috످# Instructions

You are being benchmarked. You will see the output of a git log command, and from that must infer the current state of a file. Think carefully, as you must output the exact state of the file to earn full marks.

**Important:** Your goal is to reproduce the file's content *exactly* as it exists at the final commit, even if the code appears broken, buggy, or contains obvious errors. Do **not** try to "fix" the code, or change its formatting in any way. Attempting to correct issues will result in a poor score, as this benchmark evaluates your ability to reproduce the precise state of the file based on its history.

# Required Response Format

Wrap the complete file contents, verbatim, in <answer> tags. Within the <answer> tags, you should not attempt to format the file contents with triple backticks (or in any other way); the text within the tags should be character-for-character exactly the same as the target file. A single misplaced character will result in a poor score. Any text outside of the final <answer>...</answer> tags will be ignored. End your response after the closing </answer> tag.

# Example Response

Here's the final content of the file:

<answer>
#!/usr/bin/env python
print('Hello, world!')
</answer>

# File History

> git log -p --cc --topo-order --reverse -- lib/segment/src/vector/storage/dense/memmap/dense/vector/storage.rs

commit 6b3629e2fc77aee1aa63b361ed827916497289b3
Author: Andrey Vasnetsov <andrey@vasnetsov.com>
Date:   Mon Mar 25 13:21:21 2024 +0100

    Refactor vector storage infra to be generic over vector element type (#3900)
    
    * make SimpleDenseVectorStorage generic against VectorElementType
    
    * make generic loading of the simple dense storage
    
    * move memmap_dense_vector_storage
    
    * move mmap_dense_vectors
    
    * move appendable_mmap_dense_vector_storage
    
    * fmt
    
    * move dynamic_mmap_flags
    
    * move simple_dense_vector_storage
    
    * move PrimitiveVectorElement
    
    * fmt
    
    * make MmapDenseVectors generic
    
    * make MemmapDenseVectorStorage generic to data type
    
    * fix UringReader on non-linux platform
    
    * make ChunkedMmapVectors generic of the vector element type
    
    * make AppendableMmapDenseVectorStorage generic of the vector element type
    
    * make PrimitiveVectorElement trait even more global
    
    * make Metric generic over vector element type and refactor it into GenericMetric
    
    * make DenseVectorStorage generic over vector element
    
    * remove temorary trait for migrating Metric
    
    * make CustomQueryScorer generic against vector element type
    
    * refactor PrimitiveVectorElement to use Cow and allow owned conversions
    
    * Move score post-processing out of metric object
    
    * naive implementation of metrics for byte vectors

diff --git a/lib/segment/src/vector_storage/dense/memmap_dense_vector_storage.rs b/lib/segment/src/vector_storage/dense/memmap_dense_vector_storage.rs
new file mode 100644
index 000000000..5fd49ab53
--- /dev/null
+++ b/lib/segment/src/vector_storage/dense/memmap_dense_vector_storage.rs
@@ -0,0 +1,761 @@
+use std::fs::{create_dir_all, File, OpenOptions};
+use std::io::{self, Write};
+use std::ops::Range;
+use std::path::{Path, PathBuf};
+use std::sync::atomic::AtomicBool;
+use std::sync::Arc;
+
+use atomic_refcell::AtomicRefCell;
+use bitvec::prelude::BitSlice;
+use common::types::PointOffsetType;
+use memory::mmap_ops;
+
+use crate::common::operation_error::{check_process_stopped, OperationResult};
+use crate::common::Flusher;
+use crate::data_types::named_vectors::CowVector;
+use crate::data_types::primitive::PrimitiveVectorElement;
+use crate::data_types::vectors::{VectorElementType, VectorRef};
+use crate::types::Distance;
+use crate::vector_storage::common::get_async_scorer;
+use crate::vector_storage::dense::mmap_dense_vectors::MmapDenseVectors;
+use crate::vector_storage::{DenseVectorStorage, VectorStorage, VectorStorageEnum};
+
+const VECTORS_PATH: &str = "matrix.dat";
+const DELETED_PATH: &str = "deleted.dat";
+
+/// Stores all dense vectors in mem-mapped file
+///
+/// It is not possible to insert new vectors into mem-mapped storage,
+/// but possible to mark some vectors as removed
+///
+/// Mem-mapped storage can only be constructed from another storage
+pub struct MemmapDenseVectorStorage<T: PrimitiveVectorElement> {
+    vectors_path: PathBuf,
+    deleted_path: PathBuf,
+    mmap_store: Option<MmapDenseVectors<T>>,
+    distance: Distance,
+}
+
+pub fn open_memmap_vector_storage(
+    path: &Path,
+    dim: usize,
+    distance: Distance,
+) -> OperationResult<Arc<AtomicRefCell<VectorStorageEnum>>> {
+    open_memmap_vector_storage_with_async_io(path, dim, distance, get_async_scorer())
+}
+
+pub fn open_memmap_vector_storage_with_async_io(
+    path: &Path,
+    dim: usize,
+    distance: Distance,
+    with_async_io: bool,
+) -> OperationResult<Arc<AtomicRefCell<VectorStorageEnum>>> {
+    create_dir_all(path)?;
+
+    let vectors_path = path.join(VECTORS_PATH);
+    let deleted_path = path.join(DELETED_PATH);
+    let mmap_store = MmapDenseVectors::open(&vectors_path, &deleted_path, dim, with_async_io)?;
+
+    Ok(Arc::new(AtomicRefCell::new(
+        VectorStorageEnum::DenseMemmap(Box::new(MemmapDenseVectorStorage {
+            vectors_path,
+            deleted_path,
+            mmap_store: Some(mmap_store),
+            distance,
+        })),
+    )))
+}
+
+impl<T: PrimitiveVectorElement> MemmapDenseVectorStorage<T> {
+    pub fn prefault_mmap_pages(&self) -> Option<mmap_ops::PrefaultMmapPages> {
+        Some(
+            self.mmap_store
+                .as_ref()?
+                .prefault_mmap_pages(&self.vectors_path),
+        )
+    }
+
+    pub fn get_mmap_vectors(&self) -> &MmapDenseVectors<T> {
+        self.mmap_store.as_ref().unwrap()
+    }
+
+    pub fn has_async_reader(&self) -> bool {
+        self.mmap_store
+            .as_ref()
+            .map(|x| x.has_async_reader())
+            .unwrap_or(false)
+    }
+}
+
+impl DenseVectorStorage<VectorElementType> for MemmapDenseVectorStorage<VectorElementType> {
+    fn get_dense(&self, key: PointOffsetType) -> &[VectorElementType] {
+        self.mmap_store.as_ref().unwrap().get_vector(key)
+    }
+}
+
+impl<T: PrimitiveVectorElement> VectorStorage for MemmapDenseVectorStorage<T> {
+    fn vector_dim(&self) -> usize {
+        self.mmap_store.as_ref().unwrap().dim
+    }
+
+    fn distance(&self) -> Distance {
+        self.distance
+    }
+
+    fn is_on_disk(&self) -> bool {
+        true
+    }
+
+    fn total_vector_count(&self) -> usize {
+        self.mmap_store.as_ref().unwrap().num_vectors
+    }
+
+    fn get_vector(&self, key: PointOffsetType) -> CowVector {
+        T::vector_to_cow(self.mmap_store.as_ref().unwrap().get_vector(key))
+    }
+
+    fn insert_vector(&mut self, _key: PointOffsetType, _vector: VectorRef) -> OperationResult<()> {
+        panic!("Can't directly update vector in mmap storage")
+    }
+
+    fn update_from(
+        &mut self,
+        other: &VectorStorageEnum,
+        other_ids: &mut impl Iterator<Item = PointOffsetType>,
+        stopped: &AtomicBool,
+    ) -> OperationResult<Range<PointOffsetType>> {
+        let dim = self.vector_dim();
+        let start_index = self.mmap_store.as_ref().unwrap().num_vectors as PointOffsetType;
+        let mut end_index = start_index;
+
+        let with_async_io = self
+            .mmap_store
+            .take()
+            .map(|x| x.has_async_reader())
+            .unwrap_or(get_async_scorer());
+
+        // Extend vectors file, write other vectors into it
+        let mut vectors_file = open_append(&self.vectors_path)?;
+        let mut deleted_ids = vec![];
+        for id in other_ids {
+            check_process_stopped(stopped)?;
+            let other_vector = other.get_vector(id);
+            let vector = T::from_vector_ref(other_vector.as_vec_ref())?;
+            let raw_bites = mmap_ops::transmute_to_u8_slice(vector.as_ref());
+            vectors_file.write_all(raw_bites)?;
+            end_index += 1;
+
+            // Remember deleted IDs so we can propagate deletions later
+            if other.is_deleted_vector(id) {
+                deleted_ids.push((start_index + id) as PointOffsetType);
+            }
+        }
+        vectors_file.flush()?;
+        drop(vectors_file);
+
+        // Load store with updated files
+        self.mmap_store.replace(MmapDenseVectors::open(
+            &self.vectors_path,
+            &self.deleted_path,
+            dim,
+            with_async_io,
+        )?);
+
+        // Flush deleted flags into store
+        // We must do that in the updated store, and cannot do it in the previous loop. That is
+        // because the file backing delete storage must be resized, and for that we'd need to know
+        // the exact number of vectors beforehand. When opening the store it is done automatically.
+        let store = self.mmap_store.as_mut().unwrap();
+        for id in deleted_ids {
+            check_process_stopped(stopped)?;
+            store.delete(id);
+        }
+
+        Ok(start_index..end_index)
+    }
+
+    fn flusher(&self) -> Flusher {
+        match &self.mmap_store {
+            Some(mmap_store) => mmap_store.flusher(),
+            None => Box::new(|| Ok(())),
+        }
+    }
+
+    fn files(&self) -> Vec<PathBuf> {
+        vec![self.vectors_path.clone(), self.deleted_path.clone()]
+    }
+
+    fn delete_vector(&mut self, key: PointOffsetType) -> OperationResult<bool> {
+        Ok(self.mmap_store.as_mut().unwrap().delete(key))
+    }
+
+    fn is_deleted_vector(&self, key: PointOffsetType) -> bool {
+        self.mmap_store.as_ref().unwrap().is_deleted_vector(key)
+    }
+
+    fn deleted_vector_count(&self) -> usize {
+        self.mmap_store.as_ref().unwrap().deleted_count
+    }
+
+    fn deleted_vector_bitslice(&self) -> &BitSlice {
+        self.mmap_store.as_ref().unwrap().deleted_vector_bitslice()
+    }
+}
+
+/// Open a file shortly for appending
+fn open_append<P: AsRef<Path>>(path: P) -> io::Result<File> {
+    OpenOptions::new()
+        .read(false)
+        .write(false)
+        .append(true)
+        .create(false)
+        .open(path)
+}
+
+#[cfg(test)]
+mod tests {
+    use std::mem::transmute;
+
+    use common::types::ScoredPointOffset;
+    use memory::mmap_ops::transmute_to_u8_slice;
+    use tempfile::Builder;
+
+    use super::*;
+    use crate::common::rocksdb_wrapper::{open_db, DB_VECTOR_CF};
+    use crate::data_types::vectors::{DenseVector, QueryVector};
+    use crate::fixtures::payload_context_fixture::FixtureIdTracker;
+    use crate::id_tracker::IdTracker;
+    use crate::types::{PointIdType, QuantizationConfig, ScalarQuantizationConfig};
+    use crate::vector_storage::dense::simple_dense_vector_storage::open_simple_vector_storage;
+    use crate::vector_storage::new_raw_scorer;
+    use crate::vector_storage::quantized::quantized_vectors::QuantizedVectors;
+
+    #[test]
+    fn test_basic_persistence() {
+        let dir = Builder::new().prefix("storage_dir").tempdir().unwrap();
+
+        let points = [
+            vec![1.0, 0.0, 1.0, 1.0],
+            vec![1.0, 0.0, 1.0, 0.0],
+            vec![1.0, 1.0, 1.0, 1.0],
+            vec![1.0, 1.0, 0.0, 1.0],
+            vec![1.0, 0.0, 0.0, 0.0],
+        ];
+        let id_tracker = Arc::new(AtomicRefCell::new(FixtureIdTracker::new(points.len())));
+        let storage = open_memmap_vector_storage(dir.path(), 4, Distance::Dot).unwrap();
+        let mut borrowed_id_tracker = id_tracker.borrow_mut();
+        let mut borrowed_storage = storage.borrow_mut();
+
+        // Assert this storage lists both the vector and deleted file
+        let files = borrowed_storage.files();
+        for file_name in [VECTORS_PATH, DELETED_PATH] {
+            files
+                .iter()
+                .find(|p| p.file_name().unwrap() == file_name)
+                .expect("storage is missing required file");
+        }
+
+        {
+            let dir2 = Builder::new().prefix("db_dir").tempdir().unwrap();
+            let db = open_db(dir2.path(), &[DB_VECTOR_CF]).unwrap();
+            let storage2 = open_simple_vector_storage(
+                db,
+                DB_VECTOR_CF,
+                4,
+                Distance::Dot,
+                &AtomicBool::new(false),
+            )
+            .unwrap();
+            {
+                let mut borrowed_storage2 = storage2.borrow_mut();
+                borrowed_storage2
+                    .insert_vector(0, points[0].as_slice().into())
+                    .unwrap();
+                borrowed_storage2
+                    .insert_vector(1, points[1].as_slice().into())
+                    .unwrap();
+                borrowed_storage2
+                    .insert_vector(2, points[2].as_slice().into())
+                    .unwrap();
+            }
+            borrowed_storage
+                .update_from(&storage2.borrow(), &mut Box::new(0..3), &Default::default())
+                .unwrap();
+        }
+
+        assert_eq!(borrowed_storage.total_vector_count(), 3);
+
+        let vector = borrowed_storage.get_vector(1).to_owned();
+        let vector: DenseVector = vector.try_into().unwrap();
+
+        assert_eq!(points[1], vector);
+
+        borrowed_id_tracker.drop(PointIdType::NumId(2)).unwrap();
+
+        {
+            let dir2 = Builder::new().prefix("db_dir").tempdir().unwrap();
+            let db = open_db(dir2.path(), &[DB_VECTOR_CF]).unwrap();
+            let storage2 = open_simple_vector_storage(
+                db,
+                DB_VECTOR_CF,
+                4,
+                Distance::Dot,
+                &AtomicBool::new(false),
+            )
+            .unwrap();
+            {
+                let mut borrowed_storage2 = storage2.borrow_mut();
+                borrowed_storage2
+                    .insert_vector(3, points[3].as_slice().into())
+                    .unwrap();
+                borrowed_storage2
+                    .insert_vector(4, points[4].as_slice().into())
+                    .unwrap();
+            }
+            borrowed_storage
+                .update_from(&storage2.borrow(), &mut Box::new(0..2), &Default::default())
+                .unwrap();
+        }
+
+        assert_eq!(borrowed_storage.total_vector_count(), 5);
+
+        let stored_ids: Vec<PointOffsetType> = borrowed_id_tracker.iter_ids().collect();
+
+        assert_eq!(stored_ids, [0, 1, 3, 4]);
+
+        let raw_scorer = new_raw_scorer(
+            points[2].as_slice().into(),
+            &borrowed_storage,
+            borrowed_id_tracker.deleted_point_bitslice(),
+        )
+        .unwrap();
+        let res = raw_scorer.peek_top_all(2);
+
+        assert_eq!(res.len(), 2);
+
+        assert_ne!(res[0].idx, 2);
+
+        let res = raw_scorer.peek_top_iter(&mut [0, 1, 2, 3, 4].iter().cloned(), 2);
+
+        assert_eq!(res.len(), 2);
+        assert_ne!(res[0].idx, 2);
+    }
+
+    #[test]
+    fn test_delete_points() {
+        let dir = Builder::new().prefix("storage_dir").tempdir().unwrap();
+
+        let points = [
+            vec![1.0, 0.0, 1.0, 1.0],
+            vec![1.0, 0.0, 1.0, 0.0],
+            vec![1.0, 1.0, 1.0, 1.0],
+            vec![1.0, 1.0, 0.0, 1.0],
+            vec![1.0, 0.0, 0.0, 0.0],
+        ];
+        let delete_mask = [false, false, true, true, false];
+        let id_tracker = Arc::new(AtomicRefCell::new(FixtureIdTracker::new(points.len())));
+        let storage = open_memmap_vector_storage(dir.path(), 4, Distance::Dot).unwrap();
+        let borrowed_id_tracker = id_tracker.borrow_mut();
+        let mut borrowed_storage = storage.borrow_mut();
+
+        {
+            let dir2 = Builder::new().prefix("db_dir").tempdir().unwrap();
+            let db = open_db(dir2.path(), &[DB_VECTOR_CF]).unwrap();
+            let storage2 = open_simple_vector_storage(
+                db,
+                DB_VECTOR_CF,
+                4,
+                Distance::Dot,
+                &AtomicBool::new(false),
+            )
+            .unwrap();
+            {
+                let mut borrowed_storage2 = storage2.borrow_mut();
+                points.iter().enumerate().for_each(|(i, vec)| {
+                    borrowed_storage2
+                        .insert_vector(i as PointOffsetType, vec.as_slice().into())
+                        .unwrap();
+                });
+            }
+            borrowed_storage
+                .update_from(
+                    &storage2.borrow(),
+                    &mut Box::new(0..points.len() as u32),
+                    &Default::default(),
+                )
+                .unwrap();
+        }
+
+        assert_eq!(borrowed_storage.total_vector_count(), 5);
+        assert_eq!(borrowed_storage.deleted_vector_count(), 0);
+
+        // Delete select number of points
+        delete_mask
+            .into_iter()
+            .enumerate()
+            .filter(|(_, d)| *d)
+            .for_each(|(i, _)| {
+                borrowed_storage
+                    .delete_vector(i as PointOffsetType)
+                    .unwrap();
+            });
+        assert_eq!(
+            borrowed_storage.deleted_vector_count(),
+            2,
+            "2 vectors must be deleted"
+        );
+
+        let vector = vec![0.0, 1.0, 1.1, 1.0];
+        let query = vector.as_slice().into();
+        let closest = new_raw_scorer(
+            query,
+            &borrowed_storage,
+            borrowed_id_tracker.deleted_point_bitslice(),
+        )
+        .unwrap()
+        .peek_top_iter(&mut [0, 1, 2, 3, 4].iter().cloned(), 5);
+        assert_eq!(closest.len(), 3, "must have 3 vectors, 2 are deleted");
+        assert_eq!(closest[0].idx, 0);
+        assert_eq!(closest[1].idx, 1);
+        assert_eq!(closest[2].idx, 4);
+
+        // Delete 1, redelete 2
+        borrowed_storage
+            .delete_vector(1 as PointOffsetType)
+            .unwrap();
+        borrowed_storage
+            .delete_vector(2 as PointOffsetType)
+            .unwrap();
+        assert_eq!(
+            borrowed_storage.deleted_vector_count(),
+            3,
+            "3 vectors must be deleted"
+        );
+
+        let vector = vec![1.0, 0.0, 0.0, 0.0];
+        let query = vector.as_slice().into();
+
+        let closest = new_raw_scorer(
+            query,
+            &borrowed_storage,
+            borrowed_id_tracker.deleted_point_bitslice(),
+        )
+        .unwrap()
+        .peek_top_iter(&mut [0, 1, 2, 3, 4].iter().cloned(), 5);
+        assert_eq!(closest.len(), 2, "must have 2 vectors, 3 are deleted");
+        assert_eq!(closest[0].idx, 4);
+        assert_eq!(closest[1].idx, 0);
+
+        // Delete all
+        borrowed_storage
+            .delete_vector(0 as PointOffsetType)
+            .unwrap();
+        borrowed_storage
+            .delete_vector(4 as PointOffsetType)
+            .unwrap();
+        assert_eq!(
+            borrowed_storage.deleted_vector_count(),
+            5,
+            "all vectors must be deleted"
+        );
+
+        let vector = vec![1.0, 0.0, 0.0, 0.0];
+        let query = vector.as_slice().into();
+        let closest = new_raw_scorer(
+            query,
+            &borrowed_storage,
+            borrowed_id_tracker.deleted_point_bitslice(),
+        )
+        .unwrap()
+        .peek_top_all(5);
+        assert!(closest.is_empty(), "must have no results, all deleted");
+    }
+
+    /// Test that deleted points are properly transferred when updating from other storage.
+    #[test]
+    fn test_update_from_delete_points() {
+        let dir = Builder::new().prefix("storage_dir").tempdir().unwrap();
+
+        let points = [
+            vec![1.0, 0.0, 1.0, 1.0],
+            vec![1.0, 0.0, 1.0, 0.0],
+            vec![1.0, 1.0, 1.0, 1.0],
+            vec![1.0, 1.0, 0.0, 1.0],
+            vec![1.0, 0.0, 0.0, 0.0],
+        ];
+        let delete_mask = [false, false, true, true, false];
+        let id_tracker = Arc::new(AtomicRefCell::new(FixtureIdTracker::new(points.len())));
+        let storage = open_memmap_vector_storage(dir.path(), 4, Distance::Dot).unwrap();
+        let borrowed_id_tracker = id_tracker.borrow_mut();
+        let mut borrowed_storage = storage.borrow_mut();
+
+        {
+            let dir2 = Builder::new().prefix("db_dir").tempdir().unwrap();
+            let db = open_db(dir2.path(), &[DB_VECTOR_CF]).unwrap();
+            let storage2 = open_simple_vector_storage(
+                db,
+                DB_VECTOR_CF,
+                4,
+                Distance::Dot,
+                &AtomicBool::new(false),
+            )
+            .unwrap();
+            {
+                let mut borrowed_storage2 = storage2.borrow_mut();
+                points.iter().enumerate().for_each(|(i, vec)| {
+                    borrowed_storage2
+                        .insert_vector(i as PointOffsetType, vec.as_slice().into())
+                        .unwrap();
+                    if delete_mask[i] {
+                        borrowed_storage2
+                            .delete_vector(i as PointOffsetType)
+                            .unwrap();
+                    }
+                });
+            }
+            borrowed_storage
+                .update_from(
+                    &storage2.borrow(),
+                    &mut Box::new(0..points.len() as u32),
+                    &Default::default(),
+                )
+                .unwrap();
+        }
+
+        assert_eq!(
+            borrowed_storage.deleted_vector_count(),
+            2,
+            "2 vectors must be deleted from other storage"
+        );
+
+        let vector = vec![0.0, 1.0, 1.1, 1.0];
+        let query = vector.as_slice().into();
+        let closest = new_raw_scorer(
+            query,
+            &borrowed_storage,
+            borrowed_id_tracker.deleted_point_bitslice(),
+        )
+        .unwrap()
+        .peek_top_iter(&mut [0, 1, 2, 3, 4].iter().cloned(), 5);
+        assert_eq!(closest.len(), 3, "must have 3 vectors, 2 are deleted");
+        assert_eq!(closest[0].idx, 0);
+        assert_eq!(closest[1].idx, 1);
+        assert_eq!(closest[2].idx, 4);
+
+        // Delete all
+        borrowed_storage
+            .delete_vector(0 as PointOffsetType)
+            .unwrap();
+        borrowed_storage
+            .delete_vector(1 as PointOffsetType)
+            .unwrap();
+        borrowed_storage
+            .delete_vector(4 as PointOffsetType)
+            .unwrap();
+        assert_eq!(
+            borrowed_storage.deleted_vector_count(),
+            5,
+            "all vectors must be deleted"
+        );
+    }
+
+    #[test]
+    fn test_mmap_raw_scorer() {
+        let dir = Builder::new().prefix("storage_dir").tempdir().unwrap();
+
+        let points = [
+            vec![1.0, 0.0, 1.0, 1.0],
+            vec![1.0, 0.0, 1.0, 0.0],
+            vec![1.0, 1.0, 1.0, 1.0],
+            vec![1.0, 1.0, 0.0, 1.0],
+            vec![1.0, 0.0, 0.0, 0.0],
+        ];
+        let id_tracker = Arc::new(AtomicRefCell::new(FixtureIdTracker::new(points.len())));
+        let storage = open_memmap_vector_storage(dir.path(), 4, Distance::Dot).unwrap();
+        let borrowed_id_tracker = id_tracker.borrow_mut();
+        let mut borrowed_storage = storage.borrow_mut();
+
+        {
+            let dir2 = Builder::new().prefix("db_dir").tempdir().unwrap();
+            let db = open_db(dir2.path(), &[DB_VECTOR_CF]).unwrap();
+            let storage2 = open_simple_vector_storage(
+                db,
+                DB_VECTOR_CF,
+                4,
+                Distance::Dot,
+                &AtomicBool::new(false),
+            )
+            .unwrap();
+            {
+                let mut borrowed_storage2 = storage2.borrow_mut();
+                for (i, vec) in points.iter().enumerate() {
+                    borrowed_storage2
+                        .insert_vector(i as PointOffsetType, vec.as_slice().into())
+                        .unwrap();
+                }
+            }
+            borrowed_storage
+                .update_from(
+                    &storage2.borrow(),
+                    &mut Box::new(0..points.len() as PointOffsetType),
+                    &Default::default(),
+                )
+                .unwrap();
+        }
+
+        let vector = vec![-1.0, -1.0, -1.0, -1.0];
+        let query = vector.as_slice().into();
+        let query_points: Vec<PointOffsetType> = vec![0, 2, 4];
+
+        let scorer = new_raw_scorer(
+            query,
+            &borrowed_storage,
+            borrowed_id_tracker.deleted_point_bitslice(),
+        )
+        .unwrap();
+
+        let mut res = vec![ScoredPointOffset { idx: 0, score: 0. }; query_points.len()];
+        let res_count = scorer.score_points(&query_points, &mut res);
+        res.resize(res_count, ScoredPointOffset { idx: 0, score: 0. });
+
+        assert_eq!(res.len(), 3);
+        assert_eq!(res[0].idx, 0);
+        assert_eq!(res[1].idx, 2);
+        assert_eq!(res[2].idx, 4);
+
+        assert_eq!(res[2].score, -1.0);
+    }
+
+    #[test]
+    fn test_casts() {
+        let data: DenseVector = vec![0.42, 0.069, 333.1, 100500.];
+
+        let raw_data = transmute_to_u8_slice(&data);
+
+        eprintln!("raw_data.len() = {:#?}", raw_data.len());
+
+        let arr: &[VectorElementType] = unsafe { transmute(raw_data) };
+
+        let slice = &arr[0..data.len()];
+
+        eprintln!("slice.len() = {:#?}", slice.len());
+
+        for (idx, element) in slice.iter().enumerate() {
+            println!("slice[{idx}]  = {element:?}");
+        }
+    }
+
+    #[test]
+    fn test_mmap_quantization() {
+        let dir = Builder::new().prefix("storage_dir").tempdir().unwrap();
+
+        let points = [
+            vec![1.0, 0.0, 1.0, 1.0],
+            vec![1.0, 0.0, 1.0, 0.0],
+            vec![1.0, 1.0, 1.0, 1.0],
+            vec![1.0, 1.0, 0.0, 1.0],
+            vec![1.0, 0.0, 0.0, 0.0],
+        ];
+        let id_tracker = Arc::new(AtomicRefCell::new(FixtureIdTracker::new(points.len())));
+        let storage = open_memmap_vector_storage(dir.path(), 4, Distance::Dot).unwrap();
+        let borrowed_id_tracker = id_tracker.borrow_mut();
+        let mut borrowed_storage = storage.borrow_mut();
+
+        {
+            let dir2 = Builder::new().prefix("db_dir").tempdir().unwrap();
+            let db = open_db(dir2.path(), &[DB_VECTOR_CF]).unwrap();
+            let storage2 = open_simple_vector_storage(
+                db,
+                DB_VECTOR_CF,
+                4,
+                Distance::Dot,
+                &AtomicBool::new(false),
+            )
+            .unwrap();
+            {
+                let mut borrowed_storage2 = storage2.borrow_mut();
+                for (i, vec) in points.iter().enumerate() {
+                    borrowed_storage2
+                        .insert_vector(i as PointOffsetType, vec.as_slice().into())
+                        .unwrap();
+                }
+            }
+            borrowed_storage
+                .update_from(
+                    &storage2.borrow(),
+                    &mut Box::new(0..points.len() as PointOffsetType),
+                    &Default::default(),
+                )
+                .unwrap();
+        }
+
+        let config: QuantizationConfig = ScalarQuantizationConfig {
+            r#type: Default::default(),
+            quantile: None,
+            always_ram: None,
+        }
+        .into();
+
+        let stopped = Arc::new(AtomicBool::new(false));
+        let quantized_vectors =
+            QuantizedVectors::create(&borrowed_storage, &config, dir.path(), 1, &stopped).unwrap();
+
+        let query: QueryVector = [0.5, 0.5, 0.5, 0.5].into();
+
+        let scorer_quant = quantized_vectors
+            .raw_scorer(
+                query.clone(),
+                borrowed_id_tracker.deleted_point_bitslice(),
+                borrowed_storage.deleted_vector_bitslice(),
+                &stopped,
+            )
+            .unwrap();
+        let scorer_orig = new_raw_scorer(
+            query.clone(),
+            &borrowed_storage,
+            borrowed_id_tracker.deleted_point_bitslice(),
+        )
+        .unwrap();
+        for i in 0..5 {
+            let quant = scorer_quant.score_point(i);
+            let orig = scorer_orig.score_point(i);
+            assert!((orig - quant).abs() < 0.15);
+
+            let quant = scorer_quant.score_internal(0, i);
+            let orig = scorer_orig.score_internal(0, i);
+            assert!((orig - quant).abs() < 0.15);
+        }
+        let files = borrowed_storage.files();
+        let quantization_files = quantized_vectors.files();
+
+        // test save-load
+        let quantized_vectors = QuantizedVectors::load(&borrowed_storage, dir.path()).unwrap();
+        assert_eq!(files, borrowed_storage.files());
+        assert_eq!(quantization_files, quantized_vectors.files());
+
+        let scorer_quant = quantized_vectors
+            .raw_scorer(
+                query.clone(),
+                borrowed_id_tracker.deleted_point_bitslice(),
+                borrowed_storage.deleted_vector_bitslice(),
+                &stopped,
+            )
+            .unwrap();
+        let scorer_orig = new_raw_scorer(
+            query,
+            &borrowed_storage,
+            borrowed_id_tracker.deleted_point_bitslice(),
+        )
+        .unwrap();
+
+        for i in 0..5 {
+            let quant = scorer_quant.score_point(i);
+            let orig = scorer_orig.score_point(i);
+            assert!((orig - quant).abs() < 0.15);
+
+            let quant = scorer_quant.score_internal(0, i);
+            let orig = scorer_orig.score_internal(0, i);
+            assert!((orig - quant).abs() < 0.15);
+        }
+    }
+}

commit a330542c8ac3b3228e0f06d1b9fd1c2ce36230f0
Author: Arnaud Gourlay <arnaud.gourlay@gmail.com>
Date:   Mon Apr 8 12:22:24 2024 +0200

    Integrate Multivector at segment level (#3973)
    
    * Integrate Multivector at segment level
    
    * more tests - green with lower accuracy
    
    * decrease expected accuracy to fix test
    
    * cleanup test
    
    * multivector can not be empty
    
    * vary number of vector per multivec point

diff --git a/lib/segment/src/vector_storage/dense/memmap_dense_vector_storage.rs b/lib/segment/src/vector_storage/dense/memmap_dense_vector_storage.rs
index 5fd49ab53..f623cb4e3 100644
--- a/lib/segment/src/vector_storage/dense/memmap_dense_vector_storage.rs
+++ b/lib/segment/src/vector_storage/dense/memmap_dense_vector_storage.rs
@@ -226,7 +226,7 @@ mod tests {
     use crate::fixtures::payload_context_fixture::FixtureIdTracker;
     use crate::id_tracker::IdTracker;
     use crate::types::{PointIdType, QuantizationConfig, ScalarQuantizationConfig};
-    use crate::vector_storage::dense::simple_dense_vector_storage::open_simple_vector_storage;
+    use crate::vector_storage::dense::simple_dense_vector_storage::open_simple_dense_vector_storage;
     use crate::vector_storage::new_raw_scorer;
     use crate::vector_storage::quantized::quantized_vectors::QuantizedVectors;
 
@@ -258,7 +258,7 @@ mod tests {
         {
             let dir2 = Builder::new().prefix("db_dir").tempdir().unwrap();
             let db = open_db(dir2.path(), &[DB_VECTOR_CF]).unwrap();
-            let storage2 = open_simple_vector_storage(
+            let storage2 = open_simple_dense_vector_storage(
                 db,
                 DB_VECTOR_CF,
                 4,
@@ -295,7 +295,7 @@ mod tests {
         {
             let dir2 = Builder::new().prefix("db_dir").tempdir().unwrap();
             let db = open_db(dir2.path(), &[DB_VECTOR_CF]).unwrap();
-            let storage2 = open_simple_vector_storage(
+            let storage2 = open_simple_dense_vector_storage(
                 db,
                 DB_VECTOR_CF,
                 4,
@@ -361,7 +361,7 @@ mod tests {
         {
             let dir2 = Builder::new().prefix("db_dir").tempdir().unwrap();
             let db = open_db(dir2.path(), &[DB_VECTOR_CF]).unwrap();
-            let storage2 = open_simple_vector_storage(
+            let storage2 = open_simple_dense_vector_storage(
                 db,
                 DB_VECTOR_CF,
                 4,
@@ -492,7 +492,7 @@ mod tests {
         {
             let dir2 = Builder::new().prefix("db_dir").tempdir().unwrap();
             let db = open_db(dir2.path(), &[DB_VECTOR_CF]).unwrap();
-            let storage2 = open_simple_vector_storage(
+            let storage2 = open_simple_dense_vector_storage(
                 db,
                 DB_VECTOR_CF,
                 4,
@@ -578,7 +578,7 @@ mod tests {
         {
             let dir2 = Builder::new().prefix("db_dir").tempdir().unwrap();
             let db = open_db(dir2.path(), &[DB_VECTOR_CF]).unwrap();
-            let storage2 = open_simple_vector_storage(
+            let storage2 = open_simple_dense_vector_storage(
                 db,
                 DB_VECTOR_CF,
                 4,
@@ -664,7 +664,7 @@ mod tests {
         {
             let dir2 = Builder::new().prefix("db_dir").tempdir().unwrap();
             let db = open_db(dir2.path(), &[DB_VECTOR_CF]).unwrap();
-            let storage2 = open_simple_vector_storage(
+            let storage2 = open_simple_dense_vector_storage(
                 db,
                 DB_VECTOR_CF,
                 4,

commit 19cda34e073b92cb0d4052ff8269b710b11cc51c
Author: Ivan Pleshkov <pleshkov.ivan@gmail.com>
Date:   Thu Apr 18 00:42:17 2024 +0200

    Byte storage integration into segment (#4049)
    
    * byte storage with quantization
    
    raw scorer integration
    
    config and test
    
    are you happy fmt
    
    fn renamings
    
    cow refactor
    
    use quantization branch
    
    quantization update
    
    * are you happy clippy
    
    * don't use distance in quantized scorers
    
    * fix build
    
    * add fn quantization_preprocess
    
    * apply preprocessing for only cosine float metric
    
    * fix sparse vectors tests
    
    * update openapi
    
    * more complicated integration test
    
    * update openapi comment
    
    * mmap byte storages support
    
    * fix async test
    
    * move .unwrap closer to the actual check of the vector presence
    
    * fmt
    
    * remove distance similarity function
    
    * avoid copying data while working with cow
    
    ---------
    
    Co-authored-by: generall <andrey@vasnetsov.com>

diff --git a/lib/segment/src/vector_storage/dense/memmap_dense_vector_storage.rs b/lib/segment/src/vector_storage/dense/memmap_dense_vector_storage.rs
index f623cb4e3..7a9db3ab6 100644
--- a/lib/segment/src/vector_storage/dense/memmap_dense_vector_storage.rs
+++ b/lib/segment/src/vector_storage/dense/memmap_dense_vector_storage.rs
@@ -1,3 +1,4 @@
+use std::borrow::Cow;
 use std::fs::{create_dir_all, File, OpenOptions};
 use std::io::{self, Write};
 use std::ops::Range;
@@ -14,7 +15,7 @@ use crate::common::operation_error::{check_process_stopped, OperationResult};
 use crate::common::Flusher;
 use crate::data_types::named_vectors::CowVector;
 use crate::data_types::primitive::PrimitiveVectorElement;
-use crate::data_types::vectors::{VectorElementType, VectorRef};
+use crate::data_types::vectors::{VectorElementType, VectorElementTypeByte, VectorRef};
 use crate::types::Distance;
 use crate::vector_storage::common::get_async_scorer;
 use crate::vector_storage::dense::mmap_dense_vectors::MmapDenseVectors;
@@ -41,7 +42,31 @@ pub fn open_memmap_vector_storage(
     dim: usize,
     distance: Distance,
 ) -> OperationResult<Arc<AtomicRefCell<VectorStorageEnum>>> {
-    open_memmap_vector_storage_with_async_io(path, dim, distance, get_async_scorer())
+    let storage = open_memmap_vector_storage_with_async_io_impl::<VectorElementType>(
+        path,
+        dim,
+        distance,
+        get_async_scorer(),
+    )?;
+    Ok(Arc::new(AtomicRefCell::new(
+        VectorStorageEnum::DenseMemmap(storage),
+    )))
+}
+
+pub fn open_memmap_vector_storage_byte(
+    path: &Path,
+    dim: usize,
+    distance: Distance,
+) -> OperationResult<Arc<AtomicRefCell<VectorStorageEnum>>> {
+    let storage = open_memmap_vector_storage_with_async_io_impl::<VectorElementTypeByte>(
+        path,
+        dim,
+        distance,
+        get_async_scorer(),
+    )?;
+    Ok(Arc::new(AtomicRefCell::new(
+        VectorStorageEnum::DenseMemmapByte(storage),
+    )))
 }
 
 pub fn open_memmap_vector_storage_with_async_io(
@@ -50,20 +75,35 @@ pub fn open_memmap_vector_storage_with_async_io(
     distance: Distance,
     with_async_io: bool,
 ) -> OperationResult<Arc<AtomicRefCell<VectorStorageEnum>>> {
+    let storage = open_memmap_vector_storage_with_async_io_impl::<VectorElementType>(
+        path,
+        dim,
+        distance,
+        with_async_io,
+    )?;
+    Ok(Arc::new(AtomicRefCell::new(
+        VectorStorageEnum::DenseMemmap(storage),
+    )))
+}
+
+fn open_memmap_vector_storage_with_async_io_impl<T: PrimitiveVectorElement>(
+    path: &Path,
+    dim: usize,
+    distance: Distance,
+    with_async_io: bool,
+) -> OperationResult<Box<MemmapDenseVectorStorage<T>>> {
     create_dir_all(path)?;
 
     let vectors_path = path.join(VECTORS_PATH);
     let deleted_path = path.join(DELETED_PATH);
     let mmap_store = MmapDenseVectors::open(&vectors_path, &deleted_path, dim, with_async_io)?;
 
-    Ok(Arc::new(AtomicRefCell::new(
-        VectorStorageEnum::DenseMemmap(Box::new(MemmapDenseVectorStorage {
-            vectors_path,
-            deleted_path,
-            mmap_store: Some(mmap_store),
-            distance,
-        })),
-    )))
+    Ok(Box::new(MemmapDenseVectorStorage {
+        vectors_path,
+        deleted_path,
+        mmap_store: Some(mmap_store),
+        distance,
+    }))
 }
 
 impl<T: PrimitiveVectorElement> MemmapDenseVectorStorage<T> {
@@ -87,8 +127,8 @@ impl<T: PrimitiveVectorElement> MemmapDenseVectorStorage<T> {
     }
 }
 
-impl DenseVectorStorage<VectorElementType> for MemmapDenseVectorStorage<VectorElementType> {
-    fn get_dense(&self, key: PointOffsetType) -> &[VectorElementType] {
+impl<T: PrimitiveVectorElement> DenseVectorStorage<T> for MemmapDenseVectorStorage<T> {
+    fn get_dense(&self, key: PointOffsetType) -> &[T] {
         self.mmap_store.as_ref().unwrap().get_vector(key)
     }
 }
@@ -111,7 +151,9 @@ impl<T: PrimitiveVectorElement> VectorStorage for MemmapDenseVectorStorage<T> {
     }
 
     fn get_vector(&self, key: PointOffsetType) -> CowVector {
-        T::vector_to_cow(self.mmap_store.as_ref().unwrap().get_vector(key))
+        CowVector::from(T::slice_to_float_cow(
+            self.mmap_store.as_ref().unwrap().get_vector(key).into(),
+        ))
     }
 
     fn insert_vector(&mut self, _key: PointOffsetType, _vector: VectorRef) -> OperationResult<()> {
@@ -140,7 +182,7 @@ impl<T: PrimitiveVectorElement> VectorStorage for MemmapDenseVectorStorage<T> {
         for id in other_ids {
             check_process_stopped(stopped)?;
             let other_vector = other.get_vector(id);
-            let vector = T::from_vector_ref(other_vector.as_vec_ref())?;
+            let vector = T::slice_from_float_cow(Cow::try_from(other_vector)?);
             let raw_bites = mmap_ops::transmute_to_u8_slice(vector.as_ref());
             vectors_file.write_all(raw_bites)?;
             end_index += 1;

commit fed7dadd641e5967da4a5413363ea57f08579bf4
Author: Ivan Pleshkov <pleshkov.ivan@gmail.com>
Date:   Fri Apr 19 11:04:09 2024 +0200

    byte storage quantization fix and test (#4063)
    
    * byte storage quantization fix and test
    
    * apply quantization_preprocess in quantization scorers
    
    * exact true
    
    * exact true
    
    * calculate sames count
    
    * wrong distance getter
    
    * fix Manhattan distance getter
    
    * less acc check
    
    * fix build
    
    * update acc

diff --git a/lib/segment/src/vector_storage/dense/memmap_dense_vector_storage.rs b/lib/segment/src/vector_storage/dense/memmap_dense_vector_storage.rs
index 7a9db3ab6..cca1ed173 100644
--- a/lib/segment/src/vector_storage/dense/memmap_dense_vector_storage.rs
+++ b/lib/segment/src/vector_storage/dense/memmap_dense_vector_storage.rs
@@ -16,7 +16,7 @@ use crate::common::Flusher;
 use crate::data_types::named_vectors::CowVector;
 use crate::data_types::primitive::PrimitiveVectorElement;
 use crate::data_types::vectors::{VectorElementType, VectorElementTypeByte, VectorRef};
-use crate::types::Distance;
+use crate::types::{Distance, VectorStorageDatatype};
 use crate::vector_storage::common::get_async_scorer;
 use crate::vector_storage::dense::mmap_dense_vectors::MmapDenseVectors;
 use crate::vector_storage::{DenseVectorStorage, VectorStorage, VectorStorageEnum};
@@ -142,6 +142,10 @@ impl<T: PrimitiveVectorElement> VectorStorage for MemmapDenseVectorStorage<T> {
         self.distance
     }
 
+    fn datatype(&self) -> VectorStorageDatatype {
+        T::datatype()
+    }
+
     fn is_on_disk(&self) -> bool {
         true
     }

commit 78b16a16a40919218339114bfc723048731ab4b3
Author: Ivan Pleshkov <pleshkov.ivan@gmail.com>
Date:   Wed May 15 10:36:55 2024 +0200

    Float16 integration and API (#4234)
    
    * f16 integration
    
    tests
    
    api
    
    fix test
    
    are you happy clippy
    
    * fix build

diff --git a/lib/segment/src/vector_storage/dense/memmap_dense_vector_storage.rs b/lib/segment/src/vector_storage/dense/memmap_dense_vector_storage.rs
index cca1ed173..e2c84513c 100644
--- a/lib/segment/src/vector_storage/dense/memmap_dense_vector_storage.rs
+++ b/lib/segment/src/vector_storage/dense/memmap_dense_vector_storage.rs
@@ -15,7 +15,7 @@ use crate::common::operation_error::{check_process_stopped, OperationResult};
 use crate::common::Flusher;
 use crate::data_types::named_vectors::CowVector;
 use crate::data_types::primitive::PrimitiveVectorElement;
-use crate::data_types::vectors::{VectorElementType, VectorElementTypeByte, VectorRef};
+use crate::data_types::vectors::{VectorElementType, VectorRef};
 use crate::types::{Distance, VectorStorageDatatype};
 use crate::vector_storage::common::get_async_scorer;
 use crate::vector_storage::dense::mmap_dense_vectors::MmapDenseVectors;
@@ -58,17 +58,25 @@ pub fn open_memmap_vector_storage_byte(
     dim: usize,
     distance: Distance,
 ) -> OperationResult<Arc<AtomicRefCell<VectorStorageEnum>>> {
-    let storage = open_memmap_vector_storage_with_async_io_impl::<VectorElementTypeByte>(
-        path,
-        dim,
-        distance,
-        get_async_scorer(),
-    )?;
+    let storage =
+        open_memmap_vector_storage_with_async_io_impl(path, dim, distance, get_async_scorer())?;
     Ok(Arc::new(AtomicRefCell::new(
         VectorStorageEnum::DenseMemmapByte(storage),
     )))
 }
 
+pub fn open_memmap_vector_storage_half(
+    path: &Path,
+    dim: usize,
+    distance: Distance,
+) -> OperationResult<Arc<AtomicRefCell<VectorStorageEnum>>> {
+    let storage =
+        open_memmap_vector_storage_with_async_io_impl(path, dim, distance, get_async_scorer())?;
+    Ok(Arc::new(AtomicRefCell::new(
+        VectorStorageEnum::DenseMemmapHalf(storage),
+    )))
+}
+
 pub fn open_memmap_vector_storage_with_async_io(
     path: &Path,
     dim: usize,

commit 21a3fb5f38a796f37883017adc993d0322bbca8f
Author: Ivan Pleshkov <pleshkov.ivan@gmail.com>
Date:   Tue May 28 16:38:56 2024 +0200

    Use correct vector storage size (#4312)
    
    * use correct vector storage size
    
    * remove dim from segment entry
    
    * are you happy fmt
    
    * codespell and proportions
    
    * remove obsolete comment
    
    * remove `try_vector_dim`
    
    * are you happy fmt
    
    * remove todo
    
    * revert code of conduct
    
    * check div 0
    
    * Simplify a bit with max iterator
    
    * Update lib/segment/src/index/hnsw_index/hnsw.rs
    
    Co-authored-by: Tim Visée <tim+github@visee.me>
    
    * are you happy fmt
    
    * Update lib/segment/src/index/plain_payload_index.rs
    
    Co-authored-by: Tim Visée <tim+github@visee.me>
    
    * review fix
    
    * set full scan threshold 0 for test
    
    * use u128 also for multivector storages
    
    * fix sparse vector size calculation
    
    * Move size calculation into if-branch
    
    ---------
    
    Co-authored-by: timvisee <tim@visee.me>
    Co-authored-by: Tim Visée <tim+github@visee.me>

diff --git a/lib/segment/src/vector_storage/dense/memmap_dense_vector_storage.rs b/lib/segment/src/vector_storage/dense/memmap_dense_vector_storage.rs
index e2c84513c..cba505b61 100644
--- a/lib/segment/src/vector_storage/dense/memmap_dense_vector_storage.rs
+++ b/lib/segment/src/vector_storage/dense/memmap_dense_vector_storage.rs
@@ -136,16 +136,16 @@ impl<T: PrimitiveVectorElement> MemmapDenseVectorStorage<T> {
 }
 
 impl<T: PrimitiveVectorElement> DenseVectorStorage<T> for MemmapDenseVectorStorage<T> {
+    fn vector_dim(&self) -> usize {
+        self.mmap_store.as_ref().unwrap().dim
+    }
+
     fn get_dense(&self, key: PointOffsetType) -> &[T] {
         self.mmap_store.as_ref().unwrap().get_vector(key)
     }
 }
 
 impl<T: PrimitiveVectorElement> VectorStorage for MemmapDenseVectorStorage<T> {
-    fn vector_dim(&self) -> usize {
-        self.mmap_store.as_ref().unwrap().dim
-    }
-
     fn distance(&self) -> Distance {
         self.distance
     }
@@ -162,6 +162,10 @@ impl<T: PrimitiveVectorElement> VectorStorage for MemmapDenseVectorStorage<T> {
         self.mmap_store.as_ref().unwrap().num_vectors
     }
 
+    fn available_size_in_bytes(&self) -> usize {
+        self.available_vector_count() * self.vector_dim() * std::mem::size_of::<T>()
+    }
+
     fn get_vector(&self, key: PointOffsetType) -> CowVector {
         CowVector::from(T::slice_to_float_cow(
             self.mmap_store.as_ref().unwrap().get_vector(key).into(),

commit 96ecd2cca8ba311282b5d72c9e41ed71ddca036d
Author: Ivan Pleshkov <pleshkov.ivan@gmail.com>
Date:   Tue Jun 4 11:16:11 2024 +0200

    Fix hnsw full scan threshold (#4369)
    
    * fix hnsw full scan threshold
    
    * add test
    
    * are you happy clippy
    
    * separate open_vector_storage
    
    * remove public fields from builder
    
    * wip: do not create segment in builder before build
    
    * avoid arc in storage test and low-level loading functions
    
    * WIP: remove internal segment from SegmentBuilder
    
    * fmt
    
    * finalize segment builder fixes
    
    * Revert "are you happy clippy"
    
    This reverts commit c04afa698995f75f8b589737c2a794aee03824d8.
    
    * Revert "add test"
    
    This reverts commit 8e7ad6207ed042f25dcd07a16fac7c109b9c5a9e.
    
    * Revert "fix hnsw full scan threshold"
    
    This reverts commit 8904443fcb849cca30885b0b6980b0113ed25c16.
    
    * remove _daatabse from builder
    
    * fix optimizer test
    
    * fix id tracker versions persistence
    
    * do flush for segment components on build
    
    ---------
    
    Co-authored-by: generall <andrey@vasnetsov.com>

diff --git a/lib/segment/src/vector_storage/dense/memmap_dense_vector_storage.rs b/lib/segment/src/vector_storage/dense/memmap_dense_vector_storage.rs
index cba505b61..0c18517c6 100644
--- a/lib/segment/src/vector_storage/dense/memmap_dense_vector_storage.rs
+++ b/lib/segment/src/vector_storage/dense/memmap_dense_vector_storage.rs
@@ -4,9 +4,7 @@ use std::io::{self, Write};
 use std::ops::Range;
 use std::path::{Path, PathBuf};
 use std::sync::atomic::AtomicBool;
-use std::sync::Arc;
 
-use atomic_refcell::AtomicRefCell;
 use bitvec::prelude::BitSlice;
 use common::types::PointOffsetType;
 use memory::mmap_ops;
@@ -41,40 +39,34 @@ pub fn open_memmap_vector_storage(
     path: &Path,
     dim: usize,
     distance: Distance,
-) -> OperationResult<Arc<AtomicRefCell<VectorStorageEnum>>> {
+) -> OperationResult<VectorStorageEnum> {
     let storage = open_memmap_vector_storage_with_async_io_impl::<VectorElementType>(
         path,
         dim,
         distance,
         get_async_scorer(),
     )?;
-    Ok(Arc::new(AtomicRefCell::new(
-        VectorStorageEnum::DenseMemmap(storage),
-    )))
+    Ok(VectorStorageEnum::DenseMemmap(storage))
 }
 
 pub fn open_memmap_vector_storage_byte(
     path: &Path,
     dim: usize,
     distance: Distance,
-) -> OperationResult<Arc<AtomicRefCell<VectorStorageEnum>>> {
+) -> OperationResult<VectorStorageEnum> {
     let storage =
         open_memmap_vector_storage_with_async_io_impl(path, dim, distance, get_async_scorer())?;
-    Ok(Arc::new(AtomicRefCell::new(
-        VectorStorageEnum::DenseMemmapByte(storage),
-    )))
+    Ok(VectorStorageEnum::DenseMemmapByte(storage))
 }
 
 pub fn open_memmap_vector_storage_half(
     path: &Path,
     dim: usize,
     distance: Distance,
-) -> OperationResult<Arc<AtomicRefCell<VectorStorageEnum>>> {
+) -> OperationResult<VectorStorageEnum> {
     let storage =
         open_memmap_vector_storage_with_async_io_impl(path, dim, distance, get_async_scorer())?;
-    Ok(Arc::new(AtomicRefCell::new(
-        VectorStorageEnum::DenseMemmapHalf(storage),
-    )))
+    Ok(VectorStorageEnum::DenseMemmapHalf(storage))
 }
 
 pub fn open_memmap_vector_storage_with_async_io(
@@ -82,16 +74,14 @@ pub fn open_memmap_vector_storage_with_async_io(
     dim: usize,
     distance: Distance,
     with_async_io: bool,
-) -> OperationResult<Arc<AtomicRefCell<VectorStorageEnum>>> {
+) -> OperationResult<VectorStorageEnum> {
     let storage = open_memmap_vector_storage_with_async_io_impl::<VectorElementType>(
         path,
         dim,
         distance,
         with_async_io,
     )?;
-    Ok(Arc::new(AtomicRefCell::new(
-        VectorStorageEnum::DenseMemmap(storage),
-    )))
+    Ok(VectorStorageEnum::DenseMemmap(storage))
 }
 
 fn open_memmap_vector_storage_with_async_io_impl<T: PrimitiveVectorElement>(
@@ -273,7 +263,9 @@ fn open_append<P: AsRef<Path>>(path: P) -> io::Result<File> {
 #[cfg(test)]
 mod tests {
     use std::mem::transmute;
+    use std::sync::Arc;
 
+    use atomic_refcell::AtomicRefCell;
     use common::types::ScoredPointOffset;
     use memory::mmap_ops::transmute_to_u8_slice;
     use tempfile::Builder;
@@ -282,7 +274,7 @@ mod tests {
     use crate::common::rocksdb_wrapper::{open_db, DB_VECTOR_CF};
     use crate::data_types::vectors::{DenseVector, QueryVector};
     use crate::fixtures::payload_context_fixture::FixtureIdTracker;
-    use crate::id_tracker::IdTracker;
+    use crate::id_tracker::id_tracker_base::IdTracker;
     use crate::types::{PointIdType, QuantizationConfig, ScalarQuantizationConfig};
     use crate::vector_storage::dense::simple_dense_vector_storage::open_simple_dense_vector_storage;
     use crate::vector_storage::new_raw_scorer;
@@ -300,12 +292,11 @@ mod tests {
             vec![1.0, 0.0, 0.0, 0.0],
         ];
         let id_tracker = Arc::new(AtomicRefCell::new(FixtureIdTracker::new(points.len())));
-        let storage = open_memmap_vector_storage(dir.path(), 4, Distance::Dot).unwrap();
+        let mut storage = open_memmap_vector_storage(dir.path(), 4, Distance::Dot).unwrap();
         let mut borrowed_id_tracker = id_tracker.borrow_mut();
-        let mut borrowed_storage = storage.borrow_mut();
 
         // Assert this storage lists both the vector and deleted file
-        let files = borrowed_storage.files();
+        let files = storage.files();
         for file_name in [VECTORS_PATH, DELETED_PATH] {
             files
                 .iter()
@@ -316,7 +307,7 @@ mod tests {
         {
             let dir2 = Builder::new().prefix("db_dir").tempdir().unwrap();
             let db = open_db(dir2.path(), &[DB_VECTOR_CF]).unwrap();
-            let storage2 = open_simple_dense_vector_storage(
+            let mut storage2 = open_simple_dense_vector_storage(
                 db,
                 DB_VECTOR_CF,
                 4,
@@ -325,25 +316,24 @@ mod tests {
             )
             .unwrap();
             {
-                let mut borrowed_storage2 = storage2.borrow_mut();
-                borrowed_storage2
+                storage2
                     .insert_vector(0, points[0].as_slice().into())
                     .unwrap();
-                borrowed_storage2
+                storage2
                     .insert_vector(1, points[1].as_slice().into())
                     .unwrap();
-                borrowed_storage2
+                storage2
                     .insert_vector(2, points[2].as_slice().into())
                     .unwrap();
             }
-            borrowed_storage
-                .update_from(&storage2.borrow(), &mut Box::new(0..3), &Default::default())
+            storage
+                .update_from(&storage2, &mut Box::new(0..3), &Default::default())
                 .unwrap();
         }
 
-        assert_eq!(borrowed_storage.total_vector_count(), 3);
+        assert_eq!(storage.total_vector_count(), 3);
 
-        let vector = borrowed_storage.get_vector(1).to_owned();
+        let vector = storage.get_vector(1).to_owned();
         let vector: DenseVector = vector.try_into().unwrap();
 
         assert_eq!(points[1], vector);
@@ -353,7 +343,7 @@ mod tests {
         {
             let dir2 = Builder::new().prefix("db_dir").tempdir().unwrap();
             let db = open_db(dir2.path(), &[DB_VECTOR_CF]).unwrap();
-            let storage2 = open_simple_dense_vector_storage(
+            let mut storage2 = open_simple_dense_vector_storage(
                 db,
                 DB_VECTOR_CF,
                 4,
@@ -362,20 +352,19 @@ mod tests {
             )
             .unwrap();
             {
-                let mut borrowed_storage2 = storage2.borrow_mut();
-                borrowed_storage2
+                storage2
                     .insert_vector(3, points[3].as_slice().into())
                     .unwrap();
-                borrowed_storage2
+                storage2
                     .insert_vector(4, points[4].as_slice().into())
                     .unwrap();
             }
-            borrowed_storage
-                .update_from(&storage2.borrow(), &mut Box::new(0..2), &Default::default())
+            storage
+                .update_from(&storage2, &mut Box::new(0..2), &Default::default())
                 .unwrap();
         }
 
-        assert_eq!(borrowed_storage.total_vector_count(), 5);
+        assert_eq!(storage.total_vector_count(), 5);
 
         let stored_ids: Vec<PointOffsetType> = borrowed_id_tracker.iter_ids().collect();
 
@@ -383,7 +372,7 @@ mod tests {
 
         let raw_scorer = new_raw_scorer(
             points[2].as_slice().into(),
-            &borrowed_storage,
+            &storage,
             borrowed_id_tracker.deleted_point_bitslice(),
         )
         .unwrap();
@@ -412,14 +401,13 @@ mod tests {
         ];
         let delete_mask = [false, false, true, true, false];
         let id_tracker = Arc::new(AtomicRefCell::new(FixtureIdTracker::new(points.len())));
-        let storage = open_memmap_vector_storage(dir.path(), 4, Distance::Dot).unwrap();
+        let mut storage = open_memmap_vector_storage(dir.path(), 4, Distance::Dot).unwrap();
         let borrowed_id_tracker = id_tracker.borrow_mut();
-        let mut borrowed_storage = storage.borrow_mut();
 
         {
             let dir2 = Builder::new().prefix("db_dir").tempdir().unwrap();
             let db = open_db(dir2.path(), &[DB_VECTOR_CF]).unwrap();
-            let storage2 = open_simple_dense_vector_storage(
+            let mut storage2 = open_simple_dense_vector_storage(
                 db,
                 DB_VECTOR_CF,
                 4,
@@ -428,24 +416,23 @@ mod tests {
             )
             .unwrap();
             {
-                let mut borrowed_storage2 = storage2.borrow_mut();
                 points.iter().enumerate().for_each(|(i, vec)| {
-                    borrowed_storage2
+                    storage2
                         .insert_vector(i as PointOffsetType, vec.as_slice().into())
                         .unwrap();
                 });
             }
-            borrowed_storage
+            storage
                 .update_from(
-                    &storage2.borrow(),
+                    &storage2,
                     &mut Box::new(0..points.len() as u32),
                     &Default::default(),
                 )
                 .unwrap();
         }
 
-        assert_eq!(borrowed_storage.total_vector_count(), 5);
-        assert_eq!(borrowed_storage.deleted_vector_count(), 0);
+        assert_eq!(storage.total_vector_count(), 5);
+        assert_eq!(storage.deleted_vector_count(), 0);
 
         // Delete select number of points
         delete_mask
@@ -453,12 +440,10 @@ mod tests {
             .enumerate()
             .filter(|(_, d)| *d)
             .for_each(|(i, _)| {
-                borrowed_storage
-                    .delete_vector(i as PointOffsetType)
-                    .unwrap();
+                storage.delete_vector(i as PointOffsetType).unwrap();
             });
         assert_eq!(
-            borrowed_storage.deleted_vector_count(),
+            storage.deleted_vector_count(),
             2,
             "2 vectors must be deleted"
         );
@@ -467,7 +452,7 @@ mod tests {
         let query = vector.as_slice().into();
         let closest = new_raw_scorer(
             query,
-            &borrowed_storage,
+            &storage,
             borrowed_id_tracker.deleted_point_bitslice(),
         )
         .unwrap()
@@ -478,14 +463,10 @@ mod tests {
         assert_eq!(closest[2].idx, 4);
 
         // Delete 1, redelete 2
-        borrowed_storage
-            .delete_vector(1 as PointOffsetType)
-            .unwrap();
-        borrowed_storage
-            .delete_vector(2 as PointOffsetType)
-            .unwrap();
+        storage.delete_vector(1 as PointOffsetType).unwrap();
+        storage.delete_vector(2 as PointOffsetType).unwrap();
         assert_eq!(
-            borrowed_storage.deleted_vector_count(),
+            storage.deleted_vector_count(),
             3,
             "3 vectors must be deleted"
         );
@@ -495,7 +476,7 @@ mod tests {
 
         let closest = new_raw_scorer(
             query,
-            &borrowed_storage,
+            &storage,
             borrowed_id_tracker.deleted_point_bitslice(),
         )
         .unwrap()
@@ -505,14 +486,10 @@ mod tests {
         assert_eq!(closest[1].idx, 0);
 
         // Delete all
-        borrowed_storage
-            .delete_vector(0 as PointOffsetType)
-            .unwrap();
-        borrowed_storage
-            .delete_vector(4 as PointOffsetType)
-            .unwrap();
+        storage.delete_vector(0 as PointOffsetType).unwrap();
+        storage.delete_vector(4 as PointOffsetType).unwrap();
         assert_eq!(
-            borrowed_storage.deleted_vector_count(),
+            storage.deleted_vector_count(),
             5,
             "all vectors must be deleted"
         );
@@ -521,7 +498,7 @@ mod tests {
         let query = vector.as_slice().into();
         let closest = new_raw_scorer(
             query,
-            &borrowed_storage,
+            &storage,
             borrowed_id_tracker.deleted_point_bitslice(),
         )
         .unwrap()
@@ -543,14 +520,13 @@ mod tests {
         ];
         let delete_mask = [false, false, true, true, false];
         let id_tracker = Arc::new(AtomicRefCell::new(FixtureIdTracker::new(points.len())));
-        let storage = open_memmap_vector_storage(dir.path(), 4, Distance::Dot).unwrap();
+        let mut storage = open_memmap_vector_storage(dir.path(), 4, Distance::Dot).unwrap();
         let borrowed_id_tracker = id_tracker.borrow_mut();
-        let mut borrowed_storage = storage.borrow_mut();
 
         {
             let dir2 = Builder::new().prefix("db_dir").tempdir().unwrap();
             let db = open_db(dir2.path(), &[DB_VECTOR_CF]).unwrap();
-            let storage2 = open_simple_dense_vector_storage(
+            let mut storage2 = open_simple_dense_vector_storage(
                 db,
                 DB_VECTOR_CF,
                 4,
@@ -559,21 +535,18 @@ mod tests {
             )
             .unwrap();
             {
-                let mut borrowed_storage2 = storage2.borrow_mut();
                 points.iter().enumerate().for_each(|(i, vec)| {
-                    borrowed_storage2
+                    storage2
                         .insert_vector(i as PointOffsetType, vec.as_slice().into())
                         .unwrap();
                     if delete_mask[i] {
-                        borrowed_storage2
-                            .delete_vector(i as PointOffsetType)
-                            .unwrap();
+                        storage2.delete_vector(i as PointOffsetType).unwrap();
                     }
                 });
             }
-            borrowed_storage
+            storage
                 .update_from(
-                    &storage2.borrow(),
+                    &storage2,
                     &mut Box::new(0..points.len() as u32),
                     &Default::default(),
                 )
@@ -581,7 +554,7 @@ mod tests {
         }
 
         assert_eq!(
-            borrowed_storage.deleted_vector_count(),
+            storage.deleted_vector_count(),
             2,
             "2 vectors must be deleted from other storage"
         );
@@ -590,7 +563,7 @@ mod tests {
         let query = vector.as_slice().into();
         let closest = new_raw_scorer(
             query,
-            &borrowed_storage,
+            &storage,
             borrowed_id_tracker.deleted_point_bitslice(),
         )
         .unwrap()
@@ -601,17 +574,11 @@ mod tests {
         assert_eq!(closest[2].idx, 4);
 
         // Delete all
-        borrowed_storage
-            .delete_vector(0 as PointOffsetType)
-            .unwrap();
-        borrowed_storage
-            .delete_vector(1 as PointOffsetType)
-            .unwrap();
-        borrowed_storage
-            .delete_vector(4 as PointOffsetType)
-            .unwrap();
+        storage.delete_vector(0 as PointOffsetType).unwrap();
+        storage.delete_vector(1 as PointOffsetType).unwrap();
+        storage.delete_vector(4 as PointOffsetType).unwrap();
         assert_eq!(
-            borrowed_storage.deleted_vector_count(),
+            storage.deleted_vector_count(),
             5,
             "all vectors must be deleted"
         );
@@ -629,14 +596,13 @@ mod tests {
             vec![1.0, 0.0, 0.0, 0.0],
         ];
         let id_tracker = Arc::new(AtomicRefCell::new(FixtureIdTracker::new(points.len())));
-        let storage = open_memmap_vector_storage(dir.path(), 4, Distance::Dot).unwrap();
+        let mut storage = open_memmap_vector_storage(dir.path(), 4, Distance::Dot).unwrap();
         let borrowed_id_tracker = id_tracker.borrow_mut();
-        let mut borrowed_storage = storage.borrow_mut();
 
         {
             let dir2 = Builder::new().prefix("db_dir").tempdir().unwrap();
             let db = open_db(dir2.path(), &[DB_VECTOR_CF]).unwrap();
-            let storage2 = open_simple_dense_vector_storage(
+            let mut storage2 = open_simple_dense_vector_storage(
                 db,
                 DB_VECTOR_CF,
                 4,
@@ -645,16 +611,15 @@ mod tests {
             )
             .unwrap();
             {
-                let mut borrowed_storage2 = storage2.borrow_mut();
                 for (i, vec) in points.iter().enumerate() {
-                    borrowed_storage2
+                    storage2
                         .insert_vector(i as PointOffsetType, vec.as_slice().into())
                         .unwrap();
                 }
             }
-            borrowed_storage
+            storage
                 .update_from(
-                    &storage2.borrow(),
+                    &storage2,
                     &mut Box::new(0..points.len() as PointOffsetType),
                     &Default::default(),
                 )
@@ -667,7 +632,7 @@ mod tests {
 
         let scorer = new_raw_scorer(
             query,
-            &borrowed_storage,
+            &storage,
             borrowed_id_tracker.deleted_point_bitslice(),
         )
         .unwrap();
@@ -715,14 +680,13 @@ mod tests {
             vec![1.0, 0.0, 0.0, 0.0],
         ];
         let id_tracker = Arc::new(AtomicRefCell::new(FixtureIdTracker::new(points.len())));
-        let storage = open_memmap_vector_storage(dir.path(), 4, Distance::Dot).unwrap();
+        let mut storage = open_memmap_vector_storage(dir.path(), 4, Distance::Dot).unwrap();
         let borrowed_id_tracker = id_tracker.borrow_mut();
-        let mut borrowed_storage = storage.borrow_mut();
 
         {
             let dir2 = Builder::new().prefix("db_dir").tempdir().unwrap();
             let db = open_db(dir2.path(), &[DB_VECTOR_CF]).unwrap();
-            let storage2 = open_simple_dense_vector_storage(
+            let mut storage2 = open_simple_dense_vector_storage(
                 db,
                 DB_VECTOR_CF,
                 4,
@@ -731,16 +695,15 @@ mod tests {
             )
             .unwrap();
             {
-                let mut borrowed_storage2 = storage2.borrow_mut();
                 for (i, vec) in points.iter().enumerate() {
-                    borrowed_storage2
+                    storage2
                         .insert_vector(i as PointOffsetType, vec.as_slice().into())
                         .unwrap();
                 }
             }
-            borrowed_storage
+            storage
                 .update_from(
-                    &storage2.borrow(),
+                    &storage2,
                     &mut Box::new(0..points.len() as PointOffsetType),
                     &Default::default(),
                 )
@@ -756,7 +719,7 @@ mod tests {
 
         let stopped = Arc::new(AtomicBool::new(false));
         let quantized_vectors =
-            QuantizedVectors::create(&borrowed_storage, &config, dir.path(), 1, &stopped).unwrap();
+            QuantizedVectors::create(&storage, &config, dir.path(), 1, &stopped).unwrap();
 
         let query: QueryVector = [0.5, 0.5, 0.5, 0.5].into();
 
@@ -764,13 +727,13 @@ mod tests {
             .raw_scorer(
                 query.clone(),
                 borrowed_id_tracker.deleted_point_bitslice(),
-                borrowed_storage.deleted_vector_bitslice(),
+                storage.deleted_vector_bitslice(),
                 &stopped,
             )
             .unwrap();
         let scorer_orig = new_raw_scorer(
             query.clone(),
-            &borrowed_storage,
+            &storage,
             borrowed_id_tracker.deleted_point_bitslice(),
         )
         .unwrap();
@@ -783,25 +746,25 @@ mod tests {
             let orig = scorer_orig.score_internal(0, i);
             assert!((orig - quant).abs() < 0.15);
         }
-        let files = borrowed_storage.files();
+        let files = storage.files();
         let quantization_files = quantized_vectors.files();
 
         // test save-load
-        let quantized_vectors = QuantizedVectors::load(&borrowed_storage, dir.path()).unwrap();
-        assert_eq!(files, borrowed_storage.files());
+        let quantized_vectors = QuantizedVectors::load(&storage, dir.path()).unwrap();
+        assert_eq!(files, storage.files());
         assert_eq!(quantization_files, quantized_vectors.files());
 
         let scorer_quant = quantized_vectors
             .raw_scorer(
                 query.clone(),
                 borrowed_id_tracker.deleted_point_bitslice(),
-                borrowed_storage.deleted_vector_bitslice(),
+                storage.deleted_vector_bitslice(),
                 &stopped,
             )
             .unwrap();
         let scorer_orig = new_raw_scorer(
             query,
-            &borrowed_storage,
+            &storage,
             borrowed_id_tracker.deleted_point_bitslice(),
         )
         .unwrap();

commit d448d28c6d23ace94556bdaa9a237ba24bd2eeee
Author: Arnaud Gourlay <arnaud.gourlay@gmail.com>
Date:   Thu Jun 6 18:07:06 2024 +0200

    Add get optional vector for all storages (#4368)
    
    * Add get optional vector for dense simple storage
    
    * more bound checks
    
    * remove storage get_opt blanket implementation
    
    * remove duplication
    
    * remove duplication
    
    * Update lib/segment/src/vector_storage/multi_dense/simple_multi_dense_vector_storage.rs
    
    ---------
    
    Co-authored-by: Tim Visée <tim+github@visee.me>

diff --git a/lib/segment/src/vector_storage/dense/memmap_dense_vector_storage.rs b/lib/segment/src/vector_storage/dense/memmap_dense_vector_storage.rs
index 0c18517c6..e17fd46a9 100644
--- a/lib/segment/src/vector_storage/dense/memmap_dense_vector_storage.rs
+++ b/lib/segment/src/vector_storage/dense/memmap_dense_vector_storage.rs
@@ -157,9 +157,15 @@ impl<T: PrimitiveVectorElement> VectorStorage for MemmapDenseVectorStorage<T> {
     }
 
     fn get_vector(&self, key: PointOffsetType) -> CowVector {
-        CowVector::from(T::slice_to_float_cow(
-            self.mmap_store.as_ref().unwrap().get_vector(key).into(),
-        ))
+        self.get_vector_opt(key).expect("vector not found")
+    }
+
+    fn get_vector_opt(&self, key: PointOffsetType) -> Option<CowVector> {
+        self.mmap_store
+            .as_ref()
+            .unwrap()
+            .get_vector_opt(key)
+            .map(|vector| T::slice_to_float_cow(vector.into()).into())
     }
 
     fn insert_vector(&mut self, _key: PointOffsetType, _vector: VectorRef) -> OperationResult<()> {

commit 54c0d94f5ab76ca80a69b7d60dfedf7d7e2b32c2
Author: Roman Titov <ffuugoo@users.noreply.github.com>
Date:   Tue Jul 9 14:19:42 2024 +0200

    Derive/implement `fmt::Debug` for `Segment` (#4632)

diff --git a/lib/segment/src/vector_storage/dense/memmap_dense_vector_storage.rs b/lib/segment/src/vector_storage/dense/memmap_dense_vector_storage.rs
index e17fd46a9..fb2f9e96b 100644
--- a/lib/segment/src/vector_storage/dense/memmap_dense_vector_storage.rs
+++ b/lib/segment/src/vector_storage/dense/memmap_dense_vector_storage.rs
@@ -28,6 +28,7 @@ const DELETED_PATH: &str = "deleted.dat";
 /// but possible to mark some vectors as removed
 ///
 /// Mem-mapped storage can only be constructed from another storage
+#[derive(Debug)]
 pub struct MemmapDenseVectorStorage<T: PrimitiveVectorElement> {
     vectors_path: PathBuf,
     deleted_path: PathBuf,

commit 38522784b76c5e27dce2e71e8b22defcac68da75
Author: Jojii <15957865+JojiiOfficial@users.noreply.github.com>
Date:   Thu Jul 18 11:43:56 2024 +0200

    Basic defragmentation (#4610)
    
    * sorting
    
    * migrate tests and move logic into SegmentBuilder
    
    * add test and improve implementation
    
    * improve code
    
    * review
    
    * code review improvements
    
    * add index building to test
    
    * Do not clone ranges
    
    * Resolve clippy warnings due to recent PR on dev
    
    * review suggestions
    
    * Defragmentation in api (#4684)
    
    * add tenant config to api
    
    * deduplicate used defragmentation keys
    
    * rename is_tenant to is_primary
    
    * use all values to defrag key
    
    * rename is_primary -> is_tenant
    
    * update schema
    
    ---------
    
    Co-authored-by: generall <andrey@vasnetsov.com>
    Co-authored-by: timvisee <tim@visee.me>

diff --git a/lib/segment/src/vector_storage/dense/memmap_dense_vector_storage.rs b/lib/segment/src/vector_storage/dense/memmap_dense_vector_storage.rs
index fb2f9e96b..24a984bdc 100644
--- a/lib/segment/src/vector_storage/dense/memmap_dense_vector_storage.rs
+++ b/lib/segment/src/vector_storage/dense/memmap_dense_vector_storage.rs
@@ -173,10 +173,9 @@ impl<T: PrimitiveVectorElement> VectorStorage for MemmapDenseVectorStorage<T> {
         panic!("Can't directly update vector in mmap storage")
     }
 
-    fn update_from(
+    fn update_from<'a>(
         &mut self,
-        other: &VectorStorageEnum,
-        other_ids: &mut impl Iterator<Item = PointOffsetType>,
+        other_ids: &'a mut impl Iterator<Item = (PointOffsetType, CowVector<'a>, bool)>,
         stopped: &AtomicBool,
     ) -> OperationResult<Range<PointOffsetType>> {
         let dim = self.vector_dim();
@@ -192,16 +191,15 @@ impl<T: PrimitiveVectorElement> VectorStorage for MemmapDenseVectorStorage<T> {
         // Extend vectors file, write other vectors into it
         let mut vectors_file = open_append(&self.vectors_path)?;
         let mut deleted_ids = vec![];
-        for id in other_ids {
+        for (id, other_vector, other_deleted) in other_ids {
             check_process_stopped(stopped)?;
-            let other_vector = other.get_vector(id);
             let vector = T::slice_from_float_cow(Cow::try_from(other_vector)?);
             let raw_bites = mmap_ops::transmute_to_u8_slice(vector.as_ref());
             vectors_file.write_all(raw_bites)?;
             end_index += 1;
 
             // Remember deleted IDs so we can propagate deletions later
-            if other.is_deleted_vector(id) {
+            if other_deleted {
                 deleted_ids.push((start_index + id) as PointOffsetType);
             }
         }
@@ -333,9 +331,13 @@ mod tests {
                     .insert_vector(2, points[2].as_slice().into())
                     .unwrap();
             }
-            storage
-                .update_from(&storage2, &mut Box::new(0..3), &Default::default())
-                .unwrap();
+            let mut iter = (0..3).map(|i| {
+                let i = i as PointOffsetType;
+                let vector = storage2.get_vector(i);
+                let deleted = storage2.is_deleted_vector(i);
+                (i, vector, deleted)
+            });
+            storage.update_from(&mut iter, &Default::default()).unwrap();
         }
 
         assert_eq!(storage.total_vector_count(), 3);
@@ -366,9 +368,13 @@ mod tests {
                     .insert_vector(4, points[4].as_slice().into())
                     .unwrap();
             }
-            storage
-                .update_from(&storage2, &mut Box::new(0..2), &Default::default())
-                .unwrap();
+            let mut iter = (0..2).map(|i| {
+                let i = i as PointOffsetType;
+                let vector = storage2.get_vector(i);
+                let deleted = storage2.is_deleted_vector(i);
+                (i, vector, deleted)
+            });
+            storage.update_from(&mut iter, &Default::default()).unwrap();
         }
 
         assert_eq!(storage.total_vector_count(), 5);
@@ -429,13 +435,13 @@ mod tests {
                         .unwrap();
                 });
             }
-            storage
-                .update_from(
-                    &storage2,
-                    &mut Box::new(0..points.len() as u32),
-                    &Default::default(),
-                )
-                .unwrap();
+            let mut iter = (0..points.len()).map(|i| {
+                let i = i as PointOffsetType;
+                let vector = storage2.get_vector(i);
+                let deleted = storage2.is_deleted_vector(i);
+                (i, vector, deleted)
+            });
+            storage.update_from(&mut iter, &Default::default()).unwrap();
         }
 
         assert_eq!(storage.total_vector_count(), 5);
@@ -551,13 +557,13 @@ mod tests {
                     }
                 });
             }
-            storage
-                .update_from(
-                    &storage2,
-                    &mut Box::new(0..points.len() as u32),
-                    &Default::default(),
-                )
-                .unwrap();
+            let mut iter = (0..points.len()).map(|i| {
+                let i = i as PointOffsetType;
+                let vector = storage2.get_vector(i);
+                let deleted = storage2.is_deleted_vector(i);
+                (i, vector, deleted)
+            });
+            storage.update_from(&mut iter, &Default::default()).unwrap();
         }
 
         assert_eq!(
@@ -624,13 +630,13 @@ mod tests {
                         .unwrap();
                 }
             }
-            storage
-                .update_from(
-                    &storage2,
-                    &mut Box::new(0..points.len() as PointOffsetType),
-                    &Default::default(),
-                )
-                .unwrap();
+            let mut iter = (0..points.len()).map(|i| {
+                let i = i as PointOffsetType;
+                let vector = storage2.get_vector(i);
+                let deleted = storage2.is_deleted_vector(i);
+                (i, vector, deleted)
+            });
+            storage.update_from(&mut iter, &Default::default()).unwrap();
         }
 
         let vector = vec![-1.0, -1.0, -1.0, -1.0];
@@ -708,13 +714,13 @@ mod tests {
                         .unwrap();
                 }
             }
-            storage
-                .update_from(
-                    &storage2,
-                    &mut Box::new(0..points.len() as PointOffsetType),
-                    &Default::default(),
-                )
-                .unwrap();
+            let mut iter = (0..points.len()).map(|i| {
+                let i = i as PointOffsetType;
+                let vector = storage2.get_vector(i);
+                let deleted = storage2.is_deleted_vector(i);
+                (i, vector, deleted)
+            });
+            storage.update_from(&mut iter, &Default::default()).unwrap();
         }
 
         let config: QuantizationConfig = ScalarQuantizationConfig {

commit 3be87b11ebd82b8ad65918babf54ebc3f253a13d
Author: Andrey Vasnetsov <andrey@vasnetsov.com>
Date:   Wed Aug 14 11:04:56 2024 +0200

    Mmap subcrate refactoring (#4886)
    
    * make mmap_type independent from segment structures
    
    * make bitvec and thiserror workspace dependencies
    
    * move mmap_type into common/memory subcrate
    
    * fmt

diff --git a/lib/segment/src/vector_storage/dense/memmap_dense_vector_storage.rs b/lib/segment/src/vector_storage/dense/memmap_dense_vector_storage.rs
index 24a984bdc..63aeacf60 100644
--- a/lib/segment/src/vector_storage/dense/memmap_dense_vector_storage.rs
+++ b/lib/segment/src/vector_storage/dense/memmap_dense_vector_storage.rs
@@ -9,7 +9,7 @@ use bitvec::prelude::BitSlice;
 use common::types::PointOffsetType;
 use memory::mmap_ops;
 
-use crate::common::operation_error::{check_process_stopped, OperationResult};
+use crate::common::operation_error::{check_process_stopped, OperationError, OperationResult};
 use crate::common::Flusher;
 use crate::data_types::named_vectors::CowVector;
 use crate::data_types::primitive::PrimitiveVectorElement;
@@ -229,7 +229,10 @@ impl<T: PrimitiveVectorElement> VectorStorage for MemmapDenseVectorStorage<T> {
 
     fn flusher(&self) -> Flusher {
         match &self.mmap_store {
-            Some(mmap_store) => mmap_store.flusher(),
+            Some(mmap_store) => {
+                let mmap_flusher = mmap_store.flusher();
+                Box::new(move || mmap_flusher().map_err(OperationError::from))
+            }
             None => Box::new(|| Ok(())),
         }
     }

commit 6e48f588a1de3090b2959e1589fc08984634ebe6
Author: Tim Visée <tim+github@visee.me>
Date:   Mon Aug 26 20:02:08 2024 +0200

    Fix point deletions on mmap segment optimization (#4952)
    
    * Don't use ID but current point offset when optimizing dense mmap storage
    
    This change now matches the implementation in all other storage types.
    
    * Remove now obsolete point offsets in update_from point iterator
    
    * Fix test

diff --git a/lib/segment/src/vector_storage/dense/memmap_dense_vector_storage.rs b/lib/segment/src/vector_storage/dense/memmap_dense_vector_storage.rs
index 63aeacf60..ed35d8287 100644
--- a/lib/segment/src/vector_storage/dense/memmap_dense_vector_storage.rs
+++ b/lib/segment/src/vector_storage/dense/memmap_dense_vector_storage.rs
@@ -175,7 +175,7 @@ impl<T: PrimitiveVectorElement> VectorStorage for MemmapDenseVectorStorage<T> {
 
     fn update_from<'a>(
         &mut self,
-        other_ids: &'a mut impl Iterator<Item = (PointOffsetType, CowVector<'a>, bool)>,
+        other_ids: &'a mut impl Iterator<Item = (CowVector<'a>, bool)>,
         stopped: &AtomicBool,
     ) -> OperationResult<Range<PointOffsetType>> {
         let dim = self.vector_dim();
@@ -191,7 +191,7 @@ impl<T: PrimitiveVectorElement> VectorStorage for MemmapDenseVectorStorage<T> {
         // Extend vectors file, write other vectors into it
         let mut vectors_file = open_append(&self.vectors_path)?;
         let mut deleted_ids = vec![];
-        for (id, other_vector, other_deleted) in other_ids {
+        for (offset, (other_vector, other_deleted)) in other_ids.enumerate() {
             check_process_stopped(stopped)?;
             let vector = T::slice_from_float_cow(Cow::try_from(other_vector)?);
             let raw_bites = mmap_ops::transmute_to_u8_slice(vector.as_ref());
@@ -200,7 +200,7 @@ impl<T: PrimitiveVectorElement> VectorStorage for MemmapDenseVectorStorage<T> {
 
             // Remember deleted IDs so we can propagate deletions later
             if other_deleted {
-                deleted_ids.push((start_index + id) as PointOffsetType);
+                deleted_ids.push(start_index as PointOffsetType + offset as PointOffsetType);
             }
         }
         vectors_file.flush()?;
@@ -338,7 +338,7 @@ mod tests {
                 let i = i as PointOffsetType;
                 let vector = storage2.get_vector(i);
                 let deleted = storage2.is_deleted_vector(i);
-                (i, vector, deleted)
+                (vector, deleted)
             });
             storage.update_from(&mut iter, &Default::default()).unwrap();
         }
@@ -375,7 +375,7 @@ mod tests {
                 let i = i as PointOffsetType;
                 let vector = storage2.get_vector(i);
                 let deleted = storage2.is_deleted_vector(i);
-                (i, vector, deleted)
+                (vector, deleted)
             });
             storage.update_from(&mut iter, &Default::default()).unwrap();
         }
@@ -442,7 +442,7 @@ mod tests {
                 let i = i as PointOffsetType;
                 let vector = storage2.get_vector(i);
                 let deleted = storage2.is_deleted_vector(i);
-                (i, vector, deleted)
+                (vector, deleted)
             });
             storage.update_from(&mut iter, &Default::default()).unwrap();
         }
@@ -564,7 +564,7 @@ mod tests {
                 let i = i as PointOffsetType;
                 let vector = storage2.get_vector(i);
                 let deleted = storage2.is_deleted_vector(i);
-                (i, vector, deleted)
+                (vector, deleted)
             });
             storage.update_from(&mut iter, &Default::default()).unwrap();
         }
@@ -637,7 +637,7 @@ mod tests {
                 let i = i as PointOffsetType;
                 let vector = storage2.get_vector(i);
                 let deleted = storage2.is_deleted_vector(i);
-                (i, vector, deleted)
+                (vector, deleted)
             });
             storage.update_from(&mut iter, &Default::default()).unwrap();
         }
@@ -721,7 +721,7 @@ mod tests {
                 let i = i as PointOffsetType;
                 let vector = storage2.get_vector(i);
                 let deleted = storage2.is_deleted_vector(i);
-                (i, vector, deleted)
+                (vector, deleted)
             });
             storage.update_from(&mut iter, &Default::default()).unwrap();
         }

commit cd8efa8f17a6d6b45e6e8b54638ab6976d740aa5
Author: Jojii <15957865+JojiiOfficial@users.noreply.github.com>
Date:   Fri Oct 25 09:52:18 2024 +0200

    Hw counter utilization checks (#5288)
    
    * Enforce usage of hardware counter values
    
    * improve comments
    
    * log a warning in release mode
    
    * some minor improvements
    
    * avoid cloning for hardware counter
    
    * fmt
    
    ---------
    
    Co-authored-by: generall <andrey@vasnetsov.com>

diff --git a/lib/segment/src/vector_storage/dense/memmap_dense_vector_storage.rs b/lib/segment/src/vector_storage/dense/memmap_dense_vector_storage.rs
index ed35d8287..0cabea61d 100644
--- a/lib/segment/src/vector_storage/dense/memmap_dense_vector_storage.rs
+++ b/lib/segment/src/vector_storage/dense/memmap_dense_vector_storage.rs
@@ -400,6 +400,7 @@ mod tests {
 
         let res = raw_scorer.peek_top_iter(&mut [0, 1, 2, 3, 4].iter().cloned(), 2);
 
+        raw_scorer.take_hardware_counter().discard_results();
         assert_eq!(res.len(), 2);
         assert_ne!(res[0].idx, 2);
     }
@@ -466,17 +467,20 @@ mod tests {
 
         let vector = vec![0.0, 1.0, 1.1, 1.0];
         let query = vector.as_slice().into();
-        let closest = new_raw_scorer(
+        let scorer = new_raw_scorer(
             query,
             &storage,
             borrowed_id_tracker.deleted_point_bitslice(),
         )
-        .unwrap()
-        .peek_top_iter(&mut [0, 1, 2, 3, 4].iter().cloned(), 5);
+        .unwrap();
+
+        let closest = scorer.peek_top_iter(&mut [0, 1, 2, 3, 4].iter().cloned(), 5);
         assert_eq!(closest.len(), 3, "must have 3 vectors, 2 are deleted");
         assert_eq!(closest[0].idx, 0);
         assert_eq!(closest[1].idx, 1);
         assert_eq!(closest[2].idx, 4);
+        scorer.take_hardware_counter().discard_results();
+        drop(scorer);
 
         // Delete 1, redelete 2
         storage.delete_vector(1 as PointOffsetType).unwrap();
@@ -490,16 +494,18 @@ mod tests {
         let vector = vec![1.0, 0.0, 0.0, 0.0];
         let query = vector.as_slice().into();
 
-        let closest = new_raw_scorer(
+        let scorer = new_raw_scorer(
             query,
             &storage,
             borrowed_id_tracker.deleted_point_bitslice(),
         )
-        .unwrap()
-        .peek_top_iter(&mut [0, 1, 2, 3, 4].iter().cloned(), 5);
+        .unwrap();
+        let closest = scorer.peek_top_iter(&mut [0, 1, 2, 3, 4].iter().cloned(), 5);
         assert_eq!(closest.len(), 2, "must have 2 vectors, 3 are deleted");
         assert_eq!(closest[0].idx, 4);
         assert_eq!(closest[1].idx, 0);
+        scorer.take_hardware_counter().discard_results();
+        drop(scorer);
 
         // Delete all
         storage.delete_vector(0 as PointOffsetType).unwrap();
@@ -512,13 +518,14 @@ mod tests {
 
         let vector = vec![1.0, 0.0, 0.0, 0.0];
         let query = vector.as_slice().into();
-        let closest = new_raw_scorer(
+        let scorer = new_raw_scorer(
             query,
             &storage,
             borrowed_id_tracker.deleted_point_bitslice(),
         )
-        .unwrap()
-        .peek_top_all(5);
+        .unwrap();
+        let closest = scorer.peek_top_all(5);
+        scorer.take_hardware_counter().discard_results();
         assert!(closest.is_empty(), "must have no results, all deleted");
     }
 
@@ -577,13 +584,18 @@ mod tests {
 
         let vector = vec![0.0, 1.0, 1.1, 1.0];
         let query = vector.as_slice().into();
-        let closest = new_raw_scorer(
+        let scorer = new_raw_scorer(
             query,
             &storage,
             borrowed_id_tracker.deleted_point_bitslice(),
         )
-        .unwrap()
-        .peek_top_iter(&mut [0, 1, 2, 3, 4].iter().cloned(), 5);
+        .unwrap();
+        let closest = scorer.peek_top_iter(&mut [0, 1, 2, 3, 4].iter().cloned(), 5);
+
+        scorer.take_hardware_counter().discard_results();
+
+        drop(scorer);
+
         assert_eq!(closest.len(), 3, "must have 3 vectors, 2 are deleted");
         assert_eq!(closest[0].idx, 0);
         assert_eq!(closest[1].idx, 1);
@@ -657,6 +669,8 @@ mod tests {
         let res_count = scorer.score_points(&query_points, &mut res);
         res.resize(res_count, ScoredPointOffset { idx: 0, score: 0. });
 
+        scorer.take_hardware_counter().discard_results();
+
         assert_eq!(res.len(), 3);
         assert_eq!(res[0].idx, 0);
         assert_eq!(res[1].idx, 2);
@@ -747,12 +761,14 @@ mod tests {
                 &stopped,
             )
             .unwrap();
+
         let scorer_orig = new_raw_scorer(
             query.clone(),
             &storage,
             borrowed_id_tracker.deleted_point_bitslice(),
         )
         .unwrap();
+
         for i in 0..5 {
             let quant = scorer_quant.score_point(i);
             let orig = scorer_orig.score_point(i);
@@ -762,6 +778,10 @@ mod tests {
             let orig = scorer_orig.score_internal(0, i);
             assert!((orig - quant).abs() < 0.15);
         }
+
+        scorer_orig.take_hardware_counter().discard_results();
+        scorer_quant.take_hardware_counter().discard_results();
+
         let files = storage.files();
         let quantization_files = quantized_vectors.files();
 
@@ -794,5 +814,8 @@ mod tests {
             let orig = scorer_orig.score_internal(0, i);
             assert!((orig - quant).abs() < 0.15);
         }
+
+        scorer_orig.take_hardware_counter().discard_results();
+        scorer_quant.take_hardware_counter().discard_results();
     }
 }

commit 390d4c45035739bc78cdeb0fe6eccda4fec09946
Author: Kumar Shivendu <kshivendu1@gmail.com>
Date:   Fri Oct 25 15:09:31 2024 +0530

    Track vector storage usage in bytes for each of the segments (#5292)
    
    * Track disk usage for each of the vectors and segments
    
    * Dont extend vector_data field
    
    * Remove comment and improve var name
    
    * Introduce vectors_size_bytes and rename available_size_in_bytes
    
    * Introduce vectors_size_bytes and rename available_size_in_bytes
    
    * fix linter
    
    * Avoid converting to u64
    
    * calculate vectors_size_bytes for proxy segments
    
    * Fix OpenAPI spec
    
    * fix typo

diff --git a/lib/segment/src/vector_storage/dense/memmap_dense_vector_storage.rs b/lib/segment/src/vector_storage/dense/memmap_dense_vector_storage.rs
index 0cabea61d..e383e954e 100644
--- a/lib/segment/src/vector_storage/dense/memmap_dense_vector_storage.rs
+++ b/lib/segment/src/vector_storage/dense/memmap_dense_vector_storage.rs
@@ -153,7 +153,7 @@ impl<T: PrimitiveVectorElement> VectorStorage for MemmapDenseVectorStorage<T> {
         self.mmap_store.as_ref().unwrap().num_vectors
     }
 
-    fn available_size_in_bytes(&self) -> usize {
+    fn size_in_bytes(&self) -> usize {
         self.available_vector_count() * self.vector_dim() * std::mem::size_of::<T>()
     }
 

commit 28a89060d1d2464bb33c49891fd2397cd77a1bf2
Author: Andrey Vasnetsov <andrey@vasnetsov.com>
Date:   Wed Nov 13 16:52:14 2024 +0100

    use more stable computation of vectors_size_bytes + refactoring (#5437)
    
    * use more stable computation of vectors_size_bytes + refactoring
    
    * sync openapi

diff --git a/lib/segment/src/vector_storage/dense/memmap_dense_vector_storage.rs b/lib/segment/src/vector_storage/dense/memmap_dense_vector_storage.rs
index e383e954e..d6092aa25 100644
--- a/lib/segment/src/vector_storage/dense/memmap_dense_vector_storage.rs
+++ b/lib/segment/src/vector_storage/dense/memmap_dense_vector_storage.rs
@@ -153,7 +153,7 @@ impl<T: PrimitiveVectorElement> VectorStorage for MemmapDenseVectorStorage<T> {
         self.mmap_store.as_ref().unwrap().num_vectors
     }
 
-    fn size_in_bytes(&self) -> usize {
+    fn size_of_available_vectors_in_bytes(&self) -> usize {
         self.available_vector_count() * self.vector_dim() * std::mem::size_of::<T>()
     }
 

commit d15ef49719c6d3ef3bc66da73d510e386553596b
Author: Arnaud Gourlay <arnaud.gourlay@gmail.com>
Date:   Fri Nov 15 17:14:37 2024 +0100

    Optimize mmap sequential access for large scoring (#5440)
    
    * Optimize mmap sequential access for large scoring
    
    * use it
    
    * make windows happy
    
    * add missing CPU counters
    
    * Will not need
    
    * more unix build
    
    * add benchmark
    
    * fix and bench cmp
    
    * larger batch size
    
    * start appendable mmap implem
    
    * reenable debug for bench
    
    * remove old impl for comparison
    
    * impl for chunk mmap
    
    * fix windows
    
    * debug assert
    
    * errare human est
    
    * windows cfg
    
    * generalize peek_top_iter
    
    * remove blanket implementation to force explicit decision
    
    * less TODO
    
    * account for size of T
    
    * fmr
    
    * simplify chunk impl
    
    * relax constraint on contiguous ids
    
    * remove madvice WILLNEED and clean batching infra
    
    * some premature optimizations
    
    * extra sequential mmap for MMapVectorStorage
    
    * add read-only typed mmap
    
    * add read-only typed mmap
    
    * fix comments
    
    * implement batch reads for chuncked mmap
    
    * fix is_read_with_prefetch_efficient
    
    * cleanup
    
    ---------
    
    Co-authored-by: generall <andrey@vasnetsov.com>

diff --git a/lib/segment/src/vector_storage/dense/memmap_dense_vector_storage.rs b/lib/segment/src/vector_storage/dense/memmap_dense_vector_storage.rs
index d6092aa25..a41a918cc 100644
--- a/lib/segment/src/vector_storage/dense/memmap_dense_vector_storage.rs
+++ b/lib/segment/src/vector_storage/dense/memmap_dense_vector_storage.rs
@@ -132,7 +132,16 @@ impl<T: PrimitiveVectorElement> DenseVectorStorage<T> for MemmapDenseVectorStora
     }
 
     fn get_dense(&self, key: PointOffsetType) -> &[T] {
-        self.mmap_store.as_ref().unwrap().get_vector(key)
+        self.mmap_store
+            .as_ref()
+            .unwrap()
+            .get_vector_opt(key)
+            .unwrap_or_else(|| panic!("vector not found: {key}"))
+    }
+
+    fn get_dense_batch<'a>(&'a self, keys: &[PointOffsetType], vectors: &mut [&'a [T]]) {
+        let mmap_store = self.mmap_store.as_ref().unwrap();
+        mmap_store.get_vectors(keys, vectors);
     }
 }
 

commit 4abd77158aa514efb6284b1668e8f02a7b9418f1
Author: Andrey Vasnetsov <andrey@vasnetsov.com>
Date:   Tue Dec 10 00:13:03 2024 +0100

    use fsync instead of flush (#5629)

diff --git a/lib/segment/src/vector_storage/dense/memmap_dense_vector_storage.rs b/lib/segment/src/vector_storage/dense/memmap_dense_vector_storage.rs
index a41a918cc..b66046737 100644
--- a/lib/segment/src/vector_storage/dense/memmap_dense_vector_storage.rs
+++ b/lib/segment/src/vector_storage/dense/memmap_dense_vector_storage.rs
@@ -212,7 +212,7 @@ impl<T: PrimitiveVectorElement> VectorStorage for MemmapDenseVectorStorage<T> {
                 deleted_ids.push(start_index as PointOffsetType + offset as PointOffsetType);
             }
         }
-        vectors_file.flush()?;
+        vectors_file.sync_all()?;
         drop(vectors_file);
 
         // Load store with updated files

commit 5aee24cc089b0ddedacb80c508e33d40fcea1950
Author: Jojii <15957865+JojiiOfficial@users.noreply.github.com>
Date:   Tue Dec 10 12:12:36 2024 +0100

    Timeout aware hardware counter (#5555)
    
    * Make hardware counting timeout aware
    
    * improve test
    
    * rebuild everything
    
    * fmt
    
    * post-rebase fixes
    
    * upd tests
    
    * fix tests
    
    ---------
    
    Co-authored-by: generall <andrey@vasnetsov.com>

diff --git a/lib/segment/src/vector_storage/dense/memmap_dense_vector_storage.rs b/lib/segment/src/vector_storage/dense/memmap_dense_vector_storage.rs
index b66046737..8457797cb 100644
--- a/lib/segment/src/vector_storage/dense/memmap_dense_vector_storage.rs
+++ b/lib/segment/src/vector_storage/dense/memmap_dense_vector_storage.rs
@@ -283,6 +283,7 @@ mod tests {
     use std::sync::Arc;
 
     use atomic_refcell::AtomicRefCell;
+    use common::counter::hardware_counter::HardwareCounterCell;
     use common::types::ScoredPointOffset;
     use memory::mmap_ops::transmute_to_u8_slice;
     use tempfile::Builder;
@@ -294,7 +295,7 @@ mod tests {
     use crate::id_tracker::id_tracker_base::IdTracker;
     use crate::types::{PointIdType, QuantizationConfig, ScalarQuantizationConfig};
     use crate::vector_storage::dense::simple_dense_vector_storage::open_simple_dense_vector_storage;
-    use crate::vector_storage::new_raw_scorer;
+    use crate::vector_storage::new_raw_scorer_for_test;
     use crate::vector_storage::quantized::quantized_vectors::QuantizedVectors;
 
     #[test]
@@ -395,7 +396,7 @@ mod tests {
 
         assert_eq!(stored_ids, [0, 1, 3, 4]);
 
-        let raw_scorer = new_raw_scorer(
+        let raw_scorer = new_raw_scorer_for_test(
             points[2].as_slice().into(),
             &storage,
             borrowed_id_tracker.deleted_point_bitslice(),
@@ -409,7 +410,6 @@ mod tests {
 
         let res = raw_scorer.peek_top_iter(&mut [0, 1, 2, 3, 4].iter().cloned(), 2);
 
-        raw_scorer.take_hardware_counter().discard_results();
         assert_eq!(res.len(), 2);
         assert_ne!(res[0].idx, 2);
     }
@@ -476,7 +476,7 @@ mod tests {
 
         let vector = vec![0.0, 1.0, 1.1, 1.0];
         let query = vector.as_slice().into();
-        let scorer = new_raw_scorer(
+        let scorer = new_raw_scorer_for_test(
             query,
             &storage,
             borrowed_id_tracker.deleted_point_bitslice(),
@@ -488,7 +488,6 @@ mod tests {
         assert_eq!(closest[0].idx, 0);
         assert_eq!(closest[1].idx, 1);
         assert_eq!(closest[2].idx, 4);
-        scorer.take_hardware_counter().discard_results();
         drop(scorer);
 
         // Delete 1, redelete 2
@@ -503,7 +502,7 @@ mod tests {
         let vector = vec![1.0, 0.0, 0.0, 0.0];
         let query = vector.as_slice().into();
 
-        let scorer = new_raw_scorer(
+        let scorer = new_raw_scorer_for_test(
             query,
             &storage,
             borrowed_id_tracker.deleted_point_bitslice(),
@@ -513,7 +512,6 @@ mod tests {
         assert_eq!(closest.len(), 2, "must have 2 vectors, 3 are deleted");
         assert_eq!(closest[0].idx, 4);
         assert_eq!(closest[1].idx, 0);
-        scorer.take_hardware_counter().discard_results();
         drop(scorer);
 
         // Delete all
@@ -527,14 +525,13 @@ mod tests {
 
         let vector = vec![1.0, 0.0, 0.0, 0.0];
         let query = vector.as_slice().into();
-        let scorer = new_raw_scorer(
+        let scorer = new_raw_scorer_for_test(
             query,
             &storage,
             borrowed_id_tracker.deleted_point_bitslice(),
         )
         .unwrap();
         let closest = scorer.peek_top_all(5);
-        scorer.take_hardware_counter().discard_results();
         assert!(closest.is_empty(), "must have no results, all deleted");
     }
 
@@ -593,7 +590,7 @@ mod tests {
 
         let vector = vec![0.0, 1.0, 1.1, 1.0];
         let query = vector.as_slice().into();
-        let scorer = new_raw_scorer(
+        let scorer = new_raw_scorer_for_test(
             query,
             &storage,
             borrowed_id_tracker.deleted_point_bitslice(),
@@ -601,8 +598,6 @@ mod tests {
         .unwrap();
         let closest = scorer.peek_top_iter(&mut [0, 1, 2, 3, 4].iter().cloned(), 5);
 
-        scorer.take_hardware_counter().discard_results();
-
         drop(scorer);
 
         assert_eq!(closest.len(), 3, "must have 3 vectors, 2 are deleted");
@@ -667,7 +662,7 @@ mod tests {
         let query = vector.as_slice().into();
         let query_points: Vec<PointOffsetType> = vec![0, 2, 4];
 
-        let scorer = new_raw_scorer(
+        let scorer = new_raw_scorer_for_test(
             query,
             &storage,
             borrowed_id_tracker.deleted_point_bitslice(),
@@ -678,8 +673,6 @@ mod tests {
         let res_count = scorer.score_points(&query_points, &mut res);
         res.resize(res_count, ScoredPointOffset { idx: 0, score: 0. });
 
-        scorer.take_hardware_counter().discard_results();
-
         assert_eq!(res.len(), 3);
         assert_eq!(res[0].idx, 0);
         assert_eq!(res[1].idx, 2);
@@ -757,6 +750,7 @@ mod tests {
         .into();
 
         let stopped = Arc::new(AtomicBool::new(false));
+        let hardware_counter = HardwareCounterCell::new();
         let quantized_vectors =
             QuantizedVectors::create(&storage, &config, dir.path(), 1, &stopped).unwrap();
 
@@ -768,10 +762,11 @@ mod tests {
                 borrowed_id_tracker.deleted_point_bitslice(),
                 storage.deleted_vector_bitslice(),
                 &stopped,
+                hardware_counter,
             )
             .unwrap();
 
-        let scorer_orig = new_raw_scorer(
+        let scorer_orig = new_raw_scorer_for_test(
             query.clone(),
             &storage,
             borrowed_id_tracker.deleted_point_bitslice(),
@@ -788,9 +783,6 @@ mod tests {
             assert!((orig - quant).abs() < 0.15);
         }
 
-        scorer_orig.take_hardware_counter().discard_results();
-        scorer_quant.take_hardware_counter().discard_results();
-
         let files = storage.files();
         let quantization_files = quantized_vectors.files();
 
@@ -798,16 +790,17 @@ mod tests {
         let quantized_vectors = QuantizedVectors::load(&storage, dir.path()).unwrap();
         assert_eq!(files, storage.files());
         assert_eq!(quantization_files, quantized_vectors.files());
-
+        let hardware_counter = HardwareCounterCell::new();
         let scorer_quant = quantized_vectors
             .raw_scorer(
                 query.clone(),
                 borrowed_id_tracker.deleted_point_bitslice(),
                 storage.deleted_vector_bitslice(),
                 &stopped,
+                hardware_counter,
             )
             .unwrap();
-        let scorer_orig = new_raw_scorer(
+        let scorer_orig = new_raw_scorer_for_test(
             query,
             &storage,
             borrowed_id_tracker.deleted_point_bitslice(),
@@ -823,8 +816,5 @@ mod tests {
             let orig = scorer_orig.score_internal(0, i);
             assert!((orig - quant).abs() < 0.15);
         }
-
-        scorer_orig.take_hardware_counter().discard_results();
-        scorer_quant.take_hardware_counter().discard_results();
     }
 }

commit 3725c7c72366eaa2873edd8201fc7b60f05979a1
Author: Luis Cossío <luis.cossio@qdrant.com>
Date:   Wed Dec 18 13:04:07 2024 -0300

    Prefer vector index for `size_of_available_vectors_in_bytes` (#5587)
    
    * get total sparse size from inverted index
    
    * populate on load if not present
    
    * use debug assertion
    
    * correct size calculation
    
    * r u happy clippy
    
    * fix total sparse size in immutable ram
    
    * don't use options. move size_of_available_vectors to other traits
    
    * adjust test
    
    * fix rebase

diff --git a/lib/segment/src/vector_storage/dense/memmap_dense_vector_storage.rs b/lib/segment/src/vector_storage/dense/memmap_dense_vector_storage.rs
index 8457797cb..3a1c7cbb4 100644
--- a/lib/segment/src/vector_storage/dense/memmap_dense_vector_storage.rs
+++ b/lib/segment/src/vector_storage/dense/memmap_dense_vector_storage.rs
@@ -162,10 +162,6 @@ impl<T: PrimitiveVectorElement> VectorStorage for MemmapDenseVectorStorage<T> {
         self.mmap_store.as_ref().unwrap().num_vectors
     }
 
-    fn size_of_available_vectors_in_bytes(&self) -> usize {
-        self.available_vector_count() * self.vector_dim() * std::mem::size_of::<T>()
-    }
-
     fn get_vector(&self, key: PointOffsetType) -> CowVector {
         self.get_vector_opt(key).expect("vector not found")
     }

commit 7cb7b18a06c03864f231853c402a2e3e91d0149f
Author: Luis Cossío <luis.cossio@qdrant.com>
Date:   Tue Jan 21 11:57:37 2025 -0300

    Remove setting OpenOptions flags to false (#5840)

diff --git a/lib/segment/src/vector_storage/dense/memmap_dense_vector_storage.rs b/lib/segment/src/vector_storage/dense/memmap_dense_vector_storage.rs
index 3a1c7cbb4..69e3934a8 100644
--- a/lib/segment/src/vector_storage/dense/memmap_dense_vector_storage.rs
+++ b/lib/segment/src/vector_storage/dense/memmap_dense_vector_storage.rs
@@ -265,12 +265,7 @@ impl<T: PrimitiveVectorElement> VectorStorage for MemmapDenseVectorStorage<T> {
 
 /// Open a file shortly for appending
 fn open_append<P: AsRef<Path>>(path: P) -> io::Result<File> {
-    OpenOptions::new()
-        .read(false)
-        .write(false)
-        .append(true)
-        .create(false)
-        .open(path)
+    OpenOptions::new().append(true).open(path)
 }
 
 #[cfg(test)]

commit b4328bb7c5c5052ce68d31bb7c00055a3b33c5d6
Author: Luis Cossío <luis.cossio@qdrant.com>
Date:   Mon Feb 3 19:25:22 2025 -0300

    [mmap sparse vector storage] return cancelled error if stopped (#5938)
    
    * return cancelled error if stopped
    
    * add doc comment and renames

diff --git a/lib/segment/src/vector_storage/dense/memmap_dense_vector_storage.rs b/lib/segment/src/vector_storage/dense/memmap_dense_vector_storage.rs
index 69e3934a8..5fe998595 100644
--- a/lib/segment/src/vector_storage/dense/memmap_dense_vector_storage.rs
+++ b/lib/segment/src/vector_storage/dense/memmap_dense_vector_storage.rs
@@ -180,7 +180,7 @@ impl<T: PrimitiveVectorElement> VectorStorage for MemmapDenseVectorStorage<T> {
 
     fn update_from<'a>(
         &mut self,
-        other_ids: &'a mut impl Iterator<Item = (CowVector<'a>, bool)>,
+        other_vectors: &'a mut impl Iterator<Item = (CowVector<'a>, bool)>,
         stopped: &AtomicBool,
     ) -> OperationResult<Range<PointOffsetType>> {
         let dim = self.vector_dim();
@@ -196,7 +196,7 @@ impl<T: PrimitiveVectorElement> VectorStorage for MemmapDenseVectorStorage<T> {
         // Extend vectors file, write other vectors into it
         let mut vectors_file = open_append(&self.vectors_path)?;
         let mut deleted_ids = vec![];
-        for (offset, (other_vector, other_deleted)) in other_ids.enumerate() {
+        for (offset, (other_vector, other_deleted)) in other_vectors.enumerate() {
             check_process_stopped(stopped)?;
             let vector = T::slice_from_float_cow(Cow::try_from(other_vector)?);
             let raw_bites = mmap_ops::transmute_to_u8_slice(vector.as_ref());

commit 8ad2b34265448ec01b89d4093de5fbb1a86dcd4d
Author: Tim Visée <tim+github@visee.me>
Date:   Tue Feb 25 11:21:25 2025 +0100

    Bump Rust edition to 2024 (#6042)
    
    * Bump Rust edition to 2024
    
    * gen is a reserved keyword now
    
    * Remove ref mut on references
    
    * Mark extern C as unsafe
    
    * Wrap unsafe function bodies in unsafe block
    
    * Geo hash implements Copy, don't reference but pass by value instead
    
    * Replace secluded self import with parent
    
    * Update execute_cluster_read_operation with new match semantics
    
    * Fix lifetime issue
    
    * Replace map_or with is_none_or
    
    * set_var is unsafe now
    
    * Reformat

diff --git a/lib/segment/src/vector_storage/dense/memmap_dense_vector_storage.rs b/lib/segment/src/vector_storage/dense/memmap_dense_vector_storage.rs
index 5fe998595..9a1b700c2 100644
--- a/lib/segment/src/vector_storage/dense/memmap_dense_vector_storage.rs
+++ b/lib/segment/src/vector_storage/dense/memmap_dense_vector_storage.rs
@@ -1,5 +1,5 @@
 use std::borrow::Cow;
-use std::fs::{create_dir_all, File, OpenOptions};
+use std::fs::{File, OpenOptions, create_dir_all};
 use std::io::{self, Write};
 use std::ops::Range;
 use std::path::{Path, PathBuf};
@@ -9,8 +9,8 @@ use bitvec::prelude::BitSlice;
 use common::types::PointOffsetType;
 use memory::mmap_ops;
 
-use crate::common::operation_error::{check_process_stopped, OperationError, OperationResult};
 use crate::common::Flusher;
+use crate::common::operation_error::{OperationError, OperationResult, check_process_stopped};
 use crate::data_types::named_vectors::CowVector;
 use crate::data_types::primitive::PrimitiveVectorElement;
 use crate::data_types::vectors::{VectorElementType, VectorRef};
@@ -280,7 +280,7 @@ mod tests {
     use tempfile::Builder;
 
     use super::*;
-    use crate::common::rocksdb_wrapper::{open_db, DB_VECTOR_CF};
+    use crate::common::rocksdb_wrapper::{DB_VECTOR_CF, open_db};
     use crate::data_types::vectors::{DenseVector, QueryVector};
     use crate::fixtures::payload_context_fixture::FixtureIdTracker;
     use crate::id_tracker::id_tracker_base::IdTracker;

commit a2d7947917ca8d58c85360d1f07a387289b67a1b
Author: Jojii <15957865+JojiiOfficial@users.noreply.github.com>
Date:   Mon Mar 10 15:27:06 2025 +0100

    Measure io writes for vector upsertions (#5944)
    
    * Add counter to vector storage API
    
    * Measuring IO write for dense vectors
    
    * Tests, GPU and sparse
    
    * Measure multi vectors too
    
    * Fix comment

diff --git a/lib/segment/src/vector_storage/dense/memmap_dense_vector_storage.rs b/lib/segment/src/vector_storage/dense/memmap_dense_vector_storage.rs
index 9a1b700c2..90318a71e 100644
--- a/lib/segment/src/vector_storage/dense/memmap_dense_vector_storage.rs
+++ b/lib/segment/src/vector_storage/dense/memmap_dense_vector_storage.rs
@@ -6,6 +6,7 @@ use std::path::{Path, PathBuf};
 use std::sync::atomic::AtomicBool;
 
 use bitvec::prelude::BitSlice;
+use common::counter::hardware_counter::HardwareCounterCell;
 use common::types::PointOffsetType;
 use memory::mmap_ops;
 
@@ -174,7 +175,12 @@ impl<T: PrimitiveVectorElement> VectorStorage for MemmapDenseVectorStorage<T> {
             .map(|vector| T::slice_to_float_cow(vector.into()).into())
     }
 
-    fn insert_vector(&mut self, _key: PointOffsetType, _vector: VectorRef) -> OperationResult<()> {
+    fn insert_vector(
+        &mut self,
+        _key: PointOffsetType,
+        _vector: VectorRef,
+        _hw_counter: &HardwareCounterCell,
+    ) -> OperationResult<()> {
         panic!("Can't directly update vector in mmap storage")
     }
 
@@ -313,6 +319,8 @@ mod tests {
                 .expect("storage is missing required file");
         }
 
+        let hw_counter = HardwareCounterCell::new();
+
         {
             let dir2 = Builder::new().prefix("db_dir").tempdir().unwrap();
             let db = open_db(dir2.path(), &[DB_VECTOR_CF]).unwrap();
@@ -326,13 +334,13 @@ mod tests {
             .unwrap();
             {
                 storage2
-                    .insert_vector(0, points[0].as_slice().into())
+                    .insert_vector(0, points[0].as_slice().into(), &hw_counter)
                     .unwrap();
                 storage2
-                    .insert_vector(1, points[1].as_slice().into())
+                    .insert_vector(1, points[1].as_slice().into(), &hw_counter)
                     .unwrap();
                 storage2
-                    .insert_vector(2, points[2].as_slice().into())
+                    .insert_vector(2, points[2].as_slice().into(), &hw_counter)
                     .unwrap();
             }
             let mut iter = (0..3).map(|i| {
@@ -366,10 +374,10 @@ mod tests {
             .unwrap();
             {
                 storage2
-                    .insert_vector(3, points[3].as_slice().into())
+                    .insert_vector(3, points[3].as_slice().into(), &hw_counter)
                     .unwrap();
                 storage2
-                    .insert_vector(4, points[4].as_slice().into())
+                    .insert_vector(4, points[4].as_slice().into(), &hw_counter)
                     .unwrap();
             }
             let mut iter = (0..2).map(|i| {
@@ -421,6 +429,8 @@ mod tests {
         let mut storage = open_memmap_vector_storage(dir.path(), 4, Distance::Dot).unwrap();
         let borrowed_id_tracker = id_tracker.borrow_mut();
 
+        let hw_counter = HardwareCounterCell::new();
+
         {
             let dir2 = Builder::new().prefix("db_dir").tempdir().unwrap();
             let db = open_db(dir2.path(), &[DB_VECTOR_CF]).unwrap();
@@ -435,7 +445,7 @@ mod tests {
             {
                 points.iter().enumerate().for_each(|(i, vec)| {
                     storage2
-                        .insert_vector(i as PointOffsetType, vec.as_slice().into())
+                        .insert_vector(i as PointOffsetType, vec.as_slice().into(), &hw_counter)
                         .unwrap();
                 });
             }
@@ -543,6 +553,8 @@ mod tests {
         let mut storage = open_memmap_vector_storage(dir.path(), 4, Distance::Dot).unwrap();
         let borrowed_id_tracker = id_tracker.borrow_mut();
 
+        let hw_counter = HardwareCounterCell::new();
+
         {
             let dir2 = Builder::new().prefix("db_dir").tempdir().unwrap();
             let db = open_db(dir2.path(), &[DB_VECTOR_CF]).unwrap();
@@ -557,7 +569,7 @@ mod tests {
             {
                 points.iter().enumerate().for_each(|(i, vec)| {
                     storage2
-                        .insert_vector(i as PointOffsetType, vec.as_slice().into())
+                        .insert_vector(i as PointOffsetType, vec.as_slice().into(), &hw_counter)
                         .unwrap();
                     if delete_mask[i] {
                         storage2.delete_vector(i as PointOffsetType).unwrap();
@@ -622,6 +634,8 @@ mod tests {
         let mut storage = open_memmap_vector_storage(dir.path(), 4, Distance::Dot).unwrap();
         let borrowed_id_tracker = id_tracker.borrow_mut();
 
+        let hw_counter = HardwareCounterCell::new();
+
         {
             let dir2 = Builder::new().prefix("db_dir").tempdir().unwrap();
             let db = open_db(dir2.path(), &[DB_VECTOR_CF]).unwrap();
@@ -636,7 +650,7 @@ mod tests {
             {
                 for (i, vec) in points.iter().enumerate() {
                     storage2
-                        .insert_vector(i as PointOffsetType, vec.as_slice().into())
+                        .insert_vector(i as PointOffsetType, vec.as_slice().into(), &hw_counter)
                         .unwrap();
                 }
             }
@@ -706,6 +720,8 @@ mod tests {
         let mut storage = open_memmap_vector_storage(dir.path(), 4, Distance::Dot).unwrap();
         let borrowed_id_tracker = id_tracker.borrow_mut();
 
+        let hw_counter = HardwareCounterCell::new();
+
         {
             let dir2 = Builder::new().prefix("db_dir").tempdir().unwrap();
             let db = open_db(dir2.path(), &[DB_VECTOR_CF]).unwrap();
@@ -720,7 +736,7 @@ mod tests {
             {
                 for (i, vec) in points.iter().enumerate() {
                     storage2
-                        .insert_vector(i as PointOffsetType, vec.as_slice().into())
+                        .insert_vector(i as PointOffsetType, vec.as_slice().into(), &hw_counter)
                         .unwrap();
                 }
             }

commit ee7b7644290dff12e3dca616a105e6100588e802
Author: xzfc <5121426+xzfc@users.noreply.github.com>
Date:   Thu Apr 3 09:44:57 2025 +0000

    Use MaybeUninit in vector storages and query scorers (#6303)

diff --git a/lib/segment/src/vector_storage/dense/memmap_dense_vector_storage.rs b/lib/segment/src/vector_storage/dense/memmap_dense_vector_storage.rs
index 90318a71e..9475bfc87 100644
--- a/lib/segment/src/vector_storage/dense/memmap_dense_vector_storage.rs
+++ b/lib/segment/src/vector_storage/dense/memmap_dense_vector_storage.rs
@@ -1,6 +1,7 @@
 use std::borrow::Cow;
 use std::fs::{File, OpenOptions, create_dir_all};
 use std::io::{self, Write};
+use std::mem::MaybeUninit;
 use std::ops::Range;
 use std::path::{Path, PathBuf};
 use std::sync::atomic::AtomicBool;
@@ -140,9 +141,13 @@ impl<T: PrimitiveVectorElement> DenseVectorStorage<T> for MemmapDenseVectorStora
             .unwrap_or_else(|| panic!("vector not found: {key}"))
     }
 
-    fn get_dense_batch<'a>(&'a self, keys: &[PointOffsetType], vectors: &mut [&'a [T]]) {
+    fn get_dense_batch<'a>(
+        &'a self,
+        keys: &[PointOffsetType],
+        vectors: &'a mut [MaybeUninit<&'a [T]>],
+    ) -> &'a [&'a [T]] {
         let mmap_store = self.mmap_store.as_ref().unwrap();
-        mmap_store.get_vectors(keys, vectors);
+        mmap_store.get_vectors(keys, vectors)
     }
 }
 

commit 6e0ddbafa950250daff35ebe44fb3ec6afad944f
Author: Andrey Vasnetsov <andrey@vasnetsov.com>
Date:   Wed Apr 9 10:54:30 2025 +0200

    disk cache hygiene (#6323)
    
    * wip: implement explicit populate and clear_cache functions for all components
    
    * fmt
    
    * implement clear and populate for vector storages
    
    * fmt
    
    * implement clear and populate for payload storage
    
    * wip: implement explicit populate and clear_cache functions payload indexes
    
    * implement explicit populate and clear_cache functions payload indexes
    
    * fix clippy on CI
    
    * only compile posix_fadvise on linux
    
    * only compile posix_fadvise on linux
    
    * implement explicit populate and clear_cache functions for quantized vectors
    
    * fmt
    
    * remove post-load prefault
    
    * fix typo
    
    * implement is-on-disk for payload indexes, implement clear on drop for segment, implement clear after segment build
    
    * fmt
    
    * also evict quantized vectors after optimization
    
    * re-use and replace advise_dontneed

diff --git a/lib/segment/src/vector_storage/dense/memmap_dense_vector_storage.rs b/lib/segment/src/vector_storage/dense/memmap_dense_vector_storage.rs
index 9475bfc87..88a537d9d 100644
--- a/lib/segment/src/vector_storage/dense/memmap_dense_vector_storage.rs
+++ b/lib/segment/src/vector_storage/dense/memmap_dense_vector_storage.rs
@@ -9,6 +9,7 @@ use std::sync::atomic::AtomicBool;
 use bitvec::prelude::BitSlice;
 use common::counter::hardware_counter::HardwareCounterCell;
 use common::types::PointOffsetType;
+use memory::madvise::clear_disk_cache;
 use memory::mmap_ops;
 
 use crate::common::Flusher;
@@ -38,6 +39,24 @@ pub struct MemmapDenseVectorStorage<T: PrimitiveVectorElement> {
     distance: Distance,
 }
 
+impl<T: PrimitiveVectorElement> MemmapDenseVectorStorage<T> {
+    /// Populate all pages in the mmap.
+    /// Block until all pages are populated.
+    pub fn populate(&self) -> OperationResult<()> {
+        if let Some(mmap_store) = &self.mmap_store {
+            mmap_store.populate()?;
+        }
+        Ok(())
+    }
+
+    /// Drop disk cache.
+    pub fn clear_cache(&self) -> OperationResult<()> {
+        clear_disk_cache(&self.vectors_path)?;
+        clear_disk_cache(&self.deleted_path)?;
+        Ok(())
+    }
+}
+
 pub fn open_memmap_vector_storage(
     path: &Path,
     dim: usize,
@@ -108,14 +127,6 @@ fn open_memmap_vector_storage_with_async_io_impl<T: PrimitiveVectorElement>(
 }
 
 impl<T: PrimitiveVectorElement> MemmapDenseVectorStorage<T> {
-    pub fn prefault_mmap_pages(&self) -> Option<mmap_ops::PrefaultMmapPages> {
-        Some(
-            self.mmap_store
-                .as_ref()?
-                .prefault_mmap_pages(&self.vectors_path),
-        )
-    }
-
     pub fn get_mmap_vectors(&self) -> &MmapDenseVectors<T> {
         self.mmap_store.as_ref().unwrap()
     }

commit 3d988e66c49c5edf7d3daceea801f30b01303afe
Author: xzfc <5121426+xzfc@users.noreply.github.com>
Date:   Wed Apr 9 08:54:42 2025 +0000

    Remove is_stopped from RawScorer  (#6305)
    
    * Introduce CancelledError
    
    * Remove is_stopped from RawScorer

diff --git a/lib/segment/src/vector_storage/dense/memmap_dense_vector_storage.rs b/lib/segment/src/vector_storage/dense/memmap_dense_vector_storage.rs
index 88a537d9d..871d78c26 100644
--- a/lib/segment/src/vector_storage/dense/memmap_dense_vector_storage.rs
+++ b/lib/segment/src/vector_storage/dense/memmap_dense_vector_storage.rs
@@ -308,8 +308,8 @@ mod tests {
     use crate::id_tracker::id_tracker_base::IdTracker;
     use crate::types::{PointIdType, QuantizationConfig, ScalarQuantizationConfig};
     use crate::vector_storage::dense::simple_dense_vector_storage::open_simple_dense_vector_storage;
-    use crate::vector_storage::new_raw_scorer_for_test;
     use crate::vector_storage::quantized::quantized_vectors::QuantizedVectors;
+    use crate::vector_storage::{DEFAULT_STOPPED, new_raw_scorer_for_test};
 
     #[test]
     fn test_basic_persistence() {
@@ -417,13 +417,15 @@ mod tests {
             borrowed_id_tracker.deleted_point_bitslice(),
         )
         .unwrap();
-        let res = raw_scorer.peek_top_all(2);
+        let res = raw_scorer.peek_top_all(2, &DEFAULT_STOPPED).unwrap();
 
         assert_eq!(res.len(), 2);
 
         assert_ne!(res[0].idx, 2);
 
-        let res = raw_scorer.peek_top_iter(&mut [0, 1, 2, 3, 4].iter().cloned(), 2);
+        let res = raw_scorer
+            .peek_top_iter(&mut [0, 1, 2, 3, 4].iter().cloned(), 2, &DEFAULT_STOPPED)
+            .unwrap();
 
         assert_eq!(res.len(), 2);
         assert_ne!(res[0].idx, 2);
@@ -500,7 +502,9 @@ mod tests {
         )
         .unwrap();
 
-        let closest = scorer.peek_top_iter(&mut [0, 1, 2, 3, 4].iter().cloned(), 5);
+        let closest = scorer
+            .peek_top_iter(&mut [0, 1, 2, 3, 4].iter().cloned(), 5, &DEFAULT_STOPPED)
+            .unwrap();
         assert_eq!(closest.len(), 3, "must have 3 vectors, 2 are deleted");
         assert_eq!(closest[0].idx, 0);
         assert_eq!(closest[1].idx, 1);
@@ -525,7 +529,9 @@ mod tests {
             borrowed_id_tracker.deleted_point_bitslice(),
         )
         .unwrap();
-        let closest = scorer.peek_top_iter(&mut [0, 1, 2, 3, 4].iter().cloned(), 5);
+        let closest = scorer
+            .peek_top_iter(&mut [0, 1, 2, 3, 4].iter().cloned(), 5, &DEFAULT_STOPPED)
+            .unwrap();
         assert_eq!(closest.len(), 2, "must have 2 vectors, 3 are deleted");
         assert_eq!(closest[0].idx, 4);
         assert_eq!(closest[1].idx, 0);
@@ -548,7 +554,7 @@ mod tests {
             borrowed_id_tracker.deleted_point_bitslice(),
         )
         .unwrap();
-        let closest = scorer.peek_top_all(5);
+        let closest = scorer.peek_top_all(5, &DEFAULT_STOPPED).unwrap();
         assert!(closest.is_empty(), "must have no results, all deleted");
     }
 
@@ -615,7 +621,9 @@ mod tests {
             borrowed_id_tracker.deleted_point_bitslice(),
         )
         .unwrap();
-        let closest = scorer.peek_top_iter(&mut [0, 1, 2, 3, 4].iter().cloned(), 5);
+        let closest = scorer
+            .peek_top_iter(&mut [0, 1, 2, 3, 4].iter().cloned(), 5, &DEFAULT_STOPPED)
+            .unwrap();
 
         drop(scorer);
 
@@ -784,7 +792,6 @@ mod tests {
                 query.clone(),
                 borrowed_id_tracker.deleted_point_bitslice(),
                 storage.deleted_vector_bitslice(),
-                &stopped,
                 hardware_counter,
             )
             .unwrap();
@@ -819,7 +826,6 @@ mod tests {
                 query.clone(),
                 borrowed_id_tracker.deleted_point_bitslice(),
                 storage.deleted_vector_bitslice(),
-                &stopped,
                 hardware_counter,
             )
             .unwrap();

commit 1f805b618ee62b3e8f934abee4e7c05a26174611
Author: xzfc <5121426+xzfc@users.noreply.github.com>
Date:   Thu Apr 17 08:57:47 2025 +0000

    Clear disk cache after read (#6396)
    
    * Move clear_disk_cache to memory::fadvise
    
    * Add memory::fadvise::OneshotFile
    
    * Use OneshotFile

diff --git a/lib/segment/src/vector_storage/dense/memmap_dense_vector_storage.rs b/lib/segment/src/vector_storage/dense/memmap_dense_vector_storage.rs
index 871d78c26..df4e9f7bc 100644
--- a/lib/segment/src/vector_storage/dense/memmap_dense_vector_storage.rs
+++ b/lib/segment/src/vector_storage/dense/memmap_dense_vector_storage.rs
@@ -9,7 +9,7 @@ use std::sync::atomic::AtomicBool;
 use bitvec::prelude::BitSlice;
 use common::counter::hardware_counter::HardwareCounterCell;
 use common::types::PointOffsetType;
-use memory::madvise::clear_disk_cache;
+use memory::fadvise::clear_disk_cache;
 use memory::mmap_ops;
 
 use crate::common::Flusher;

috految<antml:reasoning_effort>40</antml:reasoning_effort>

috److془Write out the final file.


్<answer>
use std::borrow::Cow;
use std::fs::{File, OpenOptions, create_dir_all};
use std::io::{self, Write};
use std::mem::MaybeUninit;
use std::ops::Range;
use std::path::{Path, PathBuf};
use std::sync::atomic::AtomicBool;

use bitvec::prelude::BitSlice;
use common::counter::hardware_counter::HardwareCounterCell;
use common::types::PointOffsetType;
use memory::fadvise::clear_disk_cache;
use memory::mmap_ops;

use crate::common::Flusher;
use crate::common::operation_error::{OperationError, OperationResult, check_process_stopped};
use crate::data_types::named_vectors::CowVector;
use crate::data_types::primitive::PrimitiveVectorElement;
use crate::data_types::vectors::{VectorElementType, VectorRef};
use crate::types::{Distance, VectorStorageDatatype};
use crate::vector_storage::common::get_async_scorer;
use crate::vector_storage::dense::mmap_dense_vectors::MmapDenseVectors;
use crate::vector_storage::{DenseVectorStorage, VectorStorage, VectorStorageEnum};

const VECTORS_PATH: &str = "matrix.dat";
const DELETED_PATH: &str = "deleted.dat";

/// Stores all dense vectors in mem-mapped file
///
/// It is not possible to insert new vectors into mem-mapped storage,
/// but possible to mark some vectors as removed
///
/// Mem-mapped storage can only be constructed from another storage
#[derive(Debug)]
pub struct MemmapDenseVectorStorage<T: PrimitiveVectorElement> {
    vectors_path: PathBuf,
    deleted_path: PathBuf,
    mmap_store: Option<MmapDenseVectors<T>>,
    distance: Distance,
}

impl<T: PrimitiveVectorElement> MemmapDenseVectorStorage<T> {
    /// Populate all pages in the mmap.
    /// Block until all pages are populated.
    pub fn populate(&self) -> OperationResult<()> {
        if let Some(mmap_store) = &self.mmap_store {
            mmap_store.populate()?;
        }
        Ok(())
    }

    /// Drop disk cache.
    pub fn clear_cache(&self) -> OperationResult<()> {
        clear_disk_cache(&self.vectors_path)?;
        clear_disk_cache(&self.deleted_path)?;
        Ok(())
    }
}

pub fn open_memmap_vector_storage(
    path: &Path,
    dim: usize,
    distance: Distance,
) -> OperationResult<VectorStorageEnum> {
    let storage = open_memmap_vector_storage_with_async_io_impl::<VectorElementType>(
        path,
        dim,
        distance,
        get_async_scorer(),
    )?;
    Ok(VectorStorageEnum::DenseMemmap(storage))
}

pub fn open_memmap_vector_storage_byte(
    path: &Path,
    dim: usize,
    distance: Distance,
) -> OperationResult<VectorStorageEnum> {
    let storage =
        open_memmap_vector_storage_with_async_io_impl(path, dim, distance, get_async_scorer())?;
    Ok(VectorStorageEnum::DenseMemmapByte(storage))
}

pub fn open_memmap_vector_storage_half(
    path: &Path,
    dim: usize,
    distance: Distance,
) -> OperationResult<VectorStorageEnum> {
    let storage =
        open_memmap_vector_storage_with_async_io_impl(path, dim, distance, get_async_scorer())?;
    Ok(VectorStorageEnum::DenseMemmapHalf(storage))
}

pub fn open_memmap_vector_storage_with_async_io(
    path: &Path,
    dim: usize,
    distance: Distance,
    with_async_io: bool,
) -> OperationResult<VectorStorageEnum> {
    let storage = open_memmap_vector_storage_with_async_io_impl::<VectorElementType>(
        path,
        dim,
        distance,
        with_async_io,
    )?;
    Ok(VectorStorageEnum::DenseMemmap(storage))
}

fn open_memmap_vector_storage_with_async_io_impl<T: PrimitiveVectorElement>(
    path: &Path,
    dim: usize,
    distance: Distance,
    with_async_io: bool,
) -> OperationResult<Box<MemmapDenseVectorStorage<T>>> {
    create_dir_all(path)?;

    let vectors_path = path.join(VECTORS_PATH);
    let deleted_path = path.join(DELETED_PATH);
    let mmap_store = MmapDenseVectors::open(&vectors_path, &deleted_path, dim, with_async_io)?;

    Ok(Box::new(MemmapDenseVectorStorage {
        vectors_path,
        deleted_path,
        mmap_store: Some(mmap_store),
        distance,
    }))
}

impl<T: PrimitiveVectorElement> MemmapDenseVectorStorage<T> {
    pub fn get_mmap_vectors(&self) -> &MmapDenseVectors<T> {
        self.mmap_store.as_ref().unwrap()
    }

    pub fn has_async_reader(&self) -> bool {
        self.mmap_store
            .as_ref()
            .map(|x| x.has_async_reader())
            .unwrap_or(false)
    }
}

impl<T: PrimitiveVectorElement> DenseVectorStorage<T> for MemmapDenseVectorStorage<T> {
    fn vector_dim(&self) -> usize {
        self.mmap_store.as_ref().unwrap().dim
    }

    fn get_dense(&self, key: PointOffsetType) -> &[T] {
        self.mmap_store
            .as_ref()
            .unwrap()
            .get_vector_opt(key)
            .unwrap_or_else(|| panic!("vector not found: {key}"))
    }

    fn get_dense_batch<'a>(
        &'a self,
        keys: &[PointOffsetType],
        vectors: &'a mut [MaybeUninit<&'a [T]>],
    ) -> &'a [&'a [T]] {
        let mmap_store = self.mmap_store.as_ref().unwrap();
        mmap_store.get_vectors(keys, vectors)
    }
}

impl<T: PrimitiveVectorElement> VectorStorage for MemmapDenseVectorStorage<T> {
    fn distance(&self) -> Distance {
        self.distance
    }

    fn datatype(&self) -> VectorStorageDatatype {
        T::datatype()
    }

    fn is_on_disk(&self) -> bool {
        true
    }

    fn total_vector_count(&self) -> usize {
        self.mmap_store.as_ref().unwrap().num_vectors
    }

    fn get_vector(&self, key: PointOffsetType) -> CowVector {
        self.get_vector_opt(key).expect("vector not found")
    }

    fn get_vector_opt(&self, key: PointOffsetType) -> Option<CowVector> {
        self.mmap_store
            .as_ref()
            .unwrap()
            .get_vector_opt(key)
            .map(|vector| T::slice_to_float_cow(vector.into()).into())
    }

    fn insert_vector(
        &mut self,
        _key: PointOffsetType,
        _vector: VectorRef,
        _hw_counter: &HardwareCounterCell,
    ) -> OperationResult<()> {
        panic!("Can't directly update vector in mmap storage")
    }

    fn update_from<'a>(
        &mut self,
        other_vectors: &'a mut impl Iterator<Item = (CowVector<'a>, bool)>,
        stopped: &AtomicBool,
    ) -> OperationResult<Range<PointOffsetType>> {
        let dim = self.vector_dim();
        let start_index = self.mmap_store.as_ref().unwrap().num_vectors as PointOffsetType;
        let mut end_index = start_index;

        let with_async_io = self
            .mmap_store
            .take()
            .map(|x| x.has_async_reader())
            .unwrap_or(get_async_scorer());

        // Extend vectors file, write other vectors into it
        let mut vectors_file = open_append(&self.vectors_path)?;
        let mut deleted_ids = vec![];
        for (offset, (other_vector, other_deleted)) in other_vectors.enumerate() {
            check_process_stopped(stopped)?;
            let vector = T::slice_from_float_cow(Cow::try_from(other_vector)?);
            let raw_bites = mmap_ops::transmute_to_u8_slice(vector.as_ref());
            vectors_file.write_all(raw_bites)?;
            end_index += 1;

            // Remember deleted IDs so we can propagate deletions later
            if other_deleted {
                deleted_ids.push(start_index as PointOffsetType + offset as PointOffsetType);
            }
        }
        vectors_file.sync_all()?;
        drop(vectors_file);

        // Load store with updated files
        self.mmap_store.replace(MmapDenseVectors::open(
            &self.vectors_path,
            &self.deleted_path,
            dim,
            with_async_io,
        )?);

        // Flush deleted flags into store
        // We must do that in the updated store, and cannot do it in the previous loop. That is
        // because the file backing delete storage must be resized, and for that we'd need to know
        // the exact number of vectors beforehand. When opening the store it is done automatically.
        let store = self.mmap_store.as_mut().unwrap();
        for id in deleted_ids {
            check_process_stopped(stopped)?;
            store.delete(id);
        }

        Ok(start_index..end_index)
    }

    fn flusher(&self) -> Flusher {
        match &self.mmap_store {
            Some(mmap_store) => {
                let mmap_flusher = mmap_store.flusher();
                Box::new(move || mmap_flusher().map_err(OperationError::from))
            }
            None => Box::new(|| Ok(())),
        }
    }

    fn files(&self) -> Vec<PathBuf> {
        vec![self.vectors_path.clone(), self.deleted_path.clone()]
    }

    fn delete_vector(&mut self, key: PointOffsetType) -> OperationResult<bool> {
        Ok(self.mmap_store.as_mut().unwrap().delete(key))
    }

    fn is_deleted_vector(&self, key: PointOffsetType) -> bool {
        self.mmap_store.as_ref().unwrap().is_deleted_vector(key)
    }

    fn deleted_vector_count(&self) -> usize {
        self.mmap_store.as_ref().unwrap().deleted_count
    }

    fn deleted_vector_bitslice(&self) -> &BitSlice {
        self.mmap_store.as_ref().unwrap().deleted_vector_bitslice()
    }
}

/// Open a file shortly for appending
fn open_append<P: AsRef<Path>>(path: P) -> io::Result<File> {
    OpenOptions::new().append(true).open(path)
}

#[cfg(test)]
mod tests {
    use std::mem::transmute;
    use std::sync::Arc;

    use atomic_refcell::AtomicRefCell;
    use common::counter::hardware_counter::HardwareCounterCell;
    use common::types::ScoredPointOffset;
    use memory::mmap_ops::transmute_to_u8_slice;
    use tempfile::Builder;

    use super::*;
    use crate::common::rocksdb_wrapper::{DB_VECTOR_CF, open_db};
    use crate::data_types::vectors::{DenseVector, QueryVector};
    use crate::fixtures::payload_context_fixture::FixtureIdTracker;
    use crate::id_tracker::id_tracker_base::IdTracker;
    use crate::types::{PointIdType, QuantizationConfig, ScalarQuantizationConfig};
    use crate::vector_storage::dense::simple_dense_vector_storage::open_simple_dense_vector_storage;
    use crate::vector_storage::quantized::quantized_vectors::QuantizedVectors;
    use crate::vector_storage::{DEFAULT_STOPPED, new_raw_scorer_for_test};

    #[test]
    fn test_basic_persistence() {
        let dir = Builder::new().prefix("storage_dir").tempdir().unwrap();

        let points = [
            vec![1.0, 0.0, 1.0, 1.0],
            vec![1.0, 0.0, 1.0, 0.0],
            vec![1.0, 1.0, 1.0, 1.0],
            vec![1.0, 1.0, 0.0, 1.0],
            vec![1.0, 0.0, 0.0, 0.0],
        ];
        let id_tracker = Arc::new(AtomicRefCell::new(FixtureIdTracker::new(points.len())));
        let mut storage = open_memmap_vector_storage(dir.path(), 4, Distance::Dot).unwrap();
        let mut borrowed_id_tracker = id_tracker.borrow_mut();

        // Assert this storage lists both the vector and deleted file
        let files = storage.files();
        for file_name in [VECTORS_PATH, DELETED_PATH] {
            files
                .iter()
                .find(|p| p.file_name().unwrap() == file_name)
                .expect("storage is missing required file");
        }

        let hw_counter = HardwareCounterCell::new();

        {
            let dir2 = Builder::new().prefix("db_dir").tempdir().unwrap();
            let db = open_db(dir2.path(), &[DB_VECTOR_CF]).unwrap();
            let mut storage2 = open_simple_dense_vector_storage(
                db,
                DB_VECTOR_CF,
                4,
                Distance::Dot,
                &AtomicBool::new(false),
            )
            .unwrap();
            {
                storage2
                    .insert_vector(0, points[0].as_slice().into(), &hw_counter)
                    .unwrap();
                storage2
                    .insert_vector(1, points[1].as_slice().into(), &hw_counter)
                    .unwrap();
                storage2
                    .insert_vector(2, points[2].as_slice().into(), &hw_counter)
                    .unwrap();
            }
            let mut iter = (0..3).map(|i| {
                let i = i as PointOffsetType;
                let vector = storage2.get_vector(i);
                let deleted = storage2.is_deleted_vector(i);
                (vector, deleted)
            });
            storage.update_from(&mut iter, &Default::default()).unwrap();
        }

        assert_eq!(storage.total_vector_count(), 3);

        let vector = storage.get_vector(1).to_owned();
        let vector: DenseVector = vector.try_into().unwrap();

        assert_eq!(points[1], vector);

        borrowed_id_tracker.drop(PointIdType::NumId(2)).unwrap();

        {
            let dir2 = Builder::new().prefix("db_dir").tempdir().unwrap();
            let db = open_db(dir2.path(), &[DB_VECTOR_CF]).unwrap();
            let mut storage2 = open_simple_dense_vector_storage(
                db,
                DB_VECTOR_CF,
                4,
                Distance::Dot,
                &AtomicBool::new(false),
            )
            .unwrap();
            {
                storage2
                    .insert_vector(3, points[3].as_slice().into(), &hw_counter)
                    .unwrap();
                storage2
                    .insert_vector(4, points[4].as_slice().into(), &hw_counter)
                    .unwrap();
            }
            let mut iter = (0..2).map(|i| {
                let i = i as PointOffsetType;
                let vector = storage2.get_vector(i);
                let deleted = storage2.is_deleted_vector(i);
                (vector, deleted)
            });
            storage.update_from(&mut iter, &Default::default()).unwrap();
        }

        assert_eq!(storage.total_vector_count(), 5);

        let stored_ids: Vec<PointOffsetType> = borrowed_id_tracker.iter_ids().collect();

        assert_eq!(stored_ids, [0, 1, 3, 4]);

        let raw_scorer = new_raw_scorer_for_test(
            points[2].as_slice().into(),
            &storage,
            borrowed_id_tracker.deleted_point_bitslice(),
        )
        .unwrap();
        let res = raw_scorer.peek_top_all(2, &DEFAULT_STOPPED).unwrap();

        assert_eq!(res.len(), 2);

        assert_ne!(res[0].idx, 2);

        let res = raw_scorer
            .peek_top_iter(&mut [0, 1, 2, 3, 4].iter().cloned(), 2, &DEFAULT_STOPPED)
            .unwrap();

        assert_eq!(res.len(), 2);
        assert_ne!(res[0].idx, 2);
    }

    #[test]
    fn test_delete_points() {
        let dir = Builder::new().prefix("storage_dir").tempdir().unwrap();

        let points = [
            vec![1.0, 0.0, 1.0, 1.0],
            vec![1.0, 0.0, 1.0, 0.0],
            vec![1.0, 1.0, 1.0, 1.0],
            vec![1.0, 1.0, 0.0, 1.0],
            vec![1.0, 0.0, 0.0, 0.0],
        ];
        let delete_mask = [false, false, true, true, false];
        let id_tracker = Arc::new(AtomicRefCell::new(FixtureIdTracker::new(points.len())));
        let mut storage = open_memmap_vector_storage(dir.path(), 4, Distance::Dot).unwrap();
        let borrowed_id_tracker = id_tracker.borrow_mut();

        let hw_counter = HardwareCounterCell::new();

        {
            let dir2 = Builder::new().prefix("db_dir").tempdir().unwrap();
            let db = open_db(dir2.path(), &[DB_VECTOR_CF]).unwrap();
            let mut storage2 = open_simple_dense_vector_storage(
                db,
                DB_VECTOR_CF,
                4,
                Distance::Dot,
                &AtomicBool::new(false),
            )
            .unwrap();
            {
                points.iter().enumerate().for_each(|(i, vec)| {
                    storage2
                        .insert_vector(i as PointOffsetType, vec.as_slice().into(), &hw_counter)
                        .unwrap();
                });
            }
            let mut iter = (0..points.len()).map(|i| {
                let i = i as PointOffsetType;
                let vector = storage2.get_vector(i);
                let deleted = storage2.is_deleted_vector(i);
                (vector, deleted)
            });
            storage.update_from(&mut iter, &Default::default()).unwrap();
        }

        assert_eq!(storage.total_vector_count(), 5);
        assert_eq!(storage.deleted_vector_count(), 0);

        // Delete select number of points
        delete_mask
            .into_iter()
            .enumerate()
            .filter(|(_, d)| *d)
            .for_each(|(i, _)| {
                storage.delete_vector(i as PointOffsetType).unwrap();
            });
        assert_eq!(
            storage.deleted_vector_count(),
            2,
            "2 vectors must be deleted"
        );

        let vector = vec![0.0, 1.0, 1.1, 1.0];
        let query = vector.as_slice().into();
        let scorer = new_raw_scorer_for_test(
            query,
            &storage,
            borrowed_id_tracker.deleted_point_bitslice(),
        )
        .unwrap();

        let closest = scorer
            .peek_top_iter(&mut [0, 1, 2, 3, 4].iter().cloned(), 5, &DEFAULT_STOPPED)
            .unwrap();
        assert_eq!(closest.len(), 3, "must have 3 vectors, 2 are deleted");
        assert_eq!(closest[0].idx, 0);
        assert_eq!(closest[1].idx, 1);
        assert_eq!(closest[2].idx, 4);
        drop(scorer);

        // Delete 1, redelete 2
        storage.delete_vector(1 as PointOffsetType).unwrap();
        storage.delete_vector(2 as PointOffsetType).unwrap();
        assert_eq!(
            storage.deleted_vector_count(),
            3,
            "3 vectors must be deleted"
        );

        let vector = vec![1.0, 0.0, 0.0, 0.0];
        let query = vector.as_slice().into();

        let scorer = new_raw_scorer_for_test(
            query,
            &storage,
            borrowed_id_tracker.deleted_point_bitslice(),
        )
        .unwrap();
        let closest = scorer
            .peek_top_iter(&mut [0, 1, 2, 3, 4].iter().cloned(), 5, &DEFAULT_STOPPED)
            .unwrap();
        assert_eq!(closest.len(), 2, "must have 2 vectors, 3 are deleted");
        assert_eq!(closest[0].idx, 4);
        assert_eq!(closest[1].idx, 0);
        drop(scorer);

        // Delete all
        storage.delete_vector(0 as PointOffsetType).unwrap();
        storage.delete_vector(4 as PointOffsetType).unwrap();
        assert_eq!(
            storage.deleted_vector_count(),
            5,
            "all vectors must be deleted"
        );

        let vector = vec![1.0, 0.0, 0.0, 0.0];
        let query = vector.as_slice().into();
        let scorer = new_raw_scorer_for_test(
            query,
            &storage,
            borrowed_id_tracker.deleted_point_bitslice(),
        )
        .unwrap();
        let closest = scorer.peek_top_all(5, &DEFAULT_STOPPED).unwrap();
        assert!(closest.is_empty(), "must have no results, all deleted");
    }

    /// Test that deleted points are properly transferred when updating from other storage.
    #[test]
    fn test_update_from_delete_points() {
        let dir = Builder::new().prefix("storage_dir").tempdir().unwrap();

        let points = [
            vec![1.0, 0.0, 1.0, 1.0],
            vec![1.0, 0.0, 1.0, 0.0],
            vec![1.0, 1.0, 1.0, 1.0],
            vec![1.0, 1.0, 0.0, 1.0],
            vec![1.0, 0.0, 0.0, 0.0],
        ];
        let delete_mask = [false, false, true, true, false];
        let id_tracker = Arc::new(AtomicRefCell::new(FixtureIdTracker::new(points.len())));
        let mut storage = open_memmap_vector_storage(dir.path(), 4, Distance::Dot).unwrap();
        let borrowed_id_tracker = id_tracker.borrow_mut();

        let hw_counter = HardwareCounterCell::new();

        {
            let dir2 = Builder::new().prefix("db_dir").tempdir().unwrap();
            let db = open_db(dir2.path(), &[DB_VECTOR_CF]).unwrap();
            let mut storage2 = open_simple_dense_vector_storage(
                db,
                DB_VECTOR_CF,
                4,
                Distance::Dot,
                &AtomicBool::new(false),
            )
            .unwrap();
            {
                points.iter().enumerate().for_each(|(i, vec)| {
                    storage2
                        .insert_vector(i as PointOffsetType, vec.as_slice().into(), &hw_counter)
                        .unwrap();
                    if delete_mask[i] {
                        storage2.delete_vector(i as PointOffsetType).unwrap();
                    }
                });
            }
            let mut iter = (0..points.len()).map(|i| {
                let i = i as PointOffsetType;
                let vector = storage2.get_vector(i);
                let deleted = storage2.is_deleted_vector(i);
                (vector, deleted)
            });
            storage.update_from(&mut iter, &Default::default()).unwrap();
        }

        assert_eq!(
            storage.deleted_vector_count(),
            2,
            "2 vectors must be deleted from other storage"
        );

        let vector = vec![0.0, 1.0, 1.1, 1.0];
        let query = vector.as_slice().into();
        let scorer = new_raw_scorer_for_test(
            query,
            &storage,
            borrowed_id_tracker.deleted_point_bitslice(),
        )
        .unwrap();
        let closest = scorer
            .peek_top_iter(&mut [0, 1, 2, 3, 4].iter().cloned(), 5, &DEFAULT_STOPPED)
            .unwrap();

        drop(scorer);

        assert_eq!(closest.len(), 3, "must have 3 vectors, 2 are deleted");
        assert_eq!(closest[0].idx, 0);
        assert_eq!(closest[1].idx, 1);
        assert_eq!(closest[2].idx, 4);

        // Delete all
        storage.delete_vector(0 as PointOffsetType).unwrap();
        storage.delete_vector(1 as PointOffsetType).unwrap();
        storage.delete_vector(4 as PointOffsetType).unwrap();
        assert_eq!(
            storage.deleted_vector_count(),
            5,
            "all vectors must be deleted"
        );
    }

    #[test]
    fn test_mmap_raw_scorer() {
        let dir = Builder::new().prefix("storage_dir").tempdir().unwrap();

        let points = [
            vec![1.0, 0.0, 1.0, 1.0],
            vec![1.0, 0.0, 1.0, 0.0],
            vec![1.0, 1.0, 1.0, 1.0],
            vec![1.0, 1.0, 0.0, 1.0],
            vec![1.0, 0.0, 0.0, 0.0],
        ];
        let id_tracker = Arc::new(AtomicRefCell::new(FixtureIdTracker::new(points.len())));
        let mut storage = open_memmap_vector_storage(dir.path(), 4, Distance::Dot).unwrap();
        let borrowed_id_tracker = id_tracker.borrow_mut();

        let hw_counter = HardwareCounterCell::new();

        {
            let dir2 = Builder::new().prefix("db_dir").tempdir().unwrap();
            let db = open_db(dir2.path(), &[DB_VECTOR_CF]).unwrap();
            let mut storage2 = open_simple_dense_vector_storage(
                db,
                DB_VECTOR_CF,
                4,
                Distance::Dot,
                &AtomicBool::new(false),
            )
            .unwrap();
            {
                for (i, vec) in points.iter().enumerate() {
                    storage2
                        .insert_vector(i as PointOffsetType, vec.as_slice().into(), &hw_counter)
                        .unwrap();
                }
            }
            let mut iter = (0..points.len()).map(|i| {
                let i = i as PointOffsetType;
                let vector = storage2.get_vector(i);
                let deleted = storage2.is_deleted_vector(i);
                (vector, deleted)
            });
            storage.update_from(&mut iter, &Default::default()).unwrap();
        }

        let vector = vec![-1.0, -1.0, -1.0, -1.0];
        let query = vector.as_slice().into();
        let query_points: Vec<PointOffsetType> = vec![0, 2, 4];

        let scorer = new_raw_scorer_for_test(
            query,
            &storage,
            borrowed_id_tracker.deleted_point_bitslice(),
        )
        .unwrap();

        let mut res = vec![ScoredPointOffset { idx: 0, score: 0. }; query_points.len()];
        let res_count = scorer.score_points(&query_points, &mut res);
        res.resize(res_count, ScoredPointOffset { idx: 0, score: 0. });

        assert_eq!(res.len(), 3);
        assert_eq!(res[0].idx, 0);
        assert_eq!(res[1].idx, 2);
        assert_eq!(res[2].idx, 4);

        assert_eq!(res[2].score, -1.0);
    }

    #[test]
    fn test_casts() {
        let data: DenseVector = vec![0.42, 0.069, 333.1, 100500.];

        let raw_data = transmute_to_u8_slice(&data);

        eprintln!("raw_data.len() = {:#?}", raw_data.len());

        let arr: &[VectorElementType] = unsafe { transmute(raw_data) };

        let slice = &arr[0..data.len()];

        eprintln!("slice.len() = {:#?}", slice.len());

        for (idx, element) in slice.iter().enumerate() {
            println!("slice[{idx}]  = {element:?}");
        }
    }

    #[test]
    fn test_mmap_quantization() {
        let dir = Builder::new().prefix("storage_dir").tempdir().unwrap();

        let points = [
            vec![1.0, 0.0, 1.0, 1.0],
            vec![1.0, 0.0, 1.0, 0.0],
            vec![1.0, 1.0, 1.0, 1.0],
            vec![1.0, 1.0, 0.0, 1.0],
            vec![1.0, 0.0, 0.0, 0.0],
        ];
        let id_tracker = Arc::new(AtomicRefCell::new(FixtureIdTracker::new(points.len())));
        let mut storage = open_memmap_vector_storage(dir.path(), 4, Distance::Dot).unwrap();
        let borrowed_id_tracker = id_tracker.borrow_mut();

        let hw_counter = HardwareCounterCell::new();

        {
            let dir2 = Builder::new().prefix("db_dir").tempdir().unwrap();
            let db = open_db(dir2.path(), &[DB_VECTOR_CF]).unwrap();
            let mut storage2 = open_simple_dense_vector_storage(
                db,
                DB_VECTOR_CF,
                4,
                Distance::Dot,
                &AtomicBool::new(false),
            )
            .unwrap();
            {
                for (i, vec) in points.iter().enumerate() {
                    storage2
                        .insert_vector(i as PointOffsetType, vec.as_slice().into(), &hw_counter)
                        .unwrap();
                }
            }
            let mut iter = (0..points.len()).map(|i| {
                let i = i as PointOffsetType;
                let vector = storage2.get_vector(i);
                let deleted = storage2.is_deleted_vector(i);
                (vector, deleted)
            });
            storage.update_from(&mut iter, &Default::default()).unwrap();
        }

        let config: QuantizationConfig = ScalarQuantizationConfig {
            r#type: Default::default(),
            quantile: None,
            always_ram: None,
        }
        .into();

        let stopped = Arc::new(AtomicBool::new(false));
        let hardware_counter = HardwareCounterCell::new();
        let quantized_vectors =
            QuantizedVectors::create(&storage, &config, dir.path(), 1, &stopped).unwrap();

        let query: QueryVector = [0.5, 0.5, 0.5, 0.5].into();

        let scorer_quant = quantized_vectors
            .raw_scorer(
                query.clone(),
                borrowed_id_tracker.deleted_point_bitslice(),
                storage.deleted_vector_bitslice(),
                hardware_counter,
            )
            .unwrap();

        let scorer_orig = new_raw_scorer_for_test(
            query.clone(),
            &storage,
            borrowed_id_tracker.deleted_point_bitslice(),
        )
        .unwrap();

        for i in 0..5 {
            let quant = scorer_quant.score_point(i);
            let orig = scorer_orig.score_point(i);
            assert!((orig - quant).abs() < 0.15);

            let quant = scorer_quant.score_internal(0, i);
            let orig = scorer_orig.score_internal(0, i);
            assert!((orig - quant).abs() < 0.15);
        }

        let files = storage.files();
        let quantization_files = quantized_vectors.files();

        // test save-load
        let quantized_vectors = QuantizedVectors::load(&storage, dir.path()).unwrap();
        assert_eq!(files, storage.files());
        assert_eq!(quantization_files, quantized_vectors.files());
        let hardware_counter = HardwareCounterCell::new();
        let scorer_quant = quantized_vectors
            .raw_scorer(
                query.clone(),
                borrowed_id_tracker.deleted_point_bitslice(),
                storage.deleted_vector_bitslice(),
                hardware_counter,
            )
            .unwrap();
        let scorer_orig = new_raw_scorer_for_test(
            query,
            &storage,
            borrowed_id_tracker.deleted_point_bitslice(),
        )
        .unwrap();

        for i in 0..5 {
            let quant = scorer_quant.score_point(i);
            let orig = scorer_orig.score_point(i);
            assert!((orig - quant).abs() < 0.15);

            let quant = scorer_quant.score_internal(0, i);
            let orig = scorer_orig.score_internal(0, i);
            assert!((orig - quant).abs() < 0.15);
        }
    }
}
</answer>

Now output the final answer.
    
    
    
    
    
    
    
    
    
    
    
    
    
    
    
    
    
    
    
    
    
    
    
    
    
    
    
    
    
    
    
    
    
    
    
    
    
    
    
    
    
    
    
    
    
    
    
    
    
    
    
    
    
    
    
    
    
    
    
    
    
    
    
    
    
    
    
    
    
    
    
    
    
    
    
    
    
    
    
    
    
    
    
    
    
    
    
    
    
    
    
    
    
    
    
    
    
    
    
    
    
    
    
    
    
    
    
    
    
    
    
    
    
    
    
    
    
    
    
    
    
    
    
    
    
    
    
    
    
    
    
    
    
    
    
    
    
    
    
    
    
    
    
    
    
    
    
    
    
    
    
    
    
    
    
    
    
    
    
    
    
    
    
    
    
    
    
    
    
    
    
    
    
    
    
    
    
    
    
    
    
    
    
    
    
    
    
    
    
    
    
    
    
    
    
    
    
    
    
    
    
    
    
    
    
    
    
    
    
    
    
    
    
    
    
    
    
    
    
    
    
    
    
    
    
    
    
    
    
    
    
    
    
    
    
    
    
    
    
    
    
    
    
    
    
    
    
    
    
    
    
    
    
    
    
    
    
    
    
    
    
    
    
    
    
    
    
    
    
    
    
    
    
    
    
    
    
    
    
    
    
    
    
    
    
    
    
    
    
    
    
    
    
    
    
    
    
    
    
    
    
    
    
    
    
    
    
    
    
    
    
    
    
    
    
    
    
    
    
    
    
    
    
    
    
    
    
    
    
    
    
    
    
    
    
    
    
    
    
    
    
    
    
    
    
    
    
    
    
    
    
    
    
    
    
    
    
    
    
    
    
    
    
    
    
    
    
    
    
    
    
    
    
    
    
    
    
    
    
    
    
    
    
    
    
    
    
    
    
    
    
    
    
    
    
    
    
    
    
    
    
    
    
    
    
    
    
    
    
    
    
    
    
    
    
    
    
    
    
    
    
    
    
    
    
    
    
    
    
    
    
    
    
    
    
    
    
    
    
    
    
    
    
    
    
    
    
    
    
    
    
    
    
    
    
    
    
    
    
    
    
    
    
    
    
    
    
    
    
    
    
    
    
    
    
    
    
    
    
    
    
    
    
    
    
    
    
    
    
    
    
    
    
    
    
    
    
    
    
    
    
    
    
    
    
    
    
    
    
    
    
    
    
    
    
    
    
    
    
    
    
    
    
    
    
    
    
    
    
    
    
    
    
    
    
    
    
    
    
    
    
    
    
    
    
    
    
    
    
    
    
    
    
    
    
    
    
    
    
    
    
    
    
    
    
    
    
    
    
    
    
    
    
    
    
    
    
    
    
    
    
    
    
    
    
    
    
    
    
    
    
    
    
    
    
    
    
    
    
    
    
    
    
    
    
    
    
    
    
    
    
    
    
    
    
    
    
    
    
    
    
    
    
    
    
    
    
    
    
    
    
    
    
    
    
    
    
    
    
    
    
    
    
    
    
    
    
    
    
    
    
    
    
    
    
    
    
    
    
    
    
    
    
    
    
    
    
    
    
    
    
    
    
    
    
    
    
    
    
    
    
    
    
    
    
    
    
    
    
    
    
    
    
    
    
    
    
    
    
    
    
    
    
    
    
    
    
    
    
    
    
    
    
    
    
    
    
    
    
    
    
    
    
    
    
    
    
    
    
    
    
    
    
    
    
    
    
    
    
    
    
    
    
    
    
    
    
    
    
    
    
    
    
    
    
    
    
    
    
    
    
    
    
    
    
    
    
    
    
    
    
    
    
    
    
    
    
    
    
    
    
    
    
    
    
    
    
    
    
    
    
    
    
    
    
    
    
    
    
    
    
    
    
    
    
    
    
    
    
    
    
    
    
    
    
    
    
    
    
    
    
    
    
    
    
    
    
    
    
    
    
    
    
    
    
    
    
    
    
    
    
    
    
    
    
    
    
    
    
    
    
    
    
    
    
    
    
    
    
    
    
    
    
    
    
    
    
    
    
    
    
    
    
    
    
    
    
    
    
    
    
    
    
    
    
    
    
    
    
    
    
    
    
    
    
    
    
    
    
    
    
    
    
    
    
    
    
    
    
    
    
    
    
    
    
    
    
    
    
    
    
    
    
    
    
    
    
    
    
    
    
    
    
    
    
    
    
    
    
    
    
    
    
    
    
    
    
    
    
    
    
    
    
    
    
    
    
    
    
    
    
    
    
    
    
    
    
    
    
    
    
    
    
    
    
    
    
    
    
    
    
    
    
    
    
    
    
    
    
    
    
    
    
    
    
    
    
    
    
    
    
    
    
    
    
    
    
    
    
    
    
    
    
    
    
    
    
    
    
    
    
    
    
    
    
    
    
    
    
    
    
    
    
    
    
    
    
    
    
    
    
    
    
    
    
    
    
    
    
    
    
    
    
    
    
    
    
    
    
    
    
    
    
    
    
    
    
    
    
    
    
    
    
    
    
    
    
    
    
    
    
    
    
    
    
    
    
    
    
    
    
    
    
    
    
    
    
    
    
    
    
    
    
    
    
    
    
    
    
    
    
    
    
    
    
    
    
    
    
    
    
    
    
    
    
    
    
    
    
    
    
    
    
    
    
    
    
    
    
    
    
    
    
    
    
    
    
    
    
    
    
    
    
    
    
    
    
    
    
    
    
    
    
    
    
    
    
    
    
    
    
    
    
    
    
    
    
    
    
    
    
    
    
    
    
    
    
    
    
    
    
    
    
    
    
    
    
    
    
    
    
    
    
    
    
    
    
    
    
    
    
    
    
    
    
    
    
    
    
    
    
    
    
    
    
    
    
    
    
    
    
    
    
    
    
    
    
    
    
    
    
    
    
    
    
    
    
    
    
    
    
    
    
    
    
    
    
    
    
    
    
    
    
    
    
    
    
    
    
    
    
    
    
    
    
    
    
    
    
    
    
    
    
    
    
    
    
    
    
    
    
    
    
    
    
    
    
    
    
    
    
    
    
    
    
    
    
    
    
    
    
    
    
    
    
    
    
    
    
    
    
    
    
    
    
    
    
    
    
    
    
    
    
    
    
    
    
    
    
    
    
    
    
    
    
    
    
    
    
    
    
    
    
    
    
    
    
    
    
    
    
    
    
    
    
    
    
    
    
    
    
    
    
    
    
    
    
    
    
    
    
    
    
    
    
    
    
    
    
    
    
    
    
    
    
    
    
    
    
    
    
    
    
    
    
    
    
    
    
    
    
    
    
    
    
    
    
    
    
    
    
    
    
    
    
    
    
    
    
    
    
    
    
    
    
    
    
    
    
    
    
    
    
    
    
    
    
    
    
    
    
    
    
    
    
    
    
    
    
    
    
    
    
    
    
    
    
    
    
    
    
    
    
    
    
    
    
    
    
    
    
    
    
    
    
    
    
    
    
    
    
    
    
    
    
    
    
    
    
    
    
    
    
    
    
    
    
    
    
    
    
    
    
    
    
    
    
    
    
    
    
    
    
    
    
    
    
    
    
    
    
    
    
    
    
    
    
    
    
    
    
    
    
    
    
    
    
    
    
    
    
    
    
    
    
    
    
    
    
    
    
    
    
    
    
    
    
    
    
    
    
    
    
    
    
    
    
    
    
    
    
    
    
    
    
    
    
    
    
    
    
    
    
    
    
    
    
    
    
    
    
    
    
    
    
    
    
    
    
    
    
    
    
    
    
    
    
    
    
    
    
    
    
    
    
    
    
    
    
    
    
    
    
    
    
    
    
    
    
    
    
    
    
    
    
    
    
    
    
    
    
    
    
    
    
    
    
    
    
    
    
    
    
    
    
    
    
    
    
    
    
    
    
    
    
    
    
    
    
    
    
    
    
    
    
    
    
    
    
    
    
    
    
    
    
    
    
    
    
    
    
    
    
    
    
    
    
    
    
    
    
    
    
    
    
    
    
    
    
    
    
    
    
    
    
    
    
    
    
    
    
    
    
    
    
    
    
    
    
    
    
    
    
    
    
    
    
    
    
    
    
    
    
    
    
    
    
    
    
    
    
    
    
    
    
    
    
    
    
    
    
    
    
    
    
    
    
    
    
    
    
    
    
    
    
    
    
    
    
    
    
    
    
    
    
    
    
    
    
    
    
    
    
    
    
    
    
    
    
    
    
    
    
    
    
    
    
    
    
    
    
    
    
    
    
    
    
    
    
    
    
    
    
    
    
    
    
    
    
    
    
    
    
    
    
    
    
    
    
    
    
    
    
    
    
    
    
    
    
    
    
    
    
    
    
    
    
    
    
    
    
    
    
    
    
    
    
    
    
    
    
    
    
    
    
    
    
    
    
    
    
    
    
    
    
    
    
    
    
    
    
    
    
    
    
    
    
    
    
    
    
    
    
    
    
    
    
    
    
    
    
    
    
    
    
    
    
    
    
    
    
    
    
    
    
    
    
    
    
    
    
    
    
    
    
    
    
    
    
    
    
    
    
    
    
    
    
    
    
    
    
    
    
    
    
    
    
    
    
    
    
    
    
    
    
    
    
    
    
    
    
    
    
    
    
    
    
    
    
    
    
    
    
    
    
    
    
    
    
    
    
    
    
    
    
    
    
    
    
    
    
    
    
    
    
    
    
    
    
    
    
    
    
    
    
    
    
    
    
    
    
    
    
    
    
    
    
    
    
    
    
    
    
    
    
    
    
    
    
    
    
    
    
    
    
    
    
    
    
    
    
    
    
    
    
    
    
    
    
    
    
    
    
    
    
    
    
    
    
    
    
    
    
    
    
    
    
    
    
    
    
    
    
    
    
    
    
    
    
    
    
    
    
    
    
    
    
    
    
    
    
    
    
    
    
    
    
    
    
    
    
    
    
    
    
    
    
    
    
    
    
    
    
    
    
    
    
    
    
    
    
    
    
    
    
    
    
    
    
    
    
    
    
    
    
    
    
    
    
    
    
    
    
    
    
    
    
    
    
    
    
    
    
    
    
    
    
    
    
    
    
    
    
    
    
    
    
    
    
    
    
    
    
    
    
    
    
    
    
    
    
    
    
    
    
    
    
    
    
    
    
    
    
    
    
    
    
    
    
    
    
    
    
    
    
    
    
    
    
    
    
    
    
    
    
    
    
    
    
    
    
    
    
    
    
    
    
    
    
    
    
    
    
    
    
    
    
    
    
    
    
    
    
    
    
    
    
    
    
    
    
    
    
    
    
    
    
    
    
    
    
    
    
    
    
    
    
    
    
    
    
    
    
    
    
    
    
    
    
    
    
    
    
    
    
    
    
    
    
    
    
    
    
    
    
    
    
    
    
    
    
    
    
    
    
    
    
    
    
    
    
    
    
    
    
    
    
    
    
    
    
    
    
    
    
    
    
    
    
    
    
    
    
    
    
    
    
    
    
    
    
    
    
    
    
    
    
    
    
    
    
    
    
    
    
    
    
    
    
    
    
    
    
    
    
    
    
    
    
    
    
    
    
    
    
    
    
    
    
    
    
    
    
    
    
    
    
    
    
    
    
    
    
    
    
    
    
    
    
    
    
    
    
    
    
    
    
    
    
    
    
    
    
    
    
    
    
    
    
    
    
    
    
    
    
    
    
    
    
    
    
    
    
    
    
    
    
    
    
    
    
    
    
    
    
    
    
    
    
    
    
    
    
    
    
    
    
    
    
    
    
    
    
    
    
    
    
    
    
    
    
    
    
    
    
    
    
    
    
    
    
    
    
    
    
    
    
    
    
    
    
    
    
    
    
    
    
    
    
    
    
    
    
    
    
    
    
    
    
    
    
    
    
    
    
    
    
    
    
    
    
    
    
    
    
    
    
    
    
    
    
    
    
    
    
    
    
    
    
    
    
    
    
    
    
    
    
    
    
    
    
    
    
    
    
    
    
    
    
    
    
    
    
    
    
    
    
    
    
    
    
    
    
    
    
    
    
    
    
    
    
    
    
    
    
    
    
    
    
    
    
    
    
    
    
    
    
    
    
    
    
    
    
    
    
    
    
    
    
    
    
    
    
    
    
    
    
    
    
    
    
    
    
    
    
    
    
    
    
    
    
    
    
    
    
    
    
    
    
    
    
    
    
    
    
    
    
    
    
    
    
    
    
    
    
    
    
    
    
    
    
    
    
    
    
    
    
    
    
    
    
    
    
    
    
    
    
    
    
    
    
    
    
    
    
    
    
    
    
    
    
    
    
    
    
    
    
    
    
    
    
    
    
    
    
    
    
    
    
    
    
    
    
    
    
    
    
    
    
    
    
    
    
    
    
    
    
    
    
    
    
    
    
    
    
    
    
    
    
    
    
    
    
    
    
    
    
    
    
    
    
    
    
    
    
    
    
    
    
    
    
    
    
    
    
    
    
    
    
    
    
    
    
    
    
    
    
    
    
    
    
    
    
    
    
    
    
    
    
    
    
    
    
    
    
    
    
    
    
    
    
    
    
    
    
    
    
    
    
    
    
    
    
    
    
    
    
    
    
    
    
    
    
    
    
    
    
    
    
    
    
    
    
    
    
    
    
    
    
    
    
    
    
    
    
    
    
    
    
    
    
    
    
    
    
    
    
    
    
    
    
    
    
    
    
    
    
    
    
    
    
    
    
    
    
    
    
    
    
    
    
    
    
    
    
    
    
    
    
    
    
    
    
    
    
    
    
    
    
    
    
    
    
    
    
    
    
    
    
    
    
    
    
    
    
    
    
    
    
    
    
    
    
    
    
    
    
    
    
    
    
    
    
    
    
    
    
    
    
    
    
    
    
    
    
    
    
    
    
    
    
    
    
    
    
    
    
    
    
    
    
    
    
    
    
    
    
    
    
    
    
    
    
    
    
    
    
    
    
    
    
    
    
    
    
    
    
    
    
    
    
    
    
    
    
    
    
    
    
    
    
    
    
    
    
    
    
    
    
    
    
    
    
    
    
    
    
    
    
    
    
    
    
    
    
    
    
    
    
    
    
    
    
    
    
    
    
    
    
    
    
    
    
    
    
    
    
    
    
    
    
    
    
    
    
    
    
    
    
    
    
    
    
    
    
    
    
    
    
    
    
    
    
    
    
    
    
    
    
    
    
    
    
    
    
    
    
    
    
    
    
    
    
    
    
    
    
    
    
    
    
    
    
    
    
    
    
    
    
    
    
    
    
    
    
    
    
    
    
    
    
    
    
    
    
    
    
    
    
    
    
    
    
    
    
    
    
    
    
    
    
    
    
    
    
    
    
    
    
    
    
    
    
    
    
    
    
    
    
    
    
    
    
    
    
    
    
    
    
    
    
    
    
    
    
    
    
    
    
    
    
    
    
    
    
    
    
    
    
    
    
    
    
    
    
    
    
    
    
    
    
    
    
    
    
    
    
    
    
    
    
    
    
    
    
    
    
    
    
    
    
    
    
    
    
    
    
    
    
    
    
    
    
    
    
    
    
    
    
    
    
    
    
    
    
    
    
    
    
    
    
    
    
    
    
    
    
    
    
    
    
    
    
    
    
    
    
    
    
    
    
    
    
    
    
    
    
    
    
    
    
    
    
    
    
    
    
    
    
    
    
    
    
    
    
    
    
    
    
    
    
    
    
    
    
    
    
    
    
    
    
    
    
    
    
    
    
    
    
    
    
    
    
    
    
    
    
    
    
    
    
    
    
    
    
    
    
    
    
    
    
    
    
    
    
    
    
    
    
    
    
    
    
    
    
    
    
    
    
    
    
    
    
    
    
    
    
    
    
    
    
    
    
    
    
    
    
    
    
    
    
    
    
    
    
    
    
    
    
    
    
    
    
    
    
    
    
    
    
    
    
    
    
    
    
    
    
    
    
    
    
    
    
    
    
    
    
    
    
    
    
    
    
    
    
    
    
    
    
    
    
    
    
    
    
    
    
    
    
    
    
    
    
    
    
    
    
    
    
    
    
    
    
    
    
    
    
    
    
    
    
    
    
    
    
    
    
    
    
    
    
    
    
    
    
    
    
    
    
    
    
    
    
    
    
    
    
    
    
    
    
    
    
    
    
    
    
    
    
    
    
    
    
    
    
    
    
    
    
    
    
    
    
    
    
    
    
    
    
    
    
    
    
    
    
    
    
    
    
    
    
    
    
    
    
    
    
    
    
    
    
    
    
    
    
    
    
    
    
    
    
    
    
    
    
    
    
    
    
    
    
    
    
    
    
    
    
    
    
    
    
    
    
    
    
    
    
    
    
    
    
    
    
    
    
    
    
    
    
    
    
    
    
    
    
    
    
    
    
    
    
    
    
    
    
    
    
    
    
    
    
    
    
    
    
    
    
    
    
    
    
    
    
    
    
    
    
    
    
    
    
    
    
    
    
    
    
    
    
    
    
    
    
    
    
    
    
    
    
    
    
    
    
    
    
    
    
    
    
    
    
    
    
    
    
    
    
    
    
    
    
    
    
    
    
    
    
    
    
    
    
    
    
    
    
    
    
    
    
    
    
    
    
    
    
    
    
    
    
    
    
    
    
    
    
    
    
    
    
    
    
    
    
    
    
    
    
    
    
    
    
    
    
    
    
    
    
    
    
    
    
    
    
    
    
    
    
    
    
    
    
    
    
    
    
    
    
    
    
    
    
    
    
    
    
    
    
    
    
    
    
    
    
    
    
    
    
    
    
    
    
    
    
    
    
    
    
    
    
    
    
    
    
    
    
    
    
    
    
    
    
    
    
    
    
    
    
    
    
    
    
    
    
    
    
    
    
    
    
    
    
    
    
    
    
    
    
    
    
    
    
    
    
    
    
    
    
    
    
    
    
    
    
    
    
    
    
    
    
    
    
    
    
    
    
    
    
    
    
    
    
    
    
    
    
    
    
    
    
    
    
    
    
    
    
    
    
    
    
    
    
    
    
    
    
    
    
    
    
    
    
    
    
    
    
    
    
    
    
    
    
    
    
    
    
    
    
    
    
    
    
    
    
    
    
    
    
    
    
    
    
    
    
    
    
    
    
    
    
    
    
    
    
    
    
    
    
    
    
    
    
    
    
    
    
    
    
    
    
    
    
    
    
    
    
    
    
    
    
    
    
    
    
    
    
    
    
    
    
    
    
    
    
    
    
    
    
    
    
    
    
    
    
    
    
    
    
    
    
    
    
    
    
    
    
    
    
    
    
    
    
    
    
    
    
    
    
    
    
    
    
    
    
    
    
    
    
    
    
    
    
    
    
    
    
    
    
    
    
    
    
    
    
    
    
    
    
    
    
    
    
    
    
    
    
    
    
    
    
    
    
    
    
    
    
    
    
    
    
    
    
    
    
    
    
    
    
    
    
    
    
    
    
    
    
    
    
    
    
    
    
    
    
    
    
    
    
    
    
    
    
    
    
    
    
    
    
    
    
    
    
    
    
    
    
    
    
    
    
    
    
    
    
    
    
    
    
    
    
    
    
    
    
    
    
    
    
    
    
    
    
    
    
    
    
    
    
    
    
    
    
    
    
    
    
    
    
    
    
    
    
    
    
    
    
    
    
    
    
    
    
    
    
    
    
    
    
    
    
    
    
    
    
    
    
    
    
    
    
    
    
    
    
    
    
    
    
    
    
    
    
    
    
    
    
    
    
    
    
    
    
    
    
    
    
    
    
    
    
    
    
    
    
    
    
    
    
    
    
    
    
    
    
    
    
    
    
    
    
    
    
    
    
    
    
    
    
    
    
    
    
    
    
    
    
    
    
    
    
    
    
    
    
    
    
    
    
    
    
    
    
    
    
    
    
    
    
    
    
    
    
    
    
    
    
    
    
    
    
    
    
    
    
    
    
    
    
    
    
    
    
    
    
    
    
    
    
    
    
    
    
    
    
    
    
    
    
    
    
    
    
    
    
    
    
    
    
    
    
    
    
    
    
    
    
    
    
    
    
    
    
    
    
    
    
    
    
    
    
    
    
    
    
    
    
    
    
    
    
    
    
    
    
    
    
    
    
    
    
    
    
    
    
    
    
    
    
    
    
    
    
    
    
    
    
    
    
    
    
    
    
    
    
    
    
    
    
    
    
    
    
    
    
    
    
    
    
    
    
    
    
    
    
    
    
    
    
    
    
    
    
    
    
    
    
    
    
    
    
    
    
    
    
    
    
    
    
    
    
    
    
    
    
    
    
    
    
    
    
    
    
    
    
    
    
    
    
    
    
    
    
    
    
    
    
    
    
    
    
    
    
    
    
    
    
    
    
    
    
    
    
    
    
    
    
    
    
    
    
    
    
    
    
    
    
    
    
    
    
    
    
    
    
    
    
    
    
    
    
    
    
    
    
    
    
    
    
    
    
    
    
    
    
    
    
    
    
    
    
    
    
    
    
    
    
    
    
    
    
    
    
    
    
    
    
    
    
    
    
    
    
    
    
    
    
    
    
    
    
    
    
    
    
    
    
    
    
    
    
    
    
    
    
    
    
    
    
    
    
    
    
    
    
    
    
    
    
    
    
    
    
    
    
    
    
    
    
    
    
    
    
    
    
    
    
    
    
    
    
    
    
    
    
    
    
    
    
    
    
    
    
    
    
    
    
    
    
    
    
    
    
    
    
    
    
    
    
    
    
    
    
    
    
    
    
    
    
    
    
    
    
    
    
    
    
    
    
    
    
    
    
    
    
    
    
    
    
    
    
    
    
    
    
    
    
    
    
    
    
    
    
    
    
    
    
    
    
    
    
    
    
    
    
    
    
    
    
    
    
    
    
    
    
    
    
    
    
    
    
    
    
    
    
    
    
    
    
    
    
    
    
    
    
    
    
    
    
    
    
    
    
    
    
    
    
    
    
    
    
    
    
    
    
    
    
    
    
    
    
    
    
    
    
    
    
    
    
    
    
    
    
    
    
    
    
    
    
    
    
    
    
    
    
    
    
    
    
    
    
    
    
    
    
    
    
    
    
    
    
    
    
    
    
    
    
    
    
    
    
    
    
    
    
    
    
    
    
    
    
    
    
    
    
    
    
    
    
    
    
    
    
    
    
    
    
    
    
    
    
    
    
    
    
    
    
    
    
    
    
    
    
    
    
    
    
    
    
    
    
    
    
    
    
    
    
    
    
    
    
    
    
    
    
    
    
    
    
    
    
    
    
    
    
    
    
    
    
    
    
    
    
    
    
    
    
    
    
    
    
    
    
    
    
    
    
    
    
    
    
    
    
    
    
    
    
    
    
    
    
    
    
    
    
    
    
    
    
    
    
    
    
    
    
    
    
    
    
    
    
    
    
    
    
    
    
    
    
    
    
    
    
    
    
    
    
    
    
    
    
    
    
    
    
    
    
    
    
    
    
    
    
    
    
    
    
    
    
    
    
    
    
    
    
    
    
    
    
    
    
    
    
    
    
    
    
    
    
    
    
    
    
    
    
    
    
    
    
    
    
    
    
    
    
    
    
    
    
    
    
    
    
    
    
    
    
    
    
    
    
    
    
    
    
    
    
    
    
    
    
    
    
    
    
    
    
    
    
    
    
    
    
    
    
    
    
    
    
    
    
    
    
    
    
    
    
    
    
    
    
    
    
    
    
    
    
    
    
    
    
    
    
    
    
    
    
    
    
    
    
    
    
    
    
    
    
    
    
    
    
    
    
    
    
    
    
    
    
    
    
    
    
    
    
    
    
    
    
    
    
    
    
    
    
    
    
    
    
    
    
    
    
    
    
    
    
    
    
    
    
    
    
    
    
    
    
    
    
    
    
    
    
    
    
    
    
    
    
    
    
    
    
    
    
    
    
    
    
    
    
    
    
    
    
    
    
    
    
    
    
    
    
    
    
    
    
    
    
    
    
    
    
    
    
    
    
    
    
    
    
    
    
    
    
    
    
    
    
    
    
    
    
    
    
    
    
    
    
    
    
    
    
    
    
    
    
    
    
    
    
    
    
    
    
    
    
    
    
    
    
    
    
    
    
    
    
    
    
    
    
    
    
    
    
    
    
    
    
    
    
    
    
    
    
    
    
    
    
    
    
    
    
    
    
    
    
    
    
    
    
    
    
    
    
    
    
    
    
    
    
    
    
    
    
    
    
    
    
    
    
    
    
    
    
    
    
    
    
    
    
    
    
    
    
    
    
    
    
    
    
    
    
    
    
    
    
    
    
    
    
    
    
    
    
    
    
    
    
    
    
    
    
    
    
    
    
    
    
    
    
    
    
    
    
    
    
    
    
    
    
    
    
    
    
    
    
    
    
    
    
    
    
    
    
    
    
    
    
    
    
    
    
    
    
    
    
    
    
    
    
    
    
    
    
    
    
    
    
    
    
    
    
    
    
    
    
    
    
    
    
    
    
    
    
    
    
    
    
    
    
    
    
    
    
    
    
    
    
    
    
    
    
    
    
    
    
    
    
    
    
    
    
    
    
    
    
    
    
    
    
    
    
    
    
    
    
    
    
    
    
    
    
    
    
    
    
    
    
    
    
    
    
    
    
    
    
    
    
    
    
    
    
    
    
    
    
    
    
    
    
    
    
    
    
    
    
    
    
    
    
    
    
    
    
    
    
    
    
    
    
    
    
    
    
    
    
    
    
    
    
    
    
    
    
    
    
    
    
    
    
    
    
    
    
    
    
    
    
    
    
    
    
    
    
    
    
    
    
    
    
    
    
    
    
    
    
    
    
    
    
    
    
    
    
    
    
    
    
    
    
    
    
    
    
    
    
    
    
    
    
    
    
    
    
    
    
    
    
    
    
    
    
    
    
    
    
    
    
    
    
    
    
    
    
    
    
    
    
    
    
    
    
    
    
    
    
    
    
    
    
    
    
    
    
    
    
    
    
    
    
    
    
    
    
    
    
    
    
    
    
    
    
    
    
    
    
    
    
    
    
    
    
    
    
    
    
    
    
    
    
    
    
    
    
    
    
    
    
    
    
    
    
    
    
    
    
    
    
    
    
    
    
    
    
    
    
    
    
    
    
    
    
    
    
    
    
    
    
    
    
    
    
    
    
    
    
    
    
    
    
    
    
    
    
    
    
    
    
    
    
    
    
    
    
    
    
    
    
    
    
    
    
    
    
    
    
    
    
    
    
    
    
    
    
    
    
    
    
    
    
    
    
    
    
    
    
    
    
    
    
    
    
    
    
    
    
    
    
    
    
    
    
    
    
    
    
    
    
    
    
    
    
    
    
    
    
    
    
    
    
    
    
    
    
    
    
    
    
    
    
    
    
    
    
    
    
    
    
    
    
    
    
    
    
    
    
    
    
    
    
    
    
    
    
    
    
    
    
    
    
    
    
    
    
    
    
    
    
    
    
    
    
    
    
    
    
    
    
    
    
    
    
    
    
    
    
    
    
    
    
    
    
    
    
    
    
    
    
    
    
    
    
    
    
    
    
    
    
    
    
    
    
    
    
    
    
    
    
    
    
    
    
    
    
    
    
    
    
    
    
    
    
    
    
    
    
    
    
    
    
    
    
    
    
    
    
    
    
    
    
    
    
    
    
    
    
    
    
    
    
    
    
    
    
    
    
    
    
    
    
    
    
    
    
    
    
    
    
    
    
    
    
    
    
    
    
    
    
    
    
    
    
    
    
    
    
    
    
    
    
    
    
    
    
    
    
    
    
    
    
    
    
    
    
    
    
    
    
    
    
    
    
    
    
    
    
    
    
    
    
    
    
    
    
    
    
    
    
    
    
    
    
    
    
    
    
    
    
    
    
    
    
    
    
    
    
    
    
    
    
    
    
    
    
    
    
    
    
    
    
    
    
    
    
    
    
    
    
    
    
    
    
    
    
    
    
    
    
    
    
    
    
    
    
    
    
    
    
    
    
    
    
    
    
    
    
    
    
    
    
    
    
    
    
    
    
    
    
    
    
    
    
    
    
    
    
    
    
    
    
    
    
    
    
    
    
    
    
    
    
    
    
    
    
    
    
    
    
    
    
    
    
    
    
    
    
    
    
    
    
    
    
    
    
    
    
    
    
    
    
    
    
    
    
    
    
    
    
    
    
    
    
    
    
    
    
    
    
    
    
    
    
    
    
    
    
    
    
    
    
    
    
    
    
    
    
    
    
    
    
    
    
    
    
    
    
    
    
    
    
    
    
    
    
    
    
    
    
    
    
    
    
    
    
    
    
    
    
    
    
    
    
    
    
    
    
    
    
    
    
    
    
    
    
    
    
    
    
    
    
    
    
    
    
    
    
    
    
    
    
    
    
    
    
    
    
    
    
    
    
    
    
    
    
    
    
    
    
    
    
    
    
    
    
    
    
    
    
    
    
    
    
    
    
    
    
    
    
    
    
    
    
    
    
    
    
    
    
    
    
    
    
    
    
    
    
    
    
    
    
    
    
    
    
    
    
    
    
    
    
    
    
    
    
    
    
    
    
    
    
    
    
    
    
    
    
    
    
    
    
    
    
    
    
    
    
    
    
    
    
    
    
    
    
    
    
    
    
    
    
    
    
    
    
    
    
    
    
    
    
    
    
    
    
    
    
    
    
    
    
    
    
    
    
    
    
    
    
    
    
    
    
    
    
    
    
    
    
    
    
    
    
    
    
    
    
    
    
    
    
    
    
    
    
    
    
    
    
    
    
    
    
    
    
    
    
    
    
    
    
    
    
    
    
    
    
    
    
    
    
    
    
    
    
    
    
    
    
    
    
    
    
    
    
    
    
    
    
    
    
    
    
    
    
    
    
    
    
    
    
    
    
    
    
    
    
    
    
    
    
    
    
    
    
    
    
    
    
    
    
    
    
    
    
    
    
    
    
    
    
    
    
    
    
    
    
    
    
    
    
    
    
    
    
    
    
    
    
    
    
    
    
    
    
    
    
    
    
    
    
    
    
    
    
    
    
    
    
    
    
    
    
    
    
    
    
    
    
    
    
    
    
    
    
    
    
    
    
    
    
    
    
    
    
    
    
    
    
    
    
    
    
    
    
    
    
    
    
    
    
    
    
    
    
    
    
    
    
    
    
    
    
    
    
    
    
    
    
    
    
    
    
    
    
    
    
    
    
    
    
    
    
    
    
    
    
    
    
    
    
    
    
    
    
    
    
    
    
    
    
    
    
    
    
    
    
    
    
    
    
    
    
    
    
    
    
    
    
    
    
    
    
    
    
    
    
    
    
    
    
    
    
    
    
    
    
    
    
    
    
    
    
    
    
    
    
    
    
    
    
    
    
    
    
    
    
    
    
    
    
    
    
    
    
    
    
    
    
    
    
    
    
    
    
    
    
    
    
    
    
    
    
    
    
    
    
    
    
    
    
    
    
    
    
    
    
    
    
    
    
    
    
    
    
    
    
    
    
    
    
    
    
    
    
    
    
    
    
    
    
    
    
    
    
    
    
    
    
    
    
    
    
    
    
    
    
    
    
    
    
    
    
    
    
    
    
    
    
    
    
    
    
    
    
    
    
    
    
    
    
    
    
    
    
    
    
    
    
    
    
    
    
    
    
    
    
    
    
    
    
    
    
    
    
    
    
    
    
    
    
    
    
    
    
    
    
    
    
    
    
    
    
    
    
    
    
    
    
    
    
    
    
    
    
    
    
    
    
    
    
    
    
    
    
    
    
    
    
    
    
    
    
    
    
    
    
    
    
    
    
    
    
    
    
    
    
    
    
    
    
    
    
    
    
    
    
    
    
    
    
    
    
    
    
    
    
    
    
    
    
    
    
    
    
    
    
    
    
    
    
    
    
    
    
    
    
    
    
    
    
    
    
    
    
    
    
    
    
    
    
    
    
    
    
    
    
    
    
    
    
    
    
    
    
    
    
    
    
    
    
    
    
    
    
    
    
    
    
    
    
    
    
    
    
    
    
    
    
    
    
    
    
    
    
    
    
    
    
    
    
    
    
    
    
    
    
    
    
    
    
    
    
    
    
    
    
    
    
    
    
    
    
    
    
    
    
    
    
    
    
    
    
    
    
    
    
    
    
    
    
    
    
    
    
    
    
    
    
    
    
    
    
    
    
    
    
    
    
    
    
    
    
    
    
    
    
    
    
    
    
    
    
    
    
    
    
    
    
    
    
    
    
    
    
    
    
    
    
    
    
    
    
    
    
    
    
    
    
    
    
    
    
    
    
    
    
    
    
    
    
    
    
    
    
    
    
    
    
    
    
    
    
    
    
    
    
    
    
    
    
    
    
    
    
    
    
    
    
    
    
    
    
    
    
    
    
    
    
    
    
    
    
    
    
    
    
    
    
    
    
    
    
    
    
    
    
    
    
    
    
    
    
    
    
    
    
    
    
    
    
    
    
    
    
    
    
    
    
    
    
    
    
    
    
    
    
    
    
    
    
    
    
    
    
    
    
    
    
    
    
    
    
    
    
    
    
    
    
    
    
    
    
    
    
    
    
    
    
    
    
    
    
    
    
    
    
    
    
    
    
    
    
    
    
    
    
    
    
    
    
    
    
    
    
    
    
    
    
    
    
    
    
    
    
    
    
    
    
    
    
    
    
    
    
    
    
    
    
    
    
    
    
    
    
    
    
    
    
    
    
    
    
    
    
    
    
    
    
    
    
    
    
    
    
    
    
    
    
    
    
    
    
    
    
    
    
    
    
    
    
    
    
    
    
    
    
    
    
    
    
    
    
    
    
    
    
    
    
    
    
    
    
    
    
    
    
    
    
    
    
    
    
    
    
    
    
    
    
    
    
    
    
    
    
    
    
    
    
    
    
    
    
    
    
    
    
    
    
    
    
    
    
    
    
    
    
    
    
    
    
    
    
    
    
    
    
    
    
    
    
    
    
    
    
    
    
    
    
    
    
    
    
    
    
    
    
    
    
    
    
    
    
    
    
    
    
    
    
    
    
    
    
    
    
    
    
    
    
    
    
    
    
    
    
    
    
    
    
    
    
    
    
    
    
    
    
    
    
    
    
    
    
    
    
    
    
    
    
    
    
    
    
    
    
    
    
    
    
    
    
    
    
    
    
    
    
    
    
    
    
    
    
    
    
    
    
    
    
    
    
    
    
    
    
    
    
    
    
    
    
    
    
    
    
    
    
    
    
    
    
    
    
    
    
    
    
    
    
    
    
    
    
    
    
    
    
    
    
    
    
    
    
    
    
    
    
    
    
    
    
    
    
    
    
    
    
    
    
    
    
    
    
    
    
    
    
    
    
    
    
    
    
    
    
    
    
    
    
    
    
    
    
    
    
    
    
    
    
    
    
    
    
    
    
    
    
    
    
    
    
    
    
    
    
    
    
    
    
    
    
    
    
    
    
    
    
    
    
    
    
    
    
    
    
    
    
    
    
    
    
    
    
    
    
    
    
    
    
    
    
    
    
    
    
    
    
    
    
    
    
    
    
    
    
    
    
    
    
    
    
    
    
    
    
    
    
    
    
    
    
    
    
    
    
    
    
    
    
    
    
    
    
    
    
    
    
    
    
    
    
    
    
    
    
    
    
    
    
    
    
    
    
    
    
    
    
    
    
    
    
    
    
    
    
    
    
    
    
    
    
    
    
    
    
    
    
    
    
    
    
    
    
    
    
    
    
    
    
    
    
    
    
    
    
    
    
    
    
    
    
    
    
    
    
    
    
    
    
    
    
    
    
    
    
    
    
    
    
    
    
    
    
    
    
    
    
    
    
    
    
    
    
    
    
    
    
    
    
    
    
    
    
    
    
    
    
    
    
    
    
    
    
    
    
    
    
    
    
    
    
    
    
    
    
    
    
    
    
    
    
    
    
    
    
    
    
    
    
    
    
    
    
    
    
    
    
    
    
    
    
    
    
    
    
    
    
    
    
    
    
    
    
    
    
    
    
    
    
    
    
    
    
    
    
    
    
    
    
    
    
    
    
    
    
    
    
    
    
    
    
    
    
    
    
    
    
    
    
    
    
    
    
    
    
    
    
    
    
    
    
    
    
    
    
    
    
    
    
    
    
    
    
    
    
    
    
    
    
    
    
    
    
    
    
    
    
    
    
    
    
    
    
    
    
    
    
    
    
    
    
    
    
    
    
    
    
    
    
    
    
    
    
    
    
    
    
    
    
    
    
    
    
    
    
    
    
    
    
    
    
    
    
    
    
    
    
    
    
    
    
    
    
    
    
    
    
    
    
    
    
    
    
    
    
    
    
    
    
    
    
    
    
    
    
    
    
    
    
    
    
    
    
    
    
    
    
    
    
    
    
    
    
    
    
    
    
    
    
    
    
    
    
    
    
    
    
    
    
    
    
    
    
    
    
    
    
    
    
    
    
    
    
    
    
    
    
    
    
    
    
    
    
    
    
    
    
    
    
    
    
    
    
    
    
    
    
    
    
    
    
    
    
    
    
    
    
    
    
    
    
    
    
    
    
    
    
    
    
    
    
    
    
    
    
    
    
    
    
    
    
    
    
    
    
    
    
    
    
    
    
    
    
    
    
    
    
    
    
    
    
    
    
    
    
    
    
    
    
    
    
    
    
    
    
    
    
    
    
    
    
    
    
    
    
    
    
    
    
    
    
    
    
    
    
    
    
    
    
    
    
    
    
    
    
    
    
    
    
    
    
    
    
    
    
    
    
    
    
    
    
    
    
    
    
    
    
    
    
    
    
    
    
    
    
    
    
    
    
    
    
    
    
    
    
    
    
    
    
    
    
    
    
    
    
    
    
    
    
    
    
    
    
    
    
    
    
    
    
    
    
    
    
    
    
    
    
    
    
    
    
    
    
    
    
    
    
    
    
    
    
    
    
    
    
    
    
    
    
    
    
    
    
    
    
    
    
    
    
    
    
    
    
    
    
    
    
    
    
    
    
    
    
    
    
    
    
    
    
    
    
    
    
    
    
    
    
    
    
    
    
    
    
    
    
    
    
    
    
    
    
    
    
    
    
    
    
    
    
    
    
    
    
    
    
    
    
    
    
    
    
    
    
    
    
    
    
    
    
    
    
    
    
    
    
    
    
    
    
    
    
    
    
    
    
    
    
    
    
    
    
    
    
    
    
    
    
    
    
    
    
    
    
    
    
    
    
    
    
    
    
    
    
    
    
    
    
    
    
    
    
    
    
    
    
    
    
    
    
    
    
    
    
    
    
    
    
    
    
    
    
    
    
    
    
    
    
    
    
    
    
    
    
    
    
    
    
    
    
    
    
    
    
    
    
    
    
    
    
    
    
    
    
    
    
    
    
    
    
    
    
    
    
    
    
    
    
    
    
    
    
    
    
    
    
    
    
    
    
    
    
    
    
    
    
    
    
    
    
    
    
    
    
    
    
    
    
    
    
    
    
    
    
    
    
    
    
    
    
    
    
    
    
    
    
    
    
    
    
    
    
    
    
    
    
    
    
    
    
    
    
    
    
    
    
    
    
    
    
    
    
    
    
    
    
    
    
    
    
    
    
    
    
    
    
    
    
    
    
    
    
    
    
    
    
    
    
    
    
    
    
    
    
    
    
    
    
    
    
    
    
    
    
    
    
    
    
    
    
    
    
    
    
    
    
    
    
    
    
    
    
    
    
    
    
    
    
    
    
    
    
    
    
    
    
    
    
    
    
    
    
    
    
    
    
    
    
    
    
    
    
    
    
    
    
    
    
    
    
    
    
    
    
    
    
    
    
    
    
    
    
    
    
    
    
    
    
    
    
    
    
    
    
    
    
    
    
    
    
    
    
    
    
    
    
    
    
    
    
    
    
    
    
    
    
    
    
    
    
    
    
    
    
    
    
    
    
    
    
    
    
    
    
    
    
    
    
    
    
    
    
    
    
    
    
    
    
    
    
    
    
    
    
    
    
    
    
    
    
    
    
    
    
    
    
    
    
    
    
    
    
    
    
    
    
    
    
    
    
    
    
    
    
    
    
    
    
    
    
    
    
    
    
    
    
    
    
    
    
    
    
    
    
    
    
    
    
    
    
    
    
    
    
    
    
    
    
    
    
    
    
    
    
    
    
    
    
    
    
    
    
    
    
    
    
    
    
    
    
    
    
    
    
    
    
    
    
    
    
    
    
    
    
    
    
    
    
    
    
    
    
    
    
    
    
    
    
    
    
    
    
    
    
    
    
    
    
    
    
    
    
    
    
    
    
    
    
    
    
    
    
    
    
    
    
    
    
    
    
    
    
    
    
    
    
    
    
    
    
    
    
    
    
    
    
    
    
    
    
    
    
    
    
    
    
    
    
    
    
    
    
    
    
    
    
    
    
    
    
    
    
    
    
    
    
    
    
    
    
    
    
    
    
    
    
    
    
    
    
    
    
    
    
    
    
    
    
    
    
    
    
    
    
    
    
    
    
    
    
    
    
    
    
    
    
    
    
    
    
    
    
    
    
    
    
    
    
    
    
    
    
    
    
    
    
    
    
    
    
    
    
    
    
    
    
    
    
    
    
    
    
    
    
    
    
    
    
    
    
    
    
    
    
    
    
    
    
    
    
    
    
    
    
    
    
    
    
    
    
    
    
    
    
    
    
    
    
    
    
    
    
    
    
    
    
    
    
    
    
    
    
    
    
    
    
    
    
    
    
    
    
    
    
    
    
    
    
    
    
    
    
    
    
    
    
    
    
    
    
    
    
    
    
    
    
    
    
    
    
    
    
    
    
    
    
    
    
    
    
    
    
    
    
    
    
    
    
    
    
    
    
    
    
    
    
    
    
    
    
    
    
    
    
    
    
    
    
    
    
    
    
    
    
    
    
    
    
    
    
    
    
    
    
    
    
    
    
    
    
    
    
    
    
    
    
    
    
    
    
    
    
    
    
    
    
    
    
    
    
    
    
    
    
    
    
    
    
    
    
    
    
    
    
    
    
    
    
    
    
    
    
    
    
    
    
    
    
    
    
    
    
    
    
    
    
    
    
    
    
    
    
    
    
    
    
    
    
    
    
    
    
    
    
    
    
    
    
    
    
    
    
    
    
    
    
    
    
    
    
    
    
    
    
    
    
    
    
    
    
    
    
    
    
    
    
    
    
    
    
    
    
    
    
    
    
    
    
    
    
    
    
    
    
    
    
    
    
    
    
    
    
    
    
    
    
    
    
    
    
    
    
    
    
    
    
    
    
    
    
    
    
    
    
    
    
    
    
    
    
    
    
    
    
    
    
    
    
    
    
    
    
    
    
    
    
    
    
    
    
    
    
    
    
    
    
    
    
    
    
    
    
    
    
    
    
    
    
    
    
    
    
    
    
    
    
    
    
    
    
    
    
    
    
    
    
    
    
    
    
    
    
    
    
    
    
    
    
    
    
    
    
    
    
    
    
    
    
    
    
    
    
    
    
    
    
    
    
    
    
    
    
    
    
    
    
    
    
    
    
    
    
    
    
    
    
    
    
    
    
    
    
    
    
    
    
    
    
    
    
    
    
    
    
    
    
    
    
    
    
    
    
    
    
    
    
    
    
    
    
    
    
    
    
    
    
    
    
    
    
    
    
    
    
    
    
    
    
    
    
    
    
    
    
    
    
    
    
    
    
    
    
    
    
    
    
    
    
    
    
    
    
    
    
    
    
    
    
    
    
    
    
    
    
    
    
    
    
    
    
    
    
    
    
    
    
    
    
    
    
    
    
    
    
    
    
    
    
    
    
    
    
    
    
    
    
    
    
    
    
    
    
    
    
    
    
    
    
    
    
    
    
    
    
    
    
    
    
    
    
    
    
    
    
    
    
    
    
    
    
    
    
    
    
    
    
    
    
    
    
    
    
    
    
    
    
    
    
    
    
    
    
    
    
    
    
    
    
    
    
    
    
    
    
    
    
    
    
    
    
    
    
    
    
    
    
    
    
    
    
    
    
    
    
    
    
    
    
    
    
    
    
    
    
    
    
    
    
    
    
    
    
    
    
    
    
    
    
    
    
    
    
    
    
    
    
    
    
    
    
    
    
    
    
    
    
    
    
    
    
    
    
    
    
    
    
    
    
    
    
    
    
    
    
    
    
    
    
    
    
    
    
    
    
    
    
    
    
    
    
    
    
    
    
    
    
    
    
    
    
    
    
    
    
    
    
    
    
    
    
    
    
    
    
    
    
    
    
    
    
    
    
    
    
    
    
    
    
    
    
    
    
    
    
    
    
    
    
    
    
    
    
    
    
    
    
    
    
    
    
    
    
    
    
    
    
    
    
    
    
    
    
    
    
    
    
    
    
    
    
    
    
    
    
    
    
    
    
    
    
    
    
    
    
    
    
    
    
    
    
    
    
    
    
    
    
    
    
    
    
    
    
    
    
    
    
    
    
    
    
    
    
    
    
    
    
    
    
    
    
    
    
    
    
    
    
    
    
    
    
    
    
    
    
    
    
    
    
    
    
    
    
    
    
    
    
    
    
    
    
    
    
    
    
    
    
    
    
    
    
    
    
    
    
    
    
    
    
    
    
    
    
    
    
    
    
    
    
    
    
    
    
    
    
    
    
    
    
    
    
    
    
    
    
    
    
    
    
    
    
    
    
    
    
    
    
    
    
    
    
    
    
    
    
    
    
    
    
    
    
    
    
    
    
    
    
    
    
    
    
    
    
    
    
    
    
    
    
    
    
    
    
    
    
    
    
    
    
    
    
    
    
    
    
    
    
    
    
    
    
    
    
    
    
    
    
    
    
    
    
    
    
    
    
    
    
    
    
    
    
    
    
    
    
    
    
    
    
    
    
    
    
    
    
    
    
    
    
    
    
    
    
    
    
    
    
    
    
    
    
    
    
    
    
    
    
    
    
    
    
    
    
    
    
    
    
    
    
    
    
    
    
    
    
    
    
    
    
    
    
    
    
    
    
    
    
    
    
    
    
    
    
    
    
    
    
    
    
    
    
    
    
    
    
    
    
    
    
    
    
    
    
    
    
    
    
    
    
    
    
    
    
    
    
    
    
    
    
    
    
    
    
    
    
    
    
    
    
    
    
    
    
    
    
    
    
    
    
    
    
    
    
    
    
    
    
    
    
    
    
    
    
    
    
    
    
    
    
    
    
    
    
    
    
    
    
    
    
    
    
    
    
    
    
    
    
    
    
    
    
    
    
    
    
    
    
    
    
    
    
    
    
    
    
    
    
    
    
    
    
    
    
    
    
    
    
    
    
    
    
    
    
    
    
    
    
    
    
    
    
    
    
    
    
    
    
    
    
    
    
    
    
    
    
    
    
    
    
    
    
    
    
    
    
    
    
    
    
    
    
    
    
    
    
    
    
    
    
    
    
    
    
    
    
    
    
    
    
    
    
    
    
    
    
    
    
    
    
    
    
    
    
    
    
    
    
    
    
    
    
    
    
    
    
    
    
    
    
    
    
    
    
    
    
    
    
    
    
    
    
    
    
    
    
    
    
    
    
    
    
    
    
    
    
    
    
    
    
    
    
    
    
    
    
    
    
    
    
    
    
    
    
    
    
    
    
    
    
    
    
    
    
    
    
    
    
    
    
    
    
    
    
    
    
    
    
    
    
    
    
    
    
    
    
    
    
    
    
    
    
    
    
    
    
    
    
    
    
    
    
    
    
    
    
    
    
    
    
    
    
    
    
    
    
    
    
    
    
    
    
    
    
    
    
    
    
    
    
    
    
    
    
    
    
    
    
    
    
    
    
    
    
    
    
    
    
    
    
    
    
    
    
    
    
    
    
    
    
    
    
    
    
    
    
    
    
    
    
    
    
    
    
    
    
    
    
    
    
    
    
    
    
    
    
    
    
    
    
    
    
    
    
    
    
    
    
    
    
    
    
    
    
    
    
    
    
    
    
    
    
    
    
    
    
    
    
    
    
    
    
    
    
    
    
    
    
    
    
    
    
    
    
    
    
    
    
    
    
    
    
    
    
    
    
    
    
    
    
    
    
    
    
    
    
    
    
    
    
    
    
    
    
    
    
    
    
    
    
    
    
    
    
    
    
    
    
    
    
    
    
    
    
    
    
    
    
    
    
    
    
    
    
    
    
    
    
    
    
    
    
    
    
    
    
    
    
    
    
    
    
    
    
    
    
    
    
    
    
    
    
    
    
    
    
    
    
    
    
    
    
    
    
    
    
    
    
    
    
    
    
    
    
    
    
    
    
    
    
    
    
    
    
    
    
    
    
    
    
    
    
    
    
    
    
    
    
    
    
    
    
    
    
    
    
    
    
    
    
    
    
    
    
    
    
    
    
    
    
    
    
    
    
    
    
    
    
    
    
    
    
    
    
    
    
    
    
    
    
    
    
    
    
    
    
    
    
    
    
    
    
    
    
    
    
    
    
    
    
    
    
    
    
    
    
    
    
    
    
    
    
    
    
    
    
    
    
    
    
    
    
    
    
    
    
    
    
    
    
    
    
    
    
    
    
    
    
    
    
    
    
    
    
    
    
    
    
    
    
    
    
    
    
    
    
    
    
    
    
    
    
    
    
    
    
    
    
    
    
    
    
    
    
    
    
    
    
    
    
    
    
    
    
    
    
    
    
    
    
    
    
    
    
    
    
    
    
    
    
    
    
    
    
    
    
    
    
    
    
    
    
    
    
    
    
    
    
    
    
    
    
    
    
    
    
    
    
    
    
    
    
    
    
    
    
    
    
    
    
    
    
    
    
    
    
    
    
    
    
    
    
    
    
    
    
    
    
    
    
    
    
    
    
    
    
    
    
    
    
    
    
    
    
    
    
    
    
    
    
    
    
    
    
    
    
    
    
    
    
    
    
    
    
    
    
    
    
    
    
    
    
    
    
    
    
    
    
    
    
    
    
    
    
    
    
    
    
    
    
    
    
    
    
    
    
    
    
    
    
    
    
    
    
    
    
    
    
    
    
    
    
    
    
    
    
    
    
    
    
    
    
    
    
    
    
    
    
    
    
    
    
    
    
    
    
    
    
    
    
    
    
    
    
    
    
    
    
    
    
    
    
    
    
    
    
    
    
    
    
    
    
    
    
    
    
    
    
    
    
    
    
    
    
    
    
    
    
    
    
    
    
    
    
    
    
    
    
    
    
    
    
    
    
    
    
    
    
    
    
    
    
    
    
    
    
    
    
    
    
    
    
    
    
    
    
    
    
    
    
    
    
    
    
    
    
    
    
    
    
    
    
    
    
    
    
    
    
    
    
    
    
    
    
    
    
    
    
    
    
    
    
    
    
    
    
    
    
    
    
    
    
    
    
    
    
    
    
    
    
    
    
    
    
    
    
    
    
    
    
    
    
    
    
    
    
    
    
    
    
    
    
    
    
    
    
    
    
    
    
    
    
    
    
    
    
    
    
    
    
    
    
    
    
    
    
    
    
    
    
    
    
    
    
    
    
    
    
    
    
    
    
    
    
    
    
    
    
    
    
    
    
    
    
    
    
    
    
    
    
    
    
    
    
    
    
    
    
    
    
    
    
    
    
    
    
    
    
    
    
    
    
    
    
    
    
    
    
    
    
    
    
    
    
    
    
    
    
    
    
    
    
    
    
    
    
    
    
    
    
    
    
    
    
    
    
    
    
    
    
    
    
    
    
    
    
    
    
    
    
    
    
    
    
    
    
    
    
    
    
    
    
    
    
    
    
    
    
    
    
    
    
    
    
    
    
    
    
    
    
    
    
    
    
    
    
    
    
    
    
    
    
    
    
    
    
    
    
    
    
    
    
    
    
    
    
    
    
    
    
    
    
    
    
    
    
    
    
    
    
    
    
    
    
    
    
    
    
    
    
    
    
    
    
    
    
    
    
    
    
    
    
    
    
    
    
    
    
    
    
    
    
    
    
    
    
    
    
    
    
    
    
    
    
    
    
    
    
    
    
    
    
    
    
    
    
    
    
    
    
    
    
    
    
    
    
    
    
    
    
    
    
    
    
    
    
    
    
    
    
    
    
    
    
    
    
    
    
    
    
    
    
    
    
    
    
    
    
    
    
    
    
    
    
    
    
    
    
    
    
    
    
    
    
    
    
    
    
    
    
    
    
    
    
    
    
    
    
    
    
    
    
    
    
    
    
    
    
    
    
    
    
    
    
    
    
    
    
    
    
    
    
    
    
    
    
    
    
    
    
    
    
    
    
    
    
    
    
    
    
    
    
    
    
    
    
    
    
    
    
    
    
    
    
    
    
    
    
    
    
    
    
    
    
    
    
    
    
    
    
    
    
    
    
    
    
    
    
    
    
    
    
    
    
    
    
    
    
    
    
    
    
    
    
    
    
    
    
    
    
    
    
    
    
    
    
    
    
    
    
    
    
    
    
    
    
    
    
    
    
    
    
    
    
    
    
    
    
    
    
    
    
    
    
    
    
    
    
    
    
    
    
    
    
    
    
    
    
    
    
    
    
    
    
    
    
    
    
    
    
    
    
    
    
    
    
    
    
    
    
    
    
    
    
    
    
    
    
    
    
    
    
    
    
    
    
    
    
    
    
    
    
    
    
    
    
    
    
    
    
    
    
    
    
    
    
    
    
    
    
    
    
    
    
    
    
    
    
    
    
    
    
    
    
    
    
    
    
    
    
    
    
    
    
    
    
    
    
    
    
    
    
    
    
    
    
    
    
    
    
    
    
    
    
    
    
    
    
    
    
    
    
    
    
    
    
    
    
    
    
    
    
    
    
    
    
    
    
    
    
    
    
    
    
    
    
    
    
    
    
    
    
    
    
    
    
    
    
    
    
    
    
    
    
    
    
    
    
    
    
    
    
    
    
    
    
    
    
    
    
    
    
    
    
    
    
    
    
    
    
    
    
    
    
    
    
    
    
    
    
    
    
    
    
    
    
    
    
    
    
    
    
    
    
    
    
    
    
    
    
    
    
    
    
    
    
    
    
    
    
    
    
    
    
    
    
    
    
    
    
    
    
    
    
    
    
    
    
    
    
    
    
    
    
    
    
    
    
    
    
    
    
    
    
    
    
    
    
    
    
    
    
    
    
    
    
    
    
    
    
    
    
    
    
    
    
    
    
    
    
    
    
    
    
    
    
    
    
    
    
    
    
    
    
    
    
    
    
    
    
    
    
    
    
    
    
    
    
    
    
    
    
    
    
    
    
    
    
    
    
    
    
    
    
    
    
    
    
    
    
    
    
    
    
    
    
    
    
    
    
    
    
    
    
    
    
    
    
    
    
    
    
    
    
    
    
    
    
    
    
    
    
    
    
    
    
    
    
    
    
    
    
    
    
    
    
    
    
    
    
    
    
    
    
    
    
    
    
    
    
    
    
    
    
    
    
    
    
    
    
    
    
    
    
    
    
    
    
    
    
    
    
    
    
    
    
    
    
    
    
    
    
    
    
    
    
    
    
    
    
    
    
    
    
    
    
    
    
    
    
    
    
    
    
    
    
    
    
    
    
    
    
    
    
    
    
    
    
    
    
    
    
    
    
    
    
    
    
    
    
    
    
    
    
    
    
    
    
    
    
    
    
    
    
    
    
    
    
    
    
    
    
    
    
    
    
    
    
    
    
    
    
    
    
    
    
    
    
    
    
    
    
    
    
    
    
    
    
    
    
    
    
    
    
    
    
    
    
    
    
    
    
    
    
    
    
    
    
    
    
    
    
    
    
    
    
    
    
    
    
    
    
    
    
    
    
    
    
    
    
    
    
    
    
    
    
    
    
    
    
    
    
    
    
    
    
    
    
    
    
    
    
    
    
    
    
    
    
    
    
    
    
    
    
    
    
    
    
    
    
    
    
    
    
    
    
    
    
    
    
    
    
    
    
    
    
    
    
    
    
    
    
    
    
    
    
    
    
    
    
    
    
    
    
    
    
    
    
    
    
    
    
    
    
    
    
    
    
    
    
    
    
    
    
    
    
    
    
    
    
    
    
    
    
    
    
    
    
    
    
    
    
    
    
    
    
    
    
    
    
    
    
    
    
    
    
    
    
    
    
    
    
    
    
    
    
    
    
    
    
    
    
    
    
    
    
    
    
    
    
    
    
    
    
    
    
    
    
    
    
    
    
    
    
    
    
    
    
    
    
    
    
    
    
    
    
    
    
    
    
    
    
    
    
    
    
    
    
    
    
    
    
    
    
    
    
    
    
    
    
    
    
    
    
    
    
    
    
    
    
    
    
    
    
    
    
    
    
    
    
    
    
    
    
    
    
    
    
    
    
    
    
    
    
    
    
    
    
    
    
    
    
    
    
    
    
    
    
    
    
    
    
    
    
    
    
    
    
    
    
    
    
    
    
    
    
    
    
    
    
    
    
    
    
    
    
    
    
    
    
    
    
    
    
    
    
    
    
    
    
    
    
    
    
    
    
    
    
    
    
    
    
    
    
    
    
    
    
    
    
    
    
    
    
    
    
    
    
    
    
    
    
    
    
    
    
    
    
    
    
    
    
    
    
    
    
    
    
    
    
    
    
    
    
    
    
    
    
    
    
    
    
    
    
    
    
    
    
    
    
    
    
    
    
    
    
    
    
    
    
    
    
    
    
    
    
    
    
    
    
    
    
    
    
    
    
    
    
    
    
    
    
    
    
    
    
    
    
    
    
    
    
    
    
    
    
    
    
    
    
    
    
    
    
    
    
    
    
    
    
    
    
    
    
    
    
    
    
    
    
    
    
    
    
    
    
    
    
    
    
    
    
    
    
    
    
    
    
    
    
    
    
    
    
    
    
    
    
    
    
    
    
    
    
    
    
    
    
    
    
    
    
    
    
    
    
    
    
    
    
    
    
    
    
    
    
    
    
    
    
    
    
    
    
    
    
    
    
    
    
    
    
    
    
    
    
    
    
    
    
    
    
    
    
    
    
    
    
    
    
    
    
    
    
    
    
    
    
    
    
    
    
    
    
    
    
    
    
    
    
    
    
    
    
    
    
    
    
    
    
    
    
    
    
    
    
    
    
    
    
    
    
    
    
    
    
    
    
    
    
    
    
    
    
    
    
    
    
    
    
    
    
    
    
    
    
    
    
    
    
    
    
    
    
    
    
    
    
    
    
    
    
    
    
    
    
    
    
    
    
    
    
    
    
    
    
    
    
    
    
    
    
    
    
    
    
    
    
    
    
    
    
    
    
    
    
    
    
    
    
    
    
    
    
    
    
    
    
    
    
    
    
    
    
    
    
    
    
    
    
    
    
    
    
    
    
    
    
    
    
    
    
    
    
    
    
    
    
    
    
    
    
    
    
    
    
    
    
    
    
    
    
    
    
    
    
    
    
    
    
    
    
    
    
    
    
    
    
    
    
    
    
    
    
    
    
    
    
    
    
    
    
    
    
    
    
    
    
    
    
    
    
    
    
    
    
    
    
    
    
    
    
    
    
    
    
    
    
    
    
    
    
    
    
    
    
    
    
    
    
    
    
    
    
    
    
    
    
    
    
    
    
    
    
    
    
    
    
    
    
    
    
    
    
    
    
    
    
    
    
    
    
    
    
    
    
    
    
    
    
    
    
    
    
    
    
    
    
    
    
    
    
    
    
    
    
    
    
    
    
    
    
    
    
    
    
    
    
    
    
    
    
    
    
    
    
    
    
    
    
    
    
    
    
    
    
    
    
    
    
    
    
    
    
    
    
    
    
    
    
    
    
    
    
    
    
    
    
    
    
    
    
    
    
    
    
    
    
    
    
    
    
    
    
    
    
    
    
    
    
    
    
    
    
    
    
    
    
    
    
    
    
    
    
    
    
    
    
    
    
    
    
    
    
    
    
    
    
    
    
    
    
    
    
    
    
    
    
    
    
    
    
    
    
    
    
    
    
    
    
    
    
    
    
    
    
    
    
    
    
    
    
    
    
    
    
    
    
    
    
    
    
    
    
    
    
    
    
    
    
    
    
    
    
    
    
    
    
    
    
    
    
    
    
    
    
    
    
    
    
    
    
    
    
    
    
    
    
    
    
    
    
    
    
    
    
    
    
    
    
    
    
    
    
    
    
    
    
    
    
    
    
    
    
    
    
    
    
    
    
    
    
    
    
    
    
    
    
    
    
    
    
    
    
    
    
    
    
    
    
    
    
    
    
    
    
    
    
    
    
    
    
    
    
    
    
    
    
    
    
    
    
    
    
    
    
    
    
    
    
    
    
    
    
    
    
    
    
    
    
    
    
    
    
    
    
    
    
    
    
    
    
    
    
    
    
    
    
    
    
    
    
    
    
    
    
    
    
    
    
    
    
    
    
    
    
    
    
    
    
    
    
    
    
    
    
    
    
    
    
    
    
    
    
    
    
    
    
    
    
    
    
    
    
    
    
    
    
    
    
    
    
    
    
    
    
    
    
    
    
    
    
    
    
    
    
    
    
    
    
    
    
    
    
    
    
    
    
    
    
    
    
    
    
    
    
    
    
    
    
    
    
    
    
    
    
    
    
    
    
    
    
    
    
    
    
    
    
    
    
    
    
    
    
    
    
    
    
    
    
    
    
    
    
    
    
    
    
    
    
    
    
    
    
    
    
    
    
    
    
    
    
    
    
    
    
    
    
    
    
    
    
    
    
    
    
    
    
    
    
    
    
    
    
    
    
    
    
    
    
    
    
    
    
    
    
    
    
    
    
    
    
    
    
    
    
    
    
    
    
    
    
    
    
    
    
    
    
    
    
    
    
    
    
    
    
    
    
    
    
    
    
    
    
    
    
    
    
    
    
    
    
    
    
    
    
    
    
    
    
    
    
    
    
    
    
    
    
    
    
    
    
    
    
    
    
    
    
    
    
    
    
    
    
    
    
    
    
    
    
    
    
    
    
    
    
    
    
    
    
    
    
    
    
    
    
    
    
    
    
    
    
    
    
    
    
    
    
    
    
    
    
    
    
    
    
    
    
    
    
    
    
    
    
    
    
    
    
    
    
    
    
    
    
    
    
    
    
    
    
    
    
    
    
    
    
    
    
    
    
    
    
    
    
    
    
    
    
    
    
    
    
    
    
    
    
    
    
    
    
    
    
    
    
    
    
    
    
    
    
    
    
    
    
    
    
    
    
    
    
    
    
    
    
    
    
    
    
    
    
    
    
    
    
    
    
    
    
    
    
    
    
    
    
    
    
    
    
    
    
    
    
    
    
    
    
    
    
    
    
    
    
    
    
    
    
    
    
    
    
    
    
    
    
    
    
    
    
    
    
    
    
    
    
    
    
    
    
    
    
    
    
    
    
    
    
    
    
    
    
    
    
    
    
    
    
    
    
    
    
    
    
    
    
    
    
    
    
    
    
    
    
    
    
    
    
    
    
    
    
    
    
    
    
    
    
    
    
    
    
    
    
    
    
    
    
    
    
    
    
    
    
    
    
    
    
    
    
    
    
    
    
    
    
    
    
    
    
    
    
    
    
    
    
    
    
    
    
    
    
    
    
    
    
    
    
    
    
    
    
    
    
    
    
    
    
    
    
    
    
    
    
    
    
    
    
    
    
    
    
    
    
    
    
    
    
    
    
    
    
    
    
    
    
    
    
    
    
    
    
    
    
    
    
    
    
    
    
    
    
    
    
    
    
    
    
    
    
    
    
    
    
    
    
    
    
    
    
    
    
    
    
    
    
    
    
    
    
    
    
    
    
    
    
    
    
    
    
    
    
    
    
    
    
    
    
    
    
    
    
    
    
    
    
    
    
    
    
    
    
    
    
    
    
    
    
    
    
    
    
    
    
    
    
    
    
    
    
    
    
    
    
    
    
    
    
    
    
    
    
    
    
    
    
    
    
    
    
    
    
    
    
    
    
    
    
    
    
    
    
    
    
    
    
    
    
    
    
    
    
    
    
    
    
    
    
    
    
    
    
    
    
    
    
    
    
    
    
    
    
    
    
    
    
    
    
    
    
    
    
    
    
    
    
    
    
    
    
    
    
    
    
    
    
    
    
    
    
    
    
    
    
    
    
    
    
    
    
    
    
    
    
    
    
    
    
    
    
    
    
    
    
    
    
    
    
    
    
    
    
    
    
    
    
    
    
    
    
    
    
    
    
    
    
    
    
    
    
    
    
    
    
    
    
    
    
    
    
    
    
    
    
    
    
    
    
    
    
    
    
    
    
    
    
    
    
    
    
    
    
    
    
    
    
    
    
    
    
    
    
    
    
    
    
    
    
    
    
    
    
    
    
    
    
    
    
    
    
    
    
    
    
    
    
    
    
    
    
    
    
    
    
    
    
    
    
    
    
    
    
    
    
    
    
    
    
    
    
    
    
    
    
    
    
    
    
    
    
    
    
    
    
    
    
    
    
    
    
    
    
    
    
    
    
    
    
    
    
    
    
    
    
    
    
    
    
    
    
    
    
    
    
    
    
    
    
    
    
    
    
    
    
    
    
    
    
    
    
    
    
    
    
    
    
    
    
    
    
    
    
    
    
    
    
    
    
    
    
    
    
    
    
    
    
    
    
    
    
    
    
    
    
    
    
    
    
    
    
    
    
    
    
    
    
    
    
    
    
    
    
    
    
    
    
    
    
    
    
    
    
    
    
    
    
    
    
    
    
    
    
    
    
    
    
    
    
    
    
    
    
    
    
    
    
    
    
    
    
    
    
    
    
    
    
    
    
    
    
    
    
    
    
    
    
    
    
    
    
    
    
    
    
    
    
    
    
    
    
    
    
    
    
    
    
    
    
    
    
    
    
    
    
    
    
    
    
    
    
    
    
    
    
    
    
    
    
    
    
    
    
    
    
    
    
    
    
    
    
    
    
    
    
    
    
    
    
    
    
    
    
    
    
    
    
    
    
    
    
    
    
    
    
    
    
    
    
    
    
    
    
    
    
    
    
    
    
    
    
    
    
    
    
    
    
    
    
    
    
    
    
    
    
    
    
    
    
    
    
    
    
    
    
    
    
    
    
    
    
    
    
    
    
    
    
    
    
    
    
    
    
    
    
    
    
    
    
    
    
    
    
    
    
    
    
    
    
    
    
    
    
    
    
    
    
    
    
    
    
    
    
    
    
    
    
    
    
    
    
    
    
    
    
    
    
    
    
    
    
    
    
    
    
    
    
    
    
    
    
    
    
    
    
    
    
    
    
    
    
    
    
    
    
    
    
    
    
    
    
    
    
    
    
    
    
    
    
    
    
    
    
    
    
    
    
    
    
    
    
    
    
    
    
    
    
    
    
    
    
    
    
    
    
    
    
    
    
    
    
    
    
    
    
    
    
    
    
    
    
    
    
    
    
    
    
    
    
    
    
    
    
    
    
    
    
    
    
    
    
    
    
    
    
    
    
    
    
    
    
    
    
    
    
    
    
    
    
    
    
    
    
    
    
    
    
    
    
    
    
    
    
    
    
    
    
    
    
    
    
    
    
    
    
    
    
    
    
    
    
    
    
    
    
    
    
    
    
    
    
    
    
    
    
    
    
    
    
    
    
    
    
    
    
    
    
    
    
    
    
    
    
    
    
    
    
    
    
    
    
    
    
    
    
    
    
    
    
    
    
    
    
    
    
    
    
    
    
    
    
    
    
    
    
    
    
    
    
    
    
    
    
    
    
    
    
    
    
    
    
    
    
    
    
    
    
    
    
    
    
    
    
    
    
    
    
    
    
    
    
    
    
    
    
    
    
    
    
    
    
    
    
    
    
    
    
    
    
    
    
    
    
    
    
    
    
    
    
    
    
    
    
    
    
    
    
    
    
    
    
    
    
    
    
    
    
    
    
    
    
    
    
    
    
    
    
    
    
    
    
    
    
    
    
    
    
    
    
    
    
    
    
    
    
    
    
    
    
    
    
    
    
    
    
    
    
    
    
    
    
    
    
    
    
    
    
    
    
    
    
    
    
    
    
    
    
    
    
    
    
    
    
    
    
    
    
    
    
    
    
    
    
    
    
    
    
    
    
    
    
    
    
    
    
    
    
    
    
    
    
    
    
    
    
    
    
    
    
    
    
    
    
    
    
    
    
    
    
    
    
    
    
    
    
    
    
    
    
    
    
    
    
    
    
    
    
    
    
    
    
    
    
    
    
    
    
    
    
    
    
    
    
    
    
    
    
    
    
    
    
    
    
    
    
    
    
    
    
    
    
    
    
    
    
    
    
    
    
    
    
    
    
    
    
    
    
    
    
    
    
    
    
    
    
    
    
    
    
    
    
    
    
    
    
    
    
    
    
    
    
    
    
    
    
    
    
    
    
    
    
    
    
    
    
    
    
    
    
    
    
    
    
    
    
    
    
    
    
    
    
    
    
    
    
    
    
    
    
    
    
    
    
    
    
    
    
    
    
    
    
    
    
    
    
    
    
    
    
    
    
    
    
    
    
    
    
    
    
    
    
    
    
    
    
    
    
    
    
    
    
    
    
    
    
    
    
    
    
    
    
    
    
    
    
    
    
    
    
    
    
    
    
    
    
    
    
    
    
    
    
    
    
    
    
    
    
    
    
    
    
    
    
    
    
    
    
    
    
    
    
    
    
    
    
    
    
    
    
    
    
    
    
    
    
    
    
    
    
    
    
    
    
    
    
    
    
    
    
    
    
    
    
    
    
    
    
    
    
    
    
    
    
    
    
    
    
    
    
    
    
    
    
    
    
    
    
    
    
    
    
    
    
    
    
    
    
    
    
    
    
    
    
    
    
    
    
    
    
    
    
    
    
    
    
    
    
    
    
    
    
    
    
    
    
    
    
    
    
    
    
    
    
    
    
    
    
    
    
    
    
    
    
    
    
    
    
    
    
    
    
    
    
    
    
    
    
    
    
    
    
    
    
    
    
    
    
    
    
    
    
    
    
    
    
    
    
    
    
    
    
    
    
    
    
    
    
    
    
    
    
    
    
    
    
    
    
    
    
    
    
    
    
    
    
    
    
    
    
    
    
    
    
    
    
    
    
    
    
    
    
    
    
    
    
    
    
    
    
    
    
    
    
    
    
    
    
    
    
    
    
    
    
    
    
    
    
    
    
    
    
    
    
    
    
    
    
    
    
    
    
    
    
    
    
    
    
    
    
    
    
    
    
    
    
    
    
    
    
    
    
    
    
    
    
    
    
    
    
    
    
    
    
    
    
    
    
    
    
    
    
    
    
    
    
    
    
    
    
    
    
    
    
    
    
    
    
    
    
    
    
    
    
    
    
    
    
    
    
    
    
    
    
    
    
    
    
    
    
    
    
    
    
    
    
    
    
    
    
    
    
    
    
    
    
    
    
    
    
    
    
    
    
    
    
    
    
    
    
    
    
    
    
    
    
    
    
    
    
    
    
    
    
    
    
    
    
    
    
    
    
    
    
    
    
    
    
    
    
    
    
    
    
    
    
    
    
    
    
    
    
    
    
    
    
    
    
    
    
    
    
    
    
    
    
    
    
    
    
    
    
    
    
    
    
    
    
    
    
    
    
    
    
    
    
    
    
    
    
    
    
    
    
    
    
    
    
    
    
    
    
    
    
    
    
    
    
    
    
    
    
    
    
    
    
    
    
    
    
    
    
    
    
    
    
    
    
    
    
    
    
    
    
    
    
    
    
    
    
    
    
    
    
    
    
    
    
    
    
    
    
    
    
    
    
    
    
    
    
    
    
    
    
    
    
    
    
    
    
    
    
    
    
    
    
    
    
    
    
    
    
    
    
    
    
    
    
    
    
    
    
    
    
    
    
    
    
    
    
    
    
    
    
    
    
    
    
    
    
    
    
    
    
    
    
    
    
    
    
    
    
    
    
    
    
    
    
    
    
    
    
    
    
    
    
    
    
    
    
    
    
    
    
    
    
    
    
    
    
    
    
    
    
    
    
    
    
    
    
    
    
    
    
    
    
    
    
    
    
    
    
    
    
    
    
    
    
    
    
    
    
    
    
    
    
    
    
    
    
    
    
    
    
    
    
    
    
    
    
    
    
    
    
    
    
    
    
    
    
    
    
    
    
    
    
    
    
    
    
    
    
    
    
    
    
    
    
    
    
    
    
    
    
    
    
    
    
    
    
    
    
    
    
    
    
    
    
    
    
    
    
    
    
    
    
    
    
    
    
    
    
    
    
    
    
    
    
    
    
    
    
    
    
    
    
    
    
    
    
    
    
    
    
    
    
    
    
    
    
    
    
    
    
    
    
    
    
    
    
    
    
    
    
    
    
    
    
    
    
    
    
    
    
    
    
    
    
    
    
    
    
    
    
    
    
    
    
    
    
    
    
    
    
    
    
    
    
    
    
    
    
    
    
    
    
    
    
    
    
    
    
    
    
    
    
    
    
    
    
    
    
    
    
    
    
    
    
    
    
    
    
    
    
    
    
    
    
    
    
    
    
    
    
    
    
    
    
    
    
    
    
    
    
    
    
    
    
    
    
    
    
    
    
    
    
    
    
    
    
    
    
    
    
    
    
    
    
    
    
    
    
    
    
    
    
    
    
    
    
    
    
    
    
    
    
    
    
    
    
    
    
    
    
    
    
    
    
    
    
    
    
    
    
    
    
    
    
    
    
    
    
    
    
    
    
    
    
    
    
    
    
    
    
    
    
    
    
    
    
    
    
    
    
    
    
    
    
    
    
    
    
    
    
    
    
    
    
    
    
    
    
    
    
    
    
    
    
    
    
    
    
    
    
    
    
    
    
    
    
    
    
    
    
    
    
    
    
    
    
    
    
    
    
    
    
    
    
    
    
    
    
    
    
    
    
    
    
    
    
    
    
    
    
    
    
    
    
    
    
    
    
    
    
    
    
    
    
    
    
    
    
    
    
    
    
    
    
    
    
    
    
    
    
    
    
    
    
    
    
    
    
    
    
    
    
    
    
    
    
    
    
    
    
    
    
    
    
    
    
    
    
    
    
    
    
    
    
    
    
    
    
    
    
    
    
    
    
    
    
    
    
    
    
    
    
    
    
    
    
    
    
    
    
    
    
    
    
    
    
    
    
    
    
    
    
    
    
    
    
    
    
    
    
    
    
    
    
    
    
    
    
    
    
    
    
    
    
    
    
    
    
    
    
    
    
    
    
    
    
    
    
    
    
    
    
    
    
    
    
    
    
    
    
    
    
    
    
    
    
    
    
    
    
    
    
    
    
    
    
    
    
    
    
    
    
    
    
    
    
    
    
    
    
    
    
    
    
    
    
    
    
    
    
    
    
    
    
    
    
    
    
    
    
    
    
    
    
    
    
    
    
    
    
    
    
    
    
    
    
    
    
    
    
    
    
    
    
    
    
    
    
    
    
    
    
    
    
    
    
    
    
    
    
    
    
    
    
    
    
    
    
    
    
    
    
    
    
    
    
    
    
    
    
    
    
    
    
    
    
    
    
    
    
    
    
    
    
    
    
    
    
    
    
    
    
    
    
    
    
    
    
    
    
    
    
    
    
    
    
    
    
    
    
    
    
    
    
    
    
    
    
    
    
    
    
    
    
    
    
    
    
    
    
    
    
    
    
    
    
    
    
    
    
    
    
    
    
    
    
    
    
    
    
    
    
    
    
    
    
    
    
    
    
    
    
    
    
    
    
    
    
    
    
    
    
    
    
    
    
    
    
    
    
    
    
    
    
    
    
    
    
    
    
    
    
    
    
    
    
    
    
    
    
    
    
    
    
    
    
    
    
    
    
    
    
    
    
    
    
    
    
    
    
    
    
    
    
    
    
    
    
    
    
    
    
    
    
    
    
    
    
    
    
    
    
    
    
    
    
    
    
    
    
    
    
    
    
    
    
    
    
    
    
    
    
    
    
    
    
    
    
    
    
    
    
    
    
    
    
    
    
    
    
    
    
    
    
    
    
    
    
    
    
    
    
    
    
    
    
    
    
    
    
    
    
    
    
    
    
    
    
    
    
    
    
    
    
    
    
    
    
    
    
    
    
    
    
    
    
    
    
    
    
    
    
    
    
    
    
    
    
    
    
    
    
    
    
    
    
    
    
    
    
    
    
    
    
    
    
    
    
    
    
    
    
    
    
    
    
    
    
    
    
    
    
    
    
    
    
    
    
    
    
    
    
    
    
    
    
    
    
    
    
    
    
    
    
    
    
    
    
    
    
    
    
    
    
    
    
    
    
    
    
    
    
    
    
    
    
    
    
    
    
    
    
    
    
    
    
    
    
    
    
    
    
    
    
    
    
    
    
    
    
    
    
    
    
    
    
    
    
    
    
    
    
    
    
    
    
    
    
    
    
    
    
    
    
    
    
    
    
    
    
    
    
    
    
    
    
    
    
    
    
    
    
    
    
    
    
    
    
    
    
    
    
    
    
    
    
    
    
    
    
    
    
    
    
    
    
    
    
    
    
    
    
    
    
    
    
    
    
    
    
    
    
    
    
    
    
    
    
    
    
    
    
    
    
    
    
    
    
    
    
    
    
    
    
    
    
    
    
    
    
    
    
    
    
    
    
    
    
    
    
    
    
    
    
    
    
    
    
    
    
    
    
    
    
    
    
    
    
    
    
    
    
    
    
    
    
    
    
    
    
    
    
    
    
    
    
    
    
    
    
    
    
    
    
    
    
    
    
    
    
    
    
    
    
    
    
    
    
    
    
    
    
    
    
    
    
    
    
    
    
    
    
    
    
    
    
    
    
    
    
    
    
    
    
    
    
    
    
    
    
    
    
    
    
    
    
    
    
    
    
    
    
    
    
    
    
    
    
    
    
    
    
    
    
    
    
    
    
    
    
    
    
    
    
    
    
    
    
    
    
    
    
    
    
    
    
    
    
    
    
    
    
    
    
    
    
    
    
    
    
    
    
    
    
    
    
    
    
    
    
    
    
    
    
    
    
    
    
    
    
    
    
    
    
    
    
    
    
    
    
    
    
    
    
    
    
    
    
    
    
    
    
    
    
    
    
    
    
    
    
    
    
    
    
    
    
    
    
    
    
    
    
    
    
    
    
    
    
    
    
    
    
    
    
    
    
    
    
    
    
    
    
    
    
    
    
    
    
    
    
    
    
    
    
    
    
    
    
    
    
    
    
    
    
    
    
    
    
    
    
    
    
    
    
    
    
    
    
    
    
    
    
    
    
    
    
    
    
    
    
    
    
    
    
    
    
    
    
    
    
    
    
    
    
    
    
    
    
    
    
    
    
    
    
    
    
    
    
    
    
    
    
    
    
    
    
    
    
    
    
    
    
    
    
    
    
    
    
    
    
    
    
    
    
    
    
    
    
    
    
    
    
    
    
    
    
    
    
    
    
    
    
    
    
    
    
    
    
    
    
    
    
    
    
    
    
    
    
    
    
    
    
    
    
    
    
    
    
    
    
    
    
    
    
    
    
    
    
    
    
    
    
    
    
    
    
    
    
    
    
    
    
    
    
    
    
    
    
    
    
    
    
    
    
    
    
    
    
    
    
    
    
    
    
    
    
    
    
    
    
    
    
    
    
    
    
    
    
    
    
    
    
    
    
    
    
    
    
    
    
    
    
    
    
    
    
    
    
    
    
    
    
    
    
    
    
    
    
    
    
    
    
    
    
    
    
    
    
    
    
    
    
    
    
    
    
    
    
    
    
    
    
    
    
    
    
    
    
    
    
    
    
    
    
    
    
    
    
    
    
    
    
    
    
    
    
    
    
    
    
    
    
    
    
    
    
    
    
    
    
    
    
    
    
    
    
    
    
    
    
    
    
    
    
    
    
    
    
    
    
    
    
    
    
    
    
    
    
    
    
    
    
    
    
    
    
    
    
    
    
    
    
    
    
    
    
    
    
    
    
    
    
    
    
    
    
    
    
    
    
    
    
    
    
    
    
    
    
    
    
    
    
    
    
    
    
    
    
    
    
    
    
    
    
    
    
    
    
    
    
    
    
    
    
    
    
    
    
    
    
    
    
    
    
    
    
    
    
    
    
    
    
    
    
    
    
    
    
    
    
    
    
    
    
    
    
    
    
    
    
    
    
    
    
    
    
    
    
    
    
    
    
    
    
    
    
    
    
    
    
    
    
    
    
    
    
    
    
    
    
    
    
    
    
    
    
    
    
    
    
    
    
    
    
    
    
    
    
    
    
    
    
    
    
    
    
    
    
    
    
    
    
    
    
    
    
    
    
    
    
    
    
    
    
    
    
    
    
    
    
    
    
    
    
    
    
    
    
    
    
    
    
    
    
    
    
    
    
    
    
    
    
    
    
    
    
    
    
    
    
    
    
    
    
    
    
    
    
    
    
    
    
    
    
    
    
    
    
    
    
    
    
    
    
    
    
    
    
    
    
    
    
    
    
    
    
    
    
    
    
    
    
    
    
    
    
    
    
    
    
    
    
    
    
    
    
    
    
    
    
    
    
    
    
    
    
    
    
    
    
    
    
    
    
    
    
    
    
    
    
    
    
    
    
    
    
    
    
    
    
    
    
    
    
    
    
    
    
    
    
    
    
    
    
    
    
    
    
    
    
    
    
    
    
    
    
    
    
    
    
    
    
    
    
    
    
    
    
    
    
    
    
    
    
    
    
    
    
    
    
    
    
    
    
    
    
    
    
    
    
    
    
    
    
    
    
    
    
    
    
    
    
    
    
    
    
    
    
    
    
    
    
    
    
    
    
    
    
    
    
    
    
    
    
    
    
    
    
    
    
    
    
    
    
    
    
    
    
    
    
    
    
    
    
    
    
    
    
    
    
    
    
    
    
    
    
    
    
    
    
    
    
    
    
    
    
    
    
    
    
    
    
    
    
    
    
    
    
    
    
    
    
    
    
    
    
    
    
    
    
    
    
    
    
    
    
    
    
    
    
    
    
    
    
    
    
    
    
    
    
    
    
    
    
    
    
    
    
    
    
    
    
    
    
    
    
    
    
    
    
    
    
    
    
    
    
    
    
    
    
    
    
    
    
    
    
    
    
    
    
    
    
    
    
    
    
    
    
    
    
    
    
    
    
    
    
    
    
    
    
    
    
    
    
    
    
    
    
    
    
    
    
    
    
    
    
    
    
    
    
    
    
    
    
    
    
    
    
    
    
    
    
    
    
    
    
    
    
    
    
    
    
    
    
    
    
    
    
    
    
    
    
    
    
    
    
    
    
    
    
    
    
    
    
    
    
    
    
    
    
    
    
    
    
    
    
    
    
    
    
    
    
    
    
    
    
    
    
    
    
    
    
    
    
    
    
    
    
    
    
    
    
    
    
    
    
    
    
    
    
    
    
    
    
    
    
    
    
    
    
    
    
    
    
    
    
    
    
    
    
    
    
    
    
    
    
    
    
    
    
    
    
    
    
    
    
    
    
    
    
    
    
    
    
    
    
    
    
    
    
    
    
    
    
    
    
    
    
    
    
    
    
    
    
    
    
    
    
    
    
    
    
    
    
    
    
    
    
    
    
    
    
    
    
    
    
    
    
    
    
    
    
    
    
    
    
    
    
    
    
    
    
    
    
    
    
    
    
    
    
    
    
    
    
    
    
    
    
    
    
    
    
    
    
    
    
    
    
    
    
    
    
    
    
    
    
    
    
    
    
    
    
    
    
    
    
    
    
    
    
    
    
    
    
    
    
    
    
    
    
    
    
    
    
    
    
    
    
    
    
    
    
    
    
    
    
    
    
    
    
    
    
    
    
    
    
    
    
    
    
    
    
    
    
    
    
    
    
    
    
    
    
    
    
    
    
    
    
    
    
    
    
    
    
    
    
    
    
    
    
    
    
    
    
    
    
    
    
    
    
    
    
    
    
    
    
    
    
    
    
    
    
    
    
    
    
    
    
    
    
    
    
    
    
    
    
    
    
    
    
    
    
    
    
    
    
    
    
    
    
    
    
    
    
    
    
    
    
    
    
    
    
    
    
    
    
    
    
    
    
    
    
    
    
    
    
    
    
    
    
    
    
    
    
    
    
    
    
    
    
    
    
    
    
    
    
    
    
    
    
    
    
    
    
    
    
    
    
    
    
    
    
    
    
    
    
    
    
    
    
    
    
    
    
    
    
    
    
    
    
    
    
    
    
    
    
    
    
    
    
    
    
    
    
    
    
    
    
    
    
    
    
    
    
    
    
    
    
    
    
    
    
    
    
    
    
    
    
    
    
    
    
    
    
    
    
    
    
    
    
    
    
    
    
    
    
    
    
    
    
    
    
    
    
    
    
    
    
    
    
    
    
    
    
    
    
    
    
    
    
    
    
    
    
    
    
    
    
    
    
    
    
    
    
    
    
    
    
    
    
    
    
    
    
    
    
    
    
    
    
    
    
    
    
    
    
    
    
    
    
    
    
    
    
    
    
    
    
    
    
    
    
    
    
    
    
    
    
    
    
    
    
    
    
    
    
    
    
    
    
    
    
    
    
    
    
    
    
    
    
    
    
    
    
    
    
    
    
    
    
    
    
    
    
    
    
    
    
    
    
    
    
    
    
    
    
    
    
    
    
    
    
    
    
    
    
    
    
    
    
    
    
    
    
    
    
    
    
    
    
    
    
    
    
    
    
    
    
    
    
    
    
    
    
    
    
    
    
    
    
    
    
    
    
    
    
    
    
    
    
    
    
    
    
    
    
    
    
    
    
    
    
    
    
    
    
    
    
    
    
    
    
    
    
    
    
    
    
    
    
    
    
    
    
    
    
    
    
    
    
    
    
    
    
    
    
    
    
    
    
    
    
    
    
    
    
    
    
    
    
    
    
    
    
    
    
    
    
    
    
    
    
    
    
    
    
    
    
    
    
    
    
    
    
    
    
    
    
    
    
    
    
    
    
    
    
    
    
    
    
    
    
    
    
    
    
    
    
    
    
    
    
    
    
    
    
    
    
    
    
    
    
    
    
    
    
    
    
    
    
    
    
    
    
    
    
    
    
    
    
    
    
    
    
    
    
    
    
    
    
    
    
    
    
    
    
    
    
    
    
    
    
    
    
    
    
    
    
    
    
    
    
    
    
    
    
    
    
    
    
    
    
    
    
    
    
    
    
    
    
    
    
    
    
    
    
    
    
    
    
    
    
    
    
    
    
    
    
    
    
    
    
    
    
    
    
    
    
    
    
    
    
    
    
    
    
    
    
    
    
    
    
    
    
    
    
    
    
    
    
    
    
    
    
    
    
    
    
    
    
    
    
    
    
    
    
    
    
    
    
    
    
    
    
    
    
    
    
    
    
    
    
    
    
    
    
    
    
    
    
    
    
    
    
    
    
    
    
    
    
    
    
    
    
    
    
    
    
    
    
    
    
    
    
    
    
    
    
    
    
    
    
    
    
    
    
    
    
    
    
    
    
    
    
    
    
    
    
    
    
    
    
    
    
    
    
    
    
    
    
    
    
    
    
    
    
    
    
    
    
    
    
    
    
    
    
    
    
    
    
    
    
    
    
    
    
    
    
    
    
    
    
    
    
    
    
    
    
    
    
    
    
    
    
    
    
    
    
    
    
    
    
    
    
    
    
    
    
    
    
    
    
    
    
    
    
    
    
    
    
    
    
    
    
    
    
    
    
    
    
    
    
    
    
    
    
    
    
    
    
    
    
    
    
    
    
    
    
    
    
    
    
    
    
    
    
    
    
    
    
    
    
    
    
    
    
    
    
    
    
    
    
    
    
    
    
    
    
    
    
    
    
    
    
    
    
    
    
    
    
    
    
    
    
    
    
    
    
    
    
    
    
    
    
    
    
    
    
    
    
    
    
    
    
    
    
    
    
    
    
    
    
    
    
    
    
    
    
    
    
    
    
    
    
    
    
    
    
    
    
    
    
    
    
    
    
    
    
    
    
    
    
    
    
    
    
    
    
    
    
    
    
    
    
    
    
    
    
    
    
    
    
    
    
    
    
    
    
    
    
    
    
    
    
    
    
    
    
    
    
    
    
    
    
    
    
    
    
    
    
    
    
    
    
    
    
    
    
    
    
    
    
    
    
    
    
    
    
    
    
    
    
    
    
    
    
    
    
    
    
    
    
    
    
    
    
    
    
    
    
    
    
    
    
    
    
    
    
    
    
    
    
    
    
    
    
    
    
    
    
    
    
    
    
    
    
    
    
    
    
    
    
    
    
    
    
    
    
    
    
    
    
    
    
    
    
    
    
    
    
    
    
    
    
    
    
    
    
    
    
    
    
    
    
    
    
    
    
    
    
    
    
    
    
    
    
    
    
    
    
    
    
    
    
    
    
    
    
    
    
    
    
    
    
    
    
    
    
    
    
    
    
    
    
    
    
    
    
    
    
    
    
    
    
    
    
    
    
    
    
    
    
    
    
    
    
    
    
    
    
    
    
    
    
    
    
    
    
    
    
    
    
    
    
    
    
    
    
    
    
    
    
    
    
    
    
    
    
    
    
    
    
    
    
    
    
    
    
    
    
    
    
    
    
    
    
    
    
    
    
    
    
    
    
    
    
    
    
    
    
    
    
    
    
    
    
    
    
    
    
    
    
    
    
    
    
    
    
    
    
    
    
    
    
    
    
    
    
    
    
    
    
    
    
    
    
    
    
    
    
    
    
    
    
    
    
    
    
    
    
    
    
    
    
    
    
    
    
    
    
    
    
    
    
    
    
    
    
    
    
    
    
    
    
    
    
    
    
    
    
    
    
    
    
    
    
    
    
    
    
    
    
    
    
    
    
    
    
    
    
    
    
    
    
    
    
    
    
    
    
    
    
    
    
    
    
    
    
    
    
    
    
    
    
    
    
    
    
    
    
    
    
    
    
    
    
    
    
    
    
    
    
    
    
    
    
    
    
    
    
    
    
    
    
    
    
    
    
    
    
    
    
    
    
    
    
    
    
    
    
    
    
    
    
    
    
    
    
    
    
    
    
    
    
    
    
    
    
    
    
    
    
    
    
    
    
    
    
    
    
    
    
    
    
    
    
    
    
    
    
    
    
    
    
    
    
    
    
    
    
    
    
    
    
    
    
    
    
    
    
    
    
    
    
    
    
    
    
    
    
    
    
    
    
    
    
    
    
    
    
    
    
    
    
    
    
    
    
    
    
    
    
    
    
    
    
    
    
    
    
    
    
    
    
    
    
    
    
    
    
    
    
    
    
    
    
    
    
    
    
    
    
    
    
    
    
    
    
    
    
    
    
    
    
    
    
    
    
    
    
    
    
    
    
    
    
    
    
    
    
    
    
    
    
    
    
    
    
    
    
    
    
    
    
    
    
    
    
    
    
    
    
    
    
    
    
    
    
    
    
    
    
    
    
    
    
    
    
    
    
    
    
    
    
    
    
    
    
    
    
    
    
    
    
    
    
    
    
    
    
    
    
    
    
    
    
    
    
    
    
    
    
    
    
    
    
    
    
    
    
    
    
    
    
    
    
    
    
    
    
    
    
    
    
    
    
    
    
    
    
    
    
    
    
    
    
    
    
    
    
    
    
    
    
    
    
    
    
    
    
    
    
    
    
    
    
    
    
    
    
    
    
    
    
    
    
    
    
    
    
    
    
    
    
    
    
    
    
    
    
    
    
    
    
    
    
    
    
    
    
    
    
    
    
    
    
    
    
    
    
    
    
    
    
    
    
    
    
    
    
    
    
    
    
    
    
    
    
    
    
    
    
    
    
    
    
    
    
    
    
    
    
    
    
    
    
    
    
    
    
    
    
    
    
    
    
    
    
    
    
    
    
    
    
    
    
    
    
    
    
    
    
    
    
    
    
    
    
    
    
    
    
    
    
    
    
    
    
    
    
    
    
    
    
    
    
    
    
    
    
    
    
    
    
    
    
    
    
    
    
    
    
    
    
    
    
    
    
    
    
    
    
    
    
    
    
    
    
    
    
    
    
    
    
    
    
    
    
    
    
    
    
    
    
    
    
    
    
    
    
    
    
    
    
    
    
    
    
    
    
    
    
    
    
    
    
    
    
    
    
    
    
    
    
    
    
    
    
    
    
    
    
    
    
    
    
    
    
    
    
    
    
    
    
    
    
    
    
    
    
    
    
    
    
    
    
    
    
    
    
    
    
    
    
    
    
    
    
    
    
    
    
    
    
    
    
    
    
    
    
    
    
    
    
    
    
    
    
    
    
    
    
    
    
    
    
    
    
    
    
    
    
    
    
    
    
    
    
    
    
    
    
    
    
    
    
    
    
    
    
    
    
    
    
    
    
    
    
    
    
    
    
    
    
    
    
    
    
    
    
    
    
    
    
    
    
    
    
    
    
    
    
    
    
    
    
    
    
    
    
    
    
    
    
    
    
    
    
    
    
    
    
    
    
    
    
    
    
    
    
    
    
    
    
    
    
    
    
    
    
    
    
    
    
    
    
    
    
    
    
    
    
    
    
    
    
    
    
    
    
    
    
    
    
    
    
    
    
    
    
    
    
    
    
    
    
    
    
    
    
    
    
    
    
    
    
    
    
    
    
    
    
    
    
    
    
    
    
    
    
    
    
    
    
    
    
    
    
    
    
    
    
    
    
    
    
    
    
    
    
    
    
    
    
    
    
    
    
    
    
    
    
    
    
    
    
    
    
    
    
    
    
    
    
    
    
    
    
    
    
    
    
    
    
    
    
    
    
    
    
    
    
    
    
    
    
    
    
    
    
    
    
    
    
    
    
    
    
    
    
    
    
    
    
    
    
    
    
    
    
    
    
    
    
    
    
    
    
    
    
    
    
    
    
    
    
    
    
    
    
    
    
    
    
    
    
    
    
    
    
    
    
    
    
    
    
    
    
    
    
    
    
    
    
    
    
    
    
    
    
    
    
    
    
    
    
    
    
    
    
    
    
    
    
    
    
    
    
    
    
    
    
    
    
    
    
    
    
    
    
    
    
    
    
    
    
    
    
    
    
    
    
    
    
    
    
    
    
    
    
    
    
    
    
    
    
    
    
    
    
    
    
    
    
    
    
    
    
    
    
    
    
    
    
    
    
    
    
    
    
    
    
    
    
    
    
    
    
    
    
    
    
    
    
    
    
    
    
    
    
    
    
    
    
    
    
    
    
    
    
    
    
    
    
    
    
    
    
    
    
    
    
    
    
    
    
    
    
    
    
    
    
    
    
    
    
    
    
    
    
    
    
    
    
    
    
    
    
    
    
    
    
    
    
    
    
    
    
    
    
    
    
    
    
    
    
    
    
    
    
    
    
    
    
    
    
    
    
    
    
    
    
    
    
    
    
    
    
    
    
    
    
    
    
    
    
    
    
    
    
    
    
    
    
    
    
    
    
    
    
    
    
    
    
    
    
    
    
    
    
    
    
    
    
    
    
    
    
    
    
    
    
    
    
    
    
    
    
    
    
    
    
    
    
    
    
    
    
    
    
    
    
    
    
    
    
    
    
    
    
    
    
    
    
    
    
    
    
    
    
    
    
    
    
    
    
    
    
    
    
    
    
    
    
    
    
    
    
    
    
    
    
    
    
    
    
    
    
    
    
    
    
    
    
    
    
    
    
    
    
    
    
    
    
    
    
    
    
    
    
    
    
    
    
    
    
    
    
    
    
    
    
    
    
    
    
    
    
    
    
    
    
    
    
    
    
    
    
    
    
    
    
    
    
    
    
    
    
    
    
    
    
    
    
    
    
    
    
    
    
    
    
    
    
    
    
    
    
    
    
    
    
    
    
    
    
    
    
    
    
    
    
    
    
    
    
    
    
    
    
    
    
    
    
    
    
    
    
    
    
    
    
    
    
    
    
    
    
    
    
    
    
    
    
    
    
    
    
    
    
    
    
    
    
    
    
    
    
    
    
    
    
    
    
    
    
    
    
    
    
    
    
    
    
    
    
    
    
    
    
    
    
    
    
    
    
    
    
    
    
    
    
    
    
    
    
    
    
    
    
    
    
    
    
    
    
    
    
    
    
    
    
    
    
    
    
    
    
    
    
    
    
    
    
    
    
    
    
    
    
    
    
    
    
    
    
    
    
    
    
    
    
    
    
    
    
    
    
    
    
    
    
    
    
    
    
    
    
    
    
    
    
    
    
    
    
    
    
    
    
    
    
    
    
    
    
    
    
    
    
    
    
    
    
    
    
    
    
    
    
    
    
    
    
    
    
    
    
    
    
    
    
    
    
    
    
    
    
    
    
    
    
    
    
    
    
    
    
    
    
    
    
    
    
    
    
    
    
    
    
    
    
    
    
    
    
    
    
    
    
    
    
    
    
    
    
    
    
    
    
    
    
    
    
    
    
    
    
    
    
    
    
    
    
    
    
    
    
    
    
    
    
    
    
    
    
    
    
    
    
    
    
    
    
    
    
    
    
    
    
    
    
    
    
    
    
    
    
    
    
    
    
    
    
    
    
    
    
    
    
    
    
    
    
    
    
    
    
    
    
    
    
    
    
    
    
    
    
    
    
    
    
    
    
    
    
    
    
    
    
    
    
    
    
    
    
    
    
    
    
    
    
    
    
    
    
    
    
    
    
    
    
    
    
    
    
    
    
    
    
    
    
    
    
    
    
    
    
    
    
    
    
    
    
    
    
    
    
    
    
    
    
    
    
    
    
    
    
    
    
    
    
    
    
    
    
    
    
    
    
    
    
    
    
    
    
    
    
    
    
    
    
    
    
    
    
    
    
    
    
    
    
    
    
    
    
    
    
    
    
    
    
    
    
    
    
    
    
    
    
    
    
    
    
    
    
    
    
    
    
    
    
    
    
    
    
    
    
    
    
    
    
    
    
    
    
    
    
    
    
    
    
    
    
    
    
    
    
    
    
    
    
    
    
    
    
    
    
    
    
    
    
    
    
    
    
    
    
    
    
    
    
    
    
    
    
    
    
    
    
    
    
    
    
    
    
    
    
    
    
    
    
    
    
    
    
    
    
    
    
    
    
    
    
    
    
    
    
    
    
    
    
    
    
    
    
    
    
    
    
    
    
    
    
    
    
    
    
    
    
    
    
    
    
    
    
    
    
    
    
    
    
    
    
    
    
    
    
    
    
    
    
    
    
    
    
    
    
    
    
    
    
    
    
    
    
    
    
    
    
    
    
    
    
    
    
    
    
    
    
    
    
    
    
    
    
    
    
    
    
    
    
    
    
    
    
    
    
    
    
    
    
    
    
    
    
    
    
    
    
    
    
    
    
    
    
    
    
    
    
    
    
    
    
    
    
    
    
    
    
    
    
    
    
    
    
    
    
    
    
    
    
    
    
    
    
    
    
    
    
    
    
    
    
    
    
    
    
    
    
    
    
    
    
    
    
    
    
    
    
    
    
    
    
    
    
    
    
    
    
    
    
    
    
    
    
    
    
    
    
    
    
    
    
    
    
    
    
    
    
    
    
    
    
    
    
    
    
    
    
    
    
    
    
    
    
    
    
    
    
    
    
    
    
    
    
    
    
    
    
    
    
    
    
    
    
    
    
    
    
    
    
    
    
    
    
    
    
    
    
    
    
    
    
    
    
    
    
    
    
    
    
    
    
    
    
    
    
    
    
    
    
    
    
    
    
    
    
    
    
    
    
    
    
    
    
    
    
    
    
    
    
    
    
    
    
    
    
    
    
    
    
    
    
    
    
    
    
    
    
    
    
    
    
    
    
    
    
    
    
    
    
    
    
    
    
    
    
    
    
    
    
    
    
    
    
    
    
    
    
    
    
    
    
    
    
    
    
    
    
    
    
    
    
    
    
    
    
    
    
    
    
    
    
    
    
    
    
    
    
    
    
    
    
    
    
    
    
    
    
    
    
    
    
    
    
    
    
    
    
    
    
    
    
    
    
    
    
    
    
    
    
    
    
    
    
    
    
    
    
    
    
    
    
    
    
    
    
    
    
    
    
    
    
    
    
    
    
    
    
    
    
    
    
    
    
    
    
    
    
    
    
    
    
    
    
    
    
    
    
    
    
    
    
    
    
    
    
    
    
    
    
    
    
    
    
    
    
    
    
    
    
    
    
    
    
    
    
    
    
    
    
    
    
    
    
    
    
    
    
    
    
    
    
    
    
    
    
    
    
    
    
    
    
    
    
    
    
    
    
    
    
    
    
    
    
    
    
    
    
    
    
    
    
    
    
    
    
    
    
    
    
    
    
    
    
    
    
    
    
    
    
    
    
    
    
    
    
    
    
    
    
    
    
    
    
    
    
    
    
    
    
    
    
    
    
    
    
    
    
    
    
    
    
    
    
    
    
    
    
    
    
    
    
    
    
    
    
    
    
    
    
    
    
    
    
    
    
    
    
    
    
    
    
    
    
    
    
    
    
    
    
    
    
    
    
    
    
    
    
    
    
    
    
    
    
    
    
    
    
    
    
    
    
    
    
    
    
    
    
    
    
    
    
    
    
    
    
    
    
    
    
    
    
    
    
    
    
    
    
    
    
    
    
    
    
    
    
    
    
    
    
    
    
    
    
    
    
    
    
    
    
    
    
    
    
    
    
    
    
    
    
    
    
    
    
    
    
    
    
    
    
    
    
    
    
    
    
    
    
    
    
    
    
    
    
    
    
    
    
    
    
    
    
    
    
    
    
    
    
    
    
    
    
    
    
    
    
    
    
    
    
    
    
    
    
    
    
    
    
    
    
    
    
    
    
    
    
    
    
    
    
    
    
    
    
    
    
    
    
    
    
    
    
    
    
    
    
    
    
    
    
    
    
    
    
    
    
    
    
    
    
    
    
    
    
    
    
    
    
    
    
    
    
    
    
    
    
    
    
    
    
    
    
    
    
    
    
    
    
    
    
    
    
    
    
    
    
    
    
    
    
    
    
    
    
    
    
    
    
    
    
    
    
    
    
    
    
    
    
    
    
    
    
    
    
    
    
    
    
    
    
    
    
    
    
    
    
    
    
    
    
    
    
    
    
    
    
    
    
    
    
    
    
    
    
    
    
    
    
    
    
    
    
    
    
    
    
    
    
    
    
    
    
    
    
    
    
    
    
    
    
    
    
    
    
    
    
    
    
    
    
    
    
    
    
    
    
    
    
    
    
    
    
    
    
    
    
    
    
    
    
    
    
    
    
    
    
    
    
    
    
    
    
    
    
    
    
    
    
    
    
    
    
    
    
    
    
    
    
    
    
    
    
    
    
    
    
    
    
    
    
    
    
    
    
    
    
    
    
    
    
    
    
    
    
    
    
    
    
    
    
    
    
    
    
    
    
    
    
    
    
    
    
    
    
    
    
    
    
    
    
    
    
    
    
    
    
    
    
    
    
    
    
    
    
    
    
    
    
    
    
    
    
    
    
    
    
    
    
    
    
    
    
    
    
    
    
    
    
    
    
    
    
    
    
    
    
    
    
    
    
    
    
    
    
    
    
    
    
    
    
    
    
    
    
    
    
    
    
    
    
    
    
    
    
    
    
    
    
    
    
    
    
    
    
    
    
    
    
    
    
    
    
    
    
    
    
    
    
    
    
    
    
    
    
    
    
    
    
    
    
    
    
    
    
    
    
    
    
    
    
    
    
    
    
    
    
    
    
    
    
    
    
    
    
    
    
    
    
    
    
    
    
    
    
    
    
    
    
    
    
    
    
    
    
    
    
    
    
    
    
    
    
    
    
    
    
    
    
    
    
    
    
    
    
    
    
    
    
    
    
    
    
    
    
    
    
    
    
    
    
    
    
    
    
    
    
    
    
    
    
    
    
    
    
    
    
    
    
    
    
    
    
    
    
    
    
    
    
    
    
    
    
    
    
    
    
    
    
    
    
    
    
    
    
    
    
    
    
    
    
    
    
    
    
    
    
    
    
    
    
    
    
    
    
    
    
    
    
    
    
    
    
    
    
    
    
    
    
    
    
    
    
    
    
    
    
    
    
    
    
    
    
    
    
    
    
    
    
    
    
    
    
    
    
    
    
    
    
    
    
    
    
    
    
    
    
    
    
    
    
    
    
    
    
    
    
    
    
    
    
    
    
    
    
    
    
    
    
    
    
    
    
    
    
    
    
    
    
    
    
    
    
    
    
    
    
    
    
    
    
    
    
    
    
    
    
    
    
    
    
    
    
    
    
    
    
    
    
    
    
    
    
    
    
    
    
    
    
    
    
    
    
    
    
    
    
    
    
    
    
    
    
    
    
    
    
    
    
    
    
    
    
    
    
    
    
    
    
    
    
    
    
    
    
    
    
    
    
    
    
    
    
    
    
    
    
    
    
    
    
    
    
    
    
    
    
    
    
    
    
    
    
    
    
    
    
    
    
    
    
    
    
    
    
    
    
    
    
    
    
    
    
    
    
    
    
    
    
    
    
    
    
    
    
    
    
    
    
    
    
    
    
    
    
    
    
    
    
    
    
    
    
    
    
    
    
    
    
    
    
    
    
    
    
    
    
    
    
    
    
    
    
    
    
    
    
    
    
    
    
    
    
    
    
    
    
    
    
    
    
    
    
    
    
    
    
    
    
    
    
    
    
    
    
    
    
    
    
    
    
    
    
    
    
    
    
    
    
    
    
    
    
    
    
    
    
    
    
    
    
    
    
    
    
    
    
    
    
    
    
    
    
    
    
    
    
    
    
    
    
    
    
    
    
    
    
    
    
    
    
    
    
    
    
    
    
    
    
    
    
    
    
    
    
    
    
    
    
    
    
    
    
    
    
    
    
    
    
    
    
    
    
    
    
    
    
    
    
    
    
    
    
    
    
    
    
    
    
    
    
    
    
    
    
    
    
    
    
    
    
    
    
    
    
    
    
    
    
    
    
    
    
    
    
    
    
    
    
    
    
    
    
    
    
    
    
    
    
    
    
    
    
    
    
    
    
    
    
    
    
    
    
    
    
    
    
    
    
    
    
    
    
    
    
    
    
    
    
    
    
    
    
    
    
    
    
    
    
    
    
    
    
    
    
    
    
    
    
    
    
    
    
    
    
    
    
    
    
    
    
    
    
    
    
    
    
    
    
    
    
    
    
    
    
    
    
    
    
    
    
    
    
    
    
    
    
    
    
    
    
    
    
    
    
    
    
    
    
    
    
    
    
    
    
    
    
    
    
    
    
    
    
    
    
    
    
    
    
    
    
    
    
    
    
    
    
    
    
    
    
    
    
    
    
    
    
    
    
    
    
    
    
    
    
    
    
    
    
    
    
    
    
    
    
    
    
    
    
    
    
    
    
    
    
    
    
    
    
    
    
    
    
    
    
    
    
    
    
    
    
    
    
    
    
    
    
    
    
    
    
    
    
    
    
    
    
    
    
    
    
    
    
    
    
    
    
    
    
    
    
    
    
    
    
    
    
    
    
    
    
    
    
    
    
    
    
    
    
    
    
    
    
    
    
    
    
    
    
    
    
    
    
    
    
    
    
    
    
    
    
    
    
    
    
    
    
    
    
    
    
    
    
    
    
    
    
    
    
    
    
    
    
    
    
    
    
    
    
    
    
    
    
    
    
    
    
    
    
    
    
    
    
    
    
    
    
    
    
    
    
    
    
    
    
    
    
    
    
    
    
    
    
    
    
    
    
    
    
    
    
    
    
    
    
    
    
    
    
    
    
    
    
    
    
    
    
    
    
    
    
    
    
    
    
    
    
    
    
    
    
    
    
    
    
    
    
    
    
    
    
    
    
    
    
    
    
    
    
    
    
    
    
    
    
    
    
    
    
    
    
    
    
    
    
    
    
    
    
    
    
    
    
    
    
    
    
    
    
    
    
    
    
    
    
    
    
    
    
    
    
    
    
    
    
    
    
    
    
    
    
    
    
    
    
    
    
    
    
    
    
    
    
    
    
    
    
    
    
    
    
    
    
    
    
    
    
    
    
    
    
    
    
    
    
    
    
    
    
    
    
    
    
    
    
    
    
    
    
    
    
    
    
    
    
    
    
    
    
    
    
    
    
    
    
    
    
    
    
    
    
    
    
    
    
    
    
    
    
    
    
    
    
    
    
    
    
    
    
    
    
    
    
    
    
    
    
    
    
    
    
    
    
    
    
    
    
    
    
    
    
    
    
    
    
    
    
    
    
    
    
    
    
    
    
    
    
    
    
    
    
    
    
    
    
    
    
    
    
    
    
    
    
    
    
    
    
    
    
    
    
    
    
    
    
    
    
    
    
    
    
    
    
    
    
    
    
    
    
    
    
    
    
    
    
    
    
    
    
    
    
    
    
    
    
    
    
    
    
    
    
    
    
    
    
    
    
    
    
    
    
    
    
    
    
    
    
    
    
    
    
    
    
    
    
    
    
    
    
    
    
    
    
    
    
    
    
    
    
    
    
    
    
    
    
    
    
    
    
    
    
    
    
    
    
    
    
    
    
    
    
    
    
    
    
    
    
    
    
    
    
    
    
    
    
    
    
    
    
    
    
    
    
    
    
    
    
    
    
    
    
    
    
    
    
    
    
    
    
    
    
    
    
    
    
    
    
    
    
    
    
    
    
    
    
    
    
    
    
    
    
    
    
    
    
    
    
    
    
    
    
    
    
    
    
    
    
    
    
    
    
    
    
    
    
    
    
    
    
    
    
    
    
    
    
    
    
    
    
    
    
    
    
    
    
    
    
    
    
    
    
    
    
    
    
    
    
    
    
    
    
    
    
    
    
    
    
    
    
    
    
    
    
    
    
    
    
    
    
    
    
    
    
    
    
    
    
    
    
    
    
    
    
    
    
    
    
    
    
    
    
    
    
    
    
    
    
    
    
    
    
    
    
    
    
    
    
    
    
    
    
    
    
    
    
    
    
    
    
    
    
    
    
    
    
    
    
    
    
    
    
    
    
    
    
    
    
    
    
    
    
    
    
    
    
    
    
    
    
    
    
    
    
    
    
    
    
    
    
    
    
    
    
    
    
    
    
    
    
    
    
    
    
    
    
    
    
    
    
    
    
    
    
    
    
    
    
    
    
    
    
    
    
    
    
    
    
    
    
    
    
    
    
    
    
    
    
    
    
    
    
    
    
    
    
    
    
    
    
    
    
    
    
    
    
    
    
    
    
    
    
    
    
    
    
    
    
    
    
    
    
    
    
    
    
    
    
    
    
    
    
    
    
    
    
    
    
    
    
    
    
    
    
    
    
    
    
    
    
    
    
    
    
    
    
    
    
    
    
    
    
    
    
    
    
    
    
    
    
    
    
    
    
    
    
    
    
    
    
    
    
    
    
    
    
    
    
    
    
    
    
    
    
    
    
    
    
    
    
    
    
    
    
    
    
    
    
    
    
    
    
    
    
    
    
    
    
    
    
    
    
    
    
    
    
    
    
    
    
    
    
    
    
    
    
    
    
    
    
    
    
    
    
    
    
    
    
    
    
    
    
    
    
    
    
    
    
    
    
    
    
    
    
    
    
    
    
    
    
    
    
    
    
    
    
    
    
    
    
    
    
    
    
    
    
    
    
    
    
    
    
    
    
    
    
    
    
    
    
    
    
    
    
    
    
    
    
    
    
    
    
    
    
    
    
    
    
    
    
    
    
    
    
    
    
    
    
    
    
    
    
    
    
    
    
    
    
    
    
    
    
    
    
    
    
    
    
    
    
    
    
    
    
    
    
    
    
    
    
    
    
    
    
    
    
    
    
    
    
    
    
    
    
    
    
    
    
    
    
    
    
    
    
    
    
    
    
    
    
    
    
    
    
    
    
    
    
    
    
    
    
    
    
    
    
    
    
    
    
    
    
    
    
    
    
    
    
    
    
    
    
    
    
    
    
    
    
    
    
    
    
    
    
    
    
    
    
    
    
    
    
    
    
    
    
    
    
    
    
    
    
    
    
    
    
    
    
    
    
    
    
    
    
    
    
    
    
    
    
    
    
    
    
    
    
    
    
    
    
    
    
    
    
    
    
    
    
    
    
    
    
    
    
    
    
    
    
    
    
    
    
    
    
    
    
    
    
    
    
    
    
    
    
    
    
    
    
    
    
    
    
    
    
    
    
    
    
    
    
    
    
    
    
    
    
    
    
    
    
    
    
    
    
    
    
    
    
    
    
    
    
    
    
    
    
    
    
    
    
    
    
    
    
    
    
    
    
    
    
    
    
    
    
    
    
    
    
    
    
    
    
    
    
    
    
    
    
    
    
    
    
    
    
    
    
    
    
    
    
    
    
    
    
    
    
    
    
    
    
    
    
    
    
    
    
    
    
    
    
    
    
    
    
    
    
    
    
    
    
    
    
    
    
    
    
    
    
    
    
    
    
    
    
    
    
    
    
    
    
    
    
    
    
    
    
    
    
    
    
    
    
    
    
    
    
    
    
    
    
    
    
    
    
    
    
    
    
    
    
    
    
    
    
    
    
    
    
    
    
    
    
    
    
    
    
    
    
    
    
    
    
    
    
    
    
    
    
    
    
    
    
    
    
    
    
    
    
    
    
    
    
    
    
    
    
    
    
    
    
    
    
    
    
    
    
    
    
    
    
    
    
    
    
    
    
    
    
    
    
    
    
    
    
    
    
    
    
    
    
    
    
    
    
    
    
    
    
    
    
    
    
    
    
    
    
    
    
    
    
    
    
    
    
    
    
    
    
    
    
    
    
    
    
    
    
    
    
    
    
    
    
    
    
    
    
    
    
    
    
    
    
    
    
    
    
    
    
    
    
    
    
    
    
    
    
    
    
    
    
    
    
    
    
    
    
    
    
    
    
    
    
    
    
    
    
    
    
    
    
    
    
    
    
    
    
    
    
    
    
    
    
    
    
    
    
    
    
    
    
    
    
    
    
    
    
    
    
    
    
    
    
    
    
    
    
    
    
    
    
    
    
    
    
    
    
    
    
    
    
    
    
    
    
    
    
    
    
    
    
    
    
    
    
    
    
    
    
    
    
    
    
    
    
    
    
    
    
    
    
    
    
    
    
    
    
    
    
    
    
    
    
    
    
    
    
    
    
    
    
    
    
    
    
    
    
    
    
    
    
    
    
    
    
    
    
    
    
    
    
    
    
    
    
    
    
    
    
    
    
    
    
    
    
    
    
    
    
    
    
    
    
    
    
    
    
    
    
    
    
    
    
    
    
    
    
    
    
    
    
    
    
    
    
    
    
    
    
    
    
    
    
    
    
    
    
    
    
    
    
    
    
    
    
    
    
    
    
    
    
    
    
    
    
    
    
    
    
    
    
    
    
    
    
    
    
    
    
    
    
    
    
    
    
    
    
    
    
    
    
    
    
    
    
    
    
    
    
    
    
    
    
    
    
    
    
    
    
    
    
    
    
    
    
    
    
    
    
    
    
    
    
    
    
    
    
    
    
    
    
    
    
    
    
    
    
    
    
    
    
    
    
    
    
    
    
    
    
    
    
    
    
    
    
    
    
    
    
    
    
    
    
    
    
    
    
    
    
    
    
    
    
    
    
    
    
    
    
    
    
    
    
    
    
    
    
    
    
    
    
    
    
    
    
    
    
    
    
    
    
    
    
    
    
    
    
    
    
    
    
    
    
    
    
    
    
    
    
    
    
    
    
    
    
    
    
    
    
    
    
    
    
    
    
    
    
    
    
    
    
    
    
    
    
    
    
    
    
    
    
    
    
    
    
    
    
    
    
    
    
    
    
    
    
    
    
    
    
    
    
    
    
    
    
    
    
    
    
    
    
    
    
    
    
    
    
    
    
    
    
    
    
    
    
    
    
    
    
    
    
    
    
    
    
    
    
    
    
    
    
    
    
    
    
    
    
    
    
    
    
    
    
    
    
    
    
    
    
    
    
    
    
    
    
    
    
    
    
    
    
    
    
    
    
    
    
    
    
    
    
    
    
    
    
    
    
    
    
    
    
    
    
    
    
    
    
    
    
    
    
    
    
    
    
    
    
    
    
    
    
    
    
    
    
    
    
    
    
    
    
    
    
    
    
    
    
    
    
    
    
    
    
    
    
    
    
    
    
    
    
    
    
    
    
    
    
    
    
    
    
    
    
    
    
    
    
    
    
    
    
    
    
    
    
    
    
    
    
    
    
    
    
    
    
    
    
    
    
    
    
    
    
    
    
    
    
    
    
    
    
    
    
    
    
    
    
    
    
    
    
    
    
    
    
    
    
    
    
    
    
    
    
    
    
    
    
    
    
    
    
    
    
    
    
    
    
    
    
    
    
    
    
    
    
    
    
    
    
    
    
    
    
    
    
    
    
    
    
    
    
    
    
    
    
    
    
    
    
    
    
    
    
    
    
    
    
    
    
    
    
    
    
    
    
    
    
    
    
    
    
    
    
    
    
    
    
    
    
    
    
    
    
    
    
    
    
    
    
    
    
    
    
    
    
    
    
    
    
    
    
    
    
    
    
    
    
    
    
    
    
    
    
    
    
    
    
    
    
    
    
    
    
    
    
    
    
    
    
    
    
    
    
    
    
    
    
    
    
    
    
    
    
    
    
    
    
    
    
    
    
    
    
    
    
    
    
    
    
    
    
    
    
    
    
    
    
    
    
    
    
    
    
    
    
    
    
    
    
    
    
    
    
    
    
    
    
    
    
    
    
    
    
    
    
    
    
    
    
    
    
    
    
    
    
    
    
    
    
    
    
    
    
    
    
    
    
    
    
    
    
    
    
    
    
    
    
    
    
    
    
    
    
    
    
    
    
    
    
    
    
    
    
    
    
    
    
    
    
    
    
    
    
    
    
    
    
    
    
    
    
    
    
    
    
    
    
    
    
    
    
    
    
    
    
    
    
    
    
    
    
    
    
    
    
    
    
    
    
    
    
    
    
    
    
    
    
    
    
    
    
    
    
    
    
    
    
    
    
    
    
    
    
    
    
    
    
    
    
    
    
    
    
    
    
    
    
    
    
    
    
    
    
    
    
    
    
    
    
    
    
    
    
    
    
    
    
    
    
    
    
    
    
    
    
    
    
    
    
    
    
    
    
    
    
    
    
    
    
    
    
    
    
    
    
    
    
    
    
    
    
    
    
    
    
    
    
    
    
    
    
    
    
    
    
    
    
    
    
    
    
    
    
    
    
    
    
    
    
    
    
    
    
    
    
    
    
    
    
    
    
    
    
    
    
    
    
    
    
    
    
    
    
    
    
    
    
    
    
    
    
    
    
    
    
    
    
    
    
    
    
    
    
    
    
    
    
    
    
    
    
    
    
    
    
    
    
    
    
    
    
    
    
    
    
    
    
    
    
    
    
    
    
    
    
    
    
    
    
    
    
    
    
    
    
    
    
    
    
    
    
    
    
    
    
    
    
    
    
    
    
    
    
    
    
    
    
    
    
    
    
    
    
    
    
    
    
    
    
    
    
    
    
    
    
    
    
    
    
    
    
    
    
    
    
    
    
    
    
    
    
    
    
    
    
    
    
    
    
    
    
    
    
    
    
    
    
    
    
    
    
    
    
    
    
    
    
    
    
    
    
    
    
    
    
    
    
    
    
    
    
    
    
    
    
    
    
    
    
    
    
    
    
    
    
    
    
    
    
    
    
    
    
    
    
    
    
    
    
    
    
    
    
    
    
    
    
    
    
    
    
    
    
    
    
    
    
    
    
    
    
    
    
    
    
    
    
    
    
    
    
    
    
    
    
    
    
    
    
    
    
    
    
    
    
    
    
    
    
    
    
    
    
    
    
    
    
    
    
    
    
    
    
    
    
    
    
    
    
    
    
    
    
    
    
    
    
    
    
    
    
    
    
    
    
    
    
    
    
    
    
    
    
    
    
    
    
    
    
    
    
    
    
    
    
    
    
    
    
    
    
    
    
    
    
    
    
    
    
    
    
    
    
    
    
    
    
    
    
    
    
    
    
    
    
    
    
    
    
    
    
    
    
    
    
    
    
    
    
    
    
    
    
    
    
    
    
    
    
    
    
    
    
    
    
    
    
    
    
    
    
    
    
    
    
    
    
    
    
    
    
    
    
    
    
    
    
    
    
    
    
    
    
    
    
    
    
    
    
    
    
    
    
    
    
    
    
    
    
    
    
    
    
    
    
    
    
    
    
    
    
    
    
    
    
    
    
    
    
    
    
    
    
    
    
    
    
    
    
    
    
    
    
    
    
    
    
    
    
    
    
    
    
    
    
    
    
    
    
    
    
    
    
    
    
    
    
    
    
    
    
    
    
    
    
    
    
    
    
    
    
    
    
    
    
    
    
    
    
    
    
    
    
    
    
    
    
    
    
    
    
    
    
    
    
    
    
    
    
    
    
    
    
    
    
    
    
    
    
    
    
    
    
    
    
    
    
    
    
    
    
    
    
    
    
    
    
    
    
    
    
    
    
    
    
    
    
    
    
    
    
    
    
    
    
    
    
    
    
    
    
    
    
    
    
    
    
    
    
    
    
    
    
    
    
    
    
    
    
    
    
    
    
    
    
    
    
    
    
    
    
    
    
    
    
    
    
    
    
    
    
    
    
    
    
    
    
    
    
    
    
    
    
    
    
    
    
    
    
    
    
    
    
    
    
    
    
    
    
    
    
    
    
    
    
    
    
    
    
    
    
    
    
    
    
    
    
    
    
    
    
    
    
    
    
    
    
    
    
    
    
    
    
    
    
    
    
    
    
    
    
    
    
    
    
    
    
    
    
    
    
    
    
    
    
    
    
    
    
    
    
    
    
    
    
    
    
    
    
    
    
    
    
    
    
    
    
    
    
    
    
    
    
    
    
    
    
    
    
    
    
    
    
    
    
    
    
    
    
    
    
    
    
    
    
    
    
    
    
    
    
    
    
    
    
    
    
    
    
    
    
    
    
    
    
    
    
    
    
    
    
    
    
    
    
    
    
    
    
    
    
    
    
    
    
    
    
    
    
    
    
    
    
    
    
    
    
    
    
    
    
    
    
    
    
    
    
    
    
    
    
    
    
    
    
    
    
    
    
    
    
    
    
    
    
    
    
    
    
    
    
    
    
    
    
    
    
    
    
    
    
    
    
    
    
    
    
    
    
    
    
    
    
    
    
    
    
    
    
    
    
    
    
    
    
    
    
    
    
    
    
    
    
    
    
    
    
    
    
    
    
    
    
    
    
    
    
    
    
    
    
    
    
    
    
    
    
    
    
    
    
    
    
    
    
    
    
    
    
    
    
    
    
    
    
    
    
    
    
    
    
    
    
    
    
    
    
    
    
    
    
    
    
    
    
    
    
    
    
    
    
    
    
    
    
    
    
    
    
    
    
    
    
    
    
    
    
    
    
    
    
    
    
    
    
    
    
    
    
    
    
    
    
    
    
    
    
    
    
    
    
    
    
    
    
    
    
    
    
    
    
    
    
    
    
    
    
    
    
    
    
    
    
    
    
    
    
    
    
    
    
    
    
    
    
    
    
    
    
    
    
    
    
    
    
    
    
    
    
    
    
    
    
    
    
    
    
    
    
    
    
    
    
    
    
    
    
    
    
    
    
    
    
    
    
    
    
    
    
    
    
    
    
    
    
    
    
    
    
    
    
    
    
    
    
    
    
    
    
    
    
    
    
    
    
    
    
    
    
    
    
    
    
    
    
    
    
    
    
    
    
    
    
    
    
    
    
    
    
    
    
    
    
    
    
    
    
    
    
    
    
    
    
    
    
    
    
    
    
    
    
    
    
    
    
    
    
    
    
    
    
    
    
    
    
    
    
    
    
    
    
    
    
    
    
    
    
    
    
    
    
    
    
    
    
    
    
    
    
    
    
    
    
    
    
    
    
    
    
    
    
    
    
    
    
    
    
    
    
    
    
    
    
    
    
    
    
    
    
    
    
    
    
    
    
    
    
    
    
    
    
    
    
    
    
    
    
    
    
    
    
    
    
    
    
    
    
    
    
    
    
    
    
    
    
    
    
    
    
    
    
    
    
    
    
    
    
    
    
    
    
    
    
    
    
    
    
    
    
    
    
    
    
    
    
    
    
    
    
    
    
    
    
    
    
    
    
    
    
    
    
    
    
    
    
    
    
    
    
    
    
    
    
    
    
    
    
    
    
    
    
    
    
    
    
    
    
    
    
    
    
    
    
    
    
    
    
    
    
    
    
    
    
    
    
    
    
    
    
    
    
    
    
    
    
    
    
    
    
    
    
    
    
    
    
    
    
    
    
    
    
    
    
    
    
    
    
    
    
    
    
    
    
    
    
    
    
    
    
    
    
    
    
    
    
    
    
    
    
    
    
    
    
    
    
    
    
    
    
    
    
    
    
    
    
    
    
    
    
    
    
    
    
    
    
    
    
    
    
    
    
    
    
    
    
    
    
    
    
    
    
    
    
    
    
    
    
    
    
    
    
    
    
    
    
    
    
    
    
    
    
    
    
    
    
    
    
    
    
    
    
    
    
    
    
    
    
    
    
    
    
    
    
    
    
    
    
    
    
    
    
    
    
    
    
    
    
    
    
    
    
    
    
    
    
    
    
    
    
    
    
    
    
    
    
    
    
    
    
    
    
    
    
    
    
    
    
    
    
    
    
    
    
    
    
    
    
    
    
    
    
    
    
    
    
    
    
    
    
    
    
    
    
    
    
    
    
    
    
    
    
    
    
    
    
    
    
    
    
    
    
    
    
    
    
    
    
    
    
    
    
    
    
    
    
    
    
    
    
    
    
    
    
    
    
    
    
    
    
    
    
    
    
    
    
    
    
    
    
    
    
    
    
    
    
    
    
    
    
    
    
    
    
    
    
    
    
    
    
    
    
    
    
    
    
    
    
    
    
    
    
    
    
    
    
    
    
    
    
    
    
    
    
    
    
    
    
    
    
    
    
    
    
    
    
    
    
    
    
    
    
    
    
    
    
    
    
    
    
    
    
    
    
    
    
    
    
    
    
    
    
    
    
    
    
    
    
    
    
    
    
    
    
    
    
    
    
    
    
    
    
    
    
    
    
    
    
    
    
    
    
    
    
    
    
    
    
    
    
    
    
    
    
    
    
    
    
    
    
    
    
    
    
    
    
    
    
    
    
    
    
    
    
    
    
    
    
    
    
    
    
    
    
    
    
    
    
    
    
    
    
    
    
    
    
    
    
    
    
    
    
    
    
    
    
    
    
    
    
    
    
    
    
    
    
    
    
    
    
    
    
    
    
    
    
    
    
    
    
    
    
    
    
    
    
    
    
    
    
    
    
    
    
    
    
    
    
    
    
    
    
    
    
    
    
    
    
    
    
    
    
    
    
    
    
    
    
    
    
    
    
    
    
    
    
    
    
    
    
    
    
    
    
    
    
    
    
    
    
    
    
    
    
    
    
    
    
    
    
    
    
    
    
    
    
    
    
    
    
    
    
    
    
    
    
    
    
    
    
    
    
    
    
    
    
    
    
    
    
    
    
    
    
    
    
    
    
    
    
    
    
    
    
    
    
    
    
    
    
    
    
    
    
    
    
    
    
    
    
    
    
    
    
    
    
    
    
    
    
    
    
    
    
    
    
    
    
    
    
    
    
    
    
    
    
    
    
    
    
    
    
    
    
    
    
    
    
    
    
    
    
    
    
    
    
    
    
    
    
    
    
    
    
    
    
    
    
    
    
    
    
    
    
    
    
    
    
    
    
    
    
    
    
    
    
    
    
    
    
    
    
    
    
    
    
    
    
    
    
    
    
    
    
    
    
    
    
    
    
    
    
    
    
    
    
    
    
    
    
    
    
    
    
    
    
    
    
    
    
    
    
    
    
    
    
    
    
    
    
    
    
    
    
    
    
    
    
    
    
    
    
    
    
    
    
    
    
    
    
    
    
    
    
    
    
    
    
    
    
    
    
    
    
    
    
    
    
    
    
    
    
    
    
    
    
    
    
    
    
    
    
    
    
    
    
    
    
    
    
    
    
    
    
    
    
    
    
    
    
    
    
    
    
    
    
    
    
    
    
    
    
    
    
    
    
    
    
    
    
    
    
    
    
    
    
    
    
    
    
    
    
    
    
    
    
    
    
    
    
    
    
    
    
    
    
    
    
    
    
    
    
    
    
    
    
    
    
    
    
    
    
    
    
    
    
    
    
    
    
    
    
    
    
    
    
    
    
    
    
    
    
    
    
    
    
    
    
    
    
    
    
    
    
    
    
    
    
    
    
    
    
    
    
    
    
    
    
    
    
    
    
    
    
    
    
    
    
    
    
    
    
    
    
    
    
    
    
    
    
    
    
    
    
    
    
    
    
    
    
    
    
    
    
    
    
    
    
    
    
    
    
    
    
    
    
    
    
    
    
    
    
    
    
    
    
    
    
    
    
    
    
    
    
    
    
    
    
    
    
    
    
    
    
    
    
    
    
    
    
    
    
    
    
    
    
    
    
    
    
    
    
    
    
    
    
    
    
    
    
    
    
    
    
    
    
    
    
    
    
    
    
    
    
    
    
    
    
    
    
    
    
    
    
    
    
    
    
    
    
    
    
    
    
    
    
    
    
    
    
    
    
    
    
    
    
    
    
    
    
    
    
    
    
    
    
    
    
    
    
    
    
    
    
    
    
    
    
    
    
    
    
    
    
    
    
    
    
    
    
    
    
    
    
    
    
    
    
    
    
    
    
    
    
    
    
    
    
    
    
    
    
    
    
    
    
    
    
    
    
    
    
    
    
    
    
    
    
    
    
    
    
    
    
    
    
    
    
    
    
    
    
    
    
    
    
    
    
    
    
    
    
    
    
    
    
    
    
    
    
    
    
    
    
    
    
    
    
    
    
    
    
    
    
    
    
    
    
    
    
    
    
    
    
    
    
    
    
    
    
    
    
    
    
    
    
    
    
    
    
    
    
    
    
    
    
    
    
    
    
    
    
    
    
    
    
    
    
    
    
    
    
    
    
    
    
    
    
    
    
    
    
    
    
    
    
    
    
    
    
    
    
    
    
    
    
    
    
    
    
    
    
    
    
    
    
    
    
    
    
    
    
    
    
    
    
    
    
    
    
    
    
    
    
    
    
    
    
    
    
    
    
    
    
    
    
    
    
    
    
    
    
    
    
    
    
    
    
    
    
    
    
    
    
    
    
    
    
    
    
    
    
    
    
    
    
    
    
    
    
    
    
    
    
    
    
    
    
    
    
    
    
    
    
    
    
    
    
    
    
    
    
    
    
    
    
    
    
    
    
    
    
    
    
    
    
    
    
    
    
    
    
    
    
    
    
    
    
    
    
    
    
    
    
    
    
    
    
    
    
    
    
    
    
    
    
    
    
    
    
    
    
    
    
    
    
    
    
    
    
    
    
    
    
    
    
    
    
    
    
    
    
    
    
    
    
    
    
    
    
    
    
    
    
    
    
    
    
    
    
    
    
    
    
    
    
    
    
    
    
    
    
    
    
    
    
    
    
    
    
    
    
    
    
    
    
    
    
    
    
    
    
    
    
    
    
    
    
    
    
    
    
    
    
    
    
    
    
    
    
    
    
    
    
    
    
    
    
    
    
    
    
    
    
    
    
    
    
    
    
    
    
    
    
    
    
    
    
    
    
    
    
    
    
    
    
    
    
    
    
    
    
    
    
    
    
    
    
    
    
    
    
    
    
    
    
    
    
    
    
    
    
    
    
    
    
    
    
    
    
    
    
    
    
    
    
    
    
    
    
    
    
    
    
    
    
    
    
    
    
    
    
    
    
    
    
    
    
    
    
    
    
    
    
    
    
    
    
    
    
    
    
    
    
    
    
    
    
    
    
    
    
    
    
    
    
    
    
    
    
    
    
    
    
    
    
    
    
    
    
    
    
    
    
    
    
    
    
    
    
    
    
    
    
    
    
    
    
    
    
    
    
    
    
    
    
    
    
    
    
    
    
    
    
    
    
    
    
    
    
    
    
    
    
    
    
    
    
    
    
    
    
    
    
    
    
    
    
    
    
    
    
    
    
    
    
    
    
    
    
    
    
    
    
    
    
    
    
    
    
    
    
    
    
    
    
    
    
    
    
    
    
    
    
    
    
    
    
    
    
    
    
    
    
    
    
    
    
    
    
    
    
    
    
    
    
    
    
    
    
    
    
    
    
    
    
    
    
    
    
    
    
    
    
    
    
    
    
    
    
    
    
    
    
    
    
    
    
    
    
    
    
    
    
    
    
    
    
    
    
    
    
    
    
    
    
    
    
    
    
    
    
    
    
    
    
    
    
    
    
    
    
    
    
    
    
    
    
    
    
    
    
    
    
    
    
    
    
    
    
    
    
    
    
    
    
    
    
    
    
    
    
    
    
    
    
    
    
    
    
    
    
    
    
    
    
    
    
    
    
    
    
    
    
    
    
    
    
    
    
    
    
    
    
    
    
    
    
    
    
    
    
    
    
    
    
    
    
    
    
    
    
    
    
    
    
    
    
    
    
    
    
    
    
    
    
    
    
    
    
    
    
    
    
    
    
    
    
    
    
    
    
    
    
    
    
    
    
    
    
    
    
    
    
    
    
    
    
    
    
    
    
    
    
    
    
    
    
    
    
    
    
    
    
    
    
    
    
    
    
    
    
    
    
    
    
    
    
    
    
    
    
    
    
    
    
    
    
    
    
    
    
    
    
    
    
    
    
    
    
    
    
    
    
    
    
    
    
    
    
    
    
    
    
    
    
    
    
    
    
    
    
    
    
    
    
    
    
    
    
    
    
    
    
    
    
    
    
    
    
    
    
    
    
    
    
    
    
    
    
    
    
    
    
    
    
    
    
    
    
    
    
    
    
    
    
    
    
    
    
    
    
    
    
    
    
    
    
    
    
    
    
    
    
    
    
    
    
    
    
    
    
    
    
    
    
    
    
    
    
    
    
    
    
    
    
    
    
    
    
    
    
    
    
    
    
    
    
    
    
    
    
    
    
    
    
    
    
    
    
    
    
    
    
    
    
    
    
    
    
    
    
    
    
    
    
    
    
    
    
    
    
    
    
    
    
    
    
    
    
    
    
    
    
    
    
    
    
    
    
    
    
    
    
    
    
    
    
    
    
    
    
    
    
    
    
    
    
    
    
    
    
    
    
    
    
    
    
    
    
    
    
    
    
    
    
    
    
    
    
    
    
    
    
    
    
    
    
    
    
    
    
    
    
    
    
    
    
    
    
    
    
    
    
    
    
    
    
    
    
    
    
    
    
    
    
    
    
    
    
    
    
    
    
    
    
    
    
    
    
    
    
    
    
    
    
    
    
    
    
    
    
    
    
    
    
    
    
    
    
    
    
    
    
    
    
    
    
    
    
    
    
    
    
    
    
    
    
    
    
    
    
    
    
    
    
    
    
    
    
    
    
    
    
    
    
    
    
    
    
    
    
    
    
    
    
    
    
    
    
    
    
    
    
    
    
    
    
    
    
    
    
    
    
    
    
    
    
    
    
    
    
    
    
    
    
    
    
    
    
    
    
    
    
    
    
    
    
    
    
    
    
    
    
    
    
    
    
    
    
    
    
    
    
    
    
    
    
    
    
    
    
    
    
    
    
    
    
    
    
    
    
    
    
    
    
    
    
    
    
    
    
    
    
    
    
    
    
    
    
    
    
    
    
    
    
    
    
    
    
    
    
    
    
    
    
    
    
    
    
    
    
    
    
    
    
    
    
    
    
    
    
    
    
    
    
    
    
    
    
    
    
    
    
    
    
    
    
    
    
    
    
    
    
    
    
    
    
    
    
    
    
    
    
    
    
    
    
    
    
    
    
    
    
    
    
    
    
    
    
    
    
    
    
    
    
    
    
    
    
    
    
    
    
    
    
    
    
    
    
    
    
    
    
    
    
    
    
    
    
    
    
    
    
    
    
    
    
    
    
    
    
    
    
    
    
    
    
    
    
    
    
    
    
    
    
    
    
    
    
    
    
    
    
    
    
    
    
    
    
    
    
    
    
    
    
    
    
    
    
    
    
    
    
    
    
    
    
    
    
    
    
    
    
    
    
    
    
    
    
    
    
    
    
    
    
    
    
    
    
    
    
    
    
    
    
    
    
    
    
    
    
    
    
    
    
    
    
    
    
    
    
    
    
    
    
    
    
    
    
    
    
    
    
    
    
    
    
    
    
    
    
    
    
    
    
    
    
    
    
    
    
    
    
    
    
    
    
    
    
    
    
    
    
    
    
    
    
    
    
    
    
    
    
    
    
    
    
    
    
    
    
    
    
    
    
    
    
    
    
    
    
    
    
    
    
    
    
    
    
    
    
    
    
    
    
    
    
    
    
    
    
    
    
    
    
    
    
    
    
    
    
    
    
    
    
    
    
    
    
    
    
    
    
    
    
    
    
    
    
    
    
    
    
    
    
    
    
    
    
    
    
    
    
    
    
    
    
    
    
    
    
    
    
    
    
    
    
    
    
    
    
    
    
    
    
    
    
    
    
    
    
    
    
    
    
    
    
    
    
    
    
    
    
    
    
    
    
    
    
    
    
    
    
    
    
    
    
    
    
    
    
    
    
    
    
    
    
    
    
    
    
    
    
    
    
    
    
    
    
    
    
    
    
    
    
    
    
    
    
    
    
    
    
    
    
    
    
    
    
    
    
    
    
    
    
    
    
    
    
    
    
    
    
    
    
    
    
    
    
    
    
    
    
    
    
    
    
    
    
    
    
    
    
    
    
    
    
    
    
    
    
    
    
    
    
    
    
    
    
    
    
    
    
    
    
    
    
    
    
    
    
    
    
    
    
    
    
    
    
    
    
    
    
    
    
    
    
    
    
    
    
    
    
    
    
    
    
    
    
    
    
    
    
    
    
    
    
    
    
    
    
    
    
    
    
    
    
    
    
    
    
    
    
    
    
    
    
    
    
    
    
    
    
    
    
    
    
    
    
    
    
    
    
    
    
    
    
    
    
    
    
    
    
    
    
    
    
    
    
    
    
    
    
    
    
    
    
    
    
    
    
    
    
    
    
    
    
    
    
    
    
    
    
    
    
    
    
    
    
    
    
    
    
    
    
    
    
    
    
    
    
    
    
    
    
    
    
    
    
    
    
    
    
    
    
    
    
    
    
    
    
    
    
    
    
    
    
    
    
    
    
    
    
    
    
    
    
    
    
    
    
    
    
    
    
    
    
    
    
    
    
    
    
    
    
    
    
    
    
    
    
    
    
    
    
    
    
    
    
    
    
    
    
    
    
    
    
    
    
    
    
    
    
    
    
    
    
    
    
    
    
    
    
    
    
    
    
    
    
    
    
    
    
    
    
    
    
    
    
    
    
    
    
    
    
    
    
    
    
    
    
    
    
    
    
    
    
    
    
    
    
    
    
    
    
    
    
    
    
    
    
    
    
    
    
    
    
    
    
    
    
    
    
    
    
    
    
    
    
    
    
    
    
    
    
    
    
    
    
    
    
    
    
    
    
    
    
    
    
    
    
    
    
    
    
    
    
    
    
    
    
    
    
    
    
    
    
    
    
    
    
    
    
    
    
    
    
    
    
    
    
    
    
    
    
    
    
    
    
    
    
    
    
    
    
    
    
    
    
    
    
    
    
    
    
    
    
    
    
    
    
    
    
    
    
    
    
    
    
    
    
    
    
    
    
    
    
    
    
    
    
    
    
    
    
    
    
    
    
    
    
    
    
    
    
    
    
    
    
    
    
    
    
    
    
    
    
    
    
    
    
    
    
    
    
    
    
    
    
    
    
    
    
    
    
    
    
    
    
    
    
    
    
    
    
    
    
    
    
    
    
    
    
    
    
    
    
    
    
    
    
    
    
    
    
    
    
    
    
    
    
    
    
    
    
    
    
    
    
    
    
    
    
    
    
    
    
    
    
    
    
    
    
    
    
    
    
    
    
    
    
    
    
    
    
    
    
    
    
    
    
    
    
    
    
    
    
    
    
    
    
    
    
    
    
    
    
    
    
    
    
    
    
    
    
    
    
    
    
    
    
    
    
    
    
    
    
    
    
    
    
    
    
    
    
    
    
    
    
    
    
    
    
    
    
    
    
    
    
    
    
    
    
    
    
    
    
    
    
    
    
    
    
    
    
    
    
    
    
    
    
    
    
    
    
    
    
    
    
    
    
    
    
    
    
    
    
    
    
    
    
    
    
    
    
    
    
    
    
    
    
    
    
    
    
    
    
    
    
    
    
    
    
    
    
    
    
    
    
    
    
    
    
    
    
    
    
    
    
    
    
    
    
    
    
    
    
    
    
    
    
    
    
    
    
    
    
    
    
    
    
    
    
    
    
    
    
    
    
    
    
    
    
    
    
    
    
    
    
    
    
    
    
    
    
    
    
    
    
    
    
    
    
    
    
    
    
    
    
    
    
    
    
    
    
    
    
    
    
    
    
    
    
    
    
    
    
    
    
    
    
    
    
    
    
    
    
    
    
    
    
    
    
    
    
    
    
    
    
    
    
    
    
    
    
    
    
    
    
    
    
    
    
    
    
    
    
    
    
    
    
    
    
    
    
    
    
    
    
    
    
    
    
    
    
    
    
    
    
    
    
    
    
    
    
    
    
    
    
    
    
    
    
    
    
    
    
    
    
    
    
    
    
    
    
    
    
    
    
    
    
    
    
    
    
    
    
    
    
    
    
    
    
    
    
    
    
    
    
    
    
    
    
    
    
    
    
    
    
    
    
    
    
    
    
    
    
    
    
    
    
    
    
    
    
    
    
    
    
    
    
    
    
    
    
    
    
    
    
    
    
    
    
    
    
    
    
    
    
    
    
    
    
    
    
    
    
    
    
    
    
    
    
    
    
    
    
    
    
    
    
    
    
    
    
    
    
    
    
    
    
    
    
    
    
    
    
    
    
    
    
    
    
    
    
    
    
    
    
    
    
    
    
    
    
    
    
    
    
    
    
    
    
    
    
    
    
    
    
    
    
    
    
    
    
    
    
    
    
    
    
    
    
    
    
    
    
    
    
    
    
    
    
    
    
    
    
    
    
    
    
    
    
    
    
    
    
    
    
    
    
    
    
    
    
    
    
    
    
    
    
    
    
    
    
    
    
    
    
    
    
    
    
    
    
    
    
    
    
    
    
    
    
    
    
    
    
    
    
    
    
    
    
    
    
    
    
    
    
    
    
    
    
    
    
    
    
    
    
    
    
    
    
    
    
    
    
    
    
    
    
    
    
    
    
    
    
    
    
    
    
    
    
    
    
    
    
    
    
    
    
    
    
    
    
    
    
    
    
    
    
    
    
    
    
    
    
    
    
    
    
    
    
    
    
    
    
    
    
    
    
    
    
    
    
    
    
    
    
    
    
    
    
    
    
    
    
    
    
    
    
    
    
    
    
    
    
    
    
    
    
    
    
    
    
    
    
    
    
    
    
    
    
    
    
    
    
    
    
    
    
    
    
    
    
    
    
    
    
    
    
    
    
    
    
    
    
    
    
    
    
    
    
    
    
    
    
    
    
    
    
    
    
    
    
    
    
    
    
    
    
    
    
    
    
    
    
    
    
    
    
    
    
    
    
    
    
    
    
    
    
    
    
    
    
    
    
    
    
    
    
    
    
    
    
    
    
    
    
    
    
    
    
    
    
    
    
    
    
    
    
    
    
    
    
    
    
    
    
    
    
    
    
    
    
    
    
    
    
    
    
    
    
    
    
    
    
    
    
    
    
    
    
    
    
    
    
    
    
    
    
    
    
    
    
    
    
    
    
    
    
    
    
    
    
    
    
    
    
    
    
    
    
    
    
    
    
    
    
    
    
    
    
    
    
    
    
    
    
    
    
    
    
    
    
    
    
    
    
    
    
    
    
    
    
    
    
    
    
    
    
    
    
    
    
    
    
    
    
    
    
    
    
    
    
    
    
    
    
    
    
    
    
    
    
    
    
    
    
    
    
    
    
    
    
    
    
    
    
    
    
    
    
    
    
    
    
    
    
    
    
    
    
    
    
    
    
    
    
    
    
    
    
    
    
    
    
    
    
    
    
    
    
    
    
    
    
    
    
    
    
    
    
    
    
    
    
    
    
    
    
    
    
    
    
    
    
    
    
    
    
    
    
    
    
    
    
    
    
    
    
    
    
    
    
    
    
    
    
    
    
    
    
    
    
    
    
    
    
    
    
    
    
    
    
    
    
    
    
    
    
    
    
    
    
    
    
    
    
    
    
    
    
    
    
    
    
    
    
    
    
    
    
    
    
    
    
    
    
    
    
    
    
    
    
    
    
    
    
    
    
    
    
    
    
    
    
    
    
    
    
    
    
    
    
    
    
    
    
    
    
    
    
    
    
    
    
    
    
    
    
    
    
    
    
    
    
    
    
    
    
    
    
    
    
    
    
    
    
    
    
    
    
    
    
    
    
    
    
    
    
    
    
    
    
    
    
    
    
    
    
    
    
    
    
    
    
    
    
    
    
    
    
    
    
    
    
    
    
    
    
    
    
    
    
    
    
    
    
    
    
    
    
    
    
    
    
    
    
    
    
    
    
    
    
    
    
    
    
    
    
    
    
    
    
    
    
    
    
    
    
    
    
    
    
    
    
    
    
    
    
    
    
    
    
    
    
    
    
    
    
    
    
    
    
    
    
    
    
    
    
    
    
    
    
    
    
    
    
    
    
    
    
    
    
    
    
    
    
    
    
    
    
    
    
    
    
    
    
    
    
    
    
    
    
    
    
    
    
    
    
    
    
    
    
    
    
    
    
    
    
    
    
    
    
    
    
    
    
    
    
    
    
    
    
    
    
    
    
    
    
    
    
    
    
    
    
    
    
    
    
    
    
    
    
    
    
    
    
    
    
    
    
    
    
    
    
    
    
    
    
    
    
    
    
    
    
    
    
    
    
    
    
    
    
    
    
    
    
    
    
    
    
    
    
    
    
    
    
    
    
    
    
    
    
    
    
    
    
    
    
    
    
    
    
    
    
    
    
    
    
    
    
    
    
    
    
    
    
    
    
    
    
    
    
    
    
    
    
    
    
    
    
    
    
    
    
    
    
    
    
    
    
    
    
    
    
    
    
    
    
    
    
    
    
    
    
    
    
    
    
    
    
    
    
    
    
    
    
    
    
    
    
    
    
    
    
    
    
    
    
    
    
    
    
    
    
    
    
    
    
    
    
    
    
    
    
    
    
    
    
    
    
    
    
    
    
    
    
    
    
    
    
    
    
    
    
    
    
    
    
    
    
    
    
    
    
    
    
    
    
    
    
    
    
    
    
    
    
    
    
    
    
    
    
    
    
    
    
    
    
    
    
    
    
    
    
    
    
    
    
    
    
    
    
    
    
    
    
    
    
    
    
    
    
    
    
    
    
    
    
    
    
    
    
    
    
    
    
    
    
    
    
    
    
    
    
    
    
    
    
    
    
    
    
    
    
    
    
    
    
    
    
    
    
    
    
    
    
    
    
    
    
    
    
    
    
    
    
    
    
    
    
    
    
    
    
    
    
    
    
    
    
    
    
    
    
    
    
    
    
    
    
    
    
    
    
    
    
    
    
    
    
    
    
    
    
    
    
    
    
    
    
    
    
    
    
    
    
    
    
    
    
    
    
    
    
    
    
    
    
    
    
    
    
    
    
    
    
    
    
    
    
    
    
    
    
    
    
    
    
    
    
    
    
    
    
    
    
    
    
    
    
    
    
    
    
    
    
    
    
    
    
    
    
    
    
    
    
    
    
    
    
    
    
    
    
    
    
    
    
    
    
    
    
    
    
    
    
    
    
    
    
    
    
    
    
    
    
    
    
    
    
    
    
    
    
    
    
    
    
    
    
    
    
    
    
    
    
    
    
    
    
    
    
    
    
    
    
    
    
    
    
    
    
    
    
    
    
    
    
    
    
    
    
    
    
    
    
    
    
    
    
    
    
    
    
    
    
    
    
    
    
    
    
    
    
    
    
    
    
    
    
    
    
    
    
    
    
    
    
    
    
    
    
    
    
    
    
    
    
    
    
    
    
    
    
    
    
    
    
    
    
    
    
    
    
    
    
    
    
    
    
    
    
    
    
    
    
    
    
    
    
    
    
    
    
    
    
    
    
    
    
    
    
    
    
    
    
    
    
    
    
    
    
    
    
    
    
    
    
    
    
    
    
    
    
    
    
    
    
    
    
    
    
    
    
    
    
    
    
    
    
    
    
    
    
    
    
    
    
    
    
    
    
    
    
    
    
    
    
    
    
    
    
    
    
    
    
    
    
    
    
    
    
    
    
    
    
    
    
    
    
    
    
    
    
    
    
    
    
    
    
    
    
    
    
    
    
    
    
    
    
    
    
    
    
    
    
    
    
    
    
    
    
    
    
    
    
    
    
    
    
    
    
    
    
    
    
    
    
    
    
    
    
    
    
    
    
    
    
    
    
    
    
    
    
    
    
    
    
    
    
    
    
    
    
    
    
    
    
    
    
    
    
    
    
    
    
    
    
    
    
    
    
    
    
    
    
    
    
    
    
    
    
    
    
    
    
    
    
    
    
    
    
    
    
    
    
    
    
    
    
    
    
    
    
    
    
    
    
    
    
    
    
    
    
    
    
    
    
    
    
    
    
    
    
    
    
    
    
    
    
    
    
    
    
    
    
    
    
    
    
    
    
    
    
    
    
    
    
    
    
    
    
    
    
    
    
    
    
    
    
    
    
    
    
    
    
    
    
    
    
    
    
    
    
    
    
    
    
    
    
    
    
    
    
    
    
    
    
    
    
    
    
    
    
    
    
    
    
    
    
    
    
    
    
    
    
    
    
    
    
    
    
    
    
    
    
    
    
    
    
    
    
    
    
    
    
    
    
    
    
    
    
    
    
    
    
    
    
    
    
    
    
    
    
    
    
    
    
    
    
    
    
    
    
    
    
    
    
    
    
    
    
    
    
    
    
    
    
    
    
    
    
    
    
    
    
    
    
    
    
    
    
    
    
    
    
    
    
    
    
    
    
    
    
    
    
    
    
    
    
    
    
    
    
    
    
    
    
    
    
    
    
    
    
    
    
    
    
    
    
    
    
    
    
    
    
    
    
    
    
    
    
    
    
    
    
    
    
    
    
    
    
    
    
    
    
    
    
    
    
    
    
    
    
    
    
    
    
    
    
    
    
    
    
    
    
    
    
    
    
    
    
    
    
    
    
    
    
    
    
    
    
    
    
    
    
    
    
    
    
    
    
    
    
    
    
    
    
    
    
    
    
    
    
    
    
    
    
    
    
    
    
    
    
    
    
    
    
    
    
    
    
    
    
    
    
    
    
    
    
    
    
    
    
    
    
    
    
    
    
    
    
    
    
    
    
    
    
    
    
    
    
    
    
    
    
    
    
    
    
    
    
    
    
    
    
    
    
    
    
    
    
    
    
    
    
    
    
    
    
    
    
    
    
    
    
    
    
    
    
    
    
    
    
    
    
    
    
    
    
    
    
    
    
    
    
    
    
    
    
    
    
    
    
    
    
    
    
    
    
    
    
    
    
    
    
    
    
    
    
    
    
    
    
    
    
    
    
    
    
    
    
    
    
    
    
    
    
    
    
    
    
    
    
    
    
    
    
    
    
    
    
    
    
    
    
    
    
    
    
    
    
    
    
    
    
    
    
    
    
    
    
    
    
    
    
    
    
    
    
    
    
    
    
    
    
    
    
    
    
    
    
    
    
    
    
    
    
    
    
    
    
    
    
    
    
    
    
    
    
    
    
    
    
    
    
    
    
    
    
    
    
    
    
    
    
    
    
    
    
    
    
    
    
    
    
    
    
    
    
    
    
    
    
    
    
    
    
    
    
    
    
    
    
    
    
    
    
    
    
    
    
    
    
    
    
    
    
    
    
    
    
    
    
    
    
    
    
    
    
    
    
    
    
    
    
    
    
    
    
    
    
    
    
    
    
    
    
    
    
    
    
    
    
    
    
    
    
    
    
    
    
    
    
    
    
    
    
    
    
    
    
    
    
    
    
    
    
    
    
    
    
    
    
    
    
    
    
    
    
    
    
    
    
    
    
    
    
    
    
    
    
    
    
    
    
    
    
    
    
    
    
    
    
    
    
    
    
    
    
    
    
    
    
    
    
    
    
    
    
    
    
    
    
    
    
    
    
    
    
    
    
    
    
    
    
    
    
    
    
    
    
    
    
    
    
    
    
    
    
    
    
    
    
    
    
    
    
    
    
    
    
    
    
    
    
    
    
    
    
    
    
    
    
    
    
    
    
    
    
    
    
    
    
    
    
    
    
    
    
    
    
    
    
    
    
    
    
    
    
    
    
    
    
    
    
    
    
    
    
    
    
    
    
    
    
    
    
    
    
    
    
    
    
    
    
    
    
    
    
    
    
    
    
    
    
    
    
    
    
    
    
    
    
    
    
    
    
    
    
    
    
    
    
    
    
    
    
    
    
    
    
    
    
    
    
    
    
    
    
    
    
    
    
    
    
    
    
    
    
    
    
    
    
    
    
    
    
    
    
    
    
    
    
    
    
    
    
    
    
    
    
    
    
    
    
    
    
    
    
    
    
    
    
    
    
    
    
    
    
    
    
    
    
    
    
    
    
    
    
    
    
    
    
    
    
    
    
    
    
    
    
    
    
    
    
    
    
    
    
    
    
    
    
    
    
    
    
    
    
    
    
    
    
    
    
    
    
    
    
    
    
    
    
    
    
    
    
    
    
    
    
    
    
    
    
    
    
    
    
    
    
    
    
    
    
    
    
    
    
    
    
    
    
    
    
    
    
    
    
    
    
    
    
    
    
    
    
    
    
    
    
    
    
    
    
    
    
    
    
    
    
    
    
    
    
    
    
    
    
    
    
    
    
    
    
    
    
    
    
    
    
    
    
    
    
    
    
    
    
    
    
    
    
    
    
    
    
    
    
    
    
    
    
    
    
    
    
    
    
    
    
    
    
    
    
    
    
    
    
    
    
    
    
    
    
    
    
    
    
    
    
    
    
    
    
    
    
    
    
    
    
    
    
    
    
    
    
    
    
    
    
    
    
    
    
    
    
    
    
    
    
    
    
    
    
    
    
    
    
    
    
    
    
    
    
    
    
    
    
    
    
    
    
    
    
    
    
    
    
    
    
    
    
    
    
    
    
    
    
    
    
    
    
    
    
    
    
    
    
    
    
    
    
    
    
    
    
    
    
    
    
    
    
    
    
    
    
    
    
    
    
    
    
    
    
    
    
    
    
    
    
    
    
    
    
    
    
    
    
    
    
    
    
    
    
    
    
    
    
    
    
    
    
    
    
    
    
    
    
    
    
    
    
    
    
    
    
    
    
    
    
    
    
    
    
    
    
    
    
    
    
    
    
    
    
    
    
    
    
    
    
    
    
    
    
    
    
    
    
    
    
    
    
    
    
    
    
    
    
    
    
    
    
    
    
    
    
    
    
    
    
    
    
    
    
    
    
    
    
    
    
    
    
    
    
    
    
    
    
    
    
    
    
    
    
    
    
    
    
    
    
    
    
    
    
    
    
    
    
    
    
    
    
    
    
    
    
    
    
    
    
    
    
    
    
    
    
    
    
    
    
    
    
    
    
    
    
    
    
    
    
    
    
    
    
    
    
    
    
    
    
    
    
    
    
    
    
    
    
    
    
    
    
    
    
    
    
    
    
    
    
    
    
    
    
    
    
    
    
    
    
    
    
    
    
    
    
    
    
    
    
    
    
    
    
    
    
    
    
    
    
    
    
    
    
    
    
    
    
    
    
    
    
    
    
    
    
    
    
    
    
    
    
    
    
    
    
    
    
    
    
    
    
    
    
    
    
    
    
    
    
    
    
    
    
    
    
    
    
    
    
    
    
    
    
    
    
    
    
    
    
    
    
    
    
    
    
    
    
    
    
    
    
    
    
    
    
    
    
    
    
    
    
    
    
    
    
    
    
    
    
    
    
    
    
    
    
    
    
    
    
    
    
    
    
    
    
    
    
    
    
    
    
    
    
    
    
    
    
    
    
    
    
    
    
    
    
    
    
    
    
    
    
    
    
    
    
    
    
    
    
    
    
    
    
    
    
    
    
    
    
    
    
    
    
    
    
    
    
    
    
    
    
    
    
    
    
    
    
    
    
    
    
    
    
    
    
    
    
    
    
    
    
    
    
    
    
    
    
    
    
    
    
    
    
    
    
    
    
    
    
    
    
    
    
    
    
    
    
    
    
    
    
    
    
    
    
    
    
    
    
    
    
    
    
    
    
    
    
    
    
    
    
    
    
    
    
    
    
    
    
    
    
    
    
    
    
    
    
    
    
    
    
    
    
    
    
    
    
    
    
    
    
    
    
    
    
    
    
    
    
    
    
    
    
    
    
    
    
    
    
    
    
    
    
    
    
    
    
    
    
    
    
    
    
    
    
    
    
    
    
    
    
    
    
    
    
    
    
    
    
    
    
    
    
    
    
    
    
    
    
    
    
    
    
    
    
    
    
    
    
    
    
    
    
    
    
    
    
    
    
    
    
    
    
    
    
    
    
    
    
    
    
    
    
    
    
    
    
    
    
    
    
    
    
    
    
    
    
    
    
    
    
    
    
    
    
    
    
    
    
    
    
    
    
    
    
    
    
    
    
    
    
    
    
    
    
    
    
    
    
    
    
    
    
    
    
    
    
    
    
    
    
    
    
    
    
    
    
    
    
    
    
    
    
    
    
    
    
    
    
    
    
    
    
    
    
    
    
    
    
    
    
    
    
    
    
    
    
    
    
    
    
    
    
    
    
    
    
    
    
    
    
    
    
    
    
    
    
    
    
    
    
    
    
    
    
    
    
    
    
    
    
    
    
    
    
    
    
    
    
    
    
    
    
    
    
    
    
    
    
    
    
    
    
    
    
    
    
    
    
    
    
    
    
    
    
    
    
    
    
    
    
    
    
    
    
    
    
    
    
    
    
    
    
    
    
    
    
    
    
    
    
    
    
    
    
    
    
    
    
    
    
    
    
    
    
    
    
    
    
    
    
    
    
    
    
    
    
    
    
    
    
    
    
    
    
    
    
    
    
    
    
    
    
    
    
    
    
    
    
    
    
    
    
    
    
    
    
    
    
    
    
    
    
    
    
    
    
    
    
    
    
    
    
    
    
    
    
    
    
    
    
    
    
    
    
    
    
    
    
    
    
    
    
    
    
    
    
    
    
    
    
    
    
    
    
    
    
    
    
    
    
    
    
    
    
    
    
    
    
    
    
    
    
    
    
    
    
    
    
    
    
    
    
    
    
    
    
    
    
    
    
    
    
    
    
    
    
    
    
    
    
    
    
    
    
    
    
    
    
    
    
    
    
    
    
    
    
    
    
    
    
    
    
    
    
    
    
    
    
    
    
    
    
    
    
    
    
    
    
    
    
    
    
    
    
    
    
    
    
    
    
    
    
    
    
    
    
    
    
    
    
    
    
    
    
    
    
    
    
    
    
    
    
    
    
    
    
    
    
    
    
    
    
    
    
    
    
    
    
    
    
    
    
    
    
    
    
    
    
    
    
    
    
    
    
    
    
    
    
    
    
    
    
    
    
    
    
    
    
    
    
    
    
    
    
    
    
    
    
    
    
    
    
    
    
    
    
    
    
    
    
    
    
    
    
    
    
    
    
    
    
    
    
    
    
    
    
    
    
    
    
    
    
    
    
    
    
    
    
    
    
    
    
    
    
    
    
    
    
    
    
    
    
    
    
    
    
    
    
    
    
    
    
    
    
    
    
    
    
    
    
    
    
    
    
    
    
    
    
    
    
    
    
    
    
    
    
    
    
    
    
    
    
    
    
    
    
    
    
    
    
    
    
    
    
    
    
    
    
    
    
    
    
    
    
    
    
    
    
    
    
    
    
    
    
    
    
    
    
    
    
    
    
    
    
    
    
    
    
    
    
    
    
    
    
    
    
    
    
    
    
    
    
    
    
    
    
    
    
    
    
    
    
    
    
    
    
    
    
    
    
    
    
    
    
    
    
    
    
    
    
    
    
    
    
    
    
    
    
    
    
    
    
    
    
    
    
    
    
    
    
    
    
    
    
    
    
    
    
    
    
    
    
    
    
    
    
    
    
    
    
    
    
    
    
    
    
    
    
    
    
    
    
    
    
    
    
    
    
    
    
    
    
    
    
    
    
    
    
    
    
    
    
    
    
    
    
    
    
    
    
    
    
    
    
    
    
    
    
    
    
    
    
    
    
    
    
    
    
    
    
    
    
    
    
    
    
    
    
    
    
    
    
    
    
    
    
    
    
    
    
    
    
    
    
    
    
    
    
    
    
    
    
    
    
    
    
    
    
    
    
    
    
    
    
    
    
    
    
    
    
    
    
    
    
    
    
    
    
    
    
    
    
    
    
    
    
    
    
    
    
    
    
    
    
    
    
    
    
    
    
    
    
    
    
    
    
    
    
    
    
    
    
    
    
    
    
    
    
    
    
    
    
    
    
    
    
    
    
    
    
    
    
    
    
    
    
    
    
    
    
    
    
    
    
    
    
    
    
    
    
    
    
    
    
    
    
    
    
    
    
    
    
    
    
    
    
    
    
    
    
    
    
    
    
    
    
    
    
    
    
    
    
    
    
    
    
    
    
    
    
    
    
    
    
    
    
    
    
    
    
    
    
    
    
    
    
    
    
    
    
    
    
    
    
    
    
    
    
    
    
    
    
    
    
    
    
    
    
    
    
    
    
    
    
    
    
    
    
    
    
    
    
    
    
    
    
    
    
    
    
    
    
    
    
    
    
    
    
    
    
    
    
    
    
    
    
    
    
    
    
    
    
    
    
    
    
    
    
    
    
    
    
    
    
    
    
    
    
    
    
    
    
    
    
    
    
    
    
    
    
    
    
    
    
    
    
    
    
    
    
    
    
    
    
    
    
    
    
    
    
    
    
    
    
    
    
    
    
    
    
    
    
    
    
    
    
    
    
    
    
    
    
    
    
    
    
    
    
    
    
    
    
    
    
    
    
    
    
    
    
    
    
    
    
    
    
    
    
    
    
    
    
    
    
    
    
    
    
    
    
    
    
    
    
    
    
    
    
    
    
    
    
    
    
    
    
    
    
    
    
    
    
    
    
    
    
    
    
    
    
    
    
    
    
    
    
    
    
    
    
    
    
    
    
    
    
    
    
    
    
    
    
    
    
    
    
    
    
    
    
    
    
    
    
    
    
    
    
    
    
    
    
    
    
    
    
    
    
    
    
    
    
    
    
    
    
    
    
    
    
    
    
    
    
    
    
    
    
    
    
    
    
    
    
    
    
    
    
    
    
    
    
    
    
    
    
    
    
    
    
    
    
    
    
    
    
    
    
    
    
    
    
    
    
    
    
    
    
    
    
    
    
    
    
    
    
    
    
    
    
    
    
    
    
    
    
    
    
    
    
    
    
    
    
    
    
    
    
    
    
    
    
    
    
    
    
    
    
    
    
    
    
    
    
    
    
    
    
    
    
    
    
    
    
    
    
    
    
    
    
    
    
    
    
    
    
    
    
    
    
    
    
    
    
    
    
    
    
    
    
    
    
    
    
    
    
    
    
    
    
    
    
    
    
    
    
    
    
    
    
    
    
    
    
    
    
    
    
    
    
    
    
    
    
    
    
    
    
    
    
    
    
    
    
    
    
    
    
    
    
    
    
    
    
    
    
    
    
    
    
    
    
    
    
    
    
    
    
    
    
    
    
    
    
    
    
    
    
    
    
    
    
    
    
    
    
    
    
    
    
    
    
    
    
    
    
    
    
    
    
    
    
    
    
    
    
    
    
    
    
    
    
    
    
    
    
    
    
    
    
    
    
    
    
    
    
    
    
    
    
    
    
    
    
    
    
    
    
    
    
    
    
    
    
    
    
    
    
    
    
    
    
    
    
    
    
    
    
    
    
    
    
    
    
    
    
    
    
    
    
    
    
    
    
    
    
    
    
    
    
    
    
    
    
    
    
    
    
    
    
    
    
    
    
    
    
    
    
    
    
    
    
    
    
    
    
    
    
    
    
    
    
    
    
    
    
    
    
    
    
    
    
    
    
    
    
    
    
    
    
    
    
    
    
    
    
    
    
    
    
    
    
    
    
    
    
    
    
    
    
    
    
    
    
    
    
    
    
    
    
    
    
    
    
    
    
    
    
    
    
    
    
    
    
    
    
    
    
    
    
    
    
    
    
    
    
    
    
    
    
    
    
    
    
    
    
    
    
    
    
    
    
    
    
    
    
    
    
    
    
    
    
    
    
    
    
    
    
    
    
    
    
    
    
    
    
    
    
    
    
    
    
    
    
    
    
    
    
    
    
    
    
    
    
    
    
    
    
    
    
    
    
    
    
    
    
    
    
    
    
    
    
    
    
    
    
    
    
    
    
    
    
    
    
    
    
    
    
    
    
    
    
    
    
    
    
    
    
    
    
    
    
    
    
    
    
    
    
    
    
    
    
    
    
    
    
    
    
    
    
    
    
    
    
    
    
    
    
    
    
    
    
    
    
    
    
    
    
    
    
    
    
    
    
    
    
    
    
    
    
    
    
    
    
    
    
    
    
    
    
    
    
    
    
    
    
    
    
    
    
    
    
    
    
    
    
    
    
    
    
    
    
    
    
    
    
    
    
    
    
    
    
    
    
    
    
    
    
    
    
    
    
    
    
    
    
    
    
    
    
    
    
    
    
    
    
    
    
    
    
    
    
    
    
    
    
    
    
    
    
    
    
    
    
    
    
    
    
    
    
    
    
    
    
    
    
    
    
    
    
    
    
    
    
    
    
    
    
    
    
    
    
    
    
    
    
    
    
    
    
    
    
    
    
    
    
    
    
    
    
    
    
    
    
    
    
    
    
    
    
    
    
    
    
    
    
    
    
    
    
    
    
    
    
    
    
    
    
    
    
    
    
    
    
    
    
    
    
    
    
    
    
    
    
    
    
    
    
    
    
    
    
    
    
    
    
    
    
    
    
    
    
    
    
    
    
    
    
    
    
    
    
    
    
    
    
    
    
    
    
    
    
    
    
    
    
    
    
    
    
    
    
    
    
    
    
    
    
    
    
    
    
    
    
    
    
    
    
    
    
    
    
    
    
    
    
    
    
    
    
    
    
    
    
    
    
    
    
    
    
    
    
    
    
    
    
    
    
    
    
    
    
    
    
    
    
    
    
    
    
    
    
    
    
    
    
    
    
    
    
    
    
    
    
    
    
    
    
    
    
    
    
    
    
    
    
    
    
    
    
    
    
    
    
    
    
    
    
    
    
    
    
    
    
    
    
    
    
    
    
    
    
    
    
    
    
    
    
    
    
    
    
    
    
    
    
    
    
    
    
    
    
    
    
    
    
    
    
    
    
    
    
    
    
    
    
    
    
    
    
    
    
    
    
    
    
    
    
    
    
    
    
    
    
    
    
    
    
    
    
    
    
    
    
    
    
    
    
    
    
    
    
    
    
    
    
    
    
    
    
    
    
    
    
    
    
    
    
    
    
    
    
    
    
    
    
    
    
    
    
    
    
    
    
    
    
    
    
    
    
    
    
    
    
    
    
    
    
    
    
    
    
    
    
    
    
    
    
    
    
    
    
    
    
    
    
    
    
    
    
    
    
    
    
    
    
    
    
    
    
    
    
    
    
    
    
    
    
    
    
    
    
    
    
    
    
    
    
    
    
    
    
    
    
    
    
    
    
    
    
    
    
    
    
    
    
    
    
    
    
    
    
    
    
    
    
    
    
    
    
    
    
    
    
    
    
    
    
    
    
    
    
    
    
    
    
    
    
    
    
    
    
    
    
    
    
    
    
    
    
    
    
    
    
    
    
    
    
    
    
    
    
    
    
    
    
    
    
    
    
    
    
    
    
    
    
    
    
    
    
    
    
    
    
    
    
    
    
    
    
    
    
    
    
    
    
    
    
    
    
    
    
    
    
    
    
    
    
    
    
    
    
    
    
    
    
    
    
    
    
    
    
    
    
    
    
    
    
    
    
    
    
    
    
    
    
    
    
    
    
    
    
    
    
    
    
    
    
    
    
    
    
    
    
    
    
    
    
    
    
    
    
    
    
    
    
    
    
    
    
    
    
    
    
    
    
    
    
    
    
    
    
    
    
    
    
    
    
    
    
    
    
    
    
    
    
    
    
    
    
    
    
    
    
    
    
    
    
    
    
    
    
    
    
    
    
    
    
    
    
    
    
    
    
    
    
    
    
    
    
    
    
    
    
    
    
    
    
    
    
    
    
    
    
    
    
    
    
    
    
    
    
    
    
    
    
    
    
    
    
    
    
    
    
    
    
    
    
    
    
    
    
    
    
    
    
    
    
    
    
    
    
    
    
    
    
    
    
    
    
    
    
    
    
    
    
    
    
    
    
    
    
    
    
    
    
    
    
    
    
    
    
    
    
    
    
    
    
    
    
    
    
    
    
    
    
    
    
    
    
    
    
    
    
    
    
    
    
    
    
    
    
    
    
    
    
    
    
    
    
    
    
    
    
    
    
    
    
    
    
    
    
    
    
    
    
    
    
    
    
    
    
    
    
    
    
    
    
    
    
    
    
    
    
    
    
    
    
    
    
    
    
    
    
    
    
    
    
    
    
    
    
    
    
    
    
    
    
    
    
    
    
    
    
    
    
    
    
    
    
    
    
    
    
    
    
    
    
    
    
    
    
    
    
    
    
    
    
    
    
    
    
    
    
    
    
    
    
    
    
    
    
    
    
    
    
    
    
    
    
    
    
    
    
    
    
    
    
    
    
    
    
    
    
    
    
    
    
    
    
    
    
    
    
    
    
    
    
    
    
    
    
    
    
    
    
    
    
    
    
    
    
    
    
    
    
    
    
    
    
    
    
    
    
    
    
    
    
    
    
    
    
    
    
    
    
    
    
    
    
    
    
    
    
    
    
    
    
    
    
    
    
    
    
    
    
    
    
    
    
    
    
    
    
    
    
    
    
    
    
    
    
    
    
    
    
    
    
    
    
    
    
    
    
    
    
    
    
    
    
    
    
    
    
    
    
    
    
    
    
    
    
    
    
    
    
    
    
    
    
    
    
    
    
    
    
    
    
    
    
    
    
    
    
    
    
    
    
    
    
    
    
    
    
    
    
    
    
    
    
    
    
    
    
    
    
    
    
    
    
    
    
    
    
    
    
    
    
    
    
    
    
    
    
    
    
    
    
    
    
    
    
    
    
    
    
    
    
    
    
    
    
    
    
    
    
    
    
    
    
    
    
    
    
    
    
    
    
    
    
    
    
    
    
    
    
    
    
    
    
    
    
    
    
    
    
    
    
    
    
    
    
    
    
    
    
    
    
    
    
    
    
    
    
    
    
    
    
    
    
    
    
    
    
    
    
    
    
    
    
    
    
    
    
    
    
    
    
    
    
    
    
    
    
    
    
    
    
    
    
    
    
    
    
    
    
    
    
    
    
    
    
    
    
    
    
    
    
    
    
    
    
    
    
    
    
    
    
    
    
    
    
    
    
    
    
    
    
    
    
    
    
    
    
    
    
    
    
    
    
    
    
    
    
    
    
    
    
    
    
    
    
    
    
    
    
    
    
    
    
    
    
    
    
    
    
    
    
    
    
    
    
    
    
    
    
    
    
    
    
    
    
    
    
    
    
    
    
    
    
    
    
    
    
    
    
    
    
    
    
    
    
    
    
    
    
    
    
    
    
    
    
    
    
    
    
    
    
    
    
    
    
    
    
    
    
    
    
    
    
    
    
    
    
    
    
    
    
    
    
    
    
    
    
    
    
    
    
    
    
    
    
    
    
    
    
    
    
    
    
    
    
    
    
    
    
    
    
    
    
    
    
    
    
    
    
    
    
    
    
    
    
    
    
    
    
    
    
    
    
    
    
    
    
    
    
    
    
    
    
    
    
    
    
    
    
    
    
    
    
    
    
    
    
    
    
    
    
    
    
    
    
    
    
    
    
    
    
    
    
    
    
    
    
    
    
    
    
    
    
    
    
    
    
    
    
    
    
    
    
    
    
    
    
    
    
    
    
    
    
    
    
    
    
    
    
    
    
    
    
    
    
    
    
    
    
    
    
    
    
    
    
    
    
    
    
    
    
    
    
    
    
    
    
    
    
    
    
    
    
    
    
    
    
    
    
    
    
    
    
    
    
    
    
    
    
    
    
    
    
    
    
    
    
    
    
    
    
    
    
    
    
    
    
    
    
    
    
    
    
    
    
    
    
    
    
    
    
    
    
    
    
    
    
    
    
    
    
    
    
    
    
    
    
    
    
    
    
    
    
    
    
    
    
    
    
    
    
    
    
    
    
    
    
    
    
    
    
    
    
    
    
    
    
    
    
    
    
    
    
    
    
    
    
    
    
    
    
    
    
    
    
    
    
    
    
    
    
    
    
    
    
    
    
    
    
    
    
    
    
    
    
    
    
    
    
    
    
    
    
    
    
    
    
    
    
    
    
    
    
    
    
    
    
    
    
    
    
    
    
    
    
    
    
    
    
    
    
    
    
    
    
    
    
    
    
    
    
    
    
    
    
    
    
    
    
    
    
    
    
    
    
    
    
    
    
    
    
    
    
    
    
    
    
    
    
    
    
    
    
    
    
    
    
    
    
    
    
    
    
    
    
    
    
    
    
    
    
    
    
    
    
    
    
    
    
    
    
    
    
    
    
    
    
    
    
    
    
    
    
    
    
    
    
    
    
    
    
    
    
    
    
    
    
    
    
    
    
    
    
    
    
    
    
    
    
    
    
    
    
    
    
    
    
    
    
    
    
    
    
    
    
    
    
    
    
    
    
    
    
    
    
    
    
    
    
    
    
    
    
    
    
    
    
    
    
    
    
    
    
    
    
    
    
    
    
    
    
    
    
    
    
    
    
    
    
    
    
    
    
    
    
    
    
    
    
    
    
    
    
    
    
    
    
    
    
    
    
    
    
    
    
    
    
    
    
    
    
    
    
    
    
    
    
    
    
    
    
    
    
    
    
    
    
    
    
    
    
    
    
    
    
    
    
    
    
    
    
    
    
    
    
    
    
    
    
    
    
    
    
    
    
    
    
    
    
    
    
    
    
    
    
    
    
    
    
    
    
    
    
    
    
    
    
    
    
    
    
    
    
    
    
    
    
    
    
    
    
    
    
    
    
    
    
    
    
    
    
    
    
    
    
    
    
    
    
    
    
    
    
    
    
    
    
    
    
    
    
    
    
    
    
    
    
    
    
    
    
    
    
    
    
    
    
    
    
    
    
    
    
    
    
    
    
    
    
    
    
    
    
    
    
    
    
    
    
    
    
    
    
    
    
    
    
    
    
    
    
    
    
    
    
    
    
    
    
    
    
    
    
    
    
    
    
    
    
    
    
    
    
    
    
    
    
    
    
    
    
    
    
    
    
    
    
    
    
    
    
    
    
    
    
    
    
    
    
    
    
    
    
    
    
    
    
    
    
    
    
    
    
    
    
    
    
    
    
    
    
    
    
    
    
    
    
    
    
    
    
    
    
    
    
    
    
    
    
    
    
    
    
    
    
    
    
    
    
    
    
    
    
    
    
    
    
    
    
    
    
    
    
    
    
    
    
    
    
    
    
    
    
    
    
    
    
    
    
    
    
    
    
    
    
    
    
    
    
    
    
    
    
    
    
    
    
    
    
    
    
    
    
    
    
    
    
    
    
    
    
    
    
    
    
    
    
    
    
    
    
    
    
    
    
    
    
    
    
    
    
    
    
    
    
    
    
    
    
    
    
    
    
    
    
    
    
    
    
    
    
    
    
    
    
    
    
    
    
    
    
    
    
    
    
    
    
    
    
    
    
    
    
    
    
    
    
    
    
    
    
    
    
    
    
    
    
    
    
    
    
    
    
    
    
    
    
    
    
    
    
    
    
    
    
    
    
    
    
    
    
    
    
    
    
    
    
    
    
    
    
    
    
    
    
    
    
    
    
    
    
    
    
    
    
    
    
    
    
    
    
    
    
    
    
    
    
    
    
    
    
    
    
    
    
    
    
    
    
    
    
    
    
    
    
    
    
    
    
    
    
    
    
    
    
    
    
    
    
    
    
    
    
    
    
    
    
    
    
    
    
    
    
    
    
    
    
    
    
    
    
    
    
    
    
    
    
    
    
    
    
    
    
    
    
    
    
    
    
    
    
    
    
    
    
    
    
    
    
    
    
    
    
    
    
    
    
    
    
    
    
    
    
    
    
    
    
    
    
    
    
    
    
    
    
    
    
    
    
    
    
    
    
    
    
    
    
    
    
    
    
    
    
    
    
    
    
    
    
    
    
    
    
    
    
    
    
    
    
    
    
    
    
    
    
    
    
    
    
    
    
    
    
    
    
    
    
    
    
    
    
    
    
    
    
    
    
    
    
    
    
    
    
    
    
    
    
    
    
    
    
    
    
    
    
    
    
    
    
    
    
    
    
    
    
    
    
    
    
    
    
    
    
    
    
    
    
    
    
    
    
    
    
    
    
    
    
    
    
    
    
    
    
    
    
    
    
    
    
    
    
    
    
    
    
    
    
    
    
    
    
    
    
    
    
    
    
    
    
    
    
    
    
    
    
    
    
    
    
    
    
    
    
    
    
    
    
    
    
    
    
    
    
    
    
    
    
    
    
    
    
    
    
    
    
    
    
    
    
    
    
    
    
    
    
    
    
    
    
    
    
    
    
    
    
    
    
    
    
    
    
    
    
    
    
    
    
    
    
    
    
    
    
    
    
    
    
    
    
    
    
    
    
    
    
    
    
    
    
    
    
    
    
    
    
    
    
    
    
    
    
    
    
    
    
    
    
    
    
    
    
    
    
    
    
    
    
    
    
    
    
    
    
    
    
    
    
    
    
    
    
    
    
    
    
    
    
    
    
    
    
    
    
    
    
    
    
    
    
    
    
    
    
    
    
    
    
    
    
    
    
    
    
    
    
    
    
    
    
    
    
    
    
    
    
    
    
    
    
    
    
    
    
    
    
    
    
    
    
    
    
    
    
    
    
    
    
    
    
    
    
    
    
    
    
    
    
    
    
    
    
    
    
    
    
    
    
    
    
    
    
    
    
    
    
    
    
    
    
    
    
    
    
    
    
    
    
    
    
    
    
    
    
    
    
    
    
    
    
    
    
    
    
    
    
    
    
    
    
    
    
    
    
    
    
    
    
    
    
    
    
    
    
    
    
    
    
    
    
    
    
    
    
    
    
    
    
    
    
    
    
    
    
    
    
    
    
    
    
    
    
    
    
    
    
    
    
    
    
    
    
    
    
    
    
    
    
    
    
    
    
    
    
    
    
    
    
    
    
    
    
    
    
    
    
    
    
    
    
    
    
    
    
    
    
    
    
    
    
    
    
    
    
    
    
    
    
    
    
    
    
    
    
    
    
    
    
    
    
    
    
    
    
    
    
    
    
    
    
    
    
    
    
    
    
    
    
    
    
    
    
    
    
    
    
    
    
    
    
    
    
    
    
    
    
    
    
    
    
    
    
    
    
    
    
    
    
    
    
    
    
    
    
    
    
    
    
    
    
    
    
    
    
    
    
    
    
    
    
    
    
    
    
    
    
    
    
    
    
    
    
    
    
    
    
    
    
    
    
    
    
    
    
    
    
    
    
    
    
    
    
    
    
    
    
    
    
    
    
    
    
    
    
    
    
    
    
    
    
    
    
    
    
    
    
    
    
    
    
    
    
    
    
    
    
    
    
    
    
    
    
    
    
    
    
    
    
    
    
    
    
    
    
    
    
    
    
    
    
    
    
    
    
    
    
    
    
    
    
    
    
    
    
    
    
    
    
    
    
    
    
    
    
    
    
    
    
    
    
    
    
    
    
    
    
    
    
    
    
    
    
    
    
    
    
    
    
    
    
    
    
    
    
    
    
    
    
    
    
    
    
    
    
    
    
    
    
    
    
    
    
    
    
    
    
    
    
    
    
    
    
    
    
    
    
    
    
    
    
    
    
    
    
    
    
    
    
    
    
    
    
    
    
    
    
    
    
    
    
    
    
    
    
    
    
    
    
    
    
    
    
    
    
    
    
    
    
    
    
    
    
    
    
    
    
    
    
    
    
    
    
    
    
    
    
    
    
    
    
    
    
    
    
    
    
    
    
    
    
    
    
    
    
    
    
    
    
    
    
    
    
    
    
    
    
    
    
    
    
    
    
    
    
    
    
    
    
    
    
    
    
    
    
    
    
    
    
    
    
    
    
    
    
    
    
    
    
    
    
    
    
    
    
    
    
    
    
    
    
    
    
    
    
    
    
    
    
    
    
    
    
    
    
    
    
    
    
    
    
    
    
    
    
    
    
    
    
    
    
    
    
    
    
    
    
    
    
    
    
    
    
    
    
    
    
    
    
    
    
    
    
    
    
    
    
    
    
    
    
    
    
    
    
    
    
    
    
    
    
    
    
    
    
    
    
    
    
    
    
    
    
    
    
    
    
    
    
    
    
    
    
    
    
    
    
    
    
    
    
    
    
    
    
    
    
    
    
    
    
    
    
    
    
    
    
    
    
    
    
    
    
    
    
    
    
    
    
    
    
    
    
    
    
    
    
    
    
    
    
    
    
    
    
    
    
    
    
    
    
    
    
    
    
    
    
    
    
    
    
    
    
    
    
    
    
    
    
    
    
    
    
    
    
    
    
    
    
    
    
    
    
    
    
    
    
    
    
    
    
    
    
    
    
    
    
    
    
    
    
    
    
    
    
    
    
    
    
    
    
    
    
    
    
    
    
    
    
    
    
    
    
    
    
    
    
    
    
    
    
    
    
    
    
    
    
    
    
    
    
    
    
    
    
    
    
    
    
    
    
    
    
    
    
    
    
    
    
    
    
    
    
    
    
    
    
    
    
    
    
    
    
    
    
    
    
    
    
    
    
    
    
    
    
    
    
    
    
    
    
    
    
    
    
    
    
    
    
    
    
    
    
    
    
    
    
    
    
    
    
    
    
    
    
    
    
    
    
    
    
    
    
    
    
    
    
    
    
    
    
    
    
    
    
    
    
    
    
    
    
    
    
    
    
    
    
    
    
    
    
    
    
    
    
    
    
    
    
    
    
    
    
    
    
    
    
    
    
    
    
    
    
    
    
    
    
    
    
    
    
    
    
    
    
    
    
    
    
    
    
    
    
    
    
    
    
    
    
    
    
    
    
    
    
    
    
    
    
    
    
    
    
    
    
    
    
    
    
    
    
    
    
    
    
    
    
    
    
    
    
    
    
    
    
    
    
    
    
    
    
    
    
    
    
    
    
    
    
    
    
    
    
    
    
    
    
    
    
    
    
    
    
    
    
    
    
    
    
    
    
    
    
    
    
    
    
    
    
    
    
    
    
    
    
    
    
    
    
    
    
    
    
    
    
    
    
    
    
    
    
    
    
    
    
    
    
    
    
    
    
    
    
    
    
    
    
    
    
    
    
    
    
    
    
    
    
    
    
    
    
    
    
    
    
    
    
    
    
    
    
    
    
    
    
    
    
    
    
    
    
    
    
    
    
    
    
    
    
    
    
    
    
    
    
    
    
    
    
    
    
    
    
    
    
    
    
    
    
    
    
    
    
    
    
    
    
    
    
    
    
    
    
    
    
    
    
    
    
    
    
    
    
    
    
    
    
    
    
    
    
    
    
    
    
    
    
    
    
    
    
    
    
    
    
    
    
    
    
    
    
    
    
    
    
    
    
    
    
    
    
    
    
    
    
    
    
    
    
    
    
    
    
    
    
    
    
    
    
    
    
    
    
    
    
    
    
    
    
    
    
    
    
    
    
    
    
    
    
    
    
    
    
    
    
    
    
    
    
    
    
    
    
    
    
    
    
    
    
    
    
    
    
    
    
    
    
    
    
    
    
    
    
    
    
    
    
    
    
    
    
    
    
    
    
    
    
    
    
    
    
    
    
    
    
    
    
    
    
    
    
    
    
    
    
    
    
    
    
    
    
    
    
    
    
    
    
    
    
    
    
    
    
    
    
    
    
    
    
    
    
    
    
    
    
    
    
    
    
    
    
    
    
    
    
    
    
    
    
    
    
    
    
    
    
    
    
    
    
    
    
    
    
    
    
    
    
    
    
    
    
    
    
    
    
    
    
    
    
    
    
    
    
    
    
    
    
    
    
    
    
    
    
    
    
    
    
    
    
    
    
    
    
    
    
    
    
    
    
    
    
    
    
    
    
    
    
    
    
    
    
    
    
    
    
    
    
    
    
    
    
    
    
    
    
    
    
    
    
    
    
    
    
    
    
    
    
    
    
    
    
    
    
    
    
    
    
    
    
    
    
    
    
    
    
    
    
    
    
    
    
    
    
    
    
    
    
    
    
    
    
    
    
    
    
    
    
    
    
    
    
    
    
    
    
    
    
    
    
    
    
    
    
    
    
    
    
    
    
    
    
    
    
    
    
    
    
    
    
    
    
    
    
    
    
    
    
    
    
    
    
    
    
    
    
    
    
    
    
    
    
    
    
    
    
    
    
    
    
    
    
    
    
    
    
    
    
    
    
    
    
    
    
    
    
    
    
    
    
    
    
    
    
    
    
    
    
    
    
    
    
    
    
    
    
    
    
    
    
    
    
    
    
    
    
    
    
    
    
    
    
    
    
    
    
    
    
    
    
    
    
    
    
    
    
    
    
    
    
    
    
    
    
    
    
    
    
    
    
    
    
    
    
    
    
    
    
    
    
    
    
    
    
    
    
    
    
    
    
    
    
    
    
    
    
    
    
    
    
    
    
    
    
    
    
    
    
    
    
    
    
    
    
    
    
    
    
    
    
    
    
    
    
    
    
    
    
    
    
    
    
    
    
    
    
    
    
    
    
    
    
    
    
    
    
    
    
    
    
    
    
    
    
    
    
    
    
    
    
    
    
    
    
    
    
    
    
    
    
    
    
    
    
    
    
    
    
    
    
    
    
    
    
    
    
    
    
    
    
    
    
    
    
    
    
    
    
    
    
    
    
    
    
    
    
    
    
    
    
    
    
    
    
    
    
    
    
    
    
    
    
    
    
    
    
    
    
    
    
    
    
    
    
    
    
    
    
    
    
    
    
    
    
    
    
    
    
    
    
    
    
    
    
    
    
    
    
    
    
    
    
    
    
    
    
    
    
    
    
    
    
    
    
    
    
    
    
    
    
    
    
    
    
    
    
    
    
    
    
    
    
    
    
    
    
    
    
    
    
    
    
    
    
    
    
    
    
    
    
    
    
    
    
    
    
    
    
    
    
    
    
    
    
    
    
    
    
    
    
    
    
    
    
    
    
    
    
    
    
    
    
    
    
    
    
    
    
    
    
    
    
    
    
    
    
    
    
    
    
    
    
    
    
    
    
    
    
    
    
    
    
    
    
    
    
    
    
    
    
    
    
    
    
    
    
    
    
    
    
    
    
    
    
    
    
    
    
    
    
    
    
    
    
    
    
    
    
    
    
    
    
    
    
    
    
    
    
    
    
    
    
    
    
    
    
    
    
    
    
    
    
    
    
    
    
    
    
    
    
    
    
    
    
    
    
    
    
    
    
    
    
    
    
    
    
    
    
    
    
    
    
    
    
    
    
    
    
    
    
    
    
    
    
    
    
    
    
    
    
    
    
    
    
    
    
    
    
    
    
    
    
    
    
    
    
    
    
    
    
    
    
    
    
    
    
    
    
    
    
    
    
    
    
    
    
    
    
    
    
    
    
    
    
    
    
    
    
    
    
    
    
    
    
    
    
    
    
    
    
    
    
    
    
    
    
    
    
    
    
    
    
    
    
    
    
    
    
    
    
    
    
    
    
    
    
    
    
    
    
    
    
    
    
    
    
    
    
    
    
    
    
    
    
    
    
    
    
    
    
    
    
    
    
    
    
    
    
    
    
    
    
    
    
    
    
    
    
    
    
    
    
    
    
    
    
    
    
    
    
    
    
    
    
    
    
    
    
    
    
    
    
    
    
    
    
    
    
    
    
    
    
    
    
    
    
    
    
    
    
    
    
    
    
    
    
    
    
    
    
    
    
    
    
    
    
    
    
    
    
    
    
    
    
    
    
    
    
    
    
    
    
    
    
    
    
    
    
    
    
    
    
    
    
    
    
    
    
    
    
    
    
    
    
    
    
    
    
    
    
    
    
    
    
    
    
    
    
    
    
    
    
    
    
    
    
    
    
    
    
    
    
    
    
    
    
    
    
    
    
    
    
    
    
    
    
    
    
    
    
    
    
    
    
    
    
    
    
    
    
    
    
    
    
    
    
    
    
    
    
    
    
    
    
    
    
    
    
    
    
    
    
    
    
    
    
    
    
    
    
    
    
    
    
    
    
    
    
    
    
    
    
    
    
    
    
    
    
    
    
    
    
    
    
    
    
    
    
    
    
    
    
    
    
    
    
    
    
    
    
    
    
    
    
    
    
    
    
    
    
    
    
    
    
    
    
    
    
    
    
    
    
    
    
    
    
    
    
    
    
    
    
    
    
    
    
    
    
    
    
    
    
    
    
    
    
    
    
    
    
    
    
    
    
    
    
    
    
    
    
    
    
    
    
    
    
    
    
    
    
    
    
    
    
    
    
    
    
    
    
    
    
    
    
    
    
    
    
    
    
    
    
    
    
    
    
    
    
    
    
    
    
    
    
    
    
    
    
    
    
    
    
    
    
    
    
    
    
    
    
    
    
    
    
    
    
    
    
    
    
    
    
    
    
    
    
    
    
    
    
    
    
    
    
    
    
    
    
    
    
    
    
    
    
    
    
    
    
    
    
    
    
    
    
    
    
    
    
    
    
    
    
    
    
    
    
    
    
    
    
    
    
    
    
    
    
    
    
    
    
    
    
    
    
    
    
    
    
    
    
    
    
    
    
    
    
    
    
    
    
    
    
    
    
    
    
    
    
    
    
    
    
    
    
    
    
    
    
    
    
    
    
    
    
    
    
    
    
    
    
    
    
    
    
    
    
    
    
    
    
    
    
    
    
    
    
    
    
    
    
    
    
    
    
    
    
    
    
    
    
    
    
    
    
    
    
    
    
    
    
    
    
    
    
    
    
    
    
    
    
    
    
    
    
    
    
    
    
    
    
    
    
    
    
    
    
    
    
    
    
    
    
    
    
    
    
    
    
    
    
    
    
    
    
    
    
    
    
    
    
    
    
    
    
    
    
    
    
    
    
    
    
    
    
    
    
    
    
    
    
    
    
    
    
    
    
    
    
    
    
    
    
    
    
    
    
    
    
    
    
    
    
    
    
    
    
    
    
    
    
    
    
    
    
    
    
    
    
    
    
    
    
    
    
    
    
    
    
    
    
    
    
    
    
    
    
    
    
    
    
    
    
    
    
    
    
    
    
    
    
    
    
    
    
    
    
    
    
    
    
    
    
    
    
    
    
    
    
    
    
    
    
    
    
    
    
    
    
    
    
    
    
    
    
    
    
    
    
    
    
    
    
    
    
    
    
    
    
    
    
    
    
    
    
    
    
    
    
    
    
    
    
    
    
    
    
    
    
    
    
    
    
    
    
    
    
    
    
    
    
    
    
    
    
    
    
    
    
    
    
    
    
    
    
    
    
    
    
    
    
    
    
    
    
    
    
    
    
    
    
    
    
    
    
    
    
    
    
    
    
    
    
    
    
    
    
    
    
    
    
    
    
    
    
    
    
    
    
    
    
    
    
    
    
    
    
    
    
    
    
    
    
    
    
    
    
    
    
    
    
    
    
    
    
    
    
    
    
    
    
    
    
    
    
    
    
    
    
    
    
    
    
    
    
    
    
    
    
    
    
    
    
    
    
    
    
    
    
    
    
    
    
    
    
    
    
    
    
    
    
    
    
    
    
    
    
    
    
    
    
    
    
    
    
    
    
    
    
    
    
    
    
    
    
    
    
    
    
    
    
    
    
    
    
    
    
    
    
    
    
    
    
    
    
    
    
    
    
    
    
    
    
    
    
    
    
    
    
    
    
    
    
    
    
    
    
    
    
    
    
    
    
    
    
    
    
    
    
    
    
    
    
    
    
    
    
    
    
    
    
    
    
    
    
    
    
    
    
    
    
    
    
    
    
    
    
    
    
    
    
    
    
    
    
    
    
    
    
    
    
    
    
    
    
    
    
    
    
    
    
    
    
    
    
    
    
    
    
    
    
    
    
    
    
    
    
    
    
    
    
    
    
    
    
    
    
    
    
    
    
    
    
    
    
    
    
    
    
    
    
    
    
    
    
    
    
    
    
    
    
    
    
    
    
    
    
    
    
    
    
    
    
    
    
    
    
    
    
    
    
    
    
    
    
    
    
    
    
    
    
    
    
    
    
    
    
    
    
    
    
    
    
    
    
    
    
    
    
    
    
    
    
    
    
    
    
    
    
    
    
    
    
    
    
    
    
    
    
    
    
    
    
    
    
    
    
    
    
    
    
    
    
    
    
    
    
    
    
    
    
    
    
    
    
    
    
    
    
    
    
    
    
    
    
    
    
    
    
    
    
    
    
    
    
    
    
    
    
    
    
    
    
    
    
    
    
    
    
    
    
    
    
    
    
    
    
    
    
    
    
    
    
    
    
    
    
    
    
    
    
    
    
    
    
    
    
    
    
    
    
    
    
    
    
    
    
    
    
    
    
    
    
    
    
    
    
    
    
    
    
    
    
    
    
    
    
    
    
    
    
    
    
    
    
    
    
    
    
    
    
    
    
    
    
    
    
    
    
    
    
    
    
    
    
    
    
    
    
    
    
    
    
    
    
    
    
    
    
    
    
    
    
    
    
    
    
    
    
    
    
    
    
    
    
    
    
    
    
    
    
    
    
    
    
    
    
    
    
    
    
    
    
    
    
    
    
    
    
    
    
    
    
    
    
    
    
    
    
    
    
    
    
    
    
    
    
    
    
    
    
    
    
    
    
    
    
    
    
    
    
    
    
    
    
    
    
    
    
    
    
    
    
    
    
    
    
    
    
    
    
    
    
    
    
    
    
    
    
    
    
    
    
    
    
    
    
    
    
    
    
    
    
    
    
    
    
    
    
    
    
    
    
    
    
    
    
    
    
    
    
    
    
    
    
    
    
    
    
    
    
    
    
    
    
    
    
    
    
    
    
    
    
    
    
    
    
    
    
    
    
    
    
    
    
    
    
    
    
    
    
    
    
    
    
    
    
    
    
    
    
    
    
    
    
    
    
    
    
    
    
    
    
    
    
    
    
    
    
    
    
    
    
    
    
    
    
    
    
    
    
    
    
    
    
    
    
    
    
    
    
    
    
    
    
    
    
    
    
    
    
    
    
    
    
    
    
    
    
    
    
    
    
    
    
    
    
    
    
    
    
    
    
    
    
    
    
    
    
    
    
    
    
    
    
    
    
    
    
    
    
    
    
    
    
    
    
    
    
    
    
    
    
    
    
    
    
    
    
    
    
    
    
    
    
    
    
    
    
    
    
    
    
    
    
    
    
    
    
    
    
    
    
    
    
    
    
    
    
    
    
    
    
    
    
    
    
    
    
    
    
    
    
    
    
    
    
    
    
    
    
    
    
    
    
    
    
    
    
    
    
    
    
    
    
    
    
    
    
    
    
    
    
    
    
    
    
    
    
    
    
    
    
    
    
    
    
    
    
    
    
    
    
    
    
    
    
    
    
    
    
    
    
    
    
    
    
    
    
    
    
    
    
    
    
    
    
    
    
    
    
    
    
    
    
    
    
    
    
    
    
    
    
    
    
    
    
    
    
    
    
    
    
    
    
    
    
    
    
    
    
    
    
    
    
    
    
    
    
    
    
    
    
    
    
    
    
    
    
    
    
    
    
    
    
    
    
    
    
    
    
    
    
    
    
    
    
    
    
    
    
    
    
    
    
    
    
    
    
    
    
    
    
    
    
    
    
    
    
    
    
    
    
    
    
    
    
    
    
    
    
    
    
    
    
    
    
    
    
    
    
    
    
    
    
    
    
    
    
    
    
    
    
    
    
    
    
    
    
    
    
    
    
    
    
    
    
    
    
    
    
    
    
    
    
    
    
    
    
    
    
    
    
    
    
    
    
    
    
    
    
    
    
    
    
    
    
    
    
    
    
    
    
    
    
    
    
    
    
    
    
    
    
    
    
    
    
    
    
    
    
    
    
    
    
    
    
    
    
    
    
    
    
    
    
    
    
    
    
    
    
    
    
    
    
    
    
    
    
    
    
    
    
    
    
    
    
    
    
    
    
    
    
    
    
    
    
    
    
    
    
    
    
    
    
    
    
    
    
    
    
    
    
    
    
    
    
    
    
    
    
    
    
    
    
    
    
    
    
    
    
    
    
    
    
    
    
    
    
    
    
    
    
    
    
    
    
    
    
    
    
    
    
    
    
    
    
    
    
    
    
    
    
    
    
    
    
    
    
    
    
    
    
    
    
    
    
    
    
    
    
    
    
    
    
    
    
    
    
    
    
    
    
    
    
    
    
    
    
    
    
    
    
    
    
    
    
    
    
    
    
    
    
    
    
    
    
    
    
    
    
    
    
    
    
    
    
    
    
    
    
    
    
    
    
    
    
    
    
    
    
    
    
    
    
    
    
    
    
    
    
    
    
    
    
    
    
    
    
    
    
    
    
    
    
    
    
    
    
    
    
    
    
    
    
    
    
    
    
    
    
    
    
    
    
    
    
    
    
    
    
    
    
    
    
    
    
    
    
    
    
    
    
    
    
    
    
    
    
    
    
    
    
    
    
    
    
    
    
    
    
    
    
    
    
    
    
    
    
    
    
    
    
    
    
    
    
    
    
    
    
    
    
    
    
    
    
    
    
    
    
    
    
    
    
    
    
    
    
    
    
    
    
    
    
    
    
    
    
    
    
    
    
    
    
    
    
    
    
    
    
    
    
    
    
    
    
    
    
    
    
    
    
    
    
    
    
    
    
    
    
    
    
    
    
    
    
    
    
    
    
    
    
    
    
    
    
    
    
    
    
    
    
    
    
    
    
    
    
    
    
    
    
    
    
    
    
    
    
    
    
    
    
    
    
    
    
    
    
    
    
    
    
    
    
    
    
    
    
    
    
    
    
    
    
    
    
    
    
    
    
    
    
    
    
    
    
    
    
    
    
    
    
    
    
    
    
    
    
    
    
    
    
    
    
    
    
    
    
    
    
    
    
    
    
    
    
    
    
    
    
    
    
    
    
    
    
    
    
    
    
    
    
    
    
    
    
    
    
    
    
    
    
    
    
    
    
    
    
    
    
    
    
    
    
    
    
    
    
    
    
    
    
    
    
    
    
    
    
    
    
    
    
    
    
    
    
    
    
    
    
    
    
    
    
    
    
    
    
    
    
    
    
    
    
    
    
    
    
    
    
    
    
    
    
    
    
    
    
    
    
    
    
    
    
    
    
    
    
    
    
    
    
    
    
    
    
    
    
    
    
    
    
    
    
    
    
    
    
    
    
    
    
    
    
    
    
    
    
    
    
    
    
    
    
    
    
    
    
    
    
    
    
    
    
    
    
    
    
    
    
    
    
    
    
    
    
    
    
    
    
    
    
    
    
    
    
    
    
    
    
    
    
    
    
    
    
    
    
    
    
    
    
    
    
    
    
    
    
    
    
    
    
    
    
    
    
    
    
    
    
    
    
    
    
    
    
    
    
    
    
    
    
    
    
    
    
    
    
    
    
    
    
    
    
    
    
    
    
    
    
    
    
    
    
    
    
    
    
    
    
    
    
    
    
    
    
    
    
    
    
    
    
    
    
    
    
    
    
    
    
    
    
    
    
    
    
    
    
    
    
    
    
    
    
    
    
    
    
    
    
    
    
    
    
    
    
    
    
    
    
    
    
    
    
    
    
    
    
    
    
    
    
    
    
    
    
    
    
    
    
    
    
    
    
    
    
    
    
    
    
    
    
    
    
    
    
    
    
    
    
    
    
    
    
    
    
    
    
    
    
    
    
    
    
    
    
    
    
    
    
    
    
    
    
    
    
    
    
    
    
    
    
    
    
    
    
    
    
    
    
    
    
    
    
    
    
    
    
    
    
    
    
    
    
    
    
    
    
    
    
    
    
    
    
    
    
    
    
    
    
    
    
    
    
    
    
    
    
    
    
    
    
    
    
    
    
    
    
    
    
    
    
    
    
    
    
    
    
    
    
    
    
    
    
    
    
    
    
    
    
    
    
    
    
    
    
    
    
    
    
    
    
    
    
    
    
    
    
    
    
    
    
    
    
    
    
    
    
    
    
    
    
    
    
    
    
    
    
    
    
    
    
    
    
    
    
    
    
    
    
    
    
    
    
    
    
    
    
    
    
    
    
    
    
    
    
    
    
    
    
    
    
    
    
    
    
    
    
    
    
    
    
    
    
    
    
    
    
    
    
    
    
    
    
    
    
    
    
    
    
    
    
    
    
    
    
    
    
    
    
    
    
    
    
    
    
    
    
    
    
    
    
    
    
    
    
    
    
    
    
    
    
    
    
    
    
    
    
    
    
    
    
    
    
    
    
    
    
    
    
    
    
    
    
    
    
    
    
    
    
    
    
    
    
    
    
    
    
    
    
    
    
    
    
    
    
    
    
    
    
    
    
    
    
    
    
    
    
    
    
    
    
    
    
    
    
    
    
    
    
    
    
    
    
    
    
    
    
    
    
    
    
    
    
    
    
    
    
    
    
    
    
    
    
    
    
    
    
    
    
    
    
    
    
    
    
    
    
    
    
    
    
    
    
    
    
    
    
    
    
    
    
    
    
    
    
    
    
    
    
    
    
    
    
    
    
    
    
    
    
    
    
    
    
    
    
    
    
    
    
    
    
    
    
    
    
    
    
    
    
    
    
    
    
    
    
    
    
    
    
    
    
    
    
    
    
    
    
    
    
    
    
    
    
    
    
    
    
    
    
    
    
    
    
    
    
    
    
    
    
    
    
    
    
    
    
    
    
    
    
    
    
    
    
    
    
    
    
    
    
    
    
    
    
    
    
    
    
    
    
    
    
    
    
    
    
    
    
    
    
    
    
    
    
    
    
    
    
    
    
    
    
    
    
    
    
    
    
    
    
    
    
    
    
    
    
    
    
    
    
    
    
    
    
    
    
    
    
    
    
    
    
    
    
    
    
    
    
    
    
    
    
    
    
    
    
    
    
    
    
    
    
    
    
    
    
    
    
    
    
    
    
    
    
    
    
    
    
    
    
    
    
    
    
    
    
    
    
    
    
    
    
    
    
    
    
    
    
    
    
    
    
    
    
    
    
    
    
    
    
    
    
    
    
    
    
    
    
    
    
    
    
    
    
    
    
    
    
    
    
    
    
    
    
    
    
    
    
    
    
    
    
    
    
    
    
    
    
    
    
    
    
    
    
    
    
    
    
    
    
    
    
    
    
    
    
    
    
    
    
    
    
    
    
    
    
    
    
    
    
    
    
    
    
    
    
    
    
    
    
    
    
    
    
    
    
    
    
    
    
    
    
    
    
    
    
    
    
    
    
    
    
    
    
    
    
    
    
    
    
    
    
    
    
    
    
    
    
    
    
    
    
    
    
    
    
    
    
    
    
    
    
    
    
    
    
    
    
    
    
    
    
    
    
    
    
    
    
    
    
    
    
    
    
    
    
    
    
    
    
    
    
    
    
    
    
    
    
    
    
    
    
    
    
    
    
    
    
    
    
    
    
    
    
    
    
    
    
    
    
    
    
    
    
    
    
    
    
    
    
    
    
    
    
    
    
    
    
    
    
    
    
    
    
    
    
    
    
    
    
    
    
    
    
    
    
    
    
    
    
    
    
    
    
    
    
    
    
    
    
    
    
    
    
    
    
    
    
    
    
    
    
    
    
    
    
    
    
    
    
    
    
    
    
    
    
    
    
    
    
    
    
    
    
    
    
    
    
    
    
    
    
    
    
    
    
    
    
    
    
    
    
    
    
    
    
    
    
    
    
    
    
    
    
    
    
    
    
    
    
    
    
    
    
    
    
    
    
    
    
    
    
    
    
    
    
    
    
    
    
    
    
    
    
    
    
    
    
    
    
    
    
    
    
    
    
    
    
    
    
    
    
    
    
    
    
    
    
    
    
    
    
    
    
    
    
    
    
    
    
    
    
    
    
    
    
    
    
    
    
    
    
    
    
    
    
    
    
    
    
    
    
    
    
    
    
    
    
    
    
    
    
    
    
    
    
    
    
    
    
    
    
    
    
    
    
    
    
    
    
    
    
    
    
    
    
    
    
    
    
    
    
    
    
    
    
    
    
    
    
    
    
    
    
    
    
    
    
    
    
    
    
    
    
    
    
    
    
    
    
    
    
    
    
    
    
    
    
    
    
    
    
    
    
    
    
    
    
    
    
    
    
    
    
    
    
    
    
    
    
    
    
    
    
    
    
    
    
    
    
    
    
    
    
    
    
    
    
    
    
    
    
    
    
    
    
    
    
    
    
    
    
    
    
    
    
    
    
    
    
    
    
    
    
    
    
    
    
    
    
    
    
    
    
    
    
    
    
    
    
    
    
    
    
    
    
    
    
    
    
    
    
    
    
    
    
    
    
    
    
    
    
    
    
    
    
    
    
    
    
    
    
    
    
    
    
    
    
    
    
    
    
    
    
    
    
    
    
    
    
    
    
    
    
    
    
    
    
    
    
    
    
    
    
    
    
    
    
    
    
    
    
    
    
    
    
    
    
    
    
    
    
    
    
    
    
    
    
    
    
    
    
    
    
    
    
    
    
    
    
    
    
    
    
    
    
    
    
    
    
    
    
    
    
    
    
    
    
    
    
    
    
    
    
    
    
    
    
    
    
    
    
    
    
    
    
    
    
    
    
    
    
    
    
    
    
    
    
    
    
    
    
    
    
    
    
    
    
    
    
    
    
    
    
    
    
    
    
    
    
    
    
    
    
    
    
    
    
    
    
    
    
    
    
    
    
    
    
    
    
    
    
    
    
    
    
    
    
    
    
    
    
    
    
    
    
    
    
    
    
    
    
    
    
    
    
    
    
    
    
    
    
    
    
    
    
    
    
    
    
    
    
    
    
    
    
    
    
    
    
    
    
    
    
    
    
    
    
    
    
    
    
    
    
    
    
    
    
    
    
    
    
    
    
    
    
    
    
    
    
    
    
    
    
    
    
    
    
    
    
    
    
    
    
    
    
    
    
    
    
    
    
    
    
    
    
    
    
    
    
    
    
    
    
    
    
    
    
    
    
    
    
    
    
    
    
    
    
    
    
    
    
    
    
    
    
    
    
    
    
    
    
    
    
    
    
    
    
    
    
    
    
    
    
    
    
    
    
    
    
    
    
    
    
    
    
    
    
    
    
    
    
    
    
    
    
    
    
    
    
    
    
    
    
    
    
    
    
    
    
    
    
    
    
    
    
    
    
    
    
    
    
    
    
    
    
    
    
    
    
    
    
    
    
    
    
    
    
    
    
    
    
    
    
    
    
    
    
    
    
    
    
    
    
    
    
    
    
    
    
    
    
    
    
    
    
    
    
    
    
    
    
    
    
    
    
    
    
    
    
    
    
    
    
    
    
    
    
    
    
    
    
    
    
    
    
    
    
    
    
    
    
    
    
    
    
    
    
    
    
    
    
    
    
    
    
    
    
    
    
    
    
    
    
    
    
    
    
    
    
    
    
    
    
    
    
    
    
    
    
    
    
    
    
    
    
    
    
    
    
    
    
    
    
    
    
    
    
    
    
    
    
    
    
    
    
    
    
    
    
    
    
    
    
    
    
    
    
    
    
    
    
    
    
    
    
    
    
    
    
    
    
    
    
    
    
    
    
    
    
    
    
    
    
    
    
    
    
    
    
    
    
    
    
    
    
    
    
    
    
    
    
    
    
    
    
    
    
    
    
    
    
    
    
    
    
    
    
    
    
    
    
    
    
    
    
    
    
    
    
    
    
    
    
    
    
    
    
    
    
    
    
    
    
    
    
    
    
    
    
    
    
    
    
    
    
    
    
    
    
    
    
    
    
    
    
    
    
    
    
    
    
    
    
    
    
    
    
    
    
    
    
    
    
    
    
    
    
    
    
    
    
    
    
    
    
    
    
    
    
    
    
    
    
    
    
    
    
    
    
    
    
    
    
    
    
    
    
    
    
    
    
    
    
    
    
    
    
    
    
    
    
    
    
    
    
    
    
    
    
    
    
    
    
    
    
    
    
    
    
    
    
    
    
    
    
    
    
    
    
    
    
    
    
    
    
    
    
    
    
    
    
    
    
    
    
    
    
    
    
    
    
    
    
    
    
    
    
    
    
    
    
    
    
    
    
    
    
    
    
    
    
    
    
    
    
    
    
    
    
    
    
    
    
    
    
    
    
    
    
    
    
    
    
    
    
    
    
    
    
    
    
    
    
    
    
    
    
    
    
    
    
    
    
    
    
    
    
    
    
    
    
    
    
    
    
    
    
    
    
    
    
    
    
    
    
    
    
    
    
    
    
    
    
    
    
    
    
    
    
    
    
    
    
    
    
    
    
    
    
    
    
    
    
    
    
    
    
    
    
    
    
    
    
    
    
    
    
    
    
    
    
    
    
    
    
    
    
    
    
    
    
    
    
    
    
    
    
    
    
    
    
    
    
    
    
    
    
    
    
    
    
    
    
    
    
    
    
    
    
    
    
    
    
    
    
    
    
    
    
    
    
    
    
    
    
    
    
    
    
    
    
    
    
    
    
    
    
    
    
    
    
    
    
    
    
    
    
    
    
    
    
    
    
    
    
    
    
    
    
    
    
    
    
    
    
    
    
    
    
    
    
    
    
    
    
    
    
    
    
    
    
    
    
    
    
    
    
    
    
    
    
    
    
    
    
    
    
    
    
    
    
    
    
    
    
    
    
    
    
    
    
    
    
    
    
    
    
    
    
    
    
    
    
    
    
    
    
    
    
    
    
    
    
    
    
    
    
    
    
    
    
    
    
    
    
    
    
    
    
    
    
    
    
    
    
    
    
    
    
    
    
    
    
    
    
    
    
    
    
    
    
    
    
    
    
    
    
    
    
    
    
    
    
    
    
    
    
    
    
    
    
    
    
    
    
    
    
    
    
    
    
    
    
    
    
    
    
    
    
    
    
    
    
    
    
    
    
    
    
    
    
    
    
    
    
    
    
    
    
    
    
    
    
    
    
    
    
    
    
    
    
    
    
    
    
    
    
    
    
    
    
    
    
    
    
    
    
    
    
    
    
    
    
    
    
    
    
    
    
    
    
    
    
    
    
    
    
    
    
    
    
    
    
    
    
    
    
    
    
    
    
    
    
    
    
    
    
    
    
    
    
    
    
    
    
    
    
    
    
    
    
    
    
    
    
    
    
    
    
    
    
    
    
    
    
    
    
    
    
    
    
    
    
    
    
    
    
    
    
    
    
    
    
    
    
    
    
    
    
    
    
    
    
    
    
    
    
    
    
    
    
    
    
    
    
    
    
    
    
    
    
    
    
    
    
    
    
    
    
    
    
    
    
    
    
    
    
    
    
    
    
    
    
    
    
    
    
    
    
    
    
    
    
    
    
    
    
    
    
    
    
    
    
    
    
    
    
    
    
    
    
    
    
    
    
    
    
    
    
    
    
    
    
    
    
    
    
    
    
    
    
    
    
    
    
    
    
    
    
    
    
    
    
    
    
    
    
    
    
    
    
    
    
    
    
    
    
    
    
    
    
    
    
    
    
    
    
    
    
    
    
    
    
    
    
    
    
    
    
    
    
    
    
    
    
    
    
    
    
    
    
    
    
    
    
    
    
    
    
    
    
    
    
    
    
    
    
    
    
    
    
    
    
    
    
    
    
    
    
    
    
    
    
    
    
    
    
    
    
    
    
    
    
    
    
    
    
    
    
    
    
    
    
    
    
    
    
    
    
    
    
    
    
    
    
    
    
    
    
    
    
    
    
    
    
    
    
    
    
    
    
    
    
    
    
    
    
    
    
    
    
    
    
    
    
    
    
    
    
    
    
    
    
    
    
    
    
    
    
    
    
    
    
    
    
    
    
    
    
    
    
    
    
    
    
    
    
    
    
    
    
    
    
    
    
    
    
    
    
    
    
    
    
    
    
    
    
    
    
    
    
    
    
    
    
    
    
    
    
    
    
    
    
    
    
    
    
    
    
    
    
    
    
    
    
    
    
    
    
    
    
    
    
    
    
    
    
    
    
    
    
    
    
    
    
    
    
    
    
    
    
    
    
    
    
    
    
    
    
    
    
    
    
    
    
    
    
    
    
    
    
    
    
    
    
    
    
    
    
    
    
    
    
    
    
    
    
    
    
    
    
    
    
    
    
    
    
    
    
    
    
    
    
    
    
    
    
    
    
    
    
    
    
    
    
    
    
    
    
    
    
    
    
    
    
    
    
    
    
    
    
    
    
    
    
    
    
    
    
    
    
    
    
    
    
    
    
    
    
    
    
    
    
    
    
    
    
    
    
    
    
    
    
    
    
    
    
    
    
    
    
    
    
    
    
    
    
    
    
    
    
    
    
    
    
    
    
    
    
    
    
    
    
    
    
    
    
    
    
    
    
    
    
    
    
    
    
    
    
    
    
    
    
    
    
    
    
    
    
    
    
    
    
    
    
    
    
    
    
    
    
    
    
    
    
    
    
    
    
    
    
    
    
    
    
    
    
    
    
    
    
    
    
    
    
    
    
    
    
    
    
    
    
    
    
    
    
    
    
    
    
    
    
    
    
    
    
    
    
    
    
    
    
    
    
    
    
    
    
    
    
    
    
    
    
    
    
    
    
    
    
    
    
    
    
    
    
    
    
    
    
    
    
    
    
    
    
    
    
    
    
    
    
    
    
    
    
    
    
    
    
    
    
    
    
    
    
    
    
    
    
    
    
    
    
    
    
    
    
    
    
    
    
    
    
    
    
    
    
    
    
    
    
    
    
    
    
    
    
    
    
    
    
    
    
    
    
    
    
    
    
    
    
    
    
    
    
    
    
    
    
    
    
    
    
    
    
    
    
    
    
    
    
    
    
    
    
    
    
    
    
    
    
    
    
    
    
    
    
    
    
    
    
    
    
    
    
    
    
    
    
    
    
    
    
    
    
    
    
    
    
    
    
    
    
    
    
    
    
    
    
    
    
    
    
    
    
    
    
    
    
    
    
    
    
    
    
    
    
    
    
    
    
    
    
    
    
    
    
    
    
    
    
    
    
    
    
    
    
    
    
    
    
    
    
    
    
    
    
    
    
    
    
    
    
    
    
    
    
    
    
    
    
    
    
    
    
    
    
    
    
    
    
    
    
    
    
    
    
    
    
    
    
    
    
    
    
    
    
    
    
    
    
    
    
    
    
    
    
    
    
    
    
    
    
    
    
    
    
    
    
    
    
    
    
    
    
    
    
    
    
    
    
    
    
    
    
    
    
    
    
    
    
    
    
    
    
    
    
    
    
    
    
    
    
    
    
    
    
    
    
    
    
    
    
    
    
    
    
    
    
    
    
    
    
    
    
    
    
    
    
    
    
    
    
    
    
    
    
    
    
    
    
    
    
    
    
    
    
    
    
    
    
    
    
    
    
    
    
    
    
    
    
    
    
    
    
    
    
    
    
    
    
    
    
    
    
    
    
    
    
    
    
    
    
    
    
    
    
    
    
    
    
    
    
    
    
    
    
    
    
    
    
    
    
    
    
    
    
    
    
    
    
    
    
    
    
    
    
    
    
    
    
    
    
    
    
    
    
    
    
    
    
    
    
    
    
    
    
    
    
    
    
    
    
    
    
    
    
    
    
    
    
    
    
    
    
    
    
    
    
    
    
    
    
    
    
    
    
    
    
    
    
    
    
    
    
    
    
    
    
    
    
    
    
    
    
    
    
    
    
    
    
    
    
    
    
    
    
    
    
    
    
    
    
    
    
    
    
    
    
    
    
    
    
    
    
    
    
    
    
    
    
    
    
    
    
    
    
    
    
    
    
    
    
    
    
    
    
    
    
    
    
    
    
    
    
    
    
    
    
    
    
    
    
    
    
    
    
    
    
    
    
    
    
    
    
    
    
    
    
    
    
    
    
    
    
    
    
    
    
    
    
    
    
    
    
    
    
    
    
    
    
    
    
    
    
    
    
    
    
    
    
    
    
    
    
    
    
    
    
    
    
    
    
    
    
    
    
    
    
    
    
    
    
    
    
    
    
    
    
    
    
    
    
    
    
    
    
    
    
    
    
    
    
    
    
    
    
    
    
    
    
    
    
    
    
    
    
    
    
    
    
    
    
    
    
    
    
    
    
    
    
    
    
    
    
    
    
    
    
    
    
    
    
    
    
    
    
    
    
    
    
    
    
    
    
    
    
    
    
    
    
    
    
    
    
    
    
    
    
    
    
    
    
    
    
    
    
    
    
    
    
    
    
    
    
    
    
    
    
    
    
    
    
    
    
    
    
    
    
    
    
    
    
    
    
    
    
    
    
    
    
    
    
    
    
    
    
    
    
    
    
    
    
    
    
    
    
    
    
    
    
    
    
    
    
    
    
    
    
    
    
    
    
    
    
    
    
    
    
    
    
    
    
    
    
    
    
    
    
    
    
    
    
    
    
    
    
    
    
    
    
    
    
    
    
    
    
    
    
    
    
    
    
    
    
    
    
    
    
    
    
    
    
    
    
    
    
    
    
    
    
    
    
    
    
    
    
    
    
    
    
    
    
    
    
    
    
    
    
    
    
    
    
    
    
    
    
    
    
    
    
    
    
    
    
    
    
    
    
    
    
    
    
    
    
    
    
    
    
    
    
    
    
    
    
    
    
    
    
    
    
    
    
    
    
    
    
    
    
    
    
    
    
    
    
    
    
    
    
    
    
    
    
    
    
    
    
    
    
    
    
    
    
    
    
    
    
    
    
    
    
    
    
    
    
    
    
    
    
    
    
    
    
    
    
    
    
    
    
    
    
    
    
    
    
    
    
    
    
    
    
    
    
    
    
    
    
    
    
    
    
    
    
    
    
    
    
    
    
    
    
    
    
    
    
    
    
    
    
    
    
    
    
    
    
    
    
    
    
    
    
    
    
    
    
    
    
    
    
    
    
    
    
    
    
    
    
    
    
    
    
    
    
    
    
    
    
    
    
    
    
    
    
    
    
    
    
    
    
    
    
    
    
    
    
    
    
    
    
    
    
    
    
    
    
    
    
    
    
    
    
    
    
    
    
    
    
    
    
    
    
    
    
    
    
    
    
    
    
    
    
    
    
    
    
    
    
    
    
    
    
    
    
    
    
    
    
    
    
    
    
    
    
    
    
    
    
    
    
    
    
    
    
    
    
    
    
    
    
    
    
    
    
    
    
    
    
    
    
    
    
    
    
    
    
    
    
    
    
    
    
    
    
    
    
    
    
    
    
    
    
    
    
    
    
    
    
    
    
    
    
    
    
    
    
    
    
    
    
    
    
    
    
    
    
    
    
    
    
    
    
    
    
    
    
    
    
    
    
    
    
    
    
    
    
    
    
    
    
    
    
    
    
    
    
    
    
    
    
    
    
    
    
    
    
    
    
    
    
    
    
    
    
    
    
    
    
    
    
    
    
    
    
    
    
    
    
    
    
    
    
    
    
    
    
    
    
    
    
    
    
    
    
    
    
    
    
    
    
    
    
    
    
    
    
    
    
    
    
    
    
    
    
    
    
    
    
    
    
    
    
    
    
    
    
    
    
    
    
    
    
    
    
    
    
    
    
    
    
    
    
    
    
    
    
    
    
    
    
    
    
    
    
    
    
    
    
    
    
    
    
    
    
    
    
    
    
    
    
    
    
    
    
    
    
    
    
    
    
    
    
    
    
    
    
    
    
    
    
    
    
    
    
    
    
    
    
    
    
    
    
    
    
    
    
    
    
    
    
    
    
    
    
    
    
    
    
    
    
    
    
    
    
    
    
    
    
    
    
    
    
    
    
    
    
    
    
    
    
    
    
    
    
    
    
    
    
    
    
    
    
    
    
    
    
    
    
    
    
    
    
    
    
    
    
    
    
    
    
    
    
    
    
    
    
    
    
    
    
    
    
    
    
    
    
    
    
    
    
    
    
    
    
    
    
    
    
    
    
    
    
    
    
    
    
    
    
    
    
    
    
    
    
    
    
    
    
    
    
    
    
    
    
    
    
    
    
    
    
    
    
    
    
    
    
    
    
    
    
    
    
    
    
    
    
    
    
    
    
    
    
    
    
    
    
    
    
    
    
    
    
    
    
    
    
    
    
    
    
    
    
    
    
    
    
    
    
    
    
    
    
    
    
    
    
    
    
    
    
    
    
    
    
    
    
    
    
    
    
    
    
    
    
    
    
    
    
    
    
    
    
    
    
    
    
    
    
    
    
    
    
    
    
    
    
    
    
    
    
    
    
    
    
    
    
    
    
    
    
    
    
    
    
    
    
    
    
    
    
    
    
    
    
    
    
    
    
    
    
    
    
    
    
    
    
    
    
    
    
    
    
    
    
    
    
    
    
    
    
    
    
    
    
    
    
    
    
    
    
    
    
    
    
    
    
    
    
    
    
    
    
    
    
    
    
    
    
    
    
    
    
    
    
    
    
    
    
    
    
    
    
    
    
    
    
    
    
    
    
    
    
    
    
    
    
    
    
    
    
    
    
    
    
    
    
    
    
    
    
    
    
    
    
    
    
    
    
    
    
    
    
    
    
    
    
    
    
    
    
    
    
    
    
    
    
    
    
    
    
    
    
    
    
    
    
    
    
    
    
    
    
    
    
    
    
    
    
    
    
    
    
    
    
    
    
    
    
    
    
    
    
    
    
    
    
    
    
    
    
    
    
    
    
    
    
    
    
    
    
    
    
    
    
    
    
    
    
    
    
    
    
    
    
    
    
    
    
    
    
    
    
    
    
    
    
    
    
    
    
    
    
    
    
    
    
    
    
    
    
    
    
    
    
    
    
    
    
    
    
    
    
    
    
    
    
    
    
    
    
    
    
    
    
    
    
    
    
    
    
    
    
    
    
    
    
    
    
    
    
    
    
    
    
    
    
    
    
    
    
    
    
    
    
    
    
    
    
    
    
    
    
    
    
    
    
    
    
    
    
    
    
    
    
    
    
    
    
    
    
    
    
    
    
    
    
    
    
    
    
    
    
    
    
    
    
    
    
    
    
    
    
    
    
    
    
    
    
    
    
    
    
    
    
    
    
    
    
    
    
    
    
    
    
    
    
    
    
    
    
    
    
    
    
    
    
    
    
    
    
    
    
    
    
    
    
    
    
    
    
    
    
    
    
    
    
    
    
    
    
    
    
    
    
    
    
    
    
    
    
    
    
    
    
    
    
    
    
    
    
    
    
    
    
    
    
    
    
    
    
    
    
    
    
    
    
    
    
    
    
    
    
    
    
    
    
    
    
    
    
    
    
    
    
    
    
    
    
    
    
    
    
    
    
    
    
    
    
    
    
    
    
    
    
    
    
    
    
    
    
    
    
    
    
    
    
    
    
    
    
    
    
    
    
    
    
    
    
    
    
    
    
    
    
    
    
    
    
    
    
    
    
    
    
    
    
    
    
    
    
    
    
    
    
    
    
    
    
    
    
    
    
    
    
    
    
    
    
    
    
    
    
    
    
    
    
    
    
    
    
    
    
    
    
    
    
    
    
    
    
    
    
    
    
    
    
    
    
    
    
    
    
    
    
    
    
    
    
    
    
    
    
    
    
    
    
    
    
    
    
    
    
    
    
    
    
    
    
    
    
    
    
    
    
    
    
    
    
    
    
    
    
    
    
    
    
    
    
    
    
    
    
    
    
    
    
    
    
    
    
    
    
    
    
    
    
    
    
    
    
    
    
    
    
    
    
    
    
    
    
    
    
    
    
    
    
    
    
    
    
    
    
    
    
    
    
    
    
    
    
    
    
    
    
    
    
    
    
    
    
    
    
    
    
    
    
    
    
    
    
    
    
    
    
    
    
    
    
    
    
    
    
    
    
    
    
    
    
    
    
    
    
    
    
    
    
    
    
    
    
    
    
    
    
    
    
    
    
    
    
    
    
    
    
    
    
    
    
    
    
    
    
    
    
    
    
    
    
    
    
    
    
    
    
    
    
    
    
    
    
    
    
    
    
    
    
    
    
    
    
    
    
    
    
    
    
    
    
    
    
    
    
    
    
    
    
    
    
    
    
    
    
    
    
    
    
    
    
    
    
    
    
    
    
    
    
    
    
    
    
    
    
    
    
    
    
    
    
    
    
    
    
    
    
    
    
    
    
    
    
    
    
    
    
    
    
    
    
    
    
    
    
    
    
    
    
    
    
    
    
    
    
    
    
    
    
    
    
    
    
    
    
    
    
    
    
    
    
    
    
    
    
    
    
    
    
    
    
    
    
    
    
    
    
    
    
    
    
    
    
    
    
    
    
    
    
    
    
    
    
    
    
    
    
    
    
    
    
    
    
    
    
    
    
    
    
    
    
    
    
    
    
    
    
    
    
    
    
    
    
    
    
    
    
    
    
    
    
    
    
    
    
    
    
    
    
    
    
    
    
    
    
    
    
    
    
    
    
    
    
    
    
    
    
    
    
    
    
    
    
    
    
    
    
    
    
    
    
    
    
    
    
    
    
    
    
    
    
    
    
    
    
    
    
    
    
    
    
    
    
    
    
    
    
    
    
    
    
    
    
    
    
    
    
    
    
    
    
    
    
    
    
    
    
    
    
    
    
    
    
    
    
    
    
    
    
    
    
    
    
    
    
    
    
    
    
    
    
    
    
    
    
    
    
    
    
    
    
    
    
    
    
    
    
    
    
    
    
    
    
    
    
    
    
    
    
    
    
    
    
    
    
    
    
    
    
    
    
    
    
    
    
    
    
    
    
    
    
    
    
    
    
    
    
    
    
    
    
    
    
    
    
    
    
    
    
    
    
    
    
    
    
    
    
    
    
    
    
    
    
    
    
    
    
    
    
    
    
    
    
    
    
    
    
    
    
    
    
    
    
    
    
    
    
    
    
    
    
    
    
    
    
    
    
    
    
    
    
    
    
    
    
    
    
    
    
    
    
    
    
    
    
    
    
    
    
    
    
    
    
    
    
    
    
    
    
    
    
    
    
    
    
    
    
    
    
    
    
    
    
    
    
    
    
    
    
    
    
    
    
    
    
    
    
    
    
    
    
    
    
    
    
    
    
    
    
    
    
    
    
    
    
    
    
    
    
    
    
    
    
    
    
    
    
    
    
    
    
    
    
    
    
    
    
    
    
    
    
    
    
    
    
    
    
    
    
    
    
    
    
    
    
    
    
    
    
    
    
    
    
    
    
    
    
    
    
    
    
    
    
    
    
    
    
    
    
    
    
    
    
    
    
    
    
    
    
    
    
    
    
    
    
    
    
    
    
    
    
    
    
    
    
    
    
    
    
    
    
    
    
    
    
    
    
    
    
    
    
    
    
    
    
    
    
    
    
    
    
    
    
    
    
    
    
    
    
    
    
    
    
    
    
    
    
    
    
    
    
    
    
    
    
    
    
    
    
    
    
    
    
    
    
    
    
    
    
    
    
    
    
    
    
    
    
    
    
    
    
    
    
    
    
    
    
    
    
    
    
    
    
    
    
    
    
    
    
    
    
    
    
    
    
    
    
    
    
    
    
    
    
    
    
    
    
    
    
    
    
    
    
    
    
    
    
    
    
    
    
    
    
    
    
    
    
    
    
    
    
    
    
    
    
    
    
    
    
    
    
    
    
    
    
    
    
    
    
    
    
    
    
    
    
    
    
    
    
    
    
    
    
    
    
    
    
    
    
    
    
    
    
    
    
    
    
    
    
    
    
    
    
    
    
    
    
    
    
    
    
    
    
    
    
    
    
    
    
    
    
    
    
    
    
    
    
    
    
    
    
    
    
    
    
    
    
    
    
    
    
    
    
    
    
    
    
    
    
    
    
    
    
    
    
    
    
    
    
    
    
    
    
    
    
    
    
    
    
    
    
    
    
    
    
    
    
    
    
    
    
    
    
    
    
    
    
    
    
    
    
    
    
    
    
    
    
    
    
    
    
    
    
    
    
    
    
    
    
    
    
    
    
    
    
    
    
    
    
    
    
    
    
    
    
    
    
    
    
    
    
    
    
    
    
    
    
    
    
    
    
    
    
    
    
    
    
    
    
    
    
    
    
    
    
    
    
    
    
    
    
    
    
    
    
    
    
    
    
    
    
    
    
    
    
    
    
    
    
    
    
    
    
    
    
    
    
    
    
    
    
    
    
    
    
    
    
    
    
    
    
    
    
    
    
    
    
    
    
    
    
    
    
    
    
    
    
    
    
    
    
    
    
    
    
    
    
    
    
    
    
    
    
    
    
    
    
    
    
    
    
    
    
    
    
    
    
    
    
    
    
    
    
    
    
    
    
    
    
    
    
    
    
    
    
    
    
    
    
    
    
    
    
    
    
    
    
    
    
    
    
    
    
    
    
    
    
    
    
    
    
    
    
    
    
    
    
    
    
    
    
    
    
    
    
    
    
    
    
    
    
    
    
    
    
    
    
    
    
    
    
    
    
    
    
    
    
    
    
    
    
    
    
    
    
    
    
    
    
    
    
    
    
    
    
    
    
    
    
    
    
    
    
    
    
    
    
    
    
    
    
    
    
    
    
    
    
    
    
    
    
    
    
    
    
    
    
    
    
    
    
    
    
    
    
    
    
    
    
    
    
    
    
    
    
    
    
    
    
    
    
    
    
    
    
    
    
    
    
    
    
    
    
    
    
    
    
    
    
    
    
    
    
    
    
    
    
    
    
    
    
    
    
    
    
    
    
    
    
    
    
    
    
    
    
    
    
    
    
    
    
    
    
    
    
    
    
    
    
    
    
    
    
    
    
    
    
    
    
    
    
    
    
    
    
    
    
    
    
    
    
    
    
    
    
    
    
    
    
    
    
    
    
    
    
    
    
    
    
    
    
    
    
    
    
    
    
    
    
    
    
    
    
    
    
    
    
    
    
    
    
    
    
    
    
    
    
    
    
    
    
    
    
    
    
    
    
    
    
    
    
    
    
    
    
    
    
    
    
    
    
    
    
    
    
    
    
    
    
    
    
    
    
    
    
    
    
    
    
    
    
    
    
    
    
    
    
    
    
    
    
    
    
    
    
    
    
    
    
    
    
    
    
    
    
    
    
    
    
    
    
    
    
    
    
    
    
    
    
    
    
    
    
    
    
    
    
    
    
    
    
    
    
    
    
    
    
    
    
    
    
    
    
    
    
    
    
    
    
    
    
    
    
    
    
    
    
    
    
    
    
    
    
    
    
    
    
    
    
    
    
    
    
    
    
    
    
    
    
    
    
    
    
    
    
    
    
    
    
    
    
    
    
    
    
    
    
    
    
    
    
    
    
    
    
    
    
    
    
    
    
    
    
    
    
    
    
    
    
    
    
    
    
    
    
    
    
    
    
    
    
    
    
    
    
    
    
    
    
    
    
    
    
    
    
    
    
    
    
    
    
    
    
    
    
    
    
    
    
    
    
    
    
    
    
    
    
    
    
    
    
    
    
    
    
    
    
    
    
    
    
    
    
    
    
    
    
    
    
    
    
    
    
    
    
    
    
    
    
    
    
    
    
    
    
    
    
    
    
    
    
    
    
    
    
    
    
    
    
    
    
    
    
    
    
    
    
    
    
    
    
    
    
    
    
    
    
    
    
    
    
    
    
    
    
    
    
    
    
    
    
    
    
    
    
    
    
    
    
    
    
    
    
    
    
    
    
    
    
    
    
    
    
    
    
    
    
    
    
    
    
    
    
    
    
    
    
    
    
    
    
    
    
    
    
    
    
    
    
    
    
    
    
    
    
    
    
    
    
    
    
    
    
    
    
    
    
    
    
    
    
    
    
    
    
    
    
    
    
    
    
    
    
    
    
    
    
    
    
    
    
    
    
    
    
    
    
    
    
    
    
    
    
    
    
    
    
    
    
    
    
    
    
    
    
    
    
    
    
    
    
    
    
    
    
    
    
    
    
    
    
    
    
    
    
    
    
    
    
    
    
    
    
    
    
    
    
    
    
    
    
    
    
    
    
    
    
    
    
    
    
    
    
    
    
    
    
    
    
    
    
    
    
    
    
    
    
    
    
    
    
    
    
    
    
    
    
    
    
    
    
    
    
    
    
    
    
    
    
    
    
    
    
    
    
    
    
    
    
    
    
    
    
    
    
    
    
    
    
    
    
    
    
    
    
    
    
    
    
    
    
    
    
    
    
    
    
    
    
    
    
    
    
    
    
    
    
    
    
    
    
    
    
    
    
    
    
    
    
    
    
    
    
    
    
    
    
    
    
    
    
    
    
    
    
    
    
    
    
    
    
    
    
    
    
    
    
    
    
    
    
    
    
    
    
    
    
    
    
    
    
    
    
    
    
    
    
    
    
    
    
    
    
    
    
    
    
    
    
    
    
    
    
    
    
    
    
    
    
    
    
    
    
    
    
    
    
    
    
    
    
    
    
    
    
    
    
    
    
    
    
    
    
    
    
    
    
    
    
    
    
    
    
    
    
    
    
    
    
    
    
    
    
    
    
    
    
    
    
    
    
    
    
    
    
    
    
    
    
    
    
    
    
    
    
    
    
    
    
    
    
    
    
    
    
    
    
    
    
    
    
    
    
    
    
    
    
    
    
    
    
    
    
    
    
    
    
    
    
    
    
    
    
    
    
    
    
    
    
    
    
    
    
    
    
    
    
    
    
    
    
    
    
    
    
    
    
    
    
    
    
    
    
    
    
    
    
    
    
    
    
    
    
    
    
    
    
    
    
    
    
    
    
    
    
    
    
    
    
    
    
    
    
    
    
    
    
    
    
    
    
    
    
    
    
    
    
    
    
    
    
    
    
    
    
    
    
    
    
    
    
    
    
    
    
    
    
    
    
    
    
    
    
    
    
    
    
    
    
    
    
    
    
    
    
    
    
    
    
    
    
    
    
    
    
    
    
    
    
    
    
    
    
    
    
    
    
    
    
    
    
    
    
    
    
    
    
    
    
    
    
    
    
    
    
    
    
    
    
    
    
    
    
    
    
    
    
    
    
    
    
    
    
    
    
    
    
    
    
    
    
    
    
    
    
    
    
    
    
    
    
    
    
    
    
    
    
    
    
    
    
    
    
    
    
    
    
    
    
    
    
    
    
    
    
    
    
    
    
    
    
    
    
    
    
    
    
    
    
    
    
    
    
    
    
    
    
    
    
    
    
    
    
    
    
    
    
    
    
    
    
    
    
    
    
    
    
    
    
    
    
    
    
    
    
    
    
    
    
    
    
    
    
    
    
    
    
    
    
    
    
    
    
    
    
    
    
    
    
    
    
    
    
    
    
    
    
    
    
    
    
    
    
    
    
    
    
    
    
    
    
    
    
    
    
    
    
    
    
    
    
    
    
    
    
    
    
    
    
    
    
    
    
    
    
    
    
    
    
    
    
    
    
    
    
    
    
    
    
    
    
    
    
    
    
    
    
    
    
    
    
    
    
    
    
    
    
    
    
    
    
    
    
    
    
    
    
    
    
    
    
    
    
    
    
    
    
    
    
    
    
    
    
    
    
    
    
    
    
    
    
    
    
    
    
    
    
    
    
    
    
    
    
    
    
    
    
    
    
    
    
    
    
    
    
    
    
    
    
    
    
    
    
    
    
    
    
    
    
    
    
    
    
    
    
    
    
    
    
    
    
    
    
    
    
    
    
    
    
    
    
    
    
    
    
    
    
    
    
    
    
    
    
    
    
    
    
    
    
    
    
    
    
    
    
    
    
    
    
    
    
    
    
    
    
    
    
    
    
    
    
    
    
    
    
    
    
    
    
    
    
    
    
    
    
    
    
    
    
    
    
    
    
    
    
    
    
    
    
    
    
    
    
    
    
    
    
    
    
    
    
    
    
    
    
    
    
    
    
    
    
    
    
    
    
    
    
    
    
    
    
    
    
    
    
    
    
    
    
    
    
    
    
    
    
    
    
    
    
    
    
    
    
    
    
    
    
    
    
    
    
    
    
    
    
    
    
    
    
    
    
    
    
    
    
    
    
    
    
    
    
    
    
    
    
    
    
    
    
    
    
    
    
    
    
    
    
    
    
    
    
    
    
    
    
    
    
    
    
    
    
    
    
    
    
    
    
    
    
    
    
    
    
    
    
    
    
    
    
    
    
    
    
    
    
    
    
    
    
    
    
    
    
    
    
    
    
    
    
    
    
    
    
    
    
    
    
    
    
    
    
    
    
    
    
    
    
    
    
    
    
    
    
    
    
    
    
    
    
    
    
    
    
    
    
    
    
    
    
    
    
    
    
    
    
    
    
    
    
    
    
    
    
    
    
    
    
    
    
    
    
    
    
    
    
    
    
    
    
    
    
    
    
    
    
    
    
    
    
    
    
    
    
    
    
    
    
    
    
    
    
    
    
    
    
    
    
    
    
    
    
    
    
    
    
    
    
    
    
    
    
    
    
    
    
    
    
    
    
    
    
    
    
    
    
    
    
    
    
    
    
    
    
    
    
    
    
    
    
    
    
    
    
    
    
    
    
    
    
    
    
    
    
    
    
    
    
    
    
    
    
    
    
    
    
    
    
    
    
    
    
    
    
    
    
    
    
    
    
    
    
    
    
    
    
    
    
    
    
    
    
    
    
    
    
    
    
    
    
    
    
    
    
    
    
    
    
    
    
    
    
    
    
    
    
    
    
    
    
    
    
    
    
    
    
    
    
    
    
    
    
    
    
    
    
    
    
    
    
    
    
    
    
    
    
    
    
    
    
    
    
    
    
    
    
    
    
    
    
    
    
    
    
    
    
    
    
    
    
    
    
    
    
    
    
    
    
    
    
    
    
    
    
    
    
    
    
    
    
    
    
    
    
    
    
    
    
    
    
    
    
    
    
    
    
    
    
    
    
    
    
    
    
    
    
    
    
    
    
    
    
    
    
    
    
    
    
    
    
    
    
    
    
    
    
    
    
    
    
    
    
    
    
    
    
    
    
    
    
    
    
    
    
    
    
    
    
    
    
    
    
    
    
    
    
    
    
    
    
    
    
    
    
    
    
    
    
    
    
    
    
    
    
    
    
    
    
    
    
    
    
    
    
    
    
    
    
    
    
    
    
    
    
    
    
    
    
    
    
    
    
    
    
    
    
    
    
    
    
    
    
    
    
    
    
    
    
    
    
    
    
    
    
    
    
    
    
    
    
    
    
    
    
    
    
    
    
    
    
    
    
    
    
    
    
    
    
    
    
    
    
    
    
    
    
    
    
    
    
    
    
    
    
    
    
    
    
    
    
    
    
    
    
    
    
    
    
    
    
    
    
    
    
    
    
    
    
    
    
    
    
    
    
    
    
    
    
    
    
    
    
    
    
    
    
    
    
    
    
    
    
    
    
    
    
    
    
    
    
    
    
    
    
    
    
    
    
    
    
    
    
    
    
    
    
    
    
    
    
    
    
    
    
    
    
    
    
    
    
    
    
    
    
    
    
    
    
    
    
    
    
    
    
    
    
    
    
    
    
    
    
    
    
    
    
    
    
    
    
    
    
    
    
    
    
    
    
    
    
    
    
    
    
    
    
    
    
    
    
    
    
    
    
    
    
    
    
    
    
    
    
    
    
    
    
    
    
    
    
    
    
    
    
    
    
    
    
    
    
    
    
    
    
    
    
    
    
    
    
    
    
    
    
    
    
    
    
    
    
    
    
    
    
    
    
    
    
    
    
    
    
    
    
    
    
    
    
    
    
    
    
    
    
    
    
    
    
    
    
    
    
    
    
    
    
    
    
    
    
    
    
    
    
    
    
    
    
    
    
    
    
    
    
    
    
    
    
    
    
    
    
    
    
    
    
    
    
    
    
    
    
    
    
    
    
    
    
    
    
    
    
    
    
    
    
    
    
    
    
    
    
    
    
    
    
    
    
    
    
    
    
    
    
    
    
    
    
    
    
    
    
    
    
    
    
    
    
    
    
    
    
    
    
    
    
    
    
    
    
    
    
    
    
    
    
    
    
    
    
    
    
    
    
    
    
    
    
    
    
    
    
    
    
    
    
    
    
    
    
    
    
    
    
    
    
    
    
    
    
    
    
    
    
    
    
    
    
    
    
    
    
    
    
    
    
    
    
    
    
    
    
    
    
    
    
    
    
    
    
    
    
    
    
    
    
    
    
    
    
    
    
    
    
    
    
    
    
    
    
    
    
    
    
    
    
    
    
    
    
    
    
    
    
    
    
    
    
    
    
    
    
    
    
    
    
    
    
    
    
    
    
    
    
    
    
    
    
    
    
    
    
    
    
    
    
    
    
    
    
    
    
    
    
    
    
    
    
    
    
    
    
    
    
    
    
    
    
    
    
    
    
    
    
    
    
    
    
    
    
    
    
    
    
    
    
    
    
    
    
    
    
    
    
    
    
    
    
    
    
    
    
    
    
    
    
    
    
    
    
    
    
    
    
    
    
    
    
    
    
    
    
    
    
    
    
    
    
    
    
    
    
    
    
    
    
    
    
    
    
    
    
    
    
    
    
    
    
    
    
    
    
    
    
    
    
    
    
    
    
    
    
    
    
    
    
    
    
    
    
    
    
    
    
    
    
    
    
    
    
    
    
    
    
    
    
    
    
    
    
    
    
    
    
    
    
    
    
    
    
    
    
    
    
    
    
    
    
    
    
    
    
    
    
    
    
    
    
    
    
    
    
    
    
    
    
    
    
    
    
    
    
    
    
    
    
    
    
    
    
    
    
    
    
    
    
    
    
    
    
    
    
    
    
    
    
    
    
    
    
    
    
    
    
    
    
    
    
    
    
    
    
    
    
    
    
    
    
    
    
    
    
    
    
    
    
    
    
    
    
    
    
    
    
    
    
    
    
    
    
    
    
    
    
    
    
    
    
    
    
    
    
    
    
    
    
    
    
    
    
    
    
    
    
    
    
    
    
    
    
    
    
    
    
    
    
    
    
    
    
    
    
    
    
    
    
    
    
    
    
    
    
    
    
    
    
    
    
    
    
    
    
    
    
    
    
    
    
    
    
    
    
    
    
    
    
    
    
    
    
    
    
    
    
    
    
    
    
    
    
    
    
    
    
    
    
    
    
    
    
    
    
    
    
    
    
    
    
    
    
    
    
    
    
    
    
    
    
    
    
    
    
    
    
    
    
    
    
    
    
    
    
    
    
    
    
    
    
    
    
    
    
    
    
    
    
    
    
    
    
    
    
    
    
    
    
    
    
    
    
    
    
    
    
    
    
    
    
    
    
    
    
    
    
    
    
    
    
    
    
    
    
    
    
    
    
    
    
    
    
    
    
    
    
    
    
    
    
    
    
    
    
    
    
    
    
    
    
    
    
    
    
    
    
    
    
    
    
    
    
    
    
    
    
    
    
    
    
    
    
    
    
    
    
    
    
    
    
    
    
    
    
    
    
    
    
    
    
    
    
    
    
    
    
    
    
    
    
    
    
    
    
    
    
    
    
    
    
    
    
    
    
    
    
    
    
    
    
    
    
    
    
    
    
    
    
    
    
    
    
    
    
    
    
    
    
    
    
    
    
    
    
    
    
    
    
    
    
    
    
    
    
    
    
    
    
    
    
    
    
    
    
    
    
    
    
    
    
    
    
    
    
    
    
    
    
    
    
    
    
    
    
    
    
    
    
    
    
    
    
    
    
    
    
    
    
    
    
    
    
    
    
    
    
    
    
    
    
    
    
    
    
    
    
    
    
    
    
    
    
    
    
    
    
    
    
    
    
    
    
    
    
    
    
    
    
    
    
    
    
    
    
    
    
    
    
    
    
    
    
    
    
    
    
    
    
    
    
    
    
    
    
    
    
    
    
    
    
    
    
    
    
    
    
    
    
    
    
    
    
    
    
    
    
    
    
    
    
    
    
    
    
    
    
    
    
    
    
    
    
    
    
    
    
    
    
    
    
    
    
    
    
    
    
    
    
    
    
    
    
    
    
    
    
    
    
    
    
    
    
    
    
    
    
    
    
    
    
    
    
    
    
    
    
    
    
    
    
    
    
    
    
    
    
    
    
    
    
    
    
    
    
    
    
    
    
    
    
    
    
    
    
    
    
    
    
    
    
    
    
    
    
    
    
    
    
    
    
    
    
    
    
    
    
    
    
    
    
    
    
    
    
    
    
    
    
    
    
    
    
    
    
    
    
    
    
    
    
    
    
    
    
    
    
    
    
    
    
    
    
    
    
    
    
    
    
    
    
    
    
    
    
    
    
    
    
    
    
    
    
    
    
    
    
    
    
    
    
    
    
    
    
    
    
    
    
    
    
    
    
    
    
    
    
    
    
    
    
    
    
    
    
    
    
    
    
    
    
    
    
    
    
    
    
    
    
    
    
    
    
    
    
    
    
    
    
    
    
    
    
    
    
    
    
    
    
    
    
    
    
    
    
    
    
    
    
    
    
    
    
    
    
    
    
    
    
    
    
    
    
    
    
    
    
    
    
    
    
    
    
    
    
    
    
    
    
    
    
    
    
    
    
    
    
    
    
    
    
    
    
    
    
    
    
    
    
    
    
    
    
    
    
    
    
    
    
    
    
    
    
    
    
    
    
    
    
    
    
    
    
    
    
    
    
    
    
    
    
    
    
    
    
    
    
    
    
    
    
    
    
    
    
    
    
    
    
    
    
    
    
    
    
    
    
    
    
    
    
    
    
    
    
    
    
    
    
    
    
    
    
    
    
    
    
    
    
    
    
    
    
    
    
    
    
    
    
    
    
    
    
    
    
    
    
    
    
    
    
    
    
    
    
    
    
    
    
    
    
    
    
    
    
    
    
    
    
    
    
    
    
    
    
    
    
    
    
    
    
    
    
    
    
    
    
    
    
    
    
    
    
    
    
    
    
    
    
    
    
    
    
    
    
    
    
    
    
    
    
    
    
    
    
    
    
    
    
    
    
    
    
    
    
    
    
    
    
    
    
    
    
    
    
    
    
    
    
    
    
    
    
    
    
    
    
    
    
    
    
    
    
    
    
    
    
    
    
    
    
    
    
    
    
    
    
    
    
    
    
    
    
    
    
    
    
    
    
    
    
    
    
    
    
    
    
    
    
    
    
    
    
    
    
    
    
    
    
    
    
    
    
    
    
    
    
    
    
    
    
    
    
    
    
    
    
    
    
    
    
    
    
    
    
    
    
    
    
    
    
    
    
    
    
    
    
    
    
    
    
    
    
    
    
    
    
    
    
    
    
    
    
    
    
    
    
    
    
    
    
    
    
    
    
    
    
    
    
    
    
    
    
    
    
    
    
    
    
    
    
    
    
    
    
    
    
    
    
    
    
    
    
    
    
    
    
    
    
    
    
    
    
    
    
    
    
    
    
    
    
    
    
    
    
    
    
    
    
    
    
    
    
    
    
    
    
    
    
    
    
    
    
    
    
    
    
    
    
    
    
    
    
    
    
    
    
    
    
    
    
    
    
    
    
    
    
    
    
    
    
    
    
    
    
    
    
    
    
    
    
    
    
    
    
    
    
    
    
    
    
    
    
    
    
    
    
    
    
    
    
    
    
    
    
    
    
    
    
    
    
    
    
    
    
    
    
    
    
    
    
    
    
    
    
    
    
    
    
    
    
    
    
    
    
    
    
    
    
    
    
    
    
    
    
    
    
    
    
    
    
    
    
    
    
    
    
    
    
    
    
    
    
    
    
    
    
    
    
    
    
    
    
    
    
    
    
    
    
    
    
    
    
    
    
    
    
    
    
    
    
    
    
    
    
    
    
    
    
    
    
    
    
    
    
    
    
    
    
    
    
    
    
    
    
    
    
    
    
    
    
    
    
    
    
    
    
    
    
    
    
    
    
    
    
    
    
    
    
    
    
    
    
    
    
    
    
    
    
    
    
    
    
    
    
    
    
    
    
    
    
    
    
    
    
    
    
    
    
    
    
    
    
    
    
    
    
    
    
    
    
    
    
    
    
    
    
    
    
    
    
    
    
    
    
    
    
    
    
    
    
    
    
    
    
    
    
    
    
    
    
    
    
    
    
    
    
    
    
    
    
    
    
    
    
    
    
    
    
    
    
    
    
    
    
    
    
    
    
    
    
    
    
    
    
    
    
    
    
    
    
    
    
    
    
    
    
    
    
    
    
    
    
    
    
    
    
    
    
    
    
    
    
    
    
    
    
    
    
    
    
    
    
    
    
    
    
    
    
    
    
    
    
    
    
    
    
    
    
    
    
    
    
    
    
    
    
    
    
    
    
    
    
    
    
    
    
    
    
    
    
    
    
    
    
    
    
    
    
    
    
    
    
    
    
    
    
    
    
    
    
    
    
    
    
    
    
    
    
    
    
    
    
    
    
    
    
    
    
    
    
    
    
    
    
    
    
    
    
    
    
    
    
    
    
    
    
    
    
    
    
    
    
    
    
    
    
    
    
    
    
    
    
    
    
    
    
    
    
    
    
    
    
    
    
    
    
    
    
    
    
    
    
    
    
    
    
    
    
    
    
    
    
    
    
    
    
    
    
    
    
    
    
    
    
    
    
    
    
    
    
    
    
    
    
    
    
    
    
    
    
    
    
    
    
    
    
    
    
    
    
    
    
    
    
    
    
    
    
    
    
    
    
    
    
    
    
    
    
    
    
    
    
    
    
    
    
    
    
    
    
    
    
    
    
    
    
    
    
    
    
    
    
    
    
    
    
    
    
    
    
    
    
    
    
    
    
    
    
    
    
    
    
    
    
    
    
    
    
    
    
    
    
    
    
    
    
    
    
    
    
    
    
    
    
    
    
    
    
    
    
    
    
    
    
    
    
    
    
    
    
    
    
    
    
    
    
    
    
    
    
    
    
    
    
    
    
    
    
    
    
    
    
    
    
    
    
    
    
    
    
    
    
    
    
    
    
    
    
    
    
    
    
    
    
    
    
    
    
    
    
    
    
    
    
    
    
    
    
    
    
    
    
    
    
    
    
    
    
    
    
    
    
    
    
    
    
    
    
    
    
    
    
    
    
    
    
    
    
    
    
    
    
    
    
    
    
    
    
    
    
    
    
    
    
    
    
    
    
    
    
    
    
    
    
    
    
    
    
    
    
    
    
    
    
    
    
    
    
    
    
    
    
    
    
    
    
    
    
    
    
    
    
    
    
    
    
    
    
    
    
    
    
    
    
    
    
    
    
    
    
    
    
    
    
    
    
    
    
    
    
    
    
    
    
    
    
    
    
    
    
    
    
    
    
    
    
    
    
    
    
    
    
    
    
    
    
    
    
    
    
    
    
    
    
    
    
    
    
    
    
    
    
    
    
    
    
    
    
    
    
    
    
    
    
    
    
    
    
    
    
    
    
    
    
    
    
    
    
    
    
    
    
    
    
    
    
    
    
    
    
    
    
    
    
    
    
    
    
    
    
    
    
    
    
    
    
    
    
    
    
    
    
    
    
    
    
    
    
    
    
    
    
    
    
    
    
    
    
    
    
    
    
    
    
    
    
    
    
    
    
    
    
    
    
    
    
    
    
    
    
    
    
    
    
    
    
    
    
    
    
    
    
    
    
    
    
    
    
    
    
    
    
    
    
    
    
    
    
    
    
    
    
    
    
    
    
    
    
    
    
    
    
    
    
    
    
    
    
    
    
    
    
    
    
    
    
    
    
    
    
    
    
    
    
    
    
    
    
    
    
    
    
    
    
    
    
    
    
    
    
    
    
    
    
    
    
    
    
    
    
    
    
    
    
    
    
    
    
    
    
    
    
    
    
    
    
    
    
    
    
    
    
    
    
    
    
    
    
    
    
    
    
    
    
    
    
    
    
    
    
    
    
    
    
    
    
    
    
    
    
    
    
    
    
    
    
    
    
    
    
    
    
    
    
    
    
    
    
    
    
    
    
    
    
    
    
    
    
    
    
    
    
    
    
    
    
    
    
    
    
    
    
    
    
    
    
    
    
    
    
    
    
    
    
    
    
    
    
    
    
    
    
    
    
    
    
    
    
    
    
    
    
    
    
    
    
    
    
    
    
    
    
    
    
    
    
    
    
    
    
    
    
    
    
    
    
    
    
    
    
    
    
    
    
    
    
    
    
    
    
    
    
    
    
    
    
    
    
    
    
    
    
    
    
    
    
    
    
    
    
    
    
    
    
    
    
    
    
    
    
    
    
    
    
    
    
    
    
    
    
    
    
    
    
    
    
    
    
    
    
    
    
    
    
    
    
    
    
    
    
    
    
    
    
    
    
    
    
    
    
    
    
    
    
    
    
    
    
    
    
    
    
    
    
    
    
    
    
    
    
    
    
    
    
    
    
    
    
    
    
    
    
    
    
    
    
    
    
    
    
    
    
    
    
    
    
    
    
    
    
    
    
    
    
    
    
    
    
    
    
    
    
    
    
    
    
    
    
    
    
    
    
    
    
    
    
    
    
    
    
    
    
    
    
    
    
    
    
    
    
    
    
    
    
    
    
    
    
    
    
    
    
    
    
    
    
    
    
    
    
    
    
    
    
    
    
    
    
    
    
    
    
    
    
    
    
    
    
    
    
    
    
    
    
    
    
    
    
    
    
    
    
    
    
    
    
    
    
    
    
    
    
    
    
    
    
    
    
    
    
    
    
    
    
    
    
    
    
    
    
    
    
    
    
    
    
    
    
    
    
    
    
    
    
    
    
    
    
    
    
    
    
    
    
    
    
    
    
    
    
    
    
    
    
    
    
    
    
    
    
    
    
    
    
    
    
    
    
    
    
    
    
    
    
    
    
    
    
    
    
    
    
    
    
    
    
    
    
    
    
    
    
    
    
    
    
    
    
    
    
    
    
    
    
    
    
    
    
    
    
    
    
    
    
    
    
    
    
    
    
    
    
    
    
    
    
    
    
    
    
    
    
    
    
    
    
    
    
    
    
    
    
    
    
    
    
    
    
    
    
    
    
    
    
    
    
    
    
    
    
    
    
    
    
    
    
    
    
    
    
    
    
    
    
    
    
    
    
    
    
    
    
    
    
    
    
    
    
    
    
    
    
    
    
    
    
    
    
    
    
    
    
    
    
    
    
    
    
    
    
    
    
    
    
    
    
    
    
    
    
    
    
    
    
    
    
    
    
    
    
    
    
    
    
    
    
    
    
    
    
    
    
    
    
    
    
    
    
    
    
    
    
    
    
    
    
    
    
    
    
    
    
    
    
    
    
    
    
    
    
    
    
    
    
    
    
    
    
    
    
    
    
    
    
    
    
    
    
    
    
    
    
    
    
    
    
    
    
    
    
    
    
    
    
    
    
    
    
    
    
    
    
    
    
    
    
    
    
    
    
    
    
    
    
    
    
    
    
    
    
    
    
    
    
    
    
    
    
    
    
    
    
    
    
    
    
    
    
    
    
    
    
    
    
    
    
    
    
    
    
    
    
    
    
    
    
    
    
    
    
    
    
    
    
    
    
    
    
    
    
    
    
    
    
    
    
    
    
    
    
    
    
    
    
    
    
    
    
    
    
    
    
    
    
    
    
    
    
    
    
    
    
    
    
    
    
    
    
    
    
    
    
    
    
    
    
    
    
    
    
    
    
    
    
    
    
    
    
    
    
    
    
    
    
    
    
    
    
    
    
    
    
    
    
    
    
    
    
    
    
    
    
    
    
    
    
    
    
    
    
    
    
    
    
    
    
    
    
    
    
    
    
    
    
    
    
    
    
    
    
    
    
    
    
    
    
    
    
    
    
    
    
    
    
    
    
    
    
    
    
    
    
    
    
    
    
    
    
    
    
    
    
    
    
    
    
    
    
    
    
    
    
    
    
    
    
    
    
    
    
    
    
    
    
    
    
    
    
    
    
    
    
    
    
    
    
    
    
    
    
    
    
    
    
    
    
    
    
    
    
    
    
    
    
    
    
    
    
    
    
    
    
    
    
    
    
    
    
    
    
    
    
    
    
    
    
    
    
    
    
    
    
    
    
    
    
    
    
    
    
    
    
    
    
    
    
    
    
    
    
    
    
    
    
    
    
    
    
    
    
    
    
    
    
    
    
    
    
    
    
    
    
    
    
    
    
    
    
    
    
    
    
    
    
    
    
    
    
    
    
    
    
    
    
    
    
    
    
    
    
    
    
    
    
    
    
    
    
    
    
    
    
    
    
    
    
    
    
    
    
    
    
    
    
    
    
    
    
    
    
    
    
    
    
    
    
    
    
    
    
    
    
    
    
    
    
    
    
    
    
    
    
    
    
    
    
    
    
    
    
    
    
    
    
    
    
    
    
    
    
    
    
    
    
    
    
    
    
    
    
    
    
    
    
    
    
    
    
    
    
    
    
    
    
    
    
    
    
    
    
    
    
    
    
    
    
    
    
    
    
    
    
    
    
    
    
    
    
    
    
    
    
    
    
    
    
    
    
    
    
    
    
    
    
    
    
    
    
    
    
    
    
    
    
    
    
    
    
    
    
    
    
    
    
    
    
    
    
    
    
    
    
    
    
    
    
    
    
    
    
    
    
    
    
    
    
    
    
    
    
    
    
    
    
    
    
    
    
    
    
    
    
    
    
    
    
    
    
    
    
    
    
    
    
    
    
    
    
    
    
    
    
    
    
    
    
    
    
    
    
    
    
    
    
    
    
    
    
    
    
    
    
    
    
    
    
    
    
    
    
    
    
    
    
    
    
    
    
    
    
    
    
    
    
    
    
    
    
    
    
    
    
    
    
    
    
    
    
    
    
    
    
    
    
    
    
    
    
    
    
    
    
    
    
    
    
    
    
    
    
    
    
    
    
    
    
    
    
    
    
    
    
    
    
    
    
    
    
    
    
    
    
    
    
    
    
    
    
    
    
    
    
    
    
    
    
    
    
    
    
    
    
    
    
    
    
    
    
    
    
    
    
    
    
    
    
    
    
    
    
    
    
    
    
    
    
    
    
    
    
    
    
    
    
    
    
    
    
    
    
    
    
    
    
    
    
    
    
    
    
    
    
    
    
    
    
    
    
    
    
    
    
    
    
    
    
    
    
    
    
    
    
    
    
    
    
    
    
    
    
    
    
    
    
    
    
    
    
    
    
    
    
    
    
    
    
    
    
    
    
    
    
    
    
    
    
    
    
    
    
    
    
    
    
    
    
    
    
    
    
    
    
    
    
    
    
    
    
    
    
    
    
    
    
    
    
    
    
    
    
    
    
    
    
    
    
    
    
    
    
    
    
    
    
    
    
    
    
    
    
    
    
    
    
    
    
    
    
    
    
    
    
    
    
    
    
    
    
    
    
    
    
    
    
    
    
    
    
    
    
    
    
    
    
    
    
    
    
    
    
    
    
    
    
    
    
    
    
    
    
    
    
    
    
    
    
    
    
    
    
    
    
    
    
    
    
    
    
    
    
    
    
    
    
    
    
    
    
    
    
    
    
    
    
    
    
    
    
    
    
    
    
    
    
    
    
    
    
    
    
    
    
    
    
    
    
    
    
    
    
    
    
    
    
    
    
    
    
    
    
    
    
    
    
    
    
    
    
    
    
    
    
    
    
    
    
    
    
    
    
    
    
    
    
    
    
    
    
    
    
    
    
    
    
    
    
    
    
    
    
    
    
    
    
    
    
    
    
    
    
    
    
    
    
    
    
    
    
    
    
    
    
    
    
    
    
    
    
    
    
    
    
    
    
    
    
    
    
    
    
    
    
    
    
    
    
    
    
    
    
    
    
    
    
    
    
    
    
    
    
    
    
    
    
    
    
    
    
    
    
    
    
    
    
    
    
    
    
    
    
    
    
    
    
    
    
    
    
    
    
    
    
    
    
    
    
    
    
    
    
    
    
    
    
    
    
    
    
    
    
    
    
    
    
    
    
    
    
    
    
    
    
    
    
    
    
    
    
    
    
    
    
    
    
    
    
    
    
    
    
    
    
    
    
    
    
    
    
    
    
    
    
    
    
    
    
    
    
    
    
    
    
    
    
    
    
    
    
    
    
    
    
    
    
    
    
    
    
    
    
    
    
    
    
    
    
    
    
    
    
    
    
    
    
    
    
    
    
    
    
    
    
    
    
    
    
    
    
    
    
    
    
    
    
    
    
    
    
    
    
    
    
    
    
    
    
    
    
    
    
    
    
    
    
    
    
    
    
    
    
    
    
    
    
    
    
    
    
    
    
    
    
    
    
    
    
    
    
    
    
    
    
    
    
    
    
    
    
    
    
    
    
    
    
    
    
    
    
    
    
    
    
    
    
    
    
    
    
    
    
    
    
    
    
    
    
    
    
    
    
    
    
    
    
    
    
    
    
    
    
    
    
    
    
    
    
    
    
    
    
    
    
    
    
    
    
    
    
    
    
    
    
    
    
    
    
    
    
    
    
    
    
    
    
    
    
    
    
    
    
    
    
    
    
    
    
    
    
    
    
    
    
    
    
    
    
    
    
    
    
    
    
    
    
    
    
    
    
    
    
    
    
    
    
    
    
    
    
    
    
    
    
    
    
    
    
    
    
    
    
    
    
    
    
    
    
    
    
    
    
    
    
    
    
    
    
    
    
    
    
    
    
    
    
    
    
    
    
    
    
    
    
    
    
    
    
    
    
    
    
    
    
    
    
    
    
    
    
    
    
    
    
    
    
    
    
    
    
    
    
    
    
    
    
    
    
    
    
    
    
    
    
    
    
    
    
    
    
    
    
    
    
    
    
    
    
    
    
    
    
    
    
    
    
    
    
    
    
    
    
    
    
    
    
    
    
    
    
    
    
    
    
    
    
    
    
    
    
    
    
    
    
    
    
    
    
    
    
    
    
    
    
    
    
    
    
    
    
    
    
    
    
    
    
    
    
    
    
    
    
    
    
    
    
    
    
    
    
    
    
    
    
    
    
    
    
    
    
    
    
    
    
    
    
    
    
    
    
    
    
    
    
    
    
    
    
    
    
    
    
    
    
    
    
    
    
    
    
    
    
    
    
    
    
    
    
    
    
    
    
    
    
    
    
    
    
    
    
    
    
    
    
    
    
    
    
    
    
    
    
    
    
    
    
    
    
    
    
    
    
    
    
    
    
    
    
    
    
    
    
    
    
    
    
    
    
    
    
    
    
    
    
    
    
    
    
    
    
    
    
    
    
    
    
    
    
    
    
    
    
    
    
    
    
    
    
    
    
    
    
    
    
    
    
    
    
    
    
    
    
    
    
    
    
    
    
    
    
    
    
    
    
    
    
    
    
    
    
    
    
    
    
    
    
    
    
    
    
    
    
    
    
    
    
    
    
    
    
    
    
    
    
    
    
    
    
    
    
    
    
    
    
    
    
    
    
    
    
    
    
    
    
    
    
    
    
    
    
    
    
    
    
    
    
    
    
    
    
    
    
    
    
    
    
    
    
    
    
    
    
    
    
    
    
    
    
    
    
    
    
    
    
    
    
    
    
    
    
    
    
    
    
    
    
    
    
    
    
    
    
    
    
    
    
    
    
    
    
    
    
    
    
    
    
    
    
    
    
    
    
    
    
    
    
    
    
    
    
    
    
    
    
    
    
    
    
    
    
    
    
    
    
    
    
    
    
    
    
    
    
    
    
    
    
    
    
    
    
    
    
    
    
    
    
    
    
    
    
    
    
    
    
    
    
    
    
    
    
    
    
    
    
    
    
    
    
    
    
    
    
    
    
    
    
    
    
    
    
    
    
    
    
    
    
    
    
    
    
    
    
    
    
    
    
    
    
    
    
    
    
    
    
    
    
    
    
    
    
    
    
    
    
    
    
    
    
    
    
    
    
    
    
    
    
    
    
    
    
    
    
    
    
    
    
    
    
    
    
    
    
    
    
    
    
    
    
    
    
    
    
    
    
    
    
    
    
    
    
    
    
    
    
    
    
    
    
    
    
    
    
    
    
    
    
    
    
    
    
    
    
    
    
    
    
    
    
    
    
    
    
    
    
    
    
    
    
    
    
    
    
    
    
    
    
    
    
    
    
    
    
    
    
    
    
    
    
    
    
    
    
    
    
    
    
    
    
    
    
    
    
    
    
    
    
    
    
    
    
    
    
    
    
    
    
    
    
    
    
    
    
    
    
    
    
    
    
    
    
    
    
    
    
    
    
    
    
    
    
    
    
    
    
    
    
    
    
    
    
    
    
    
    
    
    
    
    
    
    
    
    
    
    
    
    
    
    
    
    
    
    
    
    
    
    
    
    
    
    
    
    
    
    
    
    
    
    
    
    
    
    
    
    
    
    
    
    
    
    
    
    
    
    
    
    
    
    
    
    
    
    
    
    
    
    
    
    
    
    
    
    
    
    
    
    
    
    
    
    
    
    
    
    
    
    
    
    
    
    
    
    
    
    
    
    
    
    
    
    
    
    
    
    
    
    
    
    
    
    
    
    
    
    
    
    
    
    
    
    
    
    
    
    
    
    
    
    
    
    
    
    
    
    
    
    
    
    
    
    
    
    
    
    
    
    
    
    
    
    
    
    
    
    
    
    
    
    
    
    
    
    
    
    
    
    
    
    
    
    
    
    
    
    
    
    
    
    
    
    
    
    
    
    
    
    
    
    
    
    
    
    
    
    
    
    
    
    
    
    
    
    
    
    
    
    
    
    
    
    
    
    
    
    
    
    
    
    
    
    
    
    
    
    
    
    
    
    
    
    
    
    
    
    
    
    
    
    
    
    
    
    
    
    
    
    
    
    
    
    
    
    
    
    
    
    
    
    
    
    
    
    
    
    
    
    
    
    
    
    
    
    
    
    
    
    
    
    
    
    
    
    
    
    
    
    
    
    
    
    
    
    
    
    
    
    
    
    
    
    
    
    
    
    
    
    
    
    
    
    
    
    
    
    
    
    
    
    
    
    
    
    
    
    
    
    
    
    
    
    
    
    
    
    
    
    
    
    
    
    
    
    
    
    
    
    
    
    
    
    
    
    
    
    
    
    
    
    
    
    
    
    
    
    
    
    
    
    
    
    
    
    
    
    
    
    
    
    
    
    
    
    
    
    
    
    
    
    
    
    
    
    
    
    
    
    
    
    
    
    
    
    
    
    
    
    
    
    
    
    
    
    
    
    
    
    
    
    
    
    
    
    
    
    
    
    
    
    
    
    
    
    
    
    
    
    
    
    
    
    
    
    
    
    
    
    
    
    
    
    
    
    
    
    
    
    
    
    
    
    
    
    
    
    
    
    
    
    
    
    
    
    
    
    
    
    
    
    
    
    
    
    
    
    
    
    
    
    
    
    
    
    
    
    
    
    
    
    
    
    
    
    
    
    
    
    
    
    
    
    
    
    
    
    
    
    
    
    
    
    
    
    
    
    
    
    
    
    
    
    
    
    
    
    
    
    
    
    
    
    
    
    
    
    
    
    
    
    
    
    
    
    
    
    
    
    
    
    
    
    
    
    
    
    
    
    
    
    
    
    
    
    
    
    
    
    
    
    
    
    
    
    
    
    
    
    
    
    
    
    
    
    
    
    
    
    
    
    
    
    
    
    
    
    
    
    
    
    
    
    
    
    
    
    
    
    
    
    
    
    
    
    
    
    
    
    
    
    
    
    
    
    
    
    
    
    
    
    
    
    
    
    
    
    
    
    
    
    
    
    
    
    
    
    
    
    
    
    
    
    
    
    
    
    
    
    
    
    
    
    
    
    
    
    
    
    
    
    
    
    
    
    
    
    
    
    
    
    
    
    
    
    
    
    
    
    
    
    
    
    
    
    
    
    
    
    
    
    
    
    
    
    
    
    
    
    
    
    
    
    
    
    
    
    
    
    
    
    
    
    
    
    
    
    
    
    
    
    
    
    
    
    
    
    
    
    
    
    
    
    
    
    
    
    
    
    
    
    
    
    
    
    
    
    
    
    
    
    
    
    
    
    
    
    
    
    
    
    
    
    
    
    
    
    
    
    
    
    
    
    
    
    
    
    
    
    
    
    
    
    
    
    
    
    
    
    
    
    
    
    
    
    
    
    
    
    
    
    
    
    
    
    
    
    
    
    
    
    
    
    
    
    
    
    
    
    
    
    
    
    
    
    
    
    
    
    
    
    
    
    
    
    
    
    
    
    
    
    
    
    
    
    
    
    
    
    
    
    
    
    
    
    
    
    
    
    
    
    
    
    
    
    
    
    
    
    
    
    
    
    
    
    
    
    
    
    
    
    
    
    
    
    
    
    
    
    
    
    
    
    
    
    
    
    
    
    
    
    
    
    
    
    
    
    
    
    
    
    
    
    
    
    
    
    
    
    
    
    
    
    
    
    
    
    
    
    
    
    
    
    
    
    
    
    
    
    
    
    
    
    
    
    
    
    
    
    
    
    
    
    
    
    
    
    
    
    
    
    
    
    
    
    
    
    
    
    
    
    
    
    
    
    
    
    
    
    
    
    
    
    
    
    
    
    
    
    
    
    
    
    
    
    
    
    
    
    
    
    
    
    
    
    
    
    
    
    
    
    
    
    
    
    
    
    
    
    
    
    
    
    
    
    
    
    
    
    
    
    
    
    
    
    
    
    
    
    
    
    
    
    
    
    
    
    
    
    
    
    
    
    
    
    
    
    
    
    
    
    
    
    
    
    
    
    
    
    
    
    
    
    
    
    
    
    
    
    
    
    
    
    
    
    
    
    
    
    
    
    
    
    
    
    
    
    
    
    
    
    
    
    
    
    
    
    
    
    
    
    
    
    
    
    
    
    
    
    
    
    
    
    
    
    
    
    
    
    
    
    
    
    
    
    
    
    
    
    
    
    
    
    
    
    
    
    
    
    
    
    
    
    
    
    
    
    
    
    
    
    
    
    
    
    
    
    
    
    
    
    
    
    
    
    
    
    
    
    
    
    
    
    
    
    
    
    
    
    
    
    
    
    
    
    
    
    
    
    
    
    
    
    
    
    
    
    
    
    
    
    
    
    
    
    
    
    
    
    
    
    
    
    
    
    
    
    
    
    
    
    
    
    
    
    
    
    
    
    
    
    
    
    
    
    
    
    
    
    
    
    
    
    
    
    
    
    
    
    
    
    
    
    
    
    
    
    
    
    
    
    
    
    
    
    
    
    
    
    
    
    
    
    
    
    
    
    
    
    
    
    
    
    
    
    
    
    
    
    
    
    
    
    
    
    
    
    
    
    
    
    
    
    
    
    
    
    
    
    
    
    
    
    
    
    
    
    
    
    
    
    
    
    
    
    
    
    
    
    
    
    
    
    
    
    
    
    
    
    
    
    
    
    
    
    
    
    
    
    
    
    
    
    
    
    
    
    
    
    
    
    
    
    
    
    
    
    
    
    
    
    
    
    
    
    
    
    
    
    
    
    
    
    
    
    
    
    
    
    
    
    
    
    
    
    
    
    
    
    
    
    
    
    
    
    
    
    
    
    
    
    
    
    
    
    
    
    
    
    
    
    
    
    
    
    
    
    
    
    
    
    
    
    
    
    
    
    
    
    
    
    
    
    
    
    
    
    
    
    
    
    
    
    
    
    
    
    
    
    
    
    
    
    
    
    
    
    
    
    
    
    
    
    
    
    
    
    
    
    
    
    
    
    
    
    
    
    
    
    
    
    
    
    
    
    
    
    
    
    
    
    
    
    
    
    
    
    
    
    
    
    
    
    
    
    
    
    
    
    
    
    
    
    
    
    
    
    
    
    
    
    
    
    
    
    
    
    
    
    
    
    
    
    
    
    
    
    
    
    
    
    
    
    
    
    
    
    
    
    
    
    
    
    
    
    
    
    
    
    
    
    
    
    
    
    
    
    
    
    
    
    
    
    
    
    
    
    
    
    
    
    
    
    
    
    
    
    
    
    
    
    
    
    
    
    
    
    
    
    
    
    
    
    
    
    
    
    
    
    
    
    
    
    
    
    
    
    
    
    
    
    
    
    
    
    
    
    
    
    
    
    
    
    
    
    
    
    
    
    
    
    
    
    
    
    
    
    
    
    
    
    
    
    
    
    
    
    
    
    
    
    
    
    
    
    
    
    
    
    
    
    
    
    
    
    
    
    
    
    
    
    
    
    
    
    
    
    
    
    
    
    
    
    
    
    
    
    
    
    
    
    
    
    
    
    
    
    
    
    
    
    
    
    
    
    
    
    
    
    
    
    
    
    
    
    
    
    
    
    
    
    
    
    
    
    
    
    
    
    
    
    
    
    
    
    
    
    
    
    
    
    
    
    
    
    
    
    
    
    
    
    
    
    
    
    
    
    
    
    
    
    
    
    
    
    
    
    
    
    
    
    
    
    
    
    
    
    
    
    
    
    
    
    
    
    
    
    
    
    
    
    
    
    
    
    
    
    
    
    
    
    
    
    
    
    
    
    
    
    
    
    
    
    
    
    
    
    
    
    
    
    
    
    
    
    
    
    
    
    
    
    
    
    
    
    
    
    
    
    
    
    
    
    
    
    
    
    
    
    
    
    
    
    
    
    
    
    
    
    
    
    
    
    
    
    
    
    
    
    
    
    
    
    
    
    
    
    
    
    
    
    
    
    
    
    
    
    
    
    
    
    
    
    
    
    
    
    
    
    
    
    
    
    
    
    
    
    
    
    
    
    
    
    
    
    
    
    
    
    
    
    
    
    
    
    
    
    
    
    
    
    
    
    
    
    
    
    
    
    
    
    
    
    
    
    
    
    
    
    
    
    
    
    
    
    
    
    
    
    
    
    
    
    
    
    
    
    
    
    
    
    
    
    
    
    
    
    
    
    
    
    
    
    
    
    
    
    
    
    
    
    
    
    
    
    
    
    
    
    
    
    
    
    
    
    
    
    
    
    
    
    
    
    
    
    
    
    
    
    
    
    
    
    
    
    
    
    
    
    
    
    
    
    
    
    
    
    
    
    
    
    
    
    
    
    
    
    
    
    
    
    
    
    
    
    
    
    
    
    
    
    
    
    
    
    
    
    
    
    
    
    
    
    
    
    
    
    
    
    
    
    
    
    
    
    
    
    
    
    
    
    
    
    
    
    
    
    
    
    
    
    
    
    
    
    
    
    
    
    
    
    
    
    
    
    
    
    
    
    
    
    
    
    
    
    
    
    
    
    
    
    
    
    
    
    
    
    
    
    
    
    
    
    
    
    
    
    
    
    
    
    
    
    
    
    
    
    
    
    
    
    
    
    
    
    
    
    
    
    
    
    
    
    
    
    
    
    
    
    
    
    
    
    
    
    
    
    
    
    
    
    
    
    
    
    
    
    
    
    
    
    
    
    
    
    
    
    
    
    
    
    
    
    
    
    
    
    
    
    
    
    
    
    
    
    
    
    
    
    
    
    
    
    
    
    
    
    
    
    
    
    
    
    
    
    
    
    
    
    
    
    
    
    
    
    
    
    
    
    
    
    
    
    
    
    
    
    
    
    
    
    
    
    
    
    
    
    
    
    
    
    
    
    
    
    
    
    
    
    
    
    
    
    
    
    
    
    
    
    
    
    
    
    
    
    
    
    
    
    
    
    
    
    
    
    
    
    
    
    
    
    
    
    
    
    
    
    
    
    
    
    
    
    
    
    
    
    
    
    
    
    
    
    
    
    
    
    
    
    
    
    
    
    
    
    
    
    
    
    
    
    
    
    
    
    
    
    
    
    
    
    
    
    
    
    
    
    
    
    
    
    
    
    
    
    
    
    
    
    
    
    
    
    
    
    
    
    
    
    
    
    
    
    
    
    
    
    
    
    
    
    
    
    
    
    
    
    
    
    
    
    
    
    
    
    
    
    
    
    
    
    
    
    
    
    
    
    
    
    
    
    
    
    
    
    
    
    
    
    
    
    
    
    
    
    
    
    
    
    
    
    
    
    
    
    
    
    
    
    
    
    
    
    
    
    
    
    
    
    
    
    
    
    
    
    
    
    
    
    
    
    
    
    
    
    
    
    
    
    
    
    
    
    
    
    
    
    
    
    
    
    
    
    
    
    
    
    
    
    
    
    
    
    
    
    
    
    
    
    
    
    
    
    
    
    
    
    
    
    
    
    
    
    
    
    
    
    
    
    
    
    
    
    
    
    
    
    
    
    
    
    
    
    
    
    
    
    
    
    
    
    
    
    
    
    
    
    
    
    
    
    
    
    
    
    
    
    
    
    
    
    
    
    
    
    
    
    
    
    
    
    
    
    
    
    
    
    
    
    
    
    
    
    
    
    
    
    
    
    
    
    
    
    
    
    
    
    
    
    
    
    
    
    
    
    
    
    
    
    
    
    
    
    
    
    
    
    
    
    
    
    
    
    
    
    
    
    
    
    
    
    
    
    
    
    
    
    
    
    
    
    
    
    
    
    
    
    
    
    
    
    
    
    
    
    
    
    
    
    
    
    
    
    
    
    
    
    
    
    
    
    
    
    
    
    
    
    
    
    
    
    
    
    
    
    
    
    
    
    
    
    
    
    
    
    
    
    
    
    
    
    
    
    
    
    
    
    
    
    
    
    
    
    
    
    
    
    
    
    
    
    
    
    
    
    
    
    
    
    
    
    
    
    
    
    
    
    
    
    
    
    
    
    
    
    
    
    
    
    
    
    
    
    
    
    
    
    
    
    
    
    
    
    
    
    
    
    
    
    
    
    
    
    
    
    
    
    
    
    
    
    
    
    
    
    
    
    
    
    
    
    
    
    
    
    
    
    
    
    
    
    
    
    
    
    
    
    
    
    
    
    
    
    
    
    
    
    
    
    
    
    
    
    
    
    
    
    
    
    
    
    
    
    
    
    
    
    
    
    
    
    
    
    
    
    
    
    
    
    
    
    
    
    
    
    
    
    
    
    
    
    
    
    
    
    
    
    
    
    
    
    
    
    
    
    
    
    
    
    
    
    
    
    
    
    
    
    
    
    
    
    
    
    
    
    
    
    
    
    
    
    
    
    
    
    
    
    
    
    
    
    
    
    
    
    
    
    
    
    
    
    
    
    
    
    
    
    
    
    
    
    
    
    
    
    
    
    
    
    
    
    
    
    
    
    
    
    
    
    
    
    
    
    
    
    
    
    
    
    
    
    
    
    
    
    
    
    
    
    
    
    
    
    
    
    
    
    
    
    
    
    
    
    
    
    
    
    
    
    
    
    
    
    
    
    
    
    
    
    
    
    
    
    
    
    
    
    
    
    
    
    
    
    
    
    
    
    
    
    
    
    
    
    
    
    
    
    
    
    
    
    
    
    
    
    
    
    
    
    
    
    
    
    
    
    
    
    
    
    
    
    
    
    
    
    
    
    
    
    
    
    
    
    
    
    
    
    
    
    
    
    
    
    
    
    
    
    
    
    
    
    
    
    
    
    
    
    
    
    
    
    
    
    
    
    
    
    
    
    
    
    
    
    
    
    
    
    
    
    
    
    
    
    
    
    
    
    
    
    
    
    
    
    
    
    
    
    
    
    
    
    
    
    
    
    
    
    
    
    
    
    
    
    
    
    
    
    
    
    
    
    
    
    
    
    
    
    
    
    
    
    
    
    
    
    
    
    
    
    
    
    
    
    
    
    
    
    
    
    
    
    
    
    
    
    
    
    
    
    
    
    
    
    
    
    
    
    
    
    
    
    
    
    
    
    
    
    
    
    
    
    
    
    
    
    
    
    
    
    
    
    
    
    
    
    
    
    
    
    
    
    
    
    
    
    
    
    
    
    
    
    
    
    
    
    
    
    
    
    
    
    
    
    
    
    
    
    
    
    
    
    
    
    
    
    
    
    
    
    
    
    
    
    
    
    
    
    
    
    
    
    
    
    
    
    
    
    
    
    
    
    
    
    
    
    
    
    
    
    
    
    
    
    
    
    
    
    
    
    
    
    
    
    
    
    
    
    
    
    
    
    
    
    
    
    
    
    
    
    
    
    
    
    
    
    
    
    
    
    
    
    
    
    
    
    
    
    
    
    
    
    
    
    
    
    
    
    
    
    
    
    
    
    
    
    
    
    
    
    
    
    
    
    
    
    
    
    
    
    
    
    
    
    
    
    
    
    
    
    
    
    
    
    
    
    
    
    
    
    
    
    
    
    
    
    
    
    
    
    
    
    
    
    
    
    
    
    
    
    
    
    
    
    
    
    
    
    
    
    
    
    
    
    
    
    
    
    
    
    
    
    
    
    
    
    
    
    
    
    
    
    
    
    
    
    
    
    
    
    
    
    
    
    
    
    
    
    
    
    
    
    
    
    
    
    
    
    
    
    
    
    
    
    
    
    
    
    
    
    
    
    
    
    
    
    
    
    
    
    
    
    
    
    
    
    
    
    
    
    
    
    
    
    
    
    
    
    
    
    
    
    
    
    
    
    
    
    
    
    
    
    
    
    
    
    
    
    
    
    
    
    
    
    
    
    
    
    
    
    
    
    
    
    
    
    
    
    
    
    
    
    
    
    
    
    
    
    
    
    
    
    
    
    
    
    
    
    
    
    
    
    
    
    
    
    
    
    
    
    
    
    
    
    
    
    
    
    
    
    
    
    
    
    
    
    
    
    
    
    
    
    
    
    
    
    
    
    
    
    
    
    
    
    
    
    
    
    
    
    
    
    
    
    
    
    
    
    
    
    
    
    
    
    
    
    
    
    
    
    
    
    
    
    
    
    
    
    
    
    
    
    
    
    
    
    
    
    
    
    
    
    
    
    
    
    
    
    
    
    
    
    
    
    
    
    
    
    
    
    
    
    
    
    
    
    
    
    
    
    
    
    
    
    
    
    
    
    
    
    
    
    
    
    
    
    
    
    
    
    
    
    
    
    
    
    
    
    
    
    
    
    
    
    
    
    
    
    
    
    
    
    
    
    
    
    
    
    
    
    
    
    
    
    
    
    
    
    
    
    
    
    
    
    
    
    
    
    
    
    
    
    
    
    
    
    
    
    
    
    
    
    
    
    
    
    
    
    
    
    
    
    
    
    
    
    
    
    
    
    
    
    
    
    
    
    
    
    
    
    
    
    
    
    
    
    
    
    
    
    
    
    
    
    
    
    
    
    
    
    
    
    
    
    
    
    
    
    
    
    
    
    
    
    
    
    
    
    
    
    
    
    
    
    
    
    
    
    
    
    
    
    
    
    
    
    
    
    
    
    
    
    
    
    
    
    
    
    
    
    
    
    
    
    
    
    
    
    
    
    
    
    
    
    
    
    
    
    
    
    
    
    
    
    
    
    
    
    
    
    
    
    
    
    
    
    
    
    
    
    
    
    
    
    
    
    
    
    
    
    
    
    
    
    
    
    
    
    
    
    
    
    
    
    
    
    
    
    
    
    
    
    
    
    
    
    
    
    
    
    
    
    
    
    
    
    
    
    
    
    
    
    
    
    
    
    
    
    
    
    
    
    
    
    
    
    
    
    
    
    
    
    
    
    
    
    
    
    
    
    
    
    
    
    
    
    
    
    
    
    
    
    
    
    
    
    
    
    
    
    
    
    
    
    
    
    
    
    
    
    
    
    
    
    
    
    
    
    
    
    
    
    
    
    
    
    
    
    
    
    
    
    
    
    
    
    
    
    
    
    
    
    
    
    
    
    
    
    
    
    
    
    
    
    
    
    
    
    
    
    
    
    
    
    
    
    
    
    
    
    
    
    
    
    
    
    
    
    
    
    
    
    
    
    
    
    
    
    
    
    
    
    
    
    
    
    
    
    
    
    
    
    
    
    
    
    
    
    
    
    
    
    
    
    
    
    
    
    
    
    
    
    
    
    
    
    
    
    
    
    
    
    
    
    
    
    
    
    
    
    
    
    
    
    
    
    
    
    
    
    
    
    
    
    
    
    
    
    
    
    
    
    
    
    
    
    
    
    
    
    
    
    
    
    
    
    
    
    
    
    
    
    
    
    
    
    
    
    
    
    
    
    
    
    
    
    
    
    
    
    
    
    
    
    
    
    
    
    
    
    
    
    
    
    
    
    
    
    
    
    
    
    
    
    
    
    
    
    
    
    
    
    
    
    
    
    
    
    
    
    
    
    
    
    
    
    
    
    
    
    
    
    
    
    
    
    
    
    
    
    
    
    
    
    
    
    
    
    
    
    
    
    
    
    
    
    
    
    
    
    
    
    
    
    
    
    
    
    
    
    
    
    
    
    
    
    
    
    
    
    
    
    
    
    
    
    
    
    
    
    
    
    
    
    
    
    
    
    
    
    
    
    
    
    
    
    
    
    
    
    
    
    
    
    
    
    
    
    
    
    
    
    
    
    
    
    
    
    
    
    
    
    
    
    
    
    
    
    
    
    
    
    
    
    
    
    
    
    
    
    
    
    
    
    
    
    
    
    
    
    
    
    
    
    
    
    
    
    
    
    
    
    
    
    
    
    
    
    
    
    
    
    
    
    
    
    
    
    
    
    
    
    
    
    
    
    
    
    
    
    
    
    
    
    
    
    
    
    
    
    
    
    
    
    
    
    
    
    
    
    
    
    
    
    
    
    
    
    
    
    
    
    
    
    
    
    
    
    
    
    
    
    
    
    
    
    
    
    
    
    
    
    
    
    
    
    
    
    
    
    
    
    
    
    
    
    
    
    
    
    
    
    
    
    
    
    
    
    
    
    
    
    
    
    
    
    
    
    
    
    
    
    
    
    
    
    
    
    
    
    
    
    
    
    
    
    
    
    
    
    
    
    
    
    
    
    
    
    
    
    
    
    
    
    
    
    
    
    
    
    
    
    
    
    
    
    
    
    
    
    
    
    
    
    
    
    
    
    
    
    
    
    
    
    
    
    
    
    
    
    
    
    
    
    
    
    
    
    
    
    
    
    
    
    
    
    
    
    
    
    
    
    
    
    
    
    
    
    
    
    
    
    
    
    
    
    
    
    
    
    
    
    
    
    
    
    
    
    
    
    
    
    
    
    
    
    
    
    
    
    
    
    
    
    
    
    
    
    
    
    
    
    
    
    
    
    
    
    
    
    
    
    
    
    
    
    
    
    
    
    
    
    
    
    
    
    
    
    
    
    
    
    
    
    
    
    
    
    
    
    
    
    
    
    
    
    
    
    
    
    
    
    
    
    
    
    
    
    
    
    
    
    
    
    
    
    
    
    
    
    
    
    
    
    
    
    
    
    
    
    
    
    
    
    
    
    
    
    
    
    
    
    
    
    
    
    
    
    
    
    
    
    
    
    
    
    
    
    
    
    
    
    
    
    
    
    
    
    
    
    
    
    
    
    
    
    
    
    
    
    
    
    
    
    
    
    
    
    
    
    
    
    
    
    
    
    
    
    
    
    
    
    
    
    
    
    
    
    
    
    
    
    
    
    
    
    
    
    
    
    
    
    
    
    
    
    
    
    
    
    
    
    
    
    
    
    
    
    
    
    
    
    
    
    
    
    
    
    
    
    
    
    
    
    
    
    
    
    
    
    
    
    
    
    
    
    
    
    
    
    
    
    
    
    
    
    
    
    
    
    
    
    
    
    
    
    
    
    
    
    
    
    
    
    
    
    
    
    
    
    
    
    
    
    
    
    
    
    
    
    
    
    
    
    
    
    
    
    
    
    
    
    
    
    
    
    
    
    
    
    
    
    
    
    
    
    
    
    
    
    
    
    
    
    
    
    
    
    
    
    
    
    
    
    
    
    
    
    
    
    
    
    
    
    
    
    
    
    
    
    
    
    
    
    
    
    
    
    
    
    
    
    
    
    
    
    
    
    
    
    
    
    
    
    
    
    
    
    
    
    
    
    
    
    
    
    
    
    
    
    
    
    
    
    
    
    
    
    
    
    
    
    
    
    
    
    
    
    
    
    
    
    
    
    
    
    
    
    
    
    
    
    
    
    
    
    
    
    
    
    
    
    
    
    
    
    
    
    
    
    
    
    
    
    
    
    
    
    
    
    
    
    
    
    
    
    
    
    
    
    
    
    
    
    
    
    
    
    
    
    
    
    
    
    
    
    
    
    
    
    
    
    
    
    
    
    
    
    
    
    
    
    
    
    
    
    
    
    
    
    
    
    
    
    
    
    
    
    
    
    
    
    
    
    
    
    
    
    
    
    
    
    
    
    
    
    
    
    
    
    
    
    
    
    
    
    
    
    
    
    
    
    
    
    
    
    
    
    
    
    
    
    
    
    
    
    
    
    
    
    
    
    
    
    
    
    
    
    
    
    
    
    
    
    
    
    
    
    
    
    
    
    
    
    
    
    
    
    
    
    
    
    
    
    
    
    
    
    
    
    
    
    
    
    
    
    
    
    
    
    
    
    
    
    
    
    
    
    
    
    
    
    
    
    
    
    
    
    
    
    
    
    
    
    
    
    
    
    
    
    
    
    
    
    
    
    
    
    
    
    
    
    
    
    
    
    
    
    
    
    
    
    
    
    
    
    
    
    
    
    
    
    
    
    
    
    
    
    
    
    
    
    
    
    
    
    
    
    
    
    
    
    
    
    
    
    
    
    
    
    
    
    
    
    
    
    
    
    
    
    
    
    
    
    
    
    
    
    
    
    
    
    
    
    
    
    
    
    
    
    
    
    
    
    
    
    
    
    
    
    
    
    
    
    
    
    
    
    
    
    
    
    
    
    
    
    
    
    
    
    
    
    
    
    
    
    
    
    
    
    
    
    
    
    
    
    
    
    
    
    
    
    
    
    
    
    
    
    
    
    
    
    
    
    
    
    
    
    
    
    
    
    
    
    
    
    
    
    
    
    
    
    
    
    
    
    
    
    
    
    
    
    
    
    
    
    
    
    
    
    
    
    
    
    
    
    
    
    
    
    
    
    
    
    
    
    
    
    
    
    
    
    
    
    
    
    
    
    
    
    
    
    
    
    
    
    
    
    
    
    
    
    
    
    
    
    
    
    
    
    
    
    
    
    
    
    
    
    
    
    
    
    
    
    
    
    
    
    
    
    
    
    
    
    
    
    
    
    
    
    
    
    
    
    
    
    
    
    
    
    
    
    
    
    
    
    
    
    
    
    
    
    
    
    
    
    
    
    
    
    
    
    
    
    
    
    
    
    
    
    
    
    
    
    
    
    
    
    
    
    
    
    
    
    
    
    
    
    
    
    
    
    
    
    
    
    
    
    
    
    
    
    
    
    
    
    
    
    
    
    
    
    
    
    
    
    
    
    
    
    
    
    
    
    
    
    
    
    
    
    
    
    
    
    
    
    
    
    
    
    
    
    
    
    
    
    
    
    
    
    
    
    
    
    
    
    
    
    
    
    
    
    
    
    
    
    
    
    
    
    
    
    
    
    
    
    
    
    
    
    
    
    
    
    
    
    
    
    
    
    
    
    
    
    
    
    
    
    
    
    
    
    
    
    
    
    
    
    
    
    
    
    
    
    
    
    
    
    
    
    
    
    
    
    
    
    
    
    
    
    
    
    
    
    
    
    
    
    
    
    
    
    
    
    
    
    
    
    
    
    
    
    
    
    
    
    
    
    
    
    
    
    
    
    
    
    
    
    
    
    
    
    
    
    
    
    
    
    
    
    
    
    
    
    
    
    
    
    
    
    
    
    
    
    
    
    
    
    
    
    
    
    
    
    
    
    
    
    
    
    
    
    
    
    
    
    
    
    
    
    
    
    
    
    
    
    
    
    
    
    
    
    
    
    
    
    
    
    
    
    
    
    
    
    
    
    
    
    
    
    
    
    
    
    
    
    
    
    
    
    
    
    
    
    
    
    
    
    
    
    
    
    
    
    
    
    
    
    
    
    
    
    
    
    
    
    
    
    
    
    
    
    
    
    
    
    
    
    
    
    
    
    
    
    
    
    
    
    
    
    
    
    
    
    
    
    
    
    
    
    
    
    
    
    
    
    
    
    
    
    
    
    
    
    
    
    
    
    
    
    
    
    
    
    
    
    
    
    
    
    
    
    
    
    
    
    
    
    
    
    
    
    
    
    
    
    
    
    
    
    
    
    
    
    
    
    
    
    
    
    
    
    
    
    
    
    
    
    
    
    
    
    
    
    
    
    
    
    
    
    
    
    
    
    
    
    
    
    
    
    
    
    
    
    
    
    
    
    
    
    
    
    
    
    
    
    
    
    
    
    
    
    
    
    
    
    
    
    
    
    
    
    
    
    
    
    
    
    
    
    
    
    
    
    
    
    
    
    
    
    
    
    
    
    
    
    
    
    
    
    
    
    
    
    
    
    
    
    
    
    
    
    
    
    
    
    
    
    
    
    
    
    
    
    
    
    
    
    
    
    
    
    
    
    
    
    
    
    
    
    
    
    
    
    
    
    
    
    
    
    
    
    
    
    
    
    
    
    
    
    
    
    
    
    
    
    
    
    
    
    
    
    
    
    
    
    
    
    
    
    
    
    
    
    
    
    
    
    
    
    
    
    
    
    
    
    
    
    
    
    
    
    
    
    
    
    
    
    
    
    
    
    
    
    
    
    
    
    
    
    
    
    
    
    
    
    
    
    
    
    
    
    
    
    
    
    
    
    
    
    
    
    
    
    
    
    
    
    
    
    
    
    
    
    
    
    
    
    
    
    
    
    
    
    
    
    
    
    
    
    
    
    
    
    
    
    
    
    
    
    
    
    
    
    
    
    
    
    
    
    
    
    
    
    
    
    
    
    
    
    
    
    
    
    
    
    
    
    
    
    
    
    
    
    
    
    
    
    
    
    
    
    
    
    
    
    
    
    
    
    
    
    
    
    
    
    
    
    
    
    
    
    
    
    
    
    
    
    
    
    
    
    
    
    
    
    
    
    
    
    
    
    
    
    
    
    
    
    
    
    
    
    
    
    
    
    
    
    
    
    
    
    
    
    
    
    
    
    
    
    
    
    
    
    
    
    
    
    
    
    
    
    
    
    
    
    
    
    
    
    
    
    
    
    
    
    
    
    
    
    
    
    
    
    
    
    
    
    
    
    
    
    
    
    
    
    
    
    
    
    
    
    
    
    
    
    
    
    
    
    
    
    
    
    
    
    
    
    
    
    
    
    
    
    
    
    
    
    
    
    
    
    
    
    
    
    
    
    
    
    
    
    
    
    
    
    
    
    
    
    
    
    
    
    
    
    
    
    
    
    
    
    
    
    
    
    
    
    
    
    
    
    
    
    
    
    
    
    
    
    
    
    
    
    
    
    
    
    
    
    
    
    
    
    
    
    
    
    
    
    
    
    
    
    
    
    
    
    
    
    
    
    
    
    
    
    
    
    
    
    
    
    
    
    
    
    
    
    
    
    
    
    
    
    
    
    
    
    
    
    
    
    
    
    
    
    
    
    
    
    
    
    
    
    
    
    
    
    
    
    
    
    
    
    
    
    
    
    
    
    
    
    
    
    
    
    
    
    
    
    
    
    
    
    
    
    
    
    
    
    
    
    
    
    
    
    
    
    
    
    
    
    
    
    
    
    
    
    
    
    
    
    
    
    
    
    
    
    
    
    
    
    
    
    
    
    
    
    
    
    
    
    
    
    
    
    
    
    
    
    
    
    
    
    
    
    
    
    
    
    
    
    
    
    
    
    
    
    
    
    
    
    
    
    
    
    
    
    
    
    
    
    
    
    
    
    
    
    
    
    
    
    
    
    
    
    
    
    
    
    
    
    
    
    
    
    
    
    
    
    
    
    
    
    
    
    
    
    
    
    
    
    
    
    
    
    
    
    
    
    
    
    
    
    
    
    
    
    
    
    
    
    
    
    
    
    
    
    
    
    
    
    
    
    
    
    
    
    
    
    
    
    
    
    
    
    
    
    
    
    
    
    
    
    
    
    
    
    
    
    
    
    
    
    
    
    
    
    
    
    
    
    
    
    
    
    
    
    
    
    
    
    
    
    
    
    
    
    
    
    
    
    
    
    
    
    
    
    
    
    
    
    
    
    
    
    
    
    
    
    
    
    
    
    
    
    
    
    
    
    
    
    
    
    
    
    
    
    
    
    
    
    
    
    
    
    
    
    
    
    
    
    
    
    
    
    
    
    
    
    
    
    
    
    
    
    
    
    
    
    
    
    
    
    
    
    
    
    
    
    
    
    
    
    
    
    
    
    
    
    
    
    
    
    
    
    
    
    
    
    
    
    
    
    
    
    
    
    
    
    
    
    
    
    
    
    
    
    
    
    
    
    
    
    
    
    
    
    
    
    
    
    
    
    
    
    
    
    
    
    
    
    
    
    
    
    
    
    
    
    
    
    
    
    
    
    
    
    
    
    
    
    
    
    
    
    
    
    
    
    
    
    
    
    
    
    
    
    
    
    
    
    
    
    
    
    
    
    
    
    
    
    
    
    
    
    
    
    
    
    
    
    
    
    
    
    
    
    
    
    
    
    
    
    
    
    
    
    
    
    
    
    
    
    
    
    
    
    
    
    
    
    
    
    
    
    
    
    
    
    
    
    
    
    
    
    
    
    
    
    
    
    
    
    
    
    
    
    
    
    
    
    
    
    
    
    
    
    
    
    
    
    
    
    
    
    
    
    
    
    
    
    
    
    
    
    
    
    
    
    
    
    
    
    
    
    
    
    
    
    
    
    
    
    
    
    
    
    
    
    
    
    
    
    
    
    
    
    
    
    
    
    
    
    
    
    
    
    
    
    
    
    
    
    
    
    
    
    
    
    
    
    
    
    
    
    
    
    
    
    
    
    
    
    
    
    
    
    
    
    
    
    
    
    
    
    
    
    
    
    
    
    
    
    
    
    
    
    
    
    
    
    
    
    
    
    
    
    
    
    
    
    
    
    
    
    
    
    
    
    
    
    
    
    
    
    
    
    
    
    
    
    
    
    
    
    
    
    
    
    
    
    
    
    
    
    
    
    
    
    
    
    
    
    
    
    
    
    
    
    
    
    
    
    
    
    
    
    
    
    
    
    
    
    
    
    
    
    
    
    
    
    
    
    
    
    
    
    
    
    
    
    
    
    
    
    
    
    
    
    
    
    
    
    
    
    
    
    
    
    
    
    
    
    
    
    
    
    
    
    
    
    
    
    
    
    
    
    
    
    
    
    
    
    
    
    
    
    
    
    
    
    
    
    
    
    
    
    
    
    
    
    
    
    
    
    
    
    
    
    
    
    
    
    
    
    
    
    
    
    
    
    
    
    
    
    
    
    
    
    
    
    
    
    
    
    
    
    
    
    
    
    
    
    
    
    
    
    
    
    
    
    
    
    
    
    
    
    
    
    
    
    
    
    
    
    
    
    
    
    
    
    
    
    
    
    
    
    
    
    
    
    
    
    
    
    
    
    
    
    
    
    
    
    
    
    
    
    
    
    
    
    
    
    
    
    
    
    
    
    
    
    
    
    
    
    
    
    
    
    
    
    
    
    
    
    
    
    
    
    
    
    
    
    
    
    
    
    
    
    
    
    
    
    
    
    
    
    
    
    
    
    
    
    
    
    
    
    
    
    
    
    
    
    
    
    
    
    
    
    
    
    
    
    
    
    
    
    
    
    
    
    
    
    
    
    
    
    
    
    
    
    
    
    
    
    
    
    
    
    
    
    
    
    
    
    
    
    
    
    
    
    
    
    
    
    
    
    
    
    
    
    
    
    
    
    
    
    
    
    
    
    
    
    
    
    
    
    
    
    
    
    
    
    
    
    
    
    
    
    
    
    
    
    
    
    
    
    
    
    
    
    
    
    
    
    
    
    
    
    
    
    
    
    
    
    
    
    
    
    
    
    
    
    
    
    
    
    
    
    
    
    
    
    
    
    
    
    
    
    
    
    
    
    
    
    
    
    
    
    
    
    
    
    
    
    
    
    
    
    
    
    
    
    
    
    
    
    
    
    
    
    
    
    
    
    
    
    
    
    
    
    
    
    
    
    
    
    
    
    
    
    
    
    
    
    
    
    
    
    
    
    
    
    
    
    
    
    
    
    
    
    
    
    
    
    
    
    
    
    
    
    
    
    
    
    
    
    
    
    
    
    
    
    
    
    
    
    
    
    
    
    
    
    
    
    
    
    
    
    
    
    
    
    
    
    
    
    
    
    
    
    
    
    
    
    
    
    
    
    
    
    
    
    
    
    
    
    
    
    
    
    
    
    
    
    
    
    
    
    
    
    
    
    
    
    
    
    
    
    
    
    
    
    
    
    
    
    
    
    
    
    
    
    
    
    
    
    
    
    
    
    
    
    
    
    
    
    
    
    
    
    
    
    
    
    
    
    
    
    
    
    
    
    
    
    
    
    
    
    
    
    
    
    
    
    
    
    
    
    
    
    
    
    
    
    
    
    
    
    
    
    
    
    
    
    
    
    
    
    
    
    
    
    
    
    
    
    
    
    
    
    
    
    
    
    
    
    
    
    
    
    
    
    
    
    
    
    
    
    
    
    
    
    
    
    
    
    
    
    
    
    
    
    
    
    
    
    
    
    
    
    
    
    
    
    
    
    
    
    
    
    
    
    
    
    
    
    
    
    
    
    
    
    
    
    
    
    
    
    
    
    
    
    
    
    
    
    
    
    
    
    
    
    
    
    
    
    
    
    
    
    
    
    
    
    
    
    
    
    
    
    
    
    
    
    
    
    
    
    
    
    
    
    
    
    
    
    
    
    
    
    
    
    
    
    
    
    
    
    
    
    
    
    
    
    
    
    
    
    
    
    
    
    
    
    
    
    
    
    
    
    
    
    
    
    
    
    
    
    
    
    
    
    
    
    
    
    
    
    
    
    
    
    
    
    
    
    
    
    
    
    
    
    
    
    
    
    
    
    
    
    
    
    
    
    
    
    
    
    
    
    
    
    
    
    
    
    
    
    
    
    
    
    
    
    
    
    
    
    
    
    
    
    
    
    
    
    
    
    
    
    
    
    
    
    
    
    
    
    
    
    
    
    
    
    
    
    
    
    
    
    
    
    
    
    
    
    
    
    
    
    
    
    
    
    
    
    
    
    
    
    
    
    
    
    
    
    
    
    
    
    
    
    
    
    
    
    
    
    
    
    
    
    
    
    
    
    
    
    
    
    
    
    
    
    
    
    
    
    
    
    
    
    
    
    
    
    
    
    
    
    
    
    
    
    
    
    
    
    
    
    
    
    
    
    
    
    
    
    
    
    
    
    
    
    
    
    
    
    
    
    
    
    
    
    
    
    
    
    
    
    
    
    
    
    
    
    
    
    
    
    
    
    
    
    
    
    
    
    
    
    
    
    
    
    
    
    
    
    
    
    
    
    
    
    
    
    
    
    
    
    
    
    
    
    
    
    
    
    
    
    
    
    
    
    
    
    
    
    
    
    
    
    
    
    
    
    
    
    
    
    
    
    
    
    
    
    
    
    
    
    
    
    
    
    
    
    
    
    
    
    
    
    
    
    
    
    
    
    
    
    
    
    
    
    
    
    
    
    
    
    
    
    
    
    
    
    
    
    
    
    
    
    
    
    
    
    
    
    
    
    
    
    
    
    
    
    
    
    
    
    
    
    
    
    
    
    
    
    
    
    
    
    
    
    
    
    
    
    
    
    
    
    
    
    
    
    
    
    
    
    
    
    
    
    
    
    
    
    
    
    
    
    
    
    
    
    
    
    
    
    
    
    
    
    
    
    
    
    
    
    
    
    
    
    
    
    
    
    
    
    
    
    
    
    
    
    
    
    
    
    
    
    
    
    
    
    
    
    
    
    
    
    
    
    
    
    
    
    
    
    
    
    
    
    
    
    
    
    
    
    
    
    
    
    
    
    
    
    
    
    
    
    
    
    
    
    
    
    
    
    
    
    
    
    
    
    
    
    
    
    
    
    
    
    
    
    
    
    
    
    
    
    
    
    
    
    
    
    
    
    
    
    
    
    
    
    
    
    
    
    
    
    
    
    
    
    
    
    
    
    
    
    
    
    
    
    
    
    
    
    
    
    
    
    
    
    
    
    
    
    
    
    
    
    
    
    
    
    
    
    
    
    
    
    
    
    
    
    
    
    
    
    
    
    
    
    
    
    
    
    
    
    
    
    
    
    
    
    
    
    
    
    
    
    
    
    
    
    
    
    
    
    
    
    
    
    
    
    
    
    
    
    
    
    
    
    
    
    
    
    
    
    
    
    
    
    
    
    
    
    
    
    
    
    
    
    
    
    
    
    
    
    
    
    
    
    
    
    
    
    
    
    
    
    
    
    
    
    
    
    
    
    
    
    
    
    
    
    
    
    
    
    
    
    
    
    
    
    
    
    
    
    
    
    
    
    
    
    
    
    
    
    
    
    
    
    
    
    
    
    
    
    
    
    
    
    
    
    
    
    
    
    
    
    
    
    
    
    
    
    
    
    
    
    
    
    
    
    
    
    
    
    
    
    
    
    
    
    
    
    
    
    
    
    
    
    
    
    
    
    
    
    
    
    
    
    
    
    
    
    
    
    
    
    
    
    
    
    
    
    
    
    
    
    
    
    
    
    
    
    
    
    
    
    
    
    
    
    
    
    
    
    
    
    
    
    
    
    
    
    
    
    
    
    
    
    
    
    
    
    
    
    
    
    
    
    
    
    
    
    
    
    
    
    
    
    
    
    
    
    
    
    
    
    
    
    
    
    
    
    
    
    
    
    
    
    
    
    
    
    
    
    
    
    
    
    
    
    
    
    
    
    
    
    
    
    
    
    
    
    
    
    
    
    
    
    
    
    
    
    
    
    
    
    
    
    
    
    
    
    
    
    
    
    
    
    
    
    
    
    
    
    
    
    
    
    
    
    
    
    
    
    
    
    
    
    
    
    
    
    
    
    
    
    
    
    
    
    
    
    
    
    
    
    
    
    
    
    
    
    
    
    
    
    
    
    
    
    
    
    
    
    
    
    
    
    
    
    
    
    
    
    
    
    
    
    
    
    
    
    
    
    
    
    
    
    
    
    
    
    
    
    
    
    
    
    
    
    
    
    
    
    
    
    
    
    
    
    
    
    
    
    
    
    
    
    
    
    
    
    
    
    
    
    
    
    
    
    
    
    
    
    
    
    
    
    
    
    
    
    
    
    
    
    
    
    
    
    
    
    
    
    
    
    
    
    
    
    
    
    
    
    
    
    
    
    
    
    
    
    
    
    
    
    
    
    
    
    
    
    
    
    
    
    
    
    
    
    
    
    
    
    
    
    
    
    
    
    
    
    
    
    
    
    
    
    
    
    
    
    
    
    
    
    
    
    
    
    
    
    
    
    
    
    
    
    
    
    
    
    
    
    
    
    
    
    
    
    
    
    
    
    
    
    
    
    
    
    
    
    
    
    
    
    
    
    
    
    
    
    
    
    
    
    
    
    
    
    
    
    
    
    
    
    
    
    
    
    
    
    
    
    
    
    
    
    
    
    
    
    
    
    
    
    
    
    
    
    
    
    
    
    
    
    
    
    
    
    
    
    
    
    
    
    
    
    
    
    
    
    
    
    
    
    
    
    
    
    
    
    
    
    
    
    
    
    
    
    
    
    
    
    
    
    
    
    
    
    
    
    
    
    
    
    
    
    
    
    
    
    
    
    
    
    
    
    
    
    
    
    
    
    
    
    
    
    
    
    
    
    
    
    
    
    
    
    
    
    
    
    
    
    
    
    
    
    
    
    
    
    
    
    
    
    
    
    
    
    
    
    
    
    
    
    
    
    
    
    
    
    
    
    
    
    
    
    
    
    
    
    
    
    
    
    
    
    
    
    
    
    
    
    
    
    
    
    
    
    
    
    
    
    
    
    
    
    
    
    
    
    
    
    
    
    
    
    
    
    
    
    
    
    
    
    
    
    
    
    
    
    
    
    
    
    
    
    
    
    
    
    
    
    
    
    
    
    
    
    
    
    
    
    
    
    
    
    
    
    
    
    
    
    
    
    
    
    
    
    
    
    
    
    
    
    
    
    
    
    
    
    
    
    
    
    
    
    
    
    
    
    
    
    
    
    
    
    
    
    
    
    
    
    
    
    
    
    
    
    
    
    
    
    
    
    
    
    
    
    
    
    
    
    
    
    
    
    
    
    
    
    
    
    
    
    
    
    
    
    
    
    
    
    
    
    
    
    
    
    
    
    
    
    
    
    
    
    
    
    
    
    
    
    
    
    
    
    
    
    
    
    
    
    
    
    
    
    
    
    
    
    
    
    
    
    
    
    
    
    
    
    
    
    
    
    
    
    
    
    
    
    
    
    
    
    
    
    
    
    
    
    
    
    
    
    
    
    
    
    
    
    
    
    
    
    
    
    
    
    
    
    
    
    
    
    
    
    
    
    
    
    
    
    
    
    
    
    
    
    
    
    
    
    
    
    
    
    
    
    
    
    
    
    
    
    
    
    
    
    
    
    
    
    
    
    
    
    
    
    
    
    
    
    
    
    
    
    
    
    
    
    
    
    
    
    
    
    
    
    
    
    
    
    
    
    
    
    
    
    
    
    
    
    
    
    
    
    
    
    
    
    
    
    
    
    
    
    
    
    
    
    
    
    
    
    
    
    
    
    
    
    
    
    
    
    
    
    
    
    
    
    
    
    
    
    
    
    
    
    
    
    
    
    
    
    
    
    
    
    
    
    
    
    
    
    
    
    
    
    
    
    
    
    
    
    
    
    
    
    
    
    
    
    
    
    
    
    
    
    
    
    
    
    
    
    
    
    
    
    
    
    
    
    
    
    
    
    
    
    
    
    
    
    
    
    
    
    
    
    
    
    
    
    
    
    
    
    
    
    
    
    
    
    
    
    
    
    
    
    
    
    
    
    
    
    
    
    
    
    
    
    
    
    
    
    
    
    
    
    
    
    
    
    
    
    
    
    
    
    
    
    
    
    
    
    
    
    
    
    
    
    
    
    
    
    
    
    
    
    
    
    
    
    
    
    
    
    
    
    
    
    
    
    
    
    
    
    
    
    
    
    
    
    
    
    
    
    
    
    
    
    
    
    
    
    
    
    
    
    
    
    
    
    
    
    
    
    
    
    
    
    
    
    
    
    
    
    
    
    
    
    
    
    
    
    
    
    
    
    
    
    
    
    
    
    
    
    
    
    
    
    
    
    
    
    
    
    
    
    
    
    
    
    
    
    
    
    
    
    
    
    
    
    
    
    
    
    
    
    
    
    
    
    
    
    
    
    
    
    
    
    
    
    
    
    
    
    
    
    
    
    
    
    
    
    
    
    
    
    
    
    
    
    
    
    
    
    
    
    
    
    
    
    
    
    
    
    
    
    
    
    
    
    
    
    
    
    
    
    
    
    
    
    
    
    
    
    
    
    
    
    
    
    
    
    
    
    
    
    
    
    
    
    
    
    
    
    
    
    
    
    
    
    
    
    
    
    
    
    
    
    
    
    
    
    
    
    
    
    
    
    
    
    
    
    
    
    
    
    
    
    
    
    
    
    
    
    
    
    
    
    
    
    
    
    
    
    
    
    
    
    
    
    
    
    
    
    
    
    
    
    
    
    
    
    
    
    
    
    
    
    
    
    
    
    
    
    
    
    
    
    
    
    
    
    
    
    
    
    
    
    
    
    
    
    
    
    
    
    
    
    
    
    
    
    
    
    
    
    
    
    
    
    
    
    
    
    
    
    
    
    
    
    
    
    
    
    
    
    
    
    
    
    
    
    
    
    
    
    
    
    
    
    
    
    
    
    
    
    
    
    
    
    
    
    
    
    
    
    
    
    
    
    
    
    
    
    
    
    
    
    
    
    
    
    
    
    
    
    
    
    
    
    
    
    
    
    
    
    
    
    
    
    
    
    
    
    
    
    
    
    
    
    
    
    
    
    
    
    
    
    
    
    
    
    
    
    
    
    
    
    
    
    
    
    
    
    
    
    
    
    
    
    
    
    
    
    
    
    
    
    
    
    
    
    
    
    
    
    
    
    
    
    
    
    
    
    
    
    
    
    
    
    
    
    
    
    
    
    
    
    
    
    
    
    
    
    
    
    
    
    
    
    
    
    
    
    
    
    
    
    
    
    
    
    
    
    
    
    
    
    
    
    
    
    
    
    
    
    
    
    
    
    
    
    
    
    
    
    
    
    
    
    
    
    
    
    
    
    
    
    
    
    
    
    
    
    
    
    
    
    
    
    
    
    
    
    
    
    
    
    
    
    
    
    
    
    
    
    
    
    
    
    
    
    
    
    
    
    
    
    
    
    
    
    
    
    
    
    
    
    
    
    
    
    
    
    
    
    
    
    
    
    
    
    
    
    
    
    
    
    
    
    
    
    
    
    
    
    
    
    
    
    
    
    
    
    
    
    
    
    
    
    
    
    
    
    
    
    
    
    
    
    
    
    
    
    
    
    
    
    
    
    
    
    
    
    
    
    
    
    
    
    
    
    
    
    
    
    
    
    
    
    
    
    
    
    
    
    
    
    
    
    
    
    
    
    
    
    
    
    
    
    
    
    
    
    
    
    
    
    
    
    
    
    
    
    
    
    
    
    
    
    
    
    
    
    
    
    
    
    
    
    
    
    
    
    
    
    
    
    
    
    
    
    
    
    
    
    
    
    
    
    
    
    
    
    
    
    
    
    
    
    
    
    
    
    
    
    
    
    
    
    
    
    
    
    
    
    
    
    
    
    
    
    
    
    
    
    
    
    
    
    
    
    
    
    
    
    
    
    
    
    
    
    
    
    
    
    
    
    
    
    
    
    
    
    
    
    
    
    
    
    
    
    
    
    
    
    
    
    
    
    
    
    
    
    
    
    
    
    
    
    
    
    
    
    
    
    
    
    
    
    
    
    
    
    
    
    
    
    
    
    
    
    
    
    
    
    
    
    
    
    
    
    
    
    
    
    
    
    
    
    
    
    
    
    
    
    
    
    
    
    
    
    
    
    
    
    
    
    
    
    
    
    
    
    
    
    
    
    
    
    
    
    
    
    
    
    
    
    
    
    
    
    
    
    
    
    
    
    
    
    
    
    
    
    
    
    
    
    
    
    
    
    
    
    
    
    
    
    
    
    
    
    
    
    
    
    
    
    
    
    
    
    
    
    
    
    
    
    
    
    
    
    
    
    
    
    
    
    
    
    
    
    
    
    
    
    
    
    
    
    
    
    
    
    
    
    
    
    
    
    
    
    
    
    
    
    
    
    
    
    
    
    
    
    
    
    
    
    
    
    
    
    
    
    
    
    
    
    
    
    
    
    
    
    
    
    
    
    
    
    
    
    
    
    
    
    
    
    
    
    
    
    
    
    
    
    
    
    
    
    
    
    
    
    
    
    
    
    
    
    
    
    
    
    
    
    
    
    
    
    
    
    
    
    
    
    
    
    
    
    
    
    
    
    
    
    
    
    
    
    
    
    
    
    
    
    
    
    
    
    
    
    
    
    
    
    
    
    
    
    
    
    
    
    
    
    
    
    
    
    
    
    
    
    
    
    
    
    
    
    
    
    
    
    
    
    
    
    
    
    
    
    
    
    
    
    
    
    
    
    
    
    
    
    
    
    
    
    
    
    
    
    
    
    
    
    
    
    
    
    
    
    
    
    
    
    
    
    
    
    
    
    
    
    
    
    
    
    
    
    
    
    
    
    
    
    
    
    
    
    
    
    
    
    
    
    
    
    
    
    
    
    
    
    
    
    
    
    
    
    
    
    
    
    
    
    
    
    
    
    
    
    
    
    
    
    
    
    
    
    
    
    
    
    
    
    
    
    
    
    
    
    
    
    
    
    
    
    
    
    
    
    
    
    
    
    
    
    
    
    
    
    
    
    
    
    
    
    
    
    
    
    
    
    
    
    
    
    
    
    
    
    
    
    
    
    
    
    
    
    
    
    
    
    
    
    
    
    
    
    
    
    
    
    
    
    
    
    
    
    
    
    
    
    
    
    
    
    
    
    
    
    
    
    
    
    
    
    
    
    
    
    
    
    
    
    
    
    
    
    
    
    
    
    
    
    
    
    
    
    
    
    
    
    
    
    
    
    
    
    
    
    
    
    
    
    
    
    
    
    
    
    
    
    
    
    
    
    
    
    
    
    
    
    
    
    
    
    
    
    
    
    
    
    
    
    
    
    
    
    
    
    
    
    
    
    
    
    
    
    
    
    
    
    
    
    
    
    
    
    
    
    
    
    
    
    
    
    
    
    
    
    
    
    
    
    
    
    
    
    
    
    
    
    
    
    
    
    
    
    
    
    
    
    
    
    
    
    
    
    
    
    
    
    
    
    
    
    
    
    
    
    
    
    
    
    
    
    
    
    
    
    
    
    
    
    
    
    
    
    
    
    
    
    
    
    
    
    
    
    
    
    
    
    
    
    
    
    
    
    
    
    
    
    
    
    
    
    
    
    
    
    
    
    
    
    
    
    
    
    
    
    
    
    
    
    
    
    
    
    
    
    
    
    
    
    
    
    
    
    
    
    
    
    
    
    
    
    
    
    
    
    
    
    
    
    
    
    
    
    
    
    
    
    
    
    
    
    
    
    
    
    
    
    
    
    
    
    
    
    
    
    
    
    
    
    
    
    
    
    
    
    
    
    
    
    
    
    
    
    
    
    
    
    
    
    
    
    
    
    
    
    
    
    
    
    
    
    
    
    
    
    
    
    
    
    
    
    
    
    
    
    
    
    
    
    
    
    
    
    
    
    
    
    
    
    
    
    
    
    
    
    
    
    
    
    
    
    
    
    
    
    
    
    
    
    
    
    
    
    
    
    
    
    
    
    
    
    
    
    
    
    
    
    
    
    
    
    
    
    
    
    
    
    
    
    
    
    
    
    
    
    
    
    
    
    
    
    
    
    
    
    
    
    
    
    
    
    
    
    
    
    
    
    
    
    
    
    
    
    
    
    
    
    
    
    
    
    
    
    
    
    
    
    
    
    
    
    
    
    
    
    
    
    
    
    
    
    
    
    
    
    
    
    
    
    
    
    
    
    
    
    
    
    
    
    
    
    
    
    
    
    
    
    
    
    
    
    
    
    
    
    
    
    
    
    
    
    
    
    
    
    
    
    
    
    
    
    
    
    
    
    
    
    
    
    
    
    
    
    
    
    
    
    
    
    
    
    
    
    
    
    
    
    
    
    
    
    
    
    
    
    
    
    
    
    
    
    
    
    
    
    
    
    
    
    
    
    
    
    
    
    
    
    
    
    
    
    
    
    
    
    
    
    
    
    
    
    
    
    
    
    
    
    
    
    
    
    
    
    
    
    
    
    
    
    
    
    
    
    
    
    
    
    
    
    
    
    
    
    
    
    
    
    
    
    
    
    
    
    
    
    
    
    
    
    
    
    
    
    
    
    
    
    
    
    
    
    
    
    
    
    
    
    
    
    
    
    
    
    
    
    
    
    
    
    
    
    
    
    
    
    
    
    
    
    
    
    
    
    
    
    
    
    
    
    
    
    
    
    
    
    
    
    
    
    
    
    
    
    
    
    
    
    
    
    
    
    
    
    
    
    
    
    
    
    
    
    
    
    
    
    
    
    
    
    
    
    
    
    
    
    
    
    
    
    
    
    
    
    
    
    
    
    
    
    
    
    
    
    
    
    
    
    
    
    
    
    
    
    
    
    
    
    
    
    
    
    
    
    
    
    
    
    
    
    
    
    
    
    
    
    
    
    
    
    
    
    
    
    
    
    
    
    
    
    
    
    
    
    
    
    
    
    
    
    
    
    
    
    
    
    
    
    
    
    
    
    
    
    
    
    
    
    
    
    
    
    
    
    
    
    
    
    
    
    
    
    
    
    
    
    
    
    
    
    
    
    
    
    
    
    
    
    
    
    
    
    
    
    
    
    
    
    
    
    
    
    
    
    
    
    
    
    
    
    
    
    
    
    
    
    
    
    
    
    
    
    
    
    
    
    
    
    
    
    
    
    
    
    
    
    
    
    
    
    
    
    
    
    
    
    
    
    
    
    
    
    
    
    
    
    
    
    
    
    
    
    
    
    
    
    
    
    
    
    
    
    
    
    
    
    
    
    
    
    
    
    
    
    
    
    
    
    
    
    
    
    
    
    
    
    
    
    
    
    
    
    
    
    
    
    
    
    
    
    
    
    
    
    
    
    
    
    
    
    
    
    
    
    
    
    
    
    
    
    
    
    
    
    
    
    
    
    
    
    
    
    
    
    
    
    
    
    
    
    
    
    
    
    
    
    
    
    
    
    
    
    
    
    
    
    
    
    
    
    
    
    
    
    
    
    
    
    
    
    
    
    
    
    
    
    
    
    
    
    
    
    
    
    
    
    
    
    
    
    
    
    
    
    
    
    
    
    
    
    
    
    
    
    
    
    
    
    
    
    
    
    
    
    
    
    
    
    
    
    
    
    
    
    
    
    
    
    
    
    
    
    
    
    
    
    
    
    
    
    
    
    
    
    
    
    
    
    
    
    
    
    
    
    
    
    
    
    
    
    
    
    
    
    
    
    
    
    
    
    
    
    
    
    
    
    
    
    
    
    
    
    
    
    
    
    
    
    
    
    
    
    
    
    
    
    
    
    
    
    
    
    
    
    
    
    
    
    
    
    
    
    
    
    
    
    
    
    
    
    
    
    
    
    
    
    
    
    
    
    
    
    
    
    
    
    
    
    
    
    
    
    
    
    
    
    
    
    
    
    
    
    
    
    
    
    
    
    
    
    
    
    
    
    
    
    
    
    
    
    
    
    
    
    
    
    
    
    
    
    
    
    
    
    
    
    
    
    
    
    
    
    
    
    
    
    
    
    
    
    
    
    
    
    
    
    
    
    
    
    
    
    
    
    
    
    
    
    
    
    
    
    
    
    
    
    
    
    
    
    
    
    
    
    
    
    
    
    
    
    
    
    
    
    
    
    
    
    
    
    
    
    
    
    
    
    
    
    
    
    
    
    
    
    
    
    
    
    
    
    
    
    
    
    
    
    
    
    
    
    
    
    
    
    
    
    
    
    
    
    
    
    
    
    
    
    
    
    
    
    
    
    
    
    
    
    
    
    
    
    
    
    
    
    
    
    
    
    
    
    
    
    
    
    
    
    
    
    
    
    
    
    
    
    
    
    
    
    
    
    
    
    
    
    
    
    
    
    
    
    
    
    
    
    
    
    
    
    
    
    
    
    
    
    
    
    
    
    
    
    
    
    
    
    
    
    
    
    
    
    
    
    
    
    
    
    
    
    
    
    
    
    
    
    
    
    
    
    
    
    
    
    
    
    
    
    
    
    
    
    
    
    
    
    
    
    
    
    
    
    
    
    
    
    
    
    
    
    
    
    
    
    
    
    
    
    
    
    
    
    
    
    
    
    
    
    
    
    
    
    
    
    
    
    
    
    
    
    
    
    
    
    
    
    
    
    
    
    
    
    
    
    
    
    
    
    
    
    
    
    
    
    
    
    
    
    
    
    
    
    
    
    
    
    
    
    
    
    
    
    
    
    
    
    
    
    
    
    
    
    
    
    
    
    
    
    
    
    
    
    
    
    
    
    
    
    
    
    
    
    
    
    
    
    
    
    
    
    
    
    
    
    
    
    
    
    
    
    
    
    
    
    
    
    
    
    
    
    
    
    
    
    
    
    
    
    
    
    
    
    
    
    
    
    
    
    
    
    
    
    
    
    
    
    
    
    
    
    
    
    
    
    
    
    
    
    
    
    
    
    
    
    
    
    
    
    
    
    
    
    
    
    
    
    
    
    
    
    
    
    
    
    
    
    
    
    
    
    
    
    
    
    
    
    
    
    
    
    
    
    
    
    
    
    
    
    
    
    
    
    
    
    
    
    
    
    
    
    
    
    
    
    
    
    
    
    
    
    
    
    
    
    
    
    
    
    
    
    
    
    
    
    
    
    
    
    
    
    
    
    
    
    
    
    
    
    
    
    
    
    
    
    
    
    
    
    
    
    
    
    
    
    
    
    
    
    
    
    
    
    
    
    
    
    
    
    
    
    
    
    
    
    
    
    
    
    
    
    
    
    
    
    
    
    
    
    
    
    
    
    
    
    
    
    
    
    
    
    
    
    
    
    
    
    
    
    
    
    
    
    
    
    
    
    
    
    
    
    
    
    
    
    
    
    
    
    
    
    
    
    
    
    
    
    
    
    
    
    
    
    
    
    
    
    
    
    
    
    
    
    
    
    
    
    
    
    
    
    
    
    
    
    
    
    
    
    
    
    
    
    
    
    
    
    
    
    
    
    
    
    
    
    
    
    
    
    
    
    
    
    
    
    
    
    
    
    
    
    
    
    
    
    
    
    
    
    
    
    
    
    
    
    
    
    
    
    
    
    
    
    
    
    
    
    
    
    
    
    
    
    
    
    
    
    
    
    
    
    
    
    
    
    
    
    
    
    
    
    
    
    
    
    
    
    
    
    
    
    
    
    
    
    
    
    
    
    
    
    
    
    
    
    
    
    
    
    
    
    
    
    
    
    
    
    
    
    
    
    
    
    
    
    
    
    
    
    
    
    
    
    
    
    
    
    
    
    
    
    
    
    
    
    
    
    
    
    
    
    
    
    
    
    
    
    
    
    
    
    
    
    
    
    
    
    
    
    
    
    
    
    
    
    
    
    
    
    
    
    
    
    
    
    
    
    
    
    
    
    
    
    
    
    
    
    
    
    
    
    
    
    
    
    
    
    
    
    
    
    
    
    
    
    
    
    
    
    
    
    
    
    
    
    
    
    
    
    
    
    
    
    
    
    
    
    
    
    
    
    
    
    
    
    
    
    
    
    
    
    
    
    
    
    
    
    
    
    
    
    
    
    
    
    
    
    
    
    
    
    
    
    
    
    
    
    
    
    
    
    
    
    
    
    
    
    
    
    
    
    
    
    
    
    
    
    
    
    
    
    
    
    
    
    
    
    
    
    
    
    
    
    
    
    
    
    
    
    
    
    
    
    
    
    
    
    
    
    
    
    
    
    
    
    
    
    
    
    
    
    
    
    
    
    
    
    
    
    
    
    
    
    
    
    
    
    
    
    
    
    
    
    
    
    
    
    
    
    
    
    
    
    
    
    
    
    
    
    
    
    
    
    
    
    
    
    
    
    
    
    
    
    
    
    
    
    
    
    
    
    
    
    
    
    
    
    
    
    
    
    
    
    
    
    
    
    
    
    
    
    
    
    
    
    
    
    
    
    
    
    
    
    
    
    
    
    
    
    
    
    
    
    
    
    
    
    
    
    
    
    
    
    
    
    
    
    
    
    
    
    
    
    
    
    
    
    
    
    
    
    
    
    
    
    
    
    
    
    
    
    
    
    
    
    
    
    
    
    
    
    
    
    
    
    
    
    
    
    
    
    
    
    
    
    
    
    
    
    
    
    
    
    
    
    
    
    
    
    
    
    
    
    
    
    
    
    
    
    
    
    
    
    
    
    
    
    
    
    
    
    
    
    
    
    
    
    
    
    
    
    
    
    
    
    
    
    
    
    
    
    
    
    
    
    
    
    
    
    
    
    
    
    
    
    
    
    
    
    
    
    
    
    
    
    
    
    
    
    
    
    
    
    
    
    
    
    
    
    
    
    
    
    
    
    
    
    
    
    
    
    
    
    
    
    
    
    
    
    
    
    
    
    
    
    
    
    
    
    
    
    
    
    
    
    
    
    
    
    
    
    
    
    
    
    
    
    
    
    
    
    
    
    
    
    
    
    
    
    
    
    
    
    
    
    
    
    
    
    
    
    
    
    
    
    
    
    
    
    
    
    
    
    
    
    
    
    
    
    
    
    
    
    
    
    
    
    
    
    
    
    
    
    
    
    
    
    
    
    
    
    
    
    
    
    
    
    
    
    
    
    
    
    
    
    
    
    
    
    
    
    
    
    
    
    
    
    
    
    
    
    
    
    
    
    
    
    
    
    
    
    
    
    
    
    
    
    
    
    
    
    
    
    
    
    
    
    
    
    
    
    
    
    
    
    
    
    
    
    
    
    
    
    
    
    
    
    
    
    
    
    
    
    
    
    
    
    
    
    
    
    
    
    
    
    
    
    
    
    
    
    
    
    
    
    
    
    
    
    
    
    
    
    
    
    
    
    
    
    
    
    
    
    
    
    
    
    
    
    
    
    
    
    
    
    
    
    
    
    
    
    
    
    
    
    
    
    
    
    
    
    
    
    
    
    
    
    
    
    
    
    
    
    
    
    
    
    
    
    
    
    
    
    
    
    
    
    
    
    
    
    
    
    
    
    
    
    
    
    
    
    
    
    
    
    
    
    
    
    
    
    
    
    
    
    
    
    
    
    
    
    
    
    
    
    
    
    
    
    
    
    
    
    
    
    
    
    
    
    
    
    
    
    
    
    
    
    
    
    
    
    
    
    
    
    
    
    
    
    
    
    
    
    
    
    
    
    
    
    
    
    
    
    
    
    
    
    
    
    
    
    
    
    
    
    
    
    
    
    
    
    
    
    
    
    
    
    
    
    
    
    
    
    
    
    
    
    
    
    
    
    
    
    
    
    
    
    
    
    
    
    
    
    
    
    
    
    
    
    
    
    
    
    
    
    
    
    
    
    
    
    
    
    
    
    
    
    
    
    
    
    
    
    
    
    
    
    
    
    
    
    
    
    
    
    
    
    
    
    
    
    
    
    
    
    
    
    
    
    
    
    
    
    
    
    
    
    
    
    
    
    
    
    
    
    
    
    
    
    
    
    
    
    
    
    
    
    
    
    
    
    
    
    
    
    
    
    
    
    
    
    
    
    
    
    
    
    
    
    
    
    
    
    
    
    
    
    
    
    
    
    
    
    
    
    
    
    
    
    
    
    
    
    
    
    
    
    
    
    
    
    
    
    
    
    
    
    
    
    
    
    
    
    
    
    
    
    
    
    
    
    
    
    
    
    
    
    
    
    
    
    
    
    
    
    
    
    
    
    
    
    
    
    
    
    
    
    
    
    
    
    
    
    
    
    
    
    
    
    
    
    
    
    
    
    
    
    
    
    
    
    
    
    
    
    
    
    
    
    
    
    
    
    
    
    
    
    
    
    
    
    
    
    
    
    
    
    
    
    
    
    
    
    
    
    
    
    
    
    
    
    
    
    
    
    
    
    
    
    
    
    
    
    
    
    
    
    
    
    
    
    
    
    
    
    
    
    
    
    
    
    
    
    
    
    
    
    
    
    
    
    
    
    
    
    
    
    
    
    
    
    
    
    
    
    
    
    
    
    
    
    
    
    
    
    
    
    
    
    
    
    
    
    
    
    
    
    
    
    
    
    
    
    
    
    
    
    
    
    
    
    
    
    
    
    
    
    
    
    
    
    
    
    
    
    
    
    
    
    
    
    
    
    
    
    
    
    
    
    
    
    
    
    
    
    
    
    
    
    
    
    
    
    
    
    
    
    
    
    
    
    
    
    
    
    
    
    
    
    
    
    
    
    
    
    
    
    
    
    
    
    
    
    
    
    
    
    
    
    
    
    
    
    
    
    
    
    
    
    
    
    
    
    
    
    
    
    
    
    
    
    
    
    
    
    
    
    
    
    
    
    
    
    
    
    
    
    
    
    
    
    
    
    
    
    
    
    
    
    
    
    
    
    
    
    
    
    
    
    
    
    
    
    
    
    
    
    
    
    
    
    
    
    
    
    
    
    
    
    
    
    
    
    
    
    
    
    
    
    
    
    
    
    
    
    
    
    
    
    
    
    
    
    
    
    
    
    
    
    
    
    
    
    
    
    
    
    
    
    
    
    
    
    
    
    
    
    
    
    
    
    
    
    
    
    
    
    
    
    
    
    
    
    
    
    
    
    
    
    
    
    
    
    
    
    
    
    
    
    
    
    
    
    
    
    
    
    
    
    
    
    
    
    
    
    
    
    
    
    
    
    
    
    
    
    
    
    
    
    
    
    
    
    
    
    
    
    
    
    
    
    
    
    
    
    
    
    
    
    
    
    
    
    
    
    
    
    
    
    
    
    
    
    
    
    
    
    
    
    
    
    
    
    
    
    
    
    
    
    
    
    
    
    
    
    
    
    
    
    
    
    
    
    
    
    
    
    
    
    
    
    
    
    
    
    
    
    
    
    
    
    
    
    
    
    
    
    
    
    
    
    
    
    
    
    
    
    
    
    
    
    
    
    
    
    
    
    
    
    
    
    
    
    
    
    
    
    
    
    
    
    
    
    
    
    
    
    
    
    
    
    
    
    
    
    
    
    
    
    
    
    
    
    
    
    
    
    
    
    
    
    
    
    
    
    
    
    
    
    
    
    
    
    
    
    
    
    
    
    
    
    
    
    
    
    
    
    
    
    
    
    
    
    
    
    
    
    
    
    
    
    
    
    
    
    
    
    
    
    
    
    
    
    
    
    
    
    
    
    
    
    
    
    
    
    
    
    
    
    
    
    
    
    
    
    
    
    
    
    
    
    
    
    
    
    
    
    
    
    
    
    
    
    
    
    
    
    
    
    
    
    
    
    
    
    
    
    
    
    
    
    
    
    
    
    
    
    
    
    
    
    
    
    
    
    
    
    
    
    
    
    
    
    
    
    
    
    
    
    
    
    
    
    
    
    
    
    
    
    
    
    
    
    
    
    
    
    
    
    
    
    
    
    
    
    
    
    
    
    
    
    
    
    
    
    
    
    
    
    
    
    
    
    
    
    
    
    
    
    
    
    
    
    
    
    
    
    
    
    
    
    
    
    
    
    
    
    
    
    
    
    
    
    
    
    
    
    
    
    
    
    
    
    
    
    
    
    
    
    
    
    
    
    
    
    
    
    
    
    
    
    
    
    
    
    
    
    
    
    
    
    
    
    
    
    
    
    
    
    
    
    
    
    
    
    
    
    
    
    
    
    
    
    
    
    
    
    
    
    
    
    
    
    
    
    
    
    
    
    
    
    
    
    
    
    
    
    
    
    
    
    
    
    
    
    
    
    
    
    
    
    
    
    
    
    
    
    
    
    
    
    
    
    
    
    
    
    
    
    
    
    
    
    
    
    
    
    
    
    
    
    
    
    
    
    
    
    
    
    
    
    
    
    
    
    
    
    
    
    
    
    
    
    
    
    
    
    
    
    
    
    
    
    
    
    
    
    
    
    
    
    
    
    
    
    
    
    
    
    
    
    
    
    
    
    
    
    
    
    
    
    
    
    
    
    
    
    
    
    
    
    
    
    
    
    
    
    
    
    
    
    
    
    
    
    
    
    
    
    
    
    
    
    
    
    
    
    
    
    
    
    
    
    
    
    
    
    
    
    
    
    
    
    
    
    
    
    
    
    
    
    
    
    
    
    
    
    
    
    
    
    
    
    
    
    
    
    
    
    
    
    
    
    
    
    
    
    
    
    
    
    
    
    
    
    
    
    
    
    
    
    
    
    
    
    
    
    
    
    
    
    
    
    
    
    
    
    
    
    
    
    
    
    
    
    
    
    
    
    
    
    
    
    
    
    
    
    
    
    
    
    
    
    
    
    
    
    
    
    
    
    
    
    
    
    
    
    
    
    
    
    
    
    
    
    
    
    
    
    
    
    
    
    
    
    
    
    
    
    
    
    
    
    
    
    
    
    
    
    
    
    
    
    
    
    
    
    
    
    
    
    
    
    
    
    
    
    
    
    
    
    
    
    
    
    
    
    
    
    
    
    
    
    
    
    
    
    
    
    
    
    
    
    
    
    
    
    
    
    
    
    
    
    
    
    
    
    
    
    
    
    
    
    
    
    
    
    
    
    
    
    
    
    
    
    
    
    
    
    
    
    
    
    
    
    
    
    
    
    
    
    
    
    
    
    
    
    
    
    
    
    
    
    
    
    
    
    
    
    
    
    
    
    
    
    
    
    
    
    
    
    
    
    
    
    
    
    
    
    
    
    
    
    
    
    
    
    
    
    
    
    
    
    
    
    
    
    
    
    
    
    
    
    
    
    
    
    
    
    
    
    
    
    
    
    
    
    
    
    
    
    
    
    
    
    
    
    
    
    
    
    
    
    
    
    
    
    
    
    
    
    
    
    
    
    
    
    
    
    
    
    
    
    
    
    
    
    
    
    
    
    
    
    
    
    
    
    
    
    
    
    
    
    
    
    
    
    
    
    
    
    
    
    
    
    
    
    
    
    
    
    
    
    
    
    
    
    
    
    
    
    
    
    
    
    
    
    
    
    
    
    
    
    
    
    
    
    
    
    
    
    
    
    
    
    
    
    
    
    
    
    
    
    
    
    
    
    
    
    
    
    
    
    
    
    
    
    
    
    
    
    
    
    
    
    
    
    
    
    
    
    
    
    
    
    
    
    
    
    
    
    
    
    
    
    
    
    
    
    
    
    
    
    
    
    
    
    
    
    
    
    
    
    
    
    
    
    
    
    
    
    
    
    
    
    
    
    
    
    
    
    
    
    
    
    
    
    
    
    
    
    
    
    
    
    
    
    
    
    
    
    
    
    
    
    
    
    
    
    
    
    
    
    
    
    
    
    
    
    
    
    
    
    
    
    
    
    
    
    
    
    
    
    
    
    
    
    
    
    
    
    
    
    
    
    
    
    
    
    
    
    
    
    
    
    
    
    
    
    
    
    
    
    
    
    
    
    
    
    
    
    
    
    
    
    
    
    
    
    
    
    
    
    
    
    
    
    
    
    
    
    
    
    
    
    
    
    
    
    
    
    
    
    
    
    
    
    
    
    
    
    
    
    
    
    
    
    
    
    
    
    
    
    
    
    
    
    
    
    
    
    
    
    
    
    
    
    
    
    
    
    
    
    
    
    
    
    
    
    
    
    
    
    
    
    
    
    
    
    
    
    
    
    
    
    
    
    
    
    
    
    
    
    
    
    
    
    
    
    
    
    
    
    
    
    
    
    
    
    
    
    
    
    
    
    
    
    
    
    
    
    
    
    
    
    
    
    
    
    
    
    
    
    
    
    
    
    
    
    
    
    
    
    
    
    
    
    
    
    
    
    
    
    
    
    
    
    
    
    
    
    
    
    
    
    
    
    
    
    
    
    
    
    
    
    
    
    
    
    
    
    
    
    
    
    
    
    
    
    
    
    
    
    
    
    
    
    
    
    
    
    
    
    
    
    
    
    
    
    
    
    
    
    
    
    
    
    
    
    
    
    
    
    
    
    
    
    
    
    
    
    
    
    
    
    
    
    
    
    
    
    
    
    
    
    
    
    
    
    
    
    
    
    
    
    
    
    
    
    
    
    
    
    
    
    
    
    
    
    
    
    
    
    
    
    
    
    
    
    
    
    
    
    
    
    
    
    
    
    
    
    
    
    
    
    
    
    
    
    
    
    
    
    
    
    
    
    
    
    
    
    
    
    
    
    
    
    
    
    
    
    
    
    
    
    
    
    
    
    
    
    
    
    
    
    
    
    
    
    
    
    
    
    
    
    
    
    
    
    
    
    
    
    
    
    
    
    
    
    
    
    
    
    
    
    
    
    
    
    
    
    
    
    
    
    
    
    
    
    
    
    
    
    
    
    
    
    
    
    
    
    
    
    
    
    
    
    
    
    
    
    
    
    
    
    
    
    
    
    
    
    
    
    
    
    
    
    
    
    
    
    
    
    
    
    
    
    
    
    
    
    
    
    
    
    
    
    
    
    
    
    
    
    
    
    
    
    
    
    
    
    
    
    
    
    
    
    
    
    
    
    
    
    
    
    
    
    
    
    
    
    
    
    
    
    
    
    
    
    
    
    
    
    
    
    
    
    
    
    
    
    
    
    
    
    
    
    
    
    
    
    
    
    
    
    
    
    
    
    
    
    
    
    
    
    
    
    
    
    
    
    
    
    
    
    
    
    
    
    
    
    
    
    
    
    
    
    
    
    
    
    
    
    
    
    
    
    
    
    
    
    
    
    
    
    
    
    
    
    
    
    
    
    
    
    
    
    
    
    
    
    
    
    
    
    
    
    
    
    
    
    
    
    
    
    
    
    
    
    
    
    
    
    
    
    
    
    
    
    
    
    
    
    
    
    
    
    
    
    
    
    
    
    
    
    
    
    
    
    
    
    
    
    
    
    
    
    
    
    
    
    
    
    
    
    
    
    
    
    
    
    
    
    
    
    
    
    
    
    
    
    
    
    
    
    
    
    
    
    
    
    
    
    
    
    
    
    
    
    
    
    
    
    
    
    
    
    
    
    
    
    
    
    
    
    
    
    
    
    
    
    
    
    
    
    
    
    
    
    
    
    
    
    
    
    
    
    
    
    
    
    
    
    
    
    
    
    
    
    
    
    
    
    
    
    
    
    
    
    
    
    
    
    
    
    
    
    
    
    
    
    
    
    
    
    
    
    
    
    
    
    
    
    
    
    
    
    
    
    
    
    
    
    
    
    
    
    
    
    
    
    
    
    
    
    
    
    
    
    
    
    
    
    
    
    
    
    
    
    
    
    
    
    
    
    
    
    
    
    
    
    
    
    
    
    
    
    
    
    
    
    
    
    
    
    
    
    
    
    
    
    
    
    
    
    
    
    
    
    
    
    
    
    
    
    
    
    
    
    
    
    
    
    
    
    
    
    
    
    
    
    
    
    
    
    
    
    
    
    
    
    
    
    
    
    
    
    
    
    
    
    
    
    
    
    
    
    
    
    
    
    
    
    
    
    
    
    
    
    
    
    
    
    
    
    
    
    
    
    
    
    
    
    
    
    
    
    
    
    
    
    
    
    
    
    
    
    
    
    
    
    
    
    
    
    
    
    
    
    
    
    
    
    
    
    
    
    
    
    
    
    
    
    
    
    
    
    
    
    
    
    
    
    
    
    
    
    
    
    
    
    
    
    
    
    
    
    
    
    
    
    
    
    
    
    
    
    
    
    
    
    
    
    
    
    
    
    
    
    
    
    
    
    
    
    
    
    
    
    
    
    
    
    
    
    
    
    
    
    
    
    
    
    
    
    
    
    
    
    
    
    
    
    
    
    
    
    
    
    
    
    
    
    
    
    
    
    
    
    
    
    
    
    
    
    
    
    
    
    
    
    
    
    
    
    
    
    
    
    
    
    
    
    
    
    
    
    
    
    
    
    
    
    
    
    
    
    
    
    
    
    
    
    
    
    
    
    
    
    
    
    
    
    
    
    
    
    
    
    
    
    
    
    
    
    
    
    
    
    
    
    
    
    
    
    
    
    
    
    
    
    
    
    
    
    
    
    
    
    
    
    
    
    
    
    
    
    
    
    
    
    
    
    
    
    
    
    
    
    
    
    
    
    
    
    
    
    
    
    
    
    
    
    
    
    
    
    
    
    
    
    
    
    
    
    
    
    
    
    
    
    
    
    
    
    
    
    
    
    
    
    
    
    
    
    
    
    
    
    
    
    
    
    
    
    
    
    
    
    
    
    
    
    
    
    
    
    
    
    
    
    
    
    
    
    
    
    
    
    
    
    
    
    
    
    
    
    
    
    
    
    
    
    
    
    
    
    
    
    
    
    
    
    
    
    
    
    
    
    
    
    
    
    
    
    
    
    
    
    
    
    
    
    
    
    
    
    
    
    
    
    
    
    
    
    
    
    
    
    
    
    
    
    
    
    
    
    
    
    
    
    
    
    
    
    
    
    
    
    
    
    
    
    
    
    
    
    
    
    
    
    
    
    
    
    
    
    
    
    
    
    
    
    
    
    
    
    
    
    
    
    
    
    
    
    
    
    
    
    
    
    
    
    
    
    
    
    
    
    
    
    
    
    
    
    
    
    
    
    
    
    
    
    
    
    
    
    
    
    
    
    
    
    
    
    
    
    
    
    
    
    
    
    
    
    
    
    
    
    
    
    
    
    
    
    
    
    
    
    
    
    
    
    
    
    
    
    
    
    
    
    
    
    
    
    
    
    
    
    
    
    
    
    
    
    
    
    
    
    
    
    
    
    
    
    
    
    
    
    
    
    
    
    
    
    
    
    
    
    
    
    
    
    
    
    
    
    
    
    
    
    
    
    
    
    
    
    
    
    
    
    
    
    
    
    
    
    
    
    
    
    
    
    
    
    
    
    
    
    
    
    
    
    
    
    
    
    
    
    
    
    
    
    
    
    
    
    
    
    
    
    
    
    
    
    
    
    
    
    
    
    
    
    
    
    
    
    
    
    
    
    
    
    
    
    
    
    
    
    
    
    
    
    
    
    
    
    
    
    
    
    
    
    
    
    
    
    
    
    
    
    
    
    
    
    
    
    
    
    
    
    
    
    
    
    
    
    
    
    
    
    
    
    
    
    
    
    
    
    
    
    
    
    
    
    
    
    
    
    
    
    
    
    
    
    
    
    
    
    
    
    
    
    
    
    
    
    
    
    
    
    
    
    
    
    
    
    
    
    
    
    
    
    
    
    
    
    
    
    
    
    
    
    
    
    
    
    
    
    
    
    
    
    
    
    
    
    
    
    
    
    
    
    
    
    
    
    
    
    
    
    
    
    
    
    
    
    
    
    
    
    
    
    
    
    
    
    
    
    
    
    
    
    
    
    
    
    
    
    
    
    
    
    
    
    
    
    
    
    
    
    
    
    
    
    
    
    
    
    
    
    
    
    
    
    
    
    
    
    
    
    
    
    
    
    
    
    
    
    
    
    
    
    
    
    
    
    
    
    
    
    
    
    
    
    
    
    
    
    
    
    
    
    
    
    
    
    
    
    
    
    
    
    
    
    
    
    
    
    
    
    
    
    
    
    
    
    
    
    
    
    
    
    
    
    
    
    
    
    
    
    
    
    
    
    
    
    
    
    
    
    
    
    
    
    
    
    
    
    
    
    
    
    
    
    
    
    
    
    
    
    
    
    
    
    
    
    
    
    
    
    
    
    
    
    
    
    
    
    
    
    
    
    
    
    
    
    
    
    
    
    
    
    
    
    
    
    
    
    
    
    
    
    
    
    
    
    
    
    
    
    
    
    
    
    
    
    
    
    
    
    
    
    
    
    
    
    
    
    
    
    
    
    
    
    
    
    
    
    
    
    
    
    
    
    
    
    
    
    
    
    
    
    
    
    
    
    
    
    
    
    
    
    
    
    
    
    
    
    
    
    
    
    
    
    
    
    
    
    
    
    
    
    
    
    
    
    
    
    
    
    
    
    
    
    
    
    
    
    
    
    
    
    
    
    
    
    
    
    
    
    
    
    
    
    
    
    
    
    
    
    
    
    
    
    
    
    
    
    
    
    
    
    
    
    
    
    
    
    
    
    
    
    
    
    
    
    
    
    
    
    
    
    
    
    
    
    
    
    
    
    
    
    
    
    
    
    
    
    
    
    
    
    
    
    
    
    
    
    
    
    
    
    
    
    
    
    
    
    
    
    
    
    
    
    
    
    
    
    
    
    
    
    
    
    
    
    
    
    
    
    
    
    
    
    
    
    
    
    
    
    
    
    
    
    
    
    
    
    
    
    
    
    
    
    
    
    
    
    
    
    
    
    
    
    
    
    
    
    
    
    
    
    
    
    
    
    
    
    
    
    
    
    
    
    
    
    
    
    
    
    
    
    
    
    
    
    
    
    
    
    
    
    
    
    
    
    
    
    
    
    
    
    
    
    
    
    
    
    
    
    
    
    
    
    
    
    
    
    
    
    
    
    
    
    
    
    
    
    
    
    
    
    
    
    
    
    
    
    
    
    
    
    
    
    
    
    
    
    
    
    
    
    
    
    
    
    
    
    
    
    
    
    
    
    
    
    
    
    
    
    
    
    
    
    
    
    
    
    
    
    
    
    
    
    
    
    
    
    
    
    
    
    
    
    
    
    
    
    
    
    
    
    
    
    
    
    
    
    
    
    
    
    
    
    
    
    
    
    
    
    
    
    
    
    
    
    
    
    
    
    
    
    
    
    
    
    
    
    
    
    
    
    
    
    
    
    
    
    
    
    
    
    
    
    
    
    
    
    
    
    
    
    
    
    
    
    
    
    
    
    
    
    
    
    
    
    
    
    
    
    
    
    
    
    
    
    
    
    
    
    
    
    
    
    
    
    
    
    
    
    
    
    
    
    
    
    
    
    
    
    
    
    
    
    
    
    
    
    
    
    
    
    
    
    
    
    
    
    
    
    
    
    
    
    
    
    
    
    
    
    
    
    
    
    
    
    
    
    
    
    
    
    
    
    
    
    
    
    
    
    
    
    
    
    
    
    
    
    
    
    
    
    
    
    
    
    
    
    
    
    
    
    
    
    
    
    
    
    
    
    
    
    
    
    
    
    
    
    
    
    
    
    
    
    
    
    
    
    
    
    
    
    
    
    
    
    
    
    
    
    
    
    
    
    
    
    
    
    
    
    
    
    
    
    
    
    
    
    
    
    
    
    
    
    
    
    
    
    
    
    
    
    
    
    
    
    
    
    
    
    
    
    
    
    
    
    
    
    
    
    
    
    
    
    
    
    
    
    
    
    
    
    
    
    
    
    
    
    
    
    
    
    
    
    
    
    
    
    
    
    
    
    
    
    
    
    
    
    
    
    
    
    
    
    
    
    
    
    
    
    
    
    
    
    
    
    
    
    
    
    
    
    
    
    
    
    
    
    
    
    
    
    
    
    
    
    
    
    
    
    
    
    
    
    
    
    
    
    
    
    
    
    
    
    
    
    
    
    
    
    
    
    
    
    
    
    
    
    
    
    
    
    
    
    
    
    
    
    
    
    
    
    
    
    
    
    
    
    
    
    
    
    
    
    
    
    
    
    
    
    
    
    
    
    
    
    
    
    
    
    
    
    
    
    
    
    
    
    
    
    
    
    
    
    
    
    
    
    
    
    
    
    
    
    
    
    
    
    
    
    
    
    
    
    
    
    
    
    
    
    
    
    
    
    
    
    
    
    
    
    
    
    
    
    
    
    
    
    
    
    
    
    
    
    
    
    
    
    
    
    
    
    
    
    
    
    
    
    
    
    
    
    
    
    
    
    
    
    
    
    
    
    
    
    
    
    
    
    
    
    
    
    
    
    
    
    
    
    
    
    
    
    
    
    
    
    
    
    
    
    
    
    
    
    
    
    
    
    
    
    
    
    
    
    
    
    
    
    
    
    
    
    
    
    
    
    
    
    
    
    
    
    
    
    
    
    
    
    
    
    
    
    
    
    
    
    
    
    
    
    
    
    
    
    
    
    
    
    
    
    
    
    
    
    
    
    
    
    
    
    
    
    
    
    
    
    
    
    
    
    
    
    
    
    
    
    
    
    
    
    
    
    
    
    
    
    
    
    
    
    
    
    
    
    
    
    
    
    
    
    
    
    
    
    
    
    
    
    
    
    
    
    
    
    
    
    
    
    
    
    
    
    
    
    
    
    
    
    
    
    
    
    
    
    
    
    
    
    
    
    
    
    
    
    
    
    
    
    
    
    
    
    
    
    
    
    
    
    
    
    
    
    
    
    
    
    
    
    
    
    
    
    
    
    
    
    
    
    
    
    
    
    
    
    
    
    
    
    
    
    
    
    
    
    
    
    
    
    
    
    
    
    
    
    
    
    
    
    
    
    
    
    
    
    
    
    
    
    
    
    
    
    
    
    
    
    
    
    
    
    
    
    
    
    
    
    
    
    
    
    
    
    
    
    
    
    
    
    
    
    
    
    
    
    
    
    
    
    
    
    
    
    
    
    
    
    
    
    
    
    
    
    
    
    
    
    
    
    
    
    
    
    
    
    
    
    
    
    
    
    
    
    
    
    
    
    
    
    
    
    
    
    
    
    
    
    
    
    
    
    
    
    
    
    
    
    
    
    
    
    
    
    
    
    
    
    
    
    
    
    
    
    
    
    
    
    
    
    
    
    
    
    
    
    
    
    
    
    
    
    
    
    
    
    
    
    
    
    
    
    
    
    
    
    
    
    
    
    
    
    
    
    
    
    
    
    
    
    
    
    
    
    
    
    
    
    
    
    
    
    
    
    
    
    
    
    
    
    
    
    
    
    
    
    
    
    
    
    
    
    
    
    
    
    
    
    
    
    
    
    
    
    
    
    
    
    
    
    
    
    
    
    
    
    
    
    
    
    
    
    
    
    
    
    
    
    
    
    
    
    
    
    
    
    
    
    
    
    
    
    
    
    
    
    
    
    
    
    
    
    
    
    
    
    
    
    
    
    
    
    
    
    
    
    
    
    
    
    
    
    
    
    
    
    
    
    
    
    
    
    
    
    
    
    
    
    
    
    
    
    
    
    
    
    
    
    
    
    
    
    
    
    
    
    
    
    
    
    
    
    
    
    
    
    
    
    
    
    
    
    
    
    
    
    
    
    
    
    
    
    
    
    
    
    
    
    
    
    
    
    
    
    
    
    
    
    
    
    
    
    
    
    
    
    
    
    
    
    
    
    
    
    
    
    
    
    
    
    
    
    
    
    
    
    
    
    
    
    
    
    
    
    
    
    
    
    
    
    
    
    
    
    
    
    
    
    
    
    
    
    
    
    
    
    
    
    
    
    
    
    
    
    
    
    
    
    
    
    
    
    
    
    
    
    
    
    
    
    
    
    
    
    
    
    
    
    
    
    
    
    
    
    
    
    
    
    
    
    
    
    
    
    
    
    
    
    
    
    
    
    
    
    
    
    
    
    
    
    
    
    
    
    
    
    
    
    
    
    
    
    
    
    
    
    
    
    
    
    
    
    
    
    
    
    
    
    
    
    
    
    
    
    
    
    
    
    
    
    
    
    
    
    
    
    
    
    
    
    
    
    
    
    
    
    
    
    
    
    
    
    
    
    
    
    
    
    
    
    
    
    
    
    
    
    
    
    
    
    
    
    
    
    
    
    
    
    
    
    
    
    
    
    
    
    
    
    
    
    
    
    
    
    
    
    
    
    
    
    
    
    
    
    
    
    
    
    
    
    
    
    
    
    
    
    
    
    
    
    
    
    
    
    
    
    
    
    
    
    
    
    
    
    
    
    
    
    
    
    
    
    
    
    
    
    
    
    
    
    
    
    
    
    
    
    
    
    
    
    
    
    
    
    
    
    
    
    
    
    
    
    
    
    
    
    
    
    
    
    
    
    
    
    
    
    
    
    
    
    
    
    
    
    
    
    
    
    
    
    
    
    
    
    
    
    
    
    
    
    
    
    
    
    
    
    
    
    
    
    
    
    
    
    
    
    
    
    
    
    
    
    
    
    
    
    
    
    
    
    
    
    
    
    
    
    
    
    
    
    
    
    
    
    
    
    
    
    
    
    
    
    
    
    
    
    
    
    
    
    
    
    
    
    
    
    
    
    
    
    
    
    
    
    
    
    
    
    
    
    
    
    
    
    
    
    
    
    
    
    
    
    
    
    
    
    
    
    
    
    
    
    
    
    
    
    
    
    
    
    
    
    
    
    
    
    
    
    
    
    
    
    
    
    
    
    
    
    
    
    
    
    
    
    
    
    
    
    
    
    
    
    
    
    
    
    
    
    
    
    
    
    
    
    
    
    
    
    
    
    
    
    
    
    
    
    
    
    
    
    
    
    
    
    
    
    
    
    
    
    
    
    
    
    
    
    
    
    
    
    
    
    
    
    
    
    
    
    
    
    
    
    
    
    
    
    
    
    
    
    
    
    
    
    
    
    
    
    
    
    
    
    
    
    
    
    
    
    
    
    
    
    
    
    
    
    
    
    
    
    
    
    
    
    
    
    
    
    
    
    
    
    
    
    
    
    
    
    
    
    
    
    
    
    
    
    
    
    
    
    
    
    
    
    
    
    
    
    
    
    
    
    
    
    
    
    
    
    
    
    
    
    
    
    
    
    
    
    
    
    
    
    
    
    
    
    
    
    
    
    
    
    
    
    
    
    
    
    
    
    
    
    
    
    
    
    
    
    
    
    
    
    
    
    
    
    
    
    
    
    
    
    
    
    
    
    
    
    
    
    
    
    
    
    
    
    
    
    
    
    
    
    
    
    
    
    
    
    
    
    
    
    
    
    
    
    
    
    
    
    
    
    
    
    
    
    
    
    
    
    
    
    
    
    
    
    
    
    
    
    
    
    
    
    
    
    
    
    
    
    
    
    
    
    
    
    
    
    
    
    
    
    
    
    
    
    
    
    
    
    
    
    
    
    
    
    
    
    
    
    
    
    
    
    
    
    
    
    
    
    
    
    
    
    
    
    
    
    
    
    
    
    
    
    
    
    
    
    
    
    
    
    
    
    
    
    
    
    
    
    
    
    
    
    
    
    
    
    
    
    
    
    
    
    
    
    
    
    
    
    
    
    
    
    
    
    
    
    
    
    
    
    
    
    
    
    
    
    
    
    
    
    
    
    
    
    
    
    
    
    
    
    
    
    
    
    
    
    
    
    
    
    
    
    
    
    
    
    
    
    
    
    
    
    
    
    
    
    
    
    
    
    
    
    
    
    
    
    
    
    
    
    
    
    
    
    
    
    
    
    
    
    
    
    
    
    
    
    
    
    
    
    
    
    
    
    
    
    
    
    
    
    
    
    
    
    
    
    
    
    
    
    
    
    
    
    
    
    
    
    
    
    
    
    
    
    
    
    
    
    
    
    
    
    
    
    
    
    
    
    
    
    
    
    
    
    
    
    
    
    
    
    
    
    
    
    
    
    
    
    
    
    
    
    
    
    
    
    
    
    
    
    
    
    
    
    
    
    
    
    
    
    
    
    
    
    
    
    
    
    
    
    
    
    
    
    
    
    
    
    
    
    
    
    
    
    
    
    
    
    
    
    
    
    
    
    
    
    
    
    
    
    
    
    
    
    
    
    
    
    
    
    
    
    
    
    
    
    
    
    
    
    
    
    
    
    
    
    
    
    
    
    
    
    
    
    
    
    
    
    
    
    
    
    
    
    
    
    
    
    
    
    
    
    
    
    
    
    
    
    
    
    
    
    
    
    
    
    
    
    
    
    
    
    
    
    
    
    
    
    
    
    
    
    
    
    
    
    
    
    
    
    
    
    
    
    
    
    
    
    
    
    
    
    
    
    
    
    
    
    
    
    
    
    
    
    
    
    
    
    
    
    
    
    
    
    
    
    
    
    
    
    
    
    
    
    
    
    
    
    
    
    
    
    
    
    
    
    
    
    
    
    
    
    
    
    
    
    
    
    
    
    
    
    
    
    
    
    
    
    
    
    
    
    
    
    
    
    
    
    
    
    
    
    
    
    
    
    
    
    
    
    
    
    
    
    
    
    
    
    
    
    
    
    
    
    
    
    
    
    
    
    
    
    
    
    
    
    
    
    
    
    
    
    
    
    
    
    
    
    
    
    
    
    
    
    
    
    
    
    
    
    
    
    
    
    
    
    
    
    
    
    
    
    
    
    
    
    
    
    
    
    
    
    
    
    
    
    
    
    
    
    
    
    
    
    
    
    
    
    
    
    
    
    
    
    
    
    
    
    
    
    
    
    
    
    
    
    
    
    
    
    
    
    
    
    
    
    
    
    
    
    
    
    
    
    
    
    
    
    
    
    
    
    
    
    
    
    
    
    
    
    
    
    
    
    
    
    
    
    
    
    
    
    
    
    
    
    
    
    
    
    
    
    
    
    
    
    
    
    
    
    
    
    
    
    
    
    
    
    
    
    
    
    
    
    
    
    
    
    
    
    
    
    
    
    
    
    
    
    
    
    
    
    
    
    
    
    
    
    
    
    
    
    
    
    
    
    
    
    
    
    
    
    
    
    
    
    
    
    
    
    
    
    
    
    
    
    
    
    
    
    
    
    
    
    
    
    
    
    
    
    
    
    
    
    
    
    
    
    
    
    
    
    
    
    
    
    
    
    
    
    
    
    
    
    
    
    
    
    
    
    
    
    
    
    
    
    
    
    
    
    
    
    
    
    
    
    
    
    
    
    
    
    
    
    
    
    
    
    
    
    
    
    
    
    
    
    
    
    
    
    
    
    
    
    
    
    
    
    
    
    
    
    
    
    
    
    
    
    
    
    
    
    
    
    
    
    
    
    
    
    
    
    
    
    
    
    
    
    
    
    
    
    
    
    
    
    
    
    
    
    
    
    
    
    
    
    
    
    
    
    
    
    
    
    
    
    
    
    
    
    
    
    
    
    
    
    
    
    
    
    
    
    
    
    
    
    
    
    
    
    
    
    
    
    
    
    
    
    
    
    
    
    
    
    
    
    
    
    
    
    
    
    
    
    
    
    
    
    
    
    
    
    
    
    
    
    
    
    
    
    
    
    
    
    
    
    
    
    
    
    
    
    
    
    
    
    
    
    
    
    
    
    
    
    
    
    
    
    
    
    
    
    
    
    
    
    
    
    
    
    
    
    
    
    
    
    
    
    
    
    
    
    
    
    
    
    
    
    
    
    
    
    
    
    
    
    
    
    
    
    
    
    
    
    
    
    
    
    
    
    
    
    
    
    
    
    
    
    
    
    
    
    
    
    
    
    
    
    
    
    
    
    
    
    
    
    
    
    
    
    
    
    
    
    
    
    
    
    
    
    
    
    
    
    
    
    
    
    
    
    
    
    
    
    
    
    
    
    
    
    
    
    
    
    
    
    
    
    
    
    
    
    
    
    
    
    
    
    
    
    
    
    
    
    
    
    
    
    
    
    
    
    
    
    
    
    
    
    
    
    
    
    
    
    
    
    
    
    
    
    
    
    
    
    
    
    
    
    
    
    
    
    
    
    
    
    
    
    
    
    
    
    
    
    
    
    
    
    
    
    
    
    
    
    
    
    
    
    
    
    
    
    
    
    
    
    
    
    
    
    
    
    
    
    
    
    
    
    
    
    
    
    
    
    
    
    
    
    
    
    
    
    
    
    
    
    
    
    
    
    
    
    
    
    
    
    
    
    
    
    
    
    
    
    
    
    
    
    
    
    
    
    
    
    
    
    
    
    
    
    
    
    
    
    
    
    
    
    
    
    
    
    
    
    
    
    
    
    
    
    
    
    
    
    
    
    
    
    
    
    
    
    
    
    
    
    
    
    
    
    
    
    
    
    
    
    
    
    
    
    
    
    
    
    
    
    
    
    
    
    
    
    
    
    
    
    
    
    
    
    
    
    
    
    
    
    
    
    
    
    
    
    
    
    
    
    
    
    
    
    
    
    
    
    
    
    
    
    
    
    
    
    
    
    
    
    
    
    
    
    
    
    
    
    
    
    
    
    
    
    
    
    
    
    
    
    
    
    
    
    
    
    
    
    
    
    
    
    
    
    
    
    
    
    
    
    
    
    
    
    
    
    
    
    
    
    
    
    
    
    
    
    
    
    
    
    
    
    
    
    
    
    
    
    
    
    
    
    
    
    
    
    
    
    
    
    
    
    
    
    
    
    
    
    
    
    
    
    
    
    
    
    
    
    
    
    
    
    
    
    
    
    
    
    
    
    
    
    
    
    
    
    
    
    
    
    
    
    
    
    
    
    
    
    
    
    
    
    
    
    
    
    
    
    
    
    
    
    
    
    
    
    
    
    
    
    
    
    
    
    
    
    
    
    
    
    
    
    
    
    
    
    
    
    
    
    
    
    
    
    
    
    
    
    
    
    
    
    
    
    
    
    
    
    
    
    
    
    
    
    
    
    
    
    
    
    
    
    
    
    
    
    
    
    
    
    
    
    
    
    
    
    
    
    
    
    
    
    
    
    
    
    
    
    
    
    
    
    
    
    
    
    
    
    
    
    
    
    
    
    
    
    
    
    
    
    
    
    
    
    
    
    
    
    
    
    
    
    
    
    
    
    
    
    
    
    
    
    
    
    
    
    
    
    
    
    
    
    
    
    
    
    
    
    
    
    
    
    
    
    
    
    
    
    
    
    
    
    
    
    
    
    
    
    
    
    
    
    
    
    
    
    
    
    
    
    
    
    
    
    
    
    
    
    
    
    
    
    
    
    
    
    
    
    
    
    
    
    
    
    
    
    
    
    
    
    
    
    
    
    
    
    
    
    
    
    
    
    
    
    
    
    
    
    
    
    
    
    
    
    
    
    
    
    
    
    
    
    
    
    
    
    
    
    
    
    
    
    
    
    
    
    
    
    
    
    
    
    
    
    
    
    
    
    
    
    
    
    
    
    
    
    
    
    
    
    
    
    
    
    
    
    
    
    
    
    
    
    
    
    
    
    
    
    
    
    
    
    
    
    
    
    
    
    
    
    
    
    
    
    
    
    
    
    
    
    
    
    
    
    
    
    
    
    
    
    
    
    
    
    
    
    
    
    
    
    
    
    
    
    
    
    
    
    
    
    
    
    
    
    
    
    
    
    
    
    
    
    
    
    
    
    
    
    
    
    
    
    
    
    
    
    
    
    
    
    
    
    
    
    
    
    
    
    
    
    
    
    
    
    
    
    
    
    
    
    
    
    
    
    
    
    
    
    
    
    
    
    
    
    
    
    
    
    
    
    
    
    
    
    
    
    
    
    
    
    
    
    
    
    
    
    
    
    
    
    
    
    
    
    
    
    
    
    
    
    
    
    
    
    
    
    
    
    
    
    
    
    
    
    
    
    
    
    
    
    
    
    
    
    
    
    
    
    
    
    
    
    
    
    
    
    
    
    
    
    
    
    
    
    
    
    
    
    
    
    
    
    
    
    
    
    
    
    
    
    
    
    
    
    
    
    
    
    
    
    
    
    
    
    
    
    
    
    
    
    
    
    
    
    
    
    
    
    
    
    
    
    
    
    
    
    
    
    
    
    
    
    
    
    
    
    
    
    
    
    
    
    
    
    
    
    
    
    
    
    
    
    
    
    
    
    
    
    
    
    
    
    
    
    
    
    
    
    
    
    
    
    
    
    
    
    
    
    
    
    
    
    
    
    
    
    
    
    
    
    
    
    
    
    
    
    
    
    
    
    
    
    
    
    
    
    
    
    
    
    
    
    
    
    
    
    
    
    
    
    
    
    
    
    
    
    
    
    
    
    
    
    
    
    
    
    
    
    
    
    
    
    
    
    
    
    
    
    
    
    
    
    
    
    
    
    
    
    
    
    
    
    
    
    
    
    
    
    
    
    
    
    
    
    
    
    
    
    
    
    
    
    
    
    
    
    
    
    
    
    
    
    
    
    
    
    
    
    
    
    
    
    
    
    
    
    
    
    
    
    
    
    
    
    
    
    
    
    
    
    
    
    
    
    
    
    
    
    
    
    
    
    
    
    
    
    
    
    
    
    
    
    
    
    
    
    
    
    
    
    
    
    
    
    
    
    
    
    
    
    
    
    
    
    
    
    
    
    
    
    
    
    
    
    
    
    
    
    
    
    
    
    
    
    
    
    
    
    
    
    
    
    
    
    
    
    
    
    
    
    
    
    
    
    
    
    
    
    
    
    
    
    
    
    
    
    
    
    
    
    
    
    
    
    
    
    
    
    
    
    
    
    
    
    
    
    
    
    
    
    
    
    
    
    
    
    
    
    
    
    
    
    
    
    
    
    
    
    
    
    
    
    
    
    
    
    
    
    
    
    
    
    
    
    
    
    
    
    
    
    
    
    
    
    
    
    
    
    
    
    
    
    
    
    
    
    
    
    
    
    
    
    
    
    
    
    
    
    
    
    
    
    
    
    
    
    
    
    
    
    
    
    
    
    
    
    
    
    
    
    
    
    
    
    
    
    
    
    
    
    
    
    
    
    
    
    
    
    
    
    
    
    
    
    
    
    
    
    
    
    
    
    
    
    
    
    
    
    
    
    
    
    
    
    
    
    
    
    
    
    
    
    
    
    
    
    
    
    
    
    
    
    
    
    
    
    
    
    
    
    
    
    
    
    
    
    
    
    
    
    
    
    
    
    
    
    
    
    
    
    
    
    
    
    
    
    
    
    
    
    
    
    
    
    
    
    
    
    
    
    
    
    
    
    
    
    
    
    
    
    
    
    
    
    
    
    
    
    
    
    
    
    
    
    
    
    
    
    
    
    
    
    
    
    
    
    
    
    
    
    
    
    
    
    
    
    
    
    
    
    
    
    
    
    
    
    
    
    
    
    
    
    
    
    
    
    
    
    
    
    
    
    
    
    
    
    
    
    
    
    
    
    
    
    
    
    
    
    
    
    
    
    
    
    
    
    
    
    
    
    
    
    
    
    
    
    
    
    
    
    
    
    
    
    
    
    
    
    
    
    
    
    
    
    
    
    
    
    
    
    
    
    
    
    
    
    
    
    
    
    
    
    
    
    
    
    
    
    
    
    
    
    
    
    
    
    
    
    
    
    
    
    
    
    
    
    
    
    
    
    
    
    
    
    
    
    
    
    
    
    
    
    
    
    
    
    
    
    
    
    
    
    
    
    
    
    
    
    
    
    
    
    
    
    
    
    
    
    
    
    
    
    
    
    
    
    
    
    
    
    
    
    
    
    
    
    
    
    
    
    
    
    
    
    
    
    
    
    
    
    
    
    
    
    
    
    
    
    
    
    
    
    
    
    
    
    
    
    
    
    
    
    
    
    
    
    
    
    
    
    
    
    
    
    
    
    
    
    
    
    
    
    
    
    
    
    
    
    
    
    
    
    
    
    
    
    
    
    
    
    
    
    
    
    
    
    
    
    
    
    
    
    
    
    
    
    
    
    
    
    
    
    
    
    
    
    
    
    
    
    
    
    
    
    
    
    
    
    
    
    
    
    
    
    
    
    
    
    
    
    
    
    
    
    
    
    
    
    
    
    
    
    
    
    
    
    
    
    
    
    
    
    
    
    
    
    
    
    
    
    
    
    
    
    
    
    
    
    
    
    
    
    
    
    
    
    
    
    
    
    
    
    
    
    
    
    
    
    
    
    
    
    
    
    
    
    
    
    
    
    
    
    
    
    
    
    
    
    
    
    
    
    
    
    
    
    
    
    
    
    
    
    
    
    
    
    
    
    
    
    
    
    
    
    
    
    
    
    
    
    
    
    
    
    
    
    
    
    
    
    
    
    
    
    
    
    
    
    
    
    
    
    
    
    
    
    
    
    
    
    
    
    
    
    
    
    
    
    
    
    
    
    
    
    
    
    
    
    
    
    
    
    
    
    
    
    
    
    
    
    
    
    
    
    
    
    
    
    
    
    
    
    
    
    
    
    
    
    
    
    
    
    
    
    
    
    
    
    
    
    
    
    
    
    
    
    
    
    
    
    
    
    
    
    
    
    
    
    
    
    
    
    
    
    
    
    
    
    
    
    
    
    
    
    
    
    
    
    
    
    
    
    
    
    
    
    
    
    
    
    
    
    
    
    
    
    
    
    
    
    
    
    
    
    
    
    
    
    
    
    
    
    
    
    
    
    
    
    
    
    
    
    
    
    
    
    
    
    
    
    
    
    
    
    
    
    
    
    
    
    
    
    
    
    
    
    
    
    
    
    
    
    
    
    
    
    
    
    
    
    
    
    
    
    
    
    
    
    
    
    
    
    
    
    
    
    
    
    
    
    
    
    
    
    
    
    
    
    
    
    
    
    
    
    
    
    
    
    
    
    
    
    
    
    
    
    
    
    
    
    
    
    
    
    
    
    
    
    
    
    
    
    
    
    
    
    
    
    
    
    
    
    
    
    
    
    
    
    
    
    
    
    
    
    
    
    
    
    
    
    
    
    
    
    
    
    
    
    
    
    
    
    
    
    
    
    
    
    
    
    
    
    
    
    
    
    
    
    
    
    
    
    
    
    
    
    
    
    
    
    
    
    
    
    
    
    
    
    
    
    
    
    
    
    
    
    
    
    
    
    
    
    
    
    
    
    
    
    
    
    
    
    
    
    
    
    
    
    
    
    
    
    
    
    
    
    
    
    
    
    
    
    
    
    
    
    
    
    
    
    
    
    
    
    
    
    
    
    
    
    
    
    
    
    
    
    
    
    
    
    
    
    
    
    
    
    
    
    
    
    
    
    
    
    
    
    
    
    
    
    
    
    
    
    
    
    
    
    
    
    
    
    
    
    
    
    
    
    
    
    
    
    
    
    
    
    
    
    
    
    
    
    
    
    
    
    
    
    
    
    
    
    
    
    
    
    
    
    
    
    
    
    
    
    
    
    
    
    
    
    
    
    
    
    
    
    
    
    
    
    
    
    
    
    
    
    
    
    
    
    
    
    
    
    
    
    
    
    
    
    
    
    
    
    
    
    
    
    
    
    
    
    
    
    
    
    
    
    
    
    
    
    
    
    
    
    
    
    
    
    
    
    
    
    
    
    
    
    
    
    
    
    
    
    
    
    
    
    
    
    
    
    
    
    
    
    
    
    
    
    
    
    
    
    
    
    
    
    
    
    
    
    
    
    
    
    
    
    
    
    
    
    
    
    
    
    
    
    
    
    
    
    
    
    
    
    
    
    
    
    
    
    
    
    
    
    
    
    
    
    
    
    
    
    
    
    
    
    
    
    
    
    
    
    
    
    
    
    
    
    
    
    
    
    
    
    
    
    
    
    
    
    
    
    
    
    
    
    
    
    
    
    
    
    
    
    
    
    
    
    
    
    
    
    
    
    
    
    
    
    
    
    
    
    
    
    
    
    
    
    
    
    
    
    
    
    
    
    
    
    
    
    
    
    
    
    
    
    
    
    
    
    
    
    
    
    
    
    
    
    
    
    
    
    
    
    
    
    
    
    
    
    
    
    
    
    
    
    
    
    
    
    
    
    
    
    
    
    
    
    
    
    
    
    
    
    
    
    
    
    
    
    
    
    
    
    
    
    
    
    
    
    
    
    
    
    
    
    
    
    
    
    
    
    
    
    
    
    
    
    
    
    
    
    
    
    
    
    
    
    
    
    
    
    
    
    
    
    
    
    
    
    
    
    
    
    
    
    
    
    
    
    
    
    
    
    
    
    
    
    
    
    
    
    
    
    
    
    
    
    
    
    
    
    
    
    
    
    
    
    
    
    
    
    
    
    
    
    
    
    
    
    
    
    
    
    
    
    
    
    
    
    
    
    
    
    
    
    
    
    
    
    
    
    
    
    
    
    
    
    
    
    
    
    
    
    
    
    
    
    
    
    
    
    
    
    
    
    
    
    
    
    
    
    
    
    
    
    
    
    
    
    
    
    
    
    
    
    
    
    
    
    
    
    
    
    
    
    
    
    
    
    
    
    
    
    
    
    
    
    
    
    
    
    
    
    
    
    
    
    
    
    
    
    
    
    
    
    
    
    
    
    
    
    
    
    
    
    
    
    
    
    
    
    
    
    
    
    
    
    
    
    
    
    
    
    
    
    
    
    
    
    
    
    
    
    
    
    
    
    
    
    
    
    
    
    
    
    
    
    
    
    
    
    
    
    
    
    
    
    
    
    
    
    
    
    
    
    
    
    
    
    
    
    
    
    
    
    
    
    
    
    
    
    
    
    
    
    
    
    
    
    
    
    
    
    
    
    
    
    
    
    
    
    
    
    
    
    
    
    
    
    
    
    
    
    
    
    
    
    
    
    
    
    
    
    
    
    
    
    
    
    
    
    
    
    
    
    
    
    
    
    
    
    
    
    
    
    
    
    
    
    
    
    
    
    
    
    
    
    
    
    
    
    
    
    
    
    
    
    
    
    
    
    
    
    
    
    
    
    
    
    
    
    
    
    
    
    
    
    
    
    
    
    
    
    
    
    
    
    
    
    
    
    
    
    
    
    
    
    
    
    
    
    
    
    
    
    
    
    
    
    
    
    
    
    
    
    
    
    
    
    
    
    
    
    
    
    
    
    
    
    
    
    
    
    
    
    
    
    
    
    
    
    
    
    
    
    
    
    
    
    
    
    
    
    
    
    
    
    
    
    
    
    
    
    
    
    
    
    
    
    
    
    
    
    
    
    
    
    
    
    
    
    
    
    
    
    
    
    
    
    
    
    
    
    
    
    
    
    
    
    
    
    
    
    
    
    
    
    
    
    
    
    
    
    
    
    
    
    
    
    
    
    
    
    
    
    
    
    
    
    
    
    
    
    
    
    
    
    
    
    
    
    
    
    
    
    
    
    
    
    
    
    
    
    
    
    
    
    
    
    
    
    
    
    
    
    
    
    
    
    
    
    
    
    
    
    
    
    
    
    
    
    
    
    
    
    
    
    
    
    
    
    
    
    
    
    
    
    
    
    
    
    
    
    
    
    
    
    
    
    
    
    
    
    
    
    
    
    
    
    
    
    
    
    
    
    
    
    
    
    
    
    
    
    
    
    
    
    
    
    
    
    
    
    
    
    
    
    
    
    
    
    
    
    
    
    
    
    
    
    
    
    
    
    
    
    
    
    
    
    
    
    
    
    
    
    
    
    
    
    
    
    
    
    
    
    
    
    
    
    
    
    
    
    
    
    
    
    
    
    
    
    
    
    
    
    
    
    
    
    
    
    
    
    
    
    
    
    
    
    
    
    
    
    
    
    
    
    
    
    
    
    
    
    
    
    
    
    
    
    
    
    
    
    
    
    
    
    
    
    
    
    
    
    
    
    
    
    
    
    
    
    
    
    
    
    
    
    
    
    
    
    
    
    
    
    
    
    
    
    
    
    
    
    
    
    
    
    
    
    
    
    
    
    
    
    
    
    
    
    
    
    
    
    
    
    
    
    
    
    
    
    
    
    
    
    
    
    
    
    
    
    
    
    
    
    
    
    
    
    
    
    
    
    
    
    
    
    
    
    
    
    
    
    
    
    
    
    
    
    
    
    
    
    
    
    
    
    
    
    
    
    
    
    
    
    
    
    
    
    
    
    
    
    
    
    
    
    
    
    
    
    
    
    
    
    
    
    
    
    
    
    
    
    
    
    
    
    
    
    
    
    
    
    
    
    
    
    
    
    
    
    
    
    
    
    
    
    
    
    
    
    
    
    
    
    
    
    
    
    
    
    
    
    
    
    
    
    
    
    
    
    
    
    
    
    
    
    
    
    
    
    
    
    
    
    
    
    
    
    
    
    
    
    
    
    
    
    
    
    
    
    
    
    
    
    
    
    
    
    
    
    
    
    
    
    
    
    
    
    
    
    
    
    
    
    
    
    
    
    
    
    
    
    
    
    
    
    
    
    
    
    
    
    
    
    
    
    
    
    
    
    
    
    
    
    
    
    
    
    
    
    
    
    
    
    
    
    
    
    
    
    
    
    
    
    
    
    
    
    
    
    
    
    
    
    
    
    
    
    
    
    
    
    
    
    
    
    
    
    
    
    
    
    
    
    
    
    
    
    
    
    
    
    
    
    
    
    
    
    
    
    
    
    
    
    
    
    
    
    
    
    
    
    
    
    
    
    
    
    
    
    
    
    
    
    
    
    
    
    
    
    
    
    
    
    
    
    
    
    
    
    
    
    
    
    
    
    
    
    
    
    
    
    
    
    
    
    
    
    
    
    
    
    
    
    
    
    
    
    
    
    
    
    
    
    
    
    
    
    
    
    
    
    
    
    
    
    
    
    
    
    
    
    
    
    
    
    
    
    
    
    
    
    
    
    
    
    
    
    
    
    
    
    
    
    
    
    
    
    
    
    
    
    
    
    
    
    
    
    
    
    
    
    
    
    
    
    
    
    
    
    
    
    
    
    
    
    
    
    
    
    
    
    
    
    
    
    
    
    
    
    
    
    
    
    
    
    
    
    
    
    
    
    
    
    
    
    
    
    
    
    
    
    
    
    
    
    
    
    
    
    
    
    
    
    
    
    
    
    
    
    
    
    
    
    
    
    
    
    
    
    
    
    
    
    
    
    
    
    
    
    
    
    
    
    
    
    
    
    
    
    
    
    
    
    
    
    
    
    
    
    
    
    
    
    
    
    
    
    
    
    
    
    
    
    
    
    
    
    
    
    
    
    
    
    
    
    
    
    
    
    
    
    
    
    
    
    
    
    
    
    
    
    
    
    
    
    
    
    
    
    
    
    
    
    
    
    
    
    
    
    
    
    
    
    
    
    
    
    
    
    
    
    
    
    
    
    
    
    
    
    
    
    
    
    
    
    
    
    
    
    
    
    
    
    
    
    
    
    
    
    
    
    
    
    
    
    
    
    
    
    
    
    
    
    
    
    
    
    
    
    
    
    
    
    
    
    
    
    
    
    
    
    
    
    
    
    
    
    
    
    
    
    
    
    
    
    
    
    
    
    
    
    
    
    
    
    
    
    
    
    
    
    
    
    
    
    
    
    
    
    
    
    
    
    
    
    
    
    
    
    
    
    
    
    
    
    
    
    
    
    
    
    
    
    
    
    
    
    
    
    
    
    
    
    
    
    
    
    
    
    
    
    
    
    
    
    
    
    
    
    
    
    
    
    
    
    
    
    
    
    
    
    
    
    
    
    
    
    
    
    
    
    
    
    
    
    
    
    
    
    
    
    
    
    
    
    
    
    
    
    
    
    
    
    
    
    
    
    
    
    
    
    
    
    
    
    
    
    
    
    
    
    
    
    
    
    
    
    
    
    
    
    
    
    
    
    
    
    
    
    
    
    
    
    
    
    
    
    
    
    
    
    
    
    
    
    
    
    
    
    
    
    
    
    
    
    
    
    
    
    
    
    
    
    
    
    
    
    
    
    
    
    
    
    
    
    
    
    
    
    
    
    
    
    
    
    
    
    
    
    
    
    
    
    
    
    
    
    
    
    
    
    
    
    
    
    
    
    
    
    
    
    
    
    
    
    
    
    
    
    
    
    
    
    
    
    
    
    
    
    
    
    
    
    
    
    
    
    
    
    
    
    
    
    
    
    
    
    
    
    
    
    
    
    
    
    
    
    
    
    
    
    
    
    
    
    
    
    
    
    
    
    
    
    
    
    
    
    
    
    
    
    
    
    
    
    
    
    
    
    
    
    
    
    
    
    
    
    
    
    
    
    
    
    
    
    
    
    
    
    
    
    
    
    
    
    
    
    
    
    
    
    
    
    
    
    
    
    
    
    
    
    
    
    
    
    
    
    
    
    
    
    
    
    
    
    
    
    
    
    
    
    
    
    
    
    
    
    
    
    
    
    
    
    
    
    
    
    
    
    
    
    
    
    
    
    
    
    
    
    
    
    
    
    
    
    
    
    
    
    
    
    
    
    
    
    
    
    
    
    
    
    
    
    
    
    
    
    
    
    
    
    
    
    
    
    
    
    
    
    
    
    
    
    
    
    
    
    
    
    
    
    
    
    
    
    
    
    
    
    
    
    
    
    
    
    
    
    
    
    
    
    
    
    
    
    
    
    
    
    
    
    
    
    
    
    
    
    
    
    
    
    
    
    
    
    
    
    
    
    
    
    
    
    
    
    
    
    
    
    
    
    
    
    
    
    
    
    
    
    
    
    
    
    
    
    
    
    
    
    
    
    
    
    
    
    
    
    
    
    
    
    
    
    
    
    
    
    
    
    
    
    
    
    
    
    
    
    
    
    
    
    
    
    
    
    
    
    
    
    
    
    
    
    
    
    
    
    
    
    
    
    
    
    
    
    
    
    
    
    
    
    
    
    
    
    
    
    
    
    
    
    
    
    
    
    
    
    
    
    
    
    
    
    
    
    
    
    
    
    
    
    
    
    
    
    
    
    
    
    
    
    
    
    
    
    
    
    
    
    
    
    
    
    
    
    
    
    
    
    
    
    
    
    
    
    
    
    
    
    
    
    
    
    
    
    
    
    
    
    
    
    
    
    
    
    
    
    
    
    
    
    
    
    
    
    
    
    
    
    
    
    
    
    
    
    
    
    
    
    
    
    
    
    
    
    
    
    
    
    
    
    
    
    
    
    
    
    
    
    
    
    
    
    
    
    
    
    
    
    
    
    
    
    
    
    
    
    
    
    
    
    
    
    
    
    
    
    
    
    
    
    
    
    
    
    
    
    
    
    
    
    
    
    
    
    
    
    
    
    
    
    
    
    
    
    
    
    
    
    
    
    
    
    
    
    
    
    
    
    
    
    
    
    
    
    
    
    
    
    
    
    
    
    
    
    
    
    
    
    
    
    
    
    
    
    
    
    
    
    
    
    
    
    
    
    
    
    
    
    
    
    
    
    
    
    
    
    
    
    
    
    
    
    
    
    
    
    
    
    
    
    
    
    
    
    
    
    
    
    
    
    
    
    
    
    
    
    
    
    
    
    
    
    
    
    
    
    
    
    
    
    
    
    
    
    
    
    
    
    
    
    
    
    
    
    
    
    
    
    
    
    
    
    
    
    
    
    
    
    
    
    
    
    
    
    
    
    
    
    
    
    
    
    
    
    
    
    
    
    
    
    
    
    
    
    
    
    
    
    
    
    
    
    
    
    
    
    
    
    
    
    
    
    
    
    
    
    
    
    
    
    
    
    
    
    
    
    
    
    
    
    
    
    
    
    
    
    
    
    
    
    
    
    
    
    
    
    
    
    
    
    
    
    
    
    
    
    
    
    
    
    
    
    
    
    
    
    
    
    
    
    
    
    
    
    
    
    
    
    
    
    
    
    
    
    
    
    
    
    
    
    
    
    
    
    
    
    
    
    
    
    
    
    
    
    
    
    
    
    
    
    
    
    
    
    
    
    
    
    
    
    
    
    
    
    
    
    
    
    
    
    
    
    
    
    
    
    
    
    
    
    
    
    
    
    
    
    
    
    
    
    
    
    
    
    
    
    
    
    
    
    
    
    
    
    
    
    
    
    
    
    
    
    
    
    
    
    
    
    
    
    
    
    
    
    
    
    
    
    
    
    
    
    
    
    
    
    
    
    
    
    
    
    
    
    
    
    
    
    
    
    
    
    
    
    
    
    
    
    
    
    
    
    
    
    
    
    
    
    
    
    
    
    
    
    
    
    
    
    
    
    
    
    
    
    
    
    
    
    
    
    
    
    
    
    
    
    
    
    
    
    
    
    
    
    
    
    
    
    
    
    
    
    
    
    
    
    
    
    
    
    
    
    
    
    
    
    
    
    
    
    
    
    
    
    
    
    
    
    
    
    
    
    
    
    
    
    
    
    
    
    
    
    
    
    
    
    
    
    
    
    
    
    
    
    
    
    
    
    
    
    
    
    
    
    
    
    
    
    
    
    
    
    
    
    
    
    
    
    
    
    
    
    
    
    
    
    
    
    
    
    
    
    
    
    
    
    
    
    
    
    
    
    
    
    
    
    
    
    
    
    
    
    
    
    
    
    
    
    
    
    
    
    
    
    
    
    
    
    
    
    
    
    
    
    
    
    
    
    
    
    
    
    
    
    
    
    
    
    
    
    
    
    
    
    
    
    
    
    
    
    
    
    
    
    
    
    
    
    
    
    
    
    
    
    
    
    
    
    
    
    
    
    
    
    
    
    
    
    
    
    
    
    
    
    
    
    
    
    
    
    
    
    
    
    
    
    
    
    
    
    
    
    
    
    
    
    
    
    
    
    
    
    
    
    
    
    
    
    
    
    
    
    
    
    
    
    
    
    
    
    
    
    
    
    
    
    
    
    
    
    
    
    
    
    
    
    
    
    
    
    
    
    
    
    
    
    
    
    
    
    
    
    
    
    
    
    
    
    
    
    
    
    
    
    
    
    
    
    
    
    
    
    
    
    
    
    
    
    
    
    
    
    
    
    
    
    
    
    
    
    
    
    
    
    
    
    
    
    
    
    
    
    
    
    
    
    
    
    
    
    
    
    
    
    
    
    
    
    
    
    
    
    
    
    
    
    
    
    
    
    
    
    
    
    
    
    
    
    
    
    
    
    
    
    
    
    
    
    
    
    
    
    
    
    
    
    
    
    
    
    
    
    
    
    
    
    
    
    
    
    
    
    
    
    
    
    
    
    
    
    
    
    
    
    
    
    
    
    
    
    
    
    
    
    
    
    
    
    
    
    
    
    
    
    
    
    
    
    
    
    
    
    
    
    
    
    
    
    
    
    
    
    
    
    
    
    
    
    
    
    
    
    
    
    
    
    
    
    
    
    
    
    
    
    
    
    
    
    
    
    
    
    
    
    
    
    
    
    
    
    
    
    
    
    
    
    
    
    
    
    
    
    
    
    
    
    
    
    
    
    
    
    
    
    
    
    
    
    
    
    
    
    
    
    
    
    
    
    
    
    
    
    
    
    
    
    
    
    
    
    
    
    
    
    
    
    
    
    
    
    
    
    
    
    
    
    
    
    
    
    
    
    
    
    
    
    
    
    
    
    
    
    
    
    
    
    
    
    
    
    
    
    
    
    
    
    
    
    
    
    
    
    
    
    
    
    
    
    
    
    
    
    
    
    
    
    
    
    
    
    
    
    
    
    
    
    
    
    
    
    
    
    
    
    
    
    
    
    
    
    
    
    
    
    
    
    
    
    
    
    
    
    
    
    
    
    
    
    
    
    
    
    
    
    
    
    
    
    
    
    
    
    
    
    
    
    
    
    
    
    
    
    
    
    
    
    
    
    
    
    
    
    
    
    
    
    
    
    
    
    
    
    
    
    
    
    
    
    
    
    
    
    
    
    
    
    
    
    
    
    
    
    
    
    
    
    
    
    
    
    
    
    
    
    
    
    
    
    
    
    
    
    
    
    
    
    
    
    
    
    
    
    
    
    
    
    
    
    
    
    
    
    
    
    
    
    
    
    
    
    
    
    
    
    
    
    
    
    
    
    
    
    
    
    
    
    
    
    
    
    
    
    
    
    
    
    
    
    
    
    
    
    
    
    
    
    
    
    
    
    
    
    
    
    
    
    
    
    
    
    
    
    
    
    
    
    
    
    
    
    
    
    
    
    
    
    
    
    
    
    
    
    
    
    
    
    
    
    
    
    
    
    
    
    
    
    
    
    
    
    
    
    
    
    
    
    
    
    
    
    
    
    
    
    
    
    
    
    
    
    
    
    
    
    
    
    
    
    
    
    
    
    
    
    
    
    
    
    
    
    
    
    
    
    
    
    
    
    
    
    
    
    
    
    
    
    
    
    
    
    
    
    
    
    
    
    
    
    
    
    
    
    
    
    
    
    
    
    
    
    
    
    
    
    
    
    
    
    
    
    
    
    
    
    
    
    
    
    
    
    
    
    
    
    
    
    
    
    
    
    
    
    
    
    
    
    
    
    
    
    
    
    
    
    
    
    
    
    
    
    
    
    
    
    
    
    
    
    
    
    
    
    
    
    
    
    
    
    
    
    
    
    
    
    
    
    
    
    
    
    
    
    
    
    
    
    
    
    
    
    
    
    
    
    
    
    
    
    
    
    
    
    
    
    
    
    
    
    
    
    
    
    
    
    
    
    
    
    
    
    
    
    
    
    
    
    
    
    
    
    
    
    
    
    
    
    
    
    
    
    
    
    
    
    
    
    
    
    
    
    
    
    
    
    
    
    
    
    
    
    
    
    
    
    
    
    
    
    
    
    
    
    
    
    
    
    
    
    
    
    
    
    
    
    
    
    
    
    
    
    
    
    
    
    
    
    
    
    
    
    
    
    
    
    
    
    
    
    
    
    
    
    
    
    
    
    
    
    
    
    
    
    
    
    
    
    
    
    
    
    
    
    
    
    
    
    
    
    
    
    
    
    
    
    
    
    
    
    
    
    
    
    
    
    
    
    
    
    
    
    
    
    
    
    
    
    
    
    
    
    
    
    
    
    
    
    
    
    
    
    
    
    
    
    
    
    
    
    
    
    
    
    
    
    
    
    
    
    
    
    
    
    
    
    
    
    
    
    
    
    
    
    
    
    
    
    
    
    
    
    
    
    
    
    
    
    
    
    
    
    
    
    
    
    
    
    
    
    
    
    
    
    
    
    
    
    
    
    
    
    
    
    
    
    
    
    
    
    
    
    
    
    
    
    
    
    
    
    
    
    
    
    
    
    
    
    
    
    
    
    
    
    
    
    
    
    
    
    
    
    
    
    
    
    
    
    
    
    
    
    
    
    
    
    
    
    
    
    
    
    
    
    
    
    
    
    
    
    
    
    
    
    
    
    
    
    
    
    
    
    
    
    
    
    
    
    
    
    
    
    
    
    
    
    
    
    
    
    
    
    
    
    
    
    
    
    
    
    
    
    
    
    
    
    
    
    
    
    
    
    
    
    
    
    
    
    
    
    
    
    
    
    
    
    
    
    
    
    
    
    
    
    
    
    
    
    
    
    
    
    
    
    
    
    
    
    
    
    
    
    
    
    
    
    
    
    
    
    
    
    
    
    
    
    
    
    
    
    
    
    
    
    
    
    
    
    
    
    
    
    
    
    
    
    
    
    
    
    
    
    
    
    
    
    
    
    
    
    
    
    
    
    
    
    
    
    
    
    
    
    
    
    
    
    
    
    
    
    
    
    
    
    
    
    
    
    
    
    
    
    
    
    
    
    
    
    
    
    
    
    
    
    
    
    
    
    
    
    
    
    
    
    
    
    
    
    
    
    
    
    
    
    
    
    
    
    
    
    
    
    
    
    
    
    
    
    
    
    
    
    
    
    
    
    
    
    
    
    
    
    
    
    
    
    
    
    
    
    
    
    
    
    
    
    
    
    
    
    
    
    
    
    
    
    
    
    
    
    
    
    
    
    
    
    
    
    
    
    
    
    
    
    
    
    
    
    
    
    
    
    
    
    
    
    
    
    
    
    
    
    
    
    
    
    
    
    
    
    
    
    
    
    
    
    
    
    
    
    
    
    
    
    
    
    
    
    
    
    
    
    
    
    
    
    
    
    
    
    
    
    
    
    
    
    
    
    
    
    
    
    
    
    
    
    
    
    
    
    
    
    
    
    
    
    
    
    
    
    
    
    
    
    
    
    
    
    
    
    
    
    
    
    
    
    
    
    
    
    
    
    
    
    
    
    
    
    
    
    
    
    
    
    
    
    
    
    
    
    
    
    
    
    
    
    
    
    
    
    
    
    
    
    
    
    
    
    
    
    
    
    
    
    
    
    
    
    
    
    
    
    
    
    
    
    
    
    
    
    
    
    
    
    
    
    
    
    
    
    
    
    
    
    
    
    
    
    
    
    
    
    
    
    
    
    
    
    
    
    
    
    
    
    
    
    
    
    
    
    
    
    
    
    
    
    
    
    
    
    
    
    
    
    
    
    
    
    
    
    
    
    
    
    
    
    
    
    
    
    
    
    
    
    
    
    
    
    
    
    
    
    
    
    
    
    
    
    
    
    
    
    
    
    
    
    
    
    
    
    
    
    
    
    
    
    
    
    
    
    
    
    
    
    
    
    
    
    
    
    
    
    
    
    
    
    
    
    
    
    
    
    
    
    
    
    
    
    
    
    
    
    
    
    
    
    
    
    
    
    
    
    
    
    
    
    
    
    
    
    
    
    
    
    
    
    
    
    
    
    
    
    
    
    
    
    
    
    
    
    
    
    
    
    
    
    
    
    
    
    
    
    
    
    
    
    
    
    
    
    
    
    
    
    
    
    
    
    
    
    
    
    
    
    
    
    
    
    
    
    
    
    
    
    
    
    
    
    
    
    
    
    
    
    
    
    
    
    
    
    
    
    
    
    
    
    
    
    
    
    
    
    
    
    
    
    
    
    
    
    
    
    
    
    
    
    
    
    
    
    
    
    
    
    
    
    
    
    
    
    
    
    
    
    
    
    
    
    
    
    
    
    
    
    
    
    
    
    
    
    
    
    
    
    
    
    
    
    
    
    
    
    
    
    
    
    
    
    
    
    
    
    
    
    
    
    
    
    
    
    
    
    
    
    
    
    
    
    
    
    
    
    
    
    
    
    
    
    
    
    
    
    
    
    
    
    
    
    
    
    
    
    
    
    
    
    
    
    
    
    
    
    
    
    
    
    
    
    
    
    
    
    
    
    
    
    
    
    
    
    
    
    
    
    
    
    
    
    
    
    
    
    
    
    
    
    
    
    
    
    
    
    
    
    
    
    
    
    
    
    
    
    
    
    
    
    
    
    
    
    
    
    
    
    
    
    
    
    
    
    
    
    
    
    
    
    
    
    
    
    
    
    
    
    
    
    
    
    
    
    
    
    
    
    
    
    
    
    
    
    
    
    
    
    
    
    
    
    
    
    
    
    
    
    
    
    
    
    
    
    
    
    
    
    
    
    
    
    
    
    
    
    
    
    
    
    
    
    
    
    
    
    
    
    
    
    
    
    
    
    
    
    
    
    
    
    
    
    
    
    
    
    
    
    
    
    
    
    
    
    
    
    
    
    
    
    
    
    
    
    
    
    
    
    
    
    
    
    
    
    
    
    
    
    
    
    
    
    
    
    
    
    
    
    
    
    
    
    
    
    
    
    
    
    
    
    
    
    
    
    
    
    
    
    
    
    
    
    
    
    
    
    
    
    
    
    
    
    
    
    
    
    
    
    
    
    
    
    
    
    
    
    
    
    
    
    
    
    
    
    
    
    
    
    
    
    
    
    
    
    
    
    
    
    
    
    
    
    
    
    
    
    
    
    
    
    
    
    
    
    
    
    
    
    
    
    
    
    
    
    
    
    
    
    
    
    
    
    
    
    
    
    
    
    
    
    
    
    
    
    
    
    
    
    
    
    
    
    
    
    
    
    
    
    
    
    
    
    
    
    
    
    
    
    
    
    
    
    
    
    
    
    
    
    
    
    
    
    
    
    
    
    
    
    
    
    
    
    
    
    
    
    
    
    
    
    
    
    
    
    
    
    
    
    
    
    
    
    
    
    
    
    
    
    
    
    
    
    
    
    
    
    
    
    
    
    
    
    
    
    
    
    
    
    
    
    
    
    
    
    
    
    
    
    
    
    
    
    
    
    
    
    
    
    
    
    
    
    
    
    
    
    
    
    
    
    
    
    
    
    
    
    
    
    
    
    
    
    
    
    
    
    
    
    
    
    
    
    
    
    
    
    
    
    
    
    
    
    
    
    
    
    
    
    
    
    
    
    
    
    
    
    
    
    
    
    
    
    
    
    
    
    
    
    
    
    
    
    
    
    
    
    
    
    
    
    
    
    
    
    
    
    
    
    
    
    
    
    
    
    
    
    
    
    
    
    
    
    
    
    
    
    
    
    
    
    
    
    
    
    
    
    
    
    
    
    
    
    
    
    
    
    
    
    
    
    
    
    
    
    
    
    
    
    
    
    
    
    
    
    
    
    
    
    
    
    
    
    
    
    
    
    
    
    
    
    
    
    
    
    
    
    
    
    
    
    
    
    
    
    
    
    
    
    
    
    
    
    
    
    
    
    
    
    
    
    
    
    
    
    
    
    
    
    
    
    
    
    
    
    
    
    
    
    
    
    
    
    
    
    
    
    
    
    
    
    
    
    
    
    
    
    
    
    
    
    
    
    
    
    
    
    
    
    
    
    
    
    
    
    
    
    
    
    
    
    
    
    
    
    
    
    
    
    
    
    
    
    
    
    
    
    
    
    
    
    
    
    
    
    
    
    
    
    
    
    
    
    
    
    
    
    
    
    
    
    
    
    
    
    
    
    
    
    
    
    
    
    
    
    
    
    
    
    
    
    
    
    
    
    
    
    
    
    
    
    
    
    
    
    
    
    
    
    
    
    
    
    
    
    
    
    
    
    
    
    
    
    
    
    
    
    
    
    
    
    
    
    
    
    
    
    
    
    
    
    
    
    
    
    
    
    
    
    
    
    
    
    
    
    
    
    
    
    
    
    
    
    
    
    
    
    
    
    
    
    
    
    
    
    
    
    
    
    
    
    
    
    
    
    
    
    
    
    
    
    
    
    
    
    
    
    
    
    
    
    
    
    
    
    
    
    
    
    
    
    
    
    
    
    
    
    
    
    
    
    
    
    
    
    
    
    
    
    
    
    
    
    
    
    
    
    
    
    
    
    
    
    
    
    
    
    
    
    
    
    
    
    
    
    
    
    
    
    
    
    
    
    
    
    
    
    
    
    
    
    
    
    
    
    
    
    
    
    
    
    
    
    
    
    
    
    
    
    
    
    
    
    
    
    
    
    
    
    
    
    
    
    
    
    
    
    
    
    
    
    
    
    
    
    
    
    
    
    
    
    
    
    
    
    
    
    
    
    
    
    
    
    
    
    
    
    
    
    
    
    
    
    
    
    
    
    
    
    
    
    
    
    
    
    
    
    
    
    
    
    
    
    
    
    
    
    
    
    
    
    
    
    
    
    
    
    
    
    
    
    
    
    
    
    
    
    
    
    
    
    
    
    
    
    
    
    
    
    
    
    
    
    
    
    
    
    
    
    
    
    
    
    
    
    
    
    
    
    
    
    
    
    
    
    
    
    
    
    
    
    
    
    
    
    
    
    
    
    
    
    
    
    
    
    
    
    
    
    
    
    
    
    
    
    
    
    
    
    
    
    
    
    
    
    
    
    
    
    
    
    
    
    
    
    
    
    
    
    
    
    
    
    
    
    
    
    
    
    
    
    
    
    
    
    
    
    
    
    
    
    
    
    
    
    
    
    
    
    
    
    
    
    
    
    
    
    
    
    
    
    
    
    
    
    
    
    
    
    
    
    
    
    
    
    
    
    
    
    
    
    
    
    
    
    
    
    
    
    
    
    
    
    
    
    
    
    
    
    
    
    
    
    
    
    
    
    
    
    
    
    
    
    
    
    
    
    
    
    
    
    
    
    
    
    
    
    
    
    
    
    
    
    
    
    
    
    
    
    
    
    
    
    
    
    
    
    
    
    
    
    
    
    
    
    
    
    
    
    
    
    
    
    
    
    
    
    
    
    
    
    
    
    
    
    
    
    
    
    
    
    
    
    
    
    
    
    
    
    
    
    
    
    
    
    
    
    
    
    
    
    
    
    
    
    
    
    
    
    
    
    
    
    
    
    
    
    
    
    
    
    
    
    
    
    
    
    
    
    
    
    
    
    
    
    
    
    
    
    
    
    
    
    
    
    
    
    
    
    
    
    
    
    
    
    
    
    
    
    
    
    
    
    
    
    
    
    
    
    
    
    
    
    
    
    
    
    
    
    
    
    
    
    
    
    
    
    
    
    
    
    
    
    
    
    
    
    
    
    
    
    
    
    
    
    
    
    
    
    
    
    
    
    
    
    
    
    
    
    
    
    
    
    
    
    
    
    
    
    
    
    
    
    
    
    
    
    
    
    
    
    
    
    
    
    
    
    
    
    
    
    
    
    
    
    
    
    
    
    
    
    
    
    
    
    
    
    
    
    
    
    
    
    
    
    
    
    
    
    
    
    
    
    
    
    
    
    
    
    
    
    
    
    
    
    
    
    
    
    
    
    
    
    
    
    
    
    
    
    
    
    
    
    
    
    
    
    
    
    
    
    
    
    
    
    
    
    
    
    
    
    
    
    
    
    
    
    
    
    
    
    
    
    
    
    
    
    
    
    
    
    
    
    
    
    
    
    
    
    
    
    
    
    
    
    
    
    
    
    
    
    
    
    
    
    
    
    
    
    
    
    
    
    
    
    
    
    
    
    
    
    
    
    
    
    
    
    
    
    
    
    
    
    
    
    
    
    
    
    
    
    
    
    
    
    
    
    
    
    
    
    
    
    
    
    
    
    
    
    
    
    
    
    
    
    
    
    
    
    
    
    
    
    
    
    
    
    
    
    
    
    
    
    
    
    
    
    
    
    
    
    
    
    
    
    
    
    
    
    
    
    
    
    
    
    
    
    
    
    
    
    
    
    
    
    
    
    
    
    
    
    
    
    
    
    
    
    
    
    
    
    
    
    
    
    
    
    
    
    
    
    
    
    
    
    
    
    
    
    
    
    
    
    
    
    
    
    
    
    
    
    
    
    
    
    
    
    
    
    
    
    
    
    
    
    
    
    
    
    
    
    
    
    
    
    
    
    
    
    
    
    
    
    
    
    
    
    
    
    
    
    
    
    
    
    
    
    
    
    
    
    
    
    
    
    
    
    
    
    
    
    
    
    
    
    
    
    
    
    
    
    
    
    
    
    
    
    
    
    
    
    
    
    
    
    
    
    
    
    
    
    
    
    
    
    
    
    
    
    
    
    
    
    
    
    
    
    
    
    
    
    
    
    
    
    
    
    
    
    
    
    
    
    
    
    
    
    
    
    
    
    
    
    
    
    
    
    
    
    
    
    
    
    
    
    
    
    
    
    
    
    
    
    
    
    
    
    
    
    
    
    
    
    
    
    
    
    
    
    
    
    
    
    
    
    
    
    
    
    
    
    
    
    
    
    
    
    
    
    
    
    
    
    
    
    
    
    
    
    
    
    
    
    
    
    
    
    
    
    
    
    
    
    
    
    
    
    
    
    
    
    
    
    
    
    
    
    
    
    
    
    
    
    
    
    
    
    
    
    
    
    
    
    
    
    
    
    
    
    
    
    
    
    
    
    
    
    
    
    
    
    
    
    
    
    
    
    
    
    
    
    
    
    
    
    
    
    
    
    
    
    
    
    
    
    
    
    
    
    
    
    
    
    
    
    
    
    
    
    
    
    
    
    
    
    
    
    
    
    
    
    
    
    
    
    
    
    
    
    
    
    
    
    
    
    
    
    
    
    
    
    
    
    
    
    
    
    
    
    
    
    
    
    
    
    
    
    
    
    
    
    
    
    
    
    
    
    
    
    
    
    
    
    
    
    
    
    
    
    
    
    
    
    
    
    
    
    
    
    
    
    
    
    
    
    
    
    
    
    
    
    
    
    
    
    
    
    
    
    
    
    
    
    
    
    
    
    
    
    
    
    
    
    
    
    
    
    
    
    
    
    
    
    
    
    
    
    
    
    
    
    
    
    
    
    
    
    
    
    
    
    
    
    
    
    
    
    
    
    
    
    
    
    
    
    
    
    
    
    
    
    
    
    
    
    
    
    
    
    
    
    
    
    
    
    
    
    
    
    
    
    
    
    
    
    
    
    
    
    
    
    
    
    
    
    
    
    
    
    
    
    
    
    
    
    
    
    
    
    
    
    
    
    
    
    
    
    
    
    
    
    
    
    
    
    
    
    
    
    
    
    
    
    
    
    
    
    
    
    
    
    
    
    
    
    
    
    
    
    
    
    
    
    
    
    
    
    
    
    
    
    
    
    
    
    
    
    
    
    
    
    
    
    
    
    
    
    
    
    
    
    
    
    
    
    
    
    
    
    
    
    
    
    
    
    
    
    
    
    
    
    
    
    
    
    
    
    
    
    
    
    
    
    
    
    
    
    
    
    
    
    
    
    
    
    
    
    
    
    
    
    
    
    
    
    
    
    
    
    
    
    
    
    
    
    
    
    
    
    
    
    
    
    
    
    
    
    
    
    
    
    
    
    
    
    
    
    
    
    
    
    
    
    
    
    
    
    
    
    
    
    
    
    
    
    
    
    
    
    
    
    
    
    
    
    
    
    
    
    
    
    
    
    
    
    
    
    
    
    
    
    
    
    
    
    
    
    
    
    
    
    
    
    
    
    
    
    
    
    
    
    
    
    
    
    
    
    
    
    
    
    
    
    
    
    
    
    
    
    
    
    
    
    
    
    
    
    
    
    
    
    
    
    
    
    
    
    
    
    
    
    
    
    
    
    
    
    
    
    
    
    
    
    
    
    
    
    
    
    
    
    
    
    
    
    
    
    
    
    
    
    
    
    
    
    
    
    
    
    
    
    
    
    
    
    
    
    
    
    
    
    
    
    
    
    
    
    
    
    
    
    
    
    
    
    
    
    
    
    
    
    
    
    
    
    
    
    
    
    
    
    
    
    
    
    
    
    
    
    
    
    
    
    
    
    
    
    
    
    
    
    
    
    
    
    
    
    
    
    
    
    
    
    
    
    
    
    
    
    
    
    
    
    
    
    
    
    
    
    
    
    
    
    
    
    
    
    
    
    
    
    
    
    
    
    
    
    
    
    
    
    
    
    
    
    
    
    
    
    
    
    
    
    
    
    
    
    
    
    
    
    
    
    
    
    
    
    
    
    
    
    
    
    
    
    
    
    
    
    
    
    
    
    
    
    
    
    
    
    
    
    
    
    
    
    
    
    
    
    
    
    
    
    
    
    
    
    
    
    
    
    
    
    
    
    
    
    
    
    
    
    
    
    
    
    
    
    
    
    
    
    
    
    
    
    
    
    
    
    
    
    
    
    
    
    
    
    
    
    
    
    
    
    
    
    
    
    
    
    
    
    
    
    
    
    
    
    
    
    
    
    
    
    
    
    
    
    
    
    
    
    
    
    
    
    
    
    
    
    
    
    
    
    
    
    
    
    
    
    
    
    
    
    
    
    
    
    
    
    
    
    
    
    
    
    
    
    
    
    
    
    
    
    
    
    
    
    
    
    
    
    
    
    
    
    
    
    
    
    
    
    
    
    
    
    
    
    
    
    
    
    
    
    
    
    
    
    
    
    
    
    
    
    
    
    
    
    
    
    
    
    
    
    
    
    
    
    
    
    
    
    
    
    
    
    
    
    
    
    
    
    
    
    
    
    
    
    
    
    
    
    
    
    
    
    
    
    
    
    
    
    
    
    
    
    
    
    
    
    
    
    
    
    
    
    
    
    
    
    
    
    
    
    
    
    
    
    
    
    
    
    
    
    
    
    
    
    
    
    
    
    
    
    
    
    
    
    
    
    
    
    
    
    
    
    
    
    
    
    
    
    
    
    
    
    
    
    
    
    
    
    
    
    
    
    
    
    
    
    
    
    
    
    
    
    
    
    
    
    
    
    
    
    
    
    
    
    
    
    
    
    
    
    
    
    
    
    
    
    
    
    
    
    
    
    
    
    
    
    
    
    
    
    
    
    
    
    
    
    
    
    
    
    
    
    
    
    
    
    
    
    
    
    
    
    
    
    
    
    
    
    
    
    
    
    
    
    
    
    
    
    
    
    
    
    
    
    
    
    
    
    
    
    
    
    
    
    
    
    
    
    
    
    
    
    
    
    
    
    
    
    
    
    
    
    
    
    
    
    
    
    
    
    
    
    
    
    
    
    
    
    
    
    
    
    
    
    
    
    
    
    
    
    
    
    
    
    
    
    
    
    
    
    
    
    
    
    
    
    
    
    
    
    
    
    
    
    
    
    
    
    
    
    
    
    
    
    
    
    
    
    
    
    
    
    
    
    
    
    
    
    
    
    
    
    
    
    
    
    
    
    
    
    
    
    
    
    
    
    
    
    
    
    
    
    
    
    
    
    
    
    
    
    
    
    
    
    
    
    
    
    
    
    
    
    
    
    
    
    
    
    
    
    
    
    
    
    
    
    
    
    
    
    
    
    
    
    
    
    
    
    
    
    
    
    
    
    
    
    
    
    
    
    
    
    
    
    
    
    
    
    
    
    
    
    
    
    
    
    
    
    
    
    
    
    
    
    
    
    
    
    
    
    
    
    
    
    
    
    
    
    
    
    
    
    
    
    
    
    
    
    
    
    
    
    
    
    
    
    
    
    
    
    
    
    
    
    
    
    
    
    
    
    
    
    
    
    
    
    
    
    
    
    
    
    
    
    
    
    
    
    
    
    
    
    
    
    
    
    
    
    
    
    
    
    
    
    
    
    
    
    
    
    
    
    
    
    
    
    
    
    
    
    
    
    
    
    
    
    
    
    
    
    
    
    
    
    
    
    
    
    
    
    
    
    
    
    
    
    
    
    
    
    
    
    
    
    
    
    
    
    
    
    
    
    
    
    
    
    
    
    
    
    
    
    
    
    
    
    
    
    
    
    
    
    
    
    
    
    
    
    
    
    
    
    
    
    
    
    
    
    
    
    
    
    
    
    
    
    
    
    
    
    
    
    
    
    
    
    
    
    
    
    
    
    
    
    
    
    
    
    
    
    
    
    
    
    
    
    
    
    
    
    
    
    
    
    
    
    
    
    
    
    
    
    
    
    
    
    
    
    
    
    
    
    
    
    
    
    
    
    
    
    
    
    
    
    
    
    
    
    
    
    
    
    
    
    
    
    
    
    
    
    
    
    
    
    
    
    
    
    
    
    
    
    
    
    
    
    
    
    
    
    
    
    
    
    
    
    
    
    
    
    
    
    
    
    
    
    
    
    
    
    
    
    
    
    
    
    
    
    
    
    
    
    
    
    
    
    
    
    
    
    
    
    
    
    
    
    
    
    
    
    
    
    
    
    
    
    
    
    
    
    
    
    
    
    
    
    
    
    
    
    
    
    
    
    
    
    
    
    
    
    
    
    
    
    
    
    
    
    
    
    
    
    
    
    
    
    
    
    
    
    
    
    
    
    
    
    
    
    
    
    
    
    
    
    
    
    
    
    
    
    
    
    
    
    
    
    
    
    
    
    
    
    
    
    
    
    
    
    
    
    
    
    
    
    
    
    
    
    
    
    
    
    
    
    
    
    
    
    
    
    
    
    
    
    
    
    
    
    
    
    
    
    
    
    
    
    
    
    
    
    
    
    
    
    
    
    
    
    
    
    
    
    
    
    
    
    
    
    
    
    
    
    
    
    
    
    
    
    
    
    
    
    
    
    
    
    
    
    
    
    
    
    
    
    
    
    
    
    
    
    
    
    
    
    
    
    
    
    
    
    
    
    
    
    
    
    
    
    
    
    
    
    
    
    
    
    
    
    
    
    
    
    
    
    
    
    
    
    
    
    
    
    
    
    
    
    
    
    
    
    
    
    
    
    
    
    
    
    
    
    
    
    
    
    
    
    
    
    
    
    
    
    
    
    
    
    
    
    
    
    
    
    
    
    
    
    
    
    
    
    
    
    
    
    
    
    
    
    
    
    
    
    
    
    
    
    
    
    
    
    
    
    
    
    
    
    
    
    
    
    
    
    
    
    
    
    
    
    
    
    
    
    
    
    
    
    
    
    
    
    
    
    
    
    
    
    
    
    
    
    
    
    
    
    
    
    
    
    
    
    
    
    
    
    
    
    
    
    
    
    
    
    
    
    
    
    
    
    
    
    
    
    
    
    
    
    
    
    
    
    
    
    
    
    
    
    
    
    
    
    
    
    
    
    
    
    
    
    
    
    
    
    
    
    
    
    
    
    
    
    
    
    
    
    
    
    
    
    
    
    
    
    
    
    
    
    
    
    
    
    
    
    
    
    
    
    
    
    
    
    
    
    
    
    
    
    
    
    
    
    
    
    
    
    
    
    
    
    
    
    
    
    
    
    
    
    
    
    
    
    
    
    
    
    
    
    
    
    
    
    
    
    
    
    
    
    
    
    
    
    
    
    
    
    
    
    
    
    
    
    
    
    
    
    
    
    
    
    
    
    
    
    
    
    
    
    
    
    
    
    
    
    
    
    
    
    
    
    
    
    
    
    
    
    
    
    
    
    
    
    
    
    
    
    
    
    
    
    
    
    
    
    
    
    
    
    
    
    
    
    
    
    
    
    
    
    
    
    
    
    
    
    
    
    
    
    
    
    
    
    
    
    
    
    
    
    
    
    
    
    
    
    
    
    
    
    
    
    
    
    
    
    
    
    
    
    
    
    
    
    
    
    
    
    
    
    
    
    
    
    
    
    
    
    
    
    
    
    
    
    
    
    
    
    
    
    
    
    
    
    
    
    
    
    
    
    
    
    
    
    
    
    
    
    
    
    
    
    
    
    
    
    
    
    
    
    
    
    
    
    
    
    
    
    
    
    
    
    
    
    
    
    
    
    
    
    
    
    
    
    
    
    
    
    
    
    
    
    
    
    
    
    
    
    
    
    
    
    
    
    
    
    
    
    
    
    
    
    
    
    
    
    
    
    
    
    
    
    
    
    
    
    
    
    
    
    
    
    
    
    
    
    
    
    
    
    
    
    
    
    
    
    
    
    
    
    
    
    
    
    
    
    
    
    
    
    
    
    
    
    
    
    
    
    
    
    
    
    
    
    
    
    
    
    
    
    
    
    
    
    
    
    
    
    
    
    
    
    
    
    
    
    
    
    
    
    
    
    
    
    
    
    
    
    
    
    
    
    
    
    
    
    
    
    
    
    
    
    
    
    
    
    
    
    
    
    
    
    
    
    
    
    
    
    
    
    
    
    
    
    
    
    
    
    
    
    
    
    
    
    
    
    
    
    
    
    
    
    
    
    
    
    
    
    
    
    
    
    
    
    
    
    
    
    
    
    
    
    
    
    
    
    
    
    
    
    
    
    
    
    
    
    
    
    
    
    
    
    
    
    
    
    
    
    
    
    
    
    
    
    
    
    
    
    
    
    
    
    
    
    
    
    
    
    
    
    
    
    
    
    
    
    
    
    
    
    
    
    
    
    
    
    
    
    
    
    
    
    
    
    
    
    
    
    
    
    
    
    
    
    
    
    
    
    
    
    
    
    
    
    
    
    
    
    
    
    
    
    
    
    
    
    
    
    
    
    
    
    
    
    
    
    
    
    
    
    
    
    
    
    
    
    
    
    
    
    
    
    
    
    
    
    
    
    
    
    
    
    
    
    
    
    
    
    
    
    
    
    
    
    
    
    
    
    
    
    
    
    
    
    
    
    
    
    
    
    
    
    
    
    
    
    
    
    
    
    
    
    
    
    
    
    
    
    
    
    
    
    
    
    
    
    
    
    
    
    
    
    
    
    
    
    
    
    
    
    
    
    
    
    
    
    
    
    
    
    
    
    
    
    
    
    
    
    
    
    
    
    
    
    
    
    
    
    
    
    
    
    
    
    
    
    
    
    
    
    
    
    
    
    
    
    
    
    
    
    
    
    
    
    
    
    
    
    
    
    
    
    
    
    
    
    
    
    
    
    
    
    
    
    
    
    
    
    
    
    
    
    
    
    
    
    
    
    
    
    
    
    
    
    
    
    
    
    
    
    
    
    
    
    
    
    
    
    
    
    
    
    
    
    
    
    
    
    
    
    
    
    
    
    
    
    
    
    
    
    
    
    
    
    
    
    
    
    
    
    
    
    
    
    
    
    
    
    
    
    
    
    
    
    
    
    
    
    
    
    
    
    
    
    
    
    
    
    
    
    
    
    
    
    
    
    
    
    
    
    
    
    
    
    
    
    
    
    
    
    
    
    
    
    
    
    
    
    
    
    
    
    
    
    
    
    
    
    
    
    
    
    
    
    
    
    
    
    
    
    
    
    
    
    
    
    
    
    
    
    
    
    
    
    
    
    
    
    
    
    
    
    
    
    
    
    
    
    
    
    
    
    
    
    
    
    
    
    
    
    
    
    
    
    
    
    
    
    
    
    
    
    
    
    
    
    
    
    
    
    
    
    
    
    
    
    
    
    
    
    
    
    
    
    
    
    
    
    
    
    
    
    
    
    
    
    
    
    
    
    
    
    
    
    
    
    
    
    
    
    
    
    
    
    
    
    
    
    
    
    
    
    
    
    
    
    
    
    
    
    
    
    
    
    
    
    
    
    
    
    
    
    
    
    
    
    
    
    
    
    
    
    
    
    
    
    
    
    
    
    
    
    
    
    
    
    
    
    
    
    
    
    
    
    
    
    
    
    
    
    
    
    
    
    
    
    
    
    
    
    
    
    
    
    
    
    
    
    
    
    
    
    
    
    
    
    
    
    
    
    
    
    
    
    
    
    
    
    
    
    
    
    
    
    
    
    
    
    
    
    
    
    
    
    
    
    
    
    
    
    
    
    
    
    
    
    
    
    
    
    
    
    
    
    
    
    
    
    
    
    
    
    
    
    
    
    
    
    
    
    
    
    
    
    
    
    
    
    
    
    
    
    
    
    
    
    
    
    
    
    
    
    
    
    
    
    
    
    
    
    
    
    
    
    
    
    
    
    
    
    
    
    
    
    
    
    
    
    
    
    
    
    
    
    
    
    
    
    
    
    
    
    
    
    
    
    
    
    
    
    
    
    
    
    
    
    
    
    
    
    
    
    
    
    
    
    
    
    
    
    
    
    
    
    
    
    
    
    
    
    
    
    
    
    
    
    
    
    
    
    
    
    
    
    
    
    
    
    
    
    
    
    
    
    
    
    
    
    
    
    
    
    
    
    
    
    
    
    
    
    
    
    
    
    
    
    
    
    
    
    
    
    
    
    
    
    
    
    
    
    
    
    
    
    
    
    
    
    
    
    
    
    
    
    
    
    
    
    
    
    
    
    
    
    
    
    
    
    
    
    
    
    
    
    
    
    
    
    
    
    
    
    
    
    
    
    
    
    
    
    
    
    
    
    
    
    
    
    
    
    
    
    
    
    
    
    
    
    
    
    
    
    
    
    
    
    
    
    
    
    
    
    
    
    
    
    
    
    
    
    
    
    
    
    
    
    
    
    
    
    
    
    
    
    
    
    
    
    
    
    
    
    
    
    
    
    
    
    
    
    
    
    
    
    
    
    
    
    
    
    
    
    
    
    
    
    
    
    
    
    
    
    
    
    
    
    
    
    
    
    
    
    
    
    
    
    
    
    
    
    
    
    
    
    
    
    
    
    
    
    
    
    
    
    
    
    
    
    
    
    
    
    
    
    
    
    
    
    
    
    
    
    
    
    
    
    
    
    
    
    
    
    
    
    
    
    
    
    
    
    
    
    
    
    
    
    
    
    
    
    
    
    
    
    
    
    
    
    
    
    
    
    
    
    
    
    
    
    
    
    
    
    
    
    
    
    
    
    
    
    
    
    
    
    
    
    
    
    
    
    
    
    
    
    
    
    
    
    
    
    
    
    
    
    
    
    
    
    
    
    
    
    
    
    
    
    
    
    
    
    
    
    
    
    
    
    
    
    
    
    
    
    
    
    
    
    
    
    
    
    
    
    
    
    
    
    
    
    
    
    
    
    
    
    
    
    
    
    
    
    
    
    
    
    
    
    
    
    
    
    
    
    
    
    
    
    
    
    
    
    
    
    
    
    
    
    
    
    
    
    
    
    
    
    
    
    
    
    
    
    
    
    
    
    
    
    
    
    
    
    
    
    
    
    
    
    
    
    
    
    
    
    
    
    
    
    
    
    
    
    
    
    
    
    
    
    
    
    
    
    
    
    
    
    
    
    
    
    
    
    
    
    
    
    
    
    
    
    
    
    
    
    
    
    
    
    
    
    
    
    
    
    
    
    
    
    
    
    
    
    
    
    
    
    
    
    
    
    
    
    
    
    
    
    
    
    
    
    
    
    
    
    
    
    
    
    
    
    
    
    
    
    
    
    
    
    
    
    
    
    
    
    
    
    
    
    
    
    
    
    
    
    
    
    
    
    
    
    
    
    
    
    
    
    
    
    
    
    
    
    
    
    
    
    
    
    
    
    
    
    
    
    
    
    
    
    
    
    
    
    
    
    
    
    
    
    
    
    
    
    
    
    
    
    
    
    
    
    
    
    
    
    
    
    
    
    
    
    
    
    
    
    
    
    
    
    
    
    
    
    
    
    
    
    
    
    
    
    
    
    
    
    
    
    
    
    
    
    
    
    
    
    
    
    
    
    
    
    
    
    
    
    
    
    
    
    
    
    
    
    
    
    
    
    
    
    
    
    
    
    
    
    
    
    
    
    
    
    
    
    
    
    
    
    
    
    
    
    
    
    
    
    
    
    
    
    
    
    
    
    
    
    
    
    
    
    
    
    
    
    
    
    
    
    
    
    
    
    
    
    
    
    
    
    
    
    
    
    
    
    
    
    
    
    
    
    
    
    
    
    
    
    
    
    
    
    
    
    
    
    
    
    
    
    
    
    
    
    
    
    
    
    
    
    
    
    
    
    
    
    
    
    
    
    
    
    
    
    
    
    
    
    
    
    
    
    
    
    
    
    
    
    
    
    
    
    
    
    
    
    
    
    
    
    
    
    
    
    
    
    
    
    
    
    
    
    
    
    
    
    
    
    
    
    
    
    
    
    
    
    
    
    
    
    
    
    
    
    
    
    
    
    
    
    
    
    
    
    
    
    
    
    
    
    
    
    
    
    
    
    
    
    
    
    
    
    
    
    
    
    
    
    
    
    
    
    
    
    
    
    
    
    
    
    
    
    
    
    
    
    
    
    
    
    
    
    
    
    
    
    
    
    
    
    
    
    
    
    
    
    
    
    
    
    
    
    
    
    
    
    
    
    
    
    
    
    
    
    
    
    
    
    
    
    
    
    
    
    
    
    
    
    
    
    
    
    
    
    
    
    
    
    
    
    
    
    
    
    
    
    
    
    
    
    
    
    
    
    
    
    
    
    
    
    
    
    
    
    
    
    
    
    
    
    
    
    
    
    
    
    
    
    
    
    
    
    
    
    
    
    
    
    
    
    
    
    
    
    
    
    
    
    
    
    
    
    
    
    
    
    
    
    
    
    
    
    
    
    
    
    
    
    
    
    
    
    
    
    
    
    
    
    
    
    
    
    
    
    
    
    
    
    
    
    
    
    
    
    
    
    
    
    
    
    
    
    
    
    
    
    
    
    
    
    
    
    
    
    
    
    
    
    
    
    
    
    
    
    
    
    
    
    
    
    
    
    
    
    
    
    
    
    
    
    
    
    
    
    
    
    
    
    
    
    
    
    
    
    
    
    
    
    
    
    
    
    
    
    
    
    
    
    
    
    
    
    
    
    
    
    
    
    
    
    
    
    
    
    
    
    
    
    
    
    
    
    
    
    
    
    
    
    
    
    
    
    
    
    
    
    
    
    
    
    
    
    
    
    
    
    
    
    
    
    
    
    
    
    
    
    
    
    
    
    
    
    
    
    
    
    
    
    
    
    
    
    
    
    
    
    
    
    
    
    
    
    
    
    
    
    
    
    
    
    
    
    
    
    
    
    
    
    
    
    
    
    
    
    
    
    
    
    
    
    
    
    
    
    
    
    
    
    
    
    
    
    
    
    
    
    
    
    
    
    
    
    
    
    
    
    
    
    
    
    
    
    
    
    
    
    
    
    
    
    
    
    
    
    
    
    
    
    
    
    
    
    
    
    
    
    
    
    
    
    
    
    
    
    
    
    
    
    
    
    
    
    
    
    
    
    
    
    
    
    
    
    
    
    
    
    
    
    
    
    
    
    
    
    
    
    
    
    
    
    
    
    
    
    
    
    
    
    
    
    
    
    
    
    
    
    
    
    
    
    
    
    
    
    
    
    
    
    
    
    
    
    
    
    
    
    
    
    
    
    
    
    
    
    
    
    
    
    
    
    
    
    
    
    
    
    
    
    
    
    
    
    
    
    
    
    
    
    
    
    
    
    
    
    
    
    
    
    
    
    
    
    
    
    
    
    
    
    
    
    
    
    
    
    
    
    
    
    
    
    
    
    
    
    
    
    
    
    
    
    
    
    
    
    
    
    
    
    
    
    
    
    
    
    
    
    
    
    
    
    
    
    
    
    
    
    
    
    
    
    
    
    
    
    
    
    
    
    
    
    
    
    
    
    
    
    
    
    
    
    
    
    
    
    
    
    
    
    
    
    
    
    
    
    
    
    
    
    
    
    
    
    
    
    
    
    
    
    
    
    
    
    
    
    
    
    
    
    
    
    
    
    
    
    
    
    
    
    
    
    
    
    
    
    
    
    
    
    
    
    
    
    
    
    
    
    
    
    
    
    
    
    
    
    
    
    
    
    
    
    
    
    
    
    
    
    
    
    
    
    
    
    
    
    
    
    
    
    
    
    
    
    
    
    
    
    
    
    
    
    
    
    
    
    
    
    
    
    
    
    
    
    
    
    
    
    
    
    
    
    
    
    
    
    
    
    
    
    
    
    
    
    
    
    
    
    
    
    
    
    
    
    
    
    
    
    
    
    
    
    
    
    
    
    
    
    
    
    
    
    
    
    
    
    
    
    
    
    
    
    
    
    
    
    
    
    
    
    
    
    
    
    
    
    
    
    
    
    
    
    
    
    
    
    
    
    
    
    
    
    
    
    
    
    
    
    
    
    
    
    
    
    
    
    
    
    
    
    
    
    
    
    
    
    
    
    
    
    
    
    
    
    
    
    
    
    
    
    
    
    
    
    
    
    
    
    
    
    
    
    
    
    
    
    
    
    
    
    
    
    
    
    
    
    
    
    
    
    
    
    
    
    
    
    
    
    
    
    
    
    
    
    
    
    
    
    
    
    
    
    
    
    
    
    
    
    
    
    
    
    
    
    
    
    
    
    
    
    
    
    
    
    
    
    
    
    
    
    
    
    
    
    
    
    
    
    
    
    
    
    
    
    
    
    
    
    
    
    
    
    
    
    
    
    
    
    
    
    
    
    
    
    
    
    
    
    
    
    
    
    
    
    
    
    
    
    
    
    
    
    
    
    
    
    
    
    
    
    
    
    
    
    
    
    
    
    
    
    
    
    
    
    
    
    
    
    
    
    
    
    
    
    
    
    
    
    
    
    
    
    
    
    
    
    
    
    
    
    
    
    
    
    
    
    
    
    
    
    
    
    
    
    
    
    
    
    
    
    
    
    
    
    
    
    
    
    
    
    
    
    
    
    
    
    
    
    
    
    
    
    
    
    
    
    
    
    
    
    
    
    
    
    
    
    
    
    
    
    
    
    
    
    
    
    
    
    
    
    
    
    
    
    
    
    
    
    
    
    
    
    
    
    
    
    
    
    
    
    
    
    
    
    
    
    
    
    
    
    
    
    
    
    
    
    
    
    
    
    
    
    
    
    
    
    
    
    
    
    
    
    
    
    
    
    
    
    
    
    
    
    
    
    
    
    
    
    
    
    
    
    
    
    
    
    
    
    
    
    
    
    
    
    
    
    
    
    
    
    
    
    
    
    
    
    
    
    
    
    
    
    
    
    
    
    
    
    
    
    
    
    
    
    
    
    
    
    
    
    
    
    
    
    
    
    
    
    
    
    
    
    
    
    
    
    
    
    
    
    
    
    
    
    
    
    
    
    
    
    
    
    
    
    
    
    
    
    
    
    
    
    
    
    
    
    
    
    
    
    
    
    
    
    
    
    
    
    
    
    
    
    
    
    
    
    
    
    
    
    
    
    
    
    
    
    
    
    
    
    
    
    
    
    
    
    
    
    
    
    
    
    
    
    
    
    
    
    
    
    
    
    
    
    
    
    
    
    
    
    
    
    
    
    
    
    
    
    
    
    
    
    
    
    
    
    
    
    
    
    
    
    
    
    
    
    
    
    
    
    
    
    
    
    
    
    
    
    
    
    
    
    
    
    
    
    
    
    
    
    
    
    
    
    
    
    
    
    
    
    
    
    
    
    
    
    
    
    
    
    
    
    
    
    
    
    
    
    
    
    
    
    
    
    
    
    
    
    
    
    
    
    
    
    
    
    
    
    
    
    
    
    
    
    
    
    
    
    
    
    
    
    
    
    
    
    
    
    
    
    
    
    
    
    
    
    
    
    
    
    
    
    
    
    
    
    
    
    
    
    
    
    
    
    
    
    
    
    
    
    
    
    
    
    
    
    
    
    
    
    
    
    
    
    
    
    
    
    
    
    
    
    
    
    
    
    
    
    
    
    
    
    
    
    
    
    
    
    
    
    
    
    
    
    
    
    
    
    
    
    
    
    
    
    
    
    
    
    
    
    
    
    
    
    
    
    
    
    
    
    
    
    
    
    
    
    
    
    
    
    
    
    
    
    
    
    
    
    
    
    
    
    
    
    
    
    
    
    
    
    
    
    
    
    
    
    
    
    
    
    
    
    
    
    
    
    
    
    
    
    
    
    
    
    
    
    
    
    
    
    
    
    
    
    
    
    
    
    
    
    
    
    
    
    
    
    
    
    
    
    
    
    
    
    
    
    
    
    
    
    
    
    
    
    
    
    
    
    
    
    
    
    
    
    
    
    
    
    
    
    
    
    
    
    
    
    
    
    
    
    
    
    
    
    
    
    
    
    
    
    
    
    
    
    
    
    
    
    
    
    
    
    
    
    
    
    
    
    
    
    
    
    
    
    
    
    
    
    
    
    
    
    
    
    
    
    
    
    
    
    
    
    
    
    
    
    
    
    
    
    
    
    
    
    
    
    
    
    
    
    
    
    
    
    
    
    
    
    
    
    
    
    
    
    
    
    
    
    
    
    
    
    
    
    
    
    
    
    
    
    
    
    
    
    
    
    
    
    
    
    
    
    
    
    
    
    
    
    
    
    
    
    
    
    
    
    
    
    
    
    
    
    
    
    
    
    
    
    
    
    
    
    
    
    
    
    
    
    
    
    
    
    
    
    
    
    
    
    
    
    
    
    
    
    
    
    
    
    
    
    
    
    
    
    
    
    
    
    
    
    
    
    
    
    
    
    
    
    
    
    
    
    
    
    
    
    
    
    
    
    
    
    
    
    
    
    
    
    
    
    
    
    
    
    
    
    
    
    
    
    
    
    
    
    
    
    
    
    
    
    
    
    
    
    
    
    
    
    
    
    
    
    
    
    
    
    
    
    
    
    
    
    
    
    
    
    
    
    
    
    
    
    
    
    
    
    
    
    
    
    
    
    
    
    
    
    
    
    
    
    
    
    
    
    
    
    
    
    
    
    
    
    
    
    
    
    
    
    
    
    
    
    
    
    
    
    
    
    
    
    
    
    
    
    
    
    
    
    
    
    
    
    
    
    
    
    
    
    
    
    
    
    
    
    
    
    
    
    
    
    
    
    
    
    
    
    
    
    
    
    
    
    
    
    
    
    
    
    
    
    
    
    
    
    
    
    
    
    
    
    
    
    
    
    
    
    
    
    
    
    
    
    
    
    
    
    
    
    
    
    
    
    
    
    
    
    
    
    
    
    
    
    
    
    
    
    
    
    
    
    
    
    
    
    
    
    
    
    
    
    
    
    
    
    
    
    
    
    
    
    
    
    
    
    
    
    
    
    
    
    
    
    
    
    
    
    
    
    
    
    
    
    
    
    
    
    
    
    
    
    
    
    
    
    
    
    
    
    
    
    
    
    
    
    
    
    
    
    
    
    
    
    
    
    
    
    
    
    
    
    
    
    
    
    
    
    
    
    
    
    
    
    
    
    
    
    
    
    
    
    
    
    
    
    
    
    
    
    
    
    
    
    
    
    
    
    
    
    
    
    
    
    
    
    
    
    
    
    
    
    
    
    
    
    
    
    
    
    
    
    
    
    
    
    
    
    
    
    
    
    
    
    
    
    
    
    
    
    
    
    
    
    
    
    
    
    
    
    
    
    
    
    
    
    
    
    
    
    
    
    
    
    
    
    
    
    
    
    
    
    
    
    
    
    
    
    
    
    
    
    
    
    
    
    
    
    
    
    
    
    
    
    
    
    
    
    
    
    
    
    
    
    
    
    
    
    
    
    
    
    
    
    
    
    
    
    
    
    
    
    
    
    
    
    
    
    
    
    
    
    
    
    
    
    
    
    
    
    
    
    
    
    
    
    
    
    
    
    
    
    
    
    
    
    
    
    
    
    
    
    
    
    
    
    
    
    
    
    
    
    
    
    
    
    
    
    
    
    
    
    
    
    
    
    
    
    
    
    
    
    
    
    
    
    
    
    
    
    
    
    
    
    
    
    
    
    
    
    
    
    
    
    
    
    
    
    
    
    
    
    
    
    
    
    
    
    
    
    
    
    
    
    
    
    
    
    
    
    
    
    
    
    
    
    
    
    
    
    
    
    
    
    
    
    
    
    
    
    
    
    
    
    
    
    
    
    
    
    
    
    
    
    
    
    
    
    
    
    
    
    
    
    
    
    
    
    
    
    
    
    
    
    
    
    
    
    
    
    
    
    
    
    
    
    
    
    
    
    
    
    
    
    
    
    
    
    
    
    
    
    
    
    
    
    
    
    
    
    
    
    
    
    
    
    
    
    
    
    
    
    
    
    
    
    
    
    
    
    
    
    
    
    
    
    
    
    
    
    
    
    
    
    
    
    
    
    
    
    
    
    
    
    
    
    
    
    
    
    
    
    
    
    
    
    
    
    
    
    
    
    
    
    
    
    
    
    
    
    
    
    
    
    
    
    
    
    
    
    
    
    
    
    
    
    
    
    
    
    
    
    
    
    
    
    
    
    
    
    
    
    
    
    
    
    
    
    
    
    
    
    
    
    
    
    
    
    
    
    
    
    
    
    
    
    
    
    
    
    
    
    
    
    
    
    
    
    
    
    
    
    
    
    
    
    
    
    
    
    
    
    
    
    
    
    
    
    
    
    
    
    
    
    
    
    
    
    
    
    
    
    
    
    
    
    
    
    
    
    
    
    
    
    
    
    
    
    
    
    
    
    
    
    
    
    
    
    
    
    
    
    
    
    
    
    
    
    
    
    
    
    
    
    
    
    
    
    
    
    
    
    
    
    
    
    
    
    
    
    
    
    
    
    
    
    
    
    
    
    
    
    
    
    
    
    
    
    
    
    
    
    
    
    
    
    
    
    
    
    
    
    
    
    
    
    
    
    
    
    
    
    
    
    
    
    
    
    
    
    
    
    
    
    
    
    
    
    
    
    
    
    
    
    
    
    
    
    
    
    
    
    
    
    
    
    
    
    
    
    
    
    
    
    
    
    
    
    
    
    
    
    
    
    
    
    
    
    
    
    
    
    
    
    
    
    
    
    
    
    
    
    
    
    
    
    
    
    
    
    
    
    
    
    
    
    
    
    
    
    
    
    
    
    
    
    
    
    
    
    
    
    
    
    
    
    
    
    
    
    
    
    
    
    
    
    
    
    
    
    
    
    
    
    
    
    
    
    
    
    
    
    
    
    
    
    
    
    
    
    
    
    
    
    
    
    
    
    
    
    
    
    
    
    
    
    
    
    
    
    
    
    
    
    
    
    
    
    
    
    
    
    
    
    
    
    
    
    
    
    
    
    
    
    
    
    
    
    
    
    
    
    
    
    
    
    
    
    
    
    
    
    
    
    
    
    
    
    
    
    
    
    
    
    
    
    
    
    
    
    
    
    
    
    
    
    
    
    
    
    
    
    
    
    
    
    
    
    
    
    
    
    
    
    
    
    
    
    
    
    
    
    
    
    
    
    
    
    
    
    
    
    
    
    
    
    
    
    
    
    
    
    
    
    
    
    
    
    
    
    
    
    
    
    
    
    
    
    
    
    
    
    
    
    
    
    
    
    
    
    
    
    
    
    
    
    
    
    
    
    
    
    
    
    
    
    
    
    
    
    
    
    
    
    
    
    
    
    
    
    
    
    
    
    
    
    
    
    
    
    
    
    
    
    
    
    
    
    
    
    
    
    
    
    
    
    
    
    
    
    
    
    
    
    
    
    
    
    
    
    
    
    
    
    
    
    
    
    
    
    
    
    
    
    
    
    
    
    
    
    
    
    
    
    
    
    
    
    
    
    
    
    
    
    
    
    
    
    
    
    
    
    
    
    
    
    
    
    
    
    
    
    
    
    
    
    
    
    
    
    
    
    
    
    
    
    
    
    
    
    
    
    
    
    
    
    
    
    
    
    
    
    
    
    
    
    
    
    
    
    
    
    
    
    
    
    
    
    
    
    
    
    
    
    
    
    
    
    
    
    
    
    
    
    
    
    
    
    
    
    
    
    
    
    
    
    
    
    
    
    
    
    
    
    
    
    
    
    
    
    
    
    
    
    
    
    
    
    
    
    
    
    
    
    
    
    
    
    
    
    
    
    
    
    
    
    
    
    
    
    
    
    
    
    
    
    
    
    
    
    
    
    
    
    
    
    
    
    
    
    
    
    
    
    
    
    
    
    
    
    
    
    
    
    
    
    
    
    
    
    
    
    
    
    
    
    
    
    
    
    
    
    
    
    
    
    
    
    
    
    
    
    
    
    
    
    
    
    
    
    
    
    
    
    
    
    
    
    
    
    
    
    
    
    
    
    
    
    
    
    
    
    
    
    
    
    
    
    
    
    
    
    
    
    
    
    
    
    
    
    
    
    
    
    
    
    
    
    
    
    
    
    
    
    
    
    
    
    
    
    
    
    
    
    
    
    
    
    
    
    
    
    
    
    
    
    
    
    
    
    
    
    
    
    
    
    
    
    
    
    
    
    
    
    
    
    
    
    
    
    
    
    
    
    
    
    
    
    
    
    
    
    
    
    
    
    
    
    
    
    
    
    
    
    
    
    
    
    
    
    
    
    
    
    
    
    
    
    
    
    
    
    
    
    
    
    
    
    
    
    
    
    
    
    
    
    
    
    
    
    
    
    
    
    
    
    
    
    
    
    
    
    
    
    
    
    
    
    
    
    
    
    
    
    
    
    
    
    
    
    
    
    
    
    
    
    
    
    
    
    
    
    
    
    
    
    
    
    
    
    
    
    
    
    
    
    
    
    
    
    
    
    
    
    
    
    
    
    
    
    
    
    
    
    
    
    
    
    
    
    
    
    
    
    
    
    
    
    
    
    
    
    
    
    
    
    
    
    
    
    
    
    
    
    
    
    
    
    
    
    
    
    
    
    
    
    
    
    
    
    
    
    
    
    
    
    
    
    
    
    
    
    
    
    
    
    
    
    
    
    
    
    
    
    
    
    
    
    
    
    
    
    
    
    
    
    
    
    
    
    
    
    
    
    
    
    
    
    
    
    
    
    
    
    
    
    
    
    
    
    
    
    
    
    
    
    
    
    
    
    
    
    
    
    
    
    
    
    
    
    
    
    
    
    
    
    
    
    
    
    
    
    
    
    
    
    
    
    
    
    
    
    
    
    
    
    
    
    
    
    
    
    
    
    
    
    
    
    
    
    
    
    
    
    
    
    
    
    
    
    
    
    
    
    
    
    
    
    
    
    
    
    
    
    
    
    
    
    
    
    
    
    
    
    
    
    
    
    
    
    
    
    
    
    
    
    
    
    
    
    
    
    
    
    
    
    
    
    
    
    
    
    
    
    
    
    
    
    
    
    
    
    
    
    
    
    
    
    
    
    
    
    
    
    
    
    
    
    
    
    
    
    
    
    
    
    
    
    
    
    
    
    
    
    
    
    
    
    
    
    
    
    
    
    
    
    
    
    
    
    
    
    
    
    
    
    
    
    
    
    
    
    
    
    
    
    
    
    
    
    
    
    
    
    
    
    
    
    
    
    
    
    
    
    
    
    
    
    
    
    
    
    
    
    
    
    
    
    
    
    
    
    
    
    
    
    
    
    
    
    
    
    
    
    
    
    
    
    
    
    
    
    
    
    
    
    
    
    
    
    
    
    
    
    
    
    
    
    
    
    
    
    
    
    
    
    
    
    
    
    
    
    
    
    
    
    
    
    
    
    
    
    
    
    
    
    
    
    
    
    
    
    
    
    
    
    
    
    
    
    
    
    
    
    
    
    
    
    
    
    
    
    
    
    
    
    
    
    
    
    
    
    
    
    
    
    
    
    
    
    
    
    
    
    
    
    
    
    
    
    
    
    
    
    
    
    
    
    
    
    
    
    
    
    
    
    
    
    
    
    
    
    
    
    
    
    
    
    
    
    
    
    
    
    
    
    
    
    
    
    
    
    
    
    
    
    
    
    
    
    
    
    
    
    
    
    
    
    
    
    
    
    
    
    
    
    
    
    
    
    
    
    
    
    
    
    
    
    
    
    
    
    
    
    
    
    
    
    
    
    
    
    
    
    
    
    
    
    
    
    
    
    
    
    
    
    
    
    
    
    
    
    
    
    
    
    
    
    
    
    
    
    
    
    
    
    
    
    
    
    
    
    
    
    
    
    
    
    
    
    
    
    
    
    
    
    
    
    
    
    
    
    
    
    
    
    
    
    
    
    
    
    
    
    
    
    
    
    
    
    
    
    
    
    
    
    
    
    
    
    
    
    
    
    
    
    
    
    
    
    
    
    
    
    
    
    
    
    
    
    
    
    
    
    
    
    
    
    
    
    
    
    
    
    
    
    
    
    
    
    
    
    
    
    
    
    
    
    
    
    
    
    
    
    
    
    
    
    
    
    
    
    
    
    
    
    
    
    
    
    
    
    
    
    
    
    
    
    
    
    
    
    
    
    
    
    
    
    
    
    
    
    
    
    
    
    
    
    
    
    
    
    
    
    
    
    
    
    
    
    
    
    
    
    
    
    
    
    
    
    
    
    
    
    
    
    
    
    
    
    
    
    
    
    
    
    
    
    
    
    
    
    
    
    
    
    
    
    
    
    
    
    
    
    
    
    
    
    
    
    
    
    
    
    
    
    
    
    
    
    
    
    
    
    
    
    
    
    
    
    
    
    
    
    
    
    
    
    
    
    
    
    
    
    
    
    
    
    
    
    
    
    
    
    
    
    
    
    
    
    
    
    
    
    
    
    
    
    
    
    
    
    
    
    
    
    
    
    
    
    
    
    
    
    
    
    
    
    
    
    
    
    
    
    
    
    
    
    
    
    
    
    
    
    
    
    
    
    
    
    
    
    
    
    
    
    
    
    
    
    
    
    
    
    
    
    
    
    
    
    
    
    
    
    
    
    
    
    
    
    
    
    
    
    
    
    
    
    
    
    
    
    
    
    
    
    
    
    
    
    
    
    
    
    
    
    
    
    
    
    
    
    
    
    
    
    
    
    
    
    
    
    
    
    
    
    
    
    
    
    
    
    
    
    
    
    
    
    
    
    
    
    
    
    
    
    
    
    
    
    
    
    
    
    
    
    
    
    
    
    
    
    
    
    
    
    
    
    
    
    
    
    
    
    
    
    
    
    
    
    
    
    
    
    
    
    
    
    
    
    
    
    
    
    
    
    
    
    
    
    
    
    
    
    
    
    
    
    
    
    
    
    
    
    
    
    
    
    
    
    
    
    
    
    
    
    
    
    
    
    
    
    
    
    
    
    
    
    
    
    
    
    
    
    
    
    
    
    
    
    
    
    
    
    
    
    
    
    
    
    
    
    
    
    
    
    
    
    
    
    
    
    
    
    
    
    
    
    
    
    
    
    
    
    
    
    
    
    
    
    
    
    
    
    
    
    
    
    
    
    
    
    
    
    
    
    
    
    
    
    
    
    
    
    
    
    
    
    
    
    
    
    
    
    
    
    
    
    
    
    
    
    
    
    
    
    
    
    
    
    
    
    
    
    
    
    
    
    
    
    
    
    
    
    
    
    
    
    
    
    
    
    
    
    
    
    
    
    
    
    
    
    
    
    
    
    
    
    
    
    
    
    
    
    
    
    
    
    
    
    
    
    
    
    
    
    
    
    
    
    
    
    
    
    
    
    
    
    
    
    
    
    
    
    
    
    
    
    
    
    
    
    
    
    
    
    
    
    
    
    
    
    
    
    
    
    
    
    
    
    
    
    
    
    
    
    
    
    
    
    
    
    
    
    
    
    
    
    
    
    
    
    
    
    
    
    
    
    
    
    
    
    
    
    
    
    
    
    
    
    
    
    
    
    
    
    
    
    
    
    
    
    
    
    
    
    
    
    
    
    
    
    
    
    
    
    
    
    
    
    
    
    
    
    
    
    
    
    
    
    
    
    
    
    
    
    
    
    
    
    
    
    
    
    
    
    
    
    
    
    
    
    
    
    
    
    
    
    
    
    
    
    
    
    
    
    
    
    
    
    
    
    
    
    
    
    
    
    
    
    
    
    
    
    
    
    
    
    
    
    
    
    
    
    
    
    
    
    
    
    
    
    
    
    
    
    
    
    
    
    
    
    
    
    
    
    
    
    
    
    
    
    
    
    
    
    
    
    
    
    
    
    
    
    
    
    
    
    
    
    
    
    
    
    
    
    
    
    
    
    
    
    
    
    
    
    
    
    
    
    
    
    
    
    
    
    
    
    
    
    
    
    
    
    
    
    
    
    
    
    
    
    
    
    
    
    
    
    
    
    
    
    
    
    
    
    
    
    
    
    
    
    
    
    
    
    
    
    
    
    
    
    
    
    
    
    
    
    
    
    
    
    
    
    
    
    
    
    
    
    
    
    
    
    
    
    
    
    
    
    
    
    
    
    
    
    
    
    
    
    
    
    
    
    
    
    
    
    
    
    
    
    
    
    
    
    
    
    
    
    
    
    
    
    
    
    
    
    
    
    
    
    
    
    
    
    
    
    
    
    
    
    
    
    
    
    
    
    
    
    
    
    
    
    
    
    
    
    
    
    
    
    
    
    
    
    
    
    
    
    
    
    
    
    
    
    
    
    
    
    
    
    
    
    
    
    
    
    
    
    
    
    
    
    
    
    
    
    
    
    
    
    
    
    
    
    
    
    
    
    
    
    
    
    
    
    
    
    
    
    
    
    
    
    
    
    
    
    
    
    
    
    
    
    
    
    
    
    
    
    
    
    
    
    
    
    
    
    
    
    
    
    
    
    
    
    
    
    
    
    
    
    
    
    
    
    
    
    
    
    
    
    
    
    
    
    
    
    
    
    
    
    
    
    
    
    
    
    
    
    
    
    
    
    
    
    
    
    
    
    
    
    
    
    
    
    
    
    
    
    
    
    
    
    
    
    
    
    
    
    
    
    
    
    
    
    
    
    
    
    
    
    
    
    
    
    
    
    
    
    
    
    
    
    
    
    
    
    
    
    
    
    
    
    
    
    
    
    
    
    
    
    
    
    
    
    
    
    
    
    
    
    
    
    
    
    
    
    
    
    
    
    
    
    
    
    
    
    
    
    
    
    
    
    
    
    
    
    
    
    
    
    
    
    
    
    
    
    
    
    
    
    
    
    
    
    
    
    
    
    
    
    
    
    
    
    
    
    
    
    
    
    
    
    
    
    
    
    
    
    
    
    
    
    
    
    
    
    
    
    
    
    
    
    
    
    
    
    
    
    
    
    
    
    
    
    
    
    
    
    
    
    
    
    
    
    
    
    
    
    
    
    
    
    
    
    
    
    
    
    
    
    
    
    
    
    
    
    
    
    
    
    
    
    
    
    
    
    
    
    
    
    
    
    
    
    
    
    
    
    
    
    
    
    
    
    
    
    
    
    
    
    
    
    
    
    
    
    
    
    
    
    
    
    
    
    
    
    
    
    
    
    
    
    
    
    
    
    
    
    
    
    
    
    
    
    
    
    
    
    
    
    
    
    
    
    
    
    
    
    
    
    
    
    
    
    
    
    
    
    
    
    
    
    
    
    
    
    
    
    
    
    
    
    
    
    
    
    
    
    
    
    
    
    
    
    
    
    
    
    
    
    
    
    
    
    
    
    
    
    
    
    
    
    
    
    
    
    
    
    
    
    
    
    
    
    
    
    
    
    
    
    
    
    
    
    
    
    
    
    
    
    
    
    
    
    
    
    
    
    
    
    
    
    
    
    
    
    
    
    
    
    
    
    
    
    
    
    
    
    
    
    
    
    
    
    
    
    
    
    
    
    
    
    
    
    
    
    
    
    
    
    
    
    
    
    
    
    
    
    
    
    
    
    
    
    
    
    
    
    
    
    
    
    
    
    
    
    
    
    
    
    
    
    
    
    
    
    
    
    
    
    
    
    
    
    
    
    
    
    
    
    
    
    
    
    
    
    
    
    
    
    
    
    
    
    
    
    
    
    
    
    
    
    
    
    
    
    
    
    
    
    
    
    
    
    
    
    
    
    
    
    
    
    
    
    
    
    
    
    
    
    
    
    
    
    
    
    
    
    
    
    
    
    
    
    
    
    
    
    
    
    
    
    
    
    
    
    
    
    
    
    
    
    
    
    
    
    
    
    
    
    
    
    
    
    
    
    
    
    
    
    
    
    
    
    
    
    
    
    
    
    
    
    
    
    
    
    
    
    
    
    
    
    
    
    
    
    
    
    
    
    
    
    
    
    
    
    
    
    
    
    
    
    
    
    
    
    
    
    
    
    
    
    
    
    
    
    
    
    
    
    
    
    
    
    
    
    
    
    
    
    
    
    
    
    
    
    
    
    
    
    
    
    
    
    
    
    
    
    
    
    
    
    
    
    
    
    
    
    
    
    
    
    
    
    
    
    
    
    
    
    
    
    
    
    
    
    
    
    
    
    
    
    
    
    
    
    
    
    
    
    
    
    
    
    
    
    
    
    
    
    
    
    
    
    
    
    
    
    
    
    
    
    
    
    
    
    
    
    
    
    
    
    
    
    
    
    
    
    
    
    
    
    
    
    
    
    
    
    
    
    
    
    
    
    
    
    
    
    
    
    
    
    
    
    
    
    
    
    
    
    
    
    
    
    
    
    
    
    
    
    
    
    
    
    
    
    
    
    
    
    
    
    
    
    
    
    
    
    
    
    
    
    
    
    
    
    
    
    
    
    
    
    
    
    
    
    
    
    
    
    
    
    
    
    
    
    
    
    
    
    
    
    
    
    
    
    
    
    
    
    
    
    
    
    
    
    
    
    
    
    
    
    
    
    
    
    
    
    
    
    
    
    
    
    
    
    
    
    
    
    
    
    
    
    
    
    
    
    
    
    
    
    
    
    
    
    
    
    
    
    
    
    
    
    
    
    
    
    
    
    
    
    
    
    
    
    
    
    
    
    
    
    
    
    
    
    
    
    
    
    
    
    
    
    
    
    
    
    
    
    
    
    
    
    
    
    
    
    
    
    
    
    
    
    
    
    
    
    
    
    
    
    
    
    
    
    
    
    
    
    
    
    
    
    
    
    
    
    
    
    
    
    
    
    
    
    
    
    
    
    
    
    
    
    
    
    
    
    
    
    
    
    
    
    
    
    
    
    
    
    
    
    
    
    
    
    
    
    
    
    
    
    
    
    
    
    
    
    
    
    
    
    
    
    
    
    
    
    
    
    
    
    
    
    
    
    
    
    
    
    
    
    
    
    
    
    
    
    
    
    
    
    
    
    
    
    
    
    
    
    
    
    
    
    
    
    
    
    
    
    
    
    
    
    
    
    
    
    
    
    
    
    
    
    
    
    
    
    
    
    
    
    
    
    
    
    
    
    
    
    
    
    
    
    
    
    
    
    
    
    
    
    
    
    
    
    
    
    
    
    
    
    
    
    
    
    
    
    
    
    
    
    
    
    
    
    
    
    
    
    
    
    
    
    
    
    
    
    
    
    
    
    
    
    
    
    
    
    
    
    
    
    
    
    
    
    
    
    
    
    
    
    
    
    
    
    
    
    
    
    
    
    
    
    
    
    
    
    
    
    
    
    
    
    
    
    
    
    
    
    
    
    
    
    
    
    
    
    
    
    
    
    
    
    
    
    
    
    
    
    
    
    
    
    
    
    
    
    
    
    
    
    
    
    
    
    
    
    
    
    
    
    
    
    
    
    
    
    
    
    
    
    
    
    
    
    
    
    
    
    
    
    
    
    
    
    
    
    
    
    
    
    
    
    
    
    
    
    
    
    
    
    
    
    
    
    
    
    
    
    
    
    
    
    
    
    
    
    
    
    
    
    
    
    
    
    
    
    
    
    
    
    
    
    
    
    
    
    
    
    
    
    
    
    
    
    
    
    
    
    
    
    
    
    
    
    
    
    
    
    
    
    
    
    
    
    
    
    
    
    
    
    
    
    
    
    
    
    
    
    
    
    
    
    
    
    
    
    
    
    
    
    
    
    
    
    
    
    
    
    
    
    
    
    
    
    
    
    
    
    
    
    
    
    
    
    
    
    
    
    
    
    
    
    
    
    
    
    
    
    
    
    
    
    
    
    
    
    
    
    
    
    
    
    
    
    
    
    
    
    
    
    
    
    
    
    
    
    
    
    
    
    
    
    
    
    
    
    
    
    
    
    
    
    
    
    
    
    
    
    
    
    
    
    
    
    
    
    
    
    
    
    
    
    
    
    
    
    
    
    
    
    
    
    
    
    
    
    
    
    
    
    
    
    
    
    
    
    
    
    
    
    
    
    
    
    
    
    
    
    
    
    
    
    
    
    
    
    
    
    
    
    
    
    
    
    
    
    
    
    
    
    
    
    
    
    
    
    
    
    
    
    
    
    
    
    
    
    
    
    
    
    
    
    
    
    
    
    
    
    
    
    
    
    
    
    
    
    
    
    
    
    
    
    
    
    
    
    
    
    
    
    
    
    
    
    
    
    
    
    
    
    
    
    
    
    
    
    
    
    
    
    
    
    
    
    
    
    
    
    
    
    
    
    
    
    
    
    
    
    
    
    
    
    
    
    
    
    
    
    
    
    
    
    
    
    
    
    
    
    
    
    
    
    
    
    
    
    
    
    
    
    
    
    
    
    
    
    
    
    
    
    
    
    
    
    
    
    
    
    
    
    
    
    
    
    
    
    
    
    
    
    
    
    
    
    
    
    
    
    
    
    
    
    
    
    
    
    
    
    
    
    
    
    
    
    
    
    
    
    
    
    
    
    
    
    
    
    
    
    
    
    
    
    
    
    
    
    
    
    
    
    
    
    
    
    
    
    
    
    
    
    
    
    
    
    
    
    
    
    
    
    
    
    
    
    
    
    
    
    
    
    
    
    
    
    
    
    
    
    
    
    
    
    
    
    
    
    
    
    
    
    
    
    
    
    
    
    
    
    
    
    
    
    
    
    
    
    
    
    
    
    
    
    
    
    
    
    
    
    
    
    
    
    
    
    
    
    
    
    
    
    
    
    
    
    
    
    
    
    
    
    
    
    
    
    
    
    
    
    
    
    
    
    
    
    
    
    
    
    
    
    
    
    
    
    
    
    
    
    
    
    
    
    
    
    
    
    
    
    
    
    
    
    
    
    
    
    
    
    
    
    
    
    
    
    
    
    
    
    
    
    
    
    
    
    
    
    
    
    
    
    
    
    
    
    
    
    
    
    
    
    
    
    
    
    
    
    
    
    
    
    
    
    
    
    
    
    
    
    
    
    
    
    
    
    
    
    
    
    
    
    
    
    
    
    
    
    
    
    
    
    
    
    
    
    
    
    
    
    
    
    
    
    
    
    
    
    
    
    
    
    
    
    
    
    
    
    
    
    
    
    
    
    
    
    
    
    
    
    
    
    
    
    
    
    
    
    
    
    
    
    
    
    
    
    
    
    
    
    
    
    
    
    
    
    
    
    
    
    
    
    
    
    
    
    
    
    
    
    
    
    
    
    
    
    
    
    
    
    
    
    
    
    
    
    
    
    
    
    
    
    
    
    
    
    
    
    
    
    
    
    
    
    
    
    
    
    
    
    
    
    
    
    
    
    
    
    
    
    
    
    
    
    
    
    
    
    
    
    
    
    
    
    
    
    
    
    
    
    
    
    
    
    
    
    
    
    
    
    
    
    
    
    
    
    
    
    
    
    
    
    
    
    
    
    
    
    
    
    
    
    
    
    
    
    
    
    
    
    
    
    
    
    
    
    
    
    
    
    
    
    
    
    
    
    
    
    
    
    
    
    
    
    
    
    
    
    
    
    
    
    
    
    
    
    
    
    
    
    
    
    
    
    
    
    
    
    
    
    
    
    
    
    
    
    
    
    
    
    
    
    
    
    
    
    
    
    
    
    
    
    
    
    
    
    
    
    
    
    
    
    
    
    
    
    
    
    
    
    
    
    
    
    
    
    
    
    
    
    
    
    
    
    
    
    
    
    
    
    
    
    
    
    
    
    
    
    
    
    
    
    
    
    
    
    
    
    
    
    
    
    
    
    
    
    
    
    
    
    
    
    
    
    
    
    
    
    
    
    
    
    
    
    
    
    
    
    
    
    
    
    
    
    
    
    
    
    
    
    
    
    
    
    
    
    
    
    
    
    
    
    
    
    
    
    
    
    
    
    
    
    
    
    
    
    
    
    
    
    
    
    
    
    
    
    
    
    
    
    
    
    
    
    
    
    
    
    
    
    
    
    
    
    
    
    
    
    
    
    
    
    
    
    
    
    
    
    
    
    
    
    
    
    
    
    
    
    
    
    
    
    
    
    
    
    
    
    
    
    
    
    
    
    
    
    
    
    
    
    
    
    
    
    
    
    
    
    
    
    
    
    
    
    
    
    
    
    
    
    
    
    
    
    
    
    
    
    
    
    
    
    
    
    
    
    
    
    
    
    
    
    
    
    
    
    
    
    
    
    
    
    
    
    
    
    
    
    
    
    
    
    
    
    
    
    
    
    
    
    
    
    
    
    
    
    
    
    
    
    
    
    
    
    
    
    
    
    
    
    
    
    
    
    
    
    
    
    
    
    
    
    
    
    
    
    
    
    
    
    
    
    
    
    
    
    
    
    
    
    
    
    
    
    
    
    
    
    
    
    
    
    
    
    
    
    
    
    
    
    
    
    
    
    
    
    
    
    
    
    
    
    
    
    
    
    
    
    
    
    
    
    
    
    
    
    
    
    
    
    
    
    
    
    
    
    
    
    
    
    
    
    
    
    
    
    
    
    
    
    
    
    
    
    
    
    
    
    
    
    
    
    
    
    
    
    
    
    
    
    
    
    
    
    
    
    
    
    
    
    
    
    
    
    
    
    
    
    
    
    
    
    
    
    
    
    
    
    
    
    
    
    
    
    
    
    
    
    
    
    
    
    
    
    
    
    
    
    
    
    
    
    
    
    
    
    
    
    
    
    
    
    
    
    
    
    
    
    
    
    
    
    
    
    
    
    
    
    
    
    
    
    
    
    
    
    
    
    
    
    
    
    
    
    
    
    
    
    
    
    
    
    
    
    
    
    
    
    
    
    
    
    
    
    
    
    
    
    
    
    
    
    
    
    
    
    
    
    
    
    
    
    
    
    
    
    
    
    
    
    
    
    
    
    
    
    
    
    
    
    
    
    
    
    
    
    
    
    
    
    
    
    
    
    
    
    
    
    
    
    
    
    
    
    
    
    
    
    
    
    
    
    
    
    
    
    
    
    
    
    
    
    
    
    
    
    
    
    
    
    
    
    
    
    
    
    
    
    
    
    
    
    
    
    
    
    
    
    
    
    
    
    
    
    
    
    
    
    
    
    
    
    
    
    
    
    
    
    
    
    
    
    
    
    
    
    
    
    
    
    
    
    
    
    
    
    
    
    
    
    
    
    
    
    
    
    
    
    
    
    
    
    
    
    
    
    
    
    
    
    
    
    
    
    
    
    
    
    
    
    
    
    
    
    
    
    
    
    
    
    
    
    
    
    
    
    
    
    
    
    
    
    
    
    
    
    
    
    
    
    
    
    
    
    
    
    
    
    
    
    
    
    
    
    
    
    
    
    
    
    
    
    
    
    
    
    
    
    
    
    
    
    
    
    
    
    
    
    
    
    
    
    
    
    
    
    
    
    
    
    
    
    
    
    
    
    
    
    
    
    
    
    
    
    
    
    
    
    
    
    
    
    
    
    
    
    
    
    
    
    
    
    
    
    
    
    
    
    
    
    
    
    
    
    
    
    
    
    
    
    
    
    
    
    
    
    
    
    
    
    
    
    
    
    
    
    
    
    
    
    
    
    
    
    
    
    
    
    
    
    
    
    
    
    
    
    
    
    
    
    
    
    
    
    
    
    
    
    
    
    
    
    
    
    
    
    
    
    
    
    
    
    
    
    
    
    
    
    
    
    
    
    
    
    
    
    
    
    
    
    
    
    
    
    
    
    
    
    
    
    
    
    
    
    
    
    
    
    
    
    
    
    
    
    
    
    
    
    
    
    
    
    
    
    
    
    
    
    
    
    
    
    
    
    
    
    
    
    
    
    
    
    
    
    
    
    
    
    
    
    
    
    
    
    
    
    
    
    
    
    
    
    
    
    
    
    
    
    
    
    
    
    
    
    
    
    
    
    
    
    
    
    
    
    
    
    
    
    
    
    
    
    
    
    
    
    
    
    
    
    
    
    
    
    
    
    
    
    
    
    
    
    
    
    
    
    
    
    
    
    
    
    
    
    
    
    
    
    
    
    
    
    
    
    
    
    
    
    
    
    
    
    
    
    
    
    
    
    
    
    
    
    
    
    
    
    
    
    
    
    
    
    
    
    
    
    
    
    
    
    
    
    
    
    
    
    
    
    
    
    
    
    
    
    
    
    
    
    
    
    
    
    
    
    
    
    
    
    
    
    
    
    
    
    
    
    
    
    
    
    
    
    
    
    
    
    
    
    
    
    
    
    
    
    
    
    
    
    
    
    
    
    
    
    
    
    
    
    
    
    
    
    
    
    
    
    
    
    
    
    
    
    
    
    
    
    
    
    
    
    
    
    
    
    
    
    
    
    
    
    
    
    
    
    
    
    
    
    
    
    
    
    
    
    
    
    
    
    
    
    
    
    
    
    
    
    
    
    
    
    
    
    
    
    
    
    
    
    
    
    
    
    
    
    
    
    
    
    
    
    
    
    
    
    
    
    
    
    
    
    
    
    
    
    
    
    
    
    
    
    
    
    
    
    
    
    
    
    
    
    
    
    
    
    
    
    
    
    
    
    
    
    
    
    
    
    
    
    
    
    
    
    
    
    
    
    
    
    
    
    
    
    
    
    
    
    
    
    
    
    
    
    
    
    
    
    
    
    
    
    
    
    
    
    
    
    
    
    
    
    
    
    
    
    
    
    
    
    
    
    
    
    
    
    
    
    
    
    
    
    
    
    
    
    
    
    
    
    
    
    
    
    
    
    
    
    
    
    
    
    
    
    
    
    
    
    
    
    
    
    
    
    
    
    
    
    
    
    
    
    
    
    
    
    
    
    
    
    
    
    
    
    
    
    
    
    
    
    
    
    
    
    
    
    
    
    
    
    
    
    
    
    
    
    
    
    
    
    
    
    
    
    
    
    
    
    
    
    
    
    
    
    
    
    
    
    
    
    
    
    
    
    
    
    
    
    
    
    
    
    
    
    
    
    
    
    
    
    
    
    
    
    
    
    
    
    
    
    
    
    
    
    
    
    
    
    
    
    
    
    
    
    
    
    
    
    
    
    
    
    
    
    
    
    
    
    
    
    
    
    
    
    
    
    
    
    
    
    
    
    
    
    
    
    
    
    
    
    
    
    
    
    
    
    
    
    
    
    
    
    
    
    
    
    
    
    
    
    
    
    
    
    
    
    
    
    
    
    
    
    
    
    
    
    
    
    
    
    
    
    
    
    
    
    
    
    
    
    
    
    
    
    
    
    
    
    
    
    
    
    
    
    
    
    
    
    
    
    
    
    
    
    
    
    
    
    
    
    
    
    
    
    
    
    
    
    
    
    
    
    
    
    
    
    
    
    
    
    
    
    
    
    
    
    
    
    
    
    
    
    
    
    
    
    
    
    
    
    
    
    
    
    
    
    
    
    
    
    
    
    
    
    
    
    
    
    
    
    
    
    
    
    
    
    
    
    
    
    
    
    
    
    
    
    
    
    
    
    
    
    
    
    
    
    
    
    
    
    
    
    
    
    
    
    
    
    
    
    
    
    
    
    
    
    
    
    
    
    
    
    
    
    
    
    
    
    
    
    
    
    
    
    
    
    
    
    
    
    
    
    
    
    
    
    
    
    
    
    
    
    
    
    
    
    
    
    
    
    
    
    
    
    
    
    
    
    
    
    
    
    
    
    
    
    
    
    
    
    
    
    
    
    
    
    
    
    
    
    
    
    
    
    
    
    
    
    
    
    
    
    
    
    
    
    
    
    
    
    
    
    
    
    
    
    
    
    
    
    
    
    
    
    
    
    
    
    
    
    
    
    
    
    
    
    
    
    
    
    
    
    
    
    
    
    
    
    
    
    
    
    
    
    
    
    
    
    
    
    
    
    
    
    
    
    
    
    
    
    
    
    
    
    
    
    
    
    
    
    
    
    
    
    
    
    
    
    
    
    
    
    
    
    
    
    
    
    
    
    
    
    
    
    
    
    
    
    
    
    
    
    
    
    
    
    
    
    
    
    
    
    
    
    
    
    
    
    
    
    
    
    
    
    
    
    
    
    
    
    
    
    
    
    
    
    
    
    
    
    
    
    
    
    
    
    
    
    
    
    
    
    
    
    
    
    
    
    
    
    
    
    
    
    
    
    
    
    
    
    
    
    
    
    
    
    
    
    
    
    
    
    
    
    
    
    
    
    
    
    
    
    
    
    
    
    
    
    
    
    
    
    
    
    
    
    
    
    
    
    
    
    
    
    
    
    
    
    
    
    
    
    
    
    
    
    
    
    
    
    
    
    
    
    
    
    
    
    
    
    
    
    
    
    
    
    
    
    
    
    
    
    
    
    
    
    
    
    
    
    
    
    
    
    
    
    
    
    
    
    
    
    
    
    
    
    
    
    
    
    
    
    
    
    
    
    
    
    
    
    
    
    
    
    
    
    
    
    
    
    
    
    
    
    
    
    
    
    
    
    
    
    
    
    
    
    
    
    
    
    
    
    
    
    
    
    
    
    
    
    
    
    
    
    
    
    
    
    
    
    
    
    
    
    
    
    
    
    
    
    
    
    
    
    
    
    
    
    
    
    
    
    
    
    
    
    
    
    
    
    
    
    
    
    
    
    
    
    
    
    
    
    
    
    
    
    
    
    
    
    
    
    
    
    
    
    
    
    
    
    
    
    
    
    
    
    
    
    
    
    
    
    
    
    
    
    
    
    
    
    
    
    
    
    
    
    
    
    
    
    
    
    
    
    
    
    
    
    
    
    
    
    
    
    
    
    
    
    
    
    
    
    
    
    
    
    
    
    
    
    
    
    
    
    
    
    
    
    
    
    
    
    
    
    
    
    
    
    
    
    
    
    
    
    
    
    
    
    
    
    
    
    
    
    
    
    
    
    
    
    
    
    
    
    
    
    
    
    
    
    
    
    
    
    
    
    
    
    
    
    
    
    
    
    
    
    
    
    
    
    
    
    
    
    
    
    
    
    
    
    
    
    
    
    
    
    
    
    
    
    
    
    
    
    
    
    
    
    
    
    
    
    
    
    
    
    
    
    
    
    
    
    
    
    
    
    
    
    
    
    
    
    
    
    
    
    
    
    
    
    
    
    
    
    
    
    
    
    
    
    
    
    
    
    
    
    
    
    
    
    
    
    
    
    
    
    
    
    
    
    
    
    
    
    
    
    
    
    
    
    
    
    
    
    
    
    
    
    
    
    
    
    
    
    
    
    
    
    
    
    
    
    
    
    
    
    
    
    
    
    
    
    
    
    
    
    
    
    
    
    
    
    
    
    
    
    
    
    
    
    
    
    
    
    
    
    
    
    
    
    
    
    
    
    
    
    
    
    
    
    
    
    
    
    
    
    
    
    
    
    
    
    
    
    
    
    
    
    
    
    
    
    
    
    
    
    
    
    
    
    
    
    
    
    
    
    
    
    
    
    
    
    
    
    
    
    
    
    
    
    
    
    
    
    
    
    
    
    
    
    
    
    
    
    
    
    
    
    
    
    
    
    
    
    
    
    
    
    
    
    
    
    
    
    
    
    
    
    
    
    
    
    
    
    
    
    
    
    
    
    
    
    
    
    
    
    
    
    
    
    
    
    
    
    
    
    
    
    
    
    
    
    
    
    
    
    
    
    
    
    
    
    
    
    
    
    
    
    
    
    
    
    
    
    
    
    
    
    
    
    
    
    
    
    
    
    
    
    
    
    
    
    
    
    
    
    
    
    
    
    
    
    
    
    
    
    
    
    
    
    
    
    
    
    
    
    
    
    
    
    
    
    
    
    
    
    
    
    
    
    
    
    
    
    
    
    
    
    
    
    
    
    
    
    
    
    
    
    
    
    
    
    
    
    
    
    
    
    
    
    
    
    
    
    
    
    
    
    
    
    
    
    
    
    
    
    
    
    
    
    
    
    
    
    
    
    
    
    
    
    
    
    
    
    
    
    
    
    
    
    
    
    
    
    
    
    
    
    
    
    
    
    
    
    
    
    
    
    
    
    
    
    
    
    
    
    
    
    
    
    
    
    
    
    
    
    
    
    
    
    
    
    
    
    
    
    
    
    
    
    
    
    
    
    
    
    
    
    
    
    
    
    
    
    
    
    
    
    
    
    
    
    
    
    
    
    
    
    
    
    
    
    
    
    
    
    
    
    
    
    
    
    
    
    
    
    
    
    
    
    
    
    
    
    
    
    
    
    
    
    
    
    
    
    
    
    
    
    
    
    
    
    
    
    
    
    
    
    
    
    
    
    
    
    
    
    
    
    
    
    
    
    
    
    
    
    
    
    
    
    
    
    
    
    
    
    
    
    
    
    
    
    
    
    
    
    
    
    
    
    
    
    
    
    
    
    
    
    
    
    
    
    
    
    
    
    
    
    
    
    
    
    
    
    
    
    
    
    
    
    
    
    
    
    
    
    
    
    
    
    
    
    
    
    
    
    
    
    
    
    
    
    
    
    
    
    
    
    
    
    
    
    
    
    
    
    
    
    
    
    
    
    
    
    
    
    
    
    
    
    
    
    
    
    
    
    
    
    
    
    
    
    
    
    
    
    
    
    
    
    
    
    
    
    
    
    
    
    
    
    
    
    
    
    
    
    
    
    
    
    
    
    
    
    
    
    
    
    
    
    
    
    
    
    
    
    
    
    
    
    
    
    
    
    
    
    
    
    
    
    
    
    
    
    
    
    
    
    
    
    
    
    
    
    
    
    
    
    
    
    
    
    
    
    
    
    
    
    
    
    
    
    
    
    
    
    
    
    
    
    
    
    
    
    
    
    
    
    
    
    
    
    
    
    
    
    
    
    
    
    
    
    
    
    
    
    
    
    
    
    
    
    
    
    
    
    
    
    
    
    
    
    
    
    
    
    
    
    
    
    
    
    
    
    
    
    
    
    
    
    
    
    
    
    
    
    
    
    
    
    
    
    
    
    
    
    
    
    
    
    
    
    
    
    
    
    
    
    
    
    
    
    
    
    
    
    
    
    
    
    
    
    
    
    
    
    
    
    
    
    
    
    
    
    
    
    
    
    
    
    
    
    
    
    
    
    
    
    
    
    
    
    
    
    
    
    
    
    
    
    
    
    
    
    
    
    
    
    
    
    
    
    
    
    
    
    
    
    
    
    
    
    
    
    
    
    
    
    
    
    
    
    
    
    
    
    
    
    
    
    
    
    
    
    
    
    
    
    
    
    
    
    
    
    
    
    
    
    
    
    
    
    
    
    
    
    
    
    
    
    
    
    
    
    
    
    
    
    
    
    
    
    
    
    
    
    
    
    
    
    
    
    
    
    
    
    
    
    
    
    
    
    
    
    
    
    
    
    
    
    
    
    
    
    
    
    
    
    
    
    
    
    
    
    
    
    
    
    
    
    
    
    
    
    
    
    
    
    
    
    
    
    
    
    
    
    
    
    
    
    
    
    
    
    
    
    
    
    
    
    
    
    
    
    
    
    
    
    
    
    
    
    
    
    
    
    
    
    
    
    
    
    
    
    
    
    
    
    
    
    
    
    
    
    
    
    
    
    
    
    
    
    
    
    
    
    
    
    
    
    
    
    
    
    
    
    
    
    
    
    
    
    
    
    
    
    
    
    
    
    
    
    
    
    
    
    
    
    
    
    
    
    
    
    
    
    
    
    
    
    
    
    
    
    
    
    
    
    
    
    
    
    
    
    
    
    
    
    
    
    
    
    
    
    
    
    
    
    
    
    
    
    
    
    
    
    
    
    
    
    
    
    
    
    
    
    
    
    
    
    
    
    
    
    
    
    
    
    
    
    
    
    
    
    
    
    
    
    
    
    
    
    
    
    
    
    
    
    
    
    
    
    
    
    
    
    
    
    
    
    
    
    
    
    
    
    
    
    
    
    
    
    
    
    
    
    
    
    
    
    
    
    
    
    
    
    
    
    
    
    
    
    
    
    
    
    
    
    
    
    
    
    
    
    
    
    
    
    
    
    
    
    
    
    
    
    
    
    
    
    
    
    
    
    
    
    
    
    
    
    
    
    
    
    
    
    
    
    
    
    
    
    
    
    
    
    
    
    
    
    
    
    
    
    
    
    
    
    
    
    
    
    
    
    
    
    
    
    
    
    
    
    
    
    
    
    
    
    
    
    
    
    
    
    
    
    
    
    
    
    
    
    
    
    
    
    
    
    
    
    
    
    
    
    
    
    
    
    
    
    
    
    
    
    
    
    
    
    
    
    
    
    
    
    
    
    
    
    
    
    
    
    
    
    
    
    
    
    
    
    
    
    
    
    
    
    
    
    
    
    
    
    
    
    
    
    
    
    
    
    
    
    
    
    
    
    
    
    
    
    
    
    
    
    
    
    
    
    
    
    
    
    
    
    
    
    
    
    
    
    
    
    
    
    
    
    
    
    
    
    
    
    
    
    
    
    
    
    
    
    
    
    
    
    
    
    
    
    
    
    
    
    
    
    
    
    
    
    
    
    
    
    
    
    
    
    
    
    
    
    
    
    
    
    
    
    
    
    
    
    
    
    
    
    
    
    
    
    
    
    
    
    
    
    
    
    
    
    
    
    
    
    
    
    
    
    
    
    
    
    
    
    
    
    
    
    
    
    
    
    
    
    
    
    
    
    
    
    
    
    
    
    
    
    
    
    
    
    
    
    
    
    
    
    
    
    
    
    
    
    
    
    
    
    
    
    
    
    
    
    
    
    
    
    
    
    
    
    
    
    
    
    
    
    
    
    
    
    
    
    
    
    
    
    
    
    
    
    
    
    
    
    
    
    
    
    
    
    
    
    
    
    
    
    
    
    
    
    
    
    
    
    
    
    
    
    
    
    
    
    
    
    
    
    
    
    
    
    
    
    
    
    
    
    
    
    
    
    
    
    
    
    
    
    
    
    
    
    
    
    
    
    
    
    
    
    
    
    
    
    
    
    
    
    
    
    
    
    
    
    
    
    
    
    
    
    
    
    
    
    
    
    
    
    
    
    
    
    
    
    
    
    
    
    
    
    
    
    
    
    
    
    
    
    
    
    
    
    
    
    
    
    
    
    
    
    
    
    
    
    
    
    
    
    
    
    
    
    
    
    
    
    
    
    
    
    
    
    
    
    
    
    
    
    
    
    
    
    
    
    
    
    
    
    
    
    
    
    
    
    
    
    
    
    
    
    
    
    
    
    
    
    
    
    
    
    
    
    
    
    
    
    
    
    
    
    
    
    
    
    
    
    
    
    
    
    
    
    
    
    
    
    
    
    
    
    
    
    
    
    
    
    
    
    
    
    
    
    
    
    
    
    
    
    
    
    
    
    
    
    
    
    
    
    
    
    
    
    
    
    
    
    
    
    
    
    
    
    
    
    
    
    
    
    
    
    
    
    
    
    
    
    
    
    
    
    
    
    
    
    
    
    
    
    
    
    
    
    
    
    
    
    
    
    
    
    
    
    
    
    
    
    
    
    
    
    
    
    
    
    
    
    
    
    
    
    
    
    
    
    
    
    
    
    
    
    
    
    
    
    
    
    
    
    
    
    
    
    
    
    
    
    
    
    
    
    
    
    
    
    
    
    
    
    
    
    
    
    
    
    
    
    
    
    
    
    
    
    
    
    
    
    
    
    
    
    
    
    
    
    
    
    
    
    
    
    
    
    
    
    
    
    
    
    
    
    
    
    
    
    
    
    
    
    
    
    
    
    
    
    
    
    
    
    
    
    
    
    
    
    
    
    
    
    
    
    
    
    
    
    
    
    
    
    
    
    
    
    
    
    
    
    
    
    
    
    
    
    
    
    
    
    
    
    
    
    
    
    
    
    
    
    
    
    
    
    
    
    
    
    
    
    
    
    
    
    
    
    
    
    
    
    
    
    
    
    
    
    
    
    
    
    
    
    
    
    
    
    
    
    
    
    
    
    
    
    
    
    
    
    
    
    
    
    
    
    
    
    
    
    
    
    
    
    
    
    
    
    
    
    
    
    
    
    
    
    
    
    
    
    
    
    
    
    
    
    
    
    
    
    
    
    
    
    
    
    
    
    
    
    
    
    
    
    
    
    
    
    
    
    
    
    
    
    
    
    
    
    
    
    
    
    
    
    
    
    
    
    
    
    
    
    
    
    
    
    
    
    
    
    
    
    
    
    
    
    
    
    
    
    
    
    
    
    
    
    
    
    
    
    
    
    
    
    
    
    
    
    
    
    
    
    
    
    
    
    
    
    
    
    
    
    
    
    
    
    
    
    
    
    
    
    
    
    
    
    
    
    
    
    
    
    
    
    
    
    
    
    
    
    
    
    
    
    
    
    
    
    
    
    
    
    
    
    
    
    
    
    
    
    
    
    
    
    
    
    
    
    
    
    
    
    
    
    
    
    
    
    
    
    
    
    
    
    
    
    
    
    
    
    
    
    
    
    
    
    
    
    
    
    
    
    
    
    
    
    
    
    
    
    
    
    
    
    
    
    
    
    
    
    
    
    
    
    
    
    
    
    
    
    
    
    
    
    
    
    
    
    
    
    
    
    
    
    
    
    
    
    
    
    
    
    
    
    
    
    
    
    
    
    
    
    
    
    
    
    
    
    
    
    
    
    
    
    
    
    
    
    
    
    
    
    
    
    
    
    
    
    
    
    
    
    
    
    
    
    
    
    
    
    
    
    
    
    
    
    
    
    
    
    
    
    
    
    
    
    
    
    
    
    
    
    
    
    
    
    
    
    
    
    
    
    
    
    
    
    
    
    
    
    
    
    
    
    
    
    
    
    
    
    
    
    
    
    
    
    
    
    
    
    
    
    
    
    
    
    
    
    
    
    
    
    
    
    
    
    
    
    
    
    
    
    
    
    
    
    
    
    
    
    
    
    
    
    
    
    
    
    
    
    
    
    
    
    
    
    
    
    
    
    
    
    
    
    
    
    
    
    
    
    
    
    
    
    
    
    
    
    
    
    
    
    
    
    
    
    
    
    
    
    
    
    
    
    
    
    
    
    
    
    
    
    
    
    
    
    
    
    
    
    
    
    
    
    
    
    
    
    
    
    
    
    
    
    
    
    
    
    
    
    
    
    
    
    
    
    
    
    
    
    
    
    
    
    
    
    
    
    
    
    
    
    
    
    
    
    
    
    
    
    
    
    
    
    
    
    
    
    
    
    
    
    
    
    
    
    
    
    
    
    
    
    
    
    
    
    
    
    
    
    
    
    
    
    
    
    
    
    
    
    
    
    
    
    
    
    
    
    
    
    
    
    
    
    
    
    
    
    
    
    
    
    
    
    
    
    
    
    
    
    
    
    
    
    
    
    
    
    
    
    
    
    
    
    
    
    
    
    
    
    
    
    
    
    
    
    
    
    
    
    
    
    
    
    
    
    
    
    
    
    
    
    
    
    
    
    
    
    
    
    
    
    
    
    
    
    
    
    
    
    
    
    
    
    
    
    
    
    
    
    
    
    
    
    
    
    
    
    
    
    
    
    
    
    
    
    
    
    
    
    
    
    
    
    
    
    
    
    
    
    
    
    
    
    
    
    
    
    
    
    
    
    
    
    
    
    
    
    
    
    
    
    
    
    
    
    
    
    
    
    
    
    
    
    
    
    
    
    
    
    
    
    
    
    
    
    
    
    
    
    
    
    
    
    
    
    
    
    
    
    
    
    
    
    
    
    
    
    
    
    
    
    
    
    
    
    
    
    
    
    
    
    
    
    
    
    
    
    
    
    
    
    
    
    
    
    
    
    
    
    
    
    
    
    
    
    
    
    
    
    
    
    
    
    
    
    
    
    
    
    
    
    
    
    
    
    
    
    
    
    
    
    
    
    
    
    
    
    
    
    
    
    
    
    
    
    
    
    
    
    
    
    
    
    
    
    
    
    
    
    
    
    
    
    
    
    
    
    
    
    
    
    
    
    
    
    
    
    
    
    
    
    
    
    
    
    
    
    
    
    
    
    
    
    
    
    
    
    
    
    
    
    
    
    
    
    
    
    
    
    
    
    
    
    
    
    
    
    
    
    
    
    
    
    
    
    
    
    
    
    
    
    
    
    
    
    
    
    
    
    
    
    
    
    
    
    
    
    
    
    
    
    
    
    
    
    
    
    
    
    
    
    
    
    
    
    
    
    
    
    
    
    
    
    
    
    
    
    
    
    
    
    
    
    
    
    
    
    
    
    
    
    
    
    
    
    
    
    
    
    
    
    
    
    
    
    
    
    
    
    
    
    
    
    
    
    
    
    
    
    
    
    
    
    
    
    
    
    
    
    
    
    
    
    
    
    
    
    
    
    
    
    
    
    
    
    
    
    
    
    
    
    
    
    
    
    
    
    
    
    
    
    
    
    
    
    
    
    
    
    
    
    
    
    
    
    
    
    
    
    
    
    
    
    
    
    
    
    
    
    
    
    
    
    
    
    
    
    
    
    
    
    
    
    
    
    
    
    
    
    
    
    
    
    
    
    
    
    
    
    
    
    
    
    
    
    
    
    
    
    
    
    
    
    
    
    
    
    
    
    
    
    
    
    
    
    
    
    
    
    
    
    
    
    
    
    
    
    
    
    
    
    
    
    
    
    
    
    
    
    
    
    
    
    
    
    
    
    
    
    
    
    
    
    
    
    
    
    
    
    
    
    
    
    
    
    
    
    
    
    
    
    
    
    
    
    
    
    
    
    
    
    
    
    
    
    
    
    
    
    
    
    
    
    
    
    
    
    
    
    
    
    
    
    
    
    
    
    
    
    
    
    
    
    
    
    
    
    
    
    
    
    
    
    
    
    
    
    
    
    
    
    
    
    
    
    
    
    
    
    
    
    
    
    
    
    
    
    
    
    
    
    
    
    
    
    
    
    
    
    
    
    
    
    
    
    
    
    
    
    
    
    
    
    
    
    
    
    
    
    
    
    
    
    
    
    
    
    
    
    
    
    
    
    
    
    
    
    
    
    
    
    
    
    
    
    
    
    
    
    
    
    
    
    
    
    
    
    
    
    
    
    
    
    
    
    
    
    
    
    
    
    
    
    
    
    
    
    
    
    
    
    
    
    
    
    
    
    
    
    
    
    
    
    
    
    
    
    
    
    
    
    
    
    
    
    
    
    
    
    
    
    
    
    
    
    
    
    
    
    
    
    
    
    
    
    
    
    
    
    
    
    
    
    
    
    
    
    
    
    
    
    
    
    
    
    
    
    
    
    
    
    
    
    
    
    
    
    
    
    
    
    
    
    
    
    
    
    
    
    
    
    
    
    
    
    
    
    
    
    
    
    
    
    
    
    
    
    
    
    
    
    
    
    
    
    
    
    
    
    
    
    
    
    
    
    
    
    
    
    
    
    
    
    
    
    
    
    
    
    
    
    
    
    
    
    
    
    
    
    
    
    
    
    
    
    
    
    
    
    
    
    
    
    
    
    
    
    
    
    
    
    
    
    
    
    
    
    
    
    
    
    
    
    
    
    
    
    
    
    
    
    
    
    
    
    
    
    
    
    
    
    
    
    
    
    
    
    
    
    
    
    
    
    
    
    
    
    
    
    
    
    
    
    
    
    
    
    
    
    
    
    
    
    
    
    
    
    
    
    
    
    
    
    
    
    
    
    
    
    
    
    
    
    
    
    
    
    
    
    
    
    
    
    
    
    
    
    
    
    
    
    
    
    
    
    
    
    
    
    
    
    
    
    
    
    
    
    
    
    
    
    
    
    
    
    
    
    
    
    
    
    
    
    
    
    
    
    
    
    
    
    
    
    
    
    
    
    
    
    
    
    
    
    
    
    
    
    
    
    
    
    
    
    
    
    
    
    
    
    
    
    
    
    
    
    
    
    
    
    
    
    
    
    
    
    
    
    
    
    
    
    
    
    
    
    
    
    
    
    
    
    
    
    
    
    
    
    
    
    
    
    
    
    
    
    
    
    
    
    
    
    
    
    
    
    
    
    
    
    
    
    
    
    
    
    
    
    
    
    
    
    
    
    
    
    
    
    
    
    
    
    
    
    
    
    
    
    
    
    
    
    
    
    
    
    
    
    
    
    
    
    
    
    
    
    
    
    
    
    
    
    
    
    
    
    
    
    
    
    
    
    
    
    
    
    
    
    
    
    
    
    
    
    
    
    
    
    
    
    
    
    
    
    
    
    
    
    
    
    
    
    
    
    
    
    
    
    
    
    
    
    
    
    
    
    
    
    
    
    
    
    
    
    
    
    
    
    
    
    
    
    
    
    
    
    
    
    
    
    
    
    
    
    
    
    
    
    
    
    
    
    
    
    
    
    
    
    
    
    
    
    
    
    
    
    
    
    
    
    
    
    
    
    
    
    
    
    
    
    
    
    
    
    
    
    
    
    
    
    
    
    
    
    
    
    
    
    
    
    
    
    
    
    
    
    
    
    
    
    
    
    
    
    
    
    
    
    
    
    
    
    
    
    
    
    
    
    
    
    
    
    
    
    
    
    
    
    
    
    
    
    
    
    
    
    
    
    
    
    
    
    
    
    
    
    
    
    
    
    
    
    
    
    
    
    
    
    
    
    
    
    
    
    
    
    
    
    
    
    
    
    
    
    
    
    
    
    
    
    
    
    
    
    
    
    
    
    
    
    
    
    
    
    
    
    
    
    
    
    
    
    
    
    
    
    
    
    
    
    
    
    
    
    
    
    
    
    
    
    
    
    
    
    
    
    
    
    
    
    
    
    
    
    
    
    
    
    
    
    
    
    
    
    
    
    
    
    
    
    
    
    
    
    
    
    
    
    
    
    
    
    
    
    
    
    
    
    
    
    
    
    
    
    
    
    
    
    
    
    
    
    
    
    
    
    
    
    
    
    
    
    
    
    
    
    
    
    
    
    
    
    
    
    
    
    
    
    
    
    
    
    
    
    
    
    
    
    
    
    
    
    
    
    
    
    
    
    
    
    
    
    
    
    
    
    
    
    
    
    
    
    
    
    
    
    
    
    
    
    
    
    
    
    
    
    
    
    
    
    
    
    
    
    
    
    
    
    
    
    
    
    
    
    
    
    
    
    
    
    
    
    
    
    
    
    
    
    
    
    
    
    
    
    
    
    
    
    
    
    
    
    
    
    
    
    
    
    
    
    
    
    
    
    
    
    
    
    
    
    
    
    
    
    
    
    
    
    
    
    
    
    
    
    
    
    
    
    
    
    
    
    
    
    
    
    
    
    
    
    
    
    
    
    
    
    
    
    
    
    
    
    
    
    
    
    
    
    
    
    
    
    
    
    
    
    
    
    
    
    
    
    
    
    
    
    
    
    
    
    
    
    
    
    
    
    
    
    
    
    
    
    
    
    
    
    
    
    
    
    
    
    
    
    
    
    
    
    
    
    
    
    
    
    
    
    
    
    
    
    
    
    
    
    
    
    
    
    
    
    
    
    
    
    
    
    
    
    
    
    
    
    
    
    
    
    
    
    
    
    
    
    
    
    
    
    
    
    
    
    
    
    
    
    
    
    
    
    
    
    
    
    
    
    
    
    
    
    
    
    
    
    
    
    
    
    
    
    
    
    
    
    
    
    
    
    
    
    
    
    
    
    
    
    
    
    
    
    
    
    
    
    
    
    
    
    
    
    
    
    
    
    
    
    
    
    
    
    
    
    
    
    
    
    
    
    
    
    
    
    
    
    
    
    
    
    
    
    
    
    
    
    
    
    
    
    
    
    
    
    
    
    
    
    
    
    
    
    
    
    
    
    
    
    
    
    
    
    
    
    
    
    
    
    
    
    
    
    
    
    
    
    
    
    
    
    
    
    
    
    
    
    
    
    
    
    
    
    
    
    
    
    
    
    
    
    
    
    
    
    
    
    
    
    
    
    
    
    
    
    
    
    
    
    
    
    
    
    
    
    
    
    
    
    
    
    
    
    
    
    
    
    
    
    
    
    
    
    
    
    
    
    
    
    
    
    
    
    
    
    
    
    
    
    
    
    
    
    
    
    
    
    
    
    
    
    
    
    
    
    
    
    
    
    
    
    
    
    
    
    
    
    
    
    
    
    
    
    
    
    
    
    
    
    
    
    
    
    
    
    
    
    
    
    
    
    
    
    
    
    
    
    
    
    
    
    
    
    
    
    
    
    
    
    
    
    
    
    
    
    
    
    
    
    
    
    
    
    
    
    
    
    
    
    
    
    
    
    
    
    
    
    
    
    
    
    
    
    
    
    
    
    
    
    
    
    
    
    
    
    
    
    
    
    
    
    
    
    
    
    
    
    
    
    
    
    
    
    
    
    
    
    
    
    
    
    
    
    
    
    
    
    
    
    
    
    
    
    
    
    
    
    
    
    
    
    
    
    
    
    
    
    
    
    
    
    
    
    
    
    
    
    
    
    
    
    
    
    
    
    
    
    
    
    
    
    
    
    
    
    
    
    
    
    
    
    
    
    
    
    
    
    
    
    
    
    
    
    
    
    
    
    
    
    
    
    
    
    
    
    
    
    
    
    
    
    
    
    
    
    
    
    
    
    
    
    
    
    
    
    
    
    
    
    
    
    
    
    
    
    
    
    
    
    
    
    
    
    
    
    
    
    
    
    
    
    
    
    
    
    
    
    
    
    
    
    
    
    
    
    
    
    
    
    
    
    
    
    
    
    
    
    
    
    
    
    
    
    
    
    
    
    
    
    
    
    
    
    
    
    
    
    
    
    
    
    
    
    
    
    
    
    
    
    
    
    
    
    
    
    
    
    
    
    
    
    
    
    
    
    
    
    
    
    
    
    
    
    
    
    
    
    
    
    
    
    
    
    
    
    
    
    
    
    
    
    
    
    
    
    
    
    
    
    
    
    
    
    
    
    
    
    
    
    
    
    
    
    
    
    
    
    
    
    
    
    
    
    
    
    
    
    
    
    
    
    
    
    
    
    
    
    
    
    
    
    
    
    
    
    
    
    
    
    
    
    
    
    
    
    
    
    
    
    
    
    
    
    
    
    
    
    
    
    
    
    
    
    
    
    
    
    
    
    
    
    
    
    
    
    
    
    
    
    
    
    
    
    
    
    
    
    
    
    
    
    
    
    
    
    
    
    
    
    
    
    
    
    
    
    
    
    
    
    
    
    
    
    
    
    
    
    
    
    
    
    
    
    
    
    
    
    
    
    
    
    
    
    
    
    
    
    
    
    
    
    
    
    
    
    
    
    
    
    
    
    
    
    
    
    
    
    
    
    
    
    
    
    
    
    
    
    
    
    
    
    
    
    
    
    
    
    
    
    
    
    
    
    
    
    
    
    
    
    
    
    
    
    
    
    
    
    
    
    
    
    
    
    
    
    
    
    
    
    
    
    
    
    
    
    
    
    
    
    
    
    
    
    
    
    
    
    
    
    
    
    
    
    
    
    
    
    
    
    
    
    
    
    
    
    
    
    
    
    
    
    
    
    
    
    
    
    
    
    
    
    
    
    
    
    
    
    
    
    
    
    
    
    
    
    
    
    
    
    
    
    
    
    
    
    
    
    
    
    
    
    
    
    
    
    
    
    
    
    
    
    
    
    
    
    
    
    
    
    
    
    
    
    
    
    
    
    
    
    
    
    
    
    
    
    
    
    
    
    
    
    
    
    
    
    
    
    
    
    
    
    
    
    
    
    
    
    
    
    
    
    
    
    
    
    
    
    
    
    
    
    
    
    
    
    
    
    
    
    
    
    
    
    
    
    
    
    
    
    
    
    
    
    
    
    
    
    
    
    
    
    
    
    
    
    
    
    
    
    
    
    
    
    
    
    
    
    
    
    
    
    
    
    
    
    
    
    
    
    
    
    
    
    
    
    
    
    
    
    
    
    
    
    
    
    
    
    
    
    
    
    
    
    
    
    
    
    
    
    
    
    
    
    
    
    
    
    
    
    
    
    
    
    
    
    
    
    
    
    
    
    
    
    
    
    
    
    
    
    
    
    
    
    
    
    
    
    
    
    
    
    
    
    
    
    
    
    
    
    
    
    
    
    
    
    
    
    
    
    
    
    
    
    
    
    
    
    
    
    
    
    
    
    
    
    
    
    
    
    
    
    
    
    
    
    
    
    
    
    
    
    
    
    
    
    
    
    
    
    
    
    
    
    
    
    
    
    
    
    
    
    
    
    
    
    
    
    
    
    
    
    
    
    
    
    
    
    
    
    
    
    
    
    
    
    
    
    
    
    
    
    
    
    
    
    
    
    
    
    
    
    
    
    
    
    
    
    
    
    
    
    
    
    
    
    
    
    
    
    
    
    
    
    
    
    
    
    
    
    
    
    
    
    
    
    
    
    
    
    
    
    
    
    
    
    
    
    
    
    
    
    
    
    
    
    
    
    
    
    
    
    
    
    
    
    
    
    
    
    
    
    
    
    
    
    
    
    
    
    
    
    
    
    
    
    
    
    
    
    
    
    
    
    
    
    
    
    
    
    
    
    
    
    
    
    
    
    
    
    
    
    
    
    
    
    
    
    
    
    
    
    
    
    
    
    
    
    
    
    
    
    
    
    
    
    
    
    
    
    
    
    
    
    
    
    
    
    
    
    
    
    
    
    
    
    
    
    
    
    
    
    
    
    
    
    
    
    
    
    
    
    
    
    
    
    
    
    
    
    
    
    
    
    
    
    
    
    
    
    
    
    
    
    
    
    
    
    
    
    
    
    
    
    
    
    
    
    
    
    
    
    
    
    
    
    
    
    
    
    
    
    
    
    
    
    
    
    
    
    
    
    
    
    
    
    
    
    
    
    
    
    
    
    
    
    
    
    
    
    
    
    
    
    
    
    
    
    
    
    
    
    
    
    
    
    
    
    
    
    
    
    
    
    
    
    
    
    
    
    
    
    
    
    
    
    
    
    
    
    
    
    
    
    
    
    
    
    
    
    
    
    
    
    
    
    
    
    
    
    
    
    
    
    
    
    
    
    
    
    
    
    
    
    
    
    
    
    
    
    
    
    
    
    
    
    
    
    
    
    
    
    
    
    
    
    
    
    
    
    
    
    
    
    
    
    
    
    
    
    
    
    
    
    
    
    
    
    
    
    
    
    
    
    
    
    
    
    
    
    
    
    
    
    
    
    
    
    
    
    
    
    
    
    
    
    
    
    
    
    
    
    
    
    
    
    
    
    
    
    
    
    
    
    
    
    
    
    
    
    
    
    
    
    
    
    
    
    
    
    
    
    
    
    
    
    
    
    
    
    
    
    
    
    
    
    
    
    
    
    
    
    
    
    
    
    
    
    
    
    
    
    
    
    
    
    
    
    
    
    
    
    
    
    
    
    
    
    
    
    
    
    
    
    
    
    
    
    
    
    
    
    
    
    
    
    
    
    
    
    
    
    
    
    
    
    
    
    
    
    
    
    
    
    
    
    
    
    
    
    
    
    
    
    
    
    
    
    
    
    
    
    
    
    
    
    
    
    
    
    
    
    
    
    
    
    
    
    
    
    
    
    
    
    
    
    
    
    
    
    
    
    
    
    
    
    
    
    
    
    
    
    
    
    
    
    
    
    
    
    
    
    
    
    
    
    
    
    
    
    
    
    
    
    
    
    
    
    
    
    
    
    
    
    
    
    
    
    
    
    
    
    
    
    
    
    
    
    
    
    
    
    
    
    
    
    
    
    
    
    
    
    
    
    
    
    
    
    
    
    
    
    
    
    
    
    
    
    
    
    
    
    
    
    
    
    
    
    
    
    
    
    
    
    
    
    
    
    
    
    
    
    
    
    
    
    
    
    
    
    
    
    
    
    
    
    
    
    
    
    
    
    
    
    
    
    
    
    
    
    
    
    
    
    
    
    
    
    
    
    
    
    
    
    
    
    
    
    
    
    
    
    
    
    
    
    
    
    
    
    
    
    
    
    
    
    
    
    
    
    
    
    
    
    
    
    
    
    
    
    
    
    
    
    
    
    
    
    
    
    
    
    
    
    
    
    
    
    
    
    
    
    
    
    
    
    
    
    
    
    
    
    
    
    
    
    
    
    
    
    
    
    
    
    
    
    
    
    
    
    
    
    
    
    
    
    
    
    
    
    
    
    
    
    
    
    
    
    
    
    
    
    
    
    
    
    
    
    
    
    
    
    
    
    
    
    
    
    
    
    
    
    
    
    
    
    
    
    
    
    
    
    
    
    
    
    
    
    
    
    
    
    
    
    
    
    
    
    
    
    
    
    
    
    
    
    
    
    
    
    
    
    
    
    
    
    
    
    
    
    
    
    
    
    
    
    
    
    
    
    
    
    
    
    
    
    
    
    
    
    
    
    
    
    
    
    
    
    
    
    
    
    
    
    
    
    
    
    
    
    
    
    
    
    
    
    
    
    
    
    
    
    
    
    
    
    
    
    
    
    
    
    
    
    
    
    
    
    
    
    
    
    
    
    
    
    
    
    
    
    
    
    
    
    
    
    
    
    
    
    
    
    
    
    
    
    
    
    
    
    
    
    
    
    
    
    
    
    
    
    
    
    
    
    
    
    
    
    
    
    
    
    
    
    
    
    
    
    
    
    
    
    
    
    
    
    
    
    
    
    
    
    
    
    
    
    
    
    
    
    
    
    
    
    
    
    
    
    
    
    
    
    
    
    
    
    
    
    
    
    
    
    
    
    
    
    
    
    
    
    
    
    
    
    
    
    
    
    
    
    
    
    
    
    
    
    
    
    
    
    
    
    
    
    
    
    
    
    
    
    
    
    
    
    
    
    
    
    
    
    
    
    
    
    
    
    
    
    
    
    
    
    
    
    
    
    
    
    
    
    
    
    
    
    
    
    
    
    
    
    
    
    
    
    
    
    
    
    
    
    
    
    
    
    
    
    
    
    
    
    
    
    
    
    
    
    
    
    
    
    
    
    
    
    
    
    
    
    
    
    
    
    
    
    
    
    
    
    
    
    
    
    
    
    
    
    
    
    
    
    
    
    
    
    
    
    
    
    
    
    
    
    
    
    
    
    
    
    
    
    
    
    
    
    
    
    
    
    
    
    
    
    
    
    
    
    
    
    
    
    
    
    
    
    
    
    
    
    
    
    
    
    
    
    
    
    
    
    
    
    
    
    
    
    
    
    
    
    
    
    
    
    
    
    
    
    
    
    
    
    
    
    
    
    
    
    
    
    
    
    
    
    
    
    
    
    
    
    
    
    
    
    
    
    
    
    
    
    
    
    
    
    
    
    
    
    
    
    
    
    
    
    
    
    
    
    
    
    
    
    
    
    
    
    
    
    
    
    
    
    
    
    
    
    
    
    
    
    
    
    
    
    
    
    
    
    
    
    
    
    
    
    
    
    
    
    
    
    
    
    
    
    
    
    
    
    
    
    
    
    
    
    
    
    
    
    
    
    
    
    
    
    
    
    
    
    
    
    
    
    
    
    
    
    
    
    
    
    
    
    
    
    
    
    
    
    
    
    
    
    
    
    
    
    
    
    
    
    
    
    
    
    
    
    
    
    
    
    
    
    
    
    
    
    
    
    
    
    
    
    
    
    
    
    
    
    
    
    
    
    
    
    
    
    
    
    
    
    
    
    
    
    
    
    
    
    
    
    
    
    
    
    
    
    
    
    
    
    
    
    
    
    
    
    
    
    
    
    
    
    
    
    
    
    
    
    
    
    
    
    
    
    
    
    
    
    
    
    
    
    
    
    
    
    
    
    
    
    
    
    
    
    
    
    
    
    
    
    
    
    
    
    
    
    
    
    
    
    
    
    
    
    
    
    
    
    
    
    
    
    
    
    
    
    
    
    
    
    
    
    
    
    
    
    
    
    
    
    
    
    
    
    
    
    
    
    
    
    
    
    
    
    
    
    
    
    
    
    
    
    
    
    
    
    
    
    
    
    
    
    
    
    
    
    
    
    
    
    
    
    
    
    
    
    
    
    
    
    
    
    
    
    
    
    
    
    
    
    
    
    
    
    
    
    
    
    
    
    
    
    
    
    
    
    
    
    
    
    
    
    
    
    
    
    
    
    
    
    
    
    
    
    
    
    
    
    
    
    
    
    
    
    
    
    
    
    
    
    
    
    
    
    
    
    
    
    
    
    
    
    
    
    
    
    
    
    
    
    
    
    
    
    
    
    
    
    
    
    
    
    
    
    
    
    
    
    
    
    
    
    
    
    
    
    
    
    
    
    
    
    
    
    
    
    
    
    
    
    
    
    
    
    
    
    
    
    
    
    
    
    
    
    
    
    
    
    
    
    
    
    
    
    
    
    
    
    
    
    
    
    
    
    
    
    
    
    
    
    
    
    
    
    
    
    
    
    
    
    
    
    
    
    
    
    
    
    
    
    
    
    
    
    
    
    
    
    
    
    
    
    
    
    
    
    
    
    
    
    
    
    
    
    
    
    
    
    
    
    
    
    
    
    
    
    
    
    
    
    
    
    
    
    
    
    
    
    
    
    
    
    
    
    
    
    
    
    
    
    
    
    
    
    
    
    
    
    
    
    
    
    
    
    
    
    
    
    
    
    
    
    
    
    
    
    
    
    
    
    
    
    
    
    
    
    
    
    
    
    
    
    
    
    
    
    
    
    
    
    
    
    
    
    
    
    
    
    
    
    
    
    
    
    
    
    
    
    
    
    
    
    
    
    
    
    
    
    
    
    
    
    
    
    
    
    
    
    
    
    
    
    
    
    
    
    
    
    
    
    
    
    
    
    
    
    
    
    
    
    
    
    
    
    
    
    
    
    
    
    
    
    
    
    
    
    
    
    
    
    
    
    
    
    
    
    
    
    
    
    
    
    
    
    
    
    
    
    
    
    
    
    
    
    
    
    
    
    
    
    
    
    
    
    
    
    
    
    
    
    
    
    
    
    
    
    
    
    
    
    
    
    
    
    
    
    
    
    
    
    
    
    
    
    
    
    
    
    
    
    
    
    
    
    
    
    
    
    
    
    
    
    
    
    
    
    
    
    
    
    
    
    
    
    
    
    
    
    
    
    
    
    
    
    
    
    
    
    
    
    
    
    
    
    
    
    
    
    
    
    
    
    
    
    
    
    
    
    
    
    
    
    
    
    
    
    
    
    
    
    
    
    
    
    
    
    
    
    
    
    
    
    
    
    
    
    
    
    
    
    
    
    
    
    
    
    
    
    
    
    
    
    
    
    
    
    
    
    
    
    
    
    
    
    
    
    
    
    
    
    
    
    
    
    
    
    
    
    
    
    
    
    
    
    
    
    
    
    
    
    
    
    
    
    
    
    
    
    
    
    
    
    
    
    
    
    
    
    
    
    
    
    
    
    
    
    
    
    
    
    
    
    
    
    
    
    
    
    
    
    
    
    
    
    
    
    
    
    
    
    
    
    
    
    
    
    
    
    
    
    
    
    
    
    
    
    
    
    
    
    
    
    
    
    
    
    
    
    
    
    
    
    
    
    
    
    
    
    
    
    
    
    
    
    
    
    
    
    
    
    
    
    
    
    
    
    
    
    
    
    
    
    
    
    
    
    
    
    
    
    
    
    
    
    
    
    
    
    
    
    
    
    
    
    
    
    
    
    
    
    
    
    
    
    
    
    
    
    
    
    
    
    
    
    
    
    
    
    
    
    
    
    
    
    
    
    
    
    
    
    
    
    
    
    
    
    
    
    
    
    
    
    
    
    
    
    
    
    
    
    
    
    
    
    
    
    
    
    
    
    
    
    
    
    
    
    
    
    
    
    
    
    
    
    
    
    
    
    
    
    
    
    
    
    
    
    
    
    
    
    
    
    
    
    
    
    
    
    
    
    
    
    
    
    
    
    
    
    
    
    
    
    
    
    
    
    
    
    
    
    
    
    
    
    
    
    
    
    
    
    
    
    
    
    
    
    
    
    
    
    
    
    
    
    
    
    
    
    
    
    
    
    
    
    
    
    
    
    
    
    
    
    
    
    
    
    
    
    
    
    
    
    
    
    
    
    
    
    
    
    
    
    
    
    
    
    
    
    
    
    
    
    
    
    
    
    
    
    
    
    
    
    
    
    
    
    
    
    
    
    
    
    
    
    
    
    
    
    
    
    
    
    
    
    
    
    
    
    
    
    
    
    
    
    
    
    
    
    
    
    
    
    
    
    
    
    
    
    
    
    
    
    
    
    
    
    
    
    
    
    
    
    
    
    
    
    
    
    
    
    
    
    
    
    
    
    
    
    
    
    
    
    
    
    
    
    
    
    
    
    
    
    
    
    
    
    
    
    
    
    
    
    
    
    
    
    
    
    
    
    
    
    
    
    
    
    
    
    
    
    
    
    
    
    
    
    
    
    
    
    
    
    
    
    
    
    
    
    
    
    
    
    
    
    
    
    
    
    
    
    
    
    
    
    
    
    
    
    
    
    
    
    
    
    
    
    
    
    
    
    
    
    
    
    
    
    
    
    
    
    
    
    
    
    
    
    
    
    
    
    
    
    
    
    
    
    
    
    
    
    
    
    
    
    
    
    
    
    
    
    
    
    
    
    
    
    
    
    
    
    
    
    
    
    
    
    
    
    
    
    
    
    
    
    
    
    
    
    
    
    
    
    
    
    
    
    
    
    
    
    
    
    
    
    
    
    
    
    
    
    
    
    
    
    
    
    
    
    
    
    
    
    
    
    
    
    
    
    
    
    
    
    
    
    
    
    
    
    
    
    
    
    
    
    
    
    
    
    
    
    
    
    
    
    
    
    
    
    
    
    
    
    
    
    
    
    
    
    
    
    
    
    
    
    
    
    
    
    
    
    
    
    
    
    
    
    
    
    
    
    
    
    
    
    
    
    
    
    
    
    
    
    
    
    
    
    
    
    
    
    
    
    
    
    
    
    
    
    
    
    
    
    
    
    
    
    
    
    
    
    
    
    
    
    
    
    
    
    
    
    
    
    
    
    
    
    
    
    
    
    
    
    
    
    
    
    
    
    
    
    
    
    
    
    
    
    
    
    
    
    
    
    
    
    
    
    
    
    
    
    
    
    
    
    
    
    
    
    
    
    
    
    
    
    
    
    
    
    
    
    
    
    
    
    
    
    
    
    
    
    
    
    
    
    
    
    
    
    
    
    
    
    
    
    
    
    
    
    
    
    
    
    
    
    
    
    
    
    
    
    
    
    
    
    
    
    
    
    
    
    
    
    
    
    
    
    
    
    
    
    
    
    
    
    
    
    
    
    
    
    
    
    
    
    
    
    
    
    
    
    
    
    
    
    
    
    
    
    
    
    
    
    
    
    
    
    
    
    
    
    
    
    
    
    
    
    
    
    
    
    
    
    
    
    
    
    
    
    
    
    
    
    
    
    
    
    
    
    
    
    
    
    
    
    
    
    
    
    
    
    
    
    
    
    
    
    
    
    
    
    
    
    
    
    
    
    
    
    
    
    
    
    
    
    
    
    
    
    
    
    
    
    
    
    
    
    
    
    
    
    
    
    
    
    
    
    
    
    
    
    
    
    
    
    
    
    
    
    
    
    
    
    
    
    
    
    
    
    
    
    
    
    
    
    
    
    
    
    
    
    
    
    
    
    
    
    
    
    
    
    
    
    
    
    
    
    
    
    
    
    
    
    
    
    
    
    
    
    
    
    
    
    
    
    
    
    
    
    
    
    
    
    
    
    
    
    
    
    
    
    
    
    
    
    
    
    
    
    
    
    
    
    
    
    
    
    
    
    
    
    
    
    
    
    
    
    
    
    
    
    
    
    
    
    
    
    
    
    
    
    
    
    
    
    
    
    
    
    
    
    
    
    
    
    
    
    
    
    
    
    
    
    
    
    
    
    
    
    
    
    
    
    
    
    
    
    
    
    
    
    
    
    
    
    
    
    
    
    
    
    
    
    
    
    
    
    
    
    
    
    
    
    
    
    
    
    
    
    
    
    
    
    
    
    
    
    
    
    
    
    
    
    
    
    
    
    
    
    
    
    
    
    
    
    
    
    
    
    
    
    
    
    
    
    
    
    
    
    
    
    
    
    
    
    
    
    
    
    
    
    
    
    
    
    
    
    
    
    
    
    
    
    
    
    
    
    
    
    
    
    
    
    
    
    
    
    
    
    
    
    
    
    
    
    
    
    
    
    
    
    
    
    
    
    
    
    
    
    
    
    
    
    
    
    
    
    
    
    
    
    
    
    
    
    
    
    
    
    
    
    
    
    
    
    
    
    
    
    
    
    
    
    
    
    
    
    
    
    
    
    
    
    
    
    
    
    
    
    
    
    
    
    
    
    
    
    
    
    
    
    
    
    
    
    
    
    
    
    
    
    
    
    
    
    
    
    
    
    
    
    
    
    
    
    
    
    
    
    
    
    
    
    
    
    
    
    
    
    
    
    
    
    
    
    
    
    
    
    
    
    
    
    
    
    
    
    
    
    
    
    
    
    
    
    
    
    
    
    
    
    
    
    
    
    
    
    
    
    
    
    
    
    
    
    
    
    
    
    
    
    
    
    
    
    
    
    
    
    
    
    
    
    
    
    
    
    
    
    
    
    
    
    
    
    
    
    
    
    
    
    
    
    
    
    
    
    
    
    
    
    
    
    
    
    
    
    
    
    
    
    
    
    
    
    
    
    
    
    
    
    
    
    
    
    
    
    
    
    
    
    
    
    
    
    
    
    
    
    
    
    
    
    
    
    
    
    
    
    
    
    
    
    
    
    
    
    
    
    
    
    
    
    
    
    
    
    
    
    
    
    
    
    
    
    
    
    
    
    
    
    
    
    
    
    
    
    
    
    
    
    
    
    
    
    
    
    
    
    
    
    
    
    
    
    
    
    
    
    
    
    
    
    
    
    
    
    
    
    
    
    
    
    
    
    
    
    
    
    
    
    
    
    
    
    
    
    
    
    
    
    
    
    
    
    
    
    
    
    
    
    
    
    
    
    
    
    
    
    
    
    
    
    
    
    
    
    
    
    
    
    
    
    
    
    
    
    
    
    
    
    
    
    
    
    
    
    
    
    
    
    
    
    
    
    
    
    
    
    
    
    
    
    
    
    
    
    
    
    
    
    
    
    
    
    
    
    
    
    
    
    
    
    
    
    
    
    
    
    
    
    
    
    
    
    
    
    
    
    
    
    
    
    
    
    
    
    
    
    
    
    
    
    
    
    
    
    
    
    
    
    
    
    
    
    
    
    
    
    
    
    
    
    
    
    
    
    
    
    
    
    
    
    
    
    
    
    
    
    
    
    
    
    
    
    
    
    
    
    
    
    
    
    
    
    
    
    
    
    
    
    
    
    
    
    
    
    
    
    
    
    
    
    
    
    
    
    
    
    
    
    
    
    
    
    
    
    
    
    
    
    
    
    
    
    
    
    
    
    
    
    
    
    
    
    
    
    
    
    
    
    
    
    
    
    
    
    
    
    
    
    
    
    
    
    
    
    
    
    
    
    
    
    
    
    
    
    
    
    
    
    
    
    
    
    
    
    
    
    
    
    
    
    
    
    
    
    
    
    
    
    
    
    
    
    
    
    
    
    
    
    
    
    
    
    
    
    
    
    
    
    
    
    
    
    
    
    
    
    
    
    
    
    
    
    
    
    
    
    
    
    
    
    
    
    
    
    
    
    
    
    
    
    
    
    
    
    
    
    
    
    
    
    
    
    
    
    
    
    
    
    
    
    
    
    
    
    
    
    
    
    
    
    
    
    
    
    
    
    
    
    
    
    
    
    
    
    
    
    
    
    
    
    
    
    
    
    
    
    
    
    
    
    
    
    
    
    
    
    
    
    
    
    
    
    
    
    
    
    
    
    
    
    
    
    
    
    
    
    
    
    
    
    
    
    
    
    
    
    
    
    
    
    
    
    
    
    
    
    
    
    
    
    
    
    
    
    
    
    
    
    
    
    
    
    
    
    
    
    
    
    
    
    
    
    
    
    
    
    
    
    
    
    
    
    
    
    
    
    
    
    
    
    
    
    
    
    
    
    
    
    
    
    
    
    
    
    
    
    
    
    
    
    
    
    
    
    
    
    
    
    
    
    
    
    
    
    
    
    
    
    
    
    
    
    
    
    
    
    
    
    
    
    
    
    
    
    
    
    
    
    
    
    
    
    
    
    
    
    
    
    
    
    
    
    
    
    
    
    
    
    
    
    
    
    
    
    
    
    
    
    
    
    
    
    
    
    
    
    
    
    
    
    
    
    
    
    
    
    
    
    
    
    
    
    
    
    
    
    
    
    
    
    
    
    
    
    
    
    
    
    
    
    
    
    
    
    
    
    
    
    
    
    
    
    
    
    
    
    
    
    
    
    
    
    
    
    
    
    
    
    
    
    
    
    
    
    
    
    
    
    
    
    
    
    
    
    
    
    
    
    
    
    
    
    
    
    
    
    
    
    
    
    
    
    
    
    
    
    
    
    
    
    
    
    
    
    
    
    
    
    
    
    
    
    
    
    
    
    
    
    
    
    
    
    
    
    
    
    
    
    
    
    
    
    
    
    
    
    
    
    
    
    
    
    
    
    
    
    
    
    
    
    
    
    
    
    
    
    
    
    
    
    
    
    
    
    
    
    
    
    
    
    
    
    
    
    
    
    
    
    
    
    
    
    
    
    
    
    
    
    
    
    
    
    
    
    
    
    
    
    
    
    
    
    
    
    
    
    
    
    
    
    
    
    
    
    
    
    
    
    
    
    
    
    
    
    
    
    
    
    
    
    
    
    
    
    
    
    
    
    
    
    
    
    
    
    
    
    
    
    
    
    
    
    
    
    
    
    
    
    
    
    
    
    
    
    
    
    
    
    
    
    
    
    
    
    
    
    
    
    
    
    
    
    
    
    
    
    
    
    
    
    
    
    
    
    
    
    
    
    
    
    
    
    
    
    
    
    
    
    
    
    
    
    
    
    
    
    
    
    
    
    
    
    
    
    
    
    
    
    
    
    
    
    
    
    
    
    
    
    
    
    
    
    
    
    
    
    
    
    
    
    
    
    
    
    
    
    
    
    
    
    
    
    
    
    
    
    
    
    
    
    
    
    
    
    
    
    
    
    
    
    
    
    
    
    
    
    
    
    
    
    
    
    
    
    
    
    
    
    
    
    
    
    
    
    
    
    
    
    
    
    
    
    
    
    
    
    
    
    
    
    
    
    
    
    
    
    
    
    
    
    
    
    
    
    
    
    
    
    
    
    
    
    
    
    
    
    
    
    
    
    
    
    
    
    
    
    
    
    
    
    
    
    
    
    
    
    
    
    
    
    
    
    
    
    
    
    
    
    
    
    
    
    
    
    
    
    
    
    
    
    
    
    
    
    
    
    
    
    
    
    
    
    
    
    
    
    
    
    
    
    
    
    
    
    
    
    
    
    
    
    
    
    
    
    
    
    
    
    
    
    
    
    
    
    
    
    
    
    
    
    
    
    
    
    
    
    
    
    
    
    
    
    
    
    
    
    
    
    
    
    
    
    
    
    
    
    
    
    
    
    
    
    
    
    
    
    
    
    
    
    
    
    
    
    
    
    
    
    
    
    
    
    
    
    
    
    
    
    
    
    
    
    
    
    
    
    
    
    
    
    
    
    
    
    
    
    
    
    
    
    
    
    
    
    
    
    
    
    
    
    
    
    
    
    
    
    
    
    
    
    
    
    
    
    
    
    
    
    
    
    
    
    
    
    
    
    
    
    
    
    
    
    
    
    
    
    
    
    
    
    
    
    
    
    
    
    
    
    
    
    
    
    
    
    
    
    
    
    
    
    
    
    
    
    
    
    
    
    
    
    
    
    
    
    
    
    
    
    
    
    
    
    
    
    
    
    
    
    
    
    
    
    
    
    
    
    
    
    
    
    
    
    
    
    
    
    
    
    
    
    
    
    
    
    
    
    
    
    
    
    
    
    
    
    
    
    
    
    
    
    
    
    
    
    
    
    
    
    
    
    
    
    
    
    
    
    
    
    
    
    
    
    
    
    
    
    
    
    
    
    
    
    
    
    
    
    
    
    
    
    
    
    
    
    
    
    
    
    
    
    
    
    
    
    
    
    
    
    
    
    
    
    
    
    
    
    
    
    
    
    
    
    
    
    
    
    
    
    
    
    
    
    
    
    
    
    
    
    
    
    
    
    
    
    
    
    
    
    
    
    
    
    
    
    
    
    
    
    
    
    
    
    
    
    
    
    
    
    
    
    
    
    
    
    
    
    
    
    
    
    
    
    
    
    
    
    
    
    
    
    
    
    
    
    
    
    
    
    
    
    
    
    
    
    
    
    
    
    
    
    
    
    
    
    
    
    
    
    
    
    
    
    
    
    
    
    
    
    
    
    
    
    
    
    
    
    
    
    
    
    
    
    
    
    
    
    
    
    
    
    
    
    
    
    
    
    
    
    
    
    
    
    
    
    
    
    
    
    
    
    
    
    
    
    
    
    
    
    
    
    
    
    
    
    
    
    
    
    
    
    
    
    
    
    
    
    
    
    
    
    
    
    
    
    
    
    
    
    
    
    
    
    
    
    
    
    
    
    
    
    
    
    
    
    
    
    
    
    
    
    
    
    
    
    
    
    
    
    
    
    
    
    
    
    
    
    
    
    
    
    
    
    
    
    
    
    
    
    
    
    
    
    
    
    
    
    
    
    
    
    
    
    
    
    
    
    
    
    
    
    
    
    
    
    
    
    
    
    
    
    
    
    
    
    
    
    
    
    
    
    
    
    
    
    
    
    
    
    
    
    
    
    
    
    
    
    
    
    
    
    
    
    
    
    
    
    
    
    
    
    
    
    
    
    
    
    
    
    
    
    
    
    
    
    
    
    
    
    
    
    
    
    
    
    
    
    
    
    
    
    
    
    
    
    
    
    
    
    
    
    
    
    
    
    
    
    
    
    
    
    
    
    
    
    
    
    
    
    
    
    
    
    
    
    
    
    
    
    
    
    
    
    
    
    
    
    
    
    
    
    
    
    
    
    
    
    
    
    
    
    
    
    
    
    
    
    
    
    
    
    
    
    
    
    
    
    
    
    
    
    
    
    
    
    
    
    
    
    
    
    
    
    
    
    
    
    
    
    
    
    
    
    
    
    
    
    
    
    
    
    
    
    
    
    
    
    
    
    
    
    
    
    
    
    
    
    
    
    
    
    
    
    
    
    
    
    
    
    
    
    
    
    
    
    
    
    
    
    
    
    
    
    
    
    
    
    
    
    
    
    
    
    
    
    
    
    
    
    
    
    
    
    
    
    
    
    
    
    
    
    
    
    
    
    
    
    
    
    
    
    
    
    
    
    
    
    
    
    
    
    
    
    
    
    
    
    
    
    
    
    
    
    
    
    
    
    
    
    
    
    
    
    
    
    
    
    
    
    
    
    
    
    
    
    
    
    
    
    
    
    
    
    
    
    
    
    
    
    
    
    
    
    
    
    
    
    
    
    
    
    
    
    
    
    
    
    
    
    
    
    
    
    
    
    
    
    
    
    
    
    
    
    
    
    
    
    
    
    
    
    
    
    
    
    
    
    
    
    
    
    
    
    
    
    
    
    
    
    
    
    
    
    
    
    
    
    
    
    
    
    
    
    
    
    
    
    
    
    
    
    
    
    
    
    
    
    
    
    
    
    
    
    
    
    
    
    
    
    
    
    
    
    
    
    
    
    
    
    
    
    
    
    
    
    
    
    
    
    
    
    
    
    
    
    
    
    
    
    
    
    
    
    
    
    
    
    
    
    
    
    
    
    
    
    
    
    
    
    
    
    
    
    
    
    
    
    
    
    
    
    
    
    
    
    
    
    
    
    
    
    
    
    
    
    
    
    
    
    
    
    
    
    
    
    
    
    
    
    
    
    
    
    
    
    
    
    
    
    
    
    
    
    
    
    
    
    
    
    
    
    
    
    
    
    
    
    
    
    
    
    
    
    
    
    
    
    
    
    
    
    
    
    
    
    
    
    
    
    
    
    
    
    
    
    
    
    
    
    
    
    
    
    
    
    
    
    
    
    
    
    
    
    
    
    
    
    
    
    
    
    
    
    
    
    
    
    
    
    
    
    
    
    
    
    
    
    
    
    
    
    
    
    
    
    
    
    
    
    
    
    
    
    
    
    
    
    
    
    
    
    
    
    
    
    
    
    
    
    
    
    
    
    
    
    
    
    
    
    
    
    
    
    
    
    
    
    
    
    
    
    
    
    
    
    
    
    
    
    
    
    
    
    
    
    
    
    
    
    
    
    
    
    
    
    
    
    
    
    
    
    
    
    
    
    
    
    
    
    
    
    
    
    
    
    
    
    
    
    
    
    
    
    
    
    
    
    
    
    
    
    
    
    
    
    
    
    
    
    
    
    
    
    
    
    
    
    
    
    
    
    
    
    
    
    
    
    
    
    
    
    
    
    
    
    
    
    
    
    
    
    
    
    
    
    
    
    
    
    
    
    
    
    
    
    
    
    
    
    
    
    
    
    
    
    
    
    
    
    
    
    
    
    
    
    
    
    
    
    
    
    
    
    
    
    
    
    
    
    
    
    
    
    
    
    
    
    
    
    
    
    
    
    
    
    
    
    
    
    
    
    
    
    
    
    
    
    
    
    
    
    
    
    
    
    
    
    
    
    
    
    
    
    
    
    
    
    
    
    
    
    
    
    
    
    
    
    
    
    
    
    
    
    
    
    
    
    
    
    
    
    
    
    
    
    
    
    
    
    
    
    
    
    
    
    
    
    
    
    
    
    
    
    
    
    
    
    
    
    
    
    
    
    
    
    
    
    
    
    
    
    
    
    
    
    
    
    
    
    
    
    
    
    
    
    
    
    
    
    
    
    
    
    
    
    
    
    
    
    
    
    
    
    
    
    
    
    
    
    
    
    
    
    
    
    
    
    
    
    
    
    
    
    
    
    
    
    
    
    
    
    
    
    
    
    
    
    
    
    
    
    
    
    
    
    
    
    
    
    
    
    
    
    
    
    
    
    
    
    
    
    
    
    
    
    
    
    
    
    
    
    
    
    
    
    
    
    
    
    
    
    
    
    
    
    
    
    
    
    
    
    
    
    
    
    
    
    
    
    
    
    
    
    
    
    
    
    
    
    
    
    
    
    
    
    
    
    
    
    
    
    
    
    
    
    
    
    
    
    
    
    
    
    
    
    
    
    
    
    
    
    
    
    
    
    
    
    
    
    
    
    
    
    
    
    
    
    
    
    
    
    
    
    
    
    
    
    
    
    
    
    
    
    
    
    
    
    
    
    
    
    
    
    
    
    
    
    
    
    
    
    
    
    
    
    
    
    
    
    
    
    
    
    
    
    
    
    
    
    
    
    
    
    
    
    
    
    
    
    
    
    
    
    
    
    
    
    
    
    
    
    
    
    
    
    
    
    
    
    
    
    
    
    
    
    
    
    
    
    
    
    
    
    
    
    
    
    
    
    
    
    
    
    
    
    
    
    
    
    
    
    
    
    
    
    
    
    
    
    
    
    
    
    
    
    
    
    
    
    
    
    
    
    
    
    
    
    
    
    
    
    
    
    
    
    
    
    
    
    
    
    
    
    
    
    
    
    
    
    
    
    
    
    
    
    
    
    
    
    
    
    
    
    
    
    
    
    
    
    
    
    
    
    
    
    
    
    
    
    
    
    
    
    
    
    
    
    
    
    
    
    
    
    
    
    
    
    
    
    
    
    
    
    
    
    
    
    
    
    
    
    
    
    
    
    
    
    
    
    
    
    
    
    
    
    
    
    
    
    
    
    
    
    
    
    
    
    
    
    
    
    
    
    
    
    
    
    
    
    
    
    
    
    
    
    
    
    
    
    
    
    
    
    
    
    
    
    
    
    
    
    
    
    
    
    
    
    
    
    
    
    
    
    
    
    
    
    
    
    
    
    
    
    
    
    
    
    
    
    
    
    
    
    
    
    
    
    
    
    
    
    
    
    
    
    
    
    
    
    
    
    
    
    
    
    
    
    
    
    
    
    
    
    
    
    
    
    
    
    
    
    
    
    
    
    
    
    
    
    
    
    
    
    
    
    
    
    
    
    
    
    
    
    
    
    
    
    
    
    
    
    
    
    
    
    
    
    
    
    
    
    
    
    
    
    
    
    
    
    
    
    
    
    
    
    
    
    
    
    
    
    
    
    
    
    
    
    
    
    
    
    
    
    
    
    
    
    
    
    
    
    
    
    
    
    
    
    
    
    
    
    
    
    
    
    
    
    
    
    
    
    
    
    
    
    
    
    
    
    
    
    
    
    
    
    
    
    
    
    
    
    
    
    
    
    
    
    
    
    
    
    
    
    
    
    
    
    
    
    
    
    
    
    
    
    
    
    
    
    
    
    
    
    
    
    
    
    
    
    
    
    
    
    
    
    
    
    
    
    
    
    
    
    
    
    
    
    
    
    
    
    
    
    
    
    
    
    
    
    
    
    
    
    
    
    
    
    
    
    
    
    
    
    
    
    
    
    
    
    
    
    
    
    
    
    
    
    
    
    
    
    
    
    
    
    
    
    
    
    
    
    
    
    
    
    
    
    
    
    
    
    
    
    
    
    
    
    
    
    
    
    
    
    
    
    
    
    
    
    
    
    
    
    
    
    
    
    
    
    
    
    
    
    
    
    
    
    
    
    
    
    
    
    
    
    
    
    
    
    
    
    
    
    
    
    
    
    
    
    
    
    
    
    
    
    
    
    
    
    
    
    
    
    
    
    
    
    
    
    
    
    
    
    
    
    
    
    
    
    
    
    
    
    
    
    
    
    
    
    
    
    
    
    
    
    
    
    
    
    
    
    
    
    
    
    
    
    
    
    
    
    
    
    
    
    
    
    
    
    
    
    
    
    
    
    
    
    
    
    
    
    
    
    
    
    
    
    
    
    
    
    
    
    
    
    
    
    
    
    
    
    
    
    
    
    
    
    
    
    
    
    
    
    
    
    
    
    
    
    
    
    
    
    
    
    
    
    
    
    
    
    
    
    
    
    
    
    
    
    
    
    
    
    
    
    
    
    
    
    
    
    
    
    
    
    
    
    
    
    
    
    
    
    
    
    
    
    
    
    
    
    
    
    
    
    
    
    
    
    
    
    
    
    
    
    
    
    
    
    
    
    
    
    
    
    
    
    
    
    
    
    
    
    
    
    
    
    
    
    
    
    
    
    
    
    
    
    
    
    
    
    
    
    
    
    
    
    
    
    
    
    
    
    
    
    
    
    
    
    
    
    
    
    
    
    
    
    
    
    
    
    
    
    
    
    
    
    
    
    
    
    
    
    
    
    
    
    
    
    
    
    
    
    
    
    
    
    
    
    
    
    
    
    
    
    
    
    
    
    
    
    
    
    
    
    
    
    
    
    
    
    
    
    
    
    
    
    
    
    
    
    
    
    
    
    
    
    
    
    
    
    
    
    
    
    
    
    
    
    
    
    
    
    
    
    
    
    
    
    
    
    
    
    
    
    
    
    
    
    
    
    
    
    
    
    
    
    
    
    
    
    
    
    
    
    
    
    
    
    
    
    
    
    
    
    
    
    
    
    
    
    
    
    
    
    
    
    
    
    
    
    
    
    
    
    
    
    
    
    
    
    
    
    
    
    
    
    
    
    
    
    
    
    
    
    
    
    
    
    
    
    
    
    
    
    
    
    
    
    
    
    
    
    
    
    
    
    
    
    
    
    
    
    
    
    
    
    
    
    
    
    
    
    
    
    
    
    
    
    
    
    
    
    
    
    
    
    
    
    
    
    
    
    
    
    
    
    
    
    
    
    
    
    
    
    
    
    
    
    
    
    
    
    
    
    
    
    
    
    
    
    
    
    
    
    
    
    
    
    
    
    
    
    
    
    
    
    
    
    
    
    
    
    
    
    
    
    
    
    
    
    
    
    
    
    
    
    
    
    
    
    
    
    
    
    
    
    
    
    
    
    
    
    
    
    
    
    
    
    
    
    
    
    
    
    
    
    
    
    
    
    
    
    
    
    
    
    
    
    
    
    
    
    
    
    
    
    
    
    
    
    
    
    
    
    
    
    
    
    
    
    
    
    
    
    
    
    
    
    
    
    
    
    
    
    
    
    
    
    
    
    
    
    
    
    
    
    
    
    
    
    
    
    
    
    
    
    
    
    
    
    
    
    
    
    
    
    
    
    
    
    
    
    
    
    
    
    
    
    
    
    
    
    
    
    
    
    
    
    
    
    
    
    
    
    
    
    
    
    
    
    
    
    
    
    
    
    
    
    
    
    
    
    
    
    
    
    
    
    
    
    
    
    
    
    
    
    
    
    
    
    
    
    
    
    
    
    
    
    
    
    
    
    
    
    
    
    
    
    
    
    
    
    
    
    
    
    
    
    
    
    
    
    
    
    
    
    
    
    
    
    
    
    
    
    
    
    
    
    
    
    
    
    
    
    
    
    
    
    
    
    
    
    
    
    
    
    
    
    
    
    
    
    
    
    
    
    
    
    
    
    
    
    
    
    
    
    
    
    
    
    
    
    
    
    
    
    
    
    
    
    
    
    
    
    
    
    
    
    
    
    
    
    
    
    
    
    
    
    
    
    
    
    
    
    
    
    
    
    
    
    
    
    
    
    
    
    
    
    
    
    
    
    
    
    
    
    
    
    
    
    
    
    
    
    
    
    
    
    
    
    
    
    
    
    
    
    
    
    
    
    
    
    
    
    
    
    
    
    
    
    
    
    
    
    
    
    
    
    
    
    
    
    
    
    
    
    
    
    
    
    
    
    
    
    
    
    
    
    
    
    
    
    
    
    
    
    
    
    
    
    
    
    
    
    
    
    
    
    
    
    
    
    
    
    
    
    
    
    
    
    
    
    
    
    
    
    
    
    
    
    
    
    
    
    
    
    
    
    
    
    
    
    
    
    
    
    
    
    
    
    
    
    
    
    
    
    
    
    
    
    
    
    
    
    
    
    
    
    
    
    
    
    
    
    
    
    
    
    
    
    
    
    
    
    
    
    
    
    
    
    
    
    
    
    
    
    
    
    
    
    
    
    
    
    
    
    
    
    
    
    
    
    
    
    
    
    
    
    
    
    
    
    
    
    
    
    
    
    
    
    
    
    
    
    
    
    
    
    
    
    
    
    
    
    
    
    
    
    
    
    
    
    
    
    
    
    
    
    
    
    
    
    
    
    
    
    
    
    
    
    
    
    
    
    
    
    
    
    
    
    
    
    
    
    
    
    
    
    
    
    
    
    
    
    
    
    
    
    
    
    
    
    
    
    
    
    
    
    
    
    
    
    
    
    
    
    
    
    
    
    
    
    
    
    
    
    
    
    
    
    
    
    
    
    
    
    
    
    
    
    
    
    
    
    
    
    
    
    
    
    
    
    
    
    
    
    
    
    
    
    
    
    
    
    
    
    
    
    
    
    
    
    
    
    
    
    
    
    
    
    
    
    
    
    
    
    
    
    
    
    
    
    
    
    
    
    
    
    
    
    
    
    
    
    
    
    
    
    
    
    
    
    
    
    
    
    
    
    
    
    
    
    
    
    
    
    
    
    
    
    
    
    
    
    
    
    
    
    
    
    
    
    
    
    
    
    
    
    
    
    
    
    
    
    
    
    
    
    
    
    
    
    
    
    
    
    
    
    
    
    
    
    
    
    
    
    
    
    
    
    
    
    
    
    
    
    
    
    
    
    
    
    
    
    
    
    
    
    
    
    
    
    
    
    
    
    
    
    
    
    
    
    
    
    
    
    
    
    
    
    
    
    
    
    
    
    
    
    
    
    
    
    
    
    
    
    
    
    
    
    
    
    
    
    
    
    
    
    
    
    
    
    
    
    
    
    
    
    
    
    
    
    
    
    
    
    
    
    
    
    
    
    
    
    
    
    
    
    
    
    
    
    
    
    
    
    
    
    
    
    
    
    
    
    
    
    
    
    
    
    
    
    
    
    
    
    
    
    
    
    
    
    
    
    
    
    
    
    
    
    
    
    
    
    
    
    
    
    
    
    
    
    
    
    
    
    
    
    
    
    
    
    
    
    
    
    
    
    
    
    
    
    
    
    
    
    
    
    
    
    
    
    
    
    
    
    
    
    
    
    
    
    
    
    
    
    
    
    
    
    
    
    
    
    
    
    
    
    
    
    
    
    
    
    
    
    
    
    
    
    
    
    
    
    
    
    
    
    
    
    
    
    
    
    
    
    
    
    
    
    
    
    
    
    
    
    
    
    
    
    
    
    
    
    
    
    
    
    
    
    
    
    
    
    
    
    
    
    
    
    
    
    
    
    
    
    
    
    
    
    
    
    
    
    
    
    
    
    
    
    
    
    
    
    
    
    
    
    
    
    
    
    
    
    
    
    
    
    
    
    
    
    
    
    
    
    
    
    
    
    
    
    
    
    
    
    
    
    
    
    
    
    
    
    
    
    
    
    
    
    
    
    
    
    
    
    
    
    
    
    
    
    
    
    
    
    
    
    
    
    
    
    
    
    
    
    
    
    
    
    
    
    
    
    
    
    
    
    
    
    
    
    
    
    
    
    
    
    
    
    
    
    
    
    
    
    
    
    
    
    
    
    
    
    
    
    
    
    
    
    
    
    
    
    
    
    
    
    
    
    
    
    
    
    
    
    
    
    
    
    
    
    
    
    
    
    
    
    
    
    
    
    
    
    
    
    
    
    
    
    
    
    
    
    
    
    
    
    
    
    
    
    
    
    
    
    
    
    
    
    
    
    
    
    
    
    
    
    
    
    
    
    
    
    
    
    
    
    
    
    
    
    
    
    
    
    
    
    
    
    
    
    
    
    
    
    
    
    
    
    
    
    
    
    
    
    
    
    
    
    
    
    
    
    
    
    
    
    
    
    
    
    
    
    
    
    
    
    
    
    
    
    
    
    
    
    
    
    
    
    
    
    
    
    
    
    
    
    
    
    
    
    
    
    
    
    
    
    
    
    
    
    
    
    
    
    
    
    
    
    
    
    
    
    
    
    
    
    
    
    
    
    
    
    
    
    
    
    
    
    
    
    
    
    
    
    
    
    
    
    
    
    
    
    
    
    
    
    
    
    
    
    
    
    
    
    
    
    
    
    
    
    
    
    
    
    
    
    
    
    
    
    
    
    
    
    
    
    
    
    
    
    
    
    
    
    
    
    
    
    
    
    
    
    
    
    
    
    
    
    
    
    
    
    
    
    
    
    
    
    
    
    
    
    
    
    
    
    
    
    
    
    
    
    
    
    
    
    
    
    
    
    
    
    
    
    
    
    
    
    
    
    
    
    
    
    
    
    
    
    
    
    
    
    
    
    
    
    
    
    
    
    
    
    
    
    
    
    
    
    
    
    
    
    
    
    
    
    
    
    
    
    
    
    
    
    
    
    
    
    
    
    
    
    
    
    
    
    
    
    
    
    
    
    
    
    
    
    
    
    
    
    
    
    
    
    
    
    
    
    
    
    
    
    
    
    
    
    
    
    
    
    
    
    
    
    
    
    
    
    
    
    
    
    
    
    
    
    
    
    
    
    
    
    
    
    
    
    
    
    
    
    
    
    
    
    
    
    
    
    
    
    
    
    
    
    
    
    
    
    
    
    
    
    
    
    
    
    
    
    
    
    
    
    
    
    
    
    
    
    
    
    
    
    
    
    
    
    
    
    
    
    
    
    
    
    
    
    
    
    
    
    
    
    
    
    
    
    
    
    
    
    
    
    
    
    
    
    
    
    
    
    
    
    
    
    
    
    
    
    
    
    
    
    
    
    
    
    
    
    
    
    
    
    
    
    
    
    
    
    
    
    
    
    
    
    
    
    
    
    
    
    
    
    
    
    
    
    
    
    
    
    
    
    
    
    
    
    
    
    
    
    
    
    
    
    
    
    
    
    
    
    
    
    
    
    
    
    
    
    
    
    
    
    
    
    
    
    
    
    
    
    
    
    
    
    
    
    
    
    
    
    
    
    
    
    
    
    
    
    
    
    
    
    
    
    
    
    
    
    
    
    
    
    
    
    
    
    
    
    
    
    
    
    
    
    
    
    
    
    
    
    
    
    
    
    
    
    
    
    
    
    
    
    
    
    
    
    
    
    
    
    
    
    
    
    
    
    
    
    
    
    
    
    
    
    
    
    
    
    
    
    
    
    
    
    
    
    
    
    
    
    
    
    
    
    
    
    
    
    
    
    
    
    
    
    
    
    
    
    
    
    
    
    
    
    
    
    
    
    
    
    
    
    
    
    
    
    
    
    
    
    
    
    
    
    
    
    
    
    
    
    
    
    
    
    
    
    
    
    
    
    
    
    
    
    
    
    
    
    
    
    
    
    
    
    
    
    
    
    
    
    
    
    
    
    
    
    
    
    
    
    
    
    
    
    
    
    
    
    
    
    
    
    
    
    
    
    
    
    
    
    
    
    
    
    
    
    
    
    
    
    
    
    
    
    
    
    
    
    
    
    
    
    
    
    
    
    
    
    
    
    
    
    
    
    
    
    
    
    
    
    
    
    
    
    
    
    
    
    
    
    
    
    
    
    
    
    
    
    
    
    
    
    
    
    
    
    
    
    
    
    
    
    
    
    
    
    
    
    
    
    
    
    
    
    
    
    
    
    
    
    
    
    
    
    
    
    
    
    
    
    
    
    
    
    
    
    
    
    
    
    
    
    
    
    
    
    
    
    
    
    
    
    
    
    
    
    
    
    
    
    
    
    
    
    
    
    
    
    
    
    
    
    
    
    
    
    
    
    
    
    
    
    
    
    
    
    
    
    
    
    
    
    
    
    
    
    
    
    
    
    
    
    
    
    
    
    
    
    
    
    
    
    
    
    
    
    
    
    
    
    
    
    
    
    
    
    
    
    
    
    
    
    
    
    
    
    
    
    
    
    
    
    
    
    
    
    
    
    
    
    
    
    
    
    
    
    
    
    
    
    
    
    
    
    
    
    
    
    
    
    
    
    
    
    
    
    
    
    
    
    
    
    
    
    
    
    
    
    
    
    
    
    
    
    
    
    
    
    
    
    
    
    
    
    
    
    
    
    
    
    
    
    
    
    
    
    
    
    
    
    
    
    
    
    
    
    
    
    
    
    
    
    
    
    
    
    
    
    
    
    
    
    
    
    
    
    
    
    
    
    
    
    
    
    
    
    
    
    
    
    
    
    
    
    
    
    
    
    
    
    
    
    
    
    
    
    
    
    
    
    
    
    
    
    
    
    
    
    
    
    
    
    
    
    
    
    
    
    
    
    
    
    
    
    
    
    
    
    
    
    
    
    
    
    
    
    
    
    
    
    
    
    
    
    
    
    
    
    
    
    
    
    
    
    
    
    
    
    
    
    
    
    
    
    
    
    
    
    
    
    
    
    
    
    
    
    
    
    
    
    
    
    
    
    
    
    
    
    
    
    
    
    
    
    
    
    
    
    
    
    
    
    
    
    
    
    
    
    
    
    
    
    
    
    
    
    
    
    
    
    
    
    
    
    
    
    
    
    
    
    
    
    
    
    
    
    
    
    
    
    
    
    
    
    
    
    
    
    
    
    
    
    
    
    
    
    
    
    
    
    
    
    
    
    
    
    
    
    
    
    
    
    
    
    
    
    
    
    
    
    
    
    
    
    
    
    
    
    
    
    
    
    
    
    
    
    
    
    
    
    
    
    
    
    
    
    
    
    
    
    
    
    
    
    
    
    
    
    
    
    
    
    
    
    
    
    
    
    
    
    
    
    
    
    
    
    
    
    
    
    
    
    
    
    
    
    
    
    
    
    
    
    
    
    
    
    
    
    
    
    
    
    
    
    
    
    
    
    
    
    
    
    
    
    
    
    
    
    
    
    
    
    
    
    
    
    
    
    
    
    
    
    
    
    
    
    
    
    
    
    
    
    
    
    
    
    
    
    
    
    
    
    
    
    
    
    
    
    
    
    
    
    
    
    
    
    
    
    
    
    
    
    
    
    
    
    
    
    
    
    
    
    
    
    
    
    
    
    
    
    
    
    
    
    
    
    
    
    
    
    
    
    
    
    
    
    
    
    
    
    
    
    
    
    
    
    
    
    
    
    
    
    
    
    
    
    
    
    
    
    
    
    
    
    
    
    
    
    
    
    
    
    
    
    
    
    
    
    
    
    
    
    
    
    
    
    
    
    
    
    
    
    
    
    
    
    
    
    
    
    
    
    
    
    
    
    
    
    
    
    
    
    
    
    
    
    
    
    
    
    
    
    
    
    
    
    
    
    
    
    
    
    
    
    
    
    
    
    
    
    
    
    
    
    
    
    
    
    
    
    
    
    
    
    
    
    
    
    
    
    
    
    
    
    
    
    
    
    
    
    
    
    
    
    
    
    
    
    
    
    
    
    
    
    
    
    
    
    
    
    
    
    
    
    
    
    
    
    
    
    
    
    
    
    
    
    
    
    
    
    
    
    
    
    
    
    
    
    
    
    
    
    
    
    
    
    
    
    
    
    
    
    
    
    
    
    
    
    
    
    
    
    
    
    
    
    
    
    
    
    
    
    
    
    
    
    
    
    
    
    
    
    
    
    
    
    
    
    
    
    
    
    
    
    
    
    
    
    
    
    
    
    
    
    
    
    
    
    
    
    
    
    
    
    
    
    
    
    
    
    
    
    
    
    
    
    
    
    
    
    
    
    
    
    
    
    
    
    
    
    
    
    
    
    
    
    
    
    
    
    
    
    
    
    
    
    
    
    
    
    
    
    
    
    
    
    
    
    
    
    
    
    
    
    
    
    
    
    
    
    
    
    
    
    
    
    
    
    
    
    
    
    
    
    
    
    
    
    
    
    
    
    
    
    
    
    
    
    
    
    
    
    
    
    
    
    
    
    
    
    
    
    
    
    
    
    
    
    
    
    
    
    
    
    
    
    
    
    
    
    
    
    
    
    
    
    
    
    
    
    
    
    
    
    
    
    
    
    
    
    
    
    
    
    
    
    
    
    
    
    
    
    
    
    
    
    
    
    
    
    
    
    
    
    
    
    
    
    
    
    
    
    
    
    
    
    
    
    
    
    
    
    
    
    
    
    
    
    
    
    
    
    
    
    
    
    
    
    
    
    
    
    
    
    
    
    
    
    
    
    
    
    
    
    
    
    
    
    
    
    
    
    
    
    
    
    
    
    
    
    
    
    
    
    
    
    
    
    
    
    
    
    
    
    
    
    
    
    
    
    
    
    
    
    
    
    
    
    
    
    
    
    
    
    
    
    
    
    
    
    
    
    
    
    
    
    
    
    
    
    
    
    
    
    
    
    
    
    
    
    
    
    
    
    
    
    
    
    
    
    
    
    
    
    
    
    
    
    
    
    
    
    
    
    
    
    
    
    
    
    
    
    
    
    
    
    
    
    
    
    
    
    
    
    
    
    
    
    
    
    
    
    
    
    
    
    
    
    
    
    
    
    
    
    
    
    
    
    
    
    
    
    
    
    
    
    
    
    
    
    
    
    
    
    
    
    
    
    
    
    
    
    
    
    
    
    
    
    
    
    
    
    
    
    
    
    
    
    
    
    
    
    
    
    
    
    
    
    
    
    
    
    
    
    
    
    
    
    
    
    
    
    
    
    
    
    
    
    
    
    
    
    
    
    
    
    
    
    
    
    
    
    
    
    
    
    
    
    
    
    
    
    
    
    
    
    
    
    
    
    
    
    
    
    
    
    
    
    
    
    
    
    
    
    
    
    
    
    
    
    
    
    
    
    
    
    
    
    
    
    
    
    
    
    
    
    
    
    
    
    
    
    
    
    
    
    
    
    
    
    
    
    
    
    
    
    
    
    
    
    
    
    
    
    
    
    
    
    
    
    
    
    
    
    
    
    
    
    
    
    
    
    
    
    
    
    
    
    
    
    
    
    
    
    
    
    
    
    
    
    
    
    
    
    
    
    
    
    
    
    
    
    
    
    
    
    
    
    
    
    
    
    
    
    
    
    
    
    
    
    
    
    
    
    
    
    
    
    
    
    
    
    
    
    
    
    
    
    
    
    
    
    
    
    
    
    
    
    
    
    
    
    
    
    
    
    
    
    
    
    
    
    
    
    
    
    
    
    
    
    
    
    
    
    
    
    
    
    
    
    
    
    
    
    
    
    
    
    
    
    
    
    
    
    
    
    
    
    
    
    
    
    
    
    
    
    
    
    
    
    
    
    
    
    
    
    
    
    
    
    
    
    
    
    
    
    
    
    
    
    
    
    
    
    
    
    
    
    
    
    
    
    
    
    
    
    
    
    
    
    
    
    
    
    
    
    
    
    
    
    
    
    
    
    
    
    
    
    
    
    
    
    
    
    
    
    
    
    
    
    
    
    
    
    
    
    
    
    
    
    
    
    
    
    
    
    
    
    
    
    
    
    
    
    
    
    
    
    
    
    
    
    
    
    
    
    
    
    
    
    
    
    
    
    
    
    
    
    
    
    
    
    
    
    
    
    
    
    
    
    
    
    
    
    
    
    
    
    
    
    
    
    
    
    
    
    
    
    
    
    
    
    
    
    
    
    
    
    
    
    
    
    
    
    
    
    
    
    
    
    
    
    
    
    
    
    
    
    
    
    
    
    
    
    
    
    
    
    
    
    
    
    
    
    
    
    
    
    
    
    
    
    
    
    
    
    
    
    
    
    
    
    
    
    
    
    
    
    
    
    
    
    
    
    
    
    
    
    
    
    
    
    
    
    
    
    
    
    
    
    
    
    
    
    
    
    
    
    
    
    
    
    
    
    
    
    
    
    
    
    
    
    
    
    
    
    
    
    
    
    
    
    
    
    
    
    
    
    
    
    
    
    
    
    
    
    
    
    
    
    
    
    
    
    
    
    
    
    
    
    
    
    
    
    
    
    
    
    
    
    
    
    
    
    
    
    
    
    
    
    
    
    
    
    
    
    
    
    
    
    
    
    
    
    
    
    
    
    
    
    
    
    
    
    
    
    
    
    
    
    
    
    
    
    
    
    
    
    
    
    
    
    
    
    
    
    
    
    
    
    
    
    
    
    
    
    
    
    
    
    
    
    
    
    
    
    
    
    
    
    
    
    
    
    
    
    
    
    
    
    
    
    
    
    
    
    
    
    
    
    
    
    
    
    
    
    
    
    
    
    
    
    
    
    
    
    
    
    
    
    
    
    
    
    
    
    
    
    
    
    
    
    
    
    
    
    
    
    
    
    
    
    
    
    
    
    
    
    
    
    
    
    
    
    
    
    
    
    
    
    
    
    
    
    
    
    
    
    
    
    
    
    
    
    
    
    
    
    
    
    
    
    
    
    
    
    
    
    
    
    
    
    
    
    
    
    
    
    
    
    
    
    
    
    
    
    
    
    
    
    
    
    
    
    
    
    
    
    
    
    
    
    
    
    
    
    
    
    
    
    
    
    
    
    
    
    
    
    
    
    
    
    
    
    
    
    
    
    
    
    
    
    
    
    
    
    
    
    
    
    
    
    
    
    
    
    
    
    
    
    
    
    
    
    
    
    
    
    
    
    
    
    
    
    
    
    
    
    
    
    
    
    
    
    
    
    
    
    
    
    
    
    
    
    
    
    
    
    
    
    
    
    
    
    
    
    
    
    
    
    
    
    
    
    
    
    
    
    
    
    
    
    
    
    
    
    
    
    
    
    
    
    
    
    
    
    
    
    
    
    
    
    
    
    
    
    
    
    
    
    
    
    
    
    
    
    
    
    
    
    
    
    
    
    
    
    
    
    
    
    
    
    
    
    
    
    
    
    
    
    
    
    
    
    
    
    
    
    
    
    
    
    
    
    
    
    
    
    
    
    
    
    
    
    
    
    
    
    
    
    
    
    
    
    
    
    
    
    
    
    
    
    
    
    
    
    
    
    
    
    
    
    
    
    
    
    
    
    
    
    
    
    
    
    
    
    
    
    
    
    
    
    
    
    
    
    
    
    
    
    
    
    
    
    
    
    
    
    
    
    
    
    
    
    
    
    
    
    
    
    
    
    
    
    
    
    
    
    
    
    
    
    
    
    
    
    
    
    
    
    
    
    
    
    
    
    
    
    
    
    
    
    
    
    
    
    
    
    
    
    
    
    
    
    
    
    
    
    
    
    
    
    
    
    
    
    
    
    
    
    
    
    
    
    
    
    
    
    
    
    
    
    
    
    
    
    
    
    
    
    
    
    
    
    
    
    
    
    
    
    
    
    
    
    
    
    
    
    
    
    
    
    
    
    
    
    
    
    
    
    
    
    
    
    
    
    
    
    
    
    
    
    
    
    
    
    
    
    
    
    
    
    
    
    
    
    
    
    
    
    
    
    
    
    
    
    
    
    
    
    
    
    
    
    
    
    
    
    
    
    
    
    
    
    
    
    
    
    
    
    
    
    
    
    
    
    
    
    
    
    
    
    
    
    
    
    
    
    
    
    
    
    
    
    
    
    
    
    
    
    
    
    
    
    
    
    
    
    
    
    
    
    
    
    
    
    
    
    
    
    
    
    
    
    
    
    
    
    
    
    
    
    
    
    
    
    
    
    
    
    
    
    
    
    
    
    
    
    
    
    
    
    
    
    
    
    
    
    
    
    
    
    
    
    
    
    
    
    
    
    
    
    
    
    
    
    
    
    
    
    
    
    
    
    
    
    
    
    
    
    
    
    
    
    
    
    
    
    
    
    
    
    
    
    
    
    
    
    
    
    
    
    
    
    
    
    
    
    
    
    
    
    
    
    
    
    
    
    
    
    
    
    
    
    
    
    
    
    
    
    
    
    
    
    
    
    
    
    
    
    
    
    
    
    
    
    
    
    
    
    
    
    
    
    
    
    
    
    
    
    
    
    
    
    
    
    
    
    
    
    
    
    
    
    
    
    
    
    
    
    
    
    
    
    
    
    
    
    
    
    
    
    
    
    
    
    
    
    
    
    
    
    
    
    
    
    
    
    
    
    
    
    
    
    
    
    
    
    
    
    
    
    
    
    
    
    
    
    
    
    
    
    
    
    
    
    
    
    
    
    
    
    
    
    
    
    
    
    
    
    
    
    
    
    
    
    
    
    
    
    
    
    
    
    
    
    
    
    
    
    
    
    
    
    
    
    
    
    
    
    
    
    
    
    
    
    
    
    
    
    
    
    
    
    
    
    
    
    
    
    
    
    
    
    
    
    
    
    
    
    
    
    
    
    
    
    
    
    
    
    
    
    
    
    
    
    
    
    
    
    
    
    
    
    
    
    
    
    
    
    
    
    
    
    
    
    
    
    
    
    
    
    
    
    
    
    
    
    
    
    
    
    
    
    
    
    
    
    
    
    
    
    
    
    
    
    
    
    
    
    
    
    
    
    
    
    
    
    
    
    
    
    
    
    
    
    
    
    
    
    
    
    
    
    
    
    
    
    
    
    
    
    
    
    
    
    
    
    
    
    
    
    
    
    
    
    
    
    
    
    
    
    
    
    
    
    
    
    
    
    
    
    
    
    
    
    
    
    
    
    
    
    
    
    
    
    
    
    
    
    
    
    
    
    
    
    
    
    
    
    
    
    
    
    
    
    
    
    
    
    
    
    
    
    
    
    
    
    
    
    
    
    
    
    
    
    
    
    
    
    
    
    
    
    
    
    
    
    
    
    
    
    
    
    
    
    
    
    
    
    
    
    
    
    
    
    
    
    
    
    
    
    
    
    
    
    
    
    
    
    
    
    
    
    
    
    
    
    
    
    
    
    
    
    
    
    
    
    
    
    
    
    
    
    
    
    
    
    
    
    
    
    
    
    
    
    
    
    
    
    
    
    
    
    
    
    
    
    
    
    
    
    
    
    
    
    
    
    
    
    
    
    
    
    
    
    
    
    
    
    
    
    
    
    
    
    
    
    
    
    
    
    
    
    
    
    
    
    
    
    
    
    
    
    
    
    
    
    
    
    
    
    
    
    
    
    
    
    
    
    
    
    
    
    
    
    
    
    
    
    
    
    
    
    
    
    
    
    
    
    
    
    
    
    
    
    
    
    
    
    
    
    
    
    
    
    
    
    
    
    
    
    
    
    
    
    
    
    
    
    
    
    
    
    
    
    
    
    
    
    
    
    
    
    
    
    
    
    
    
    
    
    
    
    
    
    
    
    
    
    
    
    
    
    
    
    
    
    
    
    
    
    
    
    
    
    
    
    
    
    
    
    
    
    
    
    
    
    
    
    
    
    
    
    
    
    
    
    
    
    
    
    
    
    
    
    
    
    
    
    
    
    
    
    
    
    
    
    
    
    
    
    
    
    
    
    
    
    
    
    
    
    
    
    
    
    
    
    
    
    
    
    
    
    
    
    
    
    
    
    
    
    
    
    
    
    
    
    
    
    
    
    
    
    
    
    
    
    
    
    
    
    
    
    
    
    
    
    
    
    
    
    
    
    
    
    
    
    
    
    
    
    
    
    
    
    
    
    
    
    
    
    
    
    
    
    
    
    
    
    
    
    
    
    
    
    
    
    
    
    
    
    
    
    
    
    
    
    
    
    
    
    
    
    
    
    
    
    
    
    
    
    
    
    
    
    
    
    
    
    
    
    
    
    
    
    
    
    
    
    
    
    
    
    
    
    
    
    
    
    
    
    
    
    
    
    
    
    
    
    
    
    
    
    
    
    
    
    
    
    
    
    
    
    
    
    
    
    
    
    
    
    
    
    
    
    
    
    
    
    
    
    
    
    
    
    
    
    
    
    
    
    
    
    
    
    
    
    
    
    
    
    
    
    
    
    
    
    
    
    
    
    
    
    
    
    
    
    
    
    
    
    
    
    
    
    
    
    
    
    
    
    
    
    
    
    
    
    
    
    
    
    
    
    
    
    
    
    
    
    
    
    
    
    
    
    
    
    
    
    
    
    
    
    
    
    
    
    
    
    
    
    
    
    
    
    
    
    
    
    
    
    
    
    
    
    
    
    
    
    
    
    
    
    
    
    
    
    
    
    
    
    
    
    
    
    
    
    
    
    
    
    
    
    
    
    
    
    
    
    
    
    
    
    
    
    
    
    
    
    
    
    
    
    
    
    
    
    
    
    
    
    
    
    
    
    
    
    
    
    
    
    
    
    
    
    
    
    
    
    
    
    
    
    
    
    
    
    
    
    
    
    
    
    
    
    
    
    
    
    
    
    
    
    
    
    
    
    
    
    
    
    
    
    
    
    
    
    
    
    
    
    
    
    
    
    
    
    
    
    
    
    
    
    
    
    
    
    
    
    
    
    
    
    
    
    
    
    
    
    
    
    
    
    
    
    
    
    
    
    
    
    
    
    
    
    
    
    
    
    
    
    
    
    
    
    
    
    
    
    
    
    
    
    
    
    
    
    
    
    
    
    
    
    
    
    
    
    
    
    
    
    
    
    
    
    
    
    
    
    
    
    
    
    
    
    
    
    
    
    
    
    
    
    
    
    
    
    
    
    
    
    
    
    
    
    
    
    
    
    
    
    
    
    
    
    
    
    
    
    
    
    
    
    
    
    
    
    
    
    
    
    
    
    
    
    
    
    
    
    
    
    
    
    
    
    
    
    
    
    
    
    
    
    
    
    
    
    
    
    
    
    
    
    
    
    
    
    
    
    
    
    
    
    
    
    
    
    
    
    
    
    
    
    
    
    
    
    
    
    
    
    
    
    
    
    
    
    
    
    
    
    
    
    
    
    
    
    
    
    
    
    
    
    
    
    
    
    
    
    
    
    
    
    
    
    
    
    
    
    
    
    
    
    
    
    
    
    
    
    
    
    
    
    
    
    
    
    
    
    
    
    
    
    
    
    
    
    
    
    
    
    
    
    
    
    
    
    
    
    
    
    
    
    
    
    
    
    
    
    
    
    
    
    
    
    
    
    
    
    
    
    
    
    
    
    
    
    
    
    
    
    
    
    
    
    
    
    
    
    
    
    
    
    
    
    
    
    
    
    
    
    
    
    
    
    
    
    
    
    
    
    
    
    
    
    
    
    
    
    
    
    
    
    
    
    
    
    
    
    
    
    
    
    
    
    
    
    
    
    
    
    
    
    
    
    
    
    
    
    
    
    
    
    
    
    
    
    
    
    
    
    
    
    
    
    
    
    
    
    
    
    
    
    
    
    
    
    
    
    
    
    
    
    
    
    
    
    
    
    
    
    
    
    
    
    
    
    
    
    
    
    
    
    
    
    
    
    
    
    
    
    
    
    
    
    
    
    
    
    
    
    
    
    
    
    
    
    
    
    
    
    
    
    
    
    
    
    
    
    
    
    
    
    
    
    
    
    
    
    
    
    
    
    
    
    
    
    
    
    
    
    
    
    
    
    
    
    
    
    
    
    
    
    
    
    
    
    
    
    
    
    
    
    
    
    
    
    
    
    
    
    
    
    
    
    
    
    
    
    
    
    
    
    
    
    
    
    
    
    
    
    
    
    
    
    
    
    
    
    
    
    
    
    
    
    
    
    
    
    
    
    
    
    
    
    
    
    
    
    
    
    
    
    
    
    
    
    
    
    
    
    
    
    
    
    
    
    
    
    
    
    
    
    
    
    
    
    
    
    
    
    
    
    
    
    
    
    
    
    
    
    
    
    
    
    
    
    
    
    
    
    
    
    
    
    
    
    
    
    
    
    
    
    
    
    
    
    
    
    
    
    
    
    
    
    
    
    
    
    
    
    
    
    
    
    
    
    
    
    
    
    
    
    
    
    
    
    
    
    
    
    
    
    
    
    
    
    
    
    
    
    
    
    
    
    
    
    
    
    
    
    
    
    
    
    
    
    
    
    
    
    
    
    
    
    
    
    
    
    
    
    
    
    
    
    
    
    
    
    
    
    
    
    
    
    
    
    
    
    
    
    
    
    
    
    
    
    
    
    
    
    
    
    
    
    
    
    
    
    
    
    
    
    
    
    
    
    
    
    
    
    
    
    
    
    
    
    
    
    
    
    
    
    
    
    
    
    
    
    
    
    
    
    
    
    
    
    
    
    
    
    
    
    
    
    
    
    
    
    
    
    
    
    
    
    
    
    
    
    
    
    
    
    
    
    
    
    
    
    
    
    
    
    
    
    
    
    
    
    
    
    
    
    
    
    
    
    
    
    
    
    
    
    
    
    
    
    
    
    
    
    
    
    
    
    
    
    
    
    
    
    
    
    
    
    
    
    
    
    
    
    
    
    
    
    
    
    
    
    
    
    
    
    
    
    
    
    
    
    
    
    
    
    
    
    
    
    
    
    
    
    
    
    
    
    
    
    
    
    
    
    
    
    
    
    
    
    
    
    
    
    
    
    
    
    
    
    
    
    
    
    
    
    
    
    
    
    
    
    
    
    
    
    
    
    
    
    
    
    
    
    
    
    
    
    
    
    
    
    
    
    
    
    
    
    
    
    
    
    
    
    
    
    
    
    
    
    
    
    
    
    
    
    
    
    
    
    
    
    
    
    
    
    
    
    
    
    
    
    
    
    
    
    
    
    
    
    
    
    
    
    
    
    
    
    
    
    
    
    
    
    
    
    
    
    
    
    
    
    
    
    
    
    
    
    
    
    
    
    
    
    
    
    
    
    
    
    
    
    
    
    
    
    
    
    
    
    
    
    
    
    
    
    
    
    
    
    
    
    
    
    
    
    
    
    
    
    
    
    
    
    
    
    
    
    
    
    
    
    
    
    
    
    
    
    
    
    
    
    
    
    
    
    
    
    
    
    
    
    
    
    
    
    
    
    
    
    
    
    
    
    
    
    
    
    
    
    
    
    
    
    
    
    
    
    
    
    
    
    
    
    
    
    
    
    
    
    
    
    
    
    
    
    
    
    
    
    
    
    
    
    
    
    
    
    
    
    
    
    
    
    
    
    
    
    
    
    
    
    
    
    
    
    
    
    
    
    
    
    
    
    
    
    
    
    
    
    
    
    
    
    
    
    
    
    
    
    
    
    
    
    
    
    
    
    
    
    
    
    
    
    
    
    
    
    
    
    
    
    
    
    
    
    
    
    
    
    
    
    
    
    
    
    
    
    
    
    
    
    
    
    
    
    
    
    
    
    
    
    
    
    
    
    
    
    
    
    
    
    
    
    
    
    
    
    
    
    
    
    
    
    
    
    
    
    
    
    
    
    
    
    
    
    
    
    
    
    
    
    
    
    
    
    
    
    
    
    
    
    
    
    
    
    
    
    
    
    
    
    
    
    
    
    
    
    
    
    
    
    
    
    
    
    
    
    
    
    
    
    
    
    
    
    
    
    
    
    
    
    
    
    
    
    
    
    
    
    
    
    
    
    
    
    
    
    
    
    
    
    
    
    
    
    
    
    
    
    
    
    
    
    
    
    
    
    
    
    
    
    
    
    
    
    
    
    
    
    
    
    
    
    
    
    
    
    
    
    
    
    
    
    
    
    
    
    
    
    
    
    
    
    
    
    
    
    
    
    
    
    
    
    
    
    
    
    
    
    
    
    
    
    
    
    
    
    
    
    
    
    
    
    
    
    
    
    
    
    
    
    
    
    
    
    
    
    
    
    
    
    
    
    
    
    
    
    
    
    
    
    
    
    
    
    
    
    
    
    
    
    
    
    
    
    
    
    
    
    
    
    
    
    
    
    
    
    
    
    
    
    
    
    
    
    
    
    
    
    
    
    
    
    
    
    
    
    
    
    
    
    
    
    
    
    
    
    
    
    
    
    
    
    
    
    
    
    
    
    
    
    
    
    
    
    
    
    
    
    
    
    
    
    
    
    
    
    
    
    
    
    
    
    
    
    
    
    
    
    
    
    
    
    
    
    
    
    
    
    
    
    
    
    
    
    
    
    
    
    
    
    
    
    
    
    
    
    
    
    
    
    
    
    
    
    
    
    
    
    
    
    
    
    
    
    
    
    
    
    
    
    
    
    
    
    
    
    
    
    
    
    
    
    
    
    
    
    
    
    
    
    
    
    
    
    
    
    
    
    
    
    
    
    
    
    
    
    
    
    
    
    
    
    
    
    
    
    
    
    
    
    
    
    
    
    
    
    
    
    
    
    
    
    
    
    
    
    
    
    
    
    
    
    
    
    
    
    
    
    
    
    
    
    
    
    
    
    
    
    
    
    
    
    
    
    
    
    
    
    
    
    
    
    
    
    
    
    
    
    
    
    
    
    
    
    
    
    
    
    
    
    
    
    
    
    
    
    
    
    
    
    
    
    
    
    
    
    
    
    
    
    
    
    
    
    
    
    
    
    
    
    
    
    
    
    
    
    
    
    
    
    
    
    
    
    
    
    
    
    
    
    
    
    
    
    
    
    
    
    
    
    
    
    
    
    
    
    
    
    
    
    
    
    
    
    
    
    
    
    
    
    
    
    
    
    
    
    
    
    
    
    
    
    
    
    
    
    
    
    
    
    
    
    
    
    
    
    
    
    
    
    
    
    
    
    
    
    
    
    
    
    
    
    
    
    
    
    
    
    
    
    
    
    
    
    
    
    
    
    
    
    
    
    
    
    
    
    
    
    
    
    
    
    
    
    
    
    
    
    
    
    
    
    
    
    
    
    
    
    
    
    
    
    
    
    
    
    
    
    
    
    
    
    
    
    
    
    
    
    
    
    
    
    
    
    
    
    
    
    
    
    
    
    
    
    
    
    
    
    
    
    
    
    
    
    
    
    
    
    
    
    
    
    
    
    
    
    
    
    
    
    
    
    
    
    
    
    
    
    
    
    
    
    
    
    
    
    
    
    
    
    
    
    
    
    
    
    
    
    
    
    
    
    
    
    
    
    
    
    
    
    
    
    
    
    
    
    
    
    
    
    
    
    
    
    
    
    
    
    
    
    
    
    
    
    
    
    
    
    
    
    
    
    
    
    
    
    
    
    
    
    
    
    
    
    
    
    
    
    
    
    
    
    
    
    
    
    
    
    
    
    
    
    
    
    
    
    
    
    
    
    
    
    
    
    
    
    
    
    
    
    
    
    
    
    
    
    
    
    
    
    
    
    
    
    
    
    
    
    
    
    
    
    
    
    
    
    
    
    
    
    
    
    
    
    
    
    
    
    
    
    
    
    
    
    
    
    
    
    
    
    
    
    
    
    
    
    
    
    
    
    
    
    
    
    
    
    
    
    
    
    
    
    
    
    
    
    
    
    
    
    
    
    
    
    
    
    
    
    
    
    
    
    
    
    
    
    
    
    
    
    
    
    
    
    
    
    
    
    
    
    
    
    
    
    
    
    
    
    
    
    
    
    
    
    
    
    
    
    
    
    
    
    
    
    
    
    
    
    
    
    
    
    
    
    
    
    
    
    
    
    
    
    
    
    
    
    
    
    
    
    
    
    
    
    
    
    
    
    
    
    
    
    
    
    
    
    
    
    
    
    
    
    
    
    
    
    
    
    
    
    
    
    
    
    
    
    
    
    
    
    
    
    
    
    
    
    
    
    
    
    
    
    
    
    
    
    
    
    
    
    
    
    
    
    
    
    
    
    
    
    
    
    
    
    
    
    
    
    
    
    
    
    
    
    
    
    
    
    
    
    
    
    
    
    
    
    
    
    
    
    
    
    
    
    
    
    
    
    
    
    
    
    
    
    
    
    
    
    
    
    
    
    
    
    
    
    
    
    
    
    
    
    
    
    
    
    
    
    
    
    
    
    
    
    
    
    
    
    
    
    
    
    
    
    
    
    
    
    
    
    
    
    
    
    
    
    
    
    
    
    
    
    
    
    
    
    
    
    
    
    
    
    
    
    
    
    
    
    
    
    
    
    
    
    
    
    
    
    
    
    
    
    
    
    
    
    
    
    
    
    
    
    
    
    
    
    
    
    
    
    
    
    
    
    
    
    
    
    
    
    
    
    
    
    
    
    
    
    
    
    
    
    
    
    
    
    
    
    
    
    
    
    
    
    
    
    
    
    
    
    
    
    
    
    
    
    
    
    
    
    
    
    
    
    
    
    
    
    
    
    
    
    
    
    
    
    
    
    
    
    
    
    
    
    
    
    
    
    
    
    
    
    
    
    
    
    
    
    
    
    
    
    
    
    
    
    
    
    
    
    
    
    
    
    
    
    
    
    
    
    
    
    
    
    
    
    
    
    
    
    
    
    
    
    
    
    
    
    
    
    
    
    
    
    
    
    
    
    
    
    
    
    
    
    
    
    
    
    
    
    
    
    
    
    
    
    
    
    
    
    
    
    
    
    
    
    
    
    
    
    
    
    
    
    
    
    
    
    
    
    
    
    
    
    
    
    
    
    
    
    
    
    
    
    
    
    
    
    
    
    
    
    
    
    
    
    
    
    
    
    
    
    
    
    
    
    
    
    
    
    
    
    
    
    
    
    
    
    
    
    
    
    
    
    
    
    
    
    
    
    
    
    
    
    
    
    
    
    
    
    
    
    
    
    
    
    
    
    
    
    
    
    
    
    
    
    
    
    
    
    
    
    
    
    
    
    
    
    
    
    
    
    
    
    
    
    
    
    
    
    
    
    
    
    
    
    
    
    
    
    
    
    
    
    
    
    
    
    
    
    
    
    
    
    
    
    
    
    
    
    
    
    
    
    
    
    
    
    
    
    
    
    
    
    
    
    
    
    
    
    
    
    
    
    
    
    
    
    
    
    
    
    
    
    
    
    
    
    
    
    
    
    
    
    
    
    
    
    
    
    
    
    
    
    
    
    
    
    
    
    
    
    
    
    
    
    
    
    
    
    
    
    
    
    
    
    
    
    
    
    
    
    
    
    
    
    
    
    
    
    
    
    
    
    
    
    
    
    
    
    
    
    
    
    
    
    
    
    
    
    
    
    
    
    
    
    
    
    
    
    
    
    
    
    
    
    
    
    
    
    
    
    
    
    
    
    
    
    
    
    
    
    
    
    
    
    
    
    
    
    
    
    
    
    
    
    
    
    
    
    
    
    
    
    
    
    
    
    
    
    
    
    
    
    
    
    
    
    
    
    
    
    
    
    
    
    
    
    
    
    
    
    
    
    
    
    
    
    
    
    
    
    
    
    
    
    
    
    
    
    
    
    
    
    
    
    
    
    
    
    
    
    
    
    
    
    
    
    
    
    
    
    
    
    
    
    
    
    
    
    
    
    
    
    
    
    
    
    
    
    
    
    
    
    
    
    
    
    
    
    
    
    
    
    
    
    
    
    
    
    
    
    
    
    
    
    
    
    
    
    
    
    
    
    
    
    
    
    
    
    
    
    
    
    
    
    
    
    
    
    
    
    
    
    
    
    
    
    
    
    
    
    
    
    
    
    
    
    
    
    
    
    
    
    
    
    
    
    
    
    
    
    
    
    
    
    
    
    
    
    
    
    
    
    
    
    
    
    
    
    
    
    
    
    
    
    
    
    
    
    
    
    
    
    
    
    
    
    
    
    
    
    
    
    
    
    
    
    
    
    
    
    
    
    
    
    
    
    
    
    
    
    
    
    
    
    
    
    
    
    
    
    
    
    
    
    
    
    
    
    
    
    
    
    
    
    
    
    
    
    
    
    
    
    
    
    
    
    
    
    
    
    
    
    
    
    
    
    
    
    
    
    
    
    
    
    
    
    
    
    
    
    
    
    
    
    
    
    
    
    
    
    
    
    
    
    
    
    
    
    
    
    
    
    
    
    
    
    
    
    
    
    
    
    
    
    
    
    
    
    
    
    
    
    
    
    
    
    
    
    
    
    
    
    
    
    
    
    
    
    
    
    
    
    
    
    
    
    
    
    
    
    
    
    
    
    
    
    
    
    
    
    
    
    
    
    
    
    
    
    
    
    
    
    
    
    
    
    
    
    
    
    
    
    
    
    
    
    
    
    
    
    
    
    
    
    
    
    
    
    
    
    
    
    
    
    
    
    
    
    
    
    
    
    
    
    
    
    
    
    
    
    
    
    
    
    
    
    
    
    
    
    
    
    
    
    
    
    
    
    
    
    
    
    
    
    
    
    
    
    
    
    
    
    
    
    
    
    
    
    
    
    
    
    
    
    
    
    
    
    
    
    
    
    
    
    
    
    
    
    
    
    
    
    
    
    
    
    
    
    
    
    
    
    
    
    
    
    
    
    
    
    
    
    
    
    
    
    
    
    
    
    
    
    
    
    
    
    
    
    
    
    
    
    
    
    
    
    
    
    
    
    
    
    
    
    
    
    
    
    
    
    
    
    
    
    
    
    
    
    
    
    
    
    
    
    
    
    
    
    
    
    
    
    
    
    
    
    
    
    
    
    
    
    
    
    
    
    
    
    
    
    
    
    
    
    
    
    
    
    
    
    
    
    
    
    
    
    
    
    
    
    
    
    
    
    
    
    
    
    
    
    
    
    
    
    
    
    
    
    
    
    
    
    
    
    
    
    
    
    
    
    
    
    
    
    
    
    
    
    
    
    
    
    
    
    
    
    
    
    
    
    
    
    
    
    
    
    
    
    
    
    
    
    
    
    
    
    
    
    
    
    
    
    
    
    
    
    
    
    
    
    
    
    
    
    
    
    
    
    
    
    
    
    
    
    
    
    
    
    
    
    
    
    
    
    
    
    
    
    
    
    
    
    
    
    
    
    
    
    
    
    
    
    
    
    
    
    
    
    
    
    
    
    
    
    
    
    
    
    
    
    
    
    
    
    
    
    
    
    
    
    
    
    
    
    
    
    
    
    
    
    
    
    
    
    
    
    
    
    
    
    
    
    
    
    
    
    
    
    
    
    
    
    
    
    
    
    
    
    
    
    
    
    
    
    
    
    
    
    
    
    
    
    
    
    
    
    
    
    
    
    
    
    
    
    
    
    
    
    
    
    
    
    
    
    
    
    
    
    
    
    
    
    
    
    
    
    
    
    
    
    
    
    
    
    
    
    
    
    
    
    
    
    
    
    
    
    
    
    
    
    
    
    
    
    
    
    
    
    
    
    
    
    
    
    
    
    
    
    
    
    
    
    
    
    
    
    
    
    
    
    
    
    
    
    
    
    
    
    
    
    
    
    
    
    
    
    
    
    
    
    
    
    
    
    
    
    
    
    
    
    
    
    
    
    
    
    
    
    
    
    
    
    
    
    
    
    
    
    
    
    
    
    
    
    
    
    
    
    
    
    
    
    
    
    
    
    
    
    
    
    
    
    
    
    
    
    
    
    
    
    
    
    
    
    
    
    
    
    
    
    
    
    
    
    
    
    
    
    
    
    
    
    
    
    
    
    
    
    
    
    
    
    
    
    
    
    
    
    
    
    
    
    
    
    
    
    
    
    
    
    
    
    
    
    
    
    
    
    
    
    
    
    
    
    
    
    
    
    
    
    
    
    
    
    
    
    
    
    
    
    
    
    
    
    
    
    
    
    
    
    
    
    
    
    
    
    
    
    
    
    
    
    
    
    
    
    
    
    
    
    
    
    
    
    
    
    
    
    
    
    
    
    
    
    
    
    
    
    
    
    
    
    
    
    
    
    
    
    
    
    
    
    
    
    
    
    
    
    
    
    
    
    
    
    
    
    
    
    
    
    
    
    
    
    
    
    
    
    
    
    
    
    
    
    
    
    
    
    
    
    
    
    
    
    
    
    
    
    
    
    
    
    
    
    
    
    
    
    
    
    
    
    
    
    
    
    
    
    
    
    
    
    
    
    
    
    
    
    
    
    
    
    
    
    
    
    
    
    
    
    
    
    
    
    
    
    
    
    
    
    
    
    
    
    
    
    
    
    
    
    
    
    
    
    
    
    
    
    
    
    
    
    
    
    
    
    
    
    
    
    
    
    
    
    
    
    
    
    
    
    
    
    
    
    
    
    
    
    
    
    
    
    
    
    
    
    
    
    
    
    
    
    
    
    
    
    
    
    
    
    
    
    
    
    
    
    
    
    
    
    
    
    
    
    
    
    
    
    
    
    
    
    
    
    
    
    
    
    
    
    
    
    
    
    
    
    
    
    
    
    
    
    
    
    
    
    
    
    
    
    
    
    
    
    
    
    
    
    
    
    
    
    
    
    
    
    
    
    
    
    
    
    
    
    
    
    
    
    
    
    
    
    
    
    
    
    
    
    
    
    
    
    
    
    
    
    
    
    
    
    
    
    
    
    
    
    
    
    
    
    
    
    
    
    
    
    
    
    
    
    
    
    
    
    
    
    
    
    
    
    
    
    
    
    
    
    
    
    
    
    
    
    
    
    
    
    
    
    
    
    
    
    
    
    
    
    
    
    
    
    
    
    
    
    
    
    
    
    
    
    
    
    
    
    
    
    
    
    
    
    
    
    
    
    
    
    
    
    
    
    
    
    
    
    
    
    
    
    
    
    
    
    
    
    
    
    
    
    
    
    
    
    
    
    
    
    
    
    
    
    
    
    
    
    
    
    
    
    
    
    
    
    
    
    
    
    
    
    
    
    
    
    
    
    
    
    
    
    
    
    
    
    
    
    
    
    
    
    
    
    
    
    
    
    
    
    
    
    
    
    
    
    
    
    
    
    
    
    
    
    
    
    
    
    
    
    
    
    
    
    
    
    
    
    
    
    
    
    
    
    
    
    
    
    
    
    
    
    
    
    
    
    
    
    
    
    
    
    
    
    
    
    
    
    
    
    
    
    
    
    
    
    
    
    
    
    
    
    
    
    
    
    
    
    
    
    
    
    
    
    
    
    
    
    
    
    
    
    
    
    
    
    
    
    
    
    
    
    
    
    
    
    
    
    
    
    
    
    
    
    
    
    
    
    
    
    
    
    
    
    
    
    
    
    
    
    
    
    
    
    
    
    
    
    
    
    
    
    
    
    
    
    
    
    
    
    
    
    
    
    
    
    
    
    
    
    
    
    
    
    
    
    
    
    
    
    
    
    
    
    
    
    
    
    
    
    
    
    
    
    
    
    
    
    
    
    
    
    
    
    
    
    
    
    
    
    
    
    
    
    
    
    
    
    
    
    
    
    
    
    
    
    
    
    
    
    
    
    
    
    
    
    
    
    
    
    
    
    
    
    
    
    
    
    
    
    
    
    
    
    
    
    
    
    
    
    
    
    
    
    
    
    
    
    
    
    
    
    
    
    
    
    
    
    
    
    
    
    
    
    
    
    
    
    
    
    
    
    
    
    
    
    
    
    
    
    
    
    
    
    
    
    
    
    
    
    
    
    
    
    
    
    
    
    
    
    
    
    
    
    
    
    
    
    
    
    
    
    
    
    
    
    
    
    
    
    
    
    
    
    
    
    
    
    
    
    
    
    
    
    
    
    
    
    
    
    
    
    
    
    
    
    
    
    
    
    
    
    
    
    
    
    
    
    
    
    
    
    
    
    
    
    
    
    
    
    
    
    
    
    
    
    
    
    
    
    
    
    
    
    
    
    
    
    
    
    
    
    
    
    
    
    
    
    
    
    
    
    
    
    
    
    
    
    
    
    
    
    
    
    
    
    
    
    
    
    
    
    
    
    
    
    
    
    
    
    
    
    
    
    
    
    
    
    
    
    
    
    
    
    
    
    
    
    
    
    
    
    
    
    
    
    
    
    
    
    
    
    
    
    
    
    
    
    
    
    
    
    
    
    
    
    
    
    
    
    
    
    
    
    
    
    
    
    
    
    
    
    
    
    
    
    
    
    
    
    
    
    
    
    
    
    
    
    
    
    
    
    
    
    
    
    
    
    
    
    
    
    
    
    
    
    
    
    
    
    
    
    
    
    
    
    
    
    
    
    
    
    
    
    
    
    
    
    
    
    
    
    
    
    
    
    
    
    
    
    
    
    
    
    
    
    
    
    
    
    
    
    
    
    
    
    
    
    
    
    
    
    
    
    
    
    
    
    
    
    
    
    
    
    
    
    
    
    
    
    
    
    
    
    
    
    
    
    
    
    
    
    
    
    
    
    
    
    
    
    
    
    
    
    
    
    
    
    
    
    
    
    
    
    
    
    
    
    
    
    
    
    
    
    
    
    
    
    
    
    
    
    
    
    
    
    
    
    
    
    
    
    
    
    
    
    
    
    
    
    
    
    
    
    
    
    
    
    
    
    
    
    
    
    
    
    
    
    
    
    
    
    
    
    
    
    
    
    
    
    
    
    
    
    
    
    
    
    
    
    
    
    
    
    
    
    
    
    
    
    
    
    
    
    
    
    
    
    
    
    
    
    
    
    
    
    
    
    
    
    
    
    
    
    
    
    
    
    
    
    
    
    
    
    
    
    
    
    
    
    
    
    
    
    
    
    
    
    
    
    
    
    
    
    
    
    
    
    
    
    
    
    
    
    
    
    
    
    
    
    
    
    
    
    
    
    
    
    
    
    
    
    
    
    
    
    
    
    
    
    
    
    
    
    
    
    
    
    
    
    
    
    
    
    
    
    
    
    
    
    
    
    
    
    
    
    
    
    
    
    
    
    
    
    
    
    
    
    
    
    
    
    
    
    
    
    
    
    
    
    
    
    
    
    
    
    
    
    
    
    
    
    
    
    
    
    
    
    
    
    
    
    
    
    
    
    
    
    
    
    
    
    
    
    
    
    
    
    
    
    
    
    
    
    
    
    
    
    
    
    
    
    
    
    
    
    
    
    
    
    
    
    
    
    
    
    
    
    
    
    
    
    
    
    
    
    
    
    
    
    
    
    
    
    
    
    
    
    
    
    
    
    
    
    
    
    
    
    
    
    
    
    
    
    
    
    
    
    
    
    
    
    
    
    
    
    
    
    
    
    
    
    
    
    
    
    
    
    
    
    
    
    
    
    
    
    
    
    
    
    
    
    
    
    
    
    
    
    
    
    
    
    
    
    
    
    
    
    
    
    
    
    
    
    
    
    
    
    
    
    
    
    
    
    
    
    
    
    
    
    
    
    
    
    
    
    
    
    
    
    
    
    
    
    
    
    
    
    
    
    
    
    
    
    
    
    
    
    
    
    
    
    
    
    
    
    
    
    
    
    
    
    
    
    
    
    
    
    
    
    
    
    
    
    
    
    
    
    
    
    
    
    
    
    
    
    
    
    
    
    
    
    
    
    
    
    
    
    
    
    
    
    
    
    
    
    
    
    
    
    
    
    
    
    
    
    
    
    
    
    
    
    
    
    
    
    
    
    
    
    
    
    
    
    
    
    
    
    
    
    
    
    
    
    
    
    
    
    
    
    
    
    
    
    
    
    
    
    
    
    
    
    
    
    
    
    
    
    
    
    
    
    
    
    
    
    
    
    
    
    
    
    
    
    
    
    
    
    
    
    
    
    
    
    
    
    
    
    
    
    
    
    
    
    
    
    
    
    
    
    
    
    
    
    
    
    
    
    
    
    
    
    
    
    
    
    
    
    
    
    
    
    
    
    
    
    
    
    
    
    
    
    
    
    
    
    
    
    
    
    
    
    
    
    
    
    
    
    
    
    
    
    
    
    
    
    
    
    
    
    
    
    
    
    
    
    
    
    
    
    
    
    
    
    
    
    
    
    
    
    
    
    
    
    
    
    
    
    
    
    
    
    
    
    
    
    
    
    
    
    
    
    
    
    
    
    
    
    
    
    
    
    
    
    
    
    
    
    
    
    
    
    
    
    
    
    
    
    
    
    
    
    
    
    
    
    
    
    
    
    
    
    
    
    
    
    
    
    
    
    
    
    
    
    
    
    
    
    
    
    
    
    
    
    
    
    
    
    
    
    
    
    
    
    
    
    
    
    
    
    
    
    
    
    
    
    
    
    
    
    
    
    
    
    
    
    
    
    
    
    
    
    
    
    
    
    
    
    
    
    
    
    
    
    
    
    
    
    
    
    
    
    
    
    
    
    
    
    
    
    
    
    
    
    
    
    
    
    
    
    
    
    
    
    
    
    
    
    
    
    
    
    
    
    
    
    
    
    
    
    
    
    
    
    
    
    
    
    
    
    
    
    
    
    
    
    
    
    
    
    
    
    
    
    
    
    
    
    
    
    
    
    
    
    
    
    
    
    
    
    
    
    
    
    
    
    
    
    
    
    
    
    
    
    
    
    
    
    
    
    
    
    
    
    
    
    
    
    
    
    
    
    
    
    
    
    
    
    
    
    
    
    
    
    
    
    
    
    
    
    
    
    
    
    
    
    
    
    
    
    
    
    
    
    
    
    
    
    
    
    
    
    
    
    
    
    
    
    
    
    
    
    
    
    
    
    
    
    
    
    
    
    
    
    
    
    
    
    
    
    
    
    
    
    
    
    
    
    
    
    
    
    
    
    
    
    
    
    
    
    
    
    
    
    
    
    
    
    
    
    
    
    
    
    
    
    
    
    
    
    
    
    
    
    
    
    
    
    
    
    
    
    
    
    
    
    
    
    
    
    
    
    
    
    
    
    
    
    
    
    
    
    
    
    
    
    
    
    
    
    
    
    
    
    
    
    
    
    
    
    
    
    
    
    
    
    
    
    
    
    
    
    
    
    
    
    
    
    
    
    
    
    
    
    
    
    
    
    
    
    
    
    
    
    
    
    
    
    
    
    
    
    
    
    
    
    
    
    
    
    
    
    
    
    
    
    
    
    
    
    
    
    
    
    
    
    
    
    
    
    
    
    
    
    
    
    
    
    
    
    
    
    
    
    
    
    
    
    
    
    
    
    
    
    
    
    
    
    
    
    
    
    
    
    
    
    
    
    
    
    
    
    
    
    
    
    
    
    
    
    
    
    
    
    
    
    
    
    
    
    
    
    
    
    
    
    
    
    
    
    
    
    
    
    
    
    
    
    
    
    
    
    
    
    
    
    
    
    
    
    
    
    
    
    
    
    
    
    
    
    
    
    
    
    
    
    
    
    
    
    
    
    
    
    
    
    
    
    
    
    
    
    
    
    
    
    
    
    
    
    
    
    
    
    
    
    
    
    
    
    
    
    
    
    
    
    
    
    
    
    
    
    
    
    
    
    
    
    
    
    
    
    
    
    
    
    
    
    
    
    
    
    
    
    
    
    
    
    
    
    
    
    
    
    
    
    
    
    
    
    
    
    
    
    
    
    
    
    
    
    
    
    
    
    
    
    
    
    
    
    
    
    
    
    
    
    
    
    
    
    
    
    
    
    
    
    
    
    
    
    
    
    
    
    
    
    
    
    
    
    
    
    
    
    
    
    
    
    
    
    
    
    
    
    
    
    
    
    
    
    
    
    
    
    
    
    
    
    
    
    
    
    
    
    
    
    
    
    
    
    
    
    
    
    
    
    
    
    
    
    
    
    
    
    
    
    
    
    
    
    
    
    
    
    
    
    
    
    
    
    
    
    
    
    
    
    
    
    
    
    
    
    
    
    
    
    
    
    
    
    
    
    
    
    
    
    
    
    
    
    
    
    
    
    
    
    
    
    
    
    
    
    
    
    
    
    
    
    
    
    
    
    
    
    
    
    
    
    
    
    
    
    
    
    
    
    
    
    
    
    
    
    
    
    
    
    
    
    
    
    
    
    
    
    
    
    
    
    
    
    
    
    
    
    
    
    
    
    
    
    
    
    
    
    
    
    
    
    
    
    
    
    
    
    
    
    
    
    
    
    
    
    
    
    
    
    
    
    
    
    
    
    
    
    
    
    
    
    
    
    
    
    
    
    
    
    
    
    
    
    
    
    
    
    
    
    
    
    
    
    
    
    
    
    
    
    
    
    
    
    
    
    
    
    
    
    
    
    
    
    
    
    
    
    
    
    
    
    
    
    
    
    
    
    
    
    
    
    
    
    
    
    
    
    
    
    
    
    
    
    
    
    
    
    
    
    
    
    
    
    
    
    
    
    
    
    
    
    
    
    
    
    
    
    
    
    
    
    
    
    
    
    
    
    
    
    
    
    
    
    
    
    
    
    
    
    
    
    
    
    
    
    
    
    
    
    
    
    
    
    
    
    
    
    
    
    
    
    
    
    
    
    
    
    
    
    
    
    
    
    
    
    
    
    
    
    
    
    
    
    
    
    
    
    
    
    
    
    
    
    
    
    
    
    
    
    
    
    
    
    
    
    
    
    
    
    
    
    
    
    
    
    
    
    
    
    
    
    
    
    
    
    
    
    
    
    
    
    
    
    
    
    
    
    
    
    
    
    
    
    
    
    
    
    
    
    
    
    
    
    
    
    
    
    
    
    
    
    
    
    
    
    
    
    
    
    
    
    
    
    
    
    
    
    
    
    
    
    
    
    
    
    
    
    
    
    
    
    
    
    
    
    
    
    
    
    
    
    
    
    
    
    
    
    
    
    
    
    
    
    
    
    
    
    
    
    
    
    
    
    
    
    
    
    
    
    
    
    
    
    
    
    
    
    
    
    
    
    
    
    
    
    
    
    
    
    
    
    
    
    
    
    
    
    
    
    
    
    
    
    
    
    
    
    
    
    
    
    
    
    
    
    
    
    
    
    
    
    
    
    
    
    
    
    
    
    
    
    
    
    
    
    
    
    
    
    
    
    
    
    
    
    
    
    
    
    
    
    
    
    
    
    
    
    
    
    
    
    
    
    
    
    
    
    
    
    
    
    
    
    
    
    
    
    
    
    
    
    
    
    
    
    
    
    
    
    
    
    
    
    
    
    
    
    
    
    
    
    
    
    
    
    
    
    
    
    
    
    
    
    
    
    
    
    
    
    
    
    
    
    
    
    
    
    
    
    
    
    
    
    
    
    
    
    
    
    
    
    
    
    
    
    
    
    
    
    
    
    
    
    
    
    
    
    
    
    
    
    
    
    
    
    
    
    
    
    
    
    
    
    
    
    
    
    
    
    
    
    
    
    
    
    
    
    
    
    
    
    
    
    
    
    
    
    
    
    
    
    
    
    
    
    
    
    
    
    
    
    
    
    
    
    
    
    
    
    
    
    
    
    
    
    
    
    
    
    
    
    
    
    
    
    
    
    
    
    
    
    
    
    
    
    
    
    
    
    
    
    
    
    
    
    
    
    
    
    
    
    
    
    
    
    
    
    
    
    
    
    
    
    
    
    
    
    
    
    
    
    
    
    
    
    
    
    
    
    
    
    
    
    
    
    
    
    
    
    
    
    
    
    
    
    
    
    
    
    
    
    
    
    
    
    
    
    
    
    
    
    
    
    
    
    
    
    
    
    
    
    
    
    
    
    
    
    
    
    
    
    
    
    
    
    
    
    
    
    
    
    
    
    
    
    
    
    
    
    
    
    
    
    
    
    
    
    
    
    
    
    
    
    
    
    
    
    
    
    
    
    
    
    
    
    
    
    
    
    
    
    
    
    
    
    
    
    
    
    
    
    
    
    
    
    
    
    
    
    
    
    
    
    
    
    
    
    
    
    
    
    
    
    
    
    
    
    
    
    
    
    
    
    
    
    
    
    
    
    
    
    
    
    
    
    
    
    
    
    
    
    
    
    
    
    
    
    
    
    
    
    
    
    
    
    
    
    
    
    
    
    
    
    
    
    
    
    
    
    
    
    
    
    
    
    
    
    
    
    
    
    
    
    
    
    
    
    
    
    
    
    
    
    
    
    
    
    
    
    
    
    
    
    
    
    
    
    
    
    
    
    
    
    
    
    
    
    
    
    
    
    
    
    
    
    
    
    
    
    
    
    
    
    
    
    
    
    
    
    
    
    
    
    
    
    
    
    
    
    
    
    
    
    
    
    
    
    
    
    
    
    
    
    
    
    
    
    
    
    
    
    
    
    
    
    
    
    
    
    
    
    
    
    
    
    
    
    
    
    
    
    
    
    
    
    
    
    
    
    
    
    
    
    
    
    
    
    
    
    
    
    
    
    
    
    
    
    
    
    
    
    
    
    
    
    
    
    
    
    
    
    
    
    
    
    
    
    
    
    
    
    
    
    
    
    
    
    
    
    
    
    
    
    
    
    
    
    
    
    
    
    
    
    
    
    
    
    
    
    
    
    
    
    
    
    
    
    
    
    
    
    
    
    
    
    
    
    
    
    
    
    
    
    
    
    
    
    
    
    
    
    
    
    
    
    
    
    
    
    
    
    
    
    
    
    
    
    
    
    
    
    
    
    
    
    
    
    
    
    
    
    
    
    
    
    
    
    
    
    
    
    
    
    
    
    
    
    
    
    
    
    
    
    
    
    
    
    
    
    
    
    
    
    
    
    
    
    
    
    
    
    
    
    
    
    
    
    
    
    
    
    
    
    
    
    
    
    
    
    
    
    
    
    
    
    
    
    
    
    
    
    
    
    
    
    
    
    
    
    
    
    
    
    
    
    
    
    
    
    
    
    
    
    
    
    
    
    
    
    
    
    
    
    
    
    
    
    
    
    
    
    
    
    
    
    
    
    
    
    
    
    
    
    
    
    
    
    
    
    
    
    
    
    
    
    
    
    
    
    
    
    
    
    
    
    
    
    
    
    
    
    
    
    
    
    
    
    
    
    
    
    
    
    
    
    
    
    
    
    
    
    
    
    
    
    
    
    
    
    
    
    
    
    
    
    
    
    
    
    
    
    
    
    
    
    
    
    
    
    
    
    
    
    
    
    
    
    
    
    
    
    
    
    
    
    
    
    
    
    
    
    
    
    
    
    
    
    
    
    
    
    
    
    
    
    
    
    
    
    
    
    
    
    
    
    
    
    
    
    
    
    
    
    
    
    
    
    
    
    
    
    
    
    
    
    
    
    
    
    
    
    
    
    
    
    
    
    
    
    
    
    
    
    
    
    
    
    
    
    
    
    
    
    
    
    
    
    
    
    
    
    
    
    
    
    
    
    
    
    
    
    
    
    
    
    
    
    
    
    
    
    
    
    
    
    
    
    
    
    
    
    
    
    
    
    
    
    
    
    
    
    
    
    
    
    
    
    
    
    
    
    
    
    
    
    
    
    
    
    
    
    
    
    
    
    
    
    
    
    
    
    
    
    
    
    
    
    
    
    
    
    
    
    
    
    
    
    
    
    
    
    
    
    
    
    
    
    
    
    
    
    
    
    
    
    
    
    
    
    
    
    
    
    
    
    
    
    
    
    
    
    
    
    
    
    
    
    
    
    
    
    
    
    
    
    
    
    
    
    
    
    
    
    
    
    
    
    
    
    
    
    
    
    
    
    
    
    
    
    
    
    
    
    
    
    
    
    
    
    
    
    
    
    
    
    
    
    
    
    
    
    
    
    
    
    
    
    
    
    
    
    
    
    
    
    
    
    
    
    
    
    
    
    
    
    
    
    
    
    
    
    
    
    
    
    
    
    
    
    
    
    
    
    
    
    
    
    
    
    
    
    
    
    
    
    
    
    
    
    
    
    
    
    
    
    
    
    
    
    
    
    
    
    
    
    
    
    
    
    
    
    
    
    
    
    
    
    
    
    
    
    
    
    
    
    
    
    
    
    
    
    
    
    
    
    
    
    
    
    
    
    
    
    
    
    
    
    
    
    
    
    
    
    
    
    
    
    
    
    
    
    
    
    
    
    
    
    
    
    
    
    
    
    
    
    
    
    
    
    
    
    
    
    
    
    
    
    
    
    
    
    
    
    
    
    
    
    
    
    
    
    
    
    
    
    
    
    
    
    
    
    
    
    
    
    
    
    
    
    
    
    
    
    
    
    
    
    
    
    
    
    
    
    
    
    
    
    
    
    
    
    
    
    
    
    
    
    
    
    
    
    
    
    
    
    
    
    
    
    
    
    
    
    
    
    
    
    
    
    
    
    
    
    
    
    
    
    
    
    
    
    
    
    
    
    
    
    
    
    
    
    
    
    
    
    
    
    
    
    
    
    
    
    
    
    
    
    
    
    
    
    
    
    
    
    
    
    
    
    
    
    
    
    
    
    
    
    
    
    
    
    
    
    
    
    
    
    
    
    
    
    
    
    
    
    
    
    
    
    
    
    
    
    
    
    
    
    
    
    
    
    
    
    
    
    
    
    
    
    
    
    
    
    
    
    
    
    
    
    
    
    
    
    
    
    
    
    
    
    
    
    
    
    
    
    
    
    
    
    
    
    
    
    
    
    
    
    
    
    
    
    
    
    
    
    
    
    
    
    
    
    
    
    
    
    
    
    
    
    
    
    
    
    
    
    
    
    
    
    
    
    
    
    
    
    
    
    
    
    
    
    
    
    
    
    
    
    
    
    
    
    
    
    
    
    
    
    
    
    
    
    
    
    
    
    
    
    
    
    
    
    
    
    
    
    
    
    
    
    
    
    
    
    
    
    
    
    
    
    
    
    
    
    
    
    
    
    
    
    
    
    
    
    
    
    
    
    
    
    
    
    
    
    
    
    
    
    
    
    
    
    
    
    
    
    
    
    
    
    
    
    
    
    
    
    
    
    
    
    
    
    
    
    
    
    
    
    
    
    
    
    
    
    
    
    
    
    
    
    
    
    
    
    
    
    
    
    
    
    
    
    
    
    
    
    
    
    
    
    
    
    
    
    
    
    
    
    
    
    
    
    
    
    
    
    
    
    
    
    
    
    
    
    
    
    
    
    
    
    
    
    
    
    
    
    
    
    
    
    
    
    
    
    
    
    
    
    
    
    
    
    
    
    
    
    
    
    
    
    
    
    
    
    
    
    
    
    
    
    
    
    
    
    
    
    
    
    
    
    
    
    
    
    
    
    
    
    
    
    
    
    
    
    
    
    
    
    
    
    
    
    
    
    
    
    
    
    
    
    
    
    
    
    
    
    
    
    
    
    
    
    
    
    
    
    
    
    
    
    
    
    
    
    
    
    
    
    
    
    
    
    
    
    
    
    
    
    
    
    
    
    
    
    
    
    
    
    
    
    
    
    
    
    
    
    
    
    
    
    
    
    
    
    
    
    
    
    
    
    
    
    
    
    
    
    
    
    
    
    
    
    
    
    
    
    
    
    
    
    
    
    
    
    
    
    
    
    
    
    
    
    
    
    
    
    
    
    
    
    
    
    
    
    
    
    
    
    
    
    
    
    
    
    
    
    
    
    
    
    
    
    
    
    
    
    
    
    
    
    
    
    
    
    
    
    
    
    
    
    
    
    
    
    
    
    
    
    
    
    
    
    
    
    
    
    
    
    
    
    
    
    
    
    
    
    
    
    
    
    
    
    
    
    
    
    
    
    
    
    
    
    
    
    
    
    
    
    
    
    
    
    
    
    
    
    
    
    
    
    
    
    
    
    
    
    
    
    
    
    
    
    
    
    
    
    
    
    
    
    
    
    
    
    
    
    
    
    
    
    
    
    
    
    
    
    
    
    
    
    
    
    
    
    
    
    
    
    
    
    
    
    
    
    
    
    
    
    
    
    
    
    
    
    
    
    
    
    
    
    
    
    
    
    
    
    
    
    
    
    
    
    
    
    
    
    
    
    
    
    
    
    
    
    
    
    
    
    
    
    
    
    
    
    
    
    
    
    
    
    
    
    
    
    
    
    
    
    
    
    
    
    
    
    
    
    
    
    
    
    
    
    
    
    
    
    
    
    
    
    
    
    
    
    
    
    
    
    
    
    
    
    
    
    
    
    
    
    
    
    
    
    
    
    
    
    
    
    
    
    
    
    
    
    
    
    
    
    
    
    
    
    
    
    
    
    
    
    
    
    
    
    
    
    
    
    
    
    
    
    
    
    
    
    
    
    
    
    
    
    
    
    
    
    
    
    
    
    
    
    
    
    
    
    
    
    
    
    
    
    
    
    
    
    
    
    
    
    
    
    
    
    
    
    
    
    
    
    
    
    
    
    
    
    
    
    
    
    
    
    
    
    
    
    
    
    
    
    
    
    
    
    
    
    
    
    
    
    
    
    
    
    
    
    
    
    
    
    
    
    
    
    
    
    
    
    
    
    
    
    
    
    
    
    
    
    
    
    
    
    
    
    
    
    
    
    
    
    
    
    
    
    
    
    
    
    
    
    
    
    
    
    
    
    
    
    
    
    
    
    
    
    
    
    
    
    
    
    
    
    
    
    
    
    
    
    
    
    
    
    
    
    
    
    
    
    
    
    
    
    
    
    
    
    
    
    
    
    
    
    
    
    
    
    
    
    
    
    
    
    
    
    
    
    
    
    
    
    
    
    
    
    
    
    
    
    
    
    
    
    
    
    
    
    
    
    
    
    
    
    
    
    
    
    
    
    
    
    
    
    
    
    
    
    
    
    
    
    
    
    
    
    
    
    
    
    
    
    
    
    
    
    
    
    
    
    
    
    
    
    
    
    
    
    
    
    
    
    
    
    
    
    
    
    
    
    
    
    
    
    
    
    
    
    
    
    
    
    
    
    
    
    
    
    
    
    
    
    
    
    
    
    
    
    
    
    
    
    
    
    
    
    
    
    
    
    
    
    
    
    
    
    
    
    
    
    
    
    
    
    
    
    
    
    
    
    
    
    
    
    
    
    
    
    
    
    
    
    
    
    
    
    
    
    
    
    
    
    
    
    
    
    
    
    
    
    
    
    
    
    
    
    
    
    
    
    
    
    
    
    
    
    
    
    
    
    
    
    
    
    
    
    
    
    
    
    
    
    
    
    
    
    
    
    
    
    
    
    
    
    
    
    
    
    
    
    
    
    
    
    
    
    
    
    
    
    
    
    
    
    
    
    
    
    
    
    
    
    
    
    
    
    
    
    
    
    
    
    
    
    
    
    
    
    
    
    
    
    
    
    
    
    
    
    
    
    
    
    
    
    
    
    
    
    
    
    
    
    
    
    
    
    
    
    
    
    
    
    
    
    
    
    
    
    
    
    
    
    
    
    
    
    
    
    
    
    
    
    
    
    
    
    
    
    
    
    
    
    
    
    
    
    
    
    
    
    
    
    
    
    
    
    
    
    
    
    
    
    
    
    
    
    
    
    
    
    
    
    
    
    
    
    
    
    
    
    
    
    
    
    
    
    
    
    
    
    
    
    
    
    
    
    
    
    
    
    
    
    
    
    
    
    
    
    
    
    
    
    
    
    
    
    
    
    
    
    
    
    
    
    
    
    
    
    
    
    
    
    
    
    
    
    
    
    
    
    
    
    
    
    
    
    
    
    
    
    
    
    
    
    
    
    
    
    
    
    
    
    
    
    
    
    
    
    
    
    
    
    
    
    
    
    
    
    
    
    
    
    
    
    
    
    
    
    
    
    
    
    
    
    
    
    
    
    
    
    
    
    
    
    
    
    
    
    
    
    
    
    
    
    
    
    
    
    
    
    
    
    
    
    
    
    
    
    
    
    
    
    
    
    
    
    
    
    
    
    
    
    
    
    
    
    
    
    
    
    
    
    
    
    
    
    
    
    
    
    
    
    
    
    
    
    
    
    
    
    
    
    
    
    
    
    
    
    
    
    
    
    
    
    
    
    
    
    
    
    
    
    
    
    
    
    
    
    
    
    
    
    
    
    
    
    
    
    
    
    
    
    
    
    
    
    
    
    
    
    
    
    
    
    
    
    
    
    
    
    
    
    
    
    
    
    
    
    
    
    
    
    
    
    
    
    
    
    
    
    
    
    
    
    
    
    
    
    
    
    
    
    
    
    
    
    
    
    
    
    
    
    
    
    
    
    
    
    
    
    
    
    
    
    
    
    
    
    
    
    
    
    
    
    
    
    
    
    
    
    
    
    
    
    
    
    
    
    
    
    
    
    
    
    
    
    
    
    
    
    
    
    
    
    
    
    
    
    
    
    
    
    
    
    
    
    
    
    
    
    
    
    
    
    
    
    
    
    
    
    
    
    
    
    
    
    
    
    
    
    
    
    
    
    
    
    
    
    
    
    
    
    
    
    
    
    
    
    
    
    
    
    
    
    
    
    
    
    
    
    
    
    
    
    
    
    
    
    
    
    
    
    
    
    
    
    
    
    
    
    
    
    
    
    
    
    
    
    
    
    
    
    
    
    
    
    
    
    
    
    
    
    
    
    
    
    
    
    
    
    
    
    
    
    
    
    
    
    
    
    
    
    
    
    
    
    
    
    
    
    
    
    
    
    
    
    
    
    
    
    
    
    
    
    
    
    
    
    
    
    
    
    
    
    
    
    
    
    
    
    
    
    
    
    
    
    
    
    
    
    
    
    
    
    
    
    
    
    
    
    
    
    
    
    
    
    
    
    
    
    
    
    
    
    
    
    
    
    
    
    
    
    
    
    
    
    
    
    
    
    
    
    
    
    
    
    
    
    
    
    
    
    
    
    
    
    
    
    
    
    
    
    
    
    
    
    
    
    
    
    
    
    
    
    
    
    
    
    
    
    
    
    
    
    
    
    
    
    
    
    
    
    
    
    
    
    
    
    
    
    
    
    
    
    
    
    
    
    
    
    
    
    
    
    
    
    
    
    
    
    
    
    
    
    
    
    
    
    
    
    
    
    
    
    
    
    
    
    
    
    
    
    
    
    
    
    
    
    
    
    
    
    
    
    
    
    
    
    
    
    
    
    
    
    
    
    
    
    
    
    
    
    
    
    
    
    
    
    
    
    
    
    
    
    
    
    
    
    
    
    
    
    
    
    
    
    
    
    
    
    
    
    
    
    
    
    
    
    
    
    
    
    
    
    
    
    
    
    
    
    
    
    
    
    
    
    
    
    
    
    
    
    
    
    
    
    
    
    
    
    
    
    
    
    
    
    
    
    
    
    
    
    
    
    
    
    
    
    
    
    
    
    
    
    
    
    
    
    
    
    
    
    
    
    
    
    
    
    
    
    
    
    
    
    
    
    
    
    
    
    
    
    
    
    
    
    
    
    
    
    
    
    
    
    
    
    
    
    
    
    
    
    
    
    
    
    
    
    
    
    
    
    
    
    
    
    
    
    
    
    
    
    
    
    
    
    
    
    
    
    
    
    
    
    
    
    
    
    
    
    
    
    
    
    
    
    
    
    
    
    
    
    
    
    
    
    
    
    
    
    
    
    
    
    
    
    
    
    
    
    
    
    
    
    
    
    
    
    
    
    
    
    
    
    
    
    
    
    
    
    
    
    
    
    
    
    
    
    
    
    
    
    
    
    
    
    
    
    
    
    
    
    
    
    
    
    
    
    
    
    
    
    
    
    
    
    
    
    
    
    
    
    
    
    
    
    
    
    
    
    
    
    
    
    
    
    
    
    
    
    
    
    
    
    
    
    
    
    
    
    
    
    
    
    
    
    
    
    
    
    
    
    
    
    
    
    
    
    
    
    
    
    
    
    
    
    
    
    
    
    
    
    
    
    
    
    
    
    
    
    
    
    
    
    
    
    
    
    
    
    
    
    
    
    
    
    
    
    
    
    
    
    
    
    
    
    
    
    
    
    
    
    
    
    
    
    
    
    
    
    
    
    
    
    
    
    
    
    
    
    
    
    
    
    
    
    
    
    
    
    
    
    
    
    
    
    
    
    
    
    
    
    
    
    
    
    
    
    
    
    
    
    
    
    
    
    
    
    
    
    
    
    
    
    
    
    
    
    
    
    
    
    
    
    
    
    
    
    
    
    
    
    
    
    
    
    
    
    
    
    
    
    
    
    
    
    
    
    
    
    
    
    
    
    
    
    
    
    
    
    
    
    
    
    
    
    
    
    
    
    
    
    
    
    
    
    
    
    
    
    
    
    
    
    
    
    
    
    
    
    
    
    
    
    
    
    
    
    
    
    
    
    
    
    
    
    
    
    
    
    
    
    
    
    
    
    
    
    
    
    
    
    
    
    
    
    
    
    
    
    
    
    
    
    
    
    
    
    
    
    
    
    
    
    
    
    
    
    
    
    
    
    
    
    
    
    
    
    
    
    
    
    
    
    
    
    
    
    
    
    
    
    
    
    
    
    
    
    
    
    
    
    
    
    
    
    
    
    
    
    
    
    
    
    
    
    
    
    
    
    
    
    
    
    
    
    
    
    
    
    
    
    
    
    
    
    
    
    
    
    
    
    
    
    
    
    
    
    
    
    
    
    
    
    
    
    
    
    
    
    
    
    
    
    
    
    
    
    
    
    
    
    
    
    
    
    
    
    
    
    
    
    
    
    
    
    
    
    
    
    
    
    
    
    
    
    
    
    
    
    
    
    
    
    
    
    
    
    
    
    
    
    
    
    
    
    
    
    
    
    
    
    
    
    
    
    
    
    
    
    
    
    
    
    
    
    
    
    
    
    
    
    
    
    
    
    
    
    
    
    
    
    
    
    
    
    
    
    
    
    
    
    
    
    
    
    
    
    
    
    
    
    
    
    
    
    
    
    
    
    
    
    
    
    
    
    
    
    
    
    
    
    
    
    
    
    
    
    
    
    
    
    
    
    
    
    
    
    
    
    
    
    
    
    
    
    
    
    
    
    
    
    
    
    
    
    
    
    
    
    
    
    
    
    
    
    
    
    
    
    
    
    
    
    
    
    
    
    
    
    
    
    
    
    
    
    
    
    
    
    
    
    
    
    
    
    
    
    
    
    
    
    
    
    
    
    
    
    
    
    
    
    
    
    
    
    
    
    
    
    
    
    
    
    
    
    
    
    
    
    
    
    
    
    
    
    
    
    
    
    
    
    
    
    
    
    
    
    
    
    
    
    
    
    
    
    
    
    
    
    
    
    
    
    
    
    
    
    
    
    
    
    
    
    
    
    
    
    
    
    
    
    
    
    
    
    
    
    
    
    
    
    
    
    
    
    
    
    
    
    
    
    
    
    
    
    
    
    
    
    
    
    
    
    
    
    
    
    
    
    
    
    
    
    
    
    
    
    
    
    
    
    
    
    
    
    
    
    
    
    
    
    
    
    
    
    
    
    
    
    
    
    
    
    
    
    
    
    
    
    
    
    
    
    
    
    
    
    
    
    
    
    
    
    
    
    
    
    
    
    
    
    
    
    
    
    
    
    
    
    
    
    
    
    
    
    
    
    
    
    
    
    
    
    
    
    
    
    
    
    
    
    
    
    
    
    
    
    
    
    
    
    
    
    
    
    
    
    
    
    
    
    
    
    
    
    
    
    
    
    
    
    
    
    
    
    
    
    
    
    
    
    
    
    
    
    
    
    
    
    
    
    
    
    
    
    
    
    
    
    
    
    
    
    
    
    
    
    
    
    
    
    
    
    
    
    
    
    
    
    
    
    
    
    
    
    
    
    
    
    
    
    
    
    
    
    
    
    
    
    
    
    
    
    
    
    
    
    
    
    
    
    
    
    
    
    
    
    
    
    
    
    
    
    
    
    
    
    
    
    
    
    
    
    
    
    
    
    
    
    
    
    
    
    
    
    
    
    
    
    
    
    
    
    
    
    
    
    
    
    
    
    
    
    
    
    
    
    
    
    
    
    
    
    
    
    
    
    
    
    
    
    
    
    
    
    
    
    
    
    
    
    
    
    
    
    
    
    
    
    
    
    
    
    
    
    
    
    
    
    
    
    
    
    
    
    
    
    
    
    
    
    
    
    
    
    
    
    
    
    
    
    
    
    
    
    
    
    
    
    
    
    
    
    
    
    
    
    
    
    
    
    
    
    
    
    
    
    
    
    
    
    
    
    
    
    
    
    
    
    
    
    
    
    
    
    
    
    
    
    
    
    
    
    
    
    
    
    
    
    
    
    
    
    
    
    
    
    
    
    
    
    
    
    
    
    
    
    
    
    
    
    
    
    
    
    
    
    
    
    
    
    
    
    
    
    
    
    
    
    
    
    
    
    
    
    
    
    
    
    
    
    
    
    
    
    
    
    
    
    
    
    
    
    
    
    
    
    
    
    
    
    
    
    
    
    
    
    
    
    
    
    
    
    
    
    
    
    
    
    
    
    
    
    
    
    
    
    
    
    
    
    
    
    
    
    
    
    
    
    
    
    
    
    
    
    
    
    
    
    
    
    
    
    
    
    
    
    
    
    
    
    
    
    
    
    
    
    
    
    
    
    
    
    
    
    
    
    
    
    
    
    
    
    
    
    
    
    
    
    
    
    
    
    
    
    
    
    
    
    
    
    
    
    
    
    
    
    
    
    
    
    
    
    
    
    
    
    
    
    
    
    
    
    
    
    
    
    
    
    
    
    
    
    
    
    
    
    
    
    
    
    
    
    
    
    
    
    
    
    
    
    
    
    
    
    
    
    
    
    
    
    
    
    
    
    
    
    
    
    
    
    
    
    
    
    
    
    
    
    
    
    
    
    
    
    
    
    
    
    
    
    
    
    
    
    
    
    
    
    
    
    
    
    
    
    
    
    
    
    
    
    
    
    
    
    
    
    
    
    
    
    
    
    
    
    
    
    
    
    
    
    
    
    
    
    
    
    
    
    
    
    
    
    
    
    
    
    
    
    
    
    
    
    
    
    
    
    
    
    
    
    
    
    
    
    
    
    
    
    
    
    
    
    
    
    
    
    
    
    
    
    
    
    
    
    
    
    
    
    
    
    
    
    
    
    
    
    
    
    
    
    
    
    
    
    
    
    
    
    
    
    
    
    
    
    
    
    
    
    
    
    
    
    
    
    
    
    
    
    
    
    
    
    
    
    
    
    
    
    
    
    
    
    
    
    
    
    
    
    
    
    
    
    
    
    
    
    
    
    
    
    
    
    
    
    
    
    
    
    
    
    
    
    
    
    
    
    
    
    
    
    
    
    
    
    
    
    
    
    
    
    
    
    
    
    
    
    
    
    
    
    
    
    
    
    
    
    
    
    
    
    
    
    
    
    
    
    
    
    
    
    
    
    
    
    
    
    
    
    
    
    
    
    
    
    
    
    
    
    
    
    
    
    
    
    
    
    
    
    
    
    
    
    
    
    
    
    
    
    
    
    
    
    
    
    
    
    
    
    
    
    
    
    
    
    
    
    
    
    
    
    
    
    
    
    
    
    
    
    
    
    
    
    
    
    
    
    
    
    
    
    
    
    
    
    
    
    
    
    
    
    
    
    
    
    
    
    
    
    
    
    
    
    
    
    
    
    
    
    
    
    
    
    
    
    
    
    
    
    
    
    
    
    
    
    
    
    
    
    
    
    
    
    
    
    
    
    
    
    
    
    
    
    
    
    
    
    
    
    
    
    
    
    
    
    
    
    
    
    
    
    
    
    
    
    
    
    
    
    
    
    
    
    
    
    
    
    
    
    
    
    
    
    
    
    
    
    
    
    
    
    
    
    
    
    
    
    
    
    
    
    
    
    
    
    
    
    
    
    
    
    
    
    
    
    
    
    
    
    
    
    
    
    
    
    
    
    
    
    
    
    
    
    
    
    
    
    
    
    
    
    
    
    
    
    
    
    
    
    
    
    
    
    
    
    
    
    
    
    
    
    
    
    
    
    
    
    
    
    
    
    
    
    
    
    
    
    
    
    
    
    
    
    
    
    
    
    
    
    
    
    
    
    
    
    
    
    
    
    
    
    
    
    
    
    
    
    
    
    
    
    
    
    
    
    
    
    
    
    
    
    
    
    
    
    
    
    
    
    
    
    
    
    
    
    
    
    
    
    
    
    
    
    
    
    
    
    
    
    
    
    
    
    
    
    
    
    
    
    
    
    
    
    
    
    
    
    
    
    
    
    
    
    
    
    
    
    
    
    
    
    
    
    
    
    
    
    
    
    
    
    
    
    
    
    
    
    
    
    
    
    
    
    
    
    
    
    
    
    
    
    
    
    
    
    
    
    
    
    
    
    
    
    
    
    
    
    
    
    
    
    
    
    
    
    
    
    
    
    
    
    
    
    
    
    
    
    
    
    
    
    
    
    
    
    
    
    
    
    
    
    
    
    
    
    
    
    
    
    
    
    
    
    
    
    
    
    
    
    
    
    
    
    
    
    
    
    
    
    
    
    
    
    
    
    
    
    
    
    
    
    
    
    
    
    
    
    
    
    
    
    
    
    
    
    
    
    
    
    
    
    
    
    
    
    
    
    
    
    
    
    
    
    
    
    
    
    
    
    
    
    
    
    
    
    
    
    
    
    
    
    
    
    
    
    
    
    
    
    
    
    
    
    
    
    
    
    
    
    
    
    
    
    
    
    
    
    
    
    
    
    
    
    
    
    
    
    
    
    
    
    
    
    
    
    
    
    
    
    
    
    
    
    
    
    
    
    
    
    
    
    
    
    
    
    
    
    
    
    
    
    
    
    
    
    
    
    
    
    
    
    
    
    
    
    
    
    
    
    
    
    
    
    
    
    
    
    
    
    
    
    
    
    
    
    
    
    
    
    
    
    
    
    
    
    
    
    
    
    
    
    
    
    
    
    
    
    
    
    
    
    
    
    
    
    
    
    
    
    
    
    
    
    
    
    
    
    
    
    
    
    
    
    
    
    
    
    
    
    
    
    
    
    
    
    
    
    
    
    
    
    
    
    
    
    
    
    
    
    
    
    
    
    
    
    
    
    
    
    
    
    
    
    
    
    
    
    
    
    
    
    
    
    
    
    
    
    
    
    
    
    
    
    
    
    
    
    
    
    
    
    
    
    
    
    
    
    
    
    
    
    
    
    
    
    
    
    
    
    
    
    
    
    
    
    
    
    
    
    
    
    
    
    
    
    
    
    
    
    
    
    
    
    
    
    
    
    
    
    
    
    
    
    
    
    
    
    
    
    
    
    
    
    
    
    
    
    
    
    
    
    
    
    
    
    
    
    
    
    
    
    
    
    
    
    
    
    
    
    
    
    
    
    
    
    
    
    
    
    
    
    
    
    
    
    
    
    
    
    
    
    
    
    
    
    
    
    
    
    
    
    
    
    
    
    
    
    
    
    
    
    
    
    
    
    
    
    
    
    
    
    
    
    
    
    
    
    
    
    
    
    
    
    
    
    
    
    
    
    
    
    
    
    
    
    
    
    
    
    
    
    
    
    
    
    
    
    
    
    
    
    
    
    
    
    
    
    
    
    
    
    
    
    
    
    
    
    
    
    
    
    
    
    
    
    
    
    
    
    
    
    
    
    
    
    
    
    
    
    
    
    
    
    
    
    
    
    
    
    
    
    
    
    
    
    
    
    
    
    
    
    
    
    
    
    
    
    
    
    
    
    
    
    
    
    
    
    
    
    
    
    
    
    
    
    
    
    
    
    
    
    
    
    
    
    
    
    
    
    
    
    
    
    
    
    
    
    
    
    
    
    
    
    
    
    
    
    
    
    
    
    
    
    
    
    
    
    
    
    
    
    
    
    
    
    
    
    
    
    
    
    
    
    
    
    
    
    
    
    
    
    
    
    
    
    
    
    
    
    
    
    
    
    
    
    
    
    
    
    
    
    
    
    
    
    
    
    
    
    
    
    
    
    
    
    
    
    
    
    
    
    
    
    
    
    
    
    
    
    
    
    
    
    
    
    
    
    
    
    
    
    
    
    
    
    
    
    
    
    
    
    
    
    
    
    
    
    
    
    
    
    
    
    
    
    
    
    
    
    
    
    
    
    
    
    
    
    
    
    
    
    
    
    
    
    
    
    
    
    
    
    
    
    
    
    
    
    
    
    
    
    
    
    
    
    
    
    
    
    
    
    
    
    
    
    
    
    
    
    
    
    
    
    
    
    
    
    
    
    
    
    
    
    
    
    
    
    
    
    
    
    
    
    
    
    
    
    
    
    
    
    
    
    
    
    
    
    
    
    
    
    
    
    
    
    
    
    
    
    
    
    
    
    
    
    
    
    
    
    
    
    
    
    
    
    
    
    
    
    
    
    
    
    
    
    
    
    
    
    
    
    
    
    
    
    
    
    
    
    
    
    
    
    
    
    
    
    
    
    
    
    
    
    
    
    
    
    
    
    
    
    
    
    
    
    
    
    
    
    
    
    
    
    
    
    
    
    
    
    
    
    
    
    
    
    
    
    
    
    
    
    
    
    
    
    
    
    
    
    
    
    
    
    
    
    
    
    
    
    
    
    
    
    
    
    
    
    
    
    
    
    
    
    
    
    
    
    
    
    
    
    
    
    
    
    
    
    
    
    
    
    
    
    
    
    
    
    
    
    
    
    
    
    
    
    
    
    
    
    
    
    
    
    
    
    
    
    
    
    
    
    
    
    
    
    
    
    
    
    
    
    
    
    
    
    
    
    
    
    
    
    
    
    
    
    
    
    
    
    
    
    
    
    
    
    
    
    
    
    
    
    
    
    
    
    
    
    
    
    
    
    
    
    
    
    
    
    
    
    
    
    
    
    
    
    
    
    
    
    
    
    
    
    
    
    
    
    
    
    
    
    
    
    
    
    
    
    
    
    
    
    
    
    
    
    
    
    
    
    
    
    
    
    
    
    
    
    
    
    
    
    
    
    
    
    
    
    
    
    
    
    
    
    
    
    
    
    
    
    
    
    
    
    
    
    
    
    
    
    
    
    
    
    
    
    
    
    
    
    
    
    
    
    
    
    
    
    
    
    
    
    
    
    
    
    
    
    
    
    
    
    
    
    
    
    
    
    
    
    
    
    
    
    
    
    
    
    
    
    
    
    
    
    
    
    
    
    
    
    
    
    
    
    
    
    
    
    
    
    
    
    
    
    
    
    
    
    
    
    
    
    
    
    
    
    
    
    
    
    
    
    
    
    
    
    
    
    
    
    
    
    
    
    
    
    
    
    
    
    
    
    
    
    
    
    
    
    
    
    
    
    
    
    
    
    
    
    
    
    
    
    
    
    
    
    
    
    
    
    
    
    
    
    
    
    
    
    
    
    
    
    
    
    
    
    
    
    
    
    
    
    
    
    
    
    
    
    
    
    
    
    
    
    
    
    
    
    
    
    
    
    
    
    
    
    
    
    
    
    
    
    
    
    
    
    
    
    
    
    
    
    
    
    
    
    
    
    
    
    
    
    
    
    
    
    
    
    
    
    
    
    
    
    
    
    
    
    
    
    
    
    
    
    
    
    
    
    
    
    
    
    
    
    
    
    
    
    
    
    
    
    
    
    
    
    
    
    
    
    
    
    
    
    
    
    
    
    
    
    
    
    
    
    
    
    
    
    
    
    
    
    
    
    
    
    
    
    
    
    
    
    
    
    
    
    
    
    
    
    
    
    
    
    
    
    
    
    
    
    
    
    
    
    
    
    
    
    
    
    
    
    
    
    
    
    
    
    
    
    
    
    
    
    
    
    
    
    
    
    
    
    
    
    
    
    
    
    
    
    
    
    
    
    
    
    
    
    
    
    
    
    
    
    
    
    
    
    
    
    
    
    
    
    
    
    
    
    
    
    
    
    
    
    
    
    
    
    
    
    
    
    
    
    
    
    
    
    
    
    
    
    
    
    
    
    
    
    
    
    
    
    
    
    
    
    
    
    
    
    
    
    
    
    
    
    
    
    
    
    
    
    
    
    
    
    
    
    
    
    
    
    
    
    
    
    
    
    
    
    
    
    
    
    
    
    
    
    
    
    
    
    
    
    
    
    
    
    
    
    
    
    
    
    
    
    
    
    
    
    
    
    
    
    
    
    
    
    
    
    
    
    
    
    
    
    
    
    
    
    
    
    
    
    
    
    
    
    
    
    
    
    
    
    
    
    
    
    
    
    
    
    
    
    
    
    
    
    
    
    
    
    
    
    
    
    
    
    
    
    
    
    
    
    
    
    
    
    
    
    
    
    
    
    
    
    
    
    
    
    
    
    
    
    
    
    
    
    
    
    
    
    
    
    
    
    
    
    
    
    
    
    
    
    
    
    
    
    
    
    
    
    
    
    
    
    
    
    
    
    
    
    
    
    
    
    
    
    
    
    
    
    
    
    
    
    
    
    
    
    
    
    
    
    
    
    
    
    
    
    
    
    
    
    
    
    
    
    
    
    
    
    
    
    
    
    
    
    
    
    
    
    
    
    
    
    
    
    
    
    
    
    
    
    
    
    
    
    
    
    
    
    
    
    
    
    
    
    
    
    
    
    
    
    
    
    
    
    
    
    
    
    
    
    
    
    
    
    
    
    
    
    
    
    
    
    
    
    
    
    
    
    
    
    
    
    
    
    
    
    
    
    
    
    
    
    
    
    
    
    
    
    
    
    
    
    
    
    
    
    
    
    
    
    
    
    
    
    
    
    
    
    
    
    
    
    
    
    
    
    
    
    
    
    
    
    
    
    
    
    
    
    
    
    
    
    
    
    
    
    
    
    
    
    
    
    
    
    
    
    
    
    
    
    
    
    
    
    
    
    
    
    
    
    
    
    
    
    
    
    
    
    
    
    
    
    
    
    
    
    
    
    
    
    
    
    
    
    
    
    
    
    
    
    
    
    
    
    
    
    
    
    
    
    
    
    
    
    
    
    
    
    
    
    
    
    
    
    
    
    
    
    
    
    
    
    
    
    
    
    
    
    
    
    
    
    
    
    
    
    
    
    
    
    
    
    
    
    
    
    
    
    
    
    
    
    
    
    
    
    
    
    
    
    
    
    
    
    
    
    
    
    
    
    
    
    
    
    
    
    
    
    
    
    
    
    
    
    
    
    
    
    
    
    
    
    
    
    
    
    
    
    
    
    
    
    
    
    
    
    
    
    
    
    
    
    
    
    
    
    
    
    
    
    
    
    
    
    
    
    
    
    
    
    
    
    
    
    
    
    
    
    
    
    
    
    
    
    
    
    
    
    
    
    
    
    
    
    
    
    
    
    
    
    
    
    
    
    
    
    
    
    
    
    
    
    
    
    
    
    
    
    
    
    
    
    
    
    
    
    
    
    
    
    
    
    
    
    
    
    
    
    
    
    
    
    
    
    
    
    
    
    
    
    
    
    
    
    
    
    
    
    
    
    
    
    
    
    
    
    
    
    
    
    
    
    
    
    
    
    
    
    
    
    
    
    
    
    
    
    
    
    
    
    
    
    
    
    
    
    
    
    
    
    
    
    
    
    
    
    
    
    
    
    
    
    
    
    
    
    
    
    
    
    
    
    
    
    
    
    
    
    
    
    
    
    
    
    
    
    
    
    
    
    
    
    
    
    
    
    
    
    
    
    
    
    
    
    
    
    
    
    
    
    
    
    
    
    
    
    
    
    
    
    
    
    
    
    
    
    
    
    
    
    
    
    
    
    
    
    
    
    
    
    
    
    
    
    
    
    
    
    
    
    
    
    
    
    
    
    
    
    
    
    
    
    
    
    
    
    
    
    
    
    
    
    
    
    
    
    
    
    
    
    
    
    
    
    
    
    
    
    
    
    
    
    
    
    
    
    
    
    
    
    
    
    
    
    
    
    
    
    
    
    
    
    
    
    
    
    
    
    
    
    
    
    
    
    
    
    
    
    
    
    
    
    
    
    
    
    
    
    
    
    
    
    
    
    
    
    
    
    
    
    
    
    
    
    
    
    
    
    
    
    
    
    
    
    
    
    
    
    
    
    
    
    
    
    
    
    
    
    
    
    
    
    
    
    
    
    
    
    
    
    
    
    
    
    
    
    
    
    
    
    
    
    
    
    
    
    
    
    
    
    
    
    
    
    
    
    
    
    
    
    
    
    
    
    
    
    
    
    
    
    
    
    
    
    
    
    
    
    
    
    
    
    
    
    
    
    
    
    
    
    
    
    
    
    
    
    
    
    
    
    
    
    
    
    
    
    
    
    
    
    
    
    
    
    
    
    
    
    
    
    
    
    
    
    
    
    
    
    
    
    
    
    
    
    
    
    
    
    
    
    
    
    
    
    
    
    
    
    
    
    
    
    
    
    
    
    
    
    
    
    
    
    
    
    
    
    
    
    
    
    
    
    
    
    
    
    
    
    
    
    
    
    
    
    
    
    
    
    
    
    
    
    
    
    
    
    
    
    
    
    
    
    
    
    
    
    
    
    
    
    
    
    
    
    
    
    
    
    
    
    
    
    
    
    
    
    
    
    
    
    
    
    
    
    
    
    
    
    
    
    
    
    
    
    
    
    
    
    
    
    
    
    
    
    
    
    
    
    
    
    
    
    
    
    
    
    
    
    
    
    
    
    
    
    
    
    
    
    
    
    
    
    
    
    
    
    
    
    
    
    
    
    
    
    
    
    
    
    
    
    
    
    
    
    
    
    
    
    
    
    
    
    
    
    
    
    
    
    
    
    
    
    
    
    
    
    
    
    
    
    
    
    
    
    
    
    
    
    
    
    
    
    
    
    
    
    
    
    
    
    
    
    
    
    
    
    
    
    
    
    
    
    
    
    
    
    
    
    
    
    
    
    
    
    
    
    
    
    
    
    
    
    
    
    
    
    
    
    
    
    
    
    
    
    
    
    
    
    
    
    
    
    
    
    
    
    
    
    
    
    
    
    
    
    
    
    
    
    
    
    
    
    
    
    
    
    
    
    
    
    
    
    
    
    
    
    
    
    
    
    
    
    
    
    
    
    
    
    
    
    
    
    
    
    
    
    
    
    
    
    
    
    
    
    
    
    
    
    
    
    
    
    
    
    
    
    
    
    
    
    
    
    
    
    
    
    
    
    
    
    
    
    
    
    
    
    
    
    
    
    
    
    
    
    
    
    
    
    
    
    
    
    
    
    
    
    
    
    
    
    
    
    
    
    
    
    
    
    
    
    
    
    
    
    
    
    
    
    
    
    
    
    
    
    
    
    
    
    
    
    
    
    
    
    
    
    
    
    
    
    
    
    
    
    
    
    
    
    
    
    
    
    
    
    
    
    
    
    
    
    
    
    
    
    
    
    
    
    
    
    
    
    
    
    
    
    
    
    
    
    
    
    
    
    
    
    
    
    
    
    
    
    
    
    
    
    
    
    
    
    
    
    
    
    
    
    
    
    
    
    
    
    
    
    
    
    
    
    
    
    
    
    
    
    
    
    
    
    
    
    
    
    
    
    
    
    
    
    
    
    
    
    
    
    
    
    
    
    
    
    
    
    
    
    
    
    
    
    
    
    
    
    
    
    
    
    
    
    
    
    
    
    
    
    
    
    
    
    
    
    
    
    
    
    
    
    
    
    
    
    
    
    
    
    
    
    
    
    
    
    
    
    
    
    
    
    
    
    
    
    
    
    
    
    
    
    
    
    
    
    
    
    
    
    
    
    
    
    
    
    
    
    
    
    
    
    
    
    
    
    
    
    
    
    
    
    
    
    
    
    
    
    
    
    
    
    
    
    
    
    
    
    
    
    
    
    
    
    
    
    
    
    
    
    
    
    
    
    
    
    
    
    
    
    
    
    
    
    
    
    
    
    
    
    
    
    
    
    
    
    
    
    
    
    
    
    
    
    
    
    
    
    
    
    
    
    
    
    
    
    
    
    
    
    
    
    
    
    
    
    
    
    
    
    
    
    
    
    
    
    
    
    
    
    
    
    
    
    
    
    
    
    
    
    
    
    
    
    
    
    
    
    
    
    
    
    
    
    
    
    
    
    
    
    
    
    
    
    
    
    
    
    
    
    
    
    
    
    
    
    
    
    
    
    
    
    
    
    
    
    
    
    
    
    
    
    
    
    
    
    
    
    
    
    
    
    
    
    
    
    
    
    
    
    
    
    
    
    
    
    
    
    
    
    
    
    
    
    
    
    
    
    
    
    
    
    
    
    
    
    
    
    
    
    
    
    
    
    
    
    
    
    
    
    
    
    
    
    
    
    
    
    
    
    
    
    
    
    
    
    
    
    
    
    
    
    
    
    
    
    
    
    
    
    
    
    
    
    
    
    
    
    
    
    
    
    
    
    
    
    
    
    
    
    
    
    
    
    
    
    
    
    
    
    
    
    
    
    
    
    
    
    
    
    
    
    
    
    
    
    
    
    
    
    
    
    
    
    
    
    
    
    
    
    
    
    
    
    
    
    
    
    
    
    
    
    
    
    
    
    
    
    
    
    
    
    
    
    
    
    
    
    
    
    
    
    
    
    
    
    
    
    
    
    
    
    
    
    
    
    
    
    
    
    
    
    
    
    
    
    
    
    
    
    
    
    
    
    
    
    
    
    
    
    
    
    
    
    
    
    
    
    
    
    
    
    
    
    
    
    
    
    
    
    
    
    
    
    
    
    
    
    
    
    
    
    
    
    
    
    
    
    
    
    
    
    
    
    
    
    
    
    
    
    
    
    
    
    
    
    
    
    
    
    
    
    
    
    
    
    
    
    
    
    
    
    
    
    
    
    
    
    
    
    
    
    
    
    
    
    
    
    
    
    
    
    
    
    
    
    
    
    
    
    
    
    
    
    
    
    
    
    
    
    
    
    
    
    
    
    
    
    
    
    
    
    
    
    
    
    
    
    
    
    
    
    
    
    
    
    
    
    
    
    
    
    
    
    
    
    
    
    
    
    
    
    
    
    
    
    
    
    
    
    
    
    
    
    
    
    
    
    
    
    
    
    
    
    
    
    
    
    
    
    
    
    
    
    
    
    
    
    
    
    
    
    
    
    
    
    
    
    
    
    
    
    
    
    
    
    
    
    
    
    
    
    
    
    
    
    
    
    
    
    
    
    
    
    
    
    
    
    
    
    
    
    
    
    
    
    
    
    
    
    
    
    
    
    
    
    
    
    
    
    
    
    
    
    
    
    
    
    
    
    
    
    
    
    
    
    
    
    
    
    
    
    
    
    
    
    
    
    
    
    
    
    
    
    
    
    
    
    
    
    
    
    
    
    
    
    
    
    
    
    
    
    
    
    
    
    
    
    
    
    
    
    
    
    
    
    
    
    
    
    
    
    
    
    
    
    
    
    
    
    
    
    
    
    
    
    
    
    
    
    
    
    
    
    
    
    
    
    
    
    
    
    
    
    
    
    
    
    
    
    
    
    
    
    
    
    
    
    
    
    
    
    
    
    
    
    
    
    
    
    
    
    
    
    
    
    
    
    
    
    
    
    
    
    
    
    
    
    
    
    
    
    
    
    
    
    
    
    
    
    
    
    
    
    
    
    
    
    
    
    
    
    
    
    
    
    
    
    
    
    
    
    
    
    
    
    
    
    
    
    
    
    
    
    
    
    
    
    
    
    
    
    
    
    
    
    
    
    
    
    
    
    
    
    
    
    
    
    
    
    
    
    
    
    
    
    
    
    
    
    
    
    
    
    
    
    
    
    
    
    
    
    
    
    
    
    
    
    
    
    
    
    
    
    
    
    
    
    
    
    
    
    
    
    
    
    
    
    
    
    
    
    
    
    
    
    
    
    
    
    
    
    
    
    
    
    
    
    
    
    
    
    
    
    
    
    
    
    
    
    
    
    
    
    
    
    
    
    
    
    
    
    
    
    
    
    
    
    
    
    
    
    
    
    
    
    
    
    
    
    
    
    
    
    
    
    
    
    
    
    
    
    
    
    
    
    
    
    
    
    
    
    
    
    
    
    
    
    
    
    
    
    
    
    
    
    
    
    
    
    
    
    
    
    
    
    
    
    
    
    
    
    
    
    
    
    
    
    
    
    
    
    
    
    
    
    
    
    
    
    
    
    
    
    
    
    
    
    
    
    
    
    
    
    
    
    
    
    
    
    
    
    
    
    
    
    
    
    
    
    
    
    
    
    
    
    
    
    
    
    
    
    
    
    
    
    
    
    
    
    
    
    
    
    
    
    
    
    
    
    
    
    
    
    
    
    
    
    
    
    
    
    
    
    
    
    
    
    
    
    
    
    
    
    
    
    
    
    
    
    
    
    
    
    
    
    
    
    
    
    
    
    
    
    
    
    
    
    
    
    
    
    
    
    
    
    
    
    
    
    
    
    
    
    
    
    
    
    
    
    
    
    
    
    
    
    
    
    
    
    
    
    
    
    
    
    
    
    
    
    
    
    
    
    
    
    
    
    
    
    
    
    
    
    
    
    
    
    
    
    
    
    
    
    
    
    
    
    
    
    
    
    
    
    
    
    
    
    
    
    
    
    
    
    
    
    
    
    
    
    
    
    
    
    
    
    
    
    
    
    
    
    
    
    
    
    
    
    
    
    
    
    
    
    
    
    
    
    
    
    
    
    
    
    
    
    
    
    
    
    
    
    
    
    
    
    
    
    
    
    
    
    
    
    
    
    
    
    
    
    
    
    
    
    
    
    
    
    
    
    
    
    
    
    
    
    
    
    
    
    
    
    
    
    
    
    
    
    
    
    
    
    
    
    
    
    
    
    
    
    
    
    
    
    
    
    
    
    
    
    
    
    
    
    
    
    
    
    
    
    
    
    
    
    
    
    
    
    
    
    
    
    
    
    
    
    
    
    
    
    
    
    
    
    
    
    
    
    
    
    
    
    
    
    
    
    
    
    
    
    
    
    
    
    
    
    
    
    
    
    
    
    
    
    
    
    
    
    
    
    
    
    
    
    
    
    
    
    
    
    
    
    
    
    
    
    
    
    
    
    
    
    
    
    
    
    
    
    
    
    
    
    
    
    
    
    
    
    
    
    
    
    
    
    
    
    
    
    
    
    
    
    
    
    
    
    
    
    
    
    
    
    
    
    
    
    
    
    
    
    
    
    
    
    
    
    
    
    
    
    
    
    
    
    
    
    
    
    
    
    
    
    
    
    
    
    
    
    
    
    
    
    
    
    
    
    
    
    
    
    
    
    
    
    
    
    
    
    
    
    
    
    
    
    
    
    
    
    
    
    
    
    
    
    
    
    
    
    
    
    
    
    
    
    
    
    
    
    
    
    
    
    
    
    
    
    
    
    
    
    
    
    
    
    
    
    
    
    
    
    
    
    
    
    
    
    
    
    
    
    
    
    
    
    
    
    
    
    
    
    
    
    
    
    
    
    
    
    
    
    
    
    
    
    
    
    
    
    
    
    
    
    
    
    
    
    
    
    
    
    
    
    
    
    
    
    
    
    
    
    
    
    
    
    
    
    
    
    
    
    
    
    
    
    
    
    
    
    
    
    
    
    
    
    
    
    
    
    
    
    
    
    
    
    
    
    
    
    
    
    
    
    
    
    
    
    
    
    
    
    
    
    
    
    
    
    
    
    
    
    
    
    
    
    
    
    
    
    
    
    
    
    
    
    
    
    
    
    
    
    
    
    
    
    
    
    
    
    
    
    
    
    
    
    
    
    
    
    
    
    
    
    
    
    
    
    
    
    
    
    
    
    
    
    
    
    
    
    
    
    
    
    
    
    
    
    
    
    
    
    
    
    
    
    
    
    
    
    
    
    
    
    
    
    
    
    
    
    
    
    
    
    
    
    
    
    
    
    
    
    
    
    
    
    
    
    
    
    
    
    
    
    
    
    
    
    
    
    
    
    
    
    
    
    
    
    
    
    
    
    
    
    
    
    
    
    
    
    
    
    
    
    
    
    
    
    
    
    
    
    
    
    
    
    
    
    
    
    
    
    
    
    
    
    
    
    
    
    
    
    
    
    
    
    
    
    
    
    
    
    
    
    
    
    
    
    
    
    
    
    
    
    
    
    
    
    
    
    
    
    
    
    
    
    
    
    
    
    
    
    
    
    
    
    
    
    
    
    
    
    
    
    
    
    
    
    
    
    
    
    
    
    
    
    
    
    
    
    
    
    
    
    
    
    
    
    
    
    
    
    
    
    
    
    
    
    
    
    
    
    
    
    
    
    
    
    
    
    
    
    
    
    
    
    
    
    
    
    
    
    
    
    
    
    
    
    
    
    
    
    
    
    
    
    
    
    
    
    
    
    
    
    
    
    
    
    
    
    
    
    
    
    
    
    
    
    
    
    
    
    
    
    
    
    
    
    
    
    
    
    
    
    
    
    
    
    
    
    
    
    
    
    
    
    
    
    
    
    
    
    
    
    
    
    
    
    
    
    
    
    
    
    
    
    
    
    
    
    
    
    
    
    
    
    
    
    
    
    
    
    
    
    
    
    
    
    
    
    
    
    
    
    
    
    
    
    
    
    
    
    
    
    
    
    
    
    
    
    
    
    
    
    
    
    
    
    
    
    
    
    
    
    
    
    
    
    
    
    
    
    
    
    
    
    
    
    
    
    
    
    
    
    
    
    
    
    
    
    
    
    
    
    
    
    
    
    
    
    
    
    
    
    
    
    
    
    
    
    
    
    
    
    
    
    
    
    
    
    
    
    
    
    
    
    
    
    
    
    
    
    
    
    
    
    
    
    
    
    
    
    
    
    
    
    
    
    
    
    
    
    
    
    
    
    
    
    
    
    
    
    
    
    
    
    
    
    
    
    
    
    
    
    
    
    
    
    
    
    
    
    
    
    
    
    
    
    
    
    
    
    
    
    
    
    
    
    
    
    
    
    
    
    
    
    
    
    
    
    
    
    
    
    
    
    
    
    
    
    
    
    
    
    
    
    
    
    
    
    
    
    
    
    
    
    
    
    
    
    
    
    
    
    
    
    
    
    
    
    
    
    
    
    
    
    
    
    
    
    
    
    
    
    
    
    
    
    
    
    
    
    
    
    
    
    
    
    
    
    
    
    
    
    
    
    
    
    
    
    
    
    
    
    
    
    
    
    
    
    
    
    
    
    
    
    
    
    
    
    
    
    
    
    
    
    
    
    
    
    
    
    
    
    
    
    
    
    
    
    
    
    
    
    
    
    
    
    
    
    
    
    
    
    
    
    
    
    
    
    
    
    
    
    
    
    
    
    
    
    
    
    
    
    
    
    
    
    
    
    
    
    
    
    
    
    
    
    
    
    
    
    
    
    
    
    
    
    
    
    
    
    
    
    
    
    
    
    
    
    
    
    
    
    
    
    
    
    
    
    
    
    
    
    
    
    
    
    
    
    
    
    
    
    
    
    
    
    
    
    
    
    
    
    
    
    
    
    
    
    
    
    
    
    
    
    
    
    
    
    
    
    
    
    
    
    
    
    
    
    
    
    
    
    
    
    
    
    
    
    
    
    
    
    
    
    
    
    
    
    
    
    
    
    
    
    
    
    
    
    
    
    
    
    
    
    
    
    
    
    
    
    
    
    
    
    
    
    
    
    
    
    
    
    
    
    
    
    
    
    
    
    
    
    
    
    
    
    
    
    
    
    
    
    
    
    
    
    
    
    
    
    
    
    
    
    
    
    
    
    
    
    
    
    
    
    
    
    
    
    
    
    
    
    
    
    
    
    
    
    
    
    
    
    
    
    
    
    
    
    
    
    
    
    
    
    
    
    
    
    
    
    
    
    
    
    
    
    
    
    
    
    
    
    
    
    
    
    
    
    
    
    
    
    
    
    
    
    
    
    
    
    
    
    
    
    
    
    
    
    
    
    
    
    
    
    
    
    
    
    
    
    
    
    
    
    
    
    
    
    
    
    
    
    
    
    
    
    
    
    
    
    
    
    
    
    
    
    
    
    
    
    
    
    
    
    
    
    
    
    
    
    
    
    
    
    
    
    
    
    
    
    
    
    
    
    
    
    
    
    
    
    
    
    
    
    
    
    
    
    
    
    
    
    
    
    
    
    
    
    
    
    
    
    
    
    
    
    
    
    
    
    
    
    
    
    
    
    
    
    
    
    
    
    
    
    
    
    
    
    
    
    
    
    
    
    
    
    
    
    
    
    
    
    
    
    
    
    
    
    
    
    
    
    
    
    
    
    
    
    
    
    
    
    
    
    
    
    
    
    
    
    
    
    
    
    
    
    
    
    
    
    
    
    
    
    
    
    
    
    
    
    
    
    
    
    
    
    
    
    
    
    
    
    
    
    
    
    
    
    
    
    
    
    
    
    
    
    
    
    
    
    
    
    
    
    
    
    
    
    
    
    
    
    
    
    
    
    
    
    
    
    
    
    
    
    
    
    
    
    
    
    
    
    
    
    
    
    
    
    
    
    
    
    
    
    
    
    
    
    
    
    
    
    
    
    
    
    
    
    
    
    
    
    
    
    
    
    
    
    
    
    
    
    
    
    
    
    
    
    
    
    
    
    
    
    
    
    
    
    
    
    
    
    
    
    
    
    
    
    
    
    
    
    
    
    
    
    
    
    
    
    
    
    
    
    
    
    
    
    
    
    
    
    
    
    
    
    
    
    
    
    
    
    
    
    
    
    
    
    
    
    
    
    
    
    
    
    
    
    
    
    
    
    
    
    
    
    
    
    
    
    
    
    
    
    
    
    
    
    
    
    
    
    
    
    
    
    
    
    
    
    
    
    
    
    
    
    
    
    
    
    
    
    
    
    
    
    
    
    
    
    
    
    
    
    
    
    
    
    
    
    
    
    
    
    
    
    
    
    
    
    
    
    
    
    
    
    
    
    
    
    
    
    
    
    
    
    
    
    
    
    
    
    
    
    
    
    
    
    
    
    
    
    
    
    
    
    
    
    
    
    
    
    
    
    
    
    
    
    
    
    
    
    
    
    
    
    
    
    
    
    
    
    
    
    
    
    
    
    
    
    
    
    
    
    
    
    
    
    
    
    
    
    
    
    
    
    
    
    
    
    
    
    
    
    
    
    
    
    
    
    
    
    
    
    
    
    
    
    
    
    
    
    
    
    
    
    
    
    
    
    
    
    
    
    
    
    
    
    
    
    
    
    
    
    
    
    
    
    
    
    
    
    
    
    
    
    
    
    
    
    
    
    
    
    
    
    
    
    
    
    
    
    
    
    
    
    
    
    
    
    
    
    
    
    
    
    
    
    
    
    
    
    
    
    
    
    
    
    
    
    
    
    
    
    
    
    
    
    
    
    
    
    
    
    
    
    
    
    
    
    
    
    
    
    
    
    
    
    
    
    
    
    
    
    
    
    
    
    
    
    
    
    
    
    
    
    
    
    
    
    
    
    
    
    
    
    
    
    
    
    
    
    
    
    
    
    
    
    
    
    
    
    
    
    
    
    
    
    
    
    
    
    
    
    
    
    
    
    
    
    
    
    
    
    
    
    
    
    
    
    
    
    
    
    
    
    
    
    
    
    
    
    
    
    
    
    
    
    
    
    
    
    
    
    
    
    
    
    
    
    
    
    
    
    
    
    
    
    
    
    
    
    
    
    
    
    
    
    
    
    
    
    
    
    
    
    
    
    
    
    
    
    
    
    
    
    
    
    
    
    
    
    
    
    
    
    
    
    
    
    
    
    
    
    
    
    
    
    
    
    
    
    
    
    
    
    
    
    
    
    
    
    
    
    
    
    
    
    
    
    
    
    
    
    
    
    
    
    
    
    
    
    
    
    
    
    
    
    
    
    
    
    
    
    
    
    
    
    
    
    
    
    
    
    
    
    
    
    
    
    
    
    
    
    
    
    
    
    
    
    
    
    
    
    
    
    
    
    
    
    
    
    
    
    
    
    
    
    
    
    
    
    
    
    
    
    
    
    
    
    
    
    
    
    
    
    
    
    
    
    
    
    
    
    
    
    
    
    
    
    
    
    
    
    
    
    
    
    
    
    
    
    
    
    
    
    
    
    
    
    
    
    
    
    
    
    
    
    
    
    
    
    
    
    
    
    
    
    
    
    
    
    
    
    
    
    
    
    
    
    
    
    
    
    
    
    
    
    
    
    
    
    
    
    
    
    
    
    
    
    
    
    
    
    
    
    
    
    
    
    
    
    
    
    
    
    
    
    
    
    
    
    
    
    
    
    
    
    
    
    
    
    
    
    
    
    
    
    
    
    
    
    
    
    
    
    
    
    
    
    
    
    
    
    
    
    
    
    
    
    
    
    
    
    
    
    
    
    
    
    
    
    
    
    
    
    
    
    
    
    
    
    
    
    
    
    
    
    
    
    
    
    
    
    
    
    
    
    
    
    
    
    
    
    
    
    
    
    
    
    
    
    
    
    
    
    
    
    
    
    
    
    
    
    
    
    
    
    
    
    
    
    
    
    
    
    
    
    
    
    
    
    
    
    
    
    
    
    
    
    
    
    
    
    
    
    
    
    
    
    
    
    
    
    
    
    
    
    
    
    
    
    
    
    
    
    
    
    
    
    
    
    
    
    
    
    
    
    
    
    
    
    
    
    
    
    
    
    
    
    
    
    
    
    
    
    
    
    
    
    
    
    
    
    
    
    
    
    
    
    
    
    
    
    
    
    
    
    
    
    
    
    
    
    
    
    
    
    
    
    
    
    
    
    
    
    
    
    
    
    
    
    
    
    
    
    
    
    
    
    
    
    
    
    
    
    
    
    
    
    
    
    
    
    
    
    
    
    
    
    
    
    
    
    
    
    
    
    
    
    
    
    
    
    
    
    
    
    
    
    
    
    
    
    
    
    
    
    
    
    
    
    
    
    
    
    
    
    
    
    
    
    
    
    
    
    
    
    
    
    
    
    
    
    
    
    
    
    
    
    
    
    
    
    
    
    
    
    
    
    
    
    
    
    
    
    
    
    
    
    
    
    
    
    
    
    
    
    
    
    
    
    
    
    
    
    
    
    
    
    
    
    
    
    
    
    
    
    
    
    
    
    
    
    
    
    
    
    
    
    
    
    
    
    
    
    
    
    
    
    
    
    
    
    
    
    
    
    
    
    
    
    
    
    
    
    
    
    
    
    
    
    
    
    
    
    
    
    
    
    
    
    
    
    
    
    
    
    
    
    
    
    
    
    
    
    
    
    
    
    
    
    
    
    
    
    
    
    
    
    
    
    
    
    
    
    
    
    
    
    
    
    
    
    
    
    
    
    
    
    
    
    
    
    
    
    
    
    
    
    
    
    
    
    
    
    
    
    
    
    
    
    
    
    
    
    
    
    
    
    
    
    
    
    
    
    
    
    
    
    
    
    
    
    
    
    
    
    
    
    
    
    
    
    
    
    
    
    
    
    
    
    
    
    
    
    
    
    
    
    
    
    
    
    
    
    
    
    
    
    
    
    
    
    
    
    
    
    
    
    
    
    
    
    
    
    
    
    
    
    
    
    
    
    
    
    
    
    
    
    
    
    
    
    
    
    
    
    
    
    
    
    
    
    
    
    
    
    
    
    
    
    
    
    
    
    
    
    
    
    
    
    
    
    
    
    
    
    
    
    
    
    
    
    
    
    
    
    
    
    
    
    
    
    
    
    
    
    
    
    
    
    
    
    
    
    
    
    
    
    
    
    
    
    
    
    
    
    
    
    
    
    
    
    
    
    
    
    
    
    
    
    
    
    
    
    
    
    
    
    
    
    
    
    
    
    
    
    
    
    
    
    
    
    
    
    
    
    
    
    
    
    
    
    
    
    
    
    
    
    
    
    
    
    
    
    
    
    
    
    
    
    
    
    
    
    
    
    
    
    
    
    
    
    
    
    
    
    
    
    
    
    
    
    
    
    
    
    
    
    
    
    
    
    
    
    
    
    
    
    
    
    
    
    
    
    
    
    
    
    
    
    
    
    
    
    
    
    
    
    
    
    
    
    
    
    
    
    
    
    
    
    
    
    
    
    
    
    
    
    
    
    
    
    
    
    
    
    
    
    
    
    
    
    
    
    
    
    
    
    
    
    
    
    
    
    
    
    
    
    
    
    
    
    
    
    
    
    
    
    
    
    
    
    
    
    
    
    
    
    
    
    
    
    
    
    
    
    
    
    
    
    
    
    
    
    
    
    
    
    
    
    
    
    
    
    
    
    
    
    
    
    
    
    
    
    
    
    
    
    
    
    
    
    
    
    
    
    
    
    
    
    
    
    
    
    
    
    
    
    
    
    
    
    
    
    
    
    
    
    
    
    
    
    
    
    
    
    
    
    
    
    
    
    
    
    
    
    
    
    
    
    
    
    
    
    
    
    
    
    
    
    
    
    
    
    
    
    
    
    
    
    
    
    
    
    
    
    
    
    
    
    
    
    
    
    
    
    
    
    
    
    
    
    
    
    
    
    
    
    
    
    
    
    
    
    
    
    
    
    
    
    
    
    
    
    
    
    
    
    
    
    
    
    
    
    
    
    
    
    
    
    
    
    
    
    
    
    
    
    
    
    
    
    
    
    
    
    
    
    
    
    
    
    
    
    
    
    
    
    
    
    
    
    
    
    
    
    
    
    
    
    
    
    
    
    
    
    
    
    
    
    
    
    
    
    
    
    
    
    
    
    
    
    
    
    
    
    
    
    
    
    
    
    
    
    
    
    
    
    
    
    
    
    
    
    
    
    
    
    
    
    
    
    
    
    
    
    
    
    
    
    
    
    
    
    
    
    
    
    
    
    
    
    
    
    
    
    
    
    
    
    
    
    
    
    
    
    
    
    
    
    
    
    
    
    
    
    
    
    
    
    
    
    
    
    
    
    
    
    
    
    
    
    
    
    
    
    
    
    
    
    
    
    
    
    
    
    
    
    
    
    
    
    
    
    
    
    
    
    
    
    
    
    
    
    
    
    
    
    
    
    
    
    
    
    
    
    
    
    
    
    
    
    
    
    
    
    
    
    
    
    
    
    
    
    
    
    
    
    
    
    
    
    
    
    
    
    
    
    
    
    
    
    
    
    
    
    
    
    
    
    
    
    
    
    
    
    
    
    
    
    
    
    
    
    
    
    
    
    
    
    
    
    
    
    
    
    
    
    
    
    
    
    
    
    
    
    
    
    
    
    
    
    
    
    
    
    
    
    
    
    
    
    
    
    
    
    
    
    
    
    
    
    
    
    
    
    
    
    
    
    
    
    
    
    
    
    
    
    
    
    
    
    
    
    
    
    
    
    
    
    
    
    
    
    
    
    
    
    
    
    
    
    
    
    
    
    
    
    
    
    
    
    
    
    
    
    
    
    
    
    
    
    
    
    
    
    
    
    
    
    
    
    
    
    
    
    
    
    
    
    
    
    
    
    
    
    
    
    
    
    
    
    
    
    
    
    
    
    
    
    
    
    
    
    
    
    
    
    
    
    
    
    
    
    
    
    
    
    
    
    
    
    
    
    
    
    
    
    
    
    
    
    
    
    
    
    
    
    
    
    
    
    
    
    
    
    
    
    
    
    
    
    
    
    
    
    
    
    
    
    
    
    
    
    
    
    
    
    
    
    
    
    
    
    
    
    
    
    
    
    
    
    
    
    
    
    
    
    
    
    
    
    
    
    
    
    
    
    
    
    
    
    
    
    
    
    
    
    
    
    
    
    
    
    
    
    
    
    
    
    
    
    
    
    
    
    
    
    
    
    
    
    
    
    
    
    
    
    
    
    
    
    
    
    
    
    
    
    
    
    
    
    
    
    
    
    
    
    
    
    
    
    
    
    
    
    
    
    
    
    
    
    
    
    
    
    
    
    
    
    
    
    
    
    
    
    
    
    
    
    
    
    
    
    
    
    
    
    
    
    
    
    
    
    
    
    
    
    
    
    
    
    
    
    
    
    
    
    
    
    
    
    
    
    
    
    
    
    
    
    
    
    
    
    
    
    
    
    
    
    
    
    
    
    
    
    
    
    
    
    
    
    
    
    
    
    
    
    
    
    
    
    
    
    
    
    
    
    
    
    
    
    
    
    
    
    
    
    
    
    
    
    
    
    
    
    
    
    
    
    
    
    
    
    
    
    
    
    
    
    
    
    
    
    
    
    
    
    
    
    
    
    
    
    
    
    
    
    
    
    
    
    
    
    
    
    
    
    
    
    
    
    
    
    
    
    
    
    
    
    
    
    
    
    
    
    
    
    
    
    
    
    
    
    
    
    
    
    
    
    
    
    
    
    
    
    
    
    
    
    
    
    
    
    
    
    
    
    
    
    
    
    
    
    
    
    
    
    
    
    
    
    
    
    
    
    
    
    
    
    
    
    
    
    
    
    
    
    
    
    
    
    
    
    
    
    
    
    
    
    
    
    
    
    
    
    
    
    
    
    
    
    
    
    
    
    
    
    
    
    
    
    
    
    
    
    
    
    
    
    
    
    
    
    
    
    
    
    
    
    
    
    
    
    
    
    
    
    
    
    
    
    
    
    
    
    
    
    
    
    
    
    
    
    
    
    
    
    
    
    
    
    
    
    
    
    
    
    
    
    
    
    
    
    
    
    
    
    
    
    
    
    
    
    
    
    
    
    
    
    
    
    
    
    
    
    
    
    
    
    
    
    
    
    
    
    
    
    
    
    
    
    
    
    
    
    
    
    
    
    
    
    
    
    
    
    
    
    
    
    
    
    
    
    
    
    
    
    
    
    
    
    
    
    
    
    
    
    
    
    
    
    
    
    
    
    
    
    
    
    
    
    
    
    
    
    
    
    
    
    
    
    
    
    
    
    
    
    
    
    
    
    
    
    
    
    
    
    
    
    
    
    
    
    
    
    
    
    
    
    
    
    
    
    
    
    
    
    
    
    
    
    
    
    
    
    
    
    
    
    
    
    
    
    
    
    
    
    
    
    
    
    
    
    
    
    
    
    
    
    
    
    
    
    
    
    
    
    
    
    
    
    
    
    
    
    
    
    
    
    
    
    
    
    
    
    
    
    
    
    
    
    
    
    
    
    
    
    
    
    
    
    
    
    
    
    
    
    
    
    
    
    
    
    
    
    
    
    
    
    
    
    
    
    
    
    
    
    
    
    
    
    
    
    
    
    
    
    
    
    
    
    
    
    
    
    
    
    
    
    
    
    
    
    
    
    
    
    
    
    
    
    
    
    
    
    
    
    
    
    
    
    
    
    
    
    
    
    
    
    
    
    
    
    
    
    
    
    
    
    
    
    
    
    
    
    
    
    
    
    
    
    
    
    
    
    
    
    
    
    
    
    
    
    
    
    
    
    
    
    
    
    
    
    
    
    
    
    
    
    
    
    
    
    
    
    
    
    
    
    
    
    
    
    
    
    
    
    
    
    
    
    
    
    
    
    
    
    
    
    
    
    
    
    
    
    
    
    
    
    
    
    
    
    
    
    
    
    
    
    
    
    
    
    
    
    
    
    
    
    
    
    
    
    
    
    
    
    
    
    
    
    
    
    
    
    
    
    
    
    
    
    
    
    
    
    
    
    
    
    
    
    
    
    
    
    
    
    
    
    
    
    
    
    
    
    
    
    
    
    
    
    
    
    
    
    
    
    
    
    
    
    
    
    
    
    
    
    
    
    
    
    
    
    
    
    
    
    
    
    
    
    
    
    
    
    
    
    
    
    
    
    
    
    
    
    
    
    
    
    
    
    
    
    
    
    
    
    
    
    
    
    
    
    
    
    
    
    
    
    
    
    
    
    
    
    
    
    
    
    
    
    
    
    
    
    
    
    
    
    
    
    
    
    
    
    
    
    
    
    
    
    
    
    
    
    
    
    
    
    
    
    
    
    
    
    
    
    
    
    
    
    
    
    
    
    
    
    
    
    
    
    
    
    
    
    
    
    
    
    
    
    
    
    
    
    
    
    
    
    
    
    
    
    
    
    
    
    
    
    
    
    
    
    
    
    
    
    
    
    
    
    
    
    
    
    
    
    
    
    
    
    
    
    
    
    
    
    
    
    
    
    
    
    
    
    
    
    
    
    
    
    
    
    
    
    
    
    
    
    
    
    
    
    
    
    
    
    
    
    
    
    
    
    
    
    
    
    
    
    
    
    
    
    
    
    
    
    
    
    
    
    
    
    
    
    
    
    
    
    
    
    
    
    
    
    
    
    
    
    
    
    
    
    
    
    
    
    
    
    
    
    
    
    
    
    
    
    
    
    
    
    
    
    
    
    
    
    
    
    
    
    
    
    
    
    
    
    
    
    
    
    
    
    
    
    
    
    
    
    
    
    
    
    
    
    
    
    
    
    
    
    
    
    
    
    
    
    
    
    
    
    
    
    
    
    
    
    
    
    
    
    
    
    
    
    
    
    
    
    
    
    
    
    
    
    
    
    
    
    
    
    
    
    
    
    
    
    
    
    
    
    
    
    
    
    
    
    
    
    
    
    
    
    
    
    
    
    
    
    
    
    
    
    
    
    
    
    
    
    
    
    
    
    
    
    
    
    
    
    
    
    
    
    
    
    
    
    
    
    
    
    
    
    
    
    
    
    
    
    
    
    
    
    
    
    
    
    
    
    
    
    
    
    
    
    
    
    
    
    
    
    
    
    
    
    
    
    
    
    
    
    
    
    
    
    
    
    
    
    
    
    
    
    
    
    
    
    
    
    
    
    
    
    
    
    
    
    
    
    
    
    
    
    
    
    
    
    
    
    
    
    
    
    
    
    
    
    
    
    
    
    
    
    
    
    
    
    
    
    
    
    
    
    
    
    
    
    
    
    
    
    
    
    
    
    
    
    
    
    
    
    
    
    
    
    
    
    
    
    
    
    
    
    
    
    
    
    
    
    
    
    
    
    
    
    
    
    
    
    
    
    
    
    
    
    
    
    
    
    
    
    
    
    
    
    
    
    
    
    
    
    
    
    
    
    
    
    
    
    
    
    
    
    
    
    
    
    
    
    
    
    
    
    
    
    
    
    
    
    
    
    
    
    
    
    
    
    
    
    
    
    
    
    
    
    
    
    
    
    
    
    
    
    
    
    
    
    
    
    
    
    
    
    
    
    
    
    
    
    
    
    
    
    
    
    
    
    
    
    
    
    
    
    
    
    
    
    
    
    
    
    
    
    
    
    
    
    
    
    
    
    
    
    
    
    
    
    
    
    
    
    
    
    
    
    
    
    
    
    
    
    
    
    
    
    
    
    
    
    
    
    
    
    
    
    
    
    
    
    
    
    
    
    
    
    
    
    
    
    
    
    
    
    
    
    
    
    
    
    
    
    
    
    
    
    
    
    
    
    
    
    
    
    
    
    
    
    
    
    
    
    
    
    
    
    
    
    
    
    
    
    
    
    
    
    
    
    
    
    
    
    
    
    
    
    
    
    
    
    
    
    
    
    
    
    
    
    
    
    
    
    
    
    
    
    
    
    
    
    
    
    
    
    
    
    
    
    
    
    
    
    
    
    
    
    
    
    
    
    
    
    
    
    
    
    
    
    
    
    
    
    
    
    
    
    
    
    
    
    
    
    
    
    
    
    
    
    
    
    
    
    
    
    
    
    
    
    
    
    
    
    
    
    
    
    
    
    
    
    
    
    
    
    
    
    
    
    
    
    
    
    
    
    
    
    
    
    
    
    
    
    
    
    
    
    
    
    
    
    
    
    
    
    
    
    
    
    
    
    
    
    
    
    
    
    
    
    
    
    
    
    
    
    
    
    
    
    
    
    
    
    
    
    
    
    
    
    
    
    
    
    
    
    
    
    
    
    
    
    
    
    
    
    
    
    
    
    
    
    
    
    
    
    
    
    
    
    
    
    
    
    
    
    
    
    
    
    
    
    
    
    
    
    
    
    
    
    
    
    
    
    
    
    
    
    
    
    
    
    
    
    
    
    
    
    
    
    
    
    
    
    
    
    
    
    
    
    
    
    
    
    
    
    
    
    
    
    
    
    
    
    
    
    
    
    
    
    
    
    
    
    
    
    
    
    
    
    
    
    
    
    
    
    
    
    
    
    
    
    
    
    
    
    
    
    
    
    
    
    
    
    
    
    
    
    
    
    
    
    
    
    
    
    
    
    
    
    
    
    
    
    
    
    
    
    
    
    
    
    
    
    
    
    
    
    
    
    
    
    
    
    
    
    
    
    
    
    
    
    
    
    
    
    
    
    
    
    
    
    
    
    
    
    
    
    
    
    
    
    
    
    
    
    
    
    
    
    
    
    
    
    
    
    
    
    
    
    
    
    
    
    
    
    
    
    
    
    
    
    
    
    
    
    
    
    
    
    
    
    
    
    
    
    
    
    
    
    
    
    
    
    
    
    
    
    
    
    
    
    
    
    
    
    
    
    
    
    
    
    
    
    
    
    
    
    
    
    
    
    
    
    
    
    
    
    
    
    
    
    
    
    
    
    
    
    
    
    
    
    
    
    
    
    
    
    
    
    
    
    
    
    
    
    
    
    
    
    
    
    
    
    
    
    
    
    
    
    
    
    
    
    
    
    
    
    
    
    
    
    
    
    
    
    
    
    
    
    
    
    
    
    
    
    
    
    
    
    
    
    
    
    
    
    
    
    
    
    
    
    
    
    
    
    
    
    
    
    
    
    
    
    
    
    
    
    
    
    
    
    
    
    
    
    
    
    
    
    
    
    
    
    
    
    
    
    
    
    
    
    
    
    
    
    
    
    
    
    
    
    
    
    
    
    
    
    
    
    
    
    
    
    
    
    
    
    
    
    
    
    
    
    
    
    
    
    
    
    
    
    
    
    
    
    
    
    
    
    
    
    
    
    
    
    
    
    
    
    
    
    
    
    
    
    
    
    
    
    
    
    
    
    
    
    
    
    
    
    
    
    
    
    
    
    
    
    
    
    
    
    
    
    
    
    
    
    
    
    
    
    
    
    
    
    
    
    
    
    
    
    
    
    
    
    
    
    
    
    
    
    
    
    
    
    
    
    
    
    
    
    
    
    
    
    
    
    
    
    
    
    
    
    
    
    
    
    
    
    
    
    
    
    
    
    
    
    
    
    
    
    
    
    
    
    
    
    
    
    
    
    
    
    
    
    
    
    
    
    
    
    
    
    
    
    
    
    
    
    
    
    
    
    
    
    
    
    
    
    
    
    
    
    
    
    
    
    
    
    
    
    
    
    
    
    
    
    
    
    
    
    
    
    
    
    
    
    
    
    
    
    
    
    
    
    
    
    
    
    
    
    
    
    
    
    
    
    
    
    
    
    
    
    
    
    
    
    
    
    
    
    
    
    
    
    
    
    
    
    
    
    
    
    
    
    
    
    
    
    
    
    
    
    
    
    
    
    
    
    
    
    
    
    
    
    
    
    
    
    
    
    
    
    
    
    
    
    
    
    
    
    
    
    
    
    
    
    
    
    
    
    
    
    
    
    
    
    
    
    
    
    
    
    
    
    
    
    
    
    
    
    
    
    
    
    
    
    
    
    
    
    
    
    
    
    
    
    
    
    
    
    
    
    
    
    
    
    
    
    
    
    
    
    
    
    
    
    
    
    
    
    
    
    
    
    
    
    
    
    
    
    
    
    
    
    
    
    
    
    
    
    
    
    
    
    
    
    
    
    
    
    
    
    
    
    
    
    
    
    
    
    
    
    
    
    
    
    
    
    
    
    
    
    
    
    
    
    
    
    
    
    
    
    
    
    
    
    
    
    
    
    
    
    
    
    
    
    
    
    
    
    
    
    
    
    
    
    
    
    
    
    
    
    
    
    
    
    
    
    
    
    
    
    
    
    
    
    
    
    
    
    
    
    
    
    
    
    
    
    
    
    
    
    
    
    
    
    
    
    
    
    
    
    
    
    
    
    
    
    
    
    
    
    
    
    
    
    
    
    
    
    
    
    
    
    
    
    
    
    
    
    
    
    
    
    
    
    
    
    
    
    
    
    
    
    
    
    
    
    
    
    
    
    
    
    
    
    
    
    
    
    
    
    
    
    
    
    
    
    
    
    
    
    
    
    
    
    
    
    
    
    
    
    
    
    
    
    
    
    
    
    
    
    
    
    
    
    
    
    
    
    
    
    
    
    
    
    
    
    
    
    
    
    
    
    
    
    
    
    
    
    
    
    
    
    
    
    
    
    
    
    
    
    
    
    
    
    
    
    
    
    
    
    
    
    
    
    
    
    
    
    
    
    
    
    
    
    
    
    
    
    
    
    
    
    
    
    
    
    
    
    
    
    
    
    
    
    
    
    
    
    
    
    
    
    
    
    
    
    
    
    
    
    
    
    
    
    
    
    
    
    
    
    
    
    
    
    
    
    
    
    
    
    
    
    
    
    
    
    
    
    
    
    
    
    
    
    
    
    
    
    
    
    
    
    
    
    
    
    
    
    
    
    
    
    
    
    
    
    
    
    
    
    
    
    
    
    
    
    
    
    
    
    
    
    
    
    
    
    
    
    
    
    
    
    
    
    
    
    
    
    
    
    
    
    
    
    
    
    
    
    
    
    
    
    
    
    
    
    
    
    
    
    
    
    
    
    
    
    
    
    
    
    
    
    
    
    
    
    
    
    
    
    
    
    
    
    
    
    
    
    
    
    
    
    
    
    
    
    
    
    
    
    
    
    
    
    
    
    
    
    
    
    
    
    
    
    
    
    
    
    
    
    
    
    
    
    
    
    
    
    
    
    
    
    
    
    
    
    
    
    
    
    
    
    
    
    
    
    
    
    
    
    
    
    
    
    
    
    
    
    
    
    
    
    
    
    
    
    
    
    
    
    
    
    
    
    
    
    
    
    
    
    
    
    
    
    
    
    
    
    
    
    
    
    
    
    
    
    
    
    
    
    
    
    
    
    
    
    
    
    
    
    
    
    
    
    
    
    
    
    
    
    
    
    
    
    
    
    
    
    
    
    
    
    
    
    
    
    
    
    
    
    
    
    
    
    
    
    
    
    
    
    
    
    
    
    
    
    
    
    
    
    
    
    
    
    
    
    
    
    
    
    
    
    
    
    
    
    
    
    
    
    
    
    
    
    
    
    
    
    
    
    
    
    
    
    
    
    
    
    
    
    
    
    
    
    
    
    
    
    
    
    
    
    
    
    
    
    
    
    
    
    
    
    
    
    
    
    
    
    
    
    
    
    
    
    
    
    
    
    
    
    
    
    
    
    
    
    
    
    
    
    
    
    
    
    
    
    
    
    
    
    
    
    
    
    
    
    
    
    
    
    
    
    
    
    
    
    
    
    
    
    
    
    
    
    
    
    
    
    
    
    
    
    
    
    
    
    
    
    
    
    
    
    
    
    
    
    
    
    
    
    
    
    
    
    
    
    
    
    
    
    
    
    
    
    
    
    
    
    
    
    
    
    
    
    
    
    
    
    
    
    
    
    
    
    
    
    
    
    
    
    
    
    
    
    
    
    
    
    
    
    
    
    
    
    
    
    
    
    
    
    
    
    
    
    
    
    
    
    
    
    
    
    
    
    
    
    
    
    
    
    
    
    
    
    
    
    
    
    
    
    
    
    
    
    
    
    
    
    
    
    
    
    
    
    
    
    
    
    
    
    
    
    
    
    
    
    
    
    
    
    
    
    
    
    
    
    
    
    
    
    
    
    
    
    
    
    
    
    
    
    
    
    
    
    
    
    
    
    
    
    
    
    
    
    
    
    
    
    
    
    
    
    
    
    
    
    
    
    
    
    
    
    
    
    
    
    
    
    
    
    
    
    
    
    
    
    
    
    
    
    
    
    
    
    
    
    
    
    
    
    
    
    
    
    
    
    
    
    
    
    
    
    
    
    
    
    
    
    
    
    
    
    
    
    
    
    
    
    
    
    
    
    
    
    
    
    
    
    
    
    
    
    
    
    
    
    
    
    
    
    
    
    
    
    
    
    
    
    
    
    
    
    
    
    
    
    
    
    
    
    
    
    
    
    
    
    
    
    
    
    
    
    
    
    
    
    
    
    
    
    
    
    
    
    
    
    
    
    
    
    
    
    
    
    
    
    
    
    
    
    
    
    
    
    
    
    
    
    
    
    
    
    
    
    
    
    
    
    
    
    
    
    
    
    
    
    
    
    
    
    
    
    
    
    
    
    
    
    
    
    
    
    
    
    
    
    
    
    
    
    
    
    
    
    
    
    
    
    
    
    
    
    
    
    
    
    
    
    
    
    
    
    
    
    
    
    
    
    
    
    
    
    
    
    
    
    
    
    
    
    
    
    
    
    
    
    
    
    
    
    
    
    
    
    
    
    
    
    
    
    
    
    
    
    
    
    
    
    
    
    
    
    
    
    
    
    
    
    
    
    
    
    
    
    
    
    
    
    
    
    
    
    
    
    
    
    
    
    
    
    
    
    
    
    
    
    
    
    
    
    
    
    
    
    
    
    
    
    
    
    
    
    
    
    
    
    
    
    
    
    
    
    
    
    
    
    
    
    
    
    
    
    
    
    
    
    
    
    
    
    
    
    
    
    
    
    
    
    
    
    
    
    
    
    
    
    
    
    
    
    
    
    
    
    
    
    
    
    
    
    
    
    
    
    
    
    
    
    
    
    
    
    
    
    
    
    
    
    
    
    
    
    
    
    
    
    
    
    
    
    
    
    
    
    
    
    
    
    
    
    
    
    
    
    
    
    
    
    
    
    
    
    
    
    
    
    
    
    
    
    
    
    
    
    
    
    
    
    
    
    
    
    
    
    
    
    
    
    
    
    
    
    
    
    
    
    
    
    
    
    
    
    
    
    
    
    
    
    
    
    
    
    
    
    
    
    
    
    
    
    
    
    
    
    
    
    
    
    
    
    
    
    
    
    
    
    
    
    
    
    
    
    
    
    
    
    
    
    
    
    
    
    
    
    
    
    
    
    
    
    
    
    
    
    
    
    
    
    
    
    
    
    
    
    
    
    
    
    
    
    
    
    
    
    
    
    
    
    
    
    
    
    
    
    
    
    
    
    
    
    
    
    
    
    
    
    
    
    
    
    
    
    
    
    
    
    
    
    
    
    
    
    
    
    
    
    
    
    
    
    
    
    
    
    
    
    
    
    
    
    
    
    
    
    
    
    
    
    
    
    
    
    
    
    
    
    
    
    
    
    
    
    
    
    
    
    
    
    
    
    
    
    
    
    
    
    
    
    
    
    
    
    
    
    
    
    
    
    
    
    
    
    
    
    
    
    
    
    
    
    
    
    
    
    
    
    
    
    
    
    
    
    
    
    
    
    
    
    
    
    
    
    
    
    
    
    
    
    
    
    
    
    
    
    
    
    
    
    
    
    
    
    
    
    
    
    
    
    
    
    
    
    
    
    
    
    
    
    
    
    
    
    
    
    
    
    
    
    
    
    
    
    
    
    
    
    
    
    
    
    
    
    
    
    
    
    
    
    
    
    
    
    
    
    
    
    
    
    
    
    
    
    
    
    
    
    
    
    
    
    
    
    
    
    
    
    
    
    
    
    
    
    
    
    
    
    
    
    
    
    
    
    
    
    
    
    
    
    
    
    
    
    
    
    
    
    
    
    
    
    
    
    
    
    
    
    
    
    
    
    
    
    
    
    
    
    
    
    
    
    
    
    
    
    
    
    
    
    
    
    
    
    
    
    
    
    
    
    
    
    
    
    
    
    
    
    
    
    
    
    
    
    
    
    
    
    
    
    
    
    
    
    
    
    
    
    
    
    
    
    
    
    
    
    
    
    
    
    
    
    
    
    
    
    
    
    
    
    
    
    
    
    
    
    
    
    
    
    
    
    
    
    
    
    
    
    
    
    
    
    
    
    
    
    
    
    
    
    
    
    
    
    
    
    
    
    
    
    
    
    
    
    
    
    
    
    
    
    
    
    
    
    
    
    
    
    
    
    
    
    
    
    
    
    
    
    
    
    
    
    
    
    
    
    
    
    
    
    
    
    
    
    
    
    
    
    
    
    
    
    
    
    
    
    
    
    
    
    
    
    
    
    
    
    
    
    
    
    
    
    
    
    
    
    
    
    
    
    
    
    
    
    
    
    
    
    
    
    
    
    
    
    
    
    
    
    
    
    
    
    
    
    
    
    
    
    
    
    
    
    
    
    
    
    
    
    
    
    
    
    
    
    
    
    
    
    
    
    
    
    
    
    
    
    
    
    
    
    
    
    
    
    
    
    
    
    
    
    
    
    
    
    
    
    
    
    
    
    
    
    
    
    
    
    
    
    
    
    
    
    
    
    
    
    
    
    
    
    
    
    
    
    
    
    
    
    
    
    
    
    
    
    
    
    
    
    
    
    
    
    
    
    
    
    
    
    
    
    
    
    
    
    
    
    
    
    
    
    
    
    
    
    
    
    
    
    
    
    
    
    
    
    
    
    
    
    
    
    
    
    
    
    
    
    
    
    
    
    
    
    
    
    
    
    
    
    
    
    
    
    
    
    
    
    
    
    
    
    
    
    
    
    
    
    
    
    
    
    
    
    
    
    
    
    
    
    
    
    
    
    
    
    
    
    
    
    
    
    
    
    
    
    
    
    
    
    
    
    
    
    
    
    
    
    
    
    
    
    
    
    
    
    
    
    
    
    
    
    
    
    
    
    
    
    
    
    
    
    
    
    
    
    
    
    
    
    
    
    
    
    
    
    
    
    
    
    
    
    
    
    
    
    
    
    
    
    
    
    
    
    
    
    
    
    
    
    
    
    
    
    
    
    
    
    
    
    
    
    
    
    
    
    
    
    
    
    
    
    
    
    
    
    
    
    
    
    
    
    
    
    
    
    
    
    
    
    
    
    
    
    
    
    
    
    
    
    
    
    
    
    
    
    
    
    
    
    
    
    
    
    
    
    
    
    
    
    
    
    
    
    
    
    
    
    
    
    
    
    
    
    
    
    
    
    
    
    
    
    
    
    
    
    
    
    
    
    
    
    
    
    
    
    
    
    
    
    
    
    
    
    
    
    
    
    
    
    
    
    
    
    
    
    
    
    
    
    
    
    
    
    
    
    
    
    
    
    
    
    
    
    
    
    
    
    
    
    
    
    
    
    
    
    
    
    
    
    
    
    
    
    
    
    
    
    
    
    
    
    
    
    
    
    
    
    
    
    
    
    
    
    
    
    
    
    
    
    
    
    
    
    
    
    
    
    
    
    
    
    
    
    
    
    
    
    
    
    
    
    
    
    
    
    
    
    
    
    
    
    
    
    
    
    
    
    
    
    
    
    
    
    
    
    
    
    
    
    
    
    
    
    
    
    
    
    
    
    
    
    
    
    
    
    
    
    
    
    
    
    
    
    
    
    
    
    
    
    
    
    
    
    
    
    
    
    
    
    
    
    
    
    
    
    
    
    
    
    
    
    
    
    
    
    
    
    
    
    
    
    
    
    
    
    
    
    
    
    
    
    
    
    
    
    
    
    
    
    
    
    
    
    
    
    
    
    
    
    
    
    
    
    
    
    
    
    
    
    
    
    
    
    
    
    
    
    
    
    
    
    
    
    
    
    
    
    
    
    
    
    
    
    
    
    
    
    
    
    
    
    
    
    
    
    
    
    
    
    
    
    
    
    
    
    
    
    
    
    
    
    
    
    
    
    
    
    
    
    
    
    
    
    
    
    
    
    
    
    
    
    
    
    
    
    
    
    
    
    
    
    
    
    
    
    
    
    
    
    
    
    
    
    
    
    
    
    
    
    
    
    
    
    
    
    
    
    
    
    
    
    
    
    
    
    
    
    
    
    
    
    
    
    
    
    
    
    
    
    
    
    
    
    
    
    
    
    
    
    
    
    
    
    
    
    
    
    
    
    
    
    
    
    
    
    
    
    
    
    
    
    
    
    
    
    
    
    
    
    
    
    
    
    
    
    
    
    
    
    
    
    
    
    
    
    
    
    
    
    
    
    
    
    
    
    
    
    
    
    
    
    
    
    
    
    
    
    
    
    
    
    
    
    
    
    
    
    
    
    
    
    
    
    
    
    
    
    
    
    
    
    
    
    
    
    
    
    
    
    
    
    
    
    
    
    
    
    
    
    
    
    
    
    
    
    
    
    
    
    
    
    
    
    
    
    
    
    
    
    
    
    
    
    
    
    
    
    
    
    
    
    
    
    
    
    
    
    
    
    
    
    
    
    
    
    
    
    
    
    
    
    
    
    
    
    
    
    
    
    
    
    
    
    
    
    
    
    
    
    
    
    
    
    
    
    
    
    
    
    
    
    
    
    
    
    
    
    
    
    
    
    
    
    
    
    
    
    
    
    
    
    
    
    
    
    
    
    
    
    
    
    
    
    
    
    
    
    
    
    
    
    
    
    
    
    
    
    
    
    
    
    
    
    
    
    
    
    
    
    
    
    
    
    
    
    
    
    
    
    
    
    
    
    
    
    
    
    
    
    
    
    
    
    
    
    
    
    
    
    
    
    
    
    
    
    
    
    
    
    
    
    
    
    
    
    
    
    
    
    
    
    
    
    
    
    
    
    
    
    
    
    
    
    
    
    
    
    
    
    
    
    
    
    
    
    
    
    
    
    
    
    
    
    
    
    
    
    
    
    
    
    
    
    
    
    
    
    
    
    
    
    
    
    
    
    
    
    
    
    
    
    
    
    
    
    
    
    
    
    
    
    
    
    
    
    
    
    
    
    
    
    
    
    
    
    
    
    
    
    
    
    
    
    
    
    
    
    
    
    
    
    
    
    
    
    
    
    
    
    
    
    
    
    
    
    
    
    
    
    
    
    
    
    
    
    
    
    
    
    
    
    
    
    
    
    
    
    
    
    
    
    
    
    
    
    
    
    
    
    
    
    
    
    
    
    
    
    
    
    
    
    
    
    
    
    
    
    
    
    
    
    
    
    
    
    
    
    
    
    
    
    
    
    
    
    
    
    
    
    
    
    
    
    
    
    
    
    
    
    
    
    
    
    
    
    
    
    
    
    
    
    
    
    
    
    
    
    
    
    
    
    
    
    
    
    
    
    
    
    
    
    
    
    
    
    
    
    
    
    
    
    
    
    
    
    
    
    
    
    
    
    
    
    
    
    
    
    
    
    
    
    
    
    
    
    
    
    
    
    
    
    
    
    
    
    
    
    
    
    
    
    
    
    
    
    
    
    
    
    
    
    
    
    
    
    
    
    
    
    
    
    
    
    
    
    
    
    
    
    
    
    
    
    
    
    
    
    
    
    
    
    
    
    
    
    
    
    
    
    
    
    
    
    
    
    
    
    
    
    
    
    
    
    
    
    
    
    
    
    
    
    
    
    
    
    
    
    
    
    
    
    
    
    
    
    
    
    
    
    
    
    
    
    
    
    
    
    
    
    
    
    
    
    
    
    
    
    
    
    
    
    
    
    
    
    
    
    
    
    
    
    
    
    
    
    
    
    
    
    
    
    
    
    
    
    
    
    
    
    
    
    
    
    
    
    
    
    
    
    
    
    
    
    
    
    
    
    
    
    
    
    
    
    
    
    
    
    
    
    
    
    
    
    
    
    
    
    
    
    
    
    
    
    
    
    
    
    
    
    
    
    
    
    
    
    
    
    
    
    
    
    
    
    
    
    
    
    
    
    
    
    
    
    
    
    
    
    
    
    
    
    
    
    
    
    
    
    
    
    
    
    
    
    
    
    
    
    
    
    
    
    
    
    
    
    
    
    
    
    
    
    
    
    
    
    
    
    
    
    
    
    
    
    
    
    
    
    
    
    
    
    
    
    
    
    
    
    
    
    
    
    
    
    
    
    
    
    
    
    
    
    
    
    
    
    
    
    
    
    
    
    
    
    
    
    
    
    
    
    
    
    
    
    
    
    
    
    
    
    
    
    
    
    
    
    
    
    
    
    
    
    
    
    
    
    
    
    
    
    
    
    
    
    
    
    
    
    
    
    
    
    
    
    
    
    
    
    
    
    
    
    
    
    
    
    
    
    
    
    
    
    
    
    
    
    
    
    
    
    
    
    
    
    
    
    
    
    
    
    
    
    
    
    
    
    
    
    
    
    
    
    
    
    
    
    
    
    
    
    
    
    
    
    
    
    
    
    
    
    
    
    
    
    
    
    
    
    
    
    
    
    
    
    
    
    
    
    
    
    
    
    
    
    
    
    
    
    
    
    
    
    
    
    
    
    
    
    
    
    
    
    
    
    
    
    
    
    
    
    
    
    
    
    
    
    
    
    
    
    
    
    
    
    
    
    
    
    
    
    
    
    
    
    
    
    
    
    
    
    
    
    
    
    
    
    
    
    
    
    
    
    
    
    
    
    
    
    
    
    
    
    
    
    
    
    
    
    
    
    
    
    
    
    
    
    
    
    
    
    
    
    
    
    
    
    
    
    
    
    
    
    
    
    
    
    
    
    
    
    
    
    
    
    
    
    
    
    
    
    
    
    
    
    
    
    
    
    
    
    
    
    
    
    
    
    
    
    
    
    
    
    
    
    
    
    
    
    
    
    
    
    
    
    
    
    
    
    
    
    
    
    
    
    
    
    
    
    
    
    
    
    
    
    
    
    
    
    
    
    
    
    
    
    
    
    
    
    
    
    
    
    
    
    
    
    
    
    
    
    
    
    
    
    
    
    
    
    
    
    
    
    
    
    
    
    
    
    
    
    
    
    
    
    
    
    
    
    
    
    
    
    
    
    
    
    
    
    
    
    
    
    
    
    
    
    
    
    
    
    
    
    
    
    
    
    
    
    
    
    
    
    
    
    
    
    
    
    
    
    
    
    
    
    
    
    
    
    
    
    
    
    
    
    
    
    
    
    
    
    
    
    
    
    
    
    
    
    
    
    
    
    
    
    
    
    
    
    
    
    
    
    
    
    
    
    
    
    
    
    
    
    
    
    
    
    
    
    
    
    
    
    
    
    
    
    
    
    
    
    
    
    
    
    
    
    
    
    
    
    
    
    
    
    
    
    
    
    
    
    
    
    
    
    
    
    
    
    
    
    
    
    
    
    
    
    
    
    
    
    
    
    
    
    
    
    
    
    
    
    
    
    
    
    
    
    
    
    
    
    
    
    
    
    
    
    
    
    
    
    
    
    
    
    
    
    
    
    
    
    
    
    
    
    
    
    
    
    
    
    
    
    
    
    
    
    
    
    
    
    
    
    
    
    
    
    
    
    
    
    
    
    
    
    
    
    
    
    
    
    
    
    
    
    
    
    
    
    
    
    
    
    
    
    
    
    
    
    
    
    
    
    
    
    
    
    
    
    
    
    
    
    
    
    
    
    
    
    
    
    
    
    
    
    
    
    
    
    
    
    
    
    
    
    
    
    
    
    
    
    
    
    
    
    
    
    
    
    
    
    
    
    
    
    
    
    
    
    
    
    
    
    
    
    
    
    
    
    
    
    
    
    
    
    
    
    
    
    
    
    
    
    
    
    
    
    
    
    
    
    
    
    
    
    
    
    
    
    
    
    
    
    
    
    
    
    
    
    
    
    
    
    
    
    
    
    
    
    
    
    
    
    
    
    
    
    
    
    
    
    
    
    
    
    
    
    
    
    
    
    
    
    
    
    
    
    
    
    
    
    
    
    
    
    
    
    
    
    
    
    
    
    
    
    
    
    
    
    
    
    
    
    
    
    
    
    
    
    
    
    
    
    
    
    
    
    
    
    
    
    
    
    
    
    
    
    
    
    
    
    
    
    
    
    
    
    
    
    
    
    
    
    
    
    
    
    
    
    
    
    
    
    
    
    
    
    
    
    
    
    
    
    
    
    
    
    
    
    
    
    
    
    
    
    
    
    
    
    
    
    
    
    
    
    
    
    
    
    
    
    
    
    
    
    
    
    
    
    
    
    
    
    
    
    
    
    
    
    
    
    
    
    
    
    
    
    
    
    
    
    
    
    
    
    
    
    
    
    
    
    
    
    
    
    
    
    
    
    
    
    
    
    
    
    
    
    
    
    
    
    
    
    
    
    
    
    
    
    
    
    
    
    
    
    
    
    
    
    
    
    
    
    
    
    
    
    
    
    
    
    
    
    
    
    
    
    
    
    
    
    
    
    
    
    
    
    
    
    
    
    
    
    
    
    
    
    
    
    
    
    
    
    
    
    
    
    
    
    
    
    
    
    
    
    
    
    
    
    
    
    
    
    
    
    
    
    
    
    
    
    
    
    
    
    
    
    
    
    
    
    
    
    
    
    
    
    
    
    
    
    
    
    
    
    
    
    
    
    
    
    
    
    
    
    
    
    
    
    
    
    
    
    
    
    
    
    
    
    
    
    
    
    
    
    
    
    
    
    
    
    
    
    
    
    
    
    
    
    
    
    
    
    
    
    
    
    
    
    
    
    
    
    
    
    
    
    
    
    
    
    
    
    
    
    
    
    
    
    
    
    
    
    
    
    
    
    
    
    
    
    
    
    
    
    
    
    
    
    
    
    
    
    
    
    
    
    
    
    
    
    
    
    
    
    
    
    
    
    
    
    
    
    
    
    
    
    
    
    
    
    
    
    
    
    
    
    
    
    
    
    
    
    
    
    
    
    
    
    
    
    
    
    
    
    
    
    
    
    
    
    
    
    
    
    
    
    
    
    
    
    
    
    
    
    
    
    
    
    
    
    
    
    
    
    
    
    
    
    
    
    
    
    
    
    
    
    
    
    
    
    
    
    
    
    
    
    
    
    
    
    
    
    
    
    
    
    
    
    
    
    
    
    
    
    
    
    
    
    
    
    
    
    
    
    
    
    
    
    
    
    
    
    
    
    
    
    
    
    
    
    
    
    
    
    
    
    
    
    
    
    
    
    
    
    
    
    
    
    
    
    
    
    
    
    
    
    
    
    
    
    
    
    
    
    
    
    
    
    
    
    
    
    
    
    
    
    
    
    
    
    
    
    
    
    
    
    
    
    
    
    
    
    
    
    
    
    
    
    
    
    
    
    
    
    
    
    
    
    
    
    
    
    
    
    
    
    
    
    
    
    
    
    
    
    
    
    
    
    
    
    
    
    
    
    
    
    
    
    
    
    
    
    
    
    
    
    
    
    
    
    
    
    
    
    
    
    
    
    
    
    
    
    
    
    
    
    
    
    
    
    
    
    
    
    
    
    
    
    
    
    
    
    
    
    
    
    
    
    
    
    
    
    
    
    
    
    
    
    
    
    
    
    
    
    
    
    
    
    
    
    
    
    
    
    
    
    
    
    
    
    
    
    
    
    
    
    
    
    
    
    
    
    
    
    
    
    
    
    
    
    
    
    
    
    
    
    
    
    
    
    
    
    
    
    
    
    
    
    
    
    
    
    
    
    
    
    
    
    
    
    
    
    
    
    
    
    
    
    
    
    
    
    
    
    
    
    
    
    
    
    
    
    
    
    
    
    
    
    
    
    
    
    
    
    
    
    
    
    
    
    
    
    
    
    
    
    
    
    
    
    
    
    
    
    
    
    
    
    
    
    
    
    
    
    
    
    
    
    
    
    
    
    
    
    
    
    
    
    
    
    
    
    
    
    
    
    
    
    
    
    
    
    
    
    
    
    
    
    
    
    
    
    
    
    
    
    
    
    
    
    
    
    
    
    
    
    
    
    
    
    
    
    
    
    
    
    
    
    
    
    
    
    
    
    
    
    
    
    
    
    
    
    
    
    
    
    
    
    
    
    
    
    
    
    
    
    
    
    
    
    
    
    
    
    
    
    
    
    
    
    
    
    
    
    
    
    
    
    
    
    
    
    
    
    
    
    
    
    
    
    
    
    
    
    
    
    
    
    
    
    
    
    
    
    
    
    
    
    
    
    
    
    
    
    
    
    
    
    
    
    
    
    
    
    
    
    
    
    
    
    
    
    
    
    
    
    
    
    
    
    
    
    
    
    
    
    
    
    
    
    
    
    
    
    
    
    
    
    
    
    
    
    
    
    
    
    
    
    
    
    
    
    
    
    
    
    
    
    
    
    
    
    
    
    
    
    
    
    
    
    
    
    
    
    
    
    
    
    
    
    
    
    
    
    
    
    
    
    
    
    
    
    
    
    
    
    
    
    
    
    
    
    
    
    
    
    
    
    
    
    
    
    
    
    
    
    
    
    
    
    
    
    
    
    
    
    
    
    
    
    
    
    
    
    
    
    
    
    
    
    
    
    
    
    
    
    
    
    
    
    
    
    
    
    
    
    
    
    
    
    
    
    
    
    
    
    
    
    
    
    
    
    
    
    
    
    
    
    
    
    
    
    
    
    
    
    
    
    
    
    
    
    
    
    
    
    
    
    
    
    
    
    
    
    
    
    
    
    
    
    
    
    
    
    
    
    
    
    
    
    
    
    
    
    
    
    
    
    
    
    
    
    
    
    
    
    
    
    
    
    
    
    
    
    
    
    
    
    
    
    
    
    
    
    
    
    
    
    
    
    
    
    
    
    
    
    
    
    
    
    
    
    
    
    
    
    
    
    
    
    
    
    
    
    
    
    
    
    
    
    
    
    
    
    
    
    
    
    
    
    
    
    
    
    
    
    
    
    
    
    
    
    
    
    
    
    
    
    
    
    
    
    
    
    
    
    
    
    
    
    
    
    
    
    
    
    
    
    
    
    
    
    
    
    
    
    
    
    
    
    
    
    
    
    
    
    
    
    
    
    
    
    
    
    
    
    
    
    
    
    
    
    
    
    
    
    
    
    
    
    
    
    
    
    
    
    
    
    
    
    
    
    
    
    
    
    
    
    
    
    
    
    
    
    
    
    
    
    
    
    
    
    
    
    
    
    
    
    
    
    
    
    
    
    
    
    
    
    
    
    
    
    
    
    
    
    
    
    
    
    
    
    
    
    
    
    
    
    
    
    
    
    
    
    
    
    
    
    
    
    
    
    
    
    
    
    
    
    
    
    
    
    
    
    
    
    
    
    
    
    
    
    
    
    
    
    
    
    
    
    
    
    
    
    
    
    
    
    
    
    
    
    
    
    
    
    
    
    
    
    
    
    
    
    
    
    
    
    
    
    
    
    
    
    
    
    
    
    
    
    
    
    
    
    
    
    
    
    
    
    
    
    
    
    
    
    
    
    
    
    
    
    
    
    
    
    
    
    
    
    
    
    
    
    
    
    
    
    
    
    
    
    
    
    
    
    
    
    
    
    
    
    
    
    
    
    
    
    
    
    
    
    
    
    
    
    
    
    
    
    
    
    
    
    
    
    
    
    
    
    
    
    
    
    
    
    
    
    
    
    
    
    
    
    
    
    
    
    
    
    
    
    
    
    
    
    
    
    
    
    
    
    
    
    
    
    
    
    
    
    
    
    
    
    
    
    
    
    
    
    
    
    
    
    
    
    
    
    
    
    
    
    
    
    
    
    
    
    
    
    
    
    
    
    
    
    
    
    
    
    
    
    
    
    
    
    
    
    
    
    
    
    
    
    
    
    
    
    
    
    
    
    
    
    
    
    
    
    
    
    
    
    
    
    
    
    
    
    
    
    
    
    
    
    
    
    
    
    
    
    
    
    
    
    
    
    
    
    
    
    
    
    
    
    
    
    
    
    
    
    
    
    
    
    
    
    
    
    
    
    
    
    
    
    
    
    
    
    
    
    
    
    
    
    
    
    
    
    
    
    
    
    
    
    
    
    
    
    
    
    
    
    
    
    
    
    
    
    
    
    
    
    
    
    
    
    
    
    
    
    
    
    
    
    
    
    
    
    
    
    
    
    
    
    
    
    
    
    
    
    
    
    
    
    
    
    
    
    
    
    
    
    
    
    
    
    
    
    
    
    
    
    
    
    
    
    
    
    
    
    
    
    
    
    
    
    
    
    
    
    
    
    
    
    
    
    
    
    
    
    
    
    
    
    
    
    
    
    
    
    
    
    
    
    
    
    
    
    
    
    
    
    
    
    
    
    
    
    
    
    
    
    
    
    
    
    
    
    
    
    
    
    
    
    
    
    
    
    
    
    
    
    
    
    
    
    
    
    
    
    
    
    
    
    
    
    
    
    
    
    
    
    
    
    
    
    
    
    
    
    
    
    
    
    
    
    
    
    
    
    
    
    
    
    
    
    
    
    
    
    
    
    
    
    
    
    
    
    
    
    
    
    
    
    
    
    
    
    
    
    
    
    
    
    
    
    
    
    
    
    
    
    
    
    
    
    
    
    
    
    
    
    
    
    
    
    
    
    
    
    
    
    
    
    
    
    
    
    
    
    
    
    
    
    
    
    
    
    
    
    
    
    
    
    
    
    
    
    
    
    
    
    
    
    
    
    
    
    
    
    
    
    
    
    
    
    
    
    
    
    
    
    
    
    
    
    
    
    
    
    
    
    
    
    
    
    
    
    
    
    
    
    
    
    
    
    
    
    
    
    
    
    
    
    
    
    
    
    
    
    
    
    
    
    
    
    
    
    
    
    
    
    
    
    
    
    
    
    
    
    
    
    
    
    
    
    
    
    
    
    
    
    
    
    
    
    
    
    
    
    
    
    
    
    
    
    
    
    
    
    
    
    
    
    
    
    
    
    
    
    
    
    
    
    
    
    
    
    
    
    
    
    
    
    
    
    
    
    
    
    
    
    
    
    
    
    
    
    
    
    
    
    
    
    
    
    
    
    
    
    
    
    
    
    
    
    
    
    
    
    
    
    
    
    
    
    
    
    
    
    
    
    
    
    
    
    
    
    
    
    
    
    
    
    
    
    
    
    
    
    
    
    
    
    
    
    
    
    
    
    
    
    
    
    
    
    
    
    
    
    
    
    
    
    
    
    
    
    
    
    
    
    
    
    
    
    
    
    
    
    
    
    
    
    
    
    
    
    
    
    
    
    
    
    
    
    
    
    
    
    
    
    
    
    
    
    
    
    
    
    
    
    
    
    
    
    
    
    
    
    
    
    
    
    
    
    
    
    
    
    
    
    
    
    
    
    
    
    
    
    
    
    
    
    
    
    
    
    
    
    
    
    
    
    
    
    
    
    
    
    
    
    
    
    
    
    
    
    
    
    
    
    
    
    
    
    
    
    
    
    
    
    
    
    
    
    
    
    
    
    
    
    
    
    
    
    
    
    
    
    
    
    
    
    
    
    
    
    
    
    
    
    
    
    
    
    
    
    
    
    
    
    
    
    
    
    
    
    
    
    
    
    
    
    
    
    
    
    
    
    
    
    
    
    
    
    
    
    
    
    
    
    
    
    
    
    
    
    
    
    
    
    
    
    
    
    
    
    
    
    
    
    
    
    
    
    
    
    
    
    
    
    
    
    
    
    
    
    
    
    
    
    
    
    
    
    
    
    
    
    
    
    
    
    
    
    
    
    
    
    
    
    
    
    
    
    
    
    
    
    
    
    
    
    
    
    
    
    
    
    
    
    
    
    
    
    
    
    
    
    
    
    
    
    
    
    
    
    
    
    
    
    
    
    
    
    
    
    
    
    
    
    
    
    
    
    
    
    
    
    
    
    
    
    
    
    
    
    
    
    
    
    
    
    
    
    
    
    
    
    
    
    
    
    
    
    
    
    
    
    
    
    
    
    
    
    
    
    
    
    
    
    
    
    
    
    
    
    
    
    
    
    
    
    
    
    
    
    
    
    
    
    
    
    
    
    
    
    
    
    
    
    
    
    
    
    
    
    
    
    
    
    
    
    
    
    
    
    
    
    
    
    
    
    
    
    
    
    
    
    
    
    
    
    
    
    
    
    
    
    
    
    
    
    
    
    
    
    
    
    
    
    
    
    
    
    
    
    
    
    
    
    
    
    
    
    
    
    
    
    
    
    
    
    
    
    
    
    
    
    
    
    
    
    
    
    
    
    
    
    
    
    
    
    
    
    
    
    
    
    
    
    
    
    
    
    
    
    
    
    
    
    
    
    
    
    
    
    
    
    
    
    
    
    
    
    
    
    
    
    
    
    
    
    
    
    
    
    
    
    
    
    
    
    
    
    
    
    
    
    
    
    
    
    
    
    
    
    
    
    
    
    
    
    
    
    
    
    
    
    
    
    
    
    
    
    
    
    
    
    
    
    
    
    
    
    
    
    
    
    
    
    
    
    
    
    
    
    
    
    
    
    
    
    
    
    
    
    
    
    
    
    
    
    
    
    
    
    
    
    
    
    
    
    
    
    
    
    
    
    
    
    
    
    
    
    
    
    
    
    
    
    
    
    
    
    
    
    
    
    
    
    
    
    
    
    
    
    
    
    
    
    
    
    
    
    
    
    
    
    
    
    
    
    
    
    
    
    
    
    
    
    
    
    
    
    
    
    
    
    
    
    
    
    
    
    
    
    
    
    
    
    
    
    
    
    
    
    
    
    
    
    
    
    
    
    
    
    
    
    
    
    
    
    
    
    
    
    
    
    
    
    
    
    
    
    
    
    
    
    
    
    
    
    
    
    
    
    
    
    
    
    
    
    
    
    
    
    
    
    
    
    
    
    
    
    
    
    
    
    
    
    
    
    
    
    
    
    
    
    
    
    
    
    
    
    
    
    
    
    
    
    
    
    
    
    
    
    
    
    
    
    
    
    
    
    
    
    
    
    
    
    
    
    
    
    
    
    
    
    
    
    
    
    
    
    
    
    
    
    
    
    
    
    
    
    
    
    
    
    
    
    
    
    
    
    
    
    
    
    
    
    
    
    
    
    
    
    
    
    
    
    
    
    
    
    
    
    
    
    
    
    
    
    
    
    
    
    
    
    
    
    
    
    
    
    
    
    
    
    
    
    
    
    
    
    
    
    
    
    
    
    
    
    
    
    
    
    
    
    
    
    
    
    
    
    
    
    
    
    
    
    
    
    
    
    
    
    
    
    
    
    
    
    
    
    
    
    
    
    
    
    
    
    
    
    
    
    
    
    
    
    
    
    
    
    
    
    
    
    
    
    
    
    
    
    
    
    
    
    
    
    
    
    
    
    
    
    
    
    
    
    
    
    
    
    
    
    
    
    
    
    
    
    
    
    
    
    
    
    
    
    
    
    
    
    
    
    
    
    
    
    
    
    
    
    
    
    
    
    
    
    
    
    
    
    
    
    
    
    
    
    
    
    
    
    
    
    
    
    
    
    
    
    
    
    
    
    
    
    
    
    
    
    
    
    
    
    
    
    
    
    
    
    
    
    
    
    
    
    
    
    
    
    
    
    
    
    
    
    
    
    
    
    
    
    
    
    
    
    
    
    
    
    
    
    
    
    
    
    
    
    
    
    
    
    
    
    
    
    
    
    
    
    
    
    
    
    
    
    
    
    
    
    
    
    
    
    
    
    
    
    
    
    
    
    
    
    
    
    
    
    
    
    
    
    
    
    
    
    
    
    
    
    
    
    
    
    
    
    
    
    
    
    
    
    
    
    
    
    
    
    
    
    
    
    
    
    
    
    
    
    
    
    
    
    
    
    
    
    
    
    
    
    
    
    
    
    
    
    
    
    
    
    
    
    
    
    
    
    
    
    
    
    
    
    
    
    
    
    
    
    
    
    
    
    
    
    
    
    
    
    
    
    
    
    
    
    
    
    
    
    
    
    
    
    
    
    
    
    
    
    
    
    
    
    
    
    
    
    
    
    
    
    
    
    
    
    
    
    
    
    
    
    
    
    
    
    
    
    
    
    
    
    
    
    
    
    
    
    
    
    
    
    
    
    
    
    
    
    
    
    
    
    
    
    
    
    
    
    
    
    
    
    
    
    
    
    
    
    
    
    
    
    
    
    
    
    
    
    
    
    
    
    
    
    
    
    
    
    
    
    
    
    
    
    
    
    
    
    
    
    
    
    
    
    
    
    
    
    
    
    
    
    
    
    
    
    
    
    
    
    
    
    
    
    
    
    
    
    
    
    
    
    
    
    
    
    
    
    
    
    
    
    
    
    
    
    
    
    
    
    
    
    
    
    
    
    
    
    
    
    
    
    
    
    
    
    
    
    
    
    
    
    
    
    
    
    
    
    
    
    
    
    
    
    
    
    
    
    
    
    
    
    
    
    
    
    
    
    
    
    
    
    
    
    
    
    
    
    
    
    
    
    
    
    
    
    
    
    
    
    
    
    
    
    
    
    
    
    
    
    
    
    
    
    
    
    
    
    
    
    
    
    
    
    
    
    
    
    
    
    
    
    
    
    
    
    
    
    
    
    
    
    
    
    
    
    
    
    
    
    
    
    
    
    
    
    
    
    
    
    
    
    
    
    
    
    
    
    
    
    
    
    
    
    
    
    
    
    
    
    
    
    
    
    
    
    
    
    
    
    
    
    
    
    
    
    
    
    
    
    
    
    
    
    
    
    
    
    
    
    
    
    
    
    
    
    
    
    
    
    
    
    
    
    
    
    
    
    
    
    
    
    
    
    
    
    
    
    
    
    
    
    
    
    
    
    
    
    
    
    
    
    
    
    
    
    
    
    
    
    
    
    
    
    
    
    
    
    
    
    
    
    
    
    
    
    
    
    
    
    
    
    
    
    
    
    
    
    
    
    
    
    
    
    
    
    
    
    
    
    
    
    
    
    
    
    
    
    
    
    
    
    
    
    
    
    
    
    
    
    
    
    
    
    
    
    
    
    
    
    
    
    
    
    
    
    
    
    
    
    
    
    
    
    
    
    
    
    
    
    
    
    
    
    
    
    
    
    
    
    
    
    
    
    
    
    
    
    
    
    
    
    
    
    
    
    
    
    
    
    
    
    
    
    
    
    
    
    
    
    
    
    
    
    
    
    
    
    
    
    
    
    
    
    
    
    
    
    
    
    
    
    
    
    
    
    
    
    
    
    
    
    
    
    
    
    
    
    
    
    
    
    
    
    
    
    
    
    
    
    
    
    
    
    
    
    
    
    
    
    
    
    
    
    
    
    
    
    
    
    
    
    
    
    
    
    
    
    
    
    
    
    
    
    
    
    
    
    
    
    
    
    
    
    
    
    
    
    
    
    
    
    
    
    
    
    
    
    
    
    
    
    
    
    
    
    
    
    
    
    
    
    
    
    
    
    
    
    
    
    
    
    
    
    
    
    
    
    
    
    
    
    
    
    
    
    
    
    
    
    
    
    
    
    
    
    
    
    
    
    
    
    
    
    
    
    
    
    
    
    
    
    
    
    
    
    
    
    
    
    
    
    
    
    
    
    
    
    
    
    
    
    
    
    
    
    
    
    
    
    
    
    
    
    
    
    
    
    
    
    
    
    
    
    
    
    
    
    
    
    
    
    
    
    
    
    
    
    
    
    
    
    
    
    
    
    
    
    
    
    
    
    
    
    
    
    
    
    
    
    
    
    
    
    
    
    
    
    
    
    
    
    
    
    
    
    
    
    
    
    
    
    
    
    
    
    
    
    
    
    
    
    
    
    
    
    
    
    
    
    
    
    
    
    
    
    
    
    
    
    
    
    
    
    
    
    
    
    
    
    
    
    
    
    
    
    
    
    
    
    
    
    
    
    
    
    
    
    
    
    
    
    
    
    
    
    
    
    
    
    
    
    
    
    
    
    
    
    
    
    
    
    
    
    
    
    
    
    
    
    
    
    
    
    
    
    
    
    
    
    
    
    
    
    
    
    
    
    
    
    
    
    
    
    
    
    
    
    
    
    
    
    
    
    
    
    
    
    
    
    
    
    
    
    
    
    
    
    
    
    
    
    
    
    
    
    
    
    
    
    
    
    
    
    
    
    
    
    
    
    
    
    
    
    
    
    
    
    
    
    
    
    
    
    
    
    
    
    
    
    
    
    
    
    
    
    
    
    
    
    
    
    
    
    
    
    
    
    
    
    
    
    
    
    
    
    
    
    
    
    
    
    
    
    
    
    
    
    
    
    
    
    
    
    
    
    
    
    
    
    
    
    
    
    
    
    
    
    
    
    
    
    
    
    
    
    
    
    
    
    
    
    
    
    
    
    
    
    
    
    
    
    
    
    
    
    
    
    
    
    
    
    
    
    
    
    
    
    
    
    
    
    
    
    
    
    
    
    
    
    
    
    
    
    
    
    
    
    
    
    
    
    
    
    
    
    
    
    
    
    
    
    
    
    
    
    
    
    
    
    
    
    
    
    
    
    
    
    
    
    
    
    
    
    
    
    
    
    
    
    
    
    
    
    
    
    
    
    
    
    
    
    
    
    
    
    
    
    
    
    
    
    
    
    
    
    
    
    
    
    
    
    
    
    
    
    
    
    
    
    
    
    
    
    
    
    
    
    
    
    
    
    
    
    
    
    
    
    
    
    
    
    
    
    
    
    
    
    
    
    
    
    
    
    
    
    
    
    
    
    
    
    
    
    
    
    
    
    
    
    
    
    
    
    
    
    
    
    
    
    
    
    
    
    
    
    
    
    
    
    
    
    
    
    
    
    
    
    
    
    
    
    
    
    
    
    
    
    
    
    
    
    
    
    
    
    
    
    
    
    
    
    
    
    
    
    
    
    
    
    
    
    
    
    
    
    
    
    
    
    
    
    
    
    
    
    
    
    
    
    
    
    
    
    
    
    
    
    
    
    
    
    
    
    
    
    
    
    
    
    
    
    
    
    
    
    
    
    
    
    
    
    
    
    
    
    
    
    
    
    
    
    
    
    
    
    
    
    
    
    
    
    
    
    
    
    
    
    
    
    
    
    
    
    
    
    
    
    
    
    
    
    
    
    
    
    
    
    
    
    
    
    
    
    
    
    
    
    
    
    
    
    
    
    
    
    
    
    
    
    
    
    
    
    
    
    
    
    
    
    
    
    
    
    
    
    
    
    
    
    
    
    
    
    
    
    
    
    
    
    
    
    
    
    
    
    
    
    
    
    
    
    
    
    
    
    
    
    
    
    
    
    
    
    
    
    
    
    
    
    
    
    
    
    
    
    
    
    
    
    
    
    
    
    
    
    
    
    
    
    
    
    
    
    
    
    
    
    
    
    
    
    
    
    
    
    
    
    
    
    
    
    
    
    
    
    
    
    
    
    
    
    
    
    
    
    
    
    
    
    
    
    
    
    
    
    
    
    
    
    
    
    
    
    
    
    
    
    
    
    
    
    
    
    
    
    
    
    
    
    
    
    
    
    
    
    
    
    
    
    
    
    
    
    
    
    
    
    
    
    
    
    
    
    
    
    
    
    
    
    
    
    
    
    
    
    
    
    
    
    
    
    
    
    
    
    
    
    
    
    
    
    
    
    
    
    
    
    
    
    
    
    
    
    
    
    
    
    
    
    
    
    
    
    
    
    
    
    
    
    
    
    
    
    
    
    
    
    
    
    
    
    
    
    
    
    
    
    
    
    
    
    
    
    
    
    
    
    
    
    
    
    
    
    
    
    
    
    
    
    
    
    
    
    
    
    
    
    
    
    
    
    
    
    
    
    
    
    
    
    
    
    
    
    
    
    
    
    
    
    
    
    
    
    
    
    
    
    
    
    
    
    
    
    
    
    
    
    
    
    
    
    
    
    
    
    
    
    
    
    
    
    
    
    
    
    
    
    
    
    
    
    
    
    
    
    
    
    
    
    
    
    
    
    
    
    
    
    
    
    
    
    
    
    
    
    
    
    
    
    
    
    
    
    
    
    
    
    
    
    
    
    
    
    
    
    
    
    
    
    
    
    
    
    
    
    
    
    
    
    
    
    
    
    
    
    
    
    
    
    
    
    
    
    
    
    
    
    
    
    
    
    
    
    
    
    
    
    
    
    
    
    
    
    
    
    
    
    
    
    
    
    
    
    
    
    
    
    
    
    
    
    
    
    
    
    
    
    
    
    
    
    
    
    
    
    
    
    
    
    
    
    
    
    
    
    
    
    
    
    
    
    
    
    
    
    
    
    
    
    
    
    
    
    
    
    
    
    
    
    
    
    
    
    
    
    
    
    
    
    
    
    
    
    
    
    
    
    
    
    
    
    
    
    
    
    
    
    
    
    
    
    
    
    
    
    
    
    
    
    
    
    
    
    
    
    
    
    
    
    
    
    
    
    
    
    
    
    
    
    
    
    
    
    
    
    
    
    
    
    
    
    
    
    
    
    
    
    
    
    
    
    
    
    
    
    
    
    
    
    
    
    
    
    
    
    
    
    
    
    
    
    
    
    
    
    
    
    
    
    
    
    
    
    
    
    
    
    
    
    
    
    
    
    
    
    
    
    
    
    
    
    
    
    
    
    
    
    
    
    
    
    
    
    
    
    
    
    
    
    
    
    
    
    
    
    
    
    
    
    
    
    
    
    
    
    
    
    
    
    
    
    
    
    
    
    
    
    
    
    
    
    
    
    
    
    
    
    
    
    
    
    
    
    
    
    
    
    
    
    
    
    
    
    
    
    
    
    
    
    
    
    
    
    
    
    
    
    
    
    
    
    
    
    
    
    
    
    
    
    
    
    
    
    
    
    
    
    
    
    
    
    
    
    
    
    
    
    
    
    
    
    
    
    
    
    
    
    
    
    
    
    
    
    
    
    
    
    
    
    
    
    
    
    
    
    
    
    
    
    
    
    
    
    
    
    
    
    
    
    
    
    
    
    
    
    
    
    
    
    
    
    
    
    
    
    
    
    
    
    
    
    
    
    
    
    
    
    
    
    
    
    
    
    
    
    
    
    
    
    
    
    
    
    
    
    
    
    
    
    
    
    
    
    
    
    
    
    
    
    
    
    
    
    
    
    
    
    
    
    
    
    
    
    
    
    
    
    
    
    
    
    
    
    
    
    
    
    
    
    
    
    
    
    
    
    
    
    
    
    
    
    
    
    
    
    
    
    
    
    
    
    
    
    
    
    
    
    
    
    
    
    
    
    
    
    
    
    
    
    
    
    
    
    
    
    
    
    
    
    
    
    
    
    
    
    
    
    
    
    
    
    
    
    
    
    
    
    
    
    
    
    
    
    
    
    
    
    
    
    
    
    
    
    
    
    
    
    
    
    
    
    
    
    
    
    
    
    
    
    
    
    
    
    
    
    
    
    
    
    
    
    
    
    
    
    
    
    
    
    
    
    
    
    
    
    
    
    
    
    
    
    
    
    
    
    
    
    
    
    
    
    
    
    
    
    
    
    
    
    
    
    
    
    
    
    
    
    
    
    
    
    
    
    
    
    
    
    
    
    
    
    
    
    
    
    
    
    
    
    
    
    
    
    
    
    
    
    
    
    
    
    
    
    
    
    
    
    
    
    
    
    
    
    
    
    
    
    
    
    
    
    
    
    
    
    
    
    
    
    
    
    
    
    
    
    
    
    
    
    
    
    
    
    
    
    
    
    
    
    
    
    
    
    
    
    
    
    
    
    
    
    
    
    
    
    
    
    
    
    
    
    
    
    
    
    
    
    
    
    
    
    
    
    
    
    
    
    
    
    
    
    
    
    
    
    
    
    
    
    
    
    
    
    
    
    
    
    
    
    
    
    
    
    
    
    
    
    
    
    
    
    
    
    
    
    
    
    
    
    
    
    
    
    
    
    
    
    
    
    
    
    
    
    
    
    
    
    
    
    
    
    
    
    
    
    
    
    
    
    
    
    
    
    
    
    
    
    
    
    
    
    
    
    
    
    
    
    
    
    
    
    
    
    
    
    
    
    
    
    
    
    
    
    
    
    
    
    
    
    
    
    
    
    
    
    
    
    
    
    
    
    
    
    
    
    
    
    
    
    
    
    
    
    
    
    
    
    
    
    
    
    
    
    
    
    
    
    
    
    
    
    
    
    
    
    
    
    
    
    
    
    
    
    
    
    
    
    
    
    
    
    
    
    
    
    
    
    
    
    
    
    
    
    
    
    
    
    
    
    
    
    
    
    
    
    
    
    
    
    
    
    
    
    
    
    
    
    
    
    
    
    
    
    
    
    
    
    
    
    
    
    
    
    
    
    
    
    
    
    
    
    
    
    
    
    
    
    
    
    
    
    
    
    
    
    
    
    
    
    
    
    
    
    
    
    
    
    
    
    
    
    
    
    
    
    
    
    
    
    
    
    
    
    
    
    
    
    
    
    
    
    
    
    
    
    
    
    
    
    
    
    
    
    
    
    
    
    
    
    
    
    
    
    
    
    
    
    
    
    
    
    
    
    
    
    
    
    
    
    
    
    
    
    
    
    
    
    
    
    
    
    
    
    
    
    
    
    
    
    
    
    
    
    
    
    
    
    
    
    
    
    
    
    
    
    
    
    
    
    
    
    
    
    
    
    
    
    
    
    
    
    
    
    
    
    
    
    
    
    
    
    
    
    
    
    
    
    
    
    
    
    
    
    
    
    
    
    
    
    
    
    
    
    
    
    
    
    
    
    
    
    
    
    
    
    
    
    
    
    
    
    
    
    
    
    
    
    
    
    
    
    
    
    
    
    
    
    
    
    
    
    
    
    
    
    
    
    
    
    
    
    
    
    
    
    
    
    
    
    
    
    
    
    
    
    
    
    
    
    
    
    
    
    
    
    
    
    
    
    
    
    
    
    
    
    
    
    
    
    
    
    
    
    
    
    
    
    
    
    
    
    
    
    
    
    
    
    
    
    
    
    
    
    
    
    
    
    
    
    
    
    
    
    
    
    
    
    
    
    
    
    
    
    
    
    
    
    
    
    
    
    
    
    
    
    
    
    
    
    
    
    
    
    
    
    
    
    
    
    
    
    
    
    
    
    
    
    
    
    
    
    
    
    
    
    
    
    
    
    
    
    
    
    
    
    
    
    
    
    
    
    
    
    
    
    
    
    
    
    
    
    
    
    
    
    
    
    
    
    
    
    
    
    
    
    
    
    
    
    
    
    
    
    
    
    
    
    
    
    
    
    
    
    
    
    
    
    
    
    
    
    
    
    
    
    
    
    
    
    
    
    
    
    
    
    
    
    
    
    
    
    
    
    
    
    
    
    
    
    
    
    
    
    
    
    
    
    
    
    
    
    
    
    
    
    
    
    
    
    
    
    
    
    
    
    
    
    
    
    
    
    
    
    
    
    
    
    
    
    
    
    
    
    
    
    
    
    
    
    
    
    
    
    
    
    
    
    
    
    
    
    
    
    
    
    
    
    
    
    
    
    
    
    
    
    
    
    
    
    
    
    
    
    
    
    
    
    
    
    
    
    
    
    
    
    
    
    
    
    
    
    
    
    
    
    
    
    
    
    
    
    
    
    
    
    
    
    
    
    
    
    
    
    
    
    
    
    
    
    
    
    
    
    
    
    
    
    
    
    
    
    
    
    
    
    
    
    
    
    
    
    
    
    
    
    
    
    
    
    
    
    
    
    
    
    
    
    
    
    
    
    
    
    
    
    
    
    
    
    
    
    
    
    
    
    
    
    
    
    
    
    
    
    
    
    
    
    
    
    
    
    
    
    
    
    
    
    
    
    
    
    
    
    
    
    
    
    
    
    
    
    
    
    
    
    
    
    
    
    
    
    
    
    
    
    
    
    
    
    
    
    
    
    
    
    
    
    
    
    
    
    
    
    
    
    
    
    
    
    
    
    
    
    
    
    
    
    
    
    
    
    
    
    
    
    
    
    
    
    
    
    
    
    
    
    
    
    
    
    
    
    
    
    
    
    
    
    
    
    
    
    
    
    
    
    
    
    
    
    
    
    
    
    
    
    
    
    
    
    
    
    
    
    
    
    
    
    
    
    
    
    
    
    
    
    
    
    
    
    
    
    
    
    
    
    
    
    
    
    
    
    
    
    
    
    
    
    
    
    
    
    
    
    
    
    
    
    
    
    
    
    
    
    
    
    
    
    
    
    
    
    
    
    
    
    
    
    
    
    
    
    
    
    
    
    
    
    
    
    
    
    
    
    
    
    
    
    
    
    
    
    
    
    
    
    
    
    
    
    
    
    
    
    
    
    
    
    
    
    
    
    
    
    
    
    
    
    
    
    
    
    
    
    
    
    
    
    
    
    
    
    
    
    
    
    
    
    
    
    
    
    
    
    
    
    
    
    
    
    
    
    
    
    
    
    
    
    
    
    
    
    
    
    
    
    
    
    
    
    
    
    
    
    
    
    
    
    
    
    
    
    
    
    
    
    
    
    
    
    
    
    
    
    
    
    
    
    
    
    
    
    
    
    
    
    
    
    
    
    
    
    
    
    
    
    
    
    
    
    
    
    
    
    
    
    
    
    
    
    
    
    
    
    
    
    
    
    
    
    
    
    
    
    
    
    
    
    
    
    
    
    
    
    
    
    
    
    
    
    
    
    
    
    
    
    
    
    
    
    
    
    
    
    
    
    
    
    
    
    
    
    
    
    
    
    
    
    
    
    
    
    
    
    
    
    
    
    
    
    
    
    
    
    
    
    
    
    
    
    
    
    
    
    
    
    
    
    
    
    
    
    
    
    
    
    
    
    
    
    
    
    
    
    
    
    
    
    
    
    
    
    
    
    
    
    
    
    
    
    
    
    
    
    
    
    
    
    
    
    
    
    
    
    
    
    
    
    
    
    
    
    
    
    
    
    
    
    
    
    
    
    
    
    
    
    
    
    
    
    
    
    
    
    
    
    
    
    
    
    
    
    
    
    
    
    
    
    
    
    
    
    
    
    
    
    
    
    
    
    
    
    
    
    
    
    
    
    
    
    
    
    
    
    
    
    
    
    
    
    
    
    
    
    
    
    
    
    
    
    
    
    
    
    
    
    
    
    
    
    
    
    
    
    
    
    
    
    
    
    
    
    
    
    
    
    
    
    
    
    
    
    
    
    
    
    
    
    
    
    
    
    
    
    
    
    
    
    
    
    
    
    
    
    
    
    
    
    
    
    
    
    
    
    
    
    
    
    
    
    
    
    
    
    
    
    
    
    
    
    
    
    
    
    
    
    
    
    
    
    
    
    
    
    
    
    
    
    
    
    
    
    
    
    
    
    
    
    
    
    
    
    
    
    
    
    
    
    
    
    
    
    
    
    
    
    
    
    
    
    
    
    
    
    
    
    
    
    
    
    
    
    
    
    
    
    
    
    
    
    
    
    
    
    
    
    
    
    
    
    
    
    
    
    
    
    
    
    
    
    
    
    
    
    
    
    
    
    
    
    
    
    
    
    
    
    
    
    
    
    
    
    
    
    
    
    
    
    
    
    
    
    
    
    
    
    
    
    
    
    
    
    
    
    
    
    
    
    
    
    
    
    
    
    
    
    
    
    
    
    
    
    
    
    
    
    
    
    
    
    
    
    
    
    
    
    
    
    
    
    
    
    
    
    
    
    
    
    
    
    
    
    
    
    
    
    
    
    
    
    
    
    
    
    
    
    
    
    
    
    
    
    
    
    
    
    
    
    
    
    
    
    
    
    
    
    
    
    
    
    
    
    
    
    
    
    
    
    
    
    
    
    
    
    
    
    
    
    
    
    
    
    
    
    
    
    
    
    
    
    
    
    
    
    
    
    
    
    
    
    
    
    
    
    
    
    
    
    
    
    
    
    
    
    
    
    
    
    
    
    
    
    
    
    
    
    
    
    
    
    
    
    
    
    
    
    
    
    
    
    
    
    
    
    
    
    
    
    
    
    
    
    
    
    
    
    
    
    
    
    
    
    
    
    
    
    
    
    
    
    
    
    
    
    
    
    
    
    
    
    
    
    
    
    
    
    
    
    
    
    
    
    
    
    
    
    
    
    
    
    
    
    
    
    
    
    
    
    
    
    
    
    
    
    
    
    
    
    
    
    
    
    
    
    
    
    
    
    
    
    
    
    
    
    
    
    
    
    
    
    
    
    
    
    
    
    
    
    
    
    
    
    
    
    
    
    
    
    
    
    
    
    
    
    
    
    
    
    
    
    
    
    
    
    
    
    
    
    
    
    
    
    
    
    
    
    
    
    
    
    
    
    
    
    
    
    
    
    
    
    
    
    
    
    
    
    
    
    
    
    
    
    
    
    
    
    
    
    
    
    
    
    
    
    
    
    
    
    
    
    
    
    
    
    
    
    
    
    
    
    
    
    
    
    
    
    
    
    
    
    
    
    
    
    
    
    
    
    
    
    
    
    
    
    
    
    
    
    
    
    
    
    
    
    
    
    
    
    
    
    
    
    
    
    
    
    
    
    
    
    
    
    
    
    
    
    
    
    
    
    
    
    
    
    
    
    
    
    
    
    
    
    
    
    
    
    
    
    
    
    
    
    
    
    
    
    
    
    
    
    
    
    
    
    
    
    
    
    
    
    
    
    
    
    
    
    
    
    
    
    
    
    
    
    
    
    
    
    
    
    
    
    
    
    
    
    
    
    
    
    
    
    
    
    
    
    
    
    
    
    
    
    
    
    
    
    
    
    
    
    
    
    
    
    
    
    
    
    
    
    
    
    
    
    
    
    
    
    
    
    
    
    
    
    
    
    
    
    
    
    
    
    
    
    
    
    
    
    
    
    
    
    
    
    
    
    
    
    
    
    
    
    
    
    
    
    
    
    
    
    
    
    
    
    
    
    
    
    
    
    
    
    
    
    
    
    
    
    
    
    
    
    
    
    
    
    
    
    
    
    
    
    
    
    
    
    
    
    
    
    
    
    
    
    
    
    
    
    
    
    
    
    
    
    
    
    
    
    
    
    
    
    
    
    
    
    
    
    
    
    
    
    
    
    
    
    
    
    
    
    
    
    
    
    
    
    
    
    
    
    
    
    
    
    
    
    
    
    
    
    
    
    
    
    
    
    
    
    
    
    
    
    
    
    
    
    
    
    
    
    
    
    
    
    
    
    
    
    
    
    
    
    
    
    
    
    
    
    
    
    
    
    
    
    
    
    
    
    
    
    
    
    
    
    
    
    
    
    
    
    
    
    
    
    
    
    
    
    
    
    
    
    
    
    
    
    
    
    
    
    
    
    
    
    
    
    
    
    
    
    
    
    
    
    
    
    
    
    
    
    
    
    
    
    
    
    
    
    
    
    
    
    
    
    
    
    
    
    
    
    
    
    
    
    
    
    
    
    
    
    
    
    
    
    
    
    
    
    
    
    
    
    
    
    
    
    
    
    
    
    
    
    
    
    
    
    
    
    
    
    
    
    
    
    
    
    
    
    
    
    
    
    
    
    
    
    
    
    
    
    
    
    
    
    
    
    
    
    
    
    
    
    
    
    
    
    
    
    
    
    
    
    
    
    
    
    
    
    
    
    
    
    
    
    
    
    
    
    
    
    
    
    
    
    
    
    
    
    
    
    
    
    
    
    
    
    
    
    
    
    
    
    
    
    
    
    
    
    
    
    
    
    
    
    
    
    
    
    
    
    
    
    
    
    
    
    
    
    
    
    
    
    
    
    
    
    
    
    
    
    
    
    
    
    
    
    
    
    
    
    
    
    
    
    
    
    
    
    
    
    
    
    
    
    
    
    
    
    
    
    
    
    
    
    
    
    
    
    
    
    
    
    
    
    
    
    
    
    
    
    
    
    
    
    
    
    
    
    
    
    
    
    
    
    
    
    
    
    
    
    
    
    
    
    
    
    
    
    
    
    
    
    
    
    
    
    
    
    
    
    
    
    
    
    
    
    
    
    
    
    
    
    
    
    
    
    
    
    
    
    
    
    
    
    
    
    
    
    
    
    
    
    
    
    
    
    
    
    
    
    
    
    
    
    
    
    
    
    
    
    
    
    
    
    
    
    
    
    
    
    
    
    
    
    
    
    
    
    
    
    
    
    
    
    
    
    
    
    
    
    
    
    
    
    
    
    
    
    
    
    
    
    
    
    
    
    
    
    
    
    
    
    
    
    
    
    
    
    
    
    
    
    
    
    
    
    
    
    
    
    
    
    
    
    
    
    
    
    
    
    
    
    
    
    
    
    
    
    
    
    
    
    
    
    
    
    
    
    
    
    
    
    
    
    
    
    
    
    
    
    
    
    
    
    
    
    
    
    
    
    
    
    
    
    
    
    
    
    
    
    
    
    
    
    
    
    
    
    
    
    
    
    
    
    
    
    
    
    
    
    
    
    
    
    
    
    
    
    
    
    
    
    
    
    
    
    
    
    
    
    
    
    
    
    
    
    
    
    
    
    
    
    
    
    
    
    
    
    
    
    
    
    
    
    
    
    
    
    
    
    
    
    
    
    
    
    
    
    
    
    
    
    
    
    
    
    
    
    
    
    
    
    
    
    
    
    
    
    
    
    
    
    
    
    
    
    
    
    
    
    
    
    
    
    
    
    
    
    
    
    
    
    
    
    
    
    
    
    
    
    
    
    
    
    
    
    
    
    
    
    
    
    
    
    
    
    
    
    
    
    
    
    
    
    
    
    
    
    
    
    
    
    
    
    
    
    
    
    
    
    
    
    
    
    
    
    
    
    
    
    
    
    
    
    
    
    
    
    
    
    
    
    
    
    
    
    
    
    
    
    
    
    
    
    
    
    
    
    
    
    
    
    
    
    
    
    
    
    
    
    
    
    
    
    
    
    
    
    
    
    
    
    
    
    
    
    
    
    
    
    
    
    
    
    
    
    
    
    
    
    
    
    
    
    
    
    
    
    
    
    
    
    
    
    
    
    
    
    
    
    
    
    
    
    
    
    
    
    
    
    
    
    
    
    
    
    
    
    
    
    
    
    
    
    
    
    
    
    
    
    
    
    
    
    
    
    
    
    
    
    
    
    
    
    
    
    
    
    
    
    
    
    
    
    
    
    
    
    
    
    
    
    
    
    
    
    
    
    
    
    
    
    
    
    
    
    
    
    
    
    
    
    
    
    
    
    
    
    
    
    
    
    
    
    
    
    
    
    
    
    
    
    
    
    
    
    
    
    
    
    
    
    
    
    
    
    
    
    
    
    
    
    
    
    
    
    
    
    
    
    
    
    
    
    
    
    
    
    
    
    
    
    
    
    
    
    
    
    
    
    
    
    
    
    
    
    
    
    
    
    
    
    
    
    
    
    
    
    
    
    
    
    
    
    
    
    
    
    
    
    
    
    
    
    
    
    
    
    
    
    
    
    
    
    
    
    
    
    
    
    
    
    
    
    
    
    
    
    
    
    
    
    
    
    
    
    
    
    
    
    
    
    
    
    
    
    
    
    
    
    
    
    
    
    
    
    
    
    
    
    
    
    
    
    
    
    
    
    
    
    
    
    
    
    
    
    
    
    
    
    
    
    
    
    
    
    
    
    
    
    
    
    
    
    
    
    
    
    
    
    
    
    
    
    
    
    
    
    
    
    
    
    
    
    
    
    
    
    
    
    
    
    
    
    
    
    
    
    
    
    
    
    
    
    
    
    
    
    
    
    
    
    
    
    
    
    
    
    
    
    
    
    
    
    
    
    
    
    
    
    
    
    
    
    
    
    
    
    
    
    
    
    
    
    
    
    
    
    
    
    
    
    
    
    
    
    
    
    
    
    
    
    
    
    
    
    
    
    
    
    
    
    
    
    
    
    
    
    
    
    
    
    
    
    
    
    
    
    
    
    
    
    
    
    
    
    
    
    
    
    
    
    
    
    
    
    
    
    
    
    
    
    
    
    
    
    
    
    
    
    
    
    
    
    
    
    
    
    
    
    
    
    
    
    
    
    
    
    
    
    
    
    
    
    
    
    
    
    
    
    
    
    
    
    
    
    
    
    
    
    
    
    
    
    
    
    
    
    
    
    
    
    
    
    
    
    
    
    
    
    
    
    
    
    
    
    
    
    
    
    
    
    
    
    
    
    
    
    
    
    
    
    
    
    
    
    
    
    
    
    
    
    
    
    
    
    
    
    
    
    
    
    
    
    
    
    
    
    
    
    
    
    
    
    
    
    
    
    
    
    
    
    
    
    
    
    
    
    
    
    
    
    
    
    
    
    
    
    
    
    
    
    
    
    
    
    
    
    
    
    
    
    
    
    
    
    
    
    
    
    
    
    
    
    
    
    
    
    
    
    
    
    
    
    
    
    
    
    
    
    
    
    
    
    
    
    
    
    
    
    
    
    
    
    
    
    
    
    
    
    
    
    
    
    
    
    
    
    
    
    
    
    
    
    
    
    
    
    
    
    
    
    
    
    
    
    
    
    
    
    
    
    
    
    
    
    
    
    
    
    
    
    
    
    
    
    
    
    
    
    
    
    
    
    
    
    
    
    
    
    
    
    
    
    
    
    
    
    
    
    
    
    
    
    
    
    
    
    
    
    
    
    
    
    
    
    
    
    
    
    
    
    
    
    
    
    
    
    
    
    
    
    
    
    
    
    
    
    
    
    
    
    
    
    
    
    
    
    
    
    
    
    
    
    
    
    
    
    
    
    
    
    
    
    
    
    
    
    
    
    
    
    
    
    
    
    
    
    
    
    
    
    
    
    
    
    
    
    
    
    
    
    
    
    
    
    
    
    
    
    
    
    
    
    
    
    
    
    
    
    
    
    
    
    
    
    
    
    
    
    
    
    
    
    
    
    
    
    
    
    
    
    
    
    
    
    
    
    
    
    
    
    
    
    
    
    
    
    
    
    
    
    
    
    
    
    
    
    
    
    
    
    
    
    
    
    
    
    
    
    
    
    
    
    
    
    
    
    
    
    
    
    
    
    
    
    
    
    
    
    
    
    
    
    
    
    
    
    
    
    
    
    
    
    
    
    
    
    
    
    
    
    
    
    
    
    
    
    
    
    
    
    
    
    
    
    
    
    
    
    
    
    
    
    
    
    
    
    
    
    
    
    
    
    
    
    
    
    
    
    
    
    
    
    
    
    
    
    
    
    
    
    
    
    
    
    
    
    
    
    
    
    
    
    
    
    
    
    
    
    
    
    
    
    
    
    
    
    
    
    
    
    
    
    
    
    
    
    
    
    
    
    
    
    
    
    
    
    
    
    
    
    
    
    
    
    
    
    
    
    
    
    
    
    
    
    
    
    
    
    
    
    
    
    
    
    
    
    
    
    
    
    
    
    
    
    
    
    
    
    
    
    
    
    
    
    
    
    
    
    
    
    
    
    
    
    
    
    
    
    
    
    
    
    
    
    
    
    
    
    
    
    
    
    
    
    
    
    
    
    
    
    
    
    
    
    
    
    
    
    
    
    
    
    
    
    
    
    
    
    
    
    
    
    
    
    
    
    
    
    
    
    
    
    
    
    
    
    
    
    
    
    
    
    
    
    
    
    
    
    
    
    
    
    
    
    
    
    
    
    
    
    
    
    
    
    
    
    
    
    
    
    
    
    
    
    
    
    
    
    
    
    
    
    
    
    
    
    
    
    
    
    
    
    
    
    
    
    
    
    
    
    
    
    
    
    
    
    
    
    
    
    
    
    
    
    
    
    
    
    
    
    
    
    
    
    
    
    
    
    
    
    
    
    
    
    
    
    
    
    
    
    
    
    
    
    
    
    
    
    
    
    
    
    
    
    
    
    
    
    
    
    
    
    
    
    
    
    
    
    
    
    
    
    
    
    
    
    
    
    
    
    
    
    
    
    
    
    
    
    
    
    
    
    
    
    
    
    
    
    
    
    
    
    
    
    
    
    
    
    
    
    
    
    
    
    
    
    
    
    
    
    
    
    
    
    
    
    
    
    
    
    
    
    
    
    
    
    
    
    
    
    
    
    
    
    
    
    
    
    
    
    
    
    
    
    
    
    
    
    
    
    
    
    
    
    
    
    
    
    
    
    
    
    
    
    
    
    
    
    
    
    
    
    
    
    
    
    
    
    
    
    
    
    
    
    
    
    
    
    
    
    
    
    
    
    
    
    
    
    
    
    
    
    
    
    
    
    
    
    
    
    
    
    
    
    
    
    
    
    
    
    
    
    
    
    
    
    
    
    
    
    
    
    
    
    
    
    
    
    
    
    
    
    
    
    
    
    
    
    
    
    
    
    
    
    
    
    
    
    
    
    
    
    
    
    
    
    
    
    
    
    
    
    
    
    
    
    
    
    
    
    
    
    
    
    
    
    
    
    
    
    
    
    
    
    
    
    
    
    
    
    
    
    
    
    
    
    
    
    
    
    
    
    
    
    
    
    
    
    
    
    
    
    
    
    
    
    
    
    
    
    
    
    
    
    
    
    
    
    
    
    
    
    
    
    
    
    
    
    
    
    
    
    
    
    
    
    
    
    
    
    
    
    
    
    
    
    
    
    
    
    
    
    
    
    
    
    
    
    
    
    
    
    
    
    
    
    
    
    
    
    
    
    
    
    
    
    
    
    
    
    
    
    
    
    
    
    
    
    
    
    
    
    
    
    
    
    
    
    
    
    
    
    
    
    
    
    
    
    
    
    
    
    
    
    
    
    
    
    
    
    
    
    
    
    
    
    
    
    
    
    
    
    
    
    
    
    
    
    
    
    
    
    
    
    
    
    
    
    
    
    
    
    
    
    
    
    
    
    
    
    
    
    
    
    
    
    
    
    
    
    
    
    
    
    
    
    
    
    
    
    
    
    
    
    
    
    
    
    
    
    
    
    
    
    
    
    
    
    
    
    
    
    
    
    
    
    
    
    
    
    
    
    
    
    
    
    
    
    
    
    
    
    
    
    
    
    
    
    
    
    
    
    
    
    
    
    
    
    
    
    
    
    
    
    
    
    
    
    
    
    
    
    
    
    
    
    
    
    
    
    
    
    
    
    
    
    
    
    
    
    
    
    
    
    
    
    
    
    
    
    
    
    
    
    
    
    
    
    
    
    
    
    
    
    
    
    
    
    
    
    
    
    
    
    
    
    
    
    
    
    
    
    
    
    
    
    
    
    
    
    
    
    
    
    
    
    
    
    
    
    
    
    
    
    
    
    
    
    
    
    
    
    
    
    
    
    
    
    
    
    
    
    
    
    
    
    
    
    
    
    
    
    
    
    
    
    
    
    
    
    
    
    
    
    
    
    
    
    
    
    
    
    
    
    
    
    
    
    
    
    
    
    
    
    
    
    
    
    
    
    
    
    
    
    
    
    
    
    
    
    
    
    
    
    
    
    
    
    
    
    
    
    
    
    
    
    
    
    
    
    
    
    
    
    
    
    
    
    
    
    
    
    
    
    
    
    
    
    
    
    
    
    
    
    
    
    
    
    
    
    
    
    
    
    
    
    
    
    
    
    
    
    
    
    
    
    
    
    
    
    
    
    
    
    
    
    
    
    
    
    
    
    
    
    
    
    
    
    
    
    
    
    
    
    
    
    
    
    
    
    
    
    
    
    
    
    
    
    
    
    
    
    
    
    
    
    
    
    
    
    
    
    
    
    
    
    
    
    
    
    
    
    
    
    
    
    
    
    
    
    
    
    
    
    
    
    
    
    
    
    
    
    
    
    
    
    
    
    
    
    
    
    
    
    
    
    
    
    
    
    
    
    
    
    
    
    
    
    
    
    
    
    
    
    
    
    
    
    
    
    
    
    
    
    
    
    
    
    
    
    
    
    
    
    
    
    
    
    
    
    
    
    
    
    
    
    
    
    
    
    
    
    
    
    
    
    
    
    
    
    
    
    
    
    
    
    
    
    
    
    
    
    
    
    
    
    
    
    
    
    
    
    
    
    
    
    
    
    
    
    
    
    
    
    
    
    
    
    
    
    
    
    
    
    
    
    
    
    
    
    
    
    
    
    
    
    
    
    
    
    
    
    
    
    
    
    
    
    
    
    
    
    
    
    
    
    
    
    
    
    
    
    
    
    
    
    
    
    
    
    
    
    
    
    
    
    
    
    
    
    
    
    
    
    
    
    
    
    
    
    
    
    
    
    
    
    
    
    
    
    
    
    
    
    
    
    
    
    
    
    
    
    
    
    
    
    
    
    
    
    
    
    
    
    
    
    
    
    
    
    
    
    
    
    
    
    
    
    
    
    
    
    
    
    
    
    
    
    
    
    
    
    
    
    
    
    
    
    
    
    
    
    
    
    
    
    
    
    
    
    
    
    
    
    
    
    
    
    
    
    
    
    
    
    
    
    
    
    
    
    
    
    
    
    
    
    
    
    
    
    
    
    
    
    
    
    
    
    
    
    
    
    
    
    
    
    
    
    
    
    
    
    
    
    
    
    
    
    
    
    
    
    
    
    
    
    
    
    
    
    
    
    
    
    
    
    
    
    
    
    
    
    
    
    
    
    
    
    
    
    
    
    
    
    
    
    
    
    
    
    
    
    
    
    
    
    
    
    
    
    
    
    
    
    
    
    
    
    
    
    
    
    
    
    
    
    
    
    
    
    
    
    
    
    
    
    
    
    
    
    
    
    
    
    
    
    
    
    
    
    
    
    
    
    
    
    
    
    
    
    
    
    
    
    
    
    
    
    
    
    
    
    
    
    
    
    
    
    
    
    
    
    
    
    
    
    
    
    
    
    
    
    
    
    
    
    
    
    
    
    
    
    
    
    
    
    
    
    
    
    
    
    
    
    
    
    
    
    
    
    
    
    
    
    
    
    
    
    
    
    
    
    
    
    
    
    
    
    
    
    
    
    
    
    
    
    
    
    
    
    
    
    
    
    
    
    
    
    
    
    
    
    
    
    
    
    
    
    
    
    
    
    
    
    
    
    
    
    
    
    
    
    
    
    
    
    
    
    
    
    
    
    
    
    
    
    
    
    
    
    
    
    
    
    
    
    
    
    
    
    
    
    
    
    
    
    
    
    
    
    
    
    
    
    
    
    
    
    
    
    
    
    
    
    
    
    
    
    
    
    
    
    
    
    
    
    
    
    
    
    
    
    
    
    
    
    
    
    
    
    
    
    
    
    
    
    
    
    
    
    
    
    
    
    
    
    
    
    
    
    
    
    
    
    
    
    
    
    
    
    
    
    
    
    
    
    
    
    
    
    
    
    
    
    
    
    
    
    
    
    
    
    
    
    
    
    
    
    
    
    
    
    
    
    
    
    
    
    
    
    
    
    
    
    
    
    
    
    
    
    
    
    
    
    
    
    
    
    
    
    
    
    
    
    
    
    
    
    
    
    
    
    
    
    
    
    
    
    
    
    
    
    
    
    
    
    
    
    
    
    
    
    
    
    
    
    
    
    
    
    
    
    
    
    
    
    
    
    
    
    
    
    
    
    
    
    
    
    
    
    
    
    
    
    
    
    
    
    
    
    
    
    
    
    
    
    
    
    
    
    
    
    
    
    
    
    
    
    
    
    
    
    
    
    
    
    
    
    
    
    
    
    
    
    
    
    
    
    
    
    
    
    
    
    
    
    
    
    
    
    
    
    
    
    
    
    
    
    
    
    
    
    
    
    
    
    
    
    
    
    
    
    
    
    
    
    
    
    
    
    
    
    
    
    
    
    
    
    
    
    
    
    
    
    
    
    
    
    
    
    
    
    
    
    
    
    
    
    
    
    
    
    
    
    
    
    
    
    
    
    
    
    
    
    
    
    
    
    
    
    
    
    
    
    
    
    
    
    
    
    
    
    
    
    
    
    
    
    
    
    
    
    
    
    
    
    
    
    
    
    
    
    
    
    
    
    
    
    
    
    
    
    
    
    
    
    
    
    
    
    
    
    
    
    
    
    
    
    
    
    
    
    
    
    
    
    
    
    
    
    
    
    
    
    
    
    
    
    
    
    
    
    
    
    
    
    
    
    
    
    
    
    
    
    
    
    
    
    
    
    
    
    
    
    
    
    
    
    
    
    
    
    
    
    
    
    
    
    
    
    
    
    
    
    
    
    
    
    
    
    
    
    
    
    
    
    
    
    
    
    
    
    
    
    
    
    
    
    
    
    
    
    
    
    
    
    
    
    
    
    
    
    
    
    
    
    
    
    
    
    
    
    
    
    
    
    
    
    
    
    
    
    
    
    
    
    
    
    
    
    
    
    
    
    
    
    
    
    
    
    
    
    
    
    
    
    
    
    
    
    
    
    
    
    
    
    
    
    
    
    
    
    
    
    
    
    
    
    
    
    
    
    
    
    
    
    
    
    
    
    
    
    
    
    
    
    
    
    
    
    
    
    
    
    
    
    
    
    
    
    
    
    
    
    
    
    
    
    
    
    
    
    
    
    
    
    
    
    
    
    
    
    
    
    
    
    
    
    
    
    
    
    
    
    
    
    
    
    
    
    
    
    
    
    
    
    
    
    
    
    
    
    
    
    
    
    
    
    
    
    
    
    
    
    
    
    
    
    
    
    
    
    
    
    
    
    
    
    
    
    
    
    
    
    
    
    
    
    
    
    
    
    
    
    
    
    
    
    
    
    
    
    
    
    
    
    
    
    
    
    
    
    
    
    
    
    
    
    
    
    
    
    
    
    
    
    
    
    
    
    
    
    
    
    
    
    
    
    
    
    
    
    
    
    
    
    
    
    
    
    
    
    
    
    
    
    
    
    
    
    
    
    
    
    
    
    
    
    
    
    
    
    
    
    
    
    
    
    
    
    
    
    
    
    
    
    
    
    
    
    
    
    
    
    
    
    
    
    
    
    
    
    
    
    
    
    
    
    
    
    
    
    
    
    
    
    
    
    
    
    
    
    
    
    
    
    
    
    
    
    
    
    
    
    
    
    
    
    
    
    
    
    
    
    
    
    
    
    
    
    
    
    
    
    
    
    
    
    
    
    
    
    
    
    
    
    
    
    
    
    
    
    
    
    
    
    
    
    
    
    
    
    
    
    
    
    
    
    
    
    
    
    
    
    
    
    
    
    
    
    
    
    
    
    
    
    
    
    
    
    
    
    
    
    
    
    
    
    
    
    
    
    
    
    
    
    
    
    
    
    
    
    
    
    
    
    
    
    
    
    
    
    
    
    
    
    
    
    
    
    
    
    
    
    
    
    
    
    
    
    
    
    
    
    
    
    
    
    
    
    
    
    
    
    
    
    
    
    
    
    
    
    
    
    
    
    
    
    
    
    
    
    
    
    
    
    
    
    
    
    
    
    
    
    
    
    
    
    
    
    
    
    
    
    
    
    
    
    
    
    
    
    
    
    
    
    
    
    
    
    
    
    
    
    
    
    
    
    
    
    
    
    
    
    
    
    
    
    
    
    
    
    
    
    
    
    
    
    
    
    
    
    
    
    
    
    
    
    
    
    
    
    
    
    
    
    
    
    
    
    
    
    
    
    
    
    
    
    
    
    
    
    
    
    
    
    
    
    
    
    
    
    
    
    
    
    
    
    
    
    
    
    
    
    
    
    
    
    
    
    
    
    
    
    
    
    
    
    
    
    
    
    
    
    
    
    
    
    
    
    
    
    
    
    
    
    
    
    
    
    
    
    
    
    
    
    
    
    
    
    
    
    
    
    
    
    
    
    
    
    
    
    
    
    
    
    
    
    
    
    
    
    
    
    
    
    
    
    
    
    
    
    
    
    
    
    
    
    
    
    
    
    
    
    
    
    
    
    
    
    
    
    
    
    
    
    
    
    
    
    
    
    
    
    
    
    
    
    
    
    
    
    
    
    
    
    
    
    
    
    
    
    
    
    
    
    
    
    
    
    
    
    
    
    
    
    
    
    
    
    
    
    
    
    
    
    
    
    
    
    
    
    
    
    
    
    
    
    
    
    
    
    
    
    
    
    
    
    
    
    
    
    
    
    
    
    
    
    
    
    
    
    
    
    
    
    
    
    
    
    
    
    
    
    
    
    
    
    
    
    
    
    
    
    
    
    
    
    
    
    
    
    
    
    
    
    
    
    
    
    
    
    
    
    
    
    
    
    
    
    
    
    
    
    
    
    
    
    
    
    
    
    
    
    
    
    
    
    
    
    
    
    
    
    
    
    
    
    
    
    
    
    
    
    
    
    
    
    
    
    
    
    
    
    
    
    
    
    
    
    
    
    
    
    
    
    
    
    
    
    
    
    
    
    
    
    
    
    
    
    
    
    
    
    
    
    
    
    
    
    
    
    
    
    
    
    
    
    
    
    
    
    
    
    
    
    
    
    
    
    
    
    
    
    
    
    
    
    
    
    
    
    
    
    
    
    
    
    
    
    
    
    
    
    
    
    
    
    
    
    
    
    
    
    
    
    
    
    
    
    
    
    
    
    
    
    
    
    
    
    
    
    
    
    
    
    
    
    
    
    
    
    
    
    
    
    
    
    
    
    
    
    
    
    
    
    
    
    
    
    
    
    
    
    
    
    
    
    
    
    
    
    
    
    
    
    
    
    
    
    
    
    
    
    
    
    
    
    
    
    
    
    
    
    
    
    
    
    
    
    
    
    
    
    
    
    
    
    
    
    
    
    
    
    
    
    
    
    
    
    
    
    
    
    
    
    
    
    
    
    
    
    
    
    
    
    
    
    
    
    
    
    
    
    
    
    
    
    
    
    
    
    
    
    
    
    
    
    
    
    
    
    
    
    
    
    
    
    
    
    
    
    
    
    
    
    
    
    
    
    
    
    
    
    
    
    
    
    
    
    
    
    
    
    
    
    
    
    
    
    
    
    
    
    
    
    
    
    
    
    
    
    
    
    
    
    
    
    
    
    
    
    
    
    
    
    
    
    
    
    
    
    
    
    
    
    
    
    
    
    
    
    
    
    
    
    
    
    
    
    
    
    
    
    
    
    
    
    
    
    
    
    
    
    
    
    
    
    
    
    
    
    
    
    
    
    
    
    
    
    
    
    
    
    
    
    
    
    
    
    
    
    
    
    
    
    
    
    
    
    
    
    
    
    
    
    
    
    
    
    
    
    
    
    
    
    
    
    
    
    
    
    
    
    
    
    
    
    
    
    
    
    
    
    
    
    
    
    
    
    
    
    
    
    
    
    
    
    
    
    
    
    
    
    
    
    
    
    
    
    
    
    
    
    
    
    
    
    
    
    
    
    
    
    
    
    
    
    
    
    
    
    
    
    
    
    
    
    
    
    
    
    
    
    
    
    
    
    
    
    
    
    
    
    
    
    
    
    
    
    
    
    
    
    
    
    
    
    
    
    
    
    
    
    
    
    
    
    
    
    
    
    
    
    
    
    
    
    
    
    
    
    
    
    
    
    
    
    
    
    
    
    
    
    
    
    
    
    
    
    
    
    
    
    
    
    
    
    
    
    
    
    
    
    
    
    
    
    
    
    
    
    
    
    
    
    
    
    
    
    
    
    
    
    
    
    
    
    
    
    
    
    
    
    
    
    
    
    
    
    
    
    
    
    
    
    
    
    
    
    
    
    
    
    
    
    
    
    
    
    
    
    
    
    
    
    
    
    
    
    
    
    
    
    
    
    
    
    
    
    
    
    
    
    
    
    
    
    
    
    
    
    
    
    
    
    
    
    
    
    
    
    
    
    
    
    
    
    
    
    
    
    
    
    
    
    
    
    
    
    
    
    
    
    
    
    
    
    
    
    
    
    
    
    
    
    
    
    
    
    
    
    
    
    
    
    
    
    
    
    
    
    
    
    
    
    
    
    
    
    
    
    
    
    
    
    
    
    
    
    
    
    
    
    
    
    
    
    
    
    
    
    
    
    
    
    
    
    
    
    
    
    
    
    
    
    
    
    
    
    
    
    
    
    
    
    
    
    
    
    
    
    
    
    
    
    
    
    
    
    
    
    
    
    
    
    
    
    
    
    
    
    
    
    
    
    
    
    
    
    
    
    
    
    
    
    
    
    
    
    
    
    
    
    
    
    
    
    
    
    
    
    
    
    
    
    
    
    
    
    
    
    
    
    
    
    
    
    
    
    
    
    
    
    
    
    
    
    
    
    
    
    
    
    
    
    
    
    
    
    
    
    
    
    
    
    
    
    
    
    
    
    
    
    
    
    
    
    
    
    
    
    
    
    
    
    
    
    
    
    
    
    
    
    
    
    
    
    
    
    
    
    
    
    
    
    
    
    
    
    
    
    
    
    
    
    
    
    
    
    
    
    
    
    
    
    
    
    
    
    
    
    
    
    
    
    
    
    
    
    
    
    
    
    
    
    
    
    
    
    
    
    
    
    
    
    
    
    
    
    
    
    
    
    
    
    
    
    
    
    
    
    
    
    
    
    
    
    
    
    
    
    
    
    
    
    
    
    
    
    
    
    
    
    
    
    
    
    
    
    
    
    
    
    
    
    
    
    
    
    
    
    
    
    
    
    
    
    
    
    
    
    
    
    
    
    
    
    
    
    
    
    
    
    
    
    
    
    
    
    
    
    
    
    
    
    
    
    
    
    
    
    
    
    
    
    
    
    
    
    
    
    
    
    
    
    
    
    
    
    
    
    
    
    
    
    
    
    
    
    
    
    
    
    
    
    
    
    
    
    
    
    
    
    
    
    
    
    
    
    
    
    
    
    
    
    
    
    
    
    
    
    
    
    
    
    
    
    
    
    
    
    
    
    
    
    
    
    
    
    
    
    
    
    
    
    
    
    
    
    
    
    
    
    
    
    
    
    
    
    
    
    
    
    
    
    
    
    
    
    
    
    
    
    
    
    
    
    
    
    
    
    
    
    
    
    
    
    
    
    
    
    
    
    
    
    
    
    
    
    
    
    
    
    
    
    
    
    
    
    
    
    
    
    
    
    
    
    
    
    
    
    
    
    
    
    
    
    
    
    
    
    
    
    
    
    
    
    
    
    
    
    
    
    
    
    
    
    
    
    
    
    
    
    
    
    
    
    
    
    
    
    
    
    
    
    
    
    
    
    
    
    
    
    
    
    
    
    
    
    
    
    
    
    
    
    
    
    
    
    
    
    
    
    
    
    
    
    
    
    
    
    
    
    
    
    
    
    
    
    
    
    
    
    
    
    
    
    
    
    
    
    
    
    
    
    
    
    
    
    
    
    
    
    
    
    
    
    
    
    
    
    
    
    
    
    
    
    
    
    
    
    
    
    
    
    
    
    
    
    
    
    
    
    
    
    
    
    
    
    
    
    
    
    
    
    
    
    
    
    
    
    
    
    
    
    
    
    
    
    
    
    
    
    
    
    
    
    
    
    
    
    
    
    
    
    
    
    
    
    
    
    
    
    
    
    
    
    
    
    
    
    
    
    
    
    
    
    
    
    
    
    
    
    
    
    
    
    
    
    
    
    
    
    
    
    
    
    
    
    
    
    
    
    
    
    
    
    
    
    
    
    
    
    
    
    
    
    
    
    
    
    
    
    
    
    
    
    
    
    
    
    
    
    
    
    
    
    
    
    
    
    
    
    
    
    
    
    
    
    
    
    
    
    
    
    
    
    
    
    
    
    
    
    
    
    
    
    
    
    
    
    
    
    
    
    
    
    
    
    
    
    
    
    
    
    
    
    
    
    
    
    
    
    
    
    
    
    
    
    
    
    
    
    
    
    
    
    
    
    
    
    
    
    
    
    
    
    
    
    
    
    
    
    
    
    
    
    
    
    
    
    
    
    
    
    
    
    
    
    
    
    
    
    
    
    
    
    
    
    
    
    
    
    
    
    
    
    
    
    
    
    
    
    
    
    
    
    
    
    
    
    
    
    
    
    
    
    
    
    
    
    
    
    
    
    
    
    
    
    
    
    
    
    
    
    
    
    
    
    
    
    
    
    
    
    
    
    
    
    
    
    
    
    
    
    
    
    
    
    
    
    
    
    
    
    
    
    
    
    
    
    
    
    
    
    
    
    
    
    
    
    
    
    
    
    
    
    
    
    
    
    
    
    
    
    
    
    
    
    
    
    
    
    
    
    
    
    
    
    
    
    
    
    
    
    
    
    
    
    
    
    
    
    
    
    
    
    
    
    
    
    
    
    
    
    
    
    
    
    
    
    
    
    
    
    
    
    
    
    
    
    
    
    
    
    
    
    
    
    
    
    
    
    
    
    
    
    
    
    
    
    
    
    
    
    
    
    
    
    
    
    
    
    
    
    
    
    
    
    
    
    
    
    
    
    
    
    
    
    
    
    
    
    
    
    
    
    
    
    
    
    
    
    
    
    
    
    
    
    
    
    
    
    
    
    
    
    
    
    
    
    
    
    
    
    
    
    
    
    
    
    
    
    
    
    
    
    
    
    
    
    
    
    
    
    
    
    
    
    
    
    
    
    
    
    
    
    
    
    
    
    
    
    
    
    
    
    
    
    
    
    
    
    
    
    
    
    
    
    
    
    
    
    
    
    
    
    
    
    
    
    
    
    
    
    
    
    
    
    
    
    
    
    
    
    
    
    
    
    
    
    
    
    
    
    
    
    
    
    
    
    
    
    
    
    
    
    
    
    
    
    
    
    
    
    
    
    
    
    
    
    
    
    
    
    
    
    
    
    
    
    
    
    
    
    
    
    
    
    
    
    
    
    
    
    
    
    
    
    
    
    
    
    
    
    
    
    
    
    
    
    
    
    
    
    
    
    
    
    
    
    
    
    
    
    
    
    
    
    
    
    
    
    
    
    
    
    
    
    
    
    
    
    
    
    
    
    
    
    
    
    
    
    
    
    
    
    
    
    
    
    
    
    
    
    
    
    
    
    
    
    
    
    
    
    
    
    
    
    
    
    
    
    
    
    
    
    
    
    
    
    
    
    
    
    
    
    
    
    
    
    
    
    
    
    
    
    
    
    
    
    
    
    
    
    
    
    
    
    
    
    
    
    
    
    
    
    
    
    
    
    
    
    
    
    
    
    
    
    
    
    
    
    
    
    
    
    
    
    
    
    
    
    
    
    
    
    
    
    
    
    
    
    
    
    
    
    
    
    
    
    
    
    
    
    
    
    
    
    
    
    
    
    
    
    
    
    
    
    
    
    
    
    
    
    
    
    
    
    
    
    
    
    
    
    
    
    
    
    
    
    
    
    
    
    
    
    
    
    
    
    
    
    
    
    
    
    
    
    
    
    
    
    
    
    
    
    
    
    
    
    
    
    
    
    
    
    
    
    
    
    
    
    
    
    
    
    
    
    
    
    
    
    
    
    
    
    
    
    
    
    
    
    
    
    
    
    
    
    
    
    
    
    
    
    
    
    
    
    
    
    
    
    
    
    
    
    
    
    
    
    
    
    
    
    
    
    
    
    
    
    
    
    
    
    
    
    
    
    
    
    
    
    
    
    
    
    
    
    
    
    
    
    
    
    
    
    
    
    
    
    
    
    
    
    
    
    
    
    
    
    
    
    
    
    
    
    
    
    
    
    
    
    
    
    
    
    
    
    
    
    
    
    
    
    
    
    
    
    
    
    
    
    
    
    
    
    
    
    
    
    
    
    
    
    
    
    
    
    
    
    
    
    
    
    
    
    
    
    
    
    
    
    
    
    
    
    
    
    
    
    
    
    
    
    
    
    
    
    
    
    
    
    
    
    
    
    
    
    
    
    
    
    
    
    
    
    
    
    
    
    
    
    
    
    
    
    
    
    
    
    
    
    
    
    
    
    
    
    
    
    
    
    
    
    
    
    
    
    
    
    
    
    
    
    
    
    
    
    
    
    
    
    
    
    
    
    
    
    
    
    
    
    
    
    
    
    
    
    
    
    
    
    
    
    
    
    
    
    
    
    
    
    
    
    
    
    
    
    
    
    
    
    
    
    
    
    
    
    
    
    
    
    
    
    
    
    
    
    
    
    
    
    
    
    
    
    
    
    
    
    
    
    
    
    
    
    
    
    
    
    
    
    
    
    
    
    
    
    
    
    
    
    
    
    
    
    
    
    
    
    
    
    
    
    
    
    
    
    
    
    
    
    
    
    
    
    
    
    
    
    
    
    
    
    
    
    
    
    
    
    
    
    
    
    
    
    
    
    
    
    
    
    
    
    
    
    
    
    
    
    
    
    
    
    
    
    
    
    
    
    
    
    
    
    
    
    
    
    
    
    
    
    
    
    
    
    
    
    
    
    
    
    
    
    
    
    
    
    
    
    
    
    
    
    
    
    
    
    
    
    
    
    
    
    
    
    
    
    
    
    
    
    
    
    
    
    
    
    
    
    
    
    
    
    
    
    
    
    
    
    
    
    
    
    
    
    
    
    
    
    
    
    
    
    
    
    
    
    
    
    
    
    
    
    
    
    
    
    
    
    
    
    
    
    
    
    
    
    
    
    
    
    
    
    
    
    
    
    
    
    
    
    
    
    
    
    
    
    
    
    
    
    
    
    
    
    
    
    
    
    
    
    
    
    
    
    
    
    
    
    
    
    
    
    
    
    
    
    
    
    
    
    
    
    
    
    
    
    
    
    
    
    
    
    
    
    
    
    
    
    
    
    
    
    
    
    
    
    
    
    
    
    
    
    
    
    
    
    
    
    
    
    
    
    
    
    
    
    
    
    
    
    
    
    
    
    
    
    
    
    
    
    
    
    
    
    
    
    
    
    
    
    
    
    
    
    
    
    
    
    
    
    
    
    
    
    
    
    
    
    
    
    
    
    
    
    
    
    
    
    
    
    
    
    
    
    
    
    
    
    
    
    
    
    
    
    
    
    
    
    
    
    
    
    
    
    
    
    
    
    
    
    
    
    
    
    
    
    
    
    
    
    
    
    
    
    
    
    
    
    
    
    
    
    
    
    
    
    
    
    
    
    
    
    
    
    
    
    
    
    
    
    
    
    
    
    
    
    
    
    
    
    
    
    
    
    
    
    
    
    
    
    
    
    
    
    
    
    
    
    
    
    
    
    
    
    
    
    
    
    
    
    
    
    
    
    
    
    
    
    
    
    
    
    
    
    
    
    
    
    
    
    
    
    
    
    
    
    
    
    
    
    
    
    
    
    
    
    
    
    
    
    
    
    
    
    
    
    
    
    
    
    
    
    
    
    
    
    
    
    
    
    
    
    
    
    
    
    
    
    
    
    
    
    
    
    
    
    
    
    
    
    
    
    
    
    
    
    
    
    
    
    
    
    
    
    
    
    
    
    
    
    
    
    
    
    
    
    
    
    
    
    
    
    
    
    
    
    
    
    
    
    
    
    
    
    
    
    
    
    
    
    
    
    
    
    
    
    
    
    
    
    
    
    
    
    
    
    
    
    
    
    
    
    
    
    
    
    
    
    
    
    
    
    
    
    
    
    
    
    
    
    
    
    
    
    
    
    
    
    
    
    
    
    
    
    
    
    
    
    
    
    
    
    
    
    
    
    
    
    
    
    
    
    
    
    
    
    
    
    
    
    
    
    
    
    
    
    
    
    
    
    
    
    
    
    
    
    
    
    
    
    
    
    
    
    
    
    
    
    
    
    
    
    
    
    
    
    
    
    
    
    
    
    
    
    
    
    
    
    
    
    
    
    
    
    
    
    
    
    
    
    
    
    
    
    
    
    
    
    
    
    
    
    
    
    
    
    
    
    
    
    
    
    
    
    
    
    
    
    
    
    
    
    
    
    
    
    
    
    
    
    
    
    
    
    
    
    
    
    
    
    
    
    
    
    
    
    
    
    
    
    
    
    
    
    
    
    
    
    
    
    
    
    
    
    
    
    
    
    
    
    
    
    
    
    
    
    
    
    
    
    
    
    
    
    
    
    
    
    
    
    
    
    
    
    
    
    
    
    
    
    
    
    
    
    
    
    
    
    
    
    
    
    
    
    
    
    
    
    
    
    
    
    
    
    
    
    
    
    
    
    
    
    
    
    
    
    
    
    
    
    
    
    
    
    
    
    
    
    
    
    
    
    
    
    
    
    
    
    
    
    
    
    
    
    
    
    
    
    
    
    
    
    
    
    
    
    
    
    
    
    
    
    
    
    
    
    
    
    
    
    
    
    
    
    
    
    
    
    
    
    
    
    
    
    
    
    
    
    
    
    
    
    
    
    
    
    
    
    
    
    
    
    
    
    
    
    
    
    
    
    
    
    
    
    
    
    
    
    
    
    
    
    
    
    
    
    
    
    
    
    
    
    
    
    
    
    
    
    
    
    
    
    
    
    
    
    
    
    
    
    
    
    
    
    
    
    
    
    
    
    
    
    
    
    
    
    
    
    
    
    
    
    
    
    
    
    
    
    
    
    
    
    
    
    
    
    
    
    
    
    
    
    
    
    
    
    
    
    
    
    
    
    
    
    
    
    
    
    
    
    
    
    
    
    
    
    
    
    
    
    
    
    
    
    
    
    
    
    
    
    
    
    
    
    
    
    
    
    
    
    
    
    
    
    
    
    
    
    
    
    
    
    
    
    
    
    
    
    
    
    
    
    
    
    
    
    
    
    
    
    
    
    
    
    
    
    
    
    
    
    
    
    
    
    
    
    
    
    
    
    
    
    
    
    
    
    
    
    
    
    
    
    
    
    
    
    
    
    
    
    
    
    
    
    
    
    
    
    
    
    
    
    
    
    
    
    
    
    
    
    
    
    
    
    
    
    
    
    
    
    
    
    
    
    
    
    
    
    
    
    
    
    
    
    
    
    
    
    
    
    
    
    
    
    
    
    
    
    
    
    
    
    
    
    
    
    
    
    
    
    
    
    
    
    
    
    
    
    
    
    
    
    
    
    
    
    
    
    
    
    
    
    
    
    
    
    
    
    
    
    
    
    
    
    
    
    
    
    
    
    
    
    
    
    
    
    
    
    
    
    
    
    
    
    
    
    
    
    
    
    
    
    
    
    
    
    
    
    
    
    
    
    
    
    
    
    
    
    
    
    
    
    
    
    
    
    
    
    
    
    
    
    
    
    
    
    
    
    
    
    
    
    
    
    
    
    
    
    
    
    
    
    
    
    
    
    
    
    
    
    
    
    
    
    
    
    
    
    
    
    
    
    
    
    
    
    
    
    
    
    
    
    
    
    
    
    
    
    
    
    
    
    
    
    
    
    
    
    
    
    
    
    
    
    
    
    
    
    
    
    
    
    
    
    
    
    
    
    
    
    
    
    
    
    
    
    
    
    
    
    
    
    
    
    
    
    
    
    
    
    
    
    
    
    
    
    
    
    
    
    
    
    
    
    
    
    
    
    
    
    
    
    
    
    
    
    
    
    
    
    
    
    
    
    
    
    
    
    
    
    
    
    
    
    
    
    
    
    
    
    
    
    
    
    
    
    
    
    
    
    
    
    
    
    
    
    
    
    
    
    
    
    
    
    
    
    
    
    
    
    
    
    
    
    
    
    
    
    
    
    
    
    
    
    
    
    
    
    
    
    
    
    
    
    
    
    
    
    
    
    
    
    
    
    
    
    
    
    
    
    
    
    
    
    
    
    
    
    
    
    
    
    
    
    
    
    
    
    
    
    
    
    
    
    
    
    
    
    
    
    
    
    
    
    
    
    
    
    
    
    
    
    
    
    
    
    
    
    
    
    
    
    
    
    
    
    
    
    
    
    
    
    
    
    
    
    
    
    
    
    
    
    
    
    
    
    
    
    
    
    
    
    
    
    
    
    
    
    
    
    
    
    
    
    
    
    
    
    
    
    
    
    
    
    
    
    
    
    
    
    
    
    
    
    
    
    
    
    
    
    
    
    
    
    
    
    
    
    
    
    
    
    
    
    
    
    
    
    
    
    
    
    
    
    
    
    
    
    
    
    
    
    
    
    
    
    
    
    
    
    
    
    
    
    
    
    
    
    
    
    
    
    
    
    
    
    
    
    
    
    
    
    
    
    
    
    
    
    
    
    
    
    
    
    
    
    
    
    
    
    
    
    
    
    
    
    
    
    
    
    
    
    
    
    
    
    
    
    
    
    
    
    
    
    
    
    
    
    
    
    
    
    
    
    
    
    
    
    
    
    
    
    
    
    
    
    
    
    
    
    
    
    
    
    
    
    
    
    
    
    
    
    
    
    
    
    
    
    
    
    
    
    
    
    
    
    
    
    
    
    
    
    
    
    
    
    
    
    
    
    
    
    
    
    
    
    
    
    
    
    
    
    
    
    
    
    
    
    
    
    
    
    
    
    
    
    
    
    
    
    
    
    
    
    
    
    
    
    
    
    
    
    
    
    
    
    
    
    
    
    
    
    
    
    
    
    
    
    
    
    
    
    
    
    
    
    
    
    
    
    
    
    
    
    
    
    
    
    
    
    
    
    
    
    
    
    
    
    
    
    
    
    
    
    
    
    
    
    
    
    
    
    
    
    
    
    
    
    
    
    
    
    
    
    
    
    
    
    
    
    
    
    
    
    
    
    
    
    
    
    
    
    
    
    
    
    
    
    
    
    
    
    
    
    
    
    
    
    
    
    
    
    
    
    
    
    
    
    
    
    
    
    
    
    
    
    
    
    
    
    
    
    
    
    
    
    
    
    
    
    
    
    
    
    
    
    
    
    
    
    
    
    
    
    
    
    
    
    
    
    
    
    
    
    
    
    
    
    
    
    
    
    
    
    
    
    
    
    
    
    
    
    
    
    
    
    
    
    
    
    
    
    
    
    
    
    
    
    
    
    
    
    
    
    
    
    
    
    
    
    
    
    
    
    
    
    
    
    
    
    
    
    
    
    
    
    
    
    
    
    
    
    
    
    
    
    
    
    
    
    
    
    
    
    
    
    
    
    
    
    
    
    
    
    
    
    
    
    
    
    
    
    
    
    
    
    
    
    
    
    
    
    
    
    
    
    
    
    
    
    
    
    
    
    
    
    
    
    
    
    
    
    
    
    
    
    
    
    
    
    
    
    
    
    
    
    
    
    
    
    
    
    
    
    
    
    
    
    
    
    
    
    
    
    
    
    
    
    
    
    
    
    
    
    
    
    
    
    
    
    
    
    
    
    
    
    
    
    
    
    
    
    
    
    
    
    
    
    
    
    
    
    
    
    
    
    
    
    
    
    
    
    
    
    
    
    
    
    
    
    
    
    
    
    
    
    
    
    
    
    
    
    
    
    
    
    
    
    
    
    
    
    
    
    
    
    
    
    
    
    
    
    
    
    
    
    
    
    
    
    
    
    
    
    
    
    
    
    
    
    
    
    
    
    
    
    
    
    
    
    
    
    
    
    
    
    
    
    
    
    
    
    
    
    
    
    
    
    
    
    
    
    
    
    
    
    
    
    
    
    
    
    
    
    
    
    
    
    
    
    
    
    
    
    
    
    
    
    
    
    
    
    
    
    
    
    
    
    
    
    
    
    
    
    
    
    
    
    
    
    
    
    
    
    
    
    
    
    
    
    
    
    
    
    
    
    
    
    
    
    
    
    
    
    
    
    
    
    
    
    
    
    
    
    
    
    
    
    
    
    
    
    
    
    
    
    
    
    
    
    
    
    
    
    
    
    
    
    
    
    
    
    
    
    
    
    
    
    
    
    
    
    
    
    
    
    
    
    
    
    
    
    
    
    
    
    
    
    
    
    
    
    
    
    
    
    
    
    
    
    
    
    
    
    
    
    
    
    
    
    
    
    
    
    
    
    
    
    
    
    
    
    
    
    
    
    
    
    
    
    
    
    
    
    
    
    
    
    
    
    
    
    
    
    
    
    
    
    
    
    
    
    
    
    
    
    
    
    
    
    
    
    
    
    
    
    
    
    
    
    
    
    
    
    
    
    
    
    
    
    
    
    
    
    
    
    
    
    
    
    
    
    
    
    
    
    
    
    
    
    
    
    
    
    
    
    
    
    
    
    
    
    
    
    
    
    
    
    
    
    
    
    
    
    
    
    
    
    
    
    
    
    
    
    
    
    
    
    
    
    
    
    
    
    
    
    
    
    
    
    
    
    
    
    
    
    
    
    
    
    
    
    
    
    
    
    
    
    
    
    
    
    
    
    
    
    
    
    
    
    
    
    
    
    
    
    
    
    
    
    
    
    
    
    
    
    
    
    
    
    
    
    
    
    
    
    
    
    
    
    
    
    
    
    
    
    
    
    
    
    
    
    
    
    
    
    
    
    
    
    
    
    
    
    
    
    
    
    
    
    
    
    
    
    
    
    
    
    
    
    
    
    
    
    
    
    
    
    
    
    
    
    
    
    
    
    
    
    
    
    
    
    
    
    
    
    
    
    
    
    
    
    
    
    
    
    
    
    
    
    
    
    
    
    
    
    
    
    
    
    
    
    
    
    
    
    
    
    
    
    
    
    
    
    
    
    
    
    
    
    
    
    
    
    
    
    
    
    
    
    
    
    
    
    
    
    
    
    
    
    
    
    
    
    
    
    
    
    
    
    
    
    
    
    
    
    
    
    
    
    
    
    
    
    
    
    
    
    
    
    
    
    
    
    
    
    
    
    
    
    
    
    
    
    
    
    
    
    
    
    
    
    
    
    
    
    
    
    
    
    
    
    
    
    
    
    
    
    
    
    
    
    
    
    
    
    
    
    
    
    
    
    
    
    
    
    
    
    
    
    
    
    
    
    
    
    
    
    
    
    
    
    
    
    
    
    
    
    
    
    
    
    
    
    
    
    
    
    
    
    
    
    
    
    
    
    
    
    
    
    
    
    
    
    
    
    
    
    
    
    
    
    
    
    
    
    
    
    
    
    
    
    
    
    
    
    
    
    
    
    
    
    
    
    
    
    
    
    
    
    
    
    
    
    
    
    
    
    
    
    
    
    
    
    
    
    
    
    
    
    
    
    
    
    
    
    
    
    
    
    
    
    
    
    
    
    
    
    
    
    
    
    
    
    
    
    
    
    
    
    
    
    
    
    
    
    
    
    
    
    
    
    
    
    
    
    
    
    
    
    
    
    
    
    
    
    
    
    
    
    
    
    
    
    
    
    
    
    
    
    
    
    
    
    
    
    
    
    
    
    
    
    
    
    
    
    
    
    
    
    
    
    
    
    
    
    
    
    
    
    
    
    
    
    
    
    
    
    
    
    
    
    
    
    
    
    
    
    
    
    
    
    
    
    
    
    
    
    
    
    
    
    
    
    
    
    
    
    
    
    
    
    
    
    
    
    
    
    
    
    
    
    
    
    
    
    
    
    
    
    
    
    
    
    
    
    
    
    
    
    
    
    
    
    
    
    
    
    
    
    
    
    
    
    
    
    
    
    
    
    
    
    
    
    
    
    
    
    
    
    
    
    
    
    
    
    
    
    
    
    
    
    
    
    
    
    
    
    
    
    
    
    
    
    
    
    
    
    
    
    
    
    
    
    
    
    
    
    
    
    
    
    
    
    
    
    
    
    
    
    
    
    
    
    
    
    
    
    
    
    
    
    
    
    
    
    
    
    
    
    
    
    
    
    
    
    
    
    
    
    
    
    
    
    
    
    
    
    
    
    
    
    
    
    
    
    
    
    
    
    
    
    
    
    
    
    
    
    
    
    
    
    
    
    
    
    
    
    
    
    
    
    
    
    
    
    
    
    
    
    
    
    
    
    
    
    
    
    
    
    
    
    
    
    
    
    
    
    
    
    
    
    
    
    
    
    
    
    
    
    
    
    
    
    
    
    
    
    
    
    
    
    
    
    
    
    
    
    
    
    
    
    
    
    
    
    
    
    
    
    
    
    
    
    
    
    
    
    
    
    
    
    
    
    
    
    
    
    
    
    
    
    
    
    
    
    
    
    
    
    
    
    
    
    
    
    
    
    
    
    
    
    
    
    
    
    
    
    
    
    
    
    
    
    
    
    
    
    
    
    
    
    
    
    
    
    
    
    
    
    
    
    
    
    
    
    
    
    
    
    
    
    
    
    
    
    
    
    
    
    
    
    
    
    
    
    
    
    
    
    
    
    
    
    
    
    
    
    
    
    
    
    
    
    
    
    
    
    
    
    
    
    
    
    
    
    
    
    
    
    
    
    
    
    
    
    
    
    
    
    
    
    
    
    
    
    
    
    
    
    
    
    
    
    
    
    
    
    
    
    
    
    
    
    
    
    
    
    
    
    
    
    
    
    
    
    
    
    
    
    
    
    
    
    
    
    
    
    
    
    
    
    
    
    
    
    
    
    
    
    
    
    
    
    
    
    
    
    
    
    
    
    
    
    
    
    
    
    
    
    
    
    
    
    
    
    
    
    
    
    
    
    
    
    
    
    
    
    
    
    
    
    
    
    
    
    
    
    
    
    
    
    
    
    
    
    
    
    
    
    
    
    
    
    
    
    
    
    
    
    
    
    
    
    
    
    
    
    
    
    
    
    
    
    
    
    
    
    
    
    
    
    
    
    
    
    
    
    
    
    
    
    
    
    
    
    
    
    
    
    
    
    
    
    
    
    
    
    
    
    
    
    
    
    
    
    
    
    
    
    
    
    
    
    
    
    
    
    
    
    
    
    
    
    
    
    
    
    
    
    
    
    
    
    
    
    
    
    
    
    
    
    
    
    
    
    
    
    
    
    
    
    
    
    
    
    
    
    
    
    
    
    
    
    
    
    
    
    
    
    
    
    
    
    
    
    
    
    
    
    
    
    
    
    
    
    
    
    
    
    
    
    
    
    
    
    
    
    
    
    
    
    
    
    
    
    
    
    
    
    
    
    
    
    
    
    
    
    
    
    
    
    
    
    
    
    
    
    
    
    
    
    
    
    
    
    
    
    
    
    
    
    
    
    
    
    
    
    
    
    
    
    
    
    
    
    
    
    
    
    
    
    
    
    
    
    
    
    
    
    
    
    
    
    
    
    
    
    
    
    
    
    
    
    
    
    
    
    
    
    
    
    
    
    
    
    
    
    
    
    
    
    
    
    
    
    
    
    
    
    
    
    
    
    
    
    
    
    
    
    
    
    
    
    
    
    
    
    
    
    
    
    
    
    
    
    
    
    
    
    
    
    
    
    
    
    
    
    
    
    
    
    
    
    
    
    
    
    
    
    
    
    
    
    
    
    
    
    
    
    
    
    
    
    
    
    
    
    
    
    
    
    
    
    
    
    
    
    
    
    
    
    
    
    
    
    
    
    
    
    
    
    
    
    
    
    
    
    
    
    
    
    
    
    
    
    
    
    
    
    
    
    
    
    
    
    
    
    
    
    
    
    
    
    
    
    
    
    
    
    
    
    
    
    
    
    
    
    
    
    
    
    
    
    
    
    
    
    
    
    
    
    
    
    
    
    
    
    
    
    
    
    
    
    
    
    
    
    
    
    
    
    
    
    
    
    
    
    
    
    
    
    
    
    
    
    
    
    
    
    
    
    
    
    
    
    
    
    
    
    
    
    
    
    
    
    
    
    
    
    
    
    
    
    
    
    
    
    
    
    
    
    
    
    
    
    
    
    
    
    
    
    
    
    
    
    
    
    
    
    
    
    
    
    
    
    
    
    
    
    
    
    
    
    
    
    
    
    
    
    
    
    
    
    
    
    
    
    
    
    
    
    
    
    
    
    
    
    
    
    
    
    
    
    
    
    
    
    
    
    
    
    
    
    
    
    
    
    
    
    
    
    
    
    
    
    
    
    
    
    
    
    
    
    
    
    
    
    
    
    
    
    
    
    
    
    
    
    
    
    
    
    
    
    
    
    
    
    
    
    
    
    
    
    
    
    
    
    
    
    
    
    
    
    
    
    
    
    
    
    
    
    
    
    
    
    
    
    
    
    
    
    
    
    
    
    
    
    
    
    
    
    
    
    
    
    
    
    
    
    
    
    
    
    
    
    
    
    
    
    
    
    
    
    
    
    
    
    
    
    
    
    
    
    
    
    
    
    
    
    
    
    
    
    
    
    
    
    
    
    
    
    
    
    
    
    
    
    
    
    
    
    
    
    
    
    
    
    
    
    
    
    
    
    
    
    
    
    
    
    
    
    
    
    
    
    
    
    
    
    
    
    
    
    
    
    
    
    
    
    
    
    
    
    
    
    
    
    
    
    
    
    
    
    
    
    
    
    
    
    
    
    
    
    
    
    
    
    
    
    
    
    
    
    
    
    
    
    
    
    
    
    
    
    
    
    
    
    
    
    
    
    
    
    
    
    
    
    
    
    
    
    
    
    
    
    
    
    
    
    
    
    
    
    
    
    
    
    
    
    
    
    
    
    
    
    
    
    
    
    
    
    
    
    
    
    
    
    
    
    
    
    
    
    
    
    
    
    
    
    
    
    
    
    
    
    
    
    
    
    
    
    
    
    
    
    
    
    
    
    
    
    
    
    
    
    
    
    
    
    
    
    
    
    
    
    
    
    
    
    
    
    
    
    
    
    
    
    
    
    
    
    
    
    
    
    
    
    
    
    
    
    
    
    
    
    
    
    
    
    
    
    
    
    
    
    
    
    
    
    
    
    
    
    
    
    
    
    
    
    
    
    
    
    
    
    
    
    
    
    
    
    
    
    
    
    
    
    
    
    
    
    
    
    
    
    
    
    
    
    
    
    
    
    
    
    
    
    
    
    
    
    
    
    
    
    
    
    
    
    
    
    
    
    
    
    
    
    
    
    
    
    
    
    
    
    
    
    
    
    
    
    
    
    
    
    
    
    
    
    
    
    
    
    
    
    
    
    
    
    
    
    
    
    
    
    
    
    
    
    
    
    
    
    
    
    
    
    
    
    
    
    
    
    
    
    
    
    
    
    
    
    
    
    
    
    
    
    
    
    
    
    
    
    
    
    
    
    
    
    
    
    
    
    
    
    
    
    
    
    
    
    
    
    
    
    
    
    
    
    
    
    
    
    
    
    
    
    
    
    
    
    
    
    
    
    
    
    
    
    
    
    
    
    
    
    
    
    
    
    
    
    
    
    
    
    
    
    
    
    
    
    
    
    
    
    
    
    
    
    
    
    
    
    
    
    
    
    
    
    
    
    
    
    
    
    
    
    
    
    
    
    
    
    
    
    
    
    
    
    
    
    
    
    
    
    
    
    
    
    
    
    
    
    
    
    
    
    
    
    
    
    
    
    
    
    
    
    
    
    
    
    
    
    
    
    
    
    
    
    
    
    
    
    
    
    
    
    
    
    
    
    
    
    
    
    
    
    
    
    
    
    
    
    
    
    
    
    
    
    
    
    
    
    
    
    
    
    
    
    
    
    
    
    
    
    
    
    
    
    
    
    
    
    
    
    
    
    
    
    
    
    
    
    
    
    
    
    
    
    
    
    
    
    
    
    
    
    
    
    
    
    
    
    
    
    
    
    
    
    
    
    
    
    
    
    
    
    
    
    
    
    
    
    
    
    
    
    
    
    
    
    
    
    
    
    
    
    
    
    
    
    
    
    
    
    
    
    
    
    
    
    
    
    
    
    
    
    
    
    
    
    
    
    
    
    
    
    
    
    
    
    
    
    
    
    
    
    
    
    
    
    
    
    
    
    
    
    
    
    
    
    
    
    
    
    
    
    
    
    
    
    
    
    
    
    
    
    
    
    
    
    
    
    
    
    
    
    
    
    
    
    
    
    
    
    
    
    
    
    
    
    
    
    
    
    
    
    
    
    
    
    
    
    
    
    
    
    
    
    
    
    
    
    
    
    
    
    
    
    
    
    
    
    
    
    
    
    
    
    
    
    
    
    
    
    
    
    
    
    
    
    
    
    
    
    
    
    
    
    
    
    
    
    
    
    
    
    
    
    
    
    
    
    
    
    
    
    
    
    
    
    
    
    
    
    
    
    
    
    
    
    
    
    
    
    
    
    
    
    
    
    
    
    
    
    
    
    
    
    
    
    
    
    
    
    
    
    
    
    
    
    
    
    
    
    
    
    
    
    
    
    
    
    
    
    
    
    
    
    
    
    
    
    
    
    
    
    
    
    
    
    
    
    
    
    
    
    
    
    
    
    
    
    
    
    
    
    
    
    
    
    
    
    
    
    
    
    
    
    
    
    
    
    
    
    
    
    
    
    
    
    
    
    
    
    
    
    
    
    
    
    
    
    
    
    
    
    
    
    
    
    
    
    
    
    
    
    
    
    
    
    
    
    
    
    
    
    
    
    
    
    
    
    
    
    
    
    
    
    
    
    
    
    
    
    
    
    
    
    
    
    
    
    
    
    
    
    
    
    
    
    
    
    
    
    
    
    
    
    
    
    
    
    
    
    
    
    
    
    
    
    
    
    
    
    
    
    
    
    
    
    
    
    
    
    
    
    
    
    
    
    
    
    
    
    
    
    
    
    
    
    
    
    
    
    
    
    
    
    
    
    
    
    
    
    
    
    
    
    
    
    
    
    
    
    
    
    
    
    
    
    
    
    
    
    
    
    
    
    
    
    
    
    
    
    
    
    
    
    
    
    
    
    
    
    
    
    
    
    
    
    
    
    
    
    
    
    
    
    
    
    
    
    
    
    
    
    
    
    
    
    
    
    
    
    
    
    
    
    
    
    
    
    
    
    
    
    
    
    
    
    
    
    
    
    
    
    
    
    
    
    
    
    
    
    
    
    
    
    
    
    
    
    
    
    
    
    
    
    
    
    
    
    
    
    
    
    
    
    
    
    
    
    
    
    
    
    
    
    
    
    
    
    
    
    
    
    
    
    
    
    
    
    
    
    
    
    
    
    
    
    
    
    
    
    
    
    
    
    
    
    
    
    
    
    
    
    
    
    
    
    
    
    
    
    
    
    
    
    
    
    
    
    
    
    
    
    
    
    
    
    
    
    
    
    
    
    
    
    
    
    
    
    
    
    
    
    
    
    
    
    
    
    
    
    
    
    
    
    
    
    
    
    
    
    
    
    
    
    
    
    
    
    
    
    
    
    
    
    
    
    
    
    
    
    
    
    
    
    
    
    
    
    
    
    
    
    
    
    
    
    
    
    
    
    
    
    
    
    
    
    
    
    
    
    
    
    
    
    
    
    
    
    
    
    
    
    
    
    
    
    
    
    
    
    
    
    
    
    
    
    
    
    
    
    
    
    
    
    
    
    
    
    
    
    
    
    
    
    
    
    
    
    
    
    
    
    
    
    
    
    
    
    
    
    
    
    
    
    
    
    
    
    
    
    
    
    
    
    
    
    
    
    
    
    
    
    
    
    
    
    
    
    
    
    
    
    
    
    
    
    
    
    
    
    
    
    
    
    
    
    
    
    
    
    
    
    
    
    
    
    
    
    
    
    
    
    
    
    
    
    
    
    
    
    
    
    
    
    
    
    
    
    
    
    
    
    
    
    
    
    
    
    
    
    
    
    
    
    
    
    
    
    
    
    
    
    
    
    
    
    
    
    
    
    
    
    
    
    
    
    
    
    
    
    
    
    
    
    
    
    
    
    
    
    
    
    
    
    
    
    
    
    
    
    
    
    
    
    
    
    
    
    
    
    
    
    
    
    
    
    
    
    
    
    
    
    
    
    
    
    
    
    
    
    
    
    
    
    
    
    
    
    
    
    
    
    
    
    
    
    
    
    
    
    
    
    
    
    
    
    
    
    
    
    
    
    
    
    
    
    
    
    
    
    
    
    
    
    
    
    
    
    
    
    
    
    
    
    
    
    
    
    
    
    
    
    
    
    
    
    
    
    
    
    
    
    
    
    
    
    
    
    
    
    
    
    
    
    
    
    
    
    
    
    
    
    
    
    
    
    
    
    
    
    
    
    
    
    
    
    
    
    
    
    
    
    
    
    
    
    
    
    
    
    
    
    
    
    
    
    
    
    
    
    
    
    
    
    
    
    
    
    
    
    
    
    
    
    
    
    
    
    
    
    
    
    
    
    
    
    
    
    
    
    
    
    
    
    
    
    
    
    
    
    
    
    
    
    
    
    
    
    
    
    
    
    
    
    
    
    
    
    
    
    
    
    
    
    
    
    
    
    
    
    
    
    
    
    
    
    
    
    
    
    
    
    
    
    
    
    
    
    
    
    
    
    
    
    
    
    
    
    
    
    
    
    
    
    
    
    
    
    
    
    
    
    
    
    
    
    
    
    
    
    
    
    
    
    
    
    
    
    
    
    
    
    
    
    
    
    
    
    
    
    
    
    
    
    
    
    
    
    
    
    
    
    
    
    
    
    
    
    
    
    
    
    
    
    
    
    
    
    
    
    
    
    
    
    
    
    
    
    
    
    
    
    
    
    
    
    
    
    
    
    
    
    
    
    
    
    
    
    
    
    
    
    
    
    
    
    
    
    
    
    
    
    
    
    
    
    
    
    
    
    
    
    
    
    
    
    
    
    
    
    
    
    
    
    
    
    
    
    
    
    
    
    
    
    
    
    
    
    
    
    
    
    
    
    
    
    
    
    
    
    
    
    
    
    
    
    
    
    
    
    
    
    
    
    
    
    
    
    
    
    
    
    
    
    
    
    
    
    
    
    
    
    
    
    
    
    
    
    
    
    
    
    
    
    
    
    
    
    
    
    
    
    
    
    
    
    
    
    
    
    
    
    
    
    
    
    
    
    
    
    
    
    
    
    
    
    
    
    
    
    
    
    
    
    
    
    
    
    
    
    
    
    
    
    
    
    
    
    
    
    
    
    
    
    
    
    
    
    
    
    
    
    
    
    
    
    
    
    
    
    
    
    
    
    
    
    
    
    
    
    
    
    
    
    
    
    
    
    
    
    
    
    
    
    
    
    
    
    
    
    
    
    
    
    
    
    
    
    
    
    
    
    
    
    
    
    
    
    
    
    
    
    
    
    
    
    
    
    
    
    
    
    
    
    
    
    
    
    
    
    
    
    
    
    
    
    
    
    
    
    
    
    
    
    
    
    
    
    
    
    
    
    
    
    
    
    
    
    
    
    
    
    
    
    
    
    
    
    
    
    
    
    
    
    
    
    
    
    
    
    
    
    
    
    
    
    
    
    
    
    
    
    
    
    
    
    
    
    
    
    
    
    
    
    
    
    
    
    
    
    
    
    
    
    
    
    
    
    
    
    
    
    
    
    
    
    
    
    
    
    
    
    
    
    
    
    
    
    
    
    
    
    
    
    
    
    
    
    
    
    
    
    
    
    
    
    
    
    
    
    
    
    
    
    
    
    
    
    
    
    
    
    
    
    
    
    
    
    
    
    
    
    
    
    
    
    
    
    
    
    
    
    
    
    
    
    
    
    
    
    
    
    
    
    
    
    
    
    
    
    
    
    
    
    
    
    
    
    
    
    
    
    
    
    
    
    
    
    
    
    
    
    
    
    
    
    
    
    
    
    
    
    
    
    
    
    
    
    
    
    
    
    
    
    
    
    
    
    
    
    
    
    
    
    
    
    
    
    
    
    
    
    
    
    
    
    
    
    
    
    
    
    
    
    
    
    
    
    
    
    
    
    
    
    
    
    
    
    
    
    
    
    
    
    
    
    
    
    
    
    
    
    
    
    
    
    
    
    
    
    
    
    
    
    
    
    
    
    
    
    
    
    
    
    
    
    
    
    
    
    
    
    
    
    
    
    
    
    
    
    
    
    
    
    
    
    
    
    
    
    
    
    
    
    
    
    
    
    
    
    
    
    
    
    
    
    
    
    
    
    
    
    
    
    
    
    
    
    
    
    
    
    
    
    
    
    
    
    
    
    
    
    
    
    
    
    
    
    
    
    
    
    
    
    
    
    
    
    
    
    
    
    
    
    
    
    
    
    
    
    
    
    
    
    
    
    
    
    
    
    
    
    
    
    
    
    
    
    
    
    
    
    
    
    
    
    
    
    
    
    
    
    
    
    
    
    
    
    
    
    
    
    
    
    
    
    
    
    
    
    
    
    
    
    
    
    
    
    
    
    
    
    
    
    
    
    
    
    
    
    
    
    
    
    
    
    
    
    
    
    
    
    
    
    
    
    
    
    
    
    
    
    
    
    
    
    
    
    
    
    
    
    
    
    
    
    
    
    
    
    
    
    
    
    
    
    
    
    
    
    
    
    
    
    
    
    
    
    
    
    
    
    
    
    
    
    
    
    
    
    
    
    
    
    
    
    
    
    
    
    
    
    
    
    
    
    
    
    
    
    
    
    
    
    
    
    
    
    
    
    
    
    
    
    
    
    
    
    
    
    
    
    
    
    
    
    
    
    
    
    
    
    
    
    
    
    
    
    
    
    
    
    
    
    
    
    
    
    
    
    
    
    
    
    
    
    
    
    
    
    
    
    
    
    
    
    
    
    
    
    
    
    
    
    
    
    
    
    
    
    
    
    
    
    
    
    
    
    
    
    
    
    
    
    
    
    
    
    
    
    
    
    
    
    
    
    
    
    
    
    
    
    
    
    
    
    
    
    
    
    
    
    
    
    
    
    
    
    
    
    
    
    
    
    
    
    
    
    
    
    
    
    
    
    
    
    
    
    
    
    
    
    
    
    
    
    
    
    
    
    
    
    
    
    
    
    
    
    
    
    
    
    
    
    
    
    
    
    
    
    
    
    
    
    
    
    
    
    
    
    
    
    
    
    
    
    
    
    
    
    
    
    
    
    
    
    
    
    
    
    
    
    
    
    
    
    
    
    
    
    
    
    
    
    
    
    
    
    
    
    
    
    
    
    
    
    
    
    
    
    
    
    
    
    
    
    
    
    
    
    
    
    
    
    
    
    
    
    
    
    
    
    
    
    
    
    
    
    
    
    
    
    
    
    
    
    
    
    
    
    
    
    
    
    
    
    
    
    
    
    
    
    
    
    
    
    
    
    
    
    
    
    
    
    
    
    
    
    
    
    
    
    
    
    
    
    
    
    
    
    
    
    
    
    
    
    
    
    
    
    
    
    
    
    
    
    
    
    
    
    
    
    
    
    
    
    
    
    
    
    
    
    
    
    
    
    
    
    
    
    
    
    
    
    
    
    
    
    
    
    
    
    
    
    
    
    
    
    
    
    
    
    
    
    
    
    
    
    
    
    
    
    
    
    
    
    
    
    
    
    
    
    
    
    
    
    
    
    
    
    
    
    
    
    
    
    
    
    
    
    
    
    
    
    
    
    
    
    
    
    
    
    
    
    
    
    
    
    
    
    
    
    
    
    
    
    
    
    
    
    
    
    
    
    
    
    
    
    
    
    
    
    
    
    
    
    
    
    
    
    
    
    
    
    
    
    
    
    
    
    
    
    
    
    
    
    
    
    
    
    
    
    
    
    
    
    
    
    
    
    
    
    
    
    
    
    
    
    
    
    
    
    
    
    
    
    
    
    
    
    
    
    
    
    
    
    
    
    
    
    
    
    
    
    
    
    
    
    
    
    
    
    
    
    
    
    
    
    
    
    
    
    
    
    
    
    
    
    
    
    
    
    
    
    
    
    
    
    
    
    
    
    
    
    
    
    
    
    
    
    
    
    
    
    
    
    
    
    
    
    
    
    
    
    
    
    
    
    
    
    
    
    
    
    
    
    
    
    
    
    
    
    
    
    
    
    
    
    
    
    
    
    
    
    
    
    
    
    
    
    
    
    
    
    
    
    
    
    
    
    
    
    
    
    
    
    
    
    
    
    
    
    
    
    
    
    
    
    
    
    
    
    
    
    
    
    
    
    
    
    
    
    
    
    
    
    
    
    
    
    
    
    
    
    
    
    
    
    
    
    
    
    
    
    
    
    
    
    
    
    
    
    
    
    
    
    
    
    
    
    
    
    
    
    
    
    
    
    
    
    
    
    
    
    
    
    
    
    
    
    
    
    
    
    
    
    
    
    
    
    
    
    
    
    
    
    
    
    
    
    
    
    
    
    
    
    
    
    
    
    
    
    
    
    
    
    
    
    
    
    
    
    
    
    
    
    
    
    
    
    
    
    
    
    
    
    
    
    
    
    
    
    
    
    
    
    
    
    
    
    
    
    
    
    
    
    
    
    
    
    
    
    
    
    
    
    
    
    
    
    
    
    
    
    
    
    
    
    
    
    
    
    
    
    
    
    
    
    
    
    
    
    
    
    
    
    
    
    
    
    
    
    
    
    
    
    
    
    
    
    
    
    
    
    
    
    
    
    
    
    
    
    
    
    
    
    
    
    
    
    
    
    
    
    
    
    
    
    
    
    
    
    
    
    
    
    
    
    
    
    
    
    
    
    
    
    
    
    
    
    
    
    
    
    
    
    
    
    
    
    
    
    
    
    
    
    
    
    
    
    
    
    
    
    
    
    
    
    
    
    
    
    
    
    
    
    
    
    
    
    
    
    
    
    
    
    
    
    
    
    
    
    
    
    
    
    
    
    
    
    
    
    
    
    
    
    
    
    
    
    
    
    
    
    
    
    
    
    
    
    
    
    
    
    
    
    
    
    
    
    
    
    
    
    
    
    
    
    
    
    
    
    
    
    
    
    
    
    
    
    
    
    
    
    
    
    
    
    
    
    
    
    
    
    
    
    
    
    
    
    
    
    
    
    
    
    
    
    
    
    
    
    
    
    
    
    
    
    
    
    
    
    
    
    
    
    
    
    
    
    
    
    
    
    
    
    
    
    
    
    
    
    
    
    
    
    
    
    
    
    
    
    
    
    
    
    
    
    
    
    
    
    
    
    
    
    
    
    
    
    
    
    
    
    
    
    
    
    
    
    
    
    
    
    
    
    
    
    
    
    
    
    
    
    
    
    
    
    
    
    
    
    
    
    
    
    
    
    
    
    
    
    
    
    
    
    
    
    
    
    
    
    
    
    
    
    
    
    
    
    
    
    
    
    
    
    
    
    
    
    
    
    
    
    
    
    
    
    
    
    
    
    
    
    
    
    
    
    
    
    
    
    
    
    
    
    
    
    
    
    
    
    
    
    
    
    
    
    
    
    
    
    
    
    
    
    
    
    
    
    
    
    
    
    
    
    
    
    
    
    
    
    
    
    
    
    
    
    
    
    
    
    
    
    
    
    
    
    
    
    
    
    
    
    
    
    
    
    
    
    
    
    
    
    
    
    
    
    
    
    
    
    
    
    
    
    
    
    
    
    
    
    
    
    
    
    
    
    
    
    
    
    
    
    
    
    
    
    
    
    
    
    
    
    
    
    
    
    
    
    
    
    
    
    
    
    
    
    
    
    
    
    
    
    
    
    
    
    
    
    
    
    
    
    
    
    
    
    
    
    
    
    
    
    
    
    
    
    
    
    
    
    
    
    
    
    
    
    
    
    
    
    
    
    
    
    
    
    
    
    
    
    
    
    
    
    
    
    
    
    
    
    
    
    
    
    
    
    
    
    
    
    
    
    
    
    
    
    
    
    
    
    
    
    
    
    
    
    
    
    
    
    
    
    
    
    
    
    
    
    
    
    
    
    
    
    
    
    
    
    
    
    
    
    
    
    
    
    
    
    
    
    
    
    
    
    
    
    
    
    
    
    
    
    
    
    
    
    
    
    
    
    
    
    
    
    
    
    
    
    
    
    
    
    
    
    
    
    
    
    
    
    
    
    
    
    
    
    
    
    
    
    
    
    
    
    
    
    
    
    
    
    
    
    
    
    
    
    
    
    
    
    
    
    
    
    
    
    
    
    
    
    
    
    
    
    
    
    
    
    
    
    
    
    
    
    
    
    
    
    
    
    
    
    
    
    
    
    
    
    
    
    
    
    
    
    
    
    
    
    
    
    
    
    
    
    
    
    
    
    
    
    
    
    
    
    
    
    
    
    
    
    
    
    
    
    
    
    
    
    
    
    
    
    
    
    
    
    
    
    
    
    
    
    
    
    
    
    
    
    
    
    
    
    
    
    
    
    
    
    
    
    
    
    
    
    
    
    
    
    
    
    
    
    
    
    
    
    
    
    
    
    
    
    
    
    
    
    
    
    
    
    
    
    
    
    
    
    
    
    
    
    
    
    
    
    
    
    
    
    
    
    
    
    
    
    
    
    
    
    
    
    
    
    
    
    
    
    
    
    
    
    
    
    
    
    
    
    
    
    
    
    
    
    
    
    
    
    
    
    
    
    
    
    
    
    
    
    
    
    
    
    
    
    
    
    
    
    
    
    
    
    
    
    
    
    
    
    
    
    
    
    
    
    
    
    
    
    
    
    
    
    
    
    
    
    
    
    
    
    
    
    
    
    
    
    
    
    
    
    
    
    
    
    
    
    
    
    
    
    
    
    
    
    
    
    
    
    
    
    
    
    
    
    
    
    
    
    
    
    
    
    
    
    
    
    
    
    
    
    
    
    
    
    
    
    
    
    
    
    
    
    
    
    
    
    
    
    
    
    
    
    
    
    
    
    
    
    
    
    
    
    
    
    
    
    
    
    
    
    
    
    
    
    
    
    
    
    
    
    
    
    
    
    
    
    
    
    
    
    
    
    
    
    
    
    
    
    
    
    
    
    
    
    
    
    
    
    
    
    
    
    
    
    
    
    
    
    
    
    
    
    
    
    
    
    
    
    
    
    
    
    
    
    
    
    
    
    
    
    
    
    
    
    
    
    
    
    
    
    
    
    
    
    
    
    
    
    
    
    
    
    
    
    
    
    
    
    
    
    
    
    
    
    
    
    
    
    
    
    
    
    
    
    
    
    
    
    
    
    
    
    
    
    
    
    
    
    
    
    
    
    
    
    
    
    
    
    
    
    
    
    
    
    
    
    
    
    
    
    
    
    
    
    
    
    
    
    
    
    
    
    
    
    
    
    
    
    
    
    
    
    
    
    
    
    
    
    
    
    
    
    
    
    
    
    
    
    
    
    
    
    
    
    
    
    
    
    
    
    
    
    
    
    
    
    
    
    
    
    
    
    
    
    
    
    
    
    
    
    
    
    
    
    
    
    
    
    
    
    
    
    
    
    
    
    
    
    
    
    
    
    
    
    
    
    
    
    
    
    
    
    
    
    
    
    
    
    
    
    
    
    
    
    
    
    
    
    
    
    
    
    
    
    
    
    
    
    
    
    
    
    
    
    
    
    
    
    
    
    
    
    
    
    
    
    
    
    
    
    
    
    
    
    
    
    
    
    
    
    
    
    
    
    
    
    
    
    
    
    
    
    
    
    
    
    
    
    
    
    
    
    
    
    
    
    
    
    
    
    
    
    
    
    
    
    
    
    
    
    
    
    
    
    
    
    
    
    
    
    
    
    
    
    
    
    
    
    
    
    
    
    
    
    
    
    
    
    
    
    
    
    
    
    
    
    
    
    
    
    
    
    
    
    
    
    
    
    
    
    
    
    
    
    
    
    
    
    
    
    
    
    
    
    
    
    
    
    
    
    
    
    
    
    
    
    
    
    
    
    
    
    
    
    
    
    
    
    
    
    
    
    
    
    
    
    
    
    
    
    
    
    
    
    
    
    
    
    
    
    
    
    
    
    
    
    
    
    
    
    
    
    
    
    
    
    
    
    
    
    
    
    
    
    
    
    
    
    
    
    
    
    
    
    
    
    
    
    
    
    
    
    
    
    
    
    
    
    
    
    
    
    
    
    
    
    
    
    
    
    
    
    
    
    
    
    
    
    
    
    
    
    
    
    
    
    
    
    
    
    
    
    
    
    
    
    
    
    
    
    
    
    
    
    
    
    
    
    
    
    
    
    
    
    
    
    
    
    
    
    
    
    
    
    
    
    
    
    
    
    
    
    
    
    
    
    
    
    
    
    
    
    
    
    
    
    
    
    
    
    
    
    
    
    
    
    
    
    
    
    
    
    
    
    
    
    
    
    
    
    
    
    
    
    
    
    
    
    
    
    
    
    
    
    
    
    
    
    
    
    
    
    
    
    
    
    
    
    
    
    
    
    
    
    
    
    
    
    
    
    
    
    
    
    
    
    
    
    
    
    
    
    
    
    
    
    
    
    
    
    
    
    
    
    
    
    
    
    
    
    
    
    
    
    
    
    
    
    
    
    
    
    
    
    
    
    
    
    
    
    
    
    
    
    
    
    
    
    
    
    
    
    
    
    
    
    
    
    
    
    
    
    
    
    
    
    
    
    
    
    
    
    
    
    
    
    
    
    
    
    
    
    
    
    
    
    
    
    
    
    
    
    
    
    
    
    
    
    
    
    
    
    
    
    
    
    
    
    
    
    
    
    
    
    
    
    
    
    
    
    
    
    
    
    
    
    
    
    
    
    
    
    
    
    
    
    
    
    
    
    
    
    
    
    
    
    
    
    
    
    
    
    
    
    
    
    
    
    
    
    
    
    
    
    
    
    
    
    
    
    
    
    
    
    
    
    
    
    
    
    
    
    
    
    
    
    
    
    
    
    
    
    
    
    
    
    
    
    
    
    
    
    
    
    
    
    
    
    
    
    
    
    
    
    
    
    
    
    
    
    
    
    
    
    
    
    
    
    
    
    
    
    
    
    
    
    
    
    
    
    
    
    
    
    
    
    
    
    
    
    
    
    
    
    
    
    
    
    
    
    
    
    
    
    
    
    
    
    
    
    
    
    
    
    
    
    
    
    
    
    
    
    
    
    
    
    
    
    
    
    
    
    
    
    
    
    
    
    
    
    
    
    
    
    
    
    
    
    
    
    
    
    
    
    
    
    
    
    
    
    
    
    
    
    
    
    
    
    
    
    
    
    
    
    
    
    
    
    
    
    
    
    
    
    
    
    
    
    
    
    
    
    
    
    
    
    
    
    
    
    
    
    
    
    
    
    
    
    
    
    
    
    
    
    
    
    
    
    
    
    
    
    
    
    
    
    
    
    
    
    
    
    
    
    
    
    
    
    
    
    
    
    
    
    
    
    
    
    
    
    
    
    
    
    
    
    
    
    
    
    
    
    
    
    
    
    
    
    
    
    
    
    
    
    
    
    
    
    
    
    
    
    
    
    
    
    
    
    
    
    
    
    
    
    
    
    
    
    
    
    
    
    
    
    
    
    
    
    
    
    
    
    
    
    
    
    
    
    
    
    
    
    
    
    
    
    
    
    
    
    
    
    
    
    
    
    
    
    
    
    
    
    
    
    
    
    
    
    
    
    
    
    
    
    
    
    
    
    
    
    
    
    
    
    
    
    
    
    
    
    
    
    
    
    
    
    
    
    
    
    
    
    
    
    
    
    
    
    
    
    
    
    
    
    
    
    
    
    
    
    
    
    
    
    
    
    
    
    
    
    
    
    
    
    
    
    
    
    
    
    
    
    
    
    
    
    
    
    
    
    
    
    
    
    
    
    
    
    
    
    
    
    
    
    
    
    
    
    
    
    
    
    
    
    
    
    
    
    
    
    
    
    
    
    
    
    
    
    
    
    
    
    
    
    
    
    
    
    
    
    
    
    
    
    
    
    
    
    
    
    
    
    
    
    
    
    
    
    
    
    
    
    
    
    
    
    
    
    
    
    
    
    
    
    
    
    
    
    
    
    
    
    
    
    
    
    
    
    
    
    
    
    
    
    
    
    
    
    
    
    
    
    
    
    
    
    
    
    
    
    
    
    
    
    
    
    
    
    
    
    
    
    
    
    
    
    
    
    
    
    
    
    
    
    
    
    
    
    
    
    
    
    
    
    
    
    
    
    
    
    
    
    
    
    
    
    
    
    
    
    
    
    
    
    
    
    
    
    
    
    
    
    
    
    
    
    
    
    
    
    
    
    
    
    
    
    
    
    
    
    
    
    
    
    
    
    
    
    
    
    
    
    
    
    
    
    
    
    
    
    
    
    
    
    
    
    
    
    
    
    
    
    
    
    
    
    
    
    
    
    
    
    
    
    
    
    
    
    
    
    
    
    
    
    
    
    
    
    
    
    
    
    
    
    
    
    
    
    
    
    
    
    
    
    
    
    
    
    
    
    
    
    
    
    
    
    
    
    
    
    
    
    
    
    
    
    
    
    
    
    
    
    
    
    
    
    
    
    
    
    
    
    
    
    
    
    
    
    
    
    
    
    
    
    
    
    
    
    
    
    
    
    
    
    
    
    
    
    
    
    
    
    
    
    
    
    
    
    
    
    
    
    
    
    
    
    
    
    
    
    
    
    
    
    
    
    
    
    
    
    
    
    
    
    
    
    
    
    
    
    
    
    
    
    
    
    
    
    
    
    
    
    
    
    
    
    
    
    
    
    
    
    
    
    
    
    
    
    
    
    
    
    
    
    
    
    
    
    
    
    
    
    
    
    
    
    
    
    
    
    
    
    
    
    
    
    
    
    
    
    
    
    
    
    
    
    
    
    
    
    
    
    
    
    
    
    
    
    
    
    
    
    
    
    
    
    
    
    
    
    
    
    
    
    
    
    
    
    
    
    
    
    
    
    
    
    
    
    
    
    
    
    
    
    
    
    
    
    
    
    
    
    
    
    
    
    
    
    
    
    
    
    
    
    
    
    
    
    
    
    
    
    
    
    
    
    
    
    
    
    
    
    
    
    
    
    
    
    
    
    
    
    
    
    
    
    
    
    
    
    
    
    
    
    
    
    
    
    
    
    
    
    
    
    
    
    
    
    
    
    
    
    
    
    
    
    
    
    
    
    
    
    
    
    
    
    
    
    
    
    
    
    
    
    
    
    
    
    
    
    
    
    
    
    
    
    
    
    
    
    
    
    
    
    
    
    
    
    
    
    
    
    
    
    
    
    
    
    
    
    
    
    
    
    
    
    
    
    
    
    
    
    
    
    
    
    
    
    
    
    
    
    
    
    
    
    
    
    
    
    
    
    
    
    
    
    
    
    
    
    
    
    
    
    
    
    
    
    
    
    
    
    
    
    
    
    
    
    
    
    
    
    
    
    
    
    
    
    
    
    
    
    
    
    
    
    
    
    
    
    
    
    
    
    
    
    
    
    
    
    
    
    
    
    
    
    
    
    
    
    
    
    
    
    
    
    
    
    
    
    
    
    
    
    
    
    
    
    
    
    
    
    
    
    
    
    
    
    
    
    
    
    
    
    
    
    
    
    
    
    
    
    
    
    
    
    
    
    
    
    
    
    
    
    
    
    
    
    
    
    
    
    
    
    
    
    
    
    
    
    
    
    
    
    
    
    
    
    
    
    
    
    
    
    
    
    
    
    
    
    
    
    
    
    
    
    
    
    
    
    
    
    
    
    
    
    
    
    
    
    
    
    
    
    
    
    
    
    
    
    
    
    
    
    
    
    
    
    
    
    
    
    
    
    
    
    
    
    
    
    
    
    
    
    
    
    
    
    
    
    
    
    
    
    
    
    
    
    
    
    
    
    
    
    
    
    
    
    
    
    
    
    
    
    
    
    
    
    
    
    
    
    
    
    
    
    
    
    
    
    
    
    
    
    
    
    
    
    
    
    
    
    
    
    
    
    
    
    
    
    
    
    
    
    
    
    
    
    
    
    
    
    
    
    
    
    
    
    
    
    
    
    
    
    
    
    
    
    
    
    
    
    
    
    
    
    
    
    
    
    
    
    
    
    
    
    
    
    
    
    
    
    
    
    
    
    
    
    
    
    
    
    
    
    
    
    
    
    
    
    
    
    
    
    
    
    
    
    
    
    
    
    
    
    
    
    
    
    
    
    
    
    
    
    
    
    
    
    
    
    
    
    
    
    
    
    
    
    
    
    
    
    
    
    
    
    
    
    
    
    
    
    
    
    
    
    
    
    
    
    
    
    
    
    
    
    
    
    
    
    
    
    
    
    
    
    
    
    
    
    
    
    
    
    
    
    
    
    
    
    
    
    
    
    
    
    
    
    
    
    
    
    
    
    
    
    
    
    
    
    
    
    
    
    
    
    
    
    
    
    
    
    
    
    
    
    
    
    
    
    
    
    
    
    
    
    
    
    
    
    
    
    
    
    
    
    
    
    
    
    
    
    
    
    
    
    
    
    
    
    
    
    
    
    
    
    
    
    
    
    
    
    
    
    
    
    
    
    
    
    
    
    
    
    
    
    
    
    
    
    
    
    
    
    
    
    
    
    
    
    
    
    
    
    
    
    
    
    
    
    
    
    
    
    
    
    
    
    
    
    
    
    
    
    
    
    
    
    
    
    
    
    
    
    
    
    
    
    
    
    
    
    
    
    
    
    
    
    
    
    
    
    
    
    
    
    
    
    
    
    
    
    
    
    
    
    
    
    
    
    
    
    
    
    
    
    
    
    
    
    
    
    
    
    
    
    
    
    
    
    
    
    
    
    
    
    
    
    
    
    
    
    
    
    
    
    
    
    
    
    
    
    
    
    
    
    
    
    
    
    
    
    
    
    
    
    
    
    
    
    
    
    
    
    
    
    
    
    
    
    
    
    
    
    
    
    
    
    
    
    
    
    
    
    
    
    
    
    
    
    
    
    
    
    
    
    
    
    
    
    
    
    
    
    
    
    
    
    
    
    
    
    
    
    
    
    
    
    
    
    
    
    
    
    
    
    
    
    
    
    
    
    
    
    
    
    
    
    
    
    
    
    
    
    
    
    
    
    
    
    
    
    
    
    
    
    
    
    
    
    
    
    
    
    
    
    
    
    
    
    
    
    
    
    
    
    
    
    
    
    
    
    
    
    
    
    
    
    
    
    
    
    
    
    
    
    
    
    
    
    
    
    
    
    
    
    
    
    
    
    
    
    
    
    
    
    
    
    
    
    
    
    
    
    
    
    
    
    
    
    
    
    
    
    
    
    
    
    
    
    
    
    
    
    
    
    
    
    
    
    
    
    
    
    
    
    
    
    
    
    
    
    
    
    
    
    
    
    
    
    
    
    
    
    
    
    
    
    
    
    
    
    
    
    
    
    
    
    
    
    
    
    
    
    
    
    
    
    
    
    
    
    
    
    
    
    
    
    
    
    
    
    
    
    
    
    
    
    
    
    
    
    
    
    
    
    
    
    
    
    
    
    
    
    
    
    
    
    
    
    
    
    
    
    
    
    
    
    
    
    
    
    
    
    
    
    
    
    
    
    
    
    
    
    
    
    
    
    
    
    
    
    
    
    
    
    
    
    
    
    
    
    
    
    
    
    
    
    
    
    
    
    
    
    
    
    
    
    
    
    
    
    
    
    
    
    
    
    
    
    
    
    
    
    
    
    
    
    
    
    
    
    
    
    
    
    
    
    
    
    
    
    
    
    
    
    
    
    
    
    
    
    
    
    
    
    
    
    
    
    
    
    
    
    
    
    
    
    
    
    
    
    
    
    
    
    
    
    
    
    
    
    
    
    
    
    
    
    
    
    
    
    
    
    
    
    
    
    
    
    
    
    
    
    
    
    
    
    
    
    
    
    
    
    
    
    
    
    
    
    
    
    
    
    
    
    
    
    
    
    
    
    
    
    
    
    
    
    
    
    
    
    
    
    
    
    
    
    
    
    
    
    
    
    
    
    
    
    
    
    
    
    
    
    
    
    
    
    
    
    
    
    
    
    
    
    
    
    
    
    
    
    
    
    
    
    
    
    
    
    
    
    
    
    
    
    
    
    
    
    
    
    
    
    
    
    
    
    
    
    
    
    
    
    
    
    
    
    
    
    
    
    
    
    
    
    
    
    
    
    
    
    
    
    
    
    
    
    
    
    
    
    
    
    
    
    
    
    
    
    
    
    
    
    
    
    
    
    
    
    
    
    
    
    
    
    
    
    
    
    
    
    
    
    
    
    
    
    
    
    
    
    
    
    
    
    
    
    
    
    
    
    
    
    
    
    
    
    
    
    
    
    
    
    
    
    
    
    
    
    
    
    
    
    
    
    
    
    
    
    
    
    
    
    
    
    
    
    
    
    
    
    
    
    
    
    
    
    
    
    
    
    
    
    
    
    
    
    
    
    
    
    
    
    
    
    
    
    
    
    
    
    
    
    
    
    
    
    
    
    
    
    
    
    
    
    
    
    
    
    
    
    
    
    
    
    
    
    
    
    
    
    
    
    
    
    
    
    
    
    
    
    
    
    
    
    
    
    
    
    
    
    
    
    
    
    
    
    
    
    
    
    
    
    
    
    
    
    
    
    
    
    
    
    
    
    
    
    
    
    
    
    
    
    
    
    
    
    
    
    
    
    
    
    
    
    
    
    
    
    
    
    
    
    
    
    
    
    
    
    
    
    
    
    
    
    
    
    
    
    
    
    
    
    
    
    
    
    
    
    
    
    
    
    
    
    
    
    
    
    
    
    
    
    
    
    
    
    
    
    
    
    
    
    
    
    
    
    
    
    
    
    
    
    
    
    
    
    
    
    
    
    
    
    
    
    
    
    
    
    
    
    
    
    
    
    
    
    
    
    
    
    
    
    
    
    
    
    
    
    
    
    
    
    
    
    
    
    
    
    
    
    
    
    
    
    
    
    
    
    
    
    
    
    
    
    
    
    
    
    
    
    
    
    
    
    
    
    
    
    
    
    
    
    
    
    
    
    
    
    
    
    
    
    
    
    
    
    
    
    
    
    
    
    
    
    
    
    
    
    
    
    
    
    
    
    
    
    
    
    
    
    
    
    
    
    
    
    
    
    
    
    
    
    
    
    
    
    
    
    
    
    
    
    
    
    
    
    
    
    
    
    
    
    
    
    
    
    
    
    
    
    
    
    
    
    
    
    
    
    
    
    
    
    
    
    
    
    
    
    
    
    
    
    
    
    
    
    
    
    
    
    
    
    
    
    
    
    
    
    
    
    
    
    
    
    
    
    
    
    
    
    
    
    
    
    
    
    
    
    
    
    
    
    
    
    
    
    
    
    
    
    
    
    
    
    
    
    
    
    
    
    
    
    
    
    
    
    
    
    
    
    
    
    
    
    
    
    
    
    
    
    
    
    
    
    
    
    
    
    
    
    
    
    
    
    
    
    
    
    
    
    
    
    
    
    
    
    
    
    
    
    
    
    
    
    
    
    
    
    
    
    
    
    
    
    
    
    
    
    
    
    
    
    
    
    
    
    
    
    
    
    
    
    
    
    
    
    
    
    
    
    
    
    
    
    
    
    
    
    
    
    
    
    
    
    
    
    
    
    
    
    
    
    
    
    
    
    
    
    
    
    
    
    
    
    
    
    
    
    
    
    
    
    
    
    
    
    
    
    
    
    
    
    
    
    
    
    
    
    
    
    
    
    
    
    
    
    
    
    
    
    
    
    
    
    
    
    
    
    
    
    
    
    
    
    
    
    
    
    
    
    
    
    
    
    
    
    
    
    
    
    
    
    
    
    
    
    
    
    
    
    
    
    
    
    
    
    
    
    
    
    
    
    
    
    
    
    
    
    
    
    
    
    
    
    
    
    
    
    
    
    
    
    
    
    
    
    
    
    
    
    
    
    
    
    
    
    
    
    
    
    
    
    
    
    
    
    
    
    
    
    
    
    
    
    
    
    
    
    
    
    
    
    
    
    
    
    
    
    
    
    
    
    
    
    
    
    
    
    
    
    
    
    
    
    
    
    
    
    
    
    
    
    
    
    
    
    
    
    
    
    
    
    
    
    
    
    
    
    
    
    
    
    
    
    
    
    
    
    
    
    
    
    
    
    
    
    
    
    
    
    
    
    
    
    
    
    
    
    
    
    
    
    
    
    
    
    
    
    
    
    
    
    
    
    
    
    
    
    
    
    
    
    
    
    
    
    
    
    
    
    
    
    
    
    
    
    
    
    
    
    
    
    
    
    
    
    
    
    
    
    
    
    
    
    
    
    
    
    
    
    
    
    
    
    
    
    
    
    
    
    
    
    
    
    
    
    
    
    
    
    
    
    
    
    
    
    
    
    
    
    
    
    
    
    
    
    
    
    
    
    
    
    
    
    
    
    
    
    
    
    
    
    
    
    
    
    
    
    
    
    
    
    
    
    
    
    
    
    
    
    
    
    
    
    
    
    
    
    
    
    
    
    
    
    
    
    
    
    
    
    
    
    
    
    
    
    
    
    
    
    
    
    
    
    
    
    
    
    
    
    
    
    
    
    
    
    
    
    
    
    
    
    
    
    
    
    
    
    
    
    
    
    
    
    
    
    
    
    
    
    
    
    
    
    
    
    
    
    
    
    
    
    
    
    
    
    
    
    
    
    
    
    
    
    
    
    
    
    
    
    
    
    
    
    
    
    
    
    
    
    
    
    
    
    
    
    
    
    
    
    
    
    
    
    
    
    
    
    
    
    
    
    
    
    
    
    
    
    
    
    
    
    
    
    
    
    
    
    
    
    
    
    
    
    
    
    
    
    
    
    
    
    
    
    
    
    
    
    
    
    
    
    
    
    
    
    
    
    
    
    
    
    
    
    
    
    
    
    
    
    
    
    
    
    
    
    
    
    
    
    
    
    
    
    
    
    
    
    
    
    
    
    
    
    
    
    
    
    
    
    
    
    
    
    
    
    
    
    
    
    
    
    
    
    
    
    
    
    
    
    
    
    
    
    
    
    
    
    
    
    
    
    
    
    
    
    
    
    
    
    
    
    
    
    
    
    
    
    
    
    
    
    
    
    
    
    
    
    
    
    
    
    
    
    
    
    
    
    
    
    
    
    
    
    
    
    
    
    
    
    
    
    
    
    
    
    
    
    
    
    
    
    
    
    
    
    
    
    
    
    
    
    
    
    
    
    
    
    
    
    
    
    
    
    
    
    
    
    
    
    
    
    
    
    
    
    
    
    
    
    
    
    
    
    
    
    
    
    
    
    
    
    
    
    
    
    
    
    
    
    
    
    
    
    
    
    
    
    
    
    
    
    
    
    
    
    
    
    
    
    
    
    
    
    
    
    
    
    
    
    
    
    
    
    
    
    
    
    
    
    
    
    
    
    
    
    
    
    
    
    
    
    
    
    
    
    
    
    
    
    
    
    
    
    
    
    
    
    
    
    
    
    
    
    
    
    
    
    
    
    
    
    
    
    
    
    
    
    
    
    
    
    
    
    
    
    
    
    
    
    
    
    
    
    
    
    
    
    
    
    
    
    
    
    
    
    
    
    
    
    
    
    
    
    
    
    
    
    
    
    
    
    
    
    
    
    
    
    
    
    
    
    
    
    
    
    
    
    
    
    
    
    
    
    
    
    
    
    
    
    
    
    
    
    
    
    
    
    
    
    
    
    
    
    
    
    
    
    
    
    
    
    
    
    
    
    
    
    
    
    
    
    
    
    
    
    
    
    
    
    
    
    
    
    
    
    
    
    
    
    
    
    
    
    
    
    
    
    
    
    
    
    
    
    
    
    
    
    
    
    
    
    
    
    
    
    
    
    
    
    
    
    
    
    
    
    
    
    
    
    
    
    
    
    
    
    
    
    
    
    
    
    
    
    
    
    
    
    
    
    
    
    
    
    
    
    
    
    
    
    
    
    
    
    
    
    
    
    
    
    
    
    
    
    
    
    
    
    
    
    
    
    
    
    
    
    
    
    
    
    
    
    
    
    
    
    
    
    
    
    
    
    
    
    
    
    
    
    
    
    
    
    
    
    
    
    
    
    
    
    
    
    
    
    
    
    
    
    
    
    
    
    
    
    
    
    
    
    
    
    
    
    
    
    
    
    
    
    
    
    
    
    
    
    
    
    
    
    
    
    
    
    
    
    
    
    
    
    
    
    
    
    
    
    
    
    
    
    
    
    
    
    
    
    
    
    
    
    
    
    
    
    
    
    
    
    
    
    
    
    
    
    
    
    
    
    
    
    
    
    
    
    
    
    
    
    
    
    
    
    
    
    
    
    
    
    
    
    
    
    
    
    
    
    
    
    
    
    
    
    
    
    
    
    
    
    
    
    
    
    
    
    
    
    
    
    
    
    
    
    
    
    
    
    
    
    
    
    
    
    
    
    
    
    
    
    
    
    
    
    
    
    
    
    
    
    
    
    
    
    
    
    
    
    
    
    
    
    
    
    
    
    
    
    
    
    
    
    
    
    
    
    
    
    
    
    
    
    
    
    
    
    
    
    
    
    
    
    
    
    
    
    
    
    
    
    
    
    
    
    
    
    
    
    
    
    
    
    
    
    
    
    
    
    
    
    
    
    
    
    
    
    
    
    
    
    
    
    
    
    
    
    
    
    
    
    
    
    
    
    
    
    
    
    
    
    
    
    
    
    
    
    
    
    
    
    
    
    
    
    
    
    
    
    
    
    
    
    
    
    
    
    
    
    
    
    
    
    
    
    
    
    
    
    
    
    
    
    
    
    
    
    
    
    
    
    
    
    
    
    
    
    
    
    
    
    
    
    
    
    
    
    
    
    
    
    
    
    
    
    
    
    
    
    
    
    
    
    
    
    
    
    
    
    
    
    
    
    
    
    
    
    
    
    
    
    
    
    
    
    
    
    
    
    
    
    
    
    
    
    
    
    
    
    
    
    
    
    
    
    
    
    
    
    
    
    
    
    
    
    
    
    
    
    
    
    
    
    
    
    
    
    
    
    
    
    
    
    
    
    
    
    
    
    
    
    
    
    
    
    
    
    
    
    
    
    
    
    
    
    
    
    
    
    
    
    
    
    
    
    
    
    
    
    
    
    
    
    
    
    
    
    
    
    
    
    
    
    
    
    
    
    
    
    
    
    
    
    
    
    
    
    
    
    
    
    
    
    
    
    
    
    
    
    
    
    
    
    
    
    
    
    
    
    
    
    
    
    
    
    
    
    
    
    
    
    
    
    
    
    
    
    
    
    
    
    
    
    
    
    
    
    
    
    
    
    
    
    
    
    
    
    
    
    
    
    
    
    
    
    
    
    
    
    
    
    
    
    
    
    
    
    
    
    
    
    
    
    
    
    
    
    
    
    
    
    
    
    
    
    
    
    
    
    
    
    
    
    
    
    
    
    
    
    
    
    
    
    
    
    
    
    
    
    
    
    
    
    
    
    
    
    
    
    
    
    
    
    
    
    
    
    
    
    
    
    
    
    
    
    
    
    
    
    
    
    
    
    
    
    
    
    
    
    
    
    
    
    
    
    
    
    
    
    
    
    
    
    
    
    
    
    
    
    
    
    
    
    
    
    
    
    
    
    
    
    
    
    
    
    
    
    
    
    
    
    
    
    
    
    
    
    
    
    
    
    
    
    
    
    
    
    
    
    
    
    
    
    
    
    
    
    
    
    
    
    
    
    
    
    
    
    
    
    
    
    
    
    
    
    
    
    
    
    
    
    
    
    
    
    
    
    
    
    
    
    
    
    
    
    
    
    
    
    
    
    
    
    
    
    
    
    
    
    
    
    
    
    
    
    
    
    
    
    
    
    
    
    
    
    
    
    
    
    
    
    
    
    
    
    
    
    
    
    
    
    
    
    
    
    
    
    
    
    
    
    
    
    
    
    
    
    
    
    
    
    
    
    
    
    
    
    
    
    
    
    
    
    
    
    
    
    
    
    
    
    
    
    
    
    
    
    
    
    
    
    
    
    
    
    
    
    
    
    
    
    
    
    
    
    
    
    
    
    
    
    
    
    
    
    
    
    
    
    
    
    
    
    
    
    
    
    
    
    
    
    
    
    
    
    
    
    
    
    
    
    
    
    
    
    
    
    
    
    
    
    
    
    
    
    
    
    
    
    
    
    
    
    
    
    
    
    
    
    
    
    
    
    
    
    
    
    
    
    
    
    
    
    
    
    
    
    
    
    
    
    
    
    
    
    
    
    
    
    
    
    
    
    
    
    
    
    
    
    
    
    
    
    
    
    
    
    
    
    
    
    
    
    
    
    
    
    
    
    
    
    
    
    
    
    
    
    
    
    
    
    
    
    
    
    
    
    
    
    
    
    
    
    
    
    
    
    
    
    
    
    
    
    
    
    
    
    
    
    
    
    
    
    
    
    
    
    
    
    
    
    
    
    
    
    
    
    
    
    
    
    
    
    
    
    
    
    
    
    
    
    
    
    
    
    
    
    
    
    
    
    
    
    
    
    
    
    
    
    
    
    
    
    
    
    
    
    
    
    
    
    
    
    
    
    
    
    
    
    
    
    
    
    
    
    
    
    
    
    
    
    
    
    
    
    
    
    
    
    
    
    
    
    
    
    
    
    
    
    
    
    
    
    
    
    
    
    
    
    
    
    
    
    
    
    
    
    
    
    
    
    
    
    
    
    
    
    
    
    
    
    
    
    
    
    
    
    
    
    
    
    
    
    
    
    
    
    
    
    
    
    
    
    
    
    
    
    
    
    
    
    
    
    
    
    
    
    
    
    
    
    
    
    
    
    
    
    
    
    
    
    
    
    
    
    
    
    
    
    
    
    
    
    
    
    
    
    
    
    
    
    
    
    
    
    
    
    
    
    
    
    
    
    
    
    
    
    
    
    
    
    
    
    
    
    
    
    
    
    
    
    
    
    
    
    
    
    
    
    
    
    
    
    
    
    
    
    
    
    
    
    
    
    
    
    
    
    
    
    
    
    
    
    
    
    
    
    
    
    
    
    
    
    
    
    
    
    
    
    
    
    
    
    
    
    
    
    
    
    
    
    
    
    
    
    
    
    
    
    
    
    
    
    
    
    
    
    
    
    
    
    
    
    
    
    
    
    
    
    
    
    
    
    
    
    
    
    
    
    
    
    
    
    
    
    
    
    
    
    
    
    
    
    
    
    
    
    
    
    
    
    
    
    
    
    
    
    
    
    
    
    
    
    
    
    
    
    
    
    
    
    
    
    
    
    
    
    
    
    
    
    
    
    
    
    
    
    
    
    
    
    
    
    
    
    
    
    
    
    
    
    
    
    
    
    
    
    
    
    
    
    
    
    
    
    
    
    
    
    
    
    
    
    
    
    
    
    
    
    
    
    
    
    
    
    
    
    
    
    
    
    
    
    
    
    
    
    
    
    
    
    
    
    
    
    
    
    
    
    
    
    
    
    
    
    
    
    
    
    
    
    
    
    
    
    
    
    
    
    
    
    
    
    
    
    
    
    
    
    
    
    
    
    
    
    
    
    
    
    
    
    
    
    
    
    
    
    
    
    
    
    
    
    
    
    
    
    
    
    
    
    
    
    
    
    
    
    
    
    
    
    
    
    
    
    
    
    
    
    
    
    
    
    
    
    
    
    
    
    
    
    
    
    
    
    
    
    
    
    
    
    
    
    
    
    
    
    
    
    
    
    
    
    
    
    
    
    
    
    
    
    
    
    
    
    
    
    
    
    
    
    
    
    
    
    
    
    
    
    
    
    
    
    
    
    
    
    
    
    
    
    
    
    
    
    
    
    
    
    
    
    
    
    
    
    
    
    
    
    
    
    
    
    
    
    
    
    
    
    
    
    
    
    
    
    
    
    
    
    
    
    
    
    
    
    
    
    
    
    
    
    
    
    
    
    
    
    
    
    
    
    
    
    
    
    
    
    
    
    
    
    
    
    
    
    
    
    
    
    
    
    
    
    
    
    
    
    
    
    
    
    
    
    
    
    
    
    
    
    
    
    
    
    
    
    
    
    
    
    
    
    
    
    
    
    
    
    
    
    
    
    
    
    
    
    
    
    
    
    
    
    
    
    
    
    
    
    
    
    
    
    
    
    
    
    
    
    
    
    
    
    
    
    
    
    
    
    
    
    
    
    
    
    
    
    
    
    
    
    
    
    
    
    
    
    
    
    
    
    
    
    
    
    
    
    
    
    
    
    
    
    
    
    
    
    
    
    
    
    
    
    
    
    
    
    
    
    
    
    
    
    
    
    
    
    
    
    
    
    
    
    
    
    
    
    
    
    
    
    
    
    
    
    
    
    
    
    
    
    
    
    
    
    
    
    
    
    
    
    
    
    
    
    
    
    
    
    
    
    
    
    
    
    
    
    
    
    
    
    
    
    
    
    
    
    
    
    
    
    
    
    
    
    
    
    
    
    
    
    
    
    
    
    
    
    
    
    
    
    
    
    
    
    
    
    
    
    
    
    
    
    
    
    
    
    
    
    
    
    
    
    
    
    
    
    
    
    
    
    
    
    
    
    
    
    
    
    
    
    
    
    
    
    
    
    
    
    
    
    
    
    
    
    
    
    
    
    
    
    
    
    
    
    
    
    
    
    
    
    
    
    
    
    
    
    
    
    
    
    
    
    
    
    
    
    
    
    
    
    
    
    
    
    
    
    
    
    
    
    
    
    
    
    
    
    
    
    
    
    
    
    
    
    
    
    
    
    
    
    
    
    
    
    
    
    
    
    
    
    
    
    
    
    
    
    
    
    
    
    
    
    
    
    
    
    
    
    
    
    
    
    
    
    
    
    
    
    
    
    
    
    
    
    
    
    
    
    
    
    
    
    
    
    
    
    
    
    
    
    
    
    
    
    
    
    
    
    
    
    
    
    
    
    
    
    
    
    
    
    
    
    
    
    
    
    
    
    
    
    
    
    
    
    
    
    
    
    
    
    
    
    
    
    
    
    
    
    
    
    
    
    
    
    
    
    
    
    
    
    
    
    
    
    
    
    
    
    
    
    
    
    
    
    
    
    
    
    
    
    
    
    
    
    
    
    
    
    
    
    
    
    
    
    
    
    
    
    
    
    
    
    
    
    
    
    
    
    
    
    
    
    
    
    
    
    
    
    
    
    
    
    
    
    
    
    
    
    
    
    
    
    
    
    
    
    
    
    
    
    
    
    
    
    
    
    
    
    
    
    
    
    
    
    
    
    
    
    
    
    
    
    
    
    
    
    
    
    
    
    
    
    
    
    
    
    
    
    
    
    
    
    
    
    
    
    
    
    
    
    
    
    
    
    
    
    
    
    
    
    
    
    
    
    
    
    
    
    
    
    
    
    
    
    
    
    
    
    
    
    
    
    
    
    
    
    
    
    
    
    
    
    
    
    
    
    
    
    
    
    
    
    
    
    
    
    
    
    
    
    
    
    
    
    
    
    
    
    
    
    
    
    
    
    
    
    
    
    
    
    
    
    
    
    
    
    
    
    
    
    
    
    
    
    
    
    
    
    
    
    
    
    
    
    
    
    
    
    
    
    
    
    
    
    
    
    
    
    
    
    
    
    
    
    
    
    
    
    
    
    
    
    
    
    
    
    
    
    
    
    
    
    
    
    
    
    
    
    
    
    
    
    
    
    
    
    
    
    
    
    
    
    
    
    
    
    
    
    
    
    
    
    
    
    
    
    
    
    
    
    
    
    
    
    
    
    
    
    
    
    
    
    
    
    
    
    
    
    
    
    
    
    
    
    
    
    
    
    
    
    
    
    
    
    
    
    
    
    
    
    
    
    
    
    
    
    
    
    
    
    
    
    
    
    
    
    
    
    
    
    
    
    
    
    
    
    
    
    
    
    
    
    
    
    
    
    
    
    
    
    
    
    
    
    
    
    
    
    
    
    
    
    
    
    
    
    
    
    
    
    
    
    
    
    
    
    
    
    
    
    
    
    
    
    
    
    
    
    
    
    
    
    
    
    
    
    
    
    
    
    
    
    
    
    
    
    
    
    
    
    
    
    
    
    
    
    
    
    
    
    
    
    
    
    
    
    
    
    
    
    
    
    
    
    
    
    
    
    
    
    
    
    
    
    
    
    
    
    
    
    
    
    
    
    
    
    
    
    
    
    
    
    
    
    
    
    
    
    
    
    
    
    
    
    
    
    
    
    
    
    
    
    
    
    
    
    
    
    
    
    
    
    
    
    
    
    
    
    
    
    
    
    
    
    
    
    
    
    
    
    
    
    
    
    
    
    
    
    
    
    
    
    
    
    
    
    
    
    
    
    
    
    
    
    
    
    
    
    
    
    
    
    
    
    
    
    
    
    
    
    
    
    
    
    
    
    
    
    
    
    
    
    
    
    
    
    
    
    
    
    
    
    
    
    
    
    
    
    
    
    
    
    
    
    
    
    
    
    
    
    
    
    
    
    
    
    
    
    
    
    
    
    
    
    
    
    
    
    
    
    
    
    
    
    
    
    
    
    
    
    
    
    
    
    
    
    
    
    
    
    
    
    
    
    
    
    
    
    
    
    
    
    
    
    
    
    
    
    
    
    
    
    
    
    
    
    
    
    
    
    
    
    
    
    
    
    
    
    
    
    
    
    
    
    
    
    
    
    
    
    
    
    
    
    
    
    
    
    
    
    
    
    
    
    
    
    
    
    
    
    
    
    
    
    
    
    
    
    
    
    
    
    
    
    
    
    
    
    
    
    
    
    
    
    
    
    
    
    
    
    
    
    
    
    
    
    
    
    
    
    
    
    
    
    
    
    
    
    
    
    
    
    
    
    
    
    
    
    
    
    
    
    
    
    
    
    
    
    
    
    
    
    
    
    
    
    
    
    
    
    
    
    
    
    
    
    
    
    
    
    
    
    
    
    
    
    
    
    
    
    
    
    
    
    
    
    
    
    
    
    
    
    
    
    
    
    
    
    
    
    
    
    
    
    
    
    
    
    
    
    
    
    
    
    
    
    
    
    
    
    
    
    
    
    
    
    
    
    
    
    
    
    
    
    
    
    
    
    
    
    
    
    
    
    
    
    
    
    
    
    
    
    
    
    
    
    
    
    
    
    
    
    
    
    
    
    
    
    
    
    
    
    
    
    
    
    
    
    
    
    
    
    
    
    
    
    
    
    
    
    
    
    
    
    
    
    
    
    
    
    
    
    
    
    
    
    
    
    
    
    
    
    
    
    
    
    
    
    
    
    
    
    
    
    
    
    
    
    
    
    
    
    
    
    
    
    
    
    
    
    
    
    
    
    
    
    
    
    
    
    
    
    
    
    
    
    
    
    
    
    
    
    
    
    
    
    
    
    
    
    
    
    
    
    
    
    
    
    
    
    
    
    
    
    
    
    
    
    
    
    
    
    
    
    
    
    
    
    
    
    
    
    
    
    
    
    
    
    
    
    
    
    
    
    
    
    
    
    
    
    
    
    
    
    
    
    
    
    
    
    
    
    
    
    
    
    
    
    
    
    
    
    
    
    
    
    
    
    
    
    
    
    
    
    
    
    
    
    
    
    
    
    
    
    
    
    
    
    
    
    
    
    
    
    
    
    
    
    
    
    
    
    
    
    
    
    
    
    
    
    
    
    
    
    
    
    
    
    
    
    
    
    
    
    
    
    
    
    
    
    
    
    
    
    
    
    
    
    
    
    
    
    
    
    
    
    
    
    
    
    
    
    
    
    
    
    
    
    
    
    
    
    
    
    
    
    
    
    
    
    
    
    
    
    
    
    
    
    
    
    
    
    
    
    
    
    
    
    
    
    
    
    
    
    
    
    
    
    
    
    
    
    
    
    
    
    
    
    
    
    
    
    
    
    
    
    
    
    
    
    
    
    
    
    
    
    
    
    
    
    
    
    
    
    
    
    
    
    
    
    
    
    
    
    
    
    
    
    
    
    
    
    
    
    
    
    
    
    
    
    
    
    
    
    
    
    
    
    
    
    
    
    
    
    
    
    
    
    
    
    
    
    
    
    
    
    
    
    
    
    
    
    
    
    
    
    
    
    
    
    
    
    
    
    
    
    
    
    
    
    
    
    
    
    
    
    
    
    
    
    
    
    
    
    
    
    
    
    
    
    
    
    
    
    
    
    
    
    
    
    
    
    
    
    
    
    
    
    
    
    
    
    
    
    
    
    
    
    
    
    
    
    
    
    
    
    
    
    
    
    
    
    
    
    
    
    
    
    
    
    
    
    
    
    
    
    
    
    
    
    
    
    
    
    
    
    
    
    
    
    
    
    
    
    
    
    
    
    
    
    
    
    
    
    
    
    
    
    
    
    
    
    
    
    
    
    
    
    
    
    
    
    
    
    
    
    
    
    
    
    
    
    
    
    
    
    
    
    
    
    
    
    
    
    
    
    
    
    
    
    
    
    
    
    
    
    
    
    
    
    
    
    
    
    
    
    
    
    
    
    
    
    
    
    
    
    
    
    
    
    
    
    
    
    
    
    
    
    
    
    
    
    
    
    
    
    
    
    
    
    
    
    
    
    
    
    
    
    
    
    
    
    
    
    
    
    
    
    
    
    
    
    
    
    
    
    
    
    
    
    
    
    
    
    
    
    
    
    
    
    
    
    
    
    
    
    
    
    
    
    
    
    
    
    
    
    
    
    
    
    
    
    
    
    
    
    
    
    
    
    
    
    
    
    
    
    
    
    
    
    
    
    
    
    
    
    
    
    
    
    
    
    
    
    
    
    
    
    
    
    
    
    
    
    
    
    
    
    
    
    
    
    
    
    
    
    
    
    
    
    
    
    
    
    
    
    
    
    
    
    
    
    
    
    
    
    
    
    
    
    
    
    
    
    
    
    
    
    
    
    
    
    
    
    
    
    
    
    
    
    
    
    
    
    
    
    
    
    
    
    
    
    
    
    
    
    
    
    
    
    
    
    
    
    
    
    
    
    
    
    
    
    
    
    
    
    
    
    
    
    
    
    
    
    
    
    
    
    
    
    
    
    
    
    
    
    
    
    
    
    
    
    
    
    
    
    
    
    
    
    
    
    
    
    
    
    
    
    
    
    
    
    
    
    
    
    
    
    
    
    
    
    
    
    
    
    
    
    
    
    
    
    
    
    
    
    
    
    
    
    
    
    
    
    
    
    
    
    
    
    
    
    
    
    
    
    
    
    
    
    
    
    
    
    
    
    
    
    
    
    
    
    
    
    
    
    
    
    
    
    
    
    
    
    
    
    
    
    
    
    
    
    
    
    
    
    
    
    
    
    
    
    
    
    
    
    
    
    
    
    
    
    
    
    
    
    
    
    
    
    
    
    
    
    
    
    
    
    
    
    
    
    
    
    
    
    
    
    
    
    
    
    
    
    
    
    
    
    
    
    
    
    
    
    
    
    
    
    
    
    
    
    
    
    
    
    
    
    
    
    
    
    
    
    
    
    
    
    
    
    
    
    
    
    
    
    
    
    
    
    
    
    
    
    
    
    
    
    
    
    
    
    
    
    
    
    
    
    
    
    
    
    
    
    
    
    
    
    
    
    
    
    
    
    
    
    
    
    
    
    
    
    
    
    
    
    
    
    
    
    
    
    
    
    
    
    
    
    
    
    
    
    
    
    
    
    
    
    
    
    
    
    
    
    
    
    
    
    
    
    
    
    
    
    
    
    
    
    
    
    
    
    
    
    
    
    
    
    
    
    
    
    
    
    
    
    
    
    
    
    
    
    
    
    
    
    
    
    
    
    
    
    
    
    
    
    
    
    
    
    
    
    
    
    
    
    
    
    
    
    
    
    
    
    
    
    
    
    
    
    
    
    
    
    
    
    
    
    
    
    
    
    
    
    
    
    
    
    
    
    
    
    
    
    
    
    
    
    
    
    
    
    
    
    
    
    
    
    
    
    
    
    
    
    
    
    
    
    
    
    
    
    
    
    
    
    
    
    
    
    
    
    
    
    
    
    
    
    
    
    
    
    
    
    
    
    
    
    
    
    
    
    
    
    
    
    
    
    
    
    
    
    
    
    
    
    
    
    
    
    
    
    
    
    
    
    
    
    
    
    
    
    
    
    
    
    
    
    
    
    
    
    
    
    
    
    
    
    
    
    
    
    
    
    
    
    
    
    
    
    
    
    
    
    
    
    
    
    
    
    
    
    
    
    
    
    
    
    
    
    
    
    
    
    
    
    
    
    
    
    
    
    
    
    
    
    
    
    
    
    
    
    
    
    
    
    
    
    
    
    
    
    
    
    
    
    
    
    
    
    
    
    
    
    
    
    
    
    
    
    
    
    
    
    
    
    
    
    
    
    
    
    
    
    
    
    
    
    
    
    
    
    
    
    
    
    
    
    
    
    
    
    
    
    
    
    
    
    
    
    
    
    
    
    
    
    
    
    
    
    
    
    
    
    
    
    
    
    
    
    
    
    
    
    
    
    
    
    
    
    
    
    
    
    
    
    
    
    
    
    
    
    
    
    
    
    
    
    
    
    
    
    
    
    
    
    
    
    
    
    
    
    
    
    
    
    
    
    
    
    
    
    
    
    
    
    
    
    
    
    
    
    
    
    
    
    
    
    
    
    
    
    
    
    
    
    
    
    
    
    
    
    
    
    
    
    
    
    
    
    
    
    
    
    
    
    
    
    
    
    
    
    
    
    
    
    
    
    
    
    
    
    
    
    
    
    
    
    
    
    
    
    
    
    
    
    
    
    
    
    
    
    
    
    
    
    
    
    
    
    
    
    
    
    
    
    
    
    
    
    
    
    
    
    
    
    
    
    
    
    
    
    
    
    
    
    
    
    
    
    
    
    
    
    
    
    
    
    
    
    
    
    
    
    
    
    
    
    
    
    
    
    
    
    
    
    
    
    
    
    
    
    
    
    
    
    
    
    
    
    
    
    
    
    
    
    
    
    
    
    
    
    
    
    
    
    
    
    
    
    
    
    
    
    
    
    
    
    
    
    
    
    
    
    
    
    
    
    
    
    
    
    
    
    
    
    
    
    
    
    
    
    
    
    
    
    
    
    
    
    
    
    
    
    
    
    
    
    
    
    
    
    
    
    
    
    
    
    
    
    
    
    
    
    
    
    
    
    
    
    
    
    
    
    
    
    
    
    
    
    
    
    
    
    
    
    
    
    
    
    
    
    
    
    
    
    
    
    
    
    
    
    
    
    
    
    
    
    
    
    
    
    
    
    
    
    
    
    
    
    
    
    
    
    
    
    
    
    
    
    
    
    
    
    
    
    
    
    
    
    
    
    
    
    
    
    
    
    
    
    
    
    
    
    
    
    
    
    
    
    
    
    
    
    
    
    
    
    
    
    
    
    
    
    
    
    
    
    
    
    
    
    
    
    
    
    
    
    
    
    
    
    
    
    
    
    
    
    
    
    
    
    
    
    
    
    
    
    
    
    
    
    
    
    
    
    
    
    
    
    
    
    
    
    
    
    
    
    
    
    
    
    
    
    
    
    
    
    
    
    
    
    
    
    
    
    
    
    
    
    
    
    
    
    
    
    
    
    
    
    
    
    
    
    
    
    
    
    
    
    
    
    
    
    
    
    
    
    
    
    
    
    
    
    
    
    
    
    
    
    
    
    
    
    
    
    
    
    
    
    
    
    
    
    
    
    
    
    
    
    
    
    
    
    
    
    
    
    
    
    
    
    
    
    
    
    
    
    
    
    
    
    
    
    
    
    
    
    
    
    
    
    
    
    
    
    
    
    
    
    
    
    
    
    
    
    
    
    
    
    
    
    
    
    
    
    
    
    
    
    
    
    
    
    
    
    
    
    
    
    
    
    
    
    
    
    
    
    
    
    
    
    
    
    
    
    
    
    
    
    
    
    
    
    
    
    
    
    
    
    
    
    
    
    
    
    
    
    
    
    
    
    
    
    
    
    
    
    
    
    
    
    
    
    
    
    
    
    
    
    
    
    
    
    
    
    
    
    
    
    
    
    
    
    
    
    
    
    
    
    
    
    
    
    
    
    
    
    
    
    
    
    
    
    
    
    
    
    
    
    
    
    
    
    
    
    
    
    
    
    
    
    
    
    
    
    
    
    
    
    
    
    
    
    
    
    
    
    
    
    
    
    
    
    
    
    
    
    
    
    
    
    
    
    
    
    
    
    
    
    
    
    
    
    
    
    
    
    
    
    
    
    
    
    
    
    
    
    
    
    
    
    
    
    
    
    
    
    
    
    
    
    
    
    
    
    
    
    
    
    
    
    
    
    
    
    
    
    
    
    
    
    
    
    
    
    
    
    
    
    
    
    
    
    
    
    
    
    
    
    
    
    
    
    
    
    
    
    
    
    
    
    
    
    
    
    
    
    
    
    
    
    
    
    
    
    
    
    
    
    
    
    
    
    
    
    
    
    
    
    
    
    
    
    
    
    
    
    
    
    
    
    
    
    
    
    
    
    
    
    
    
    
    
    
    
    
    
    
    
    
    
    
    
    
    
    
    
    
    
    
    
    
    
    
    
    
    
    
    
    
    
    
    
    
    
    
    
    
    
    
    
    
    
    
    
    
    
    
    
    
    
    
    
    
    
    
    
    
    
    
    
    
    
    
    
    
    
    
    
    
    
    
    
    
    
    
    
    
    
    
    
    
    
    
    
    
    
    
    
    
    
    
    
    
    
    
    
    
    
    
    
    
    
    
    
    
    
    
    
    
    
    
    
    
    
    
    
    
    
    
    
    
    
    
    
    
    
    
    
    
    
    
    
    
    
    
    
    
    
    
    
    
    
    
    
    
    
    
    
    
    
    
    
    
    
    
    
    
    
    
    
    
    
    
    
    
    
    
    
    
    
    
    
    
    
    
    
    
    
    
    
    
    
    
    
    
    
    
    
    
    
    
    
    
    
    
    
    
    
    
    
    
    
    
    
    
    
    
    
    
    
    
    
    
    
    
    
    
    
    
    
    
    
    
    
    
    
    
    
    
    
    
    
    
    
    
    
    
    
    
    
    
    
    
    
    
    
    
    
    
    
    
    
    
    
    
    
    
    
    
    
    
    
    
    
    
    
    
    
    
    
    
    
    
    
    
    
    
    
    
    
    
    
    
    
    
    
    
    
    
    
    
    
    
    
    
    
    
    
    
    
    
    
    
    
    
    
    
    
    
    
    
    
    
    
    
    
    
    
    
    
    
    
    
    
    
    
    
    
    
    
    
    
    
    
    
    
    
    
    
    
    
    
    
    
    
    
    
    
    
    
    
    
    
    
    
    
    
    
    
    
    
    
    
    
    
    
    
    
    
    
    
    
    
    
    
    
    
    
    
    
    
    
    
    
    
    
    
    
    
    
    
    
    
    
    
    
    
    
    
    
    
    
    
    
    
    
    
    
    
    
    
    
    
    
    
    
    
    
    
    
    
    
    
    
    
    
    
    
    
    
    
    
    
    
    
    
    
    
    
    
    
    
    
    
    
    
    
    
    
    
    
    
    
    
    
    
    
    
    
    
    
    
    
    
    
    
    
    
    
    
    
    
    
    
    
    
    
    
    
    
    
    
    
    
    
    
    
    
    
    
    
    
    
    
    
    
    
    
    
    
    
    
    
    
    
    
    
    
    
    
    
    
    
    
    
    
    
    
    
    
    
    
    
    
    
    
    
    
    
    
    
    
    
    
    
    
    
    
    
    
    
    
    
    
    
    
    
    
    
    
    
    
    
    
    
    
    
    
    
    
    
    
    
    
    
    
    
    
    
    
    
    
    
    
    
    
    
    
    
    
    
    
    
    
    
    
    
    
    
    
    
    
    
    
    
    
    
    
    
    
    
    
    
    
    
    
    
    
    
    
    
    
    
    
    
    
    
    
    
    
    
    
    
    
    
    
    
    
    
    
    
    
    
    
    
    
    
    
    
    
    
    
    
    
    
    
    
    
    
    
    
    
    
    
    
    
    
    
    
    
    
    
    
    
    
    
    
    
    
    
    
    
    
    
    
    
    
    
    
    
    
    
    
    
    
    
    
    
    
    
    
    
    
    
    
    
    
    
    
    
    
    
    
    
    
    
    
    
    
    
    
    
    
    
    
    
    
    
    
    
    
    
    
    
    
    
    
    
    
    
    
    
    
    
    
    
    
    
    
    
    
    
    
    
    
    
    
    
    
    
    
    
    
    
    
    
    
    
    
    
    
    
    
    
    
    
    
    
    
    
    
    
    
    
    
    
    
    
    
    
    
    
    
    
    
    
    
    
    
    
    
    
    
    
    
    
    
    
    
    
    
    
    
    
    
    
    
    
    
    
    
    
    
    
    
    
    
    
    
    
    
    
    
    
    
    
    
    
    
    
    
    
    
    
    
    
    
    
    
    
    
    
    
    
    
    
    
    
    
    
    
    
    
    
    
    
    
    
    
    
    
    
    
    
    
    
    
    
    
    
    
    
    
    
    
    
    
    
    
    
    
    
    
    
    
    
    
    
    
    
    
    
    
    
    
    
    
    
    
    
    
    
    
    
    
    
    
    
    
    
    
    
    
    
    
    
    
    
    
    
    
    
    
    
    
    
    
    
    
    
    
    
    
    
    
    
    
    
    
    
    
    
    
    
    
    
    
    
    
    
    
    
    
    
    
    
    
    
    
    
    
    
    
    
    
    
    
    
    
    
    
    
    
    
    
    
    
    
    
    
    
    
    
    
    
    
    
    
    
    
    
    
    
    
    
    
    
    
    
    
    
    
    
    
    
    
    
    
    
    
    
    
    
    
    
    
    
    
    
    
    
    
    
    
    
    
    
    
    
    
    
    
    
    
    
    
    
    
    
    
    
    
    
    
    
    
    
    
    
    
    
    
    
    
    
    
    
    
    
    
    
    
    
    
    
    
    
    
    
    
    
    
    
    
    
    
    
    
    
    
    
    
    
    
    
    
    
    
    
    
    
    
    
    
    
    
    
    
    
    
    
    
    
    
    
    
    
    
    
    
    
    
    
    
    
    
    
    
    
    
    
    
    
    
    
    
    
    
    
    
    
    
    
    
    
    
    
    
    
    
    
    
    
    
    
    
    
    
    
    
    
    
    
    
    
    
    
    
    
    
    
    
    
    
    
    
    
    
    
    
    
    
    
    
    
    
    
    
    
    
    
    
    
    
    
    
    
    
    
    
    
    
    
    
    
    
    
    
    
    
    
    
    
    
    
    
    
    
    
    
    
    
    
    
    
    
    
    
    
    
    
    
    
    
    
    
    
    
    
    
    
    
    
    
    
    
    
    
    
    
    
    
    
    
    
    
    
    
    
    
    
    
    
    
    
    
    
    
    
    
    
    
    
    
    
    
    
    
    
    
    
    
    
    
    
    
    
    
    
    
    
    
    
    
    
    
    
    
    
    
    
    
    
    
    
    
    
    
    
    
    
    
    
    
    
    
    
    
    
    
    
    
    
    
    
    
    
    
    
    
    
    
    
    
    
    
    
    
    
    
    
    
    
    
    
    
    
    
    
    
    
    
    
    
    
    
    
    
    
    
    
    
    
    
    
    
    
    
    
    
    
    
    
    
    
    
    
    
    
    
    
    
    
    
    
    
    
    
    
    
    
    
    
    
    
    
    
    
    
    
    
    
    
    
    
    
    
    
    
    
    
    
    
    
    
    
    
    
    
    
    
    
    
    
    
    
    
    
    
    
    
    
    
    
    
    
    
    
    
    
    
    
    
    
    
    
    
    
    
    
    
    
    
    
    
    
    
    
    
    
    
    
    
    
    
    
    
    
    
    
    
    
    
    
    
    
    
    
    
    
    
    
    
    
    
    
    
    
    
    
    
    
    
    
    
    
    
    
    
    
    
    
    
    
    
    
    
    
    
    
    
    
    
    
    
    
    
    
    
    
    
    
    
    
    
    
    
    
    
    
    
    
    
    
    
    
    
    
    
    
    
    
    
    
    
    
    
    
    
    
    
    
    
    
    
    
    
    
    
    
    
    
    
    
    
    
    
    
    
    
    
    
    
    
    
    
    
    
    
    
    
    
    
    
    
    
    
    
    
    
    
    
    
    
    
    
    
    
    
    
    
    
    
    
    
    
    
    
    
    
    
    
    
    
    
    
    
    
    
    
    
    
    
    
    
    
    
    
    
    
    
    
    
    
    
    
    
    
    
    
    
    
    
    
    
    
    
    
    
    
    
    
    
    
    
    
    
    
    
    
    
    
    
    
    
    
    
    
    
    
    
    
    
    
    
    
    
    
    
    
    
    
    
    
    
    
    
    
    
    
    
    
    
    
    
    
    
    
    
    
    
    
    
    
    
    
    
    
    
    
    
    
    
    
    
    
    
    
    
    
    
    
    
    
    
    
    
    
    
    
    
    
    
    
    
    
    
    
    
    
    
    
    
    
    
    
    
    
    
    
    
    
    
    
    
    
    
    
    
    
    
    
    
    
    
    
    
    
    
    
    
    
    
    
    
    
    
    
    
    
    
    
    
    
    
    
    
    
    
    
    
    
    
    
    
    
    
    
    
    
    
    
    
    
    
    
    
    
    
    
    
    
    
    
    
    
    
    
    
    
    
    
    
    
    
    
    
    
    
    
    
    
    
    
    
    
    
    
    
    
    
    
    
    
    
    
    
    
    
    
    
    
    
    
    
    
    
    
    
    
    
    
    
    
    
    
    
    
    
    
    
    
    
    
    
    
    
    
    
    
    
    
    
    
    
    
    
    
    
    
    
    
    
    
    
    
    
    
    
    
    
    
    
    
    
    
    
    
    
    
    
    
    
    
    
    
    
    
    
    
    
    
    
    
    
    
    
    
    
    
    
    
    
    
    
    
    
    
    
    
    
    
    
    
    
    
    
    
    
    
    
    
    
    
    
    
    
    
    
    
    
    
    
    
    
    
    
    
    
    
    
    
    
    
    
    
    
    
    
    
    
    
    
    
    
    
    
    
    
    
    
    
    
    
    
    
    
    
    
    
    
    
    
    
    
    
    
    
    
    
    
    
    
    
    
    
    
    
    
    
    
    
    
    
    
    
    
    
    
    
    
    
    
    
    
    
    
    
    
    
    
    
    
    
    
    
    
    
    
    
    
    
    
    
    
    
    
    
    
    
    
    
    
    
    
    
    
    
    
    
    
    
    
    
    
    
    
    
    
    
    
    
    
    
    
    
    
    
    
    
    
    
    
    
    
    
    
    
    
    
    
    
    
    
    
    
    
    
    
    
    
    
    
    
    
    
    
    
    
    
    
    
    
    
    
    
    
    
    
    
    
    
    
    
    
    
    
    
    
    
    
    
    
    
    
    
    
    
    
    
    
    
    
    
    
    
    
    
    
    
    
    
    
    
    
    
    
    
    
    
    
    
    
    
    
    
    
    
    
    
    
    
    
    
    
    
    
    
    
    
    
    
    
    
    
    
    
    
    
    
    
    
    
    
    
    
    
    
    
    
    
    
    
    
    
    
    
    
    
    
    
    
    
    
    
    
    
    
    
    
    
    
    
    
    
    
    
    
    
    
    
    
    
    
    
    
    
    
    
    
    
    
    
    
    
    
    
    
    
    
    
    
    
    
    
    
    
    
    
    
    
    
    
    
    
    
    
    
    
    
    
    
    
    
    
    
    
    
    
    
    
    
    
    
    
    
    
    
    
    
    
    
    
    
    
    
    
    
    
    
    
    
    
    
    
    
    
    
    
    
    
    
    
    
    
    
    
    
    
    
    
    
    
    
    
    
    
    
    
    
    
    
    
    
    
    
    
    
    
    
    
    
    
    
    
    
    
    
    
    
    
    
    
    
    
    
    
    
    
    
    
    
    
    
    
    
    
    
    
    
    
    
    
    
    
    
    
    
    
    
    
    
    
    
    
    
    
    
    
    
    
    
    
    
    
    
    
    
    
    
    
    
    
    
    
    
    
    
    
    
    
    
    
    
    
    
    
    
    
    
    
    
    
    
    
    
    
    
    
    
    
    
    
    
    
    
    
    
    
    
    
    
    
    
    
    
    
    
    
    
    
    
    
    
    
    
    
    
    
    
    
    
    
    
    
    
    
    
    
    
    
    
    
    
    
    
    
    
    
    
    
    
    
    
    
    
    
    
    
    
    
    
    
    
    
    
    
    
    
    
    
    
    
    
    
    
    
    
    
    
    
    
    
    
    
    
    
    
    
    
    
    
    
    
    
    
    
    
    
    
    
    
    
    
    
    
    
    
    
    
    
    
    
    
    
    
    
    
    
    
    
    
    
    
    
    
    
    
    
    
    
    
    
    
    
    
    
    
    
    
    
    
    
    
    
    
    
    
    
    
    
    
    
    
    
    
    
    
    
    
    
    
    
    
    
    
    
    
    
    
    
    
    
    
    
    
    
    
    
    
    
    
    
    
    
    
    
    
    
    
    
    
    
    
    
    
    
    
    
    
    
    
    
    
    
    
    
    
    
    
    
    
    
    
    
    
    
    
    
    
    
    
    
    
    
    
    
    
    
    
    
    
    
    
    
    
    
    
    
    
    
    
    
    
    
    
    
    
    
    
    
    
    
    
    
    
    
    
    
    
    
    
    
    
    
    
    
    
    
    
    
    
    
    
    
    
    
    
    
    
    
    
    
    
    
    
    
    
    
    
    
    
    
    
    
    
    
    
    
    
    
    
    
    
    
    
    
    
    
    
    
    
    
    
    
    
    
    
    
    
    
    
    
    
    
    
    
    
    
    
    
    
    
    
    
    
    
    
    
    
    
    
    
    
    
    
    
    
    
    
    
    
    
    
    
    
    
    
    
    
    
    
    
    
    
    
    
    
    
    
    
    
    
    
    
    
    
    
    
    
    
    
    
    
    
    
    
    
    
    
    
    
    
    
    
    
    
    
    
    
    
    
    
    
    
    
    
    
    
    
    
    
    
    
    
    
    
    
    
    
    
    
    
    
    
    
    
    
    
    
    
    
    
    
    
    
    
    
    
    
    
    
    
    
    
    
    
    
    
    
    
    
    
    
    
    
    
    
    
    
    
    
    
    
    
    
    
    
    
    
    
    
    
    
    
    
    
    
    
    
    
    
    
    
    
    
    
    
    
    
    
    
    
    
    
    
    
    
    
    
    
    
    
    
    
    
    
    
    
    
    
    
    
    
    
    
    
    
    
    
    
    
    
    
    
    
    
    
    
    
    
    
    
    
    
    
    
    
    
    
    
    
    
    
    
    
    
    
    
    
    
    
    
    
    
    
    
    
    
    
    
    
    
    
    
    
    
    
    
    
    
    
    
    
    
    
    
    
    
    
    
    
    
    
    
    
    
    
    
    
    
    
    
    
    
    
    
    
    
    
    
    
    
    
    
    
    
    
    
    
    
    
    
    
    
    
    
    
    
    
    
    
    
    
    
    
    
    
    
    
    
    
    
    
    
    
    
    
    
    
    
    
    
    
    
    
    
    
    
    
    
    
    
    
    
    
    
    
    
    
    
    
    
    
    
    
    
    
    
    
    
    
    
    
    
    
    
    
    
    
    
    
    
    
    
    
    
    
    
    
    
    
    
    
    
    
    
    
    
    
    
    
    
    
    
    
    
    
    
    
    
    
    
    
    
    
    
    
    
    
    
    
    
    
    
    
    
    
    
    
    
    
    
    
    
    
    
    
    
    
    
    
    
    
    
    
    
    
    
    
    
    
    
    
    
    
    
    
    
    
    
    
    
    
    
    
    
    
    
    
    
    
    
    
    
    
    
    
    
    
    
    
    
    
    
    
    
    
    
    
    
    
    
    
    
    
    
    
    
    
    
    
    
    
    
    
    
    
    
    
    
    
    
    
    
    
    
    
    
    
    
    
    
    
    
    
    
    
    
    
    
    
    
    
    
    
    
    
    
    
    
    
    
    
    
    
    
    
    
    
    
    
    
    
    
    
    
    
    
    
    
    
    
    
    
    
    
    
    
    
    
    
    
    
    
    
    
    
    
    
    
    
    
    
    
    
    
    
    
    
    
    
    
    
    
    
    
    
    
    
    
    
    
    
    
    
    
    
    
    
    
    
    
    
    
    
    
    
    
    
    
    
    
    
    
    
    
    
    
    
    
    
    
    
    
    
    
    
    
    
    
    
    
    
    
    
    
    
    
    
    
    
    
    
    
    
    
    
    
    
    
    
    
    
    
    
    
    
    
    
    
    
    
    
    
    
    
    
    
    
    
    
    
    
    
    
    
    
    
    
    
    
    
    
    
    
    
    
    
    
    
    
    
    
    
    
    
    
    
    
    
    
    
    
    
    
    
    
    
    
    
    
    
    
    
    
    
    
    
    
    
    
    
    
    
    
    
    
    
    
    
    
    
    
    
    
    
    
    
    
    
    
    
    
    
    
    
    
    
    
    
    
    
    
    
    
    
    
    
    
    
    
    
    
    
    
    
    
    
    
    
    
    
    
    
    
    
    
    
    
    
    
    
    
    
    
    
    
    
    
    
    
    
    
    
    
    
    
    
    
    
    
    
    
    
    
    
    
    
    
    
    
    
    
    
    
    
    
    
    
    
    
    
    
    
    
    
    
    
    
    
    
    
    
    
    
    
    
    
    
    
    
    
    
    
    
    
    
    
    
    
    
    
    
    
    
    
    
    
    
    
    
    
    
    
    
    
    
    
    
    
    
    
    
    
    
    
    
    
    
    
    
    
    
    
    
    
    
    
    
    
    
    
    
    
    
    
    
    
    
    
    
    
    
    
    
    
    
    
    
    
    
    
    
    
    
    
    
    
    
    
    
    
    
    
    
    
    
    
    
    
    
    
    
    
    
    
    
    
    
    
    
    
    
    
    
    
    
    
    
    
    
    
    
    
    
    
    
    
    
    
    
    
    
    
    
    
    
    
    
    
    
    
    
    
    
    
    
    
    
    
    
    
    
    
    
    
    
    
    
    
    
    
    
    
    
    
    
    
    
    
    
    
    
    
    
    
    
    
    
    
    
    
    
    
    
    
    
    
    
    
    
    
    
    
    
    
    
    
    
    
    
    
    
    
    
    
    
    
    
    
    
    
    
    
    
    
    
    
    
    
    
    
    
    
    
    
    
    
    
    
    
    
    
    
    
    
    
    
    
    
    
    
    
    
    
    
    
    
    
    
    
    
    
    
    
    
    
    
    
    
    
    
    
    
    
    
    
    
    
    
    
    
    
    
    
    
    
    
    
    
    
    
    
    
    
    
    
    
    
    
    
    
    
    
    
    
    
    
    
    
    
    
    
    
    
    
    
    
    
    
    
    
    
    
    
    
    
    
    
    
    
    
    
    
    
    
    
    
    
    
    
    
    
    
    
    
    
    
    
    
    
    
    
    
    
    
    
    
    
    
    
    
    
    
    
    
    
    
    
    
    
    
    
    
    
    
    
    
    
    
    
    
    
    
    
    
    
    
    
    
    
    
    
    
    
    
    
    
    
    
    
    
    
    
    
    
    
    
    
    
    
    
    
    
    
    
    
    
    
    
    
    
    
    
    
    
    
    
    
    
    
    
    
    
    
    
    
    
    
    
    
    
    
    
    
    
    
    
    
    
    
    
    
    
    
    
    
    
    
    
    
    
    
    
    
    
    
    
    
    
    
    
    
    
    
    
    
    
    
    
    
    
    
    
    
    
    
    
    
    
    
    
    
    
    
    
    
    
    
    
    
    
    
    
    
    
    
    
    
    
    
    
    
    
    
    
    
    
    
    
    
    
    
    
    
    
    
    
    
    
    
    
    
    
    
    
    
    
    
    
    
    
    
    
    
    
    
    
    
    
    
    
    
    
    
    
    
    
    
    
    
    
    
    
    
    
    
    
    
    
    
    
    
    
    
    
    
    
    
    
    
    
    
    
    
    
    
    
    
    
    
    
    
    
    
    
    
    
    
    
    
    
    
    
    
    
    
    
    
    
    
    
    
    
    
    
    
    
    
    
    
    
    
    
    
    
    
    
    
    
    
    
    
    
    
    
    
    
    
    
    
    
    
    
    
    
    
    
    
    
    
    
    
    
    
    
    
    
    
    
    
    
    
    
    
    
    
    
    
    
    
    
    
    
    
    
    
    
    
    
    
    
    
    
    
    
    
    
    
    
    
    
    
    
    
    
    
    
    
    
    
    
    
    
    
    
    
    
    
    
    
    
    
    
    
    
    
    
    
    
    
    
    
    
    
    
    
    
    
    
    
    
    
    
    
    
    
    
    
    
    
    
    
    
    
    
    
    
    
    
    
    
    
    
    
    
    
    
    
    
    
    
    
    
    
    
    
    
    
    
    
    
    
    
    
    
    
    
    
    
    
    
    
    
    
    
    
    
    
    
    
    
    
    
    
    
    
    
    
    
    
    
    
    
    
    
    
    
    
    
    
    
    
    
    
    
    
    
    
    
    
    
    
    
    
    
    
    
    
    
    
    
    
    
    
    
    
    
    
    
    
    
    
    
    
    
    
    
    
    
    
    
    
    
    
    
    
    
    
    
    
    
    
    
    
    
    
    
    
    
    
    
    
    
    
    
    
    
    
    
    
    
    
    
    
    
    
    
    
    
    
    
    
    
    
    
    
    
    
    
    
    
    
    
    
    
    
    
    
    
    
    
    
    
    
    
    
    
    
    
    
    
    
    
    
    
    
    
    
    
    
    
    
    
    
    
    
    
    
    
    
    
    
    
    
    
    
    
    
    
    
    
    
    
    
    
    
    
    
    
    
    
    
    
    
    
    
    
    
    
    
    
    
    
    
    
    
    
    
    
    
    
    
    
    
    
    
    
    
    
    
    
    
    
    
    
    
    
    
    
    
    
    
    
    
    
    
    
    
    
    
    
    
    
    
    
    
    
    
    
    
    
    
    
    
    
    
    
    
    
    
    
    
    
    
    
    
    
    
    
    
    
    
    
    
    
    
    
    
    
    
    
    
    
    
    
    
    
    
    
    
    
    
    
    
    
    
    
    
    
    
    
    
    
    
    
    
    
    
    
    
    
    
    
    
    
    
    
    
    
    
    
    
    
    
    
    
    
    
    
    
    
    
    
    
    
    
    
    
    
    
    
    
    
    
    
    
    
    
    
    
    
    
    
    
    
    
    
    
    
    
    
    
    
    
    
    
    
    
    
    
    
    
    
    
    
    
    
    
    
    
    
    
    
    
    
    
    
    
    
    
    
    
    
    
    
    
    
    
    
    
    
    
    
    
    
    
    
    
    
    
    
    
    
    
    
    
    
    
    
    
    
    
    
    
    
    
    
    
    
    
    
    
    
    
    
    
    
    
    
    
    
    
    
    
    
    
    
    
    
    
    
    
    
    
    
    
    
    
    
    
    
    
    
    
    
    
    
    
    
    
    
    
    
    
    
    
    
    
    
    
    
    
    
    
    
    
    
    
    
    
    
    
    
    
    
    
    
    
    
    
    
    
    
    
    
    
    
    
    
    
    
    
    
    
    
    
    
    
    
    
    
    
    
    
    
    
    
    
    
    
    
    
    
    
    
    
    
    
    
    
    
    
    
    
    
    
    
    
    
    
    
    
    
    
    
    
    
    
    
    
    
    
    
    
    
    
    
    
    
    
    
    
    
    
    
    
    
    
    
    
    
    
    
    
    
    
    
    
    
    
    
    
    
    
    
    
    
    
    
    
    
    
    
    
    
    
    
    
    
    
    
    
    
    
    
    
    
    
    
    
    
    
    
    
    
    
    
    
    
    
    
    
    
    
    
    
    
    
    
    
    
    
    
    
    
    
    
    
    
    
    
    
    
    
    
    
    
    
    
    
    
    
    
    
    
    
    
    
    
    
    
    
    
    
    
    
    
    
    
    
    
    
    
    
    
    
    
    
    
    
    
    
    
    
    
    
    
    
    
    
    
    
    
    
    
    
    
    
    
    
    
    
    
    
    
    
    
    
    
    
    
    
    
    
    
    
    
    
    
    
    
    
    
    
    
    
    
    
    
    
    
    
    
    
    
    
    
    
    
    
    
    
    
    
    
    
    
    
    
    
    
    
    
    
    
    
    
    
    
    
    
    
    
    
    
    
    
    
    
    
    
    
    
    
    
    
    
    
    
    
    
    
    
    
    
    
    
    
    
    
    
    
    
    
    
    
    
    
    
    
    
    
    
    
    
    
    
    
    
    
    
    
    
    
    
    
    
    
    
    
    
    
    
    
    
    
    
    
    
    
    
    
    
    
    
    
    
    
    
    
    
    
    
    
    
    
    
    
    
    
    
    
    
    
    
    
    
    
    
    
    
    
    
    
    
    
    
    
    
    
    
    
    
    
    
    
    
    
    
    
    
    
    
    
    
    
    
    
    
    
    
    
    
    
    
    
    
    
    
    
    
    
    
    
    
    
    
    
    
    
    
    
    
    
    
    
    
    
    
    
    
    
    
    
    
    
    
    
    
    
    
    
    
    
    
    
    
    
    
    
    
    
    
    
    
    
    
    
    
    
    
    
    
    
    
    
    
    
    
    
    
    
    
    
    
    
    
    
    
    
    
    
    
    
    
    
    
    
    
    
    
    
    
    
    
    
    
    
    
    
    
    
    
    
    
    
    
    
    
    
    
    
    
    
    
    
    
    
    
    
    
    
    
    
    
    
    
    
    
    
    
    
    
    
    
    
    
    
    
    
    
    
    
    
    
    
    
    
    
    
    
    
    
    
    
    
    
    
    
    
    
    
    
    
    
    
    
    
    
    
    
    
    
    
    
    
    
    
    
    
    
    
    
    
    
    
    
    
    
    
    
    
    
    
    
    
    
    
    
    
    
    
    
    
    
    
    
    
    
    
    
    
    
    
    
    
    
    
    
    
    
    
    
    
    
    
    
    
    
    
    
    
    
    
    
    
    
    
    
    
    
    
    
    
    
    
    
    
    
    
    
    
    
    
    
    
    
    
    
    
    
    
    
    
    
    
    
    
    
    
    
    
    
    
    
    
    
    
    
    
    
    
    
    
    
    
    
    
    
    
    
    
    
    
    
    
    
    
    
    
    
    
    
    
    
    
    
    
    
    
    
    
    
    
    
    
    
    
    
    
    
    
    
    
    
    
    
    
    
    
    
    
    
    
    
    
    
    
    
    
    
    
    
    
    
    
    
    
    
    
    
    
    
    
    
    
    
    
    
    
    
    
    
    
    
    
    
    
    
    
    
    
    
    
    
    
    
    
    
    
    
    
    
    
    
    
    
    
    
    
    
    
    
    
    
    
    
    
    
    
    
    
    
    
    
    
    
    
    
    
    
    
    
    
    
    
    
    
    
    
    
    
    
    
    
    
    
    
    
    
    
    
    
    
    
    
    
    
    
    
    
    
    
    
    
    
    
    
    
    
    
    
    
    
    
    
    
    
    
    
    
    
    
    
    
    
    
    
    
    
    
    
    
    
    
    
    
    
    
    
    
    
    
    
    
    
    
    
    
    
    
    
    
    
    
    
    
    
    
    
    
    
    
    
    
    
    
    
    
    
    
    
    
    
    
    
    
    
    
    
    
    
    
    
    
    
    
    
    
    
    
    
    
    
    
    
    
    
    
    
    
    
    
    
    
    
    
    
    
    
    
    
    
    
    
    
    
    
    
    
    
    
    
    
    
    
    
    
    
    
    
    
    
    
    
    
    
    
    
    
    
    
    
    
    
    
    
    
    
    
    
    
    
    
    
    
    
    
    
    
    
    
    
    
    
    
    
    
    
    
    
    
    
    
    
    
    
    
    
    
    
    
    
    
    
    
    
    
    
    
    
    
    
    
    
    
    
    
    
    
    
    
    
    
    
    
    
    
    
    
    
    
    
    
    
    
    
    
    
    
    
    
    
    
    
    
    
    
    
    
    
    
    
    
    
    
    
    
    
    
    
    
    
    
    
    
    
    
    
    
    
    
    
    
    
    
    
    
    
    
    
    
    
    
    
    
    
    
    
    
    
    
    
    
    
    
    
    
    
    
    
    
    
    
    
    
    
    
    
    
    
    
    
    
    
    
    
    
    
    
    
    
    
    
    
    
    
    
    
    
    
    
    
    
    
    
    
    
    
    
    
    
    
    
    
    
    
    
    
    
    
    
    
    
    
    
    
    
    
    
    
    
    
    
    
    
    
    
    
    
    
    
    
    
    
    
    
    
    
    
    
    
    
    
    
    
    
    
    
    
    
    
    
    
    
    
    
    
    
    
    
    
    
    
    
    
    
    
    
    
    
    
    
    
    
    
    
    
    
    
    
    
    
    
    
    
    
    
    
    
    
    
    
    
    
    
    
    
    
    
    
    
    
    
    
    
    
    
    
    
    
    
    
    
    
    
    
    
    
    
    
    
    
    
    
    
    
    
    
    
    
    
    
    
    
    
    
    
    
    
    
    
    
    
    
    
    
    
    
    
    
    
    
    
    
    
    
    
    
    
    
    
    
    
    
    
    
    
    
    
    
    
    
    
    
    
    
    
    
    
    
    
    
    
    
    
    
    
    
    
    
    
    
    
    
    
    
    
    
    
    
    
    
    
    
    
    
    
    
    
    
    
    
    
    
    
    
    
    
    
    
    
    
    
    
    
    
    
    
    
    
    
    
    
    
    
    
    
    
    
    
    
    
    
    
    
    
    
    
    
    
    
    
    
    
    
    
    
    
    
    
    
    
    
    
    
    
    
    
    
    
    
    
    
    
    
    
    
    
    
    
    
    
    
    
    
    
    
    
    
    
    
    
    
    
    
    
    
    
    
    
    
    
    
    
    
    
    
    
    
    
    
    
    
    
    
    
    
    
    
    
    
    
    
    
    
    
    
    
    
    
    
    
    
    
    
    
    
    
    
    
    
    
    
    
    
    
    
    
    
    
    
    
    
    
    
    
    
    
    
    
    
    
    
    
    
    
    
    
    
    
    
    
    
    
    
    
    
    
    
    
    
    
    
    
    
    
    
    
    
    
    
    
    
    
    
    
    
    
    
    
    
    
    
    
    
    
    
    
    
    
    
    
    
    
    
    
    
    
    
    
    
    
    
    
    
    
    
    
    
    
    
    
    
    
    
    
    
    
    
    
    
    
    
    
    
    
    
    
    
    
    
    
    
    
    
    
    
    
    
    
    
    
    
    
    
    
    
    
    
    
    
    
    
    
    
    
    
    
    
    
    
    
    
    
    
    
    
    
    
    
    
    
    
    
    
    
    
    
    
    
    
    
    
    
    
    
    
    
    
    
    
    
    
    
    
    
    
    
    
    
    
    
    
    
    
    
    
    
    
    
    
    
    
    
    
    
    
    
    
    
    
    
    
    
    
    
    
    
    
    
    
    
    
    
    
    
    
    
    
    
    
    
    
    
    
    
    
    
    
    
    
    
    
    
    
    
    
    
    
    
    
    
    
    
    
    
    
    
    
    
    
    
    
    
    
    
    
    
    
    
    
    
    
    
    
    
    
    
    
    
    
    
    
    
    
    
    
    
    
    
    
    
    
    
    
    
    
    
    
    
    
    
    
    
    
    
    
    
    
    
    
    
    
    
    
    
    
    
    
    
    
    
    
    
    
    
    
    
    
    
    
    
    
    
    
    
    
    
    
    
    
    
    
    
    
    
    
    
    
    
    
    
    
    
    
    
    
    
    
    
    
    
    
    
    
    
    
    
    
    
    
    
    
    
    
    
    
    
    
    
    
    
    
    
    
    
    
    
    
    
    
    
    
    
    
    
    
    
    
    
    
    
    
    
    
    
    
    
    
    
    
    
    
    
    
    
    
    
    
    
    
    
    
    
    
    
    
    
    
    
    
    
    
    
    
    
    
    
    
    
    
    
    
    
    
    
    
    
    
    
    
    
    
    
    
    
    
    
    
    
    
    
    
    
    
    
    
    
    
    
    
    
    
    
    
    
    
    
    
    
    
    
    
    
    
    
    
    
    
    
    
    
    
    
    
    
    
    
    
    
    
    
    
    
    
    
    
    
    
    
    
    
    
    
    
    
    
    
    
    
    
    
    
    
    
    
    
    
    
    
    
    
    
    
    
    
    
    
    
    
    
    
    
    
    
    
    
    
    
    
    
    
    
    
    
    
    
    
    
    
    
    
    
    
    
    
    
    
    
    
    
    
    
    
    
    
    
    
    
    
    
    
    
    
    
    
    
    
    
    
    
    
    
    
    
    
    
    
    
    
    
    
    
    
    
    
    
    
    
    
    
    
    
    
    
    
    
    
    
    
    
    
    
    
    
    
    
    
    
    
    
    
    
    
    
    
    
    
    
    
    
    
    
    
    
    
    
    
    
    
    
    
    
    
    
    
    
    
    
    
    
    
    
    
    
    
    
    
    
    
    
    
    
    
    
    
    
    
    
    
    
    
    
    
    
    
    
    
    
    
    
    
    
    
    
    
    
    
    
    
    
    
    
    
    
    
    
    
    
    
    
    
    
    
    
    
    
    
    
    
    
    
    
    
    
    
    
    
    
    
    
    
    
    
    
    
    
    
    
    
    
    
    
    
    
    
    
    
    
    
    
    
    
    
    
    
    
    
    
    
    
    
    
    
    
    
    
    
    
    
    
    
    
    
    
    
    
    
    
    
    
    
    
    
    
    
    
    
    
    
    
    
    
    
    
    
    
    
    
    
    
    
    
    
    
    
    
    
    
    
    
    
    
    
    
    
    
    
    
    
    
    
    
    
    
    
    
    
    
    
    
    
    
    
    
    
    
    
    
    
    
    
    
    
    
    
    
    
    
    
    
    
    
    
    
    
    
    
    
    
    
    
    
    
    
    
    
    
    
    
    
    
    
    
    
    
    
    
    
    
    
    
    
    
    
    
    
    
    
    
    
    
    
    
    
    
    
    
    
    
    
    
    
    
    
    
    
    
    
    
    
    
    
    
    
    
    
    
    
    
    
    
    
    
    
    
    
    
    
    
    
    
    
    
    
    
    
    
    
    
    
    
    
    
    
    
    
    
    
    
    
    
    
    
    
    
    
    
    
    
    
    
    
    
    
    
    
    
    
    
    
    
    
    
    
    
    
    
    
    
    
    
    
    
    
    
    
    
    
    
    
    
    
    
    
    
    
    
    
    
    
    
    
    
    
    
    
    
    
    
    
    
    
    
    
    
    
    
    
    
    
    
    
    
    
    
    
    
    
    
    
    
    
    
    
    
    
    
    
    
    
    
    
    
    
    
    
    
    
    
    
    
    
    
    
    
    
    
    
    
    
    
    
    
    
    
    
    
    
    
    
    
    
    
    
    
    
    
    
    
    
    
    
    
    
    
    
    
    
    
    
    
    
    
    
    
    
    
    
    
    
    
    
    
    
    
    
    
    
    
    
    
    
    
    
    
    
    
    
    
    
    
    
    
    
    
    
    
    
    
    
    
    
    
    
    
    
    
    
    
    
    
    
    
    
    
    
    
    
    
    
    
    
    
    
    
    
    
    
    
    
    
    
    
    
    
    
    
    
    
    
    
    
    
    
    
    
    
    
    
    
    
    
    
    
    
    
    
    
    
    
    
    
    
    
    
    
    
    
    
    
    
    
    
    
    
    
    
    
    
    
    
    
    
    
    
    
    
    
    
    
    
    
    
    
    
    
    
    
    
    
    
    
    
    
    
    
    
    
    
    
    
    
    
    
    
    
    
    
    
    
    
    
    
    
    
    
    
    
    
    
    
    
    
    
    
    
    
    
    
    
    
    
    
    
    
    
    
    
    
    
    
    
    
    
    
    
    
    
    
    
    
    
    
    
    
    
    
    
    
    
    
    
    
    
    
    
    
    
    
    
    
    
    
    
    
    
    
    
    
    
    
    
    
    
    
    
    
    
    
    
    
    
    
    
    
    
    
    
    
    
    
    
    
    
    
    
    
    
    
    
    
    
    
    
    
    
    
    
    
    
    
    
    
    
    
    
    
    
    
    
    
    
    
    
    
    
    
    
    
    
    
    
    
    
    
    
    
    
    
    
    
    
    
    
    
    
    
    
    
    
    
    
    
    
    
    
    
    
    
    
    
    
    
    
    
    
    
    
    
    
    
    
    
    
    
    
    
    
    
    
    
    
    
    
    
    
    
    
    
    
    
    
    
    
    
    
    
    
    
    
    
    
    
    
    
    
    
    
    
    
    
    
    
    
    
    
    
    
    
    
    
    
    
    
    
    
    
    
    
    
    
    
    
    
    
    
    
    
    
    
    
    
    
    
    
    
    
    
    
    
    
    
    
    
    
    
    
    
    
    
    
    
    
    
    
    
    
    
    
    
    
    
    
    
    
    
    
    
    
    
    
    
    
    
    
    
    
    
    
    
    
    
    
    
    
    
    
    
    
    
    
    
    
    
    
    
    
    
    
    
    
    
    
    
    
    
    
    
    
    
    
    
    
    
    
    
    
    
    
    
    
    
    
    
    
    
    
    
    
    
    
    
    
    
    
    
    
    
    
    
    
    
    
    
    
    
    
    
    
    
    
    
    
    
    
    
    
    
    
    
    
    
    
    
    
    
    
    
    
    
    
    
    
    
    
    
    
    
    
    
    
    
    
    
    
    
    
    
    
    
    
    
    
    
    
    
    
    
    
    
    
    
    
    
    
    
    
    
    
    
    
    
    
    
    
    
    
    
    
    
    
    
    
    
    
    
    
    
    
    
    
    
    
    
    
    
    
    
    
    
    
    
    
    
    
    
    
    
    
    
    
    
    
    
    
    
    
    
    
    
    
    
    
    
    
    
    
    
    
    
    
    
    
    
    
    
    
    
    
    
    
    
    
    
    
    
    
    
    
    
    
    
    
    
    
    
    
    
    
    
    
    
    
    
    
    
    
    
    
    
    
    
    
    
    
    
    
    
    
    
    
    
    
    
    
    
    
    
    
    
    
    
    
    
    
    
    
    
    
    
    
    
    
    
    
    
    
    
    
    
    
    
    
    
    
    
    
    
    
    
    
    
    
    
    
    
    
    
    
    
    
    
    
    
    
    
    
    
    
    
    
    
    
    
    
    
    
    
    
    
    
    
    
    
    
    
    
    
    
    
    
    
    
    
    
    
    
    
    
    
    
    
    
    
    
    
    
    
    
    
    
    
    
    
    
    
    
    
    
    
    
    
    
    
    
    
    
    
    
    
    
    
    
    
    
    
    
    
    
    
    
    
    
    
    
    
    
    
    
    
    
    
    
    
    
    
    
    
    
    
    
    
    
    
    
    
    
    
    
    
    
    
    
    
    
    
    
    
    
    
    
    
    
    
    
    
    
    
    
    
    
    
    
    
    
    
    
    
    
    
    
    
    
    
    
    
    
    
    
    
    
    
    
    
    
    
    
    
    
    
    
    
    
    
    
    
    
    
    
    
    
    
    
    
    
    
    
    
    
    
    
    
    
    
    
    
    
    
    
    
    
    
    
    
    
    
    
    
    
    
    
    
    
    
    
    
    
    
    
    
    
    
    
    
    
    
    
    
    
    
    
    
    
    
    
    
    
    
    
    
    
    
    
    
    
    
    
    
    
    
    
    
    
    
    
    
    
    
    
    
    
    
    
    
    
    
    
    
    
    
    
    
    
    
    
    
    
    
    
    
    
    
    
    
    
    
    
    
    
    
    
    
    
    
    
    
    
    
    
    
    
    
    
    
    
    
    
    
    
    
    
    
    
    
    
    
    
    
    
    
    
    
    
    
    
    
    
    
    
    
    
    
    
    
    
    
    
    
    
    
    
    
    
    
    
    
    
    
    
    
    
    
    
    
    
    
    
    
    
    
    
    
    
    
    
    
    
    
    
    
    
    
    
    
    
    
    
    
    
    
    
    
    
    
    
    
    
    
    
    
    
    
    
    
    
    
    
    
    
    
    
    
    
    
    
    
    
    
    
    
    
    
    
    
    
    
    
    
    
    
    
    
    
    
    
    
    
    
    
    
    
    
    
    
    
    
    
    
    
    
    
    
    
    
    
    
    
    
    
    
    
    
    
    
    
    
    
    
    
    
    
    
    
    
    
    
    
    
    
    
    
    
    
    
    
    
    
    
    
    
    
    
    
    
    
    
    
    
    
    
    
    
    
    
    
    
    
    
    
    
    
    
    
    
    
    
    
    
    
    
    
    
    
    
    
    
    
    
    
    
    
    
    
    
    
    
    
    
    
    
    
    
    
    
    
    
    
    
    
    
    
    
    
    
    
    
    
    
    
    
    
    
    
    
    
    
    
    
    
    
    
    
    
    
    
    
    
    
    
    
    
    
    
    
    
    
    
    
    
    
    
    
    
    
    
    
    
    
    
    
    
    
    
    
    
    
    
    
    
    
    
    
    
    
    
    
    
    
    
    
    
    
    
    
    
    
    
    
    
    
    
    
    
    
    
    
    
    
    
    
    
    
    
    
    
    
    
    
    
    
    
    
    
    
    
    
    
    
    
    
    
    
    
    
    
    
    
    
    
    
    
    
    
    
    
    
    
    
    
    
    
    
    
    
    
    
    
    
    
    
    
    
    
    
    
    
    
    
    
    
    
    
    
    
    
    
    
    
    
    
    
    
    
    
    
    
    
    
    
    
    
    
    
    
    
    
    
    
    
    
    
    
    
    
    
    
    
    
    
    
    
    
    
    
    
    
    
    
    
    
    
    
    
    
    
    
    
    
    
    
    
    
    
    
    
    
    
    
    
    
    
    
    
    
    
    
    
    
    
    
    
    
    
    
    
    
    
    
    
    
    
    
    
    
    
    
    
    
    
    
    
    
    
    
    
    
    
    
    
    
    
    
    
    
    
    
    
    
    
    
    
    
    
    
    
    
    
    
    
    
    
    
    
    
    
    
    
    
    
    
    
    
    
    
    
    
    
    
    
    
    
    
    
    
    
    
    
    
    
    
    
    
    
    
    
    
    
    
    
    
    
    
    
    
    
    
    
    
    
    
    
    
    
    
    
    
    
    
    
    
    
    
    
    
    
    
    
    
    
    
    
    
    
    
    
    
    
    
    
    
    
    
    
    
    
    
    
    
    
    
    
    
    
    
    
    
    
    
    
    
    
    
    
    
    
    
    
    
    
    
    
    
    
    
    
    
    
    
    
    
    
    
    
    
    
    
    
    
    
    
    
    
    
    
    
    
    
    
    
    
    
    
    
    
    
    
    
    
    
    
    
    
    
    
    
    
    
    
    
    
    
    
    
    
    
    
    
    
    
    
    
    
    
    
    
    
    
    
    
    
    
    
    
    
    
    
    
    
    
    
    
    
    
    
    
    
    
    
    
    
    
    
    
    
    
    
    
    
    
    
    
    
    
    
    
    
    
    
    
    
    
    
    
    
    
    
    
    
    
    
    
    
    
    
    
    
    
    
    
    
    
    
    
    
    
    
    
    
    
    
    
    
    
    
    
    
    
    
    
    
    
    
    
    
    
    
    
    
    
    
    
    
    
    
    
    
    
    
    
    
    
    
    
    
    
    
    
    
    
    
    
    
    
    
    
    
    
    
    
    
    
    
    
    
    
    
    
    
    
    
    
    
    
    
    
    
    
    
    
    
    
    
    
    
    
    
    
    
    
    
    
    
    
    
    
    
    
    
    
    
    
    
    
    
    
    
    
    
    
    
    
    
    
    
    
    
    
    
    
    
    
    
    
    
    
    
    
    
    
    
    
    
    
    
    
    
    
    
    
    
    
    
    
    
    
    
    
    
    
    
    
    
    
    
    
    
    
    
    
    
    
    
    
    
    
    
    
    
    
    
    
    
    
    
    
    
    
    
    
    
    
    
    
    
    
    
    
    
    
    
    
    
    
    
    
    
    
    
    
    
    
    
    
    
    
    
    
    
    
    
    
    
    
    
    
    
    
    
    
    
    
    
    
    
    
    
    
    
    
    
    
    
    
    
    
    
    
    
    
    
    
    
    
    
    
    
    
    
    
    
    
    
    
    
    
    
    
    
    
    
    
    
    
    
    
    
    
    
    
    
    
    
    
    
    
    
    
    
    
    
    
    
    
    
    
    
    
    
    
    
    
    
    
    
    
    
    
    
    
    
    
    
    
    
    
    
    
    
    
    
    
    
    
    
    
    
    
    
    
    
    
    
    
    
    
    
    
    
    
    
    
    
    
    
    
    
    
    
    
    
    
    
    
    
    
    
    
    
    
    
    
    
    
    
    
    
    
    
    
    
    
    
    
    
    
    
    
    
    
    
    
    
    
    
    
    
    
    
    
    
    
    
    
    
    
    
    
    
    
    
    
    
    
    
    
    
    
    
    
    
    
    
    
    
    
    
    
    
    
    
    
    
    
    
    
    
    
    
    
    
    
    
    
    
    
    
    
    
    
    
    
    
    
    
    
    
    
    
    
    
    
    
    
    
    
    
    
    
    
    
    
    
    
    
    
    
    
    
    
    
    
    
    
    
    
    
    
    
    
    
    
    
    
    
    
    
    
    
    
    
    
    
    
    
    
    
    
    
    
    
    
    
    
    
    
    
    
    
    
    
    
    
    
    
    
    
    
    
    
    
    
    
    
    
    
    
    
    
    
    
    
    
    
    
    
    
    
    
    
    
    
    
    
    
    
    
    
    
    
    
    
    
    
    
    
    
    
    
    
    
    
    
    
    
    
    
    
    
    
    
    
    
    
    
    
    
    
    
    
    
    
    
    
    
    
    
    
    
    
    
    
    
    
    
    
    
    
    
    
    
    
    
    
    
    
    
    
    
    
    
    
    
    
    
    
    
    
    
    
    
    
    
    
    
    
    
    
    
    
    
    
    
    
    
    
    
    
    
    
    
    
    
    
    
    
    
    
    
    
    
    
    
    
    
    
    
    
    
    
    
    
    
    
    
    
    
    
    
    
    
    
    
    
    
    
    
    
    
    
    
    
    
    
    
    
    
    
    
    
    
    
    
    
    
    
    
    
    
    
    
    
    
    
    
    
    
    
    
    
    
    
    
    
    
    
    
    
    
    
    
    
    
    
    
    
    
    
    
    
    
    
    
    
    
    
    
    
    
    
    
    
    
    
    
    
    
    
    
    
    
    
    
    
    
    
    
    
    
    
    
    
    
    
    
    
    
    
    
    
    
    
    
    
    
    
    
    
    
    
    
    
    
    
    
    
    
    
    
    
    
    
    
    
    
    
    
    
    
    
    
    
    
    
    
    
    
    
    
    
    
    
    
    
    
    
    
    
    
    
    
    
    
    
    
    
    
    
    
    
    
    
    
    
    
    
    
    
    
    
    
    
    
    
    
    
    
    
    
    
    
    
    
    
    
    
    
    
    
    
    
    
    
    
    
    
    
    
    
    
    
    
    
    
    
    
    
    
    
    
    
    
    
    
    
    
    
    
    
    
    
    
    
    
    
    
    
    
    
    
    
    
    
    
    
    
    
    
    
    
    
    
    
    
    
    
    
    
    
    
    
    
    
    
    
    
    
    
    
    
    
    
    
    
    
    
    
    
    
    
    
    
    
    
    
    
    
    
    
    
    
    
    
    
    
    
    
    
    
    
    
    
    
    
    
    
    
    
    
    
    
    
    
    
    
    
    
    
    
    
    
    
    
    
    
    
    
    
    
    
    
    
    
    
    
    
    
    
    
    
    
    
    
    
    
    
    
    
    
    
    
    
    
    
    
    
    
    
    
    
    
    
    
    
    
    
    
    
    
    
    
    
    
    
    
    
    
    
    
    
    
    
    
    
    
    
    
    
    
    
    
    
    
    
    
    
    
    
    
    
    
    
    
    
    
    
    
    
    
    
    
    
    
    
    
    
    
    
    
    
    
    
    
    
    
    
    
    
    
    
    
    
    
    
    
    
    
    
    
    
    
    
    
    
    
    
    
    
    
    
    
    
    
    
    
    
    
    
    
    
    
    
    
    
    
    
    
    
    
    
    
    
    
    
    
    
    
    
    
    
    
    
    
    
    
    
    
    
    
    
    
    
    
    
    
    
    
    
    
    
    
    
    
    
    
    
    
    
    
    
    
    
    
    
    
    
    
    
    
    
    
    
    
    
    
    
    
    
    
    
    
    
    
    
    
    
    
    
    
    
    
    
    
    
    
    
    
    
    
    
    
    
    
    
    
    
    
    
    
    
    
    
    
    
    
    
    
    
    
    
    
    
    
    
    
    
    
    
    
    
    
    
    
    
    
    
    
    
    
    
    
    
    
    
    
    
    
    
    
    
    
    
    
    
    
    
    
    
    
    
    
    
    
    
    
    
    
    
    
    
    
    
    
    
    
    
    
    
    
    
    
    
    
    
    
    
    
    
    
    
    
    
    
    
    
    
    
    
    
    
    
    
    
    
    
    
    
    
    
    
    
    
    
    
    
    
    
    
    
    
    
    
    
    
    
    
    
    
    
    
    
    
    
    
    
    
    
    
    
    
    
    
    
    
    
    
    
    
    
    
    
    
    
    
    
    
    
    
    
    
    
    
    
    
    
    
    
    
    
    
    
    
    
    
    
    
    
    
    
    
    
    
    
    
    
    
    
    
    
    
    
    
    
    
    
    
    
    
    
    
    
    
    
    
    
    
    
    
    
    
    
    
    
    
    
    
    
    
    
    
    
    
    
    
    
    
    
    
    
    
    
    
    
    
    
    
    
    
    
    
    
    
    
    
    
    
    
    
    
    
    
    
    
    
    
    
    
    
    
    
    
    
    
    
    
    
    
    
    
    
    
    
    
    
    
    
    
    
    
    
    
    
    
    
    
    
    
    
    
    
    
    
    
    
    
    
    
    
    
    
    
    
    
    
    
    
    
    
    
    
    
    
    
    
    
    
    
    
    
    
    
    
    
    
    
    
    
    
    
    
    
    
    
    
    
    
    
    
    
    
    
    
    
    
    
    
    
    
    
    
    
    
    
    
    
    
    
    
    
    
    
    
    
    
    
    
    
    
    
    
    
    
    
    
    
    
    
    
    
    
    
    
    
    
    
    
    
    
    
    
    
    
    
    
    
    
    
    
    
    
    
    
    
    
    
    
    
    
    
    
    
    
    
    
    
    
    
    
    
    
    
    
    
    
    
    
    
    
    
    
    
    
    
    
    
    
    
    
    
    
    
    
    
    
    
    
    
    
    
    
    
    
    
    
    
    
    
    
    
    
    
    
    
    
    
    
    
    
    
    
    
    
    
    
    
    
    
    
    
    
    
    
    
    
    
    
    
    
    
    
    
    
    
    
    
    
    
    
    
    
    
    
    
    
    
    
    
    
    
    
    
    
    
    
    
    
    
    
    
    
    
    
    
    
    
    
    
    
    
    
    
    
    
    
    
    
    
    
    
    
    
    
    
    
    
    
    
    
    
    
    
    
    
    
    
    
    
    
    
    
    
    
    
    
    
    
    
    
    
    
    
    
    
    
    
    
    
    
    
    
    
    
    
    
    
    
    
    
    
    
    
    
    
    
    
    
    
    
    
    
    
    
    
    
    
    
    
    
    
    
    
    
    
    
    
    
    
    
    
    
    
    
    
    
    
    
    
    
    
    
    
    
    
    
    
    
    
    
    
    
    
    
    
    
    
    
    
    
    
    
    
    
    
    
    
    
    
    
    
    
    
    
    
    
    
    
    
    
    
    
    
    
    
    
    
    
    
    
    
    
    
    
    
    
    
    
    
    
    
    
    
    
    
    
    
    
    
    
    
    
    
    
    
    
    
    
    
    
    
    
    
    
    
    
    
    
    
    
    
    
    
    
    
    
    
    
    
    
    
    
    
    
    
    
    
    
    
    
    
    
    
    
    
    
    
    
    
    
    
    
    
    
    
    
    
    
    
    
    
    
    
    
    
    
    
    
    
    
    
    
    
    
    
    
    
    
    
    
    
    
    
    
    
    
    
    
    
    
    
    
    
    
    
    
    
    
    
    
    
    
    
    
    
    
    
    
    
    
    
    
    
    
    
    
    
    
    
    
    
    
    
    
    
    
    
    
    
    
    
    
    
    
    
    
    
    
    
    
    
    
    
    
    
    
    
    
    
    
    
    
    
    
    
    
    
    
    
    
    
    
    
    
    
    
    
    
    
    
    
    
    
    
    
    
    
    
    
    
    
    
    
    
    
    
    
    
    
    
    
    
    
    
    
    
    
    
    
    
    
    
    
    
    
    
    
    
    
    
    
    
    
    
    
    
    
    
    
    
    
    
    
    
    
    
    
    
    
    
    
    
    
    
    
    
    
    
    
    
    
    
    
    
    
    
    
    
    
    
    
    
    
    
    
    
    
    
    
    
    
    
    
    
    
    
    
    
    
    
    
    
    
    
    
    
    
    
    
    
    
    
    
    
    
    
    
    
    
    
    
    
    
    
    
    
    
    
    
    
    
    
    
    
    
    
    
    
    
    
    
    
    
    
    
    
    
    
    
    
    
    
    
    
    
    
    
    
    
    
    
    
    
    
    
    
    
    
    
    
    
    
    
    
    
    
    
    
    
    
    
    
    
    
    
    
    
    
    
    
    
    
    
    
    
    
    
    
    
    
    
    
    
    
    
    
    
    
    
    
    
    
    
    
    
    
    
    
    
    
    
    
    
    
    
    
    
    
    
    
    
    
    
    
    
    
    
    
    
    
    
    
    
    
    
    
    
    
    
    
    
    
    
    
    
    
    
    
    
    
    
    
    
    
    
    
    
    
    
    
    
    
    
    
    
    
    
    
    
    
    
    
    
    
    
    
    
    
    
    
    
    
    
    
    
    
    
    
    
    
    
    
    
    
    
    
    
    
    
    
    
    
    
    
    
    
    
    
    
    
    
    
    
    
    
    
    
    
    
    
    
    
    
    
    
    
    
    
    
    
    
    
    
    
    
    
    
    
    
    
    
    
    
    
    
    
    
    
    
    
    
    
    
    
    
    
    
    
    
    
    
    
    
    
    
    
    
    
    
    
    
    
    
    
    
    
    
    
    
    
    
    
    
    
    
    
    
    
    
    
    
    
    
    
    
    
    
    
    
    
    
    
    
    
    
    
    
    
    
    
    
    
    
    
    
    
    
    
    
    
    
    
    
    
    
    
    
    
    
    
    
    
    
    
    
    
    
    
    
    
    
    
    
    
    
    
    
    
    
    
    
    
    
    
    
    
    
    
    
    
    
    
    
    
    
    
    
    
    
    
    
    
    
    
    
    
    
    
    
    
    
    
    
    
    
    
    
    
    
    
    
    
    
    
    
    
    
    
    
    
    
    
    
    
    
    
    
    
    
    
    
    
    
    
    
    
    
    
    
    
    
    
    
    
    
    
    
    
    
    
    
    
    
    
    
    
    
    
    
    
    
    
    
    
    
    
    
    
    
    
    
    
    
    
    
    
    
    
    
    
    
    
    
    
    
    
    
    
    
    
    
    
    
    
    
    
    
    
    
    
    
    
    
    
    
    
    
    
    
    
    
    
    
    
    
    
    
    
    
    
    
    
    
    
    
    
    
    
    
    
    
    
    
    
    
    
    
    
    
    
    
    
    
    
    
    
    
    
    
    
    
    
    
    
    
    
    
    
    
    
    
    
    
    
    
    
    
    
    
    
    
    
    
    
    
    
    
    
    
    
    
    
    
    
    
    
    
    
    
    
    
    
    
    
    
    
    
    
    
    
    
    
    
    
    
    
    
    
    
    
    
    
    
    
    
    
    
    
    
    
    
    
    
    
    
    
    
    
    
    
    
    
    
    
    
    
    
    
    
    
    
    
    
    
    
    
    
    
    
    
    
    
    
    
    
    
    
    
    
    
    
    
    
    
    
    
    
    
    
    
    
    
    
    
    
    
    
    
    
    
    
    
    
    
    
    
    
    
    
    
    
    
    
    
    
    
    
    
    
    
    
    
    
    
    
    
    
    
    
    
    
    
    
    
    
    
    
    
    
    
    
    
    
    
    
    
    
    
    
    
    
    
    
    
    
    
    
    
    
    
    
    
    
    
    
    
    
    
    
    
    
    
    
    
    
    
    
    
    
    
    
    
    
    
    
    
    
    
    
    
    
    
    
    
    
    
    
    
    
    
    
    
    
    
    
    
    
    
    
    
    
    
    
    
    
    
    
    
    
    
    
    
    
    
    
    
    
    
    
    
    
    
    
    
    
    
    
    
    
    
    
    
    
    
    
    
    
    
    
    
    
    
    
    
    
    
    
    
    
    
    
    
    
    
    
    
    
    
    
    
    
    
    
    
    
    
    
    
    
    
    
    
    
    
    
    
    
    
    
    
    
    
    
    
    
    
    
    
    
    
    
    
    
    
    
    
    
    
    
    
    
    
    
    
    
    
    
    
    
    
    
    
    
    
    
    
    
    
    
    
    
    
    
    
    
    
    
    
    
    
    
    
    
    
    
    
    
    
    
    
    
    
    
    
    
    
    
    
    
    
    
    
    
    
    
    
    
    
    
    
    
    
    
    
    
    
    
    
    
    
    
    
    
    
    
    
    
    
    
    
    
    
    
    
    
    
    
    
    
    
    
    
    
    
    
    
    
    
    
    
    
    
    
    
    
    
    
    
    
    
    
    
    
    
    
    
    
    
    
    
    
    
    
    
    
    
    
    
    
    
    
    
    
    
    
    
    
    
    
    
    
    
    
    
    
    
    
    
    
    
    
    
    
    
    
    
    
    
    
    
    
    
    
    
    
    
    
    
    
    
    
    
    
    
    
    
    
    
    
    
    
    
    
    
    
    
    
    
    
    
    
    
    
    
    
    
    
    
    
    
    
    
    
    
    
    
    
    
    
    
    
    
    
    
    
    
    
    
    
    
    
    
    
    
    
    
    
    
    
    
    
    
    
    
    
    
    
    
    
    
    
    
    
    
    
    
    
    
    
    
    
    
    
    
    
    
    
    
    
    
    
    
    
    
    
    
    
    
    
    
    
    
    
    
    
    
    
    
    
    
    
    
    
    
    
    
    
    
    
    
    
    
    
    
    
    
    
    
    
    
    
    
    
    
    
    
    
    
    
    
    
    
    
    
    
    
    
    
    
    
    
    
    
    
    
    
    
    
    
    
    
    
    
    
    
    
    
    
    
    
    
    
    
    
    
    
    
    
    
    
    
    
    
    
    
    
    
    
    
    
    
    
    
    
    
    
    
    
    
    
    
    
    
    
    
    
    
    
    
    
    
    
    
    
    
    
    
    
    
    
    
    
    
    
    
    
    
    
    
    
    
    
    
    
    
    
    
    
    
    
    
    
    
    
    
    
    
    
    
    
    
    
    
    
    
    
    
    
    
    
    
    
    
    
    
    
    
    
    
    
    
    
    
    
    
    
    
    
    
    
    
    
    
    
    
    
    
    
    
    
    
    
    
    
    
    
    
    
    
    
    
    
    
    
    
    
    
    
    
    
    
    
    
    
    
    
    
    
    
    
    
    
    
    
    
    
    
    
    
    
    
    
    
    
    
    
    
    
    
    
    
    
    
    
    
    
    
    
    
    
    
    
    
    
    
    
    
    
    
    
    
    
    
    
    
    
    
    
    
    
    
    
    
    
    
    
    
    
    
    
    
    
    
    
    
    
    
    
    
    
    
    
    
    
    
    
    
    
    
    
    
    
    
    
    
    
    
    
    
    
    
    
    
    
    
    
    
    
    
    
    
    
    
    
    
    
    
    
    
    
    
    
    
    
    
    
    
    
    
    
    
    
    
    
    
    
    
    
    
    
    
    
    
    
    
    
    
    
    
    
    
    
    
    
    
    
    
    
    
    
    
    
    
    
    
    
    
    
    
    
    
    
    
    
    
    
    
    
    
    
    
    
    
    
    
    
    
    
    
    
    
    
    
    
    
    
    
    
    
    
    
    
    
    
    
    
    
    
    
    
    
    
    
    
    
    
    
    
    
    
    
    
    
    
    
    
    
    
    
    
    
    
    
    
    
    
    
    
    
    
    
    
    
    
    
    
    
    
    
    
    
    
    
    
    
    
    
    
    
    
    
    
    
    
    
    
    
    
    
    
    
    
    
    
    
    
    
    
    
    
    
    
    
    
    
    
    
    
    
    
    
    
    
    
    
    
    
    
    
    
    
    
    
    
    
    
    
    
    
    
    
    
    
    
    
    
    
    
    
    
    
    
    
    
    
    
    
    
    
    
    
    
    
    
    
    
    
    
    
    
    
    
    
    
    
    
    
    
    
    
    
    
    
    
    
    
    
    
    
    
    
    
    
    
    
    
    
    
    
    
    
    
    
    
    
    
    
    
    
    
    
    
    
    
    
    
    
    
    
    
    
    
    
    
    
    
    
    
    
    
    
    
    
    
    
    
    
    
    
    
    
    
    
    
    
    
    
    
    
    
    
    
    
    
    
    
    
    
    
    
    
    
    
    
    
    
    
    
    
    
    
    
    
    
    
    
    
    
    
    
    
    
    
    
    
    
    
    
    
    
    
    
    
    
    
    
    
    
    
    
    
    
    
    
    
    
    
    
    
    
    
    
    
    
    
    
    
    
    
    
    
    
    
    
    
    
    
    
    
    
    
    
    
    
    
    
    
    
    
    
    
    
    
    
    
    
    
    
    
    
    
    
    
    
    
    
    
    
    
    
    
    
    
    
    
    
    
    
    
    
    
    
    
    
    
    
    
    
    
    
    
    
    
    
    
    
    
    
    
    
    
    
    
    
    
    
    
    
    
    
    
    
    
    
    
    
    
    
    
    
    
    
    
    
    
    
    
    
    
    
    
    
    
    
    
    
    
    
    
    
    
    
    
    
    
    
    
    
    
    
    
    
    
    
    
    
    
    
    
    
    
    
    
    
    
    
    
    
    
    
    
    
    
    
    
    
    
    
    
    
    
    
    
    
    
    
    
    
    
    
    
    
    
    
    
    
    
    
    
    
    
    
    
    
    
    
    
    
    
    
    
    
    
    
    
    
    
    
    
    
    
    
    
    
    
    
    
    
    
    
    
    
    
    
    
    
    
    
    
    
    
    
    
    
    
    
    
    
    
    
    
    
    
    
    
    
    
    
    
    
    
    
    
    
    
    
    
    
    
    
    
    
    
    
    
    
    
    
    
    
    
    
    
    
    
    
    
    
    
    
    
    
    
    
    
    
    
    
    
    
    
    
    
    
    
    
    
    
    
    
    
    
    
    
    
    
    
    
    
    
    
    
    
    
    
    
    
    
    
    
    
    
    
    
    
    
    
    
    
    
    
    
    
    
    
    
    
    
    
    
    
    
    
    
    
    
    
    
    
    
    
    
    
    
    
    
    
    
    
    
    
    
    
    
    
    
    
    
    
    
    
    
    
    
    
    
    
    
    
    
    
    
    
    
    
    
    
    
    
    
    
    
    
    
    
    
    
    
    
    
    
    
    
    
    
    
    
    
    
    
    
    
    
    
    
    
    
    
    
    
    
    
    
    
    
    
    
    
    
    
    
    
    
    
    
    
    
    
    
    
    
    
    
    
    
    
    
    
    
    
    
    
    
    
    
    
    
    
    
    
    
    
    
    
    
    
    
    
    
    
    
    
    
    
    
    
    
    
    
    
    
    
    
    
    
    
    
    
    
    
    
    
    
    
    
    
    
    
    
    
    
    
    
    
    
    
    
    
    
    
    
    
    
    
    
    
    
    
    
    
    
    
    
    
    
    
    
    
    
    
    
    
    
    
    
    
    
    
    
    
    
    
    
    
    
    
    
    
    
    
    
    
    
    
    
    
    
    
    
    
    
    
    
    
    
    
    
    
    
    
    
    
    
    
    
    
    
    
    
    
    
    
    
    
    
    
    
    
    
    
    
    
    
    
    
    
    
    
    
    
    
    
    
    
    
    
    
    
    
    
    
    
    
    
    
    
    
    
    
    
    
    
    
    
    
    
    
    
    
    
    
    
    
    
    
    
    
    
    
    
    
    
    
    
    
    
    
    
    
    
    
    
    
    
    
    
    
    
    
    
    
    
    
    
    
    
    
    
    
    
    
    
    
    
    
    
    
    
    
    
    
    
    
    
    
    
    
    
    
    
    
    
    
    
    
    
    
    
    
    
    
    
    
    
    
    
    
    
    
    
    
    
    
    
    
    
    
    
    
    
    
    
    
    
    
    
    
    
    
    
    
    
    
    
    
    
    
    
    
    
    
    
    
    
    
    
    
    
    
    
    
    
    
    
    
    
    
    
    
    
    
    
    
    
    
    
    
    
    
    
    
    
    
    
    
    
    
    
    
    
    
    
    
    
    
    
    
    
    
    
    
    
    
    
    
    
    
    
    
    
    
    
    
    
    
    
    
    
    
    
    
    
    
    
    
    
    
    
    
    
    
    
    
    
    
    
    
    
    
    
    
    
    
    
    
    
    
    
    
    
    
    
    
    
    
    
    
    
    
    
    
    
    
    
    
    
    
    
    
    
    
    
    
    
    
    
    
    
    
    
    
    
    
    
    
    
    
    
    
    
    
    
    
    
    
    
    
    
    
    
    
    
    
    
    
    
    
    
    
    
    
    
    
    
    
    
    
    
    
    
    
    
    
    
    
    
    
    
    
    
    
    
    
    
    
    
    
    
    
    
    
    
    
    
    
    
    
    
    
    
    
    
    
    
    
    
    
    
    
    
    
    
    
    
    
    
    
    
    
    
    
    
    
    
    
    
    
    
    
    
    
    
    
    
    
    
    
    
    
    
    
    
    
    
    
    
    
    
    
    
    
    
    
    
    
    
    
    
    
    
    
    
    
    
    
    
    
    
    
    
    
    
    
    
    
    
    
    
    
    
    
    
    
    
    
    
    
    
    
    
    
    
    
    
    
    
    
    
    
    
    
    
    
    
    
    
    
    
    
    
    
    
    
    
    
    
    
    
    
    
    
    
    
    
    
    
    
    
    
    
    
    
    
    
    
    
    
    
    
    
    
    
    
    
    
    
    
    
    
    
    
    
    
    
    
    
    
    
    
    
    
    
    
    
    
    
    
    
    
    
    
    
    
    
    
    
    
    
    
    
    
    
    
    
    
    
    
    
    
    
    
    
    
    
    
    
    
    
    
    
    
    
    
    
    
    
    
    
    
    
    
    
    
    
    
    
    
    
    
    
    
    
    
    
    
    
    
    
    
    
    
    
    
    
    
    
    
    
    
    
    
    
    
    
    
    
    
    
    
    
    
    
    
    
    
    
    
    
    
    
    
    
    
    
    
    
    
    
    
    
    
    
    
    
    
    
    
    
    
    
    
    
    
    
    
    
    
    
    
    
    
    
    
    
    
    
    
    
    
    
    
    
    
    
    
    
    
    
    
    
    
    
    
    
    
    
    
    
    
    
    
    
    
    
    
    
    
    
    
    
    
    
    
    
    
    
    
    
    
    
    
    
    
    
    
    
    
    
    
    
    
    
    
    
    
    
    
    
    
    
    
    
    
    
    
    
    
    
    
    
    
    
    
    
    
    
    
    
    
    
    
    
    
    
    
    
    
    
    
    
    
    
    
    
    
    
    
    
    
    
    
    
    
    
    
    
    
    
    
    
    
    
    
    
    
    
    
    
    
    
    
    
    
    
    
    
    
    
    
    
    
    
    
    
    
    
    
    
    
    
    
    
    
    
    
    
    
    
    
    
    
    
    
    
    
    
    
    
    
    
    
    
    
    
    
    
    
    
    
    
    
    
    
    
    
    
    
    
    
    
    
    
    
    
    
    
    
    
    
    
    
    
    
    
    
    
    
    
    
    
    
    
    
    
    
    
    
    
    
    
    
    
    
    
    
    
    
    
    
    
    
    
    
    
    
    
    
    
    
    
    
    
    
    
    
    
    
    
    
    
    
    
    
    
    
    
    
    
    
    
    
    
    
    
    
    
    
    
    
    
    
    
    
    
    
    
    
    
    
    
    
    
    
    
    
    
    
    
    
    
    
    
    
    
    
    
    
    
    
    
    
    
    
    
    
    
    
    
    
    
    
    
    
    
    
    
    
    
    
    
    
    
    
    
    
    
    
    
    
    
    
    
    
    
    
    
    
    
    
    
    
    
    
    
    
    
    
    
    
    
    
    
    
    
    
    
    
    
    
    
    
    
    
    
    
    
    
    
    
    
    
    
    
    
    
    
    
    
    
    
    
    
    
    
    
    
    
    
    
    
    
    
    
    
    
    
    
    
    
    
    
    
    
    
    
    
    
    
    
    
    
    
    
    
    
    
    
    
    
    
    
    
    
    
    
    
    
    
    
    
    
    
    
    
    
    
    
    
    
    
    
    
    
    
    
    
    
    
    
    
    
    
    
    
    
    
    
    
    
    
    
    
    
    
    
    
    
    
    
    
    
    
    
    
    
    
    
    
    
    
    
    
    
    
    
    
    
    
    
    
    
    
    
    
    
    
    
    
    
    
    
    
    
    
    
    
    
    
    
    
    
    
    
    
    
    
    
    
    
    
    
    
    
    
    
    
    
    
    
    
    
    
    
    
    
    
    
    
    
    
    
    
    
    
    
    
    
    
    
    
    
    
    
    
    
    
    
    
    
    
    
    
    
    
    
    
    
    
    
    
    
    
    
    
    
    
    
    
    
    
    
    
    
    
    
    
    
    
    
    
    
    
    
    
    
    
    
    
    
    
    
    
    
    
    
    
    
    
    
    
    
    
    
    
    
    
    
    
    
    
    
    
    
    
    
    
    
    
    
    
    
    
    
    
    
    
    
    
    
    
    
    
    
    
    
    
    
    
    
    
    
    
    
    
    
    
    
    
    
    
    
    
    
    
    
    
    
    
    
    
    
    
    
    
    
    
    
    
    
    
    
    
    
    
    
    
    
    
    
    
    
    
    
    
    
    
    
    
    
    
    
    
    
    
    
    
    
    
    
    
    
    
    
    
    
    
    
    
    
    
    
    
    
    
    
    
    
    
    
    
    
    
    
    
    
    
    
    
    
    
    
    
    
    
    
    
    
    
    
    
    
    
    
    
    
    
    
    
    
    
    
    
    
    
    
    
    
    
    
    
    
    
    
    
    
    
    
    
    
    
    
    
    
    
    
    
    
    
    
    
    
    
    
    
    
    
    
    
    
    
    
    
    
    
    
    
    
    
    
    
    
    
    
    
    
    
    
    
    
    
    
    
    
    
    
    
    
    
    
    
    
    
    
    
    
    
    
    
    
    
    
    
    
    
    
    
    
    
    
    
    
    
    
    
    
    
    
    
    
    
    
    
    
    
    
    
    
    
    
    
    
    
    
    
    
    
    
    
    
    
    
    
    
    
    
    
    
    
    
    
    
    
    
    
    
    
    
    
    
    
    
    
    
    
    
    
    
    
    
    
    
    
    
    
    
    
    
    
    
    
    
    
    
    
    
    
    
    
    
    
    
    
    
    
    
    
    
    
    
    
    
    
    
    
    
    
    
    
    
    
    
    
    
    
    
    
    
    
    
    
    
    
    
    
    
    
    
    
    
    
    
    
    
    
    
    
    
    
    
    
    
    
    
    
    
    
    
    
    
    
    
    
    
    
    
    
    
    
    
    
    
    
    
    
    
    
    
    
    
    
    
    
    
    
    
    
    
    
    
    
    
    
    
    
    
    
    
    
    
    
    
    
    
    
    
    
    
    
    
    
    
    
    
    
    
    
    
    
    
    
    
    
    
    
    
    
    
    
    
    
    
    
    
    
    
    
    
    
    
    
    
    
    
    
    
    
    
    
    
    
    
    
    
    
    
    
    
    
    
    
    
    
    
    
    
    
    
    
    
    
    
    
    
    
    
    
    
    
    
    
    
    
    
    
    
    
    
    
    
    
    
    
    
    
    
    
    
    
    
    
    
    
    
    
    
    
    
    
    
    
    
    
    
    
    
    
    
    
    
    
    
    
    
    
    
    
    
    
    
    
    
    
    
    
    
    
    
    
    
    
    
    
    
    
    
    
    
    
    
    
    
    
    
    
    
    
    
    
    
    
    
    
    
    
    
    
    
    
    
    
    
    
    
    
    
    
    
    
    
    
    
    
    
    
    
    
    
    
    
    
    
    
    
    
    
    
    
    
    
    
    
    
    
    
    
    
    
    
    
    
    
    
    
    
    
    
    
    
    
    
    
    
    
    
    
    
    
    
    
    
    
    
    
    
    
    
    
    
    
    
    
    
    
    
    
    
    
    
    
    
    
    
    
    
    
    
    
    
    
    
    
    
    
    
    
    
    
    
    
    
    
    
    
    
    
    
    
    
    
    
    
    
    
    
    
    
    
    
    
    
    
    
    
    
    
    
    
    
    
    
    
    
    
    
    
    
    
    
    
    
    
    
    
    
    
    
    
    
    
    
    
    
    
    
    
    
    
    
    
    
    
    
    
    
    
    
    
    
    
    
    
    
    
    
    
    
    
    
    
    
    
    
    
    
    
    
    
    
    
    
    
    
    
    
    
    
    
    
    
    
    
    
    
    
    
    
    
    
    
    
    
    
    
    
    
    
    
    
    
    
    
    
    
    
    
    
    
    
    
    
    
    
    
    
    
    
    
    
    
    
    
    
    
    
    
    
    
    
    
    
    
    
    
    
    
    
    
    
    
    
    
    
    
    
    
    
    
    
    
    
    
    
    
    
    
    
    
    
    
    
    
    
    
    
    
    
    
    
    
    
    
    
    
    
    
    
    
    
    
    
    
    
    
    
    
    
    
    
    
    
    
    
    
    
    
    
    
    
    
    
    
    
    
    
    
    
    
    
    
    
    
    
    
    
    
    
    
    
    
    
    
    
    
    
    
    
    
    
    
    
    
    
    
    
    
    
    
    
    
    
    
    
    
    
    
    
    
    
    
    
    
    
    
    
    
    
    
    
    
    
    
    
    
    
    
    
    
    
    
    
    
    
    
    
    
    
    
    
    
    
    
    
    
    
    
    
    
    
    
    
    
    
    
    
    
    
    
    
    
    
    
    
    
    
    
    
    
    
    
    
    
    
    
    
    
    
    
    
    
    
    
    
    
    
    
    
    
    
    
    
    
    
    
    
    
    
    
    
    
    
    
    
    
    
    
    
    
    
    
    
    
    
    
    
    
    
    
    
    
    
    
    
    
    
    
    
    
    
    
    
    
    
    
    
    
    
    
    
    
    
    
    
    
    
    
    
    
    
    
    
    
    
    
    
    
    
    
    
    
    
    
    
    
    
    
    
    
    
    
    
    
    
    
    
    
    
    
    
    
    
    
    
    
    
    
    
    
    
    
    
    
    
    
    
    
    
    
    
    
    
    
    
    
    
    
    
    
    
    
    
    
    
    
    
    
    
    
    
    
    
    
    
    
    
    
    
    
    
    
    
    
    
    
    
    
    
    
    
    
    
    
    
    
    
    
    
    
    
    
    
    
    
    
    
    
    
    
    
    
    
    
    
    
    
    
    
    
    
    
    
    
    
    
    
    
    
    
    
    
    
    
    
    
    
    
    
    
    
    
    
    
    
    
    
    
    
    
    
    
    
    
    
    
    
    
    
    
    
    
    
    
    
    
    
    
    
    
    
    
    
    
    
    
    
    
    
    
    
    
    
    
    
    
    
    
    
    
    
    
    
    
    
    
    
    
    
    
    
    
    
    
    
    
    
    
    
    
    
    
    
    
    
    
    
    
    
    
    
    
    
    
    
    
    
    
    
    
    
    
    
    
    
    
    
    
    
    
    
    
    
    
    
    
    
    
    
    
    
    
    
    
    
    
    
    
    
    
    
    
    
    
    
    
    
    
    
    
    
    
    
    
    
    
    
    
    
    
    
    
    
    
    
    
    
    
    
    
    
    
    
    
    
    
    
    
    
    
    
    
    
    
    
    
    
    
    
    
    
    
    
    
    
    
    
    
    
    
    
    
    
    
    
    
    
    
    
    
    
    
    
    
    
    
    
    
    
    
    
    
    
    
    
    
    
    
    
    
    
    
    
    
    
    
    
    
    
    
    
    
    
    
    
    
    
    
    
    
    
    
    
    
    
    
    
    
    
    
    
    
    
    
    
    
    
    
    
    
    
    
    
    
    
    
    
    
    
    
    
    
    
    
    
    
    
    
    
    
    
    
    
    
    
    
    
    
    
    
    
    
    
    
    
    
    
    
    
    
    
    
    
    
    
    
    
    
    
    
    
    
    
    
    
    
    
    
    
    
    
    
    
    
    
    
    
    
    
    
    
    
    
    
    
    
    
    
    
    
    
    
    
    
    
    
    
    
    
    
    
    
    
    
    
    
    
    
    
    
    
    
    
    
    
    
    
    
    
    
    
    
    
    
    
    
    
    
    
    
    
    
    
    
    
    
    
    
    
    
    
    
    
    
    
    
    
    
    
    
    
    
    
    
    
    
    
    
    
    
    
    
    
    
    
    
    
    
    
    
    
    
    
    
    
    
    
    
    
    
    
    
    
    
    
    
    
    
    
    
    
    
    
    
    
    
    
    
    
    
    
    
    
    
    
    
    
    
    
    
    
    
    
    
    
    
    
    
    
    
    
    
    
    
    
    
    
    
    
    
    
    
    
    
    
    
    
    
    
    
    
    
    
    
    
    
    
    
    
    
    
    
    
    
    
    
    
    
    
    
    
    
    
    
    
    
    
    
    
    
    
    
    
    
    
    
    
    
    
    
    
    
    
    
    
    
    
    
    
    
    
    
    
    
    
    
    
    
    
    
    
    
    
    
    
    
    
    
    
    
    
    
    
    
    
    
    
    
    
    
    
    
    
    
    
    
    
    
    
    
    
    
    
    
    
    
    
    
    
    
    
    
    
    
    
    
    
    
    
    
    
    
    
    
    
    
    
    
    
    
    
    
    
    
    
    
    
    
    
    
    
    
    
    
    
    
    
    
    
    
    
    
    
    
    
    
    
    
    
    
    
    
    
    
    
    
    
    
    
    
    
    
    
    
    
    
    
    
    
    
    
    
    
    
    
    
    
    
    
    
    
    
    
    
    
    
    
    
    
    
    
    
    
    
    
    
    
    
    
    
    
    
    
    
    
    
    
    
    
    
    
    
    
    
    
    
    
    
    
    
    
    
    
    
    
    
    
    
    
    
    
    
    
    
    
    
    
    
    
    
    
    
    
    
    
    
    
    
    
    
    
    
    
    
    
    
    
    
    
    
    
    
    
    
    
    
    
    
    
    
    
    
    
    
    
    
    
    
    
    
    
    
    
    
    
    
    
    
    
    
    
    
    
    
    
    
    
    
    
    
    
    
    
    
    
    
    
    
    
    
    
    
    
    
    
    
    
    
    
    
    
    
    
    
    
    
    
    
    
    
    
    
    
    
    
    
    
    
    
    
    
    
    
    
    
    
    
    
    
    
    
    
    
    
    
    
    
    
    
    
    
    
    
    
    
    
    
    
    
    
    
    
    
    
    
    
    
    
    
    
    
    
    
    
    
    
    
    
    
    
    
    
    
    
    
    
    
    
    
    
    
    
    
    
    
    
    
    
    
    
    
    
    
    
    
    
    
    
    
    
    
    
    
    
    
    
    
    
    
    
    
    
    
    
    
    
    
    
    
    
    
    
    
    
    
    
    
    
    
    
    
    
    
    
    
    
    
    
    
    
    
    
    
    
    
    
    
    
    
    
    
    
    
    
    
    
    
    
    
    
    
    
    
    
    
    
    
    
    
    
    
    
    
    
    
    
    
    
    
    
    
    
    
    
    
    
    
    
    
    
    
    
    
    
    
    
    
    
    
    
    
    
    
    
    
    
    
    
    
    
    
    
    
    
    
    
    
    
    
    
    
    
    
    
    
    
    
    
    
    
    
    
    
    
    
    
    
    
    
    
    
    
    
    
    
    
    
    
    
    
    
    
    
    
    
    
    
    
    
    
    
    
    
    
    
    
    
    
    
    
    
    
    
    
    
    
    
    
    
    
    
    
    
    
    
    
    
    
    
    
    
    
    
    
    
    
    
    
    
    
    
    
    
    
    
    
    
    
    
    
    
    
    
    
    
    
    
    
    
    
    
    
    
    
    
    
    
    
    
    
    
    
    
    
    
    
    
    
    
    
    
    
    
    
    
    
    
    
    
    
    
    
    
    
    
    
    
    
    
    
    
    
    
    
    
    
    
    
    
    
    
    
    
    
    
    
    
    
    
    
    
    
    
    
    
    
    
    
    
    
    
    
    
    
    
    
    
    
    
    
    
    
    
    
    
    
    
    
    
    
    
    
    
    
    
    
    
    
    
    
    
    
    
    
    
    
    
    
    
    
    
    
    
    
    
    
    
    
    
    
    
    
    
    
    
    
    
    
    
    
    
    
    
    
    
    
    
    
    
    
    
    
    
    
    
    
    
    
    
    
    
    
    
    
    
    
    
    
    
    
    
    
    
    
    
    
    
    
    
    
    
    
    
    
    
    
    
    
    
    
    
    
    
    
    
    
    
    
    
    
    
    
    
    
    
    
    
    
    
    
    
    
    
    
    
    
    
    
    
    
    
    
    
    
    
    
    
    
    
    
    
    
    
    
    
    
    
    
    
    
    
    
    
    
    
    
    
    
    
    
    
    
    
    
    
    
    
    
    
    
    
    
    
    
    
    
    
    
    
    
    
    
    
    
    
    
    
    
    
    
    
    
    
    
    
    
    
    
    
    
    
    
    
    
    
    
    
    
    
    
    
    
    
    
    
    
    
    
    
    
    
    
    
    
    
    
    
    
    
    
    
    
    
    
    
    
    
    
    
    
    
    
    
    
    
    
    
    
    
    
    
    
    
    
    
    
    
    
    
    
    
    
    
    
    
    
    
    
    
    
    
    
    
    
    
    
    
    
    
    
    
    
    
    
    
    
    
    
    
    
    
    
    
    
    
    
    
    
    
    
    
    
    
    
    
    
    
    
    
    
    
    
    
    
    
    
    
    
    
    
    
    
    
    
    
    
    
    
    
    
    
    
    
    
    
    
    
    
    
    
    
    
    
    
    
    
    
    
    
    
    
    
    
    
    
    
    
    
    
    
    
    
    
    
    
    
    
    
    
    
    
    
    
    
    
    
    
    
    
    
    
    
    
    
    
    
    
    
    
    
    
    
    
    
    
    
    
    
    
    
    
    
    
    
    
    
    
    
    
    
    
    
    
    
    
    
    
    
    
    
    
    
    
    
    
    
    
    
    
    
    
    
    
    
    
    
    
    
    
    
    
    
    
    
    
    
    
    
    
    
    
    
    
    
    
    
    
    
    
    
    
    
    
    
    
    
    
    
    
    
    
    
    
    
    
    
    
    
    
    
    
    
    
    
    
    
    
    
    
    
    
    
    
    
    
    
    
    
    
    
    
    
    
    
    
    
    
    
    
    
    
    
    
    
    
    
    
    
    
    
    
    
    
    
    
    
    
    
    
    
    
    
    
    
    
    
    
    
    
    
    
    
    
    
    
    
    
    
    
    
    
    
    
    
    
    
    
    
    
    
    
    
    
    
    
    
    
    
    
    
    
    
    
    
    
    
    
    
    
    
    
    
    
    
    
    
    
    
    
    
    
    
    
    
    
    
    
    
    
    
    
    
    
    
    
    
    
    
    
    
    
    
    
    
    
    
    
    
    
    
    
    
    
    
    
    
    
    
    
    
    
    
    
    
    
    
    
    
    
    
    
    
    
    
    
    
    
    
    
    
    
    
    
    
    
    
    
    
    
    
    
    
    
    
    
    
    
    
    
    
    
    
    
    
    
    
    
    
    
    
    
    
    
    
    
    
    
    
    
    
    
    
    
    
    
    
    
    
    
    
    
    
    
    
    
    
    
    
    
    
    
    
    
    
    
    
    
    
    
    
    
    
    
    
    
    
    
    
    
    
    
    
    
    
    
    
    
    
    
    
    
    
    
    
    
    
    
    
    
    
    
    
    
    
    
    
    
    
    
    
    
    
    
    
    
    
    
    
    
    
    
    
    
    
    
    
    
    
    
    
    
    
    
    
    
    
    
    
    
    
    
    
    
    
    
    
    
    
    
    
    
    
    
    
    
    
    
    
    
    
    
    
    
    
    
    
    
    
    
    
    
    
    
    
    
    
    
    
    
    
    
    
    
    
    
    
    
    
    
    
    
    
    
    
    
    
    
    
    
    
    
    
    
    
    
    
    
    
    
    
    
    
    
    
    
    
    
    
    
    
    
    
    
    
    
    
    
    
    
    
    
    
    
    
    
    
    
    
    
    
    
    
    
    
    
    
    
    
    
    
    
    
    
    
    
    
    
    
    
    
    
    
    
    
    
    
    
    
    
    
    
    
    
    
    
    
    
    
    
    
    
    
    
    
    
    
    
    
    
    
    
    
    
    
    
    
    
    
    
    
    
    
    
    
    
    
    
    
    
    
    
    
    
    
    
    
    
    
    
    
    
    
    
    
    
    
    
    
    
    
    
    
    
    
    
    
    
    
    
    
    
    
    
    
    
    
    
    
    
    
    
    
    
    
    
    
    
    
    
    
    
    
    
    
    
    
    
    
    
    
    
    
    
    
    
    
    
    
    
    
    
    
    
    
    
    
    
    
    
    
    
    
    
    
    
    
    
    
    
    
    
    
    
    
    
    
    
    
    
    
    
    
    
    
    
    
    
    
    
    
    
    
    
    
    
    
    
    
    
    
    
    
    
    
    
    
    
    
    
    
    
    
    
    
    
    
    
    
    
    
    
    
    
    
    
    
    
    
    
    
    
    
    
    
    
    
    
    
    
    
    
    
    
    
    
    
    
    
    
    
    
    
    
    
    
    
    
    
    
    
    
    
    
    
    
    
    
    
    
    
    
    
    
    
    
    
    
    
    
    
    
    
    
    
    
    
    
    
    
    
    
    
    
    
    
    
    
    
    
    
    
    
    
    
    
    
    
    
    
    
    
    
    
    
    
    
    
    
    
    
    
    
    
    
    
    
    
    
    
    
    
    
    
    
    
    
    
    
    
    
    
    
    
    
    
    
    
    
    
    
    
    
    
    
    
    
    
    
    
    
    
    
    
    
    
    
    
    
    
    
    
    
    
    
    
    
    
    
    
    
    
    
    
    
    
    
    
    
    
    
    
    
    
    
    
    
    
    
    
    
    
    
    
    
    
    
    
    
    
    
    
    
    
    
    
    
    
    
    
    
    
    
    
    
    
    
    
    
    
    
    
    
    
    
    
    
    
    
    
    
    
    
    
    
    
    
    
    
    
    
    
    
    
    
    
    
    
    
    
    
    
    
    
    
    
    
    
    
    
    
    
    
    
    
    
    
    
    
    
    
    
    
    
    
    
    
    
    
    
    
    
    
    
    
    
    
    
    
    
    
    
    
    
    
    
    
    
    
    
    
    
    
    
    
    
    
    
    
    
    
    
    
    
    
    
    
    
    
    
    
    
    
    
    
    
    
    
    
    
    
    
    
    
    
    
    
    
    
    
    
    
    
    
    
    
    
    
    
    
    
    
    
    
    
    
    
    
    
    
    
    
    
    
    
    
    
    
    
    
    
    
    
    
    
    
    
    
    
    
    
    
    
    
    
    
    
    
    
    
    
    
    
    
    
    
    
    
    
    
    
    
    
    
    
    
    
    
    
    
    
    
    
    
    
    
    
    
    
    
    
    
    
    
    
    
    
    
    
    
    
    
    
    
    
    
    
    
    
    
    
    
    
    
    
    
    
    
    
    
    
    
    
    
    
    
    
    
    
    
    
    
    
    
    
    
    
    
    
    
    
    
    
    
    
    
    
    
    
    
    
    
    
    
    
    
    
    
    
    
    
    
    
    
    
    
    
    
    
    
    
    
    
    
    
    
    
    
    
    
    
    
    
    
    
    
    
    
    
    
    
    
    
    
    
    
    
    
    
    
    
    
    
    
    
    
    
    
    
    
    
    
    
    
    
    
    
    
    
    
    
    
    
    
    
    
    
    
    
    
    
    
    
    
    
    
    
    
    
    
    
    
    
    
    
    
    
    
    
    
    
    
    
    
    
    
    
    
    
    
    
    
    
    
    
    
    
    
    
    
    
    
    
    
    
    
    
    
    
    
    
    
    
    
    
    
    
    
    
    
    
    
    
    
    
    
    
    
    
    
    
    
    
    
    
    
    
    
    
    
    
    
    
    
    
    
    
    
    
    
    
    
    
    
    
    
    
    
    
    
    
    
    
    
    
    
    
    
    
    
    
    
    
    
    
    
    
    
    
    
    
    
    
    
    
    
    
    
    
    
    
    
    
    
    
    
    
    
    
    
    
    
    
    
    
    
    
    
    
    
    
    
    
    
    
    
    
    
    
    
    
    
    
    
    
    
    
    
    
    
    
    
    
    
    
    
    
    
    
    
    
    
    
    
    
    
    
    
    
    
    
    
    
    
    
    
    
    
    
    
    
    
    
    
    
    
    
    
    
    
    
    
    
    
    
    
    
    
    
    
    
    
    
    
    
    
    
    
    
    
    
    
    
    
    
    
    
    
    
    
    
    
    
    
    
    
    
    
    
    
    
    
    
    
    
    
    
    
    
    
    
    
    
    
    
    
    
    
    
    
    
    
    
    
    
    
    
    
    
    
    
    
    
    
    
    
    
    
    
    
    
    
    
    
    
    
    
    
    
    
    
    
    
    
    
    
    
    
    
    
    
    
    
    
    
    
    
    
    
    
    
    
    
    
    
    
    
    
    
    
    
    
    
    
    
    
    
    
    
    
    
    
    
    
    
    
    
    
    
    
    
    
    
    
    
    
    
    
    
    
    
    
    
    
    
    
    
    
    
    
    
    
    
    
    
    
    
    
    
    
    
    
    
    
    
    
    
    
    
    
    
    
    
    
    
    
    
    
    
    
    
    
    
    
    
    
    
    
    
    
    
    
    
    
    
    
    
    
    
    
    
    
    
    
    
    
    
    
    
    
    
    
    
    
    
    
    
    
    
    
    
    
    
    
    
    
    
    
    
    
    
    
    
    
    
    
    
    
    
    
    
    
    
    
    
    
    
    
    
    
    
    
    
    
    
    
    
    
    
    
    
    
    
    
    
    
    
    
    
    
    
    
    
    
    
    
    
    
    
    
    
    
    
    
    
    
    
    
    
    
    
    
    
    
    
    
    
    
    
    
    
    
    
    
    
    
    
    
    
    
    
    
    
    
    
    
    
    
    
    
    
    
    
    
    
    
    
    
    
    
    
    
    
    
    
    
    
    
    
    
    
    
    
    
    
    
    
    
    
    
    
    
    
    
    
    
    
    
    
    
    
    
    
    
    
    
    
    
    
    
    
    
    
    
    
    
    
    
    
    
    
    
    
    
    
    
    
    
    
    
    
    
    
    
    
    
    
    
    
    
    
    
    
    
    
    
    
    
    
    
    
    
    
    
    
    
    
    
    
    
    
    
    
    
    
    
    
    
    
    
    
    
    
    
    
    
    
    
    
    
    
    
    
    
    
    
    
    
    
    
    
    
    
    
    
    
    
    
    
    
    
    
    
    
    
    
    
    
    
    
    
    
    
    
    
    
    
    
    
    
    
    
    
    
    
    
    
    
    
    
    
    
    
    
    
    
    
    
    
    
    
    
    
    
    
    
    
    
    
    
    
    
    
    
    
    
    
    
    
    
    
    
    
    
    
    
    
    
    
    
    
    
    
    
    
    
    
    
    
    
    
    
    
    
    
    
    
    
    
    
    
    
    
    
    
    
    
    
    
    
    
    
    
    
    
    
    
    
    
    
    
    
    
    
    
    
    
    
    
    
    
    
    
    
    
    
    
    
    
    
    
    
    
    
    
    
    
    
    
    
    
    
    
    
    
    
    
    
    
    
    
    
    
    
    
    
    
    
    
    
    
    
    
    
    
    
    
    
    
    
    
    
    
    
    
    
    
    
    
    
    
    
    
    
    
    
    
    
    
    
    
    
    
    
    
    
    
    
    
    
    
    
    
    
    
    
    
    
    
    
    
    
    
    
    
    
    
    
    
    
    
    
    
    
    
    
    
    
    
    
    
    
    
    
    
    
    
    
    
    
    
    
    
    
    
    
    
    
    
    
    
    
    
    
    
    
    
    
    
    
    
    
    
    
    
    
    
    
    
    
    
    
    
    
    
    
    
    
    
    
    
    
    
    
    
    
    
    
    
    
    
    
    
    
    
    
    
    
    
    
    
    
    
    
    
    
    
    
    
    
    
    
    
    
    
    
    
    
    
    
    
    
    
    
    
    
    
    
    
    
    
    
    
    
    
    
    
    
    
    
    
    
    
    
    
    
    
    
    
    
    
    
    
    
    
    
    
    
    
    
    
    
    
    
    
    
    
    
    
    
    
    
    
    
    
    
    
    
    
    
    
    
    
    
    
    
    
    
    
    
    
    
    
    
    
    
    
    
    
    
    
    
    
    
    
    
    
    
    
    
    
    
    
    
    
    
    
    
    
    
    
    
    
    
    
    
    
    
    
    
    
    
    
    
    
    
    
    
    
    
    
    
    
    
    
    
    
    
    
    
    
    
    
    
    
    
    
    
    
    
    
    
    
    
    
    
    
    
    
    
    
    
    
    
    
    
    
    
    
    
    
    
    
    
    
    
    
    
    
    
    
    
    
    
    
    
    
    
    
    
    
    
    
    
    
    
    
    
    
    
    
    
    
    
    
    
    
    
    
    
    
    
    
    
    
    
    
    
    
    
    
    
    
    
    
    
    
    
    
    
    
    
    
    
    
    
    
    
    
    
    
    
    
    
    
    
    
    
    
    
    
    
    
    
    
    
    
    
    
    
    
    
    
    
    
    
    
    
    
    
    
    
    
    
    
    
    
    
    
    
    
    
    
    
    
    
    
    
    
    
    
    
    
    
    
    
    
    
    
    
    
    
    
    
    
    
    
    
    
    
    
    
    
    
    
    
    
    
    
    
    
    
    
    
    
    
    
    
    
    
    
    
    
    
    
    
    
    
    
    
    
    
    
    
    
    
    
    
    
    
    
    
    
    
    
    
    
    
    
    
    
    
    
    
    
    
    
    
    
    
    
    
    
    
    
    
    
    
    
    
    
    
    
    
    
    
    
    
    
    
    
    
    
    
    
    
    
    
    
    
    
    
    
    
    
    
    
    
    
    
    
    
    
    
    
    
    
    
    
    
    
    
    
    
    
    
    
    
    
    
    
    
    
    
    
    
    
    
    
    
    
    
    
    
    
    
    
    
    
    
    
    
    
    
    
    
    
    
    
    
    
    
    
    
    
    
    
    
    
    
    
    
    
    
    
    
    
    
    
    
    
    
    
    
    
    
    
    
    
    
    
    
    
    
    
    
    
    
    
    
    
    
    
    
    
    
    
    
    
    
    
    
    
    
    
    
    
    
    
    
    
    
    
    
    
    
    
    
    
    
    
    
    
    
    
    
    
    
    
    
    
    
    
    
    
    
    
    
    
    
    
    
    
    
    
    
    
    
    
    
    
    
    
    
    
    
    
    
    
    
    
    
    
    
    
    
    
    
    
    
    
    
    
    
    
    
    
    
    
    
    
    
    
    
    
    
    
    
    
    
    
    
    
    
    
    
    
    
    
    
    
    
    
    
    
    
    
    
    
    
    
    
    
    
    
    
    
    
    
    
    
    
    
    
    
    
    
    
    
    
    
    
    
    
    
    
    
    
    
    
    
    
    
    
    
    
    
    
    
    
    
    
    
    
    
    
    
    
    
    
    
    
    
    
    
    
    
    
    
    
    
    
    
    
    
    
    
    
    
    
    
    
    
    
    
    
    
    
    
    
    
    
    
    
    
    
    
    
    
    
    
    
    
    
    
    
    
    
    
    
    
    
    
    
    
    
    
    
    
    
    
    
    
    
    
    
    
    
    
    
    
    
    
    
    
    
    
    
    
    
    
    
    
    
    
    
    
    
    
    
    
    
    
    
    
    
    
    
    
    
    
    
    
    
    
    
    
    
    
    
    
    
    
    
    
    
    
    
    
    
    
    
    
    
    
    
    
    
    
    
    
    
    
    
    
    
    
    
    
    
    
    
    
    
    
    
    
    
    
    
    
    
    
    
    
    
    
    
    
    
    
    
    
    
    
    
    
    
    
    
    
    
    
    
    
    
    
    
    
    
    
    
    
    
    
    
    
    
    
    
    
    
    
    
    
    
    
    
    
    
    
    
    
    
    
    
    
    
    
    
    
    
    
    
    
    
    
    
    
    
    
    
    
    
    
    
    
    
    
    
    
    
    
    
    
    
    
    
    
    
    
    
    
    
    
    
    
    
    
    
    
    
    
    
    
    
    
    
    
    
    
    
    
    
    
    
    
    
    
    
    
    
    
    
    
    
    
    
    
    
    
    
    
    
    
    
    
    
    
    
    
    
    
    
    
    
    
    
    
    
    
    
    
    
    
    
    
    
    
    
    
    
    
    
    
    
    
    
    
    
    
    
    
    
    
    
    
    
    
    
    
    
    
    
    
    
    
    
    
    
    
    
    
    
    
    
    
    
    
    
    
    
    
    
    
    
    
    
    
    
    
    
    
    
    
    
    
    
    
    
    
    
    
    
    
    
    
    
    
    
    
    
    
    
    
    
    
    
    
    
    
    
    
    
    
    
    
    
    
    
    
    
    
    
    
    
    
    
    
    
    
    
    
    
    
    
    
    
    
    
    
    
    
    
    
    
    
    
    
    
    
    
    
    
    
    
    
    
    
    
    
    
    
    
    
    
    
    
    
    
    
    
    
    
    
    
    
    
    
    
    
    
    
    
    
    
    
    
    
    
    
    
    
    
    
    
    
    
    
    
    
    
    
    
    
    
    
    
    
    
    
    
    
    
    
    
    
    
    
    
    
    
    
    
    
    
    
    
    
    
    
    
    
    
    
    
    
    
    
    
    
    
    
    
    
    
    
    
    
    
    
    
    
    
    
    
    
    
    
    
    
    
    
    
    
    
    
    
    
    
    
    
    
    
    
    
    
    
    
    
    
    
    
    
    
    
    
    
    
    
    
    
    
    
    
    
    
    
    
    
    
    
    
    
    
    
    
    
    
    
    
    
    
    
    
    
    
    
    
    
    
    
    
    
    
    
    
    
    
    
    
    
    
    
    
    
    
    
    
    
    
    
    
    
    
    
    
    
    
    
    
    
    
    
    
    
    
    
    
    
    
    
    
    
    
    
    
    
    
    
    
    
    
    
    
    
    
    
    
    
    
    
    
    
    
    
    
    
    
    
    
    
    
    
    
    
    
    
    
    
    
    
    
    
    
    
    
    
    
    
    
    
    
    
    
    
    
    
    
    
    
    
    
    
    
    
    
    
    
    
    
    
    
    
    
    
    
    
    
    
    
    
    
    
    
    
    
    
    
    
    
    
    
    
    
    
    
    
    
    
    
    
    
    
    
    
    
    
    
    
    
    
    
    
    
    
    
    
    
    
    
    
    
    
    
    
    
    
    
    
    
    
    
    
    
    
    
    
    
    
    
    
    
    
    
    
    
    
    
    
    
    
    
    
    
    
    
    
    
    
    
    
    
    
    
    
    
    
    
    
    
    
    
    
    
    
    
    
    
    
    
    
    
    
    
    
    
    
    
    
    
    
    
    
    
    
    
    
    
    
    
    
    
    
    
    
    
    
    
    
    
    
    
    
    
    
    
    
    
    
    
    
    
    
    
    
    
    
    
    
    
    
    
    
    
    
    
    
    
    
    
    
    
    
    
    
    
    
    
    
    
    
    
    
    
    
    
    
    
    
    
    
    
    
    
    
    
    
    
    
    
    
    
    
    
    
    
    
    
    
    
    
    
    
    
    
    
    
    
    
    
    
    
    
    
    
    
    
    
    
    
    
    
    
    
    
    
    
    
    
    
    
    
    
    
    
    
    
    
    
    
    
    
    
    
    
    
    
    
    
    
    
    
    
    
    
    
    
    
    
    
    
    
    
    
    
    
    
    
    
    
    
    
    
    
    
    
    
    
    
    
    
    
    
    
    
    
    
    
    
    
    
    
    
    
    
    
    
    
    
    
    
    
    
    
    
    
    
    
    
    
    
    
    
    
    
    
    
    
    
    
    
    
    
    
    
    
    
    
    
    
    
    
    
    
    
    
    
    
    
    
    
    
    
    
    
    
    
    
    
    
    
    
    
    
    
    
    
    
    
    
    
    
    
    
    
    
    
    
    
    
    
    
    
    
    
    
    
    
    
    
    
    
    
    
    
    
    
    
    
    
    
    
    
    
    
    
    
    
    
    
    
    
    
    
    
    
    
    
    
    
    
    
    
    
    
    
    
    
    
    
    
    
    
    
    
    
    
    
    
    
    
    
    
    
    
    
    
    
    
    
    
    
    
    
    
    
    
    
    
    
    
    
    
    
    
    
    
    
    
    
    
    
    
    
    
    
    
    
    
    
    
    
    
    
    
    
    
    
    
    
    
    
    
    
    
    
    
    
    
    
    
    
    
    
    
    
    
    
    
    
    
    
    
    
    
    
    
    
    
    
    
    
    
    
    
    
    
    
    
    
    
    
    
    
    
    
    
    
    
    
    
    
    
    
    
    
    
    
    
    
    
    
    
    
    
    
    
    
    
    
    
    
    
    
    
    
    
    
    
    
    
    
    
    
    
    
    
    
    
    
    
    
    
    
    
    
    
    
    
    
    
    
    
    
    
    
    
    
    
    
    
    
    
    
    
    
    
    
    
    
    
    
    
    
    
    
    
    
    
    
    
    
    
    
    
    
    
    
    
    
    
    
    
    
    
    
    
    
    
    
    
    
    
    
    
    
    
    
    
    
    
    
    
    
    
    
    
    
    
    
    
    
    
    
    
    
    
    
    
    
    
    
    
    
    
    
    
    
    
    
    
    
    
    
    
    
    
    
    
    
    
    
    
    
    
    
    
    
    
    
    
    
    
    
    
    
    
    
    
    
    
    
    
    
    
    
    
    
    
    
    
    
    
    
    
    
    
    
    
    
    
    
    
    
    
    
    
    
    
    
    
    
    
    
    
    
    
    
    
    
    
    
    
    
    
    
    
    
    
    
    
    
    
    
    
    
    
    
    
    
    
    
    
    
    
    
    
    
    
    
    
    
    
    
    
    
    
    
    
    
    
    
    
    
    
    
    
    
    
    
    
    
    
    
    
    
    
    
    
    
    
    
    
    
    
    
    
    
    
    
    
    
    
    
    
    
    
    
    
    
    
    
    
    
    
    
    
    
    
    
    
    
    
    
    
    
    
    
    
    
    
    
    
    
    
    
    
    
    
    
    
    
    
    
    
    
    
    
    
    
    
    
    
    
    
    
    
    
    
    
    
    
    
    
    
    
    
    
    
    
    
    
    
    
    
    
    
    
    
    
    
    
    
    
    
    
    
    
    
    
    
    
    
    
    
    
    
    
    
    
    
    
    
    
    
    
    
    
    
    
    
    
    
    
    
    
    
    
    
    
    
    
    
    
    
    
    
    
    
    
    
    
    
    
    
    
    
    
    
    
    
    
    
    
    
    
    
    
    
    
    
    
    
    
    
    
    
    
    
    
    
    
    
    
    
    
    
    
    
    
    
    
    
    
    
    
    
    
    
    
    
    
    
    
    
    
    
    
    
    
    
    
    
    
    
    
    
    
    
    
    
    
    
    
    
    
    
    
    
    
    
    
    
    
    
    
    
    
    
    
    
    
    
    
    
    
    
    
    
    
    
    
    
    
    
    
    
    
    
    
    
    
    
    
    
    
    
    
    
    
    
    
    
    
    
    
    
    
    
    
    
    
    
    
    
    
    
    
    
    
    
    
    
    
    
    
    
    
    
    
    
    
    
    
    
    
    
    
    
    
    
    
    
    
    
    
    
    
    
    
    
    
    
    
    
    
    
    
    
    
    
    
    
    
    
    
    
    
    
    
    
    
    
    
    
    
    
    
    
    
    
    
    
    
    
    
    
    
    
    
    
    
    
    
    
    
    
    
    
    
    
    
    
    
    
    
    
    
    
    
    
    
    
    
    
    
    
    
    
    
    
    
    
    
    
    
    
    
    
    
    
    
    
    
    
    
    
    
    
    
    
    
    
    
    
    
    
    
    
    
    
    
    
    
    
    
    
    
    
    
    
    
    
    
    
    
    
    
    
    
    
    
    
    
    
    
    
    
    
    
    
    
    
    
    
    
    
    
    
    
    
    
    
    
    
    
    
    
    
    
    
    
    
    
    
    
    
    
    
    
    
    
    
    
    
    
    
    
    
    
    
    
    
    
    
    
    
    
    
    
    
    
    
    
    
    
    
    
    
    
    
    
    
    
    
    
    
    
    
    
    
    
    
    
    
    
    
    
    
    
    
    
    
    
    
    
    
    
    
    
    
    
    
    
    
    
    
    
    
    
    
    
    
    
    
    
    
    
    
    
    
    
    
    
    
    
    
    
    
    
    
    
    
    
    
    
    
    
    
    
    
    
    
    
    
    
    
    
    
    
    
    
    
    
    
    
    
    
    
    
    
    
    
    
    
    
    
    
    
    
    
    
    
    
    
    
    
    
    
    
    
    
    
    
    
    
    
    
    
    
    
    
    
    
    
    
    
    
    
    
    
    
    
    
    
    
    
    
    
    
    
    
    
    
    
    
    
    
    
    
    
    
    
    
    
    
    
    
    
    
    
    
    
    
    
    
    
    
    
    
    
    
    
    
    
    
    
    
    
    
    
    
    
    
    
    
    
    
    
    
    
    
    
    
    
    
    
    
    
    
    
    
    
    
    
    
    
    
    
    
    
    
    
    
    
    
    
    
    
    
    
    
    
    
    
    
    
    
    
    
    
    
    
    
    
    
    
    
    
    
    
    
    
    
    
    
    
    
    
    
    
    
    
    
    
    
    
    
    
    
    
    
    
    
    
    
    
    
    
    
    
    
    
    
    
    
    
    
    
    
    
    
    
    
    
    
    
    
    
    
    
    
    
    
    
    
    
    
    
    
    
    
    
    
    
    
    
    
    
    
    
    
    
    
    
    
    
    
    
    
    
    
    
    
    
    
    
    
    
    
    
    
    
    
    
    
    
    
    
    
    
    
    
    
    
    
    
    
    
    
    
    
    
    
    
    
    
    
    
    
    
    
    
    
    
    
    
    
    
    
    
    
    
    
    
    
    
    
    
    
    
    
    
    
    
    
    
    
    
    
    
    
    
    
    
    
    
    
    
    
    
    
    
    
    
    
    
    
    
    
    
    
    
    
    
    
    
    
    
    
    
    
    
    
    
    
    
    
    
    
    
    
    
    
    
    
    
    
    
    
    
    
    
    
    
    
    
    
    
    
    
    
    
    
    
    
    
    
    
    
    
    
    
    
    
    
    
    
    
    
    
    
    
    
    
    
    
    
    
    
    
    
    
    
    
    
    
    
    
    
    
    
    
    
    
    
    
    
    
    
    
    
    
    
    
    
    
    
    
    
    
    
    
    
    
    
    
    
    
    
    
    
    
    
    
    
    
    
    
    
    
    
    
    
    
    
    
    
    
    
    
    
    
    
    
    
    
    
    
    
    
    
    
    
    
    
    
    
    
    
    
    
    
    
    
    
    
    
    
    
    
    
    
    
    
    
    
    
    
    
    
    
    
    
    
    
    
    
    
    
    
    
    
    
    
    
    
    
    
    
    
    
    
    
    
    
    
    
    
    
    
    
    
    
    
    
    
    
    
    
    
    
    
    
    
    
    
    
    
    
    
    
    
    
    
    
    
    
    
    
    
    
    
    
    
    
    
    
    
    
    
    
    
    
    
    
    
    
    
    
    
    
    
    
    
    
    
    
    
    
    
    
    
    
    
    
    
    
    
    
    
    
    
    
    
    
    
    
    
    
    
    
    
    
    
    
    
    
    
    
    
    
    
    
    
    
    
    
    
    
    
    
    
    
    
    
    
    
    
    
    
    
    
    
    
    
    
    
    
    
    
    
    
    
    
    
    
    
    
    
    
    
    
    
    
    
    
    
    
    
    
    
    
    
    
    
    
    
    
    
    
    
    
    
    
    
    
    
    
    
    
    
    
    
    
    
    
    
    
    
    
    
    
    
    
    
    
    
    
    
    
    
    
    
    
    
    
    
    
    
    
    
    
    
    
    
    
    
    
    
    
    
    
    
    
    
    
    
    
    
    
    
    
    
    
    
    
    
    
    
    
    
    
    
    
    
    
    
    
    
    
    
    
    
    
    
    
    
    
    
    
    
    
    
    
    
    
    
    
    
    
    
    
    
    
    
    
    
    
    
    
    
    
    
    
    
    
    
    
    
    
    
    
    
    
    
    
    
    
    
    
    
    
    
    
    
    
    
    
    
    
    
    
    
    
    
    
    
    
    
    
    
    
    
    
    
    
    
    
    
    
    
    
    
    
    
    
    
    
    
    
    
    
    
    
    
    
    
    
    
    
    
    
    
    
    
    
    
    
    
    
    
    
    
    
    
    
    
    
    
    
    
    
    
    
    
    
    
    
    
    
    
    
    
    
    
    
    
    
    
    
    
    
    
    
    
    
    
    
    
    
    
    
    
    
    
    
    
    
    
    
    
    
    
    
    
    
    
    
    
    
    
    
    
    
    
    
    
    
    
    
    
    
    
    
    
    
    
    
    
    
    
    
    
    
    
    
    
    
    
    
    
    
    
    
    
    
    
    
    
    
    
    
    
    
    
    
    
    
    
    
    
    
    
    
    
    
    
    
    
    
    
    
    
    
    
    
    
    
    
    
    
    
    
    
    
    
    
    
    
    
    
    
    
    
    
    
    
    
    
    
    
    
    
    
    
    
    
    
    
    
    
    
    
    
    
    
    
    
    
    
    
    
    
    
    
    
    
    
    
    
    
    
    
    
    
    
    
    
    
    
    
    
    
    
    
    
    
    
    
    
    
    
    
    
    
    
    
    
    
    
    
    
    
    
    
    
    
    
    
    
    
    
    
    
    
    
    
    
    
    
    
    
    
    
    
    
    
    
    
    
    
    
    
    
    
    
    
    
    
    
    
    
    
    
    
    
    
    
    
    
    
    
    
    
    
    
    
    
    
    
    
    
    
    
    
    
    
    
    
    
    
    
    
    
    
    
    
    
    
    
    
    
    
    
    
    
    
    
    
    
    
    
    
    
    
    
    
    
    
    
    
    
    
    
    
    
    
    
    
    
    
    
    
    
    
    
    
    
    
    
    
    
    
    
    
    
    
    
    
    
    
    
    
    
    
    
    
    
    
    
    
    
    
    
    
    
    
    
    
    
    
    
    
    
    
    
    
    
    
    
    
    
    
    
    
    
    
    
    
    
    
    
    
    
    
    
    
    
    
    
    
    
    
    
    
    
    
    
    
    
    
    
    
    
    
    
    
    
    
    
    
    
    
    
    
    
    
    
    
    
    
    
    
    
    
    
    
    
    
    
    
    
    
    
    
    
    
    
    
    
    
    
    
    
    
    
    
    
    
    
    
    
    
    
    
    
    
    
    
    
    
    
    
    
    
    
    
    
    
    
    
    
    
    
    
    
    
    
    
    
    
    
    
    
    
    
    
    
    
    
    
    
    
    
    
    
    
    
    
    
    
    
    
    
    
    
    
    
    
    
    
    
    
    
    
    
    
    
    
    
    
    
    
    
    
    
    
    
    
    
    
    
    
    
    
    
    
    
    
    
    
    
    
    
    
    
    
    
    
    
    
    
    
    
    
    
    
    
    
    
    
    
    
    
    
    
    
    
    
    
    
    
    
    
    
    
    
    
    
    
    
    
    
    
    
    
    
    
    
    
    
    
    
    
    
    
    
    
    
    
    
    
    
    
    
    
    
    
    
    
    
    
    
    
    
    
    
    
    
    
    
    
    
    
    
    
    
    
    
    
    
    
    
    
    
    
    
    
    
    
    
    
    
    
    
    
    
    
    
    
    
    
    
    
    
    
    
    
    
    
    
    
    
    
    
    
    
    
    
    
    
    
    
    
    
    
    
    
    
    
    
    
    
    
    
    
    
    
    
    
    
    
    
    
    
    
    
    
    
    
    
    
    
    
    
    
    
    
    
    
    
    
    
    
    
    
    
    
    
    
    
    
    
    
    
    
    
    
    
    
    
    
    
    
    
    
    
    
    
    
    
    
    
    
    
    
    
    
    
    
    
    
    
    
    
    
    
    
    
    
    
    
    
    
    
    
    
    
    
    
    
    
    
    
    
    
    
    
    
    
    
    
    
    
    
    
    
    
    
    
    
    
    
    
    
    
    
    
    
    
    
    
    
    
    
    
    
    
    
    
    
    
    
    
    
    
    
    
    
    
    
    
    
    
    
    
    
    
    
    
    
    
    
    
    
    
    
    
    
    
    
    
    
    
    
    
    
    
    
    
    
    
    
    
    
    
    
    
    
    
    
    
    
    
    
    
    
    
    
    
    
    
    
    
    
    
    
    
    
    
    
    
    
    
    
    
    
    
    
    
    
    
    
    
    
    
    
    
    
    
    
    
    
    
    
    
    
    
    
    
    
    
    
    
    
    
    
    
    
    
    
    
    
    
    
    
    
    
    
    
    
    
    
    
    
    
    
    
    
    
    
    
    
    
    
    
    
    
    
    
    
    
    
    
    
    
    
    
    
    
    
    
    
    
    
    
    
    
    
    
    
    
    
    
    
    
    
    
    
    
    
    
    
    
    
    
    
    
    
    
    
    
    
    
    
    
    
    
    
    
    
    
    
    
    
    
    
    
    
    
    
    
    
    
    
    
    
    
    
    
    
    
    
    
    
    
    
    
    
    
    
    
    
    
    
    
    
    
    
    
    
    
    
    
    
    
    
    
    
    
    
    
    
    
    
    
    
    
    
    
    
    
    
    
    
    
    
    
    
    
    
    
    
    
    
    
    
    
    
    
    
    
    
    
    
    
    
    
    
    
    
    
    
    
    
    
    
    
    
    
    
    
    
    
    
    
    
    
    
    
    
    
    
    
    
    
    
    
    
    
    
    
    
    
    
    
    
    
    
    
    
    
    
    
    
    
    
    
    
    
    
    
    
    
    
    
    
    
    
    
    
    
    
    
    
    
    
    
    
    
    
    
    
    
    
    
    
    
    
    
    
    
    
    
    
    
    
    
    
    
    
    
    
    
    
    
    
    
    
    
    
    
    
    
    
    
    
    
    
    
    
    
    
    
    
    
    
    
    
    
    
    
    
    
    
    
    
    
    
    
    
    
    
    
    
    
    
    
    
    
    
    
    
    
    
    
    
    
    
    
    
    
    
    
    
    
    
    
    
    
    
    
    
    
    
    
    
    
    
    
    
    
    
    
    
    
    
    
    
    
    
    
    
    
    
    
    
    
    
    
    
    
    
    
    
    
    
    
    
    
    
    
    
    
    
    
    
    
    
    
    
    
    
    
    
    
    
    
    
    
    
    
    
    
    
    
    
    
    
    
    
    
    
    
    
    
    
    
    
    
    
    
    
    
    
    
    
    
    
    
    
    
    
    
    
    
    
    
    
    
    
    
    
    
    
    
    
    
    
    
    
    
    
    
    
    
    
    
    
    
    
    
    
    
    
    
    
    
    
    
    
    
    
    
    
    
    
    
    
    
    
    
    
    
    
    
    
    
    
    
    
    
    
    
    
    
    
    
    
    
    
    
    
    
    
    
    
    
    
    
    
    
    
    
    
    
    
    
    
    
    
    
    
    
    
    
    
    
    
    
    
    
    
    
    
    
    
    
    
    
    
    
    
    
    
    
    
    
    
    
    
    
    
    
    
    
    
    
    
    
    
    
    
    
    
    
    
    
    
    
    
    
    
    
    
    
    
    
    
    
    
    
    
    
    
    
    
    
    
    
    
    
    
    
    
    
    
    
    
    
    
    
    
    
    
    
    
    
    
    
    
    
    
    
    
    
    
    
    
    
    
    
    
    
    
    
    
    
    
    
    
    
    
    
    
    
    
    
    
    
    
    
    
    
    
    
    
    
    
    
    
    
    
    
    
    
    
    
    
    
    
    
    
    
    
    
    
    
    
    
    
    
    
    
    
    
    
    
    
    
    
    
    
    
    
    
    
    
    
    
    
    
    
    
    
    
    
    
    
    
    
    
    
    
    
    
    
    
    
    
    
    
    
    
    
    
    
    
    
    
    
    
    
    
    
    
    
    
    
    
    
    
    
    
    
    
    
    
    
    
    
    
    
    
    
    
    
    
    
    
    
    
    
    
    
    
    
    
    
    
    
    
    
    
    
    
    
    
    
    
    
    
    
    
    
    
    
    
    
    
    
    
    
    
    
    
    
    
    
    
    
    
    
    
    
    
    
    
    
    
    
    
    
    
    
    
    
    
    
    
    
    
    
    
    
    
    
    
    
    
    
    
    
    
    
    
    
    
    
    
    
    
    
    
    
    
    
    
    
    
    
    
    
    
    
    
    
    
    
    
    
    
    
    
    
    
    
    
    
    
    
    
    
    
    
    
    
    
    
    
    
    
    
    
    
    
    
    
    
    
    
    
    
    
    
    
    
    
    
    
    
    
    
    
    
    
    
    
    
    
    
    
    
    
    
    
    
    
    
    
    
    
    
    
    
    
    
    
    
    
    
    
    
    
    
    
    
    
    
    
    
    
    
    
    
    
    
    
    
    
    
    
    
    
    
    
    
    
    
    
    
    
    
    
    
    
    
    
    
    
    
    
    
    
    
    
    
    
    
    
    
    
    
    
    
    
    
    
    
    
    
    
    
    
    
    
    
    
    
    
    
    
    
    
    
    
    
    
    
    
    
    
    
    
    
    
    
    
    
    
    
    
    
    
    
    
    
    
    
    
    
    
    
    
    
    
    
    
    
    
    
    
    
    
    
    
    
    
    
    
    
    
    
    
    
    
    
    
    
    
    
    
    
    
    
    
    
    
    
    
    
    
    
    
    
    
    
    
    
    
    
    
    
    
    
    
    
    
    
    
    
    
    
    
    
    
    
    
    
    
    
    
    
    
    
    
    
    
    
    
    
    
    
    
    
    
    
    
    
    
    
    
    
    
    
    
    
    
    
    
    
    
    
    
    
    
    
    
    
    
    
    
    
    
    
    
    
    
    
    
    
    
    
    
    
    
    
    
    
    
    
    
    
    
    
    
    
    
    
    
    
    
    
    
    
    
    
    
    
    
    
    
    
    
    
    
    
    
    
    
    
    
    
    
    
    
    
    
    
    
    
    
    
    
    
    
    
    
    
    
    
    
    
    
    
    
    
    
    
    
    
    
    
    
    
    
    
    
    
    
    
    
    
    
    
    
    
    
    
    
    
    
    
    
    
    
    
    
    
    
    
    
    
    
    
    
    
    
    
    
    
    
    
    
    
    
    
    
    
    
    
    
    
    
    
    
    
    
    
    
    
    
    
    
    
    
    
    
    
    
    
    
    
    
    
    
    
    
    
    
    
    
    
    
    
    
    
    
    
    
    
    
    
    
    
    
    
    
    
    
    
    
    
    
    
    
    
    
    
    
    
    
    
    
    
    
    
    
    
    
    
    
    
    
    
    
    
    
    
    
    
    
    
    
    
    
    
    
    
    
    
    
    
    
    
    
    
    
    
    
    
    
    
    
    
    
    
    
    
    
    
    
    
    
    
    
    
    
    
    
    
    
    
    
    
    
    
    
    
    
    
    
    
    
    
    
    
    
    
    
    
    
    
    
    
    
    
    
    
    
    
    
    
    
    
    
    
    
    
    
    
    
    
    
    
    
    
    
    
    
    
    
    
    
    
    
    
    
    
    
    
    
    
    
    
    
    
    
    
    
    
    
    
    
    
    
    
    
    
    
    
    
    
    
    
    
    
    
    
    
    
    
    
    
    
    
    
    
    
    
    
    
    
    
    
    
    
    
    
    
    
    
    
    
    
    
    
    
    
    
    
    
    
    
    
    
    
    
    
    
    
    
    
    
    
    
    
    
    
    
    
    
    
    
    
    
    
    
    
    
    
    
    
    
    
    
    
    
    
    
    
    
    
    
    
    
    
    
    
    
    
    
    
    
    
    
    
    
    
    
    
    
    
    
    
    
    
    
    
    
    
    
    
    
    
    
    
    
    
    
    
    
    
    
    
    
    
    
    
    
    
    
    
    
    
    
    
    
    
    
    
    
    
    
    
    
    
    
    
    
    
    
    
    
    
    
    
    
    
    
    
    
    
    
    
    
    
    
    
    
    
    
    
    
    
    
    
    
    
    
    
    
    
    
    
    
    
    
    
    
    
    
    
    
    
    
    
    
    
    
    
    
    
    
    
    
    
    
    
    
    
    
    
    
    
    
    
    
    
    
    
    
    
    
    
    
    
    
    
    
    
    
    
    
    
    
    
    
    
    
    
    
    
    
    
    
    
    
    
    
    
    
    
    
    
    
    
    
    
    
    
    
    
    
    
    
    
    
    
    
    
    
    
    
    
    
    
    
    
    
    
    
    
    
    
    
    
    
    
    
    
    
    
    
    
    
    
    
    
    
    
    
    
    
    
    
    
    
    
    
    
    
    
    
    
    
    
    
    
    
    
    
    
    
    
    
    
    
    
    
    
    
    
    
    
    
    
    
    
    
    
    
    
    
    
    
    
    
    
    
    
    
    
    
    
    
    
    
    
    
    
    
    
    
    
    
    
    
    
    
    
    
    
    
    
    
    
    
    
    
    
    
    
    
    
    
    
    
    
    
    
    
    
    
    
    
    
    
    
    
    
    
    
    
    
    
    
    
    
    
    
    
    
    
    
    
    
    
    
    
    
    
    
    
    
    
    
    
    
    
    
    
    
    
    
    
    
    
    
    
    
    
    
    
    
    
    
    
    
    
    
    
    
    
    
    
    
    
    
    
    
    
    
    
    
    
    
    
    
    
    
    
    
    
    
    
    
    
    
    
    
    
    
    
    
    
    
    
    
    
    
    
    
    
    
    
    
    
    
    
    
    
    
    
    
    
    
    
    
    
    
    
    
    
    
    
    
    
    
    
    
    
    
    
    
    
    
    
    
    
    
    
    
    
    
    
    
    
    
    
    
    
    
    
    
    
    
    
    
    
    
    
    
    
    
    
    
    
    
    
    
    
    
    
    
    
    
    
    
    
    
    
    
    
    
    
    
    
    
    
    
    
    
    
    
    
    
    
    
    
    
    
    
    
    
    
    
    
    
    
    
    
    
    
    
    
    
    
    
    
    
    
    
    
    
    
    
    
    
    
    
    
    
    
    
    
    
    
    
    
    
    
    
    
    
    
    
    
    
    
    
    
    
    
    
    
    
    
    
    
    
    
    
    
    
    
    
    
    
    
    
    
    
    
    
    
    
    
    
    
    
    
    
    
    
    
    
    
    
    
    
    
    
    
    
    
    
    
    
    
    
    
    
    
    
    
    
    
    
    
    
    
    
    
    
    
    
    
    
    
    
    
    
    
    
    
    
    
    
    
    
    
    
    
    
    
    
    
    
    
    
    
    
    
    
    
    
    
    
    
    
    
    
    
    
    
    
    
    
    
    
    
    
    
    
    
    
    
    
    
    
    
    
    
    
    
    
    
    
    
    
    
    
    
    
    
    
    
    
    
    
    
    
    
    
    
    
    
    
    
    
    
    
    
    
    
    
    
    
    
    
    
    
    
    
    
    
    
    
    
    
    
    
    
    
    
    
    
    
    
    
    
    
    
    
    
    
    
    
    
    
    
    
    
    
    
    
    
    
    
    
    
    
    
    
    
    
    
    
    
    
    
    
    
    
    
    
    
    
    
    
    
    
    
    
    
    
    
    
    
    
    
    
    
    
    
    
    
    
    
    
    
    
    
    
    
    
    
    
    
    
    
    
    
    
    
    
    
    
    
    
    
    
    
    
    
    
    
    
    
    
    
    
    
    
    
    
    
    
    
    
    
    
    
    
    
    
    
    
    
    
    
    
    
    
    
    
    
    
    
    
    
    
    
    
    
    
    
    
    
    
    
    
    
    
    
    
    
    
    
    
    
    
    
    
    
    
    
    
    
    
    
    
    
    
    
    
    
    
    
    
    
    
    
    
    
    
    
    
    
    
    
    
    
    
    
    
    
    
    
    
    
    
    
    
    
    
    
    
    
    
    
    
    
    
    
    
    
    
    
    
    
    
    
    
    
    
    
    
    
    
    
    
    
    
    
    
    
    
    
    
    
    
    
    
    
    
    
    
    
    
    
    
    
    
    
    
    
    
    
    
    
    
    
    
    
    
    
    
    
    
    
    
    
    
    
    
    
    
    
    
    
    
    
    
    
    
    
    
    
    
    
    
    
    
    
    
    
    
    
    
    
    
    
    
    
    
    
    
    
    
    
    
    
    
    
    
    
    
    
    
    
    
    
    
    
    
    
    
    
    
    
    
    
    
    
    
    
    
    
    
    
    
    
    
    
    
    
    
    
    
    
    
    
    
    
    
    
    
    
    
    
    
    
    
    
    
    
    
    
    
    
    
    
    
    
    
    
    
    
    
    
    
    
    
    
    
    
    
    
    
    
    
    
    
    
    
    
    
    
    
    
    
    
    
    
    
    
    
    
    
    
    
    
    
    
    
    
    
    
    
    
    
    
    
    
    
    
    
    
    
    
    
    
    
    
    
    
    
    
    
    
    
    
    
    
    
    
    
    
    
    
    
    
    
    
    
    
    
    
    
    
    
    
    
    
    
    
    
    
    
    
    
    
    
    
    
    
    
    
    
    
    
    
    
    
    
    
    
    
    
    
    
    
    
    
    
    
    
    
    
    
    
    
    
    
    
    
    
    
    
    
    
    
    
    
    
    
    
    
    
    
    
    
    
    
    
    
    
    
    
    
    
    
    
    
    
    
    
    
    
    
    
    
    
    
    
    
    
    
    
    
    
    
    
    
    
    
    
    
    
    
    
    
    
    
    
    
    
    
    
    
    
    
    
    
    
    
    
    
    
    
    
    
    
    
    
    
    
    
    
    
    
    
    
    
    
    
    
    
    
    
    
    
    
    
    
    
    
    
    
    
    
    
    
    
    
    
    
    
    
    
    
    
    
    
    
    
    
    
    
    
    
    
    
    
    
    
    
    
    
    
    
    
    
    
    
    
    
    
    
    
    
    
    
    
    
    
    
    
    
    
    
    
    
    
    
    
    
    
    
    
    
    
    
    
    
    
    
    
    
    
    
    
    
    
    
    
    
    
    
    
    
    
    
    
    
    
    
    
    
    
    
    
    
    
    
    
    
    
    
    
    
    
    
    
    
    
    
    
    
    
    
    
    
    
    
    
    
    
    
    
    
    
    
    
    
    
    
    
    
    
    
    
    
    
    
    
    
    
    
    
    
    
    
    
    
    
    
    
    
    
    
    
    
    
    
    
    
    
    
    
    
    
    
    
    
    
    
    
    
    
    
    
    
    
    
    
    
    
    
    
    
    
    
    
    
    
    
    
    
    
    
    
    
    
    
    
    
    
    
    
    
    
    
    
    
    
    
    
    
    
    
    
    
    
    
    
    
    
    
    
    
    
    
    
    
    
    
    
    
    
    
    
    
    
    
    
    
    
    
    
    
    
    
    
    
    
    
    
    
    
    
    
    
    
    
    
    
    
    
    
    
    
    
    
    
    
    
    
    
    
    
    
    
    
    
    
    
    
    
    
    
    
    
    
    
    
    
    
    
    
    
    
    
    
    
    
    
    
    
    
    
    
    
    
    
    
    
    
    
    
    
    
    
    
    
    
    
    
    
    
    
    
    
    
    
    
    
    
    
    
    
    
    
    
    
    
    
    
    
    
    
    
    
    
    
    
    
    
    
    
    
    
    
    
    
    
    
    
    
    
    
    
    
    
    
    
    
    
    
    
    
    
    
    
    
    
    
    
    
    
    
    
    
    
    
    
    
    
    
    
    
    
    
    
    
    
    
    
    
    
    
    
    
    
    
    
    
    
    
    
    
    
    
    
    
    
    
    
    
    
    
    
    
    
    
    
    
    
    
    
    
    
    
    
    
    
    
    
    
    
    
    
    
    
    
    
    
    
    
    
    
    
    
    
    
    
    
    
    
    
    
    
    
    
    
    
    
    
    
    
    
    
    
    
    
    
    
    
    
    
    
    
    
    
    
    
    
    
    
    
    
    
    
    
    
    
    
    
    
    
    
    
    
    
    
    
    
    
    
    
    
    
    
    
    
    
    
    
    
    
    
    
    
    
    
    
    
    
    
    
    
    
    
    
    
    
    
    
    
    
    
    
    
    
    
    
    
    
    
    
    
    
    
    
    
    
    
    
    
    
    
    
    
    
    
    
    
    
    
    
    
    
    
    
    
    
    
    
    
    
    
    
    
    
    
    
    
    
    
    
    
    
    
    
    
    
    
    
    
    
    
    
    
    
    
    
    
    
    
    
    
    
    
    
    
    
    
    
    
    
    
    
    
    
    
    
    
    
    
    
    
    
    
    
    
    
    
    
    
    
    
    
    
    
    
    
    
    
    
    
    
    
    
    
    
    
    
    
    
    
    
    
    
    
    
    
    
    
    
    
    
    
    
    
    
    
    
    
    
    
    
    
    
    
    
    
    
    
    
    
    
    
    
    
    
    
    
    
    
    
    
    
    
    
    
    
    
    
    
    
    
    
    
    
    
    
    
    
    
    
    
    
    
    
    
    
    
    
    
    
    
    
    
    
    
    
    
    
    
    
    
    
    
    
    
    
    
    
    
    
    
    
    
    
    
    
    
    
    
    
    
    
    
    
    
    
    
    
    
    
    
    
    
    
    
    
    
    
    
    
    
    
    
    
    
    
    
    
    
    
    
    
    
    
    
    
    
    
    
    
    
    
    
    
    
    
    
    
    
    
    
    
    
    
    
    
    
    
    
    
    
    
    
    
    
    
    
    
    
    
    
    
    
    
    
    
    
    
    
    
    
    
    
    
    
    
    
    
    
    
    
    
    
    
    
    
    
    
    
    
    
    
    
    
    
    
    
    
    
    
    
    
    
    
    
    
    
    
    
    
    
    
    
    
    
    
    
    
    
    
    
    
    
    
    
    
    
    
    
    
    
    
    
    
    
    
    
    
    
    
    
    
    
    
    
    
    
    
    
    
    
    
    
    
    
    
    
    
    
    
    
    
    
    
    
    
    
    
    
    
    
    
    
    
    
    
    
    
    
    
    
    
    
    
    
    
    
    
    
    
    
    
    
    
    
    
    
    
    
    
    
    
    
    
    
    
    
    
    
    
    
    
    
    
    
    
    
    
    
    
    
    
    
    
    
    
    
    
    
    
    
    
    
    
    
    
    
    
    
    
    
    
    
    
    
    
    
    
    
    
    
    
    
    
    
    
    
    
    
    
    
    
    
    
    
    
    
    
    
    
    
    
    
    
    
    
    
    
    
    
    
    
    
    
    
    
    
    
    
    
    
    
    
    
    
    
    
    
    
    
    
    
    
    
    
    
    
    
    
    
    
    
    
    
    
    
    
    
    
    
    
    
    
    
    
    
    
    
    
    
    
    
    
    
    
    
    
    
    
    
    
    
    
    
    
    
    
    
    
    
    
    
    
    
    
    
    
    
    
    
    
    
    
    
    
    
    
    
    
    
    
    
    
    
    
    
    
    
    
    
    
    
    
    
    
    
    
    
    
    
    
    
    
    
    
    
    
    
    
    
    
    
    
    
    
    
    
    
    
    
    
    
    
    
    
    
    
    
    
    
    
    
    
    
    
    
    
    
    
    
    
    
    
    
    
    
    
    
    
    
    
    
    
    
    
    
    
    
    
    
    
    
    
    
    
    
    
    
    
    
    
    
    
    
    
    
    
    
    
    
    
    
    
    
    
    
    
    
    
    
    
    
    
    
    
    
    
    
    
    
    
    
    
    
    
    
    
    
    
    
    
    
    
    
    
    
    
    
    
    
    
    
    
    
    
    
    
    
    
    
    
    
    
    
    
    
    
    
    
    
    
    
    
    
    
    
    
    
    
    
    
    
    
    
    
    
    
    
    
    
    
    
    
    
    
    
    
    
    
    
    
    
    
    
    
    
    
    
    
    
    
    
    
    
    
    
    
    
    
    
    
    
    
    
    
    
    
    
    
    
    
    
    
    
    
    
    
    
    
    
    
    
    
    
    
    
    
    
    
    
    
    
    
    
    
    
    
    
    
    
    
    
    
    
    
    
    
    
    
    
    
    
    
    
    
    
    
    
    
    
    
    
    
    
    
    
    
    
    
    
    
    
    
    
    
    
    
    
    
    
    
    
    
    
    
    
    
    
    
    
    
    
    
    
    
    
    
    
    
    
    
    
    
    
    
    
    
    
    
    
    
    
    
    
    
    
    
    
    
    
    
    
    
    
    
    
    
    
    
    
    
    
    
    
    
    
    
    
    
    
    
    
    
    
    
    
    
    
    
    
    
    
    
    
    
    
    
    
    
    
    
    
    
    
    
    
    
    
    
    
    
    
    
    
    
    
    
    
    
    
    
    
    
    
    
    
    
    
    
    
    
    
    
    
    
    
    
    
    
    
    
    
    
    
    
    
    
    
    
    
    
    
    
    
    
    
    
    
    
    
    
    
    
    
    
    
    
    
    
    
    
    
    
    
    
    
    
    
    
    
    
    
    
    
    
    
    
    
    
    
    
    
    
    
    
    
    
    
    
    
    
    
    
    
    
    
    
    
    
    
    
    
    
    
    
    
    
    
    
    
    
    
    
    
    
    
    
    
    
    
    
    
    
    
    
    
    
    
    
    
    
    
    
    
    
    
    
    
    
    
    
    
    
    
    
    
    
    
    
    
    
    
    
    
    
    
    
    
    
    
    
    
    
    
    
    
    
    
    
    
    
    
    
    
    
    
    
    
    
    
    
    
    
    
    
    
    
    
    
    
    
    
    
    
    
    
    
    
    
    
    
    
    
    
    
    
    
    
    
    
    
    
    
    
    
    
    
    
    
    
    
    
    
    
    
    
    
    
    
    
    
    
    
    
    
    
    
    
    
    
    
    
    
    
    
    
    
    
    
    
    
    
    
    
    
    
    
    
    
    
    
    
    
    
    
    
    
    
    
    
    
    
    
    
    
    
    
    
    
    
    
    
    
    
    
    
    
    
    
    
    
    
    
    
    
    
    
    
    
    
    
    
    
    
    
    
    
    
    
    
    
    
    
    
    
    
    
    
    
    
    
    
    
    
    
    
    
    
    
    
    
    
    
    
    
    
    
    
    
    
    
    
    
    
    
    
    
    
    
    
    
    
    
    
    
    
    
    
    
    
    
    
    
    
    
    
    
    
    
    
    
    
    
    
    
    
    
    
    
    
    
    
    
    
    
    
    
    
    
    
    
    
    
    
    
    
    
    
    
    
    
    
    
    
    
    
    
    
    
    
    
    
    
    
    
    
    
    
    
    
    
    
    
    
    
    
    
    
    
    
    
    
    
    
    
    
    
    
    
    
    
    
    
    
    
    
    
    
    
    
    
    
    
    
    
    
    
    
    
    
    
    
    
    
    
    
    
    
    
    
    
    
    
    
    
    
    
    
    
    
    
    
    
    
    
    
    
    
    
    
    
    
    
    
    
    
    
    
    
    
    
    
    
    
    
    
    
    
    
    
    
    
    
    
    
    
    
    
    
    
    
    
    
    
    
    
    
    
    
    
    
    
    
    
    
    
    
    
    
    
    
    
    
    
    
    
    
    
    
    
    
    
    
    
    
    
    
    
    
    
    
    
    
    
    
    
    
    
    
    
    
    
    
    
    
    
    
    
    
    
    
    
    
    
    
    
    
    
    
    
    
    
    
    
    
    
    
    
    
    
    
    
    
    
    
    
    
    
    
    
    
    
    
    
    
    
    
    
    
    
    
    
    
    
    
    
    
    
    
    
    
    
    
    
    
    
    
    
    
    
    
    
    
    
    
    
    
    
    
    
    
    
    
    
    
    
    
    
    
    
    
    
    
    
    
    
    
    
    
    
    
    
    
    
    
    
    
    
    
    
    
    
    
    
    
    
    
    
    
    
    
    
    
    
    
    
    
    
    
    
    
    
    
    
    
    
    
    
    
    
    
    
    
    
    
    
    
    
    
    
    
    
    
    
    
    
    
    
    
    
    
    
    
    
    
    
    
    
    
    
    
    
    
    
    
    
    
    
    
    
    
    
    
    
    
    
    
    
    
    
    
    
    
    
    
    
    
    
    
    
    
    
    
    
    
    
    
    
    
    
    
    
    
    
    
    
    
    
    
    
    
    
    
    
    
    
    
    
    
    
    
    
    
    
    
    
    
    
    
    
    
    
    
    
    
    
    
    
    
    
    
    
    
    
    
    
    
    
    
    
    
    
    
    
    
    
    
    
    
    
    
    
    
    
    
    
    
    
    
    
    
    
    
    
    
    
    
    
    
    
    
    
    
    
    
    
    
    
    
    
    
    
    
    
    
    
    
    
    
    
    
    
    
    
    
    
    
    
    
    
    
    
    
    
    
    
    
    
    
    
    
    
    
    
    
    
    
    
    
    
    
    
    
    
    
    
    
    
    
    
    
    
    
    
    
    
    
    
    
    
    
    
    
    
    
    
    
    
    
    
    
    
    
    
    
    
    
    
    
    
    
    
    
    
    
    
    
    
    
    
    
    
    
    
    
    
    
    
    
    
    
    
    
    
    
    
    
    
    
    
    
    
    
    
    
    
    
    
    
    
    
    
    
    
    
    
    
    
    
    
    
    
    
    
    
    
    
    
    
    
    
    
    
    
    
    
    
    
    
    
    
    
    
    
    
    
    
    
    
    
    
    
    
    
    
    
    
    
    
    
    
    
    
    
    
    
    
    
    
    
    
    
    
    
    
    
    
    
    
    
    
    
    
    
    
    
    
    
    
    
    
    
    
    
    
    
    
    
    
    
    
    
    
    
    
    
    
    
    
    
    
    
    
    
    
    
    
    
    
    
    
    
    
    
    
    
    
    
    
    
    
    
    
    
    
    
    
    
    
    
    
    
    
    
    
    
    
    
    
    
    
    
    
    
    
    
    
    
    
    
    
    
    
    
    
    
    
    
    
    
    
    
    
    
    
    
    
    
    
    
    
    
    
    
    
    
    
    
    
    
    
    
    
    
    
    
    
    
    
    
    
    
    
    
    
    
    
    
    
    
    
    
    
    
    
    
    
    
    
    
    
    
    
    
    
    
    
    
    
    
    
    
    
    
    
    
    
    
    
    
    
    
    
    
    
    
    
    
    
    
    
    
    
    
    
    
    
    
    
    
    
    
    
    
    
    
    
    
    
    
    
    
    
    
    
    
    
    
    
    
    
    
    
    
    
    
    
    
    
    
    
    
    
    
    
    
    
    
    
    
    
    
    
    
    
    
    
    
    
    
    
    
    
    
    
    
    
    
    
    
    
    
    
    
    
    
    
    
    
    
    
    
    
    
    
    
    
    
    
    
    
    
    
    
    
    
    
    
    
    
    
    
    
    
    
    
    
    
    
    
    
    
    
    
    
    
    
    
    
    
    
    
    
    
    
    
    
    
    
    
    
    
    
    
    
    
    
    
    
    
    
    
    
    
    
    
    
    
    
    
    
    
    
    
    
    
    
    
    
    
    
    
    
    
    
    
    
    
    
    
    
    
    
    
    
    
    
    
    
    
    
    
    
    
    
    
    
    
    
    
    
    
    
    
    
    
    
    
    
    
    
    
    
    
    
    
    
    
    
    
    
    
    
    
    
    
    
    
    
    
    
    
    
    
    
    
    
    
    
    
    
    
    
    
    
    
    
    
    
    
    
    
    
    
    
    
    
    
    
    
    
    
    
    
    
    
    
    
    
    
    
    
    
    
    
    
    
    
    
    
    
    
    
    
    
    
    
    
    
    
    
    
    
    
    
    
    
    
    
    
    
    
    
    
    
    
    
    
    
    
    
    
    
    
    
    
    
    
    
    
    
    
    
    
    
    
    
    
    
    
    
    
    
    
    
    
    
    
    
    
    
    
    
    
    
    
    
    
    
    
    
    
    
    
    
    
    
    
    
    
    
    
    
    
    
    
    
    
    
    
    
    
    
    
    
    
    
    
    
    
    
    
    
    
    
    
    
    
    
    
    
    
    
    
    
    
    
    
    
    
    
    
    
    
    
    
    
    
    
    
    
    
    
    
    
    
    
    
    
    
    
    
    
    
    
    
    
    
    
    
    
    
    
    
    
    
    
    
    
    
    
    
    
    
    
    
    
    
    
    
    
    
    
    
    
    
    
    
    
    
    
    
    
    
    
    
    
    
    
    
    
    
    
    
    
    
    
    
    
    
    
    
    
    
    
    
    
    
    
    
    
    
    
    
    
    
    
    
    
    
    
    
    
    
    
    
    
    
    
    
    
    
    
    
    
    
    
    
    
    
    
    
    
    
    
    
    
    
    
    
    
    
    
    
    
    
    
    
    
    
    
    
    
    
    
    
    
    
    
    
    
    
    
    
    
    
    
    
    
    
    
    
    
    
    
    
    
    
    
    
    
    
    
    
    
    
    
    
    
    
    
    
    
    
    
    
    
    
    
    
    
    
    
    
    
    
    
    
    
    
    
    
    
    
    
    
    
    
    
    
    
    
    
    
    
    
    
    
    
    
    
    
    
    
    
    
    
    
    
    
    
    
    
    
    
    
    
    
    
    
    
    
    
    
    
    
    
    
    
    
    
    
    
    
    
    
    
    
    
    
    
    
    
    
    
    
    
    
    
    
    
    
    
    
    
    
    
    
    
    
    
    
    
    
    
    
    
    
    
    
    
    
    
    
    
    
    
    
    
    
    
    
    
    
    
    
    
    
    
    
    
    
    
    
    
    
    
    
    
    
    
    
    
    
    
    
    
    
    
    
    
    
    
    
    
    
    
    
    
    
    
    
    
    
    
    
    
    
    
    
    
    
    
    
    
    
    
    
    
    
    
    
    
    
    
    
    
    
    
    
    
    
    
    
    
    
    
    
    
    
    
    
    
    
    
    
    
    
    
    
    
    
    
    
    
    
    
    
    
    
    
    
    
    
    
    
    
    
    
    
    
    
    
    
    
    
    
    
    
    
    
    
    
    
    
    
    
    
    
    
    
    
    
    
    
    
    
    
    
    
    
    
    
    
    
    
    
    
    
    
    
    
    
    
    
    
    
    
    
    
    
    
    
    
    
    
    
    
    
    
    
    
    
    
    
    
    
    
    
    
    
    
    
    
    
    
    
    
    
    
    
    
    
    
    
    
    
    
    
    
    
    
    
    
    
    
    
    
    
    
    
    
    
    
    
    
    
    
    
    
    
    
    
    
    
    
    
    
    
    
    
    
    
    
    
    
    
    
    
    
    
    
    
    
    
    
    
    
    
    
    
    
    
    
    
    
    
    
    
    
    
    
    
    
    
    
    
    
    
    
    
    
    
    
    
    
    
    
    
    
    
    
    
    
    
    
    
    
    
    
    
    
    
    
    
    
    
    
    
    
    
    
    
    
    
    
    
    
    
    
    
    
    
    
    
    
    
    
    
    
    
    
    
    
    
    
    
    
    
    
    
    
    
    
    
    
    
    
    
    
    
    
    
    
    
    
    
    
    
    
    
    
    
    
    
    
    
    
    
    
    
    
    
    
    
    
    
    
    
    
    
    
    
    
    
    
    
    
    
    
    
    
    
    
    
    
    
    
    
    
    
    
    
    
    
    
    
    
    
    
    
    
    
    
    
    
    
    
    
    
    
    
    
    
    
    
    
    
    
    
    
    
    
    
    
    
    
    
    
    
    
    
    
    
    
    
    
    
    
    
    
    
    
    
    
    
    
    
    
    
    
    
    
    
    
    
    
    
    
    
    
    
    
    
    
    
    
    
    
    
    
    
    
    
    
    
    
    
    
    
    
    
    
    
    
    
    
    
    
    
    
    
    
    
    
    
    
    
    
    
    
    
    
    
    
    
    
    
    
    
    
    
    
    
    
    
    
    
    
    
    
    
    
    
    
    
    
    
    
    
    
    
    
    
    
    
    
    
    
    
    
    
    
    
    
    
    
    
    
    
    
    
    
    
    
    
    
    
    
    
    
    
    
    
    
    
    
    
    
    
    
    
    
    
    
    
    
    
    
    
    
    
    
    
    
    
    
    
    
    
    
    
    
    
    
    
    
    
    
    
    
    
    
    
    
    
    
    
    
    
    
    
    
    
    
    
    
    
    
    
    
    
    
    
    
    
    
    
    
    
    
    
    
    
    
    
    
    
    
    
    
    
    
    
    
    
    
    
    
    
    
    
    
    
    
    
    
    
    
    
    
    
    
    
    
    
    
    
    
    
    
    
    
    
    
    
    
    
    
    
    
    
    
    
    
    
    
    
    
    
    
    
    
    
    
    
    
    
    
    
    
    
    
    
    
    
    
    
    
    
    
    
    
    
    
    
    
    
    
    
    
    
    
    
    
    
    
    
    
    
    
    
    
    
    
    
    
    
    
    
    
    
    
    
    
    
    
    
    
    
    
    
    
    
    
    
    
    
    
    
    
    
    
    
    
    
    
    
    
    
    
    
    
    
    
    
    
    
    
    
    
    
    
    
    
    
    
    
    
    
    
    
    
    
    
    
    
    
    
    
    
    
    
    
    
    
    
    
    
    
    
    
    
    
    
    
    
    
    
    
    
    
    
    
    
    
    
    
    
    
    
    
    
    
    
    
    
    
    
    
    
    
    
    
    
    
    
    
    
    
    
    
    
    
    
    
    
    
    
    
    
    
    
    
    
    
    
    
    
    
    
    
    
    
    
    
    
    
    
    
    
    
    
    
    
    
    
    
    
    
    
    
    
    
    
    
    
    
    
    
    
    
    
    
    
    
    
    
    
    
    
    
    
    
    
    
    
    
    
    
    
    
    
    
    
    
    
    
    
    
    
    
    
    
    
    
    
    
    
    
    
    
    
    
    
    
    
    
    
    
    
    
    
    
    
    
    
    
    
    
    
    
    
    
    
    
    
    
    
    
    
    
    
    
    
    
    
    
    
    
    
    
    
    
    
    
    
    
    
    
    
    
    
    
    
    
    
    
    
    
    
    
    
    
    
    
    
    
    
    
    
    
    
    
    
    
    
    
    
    
    
    
    
    
    
    
    
    
    
    
    
    
    
    
    
    
    
    
    
    
    
    
    
    
    
    
    
    
    
    
    
    
    
    
    
    
    
    
    
    
    
    
    
    
    
    
    
    
    
    
    
    
    
    
    
    
    
    
    
    
    
    
    
    
    
    
    
    
    
    
    
    
    
    
    
    
    
    
    
    
    
    
    
    
    
    
    
    
    
    
    
    
    
    
    
    
    
    
    
    
    
    
    
    
    
    
    
    
    
    
    
    
    
    
    
    
    
    
    
    
    
    
    
    
    
    
    
    
    
    
    
    
    
    
    
    
    
    
    
    
    
    
    
    
    
    
    
    
    
    
    
    
    
    
    
    
    
    
    
    
    
    
    
    
    
    
    
    
    
    
    
    
    
    
    
    
    
    
    
    
    
    
    
    
    
    
    
    
    
    
    
    
    
    
    
    
    
    
    
    
    
    
    
    
    
    
    
    
    
    
    
    
    
    
    
    
    
    
    
    
    
    
    
    
    
    
    
    
    
    
    
    
    
    
    
    
    
    
    
    
    
    
    
    
    
    
    
    
    
    
    
    
    
    
    
    
    
    
    
    
    
    
    
    
    
    
    
    
    
    
    
    
    
    
    
    
    
    
    
    
    
    
    
    
    
    
    
    
    
    
    
    
    
    
    
    
    
    
    
    
    
    
    
    
    
    
    
    
    
    
    
    
    
    
    
    
    
    
    
    
    
    
    
    
    
    
    
    
    
    
    
    
    
    
    
    
    
    
    
    
    
    
    
    
    
    
    
    
    
    
    
    
    
    
    
    
    
    
    
    
    
    
    
    
    
    
    
    
    
    
    
    
    
    
    
    
    
    
    
    
    
    
    
    
    
    
    
    
    
    
    
    
    
    
    
    
    
    
    
    
    
    
    
    
    
    
    
    
    
    
    
    
    
    
    
    
    
    
    
    
    
    
    
    
    
    
    
    
    
    
    
    
    
    
    
    
    
    
    
    
    
    
    
    
    
    
    
    
    
    
    
    
    
    
    
    
    
    
    
    
    
    
    
    
    
    
    
    
    
    
    
    
    
    
    
    
    
    
    
    
    
    
    
    
    
    
    
    
    
    
    
    
    
    
    
    
    
    
    
    
    
    
    
    
    
    
    
    
    
    
    
    
    
    
    
    
    
    
    
    
    
    
    
    
    
    
    
    
    
    
    
    
    
    
    
    
    
    
    
    
    
    
    
    
    
    
    
    
    
    
    
    
    
    
    
    
    
    
    
    
    
    
    
    
    
    
    
    
    
    
    
    
    
    
    
    
    
    
    
    
    
    
    
    
    
    
    
    
    
    
    
    
    
    
    
    
    
    
    
    
    
    
    
    
    
    
    
    
    
    
    
    
    
    
    
    
    
    
    
    
    
    
    
    
    
    
    
    
    
    
    
    
    
    
    
    
    
    
    
    
    
    
    
    
    
    
    
    
    
    
    
    
    
    
    
    
    
    
    
    
    
    
    
    
    
    
    
    
    
    
    
    
    
    
    
    
    
    
    
    
    
    
    
    
    
    
    
    
    
    
    
    
    
    
    
    
    
    
    
    
    
    
    
    
    
    
    
    
    
    
    
    
    
    
    
    
    
    
    
    
    
    
    
    
    
    
    
    
    
    
    
    
    
    
    
    
    
    
    
    
    
    
    
    
    
    
    
    
    
    
    
    
    
    
    
    
    
    
    
    
    
    
    
    
    
    
    
    
    
    
    
    
    
    
    
    
    
    
    
    
    
    
    
    
    
    
    
    
    
    
    
    
    
    
    
    
    
    
    
    
    
    
    
    
    
    
    
    
    
    
    
    
    
    
    
    
    
    
    
    
    
    
    
    
    
    
    
    
    
    
    
    
    
    
    
    
    
    
    
    
    
    
    
    
    
    
    
    
    
    
    
    
    
    
    
    
    
    
    
    
    
    
    
    
    
    
    
    
    
    
    
    
    
    
    
    
    
    
    
    
    
    
    
    
    
    
    
    
    
    
    
    
    
    
    
    
    
    
    
    
    
    
    
    
    
    
    
    
    
    
    
    
    
    
    
    
    
    
    
    
    
    
    
    
    
    
    
    
    
    
    
    
    
    
    
    
    
    
    
    
    
    
    
    
    
    
    
    
    
    
    
    
    
    
    
    
    
    
    
    
    
    
    
    
    
    
    
    
    
    
    
    
    
    
    
    
    
    
    
    
    
    
    
    
    
    
    
    
    
    
    
    
    
    
    
    
    
    
    
    
    
    
    
    
    
    
    
    
    
    
    
    
    
    
    
    
    
    
    
    
    
    
    
    
    
    
    
    
    
    
    
    
    
    
    
    
    
    
    
    
    
    
    
    
    
    
    
    
    
    
    
    
    
    
    
    
    
    
    
    
    
    
    
    
    
    
    
    
    
    
    
    
    
    
    
    
    
    
    
    
    
    
    
    
    
    
    
    
    
    
    
    
    
    
    
    
    
    
    
    
    
    
    
    
    
    
    
    
    
    
    
    
    
    
    
    
    
    
    
    
    
    
    
    
    
    
    
    
    
    
    
    
    
    
    
    
    
    
    
    
    
    
    
    
    
    
    
    
    
    
    
    
    
    
    
    
    
    
    
    
    
    
    
    
    
    
    
    
    
    
    
    
    
    
    
    
    
    
    
    
    
    
    
    
    
    
    
    
    
    
    
    
    
    
    
    
    
    
    
    
    
    
    
    
    
    
    
    
    
    
    
    
    
    
    
    
    
    
    
    
    
    
    
    
    
    
    
    
    
    
    
    
    
    
    
    
    
    
    
    
    
    
    
    
    
    
    
    
    
    
    
    
    
    
    
    
    
    
    
    
    
    
    
    
    
    
    
    
    
    
    
    
    
    
    
    
    
    
    
    
    
    
    
    
    
    
    
    
    
    
    
    
    
    
    
    
    
    
    
    
    
    
    
    
    
    
    
    
    
    
    
    
    
    
    
    
    
    
    
    
    
    
    
    
    
    
    
    
    
    
    
    
    
    
    
    
    
    
    
    
    
    
    
    
    
    
    
    
    
    
    
    
    
    
    
    
    
    
    
    
    
    
    
    
    
    
    
    
    
    
    
    
    
    
    
    
    
    
    
    
    
    
    
    
    
    
    
    
    
    
    
    
    
    
    
    
    
    
    
    
    
    
    
    
    
    
    
    
    
    
    
    
    
    
    
    
    
    
    
    
    
    
    
    
    
    
    
    
    
    
    
    
    
    
    
    
    
    
    
    
    
    
    
    
    
    
    
    
    
    
    
    
    
    
    
    
    
    
    
    
    
    
    
    
    
    
    
    
    
    
    
    
    
    
    
    
    
    
    
    
    
    
    
    
    
    
    
    
    
    
    
    
    
    
    
    
    
    
    
    
    
    
    
    
    
    
    
    
    
    
    
    
    
    
    
    
    
    
    
    
    
    
    
    
    
    
    
    
    
    
    
    
    
    
    
    
    
    
    
    
    
    
    
    
    
    
    
    
    
    
    
    
    
    
    
    
    
    
    
    
    
    
    
    
    
    
    
    
    
    
    
    
    
    
    
    
    
    
    
    
    
    
    
    
    
    
    
    
    
    
    
    
    
    
    
    
    
    
    
    
    
    
    
    
    
    
    
    
    
    
    
    
    
    
    
    
    
    
    
    
    
    
    
    
    
    
    
    
    
    
    
    
    
    
    
    
    
    
    
    
    
    
    
    
    
    
    
    
    
    
    
    
    
    
    
    
    
    
    
    
    
    
    
    
    
    
    
    
    
    
    
    
    
    
    
    
    
    
    
    
    
    
    
    
    
    
    
    
    
    
    
    
    
    
    
    
    
    
    
    
    
    
    
    
    
    
    
    
    
    
    
    
    
    
    
    
    
    
    
    
    
    
    
    
    
    
    
    
    
    
    
    
    
    
    
    
    
    
    
    
    
    
    
    
    
    
    
    
    
    
    
    
    
    
    
    
    
    
    
    
    
    
    
    
    
    
    
    
    
    
    
    
    
    
    
    
    
    
    
    
    
    
    
    
    
    
    
    
    
    
    
    
    
    
    
    
    
    
    
    
    
    
    
    
    
    
    
    
    
    
    
    
    
    
    
    
    
    
    
    
    
    
    
    
    
    
    
    
    
    
    
    
    
    
    
    
    
    
    
    
    
    
    
    
    
    
    
    
    
    
    
    
    
    
    
    
    
    
    
    
    
    
    
    
    
    
    
    
    
    
    
    
    
    
    
    
    
    
    
    
    
    
    
    
    
    
    
    
    
    
    
    
    
    
    
    
    
    
    
    
    
    
    
    
    
    
    
    
    
    
    
    
    
    
    
    
    
    
    
    
    
    
    
    
    
    
    
    
    
    
    
    
    
    
    
    
    
    
    
    
    
    
    
    
    
    
    
    
    
    
    
    
    
    
    
    
    
    
    
    
    
    
    
    
    
    
    
    
    
    
    
    
    
    
    
    
    
    
    
    
    
    
    
    
    
    
    
    
    
    
    
    
    
    
    
    
    
    
    
    
    
    
    
    
    
    
    
    
    
    
    
    
    
    
    
    
    
    
    
    
    
    
    
    
    
    
    
    
    
    
    
    
    
    
    
    
    
    
    
    
    
    
    
    
    
    
    
    
    
    
    
    
    
    
    
    
    
    
    
    
    
    
    
    
    
    
    
    
    
    
    
    
    
    
    
    
    
    
    
    
    
    
    
    
    
    
    
    
    
    
    
    
    
    
    
    
    
    
    
    
    
    
    
    
    
    
    
    
    
    
    
    
    
    
    
    
    
    
    
    
    
    
    
    
    
    
    
    
    
    
    
    
    
    
    
    
    
    
    
    
    
    
    
    
    
    
    
    
    
    
    
    
    
    
    
    
    
    
    
    
    
    
    
    
    
    
    
    
    
    
    
    
    
    
    
    
    
    
    
    
    
    
    
    
    
    
    
    
    
    
    
    
    
    
    
    
    
    
    
    
    
    
    
    
    
    
    
    
    
    
    
    
    
    
    
    
    
    
    
    
    
    
    
    
    
    
    
    
    
    
    
    
    
    
    
    
    
    
    
    
    
    
    
    
    
    
    
    
    
    
    
    
    
    
    
    
    
    
    
    
    
    
    
    
    
    
    
    
    
    
    
    
    
    
    
    
    
    
    
    
    
    
    
    
    
    
    
    
    
    
    
    
    
    
    
    
    
    
    
    
    
    
    
    
    
    
    
    
    
    
    
    
    
    
    
    
    
    
    
    
    
    
    
    
    
    
    
    
    
    
    
    
    
    
    
    
    
    
    
    
    
    
    
    
    
    
    
    
    
    
    
    
    
    
    
    
    
    
    
    
    
    
    
    
    
    
    
    
    
    
    
    
    
    
    
    
    
    
    
    
    
    
    
    
    
    
    
    
    
    
    
    
    
    
    
    
    
    
    
    
    
    
    
    
    
    
    
    
    
    
    
    
    
    
    
    
    
    
    
    
    
    
    
    
    
    
    
    
    
    
    
    
    
    
    
    
    
    
    
    
    
    
    
    
    
    
    
    
    
    
    
    
    
    
    
    
    
    
    
    
    
    
    
    
    
    
    
    
    
    
    
    
    
    
    
    
    
    
    
    
    
    
    
    
    
    
    
    
    
    
    
    
    
    
    
    
    
    
    
    
    
    
    
    
    
    
    
    
    
    
    
    
    
    
    
    
    
    
    
    
    
    
    
    
    
    
    
    
    
    
    
    
    
    
    
    
    
    
    
    
    
    
    
    
    
    
    
    
    
    
    
    
    
    
    
    
    
    
    
    
    
    
    
    
    
    
    
    
    
    
    
    
    
    
    
    
    
    
    
    
    
    
    
    
    
    
    
    
    
    
    
    
    
    
    
    
    
    
    
    
    
    
    
    
    
    
    
    
    
    
    
    
    
    
    
    
    
    
    
    
    
    
    
    
    
    
    
    
    
    
    
    
    
    
    
    
    
    
    
    
    
    
    
    
    
    
    
    
    
    
    
    
    
    
    
    
    
    
    
    
    
    
    
    
    
    
    
    
    
    
    
    
    
    
    
    
    
    
    
    
    
    
    
    
    
    
    
    
    
    
    
    
    
    
    
    
    
    
    
    
    
    
    
    
    
    
    
    
    
    
    
    
    
    
    
    
    
    
    
    
    
    
    
    
    
    
    
    
    
    
    
    
    
    
    
    
    
    
    
    
    
    
    
    
    
    
    
    
    
    
    
    
    
    
    
    
    
    
    
    
    
    
    
    
    
    
    
    
    
    
    
    
    
    
    
    
    
    
    
    
    
    
    
    
    
    
    
    
    
    
    
    
    
    
    
    
    
    
    
    
    
    
    
    
    
    
    
    
    
    
    
    
    
    
    
    
    
    
    
    
    
    
    
    
    
    
    
    
    
    
    
    
    
    
    
    
    
    
    
    
    
    
    
    
    
    
    
    
    
    
    
    
    
    
    
    
    
    
    
    
    
    
    
    
    
    
    
    
    
    
    
    
    
    
    
    
    
    
    
    
    
    
    
    
    
    
    
    
    
    
    
    
    
    
    
    
    
    
    
    
    
    
    
    
    
    
    
    
    
    
    
    
    
    
    
    
    
    
    
    
    
    
    
    
    
    
    
    
    
    
    
    
    
    
    
    
    
    
    
    
    
    
    
    
    
    
    
    
    
    
    
    
    
    
    
    
    
    
    
    
    
    
    
    
    
    
    
    
    
    
    
    
    
    
    
    
    
    
    
    
    
    
    
    
    
    
    
    
    
    
    
    
    
    
    
    
    
    
    
    
    
    
    
    
    
    
    
    
    
    
    
    
    
    
    
    
    
    
    
    
    
    
    
    
    
    
    
    
    
    
    
    
    
    
    
    
    
    
    
    
    
    
    
    
    
    
    
    
    
    
    
    
    
    
    
    
    
    
    
    
    
    
    
    
    
    
    
    
    
    
    
    
    
    
    
    
    
    
    
    
    
    
    
    
    
    
    
    
    
    
    
    
    
    
    
    
    
    
    
    
    
    
    
    
    
    
    
    
    
    
    
    
    
    
    
    
    
    
    
    
    
    
    
    
    
    
    
    
    
    
    
    
    
    
    
    
    
    
    
    
    
    
    
    
    
    
    
    
    
    
    
    
    
    
    
    
    
    
    
    
    
    
    
    
    
    
    
    
    
    
    
    
    
    
    
    
    
    
    
    
    
    
    
    
    
    
    
    
    
    
    
    
    
    
    
    
    
    
    
    
    
    
    
    
    
    
    
    
    
    
    
    
    
    
    
    
    
    
    
    
    
    
    
    
    
    
    
    
    
    
    
    
    
    
    
    
    
    
    
    
    
    
    
    
    
    
    
    
    
    
    
    
    
    
    
    
    
    
    
    
    
    
    
    
    
    
    
    
    
    
    
    
    
    
    
    
    
    
    
    
    
    
    
    
    
    
    
    
    
    
    
    
    
    
    
    
    
    
    
    
    
    
    
    
    
    
    
    
    
    
    
    
    
    
    
    
    
    
    
    
    
    
    
    
    
    
    
    
    
    
    
    
    
    
    
    
    
    
    
    
    
    
    
    
    
    
    
    
    
    
    
    
    
    
    
    
    
    
    
    
    
    
    
    
    
    
    
    
    
    
    
    
    
    
    
    
    
    
    
    
    
    
    
    
    
    
    
    
    
    
    
    
    
    
    
    
    
    
    
    
    
    
    
    
    
    
    
    
    
    
    
    
    
    
    
    
    
    
    
    
    
    
    
    
    
    
    
    
    
    
    
    
    
    
    
    
    
    
    
    
    
    
    
    
    
    
    
    
    
    
    
    
    
    
    
    
    
    
    
    
    
    
    
    
    
    
    
    
    
    
    
    
    
    
    
    
    
    
    
    
    
    
    
    
    
    
    
    
    
    
    
    
    
    
    
    
    
    
    
    
    
    
    
    
    
    
    
    
    
    
    
    
    
    
    
    
    
    
    
    
    
    
    
    
    
    
    
    
    
    
    
    
    
    
    
    
    
    
    
    
    
    
    
    
    
    
    
    
    
    
    
    
    
    
    
    
    
    
    
    
    
    
    
    
    
    
    
    
    
    
    
    
    
    
    
    
    
    
    
    
    
    
    
    
    
    
    
    
    
    
    
    
    
    
    
    
    
    
    
    
    
    
    
    
    
    
    
    
    
    
    
    
    
    
    
    
    
    
    
    
    
    
    
    
    
    
    
    
    
    
    
    
    
    
    
    
    
    
    
    
    
    
    
    
    
    
    
    
    
    
    
    
    
    
    
    
    
    
    
    
    
    
    
    
    
    
    
    
    
    
    
    
    
    
    
    
    
    
    
    
    
    
    
    
    
    
    
    
    
    
    
    
    
    
    
    
    
    
    
    
    
    
    
    
    
    
    
    
    
    
    
    
    
    
    
    
    
    
    
    
    
    
    
    
    
    
    
    
    
    
    
    
    
    
    
    
    
    
    
    
    
    
    
    
    
    
    
    
    
    
    
    
    
    
    
    
    
    
    
    
    
    
    
    
    
    
    
    
    
    
    
    
    
    
    
    
    
    
    
    
    
    
    
    
    
    
    
    
    
    
    
    
    
    
    
    
    
    
    
    
    
    
    
    
    
    
    
    
    
    
    
    
    
    
    
    
    
    
    
    
    
    
    
    
    
    
    
    
    
    
    
    
    
    
    
    
    
    
    
    
    
    
    
    
    
    
    
    
    
    
    
    
    
    
    
    
    
    
    
    
    
    
    
    
    
    
    
    
    
    
    
    
    
    
    
    
    
    
    
    
    
    
    
    
    
    
    
    
    
    
    
    
    
    
    
    
    
    
    
    
    
    
    
    
    
    
    
    
    
    
    
    
    
    
    
    
    
    
    
    
    
    
    
    
    
    
    
    
    
    
    
    
    
    
    
    
    
    
    
    
    
    
    
    
    
    
    
    
    
    
    
    
    
    
    
    
    
    
    
    
    
    
    
    
    
    
    
    
    
    
    
    
    
    
    
    
    
    
    
    
    
    
    
    
    
    
    
    
    
    
    
    
    
    
    
    
    
    
    
    
    
    
    
    
    
    
    
    
    
    
    
    
    
    
    
    
    
    
    
    
    
    
    
    
    
    
    
    
    
    
    
    
    
    
    
    
    
    
    
    
    
    
    
    
    
    
    
    
    
    
    
    
    
    
    
    
    
    
    
    
    
    
    
    
    
    
    
    
    
    
    
    
    
    
    
    
    
    
    
    
    
    
    
    
    
    
    
    
    
    
    
    
    
    
    
    
    
    
    
    
    
    
    
    
    
    
    
    
    
    
    
    
    
    
    
    
    
    
    
    
    
    
    
    
    
    
    
    
    
    
    
    
    
    
    
    
    
    
    
    
    
    
    
    
    
    
    
    
    
    
    
    
    
    
    
    
    
    
    
    
    
    
    
    
    
    
    
    
    
    
    
    
    
    
    
    
    
    
    
    
    
    
    
    
    
    
    
    
    
    
    
    
    
    
    
    
    
    
    
    
    
    
    
    
    
    
    
    
    
    
    
    
    
    
    
    
    
    
    
    
    
    
    
    
    
    
    
    
    
    
    
    
    
    
    
    
    
    
    
    
    
    
    
    
    
    
    
    
    
    
    
    
    
    
    
    
    
    
    
    
    
    
    
    
    
    
    
    
    
    
    
    
    
    
    
    
    
    
    
    
    
    
    
    
    
    
    
    
    
    
    
    
    
    
    
    
    
    
    
    
    
    
    
    
    
    
    
    
    
    
    
    
    
    
    
    
    
    
    
    
    
    
    
    
    
    
    
    
    
    
    
    
    
    
    
    
    
    
    
    
    
    
    
    
    
    
    
    
    
    
    
    
    
    
    
    
    
    
    
    
    
    
    
    
    
    
    
    
    
    
    
    
    
    
    
    
    
    
    
    
    
    
    
    
    
    
    
    
    
    
    
    
    
    
    
    
    
    
    
    
    
    
    
    
    
    
    
    
    
    
    
    
    
    
    
    
    
    
    
    
    
    
    
    
    
    
    
    
    
    
    
    
    
    
    
    
    
    
    
    
    
    
    
    
    
    
    
    
    
    
    
    
    
    
    
    
    
    
    
    
    
    
    
    
    
    
    
    
    
    
    
    
    
    
    
    
    
    
    
    
    
    
    
    
    
    
    
    
    
    
    
    
    
    
    
    
    
    
    
    
    
    
    
    
    
    
    
    
    
    
    
    
    
    
    
    
    
    
    
    
    
    
    
    
    
    
    
    
    
    
    
    
    
    
    
    
    
    
    
    
    
    
    
    
    
    
    
    
    
    
    
    
    
    
    
    
    
    
    
    
    
    
    
    
    
    
    
    
    
    
    
    
    
    
    
    
    
    
    
    
    
    
    
    
    
    
    
    
    
    
    
    
    
    
    
    
    
    
    
    
    
    
    
    
    
    
    
    
    
    
    
    
    
    
    
    
    
    
    
    
    
    
    
    
    
    
    
    
    
    
    
    
    
    
    
    
    
    
    
    
    
    
    
    
    
    
    
    
    
    
    
    
    
    
    
    
    
    
    
    
    
    
    
    
    
    
    
    
    
    
    
    
    
    
    
    
    
    
    
    
    
    
    
    
    
    
    
    
    
    
    
    
    
    
    
    
    
    
    
    
    
    
    
    
    
    
    
    
    
    
    
    
    
    
    
    
    
    
    
    
    
    
    
    
    
    
    
    
    
    
    
    
    
    
    
    
    
    
    
    
    
    
    
    
    
    
    
    
    
    
    
    
    
    
    
    
    
    
    
    
    
    
    
    
    
    
    
    
    
    
    
    
    
    
    
    
    
    
    
    
    
    
    
    
    
    
    
    
    
    
    
    
    
    
    
    
    
    
    
    
    
    
    
    
    
    
    
    
    
    
    
    
    
    
    
    
    
    
    
    
    
    
    
    
    
    
    
    
    
    
    
    
    
    
    
    
    
    
    
    
    
    
    
    
    
    
    
    
    
    
    
    
    
    
    
    
    
    
    
    
    
    
    
    
    
    
    
    
    
    
    
    
    
    
    
    
    
    
    
    
    
    
    
    
    
    
    
    
    
    
    
    
    
    
    
    
    
    
    
    
    
    
    
    
    
    
    
    
    
    
    
    
    
    
    
    
    
    
    
    
    
    
    
    
    
    
    
    
    
    
    
    
    
    
    
    
    
    
    
    
    
    
    
    
    
    
    
    
    
    
    
    
    
    
    
    
    
    
    
    
    
    
    
    
    
    
    
    
    
    
    
    
    
    
    
    
    
    
    
    
    
    
    
    
    
    
    
    
    
    
    
    
    
    
    
    
    
    
    
    
    
    
    
    
    
    
    
    
    
    
    
    
    
    
    
    
    
    
    
    
    
    
    
    
    
    
    
    
    
    
    
    
    
    
    
    
    
    
    
    
    
    
    
    
    
    
    
    
    
    
    
    
    
    
    
    
    
    
    
    
    
    
    
    
    
    
    
    
    
    
    
    
    
    
    
    
    
    
    
    
    
    
    
    
    
    
    
    
    
    
    
    
    
    
    
    
    
    
    
    
    
    
    
    
    
    
    
    
    
    
    
    
    
    
    
    
    
    
    
    
    
    
    
    
    
    
    
    
    
    
    
    
    
    
    
    
    
    
    
    
    
    
    
    
    
    
    
    
    
    
    
    
    
    
    
    
    
    
    
    
    
    
    
    
    
    
    
    
    
    
    
    
    
    
    
    
    
    
    
    
    
    
    
    
    
    
    
    
    
    
    
    
    
    
    
    
    
    
    
    
    
    
    
    
    
    
    
    
    
    
    
    
    
    
    
    
    
    
    
    
    
    
    
    
    
    
    
    
    
    
    
    
    
    
    
    
    
    
    
    
    
    
    
    
    
    
    
    
    
    
    
    
    
    
    
    
    
    
    
    
    
    
    
    
    
    
    
    
    
    
    
    
    
    
    
    
    
    
    
    
    
    
    
    
    
    
    
    
    
    
    
    
    
    
    
    
    
    
    
    
    
    
    
    
    
    
    
    
    
    
    
    
    
    
    
    
    
    
    
    
    
    
    
    
    
    
    
    
    
    
    
    
    
    
    
    
    
    
    
    
    
    
    
    
    
    
    
    
    
    
    
    
    
    
    
    
    
    
    
    
    
    
    
    
    
    
    
    
    
    
    
    
    
    
    
    
    
    
    
    
    
    
    
    
    
    
    
    
    
    
    
    
    
    
    
    
    
    
    
    
    
    
    
    
    
    
    
    
    
    
    
    
    
    
    
    
    
    
    
    
    
    
    
    
    
    
    
    
    
    
    
    
    
    
    
    
    
    
    
    
    
    
    
    
    
    
    
    
    
    
    
    
    
    
    
    
    
    
    
    
    
    
    
    
    
    
    
    
    
    
    
    
    
    
    
    
    
    
    
    
    
    
    
    
    
    
    
    
    
    
    
    
    
    
    
    
    
    
    
    
    
    
    
    
    
    
    
    
    
    
    
    
    
    
    
    
    
    
    
    
    
    
    
    
    
    
    
    
    
    
    
    
    
    
    
    
    
    
    
    
    
    
    
    
    
    
    
    
    
    
    
    
    
    
    
    
    
    
    
    
    
    
    
    
    
    
    
    
    
    
    
    
    
    
    
    
    
    
    
    
    
    
    
    
    
    
    
    
    
    
    
    
    
    
    
    
    
    
    
    
    
    
    
    
    
    
    
    
    
    
    
    
    
    
    
    
    
    
    
    
    
    
    
    
    
    
    
    
    
    
    
    
    
    
    
    
    
    
    
    
    
    
    
    
    
    
    
    
    
    
    
    
    
    
    
    
    
    
    
    
    
    
    
    
    
    
    
    
    
    
    
    
    
    
    
    
    
    
    
    
    
    
    
    
    
    
    
    
    
    
    
    
    
    
    
    
    
    
    
    
    
    
    
    
    
    
    
    
    
    
    
    
    
    
    
    
    
    
    
    
    
    
    
    
    
    
    
    
    
    
    
    
    
    
    
    
    
    
    
    
    
    
    
    
    
    
    
    
    
    
    
    
    
    
    
    
    
    
    
    
    
    
    
    
    
    
    
    
    
    
    
    
    
    
    
    
    
    
    
    
    
    
    
    
    
    
    
    
    
    
    
    
    
    
    
    
    
    
    
    
    
    
    
    
    
    
    
    
    
    
    
    
    
    
    
    
    
    
    
    
    
    
    
    
    
    
    
    
    
    
    
    
    
    
    
    
    
    
    
    
    
    
    
    
    
    
    
    
    
    
    
    
    
    
    
    
    
    
    
    
    
    
    
    
    
    
    
    
    
    
    
    
    
    
    
    
    
    
    
    
    
    
    
    
    
    
    
    
    
    
    
    
    
    
    
    
    
    
    
    
    
    
    
    
    
    
    
    
    
    
    
    
    
    
    
    
    
    
    
    
    
    
    
    
    
    
    
    
    
    
    
    
    
    
    
    
    
    
    
    
    
    
    
    
    
    
    
    
    
    
    
    
    
    
    
    
    
    
    
    
    
    
    
    
    
    
    
    
    
    
    
    
    
    
    
    
    
    
    
    
    
    
    
    
    
    
    
    
    
    
    
    
    
    
    
    
    
    
    
    
    
    
    
    
    
    
    
    
    
    
    
    
    
    
    
    
    
    
    
    
    
    
    
    
    
    
    
    
    
    
    
    
    
    
    
    
    
    
    
    
    
    
    
    
    
    
    
    
    
    
    
    
    
    
    
    
    
    
    
    
    
    
    
    
    
    
    
    
    
    
    
    
    
    
    
    
    
    
    
    
    
    
    
    
    
    
    
    
    
    
    
    
    
    
    
    
    
    
    
    
    
    
    
    
    
    
    
    
    
    
    
    
    
    
    
    
    
    
    
    
    
    
    
    
    
    
    
    
    
    
    
    
    
    
    
    
    
    
    
    
    
    
    
    
    
    
    
    
    
    
    
    
    
    
    
    
    
    
    
    
    
    
    
    
    
    
    
    
    
    
    
    
    
    
    
    
    
    
    
    
    
    
    
    
    
    
    
    
    
    
    
    
    
    
    
    
    
    
    
    
    
    
    
    
    
    
    
    
    
    
    
    
    
    
    
    
    
    
    
    
    
    
    
    
    
    
    
    
    
    
    
    
    
    
    
    
    
    
    
    
    
    
    
    
    
    
    
    
    
    
    
    
    
    
    
    
    
    
    
    
    
    
    
    
    
    
    
    
    
    
    
    
    
    
    
    
    
    
    
    
    
    
    
    
    
    
    
    
    
    
    
    
    
    
    
    
    
    
    
    
    
    
    
    
    
    
    
    
    
    
    
    
    
    
    
    
    
    
    
    
    
    
    
    
    
    
    
    
    
    
    
    
    
    
    
    
    
    
    
    
    
    
    
    
    
    
    
    
    
    
    
    
    
    
    
    
    
    
    
    
    
    
    
    
    
    
    
    
    
    
    
    
    
    
    
    
    
    
    
    
    
    
    
    
    
    
    
    
    
    
    
    
    
    
    
    
    
    
    
    
    
    
    
    
    
    
    
    
    
    
    
    
    
    
    
    
    
    
    
    
    
    
    
    
    
    
    
    
    
    
    
    
    
    
    
    
    
    
    
    
    
    
    
    
    
    
    
    
    
    
    
    
    
    
    
    
    
    
    
    
    
    
    
    
    
    
    
    
    
    
    
    
    
    
    
    
    
    
    
    
    
    
    
    
    
    
    
    
    
    
    
    
    
    
    
    
    
    
    
    
    
    
    
    
    
    
    
    
    
    
    
    
    
    
    
    
    
    
    
    
    
    
    
    
    
    
    
    
    
    
    
    
    
    
    
    
    
    
    
    
    
    
    
    
    
    
    
    
    
    
    
    
    
    
    
    
    
    
    
    
    
    
    
    
    
    
    
    
    
    
    
    
    
    
    
    
    
    
    
    
    
    
    
    
    
    
    
    
    
    
    
    
    
    
    
    
    
    
    
    
    
    
    
    
    
    
    
    
    
    
    
    
    
    
    
    
    
    
    
    
    
    
    
    
    
    
    
    
    
    
    
    
    
    
    
    
    
    
    
    
    
    
    
    
    
    
    
    
    
    
    
    
    
    
    
    
    
    
    
    
    
    
    
    
    
    
    
    
    
    
    
    
    
    
    
    
    
    
    
    
    
    
    
    
    
    
    
    
    
    
    
    
    
    
    
    
    
    
    
    
    
    
    
    
    
    
    
    
    
    
    
    
    
    
    
    
    
    
    
    
    
    
    
    
    
    
    
    
    
    
    
    
    
    
    
    
    
    
    
    
    
    
    
    
    
    
    
    
    
    
    
    
    
    
    
    
    
    
    
    
    
    
    
    
    
    
    
    
    
    
    
    
    
    
    
    
    
    
    
    
    
    
    
    
    
    
    
    
    
    
    
    
    
    
    
    
    
    
    
    
    
    
    
    
    
    
    
    
    
    
    
    
    
    
    
    
    
    
    
    
    
    
    
    
    
    
    
    
    
    
    
    
    
    
    
    
    
    
    
    
    
    
    
    
    
    
    
    
    
    
    
    
    
    
    
    
    
    
    
    
    
    
    
    
    
    
    
    
    
    
    
    
    
    
    
    
    
    
    
    
    
    
    
    
    
    
    
    
    
    
    
    
    
    
    
    
    
    
    
    
    
    
    
    
    
    
    
    
    
    
    
    
    
    
    
    
    
    
    
    
    
    
    
    
    
    
    
    
    
    
    
    
    
    
    
    
    
    
    
    
    
    
    
    
    
    
    
    
    
    
    
    
    
    
    
    
    
    
    
    
    
    
    
    
    
    
    
    
    
    
    
    
    
    
    
    
    
    
    
    
    
    
    
    
    
    
    
    
    
    
    
    
    
    
    
    
    
    
    
    
    
    
    
    
    
    
    
    
    
    
    
    
    
    
    
    
    
    
    
    
    
    
    
    
    
    
    
    
    
    
    
    
    
    
    
    
    
    
    
    
    
    
    
    
    
    
    
    
    
    
    
    
    
    
    
    
    
    
    
    
    
    
    
    
    
    
    
    
    
    
    
    
    
    
    
    
    
    
    
    
    
    
    
    
    
    
    
    
    
    
    
    
    
    
    
    
    
    
    
    
    
    
    
    
    
    
    
    
    
    
    
    
    
    
    
    
    
    
    
    
    
    
    
    
    
    
    
    
    
    
    
    
    
    
    
    
    
    
    
    
    
    
    
    
    
    
    
    
    
    
    
    
    
    
    
    
    
    
    
    
    
    
    
    
    
    
    
    
    
    
    
    
    
    
    
    
    
    
    
    
    
    
    
    
    
    
    
    
    
    
    
    
    
    
    
    
    
    
    
    
    
    
    
    
    
    
    
    
    
    
    
    
    
    
    
    
    
    
    
    
    
    
    
    
    
    
    
    
    
    
    
    
    
    
    
    
    
    
    
    
    
    
    
    
    
    
    
    
    
    
    
    
    
    
    
    
    
    
    
    
    
    
    
    
    
    
    
    
    
    
    
    
    
    
    
    
    
    
    
    
    
    
    
    
    
    
    
    
    
    
    
    
    
    
    
    
    
    
    
    
    
    
    
    
    
    
    
    
    
    
    
    
    
    
    
    
    
    
    
    
    
    
    
    
    
    
    
    
    
    
    
    
    
    
    
    
    
    
    
    
    
    
    
    
    
    
    
    
    
    
    
    
    
    
    
    
    
    
    
    
    
    
    
    
    
    
    
    
    
    
    
    
    
    
    
    
    
    
    
    
    
    
    
    
    
    
    
    
    
    
    
    
    
    
    
    
    
    
    
    
    
    
    
    
    
    
    
    
    
    
    
    
    
    
    
    
    
    
    
    
    
    
    
    
    
    
    
    
    
    
    
    
    
    
    
    
    
    
    
    
    
    
    
    
    
    
    
    
    
    
    
    
    
    
    
    
    
    
    
    
    
    
    
    
    
    
    
    
    
    
    
    
    
    
    
    
    
    
    
    
    
    
    
    
    
    
    
    
    
    
    
    
    
    
    
    
    
    
    
    
    
    
    
    
    
    
    
    
    
    
    
    
    
    
    
    
    
    
    
    
    
    
    
    
    
    
    
    
    
    
    
    
    
    
    
    
    
    
    
    
    
    
    
    
    
    
    
    
    
    
    
    
    
    
    
    
    
    
    
    
    
    
    
    
    
    
    
    
    
    
    
    
    
    
    
    
    
    
    
    
    
    
    
    
    
    
    
    
    
    
    
    
    
    
    
    
    
    
    
    
    
    
    
    
    
    
    
    
    
    
    
    
    
    
    
    
    
    
    
    
    
    
    
    
    
    
    
    
    
    
    
    
    
    
    
    
    
    
    
    
    
    
    
    
    
    
    
    
    
    
    
    
    
    
    
    
    
    
    
    
    
    
    
    
    
    
    
    
    
    
    
    
    
    
    
    
    
    
    
    
    
    
    
    
    
    
    
    
    
    
    
    
    
    
    
    
    
    
    
    
    
    
    
    
    
    
    
    
    
    
    
    
    
    
    
    
    
    
    
    
    
    
    
    
    
    
    
    
    
    
    
    
    
    
    
    
    
    
    
    
    
    
    
    
    
    
    
    
    
    
    
    
    
    
    
    
    
    
    
    
    
    
    
    
    
    
    
    
    
    
    
    
    
    
    
    
    
    
    
    
    
    
    
    
    
    
    
    
    
    
    
    
    
    
    
    
    
    
    
    
    
    
    
    
    
    
    
    
    
    
    
    
    
    
    
    
    
    
    
    
    
    
    
    
    
    
    
    
    
    
    
    
    
    
    
    
    
    
    
    
    
    
    
    
    
    
    
    
    
    
    
    
    
    
    
    
    
    
    
    
    
    
    
    
    
    
    
    
    
    
    
    
    
    
    
    
    
    
    
    
    
    
    
    
    
    
    
    
    
    
    
    
    
    
    
    
    
    
    
    
    
    
    
    
    
    
    
    
    
    
    
    
    
    
    
    
    
    
    
    
    
    
    
    
    
    
    
    
    
    
    
    
    
    
    
    
    
    
    
    
    
    
    
    
    
    
    
    
    
    
    
    
    
    
    
    
    
    
    
    
    
    
    
    
    
    
    
    
    
    
    
    
    
    
    
    
    
    
    
    
    
    
    
    
    
    
    
    
    
    
    
    
    
    
    
    
    
    
    
    
    
    
    
    
    
    
    
    
    
    
    
    
    
    
    
    
    
    
    
    
    
    
    
    
    
    
    
    
    
    
    
    
    
    
    
    
    
    
    
    
    
    
    
    
    
    
    
    
    
    
    
    
    
    
    
    
    
    
    
    
    
    
    
    
    
    
    
    
    
    
    
    
    
    
    
    
    
    
    
    
    
    
    
    
    
    
    
    
    
    
    
    
    
    
    
    
    
    
    
    
    
    
    
    
    
    
    
    
    
    
    
    
    
    
    
    
    
    
    
    
    
    
    
    
    
    
    
    
    
    
    
    
    
    
    
    
    
    
    
    
    
    
    
    
    
    
    
    
    
    
    
    
    
    
    
    
    
    
    
    
    
    
    
    
    
    
    
    
    
    
    
    
    
    
    
    
    
    
    
    
    
    
    
    
    
    
    
    
    
    
    
    
    
    
    
    
    
    
    
    
    
    
    
    
    
    
    
    
    
    
    
    
    
    
    
    
    
    
    
    
    
    
    
    
    
    
    
    
    
    
    
    
    
    
    
    
    
    
    
    
    
    
    
    
    
    
    
    
    
    
    
    
    
    
    
    
    
    
    
    
    
    
    
    
    
    
    
    
    
    
    
    
    
    
    
    
    
    
    
    
    
    
    
    
    
    
    
    
    
    
    
    
    
    
    
    
    
    
    
    
    
    
    
    
    
    
    
    
    
    
    
    
    
    
    
    
    
    
    
    
    
    
    
    
    
    
    
    
    
    
    
    
    
    
    
    
    
    
    
    
    
    
    
    
    
    
    
    
    
    
    
    
    
    
    
    
    
    
    
    
    
    
    
    
    
    
    
    
    
    
    
    
    
    
    
    
    
    
    
    
    
    
    
    
    
    
    
    
    
    
    
    
    
    
    
    
    
    
    
    
    
    
    
    
    
    
    
    
    
    
    
    
    
    
    
    
    
    
    
    
    
    
    
    
    
    
    
    
    
    
    
    
    
    
    
    
    
    
    
    
    
    
    
    
    
    
    
    
    
    
    
    
    
    
    
    
    
    
    
    
    
    
    
    
    
    
    
    
    
    
    
    
    
    
    
    
    
    
    
    
    
    
    
    
    
    
    
    
    
    
    
    
    
    
    
    
    
    
    
    
    
    
    
    
    
    
    
    
    
    
    
    
    
    
    
    
    
    
    
    
    
    
    
    
    
    
    
    
    
    
    
    
    
    
    
    
    
    
    
    
    
    
    
    
    
    
    
    
    
    
    
    
    
    
    
    
    
    
    
    
    
    
    
    
    
    
    
    
    
    
    
    
    
    
    
    
    
    
    
    
    
    
    
    
    
    
    
    
    
    
    
    
    
    
    
    
    
    
    
    
    
    
    
    
    
    
    
    
    
    
    
    
    
    
    
    
    
    
    
    
    
    
    
    
    
    
    
    
    
    
    
    
    
    
    
    
    
    
    
    
    
    
    
    
    
    
    
    
    
    
    
    
    
    
    
    
    
    
    
    
    
    
    
    
    
    
    
    
    
    
    
    
    
    
    
    
    
    
    
    
    
    
    
    
    
    
    
    
    
    
    
    
    
    
    
    
    
    
    
    
    
    
    
    
    
    
    
    
    
    
    
    
    
    
    
    
    
    
    
    
    
    
    
    
    
    
    
    
    
    
    
    
    
    
    
    
    
    
    
    
    
    
    
    
    
    
    
    
    
    
    
    
    
    
    
    
    
    
    
    
    
    
    
    
    
    
    
    
    
    
    
    
    
    
    
    
    
    
    
    
    
    
    
    
    
    
    
    
    
    
    
    
    
    
    
    
    
    
    
    
    
    
    
    
    
    
    
    
    
    
    
    
    
    
    
    
    
    
    
    
    
    
    
    
    
    
    
    
    
    
    
    
    
    
    
    
    
    
    
    
    
    
    
    
    
    
    
    
    
    
    
    
    
    
    
    
    
    
    
    
    
    
    
    
    
    
    
    
    
    
    
    
    
    
    
    
    
    
    
    
    
    
    
    
    
    
    
    
    
    
    
    
    
    
    
    
    
    
    
    
    
    
    
    
    
    
    
    
    
    
    
    
    
    
    
    
    
    
    
    
    
    
    
    
    
    
    
    
    
    
    
    
    
    
    
    
    
    
    
    
    
    
    
    
    
    
    
    
    
    
    
    
    
    
    
    
    
    
    
    
    
    
    
    
    
    
    
    
    
    
    
    
    
    
    
    
    
    
    
    
    
    
    
    
    
    
    
    
    
    
    
    
    
    
    
    
    
    
    
    
    
    
    
    
    
    
    
    
    
    
    
    
    
    
    
    
    
    
    
    
    
    
    
    
    
    
    
    
    
    
    
    
    
    
    
    
    
    
    
    
    
    
    
    
    
    
    
    
    
    
    
    
    
    
    
    
    
    
    
    
    
    
    
    
    
    
    
    
    
    
    
    
    
    
    
    
    
    
    
    
    
    
    
    
    
    
    
    
    
    
    
    
    
    
    
    
    
    
    
    
    
    
    
    
    
    
    
    
    
    
    
    
    
    
    
    
    
    
    
    
    
    
    
    
    
    
    
    
    
    
    
    
    
    
    
    
    
    
    
    
    
    
    
    
    
    
    
    
    
    
    
    
    
    
    
    
    
    
    
    
    
    
    
    
    
    
    
    
    
    
    
    
    
    
    
    
    
    
    
    
    
    
    
    
    
    
    
    
    
    
    
    
    
    
    
    
    
    
    
    
    
    
    
    
    
    
    
    
    
    
    
    
    
    
    
    
    
    
    
    
    
    
    
    
    
    
    
    
    
    
    
    
    
    
    
    
    
    
    
    
    
    
    
    
    
    
    
    
    
    
    
    
    
    
    
    
    
    
    
    
    
    
    
    
    
    
    
    
    
    
    
    
    
    
    
    
    
    
    
    
    
    
    
    
    
    
    
    
    
    
    
    
    
    
    
    
    
    
    
    
    
    
    
    
    
    
    
    
    
    
    
    
    
    
    
    
    
    
    
    
    
    
    
    
    
    
    
    
    
    
    
    
    
    
    
    
    
    
    
    
    
    
    
    
    
    
    
    
    
    
    
    
    
    
    
    
    
    
    
    
    
    
    
    
    
    
    
    
    
    
    
    
    
    
    
    
    
    
    
    
    
    
    
    
    
    
    
    
    
    
    
    
    
    
    
    
    
    
    
    
    
    
    
    
    
    
    
    
    
    
    
    
    
    
    
    
    
    
    
    
    
    
    
    
    
    
    
    
    
    
    
    
    
    
    
    
    
    
    
    
    
    
    
    
    
    
    
    
    
    
    
    
    
    
    
    
    
    
    
    
    
    
    
    
    
    
    
    
    
    
    
    
    
    
    
    
    
    
    
    
    
    
    
    
    
    
    
    
    
    
    
    
    
    
    
    
    
    
    
    
    
    
    
    
    
    
    
    
    
    
    
    
    
    
    
    
    
    
    
    
    
    
    
    
    
    
    
    
    
    
    
    
    
    
    
    
    
    
    
    
    
    
    
    
    
    
    
    
    
    
    
    
    
    
    
    
    
    
    
    
    
    
    
    
    
    
    
    
    
    
    
    
    
    
    
    
    
    
    
    
    
    
    
    
    
    
    
    
    
    
    
    
    
    
    
    
    
    
    
    
    
    
    
    
    
    
    
    
    
    
    
    
    
    
    
    
    
    
    
    
    
    
    
    
    
    
    
    
    
    
    
    
    
    
    
    
    
    
    
    
    
    
    
    
    
    
    
    
    
    
    
    
    
    
    
    
    
    
    
    
    
    
    
    
    
    
    
    
    
    
    
    
    
    
    
    
    
    
    
    
    
    
    
    
    
    
    
    
    
    
    
    
    
    
    
    
    
    
    
    
    
    
    
    
    
    
    
    
    
    
    
    
    
    
    
    
    
    
    
    
    
    
    
    
    
    
    
    
    
    
    
    
    
    
    
    
    
    
    
    
    
    
    
    
    
    
    
    
    
    
    
    
    
    
    
    
    
    
    
    
    
    
    
    
    
    
    
    
    
    
    
    
    
    
    
    
    
    
    
    
    
    
    
    
    
    
    
    
    
    
    
    
    
    
    
    
    
    
    
    
    
    
    
    
    
    
    
    
    
    
    
    
    
    
    
    
    
    
    
    
    
    
    
    
    
    
    
    
    
    
    
    
    
    
    
    
    
    
    
    
    
    
    
    
    
    
    
    
    
    
    
    
    
    
    
    
    
    
    
    
    
    
    
    
    
    
    
    
    
    
    
    
    
    
    
    
    
    
    
    
    
    
    
    
    
    
    
    
    
    
    
    
    
    
    
    
    
    
    
    
    
    
    
    
    
    
    
    
    
    
    
    
    
    
    
    
    
    
    
    
    
    
    
    
    
    
    
    
    
    
    
    
    
    
    
    
    
    
    
    
    
    
    
    
    
    
    
    
    
    
    
    
    
    
    
    
    
    
    
    
    
    
    
    
    
    
    
    
    
    
    
    
    
    
    
    
    
    
    
    
    
    
    
    
    
    
    
    
    
    
    
    
    
    
    
    
    
    
    
    
    
    
    
    
    
    
    
    
    
    
    
    
    
    
    
    
    
    
    
    
    
    
    
    
    
    
    
    
    
    
    
    
    
    
    
    
    
    
    
    
    
    
    
    
    
    
    
    
    
    
    
    
    
    
    
    
    
    
    
    
    
    
    
    
    
    
    
    
    
    
    
    
    
    
    
    
    
    
    
    
    
    
    
    
    
    
    
    
    
    
    
    
    
    
    
    
    
    
    
    
    
    
    
    
    
    
    
    
    
    
    
    
    
    
    
    
    
    
    
    
    
    
    
    
    
    
    
    
    
    
    
    
    
    
    
    
    
    
    
    
    
    
    
    
    
    
    
    
    
    
    
    
    
    
    
    
    
    
    
    
    
    
    
    
    
    
    
    
    
    
    
    
    
    
    
    
    
    
    
    
    
    
    
    
    
    
    
    
    
    
    
    
    
    
    
    
    
    
    
    
    
    
    
    
    
    
    
    
    
    
    
    
    
    
    
    
    
    
    
    
    
    
    
    
    
    
    
    
    
    
    
    
    
    
    
    
    
    
    
    
    
    
    
    
    
    
    
    
    
    
    
    
    
    
    
    
    
    
    
    
    
    
    
    
    
    
    
    
    
    
    
    
    
    
    
    
    
    
    
    
    
    
    
    
    
    
    
    
    
    
    
    
    
    
    
    
    
    
    
    
    
    
    
    
    
    
    
    
    
    
    
    
    
    
    
    
    
    
    
    
    
    
    
    
    
    
    
    
    
    
    
    
    
    
    
    
    
    
    
    
    
    
    
    
    
    
    
    
    
    
    
    
    
    
    
    
    
    
    
    
    
    
    
    
    
    
    
    
    
    
    
    
    
    
    
    
    
    
    
    
    
    
    
    
    
    
    
    
    
    
    
    
    
    
    
    
    
    
    
    
    
    
    
    
    
    
    
    
    
    
    
    
    
    
    
    
    
    
    
    
    
    
    
    
    
    
    
    
    
    
    
    
    
    
    
    
    
    
    
    
    
    
    
    
    
    
    
    
    
    
    
    
    
    
    
    
    
    
    
    
    
    
    
    
    
    
    
    
    
    
    
    
    
    
    
    
    
    
    
    
    
    
    
    
    
    
    
    
    
    
    
    
    
    
    
    
    
    
    
    
    
    
    
    
    
    
    
    
    
    
    
    
    
    
    
    
    
    
    
    
    
    
    
    
    
    
    
    
    
    
    
    
    
    
    
    
    
    
    
    
    
    
    
    
    
    
    
    
    
    
    
    
    
    
    
    
    
    
    
    
    
    
    
    
    
    
    
    
    
    
    
    
    
    
    
    
    
    
    
    
    
    
    
    
    
    
    
    
    
    
    
    
    
    
    
    
    
    
    
    
    
    
    
    
    
    
    
    
    
    
    
    
    
    
    
    
    
    
    
    
    
    
    
    
    
    
    
    
    
    
    
    
    
    
    
    
    
    
    
    
    
    
    
    
    
    
    
    
    
    
    
    
    
    
    
    
    
    
    
    
    
    
    
    
    
    
    
    
    
    
    
    
    
    
    
    
    
    
    
    
    
    
    
    
    
    
    
    
    
    
    
    
    
    
    
    
    
    
    
    
    
    
    
    
    
    
    
    
    
    
    
    
    
    
    
    
    
    
    
    
    
    
    
    
    
    
    
    
    
    
    
    
    
    
    
    
    
    
    
    
    
    
    
    
    
    
    
    
    
    
    
    
    
    
    
    
    
    
    
    
    
    
    
    
    
    
    
    
    
    
    
    
    
    
    
    
    
    
    
    
    
    
    
    
    
    
    
    
    
    
    
    
    
    
    
    
    
    
    
    
    
    
    
    
    
    
    
    
    
    
    
    
    
    
    
    
    
    
    
    
    
    
    
    
    
    
    
    
    
    
    
    
    
    
    
    
    
    
    
    
    
    
    
    
    
    
    
    
    
    
    
    
    
    
    
    
    
    
    
    
    
    
    
    
    
    
    
    
    
    
    
    
    
    
    
    
    
    
    
    
    
    
    
    
    
    
    
    
    
    
    
    
    
    
    
    
    
    
    
    
    
    
    
    
    
    
    
    
    
    
    
    
    
    
    
    
    
    
    
    
    
    
    
    
    
    
    
    
    
    
    
    
    
    
    
    
    
    
    
    
    
    
    
    
    
    
    
    
    
    
    
    
    
    
    
    
    
    
    
    
    
    
    
    
    
    
    
    
    
    
    
    
    
    
    
    
    
    
    
    
    
    
    
    
    
    
    
    
    
    
    
    
    
    
    
    
    
    
    
    
    
    
    
    
    
    
    
    
    
    
    
    
    
    
    
    
    
    
    
    
    
    
    
    
    
    
    
    
    
    
    
    
    
    
    
    
    
    
    
    
    
    
    
    
    
    
    
    
    
    
    
    
    
    
    
    
    
    
    
    
    
    
    
    
    
    
    
    
    
    
    
    
    
    
    
    
    
    
    
    
    
    
    
    
    
    
    
    
    
    
    
    
    
    
    
    
    
    
    
    
    
    
    
    
    
    
    
    
    
    
    
    
    
    
    
    
    
    
    
    
    
    
    
    
    
    
    
    
    
    
    
    
    
    
    
    
    
    
    
    
    
    
    
    
    
    
    
    
    
    
    
    
    
    
    
    
    
    
    
    
    
    
    
    
    
    
    
    
    
    
    
    
    
    
    
    
    
    
    
    
    
    
    
    
    
    
    
    
    
    
    
    
    
    
    
    
    
    
    
    
    
    
    
    
    
    
    
    
    
    
    
    
    
    
    
    
    
    
    
    
    
    
    
    
    
    
    
    
    
    
    
    
    
    
    
    
    
    
    
    
    
    
    
    
    
    
    
    
    
    
    
    
    
    
    
    
    
    
    
    
    
    
    
    
    
    
    
    
    
    
    
    
    
    
    
    
    
    
    
    
    
    
    
    
    
    
    
    
    
    
    
    
    
    
    
    
    
    
    
    
    
    
    
    
    
    
    
    
    
    
    
    
    
    
    
    
    
    
    
    
    
    
    
    
    
    
    
    
    
    
    
    
    
    
    
    
    
    
    
    
    
    
    
    
    
    
    
    
    
    
    
    
    
    
    
    
    
    
    
    
    
    
    
    
    
    
    
    
    
    
    
    
    
    
    
    
    
    
    
    
    
    
    
    
    
    
    
    
    
    
    
    
    
    
    
    
    
    
    
    
    
    
    
    
    
    
    
    
    
    
    
    
    
    
    
    
    
    
    
    
    
    
    
    
    
    
    
    
    
    
    
    
    
    
    
    
    
    
    
    
    
    
    
    
    
    
    
    
    
    
    
    
    
    
    
    
    
    
    
    
    
    
    
    
    
    
    
    
    
    
    
    
    
    
    
    
    
    
    
    
    
    
    
    
    
    
    
    
    
    
    
    
    
    
    
    
    
    
    
    
    
    
    
    
    
    
    
    
    
    
    
    
    
    
    
    
    
    
    
    
    
    
    
    
    
    
    
    
    
    
    
    
    
    
    
    
    
    
    
    
    
    
    
    
    
    
    
    
    
    
    
    
    
    
    
    
    
    
    
    
    
    
    
    
    
    
    
    
    
    
    
    
    
    
    
    
    
    
    
    
    
    
    
    
    
    
    
    
    
    
    
    
    
    
    
    
    
    
    
    
    
    
    
    
    
    
    
    
    
    
    
    
    
    
    
    
    
    
    
    
    
    
    
    
    
    
    
    
    
    
    
    
    
    
    
    
    
    
    
    
    
    
    
    
    
    
    
    
    
    
    
    
    
    
    
    
    
    
    
    
    
    
    
    
    
    
    
    
    
    
    
    
    
    
    
    
    
    
    
    
    
    
    
    
    
    
    
    
    
    
    
    
    
    
    
    
    
    
    
    
    
    
    
    
    
    
    
    
    
    
    
    
    
    
    
    
    
    
    
    
    
    
    
    
    
    
    
    
    
    
    
    
    
    
    
    
    
    
    
    
    
    
    
    
    
    
    
    
    
    
    
    
    
    
    
    
    
    
    
    
    
    
    
    
    
    
    
    
    
    
    
    
    
    
    
    
    
    
    
    
    
    
    
    
    
    
    
    
    
    
    
    
    
    
    
    
    
    
    
    
    
    
    
    
    
    
    
    
    
    
    
    
    
    
    
    
    
    
    
    
    
    
    
    
    
    
    
    
    
    
    
    
    
    
    
    
    
    
    
    
    
    
    
    
    
    
    
    
    
    
    
    
    
    
    
    
    
    
    
    
    
    
    
    
    
    
    
    
    
    
    
    
    
    
    
    
    
    
    
    
    
    
    
    
    
    
    
    
    
    
    
    
    
    
    
    
    
    
    
    
    
    
    
    
    
    
    
    
    
    
    
    
    
    
    
    
    
    
    
    
    
    
    
    
    
    
    
    
    
    
    
    
    
    
    
    
    
    
    
    
    
    
    
    
    
    
    
    
    
    
    
    
    
    
    
    
    
    
    
    
    
    
    
    
    
    
    
    
    
    
    
    
    
    
    
    
    
    
    
    
    
    
    
    
    
    
    
    
    
    
    
    
    
    
    
    
    
    
    
    
    
    
    
    
    
    
    
    
    
    
    
    
    
    
    
    
    
    
    
    
    
    
    
    
    
    
    
    
    
    
    
    
    
    
    
    
    
    
    
    
    
    
    
    
    
    
    
    
    
    
    
    
    
    
    
    
    
    
    
    
    
    
    
    
    
    
    
    
    
    
    
    
    
    
    
    
    
    
    
    
    
    
    
    
    
    
    
    
    
    
    
    
    
    
    
    
    
    
    
    
    
    
    
    
    
    
    
    
    
    
    
    
    
    
    
    
    
    
    
    
    
    
    
    
    
    
    
    
    
    
    
    
    
    
    
    
    
    
    
    
    
    
    
    
    
    
    
    
    
    
    
    
    
    
    
    
    
    
    
    
    
    
    
    
    
    
    
    
    
    
    
    
    
    
    
    
    
    
    
    
    
    
    
    
    
    
    
    
    
    
    
    
    
    
    
    
    
    
    
    
    
    
    
    
    
    
    
    
    
    
    
    
    
    
    
    
    
    
    
    
    
    
    
    
    
    
    
    
    
    
    
    
    
    
    
    
    
    
    
    
    
    
    
    
    
    
    
    
    
    
    
    
    
    
    
    
    
    
    
    
    
    
    
    
    
    
    
    
    
    
    
    
    
    
    
    
    
    
    
    
    
    
    
    
    
    
    
    
    
    
    
    
    
    
    
    
    
    
    
    
    
    
    
    
    
    
    
    
    
    
    
    
    
    
    
    
    
    
    
    
    
    
    
    
    
    
    
    
    
    
    
    
    
    
    
    
    
    
    
    
    
    
    
    
    
    
    
    
    
    
    
    
    
    
    
    
    
    
    
    
    
    
    
    
    
    
    
    
    
    
    
    
    
    
    
    
    
    
    
    
    
    
    
    
    
    
    
    
    
    
    
    
    
    
    
    
    
    
    
    
    
    
    
    
    
    
    
    
    
    
    
    
    
    
    
    
    
    
    
    
    
    
    
    
    
    
    
    
    
    
    
    
    
    
    
    
    
    
    
    
    
    
    
    
    
    
    
    
    
    
    
    
    
    
    
    
    
    
    
    
    
    
    
    
    
    
    
    
    
    
    
    
    
    
    
    
    
    
    
    
    
    
    
    
    
    
    
    
    
    
    
    
    
    
    
    
    
    
    
    
    
    
    
    
    
    
    
    
    
    
    
    
    
    
    
    
    
    
    
    
    
    
    
    
    
    
    
    
    
    
    
    
    
    
    
    
    
    
    
    
    
    
    
    
    
    
    
    
    
    
    
    
    
    
    
    
    
    
    
    
    
    
    
    
    
    
    
    
    
    
    
    
    
    
    
    
    
    
    
    
    
    
    
    
    
    
    
    
    
    
    
    
    
    
    
    
    
    
    
    
    
    
    
    
    
    
    
    
    
    
    
    
    
    
    
    
    
    
    
    
    
    
    
    
    
    
    
    
    
    
    
    
    
    
    
    
    
    
    
    
    
    
    
    
    
    
    
    
    
    
    
    
    
    
    
    
    
    
    
    
    
    
    
    
    
    
    
    
    
    
    
    
    
    
    
    
    
    
    
    
    
    
    
    
    
    
    
    
    
    
    
    
    
    
    
    
    
    
    
    
    
    
    
    
    
    
    
    
    
    
    
    
    
    
    
    
    
    
    
    
    
    
    
    
    
    
    
    
    
    
    
    
    
    
    
    
    
    
    
    
    
    
    
    
    
    
    
    
    
    
    
    
    
    
    
    
    
    
    
    
    
    
    
    
    
    
    
    
    
    
    
    
    
    
    
    
    
    
    
    
    
    
    
    
    
    
    
    
    
    
    
    
    
    
    
    
    
    
    
    
    
    
    
    
    
    
    
    
    
    
    
    
    
    
    
    
    
    
    
    
    
    
    
    
    
    
    
    
    
    
    
    
    
    
    
    
    
    
    
    
    
    
    
    
    
    
    
    
    
    
    
    
    
    
    
    
    
    
    
    
    
    
    
    
    
    
    
    
    
    
    
    
    
    
    
    
    
    
    
    
    
    
    
    
    
    
    
    
    
    
    
    
    
    
    
    
    
    
    
    
    
    
    
    
    
    
    
    
    
    
    
    
    
    
    
    
    
    
    
    
    
    
    
    
    
    
    
    
    
    
    
    
    
    
    
    
    
    
    
    
    
    
    
    
    
    
    
    
    
    
    
    
    
    
    
    
    
    
    
    
    
    
    
    
    
    
    
    
    
    
    
    
    
    
    
    
    
    
    
    
    
    
    
    
    
    
    
    
    
    
    
    
    
    
    
    
    
    
    
    
    
    
    
    
    
    
    
    
    
    
    
    
    
    
    
    
    
    
    
    
    
    
    
    
    
    
    
    
    
    
    
    
    
    
    
    
    
    
    
    
    
    
    
    
    
    
    
    
    
    
    
    
    
    
    
    
    
    
    
    
    
    
    
    
    
    
    
    
    
    
    
    
    
    
    
    
    
    
    
    
    
    
    
    
    
    
    
    
    
    
    
    
    
    
    
    
    
    
    
    
    
    
    
    
    
    
    
    
    
    
    
    
    
    
    
    
    
    
    
    
    
    
    
    
    
    
    
    
    
    
    
    
    
    
    
    
    
    
    
    
    
    
    
    
    
    
    
    
    
    
    
    
    
    
    
    
    
    
    
    
    
    
    
    
    
    
    
    
    
    
    
    
    
    
    
    
    
    
    
    
    
    
    
    
    
    
    
    
    
    
    
    
    
    
    
    
    
    
    
    
    
    
    
    
    
    
    
    
    
    
    
    
    
    
    
    
    
    
    
    
    
    
    
    
    
    
    
    
    
    
    
    
    
    
    
    
    
    
    
    
    
    
    
    
    
    
    
    
    
    
    
    
    
    
    
    
    
    
    
    
    
    
    
    
    
    
    
    
    
    
    
    
    
    
    
    
    
    
    
    
    
    
    
    
    
    
    
    
    
    
    
    
    
    
    
    
    
    
    
    
    
    
    
    
    
    
    
    
    
    
    
    
    
    
    
    
    
    
    
    
    
    
    
    
    
    
    
    
    
    
    
    
    
    
    
    
    
    
    
    
    
    
    
    
    
    
    
    
    
    
    
    
    
    
    
    
    
    
    
    
    
    
    
    
    
    
    
    
    
    
    
    
    
    
    
    
    
    
    
    
    
    
    
    
    
    
    
    
    
    
    
    
    
    
    
    
    
    
    
    
    
    
    
    
    
    
    
    
    
    
    
    
    
    
    
    
    
    
    
    
    
    
    
    
    
    
    
    
    
    
    
    
    
    
    
    
    
    
    
    
    
    
    
    
    
    
    
    
    
    
    
    
    
    
    
    
    
    
    
    
    
    
    
    
    
    
    
    
    
    
    
    
    
    
    
    
    
    
    
    
    
    
    
    
    
    
    
    
    
    
    
    
    
    
    
    
    
    
    
    
    
    
    
    
    
    
    
    
    
    
    
    
    
    
    
    
    
    
    
    
    
    
    
    
    
    
    
    
    
    
    
    
    
    
    
    
    
    
    
    
    
    
    
    
    
    
    
    
    
    
    
    
    
    
    
    
    
    
    
    
    
    
    
    
    
    
    
    
    
    
    
    
    
    
    
    
    
    
    
    
    
    
    
    
    
    
    
    
    
    
    
    
    
    
    
    
    
    
    
    
    
    
    
    
    
    
    
    
    
    
    
    
    
    
    
    
    
    
    
    
    
    
    
    
    
    
    
    
    
    
    
    
    
    
    
    
    
    
    
    
    
    
    
    
    
    
    
    
    
    
    
    
    
    
    
    
    
    
    
    
    
    
    
    
    
    
    
    
    
    
    
    
    
    
    
    
    
    
    
    
    
    
    
    
    
    
    
    
    
    
    
    
    
    
    
    
    
    
    
    
    
    
    
    
    
    
    
    
    
    
    
    
    
    
    
    
    
    
    
    
    
    
    
    
    
    
    
    
    
    
    
    
    
    
    
    
    
    
    
    
    
    
    
    
    
    
    
    
    
    
    
    
    
    
    
    
    
    
    
    
    
    
    
    
    
    
    
    
    
    
    
    
    
    
    
    
    
    
    
    
    
    
    
    
    
    
    
    
    
    
    
    
    
    
    
    
    
    
    
    
    
    
    
    
    
    
    
    
    
    
    
    
    
    
    
    
    
    
    
    
    
    
    
    
    
    
    
    
    
    
    
    
    
    
    
    
    
    
    
    
    
    
    
    
    
    
    
    
    
    
    
    
    
    
    
    
    
    
    
    
    
    
    
    
    
    
    
    
    
    
    
    
    
    
    
    
    
    
    
    
    
    
    
    
    
    
    
    
    
    
    
    
    
    
    
    
    
    
    
    
    
    
    
    
    
    
    
    
    
    
    
    
    
    
    
    
    
    
    
    
    
    
    
    
    
    
    
    
    
    
    
    
    
    
    
    
    
    
    
    
    
    
    
    
    
    
    
    
    
    
    
    
    
    
    
    
    
    
    
    
    
    
    
    
    
    
    
    
    
    
    
    
    
    
    
    
    
    
    
    
    
    
    
    
    
    
    
    
    
    
    
    
    
    
    
    
    
    
    
    
    
    
    
    
    
    
    
    
    
    
    
    
    
    
    
    
    
    
    
    
    
    
    
    
    
    
    
    
    
    
    
    
    
    
    
    
    
    
    
    
    
    
    
    
    
    
    
    
    
    
    
    
    
    
    
    
    
    
    
    
    
    
    
    
    
    
    
    
    
    
    
    
    
    
    
    
    
    
    
    
    
    
    
    
    
    
    
    
    
    
    
    
    
    
    
    
    
    
    
    
    
    
    
    
    
    
    
    
    
    
    
    
    
    
    
    
    
    
    
    
    
    
    
    
    
    
    
    
    
    
    
    
    
    
    
    
    
    
    
    
    
    
    
    
    
    
    
    
    
    
    
    
    
    
    
    
    
    
    
    
    
    
    
    
    
    
    
    
    
    
    
    
    
    
    
    
    
    
    
    
    
    
    
    
    
    
    
    
    
    
    
    
    
    
    
    
    
    
    
    
    
    
    
    
    
    
    
    
    
    
    
    
    
    
    
    
    
    
    
    
    
    
    
    
    
    
    
    
    
    
    
    
    
    
    
    
    
    
    
    
    
    
    
    
    
    
    
    
    
    
    
    
    
    
    
    
    
    
    
    
    
    
    
    
    
    
    
    
    
    
    
    
    
    
    
    
    
    
    
    
    
    
    
    
    
    
    
    
    
    
    
    
    
    
    
    
    
    
    
    
    
    
    
    
    
    
    
    
    
    
    
    
    
    
    
    
    
    
    
    
    
    
    
    
    
    
    
    
    
    
    
    
    
    
    
    
    
    
    
    
    
    
    
    
    
    
    
    
    
    
    
    
    
    
    
    
    
    
    
    
    
    
    
    
    
    
    
    
    
    
    
    
    
    
    
    
    
    
    
    
    
    
    
    
    
    
    
    
    
    
    
    
    
    
    
    
    
    
    
    
    
    
    
    
    
    
    
    
    
    
    
    
    
    
    
    
    
    
    
    
    
    
    
    
    
    
    
    
    
    
    
    
    
    
    
    
    
    
    
    
    
    
    
    
    
    
    
    
    
    
    
    
    
    
    
    
    
    
    
    
    
    
    
    
    
    
    
    
    
    
    
    
    
    
    
    
    
    
    
    
    
    
    
    
    
    
    
    
    
    
    
    
    
    
    
    
    
    
    
    
    
    
    
    
    
    
    
    
    
    
    
    
    
    
    
    
    
    
    
    
    
    
    
    
    
    
    
    
    
    
    
    
    
    
    
    
    
    
    
    
    
    
    
    
    
    
    
    
    
    
    
    
    
    
    
    
    
    
    
    
    
    
    
    
    
    
    
    
    
    
    
    
    
    
    
    
    
    
    
    
    
    
    
    
    
    
    
    
    
    
    
    
    
    
    
    
    
    
    
    
    
    
    
    
    
    
    
    
    
    
    
    
    
    
    
    
    
    
    
    
    
    
    
    
    
    
    
    
    
    
    
    
    
    
    
    
    
    
    
    
    
    
    
    
    
    
    
    
    
    
    
    
    
    
    
    
    
    
    
    
    
    
    
    
    
    
    
    
    
    
    
    
    
    
    
    
    
    
    
    
    
    
    
    
    
    
    
    
    
    
    
    
    
    
    
    
    
    
    
    
    
    
    
    
    
    
    
    
    
    
    
    
    
    
    
    
    
    
    
    
    
    
    
    
    
    
    
    
    
    
    
    
    
    
    
    
    
    
    
    
    
    
    
    
    
    
    
    
    
    
    
    
    
    
    
    
    
    
    
    
    
    
    
    
    
    
    
    
    
    
    
    
    
    
    
    
    
    
    
    
    
    
    
    
    
    
    
    
    
    
    
    
    
    
    
    
    
    
    
    
    
    
    
    
    
    
    
    
    
    
    
    
    
    
    
    
    
    
    
    
    
    
    
    
    
    
    
    
    
    
    
    
    
    
    
    
    
    
    
    
    
    
    
    
    
    
    
    
    
    
    
    
    
    
    
    
    
    
    
    
    
    
    
    
    
    
    
    
    
    
    
    
    
    
    
    
    
    
    
    
    
    
    
    
    
    
    
    
    
    
    
    
    
    
    
    
    
    
    
    
    
    
    
    
    
    
    
    
    
    
    
    
    
    
    
    
    
    
    
    
    
    
    
    
    
    
    
    
    
    
    
    
    
    
    
    
    
    
    
    
    
    
    
    
    
    
    
    
    
    
    
    
    
    
    
    
    
    
    
    
    
    
    
    
    
    
    
    
    
    
    
    
    
    
    
    
    
    
    
    
    
    
    
    
    
    
    
    
    
    
    
    
    
    
    
    
    
    
    
    
    
    
    
    
    
    
    
    
    
    
    
    
    
    
    
    
    
    
    
    
    
    
    
    
    
    
    
    
    
    
    
    
    
    
    
    
    
    
    
    
    
    
    
    
    
    
    
    
    
    
    
    
    
    
    
    
    
    
    
    
    
    
    
    
    
    
    
    
    
    
    
    
    
    
    
    
    
    
    
    
    
    
    
    
    
    
    
    
    
    
    
    
    
    
    
    
    
    
    
    
    
    
    
    
    
    
    
    
    
    
    
    
    
    
    
    
    
    
    
    
    
    
    
    
    
    
    
    
    
    
    
    
    
    
    
    
    
    
    
    
    
    
    
    
    
    
    
    
    
    
    
    
    
    
    
    
    
    
    
    
    
    
    
    
    
    
    
    
    
    
    
    
    
    
    
    
    
    
    
    
    
    
    
    
    
    
    
    
    
    
    
    
    
    
    
    
    
    
    
    
    
    
    
    
    
    
    
    
    
    
    
    
    
    
    
    
    
    
    
    
    
    
    
    
    
    
    
    
    
    
    
    
    
    
    
    
    
    
    
    
    
    
    
    
    
    
    
    
    
    
    
    
    
    
    
    
    
    
    
    
    
    
    
    
    
    
    
    
    
    
    
    
    
    
    
    
    
    
    
    
    
    
    
    
    
    
    
    
    
    
    
    
    
    
    
    
    
    
    
    
    
    
    
    
    
    
    
    
    
    
    
    
    
    
    
    
    
    
    
    
    
    
    
    
    
    
    
    
    
    
    
    
    
    
    
    
    
    
    
    
    
    
    
    
    
    
    
    
    
    
    
    
    
    
    
    
    
    
    
    
    
    
    
    
    
    
    
    
    
    
    
    
    
    
    
    
    
    
    
    
    
    
    
    
    
    
    
    
    
    
    
    
    
    
    
    
    
    
    
    
    
    
    
    
    
    
    
    
    
    
    
    
    
    
    
    
    
    
    
    
    
    
    
    
    
    
    
    
    
    
    
    
    
    
    
    
    
    
    
    
    
    
    
    
    
    
    
    
    
    
    
    
    
    
    
    
    
    
    
    
    
    
    
    
    
    
    
    
    
    
    
    
    
    
    
    
    
    
    
    
    
    
    
    
    
    
    
    
    
    
    
    
    
    
    
    
    
    
    
    
    
    
    
    
    
    
    
    
    
    
    
    
    
    
    
    
    
    
    
    
    
    
    
    
    
    
    
    
    
    
    
    
    
    
    
    
    
    
    
    
    
    
    
    
    
    
    
    
    
    
    
    
    
    
    
    
    
    
    
    
    
    
    
    
    
    
    
    
    
    
    
    
    
    
    
    
    
    
    
    
    
    
    
    
    
    
    
    
    
    
    
    
    
    
    
    
    
    
    
    
    
    
    
    
    
    
    
    
    
    
    
    
    
    
    
    
    
    
    
    
    
    
    
    
    
    
    
    
    
    
    
    
    
    
    
    
    
    
    
    
    
    
    
    
    
    
    
    
    
    
    
    
    
    
    
    
    
    
    
    
    
    
    
    
    
    
    
    
    
    
    
    
    
    
    
    
    
    
    
    
    
    
    
    
    
    
    
    
    
    
    
    
    
    
    
    
    
    
    
    
    
    
    
    
    
    
    
    
    
    
    
    
    
    
    
    
    
    
    
    
    
    
    
    
    
    
    
    
    
    
    
    
    
    
    
    
    
    
    
    
    
    
    
    
    
    
    
    
    
    
    
    
    
    
    
    
    
    
    
    
    
    
    
    
    
    
    
    
    
    
    
    
    
    
    
    
    
    
    
    
    
    
    
    
    
    
    
    
    
    
    
    
    
    
    
    
    
    
    
    
    
    
    
    
    
    
    
    
    
    
    
    
    
    
    
    
    
    
    
    
    
    
    
    
    
    
    
    
    
    
    
    
    
    
    
    
    
    
    
    
    
    
    
    
    
    
    
    
    
    
    
    
    
    
    
    
    
    
    
    
    
    
    
    
    
    
    
    
    
    
    
    
    
    
    
    
    
    
    
    
    
    
    
    
    
    
    
    
    
    
    
    
    
    
    
    
    
    
    
    
    
    
    
    
    
    
    
    
    
    
    
    
    
    
    
    
    
    
    
    
    
    
    
    
    
    
    
    
    
    
    
    
    
    
    
    
    
    
    
    
    
    
    
    
    
    
    
    
    
    
    
    
    
    
    
    
    
    
    
    
    
    
    
    
    
    
    
    
    
    
    
    
    
    
    
    
    
    
    
    
    
    
    
    
    
    
    
    
    
    
    
    
    
    
    
    
    
    
    
    
    
    
    
    
    
    
    
    
    
    
    
    
    
    
    
    
    
    
    
    
    
    
    
    
    
    
    
    
    
    
    
    
    
    
    
    
    
    
    
    
    
    
    
    
    
    
    
    
    
    
    
    
    
    
    
    
    
    
    
    
    
    
    
    
    
    
    
    
    
    
    
    
    
    
    
    
    
    
    
    
    
    
    
    
    
    
    
    
    
    
    
    
    
    
    
    
    
    
    
    
    
    
    
    
    
    
    
    
    
    
    
    
    
    
    
    
    
    
    
    
    
    
    
    
    
    
    
    
    
    
    
    
    
    
    
    
    
    
    
    
    
    
    
    
    
    
    
    
    
    
    
    
    
    
    
    
    
    
    
    
    
    
    
    
    
    
    
    
    
    
    
    
    
    
    
    
    
    
    
    
    
    
    
    
    
    
    
    
    
    
    
    
    
    
    
    
    
    
    
    
    
    
    
    
    
    
    
    
    
    
    
    
    
    
    
    
    
    
    
    
    
    
    
    
    
    
    
    
    
    
    
    
    
    
    
    
    
    
    
    
    
    
    
    
    
    
    
    
    
    
    
    
    
    
    
    
    
    
    
    
    
    
    
    
    
    
    
    
    
    
    
    
    
    
    
    
    
    
    
    
    
    
    
    
    
    
    
    
    
    
    
    
    
    
    
    
    
    
    
    
    
    
    
    
    
    
    
    
    
    
    
    
    
    
    
    
    
    
    
    
    
    
    
    
    
    
    
    
    
    
    
    
    
    
    
    
    
    
    
    
    
    
    
    
    
    
    
    
    
    
    
    
    
    
    
    
    
    
    
    
    
    
    
    
    
    
    
    
    
    
    
    
    
    
    
    
    
    
    
    
    
    
    
    
    
    
    
    
    
    
    
    
    
    
    
    
    
    
    
    
    
    
    
    
    
    
    
    
    
    
    
    
    
    
    
    
    
    
    
    
    
    
    
    
    
    
    
    
    
    
    
    
    
    
    
    
    
    
    
    
    
    
    
    
    
    
    
    
    
    
    
    
    
    
    
    
    
    
    
    
    
    
    
    
    
    
    
    
    
    
    
    
    
    
    
    
    
    
    
    
    
    
    
    
    
    
    
    
    
    
    
    
    
    
    
    
    
    
    
    
    
    
    
    
    
    
    
    
    
    
    
    
    
    
    
    
    
    
    
    
    
    
    
    
    
    
    
    
    
    
    
    
    
    
    
    
    
    
    
    
    
    
    
    
    
    
    
    
    
    
    
    
    
    
    
    
    
    
    
    
    
    
    
    
    
    
    
    
    
    
    
    
    
    
    
    
    
    
    
    
    
    
    
    
    
    
    
    
    
    
    
    
    
    
    
    
    
    
    
    
    
    
    
    
    
    
    
    
    
    
    
    
    
    
    
    
    
    
    
    
    
    
    
    
    
    
    
    
    
    
    
    
    
    
    
    
    
    
    
    
    
    
    
    
    
    
    
    
    
    
    
    
    
    
    
    
    
    
    
    
    
    
    
    
    
    
    
    
    
    
    
    
    
    
    
    
    
    
    
    
    
    
    
    
    
    
    
    
    
    
    
    
    
    
    
    
    
    
    
    
    
    
    
    
    
    
    
    
    
    
    
    
    
    
    
    
    
    
    
    
    
    
    
    
    
    
    
    
    
    
    
    
    
    
    
    
    
    
    
    
    
    
    
    
    
    
    
    
    
    
    
    
    
    
    
    
    
    
    
    
    
    
    
    
    
    
    
    
    
    
    
    
    
    
    
    
    
    
    
    
    
    
    
    
    
    
    
    
    
    
    
    
    
    
    
    
    
    
    
    
    
    
    
    
    
    
    
    
    
    
    
    
    
    
    
    
    
    
    
    
    
    
    
    
    
    
    
    
    
    
    
    
    
    
    
    
    
    
    
    
    
    
    
    
    
    
    
    
    
    
    
    
    
    
    
    
    
    
    
    
    
    
    
    
    
    
    
    
    
    
    
    
    
    
    
    
    
    
    
    
    
    
    
    
    
    
    
    
    
    
    
    
    
    
    
    
    
    
    
    
    
    
    
    
    
    
    
    
    
    
    
    
    
    
    
    
    
    
    
    
    
    
    
    
    
    
    
    
    
    
    
    
    
    
    
    
    
    
    
    
    
    
    
    
    
    
    
    
    
    
    
    
    
    
    
    
    
    
    
    
    
    
    
    
    
    
    
    
    
    
    
    
    
    
    
    
    
    
    
    
    
    
    
    
    
    
    
    
    
    
    
    
    
    
    
    
    
    
    
    
    
    
    
    
    
    
    
    
    
    
    
    
    
    
    
    
    
    
    
    
    
    
    
    
    
    
    
    
    
    
    
    
    
    
    
    
    
    
    
    
    
    
    
    
    
    
    
    
    
    
    
    
    
    
    
    
    
    
    
    
    
    
    
    
    
    
    
    
    
    
    
    
    
    
    
    
    
    
    
    
    
    
    
    
    
    
    
    
    
    
    
    
    
    
    
    
    
    
    
    
    
    
    
    
    
    
    
    
    
    
    
    
    
    
    
    
    
    
    
    
    
    
    
    
    
    
    
    
    
    
    
    
    
    
    
    
    
    
    
    
    
    
    
    
    
    
    
    
    
    
    
    
    
    
    
    
    
    
    
    
    
    
    
    
    
    
    
    
    
    
    
    
    
    
    
    
    
    
    
    
    
    
    
    
    
    
    
    
    
    
    
    
    
    
    
    
    
    
    
    
    
    
    
    
    
    
    
    
    
    
    
    
    
    
    
    
    
    
    
    
    
    
    
    
    
    
    
    
    
    
    
    
    
    
    
    
    
    
    
    
    
    
    
    
    
    
    
    
    
    
    
    
    
    
    
    
    
    
    
    
    
    
    
    
    
    
    
    
    
    
    
    
    
    
    
    
    
    
    
    
    
    
    
    
    
    
    
    
    
    
    
    
    
    
    
    
    
    
    
    
    
    
    
    
    
    
    
    
    
    
    
    
    
    
    
    
    
    
    
    
    
    
    
    
    
    
    
    
    
    
    
    
    
    
    
    
    
    
    
    
    
    
    
    
    
    
    
    
    
    
    
    
    
    
    
    
    
    
    
    
    
    
    
    
    
    
    
    
    
    
    
    
    
    
    
    
    
    
    
    
    
    
    
    
    
    
    
    
    
    
    
    
    
    
    
    
    
    
    
    
    
    
    
    
    
    
    
    
    
    
    
    
    
    
    
    
    
    
    
    
    
    
    
    
    
    
    
    
    
    
    
    
    
    
    
    
    
    
    
    
    
    
    
    
    
    
    
    
    
    
    
    
    
    
    
    
    
    
    
    
    
    
    
    
    
    
    
    
    
    
    
    
    
    
    
    
    
    
    
    
    
    
    
    
    
    
    
    
    
    
    
    
    
    
    
    
    
    
    
    
    
    
    
    
    
    
    
    
    
    
    
    
    
    
    
    
    
    
    
    
    
    
    
    
    
    
    
    
    
    
    
    
    
    
    
    
    
    
    
    
    
    
    
    
    
    
    
    
    
    
    
    
    
    
    
    
    
    
    
    
    
    
    
    
    
    
    
    
    
    
    
    
    
    
    
    
    
    
    
    
    
    
    
    
    
    
    
    
    
    
    
    
    
    
    
    
    
    
    
    
    
    
    
    
    
    
    
    
    
    
    
    
    
    
    
    
    
    
    
    
    
    
    
    
    
    
    
    
    
    
    
    
    
    
    
    
    
    
    
    
    
    
    
    
    
    
    
    
    
    
    
    
    
    
    
    
    
    
    
    
    
    
    
    
    
    
    
    
    
    
    
    
    
    
    
    
    
    
    
    
    
    
    
    
    
    
    
    
    
    
    
    
    
    
    
    
    
    
    
    
    
    
    
    
    
    
    
    
    
    
    
    
    
    
    
    
    
    
    
    
    
    
    
    
    
    
    
    
    
    
    
    
    
    
    
    
    
    
    
    
    
    
    
    
    
    
    
    
    
    
    
    
    
    
    
    
    
    
    
    
    
    
    
    
    
    
    
    
    
    
    
    
    
    
    
    
    
    
    
    
    
    
    
    
    
    
    
    
    
    
    
    
    
    
    
    
    
    
    
    
    
    
    
    
    
    
    
    
    
    
    
    
    
    
    
    
    
    
    
    
    
    
    
    
    
    
    
    
    
    
    
    
    
    
    
    
    
    
    
    
    
    
    
    
    
    
    
    
    
    
    
    
    
    
    
    
    
    
    
    
    
    
    
    
    
    
    
    
    
    
    
    
    
    
    
    
    
    
    
    
    
    
    
    
    
    
    
    
    
    
    
    
    
    
    
    
    
    
    
    
    
    
    
    
    
    
    
    
    
    
    
    
    
    
    
    
    
    
    
    
    
    
    
    
    
    
    
    
    
    
    
    
    
    
    
    
    
    
    
    
    
    
    
    
    
    
    
    
    
    
    
    
    
    
    
    
    
    
    
    
    
    
    
    
    
    
    
    
    
    
    
    
    
    
    
    
    
    
    
    
    
    
    
    
    
    
    
    
    
    
    
    
    
    
    
    
    
    
    
    
    
    
    
    
    
    
    
    
    
    
    
    
    
    
    
    
    
    
    
    
    
    
    
    
    
    
    
    
    
    
    
    
    
    
    
    
    
    
    
    
    
    
    
    
    
    
    
    
    
    
    
    
    
    
    
    
    
    
    
    
    
    
    
    
    
    
    
    
    
    
    
    
    
    
    
    
    
    
    
    
    
    
    
    
    
    
    
    
    
    
    
    
    
    
    
    
    
    
    
    
    
    
    
    
    
    
    
    
    
    
    
    
    
    
    
    
    
    
    
    
    
    
    
    
    
    
    
    
    
    
    
    
    
    
    
    
    
    
    
    
    
    
    
    
    
    
    
    
    
    
    
    
    
    
    
    
    
    
    
    
    
    
    
    
    
    
    
    
    
    
    
    
    
    
    
    
    
    
    
    
    
    
    
    
    
    
    
    
    
    
    
    
    
    
    
    
    
    
    
    
    
    
    
    
    
    
    
    
    
    
    
    
    
    
    
    
    
    
    
    
    
    
    
    
    
    
    
    
    
    
    
    
    
    
    
    
    
    
    
    
    
    
    
    
    
    
    
    
    
    
    
    
    
    
    
    
    
    
    
    
    
    
    
    
    
    
    
    
    
    
    
    
    
    
    
    
    
    
    
    
    
    
    
    
    
    
    
    
    
    
    
    
    
    
    
    
    
    
    
    
    
    
    
    
    
    
    
    
    
    
    
    
    
    
    
    
    
    
    
    
    
    
    
    
    
    
    
    
    
    
    
    
    
    
    
    
    
    
    
    
    
    
    
    
    
    
    
    
    
    
    
    
    
    
    
    
    
    
    
    
    
    
    
    
    
    
    
    
    
    
    
    
    
    
    
    
    
    
    
    
    
    
    
    
    
    
    
    
    
    
    
    
    
    
    
    
    
    
    
    
    
    
    
    
    
    
    
    
    
    
    
    
    
    
    
    
    
    
    
    
    
    
    
    
    
    
    
    
    
    
    
    
    
    
    
    
    
    
    
    
    
    
    
    
    
    
    
    
    
    
    
    
    
    
    
    
    
    
    
    
    
    
    
    
    
    
    
    
    
    
    
    
    
    
    
    
    
    
    
    
    
    
    
    
    
    
    
    
    
    
    
    
    
    
    
    
    
    
    
    
    
    
    
    
    
    
    
    
    
    
    
    
    
    
    
    
    
    
    
    
    
    
    
    
    
    
    
    
    
    
    
    
    
    
    
    
    
    
    
    
    
    
    
    
    
    
    
    
    
    
    
    
    
    
    
    
    
    
    
    
    
    
    
    
    
    
    
    
    
    
    
    
    
    
    
    
    
    
    
    
    
    
    
    
    
    
    
    
    
    
    
    
    
    
    
    
    
    
    
    
    
    
    
    
    
    
    
    
    
    
    
    
    
    
    
    
    
    
    
    
    
    
    
    
    
    
    
    
    
    
    
    
    
    
    
    
    
    
    
    
    
    
    
    
    
    
    
    
    
    
    
    
    
    
    
    
    
    
    
    
    
    
    
    
    
    
    
    
    
    
    
    
    
    
    
    
    
    
    
    
    
    
    
    
    
    
    
    
    
    
    
    
    
    
    
    
    
    
    
    
    
    
    
    
    
    
    
    
    
    
    
    
    
    
    
    
    
    
    
    
    
    
    
    
    
    
    
    
    
    
    
    
    
    
    
    
    
    
    
    
    
    
    
    
    
    
    
    
    
    
    
    
    
    
    
    
    
    
    
    
    
    
    
    
    
    
    
    
    
    
    
    
    
    
    
    
    
    
    
    
    
    
    
    
    
    
    
    
    
    
    
    
    
    
    
    
    
    
    
    
    
    
    
    
    
    
    
    
    
    
    
    
    
    
    
    
    
    
    
    
    
    
    
    
    
    
    
    
    
    
    
    
    
    
    
    
    
    
    
    
    
    
    
    
    
    
    
    
    
    
    
    
    
    
    
    
    
    
    
    
    
    
    
    
    
    
    
    
    
    
    
    
    
    
    
    
    
    
    
    
    
    
    
    
    
    
    
    
    
    
    
    
    
    
    
    
    
    
    
    
    
    
    
    
    
    
    
    
    
    
    
    
    
    
    
    
    
    
    
    
    
    
    
    
    
    
    
    
    
    
    
    
    
    
    
    
    
    
    
    
    
    
    
    
    
    
    
    
    
    
    
    
    
    
    
    
    
    
    
    
    
    
    
    
    
    
    
    
    
    
    
    
    
    
    
    
    
    
    
    
    
    
    
    
    
    
    
    
    
    
    
    
    
    
    
    
    
    
    
    
    
    
    
    
    
    
    
    
    
    
    
    
    
    
    
    
    
    
    
    
    
    
    
    
    
    
    
    
    
    
    
    
    
    
    
    
    
    
    
    
    
    
    
    
    
    
    
    
    
    
    
    
    
    
    
    
    
    
    
    
    
    
    
    
    
    
    
    
    
    
    
    
    
    
    
    
    
    
    
    
    
    
    
    
    
    
    
    
    
    
    
    
    
    
    
    
    
    
    
    
    
    
    
    
    
    
    
    
    
    
    
    
    
    
    
    
    
    
    
    
    
    
    
    
    
    
    
    
    
    
    
    
    
    
    
    
    
    
    
    
    
    
    
    
    
    
    
    
    
    
    
    
    
    
    
    
    
    
    
    
    
    
    
    
    
    
    
    
    
    
    
    
    
    
    
    
    
    
    
    
    
    
    
    
    
    
    
    
    
    
    
    
    
    
    
    
    
    
    
    
    
    
    
    
    
    
    
    
    
    
    
    
    
    
    
    
    
    
    
    
    
    
    
    
    
    
    
    
    
    
    
    
    
    
    
    
    
    
    
    
    
    
    
    
    
    
    
    
    
    
    
    
    
    
    
    
    
    
    
    
    
    
    
    
    
    
    
    
    
    
    
    
    
    
    
    
    
    
    
    
    
    
    
    
    
    
    
    
    
    
    
    
    
    
    
    
    
    
    
    
    
    
    
    
    
    
    
    
    
    
    
    
    
    
    
    
    
    
    
    
    
    
    
    
    
    
    
    
    
    
    
    
    
    
    
    
    
    
    
    
    
    
    
    
    
    
    
    
    
    
    
    
    
    
    
    
    
    
    
    
    
    
    
    
    
    
    
    
    
    
    
    
    
    
    
    
    
    
    
    
    
    
    
    
    
    
    
    
    
    
    
    
    
    
    
    
    
    
    
    
    
    
    
    
    
    
    
    
    
    
    
    
    
    
    
    
    
    
    
    
    
    
    
    
    
    
    
    
    
    
    
    
    
    
    
    
    
    
    
    
    
    
    
    
    
    
    
    
    
    
    
    
    
    
    
    
    
    
    
    
    
    
    
    
    
    
    
    
    
    
    
    
    
    
    
    
    
    
    
    
    
    
    
    
    
    
    
    
    
    
    
    
    
    
    
    
    
    
    
    
    
    
    
    
    
    
    
    
    
    
    
    
    
    
    
    
    
    
    
    
    
    
    
    
    
    
    
    
    
    
    
    
    
    
    
    
    
    
    
    
    
    
    
    
    
    
    
    
    
    
    
    
    
    
    
    
    
    
    
    
    
    
    
    
    
    
    
    
    
    
    
    
    
    
    
    
    
    
    
    
    
    
    
    
    
    
    
    
    
    
    
    
    
    
    
    
    
    
    
    
    
    
    
    
    
    
    
    
    
    
    
    
    
    
    
    
    
    
    
    
    
    
    
    
    
    
    
    
    
    
    
    
    
    
    
    
    
    
    
    
    
    
    
    
    
    
    
    
    
    
    
    
    
    
    
    
    
    
    
    
    
    
    
    
    
    
    
    
    
    
    
    
    
    
    
    
    
    
    
    
    
    
    
    
    
    
    
    
    
    
    
    
    
    
    
    
    
    
    
    
    
    
    
    
    
    
    
    
    
    
    
    
    
    
    
    
    
    
    
    
    
    
    
    
    
    
    
    
    
    
    
    
    
    
    
    
    
    
    
    
    
    
    
    
    
    
    
    
    
    
    
    
    
    
    
    
    
    
    
    
    
    
    
    
    
    
    
    
    
    
    
    
    
    
    
    
    
    
    
    
    
    
    
    
    
    
    
    
    
    
    
    
    
    
    
    
    
    
    
    
    
    
    
    
    
    
    
    
    
    
    
    
    
    
    
    
    
    
    
    
    
    
    
    
    
    
    
    
    
    
    
    
    
    
    
    
    
    
    
    
    
    
    
    
    
    
    
    
    
    
    
    
    
    
    
    
    
    
    
    
    
    
    
    
    
    
    
    
    
    
    
    
    
    
    
    
    
    
    
    
    
    
    
    
    
    
    
    
    
    
    
    
    
    
    
    
    
    
    
    
    
    
    
    
    
    
    
    
    
    
    
    
    
    
    
    
    
    
    
    
    
    
    
    
    
    
    
    
    
    
    
    
    
    
    
    
    
    
    
    
    
    
    
    
    
    
    
    
    
    
    
    
    
    
    
    
    
    
    
    
    
    
    
    
    
    
    
    
    
    
    
    
    
    
    
    
    
    
    
    
    
    
    
    
    
    
    
    
    
    
    
    
    
    
    
    
    
    
    
    
    
    
    
    
    
    
    
    
    
    
    
    
    
    
    
    
    
    
    
    
    
    
    
    
    
    
    
    
    
    
    
    
    
    
    
    
    
    
    
    
    
    
    
    
    
    
    
    
    
    
    
    
    
    
    
    
    
    
    
    
    
    
    
    
    
    
    
    
    
    
    
    
    
    
    
    
    
    
    
    
    
    
    
    
    
    
    
    
    
    
    
    
    
    
    
    
    
    
    
    
    
    
    
    
    
    
    
    
    
    
    
    
    
    
    
    
    
    
    
    
    
    
    
    
    
    
    
    
    
    
    
    
    
    
    
    
    
    
    
    
    
    
    
    
    
    
    
    
    
    
    
    
    
    
    
    
    
    
    
    
    
    
    
    
    
    
    
    
    
    
    
    
    
    
    
    
    
    
    
    
    
    
    
    
    
    
    
    
    
    
    
    
    
    
    
    
    
    
    
    
    
    
    
    
    
    
    
    
    
    
    
    
    
    
    
    
    
    
    
    
    
    
    
    
    
    
    
    
    
    
    
    
    
    
    
    
    
    
    
    
    
    
    
    
    
    
    
    
    
    
    
    
    
    
    
    
    
    
    
    
    
    
    
    
    
    
    
    
    
    
    
    
    
    
    
    
    
    
    
    
    
    
    
    
    
    
    
    
    
    
    
    
    
    
    
    
    
    
    
    
    
    
    
    
    
    
    
    
    
    
    
    
    
    
    
    
    
    
    
    
    
    
    
    
    
    
    
    
    
    
    
    
    
    
    
    
    
    
    
    
    
    
    
    
    
    
    
    
    
    
    
    
    
    
    
    
    
    
    
    
    
    
    
    
    
    
    
    
    
    
    
    
    
    
    
    
    
    
    
    
    
    
    
    
    
    
    
    
    
    
    
    
    
    
    
    
    
    
    
    
    
    
    
    
    
    
    
    
    
    
    
    
    
    
    
    
    
    
    
    
    
    
    
    
    
    
    
    
    
    
    
    
    
    
    
    
    
    
    
    
    
    
    
    
    
    
    
    
    
    
    
    
    
    
    
    
    
    
    
    
    
    
    
    
    
    
    
    
    
    
    
    
    
    
    
    
    
    
    
    
    
    
    
    
    
    
    
    
    
    
    
    
    
    
    
    
    
    
    
    
    
    
    
    
    
    
    
    
    
    
    
    
    
    
    
    
    
    
    
    
    
    
    
    
    
    
    
    
    
    
    
    
    
    
    
    
    
    
    
    
    
    
    
    
    
    
    
    
    
    
    
    
    
    
    
    
    
    
    
    
    
    
    
    
    
    
    
    
    
    
    
    
    
    
    
    
    
    
    
    
    
    
    
    
    
    
    
    
    
    
    
    
    
    
    
    
    
    
    
    
    
    
    
    
    
    
    
    
    
    
    
    
    
    
    
    
    
    
    
    
    
    
    
    
    
    
    
    
    
    
    
    
    
    
    
    
    
    
    
    
    
    
    
    
    
    
    
    
    
    
    
    
    
    
    
    
    
    
    
    
    
    
    
    
    
    
    
    
    
    
    
    
    
    
    
    
    
    
    
    
    
    
    
    
    
    
    
    
    
    
    
    
    
    
    
    
    
    
    
    
    
    
    
    
    
    
    
    
    
    
    
    
    
    
    
    
    
    
    
    
    
    
    
    
    
    
    
    
    
    
    
    
    
    
    
    
    
    
    
    
    
    
    
    
    
    
    
    
    
    
    
    
    
    
    
    
    
    
    
    
    
    
    
    
    
    
    
    
    
    
    
    
    
    
    
    
    
    
    
    
    
    
    
    
    
    
    
    
    
    
    
    
    
    
    
    
    
    
    
    
    
    
    
    
    
    
    
    
    
    
    
    
    
    
    
    
    
    
    
    
    
    
    
    
    
    
    
    
    
    
    
    
    
    
    
    
    
    
    
    
    
    
    
    
    
    
    
    
    
    
    
    
    
    
    
    
    
    
    
    
    
    
    
    
    
    
    
    
    
    
    
    
    
    
    
    
    
    
    
    
    
    
    
    
    
    
    
    
    
    
    
    
    
    
    
    
    
    
    
    
    
    
    
    
    
    
    
    
    
    
    
    
    
    
    
    
    
    
    
    
    
    
    
    
    
    
    
    
    
    
    
    
    
    
    
    
    
    
    
    
    
    
    
    
    
    
    
    
    
    
    
    
    
    
    
    
    
    
    
    
    
    
    
    
    
    
    
    
    
    
    
    
    
    
    
    
    
    
    
    
    
    
    
    
    
    
    
    
    
    
    
    
    
    
    
    
    
    
    
    
    
    
    
    
    
    
    
    
    
    
    
    
    
    
    
    
    
    
    
    
    
    
    
    
    
    
    
    
    
    
    
    
    
    
    
    
    
    
    
    
    
    
    
    
    
    
    
    
    
    
    
    
    
    
    
    
    
    
    
    
    
    
    
    
    
    
    
    
    
    
    
    
    
    
    
    
    
    
    
    
    
    
    
    
    
    
    
    
    
    
    
    
    
    
    
    
    
    
    
    
    
    
    
    
    
    
    
    
    
    
    
    
    
    
    
    
    
    
    
    
    
    
    
    
    
    
    
    
    
    
    
    
    
    
    
    
    
    
    
    
    
    
    
    
    
    
    
    
    
    
    
    
    
    
    
    
    
    
    
    
    
    
    
    
    
    
    
    
    
    
    
    
    
    
    
    
    
    
    
    
    
    
    
    
    
    
    
    
    
    
    
    
    
    
    
    
    
    
    
    
    
    
    
    
    
    
    
    
    
    
    
    
    
    
    
    
    
    
    
    
    
    
    
    
    
    
    
    
    
    
    
    
    
    
    
    
    
    
    
    
    
    
    
    
    
    
    
    
    
    
    
    
    
    
    
    
    
    
    
    
    
    
    
    
    
    
    
    
    
    
    
    
    
    
    
    
    
    
    
    
    
    
    
    
    
    
    
    
    
    
    
    
    
    
    
    
    
    
    
    
    
    
    
    
    
    
    
    
    
    
    
    
    
    
    
    
    
    
    
    
    
    
    
    
    
    
    
    
    
    
    
    
    
    
    
    
    
    
    
    
    
    
    
    
    
    
    
    
    
    
    
    
    
    
    
    
    
    
    
    
    
    
    
    
    
    
    
    
    
    
    
    
    
    
    
    
    
    
    
    
    
    
    
    
    
    
    
    
    
    
    
    
    
    
    
    
    
    
    
    
    
    
    
    
    
    
    
    
    
    
    
    
    
    
    
    
    
    
    
    
    
    
    
    
    
    
    
    
    
    
    
    
    
    
    
    
    
    
    
    
    
    
    
    
    
    
    
    
    
    
    
    
    
    
    
    
    
    
    
    
    
    
    
    
    
    
    
    
    
    
    
    
    
    
    
    
    
    
    
    
    
    
    
    
    
    
    
    
    
    
    
    
    
    
    
    
    
    
    
    
    
    
    
    
    
    
    
    
    
    
    
    
    
    
    
    
    
    
    
    
    
    
    
    
    
    
    
    
    
    
    
    
    
    
    
    
    
    
    
    
    
    
    
    
    
    
    
    
    
    
    
    
    
    
    
    
    
    
    
    
    
    
    
    
    
    
    
    
    
    
    
    
    
    
    
    
    
    
    
    
    
    
    
    
    
    
    
    
    
    
    
    
    
    
    
    
    
    
    
    
    
    
    
    
    
    
    
    
    
    
    
    
    
    
    
    
    
    
    
    
    
    
    
    
    
    
    
    
    
    
    
    
    
    
    
    
    
    
    
    
    
    
    
    
    
    
    
    
    
    
    
    
    
    
    
    
    
    
    
    
    
    
    
    
    
    
    
    
    
    
    
    
    
    
    
    
    
    
    
    
    
    
    
    
    
    
    
    
    
    
    
    
    
    
    
    
    
    
    
    
    
    
    
    
    
    
    
    
    
    
    
    
    
    
    
    
    
    
    
    
    
    
    
    
    
    
    
    
    
    
    
    
    
    
    
    
    
    
    
    
    
    
    
    
    
    
    
    
    
    
    
    
    
    
    
    
    
    
    
    
    
    
    
    
    
    
    
    
    
    
    
    
    
    
    
    
    
    
    
    
    
    
    
    
    
    
    
    
    
    
    
    
    
    
    
    
    
    
    
    
    
    
    
    
    
    
    
    
    
    
    
    
    
    
    
    
    
    
    
    
    
    
    
    
    
    
    
    
    
    
    
    
    
    
    
    
    
    
    
    
    
    
    
    
    
    
    
    
    
    
    
    
    
    
    
    
    
    
    
    
    
    
    
    
    
    
    
    
    
    
    
    
    
    
    
    
    
    
    
    
    
    
    
    
    
    
    
    
    
    
    
    
    
    
    
    
    
    
    
    
    
    
    
    
    
    
    
    
    
    
    
    
    
    
    
    
    
    
    
    
    
    
    
    
    
    
    
    
    
    
    
    
    
    
    
    
    
    
    
    
    
    
    
    
    
    
    
    
    
    
    
    
    
    
    
    
    
    
    
    
    
    
    
    
    
    
    
    
    
    
    
    
    
    
    
    
    
    
    
    
    
    
    
    
    
    
    
    
    
    
    
    
    
    
    
    
    
    
    
    
    
    
    
    
    
    
    
    
    
    
    
    
    
    
    
    
    
    
    
    
    
    
    
    
    
    
    
    
    
    
    
    
    
    
    
    
    
    
    
    
    
    
    
    
    
    
    
    
    
    
    
    
    
    
    
    
    
    
    
    
    
    
    
    
    
    
    
    
    
    
    
    
    
    
    
    
    
    
    
    
    
    
    
    
    
    
    
    
    
    
    
    
    
    
    
    
    
    
    
    
    
    
    
    
    
    
    
    
    
    
    
    
    
    
    
    
    
    
    
    
    
    
    
    
    
    
    
    
    
    
    
    
    
    
    
    
    
    
    
    
    
    
    
    
    
    
    
    
    
    
    
    
    
    
    
    
    
    
    
    
    
    
    
    
    
    
    
    
    
    
    
    
    
    
    
    
    
    
    
    
    
    
    
    
    
    
    
    
    
    
    
    
    
    
    
    
    
    
    
    
    
    
    
    
    
    
    
    
    
    
    
    
    
    
    
    
    
    
    
    
    
    
    
    
    
    
    
    
    
    
    
    
    
    
    
    
    
    
    
    
    
    
    
    
    
    
    
    
    
    
    
    
    
    
    
    
    
    
    
    
    
    
    
    
    
    
    
    
    
    
    
    
    
    
    
    
    
    
    
    
    
    
    
    
    
    
    
    
    
    
    
    
    
    
    
    
    
    
    
    
    
    
    
    
    
    
    
    
    
    
    
    
    
    
    
    
    
    
    
    
    
    
    
    
    
    
    
    
    
    
    
    
    
    
    
    
    
    
    
    
    
    
    
    
    
    
    
    
    
    
    
    
    
    
    
    
    
    
    
    
    
    
    
    
    
    
    
    
    
    
    
    
    
    
    
    
    
    
    
    
    
    
    
    
    
    
    
    
    
    
    
    
    
    
    
    
    
    
    
    
    
    
    
    
    
    
    
    
    
    
    
    
    
    
    
    
    
    
    
    
    
    
    
    
    
    
    
    
    
    
    
    
    
    
    
    
    
    
    
    
    
    
    
    
    
    
    
    
    
    
    
    
    
    
    
    
    
    
    
    
    
    
    
    
    
    
    
    
    
    
    
    
    
    
    
    
    
    
    
    
    
    
    
    
    
    
    
    
    
    
    
    
    
    
    
    
    
    
    
    
    
    
    
    
    
    
    
    
    
    
    
    
    
    
    
    
    
    
    
    
    
    
    
    
    
    
    
    
    
    
    
    
    
    
    
    
    
    
    
    
    
    
    
    
    
    
    
    
    
    
    
    
    
    
    
    
    
    
    
    
    
    
    
    
    
    
    
    
    
    
    
    
    
    
    
    
    
    
    
    
    
    
    
    
    
    
    
    
    
    
    
    
    
    
    
    
    
    
    
    
    
    
    
    
    
    
    
    
    
    
    
    
    
    
    
    
    
    
    
    
    
    
    
    
    
    
    
    
    
    
    
    
    
    
    
    
    
    
    
    
    
    
    
    
    
    
    
    
    
    
    
    
    
    
    
    
    
    
    
    
    
    
    
    
    
    
    
    
    
    
    
    
    
    
    
    
    
    
    
    
    
    
    
    
    
    
    
    
    
    
    
    
    
    
    
    
    
    
    
    
    
    
    
    
    
    
    
    
    
    
    
    
    
    
    
    
    
    
    
    
    
    
    
    
    
    
    
    
    
    
    
    
    
    
    
    
    
    
    
    
    
    
    
    
    
    
    
    
    
    
    
    
    
    
    
    
    
    
    
    
    
    
    
    
    
    
    
    
    
    
    
    
    
    
    
    
    
    
    
    
    
    
    
    
    
    
    
    
    
    
    
    
    
    
    
    
    
    
    
    
    
    
    
    
    
    
    
    
    
    
    
    
    
    
    
    
    
    
    
    
    
    
    
    
    
    
    
    
    
    
    
    
    
    
    
    
    
    
    
    
    
    
    
    
    
    
    
    
    
    
    
    
    
    
    
    
    
    
    
    
    
    
    
    
    
    
    
    
    
    
    
    
    
    
    
    
    
    
    
    
    
    
    
    
    
    
    
    
    
    
    
    
    
    
    
    
    
    
    
    
    
    
    
    
    
    
    
    
    
    
    
    
    
    
    
    
    
    
    
    
    
    
    
    
    
    
    
    
    
    
    
    
    
    
    
    
    
    
    
    
    
    
    
    
    
    
    
    
    
    
    
    
    
    
    
    
    
    
    
    
    
    
    
    
    
    
    
    
    
    
    
    
    
    
    
    
    
    
    
    
    
    
    
    
    
    
    
    
    
    
    
    
    
    
    
    
    
    
    
    
    
    
    
    
    
    
    
    
    
    
    
    
    
    
    
    
    
    
    
    
    
    
    
    
    
    
    
    
    
    
    
    
    
    
    
    
    
    
    
    
    
    
    
    
    
    
    
    
    
    
    
    
    
    
    
    
    
    
    
    
    
    
    
    
    
    
    
    
    
    
    
    
    
    
    
    
    
    
    
    
    
    
    
    
    
    
    
    
    
    
    
    
    
    
    
    
    
    
    
    
    
    
    
    
    
    
    
    
    
    
    
    
    
    
    
    
    
    
    
    
    
    
    
    
    
    
    
    
    
    
    
    
    
    
    
    
    
    
    
    
    
    
    
    
    
    
    
    
    
    
    
    
    
    
    
    
    
    
    
    
    
    
    
    
    
    
    
    
    
    
    
    
    
    
    
    
    
    
    
    
    
    
    
    
    
    
    
    
    
    
    
    
    
    
    
    
    
    
    
    
    
    
    
    
    
    
    
    
    
    
    
    
    
    
    
    
    
    
    
    
    
    
    
    
    
    
    
    
    
    
    
    
    
    
    
    
    
    
    
    
    
    
    
    
    
    
    
    
    
    
    
    
    
    
    
    
    
    
    
    
    
    
    
    
    
    
    
    
    
    
    
    
    
    
    
    
    
    
    
    
    
    
    
    
    
    
    
    
    
    
    
    
    
    
    
    
    
    
    
    
    
    
    
    
    
    
    
    
    
    
    
    
    
    
    
    
    
    
    
    
    
    
    
    
    
    
    
    
    
    
    
    
    
    
    
    
    
    
    
    
    
    
    
    
    
    
    
    
    
    
    
    
    
    
    
    
    
    
    
    
    
    
    
    
    
    
    
    
    
    
    
    
    
    
    
    
    
    
    
    
    
    
    
    
    
    
    
    
    
    
    
    
    
    
    
    
    
    
    
    
    
    
    
    
    
    
    
    
    
    
    
    
    
    
    
    
    
    
    
    
    
    
    
    
    
    
    
    
    
    
    
    
    
    
    
    
    
    
    
    
    
    
    
    
    
    
    
    
    
    
    
    
    
    
    
    
    
    
    
    
    
    
    
    
    
    
    
    
    
    
    
    
    
    
    
    
    
    
    
    
    
    
    
    
    
    
    
    
    
    
    
    
    
    
    
    
    
    
    
    
    
    
    
    
    
    
    
    
    
    
    
    
    
    
    
    
    
    
    
    
    
    
    
    
    
    
    
    
    
    
    
    
    
    
    
    
    
    
    
    
    
    
    
    
    
    
    
    
    
    
    
    
    
    
    
    
    
    
    
    
    
    
    
    
    
    
    
    
    
    
    
    
    
    
    
    
    
    
    
    
    
    
    
    
    
    
    
    
    
    
    
    
    
    
    
    
    
    
    
    
    
    
    
    
    
    
    
    
    
    
    
    
    
    
    
    
    
    
    
    
    
    
    
    
    
    
    
    
    
    
    
    
    
    
    
    
    
    
    
    
    
    
    
    
    
    
    
    
    
    
    
    
    
    
    
    
    
    
    
    
    
    
    
    
    
    
    
    
    
    
    
    
    
    
    
    
    
    
    
    
    
    
    
    
    
    
    
    
    
    
    
    
    
    
    
    
    
    
    
    
    
    
    
    
    
    
    
    
    
    
    
    
    
    
    
    
    
    
    
    
    
    
    
    
    
    
    
    
    
    
    
    
    
    
    
    
    
    
    
    
    
    
    
    
    
    
    
    
    
    
    
    
    
    
    
    
    
    
    
    
    
    
    
    
    
    
    
    
    
    
    
    
    
    
    
    
    
    
    
    
    
    
    
    
    
    
    
    
    
    
    
    
    
    
    
    
    
    
    
    
    
    
    
    
    
    
    
    
    
    
    
    
    
    
    
    
    
    
    
    
    
    
    
    
    
    
    
    
    
    
    
    
    
    
    
    
    
    
    
    
    
    
    
    
    
    
    
    
    
    
    
    
    
    
    
    
    
    
    
    
    
    
    
    
    
    
    
    
    
    
    
    
    
    
    
    
    
    
    
    
    
    
    
    
    
    
    
    
    
    
    
    
    
    
    
    
    
    
    
    
    
    
    
    
    
    
    
    
    
    
    
    
    
    
    
    
    
    
    
    
    
    
    
    
    
    
    
    
    
    
    
    
    
    
    
    
    
    
    
    
    
    
    
    
    
    
    
    
    
    
    
    
    
    
    
    
    
    
    
    
    
    
    
    
    
    
    
    
    
    
    
    
    
    
    
    
    
    
    
    
    
    
    
    
    
    
    
    
    
    
    
    
    
    
    
    
    
    
    
    
    
    
    
    
    
    
    
    
    
    
    
    
    
    
    
    
    
    
    
    
    
    
    
    
    
    
    
    
    
    
    
    
    
    
    
    
    
    
    
    
    
    
    
    
    
    
    
    
    
    
    
    
    
    
    
    
    
    
    
    
    
    
    
    
    
    
    
    
    
    
    
    
    
    
    
    
    
    
    
    
    
    
    
    
    
    
    
    
    
    
    
    
    
    
    
    
    
    
    
    
    
    
    
    
    
    
    
    
    
    
    
    
    
    
    
    
    
    
    
    
    
    
    
    
    
    
    
    
    
    
    
    
    
    
    
    
    
    
    
    
    
    
    
    
    
    
    
    
    
    
    
    
    
    
    
    
    
    
    
    
    
    
    
    
    
    
    
    
    
    
    
    
    
    
    
    
    
    
    
    
    
    
    
    
    
    
    
    
    
    
    
    
    
    
    
    
    
    
    
    
    
    
    
    
    
    
    
    
    
    
    
    
    
    
    
    
    
    
    
    
    
    
    
    
    
    
    
    
    
    
    
    
    
    
    
    
    
    
    
    
    
    
    
    
    
    
    
    
    
    
    
    
    
    
    
    
    
    
    
    
    
    
    
    
    
    
    
    
    
    
    
    
    
    
    
    
    
    
    
    
    
    
    
    
    
    
    
    
    
    
    
    
    
    
    
    
    
    
    
    
    
    
    
    
    
    
    
    
    
    
    
    
    
    
    
    
    
    
    
    
    
    
    
    
    
    
    
    
    
    
    
    
    
    
    
    
    
    
    
    
    
    
    
    
    
    
    
    
    
    
    
    
    
    
    
    
    
    
    
    
    
    
    
    
    
    
    
    
    
    
    
    
    
    
    
    
    
    
    
    
    
    
    
    
    
    
    
    
    
    
    
    
    
    
    
    
    
    
    
    
    
    
    
    
    
    
    
    
    
    
    
    
    
    
    
    
    
    
    
    
    
    
    
    
    
    
    
    
    
    
    
    
    
    
    
    
    
    
    
    
    
    
    
    
    
    
    
    
    
    
    
    
    
    
    
    
    
    
    
    
    
    
    
    
    
    
    
    
    
    
    
    
    
    
    
    
    
    
    
    
    
    
    
    
    
    
    
    
    
    
    
    
    
    
    
    
    
    
    
    
    
    
    
    
    
    
    
    
    
    
    
    
    
    
    
    
    
    
    
    
    
    
    
    
    
    
    
    
    
    
    
    
    
    
    
    
    
    
    
    
    
    
    
    
    
    
    
    
    
    
    
    
    
    
    
    
    
    
    
    
    
    
    
    
    
    
    
    
    
    
    
    
    
    
    
    
    
    
    
    
    
    
    
    
    
    
    
    
    
    
    
    
    
    
    
    
    
    
    
    
    
    
    
    
    
    
    
    
    
    
    
    
    
    
    
    
    
    
    
    
    
    
    
    
    
    
    
    
    
    
    
    
    
    
    
    
    
    
    
    
    
    
    
    
    
    
    
    
    
    
    
    
    
    
    
    
    
    
    
    
    
    
    
    
    
    
    
    
    
    
    
    
    
    
    
    
    
    
    
    
    
    
    
    
    
    
    
    
    
    
    
    
    
    
    
    
    
    
    
    
    
    
    
    
    
    
    
    
    
    
    
    
    
    
    
    
    
    
    
    
    
    
    
    
    
    
    
    
    
    
    
    
    
    
    
    
    
    
    
    
    
    
    
    
    
    
    
    
    
    
    
    
    
    
    
    
    
    
    
    
    
    
    
    
    
    
    
    
    
    
    
    
    
    
    
    
    
    
    
    
    
    
    
    
    
    
    
    
    
    
    
    
    
    
    
    
    
    
    
    
    
    
    
    
    
    
    
    
    
    
    
    
    
    
    
    
    
    
    
    
    
    
    
    
    
    
    
    
    
    
    
    
    
    
    
    
    
    
    
    
    
    
    
    
    
    
    
    
    
    
    
    
    
    
    
    
    
    
    
    
    
    
    
    
    
    
    
    
    
    
    
    
    
    
    
    
    
    
    
    
    
    
    
    
    
    
    
    
    
    
    
    
    
    
    
    
    
    
    
    
    
    
    
    
    
    
    
    
    
    
    
    
    
    
    
    
    
    
    
    
    
    
    
    
    
    
    
    
    
    
    
    
    
    
    
    
    
    
    
    
    
    
    
    
    
    
    
    
    
    
    
    
    
    
    
    
    
    
    
    
    
    
    
    
    
    
    
    
    
    
    
    
    
    
    
    
    
    
    
    
    
    
    
    
    
    
    
    
    
    
    
    
    
    
    
    
    
    
    
    
    
    
    
    
    
    
    
    
    
    
    
    
    
    
    
    
    
    
    
    
    
    
    
    
    
    
    
    
    
    
    
    
    
    
    
    
    
    
    
    
    
    
    
    
    
    
    
    
    
    
    
    
    
    
    
    
    
    
    
    
    
    
    
    
    
    
    
    
    
    
    
    
    
    
    
    
    
    
    
    
    
    
    
    
    
    
    
    
    
    
    
    
    
    
    
    
    
    
    
    
    
    
    
    
    
    
    
    
    
    
    
    
    
    
    
    
    
    
    
    
    
    
    
    
    
    
    
    
    
    
    
    
    
    
    
    
    
    
    
    
    
    
    
    
    
    
    
    
    
    
    
    
    
    
    
    
    
    
    
    
    
    
    
    
    
    
    
    
    
    
    
    
    
    
    
    
    
    
    
    
    
    
    
    
    
    
    
    
    
    
    
    
    
    
    
    
    
    
    
    
    
    
    
    
    
    
    
    
    
    
    
    
    
    
    
    
    
    
    
    
    
    
    
    
    
    
    
    
    
    
    
    
    
    
    
    
    
    
    
    
    
    
    
    
    
    
    
    
    
    
    
    
    
    
    
    
    
    
    
    
    
    
    
    
    
    
    
    
    
    
    
    
    
    
    
    
    
    
    
    
    
    
    
    
    
    
    
    
    
    
    
    
    
    
    
    
    
    
    
    
    
    
    
    
    
    
    
    
    
    
    
    
    
    
    
    
    
    
    
    
    
    
    
    
    
    
    
    
    
    
    
    
    
    
    
    
    
    
    
    
    
    
    
    
    
    
    
    
    
    
    
    
    
    
    
    
    
    
    
    
    
    
    
    
    
    
    
    
    
    
    
    
    
    
    
    
    
    
    
    
    
    
    
    
    
    
    
    
    
    
    
    
    
    
    
    
    
    
    
    
    
    
    
    
    
    
    
    
    
    
    
    
    
    
    
    
    
    
    
    
    
    
    
    
    
    
    
    
    
    
    
    
    
    
    
    
    
    
    
    
    
    
    
    
    
    
    
    
    
    
    
    
    
    
    
    
    
    
    
    
    
    
    
    
    
    
    
    
    
    
    
    
    
    
    
    
    
    
    
    
    
    
    
    
    
    
    
    
    
    
    
    
    
    
    
    
    
    
    
    
    
    
    
    
    
    
    
    
    
    
    
    
    
    
    
    
    
    
    
    
    
    
    
    
    
    
    
    
    
    
    
    
    
    
    
    
    
    
    
    
    
    
    
    
    
    
    
    
    
    
    
    
    
    
    
    
    
    
    
    
    
    
    
    
    
    
    
    
    
    
    
    
    
    
    
    
    
    
    
    
    
    
    
    
    
    
    
    
    
    
    
    
    
    
    
    
    
    
    
    
    
    
    
    
    
    
    
    
    
    
    
    
    
    
    
    
    
    
    
    
    
    
    
    
    
    
    
    
    
    
    
    
    
    
    
    
    
    
    
    
    
    
    
    
    
    
    
    
    
    
    
    
    
    
    
    
    
    
    
    
    
    
    
    
    
    
    
    
    
    
    
    
    
    
    
    
    
    
    
    
    
    
    
    
    
    
    
    
    
    
    
    
    
    
    
    
    
    
    
    
    
    
    
    
    
    
    
    
    
    
    
    
    
    
    
    
    
    
    
    
    
    
    
    
    
    
    
    
    
    
    
    
    
    
    
    
    
    
    
    
    
    
    
    
    
    
    
    
    
    
    
    
    
    
    
    
    
    
    
    
    
    
    
    
    
    
    
    
    
    
    
    
    
    
    
    
    
    
    
    
    
    
    
    
    
    
    
    
    
    
    
    
    
    
    
    
    
    
    
    
    
    
    
    
    
    
    
    
    
    
    
    
    
    
    
    
    
    
    
    
    
    
    
    
    
    
    
    
    
    
    
    
    
    
    
    
    
    
    
    
    
    
    
    
    
    
    
    
    
    
    
    
    
    
    
    
    
    
    
    
    
    
    
    
    
    
    
    
    
    
    
    
    
    
    
    
    
    
    
    
    
    
    
    
    
    
    
    
    
    
    
    
    
    
    
    
    
    
    
    
    
    
    
    
    
    
    
    
    
    
    
    
    
    
    
    
    
    
    
    
    
    
    
    
    
    
    
    
    
    
    
    
    
    
    
    
    
    
    
    
    
    
    
    
    
    
    
    
    
    
    
    
    
    
    
    
    
    
    
    
    
    
    
    
    
    
    
    
    
    
    
    
    
    
    
    
    
    
    
    
    
    
    
    
    
    
    
    
    
    
    
    
    
    
    
    
    
    
    
    
    
    
    
    
    
    
    
    
    
    
    
    
    
    
    
    
    
    
    
    
    
    
    
    
    
    
    
    
    
    
    
    
    
    
    
    
    
    
    
    
    
    
    
    
    
    
    
    
    
    
    
    
    
    
    
    
    
    
    
    
    
    
    
    
    
    
    
    
    
    
    
    
    
    
    
    
    
    
    
    
    
    
    
    
    
    
    
    
    
    
    
    
    
    
    
    
    
    
    
    
    
    
    
    
    
    
    
    
    
    
    
    
    
    
    
    
    
    
    
    
    
    
    
    
    
    
    
    
    
    
    
    
    
    
    
    
    
    
    
    
    
    
    
    
    
    
    
    
    
    
    
    
    
    
    
    
    
    
    
    
    
    
    
    
    
    
    
    
    
    
    
    
    
    
    
    
    
    
    
    
    
    
    
    
    
    
    
    
    
    
    
    
    
    
    
    
    
    
    
    
    
    
    
    
    
    
    
    
    
    
    
    
    
    
    
    
    
    
    
    
    
    
    
    
    
    
    
    
    
    
    
    
    
    
    
    
    
    
    
    
    
    
    
    
    
    
    
    
    
    
    
    
    
    
    
    
    
    
    
    
    
    
    
    
    
    
    
    
    
    
    
    
    
    
    
    
    
    
    
    
    
    
    
    
    
    
    
    
    
    
    
    
    
    
    
    
    
    
    
    
    
    
    
    
    
    
    
    
    
    
    
    
    
    
    
    
    
    
    
    
    
    
    
    
    
    
    
    
    
    
    
    
    
    
    
    
    
    
    
    
    
    
    
    
    
    
    
    
    
    
    
    
    
    
    
    
    
    
    
    
    
    
    
    
    
    
    
    
    
    
    
    
    
    
    
    
    
    
    
    
    
    
    
    
    
    
    
    
    
    
    
    
    
    
    
    
    
    
    
    
    
    
    
    
    
    
    
    
    
    
    
    
    
    
    
    
    
    
    
    
    
    
    
    
    
    
    
    
    
    
    
    
    
    
    
    
    
    
    
    
    
    
    
    
    
    
    
    
    
    
    
    
    
    
    
    
    
    
    
    
    
    
    
    
    
    
    
    
    
    
    
    
    
    
    
    
    
    
    
    
    
    
    
    
    
    
    
    
    
    
    
    
    
    
    
    
    
    
    
    
    
    
    
    
    
    
    
    
    
    
    
    
    
    
    
    
    
    
    
    
    
    
    
    
    
    
    
    
    
    
    
    
    
    
    
    
    
    
    
    
    
    
    
    
    
    
    
    
    
    
    
    
    
    
    
    
    
    
    
    
    
    
    
    
    
    
    
    
    
    
    
    
    
    
    
    
    
    
    
    
    
    
    
    
    
    
    
    
    
    
    
    
    
    
    
    
    
    
    
    
    
    
    
    
    
    
    
    
    
    
    
    
    
    
    
    
    
    
    
    
    
    
    
    
    
    
    
    
    
    
    
    
    
    
    
    
    
    
    
    
    
    
    
    
    
    
    
    
    
    
    
    
    
    
    
    
    
    
    
    
    
    
    
    
    
    
    
    
    
    
    
    
    
    
    
    
    
    
    
    
    
    
    
    
    
    
    
    
    
    
    
    
    
    
    
    
    
    
    
    
    
    
    
    
    
    
    
    
    
    
    
    
    
    
    
    
    
    
    
    
    
    
    
    
    
    
    
    
    
    
    
    
    
    
    
    
    
    
    
    
    
    
    
    
    
    
    
    
    
    
    
    
    
    
    
    
    
    
    
    
    
    
    
    
    
    
    
    
    
    
    
    
    
    
    
    
    
    
    
    
    
    
    
    
    
    
    
    
    
    
    
    
    
    
    
    
    
    
    
    
    
    
    
    
    
    
    
    
    
    
    
    
    
    
    
    
    
    
    
    
    
    
    
    
    
    
    
    
    
    
    
    
    
    
    
    
    
    
    
    
    
    
    
    
    
    
    
    
    
    
    
    
    
    
    
    
    
    
    
    
    
    
    
    
    
    
    
    
    
    
    
    
    
    
    
    
    
    
    
    
    
    
    
    
    
    
    
    
    
    
    
    
    
    
    
    
    
    
    
    
    
    
    
    
    
    
    
    
    
    
    
    
    
    
    
    
    
    
    
    
    
    
    
    
    
    
    
    
    
    
    
    
    
    
    
    
    
    
    
    
    
    
    
    
    
    
    
    
    
    
    
    
    
    
    
    
    
    
    
    
    
    
    
    
    
    
    
    
    
    
    
    
    
    
    
    
    
    
    
    
    
    
    
    
    
    
    
    
    
    
    
    
    
    
    
    
    
    
    
    
    
    
    
    
    
    
    
    
    
    
    
    
    
    
    
    
    
    
    
    
    
    
    
    
    
    
    
    
    
    
    
    
    
    
    
    
    
    
    
    
    
    
    
    
    
    
    
    
    
    
    
    
    
    
    
    
    
    
    
    
    
    
    
    
    
    
    
    
    
    
    
    
    
    
    
    
    
    
    
    
    
    
    
    
    
    
    
    
    
    
    
    
    
    
    
    
    
    
    
    
    
    
    
    
    
    
    
    
    
    
    
    
    
    
    
    
    
    
    
    
    
    
    
    
    
    
    
    
    
    
    
    
    
    
    
    
    
    
    
    
    
    
    
    
    
    
    
    
    
    
    
    
    
    
    
    
    
    
    
    
    
    
    
    
    
    
    
    
    
    
    
    
    
    
    
    
    
    
    
    
    
    
    
    
    
    
    
    
    
    
    
    
    
    
    
    
    
    
    
    
    
    
    
    
    
    
    
    
    
    
    
    
    
    
    
    
    
    
    
    
    
    
    
    
    
    
    
    
    
    
    
    
    
    
    
    
    
    
    
    
    
    
    
    
    
    
    
    
    
    
    
    
    
    
    
    
    
    
    
    
    
    
    
    
    
    
    
    
    
    
    
    
    
    
    
    
    
    
    
    
    
    
    
    
    
    
    
    
    
    
    
    
    
    
    
    
    
    
    
    
    
    
    
    
    
    
    
    
    
    
    
    
    
    
    
    
    
    
    
    
    
    
    
    
    
    
    
    
    
    
    
    
    
    
    
    
    
    
    
    
    
    
    
    
    
    
    
    
    
    
    
    
    
    
    
    
    
    
    
    
    
    
    
    
    
    
    
    
    
    
    
    
    
    
    
    
    
    
    
    
    
    
    
    
    
    
    
    
    
    
    
    
    
    
    
    
    
    
    
    
    
    
    
    
    
    
    
    
    
    
    
    
    
    
    
    
    
    
    
    
    
    
    
    
    
    
    
    
    
    
    
    
    
    
    
    
    
    
    
    
    
    
    
    
    
    
    
    
    
    
    
    
    
    
    
    
    
    
    
    
    
    
    
    
    
    
    
    
    
    
    
    
    
    
    
    
    
    
    
    
    
    
    
    
    
    
    
    
    
    
    
    
    
    
    
    
    
    
    
    
    
    
    
    
    
    
    
    
    
    
    
    
    
    
    
    
    
    
    
    
    
    
    
    
    
    
    
    
    
    
    
    
    
    
    
    
    
    
    
    
    
    
    
    
    
    
    
    
    
    
    
    
    
    
    
    
    
    
    
    
    
    
    
    
    
    
    
    
    
    
    
    
    
    
    
    
    
    
    
    
    
    
    
    
    
    
    
    
    
    
    
    
    
    
    
    
    
    
    
    
    
    
    
    
    
    
    
    
    
    
    
    
    
    
    
    
    
    
    
    
    
    
    
    
    
    
    
    
    
    
    
    
    
    
    
    
    
    
    
    
    
    
    
    
    
    
    
    
    
    
    
    
    
    
    
    
    
    
    
    
    
    
    
    
    
    
    
    
    
    
    
    
    
    
    
    
    
    
    
    
    
    
    
    
    
    
    
    
    
    
    
    
    
    
    
    
    
    
    
    
    
    
    
    
    
    
    
    
    
    
    
    
    
    
    
    
    
    
    
    
    
    
    
    
    
    
    
    
    
    
    
    
    
    
    
    
    
    
    
    
    
    
    
    
    
    
    
    
    
    
    
    
    
    
    
    
    
    
    
    
    
    
    
    
    
    
    
    
    
    
    
    
    
    
    
    
    
    
    
    
    
    
    
    
    
    
    
    
    
    
    
    
    
    
    
    
    
    
    
    
    
    
    
    
    
    
    
    
    
    
    
    
    
    
    
    
    
    
    
    
    
    
    
    
    
    
    
    
    
    
    
    
    
    
    
    
    
    
    
    
    
    
    
    
    
    
    
    
    
    
    
    
    
    
    
    
    
    
    
    
    
    
    
    
    
    
    
    
    
    
    
    
    
    
    
    
    
    
    
    
    
    
    
    
    
    
    
    
    
    
    
    
    
    
    
    
    
    
    
    
    
    
    
    
    
    
    
    
    
    
    
    
    
    
    
    
    
    
    
    
    
    
    
    
    
    
    
    
    
    
    
    
    
    
    
    
    
    
    
    
    
    
    
    
    
    
    
    
    
    
    
    
    
    
    
    
    
    
    
    
    
    
    
    
    
    
    
    
    
    
    
    
    
    
    
    
    
    
    
    
    
    
    
    
    
    
    
    
    
    
    
    
    
    
    
    
    
    
    
    
    
    
    
    
    
    
    
    
    
    
    
    
    
    
    
    
    
    
    
    
    
    
    
    
    
    
    
    
    
    
    
    
    
    
    
    
    
    
    
    
    
    
    
    
    
    
    
    
    
    
    
    
    
    
    
    
    
    
    
    
    
    
    
    
    
    
    
    
    
    
    
    
    
    
    
    
    
    
    
    
    
    
    
    
    
    
    
    
    
    
    
    
    
    
    
    
    
    
    
    
    
    
    
    
    
    
    
    
    
    
    
    
    
    
    
    
    
    
    
    
    
    
    
    
    
    
    
    
    
    
    
    
    
    
    
    
    
    
    
    
    
    
    
    
    
    
    
    
    
    
    
    
    
    
    
    
    
    
    
    
    
    
    
    
    
    
    
    
    
    
    
    
    
    
    
    
    
    
    
    
    
    
    
    
    
    
    
    
    
    
    
    
    
    
    
    
    
    
    
    
    
    
    
    
    
    
    
    
    
    
    
    
    
    
    
    
    
    
    
    
    
    
    
    
    
    
    
    
    
    
    
    
    
    
    
    
    
    
    
    
    
    
    
    
    
    
    
    
    
    
    
    
    
    
    
    
    
    
    
    
    
    
    
    
    
    
    
    
    
    
    
    
    
    
    
    
    
    
    
    
    
    
    
    
    
    
    
    
    
    
    
    
    
    
    
    
    
    
    
    
    
    
    
    
    
    
    
    
    
    
    
    
    
    
    
    
    
    
    
    
    
    
    
    
    
    
    
    
    
    
    
    
    
    
    
    
    
    
    
    
    
    
    
    
    
    
    
    
    
    
    
    
    
    
    
    
    
    
    
    
    
    
    
    
    
    
    
    
    
    
    
    
    
    
    
    
    
    
    
    
    
    
    
    
    
    
    
    
    
    
    
    
    
    
    
    
    
    
    
    
    
    
    
    
    
    
    
    
    
    
    
    
    
    
    
    
    
    
    
    
    
    
    
    
    
    
    
    
    
    
    
    
    
    
    
    
    
    
    
    
    
    
    
    
    
    
    
    
    
    
    
    
    
    
    
    
    
    
    
    
    
    
    
    
    
    
    
    
    
    
    
    
    
    
    
    
    
    
    
    
    
    
    
    
    
    
    
    
    
    
    
    
    
    
    
    
    
    
    
    
    
    
    
    
    
    
    
    
    
    
    
    
    
    
    
    
    
    
    
    
    
    
    
    
    
    
    
    
    
    
    
    
    
    
    
    
    
    
    
    
    
    
    
    
    
    
    
    
    
    
    
    
    
    
    
    
    
    
    
    
    
    
    
    
    
    
    
    
    
    
    
    
    
    
    
    
    
    
    
    
    
    
    
    
    
    
    
    
    
    
    
    
    
    
    
    
    
    
    
    
    
    
    
    
    
    
    
    
    
    
    
    
    
    
    
    
    
    
    
    
    
    
    
    
    
    
    
    
    
    
    
    
    
    
    
    
    
    
    
    
    
    
    
    
    
    
    
    
    
    
    
    
    
    
    
    
    
    
    
    
    
    
    
    
    
    
    
    
    
    
    
    
    
    
    
    
    
    
    
    
    
    
    
    
    
    
    
    
    
    
    
    
    
    
    
    
    
    
    
    
    
    
    
    
    
    
    
    
    
    
    
    
    
    
    
    
    
    
    
    
    
    
    
    
    
    
    
    
    
    
    
    
    
    
    
    
    
    
    
    
    
    
    
    
    
    
    
    
    
    
    
    
    
    
    
    
    
    
    
    
    
    
    
    
    
    
    
    
    
    
    
    
    
    
    
    
    
    
    
    
    
    
    
    
    
    
    
    
    
    
    
    
    
    
    
    
    
    
    
    
    
    
    
    
    
    
    
    
    
    
    
    
    
    
    
    
    
    
    
    
    
    
    
    
    
    
    
    
    
    
    
    
    
    
    
    
    
    
    
    
    
    
    
    
    
    
    
    
    
    
    
    
    
    
    
    
    
    
    
    
    
    
    
    
    
    
    
    
    
    
    
    
    
    
    
    
    
    
    
    
    
    
    
    
    
    
    
    
    
    
    
    
    
    
    
    
    
    
    
    
    
    
    
    
    
    
    
    
    
    
    
    
    
    
    
    
    
    
    
    
    
    
    
    
    
    
    
    
    
    
    
    
    
    
    
    
    
    
    
    
    
    
    
    
    
    
    
    
    
    
    
    
    
    
    
    
    
    
    
    
    
    
    
    
    
    
    
    
    
    
    
    
    
    
    
    
    
    
    
    
    
    
    
    
    
    
    
    
    
    
    
    
    
    
    
    
    
    
    
    
    
    
    
    
    
    
    
    
    
    
    
    
    
    
    
    
    
    
    
    
    
    
    
    
    
    
    
    
    
    
    
    
    
    
    
    
    
    
    
    
    
    
    
    
    
    
    
    
    
    
    
    
    
    
    
    
    
    
    
    
    
    
    
    
    
    
    
    
    
    
    
    
    
    
    
    
    
    
    
    
    
    
    
    
    
    
    
    
    
    
    
    
    
    
    
    
    
    
    
    
    
    
    
    
    
    
    
    
    
    
    
    
    
    
    
    
    
    
    
    
    
    
    
    
    
    
    
    
    
    
    
    
    
    
    
    
    
    
    
    
    
    
    
    
    
    
    
    
    
    
    
    
    
    
    
    
    
    
    
    
    
    
    
    
    
    
    
    
    
    
    
    
    
    
    
    
    
    
    
    
    
    
    
    
    
    
    
    
    
    
    
    
    
    
    
    
    
    
    
    
    
    
    
    
    
    
    
    
    
    
    
    
    
    
    
    
    
    
    
    
    
    
    
    
    
    
    
    
    
    
    
    
    
    
    
    
    
    
    
    
    
    
    
    
    
    
    
    
    
    
    
    
    
    
    
    
    
    
    
    
    
    
    
    
    
    
    
    
    
    
    
    
    
    
    
    
    
    
    
    
    
    
    
    
    
    
    
    
    
    
    
    
    
    
    
    
    
    
    
    
    
    
    
    
    
    
    
    
    
    
    
    
    
    
    
    
    
    
    
    
    
    
    
    
    
    
    
    
    
    
    
    
    
    
    
    
    
    
    
    
    
    
    
    
    
    
    
    
    
    
    
    
    
    
    
    
    
    
    
    
    
    
    
    
    
    
    
    
    
    
    
    
    
    
    
    
    
    
    
    
    
    
    
    
    
    
    
    
    
    
    
    
    
    
    
    
    
    
    
    
    
    
    
    
    
    
    
    
    
    
    
    
    
    
    
    
    
    
    
    
    
    
    
    
    
    
    
    
    
    
    
    
    
    
    
    
    
    
    
    
    
    
    
    
    
    
    
    
    
    
    
    
    
    
    
    
    
    
    
    
    
    
    
    
    
    
    
    
    
    
    
    
    
    
    
    
    
    
    
    
    
    
    
    
    
    
    
    
    
    
    
    
    
    
    
    
    
    
    
    
    
    
    
    
    
    
    
    
    
    
    
    
    
    
    
    
    
    
    
    
    
    
    
    
    
    
    
    
    
    
    
    
    
    
    
    
    
    
    
    
    
    
    
    
    
    
    
    
    
    
    
    
    
    
    
    
    
    
    
    
    
    
    
    
    
    
    
    
    
    
    
    
    
    
    
    
    
    
    
    
    
    
    
    
    
    
    
    
    
    
    
    
    
    
    
    
    
    
    
    
    
    
    
    
    
    
    
    
    
    
    
    
    
    
    
    
    
    
    
    
    
    
    
    
    
    
    
    
    
    
    
    
    
    
    
    
    
    
    
    
    
    
    
    
    
    
    
    
    
    
    
    
    
    
    
    
    
    
    
    
    
    
    
    
    
    
    
    
    
    
    
    
    
    
    
    
    
    
    
    
    
    
    
    
    
    
    
    
    
    
    
    
    
    
    
    
    
    
    
    
    
    
    
    
    
    
    
    
    
    
    
    
    
    
    
    
    
    
    
    
    
    
    
    
    
    
    
    
    
    
    
    
    
    
    
    
    
    
    
    
    
    
    
    
    
    
    
    
    
    
    
    
    
    
    
    
    
    
    
    
    
    
    
    
    
    
    
    
    
    
    
    
    
    
    
    
    
    
    
    
    
    
    
    
    
    
    
    
    
    
    
    
    
    
    
    
    
    
    
    
    
    
    
    
    
    
    
    
    
    
    
    
    
    
    
    
    
    
    
    
    
    
    
    
    
    
    
    
    
    
    
    
    
    
    
    
    
    
    
    
    
    
    
    
    
    
    
    
    
    
    
    
    
    
    
    
    
    
    
    
    
    
    
    
    
    
    
    
    
    
    
    
    
    
    
    
    
    
    
    
    
    
    
    
    
    
    
    
    
    
    
    
    
    
    
    
    
    
    
    
    
    
    
    
    
    
    
    
    
    
    
    
    
    
    
    
    
    
    
    
    
    
    
    
    
    
    
    
    
    
    
    
    
    
    
    
    
    
    
    
    
    
    
    
    
    
    
    
    
    
    
    
    
    
    
    
    
    
    
    
    
    
    
    
    
    
    
    
    
    
    
    
    
    
    
    
    
    
    
    
    
    
    
    
    
    
    
    
    
    
    
    
    
    
    
    
    
    
    
    

    
    
    
    
    
    
    
    
    
    
    
    
    
    
    
    
    
    
    
    
    
    
    
    
    
    
    
    
    
    
    
    
    
    
    
    
    
    
    
    
    
    
    
    
    
    
    
    
    
    
    
    
    
    
    
    
    
    
    
    
    
    
    
    
    
    
    
    
    
    
    
    
    
    
    
    
    
    
    
    
    
    
    
    
    
    
    
    
    
    
    
    
    
    
    
    
    
    
    
    
    
    
    
    
    
    
    
    
    
    
    
    
    
    
    
    
    
    
    
    
    
    
    
    
    
    
    
    
    
    
    
    
    
    
    
    
    
    
    
    
    
    
    
    
    
    
    
    
    
    
    
    
    
    
    
    
    
    
    
    
    
    
    
    
    
    
    
    
    
    
    
    
    
    
    
    
    
    
    
    
    
    
    
    
    
    
    
    
    
    
    
    
    
    
    
    
    
    
    
    
    
    
    
    
    
    
    
    
    
    
    
    
    
    
    
    
    
    
    
    
    
    
    
    
    
    
    
    
    
    
    
    
    
    
    
    
    
    
    
    
    
    
    
    
    
    
    
    
    
    
    
    
    
    
    
    
    
    
    
    
    
    
    
    
    
    
    
    
    
    
    
    
    
    
    
    
    
    
    
    
    
    
    
    
    
    
    
    
    
    
    
    
    
    
    
    
    
    
    
    
    
    
    
    
    
    
    
    
    
    
    
    
    
    
    
    
    
    
    
    
    
    
    
    
    
    
    
    
    
    
    
    
    
    
    
    
    
    
    
    
    
    
    
    
    
    
    
    
    
    
    
    
    
    
    
    
    
    
    
    
    
    
    
    
    
    
    
    
    
    
    
    
    
    
    
    
    
    
    
    
    
    
    
    
    
    
    
    
    
    
    
    
    
    
    
    
    
    
    
    
    
    
    
    
    
    
    
    
    
    
    
    
    
    
    
    
    
    
    
    
    
    
    
    
    
    
    
    
    
    
    
    
    
    
    
    
    
    
    
    
    
    
    
    
    
    
    
    
    
    
    
    
    
    
    
    
    
    
    
    
    
    
    
    
    
    
    
    
    
    
    
    
    
    
    
    
    
    
    
    
    
    
    
    
    
    
    
    
    
    
    
    
    
    
    
    
    
    
    
    
    
    
    
    
    
    
    
    
    
    
    
    
    
    
    
    
    
    
    
    
    
    
    
    
    
    
    
    
    
    
    
    
    
    
    
    
    
    
    
    
    
    
    
    
    
    
    
    
    
    
    
    
    
    
    
    
    
    
    
    
    
    
    
    
    
    
    
    
    
    
    
    
    
    
    
    
    
    
    
    
    
    
    
    
    
    
    
    
    
    
    
    
    
    
    
    
    
    
    
    
    
    
    
    
    
    
    
    
    
    
    
    
    
    
    
    
    
    
    
    
    
    
    
    
    
    
    
    
    
    
    
    
    
    
    
    
    
    
    
    
    
    
    
    
    
    
    
    
    
    
    
    
    
    
    
    
    
    
    
    
    
    
    
    
    
    
    
    
    
    
    
    
    
    
    
    
    
    
    
    
    
    
    
    
    
    
    
    
    
    
    
    
    
    
    
    
    
    
    
    
    
    
    
    
    
    
    
    
    
    
    
    
    
    
    
    
    
    
    
    
    
    
    
    
    
    
    
    
    
    
    
    
    
    
    
    
    
    
    
    
    
    
    
    
    
    
    
    
    
    
    
    
    
    
    
    
    
    
    
    
    
    
    
    
    
    
    
    
    
    
    
    
    
    
    
    
    
    
    
    
    
    
    
    
    
    
    
    
    
    
    
    
    
    
    
    
    
    
    
    
    
    
    
    
    
    
    
    
    
    
    
    
    
    
    
    
    
    
    
    
    
    
    
    
    
    
    
    
    
    
    
    
    
    
    
    
    
    
    
    
    
    
    
    
    
    
    
    
    
    
    
    
    
    
    
    
    
    
    
    
    
    
    
    
    
    
    
    
    
    
    
    
    
    
    
    
    
    
    
    
    
    
    
    
    
    
    
    
    
    
    
    
    
    
    
    
    
    
    
    
    
    
    
    
    
    
    
    
    
    
    
    
    
    
    
    
    
    
    
    
    
    
    
    
    
    
    
    
    
    
    
    
    
    
    
    
    
    
    
    
    
    
    
    
    
    
    
    
    
    
    
    
    
    
    
    
    
    
    
    
    
    
    
    
    
    
    
    
    
    
    
    
    
    
    
    
    
    
    
    
    
    
    
    
    
    
    
    
    
    
    
    
    
    
    
    
    
    
    
    

Cooperative
    
    
    
    
    
    
    
    
    
    
    
    
    
    
    
    
    
    
    
    
    
    
    
    
    
    
    
    
    
    
    
    
    
    
    
    
    
    
    
    
    
    
    
    
    
    
    
    
    
    
    
    
    
    
    
    
    
    
    
    
    
    
    
    
    
    
    
    
    
    
    
    
    
    
    
    
    
    
    
    
    
    
    
    
    
    
    
    
    
    
    
    
    
    
    
    
    
    
    
    

Notes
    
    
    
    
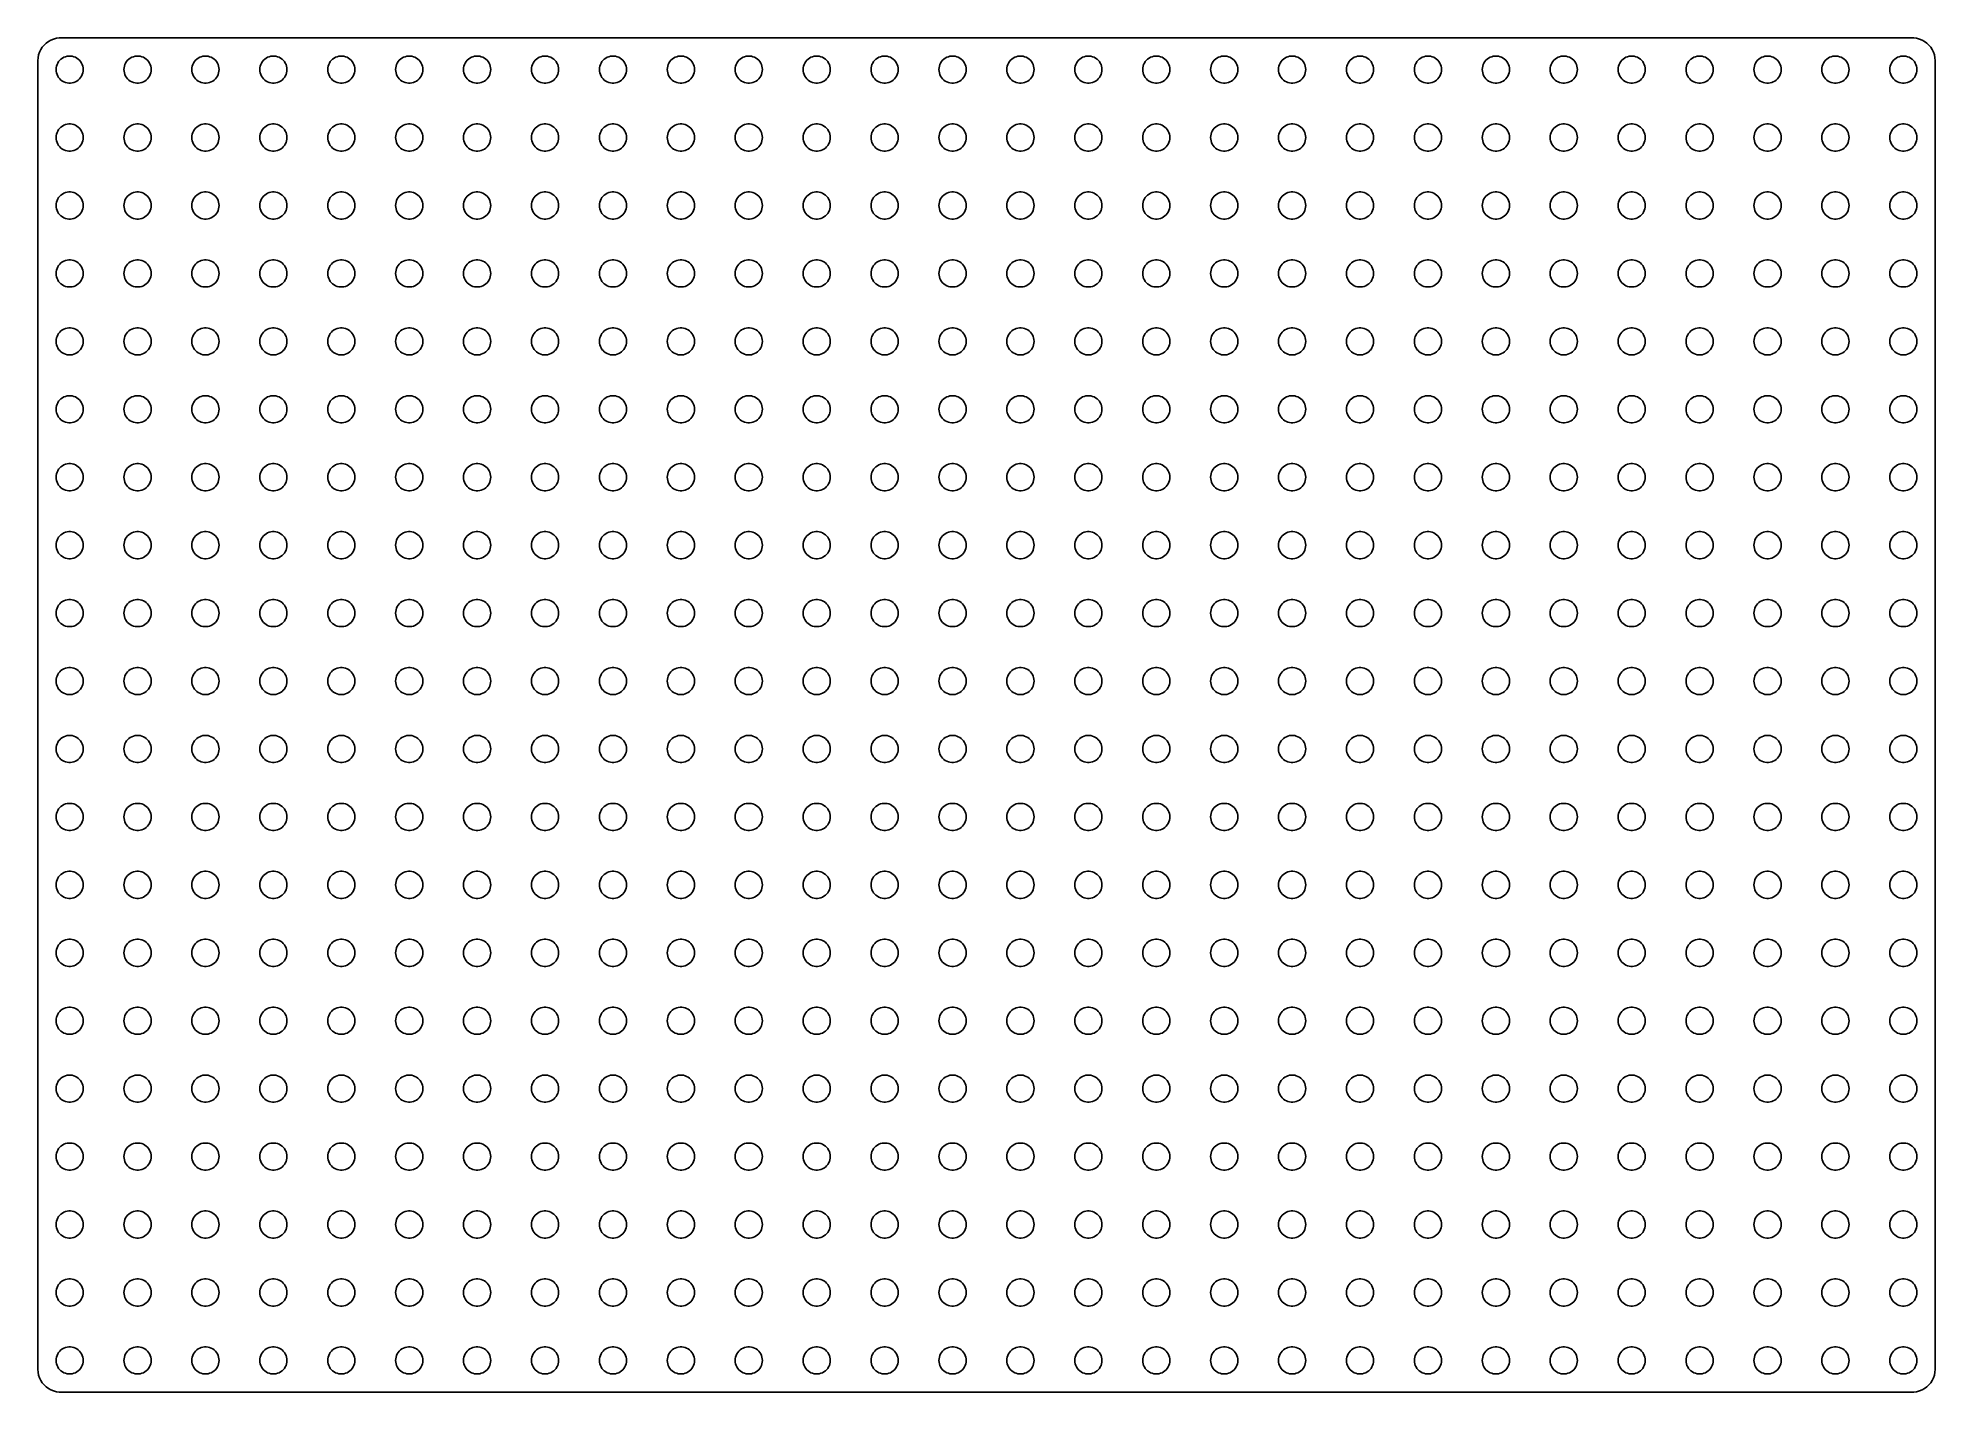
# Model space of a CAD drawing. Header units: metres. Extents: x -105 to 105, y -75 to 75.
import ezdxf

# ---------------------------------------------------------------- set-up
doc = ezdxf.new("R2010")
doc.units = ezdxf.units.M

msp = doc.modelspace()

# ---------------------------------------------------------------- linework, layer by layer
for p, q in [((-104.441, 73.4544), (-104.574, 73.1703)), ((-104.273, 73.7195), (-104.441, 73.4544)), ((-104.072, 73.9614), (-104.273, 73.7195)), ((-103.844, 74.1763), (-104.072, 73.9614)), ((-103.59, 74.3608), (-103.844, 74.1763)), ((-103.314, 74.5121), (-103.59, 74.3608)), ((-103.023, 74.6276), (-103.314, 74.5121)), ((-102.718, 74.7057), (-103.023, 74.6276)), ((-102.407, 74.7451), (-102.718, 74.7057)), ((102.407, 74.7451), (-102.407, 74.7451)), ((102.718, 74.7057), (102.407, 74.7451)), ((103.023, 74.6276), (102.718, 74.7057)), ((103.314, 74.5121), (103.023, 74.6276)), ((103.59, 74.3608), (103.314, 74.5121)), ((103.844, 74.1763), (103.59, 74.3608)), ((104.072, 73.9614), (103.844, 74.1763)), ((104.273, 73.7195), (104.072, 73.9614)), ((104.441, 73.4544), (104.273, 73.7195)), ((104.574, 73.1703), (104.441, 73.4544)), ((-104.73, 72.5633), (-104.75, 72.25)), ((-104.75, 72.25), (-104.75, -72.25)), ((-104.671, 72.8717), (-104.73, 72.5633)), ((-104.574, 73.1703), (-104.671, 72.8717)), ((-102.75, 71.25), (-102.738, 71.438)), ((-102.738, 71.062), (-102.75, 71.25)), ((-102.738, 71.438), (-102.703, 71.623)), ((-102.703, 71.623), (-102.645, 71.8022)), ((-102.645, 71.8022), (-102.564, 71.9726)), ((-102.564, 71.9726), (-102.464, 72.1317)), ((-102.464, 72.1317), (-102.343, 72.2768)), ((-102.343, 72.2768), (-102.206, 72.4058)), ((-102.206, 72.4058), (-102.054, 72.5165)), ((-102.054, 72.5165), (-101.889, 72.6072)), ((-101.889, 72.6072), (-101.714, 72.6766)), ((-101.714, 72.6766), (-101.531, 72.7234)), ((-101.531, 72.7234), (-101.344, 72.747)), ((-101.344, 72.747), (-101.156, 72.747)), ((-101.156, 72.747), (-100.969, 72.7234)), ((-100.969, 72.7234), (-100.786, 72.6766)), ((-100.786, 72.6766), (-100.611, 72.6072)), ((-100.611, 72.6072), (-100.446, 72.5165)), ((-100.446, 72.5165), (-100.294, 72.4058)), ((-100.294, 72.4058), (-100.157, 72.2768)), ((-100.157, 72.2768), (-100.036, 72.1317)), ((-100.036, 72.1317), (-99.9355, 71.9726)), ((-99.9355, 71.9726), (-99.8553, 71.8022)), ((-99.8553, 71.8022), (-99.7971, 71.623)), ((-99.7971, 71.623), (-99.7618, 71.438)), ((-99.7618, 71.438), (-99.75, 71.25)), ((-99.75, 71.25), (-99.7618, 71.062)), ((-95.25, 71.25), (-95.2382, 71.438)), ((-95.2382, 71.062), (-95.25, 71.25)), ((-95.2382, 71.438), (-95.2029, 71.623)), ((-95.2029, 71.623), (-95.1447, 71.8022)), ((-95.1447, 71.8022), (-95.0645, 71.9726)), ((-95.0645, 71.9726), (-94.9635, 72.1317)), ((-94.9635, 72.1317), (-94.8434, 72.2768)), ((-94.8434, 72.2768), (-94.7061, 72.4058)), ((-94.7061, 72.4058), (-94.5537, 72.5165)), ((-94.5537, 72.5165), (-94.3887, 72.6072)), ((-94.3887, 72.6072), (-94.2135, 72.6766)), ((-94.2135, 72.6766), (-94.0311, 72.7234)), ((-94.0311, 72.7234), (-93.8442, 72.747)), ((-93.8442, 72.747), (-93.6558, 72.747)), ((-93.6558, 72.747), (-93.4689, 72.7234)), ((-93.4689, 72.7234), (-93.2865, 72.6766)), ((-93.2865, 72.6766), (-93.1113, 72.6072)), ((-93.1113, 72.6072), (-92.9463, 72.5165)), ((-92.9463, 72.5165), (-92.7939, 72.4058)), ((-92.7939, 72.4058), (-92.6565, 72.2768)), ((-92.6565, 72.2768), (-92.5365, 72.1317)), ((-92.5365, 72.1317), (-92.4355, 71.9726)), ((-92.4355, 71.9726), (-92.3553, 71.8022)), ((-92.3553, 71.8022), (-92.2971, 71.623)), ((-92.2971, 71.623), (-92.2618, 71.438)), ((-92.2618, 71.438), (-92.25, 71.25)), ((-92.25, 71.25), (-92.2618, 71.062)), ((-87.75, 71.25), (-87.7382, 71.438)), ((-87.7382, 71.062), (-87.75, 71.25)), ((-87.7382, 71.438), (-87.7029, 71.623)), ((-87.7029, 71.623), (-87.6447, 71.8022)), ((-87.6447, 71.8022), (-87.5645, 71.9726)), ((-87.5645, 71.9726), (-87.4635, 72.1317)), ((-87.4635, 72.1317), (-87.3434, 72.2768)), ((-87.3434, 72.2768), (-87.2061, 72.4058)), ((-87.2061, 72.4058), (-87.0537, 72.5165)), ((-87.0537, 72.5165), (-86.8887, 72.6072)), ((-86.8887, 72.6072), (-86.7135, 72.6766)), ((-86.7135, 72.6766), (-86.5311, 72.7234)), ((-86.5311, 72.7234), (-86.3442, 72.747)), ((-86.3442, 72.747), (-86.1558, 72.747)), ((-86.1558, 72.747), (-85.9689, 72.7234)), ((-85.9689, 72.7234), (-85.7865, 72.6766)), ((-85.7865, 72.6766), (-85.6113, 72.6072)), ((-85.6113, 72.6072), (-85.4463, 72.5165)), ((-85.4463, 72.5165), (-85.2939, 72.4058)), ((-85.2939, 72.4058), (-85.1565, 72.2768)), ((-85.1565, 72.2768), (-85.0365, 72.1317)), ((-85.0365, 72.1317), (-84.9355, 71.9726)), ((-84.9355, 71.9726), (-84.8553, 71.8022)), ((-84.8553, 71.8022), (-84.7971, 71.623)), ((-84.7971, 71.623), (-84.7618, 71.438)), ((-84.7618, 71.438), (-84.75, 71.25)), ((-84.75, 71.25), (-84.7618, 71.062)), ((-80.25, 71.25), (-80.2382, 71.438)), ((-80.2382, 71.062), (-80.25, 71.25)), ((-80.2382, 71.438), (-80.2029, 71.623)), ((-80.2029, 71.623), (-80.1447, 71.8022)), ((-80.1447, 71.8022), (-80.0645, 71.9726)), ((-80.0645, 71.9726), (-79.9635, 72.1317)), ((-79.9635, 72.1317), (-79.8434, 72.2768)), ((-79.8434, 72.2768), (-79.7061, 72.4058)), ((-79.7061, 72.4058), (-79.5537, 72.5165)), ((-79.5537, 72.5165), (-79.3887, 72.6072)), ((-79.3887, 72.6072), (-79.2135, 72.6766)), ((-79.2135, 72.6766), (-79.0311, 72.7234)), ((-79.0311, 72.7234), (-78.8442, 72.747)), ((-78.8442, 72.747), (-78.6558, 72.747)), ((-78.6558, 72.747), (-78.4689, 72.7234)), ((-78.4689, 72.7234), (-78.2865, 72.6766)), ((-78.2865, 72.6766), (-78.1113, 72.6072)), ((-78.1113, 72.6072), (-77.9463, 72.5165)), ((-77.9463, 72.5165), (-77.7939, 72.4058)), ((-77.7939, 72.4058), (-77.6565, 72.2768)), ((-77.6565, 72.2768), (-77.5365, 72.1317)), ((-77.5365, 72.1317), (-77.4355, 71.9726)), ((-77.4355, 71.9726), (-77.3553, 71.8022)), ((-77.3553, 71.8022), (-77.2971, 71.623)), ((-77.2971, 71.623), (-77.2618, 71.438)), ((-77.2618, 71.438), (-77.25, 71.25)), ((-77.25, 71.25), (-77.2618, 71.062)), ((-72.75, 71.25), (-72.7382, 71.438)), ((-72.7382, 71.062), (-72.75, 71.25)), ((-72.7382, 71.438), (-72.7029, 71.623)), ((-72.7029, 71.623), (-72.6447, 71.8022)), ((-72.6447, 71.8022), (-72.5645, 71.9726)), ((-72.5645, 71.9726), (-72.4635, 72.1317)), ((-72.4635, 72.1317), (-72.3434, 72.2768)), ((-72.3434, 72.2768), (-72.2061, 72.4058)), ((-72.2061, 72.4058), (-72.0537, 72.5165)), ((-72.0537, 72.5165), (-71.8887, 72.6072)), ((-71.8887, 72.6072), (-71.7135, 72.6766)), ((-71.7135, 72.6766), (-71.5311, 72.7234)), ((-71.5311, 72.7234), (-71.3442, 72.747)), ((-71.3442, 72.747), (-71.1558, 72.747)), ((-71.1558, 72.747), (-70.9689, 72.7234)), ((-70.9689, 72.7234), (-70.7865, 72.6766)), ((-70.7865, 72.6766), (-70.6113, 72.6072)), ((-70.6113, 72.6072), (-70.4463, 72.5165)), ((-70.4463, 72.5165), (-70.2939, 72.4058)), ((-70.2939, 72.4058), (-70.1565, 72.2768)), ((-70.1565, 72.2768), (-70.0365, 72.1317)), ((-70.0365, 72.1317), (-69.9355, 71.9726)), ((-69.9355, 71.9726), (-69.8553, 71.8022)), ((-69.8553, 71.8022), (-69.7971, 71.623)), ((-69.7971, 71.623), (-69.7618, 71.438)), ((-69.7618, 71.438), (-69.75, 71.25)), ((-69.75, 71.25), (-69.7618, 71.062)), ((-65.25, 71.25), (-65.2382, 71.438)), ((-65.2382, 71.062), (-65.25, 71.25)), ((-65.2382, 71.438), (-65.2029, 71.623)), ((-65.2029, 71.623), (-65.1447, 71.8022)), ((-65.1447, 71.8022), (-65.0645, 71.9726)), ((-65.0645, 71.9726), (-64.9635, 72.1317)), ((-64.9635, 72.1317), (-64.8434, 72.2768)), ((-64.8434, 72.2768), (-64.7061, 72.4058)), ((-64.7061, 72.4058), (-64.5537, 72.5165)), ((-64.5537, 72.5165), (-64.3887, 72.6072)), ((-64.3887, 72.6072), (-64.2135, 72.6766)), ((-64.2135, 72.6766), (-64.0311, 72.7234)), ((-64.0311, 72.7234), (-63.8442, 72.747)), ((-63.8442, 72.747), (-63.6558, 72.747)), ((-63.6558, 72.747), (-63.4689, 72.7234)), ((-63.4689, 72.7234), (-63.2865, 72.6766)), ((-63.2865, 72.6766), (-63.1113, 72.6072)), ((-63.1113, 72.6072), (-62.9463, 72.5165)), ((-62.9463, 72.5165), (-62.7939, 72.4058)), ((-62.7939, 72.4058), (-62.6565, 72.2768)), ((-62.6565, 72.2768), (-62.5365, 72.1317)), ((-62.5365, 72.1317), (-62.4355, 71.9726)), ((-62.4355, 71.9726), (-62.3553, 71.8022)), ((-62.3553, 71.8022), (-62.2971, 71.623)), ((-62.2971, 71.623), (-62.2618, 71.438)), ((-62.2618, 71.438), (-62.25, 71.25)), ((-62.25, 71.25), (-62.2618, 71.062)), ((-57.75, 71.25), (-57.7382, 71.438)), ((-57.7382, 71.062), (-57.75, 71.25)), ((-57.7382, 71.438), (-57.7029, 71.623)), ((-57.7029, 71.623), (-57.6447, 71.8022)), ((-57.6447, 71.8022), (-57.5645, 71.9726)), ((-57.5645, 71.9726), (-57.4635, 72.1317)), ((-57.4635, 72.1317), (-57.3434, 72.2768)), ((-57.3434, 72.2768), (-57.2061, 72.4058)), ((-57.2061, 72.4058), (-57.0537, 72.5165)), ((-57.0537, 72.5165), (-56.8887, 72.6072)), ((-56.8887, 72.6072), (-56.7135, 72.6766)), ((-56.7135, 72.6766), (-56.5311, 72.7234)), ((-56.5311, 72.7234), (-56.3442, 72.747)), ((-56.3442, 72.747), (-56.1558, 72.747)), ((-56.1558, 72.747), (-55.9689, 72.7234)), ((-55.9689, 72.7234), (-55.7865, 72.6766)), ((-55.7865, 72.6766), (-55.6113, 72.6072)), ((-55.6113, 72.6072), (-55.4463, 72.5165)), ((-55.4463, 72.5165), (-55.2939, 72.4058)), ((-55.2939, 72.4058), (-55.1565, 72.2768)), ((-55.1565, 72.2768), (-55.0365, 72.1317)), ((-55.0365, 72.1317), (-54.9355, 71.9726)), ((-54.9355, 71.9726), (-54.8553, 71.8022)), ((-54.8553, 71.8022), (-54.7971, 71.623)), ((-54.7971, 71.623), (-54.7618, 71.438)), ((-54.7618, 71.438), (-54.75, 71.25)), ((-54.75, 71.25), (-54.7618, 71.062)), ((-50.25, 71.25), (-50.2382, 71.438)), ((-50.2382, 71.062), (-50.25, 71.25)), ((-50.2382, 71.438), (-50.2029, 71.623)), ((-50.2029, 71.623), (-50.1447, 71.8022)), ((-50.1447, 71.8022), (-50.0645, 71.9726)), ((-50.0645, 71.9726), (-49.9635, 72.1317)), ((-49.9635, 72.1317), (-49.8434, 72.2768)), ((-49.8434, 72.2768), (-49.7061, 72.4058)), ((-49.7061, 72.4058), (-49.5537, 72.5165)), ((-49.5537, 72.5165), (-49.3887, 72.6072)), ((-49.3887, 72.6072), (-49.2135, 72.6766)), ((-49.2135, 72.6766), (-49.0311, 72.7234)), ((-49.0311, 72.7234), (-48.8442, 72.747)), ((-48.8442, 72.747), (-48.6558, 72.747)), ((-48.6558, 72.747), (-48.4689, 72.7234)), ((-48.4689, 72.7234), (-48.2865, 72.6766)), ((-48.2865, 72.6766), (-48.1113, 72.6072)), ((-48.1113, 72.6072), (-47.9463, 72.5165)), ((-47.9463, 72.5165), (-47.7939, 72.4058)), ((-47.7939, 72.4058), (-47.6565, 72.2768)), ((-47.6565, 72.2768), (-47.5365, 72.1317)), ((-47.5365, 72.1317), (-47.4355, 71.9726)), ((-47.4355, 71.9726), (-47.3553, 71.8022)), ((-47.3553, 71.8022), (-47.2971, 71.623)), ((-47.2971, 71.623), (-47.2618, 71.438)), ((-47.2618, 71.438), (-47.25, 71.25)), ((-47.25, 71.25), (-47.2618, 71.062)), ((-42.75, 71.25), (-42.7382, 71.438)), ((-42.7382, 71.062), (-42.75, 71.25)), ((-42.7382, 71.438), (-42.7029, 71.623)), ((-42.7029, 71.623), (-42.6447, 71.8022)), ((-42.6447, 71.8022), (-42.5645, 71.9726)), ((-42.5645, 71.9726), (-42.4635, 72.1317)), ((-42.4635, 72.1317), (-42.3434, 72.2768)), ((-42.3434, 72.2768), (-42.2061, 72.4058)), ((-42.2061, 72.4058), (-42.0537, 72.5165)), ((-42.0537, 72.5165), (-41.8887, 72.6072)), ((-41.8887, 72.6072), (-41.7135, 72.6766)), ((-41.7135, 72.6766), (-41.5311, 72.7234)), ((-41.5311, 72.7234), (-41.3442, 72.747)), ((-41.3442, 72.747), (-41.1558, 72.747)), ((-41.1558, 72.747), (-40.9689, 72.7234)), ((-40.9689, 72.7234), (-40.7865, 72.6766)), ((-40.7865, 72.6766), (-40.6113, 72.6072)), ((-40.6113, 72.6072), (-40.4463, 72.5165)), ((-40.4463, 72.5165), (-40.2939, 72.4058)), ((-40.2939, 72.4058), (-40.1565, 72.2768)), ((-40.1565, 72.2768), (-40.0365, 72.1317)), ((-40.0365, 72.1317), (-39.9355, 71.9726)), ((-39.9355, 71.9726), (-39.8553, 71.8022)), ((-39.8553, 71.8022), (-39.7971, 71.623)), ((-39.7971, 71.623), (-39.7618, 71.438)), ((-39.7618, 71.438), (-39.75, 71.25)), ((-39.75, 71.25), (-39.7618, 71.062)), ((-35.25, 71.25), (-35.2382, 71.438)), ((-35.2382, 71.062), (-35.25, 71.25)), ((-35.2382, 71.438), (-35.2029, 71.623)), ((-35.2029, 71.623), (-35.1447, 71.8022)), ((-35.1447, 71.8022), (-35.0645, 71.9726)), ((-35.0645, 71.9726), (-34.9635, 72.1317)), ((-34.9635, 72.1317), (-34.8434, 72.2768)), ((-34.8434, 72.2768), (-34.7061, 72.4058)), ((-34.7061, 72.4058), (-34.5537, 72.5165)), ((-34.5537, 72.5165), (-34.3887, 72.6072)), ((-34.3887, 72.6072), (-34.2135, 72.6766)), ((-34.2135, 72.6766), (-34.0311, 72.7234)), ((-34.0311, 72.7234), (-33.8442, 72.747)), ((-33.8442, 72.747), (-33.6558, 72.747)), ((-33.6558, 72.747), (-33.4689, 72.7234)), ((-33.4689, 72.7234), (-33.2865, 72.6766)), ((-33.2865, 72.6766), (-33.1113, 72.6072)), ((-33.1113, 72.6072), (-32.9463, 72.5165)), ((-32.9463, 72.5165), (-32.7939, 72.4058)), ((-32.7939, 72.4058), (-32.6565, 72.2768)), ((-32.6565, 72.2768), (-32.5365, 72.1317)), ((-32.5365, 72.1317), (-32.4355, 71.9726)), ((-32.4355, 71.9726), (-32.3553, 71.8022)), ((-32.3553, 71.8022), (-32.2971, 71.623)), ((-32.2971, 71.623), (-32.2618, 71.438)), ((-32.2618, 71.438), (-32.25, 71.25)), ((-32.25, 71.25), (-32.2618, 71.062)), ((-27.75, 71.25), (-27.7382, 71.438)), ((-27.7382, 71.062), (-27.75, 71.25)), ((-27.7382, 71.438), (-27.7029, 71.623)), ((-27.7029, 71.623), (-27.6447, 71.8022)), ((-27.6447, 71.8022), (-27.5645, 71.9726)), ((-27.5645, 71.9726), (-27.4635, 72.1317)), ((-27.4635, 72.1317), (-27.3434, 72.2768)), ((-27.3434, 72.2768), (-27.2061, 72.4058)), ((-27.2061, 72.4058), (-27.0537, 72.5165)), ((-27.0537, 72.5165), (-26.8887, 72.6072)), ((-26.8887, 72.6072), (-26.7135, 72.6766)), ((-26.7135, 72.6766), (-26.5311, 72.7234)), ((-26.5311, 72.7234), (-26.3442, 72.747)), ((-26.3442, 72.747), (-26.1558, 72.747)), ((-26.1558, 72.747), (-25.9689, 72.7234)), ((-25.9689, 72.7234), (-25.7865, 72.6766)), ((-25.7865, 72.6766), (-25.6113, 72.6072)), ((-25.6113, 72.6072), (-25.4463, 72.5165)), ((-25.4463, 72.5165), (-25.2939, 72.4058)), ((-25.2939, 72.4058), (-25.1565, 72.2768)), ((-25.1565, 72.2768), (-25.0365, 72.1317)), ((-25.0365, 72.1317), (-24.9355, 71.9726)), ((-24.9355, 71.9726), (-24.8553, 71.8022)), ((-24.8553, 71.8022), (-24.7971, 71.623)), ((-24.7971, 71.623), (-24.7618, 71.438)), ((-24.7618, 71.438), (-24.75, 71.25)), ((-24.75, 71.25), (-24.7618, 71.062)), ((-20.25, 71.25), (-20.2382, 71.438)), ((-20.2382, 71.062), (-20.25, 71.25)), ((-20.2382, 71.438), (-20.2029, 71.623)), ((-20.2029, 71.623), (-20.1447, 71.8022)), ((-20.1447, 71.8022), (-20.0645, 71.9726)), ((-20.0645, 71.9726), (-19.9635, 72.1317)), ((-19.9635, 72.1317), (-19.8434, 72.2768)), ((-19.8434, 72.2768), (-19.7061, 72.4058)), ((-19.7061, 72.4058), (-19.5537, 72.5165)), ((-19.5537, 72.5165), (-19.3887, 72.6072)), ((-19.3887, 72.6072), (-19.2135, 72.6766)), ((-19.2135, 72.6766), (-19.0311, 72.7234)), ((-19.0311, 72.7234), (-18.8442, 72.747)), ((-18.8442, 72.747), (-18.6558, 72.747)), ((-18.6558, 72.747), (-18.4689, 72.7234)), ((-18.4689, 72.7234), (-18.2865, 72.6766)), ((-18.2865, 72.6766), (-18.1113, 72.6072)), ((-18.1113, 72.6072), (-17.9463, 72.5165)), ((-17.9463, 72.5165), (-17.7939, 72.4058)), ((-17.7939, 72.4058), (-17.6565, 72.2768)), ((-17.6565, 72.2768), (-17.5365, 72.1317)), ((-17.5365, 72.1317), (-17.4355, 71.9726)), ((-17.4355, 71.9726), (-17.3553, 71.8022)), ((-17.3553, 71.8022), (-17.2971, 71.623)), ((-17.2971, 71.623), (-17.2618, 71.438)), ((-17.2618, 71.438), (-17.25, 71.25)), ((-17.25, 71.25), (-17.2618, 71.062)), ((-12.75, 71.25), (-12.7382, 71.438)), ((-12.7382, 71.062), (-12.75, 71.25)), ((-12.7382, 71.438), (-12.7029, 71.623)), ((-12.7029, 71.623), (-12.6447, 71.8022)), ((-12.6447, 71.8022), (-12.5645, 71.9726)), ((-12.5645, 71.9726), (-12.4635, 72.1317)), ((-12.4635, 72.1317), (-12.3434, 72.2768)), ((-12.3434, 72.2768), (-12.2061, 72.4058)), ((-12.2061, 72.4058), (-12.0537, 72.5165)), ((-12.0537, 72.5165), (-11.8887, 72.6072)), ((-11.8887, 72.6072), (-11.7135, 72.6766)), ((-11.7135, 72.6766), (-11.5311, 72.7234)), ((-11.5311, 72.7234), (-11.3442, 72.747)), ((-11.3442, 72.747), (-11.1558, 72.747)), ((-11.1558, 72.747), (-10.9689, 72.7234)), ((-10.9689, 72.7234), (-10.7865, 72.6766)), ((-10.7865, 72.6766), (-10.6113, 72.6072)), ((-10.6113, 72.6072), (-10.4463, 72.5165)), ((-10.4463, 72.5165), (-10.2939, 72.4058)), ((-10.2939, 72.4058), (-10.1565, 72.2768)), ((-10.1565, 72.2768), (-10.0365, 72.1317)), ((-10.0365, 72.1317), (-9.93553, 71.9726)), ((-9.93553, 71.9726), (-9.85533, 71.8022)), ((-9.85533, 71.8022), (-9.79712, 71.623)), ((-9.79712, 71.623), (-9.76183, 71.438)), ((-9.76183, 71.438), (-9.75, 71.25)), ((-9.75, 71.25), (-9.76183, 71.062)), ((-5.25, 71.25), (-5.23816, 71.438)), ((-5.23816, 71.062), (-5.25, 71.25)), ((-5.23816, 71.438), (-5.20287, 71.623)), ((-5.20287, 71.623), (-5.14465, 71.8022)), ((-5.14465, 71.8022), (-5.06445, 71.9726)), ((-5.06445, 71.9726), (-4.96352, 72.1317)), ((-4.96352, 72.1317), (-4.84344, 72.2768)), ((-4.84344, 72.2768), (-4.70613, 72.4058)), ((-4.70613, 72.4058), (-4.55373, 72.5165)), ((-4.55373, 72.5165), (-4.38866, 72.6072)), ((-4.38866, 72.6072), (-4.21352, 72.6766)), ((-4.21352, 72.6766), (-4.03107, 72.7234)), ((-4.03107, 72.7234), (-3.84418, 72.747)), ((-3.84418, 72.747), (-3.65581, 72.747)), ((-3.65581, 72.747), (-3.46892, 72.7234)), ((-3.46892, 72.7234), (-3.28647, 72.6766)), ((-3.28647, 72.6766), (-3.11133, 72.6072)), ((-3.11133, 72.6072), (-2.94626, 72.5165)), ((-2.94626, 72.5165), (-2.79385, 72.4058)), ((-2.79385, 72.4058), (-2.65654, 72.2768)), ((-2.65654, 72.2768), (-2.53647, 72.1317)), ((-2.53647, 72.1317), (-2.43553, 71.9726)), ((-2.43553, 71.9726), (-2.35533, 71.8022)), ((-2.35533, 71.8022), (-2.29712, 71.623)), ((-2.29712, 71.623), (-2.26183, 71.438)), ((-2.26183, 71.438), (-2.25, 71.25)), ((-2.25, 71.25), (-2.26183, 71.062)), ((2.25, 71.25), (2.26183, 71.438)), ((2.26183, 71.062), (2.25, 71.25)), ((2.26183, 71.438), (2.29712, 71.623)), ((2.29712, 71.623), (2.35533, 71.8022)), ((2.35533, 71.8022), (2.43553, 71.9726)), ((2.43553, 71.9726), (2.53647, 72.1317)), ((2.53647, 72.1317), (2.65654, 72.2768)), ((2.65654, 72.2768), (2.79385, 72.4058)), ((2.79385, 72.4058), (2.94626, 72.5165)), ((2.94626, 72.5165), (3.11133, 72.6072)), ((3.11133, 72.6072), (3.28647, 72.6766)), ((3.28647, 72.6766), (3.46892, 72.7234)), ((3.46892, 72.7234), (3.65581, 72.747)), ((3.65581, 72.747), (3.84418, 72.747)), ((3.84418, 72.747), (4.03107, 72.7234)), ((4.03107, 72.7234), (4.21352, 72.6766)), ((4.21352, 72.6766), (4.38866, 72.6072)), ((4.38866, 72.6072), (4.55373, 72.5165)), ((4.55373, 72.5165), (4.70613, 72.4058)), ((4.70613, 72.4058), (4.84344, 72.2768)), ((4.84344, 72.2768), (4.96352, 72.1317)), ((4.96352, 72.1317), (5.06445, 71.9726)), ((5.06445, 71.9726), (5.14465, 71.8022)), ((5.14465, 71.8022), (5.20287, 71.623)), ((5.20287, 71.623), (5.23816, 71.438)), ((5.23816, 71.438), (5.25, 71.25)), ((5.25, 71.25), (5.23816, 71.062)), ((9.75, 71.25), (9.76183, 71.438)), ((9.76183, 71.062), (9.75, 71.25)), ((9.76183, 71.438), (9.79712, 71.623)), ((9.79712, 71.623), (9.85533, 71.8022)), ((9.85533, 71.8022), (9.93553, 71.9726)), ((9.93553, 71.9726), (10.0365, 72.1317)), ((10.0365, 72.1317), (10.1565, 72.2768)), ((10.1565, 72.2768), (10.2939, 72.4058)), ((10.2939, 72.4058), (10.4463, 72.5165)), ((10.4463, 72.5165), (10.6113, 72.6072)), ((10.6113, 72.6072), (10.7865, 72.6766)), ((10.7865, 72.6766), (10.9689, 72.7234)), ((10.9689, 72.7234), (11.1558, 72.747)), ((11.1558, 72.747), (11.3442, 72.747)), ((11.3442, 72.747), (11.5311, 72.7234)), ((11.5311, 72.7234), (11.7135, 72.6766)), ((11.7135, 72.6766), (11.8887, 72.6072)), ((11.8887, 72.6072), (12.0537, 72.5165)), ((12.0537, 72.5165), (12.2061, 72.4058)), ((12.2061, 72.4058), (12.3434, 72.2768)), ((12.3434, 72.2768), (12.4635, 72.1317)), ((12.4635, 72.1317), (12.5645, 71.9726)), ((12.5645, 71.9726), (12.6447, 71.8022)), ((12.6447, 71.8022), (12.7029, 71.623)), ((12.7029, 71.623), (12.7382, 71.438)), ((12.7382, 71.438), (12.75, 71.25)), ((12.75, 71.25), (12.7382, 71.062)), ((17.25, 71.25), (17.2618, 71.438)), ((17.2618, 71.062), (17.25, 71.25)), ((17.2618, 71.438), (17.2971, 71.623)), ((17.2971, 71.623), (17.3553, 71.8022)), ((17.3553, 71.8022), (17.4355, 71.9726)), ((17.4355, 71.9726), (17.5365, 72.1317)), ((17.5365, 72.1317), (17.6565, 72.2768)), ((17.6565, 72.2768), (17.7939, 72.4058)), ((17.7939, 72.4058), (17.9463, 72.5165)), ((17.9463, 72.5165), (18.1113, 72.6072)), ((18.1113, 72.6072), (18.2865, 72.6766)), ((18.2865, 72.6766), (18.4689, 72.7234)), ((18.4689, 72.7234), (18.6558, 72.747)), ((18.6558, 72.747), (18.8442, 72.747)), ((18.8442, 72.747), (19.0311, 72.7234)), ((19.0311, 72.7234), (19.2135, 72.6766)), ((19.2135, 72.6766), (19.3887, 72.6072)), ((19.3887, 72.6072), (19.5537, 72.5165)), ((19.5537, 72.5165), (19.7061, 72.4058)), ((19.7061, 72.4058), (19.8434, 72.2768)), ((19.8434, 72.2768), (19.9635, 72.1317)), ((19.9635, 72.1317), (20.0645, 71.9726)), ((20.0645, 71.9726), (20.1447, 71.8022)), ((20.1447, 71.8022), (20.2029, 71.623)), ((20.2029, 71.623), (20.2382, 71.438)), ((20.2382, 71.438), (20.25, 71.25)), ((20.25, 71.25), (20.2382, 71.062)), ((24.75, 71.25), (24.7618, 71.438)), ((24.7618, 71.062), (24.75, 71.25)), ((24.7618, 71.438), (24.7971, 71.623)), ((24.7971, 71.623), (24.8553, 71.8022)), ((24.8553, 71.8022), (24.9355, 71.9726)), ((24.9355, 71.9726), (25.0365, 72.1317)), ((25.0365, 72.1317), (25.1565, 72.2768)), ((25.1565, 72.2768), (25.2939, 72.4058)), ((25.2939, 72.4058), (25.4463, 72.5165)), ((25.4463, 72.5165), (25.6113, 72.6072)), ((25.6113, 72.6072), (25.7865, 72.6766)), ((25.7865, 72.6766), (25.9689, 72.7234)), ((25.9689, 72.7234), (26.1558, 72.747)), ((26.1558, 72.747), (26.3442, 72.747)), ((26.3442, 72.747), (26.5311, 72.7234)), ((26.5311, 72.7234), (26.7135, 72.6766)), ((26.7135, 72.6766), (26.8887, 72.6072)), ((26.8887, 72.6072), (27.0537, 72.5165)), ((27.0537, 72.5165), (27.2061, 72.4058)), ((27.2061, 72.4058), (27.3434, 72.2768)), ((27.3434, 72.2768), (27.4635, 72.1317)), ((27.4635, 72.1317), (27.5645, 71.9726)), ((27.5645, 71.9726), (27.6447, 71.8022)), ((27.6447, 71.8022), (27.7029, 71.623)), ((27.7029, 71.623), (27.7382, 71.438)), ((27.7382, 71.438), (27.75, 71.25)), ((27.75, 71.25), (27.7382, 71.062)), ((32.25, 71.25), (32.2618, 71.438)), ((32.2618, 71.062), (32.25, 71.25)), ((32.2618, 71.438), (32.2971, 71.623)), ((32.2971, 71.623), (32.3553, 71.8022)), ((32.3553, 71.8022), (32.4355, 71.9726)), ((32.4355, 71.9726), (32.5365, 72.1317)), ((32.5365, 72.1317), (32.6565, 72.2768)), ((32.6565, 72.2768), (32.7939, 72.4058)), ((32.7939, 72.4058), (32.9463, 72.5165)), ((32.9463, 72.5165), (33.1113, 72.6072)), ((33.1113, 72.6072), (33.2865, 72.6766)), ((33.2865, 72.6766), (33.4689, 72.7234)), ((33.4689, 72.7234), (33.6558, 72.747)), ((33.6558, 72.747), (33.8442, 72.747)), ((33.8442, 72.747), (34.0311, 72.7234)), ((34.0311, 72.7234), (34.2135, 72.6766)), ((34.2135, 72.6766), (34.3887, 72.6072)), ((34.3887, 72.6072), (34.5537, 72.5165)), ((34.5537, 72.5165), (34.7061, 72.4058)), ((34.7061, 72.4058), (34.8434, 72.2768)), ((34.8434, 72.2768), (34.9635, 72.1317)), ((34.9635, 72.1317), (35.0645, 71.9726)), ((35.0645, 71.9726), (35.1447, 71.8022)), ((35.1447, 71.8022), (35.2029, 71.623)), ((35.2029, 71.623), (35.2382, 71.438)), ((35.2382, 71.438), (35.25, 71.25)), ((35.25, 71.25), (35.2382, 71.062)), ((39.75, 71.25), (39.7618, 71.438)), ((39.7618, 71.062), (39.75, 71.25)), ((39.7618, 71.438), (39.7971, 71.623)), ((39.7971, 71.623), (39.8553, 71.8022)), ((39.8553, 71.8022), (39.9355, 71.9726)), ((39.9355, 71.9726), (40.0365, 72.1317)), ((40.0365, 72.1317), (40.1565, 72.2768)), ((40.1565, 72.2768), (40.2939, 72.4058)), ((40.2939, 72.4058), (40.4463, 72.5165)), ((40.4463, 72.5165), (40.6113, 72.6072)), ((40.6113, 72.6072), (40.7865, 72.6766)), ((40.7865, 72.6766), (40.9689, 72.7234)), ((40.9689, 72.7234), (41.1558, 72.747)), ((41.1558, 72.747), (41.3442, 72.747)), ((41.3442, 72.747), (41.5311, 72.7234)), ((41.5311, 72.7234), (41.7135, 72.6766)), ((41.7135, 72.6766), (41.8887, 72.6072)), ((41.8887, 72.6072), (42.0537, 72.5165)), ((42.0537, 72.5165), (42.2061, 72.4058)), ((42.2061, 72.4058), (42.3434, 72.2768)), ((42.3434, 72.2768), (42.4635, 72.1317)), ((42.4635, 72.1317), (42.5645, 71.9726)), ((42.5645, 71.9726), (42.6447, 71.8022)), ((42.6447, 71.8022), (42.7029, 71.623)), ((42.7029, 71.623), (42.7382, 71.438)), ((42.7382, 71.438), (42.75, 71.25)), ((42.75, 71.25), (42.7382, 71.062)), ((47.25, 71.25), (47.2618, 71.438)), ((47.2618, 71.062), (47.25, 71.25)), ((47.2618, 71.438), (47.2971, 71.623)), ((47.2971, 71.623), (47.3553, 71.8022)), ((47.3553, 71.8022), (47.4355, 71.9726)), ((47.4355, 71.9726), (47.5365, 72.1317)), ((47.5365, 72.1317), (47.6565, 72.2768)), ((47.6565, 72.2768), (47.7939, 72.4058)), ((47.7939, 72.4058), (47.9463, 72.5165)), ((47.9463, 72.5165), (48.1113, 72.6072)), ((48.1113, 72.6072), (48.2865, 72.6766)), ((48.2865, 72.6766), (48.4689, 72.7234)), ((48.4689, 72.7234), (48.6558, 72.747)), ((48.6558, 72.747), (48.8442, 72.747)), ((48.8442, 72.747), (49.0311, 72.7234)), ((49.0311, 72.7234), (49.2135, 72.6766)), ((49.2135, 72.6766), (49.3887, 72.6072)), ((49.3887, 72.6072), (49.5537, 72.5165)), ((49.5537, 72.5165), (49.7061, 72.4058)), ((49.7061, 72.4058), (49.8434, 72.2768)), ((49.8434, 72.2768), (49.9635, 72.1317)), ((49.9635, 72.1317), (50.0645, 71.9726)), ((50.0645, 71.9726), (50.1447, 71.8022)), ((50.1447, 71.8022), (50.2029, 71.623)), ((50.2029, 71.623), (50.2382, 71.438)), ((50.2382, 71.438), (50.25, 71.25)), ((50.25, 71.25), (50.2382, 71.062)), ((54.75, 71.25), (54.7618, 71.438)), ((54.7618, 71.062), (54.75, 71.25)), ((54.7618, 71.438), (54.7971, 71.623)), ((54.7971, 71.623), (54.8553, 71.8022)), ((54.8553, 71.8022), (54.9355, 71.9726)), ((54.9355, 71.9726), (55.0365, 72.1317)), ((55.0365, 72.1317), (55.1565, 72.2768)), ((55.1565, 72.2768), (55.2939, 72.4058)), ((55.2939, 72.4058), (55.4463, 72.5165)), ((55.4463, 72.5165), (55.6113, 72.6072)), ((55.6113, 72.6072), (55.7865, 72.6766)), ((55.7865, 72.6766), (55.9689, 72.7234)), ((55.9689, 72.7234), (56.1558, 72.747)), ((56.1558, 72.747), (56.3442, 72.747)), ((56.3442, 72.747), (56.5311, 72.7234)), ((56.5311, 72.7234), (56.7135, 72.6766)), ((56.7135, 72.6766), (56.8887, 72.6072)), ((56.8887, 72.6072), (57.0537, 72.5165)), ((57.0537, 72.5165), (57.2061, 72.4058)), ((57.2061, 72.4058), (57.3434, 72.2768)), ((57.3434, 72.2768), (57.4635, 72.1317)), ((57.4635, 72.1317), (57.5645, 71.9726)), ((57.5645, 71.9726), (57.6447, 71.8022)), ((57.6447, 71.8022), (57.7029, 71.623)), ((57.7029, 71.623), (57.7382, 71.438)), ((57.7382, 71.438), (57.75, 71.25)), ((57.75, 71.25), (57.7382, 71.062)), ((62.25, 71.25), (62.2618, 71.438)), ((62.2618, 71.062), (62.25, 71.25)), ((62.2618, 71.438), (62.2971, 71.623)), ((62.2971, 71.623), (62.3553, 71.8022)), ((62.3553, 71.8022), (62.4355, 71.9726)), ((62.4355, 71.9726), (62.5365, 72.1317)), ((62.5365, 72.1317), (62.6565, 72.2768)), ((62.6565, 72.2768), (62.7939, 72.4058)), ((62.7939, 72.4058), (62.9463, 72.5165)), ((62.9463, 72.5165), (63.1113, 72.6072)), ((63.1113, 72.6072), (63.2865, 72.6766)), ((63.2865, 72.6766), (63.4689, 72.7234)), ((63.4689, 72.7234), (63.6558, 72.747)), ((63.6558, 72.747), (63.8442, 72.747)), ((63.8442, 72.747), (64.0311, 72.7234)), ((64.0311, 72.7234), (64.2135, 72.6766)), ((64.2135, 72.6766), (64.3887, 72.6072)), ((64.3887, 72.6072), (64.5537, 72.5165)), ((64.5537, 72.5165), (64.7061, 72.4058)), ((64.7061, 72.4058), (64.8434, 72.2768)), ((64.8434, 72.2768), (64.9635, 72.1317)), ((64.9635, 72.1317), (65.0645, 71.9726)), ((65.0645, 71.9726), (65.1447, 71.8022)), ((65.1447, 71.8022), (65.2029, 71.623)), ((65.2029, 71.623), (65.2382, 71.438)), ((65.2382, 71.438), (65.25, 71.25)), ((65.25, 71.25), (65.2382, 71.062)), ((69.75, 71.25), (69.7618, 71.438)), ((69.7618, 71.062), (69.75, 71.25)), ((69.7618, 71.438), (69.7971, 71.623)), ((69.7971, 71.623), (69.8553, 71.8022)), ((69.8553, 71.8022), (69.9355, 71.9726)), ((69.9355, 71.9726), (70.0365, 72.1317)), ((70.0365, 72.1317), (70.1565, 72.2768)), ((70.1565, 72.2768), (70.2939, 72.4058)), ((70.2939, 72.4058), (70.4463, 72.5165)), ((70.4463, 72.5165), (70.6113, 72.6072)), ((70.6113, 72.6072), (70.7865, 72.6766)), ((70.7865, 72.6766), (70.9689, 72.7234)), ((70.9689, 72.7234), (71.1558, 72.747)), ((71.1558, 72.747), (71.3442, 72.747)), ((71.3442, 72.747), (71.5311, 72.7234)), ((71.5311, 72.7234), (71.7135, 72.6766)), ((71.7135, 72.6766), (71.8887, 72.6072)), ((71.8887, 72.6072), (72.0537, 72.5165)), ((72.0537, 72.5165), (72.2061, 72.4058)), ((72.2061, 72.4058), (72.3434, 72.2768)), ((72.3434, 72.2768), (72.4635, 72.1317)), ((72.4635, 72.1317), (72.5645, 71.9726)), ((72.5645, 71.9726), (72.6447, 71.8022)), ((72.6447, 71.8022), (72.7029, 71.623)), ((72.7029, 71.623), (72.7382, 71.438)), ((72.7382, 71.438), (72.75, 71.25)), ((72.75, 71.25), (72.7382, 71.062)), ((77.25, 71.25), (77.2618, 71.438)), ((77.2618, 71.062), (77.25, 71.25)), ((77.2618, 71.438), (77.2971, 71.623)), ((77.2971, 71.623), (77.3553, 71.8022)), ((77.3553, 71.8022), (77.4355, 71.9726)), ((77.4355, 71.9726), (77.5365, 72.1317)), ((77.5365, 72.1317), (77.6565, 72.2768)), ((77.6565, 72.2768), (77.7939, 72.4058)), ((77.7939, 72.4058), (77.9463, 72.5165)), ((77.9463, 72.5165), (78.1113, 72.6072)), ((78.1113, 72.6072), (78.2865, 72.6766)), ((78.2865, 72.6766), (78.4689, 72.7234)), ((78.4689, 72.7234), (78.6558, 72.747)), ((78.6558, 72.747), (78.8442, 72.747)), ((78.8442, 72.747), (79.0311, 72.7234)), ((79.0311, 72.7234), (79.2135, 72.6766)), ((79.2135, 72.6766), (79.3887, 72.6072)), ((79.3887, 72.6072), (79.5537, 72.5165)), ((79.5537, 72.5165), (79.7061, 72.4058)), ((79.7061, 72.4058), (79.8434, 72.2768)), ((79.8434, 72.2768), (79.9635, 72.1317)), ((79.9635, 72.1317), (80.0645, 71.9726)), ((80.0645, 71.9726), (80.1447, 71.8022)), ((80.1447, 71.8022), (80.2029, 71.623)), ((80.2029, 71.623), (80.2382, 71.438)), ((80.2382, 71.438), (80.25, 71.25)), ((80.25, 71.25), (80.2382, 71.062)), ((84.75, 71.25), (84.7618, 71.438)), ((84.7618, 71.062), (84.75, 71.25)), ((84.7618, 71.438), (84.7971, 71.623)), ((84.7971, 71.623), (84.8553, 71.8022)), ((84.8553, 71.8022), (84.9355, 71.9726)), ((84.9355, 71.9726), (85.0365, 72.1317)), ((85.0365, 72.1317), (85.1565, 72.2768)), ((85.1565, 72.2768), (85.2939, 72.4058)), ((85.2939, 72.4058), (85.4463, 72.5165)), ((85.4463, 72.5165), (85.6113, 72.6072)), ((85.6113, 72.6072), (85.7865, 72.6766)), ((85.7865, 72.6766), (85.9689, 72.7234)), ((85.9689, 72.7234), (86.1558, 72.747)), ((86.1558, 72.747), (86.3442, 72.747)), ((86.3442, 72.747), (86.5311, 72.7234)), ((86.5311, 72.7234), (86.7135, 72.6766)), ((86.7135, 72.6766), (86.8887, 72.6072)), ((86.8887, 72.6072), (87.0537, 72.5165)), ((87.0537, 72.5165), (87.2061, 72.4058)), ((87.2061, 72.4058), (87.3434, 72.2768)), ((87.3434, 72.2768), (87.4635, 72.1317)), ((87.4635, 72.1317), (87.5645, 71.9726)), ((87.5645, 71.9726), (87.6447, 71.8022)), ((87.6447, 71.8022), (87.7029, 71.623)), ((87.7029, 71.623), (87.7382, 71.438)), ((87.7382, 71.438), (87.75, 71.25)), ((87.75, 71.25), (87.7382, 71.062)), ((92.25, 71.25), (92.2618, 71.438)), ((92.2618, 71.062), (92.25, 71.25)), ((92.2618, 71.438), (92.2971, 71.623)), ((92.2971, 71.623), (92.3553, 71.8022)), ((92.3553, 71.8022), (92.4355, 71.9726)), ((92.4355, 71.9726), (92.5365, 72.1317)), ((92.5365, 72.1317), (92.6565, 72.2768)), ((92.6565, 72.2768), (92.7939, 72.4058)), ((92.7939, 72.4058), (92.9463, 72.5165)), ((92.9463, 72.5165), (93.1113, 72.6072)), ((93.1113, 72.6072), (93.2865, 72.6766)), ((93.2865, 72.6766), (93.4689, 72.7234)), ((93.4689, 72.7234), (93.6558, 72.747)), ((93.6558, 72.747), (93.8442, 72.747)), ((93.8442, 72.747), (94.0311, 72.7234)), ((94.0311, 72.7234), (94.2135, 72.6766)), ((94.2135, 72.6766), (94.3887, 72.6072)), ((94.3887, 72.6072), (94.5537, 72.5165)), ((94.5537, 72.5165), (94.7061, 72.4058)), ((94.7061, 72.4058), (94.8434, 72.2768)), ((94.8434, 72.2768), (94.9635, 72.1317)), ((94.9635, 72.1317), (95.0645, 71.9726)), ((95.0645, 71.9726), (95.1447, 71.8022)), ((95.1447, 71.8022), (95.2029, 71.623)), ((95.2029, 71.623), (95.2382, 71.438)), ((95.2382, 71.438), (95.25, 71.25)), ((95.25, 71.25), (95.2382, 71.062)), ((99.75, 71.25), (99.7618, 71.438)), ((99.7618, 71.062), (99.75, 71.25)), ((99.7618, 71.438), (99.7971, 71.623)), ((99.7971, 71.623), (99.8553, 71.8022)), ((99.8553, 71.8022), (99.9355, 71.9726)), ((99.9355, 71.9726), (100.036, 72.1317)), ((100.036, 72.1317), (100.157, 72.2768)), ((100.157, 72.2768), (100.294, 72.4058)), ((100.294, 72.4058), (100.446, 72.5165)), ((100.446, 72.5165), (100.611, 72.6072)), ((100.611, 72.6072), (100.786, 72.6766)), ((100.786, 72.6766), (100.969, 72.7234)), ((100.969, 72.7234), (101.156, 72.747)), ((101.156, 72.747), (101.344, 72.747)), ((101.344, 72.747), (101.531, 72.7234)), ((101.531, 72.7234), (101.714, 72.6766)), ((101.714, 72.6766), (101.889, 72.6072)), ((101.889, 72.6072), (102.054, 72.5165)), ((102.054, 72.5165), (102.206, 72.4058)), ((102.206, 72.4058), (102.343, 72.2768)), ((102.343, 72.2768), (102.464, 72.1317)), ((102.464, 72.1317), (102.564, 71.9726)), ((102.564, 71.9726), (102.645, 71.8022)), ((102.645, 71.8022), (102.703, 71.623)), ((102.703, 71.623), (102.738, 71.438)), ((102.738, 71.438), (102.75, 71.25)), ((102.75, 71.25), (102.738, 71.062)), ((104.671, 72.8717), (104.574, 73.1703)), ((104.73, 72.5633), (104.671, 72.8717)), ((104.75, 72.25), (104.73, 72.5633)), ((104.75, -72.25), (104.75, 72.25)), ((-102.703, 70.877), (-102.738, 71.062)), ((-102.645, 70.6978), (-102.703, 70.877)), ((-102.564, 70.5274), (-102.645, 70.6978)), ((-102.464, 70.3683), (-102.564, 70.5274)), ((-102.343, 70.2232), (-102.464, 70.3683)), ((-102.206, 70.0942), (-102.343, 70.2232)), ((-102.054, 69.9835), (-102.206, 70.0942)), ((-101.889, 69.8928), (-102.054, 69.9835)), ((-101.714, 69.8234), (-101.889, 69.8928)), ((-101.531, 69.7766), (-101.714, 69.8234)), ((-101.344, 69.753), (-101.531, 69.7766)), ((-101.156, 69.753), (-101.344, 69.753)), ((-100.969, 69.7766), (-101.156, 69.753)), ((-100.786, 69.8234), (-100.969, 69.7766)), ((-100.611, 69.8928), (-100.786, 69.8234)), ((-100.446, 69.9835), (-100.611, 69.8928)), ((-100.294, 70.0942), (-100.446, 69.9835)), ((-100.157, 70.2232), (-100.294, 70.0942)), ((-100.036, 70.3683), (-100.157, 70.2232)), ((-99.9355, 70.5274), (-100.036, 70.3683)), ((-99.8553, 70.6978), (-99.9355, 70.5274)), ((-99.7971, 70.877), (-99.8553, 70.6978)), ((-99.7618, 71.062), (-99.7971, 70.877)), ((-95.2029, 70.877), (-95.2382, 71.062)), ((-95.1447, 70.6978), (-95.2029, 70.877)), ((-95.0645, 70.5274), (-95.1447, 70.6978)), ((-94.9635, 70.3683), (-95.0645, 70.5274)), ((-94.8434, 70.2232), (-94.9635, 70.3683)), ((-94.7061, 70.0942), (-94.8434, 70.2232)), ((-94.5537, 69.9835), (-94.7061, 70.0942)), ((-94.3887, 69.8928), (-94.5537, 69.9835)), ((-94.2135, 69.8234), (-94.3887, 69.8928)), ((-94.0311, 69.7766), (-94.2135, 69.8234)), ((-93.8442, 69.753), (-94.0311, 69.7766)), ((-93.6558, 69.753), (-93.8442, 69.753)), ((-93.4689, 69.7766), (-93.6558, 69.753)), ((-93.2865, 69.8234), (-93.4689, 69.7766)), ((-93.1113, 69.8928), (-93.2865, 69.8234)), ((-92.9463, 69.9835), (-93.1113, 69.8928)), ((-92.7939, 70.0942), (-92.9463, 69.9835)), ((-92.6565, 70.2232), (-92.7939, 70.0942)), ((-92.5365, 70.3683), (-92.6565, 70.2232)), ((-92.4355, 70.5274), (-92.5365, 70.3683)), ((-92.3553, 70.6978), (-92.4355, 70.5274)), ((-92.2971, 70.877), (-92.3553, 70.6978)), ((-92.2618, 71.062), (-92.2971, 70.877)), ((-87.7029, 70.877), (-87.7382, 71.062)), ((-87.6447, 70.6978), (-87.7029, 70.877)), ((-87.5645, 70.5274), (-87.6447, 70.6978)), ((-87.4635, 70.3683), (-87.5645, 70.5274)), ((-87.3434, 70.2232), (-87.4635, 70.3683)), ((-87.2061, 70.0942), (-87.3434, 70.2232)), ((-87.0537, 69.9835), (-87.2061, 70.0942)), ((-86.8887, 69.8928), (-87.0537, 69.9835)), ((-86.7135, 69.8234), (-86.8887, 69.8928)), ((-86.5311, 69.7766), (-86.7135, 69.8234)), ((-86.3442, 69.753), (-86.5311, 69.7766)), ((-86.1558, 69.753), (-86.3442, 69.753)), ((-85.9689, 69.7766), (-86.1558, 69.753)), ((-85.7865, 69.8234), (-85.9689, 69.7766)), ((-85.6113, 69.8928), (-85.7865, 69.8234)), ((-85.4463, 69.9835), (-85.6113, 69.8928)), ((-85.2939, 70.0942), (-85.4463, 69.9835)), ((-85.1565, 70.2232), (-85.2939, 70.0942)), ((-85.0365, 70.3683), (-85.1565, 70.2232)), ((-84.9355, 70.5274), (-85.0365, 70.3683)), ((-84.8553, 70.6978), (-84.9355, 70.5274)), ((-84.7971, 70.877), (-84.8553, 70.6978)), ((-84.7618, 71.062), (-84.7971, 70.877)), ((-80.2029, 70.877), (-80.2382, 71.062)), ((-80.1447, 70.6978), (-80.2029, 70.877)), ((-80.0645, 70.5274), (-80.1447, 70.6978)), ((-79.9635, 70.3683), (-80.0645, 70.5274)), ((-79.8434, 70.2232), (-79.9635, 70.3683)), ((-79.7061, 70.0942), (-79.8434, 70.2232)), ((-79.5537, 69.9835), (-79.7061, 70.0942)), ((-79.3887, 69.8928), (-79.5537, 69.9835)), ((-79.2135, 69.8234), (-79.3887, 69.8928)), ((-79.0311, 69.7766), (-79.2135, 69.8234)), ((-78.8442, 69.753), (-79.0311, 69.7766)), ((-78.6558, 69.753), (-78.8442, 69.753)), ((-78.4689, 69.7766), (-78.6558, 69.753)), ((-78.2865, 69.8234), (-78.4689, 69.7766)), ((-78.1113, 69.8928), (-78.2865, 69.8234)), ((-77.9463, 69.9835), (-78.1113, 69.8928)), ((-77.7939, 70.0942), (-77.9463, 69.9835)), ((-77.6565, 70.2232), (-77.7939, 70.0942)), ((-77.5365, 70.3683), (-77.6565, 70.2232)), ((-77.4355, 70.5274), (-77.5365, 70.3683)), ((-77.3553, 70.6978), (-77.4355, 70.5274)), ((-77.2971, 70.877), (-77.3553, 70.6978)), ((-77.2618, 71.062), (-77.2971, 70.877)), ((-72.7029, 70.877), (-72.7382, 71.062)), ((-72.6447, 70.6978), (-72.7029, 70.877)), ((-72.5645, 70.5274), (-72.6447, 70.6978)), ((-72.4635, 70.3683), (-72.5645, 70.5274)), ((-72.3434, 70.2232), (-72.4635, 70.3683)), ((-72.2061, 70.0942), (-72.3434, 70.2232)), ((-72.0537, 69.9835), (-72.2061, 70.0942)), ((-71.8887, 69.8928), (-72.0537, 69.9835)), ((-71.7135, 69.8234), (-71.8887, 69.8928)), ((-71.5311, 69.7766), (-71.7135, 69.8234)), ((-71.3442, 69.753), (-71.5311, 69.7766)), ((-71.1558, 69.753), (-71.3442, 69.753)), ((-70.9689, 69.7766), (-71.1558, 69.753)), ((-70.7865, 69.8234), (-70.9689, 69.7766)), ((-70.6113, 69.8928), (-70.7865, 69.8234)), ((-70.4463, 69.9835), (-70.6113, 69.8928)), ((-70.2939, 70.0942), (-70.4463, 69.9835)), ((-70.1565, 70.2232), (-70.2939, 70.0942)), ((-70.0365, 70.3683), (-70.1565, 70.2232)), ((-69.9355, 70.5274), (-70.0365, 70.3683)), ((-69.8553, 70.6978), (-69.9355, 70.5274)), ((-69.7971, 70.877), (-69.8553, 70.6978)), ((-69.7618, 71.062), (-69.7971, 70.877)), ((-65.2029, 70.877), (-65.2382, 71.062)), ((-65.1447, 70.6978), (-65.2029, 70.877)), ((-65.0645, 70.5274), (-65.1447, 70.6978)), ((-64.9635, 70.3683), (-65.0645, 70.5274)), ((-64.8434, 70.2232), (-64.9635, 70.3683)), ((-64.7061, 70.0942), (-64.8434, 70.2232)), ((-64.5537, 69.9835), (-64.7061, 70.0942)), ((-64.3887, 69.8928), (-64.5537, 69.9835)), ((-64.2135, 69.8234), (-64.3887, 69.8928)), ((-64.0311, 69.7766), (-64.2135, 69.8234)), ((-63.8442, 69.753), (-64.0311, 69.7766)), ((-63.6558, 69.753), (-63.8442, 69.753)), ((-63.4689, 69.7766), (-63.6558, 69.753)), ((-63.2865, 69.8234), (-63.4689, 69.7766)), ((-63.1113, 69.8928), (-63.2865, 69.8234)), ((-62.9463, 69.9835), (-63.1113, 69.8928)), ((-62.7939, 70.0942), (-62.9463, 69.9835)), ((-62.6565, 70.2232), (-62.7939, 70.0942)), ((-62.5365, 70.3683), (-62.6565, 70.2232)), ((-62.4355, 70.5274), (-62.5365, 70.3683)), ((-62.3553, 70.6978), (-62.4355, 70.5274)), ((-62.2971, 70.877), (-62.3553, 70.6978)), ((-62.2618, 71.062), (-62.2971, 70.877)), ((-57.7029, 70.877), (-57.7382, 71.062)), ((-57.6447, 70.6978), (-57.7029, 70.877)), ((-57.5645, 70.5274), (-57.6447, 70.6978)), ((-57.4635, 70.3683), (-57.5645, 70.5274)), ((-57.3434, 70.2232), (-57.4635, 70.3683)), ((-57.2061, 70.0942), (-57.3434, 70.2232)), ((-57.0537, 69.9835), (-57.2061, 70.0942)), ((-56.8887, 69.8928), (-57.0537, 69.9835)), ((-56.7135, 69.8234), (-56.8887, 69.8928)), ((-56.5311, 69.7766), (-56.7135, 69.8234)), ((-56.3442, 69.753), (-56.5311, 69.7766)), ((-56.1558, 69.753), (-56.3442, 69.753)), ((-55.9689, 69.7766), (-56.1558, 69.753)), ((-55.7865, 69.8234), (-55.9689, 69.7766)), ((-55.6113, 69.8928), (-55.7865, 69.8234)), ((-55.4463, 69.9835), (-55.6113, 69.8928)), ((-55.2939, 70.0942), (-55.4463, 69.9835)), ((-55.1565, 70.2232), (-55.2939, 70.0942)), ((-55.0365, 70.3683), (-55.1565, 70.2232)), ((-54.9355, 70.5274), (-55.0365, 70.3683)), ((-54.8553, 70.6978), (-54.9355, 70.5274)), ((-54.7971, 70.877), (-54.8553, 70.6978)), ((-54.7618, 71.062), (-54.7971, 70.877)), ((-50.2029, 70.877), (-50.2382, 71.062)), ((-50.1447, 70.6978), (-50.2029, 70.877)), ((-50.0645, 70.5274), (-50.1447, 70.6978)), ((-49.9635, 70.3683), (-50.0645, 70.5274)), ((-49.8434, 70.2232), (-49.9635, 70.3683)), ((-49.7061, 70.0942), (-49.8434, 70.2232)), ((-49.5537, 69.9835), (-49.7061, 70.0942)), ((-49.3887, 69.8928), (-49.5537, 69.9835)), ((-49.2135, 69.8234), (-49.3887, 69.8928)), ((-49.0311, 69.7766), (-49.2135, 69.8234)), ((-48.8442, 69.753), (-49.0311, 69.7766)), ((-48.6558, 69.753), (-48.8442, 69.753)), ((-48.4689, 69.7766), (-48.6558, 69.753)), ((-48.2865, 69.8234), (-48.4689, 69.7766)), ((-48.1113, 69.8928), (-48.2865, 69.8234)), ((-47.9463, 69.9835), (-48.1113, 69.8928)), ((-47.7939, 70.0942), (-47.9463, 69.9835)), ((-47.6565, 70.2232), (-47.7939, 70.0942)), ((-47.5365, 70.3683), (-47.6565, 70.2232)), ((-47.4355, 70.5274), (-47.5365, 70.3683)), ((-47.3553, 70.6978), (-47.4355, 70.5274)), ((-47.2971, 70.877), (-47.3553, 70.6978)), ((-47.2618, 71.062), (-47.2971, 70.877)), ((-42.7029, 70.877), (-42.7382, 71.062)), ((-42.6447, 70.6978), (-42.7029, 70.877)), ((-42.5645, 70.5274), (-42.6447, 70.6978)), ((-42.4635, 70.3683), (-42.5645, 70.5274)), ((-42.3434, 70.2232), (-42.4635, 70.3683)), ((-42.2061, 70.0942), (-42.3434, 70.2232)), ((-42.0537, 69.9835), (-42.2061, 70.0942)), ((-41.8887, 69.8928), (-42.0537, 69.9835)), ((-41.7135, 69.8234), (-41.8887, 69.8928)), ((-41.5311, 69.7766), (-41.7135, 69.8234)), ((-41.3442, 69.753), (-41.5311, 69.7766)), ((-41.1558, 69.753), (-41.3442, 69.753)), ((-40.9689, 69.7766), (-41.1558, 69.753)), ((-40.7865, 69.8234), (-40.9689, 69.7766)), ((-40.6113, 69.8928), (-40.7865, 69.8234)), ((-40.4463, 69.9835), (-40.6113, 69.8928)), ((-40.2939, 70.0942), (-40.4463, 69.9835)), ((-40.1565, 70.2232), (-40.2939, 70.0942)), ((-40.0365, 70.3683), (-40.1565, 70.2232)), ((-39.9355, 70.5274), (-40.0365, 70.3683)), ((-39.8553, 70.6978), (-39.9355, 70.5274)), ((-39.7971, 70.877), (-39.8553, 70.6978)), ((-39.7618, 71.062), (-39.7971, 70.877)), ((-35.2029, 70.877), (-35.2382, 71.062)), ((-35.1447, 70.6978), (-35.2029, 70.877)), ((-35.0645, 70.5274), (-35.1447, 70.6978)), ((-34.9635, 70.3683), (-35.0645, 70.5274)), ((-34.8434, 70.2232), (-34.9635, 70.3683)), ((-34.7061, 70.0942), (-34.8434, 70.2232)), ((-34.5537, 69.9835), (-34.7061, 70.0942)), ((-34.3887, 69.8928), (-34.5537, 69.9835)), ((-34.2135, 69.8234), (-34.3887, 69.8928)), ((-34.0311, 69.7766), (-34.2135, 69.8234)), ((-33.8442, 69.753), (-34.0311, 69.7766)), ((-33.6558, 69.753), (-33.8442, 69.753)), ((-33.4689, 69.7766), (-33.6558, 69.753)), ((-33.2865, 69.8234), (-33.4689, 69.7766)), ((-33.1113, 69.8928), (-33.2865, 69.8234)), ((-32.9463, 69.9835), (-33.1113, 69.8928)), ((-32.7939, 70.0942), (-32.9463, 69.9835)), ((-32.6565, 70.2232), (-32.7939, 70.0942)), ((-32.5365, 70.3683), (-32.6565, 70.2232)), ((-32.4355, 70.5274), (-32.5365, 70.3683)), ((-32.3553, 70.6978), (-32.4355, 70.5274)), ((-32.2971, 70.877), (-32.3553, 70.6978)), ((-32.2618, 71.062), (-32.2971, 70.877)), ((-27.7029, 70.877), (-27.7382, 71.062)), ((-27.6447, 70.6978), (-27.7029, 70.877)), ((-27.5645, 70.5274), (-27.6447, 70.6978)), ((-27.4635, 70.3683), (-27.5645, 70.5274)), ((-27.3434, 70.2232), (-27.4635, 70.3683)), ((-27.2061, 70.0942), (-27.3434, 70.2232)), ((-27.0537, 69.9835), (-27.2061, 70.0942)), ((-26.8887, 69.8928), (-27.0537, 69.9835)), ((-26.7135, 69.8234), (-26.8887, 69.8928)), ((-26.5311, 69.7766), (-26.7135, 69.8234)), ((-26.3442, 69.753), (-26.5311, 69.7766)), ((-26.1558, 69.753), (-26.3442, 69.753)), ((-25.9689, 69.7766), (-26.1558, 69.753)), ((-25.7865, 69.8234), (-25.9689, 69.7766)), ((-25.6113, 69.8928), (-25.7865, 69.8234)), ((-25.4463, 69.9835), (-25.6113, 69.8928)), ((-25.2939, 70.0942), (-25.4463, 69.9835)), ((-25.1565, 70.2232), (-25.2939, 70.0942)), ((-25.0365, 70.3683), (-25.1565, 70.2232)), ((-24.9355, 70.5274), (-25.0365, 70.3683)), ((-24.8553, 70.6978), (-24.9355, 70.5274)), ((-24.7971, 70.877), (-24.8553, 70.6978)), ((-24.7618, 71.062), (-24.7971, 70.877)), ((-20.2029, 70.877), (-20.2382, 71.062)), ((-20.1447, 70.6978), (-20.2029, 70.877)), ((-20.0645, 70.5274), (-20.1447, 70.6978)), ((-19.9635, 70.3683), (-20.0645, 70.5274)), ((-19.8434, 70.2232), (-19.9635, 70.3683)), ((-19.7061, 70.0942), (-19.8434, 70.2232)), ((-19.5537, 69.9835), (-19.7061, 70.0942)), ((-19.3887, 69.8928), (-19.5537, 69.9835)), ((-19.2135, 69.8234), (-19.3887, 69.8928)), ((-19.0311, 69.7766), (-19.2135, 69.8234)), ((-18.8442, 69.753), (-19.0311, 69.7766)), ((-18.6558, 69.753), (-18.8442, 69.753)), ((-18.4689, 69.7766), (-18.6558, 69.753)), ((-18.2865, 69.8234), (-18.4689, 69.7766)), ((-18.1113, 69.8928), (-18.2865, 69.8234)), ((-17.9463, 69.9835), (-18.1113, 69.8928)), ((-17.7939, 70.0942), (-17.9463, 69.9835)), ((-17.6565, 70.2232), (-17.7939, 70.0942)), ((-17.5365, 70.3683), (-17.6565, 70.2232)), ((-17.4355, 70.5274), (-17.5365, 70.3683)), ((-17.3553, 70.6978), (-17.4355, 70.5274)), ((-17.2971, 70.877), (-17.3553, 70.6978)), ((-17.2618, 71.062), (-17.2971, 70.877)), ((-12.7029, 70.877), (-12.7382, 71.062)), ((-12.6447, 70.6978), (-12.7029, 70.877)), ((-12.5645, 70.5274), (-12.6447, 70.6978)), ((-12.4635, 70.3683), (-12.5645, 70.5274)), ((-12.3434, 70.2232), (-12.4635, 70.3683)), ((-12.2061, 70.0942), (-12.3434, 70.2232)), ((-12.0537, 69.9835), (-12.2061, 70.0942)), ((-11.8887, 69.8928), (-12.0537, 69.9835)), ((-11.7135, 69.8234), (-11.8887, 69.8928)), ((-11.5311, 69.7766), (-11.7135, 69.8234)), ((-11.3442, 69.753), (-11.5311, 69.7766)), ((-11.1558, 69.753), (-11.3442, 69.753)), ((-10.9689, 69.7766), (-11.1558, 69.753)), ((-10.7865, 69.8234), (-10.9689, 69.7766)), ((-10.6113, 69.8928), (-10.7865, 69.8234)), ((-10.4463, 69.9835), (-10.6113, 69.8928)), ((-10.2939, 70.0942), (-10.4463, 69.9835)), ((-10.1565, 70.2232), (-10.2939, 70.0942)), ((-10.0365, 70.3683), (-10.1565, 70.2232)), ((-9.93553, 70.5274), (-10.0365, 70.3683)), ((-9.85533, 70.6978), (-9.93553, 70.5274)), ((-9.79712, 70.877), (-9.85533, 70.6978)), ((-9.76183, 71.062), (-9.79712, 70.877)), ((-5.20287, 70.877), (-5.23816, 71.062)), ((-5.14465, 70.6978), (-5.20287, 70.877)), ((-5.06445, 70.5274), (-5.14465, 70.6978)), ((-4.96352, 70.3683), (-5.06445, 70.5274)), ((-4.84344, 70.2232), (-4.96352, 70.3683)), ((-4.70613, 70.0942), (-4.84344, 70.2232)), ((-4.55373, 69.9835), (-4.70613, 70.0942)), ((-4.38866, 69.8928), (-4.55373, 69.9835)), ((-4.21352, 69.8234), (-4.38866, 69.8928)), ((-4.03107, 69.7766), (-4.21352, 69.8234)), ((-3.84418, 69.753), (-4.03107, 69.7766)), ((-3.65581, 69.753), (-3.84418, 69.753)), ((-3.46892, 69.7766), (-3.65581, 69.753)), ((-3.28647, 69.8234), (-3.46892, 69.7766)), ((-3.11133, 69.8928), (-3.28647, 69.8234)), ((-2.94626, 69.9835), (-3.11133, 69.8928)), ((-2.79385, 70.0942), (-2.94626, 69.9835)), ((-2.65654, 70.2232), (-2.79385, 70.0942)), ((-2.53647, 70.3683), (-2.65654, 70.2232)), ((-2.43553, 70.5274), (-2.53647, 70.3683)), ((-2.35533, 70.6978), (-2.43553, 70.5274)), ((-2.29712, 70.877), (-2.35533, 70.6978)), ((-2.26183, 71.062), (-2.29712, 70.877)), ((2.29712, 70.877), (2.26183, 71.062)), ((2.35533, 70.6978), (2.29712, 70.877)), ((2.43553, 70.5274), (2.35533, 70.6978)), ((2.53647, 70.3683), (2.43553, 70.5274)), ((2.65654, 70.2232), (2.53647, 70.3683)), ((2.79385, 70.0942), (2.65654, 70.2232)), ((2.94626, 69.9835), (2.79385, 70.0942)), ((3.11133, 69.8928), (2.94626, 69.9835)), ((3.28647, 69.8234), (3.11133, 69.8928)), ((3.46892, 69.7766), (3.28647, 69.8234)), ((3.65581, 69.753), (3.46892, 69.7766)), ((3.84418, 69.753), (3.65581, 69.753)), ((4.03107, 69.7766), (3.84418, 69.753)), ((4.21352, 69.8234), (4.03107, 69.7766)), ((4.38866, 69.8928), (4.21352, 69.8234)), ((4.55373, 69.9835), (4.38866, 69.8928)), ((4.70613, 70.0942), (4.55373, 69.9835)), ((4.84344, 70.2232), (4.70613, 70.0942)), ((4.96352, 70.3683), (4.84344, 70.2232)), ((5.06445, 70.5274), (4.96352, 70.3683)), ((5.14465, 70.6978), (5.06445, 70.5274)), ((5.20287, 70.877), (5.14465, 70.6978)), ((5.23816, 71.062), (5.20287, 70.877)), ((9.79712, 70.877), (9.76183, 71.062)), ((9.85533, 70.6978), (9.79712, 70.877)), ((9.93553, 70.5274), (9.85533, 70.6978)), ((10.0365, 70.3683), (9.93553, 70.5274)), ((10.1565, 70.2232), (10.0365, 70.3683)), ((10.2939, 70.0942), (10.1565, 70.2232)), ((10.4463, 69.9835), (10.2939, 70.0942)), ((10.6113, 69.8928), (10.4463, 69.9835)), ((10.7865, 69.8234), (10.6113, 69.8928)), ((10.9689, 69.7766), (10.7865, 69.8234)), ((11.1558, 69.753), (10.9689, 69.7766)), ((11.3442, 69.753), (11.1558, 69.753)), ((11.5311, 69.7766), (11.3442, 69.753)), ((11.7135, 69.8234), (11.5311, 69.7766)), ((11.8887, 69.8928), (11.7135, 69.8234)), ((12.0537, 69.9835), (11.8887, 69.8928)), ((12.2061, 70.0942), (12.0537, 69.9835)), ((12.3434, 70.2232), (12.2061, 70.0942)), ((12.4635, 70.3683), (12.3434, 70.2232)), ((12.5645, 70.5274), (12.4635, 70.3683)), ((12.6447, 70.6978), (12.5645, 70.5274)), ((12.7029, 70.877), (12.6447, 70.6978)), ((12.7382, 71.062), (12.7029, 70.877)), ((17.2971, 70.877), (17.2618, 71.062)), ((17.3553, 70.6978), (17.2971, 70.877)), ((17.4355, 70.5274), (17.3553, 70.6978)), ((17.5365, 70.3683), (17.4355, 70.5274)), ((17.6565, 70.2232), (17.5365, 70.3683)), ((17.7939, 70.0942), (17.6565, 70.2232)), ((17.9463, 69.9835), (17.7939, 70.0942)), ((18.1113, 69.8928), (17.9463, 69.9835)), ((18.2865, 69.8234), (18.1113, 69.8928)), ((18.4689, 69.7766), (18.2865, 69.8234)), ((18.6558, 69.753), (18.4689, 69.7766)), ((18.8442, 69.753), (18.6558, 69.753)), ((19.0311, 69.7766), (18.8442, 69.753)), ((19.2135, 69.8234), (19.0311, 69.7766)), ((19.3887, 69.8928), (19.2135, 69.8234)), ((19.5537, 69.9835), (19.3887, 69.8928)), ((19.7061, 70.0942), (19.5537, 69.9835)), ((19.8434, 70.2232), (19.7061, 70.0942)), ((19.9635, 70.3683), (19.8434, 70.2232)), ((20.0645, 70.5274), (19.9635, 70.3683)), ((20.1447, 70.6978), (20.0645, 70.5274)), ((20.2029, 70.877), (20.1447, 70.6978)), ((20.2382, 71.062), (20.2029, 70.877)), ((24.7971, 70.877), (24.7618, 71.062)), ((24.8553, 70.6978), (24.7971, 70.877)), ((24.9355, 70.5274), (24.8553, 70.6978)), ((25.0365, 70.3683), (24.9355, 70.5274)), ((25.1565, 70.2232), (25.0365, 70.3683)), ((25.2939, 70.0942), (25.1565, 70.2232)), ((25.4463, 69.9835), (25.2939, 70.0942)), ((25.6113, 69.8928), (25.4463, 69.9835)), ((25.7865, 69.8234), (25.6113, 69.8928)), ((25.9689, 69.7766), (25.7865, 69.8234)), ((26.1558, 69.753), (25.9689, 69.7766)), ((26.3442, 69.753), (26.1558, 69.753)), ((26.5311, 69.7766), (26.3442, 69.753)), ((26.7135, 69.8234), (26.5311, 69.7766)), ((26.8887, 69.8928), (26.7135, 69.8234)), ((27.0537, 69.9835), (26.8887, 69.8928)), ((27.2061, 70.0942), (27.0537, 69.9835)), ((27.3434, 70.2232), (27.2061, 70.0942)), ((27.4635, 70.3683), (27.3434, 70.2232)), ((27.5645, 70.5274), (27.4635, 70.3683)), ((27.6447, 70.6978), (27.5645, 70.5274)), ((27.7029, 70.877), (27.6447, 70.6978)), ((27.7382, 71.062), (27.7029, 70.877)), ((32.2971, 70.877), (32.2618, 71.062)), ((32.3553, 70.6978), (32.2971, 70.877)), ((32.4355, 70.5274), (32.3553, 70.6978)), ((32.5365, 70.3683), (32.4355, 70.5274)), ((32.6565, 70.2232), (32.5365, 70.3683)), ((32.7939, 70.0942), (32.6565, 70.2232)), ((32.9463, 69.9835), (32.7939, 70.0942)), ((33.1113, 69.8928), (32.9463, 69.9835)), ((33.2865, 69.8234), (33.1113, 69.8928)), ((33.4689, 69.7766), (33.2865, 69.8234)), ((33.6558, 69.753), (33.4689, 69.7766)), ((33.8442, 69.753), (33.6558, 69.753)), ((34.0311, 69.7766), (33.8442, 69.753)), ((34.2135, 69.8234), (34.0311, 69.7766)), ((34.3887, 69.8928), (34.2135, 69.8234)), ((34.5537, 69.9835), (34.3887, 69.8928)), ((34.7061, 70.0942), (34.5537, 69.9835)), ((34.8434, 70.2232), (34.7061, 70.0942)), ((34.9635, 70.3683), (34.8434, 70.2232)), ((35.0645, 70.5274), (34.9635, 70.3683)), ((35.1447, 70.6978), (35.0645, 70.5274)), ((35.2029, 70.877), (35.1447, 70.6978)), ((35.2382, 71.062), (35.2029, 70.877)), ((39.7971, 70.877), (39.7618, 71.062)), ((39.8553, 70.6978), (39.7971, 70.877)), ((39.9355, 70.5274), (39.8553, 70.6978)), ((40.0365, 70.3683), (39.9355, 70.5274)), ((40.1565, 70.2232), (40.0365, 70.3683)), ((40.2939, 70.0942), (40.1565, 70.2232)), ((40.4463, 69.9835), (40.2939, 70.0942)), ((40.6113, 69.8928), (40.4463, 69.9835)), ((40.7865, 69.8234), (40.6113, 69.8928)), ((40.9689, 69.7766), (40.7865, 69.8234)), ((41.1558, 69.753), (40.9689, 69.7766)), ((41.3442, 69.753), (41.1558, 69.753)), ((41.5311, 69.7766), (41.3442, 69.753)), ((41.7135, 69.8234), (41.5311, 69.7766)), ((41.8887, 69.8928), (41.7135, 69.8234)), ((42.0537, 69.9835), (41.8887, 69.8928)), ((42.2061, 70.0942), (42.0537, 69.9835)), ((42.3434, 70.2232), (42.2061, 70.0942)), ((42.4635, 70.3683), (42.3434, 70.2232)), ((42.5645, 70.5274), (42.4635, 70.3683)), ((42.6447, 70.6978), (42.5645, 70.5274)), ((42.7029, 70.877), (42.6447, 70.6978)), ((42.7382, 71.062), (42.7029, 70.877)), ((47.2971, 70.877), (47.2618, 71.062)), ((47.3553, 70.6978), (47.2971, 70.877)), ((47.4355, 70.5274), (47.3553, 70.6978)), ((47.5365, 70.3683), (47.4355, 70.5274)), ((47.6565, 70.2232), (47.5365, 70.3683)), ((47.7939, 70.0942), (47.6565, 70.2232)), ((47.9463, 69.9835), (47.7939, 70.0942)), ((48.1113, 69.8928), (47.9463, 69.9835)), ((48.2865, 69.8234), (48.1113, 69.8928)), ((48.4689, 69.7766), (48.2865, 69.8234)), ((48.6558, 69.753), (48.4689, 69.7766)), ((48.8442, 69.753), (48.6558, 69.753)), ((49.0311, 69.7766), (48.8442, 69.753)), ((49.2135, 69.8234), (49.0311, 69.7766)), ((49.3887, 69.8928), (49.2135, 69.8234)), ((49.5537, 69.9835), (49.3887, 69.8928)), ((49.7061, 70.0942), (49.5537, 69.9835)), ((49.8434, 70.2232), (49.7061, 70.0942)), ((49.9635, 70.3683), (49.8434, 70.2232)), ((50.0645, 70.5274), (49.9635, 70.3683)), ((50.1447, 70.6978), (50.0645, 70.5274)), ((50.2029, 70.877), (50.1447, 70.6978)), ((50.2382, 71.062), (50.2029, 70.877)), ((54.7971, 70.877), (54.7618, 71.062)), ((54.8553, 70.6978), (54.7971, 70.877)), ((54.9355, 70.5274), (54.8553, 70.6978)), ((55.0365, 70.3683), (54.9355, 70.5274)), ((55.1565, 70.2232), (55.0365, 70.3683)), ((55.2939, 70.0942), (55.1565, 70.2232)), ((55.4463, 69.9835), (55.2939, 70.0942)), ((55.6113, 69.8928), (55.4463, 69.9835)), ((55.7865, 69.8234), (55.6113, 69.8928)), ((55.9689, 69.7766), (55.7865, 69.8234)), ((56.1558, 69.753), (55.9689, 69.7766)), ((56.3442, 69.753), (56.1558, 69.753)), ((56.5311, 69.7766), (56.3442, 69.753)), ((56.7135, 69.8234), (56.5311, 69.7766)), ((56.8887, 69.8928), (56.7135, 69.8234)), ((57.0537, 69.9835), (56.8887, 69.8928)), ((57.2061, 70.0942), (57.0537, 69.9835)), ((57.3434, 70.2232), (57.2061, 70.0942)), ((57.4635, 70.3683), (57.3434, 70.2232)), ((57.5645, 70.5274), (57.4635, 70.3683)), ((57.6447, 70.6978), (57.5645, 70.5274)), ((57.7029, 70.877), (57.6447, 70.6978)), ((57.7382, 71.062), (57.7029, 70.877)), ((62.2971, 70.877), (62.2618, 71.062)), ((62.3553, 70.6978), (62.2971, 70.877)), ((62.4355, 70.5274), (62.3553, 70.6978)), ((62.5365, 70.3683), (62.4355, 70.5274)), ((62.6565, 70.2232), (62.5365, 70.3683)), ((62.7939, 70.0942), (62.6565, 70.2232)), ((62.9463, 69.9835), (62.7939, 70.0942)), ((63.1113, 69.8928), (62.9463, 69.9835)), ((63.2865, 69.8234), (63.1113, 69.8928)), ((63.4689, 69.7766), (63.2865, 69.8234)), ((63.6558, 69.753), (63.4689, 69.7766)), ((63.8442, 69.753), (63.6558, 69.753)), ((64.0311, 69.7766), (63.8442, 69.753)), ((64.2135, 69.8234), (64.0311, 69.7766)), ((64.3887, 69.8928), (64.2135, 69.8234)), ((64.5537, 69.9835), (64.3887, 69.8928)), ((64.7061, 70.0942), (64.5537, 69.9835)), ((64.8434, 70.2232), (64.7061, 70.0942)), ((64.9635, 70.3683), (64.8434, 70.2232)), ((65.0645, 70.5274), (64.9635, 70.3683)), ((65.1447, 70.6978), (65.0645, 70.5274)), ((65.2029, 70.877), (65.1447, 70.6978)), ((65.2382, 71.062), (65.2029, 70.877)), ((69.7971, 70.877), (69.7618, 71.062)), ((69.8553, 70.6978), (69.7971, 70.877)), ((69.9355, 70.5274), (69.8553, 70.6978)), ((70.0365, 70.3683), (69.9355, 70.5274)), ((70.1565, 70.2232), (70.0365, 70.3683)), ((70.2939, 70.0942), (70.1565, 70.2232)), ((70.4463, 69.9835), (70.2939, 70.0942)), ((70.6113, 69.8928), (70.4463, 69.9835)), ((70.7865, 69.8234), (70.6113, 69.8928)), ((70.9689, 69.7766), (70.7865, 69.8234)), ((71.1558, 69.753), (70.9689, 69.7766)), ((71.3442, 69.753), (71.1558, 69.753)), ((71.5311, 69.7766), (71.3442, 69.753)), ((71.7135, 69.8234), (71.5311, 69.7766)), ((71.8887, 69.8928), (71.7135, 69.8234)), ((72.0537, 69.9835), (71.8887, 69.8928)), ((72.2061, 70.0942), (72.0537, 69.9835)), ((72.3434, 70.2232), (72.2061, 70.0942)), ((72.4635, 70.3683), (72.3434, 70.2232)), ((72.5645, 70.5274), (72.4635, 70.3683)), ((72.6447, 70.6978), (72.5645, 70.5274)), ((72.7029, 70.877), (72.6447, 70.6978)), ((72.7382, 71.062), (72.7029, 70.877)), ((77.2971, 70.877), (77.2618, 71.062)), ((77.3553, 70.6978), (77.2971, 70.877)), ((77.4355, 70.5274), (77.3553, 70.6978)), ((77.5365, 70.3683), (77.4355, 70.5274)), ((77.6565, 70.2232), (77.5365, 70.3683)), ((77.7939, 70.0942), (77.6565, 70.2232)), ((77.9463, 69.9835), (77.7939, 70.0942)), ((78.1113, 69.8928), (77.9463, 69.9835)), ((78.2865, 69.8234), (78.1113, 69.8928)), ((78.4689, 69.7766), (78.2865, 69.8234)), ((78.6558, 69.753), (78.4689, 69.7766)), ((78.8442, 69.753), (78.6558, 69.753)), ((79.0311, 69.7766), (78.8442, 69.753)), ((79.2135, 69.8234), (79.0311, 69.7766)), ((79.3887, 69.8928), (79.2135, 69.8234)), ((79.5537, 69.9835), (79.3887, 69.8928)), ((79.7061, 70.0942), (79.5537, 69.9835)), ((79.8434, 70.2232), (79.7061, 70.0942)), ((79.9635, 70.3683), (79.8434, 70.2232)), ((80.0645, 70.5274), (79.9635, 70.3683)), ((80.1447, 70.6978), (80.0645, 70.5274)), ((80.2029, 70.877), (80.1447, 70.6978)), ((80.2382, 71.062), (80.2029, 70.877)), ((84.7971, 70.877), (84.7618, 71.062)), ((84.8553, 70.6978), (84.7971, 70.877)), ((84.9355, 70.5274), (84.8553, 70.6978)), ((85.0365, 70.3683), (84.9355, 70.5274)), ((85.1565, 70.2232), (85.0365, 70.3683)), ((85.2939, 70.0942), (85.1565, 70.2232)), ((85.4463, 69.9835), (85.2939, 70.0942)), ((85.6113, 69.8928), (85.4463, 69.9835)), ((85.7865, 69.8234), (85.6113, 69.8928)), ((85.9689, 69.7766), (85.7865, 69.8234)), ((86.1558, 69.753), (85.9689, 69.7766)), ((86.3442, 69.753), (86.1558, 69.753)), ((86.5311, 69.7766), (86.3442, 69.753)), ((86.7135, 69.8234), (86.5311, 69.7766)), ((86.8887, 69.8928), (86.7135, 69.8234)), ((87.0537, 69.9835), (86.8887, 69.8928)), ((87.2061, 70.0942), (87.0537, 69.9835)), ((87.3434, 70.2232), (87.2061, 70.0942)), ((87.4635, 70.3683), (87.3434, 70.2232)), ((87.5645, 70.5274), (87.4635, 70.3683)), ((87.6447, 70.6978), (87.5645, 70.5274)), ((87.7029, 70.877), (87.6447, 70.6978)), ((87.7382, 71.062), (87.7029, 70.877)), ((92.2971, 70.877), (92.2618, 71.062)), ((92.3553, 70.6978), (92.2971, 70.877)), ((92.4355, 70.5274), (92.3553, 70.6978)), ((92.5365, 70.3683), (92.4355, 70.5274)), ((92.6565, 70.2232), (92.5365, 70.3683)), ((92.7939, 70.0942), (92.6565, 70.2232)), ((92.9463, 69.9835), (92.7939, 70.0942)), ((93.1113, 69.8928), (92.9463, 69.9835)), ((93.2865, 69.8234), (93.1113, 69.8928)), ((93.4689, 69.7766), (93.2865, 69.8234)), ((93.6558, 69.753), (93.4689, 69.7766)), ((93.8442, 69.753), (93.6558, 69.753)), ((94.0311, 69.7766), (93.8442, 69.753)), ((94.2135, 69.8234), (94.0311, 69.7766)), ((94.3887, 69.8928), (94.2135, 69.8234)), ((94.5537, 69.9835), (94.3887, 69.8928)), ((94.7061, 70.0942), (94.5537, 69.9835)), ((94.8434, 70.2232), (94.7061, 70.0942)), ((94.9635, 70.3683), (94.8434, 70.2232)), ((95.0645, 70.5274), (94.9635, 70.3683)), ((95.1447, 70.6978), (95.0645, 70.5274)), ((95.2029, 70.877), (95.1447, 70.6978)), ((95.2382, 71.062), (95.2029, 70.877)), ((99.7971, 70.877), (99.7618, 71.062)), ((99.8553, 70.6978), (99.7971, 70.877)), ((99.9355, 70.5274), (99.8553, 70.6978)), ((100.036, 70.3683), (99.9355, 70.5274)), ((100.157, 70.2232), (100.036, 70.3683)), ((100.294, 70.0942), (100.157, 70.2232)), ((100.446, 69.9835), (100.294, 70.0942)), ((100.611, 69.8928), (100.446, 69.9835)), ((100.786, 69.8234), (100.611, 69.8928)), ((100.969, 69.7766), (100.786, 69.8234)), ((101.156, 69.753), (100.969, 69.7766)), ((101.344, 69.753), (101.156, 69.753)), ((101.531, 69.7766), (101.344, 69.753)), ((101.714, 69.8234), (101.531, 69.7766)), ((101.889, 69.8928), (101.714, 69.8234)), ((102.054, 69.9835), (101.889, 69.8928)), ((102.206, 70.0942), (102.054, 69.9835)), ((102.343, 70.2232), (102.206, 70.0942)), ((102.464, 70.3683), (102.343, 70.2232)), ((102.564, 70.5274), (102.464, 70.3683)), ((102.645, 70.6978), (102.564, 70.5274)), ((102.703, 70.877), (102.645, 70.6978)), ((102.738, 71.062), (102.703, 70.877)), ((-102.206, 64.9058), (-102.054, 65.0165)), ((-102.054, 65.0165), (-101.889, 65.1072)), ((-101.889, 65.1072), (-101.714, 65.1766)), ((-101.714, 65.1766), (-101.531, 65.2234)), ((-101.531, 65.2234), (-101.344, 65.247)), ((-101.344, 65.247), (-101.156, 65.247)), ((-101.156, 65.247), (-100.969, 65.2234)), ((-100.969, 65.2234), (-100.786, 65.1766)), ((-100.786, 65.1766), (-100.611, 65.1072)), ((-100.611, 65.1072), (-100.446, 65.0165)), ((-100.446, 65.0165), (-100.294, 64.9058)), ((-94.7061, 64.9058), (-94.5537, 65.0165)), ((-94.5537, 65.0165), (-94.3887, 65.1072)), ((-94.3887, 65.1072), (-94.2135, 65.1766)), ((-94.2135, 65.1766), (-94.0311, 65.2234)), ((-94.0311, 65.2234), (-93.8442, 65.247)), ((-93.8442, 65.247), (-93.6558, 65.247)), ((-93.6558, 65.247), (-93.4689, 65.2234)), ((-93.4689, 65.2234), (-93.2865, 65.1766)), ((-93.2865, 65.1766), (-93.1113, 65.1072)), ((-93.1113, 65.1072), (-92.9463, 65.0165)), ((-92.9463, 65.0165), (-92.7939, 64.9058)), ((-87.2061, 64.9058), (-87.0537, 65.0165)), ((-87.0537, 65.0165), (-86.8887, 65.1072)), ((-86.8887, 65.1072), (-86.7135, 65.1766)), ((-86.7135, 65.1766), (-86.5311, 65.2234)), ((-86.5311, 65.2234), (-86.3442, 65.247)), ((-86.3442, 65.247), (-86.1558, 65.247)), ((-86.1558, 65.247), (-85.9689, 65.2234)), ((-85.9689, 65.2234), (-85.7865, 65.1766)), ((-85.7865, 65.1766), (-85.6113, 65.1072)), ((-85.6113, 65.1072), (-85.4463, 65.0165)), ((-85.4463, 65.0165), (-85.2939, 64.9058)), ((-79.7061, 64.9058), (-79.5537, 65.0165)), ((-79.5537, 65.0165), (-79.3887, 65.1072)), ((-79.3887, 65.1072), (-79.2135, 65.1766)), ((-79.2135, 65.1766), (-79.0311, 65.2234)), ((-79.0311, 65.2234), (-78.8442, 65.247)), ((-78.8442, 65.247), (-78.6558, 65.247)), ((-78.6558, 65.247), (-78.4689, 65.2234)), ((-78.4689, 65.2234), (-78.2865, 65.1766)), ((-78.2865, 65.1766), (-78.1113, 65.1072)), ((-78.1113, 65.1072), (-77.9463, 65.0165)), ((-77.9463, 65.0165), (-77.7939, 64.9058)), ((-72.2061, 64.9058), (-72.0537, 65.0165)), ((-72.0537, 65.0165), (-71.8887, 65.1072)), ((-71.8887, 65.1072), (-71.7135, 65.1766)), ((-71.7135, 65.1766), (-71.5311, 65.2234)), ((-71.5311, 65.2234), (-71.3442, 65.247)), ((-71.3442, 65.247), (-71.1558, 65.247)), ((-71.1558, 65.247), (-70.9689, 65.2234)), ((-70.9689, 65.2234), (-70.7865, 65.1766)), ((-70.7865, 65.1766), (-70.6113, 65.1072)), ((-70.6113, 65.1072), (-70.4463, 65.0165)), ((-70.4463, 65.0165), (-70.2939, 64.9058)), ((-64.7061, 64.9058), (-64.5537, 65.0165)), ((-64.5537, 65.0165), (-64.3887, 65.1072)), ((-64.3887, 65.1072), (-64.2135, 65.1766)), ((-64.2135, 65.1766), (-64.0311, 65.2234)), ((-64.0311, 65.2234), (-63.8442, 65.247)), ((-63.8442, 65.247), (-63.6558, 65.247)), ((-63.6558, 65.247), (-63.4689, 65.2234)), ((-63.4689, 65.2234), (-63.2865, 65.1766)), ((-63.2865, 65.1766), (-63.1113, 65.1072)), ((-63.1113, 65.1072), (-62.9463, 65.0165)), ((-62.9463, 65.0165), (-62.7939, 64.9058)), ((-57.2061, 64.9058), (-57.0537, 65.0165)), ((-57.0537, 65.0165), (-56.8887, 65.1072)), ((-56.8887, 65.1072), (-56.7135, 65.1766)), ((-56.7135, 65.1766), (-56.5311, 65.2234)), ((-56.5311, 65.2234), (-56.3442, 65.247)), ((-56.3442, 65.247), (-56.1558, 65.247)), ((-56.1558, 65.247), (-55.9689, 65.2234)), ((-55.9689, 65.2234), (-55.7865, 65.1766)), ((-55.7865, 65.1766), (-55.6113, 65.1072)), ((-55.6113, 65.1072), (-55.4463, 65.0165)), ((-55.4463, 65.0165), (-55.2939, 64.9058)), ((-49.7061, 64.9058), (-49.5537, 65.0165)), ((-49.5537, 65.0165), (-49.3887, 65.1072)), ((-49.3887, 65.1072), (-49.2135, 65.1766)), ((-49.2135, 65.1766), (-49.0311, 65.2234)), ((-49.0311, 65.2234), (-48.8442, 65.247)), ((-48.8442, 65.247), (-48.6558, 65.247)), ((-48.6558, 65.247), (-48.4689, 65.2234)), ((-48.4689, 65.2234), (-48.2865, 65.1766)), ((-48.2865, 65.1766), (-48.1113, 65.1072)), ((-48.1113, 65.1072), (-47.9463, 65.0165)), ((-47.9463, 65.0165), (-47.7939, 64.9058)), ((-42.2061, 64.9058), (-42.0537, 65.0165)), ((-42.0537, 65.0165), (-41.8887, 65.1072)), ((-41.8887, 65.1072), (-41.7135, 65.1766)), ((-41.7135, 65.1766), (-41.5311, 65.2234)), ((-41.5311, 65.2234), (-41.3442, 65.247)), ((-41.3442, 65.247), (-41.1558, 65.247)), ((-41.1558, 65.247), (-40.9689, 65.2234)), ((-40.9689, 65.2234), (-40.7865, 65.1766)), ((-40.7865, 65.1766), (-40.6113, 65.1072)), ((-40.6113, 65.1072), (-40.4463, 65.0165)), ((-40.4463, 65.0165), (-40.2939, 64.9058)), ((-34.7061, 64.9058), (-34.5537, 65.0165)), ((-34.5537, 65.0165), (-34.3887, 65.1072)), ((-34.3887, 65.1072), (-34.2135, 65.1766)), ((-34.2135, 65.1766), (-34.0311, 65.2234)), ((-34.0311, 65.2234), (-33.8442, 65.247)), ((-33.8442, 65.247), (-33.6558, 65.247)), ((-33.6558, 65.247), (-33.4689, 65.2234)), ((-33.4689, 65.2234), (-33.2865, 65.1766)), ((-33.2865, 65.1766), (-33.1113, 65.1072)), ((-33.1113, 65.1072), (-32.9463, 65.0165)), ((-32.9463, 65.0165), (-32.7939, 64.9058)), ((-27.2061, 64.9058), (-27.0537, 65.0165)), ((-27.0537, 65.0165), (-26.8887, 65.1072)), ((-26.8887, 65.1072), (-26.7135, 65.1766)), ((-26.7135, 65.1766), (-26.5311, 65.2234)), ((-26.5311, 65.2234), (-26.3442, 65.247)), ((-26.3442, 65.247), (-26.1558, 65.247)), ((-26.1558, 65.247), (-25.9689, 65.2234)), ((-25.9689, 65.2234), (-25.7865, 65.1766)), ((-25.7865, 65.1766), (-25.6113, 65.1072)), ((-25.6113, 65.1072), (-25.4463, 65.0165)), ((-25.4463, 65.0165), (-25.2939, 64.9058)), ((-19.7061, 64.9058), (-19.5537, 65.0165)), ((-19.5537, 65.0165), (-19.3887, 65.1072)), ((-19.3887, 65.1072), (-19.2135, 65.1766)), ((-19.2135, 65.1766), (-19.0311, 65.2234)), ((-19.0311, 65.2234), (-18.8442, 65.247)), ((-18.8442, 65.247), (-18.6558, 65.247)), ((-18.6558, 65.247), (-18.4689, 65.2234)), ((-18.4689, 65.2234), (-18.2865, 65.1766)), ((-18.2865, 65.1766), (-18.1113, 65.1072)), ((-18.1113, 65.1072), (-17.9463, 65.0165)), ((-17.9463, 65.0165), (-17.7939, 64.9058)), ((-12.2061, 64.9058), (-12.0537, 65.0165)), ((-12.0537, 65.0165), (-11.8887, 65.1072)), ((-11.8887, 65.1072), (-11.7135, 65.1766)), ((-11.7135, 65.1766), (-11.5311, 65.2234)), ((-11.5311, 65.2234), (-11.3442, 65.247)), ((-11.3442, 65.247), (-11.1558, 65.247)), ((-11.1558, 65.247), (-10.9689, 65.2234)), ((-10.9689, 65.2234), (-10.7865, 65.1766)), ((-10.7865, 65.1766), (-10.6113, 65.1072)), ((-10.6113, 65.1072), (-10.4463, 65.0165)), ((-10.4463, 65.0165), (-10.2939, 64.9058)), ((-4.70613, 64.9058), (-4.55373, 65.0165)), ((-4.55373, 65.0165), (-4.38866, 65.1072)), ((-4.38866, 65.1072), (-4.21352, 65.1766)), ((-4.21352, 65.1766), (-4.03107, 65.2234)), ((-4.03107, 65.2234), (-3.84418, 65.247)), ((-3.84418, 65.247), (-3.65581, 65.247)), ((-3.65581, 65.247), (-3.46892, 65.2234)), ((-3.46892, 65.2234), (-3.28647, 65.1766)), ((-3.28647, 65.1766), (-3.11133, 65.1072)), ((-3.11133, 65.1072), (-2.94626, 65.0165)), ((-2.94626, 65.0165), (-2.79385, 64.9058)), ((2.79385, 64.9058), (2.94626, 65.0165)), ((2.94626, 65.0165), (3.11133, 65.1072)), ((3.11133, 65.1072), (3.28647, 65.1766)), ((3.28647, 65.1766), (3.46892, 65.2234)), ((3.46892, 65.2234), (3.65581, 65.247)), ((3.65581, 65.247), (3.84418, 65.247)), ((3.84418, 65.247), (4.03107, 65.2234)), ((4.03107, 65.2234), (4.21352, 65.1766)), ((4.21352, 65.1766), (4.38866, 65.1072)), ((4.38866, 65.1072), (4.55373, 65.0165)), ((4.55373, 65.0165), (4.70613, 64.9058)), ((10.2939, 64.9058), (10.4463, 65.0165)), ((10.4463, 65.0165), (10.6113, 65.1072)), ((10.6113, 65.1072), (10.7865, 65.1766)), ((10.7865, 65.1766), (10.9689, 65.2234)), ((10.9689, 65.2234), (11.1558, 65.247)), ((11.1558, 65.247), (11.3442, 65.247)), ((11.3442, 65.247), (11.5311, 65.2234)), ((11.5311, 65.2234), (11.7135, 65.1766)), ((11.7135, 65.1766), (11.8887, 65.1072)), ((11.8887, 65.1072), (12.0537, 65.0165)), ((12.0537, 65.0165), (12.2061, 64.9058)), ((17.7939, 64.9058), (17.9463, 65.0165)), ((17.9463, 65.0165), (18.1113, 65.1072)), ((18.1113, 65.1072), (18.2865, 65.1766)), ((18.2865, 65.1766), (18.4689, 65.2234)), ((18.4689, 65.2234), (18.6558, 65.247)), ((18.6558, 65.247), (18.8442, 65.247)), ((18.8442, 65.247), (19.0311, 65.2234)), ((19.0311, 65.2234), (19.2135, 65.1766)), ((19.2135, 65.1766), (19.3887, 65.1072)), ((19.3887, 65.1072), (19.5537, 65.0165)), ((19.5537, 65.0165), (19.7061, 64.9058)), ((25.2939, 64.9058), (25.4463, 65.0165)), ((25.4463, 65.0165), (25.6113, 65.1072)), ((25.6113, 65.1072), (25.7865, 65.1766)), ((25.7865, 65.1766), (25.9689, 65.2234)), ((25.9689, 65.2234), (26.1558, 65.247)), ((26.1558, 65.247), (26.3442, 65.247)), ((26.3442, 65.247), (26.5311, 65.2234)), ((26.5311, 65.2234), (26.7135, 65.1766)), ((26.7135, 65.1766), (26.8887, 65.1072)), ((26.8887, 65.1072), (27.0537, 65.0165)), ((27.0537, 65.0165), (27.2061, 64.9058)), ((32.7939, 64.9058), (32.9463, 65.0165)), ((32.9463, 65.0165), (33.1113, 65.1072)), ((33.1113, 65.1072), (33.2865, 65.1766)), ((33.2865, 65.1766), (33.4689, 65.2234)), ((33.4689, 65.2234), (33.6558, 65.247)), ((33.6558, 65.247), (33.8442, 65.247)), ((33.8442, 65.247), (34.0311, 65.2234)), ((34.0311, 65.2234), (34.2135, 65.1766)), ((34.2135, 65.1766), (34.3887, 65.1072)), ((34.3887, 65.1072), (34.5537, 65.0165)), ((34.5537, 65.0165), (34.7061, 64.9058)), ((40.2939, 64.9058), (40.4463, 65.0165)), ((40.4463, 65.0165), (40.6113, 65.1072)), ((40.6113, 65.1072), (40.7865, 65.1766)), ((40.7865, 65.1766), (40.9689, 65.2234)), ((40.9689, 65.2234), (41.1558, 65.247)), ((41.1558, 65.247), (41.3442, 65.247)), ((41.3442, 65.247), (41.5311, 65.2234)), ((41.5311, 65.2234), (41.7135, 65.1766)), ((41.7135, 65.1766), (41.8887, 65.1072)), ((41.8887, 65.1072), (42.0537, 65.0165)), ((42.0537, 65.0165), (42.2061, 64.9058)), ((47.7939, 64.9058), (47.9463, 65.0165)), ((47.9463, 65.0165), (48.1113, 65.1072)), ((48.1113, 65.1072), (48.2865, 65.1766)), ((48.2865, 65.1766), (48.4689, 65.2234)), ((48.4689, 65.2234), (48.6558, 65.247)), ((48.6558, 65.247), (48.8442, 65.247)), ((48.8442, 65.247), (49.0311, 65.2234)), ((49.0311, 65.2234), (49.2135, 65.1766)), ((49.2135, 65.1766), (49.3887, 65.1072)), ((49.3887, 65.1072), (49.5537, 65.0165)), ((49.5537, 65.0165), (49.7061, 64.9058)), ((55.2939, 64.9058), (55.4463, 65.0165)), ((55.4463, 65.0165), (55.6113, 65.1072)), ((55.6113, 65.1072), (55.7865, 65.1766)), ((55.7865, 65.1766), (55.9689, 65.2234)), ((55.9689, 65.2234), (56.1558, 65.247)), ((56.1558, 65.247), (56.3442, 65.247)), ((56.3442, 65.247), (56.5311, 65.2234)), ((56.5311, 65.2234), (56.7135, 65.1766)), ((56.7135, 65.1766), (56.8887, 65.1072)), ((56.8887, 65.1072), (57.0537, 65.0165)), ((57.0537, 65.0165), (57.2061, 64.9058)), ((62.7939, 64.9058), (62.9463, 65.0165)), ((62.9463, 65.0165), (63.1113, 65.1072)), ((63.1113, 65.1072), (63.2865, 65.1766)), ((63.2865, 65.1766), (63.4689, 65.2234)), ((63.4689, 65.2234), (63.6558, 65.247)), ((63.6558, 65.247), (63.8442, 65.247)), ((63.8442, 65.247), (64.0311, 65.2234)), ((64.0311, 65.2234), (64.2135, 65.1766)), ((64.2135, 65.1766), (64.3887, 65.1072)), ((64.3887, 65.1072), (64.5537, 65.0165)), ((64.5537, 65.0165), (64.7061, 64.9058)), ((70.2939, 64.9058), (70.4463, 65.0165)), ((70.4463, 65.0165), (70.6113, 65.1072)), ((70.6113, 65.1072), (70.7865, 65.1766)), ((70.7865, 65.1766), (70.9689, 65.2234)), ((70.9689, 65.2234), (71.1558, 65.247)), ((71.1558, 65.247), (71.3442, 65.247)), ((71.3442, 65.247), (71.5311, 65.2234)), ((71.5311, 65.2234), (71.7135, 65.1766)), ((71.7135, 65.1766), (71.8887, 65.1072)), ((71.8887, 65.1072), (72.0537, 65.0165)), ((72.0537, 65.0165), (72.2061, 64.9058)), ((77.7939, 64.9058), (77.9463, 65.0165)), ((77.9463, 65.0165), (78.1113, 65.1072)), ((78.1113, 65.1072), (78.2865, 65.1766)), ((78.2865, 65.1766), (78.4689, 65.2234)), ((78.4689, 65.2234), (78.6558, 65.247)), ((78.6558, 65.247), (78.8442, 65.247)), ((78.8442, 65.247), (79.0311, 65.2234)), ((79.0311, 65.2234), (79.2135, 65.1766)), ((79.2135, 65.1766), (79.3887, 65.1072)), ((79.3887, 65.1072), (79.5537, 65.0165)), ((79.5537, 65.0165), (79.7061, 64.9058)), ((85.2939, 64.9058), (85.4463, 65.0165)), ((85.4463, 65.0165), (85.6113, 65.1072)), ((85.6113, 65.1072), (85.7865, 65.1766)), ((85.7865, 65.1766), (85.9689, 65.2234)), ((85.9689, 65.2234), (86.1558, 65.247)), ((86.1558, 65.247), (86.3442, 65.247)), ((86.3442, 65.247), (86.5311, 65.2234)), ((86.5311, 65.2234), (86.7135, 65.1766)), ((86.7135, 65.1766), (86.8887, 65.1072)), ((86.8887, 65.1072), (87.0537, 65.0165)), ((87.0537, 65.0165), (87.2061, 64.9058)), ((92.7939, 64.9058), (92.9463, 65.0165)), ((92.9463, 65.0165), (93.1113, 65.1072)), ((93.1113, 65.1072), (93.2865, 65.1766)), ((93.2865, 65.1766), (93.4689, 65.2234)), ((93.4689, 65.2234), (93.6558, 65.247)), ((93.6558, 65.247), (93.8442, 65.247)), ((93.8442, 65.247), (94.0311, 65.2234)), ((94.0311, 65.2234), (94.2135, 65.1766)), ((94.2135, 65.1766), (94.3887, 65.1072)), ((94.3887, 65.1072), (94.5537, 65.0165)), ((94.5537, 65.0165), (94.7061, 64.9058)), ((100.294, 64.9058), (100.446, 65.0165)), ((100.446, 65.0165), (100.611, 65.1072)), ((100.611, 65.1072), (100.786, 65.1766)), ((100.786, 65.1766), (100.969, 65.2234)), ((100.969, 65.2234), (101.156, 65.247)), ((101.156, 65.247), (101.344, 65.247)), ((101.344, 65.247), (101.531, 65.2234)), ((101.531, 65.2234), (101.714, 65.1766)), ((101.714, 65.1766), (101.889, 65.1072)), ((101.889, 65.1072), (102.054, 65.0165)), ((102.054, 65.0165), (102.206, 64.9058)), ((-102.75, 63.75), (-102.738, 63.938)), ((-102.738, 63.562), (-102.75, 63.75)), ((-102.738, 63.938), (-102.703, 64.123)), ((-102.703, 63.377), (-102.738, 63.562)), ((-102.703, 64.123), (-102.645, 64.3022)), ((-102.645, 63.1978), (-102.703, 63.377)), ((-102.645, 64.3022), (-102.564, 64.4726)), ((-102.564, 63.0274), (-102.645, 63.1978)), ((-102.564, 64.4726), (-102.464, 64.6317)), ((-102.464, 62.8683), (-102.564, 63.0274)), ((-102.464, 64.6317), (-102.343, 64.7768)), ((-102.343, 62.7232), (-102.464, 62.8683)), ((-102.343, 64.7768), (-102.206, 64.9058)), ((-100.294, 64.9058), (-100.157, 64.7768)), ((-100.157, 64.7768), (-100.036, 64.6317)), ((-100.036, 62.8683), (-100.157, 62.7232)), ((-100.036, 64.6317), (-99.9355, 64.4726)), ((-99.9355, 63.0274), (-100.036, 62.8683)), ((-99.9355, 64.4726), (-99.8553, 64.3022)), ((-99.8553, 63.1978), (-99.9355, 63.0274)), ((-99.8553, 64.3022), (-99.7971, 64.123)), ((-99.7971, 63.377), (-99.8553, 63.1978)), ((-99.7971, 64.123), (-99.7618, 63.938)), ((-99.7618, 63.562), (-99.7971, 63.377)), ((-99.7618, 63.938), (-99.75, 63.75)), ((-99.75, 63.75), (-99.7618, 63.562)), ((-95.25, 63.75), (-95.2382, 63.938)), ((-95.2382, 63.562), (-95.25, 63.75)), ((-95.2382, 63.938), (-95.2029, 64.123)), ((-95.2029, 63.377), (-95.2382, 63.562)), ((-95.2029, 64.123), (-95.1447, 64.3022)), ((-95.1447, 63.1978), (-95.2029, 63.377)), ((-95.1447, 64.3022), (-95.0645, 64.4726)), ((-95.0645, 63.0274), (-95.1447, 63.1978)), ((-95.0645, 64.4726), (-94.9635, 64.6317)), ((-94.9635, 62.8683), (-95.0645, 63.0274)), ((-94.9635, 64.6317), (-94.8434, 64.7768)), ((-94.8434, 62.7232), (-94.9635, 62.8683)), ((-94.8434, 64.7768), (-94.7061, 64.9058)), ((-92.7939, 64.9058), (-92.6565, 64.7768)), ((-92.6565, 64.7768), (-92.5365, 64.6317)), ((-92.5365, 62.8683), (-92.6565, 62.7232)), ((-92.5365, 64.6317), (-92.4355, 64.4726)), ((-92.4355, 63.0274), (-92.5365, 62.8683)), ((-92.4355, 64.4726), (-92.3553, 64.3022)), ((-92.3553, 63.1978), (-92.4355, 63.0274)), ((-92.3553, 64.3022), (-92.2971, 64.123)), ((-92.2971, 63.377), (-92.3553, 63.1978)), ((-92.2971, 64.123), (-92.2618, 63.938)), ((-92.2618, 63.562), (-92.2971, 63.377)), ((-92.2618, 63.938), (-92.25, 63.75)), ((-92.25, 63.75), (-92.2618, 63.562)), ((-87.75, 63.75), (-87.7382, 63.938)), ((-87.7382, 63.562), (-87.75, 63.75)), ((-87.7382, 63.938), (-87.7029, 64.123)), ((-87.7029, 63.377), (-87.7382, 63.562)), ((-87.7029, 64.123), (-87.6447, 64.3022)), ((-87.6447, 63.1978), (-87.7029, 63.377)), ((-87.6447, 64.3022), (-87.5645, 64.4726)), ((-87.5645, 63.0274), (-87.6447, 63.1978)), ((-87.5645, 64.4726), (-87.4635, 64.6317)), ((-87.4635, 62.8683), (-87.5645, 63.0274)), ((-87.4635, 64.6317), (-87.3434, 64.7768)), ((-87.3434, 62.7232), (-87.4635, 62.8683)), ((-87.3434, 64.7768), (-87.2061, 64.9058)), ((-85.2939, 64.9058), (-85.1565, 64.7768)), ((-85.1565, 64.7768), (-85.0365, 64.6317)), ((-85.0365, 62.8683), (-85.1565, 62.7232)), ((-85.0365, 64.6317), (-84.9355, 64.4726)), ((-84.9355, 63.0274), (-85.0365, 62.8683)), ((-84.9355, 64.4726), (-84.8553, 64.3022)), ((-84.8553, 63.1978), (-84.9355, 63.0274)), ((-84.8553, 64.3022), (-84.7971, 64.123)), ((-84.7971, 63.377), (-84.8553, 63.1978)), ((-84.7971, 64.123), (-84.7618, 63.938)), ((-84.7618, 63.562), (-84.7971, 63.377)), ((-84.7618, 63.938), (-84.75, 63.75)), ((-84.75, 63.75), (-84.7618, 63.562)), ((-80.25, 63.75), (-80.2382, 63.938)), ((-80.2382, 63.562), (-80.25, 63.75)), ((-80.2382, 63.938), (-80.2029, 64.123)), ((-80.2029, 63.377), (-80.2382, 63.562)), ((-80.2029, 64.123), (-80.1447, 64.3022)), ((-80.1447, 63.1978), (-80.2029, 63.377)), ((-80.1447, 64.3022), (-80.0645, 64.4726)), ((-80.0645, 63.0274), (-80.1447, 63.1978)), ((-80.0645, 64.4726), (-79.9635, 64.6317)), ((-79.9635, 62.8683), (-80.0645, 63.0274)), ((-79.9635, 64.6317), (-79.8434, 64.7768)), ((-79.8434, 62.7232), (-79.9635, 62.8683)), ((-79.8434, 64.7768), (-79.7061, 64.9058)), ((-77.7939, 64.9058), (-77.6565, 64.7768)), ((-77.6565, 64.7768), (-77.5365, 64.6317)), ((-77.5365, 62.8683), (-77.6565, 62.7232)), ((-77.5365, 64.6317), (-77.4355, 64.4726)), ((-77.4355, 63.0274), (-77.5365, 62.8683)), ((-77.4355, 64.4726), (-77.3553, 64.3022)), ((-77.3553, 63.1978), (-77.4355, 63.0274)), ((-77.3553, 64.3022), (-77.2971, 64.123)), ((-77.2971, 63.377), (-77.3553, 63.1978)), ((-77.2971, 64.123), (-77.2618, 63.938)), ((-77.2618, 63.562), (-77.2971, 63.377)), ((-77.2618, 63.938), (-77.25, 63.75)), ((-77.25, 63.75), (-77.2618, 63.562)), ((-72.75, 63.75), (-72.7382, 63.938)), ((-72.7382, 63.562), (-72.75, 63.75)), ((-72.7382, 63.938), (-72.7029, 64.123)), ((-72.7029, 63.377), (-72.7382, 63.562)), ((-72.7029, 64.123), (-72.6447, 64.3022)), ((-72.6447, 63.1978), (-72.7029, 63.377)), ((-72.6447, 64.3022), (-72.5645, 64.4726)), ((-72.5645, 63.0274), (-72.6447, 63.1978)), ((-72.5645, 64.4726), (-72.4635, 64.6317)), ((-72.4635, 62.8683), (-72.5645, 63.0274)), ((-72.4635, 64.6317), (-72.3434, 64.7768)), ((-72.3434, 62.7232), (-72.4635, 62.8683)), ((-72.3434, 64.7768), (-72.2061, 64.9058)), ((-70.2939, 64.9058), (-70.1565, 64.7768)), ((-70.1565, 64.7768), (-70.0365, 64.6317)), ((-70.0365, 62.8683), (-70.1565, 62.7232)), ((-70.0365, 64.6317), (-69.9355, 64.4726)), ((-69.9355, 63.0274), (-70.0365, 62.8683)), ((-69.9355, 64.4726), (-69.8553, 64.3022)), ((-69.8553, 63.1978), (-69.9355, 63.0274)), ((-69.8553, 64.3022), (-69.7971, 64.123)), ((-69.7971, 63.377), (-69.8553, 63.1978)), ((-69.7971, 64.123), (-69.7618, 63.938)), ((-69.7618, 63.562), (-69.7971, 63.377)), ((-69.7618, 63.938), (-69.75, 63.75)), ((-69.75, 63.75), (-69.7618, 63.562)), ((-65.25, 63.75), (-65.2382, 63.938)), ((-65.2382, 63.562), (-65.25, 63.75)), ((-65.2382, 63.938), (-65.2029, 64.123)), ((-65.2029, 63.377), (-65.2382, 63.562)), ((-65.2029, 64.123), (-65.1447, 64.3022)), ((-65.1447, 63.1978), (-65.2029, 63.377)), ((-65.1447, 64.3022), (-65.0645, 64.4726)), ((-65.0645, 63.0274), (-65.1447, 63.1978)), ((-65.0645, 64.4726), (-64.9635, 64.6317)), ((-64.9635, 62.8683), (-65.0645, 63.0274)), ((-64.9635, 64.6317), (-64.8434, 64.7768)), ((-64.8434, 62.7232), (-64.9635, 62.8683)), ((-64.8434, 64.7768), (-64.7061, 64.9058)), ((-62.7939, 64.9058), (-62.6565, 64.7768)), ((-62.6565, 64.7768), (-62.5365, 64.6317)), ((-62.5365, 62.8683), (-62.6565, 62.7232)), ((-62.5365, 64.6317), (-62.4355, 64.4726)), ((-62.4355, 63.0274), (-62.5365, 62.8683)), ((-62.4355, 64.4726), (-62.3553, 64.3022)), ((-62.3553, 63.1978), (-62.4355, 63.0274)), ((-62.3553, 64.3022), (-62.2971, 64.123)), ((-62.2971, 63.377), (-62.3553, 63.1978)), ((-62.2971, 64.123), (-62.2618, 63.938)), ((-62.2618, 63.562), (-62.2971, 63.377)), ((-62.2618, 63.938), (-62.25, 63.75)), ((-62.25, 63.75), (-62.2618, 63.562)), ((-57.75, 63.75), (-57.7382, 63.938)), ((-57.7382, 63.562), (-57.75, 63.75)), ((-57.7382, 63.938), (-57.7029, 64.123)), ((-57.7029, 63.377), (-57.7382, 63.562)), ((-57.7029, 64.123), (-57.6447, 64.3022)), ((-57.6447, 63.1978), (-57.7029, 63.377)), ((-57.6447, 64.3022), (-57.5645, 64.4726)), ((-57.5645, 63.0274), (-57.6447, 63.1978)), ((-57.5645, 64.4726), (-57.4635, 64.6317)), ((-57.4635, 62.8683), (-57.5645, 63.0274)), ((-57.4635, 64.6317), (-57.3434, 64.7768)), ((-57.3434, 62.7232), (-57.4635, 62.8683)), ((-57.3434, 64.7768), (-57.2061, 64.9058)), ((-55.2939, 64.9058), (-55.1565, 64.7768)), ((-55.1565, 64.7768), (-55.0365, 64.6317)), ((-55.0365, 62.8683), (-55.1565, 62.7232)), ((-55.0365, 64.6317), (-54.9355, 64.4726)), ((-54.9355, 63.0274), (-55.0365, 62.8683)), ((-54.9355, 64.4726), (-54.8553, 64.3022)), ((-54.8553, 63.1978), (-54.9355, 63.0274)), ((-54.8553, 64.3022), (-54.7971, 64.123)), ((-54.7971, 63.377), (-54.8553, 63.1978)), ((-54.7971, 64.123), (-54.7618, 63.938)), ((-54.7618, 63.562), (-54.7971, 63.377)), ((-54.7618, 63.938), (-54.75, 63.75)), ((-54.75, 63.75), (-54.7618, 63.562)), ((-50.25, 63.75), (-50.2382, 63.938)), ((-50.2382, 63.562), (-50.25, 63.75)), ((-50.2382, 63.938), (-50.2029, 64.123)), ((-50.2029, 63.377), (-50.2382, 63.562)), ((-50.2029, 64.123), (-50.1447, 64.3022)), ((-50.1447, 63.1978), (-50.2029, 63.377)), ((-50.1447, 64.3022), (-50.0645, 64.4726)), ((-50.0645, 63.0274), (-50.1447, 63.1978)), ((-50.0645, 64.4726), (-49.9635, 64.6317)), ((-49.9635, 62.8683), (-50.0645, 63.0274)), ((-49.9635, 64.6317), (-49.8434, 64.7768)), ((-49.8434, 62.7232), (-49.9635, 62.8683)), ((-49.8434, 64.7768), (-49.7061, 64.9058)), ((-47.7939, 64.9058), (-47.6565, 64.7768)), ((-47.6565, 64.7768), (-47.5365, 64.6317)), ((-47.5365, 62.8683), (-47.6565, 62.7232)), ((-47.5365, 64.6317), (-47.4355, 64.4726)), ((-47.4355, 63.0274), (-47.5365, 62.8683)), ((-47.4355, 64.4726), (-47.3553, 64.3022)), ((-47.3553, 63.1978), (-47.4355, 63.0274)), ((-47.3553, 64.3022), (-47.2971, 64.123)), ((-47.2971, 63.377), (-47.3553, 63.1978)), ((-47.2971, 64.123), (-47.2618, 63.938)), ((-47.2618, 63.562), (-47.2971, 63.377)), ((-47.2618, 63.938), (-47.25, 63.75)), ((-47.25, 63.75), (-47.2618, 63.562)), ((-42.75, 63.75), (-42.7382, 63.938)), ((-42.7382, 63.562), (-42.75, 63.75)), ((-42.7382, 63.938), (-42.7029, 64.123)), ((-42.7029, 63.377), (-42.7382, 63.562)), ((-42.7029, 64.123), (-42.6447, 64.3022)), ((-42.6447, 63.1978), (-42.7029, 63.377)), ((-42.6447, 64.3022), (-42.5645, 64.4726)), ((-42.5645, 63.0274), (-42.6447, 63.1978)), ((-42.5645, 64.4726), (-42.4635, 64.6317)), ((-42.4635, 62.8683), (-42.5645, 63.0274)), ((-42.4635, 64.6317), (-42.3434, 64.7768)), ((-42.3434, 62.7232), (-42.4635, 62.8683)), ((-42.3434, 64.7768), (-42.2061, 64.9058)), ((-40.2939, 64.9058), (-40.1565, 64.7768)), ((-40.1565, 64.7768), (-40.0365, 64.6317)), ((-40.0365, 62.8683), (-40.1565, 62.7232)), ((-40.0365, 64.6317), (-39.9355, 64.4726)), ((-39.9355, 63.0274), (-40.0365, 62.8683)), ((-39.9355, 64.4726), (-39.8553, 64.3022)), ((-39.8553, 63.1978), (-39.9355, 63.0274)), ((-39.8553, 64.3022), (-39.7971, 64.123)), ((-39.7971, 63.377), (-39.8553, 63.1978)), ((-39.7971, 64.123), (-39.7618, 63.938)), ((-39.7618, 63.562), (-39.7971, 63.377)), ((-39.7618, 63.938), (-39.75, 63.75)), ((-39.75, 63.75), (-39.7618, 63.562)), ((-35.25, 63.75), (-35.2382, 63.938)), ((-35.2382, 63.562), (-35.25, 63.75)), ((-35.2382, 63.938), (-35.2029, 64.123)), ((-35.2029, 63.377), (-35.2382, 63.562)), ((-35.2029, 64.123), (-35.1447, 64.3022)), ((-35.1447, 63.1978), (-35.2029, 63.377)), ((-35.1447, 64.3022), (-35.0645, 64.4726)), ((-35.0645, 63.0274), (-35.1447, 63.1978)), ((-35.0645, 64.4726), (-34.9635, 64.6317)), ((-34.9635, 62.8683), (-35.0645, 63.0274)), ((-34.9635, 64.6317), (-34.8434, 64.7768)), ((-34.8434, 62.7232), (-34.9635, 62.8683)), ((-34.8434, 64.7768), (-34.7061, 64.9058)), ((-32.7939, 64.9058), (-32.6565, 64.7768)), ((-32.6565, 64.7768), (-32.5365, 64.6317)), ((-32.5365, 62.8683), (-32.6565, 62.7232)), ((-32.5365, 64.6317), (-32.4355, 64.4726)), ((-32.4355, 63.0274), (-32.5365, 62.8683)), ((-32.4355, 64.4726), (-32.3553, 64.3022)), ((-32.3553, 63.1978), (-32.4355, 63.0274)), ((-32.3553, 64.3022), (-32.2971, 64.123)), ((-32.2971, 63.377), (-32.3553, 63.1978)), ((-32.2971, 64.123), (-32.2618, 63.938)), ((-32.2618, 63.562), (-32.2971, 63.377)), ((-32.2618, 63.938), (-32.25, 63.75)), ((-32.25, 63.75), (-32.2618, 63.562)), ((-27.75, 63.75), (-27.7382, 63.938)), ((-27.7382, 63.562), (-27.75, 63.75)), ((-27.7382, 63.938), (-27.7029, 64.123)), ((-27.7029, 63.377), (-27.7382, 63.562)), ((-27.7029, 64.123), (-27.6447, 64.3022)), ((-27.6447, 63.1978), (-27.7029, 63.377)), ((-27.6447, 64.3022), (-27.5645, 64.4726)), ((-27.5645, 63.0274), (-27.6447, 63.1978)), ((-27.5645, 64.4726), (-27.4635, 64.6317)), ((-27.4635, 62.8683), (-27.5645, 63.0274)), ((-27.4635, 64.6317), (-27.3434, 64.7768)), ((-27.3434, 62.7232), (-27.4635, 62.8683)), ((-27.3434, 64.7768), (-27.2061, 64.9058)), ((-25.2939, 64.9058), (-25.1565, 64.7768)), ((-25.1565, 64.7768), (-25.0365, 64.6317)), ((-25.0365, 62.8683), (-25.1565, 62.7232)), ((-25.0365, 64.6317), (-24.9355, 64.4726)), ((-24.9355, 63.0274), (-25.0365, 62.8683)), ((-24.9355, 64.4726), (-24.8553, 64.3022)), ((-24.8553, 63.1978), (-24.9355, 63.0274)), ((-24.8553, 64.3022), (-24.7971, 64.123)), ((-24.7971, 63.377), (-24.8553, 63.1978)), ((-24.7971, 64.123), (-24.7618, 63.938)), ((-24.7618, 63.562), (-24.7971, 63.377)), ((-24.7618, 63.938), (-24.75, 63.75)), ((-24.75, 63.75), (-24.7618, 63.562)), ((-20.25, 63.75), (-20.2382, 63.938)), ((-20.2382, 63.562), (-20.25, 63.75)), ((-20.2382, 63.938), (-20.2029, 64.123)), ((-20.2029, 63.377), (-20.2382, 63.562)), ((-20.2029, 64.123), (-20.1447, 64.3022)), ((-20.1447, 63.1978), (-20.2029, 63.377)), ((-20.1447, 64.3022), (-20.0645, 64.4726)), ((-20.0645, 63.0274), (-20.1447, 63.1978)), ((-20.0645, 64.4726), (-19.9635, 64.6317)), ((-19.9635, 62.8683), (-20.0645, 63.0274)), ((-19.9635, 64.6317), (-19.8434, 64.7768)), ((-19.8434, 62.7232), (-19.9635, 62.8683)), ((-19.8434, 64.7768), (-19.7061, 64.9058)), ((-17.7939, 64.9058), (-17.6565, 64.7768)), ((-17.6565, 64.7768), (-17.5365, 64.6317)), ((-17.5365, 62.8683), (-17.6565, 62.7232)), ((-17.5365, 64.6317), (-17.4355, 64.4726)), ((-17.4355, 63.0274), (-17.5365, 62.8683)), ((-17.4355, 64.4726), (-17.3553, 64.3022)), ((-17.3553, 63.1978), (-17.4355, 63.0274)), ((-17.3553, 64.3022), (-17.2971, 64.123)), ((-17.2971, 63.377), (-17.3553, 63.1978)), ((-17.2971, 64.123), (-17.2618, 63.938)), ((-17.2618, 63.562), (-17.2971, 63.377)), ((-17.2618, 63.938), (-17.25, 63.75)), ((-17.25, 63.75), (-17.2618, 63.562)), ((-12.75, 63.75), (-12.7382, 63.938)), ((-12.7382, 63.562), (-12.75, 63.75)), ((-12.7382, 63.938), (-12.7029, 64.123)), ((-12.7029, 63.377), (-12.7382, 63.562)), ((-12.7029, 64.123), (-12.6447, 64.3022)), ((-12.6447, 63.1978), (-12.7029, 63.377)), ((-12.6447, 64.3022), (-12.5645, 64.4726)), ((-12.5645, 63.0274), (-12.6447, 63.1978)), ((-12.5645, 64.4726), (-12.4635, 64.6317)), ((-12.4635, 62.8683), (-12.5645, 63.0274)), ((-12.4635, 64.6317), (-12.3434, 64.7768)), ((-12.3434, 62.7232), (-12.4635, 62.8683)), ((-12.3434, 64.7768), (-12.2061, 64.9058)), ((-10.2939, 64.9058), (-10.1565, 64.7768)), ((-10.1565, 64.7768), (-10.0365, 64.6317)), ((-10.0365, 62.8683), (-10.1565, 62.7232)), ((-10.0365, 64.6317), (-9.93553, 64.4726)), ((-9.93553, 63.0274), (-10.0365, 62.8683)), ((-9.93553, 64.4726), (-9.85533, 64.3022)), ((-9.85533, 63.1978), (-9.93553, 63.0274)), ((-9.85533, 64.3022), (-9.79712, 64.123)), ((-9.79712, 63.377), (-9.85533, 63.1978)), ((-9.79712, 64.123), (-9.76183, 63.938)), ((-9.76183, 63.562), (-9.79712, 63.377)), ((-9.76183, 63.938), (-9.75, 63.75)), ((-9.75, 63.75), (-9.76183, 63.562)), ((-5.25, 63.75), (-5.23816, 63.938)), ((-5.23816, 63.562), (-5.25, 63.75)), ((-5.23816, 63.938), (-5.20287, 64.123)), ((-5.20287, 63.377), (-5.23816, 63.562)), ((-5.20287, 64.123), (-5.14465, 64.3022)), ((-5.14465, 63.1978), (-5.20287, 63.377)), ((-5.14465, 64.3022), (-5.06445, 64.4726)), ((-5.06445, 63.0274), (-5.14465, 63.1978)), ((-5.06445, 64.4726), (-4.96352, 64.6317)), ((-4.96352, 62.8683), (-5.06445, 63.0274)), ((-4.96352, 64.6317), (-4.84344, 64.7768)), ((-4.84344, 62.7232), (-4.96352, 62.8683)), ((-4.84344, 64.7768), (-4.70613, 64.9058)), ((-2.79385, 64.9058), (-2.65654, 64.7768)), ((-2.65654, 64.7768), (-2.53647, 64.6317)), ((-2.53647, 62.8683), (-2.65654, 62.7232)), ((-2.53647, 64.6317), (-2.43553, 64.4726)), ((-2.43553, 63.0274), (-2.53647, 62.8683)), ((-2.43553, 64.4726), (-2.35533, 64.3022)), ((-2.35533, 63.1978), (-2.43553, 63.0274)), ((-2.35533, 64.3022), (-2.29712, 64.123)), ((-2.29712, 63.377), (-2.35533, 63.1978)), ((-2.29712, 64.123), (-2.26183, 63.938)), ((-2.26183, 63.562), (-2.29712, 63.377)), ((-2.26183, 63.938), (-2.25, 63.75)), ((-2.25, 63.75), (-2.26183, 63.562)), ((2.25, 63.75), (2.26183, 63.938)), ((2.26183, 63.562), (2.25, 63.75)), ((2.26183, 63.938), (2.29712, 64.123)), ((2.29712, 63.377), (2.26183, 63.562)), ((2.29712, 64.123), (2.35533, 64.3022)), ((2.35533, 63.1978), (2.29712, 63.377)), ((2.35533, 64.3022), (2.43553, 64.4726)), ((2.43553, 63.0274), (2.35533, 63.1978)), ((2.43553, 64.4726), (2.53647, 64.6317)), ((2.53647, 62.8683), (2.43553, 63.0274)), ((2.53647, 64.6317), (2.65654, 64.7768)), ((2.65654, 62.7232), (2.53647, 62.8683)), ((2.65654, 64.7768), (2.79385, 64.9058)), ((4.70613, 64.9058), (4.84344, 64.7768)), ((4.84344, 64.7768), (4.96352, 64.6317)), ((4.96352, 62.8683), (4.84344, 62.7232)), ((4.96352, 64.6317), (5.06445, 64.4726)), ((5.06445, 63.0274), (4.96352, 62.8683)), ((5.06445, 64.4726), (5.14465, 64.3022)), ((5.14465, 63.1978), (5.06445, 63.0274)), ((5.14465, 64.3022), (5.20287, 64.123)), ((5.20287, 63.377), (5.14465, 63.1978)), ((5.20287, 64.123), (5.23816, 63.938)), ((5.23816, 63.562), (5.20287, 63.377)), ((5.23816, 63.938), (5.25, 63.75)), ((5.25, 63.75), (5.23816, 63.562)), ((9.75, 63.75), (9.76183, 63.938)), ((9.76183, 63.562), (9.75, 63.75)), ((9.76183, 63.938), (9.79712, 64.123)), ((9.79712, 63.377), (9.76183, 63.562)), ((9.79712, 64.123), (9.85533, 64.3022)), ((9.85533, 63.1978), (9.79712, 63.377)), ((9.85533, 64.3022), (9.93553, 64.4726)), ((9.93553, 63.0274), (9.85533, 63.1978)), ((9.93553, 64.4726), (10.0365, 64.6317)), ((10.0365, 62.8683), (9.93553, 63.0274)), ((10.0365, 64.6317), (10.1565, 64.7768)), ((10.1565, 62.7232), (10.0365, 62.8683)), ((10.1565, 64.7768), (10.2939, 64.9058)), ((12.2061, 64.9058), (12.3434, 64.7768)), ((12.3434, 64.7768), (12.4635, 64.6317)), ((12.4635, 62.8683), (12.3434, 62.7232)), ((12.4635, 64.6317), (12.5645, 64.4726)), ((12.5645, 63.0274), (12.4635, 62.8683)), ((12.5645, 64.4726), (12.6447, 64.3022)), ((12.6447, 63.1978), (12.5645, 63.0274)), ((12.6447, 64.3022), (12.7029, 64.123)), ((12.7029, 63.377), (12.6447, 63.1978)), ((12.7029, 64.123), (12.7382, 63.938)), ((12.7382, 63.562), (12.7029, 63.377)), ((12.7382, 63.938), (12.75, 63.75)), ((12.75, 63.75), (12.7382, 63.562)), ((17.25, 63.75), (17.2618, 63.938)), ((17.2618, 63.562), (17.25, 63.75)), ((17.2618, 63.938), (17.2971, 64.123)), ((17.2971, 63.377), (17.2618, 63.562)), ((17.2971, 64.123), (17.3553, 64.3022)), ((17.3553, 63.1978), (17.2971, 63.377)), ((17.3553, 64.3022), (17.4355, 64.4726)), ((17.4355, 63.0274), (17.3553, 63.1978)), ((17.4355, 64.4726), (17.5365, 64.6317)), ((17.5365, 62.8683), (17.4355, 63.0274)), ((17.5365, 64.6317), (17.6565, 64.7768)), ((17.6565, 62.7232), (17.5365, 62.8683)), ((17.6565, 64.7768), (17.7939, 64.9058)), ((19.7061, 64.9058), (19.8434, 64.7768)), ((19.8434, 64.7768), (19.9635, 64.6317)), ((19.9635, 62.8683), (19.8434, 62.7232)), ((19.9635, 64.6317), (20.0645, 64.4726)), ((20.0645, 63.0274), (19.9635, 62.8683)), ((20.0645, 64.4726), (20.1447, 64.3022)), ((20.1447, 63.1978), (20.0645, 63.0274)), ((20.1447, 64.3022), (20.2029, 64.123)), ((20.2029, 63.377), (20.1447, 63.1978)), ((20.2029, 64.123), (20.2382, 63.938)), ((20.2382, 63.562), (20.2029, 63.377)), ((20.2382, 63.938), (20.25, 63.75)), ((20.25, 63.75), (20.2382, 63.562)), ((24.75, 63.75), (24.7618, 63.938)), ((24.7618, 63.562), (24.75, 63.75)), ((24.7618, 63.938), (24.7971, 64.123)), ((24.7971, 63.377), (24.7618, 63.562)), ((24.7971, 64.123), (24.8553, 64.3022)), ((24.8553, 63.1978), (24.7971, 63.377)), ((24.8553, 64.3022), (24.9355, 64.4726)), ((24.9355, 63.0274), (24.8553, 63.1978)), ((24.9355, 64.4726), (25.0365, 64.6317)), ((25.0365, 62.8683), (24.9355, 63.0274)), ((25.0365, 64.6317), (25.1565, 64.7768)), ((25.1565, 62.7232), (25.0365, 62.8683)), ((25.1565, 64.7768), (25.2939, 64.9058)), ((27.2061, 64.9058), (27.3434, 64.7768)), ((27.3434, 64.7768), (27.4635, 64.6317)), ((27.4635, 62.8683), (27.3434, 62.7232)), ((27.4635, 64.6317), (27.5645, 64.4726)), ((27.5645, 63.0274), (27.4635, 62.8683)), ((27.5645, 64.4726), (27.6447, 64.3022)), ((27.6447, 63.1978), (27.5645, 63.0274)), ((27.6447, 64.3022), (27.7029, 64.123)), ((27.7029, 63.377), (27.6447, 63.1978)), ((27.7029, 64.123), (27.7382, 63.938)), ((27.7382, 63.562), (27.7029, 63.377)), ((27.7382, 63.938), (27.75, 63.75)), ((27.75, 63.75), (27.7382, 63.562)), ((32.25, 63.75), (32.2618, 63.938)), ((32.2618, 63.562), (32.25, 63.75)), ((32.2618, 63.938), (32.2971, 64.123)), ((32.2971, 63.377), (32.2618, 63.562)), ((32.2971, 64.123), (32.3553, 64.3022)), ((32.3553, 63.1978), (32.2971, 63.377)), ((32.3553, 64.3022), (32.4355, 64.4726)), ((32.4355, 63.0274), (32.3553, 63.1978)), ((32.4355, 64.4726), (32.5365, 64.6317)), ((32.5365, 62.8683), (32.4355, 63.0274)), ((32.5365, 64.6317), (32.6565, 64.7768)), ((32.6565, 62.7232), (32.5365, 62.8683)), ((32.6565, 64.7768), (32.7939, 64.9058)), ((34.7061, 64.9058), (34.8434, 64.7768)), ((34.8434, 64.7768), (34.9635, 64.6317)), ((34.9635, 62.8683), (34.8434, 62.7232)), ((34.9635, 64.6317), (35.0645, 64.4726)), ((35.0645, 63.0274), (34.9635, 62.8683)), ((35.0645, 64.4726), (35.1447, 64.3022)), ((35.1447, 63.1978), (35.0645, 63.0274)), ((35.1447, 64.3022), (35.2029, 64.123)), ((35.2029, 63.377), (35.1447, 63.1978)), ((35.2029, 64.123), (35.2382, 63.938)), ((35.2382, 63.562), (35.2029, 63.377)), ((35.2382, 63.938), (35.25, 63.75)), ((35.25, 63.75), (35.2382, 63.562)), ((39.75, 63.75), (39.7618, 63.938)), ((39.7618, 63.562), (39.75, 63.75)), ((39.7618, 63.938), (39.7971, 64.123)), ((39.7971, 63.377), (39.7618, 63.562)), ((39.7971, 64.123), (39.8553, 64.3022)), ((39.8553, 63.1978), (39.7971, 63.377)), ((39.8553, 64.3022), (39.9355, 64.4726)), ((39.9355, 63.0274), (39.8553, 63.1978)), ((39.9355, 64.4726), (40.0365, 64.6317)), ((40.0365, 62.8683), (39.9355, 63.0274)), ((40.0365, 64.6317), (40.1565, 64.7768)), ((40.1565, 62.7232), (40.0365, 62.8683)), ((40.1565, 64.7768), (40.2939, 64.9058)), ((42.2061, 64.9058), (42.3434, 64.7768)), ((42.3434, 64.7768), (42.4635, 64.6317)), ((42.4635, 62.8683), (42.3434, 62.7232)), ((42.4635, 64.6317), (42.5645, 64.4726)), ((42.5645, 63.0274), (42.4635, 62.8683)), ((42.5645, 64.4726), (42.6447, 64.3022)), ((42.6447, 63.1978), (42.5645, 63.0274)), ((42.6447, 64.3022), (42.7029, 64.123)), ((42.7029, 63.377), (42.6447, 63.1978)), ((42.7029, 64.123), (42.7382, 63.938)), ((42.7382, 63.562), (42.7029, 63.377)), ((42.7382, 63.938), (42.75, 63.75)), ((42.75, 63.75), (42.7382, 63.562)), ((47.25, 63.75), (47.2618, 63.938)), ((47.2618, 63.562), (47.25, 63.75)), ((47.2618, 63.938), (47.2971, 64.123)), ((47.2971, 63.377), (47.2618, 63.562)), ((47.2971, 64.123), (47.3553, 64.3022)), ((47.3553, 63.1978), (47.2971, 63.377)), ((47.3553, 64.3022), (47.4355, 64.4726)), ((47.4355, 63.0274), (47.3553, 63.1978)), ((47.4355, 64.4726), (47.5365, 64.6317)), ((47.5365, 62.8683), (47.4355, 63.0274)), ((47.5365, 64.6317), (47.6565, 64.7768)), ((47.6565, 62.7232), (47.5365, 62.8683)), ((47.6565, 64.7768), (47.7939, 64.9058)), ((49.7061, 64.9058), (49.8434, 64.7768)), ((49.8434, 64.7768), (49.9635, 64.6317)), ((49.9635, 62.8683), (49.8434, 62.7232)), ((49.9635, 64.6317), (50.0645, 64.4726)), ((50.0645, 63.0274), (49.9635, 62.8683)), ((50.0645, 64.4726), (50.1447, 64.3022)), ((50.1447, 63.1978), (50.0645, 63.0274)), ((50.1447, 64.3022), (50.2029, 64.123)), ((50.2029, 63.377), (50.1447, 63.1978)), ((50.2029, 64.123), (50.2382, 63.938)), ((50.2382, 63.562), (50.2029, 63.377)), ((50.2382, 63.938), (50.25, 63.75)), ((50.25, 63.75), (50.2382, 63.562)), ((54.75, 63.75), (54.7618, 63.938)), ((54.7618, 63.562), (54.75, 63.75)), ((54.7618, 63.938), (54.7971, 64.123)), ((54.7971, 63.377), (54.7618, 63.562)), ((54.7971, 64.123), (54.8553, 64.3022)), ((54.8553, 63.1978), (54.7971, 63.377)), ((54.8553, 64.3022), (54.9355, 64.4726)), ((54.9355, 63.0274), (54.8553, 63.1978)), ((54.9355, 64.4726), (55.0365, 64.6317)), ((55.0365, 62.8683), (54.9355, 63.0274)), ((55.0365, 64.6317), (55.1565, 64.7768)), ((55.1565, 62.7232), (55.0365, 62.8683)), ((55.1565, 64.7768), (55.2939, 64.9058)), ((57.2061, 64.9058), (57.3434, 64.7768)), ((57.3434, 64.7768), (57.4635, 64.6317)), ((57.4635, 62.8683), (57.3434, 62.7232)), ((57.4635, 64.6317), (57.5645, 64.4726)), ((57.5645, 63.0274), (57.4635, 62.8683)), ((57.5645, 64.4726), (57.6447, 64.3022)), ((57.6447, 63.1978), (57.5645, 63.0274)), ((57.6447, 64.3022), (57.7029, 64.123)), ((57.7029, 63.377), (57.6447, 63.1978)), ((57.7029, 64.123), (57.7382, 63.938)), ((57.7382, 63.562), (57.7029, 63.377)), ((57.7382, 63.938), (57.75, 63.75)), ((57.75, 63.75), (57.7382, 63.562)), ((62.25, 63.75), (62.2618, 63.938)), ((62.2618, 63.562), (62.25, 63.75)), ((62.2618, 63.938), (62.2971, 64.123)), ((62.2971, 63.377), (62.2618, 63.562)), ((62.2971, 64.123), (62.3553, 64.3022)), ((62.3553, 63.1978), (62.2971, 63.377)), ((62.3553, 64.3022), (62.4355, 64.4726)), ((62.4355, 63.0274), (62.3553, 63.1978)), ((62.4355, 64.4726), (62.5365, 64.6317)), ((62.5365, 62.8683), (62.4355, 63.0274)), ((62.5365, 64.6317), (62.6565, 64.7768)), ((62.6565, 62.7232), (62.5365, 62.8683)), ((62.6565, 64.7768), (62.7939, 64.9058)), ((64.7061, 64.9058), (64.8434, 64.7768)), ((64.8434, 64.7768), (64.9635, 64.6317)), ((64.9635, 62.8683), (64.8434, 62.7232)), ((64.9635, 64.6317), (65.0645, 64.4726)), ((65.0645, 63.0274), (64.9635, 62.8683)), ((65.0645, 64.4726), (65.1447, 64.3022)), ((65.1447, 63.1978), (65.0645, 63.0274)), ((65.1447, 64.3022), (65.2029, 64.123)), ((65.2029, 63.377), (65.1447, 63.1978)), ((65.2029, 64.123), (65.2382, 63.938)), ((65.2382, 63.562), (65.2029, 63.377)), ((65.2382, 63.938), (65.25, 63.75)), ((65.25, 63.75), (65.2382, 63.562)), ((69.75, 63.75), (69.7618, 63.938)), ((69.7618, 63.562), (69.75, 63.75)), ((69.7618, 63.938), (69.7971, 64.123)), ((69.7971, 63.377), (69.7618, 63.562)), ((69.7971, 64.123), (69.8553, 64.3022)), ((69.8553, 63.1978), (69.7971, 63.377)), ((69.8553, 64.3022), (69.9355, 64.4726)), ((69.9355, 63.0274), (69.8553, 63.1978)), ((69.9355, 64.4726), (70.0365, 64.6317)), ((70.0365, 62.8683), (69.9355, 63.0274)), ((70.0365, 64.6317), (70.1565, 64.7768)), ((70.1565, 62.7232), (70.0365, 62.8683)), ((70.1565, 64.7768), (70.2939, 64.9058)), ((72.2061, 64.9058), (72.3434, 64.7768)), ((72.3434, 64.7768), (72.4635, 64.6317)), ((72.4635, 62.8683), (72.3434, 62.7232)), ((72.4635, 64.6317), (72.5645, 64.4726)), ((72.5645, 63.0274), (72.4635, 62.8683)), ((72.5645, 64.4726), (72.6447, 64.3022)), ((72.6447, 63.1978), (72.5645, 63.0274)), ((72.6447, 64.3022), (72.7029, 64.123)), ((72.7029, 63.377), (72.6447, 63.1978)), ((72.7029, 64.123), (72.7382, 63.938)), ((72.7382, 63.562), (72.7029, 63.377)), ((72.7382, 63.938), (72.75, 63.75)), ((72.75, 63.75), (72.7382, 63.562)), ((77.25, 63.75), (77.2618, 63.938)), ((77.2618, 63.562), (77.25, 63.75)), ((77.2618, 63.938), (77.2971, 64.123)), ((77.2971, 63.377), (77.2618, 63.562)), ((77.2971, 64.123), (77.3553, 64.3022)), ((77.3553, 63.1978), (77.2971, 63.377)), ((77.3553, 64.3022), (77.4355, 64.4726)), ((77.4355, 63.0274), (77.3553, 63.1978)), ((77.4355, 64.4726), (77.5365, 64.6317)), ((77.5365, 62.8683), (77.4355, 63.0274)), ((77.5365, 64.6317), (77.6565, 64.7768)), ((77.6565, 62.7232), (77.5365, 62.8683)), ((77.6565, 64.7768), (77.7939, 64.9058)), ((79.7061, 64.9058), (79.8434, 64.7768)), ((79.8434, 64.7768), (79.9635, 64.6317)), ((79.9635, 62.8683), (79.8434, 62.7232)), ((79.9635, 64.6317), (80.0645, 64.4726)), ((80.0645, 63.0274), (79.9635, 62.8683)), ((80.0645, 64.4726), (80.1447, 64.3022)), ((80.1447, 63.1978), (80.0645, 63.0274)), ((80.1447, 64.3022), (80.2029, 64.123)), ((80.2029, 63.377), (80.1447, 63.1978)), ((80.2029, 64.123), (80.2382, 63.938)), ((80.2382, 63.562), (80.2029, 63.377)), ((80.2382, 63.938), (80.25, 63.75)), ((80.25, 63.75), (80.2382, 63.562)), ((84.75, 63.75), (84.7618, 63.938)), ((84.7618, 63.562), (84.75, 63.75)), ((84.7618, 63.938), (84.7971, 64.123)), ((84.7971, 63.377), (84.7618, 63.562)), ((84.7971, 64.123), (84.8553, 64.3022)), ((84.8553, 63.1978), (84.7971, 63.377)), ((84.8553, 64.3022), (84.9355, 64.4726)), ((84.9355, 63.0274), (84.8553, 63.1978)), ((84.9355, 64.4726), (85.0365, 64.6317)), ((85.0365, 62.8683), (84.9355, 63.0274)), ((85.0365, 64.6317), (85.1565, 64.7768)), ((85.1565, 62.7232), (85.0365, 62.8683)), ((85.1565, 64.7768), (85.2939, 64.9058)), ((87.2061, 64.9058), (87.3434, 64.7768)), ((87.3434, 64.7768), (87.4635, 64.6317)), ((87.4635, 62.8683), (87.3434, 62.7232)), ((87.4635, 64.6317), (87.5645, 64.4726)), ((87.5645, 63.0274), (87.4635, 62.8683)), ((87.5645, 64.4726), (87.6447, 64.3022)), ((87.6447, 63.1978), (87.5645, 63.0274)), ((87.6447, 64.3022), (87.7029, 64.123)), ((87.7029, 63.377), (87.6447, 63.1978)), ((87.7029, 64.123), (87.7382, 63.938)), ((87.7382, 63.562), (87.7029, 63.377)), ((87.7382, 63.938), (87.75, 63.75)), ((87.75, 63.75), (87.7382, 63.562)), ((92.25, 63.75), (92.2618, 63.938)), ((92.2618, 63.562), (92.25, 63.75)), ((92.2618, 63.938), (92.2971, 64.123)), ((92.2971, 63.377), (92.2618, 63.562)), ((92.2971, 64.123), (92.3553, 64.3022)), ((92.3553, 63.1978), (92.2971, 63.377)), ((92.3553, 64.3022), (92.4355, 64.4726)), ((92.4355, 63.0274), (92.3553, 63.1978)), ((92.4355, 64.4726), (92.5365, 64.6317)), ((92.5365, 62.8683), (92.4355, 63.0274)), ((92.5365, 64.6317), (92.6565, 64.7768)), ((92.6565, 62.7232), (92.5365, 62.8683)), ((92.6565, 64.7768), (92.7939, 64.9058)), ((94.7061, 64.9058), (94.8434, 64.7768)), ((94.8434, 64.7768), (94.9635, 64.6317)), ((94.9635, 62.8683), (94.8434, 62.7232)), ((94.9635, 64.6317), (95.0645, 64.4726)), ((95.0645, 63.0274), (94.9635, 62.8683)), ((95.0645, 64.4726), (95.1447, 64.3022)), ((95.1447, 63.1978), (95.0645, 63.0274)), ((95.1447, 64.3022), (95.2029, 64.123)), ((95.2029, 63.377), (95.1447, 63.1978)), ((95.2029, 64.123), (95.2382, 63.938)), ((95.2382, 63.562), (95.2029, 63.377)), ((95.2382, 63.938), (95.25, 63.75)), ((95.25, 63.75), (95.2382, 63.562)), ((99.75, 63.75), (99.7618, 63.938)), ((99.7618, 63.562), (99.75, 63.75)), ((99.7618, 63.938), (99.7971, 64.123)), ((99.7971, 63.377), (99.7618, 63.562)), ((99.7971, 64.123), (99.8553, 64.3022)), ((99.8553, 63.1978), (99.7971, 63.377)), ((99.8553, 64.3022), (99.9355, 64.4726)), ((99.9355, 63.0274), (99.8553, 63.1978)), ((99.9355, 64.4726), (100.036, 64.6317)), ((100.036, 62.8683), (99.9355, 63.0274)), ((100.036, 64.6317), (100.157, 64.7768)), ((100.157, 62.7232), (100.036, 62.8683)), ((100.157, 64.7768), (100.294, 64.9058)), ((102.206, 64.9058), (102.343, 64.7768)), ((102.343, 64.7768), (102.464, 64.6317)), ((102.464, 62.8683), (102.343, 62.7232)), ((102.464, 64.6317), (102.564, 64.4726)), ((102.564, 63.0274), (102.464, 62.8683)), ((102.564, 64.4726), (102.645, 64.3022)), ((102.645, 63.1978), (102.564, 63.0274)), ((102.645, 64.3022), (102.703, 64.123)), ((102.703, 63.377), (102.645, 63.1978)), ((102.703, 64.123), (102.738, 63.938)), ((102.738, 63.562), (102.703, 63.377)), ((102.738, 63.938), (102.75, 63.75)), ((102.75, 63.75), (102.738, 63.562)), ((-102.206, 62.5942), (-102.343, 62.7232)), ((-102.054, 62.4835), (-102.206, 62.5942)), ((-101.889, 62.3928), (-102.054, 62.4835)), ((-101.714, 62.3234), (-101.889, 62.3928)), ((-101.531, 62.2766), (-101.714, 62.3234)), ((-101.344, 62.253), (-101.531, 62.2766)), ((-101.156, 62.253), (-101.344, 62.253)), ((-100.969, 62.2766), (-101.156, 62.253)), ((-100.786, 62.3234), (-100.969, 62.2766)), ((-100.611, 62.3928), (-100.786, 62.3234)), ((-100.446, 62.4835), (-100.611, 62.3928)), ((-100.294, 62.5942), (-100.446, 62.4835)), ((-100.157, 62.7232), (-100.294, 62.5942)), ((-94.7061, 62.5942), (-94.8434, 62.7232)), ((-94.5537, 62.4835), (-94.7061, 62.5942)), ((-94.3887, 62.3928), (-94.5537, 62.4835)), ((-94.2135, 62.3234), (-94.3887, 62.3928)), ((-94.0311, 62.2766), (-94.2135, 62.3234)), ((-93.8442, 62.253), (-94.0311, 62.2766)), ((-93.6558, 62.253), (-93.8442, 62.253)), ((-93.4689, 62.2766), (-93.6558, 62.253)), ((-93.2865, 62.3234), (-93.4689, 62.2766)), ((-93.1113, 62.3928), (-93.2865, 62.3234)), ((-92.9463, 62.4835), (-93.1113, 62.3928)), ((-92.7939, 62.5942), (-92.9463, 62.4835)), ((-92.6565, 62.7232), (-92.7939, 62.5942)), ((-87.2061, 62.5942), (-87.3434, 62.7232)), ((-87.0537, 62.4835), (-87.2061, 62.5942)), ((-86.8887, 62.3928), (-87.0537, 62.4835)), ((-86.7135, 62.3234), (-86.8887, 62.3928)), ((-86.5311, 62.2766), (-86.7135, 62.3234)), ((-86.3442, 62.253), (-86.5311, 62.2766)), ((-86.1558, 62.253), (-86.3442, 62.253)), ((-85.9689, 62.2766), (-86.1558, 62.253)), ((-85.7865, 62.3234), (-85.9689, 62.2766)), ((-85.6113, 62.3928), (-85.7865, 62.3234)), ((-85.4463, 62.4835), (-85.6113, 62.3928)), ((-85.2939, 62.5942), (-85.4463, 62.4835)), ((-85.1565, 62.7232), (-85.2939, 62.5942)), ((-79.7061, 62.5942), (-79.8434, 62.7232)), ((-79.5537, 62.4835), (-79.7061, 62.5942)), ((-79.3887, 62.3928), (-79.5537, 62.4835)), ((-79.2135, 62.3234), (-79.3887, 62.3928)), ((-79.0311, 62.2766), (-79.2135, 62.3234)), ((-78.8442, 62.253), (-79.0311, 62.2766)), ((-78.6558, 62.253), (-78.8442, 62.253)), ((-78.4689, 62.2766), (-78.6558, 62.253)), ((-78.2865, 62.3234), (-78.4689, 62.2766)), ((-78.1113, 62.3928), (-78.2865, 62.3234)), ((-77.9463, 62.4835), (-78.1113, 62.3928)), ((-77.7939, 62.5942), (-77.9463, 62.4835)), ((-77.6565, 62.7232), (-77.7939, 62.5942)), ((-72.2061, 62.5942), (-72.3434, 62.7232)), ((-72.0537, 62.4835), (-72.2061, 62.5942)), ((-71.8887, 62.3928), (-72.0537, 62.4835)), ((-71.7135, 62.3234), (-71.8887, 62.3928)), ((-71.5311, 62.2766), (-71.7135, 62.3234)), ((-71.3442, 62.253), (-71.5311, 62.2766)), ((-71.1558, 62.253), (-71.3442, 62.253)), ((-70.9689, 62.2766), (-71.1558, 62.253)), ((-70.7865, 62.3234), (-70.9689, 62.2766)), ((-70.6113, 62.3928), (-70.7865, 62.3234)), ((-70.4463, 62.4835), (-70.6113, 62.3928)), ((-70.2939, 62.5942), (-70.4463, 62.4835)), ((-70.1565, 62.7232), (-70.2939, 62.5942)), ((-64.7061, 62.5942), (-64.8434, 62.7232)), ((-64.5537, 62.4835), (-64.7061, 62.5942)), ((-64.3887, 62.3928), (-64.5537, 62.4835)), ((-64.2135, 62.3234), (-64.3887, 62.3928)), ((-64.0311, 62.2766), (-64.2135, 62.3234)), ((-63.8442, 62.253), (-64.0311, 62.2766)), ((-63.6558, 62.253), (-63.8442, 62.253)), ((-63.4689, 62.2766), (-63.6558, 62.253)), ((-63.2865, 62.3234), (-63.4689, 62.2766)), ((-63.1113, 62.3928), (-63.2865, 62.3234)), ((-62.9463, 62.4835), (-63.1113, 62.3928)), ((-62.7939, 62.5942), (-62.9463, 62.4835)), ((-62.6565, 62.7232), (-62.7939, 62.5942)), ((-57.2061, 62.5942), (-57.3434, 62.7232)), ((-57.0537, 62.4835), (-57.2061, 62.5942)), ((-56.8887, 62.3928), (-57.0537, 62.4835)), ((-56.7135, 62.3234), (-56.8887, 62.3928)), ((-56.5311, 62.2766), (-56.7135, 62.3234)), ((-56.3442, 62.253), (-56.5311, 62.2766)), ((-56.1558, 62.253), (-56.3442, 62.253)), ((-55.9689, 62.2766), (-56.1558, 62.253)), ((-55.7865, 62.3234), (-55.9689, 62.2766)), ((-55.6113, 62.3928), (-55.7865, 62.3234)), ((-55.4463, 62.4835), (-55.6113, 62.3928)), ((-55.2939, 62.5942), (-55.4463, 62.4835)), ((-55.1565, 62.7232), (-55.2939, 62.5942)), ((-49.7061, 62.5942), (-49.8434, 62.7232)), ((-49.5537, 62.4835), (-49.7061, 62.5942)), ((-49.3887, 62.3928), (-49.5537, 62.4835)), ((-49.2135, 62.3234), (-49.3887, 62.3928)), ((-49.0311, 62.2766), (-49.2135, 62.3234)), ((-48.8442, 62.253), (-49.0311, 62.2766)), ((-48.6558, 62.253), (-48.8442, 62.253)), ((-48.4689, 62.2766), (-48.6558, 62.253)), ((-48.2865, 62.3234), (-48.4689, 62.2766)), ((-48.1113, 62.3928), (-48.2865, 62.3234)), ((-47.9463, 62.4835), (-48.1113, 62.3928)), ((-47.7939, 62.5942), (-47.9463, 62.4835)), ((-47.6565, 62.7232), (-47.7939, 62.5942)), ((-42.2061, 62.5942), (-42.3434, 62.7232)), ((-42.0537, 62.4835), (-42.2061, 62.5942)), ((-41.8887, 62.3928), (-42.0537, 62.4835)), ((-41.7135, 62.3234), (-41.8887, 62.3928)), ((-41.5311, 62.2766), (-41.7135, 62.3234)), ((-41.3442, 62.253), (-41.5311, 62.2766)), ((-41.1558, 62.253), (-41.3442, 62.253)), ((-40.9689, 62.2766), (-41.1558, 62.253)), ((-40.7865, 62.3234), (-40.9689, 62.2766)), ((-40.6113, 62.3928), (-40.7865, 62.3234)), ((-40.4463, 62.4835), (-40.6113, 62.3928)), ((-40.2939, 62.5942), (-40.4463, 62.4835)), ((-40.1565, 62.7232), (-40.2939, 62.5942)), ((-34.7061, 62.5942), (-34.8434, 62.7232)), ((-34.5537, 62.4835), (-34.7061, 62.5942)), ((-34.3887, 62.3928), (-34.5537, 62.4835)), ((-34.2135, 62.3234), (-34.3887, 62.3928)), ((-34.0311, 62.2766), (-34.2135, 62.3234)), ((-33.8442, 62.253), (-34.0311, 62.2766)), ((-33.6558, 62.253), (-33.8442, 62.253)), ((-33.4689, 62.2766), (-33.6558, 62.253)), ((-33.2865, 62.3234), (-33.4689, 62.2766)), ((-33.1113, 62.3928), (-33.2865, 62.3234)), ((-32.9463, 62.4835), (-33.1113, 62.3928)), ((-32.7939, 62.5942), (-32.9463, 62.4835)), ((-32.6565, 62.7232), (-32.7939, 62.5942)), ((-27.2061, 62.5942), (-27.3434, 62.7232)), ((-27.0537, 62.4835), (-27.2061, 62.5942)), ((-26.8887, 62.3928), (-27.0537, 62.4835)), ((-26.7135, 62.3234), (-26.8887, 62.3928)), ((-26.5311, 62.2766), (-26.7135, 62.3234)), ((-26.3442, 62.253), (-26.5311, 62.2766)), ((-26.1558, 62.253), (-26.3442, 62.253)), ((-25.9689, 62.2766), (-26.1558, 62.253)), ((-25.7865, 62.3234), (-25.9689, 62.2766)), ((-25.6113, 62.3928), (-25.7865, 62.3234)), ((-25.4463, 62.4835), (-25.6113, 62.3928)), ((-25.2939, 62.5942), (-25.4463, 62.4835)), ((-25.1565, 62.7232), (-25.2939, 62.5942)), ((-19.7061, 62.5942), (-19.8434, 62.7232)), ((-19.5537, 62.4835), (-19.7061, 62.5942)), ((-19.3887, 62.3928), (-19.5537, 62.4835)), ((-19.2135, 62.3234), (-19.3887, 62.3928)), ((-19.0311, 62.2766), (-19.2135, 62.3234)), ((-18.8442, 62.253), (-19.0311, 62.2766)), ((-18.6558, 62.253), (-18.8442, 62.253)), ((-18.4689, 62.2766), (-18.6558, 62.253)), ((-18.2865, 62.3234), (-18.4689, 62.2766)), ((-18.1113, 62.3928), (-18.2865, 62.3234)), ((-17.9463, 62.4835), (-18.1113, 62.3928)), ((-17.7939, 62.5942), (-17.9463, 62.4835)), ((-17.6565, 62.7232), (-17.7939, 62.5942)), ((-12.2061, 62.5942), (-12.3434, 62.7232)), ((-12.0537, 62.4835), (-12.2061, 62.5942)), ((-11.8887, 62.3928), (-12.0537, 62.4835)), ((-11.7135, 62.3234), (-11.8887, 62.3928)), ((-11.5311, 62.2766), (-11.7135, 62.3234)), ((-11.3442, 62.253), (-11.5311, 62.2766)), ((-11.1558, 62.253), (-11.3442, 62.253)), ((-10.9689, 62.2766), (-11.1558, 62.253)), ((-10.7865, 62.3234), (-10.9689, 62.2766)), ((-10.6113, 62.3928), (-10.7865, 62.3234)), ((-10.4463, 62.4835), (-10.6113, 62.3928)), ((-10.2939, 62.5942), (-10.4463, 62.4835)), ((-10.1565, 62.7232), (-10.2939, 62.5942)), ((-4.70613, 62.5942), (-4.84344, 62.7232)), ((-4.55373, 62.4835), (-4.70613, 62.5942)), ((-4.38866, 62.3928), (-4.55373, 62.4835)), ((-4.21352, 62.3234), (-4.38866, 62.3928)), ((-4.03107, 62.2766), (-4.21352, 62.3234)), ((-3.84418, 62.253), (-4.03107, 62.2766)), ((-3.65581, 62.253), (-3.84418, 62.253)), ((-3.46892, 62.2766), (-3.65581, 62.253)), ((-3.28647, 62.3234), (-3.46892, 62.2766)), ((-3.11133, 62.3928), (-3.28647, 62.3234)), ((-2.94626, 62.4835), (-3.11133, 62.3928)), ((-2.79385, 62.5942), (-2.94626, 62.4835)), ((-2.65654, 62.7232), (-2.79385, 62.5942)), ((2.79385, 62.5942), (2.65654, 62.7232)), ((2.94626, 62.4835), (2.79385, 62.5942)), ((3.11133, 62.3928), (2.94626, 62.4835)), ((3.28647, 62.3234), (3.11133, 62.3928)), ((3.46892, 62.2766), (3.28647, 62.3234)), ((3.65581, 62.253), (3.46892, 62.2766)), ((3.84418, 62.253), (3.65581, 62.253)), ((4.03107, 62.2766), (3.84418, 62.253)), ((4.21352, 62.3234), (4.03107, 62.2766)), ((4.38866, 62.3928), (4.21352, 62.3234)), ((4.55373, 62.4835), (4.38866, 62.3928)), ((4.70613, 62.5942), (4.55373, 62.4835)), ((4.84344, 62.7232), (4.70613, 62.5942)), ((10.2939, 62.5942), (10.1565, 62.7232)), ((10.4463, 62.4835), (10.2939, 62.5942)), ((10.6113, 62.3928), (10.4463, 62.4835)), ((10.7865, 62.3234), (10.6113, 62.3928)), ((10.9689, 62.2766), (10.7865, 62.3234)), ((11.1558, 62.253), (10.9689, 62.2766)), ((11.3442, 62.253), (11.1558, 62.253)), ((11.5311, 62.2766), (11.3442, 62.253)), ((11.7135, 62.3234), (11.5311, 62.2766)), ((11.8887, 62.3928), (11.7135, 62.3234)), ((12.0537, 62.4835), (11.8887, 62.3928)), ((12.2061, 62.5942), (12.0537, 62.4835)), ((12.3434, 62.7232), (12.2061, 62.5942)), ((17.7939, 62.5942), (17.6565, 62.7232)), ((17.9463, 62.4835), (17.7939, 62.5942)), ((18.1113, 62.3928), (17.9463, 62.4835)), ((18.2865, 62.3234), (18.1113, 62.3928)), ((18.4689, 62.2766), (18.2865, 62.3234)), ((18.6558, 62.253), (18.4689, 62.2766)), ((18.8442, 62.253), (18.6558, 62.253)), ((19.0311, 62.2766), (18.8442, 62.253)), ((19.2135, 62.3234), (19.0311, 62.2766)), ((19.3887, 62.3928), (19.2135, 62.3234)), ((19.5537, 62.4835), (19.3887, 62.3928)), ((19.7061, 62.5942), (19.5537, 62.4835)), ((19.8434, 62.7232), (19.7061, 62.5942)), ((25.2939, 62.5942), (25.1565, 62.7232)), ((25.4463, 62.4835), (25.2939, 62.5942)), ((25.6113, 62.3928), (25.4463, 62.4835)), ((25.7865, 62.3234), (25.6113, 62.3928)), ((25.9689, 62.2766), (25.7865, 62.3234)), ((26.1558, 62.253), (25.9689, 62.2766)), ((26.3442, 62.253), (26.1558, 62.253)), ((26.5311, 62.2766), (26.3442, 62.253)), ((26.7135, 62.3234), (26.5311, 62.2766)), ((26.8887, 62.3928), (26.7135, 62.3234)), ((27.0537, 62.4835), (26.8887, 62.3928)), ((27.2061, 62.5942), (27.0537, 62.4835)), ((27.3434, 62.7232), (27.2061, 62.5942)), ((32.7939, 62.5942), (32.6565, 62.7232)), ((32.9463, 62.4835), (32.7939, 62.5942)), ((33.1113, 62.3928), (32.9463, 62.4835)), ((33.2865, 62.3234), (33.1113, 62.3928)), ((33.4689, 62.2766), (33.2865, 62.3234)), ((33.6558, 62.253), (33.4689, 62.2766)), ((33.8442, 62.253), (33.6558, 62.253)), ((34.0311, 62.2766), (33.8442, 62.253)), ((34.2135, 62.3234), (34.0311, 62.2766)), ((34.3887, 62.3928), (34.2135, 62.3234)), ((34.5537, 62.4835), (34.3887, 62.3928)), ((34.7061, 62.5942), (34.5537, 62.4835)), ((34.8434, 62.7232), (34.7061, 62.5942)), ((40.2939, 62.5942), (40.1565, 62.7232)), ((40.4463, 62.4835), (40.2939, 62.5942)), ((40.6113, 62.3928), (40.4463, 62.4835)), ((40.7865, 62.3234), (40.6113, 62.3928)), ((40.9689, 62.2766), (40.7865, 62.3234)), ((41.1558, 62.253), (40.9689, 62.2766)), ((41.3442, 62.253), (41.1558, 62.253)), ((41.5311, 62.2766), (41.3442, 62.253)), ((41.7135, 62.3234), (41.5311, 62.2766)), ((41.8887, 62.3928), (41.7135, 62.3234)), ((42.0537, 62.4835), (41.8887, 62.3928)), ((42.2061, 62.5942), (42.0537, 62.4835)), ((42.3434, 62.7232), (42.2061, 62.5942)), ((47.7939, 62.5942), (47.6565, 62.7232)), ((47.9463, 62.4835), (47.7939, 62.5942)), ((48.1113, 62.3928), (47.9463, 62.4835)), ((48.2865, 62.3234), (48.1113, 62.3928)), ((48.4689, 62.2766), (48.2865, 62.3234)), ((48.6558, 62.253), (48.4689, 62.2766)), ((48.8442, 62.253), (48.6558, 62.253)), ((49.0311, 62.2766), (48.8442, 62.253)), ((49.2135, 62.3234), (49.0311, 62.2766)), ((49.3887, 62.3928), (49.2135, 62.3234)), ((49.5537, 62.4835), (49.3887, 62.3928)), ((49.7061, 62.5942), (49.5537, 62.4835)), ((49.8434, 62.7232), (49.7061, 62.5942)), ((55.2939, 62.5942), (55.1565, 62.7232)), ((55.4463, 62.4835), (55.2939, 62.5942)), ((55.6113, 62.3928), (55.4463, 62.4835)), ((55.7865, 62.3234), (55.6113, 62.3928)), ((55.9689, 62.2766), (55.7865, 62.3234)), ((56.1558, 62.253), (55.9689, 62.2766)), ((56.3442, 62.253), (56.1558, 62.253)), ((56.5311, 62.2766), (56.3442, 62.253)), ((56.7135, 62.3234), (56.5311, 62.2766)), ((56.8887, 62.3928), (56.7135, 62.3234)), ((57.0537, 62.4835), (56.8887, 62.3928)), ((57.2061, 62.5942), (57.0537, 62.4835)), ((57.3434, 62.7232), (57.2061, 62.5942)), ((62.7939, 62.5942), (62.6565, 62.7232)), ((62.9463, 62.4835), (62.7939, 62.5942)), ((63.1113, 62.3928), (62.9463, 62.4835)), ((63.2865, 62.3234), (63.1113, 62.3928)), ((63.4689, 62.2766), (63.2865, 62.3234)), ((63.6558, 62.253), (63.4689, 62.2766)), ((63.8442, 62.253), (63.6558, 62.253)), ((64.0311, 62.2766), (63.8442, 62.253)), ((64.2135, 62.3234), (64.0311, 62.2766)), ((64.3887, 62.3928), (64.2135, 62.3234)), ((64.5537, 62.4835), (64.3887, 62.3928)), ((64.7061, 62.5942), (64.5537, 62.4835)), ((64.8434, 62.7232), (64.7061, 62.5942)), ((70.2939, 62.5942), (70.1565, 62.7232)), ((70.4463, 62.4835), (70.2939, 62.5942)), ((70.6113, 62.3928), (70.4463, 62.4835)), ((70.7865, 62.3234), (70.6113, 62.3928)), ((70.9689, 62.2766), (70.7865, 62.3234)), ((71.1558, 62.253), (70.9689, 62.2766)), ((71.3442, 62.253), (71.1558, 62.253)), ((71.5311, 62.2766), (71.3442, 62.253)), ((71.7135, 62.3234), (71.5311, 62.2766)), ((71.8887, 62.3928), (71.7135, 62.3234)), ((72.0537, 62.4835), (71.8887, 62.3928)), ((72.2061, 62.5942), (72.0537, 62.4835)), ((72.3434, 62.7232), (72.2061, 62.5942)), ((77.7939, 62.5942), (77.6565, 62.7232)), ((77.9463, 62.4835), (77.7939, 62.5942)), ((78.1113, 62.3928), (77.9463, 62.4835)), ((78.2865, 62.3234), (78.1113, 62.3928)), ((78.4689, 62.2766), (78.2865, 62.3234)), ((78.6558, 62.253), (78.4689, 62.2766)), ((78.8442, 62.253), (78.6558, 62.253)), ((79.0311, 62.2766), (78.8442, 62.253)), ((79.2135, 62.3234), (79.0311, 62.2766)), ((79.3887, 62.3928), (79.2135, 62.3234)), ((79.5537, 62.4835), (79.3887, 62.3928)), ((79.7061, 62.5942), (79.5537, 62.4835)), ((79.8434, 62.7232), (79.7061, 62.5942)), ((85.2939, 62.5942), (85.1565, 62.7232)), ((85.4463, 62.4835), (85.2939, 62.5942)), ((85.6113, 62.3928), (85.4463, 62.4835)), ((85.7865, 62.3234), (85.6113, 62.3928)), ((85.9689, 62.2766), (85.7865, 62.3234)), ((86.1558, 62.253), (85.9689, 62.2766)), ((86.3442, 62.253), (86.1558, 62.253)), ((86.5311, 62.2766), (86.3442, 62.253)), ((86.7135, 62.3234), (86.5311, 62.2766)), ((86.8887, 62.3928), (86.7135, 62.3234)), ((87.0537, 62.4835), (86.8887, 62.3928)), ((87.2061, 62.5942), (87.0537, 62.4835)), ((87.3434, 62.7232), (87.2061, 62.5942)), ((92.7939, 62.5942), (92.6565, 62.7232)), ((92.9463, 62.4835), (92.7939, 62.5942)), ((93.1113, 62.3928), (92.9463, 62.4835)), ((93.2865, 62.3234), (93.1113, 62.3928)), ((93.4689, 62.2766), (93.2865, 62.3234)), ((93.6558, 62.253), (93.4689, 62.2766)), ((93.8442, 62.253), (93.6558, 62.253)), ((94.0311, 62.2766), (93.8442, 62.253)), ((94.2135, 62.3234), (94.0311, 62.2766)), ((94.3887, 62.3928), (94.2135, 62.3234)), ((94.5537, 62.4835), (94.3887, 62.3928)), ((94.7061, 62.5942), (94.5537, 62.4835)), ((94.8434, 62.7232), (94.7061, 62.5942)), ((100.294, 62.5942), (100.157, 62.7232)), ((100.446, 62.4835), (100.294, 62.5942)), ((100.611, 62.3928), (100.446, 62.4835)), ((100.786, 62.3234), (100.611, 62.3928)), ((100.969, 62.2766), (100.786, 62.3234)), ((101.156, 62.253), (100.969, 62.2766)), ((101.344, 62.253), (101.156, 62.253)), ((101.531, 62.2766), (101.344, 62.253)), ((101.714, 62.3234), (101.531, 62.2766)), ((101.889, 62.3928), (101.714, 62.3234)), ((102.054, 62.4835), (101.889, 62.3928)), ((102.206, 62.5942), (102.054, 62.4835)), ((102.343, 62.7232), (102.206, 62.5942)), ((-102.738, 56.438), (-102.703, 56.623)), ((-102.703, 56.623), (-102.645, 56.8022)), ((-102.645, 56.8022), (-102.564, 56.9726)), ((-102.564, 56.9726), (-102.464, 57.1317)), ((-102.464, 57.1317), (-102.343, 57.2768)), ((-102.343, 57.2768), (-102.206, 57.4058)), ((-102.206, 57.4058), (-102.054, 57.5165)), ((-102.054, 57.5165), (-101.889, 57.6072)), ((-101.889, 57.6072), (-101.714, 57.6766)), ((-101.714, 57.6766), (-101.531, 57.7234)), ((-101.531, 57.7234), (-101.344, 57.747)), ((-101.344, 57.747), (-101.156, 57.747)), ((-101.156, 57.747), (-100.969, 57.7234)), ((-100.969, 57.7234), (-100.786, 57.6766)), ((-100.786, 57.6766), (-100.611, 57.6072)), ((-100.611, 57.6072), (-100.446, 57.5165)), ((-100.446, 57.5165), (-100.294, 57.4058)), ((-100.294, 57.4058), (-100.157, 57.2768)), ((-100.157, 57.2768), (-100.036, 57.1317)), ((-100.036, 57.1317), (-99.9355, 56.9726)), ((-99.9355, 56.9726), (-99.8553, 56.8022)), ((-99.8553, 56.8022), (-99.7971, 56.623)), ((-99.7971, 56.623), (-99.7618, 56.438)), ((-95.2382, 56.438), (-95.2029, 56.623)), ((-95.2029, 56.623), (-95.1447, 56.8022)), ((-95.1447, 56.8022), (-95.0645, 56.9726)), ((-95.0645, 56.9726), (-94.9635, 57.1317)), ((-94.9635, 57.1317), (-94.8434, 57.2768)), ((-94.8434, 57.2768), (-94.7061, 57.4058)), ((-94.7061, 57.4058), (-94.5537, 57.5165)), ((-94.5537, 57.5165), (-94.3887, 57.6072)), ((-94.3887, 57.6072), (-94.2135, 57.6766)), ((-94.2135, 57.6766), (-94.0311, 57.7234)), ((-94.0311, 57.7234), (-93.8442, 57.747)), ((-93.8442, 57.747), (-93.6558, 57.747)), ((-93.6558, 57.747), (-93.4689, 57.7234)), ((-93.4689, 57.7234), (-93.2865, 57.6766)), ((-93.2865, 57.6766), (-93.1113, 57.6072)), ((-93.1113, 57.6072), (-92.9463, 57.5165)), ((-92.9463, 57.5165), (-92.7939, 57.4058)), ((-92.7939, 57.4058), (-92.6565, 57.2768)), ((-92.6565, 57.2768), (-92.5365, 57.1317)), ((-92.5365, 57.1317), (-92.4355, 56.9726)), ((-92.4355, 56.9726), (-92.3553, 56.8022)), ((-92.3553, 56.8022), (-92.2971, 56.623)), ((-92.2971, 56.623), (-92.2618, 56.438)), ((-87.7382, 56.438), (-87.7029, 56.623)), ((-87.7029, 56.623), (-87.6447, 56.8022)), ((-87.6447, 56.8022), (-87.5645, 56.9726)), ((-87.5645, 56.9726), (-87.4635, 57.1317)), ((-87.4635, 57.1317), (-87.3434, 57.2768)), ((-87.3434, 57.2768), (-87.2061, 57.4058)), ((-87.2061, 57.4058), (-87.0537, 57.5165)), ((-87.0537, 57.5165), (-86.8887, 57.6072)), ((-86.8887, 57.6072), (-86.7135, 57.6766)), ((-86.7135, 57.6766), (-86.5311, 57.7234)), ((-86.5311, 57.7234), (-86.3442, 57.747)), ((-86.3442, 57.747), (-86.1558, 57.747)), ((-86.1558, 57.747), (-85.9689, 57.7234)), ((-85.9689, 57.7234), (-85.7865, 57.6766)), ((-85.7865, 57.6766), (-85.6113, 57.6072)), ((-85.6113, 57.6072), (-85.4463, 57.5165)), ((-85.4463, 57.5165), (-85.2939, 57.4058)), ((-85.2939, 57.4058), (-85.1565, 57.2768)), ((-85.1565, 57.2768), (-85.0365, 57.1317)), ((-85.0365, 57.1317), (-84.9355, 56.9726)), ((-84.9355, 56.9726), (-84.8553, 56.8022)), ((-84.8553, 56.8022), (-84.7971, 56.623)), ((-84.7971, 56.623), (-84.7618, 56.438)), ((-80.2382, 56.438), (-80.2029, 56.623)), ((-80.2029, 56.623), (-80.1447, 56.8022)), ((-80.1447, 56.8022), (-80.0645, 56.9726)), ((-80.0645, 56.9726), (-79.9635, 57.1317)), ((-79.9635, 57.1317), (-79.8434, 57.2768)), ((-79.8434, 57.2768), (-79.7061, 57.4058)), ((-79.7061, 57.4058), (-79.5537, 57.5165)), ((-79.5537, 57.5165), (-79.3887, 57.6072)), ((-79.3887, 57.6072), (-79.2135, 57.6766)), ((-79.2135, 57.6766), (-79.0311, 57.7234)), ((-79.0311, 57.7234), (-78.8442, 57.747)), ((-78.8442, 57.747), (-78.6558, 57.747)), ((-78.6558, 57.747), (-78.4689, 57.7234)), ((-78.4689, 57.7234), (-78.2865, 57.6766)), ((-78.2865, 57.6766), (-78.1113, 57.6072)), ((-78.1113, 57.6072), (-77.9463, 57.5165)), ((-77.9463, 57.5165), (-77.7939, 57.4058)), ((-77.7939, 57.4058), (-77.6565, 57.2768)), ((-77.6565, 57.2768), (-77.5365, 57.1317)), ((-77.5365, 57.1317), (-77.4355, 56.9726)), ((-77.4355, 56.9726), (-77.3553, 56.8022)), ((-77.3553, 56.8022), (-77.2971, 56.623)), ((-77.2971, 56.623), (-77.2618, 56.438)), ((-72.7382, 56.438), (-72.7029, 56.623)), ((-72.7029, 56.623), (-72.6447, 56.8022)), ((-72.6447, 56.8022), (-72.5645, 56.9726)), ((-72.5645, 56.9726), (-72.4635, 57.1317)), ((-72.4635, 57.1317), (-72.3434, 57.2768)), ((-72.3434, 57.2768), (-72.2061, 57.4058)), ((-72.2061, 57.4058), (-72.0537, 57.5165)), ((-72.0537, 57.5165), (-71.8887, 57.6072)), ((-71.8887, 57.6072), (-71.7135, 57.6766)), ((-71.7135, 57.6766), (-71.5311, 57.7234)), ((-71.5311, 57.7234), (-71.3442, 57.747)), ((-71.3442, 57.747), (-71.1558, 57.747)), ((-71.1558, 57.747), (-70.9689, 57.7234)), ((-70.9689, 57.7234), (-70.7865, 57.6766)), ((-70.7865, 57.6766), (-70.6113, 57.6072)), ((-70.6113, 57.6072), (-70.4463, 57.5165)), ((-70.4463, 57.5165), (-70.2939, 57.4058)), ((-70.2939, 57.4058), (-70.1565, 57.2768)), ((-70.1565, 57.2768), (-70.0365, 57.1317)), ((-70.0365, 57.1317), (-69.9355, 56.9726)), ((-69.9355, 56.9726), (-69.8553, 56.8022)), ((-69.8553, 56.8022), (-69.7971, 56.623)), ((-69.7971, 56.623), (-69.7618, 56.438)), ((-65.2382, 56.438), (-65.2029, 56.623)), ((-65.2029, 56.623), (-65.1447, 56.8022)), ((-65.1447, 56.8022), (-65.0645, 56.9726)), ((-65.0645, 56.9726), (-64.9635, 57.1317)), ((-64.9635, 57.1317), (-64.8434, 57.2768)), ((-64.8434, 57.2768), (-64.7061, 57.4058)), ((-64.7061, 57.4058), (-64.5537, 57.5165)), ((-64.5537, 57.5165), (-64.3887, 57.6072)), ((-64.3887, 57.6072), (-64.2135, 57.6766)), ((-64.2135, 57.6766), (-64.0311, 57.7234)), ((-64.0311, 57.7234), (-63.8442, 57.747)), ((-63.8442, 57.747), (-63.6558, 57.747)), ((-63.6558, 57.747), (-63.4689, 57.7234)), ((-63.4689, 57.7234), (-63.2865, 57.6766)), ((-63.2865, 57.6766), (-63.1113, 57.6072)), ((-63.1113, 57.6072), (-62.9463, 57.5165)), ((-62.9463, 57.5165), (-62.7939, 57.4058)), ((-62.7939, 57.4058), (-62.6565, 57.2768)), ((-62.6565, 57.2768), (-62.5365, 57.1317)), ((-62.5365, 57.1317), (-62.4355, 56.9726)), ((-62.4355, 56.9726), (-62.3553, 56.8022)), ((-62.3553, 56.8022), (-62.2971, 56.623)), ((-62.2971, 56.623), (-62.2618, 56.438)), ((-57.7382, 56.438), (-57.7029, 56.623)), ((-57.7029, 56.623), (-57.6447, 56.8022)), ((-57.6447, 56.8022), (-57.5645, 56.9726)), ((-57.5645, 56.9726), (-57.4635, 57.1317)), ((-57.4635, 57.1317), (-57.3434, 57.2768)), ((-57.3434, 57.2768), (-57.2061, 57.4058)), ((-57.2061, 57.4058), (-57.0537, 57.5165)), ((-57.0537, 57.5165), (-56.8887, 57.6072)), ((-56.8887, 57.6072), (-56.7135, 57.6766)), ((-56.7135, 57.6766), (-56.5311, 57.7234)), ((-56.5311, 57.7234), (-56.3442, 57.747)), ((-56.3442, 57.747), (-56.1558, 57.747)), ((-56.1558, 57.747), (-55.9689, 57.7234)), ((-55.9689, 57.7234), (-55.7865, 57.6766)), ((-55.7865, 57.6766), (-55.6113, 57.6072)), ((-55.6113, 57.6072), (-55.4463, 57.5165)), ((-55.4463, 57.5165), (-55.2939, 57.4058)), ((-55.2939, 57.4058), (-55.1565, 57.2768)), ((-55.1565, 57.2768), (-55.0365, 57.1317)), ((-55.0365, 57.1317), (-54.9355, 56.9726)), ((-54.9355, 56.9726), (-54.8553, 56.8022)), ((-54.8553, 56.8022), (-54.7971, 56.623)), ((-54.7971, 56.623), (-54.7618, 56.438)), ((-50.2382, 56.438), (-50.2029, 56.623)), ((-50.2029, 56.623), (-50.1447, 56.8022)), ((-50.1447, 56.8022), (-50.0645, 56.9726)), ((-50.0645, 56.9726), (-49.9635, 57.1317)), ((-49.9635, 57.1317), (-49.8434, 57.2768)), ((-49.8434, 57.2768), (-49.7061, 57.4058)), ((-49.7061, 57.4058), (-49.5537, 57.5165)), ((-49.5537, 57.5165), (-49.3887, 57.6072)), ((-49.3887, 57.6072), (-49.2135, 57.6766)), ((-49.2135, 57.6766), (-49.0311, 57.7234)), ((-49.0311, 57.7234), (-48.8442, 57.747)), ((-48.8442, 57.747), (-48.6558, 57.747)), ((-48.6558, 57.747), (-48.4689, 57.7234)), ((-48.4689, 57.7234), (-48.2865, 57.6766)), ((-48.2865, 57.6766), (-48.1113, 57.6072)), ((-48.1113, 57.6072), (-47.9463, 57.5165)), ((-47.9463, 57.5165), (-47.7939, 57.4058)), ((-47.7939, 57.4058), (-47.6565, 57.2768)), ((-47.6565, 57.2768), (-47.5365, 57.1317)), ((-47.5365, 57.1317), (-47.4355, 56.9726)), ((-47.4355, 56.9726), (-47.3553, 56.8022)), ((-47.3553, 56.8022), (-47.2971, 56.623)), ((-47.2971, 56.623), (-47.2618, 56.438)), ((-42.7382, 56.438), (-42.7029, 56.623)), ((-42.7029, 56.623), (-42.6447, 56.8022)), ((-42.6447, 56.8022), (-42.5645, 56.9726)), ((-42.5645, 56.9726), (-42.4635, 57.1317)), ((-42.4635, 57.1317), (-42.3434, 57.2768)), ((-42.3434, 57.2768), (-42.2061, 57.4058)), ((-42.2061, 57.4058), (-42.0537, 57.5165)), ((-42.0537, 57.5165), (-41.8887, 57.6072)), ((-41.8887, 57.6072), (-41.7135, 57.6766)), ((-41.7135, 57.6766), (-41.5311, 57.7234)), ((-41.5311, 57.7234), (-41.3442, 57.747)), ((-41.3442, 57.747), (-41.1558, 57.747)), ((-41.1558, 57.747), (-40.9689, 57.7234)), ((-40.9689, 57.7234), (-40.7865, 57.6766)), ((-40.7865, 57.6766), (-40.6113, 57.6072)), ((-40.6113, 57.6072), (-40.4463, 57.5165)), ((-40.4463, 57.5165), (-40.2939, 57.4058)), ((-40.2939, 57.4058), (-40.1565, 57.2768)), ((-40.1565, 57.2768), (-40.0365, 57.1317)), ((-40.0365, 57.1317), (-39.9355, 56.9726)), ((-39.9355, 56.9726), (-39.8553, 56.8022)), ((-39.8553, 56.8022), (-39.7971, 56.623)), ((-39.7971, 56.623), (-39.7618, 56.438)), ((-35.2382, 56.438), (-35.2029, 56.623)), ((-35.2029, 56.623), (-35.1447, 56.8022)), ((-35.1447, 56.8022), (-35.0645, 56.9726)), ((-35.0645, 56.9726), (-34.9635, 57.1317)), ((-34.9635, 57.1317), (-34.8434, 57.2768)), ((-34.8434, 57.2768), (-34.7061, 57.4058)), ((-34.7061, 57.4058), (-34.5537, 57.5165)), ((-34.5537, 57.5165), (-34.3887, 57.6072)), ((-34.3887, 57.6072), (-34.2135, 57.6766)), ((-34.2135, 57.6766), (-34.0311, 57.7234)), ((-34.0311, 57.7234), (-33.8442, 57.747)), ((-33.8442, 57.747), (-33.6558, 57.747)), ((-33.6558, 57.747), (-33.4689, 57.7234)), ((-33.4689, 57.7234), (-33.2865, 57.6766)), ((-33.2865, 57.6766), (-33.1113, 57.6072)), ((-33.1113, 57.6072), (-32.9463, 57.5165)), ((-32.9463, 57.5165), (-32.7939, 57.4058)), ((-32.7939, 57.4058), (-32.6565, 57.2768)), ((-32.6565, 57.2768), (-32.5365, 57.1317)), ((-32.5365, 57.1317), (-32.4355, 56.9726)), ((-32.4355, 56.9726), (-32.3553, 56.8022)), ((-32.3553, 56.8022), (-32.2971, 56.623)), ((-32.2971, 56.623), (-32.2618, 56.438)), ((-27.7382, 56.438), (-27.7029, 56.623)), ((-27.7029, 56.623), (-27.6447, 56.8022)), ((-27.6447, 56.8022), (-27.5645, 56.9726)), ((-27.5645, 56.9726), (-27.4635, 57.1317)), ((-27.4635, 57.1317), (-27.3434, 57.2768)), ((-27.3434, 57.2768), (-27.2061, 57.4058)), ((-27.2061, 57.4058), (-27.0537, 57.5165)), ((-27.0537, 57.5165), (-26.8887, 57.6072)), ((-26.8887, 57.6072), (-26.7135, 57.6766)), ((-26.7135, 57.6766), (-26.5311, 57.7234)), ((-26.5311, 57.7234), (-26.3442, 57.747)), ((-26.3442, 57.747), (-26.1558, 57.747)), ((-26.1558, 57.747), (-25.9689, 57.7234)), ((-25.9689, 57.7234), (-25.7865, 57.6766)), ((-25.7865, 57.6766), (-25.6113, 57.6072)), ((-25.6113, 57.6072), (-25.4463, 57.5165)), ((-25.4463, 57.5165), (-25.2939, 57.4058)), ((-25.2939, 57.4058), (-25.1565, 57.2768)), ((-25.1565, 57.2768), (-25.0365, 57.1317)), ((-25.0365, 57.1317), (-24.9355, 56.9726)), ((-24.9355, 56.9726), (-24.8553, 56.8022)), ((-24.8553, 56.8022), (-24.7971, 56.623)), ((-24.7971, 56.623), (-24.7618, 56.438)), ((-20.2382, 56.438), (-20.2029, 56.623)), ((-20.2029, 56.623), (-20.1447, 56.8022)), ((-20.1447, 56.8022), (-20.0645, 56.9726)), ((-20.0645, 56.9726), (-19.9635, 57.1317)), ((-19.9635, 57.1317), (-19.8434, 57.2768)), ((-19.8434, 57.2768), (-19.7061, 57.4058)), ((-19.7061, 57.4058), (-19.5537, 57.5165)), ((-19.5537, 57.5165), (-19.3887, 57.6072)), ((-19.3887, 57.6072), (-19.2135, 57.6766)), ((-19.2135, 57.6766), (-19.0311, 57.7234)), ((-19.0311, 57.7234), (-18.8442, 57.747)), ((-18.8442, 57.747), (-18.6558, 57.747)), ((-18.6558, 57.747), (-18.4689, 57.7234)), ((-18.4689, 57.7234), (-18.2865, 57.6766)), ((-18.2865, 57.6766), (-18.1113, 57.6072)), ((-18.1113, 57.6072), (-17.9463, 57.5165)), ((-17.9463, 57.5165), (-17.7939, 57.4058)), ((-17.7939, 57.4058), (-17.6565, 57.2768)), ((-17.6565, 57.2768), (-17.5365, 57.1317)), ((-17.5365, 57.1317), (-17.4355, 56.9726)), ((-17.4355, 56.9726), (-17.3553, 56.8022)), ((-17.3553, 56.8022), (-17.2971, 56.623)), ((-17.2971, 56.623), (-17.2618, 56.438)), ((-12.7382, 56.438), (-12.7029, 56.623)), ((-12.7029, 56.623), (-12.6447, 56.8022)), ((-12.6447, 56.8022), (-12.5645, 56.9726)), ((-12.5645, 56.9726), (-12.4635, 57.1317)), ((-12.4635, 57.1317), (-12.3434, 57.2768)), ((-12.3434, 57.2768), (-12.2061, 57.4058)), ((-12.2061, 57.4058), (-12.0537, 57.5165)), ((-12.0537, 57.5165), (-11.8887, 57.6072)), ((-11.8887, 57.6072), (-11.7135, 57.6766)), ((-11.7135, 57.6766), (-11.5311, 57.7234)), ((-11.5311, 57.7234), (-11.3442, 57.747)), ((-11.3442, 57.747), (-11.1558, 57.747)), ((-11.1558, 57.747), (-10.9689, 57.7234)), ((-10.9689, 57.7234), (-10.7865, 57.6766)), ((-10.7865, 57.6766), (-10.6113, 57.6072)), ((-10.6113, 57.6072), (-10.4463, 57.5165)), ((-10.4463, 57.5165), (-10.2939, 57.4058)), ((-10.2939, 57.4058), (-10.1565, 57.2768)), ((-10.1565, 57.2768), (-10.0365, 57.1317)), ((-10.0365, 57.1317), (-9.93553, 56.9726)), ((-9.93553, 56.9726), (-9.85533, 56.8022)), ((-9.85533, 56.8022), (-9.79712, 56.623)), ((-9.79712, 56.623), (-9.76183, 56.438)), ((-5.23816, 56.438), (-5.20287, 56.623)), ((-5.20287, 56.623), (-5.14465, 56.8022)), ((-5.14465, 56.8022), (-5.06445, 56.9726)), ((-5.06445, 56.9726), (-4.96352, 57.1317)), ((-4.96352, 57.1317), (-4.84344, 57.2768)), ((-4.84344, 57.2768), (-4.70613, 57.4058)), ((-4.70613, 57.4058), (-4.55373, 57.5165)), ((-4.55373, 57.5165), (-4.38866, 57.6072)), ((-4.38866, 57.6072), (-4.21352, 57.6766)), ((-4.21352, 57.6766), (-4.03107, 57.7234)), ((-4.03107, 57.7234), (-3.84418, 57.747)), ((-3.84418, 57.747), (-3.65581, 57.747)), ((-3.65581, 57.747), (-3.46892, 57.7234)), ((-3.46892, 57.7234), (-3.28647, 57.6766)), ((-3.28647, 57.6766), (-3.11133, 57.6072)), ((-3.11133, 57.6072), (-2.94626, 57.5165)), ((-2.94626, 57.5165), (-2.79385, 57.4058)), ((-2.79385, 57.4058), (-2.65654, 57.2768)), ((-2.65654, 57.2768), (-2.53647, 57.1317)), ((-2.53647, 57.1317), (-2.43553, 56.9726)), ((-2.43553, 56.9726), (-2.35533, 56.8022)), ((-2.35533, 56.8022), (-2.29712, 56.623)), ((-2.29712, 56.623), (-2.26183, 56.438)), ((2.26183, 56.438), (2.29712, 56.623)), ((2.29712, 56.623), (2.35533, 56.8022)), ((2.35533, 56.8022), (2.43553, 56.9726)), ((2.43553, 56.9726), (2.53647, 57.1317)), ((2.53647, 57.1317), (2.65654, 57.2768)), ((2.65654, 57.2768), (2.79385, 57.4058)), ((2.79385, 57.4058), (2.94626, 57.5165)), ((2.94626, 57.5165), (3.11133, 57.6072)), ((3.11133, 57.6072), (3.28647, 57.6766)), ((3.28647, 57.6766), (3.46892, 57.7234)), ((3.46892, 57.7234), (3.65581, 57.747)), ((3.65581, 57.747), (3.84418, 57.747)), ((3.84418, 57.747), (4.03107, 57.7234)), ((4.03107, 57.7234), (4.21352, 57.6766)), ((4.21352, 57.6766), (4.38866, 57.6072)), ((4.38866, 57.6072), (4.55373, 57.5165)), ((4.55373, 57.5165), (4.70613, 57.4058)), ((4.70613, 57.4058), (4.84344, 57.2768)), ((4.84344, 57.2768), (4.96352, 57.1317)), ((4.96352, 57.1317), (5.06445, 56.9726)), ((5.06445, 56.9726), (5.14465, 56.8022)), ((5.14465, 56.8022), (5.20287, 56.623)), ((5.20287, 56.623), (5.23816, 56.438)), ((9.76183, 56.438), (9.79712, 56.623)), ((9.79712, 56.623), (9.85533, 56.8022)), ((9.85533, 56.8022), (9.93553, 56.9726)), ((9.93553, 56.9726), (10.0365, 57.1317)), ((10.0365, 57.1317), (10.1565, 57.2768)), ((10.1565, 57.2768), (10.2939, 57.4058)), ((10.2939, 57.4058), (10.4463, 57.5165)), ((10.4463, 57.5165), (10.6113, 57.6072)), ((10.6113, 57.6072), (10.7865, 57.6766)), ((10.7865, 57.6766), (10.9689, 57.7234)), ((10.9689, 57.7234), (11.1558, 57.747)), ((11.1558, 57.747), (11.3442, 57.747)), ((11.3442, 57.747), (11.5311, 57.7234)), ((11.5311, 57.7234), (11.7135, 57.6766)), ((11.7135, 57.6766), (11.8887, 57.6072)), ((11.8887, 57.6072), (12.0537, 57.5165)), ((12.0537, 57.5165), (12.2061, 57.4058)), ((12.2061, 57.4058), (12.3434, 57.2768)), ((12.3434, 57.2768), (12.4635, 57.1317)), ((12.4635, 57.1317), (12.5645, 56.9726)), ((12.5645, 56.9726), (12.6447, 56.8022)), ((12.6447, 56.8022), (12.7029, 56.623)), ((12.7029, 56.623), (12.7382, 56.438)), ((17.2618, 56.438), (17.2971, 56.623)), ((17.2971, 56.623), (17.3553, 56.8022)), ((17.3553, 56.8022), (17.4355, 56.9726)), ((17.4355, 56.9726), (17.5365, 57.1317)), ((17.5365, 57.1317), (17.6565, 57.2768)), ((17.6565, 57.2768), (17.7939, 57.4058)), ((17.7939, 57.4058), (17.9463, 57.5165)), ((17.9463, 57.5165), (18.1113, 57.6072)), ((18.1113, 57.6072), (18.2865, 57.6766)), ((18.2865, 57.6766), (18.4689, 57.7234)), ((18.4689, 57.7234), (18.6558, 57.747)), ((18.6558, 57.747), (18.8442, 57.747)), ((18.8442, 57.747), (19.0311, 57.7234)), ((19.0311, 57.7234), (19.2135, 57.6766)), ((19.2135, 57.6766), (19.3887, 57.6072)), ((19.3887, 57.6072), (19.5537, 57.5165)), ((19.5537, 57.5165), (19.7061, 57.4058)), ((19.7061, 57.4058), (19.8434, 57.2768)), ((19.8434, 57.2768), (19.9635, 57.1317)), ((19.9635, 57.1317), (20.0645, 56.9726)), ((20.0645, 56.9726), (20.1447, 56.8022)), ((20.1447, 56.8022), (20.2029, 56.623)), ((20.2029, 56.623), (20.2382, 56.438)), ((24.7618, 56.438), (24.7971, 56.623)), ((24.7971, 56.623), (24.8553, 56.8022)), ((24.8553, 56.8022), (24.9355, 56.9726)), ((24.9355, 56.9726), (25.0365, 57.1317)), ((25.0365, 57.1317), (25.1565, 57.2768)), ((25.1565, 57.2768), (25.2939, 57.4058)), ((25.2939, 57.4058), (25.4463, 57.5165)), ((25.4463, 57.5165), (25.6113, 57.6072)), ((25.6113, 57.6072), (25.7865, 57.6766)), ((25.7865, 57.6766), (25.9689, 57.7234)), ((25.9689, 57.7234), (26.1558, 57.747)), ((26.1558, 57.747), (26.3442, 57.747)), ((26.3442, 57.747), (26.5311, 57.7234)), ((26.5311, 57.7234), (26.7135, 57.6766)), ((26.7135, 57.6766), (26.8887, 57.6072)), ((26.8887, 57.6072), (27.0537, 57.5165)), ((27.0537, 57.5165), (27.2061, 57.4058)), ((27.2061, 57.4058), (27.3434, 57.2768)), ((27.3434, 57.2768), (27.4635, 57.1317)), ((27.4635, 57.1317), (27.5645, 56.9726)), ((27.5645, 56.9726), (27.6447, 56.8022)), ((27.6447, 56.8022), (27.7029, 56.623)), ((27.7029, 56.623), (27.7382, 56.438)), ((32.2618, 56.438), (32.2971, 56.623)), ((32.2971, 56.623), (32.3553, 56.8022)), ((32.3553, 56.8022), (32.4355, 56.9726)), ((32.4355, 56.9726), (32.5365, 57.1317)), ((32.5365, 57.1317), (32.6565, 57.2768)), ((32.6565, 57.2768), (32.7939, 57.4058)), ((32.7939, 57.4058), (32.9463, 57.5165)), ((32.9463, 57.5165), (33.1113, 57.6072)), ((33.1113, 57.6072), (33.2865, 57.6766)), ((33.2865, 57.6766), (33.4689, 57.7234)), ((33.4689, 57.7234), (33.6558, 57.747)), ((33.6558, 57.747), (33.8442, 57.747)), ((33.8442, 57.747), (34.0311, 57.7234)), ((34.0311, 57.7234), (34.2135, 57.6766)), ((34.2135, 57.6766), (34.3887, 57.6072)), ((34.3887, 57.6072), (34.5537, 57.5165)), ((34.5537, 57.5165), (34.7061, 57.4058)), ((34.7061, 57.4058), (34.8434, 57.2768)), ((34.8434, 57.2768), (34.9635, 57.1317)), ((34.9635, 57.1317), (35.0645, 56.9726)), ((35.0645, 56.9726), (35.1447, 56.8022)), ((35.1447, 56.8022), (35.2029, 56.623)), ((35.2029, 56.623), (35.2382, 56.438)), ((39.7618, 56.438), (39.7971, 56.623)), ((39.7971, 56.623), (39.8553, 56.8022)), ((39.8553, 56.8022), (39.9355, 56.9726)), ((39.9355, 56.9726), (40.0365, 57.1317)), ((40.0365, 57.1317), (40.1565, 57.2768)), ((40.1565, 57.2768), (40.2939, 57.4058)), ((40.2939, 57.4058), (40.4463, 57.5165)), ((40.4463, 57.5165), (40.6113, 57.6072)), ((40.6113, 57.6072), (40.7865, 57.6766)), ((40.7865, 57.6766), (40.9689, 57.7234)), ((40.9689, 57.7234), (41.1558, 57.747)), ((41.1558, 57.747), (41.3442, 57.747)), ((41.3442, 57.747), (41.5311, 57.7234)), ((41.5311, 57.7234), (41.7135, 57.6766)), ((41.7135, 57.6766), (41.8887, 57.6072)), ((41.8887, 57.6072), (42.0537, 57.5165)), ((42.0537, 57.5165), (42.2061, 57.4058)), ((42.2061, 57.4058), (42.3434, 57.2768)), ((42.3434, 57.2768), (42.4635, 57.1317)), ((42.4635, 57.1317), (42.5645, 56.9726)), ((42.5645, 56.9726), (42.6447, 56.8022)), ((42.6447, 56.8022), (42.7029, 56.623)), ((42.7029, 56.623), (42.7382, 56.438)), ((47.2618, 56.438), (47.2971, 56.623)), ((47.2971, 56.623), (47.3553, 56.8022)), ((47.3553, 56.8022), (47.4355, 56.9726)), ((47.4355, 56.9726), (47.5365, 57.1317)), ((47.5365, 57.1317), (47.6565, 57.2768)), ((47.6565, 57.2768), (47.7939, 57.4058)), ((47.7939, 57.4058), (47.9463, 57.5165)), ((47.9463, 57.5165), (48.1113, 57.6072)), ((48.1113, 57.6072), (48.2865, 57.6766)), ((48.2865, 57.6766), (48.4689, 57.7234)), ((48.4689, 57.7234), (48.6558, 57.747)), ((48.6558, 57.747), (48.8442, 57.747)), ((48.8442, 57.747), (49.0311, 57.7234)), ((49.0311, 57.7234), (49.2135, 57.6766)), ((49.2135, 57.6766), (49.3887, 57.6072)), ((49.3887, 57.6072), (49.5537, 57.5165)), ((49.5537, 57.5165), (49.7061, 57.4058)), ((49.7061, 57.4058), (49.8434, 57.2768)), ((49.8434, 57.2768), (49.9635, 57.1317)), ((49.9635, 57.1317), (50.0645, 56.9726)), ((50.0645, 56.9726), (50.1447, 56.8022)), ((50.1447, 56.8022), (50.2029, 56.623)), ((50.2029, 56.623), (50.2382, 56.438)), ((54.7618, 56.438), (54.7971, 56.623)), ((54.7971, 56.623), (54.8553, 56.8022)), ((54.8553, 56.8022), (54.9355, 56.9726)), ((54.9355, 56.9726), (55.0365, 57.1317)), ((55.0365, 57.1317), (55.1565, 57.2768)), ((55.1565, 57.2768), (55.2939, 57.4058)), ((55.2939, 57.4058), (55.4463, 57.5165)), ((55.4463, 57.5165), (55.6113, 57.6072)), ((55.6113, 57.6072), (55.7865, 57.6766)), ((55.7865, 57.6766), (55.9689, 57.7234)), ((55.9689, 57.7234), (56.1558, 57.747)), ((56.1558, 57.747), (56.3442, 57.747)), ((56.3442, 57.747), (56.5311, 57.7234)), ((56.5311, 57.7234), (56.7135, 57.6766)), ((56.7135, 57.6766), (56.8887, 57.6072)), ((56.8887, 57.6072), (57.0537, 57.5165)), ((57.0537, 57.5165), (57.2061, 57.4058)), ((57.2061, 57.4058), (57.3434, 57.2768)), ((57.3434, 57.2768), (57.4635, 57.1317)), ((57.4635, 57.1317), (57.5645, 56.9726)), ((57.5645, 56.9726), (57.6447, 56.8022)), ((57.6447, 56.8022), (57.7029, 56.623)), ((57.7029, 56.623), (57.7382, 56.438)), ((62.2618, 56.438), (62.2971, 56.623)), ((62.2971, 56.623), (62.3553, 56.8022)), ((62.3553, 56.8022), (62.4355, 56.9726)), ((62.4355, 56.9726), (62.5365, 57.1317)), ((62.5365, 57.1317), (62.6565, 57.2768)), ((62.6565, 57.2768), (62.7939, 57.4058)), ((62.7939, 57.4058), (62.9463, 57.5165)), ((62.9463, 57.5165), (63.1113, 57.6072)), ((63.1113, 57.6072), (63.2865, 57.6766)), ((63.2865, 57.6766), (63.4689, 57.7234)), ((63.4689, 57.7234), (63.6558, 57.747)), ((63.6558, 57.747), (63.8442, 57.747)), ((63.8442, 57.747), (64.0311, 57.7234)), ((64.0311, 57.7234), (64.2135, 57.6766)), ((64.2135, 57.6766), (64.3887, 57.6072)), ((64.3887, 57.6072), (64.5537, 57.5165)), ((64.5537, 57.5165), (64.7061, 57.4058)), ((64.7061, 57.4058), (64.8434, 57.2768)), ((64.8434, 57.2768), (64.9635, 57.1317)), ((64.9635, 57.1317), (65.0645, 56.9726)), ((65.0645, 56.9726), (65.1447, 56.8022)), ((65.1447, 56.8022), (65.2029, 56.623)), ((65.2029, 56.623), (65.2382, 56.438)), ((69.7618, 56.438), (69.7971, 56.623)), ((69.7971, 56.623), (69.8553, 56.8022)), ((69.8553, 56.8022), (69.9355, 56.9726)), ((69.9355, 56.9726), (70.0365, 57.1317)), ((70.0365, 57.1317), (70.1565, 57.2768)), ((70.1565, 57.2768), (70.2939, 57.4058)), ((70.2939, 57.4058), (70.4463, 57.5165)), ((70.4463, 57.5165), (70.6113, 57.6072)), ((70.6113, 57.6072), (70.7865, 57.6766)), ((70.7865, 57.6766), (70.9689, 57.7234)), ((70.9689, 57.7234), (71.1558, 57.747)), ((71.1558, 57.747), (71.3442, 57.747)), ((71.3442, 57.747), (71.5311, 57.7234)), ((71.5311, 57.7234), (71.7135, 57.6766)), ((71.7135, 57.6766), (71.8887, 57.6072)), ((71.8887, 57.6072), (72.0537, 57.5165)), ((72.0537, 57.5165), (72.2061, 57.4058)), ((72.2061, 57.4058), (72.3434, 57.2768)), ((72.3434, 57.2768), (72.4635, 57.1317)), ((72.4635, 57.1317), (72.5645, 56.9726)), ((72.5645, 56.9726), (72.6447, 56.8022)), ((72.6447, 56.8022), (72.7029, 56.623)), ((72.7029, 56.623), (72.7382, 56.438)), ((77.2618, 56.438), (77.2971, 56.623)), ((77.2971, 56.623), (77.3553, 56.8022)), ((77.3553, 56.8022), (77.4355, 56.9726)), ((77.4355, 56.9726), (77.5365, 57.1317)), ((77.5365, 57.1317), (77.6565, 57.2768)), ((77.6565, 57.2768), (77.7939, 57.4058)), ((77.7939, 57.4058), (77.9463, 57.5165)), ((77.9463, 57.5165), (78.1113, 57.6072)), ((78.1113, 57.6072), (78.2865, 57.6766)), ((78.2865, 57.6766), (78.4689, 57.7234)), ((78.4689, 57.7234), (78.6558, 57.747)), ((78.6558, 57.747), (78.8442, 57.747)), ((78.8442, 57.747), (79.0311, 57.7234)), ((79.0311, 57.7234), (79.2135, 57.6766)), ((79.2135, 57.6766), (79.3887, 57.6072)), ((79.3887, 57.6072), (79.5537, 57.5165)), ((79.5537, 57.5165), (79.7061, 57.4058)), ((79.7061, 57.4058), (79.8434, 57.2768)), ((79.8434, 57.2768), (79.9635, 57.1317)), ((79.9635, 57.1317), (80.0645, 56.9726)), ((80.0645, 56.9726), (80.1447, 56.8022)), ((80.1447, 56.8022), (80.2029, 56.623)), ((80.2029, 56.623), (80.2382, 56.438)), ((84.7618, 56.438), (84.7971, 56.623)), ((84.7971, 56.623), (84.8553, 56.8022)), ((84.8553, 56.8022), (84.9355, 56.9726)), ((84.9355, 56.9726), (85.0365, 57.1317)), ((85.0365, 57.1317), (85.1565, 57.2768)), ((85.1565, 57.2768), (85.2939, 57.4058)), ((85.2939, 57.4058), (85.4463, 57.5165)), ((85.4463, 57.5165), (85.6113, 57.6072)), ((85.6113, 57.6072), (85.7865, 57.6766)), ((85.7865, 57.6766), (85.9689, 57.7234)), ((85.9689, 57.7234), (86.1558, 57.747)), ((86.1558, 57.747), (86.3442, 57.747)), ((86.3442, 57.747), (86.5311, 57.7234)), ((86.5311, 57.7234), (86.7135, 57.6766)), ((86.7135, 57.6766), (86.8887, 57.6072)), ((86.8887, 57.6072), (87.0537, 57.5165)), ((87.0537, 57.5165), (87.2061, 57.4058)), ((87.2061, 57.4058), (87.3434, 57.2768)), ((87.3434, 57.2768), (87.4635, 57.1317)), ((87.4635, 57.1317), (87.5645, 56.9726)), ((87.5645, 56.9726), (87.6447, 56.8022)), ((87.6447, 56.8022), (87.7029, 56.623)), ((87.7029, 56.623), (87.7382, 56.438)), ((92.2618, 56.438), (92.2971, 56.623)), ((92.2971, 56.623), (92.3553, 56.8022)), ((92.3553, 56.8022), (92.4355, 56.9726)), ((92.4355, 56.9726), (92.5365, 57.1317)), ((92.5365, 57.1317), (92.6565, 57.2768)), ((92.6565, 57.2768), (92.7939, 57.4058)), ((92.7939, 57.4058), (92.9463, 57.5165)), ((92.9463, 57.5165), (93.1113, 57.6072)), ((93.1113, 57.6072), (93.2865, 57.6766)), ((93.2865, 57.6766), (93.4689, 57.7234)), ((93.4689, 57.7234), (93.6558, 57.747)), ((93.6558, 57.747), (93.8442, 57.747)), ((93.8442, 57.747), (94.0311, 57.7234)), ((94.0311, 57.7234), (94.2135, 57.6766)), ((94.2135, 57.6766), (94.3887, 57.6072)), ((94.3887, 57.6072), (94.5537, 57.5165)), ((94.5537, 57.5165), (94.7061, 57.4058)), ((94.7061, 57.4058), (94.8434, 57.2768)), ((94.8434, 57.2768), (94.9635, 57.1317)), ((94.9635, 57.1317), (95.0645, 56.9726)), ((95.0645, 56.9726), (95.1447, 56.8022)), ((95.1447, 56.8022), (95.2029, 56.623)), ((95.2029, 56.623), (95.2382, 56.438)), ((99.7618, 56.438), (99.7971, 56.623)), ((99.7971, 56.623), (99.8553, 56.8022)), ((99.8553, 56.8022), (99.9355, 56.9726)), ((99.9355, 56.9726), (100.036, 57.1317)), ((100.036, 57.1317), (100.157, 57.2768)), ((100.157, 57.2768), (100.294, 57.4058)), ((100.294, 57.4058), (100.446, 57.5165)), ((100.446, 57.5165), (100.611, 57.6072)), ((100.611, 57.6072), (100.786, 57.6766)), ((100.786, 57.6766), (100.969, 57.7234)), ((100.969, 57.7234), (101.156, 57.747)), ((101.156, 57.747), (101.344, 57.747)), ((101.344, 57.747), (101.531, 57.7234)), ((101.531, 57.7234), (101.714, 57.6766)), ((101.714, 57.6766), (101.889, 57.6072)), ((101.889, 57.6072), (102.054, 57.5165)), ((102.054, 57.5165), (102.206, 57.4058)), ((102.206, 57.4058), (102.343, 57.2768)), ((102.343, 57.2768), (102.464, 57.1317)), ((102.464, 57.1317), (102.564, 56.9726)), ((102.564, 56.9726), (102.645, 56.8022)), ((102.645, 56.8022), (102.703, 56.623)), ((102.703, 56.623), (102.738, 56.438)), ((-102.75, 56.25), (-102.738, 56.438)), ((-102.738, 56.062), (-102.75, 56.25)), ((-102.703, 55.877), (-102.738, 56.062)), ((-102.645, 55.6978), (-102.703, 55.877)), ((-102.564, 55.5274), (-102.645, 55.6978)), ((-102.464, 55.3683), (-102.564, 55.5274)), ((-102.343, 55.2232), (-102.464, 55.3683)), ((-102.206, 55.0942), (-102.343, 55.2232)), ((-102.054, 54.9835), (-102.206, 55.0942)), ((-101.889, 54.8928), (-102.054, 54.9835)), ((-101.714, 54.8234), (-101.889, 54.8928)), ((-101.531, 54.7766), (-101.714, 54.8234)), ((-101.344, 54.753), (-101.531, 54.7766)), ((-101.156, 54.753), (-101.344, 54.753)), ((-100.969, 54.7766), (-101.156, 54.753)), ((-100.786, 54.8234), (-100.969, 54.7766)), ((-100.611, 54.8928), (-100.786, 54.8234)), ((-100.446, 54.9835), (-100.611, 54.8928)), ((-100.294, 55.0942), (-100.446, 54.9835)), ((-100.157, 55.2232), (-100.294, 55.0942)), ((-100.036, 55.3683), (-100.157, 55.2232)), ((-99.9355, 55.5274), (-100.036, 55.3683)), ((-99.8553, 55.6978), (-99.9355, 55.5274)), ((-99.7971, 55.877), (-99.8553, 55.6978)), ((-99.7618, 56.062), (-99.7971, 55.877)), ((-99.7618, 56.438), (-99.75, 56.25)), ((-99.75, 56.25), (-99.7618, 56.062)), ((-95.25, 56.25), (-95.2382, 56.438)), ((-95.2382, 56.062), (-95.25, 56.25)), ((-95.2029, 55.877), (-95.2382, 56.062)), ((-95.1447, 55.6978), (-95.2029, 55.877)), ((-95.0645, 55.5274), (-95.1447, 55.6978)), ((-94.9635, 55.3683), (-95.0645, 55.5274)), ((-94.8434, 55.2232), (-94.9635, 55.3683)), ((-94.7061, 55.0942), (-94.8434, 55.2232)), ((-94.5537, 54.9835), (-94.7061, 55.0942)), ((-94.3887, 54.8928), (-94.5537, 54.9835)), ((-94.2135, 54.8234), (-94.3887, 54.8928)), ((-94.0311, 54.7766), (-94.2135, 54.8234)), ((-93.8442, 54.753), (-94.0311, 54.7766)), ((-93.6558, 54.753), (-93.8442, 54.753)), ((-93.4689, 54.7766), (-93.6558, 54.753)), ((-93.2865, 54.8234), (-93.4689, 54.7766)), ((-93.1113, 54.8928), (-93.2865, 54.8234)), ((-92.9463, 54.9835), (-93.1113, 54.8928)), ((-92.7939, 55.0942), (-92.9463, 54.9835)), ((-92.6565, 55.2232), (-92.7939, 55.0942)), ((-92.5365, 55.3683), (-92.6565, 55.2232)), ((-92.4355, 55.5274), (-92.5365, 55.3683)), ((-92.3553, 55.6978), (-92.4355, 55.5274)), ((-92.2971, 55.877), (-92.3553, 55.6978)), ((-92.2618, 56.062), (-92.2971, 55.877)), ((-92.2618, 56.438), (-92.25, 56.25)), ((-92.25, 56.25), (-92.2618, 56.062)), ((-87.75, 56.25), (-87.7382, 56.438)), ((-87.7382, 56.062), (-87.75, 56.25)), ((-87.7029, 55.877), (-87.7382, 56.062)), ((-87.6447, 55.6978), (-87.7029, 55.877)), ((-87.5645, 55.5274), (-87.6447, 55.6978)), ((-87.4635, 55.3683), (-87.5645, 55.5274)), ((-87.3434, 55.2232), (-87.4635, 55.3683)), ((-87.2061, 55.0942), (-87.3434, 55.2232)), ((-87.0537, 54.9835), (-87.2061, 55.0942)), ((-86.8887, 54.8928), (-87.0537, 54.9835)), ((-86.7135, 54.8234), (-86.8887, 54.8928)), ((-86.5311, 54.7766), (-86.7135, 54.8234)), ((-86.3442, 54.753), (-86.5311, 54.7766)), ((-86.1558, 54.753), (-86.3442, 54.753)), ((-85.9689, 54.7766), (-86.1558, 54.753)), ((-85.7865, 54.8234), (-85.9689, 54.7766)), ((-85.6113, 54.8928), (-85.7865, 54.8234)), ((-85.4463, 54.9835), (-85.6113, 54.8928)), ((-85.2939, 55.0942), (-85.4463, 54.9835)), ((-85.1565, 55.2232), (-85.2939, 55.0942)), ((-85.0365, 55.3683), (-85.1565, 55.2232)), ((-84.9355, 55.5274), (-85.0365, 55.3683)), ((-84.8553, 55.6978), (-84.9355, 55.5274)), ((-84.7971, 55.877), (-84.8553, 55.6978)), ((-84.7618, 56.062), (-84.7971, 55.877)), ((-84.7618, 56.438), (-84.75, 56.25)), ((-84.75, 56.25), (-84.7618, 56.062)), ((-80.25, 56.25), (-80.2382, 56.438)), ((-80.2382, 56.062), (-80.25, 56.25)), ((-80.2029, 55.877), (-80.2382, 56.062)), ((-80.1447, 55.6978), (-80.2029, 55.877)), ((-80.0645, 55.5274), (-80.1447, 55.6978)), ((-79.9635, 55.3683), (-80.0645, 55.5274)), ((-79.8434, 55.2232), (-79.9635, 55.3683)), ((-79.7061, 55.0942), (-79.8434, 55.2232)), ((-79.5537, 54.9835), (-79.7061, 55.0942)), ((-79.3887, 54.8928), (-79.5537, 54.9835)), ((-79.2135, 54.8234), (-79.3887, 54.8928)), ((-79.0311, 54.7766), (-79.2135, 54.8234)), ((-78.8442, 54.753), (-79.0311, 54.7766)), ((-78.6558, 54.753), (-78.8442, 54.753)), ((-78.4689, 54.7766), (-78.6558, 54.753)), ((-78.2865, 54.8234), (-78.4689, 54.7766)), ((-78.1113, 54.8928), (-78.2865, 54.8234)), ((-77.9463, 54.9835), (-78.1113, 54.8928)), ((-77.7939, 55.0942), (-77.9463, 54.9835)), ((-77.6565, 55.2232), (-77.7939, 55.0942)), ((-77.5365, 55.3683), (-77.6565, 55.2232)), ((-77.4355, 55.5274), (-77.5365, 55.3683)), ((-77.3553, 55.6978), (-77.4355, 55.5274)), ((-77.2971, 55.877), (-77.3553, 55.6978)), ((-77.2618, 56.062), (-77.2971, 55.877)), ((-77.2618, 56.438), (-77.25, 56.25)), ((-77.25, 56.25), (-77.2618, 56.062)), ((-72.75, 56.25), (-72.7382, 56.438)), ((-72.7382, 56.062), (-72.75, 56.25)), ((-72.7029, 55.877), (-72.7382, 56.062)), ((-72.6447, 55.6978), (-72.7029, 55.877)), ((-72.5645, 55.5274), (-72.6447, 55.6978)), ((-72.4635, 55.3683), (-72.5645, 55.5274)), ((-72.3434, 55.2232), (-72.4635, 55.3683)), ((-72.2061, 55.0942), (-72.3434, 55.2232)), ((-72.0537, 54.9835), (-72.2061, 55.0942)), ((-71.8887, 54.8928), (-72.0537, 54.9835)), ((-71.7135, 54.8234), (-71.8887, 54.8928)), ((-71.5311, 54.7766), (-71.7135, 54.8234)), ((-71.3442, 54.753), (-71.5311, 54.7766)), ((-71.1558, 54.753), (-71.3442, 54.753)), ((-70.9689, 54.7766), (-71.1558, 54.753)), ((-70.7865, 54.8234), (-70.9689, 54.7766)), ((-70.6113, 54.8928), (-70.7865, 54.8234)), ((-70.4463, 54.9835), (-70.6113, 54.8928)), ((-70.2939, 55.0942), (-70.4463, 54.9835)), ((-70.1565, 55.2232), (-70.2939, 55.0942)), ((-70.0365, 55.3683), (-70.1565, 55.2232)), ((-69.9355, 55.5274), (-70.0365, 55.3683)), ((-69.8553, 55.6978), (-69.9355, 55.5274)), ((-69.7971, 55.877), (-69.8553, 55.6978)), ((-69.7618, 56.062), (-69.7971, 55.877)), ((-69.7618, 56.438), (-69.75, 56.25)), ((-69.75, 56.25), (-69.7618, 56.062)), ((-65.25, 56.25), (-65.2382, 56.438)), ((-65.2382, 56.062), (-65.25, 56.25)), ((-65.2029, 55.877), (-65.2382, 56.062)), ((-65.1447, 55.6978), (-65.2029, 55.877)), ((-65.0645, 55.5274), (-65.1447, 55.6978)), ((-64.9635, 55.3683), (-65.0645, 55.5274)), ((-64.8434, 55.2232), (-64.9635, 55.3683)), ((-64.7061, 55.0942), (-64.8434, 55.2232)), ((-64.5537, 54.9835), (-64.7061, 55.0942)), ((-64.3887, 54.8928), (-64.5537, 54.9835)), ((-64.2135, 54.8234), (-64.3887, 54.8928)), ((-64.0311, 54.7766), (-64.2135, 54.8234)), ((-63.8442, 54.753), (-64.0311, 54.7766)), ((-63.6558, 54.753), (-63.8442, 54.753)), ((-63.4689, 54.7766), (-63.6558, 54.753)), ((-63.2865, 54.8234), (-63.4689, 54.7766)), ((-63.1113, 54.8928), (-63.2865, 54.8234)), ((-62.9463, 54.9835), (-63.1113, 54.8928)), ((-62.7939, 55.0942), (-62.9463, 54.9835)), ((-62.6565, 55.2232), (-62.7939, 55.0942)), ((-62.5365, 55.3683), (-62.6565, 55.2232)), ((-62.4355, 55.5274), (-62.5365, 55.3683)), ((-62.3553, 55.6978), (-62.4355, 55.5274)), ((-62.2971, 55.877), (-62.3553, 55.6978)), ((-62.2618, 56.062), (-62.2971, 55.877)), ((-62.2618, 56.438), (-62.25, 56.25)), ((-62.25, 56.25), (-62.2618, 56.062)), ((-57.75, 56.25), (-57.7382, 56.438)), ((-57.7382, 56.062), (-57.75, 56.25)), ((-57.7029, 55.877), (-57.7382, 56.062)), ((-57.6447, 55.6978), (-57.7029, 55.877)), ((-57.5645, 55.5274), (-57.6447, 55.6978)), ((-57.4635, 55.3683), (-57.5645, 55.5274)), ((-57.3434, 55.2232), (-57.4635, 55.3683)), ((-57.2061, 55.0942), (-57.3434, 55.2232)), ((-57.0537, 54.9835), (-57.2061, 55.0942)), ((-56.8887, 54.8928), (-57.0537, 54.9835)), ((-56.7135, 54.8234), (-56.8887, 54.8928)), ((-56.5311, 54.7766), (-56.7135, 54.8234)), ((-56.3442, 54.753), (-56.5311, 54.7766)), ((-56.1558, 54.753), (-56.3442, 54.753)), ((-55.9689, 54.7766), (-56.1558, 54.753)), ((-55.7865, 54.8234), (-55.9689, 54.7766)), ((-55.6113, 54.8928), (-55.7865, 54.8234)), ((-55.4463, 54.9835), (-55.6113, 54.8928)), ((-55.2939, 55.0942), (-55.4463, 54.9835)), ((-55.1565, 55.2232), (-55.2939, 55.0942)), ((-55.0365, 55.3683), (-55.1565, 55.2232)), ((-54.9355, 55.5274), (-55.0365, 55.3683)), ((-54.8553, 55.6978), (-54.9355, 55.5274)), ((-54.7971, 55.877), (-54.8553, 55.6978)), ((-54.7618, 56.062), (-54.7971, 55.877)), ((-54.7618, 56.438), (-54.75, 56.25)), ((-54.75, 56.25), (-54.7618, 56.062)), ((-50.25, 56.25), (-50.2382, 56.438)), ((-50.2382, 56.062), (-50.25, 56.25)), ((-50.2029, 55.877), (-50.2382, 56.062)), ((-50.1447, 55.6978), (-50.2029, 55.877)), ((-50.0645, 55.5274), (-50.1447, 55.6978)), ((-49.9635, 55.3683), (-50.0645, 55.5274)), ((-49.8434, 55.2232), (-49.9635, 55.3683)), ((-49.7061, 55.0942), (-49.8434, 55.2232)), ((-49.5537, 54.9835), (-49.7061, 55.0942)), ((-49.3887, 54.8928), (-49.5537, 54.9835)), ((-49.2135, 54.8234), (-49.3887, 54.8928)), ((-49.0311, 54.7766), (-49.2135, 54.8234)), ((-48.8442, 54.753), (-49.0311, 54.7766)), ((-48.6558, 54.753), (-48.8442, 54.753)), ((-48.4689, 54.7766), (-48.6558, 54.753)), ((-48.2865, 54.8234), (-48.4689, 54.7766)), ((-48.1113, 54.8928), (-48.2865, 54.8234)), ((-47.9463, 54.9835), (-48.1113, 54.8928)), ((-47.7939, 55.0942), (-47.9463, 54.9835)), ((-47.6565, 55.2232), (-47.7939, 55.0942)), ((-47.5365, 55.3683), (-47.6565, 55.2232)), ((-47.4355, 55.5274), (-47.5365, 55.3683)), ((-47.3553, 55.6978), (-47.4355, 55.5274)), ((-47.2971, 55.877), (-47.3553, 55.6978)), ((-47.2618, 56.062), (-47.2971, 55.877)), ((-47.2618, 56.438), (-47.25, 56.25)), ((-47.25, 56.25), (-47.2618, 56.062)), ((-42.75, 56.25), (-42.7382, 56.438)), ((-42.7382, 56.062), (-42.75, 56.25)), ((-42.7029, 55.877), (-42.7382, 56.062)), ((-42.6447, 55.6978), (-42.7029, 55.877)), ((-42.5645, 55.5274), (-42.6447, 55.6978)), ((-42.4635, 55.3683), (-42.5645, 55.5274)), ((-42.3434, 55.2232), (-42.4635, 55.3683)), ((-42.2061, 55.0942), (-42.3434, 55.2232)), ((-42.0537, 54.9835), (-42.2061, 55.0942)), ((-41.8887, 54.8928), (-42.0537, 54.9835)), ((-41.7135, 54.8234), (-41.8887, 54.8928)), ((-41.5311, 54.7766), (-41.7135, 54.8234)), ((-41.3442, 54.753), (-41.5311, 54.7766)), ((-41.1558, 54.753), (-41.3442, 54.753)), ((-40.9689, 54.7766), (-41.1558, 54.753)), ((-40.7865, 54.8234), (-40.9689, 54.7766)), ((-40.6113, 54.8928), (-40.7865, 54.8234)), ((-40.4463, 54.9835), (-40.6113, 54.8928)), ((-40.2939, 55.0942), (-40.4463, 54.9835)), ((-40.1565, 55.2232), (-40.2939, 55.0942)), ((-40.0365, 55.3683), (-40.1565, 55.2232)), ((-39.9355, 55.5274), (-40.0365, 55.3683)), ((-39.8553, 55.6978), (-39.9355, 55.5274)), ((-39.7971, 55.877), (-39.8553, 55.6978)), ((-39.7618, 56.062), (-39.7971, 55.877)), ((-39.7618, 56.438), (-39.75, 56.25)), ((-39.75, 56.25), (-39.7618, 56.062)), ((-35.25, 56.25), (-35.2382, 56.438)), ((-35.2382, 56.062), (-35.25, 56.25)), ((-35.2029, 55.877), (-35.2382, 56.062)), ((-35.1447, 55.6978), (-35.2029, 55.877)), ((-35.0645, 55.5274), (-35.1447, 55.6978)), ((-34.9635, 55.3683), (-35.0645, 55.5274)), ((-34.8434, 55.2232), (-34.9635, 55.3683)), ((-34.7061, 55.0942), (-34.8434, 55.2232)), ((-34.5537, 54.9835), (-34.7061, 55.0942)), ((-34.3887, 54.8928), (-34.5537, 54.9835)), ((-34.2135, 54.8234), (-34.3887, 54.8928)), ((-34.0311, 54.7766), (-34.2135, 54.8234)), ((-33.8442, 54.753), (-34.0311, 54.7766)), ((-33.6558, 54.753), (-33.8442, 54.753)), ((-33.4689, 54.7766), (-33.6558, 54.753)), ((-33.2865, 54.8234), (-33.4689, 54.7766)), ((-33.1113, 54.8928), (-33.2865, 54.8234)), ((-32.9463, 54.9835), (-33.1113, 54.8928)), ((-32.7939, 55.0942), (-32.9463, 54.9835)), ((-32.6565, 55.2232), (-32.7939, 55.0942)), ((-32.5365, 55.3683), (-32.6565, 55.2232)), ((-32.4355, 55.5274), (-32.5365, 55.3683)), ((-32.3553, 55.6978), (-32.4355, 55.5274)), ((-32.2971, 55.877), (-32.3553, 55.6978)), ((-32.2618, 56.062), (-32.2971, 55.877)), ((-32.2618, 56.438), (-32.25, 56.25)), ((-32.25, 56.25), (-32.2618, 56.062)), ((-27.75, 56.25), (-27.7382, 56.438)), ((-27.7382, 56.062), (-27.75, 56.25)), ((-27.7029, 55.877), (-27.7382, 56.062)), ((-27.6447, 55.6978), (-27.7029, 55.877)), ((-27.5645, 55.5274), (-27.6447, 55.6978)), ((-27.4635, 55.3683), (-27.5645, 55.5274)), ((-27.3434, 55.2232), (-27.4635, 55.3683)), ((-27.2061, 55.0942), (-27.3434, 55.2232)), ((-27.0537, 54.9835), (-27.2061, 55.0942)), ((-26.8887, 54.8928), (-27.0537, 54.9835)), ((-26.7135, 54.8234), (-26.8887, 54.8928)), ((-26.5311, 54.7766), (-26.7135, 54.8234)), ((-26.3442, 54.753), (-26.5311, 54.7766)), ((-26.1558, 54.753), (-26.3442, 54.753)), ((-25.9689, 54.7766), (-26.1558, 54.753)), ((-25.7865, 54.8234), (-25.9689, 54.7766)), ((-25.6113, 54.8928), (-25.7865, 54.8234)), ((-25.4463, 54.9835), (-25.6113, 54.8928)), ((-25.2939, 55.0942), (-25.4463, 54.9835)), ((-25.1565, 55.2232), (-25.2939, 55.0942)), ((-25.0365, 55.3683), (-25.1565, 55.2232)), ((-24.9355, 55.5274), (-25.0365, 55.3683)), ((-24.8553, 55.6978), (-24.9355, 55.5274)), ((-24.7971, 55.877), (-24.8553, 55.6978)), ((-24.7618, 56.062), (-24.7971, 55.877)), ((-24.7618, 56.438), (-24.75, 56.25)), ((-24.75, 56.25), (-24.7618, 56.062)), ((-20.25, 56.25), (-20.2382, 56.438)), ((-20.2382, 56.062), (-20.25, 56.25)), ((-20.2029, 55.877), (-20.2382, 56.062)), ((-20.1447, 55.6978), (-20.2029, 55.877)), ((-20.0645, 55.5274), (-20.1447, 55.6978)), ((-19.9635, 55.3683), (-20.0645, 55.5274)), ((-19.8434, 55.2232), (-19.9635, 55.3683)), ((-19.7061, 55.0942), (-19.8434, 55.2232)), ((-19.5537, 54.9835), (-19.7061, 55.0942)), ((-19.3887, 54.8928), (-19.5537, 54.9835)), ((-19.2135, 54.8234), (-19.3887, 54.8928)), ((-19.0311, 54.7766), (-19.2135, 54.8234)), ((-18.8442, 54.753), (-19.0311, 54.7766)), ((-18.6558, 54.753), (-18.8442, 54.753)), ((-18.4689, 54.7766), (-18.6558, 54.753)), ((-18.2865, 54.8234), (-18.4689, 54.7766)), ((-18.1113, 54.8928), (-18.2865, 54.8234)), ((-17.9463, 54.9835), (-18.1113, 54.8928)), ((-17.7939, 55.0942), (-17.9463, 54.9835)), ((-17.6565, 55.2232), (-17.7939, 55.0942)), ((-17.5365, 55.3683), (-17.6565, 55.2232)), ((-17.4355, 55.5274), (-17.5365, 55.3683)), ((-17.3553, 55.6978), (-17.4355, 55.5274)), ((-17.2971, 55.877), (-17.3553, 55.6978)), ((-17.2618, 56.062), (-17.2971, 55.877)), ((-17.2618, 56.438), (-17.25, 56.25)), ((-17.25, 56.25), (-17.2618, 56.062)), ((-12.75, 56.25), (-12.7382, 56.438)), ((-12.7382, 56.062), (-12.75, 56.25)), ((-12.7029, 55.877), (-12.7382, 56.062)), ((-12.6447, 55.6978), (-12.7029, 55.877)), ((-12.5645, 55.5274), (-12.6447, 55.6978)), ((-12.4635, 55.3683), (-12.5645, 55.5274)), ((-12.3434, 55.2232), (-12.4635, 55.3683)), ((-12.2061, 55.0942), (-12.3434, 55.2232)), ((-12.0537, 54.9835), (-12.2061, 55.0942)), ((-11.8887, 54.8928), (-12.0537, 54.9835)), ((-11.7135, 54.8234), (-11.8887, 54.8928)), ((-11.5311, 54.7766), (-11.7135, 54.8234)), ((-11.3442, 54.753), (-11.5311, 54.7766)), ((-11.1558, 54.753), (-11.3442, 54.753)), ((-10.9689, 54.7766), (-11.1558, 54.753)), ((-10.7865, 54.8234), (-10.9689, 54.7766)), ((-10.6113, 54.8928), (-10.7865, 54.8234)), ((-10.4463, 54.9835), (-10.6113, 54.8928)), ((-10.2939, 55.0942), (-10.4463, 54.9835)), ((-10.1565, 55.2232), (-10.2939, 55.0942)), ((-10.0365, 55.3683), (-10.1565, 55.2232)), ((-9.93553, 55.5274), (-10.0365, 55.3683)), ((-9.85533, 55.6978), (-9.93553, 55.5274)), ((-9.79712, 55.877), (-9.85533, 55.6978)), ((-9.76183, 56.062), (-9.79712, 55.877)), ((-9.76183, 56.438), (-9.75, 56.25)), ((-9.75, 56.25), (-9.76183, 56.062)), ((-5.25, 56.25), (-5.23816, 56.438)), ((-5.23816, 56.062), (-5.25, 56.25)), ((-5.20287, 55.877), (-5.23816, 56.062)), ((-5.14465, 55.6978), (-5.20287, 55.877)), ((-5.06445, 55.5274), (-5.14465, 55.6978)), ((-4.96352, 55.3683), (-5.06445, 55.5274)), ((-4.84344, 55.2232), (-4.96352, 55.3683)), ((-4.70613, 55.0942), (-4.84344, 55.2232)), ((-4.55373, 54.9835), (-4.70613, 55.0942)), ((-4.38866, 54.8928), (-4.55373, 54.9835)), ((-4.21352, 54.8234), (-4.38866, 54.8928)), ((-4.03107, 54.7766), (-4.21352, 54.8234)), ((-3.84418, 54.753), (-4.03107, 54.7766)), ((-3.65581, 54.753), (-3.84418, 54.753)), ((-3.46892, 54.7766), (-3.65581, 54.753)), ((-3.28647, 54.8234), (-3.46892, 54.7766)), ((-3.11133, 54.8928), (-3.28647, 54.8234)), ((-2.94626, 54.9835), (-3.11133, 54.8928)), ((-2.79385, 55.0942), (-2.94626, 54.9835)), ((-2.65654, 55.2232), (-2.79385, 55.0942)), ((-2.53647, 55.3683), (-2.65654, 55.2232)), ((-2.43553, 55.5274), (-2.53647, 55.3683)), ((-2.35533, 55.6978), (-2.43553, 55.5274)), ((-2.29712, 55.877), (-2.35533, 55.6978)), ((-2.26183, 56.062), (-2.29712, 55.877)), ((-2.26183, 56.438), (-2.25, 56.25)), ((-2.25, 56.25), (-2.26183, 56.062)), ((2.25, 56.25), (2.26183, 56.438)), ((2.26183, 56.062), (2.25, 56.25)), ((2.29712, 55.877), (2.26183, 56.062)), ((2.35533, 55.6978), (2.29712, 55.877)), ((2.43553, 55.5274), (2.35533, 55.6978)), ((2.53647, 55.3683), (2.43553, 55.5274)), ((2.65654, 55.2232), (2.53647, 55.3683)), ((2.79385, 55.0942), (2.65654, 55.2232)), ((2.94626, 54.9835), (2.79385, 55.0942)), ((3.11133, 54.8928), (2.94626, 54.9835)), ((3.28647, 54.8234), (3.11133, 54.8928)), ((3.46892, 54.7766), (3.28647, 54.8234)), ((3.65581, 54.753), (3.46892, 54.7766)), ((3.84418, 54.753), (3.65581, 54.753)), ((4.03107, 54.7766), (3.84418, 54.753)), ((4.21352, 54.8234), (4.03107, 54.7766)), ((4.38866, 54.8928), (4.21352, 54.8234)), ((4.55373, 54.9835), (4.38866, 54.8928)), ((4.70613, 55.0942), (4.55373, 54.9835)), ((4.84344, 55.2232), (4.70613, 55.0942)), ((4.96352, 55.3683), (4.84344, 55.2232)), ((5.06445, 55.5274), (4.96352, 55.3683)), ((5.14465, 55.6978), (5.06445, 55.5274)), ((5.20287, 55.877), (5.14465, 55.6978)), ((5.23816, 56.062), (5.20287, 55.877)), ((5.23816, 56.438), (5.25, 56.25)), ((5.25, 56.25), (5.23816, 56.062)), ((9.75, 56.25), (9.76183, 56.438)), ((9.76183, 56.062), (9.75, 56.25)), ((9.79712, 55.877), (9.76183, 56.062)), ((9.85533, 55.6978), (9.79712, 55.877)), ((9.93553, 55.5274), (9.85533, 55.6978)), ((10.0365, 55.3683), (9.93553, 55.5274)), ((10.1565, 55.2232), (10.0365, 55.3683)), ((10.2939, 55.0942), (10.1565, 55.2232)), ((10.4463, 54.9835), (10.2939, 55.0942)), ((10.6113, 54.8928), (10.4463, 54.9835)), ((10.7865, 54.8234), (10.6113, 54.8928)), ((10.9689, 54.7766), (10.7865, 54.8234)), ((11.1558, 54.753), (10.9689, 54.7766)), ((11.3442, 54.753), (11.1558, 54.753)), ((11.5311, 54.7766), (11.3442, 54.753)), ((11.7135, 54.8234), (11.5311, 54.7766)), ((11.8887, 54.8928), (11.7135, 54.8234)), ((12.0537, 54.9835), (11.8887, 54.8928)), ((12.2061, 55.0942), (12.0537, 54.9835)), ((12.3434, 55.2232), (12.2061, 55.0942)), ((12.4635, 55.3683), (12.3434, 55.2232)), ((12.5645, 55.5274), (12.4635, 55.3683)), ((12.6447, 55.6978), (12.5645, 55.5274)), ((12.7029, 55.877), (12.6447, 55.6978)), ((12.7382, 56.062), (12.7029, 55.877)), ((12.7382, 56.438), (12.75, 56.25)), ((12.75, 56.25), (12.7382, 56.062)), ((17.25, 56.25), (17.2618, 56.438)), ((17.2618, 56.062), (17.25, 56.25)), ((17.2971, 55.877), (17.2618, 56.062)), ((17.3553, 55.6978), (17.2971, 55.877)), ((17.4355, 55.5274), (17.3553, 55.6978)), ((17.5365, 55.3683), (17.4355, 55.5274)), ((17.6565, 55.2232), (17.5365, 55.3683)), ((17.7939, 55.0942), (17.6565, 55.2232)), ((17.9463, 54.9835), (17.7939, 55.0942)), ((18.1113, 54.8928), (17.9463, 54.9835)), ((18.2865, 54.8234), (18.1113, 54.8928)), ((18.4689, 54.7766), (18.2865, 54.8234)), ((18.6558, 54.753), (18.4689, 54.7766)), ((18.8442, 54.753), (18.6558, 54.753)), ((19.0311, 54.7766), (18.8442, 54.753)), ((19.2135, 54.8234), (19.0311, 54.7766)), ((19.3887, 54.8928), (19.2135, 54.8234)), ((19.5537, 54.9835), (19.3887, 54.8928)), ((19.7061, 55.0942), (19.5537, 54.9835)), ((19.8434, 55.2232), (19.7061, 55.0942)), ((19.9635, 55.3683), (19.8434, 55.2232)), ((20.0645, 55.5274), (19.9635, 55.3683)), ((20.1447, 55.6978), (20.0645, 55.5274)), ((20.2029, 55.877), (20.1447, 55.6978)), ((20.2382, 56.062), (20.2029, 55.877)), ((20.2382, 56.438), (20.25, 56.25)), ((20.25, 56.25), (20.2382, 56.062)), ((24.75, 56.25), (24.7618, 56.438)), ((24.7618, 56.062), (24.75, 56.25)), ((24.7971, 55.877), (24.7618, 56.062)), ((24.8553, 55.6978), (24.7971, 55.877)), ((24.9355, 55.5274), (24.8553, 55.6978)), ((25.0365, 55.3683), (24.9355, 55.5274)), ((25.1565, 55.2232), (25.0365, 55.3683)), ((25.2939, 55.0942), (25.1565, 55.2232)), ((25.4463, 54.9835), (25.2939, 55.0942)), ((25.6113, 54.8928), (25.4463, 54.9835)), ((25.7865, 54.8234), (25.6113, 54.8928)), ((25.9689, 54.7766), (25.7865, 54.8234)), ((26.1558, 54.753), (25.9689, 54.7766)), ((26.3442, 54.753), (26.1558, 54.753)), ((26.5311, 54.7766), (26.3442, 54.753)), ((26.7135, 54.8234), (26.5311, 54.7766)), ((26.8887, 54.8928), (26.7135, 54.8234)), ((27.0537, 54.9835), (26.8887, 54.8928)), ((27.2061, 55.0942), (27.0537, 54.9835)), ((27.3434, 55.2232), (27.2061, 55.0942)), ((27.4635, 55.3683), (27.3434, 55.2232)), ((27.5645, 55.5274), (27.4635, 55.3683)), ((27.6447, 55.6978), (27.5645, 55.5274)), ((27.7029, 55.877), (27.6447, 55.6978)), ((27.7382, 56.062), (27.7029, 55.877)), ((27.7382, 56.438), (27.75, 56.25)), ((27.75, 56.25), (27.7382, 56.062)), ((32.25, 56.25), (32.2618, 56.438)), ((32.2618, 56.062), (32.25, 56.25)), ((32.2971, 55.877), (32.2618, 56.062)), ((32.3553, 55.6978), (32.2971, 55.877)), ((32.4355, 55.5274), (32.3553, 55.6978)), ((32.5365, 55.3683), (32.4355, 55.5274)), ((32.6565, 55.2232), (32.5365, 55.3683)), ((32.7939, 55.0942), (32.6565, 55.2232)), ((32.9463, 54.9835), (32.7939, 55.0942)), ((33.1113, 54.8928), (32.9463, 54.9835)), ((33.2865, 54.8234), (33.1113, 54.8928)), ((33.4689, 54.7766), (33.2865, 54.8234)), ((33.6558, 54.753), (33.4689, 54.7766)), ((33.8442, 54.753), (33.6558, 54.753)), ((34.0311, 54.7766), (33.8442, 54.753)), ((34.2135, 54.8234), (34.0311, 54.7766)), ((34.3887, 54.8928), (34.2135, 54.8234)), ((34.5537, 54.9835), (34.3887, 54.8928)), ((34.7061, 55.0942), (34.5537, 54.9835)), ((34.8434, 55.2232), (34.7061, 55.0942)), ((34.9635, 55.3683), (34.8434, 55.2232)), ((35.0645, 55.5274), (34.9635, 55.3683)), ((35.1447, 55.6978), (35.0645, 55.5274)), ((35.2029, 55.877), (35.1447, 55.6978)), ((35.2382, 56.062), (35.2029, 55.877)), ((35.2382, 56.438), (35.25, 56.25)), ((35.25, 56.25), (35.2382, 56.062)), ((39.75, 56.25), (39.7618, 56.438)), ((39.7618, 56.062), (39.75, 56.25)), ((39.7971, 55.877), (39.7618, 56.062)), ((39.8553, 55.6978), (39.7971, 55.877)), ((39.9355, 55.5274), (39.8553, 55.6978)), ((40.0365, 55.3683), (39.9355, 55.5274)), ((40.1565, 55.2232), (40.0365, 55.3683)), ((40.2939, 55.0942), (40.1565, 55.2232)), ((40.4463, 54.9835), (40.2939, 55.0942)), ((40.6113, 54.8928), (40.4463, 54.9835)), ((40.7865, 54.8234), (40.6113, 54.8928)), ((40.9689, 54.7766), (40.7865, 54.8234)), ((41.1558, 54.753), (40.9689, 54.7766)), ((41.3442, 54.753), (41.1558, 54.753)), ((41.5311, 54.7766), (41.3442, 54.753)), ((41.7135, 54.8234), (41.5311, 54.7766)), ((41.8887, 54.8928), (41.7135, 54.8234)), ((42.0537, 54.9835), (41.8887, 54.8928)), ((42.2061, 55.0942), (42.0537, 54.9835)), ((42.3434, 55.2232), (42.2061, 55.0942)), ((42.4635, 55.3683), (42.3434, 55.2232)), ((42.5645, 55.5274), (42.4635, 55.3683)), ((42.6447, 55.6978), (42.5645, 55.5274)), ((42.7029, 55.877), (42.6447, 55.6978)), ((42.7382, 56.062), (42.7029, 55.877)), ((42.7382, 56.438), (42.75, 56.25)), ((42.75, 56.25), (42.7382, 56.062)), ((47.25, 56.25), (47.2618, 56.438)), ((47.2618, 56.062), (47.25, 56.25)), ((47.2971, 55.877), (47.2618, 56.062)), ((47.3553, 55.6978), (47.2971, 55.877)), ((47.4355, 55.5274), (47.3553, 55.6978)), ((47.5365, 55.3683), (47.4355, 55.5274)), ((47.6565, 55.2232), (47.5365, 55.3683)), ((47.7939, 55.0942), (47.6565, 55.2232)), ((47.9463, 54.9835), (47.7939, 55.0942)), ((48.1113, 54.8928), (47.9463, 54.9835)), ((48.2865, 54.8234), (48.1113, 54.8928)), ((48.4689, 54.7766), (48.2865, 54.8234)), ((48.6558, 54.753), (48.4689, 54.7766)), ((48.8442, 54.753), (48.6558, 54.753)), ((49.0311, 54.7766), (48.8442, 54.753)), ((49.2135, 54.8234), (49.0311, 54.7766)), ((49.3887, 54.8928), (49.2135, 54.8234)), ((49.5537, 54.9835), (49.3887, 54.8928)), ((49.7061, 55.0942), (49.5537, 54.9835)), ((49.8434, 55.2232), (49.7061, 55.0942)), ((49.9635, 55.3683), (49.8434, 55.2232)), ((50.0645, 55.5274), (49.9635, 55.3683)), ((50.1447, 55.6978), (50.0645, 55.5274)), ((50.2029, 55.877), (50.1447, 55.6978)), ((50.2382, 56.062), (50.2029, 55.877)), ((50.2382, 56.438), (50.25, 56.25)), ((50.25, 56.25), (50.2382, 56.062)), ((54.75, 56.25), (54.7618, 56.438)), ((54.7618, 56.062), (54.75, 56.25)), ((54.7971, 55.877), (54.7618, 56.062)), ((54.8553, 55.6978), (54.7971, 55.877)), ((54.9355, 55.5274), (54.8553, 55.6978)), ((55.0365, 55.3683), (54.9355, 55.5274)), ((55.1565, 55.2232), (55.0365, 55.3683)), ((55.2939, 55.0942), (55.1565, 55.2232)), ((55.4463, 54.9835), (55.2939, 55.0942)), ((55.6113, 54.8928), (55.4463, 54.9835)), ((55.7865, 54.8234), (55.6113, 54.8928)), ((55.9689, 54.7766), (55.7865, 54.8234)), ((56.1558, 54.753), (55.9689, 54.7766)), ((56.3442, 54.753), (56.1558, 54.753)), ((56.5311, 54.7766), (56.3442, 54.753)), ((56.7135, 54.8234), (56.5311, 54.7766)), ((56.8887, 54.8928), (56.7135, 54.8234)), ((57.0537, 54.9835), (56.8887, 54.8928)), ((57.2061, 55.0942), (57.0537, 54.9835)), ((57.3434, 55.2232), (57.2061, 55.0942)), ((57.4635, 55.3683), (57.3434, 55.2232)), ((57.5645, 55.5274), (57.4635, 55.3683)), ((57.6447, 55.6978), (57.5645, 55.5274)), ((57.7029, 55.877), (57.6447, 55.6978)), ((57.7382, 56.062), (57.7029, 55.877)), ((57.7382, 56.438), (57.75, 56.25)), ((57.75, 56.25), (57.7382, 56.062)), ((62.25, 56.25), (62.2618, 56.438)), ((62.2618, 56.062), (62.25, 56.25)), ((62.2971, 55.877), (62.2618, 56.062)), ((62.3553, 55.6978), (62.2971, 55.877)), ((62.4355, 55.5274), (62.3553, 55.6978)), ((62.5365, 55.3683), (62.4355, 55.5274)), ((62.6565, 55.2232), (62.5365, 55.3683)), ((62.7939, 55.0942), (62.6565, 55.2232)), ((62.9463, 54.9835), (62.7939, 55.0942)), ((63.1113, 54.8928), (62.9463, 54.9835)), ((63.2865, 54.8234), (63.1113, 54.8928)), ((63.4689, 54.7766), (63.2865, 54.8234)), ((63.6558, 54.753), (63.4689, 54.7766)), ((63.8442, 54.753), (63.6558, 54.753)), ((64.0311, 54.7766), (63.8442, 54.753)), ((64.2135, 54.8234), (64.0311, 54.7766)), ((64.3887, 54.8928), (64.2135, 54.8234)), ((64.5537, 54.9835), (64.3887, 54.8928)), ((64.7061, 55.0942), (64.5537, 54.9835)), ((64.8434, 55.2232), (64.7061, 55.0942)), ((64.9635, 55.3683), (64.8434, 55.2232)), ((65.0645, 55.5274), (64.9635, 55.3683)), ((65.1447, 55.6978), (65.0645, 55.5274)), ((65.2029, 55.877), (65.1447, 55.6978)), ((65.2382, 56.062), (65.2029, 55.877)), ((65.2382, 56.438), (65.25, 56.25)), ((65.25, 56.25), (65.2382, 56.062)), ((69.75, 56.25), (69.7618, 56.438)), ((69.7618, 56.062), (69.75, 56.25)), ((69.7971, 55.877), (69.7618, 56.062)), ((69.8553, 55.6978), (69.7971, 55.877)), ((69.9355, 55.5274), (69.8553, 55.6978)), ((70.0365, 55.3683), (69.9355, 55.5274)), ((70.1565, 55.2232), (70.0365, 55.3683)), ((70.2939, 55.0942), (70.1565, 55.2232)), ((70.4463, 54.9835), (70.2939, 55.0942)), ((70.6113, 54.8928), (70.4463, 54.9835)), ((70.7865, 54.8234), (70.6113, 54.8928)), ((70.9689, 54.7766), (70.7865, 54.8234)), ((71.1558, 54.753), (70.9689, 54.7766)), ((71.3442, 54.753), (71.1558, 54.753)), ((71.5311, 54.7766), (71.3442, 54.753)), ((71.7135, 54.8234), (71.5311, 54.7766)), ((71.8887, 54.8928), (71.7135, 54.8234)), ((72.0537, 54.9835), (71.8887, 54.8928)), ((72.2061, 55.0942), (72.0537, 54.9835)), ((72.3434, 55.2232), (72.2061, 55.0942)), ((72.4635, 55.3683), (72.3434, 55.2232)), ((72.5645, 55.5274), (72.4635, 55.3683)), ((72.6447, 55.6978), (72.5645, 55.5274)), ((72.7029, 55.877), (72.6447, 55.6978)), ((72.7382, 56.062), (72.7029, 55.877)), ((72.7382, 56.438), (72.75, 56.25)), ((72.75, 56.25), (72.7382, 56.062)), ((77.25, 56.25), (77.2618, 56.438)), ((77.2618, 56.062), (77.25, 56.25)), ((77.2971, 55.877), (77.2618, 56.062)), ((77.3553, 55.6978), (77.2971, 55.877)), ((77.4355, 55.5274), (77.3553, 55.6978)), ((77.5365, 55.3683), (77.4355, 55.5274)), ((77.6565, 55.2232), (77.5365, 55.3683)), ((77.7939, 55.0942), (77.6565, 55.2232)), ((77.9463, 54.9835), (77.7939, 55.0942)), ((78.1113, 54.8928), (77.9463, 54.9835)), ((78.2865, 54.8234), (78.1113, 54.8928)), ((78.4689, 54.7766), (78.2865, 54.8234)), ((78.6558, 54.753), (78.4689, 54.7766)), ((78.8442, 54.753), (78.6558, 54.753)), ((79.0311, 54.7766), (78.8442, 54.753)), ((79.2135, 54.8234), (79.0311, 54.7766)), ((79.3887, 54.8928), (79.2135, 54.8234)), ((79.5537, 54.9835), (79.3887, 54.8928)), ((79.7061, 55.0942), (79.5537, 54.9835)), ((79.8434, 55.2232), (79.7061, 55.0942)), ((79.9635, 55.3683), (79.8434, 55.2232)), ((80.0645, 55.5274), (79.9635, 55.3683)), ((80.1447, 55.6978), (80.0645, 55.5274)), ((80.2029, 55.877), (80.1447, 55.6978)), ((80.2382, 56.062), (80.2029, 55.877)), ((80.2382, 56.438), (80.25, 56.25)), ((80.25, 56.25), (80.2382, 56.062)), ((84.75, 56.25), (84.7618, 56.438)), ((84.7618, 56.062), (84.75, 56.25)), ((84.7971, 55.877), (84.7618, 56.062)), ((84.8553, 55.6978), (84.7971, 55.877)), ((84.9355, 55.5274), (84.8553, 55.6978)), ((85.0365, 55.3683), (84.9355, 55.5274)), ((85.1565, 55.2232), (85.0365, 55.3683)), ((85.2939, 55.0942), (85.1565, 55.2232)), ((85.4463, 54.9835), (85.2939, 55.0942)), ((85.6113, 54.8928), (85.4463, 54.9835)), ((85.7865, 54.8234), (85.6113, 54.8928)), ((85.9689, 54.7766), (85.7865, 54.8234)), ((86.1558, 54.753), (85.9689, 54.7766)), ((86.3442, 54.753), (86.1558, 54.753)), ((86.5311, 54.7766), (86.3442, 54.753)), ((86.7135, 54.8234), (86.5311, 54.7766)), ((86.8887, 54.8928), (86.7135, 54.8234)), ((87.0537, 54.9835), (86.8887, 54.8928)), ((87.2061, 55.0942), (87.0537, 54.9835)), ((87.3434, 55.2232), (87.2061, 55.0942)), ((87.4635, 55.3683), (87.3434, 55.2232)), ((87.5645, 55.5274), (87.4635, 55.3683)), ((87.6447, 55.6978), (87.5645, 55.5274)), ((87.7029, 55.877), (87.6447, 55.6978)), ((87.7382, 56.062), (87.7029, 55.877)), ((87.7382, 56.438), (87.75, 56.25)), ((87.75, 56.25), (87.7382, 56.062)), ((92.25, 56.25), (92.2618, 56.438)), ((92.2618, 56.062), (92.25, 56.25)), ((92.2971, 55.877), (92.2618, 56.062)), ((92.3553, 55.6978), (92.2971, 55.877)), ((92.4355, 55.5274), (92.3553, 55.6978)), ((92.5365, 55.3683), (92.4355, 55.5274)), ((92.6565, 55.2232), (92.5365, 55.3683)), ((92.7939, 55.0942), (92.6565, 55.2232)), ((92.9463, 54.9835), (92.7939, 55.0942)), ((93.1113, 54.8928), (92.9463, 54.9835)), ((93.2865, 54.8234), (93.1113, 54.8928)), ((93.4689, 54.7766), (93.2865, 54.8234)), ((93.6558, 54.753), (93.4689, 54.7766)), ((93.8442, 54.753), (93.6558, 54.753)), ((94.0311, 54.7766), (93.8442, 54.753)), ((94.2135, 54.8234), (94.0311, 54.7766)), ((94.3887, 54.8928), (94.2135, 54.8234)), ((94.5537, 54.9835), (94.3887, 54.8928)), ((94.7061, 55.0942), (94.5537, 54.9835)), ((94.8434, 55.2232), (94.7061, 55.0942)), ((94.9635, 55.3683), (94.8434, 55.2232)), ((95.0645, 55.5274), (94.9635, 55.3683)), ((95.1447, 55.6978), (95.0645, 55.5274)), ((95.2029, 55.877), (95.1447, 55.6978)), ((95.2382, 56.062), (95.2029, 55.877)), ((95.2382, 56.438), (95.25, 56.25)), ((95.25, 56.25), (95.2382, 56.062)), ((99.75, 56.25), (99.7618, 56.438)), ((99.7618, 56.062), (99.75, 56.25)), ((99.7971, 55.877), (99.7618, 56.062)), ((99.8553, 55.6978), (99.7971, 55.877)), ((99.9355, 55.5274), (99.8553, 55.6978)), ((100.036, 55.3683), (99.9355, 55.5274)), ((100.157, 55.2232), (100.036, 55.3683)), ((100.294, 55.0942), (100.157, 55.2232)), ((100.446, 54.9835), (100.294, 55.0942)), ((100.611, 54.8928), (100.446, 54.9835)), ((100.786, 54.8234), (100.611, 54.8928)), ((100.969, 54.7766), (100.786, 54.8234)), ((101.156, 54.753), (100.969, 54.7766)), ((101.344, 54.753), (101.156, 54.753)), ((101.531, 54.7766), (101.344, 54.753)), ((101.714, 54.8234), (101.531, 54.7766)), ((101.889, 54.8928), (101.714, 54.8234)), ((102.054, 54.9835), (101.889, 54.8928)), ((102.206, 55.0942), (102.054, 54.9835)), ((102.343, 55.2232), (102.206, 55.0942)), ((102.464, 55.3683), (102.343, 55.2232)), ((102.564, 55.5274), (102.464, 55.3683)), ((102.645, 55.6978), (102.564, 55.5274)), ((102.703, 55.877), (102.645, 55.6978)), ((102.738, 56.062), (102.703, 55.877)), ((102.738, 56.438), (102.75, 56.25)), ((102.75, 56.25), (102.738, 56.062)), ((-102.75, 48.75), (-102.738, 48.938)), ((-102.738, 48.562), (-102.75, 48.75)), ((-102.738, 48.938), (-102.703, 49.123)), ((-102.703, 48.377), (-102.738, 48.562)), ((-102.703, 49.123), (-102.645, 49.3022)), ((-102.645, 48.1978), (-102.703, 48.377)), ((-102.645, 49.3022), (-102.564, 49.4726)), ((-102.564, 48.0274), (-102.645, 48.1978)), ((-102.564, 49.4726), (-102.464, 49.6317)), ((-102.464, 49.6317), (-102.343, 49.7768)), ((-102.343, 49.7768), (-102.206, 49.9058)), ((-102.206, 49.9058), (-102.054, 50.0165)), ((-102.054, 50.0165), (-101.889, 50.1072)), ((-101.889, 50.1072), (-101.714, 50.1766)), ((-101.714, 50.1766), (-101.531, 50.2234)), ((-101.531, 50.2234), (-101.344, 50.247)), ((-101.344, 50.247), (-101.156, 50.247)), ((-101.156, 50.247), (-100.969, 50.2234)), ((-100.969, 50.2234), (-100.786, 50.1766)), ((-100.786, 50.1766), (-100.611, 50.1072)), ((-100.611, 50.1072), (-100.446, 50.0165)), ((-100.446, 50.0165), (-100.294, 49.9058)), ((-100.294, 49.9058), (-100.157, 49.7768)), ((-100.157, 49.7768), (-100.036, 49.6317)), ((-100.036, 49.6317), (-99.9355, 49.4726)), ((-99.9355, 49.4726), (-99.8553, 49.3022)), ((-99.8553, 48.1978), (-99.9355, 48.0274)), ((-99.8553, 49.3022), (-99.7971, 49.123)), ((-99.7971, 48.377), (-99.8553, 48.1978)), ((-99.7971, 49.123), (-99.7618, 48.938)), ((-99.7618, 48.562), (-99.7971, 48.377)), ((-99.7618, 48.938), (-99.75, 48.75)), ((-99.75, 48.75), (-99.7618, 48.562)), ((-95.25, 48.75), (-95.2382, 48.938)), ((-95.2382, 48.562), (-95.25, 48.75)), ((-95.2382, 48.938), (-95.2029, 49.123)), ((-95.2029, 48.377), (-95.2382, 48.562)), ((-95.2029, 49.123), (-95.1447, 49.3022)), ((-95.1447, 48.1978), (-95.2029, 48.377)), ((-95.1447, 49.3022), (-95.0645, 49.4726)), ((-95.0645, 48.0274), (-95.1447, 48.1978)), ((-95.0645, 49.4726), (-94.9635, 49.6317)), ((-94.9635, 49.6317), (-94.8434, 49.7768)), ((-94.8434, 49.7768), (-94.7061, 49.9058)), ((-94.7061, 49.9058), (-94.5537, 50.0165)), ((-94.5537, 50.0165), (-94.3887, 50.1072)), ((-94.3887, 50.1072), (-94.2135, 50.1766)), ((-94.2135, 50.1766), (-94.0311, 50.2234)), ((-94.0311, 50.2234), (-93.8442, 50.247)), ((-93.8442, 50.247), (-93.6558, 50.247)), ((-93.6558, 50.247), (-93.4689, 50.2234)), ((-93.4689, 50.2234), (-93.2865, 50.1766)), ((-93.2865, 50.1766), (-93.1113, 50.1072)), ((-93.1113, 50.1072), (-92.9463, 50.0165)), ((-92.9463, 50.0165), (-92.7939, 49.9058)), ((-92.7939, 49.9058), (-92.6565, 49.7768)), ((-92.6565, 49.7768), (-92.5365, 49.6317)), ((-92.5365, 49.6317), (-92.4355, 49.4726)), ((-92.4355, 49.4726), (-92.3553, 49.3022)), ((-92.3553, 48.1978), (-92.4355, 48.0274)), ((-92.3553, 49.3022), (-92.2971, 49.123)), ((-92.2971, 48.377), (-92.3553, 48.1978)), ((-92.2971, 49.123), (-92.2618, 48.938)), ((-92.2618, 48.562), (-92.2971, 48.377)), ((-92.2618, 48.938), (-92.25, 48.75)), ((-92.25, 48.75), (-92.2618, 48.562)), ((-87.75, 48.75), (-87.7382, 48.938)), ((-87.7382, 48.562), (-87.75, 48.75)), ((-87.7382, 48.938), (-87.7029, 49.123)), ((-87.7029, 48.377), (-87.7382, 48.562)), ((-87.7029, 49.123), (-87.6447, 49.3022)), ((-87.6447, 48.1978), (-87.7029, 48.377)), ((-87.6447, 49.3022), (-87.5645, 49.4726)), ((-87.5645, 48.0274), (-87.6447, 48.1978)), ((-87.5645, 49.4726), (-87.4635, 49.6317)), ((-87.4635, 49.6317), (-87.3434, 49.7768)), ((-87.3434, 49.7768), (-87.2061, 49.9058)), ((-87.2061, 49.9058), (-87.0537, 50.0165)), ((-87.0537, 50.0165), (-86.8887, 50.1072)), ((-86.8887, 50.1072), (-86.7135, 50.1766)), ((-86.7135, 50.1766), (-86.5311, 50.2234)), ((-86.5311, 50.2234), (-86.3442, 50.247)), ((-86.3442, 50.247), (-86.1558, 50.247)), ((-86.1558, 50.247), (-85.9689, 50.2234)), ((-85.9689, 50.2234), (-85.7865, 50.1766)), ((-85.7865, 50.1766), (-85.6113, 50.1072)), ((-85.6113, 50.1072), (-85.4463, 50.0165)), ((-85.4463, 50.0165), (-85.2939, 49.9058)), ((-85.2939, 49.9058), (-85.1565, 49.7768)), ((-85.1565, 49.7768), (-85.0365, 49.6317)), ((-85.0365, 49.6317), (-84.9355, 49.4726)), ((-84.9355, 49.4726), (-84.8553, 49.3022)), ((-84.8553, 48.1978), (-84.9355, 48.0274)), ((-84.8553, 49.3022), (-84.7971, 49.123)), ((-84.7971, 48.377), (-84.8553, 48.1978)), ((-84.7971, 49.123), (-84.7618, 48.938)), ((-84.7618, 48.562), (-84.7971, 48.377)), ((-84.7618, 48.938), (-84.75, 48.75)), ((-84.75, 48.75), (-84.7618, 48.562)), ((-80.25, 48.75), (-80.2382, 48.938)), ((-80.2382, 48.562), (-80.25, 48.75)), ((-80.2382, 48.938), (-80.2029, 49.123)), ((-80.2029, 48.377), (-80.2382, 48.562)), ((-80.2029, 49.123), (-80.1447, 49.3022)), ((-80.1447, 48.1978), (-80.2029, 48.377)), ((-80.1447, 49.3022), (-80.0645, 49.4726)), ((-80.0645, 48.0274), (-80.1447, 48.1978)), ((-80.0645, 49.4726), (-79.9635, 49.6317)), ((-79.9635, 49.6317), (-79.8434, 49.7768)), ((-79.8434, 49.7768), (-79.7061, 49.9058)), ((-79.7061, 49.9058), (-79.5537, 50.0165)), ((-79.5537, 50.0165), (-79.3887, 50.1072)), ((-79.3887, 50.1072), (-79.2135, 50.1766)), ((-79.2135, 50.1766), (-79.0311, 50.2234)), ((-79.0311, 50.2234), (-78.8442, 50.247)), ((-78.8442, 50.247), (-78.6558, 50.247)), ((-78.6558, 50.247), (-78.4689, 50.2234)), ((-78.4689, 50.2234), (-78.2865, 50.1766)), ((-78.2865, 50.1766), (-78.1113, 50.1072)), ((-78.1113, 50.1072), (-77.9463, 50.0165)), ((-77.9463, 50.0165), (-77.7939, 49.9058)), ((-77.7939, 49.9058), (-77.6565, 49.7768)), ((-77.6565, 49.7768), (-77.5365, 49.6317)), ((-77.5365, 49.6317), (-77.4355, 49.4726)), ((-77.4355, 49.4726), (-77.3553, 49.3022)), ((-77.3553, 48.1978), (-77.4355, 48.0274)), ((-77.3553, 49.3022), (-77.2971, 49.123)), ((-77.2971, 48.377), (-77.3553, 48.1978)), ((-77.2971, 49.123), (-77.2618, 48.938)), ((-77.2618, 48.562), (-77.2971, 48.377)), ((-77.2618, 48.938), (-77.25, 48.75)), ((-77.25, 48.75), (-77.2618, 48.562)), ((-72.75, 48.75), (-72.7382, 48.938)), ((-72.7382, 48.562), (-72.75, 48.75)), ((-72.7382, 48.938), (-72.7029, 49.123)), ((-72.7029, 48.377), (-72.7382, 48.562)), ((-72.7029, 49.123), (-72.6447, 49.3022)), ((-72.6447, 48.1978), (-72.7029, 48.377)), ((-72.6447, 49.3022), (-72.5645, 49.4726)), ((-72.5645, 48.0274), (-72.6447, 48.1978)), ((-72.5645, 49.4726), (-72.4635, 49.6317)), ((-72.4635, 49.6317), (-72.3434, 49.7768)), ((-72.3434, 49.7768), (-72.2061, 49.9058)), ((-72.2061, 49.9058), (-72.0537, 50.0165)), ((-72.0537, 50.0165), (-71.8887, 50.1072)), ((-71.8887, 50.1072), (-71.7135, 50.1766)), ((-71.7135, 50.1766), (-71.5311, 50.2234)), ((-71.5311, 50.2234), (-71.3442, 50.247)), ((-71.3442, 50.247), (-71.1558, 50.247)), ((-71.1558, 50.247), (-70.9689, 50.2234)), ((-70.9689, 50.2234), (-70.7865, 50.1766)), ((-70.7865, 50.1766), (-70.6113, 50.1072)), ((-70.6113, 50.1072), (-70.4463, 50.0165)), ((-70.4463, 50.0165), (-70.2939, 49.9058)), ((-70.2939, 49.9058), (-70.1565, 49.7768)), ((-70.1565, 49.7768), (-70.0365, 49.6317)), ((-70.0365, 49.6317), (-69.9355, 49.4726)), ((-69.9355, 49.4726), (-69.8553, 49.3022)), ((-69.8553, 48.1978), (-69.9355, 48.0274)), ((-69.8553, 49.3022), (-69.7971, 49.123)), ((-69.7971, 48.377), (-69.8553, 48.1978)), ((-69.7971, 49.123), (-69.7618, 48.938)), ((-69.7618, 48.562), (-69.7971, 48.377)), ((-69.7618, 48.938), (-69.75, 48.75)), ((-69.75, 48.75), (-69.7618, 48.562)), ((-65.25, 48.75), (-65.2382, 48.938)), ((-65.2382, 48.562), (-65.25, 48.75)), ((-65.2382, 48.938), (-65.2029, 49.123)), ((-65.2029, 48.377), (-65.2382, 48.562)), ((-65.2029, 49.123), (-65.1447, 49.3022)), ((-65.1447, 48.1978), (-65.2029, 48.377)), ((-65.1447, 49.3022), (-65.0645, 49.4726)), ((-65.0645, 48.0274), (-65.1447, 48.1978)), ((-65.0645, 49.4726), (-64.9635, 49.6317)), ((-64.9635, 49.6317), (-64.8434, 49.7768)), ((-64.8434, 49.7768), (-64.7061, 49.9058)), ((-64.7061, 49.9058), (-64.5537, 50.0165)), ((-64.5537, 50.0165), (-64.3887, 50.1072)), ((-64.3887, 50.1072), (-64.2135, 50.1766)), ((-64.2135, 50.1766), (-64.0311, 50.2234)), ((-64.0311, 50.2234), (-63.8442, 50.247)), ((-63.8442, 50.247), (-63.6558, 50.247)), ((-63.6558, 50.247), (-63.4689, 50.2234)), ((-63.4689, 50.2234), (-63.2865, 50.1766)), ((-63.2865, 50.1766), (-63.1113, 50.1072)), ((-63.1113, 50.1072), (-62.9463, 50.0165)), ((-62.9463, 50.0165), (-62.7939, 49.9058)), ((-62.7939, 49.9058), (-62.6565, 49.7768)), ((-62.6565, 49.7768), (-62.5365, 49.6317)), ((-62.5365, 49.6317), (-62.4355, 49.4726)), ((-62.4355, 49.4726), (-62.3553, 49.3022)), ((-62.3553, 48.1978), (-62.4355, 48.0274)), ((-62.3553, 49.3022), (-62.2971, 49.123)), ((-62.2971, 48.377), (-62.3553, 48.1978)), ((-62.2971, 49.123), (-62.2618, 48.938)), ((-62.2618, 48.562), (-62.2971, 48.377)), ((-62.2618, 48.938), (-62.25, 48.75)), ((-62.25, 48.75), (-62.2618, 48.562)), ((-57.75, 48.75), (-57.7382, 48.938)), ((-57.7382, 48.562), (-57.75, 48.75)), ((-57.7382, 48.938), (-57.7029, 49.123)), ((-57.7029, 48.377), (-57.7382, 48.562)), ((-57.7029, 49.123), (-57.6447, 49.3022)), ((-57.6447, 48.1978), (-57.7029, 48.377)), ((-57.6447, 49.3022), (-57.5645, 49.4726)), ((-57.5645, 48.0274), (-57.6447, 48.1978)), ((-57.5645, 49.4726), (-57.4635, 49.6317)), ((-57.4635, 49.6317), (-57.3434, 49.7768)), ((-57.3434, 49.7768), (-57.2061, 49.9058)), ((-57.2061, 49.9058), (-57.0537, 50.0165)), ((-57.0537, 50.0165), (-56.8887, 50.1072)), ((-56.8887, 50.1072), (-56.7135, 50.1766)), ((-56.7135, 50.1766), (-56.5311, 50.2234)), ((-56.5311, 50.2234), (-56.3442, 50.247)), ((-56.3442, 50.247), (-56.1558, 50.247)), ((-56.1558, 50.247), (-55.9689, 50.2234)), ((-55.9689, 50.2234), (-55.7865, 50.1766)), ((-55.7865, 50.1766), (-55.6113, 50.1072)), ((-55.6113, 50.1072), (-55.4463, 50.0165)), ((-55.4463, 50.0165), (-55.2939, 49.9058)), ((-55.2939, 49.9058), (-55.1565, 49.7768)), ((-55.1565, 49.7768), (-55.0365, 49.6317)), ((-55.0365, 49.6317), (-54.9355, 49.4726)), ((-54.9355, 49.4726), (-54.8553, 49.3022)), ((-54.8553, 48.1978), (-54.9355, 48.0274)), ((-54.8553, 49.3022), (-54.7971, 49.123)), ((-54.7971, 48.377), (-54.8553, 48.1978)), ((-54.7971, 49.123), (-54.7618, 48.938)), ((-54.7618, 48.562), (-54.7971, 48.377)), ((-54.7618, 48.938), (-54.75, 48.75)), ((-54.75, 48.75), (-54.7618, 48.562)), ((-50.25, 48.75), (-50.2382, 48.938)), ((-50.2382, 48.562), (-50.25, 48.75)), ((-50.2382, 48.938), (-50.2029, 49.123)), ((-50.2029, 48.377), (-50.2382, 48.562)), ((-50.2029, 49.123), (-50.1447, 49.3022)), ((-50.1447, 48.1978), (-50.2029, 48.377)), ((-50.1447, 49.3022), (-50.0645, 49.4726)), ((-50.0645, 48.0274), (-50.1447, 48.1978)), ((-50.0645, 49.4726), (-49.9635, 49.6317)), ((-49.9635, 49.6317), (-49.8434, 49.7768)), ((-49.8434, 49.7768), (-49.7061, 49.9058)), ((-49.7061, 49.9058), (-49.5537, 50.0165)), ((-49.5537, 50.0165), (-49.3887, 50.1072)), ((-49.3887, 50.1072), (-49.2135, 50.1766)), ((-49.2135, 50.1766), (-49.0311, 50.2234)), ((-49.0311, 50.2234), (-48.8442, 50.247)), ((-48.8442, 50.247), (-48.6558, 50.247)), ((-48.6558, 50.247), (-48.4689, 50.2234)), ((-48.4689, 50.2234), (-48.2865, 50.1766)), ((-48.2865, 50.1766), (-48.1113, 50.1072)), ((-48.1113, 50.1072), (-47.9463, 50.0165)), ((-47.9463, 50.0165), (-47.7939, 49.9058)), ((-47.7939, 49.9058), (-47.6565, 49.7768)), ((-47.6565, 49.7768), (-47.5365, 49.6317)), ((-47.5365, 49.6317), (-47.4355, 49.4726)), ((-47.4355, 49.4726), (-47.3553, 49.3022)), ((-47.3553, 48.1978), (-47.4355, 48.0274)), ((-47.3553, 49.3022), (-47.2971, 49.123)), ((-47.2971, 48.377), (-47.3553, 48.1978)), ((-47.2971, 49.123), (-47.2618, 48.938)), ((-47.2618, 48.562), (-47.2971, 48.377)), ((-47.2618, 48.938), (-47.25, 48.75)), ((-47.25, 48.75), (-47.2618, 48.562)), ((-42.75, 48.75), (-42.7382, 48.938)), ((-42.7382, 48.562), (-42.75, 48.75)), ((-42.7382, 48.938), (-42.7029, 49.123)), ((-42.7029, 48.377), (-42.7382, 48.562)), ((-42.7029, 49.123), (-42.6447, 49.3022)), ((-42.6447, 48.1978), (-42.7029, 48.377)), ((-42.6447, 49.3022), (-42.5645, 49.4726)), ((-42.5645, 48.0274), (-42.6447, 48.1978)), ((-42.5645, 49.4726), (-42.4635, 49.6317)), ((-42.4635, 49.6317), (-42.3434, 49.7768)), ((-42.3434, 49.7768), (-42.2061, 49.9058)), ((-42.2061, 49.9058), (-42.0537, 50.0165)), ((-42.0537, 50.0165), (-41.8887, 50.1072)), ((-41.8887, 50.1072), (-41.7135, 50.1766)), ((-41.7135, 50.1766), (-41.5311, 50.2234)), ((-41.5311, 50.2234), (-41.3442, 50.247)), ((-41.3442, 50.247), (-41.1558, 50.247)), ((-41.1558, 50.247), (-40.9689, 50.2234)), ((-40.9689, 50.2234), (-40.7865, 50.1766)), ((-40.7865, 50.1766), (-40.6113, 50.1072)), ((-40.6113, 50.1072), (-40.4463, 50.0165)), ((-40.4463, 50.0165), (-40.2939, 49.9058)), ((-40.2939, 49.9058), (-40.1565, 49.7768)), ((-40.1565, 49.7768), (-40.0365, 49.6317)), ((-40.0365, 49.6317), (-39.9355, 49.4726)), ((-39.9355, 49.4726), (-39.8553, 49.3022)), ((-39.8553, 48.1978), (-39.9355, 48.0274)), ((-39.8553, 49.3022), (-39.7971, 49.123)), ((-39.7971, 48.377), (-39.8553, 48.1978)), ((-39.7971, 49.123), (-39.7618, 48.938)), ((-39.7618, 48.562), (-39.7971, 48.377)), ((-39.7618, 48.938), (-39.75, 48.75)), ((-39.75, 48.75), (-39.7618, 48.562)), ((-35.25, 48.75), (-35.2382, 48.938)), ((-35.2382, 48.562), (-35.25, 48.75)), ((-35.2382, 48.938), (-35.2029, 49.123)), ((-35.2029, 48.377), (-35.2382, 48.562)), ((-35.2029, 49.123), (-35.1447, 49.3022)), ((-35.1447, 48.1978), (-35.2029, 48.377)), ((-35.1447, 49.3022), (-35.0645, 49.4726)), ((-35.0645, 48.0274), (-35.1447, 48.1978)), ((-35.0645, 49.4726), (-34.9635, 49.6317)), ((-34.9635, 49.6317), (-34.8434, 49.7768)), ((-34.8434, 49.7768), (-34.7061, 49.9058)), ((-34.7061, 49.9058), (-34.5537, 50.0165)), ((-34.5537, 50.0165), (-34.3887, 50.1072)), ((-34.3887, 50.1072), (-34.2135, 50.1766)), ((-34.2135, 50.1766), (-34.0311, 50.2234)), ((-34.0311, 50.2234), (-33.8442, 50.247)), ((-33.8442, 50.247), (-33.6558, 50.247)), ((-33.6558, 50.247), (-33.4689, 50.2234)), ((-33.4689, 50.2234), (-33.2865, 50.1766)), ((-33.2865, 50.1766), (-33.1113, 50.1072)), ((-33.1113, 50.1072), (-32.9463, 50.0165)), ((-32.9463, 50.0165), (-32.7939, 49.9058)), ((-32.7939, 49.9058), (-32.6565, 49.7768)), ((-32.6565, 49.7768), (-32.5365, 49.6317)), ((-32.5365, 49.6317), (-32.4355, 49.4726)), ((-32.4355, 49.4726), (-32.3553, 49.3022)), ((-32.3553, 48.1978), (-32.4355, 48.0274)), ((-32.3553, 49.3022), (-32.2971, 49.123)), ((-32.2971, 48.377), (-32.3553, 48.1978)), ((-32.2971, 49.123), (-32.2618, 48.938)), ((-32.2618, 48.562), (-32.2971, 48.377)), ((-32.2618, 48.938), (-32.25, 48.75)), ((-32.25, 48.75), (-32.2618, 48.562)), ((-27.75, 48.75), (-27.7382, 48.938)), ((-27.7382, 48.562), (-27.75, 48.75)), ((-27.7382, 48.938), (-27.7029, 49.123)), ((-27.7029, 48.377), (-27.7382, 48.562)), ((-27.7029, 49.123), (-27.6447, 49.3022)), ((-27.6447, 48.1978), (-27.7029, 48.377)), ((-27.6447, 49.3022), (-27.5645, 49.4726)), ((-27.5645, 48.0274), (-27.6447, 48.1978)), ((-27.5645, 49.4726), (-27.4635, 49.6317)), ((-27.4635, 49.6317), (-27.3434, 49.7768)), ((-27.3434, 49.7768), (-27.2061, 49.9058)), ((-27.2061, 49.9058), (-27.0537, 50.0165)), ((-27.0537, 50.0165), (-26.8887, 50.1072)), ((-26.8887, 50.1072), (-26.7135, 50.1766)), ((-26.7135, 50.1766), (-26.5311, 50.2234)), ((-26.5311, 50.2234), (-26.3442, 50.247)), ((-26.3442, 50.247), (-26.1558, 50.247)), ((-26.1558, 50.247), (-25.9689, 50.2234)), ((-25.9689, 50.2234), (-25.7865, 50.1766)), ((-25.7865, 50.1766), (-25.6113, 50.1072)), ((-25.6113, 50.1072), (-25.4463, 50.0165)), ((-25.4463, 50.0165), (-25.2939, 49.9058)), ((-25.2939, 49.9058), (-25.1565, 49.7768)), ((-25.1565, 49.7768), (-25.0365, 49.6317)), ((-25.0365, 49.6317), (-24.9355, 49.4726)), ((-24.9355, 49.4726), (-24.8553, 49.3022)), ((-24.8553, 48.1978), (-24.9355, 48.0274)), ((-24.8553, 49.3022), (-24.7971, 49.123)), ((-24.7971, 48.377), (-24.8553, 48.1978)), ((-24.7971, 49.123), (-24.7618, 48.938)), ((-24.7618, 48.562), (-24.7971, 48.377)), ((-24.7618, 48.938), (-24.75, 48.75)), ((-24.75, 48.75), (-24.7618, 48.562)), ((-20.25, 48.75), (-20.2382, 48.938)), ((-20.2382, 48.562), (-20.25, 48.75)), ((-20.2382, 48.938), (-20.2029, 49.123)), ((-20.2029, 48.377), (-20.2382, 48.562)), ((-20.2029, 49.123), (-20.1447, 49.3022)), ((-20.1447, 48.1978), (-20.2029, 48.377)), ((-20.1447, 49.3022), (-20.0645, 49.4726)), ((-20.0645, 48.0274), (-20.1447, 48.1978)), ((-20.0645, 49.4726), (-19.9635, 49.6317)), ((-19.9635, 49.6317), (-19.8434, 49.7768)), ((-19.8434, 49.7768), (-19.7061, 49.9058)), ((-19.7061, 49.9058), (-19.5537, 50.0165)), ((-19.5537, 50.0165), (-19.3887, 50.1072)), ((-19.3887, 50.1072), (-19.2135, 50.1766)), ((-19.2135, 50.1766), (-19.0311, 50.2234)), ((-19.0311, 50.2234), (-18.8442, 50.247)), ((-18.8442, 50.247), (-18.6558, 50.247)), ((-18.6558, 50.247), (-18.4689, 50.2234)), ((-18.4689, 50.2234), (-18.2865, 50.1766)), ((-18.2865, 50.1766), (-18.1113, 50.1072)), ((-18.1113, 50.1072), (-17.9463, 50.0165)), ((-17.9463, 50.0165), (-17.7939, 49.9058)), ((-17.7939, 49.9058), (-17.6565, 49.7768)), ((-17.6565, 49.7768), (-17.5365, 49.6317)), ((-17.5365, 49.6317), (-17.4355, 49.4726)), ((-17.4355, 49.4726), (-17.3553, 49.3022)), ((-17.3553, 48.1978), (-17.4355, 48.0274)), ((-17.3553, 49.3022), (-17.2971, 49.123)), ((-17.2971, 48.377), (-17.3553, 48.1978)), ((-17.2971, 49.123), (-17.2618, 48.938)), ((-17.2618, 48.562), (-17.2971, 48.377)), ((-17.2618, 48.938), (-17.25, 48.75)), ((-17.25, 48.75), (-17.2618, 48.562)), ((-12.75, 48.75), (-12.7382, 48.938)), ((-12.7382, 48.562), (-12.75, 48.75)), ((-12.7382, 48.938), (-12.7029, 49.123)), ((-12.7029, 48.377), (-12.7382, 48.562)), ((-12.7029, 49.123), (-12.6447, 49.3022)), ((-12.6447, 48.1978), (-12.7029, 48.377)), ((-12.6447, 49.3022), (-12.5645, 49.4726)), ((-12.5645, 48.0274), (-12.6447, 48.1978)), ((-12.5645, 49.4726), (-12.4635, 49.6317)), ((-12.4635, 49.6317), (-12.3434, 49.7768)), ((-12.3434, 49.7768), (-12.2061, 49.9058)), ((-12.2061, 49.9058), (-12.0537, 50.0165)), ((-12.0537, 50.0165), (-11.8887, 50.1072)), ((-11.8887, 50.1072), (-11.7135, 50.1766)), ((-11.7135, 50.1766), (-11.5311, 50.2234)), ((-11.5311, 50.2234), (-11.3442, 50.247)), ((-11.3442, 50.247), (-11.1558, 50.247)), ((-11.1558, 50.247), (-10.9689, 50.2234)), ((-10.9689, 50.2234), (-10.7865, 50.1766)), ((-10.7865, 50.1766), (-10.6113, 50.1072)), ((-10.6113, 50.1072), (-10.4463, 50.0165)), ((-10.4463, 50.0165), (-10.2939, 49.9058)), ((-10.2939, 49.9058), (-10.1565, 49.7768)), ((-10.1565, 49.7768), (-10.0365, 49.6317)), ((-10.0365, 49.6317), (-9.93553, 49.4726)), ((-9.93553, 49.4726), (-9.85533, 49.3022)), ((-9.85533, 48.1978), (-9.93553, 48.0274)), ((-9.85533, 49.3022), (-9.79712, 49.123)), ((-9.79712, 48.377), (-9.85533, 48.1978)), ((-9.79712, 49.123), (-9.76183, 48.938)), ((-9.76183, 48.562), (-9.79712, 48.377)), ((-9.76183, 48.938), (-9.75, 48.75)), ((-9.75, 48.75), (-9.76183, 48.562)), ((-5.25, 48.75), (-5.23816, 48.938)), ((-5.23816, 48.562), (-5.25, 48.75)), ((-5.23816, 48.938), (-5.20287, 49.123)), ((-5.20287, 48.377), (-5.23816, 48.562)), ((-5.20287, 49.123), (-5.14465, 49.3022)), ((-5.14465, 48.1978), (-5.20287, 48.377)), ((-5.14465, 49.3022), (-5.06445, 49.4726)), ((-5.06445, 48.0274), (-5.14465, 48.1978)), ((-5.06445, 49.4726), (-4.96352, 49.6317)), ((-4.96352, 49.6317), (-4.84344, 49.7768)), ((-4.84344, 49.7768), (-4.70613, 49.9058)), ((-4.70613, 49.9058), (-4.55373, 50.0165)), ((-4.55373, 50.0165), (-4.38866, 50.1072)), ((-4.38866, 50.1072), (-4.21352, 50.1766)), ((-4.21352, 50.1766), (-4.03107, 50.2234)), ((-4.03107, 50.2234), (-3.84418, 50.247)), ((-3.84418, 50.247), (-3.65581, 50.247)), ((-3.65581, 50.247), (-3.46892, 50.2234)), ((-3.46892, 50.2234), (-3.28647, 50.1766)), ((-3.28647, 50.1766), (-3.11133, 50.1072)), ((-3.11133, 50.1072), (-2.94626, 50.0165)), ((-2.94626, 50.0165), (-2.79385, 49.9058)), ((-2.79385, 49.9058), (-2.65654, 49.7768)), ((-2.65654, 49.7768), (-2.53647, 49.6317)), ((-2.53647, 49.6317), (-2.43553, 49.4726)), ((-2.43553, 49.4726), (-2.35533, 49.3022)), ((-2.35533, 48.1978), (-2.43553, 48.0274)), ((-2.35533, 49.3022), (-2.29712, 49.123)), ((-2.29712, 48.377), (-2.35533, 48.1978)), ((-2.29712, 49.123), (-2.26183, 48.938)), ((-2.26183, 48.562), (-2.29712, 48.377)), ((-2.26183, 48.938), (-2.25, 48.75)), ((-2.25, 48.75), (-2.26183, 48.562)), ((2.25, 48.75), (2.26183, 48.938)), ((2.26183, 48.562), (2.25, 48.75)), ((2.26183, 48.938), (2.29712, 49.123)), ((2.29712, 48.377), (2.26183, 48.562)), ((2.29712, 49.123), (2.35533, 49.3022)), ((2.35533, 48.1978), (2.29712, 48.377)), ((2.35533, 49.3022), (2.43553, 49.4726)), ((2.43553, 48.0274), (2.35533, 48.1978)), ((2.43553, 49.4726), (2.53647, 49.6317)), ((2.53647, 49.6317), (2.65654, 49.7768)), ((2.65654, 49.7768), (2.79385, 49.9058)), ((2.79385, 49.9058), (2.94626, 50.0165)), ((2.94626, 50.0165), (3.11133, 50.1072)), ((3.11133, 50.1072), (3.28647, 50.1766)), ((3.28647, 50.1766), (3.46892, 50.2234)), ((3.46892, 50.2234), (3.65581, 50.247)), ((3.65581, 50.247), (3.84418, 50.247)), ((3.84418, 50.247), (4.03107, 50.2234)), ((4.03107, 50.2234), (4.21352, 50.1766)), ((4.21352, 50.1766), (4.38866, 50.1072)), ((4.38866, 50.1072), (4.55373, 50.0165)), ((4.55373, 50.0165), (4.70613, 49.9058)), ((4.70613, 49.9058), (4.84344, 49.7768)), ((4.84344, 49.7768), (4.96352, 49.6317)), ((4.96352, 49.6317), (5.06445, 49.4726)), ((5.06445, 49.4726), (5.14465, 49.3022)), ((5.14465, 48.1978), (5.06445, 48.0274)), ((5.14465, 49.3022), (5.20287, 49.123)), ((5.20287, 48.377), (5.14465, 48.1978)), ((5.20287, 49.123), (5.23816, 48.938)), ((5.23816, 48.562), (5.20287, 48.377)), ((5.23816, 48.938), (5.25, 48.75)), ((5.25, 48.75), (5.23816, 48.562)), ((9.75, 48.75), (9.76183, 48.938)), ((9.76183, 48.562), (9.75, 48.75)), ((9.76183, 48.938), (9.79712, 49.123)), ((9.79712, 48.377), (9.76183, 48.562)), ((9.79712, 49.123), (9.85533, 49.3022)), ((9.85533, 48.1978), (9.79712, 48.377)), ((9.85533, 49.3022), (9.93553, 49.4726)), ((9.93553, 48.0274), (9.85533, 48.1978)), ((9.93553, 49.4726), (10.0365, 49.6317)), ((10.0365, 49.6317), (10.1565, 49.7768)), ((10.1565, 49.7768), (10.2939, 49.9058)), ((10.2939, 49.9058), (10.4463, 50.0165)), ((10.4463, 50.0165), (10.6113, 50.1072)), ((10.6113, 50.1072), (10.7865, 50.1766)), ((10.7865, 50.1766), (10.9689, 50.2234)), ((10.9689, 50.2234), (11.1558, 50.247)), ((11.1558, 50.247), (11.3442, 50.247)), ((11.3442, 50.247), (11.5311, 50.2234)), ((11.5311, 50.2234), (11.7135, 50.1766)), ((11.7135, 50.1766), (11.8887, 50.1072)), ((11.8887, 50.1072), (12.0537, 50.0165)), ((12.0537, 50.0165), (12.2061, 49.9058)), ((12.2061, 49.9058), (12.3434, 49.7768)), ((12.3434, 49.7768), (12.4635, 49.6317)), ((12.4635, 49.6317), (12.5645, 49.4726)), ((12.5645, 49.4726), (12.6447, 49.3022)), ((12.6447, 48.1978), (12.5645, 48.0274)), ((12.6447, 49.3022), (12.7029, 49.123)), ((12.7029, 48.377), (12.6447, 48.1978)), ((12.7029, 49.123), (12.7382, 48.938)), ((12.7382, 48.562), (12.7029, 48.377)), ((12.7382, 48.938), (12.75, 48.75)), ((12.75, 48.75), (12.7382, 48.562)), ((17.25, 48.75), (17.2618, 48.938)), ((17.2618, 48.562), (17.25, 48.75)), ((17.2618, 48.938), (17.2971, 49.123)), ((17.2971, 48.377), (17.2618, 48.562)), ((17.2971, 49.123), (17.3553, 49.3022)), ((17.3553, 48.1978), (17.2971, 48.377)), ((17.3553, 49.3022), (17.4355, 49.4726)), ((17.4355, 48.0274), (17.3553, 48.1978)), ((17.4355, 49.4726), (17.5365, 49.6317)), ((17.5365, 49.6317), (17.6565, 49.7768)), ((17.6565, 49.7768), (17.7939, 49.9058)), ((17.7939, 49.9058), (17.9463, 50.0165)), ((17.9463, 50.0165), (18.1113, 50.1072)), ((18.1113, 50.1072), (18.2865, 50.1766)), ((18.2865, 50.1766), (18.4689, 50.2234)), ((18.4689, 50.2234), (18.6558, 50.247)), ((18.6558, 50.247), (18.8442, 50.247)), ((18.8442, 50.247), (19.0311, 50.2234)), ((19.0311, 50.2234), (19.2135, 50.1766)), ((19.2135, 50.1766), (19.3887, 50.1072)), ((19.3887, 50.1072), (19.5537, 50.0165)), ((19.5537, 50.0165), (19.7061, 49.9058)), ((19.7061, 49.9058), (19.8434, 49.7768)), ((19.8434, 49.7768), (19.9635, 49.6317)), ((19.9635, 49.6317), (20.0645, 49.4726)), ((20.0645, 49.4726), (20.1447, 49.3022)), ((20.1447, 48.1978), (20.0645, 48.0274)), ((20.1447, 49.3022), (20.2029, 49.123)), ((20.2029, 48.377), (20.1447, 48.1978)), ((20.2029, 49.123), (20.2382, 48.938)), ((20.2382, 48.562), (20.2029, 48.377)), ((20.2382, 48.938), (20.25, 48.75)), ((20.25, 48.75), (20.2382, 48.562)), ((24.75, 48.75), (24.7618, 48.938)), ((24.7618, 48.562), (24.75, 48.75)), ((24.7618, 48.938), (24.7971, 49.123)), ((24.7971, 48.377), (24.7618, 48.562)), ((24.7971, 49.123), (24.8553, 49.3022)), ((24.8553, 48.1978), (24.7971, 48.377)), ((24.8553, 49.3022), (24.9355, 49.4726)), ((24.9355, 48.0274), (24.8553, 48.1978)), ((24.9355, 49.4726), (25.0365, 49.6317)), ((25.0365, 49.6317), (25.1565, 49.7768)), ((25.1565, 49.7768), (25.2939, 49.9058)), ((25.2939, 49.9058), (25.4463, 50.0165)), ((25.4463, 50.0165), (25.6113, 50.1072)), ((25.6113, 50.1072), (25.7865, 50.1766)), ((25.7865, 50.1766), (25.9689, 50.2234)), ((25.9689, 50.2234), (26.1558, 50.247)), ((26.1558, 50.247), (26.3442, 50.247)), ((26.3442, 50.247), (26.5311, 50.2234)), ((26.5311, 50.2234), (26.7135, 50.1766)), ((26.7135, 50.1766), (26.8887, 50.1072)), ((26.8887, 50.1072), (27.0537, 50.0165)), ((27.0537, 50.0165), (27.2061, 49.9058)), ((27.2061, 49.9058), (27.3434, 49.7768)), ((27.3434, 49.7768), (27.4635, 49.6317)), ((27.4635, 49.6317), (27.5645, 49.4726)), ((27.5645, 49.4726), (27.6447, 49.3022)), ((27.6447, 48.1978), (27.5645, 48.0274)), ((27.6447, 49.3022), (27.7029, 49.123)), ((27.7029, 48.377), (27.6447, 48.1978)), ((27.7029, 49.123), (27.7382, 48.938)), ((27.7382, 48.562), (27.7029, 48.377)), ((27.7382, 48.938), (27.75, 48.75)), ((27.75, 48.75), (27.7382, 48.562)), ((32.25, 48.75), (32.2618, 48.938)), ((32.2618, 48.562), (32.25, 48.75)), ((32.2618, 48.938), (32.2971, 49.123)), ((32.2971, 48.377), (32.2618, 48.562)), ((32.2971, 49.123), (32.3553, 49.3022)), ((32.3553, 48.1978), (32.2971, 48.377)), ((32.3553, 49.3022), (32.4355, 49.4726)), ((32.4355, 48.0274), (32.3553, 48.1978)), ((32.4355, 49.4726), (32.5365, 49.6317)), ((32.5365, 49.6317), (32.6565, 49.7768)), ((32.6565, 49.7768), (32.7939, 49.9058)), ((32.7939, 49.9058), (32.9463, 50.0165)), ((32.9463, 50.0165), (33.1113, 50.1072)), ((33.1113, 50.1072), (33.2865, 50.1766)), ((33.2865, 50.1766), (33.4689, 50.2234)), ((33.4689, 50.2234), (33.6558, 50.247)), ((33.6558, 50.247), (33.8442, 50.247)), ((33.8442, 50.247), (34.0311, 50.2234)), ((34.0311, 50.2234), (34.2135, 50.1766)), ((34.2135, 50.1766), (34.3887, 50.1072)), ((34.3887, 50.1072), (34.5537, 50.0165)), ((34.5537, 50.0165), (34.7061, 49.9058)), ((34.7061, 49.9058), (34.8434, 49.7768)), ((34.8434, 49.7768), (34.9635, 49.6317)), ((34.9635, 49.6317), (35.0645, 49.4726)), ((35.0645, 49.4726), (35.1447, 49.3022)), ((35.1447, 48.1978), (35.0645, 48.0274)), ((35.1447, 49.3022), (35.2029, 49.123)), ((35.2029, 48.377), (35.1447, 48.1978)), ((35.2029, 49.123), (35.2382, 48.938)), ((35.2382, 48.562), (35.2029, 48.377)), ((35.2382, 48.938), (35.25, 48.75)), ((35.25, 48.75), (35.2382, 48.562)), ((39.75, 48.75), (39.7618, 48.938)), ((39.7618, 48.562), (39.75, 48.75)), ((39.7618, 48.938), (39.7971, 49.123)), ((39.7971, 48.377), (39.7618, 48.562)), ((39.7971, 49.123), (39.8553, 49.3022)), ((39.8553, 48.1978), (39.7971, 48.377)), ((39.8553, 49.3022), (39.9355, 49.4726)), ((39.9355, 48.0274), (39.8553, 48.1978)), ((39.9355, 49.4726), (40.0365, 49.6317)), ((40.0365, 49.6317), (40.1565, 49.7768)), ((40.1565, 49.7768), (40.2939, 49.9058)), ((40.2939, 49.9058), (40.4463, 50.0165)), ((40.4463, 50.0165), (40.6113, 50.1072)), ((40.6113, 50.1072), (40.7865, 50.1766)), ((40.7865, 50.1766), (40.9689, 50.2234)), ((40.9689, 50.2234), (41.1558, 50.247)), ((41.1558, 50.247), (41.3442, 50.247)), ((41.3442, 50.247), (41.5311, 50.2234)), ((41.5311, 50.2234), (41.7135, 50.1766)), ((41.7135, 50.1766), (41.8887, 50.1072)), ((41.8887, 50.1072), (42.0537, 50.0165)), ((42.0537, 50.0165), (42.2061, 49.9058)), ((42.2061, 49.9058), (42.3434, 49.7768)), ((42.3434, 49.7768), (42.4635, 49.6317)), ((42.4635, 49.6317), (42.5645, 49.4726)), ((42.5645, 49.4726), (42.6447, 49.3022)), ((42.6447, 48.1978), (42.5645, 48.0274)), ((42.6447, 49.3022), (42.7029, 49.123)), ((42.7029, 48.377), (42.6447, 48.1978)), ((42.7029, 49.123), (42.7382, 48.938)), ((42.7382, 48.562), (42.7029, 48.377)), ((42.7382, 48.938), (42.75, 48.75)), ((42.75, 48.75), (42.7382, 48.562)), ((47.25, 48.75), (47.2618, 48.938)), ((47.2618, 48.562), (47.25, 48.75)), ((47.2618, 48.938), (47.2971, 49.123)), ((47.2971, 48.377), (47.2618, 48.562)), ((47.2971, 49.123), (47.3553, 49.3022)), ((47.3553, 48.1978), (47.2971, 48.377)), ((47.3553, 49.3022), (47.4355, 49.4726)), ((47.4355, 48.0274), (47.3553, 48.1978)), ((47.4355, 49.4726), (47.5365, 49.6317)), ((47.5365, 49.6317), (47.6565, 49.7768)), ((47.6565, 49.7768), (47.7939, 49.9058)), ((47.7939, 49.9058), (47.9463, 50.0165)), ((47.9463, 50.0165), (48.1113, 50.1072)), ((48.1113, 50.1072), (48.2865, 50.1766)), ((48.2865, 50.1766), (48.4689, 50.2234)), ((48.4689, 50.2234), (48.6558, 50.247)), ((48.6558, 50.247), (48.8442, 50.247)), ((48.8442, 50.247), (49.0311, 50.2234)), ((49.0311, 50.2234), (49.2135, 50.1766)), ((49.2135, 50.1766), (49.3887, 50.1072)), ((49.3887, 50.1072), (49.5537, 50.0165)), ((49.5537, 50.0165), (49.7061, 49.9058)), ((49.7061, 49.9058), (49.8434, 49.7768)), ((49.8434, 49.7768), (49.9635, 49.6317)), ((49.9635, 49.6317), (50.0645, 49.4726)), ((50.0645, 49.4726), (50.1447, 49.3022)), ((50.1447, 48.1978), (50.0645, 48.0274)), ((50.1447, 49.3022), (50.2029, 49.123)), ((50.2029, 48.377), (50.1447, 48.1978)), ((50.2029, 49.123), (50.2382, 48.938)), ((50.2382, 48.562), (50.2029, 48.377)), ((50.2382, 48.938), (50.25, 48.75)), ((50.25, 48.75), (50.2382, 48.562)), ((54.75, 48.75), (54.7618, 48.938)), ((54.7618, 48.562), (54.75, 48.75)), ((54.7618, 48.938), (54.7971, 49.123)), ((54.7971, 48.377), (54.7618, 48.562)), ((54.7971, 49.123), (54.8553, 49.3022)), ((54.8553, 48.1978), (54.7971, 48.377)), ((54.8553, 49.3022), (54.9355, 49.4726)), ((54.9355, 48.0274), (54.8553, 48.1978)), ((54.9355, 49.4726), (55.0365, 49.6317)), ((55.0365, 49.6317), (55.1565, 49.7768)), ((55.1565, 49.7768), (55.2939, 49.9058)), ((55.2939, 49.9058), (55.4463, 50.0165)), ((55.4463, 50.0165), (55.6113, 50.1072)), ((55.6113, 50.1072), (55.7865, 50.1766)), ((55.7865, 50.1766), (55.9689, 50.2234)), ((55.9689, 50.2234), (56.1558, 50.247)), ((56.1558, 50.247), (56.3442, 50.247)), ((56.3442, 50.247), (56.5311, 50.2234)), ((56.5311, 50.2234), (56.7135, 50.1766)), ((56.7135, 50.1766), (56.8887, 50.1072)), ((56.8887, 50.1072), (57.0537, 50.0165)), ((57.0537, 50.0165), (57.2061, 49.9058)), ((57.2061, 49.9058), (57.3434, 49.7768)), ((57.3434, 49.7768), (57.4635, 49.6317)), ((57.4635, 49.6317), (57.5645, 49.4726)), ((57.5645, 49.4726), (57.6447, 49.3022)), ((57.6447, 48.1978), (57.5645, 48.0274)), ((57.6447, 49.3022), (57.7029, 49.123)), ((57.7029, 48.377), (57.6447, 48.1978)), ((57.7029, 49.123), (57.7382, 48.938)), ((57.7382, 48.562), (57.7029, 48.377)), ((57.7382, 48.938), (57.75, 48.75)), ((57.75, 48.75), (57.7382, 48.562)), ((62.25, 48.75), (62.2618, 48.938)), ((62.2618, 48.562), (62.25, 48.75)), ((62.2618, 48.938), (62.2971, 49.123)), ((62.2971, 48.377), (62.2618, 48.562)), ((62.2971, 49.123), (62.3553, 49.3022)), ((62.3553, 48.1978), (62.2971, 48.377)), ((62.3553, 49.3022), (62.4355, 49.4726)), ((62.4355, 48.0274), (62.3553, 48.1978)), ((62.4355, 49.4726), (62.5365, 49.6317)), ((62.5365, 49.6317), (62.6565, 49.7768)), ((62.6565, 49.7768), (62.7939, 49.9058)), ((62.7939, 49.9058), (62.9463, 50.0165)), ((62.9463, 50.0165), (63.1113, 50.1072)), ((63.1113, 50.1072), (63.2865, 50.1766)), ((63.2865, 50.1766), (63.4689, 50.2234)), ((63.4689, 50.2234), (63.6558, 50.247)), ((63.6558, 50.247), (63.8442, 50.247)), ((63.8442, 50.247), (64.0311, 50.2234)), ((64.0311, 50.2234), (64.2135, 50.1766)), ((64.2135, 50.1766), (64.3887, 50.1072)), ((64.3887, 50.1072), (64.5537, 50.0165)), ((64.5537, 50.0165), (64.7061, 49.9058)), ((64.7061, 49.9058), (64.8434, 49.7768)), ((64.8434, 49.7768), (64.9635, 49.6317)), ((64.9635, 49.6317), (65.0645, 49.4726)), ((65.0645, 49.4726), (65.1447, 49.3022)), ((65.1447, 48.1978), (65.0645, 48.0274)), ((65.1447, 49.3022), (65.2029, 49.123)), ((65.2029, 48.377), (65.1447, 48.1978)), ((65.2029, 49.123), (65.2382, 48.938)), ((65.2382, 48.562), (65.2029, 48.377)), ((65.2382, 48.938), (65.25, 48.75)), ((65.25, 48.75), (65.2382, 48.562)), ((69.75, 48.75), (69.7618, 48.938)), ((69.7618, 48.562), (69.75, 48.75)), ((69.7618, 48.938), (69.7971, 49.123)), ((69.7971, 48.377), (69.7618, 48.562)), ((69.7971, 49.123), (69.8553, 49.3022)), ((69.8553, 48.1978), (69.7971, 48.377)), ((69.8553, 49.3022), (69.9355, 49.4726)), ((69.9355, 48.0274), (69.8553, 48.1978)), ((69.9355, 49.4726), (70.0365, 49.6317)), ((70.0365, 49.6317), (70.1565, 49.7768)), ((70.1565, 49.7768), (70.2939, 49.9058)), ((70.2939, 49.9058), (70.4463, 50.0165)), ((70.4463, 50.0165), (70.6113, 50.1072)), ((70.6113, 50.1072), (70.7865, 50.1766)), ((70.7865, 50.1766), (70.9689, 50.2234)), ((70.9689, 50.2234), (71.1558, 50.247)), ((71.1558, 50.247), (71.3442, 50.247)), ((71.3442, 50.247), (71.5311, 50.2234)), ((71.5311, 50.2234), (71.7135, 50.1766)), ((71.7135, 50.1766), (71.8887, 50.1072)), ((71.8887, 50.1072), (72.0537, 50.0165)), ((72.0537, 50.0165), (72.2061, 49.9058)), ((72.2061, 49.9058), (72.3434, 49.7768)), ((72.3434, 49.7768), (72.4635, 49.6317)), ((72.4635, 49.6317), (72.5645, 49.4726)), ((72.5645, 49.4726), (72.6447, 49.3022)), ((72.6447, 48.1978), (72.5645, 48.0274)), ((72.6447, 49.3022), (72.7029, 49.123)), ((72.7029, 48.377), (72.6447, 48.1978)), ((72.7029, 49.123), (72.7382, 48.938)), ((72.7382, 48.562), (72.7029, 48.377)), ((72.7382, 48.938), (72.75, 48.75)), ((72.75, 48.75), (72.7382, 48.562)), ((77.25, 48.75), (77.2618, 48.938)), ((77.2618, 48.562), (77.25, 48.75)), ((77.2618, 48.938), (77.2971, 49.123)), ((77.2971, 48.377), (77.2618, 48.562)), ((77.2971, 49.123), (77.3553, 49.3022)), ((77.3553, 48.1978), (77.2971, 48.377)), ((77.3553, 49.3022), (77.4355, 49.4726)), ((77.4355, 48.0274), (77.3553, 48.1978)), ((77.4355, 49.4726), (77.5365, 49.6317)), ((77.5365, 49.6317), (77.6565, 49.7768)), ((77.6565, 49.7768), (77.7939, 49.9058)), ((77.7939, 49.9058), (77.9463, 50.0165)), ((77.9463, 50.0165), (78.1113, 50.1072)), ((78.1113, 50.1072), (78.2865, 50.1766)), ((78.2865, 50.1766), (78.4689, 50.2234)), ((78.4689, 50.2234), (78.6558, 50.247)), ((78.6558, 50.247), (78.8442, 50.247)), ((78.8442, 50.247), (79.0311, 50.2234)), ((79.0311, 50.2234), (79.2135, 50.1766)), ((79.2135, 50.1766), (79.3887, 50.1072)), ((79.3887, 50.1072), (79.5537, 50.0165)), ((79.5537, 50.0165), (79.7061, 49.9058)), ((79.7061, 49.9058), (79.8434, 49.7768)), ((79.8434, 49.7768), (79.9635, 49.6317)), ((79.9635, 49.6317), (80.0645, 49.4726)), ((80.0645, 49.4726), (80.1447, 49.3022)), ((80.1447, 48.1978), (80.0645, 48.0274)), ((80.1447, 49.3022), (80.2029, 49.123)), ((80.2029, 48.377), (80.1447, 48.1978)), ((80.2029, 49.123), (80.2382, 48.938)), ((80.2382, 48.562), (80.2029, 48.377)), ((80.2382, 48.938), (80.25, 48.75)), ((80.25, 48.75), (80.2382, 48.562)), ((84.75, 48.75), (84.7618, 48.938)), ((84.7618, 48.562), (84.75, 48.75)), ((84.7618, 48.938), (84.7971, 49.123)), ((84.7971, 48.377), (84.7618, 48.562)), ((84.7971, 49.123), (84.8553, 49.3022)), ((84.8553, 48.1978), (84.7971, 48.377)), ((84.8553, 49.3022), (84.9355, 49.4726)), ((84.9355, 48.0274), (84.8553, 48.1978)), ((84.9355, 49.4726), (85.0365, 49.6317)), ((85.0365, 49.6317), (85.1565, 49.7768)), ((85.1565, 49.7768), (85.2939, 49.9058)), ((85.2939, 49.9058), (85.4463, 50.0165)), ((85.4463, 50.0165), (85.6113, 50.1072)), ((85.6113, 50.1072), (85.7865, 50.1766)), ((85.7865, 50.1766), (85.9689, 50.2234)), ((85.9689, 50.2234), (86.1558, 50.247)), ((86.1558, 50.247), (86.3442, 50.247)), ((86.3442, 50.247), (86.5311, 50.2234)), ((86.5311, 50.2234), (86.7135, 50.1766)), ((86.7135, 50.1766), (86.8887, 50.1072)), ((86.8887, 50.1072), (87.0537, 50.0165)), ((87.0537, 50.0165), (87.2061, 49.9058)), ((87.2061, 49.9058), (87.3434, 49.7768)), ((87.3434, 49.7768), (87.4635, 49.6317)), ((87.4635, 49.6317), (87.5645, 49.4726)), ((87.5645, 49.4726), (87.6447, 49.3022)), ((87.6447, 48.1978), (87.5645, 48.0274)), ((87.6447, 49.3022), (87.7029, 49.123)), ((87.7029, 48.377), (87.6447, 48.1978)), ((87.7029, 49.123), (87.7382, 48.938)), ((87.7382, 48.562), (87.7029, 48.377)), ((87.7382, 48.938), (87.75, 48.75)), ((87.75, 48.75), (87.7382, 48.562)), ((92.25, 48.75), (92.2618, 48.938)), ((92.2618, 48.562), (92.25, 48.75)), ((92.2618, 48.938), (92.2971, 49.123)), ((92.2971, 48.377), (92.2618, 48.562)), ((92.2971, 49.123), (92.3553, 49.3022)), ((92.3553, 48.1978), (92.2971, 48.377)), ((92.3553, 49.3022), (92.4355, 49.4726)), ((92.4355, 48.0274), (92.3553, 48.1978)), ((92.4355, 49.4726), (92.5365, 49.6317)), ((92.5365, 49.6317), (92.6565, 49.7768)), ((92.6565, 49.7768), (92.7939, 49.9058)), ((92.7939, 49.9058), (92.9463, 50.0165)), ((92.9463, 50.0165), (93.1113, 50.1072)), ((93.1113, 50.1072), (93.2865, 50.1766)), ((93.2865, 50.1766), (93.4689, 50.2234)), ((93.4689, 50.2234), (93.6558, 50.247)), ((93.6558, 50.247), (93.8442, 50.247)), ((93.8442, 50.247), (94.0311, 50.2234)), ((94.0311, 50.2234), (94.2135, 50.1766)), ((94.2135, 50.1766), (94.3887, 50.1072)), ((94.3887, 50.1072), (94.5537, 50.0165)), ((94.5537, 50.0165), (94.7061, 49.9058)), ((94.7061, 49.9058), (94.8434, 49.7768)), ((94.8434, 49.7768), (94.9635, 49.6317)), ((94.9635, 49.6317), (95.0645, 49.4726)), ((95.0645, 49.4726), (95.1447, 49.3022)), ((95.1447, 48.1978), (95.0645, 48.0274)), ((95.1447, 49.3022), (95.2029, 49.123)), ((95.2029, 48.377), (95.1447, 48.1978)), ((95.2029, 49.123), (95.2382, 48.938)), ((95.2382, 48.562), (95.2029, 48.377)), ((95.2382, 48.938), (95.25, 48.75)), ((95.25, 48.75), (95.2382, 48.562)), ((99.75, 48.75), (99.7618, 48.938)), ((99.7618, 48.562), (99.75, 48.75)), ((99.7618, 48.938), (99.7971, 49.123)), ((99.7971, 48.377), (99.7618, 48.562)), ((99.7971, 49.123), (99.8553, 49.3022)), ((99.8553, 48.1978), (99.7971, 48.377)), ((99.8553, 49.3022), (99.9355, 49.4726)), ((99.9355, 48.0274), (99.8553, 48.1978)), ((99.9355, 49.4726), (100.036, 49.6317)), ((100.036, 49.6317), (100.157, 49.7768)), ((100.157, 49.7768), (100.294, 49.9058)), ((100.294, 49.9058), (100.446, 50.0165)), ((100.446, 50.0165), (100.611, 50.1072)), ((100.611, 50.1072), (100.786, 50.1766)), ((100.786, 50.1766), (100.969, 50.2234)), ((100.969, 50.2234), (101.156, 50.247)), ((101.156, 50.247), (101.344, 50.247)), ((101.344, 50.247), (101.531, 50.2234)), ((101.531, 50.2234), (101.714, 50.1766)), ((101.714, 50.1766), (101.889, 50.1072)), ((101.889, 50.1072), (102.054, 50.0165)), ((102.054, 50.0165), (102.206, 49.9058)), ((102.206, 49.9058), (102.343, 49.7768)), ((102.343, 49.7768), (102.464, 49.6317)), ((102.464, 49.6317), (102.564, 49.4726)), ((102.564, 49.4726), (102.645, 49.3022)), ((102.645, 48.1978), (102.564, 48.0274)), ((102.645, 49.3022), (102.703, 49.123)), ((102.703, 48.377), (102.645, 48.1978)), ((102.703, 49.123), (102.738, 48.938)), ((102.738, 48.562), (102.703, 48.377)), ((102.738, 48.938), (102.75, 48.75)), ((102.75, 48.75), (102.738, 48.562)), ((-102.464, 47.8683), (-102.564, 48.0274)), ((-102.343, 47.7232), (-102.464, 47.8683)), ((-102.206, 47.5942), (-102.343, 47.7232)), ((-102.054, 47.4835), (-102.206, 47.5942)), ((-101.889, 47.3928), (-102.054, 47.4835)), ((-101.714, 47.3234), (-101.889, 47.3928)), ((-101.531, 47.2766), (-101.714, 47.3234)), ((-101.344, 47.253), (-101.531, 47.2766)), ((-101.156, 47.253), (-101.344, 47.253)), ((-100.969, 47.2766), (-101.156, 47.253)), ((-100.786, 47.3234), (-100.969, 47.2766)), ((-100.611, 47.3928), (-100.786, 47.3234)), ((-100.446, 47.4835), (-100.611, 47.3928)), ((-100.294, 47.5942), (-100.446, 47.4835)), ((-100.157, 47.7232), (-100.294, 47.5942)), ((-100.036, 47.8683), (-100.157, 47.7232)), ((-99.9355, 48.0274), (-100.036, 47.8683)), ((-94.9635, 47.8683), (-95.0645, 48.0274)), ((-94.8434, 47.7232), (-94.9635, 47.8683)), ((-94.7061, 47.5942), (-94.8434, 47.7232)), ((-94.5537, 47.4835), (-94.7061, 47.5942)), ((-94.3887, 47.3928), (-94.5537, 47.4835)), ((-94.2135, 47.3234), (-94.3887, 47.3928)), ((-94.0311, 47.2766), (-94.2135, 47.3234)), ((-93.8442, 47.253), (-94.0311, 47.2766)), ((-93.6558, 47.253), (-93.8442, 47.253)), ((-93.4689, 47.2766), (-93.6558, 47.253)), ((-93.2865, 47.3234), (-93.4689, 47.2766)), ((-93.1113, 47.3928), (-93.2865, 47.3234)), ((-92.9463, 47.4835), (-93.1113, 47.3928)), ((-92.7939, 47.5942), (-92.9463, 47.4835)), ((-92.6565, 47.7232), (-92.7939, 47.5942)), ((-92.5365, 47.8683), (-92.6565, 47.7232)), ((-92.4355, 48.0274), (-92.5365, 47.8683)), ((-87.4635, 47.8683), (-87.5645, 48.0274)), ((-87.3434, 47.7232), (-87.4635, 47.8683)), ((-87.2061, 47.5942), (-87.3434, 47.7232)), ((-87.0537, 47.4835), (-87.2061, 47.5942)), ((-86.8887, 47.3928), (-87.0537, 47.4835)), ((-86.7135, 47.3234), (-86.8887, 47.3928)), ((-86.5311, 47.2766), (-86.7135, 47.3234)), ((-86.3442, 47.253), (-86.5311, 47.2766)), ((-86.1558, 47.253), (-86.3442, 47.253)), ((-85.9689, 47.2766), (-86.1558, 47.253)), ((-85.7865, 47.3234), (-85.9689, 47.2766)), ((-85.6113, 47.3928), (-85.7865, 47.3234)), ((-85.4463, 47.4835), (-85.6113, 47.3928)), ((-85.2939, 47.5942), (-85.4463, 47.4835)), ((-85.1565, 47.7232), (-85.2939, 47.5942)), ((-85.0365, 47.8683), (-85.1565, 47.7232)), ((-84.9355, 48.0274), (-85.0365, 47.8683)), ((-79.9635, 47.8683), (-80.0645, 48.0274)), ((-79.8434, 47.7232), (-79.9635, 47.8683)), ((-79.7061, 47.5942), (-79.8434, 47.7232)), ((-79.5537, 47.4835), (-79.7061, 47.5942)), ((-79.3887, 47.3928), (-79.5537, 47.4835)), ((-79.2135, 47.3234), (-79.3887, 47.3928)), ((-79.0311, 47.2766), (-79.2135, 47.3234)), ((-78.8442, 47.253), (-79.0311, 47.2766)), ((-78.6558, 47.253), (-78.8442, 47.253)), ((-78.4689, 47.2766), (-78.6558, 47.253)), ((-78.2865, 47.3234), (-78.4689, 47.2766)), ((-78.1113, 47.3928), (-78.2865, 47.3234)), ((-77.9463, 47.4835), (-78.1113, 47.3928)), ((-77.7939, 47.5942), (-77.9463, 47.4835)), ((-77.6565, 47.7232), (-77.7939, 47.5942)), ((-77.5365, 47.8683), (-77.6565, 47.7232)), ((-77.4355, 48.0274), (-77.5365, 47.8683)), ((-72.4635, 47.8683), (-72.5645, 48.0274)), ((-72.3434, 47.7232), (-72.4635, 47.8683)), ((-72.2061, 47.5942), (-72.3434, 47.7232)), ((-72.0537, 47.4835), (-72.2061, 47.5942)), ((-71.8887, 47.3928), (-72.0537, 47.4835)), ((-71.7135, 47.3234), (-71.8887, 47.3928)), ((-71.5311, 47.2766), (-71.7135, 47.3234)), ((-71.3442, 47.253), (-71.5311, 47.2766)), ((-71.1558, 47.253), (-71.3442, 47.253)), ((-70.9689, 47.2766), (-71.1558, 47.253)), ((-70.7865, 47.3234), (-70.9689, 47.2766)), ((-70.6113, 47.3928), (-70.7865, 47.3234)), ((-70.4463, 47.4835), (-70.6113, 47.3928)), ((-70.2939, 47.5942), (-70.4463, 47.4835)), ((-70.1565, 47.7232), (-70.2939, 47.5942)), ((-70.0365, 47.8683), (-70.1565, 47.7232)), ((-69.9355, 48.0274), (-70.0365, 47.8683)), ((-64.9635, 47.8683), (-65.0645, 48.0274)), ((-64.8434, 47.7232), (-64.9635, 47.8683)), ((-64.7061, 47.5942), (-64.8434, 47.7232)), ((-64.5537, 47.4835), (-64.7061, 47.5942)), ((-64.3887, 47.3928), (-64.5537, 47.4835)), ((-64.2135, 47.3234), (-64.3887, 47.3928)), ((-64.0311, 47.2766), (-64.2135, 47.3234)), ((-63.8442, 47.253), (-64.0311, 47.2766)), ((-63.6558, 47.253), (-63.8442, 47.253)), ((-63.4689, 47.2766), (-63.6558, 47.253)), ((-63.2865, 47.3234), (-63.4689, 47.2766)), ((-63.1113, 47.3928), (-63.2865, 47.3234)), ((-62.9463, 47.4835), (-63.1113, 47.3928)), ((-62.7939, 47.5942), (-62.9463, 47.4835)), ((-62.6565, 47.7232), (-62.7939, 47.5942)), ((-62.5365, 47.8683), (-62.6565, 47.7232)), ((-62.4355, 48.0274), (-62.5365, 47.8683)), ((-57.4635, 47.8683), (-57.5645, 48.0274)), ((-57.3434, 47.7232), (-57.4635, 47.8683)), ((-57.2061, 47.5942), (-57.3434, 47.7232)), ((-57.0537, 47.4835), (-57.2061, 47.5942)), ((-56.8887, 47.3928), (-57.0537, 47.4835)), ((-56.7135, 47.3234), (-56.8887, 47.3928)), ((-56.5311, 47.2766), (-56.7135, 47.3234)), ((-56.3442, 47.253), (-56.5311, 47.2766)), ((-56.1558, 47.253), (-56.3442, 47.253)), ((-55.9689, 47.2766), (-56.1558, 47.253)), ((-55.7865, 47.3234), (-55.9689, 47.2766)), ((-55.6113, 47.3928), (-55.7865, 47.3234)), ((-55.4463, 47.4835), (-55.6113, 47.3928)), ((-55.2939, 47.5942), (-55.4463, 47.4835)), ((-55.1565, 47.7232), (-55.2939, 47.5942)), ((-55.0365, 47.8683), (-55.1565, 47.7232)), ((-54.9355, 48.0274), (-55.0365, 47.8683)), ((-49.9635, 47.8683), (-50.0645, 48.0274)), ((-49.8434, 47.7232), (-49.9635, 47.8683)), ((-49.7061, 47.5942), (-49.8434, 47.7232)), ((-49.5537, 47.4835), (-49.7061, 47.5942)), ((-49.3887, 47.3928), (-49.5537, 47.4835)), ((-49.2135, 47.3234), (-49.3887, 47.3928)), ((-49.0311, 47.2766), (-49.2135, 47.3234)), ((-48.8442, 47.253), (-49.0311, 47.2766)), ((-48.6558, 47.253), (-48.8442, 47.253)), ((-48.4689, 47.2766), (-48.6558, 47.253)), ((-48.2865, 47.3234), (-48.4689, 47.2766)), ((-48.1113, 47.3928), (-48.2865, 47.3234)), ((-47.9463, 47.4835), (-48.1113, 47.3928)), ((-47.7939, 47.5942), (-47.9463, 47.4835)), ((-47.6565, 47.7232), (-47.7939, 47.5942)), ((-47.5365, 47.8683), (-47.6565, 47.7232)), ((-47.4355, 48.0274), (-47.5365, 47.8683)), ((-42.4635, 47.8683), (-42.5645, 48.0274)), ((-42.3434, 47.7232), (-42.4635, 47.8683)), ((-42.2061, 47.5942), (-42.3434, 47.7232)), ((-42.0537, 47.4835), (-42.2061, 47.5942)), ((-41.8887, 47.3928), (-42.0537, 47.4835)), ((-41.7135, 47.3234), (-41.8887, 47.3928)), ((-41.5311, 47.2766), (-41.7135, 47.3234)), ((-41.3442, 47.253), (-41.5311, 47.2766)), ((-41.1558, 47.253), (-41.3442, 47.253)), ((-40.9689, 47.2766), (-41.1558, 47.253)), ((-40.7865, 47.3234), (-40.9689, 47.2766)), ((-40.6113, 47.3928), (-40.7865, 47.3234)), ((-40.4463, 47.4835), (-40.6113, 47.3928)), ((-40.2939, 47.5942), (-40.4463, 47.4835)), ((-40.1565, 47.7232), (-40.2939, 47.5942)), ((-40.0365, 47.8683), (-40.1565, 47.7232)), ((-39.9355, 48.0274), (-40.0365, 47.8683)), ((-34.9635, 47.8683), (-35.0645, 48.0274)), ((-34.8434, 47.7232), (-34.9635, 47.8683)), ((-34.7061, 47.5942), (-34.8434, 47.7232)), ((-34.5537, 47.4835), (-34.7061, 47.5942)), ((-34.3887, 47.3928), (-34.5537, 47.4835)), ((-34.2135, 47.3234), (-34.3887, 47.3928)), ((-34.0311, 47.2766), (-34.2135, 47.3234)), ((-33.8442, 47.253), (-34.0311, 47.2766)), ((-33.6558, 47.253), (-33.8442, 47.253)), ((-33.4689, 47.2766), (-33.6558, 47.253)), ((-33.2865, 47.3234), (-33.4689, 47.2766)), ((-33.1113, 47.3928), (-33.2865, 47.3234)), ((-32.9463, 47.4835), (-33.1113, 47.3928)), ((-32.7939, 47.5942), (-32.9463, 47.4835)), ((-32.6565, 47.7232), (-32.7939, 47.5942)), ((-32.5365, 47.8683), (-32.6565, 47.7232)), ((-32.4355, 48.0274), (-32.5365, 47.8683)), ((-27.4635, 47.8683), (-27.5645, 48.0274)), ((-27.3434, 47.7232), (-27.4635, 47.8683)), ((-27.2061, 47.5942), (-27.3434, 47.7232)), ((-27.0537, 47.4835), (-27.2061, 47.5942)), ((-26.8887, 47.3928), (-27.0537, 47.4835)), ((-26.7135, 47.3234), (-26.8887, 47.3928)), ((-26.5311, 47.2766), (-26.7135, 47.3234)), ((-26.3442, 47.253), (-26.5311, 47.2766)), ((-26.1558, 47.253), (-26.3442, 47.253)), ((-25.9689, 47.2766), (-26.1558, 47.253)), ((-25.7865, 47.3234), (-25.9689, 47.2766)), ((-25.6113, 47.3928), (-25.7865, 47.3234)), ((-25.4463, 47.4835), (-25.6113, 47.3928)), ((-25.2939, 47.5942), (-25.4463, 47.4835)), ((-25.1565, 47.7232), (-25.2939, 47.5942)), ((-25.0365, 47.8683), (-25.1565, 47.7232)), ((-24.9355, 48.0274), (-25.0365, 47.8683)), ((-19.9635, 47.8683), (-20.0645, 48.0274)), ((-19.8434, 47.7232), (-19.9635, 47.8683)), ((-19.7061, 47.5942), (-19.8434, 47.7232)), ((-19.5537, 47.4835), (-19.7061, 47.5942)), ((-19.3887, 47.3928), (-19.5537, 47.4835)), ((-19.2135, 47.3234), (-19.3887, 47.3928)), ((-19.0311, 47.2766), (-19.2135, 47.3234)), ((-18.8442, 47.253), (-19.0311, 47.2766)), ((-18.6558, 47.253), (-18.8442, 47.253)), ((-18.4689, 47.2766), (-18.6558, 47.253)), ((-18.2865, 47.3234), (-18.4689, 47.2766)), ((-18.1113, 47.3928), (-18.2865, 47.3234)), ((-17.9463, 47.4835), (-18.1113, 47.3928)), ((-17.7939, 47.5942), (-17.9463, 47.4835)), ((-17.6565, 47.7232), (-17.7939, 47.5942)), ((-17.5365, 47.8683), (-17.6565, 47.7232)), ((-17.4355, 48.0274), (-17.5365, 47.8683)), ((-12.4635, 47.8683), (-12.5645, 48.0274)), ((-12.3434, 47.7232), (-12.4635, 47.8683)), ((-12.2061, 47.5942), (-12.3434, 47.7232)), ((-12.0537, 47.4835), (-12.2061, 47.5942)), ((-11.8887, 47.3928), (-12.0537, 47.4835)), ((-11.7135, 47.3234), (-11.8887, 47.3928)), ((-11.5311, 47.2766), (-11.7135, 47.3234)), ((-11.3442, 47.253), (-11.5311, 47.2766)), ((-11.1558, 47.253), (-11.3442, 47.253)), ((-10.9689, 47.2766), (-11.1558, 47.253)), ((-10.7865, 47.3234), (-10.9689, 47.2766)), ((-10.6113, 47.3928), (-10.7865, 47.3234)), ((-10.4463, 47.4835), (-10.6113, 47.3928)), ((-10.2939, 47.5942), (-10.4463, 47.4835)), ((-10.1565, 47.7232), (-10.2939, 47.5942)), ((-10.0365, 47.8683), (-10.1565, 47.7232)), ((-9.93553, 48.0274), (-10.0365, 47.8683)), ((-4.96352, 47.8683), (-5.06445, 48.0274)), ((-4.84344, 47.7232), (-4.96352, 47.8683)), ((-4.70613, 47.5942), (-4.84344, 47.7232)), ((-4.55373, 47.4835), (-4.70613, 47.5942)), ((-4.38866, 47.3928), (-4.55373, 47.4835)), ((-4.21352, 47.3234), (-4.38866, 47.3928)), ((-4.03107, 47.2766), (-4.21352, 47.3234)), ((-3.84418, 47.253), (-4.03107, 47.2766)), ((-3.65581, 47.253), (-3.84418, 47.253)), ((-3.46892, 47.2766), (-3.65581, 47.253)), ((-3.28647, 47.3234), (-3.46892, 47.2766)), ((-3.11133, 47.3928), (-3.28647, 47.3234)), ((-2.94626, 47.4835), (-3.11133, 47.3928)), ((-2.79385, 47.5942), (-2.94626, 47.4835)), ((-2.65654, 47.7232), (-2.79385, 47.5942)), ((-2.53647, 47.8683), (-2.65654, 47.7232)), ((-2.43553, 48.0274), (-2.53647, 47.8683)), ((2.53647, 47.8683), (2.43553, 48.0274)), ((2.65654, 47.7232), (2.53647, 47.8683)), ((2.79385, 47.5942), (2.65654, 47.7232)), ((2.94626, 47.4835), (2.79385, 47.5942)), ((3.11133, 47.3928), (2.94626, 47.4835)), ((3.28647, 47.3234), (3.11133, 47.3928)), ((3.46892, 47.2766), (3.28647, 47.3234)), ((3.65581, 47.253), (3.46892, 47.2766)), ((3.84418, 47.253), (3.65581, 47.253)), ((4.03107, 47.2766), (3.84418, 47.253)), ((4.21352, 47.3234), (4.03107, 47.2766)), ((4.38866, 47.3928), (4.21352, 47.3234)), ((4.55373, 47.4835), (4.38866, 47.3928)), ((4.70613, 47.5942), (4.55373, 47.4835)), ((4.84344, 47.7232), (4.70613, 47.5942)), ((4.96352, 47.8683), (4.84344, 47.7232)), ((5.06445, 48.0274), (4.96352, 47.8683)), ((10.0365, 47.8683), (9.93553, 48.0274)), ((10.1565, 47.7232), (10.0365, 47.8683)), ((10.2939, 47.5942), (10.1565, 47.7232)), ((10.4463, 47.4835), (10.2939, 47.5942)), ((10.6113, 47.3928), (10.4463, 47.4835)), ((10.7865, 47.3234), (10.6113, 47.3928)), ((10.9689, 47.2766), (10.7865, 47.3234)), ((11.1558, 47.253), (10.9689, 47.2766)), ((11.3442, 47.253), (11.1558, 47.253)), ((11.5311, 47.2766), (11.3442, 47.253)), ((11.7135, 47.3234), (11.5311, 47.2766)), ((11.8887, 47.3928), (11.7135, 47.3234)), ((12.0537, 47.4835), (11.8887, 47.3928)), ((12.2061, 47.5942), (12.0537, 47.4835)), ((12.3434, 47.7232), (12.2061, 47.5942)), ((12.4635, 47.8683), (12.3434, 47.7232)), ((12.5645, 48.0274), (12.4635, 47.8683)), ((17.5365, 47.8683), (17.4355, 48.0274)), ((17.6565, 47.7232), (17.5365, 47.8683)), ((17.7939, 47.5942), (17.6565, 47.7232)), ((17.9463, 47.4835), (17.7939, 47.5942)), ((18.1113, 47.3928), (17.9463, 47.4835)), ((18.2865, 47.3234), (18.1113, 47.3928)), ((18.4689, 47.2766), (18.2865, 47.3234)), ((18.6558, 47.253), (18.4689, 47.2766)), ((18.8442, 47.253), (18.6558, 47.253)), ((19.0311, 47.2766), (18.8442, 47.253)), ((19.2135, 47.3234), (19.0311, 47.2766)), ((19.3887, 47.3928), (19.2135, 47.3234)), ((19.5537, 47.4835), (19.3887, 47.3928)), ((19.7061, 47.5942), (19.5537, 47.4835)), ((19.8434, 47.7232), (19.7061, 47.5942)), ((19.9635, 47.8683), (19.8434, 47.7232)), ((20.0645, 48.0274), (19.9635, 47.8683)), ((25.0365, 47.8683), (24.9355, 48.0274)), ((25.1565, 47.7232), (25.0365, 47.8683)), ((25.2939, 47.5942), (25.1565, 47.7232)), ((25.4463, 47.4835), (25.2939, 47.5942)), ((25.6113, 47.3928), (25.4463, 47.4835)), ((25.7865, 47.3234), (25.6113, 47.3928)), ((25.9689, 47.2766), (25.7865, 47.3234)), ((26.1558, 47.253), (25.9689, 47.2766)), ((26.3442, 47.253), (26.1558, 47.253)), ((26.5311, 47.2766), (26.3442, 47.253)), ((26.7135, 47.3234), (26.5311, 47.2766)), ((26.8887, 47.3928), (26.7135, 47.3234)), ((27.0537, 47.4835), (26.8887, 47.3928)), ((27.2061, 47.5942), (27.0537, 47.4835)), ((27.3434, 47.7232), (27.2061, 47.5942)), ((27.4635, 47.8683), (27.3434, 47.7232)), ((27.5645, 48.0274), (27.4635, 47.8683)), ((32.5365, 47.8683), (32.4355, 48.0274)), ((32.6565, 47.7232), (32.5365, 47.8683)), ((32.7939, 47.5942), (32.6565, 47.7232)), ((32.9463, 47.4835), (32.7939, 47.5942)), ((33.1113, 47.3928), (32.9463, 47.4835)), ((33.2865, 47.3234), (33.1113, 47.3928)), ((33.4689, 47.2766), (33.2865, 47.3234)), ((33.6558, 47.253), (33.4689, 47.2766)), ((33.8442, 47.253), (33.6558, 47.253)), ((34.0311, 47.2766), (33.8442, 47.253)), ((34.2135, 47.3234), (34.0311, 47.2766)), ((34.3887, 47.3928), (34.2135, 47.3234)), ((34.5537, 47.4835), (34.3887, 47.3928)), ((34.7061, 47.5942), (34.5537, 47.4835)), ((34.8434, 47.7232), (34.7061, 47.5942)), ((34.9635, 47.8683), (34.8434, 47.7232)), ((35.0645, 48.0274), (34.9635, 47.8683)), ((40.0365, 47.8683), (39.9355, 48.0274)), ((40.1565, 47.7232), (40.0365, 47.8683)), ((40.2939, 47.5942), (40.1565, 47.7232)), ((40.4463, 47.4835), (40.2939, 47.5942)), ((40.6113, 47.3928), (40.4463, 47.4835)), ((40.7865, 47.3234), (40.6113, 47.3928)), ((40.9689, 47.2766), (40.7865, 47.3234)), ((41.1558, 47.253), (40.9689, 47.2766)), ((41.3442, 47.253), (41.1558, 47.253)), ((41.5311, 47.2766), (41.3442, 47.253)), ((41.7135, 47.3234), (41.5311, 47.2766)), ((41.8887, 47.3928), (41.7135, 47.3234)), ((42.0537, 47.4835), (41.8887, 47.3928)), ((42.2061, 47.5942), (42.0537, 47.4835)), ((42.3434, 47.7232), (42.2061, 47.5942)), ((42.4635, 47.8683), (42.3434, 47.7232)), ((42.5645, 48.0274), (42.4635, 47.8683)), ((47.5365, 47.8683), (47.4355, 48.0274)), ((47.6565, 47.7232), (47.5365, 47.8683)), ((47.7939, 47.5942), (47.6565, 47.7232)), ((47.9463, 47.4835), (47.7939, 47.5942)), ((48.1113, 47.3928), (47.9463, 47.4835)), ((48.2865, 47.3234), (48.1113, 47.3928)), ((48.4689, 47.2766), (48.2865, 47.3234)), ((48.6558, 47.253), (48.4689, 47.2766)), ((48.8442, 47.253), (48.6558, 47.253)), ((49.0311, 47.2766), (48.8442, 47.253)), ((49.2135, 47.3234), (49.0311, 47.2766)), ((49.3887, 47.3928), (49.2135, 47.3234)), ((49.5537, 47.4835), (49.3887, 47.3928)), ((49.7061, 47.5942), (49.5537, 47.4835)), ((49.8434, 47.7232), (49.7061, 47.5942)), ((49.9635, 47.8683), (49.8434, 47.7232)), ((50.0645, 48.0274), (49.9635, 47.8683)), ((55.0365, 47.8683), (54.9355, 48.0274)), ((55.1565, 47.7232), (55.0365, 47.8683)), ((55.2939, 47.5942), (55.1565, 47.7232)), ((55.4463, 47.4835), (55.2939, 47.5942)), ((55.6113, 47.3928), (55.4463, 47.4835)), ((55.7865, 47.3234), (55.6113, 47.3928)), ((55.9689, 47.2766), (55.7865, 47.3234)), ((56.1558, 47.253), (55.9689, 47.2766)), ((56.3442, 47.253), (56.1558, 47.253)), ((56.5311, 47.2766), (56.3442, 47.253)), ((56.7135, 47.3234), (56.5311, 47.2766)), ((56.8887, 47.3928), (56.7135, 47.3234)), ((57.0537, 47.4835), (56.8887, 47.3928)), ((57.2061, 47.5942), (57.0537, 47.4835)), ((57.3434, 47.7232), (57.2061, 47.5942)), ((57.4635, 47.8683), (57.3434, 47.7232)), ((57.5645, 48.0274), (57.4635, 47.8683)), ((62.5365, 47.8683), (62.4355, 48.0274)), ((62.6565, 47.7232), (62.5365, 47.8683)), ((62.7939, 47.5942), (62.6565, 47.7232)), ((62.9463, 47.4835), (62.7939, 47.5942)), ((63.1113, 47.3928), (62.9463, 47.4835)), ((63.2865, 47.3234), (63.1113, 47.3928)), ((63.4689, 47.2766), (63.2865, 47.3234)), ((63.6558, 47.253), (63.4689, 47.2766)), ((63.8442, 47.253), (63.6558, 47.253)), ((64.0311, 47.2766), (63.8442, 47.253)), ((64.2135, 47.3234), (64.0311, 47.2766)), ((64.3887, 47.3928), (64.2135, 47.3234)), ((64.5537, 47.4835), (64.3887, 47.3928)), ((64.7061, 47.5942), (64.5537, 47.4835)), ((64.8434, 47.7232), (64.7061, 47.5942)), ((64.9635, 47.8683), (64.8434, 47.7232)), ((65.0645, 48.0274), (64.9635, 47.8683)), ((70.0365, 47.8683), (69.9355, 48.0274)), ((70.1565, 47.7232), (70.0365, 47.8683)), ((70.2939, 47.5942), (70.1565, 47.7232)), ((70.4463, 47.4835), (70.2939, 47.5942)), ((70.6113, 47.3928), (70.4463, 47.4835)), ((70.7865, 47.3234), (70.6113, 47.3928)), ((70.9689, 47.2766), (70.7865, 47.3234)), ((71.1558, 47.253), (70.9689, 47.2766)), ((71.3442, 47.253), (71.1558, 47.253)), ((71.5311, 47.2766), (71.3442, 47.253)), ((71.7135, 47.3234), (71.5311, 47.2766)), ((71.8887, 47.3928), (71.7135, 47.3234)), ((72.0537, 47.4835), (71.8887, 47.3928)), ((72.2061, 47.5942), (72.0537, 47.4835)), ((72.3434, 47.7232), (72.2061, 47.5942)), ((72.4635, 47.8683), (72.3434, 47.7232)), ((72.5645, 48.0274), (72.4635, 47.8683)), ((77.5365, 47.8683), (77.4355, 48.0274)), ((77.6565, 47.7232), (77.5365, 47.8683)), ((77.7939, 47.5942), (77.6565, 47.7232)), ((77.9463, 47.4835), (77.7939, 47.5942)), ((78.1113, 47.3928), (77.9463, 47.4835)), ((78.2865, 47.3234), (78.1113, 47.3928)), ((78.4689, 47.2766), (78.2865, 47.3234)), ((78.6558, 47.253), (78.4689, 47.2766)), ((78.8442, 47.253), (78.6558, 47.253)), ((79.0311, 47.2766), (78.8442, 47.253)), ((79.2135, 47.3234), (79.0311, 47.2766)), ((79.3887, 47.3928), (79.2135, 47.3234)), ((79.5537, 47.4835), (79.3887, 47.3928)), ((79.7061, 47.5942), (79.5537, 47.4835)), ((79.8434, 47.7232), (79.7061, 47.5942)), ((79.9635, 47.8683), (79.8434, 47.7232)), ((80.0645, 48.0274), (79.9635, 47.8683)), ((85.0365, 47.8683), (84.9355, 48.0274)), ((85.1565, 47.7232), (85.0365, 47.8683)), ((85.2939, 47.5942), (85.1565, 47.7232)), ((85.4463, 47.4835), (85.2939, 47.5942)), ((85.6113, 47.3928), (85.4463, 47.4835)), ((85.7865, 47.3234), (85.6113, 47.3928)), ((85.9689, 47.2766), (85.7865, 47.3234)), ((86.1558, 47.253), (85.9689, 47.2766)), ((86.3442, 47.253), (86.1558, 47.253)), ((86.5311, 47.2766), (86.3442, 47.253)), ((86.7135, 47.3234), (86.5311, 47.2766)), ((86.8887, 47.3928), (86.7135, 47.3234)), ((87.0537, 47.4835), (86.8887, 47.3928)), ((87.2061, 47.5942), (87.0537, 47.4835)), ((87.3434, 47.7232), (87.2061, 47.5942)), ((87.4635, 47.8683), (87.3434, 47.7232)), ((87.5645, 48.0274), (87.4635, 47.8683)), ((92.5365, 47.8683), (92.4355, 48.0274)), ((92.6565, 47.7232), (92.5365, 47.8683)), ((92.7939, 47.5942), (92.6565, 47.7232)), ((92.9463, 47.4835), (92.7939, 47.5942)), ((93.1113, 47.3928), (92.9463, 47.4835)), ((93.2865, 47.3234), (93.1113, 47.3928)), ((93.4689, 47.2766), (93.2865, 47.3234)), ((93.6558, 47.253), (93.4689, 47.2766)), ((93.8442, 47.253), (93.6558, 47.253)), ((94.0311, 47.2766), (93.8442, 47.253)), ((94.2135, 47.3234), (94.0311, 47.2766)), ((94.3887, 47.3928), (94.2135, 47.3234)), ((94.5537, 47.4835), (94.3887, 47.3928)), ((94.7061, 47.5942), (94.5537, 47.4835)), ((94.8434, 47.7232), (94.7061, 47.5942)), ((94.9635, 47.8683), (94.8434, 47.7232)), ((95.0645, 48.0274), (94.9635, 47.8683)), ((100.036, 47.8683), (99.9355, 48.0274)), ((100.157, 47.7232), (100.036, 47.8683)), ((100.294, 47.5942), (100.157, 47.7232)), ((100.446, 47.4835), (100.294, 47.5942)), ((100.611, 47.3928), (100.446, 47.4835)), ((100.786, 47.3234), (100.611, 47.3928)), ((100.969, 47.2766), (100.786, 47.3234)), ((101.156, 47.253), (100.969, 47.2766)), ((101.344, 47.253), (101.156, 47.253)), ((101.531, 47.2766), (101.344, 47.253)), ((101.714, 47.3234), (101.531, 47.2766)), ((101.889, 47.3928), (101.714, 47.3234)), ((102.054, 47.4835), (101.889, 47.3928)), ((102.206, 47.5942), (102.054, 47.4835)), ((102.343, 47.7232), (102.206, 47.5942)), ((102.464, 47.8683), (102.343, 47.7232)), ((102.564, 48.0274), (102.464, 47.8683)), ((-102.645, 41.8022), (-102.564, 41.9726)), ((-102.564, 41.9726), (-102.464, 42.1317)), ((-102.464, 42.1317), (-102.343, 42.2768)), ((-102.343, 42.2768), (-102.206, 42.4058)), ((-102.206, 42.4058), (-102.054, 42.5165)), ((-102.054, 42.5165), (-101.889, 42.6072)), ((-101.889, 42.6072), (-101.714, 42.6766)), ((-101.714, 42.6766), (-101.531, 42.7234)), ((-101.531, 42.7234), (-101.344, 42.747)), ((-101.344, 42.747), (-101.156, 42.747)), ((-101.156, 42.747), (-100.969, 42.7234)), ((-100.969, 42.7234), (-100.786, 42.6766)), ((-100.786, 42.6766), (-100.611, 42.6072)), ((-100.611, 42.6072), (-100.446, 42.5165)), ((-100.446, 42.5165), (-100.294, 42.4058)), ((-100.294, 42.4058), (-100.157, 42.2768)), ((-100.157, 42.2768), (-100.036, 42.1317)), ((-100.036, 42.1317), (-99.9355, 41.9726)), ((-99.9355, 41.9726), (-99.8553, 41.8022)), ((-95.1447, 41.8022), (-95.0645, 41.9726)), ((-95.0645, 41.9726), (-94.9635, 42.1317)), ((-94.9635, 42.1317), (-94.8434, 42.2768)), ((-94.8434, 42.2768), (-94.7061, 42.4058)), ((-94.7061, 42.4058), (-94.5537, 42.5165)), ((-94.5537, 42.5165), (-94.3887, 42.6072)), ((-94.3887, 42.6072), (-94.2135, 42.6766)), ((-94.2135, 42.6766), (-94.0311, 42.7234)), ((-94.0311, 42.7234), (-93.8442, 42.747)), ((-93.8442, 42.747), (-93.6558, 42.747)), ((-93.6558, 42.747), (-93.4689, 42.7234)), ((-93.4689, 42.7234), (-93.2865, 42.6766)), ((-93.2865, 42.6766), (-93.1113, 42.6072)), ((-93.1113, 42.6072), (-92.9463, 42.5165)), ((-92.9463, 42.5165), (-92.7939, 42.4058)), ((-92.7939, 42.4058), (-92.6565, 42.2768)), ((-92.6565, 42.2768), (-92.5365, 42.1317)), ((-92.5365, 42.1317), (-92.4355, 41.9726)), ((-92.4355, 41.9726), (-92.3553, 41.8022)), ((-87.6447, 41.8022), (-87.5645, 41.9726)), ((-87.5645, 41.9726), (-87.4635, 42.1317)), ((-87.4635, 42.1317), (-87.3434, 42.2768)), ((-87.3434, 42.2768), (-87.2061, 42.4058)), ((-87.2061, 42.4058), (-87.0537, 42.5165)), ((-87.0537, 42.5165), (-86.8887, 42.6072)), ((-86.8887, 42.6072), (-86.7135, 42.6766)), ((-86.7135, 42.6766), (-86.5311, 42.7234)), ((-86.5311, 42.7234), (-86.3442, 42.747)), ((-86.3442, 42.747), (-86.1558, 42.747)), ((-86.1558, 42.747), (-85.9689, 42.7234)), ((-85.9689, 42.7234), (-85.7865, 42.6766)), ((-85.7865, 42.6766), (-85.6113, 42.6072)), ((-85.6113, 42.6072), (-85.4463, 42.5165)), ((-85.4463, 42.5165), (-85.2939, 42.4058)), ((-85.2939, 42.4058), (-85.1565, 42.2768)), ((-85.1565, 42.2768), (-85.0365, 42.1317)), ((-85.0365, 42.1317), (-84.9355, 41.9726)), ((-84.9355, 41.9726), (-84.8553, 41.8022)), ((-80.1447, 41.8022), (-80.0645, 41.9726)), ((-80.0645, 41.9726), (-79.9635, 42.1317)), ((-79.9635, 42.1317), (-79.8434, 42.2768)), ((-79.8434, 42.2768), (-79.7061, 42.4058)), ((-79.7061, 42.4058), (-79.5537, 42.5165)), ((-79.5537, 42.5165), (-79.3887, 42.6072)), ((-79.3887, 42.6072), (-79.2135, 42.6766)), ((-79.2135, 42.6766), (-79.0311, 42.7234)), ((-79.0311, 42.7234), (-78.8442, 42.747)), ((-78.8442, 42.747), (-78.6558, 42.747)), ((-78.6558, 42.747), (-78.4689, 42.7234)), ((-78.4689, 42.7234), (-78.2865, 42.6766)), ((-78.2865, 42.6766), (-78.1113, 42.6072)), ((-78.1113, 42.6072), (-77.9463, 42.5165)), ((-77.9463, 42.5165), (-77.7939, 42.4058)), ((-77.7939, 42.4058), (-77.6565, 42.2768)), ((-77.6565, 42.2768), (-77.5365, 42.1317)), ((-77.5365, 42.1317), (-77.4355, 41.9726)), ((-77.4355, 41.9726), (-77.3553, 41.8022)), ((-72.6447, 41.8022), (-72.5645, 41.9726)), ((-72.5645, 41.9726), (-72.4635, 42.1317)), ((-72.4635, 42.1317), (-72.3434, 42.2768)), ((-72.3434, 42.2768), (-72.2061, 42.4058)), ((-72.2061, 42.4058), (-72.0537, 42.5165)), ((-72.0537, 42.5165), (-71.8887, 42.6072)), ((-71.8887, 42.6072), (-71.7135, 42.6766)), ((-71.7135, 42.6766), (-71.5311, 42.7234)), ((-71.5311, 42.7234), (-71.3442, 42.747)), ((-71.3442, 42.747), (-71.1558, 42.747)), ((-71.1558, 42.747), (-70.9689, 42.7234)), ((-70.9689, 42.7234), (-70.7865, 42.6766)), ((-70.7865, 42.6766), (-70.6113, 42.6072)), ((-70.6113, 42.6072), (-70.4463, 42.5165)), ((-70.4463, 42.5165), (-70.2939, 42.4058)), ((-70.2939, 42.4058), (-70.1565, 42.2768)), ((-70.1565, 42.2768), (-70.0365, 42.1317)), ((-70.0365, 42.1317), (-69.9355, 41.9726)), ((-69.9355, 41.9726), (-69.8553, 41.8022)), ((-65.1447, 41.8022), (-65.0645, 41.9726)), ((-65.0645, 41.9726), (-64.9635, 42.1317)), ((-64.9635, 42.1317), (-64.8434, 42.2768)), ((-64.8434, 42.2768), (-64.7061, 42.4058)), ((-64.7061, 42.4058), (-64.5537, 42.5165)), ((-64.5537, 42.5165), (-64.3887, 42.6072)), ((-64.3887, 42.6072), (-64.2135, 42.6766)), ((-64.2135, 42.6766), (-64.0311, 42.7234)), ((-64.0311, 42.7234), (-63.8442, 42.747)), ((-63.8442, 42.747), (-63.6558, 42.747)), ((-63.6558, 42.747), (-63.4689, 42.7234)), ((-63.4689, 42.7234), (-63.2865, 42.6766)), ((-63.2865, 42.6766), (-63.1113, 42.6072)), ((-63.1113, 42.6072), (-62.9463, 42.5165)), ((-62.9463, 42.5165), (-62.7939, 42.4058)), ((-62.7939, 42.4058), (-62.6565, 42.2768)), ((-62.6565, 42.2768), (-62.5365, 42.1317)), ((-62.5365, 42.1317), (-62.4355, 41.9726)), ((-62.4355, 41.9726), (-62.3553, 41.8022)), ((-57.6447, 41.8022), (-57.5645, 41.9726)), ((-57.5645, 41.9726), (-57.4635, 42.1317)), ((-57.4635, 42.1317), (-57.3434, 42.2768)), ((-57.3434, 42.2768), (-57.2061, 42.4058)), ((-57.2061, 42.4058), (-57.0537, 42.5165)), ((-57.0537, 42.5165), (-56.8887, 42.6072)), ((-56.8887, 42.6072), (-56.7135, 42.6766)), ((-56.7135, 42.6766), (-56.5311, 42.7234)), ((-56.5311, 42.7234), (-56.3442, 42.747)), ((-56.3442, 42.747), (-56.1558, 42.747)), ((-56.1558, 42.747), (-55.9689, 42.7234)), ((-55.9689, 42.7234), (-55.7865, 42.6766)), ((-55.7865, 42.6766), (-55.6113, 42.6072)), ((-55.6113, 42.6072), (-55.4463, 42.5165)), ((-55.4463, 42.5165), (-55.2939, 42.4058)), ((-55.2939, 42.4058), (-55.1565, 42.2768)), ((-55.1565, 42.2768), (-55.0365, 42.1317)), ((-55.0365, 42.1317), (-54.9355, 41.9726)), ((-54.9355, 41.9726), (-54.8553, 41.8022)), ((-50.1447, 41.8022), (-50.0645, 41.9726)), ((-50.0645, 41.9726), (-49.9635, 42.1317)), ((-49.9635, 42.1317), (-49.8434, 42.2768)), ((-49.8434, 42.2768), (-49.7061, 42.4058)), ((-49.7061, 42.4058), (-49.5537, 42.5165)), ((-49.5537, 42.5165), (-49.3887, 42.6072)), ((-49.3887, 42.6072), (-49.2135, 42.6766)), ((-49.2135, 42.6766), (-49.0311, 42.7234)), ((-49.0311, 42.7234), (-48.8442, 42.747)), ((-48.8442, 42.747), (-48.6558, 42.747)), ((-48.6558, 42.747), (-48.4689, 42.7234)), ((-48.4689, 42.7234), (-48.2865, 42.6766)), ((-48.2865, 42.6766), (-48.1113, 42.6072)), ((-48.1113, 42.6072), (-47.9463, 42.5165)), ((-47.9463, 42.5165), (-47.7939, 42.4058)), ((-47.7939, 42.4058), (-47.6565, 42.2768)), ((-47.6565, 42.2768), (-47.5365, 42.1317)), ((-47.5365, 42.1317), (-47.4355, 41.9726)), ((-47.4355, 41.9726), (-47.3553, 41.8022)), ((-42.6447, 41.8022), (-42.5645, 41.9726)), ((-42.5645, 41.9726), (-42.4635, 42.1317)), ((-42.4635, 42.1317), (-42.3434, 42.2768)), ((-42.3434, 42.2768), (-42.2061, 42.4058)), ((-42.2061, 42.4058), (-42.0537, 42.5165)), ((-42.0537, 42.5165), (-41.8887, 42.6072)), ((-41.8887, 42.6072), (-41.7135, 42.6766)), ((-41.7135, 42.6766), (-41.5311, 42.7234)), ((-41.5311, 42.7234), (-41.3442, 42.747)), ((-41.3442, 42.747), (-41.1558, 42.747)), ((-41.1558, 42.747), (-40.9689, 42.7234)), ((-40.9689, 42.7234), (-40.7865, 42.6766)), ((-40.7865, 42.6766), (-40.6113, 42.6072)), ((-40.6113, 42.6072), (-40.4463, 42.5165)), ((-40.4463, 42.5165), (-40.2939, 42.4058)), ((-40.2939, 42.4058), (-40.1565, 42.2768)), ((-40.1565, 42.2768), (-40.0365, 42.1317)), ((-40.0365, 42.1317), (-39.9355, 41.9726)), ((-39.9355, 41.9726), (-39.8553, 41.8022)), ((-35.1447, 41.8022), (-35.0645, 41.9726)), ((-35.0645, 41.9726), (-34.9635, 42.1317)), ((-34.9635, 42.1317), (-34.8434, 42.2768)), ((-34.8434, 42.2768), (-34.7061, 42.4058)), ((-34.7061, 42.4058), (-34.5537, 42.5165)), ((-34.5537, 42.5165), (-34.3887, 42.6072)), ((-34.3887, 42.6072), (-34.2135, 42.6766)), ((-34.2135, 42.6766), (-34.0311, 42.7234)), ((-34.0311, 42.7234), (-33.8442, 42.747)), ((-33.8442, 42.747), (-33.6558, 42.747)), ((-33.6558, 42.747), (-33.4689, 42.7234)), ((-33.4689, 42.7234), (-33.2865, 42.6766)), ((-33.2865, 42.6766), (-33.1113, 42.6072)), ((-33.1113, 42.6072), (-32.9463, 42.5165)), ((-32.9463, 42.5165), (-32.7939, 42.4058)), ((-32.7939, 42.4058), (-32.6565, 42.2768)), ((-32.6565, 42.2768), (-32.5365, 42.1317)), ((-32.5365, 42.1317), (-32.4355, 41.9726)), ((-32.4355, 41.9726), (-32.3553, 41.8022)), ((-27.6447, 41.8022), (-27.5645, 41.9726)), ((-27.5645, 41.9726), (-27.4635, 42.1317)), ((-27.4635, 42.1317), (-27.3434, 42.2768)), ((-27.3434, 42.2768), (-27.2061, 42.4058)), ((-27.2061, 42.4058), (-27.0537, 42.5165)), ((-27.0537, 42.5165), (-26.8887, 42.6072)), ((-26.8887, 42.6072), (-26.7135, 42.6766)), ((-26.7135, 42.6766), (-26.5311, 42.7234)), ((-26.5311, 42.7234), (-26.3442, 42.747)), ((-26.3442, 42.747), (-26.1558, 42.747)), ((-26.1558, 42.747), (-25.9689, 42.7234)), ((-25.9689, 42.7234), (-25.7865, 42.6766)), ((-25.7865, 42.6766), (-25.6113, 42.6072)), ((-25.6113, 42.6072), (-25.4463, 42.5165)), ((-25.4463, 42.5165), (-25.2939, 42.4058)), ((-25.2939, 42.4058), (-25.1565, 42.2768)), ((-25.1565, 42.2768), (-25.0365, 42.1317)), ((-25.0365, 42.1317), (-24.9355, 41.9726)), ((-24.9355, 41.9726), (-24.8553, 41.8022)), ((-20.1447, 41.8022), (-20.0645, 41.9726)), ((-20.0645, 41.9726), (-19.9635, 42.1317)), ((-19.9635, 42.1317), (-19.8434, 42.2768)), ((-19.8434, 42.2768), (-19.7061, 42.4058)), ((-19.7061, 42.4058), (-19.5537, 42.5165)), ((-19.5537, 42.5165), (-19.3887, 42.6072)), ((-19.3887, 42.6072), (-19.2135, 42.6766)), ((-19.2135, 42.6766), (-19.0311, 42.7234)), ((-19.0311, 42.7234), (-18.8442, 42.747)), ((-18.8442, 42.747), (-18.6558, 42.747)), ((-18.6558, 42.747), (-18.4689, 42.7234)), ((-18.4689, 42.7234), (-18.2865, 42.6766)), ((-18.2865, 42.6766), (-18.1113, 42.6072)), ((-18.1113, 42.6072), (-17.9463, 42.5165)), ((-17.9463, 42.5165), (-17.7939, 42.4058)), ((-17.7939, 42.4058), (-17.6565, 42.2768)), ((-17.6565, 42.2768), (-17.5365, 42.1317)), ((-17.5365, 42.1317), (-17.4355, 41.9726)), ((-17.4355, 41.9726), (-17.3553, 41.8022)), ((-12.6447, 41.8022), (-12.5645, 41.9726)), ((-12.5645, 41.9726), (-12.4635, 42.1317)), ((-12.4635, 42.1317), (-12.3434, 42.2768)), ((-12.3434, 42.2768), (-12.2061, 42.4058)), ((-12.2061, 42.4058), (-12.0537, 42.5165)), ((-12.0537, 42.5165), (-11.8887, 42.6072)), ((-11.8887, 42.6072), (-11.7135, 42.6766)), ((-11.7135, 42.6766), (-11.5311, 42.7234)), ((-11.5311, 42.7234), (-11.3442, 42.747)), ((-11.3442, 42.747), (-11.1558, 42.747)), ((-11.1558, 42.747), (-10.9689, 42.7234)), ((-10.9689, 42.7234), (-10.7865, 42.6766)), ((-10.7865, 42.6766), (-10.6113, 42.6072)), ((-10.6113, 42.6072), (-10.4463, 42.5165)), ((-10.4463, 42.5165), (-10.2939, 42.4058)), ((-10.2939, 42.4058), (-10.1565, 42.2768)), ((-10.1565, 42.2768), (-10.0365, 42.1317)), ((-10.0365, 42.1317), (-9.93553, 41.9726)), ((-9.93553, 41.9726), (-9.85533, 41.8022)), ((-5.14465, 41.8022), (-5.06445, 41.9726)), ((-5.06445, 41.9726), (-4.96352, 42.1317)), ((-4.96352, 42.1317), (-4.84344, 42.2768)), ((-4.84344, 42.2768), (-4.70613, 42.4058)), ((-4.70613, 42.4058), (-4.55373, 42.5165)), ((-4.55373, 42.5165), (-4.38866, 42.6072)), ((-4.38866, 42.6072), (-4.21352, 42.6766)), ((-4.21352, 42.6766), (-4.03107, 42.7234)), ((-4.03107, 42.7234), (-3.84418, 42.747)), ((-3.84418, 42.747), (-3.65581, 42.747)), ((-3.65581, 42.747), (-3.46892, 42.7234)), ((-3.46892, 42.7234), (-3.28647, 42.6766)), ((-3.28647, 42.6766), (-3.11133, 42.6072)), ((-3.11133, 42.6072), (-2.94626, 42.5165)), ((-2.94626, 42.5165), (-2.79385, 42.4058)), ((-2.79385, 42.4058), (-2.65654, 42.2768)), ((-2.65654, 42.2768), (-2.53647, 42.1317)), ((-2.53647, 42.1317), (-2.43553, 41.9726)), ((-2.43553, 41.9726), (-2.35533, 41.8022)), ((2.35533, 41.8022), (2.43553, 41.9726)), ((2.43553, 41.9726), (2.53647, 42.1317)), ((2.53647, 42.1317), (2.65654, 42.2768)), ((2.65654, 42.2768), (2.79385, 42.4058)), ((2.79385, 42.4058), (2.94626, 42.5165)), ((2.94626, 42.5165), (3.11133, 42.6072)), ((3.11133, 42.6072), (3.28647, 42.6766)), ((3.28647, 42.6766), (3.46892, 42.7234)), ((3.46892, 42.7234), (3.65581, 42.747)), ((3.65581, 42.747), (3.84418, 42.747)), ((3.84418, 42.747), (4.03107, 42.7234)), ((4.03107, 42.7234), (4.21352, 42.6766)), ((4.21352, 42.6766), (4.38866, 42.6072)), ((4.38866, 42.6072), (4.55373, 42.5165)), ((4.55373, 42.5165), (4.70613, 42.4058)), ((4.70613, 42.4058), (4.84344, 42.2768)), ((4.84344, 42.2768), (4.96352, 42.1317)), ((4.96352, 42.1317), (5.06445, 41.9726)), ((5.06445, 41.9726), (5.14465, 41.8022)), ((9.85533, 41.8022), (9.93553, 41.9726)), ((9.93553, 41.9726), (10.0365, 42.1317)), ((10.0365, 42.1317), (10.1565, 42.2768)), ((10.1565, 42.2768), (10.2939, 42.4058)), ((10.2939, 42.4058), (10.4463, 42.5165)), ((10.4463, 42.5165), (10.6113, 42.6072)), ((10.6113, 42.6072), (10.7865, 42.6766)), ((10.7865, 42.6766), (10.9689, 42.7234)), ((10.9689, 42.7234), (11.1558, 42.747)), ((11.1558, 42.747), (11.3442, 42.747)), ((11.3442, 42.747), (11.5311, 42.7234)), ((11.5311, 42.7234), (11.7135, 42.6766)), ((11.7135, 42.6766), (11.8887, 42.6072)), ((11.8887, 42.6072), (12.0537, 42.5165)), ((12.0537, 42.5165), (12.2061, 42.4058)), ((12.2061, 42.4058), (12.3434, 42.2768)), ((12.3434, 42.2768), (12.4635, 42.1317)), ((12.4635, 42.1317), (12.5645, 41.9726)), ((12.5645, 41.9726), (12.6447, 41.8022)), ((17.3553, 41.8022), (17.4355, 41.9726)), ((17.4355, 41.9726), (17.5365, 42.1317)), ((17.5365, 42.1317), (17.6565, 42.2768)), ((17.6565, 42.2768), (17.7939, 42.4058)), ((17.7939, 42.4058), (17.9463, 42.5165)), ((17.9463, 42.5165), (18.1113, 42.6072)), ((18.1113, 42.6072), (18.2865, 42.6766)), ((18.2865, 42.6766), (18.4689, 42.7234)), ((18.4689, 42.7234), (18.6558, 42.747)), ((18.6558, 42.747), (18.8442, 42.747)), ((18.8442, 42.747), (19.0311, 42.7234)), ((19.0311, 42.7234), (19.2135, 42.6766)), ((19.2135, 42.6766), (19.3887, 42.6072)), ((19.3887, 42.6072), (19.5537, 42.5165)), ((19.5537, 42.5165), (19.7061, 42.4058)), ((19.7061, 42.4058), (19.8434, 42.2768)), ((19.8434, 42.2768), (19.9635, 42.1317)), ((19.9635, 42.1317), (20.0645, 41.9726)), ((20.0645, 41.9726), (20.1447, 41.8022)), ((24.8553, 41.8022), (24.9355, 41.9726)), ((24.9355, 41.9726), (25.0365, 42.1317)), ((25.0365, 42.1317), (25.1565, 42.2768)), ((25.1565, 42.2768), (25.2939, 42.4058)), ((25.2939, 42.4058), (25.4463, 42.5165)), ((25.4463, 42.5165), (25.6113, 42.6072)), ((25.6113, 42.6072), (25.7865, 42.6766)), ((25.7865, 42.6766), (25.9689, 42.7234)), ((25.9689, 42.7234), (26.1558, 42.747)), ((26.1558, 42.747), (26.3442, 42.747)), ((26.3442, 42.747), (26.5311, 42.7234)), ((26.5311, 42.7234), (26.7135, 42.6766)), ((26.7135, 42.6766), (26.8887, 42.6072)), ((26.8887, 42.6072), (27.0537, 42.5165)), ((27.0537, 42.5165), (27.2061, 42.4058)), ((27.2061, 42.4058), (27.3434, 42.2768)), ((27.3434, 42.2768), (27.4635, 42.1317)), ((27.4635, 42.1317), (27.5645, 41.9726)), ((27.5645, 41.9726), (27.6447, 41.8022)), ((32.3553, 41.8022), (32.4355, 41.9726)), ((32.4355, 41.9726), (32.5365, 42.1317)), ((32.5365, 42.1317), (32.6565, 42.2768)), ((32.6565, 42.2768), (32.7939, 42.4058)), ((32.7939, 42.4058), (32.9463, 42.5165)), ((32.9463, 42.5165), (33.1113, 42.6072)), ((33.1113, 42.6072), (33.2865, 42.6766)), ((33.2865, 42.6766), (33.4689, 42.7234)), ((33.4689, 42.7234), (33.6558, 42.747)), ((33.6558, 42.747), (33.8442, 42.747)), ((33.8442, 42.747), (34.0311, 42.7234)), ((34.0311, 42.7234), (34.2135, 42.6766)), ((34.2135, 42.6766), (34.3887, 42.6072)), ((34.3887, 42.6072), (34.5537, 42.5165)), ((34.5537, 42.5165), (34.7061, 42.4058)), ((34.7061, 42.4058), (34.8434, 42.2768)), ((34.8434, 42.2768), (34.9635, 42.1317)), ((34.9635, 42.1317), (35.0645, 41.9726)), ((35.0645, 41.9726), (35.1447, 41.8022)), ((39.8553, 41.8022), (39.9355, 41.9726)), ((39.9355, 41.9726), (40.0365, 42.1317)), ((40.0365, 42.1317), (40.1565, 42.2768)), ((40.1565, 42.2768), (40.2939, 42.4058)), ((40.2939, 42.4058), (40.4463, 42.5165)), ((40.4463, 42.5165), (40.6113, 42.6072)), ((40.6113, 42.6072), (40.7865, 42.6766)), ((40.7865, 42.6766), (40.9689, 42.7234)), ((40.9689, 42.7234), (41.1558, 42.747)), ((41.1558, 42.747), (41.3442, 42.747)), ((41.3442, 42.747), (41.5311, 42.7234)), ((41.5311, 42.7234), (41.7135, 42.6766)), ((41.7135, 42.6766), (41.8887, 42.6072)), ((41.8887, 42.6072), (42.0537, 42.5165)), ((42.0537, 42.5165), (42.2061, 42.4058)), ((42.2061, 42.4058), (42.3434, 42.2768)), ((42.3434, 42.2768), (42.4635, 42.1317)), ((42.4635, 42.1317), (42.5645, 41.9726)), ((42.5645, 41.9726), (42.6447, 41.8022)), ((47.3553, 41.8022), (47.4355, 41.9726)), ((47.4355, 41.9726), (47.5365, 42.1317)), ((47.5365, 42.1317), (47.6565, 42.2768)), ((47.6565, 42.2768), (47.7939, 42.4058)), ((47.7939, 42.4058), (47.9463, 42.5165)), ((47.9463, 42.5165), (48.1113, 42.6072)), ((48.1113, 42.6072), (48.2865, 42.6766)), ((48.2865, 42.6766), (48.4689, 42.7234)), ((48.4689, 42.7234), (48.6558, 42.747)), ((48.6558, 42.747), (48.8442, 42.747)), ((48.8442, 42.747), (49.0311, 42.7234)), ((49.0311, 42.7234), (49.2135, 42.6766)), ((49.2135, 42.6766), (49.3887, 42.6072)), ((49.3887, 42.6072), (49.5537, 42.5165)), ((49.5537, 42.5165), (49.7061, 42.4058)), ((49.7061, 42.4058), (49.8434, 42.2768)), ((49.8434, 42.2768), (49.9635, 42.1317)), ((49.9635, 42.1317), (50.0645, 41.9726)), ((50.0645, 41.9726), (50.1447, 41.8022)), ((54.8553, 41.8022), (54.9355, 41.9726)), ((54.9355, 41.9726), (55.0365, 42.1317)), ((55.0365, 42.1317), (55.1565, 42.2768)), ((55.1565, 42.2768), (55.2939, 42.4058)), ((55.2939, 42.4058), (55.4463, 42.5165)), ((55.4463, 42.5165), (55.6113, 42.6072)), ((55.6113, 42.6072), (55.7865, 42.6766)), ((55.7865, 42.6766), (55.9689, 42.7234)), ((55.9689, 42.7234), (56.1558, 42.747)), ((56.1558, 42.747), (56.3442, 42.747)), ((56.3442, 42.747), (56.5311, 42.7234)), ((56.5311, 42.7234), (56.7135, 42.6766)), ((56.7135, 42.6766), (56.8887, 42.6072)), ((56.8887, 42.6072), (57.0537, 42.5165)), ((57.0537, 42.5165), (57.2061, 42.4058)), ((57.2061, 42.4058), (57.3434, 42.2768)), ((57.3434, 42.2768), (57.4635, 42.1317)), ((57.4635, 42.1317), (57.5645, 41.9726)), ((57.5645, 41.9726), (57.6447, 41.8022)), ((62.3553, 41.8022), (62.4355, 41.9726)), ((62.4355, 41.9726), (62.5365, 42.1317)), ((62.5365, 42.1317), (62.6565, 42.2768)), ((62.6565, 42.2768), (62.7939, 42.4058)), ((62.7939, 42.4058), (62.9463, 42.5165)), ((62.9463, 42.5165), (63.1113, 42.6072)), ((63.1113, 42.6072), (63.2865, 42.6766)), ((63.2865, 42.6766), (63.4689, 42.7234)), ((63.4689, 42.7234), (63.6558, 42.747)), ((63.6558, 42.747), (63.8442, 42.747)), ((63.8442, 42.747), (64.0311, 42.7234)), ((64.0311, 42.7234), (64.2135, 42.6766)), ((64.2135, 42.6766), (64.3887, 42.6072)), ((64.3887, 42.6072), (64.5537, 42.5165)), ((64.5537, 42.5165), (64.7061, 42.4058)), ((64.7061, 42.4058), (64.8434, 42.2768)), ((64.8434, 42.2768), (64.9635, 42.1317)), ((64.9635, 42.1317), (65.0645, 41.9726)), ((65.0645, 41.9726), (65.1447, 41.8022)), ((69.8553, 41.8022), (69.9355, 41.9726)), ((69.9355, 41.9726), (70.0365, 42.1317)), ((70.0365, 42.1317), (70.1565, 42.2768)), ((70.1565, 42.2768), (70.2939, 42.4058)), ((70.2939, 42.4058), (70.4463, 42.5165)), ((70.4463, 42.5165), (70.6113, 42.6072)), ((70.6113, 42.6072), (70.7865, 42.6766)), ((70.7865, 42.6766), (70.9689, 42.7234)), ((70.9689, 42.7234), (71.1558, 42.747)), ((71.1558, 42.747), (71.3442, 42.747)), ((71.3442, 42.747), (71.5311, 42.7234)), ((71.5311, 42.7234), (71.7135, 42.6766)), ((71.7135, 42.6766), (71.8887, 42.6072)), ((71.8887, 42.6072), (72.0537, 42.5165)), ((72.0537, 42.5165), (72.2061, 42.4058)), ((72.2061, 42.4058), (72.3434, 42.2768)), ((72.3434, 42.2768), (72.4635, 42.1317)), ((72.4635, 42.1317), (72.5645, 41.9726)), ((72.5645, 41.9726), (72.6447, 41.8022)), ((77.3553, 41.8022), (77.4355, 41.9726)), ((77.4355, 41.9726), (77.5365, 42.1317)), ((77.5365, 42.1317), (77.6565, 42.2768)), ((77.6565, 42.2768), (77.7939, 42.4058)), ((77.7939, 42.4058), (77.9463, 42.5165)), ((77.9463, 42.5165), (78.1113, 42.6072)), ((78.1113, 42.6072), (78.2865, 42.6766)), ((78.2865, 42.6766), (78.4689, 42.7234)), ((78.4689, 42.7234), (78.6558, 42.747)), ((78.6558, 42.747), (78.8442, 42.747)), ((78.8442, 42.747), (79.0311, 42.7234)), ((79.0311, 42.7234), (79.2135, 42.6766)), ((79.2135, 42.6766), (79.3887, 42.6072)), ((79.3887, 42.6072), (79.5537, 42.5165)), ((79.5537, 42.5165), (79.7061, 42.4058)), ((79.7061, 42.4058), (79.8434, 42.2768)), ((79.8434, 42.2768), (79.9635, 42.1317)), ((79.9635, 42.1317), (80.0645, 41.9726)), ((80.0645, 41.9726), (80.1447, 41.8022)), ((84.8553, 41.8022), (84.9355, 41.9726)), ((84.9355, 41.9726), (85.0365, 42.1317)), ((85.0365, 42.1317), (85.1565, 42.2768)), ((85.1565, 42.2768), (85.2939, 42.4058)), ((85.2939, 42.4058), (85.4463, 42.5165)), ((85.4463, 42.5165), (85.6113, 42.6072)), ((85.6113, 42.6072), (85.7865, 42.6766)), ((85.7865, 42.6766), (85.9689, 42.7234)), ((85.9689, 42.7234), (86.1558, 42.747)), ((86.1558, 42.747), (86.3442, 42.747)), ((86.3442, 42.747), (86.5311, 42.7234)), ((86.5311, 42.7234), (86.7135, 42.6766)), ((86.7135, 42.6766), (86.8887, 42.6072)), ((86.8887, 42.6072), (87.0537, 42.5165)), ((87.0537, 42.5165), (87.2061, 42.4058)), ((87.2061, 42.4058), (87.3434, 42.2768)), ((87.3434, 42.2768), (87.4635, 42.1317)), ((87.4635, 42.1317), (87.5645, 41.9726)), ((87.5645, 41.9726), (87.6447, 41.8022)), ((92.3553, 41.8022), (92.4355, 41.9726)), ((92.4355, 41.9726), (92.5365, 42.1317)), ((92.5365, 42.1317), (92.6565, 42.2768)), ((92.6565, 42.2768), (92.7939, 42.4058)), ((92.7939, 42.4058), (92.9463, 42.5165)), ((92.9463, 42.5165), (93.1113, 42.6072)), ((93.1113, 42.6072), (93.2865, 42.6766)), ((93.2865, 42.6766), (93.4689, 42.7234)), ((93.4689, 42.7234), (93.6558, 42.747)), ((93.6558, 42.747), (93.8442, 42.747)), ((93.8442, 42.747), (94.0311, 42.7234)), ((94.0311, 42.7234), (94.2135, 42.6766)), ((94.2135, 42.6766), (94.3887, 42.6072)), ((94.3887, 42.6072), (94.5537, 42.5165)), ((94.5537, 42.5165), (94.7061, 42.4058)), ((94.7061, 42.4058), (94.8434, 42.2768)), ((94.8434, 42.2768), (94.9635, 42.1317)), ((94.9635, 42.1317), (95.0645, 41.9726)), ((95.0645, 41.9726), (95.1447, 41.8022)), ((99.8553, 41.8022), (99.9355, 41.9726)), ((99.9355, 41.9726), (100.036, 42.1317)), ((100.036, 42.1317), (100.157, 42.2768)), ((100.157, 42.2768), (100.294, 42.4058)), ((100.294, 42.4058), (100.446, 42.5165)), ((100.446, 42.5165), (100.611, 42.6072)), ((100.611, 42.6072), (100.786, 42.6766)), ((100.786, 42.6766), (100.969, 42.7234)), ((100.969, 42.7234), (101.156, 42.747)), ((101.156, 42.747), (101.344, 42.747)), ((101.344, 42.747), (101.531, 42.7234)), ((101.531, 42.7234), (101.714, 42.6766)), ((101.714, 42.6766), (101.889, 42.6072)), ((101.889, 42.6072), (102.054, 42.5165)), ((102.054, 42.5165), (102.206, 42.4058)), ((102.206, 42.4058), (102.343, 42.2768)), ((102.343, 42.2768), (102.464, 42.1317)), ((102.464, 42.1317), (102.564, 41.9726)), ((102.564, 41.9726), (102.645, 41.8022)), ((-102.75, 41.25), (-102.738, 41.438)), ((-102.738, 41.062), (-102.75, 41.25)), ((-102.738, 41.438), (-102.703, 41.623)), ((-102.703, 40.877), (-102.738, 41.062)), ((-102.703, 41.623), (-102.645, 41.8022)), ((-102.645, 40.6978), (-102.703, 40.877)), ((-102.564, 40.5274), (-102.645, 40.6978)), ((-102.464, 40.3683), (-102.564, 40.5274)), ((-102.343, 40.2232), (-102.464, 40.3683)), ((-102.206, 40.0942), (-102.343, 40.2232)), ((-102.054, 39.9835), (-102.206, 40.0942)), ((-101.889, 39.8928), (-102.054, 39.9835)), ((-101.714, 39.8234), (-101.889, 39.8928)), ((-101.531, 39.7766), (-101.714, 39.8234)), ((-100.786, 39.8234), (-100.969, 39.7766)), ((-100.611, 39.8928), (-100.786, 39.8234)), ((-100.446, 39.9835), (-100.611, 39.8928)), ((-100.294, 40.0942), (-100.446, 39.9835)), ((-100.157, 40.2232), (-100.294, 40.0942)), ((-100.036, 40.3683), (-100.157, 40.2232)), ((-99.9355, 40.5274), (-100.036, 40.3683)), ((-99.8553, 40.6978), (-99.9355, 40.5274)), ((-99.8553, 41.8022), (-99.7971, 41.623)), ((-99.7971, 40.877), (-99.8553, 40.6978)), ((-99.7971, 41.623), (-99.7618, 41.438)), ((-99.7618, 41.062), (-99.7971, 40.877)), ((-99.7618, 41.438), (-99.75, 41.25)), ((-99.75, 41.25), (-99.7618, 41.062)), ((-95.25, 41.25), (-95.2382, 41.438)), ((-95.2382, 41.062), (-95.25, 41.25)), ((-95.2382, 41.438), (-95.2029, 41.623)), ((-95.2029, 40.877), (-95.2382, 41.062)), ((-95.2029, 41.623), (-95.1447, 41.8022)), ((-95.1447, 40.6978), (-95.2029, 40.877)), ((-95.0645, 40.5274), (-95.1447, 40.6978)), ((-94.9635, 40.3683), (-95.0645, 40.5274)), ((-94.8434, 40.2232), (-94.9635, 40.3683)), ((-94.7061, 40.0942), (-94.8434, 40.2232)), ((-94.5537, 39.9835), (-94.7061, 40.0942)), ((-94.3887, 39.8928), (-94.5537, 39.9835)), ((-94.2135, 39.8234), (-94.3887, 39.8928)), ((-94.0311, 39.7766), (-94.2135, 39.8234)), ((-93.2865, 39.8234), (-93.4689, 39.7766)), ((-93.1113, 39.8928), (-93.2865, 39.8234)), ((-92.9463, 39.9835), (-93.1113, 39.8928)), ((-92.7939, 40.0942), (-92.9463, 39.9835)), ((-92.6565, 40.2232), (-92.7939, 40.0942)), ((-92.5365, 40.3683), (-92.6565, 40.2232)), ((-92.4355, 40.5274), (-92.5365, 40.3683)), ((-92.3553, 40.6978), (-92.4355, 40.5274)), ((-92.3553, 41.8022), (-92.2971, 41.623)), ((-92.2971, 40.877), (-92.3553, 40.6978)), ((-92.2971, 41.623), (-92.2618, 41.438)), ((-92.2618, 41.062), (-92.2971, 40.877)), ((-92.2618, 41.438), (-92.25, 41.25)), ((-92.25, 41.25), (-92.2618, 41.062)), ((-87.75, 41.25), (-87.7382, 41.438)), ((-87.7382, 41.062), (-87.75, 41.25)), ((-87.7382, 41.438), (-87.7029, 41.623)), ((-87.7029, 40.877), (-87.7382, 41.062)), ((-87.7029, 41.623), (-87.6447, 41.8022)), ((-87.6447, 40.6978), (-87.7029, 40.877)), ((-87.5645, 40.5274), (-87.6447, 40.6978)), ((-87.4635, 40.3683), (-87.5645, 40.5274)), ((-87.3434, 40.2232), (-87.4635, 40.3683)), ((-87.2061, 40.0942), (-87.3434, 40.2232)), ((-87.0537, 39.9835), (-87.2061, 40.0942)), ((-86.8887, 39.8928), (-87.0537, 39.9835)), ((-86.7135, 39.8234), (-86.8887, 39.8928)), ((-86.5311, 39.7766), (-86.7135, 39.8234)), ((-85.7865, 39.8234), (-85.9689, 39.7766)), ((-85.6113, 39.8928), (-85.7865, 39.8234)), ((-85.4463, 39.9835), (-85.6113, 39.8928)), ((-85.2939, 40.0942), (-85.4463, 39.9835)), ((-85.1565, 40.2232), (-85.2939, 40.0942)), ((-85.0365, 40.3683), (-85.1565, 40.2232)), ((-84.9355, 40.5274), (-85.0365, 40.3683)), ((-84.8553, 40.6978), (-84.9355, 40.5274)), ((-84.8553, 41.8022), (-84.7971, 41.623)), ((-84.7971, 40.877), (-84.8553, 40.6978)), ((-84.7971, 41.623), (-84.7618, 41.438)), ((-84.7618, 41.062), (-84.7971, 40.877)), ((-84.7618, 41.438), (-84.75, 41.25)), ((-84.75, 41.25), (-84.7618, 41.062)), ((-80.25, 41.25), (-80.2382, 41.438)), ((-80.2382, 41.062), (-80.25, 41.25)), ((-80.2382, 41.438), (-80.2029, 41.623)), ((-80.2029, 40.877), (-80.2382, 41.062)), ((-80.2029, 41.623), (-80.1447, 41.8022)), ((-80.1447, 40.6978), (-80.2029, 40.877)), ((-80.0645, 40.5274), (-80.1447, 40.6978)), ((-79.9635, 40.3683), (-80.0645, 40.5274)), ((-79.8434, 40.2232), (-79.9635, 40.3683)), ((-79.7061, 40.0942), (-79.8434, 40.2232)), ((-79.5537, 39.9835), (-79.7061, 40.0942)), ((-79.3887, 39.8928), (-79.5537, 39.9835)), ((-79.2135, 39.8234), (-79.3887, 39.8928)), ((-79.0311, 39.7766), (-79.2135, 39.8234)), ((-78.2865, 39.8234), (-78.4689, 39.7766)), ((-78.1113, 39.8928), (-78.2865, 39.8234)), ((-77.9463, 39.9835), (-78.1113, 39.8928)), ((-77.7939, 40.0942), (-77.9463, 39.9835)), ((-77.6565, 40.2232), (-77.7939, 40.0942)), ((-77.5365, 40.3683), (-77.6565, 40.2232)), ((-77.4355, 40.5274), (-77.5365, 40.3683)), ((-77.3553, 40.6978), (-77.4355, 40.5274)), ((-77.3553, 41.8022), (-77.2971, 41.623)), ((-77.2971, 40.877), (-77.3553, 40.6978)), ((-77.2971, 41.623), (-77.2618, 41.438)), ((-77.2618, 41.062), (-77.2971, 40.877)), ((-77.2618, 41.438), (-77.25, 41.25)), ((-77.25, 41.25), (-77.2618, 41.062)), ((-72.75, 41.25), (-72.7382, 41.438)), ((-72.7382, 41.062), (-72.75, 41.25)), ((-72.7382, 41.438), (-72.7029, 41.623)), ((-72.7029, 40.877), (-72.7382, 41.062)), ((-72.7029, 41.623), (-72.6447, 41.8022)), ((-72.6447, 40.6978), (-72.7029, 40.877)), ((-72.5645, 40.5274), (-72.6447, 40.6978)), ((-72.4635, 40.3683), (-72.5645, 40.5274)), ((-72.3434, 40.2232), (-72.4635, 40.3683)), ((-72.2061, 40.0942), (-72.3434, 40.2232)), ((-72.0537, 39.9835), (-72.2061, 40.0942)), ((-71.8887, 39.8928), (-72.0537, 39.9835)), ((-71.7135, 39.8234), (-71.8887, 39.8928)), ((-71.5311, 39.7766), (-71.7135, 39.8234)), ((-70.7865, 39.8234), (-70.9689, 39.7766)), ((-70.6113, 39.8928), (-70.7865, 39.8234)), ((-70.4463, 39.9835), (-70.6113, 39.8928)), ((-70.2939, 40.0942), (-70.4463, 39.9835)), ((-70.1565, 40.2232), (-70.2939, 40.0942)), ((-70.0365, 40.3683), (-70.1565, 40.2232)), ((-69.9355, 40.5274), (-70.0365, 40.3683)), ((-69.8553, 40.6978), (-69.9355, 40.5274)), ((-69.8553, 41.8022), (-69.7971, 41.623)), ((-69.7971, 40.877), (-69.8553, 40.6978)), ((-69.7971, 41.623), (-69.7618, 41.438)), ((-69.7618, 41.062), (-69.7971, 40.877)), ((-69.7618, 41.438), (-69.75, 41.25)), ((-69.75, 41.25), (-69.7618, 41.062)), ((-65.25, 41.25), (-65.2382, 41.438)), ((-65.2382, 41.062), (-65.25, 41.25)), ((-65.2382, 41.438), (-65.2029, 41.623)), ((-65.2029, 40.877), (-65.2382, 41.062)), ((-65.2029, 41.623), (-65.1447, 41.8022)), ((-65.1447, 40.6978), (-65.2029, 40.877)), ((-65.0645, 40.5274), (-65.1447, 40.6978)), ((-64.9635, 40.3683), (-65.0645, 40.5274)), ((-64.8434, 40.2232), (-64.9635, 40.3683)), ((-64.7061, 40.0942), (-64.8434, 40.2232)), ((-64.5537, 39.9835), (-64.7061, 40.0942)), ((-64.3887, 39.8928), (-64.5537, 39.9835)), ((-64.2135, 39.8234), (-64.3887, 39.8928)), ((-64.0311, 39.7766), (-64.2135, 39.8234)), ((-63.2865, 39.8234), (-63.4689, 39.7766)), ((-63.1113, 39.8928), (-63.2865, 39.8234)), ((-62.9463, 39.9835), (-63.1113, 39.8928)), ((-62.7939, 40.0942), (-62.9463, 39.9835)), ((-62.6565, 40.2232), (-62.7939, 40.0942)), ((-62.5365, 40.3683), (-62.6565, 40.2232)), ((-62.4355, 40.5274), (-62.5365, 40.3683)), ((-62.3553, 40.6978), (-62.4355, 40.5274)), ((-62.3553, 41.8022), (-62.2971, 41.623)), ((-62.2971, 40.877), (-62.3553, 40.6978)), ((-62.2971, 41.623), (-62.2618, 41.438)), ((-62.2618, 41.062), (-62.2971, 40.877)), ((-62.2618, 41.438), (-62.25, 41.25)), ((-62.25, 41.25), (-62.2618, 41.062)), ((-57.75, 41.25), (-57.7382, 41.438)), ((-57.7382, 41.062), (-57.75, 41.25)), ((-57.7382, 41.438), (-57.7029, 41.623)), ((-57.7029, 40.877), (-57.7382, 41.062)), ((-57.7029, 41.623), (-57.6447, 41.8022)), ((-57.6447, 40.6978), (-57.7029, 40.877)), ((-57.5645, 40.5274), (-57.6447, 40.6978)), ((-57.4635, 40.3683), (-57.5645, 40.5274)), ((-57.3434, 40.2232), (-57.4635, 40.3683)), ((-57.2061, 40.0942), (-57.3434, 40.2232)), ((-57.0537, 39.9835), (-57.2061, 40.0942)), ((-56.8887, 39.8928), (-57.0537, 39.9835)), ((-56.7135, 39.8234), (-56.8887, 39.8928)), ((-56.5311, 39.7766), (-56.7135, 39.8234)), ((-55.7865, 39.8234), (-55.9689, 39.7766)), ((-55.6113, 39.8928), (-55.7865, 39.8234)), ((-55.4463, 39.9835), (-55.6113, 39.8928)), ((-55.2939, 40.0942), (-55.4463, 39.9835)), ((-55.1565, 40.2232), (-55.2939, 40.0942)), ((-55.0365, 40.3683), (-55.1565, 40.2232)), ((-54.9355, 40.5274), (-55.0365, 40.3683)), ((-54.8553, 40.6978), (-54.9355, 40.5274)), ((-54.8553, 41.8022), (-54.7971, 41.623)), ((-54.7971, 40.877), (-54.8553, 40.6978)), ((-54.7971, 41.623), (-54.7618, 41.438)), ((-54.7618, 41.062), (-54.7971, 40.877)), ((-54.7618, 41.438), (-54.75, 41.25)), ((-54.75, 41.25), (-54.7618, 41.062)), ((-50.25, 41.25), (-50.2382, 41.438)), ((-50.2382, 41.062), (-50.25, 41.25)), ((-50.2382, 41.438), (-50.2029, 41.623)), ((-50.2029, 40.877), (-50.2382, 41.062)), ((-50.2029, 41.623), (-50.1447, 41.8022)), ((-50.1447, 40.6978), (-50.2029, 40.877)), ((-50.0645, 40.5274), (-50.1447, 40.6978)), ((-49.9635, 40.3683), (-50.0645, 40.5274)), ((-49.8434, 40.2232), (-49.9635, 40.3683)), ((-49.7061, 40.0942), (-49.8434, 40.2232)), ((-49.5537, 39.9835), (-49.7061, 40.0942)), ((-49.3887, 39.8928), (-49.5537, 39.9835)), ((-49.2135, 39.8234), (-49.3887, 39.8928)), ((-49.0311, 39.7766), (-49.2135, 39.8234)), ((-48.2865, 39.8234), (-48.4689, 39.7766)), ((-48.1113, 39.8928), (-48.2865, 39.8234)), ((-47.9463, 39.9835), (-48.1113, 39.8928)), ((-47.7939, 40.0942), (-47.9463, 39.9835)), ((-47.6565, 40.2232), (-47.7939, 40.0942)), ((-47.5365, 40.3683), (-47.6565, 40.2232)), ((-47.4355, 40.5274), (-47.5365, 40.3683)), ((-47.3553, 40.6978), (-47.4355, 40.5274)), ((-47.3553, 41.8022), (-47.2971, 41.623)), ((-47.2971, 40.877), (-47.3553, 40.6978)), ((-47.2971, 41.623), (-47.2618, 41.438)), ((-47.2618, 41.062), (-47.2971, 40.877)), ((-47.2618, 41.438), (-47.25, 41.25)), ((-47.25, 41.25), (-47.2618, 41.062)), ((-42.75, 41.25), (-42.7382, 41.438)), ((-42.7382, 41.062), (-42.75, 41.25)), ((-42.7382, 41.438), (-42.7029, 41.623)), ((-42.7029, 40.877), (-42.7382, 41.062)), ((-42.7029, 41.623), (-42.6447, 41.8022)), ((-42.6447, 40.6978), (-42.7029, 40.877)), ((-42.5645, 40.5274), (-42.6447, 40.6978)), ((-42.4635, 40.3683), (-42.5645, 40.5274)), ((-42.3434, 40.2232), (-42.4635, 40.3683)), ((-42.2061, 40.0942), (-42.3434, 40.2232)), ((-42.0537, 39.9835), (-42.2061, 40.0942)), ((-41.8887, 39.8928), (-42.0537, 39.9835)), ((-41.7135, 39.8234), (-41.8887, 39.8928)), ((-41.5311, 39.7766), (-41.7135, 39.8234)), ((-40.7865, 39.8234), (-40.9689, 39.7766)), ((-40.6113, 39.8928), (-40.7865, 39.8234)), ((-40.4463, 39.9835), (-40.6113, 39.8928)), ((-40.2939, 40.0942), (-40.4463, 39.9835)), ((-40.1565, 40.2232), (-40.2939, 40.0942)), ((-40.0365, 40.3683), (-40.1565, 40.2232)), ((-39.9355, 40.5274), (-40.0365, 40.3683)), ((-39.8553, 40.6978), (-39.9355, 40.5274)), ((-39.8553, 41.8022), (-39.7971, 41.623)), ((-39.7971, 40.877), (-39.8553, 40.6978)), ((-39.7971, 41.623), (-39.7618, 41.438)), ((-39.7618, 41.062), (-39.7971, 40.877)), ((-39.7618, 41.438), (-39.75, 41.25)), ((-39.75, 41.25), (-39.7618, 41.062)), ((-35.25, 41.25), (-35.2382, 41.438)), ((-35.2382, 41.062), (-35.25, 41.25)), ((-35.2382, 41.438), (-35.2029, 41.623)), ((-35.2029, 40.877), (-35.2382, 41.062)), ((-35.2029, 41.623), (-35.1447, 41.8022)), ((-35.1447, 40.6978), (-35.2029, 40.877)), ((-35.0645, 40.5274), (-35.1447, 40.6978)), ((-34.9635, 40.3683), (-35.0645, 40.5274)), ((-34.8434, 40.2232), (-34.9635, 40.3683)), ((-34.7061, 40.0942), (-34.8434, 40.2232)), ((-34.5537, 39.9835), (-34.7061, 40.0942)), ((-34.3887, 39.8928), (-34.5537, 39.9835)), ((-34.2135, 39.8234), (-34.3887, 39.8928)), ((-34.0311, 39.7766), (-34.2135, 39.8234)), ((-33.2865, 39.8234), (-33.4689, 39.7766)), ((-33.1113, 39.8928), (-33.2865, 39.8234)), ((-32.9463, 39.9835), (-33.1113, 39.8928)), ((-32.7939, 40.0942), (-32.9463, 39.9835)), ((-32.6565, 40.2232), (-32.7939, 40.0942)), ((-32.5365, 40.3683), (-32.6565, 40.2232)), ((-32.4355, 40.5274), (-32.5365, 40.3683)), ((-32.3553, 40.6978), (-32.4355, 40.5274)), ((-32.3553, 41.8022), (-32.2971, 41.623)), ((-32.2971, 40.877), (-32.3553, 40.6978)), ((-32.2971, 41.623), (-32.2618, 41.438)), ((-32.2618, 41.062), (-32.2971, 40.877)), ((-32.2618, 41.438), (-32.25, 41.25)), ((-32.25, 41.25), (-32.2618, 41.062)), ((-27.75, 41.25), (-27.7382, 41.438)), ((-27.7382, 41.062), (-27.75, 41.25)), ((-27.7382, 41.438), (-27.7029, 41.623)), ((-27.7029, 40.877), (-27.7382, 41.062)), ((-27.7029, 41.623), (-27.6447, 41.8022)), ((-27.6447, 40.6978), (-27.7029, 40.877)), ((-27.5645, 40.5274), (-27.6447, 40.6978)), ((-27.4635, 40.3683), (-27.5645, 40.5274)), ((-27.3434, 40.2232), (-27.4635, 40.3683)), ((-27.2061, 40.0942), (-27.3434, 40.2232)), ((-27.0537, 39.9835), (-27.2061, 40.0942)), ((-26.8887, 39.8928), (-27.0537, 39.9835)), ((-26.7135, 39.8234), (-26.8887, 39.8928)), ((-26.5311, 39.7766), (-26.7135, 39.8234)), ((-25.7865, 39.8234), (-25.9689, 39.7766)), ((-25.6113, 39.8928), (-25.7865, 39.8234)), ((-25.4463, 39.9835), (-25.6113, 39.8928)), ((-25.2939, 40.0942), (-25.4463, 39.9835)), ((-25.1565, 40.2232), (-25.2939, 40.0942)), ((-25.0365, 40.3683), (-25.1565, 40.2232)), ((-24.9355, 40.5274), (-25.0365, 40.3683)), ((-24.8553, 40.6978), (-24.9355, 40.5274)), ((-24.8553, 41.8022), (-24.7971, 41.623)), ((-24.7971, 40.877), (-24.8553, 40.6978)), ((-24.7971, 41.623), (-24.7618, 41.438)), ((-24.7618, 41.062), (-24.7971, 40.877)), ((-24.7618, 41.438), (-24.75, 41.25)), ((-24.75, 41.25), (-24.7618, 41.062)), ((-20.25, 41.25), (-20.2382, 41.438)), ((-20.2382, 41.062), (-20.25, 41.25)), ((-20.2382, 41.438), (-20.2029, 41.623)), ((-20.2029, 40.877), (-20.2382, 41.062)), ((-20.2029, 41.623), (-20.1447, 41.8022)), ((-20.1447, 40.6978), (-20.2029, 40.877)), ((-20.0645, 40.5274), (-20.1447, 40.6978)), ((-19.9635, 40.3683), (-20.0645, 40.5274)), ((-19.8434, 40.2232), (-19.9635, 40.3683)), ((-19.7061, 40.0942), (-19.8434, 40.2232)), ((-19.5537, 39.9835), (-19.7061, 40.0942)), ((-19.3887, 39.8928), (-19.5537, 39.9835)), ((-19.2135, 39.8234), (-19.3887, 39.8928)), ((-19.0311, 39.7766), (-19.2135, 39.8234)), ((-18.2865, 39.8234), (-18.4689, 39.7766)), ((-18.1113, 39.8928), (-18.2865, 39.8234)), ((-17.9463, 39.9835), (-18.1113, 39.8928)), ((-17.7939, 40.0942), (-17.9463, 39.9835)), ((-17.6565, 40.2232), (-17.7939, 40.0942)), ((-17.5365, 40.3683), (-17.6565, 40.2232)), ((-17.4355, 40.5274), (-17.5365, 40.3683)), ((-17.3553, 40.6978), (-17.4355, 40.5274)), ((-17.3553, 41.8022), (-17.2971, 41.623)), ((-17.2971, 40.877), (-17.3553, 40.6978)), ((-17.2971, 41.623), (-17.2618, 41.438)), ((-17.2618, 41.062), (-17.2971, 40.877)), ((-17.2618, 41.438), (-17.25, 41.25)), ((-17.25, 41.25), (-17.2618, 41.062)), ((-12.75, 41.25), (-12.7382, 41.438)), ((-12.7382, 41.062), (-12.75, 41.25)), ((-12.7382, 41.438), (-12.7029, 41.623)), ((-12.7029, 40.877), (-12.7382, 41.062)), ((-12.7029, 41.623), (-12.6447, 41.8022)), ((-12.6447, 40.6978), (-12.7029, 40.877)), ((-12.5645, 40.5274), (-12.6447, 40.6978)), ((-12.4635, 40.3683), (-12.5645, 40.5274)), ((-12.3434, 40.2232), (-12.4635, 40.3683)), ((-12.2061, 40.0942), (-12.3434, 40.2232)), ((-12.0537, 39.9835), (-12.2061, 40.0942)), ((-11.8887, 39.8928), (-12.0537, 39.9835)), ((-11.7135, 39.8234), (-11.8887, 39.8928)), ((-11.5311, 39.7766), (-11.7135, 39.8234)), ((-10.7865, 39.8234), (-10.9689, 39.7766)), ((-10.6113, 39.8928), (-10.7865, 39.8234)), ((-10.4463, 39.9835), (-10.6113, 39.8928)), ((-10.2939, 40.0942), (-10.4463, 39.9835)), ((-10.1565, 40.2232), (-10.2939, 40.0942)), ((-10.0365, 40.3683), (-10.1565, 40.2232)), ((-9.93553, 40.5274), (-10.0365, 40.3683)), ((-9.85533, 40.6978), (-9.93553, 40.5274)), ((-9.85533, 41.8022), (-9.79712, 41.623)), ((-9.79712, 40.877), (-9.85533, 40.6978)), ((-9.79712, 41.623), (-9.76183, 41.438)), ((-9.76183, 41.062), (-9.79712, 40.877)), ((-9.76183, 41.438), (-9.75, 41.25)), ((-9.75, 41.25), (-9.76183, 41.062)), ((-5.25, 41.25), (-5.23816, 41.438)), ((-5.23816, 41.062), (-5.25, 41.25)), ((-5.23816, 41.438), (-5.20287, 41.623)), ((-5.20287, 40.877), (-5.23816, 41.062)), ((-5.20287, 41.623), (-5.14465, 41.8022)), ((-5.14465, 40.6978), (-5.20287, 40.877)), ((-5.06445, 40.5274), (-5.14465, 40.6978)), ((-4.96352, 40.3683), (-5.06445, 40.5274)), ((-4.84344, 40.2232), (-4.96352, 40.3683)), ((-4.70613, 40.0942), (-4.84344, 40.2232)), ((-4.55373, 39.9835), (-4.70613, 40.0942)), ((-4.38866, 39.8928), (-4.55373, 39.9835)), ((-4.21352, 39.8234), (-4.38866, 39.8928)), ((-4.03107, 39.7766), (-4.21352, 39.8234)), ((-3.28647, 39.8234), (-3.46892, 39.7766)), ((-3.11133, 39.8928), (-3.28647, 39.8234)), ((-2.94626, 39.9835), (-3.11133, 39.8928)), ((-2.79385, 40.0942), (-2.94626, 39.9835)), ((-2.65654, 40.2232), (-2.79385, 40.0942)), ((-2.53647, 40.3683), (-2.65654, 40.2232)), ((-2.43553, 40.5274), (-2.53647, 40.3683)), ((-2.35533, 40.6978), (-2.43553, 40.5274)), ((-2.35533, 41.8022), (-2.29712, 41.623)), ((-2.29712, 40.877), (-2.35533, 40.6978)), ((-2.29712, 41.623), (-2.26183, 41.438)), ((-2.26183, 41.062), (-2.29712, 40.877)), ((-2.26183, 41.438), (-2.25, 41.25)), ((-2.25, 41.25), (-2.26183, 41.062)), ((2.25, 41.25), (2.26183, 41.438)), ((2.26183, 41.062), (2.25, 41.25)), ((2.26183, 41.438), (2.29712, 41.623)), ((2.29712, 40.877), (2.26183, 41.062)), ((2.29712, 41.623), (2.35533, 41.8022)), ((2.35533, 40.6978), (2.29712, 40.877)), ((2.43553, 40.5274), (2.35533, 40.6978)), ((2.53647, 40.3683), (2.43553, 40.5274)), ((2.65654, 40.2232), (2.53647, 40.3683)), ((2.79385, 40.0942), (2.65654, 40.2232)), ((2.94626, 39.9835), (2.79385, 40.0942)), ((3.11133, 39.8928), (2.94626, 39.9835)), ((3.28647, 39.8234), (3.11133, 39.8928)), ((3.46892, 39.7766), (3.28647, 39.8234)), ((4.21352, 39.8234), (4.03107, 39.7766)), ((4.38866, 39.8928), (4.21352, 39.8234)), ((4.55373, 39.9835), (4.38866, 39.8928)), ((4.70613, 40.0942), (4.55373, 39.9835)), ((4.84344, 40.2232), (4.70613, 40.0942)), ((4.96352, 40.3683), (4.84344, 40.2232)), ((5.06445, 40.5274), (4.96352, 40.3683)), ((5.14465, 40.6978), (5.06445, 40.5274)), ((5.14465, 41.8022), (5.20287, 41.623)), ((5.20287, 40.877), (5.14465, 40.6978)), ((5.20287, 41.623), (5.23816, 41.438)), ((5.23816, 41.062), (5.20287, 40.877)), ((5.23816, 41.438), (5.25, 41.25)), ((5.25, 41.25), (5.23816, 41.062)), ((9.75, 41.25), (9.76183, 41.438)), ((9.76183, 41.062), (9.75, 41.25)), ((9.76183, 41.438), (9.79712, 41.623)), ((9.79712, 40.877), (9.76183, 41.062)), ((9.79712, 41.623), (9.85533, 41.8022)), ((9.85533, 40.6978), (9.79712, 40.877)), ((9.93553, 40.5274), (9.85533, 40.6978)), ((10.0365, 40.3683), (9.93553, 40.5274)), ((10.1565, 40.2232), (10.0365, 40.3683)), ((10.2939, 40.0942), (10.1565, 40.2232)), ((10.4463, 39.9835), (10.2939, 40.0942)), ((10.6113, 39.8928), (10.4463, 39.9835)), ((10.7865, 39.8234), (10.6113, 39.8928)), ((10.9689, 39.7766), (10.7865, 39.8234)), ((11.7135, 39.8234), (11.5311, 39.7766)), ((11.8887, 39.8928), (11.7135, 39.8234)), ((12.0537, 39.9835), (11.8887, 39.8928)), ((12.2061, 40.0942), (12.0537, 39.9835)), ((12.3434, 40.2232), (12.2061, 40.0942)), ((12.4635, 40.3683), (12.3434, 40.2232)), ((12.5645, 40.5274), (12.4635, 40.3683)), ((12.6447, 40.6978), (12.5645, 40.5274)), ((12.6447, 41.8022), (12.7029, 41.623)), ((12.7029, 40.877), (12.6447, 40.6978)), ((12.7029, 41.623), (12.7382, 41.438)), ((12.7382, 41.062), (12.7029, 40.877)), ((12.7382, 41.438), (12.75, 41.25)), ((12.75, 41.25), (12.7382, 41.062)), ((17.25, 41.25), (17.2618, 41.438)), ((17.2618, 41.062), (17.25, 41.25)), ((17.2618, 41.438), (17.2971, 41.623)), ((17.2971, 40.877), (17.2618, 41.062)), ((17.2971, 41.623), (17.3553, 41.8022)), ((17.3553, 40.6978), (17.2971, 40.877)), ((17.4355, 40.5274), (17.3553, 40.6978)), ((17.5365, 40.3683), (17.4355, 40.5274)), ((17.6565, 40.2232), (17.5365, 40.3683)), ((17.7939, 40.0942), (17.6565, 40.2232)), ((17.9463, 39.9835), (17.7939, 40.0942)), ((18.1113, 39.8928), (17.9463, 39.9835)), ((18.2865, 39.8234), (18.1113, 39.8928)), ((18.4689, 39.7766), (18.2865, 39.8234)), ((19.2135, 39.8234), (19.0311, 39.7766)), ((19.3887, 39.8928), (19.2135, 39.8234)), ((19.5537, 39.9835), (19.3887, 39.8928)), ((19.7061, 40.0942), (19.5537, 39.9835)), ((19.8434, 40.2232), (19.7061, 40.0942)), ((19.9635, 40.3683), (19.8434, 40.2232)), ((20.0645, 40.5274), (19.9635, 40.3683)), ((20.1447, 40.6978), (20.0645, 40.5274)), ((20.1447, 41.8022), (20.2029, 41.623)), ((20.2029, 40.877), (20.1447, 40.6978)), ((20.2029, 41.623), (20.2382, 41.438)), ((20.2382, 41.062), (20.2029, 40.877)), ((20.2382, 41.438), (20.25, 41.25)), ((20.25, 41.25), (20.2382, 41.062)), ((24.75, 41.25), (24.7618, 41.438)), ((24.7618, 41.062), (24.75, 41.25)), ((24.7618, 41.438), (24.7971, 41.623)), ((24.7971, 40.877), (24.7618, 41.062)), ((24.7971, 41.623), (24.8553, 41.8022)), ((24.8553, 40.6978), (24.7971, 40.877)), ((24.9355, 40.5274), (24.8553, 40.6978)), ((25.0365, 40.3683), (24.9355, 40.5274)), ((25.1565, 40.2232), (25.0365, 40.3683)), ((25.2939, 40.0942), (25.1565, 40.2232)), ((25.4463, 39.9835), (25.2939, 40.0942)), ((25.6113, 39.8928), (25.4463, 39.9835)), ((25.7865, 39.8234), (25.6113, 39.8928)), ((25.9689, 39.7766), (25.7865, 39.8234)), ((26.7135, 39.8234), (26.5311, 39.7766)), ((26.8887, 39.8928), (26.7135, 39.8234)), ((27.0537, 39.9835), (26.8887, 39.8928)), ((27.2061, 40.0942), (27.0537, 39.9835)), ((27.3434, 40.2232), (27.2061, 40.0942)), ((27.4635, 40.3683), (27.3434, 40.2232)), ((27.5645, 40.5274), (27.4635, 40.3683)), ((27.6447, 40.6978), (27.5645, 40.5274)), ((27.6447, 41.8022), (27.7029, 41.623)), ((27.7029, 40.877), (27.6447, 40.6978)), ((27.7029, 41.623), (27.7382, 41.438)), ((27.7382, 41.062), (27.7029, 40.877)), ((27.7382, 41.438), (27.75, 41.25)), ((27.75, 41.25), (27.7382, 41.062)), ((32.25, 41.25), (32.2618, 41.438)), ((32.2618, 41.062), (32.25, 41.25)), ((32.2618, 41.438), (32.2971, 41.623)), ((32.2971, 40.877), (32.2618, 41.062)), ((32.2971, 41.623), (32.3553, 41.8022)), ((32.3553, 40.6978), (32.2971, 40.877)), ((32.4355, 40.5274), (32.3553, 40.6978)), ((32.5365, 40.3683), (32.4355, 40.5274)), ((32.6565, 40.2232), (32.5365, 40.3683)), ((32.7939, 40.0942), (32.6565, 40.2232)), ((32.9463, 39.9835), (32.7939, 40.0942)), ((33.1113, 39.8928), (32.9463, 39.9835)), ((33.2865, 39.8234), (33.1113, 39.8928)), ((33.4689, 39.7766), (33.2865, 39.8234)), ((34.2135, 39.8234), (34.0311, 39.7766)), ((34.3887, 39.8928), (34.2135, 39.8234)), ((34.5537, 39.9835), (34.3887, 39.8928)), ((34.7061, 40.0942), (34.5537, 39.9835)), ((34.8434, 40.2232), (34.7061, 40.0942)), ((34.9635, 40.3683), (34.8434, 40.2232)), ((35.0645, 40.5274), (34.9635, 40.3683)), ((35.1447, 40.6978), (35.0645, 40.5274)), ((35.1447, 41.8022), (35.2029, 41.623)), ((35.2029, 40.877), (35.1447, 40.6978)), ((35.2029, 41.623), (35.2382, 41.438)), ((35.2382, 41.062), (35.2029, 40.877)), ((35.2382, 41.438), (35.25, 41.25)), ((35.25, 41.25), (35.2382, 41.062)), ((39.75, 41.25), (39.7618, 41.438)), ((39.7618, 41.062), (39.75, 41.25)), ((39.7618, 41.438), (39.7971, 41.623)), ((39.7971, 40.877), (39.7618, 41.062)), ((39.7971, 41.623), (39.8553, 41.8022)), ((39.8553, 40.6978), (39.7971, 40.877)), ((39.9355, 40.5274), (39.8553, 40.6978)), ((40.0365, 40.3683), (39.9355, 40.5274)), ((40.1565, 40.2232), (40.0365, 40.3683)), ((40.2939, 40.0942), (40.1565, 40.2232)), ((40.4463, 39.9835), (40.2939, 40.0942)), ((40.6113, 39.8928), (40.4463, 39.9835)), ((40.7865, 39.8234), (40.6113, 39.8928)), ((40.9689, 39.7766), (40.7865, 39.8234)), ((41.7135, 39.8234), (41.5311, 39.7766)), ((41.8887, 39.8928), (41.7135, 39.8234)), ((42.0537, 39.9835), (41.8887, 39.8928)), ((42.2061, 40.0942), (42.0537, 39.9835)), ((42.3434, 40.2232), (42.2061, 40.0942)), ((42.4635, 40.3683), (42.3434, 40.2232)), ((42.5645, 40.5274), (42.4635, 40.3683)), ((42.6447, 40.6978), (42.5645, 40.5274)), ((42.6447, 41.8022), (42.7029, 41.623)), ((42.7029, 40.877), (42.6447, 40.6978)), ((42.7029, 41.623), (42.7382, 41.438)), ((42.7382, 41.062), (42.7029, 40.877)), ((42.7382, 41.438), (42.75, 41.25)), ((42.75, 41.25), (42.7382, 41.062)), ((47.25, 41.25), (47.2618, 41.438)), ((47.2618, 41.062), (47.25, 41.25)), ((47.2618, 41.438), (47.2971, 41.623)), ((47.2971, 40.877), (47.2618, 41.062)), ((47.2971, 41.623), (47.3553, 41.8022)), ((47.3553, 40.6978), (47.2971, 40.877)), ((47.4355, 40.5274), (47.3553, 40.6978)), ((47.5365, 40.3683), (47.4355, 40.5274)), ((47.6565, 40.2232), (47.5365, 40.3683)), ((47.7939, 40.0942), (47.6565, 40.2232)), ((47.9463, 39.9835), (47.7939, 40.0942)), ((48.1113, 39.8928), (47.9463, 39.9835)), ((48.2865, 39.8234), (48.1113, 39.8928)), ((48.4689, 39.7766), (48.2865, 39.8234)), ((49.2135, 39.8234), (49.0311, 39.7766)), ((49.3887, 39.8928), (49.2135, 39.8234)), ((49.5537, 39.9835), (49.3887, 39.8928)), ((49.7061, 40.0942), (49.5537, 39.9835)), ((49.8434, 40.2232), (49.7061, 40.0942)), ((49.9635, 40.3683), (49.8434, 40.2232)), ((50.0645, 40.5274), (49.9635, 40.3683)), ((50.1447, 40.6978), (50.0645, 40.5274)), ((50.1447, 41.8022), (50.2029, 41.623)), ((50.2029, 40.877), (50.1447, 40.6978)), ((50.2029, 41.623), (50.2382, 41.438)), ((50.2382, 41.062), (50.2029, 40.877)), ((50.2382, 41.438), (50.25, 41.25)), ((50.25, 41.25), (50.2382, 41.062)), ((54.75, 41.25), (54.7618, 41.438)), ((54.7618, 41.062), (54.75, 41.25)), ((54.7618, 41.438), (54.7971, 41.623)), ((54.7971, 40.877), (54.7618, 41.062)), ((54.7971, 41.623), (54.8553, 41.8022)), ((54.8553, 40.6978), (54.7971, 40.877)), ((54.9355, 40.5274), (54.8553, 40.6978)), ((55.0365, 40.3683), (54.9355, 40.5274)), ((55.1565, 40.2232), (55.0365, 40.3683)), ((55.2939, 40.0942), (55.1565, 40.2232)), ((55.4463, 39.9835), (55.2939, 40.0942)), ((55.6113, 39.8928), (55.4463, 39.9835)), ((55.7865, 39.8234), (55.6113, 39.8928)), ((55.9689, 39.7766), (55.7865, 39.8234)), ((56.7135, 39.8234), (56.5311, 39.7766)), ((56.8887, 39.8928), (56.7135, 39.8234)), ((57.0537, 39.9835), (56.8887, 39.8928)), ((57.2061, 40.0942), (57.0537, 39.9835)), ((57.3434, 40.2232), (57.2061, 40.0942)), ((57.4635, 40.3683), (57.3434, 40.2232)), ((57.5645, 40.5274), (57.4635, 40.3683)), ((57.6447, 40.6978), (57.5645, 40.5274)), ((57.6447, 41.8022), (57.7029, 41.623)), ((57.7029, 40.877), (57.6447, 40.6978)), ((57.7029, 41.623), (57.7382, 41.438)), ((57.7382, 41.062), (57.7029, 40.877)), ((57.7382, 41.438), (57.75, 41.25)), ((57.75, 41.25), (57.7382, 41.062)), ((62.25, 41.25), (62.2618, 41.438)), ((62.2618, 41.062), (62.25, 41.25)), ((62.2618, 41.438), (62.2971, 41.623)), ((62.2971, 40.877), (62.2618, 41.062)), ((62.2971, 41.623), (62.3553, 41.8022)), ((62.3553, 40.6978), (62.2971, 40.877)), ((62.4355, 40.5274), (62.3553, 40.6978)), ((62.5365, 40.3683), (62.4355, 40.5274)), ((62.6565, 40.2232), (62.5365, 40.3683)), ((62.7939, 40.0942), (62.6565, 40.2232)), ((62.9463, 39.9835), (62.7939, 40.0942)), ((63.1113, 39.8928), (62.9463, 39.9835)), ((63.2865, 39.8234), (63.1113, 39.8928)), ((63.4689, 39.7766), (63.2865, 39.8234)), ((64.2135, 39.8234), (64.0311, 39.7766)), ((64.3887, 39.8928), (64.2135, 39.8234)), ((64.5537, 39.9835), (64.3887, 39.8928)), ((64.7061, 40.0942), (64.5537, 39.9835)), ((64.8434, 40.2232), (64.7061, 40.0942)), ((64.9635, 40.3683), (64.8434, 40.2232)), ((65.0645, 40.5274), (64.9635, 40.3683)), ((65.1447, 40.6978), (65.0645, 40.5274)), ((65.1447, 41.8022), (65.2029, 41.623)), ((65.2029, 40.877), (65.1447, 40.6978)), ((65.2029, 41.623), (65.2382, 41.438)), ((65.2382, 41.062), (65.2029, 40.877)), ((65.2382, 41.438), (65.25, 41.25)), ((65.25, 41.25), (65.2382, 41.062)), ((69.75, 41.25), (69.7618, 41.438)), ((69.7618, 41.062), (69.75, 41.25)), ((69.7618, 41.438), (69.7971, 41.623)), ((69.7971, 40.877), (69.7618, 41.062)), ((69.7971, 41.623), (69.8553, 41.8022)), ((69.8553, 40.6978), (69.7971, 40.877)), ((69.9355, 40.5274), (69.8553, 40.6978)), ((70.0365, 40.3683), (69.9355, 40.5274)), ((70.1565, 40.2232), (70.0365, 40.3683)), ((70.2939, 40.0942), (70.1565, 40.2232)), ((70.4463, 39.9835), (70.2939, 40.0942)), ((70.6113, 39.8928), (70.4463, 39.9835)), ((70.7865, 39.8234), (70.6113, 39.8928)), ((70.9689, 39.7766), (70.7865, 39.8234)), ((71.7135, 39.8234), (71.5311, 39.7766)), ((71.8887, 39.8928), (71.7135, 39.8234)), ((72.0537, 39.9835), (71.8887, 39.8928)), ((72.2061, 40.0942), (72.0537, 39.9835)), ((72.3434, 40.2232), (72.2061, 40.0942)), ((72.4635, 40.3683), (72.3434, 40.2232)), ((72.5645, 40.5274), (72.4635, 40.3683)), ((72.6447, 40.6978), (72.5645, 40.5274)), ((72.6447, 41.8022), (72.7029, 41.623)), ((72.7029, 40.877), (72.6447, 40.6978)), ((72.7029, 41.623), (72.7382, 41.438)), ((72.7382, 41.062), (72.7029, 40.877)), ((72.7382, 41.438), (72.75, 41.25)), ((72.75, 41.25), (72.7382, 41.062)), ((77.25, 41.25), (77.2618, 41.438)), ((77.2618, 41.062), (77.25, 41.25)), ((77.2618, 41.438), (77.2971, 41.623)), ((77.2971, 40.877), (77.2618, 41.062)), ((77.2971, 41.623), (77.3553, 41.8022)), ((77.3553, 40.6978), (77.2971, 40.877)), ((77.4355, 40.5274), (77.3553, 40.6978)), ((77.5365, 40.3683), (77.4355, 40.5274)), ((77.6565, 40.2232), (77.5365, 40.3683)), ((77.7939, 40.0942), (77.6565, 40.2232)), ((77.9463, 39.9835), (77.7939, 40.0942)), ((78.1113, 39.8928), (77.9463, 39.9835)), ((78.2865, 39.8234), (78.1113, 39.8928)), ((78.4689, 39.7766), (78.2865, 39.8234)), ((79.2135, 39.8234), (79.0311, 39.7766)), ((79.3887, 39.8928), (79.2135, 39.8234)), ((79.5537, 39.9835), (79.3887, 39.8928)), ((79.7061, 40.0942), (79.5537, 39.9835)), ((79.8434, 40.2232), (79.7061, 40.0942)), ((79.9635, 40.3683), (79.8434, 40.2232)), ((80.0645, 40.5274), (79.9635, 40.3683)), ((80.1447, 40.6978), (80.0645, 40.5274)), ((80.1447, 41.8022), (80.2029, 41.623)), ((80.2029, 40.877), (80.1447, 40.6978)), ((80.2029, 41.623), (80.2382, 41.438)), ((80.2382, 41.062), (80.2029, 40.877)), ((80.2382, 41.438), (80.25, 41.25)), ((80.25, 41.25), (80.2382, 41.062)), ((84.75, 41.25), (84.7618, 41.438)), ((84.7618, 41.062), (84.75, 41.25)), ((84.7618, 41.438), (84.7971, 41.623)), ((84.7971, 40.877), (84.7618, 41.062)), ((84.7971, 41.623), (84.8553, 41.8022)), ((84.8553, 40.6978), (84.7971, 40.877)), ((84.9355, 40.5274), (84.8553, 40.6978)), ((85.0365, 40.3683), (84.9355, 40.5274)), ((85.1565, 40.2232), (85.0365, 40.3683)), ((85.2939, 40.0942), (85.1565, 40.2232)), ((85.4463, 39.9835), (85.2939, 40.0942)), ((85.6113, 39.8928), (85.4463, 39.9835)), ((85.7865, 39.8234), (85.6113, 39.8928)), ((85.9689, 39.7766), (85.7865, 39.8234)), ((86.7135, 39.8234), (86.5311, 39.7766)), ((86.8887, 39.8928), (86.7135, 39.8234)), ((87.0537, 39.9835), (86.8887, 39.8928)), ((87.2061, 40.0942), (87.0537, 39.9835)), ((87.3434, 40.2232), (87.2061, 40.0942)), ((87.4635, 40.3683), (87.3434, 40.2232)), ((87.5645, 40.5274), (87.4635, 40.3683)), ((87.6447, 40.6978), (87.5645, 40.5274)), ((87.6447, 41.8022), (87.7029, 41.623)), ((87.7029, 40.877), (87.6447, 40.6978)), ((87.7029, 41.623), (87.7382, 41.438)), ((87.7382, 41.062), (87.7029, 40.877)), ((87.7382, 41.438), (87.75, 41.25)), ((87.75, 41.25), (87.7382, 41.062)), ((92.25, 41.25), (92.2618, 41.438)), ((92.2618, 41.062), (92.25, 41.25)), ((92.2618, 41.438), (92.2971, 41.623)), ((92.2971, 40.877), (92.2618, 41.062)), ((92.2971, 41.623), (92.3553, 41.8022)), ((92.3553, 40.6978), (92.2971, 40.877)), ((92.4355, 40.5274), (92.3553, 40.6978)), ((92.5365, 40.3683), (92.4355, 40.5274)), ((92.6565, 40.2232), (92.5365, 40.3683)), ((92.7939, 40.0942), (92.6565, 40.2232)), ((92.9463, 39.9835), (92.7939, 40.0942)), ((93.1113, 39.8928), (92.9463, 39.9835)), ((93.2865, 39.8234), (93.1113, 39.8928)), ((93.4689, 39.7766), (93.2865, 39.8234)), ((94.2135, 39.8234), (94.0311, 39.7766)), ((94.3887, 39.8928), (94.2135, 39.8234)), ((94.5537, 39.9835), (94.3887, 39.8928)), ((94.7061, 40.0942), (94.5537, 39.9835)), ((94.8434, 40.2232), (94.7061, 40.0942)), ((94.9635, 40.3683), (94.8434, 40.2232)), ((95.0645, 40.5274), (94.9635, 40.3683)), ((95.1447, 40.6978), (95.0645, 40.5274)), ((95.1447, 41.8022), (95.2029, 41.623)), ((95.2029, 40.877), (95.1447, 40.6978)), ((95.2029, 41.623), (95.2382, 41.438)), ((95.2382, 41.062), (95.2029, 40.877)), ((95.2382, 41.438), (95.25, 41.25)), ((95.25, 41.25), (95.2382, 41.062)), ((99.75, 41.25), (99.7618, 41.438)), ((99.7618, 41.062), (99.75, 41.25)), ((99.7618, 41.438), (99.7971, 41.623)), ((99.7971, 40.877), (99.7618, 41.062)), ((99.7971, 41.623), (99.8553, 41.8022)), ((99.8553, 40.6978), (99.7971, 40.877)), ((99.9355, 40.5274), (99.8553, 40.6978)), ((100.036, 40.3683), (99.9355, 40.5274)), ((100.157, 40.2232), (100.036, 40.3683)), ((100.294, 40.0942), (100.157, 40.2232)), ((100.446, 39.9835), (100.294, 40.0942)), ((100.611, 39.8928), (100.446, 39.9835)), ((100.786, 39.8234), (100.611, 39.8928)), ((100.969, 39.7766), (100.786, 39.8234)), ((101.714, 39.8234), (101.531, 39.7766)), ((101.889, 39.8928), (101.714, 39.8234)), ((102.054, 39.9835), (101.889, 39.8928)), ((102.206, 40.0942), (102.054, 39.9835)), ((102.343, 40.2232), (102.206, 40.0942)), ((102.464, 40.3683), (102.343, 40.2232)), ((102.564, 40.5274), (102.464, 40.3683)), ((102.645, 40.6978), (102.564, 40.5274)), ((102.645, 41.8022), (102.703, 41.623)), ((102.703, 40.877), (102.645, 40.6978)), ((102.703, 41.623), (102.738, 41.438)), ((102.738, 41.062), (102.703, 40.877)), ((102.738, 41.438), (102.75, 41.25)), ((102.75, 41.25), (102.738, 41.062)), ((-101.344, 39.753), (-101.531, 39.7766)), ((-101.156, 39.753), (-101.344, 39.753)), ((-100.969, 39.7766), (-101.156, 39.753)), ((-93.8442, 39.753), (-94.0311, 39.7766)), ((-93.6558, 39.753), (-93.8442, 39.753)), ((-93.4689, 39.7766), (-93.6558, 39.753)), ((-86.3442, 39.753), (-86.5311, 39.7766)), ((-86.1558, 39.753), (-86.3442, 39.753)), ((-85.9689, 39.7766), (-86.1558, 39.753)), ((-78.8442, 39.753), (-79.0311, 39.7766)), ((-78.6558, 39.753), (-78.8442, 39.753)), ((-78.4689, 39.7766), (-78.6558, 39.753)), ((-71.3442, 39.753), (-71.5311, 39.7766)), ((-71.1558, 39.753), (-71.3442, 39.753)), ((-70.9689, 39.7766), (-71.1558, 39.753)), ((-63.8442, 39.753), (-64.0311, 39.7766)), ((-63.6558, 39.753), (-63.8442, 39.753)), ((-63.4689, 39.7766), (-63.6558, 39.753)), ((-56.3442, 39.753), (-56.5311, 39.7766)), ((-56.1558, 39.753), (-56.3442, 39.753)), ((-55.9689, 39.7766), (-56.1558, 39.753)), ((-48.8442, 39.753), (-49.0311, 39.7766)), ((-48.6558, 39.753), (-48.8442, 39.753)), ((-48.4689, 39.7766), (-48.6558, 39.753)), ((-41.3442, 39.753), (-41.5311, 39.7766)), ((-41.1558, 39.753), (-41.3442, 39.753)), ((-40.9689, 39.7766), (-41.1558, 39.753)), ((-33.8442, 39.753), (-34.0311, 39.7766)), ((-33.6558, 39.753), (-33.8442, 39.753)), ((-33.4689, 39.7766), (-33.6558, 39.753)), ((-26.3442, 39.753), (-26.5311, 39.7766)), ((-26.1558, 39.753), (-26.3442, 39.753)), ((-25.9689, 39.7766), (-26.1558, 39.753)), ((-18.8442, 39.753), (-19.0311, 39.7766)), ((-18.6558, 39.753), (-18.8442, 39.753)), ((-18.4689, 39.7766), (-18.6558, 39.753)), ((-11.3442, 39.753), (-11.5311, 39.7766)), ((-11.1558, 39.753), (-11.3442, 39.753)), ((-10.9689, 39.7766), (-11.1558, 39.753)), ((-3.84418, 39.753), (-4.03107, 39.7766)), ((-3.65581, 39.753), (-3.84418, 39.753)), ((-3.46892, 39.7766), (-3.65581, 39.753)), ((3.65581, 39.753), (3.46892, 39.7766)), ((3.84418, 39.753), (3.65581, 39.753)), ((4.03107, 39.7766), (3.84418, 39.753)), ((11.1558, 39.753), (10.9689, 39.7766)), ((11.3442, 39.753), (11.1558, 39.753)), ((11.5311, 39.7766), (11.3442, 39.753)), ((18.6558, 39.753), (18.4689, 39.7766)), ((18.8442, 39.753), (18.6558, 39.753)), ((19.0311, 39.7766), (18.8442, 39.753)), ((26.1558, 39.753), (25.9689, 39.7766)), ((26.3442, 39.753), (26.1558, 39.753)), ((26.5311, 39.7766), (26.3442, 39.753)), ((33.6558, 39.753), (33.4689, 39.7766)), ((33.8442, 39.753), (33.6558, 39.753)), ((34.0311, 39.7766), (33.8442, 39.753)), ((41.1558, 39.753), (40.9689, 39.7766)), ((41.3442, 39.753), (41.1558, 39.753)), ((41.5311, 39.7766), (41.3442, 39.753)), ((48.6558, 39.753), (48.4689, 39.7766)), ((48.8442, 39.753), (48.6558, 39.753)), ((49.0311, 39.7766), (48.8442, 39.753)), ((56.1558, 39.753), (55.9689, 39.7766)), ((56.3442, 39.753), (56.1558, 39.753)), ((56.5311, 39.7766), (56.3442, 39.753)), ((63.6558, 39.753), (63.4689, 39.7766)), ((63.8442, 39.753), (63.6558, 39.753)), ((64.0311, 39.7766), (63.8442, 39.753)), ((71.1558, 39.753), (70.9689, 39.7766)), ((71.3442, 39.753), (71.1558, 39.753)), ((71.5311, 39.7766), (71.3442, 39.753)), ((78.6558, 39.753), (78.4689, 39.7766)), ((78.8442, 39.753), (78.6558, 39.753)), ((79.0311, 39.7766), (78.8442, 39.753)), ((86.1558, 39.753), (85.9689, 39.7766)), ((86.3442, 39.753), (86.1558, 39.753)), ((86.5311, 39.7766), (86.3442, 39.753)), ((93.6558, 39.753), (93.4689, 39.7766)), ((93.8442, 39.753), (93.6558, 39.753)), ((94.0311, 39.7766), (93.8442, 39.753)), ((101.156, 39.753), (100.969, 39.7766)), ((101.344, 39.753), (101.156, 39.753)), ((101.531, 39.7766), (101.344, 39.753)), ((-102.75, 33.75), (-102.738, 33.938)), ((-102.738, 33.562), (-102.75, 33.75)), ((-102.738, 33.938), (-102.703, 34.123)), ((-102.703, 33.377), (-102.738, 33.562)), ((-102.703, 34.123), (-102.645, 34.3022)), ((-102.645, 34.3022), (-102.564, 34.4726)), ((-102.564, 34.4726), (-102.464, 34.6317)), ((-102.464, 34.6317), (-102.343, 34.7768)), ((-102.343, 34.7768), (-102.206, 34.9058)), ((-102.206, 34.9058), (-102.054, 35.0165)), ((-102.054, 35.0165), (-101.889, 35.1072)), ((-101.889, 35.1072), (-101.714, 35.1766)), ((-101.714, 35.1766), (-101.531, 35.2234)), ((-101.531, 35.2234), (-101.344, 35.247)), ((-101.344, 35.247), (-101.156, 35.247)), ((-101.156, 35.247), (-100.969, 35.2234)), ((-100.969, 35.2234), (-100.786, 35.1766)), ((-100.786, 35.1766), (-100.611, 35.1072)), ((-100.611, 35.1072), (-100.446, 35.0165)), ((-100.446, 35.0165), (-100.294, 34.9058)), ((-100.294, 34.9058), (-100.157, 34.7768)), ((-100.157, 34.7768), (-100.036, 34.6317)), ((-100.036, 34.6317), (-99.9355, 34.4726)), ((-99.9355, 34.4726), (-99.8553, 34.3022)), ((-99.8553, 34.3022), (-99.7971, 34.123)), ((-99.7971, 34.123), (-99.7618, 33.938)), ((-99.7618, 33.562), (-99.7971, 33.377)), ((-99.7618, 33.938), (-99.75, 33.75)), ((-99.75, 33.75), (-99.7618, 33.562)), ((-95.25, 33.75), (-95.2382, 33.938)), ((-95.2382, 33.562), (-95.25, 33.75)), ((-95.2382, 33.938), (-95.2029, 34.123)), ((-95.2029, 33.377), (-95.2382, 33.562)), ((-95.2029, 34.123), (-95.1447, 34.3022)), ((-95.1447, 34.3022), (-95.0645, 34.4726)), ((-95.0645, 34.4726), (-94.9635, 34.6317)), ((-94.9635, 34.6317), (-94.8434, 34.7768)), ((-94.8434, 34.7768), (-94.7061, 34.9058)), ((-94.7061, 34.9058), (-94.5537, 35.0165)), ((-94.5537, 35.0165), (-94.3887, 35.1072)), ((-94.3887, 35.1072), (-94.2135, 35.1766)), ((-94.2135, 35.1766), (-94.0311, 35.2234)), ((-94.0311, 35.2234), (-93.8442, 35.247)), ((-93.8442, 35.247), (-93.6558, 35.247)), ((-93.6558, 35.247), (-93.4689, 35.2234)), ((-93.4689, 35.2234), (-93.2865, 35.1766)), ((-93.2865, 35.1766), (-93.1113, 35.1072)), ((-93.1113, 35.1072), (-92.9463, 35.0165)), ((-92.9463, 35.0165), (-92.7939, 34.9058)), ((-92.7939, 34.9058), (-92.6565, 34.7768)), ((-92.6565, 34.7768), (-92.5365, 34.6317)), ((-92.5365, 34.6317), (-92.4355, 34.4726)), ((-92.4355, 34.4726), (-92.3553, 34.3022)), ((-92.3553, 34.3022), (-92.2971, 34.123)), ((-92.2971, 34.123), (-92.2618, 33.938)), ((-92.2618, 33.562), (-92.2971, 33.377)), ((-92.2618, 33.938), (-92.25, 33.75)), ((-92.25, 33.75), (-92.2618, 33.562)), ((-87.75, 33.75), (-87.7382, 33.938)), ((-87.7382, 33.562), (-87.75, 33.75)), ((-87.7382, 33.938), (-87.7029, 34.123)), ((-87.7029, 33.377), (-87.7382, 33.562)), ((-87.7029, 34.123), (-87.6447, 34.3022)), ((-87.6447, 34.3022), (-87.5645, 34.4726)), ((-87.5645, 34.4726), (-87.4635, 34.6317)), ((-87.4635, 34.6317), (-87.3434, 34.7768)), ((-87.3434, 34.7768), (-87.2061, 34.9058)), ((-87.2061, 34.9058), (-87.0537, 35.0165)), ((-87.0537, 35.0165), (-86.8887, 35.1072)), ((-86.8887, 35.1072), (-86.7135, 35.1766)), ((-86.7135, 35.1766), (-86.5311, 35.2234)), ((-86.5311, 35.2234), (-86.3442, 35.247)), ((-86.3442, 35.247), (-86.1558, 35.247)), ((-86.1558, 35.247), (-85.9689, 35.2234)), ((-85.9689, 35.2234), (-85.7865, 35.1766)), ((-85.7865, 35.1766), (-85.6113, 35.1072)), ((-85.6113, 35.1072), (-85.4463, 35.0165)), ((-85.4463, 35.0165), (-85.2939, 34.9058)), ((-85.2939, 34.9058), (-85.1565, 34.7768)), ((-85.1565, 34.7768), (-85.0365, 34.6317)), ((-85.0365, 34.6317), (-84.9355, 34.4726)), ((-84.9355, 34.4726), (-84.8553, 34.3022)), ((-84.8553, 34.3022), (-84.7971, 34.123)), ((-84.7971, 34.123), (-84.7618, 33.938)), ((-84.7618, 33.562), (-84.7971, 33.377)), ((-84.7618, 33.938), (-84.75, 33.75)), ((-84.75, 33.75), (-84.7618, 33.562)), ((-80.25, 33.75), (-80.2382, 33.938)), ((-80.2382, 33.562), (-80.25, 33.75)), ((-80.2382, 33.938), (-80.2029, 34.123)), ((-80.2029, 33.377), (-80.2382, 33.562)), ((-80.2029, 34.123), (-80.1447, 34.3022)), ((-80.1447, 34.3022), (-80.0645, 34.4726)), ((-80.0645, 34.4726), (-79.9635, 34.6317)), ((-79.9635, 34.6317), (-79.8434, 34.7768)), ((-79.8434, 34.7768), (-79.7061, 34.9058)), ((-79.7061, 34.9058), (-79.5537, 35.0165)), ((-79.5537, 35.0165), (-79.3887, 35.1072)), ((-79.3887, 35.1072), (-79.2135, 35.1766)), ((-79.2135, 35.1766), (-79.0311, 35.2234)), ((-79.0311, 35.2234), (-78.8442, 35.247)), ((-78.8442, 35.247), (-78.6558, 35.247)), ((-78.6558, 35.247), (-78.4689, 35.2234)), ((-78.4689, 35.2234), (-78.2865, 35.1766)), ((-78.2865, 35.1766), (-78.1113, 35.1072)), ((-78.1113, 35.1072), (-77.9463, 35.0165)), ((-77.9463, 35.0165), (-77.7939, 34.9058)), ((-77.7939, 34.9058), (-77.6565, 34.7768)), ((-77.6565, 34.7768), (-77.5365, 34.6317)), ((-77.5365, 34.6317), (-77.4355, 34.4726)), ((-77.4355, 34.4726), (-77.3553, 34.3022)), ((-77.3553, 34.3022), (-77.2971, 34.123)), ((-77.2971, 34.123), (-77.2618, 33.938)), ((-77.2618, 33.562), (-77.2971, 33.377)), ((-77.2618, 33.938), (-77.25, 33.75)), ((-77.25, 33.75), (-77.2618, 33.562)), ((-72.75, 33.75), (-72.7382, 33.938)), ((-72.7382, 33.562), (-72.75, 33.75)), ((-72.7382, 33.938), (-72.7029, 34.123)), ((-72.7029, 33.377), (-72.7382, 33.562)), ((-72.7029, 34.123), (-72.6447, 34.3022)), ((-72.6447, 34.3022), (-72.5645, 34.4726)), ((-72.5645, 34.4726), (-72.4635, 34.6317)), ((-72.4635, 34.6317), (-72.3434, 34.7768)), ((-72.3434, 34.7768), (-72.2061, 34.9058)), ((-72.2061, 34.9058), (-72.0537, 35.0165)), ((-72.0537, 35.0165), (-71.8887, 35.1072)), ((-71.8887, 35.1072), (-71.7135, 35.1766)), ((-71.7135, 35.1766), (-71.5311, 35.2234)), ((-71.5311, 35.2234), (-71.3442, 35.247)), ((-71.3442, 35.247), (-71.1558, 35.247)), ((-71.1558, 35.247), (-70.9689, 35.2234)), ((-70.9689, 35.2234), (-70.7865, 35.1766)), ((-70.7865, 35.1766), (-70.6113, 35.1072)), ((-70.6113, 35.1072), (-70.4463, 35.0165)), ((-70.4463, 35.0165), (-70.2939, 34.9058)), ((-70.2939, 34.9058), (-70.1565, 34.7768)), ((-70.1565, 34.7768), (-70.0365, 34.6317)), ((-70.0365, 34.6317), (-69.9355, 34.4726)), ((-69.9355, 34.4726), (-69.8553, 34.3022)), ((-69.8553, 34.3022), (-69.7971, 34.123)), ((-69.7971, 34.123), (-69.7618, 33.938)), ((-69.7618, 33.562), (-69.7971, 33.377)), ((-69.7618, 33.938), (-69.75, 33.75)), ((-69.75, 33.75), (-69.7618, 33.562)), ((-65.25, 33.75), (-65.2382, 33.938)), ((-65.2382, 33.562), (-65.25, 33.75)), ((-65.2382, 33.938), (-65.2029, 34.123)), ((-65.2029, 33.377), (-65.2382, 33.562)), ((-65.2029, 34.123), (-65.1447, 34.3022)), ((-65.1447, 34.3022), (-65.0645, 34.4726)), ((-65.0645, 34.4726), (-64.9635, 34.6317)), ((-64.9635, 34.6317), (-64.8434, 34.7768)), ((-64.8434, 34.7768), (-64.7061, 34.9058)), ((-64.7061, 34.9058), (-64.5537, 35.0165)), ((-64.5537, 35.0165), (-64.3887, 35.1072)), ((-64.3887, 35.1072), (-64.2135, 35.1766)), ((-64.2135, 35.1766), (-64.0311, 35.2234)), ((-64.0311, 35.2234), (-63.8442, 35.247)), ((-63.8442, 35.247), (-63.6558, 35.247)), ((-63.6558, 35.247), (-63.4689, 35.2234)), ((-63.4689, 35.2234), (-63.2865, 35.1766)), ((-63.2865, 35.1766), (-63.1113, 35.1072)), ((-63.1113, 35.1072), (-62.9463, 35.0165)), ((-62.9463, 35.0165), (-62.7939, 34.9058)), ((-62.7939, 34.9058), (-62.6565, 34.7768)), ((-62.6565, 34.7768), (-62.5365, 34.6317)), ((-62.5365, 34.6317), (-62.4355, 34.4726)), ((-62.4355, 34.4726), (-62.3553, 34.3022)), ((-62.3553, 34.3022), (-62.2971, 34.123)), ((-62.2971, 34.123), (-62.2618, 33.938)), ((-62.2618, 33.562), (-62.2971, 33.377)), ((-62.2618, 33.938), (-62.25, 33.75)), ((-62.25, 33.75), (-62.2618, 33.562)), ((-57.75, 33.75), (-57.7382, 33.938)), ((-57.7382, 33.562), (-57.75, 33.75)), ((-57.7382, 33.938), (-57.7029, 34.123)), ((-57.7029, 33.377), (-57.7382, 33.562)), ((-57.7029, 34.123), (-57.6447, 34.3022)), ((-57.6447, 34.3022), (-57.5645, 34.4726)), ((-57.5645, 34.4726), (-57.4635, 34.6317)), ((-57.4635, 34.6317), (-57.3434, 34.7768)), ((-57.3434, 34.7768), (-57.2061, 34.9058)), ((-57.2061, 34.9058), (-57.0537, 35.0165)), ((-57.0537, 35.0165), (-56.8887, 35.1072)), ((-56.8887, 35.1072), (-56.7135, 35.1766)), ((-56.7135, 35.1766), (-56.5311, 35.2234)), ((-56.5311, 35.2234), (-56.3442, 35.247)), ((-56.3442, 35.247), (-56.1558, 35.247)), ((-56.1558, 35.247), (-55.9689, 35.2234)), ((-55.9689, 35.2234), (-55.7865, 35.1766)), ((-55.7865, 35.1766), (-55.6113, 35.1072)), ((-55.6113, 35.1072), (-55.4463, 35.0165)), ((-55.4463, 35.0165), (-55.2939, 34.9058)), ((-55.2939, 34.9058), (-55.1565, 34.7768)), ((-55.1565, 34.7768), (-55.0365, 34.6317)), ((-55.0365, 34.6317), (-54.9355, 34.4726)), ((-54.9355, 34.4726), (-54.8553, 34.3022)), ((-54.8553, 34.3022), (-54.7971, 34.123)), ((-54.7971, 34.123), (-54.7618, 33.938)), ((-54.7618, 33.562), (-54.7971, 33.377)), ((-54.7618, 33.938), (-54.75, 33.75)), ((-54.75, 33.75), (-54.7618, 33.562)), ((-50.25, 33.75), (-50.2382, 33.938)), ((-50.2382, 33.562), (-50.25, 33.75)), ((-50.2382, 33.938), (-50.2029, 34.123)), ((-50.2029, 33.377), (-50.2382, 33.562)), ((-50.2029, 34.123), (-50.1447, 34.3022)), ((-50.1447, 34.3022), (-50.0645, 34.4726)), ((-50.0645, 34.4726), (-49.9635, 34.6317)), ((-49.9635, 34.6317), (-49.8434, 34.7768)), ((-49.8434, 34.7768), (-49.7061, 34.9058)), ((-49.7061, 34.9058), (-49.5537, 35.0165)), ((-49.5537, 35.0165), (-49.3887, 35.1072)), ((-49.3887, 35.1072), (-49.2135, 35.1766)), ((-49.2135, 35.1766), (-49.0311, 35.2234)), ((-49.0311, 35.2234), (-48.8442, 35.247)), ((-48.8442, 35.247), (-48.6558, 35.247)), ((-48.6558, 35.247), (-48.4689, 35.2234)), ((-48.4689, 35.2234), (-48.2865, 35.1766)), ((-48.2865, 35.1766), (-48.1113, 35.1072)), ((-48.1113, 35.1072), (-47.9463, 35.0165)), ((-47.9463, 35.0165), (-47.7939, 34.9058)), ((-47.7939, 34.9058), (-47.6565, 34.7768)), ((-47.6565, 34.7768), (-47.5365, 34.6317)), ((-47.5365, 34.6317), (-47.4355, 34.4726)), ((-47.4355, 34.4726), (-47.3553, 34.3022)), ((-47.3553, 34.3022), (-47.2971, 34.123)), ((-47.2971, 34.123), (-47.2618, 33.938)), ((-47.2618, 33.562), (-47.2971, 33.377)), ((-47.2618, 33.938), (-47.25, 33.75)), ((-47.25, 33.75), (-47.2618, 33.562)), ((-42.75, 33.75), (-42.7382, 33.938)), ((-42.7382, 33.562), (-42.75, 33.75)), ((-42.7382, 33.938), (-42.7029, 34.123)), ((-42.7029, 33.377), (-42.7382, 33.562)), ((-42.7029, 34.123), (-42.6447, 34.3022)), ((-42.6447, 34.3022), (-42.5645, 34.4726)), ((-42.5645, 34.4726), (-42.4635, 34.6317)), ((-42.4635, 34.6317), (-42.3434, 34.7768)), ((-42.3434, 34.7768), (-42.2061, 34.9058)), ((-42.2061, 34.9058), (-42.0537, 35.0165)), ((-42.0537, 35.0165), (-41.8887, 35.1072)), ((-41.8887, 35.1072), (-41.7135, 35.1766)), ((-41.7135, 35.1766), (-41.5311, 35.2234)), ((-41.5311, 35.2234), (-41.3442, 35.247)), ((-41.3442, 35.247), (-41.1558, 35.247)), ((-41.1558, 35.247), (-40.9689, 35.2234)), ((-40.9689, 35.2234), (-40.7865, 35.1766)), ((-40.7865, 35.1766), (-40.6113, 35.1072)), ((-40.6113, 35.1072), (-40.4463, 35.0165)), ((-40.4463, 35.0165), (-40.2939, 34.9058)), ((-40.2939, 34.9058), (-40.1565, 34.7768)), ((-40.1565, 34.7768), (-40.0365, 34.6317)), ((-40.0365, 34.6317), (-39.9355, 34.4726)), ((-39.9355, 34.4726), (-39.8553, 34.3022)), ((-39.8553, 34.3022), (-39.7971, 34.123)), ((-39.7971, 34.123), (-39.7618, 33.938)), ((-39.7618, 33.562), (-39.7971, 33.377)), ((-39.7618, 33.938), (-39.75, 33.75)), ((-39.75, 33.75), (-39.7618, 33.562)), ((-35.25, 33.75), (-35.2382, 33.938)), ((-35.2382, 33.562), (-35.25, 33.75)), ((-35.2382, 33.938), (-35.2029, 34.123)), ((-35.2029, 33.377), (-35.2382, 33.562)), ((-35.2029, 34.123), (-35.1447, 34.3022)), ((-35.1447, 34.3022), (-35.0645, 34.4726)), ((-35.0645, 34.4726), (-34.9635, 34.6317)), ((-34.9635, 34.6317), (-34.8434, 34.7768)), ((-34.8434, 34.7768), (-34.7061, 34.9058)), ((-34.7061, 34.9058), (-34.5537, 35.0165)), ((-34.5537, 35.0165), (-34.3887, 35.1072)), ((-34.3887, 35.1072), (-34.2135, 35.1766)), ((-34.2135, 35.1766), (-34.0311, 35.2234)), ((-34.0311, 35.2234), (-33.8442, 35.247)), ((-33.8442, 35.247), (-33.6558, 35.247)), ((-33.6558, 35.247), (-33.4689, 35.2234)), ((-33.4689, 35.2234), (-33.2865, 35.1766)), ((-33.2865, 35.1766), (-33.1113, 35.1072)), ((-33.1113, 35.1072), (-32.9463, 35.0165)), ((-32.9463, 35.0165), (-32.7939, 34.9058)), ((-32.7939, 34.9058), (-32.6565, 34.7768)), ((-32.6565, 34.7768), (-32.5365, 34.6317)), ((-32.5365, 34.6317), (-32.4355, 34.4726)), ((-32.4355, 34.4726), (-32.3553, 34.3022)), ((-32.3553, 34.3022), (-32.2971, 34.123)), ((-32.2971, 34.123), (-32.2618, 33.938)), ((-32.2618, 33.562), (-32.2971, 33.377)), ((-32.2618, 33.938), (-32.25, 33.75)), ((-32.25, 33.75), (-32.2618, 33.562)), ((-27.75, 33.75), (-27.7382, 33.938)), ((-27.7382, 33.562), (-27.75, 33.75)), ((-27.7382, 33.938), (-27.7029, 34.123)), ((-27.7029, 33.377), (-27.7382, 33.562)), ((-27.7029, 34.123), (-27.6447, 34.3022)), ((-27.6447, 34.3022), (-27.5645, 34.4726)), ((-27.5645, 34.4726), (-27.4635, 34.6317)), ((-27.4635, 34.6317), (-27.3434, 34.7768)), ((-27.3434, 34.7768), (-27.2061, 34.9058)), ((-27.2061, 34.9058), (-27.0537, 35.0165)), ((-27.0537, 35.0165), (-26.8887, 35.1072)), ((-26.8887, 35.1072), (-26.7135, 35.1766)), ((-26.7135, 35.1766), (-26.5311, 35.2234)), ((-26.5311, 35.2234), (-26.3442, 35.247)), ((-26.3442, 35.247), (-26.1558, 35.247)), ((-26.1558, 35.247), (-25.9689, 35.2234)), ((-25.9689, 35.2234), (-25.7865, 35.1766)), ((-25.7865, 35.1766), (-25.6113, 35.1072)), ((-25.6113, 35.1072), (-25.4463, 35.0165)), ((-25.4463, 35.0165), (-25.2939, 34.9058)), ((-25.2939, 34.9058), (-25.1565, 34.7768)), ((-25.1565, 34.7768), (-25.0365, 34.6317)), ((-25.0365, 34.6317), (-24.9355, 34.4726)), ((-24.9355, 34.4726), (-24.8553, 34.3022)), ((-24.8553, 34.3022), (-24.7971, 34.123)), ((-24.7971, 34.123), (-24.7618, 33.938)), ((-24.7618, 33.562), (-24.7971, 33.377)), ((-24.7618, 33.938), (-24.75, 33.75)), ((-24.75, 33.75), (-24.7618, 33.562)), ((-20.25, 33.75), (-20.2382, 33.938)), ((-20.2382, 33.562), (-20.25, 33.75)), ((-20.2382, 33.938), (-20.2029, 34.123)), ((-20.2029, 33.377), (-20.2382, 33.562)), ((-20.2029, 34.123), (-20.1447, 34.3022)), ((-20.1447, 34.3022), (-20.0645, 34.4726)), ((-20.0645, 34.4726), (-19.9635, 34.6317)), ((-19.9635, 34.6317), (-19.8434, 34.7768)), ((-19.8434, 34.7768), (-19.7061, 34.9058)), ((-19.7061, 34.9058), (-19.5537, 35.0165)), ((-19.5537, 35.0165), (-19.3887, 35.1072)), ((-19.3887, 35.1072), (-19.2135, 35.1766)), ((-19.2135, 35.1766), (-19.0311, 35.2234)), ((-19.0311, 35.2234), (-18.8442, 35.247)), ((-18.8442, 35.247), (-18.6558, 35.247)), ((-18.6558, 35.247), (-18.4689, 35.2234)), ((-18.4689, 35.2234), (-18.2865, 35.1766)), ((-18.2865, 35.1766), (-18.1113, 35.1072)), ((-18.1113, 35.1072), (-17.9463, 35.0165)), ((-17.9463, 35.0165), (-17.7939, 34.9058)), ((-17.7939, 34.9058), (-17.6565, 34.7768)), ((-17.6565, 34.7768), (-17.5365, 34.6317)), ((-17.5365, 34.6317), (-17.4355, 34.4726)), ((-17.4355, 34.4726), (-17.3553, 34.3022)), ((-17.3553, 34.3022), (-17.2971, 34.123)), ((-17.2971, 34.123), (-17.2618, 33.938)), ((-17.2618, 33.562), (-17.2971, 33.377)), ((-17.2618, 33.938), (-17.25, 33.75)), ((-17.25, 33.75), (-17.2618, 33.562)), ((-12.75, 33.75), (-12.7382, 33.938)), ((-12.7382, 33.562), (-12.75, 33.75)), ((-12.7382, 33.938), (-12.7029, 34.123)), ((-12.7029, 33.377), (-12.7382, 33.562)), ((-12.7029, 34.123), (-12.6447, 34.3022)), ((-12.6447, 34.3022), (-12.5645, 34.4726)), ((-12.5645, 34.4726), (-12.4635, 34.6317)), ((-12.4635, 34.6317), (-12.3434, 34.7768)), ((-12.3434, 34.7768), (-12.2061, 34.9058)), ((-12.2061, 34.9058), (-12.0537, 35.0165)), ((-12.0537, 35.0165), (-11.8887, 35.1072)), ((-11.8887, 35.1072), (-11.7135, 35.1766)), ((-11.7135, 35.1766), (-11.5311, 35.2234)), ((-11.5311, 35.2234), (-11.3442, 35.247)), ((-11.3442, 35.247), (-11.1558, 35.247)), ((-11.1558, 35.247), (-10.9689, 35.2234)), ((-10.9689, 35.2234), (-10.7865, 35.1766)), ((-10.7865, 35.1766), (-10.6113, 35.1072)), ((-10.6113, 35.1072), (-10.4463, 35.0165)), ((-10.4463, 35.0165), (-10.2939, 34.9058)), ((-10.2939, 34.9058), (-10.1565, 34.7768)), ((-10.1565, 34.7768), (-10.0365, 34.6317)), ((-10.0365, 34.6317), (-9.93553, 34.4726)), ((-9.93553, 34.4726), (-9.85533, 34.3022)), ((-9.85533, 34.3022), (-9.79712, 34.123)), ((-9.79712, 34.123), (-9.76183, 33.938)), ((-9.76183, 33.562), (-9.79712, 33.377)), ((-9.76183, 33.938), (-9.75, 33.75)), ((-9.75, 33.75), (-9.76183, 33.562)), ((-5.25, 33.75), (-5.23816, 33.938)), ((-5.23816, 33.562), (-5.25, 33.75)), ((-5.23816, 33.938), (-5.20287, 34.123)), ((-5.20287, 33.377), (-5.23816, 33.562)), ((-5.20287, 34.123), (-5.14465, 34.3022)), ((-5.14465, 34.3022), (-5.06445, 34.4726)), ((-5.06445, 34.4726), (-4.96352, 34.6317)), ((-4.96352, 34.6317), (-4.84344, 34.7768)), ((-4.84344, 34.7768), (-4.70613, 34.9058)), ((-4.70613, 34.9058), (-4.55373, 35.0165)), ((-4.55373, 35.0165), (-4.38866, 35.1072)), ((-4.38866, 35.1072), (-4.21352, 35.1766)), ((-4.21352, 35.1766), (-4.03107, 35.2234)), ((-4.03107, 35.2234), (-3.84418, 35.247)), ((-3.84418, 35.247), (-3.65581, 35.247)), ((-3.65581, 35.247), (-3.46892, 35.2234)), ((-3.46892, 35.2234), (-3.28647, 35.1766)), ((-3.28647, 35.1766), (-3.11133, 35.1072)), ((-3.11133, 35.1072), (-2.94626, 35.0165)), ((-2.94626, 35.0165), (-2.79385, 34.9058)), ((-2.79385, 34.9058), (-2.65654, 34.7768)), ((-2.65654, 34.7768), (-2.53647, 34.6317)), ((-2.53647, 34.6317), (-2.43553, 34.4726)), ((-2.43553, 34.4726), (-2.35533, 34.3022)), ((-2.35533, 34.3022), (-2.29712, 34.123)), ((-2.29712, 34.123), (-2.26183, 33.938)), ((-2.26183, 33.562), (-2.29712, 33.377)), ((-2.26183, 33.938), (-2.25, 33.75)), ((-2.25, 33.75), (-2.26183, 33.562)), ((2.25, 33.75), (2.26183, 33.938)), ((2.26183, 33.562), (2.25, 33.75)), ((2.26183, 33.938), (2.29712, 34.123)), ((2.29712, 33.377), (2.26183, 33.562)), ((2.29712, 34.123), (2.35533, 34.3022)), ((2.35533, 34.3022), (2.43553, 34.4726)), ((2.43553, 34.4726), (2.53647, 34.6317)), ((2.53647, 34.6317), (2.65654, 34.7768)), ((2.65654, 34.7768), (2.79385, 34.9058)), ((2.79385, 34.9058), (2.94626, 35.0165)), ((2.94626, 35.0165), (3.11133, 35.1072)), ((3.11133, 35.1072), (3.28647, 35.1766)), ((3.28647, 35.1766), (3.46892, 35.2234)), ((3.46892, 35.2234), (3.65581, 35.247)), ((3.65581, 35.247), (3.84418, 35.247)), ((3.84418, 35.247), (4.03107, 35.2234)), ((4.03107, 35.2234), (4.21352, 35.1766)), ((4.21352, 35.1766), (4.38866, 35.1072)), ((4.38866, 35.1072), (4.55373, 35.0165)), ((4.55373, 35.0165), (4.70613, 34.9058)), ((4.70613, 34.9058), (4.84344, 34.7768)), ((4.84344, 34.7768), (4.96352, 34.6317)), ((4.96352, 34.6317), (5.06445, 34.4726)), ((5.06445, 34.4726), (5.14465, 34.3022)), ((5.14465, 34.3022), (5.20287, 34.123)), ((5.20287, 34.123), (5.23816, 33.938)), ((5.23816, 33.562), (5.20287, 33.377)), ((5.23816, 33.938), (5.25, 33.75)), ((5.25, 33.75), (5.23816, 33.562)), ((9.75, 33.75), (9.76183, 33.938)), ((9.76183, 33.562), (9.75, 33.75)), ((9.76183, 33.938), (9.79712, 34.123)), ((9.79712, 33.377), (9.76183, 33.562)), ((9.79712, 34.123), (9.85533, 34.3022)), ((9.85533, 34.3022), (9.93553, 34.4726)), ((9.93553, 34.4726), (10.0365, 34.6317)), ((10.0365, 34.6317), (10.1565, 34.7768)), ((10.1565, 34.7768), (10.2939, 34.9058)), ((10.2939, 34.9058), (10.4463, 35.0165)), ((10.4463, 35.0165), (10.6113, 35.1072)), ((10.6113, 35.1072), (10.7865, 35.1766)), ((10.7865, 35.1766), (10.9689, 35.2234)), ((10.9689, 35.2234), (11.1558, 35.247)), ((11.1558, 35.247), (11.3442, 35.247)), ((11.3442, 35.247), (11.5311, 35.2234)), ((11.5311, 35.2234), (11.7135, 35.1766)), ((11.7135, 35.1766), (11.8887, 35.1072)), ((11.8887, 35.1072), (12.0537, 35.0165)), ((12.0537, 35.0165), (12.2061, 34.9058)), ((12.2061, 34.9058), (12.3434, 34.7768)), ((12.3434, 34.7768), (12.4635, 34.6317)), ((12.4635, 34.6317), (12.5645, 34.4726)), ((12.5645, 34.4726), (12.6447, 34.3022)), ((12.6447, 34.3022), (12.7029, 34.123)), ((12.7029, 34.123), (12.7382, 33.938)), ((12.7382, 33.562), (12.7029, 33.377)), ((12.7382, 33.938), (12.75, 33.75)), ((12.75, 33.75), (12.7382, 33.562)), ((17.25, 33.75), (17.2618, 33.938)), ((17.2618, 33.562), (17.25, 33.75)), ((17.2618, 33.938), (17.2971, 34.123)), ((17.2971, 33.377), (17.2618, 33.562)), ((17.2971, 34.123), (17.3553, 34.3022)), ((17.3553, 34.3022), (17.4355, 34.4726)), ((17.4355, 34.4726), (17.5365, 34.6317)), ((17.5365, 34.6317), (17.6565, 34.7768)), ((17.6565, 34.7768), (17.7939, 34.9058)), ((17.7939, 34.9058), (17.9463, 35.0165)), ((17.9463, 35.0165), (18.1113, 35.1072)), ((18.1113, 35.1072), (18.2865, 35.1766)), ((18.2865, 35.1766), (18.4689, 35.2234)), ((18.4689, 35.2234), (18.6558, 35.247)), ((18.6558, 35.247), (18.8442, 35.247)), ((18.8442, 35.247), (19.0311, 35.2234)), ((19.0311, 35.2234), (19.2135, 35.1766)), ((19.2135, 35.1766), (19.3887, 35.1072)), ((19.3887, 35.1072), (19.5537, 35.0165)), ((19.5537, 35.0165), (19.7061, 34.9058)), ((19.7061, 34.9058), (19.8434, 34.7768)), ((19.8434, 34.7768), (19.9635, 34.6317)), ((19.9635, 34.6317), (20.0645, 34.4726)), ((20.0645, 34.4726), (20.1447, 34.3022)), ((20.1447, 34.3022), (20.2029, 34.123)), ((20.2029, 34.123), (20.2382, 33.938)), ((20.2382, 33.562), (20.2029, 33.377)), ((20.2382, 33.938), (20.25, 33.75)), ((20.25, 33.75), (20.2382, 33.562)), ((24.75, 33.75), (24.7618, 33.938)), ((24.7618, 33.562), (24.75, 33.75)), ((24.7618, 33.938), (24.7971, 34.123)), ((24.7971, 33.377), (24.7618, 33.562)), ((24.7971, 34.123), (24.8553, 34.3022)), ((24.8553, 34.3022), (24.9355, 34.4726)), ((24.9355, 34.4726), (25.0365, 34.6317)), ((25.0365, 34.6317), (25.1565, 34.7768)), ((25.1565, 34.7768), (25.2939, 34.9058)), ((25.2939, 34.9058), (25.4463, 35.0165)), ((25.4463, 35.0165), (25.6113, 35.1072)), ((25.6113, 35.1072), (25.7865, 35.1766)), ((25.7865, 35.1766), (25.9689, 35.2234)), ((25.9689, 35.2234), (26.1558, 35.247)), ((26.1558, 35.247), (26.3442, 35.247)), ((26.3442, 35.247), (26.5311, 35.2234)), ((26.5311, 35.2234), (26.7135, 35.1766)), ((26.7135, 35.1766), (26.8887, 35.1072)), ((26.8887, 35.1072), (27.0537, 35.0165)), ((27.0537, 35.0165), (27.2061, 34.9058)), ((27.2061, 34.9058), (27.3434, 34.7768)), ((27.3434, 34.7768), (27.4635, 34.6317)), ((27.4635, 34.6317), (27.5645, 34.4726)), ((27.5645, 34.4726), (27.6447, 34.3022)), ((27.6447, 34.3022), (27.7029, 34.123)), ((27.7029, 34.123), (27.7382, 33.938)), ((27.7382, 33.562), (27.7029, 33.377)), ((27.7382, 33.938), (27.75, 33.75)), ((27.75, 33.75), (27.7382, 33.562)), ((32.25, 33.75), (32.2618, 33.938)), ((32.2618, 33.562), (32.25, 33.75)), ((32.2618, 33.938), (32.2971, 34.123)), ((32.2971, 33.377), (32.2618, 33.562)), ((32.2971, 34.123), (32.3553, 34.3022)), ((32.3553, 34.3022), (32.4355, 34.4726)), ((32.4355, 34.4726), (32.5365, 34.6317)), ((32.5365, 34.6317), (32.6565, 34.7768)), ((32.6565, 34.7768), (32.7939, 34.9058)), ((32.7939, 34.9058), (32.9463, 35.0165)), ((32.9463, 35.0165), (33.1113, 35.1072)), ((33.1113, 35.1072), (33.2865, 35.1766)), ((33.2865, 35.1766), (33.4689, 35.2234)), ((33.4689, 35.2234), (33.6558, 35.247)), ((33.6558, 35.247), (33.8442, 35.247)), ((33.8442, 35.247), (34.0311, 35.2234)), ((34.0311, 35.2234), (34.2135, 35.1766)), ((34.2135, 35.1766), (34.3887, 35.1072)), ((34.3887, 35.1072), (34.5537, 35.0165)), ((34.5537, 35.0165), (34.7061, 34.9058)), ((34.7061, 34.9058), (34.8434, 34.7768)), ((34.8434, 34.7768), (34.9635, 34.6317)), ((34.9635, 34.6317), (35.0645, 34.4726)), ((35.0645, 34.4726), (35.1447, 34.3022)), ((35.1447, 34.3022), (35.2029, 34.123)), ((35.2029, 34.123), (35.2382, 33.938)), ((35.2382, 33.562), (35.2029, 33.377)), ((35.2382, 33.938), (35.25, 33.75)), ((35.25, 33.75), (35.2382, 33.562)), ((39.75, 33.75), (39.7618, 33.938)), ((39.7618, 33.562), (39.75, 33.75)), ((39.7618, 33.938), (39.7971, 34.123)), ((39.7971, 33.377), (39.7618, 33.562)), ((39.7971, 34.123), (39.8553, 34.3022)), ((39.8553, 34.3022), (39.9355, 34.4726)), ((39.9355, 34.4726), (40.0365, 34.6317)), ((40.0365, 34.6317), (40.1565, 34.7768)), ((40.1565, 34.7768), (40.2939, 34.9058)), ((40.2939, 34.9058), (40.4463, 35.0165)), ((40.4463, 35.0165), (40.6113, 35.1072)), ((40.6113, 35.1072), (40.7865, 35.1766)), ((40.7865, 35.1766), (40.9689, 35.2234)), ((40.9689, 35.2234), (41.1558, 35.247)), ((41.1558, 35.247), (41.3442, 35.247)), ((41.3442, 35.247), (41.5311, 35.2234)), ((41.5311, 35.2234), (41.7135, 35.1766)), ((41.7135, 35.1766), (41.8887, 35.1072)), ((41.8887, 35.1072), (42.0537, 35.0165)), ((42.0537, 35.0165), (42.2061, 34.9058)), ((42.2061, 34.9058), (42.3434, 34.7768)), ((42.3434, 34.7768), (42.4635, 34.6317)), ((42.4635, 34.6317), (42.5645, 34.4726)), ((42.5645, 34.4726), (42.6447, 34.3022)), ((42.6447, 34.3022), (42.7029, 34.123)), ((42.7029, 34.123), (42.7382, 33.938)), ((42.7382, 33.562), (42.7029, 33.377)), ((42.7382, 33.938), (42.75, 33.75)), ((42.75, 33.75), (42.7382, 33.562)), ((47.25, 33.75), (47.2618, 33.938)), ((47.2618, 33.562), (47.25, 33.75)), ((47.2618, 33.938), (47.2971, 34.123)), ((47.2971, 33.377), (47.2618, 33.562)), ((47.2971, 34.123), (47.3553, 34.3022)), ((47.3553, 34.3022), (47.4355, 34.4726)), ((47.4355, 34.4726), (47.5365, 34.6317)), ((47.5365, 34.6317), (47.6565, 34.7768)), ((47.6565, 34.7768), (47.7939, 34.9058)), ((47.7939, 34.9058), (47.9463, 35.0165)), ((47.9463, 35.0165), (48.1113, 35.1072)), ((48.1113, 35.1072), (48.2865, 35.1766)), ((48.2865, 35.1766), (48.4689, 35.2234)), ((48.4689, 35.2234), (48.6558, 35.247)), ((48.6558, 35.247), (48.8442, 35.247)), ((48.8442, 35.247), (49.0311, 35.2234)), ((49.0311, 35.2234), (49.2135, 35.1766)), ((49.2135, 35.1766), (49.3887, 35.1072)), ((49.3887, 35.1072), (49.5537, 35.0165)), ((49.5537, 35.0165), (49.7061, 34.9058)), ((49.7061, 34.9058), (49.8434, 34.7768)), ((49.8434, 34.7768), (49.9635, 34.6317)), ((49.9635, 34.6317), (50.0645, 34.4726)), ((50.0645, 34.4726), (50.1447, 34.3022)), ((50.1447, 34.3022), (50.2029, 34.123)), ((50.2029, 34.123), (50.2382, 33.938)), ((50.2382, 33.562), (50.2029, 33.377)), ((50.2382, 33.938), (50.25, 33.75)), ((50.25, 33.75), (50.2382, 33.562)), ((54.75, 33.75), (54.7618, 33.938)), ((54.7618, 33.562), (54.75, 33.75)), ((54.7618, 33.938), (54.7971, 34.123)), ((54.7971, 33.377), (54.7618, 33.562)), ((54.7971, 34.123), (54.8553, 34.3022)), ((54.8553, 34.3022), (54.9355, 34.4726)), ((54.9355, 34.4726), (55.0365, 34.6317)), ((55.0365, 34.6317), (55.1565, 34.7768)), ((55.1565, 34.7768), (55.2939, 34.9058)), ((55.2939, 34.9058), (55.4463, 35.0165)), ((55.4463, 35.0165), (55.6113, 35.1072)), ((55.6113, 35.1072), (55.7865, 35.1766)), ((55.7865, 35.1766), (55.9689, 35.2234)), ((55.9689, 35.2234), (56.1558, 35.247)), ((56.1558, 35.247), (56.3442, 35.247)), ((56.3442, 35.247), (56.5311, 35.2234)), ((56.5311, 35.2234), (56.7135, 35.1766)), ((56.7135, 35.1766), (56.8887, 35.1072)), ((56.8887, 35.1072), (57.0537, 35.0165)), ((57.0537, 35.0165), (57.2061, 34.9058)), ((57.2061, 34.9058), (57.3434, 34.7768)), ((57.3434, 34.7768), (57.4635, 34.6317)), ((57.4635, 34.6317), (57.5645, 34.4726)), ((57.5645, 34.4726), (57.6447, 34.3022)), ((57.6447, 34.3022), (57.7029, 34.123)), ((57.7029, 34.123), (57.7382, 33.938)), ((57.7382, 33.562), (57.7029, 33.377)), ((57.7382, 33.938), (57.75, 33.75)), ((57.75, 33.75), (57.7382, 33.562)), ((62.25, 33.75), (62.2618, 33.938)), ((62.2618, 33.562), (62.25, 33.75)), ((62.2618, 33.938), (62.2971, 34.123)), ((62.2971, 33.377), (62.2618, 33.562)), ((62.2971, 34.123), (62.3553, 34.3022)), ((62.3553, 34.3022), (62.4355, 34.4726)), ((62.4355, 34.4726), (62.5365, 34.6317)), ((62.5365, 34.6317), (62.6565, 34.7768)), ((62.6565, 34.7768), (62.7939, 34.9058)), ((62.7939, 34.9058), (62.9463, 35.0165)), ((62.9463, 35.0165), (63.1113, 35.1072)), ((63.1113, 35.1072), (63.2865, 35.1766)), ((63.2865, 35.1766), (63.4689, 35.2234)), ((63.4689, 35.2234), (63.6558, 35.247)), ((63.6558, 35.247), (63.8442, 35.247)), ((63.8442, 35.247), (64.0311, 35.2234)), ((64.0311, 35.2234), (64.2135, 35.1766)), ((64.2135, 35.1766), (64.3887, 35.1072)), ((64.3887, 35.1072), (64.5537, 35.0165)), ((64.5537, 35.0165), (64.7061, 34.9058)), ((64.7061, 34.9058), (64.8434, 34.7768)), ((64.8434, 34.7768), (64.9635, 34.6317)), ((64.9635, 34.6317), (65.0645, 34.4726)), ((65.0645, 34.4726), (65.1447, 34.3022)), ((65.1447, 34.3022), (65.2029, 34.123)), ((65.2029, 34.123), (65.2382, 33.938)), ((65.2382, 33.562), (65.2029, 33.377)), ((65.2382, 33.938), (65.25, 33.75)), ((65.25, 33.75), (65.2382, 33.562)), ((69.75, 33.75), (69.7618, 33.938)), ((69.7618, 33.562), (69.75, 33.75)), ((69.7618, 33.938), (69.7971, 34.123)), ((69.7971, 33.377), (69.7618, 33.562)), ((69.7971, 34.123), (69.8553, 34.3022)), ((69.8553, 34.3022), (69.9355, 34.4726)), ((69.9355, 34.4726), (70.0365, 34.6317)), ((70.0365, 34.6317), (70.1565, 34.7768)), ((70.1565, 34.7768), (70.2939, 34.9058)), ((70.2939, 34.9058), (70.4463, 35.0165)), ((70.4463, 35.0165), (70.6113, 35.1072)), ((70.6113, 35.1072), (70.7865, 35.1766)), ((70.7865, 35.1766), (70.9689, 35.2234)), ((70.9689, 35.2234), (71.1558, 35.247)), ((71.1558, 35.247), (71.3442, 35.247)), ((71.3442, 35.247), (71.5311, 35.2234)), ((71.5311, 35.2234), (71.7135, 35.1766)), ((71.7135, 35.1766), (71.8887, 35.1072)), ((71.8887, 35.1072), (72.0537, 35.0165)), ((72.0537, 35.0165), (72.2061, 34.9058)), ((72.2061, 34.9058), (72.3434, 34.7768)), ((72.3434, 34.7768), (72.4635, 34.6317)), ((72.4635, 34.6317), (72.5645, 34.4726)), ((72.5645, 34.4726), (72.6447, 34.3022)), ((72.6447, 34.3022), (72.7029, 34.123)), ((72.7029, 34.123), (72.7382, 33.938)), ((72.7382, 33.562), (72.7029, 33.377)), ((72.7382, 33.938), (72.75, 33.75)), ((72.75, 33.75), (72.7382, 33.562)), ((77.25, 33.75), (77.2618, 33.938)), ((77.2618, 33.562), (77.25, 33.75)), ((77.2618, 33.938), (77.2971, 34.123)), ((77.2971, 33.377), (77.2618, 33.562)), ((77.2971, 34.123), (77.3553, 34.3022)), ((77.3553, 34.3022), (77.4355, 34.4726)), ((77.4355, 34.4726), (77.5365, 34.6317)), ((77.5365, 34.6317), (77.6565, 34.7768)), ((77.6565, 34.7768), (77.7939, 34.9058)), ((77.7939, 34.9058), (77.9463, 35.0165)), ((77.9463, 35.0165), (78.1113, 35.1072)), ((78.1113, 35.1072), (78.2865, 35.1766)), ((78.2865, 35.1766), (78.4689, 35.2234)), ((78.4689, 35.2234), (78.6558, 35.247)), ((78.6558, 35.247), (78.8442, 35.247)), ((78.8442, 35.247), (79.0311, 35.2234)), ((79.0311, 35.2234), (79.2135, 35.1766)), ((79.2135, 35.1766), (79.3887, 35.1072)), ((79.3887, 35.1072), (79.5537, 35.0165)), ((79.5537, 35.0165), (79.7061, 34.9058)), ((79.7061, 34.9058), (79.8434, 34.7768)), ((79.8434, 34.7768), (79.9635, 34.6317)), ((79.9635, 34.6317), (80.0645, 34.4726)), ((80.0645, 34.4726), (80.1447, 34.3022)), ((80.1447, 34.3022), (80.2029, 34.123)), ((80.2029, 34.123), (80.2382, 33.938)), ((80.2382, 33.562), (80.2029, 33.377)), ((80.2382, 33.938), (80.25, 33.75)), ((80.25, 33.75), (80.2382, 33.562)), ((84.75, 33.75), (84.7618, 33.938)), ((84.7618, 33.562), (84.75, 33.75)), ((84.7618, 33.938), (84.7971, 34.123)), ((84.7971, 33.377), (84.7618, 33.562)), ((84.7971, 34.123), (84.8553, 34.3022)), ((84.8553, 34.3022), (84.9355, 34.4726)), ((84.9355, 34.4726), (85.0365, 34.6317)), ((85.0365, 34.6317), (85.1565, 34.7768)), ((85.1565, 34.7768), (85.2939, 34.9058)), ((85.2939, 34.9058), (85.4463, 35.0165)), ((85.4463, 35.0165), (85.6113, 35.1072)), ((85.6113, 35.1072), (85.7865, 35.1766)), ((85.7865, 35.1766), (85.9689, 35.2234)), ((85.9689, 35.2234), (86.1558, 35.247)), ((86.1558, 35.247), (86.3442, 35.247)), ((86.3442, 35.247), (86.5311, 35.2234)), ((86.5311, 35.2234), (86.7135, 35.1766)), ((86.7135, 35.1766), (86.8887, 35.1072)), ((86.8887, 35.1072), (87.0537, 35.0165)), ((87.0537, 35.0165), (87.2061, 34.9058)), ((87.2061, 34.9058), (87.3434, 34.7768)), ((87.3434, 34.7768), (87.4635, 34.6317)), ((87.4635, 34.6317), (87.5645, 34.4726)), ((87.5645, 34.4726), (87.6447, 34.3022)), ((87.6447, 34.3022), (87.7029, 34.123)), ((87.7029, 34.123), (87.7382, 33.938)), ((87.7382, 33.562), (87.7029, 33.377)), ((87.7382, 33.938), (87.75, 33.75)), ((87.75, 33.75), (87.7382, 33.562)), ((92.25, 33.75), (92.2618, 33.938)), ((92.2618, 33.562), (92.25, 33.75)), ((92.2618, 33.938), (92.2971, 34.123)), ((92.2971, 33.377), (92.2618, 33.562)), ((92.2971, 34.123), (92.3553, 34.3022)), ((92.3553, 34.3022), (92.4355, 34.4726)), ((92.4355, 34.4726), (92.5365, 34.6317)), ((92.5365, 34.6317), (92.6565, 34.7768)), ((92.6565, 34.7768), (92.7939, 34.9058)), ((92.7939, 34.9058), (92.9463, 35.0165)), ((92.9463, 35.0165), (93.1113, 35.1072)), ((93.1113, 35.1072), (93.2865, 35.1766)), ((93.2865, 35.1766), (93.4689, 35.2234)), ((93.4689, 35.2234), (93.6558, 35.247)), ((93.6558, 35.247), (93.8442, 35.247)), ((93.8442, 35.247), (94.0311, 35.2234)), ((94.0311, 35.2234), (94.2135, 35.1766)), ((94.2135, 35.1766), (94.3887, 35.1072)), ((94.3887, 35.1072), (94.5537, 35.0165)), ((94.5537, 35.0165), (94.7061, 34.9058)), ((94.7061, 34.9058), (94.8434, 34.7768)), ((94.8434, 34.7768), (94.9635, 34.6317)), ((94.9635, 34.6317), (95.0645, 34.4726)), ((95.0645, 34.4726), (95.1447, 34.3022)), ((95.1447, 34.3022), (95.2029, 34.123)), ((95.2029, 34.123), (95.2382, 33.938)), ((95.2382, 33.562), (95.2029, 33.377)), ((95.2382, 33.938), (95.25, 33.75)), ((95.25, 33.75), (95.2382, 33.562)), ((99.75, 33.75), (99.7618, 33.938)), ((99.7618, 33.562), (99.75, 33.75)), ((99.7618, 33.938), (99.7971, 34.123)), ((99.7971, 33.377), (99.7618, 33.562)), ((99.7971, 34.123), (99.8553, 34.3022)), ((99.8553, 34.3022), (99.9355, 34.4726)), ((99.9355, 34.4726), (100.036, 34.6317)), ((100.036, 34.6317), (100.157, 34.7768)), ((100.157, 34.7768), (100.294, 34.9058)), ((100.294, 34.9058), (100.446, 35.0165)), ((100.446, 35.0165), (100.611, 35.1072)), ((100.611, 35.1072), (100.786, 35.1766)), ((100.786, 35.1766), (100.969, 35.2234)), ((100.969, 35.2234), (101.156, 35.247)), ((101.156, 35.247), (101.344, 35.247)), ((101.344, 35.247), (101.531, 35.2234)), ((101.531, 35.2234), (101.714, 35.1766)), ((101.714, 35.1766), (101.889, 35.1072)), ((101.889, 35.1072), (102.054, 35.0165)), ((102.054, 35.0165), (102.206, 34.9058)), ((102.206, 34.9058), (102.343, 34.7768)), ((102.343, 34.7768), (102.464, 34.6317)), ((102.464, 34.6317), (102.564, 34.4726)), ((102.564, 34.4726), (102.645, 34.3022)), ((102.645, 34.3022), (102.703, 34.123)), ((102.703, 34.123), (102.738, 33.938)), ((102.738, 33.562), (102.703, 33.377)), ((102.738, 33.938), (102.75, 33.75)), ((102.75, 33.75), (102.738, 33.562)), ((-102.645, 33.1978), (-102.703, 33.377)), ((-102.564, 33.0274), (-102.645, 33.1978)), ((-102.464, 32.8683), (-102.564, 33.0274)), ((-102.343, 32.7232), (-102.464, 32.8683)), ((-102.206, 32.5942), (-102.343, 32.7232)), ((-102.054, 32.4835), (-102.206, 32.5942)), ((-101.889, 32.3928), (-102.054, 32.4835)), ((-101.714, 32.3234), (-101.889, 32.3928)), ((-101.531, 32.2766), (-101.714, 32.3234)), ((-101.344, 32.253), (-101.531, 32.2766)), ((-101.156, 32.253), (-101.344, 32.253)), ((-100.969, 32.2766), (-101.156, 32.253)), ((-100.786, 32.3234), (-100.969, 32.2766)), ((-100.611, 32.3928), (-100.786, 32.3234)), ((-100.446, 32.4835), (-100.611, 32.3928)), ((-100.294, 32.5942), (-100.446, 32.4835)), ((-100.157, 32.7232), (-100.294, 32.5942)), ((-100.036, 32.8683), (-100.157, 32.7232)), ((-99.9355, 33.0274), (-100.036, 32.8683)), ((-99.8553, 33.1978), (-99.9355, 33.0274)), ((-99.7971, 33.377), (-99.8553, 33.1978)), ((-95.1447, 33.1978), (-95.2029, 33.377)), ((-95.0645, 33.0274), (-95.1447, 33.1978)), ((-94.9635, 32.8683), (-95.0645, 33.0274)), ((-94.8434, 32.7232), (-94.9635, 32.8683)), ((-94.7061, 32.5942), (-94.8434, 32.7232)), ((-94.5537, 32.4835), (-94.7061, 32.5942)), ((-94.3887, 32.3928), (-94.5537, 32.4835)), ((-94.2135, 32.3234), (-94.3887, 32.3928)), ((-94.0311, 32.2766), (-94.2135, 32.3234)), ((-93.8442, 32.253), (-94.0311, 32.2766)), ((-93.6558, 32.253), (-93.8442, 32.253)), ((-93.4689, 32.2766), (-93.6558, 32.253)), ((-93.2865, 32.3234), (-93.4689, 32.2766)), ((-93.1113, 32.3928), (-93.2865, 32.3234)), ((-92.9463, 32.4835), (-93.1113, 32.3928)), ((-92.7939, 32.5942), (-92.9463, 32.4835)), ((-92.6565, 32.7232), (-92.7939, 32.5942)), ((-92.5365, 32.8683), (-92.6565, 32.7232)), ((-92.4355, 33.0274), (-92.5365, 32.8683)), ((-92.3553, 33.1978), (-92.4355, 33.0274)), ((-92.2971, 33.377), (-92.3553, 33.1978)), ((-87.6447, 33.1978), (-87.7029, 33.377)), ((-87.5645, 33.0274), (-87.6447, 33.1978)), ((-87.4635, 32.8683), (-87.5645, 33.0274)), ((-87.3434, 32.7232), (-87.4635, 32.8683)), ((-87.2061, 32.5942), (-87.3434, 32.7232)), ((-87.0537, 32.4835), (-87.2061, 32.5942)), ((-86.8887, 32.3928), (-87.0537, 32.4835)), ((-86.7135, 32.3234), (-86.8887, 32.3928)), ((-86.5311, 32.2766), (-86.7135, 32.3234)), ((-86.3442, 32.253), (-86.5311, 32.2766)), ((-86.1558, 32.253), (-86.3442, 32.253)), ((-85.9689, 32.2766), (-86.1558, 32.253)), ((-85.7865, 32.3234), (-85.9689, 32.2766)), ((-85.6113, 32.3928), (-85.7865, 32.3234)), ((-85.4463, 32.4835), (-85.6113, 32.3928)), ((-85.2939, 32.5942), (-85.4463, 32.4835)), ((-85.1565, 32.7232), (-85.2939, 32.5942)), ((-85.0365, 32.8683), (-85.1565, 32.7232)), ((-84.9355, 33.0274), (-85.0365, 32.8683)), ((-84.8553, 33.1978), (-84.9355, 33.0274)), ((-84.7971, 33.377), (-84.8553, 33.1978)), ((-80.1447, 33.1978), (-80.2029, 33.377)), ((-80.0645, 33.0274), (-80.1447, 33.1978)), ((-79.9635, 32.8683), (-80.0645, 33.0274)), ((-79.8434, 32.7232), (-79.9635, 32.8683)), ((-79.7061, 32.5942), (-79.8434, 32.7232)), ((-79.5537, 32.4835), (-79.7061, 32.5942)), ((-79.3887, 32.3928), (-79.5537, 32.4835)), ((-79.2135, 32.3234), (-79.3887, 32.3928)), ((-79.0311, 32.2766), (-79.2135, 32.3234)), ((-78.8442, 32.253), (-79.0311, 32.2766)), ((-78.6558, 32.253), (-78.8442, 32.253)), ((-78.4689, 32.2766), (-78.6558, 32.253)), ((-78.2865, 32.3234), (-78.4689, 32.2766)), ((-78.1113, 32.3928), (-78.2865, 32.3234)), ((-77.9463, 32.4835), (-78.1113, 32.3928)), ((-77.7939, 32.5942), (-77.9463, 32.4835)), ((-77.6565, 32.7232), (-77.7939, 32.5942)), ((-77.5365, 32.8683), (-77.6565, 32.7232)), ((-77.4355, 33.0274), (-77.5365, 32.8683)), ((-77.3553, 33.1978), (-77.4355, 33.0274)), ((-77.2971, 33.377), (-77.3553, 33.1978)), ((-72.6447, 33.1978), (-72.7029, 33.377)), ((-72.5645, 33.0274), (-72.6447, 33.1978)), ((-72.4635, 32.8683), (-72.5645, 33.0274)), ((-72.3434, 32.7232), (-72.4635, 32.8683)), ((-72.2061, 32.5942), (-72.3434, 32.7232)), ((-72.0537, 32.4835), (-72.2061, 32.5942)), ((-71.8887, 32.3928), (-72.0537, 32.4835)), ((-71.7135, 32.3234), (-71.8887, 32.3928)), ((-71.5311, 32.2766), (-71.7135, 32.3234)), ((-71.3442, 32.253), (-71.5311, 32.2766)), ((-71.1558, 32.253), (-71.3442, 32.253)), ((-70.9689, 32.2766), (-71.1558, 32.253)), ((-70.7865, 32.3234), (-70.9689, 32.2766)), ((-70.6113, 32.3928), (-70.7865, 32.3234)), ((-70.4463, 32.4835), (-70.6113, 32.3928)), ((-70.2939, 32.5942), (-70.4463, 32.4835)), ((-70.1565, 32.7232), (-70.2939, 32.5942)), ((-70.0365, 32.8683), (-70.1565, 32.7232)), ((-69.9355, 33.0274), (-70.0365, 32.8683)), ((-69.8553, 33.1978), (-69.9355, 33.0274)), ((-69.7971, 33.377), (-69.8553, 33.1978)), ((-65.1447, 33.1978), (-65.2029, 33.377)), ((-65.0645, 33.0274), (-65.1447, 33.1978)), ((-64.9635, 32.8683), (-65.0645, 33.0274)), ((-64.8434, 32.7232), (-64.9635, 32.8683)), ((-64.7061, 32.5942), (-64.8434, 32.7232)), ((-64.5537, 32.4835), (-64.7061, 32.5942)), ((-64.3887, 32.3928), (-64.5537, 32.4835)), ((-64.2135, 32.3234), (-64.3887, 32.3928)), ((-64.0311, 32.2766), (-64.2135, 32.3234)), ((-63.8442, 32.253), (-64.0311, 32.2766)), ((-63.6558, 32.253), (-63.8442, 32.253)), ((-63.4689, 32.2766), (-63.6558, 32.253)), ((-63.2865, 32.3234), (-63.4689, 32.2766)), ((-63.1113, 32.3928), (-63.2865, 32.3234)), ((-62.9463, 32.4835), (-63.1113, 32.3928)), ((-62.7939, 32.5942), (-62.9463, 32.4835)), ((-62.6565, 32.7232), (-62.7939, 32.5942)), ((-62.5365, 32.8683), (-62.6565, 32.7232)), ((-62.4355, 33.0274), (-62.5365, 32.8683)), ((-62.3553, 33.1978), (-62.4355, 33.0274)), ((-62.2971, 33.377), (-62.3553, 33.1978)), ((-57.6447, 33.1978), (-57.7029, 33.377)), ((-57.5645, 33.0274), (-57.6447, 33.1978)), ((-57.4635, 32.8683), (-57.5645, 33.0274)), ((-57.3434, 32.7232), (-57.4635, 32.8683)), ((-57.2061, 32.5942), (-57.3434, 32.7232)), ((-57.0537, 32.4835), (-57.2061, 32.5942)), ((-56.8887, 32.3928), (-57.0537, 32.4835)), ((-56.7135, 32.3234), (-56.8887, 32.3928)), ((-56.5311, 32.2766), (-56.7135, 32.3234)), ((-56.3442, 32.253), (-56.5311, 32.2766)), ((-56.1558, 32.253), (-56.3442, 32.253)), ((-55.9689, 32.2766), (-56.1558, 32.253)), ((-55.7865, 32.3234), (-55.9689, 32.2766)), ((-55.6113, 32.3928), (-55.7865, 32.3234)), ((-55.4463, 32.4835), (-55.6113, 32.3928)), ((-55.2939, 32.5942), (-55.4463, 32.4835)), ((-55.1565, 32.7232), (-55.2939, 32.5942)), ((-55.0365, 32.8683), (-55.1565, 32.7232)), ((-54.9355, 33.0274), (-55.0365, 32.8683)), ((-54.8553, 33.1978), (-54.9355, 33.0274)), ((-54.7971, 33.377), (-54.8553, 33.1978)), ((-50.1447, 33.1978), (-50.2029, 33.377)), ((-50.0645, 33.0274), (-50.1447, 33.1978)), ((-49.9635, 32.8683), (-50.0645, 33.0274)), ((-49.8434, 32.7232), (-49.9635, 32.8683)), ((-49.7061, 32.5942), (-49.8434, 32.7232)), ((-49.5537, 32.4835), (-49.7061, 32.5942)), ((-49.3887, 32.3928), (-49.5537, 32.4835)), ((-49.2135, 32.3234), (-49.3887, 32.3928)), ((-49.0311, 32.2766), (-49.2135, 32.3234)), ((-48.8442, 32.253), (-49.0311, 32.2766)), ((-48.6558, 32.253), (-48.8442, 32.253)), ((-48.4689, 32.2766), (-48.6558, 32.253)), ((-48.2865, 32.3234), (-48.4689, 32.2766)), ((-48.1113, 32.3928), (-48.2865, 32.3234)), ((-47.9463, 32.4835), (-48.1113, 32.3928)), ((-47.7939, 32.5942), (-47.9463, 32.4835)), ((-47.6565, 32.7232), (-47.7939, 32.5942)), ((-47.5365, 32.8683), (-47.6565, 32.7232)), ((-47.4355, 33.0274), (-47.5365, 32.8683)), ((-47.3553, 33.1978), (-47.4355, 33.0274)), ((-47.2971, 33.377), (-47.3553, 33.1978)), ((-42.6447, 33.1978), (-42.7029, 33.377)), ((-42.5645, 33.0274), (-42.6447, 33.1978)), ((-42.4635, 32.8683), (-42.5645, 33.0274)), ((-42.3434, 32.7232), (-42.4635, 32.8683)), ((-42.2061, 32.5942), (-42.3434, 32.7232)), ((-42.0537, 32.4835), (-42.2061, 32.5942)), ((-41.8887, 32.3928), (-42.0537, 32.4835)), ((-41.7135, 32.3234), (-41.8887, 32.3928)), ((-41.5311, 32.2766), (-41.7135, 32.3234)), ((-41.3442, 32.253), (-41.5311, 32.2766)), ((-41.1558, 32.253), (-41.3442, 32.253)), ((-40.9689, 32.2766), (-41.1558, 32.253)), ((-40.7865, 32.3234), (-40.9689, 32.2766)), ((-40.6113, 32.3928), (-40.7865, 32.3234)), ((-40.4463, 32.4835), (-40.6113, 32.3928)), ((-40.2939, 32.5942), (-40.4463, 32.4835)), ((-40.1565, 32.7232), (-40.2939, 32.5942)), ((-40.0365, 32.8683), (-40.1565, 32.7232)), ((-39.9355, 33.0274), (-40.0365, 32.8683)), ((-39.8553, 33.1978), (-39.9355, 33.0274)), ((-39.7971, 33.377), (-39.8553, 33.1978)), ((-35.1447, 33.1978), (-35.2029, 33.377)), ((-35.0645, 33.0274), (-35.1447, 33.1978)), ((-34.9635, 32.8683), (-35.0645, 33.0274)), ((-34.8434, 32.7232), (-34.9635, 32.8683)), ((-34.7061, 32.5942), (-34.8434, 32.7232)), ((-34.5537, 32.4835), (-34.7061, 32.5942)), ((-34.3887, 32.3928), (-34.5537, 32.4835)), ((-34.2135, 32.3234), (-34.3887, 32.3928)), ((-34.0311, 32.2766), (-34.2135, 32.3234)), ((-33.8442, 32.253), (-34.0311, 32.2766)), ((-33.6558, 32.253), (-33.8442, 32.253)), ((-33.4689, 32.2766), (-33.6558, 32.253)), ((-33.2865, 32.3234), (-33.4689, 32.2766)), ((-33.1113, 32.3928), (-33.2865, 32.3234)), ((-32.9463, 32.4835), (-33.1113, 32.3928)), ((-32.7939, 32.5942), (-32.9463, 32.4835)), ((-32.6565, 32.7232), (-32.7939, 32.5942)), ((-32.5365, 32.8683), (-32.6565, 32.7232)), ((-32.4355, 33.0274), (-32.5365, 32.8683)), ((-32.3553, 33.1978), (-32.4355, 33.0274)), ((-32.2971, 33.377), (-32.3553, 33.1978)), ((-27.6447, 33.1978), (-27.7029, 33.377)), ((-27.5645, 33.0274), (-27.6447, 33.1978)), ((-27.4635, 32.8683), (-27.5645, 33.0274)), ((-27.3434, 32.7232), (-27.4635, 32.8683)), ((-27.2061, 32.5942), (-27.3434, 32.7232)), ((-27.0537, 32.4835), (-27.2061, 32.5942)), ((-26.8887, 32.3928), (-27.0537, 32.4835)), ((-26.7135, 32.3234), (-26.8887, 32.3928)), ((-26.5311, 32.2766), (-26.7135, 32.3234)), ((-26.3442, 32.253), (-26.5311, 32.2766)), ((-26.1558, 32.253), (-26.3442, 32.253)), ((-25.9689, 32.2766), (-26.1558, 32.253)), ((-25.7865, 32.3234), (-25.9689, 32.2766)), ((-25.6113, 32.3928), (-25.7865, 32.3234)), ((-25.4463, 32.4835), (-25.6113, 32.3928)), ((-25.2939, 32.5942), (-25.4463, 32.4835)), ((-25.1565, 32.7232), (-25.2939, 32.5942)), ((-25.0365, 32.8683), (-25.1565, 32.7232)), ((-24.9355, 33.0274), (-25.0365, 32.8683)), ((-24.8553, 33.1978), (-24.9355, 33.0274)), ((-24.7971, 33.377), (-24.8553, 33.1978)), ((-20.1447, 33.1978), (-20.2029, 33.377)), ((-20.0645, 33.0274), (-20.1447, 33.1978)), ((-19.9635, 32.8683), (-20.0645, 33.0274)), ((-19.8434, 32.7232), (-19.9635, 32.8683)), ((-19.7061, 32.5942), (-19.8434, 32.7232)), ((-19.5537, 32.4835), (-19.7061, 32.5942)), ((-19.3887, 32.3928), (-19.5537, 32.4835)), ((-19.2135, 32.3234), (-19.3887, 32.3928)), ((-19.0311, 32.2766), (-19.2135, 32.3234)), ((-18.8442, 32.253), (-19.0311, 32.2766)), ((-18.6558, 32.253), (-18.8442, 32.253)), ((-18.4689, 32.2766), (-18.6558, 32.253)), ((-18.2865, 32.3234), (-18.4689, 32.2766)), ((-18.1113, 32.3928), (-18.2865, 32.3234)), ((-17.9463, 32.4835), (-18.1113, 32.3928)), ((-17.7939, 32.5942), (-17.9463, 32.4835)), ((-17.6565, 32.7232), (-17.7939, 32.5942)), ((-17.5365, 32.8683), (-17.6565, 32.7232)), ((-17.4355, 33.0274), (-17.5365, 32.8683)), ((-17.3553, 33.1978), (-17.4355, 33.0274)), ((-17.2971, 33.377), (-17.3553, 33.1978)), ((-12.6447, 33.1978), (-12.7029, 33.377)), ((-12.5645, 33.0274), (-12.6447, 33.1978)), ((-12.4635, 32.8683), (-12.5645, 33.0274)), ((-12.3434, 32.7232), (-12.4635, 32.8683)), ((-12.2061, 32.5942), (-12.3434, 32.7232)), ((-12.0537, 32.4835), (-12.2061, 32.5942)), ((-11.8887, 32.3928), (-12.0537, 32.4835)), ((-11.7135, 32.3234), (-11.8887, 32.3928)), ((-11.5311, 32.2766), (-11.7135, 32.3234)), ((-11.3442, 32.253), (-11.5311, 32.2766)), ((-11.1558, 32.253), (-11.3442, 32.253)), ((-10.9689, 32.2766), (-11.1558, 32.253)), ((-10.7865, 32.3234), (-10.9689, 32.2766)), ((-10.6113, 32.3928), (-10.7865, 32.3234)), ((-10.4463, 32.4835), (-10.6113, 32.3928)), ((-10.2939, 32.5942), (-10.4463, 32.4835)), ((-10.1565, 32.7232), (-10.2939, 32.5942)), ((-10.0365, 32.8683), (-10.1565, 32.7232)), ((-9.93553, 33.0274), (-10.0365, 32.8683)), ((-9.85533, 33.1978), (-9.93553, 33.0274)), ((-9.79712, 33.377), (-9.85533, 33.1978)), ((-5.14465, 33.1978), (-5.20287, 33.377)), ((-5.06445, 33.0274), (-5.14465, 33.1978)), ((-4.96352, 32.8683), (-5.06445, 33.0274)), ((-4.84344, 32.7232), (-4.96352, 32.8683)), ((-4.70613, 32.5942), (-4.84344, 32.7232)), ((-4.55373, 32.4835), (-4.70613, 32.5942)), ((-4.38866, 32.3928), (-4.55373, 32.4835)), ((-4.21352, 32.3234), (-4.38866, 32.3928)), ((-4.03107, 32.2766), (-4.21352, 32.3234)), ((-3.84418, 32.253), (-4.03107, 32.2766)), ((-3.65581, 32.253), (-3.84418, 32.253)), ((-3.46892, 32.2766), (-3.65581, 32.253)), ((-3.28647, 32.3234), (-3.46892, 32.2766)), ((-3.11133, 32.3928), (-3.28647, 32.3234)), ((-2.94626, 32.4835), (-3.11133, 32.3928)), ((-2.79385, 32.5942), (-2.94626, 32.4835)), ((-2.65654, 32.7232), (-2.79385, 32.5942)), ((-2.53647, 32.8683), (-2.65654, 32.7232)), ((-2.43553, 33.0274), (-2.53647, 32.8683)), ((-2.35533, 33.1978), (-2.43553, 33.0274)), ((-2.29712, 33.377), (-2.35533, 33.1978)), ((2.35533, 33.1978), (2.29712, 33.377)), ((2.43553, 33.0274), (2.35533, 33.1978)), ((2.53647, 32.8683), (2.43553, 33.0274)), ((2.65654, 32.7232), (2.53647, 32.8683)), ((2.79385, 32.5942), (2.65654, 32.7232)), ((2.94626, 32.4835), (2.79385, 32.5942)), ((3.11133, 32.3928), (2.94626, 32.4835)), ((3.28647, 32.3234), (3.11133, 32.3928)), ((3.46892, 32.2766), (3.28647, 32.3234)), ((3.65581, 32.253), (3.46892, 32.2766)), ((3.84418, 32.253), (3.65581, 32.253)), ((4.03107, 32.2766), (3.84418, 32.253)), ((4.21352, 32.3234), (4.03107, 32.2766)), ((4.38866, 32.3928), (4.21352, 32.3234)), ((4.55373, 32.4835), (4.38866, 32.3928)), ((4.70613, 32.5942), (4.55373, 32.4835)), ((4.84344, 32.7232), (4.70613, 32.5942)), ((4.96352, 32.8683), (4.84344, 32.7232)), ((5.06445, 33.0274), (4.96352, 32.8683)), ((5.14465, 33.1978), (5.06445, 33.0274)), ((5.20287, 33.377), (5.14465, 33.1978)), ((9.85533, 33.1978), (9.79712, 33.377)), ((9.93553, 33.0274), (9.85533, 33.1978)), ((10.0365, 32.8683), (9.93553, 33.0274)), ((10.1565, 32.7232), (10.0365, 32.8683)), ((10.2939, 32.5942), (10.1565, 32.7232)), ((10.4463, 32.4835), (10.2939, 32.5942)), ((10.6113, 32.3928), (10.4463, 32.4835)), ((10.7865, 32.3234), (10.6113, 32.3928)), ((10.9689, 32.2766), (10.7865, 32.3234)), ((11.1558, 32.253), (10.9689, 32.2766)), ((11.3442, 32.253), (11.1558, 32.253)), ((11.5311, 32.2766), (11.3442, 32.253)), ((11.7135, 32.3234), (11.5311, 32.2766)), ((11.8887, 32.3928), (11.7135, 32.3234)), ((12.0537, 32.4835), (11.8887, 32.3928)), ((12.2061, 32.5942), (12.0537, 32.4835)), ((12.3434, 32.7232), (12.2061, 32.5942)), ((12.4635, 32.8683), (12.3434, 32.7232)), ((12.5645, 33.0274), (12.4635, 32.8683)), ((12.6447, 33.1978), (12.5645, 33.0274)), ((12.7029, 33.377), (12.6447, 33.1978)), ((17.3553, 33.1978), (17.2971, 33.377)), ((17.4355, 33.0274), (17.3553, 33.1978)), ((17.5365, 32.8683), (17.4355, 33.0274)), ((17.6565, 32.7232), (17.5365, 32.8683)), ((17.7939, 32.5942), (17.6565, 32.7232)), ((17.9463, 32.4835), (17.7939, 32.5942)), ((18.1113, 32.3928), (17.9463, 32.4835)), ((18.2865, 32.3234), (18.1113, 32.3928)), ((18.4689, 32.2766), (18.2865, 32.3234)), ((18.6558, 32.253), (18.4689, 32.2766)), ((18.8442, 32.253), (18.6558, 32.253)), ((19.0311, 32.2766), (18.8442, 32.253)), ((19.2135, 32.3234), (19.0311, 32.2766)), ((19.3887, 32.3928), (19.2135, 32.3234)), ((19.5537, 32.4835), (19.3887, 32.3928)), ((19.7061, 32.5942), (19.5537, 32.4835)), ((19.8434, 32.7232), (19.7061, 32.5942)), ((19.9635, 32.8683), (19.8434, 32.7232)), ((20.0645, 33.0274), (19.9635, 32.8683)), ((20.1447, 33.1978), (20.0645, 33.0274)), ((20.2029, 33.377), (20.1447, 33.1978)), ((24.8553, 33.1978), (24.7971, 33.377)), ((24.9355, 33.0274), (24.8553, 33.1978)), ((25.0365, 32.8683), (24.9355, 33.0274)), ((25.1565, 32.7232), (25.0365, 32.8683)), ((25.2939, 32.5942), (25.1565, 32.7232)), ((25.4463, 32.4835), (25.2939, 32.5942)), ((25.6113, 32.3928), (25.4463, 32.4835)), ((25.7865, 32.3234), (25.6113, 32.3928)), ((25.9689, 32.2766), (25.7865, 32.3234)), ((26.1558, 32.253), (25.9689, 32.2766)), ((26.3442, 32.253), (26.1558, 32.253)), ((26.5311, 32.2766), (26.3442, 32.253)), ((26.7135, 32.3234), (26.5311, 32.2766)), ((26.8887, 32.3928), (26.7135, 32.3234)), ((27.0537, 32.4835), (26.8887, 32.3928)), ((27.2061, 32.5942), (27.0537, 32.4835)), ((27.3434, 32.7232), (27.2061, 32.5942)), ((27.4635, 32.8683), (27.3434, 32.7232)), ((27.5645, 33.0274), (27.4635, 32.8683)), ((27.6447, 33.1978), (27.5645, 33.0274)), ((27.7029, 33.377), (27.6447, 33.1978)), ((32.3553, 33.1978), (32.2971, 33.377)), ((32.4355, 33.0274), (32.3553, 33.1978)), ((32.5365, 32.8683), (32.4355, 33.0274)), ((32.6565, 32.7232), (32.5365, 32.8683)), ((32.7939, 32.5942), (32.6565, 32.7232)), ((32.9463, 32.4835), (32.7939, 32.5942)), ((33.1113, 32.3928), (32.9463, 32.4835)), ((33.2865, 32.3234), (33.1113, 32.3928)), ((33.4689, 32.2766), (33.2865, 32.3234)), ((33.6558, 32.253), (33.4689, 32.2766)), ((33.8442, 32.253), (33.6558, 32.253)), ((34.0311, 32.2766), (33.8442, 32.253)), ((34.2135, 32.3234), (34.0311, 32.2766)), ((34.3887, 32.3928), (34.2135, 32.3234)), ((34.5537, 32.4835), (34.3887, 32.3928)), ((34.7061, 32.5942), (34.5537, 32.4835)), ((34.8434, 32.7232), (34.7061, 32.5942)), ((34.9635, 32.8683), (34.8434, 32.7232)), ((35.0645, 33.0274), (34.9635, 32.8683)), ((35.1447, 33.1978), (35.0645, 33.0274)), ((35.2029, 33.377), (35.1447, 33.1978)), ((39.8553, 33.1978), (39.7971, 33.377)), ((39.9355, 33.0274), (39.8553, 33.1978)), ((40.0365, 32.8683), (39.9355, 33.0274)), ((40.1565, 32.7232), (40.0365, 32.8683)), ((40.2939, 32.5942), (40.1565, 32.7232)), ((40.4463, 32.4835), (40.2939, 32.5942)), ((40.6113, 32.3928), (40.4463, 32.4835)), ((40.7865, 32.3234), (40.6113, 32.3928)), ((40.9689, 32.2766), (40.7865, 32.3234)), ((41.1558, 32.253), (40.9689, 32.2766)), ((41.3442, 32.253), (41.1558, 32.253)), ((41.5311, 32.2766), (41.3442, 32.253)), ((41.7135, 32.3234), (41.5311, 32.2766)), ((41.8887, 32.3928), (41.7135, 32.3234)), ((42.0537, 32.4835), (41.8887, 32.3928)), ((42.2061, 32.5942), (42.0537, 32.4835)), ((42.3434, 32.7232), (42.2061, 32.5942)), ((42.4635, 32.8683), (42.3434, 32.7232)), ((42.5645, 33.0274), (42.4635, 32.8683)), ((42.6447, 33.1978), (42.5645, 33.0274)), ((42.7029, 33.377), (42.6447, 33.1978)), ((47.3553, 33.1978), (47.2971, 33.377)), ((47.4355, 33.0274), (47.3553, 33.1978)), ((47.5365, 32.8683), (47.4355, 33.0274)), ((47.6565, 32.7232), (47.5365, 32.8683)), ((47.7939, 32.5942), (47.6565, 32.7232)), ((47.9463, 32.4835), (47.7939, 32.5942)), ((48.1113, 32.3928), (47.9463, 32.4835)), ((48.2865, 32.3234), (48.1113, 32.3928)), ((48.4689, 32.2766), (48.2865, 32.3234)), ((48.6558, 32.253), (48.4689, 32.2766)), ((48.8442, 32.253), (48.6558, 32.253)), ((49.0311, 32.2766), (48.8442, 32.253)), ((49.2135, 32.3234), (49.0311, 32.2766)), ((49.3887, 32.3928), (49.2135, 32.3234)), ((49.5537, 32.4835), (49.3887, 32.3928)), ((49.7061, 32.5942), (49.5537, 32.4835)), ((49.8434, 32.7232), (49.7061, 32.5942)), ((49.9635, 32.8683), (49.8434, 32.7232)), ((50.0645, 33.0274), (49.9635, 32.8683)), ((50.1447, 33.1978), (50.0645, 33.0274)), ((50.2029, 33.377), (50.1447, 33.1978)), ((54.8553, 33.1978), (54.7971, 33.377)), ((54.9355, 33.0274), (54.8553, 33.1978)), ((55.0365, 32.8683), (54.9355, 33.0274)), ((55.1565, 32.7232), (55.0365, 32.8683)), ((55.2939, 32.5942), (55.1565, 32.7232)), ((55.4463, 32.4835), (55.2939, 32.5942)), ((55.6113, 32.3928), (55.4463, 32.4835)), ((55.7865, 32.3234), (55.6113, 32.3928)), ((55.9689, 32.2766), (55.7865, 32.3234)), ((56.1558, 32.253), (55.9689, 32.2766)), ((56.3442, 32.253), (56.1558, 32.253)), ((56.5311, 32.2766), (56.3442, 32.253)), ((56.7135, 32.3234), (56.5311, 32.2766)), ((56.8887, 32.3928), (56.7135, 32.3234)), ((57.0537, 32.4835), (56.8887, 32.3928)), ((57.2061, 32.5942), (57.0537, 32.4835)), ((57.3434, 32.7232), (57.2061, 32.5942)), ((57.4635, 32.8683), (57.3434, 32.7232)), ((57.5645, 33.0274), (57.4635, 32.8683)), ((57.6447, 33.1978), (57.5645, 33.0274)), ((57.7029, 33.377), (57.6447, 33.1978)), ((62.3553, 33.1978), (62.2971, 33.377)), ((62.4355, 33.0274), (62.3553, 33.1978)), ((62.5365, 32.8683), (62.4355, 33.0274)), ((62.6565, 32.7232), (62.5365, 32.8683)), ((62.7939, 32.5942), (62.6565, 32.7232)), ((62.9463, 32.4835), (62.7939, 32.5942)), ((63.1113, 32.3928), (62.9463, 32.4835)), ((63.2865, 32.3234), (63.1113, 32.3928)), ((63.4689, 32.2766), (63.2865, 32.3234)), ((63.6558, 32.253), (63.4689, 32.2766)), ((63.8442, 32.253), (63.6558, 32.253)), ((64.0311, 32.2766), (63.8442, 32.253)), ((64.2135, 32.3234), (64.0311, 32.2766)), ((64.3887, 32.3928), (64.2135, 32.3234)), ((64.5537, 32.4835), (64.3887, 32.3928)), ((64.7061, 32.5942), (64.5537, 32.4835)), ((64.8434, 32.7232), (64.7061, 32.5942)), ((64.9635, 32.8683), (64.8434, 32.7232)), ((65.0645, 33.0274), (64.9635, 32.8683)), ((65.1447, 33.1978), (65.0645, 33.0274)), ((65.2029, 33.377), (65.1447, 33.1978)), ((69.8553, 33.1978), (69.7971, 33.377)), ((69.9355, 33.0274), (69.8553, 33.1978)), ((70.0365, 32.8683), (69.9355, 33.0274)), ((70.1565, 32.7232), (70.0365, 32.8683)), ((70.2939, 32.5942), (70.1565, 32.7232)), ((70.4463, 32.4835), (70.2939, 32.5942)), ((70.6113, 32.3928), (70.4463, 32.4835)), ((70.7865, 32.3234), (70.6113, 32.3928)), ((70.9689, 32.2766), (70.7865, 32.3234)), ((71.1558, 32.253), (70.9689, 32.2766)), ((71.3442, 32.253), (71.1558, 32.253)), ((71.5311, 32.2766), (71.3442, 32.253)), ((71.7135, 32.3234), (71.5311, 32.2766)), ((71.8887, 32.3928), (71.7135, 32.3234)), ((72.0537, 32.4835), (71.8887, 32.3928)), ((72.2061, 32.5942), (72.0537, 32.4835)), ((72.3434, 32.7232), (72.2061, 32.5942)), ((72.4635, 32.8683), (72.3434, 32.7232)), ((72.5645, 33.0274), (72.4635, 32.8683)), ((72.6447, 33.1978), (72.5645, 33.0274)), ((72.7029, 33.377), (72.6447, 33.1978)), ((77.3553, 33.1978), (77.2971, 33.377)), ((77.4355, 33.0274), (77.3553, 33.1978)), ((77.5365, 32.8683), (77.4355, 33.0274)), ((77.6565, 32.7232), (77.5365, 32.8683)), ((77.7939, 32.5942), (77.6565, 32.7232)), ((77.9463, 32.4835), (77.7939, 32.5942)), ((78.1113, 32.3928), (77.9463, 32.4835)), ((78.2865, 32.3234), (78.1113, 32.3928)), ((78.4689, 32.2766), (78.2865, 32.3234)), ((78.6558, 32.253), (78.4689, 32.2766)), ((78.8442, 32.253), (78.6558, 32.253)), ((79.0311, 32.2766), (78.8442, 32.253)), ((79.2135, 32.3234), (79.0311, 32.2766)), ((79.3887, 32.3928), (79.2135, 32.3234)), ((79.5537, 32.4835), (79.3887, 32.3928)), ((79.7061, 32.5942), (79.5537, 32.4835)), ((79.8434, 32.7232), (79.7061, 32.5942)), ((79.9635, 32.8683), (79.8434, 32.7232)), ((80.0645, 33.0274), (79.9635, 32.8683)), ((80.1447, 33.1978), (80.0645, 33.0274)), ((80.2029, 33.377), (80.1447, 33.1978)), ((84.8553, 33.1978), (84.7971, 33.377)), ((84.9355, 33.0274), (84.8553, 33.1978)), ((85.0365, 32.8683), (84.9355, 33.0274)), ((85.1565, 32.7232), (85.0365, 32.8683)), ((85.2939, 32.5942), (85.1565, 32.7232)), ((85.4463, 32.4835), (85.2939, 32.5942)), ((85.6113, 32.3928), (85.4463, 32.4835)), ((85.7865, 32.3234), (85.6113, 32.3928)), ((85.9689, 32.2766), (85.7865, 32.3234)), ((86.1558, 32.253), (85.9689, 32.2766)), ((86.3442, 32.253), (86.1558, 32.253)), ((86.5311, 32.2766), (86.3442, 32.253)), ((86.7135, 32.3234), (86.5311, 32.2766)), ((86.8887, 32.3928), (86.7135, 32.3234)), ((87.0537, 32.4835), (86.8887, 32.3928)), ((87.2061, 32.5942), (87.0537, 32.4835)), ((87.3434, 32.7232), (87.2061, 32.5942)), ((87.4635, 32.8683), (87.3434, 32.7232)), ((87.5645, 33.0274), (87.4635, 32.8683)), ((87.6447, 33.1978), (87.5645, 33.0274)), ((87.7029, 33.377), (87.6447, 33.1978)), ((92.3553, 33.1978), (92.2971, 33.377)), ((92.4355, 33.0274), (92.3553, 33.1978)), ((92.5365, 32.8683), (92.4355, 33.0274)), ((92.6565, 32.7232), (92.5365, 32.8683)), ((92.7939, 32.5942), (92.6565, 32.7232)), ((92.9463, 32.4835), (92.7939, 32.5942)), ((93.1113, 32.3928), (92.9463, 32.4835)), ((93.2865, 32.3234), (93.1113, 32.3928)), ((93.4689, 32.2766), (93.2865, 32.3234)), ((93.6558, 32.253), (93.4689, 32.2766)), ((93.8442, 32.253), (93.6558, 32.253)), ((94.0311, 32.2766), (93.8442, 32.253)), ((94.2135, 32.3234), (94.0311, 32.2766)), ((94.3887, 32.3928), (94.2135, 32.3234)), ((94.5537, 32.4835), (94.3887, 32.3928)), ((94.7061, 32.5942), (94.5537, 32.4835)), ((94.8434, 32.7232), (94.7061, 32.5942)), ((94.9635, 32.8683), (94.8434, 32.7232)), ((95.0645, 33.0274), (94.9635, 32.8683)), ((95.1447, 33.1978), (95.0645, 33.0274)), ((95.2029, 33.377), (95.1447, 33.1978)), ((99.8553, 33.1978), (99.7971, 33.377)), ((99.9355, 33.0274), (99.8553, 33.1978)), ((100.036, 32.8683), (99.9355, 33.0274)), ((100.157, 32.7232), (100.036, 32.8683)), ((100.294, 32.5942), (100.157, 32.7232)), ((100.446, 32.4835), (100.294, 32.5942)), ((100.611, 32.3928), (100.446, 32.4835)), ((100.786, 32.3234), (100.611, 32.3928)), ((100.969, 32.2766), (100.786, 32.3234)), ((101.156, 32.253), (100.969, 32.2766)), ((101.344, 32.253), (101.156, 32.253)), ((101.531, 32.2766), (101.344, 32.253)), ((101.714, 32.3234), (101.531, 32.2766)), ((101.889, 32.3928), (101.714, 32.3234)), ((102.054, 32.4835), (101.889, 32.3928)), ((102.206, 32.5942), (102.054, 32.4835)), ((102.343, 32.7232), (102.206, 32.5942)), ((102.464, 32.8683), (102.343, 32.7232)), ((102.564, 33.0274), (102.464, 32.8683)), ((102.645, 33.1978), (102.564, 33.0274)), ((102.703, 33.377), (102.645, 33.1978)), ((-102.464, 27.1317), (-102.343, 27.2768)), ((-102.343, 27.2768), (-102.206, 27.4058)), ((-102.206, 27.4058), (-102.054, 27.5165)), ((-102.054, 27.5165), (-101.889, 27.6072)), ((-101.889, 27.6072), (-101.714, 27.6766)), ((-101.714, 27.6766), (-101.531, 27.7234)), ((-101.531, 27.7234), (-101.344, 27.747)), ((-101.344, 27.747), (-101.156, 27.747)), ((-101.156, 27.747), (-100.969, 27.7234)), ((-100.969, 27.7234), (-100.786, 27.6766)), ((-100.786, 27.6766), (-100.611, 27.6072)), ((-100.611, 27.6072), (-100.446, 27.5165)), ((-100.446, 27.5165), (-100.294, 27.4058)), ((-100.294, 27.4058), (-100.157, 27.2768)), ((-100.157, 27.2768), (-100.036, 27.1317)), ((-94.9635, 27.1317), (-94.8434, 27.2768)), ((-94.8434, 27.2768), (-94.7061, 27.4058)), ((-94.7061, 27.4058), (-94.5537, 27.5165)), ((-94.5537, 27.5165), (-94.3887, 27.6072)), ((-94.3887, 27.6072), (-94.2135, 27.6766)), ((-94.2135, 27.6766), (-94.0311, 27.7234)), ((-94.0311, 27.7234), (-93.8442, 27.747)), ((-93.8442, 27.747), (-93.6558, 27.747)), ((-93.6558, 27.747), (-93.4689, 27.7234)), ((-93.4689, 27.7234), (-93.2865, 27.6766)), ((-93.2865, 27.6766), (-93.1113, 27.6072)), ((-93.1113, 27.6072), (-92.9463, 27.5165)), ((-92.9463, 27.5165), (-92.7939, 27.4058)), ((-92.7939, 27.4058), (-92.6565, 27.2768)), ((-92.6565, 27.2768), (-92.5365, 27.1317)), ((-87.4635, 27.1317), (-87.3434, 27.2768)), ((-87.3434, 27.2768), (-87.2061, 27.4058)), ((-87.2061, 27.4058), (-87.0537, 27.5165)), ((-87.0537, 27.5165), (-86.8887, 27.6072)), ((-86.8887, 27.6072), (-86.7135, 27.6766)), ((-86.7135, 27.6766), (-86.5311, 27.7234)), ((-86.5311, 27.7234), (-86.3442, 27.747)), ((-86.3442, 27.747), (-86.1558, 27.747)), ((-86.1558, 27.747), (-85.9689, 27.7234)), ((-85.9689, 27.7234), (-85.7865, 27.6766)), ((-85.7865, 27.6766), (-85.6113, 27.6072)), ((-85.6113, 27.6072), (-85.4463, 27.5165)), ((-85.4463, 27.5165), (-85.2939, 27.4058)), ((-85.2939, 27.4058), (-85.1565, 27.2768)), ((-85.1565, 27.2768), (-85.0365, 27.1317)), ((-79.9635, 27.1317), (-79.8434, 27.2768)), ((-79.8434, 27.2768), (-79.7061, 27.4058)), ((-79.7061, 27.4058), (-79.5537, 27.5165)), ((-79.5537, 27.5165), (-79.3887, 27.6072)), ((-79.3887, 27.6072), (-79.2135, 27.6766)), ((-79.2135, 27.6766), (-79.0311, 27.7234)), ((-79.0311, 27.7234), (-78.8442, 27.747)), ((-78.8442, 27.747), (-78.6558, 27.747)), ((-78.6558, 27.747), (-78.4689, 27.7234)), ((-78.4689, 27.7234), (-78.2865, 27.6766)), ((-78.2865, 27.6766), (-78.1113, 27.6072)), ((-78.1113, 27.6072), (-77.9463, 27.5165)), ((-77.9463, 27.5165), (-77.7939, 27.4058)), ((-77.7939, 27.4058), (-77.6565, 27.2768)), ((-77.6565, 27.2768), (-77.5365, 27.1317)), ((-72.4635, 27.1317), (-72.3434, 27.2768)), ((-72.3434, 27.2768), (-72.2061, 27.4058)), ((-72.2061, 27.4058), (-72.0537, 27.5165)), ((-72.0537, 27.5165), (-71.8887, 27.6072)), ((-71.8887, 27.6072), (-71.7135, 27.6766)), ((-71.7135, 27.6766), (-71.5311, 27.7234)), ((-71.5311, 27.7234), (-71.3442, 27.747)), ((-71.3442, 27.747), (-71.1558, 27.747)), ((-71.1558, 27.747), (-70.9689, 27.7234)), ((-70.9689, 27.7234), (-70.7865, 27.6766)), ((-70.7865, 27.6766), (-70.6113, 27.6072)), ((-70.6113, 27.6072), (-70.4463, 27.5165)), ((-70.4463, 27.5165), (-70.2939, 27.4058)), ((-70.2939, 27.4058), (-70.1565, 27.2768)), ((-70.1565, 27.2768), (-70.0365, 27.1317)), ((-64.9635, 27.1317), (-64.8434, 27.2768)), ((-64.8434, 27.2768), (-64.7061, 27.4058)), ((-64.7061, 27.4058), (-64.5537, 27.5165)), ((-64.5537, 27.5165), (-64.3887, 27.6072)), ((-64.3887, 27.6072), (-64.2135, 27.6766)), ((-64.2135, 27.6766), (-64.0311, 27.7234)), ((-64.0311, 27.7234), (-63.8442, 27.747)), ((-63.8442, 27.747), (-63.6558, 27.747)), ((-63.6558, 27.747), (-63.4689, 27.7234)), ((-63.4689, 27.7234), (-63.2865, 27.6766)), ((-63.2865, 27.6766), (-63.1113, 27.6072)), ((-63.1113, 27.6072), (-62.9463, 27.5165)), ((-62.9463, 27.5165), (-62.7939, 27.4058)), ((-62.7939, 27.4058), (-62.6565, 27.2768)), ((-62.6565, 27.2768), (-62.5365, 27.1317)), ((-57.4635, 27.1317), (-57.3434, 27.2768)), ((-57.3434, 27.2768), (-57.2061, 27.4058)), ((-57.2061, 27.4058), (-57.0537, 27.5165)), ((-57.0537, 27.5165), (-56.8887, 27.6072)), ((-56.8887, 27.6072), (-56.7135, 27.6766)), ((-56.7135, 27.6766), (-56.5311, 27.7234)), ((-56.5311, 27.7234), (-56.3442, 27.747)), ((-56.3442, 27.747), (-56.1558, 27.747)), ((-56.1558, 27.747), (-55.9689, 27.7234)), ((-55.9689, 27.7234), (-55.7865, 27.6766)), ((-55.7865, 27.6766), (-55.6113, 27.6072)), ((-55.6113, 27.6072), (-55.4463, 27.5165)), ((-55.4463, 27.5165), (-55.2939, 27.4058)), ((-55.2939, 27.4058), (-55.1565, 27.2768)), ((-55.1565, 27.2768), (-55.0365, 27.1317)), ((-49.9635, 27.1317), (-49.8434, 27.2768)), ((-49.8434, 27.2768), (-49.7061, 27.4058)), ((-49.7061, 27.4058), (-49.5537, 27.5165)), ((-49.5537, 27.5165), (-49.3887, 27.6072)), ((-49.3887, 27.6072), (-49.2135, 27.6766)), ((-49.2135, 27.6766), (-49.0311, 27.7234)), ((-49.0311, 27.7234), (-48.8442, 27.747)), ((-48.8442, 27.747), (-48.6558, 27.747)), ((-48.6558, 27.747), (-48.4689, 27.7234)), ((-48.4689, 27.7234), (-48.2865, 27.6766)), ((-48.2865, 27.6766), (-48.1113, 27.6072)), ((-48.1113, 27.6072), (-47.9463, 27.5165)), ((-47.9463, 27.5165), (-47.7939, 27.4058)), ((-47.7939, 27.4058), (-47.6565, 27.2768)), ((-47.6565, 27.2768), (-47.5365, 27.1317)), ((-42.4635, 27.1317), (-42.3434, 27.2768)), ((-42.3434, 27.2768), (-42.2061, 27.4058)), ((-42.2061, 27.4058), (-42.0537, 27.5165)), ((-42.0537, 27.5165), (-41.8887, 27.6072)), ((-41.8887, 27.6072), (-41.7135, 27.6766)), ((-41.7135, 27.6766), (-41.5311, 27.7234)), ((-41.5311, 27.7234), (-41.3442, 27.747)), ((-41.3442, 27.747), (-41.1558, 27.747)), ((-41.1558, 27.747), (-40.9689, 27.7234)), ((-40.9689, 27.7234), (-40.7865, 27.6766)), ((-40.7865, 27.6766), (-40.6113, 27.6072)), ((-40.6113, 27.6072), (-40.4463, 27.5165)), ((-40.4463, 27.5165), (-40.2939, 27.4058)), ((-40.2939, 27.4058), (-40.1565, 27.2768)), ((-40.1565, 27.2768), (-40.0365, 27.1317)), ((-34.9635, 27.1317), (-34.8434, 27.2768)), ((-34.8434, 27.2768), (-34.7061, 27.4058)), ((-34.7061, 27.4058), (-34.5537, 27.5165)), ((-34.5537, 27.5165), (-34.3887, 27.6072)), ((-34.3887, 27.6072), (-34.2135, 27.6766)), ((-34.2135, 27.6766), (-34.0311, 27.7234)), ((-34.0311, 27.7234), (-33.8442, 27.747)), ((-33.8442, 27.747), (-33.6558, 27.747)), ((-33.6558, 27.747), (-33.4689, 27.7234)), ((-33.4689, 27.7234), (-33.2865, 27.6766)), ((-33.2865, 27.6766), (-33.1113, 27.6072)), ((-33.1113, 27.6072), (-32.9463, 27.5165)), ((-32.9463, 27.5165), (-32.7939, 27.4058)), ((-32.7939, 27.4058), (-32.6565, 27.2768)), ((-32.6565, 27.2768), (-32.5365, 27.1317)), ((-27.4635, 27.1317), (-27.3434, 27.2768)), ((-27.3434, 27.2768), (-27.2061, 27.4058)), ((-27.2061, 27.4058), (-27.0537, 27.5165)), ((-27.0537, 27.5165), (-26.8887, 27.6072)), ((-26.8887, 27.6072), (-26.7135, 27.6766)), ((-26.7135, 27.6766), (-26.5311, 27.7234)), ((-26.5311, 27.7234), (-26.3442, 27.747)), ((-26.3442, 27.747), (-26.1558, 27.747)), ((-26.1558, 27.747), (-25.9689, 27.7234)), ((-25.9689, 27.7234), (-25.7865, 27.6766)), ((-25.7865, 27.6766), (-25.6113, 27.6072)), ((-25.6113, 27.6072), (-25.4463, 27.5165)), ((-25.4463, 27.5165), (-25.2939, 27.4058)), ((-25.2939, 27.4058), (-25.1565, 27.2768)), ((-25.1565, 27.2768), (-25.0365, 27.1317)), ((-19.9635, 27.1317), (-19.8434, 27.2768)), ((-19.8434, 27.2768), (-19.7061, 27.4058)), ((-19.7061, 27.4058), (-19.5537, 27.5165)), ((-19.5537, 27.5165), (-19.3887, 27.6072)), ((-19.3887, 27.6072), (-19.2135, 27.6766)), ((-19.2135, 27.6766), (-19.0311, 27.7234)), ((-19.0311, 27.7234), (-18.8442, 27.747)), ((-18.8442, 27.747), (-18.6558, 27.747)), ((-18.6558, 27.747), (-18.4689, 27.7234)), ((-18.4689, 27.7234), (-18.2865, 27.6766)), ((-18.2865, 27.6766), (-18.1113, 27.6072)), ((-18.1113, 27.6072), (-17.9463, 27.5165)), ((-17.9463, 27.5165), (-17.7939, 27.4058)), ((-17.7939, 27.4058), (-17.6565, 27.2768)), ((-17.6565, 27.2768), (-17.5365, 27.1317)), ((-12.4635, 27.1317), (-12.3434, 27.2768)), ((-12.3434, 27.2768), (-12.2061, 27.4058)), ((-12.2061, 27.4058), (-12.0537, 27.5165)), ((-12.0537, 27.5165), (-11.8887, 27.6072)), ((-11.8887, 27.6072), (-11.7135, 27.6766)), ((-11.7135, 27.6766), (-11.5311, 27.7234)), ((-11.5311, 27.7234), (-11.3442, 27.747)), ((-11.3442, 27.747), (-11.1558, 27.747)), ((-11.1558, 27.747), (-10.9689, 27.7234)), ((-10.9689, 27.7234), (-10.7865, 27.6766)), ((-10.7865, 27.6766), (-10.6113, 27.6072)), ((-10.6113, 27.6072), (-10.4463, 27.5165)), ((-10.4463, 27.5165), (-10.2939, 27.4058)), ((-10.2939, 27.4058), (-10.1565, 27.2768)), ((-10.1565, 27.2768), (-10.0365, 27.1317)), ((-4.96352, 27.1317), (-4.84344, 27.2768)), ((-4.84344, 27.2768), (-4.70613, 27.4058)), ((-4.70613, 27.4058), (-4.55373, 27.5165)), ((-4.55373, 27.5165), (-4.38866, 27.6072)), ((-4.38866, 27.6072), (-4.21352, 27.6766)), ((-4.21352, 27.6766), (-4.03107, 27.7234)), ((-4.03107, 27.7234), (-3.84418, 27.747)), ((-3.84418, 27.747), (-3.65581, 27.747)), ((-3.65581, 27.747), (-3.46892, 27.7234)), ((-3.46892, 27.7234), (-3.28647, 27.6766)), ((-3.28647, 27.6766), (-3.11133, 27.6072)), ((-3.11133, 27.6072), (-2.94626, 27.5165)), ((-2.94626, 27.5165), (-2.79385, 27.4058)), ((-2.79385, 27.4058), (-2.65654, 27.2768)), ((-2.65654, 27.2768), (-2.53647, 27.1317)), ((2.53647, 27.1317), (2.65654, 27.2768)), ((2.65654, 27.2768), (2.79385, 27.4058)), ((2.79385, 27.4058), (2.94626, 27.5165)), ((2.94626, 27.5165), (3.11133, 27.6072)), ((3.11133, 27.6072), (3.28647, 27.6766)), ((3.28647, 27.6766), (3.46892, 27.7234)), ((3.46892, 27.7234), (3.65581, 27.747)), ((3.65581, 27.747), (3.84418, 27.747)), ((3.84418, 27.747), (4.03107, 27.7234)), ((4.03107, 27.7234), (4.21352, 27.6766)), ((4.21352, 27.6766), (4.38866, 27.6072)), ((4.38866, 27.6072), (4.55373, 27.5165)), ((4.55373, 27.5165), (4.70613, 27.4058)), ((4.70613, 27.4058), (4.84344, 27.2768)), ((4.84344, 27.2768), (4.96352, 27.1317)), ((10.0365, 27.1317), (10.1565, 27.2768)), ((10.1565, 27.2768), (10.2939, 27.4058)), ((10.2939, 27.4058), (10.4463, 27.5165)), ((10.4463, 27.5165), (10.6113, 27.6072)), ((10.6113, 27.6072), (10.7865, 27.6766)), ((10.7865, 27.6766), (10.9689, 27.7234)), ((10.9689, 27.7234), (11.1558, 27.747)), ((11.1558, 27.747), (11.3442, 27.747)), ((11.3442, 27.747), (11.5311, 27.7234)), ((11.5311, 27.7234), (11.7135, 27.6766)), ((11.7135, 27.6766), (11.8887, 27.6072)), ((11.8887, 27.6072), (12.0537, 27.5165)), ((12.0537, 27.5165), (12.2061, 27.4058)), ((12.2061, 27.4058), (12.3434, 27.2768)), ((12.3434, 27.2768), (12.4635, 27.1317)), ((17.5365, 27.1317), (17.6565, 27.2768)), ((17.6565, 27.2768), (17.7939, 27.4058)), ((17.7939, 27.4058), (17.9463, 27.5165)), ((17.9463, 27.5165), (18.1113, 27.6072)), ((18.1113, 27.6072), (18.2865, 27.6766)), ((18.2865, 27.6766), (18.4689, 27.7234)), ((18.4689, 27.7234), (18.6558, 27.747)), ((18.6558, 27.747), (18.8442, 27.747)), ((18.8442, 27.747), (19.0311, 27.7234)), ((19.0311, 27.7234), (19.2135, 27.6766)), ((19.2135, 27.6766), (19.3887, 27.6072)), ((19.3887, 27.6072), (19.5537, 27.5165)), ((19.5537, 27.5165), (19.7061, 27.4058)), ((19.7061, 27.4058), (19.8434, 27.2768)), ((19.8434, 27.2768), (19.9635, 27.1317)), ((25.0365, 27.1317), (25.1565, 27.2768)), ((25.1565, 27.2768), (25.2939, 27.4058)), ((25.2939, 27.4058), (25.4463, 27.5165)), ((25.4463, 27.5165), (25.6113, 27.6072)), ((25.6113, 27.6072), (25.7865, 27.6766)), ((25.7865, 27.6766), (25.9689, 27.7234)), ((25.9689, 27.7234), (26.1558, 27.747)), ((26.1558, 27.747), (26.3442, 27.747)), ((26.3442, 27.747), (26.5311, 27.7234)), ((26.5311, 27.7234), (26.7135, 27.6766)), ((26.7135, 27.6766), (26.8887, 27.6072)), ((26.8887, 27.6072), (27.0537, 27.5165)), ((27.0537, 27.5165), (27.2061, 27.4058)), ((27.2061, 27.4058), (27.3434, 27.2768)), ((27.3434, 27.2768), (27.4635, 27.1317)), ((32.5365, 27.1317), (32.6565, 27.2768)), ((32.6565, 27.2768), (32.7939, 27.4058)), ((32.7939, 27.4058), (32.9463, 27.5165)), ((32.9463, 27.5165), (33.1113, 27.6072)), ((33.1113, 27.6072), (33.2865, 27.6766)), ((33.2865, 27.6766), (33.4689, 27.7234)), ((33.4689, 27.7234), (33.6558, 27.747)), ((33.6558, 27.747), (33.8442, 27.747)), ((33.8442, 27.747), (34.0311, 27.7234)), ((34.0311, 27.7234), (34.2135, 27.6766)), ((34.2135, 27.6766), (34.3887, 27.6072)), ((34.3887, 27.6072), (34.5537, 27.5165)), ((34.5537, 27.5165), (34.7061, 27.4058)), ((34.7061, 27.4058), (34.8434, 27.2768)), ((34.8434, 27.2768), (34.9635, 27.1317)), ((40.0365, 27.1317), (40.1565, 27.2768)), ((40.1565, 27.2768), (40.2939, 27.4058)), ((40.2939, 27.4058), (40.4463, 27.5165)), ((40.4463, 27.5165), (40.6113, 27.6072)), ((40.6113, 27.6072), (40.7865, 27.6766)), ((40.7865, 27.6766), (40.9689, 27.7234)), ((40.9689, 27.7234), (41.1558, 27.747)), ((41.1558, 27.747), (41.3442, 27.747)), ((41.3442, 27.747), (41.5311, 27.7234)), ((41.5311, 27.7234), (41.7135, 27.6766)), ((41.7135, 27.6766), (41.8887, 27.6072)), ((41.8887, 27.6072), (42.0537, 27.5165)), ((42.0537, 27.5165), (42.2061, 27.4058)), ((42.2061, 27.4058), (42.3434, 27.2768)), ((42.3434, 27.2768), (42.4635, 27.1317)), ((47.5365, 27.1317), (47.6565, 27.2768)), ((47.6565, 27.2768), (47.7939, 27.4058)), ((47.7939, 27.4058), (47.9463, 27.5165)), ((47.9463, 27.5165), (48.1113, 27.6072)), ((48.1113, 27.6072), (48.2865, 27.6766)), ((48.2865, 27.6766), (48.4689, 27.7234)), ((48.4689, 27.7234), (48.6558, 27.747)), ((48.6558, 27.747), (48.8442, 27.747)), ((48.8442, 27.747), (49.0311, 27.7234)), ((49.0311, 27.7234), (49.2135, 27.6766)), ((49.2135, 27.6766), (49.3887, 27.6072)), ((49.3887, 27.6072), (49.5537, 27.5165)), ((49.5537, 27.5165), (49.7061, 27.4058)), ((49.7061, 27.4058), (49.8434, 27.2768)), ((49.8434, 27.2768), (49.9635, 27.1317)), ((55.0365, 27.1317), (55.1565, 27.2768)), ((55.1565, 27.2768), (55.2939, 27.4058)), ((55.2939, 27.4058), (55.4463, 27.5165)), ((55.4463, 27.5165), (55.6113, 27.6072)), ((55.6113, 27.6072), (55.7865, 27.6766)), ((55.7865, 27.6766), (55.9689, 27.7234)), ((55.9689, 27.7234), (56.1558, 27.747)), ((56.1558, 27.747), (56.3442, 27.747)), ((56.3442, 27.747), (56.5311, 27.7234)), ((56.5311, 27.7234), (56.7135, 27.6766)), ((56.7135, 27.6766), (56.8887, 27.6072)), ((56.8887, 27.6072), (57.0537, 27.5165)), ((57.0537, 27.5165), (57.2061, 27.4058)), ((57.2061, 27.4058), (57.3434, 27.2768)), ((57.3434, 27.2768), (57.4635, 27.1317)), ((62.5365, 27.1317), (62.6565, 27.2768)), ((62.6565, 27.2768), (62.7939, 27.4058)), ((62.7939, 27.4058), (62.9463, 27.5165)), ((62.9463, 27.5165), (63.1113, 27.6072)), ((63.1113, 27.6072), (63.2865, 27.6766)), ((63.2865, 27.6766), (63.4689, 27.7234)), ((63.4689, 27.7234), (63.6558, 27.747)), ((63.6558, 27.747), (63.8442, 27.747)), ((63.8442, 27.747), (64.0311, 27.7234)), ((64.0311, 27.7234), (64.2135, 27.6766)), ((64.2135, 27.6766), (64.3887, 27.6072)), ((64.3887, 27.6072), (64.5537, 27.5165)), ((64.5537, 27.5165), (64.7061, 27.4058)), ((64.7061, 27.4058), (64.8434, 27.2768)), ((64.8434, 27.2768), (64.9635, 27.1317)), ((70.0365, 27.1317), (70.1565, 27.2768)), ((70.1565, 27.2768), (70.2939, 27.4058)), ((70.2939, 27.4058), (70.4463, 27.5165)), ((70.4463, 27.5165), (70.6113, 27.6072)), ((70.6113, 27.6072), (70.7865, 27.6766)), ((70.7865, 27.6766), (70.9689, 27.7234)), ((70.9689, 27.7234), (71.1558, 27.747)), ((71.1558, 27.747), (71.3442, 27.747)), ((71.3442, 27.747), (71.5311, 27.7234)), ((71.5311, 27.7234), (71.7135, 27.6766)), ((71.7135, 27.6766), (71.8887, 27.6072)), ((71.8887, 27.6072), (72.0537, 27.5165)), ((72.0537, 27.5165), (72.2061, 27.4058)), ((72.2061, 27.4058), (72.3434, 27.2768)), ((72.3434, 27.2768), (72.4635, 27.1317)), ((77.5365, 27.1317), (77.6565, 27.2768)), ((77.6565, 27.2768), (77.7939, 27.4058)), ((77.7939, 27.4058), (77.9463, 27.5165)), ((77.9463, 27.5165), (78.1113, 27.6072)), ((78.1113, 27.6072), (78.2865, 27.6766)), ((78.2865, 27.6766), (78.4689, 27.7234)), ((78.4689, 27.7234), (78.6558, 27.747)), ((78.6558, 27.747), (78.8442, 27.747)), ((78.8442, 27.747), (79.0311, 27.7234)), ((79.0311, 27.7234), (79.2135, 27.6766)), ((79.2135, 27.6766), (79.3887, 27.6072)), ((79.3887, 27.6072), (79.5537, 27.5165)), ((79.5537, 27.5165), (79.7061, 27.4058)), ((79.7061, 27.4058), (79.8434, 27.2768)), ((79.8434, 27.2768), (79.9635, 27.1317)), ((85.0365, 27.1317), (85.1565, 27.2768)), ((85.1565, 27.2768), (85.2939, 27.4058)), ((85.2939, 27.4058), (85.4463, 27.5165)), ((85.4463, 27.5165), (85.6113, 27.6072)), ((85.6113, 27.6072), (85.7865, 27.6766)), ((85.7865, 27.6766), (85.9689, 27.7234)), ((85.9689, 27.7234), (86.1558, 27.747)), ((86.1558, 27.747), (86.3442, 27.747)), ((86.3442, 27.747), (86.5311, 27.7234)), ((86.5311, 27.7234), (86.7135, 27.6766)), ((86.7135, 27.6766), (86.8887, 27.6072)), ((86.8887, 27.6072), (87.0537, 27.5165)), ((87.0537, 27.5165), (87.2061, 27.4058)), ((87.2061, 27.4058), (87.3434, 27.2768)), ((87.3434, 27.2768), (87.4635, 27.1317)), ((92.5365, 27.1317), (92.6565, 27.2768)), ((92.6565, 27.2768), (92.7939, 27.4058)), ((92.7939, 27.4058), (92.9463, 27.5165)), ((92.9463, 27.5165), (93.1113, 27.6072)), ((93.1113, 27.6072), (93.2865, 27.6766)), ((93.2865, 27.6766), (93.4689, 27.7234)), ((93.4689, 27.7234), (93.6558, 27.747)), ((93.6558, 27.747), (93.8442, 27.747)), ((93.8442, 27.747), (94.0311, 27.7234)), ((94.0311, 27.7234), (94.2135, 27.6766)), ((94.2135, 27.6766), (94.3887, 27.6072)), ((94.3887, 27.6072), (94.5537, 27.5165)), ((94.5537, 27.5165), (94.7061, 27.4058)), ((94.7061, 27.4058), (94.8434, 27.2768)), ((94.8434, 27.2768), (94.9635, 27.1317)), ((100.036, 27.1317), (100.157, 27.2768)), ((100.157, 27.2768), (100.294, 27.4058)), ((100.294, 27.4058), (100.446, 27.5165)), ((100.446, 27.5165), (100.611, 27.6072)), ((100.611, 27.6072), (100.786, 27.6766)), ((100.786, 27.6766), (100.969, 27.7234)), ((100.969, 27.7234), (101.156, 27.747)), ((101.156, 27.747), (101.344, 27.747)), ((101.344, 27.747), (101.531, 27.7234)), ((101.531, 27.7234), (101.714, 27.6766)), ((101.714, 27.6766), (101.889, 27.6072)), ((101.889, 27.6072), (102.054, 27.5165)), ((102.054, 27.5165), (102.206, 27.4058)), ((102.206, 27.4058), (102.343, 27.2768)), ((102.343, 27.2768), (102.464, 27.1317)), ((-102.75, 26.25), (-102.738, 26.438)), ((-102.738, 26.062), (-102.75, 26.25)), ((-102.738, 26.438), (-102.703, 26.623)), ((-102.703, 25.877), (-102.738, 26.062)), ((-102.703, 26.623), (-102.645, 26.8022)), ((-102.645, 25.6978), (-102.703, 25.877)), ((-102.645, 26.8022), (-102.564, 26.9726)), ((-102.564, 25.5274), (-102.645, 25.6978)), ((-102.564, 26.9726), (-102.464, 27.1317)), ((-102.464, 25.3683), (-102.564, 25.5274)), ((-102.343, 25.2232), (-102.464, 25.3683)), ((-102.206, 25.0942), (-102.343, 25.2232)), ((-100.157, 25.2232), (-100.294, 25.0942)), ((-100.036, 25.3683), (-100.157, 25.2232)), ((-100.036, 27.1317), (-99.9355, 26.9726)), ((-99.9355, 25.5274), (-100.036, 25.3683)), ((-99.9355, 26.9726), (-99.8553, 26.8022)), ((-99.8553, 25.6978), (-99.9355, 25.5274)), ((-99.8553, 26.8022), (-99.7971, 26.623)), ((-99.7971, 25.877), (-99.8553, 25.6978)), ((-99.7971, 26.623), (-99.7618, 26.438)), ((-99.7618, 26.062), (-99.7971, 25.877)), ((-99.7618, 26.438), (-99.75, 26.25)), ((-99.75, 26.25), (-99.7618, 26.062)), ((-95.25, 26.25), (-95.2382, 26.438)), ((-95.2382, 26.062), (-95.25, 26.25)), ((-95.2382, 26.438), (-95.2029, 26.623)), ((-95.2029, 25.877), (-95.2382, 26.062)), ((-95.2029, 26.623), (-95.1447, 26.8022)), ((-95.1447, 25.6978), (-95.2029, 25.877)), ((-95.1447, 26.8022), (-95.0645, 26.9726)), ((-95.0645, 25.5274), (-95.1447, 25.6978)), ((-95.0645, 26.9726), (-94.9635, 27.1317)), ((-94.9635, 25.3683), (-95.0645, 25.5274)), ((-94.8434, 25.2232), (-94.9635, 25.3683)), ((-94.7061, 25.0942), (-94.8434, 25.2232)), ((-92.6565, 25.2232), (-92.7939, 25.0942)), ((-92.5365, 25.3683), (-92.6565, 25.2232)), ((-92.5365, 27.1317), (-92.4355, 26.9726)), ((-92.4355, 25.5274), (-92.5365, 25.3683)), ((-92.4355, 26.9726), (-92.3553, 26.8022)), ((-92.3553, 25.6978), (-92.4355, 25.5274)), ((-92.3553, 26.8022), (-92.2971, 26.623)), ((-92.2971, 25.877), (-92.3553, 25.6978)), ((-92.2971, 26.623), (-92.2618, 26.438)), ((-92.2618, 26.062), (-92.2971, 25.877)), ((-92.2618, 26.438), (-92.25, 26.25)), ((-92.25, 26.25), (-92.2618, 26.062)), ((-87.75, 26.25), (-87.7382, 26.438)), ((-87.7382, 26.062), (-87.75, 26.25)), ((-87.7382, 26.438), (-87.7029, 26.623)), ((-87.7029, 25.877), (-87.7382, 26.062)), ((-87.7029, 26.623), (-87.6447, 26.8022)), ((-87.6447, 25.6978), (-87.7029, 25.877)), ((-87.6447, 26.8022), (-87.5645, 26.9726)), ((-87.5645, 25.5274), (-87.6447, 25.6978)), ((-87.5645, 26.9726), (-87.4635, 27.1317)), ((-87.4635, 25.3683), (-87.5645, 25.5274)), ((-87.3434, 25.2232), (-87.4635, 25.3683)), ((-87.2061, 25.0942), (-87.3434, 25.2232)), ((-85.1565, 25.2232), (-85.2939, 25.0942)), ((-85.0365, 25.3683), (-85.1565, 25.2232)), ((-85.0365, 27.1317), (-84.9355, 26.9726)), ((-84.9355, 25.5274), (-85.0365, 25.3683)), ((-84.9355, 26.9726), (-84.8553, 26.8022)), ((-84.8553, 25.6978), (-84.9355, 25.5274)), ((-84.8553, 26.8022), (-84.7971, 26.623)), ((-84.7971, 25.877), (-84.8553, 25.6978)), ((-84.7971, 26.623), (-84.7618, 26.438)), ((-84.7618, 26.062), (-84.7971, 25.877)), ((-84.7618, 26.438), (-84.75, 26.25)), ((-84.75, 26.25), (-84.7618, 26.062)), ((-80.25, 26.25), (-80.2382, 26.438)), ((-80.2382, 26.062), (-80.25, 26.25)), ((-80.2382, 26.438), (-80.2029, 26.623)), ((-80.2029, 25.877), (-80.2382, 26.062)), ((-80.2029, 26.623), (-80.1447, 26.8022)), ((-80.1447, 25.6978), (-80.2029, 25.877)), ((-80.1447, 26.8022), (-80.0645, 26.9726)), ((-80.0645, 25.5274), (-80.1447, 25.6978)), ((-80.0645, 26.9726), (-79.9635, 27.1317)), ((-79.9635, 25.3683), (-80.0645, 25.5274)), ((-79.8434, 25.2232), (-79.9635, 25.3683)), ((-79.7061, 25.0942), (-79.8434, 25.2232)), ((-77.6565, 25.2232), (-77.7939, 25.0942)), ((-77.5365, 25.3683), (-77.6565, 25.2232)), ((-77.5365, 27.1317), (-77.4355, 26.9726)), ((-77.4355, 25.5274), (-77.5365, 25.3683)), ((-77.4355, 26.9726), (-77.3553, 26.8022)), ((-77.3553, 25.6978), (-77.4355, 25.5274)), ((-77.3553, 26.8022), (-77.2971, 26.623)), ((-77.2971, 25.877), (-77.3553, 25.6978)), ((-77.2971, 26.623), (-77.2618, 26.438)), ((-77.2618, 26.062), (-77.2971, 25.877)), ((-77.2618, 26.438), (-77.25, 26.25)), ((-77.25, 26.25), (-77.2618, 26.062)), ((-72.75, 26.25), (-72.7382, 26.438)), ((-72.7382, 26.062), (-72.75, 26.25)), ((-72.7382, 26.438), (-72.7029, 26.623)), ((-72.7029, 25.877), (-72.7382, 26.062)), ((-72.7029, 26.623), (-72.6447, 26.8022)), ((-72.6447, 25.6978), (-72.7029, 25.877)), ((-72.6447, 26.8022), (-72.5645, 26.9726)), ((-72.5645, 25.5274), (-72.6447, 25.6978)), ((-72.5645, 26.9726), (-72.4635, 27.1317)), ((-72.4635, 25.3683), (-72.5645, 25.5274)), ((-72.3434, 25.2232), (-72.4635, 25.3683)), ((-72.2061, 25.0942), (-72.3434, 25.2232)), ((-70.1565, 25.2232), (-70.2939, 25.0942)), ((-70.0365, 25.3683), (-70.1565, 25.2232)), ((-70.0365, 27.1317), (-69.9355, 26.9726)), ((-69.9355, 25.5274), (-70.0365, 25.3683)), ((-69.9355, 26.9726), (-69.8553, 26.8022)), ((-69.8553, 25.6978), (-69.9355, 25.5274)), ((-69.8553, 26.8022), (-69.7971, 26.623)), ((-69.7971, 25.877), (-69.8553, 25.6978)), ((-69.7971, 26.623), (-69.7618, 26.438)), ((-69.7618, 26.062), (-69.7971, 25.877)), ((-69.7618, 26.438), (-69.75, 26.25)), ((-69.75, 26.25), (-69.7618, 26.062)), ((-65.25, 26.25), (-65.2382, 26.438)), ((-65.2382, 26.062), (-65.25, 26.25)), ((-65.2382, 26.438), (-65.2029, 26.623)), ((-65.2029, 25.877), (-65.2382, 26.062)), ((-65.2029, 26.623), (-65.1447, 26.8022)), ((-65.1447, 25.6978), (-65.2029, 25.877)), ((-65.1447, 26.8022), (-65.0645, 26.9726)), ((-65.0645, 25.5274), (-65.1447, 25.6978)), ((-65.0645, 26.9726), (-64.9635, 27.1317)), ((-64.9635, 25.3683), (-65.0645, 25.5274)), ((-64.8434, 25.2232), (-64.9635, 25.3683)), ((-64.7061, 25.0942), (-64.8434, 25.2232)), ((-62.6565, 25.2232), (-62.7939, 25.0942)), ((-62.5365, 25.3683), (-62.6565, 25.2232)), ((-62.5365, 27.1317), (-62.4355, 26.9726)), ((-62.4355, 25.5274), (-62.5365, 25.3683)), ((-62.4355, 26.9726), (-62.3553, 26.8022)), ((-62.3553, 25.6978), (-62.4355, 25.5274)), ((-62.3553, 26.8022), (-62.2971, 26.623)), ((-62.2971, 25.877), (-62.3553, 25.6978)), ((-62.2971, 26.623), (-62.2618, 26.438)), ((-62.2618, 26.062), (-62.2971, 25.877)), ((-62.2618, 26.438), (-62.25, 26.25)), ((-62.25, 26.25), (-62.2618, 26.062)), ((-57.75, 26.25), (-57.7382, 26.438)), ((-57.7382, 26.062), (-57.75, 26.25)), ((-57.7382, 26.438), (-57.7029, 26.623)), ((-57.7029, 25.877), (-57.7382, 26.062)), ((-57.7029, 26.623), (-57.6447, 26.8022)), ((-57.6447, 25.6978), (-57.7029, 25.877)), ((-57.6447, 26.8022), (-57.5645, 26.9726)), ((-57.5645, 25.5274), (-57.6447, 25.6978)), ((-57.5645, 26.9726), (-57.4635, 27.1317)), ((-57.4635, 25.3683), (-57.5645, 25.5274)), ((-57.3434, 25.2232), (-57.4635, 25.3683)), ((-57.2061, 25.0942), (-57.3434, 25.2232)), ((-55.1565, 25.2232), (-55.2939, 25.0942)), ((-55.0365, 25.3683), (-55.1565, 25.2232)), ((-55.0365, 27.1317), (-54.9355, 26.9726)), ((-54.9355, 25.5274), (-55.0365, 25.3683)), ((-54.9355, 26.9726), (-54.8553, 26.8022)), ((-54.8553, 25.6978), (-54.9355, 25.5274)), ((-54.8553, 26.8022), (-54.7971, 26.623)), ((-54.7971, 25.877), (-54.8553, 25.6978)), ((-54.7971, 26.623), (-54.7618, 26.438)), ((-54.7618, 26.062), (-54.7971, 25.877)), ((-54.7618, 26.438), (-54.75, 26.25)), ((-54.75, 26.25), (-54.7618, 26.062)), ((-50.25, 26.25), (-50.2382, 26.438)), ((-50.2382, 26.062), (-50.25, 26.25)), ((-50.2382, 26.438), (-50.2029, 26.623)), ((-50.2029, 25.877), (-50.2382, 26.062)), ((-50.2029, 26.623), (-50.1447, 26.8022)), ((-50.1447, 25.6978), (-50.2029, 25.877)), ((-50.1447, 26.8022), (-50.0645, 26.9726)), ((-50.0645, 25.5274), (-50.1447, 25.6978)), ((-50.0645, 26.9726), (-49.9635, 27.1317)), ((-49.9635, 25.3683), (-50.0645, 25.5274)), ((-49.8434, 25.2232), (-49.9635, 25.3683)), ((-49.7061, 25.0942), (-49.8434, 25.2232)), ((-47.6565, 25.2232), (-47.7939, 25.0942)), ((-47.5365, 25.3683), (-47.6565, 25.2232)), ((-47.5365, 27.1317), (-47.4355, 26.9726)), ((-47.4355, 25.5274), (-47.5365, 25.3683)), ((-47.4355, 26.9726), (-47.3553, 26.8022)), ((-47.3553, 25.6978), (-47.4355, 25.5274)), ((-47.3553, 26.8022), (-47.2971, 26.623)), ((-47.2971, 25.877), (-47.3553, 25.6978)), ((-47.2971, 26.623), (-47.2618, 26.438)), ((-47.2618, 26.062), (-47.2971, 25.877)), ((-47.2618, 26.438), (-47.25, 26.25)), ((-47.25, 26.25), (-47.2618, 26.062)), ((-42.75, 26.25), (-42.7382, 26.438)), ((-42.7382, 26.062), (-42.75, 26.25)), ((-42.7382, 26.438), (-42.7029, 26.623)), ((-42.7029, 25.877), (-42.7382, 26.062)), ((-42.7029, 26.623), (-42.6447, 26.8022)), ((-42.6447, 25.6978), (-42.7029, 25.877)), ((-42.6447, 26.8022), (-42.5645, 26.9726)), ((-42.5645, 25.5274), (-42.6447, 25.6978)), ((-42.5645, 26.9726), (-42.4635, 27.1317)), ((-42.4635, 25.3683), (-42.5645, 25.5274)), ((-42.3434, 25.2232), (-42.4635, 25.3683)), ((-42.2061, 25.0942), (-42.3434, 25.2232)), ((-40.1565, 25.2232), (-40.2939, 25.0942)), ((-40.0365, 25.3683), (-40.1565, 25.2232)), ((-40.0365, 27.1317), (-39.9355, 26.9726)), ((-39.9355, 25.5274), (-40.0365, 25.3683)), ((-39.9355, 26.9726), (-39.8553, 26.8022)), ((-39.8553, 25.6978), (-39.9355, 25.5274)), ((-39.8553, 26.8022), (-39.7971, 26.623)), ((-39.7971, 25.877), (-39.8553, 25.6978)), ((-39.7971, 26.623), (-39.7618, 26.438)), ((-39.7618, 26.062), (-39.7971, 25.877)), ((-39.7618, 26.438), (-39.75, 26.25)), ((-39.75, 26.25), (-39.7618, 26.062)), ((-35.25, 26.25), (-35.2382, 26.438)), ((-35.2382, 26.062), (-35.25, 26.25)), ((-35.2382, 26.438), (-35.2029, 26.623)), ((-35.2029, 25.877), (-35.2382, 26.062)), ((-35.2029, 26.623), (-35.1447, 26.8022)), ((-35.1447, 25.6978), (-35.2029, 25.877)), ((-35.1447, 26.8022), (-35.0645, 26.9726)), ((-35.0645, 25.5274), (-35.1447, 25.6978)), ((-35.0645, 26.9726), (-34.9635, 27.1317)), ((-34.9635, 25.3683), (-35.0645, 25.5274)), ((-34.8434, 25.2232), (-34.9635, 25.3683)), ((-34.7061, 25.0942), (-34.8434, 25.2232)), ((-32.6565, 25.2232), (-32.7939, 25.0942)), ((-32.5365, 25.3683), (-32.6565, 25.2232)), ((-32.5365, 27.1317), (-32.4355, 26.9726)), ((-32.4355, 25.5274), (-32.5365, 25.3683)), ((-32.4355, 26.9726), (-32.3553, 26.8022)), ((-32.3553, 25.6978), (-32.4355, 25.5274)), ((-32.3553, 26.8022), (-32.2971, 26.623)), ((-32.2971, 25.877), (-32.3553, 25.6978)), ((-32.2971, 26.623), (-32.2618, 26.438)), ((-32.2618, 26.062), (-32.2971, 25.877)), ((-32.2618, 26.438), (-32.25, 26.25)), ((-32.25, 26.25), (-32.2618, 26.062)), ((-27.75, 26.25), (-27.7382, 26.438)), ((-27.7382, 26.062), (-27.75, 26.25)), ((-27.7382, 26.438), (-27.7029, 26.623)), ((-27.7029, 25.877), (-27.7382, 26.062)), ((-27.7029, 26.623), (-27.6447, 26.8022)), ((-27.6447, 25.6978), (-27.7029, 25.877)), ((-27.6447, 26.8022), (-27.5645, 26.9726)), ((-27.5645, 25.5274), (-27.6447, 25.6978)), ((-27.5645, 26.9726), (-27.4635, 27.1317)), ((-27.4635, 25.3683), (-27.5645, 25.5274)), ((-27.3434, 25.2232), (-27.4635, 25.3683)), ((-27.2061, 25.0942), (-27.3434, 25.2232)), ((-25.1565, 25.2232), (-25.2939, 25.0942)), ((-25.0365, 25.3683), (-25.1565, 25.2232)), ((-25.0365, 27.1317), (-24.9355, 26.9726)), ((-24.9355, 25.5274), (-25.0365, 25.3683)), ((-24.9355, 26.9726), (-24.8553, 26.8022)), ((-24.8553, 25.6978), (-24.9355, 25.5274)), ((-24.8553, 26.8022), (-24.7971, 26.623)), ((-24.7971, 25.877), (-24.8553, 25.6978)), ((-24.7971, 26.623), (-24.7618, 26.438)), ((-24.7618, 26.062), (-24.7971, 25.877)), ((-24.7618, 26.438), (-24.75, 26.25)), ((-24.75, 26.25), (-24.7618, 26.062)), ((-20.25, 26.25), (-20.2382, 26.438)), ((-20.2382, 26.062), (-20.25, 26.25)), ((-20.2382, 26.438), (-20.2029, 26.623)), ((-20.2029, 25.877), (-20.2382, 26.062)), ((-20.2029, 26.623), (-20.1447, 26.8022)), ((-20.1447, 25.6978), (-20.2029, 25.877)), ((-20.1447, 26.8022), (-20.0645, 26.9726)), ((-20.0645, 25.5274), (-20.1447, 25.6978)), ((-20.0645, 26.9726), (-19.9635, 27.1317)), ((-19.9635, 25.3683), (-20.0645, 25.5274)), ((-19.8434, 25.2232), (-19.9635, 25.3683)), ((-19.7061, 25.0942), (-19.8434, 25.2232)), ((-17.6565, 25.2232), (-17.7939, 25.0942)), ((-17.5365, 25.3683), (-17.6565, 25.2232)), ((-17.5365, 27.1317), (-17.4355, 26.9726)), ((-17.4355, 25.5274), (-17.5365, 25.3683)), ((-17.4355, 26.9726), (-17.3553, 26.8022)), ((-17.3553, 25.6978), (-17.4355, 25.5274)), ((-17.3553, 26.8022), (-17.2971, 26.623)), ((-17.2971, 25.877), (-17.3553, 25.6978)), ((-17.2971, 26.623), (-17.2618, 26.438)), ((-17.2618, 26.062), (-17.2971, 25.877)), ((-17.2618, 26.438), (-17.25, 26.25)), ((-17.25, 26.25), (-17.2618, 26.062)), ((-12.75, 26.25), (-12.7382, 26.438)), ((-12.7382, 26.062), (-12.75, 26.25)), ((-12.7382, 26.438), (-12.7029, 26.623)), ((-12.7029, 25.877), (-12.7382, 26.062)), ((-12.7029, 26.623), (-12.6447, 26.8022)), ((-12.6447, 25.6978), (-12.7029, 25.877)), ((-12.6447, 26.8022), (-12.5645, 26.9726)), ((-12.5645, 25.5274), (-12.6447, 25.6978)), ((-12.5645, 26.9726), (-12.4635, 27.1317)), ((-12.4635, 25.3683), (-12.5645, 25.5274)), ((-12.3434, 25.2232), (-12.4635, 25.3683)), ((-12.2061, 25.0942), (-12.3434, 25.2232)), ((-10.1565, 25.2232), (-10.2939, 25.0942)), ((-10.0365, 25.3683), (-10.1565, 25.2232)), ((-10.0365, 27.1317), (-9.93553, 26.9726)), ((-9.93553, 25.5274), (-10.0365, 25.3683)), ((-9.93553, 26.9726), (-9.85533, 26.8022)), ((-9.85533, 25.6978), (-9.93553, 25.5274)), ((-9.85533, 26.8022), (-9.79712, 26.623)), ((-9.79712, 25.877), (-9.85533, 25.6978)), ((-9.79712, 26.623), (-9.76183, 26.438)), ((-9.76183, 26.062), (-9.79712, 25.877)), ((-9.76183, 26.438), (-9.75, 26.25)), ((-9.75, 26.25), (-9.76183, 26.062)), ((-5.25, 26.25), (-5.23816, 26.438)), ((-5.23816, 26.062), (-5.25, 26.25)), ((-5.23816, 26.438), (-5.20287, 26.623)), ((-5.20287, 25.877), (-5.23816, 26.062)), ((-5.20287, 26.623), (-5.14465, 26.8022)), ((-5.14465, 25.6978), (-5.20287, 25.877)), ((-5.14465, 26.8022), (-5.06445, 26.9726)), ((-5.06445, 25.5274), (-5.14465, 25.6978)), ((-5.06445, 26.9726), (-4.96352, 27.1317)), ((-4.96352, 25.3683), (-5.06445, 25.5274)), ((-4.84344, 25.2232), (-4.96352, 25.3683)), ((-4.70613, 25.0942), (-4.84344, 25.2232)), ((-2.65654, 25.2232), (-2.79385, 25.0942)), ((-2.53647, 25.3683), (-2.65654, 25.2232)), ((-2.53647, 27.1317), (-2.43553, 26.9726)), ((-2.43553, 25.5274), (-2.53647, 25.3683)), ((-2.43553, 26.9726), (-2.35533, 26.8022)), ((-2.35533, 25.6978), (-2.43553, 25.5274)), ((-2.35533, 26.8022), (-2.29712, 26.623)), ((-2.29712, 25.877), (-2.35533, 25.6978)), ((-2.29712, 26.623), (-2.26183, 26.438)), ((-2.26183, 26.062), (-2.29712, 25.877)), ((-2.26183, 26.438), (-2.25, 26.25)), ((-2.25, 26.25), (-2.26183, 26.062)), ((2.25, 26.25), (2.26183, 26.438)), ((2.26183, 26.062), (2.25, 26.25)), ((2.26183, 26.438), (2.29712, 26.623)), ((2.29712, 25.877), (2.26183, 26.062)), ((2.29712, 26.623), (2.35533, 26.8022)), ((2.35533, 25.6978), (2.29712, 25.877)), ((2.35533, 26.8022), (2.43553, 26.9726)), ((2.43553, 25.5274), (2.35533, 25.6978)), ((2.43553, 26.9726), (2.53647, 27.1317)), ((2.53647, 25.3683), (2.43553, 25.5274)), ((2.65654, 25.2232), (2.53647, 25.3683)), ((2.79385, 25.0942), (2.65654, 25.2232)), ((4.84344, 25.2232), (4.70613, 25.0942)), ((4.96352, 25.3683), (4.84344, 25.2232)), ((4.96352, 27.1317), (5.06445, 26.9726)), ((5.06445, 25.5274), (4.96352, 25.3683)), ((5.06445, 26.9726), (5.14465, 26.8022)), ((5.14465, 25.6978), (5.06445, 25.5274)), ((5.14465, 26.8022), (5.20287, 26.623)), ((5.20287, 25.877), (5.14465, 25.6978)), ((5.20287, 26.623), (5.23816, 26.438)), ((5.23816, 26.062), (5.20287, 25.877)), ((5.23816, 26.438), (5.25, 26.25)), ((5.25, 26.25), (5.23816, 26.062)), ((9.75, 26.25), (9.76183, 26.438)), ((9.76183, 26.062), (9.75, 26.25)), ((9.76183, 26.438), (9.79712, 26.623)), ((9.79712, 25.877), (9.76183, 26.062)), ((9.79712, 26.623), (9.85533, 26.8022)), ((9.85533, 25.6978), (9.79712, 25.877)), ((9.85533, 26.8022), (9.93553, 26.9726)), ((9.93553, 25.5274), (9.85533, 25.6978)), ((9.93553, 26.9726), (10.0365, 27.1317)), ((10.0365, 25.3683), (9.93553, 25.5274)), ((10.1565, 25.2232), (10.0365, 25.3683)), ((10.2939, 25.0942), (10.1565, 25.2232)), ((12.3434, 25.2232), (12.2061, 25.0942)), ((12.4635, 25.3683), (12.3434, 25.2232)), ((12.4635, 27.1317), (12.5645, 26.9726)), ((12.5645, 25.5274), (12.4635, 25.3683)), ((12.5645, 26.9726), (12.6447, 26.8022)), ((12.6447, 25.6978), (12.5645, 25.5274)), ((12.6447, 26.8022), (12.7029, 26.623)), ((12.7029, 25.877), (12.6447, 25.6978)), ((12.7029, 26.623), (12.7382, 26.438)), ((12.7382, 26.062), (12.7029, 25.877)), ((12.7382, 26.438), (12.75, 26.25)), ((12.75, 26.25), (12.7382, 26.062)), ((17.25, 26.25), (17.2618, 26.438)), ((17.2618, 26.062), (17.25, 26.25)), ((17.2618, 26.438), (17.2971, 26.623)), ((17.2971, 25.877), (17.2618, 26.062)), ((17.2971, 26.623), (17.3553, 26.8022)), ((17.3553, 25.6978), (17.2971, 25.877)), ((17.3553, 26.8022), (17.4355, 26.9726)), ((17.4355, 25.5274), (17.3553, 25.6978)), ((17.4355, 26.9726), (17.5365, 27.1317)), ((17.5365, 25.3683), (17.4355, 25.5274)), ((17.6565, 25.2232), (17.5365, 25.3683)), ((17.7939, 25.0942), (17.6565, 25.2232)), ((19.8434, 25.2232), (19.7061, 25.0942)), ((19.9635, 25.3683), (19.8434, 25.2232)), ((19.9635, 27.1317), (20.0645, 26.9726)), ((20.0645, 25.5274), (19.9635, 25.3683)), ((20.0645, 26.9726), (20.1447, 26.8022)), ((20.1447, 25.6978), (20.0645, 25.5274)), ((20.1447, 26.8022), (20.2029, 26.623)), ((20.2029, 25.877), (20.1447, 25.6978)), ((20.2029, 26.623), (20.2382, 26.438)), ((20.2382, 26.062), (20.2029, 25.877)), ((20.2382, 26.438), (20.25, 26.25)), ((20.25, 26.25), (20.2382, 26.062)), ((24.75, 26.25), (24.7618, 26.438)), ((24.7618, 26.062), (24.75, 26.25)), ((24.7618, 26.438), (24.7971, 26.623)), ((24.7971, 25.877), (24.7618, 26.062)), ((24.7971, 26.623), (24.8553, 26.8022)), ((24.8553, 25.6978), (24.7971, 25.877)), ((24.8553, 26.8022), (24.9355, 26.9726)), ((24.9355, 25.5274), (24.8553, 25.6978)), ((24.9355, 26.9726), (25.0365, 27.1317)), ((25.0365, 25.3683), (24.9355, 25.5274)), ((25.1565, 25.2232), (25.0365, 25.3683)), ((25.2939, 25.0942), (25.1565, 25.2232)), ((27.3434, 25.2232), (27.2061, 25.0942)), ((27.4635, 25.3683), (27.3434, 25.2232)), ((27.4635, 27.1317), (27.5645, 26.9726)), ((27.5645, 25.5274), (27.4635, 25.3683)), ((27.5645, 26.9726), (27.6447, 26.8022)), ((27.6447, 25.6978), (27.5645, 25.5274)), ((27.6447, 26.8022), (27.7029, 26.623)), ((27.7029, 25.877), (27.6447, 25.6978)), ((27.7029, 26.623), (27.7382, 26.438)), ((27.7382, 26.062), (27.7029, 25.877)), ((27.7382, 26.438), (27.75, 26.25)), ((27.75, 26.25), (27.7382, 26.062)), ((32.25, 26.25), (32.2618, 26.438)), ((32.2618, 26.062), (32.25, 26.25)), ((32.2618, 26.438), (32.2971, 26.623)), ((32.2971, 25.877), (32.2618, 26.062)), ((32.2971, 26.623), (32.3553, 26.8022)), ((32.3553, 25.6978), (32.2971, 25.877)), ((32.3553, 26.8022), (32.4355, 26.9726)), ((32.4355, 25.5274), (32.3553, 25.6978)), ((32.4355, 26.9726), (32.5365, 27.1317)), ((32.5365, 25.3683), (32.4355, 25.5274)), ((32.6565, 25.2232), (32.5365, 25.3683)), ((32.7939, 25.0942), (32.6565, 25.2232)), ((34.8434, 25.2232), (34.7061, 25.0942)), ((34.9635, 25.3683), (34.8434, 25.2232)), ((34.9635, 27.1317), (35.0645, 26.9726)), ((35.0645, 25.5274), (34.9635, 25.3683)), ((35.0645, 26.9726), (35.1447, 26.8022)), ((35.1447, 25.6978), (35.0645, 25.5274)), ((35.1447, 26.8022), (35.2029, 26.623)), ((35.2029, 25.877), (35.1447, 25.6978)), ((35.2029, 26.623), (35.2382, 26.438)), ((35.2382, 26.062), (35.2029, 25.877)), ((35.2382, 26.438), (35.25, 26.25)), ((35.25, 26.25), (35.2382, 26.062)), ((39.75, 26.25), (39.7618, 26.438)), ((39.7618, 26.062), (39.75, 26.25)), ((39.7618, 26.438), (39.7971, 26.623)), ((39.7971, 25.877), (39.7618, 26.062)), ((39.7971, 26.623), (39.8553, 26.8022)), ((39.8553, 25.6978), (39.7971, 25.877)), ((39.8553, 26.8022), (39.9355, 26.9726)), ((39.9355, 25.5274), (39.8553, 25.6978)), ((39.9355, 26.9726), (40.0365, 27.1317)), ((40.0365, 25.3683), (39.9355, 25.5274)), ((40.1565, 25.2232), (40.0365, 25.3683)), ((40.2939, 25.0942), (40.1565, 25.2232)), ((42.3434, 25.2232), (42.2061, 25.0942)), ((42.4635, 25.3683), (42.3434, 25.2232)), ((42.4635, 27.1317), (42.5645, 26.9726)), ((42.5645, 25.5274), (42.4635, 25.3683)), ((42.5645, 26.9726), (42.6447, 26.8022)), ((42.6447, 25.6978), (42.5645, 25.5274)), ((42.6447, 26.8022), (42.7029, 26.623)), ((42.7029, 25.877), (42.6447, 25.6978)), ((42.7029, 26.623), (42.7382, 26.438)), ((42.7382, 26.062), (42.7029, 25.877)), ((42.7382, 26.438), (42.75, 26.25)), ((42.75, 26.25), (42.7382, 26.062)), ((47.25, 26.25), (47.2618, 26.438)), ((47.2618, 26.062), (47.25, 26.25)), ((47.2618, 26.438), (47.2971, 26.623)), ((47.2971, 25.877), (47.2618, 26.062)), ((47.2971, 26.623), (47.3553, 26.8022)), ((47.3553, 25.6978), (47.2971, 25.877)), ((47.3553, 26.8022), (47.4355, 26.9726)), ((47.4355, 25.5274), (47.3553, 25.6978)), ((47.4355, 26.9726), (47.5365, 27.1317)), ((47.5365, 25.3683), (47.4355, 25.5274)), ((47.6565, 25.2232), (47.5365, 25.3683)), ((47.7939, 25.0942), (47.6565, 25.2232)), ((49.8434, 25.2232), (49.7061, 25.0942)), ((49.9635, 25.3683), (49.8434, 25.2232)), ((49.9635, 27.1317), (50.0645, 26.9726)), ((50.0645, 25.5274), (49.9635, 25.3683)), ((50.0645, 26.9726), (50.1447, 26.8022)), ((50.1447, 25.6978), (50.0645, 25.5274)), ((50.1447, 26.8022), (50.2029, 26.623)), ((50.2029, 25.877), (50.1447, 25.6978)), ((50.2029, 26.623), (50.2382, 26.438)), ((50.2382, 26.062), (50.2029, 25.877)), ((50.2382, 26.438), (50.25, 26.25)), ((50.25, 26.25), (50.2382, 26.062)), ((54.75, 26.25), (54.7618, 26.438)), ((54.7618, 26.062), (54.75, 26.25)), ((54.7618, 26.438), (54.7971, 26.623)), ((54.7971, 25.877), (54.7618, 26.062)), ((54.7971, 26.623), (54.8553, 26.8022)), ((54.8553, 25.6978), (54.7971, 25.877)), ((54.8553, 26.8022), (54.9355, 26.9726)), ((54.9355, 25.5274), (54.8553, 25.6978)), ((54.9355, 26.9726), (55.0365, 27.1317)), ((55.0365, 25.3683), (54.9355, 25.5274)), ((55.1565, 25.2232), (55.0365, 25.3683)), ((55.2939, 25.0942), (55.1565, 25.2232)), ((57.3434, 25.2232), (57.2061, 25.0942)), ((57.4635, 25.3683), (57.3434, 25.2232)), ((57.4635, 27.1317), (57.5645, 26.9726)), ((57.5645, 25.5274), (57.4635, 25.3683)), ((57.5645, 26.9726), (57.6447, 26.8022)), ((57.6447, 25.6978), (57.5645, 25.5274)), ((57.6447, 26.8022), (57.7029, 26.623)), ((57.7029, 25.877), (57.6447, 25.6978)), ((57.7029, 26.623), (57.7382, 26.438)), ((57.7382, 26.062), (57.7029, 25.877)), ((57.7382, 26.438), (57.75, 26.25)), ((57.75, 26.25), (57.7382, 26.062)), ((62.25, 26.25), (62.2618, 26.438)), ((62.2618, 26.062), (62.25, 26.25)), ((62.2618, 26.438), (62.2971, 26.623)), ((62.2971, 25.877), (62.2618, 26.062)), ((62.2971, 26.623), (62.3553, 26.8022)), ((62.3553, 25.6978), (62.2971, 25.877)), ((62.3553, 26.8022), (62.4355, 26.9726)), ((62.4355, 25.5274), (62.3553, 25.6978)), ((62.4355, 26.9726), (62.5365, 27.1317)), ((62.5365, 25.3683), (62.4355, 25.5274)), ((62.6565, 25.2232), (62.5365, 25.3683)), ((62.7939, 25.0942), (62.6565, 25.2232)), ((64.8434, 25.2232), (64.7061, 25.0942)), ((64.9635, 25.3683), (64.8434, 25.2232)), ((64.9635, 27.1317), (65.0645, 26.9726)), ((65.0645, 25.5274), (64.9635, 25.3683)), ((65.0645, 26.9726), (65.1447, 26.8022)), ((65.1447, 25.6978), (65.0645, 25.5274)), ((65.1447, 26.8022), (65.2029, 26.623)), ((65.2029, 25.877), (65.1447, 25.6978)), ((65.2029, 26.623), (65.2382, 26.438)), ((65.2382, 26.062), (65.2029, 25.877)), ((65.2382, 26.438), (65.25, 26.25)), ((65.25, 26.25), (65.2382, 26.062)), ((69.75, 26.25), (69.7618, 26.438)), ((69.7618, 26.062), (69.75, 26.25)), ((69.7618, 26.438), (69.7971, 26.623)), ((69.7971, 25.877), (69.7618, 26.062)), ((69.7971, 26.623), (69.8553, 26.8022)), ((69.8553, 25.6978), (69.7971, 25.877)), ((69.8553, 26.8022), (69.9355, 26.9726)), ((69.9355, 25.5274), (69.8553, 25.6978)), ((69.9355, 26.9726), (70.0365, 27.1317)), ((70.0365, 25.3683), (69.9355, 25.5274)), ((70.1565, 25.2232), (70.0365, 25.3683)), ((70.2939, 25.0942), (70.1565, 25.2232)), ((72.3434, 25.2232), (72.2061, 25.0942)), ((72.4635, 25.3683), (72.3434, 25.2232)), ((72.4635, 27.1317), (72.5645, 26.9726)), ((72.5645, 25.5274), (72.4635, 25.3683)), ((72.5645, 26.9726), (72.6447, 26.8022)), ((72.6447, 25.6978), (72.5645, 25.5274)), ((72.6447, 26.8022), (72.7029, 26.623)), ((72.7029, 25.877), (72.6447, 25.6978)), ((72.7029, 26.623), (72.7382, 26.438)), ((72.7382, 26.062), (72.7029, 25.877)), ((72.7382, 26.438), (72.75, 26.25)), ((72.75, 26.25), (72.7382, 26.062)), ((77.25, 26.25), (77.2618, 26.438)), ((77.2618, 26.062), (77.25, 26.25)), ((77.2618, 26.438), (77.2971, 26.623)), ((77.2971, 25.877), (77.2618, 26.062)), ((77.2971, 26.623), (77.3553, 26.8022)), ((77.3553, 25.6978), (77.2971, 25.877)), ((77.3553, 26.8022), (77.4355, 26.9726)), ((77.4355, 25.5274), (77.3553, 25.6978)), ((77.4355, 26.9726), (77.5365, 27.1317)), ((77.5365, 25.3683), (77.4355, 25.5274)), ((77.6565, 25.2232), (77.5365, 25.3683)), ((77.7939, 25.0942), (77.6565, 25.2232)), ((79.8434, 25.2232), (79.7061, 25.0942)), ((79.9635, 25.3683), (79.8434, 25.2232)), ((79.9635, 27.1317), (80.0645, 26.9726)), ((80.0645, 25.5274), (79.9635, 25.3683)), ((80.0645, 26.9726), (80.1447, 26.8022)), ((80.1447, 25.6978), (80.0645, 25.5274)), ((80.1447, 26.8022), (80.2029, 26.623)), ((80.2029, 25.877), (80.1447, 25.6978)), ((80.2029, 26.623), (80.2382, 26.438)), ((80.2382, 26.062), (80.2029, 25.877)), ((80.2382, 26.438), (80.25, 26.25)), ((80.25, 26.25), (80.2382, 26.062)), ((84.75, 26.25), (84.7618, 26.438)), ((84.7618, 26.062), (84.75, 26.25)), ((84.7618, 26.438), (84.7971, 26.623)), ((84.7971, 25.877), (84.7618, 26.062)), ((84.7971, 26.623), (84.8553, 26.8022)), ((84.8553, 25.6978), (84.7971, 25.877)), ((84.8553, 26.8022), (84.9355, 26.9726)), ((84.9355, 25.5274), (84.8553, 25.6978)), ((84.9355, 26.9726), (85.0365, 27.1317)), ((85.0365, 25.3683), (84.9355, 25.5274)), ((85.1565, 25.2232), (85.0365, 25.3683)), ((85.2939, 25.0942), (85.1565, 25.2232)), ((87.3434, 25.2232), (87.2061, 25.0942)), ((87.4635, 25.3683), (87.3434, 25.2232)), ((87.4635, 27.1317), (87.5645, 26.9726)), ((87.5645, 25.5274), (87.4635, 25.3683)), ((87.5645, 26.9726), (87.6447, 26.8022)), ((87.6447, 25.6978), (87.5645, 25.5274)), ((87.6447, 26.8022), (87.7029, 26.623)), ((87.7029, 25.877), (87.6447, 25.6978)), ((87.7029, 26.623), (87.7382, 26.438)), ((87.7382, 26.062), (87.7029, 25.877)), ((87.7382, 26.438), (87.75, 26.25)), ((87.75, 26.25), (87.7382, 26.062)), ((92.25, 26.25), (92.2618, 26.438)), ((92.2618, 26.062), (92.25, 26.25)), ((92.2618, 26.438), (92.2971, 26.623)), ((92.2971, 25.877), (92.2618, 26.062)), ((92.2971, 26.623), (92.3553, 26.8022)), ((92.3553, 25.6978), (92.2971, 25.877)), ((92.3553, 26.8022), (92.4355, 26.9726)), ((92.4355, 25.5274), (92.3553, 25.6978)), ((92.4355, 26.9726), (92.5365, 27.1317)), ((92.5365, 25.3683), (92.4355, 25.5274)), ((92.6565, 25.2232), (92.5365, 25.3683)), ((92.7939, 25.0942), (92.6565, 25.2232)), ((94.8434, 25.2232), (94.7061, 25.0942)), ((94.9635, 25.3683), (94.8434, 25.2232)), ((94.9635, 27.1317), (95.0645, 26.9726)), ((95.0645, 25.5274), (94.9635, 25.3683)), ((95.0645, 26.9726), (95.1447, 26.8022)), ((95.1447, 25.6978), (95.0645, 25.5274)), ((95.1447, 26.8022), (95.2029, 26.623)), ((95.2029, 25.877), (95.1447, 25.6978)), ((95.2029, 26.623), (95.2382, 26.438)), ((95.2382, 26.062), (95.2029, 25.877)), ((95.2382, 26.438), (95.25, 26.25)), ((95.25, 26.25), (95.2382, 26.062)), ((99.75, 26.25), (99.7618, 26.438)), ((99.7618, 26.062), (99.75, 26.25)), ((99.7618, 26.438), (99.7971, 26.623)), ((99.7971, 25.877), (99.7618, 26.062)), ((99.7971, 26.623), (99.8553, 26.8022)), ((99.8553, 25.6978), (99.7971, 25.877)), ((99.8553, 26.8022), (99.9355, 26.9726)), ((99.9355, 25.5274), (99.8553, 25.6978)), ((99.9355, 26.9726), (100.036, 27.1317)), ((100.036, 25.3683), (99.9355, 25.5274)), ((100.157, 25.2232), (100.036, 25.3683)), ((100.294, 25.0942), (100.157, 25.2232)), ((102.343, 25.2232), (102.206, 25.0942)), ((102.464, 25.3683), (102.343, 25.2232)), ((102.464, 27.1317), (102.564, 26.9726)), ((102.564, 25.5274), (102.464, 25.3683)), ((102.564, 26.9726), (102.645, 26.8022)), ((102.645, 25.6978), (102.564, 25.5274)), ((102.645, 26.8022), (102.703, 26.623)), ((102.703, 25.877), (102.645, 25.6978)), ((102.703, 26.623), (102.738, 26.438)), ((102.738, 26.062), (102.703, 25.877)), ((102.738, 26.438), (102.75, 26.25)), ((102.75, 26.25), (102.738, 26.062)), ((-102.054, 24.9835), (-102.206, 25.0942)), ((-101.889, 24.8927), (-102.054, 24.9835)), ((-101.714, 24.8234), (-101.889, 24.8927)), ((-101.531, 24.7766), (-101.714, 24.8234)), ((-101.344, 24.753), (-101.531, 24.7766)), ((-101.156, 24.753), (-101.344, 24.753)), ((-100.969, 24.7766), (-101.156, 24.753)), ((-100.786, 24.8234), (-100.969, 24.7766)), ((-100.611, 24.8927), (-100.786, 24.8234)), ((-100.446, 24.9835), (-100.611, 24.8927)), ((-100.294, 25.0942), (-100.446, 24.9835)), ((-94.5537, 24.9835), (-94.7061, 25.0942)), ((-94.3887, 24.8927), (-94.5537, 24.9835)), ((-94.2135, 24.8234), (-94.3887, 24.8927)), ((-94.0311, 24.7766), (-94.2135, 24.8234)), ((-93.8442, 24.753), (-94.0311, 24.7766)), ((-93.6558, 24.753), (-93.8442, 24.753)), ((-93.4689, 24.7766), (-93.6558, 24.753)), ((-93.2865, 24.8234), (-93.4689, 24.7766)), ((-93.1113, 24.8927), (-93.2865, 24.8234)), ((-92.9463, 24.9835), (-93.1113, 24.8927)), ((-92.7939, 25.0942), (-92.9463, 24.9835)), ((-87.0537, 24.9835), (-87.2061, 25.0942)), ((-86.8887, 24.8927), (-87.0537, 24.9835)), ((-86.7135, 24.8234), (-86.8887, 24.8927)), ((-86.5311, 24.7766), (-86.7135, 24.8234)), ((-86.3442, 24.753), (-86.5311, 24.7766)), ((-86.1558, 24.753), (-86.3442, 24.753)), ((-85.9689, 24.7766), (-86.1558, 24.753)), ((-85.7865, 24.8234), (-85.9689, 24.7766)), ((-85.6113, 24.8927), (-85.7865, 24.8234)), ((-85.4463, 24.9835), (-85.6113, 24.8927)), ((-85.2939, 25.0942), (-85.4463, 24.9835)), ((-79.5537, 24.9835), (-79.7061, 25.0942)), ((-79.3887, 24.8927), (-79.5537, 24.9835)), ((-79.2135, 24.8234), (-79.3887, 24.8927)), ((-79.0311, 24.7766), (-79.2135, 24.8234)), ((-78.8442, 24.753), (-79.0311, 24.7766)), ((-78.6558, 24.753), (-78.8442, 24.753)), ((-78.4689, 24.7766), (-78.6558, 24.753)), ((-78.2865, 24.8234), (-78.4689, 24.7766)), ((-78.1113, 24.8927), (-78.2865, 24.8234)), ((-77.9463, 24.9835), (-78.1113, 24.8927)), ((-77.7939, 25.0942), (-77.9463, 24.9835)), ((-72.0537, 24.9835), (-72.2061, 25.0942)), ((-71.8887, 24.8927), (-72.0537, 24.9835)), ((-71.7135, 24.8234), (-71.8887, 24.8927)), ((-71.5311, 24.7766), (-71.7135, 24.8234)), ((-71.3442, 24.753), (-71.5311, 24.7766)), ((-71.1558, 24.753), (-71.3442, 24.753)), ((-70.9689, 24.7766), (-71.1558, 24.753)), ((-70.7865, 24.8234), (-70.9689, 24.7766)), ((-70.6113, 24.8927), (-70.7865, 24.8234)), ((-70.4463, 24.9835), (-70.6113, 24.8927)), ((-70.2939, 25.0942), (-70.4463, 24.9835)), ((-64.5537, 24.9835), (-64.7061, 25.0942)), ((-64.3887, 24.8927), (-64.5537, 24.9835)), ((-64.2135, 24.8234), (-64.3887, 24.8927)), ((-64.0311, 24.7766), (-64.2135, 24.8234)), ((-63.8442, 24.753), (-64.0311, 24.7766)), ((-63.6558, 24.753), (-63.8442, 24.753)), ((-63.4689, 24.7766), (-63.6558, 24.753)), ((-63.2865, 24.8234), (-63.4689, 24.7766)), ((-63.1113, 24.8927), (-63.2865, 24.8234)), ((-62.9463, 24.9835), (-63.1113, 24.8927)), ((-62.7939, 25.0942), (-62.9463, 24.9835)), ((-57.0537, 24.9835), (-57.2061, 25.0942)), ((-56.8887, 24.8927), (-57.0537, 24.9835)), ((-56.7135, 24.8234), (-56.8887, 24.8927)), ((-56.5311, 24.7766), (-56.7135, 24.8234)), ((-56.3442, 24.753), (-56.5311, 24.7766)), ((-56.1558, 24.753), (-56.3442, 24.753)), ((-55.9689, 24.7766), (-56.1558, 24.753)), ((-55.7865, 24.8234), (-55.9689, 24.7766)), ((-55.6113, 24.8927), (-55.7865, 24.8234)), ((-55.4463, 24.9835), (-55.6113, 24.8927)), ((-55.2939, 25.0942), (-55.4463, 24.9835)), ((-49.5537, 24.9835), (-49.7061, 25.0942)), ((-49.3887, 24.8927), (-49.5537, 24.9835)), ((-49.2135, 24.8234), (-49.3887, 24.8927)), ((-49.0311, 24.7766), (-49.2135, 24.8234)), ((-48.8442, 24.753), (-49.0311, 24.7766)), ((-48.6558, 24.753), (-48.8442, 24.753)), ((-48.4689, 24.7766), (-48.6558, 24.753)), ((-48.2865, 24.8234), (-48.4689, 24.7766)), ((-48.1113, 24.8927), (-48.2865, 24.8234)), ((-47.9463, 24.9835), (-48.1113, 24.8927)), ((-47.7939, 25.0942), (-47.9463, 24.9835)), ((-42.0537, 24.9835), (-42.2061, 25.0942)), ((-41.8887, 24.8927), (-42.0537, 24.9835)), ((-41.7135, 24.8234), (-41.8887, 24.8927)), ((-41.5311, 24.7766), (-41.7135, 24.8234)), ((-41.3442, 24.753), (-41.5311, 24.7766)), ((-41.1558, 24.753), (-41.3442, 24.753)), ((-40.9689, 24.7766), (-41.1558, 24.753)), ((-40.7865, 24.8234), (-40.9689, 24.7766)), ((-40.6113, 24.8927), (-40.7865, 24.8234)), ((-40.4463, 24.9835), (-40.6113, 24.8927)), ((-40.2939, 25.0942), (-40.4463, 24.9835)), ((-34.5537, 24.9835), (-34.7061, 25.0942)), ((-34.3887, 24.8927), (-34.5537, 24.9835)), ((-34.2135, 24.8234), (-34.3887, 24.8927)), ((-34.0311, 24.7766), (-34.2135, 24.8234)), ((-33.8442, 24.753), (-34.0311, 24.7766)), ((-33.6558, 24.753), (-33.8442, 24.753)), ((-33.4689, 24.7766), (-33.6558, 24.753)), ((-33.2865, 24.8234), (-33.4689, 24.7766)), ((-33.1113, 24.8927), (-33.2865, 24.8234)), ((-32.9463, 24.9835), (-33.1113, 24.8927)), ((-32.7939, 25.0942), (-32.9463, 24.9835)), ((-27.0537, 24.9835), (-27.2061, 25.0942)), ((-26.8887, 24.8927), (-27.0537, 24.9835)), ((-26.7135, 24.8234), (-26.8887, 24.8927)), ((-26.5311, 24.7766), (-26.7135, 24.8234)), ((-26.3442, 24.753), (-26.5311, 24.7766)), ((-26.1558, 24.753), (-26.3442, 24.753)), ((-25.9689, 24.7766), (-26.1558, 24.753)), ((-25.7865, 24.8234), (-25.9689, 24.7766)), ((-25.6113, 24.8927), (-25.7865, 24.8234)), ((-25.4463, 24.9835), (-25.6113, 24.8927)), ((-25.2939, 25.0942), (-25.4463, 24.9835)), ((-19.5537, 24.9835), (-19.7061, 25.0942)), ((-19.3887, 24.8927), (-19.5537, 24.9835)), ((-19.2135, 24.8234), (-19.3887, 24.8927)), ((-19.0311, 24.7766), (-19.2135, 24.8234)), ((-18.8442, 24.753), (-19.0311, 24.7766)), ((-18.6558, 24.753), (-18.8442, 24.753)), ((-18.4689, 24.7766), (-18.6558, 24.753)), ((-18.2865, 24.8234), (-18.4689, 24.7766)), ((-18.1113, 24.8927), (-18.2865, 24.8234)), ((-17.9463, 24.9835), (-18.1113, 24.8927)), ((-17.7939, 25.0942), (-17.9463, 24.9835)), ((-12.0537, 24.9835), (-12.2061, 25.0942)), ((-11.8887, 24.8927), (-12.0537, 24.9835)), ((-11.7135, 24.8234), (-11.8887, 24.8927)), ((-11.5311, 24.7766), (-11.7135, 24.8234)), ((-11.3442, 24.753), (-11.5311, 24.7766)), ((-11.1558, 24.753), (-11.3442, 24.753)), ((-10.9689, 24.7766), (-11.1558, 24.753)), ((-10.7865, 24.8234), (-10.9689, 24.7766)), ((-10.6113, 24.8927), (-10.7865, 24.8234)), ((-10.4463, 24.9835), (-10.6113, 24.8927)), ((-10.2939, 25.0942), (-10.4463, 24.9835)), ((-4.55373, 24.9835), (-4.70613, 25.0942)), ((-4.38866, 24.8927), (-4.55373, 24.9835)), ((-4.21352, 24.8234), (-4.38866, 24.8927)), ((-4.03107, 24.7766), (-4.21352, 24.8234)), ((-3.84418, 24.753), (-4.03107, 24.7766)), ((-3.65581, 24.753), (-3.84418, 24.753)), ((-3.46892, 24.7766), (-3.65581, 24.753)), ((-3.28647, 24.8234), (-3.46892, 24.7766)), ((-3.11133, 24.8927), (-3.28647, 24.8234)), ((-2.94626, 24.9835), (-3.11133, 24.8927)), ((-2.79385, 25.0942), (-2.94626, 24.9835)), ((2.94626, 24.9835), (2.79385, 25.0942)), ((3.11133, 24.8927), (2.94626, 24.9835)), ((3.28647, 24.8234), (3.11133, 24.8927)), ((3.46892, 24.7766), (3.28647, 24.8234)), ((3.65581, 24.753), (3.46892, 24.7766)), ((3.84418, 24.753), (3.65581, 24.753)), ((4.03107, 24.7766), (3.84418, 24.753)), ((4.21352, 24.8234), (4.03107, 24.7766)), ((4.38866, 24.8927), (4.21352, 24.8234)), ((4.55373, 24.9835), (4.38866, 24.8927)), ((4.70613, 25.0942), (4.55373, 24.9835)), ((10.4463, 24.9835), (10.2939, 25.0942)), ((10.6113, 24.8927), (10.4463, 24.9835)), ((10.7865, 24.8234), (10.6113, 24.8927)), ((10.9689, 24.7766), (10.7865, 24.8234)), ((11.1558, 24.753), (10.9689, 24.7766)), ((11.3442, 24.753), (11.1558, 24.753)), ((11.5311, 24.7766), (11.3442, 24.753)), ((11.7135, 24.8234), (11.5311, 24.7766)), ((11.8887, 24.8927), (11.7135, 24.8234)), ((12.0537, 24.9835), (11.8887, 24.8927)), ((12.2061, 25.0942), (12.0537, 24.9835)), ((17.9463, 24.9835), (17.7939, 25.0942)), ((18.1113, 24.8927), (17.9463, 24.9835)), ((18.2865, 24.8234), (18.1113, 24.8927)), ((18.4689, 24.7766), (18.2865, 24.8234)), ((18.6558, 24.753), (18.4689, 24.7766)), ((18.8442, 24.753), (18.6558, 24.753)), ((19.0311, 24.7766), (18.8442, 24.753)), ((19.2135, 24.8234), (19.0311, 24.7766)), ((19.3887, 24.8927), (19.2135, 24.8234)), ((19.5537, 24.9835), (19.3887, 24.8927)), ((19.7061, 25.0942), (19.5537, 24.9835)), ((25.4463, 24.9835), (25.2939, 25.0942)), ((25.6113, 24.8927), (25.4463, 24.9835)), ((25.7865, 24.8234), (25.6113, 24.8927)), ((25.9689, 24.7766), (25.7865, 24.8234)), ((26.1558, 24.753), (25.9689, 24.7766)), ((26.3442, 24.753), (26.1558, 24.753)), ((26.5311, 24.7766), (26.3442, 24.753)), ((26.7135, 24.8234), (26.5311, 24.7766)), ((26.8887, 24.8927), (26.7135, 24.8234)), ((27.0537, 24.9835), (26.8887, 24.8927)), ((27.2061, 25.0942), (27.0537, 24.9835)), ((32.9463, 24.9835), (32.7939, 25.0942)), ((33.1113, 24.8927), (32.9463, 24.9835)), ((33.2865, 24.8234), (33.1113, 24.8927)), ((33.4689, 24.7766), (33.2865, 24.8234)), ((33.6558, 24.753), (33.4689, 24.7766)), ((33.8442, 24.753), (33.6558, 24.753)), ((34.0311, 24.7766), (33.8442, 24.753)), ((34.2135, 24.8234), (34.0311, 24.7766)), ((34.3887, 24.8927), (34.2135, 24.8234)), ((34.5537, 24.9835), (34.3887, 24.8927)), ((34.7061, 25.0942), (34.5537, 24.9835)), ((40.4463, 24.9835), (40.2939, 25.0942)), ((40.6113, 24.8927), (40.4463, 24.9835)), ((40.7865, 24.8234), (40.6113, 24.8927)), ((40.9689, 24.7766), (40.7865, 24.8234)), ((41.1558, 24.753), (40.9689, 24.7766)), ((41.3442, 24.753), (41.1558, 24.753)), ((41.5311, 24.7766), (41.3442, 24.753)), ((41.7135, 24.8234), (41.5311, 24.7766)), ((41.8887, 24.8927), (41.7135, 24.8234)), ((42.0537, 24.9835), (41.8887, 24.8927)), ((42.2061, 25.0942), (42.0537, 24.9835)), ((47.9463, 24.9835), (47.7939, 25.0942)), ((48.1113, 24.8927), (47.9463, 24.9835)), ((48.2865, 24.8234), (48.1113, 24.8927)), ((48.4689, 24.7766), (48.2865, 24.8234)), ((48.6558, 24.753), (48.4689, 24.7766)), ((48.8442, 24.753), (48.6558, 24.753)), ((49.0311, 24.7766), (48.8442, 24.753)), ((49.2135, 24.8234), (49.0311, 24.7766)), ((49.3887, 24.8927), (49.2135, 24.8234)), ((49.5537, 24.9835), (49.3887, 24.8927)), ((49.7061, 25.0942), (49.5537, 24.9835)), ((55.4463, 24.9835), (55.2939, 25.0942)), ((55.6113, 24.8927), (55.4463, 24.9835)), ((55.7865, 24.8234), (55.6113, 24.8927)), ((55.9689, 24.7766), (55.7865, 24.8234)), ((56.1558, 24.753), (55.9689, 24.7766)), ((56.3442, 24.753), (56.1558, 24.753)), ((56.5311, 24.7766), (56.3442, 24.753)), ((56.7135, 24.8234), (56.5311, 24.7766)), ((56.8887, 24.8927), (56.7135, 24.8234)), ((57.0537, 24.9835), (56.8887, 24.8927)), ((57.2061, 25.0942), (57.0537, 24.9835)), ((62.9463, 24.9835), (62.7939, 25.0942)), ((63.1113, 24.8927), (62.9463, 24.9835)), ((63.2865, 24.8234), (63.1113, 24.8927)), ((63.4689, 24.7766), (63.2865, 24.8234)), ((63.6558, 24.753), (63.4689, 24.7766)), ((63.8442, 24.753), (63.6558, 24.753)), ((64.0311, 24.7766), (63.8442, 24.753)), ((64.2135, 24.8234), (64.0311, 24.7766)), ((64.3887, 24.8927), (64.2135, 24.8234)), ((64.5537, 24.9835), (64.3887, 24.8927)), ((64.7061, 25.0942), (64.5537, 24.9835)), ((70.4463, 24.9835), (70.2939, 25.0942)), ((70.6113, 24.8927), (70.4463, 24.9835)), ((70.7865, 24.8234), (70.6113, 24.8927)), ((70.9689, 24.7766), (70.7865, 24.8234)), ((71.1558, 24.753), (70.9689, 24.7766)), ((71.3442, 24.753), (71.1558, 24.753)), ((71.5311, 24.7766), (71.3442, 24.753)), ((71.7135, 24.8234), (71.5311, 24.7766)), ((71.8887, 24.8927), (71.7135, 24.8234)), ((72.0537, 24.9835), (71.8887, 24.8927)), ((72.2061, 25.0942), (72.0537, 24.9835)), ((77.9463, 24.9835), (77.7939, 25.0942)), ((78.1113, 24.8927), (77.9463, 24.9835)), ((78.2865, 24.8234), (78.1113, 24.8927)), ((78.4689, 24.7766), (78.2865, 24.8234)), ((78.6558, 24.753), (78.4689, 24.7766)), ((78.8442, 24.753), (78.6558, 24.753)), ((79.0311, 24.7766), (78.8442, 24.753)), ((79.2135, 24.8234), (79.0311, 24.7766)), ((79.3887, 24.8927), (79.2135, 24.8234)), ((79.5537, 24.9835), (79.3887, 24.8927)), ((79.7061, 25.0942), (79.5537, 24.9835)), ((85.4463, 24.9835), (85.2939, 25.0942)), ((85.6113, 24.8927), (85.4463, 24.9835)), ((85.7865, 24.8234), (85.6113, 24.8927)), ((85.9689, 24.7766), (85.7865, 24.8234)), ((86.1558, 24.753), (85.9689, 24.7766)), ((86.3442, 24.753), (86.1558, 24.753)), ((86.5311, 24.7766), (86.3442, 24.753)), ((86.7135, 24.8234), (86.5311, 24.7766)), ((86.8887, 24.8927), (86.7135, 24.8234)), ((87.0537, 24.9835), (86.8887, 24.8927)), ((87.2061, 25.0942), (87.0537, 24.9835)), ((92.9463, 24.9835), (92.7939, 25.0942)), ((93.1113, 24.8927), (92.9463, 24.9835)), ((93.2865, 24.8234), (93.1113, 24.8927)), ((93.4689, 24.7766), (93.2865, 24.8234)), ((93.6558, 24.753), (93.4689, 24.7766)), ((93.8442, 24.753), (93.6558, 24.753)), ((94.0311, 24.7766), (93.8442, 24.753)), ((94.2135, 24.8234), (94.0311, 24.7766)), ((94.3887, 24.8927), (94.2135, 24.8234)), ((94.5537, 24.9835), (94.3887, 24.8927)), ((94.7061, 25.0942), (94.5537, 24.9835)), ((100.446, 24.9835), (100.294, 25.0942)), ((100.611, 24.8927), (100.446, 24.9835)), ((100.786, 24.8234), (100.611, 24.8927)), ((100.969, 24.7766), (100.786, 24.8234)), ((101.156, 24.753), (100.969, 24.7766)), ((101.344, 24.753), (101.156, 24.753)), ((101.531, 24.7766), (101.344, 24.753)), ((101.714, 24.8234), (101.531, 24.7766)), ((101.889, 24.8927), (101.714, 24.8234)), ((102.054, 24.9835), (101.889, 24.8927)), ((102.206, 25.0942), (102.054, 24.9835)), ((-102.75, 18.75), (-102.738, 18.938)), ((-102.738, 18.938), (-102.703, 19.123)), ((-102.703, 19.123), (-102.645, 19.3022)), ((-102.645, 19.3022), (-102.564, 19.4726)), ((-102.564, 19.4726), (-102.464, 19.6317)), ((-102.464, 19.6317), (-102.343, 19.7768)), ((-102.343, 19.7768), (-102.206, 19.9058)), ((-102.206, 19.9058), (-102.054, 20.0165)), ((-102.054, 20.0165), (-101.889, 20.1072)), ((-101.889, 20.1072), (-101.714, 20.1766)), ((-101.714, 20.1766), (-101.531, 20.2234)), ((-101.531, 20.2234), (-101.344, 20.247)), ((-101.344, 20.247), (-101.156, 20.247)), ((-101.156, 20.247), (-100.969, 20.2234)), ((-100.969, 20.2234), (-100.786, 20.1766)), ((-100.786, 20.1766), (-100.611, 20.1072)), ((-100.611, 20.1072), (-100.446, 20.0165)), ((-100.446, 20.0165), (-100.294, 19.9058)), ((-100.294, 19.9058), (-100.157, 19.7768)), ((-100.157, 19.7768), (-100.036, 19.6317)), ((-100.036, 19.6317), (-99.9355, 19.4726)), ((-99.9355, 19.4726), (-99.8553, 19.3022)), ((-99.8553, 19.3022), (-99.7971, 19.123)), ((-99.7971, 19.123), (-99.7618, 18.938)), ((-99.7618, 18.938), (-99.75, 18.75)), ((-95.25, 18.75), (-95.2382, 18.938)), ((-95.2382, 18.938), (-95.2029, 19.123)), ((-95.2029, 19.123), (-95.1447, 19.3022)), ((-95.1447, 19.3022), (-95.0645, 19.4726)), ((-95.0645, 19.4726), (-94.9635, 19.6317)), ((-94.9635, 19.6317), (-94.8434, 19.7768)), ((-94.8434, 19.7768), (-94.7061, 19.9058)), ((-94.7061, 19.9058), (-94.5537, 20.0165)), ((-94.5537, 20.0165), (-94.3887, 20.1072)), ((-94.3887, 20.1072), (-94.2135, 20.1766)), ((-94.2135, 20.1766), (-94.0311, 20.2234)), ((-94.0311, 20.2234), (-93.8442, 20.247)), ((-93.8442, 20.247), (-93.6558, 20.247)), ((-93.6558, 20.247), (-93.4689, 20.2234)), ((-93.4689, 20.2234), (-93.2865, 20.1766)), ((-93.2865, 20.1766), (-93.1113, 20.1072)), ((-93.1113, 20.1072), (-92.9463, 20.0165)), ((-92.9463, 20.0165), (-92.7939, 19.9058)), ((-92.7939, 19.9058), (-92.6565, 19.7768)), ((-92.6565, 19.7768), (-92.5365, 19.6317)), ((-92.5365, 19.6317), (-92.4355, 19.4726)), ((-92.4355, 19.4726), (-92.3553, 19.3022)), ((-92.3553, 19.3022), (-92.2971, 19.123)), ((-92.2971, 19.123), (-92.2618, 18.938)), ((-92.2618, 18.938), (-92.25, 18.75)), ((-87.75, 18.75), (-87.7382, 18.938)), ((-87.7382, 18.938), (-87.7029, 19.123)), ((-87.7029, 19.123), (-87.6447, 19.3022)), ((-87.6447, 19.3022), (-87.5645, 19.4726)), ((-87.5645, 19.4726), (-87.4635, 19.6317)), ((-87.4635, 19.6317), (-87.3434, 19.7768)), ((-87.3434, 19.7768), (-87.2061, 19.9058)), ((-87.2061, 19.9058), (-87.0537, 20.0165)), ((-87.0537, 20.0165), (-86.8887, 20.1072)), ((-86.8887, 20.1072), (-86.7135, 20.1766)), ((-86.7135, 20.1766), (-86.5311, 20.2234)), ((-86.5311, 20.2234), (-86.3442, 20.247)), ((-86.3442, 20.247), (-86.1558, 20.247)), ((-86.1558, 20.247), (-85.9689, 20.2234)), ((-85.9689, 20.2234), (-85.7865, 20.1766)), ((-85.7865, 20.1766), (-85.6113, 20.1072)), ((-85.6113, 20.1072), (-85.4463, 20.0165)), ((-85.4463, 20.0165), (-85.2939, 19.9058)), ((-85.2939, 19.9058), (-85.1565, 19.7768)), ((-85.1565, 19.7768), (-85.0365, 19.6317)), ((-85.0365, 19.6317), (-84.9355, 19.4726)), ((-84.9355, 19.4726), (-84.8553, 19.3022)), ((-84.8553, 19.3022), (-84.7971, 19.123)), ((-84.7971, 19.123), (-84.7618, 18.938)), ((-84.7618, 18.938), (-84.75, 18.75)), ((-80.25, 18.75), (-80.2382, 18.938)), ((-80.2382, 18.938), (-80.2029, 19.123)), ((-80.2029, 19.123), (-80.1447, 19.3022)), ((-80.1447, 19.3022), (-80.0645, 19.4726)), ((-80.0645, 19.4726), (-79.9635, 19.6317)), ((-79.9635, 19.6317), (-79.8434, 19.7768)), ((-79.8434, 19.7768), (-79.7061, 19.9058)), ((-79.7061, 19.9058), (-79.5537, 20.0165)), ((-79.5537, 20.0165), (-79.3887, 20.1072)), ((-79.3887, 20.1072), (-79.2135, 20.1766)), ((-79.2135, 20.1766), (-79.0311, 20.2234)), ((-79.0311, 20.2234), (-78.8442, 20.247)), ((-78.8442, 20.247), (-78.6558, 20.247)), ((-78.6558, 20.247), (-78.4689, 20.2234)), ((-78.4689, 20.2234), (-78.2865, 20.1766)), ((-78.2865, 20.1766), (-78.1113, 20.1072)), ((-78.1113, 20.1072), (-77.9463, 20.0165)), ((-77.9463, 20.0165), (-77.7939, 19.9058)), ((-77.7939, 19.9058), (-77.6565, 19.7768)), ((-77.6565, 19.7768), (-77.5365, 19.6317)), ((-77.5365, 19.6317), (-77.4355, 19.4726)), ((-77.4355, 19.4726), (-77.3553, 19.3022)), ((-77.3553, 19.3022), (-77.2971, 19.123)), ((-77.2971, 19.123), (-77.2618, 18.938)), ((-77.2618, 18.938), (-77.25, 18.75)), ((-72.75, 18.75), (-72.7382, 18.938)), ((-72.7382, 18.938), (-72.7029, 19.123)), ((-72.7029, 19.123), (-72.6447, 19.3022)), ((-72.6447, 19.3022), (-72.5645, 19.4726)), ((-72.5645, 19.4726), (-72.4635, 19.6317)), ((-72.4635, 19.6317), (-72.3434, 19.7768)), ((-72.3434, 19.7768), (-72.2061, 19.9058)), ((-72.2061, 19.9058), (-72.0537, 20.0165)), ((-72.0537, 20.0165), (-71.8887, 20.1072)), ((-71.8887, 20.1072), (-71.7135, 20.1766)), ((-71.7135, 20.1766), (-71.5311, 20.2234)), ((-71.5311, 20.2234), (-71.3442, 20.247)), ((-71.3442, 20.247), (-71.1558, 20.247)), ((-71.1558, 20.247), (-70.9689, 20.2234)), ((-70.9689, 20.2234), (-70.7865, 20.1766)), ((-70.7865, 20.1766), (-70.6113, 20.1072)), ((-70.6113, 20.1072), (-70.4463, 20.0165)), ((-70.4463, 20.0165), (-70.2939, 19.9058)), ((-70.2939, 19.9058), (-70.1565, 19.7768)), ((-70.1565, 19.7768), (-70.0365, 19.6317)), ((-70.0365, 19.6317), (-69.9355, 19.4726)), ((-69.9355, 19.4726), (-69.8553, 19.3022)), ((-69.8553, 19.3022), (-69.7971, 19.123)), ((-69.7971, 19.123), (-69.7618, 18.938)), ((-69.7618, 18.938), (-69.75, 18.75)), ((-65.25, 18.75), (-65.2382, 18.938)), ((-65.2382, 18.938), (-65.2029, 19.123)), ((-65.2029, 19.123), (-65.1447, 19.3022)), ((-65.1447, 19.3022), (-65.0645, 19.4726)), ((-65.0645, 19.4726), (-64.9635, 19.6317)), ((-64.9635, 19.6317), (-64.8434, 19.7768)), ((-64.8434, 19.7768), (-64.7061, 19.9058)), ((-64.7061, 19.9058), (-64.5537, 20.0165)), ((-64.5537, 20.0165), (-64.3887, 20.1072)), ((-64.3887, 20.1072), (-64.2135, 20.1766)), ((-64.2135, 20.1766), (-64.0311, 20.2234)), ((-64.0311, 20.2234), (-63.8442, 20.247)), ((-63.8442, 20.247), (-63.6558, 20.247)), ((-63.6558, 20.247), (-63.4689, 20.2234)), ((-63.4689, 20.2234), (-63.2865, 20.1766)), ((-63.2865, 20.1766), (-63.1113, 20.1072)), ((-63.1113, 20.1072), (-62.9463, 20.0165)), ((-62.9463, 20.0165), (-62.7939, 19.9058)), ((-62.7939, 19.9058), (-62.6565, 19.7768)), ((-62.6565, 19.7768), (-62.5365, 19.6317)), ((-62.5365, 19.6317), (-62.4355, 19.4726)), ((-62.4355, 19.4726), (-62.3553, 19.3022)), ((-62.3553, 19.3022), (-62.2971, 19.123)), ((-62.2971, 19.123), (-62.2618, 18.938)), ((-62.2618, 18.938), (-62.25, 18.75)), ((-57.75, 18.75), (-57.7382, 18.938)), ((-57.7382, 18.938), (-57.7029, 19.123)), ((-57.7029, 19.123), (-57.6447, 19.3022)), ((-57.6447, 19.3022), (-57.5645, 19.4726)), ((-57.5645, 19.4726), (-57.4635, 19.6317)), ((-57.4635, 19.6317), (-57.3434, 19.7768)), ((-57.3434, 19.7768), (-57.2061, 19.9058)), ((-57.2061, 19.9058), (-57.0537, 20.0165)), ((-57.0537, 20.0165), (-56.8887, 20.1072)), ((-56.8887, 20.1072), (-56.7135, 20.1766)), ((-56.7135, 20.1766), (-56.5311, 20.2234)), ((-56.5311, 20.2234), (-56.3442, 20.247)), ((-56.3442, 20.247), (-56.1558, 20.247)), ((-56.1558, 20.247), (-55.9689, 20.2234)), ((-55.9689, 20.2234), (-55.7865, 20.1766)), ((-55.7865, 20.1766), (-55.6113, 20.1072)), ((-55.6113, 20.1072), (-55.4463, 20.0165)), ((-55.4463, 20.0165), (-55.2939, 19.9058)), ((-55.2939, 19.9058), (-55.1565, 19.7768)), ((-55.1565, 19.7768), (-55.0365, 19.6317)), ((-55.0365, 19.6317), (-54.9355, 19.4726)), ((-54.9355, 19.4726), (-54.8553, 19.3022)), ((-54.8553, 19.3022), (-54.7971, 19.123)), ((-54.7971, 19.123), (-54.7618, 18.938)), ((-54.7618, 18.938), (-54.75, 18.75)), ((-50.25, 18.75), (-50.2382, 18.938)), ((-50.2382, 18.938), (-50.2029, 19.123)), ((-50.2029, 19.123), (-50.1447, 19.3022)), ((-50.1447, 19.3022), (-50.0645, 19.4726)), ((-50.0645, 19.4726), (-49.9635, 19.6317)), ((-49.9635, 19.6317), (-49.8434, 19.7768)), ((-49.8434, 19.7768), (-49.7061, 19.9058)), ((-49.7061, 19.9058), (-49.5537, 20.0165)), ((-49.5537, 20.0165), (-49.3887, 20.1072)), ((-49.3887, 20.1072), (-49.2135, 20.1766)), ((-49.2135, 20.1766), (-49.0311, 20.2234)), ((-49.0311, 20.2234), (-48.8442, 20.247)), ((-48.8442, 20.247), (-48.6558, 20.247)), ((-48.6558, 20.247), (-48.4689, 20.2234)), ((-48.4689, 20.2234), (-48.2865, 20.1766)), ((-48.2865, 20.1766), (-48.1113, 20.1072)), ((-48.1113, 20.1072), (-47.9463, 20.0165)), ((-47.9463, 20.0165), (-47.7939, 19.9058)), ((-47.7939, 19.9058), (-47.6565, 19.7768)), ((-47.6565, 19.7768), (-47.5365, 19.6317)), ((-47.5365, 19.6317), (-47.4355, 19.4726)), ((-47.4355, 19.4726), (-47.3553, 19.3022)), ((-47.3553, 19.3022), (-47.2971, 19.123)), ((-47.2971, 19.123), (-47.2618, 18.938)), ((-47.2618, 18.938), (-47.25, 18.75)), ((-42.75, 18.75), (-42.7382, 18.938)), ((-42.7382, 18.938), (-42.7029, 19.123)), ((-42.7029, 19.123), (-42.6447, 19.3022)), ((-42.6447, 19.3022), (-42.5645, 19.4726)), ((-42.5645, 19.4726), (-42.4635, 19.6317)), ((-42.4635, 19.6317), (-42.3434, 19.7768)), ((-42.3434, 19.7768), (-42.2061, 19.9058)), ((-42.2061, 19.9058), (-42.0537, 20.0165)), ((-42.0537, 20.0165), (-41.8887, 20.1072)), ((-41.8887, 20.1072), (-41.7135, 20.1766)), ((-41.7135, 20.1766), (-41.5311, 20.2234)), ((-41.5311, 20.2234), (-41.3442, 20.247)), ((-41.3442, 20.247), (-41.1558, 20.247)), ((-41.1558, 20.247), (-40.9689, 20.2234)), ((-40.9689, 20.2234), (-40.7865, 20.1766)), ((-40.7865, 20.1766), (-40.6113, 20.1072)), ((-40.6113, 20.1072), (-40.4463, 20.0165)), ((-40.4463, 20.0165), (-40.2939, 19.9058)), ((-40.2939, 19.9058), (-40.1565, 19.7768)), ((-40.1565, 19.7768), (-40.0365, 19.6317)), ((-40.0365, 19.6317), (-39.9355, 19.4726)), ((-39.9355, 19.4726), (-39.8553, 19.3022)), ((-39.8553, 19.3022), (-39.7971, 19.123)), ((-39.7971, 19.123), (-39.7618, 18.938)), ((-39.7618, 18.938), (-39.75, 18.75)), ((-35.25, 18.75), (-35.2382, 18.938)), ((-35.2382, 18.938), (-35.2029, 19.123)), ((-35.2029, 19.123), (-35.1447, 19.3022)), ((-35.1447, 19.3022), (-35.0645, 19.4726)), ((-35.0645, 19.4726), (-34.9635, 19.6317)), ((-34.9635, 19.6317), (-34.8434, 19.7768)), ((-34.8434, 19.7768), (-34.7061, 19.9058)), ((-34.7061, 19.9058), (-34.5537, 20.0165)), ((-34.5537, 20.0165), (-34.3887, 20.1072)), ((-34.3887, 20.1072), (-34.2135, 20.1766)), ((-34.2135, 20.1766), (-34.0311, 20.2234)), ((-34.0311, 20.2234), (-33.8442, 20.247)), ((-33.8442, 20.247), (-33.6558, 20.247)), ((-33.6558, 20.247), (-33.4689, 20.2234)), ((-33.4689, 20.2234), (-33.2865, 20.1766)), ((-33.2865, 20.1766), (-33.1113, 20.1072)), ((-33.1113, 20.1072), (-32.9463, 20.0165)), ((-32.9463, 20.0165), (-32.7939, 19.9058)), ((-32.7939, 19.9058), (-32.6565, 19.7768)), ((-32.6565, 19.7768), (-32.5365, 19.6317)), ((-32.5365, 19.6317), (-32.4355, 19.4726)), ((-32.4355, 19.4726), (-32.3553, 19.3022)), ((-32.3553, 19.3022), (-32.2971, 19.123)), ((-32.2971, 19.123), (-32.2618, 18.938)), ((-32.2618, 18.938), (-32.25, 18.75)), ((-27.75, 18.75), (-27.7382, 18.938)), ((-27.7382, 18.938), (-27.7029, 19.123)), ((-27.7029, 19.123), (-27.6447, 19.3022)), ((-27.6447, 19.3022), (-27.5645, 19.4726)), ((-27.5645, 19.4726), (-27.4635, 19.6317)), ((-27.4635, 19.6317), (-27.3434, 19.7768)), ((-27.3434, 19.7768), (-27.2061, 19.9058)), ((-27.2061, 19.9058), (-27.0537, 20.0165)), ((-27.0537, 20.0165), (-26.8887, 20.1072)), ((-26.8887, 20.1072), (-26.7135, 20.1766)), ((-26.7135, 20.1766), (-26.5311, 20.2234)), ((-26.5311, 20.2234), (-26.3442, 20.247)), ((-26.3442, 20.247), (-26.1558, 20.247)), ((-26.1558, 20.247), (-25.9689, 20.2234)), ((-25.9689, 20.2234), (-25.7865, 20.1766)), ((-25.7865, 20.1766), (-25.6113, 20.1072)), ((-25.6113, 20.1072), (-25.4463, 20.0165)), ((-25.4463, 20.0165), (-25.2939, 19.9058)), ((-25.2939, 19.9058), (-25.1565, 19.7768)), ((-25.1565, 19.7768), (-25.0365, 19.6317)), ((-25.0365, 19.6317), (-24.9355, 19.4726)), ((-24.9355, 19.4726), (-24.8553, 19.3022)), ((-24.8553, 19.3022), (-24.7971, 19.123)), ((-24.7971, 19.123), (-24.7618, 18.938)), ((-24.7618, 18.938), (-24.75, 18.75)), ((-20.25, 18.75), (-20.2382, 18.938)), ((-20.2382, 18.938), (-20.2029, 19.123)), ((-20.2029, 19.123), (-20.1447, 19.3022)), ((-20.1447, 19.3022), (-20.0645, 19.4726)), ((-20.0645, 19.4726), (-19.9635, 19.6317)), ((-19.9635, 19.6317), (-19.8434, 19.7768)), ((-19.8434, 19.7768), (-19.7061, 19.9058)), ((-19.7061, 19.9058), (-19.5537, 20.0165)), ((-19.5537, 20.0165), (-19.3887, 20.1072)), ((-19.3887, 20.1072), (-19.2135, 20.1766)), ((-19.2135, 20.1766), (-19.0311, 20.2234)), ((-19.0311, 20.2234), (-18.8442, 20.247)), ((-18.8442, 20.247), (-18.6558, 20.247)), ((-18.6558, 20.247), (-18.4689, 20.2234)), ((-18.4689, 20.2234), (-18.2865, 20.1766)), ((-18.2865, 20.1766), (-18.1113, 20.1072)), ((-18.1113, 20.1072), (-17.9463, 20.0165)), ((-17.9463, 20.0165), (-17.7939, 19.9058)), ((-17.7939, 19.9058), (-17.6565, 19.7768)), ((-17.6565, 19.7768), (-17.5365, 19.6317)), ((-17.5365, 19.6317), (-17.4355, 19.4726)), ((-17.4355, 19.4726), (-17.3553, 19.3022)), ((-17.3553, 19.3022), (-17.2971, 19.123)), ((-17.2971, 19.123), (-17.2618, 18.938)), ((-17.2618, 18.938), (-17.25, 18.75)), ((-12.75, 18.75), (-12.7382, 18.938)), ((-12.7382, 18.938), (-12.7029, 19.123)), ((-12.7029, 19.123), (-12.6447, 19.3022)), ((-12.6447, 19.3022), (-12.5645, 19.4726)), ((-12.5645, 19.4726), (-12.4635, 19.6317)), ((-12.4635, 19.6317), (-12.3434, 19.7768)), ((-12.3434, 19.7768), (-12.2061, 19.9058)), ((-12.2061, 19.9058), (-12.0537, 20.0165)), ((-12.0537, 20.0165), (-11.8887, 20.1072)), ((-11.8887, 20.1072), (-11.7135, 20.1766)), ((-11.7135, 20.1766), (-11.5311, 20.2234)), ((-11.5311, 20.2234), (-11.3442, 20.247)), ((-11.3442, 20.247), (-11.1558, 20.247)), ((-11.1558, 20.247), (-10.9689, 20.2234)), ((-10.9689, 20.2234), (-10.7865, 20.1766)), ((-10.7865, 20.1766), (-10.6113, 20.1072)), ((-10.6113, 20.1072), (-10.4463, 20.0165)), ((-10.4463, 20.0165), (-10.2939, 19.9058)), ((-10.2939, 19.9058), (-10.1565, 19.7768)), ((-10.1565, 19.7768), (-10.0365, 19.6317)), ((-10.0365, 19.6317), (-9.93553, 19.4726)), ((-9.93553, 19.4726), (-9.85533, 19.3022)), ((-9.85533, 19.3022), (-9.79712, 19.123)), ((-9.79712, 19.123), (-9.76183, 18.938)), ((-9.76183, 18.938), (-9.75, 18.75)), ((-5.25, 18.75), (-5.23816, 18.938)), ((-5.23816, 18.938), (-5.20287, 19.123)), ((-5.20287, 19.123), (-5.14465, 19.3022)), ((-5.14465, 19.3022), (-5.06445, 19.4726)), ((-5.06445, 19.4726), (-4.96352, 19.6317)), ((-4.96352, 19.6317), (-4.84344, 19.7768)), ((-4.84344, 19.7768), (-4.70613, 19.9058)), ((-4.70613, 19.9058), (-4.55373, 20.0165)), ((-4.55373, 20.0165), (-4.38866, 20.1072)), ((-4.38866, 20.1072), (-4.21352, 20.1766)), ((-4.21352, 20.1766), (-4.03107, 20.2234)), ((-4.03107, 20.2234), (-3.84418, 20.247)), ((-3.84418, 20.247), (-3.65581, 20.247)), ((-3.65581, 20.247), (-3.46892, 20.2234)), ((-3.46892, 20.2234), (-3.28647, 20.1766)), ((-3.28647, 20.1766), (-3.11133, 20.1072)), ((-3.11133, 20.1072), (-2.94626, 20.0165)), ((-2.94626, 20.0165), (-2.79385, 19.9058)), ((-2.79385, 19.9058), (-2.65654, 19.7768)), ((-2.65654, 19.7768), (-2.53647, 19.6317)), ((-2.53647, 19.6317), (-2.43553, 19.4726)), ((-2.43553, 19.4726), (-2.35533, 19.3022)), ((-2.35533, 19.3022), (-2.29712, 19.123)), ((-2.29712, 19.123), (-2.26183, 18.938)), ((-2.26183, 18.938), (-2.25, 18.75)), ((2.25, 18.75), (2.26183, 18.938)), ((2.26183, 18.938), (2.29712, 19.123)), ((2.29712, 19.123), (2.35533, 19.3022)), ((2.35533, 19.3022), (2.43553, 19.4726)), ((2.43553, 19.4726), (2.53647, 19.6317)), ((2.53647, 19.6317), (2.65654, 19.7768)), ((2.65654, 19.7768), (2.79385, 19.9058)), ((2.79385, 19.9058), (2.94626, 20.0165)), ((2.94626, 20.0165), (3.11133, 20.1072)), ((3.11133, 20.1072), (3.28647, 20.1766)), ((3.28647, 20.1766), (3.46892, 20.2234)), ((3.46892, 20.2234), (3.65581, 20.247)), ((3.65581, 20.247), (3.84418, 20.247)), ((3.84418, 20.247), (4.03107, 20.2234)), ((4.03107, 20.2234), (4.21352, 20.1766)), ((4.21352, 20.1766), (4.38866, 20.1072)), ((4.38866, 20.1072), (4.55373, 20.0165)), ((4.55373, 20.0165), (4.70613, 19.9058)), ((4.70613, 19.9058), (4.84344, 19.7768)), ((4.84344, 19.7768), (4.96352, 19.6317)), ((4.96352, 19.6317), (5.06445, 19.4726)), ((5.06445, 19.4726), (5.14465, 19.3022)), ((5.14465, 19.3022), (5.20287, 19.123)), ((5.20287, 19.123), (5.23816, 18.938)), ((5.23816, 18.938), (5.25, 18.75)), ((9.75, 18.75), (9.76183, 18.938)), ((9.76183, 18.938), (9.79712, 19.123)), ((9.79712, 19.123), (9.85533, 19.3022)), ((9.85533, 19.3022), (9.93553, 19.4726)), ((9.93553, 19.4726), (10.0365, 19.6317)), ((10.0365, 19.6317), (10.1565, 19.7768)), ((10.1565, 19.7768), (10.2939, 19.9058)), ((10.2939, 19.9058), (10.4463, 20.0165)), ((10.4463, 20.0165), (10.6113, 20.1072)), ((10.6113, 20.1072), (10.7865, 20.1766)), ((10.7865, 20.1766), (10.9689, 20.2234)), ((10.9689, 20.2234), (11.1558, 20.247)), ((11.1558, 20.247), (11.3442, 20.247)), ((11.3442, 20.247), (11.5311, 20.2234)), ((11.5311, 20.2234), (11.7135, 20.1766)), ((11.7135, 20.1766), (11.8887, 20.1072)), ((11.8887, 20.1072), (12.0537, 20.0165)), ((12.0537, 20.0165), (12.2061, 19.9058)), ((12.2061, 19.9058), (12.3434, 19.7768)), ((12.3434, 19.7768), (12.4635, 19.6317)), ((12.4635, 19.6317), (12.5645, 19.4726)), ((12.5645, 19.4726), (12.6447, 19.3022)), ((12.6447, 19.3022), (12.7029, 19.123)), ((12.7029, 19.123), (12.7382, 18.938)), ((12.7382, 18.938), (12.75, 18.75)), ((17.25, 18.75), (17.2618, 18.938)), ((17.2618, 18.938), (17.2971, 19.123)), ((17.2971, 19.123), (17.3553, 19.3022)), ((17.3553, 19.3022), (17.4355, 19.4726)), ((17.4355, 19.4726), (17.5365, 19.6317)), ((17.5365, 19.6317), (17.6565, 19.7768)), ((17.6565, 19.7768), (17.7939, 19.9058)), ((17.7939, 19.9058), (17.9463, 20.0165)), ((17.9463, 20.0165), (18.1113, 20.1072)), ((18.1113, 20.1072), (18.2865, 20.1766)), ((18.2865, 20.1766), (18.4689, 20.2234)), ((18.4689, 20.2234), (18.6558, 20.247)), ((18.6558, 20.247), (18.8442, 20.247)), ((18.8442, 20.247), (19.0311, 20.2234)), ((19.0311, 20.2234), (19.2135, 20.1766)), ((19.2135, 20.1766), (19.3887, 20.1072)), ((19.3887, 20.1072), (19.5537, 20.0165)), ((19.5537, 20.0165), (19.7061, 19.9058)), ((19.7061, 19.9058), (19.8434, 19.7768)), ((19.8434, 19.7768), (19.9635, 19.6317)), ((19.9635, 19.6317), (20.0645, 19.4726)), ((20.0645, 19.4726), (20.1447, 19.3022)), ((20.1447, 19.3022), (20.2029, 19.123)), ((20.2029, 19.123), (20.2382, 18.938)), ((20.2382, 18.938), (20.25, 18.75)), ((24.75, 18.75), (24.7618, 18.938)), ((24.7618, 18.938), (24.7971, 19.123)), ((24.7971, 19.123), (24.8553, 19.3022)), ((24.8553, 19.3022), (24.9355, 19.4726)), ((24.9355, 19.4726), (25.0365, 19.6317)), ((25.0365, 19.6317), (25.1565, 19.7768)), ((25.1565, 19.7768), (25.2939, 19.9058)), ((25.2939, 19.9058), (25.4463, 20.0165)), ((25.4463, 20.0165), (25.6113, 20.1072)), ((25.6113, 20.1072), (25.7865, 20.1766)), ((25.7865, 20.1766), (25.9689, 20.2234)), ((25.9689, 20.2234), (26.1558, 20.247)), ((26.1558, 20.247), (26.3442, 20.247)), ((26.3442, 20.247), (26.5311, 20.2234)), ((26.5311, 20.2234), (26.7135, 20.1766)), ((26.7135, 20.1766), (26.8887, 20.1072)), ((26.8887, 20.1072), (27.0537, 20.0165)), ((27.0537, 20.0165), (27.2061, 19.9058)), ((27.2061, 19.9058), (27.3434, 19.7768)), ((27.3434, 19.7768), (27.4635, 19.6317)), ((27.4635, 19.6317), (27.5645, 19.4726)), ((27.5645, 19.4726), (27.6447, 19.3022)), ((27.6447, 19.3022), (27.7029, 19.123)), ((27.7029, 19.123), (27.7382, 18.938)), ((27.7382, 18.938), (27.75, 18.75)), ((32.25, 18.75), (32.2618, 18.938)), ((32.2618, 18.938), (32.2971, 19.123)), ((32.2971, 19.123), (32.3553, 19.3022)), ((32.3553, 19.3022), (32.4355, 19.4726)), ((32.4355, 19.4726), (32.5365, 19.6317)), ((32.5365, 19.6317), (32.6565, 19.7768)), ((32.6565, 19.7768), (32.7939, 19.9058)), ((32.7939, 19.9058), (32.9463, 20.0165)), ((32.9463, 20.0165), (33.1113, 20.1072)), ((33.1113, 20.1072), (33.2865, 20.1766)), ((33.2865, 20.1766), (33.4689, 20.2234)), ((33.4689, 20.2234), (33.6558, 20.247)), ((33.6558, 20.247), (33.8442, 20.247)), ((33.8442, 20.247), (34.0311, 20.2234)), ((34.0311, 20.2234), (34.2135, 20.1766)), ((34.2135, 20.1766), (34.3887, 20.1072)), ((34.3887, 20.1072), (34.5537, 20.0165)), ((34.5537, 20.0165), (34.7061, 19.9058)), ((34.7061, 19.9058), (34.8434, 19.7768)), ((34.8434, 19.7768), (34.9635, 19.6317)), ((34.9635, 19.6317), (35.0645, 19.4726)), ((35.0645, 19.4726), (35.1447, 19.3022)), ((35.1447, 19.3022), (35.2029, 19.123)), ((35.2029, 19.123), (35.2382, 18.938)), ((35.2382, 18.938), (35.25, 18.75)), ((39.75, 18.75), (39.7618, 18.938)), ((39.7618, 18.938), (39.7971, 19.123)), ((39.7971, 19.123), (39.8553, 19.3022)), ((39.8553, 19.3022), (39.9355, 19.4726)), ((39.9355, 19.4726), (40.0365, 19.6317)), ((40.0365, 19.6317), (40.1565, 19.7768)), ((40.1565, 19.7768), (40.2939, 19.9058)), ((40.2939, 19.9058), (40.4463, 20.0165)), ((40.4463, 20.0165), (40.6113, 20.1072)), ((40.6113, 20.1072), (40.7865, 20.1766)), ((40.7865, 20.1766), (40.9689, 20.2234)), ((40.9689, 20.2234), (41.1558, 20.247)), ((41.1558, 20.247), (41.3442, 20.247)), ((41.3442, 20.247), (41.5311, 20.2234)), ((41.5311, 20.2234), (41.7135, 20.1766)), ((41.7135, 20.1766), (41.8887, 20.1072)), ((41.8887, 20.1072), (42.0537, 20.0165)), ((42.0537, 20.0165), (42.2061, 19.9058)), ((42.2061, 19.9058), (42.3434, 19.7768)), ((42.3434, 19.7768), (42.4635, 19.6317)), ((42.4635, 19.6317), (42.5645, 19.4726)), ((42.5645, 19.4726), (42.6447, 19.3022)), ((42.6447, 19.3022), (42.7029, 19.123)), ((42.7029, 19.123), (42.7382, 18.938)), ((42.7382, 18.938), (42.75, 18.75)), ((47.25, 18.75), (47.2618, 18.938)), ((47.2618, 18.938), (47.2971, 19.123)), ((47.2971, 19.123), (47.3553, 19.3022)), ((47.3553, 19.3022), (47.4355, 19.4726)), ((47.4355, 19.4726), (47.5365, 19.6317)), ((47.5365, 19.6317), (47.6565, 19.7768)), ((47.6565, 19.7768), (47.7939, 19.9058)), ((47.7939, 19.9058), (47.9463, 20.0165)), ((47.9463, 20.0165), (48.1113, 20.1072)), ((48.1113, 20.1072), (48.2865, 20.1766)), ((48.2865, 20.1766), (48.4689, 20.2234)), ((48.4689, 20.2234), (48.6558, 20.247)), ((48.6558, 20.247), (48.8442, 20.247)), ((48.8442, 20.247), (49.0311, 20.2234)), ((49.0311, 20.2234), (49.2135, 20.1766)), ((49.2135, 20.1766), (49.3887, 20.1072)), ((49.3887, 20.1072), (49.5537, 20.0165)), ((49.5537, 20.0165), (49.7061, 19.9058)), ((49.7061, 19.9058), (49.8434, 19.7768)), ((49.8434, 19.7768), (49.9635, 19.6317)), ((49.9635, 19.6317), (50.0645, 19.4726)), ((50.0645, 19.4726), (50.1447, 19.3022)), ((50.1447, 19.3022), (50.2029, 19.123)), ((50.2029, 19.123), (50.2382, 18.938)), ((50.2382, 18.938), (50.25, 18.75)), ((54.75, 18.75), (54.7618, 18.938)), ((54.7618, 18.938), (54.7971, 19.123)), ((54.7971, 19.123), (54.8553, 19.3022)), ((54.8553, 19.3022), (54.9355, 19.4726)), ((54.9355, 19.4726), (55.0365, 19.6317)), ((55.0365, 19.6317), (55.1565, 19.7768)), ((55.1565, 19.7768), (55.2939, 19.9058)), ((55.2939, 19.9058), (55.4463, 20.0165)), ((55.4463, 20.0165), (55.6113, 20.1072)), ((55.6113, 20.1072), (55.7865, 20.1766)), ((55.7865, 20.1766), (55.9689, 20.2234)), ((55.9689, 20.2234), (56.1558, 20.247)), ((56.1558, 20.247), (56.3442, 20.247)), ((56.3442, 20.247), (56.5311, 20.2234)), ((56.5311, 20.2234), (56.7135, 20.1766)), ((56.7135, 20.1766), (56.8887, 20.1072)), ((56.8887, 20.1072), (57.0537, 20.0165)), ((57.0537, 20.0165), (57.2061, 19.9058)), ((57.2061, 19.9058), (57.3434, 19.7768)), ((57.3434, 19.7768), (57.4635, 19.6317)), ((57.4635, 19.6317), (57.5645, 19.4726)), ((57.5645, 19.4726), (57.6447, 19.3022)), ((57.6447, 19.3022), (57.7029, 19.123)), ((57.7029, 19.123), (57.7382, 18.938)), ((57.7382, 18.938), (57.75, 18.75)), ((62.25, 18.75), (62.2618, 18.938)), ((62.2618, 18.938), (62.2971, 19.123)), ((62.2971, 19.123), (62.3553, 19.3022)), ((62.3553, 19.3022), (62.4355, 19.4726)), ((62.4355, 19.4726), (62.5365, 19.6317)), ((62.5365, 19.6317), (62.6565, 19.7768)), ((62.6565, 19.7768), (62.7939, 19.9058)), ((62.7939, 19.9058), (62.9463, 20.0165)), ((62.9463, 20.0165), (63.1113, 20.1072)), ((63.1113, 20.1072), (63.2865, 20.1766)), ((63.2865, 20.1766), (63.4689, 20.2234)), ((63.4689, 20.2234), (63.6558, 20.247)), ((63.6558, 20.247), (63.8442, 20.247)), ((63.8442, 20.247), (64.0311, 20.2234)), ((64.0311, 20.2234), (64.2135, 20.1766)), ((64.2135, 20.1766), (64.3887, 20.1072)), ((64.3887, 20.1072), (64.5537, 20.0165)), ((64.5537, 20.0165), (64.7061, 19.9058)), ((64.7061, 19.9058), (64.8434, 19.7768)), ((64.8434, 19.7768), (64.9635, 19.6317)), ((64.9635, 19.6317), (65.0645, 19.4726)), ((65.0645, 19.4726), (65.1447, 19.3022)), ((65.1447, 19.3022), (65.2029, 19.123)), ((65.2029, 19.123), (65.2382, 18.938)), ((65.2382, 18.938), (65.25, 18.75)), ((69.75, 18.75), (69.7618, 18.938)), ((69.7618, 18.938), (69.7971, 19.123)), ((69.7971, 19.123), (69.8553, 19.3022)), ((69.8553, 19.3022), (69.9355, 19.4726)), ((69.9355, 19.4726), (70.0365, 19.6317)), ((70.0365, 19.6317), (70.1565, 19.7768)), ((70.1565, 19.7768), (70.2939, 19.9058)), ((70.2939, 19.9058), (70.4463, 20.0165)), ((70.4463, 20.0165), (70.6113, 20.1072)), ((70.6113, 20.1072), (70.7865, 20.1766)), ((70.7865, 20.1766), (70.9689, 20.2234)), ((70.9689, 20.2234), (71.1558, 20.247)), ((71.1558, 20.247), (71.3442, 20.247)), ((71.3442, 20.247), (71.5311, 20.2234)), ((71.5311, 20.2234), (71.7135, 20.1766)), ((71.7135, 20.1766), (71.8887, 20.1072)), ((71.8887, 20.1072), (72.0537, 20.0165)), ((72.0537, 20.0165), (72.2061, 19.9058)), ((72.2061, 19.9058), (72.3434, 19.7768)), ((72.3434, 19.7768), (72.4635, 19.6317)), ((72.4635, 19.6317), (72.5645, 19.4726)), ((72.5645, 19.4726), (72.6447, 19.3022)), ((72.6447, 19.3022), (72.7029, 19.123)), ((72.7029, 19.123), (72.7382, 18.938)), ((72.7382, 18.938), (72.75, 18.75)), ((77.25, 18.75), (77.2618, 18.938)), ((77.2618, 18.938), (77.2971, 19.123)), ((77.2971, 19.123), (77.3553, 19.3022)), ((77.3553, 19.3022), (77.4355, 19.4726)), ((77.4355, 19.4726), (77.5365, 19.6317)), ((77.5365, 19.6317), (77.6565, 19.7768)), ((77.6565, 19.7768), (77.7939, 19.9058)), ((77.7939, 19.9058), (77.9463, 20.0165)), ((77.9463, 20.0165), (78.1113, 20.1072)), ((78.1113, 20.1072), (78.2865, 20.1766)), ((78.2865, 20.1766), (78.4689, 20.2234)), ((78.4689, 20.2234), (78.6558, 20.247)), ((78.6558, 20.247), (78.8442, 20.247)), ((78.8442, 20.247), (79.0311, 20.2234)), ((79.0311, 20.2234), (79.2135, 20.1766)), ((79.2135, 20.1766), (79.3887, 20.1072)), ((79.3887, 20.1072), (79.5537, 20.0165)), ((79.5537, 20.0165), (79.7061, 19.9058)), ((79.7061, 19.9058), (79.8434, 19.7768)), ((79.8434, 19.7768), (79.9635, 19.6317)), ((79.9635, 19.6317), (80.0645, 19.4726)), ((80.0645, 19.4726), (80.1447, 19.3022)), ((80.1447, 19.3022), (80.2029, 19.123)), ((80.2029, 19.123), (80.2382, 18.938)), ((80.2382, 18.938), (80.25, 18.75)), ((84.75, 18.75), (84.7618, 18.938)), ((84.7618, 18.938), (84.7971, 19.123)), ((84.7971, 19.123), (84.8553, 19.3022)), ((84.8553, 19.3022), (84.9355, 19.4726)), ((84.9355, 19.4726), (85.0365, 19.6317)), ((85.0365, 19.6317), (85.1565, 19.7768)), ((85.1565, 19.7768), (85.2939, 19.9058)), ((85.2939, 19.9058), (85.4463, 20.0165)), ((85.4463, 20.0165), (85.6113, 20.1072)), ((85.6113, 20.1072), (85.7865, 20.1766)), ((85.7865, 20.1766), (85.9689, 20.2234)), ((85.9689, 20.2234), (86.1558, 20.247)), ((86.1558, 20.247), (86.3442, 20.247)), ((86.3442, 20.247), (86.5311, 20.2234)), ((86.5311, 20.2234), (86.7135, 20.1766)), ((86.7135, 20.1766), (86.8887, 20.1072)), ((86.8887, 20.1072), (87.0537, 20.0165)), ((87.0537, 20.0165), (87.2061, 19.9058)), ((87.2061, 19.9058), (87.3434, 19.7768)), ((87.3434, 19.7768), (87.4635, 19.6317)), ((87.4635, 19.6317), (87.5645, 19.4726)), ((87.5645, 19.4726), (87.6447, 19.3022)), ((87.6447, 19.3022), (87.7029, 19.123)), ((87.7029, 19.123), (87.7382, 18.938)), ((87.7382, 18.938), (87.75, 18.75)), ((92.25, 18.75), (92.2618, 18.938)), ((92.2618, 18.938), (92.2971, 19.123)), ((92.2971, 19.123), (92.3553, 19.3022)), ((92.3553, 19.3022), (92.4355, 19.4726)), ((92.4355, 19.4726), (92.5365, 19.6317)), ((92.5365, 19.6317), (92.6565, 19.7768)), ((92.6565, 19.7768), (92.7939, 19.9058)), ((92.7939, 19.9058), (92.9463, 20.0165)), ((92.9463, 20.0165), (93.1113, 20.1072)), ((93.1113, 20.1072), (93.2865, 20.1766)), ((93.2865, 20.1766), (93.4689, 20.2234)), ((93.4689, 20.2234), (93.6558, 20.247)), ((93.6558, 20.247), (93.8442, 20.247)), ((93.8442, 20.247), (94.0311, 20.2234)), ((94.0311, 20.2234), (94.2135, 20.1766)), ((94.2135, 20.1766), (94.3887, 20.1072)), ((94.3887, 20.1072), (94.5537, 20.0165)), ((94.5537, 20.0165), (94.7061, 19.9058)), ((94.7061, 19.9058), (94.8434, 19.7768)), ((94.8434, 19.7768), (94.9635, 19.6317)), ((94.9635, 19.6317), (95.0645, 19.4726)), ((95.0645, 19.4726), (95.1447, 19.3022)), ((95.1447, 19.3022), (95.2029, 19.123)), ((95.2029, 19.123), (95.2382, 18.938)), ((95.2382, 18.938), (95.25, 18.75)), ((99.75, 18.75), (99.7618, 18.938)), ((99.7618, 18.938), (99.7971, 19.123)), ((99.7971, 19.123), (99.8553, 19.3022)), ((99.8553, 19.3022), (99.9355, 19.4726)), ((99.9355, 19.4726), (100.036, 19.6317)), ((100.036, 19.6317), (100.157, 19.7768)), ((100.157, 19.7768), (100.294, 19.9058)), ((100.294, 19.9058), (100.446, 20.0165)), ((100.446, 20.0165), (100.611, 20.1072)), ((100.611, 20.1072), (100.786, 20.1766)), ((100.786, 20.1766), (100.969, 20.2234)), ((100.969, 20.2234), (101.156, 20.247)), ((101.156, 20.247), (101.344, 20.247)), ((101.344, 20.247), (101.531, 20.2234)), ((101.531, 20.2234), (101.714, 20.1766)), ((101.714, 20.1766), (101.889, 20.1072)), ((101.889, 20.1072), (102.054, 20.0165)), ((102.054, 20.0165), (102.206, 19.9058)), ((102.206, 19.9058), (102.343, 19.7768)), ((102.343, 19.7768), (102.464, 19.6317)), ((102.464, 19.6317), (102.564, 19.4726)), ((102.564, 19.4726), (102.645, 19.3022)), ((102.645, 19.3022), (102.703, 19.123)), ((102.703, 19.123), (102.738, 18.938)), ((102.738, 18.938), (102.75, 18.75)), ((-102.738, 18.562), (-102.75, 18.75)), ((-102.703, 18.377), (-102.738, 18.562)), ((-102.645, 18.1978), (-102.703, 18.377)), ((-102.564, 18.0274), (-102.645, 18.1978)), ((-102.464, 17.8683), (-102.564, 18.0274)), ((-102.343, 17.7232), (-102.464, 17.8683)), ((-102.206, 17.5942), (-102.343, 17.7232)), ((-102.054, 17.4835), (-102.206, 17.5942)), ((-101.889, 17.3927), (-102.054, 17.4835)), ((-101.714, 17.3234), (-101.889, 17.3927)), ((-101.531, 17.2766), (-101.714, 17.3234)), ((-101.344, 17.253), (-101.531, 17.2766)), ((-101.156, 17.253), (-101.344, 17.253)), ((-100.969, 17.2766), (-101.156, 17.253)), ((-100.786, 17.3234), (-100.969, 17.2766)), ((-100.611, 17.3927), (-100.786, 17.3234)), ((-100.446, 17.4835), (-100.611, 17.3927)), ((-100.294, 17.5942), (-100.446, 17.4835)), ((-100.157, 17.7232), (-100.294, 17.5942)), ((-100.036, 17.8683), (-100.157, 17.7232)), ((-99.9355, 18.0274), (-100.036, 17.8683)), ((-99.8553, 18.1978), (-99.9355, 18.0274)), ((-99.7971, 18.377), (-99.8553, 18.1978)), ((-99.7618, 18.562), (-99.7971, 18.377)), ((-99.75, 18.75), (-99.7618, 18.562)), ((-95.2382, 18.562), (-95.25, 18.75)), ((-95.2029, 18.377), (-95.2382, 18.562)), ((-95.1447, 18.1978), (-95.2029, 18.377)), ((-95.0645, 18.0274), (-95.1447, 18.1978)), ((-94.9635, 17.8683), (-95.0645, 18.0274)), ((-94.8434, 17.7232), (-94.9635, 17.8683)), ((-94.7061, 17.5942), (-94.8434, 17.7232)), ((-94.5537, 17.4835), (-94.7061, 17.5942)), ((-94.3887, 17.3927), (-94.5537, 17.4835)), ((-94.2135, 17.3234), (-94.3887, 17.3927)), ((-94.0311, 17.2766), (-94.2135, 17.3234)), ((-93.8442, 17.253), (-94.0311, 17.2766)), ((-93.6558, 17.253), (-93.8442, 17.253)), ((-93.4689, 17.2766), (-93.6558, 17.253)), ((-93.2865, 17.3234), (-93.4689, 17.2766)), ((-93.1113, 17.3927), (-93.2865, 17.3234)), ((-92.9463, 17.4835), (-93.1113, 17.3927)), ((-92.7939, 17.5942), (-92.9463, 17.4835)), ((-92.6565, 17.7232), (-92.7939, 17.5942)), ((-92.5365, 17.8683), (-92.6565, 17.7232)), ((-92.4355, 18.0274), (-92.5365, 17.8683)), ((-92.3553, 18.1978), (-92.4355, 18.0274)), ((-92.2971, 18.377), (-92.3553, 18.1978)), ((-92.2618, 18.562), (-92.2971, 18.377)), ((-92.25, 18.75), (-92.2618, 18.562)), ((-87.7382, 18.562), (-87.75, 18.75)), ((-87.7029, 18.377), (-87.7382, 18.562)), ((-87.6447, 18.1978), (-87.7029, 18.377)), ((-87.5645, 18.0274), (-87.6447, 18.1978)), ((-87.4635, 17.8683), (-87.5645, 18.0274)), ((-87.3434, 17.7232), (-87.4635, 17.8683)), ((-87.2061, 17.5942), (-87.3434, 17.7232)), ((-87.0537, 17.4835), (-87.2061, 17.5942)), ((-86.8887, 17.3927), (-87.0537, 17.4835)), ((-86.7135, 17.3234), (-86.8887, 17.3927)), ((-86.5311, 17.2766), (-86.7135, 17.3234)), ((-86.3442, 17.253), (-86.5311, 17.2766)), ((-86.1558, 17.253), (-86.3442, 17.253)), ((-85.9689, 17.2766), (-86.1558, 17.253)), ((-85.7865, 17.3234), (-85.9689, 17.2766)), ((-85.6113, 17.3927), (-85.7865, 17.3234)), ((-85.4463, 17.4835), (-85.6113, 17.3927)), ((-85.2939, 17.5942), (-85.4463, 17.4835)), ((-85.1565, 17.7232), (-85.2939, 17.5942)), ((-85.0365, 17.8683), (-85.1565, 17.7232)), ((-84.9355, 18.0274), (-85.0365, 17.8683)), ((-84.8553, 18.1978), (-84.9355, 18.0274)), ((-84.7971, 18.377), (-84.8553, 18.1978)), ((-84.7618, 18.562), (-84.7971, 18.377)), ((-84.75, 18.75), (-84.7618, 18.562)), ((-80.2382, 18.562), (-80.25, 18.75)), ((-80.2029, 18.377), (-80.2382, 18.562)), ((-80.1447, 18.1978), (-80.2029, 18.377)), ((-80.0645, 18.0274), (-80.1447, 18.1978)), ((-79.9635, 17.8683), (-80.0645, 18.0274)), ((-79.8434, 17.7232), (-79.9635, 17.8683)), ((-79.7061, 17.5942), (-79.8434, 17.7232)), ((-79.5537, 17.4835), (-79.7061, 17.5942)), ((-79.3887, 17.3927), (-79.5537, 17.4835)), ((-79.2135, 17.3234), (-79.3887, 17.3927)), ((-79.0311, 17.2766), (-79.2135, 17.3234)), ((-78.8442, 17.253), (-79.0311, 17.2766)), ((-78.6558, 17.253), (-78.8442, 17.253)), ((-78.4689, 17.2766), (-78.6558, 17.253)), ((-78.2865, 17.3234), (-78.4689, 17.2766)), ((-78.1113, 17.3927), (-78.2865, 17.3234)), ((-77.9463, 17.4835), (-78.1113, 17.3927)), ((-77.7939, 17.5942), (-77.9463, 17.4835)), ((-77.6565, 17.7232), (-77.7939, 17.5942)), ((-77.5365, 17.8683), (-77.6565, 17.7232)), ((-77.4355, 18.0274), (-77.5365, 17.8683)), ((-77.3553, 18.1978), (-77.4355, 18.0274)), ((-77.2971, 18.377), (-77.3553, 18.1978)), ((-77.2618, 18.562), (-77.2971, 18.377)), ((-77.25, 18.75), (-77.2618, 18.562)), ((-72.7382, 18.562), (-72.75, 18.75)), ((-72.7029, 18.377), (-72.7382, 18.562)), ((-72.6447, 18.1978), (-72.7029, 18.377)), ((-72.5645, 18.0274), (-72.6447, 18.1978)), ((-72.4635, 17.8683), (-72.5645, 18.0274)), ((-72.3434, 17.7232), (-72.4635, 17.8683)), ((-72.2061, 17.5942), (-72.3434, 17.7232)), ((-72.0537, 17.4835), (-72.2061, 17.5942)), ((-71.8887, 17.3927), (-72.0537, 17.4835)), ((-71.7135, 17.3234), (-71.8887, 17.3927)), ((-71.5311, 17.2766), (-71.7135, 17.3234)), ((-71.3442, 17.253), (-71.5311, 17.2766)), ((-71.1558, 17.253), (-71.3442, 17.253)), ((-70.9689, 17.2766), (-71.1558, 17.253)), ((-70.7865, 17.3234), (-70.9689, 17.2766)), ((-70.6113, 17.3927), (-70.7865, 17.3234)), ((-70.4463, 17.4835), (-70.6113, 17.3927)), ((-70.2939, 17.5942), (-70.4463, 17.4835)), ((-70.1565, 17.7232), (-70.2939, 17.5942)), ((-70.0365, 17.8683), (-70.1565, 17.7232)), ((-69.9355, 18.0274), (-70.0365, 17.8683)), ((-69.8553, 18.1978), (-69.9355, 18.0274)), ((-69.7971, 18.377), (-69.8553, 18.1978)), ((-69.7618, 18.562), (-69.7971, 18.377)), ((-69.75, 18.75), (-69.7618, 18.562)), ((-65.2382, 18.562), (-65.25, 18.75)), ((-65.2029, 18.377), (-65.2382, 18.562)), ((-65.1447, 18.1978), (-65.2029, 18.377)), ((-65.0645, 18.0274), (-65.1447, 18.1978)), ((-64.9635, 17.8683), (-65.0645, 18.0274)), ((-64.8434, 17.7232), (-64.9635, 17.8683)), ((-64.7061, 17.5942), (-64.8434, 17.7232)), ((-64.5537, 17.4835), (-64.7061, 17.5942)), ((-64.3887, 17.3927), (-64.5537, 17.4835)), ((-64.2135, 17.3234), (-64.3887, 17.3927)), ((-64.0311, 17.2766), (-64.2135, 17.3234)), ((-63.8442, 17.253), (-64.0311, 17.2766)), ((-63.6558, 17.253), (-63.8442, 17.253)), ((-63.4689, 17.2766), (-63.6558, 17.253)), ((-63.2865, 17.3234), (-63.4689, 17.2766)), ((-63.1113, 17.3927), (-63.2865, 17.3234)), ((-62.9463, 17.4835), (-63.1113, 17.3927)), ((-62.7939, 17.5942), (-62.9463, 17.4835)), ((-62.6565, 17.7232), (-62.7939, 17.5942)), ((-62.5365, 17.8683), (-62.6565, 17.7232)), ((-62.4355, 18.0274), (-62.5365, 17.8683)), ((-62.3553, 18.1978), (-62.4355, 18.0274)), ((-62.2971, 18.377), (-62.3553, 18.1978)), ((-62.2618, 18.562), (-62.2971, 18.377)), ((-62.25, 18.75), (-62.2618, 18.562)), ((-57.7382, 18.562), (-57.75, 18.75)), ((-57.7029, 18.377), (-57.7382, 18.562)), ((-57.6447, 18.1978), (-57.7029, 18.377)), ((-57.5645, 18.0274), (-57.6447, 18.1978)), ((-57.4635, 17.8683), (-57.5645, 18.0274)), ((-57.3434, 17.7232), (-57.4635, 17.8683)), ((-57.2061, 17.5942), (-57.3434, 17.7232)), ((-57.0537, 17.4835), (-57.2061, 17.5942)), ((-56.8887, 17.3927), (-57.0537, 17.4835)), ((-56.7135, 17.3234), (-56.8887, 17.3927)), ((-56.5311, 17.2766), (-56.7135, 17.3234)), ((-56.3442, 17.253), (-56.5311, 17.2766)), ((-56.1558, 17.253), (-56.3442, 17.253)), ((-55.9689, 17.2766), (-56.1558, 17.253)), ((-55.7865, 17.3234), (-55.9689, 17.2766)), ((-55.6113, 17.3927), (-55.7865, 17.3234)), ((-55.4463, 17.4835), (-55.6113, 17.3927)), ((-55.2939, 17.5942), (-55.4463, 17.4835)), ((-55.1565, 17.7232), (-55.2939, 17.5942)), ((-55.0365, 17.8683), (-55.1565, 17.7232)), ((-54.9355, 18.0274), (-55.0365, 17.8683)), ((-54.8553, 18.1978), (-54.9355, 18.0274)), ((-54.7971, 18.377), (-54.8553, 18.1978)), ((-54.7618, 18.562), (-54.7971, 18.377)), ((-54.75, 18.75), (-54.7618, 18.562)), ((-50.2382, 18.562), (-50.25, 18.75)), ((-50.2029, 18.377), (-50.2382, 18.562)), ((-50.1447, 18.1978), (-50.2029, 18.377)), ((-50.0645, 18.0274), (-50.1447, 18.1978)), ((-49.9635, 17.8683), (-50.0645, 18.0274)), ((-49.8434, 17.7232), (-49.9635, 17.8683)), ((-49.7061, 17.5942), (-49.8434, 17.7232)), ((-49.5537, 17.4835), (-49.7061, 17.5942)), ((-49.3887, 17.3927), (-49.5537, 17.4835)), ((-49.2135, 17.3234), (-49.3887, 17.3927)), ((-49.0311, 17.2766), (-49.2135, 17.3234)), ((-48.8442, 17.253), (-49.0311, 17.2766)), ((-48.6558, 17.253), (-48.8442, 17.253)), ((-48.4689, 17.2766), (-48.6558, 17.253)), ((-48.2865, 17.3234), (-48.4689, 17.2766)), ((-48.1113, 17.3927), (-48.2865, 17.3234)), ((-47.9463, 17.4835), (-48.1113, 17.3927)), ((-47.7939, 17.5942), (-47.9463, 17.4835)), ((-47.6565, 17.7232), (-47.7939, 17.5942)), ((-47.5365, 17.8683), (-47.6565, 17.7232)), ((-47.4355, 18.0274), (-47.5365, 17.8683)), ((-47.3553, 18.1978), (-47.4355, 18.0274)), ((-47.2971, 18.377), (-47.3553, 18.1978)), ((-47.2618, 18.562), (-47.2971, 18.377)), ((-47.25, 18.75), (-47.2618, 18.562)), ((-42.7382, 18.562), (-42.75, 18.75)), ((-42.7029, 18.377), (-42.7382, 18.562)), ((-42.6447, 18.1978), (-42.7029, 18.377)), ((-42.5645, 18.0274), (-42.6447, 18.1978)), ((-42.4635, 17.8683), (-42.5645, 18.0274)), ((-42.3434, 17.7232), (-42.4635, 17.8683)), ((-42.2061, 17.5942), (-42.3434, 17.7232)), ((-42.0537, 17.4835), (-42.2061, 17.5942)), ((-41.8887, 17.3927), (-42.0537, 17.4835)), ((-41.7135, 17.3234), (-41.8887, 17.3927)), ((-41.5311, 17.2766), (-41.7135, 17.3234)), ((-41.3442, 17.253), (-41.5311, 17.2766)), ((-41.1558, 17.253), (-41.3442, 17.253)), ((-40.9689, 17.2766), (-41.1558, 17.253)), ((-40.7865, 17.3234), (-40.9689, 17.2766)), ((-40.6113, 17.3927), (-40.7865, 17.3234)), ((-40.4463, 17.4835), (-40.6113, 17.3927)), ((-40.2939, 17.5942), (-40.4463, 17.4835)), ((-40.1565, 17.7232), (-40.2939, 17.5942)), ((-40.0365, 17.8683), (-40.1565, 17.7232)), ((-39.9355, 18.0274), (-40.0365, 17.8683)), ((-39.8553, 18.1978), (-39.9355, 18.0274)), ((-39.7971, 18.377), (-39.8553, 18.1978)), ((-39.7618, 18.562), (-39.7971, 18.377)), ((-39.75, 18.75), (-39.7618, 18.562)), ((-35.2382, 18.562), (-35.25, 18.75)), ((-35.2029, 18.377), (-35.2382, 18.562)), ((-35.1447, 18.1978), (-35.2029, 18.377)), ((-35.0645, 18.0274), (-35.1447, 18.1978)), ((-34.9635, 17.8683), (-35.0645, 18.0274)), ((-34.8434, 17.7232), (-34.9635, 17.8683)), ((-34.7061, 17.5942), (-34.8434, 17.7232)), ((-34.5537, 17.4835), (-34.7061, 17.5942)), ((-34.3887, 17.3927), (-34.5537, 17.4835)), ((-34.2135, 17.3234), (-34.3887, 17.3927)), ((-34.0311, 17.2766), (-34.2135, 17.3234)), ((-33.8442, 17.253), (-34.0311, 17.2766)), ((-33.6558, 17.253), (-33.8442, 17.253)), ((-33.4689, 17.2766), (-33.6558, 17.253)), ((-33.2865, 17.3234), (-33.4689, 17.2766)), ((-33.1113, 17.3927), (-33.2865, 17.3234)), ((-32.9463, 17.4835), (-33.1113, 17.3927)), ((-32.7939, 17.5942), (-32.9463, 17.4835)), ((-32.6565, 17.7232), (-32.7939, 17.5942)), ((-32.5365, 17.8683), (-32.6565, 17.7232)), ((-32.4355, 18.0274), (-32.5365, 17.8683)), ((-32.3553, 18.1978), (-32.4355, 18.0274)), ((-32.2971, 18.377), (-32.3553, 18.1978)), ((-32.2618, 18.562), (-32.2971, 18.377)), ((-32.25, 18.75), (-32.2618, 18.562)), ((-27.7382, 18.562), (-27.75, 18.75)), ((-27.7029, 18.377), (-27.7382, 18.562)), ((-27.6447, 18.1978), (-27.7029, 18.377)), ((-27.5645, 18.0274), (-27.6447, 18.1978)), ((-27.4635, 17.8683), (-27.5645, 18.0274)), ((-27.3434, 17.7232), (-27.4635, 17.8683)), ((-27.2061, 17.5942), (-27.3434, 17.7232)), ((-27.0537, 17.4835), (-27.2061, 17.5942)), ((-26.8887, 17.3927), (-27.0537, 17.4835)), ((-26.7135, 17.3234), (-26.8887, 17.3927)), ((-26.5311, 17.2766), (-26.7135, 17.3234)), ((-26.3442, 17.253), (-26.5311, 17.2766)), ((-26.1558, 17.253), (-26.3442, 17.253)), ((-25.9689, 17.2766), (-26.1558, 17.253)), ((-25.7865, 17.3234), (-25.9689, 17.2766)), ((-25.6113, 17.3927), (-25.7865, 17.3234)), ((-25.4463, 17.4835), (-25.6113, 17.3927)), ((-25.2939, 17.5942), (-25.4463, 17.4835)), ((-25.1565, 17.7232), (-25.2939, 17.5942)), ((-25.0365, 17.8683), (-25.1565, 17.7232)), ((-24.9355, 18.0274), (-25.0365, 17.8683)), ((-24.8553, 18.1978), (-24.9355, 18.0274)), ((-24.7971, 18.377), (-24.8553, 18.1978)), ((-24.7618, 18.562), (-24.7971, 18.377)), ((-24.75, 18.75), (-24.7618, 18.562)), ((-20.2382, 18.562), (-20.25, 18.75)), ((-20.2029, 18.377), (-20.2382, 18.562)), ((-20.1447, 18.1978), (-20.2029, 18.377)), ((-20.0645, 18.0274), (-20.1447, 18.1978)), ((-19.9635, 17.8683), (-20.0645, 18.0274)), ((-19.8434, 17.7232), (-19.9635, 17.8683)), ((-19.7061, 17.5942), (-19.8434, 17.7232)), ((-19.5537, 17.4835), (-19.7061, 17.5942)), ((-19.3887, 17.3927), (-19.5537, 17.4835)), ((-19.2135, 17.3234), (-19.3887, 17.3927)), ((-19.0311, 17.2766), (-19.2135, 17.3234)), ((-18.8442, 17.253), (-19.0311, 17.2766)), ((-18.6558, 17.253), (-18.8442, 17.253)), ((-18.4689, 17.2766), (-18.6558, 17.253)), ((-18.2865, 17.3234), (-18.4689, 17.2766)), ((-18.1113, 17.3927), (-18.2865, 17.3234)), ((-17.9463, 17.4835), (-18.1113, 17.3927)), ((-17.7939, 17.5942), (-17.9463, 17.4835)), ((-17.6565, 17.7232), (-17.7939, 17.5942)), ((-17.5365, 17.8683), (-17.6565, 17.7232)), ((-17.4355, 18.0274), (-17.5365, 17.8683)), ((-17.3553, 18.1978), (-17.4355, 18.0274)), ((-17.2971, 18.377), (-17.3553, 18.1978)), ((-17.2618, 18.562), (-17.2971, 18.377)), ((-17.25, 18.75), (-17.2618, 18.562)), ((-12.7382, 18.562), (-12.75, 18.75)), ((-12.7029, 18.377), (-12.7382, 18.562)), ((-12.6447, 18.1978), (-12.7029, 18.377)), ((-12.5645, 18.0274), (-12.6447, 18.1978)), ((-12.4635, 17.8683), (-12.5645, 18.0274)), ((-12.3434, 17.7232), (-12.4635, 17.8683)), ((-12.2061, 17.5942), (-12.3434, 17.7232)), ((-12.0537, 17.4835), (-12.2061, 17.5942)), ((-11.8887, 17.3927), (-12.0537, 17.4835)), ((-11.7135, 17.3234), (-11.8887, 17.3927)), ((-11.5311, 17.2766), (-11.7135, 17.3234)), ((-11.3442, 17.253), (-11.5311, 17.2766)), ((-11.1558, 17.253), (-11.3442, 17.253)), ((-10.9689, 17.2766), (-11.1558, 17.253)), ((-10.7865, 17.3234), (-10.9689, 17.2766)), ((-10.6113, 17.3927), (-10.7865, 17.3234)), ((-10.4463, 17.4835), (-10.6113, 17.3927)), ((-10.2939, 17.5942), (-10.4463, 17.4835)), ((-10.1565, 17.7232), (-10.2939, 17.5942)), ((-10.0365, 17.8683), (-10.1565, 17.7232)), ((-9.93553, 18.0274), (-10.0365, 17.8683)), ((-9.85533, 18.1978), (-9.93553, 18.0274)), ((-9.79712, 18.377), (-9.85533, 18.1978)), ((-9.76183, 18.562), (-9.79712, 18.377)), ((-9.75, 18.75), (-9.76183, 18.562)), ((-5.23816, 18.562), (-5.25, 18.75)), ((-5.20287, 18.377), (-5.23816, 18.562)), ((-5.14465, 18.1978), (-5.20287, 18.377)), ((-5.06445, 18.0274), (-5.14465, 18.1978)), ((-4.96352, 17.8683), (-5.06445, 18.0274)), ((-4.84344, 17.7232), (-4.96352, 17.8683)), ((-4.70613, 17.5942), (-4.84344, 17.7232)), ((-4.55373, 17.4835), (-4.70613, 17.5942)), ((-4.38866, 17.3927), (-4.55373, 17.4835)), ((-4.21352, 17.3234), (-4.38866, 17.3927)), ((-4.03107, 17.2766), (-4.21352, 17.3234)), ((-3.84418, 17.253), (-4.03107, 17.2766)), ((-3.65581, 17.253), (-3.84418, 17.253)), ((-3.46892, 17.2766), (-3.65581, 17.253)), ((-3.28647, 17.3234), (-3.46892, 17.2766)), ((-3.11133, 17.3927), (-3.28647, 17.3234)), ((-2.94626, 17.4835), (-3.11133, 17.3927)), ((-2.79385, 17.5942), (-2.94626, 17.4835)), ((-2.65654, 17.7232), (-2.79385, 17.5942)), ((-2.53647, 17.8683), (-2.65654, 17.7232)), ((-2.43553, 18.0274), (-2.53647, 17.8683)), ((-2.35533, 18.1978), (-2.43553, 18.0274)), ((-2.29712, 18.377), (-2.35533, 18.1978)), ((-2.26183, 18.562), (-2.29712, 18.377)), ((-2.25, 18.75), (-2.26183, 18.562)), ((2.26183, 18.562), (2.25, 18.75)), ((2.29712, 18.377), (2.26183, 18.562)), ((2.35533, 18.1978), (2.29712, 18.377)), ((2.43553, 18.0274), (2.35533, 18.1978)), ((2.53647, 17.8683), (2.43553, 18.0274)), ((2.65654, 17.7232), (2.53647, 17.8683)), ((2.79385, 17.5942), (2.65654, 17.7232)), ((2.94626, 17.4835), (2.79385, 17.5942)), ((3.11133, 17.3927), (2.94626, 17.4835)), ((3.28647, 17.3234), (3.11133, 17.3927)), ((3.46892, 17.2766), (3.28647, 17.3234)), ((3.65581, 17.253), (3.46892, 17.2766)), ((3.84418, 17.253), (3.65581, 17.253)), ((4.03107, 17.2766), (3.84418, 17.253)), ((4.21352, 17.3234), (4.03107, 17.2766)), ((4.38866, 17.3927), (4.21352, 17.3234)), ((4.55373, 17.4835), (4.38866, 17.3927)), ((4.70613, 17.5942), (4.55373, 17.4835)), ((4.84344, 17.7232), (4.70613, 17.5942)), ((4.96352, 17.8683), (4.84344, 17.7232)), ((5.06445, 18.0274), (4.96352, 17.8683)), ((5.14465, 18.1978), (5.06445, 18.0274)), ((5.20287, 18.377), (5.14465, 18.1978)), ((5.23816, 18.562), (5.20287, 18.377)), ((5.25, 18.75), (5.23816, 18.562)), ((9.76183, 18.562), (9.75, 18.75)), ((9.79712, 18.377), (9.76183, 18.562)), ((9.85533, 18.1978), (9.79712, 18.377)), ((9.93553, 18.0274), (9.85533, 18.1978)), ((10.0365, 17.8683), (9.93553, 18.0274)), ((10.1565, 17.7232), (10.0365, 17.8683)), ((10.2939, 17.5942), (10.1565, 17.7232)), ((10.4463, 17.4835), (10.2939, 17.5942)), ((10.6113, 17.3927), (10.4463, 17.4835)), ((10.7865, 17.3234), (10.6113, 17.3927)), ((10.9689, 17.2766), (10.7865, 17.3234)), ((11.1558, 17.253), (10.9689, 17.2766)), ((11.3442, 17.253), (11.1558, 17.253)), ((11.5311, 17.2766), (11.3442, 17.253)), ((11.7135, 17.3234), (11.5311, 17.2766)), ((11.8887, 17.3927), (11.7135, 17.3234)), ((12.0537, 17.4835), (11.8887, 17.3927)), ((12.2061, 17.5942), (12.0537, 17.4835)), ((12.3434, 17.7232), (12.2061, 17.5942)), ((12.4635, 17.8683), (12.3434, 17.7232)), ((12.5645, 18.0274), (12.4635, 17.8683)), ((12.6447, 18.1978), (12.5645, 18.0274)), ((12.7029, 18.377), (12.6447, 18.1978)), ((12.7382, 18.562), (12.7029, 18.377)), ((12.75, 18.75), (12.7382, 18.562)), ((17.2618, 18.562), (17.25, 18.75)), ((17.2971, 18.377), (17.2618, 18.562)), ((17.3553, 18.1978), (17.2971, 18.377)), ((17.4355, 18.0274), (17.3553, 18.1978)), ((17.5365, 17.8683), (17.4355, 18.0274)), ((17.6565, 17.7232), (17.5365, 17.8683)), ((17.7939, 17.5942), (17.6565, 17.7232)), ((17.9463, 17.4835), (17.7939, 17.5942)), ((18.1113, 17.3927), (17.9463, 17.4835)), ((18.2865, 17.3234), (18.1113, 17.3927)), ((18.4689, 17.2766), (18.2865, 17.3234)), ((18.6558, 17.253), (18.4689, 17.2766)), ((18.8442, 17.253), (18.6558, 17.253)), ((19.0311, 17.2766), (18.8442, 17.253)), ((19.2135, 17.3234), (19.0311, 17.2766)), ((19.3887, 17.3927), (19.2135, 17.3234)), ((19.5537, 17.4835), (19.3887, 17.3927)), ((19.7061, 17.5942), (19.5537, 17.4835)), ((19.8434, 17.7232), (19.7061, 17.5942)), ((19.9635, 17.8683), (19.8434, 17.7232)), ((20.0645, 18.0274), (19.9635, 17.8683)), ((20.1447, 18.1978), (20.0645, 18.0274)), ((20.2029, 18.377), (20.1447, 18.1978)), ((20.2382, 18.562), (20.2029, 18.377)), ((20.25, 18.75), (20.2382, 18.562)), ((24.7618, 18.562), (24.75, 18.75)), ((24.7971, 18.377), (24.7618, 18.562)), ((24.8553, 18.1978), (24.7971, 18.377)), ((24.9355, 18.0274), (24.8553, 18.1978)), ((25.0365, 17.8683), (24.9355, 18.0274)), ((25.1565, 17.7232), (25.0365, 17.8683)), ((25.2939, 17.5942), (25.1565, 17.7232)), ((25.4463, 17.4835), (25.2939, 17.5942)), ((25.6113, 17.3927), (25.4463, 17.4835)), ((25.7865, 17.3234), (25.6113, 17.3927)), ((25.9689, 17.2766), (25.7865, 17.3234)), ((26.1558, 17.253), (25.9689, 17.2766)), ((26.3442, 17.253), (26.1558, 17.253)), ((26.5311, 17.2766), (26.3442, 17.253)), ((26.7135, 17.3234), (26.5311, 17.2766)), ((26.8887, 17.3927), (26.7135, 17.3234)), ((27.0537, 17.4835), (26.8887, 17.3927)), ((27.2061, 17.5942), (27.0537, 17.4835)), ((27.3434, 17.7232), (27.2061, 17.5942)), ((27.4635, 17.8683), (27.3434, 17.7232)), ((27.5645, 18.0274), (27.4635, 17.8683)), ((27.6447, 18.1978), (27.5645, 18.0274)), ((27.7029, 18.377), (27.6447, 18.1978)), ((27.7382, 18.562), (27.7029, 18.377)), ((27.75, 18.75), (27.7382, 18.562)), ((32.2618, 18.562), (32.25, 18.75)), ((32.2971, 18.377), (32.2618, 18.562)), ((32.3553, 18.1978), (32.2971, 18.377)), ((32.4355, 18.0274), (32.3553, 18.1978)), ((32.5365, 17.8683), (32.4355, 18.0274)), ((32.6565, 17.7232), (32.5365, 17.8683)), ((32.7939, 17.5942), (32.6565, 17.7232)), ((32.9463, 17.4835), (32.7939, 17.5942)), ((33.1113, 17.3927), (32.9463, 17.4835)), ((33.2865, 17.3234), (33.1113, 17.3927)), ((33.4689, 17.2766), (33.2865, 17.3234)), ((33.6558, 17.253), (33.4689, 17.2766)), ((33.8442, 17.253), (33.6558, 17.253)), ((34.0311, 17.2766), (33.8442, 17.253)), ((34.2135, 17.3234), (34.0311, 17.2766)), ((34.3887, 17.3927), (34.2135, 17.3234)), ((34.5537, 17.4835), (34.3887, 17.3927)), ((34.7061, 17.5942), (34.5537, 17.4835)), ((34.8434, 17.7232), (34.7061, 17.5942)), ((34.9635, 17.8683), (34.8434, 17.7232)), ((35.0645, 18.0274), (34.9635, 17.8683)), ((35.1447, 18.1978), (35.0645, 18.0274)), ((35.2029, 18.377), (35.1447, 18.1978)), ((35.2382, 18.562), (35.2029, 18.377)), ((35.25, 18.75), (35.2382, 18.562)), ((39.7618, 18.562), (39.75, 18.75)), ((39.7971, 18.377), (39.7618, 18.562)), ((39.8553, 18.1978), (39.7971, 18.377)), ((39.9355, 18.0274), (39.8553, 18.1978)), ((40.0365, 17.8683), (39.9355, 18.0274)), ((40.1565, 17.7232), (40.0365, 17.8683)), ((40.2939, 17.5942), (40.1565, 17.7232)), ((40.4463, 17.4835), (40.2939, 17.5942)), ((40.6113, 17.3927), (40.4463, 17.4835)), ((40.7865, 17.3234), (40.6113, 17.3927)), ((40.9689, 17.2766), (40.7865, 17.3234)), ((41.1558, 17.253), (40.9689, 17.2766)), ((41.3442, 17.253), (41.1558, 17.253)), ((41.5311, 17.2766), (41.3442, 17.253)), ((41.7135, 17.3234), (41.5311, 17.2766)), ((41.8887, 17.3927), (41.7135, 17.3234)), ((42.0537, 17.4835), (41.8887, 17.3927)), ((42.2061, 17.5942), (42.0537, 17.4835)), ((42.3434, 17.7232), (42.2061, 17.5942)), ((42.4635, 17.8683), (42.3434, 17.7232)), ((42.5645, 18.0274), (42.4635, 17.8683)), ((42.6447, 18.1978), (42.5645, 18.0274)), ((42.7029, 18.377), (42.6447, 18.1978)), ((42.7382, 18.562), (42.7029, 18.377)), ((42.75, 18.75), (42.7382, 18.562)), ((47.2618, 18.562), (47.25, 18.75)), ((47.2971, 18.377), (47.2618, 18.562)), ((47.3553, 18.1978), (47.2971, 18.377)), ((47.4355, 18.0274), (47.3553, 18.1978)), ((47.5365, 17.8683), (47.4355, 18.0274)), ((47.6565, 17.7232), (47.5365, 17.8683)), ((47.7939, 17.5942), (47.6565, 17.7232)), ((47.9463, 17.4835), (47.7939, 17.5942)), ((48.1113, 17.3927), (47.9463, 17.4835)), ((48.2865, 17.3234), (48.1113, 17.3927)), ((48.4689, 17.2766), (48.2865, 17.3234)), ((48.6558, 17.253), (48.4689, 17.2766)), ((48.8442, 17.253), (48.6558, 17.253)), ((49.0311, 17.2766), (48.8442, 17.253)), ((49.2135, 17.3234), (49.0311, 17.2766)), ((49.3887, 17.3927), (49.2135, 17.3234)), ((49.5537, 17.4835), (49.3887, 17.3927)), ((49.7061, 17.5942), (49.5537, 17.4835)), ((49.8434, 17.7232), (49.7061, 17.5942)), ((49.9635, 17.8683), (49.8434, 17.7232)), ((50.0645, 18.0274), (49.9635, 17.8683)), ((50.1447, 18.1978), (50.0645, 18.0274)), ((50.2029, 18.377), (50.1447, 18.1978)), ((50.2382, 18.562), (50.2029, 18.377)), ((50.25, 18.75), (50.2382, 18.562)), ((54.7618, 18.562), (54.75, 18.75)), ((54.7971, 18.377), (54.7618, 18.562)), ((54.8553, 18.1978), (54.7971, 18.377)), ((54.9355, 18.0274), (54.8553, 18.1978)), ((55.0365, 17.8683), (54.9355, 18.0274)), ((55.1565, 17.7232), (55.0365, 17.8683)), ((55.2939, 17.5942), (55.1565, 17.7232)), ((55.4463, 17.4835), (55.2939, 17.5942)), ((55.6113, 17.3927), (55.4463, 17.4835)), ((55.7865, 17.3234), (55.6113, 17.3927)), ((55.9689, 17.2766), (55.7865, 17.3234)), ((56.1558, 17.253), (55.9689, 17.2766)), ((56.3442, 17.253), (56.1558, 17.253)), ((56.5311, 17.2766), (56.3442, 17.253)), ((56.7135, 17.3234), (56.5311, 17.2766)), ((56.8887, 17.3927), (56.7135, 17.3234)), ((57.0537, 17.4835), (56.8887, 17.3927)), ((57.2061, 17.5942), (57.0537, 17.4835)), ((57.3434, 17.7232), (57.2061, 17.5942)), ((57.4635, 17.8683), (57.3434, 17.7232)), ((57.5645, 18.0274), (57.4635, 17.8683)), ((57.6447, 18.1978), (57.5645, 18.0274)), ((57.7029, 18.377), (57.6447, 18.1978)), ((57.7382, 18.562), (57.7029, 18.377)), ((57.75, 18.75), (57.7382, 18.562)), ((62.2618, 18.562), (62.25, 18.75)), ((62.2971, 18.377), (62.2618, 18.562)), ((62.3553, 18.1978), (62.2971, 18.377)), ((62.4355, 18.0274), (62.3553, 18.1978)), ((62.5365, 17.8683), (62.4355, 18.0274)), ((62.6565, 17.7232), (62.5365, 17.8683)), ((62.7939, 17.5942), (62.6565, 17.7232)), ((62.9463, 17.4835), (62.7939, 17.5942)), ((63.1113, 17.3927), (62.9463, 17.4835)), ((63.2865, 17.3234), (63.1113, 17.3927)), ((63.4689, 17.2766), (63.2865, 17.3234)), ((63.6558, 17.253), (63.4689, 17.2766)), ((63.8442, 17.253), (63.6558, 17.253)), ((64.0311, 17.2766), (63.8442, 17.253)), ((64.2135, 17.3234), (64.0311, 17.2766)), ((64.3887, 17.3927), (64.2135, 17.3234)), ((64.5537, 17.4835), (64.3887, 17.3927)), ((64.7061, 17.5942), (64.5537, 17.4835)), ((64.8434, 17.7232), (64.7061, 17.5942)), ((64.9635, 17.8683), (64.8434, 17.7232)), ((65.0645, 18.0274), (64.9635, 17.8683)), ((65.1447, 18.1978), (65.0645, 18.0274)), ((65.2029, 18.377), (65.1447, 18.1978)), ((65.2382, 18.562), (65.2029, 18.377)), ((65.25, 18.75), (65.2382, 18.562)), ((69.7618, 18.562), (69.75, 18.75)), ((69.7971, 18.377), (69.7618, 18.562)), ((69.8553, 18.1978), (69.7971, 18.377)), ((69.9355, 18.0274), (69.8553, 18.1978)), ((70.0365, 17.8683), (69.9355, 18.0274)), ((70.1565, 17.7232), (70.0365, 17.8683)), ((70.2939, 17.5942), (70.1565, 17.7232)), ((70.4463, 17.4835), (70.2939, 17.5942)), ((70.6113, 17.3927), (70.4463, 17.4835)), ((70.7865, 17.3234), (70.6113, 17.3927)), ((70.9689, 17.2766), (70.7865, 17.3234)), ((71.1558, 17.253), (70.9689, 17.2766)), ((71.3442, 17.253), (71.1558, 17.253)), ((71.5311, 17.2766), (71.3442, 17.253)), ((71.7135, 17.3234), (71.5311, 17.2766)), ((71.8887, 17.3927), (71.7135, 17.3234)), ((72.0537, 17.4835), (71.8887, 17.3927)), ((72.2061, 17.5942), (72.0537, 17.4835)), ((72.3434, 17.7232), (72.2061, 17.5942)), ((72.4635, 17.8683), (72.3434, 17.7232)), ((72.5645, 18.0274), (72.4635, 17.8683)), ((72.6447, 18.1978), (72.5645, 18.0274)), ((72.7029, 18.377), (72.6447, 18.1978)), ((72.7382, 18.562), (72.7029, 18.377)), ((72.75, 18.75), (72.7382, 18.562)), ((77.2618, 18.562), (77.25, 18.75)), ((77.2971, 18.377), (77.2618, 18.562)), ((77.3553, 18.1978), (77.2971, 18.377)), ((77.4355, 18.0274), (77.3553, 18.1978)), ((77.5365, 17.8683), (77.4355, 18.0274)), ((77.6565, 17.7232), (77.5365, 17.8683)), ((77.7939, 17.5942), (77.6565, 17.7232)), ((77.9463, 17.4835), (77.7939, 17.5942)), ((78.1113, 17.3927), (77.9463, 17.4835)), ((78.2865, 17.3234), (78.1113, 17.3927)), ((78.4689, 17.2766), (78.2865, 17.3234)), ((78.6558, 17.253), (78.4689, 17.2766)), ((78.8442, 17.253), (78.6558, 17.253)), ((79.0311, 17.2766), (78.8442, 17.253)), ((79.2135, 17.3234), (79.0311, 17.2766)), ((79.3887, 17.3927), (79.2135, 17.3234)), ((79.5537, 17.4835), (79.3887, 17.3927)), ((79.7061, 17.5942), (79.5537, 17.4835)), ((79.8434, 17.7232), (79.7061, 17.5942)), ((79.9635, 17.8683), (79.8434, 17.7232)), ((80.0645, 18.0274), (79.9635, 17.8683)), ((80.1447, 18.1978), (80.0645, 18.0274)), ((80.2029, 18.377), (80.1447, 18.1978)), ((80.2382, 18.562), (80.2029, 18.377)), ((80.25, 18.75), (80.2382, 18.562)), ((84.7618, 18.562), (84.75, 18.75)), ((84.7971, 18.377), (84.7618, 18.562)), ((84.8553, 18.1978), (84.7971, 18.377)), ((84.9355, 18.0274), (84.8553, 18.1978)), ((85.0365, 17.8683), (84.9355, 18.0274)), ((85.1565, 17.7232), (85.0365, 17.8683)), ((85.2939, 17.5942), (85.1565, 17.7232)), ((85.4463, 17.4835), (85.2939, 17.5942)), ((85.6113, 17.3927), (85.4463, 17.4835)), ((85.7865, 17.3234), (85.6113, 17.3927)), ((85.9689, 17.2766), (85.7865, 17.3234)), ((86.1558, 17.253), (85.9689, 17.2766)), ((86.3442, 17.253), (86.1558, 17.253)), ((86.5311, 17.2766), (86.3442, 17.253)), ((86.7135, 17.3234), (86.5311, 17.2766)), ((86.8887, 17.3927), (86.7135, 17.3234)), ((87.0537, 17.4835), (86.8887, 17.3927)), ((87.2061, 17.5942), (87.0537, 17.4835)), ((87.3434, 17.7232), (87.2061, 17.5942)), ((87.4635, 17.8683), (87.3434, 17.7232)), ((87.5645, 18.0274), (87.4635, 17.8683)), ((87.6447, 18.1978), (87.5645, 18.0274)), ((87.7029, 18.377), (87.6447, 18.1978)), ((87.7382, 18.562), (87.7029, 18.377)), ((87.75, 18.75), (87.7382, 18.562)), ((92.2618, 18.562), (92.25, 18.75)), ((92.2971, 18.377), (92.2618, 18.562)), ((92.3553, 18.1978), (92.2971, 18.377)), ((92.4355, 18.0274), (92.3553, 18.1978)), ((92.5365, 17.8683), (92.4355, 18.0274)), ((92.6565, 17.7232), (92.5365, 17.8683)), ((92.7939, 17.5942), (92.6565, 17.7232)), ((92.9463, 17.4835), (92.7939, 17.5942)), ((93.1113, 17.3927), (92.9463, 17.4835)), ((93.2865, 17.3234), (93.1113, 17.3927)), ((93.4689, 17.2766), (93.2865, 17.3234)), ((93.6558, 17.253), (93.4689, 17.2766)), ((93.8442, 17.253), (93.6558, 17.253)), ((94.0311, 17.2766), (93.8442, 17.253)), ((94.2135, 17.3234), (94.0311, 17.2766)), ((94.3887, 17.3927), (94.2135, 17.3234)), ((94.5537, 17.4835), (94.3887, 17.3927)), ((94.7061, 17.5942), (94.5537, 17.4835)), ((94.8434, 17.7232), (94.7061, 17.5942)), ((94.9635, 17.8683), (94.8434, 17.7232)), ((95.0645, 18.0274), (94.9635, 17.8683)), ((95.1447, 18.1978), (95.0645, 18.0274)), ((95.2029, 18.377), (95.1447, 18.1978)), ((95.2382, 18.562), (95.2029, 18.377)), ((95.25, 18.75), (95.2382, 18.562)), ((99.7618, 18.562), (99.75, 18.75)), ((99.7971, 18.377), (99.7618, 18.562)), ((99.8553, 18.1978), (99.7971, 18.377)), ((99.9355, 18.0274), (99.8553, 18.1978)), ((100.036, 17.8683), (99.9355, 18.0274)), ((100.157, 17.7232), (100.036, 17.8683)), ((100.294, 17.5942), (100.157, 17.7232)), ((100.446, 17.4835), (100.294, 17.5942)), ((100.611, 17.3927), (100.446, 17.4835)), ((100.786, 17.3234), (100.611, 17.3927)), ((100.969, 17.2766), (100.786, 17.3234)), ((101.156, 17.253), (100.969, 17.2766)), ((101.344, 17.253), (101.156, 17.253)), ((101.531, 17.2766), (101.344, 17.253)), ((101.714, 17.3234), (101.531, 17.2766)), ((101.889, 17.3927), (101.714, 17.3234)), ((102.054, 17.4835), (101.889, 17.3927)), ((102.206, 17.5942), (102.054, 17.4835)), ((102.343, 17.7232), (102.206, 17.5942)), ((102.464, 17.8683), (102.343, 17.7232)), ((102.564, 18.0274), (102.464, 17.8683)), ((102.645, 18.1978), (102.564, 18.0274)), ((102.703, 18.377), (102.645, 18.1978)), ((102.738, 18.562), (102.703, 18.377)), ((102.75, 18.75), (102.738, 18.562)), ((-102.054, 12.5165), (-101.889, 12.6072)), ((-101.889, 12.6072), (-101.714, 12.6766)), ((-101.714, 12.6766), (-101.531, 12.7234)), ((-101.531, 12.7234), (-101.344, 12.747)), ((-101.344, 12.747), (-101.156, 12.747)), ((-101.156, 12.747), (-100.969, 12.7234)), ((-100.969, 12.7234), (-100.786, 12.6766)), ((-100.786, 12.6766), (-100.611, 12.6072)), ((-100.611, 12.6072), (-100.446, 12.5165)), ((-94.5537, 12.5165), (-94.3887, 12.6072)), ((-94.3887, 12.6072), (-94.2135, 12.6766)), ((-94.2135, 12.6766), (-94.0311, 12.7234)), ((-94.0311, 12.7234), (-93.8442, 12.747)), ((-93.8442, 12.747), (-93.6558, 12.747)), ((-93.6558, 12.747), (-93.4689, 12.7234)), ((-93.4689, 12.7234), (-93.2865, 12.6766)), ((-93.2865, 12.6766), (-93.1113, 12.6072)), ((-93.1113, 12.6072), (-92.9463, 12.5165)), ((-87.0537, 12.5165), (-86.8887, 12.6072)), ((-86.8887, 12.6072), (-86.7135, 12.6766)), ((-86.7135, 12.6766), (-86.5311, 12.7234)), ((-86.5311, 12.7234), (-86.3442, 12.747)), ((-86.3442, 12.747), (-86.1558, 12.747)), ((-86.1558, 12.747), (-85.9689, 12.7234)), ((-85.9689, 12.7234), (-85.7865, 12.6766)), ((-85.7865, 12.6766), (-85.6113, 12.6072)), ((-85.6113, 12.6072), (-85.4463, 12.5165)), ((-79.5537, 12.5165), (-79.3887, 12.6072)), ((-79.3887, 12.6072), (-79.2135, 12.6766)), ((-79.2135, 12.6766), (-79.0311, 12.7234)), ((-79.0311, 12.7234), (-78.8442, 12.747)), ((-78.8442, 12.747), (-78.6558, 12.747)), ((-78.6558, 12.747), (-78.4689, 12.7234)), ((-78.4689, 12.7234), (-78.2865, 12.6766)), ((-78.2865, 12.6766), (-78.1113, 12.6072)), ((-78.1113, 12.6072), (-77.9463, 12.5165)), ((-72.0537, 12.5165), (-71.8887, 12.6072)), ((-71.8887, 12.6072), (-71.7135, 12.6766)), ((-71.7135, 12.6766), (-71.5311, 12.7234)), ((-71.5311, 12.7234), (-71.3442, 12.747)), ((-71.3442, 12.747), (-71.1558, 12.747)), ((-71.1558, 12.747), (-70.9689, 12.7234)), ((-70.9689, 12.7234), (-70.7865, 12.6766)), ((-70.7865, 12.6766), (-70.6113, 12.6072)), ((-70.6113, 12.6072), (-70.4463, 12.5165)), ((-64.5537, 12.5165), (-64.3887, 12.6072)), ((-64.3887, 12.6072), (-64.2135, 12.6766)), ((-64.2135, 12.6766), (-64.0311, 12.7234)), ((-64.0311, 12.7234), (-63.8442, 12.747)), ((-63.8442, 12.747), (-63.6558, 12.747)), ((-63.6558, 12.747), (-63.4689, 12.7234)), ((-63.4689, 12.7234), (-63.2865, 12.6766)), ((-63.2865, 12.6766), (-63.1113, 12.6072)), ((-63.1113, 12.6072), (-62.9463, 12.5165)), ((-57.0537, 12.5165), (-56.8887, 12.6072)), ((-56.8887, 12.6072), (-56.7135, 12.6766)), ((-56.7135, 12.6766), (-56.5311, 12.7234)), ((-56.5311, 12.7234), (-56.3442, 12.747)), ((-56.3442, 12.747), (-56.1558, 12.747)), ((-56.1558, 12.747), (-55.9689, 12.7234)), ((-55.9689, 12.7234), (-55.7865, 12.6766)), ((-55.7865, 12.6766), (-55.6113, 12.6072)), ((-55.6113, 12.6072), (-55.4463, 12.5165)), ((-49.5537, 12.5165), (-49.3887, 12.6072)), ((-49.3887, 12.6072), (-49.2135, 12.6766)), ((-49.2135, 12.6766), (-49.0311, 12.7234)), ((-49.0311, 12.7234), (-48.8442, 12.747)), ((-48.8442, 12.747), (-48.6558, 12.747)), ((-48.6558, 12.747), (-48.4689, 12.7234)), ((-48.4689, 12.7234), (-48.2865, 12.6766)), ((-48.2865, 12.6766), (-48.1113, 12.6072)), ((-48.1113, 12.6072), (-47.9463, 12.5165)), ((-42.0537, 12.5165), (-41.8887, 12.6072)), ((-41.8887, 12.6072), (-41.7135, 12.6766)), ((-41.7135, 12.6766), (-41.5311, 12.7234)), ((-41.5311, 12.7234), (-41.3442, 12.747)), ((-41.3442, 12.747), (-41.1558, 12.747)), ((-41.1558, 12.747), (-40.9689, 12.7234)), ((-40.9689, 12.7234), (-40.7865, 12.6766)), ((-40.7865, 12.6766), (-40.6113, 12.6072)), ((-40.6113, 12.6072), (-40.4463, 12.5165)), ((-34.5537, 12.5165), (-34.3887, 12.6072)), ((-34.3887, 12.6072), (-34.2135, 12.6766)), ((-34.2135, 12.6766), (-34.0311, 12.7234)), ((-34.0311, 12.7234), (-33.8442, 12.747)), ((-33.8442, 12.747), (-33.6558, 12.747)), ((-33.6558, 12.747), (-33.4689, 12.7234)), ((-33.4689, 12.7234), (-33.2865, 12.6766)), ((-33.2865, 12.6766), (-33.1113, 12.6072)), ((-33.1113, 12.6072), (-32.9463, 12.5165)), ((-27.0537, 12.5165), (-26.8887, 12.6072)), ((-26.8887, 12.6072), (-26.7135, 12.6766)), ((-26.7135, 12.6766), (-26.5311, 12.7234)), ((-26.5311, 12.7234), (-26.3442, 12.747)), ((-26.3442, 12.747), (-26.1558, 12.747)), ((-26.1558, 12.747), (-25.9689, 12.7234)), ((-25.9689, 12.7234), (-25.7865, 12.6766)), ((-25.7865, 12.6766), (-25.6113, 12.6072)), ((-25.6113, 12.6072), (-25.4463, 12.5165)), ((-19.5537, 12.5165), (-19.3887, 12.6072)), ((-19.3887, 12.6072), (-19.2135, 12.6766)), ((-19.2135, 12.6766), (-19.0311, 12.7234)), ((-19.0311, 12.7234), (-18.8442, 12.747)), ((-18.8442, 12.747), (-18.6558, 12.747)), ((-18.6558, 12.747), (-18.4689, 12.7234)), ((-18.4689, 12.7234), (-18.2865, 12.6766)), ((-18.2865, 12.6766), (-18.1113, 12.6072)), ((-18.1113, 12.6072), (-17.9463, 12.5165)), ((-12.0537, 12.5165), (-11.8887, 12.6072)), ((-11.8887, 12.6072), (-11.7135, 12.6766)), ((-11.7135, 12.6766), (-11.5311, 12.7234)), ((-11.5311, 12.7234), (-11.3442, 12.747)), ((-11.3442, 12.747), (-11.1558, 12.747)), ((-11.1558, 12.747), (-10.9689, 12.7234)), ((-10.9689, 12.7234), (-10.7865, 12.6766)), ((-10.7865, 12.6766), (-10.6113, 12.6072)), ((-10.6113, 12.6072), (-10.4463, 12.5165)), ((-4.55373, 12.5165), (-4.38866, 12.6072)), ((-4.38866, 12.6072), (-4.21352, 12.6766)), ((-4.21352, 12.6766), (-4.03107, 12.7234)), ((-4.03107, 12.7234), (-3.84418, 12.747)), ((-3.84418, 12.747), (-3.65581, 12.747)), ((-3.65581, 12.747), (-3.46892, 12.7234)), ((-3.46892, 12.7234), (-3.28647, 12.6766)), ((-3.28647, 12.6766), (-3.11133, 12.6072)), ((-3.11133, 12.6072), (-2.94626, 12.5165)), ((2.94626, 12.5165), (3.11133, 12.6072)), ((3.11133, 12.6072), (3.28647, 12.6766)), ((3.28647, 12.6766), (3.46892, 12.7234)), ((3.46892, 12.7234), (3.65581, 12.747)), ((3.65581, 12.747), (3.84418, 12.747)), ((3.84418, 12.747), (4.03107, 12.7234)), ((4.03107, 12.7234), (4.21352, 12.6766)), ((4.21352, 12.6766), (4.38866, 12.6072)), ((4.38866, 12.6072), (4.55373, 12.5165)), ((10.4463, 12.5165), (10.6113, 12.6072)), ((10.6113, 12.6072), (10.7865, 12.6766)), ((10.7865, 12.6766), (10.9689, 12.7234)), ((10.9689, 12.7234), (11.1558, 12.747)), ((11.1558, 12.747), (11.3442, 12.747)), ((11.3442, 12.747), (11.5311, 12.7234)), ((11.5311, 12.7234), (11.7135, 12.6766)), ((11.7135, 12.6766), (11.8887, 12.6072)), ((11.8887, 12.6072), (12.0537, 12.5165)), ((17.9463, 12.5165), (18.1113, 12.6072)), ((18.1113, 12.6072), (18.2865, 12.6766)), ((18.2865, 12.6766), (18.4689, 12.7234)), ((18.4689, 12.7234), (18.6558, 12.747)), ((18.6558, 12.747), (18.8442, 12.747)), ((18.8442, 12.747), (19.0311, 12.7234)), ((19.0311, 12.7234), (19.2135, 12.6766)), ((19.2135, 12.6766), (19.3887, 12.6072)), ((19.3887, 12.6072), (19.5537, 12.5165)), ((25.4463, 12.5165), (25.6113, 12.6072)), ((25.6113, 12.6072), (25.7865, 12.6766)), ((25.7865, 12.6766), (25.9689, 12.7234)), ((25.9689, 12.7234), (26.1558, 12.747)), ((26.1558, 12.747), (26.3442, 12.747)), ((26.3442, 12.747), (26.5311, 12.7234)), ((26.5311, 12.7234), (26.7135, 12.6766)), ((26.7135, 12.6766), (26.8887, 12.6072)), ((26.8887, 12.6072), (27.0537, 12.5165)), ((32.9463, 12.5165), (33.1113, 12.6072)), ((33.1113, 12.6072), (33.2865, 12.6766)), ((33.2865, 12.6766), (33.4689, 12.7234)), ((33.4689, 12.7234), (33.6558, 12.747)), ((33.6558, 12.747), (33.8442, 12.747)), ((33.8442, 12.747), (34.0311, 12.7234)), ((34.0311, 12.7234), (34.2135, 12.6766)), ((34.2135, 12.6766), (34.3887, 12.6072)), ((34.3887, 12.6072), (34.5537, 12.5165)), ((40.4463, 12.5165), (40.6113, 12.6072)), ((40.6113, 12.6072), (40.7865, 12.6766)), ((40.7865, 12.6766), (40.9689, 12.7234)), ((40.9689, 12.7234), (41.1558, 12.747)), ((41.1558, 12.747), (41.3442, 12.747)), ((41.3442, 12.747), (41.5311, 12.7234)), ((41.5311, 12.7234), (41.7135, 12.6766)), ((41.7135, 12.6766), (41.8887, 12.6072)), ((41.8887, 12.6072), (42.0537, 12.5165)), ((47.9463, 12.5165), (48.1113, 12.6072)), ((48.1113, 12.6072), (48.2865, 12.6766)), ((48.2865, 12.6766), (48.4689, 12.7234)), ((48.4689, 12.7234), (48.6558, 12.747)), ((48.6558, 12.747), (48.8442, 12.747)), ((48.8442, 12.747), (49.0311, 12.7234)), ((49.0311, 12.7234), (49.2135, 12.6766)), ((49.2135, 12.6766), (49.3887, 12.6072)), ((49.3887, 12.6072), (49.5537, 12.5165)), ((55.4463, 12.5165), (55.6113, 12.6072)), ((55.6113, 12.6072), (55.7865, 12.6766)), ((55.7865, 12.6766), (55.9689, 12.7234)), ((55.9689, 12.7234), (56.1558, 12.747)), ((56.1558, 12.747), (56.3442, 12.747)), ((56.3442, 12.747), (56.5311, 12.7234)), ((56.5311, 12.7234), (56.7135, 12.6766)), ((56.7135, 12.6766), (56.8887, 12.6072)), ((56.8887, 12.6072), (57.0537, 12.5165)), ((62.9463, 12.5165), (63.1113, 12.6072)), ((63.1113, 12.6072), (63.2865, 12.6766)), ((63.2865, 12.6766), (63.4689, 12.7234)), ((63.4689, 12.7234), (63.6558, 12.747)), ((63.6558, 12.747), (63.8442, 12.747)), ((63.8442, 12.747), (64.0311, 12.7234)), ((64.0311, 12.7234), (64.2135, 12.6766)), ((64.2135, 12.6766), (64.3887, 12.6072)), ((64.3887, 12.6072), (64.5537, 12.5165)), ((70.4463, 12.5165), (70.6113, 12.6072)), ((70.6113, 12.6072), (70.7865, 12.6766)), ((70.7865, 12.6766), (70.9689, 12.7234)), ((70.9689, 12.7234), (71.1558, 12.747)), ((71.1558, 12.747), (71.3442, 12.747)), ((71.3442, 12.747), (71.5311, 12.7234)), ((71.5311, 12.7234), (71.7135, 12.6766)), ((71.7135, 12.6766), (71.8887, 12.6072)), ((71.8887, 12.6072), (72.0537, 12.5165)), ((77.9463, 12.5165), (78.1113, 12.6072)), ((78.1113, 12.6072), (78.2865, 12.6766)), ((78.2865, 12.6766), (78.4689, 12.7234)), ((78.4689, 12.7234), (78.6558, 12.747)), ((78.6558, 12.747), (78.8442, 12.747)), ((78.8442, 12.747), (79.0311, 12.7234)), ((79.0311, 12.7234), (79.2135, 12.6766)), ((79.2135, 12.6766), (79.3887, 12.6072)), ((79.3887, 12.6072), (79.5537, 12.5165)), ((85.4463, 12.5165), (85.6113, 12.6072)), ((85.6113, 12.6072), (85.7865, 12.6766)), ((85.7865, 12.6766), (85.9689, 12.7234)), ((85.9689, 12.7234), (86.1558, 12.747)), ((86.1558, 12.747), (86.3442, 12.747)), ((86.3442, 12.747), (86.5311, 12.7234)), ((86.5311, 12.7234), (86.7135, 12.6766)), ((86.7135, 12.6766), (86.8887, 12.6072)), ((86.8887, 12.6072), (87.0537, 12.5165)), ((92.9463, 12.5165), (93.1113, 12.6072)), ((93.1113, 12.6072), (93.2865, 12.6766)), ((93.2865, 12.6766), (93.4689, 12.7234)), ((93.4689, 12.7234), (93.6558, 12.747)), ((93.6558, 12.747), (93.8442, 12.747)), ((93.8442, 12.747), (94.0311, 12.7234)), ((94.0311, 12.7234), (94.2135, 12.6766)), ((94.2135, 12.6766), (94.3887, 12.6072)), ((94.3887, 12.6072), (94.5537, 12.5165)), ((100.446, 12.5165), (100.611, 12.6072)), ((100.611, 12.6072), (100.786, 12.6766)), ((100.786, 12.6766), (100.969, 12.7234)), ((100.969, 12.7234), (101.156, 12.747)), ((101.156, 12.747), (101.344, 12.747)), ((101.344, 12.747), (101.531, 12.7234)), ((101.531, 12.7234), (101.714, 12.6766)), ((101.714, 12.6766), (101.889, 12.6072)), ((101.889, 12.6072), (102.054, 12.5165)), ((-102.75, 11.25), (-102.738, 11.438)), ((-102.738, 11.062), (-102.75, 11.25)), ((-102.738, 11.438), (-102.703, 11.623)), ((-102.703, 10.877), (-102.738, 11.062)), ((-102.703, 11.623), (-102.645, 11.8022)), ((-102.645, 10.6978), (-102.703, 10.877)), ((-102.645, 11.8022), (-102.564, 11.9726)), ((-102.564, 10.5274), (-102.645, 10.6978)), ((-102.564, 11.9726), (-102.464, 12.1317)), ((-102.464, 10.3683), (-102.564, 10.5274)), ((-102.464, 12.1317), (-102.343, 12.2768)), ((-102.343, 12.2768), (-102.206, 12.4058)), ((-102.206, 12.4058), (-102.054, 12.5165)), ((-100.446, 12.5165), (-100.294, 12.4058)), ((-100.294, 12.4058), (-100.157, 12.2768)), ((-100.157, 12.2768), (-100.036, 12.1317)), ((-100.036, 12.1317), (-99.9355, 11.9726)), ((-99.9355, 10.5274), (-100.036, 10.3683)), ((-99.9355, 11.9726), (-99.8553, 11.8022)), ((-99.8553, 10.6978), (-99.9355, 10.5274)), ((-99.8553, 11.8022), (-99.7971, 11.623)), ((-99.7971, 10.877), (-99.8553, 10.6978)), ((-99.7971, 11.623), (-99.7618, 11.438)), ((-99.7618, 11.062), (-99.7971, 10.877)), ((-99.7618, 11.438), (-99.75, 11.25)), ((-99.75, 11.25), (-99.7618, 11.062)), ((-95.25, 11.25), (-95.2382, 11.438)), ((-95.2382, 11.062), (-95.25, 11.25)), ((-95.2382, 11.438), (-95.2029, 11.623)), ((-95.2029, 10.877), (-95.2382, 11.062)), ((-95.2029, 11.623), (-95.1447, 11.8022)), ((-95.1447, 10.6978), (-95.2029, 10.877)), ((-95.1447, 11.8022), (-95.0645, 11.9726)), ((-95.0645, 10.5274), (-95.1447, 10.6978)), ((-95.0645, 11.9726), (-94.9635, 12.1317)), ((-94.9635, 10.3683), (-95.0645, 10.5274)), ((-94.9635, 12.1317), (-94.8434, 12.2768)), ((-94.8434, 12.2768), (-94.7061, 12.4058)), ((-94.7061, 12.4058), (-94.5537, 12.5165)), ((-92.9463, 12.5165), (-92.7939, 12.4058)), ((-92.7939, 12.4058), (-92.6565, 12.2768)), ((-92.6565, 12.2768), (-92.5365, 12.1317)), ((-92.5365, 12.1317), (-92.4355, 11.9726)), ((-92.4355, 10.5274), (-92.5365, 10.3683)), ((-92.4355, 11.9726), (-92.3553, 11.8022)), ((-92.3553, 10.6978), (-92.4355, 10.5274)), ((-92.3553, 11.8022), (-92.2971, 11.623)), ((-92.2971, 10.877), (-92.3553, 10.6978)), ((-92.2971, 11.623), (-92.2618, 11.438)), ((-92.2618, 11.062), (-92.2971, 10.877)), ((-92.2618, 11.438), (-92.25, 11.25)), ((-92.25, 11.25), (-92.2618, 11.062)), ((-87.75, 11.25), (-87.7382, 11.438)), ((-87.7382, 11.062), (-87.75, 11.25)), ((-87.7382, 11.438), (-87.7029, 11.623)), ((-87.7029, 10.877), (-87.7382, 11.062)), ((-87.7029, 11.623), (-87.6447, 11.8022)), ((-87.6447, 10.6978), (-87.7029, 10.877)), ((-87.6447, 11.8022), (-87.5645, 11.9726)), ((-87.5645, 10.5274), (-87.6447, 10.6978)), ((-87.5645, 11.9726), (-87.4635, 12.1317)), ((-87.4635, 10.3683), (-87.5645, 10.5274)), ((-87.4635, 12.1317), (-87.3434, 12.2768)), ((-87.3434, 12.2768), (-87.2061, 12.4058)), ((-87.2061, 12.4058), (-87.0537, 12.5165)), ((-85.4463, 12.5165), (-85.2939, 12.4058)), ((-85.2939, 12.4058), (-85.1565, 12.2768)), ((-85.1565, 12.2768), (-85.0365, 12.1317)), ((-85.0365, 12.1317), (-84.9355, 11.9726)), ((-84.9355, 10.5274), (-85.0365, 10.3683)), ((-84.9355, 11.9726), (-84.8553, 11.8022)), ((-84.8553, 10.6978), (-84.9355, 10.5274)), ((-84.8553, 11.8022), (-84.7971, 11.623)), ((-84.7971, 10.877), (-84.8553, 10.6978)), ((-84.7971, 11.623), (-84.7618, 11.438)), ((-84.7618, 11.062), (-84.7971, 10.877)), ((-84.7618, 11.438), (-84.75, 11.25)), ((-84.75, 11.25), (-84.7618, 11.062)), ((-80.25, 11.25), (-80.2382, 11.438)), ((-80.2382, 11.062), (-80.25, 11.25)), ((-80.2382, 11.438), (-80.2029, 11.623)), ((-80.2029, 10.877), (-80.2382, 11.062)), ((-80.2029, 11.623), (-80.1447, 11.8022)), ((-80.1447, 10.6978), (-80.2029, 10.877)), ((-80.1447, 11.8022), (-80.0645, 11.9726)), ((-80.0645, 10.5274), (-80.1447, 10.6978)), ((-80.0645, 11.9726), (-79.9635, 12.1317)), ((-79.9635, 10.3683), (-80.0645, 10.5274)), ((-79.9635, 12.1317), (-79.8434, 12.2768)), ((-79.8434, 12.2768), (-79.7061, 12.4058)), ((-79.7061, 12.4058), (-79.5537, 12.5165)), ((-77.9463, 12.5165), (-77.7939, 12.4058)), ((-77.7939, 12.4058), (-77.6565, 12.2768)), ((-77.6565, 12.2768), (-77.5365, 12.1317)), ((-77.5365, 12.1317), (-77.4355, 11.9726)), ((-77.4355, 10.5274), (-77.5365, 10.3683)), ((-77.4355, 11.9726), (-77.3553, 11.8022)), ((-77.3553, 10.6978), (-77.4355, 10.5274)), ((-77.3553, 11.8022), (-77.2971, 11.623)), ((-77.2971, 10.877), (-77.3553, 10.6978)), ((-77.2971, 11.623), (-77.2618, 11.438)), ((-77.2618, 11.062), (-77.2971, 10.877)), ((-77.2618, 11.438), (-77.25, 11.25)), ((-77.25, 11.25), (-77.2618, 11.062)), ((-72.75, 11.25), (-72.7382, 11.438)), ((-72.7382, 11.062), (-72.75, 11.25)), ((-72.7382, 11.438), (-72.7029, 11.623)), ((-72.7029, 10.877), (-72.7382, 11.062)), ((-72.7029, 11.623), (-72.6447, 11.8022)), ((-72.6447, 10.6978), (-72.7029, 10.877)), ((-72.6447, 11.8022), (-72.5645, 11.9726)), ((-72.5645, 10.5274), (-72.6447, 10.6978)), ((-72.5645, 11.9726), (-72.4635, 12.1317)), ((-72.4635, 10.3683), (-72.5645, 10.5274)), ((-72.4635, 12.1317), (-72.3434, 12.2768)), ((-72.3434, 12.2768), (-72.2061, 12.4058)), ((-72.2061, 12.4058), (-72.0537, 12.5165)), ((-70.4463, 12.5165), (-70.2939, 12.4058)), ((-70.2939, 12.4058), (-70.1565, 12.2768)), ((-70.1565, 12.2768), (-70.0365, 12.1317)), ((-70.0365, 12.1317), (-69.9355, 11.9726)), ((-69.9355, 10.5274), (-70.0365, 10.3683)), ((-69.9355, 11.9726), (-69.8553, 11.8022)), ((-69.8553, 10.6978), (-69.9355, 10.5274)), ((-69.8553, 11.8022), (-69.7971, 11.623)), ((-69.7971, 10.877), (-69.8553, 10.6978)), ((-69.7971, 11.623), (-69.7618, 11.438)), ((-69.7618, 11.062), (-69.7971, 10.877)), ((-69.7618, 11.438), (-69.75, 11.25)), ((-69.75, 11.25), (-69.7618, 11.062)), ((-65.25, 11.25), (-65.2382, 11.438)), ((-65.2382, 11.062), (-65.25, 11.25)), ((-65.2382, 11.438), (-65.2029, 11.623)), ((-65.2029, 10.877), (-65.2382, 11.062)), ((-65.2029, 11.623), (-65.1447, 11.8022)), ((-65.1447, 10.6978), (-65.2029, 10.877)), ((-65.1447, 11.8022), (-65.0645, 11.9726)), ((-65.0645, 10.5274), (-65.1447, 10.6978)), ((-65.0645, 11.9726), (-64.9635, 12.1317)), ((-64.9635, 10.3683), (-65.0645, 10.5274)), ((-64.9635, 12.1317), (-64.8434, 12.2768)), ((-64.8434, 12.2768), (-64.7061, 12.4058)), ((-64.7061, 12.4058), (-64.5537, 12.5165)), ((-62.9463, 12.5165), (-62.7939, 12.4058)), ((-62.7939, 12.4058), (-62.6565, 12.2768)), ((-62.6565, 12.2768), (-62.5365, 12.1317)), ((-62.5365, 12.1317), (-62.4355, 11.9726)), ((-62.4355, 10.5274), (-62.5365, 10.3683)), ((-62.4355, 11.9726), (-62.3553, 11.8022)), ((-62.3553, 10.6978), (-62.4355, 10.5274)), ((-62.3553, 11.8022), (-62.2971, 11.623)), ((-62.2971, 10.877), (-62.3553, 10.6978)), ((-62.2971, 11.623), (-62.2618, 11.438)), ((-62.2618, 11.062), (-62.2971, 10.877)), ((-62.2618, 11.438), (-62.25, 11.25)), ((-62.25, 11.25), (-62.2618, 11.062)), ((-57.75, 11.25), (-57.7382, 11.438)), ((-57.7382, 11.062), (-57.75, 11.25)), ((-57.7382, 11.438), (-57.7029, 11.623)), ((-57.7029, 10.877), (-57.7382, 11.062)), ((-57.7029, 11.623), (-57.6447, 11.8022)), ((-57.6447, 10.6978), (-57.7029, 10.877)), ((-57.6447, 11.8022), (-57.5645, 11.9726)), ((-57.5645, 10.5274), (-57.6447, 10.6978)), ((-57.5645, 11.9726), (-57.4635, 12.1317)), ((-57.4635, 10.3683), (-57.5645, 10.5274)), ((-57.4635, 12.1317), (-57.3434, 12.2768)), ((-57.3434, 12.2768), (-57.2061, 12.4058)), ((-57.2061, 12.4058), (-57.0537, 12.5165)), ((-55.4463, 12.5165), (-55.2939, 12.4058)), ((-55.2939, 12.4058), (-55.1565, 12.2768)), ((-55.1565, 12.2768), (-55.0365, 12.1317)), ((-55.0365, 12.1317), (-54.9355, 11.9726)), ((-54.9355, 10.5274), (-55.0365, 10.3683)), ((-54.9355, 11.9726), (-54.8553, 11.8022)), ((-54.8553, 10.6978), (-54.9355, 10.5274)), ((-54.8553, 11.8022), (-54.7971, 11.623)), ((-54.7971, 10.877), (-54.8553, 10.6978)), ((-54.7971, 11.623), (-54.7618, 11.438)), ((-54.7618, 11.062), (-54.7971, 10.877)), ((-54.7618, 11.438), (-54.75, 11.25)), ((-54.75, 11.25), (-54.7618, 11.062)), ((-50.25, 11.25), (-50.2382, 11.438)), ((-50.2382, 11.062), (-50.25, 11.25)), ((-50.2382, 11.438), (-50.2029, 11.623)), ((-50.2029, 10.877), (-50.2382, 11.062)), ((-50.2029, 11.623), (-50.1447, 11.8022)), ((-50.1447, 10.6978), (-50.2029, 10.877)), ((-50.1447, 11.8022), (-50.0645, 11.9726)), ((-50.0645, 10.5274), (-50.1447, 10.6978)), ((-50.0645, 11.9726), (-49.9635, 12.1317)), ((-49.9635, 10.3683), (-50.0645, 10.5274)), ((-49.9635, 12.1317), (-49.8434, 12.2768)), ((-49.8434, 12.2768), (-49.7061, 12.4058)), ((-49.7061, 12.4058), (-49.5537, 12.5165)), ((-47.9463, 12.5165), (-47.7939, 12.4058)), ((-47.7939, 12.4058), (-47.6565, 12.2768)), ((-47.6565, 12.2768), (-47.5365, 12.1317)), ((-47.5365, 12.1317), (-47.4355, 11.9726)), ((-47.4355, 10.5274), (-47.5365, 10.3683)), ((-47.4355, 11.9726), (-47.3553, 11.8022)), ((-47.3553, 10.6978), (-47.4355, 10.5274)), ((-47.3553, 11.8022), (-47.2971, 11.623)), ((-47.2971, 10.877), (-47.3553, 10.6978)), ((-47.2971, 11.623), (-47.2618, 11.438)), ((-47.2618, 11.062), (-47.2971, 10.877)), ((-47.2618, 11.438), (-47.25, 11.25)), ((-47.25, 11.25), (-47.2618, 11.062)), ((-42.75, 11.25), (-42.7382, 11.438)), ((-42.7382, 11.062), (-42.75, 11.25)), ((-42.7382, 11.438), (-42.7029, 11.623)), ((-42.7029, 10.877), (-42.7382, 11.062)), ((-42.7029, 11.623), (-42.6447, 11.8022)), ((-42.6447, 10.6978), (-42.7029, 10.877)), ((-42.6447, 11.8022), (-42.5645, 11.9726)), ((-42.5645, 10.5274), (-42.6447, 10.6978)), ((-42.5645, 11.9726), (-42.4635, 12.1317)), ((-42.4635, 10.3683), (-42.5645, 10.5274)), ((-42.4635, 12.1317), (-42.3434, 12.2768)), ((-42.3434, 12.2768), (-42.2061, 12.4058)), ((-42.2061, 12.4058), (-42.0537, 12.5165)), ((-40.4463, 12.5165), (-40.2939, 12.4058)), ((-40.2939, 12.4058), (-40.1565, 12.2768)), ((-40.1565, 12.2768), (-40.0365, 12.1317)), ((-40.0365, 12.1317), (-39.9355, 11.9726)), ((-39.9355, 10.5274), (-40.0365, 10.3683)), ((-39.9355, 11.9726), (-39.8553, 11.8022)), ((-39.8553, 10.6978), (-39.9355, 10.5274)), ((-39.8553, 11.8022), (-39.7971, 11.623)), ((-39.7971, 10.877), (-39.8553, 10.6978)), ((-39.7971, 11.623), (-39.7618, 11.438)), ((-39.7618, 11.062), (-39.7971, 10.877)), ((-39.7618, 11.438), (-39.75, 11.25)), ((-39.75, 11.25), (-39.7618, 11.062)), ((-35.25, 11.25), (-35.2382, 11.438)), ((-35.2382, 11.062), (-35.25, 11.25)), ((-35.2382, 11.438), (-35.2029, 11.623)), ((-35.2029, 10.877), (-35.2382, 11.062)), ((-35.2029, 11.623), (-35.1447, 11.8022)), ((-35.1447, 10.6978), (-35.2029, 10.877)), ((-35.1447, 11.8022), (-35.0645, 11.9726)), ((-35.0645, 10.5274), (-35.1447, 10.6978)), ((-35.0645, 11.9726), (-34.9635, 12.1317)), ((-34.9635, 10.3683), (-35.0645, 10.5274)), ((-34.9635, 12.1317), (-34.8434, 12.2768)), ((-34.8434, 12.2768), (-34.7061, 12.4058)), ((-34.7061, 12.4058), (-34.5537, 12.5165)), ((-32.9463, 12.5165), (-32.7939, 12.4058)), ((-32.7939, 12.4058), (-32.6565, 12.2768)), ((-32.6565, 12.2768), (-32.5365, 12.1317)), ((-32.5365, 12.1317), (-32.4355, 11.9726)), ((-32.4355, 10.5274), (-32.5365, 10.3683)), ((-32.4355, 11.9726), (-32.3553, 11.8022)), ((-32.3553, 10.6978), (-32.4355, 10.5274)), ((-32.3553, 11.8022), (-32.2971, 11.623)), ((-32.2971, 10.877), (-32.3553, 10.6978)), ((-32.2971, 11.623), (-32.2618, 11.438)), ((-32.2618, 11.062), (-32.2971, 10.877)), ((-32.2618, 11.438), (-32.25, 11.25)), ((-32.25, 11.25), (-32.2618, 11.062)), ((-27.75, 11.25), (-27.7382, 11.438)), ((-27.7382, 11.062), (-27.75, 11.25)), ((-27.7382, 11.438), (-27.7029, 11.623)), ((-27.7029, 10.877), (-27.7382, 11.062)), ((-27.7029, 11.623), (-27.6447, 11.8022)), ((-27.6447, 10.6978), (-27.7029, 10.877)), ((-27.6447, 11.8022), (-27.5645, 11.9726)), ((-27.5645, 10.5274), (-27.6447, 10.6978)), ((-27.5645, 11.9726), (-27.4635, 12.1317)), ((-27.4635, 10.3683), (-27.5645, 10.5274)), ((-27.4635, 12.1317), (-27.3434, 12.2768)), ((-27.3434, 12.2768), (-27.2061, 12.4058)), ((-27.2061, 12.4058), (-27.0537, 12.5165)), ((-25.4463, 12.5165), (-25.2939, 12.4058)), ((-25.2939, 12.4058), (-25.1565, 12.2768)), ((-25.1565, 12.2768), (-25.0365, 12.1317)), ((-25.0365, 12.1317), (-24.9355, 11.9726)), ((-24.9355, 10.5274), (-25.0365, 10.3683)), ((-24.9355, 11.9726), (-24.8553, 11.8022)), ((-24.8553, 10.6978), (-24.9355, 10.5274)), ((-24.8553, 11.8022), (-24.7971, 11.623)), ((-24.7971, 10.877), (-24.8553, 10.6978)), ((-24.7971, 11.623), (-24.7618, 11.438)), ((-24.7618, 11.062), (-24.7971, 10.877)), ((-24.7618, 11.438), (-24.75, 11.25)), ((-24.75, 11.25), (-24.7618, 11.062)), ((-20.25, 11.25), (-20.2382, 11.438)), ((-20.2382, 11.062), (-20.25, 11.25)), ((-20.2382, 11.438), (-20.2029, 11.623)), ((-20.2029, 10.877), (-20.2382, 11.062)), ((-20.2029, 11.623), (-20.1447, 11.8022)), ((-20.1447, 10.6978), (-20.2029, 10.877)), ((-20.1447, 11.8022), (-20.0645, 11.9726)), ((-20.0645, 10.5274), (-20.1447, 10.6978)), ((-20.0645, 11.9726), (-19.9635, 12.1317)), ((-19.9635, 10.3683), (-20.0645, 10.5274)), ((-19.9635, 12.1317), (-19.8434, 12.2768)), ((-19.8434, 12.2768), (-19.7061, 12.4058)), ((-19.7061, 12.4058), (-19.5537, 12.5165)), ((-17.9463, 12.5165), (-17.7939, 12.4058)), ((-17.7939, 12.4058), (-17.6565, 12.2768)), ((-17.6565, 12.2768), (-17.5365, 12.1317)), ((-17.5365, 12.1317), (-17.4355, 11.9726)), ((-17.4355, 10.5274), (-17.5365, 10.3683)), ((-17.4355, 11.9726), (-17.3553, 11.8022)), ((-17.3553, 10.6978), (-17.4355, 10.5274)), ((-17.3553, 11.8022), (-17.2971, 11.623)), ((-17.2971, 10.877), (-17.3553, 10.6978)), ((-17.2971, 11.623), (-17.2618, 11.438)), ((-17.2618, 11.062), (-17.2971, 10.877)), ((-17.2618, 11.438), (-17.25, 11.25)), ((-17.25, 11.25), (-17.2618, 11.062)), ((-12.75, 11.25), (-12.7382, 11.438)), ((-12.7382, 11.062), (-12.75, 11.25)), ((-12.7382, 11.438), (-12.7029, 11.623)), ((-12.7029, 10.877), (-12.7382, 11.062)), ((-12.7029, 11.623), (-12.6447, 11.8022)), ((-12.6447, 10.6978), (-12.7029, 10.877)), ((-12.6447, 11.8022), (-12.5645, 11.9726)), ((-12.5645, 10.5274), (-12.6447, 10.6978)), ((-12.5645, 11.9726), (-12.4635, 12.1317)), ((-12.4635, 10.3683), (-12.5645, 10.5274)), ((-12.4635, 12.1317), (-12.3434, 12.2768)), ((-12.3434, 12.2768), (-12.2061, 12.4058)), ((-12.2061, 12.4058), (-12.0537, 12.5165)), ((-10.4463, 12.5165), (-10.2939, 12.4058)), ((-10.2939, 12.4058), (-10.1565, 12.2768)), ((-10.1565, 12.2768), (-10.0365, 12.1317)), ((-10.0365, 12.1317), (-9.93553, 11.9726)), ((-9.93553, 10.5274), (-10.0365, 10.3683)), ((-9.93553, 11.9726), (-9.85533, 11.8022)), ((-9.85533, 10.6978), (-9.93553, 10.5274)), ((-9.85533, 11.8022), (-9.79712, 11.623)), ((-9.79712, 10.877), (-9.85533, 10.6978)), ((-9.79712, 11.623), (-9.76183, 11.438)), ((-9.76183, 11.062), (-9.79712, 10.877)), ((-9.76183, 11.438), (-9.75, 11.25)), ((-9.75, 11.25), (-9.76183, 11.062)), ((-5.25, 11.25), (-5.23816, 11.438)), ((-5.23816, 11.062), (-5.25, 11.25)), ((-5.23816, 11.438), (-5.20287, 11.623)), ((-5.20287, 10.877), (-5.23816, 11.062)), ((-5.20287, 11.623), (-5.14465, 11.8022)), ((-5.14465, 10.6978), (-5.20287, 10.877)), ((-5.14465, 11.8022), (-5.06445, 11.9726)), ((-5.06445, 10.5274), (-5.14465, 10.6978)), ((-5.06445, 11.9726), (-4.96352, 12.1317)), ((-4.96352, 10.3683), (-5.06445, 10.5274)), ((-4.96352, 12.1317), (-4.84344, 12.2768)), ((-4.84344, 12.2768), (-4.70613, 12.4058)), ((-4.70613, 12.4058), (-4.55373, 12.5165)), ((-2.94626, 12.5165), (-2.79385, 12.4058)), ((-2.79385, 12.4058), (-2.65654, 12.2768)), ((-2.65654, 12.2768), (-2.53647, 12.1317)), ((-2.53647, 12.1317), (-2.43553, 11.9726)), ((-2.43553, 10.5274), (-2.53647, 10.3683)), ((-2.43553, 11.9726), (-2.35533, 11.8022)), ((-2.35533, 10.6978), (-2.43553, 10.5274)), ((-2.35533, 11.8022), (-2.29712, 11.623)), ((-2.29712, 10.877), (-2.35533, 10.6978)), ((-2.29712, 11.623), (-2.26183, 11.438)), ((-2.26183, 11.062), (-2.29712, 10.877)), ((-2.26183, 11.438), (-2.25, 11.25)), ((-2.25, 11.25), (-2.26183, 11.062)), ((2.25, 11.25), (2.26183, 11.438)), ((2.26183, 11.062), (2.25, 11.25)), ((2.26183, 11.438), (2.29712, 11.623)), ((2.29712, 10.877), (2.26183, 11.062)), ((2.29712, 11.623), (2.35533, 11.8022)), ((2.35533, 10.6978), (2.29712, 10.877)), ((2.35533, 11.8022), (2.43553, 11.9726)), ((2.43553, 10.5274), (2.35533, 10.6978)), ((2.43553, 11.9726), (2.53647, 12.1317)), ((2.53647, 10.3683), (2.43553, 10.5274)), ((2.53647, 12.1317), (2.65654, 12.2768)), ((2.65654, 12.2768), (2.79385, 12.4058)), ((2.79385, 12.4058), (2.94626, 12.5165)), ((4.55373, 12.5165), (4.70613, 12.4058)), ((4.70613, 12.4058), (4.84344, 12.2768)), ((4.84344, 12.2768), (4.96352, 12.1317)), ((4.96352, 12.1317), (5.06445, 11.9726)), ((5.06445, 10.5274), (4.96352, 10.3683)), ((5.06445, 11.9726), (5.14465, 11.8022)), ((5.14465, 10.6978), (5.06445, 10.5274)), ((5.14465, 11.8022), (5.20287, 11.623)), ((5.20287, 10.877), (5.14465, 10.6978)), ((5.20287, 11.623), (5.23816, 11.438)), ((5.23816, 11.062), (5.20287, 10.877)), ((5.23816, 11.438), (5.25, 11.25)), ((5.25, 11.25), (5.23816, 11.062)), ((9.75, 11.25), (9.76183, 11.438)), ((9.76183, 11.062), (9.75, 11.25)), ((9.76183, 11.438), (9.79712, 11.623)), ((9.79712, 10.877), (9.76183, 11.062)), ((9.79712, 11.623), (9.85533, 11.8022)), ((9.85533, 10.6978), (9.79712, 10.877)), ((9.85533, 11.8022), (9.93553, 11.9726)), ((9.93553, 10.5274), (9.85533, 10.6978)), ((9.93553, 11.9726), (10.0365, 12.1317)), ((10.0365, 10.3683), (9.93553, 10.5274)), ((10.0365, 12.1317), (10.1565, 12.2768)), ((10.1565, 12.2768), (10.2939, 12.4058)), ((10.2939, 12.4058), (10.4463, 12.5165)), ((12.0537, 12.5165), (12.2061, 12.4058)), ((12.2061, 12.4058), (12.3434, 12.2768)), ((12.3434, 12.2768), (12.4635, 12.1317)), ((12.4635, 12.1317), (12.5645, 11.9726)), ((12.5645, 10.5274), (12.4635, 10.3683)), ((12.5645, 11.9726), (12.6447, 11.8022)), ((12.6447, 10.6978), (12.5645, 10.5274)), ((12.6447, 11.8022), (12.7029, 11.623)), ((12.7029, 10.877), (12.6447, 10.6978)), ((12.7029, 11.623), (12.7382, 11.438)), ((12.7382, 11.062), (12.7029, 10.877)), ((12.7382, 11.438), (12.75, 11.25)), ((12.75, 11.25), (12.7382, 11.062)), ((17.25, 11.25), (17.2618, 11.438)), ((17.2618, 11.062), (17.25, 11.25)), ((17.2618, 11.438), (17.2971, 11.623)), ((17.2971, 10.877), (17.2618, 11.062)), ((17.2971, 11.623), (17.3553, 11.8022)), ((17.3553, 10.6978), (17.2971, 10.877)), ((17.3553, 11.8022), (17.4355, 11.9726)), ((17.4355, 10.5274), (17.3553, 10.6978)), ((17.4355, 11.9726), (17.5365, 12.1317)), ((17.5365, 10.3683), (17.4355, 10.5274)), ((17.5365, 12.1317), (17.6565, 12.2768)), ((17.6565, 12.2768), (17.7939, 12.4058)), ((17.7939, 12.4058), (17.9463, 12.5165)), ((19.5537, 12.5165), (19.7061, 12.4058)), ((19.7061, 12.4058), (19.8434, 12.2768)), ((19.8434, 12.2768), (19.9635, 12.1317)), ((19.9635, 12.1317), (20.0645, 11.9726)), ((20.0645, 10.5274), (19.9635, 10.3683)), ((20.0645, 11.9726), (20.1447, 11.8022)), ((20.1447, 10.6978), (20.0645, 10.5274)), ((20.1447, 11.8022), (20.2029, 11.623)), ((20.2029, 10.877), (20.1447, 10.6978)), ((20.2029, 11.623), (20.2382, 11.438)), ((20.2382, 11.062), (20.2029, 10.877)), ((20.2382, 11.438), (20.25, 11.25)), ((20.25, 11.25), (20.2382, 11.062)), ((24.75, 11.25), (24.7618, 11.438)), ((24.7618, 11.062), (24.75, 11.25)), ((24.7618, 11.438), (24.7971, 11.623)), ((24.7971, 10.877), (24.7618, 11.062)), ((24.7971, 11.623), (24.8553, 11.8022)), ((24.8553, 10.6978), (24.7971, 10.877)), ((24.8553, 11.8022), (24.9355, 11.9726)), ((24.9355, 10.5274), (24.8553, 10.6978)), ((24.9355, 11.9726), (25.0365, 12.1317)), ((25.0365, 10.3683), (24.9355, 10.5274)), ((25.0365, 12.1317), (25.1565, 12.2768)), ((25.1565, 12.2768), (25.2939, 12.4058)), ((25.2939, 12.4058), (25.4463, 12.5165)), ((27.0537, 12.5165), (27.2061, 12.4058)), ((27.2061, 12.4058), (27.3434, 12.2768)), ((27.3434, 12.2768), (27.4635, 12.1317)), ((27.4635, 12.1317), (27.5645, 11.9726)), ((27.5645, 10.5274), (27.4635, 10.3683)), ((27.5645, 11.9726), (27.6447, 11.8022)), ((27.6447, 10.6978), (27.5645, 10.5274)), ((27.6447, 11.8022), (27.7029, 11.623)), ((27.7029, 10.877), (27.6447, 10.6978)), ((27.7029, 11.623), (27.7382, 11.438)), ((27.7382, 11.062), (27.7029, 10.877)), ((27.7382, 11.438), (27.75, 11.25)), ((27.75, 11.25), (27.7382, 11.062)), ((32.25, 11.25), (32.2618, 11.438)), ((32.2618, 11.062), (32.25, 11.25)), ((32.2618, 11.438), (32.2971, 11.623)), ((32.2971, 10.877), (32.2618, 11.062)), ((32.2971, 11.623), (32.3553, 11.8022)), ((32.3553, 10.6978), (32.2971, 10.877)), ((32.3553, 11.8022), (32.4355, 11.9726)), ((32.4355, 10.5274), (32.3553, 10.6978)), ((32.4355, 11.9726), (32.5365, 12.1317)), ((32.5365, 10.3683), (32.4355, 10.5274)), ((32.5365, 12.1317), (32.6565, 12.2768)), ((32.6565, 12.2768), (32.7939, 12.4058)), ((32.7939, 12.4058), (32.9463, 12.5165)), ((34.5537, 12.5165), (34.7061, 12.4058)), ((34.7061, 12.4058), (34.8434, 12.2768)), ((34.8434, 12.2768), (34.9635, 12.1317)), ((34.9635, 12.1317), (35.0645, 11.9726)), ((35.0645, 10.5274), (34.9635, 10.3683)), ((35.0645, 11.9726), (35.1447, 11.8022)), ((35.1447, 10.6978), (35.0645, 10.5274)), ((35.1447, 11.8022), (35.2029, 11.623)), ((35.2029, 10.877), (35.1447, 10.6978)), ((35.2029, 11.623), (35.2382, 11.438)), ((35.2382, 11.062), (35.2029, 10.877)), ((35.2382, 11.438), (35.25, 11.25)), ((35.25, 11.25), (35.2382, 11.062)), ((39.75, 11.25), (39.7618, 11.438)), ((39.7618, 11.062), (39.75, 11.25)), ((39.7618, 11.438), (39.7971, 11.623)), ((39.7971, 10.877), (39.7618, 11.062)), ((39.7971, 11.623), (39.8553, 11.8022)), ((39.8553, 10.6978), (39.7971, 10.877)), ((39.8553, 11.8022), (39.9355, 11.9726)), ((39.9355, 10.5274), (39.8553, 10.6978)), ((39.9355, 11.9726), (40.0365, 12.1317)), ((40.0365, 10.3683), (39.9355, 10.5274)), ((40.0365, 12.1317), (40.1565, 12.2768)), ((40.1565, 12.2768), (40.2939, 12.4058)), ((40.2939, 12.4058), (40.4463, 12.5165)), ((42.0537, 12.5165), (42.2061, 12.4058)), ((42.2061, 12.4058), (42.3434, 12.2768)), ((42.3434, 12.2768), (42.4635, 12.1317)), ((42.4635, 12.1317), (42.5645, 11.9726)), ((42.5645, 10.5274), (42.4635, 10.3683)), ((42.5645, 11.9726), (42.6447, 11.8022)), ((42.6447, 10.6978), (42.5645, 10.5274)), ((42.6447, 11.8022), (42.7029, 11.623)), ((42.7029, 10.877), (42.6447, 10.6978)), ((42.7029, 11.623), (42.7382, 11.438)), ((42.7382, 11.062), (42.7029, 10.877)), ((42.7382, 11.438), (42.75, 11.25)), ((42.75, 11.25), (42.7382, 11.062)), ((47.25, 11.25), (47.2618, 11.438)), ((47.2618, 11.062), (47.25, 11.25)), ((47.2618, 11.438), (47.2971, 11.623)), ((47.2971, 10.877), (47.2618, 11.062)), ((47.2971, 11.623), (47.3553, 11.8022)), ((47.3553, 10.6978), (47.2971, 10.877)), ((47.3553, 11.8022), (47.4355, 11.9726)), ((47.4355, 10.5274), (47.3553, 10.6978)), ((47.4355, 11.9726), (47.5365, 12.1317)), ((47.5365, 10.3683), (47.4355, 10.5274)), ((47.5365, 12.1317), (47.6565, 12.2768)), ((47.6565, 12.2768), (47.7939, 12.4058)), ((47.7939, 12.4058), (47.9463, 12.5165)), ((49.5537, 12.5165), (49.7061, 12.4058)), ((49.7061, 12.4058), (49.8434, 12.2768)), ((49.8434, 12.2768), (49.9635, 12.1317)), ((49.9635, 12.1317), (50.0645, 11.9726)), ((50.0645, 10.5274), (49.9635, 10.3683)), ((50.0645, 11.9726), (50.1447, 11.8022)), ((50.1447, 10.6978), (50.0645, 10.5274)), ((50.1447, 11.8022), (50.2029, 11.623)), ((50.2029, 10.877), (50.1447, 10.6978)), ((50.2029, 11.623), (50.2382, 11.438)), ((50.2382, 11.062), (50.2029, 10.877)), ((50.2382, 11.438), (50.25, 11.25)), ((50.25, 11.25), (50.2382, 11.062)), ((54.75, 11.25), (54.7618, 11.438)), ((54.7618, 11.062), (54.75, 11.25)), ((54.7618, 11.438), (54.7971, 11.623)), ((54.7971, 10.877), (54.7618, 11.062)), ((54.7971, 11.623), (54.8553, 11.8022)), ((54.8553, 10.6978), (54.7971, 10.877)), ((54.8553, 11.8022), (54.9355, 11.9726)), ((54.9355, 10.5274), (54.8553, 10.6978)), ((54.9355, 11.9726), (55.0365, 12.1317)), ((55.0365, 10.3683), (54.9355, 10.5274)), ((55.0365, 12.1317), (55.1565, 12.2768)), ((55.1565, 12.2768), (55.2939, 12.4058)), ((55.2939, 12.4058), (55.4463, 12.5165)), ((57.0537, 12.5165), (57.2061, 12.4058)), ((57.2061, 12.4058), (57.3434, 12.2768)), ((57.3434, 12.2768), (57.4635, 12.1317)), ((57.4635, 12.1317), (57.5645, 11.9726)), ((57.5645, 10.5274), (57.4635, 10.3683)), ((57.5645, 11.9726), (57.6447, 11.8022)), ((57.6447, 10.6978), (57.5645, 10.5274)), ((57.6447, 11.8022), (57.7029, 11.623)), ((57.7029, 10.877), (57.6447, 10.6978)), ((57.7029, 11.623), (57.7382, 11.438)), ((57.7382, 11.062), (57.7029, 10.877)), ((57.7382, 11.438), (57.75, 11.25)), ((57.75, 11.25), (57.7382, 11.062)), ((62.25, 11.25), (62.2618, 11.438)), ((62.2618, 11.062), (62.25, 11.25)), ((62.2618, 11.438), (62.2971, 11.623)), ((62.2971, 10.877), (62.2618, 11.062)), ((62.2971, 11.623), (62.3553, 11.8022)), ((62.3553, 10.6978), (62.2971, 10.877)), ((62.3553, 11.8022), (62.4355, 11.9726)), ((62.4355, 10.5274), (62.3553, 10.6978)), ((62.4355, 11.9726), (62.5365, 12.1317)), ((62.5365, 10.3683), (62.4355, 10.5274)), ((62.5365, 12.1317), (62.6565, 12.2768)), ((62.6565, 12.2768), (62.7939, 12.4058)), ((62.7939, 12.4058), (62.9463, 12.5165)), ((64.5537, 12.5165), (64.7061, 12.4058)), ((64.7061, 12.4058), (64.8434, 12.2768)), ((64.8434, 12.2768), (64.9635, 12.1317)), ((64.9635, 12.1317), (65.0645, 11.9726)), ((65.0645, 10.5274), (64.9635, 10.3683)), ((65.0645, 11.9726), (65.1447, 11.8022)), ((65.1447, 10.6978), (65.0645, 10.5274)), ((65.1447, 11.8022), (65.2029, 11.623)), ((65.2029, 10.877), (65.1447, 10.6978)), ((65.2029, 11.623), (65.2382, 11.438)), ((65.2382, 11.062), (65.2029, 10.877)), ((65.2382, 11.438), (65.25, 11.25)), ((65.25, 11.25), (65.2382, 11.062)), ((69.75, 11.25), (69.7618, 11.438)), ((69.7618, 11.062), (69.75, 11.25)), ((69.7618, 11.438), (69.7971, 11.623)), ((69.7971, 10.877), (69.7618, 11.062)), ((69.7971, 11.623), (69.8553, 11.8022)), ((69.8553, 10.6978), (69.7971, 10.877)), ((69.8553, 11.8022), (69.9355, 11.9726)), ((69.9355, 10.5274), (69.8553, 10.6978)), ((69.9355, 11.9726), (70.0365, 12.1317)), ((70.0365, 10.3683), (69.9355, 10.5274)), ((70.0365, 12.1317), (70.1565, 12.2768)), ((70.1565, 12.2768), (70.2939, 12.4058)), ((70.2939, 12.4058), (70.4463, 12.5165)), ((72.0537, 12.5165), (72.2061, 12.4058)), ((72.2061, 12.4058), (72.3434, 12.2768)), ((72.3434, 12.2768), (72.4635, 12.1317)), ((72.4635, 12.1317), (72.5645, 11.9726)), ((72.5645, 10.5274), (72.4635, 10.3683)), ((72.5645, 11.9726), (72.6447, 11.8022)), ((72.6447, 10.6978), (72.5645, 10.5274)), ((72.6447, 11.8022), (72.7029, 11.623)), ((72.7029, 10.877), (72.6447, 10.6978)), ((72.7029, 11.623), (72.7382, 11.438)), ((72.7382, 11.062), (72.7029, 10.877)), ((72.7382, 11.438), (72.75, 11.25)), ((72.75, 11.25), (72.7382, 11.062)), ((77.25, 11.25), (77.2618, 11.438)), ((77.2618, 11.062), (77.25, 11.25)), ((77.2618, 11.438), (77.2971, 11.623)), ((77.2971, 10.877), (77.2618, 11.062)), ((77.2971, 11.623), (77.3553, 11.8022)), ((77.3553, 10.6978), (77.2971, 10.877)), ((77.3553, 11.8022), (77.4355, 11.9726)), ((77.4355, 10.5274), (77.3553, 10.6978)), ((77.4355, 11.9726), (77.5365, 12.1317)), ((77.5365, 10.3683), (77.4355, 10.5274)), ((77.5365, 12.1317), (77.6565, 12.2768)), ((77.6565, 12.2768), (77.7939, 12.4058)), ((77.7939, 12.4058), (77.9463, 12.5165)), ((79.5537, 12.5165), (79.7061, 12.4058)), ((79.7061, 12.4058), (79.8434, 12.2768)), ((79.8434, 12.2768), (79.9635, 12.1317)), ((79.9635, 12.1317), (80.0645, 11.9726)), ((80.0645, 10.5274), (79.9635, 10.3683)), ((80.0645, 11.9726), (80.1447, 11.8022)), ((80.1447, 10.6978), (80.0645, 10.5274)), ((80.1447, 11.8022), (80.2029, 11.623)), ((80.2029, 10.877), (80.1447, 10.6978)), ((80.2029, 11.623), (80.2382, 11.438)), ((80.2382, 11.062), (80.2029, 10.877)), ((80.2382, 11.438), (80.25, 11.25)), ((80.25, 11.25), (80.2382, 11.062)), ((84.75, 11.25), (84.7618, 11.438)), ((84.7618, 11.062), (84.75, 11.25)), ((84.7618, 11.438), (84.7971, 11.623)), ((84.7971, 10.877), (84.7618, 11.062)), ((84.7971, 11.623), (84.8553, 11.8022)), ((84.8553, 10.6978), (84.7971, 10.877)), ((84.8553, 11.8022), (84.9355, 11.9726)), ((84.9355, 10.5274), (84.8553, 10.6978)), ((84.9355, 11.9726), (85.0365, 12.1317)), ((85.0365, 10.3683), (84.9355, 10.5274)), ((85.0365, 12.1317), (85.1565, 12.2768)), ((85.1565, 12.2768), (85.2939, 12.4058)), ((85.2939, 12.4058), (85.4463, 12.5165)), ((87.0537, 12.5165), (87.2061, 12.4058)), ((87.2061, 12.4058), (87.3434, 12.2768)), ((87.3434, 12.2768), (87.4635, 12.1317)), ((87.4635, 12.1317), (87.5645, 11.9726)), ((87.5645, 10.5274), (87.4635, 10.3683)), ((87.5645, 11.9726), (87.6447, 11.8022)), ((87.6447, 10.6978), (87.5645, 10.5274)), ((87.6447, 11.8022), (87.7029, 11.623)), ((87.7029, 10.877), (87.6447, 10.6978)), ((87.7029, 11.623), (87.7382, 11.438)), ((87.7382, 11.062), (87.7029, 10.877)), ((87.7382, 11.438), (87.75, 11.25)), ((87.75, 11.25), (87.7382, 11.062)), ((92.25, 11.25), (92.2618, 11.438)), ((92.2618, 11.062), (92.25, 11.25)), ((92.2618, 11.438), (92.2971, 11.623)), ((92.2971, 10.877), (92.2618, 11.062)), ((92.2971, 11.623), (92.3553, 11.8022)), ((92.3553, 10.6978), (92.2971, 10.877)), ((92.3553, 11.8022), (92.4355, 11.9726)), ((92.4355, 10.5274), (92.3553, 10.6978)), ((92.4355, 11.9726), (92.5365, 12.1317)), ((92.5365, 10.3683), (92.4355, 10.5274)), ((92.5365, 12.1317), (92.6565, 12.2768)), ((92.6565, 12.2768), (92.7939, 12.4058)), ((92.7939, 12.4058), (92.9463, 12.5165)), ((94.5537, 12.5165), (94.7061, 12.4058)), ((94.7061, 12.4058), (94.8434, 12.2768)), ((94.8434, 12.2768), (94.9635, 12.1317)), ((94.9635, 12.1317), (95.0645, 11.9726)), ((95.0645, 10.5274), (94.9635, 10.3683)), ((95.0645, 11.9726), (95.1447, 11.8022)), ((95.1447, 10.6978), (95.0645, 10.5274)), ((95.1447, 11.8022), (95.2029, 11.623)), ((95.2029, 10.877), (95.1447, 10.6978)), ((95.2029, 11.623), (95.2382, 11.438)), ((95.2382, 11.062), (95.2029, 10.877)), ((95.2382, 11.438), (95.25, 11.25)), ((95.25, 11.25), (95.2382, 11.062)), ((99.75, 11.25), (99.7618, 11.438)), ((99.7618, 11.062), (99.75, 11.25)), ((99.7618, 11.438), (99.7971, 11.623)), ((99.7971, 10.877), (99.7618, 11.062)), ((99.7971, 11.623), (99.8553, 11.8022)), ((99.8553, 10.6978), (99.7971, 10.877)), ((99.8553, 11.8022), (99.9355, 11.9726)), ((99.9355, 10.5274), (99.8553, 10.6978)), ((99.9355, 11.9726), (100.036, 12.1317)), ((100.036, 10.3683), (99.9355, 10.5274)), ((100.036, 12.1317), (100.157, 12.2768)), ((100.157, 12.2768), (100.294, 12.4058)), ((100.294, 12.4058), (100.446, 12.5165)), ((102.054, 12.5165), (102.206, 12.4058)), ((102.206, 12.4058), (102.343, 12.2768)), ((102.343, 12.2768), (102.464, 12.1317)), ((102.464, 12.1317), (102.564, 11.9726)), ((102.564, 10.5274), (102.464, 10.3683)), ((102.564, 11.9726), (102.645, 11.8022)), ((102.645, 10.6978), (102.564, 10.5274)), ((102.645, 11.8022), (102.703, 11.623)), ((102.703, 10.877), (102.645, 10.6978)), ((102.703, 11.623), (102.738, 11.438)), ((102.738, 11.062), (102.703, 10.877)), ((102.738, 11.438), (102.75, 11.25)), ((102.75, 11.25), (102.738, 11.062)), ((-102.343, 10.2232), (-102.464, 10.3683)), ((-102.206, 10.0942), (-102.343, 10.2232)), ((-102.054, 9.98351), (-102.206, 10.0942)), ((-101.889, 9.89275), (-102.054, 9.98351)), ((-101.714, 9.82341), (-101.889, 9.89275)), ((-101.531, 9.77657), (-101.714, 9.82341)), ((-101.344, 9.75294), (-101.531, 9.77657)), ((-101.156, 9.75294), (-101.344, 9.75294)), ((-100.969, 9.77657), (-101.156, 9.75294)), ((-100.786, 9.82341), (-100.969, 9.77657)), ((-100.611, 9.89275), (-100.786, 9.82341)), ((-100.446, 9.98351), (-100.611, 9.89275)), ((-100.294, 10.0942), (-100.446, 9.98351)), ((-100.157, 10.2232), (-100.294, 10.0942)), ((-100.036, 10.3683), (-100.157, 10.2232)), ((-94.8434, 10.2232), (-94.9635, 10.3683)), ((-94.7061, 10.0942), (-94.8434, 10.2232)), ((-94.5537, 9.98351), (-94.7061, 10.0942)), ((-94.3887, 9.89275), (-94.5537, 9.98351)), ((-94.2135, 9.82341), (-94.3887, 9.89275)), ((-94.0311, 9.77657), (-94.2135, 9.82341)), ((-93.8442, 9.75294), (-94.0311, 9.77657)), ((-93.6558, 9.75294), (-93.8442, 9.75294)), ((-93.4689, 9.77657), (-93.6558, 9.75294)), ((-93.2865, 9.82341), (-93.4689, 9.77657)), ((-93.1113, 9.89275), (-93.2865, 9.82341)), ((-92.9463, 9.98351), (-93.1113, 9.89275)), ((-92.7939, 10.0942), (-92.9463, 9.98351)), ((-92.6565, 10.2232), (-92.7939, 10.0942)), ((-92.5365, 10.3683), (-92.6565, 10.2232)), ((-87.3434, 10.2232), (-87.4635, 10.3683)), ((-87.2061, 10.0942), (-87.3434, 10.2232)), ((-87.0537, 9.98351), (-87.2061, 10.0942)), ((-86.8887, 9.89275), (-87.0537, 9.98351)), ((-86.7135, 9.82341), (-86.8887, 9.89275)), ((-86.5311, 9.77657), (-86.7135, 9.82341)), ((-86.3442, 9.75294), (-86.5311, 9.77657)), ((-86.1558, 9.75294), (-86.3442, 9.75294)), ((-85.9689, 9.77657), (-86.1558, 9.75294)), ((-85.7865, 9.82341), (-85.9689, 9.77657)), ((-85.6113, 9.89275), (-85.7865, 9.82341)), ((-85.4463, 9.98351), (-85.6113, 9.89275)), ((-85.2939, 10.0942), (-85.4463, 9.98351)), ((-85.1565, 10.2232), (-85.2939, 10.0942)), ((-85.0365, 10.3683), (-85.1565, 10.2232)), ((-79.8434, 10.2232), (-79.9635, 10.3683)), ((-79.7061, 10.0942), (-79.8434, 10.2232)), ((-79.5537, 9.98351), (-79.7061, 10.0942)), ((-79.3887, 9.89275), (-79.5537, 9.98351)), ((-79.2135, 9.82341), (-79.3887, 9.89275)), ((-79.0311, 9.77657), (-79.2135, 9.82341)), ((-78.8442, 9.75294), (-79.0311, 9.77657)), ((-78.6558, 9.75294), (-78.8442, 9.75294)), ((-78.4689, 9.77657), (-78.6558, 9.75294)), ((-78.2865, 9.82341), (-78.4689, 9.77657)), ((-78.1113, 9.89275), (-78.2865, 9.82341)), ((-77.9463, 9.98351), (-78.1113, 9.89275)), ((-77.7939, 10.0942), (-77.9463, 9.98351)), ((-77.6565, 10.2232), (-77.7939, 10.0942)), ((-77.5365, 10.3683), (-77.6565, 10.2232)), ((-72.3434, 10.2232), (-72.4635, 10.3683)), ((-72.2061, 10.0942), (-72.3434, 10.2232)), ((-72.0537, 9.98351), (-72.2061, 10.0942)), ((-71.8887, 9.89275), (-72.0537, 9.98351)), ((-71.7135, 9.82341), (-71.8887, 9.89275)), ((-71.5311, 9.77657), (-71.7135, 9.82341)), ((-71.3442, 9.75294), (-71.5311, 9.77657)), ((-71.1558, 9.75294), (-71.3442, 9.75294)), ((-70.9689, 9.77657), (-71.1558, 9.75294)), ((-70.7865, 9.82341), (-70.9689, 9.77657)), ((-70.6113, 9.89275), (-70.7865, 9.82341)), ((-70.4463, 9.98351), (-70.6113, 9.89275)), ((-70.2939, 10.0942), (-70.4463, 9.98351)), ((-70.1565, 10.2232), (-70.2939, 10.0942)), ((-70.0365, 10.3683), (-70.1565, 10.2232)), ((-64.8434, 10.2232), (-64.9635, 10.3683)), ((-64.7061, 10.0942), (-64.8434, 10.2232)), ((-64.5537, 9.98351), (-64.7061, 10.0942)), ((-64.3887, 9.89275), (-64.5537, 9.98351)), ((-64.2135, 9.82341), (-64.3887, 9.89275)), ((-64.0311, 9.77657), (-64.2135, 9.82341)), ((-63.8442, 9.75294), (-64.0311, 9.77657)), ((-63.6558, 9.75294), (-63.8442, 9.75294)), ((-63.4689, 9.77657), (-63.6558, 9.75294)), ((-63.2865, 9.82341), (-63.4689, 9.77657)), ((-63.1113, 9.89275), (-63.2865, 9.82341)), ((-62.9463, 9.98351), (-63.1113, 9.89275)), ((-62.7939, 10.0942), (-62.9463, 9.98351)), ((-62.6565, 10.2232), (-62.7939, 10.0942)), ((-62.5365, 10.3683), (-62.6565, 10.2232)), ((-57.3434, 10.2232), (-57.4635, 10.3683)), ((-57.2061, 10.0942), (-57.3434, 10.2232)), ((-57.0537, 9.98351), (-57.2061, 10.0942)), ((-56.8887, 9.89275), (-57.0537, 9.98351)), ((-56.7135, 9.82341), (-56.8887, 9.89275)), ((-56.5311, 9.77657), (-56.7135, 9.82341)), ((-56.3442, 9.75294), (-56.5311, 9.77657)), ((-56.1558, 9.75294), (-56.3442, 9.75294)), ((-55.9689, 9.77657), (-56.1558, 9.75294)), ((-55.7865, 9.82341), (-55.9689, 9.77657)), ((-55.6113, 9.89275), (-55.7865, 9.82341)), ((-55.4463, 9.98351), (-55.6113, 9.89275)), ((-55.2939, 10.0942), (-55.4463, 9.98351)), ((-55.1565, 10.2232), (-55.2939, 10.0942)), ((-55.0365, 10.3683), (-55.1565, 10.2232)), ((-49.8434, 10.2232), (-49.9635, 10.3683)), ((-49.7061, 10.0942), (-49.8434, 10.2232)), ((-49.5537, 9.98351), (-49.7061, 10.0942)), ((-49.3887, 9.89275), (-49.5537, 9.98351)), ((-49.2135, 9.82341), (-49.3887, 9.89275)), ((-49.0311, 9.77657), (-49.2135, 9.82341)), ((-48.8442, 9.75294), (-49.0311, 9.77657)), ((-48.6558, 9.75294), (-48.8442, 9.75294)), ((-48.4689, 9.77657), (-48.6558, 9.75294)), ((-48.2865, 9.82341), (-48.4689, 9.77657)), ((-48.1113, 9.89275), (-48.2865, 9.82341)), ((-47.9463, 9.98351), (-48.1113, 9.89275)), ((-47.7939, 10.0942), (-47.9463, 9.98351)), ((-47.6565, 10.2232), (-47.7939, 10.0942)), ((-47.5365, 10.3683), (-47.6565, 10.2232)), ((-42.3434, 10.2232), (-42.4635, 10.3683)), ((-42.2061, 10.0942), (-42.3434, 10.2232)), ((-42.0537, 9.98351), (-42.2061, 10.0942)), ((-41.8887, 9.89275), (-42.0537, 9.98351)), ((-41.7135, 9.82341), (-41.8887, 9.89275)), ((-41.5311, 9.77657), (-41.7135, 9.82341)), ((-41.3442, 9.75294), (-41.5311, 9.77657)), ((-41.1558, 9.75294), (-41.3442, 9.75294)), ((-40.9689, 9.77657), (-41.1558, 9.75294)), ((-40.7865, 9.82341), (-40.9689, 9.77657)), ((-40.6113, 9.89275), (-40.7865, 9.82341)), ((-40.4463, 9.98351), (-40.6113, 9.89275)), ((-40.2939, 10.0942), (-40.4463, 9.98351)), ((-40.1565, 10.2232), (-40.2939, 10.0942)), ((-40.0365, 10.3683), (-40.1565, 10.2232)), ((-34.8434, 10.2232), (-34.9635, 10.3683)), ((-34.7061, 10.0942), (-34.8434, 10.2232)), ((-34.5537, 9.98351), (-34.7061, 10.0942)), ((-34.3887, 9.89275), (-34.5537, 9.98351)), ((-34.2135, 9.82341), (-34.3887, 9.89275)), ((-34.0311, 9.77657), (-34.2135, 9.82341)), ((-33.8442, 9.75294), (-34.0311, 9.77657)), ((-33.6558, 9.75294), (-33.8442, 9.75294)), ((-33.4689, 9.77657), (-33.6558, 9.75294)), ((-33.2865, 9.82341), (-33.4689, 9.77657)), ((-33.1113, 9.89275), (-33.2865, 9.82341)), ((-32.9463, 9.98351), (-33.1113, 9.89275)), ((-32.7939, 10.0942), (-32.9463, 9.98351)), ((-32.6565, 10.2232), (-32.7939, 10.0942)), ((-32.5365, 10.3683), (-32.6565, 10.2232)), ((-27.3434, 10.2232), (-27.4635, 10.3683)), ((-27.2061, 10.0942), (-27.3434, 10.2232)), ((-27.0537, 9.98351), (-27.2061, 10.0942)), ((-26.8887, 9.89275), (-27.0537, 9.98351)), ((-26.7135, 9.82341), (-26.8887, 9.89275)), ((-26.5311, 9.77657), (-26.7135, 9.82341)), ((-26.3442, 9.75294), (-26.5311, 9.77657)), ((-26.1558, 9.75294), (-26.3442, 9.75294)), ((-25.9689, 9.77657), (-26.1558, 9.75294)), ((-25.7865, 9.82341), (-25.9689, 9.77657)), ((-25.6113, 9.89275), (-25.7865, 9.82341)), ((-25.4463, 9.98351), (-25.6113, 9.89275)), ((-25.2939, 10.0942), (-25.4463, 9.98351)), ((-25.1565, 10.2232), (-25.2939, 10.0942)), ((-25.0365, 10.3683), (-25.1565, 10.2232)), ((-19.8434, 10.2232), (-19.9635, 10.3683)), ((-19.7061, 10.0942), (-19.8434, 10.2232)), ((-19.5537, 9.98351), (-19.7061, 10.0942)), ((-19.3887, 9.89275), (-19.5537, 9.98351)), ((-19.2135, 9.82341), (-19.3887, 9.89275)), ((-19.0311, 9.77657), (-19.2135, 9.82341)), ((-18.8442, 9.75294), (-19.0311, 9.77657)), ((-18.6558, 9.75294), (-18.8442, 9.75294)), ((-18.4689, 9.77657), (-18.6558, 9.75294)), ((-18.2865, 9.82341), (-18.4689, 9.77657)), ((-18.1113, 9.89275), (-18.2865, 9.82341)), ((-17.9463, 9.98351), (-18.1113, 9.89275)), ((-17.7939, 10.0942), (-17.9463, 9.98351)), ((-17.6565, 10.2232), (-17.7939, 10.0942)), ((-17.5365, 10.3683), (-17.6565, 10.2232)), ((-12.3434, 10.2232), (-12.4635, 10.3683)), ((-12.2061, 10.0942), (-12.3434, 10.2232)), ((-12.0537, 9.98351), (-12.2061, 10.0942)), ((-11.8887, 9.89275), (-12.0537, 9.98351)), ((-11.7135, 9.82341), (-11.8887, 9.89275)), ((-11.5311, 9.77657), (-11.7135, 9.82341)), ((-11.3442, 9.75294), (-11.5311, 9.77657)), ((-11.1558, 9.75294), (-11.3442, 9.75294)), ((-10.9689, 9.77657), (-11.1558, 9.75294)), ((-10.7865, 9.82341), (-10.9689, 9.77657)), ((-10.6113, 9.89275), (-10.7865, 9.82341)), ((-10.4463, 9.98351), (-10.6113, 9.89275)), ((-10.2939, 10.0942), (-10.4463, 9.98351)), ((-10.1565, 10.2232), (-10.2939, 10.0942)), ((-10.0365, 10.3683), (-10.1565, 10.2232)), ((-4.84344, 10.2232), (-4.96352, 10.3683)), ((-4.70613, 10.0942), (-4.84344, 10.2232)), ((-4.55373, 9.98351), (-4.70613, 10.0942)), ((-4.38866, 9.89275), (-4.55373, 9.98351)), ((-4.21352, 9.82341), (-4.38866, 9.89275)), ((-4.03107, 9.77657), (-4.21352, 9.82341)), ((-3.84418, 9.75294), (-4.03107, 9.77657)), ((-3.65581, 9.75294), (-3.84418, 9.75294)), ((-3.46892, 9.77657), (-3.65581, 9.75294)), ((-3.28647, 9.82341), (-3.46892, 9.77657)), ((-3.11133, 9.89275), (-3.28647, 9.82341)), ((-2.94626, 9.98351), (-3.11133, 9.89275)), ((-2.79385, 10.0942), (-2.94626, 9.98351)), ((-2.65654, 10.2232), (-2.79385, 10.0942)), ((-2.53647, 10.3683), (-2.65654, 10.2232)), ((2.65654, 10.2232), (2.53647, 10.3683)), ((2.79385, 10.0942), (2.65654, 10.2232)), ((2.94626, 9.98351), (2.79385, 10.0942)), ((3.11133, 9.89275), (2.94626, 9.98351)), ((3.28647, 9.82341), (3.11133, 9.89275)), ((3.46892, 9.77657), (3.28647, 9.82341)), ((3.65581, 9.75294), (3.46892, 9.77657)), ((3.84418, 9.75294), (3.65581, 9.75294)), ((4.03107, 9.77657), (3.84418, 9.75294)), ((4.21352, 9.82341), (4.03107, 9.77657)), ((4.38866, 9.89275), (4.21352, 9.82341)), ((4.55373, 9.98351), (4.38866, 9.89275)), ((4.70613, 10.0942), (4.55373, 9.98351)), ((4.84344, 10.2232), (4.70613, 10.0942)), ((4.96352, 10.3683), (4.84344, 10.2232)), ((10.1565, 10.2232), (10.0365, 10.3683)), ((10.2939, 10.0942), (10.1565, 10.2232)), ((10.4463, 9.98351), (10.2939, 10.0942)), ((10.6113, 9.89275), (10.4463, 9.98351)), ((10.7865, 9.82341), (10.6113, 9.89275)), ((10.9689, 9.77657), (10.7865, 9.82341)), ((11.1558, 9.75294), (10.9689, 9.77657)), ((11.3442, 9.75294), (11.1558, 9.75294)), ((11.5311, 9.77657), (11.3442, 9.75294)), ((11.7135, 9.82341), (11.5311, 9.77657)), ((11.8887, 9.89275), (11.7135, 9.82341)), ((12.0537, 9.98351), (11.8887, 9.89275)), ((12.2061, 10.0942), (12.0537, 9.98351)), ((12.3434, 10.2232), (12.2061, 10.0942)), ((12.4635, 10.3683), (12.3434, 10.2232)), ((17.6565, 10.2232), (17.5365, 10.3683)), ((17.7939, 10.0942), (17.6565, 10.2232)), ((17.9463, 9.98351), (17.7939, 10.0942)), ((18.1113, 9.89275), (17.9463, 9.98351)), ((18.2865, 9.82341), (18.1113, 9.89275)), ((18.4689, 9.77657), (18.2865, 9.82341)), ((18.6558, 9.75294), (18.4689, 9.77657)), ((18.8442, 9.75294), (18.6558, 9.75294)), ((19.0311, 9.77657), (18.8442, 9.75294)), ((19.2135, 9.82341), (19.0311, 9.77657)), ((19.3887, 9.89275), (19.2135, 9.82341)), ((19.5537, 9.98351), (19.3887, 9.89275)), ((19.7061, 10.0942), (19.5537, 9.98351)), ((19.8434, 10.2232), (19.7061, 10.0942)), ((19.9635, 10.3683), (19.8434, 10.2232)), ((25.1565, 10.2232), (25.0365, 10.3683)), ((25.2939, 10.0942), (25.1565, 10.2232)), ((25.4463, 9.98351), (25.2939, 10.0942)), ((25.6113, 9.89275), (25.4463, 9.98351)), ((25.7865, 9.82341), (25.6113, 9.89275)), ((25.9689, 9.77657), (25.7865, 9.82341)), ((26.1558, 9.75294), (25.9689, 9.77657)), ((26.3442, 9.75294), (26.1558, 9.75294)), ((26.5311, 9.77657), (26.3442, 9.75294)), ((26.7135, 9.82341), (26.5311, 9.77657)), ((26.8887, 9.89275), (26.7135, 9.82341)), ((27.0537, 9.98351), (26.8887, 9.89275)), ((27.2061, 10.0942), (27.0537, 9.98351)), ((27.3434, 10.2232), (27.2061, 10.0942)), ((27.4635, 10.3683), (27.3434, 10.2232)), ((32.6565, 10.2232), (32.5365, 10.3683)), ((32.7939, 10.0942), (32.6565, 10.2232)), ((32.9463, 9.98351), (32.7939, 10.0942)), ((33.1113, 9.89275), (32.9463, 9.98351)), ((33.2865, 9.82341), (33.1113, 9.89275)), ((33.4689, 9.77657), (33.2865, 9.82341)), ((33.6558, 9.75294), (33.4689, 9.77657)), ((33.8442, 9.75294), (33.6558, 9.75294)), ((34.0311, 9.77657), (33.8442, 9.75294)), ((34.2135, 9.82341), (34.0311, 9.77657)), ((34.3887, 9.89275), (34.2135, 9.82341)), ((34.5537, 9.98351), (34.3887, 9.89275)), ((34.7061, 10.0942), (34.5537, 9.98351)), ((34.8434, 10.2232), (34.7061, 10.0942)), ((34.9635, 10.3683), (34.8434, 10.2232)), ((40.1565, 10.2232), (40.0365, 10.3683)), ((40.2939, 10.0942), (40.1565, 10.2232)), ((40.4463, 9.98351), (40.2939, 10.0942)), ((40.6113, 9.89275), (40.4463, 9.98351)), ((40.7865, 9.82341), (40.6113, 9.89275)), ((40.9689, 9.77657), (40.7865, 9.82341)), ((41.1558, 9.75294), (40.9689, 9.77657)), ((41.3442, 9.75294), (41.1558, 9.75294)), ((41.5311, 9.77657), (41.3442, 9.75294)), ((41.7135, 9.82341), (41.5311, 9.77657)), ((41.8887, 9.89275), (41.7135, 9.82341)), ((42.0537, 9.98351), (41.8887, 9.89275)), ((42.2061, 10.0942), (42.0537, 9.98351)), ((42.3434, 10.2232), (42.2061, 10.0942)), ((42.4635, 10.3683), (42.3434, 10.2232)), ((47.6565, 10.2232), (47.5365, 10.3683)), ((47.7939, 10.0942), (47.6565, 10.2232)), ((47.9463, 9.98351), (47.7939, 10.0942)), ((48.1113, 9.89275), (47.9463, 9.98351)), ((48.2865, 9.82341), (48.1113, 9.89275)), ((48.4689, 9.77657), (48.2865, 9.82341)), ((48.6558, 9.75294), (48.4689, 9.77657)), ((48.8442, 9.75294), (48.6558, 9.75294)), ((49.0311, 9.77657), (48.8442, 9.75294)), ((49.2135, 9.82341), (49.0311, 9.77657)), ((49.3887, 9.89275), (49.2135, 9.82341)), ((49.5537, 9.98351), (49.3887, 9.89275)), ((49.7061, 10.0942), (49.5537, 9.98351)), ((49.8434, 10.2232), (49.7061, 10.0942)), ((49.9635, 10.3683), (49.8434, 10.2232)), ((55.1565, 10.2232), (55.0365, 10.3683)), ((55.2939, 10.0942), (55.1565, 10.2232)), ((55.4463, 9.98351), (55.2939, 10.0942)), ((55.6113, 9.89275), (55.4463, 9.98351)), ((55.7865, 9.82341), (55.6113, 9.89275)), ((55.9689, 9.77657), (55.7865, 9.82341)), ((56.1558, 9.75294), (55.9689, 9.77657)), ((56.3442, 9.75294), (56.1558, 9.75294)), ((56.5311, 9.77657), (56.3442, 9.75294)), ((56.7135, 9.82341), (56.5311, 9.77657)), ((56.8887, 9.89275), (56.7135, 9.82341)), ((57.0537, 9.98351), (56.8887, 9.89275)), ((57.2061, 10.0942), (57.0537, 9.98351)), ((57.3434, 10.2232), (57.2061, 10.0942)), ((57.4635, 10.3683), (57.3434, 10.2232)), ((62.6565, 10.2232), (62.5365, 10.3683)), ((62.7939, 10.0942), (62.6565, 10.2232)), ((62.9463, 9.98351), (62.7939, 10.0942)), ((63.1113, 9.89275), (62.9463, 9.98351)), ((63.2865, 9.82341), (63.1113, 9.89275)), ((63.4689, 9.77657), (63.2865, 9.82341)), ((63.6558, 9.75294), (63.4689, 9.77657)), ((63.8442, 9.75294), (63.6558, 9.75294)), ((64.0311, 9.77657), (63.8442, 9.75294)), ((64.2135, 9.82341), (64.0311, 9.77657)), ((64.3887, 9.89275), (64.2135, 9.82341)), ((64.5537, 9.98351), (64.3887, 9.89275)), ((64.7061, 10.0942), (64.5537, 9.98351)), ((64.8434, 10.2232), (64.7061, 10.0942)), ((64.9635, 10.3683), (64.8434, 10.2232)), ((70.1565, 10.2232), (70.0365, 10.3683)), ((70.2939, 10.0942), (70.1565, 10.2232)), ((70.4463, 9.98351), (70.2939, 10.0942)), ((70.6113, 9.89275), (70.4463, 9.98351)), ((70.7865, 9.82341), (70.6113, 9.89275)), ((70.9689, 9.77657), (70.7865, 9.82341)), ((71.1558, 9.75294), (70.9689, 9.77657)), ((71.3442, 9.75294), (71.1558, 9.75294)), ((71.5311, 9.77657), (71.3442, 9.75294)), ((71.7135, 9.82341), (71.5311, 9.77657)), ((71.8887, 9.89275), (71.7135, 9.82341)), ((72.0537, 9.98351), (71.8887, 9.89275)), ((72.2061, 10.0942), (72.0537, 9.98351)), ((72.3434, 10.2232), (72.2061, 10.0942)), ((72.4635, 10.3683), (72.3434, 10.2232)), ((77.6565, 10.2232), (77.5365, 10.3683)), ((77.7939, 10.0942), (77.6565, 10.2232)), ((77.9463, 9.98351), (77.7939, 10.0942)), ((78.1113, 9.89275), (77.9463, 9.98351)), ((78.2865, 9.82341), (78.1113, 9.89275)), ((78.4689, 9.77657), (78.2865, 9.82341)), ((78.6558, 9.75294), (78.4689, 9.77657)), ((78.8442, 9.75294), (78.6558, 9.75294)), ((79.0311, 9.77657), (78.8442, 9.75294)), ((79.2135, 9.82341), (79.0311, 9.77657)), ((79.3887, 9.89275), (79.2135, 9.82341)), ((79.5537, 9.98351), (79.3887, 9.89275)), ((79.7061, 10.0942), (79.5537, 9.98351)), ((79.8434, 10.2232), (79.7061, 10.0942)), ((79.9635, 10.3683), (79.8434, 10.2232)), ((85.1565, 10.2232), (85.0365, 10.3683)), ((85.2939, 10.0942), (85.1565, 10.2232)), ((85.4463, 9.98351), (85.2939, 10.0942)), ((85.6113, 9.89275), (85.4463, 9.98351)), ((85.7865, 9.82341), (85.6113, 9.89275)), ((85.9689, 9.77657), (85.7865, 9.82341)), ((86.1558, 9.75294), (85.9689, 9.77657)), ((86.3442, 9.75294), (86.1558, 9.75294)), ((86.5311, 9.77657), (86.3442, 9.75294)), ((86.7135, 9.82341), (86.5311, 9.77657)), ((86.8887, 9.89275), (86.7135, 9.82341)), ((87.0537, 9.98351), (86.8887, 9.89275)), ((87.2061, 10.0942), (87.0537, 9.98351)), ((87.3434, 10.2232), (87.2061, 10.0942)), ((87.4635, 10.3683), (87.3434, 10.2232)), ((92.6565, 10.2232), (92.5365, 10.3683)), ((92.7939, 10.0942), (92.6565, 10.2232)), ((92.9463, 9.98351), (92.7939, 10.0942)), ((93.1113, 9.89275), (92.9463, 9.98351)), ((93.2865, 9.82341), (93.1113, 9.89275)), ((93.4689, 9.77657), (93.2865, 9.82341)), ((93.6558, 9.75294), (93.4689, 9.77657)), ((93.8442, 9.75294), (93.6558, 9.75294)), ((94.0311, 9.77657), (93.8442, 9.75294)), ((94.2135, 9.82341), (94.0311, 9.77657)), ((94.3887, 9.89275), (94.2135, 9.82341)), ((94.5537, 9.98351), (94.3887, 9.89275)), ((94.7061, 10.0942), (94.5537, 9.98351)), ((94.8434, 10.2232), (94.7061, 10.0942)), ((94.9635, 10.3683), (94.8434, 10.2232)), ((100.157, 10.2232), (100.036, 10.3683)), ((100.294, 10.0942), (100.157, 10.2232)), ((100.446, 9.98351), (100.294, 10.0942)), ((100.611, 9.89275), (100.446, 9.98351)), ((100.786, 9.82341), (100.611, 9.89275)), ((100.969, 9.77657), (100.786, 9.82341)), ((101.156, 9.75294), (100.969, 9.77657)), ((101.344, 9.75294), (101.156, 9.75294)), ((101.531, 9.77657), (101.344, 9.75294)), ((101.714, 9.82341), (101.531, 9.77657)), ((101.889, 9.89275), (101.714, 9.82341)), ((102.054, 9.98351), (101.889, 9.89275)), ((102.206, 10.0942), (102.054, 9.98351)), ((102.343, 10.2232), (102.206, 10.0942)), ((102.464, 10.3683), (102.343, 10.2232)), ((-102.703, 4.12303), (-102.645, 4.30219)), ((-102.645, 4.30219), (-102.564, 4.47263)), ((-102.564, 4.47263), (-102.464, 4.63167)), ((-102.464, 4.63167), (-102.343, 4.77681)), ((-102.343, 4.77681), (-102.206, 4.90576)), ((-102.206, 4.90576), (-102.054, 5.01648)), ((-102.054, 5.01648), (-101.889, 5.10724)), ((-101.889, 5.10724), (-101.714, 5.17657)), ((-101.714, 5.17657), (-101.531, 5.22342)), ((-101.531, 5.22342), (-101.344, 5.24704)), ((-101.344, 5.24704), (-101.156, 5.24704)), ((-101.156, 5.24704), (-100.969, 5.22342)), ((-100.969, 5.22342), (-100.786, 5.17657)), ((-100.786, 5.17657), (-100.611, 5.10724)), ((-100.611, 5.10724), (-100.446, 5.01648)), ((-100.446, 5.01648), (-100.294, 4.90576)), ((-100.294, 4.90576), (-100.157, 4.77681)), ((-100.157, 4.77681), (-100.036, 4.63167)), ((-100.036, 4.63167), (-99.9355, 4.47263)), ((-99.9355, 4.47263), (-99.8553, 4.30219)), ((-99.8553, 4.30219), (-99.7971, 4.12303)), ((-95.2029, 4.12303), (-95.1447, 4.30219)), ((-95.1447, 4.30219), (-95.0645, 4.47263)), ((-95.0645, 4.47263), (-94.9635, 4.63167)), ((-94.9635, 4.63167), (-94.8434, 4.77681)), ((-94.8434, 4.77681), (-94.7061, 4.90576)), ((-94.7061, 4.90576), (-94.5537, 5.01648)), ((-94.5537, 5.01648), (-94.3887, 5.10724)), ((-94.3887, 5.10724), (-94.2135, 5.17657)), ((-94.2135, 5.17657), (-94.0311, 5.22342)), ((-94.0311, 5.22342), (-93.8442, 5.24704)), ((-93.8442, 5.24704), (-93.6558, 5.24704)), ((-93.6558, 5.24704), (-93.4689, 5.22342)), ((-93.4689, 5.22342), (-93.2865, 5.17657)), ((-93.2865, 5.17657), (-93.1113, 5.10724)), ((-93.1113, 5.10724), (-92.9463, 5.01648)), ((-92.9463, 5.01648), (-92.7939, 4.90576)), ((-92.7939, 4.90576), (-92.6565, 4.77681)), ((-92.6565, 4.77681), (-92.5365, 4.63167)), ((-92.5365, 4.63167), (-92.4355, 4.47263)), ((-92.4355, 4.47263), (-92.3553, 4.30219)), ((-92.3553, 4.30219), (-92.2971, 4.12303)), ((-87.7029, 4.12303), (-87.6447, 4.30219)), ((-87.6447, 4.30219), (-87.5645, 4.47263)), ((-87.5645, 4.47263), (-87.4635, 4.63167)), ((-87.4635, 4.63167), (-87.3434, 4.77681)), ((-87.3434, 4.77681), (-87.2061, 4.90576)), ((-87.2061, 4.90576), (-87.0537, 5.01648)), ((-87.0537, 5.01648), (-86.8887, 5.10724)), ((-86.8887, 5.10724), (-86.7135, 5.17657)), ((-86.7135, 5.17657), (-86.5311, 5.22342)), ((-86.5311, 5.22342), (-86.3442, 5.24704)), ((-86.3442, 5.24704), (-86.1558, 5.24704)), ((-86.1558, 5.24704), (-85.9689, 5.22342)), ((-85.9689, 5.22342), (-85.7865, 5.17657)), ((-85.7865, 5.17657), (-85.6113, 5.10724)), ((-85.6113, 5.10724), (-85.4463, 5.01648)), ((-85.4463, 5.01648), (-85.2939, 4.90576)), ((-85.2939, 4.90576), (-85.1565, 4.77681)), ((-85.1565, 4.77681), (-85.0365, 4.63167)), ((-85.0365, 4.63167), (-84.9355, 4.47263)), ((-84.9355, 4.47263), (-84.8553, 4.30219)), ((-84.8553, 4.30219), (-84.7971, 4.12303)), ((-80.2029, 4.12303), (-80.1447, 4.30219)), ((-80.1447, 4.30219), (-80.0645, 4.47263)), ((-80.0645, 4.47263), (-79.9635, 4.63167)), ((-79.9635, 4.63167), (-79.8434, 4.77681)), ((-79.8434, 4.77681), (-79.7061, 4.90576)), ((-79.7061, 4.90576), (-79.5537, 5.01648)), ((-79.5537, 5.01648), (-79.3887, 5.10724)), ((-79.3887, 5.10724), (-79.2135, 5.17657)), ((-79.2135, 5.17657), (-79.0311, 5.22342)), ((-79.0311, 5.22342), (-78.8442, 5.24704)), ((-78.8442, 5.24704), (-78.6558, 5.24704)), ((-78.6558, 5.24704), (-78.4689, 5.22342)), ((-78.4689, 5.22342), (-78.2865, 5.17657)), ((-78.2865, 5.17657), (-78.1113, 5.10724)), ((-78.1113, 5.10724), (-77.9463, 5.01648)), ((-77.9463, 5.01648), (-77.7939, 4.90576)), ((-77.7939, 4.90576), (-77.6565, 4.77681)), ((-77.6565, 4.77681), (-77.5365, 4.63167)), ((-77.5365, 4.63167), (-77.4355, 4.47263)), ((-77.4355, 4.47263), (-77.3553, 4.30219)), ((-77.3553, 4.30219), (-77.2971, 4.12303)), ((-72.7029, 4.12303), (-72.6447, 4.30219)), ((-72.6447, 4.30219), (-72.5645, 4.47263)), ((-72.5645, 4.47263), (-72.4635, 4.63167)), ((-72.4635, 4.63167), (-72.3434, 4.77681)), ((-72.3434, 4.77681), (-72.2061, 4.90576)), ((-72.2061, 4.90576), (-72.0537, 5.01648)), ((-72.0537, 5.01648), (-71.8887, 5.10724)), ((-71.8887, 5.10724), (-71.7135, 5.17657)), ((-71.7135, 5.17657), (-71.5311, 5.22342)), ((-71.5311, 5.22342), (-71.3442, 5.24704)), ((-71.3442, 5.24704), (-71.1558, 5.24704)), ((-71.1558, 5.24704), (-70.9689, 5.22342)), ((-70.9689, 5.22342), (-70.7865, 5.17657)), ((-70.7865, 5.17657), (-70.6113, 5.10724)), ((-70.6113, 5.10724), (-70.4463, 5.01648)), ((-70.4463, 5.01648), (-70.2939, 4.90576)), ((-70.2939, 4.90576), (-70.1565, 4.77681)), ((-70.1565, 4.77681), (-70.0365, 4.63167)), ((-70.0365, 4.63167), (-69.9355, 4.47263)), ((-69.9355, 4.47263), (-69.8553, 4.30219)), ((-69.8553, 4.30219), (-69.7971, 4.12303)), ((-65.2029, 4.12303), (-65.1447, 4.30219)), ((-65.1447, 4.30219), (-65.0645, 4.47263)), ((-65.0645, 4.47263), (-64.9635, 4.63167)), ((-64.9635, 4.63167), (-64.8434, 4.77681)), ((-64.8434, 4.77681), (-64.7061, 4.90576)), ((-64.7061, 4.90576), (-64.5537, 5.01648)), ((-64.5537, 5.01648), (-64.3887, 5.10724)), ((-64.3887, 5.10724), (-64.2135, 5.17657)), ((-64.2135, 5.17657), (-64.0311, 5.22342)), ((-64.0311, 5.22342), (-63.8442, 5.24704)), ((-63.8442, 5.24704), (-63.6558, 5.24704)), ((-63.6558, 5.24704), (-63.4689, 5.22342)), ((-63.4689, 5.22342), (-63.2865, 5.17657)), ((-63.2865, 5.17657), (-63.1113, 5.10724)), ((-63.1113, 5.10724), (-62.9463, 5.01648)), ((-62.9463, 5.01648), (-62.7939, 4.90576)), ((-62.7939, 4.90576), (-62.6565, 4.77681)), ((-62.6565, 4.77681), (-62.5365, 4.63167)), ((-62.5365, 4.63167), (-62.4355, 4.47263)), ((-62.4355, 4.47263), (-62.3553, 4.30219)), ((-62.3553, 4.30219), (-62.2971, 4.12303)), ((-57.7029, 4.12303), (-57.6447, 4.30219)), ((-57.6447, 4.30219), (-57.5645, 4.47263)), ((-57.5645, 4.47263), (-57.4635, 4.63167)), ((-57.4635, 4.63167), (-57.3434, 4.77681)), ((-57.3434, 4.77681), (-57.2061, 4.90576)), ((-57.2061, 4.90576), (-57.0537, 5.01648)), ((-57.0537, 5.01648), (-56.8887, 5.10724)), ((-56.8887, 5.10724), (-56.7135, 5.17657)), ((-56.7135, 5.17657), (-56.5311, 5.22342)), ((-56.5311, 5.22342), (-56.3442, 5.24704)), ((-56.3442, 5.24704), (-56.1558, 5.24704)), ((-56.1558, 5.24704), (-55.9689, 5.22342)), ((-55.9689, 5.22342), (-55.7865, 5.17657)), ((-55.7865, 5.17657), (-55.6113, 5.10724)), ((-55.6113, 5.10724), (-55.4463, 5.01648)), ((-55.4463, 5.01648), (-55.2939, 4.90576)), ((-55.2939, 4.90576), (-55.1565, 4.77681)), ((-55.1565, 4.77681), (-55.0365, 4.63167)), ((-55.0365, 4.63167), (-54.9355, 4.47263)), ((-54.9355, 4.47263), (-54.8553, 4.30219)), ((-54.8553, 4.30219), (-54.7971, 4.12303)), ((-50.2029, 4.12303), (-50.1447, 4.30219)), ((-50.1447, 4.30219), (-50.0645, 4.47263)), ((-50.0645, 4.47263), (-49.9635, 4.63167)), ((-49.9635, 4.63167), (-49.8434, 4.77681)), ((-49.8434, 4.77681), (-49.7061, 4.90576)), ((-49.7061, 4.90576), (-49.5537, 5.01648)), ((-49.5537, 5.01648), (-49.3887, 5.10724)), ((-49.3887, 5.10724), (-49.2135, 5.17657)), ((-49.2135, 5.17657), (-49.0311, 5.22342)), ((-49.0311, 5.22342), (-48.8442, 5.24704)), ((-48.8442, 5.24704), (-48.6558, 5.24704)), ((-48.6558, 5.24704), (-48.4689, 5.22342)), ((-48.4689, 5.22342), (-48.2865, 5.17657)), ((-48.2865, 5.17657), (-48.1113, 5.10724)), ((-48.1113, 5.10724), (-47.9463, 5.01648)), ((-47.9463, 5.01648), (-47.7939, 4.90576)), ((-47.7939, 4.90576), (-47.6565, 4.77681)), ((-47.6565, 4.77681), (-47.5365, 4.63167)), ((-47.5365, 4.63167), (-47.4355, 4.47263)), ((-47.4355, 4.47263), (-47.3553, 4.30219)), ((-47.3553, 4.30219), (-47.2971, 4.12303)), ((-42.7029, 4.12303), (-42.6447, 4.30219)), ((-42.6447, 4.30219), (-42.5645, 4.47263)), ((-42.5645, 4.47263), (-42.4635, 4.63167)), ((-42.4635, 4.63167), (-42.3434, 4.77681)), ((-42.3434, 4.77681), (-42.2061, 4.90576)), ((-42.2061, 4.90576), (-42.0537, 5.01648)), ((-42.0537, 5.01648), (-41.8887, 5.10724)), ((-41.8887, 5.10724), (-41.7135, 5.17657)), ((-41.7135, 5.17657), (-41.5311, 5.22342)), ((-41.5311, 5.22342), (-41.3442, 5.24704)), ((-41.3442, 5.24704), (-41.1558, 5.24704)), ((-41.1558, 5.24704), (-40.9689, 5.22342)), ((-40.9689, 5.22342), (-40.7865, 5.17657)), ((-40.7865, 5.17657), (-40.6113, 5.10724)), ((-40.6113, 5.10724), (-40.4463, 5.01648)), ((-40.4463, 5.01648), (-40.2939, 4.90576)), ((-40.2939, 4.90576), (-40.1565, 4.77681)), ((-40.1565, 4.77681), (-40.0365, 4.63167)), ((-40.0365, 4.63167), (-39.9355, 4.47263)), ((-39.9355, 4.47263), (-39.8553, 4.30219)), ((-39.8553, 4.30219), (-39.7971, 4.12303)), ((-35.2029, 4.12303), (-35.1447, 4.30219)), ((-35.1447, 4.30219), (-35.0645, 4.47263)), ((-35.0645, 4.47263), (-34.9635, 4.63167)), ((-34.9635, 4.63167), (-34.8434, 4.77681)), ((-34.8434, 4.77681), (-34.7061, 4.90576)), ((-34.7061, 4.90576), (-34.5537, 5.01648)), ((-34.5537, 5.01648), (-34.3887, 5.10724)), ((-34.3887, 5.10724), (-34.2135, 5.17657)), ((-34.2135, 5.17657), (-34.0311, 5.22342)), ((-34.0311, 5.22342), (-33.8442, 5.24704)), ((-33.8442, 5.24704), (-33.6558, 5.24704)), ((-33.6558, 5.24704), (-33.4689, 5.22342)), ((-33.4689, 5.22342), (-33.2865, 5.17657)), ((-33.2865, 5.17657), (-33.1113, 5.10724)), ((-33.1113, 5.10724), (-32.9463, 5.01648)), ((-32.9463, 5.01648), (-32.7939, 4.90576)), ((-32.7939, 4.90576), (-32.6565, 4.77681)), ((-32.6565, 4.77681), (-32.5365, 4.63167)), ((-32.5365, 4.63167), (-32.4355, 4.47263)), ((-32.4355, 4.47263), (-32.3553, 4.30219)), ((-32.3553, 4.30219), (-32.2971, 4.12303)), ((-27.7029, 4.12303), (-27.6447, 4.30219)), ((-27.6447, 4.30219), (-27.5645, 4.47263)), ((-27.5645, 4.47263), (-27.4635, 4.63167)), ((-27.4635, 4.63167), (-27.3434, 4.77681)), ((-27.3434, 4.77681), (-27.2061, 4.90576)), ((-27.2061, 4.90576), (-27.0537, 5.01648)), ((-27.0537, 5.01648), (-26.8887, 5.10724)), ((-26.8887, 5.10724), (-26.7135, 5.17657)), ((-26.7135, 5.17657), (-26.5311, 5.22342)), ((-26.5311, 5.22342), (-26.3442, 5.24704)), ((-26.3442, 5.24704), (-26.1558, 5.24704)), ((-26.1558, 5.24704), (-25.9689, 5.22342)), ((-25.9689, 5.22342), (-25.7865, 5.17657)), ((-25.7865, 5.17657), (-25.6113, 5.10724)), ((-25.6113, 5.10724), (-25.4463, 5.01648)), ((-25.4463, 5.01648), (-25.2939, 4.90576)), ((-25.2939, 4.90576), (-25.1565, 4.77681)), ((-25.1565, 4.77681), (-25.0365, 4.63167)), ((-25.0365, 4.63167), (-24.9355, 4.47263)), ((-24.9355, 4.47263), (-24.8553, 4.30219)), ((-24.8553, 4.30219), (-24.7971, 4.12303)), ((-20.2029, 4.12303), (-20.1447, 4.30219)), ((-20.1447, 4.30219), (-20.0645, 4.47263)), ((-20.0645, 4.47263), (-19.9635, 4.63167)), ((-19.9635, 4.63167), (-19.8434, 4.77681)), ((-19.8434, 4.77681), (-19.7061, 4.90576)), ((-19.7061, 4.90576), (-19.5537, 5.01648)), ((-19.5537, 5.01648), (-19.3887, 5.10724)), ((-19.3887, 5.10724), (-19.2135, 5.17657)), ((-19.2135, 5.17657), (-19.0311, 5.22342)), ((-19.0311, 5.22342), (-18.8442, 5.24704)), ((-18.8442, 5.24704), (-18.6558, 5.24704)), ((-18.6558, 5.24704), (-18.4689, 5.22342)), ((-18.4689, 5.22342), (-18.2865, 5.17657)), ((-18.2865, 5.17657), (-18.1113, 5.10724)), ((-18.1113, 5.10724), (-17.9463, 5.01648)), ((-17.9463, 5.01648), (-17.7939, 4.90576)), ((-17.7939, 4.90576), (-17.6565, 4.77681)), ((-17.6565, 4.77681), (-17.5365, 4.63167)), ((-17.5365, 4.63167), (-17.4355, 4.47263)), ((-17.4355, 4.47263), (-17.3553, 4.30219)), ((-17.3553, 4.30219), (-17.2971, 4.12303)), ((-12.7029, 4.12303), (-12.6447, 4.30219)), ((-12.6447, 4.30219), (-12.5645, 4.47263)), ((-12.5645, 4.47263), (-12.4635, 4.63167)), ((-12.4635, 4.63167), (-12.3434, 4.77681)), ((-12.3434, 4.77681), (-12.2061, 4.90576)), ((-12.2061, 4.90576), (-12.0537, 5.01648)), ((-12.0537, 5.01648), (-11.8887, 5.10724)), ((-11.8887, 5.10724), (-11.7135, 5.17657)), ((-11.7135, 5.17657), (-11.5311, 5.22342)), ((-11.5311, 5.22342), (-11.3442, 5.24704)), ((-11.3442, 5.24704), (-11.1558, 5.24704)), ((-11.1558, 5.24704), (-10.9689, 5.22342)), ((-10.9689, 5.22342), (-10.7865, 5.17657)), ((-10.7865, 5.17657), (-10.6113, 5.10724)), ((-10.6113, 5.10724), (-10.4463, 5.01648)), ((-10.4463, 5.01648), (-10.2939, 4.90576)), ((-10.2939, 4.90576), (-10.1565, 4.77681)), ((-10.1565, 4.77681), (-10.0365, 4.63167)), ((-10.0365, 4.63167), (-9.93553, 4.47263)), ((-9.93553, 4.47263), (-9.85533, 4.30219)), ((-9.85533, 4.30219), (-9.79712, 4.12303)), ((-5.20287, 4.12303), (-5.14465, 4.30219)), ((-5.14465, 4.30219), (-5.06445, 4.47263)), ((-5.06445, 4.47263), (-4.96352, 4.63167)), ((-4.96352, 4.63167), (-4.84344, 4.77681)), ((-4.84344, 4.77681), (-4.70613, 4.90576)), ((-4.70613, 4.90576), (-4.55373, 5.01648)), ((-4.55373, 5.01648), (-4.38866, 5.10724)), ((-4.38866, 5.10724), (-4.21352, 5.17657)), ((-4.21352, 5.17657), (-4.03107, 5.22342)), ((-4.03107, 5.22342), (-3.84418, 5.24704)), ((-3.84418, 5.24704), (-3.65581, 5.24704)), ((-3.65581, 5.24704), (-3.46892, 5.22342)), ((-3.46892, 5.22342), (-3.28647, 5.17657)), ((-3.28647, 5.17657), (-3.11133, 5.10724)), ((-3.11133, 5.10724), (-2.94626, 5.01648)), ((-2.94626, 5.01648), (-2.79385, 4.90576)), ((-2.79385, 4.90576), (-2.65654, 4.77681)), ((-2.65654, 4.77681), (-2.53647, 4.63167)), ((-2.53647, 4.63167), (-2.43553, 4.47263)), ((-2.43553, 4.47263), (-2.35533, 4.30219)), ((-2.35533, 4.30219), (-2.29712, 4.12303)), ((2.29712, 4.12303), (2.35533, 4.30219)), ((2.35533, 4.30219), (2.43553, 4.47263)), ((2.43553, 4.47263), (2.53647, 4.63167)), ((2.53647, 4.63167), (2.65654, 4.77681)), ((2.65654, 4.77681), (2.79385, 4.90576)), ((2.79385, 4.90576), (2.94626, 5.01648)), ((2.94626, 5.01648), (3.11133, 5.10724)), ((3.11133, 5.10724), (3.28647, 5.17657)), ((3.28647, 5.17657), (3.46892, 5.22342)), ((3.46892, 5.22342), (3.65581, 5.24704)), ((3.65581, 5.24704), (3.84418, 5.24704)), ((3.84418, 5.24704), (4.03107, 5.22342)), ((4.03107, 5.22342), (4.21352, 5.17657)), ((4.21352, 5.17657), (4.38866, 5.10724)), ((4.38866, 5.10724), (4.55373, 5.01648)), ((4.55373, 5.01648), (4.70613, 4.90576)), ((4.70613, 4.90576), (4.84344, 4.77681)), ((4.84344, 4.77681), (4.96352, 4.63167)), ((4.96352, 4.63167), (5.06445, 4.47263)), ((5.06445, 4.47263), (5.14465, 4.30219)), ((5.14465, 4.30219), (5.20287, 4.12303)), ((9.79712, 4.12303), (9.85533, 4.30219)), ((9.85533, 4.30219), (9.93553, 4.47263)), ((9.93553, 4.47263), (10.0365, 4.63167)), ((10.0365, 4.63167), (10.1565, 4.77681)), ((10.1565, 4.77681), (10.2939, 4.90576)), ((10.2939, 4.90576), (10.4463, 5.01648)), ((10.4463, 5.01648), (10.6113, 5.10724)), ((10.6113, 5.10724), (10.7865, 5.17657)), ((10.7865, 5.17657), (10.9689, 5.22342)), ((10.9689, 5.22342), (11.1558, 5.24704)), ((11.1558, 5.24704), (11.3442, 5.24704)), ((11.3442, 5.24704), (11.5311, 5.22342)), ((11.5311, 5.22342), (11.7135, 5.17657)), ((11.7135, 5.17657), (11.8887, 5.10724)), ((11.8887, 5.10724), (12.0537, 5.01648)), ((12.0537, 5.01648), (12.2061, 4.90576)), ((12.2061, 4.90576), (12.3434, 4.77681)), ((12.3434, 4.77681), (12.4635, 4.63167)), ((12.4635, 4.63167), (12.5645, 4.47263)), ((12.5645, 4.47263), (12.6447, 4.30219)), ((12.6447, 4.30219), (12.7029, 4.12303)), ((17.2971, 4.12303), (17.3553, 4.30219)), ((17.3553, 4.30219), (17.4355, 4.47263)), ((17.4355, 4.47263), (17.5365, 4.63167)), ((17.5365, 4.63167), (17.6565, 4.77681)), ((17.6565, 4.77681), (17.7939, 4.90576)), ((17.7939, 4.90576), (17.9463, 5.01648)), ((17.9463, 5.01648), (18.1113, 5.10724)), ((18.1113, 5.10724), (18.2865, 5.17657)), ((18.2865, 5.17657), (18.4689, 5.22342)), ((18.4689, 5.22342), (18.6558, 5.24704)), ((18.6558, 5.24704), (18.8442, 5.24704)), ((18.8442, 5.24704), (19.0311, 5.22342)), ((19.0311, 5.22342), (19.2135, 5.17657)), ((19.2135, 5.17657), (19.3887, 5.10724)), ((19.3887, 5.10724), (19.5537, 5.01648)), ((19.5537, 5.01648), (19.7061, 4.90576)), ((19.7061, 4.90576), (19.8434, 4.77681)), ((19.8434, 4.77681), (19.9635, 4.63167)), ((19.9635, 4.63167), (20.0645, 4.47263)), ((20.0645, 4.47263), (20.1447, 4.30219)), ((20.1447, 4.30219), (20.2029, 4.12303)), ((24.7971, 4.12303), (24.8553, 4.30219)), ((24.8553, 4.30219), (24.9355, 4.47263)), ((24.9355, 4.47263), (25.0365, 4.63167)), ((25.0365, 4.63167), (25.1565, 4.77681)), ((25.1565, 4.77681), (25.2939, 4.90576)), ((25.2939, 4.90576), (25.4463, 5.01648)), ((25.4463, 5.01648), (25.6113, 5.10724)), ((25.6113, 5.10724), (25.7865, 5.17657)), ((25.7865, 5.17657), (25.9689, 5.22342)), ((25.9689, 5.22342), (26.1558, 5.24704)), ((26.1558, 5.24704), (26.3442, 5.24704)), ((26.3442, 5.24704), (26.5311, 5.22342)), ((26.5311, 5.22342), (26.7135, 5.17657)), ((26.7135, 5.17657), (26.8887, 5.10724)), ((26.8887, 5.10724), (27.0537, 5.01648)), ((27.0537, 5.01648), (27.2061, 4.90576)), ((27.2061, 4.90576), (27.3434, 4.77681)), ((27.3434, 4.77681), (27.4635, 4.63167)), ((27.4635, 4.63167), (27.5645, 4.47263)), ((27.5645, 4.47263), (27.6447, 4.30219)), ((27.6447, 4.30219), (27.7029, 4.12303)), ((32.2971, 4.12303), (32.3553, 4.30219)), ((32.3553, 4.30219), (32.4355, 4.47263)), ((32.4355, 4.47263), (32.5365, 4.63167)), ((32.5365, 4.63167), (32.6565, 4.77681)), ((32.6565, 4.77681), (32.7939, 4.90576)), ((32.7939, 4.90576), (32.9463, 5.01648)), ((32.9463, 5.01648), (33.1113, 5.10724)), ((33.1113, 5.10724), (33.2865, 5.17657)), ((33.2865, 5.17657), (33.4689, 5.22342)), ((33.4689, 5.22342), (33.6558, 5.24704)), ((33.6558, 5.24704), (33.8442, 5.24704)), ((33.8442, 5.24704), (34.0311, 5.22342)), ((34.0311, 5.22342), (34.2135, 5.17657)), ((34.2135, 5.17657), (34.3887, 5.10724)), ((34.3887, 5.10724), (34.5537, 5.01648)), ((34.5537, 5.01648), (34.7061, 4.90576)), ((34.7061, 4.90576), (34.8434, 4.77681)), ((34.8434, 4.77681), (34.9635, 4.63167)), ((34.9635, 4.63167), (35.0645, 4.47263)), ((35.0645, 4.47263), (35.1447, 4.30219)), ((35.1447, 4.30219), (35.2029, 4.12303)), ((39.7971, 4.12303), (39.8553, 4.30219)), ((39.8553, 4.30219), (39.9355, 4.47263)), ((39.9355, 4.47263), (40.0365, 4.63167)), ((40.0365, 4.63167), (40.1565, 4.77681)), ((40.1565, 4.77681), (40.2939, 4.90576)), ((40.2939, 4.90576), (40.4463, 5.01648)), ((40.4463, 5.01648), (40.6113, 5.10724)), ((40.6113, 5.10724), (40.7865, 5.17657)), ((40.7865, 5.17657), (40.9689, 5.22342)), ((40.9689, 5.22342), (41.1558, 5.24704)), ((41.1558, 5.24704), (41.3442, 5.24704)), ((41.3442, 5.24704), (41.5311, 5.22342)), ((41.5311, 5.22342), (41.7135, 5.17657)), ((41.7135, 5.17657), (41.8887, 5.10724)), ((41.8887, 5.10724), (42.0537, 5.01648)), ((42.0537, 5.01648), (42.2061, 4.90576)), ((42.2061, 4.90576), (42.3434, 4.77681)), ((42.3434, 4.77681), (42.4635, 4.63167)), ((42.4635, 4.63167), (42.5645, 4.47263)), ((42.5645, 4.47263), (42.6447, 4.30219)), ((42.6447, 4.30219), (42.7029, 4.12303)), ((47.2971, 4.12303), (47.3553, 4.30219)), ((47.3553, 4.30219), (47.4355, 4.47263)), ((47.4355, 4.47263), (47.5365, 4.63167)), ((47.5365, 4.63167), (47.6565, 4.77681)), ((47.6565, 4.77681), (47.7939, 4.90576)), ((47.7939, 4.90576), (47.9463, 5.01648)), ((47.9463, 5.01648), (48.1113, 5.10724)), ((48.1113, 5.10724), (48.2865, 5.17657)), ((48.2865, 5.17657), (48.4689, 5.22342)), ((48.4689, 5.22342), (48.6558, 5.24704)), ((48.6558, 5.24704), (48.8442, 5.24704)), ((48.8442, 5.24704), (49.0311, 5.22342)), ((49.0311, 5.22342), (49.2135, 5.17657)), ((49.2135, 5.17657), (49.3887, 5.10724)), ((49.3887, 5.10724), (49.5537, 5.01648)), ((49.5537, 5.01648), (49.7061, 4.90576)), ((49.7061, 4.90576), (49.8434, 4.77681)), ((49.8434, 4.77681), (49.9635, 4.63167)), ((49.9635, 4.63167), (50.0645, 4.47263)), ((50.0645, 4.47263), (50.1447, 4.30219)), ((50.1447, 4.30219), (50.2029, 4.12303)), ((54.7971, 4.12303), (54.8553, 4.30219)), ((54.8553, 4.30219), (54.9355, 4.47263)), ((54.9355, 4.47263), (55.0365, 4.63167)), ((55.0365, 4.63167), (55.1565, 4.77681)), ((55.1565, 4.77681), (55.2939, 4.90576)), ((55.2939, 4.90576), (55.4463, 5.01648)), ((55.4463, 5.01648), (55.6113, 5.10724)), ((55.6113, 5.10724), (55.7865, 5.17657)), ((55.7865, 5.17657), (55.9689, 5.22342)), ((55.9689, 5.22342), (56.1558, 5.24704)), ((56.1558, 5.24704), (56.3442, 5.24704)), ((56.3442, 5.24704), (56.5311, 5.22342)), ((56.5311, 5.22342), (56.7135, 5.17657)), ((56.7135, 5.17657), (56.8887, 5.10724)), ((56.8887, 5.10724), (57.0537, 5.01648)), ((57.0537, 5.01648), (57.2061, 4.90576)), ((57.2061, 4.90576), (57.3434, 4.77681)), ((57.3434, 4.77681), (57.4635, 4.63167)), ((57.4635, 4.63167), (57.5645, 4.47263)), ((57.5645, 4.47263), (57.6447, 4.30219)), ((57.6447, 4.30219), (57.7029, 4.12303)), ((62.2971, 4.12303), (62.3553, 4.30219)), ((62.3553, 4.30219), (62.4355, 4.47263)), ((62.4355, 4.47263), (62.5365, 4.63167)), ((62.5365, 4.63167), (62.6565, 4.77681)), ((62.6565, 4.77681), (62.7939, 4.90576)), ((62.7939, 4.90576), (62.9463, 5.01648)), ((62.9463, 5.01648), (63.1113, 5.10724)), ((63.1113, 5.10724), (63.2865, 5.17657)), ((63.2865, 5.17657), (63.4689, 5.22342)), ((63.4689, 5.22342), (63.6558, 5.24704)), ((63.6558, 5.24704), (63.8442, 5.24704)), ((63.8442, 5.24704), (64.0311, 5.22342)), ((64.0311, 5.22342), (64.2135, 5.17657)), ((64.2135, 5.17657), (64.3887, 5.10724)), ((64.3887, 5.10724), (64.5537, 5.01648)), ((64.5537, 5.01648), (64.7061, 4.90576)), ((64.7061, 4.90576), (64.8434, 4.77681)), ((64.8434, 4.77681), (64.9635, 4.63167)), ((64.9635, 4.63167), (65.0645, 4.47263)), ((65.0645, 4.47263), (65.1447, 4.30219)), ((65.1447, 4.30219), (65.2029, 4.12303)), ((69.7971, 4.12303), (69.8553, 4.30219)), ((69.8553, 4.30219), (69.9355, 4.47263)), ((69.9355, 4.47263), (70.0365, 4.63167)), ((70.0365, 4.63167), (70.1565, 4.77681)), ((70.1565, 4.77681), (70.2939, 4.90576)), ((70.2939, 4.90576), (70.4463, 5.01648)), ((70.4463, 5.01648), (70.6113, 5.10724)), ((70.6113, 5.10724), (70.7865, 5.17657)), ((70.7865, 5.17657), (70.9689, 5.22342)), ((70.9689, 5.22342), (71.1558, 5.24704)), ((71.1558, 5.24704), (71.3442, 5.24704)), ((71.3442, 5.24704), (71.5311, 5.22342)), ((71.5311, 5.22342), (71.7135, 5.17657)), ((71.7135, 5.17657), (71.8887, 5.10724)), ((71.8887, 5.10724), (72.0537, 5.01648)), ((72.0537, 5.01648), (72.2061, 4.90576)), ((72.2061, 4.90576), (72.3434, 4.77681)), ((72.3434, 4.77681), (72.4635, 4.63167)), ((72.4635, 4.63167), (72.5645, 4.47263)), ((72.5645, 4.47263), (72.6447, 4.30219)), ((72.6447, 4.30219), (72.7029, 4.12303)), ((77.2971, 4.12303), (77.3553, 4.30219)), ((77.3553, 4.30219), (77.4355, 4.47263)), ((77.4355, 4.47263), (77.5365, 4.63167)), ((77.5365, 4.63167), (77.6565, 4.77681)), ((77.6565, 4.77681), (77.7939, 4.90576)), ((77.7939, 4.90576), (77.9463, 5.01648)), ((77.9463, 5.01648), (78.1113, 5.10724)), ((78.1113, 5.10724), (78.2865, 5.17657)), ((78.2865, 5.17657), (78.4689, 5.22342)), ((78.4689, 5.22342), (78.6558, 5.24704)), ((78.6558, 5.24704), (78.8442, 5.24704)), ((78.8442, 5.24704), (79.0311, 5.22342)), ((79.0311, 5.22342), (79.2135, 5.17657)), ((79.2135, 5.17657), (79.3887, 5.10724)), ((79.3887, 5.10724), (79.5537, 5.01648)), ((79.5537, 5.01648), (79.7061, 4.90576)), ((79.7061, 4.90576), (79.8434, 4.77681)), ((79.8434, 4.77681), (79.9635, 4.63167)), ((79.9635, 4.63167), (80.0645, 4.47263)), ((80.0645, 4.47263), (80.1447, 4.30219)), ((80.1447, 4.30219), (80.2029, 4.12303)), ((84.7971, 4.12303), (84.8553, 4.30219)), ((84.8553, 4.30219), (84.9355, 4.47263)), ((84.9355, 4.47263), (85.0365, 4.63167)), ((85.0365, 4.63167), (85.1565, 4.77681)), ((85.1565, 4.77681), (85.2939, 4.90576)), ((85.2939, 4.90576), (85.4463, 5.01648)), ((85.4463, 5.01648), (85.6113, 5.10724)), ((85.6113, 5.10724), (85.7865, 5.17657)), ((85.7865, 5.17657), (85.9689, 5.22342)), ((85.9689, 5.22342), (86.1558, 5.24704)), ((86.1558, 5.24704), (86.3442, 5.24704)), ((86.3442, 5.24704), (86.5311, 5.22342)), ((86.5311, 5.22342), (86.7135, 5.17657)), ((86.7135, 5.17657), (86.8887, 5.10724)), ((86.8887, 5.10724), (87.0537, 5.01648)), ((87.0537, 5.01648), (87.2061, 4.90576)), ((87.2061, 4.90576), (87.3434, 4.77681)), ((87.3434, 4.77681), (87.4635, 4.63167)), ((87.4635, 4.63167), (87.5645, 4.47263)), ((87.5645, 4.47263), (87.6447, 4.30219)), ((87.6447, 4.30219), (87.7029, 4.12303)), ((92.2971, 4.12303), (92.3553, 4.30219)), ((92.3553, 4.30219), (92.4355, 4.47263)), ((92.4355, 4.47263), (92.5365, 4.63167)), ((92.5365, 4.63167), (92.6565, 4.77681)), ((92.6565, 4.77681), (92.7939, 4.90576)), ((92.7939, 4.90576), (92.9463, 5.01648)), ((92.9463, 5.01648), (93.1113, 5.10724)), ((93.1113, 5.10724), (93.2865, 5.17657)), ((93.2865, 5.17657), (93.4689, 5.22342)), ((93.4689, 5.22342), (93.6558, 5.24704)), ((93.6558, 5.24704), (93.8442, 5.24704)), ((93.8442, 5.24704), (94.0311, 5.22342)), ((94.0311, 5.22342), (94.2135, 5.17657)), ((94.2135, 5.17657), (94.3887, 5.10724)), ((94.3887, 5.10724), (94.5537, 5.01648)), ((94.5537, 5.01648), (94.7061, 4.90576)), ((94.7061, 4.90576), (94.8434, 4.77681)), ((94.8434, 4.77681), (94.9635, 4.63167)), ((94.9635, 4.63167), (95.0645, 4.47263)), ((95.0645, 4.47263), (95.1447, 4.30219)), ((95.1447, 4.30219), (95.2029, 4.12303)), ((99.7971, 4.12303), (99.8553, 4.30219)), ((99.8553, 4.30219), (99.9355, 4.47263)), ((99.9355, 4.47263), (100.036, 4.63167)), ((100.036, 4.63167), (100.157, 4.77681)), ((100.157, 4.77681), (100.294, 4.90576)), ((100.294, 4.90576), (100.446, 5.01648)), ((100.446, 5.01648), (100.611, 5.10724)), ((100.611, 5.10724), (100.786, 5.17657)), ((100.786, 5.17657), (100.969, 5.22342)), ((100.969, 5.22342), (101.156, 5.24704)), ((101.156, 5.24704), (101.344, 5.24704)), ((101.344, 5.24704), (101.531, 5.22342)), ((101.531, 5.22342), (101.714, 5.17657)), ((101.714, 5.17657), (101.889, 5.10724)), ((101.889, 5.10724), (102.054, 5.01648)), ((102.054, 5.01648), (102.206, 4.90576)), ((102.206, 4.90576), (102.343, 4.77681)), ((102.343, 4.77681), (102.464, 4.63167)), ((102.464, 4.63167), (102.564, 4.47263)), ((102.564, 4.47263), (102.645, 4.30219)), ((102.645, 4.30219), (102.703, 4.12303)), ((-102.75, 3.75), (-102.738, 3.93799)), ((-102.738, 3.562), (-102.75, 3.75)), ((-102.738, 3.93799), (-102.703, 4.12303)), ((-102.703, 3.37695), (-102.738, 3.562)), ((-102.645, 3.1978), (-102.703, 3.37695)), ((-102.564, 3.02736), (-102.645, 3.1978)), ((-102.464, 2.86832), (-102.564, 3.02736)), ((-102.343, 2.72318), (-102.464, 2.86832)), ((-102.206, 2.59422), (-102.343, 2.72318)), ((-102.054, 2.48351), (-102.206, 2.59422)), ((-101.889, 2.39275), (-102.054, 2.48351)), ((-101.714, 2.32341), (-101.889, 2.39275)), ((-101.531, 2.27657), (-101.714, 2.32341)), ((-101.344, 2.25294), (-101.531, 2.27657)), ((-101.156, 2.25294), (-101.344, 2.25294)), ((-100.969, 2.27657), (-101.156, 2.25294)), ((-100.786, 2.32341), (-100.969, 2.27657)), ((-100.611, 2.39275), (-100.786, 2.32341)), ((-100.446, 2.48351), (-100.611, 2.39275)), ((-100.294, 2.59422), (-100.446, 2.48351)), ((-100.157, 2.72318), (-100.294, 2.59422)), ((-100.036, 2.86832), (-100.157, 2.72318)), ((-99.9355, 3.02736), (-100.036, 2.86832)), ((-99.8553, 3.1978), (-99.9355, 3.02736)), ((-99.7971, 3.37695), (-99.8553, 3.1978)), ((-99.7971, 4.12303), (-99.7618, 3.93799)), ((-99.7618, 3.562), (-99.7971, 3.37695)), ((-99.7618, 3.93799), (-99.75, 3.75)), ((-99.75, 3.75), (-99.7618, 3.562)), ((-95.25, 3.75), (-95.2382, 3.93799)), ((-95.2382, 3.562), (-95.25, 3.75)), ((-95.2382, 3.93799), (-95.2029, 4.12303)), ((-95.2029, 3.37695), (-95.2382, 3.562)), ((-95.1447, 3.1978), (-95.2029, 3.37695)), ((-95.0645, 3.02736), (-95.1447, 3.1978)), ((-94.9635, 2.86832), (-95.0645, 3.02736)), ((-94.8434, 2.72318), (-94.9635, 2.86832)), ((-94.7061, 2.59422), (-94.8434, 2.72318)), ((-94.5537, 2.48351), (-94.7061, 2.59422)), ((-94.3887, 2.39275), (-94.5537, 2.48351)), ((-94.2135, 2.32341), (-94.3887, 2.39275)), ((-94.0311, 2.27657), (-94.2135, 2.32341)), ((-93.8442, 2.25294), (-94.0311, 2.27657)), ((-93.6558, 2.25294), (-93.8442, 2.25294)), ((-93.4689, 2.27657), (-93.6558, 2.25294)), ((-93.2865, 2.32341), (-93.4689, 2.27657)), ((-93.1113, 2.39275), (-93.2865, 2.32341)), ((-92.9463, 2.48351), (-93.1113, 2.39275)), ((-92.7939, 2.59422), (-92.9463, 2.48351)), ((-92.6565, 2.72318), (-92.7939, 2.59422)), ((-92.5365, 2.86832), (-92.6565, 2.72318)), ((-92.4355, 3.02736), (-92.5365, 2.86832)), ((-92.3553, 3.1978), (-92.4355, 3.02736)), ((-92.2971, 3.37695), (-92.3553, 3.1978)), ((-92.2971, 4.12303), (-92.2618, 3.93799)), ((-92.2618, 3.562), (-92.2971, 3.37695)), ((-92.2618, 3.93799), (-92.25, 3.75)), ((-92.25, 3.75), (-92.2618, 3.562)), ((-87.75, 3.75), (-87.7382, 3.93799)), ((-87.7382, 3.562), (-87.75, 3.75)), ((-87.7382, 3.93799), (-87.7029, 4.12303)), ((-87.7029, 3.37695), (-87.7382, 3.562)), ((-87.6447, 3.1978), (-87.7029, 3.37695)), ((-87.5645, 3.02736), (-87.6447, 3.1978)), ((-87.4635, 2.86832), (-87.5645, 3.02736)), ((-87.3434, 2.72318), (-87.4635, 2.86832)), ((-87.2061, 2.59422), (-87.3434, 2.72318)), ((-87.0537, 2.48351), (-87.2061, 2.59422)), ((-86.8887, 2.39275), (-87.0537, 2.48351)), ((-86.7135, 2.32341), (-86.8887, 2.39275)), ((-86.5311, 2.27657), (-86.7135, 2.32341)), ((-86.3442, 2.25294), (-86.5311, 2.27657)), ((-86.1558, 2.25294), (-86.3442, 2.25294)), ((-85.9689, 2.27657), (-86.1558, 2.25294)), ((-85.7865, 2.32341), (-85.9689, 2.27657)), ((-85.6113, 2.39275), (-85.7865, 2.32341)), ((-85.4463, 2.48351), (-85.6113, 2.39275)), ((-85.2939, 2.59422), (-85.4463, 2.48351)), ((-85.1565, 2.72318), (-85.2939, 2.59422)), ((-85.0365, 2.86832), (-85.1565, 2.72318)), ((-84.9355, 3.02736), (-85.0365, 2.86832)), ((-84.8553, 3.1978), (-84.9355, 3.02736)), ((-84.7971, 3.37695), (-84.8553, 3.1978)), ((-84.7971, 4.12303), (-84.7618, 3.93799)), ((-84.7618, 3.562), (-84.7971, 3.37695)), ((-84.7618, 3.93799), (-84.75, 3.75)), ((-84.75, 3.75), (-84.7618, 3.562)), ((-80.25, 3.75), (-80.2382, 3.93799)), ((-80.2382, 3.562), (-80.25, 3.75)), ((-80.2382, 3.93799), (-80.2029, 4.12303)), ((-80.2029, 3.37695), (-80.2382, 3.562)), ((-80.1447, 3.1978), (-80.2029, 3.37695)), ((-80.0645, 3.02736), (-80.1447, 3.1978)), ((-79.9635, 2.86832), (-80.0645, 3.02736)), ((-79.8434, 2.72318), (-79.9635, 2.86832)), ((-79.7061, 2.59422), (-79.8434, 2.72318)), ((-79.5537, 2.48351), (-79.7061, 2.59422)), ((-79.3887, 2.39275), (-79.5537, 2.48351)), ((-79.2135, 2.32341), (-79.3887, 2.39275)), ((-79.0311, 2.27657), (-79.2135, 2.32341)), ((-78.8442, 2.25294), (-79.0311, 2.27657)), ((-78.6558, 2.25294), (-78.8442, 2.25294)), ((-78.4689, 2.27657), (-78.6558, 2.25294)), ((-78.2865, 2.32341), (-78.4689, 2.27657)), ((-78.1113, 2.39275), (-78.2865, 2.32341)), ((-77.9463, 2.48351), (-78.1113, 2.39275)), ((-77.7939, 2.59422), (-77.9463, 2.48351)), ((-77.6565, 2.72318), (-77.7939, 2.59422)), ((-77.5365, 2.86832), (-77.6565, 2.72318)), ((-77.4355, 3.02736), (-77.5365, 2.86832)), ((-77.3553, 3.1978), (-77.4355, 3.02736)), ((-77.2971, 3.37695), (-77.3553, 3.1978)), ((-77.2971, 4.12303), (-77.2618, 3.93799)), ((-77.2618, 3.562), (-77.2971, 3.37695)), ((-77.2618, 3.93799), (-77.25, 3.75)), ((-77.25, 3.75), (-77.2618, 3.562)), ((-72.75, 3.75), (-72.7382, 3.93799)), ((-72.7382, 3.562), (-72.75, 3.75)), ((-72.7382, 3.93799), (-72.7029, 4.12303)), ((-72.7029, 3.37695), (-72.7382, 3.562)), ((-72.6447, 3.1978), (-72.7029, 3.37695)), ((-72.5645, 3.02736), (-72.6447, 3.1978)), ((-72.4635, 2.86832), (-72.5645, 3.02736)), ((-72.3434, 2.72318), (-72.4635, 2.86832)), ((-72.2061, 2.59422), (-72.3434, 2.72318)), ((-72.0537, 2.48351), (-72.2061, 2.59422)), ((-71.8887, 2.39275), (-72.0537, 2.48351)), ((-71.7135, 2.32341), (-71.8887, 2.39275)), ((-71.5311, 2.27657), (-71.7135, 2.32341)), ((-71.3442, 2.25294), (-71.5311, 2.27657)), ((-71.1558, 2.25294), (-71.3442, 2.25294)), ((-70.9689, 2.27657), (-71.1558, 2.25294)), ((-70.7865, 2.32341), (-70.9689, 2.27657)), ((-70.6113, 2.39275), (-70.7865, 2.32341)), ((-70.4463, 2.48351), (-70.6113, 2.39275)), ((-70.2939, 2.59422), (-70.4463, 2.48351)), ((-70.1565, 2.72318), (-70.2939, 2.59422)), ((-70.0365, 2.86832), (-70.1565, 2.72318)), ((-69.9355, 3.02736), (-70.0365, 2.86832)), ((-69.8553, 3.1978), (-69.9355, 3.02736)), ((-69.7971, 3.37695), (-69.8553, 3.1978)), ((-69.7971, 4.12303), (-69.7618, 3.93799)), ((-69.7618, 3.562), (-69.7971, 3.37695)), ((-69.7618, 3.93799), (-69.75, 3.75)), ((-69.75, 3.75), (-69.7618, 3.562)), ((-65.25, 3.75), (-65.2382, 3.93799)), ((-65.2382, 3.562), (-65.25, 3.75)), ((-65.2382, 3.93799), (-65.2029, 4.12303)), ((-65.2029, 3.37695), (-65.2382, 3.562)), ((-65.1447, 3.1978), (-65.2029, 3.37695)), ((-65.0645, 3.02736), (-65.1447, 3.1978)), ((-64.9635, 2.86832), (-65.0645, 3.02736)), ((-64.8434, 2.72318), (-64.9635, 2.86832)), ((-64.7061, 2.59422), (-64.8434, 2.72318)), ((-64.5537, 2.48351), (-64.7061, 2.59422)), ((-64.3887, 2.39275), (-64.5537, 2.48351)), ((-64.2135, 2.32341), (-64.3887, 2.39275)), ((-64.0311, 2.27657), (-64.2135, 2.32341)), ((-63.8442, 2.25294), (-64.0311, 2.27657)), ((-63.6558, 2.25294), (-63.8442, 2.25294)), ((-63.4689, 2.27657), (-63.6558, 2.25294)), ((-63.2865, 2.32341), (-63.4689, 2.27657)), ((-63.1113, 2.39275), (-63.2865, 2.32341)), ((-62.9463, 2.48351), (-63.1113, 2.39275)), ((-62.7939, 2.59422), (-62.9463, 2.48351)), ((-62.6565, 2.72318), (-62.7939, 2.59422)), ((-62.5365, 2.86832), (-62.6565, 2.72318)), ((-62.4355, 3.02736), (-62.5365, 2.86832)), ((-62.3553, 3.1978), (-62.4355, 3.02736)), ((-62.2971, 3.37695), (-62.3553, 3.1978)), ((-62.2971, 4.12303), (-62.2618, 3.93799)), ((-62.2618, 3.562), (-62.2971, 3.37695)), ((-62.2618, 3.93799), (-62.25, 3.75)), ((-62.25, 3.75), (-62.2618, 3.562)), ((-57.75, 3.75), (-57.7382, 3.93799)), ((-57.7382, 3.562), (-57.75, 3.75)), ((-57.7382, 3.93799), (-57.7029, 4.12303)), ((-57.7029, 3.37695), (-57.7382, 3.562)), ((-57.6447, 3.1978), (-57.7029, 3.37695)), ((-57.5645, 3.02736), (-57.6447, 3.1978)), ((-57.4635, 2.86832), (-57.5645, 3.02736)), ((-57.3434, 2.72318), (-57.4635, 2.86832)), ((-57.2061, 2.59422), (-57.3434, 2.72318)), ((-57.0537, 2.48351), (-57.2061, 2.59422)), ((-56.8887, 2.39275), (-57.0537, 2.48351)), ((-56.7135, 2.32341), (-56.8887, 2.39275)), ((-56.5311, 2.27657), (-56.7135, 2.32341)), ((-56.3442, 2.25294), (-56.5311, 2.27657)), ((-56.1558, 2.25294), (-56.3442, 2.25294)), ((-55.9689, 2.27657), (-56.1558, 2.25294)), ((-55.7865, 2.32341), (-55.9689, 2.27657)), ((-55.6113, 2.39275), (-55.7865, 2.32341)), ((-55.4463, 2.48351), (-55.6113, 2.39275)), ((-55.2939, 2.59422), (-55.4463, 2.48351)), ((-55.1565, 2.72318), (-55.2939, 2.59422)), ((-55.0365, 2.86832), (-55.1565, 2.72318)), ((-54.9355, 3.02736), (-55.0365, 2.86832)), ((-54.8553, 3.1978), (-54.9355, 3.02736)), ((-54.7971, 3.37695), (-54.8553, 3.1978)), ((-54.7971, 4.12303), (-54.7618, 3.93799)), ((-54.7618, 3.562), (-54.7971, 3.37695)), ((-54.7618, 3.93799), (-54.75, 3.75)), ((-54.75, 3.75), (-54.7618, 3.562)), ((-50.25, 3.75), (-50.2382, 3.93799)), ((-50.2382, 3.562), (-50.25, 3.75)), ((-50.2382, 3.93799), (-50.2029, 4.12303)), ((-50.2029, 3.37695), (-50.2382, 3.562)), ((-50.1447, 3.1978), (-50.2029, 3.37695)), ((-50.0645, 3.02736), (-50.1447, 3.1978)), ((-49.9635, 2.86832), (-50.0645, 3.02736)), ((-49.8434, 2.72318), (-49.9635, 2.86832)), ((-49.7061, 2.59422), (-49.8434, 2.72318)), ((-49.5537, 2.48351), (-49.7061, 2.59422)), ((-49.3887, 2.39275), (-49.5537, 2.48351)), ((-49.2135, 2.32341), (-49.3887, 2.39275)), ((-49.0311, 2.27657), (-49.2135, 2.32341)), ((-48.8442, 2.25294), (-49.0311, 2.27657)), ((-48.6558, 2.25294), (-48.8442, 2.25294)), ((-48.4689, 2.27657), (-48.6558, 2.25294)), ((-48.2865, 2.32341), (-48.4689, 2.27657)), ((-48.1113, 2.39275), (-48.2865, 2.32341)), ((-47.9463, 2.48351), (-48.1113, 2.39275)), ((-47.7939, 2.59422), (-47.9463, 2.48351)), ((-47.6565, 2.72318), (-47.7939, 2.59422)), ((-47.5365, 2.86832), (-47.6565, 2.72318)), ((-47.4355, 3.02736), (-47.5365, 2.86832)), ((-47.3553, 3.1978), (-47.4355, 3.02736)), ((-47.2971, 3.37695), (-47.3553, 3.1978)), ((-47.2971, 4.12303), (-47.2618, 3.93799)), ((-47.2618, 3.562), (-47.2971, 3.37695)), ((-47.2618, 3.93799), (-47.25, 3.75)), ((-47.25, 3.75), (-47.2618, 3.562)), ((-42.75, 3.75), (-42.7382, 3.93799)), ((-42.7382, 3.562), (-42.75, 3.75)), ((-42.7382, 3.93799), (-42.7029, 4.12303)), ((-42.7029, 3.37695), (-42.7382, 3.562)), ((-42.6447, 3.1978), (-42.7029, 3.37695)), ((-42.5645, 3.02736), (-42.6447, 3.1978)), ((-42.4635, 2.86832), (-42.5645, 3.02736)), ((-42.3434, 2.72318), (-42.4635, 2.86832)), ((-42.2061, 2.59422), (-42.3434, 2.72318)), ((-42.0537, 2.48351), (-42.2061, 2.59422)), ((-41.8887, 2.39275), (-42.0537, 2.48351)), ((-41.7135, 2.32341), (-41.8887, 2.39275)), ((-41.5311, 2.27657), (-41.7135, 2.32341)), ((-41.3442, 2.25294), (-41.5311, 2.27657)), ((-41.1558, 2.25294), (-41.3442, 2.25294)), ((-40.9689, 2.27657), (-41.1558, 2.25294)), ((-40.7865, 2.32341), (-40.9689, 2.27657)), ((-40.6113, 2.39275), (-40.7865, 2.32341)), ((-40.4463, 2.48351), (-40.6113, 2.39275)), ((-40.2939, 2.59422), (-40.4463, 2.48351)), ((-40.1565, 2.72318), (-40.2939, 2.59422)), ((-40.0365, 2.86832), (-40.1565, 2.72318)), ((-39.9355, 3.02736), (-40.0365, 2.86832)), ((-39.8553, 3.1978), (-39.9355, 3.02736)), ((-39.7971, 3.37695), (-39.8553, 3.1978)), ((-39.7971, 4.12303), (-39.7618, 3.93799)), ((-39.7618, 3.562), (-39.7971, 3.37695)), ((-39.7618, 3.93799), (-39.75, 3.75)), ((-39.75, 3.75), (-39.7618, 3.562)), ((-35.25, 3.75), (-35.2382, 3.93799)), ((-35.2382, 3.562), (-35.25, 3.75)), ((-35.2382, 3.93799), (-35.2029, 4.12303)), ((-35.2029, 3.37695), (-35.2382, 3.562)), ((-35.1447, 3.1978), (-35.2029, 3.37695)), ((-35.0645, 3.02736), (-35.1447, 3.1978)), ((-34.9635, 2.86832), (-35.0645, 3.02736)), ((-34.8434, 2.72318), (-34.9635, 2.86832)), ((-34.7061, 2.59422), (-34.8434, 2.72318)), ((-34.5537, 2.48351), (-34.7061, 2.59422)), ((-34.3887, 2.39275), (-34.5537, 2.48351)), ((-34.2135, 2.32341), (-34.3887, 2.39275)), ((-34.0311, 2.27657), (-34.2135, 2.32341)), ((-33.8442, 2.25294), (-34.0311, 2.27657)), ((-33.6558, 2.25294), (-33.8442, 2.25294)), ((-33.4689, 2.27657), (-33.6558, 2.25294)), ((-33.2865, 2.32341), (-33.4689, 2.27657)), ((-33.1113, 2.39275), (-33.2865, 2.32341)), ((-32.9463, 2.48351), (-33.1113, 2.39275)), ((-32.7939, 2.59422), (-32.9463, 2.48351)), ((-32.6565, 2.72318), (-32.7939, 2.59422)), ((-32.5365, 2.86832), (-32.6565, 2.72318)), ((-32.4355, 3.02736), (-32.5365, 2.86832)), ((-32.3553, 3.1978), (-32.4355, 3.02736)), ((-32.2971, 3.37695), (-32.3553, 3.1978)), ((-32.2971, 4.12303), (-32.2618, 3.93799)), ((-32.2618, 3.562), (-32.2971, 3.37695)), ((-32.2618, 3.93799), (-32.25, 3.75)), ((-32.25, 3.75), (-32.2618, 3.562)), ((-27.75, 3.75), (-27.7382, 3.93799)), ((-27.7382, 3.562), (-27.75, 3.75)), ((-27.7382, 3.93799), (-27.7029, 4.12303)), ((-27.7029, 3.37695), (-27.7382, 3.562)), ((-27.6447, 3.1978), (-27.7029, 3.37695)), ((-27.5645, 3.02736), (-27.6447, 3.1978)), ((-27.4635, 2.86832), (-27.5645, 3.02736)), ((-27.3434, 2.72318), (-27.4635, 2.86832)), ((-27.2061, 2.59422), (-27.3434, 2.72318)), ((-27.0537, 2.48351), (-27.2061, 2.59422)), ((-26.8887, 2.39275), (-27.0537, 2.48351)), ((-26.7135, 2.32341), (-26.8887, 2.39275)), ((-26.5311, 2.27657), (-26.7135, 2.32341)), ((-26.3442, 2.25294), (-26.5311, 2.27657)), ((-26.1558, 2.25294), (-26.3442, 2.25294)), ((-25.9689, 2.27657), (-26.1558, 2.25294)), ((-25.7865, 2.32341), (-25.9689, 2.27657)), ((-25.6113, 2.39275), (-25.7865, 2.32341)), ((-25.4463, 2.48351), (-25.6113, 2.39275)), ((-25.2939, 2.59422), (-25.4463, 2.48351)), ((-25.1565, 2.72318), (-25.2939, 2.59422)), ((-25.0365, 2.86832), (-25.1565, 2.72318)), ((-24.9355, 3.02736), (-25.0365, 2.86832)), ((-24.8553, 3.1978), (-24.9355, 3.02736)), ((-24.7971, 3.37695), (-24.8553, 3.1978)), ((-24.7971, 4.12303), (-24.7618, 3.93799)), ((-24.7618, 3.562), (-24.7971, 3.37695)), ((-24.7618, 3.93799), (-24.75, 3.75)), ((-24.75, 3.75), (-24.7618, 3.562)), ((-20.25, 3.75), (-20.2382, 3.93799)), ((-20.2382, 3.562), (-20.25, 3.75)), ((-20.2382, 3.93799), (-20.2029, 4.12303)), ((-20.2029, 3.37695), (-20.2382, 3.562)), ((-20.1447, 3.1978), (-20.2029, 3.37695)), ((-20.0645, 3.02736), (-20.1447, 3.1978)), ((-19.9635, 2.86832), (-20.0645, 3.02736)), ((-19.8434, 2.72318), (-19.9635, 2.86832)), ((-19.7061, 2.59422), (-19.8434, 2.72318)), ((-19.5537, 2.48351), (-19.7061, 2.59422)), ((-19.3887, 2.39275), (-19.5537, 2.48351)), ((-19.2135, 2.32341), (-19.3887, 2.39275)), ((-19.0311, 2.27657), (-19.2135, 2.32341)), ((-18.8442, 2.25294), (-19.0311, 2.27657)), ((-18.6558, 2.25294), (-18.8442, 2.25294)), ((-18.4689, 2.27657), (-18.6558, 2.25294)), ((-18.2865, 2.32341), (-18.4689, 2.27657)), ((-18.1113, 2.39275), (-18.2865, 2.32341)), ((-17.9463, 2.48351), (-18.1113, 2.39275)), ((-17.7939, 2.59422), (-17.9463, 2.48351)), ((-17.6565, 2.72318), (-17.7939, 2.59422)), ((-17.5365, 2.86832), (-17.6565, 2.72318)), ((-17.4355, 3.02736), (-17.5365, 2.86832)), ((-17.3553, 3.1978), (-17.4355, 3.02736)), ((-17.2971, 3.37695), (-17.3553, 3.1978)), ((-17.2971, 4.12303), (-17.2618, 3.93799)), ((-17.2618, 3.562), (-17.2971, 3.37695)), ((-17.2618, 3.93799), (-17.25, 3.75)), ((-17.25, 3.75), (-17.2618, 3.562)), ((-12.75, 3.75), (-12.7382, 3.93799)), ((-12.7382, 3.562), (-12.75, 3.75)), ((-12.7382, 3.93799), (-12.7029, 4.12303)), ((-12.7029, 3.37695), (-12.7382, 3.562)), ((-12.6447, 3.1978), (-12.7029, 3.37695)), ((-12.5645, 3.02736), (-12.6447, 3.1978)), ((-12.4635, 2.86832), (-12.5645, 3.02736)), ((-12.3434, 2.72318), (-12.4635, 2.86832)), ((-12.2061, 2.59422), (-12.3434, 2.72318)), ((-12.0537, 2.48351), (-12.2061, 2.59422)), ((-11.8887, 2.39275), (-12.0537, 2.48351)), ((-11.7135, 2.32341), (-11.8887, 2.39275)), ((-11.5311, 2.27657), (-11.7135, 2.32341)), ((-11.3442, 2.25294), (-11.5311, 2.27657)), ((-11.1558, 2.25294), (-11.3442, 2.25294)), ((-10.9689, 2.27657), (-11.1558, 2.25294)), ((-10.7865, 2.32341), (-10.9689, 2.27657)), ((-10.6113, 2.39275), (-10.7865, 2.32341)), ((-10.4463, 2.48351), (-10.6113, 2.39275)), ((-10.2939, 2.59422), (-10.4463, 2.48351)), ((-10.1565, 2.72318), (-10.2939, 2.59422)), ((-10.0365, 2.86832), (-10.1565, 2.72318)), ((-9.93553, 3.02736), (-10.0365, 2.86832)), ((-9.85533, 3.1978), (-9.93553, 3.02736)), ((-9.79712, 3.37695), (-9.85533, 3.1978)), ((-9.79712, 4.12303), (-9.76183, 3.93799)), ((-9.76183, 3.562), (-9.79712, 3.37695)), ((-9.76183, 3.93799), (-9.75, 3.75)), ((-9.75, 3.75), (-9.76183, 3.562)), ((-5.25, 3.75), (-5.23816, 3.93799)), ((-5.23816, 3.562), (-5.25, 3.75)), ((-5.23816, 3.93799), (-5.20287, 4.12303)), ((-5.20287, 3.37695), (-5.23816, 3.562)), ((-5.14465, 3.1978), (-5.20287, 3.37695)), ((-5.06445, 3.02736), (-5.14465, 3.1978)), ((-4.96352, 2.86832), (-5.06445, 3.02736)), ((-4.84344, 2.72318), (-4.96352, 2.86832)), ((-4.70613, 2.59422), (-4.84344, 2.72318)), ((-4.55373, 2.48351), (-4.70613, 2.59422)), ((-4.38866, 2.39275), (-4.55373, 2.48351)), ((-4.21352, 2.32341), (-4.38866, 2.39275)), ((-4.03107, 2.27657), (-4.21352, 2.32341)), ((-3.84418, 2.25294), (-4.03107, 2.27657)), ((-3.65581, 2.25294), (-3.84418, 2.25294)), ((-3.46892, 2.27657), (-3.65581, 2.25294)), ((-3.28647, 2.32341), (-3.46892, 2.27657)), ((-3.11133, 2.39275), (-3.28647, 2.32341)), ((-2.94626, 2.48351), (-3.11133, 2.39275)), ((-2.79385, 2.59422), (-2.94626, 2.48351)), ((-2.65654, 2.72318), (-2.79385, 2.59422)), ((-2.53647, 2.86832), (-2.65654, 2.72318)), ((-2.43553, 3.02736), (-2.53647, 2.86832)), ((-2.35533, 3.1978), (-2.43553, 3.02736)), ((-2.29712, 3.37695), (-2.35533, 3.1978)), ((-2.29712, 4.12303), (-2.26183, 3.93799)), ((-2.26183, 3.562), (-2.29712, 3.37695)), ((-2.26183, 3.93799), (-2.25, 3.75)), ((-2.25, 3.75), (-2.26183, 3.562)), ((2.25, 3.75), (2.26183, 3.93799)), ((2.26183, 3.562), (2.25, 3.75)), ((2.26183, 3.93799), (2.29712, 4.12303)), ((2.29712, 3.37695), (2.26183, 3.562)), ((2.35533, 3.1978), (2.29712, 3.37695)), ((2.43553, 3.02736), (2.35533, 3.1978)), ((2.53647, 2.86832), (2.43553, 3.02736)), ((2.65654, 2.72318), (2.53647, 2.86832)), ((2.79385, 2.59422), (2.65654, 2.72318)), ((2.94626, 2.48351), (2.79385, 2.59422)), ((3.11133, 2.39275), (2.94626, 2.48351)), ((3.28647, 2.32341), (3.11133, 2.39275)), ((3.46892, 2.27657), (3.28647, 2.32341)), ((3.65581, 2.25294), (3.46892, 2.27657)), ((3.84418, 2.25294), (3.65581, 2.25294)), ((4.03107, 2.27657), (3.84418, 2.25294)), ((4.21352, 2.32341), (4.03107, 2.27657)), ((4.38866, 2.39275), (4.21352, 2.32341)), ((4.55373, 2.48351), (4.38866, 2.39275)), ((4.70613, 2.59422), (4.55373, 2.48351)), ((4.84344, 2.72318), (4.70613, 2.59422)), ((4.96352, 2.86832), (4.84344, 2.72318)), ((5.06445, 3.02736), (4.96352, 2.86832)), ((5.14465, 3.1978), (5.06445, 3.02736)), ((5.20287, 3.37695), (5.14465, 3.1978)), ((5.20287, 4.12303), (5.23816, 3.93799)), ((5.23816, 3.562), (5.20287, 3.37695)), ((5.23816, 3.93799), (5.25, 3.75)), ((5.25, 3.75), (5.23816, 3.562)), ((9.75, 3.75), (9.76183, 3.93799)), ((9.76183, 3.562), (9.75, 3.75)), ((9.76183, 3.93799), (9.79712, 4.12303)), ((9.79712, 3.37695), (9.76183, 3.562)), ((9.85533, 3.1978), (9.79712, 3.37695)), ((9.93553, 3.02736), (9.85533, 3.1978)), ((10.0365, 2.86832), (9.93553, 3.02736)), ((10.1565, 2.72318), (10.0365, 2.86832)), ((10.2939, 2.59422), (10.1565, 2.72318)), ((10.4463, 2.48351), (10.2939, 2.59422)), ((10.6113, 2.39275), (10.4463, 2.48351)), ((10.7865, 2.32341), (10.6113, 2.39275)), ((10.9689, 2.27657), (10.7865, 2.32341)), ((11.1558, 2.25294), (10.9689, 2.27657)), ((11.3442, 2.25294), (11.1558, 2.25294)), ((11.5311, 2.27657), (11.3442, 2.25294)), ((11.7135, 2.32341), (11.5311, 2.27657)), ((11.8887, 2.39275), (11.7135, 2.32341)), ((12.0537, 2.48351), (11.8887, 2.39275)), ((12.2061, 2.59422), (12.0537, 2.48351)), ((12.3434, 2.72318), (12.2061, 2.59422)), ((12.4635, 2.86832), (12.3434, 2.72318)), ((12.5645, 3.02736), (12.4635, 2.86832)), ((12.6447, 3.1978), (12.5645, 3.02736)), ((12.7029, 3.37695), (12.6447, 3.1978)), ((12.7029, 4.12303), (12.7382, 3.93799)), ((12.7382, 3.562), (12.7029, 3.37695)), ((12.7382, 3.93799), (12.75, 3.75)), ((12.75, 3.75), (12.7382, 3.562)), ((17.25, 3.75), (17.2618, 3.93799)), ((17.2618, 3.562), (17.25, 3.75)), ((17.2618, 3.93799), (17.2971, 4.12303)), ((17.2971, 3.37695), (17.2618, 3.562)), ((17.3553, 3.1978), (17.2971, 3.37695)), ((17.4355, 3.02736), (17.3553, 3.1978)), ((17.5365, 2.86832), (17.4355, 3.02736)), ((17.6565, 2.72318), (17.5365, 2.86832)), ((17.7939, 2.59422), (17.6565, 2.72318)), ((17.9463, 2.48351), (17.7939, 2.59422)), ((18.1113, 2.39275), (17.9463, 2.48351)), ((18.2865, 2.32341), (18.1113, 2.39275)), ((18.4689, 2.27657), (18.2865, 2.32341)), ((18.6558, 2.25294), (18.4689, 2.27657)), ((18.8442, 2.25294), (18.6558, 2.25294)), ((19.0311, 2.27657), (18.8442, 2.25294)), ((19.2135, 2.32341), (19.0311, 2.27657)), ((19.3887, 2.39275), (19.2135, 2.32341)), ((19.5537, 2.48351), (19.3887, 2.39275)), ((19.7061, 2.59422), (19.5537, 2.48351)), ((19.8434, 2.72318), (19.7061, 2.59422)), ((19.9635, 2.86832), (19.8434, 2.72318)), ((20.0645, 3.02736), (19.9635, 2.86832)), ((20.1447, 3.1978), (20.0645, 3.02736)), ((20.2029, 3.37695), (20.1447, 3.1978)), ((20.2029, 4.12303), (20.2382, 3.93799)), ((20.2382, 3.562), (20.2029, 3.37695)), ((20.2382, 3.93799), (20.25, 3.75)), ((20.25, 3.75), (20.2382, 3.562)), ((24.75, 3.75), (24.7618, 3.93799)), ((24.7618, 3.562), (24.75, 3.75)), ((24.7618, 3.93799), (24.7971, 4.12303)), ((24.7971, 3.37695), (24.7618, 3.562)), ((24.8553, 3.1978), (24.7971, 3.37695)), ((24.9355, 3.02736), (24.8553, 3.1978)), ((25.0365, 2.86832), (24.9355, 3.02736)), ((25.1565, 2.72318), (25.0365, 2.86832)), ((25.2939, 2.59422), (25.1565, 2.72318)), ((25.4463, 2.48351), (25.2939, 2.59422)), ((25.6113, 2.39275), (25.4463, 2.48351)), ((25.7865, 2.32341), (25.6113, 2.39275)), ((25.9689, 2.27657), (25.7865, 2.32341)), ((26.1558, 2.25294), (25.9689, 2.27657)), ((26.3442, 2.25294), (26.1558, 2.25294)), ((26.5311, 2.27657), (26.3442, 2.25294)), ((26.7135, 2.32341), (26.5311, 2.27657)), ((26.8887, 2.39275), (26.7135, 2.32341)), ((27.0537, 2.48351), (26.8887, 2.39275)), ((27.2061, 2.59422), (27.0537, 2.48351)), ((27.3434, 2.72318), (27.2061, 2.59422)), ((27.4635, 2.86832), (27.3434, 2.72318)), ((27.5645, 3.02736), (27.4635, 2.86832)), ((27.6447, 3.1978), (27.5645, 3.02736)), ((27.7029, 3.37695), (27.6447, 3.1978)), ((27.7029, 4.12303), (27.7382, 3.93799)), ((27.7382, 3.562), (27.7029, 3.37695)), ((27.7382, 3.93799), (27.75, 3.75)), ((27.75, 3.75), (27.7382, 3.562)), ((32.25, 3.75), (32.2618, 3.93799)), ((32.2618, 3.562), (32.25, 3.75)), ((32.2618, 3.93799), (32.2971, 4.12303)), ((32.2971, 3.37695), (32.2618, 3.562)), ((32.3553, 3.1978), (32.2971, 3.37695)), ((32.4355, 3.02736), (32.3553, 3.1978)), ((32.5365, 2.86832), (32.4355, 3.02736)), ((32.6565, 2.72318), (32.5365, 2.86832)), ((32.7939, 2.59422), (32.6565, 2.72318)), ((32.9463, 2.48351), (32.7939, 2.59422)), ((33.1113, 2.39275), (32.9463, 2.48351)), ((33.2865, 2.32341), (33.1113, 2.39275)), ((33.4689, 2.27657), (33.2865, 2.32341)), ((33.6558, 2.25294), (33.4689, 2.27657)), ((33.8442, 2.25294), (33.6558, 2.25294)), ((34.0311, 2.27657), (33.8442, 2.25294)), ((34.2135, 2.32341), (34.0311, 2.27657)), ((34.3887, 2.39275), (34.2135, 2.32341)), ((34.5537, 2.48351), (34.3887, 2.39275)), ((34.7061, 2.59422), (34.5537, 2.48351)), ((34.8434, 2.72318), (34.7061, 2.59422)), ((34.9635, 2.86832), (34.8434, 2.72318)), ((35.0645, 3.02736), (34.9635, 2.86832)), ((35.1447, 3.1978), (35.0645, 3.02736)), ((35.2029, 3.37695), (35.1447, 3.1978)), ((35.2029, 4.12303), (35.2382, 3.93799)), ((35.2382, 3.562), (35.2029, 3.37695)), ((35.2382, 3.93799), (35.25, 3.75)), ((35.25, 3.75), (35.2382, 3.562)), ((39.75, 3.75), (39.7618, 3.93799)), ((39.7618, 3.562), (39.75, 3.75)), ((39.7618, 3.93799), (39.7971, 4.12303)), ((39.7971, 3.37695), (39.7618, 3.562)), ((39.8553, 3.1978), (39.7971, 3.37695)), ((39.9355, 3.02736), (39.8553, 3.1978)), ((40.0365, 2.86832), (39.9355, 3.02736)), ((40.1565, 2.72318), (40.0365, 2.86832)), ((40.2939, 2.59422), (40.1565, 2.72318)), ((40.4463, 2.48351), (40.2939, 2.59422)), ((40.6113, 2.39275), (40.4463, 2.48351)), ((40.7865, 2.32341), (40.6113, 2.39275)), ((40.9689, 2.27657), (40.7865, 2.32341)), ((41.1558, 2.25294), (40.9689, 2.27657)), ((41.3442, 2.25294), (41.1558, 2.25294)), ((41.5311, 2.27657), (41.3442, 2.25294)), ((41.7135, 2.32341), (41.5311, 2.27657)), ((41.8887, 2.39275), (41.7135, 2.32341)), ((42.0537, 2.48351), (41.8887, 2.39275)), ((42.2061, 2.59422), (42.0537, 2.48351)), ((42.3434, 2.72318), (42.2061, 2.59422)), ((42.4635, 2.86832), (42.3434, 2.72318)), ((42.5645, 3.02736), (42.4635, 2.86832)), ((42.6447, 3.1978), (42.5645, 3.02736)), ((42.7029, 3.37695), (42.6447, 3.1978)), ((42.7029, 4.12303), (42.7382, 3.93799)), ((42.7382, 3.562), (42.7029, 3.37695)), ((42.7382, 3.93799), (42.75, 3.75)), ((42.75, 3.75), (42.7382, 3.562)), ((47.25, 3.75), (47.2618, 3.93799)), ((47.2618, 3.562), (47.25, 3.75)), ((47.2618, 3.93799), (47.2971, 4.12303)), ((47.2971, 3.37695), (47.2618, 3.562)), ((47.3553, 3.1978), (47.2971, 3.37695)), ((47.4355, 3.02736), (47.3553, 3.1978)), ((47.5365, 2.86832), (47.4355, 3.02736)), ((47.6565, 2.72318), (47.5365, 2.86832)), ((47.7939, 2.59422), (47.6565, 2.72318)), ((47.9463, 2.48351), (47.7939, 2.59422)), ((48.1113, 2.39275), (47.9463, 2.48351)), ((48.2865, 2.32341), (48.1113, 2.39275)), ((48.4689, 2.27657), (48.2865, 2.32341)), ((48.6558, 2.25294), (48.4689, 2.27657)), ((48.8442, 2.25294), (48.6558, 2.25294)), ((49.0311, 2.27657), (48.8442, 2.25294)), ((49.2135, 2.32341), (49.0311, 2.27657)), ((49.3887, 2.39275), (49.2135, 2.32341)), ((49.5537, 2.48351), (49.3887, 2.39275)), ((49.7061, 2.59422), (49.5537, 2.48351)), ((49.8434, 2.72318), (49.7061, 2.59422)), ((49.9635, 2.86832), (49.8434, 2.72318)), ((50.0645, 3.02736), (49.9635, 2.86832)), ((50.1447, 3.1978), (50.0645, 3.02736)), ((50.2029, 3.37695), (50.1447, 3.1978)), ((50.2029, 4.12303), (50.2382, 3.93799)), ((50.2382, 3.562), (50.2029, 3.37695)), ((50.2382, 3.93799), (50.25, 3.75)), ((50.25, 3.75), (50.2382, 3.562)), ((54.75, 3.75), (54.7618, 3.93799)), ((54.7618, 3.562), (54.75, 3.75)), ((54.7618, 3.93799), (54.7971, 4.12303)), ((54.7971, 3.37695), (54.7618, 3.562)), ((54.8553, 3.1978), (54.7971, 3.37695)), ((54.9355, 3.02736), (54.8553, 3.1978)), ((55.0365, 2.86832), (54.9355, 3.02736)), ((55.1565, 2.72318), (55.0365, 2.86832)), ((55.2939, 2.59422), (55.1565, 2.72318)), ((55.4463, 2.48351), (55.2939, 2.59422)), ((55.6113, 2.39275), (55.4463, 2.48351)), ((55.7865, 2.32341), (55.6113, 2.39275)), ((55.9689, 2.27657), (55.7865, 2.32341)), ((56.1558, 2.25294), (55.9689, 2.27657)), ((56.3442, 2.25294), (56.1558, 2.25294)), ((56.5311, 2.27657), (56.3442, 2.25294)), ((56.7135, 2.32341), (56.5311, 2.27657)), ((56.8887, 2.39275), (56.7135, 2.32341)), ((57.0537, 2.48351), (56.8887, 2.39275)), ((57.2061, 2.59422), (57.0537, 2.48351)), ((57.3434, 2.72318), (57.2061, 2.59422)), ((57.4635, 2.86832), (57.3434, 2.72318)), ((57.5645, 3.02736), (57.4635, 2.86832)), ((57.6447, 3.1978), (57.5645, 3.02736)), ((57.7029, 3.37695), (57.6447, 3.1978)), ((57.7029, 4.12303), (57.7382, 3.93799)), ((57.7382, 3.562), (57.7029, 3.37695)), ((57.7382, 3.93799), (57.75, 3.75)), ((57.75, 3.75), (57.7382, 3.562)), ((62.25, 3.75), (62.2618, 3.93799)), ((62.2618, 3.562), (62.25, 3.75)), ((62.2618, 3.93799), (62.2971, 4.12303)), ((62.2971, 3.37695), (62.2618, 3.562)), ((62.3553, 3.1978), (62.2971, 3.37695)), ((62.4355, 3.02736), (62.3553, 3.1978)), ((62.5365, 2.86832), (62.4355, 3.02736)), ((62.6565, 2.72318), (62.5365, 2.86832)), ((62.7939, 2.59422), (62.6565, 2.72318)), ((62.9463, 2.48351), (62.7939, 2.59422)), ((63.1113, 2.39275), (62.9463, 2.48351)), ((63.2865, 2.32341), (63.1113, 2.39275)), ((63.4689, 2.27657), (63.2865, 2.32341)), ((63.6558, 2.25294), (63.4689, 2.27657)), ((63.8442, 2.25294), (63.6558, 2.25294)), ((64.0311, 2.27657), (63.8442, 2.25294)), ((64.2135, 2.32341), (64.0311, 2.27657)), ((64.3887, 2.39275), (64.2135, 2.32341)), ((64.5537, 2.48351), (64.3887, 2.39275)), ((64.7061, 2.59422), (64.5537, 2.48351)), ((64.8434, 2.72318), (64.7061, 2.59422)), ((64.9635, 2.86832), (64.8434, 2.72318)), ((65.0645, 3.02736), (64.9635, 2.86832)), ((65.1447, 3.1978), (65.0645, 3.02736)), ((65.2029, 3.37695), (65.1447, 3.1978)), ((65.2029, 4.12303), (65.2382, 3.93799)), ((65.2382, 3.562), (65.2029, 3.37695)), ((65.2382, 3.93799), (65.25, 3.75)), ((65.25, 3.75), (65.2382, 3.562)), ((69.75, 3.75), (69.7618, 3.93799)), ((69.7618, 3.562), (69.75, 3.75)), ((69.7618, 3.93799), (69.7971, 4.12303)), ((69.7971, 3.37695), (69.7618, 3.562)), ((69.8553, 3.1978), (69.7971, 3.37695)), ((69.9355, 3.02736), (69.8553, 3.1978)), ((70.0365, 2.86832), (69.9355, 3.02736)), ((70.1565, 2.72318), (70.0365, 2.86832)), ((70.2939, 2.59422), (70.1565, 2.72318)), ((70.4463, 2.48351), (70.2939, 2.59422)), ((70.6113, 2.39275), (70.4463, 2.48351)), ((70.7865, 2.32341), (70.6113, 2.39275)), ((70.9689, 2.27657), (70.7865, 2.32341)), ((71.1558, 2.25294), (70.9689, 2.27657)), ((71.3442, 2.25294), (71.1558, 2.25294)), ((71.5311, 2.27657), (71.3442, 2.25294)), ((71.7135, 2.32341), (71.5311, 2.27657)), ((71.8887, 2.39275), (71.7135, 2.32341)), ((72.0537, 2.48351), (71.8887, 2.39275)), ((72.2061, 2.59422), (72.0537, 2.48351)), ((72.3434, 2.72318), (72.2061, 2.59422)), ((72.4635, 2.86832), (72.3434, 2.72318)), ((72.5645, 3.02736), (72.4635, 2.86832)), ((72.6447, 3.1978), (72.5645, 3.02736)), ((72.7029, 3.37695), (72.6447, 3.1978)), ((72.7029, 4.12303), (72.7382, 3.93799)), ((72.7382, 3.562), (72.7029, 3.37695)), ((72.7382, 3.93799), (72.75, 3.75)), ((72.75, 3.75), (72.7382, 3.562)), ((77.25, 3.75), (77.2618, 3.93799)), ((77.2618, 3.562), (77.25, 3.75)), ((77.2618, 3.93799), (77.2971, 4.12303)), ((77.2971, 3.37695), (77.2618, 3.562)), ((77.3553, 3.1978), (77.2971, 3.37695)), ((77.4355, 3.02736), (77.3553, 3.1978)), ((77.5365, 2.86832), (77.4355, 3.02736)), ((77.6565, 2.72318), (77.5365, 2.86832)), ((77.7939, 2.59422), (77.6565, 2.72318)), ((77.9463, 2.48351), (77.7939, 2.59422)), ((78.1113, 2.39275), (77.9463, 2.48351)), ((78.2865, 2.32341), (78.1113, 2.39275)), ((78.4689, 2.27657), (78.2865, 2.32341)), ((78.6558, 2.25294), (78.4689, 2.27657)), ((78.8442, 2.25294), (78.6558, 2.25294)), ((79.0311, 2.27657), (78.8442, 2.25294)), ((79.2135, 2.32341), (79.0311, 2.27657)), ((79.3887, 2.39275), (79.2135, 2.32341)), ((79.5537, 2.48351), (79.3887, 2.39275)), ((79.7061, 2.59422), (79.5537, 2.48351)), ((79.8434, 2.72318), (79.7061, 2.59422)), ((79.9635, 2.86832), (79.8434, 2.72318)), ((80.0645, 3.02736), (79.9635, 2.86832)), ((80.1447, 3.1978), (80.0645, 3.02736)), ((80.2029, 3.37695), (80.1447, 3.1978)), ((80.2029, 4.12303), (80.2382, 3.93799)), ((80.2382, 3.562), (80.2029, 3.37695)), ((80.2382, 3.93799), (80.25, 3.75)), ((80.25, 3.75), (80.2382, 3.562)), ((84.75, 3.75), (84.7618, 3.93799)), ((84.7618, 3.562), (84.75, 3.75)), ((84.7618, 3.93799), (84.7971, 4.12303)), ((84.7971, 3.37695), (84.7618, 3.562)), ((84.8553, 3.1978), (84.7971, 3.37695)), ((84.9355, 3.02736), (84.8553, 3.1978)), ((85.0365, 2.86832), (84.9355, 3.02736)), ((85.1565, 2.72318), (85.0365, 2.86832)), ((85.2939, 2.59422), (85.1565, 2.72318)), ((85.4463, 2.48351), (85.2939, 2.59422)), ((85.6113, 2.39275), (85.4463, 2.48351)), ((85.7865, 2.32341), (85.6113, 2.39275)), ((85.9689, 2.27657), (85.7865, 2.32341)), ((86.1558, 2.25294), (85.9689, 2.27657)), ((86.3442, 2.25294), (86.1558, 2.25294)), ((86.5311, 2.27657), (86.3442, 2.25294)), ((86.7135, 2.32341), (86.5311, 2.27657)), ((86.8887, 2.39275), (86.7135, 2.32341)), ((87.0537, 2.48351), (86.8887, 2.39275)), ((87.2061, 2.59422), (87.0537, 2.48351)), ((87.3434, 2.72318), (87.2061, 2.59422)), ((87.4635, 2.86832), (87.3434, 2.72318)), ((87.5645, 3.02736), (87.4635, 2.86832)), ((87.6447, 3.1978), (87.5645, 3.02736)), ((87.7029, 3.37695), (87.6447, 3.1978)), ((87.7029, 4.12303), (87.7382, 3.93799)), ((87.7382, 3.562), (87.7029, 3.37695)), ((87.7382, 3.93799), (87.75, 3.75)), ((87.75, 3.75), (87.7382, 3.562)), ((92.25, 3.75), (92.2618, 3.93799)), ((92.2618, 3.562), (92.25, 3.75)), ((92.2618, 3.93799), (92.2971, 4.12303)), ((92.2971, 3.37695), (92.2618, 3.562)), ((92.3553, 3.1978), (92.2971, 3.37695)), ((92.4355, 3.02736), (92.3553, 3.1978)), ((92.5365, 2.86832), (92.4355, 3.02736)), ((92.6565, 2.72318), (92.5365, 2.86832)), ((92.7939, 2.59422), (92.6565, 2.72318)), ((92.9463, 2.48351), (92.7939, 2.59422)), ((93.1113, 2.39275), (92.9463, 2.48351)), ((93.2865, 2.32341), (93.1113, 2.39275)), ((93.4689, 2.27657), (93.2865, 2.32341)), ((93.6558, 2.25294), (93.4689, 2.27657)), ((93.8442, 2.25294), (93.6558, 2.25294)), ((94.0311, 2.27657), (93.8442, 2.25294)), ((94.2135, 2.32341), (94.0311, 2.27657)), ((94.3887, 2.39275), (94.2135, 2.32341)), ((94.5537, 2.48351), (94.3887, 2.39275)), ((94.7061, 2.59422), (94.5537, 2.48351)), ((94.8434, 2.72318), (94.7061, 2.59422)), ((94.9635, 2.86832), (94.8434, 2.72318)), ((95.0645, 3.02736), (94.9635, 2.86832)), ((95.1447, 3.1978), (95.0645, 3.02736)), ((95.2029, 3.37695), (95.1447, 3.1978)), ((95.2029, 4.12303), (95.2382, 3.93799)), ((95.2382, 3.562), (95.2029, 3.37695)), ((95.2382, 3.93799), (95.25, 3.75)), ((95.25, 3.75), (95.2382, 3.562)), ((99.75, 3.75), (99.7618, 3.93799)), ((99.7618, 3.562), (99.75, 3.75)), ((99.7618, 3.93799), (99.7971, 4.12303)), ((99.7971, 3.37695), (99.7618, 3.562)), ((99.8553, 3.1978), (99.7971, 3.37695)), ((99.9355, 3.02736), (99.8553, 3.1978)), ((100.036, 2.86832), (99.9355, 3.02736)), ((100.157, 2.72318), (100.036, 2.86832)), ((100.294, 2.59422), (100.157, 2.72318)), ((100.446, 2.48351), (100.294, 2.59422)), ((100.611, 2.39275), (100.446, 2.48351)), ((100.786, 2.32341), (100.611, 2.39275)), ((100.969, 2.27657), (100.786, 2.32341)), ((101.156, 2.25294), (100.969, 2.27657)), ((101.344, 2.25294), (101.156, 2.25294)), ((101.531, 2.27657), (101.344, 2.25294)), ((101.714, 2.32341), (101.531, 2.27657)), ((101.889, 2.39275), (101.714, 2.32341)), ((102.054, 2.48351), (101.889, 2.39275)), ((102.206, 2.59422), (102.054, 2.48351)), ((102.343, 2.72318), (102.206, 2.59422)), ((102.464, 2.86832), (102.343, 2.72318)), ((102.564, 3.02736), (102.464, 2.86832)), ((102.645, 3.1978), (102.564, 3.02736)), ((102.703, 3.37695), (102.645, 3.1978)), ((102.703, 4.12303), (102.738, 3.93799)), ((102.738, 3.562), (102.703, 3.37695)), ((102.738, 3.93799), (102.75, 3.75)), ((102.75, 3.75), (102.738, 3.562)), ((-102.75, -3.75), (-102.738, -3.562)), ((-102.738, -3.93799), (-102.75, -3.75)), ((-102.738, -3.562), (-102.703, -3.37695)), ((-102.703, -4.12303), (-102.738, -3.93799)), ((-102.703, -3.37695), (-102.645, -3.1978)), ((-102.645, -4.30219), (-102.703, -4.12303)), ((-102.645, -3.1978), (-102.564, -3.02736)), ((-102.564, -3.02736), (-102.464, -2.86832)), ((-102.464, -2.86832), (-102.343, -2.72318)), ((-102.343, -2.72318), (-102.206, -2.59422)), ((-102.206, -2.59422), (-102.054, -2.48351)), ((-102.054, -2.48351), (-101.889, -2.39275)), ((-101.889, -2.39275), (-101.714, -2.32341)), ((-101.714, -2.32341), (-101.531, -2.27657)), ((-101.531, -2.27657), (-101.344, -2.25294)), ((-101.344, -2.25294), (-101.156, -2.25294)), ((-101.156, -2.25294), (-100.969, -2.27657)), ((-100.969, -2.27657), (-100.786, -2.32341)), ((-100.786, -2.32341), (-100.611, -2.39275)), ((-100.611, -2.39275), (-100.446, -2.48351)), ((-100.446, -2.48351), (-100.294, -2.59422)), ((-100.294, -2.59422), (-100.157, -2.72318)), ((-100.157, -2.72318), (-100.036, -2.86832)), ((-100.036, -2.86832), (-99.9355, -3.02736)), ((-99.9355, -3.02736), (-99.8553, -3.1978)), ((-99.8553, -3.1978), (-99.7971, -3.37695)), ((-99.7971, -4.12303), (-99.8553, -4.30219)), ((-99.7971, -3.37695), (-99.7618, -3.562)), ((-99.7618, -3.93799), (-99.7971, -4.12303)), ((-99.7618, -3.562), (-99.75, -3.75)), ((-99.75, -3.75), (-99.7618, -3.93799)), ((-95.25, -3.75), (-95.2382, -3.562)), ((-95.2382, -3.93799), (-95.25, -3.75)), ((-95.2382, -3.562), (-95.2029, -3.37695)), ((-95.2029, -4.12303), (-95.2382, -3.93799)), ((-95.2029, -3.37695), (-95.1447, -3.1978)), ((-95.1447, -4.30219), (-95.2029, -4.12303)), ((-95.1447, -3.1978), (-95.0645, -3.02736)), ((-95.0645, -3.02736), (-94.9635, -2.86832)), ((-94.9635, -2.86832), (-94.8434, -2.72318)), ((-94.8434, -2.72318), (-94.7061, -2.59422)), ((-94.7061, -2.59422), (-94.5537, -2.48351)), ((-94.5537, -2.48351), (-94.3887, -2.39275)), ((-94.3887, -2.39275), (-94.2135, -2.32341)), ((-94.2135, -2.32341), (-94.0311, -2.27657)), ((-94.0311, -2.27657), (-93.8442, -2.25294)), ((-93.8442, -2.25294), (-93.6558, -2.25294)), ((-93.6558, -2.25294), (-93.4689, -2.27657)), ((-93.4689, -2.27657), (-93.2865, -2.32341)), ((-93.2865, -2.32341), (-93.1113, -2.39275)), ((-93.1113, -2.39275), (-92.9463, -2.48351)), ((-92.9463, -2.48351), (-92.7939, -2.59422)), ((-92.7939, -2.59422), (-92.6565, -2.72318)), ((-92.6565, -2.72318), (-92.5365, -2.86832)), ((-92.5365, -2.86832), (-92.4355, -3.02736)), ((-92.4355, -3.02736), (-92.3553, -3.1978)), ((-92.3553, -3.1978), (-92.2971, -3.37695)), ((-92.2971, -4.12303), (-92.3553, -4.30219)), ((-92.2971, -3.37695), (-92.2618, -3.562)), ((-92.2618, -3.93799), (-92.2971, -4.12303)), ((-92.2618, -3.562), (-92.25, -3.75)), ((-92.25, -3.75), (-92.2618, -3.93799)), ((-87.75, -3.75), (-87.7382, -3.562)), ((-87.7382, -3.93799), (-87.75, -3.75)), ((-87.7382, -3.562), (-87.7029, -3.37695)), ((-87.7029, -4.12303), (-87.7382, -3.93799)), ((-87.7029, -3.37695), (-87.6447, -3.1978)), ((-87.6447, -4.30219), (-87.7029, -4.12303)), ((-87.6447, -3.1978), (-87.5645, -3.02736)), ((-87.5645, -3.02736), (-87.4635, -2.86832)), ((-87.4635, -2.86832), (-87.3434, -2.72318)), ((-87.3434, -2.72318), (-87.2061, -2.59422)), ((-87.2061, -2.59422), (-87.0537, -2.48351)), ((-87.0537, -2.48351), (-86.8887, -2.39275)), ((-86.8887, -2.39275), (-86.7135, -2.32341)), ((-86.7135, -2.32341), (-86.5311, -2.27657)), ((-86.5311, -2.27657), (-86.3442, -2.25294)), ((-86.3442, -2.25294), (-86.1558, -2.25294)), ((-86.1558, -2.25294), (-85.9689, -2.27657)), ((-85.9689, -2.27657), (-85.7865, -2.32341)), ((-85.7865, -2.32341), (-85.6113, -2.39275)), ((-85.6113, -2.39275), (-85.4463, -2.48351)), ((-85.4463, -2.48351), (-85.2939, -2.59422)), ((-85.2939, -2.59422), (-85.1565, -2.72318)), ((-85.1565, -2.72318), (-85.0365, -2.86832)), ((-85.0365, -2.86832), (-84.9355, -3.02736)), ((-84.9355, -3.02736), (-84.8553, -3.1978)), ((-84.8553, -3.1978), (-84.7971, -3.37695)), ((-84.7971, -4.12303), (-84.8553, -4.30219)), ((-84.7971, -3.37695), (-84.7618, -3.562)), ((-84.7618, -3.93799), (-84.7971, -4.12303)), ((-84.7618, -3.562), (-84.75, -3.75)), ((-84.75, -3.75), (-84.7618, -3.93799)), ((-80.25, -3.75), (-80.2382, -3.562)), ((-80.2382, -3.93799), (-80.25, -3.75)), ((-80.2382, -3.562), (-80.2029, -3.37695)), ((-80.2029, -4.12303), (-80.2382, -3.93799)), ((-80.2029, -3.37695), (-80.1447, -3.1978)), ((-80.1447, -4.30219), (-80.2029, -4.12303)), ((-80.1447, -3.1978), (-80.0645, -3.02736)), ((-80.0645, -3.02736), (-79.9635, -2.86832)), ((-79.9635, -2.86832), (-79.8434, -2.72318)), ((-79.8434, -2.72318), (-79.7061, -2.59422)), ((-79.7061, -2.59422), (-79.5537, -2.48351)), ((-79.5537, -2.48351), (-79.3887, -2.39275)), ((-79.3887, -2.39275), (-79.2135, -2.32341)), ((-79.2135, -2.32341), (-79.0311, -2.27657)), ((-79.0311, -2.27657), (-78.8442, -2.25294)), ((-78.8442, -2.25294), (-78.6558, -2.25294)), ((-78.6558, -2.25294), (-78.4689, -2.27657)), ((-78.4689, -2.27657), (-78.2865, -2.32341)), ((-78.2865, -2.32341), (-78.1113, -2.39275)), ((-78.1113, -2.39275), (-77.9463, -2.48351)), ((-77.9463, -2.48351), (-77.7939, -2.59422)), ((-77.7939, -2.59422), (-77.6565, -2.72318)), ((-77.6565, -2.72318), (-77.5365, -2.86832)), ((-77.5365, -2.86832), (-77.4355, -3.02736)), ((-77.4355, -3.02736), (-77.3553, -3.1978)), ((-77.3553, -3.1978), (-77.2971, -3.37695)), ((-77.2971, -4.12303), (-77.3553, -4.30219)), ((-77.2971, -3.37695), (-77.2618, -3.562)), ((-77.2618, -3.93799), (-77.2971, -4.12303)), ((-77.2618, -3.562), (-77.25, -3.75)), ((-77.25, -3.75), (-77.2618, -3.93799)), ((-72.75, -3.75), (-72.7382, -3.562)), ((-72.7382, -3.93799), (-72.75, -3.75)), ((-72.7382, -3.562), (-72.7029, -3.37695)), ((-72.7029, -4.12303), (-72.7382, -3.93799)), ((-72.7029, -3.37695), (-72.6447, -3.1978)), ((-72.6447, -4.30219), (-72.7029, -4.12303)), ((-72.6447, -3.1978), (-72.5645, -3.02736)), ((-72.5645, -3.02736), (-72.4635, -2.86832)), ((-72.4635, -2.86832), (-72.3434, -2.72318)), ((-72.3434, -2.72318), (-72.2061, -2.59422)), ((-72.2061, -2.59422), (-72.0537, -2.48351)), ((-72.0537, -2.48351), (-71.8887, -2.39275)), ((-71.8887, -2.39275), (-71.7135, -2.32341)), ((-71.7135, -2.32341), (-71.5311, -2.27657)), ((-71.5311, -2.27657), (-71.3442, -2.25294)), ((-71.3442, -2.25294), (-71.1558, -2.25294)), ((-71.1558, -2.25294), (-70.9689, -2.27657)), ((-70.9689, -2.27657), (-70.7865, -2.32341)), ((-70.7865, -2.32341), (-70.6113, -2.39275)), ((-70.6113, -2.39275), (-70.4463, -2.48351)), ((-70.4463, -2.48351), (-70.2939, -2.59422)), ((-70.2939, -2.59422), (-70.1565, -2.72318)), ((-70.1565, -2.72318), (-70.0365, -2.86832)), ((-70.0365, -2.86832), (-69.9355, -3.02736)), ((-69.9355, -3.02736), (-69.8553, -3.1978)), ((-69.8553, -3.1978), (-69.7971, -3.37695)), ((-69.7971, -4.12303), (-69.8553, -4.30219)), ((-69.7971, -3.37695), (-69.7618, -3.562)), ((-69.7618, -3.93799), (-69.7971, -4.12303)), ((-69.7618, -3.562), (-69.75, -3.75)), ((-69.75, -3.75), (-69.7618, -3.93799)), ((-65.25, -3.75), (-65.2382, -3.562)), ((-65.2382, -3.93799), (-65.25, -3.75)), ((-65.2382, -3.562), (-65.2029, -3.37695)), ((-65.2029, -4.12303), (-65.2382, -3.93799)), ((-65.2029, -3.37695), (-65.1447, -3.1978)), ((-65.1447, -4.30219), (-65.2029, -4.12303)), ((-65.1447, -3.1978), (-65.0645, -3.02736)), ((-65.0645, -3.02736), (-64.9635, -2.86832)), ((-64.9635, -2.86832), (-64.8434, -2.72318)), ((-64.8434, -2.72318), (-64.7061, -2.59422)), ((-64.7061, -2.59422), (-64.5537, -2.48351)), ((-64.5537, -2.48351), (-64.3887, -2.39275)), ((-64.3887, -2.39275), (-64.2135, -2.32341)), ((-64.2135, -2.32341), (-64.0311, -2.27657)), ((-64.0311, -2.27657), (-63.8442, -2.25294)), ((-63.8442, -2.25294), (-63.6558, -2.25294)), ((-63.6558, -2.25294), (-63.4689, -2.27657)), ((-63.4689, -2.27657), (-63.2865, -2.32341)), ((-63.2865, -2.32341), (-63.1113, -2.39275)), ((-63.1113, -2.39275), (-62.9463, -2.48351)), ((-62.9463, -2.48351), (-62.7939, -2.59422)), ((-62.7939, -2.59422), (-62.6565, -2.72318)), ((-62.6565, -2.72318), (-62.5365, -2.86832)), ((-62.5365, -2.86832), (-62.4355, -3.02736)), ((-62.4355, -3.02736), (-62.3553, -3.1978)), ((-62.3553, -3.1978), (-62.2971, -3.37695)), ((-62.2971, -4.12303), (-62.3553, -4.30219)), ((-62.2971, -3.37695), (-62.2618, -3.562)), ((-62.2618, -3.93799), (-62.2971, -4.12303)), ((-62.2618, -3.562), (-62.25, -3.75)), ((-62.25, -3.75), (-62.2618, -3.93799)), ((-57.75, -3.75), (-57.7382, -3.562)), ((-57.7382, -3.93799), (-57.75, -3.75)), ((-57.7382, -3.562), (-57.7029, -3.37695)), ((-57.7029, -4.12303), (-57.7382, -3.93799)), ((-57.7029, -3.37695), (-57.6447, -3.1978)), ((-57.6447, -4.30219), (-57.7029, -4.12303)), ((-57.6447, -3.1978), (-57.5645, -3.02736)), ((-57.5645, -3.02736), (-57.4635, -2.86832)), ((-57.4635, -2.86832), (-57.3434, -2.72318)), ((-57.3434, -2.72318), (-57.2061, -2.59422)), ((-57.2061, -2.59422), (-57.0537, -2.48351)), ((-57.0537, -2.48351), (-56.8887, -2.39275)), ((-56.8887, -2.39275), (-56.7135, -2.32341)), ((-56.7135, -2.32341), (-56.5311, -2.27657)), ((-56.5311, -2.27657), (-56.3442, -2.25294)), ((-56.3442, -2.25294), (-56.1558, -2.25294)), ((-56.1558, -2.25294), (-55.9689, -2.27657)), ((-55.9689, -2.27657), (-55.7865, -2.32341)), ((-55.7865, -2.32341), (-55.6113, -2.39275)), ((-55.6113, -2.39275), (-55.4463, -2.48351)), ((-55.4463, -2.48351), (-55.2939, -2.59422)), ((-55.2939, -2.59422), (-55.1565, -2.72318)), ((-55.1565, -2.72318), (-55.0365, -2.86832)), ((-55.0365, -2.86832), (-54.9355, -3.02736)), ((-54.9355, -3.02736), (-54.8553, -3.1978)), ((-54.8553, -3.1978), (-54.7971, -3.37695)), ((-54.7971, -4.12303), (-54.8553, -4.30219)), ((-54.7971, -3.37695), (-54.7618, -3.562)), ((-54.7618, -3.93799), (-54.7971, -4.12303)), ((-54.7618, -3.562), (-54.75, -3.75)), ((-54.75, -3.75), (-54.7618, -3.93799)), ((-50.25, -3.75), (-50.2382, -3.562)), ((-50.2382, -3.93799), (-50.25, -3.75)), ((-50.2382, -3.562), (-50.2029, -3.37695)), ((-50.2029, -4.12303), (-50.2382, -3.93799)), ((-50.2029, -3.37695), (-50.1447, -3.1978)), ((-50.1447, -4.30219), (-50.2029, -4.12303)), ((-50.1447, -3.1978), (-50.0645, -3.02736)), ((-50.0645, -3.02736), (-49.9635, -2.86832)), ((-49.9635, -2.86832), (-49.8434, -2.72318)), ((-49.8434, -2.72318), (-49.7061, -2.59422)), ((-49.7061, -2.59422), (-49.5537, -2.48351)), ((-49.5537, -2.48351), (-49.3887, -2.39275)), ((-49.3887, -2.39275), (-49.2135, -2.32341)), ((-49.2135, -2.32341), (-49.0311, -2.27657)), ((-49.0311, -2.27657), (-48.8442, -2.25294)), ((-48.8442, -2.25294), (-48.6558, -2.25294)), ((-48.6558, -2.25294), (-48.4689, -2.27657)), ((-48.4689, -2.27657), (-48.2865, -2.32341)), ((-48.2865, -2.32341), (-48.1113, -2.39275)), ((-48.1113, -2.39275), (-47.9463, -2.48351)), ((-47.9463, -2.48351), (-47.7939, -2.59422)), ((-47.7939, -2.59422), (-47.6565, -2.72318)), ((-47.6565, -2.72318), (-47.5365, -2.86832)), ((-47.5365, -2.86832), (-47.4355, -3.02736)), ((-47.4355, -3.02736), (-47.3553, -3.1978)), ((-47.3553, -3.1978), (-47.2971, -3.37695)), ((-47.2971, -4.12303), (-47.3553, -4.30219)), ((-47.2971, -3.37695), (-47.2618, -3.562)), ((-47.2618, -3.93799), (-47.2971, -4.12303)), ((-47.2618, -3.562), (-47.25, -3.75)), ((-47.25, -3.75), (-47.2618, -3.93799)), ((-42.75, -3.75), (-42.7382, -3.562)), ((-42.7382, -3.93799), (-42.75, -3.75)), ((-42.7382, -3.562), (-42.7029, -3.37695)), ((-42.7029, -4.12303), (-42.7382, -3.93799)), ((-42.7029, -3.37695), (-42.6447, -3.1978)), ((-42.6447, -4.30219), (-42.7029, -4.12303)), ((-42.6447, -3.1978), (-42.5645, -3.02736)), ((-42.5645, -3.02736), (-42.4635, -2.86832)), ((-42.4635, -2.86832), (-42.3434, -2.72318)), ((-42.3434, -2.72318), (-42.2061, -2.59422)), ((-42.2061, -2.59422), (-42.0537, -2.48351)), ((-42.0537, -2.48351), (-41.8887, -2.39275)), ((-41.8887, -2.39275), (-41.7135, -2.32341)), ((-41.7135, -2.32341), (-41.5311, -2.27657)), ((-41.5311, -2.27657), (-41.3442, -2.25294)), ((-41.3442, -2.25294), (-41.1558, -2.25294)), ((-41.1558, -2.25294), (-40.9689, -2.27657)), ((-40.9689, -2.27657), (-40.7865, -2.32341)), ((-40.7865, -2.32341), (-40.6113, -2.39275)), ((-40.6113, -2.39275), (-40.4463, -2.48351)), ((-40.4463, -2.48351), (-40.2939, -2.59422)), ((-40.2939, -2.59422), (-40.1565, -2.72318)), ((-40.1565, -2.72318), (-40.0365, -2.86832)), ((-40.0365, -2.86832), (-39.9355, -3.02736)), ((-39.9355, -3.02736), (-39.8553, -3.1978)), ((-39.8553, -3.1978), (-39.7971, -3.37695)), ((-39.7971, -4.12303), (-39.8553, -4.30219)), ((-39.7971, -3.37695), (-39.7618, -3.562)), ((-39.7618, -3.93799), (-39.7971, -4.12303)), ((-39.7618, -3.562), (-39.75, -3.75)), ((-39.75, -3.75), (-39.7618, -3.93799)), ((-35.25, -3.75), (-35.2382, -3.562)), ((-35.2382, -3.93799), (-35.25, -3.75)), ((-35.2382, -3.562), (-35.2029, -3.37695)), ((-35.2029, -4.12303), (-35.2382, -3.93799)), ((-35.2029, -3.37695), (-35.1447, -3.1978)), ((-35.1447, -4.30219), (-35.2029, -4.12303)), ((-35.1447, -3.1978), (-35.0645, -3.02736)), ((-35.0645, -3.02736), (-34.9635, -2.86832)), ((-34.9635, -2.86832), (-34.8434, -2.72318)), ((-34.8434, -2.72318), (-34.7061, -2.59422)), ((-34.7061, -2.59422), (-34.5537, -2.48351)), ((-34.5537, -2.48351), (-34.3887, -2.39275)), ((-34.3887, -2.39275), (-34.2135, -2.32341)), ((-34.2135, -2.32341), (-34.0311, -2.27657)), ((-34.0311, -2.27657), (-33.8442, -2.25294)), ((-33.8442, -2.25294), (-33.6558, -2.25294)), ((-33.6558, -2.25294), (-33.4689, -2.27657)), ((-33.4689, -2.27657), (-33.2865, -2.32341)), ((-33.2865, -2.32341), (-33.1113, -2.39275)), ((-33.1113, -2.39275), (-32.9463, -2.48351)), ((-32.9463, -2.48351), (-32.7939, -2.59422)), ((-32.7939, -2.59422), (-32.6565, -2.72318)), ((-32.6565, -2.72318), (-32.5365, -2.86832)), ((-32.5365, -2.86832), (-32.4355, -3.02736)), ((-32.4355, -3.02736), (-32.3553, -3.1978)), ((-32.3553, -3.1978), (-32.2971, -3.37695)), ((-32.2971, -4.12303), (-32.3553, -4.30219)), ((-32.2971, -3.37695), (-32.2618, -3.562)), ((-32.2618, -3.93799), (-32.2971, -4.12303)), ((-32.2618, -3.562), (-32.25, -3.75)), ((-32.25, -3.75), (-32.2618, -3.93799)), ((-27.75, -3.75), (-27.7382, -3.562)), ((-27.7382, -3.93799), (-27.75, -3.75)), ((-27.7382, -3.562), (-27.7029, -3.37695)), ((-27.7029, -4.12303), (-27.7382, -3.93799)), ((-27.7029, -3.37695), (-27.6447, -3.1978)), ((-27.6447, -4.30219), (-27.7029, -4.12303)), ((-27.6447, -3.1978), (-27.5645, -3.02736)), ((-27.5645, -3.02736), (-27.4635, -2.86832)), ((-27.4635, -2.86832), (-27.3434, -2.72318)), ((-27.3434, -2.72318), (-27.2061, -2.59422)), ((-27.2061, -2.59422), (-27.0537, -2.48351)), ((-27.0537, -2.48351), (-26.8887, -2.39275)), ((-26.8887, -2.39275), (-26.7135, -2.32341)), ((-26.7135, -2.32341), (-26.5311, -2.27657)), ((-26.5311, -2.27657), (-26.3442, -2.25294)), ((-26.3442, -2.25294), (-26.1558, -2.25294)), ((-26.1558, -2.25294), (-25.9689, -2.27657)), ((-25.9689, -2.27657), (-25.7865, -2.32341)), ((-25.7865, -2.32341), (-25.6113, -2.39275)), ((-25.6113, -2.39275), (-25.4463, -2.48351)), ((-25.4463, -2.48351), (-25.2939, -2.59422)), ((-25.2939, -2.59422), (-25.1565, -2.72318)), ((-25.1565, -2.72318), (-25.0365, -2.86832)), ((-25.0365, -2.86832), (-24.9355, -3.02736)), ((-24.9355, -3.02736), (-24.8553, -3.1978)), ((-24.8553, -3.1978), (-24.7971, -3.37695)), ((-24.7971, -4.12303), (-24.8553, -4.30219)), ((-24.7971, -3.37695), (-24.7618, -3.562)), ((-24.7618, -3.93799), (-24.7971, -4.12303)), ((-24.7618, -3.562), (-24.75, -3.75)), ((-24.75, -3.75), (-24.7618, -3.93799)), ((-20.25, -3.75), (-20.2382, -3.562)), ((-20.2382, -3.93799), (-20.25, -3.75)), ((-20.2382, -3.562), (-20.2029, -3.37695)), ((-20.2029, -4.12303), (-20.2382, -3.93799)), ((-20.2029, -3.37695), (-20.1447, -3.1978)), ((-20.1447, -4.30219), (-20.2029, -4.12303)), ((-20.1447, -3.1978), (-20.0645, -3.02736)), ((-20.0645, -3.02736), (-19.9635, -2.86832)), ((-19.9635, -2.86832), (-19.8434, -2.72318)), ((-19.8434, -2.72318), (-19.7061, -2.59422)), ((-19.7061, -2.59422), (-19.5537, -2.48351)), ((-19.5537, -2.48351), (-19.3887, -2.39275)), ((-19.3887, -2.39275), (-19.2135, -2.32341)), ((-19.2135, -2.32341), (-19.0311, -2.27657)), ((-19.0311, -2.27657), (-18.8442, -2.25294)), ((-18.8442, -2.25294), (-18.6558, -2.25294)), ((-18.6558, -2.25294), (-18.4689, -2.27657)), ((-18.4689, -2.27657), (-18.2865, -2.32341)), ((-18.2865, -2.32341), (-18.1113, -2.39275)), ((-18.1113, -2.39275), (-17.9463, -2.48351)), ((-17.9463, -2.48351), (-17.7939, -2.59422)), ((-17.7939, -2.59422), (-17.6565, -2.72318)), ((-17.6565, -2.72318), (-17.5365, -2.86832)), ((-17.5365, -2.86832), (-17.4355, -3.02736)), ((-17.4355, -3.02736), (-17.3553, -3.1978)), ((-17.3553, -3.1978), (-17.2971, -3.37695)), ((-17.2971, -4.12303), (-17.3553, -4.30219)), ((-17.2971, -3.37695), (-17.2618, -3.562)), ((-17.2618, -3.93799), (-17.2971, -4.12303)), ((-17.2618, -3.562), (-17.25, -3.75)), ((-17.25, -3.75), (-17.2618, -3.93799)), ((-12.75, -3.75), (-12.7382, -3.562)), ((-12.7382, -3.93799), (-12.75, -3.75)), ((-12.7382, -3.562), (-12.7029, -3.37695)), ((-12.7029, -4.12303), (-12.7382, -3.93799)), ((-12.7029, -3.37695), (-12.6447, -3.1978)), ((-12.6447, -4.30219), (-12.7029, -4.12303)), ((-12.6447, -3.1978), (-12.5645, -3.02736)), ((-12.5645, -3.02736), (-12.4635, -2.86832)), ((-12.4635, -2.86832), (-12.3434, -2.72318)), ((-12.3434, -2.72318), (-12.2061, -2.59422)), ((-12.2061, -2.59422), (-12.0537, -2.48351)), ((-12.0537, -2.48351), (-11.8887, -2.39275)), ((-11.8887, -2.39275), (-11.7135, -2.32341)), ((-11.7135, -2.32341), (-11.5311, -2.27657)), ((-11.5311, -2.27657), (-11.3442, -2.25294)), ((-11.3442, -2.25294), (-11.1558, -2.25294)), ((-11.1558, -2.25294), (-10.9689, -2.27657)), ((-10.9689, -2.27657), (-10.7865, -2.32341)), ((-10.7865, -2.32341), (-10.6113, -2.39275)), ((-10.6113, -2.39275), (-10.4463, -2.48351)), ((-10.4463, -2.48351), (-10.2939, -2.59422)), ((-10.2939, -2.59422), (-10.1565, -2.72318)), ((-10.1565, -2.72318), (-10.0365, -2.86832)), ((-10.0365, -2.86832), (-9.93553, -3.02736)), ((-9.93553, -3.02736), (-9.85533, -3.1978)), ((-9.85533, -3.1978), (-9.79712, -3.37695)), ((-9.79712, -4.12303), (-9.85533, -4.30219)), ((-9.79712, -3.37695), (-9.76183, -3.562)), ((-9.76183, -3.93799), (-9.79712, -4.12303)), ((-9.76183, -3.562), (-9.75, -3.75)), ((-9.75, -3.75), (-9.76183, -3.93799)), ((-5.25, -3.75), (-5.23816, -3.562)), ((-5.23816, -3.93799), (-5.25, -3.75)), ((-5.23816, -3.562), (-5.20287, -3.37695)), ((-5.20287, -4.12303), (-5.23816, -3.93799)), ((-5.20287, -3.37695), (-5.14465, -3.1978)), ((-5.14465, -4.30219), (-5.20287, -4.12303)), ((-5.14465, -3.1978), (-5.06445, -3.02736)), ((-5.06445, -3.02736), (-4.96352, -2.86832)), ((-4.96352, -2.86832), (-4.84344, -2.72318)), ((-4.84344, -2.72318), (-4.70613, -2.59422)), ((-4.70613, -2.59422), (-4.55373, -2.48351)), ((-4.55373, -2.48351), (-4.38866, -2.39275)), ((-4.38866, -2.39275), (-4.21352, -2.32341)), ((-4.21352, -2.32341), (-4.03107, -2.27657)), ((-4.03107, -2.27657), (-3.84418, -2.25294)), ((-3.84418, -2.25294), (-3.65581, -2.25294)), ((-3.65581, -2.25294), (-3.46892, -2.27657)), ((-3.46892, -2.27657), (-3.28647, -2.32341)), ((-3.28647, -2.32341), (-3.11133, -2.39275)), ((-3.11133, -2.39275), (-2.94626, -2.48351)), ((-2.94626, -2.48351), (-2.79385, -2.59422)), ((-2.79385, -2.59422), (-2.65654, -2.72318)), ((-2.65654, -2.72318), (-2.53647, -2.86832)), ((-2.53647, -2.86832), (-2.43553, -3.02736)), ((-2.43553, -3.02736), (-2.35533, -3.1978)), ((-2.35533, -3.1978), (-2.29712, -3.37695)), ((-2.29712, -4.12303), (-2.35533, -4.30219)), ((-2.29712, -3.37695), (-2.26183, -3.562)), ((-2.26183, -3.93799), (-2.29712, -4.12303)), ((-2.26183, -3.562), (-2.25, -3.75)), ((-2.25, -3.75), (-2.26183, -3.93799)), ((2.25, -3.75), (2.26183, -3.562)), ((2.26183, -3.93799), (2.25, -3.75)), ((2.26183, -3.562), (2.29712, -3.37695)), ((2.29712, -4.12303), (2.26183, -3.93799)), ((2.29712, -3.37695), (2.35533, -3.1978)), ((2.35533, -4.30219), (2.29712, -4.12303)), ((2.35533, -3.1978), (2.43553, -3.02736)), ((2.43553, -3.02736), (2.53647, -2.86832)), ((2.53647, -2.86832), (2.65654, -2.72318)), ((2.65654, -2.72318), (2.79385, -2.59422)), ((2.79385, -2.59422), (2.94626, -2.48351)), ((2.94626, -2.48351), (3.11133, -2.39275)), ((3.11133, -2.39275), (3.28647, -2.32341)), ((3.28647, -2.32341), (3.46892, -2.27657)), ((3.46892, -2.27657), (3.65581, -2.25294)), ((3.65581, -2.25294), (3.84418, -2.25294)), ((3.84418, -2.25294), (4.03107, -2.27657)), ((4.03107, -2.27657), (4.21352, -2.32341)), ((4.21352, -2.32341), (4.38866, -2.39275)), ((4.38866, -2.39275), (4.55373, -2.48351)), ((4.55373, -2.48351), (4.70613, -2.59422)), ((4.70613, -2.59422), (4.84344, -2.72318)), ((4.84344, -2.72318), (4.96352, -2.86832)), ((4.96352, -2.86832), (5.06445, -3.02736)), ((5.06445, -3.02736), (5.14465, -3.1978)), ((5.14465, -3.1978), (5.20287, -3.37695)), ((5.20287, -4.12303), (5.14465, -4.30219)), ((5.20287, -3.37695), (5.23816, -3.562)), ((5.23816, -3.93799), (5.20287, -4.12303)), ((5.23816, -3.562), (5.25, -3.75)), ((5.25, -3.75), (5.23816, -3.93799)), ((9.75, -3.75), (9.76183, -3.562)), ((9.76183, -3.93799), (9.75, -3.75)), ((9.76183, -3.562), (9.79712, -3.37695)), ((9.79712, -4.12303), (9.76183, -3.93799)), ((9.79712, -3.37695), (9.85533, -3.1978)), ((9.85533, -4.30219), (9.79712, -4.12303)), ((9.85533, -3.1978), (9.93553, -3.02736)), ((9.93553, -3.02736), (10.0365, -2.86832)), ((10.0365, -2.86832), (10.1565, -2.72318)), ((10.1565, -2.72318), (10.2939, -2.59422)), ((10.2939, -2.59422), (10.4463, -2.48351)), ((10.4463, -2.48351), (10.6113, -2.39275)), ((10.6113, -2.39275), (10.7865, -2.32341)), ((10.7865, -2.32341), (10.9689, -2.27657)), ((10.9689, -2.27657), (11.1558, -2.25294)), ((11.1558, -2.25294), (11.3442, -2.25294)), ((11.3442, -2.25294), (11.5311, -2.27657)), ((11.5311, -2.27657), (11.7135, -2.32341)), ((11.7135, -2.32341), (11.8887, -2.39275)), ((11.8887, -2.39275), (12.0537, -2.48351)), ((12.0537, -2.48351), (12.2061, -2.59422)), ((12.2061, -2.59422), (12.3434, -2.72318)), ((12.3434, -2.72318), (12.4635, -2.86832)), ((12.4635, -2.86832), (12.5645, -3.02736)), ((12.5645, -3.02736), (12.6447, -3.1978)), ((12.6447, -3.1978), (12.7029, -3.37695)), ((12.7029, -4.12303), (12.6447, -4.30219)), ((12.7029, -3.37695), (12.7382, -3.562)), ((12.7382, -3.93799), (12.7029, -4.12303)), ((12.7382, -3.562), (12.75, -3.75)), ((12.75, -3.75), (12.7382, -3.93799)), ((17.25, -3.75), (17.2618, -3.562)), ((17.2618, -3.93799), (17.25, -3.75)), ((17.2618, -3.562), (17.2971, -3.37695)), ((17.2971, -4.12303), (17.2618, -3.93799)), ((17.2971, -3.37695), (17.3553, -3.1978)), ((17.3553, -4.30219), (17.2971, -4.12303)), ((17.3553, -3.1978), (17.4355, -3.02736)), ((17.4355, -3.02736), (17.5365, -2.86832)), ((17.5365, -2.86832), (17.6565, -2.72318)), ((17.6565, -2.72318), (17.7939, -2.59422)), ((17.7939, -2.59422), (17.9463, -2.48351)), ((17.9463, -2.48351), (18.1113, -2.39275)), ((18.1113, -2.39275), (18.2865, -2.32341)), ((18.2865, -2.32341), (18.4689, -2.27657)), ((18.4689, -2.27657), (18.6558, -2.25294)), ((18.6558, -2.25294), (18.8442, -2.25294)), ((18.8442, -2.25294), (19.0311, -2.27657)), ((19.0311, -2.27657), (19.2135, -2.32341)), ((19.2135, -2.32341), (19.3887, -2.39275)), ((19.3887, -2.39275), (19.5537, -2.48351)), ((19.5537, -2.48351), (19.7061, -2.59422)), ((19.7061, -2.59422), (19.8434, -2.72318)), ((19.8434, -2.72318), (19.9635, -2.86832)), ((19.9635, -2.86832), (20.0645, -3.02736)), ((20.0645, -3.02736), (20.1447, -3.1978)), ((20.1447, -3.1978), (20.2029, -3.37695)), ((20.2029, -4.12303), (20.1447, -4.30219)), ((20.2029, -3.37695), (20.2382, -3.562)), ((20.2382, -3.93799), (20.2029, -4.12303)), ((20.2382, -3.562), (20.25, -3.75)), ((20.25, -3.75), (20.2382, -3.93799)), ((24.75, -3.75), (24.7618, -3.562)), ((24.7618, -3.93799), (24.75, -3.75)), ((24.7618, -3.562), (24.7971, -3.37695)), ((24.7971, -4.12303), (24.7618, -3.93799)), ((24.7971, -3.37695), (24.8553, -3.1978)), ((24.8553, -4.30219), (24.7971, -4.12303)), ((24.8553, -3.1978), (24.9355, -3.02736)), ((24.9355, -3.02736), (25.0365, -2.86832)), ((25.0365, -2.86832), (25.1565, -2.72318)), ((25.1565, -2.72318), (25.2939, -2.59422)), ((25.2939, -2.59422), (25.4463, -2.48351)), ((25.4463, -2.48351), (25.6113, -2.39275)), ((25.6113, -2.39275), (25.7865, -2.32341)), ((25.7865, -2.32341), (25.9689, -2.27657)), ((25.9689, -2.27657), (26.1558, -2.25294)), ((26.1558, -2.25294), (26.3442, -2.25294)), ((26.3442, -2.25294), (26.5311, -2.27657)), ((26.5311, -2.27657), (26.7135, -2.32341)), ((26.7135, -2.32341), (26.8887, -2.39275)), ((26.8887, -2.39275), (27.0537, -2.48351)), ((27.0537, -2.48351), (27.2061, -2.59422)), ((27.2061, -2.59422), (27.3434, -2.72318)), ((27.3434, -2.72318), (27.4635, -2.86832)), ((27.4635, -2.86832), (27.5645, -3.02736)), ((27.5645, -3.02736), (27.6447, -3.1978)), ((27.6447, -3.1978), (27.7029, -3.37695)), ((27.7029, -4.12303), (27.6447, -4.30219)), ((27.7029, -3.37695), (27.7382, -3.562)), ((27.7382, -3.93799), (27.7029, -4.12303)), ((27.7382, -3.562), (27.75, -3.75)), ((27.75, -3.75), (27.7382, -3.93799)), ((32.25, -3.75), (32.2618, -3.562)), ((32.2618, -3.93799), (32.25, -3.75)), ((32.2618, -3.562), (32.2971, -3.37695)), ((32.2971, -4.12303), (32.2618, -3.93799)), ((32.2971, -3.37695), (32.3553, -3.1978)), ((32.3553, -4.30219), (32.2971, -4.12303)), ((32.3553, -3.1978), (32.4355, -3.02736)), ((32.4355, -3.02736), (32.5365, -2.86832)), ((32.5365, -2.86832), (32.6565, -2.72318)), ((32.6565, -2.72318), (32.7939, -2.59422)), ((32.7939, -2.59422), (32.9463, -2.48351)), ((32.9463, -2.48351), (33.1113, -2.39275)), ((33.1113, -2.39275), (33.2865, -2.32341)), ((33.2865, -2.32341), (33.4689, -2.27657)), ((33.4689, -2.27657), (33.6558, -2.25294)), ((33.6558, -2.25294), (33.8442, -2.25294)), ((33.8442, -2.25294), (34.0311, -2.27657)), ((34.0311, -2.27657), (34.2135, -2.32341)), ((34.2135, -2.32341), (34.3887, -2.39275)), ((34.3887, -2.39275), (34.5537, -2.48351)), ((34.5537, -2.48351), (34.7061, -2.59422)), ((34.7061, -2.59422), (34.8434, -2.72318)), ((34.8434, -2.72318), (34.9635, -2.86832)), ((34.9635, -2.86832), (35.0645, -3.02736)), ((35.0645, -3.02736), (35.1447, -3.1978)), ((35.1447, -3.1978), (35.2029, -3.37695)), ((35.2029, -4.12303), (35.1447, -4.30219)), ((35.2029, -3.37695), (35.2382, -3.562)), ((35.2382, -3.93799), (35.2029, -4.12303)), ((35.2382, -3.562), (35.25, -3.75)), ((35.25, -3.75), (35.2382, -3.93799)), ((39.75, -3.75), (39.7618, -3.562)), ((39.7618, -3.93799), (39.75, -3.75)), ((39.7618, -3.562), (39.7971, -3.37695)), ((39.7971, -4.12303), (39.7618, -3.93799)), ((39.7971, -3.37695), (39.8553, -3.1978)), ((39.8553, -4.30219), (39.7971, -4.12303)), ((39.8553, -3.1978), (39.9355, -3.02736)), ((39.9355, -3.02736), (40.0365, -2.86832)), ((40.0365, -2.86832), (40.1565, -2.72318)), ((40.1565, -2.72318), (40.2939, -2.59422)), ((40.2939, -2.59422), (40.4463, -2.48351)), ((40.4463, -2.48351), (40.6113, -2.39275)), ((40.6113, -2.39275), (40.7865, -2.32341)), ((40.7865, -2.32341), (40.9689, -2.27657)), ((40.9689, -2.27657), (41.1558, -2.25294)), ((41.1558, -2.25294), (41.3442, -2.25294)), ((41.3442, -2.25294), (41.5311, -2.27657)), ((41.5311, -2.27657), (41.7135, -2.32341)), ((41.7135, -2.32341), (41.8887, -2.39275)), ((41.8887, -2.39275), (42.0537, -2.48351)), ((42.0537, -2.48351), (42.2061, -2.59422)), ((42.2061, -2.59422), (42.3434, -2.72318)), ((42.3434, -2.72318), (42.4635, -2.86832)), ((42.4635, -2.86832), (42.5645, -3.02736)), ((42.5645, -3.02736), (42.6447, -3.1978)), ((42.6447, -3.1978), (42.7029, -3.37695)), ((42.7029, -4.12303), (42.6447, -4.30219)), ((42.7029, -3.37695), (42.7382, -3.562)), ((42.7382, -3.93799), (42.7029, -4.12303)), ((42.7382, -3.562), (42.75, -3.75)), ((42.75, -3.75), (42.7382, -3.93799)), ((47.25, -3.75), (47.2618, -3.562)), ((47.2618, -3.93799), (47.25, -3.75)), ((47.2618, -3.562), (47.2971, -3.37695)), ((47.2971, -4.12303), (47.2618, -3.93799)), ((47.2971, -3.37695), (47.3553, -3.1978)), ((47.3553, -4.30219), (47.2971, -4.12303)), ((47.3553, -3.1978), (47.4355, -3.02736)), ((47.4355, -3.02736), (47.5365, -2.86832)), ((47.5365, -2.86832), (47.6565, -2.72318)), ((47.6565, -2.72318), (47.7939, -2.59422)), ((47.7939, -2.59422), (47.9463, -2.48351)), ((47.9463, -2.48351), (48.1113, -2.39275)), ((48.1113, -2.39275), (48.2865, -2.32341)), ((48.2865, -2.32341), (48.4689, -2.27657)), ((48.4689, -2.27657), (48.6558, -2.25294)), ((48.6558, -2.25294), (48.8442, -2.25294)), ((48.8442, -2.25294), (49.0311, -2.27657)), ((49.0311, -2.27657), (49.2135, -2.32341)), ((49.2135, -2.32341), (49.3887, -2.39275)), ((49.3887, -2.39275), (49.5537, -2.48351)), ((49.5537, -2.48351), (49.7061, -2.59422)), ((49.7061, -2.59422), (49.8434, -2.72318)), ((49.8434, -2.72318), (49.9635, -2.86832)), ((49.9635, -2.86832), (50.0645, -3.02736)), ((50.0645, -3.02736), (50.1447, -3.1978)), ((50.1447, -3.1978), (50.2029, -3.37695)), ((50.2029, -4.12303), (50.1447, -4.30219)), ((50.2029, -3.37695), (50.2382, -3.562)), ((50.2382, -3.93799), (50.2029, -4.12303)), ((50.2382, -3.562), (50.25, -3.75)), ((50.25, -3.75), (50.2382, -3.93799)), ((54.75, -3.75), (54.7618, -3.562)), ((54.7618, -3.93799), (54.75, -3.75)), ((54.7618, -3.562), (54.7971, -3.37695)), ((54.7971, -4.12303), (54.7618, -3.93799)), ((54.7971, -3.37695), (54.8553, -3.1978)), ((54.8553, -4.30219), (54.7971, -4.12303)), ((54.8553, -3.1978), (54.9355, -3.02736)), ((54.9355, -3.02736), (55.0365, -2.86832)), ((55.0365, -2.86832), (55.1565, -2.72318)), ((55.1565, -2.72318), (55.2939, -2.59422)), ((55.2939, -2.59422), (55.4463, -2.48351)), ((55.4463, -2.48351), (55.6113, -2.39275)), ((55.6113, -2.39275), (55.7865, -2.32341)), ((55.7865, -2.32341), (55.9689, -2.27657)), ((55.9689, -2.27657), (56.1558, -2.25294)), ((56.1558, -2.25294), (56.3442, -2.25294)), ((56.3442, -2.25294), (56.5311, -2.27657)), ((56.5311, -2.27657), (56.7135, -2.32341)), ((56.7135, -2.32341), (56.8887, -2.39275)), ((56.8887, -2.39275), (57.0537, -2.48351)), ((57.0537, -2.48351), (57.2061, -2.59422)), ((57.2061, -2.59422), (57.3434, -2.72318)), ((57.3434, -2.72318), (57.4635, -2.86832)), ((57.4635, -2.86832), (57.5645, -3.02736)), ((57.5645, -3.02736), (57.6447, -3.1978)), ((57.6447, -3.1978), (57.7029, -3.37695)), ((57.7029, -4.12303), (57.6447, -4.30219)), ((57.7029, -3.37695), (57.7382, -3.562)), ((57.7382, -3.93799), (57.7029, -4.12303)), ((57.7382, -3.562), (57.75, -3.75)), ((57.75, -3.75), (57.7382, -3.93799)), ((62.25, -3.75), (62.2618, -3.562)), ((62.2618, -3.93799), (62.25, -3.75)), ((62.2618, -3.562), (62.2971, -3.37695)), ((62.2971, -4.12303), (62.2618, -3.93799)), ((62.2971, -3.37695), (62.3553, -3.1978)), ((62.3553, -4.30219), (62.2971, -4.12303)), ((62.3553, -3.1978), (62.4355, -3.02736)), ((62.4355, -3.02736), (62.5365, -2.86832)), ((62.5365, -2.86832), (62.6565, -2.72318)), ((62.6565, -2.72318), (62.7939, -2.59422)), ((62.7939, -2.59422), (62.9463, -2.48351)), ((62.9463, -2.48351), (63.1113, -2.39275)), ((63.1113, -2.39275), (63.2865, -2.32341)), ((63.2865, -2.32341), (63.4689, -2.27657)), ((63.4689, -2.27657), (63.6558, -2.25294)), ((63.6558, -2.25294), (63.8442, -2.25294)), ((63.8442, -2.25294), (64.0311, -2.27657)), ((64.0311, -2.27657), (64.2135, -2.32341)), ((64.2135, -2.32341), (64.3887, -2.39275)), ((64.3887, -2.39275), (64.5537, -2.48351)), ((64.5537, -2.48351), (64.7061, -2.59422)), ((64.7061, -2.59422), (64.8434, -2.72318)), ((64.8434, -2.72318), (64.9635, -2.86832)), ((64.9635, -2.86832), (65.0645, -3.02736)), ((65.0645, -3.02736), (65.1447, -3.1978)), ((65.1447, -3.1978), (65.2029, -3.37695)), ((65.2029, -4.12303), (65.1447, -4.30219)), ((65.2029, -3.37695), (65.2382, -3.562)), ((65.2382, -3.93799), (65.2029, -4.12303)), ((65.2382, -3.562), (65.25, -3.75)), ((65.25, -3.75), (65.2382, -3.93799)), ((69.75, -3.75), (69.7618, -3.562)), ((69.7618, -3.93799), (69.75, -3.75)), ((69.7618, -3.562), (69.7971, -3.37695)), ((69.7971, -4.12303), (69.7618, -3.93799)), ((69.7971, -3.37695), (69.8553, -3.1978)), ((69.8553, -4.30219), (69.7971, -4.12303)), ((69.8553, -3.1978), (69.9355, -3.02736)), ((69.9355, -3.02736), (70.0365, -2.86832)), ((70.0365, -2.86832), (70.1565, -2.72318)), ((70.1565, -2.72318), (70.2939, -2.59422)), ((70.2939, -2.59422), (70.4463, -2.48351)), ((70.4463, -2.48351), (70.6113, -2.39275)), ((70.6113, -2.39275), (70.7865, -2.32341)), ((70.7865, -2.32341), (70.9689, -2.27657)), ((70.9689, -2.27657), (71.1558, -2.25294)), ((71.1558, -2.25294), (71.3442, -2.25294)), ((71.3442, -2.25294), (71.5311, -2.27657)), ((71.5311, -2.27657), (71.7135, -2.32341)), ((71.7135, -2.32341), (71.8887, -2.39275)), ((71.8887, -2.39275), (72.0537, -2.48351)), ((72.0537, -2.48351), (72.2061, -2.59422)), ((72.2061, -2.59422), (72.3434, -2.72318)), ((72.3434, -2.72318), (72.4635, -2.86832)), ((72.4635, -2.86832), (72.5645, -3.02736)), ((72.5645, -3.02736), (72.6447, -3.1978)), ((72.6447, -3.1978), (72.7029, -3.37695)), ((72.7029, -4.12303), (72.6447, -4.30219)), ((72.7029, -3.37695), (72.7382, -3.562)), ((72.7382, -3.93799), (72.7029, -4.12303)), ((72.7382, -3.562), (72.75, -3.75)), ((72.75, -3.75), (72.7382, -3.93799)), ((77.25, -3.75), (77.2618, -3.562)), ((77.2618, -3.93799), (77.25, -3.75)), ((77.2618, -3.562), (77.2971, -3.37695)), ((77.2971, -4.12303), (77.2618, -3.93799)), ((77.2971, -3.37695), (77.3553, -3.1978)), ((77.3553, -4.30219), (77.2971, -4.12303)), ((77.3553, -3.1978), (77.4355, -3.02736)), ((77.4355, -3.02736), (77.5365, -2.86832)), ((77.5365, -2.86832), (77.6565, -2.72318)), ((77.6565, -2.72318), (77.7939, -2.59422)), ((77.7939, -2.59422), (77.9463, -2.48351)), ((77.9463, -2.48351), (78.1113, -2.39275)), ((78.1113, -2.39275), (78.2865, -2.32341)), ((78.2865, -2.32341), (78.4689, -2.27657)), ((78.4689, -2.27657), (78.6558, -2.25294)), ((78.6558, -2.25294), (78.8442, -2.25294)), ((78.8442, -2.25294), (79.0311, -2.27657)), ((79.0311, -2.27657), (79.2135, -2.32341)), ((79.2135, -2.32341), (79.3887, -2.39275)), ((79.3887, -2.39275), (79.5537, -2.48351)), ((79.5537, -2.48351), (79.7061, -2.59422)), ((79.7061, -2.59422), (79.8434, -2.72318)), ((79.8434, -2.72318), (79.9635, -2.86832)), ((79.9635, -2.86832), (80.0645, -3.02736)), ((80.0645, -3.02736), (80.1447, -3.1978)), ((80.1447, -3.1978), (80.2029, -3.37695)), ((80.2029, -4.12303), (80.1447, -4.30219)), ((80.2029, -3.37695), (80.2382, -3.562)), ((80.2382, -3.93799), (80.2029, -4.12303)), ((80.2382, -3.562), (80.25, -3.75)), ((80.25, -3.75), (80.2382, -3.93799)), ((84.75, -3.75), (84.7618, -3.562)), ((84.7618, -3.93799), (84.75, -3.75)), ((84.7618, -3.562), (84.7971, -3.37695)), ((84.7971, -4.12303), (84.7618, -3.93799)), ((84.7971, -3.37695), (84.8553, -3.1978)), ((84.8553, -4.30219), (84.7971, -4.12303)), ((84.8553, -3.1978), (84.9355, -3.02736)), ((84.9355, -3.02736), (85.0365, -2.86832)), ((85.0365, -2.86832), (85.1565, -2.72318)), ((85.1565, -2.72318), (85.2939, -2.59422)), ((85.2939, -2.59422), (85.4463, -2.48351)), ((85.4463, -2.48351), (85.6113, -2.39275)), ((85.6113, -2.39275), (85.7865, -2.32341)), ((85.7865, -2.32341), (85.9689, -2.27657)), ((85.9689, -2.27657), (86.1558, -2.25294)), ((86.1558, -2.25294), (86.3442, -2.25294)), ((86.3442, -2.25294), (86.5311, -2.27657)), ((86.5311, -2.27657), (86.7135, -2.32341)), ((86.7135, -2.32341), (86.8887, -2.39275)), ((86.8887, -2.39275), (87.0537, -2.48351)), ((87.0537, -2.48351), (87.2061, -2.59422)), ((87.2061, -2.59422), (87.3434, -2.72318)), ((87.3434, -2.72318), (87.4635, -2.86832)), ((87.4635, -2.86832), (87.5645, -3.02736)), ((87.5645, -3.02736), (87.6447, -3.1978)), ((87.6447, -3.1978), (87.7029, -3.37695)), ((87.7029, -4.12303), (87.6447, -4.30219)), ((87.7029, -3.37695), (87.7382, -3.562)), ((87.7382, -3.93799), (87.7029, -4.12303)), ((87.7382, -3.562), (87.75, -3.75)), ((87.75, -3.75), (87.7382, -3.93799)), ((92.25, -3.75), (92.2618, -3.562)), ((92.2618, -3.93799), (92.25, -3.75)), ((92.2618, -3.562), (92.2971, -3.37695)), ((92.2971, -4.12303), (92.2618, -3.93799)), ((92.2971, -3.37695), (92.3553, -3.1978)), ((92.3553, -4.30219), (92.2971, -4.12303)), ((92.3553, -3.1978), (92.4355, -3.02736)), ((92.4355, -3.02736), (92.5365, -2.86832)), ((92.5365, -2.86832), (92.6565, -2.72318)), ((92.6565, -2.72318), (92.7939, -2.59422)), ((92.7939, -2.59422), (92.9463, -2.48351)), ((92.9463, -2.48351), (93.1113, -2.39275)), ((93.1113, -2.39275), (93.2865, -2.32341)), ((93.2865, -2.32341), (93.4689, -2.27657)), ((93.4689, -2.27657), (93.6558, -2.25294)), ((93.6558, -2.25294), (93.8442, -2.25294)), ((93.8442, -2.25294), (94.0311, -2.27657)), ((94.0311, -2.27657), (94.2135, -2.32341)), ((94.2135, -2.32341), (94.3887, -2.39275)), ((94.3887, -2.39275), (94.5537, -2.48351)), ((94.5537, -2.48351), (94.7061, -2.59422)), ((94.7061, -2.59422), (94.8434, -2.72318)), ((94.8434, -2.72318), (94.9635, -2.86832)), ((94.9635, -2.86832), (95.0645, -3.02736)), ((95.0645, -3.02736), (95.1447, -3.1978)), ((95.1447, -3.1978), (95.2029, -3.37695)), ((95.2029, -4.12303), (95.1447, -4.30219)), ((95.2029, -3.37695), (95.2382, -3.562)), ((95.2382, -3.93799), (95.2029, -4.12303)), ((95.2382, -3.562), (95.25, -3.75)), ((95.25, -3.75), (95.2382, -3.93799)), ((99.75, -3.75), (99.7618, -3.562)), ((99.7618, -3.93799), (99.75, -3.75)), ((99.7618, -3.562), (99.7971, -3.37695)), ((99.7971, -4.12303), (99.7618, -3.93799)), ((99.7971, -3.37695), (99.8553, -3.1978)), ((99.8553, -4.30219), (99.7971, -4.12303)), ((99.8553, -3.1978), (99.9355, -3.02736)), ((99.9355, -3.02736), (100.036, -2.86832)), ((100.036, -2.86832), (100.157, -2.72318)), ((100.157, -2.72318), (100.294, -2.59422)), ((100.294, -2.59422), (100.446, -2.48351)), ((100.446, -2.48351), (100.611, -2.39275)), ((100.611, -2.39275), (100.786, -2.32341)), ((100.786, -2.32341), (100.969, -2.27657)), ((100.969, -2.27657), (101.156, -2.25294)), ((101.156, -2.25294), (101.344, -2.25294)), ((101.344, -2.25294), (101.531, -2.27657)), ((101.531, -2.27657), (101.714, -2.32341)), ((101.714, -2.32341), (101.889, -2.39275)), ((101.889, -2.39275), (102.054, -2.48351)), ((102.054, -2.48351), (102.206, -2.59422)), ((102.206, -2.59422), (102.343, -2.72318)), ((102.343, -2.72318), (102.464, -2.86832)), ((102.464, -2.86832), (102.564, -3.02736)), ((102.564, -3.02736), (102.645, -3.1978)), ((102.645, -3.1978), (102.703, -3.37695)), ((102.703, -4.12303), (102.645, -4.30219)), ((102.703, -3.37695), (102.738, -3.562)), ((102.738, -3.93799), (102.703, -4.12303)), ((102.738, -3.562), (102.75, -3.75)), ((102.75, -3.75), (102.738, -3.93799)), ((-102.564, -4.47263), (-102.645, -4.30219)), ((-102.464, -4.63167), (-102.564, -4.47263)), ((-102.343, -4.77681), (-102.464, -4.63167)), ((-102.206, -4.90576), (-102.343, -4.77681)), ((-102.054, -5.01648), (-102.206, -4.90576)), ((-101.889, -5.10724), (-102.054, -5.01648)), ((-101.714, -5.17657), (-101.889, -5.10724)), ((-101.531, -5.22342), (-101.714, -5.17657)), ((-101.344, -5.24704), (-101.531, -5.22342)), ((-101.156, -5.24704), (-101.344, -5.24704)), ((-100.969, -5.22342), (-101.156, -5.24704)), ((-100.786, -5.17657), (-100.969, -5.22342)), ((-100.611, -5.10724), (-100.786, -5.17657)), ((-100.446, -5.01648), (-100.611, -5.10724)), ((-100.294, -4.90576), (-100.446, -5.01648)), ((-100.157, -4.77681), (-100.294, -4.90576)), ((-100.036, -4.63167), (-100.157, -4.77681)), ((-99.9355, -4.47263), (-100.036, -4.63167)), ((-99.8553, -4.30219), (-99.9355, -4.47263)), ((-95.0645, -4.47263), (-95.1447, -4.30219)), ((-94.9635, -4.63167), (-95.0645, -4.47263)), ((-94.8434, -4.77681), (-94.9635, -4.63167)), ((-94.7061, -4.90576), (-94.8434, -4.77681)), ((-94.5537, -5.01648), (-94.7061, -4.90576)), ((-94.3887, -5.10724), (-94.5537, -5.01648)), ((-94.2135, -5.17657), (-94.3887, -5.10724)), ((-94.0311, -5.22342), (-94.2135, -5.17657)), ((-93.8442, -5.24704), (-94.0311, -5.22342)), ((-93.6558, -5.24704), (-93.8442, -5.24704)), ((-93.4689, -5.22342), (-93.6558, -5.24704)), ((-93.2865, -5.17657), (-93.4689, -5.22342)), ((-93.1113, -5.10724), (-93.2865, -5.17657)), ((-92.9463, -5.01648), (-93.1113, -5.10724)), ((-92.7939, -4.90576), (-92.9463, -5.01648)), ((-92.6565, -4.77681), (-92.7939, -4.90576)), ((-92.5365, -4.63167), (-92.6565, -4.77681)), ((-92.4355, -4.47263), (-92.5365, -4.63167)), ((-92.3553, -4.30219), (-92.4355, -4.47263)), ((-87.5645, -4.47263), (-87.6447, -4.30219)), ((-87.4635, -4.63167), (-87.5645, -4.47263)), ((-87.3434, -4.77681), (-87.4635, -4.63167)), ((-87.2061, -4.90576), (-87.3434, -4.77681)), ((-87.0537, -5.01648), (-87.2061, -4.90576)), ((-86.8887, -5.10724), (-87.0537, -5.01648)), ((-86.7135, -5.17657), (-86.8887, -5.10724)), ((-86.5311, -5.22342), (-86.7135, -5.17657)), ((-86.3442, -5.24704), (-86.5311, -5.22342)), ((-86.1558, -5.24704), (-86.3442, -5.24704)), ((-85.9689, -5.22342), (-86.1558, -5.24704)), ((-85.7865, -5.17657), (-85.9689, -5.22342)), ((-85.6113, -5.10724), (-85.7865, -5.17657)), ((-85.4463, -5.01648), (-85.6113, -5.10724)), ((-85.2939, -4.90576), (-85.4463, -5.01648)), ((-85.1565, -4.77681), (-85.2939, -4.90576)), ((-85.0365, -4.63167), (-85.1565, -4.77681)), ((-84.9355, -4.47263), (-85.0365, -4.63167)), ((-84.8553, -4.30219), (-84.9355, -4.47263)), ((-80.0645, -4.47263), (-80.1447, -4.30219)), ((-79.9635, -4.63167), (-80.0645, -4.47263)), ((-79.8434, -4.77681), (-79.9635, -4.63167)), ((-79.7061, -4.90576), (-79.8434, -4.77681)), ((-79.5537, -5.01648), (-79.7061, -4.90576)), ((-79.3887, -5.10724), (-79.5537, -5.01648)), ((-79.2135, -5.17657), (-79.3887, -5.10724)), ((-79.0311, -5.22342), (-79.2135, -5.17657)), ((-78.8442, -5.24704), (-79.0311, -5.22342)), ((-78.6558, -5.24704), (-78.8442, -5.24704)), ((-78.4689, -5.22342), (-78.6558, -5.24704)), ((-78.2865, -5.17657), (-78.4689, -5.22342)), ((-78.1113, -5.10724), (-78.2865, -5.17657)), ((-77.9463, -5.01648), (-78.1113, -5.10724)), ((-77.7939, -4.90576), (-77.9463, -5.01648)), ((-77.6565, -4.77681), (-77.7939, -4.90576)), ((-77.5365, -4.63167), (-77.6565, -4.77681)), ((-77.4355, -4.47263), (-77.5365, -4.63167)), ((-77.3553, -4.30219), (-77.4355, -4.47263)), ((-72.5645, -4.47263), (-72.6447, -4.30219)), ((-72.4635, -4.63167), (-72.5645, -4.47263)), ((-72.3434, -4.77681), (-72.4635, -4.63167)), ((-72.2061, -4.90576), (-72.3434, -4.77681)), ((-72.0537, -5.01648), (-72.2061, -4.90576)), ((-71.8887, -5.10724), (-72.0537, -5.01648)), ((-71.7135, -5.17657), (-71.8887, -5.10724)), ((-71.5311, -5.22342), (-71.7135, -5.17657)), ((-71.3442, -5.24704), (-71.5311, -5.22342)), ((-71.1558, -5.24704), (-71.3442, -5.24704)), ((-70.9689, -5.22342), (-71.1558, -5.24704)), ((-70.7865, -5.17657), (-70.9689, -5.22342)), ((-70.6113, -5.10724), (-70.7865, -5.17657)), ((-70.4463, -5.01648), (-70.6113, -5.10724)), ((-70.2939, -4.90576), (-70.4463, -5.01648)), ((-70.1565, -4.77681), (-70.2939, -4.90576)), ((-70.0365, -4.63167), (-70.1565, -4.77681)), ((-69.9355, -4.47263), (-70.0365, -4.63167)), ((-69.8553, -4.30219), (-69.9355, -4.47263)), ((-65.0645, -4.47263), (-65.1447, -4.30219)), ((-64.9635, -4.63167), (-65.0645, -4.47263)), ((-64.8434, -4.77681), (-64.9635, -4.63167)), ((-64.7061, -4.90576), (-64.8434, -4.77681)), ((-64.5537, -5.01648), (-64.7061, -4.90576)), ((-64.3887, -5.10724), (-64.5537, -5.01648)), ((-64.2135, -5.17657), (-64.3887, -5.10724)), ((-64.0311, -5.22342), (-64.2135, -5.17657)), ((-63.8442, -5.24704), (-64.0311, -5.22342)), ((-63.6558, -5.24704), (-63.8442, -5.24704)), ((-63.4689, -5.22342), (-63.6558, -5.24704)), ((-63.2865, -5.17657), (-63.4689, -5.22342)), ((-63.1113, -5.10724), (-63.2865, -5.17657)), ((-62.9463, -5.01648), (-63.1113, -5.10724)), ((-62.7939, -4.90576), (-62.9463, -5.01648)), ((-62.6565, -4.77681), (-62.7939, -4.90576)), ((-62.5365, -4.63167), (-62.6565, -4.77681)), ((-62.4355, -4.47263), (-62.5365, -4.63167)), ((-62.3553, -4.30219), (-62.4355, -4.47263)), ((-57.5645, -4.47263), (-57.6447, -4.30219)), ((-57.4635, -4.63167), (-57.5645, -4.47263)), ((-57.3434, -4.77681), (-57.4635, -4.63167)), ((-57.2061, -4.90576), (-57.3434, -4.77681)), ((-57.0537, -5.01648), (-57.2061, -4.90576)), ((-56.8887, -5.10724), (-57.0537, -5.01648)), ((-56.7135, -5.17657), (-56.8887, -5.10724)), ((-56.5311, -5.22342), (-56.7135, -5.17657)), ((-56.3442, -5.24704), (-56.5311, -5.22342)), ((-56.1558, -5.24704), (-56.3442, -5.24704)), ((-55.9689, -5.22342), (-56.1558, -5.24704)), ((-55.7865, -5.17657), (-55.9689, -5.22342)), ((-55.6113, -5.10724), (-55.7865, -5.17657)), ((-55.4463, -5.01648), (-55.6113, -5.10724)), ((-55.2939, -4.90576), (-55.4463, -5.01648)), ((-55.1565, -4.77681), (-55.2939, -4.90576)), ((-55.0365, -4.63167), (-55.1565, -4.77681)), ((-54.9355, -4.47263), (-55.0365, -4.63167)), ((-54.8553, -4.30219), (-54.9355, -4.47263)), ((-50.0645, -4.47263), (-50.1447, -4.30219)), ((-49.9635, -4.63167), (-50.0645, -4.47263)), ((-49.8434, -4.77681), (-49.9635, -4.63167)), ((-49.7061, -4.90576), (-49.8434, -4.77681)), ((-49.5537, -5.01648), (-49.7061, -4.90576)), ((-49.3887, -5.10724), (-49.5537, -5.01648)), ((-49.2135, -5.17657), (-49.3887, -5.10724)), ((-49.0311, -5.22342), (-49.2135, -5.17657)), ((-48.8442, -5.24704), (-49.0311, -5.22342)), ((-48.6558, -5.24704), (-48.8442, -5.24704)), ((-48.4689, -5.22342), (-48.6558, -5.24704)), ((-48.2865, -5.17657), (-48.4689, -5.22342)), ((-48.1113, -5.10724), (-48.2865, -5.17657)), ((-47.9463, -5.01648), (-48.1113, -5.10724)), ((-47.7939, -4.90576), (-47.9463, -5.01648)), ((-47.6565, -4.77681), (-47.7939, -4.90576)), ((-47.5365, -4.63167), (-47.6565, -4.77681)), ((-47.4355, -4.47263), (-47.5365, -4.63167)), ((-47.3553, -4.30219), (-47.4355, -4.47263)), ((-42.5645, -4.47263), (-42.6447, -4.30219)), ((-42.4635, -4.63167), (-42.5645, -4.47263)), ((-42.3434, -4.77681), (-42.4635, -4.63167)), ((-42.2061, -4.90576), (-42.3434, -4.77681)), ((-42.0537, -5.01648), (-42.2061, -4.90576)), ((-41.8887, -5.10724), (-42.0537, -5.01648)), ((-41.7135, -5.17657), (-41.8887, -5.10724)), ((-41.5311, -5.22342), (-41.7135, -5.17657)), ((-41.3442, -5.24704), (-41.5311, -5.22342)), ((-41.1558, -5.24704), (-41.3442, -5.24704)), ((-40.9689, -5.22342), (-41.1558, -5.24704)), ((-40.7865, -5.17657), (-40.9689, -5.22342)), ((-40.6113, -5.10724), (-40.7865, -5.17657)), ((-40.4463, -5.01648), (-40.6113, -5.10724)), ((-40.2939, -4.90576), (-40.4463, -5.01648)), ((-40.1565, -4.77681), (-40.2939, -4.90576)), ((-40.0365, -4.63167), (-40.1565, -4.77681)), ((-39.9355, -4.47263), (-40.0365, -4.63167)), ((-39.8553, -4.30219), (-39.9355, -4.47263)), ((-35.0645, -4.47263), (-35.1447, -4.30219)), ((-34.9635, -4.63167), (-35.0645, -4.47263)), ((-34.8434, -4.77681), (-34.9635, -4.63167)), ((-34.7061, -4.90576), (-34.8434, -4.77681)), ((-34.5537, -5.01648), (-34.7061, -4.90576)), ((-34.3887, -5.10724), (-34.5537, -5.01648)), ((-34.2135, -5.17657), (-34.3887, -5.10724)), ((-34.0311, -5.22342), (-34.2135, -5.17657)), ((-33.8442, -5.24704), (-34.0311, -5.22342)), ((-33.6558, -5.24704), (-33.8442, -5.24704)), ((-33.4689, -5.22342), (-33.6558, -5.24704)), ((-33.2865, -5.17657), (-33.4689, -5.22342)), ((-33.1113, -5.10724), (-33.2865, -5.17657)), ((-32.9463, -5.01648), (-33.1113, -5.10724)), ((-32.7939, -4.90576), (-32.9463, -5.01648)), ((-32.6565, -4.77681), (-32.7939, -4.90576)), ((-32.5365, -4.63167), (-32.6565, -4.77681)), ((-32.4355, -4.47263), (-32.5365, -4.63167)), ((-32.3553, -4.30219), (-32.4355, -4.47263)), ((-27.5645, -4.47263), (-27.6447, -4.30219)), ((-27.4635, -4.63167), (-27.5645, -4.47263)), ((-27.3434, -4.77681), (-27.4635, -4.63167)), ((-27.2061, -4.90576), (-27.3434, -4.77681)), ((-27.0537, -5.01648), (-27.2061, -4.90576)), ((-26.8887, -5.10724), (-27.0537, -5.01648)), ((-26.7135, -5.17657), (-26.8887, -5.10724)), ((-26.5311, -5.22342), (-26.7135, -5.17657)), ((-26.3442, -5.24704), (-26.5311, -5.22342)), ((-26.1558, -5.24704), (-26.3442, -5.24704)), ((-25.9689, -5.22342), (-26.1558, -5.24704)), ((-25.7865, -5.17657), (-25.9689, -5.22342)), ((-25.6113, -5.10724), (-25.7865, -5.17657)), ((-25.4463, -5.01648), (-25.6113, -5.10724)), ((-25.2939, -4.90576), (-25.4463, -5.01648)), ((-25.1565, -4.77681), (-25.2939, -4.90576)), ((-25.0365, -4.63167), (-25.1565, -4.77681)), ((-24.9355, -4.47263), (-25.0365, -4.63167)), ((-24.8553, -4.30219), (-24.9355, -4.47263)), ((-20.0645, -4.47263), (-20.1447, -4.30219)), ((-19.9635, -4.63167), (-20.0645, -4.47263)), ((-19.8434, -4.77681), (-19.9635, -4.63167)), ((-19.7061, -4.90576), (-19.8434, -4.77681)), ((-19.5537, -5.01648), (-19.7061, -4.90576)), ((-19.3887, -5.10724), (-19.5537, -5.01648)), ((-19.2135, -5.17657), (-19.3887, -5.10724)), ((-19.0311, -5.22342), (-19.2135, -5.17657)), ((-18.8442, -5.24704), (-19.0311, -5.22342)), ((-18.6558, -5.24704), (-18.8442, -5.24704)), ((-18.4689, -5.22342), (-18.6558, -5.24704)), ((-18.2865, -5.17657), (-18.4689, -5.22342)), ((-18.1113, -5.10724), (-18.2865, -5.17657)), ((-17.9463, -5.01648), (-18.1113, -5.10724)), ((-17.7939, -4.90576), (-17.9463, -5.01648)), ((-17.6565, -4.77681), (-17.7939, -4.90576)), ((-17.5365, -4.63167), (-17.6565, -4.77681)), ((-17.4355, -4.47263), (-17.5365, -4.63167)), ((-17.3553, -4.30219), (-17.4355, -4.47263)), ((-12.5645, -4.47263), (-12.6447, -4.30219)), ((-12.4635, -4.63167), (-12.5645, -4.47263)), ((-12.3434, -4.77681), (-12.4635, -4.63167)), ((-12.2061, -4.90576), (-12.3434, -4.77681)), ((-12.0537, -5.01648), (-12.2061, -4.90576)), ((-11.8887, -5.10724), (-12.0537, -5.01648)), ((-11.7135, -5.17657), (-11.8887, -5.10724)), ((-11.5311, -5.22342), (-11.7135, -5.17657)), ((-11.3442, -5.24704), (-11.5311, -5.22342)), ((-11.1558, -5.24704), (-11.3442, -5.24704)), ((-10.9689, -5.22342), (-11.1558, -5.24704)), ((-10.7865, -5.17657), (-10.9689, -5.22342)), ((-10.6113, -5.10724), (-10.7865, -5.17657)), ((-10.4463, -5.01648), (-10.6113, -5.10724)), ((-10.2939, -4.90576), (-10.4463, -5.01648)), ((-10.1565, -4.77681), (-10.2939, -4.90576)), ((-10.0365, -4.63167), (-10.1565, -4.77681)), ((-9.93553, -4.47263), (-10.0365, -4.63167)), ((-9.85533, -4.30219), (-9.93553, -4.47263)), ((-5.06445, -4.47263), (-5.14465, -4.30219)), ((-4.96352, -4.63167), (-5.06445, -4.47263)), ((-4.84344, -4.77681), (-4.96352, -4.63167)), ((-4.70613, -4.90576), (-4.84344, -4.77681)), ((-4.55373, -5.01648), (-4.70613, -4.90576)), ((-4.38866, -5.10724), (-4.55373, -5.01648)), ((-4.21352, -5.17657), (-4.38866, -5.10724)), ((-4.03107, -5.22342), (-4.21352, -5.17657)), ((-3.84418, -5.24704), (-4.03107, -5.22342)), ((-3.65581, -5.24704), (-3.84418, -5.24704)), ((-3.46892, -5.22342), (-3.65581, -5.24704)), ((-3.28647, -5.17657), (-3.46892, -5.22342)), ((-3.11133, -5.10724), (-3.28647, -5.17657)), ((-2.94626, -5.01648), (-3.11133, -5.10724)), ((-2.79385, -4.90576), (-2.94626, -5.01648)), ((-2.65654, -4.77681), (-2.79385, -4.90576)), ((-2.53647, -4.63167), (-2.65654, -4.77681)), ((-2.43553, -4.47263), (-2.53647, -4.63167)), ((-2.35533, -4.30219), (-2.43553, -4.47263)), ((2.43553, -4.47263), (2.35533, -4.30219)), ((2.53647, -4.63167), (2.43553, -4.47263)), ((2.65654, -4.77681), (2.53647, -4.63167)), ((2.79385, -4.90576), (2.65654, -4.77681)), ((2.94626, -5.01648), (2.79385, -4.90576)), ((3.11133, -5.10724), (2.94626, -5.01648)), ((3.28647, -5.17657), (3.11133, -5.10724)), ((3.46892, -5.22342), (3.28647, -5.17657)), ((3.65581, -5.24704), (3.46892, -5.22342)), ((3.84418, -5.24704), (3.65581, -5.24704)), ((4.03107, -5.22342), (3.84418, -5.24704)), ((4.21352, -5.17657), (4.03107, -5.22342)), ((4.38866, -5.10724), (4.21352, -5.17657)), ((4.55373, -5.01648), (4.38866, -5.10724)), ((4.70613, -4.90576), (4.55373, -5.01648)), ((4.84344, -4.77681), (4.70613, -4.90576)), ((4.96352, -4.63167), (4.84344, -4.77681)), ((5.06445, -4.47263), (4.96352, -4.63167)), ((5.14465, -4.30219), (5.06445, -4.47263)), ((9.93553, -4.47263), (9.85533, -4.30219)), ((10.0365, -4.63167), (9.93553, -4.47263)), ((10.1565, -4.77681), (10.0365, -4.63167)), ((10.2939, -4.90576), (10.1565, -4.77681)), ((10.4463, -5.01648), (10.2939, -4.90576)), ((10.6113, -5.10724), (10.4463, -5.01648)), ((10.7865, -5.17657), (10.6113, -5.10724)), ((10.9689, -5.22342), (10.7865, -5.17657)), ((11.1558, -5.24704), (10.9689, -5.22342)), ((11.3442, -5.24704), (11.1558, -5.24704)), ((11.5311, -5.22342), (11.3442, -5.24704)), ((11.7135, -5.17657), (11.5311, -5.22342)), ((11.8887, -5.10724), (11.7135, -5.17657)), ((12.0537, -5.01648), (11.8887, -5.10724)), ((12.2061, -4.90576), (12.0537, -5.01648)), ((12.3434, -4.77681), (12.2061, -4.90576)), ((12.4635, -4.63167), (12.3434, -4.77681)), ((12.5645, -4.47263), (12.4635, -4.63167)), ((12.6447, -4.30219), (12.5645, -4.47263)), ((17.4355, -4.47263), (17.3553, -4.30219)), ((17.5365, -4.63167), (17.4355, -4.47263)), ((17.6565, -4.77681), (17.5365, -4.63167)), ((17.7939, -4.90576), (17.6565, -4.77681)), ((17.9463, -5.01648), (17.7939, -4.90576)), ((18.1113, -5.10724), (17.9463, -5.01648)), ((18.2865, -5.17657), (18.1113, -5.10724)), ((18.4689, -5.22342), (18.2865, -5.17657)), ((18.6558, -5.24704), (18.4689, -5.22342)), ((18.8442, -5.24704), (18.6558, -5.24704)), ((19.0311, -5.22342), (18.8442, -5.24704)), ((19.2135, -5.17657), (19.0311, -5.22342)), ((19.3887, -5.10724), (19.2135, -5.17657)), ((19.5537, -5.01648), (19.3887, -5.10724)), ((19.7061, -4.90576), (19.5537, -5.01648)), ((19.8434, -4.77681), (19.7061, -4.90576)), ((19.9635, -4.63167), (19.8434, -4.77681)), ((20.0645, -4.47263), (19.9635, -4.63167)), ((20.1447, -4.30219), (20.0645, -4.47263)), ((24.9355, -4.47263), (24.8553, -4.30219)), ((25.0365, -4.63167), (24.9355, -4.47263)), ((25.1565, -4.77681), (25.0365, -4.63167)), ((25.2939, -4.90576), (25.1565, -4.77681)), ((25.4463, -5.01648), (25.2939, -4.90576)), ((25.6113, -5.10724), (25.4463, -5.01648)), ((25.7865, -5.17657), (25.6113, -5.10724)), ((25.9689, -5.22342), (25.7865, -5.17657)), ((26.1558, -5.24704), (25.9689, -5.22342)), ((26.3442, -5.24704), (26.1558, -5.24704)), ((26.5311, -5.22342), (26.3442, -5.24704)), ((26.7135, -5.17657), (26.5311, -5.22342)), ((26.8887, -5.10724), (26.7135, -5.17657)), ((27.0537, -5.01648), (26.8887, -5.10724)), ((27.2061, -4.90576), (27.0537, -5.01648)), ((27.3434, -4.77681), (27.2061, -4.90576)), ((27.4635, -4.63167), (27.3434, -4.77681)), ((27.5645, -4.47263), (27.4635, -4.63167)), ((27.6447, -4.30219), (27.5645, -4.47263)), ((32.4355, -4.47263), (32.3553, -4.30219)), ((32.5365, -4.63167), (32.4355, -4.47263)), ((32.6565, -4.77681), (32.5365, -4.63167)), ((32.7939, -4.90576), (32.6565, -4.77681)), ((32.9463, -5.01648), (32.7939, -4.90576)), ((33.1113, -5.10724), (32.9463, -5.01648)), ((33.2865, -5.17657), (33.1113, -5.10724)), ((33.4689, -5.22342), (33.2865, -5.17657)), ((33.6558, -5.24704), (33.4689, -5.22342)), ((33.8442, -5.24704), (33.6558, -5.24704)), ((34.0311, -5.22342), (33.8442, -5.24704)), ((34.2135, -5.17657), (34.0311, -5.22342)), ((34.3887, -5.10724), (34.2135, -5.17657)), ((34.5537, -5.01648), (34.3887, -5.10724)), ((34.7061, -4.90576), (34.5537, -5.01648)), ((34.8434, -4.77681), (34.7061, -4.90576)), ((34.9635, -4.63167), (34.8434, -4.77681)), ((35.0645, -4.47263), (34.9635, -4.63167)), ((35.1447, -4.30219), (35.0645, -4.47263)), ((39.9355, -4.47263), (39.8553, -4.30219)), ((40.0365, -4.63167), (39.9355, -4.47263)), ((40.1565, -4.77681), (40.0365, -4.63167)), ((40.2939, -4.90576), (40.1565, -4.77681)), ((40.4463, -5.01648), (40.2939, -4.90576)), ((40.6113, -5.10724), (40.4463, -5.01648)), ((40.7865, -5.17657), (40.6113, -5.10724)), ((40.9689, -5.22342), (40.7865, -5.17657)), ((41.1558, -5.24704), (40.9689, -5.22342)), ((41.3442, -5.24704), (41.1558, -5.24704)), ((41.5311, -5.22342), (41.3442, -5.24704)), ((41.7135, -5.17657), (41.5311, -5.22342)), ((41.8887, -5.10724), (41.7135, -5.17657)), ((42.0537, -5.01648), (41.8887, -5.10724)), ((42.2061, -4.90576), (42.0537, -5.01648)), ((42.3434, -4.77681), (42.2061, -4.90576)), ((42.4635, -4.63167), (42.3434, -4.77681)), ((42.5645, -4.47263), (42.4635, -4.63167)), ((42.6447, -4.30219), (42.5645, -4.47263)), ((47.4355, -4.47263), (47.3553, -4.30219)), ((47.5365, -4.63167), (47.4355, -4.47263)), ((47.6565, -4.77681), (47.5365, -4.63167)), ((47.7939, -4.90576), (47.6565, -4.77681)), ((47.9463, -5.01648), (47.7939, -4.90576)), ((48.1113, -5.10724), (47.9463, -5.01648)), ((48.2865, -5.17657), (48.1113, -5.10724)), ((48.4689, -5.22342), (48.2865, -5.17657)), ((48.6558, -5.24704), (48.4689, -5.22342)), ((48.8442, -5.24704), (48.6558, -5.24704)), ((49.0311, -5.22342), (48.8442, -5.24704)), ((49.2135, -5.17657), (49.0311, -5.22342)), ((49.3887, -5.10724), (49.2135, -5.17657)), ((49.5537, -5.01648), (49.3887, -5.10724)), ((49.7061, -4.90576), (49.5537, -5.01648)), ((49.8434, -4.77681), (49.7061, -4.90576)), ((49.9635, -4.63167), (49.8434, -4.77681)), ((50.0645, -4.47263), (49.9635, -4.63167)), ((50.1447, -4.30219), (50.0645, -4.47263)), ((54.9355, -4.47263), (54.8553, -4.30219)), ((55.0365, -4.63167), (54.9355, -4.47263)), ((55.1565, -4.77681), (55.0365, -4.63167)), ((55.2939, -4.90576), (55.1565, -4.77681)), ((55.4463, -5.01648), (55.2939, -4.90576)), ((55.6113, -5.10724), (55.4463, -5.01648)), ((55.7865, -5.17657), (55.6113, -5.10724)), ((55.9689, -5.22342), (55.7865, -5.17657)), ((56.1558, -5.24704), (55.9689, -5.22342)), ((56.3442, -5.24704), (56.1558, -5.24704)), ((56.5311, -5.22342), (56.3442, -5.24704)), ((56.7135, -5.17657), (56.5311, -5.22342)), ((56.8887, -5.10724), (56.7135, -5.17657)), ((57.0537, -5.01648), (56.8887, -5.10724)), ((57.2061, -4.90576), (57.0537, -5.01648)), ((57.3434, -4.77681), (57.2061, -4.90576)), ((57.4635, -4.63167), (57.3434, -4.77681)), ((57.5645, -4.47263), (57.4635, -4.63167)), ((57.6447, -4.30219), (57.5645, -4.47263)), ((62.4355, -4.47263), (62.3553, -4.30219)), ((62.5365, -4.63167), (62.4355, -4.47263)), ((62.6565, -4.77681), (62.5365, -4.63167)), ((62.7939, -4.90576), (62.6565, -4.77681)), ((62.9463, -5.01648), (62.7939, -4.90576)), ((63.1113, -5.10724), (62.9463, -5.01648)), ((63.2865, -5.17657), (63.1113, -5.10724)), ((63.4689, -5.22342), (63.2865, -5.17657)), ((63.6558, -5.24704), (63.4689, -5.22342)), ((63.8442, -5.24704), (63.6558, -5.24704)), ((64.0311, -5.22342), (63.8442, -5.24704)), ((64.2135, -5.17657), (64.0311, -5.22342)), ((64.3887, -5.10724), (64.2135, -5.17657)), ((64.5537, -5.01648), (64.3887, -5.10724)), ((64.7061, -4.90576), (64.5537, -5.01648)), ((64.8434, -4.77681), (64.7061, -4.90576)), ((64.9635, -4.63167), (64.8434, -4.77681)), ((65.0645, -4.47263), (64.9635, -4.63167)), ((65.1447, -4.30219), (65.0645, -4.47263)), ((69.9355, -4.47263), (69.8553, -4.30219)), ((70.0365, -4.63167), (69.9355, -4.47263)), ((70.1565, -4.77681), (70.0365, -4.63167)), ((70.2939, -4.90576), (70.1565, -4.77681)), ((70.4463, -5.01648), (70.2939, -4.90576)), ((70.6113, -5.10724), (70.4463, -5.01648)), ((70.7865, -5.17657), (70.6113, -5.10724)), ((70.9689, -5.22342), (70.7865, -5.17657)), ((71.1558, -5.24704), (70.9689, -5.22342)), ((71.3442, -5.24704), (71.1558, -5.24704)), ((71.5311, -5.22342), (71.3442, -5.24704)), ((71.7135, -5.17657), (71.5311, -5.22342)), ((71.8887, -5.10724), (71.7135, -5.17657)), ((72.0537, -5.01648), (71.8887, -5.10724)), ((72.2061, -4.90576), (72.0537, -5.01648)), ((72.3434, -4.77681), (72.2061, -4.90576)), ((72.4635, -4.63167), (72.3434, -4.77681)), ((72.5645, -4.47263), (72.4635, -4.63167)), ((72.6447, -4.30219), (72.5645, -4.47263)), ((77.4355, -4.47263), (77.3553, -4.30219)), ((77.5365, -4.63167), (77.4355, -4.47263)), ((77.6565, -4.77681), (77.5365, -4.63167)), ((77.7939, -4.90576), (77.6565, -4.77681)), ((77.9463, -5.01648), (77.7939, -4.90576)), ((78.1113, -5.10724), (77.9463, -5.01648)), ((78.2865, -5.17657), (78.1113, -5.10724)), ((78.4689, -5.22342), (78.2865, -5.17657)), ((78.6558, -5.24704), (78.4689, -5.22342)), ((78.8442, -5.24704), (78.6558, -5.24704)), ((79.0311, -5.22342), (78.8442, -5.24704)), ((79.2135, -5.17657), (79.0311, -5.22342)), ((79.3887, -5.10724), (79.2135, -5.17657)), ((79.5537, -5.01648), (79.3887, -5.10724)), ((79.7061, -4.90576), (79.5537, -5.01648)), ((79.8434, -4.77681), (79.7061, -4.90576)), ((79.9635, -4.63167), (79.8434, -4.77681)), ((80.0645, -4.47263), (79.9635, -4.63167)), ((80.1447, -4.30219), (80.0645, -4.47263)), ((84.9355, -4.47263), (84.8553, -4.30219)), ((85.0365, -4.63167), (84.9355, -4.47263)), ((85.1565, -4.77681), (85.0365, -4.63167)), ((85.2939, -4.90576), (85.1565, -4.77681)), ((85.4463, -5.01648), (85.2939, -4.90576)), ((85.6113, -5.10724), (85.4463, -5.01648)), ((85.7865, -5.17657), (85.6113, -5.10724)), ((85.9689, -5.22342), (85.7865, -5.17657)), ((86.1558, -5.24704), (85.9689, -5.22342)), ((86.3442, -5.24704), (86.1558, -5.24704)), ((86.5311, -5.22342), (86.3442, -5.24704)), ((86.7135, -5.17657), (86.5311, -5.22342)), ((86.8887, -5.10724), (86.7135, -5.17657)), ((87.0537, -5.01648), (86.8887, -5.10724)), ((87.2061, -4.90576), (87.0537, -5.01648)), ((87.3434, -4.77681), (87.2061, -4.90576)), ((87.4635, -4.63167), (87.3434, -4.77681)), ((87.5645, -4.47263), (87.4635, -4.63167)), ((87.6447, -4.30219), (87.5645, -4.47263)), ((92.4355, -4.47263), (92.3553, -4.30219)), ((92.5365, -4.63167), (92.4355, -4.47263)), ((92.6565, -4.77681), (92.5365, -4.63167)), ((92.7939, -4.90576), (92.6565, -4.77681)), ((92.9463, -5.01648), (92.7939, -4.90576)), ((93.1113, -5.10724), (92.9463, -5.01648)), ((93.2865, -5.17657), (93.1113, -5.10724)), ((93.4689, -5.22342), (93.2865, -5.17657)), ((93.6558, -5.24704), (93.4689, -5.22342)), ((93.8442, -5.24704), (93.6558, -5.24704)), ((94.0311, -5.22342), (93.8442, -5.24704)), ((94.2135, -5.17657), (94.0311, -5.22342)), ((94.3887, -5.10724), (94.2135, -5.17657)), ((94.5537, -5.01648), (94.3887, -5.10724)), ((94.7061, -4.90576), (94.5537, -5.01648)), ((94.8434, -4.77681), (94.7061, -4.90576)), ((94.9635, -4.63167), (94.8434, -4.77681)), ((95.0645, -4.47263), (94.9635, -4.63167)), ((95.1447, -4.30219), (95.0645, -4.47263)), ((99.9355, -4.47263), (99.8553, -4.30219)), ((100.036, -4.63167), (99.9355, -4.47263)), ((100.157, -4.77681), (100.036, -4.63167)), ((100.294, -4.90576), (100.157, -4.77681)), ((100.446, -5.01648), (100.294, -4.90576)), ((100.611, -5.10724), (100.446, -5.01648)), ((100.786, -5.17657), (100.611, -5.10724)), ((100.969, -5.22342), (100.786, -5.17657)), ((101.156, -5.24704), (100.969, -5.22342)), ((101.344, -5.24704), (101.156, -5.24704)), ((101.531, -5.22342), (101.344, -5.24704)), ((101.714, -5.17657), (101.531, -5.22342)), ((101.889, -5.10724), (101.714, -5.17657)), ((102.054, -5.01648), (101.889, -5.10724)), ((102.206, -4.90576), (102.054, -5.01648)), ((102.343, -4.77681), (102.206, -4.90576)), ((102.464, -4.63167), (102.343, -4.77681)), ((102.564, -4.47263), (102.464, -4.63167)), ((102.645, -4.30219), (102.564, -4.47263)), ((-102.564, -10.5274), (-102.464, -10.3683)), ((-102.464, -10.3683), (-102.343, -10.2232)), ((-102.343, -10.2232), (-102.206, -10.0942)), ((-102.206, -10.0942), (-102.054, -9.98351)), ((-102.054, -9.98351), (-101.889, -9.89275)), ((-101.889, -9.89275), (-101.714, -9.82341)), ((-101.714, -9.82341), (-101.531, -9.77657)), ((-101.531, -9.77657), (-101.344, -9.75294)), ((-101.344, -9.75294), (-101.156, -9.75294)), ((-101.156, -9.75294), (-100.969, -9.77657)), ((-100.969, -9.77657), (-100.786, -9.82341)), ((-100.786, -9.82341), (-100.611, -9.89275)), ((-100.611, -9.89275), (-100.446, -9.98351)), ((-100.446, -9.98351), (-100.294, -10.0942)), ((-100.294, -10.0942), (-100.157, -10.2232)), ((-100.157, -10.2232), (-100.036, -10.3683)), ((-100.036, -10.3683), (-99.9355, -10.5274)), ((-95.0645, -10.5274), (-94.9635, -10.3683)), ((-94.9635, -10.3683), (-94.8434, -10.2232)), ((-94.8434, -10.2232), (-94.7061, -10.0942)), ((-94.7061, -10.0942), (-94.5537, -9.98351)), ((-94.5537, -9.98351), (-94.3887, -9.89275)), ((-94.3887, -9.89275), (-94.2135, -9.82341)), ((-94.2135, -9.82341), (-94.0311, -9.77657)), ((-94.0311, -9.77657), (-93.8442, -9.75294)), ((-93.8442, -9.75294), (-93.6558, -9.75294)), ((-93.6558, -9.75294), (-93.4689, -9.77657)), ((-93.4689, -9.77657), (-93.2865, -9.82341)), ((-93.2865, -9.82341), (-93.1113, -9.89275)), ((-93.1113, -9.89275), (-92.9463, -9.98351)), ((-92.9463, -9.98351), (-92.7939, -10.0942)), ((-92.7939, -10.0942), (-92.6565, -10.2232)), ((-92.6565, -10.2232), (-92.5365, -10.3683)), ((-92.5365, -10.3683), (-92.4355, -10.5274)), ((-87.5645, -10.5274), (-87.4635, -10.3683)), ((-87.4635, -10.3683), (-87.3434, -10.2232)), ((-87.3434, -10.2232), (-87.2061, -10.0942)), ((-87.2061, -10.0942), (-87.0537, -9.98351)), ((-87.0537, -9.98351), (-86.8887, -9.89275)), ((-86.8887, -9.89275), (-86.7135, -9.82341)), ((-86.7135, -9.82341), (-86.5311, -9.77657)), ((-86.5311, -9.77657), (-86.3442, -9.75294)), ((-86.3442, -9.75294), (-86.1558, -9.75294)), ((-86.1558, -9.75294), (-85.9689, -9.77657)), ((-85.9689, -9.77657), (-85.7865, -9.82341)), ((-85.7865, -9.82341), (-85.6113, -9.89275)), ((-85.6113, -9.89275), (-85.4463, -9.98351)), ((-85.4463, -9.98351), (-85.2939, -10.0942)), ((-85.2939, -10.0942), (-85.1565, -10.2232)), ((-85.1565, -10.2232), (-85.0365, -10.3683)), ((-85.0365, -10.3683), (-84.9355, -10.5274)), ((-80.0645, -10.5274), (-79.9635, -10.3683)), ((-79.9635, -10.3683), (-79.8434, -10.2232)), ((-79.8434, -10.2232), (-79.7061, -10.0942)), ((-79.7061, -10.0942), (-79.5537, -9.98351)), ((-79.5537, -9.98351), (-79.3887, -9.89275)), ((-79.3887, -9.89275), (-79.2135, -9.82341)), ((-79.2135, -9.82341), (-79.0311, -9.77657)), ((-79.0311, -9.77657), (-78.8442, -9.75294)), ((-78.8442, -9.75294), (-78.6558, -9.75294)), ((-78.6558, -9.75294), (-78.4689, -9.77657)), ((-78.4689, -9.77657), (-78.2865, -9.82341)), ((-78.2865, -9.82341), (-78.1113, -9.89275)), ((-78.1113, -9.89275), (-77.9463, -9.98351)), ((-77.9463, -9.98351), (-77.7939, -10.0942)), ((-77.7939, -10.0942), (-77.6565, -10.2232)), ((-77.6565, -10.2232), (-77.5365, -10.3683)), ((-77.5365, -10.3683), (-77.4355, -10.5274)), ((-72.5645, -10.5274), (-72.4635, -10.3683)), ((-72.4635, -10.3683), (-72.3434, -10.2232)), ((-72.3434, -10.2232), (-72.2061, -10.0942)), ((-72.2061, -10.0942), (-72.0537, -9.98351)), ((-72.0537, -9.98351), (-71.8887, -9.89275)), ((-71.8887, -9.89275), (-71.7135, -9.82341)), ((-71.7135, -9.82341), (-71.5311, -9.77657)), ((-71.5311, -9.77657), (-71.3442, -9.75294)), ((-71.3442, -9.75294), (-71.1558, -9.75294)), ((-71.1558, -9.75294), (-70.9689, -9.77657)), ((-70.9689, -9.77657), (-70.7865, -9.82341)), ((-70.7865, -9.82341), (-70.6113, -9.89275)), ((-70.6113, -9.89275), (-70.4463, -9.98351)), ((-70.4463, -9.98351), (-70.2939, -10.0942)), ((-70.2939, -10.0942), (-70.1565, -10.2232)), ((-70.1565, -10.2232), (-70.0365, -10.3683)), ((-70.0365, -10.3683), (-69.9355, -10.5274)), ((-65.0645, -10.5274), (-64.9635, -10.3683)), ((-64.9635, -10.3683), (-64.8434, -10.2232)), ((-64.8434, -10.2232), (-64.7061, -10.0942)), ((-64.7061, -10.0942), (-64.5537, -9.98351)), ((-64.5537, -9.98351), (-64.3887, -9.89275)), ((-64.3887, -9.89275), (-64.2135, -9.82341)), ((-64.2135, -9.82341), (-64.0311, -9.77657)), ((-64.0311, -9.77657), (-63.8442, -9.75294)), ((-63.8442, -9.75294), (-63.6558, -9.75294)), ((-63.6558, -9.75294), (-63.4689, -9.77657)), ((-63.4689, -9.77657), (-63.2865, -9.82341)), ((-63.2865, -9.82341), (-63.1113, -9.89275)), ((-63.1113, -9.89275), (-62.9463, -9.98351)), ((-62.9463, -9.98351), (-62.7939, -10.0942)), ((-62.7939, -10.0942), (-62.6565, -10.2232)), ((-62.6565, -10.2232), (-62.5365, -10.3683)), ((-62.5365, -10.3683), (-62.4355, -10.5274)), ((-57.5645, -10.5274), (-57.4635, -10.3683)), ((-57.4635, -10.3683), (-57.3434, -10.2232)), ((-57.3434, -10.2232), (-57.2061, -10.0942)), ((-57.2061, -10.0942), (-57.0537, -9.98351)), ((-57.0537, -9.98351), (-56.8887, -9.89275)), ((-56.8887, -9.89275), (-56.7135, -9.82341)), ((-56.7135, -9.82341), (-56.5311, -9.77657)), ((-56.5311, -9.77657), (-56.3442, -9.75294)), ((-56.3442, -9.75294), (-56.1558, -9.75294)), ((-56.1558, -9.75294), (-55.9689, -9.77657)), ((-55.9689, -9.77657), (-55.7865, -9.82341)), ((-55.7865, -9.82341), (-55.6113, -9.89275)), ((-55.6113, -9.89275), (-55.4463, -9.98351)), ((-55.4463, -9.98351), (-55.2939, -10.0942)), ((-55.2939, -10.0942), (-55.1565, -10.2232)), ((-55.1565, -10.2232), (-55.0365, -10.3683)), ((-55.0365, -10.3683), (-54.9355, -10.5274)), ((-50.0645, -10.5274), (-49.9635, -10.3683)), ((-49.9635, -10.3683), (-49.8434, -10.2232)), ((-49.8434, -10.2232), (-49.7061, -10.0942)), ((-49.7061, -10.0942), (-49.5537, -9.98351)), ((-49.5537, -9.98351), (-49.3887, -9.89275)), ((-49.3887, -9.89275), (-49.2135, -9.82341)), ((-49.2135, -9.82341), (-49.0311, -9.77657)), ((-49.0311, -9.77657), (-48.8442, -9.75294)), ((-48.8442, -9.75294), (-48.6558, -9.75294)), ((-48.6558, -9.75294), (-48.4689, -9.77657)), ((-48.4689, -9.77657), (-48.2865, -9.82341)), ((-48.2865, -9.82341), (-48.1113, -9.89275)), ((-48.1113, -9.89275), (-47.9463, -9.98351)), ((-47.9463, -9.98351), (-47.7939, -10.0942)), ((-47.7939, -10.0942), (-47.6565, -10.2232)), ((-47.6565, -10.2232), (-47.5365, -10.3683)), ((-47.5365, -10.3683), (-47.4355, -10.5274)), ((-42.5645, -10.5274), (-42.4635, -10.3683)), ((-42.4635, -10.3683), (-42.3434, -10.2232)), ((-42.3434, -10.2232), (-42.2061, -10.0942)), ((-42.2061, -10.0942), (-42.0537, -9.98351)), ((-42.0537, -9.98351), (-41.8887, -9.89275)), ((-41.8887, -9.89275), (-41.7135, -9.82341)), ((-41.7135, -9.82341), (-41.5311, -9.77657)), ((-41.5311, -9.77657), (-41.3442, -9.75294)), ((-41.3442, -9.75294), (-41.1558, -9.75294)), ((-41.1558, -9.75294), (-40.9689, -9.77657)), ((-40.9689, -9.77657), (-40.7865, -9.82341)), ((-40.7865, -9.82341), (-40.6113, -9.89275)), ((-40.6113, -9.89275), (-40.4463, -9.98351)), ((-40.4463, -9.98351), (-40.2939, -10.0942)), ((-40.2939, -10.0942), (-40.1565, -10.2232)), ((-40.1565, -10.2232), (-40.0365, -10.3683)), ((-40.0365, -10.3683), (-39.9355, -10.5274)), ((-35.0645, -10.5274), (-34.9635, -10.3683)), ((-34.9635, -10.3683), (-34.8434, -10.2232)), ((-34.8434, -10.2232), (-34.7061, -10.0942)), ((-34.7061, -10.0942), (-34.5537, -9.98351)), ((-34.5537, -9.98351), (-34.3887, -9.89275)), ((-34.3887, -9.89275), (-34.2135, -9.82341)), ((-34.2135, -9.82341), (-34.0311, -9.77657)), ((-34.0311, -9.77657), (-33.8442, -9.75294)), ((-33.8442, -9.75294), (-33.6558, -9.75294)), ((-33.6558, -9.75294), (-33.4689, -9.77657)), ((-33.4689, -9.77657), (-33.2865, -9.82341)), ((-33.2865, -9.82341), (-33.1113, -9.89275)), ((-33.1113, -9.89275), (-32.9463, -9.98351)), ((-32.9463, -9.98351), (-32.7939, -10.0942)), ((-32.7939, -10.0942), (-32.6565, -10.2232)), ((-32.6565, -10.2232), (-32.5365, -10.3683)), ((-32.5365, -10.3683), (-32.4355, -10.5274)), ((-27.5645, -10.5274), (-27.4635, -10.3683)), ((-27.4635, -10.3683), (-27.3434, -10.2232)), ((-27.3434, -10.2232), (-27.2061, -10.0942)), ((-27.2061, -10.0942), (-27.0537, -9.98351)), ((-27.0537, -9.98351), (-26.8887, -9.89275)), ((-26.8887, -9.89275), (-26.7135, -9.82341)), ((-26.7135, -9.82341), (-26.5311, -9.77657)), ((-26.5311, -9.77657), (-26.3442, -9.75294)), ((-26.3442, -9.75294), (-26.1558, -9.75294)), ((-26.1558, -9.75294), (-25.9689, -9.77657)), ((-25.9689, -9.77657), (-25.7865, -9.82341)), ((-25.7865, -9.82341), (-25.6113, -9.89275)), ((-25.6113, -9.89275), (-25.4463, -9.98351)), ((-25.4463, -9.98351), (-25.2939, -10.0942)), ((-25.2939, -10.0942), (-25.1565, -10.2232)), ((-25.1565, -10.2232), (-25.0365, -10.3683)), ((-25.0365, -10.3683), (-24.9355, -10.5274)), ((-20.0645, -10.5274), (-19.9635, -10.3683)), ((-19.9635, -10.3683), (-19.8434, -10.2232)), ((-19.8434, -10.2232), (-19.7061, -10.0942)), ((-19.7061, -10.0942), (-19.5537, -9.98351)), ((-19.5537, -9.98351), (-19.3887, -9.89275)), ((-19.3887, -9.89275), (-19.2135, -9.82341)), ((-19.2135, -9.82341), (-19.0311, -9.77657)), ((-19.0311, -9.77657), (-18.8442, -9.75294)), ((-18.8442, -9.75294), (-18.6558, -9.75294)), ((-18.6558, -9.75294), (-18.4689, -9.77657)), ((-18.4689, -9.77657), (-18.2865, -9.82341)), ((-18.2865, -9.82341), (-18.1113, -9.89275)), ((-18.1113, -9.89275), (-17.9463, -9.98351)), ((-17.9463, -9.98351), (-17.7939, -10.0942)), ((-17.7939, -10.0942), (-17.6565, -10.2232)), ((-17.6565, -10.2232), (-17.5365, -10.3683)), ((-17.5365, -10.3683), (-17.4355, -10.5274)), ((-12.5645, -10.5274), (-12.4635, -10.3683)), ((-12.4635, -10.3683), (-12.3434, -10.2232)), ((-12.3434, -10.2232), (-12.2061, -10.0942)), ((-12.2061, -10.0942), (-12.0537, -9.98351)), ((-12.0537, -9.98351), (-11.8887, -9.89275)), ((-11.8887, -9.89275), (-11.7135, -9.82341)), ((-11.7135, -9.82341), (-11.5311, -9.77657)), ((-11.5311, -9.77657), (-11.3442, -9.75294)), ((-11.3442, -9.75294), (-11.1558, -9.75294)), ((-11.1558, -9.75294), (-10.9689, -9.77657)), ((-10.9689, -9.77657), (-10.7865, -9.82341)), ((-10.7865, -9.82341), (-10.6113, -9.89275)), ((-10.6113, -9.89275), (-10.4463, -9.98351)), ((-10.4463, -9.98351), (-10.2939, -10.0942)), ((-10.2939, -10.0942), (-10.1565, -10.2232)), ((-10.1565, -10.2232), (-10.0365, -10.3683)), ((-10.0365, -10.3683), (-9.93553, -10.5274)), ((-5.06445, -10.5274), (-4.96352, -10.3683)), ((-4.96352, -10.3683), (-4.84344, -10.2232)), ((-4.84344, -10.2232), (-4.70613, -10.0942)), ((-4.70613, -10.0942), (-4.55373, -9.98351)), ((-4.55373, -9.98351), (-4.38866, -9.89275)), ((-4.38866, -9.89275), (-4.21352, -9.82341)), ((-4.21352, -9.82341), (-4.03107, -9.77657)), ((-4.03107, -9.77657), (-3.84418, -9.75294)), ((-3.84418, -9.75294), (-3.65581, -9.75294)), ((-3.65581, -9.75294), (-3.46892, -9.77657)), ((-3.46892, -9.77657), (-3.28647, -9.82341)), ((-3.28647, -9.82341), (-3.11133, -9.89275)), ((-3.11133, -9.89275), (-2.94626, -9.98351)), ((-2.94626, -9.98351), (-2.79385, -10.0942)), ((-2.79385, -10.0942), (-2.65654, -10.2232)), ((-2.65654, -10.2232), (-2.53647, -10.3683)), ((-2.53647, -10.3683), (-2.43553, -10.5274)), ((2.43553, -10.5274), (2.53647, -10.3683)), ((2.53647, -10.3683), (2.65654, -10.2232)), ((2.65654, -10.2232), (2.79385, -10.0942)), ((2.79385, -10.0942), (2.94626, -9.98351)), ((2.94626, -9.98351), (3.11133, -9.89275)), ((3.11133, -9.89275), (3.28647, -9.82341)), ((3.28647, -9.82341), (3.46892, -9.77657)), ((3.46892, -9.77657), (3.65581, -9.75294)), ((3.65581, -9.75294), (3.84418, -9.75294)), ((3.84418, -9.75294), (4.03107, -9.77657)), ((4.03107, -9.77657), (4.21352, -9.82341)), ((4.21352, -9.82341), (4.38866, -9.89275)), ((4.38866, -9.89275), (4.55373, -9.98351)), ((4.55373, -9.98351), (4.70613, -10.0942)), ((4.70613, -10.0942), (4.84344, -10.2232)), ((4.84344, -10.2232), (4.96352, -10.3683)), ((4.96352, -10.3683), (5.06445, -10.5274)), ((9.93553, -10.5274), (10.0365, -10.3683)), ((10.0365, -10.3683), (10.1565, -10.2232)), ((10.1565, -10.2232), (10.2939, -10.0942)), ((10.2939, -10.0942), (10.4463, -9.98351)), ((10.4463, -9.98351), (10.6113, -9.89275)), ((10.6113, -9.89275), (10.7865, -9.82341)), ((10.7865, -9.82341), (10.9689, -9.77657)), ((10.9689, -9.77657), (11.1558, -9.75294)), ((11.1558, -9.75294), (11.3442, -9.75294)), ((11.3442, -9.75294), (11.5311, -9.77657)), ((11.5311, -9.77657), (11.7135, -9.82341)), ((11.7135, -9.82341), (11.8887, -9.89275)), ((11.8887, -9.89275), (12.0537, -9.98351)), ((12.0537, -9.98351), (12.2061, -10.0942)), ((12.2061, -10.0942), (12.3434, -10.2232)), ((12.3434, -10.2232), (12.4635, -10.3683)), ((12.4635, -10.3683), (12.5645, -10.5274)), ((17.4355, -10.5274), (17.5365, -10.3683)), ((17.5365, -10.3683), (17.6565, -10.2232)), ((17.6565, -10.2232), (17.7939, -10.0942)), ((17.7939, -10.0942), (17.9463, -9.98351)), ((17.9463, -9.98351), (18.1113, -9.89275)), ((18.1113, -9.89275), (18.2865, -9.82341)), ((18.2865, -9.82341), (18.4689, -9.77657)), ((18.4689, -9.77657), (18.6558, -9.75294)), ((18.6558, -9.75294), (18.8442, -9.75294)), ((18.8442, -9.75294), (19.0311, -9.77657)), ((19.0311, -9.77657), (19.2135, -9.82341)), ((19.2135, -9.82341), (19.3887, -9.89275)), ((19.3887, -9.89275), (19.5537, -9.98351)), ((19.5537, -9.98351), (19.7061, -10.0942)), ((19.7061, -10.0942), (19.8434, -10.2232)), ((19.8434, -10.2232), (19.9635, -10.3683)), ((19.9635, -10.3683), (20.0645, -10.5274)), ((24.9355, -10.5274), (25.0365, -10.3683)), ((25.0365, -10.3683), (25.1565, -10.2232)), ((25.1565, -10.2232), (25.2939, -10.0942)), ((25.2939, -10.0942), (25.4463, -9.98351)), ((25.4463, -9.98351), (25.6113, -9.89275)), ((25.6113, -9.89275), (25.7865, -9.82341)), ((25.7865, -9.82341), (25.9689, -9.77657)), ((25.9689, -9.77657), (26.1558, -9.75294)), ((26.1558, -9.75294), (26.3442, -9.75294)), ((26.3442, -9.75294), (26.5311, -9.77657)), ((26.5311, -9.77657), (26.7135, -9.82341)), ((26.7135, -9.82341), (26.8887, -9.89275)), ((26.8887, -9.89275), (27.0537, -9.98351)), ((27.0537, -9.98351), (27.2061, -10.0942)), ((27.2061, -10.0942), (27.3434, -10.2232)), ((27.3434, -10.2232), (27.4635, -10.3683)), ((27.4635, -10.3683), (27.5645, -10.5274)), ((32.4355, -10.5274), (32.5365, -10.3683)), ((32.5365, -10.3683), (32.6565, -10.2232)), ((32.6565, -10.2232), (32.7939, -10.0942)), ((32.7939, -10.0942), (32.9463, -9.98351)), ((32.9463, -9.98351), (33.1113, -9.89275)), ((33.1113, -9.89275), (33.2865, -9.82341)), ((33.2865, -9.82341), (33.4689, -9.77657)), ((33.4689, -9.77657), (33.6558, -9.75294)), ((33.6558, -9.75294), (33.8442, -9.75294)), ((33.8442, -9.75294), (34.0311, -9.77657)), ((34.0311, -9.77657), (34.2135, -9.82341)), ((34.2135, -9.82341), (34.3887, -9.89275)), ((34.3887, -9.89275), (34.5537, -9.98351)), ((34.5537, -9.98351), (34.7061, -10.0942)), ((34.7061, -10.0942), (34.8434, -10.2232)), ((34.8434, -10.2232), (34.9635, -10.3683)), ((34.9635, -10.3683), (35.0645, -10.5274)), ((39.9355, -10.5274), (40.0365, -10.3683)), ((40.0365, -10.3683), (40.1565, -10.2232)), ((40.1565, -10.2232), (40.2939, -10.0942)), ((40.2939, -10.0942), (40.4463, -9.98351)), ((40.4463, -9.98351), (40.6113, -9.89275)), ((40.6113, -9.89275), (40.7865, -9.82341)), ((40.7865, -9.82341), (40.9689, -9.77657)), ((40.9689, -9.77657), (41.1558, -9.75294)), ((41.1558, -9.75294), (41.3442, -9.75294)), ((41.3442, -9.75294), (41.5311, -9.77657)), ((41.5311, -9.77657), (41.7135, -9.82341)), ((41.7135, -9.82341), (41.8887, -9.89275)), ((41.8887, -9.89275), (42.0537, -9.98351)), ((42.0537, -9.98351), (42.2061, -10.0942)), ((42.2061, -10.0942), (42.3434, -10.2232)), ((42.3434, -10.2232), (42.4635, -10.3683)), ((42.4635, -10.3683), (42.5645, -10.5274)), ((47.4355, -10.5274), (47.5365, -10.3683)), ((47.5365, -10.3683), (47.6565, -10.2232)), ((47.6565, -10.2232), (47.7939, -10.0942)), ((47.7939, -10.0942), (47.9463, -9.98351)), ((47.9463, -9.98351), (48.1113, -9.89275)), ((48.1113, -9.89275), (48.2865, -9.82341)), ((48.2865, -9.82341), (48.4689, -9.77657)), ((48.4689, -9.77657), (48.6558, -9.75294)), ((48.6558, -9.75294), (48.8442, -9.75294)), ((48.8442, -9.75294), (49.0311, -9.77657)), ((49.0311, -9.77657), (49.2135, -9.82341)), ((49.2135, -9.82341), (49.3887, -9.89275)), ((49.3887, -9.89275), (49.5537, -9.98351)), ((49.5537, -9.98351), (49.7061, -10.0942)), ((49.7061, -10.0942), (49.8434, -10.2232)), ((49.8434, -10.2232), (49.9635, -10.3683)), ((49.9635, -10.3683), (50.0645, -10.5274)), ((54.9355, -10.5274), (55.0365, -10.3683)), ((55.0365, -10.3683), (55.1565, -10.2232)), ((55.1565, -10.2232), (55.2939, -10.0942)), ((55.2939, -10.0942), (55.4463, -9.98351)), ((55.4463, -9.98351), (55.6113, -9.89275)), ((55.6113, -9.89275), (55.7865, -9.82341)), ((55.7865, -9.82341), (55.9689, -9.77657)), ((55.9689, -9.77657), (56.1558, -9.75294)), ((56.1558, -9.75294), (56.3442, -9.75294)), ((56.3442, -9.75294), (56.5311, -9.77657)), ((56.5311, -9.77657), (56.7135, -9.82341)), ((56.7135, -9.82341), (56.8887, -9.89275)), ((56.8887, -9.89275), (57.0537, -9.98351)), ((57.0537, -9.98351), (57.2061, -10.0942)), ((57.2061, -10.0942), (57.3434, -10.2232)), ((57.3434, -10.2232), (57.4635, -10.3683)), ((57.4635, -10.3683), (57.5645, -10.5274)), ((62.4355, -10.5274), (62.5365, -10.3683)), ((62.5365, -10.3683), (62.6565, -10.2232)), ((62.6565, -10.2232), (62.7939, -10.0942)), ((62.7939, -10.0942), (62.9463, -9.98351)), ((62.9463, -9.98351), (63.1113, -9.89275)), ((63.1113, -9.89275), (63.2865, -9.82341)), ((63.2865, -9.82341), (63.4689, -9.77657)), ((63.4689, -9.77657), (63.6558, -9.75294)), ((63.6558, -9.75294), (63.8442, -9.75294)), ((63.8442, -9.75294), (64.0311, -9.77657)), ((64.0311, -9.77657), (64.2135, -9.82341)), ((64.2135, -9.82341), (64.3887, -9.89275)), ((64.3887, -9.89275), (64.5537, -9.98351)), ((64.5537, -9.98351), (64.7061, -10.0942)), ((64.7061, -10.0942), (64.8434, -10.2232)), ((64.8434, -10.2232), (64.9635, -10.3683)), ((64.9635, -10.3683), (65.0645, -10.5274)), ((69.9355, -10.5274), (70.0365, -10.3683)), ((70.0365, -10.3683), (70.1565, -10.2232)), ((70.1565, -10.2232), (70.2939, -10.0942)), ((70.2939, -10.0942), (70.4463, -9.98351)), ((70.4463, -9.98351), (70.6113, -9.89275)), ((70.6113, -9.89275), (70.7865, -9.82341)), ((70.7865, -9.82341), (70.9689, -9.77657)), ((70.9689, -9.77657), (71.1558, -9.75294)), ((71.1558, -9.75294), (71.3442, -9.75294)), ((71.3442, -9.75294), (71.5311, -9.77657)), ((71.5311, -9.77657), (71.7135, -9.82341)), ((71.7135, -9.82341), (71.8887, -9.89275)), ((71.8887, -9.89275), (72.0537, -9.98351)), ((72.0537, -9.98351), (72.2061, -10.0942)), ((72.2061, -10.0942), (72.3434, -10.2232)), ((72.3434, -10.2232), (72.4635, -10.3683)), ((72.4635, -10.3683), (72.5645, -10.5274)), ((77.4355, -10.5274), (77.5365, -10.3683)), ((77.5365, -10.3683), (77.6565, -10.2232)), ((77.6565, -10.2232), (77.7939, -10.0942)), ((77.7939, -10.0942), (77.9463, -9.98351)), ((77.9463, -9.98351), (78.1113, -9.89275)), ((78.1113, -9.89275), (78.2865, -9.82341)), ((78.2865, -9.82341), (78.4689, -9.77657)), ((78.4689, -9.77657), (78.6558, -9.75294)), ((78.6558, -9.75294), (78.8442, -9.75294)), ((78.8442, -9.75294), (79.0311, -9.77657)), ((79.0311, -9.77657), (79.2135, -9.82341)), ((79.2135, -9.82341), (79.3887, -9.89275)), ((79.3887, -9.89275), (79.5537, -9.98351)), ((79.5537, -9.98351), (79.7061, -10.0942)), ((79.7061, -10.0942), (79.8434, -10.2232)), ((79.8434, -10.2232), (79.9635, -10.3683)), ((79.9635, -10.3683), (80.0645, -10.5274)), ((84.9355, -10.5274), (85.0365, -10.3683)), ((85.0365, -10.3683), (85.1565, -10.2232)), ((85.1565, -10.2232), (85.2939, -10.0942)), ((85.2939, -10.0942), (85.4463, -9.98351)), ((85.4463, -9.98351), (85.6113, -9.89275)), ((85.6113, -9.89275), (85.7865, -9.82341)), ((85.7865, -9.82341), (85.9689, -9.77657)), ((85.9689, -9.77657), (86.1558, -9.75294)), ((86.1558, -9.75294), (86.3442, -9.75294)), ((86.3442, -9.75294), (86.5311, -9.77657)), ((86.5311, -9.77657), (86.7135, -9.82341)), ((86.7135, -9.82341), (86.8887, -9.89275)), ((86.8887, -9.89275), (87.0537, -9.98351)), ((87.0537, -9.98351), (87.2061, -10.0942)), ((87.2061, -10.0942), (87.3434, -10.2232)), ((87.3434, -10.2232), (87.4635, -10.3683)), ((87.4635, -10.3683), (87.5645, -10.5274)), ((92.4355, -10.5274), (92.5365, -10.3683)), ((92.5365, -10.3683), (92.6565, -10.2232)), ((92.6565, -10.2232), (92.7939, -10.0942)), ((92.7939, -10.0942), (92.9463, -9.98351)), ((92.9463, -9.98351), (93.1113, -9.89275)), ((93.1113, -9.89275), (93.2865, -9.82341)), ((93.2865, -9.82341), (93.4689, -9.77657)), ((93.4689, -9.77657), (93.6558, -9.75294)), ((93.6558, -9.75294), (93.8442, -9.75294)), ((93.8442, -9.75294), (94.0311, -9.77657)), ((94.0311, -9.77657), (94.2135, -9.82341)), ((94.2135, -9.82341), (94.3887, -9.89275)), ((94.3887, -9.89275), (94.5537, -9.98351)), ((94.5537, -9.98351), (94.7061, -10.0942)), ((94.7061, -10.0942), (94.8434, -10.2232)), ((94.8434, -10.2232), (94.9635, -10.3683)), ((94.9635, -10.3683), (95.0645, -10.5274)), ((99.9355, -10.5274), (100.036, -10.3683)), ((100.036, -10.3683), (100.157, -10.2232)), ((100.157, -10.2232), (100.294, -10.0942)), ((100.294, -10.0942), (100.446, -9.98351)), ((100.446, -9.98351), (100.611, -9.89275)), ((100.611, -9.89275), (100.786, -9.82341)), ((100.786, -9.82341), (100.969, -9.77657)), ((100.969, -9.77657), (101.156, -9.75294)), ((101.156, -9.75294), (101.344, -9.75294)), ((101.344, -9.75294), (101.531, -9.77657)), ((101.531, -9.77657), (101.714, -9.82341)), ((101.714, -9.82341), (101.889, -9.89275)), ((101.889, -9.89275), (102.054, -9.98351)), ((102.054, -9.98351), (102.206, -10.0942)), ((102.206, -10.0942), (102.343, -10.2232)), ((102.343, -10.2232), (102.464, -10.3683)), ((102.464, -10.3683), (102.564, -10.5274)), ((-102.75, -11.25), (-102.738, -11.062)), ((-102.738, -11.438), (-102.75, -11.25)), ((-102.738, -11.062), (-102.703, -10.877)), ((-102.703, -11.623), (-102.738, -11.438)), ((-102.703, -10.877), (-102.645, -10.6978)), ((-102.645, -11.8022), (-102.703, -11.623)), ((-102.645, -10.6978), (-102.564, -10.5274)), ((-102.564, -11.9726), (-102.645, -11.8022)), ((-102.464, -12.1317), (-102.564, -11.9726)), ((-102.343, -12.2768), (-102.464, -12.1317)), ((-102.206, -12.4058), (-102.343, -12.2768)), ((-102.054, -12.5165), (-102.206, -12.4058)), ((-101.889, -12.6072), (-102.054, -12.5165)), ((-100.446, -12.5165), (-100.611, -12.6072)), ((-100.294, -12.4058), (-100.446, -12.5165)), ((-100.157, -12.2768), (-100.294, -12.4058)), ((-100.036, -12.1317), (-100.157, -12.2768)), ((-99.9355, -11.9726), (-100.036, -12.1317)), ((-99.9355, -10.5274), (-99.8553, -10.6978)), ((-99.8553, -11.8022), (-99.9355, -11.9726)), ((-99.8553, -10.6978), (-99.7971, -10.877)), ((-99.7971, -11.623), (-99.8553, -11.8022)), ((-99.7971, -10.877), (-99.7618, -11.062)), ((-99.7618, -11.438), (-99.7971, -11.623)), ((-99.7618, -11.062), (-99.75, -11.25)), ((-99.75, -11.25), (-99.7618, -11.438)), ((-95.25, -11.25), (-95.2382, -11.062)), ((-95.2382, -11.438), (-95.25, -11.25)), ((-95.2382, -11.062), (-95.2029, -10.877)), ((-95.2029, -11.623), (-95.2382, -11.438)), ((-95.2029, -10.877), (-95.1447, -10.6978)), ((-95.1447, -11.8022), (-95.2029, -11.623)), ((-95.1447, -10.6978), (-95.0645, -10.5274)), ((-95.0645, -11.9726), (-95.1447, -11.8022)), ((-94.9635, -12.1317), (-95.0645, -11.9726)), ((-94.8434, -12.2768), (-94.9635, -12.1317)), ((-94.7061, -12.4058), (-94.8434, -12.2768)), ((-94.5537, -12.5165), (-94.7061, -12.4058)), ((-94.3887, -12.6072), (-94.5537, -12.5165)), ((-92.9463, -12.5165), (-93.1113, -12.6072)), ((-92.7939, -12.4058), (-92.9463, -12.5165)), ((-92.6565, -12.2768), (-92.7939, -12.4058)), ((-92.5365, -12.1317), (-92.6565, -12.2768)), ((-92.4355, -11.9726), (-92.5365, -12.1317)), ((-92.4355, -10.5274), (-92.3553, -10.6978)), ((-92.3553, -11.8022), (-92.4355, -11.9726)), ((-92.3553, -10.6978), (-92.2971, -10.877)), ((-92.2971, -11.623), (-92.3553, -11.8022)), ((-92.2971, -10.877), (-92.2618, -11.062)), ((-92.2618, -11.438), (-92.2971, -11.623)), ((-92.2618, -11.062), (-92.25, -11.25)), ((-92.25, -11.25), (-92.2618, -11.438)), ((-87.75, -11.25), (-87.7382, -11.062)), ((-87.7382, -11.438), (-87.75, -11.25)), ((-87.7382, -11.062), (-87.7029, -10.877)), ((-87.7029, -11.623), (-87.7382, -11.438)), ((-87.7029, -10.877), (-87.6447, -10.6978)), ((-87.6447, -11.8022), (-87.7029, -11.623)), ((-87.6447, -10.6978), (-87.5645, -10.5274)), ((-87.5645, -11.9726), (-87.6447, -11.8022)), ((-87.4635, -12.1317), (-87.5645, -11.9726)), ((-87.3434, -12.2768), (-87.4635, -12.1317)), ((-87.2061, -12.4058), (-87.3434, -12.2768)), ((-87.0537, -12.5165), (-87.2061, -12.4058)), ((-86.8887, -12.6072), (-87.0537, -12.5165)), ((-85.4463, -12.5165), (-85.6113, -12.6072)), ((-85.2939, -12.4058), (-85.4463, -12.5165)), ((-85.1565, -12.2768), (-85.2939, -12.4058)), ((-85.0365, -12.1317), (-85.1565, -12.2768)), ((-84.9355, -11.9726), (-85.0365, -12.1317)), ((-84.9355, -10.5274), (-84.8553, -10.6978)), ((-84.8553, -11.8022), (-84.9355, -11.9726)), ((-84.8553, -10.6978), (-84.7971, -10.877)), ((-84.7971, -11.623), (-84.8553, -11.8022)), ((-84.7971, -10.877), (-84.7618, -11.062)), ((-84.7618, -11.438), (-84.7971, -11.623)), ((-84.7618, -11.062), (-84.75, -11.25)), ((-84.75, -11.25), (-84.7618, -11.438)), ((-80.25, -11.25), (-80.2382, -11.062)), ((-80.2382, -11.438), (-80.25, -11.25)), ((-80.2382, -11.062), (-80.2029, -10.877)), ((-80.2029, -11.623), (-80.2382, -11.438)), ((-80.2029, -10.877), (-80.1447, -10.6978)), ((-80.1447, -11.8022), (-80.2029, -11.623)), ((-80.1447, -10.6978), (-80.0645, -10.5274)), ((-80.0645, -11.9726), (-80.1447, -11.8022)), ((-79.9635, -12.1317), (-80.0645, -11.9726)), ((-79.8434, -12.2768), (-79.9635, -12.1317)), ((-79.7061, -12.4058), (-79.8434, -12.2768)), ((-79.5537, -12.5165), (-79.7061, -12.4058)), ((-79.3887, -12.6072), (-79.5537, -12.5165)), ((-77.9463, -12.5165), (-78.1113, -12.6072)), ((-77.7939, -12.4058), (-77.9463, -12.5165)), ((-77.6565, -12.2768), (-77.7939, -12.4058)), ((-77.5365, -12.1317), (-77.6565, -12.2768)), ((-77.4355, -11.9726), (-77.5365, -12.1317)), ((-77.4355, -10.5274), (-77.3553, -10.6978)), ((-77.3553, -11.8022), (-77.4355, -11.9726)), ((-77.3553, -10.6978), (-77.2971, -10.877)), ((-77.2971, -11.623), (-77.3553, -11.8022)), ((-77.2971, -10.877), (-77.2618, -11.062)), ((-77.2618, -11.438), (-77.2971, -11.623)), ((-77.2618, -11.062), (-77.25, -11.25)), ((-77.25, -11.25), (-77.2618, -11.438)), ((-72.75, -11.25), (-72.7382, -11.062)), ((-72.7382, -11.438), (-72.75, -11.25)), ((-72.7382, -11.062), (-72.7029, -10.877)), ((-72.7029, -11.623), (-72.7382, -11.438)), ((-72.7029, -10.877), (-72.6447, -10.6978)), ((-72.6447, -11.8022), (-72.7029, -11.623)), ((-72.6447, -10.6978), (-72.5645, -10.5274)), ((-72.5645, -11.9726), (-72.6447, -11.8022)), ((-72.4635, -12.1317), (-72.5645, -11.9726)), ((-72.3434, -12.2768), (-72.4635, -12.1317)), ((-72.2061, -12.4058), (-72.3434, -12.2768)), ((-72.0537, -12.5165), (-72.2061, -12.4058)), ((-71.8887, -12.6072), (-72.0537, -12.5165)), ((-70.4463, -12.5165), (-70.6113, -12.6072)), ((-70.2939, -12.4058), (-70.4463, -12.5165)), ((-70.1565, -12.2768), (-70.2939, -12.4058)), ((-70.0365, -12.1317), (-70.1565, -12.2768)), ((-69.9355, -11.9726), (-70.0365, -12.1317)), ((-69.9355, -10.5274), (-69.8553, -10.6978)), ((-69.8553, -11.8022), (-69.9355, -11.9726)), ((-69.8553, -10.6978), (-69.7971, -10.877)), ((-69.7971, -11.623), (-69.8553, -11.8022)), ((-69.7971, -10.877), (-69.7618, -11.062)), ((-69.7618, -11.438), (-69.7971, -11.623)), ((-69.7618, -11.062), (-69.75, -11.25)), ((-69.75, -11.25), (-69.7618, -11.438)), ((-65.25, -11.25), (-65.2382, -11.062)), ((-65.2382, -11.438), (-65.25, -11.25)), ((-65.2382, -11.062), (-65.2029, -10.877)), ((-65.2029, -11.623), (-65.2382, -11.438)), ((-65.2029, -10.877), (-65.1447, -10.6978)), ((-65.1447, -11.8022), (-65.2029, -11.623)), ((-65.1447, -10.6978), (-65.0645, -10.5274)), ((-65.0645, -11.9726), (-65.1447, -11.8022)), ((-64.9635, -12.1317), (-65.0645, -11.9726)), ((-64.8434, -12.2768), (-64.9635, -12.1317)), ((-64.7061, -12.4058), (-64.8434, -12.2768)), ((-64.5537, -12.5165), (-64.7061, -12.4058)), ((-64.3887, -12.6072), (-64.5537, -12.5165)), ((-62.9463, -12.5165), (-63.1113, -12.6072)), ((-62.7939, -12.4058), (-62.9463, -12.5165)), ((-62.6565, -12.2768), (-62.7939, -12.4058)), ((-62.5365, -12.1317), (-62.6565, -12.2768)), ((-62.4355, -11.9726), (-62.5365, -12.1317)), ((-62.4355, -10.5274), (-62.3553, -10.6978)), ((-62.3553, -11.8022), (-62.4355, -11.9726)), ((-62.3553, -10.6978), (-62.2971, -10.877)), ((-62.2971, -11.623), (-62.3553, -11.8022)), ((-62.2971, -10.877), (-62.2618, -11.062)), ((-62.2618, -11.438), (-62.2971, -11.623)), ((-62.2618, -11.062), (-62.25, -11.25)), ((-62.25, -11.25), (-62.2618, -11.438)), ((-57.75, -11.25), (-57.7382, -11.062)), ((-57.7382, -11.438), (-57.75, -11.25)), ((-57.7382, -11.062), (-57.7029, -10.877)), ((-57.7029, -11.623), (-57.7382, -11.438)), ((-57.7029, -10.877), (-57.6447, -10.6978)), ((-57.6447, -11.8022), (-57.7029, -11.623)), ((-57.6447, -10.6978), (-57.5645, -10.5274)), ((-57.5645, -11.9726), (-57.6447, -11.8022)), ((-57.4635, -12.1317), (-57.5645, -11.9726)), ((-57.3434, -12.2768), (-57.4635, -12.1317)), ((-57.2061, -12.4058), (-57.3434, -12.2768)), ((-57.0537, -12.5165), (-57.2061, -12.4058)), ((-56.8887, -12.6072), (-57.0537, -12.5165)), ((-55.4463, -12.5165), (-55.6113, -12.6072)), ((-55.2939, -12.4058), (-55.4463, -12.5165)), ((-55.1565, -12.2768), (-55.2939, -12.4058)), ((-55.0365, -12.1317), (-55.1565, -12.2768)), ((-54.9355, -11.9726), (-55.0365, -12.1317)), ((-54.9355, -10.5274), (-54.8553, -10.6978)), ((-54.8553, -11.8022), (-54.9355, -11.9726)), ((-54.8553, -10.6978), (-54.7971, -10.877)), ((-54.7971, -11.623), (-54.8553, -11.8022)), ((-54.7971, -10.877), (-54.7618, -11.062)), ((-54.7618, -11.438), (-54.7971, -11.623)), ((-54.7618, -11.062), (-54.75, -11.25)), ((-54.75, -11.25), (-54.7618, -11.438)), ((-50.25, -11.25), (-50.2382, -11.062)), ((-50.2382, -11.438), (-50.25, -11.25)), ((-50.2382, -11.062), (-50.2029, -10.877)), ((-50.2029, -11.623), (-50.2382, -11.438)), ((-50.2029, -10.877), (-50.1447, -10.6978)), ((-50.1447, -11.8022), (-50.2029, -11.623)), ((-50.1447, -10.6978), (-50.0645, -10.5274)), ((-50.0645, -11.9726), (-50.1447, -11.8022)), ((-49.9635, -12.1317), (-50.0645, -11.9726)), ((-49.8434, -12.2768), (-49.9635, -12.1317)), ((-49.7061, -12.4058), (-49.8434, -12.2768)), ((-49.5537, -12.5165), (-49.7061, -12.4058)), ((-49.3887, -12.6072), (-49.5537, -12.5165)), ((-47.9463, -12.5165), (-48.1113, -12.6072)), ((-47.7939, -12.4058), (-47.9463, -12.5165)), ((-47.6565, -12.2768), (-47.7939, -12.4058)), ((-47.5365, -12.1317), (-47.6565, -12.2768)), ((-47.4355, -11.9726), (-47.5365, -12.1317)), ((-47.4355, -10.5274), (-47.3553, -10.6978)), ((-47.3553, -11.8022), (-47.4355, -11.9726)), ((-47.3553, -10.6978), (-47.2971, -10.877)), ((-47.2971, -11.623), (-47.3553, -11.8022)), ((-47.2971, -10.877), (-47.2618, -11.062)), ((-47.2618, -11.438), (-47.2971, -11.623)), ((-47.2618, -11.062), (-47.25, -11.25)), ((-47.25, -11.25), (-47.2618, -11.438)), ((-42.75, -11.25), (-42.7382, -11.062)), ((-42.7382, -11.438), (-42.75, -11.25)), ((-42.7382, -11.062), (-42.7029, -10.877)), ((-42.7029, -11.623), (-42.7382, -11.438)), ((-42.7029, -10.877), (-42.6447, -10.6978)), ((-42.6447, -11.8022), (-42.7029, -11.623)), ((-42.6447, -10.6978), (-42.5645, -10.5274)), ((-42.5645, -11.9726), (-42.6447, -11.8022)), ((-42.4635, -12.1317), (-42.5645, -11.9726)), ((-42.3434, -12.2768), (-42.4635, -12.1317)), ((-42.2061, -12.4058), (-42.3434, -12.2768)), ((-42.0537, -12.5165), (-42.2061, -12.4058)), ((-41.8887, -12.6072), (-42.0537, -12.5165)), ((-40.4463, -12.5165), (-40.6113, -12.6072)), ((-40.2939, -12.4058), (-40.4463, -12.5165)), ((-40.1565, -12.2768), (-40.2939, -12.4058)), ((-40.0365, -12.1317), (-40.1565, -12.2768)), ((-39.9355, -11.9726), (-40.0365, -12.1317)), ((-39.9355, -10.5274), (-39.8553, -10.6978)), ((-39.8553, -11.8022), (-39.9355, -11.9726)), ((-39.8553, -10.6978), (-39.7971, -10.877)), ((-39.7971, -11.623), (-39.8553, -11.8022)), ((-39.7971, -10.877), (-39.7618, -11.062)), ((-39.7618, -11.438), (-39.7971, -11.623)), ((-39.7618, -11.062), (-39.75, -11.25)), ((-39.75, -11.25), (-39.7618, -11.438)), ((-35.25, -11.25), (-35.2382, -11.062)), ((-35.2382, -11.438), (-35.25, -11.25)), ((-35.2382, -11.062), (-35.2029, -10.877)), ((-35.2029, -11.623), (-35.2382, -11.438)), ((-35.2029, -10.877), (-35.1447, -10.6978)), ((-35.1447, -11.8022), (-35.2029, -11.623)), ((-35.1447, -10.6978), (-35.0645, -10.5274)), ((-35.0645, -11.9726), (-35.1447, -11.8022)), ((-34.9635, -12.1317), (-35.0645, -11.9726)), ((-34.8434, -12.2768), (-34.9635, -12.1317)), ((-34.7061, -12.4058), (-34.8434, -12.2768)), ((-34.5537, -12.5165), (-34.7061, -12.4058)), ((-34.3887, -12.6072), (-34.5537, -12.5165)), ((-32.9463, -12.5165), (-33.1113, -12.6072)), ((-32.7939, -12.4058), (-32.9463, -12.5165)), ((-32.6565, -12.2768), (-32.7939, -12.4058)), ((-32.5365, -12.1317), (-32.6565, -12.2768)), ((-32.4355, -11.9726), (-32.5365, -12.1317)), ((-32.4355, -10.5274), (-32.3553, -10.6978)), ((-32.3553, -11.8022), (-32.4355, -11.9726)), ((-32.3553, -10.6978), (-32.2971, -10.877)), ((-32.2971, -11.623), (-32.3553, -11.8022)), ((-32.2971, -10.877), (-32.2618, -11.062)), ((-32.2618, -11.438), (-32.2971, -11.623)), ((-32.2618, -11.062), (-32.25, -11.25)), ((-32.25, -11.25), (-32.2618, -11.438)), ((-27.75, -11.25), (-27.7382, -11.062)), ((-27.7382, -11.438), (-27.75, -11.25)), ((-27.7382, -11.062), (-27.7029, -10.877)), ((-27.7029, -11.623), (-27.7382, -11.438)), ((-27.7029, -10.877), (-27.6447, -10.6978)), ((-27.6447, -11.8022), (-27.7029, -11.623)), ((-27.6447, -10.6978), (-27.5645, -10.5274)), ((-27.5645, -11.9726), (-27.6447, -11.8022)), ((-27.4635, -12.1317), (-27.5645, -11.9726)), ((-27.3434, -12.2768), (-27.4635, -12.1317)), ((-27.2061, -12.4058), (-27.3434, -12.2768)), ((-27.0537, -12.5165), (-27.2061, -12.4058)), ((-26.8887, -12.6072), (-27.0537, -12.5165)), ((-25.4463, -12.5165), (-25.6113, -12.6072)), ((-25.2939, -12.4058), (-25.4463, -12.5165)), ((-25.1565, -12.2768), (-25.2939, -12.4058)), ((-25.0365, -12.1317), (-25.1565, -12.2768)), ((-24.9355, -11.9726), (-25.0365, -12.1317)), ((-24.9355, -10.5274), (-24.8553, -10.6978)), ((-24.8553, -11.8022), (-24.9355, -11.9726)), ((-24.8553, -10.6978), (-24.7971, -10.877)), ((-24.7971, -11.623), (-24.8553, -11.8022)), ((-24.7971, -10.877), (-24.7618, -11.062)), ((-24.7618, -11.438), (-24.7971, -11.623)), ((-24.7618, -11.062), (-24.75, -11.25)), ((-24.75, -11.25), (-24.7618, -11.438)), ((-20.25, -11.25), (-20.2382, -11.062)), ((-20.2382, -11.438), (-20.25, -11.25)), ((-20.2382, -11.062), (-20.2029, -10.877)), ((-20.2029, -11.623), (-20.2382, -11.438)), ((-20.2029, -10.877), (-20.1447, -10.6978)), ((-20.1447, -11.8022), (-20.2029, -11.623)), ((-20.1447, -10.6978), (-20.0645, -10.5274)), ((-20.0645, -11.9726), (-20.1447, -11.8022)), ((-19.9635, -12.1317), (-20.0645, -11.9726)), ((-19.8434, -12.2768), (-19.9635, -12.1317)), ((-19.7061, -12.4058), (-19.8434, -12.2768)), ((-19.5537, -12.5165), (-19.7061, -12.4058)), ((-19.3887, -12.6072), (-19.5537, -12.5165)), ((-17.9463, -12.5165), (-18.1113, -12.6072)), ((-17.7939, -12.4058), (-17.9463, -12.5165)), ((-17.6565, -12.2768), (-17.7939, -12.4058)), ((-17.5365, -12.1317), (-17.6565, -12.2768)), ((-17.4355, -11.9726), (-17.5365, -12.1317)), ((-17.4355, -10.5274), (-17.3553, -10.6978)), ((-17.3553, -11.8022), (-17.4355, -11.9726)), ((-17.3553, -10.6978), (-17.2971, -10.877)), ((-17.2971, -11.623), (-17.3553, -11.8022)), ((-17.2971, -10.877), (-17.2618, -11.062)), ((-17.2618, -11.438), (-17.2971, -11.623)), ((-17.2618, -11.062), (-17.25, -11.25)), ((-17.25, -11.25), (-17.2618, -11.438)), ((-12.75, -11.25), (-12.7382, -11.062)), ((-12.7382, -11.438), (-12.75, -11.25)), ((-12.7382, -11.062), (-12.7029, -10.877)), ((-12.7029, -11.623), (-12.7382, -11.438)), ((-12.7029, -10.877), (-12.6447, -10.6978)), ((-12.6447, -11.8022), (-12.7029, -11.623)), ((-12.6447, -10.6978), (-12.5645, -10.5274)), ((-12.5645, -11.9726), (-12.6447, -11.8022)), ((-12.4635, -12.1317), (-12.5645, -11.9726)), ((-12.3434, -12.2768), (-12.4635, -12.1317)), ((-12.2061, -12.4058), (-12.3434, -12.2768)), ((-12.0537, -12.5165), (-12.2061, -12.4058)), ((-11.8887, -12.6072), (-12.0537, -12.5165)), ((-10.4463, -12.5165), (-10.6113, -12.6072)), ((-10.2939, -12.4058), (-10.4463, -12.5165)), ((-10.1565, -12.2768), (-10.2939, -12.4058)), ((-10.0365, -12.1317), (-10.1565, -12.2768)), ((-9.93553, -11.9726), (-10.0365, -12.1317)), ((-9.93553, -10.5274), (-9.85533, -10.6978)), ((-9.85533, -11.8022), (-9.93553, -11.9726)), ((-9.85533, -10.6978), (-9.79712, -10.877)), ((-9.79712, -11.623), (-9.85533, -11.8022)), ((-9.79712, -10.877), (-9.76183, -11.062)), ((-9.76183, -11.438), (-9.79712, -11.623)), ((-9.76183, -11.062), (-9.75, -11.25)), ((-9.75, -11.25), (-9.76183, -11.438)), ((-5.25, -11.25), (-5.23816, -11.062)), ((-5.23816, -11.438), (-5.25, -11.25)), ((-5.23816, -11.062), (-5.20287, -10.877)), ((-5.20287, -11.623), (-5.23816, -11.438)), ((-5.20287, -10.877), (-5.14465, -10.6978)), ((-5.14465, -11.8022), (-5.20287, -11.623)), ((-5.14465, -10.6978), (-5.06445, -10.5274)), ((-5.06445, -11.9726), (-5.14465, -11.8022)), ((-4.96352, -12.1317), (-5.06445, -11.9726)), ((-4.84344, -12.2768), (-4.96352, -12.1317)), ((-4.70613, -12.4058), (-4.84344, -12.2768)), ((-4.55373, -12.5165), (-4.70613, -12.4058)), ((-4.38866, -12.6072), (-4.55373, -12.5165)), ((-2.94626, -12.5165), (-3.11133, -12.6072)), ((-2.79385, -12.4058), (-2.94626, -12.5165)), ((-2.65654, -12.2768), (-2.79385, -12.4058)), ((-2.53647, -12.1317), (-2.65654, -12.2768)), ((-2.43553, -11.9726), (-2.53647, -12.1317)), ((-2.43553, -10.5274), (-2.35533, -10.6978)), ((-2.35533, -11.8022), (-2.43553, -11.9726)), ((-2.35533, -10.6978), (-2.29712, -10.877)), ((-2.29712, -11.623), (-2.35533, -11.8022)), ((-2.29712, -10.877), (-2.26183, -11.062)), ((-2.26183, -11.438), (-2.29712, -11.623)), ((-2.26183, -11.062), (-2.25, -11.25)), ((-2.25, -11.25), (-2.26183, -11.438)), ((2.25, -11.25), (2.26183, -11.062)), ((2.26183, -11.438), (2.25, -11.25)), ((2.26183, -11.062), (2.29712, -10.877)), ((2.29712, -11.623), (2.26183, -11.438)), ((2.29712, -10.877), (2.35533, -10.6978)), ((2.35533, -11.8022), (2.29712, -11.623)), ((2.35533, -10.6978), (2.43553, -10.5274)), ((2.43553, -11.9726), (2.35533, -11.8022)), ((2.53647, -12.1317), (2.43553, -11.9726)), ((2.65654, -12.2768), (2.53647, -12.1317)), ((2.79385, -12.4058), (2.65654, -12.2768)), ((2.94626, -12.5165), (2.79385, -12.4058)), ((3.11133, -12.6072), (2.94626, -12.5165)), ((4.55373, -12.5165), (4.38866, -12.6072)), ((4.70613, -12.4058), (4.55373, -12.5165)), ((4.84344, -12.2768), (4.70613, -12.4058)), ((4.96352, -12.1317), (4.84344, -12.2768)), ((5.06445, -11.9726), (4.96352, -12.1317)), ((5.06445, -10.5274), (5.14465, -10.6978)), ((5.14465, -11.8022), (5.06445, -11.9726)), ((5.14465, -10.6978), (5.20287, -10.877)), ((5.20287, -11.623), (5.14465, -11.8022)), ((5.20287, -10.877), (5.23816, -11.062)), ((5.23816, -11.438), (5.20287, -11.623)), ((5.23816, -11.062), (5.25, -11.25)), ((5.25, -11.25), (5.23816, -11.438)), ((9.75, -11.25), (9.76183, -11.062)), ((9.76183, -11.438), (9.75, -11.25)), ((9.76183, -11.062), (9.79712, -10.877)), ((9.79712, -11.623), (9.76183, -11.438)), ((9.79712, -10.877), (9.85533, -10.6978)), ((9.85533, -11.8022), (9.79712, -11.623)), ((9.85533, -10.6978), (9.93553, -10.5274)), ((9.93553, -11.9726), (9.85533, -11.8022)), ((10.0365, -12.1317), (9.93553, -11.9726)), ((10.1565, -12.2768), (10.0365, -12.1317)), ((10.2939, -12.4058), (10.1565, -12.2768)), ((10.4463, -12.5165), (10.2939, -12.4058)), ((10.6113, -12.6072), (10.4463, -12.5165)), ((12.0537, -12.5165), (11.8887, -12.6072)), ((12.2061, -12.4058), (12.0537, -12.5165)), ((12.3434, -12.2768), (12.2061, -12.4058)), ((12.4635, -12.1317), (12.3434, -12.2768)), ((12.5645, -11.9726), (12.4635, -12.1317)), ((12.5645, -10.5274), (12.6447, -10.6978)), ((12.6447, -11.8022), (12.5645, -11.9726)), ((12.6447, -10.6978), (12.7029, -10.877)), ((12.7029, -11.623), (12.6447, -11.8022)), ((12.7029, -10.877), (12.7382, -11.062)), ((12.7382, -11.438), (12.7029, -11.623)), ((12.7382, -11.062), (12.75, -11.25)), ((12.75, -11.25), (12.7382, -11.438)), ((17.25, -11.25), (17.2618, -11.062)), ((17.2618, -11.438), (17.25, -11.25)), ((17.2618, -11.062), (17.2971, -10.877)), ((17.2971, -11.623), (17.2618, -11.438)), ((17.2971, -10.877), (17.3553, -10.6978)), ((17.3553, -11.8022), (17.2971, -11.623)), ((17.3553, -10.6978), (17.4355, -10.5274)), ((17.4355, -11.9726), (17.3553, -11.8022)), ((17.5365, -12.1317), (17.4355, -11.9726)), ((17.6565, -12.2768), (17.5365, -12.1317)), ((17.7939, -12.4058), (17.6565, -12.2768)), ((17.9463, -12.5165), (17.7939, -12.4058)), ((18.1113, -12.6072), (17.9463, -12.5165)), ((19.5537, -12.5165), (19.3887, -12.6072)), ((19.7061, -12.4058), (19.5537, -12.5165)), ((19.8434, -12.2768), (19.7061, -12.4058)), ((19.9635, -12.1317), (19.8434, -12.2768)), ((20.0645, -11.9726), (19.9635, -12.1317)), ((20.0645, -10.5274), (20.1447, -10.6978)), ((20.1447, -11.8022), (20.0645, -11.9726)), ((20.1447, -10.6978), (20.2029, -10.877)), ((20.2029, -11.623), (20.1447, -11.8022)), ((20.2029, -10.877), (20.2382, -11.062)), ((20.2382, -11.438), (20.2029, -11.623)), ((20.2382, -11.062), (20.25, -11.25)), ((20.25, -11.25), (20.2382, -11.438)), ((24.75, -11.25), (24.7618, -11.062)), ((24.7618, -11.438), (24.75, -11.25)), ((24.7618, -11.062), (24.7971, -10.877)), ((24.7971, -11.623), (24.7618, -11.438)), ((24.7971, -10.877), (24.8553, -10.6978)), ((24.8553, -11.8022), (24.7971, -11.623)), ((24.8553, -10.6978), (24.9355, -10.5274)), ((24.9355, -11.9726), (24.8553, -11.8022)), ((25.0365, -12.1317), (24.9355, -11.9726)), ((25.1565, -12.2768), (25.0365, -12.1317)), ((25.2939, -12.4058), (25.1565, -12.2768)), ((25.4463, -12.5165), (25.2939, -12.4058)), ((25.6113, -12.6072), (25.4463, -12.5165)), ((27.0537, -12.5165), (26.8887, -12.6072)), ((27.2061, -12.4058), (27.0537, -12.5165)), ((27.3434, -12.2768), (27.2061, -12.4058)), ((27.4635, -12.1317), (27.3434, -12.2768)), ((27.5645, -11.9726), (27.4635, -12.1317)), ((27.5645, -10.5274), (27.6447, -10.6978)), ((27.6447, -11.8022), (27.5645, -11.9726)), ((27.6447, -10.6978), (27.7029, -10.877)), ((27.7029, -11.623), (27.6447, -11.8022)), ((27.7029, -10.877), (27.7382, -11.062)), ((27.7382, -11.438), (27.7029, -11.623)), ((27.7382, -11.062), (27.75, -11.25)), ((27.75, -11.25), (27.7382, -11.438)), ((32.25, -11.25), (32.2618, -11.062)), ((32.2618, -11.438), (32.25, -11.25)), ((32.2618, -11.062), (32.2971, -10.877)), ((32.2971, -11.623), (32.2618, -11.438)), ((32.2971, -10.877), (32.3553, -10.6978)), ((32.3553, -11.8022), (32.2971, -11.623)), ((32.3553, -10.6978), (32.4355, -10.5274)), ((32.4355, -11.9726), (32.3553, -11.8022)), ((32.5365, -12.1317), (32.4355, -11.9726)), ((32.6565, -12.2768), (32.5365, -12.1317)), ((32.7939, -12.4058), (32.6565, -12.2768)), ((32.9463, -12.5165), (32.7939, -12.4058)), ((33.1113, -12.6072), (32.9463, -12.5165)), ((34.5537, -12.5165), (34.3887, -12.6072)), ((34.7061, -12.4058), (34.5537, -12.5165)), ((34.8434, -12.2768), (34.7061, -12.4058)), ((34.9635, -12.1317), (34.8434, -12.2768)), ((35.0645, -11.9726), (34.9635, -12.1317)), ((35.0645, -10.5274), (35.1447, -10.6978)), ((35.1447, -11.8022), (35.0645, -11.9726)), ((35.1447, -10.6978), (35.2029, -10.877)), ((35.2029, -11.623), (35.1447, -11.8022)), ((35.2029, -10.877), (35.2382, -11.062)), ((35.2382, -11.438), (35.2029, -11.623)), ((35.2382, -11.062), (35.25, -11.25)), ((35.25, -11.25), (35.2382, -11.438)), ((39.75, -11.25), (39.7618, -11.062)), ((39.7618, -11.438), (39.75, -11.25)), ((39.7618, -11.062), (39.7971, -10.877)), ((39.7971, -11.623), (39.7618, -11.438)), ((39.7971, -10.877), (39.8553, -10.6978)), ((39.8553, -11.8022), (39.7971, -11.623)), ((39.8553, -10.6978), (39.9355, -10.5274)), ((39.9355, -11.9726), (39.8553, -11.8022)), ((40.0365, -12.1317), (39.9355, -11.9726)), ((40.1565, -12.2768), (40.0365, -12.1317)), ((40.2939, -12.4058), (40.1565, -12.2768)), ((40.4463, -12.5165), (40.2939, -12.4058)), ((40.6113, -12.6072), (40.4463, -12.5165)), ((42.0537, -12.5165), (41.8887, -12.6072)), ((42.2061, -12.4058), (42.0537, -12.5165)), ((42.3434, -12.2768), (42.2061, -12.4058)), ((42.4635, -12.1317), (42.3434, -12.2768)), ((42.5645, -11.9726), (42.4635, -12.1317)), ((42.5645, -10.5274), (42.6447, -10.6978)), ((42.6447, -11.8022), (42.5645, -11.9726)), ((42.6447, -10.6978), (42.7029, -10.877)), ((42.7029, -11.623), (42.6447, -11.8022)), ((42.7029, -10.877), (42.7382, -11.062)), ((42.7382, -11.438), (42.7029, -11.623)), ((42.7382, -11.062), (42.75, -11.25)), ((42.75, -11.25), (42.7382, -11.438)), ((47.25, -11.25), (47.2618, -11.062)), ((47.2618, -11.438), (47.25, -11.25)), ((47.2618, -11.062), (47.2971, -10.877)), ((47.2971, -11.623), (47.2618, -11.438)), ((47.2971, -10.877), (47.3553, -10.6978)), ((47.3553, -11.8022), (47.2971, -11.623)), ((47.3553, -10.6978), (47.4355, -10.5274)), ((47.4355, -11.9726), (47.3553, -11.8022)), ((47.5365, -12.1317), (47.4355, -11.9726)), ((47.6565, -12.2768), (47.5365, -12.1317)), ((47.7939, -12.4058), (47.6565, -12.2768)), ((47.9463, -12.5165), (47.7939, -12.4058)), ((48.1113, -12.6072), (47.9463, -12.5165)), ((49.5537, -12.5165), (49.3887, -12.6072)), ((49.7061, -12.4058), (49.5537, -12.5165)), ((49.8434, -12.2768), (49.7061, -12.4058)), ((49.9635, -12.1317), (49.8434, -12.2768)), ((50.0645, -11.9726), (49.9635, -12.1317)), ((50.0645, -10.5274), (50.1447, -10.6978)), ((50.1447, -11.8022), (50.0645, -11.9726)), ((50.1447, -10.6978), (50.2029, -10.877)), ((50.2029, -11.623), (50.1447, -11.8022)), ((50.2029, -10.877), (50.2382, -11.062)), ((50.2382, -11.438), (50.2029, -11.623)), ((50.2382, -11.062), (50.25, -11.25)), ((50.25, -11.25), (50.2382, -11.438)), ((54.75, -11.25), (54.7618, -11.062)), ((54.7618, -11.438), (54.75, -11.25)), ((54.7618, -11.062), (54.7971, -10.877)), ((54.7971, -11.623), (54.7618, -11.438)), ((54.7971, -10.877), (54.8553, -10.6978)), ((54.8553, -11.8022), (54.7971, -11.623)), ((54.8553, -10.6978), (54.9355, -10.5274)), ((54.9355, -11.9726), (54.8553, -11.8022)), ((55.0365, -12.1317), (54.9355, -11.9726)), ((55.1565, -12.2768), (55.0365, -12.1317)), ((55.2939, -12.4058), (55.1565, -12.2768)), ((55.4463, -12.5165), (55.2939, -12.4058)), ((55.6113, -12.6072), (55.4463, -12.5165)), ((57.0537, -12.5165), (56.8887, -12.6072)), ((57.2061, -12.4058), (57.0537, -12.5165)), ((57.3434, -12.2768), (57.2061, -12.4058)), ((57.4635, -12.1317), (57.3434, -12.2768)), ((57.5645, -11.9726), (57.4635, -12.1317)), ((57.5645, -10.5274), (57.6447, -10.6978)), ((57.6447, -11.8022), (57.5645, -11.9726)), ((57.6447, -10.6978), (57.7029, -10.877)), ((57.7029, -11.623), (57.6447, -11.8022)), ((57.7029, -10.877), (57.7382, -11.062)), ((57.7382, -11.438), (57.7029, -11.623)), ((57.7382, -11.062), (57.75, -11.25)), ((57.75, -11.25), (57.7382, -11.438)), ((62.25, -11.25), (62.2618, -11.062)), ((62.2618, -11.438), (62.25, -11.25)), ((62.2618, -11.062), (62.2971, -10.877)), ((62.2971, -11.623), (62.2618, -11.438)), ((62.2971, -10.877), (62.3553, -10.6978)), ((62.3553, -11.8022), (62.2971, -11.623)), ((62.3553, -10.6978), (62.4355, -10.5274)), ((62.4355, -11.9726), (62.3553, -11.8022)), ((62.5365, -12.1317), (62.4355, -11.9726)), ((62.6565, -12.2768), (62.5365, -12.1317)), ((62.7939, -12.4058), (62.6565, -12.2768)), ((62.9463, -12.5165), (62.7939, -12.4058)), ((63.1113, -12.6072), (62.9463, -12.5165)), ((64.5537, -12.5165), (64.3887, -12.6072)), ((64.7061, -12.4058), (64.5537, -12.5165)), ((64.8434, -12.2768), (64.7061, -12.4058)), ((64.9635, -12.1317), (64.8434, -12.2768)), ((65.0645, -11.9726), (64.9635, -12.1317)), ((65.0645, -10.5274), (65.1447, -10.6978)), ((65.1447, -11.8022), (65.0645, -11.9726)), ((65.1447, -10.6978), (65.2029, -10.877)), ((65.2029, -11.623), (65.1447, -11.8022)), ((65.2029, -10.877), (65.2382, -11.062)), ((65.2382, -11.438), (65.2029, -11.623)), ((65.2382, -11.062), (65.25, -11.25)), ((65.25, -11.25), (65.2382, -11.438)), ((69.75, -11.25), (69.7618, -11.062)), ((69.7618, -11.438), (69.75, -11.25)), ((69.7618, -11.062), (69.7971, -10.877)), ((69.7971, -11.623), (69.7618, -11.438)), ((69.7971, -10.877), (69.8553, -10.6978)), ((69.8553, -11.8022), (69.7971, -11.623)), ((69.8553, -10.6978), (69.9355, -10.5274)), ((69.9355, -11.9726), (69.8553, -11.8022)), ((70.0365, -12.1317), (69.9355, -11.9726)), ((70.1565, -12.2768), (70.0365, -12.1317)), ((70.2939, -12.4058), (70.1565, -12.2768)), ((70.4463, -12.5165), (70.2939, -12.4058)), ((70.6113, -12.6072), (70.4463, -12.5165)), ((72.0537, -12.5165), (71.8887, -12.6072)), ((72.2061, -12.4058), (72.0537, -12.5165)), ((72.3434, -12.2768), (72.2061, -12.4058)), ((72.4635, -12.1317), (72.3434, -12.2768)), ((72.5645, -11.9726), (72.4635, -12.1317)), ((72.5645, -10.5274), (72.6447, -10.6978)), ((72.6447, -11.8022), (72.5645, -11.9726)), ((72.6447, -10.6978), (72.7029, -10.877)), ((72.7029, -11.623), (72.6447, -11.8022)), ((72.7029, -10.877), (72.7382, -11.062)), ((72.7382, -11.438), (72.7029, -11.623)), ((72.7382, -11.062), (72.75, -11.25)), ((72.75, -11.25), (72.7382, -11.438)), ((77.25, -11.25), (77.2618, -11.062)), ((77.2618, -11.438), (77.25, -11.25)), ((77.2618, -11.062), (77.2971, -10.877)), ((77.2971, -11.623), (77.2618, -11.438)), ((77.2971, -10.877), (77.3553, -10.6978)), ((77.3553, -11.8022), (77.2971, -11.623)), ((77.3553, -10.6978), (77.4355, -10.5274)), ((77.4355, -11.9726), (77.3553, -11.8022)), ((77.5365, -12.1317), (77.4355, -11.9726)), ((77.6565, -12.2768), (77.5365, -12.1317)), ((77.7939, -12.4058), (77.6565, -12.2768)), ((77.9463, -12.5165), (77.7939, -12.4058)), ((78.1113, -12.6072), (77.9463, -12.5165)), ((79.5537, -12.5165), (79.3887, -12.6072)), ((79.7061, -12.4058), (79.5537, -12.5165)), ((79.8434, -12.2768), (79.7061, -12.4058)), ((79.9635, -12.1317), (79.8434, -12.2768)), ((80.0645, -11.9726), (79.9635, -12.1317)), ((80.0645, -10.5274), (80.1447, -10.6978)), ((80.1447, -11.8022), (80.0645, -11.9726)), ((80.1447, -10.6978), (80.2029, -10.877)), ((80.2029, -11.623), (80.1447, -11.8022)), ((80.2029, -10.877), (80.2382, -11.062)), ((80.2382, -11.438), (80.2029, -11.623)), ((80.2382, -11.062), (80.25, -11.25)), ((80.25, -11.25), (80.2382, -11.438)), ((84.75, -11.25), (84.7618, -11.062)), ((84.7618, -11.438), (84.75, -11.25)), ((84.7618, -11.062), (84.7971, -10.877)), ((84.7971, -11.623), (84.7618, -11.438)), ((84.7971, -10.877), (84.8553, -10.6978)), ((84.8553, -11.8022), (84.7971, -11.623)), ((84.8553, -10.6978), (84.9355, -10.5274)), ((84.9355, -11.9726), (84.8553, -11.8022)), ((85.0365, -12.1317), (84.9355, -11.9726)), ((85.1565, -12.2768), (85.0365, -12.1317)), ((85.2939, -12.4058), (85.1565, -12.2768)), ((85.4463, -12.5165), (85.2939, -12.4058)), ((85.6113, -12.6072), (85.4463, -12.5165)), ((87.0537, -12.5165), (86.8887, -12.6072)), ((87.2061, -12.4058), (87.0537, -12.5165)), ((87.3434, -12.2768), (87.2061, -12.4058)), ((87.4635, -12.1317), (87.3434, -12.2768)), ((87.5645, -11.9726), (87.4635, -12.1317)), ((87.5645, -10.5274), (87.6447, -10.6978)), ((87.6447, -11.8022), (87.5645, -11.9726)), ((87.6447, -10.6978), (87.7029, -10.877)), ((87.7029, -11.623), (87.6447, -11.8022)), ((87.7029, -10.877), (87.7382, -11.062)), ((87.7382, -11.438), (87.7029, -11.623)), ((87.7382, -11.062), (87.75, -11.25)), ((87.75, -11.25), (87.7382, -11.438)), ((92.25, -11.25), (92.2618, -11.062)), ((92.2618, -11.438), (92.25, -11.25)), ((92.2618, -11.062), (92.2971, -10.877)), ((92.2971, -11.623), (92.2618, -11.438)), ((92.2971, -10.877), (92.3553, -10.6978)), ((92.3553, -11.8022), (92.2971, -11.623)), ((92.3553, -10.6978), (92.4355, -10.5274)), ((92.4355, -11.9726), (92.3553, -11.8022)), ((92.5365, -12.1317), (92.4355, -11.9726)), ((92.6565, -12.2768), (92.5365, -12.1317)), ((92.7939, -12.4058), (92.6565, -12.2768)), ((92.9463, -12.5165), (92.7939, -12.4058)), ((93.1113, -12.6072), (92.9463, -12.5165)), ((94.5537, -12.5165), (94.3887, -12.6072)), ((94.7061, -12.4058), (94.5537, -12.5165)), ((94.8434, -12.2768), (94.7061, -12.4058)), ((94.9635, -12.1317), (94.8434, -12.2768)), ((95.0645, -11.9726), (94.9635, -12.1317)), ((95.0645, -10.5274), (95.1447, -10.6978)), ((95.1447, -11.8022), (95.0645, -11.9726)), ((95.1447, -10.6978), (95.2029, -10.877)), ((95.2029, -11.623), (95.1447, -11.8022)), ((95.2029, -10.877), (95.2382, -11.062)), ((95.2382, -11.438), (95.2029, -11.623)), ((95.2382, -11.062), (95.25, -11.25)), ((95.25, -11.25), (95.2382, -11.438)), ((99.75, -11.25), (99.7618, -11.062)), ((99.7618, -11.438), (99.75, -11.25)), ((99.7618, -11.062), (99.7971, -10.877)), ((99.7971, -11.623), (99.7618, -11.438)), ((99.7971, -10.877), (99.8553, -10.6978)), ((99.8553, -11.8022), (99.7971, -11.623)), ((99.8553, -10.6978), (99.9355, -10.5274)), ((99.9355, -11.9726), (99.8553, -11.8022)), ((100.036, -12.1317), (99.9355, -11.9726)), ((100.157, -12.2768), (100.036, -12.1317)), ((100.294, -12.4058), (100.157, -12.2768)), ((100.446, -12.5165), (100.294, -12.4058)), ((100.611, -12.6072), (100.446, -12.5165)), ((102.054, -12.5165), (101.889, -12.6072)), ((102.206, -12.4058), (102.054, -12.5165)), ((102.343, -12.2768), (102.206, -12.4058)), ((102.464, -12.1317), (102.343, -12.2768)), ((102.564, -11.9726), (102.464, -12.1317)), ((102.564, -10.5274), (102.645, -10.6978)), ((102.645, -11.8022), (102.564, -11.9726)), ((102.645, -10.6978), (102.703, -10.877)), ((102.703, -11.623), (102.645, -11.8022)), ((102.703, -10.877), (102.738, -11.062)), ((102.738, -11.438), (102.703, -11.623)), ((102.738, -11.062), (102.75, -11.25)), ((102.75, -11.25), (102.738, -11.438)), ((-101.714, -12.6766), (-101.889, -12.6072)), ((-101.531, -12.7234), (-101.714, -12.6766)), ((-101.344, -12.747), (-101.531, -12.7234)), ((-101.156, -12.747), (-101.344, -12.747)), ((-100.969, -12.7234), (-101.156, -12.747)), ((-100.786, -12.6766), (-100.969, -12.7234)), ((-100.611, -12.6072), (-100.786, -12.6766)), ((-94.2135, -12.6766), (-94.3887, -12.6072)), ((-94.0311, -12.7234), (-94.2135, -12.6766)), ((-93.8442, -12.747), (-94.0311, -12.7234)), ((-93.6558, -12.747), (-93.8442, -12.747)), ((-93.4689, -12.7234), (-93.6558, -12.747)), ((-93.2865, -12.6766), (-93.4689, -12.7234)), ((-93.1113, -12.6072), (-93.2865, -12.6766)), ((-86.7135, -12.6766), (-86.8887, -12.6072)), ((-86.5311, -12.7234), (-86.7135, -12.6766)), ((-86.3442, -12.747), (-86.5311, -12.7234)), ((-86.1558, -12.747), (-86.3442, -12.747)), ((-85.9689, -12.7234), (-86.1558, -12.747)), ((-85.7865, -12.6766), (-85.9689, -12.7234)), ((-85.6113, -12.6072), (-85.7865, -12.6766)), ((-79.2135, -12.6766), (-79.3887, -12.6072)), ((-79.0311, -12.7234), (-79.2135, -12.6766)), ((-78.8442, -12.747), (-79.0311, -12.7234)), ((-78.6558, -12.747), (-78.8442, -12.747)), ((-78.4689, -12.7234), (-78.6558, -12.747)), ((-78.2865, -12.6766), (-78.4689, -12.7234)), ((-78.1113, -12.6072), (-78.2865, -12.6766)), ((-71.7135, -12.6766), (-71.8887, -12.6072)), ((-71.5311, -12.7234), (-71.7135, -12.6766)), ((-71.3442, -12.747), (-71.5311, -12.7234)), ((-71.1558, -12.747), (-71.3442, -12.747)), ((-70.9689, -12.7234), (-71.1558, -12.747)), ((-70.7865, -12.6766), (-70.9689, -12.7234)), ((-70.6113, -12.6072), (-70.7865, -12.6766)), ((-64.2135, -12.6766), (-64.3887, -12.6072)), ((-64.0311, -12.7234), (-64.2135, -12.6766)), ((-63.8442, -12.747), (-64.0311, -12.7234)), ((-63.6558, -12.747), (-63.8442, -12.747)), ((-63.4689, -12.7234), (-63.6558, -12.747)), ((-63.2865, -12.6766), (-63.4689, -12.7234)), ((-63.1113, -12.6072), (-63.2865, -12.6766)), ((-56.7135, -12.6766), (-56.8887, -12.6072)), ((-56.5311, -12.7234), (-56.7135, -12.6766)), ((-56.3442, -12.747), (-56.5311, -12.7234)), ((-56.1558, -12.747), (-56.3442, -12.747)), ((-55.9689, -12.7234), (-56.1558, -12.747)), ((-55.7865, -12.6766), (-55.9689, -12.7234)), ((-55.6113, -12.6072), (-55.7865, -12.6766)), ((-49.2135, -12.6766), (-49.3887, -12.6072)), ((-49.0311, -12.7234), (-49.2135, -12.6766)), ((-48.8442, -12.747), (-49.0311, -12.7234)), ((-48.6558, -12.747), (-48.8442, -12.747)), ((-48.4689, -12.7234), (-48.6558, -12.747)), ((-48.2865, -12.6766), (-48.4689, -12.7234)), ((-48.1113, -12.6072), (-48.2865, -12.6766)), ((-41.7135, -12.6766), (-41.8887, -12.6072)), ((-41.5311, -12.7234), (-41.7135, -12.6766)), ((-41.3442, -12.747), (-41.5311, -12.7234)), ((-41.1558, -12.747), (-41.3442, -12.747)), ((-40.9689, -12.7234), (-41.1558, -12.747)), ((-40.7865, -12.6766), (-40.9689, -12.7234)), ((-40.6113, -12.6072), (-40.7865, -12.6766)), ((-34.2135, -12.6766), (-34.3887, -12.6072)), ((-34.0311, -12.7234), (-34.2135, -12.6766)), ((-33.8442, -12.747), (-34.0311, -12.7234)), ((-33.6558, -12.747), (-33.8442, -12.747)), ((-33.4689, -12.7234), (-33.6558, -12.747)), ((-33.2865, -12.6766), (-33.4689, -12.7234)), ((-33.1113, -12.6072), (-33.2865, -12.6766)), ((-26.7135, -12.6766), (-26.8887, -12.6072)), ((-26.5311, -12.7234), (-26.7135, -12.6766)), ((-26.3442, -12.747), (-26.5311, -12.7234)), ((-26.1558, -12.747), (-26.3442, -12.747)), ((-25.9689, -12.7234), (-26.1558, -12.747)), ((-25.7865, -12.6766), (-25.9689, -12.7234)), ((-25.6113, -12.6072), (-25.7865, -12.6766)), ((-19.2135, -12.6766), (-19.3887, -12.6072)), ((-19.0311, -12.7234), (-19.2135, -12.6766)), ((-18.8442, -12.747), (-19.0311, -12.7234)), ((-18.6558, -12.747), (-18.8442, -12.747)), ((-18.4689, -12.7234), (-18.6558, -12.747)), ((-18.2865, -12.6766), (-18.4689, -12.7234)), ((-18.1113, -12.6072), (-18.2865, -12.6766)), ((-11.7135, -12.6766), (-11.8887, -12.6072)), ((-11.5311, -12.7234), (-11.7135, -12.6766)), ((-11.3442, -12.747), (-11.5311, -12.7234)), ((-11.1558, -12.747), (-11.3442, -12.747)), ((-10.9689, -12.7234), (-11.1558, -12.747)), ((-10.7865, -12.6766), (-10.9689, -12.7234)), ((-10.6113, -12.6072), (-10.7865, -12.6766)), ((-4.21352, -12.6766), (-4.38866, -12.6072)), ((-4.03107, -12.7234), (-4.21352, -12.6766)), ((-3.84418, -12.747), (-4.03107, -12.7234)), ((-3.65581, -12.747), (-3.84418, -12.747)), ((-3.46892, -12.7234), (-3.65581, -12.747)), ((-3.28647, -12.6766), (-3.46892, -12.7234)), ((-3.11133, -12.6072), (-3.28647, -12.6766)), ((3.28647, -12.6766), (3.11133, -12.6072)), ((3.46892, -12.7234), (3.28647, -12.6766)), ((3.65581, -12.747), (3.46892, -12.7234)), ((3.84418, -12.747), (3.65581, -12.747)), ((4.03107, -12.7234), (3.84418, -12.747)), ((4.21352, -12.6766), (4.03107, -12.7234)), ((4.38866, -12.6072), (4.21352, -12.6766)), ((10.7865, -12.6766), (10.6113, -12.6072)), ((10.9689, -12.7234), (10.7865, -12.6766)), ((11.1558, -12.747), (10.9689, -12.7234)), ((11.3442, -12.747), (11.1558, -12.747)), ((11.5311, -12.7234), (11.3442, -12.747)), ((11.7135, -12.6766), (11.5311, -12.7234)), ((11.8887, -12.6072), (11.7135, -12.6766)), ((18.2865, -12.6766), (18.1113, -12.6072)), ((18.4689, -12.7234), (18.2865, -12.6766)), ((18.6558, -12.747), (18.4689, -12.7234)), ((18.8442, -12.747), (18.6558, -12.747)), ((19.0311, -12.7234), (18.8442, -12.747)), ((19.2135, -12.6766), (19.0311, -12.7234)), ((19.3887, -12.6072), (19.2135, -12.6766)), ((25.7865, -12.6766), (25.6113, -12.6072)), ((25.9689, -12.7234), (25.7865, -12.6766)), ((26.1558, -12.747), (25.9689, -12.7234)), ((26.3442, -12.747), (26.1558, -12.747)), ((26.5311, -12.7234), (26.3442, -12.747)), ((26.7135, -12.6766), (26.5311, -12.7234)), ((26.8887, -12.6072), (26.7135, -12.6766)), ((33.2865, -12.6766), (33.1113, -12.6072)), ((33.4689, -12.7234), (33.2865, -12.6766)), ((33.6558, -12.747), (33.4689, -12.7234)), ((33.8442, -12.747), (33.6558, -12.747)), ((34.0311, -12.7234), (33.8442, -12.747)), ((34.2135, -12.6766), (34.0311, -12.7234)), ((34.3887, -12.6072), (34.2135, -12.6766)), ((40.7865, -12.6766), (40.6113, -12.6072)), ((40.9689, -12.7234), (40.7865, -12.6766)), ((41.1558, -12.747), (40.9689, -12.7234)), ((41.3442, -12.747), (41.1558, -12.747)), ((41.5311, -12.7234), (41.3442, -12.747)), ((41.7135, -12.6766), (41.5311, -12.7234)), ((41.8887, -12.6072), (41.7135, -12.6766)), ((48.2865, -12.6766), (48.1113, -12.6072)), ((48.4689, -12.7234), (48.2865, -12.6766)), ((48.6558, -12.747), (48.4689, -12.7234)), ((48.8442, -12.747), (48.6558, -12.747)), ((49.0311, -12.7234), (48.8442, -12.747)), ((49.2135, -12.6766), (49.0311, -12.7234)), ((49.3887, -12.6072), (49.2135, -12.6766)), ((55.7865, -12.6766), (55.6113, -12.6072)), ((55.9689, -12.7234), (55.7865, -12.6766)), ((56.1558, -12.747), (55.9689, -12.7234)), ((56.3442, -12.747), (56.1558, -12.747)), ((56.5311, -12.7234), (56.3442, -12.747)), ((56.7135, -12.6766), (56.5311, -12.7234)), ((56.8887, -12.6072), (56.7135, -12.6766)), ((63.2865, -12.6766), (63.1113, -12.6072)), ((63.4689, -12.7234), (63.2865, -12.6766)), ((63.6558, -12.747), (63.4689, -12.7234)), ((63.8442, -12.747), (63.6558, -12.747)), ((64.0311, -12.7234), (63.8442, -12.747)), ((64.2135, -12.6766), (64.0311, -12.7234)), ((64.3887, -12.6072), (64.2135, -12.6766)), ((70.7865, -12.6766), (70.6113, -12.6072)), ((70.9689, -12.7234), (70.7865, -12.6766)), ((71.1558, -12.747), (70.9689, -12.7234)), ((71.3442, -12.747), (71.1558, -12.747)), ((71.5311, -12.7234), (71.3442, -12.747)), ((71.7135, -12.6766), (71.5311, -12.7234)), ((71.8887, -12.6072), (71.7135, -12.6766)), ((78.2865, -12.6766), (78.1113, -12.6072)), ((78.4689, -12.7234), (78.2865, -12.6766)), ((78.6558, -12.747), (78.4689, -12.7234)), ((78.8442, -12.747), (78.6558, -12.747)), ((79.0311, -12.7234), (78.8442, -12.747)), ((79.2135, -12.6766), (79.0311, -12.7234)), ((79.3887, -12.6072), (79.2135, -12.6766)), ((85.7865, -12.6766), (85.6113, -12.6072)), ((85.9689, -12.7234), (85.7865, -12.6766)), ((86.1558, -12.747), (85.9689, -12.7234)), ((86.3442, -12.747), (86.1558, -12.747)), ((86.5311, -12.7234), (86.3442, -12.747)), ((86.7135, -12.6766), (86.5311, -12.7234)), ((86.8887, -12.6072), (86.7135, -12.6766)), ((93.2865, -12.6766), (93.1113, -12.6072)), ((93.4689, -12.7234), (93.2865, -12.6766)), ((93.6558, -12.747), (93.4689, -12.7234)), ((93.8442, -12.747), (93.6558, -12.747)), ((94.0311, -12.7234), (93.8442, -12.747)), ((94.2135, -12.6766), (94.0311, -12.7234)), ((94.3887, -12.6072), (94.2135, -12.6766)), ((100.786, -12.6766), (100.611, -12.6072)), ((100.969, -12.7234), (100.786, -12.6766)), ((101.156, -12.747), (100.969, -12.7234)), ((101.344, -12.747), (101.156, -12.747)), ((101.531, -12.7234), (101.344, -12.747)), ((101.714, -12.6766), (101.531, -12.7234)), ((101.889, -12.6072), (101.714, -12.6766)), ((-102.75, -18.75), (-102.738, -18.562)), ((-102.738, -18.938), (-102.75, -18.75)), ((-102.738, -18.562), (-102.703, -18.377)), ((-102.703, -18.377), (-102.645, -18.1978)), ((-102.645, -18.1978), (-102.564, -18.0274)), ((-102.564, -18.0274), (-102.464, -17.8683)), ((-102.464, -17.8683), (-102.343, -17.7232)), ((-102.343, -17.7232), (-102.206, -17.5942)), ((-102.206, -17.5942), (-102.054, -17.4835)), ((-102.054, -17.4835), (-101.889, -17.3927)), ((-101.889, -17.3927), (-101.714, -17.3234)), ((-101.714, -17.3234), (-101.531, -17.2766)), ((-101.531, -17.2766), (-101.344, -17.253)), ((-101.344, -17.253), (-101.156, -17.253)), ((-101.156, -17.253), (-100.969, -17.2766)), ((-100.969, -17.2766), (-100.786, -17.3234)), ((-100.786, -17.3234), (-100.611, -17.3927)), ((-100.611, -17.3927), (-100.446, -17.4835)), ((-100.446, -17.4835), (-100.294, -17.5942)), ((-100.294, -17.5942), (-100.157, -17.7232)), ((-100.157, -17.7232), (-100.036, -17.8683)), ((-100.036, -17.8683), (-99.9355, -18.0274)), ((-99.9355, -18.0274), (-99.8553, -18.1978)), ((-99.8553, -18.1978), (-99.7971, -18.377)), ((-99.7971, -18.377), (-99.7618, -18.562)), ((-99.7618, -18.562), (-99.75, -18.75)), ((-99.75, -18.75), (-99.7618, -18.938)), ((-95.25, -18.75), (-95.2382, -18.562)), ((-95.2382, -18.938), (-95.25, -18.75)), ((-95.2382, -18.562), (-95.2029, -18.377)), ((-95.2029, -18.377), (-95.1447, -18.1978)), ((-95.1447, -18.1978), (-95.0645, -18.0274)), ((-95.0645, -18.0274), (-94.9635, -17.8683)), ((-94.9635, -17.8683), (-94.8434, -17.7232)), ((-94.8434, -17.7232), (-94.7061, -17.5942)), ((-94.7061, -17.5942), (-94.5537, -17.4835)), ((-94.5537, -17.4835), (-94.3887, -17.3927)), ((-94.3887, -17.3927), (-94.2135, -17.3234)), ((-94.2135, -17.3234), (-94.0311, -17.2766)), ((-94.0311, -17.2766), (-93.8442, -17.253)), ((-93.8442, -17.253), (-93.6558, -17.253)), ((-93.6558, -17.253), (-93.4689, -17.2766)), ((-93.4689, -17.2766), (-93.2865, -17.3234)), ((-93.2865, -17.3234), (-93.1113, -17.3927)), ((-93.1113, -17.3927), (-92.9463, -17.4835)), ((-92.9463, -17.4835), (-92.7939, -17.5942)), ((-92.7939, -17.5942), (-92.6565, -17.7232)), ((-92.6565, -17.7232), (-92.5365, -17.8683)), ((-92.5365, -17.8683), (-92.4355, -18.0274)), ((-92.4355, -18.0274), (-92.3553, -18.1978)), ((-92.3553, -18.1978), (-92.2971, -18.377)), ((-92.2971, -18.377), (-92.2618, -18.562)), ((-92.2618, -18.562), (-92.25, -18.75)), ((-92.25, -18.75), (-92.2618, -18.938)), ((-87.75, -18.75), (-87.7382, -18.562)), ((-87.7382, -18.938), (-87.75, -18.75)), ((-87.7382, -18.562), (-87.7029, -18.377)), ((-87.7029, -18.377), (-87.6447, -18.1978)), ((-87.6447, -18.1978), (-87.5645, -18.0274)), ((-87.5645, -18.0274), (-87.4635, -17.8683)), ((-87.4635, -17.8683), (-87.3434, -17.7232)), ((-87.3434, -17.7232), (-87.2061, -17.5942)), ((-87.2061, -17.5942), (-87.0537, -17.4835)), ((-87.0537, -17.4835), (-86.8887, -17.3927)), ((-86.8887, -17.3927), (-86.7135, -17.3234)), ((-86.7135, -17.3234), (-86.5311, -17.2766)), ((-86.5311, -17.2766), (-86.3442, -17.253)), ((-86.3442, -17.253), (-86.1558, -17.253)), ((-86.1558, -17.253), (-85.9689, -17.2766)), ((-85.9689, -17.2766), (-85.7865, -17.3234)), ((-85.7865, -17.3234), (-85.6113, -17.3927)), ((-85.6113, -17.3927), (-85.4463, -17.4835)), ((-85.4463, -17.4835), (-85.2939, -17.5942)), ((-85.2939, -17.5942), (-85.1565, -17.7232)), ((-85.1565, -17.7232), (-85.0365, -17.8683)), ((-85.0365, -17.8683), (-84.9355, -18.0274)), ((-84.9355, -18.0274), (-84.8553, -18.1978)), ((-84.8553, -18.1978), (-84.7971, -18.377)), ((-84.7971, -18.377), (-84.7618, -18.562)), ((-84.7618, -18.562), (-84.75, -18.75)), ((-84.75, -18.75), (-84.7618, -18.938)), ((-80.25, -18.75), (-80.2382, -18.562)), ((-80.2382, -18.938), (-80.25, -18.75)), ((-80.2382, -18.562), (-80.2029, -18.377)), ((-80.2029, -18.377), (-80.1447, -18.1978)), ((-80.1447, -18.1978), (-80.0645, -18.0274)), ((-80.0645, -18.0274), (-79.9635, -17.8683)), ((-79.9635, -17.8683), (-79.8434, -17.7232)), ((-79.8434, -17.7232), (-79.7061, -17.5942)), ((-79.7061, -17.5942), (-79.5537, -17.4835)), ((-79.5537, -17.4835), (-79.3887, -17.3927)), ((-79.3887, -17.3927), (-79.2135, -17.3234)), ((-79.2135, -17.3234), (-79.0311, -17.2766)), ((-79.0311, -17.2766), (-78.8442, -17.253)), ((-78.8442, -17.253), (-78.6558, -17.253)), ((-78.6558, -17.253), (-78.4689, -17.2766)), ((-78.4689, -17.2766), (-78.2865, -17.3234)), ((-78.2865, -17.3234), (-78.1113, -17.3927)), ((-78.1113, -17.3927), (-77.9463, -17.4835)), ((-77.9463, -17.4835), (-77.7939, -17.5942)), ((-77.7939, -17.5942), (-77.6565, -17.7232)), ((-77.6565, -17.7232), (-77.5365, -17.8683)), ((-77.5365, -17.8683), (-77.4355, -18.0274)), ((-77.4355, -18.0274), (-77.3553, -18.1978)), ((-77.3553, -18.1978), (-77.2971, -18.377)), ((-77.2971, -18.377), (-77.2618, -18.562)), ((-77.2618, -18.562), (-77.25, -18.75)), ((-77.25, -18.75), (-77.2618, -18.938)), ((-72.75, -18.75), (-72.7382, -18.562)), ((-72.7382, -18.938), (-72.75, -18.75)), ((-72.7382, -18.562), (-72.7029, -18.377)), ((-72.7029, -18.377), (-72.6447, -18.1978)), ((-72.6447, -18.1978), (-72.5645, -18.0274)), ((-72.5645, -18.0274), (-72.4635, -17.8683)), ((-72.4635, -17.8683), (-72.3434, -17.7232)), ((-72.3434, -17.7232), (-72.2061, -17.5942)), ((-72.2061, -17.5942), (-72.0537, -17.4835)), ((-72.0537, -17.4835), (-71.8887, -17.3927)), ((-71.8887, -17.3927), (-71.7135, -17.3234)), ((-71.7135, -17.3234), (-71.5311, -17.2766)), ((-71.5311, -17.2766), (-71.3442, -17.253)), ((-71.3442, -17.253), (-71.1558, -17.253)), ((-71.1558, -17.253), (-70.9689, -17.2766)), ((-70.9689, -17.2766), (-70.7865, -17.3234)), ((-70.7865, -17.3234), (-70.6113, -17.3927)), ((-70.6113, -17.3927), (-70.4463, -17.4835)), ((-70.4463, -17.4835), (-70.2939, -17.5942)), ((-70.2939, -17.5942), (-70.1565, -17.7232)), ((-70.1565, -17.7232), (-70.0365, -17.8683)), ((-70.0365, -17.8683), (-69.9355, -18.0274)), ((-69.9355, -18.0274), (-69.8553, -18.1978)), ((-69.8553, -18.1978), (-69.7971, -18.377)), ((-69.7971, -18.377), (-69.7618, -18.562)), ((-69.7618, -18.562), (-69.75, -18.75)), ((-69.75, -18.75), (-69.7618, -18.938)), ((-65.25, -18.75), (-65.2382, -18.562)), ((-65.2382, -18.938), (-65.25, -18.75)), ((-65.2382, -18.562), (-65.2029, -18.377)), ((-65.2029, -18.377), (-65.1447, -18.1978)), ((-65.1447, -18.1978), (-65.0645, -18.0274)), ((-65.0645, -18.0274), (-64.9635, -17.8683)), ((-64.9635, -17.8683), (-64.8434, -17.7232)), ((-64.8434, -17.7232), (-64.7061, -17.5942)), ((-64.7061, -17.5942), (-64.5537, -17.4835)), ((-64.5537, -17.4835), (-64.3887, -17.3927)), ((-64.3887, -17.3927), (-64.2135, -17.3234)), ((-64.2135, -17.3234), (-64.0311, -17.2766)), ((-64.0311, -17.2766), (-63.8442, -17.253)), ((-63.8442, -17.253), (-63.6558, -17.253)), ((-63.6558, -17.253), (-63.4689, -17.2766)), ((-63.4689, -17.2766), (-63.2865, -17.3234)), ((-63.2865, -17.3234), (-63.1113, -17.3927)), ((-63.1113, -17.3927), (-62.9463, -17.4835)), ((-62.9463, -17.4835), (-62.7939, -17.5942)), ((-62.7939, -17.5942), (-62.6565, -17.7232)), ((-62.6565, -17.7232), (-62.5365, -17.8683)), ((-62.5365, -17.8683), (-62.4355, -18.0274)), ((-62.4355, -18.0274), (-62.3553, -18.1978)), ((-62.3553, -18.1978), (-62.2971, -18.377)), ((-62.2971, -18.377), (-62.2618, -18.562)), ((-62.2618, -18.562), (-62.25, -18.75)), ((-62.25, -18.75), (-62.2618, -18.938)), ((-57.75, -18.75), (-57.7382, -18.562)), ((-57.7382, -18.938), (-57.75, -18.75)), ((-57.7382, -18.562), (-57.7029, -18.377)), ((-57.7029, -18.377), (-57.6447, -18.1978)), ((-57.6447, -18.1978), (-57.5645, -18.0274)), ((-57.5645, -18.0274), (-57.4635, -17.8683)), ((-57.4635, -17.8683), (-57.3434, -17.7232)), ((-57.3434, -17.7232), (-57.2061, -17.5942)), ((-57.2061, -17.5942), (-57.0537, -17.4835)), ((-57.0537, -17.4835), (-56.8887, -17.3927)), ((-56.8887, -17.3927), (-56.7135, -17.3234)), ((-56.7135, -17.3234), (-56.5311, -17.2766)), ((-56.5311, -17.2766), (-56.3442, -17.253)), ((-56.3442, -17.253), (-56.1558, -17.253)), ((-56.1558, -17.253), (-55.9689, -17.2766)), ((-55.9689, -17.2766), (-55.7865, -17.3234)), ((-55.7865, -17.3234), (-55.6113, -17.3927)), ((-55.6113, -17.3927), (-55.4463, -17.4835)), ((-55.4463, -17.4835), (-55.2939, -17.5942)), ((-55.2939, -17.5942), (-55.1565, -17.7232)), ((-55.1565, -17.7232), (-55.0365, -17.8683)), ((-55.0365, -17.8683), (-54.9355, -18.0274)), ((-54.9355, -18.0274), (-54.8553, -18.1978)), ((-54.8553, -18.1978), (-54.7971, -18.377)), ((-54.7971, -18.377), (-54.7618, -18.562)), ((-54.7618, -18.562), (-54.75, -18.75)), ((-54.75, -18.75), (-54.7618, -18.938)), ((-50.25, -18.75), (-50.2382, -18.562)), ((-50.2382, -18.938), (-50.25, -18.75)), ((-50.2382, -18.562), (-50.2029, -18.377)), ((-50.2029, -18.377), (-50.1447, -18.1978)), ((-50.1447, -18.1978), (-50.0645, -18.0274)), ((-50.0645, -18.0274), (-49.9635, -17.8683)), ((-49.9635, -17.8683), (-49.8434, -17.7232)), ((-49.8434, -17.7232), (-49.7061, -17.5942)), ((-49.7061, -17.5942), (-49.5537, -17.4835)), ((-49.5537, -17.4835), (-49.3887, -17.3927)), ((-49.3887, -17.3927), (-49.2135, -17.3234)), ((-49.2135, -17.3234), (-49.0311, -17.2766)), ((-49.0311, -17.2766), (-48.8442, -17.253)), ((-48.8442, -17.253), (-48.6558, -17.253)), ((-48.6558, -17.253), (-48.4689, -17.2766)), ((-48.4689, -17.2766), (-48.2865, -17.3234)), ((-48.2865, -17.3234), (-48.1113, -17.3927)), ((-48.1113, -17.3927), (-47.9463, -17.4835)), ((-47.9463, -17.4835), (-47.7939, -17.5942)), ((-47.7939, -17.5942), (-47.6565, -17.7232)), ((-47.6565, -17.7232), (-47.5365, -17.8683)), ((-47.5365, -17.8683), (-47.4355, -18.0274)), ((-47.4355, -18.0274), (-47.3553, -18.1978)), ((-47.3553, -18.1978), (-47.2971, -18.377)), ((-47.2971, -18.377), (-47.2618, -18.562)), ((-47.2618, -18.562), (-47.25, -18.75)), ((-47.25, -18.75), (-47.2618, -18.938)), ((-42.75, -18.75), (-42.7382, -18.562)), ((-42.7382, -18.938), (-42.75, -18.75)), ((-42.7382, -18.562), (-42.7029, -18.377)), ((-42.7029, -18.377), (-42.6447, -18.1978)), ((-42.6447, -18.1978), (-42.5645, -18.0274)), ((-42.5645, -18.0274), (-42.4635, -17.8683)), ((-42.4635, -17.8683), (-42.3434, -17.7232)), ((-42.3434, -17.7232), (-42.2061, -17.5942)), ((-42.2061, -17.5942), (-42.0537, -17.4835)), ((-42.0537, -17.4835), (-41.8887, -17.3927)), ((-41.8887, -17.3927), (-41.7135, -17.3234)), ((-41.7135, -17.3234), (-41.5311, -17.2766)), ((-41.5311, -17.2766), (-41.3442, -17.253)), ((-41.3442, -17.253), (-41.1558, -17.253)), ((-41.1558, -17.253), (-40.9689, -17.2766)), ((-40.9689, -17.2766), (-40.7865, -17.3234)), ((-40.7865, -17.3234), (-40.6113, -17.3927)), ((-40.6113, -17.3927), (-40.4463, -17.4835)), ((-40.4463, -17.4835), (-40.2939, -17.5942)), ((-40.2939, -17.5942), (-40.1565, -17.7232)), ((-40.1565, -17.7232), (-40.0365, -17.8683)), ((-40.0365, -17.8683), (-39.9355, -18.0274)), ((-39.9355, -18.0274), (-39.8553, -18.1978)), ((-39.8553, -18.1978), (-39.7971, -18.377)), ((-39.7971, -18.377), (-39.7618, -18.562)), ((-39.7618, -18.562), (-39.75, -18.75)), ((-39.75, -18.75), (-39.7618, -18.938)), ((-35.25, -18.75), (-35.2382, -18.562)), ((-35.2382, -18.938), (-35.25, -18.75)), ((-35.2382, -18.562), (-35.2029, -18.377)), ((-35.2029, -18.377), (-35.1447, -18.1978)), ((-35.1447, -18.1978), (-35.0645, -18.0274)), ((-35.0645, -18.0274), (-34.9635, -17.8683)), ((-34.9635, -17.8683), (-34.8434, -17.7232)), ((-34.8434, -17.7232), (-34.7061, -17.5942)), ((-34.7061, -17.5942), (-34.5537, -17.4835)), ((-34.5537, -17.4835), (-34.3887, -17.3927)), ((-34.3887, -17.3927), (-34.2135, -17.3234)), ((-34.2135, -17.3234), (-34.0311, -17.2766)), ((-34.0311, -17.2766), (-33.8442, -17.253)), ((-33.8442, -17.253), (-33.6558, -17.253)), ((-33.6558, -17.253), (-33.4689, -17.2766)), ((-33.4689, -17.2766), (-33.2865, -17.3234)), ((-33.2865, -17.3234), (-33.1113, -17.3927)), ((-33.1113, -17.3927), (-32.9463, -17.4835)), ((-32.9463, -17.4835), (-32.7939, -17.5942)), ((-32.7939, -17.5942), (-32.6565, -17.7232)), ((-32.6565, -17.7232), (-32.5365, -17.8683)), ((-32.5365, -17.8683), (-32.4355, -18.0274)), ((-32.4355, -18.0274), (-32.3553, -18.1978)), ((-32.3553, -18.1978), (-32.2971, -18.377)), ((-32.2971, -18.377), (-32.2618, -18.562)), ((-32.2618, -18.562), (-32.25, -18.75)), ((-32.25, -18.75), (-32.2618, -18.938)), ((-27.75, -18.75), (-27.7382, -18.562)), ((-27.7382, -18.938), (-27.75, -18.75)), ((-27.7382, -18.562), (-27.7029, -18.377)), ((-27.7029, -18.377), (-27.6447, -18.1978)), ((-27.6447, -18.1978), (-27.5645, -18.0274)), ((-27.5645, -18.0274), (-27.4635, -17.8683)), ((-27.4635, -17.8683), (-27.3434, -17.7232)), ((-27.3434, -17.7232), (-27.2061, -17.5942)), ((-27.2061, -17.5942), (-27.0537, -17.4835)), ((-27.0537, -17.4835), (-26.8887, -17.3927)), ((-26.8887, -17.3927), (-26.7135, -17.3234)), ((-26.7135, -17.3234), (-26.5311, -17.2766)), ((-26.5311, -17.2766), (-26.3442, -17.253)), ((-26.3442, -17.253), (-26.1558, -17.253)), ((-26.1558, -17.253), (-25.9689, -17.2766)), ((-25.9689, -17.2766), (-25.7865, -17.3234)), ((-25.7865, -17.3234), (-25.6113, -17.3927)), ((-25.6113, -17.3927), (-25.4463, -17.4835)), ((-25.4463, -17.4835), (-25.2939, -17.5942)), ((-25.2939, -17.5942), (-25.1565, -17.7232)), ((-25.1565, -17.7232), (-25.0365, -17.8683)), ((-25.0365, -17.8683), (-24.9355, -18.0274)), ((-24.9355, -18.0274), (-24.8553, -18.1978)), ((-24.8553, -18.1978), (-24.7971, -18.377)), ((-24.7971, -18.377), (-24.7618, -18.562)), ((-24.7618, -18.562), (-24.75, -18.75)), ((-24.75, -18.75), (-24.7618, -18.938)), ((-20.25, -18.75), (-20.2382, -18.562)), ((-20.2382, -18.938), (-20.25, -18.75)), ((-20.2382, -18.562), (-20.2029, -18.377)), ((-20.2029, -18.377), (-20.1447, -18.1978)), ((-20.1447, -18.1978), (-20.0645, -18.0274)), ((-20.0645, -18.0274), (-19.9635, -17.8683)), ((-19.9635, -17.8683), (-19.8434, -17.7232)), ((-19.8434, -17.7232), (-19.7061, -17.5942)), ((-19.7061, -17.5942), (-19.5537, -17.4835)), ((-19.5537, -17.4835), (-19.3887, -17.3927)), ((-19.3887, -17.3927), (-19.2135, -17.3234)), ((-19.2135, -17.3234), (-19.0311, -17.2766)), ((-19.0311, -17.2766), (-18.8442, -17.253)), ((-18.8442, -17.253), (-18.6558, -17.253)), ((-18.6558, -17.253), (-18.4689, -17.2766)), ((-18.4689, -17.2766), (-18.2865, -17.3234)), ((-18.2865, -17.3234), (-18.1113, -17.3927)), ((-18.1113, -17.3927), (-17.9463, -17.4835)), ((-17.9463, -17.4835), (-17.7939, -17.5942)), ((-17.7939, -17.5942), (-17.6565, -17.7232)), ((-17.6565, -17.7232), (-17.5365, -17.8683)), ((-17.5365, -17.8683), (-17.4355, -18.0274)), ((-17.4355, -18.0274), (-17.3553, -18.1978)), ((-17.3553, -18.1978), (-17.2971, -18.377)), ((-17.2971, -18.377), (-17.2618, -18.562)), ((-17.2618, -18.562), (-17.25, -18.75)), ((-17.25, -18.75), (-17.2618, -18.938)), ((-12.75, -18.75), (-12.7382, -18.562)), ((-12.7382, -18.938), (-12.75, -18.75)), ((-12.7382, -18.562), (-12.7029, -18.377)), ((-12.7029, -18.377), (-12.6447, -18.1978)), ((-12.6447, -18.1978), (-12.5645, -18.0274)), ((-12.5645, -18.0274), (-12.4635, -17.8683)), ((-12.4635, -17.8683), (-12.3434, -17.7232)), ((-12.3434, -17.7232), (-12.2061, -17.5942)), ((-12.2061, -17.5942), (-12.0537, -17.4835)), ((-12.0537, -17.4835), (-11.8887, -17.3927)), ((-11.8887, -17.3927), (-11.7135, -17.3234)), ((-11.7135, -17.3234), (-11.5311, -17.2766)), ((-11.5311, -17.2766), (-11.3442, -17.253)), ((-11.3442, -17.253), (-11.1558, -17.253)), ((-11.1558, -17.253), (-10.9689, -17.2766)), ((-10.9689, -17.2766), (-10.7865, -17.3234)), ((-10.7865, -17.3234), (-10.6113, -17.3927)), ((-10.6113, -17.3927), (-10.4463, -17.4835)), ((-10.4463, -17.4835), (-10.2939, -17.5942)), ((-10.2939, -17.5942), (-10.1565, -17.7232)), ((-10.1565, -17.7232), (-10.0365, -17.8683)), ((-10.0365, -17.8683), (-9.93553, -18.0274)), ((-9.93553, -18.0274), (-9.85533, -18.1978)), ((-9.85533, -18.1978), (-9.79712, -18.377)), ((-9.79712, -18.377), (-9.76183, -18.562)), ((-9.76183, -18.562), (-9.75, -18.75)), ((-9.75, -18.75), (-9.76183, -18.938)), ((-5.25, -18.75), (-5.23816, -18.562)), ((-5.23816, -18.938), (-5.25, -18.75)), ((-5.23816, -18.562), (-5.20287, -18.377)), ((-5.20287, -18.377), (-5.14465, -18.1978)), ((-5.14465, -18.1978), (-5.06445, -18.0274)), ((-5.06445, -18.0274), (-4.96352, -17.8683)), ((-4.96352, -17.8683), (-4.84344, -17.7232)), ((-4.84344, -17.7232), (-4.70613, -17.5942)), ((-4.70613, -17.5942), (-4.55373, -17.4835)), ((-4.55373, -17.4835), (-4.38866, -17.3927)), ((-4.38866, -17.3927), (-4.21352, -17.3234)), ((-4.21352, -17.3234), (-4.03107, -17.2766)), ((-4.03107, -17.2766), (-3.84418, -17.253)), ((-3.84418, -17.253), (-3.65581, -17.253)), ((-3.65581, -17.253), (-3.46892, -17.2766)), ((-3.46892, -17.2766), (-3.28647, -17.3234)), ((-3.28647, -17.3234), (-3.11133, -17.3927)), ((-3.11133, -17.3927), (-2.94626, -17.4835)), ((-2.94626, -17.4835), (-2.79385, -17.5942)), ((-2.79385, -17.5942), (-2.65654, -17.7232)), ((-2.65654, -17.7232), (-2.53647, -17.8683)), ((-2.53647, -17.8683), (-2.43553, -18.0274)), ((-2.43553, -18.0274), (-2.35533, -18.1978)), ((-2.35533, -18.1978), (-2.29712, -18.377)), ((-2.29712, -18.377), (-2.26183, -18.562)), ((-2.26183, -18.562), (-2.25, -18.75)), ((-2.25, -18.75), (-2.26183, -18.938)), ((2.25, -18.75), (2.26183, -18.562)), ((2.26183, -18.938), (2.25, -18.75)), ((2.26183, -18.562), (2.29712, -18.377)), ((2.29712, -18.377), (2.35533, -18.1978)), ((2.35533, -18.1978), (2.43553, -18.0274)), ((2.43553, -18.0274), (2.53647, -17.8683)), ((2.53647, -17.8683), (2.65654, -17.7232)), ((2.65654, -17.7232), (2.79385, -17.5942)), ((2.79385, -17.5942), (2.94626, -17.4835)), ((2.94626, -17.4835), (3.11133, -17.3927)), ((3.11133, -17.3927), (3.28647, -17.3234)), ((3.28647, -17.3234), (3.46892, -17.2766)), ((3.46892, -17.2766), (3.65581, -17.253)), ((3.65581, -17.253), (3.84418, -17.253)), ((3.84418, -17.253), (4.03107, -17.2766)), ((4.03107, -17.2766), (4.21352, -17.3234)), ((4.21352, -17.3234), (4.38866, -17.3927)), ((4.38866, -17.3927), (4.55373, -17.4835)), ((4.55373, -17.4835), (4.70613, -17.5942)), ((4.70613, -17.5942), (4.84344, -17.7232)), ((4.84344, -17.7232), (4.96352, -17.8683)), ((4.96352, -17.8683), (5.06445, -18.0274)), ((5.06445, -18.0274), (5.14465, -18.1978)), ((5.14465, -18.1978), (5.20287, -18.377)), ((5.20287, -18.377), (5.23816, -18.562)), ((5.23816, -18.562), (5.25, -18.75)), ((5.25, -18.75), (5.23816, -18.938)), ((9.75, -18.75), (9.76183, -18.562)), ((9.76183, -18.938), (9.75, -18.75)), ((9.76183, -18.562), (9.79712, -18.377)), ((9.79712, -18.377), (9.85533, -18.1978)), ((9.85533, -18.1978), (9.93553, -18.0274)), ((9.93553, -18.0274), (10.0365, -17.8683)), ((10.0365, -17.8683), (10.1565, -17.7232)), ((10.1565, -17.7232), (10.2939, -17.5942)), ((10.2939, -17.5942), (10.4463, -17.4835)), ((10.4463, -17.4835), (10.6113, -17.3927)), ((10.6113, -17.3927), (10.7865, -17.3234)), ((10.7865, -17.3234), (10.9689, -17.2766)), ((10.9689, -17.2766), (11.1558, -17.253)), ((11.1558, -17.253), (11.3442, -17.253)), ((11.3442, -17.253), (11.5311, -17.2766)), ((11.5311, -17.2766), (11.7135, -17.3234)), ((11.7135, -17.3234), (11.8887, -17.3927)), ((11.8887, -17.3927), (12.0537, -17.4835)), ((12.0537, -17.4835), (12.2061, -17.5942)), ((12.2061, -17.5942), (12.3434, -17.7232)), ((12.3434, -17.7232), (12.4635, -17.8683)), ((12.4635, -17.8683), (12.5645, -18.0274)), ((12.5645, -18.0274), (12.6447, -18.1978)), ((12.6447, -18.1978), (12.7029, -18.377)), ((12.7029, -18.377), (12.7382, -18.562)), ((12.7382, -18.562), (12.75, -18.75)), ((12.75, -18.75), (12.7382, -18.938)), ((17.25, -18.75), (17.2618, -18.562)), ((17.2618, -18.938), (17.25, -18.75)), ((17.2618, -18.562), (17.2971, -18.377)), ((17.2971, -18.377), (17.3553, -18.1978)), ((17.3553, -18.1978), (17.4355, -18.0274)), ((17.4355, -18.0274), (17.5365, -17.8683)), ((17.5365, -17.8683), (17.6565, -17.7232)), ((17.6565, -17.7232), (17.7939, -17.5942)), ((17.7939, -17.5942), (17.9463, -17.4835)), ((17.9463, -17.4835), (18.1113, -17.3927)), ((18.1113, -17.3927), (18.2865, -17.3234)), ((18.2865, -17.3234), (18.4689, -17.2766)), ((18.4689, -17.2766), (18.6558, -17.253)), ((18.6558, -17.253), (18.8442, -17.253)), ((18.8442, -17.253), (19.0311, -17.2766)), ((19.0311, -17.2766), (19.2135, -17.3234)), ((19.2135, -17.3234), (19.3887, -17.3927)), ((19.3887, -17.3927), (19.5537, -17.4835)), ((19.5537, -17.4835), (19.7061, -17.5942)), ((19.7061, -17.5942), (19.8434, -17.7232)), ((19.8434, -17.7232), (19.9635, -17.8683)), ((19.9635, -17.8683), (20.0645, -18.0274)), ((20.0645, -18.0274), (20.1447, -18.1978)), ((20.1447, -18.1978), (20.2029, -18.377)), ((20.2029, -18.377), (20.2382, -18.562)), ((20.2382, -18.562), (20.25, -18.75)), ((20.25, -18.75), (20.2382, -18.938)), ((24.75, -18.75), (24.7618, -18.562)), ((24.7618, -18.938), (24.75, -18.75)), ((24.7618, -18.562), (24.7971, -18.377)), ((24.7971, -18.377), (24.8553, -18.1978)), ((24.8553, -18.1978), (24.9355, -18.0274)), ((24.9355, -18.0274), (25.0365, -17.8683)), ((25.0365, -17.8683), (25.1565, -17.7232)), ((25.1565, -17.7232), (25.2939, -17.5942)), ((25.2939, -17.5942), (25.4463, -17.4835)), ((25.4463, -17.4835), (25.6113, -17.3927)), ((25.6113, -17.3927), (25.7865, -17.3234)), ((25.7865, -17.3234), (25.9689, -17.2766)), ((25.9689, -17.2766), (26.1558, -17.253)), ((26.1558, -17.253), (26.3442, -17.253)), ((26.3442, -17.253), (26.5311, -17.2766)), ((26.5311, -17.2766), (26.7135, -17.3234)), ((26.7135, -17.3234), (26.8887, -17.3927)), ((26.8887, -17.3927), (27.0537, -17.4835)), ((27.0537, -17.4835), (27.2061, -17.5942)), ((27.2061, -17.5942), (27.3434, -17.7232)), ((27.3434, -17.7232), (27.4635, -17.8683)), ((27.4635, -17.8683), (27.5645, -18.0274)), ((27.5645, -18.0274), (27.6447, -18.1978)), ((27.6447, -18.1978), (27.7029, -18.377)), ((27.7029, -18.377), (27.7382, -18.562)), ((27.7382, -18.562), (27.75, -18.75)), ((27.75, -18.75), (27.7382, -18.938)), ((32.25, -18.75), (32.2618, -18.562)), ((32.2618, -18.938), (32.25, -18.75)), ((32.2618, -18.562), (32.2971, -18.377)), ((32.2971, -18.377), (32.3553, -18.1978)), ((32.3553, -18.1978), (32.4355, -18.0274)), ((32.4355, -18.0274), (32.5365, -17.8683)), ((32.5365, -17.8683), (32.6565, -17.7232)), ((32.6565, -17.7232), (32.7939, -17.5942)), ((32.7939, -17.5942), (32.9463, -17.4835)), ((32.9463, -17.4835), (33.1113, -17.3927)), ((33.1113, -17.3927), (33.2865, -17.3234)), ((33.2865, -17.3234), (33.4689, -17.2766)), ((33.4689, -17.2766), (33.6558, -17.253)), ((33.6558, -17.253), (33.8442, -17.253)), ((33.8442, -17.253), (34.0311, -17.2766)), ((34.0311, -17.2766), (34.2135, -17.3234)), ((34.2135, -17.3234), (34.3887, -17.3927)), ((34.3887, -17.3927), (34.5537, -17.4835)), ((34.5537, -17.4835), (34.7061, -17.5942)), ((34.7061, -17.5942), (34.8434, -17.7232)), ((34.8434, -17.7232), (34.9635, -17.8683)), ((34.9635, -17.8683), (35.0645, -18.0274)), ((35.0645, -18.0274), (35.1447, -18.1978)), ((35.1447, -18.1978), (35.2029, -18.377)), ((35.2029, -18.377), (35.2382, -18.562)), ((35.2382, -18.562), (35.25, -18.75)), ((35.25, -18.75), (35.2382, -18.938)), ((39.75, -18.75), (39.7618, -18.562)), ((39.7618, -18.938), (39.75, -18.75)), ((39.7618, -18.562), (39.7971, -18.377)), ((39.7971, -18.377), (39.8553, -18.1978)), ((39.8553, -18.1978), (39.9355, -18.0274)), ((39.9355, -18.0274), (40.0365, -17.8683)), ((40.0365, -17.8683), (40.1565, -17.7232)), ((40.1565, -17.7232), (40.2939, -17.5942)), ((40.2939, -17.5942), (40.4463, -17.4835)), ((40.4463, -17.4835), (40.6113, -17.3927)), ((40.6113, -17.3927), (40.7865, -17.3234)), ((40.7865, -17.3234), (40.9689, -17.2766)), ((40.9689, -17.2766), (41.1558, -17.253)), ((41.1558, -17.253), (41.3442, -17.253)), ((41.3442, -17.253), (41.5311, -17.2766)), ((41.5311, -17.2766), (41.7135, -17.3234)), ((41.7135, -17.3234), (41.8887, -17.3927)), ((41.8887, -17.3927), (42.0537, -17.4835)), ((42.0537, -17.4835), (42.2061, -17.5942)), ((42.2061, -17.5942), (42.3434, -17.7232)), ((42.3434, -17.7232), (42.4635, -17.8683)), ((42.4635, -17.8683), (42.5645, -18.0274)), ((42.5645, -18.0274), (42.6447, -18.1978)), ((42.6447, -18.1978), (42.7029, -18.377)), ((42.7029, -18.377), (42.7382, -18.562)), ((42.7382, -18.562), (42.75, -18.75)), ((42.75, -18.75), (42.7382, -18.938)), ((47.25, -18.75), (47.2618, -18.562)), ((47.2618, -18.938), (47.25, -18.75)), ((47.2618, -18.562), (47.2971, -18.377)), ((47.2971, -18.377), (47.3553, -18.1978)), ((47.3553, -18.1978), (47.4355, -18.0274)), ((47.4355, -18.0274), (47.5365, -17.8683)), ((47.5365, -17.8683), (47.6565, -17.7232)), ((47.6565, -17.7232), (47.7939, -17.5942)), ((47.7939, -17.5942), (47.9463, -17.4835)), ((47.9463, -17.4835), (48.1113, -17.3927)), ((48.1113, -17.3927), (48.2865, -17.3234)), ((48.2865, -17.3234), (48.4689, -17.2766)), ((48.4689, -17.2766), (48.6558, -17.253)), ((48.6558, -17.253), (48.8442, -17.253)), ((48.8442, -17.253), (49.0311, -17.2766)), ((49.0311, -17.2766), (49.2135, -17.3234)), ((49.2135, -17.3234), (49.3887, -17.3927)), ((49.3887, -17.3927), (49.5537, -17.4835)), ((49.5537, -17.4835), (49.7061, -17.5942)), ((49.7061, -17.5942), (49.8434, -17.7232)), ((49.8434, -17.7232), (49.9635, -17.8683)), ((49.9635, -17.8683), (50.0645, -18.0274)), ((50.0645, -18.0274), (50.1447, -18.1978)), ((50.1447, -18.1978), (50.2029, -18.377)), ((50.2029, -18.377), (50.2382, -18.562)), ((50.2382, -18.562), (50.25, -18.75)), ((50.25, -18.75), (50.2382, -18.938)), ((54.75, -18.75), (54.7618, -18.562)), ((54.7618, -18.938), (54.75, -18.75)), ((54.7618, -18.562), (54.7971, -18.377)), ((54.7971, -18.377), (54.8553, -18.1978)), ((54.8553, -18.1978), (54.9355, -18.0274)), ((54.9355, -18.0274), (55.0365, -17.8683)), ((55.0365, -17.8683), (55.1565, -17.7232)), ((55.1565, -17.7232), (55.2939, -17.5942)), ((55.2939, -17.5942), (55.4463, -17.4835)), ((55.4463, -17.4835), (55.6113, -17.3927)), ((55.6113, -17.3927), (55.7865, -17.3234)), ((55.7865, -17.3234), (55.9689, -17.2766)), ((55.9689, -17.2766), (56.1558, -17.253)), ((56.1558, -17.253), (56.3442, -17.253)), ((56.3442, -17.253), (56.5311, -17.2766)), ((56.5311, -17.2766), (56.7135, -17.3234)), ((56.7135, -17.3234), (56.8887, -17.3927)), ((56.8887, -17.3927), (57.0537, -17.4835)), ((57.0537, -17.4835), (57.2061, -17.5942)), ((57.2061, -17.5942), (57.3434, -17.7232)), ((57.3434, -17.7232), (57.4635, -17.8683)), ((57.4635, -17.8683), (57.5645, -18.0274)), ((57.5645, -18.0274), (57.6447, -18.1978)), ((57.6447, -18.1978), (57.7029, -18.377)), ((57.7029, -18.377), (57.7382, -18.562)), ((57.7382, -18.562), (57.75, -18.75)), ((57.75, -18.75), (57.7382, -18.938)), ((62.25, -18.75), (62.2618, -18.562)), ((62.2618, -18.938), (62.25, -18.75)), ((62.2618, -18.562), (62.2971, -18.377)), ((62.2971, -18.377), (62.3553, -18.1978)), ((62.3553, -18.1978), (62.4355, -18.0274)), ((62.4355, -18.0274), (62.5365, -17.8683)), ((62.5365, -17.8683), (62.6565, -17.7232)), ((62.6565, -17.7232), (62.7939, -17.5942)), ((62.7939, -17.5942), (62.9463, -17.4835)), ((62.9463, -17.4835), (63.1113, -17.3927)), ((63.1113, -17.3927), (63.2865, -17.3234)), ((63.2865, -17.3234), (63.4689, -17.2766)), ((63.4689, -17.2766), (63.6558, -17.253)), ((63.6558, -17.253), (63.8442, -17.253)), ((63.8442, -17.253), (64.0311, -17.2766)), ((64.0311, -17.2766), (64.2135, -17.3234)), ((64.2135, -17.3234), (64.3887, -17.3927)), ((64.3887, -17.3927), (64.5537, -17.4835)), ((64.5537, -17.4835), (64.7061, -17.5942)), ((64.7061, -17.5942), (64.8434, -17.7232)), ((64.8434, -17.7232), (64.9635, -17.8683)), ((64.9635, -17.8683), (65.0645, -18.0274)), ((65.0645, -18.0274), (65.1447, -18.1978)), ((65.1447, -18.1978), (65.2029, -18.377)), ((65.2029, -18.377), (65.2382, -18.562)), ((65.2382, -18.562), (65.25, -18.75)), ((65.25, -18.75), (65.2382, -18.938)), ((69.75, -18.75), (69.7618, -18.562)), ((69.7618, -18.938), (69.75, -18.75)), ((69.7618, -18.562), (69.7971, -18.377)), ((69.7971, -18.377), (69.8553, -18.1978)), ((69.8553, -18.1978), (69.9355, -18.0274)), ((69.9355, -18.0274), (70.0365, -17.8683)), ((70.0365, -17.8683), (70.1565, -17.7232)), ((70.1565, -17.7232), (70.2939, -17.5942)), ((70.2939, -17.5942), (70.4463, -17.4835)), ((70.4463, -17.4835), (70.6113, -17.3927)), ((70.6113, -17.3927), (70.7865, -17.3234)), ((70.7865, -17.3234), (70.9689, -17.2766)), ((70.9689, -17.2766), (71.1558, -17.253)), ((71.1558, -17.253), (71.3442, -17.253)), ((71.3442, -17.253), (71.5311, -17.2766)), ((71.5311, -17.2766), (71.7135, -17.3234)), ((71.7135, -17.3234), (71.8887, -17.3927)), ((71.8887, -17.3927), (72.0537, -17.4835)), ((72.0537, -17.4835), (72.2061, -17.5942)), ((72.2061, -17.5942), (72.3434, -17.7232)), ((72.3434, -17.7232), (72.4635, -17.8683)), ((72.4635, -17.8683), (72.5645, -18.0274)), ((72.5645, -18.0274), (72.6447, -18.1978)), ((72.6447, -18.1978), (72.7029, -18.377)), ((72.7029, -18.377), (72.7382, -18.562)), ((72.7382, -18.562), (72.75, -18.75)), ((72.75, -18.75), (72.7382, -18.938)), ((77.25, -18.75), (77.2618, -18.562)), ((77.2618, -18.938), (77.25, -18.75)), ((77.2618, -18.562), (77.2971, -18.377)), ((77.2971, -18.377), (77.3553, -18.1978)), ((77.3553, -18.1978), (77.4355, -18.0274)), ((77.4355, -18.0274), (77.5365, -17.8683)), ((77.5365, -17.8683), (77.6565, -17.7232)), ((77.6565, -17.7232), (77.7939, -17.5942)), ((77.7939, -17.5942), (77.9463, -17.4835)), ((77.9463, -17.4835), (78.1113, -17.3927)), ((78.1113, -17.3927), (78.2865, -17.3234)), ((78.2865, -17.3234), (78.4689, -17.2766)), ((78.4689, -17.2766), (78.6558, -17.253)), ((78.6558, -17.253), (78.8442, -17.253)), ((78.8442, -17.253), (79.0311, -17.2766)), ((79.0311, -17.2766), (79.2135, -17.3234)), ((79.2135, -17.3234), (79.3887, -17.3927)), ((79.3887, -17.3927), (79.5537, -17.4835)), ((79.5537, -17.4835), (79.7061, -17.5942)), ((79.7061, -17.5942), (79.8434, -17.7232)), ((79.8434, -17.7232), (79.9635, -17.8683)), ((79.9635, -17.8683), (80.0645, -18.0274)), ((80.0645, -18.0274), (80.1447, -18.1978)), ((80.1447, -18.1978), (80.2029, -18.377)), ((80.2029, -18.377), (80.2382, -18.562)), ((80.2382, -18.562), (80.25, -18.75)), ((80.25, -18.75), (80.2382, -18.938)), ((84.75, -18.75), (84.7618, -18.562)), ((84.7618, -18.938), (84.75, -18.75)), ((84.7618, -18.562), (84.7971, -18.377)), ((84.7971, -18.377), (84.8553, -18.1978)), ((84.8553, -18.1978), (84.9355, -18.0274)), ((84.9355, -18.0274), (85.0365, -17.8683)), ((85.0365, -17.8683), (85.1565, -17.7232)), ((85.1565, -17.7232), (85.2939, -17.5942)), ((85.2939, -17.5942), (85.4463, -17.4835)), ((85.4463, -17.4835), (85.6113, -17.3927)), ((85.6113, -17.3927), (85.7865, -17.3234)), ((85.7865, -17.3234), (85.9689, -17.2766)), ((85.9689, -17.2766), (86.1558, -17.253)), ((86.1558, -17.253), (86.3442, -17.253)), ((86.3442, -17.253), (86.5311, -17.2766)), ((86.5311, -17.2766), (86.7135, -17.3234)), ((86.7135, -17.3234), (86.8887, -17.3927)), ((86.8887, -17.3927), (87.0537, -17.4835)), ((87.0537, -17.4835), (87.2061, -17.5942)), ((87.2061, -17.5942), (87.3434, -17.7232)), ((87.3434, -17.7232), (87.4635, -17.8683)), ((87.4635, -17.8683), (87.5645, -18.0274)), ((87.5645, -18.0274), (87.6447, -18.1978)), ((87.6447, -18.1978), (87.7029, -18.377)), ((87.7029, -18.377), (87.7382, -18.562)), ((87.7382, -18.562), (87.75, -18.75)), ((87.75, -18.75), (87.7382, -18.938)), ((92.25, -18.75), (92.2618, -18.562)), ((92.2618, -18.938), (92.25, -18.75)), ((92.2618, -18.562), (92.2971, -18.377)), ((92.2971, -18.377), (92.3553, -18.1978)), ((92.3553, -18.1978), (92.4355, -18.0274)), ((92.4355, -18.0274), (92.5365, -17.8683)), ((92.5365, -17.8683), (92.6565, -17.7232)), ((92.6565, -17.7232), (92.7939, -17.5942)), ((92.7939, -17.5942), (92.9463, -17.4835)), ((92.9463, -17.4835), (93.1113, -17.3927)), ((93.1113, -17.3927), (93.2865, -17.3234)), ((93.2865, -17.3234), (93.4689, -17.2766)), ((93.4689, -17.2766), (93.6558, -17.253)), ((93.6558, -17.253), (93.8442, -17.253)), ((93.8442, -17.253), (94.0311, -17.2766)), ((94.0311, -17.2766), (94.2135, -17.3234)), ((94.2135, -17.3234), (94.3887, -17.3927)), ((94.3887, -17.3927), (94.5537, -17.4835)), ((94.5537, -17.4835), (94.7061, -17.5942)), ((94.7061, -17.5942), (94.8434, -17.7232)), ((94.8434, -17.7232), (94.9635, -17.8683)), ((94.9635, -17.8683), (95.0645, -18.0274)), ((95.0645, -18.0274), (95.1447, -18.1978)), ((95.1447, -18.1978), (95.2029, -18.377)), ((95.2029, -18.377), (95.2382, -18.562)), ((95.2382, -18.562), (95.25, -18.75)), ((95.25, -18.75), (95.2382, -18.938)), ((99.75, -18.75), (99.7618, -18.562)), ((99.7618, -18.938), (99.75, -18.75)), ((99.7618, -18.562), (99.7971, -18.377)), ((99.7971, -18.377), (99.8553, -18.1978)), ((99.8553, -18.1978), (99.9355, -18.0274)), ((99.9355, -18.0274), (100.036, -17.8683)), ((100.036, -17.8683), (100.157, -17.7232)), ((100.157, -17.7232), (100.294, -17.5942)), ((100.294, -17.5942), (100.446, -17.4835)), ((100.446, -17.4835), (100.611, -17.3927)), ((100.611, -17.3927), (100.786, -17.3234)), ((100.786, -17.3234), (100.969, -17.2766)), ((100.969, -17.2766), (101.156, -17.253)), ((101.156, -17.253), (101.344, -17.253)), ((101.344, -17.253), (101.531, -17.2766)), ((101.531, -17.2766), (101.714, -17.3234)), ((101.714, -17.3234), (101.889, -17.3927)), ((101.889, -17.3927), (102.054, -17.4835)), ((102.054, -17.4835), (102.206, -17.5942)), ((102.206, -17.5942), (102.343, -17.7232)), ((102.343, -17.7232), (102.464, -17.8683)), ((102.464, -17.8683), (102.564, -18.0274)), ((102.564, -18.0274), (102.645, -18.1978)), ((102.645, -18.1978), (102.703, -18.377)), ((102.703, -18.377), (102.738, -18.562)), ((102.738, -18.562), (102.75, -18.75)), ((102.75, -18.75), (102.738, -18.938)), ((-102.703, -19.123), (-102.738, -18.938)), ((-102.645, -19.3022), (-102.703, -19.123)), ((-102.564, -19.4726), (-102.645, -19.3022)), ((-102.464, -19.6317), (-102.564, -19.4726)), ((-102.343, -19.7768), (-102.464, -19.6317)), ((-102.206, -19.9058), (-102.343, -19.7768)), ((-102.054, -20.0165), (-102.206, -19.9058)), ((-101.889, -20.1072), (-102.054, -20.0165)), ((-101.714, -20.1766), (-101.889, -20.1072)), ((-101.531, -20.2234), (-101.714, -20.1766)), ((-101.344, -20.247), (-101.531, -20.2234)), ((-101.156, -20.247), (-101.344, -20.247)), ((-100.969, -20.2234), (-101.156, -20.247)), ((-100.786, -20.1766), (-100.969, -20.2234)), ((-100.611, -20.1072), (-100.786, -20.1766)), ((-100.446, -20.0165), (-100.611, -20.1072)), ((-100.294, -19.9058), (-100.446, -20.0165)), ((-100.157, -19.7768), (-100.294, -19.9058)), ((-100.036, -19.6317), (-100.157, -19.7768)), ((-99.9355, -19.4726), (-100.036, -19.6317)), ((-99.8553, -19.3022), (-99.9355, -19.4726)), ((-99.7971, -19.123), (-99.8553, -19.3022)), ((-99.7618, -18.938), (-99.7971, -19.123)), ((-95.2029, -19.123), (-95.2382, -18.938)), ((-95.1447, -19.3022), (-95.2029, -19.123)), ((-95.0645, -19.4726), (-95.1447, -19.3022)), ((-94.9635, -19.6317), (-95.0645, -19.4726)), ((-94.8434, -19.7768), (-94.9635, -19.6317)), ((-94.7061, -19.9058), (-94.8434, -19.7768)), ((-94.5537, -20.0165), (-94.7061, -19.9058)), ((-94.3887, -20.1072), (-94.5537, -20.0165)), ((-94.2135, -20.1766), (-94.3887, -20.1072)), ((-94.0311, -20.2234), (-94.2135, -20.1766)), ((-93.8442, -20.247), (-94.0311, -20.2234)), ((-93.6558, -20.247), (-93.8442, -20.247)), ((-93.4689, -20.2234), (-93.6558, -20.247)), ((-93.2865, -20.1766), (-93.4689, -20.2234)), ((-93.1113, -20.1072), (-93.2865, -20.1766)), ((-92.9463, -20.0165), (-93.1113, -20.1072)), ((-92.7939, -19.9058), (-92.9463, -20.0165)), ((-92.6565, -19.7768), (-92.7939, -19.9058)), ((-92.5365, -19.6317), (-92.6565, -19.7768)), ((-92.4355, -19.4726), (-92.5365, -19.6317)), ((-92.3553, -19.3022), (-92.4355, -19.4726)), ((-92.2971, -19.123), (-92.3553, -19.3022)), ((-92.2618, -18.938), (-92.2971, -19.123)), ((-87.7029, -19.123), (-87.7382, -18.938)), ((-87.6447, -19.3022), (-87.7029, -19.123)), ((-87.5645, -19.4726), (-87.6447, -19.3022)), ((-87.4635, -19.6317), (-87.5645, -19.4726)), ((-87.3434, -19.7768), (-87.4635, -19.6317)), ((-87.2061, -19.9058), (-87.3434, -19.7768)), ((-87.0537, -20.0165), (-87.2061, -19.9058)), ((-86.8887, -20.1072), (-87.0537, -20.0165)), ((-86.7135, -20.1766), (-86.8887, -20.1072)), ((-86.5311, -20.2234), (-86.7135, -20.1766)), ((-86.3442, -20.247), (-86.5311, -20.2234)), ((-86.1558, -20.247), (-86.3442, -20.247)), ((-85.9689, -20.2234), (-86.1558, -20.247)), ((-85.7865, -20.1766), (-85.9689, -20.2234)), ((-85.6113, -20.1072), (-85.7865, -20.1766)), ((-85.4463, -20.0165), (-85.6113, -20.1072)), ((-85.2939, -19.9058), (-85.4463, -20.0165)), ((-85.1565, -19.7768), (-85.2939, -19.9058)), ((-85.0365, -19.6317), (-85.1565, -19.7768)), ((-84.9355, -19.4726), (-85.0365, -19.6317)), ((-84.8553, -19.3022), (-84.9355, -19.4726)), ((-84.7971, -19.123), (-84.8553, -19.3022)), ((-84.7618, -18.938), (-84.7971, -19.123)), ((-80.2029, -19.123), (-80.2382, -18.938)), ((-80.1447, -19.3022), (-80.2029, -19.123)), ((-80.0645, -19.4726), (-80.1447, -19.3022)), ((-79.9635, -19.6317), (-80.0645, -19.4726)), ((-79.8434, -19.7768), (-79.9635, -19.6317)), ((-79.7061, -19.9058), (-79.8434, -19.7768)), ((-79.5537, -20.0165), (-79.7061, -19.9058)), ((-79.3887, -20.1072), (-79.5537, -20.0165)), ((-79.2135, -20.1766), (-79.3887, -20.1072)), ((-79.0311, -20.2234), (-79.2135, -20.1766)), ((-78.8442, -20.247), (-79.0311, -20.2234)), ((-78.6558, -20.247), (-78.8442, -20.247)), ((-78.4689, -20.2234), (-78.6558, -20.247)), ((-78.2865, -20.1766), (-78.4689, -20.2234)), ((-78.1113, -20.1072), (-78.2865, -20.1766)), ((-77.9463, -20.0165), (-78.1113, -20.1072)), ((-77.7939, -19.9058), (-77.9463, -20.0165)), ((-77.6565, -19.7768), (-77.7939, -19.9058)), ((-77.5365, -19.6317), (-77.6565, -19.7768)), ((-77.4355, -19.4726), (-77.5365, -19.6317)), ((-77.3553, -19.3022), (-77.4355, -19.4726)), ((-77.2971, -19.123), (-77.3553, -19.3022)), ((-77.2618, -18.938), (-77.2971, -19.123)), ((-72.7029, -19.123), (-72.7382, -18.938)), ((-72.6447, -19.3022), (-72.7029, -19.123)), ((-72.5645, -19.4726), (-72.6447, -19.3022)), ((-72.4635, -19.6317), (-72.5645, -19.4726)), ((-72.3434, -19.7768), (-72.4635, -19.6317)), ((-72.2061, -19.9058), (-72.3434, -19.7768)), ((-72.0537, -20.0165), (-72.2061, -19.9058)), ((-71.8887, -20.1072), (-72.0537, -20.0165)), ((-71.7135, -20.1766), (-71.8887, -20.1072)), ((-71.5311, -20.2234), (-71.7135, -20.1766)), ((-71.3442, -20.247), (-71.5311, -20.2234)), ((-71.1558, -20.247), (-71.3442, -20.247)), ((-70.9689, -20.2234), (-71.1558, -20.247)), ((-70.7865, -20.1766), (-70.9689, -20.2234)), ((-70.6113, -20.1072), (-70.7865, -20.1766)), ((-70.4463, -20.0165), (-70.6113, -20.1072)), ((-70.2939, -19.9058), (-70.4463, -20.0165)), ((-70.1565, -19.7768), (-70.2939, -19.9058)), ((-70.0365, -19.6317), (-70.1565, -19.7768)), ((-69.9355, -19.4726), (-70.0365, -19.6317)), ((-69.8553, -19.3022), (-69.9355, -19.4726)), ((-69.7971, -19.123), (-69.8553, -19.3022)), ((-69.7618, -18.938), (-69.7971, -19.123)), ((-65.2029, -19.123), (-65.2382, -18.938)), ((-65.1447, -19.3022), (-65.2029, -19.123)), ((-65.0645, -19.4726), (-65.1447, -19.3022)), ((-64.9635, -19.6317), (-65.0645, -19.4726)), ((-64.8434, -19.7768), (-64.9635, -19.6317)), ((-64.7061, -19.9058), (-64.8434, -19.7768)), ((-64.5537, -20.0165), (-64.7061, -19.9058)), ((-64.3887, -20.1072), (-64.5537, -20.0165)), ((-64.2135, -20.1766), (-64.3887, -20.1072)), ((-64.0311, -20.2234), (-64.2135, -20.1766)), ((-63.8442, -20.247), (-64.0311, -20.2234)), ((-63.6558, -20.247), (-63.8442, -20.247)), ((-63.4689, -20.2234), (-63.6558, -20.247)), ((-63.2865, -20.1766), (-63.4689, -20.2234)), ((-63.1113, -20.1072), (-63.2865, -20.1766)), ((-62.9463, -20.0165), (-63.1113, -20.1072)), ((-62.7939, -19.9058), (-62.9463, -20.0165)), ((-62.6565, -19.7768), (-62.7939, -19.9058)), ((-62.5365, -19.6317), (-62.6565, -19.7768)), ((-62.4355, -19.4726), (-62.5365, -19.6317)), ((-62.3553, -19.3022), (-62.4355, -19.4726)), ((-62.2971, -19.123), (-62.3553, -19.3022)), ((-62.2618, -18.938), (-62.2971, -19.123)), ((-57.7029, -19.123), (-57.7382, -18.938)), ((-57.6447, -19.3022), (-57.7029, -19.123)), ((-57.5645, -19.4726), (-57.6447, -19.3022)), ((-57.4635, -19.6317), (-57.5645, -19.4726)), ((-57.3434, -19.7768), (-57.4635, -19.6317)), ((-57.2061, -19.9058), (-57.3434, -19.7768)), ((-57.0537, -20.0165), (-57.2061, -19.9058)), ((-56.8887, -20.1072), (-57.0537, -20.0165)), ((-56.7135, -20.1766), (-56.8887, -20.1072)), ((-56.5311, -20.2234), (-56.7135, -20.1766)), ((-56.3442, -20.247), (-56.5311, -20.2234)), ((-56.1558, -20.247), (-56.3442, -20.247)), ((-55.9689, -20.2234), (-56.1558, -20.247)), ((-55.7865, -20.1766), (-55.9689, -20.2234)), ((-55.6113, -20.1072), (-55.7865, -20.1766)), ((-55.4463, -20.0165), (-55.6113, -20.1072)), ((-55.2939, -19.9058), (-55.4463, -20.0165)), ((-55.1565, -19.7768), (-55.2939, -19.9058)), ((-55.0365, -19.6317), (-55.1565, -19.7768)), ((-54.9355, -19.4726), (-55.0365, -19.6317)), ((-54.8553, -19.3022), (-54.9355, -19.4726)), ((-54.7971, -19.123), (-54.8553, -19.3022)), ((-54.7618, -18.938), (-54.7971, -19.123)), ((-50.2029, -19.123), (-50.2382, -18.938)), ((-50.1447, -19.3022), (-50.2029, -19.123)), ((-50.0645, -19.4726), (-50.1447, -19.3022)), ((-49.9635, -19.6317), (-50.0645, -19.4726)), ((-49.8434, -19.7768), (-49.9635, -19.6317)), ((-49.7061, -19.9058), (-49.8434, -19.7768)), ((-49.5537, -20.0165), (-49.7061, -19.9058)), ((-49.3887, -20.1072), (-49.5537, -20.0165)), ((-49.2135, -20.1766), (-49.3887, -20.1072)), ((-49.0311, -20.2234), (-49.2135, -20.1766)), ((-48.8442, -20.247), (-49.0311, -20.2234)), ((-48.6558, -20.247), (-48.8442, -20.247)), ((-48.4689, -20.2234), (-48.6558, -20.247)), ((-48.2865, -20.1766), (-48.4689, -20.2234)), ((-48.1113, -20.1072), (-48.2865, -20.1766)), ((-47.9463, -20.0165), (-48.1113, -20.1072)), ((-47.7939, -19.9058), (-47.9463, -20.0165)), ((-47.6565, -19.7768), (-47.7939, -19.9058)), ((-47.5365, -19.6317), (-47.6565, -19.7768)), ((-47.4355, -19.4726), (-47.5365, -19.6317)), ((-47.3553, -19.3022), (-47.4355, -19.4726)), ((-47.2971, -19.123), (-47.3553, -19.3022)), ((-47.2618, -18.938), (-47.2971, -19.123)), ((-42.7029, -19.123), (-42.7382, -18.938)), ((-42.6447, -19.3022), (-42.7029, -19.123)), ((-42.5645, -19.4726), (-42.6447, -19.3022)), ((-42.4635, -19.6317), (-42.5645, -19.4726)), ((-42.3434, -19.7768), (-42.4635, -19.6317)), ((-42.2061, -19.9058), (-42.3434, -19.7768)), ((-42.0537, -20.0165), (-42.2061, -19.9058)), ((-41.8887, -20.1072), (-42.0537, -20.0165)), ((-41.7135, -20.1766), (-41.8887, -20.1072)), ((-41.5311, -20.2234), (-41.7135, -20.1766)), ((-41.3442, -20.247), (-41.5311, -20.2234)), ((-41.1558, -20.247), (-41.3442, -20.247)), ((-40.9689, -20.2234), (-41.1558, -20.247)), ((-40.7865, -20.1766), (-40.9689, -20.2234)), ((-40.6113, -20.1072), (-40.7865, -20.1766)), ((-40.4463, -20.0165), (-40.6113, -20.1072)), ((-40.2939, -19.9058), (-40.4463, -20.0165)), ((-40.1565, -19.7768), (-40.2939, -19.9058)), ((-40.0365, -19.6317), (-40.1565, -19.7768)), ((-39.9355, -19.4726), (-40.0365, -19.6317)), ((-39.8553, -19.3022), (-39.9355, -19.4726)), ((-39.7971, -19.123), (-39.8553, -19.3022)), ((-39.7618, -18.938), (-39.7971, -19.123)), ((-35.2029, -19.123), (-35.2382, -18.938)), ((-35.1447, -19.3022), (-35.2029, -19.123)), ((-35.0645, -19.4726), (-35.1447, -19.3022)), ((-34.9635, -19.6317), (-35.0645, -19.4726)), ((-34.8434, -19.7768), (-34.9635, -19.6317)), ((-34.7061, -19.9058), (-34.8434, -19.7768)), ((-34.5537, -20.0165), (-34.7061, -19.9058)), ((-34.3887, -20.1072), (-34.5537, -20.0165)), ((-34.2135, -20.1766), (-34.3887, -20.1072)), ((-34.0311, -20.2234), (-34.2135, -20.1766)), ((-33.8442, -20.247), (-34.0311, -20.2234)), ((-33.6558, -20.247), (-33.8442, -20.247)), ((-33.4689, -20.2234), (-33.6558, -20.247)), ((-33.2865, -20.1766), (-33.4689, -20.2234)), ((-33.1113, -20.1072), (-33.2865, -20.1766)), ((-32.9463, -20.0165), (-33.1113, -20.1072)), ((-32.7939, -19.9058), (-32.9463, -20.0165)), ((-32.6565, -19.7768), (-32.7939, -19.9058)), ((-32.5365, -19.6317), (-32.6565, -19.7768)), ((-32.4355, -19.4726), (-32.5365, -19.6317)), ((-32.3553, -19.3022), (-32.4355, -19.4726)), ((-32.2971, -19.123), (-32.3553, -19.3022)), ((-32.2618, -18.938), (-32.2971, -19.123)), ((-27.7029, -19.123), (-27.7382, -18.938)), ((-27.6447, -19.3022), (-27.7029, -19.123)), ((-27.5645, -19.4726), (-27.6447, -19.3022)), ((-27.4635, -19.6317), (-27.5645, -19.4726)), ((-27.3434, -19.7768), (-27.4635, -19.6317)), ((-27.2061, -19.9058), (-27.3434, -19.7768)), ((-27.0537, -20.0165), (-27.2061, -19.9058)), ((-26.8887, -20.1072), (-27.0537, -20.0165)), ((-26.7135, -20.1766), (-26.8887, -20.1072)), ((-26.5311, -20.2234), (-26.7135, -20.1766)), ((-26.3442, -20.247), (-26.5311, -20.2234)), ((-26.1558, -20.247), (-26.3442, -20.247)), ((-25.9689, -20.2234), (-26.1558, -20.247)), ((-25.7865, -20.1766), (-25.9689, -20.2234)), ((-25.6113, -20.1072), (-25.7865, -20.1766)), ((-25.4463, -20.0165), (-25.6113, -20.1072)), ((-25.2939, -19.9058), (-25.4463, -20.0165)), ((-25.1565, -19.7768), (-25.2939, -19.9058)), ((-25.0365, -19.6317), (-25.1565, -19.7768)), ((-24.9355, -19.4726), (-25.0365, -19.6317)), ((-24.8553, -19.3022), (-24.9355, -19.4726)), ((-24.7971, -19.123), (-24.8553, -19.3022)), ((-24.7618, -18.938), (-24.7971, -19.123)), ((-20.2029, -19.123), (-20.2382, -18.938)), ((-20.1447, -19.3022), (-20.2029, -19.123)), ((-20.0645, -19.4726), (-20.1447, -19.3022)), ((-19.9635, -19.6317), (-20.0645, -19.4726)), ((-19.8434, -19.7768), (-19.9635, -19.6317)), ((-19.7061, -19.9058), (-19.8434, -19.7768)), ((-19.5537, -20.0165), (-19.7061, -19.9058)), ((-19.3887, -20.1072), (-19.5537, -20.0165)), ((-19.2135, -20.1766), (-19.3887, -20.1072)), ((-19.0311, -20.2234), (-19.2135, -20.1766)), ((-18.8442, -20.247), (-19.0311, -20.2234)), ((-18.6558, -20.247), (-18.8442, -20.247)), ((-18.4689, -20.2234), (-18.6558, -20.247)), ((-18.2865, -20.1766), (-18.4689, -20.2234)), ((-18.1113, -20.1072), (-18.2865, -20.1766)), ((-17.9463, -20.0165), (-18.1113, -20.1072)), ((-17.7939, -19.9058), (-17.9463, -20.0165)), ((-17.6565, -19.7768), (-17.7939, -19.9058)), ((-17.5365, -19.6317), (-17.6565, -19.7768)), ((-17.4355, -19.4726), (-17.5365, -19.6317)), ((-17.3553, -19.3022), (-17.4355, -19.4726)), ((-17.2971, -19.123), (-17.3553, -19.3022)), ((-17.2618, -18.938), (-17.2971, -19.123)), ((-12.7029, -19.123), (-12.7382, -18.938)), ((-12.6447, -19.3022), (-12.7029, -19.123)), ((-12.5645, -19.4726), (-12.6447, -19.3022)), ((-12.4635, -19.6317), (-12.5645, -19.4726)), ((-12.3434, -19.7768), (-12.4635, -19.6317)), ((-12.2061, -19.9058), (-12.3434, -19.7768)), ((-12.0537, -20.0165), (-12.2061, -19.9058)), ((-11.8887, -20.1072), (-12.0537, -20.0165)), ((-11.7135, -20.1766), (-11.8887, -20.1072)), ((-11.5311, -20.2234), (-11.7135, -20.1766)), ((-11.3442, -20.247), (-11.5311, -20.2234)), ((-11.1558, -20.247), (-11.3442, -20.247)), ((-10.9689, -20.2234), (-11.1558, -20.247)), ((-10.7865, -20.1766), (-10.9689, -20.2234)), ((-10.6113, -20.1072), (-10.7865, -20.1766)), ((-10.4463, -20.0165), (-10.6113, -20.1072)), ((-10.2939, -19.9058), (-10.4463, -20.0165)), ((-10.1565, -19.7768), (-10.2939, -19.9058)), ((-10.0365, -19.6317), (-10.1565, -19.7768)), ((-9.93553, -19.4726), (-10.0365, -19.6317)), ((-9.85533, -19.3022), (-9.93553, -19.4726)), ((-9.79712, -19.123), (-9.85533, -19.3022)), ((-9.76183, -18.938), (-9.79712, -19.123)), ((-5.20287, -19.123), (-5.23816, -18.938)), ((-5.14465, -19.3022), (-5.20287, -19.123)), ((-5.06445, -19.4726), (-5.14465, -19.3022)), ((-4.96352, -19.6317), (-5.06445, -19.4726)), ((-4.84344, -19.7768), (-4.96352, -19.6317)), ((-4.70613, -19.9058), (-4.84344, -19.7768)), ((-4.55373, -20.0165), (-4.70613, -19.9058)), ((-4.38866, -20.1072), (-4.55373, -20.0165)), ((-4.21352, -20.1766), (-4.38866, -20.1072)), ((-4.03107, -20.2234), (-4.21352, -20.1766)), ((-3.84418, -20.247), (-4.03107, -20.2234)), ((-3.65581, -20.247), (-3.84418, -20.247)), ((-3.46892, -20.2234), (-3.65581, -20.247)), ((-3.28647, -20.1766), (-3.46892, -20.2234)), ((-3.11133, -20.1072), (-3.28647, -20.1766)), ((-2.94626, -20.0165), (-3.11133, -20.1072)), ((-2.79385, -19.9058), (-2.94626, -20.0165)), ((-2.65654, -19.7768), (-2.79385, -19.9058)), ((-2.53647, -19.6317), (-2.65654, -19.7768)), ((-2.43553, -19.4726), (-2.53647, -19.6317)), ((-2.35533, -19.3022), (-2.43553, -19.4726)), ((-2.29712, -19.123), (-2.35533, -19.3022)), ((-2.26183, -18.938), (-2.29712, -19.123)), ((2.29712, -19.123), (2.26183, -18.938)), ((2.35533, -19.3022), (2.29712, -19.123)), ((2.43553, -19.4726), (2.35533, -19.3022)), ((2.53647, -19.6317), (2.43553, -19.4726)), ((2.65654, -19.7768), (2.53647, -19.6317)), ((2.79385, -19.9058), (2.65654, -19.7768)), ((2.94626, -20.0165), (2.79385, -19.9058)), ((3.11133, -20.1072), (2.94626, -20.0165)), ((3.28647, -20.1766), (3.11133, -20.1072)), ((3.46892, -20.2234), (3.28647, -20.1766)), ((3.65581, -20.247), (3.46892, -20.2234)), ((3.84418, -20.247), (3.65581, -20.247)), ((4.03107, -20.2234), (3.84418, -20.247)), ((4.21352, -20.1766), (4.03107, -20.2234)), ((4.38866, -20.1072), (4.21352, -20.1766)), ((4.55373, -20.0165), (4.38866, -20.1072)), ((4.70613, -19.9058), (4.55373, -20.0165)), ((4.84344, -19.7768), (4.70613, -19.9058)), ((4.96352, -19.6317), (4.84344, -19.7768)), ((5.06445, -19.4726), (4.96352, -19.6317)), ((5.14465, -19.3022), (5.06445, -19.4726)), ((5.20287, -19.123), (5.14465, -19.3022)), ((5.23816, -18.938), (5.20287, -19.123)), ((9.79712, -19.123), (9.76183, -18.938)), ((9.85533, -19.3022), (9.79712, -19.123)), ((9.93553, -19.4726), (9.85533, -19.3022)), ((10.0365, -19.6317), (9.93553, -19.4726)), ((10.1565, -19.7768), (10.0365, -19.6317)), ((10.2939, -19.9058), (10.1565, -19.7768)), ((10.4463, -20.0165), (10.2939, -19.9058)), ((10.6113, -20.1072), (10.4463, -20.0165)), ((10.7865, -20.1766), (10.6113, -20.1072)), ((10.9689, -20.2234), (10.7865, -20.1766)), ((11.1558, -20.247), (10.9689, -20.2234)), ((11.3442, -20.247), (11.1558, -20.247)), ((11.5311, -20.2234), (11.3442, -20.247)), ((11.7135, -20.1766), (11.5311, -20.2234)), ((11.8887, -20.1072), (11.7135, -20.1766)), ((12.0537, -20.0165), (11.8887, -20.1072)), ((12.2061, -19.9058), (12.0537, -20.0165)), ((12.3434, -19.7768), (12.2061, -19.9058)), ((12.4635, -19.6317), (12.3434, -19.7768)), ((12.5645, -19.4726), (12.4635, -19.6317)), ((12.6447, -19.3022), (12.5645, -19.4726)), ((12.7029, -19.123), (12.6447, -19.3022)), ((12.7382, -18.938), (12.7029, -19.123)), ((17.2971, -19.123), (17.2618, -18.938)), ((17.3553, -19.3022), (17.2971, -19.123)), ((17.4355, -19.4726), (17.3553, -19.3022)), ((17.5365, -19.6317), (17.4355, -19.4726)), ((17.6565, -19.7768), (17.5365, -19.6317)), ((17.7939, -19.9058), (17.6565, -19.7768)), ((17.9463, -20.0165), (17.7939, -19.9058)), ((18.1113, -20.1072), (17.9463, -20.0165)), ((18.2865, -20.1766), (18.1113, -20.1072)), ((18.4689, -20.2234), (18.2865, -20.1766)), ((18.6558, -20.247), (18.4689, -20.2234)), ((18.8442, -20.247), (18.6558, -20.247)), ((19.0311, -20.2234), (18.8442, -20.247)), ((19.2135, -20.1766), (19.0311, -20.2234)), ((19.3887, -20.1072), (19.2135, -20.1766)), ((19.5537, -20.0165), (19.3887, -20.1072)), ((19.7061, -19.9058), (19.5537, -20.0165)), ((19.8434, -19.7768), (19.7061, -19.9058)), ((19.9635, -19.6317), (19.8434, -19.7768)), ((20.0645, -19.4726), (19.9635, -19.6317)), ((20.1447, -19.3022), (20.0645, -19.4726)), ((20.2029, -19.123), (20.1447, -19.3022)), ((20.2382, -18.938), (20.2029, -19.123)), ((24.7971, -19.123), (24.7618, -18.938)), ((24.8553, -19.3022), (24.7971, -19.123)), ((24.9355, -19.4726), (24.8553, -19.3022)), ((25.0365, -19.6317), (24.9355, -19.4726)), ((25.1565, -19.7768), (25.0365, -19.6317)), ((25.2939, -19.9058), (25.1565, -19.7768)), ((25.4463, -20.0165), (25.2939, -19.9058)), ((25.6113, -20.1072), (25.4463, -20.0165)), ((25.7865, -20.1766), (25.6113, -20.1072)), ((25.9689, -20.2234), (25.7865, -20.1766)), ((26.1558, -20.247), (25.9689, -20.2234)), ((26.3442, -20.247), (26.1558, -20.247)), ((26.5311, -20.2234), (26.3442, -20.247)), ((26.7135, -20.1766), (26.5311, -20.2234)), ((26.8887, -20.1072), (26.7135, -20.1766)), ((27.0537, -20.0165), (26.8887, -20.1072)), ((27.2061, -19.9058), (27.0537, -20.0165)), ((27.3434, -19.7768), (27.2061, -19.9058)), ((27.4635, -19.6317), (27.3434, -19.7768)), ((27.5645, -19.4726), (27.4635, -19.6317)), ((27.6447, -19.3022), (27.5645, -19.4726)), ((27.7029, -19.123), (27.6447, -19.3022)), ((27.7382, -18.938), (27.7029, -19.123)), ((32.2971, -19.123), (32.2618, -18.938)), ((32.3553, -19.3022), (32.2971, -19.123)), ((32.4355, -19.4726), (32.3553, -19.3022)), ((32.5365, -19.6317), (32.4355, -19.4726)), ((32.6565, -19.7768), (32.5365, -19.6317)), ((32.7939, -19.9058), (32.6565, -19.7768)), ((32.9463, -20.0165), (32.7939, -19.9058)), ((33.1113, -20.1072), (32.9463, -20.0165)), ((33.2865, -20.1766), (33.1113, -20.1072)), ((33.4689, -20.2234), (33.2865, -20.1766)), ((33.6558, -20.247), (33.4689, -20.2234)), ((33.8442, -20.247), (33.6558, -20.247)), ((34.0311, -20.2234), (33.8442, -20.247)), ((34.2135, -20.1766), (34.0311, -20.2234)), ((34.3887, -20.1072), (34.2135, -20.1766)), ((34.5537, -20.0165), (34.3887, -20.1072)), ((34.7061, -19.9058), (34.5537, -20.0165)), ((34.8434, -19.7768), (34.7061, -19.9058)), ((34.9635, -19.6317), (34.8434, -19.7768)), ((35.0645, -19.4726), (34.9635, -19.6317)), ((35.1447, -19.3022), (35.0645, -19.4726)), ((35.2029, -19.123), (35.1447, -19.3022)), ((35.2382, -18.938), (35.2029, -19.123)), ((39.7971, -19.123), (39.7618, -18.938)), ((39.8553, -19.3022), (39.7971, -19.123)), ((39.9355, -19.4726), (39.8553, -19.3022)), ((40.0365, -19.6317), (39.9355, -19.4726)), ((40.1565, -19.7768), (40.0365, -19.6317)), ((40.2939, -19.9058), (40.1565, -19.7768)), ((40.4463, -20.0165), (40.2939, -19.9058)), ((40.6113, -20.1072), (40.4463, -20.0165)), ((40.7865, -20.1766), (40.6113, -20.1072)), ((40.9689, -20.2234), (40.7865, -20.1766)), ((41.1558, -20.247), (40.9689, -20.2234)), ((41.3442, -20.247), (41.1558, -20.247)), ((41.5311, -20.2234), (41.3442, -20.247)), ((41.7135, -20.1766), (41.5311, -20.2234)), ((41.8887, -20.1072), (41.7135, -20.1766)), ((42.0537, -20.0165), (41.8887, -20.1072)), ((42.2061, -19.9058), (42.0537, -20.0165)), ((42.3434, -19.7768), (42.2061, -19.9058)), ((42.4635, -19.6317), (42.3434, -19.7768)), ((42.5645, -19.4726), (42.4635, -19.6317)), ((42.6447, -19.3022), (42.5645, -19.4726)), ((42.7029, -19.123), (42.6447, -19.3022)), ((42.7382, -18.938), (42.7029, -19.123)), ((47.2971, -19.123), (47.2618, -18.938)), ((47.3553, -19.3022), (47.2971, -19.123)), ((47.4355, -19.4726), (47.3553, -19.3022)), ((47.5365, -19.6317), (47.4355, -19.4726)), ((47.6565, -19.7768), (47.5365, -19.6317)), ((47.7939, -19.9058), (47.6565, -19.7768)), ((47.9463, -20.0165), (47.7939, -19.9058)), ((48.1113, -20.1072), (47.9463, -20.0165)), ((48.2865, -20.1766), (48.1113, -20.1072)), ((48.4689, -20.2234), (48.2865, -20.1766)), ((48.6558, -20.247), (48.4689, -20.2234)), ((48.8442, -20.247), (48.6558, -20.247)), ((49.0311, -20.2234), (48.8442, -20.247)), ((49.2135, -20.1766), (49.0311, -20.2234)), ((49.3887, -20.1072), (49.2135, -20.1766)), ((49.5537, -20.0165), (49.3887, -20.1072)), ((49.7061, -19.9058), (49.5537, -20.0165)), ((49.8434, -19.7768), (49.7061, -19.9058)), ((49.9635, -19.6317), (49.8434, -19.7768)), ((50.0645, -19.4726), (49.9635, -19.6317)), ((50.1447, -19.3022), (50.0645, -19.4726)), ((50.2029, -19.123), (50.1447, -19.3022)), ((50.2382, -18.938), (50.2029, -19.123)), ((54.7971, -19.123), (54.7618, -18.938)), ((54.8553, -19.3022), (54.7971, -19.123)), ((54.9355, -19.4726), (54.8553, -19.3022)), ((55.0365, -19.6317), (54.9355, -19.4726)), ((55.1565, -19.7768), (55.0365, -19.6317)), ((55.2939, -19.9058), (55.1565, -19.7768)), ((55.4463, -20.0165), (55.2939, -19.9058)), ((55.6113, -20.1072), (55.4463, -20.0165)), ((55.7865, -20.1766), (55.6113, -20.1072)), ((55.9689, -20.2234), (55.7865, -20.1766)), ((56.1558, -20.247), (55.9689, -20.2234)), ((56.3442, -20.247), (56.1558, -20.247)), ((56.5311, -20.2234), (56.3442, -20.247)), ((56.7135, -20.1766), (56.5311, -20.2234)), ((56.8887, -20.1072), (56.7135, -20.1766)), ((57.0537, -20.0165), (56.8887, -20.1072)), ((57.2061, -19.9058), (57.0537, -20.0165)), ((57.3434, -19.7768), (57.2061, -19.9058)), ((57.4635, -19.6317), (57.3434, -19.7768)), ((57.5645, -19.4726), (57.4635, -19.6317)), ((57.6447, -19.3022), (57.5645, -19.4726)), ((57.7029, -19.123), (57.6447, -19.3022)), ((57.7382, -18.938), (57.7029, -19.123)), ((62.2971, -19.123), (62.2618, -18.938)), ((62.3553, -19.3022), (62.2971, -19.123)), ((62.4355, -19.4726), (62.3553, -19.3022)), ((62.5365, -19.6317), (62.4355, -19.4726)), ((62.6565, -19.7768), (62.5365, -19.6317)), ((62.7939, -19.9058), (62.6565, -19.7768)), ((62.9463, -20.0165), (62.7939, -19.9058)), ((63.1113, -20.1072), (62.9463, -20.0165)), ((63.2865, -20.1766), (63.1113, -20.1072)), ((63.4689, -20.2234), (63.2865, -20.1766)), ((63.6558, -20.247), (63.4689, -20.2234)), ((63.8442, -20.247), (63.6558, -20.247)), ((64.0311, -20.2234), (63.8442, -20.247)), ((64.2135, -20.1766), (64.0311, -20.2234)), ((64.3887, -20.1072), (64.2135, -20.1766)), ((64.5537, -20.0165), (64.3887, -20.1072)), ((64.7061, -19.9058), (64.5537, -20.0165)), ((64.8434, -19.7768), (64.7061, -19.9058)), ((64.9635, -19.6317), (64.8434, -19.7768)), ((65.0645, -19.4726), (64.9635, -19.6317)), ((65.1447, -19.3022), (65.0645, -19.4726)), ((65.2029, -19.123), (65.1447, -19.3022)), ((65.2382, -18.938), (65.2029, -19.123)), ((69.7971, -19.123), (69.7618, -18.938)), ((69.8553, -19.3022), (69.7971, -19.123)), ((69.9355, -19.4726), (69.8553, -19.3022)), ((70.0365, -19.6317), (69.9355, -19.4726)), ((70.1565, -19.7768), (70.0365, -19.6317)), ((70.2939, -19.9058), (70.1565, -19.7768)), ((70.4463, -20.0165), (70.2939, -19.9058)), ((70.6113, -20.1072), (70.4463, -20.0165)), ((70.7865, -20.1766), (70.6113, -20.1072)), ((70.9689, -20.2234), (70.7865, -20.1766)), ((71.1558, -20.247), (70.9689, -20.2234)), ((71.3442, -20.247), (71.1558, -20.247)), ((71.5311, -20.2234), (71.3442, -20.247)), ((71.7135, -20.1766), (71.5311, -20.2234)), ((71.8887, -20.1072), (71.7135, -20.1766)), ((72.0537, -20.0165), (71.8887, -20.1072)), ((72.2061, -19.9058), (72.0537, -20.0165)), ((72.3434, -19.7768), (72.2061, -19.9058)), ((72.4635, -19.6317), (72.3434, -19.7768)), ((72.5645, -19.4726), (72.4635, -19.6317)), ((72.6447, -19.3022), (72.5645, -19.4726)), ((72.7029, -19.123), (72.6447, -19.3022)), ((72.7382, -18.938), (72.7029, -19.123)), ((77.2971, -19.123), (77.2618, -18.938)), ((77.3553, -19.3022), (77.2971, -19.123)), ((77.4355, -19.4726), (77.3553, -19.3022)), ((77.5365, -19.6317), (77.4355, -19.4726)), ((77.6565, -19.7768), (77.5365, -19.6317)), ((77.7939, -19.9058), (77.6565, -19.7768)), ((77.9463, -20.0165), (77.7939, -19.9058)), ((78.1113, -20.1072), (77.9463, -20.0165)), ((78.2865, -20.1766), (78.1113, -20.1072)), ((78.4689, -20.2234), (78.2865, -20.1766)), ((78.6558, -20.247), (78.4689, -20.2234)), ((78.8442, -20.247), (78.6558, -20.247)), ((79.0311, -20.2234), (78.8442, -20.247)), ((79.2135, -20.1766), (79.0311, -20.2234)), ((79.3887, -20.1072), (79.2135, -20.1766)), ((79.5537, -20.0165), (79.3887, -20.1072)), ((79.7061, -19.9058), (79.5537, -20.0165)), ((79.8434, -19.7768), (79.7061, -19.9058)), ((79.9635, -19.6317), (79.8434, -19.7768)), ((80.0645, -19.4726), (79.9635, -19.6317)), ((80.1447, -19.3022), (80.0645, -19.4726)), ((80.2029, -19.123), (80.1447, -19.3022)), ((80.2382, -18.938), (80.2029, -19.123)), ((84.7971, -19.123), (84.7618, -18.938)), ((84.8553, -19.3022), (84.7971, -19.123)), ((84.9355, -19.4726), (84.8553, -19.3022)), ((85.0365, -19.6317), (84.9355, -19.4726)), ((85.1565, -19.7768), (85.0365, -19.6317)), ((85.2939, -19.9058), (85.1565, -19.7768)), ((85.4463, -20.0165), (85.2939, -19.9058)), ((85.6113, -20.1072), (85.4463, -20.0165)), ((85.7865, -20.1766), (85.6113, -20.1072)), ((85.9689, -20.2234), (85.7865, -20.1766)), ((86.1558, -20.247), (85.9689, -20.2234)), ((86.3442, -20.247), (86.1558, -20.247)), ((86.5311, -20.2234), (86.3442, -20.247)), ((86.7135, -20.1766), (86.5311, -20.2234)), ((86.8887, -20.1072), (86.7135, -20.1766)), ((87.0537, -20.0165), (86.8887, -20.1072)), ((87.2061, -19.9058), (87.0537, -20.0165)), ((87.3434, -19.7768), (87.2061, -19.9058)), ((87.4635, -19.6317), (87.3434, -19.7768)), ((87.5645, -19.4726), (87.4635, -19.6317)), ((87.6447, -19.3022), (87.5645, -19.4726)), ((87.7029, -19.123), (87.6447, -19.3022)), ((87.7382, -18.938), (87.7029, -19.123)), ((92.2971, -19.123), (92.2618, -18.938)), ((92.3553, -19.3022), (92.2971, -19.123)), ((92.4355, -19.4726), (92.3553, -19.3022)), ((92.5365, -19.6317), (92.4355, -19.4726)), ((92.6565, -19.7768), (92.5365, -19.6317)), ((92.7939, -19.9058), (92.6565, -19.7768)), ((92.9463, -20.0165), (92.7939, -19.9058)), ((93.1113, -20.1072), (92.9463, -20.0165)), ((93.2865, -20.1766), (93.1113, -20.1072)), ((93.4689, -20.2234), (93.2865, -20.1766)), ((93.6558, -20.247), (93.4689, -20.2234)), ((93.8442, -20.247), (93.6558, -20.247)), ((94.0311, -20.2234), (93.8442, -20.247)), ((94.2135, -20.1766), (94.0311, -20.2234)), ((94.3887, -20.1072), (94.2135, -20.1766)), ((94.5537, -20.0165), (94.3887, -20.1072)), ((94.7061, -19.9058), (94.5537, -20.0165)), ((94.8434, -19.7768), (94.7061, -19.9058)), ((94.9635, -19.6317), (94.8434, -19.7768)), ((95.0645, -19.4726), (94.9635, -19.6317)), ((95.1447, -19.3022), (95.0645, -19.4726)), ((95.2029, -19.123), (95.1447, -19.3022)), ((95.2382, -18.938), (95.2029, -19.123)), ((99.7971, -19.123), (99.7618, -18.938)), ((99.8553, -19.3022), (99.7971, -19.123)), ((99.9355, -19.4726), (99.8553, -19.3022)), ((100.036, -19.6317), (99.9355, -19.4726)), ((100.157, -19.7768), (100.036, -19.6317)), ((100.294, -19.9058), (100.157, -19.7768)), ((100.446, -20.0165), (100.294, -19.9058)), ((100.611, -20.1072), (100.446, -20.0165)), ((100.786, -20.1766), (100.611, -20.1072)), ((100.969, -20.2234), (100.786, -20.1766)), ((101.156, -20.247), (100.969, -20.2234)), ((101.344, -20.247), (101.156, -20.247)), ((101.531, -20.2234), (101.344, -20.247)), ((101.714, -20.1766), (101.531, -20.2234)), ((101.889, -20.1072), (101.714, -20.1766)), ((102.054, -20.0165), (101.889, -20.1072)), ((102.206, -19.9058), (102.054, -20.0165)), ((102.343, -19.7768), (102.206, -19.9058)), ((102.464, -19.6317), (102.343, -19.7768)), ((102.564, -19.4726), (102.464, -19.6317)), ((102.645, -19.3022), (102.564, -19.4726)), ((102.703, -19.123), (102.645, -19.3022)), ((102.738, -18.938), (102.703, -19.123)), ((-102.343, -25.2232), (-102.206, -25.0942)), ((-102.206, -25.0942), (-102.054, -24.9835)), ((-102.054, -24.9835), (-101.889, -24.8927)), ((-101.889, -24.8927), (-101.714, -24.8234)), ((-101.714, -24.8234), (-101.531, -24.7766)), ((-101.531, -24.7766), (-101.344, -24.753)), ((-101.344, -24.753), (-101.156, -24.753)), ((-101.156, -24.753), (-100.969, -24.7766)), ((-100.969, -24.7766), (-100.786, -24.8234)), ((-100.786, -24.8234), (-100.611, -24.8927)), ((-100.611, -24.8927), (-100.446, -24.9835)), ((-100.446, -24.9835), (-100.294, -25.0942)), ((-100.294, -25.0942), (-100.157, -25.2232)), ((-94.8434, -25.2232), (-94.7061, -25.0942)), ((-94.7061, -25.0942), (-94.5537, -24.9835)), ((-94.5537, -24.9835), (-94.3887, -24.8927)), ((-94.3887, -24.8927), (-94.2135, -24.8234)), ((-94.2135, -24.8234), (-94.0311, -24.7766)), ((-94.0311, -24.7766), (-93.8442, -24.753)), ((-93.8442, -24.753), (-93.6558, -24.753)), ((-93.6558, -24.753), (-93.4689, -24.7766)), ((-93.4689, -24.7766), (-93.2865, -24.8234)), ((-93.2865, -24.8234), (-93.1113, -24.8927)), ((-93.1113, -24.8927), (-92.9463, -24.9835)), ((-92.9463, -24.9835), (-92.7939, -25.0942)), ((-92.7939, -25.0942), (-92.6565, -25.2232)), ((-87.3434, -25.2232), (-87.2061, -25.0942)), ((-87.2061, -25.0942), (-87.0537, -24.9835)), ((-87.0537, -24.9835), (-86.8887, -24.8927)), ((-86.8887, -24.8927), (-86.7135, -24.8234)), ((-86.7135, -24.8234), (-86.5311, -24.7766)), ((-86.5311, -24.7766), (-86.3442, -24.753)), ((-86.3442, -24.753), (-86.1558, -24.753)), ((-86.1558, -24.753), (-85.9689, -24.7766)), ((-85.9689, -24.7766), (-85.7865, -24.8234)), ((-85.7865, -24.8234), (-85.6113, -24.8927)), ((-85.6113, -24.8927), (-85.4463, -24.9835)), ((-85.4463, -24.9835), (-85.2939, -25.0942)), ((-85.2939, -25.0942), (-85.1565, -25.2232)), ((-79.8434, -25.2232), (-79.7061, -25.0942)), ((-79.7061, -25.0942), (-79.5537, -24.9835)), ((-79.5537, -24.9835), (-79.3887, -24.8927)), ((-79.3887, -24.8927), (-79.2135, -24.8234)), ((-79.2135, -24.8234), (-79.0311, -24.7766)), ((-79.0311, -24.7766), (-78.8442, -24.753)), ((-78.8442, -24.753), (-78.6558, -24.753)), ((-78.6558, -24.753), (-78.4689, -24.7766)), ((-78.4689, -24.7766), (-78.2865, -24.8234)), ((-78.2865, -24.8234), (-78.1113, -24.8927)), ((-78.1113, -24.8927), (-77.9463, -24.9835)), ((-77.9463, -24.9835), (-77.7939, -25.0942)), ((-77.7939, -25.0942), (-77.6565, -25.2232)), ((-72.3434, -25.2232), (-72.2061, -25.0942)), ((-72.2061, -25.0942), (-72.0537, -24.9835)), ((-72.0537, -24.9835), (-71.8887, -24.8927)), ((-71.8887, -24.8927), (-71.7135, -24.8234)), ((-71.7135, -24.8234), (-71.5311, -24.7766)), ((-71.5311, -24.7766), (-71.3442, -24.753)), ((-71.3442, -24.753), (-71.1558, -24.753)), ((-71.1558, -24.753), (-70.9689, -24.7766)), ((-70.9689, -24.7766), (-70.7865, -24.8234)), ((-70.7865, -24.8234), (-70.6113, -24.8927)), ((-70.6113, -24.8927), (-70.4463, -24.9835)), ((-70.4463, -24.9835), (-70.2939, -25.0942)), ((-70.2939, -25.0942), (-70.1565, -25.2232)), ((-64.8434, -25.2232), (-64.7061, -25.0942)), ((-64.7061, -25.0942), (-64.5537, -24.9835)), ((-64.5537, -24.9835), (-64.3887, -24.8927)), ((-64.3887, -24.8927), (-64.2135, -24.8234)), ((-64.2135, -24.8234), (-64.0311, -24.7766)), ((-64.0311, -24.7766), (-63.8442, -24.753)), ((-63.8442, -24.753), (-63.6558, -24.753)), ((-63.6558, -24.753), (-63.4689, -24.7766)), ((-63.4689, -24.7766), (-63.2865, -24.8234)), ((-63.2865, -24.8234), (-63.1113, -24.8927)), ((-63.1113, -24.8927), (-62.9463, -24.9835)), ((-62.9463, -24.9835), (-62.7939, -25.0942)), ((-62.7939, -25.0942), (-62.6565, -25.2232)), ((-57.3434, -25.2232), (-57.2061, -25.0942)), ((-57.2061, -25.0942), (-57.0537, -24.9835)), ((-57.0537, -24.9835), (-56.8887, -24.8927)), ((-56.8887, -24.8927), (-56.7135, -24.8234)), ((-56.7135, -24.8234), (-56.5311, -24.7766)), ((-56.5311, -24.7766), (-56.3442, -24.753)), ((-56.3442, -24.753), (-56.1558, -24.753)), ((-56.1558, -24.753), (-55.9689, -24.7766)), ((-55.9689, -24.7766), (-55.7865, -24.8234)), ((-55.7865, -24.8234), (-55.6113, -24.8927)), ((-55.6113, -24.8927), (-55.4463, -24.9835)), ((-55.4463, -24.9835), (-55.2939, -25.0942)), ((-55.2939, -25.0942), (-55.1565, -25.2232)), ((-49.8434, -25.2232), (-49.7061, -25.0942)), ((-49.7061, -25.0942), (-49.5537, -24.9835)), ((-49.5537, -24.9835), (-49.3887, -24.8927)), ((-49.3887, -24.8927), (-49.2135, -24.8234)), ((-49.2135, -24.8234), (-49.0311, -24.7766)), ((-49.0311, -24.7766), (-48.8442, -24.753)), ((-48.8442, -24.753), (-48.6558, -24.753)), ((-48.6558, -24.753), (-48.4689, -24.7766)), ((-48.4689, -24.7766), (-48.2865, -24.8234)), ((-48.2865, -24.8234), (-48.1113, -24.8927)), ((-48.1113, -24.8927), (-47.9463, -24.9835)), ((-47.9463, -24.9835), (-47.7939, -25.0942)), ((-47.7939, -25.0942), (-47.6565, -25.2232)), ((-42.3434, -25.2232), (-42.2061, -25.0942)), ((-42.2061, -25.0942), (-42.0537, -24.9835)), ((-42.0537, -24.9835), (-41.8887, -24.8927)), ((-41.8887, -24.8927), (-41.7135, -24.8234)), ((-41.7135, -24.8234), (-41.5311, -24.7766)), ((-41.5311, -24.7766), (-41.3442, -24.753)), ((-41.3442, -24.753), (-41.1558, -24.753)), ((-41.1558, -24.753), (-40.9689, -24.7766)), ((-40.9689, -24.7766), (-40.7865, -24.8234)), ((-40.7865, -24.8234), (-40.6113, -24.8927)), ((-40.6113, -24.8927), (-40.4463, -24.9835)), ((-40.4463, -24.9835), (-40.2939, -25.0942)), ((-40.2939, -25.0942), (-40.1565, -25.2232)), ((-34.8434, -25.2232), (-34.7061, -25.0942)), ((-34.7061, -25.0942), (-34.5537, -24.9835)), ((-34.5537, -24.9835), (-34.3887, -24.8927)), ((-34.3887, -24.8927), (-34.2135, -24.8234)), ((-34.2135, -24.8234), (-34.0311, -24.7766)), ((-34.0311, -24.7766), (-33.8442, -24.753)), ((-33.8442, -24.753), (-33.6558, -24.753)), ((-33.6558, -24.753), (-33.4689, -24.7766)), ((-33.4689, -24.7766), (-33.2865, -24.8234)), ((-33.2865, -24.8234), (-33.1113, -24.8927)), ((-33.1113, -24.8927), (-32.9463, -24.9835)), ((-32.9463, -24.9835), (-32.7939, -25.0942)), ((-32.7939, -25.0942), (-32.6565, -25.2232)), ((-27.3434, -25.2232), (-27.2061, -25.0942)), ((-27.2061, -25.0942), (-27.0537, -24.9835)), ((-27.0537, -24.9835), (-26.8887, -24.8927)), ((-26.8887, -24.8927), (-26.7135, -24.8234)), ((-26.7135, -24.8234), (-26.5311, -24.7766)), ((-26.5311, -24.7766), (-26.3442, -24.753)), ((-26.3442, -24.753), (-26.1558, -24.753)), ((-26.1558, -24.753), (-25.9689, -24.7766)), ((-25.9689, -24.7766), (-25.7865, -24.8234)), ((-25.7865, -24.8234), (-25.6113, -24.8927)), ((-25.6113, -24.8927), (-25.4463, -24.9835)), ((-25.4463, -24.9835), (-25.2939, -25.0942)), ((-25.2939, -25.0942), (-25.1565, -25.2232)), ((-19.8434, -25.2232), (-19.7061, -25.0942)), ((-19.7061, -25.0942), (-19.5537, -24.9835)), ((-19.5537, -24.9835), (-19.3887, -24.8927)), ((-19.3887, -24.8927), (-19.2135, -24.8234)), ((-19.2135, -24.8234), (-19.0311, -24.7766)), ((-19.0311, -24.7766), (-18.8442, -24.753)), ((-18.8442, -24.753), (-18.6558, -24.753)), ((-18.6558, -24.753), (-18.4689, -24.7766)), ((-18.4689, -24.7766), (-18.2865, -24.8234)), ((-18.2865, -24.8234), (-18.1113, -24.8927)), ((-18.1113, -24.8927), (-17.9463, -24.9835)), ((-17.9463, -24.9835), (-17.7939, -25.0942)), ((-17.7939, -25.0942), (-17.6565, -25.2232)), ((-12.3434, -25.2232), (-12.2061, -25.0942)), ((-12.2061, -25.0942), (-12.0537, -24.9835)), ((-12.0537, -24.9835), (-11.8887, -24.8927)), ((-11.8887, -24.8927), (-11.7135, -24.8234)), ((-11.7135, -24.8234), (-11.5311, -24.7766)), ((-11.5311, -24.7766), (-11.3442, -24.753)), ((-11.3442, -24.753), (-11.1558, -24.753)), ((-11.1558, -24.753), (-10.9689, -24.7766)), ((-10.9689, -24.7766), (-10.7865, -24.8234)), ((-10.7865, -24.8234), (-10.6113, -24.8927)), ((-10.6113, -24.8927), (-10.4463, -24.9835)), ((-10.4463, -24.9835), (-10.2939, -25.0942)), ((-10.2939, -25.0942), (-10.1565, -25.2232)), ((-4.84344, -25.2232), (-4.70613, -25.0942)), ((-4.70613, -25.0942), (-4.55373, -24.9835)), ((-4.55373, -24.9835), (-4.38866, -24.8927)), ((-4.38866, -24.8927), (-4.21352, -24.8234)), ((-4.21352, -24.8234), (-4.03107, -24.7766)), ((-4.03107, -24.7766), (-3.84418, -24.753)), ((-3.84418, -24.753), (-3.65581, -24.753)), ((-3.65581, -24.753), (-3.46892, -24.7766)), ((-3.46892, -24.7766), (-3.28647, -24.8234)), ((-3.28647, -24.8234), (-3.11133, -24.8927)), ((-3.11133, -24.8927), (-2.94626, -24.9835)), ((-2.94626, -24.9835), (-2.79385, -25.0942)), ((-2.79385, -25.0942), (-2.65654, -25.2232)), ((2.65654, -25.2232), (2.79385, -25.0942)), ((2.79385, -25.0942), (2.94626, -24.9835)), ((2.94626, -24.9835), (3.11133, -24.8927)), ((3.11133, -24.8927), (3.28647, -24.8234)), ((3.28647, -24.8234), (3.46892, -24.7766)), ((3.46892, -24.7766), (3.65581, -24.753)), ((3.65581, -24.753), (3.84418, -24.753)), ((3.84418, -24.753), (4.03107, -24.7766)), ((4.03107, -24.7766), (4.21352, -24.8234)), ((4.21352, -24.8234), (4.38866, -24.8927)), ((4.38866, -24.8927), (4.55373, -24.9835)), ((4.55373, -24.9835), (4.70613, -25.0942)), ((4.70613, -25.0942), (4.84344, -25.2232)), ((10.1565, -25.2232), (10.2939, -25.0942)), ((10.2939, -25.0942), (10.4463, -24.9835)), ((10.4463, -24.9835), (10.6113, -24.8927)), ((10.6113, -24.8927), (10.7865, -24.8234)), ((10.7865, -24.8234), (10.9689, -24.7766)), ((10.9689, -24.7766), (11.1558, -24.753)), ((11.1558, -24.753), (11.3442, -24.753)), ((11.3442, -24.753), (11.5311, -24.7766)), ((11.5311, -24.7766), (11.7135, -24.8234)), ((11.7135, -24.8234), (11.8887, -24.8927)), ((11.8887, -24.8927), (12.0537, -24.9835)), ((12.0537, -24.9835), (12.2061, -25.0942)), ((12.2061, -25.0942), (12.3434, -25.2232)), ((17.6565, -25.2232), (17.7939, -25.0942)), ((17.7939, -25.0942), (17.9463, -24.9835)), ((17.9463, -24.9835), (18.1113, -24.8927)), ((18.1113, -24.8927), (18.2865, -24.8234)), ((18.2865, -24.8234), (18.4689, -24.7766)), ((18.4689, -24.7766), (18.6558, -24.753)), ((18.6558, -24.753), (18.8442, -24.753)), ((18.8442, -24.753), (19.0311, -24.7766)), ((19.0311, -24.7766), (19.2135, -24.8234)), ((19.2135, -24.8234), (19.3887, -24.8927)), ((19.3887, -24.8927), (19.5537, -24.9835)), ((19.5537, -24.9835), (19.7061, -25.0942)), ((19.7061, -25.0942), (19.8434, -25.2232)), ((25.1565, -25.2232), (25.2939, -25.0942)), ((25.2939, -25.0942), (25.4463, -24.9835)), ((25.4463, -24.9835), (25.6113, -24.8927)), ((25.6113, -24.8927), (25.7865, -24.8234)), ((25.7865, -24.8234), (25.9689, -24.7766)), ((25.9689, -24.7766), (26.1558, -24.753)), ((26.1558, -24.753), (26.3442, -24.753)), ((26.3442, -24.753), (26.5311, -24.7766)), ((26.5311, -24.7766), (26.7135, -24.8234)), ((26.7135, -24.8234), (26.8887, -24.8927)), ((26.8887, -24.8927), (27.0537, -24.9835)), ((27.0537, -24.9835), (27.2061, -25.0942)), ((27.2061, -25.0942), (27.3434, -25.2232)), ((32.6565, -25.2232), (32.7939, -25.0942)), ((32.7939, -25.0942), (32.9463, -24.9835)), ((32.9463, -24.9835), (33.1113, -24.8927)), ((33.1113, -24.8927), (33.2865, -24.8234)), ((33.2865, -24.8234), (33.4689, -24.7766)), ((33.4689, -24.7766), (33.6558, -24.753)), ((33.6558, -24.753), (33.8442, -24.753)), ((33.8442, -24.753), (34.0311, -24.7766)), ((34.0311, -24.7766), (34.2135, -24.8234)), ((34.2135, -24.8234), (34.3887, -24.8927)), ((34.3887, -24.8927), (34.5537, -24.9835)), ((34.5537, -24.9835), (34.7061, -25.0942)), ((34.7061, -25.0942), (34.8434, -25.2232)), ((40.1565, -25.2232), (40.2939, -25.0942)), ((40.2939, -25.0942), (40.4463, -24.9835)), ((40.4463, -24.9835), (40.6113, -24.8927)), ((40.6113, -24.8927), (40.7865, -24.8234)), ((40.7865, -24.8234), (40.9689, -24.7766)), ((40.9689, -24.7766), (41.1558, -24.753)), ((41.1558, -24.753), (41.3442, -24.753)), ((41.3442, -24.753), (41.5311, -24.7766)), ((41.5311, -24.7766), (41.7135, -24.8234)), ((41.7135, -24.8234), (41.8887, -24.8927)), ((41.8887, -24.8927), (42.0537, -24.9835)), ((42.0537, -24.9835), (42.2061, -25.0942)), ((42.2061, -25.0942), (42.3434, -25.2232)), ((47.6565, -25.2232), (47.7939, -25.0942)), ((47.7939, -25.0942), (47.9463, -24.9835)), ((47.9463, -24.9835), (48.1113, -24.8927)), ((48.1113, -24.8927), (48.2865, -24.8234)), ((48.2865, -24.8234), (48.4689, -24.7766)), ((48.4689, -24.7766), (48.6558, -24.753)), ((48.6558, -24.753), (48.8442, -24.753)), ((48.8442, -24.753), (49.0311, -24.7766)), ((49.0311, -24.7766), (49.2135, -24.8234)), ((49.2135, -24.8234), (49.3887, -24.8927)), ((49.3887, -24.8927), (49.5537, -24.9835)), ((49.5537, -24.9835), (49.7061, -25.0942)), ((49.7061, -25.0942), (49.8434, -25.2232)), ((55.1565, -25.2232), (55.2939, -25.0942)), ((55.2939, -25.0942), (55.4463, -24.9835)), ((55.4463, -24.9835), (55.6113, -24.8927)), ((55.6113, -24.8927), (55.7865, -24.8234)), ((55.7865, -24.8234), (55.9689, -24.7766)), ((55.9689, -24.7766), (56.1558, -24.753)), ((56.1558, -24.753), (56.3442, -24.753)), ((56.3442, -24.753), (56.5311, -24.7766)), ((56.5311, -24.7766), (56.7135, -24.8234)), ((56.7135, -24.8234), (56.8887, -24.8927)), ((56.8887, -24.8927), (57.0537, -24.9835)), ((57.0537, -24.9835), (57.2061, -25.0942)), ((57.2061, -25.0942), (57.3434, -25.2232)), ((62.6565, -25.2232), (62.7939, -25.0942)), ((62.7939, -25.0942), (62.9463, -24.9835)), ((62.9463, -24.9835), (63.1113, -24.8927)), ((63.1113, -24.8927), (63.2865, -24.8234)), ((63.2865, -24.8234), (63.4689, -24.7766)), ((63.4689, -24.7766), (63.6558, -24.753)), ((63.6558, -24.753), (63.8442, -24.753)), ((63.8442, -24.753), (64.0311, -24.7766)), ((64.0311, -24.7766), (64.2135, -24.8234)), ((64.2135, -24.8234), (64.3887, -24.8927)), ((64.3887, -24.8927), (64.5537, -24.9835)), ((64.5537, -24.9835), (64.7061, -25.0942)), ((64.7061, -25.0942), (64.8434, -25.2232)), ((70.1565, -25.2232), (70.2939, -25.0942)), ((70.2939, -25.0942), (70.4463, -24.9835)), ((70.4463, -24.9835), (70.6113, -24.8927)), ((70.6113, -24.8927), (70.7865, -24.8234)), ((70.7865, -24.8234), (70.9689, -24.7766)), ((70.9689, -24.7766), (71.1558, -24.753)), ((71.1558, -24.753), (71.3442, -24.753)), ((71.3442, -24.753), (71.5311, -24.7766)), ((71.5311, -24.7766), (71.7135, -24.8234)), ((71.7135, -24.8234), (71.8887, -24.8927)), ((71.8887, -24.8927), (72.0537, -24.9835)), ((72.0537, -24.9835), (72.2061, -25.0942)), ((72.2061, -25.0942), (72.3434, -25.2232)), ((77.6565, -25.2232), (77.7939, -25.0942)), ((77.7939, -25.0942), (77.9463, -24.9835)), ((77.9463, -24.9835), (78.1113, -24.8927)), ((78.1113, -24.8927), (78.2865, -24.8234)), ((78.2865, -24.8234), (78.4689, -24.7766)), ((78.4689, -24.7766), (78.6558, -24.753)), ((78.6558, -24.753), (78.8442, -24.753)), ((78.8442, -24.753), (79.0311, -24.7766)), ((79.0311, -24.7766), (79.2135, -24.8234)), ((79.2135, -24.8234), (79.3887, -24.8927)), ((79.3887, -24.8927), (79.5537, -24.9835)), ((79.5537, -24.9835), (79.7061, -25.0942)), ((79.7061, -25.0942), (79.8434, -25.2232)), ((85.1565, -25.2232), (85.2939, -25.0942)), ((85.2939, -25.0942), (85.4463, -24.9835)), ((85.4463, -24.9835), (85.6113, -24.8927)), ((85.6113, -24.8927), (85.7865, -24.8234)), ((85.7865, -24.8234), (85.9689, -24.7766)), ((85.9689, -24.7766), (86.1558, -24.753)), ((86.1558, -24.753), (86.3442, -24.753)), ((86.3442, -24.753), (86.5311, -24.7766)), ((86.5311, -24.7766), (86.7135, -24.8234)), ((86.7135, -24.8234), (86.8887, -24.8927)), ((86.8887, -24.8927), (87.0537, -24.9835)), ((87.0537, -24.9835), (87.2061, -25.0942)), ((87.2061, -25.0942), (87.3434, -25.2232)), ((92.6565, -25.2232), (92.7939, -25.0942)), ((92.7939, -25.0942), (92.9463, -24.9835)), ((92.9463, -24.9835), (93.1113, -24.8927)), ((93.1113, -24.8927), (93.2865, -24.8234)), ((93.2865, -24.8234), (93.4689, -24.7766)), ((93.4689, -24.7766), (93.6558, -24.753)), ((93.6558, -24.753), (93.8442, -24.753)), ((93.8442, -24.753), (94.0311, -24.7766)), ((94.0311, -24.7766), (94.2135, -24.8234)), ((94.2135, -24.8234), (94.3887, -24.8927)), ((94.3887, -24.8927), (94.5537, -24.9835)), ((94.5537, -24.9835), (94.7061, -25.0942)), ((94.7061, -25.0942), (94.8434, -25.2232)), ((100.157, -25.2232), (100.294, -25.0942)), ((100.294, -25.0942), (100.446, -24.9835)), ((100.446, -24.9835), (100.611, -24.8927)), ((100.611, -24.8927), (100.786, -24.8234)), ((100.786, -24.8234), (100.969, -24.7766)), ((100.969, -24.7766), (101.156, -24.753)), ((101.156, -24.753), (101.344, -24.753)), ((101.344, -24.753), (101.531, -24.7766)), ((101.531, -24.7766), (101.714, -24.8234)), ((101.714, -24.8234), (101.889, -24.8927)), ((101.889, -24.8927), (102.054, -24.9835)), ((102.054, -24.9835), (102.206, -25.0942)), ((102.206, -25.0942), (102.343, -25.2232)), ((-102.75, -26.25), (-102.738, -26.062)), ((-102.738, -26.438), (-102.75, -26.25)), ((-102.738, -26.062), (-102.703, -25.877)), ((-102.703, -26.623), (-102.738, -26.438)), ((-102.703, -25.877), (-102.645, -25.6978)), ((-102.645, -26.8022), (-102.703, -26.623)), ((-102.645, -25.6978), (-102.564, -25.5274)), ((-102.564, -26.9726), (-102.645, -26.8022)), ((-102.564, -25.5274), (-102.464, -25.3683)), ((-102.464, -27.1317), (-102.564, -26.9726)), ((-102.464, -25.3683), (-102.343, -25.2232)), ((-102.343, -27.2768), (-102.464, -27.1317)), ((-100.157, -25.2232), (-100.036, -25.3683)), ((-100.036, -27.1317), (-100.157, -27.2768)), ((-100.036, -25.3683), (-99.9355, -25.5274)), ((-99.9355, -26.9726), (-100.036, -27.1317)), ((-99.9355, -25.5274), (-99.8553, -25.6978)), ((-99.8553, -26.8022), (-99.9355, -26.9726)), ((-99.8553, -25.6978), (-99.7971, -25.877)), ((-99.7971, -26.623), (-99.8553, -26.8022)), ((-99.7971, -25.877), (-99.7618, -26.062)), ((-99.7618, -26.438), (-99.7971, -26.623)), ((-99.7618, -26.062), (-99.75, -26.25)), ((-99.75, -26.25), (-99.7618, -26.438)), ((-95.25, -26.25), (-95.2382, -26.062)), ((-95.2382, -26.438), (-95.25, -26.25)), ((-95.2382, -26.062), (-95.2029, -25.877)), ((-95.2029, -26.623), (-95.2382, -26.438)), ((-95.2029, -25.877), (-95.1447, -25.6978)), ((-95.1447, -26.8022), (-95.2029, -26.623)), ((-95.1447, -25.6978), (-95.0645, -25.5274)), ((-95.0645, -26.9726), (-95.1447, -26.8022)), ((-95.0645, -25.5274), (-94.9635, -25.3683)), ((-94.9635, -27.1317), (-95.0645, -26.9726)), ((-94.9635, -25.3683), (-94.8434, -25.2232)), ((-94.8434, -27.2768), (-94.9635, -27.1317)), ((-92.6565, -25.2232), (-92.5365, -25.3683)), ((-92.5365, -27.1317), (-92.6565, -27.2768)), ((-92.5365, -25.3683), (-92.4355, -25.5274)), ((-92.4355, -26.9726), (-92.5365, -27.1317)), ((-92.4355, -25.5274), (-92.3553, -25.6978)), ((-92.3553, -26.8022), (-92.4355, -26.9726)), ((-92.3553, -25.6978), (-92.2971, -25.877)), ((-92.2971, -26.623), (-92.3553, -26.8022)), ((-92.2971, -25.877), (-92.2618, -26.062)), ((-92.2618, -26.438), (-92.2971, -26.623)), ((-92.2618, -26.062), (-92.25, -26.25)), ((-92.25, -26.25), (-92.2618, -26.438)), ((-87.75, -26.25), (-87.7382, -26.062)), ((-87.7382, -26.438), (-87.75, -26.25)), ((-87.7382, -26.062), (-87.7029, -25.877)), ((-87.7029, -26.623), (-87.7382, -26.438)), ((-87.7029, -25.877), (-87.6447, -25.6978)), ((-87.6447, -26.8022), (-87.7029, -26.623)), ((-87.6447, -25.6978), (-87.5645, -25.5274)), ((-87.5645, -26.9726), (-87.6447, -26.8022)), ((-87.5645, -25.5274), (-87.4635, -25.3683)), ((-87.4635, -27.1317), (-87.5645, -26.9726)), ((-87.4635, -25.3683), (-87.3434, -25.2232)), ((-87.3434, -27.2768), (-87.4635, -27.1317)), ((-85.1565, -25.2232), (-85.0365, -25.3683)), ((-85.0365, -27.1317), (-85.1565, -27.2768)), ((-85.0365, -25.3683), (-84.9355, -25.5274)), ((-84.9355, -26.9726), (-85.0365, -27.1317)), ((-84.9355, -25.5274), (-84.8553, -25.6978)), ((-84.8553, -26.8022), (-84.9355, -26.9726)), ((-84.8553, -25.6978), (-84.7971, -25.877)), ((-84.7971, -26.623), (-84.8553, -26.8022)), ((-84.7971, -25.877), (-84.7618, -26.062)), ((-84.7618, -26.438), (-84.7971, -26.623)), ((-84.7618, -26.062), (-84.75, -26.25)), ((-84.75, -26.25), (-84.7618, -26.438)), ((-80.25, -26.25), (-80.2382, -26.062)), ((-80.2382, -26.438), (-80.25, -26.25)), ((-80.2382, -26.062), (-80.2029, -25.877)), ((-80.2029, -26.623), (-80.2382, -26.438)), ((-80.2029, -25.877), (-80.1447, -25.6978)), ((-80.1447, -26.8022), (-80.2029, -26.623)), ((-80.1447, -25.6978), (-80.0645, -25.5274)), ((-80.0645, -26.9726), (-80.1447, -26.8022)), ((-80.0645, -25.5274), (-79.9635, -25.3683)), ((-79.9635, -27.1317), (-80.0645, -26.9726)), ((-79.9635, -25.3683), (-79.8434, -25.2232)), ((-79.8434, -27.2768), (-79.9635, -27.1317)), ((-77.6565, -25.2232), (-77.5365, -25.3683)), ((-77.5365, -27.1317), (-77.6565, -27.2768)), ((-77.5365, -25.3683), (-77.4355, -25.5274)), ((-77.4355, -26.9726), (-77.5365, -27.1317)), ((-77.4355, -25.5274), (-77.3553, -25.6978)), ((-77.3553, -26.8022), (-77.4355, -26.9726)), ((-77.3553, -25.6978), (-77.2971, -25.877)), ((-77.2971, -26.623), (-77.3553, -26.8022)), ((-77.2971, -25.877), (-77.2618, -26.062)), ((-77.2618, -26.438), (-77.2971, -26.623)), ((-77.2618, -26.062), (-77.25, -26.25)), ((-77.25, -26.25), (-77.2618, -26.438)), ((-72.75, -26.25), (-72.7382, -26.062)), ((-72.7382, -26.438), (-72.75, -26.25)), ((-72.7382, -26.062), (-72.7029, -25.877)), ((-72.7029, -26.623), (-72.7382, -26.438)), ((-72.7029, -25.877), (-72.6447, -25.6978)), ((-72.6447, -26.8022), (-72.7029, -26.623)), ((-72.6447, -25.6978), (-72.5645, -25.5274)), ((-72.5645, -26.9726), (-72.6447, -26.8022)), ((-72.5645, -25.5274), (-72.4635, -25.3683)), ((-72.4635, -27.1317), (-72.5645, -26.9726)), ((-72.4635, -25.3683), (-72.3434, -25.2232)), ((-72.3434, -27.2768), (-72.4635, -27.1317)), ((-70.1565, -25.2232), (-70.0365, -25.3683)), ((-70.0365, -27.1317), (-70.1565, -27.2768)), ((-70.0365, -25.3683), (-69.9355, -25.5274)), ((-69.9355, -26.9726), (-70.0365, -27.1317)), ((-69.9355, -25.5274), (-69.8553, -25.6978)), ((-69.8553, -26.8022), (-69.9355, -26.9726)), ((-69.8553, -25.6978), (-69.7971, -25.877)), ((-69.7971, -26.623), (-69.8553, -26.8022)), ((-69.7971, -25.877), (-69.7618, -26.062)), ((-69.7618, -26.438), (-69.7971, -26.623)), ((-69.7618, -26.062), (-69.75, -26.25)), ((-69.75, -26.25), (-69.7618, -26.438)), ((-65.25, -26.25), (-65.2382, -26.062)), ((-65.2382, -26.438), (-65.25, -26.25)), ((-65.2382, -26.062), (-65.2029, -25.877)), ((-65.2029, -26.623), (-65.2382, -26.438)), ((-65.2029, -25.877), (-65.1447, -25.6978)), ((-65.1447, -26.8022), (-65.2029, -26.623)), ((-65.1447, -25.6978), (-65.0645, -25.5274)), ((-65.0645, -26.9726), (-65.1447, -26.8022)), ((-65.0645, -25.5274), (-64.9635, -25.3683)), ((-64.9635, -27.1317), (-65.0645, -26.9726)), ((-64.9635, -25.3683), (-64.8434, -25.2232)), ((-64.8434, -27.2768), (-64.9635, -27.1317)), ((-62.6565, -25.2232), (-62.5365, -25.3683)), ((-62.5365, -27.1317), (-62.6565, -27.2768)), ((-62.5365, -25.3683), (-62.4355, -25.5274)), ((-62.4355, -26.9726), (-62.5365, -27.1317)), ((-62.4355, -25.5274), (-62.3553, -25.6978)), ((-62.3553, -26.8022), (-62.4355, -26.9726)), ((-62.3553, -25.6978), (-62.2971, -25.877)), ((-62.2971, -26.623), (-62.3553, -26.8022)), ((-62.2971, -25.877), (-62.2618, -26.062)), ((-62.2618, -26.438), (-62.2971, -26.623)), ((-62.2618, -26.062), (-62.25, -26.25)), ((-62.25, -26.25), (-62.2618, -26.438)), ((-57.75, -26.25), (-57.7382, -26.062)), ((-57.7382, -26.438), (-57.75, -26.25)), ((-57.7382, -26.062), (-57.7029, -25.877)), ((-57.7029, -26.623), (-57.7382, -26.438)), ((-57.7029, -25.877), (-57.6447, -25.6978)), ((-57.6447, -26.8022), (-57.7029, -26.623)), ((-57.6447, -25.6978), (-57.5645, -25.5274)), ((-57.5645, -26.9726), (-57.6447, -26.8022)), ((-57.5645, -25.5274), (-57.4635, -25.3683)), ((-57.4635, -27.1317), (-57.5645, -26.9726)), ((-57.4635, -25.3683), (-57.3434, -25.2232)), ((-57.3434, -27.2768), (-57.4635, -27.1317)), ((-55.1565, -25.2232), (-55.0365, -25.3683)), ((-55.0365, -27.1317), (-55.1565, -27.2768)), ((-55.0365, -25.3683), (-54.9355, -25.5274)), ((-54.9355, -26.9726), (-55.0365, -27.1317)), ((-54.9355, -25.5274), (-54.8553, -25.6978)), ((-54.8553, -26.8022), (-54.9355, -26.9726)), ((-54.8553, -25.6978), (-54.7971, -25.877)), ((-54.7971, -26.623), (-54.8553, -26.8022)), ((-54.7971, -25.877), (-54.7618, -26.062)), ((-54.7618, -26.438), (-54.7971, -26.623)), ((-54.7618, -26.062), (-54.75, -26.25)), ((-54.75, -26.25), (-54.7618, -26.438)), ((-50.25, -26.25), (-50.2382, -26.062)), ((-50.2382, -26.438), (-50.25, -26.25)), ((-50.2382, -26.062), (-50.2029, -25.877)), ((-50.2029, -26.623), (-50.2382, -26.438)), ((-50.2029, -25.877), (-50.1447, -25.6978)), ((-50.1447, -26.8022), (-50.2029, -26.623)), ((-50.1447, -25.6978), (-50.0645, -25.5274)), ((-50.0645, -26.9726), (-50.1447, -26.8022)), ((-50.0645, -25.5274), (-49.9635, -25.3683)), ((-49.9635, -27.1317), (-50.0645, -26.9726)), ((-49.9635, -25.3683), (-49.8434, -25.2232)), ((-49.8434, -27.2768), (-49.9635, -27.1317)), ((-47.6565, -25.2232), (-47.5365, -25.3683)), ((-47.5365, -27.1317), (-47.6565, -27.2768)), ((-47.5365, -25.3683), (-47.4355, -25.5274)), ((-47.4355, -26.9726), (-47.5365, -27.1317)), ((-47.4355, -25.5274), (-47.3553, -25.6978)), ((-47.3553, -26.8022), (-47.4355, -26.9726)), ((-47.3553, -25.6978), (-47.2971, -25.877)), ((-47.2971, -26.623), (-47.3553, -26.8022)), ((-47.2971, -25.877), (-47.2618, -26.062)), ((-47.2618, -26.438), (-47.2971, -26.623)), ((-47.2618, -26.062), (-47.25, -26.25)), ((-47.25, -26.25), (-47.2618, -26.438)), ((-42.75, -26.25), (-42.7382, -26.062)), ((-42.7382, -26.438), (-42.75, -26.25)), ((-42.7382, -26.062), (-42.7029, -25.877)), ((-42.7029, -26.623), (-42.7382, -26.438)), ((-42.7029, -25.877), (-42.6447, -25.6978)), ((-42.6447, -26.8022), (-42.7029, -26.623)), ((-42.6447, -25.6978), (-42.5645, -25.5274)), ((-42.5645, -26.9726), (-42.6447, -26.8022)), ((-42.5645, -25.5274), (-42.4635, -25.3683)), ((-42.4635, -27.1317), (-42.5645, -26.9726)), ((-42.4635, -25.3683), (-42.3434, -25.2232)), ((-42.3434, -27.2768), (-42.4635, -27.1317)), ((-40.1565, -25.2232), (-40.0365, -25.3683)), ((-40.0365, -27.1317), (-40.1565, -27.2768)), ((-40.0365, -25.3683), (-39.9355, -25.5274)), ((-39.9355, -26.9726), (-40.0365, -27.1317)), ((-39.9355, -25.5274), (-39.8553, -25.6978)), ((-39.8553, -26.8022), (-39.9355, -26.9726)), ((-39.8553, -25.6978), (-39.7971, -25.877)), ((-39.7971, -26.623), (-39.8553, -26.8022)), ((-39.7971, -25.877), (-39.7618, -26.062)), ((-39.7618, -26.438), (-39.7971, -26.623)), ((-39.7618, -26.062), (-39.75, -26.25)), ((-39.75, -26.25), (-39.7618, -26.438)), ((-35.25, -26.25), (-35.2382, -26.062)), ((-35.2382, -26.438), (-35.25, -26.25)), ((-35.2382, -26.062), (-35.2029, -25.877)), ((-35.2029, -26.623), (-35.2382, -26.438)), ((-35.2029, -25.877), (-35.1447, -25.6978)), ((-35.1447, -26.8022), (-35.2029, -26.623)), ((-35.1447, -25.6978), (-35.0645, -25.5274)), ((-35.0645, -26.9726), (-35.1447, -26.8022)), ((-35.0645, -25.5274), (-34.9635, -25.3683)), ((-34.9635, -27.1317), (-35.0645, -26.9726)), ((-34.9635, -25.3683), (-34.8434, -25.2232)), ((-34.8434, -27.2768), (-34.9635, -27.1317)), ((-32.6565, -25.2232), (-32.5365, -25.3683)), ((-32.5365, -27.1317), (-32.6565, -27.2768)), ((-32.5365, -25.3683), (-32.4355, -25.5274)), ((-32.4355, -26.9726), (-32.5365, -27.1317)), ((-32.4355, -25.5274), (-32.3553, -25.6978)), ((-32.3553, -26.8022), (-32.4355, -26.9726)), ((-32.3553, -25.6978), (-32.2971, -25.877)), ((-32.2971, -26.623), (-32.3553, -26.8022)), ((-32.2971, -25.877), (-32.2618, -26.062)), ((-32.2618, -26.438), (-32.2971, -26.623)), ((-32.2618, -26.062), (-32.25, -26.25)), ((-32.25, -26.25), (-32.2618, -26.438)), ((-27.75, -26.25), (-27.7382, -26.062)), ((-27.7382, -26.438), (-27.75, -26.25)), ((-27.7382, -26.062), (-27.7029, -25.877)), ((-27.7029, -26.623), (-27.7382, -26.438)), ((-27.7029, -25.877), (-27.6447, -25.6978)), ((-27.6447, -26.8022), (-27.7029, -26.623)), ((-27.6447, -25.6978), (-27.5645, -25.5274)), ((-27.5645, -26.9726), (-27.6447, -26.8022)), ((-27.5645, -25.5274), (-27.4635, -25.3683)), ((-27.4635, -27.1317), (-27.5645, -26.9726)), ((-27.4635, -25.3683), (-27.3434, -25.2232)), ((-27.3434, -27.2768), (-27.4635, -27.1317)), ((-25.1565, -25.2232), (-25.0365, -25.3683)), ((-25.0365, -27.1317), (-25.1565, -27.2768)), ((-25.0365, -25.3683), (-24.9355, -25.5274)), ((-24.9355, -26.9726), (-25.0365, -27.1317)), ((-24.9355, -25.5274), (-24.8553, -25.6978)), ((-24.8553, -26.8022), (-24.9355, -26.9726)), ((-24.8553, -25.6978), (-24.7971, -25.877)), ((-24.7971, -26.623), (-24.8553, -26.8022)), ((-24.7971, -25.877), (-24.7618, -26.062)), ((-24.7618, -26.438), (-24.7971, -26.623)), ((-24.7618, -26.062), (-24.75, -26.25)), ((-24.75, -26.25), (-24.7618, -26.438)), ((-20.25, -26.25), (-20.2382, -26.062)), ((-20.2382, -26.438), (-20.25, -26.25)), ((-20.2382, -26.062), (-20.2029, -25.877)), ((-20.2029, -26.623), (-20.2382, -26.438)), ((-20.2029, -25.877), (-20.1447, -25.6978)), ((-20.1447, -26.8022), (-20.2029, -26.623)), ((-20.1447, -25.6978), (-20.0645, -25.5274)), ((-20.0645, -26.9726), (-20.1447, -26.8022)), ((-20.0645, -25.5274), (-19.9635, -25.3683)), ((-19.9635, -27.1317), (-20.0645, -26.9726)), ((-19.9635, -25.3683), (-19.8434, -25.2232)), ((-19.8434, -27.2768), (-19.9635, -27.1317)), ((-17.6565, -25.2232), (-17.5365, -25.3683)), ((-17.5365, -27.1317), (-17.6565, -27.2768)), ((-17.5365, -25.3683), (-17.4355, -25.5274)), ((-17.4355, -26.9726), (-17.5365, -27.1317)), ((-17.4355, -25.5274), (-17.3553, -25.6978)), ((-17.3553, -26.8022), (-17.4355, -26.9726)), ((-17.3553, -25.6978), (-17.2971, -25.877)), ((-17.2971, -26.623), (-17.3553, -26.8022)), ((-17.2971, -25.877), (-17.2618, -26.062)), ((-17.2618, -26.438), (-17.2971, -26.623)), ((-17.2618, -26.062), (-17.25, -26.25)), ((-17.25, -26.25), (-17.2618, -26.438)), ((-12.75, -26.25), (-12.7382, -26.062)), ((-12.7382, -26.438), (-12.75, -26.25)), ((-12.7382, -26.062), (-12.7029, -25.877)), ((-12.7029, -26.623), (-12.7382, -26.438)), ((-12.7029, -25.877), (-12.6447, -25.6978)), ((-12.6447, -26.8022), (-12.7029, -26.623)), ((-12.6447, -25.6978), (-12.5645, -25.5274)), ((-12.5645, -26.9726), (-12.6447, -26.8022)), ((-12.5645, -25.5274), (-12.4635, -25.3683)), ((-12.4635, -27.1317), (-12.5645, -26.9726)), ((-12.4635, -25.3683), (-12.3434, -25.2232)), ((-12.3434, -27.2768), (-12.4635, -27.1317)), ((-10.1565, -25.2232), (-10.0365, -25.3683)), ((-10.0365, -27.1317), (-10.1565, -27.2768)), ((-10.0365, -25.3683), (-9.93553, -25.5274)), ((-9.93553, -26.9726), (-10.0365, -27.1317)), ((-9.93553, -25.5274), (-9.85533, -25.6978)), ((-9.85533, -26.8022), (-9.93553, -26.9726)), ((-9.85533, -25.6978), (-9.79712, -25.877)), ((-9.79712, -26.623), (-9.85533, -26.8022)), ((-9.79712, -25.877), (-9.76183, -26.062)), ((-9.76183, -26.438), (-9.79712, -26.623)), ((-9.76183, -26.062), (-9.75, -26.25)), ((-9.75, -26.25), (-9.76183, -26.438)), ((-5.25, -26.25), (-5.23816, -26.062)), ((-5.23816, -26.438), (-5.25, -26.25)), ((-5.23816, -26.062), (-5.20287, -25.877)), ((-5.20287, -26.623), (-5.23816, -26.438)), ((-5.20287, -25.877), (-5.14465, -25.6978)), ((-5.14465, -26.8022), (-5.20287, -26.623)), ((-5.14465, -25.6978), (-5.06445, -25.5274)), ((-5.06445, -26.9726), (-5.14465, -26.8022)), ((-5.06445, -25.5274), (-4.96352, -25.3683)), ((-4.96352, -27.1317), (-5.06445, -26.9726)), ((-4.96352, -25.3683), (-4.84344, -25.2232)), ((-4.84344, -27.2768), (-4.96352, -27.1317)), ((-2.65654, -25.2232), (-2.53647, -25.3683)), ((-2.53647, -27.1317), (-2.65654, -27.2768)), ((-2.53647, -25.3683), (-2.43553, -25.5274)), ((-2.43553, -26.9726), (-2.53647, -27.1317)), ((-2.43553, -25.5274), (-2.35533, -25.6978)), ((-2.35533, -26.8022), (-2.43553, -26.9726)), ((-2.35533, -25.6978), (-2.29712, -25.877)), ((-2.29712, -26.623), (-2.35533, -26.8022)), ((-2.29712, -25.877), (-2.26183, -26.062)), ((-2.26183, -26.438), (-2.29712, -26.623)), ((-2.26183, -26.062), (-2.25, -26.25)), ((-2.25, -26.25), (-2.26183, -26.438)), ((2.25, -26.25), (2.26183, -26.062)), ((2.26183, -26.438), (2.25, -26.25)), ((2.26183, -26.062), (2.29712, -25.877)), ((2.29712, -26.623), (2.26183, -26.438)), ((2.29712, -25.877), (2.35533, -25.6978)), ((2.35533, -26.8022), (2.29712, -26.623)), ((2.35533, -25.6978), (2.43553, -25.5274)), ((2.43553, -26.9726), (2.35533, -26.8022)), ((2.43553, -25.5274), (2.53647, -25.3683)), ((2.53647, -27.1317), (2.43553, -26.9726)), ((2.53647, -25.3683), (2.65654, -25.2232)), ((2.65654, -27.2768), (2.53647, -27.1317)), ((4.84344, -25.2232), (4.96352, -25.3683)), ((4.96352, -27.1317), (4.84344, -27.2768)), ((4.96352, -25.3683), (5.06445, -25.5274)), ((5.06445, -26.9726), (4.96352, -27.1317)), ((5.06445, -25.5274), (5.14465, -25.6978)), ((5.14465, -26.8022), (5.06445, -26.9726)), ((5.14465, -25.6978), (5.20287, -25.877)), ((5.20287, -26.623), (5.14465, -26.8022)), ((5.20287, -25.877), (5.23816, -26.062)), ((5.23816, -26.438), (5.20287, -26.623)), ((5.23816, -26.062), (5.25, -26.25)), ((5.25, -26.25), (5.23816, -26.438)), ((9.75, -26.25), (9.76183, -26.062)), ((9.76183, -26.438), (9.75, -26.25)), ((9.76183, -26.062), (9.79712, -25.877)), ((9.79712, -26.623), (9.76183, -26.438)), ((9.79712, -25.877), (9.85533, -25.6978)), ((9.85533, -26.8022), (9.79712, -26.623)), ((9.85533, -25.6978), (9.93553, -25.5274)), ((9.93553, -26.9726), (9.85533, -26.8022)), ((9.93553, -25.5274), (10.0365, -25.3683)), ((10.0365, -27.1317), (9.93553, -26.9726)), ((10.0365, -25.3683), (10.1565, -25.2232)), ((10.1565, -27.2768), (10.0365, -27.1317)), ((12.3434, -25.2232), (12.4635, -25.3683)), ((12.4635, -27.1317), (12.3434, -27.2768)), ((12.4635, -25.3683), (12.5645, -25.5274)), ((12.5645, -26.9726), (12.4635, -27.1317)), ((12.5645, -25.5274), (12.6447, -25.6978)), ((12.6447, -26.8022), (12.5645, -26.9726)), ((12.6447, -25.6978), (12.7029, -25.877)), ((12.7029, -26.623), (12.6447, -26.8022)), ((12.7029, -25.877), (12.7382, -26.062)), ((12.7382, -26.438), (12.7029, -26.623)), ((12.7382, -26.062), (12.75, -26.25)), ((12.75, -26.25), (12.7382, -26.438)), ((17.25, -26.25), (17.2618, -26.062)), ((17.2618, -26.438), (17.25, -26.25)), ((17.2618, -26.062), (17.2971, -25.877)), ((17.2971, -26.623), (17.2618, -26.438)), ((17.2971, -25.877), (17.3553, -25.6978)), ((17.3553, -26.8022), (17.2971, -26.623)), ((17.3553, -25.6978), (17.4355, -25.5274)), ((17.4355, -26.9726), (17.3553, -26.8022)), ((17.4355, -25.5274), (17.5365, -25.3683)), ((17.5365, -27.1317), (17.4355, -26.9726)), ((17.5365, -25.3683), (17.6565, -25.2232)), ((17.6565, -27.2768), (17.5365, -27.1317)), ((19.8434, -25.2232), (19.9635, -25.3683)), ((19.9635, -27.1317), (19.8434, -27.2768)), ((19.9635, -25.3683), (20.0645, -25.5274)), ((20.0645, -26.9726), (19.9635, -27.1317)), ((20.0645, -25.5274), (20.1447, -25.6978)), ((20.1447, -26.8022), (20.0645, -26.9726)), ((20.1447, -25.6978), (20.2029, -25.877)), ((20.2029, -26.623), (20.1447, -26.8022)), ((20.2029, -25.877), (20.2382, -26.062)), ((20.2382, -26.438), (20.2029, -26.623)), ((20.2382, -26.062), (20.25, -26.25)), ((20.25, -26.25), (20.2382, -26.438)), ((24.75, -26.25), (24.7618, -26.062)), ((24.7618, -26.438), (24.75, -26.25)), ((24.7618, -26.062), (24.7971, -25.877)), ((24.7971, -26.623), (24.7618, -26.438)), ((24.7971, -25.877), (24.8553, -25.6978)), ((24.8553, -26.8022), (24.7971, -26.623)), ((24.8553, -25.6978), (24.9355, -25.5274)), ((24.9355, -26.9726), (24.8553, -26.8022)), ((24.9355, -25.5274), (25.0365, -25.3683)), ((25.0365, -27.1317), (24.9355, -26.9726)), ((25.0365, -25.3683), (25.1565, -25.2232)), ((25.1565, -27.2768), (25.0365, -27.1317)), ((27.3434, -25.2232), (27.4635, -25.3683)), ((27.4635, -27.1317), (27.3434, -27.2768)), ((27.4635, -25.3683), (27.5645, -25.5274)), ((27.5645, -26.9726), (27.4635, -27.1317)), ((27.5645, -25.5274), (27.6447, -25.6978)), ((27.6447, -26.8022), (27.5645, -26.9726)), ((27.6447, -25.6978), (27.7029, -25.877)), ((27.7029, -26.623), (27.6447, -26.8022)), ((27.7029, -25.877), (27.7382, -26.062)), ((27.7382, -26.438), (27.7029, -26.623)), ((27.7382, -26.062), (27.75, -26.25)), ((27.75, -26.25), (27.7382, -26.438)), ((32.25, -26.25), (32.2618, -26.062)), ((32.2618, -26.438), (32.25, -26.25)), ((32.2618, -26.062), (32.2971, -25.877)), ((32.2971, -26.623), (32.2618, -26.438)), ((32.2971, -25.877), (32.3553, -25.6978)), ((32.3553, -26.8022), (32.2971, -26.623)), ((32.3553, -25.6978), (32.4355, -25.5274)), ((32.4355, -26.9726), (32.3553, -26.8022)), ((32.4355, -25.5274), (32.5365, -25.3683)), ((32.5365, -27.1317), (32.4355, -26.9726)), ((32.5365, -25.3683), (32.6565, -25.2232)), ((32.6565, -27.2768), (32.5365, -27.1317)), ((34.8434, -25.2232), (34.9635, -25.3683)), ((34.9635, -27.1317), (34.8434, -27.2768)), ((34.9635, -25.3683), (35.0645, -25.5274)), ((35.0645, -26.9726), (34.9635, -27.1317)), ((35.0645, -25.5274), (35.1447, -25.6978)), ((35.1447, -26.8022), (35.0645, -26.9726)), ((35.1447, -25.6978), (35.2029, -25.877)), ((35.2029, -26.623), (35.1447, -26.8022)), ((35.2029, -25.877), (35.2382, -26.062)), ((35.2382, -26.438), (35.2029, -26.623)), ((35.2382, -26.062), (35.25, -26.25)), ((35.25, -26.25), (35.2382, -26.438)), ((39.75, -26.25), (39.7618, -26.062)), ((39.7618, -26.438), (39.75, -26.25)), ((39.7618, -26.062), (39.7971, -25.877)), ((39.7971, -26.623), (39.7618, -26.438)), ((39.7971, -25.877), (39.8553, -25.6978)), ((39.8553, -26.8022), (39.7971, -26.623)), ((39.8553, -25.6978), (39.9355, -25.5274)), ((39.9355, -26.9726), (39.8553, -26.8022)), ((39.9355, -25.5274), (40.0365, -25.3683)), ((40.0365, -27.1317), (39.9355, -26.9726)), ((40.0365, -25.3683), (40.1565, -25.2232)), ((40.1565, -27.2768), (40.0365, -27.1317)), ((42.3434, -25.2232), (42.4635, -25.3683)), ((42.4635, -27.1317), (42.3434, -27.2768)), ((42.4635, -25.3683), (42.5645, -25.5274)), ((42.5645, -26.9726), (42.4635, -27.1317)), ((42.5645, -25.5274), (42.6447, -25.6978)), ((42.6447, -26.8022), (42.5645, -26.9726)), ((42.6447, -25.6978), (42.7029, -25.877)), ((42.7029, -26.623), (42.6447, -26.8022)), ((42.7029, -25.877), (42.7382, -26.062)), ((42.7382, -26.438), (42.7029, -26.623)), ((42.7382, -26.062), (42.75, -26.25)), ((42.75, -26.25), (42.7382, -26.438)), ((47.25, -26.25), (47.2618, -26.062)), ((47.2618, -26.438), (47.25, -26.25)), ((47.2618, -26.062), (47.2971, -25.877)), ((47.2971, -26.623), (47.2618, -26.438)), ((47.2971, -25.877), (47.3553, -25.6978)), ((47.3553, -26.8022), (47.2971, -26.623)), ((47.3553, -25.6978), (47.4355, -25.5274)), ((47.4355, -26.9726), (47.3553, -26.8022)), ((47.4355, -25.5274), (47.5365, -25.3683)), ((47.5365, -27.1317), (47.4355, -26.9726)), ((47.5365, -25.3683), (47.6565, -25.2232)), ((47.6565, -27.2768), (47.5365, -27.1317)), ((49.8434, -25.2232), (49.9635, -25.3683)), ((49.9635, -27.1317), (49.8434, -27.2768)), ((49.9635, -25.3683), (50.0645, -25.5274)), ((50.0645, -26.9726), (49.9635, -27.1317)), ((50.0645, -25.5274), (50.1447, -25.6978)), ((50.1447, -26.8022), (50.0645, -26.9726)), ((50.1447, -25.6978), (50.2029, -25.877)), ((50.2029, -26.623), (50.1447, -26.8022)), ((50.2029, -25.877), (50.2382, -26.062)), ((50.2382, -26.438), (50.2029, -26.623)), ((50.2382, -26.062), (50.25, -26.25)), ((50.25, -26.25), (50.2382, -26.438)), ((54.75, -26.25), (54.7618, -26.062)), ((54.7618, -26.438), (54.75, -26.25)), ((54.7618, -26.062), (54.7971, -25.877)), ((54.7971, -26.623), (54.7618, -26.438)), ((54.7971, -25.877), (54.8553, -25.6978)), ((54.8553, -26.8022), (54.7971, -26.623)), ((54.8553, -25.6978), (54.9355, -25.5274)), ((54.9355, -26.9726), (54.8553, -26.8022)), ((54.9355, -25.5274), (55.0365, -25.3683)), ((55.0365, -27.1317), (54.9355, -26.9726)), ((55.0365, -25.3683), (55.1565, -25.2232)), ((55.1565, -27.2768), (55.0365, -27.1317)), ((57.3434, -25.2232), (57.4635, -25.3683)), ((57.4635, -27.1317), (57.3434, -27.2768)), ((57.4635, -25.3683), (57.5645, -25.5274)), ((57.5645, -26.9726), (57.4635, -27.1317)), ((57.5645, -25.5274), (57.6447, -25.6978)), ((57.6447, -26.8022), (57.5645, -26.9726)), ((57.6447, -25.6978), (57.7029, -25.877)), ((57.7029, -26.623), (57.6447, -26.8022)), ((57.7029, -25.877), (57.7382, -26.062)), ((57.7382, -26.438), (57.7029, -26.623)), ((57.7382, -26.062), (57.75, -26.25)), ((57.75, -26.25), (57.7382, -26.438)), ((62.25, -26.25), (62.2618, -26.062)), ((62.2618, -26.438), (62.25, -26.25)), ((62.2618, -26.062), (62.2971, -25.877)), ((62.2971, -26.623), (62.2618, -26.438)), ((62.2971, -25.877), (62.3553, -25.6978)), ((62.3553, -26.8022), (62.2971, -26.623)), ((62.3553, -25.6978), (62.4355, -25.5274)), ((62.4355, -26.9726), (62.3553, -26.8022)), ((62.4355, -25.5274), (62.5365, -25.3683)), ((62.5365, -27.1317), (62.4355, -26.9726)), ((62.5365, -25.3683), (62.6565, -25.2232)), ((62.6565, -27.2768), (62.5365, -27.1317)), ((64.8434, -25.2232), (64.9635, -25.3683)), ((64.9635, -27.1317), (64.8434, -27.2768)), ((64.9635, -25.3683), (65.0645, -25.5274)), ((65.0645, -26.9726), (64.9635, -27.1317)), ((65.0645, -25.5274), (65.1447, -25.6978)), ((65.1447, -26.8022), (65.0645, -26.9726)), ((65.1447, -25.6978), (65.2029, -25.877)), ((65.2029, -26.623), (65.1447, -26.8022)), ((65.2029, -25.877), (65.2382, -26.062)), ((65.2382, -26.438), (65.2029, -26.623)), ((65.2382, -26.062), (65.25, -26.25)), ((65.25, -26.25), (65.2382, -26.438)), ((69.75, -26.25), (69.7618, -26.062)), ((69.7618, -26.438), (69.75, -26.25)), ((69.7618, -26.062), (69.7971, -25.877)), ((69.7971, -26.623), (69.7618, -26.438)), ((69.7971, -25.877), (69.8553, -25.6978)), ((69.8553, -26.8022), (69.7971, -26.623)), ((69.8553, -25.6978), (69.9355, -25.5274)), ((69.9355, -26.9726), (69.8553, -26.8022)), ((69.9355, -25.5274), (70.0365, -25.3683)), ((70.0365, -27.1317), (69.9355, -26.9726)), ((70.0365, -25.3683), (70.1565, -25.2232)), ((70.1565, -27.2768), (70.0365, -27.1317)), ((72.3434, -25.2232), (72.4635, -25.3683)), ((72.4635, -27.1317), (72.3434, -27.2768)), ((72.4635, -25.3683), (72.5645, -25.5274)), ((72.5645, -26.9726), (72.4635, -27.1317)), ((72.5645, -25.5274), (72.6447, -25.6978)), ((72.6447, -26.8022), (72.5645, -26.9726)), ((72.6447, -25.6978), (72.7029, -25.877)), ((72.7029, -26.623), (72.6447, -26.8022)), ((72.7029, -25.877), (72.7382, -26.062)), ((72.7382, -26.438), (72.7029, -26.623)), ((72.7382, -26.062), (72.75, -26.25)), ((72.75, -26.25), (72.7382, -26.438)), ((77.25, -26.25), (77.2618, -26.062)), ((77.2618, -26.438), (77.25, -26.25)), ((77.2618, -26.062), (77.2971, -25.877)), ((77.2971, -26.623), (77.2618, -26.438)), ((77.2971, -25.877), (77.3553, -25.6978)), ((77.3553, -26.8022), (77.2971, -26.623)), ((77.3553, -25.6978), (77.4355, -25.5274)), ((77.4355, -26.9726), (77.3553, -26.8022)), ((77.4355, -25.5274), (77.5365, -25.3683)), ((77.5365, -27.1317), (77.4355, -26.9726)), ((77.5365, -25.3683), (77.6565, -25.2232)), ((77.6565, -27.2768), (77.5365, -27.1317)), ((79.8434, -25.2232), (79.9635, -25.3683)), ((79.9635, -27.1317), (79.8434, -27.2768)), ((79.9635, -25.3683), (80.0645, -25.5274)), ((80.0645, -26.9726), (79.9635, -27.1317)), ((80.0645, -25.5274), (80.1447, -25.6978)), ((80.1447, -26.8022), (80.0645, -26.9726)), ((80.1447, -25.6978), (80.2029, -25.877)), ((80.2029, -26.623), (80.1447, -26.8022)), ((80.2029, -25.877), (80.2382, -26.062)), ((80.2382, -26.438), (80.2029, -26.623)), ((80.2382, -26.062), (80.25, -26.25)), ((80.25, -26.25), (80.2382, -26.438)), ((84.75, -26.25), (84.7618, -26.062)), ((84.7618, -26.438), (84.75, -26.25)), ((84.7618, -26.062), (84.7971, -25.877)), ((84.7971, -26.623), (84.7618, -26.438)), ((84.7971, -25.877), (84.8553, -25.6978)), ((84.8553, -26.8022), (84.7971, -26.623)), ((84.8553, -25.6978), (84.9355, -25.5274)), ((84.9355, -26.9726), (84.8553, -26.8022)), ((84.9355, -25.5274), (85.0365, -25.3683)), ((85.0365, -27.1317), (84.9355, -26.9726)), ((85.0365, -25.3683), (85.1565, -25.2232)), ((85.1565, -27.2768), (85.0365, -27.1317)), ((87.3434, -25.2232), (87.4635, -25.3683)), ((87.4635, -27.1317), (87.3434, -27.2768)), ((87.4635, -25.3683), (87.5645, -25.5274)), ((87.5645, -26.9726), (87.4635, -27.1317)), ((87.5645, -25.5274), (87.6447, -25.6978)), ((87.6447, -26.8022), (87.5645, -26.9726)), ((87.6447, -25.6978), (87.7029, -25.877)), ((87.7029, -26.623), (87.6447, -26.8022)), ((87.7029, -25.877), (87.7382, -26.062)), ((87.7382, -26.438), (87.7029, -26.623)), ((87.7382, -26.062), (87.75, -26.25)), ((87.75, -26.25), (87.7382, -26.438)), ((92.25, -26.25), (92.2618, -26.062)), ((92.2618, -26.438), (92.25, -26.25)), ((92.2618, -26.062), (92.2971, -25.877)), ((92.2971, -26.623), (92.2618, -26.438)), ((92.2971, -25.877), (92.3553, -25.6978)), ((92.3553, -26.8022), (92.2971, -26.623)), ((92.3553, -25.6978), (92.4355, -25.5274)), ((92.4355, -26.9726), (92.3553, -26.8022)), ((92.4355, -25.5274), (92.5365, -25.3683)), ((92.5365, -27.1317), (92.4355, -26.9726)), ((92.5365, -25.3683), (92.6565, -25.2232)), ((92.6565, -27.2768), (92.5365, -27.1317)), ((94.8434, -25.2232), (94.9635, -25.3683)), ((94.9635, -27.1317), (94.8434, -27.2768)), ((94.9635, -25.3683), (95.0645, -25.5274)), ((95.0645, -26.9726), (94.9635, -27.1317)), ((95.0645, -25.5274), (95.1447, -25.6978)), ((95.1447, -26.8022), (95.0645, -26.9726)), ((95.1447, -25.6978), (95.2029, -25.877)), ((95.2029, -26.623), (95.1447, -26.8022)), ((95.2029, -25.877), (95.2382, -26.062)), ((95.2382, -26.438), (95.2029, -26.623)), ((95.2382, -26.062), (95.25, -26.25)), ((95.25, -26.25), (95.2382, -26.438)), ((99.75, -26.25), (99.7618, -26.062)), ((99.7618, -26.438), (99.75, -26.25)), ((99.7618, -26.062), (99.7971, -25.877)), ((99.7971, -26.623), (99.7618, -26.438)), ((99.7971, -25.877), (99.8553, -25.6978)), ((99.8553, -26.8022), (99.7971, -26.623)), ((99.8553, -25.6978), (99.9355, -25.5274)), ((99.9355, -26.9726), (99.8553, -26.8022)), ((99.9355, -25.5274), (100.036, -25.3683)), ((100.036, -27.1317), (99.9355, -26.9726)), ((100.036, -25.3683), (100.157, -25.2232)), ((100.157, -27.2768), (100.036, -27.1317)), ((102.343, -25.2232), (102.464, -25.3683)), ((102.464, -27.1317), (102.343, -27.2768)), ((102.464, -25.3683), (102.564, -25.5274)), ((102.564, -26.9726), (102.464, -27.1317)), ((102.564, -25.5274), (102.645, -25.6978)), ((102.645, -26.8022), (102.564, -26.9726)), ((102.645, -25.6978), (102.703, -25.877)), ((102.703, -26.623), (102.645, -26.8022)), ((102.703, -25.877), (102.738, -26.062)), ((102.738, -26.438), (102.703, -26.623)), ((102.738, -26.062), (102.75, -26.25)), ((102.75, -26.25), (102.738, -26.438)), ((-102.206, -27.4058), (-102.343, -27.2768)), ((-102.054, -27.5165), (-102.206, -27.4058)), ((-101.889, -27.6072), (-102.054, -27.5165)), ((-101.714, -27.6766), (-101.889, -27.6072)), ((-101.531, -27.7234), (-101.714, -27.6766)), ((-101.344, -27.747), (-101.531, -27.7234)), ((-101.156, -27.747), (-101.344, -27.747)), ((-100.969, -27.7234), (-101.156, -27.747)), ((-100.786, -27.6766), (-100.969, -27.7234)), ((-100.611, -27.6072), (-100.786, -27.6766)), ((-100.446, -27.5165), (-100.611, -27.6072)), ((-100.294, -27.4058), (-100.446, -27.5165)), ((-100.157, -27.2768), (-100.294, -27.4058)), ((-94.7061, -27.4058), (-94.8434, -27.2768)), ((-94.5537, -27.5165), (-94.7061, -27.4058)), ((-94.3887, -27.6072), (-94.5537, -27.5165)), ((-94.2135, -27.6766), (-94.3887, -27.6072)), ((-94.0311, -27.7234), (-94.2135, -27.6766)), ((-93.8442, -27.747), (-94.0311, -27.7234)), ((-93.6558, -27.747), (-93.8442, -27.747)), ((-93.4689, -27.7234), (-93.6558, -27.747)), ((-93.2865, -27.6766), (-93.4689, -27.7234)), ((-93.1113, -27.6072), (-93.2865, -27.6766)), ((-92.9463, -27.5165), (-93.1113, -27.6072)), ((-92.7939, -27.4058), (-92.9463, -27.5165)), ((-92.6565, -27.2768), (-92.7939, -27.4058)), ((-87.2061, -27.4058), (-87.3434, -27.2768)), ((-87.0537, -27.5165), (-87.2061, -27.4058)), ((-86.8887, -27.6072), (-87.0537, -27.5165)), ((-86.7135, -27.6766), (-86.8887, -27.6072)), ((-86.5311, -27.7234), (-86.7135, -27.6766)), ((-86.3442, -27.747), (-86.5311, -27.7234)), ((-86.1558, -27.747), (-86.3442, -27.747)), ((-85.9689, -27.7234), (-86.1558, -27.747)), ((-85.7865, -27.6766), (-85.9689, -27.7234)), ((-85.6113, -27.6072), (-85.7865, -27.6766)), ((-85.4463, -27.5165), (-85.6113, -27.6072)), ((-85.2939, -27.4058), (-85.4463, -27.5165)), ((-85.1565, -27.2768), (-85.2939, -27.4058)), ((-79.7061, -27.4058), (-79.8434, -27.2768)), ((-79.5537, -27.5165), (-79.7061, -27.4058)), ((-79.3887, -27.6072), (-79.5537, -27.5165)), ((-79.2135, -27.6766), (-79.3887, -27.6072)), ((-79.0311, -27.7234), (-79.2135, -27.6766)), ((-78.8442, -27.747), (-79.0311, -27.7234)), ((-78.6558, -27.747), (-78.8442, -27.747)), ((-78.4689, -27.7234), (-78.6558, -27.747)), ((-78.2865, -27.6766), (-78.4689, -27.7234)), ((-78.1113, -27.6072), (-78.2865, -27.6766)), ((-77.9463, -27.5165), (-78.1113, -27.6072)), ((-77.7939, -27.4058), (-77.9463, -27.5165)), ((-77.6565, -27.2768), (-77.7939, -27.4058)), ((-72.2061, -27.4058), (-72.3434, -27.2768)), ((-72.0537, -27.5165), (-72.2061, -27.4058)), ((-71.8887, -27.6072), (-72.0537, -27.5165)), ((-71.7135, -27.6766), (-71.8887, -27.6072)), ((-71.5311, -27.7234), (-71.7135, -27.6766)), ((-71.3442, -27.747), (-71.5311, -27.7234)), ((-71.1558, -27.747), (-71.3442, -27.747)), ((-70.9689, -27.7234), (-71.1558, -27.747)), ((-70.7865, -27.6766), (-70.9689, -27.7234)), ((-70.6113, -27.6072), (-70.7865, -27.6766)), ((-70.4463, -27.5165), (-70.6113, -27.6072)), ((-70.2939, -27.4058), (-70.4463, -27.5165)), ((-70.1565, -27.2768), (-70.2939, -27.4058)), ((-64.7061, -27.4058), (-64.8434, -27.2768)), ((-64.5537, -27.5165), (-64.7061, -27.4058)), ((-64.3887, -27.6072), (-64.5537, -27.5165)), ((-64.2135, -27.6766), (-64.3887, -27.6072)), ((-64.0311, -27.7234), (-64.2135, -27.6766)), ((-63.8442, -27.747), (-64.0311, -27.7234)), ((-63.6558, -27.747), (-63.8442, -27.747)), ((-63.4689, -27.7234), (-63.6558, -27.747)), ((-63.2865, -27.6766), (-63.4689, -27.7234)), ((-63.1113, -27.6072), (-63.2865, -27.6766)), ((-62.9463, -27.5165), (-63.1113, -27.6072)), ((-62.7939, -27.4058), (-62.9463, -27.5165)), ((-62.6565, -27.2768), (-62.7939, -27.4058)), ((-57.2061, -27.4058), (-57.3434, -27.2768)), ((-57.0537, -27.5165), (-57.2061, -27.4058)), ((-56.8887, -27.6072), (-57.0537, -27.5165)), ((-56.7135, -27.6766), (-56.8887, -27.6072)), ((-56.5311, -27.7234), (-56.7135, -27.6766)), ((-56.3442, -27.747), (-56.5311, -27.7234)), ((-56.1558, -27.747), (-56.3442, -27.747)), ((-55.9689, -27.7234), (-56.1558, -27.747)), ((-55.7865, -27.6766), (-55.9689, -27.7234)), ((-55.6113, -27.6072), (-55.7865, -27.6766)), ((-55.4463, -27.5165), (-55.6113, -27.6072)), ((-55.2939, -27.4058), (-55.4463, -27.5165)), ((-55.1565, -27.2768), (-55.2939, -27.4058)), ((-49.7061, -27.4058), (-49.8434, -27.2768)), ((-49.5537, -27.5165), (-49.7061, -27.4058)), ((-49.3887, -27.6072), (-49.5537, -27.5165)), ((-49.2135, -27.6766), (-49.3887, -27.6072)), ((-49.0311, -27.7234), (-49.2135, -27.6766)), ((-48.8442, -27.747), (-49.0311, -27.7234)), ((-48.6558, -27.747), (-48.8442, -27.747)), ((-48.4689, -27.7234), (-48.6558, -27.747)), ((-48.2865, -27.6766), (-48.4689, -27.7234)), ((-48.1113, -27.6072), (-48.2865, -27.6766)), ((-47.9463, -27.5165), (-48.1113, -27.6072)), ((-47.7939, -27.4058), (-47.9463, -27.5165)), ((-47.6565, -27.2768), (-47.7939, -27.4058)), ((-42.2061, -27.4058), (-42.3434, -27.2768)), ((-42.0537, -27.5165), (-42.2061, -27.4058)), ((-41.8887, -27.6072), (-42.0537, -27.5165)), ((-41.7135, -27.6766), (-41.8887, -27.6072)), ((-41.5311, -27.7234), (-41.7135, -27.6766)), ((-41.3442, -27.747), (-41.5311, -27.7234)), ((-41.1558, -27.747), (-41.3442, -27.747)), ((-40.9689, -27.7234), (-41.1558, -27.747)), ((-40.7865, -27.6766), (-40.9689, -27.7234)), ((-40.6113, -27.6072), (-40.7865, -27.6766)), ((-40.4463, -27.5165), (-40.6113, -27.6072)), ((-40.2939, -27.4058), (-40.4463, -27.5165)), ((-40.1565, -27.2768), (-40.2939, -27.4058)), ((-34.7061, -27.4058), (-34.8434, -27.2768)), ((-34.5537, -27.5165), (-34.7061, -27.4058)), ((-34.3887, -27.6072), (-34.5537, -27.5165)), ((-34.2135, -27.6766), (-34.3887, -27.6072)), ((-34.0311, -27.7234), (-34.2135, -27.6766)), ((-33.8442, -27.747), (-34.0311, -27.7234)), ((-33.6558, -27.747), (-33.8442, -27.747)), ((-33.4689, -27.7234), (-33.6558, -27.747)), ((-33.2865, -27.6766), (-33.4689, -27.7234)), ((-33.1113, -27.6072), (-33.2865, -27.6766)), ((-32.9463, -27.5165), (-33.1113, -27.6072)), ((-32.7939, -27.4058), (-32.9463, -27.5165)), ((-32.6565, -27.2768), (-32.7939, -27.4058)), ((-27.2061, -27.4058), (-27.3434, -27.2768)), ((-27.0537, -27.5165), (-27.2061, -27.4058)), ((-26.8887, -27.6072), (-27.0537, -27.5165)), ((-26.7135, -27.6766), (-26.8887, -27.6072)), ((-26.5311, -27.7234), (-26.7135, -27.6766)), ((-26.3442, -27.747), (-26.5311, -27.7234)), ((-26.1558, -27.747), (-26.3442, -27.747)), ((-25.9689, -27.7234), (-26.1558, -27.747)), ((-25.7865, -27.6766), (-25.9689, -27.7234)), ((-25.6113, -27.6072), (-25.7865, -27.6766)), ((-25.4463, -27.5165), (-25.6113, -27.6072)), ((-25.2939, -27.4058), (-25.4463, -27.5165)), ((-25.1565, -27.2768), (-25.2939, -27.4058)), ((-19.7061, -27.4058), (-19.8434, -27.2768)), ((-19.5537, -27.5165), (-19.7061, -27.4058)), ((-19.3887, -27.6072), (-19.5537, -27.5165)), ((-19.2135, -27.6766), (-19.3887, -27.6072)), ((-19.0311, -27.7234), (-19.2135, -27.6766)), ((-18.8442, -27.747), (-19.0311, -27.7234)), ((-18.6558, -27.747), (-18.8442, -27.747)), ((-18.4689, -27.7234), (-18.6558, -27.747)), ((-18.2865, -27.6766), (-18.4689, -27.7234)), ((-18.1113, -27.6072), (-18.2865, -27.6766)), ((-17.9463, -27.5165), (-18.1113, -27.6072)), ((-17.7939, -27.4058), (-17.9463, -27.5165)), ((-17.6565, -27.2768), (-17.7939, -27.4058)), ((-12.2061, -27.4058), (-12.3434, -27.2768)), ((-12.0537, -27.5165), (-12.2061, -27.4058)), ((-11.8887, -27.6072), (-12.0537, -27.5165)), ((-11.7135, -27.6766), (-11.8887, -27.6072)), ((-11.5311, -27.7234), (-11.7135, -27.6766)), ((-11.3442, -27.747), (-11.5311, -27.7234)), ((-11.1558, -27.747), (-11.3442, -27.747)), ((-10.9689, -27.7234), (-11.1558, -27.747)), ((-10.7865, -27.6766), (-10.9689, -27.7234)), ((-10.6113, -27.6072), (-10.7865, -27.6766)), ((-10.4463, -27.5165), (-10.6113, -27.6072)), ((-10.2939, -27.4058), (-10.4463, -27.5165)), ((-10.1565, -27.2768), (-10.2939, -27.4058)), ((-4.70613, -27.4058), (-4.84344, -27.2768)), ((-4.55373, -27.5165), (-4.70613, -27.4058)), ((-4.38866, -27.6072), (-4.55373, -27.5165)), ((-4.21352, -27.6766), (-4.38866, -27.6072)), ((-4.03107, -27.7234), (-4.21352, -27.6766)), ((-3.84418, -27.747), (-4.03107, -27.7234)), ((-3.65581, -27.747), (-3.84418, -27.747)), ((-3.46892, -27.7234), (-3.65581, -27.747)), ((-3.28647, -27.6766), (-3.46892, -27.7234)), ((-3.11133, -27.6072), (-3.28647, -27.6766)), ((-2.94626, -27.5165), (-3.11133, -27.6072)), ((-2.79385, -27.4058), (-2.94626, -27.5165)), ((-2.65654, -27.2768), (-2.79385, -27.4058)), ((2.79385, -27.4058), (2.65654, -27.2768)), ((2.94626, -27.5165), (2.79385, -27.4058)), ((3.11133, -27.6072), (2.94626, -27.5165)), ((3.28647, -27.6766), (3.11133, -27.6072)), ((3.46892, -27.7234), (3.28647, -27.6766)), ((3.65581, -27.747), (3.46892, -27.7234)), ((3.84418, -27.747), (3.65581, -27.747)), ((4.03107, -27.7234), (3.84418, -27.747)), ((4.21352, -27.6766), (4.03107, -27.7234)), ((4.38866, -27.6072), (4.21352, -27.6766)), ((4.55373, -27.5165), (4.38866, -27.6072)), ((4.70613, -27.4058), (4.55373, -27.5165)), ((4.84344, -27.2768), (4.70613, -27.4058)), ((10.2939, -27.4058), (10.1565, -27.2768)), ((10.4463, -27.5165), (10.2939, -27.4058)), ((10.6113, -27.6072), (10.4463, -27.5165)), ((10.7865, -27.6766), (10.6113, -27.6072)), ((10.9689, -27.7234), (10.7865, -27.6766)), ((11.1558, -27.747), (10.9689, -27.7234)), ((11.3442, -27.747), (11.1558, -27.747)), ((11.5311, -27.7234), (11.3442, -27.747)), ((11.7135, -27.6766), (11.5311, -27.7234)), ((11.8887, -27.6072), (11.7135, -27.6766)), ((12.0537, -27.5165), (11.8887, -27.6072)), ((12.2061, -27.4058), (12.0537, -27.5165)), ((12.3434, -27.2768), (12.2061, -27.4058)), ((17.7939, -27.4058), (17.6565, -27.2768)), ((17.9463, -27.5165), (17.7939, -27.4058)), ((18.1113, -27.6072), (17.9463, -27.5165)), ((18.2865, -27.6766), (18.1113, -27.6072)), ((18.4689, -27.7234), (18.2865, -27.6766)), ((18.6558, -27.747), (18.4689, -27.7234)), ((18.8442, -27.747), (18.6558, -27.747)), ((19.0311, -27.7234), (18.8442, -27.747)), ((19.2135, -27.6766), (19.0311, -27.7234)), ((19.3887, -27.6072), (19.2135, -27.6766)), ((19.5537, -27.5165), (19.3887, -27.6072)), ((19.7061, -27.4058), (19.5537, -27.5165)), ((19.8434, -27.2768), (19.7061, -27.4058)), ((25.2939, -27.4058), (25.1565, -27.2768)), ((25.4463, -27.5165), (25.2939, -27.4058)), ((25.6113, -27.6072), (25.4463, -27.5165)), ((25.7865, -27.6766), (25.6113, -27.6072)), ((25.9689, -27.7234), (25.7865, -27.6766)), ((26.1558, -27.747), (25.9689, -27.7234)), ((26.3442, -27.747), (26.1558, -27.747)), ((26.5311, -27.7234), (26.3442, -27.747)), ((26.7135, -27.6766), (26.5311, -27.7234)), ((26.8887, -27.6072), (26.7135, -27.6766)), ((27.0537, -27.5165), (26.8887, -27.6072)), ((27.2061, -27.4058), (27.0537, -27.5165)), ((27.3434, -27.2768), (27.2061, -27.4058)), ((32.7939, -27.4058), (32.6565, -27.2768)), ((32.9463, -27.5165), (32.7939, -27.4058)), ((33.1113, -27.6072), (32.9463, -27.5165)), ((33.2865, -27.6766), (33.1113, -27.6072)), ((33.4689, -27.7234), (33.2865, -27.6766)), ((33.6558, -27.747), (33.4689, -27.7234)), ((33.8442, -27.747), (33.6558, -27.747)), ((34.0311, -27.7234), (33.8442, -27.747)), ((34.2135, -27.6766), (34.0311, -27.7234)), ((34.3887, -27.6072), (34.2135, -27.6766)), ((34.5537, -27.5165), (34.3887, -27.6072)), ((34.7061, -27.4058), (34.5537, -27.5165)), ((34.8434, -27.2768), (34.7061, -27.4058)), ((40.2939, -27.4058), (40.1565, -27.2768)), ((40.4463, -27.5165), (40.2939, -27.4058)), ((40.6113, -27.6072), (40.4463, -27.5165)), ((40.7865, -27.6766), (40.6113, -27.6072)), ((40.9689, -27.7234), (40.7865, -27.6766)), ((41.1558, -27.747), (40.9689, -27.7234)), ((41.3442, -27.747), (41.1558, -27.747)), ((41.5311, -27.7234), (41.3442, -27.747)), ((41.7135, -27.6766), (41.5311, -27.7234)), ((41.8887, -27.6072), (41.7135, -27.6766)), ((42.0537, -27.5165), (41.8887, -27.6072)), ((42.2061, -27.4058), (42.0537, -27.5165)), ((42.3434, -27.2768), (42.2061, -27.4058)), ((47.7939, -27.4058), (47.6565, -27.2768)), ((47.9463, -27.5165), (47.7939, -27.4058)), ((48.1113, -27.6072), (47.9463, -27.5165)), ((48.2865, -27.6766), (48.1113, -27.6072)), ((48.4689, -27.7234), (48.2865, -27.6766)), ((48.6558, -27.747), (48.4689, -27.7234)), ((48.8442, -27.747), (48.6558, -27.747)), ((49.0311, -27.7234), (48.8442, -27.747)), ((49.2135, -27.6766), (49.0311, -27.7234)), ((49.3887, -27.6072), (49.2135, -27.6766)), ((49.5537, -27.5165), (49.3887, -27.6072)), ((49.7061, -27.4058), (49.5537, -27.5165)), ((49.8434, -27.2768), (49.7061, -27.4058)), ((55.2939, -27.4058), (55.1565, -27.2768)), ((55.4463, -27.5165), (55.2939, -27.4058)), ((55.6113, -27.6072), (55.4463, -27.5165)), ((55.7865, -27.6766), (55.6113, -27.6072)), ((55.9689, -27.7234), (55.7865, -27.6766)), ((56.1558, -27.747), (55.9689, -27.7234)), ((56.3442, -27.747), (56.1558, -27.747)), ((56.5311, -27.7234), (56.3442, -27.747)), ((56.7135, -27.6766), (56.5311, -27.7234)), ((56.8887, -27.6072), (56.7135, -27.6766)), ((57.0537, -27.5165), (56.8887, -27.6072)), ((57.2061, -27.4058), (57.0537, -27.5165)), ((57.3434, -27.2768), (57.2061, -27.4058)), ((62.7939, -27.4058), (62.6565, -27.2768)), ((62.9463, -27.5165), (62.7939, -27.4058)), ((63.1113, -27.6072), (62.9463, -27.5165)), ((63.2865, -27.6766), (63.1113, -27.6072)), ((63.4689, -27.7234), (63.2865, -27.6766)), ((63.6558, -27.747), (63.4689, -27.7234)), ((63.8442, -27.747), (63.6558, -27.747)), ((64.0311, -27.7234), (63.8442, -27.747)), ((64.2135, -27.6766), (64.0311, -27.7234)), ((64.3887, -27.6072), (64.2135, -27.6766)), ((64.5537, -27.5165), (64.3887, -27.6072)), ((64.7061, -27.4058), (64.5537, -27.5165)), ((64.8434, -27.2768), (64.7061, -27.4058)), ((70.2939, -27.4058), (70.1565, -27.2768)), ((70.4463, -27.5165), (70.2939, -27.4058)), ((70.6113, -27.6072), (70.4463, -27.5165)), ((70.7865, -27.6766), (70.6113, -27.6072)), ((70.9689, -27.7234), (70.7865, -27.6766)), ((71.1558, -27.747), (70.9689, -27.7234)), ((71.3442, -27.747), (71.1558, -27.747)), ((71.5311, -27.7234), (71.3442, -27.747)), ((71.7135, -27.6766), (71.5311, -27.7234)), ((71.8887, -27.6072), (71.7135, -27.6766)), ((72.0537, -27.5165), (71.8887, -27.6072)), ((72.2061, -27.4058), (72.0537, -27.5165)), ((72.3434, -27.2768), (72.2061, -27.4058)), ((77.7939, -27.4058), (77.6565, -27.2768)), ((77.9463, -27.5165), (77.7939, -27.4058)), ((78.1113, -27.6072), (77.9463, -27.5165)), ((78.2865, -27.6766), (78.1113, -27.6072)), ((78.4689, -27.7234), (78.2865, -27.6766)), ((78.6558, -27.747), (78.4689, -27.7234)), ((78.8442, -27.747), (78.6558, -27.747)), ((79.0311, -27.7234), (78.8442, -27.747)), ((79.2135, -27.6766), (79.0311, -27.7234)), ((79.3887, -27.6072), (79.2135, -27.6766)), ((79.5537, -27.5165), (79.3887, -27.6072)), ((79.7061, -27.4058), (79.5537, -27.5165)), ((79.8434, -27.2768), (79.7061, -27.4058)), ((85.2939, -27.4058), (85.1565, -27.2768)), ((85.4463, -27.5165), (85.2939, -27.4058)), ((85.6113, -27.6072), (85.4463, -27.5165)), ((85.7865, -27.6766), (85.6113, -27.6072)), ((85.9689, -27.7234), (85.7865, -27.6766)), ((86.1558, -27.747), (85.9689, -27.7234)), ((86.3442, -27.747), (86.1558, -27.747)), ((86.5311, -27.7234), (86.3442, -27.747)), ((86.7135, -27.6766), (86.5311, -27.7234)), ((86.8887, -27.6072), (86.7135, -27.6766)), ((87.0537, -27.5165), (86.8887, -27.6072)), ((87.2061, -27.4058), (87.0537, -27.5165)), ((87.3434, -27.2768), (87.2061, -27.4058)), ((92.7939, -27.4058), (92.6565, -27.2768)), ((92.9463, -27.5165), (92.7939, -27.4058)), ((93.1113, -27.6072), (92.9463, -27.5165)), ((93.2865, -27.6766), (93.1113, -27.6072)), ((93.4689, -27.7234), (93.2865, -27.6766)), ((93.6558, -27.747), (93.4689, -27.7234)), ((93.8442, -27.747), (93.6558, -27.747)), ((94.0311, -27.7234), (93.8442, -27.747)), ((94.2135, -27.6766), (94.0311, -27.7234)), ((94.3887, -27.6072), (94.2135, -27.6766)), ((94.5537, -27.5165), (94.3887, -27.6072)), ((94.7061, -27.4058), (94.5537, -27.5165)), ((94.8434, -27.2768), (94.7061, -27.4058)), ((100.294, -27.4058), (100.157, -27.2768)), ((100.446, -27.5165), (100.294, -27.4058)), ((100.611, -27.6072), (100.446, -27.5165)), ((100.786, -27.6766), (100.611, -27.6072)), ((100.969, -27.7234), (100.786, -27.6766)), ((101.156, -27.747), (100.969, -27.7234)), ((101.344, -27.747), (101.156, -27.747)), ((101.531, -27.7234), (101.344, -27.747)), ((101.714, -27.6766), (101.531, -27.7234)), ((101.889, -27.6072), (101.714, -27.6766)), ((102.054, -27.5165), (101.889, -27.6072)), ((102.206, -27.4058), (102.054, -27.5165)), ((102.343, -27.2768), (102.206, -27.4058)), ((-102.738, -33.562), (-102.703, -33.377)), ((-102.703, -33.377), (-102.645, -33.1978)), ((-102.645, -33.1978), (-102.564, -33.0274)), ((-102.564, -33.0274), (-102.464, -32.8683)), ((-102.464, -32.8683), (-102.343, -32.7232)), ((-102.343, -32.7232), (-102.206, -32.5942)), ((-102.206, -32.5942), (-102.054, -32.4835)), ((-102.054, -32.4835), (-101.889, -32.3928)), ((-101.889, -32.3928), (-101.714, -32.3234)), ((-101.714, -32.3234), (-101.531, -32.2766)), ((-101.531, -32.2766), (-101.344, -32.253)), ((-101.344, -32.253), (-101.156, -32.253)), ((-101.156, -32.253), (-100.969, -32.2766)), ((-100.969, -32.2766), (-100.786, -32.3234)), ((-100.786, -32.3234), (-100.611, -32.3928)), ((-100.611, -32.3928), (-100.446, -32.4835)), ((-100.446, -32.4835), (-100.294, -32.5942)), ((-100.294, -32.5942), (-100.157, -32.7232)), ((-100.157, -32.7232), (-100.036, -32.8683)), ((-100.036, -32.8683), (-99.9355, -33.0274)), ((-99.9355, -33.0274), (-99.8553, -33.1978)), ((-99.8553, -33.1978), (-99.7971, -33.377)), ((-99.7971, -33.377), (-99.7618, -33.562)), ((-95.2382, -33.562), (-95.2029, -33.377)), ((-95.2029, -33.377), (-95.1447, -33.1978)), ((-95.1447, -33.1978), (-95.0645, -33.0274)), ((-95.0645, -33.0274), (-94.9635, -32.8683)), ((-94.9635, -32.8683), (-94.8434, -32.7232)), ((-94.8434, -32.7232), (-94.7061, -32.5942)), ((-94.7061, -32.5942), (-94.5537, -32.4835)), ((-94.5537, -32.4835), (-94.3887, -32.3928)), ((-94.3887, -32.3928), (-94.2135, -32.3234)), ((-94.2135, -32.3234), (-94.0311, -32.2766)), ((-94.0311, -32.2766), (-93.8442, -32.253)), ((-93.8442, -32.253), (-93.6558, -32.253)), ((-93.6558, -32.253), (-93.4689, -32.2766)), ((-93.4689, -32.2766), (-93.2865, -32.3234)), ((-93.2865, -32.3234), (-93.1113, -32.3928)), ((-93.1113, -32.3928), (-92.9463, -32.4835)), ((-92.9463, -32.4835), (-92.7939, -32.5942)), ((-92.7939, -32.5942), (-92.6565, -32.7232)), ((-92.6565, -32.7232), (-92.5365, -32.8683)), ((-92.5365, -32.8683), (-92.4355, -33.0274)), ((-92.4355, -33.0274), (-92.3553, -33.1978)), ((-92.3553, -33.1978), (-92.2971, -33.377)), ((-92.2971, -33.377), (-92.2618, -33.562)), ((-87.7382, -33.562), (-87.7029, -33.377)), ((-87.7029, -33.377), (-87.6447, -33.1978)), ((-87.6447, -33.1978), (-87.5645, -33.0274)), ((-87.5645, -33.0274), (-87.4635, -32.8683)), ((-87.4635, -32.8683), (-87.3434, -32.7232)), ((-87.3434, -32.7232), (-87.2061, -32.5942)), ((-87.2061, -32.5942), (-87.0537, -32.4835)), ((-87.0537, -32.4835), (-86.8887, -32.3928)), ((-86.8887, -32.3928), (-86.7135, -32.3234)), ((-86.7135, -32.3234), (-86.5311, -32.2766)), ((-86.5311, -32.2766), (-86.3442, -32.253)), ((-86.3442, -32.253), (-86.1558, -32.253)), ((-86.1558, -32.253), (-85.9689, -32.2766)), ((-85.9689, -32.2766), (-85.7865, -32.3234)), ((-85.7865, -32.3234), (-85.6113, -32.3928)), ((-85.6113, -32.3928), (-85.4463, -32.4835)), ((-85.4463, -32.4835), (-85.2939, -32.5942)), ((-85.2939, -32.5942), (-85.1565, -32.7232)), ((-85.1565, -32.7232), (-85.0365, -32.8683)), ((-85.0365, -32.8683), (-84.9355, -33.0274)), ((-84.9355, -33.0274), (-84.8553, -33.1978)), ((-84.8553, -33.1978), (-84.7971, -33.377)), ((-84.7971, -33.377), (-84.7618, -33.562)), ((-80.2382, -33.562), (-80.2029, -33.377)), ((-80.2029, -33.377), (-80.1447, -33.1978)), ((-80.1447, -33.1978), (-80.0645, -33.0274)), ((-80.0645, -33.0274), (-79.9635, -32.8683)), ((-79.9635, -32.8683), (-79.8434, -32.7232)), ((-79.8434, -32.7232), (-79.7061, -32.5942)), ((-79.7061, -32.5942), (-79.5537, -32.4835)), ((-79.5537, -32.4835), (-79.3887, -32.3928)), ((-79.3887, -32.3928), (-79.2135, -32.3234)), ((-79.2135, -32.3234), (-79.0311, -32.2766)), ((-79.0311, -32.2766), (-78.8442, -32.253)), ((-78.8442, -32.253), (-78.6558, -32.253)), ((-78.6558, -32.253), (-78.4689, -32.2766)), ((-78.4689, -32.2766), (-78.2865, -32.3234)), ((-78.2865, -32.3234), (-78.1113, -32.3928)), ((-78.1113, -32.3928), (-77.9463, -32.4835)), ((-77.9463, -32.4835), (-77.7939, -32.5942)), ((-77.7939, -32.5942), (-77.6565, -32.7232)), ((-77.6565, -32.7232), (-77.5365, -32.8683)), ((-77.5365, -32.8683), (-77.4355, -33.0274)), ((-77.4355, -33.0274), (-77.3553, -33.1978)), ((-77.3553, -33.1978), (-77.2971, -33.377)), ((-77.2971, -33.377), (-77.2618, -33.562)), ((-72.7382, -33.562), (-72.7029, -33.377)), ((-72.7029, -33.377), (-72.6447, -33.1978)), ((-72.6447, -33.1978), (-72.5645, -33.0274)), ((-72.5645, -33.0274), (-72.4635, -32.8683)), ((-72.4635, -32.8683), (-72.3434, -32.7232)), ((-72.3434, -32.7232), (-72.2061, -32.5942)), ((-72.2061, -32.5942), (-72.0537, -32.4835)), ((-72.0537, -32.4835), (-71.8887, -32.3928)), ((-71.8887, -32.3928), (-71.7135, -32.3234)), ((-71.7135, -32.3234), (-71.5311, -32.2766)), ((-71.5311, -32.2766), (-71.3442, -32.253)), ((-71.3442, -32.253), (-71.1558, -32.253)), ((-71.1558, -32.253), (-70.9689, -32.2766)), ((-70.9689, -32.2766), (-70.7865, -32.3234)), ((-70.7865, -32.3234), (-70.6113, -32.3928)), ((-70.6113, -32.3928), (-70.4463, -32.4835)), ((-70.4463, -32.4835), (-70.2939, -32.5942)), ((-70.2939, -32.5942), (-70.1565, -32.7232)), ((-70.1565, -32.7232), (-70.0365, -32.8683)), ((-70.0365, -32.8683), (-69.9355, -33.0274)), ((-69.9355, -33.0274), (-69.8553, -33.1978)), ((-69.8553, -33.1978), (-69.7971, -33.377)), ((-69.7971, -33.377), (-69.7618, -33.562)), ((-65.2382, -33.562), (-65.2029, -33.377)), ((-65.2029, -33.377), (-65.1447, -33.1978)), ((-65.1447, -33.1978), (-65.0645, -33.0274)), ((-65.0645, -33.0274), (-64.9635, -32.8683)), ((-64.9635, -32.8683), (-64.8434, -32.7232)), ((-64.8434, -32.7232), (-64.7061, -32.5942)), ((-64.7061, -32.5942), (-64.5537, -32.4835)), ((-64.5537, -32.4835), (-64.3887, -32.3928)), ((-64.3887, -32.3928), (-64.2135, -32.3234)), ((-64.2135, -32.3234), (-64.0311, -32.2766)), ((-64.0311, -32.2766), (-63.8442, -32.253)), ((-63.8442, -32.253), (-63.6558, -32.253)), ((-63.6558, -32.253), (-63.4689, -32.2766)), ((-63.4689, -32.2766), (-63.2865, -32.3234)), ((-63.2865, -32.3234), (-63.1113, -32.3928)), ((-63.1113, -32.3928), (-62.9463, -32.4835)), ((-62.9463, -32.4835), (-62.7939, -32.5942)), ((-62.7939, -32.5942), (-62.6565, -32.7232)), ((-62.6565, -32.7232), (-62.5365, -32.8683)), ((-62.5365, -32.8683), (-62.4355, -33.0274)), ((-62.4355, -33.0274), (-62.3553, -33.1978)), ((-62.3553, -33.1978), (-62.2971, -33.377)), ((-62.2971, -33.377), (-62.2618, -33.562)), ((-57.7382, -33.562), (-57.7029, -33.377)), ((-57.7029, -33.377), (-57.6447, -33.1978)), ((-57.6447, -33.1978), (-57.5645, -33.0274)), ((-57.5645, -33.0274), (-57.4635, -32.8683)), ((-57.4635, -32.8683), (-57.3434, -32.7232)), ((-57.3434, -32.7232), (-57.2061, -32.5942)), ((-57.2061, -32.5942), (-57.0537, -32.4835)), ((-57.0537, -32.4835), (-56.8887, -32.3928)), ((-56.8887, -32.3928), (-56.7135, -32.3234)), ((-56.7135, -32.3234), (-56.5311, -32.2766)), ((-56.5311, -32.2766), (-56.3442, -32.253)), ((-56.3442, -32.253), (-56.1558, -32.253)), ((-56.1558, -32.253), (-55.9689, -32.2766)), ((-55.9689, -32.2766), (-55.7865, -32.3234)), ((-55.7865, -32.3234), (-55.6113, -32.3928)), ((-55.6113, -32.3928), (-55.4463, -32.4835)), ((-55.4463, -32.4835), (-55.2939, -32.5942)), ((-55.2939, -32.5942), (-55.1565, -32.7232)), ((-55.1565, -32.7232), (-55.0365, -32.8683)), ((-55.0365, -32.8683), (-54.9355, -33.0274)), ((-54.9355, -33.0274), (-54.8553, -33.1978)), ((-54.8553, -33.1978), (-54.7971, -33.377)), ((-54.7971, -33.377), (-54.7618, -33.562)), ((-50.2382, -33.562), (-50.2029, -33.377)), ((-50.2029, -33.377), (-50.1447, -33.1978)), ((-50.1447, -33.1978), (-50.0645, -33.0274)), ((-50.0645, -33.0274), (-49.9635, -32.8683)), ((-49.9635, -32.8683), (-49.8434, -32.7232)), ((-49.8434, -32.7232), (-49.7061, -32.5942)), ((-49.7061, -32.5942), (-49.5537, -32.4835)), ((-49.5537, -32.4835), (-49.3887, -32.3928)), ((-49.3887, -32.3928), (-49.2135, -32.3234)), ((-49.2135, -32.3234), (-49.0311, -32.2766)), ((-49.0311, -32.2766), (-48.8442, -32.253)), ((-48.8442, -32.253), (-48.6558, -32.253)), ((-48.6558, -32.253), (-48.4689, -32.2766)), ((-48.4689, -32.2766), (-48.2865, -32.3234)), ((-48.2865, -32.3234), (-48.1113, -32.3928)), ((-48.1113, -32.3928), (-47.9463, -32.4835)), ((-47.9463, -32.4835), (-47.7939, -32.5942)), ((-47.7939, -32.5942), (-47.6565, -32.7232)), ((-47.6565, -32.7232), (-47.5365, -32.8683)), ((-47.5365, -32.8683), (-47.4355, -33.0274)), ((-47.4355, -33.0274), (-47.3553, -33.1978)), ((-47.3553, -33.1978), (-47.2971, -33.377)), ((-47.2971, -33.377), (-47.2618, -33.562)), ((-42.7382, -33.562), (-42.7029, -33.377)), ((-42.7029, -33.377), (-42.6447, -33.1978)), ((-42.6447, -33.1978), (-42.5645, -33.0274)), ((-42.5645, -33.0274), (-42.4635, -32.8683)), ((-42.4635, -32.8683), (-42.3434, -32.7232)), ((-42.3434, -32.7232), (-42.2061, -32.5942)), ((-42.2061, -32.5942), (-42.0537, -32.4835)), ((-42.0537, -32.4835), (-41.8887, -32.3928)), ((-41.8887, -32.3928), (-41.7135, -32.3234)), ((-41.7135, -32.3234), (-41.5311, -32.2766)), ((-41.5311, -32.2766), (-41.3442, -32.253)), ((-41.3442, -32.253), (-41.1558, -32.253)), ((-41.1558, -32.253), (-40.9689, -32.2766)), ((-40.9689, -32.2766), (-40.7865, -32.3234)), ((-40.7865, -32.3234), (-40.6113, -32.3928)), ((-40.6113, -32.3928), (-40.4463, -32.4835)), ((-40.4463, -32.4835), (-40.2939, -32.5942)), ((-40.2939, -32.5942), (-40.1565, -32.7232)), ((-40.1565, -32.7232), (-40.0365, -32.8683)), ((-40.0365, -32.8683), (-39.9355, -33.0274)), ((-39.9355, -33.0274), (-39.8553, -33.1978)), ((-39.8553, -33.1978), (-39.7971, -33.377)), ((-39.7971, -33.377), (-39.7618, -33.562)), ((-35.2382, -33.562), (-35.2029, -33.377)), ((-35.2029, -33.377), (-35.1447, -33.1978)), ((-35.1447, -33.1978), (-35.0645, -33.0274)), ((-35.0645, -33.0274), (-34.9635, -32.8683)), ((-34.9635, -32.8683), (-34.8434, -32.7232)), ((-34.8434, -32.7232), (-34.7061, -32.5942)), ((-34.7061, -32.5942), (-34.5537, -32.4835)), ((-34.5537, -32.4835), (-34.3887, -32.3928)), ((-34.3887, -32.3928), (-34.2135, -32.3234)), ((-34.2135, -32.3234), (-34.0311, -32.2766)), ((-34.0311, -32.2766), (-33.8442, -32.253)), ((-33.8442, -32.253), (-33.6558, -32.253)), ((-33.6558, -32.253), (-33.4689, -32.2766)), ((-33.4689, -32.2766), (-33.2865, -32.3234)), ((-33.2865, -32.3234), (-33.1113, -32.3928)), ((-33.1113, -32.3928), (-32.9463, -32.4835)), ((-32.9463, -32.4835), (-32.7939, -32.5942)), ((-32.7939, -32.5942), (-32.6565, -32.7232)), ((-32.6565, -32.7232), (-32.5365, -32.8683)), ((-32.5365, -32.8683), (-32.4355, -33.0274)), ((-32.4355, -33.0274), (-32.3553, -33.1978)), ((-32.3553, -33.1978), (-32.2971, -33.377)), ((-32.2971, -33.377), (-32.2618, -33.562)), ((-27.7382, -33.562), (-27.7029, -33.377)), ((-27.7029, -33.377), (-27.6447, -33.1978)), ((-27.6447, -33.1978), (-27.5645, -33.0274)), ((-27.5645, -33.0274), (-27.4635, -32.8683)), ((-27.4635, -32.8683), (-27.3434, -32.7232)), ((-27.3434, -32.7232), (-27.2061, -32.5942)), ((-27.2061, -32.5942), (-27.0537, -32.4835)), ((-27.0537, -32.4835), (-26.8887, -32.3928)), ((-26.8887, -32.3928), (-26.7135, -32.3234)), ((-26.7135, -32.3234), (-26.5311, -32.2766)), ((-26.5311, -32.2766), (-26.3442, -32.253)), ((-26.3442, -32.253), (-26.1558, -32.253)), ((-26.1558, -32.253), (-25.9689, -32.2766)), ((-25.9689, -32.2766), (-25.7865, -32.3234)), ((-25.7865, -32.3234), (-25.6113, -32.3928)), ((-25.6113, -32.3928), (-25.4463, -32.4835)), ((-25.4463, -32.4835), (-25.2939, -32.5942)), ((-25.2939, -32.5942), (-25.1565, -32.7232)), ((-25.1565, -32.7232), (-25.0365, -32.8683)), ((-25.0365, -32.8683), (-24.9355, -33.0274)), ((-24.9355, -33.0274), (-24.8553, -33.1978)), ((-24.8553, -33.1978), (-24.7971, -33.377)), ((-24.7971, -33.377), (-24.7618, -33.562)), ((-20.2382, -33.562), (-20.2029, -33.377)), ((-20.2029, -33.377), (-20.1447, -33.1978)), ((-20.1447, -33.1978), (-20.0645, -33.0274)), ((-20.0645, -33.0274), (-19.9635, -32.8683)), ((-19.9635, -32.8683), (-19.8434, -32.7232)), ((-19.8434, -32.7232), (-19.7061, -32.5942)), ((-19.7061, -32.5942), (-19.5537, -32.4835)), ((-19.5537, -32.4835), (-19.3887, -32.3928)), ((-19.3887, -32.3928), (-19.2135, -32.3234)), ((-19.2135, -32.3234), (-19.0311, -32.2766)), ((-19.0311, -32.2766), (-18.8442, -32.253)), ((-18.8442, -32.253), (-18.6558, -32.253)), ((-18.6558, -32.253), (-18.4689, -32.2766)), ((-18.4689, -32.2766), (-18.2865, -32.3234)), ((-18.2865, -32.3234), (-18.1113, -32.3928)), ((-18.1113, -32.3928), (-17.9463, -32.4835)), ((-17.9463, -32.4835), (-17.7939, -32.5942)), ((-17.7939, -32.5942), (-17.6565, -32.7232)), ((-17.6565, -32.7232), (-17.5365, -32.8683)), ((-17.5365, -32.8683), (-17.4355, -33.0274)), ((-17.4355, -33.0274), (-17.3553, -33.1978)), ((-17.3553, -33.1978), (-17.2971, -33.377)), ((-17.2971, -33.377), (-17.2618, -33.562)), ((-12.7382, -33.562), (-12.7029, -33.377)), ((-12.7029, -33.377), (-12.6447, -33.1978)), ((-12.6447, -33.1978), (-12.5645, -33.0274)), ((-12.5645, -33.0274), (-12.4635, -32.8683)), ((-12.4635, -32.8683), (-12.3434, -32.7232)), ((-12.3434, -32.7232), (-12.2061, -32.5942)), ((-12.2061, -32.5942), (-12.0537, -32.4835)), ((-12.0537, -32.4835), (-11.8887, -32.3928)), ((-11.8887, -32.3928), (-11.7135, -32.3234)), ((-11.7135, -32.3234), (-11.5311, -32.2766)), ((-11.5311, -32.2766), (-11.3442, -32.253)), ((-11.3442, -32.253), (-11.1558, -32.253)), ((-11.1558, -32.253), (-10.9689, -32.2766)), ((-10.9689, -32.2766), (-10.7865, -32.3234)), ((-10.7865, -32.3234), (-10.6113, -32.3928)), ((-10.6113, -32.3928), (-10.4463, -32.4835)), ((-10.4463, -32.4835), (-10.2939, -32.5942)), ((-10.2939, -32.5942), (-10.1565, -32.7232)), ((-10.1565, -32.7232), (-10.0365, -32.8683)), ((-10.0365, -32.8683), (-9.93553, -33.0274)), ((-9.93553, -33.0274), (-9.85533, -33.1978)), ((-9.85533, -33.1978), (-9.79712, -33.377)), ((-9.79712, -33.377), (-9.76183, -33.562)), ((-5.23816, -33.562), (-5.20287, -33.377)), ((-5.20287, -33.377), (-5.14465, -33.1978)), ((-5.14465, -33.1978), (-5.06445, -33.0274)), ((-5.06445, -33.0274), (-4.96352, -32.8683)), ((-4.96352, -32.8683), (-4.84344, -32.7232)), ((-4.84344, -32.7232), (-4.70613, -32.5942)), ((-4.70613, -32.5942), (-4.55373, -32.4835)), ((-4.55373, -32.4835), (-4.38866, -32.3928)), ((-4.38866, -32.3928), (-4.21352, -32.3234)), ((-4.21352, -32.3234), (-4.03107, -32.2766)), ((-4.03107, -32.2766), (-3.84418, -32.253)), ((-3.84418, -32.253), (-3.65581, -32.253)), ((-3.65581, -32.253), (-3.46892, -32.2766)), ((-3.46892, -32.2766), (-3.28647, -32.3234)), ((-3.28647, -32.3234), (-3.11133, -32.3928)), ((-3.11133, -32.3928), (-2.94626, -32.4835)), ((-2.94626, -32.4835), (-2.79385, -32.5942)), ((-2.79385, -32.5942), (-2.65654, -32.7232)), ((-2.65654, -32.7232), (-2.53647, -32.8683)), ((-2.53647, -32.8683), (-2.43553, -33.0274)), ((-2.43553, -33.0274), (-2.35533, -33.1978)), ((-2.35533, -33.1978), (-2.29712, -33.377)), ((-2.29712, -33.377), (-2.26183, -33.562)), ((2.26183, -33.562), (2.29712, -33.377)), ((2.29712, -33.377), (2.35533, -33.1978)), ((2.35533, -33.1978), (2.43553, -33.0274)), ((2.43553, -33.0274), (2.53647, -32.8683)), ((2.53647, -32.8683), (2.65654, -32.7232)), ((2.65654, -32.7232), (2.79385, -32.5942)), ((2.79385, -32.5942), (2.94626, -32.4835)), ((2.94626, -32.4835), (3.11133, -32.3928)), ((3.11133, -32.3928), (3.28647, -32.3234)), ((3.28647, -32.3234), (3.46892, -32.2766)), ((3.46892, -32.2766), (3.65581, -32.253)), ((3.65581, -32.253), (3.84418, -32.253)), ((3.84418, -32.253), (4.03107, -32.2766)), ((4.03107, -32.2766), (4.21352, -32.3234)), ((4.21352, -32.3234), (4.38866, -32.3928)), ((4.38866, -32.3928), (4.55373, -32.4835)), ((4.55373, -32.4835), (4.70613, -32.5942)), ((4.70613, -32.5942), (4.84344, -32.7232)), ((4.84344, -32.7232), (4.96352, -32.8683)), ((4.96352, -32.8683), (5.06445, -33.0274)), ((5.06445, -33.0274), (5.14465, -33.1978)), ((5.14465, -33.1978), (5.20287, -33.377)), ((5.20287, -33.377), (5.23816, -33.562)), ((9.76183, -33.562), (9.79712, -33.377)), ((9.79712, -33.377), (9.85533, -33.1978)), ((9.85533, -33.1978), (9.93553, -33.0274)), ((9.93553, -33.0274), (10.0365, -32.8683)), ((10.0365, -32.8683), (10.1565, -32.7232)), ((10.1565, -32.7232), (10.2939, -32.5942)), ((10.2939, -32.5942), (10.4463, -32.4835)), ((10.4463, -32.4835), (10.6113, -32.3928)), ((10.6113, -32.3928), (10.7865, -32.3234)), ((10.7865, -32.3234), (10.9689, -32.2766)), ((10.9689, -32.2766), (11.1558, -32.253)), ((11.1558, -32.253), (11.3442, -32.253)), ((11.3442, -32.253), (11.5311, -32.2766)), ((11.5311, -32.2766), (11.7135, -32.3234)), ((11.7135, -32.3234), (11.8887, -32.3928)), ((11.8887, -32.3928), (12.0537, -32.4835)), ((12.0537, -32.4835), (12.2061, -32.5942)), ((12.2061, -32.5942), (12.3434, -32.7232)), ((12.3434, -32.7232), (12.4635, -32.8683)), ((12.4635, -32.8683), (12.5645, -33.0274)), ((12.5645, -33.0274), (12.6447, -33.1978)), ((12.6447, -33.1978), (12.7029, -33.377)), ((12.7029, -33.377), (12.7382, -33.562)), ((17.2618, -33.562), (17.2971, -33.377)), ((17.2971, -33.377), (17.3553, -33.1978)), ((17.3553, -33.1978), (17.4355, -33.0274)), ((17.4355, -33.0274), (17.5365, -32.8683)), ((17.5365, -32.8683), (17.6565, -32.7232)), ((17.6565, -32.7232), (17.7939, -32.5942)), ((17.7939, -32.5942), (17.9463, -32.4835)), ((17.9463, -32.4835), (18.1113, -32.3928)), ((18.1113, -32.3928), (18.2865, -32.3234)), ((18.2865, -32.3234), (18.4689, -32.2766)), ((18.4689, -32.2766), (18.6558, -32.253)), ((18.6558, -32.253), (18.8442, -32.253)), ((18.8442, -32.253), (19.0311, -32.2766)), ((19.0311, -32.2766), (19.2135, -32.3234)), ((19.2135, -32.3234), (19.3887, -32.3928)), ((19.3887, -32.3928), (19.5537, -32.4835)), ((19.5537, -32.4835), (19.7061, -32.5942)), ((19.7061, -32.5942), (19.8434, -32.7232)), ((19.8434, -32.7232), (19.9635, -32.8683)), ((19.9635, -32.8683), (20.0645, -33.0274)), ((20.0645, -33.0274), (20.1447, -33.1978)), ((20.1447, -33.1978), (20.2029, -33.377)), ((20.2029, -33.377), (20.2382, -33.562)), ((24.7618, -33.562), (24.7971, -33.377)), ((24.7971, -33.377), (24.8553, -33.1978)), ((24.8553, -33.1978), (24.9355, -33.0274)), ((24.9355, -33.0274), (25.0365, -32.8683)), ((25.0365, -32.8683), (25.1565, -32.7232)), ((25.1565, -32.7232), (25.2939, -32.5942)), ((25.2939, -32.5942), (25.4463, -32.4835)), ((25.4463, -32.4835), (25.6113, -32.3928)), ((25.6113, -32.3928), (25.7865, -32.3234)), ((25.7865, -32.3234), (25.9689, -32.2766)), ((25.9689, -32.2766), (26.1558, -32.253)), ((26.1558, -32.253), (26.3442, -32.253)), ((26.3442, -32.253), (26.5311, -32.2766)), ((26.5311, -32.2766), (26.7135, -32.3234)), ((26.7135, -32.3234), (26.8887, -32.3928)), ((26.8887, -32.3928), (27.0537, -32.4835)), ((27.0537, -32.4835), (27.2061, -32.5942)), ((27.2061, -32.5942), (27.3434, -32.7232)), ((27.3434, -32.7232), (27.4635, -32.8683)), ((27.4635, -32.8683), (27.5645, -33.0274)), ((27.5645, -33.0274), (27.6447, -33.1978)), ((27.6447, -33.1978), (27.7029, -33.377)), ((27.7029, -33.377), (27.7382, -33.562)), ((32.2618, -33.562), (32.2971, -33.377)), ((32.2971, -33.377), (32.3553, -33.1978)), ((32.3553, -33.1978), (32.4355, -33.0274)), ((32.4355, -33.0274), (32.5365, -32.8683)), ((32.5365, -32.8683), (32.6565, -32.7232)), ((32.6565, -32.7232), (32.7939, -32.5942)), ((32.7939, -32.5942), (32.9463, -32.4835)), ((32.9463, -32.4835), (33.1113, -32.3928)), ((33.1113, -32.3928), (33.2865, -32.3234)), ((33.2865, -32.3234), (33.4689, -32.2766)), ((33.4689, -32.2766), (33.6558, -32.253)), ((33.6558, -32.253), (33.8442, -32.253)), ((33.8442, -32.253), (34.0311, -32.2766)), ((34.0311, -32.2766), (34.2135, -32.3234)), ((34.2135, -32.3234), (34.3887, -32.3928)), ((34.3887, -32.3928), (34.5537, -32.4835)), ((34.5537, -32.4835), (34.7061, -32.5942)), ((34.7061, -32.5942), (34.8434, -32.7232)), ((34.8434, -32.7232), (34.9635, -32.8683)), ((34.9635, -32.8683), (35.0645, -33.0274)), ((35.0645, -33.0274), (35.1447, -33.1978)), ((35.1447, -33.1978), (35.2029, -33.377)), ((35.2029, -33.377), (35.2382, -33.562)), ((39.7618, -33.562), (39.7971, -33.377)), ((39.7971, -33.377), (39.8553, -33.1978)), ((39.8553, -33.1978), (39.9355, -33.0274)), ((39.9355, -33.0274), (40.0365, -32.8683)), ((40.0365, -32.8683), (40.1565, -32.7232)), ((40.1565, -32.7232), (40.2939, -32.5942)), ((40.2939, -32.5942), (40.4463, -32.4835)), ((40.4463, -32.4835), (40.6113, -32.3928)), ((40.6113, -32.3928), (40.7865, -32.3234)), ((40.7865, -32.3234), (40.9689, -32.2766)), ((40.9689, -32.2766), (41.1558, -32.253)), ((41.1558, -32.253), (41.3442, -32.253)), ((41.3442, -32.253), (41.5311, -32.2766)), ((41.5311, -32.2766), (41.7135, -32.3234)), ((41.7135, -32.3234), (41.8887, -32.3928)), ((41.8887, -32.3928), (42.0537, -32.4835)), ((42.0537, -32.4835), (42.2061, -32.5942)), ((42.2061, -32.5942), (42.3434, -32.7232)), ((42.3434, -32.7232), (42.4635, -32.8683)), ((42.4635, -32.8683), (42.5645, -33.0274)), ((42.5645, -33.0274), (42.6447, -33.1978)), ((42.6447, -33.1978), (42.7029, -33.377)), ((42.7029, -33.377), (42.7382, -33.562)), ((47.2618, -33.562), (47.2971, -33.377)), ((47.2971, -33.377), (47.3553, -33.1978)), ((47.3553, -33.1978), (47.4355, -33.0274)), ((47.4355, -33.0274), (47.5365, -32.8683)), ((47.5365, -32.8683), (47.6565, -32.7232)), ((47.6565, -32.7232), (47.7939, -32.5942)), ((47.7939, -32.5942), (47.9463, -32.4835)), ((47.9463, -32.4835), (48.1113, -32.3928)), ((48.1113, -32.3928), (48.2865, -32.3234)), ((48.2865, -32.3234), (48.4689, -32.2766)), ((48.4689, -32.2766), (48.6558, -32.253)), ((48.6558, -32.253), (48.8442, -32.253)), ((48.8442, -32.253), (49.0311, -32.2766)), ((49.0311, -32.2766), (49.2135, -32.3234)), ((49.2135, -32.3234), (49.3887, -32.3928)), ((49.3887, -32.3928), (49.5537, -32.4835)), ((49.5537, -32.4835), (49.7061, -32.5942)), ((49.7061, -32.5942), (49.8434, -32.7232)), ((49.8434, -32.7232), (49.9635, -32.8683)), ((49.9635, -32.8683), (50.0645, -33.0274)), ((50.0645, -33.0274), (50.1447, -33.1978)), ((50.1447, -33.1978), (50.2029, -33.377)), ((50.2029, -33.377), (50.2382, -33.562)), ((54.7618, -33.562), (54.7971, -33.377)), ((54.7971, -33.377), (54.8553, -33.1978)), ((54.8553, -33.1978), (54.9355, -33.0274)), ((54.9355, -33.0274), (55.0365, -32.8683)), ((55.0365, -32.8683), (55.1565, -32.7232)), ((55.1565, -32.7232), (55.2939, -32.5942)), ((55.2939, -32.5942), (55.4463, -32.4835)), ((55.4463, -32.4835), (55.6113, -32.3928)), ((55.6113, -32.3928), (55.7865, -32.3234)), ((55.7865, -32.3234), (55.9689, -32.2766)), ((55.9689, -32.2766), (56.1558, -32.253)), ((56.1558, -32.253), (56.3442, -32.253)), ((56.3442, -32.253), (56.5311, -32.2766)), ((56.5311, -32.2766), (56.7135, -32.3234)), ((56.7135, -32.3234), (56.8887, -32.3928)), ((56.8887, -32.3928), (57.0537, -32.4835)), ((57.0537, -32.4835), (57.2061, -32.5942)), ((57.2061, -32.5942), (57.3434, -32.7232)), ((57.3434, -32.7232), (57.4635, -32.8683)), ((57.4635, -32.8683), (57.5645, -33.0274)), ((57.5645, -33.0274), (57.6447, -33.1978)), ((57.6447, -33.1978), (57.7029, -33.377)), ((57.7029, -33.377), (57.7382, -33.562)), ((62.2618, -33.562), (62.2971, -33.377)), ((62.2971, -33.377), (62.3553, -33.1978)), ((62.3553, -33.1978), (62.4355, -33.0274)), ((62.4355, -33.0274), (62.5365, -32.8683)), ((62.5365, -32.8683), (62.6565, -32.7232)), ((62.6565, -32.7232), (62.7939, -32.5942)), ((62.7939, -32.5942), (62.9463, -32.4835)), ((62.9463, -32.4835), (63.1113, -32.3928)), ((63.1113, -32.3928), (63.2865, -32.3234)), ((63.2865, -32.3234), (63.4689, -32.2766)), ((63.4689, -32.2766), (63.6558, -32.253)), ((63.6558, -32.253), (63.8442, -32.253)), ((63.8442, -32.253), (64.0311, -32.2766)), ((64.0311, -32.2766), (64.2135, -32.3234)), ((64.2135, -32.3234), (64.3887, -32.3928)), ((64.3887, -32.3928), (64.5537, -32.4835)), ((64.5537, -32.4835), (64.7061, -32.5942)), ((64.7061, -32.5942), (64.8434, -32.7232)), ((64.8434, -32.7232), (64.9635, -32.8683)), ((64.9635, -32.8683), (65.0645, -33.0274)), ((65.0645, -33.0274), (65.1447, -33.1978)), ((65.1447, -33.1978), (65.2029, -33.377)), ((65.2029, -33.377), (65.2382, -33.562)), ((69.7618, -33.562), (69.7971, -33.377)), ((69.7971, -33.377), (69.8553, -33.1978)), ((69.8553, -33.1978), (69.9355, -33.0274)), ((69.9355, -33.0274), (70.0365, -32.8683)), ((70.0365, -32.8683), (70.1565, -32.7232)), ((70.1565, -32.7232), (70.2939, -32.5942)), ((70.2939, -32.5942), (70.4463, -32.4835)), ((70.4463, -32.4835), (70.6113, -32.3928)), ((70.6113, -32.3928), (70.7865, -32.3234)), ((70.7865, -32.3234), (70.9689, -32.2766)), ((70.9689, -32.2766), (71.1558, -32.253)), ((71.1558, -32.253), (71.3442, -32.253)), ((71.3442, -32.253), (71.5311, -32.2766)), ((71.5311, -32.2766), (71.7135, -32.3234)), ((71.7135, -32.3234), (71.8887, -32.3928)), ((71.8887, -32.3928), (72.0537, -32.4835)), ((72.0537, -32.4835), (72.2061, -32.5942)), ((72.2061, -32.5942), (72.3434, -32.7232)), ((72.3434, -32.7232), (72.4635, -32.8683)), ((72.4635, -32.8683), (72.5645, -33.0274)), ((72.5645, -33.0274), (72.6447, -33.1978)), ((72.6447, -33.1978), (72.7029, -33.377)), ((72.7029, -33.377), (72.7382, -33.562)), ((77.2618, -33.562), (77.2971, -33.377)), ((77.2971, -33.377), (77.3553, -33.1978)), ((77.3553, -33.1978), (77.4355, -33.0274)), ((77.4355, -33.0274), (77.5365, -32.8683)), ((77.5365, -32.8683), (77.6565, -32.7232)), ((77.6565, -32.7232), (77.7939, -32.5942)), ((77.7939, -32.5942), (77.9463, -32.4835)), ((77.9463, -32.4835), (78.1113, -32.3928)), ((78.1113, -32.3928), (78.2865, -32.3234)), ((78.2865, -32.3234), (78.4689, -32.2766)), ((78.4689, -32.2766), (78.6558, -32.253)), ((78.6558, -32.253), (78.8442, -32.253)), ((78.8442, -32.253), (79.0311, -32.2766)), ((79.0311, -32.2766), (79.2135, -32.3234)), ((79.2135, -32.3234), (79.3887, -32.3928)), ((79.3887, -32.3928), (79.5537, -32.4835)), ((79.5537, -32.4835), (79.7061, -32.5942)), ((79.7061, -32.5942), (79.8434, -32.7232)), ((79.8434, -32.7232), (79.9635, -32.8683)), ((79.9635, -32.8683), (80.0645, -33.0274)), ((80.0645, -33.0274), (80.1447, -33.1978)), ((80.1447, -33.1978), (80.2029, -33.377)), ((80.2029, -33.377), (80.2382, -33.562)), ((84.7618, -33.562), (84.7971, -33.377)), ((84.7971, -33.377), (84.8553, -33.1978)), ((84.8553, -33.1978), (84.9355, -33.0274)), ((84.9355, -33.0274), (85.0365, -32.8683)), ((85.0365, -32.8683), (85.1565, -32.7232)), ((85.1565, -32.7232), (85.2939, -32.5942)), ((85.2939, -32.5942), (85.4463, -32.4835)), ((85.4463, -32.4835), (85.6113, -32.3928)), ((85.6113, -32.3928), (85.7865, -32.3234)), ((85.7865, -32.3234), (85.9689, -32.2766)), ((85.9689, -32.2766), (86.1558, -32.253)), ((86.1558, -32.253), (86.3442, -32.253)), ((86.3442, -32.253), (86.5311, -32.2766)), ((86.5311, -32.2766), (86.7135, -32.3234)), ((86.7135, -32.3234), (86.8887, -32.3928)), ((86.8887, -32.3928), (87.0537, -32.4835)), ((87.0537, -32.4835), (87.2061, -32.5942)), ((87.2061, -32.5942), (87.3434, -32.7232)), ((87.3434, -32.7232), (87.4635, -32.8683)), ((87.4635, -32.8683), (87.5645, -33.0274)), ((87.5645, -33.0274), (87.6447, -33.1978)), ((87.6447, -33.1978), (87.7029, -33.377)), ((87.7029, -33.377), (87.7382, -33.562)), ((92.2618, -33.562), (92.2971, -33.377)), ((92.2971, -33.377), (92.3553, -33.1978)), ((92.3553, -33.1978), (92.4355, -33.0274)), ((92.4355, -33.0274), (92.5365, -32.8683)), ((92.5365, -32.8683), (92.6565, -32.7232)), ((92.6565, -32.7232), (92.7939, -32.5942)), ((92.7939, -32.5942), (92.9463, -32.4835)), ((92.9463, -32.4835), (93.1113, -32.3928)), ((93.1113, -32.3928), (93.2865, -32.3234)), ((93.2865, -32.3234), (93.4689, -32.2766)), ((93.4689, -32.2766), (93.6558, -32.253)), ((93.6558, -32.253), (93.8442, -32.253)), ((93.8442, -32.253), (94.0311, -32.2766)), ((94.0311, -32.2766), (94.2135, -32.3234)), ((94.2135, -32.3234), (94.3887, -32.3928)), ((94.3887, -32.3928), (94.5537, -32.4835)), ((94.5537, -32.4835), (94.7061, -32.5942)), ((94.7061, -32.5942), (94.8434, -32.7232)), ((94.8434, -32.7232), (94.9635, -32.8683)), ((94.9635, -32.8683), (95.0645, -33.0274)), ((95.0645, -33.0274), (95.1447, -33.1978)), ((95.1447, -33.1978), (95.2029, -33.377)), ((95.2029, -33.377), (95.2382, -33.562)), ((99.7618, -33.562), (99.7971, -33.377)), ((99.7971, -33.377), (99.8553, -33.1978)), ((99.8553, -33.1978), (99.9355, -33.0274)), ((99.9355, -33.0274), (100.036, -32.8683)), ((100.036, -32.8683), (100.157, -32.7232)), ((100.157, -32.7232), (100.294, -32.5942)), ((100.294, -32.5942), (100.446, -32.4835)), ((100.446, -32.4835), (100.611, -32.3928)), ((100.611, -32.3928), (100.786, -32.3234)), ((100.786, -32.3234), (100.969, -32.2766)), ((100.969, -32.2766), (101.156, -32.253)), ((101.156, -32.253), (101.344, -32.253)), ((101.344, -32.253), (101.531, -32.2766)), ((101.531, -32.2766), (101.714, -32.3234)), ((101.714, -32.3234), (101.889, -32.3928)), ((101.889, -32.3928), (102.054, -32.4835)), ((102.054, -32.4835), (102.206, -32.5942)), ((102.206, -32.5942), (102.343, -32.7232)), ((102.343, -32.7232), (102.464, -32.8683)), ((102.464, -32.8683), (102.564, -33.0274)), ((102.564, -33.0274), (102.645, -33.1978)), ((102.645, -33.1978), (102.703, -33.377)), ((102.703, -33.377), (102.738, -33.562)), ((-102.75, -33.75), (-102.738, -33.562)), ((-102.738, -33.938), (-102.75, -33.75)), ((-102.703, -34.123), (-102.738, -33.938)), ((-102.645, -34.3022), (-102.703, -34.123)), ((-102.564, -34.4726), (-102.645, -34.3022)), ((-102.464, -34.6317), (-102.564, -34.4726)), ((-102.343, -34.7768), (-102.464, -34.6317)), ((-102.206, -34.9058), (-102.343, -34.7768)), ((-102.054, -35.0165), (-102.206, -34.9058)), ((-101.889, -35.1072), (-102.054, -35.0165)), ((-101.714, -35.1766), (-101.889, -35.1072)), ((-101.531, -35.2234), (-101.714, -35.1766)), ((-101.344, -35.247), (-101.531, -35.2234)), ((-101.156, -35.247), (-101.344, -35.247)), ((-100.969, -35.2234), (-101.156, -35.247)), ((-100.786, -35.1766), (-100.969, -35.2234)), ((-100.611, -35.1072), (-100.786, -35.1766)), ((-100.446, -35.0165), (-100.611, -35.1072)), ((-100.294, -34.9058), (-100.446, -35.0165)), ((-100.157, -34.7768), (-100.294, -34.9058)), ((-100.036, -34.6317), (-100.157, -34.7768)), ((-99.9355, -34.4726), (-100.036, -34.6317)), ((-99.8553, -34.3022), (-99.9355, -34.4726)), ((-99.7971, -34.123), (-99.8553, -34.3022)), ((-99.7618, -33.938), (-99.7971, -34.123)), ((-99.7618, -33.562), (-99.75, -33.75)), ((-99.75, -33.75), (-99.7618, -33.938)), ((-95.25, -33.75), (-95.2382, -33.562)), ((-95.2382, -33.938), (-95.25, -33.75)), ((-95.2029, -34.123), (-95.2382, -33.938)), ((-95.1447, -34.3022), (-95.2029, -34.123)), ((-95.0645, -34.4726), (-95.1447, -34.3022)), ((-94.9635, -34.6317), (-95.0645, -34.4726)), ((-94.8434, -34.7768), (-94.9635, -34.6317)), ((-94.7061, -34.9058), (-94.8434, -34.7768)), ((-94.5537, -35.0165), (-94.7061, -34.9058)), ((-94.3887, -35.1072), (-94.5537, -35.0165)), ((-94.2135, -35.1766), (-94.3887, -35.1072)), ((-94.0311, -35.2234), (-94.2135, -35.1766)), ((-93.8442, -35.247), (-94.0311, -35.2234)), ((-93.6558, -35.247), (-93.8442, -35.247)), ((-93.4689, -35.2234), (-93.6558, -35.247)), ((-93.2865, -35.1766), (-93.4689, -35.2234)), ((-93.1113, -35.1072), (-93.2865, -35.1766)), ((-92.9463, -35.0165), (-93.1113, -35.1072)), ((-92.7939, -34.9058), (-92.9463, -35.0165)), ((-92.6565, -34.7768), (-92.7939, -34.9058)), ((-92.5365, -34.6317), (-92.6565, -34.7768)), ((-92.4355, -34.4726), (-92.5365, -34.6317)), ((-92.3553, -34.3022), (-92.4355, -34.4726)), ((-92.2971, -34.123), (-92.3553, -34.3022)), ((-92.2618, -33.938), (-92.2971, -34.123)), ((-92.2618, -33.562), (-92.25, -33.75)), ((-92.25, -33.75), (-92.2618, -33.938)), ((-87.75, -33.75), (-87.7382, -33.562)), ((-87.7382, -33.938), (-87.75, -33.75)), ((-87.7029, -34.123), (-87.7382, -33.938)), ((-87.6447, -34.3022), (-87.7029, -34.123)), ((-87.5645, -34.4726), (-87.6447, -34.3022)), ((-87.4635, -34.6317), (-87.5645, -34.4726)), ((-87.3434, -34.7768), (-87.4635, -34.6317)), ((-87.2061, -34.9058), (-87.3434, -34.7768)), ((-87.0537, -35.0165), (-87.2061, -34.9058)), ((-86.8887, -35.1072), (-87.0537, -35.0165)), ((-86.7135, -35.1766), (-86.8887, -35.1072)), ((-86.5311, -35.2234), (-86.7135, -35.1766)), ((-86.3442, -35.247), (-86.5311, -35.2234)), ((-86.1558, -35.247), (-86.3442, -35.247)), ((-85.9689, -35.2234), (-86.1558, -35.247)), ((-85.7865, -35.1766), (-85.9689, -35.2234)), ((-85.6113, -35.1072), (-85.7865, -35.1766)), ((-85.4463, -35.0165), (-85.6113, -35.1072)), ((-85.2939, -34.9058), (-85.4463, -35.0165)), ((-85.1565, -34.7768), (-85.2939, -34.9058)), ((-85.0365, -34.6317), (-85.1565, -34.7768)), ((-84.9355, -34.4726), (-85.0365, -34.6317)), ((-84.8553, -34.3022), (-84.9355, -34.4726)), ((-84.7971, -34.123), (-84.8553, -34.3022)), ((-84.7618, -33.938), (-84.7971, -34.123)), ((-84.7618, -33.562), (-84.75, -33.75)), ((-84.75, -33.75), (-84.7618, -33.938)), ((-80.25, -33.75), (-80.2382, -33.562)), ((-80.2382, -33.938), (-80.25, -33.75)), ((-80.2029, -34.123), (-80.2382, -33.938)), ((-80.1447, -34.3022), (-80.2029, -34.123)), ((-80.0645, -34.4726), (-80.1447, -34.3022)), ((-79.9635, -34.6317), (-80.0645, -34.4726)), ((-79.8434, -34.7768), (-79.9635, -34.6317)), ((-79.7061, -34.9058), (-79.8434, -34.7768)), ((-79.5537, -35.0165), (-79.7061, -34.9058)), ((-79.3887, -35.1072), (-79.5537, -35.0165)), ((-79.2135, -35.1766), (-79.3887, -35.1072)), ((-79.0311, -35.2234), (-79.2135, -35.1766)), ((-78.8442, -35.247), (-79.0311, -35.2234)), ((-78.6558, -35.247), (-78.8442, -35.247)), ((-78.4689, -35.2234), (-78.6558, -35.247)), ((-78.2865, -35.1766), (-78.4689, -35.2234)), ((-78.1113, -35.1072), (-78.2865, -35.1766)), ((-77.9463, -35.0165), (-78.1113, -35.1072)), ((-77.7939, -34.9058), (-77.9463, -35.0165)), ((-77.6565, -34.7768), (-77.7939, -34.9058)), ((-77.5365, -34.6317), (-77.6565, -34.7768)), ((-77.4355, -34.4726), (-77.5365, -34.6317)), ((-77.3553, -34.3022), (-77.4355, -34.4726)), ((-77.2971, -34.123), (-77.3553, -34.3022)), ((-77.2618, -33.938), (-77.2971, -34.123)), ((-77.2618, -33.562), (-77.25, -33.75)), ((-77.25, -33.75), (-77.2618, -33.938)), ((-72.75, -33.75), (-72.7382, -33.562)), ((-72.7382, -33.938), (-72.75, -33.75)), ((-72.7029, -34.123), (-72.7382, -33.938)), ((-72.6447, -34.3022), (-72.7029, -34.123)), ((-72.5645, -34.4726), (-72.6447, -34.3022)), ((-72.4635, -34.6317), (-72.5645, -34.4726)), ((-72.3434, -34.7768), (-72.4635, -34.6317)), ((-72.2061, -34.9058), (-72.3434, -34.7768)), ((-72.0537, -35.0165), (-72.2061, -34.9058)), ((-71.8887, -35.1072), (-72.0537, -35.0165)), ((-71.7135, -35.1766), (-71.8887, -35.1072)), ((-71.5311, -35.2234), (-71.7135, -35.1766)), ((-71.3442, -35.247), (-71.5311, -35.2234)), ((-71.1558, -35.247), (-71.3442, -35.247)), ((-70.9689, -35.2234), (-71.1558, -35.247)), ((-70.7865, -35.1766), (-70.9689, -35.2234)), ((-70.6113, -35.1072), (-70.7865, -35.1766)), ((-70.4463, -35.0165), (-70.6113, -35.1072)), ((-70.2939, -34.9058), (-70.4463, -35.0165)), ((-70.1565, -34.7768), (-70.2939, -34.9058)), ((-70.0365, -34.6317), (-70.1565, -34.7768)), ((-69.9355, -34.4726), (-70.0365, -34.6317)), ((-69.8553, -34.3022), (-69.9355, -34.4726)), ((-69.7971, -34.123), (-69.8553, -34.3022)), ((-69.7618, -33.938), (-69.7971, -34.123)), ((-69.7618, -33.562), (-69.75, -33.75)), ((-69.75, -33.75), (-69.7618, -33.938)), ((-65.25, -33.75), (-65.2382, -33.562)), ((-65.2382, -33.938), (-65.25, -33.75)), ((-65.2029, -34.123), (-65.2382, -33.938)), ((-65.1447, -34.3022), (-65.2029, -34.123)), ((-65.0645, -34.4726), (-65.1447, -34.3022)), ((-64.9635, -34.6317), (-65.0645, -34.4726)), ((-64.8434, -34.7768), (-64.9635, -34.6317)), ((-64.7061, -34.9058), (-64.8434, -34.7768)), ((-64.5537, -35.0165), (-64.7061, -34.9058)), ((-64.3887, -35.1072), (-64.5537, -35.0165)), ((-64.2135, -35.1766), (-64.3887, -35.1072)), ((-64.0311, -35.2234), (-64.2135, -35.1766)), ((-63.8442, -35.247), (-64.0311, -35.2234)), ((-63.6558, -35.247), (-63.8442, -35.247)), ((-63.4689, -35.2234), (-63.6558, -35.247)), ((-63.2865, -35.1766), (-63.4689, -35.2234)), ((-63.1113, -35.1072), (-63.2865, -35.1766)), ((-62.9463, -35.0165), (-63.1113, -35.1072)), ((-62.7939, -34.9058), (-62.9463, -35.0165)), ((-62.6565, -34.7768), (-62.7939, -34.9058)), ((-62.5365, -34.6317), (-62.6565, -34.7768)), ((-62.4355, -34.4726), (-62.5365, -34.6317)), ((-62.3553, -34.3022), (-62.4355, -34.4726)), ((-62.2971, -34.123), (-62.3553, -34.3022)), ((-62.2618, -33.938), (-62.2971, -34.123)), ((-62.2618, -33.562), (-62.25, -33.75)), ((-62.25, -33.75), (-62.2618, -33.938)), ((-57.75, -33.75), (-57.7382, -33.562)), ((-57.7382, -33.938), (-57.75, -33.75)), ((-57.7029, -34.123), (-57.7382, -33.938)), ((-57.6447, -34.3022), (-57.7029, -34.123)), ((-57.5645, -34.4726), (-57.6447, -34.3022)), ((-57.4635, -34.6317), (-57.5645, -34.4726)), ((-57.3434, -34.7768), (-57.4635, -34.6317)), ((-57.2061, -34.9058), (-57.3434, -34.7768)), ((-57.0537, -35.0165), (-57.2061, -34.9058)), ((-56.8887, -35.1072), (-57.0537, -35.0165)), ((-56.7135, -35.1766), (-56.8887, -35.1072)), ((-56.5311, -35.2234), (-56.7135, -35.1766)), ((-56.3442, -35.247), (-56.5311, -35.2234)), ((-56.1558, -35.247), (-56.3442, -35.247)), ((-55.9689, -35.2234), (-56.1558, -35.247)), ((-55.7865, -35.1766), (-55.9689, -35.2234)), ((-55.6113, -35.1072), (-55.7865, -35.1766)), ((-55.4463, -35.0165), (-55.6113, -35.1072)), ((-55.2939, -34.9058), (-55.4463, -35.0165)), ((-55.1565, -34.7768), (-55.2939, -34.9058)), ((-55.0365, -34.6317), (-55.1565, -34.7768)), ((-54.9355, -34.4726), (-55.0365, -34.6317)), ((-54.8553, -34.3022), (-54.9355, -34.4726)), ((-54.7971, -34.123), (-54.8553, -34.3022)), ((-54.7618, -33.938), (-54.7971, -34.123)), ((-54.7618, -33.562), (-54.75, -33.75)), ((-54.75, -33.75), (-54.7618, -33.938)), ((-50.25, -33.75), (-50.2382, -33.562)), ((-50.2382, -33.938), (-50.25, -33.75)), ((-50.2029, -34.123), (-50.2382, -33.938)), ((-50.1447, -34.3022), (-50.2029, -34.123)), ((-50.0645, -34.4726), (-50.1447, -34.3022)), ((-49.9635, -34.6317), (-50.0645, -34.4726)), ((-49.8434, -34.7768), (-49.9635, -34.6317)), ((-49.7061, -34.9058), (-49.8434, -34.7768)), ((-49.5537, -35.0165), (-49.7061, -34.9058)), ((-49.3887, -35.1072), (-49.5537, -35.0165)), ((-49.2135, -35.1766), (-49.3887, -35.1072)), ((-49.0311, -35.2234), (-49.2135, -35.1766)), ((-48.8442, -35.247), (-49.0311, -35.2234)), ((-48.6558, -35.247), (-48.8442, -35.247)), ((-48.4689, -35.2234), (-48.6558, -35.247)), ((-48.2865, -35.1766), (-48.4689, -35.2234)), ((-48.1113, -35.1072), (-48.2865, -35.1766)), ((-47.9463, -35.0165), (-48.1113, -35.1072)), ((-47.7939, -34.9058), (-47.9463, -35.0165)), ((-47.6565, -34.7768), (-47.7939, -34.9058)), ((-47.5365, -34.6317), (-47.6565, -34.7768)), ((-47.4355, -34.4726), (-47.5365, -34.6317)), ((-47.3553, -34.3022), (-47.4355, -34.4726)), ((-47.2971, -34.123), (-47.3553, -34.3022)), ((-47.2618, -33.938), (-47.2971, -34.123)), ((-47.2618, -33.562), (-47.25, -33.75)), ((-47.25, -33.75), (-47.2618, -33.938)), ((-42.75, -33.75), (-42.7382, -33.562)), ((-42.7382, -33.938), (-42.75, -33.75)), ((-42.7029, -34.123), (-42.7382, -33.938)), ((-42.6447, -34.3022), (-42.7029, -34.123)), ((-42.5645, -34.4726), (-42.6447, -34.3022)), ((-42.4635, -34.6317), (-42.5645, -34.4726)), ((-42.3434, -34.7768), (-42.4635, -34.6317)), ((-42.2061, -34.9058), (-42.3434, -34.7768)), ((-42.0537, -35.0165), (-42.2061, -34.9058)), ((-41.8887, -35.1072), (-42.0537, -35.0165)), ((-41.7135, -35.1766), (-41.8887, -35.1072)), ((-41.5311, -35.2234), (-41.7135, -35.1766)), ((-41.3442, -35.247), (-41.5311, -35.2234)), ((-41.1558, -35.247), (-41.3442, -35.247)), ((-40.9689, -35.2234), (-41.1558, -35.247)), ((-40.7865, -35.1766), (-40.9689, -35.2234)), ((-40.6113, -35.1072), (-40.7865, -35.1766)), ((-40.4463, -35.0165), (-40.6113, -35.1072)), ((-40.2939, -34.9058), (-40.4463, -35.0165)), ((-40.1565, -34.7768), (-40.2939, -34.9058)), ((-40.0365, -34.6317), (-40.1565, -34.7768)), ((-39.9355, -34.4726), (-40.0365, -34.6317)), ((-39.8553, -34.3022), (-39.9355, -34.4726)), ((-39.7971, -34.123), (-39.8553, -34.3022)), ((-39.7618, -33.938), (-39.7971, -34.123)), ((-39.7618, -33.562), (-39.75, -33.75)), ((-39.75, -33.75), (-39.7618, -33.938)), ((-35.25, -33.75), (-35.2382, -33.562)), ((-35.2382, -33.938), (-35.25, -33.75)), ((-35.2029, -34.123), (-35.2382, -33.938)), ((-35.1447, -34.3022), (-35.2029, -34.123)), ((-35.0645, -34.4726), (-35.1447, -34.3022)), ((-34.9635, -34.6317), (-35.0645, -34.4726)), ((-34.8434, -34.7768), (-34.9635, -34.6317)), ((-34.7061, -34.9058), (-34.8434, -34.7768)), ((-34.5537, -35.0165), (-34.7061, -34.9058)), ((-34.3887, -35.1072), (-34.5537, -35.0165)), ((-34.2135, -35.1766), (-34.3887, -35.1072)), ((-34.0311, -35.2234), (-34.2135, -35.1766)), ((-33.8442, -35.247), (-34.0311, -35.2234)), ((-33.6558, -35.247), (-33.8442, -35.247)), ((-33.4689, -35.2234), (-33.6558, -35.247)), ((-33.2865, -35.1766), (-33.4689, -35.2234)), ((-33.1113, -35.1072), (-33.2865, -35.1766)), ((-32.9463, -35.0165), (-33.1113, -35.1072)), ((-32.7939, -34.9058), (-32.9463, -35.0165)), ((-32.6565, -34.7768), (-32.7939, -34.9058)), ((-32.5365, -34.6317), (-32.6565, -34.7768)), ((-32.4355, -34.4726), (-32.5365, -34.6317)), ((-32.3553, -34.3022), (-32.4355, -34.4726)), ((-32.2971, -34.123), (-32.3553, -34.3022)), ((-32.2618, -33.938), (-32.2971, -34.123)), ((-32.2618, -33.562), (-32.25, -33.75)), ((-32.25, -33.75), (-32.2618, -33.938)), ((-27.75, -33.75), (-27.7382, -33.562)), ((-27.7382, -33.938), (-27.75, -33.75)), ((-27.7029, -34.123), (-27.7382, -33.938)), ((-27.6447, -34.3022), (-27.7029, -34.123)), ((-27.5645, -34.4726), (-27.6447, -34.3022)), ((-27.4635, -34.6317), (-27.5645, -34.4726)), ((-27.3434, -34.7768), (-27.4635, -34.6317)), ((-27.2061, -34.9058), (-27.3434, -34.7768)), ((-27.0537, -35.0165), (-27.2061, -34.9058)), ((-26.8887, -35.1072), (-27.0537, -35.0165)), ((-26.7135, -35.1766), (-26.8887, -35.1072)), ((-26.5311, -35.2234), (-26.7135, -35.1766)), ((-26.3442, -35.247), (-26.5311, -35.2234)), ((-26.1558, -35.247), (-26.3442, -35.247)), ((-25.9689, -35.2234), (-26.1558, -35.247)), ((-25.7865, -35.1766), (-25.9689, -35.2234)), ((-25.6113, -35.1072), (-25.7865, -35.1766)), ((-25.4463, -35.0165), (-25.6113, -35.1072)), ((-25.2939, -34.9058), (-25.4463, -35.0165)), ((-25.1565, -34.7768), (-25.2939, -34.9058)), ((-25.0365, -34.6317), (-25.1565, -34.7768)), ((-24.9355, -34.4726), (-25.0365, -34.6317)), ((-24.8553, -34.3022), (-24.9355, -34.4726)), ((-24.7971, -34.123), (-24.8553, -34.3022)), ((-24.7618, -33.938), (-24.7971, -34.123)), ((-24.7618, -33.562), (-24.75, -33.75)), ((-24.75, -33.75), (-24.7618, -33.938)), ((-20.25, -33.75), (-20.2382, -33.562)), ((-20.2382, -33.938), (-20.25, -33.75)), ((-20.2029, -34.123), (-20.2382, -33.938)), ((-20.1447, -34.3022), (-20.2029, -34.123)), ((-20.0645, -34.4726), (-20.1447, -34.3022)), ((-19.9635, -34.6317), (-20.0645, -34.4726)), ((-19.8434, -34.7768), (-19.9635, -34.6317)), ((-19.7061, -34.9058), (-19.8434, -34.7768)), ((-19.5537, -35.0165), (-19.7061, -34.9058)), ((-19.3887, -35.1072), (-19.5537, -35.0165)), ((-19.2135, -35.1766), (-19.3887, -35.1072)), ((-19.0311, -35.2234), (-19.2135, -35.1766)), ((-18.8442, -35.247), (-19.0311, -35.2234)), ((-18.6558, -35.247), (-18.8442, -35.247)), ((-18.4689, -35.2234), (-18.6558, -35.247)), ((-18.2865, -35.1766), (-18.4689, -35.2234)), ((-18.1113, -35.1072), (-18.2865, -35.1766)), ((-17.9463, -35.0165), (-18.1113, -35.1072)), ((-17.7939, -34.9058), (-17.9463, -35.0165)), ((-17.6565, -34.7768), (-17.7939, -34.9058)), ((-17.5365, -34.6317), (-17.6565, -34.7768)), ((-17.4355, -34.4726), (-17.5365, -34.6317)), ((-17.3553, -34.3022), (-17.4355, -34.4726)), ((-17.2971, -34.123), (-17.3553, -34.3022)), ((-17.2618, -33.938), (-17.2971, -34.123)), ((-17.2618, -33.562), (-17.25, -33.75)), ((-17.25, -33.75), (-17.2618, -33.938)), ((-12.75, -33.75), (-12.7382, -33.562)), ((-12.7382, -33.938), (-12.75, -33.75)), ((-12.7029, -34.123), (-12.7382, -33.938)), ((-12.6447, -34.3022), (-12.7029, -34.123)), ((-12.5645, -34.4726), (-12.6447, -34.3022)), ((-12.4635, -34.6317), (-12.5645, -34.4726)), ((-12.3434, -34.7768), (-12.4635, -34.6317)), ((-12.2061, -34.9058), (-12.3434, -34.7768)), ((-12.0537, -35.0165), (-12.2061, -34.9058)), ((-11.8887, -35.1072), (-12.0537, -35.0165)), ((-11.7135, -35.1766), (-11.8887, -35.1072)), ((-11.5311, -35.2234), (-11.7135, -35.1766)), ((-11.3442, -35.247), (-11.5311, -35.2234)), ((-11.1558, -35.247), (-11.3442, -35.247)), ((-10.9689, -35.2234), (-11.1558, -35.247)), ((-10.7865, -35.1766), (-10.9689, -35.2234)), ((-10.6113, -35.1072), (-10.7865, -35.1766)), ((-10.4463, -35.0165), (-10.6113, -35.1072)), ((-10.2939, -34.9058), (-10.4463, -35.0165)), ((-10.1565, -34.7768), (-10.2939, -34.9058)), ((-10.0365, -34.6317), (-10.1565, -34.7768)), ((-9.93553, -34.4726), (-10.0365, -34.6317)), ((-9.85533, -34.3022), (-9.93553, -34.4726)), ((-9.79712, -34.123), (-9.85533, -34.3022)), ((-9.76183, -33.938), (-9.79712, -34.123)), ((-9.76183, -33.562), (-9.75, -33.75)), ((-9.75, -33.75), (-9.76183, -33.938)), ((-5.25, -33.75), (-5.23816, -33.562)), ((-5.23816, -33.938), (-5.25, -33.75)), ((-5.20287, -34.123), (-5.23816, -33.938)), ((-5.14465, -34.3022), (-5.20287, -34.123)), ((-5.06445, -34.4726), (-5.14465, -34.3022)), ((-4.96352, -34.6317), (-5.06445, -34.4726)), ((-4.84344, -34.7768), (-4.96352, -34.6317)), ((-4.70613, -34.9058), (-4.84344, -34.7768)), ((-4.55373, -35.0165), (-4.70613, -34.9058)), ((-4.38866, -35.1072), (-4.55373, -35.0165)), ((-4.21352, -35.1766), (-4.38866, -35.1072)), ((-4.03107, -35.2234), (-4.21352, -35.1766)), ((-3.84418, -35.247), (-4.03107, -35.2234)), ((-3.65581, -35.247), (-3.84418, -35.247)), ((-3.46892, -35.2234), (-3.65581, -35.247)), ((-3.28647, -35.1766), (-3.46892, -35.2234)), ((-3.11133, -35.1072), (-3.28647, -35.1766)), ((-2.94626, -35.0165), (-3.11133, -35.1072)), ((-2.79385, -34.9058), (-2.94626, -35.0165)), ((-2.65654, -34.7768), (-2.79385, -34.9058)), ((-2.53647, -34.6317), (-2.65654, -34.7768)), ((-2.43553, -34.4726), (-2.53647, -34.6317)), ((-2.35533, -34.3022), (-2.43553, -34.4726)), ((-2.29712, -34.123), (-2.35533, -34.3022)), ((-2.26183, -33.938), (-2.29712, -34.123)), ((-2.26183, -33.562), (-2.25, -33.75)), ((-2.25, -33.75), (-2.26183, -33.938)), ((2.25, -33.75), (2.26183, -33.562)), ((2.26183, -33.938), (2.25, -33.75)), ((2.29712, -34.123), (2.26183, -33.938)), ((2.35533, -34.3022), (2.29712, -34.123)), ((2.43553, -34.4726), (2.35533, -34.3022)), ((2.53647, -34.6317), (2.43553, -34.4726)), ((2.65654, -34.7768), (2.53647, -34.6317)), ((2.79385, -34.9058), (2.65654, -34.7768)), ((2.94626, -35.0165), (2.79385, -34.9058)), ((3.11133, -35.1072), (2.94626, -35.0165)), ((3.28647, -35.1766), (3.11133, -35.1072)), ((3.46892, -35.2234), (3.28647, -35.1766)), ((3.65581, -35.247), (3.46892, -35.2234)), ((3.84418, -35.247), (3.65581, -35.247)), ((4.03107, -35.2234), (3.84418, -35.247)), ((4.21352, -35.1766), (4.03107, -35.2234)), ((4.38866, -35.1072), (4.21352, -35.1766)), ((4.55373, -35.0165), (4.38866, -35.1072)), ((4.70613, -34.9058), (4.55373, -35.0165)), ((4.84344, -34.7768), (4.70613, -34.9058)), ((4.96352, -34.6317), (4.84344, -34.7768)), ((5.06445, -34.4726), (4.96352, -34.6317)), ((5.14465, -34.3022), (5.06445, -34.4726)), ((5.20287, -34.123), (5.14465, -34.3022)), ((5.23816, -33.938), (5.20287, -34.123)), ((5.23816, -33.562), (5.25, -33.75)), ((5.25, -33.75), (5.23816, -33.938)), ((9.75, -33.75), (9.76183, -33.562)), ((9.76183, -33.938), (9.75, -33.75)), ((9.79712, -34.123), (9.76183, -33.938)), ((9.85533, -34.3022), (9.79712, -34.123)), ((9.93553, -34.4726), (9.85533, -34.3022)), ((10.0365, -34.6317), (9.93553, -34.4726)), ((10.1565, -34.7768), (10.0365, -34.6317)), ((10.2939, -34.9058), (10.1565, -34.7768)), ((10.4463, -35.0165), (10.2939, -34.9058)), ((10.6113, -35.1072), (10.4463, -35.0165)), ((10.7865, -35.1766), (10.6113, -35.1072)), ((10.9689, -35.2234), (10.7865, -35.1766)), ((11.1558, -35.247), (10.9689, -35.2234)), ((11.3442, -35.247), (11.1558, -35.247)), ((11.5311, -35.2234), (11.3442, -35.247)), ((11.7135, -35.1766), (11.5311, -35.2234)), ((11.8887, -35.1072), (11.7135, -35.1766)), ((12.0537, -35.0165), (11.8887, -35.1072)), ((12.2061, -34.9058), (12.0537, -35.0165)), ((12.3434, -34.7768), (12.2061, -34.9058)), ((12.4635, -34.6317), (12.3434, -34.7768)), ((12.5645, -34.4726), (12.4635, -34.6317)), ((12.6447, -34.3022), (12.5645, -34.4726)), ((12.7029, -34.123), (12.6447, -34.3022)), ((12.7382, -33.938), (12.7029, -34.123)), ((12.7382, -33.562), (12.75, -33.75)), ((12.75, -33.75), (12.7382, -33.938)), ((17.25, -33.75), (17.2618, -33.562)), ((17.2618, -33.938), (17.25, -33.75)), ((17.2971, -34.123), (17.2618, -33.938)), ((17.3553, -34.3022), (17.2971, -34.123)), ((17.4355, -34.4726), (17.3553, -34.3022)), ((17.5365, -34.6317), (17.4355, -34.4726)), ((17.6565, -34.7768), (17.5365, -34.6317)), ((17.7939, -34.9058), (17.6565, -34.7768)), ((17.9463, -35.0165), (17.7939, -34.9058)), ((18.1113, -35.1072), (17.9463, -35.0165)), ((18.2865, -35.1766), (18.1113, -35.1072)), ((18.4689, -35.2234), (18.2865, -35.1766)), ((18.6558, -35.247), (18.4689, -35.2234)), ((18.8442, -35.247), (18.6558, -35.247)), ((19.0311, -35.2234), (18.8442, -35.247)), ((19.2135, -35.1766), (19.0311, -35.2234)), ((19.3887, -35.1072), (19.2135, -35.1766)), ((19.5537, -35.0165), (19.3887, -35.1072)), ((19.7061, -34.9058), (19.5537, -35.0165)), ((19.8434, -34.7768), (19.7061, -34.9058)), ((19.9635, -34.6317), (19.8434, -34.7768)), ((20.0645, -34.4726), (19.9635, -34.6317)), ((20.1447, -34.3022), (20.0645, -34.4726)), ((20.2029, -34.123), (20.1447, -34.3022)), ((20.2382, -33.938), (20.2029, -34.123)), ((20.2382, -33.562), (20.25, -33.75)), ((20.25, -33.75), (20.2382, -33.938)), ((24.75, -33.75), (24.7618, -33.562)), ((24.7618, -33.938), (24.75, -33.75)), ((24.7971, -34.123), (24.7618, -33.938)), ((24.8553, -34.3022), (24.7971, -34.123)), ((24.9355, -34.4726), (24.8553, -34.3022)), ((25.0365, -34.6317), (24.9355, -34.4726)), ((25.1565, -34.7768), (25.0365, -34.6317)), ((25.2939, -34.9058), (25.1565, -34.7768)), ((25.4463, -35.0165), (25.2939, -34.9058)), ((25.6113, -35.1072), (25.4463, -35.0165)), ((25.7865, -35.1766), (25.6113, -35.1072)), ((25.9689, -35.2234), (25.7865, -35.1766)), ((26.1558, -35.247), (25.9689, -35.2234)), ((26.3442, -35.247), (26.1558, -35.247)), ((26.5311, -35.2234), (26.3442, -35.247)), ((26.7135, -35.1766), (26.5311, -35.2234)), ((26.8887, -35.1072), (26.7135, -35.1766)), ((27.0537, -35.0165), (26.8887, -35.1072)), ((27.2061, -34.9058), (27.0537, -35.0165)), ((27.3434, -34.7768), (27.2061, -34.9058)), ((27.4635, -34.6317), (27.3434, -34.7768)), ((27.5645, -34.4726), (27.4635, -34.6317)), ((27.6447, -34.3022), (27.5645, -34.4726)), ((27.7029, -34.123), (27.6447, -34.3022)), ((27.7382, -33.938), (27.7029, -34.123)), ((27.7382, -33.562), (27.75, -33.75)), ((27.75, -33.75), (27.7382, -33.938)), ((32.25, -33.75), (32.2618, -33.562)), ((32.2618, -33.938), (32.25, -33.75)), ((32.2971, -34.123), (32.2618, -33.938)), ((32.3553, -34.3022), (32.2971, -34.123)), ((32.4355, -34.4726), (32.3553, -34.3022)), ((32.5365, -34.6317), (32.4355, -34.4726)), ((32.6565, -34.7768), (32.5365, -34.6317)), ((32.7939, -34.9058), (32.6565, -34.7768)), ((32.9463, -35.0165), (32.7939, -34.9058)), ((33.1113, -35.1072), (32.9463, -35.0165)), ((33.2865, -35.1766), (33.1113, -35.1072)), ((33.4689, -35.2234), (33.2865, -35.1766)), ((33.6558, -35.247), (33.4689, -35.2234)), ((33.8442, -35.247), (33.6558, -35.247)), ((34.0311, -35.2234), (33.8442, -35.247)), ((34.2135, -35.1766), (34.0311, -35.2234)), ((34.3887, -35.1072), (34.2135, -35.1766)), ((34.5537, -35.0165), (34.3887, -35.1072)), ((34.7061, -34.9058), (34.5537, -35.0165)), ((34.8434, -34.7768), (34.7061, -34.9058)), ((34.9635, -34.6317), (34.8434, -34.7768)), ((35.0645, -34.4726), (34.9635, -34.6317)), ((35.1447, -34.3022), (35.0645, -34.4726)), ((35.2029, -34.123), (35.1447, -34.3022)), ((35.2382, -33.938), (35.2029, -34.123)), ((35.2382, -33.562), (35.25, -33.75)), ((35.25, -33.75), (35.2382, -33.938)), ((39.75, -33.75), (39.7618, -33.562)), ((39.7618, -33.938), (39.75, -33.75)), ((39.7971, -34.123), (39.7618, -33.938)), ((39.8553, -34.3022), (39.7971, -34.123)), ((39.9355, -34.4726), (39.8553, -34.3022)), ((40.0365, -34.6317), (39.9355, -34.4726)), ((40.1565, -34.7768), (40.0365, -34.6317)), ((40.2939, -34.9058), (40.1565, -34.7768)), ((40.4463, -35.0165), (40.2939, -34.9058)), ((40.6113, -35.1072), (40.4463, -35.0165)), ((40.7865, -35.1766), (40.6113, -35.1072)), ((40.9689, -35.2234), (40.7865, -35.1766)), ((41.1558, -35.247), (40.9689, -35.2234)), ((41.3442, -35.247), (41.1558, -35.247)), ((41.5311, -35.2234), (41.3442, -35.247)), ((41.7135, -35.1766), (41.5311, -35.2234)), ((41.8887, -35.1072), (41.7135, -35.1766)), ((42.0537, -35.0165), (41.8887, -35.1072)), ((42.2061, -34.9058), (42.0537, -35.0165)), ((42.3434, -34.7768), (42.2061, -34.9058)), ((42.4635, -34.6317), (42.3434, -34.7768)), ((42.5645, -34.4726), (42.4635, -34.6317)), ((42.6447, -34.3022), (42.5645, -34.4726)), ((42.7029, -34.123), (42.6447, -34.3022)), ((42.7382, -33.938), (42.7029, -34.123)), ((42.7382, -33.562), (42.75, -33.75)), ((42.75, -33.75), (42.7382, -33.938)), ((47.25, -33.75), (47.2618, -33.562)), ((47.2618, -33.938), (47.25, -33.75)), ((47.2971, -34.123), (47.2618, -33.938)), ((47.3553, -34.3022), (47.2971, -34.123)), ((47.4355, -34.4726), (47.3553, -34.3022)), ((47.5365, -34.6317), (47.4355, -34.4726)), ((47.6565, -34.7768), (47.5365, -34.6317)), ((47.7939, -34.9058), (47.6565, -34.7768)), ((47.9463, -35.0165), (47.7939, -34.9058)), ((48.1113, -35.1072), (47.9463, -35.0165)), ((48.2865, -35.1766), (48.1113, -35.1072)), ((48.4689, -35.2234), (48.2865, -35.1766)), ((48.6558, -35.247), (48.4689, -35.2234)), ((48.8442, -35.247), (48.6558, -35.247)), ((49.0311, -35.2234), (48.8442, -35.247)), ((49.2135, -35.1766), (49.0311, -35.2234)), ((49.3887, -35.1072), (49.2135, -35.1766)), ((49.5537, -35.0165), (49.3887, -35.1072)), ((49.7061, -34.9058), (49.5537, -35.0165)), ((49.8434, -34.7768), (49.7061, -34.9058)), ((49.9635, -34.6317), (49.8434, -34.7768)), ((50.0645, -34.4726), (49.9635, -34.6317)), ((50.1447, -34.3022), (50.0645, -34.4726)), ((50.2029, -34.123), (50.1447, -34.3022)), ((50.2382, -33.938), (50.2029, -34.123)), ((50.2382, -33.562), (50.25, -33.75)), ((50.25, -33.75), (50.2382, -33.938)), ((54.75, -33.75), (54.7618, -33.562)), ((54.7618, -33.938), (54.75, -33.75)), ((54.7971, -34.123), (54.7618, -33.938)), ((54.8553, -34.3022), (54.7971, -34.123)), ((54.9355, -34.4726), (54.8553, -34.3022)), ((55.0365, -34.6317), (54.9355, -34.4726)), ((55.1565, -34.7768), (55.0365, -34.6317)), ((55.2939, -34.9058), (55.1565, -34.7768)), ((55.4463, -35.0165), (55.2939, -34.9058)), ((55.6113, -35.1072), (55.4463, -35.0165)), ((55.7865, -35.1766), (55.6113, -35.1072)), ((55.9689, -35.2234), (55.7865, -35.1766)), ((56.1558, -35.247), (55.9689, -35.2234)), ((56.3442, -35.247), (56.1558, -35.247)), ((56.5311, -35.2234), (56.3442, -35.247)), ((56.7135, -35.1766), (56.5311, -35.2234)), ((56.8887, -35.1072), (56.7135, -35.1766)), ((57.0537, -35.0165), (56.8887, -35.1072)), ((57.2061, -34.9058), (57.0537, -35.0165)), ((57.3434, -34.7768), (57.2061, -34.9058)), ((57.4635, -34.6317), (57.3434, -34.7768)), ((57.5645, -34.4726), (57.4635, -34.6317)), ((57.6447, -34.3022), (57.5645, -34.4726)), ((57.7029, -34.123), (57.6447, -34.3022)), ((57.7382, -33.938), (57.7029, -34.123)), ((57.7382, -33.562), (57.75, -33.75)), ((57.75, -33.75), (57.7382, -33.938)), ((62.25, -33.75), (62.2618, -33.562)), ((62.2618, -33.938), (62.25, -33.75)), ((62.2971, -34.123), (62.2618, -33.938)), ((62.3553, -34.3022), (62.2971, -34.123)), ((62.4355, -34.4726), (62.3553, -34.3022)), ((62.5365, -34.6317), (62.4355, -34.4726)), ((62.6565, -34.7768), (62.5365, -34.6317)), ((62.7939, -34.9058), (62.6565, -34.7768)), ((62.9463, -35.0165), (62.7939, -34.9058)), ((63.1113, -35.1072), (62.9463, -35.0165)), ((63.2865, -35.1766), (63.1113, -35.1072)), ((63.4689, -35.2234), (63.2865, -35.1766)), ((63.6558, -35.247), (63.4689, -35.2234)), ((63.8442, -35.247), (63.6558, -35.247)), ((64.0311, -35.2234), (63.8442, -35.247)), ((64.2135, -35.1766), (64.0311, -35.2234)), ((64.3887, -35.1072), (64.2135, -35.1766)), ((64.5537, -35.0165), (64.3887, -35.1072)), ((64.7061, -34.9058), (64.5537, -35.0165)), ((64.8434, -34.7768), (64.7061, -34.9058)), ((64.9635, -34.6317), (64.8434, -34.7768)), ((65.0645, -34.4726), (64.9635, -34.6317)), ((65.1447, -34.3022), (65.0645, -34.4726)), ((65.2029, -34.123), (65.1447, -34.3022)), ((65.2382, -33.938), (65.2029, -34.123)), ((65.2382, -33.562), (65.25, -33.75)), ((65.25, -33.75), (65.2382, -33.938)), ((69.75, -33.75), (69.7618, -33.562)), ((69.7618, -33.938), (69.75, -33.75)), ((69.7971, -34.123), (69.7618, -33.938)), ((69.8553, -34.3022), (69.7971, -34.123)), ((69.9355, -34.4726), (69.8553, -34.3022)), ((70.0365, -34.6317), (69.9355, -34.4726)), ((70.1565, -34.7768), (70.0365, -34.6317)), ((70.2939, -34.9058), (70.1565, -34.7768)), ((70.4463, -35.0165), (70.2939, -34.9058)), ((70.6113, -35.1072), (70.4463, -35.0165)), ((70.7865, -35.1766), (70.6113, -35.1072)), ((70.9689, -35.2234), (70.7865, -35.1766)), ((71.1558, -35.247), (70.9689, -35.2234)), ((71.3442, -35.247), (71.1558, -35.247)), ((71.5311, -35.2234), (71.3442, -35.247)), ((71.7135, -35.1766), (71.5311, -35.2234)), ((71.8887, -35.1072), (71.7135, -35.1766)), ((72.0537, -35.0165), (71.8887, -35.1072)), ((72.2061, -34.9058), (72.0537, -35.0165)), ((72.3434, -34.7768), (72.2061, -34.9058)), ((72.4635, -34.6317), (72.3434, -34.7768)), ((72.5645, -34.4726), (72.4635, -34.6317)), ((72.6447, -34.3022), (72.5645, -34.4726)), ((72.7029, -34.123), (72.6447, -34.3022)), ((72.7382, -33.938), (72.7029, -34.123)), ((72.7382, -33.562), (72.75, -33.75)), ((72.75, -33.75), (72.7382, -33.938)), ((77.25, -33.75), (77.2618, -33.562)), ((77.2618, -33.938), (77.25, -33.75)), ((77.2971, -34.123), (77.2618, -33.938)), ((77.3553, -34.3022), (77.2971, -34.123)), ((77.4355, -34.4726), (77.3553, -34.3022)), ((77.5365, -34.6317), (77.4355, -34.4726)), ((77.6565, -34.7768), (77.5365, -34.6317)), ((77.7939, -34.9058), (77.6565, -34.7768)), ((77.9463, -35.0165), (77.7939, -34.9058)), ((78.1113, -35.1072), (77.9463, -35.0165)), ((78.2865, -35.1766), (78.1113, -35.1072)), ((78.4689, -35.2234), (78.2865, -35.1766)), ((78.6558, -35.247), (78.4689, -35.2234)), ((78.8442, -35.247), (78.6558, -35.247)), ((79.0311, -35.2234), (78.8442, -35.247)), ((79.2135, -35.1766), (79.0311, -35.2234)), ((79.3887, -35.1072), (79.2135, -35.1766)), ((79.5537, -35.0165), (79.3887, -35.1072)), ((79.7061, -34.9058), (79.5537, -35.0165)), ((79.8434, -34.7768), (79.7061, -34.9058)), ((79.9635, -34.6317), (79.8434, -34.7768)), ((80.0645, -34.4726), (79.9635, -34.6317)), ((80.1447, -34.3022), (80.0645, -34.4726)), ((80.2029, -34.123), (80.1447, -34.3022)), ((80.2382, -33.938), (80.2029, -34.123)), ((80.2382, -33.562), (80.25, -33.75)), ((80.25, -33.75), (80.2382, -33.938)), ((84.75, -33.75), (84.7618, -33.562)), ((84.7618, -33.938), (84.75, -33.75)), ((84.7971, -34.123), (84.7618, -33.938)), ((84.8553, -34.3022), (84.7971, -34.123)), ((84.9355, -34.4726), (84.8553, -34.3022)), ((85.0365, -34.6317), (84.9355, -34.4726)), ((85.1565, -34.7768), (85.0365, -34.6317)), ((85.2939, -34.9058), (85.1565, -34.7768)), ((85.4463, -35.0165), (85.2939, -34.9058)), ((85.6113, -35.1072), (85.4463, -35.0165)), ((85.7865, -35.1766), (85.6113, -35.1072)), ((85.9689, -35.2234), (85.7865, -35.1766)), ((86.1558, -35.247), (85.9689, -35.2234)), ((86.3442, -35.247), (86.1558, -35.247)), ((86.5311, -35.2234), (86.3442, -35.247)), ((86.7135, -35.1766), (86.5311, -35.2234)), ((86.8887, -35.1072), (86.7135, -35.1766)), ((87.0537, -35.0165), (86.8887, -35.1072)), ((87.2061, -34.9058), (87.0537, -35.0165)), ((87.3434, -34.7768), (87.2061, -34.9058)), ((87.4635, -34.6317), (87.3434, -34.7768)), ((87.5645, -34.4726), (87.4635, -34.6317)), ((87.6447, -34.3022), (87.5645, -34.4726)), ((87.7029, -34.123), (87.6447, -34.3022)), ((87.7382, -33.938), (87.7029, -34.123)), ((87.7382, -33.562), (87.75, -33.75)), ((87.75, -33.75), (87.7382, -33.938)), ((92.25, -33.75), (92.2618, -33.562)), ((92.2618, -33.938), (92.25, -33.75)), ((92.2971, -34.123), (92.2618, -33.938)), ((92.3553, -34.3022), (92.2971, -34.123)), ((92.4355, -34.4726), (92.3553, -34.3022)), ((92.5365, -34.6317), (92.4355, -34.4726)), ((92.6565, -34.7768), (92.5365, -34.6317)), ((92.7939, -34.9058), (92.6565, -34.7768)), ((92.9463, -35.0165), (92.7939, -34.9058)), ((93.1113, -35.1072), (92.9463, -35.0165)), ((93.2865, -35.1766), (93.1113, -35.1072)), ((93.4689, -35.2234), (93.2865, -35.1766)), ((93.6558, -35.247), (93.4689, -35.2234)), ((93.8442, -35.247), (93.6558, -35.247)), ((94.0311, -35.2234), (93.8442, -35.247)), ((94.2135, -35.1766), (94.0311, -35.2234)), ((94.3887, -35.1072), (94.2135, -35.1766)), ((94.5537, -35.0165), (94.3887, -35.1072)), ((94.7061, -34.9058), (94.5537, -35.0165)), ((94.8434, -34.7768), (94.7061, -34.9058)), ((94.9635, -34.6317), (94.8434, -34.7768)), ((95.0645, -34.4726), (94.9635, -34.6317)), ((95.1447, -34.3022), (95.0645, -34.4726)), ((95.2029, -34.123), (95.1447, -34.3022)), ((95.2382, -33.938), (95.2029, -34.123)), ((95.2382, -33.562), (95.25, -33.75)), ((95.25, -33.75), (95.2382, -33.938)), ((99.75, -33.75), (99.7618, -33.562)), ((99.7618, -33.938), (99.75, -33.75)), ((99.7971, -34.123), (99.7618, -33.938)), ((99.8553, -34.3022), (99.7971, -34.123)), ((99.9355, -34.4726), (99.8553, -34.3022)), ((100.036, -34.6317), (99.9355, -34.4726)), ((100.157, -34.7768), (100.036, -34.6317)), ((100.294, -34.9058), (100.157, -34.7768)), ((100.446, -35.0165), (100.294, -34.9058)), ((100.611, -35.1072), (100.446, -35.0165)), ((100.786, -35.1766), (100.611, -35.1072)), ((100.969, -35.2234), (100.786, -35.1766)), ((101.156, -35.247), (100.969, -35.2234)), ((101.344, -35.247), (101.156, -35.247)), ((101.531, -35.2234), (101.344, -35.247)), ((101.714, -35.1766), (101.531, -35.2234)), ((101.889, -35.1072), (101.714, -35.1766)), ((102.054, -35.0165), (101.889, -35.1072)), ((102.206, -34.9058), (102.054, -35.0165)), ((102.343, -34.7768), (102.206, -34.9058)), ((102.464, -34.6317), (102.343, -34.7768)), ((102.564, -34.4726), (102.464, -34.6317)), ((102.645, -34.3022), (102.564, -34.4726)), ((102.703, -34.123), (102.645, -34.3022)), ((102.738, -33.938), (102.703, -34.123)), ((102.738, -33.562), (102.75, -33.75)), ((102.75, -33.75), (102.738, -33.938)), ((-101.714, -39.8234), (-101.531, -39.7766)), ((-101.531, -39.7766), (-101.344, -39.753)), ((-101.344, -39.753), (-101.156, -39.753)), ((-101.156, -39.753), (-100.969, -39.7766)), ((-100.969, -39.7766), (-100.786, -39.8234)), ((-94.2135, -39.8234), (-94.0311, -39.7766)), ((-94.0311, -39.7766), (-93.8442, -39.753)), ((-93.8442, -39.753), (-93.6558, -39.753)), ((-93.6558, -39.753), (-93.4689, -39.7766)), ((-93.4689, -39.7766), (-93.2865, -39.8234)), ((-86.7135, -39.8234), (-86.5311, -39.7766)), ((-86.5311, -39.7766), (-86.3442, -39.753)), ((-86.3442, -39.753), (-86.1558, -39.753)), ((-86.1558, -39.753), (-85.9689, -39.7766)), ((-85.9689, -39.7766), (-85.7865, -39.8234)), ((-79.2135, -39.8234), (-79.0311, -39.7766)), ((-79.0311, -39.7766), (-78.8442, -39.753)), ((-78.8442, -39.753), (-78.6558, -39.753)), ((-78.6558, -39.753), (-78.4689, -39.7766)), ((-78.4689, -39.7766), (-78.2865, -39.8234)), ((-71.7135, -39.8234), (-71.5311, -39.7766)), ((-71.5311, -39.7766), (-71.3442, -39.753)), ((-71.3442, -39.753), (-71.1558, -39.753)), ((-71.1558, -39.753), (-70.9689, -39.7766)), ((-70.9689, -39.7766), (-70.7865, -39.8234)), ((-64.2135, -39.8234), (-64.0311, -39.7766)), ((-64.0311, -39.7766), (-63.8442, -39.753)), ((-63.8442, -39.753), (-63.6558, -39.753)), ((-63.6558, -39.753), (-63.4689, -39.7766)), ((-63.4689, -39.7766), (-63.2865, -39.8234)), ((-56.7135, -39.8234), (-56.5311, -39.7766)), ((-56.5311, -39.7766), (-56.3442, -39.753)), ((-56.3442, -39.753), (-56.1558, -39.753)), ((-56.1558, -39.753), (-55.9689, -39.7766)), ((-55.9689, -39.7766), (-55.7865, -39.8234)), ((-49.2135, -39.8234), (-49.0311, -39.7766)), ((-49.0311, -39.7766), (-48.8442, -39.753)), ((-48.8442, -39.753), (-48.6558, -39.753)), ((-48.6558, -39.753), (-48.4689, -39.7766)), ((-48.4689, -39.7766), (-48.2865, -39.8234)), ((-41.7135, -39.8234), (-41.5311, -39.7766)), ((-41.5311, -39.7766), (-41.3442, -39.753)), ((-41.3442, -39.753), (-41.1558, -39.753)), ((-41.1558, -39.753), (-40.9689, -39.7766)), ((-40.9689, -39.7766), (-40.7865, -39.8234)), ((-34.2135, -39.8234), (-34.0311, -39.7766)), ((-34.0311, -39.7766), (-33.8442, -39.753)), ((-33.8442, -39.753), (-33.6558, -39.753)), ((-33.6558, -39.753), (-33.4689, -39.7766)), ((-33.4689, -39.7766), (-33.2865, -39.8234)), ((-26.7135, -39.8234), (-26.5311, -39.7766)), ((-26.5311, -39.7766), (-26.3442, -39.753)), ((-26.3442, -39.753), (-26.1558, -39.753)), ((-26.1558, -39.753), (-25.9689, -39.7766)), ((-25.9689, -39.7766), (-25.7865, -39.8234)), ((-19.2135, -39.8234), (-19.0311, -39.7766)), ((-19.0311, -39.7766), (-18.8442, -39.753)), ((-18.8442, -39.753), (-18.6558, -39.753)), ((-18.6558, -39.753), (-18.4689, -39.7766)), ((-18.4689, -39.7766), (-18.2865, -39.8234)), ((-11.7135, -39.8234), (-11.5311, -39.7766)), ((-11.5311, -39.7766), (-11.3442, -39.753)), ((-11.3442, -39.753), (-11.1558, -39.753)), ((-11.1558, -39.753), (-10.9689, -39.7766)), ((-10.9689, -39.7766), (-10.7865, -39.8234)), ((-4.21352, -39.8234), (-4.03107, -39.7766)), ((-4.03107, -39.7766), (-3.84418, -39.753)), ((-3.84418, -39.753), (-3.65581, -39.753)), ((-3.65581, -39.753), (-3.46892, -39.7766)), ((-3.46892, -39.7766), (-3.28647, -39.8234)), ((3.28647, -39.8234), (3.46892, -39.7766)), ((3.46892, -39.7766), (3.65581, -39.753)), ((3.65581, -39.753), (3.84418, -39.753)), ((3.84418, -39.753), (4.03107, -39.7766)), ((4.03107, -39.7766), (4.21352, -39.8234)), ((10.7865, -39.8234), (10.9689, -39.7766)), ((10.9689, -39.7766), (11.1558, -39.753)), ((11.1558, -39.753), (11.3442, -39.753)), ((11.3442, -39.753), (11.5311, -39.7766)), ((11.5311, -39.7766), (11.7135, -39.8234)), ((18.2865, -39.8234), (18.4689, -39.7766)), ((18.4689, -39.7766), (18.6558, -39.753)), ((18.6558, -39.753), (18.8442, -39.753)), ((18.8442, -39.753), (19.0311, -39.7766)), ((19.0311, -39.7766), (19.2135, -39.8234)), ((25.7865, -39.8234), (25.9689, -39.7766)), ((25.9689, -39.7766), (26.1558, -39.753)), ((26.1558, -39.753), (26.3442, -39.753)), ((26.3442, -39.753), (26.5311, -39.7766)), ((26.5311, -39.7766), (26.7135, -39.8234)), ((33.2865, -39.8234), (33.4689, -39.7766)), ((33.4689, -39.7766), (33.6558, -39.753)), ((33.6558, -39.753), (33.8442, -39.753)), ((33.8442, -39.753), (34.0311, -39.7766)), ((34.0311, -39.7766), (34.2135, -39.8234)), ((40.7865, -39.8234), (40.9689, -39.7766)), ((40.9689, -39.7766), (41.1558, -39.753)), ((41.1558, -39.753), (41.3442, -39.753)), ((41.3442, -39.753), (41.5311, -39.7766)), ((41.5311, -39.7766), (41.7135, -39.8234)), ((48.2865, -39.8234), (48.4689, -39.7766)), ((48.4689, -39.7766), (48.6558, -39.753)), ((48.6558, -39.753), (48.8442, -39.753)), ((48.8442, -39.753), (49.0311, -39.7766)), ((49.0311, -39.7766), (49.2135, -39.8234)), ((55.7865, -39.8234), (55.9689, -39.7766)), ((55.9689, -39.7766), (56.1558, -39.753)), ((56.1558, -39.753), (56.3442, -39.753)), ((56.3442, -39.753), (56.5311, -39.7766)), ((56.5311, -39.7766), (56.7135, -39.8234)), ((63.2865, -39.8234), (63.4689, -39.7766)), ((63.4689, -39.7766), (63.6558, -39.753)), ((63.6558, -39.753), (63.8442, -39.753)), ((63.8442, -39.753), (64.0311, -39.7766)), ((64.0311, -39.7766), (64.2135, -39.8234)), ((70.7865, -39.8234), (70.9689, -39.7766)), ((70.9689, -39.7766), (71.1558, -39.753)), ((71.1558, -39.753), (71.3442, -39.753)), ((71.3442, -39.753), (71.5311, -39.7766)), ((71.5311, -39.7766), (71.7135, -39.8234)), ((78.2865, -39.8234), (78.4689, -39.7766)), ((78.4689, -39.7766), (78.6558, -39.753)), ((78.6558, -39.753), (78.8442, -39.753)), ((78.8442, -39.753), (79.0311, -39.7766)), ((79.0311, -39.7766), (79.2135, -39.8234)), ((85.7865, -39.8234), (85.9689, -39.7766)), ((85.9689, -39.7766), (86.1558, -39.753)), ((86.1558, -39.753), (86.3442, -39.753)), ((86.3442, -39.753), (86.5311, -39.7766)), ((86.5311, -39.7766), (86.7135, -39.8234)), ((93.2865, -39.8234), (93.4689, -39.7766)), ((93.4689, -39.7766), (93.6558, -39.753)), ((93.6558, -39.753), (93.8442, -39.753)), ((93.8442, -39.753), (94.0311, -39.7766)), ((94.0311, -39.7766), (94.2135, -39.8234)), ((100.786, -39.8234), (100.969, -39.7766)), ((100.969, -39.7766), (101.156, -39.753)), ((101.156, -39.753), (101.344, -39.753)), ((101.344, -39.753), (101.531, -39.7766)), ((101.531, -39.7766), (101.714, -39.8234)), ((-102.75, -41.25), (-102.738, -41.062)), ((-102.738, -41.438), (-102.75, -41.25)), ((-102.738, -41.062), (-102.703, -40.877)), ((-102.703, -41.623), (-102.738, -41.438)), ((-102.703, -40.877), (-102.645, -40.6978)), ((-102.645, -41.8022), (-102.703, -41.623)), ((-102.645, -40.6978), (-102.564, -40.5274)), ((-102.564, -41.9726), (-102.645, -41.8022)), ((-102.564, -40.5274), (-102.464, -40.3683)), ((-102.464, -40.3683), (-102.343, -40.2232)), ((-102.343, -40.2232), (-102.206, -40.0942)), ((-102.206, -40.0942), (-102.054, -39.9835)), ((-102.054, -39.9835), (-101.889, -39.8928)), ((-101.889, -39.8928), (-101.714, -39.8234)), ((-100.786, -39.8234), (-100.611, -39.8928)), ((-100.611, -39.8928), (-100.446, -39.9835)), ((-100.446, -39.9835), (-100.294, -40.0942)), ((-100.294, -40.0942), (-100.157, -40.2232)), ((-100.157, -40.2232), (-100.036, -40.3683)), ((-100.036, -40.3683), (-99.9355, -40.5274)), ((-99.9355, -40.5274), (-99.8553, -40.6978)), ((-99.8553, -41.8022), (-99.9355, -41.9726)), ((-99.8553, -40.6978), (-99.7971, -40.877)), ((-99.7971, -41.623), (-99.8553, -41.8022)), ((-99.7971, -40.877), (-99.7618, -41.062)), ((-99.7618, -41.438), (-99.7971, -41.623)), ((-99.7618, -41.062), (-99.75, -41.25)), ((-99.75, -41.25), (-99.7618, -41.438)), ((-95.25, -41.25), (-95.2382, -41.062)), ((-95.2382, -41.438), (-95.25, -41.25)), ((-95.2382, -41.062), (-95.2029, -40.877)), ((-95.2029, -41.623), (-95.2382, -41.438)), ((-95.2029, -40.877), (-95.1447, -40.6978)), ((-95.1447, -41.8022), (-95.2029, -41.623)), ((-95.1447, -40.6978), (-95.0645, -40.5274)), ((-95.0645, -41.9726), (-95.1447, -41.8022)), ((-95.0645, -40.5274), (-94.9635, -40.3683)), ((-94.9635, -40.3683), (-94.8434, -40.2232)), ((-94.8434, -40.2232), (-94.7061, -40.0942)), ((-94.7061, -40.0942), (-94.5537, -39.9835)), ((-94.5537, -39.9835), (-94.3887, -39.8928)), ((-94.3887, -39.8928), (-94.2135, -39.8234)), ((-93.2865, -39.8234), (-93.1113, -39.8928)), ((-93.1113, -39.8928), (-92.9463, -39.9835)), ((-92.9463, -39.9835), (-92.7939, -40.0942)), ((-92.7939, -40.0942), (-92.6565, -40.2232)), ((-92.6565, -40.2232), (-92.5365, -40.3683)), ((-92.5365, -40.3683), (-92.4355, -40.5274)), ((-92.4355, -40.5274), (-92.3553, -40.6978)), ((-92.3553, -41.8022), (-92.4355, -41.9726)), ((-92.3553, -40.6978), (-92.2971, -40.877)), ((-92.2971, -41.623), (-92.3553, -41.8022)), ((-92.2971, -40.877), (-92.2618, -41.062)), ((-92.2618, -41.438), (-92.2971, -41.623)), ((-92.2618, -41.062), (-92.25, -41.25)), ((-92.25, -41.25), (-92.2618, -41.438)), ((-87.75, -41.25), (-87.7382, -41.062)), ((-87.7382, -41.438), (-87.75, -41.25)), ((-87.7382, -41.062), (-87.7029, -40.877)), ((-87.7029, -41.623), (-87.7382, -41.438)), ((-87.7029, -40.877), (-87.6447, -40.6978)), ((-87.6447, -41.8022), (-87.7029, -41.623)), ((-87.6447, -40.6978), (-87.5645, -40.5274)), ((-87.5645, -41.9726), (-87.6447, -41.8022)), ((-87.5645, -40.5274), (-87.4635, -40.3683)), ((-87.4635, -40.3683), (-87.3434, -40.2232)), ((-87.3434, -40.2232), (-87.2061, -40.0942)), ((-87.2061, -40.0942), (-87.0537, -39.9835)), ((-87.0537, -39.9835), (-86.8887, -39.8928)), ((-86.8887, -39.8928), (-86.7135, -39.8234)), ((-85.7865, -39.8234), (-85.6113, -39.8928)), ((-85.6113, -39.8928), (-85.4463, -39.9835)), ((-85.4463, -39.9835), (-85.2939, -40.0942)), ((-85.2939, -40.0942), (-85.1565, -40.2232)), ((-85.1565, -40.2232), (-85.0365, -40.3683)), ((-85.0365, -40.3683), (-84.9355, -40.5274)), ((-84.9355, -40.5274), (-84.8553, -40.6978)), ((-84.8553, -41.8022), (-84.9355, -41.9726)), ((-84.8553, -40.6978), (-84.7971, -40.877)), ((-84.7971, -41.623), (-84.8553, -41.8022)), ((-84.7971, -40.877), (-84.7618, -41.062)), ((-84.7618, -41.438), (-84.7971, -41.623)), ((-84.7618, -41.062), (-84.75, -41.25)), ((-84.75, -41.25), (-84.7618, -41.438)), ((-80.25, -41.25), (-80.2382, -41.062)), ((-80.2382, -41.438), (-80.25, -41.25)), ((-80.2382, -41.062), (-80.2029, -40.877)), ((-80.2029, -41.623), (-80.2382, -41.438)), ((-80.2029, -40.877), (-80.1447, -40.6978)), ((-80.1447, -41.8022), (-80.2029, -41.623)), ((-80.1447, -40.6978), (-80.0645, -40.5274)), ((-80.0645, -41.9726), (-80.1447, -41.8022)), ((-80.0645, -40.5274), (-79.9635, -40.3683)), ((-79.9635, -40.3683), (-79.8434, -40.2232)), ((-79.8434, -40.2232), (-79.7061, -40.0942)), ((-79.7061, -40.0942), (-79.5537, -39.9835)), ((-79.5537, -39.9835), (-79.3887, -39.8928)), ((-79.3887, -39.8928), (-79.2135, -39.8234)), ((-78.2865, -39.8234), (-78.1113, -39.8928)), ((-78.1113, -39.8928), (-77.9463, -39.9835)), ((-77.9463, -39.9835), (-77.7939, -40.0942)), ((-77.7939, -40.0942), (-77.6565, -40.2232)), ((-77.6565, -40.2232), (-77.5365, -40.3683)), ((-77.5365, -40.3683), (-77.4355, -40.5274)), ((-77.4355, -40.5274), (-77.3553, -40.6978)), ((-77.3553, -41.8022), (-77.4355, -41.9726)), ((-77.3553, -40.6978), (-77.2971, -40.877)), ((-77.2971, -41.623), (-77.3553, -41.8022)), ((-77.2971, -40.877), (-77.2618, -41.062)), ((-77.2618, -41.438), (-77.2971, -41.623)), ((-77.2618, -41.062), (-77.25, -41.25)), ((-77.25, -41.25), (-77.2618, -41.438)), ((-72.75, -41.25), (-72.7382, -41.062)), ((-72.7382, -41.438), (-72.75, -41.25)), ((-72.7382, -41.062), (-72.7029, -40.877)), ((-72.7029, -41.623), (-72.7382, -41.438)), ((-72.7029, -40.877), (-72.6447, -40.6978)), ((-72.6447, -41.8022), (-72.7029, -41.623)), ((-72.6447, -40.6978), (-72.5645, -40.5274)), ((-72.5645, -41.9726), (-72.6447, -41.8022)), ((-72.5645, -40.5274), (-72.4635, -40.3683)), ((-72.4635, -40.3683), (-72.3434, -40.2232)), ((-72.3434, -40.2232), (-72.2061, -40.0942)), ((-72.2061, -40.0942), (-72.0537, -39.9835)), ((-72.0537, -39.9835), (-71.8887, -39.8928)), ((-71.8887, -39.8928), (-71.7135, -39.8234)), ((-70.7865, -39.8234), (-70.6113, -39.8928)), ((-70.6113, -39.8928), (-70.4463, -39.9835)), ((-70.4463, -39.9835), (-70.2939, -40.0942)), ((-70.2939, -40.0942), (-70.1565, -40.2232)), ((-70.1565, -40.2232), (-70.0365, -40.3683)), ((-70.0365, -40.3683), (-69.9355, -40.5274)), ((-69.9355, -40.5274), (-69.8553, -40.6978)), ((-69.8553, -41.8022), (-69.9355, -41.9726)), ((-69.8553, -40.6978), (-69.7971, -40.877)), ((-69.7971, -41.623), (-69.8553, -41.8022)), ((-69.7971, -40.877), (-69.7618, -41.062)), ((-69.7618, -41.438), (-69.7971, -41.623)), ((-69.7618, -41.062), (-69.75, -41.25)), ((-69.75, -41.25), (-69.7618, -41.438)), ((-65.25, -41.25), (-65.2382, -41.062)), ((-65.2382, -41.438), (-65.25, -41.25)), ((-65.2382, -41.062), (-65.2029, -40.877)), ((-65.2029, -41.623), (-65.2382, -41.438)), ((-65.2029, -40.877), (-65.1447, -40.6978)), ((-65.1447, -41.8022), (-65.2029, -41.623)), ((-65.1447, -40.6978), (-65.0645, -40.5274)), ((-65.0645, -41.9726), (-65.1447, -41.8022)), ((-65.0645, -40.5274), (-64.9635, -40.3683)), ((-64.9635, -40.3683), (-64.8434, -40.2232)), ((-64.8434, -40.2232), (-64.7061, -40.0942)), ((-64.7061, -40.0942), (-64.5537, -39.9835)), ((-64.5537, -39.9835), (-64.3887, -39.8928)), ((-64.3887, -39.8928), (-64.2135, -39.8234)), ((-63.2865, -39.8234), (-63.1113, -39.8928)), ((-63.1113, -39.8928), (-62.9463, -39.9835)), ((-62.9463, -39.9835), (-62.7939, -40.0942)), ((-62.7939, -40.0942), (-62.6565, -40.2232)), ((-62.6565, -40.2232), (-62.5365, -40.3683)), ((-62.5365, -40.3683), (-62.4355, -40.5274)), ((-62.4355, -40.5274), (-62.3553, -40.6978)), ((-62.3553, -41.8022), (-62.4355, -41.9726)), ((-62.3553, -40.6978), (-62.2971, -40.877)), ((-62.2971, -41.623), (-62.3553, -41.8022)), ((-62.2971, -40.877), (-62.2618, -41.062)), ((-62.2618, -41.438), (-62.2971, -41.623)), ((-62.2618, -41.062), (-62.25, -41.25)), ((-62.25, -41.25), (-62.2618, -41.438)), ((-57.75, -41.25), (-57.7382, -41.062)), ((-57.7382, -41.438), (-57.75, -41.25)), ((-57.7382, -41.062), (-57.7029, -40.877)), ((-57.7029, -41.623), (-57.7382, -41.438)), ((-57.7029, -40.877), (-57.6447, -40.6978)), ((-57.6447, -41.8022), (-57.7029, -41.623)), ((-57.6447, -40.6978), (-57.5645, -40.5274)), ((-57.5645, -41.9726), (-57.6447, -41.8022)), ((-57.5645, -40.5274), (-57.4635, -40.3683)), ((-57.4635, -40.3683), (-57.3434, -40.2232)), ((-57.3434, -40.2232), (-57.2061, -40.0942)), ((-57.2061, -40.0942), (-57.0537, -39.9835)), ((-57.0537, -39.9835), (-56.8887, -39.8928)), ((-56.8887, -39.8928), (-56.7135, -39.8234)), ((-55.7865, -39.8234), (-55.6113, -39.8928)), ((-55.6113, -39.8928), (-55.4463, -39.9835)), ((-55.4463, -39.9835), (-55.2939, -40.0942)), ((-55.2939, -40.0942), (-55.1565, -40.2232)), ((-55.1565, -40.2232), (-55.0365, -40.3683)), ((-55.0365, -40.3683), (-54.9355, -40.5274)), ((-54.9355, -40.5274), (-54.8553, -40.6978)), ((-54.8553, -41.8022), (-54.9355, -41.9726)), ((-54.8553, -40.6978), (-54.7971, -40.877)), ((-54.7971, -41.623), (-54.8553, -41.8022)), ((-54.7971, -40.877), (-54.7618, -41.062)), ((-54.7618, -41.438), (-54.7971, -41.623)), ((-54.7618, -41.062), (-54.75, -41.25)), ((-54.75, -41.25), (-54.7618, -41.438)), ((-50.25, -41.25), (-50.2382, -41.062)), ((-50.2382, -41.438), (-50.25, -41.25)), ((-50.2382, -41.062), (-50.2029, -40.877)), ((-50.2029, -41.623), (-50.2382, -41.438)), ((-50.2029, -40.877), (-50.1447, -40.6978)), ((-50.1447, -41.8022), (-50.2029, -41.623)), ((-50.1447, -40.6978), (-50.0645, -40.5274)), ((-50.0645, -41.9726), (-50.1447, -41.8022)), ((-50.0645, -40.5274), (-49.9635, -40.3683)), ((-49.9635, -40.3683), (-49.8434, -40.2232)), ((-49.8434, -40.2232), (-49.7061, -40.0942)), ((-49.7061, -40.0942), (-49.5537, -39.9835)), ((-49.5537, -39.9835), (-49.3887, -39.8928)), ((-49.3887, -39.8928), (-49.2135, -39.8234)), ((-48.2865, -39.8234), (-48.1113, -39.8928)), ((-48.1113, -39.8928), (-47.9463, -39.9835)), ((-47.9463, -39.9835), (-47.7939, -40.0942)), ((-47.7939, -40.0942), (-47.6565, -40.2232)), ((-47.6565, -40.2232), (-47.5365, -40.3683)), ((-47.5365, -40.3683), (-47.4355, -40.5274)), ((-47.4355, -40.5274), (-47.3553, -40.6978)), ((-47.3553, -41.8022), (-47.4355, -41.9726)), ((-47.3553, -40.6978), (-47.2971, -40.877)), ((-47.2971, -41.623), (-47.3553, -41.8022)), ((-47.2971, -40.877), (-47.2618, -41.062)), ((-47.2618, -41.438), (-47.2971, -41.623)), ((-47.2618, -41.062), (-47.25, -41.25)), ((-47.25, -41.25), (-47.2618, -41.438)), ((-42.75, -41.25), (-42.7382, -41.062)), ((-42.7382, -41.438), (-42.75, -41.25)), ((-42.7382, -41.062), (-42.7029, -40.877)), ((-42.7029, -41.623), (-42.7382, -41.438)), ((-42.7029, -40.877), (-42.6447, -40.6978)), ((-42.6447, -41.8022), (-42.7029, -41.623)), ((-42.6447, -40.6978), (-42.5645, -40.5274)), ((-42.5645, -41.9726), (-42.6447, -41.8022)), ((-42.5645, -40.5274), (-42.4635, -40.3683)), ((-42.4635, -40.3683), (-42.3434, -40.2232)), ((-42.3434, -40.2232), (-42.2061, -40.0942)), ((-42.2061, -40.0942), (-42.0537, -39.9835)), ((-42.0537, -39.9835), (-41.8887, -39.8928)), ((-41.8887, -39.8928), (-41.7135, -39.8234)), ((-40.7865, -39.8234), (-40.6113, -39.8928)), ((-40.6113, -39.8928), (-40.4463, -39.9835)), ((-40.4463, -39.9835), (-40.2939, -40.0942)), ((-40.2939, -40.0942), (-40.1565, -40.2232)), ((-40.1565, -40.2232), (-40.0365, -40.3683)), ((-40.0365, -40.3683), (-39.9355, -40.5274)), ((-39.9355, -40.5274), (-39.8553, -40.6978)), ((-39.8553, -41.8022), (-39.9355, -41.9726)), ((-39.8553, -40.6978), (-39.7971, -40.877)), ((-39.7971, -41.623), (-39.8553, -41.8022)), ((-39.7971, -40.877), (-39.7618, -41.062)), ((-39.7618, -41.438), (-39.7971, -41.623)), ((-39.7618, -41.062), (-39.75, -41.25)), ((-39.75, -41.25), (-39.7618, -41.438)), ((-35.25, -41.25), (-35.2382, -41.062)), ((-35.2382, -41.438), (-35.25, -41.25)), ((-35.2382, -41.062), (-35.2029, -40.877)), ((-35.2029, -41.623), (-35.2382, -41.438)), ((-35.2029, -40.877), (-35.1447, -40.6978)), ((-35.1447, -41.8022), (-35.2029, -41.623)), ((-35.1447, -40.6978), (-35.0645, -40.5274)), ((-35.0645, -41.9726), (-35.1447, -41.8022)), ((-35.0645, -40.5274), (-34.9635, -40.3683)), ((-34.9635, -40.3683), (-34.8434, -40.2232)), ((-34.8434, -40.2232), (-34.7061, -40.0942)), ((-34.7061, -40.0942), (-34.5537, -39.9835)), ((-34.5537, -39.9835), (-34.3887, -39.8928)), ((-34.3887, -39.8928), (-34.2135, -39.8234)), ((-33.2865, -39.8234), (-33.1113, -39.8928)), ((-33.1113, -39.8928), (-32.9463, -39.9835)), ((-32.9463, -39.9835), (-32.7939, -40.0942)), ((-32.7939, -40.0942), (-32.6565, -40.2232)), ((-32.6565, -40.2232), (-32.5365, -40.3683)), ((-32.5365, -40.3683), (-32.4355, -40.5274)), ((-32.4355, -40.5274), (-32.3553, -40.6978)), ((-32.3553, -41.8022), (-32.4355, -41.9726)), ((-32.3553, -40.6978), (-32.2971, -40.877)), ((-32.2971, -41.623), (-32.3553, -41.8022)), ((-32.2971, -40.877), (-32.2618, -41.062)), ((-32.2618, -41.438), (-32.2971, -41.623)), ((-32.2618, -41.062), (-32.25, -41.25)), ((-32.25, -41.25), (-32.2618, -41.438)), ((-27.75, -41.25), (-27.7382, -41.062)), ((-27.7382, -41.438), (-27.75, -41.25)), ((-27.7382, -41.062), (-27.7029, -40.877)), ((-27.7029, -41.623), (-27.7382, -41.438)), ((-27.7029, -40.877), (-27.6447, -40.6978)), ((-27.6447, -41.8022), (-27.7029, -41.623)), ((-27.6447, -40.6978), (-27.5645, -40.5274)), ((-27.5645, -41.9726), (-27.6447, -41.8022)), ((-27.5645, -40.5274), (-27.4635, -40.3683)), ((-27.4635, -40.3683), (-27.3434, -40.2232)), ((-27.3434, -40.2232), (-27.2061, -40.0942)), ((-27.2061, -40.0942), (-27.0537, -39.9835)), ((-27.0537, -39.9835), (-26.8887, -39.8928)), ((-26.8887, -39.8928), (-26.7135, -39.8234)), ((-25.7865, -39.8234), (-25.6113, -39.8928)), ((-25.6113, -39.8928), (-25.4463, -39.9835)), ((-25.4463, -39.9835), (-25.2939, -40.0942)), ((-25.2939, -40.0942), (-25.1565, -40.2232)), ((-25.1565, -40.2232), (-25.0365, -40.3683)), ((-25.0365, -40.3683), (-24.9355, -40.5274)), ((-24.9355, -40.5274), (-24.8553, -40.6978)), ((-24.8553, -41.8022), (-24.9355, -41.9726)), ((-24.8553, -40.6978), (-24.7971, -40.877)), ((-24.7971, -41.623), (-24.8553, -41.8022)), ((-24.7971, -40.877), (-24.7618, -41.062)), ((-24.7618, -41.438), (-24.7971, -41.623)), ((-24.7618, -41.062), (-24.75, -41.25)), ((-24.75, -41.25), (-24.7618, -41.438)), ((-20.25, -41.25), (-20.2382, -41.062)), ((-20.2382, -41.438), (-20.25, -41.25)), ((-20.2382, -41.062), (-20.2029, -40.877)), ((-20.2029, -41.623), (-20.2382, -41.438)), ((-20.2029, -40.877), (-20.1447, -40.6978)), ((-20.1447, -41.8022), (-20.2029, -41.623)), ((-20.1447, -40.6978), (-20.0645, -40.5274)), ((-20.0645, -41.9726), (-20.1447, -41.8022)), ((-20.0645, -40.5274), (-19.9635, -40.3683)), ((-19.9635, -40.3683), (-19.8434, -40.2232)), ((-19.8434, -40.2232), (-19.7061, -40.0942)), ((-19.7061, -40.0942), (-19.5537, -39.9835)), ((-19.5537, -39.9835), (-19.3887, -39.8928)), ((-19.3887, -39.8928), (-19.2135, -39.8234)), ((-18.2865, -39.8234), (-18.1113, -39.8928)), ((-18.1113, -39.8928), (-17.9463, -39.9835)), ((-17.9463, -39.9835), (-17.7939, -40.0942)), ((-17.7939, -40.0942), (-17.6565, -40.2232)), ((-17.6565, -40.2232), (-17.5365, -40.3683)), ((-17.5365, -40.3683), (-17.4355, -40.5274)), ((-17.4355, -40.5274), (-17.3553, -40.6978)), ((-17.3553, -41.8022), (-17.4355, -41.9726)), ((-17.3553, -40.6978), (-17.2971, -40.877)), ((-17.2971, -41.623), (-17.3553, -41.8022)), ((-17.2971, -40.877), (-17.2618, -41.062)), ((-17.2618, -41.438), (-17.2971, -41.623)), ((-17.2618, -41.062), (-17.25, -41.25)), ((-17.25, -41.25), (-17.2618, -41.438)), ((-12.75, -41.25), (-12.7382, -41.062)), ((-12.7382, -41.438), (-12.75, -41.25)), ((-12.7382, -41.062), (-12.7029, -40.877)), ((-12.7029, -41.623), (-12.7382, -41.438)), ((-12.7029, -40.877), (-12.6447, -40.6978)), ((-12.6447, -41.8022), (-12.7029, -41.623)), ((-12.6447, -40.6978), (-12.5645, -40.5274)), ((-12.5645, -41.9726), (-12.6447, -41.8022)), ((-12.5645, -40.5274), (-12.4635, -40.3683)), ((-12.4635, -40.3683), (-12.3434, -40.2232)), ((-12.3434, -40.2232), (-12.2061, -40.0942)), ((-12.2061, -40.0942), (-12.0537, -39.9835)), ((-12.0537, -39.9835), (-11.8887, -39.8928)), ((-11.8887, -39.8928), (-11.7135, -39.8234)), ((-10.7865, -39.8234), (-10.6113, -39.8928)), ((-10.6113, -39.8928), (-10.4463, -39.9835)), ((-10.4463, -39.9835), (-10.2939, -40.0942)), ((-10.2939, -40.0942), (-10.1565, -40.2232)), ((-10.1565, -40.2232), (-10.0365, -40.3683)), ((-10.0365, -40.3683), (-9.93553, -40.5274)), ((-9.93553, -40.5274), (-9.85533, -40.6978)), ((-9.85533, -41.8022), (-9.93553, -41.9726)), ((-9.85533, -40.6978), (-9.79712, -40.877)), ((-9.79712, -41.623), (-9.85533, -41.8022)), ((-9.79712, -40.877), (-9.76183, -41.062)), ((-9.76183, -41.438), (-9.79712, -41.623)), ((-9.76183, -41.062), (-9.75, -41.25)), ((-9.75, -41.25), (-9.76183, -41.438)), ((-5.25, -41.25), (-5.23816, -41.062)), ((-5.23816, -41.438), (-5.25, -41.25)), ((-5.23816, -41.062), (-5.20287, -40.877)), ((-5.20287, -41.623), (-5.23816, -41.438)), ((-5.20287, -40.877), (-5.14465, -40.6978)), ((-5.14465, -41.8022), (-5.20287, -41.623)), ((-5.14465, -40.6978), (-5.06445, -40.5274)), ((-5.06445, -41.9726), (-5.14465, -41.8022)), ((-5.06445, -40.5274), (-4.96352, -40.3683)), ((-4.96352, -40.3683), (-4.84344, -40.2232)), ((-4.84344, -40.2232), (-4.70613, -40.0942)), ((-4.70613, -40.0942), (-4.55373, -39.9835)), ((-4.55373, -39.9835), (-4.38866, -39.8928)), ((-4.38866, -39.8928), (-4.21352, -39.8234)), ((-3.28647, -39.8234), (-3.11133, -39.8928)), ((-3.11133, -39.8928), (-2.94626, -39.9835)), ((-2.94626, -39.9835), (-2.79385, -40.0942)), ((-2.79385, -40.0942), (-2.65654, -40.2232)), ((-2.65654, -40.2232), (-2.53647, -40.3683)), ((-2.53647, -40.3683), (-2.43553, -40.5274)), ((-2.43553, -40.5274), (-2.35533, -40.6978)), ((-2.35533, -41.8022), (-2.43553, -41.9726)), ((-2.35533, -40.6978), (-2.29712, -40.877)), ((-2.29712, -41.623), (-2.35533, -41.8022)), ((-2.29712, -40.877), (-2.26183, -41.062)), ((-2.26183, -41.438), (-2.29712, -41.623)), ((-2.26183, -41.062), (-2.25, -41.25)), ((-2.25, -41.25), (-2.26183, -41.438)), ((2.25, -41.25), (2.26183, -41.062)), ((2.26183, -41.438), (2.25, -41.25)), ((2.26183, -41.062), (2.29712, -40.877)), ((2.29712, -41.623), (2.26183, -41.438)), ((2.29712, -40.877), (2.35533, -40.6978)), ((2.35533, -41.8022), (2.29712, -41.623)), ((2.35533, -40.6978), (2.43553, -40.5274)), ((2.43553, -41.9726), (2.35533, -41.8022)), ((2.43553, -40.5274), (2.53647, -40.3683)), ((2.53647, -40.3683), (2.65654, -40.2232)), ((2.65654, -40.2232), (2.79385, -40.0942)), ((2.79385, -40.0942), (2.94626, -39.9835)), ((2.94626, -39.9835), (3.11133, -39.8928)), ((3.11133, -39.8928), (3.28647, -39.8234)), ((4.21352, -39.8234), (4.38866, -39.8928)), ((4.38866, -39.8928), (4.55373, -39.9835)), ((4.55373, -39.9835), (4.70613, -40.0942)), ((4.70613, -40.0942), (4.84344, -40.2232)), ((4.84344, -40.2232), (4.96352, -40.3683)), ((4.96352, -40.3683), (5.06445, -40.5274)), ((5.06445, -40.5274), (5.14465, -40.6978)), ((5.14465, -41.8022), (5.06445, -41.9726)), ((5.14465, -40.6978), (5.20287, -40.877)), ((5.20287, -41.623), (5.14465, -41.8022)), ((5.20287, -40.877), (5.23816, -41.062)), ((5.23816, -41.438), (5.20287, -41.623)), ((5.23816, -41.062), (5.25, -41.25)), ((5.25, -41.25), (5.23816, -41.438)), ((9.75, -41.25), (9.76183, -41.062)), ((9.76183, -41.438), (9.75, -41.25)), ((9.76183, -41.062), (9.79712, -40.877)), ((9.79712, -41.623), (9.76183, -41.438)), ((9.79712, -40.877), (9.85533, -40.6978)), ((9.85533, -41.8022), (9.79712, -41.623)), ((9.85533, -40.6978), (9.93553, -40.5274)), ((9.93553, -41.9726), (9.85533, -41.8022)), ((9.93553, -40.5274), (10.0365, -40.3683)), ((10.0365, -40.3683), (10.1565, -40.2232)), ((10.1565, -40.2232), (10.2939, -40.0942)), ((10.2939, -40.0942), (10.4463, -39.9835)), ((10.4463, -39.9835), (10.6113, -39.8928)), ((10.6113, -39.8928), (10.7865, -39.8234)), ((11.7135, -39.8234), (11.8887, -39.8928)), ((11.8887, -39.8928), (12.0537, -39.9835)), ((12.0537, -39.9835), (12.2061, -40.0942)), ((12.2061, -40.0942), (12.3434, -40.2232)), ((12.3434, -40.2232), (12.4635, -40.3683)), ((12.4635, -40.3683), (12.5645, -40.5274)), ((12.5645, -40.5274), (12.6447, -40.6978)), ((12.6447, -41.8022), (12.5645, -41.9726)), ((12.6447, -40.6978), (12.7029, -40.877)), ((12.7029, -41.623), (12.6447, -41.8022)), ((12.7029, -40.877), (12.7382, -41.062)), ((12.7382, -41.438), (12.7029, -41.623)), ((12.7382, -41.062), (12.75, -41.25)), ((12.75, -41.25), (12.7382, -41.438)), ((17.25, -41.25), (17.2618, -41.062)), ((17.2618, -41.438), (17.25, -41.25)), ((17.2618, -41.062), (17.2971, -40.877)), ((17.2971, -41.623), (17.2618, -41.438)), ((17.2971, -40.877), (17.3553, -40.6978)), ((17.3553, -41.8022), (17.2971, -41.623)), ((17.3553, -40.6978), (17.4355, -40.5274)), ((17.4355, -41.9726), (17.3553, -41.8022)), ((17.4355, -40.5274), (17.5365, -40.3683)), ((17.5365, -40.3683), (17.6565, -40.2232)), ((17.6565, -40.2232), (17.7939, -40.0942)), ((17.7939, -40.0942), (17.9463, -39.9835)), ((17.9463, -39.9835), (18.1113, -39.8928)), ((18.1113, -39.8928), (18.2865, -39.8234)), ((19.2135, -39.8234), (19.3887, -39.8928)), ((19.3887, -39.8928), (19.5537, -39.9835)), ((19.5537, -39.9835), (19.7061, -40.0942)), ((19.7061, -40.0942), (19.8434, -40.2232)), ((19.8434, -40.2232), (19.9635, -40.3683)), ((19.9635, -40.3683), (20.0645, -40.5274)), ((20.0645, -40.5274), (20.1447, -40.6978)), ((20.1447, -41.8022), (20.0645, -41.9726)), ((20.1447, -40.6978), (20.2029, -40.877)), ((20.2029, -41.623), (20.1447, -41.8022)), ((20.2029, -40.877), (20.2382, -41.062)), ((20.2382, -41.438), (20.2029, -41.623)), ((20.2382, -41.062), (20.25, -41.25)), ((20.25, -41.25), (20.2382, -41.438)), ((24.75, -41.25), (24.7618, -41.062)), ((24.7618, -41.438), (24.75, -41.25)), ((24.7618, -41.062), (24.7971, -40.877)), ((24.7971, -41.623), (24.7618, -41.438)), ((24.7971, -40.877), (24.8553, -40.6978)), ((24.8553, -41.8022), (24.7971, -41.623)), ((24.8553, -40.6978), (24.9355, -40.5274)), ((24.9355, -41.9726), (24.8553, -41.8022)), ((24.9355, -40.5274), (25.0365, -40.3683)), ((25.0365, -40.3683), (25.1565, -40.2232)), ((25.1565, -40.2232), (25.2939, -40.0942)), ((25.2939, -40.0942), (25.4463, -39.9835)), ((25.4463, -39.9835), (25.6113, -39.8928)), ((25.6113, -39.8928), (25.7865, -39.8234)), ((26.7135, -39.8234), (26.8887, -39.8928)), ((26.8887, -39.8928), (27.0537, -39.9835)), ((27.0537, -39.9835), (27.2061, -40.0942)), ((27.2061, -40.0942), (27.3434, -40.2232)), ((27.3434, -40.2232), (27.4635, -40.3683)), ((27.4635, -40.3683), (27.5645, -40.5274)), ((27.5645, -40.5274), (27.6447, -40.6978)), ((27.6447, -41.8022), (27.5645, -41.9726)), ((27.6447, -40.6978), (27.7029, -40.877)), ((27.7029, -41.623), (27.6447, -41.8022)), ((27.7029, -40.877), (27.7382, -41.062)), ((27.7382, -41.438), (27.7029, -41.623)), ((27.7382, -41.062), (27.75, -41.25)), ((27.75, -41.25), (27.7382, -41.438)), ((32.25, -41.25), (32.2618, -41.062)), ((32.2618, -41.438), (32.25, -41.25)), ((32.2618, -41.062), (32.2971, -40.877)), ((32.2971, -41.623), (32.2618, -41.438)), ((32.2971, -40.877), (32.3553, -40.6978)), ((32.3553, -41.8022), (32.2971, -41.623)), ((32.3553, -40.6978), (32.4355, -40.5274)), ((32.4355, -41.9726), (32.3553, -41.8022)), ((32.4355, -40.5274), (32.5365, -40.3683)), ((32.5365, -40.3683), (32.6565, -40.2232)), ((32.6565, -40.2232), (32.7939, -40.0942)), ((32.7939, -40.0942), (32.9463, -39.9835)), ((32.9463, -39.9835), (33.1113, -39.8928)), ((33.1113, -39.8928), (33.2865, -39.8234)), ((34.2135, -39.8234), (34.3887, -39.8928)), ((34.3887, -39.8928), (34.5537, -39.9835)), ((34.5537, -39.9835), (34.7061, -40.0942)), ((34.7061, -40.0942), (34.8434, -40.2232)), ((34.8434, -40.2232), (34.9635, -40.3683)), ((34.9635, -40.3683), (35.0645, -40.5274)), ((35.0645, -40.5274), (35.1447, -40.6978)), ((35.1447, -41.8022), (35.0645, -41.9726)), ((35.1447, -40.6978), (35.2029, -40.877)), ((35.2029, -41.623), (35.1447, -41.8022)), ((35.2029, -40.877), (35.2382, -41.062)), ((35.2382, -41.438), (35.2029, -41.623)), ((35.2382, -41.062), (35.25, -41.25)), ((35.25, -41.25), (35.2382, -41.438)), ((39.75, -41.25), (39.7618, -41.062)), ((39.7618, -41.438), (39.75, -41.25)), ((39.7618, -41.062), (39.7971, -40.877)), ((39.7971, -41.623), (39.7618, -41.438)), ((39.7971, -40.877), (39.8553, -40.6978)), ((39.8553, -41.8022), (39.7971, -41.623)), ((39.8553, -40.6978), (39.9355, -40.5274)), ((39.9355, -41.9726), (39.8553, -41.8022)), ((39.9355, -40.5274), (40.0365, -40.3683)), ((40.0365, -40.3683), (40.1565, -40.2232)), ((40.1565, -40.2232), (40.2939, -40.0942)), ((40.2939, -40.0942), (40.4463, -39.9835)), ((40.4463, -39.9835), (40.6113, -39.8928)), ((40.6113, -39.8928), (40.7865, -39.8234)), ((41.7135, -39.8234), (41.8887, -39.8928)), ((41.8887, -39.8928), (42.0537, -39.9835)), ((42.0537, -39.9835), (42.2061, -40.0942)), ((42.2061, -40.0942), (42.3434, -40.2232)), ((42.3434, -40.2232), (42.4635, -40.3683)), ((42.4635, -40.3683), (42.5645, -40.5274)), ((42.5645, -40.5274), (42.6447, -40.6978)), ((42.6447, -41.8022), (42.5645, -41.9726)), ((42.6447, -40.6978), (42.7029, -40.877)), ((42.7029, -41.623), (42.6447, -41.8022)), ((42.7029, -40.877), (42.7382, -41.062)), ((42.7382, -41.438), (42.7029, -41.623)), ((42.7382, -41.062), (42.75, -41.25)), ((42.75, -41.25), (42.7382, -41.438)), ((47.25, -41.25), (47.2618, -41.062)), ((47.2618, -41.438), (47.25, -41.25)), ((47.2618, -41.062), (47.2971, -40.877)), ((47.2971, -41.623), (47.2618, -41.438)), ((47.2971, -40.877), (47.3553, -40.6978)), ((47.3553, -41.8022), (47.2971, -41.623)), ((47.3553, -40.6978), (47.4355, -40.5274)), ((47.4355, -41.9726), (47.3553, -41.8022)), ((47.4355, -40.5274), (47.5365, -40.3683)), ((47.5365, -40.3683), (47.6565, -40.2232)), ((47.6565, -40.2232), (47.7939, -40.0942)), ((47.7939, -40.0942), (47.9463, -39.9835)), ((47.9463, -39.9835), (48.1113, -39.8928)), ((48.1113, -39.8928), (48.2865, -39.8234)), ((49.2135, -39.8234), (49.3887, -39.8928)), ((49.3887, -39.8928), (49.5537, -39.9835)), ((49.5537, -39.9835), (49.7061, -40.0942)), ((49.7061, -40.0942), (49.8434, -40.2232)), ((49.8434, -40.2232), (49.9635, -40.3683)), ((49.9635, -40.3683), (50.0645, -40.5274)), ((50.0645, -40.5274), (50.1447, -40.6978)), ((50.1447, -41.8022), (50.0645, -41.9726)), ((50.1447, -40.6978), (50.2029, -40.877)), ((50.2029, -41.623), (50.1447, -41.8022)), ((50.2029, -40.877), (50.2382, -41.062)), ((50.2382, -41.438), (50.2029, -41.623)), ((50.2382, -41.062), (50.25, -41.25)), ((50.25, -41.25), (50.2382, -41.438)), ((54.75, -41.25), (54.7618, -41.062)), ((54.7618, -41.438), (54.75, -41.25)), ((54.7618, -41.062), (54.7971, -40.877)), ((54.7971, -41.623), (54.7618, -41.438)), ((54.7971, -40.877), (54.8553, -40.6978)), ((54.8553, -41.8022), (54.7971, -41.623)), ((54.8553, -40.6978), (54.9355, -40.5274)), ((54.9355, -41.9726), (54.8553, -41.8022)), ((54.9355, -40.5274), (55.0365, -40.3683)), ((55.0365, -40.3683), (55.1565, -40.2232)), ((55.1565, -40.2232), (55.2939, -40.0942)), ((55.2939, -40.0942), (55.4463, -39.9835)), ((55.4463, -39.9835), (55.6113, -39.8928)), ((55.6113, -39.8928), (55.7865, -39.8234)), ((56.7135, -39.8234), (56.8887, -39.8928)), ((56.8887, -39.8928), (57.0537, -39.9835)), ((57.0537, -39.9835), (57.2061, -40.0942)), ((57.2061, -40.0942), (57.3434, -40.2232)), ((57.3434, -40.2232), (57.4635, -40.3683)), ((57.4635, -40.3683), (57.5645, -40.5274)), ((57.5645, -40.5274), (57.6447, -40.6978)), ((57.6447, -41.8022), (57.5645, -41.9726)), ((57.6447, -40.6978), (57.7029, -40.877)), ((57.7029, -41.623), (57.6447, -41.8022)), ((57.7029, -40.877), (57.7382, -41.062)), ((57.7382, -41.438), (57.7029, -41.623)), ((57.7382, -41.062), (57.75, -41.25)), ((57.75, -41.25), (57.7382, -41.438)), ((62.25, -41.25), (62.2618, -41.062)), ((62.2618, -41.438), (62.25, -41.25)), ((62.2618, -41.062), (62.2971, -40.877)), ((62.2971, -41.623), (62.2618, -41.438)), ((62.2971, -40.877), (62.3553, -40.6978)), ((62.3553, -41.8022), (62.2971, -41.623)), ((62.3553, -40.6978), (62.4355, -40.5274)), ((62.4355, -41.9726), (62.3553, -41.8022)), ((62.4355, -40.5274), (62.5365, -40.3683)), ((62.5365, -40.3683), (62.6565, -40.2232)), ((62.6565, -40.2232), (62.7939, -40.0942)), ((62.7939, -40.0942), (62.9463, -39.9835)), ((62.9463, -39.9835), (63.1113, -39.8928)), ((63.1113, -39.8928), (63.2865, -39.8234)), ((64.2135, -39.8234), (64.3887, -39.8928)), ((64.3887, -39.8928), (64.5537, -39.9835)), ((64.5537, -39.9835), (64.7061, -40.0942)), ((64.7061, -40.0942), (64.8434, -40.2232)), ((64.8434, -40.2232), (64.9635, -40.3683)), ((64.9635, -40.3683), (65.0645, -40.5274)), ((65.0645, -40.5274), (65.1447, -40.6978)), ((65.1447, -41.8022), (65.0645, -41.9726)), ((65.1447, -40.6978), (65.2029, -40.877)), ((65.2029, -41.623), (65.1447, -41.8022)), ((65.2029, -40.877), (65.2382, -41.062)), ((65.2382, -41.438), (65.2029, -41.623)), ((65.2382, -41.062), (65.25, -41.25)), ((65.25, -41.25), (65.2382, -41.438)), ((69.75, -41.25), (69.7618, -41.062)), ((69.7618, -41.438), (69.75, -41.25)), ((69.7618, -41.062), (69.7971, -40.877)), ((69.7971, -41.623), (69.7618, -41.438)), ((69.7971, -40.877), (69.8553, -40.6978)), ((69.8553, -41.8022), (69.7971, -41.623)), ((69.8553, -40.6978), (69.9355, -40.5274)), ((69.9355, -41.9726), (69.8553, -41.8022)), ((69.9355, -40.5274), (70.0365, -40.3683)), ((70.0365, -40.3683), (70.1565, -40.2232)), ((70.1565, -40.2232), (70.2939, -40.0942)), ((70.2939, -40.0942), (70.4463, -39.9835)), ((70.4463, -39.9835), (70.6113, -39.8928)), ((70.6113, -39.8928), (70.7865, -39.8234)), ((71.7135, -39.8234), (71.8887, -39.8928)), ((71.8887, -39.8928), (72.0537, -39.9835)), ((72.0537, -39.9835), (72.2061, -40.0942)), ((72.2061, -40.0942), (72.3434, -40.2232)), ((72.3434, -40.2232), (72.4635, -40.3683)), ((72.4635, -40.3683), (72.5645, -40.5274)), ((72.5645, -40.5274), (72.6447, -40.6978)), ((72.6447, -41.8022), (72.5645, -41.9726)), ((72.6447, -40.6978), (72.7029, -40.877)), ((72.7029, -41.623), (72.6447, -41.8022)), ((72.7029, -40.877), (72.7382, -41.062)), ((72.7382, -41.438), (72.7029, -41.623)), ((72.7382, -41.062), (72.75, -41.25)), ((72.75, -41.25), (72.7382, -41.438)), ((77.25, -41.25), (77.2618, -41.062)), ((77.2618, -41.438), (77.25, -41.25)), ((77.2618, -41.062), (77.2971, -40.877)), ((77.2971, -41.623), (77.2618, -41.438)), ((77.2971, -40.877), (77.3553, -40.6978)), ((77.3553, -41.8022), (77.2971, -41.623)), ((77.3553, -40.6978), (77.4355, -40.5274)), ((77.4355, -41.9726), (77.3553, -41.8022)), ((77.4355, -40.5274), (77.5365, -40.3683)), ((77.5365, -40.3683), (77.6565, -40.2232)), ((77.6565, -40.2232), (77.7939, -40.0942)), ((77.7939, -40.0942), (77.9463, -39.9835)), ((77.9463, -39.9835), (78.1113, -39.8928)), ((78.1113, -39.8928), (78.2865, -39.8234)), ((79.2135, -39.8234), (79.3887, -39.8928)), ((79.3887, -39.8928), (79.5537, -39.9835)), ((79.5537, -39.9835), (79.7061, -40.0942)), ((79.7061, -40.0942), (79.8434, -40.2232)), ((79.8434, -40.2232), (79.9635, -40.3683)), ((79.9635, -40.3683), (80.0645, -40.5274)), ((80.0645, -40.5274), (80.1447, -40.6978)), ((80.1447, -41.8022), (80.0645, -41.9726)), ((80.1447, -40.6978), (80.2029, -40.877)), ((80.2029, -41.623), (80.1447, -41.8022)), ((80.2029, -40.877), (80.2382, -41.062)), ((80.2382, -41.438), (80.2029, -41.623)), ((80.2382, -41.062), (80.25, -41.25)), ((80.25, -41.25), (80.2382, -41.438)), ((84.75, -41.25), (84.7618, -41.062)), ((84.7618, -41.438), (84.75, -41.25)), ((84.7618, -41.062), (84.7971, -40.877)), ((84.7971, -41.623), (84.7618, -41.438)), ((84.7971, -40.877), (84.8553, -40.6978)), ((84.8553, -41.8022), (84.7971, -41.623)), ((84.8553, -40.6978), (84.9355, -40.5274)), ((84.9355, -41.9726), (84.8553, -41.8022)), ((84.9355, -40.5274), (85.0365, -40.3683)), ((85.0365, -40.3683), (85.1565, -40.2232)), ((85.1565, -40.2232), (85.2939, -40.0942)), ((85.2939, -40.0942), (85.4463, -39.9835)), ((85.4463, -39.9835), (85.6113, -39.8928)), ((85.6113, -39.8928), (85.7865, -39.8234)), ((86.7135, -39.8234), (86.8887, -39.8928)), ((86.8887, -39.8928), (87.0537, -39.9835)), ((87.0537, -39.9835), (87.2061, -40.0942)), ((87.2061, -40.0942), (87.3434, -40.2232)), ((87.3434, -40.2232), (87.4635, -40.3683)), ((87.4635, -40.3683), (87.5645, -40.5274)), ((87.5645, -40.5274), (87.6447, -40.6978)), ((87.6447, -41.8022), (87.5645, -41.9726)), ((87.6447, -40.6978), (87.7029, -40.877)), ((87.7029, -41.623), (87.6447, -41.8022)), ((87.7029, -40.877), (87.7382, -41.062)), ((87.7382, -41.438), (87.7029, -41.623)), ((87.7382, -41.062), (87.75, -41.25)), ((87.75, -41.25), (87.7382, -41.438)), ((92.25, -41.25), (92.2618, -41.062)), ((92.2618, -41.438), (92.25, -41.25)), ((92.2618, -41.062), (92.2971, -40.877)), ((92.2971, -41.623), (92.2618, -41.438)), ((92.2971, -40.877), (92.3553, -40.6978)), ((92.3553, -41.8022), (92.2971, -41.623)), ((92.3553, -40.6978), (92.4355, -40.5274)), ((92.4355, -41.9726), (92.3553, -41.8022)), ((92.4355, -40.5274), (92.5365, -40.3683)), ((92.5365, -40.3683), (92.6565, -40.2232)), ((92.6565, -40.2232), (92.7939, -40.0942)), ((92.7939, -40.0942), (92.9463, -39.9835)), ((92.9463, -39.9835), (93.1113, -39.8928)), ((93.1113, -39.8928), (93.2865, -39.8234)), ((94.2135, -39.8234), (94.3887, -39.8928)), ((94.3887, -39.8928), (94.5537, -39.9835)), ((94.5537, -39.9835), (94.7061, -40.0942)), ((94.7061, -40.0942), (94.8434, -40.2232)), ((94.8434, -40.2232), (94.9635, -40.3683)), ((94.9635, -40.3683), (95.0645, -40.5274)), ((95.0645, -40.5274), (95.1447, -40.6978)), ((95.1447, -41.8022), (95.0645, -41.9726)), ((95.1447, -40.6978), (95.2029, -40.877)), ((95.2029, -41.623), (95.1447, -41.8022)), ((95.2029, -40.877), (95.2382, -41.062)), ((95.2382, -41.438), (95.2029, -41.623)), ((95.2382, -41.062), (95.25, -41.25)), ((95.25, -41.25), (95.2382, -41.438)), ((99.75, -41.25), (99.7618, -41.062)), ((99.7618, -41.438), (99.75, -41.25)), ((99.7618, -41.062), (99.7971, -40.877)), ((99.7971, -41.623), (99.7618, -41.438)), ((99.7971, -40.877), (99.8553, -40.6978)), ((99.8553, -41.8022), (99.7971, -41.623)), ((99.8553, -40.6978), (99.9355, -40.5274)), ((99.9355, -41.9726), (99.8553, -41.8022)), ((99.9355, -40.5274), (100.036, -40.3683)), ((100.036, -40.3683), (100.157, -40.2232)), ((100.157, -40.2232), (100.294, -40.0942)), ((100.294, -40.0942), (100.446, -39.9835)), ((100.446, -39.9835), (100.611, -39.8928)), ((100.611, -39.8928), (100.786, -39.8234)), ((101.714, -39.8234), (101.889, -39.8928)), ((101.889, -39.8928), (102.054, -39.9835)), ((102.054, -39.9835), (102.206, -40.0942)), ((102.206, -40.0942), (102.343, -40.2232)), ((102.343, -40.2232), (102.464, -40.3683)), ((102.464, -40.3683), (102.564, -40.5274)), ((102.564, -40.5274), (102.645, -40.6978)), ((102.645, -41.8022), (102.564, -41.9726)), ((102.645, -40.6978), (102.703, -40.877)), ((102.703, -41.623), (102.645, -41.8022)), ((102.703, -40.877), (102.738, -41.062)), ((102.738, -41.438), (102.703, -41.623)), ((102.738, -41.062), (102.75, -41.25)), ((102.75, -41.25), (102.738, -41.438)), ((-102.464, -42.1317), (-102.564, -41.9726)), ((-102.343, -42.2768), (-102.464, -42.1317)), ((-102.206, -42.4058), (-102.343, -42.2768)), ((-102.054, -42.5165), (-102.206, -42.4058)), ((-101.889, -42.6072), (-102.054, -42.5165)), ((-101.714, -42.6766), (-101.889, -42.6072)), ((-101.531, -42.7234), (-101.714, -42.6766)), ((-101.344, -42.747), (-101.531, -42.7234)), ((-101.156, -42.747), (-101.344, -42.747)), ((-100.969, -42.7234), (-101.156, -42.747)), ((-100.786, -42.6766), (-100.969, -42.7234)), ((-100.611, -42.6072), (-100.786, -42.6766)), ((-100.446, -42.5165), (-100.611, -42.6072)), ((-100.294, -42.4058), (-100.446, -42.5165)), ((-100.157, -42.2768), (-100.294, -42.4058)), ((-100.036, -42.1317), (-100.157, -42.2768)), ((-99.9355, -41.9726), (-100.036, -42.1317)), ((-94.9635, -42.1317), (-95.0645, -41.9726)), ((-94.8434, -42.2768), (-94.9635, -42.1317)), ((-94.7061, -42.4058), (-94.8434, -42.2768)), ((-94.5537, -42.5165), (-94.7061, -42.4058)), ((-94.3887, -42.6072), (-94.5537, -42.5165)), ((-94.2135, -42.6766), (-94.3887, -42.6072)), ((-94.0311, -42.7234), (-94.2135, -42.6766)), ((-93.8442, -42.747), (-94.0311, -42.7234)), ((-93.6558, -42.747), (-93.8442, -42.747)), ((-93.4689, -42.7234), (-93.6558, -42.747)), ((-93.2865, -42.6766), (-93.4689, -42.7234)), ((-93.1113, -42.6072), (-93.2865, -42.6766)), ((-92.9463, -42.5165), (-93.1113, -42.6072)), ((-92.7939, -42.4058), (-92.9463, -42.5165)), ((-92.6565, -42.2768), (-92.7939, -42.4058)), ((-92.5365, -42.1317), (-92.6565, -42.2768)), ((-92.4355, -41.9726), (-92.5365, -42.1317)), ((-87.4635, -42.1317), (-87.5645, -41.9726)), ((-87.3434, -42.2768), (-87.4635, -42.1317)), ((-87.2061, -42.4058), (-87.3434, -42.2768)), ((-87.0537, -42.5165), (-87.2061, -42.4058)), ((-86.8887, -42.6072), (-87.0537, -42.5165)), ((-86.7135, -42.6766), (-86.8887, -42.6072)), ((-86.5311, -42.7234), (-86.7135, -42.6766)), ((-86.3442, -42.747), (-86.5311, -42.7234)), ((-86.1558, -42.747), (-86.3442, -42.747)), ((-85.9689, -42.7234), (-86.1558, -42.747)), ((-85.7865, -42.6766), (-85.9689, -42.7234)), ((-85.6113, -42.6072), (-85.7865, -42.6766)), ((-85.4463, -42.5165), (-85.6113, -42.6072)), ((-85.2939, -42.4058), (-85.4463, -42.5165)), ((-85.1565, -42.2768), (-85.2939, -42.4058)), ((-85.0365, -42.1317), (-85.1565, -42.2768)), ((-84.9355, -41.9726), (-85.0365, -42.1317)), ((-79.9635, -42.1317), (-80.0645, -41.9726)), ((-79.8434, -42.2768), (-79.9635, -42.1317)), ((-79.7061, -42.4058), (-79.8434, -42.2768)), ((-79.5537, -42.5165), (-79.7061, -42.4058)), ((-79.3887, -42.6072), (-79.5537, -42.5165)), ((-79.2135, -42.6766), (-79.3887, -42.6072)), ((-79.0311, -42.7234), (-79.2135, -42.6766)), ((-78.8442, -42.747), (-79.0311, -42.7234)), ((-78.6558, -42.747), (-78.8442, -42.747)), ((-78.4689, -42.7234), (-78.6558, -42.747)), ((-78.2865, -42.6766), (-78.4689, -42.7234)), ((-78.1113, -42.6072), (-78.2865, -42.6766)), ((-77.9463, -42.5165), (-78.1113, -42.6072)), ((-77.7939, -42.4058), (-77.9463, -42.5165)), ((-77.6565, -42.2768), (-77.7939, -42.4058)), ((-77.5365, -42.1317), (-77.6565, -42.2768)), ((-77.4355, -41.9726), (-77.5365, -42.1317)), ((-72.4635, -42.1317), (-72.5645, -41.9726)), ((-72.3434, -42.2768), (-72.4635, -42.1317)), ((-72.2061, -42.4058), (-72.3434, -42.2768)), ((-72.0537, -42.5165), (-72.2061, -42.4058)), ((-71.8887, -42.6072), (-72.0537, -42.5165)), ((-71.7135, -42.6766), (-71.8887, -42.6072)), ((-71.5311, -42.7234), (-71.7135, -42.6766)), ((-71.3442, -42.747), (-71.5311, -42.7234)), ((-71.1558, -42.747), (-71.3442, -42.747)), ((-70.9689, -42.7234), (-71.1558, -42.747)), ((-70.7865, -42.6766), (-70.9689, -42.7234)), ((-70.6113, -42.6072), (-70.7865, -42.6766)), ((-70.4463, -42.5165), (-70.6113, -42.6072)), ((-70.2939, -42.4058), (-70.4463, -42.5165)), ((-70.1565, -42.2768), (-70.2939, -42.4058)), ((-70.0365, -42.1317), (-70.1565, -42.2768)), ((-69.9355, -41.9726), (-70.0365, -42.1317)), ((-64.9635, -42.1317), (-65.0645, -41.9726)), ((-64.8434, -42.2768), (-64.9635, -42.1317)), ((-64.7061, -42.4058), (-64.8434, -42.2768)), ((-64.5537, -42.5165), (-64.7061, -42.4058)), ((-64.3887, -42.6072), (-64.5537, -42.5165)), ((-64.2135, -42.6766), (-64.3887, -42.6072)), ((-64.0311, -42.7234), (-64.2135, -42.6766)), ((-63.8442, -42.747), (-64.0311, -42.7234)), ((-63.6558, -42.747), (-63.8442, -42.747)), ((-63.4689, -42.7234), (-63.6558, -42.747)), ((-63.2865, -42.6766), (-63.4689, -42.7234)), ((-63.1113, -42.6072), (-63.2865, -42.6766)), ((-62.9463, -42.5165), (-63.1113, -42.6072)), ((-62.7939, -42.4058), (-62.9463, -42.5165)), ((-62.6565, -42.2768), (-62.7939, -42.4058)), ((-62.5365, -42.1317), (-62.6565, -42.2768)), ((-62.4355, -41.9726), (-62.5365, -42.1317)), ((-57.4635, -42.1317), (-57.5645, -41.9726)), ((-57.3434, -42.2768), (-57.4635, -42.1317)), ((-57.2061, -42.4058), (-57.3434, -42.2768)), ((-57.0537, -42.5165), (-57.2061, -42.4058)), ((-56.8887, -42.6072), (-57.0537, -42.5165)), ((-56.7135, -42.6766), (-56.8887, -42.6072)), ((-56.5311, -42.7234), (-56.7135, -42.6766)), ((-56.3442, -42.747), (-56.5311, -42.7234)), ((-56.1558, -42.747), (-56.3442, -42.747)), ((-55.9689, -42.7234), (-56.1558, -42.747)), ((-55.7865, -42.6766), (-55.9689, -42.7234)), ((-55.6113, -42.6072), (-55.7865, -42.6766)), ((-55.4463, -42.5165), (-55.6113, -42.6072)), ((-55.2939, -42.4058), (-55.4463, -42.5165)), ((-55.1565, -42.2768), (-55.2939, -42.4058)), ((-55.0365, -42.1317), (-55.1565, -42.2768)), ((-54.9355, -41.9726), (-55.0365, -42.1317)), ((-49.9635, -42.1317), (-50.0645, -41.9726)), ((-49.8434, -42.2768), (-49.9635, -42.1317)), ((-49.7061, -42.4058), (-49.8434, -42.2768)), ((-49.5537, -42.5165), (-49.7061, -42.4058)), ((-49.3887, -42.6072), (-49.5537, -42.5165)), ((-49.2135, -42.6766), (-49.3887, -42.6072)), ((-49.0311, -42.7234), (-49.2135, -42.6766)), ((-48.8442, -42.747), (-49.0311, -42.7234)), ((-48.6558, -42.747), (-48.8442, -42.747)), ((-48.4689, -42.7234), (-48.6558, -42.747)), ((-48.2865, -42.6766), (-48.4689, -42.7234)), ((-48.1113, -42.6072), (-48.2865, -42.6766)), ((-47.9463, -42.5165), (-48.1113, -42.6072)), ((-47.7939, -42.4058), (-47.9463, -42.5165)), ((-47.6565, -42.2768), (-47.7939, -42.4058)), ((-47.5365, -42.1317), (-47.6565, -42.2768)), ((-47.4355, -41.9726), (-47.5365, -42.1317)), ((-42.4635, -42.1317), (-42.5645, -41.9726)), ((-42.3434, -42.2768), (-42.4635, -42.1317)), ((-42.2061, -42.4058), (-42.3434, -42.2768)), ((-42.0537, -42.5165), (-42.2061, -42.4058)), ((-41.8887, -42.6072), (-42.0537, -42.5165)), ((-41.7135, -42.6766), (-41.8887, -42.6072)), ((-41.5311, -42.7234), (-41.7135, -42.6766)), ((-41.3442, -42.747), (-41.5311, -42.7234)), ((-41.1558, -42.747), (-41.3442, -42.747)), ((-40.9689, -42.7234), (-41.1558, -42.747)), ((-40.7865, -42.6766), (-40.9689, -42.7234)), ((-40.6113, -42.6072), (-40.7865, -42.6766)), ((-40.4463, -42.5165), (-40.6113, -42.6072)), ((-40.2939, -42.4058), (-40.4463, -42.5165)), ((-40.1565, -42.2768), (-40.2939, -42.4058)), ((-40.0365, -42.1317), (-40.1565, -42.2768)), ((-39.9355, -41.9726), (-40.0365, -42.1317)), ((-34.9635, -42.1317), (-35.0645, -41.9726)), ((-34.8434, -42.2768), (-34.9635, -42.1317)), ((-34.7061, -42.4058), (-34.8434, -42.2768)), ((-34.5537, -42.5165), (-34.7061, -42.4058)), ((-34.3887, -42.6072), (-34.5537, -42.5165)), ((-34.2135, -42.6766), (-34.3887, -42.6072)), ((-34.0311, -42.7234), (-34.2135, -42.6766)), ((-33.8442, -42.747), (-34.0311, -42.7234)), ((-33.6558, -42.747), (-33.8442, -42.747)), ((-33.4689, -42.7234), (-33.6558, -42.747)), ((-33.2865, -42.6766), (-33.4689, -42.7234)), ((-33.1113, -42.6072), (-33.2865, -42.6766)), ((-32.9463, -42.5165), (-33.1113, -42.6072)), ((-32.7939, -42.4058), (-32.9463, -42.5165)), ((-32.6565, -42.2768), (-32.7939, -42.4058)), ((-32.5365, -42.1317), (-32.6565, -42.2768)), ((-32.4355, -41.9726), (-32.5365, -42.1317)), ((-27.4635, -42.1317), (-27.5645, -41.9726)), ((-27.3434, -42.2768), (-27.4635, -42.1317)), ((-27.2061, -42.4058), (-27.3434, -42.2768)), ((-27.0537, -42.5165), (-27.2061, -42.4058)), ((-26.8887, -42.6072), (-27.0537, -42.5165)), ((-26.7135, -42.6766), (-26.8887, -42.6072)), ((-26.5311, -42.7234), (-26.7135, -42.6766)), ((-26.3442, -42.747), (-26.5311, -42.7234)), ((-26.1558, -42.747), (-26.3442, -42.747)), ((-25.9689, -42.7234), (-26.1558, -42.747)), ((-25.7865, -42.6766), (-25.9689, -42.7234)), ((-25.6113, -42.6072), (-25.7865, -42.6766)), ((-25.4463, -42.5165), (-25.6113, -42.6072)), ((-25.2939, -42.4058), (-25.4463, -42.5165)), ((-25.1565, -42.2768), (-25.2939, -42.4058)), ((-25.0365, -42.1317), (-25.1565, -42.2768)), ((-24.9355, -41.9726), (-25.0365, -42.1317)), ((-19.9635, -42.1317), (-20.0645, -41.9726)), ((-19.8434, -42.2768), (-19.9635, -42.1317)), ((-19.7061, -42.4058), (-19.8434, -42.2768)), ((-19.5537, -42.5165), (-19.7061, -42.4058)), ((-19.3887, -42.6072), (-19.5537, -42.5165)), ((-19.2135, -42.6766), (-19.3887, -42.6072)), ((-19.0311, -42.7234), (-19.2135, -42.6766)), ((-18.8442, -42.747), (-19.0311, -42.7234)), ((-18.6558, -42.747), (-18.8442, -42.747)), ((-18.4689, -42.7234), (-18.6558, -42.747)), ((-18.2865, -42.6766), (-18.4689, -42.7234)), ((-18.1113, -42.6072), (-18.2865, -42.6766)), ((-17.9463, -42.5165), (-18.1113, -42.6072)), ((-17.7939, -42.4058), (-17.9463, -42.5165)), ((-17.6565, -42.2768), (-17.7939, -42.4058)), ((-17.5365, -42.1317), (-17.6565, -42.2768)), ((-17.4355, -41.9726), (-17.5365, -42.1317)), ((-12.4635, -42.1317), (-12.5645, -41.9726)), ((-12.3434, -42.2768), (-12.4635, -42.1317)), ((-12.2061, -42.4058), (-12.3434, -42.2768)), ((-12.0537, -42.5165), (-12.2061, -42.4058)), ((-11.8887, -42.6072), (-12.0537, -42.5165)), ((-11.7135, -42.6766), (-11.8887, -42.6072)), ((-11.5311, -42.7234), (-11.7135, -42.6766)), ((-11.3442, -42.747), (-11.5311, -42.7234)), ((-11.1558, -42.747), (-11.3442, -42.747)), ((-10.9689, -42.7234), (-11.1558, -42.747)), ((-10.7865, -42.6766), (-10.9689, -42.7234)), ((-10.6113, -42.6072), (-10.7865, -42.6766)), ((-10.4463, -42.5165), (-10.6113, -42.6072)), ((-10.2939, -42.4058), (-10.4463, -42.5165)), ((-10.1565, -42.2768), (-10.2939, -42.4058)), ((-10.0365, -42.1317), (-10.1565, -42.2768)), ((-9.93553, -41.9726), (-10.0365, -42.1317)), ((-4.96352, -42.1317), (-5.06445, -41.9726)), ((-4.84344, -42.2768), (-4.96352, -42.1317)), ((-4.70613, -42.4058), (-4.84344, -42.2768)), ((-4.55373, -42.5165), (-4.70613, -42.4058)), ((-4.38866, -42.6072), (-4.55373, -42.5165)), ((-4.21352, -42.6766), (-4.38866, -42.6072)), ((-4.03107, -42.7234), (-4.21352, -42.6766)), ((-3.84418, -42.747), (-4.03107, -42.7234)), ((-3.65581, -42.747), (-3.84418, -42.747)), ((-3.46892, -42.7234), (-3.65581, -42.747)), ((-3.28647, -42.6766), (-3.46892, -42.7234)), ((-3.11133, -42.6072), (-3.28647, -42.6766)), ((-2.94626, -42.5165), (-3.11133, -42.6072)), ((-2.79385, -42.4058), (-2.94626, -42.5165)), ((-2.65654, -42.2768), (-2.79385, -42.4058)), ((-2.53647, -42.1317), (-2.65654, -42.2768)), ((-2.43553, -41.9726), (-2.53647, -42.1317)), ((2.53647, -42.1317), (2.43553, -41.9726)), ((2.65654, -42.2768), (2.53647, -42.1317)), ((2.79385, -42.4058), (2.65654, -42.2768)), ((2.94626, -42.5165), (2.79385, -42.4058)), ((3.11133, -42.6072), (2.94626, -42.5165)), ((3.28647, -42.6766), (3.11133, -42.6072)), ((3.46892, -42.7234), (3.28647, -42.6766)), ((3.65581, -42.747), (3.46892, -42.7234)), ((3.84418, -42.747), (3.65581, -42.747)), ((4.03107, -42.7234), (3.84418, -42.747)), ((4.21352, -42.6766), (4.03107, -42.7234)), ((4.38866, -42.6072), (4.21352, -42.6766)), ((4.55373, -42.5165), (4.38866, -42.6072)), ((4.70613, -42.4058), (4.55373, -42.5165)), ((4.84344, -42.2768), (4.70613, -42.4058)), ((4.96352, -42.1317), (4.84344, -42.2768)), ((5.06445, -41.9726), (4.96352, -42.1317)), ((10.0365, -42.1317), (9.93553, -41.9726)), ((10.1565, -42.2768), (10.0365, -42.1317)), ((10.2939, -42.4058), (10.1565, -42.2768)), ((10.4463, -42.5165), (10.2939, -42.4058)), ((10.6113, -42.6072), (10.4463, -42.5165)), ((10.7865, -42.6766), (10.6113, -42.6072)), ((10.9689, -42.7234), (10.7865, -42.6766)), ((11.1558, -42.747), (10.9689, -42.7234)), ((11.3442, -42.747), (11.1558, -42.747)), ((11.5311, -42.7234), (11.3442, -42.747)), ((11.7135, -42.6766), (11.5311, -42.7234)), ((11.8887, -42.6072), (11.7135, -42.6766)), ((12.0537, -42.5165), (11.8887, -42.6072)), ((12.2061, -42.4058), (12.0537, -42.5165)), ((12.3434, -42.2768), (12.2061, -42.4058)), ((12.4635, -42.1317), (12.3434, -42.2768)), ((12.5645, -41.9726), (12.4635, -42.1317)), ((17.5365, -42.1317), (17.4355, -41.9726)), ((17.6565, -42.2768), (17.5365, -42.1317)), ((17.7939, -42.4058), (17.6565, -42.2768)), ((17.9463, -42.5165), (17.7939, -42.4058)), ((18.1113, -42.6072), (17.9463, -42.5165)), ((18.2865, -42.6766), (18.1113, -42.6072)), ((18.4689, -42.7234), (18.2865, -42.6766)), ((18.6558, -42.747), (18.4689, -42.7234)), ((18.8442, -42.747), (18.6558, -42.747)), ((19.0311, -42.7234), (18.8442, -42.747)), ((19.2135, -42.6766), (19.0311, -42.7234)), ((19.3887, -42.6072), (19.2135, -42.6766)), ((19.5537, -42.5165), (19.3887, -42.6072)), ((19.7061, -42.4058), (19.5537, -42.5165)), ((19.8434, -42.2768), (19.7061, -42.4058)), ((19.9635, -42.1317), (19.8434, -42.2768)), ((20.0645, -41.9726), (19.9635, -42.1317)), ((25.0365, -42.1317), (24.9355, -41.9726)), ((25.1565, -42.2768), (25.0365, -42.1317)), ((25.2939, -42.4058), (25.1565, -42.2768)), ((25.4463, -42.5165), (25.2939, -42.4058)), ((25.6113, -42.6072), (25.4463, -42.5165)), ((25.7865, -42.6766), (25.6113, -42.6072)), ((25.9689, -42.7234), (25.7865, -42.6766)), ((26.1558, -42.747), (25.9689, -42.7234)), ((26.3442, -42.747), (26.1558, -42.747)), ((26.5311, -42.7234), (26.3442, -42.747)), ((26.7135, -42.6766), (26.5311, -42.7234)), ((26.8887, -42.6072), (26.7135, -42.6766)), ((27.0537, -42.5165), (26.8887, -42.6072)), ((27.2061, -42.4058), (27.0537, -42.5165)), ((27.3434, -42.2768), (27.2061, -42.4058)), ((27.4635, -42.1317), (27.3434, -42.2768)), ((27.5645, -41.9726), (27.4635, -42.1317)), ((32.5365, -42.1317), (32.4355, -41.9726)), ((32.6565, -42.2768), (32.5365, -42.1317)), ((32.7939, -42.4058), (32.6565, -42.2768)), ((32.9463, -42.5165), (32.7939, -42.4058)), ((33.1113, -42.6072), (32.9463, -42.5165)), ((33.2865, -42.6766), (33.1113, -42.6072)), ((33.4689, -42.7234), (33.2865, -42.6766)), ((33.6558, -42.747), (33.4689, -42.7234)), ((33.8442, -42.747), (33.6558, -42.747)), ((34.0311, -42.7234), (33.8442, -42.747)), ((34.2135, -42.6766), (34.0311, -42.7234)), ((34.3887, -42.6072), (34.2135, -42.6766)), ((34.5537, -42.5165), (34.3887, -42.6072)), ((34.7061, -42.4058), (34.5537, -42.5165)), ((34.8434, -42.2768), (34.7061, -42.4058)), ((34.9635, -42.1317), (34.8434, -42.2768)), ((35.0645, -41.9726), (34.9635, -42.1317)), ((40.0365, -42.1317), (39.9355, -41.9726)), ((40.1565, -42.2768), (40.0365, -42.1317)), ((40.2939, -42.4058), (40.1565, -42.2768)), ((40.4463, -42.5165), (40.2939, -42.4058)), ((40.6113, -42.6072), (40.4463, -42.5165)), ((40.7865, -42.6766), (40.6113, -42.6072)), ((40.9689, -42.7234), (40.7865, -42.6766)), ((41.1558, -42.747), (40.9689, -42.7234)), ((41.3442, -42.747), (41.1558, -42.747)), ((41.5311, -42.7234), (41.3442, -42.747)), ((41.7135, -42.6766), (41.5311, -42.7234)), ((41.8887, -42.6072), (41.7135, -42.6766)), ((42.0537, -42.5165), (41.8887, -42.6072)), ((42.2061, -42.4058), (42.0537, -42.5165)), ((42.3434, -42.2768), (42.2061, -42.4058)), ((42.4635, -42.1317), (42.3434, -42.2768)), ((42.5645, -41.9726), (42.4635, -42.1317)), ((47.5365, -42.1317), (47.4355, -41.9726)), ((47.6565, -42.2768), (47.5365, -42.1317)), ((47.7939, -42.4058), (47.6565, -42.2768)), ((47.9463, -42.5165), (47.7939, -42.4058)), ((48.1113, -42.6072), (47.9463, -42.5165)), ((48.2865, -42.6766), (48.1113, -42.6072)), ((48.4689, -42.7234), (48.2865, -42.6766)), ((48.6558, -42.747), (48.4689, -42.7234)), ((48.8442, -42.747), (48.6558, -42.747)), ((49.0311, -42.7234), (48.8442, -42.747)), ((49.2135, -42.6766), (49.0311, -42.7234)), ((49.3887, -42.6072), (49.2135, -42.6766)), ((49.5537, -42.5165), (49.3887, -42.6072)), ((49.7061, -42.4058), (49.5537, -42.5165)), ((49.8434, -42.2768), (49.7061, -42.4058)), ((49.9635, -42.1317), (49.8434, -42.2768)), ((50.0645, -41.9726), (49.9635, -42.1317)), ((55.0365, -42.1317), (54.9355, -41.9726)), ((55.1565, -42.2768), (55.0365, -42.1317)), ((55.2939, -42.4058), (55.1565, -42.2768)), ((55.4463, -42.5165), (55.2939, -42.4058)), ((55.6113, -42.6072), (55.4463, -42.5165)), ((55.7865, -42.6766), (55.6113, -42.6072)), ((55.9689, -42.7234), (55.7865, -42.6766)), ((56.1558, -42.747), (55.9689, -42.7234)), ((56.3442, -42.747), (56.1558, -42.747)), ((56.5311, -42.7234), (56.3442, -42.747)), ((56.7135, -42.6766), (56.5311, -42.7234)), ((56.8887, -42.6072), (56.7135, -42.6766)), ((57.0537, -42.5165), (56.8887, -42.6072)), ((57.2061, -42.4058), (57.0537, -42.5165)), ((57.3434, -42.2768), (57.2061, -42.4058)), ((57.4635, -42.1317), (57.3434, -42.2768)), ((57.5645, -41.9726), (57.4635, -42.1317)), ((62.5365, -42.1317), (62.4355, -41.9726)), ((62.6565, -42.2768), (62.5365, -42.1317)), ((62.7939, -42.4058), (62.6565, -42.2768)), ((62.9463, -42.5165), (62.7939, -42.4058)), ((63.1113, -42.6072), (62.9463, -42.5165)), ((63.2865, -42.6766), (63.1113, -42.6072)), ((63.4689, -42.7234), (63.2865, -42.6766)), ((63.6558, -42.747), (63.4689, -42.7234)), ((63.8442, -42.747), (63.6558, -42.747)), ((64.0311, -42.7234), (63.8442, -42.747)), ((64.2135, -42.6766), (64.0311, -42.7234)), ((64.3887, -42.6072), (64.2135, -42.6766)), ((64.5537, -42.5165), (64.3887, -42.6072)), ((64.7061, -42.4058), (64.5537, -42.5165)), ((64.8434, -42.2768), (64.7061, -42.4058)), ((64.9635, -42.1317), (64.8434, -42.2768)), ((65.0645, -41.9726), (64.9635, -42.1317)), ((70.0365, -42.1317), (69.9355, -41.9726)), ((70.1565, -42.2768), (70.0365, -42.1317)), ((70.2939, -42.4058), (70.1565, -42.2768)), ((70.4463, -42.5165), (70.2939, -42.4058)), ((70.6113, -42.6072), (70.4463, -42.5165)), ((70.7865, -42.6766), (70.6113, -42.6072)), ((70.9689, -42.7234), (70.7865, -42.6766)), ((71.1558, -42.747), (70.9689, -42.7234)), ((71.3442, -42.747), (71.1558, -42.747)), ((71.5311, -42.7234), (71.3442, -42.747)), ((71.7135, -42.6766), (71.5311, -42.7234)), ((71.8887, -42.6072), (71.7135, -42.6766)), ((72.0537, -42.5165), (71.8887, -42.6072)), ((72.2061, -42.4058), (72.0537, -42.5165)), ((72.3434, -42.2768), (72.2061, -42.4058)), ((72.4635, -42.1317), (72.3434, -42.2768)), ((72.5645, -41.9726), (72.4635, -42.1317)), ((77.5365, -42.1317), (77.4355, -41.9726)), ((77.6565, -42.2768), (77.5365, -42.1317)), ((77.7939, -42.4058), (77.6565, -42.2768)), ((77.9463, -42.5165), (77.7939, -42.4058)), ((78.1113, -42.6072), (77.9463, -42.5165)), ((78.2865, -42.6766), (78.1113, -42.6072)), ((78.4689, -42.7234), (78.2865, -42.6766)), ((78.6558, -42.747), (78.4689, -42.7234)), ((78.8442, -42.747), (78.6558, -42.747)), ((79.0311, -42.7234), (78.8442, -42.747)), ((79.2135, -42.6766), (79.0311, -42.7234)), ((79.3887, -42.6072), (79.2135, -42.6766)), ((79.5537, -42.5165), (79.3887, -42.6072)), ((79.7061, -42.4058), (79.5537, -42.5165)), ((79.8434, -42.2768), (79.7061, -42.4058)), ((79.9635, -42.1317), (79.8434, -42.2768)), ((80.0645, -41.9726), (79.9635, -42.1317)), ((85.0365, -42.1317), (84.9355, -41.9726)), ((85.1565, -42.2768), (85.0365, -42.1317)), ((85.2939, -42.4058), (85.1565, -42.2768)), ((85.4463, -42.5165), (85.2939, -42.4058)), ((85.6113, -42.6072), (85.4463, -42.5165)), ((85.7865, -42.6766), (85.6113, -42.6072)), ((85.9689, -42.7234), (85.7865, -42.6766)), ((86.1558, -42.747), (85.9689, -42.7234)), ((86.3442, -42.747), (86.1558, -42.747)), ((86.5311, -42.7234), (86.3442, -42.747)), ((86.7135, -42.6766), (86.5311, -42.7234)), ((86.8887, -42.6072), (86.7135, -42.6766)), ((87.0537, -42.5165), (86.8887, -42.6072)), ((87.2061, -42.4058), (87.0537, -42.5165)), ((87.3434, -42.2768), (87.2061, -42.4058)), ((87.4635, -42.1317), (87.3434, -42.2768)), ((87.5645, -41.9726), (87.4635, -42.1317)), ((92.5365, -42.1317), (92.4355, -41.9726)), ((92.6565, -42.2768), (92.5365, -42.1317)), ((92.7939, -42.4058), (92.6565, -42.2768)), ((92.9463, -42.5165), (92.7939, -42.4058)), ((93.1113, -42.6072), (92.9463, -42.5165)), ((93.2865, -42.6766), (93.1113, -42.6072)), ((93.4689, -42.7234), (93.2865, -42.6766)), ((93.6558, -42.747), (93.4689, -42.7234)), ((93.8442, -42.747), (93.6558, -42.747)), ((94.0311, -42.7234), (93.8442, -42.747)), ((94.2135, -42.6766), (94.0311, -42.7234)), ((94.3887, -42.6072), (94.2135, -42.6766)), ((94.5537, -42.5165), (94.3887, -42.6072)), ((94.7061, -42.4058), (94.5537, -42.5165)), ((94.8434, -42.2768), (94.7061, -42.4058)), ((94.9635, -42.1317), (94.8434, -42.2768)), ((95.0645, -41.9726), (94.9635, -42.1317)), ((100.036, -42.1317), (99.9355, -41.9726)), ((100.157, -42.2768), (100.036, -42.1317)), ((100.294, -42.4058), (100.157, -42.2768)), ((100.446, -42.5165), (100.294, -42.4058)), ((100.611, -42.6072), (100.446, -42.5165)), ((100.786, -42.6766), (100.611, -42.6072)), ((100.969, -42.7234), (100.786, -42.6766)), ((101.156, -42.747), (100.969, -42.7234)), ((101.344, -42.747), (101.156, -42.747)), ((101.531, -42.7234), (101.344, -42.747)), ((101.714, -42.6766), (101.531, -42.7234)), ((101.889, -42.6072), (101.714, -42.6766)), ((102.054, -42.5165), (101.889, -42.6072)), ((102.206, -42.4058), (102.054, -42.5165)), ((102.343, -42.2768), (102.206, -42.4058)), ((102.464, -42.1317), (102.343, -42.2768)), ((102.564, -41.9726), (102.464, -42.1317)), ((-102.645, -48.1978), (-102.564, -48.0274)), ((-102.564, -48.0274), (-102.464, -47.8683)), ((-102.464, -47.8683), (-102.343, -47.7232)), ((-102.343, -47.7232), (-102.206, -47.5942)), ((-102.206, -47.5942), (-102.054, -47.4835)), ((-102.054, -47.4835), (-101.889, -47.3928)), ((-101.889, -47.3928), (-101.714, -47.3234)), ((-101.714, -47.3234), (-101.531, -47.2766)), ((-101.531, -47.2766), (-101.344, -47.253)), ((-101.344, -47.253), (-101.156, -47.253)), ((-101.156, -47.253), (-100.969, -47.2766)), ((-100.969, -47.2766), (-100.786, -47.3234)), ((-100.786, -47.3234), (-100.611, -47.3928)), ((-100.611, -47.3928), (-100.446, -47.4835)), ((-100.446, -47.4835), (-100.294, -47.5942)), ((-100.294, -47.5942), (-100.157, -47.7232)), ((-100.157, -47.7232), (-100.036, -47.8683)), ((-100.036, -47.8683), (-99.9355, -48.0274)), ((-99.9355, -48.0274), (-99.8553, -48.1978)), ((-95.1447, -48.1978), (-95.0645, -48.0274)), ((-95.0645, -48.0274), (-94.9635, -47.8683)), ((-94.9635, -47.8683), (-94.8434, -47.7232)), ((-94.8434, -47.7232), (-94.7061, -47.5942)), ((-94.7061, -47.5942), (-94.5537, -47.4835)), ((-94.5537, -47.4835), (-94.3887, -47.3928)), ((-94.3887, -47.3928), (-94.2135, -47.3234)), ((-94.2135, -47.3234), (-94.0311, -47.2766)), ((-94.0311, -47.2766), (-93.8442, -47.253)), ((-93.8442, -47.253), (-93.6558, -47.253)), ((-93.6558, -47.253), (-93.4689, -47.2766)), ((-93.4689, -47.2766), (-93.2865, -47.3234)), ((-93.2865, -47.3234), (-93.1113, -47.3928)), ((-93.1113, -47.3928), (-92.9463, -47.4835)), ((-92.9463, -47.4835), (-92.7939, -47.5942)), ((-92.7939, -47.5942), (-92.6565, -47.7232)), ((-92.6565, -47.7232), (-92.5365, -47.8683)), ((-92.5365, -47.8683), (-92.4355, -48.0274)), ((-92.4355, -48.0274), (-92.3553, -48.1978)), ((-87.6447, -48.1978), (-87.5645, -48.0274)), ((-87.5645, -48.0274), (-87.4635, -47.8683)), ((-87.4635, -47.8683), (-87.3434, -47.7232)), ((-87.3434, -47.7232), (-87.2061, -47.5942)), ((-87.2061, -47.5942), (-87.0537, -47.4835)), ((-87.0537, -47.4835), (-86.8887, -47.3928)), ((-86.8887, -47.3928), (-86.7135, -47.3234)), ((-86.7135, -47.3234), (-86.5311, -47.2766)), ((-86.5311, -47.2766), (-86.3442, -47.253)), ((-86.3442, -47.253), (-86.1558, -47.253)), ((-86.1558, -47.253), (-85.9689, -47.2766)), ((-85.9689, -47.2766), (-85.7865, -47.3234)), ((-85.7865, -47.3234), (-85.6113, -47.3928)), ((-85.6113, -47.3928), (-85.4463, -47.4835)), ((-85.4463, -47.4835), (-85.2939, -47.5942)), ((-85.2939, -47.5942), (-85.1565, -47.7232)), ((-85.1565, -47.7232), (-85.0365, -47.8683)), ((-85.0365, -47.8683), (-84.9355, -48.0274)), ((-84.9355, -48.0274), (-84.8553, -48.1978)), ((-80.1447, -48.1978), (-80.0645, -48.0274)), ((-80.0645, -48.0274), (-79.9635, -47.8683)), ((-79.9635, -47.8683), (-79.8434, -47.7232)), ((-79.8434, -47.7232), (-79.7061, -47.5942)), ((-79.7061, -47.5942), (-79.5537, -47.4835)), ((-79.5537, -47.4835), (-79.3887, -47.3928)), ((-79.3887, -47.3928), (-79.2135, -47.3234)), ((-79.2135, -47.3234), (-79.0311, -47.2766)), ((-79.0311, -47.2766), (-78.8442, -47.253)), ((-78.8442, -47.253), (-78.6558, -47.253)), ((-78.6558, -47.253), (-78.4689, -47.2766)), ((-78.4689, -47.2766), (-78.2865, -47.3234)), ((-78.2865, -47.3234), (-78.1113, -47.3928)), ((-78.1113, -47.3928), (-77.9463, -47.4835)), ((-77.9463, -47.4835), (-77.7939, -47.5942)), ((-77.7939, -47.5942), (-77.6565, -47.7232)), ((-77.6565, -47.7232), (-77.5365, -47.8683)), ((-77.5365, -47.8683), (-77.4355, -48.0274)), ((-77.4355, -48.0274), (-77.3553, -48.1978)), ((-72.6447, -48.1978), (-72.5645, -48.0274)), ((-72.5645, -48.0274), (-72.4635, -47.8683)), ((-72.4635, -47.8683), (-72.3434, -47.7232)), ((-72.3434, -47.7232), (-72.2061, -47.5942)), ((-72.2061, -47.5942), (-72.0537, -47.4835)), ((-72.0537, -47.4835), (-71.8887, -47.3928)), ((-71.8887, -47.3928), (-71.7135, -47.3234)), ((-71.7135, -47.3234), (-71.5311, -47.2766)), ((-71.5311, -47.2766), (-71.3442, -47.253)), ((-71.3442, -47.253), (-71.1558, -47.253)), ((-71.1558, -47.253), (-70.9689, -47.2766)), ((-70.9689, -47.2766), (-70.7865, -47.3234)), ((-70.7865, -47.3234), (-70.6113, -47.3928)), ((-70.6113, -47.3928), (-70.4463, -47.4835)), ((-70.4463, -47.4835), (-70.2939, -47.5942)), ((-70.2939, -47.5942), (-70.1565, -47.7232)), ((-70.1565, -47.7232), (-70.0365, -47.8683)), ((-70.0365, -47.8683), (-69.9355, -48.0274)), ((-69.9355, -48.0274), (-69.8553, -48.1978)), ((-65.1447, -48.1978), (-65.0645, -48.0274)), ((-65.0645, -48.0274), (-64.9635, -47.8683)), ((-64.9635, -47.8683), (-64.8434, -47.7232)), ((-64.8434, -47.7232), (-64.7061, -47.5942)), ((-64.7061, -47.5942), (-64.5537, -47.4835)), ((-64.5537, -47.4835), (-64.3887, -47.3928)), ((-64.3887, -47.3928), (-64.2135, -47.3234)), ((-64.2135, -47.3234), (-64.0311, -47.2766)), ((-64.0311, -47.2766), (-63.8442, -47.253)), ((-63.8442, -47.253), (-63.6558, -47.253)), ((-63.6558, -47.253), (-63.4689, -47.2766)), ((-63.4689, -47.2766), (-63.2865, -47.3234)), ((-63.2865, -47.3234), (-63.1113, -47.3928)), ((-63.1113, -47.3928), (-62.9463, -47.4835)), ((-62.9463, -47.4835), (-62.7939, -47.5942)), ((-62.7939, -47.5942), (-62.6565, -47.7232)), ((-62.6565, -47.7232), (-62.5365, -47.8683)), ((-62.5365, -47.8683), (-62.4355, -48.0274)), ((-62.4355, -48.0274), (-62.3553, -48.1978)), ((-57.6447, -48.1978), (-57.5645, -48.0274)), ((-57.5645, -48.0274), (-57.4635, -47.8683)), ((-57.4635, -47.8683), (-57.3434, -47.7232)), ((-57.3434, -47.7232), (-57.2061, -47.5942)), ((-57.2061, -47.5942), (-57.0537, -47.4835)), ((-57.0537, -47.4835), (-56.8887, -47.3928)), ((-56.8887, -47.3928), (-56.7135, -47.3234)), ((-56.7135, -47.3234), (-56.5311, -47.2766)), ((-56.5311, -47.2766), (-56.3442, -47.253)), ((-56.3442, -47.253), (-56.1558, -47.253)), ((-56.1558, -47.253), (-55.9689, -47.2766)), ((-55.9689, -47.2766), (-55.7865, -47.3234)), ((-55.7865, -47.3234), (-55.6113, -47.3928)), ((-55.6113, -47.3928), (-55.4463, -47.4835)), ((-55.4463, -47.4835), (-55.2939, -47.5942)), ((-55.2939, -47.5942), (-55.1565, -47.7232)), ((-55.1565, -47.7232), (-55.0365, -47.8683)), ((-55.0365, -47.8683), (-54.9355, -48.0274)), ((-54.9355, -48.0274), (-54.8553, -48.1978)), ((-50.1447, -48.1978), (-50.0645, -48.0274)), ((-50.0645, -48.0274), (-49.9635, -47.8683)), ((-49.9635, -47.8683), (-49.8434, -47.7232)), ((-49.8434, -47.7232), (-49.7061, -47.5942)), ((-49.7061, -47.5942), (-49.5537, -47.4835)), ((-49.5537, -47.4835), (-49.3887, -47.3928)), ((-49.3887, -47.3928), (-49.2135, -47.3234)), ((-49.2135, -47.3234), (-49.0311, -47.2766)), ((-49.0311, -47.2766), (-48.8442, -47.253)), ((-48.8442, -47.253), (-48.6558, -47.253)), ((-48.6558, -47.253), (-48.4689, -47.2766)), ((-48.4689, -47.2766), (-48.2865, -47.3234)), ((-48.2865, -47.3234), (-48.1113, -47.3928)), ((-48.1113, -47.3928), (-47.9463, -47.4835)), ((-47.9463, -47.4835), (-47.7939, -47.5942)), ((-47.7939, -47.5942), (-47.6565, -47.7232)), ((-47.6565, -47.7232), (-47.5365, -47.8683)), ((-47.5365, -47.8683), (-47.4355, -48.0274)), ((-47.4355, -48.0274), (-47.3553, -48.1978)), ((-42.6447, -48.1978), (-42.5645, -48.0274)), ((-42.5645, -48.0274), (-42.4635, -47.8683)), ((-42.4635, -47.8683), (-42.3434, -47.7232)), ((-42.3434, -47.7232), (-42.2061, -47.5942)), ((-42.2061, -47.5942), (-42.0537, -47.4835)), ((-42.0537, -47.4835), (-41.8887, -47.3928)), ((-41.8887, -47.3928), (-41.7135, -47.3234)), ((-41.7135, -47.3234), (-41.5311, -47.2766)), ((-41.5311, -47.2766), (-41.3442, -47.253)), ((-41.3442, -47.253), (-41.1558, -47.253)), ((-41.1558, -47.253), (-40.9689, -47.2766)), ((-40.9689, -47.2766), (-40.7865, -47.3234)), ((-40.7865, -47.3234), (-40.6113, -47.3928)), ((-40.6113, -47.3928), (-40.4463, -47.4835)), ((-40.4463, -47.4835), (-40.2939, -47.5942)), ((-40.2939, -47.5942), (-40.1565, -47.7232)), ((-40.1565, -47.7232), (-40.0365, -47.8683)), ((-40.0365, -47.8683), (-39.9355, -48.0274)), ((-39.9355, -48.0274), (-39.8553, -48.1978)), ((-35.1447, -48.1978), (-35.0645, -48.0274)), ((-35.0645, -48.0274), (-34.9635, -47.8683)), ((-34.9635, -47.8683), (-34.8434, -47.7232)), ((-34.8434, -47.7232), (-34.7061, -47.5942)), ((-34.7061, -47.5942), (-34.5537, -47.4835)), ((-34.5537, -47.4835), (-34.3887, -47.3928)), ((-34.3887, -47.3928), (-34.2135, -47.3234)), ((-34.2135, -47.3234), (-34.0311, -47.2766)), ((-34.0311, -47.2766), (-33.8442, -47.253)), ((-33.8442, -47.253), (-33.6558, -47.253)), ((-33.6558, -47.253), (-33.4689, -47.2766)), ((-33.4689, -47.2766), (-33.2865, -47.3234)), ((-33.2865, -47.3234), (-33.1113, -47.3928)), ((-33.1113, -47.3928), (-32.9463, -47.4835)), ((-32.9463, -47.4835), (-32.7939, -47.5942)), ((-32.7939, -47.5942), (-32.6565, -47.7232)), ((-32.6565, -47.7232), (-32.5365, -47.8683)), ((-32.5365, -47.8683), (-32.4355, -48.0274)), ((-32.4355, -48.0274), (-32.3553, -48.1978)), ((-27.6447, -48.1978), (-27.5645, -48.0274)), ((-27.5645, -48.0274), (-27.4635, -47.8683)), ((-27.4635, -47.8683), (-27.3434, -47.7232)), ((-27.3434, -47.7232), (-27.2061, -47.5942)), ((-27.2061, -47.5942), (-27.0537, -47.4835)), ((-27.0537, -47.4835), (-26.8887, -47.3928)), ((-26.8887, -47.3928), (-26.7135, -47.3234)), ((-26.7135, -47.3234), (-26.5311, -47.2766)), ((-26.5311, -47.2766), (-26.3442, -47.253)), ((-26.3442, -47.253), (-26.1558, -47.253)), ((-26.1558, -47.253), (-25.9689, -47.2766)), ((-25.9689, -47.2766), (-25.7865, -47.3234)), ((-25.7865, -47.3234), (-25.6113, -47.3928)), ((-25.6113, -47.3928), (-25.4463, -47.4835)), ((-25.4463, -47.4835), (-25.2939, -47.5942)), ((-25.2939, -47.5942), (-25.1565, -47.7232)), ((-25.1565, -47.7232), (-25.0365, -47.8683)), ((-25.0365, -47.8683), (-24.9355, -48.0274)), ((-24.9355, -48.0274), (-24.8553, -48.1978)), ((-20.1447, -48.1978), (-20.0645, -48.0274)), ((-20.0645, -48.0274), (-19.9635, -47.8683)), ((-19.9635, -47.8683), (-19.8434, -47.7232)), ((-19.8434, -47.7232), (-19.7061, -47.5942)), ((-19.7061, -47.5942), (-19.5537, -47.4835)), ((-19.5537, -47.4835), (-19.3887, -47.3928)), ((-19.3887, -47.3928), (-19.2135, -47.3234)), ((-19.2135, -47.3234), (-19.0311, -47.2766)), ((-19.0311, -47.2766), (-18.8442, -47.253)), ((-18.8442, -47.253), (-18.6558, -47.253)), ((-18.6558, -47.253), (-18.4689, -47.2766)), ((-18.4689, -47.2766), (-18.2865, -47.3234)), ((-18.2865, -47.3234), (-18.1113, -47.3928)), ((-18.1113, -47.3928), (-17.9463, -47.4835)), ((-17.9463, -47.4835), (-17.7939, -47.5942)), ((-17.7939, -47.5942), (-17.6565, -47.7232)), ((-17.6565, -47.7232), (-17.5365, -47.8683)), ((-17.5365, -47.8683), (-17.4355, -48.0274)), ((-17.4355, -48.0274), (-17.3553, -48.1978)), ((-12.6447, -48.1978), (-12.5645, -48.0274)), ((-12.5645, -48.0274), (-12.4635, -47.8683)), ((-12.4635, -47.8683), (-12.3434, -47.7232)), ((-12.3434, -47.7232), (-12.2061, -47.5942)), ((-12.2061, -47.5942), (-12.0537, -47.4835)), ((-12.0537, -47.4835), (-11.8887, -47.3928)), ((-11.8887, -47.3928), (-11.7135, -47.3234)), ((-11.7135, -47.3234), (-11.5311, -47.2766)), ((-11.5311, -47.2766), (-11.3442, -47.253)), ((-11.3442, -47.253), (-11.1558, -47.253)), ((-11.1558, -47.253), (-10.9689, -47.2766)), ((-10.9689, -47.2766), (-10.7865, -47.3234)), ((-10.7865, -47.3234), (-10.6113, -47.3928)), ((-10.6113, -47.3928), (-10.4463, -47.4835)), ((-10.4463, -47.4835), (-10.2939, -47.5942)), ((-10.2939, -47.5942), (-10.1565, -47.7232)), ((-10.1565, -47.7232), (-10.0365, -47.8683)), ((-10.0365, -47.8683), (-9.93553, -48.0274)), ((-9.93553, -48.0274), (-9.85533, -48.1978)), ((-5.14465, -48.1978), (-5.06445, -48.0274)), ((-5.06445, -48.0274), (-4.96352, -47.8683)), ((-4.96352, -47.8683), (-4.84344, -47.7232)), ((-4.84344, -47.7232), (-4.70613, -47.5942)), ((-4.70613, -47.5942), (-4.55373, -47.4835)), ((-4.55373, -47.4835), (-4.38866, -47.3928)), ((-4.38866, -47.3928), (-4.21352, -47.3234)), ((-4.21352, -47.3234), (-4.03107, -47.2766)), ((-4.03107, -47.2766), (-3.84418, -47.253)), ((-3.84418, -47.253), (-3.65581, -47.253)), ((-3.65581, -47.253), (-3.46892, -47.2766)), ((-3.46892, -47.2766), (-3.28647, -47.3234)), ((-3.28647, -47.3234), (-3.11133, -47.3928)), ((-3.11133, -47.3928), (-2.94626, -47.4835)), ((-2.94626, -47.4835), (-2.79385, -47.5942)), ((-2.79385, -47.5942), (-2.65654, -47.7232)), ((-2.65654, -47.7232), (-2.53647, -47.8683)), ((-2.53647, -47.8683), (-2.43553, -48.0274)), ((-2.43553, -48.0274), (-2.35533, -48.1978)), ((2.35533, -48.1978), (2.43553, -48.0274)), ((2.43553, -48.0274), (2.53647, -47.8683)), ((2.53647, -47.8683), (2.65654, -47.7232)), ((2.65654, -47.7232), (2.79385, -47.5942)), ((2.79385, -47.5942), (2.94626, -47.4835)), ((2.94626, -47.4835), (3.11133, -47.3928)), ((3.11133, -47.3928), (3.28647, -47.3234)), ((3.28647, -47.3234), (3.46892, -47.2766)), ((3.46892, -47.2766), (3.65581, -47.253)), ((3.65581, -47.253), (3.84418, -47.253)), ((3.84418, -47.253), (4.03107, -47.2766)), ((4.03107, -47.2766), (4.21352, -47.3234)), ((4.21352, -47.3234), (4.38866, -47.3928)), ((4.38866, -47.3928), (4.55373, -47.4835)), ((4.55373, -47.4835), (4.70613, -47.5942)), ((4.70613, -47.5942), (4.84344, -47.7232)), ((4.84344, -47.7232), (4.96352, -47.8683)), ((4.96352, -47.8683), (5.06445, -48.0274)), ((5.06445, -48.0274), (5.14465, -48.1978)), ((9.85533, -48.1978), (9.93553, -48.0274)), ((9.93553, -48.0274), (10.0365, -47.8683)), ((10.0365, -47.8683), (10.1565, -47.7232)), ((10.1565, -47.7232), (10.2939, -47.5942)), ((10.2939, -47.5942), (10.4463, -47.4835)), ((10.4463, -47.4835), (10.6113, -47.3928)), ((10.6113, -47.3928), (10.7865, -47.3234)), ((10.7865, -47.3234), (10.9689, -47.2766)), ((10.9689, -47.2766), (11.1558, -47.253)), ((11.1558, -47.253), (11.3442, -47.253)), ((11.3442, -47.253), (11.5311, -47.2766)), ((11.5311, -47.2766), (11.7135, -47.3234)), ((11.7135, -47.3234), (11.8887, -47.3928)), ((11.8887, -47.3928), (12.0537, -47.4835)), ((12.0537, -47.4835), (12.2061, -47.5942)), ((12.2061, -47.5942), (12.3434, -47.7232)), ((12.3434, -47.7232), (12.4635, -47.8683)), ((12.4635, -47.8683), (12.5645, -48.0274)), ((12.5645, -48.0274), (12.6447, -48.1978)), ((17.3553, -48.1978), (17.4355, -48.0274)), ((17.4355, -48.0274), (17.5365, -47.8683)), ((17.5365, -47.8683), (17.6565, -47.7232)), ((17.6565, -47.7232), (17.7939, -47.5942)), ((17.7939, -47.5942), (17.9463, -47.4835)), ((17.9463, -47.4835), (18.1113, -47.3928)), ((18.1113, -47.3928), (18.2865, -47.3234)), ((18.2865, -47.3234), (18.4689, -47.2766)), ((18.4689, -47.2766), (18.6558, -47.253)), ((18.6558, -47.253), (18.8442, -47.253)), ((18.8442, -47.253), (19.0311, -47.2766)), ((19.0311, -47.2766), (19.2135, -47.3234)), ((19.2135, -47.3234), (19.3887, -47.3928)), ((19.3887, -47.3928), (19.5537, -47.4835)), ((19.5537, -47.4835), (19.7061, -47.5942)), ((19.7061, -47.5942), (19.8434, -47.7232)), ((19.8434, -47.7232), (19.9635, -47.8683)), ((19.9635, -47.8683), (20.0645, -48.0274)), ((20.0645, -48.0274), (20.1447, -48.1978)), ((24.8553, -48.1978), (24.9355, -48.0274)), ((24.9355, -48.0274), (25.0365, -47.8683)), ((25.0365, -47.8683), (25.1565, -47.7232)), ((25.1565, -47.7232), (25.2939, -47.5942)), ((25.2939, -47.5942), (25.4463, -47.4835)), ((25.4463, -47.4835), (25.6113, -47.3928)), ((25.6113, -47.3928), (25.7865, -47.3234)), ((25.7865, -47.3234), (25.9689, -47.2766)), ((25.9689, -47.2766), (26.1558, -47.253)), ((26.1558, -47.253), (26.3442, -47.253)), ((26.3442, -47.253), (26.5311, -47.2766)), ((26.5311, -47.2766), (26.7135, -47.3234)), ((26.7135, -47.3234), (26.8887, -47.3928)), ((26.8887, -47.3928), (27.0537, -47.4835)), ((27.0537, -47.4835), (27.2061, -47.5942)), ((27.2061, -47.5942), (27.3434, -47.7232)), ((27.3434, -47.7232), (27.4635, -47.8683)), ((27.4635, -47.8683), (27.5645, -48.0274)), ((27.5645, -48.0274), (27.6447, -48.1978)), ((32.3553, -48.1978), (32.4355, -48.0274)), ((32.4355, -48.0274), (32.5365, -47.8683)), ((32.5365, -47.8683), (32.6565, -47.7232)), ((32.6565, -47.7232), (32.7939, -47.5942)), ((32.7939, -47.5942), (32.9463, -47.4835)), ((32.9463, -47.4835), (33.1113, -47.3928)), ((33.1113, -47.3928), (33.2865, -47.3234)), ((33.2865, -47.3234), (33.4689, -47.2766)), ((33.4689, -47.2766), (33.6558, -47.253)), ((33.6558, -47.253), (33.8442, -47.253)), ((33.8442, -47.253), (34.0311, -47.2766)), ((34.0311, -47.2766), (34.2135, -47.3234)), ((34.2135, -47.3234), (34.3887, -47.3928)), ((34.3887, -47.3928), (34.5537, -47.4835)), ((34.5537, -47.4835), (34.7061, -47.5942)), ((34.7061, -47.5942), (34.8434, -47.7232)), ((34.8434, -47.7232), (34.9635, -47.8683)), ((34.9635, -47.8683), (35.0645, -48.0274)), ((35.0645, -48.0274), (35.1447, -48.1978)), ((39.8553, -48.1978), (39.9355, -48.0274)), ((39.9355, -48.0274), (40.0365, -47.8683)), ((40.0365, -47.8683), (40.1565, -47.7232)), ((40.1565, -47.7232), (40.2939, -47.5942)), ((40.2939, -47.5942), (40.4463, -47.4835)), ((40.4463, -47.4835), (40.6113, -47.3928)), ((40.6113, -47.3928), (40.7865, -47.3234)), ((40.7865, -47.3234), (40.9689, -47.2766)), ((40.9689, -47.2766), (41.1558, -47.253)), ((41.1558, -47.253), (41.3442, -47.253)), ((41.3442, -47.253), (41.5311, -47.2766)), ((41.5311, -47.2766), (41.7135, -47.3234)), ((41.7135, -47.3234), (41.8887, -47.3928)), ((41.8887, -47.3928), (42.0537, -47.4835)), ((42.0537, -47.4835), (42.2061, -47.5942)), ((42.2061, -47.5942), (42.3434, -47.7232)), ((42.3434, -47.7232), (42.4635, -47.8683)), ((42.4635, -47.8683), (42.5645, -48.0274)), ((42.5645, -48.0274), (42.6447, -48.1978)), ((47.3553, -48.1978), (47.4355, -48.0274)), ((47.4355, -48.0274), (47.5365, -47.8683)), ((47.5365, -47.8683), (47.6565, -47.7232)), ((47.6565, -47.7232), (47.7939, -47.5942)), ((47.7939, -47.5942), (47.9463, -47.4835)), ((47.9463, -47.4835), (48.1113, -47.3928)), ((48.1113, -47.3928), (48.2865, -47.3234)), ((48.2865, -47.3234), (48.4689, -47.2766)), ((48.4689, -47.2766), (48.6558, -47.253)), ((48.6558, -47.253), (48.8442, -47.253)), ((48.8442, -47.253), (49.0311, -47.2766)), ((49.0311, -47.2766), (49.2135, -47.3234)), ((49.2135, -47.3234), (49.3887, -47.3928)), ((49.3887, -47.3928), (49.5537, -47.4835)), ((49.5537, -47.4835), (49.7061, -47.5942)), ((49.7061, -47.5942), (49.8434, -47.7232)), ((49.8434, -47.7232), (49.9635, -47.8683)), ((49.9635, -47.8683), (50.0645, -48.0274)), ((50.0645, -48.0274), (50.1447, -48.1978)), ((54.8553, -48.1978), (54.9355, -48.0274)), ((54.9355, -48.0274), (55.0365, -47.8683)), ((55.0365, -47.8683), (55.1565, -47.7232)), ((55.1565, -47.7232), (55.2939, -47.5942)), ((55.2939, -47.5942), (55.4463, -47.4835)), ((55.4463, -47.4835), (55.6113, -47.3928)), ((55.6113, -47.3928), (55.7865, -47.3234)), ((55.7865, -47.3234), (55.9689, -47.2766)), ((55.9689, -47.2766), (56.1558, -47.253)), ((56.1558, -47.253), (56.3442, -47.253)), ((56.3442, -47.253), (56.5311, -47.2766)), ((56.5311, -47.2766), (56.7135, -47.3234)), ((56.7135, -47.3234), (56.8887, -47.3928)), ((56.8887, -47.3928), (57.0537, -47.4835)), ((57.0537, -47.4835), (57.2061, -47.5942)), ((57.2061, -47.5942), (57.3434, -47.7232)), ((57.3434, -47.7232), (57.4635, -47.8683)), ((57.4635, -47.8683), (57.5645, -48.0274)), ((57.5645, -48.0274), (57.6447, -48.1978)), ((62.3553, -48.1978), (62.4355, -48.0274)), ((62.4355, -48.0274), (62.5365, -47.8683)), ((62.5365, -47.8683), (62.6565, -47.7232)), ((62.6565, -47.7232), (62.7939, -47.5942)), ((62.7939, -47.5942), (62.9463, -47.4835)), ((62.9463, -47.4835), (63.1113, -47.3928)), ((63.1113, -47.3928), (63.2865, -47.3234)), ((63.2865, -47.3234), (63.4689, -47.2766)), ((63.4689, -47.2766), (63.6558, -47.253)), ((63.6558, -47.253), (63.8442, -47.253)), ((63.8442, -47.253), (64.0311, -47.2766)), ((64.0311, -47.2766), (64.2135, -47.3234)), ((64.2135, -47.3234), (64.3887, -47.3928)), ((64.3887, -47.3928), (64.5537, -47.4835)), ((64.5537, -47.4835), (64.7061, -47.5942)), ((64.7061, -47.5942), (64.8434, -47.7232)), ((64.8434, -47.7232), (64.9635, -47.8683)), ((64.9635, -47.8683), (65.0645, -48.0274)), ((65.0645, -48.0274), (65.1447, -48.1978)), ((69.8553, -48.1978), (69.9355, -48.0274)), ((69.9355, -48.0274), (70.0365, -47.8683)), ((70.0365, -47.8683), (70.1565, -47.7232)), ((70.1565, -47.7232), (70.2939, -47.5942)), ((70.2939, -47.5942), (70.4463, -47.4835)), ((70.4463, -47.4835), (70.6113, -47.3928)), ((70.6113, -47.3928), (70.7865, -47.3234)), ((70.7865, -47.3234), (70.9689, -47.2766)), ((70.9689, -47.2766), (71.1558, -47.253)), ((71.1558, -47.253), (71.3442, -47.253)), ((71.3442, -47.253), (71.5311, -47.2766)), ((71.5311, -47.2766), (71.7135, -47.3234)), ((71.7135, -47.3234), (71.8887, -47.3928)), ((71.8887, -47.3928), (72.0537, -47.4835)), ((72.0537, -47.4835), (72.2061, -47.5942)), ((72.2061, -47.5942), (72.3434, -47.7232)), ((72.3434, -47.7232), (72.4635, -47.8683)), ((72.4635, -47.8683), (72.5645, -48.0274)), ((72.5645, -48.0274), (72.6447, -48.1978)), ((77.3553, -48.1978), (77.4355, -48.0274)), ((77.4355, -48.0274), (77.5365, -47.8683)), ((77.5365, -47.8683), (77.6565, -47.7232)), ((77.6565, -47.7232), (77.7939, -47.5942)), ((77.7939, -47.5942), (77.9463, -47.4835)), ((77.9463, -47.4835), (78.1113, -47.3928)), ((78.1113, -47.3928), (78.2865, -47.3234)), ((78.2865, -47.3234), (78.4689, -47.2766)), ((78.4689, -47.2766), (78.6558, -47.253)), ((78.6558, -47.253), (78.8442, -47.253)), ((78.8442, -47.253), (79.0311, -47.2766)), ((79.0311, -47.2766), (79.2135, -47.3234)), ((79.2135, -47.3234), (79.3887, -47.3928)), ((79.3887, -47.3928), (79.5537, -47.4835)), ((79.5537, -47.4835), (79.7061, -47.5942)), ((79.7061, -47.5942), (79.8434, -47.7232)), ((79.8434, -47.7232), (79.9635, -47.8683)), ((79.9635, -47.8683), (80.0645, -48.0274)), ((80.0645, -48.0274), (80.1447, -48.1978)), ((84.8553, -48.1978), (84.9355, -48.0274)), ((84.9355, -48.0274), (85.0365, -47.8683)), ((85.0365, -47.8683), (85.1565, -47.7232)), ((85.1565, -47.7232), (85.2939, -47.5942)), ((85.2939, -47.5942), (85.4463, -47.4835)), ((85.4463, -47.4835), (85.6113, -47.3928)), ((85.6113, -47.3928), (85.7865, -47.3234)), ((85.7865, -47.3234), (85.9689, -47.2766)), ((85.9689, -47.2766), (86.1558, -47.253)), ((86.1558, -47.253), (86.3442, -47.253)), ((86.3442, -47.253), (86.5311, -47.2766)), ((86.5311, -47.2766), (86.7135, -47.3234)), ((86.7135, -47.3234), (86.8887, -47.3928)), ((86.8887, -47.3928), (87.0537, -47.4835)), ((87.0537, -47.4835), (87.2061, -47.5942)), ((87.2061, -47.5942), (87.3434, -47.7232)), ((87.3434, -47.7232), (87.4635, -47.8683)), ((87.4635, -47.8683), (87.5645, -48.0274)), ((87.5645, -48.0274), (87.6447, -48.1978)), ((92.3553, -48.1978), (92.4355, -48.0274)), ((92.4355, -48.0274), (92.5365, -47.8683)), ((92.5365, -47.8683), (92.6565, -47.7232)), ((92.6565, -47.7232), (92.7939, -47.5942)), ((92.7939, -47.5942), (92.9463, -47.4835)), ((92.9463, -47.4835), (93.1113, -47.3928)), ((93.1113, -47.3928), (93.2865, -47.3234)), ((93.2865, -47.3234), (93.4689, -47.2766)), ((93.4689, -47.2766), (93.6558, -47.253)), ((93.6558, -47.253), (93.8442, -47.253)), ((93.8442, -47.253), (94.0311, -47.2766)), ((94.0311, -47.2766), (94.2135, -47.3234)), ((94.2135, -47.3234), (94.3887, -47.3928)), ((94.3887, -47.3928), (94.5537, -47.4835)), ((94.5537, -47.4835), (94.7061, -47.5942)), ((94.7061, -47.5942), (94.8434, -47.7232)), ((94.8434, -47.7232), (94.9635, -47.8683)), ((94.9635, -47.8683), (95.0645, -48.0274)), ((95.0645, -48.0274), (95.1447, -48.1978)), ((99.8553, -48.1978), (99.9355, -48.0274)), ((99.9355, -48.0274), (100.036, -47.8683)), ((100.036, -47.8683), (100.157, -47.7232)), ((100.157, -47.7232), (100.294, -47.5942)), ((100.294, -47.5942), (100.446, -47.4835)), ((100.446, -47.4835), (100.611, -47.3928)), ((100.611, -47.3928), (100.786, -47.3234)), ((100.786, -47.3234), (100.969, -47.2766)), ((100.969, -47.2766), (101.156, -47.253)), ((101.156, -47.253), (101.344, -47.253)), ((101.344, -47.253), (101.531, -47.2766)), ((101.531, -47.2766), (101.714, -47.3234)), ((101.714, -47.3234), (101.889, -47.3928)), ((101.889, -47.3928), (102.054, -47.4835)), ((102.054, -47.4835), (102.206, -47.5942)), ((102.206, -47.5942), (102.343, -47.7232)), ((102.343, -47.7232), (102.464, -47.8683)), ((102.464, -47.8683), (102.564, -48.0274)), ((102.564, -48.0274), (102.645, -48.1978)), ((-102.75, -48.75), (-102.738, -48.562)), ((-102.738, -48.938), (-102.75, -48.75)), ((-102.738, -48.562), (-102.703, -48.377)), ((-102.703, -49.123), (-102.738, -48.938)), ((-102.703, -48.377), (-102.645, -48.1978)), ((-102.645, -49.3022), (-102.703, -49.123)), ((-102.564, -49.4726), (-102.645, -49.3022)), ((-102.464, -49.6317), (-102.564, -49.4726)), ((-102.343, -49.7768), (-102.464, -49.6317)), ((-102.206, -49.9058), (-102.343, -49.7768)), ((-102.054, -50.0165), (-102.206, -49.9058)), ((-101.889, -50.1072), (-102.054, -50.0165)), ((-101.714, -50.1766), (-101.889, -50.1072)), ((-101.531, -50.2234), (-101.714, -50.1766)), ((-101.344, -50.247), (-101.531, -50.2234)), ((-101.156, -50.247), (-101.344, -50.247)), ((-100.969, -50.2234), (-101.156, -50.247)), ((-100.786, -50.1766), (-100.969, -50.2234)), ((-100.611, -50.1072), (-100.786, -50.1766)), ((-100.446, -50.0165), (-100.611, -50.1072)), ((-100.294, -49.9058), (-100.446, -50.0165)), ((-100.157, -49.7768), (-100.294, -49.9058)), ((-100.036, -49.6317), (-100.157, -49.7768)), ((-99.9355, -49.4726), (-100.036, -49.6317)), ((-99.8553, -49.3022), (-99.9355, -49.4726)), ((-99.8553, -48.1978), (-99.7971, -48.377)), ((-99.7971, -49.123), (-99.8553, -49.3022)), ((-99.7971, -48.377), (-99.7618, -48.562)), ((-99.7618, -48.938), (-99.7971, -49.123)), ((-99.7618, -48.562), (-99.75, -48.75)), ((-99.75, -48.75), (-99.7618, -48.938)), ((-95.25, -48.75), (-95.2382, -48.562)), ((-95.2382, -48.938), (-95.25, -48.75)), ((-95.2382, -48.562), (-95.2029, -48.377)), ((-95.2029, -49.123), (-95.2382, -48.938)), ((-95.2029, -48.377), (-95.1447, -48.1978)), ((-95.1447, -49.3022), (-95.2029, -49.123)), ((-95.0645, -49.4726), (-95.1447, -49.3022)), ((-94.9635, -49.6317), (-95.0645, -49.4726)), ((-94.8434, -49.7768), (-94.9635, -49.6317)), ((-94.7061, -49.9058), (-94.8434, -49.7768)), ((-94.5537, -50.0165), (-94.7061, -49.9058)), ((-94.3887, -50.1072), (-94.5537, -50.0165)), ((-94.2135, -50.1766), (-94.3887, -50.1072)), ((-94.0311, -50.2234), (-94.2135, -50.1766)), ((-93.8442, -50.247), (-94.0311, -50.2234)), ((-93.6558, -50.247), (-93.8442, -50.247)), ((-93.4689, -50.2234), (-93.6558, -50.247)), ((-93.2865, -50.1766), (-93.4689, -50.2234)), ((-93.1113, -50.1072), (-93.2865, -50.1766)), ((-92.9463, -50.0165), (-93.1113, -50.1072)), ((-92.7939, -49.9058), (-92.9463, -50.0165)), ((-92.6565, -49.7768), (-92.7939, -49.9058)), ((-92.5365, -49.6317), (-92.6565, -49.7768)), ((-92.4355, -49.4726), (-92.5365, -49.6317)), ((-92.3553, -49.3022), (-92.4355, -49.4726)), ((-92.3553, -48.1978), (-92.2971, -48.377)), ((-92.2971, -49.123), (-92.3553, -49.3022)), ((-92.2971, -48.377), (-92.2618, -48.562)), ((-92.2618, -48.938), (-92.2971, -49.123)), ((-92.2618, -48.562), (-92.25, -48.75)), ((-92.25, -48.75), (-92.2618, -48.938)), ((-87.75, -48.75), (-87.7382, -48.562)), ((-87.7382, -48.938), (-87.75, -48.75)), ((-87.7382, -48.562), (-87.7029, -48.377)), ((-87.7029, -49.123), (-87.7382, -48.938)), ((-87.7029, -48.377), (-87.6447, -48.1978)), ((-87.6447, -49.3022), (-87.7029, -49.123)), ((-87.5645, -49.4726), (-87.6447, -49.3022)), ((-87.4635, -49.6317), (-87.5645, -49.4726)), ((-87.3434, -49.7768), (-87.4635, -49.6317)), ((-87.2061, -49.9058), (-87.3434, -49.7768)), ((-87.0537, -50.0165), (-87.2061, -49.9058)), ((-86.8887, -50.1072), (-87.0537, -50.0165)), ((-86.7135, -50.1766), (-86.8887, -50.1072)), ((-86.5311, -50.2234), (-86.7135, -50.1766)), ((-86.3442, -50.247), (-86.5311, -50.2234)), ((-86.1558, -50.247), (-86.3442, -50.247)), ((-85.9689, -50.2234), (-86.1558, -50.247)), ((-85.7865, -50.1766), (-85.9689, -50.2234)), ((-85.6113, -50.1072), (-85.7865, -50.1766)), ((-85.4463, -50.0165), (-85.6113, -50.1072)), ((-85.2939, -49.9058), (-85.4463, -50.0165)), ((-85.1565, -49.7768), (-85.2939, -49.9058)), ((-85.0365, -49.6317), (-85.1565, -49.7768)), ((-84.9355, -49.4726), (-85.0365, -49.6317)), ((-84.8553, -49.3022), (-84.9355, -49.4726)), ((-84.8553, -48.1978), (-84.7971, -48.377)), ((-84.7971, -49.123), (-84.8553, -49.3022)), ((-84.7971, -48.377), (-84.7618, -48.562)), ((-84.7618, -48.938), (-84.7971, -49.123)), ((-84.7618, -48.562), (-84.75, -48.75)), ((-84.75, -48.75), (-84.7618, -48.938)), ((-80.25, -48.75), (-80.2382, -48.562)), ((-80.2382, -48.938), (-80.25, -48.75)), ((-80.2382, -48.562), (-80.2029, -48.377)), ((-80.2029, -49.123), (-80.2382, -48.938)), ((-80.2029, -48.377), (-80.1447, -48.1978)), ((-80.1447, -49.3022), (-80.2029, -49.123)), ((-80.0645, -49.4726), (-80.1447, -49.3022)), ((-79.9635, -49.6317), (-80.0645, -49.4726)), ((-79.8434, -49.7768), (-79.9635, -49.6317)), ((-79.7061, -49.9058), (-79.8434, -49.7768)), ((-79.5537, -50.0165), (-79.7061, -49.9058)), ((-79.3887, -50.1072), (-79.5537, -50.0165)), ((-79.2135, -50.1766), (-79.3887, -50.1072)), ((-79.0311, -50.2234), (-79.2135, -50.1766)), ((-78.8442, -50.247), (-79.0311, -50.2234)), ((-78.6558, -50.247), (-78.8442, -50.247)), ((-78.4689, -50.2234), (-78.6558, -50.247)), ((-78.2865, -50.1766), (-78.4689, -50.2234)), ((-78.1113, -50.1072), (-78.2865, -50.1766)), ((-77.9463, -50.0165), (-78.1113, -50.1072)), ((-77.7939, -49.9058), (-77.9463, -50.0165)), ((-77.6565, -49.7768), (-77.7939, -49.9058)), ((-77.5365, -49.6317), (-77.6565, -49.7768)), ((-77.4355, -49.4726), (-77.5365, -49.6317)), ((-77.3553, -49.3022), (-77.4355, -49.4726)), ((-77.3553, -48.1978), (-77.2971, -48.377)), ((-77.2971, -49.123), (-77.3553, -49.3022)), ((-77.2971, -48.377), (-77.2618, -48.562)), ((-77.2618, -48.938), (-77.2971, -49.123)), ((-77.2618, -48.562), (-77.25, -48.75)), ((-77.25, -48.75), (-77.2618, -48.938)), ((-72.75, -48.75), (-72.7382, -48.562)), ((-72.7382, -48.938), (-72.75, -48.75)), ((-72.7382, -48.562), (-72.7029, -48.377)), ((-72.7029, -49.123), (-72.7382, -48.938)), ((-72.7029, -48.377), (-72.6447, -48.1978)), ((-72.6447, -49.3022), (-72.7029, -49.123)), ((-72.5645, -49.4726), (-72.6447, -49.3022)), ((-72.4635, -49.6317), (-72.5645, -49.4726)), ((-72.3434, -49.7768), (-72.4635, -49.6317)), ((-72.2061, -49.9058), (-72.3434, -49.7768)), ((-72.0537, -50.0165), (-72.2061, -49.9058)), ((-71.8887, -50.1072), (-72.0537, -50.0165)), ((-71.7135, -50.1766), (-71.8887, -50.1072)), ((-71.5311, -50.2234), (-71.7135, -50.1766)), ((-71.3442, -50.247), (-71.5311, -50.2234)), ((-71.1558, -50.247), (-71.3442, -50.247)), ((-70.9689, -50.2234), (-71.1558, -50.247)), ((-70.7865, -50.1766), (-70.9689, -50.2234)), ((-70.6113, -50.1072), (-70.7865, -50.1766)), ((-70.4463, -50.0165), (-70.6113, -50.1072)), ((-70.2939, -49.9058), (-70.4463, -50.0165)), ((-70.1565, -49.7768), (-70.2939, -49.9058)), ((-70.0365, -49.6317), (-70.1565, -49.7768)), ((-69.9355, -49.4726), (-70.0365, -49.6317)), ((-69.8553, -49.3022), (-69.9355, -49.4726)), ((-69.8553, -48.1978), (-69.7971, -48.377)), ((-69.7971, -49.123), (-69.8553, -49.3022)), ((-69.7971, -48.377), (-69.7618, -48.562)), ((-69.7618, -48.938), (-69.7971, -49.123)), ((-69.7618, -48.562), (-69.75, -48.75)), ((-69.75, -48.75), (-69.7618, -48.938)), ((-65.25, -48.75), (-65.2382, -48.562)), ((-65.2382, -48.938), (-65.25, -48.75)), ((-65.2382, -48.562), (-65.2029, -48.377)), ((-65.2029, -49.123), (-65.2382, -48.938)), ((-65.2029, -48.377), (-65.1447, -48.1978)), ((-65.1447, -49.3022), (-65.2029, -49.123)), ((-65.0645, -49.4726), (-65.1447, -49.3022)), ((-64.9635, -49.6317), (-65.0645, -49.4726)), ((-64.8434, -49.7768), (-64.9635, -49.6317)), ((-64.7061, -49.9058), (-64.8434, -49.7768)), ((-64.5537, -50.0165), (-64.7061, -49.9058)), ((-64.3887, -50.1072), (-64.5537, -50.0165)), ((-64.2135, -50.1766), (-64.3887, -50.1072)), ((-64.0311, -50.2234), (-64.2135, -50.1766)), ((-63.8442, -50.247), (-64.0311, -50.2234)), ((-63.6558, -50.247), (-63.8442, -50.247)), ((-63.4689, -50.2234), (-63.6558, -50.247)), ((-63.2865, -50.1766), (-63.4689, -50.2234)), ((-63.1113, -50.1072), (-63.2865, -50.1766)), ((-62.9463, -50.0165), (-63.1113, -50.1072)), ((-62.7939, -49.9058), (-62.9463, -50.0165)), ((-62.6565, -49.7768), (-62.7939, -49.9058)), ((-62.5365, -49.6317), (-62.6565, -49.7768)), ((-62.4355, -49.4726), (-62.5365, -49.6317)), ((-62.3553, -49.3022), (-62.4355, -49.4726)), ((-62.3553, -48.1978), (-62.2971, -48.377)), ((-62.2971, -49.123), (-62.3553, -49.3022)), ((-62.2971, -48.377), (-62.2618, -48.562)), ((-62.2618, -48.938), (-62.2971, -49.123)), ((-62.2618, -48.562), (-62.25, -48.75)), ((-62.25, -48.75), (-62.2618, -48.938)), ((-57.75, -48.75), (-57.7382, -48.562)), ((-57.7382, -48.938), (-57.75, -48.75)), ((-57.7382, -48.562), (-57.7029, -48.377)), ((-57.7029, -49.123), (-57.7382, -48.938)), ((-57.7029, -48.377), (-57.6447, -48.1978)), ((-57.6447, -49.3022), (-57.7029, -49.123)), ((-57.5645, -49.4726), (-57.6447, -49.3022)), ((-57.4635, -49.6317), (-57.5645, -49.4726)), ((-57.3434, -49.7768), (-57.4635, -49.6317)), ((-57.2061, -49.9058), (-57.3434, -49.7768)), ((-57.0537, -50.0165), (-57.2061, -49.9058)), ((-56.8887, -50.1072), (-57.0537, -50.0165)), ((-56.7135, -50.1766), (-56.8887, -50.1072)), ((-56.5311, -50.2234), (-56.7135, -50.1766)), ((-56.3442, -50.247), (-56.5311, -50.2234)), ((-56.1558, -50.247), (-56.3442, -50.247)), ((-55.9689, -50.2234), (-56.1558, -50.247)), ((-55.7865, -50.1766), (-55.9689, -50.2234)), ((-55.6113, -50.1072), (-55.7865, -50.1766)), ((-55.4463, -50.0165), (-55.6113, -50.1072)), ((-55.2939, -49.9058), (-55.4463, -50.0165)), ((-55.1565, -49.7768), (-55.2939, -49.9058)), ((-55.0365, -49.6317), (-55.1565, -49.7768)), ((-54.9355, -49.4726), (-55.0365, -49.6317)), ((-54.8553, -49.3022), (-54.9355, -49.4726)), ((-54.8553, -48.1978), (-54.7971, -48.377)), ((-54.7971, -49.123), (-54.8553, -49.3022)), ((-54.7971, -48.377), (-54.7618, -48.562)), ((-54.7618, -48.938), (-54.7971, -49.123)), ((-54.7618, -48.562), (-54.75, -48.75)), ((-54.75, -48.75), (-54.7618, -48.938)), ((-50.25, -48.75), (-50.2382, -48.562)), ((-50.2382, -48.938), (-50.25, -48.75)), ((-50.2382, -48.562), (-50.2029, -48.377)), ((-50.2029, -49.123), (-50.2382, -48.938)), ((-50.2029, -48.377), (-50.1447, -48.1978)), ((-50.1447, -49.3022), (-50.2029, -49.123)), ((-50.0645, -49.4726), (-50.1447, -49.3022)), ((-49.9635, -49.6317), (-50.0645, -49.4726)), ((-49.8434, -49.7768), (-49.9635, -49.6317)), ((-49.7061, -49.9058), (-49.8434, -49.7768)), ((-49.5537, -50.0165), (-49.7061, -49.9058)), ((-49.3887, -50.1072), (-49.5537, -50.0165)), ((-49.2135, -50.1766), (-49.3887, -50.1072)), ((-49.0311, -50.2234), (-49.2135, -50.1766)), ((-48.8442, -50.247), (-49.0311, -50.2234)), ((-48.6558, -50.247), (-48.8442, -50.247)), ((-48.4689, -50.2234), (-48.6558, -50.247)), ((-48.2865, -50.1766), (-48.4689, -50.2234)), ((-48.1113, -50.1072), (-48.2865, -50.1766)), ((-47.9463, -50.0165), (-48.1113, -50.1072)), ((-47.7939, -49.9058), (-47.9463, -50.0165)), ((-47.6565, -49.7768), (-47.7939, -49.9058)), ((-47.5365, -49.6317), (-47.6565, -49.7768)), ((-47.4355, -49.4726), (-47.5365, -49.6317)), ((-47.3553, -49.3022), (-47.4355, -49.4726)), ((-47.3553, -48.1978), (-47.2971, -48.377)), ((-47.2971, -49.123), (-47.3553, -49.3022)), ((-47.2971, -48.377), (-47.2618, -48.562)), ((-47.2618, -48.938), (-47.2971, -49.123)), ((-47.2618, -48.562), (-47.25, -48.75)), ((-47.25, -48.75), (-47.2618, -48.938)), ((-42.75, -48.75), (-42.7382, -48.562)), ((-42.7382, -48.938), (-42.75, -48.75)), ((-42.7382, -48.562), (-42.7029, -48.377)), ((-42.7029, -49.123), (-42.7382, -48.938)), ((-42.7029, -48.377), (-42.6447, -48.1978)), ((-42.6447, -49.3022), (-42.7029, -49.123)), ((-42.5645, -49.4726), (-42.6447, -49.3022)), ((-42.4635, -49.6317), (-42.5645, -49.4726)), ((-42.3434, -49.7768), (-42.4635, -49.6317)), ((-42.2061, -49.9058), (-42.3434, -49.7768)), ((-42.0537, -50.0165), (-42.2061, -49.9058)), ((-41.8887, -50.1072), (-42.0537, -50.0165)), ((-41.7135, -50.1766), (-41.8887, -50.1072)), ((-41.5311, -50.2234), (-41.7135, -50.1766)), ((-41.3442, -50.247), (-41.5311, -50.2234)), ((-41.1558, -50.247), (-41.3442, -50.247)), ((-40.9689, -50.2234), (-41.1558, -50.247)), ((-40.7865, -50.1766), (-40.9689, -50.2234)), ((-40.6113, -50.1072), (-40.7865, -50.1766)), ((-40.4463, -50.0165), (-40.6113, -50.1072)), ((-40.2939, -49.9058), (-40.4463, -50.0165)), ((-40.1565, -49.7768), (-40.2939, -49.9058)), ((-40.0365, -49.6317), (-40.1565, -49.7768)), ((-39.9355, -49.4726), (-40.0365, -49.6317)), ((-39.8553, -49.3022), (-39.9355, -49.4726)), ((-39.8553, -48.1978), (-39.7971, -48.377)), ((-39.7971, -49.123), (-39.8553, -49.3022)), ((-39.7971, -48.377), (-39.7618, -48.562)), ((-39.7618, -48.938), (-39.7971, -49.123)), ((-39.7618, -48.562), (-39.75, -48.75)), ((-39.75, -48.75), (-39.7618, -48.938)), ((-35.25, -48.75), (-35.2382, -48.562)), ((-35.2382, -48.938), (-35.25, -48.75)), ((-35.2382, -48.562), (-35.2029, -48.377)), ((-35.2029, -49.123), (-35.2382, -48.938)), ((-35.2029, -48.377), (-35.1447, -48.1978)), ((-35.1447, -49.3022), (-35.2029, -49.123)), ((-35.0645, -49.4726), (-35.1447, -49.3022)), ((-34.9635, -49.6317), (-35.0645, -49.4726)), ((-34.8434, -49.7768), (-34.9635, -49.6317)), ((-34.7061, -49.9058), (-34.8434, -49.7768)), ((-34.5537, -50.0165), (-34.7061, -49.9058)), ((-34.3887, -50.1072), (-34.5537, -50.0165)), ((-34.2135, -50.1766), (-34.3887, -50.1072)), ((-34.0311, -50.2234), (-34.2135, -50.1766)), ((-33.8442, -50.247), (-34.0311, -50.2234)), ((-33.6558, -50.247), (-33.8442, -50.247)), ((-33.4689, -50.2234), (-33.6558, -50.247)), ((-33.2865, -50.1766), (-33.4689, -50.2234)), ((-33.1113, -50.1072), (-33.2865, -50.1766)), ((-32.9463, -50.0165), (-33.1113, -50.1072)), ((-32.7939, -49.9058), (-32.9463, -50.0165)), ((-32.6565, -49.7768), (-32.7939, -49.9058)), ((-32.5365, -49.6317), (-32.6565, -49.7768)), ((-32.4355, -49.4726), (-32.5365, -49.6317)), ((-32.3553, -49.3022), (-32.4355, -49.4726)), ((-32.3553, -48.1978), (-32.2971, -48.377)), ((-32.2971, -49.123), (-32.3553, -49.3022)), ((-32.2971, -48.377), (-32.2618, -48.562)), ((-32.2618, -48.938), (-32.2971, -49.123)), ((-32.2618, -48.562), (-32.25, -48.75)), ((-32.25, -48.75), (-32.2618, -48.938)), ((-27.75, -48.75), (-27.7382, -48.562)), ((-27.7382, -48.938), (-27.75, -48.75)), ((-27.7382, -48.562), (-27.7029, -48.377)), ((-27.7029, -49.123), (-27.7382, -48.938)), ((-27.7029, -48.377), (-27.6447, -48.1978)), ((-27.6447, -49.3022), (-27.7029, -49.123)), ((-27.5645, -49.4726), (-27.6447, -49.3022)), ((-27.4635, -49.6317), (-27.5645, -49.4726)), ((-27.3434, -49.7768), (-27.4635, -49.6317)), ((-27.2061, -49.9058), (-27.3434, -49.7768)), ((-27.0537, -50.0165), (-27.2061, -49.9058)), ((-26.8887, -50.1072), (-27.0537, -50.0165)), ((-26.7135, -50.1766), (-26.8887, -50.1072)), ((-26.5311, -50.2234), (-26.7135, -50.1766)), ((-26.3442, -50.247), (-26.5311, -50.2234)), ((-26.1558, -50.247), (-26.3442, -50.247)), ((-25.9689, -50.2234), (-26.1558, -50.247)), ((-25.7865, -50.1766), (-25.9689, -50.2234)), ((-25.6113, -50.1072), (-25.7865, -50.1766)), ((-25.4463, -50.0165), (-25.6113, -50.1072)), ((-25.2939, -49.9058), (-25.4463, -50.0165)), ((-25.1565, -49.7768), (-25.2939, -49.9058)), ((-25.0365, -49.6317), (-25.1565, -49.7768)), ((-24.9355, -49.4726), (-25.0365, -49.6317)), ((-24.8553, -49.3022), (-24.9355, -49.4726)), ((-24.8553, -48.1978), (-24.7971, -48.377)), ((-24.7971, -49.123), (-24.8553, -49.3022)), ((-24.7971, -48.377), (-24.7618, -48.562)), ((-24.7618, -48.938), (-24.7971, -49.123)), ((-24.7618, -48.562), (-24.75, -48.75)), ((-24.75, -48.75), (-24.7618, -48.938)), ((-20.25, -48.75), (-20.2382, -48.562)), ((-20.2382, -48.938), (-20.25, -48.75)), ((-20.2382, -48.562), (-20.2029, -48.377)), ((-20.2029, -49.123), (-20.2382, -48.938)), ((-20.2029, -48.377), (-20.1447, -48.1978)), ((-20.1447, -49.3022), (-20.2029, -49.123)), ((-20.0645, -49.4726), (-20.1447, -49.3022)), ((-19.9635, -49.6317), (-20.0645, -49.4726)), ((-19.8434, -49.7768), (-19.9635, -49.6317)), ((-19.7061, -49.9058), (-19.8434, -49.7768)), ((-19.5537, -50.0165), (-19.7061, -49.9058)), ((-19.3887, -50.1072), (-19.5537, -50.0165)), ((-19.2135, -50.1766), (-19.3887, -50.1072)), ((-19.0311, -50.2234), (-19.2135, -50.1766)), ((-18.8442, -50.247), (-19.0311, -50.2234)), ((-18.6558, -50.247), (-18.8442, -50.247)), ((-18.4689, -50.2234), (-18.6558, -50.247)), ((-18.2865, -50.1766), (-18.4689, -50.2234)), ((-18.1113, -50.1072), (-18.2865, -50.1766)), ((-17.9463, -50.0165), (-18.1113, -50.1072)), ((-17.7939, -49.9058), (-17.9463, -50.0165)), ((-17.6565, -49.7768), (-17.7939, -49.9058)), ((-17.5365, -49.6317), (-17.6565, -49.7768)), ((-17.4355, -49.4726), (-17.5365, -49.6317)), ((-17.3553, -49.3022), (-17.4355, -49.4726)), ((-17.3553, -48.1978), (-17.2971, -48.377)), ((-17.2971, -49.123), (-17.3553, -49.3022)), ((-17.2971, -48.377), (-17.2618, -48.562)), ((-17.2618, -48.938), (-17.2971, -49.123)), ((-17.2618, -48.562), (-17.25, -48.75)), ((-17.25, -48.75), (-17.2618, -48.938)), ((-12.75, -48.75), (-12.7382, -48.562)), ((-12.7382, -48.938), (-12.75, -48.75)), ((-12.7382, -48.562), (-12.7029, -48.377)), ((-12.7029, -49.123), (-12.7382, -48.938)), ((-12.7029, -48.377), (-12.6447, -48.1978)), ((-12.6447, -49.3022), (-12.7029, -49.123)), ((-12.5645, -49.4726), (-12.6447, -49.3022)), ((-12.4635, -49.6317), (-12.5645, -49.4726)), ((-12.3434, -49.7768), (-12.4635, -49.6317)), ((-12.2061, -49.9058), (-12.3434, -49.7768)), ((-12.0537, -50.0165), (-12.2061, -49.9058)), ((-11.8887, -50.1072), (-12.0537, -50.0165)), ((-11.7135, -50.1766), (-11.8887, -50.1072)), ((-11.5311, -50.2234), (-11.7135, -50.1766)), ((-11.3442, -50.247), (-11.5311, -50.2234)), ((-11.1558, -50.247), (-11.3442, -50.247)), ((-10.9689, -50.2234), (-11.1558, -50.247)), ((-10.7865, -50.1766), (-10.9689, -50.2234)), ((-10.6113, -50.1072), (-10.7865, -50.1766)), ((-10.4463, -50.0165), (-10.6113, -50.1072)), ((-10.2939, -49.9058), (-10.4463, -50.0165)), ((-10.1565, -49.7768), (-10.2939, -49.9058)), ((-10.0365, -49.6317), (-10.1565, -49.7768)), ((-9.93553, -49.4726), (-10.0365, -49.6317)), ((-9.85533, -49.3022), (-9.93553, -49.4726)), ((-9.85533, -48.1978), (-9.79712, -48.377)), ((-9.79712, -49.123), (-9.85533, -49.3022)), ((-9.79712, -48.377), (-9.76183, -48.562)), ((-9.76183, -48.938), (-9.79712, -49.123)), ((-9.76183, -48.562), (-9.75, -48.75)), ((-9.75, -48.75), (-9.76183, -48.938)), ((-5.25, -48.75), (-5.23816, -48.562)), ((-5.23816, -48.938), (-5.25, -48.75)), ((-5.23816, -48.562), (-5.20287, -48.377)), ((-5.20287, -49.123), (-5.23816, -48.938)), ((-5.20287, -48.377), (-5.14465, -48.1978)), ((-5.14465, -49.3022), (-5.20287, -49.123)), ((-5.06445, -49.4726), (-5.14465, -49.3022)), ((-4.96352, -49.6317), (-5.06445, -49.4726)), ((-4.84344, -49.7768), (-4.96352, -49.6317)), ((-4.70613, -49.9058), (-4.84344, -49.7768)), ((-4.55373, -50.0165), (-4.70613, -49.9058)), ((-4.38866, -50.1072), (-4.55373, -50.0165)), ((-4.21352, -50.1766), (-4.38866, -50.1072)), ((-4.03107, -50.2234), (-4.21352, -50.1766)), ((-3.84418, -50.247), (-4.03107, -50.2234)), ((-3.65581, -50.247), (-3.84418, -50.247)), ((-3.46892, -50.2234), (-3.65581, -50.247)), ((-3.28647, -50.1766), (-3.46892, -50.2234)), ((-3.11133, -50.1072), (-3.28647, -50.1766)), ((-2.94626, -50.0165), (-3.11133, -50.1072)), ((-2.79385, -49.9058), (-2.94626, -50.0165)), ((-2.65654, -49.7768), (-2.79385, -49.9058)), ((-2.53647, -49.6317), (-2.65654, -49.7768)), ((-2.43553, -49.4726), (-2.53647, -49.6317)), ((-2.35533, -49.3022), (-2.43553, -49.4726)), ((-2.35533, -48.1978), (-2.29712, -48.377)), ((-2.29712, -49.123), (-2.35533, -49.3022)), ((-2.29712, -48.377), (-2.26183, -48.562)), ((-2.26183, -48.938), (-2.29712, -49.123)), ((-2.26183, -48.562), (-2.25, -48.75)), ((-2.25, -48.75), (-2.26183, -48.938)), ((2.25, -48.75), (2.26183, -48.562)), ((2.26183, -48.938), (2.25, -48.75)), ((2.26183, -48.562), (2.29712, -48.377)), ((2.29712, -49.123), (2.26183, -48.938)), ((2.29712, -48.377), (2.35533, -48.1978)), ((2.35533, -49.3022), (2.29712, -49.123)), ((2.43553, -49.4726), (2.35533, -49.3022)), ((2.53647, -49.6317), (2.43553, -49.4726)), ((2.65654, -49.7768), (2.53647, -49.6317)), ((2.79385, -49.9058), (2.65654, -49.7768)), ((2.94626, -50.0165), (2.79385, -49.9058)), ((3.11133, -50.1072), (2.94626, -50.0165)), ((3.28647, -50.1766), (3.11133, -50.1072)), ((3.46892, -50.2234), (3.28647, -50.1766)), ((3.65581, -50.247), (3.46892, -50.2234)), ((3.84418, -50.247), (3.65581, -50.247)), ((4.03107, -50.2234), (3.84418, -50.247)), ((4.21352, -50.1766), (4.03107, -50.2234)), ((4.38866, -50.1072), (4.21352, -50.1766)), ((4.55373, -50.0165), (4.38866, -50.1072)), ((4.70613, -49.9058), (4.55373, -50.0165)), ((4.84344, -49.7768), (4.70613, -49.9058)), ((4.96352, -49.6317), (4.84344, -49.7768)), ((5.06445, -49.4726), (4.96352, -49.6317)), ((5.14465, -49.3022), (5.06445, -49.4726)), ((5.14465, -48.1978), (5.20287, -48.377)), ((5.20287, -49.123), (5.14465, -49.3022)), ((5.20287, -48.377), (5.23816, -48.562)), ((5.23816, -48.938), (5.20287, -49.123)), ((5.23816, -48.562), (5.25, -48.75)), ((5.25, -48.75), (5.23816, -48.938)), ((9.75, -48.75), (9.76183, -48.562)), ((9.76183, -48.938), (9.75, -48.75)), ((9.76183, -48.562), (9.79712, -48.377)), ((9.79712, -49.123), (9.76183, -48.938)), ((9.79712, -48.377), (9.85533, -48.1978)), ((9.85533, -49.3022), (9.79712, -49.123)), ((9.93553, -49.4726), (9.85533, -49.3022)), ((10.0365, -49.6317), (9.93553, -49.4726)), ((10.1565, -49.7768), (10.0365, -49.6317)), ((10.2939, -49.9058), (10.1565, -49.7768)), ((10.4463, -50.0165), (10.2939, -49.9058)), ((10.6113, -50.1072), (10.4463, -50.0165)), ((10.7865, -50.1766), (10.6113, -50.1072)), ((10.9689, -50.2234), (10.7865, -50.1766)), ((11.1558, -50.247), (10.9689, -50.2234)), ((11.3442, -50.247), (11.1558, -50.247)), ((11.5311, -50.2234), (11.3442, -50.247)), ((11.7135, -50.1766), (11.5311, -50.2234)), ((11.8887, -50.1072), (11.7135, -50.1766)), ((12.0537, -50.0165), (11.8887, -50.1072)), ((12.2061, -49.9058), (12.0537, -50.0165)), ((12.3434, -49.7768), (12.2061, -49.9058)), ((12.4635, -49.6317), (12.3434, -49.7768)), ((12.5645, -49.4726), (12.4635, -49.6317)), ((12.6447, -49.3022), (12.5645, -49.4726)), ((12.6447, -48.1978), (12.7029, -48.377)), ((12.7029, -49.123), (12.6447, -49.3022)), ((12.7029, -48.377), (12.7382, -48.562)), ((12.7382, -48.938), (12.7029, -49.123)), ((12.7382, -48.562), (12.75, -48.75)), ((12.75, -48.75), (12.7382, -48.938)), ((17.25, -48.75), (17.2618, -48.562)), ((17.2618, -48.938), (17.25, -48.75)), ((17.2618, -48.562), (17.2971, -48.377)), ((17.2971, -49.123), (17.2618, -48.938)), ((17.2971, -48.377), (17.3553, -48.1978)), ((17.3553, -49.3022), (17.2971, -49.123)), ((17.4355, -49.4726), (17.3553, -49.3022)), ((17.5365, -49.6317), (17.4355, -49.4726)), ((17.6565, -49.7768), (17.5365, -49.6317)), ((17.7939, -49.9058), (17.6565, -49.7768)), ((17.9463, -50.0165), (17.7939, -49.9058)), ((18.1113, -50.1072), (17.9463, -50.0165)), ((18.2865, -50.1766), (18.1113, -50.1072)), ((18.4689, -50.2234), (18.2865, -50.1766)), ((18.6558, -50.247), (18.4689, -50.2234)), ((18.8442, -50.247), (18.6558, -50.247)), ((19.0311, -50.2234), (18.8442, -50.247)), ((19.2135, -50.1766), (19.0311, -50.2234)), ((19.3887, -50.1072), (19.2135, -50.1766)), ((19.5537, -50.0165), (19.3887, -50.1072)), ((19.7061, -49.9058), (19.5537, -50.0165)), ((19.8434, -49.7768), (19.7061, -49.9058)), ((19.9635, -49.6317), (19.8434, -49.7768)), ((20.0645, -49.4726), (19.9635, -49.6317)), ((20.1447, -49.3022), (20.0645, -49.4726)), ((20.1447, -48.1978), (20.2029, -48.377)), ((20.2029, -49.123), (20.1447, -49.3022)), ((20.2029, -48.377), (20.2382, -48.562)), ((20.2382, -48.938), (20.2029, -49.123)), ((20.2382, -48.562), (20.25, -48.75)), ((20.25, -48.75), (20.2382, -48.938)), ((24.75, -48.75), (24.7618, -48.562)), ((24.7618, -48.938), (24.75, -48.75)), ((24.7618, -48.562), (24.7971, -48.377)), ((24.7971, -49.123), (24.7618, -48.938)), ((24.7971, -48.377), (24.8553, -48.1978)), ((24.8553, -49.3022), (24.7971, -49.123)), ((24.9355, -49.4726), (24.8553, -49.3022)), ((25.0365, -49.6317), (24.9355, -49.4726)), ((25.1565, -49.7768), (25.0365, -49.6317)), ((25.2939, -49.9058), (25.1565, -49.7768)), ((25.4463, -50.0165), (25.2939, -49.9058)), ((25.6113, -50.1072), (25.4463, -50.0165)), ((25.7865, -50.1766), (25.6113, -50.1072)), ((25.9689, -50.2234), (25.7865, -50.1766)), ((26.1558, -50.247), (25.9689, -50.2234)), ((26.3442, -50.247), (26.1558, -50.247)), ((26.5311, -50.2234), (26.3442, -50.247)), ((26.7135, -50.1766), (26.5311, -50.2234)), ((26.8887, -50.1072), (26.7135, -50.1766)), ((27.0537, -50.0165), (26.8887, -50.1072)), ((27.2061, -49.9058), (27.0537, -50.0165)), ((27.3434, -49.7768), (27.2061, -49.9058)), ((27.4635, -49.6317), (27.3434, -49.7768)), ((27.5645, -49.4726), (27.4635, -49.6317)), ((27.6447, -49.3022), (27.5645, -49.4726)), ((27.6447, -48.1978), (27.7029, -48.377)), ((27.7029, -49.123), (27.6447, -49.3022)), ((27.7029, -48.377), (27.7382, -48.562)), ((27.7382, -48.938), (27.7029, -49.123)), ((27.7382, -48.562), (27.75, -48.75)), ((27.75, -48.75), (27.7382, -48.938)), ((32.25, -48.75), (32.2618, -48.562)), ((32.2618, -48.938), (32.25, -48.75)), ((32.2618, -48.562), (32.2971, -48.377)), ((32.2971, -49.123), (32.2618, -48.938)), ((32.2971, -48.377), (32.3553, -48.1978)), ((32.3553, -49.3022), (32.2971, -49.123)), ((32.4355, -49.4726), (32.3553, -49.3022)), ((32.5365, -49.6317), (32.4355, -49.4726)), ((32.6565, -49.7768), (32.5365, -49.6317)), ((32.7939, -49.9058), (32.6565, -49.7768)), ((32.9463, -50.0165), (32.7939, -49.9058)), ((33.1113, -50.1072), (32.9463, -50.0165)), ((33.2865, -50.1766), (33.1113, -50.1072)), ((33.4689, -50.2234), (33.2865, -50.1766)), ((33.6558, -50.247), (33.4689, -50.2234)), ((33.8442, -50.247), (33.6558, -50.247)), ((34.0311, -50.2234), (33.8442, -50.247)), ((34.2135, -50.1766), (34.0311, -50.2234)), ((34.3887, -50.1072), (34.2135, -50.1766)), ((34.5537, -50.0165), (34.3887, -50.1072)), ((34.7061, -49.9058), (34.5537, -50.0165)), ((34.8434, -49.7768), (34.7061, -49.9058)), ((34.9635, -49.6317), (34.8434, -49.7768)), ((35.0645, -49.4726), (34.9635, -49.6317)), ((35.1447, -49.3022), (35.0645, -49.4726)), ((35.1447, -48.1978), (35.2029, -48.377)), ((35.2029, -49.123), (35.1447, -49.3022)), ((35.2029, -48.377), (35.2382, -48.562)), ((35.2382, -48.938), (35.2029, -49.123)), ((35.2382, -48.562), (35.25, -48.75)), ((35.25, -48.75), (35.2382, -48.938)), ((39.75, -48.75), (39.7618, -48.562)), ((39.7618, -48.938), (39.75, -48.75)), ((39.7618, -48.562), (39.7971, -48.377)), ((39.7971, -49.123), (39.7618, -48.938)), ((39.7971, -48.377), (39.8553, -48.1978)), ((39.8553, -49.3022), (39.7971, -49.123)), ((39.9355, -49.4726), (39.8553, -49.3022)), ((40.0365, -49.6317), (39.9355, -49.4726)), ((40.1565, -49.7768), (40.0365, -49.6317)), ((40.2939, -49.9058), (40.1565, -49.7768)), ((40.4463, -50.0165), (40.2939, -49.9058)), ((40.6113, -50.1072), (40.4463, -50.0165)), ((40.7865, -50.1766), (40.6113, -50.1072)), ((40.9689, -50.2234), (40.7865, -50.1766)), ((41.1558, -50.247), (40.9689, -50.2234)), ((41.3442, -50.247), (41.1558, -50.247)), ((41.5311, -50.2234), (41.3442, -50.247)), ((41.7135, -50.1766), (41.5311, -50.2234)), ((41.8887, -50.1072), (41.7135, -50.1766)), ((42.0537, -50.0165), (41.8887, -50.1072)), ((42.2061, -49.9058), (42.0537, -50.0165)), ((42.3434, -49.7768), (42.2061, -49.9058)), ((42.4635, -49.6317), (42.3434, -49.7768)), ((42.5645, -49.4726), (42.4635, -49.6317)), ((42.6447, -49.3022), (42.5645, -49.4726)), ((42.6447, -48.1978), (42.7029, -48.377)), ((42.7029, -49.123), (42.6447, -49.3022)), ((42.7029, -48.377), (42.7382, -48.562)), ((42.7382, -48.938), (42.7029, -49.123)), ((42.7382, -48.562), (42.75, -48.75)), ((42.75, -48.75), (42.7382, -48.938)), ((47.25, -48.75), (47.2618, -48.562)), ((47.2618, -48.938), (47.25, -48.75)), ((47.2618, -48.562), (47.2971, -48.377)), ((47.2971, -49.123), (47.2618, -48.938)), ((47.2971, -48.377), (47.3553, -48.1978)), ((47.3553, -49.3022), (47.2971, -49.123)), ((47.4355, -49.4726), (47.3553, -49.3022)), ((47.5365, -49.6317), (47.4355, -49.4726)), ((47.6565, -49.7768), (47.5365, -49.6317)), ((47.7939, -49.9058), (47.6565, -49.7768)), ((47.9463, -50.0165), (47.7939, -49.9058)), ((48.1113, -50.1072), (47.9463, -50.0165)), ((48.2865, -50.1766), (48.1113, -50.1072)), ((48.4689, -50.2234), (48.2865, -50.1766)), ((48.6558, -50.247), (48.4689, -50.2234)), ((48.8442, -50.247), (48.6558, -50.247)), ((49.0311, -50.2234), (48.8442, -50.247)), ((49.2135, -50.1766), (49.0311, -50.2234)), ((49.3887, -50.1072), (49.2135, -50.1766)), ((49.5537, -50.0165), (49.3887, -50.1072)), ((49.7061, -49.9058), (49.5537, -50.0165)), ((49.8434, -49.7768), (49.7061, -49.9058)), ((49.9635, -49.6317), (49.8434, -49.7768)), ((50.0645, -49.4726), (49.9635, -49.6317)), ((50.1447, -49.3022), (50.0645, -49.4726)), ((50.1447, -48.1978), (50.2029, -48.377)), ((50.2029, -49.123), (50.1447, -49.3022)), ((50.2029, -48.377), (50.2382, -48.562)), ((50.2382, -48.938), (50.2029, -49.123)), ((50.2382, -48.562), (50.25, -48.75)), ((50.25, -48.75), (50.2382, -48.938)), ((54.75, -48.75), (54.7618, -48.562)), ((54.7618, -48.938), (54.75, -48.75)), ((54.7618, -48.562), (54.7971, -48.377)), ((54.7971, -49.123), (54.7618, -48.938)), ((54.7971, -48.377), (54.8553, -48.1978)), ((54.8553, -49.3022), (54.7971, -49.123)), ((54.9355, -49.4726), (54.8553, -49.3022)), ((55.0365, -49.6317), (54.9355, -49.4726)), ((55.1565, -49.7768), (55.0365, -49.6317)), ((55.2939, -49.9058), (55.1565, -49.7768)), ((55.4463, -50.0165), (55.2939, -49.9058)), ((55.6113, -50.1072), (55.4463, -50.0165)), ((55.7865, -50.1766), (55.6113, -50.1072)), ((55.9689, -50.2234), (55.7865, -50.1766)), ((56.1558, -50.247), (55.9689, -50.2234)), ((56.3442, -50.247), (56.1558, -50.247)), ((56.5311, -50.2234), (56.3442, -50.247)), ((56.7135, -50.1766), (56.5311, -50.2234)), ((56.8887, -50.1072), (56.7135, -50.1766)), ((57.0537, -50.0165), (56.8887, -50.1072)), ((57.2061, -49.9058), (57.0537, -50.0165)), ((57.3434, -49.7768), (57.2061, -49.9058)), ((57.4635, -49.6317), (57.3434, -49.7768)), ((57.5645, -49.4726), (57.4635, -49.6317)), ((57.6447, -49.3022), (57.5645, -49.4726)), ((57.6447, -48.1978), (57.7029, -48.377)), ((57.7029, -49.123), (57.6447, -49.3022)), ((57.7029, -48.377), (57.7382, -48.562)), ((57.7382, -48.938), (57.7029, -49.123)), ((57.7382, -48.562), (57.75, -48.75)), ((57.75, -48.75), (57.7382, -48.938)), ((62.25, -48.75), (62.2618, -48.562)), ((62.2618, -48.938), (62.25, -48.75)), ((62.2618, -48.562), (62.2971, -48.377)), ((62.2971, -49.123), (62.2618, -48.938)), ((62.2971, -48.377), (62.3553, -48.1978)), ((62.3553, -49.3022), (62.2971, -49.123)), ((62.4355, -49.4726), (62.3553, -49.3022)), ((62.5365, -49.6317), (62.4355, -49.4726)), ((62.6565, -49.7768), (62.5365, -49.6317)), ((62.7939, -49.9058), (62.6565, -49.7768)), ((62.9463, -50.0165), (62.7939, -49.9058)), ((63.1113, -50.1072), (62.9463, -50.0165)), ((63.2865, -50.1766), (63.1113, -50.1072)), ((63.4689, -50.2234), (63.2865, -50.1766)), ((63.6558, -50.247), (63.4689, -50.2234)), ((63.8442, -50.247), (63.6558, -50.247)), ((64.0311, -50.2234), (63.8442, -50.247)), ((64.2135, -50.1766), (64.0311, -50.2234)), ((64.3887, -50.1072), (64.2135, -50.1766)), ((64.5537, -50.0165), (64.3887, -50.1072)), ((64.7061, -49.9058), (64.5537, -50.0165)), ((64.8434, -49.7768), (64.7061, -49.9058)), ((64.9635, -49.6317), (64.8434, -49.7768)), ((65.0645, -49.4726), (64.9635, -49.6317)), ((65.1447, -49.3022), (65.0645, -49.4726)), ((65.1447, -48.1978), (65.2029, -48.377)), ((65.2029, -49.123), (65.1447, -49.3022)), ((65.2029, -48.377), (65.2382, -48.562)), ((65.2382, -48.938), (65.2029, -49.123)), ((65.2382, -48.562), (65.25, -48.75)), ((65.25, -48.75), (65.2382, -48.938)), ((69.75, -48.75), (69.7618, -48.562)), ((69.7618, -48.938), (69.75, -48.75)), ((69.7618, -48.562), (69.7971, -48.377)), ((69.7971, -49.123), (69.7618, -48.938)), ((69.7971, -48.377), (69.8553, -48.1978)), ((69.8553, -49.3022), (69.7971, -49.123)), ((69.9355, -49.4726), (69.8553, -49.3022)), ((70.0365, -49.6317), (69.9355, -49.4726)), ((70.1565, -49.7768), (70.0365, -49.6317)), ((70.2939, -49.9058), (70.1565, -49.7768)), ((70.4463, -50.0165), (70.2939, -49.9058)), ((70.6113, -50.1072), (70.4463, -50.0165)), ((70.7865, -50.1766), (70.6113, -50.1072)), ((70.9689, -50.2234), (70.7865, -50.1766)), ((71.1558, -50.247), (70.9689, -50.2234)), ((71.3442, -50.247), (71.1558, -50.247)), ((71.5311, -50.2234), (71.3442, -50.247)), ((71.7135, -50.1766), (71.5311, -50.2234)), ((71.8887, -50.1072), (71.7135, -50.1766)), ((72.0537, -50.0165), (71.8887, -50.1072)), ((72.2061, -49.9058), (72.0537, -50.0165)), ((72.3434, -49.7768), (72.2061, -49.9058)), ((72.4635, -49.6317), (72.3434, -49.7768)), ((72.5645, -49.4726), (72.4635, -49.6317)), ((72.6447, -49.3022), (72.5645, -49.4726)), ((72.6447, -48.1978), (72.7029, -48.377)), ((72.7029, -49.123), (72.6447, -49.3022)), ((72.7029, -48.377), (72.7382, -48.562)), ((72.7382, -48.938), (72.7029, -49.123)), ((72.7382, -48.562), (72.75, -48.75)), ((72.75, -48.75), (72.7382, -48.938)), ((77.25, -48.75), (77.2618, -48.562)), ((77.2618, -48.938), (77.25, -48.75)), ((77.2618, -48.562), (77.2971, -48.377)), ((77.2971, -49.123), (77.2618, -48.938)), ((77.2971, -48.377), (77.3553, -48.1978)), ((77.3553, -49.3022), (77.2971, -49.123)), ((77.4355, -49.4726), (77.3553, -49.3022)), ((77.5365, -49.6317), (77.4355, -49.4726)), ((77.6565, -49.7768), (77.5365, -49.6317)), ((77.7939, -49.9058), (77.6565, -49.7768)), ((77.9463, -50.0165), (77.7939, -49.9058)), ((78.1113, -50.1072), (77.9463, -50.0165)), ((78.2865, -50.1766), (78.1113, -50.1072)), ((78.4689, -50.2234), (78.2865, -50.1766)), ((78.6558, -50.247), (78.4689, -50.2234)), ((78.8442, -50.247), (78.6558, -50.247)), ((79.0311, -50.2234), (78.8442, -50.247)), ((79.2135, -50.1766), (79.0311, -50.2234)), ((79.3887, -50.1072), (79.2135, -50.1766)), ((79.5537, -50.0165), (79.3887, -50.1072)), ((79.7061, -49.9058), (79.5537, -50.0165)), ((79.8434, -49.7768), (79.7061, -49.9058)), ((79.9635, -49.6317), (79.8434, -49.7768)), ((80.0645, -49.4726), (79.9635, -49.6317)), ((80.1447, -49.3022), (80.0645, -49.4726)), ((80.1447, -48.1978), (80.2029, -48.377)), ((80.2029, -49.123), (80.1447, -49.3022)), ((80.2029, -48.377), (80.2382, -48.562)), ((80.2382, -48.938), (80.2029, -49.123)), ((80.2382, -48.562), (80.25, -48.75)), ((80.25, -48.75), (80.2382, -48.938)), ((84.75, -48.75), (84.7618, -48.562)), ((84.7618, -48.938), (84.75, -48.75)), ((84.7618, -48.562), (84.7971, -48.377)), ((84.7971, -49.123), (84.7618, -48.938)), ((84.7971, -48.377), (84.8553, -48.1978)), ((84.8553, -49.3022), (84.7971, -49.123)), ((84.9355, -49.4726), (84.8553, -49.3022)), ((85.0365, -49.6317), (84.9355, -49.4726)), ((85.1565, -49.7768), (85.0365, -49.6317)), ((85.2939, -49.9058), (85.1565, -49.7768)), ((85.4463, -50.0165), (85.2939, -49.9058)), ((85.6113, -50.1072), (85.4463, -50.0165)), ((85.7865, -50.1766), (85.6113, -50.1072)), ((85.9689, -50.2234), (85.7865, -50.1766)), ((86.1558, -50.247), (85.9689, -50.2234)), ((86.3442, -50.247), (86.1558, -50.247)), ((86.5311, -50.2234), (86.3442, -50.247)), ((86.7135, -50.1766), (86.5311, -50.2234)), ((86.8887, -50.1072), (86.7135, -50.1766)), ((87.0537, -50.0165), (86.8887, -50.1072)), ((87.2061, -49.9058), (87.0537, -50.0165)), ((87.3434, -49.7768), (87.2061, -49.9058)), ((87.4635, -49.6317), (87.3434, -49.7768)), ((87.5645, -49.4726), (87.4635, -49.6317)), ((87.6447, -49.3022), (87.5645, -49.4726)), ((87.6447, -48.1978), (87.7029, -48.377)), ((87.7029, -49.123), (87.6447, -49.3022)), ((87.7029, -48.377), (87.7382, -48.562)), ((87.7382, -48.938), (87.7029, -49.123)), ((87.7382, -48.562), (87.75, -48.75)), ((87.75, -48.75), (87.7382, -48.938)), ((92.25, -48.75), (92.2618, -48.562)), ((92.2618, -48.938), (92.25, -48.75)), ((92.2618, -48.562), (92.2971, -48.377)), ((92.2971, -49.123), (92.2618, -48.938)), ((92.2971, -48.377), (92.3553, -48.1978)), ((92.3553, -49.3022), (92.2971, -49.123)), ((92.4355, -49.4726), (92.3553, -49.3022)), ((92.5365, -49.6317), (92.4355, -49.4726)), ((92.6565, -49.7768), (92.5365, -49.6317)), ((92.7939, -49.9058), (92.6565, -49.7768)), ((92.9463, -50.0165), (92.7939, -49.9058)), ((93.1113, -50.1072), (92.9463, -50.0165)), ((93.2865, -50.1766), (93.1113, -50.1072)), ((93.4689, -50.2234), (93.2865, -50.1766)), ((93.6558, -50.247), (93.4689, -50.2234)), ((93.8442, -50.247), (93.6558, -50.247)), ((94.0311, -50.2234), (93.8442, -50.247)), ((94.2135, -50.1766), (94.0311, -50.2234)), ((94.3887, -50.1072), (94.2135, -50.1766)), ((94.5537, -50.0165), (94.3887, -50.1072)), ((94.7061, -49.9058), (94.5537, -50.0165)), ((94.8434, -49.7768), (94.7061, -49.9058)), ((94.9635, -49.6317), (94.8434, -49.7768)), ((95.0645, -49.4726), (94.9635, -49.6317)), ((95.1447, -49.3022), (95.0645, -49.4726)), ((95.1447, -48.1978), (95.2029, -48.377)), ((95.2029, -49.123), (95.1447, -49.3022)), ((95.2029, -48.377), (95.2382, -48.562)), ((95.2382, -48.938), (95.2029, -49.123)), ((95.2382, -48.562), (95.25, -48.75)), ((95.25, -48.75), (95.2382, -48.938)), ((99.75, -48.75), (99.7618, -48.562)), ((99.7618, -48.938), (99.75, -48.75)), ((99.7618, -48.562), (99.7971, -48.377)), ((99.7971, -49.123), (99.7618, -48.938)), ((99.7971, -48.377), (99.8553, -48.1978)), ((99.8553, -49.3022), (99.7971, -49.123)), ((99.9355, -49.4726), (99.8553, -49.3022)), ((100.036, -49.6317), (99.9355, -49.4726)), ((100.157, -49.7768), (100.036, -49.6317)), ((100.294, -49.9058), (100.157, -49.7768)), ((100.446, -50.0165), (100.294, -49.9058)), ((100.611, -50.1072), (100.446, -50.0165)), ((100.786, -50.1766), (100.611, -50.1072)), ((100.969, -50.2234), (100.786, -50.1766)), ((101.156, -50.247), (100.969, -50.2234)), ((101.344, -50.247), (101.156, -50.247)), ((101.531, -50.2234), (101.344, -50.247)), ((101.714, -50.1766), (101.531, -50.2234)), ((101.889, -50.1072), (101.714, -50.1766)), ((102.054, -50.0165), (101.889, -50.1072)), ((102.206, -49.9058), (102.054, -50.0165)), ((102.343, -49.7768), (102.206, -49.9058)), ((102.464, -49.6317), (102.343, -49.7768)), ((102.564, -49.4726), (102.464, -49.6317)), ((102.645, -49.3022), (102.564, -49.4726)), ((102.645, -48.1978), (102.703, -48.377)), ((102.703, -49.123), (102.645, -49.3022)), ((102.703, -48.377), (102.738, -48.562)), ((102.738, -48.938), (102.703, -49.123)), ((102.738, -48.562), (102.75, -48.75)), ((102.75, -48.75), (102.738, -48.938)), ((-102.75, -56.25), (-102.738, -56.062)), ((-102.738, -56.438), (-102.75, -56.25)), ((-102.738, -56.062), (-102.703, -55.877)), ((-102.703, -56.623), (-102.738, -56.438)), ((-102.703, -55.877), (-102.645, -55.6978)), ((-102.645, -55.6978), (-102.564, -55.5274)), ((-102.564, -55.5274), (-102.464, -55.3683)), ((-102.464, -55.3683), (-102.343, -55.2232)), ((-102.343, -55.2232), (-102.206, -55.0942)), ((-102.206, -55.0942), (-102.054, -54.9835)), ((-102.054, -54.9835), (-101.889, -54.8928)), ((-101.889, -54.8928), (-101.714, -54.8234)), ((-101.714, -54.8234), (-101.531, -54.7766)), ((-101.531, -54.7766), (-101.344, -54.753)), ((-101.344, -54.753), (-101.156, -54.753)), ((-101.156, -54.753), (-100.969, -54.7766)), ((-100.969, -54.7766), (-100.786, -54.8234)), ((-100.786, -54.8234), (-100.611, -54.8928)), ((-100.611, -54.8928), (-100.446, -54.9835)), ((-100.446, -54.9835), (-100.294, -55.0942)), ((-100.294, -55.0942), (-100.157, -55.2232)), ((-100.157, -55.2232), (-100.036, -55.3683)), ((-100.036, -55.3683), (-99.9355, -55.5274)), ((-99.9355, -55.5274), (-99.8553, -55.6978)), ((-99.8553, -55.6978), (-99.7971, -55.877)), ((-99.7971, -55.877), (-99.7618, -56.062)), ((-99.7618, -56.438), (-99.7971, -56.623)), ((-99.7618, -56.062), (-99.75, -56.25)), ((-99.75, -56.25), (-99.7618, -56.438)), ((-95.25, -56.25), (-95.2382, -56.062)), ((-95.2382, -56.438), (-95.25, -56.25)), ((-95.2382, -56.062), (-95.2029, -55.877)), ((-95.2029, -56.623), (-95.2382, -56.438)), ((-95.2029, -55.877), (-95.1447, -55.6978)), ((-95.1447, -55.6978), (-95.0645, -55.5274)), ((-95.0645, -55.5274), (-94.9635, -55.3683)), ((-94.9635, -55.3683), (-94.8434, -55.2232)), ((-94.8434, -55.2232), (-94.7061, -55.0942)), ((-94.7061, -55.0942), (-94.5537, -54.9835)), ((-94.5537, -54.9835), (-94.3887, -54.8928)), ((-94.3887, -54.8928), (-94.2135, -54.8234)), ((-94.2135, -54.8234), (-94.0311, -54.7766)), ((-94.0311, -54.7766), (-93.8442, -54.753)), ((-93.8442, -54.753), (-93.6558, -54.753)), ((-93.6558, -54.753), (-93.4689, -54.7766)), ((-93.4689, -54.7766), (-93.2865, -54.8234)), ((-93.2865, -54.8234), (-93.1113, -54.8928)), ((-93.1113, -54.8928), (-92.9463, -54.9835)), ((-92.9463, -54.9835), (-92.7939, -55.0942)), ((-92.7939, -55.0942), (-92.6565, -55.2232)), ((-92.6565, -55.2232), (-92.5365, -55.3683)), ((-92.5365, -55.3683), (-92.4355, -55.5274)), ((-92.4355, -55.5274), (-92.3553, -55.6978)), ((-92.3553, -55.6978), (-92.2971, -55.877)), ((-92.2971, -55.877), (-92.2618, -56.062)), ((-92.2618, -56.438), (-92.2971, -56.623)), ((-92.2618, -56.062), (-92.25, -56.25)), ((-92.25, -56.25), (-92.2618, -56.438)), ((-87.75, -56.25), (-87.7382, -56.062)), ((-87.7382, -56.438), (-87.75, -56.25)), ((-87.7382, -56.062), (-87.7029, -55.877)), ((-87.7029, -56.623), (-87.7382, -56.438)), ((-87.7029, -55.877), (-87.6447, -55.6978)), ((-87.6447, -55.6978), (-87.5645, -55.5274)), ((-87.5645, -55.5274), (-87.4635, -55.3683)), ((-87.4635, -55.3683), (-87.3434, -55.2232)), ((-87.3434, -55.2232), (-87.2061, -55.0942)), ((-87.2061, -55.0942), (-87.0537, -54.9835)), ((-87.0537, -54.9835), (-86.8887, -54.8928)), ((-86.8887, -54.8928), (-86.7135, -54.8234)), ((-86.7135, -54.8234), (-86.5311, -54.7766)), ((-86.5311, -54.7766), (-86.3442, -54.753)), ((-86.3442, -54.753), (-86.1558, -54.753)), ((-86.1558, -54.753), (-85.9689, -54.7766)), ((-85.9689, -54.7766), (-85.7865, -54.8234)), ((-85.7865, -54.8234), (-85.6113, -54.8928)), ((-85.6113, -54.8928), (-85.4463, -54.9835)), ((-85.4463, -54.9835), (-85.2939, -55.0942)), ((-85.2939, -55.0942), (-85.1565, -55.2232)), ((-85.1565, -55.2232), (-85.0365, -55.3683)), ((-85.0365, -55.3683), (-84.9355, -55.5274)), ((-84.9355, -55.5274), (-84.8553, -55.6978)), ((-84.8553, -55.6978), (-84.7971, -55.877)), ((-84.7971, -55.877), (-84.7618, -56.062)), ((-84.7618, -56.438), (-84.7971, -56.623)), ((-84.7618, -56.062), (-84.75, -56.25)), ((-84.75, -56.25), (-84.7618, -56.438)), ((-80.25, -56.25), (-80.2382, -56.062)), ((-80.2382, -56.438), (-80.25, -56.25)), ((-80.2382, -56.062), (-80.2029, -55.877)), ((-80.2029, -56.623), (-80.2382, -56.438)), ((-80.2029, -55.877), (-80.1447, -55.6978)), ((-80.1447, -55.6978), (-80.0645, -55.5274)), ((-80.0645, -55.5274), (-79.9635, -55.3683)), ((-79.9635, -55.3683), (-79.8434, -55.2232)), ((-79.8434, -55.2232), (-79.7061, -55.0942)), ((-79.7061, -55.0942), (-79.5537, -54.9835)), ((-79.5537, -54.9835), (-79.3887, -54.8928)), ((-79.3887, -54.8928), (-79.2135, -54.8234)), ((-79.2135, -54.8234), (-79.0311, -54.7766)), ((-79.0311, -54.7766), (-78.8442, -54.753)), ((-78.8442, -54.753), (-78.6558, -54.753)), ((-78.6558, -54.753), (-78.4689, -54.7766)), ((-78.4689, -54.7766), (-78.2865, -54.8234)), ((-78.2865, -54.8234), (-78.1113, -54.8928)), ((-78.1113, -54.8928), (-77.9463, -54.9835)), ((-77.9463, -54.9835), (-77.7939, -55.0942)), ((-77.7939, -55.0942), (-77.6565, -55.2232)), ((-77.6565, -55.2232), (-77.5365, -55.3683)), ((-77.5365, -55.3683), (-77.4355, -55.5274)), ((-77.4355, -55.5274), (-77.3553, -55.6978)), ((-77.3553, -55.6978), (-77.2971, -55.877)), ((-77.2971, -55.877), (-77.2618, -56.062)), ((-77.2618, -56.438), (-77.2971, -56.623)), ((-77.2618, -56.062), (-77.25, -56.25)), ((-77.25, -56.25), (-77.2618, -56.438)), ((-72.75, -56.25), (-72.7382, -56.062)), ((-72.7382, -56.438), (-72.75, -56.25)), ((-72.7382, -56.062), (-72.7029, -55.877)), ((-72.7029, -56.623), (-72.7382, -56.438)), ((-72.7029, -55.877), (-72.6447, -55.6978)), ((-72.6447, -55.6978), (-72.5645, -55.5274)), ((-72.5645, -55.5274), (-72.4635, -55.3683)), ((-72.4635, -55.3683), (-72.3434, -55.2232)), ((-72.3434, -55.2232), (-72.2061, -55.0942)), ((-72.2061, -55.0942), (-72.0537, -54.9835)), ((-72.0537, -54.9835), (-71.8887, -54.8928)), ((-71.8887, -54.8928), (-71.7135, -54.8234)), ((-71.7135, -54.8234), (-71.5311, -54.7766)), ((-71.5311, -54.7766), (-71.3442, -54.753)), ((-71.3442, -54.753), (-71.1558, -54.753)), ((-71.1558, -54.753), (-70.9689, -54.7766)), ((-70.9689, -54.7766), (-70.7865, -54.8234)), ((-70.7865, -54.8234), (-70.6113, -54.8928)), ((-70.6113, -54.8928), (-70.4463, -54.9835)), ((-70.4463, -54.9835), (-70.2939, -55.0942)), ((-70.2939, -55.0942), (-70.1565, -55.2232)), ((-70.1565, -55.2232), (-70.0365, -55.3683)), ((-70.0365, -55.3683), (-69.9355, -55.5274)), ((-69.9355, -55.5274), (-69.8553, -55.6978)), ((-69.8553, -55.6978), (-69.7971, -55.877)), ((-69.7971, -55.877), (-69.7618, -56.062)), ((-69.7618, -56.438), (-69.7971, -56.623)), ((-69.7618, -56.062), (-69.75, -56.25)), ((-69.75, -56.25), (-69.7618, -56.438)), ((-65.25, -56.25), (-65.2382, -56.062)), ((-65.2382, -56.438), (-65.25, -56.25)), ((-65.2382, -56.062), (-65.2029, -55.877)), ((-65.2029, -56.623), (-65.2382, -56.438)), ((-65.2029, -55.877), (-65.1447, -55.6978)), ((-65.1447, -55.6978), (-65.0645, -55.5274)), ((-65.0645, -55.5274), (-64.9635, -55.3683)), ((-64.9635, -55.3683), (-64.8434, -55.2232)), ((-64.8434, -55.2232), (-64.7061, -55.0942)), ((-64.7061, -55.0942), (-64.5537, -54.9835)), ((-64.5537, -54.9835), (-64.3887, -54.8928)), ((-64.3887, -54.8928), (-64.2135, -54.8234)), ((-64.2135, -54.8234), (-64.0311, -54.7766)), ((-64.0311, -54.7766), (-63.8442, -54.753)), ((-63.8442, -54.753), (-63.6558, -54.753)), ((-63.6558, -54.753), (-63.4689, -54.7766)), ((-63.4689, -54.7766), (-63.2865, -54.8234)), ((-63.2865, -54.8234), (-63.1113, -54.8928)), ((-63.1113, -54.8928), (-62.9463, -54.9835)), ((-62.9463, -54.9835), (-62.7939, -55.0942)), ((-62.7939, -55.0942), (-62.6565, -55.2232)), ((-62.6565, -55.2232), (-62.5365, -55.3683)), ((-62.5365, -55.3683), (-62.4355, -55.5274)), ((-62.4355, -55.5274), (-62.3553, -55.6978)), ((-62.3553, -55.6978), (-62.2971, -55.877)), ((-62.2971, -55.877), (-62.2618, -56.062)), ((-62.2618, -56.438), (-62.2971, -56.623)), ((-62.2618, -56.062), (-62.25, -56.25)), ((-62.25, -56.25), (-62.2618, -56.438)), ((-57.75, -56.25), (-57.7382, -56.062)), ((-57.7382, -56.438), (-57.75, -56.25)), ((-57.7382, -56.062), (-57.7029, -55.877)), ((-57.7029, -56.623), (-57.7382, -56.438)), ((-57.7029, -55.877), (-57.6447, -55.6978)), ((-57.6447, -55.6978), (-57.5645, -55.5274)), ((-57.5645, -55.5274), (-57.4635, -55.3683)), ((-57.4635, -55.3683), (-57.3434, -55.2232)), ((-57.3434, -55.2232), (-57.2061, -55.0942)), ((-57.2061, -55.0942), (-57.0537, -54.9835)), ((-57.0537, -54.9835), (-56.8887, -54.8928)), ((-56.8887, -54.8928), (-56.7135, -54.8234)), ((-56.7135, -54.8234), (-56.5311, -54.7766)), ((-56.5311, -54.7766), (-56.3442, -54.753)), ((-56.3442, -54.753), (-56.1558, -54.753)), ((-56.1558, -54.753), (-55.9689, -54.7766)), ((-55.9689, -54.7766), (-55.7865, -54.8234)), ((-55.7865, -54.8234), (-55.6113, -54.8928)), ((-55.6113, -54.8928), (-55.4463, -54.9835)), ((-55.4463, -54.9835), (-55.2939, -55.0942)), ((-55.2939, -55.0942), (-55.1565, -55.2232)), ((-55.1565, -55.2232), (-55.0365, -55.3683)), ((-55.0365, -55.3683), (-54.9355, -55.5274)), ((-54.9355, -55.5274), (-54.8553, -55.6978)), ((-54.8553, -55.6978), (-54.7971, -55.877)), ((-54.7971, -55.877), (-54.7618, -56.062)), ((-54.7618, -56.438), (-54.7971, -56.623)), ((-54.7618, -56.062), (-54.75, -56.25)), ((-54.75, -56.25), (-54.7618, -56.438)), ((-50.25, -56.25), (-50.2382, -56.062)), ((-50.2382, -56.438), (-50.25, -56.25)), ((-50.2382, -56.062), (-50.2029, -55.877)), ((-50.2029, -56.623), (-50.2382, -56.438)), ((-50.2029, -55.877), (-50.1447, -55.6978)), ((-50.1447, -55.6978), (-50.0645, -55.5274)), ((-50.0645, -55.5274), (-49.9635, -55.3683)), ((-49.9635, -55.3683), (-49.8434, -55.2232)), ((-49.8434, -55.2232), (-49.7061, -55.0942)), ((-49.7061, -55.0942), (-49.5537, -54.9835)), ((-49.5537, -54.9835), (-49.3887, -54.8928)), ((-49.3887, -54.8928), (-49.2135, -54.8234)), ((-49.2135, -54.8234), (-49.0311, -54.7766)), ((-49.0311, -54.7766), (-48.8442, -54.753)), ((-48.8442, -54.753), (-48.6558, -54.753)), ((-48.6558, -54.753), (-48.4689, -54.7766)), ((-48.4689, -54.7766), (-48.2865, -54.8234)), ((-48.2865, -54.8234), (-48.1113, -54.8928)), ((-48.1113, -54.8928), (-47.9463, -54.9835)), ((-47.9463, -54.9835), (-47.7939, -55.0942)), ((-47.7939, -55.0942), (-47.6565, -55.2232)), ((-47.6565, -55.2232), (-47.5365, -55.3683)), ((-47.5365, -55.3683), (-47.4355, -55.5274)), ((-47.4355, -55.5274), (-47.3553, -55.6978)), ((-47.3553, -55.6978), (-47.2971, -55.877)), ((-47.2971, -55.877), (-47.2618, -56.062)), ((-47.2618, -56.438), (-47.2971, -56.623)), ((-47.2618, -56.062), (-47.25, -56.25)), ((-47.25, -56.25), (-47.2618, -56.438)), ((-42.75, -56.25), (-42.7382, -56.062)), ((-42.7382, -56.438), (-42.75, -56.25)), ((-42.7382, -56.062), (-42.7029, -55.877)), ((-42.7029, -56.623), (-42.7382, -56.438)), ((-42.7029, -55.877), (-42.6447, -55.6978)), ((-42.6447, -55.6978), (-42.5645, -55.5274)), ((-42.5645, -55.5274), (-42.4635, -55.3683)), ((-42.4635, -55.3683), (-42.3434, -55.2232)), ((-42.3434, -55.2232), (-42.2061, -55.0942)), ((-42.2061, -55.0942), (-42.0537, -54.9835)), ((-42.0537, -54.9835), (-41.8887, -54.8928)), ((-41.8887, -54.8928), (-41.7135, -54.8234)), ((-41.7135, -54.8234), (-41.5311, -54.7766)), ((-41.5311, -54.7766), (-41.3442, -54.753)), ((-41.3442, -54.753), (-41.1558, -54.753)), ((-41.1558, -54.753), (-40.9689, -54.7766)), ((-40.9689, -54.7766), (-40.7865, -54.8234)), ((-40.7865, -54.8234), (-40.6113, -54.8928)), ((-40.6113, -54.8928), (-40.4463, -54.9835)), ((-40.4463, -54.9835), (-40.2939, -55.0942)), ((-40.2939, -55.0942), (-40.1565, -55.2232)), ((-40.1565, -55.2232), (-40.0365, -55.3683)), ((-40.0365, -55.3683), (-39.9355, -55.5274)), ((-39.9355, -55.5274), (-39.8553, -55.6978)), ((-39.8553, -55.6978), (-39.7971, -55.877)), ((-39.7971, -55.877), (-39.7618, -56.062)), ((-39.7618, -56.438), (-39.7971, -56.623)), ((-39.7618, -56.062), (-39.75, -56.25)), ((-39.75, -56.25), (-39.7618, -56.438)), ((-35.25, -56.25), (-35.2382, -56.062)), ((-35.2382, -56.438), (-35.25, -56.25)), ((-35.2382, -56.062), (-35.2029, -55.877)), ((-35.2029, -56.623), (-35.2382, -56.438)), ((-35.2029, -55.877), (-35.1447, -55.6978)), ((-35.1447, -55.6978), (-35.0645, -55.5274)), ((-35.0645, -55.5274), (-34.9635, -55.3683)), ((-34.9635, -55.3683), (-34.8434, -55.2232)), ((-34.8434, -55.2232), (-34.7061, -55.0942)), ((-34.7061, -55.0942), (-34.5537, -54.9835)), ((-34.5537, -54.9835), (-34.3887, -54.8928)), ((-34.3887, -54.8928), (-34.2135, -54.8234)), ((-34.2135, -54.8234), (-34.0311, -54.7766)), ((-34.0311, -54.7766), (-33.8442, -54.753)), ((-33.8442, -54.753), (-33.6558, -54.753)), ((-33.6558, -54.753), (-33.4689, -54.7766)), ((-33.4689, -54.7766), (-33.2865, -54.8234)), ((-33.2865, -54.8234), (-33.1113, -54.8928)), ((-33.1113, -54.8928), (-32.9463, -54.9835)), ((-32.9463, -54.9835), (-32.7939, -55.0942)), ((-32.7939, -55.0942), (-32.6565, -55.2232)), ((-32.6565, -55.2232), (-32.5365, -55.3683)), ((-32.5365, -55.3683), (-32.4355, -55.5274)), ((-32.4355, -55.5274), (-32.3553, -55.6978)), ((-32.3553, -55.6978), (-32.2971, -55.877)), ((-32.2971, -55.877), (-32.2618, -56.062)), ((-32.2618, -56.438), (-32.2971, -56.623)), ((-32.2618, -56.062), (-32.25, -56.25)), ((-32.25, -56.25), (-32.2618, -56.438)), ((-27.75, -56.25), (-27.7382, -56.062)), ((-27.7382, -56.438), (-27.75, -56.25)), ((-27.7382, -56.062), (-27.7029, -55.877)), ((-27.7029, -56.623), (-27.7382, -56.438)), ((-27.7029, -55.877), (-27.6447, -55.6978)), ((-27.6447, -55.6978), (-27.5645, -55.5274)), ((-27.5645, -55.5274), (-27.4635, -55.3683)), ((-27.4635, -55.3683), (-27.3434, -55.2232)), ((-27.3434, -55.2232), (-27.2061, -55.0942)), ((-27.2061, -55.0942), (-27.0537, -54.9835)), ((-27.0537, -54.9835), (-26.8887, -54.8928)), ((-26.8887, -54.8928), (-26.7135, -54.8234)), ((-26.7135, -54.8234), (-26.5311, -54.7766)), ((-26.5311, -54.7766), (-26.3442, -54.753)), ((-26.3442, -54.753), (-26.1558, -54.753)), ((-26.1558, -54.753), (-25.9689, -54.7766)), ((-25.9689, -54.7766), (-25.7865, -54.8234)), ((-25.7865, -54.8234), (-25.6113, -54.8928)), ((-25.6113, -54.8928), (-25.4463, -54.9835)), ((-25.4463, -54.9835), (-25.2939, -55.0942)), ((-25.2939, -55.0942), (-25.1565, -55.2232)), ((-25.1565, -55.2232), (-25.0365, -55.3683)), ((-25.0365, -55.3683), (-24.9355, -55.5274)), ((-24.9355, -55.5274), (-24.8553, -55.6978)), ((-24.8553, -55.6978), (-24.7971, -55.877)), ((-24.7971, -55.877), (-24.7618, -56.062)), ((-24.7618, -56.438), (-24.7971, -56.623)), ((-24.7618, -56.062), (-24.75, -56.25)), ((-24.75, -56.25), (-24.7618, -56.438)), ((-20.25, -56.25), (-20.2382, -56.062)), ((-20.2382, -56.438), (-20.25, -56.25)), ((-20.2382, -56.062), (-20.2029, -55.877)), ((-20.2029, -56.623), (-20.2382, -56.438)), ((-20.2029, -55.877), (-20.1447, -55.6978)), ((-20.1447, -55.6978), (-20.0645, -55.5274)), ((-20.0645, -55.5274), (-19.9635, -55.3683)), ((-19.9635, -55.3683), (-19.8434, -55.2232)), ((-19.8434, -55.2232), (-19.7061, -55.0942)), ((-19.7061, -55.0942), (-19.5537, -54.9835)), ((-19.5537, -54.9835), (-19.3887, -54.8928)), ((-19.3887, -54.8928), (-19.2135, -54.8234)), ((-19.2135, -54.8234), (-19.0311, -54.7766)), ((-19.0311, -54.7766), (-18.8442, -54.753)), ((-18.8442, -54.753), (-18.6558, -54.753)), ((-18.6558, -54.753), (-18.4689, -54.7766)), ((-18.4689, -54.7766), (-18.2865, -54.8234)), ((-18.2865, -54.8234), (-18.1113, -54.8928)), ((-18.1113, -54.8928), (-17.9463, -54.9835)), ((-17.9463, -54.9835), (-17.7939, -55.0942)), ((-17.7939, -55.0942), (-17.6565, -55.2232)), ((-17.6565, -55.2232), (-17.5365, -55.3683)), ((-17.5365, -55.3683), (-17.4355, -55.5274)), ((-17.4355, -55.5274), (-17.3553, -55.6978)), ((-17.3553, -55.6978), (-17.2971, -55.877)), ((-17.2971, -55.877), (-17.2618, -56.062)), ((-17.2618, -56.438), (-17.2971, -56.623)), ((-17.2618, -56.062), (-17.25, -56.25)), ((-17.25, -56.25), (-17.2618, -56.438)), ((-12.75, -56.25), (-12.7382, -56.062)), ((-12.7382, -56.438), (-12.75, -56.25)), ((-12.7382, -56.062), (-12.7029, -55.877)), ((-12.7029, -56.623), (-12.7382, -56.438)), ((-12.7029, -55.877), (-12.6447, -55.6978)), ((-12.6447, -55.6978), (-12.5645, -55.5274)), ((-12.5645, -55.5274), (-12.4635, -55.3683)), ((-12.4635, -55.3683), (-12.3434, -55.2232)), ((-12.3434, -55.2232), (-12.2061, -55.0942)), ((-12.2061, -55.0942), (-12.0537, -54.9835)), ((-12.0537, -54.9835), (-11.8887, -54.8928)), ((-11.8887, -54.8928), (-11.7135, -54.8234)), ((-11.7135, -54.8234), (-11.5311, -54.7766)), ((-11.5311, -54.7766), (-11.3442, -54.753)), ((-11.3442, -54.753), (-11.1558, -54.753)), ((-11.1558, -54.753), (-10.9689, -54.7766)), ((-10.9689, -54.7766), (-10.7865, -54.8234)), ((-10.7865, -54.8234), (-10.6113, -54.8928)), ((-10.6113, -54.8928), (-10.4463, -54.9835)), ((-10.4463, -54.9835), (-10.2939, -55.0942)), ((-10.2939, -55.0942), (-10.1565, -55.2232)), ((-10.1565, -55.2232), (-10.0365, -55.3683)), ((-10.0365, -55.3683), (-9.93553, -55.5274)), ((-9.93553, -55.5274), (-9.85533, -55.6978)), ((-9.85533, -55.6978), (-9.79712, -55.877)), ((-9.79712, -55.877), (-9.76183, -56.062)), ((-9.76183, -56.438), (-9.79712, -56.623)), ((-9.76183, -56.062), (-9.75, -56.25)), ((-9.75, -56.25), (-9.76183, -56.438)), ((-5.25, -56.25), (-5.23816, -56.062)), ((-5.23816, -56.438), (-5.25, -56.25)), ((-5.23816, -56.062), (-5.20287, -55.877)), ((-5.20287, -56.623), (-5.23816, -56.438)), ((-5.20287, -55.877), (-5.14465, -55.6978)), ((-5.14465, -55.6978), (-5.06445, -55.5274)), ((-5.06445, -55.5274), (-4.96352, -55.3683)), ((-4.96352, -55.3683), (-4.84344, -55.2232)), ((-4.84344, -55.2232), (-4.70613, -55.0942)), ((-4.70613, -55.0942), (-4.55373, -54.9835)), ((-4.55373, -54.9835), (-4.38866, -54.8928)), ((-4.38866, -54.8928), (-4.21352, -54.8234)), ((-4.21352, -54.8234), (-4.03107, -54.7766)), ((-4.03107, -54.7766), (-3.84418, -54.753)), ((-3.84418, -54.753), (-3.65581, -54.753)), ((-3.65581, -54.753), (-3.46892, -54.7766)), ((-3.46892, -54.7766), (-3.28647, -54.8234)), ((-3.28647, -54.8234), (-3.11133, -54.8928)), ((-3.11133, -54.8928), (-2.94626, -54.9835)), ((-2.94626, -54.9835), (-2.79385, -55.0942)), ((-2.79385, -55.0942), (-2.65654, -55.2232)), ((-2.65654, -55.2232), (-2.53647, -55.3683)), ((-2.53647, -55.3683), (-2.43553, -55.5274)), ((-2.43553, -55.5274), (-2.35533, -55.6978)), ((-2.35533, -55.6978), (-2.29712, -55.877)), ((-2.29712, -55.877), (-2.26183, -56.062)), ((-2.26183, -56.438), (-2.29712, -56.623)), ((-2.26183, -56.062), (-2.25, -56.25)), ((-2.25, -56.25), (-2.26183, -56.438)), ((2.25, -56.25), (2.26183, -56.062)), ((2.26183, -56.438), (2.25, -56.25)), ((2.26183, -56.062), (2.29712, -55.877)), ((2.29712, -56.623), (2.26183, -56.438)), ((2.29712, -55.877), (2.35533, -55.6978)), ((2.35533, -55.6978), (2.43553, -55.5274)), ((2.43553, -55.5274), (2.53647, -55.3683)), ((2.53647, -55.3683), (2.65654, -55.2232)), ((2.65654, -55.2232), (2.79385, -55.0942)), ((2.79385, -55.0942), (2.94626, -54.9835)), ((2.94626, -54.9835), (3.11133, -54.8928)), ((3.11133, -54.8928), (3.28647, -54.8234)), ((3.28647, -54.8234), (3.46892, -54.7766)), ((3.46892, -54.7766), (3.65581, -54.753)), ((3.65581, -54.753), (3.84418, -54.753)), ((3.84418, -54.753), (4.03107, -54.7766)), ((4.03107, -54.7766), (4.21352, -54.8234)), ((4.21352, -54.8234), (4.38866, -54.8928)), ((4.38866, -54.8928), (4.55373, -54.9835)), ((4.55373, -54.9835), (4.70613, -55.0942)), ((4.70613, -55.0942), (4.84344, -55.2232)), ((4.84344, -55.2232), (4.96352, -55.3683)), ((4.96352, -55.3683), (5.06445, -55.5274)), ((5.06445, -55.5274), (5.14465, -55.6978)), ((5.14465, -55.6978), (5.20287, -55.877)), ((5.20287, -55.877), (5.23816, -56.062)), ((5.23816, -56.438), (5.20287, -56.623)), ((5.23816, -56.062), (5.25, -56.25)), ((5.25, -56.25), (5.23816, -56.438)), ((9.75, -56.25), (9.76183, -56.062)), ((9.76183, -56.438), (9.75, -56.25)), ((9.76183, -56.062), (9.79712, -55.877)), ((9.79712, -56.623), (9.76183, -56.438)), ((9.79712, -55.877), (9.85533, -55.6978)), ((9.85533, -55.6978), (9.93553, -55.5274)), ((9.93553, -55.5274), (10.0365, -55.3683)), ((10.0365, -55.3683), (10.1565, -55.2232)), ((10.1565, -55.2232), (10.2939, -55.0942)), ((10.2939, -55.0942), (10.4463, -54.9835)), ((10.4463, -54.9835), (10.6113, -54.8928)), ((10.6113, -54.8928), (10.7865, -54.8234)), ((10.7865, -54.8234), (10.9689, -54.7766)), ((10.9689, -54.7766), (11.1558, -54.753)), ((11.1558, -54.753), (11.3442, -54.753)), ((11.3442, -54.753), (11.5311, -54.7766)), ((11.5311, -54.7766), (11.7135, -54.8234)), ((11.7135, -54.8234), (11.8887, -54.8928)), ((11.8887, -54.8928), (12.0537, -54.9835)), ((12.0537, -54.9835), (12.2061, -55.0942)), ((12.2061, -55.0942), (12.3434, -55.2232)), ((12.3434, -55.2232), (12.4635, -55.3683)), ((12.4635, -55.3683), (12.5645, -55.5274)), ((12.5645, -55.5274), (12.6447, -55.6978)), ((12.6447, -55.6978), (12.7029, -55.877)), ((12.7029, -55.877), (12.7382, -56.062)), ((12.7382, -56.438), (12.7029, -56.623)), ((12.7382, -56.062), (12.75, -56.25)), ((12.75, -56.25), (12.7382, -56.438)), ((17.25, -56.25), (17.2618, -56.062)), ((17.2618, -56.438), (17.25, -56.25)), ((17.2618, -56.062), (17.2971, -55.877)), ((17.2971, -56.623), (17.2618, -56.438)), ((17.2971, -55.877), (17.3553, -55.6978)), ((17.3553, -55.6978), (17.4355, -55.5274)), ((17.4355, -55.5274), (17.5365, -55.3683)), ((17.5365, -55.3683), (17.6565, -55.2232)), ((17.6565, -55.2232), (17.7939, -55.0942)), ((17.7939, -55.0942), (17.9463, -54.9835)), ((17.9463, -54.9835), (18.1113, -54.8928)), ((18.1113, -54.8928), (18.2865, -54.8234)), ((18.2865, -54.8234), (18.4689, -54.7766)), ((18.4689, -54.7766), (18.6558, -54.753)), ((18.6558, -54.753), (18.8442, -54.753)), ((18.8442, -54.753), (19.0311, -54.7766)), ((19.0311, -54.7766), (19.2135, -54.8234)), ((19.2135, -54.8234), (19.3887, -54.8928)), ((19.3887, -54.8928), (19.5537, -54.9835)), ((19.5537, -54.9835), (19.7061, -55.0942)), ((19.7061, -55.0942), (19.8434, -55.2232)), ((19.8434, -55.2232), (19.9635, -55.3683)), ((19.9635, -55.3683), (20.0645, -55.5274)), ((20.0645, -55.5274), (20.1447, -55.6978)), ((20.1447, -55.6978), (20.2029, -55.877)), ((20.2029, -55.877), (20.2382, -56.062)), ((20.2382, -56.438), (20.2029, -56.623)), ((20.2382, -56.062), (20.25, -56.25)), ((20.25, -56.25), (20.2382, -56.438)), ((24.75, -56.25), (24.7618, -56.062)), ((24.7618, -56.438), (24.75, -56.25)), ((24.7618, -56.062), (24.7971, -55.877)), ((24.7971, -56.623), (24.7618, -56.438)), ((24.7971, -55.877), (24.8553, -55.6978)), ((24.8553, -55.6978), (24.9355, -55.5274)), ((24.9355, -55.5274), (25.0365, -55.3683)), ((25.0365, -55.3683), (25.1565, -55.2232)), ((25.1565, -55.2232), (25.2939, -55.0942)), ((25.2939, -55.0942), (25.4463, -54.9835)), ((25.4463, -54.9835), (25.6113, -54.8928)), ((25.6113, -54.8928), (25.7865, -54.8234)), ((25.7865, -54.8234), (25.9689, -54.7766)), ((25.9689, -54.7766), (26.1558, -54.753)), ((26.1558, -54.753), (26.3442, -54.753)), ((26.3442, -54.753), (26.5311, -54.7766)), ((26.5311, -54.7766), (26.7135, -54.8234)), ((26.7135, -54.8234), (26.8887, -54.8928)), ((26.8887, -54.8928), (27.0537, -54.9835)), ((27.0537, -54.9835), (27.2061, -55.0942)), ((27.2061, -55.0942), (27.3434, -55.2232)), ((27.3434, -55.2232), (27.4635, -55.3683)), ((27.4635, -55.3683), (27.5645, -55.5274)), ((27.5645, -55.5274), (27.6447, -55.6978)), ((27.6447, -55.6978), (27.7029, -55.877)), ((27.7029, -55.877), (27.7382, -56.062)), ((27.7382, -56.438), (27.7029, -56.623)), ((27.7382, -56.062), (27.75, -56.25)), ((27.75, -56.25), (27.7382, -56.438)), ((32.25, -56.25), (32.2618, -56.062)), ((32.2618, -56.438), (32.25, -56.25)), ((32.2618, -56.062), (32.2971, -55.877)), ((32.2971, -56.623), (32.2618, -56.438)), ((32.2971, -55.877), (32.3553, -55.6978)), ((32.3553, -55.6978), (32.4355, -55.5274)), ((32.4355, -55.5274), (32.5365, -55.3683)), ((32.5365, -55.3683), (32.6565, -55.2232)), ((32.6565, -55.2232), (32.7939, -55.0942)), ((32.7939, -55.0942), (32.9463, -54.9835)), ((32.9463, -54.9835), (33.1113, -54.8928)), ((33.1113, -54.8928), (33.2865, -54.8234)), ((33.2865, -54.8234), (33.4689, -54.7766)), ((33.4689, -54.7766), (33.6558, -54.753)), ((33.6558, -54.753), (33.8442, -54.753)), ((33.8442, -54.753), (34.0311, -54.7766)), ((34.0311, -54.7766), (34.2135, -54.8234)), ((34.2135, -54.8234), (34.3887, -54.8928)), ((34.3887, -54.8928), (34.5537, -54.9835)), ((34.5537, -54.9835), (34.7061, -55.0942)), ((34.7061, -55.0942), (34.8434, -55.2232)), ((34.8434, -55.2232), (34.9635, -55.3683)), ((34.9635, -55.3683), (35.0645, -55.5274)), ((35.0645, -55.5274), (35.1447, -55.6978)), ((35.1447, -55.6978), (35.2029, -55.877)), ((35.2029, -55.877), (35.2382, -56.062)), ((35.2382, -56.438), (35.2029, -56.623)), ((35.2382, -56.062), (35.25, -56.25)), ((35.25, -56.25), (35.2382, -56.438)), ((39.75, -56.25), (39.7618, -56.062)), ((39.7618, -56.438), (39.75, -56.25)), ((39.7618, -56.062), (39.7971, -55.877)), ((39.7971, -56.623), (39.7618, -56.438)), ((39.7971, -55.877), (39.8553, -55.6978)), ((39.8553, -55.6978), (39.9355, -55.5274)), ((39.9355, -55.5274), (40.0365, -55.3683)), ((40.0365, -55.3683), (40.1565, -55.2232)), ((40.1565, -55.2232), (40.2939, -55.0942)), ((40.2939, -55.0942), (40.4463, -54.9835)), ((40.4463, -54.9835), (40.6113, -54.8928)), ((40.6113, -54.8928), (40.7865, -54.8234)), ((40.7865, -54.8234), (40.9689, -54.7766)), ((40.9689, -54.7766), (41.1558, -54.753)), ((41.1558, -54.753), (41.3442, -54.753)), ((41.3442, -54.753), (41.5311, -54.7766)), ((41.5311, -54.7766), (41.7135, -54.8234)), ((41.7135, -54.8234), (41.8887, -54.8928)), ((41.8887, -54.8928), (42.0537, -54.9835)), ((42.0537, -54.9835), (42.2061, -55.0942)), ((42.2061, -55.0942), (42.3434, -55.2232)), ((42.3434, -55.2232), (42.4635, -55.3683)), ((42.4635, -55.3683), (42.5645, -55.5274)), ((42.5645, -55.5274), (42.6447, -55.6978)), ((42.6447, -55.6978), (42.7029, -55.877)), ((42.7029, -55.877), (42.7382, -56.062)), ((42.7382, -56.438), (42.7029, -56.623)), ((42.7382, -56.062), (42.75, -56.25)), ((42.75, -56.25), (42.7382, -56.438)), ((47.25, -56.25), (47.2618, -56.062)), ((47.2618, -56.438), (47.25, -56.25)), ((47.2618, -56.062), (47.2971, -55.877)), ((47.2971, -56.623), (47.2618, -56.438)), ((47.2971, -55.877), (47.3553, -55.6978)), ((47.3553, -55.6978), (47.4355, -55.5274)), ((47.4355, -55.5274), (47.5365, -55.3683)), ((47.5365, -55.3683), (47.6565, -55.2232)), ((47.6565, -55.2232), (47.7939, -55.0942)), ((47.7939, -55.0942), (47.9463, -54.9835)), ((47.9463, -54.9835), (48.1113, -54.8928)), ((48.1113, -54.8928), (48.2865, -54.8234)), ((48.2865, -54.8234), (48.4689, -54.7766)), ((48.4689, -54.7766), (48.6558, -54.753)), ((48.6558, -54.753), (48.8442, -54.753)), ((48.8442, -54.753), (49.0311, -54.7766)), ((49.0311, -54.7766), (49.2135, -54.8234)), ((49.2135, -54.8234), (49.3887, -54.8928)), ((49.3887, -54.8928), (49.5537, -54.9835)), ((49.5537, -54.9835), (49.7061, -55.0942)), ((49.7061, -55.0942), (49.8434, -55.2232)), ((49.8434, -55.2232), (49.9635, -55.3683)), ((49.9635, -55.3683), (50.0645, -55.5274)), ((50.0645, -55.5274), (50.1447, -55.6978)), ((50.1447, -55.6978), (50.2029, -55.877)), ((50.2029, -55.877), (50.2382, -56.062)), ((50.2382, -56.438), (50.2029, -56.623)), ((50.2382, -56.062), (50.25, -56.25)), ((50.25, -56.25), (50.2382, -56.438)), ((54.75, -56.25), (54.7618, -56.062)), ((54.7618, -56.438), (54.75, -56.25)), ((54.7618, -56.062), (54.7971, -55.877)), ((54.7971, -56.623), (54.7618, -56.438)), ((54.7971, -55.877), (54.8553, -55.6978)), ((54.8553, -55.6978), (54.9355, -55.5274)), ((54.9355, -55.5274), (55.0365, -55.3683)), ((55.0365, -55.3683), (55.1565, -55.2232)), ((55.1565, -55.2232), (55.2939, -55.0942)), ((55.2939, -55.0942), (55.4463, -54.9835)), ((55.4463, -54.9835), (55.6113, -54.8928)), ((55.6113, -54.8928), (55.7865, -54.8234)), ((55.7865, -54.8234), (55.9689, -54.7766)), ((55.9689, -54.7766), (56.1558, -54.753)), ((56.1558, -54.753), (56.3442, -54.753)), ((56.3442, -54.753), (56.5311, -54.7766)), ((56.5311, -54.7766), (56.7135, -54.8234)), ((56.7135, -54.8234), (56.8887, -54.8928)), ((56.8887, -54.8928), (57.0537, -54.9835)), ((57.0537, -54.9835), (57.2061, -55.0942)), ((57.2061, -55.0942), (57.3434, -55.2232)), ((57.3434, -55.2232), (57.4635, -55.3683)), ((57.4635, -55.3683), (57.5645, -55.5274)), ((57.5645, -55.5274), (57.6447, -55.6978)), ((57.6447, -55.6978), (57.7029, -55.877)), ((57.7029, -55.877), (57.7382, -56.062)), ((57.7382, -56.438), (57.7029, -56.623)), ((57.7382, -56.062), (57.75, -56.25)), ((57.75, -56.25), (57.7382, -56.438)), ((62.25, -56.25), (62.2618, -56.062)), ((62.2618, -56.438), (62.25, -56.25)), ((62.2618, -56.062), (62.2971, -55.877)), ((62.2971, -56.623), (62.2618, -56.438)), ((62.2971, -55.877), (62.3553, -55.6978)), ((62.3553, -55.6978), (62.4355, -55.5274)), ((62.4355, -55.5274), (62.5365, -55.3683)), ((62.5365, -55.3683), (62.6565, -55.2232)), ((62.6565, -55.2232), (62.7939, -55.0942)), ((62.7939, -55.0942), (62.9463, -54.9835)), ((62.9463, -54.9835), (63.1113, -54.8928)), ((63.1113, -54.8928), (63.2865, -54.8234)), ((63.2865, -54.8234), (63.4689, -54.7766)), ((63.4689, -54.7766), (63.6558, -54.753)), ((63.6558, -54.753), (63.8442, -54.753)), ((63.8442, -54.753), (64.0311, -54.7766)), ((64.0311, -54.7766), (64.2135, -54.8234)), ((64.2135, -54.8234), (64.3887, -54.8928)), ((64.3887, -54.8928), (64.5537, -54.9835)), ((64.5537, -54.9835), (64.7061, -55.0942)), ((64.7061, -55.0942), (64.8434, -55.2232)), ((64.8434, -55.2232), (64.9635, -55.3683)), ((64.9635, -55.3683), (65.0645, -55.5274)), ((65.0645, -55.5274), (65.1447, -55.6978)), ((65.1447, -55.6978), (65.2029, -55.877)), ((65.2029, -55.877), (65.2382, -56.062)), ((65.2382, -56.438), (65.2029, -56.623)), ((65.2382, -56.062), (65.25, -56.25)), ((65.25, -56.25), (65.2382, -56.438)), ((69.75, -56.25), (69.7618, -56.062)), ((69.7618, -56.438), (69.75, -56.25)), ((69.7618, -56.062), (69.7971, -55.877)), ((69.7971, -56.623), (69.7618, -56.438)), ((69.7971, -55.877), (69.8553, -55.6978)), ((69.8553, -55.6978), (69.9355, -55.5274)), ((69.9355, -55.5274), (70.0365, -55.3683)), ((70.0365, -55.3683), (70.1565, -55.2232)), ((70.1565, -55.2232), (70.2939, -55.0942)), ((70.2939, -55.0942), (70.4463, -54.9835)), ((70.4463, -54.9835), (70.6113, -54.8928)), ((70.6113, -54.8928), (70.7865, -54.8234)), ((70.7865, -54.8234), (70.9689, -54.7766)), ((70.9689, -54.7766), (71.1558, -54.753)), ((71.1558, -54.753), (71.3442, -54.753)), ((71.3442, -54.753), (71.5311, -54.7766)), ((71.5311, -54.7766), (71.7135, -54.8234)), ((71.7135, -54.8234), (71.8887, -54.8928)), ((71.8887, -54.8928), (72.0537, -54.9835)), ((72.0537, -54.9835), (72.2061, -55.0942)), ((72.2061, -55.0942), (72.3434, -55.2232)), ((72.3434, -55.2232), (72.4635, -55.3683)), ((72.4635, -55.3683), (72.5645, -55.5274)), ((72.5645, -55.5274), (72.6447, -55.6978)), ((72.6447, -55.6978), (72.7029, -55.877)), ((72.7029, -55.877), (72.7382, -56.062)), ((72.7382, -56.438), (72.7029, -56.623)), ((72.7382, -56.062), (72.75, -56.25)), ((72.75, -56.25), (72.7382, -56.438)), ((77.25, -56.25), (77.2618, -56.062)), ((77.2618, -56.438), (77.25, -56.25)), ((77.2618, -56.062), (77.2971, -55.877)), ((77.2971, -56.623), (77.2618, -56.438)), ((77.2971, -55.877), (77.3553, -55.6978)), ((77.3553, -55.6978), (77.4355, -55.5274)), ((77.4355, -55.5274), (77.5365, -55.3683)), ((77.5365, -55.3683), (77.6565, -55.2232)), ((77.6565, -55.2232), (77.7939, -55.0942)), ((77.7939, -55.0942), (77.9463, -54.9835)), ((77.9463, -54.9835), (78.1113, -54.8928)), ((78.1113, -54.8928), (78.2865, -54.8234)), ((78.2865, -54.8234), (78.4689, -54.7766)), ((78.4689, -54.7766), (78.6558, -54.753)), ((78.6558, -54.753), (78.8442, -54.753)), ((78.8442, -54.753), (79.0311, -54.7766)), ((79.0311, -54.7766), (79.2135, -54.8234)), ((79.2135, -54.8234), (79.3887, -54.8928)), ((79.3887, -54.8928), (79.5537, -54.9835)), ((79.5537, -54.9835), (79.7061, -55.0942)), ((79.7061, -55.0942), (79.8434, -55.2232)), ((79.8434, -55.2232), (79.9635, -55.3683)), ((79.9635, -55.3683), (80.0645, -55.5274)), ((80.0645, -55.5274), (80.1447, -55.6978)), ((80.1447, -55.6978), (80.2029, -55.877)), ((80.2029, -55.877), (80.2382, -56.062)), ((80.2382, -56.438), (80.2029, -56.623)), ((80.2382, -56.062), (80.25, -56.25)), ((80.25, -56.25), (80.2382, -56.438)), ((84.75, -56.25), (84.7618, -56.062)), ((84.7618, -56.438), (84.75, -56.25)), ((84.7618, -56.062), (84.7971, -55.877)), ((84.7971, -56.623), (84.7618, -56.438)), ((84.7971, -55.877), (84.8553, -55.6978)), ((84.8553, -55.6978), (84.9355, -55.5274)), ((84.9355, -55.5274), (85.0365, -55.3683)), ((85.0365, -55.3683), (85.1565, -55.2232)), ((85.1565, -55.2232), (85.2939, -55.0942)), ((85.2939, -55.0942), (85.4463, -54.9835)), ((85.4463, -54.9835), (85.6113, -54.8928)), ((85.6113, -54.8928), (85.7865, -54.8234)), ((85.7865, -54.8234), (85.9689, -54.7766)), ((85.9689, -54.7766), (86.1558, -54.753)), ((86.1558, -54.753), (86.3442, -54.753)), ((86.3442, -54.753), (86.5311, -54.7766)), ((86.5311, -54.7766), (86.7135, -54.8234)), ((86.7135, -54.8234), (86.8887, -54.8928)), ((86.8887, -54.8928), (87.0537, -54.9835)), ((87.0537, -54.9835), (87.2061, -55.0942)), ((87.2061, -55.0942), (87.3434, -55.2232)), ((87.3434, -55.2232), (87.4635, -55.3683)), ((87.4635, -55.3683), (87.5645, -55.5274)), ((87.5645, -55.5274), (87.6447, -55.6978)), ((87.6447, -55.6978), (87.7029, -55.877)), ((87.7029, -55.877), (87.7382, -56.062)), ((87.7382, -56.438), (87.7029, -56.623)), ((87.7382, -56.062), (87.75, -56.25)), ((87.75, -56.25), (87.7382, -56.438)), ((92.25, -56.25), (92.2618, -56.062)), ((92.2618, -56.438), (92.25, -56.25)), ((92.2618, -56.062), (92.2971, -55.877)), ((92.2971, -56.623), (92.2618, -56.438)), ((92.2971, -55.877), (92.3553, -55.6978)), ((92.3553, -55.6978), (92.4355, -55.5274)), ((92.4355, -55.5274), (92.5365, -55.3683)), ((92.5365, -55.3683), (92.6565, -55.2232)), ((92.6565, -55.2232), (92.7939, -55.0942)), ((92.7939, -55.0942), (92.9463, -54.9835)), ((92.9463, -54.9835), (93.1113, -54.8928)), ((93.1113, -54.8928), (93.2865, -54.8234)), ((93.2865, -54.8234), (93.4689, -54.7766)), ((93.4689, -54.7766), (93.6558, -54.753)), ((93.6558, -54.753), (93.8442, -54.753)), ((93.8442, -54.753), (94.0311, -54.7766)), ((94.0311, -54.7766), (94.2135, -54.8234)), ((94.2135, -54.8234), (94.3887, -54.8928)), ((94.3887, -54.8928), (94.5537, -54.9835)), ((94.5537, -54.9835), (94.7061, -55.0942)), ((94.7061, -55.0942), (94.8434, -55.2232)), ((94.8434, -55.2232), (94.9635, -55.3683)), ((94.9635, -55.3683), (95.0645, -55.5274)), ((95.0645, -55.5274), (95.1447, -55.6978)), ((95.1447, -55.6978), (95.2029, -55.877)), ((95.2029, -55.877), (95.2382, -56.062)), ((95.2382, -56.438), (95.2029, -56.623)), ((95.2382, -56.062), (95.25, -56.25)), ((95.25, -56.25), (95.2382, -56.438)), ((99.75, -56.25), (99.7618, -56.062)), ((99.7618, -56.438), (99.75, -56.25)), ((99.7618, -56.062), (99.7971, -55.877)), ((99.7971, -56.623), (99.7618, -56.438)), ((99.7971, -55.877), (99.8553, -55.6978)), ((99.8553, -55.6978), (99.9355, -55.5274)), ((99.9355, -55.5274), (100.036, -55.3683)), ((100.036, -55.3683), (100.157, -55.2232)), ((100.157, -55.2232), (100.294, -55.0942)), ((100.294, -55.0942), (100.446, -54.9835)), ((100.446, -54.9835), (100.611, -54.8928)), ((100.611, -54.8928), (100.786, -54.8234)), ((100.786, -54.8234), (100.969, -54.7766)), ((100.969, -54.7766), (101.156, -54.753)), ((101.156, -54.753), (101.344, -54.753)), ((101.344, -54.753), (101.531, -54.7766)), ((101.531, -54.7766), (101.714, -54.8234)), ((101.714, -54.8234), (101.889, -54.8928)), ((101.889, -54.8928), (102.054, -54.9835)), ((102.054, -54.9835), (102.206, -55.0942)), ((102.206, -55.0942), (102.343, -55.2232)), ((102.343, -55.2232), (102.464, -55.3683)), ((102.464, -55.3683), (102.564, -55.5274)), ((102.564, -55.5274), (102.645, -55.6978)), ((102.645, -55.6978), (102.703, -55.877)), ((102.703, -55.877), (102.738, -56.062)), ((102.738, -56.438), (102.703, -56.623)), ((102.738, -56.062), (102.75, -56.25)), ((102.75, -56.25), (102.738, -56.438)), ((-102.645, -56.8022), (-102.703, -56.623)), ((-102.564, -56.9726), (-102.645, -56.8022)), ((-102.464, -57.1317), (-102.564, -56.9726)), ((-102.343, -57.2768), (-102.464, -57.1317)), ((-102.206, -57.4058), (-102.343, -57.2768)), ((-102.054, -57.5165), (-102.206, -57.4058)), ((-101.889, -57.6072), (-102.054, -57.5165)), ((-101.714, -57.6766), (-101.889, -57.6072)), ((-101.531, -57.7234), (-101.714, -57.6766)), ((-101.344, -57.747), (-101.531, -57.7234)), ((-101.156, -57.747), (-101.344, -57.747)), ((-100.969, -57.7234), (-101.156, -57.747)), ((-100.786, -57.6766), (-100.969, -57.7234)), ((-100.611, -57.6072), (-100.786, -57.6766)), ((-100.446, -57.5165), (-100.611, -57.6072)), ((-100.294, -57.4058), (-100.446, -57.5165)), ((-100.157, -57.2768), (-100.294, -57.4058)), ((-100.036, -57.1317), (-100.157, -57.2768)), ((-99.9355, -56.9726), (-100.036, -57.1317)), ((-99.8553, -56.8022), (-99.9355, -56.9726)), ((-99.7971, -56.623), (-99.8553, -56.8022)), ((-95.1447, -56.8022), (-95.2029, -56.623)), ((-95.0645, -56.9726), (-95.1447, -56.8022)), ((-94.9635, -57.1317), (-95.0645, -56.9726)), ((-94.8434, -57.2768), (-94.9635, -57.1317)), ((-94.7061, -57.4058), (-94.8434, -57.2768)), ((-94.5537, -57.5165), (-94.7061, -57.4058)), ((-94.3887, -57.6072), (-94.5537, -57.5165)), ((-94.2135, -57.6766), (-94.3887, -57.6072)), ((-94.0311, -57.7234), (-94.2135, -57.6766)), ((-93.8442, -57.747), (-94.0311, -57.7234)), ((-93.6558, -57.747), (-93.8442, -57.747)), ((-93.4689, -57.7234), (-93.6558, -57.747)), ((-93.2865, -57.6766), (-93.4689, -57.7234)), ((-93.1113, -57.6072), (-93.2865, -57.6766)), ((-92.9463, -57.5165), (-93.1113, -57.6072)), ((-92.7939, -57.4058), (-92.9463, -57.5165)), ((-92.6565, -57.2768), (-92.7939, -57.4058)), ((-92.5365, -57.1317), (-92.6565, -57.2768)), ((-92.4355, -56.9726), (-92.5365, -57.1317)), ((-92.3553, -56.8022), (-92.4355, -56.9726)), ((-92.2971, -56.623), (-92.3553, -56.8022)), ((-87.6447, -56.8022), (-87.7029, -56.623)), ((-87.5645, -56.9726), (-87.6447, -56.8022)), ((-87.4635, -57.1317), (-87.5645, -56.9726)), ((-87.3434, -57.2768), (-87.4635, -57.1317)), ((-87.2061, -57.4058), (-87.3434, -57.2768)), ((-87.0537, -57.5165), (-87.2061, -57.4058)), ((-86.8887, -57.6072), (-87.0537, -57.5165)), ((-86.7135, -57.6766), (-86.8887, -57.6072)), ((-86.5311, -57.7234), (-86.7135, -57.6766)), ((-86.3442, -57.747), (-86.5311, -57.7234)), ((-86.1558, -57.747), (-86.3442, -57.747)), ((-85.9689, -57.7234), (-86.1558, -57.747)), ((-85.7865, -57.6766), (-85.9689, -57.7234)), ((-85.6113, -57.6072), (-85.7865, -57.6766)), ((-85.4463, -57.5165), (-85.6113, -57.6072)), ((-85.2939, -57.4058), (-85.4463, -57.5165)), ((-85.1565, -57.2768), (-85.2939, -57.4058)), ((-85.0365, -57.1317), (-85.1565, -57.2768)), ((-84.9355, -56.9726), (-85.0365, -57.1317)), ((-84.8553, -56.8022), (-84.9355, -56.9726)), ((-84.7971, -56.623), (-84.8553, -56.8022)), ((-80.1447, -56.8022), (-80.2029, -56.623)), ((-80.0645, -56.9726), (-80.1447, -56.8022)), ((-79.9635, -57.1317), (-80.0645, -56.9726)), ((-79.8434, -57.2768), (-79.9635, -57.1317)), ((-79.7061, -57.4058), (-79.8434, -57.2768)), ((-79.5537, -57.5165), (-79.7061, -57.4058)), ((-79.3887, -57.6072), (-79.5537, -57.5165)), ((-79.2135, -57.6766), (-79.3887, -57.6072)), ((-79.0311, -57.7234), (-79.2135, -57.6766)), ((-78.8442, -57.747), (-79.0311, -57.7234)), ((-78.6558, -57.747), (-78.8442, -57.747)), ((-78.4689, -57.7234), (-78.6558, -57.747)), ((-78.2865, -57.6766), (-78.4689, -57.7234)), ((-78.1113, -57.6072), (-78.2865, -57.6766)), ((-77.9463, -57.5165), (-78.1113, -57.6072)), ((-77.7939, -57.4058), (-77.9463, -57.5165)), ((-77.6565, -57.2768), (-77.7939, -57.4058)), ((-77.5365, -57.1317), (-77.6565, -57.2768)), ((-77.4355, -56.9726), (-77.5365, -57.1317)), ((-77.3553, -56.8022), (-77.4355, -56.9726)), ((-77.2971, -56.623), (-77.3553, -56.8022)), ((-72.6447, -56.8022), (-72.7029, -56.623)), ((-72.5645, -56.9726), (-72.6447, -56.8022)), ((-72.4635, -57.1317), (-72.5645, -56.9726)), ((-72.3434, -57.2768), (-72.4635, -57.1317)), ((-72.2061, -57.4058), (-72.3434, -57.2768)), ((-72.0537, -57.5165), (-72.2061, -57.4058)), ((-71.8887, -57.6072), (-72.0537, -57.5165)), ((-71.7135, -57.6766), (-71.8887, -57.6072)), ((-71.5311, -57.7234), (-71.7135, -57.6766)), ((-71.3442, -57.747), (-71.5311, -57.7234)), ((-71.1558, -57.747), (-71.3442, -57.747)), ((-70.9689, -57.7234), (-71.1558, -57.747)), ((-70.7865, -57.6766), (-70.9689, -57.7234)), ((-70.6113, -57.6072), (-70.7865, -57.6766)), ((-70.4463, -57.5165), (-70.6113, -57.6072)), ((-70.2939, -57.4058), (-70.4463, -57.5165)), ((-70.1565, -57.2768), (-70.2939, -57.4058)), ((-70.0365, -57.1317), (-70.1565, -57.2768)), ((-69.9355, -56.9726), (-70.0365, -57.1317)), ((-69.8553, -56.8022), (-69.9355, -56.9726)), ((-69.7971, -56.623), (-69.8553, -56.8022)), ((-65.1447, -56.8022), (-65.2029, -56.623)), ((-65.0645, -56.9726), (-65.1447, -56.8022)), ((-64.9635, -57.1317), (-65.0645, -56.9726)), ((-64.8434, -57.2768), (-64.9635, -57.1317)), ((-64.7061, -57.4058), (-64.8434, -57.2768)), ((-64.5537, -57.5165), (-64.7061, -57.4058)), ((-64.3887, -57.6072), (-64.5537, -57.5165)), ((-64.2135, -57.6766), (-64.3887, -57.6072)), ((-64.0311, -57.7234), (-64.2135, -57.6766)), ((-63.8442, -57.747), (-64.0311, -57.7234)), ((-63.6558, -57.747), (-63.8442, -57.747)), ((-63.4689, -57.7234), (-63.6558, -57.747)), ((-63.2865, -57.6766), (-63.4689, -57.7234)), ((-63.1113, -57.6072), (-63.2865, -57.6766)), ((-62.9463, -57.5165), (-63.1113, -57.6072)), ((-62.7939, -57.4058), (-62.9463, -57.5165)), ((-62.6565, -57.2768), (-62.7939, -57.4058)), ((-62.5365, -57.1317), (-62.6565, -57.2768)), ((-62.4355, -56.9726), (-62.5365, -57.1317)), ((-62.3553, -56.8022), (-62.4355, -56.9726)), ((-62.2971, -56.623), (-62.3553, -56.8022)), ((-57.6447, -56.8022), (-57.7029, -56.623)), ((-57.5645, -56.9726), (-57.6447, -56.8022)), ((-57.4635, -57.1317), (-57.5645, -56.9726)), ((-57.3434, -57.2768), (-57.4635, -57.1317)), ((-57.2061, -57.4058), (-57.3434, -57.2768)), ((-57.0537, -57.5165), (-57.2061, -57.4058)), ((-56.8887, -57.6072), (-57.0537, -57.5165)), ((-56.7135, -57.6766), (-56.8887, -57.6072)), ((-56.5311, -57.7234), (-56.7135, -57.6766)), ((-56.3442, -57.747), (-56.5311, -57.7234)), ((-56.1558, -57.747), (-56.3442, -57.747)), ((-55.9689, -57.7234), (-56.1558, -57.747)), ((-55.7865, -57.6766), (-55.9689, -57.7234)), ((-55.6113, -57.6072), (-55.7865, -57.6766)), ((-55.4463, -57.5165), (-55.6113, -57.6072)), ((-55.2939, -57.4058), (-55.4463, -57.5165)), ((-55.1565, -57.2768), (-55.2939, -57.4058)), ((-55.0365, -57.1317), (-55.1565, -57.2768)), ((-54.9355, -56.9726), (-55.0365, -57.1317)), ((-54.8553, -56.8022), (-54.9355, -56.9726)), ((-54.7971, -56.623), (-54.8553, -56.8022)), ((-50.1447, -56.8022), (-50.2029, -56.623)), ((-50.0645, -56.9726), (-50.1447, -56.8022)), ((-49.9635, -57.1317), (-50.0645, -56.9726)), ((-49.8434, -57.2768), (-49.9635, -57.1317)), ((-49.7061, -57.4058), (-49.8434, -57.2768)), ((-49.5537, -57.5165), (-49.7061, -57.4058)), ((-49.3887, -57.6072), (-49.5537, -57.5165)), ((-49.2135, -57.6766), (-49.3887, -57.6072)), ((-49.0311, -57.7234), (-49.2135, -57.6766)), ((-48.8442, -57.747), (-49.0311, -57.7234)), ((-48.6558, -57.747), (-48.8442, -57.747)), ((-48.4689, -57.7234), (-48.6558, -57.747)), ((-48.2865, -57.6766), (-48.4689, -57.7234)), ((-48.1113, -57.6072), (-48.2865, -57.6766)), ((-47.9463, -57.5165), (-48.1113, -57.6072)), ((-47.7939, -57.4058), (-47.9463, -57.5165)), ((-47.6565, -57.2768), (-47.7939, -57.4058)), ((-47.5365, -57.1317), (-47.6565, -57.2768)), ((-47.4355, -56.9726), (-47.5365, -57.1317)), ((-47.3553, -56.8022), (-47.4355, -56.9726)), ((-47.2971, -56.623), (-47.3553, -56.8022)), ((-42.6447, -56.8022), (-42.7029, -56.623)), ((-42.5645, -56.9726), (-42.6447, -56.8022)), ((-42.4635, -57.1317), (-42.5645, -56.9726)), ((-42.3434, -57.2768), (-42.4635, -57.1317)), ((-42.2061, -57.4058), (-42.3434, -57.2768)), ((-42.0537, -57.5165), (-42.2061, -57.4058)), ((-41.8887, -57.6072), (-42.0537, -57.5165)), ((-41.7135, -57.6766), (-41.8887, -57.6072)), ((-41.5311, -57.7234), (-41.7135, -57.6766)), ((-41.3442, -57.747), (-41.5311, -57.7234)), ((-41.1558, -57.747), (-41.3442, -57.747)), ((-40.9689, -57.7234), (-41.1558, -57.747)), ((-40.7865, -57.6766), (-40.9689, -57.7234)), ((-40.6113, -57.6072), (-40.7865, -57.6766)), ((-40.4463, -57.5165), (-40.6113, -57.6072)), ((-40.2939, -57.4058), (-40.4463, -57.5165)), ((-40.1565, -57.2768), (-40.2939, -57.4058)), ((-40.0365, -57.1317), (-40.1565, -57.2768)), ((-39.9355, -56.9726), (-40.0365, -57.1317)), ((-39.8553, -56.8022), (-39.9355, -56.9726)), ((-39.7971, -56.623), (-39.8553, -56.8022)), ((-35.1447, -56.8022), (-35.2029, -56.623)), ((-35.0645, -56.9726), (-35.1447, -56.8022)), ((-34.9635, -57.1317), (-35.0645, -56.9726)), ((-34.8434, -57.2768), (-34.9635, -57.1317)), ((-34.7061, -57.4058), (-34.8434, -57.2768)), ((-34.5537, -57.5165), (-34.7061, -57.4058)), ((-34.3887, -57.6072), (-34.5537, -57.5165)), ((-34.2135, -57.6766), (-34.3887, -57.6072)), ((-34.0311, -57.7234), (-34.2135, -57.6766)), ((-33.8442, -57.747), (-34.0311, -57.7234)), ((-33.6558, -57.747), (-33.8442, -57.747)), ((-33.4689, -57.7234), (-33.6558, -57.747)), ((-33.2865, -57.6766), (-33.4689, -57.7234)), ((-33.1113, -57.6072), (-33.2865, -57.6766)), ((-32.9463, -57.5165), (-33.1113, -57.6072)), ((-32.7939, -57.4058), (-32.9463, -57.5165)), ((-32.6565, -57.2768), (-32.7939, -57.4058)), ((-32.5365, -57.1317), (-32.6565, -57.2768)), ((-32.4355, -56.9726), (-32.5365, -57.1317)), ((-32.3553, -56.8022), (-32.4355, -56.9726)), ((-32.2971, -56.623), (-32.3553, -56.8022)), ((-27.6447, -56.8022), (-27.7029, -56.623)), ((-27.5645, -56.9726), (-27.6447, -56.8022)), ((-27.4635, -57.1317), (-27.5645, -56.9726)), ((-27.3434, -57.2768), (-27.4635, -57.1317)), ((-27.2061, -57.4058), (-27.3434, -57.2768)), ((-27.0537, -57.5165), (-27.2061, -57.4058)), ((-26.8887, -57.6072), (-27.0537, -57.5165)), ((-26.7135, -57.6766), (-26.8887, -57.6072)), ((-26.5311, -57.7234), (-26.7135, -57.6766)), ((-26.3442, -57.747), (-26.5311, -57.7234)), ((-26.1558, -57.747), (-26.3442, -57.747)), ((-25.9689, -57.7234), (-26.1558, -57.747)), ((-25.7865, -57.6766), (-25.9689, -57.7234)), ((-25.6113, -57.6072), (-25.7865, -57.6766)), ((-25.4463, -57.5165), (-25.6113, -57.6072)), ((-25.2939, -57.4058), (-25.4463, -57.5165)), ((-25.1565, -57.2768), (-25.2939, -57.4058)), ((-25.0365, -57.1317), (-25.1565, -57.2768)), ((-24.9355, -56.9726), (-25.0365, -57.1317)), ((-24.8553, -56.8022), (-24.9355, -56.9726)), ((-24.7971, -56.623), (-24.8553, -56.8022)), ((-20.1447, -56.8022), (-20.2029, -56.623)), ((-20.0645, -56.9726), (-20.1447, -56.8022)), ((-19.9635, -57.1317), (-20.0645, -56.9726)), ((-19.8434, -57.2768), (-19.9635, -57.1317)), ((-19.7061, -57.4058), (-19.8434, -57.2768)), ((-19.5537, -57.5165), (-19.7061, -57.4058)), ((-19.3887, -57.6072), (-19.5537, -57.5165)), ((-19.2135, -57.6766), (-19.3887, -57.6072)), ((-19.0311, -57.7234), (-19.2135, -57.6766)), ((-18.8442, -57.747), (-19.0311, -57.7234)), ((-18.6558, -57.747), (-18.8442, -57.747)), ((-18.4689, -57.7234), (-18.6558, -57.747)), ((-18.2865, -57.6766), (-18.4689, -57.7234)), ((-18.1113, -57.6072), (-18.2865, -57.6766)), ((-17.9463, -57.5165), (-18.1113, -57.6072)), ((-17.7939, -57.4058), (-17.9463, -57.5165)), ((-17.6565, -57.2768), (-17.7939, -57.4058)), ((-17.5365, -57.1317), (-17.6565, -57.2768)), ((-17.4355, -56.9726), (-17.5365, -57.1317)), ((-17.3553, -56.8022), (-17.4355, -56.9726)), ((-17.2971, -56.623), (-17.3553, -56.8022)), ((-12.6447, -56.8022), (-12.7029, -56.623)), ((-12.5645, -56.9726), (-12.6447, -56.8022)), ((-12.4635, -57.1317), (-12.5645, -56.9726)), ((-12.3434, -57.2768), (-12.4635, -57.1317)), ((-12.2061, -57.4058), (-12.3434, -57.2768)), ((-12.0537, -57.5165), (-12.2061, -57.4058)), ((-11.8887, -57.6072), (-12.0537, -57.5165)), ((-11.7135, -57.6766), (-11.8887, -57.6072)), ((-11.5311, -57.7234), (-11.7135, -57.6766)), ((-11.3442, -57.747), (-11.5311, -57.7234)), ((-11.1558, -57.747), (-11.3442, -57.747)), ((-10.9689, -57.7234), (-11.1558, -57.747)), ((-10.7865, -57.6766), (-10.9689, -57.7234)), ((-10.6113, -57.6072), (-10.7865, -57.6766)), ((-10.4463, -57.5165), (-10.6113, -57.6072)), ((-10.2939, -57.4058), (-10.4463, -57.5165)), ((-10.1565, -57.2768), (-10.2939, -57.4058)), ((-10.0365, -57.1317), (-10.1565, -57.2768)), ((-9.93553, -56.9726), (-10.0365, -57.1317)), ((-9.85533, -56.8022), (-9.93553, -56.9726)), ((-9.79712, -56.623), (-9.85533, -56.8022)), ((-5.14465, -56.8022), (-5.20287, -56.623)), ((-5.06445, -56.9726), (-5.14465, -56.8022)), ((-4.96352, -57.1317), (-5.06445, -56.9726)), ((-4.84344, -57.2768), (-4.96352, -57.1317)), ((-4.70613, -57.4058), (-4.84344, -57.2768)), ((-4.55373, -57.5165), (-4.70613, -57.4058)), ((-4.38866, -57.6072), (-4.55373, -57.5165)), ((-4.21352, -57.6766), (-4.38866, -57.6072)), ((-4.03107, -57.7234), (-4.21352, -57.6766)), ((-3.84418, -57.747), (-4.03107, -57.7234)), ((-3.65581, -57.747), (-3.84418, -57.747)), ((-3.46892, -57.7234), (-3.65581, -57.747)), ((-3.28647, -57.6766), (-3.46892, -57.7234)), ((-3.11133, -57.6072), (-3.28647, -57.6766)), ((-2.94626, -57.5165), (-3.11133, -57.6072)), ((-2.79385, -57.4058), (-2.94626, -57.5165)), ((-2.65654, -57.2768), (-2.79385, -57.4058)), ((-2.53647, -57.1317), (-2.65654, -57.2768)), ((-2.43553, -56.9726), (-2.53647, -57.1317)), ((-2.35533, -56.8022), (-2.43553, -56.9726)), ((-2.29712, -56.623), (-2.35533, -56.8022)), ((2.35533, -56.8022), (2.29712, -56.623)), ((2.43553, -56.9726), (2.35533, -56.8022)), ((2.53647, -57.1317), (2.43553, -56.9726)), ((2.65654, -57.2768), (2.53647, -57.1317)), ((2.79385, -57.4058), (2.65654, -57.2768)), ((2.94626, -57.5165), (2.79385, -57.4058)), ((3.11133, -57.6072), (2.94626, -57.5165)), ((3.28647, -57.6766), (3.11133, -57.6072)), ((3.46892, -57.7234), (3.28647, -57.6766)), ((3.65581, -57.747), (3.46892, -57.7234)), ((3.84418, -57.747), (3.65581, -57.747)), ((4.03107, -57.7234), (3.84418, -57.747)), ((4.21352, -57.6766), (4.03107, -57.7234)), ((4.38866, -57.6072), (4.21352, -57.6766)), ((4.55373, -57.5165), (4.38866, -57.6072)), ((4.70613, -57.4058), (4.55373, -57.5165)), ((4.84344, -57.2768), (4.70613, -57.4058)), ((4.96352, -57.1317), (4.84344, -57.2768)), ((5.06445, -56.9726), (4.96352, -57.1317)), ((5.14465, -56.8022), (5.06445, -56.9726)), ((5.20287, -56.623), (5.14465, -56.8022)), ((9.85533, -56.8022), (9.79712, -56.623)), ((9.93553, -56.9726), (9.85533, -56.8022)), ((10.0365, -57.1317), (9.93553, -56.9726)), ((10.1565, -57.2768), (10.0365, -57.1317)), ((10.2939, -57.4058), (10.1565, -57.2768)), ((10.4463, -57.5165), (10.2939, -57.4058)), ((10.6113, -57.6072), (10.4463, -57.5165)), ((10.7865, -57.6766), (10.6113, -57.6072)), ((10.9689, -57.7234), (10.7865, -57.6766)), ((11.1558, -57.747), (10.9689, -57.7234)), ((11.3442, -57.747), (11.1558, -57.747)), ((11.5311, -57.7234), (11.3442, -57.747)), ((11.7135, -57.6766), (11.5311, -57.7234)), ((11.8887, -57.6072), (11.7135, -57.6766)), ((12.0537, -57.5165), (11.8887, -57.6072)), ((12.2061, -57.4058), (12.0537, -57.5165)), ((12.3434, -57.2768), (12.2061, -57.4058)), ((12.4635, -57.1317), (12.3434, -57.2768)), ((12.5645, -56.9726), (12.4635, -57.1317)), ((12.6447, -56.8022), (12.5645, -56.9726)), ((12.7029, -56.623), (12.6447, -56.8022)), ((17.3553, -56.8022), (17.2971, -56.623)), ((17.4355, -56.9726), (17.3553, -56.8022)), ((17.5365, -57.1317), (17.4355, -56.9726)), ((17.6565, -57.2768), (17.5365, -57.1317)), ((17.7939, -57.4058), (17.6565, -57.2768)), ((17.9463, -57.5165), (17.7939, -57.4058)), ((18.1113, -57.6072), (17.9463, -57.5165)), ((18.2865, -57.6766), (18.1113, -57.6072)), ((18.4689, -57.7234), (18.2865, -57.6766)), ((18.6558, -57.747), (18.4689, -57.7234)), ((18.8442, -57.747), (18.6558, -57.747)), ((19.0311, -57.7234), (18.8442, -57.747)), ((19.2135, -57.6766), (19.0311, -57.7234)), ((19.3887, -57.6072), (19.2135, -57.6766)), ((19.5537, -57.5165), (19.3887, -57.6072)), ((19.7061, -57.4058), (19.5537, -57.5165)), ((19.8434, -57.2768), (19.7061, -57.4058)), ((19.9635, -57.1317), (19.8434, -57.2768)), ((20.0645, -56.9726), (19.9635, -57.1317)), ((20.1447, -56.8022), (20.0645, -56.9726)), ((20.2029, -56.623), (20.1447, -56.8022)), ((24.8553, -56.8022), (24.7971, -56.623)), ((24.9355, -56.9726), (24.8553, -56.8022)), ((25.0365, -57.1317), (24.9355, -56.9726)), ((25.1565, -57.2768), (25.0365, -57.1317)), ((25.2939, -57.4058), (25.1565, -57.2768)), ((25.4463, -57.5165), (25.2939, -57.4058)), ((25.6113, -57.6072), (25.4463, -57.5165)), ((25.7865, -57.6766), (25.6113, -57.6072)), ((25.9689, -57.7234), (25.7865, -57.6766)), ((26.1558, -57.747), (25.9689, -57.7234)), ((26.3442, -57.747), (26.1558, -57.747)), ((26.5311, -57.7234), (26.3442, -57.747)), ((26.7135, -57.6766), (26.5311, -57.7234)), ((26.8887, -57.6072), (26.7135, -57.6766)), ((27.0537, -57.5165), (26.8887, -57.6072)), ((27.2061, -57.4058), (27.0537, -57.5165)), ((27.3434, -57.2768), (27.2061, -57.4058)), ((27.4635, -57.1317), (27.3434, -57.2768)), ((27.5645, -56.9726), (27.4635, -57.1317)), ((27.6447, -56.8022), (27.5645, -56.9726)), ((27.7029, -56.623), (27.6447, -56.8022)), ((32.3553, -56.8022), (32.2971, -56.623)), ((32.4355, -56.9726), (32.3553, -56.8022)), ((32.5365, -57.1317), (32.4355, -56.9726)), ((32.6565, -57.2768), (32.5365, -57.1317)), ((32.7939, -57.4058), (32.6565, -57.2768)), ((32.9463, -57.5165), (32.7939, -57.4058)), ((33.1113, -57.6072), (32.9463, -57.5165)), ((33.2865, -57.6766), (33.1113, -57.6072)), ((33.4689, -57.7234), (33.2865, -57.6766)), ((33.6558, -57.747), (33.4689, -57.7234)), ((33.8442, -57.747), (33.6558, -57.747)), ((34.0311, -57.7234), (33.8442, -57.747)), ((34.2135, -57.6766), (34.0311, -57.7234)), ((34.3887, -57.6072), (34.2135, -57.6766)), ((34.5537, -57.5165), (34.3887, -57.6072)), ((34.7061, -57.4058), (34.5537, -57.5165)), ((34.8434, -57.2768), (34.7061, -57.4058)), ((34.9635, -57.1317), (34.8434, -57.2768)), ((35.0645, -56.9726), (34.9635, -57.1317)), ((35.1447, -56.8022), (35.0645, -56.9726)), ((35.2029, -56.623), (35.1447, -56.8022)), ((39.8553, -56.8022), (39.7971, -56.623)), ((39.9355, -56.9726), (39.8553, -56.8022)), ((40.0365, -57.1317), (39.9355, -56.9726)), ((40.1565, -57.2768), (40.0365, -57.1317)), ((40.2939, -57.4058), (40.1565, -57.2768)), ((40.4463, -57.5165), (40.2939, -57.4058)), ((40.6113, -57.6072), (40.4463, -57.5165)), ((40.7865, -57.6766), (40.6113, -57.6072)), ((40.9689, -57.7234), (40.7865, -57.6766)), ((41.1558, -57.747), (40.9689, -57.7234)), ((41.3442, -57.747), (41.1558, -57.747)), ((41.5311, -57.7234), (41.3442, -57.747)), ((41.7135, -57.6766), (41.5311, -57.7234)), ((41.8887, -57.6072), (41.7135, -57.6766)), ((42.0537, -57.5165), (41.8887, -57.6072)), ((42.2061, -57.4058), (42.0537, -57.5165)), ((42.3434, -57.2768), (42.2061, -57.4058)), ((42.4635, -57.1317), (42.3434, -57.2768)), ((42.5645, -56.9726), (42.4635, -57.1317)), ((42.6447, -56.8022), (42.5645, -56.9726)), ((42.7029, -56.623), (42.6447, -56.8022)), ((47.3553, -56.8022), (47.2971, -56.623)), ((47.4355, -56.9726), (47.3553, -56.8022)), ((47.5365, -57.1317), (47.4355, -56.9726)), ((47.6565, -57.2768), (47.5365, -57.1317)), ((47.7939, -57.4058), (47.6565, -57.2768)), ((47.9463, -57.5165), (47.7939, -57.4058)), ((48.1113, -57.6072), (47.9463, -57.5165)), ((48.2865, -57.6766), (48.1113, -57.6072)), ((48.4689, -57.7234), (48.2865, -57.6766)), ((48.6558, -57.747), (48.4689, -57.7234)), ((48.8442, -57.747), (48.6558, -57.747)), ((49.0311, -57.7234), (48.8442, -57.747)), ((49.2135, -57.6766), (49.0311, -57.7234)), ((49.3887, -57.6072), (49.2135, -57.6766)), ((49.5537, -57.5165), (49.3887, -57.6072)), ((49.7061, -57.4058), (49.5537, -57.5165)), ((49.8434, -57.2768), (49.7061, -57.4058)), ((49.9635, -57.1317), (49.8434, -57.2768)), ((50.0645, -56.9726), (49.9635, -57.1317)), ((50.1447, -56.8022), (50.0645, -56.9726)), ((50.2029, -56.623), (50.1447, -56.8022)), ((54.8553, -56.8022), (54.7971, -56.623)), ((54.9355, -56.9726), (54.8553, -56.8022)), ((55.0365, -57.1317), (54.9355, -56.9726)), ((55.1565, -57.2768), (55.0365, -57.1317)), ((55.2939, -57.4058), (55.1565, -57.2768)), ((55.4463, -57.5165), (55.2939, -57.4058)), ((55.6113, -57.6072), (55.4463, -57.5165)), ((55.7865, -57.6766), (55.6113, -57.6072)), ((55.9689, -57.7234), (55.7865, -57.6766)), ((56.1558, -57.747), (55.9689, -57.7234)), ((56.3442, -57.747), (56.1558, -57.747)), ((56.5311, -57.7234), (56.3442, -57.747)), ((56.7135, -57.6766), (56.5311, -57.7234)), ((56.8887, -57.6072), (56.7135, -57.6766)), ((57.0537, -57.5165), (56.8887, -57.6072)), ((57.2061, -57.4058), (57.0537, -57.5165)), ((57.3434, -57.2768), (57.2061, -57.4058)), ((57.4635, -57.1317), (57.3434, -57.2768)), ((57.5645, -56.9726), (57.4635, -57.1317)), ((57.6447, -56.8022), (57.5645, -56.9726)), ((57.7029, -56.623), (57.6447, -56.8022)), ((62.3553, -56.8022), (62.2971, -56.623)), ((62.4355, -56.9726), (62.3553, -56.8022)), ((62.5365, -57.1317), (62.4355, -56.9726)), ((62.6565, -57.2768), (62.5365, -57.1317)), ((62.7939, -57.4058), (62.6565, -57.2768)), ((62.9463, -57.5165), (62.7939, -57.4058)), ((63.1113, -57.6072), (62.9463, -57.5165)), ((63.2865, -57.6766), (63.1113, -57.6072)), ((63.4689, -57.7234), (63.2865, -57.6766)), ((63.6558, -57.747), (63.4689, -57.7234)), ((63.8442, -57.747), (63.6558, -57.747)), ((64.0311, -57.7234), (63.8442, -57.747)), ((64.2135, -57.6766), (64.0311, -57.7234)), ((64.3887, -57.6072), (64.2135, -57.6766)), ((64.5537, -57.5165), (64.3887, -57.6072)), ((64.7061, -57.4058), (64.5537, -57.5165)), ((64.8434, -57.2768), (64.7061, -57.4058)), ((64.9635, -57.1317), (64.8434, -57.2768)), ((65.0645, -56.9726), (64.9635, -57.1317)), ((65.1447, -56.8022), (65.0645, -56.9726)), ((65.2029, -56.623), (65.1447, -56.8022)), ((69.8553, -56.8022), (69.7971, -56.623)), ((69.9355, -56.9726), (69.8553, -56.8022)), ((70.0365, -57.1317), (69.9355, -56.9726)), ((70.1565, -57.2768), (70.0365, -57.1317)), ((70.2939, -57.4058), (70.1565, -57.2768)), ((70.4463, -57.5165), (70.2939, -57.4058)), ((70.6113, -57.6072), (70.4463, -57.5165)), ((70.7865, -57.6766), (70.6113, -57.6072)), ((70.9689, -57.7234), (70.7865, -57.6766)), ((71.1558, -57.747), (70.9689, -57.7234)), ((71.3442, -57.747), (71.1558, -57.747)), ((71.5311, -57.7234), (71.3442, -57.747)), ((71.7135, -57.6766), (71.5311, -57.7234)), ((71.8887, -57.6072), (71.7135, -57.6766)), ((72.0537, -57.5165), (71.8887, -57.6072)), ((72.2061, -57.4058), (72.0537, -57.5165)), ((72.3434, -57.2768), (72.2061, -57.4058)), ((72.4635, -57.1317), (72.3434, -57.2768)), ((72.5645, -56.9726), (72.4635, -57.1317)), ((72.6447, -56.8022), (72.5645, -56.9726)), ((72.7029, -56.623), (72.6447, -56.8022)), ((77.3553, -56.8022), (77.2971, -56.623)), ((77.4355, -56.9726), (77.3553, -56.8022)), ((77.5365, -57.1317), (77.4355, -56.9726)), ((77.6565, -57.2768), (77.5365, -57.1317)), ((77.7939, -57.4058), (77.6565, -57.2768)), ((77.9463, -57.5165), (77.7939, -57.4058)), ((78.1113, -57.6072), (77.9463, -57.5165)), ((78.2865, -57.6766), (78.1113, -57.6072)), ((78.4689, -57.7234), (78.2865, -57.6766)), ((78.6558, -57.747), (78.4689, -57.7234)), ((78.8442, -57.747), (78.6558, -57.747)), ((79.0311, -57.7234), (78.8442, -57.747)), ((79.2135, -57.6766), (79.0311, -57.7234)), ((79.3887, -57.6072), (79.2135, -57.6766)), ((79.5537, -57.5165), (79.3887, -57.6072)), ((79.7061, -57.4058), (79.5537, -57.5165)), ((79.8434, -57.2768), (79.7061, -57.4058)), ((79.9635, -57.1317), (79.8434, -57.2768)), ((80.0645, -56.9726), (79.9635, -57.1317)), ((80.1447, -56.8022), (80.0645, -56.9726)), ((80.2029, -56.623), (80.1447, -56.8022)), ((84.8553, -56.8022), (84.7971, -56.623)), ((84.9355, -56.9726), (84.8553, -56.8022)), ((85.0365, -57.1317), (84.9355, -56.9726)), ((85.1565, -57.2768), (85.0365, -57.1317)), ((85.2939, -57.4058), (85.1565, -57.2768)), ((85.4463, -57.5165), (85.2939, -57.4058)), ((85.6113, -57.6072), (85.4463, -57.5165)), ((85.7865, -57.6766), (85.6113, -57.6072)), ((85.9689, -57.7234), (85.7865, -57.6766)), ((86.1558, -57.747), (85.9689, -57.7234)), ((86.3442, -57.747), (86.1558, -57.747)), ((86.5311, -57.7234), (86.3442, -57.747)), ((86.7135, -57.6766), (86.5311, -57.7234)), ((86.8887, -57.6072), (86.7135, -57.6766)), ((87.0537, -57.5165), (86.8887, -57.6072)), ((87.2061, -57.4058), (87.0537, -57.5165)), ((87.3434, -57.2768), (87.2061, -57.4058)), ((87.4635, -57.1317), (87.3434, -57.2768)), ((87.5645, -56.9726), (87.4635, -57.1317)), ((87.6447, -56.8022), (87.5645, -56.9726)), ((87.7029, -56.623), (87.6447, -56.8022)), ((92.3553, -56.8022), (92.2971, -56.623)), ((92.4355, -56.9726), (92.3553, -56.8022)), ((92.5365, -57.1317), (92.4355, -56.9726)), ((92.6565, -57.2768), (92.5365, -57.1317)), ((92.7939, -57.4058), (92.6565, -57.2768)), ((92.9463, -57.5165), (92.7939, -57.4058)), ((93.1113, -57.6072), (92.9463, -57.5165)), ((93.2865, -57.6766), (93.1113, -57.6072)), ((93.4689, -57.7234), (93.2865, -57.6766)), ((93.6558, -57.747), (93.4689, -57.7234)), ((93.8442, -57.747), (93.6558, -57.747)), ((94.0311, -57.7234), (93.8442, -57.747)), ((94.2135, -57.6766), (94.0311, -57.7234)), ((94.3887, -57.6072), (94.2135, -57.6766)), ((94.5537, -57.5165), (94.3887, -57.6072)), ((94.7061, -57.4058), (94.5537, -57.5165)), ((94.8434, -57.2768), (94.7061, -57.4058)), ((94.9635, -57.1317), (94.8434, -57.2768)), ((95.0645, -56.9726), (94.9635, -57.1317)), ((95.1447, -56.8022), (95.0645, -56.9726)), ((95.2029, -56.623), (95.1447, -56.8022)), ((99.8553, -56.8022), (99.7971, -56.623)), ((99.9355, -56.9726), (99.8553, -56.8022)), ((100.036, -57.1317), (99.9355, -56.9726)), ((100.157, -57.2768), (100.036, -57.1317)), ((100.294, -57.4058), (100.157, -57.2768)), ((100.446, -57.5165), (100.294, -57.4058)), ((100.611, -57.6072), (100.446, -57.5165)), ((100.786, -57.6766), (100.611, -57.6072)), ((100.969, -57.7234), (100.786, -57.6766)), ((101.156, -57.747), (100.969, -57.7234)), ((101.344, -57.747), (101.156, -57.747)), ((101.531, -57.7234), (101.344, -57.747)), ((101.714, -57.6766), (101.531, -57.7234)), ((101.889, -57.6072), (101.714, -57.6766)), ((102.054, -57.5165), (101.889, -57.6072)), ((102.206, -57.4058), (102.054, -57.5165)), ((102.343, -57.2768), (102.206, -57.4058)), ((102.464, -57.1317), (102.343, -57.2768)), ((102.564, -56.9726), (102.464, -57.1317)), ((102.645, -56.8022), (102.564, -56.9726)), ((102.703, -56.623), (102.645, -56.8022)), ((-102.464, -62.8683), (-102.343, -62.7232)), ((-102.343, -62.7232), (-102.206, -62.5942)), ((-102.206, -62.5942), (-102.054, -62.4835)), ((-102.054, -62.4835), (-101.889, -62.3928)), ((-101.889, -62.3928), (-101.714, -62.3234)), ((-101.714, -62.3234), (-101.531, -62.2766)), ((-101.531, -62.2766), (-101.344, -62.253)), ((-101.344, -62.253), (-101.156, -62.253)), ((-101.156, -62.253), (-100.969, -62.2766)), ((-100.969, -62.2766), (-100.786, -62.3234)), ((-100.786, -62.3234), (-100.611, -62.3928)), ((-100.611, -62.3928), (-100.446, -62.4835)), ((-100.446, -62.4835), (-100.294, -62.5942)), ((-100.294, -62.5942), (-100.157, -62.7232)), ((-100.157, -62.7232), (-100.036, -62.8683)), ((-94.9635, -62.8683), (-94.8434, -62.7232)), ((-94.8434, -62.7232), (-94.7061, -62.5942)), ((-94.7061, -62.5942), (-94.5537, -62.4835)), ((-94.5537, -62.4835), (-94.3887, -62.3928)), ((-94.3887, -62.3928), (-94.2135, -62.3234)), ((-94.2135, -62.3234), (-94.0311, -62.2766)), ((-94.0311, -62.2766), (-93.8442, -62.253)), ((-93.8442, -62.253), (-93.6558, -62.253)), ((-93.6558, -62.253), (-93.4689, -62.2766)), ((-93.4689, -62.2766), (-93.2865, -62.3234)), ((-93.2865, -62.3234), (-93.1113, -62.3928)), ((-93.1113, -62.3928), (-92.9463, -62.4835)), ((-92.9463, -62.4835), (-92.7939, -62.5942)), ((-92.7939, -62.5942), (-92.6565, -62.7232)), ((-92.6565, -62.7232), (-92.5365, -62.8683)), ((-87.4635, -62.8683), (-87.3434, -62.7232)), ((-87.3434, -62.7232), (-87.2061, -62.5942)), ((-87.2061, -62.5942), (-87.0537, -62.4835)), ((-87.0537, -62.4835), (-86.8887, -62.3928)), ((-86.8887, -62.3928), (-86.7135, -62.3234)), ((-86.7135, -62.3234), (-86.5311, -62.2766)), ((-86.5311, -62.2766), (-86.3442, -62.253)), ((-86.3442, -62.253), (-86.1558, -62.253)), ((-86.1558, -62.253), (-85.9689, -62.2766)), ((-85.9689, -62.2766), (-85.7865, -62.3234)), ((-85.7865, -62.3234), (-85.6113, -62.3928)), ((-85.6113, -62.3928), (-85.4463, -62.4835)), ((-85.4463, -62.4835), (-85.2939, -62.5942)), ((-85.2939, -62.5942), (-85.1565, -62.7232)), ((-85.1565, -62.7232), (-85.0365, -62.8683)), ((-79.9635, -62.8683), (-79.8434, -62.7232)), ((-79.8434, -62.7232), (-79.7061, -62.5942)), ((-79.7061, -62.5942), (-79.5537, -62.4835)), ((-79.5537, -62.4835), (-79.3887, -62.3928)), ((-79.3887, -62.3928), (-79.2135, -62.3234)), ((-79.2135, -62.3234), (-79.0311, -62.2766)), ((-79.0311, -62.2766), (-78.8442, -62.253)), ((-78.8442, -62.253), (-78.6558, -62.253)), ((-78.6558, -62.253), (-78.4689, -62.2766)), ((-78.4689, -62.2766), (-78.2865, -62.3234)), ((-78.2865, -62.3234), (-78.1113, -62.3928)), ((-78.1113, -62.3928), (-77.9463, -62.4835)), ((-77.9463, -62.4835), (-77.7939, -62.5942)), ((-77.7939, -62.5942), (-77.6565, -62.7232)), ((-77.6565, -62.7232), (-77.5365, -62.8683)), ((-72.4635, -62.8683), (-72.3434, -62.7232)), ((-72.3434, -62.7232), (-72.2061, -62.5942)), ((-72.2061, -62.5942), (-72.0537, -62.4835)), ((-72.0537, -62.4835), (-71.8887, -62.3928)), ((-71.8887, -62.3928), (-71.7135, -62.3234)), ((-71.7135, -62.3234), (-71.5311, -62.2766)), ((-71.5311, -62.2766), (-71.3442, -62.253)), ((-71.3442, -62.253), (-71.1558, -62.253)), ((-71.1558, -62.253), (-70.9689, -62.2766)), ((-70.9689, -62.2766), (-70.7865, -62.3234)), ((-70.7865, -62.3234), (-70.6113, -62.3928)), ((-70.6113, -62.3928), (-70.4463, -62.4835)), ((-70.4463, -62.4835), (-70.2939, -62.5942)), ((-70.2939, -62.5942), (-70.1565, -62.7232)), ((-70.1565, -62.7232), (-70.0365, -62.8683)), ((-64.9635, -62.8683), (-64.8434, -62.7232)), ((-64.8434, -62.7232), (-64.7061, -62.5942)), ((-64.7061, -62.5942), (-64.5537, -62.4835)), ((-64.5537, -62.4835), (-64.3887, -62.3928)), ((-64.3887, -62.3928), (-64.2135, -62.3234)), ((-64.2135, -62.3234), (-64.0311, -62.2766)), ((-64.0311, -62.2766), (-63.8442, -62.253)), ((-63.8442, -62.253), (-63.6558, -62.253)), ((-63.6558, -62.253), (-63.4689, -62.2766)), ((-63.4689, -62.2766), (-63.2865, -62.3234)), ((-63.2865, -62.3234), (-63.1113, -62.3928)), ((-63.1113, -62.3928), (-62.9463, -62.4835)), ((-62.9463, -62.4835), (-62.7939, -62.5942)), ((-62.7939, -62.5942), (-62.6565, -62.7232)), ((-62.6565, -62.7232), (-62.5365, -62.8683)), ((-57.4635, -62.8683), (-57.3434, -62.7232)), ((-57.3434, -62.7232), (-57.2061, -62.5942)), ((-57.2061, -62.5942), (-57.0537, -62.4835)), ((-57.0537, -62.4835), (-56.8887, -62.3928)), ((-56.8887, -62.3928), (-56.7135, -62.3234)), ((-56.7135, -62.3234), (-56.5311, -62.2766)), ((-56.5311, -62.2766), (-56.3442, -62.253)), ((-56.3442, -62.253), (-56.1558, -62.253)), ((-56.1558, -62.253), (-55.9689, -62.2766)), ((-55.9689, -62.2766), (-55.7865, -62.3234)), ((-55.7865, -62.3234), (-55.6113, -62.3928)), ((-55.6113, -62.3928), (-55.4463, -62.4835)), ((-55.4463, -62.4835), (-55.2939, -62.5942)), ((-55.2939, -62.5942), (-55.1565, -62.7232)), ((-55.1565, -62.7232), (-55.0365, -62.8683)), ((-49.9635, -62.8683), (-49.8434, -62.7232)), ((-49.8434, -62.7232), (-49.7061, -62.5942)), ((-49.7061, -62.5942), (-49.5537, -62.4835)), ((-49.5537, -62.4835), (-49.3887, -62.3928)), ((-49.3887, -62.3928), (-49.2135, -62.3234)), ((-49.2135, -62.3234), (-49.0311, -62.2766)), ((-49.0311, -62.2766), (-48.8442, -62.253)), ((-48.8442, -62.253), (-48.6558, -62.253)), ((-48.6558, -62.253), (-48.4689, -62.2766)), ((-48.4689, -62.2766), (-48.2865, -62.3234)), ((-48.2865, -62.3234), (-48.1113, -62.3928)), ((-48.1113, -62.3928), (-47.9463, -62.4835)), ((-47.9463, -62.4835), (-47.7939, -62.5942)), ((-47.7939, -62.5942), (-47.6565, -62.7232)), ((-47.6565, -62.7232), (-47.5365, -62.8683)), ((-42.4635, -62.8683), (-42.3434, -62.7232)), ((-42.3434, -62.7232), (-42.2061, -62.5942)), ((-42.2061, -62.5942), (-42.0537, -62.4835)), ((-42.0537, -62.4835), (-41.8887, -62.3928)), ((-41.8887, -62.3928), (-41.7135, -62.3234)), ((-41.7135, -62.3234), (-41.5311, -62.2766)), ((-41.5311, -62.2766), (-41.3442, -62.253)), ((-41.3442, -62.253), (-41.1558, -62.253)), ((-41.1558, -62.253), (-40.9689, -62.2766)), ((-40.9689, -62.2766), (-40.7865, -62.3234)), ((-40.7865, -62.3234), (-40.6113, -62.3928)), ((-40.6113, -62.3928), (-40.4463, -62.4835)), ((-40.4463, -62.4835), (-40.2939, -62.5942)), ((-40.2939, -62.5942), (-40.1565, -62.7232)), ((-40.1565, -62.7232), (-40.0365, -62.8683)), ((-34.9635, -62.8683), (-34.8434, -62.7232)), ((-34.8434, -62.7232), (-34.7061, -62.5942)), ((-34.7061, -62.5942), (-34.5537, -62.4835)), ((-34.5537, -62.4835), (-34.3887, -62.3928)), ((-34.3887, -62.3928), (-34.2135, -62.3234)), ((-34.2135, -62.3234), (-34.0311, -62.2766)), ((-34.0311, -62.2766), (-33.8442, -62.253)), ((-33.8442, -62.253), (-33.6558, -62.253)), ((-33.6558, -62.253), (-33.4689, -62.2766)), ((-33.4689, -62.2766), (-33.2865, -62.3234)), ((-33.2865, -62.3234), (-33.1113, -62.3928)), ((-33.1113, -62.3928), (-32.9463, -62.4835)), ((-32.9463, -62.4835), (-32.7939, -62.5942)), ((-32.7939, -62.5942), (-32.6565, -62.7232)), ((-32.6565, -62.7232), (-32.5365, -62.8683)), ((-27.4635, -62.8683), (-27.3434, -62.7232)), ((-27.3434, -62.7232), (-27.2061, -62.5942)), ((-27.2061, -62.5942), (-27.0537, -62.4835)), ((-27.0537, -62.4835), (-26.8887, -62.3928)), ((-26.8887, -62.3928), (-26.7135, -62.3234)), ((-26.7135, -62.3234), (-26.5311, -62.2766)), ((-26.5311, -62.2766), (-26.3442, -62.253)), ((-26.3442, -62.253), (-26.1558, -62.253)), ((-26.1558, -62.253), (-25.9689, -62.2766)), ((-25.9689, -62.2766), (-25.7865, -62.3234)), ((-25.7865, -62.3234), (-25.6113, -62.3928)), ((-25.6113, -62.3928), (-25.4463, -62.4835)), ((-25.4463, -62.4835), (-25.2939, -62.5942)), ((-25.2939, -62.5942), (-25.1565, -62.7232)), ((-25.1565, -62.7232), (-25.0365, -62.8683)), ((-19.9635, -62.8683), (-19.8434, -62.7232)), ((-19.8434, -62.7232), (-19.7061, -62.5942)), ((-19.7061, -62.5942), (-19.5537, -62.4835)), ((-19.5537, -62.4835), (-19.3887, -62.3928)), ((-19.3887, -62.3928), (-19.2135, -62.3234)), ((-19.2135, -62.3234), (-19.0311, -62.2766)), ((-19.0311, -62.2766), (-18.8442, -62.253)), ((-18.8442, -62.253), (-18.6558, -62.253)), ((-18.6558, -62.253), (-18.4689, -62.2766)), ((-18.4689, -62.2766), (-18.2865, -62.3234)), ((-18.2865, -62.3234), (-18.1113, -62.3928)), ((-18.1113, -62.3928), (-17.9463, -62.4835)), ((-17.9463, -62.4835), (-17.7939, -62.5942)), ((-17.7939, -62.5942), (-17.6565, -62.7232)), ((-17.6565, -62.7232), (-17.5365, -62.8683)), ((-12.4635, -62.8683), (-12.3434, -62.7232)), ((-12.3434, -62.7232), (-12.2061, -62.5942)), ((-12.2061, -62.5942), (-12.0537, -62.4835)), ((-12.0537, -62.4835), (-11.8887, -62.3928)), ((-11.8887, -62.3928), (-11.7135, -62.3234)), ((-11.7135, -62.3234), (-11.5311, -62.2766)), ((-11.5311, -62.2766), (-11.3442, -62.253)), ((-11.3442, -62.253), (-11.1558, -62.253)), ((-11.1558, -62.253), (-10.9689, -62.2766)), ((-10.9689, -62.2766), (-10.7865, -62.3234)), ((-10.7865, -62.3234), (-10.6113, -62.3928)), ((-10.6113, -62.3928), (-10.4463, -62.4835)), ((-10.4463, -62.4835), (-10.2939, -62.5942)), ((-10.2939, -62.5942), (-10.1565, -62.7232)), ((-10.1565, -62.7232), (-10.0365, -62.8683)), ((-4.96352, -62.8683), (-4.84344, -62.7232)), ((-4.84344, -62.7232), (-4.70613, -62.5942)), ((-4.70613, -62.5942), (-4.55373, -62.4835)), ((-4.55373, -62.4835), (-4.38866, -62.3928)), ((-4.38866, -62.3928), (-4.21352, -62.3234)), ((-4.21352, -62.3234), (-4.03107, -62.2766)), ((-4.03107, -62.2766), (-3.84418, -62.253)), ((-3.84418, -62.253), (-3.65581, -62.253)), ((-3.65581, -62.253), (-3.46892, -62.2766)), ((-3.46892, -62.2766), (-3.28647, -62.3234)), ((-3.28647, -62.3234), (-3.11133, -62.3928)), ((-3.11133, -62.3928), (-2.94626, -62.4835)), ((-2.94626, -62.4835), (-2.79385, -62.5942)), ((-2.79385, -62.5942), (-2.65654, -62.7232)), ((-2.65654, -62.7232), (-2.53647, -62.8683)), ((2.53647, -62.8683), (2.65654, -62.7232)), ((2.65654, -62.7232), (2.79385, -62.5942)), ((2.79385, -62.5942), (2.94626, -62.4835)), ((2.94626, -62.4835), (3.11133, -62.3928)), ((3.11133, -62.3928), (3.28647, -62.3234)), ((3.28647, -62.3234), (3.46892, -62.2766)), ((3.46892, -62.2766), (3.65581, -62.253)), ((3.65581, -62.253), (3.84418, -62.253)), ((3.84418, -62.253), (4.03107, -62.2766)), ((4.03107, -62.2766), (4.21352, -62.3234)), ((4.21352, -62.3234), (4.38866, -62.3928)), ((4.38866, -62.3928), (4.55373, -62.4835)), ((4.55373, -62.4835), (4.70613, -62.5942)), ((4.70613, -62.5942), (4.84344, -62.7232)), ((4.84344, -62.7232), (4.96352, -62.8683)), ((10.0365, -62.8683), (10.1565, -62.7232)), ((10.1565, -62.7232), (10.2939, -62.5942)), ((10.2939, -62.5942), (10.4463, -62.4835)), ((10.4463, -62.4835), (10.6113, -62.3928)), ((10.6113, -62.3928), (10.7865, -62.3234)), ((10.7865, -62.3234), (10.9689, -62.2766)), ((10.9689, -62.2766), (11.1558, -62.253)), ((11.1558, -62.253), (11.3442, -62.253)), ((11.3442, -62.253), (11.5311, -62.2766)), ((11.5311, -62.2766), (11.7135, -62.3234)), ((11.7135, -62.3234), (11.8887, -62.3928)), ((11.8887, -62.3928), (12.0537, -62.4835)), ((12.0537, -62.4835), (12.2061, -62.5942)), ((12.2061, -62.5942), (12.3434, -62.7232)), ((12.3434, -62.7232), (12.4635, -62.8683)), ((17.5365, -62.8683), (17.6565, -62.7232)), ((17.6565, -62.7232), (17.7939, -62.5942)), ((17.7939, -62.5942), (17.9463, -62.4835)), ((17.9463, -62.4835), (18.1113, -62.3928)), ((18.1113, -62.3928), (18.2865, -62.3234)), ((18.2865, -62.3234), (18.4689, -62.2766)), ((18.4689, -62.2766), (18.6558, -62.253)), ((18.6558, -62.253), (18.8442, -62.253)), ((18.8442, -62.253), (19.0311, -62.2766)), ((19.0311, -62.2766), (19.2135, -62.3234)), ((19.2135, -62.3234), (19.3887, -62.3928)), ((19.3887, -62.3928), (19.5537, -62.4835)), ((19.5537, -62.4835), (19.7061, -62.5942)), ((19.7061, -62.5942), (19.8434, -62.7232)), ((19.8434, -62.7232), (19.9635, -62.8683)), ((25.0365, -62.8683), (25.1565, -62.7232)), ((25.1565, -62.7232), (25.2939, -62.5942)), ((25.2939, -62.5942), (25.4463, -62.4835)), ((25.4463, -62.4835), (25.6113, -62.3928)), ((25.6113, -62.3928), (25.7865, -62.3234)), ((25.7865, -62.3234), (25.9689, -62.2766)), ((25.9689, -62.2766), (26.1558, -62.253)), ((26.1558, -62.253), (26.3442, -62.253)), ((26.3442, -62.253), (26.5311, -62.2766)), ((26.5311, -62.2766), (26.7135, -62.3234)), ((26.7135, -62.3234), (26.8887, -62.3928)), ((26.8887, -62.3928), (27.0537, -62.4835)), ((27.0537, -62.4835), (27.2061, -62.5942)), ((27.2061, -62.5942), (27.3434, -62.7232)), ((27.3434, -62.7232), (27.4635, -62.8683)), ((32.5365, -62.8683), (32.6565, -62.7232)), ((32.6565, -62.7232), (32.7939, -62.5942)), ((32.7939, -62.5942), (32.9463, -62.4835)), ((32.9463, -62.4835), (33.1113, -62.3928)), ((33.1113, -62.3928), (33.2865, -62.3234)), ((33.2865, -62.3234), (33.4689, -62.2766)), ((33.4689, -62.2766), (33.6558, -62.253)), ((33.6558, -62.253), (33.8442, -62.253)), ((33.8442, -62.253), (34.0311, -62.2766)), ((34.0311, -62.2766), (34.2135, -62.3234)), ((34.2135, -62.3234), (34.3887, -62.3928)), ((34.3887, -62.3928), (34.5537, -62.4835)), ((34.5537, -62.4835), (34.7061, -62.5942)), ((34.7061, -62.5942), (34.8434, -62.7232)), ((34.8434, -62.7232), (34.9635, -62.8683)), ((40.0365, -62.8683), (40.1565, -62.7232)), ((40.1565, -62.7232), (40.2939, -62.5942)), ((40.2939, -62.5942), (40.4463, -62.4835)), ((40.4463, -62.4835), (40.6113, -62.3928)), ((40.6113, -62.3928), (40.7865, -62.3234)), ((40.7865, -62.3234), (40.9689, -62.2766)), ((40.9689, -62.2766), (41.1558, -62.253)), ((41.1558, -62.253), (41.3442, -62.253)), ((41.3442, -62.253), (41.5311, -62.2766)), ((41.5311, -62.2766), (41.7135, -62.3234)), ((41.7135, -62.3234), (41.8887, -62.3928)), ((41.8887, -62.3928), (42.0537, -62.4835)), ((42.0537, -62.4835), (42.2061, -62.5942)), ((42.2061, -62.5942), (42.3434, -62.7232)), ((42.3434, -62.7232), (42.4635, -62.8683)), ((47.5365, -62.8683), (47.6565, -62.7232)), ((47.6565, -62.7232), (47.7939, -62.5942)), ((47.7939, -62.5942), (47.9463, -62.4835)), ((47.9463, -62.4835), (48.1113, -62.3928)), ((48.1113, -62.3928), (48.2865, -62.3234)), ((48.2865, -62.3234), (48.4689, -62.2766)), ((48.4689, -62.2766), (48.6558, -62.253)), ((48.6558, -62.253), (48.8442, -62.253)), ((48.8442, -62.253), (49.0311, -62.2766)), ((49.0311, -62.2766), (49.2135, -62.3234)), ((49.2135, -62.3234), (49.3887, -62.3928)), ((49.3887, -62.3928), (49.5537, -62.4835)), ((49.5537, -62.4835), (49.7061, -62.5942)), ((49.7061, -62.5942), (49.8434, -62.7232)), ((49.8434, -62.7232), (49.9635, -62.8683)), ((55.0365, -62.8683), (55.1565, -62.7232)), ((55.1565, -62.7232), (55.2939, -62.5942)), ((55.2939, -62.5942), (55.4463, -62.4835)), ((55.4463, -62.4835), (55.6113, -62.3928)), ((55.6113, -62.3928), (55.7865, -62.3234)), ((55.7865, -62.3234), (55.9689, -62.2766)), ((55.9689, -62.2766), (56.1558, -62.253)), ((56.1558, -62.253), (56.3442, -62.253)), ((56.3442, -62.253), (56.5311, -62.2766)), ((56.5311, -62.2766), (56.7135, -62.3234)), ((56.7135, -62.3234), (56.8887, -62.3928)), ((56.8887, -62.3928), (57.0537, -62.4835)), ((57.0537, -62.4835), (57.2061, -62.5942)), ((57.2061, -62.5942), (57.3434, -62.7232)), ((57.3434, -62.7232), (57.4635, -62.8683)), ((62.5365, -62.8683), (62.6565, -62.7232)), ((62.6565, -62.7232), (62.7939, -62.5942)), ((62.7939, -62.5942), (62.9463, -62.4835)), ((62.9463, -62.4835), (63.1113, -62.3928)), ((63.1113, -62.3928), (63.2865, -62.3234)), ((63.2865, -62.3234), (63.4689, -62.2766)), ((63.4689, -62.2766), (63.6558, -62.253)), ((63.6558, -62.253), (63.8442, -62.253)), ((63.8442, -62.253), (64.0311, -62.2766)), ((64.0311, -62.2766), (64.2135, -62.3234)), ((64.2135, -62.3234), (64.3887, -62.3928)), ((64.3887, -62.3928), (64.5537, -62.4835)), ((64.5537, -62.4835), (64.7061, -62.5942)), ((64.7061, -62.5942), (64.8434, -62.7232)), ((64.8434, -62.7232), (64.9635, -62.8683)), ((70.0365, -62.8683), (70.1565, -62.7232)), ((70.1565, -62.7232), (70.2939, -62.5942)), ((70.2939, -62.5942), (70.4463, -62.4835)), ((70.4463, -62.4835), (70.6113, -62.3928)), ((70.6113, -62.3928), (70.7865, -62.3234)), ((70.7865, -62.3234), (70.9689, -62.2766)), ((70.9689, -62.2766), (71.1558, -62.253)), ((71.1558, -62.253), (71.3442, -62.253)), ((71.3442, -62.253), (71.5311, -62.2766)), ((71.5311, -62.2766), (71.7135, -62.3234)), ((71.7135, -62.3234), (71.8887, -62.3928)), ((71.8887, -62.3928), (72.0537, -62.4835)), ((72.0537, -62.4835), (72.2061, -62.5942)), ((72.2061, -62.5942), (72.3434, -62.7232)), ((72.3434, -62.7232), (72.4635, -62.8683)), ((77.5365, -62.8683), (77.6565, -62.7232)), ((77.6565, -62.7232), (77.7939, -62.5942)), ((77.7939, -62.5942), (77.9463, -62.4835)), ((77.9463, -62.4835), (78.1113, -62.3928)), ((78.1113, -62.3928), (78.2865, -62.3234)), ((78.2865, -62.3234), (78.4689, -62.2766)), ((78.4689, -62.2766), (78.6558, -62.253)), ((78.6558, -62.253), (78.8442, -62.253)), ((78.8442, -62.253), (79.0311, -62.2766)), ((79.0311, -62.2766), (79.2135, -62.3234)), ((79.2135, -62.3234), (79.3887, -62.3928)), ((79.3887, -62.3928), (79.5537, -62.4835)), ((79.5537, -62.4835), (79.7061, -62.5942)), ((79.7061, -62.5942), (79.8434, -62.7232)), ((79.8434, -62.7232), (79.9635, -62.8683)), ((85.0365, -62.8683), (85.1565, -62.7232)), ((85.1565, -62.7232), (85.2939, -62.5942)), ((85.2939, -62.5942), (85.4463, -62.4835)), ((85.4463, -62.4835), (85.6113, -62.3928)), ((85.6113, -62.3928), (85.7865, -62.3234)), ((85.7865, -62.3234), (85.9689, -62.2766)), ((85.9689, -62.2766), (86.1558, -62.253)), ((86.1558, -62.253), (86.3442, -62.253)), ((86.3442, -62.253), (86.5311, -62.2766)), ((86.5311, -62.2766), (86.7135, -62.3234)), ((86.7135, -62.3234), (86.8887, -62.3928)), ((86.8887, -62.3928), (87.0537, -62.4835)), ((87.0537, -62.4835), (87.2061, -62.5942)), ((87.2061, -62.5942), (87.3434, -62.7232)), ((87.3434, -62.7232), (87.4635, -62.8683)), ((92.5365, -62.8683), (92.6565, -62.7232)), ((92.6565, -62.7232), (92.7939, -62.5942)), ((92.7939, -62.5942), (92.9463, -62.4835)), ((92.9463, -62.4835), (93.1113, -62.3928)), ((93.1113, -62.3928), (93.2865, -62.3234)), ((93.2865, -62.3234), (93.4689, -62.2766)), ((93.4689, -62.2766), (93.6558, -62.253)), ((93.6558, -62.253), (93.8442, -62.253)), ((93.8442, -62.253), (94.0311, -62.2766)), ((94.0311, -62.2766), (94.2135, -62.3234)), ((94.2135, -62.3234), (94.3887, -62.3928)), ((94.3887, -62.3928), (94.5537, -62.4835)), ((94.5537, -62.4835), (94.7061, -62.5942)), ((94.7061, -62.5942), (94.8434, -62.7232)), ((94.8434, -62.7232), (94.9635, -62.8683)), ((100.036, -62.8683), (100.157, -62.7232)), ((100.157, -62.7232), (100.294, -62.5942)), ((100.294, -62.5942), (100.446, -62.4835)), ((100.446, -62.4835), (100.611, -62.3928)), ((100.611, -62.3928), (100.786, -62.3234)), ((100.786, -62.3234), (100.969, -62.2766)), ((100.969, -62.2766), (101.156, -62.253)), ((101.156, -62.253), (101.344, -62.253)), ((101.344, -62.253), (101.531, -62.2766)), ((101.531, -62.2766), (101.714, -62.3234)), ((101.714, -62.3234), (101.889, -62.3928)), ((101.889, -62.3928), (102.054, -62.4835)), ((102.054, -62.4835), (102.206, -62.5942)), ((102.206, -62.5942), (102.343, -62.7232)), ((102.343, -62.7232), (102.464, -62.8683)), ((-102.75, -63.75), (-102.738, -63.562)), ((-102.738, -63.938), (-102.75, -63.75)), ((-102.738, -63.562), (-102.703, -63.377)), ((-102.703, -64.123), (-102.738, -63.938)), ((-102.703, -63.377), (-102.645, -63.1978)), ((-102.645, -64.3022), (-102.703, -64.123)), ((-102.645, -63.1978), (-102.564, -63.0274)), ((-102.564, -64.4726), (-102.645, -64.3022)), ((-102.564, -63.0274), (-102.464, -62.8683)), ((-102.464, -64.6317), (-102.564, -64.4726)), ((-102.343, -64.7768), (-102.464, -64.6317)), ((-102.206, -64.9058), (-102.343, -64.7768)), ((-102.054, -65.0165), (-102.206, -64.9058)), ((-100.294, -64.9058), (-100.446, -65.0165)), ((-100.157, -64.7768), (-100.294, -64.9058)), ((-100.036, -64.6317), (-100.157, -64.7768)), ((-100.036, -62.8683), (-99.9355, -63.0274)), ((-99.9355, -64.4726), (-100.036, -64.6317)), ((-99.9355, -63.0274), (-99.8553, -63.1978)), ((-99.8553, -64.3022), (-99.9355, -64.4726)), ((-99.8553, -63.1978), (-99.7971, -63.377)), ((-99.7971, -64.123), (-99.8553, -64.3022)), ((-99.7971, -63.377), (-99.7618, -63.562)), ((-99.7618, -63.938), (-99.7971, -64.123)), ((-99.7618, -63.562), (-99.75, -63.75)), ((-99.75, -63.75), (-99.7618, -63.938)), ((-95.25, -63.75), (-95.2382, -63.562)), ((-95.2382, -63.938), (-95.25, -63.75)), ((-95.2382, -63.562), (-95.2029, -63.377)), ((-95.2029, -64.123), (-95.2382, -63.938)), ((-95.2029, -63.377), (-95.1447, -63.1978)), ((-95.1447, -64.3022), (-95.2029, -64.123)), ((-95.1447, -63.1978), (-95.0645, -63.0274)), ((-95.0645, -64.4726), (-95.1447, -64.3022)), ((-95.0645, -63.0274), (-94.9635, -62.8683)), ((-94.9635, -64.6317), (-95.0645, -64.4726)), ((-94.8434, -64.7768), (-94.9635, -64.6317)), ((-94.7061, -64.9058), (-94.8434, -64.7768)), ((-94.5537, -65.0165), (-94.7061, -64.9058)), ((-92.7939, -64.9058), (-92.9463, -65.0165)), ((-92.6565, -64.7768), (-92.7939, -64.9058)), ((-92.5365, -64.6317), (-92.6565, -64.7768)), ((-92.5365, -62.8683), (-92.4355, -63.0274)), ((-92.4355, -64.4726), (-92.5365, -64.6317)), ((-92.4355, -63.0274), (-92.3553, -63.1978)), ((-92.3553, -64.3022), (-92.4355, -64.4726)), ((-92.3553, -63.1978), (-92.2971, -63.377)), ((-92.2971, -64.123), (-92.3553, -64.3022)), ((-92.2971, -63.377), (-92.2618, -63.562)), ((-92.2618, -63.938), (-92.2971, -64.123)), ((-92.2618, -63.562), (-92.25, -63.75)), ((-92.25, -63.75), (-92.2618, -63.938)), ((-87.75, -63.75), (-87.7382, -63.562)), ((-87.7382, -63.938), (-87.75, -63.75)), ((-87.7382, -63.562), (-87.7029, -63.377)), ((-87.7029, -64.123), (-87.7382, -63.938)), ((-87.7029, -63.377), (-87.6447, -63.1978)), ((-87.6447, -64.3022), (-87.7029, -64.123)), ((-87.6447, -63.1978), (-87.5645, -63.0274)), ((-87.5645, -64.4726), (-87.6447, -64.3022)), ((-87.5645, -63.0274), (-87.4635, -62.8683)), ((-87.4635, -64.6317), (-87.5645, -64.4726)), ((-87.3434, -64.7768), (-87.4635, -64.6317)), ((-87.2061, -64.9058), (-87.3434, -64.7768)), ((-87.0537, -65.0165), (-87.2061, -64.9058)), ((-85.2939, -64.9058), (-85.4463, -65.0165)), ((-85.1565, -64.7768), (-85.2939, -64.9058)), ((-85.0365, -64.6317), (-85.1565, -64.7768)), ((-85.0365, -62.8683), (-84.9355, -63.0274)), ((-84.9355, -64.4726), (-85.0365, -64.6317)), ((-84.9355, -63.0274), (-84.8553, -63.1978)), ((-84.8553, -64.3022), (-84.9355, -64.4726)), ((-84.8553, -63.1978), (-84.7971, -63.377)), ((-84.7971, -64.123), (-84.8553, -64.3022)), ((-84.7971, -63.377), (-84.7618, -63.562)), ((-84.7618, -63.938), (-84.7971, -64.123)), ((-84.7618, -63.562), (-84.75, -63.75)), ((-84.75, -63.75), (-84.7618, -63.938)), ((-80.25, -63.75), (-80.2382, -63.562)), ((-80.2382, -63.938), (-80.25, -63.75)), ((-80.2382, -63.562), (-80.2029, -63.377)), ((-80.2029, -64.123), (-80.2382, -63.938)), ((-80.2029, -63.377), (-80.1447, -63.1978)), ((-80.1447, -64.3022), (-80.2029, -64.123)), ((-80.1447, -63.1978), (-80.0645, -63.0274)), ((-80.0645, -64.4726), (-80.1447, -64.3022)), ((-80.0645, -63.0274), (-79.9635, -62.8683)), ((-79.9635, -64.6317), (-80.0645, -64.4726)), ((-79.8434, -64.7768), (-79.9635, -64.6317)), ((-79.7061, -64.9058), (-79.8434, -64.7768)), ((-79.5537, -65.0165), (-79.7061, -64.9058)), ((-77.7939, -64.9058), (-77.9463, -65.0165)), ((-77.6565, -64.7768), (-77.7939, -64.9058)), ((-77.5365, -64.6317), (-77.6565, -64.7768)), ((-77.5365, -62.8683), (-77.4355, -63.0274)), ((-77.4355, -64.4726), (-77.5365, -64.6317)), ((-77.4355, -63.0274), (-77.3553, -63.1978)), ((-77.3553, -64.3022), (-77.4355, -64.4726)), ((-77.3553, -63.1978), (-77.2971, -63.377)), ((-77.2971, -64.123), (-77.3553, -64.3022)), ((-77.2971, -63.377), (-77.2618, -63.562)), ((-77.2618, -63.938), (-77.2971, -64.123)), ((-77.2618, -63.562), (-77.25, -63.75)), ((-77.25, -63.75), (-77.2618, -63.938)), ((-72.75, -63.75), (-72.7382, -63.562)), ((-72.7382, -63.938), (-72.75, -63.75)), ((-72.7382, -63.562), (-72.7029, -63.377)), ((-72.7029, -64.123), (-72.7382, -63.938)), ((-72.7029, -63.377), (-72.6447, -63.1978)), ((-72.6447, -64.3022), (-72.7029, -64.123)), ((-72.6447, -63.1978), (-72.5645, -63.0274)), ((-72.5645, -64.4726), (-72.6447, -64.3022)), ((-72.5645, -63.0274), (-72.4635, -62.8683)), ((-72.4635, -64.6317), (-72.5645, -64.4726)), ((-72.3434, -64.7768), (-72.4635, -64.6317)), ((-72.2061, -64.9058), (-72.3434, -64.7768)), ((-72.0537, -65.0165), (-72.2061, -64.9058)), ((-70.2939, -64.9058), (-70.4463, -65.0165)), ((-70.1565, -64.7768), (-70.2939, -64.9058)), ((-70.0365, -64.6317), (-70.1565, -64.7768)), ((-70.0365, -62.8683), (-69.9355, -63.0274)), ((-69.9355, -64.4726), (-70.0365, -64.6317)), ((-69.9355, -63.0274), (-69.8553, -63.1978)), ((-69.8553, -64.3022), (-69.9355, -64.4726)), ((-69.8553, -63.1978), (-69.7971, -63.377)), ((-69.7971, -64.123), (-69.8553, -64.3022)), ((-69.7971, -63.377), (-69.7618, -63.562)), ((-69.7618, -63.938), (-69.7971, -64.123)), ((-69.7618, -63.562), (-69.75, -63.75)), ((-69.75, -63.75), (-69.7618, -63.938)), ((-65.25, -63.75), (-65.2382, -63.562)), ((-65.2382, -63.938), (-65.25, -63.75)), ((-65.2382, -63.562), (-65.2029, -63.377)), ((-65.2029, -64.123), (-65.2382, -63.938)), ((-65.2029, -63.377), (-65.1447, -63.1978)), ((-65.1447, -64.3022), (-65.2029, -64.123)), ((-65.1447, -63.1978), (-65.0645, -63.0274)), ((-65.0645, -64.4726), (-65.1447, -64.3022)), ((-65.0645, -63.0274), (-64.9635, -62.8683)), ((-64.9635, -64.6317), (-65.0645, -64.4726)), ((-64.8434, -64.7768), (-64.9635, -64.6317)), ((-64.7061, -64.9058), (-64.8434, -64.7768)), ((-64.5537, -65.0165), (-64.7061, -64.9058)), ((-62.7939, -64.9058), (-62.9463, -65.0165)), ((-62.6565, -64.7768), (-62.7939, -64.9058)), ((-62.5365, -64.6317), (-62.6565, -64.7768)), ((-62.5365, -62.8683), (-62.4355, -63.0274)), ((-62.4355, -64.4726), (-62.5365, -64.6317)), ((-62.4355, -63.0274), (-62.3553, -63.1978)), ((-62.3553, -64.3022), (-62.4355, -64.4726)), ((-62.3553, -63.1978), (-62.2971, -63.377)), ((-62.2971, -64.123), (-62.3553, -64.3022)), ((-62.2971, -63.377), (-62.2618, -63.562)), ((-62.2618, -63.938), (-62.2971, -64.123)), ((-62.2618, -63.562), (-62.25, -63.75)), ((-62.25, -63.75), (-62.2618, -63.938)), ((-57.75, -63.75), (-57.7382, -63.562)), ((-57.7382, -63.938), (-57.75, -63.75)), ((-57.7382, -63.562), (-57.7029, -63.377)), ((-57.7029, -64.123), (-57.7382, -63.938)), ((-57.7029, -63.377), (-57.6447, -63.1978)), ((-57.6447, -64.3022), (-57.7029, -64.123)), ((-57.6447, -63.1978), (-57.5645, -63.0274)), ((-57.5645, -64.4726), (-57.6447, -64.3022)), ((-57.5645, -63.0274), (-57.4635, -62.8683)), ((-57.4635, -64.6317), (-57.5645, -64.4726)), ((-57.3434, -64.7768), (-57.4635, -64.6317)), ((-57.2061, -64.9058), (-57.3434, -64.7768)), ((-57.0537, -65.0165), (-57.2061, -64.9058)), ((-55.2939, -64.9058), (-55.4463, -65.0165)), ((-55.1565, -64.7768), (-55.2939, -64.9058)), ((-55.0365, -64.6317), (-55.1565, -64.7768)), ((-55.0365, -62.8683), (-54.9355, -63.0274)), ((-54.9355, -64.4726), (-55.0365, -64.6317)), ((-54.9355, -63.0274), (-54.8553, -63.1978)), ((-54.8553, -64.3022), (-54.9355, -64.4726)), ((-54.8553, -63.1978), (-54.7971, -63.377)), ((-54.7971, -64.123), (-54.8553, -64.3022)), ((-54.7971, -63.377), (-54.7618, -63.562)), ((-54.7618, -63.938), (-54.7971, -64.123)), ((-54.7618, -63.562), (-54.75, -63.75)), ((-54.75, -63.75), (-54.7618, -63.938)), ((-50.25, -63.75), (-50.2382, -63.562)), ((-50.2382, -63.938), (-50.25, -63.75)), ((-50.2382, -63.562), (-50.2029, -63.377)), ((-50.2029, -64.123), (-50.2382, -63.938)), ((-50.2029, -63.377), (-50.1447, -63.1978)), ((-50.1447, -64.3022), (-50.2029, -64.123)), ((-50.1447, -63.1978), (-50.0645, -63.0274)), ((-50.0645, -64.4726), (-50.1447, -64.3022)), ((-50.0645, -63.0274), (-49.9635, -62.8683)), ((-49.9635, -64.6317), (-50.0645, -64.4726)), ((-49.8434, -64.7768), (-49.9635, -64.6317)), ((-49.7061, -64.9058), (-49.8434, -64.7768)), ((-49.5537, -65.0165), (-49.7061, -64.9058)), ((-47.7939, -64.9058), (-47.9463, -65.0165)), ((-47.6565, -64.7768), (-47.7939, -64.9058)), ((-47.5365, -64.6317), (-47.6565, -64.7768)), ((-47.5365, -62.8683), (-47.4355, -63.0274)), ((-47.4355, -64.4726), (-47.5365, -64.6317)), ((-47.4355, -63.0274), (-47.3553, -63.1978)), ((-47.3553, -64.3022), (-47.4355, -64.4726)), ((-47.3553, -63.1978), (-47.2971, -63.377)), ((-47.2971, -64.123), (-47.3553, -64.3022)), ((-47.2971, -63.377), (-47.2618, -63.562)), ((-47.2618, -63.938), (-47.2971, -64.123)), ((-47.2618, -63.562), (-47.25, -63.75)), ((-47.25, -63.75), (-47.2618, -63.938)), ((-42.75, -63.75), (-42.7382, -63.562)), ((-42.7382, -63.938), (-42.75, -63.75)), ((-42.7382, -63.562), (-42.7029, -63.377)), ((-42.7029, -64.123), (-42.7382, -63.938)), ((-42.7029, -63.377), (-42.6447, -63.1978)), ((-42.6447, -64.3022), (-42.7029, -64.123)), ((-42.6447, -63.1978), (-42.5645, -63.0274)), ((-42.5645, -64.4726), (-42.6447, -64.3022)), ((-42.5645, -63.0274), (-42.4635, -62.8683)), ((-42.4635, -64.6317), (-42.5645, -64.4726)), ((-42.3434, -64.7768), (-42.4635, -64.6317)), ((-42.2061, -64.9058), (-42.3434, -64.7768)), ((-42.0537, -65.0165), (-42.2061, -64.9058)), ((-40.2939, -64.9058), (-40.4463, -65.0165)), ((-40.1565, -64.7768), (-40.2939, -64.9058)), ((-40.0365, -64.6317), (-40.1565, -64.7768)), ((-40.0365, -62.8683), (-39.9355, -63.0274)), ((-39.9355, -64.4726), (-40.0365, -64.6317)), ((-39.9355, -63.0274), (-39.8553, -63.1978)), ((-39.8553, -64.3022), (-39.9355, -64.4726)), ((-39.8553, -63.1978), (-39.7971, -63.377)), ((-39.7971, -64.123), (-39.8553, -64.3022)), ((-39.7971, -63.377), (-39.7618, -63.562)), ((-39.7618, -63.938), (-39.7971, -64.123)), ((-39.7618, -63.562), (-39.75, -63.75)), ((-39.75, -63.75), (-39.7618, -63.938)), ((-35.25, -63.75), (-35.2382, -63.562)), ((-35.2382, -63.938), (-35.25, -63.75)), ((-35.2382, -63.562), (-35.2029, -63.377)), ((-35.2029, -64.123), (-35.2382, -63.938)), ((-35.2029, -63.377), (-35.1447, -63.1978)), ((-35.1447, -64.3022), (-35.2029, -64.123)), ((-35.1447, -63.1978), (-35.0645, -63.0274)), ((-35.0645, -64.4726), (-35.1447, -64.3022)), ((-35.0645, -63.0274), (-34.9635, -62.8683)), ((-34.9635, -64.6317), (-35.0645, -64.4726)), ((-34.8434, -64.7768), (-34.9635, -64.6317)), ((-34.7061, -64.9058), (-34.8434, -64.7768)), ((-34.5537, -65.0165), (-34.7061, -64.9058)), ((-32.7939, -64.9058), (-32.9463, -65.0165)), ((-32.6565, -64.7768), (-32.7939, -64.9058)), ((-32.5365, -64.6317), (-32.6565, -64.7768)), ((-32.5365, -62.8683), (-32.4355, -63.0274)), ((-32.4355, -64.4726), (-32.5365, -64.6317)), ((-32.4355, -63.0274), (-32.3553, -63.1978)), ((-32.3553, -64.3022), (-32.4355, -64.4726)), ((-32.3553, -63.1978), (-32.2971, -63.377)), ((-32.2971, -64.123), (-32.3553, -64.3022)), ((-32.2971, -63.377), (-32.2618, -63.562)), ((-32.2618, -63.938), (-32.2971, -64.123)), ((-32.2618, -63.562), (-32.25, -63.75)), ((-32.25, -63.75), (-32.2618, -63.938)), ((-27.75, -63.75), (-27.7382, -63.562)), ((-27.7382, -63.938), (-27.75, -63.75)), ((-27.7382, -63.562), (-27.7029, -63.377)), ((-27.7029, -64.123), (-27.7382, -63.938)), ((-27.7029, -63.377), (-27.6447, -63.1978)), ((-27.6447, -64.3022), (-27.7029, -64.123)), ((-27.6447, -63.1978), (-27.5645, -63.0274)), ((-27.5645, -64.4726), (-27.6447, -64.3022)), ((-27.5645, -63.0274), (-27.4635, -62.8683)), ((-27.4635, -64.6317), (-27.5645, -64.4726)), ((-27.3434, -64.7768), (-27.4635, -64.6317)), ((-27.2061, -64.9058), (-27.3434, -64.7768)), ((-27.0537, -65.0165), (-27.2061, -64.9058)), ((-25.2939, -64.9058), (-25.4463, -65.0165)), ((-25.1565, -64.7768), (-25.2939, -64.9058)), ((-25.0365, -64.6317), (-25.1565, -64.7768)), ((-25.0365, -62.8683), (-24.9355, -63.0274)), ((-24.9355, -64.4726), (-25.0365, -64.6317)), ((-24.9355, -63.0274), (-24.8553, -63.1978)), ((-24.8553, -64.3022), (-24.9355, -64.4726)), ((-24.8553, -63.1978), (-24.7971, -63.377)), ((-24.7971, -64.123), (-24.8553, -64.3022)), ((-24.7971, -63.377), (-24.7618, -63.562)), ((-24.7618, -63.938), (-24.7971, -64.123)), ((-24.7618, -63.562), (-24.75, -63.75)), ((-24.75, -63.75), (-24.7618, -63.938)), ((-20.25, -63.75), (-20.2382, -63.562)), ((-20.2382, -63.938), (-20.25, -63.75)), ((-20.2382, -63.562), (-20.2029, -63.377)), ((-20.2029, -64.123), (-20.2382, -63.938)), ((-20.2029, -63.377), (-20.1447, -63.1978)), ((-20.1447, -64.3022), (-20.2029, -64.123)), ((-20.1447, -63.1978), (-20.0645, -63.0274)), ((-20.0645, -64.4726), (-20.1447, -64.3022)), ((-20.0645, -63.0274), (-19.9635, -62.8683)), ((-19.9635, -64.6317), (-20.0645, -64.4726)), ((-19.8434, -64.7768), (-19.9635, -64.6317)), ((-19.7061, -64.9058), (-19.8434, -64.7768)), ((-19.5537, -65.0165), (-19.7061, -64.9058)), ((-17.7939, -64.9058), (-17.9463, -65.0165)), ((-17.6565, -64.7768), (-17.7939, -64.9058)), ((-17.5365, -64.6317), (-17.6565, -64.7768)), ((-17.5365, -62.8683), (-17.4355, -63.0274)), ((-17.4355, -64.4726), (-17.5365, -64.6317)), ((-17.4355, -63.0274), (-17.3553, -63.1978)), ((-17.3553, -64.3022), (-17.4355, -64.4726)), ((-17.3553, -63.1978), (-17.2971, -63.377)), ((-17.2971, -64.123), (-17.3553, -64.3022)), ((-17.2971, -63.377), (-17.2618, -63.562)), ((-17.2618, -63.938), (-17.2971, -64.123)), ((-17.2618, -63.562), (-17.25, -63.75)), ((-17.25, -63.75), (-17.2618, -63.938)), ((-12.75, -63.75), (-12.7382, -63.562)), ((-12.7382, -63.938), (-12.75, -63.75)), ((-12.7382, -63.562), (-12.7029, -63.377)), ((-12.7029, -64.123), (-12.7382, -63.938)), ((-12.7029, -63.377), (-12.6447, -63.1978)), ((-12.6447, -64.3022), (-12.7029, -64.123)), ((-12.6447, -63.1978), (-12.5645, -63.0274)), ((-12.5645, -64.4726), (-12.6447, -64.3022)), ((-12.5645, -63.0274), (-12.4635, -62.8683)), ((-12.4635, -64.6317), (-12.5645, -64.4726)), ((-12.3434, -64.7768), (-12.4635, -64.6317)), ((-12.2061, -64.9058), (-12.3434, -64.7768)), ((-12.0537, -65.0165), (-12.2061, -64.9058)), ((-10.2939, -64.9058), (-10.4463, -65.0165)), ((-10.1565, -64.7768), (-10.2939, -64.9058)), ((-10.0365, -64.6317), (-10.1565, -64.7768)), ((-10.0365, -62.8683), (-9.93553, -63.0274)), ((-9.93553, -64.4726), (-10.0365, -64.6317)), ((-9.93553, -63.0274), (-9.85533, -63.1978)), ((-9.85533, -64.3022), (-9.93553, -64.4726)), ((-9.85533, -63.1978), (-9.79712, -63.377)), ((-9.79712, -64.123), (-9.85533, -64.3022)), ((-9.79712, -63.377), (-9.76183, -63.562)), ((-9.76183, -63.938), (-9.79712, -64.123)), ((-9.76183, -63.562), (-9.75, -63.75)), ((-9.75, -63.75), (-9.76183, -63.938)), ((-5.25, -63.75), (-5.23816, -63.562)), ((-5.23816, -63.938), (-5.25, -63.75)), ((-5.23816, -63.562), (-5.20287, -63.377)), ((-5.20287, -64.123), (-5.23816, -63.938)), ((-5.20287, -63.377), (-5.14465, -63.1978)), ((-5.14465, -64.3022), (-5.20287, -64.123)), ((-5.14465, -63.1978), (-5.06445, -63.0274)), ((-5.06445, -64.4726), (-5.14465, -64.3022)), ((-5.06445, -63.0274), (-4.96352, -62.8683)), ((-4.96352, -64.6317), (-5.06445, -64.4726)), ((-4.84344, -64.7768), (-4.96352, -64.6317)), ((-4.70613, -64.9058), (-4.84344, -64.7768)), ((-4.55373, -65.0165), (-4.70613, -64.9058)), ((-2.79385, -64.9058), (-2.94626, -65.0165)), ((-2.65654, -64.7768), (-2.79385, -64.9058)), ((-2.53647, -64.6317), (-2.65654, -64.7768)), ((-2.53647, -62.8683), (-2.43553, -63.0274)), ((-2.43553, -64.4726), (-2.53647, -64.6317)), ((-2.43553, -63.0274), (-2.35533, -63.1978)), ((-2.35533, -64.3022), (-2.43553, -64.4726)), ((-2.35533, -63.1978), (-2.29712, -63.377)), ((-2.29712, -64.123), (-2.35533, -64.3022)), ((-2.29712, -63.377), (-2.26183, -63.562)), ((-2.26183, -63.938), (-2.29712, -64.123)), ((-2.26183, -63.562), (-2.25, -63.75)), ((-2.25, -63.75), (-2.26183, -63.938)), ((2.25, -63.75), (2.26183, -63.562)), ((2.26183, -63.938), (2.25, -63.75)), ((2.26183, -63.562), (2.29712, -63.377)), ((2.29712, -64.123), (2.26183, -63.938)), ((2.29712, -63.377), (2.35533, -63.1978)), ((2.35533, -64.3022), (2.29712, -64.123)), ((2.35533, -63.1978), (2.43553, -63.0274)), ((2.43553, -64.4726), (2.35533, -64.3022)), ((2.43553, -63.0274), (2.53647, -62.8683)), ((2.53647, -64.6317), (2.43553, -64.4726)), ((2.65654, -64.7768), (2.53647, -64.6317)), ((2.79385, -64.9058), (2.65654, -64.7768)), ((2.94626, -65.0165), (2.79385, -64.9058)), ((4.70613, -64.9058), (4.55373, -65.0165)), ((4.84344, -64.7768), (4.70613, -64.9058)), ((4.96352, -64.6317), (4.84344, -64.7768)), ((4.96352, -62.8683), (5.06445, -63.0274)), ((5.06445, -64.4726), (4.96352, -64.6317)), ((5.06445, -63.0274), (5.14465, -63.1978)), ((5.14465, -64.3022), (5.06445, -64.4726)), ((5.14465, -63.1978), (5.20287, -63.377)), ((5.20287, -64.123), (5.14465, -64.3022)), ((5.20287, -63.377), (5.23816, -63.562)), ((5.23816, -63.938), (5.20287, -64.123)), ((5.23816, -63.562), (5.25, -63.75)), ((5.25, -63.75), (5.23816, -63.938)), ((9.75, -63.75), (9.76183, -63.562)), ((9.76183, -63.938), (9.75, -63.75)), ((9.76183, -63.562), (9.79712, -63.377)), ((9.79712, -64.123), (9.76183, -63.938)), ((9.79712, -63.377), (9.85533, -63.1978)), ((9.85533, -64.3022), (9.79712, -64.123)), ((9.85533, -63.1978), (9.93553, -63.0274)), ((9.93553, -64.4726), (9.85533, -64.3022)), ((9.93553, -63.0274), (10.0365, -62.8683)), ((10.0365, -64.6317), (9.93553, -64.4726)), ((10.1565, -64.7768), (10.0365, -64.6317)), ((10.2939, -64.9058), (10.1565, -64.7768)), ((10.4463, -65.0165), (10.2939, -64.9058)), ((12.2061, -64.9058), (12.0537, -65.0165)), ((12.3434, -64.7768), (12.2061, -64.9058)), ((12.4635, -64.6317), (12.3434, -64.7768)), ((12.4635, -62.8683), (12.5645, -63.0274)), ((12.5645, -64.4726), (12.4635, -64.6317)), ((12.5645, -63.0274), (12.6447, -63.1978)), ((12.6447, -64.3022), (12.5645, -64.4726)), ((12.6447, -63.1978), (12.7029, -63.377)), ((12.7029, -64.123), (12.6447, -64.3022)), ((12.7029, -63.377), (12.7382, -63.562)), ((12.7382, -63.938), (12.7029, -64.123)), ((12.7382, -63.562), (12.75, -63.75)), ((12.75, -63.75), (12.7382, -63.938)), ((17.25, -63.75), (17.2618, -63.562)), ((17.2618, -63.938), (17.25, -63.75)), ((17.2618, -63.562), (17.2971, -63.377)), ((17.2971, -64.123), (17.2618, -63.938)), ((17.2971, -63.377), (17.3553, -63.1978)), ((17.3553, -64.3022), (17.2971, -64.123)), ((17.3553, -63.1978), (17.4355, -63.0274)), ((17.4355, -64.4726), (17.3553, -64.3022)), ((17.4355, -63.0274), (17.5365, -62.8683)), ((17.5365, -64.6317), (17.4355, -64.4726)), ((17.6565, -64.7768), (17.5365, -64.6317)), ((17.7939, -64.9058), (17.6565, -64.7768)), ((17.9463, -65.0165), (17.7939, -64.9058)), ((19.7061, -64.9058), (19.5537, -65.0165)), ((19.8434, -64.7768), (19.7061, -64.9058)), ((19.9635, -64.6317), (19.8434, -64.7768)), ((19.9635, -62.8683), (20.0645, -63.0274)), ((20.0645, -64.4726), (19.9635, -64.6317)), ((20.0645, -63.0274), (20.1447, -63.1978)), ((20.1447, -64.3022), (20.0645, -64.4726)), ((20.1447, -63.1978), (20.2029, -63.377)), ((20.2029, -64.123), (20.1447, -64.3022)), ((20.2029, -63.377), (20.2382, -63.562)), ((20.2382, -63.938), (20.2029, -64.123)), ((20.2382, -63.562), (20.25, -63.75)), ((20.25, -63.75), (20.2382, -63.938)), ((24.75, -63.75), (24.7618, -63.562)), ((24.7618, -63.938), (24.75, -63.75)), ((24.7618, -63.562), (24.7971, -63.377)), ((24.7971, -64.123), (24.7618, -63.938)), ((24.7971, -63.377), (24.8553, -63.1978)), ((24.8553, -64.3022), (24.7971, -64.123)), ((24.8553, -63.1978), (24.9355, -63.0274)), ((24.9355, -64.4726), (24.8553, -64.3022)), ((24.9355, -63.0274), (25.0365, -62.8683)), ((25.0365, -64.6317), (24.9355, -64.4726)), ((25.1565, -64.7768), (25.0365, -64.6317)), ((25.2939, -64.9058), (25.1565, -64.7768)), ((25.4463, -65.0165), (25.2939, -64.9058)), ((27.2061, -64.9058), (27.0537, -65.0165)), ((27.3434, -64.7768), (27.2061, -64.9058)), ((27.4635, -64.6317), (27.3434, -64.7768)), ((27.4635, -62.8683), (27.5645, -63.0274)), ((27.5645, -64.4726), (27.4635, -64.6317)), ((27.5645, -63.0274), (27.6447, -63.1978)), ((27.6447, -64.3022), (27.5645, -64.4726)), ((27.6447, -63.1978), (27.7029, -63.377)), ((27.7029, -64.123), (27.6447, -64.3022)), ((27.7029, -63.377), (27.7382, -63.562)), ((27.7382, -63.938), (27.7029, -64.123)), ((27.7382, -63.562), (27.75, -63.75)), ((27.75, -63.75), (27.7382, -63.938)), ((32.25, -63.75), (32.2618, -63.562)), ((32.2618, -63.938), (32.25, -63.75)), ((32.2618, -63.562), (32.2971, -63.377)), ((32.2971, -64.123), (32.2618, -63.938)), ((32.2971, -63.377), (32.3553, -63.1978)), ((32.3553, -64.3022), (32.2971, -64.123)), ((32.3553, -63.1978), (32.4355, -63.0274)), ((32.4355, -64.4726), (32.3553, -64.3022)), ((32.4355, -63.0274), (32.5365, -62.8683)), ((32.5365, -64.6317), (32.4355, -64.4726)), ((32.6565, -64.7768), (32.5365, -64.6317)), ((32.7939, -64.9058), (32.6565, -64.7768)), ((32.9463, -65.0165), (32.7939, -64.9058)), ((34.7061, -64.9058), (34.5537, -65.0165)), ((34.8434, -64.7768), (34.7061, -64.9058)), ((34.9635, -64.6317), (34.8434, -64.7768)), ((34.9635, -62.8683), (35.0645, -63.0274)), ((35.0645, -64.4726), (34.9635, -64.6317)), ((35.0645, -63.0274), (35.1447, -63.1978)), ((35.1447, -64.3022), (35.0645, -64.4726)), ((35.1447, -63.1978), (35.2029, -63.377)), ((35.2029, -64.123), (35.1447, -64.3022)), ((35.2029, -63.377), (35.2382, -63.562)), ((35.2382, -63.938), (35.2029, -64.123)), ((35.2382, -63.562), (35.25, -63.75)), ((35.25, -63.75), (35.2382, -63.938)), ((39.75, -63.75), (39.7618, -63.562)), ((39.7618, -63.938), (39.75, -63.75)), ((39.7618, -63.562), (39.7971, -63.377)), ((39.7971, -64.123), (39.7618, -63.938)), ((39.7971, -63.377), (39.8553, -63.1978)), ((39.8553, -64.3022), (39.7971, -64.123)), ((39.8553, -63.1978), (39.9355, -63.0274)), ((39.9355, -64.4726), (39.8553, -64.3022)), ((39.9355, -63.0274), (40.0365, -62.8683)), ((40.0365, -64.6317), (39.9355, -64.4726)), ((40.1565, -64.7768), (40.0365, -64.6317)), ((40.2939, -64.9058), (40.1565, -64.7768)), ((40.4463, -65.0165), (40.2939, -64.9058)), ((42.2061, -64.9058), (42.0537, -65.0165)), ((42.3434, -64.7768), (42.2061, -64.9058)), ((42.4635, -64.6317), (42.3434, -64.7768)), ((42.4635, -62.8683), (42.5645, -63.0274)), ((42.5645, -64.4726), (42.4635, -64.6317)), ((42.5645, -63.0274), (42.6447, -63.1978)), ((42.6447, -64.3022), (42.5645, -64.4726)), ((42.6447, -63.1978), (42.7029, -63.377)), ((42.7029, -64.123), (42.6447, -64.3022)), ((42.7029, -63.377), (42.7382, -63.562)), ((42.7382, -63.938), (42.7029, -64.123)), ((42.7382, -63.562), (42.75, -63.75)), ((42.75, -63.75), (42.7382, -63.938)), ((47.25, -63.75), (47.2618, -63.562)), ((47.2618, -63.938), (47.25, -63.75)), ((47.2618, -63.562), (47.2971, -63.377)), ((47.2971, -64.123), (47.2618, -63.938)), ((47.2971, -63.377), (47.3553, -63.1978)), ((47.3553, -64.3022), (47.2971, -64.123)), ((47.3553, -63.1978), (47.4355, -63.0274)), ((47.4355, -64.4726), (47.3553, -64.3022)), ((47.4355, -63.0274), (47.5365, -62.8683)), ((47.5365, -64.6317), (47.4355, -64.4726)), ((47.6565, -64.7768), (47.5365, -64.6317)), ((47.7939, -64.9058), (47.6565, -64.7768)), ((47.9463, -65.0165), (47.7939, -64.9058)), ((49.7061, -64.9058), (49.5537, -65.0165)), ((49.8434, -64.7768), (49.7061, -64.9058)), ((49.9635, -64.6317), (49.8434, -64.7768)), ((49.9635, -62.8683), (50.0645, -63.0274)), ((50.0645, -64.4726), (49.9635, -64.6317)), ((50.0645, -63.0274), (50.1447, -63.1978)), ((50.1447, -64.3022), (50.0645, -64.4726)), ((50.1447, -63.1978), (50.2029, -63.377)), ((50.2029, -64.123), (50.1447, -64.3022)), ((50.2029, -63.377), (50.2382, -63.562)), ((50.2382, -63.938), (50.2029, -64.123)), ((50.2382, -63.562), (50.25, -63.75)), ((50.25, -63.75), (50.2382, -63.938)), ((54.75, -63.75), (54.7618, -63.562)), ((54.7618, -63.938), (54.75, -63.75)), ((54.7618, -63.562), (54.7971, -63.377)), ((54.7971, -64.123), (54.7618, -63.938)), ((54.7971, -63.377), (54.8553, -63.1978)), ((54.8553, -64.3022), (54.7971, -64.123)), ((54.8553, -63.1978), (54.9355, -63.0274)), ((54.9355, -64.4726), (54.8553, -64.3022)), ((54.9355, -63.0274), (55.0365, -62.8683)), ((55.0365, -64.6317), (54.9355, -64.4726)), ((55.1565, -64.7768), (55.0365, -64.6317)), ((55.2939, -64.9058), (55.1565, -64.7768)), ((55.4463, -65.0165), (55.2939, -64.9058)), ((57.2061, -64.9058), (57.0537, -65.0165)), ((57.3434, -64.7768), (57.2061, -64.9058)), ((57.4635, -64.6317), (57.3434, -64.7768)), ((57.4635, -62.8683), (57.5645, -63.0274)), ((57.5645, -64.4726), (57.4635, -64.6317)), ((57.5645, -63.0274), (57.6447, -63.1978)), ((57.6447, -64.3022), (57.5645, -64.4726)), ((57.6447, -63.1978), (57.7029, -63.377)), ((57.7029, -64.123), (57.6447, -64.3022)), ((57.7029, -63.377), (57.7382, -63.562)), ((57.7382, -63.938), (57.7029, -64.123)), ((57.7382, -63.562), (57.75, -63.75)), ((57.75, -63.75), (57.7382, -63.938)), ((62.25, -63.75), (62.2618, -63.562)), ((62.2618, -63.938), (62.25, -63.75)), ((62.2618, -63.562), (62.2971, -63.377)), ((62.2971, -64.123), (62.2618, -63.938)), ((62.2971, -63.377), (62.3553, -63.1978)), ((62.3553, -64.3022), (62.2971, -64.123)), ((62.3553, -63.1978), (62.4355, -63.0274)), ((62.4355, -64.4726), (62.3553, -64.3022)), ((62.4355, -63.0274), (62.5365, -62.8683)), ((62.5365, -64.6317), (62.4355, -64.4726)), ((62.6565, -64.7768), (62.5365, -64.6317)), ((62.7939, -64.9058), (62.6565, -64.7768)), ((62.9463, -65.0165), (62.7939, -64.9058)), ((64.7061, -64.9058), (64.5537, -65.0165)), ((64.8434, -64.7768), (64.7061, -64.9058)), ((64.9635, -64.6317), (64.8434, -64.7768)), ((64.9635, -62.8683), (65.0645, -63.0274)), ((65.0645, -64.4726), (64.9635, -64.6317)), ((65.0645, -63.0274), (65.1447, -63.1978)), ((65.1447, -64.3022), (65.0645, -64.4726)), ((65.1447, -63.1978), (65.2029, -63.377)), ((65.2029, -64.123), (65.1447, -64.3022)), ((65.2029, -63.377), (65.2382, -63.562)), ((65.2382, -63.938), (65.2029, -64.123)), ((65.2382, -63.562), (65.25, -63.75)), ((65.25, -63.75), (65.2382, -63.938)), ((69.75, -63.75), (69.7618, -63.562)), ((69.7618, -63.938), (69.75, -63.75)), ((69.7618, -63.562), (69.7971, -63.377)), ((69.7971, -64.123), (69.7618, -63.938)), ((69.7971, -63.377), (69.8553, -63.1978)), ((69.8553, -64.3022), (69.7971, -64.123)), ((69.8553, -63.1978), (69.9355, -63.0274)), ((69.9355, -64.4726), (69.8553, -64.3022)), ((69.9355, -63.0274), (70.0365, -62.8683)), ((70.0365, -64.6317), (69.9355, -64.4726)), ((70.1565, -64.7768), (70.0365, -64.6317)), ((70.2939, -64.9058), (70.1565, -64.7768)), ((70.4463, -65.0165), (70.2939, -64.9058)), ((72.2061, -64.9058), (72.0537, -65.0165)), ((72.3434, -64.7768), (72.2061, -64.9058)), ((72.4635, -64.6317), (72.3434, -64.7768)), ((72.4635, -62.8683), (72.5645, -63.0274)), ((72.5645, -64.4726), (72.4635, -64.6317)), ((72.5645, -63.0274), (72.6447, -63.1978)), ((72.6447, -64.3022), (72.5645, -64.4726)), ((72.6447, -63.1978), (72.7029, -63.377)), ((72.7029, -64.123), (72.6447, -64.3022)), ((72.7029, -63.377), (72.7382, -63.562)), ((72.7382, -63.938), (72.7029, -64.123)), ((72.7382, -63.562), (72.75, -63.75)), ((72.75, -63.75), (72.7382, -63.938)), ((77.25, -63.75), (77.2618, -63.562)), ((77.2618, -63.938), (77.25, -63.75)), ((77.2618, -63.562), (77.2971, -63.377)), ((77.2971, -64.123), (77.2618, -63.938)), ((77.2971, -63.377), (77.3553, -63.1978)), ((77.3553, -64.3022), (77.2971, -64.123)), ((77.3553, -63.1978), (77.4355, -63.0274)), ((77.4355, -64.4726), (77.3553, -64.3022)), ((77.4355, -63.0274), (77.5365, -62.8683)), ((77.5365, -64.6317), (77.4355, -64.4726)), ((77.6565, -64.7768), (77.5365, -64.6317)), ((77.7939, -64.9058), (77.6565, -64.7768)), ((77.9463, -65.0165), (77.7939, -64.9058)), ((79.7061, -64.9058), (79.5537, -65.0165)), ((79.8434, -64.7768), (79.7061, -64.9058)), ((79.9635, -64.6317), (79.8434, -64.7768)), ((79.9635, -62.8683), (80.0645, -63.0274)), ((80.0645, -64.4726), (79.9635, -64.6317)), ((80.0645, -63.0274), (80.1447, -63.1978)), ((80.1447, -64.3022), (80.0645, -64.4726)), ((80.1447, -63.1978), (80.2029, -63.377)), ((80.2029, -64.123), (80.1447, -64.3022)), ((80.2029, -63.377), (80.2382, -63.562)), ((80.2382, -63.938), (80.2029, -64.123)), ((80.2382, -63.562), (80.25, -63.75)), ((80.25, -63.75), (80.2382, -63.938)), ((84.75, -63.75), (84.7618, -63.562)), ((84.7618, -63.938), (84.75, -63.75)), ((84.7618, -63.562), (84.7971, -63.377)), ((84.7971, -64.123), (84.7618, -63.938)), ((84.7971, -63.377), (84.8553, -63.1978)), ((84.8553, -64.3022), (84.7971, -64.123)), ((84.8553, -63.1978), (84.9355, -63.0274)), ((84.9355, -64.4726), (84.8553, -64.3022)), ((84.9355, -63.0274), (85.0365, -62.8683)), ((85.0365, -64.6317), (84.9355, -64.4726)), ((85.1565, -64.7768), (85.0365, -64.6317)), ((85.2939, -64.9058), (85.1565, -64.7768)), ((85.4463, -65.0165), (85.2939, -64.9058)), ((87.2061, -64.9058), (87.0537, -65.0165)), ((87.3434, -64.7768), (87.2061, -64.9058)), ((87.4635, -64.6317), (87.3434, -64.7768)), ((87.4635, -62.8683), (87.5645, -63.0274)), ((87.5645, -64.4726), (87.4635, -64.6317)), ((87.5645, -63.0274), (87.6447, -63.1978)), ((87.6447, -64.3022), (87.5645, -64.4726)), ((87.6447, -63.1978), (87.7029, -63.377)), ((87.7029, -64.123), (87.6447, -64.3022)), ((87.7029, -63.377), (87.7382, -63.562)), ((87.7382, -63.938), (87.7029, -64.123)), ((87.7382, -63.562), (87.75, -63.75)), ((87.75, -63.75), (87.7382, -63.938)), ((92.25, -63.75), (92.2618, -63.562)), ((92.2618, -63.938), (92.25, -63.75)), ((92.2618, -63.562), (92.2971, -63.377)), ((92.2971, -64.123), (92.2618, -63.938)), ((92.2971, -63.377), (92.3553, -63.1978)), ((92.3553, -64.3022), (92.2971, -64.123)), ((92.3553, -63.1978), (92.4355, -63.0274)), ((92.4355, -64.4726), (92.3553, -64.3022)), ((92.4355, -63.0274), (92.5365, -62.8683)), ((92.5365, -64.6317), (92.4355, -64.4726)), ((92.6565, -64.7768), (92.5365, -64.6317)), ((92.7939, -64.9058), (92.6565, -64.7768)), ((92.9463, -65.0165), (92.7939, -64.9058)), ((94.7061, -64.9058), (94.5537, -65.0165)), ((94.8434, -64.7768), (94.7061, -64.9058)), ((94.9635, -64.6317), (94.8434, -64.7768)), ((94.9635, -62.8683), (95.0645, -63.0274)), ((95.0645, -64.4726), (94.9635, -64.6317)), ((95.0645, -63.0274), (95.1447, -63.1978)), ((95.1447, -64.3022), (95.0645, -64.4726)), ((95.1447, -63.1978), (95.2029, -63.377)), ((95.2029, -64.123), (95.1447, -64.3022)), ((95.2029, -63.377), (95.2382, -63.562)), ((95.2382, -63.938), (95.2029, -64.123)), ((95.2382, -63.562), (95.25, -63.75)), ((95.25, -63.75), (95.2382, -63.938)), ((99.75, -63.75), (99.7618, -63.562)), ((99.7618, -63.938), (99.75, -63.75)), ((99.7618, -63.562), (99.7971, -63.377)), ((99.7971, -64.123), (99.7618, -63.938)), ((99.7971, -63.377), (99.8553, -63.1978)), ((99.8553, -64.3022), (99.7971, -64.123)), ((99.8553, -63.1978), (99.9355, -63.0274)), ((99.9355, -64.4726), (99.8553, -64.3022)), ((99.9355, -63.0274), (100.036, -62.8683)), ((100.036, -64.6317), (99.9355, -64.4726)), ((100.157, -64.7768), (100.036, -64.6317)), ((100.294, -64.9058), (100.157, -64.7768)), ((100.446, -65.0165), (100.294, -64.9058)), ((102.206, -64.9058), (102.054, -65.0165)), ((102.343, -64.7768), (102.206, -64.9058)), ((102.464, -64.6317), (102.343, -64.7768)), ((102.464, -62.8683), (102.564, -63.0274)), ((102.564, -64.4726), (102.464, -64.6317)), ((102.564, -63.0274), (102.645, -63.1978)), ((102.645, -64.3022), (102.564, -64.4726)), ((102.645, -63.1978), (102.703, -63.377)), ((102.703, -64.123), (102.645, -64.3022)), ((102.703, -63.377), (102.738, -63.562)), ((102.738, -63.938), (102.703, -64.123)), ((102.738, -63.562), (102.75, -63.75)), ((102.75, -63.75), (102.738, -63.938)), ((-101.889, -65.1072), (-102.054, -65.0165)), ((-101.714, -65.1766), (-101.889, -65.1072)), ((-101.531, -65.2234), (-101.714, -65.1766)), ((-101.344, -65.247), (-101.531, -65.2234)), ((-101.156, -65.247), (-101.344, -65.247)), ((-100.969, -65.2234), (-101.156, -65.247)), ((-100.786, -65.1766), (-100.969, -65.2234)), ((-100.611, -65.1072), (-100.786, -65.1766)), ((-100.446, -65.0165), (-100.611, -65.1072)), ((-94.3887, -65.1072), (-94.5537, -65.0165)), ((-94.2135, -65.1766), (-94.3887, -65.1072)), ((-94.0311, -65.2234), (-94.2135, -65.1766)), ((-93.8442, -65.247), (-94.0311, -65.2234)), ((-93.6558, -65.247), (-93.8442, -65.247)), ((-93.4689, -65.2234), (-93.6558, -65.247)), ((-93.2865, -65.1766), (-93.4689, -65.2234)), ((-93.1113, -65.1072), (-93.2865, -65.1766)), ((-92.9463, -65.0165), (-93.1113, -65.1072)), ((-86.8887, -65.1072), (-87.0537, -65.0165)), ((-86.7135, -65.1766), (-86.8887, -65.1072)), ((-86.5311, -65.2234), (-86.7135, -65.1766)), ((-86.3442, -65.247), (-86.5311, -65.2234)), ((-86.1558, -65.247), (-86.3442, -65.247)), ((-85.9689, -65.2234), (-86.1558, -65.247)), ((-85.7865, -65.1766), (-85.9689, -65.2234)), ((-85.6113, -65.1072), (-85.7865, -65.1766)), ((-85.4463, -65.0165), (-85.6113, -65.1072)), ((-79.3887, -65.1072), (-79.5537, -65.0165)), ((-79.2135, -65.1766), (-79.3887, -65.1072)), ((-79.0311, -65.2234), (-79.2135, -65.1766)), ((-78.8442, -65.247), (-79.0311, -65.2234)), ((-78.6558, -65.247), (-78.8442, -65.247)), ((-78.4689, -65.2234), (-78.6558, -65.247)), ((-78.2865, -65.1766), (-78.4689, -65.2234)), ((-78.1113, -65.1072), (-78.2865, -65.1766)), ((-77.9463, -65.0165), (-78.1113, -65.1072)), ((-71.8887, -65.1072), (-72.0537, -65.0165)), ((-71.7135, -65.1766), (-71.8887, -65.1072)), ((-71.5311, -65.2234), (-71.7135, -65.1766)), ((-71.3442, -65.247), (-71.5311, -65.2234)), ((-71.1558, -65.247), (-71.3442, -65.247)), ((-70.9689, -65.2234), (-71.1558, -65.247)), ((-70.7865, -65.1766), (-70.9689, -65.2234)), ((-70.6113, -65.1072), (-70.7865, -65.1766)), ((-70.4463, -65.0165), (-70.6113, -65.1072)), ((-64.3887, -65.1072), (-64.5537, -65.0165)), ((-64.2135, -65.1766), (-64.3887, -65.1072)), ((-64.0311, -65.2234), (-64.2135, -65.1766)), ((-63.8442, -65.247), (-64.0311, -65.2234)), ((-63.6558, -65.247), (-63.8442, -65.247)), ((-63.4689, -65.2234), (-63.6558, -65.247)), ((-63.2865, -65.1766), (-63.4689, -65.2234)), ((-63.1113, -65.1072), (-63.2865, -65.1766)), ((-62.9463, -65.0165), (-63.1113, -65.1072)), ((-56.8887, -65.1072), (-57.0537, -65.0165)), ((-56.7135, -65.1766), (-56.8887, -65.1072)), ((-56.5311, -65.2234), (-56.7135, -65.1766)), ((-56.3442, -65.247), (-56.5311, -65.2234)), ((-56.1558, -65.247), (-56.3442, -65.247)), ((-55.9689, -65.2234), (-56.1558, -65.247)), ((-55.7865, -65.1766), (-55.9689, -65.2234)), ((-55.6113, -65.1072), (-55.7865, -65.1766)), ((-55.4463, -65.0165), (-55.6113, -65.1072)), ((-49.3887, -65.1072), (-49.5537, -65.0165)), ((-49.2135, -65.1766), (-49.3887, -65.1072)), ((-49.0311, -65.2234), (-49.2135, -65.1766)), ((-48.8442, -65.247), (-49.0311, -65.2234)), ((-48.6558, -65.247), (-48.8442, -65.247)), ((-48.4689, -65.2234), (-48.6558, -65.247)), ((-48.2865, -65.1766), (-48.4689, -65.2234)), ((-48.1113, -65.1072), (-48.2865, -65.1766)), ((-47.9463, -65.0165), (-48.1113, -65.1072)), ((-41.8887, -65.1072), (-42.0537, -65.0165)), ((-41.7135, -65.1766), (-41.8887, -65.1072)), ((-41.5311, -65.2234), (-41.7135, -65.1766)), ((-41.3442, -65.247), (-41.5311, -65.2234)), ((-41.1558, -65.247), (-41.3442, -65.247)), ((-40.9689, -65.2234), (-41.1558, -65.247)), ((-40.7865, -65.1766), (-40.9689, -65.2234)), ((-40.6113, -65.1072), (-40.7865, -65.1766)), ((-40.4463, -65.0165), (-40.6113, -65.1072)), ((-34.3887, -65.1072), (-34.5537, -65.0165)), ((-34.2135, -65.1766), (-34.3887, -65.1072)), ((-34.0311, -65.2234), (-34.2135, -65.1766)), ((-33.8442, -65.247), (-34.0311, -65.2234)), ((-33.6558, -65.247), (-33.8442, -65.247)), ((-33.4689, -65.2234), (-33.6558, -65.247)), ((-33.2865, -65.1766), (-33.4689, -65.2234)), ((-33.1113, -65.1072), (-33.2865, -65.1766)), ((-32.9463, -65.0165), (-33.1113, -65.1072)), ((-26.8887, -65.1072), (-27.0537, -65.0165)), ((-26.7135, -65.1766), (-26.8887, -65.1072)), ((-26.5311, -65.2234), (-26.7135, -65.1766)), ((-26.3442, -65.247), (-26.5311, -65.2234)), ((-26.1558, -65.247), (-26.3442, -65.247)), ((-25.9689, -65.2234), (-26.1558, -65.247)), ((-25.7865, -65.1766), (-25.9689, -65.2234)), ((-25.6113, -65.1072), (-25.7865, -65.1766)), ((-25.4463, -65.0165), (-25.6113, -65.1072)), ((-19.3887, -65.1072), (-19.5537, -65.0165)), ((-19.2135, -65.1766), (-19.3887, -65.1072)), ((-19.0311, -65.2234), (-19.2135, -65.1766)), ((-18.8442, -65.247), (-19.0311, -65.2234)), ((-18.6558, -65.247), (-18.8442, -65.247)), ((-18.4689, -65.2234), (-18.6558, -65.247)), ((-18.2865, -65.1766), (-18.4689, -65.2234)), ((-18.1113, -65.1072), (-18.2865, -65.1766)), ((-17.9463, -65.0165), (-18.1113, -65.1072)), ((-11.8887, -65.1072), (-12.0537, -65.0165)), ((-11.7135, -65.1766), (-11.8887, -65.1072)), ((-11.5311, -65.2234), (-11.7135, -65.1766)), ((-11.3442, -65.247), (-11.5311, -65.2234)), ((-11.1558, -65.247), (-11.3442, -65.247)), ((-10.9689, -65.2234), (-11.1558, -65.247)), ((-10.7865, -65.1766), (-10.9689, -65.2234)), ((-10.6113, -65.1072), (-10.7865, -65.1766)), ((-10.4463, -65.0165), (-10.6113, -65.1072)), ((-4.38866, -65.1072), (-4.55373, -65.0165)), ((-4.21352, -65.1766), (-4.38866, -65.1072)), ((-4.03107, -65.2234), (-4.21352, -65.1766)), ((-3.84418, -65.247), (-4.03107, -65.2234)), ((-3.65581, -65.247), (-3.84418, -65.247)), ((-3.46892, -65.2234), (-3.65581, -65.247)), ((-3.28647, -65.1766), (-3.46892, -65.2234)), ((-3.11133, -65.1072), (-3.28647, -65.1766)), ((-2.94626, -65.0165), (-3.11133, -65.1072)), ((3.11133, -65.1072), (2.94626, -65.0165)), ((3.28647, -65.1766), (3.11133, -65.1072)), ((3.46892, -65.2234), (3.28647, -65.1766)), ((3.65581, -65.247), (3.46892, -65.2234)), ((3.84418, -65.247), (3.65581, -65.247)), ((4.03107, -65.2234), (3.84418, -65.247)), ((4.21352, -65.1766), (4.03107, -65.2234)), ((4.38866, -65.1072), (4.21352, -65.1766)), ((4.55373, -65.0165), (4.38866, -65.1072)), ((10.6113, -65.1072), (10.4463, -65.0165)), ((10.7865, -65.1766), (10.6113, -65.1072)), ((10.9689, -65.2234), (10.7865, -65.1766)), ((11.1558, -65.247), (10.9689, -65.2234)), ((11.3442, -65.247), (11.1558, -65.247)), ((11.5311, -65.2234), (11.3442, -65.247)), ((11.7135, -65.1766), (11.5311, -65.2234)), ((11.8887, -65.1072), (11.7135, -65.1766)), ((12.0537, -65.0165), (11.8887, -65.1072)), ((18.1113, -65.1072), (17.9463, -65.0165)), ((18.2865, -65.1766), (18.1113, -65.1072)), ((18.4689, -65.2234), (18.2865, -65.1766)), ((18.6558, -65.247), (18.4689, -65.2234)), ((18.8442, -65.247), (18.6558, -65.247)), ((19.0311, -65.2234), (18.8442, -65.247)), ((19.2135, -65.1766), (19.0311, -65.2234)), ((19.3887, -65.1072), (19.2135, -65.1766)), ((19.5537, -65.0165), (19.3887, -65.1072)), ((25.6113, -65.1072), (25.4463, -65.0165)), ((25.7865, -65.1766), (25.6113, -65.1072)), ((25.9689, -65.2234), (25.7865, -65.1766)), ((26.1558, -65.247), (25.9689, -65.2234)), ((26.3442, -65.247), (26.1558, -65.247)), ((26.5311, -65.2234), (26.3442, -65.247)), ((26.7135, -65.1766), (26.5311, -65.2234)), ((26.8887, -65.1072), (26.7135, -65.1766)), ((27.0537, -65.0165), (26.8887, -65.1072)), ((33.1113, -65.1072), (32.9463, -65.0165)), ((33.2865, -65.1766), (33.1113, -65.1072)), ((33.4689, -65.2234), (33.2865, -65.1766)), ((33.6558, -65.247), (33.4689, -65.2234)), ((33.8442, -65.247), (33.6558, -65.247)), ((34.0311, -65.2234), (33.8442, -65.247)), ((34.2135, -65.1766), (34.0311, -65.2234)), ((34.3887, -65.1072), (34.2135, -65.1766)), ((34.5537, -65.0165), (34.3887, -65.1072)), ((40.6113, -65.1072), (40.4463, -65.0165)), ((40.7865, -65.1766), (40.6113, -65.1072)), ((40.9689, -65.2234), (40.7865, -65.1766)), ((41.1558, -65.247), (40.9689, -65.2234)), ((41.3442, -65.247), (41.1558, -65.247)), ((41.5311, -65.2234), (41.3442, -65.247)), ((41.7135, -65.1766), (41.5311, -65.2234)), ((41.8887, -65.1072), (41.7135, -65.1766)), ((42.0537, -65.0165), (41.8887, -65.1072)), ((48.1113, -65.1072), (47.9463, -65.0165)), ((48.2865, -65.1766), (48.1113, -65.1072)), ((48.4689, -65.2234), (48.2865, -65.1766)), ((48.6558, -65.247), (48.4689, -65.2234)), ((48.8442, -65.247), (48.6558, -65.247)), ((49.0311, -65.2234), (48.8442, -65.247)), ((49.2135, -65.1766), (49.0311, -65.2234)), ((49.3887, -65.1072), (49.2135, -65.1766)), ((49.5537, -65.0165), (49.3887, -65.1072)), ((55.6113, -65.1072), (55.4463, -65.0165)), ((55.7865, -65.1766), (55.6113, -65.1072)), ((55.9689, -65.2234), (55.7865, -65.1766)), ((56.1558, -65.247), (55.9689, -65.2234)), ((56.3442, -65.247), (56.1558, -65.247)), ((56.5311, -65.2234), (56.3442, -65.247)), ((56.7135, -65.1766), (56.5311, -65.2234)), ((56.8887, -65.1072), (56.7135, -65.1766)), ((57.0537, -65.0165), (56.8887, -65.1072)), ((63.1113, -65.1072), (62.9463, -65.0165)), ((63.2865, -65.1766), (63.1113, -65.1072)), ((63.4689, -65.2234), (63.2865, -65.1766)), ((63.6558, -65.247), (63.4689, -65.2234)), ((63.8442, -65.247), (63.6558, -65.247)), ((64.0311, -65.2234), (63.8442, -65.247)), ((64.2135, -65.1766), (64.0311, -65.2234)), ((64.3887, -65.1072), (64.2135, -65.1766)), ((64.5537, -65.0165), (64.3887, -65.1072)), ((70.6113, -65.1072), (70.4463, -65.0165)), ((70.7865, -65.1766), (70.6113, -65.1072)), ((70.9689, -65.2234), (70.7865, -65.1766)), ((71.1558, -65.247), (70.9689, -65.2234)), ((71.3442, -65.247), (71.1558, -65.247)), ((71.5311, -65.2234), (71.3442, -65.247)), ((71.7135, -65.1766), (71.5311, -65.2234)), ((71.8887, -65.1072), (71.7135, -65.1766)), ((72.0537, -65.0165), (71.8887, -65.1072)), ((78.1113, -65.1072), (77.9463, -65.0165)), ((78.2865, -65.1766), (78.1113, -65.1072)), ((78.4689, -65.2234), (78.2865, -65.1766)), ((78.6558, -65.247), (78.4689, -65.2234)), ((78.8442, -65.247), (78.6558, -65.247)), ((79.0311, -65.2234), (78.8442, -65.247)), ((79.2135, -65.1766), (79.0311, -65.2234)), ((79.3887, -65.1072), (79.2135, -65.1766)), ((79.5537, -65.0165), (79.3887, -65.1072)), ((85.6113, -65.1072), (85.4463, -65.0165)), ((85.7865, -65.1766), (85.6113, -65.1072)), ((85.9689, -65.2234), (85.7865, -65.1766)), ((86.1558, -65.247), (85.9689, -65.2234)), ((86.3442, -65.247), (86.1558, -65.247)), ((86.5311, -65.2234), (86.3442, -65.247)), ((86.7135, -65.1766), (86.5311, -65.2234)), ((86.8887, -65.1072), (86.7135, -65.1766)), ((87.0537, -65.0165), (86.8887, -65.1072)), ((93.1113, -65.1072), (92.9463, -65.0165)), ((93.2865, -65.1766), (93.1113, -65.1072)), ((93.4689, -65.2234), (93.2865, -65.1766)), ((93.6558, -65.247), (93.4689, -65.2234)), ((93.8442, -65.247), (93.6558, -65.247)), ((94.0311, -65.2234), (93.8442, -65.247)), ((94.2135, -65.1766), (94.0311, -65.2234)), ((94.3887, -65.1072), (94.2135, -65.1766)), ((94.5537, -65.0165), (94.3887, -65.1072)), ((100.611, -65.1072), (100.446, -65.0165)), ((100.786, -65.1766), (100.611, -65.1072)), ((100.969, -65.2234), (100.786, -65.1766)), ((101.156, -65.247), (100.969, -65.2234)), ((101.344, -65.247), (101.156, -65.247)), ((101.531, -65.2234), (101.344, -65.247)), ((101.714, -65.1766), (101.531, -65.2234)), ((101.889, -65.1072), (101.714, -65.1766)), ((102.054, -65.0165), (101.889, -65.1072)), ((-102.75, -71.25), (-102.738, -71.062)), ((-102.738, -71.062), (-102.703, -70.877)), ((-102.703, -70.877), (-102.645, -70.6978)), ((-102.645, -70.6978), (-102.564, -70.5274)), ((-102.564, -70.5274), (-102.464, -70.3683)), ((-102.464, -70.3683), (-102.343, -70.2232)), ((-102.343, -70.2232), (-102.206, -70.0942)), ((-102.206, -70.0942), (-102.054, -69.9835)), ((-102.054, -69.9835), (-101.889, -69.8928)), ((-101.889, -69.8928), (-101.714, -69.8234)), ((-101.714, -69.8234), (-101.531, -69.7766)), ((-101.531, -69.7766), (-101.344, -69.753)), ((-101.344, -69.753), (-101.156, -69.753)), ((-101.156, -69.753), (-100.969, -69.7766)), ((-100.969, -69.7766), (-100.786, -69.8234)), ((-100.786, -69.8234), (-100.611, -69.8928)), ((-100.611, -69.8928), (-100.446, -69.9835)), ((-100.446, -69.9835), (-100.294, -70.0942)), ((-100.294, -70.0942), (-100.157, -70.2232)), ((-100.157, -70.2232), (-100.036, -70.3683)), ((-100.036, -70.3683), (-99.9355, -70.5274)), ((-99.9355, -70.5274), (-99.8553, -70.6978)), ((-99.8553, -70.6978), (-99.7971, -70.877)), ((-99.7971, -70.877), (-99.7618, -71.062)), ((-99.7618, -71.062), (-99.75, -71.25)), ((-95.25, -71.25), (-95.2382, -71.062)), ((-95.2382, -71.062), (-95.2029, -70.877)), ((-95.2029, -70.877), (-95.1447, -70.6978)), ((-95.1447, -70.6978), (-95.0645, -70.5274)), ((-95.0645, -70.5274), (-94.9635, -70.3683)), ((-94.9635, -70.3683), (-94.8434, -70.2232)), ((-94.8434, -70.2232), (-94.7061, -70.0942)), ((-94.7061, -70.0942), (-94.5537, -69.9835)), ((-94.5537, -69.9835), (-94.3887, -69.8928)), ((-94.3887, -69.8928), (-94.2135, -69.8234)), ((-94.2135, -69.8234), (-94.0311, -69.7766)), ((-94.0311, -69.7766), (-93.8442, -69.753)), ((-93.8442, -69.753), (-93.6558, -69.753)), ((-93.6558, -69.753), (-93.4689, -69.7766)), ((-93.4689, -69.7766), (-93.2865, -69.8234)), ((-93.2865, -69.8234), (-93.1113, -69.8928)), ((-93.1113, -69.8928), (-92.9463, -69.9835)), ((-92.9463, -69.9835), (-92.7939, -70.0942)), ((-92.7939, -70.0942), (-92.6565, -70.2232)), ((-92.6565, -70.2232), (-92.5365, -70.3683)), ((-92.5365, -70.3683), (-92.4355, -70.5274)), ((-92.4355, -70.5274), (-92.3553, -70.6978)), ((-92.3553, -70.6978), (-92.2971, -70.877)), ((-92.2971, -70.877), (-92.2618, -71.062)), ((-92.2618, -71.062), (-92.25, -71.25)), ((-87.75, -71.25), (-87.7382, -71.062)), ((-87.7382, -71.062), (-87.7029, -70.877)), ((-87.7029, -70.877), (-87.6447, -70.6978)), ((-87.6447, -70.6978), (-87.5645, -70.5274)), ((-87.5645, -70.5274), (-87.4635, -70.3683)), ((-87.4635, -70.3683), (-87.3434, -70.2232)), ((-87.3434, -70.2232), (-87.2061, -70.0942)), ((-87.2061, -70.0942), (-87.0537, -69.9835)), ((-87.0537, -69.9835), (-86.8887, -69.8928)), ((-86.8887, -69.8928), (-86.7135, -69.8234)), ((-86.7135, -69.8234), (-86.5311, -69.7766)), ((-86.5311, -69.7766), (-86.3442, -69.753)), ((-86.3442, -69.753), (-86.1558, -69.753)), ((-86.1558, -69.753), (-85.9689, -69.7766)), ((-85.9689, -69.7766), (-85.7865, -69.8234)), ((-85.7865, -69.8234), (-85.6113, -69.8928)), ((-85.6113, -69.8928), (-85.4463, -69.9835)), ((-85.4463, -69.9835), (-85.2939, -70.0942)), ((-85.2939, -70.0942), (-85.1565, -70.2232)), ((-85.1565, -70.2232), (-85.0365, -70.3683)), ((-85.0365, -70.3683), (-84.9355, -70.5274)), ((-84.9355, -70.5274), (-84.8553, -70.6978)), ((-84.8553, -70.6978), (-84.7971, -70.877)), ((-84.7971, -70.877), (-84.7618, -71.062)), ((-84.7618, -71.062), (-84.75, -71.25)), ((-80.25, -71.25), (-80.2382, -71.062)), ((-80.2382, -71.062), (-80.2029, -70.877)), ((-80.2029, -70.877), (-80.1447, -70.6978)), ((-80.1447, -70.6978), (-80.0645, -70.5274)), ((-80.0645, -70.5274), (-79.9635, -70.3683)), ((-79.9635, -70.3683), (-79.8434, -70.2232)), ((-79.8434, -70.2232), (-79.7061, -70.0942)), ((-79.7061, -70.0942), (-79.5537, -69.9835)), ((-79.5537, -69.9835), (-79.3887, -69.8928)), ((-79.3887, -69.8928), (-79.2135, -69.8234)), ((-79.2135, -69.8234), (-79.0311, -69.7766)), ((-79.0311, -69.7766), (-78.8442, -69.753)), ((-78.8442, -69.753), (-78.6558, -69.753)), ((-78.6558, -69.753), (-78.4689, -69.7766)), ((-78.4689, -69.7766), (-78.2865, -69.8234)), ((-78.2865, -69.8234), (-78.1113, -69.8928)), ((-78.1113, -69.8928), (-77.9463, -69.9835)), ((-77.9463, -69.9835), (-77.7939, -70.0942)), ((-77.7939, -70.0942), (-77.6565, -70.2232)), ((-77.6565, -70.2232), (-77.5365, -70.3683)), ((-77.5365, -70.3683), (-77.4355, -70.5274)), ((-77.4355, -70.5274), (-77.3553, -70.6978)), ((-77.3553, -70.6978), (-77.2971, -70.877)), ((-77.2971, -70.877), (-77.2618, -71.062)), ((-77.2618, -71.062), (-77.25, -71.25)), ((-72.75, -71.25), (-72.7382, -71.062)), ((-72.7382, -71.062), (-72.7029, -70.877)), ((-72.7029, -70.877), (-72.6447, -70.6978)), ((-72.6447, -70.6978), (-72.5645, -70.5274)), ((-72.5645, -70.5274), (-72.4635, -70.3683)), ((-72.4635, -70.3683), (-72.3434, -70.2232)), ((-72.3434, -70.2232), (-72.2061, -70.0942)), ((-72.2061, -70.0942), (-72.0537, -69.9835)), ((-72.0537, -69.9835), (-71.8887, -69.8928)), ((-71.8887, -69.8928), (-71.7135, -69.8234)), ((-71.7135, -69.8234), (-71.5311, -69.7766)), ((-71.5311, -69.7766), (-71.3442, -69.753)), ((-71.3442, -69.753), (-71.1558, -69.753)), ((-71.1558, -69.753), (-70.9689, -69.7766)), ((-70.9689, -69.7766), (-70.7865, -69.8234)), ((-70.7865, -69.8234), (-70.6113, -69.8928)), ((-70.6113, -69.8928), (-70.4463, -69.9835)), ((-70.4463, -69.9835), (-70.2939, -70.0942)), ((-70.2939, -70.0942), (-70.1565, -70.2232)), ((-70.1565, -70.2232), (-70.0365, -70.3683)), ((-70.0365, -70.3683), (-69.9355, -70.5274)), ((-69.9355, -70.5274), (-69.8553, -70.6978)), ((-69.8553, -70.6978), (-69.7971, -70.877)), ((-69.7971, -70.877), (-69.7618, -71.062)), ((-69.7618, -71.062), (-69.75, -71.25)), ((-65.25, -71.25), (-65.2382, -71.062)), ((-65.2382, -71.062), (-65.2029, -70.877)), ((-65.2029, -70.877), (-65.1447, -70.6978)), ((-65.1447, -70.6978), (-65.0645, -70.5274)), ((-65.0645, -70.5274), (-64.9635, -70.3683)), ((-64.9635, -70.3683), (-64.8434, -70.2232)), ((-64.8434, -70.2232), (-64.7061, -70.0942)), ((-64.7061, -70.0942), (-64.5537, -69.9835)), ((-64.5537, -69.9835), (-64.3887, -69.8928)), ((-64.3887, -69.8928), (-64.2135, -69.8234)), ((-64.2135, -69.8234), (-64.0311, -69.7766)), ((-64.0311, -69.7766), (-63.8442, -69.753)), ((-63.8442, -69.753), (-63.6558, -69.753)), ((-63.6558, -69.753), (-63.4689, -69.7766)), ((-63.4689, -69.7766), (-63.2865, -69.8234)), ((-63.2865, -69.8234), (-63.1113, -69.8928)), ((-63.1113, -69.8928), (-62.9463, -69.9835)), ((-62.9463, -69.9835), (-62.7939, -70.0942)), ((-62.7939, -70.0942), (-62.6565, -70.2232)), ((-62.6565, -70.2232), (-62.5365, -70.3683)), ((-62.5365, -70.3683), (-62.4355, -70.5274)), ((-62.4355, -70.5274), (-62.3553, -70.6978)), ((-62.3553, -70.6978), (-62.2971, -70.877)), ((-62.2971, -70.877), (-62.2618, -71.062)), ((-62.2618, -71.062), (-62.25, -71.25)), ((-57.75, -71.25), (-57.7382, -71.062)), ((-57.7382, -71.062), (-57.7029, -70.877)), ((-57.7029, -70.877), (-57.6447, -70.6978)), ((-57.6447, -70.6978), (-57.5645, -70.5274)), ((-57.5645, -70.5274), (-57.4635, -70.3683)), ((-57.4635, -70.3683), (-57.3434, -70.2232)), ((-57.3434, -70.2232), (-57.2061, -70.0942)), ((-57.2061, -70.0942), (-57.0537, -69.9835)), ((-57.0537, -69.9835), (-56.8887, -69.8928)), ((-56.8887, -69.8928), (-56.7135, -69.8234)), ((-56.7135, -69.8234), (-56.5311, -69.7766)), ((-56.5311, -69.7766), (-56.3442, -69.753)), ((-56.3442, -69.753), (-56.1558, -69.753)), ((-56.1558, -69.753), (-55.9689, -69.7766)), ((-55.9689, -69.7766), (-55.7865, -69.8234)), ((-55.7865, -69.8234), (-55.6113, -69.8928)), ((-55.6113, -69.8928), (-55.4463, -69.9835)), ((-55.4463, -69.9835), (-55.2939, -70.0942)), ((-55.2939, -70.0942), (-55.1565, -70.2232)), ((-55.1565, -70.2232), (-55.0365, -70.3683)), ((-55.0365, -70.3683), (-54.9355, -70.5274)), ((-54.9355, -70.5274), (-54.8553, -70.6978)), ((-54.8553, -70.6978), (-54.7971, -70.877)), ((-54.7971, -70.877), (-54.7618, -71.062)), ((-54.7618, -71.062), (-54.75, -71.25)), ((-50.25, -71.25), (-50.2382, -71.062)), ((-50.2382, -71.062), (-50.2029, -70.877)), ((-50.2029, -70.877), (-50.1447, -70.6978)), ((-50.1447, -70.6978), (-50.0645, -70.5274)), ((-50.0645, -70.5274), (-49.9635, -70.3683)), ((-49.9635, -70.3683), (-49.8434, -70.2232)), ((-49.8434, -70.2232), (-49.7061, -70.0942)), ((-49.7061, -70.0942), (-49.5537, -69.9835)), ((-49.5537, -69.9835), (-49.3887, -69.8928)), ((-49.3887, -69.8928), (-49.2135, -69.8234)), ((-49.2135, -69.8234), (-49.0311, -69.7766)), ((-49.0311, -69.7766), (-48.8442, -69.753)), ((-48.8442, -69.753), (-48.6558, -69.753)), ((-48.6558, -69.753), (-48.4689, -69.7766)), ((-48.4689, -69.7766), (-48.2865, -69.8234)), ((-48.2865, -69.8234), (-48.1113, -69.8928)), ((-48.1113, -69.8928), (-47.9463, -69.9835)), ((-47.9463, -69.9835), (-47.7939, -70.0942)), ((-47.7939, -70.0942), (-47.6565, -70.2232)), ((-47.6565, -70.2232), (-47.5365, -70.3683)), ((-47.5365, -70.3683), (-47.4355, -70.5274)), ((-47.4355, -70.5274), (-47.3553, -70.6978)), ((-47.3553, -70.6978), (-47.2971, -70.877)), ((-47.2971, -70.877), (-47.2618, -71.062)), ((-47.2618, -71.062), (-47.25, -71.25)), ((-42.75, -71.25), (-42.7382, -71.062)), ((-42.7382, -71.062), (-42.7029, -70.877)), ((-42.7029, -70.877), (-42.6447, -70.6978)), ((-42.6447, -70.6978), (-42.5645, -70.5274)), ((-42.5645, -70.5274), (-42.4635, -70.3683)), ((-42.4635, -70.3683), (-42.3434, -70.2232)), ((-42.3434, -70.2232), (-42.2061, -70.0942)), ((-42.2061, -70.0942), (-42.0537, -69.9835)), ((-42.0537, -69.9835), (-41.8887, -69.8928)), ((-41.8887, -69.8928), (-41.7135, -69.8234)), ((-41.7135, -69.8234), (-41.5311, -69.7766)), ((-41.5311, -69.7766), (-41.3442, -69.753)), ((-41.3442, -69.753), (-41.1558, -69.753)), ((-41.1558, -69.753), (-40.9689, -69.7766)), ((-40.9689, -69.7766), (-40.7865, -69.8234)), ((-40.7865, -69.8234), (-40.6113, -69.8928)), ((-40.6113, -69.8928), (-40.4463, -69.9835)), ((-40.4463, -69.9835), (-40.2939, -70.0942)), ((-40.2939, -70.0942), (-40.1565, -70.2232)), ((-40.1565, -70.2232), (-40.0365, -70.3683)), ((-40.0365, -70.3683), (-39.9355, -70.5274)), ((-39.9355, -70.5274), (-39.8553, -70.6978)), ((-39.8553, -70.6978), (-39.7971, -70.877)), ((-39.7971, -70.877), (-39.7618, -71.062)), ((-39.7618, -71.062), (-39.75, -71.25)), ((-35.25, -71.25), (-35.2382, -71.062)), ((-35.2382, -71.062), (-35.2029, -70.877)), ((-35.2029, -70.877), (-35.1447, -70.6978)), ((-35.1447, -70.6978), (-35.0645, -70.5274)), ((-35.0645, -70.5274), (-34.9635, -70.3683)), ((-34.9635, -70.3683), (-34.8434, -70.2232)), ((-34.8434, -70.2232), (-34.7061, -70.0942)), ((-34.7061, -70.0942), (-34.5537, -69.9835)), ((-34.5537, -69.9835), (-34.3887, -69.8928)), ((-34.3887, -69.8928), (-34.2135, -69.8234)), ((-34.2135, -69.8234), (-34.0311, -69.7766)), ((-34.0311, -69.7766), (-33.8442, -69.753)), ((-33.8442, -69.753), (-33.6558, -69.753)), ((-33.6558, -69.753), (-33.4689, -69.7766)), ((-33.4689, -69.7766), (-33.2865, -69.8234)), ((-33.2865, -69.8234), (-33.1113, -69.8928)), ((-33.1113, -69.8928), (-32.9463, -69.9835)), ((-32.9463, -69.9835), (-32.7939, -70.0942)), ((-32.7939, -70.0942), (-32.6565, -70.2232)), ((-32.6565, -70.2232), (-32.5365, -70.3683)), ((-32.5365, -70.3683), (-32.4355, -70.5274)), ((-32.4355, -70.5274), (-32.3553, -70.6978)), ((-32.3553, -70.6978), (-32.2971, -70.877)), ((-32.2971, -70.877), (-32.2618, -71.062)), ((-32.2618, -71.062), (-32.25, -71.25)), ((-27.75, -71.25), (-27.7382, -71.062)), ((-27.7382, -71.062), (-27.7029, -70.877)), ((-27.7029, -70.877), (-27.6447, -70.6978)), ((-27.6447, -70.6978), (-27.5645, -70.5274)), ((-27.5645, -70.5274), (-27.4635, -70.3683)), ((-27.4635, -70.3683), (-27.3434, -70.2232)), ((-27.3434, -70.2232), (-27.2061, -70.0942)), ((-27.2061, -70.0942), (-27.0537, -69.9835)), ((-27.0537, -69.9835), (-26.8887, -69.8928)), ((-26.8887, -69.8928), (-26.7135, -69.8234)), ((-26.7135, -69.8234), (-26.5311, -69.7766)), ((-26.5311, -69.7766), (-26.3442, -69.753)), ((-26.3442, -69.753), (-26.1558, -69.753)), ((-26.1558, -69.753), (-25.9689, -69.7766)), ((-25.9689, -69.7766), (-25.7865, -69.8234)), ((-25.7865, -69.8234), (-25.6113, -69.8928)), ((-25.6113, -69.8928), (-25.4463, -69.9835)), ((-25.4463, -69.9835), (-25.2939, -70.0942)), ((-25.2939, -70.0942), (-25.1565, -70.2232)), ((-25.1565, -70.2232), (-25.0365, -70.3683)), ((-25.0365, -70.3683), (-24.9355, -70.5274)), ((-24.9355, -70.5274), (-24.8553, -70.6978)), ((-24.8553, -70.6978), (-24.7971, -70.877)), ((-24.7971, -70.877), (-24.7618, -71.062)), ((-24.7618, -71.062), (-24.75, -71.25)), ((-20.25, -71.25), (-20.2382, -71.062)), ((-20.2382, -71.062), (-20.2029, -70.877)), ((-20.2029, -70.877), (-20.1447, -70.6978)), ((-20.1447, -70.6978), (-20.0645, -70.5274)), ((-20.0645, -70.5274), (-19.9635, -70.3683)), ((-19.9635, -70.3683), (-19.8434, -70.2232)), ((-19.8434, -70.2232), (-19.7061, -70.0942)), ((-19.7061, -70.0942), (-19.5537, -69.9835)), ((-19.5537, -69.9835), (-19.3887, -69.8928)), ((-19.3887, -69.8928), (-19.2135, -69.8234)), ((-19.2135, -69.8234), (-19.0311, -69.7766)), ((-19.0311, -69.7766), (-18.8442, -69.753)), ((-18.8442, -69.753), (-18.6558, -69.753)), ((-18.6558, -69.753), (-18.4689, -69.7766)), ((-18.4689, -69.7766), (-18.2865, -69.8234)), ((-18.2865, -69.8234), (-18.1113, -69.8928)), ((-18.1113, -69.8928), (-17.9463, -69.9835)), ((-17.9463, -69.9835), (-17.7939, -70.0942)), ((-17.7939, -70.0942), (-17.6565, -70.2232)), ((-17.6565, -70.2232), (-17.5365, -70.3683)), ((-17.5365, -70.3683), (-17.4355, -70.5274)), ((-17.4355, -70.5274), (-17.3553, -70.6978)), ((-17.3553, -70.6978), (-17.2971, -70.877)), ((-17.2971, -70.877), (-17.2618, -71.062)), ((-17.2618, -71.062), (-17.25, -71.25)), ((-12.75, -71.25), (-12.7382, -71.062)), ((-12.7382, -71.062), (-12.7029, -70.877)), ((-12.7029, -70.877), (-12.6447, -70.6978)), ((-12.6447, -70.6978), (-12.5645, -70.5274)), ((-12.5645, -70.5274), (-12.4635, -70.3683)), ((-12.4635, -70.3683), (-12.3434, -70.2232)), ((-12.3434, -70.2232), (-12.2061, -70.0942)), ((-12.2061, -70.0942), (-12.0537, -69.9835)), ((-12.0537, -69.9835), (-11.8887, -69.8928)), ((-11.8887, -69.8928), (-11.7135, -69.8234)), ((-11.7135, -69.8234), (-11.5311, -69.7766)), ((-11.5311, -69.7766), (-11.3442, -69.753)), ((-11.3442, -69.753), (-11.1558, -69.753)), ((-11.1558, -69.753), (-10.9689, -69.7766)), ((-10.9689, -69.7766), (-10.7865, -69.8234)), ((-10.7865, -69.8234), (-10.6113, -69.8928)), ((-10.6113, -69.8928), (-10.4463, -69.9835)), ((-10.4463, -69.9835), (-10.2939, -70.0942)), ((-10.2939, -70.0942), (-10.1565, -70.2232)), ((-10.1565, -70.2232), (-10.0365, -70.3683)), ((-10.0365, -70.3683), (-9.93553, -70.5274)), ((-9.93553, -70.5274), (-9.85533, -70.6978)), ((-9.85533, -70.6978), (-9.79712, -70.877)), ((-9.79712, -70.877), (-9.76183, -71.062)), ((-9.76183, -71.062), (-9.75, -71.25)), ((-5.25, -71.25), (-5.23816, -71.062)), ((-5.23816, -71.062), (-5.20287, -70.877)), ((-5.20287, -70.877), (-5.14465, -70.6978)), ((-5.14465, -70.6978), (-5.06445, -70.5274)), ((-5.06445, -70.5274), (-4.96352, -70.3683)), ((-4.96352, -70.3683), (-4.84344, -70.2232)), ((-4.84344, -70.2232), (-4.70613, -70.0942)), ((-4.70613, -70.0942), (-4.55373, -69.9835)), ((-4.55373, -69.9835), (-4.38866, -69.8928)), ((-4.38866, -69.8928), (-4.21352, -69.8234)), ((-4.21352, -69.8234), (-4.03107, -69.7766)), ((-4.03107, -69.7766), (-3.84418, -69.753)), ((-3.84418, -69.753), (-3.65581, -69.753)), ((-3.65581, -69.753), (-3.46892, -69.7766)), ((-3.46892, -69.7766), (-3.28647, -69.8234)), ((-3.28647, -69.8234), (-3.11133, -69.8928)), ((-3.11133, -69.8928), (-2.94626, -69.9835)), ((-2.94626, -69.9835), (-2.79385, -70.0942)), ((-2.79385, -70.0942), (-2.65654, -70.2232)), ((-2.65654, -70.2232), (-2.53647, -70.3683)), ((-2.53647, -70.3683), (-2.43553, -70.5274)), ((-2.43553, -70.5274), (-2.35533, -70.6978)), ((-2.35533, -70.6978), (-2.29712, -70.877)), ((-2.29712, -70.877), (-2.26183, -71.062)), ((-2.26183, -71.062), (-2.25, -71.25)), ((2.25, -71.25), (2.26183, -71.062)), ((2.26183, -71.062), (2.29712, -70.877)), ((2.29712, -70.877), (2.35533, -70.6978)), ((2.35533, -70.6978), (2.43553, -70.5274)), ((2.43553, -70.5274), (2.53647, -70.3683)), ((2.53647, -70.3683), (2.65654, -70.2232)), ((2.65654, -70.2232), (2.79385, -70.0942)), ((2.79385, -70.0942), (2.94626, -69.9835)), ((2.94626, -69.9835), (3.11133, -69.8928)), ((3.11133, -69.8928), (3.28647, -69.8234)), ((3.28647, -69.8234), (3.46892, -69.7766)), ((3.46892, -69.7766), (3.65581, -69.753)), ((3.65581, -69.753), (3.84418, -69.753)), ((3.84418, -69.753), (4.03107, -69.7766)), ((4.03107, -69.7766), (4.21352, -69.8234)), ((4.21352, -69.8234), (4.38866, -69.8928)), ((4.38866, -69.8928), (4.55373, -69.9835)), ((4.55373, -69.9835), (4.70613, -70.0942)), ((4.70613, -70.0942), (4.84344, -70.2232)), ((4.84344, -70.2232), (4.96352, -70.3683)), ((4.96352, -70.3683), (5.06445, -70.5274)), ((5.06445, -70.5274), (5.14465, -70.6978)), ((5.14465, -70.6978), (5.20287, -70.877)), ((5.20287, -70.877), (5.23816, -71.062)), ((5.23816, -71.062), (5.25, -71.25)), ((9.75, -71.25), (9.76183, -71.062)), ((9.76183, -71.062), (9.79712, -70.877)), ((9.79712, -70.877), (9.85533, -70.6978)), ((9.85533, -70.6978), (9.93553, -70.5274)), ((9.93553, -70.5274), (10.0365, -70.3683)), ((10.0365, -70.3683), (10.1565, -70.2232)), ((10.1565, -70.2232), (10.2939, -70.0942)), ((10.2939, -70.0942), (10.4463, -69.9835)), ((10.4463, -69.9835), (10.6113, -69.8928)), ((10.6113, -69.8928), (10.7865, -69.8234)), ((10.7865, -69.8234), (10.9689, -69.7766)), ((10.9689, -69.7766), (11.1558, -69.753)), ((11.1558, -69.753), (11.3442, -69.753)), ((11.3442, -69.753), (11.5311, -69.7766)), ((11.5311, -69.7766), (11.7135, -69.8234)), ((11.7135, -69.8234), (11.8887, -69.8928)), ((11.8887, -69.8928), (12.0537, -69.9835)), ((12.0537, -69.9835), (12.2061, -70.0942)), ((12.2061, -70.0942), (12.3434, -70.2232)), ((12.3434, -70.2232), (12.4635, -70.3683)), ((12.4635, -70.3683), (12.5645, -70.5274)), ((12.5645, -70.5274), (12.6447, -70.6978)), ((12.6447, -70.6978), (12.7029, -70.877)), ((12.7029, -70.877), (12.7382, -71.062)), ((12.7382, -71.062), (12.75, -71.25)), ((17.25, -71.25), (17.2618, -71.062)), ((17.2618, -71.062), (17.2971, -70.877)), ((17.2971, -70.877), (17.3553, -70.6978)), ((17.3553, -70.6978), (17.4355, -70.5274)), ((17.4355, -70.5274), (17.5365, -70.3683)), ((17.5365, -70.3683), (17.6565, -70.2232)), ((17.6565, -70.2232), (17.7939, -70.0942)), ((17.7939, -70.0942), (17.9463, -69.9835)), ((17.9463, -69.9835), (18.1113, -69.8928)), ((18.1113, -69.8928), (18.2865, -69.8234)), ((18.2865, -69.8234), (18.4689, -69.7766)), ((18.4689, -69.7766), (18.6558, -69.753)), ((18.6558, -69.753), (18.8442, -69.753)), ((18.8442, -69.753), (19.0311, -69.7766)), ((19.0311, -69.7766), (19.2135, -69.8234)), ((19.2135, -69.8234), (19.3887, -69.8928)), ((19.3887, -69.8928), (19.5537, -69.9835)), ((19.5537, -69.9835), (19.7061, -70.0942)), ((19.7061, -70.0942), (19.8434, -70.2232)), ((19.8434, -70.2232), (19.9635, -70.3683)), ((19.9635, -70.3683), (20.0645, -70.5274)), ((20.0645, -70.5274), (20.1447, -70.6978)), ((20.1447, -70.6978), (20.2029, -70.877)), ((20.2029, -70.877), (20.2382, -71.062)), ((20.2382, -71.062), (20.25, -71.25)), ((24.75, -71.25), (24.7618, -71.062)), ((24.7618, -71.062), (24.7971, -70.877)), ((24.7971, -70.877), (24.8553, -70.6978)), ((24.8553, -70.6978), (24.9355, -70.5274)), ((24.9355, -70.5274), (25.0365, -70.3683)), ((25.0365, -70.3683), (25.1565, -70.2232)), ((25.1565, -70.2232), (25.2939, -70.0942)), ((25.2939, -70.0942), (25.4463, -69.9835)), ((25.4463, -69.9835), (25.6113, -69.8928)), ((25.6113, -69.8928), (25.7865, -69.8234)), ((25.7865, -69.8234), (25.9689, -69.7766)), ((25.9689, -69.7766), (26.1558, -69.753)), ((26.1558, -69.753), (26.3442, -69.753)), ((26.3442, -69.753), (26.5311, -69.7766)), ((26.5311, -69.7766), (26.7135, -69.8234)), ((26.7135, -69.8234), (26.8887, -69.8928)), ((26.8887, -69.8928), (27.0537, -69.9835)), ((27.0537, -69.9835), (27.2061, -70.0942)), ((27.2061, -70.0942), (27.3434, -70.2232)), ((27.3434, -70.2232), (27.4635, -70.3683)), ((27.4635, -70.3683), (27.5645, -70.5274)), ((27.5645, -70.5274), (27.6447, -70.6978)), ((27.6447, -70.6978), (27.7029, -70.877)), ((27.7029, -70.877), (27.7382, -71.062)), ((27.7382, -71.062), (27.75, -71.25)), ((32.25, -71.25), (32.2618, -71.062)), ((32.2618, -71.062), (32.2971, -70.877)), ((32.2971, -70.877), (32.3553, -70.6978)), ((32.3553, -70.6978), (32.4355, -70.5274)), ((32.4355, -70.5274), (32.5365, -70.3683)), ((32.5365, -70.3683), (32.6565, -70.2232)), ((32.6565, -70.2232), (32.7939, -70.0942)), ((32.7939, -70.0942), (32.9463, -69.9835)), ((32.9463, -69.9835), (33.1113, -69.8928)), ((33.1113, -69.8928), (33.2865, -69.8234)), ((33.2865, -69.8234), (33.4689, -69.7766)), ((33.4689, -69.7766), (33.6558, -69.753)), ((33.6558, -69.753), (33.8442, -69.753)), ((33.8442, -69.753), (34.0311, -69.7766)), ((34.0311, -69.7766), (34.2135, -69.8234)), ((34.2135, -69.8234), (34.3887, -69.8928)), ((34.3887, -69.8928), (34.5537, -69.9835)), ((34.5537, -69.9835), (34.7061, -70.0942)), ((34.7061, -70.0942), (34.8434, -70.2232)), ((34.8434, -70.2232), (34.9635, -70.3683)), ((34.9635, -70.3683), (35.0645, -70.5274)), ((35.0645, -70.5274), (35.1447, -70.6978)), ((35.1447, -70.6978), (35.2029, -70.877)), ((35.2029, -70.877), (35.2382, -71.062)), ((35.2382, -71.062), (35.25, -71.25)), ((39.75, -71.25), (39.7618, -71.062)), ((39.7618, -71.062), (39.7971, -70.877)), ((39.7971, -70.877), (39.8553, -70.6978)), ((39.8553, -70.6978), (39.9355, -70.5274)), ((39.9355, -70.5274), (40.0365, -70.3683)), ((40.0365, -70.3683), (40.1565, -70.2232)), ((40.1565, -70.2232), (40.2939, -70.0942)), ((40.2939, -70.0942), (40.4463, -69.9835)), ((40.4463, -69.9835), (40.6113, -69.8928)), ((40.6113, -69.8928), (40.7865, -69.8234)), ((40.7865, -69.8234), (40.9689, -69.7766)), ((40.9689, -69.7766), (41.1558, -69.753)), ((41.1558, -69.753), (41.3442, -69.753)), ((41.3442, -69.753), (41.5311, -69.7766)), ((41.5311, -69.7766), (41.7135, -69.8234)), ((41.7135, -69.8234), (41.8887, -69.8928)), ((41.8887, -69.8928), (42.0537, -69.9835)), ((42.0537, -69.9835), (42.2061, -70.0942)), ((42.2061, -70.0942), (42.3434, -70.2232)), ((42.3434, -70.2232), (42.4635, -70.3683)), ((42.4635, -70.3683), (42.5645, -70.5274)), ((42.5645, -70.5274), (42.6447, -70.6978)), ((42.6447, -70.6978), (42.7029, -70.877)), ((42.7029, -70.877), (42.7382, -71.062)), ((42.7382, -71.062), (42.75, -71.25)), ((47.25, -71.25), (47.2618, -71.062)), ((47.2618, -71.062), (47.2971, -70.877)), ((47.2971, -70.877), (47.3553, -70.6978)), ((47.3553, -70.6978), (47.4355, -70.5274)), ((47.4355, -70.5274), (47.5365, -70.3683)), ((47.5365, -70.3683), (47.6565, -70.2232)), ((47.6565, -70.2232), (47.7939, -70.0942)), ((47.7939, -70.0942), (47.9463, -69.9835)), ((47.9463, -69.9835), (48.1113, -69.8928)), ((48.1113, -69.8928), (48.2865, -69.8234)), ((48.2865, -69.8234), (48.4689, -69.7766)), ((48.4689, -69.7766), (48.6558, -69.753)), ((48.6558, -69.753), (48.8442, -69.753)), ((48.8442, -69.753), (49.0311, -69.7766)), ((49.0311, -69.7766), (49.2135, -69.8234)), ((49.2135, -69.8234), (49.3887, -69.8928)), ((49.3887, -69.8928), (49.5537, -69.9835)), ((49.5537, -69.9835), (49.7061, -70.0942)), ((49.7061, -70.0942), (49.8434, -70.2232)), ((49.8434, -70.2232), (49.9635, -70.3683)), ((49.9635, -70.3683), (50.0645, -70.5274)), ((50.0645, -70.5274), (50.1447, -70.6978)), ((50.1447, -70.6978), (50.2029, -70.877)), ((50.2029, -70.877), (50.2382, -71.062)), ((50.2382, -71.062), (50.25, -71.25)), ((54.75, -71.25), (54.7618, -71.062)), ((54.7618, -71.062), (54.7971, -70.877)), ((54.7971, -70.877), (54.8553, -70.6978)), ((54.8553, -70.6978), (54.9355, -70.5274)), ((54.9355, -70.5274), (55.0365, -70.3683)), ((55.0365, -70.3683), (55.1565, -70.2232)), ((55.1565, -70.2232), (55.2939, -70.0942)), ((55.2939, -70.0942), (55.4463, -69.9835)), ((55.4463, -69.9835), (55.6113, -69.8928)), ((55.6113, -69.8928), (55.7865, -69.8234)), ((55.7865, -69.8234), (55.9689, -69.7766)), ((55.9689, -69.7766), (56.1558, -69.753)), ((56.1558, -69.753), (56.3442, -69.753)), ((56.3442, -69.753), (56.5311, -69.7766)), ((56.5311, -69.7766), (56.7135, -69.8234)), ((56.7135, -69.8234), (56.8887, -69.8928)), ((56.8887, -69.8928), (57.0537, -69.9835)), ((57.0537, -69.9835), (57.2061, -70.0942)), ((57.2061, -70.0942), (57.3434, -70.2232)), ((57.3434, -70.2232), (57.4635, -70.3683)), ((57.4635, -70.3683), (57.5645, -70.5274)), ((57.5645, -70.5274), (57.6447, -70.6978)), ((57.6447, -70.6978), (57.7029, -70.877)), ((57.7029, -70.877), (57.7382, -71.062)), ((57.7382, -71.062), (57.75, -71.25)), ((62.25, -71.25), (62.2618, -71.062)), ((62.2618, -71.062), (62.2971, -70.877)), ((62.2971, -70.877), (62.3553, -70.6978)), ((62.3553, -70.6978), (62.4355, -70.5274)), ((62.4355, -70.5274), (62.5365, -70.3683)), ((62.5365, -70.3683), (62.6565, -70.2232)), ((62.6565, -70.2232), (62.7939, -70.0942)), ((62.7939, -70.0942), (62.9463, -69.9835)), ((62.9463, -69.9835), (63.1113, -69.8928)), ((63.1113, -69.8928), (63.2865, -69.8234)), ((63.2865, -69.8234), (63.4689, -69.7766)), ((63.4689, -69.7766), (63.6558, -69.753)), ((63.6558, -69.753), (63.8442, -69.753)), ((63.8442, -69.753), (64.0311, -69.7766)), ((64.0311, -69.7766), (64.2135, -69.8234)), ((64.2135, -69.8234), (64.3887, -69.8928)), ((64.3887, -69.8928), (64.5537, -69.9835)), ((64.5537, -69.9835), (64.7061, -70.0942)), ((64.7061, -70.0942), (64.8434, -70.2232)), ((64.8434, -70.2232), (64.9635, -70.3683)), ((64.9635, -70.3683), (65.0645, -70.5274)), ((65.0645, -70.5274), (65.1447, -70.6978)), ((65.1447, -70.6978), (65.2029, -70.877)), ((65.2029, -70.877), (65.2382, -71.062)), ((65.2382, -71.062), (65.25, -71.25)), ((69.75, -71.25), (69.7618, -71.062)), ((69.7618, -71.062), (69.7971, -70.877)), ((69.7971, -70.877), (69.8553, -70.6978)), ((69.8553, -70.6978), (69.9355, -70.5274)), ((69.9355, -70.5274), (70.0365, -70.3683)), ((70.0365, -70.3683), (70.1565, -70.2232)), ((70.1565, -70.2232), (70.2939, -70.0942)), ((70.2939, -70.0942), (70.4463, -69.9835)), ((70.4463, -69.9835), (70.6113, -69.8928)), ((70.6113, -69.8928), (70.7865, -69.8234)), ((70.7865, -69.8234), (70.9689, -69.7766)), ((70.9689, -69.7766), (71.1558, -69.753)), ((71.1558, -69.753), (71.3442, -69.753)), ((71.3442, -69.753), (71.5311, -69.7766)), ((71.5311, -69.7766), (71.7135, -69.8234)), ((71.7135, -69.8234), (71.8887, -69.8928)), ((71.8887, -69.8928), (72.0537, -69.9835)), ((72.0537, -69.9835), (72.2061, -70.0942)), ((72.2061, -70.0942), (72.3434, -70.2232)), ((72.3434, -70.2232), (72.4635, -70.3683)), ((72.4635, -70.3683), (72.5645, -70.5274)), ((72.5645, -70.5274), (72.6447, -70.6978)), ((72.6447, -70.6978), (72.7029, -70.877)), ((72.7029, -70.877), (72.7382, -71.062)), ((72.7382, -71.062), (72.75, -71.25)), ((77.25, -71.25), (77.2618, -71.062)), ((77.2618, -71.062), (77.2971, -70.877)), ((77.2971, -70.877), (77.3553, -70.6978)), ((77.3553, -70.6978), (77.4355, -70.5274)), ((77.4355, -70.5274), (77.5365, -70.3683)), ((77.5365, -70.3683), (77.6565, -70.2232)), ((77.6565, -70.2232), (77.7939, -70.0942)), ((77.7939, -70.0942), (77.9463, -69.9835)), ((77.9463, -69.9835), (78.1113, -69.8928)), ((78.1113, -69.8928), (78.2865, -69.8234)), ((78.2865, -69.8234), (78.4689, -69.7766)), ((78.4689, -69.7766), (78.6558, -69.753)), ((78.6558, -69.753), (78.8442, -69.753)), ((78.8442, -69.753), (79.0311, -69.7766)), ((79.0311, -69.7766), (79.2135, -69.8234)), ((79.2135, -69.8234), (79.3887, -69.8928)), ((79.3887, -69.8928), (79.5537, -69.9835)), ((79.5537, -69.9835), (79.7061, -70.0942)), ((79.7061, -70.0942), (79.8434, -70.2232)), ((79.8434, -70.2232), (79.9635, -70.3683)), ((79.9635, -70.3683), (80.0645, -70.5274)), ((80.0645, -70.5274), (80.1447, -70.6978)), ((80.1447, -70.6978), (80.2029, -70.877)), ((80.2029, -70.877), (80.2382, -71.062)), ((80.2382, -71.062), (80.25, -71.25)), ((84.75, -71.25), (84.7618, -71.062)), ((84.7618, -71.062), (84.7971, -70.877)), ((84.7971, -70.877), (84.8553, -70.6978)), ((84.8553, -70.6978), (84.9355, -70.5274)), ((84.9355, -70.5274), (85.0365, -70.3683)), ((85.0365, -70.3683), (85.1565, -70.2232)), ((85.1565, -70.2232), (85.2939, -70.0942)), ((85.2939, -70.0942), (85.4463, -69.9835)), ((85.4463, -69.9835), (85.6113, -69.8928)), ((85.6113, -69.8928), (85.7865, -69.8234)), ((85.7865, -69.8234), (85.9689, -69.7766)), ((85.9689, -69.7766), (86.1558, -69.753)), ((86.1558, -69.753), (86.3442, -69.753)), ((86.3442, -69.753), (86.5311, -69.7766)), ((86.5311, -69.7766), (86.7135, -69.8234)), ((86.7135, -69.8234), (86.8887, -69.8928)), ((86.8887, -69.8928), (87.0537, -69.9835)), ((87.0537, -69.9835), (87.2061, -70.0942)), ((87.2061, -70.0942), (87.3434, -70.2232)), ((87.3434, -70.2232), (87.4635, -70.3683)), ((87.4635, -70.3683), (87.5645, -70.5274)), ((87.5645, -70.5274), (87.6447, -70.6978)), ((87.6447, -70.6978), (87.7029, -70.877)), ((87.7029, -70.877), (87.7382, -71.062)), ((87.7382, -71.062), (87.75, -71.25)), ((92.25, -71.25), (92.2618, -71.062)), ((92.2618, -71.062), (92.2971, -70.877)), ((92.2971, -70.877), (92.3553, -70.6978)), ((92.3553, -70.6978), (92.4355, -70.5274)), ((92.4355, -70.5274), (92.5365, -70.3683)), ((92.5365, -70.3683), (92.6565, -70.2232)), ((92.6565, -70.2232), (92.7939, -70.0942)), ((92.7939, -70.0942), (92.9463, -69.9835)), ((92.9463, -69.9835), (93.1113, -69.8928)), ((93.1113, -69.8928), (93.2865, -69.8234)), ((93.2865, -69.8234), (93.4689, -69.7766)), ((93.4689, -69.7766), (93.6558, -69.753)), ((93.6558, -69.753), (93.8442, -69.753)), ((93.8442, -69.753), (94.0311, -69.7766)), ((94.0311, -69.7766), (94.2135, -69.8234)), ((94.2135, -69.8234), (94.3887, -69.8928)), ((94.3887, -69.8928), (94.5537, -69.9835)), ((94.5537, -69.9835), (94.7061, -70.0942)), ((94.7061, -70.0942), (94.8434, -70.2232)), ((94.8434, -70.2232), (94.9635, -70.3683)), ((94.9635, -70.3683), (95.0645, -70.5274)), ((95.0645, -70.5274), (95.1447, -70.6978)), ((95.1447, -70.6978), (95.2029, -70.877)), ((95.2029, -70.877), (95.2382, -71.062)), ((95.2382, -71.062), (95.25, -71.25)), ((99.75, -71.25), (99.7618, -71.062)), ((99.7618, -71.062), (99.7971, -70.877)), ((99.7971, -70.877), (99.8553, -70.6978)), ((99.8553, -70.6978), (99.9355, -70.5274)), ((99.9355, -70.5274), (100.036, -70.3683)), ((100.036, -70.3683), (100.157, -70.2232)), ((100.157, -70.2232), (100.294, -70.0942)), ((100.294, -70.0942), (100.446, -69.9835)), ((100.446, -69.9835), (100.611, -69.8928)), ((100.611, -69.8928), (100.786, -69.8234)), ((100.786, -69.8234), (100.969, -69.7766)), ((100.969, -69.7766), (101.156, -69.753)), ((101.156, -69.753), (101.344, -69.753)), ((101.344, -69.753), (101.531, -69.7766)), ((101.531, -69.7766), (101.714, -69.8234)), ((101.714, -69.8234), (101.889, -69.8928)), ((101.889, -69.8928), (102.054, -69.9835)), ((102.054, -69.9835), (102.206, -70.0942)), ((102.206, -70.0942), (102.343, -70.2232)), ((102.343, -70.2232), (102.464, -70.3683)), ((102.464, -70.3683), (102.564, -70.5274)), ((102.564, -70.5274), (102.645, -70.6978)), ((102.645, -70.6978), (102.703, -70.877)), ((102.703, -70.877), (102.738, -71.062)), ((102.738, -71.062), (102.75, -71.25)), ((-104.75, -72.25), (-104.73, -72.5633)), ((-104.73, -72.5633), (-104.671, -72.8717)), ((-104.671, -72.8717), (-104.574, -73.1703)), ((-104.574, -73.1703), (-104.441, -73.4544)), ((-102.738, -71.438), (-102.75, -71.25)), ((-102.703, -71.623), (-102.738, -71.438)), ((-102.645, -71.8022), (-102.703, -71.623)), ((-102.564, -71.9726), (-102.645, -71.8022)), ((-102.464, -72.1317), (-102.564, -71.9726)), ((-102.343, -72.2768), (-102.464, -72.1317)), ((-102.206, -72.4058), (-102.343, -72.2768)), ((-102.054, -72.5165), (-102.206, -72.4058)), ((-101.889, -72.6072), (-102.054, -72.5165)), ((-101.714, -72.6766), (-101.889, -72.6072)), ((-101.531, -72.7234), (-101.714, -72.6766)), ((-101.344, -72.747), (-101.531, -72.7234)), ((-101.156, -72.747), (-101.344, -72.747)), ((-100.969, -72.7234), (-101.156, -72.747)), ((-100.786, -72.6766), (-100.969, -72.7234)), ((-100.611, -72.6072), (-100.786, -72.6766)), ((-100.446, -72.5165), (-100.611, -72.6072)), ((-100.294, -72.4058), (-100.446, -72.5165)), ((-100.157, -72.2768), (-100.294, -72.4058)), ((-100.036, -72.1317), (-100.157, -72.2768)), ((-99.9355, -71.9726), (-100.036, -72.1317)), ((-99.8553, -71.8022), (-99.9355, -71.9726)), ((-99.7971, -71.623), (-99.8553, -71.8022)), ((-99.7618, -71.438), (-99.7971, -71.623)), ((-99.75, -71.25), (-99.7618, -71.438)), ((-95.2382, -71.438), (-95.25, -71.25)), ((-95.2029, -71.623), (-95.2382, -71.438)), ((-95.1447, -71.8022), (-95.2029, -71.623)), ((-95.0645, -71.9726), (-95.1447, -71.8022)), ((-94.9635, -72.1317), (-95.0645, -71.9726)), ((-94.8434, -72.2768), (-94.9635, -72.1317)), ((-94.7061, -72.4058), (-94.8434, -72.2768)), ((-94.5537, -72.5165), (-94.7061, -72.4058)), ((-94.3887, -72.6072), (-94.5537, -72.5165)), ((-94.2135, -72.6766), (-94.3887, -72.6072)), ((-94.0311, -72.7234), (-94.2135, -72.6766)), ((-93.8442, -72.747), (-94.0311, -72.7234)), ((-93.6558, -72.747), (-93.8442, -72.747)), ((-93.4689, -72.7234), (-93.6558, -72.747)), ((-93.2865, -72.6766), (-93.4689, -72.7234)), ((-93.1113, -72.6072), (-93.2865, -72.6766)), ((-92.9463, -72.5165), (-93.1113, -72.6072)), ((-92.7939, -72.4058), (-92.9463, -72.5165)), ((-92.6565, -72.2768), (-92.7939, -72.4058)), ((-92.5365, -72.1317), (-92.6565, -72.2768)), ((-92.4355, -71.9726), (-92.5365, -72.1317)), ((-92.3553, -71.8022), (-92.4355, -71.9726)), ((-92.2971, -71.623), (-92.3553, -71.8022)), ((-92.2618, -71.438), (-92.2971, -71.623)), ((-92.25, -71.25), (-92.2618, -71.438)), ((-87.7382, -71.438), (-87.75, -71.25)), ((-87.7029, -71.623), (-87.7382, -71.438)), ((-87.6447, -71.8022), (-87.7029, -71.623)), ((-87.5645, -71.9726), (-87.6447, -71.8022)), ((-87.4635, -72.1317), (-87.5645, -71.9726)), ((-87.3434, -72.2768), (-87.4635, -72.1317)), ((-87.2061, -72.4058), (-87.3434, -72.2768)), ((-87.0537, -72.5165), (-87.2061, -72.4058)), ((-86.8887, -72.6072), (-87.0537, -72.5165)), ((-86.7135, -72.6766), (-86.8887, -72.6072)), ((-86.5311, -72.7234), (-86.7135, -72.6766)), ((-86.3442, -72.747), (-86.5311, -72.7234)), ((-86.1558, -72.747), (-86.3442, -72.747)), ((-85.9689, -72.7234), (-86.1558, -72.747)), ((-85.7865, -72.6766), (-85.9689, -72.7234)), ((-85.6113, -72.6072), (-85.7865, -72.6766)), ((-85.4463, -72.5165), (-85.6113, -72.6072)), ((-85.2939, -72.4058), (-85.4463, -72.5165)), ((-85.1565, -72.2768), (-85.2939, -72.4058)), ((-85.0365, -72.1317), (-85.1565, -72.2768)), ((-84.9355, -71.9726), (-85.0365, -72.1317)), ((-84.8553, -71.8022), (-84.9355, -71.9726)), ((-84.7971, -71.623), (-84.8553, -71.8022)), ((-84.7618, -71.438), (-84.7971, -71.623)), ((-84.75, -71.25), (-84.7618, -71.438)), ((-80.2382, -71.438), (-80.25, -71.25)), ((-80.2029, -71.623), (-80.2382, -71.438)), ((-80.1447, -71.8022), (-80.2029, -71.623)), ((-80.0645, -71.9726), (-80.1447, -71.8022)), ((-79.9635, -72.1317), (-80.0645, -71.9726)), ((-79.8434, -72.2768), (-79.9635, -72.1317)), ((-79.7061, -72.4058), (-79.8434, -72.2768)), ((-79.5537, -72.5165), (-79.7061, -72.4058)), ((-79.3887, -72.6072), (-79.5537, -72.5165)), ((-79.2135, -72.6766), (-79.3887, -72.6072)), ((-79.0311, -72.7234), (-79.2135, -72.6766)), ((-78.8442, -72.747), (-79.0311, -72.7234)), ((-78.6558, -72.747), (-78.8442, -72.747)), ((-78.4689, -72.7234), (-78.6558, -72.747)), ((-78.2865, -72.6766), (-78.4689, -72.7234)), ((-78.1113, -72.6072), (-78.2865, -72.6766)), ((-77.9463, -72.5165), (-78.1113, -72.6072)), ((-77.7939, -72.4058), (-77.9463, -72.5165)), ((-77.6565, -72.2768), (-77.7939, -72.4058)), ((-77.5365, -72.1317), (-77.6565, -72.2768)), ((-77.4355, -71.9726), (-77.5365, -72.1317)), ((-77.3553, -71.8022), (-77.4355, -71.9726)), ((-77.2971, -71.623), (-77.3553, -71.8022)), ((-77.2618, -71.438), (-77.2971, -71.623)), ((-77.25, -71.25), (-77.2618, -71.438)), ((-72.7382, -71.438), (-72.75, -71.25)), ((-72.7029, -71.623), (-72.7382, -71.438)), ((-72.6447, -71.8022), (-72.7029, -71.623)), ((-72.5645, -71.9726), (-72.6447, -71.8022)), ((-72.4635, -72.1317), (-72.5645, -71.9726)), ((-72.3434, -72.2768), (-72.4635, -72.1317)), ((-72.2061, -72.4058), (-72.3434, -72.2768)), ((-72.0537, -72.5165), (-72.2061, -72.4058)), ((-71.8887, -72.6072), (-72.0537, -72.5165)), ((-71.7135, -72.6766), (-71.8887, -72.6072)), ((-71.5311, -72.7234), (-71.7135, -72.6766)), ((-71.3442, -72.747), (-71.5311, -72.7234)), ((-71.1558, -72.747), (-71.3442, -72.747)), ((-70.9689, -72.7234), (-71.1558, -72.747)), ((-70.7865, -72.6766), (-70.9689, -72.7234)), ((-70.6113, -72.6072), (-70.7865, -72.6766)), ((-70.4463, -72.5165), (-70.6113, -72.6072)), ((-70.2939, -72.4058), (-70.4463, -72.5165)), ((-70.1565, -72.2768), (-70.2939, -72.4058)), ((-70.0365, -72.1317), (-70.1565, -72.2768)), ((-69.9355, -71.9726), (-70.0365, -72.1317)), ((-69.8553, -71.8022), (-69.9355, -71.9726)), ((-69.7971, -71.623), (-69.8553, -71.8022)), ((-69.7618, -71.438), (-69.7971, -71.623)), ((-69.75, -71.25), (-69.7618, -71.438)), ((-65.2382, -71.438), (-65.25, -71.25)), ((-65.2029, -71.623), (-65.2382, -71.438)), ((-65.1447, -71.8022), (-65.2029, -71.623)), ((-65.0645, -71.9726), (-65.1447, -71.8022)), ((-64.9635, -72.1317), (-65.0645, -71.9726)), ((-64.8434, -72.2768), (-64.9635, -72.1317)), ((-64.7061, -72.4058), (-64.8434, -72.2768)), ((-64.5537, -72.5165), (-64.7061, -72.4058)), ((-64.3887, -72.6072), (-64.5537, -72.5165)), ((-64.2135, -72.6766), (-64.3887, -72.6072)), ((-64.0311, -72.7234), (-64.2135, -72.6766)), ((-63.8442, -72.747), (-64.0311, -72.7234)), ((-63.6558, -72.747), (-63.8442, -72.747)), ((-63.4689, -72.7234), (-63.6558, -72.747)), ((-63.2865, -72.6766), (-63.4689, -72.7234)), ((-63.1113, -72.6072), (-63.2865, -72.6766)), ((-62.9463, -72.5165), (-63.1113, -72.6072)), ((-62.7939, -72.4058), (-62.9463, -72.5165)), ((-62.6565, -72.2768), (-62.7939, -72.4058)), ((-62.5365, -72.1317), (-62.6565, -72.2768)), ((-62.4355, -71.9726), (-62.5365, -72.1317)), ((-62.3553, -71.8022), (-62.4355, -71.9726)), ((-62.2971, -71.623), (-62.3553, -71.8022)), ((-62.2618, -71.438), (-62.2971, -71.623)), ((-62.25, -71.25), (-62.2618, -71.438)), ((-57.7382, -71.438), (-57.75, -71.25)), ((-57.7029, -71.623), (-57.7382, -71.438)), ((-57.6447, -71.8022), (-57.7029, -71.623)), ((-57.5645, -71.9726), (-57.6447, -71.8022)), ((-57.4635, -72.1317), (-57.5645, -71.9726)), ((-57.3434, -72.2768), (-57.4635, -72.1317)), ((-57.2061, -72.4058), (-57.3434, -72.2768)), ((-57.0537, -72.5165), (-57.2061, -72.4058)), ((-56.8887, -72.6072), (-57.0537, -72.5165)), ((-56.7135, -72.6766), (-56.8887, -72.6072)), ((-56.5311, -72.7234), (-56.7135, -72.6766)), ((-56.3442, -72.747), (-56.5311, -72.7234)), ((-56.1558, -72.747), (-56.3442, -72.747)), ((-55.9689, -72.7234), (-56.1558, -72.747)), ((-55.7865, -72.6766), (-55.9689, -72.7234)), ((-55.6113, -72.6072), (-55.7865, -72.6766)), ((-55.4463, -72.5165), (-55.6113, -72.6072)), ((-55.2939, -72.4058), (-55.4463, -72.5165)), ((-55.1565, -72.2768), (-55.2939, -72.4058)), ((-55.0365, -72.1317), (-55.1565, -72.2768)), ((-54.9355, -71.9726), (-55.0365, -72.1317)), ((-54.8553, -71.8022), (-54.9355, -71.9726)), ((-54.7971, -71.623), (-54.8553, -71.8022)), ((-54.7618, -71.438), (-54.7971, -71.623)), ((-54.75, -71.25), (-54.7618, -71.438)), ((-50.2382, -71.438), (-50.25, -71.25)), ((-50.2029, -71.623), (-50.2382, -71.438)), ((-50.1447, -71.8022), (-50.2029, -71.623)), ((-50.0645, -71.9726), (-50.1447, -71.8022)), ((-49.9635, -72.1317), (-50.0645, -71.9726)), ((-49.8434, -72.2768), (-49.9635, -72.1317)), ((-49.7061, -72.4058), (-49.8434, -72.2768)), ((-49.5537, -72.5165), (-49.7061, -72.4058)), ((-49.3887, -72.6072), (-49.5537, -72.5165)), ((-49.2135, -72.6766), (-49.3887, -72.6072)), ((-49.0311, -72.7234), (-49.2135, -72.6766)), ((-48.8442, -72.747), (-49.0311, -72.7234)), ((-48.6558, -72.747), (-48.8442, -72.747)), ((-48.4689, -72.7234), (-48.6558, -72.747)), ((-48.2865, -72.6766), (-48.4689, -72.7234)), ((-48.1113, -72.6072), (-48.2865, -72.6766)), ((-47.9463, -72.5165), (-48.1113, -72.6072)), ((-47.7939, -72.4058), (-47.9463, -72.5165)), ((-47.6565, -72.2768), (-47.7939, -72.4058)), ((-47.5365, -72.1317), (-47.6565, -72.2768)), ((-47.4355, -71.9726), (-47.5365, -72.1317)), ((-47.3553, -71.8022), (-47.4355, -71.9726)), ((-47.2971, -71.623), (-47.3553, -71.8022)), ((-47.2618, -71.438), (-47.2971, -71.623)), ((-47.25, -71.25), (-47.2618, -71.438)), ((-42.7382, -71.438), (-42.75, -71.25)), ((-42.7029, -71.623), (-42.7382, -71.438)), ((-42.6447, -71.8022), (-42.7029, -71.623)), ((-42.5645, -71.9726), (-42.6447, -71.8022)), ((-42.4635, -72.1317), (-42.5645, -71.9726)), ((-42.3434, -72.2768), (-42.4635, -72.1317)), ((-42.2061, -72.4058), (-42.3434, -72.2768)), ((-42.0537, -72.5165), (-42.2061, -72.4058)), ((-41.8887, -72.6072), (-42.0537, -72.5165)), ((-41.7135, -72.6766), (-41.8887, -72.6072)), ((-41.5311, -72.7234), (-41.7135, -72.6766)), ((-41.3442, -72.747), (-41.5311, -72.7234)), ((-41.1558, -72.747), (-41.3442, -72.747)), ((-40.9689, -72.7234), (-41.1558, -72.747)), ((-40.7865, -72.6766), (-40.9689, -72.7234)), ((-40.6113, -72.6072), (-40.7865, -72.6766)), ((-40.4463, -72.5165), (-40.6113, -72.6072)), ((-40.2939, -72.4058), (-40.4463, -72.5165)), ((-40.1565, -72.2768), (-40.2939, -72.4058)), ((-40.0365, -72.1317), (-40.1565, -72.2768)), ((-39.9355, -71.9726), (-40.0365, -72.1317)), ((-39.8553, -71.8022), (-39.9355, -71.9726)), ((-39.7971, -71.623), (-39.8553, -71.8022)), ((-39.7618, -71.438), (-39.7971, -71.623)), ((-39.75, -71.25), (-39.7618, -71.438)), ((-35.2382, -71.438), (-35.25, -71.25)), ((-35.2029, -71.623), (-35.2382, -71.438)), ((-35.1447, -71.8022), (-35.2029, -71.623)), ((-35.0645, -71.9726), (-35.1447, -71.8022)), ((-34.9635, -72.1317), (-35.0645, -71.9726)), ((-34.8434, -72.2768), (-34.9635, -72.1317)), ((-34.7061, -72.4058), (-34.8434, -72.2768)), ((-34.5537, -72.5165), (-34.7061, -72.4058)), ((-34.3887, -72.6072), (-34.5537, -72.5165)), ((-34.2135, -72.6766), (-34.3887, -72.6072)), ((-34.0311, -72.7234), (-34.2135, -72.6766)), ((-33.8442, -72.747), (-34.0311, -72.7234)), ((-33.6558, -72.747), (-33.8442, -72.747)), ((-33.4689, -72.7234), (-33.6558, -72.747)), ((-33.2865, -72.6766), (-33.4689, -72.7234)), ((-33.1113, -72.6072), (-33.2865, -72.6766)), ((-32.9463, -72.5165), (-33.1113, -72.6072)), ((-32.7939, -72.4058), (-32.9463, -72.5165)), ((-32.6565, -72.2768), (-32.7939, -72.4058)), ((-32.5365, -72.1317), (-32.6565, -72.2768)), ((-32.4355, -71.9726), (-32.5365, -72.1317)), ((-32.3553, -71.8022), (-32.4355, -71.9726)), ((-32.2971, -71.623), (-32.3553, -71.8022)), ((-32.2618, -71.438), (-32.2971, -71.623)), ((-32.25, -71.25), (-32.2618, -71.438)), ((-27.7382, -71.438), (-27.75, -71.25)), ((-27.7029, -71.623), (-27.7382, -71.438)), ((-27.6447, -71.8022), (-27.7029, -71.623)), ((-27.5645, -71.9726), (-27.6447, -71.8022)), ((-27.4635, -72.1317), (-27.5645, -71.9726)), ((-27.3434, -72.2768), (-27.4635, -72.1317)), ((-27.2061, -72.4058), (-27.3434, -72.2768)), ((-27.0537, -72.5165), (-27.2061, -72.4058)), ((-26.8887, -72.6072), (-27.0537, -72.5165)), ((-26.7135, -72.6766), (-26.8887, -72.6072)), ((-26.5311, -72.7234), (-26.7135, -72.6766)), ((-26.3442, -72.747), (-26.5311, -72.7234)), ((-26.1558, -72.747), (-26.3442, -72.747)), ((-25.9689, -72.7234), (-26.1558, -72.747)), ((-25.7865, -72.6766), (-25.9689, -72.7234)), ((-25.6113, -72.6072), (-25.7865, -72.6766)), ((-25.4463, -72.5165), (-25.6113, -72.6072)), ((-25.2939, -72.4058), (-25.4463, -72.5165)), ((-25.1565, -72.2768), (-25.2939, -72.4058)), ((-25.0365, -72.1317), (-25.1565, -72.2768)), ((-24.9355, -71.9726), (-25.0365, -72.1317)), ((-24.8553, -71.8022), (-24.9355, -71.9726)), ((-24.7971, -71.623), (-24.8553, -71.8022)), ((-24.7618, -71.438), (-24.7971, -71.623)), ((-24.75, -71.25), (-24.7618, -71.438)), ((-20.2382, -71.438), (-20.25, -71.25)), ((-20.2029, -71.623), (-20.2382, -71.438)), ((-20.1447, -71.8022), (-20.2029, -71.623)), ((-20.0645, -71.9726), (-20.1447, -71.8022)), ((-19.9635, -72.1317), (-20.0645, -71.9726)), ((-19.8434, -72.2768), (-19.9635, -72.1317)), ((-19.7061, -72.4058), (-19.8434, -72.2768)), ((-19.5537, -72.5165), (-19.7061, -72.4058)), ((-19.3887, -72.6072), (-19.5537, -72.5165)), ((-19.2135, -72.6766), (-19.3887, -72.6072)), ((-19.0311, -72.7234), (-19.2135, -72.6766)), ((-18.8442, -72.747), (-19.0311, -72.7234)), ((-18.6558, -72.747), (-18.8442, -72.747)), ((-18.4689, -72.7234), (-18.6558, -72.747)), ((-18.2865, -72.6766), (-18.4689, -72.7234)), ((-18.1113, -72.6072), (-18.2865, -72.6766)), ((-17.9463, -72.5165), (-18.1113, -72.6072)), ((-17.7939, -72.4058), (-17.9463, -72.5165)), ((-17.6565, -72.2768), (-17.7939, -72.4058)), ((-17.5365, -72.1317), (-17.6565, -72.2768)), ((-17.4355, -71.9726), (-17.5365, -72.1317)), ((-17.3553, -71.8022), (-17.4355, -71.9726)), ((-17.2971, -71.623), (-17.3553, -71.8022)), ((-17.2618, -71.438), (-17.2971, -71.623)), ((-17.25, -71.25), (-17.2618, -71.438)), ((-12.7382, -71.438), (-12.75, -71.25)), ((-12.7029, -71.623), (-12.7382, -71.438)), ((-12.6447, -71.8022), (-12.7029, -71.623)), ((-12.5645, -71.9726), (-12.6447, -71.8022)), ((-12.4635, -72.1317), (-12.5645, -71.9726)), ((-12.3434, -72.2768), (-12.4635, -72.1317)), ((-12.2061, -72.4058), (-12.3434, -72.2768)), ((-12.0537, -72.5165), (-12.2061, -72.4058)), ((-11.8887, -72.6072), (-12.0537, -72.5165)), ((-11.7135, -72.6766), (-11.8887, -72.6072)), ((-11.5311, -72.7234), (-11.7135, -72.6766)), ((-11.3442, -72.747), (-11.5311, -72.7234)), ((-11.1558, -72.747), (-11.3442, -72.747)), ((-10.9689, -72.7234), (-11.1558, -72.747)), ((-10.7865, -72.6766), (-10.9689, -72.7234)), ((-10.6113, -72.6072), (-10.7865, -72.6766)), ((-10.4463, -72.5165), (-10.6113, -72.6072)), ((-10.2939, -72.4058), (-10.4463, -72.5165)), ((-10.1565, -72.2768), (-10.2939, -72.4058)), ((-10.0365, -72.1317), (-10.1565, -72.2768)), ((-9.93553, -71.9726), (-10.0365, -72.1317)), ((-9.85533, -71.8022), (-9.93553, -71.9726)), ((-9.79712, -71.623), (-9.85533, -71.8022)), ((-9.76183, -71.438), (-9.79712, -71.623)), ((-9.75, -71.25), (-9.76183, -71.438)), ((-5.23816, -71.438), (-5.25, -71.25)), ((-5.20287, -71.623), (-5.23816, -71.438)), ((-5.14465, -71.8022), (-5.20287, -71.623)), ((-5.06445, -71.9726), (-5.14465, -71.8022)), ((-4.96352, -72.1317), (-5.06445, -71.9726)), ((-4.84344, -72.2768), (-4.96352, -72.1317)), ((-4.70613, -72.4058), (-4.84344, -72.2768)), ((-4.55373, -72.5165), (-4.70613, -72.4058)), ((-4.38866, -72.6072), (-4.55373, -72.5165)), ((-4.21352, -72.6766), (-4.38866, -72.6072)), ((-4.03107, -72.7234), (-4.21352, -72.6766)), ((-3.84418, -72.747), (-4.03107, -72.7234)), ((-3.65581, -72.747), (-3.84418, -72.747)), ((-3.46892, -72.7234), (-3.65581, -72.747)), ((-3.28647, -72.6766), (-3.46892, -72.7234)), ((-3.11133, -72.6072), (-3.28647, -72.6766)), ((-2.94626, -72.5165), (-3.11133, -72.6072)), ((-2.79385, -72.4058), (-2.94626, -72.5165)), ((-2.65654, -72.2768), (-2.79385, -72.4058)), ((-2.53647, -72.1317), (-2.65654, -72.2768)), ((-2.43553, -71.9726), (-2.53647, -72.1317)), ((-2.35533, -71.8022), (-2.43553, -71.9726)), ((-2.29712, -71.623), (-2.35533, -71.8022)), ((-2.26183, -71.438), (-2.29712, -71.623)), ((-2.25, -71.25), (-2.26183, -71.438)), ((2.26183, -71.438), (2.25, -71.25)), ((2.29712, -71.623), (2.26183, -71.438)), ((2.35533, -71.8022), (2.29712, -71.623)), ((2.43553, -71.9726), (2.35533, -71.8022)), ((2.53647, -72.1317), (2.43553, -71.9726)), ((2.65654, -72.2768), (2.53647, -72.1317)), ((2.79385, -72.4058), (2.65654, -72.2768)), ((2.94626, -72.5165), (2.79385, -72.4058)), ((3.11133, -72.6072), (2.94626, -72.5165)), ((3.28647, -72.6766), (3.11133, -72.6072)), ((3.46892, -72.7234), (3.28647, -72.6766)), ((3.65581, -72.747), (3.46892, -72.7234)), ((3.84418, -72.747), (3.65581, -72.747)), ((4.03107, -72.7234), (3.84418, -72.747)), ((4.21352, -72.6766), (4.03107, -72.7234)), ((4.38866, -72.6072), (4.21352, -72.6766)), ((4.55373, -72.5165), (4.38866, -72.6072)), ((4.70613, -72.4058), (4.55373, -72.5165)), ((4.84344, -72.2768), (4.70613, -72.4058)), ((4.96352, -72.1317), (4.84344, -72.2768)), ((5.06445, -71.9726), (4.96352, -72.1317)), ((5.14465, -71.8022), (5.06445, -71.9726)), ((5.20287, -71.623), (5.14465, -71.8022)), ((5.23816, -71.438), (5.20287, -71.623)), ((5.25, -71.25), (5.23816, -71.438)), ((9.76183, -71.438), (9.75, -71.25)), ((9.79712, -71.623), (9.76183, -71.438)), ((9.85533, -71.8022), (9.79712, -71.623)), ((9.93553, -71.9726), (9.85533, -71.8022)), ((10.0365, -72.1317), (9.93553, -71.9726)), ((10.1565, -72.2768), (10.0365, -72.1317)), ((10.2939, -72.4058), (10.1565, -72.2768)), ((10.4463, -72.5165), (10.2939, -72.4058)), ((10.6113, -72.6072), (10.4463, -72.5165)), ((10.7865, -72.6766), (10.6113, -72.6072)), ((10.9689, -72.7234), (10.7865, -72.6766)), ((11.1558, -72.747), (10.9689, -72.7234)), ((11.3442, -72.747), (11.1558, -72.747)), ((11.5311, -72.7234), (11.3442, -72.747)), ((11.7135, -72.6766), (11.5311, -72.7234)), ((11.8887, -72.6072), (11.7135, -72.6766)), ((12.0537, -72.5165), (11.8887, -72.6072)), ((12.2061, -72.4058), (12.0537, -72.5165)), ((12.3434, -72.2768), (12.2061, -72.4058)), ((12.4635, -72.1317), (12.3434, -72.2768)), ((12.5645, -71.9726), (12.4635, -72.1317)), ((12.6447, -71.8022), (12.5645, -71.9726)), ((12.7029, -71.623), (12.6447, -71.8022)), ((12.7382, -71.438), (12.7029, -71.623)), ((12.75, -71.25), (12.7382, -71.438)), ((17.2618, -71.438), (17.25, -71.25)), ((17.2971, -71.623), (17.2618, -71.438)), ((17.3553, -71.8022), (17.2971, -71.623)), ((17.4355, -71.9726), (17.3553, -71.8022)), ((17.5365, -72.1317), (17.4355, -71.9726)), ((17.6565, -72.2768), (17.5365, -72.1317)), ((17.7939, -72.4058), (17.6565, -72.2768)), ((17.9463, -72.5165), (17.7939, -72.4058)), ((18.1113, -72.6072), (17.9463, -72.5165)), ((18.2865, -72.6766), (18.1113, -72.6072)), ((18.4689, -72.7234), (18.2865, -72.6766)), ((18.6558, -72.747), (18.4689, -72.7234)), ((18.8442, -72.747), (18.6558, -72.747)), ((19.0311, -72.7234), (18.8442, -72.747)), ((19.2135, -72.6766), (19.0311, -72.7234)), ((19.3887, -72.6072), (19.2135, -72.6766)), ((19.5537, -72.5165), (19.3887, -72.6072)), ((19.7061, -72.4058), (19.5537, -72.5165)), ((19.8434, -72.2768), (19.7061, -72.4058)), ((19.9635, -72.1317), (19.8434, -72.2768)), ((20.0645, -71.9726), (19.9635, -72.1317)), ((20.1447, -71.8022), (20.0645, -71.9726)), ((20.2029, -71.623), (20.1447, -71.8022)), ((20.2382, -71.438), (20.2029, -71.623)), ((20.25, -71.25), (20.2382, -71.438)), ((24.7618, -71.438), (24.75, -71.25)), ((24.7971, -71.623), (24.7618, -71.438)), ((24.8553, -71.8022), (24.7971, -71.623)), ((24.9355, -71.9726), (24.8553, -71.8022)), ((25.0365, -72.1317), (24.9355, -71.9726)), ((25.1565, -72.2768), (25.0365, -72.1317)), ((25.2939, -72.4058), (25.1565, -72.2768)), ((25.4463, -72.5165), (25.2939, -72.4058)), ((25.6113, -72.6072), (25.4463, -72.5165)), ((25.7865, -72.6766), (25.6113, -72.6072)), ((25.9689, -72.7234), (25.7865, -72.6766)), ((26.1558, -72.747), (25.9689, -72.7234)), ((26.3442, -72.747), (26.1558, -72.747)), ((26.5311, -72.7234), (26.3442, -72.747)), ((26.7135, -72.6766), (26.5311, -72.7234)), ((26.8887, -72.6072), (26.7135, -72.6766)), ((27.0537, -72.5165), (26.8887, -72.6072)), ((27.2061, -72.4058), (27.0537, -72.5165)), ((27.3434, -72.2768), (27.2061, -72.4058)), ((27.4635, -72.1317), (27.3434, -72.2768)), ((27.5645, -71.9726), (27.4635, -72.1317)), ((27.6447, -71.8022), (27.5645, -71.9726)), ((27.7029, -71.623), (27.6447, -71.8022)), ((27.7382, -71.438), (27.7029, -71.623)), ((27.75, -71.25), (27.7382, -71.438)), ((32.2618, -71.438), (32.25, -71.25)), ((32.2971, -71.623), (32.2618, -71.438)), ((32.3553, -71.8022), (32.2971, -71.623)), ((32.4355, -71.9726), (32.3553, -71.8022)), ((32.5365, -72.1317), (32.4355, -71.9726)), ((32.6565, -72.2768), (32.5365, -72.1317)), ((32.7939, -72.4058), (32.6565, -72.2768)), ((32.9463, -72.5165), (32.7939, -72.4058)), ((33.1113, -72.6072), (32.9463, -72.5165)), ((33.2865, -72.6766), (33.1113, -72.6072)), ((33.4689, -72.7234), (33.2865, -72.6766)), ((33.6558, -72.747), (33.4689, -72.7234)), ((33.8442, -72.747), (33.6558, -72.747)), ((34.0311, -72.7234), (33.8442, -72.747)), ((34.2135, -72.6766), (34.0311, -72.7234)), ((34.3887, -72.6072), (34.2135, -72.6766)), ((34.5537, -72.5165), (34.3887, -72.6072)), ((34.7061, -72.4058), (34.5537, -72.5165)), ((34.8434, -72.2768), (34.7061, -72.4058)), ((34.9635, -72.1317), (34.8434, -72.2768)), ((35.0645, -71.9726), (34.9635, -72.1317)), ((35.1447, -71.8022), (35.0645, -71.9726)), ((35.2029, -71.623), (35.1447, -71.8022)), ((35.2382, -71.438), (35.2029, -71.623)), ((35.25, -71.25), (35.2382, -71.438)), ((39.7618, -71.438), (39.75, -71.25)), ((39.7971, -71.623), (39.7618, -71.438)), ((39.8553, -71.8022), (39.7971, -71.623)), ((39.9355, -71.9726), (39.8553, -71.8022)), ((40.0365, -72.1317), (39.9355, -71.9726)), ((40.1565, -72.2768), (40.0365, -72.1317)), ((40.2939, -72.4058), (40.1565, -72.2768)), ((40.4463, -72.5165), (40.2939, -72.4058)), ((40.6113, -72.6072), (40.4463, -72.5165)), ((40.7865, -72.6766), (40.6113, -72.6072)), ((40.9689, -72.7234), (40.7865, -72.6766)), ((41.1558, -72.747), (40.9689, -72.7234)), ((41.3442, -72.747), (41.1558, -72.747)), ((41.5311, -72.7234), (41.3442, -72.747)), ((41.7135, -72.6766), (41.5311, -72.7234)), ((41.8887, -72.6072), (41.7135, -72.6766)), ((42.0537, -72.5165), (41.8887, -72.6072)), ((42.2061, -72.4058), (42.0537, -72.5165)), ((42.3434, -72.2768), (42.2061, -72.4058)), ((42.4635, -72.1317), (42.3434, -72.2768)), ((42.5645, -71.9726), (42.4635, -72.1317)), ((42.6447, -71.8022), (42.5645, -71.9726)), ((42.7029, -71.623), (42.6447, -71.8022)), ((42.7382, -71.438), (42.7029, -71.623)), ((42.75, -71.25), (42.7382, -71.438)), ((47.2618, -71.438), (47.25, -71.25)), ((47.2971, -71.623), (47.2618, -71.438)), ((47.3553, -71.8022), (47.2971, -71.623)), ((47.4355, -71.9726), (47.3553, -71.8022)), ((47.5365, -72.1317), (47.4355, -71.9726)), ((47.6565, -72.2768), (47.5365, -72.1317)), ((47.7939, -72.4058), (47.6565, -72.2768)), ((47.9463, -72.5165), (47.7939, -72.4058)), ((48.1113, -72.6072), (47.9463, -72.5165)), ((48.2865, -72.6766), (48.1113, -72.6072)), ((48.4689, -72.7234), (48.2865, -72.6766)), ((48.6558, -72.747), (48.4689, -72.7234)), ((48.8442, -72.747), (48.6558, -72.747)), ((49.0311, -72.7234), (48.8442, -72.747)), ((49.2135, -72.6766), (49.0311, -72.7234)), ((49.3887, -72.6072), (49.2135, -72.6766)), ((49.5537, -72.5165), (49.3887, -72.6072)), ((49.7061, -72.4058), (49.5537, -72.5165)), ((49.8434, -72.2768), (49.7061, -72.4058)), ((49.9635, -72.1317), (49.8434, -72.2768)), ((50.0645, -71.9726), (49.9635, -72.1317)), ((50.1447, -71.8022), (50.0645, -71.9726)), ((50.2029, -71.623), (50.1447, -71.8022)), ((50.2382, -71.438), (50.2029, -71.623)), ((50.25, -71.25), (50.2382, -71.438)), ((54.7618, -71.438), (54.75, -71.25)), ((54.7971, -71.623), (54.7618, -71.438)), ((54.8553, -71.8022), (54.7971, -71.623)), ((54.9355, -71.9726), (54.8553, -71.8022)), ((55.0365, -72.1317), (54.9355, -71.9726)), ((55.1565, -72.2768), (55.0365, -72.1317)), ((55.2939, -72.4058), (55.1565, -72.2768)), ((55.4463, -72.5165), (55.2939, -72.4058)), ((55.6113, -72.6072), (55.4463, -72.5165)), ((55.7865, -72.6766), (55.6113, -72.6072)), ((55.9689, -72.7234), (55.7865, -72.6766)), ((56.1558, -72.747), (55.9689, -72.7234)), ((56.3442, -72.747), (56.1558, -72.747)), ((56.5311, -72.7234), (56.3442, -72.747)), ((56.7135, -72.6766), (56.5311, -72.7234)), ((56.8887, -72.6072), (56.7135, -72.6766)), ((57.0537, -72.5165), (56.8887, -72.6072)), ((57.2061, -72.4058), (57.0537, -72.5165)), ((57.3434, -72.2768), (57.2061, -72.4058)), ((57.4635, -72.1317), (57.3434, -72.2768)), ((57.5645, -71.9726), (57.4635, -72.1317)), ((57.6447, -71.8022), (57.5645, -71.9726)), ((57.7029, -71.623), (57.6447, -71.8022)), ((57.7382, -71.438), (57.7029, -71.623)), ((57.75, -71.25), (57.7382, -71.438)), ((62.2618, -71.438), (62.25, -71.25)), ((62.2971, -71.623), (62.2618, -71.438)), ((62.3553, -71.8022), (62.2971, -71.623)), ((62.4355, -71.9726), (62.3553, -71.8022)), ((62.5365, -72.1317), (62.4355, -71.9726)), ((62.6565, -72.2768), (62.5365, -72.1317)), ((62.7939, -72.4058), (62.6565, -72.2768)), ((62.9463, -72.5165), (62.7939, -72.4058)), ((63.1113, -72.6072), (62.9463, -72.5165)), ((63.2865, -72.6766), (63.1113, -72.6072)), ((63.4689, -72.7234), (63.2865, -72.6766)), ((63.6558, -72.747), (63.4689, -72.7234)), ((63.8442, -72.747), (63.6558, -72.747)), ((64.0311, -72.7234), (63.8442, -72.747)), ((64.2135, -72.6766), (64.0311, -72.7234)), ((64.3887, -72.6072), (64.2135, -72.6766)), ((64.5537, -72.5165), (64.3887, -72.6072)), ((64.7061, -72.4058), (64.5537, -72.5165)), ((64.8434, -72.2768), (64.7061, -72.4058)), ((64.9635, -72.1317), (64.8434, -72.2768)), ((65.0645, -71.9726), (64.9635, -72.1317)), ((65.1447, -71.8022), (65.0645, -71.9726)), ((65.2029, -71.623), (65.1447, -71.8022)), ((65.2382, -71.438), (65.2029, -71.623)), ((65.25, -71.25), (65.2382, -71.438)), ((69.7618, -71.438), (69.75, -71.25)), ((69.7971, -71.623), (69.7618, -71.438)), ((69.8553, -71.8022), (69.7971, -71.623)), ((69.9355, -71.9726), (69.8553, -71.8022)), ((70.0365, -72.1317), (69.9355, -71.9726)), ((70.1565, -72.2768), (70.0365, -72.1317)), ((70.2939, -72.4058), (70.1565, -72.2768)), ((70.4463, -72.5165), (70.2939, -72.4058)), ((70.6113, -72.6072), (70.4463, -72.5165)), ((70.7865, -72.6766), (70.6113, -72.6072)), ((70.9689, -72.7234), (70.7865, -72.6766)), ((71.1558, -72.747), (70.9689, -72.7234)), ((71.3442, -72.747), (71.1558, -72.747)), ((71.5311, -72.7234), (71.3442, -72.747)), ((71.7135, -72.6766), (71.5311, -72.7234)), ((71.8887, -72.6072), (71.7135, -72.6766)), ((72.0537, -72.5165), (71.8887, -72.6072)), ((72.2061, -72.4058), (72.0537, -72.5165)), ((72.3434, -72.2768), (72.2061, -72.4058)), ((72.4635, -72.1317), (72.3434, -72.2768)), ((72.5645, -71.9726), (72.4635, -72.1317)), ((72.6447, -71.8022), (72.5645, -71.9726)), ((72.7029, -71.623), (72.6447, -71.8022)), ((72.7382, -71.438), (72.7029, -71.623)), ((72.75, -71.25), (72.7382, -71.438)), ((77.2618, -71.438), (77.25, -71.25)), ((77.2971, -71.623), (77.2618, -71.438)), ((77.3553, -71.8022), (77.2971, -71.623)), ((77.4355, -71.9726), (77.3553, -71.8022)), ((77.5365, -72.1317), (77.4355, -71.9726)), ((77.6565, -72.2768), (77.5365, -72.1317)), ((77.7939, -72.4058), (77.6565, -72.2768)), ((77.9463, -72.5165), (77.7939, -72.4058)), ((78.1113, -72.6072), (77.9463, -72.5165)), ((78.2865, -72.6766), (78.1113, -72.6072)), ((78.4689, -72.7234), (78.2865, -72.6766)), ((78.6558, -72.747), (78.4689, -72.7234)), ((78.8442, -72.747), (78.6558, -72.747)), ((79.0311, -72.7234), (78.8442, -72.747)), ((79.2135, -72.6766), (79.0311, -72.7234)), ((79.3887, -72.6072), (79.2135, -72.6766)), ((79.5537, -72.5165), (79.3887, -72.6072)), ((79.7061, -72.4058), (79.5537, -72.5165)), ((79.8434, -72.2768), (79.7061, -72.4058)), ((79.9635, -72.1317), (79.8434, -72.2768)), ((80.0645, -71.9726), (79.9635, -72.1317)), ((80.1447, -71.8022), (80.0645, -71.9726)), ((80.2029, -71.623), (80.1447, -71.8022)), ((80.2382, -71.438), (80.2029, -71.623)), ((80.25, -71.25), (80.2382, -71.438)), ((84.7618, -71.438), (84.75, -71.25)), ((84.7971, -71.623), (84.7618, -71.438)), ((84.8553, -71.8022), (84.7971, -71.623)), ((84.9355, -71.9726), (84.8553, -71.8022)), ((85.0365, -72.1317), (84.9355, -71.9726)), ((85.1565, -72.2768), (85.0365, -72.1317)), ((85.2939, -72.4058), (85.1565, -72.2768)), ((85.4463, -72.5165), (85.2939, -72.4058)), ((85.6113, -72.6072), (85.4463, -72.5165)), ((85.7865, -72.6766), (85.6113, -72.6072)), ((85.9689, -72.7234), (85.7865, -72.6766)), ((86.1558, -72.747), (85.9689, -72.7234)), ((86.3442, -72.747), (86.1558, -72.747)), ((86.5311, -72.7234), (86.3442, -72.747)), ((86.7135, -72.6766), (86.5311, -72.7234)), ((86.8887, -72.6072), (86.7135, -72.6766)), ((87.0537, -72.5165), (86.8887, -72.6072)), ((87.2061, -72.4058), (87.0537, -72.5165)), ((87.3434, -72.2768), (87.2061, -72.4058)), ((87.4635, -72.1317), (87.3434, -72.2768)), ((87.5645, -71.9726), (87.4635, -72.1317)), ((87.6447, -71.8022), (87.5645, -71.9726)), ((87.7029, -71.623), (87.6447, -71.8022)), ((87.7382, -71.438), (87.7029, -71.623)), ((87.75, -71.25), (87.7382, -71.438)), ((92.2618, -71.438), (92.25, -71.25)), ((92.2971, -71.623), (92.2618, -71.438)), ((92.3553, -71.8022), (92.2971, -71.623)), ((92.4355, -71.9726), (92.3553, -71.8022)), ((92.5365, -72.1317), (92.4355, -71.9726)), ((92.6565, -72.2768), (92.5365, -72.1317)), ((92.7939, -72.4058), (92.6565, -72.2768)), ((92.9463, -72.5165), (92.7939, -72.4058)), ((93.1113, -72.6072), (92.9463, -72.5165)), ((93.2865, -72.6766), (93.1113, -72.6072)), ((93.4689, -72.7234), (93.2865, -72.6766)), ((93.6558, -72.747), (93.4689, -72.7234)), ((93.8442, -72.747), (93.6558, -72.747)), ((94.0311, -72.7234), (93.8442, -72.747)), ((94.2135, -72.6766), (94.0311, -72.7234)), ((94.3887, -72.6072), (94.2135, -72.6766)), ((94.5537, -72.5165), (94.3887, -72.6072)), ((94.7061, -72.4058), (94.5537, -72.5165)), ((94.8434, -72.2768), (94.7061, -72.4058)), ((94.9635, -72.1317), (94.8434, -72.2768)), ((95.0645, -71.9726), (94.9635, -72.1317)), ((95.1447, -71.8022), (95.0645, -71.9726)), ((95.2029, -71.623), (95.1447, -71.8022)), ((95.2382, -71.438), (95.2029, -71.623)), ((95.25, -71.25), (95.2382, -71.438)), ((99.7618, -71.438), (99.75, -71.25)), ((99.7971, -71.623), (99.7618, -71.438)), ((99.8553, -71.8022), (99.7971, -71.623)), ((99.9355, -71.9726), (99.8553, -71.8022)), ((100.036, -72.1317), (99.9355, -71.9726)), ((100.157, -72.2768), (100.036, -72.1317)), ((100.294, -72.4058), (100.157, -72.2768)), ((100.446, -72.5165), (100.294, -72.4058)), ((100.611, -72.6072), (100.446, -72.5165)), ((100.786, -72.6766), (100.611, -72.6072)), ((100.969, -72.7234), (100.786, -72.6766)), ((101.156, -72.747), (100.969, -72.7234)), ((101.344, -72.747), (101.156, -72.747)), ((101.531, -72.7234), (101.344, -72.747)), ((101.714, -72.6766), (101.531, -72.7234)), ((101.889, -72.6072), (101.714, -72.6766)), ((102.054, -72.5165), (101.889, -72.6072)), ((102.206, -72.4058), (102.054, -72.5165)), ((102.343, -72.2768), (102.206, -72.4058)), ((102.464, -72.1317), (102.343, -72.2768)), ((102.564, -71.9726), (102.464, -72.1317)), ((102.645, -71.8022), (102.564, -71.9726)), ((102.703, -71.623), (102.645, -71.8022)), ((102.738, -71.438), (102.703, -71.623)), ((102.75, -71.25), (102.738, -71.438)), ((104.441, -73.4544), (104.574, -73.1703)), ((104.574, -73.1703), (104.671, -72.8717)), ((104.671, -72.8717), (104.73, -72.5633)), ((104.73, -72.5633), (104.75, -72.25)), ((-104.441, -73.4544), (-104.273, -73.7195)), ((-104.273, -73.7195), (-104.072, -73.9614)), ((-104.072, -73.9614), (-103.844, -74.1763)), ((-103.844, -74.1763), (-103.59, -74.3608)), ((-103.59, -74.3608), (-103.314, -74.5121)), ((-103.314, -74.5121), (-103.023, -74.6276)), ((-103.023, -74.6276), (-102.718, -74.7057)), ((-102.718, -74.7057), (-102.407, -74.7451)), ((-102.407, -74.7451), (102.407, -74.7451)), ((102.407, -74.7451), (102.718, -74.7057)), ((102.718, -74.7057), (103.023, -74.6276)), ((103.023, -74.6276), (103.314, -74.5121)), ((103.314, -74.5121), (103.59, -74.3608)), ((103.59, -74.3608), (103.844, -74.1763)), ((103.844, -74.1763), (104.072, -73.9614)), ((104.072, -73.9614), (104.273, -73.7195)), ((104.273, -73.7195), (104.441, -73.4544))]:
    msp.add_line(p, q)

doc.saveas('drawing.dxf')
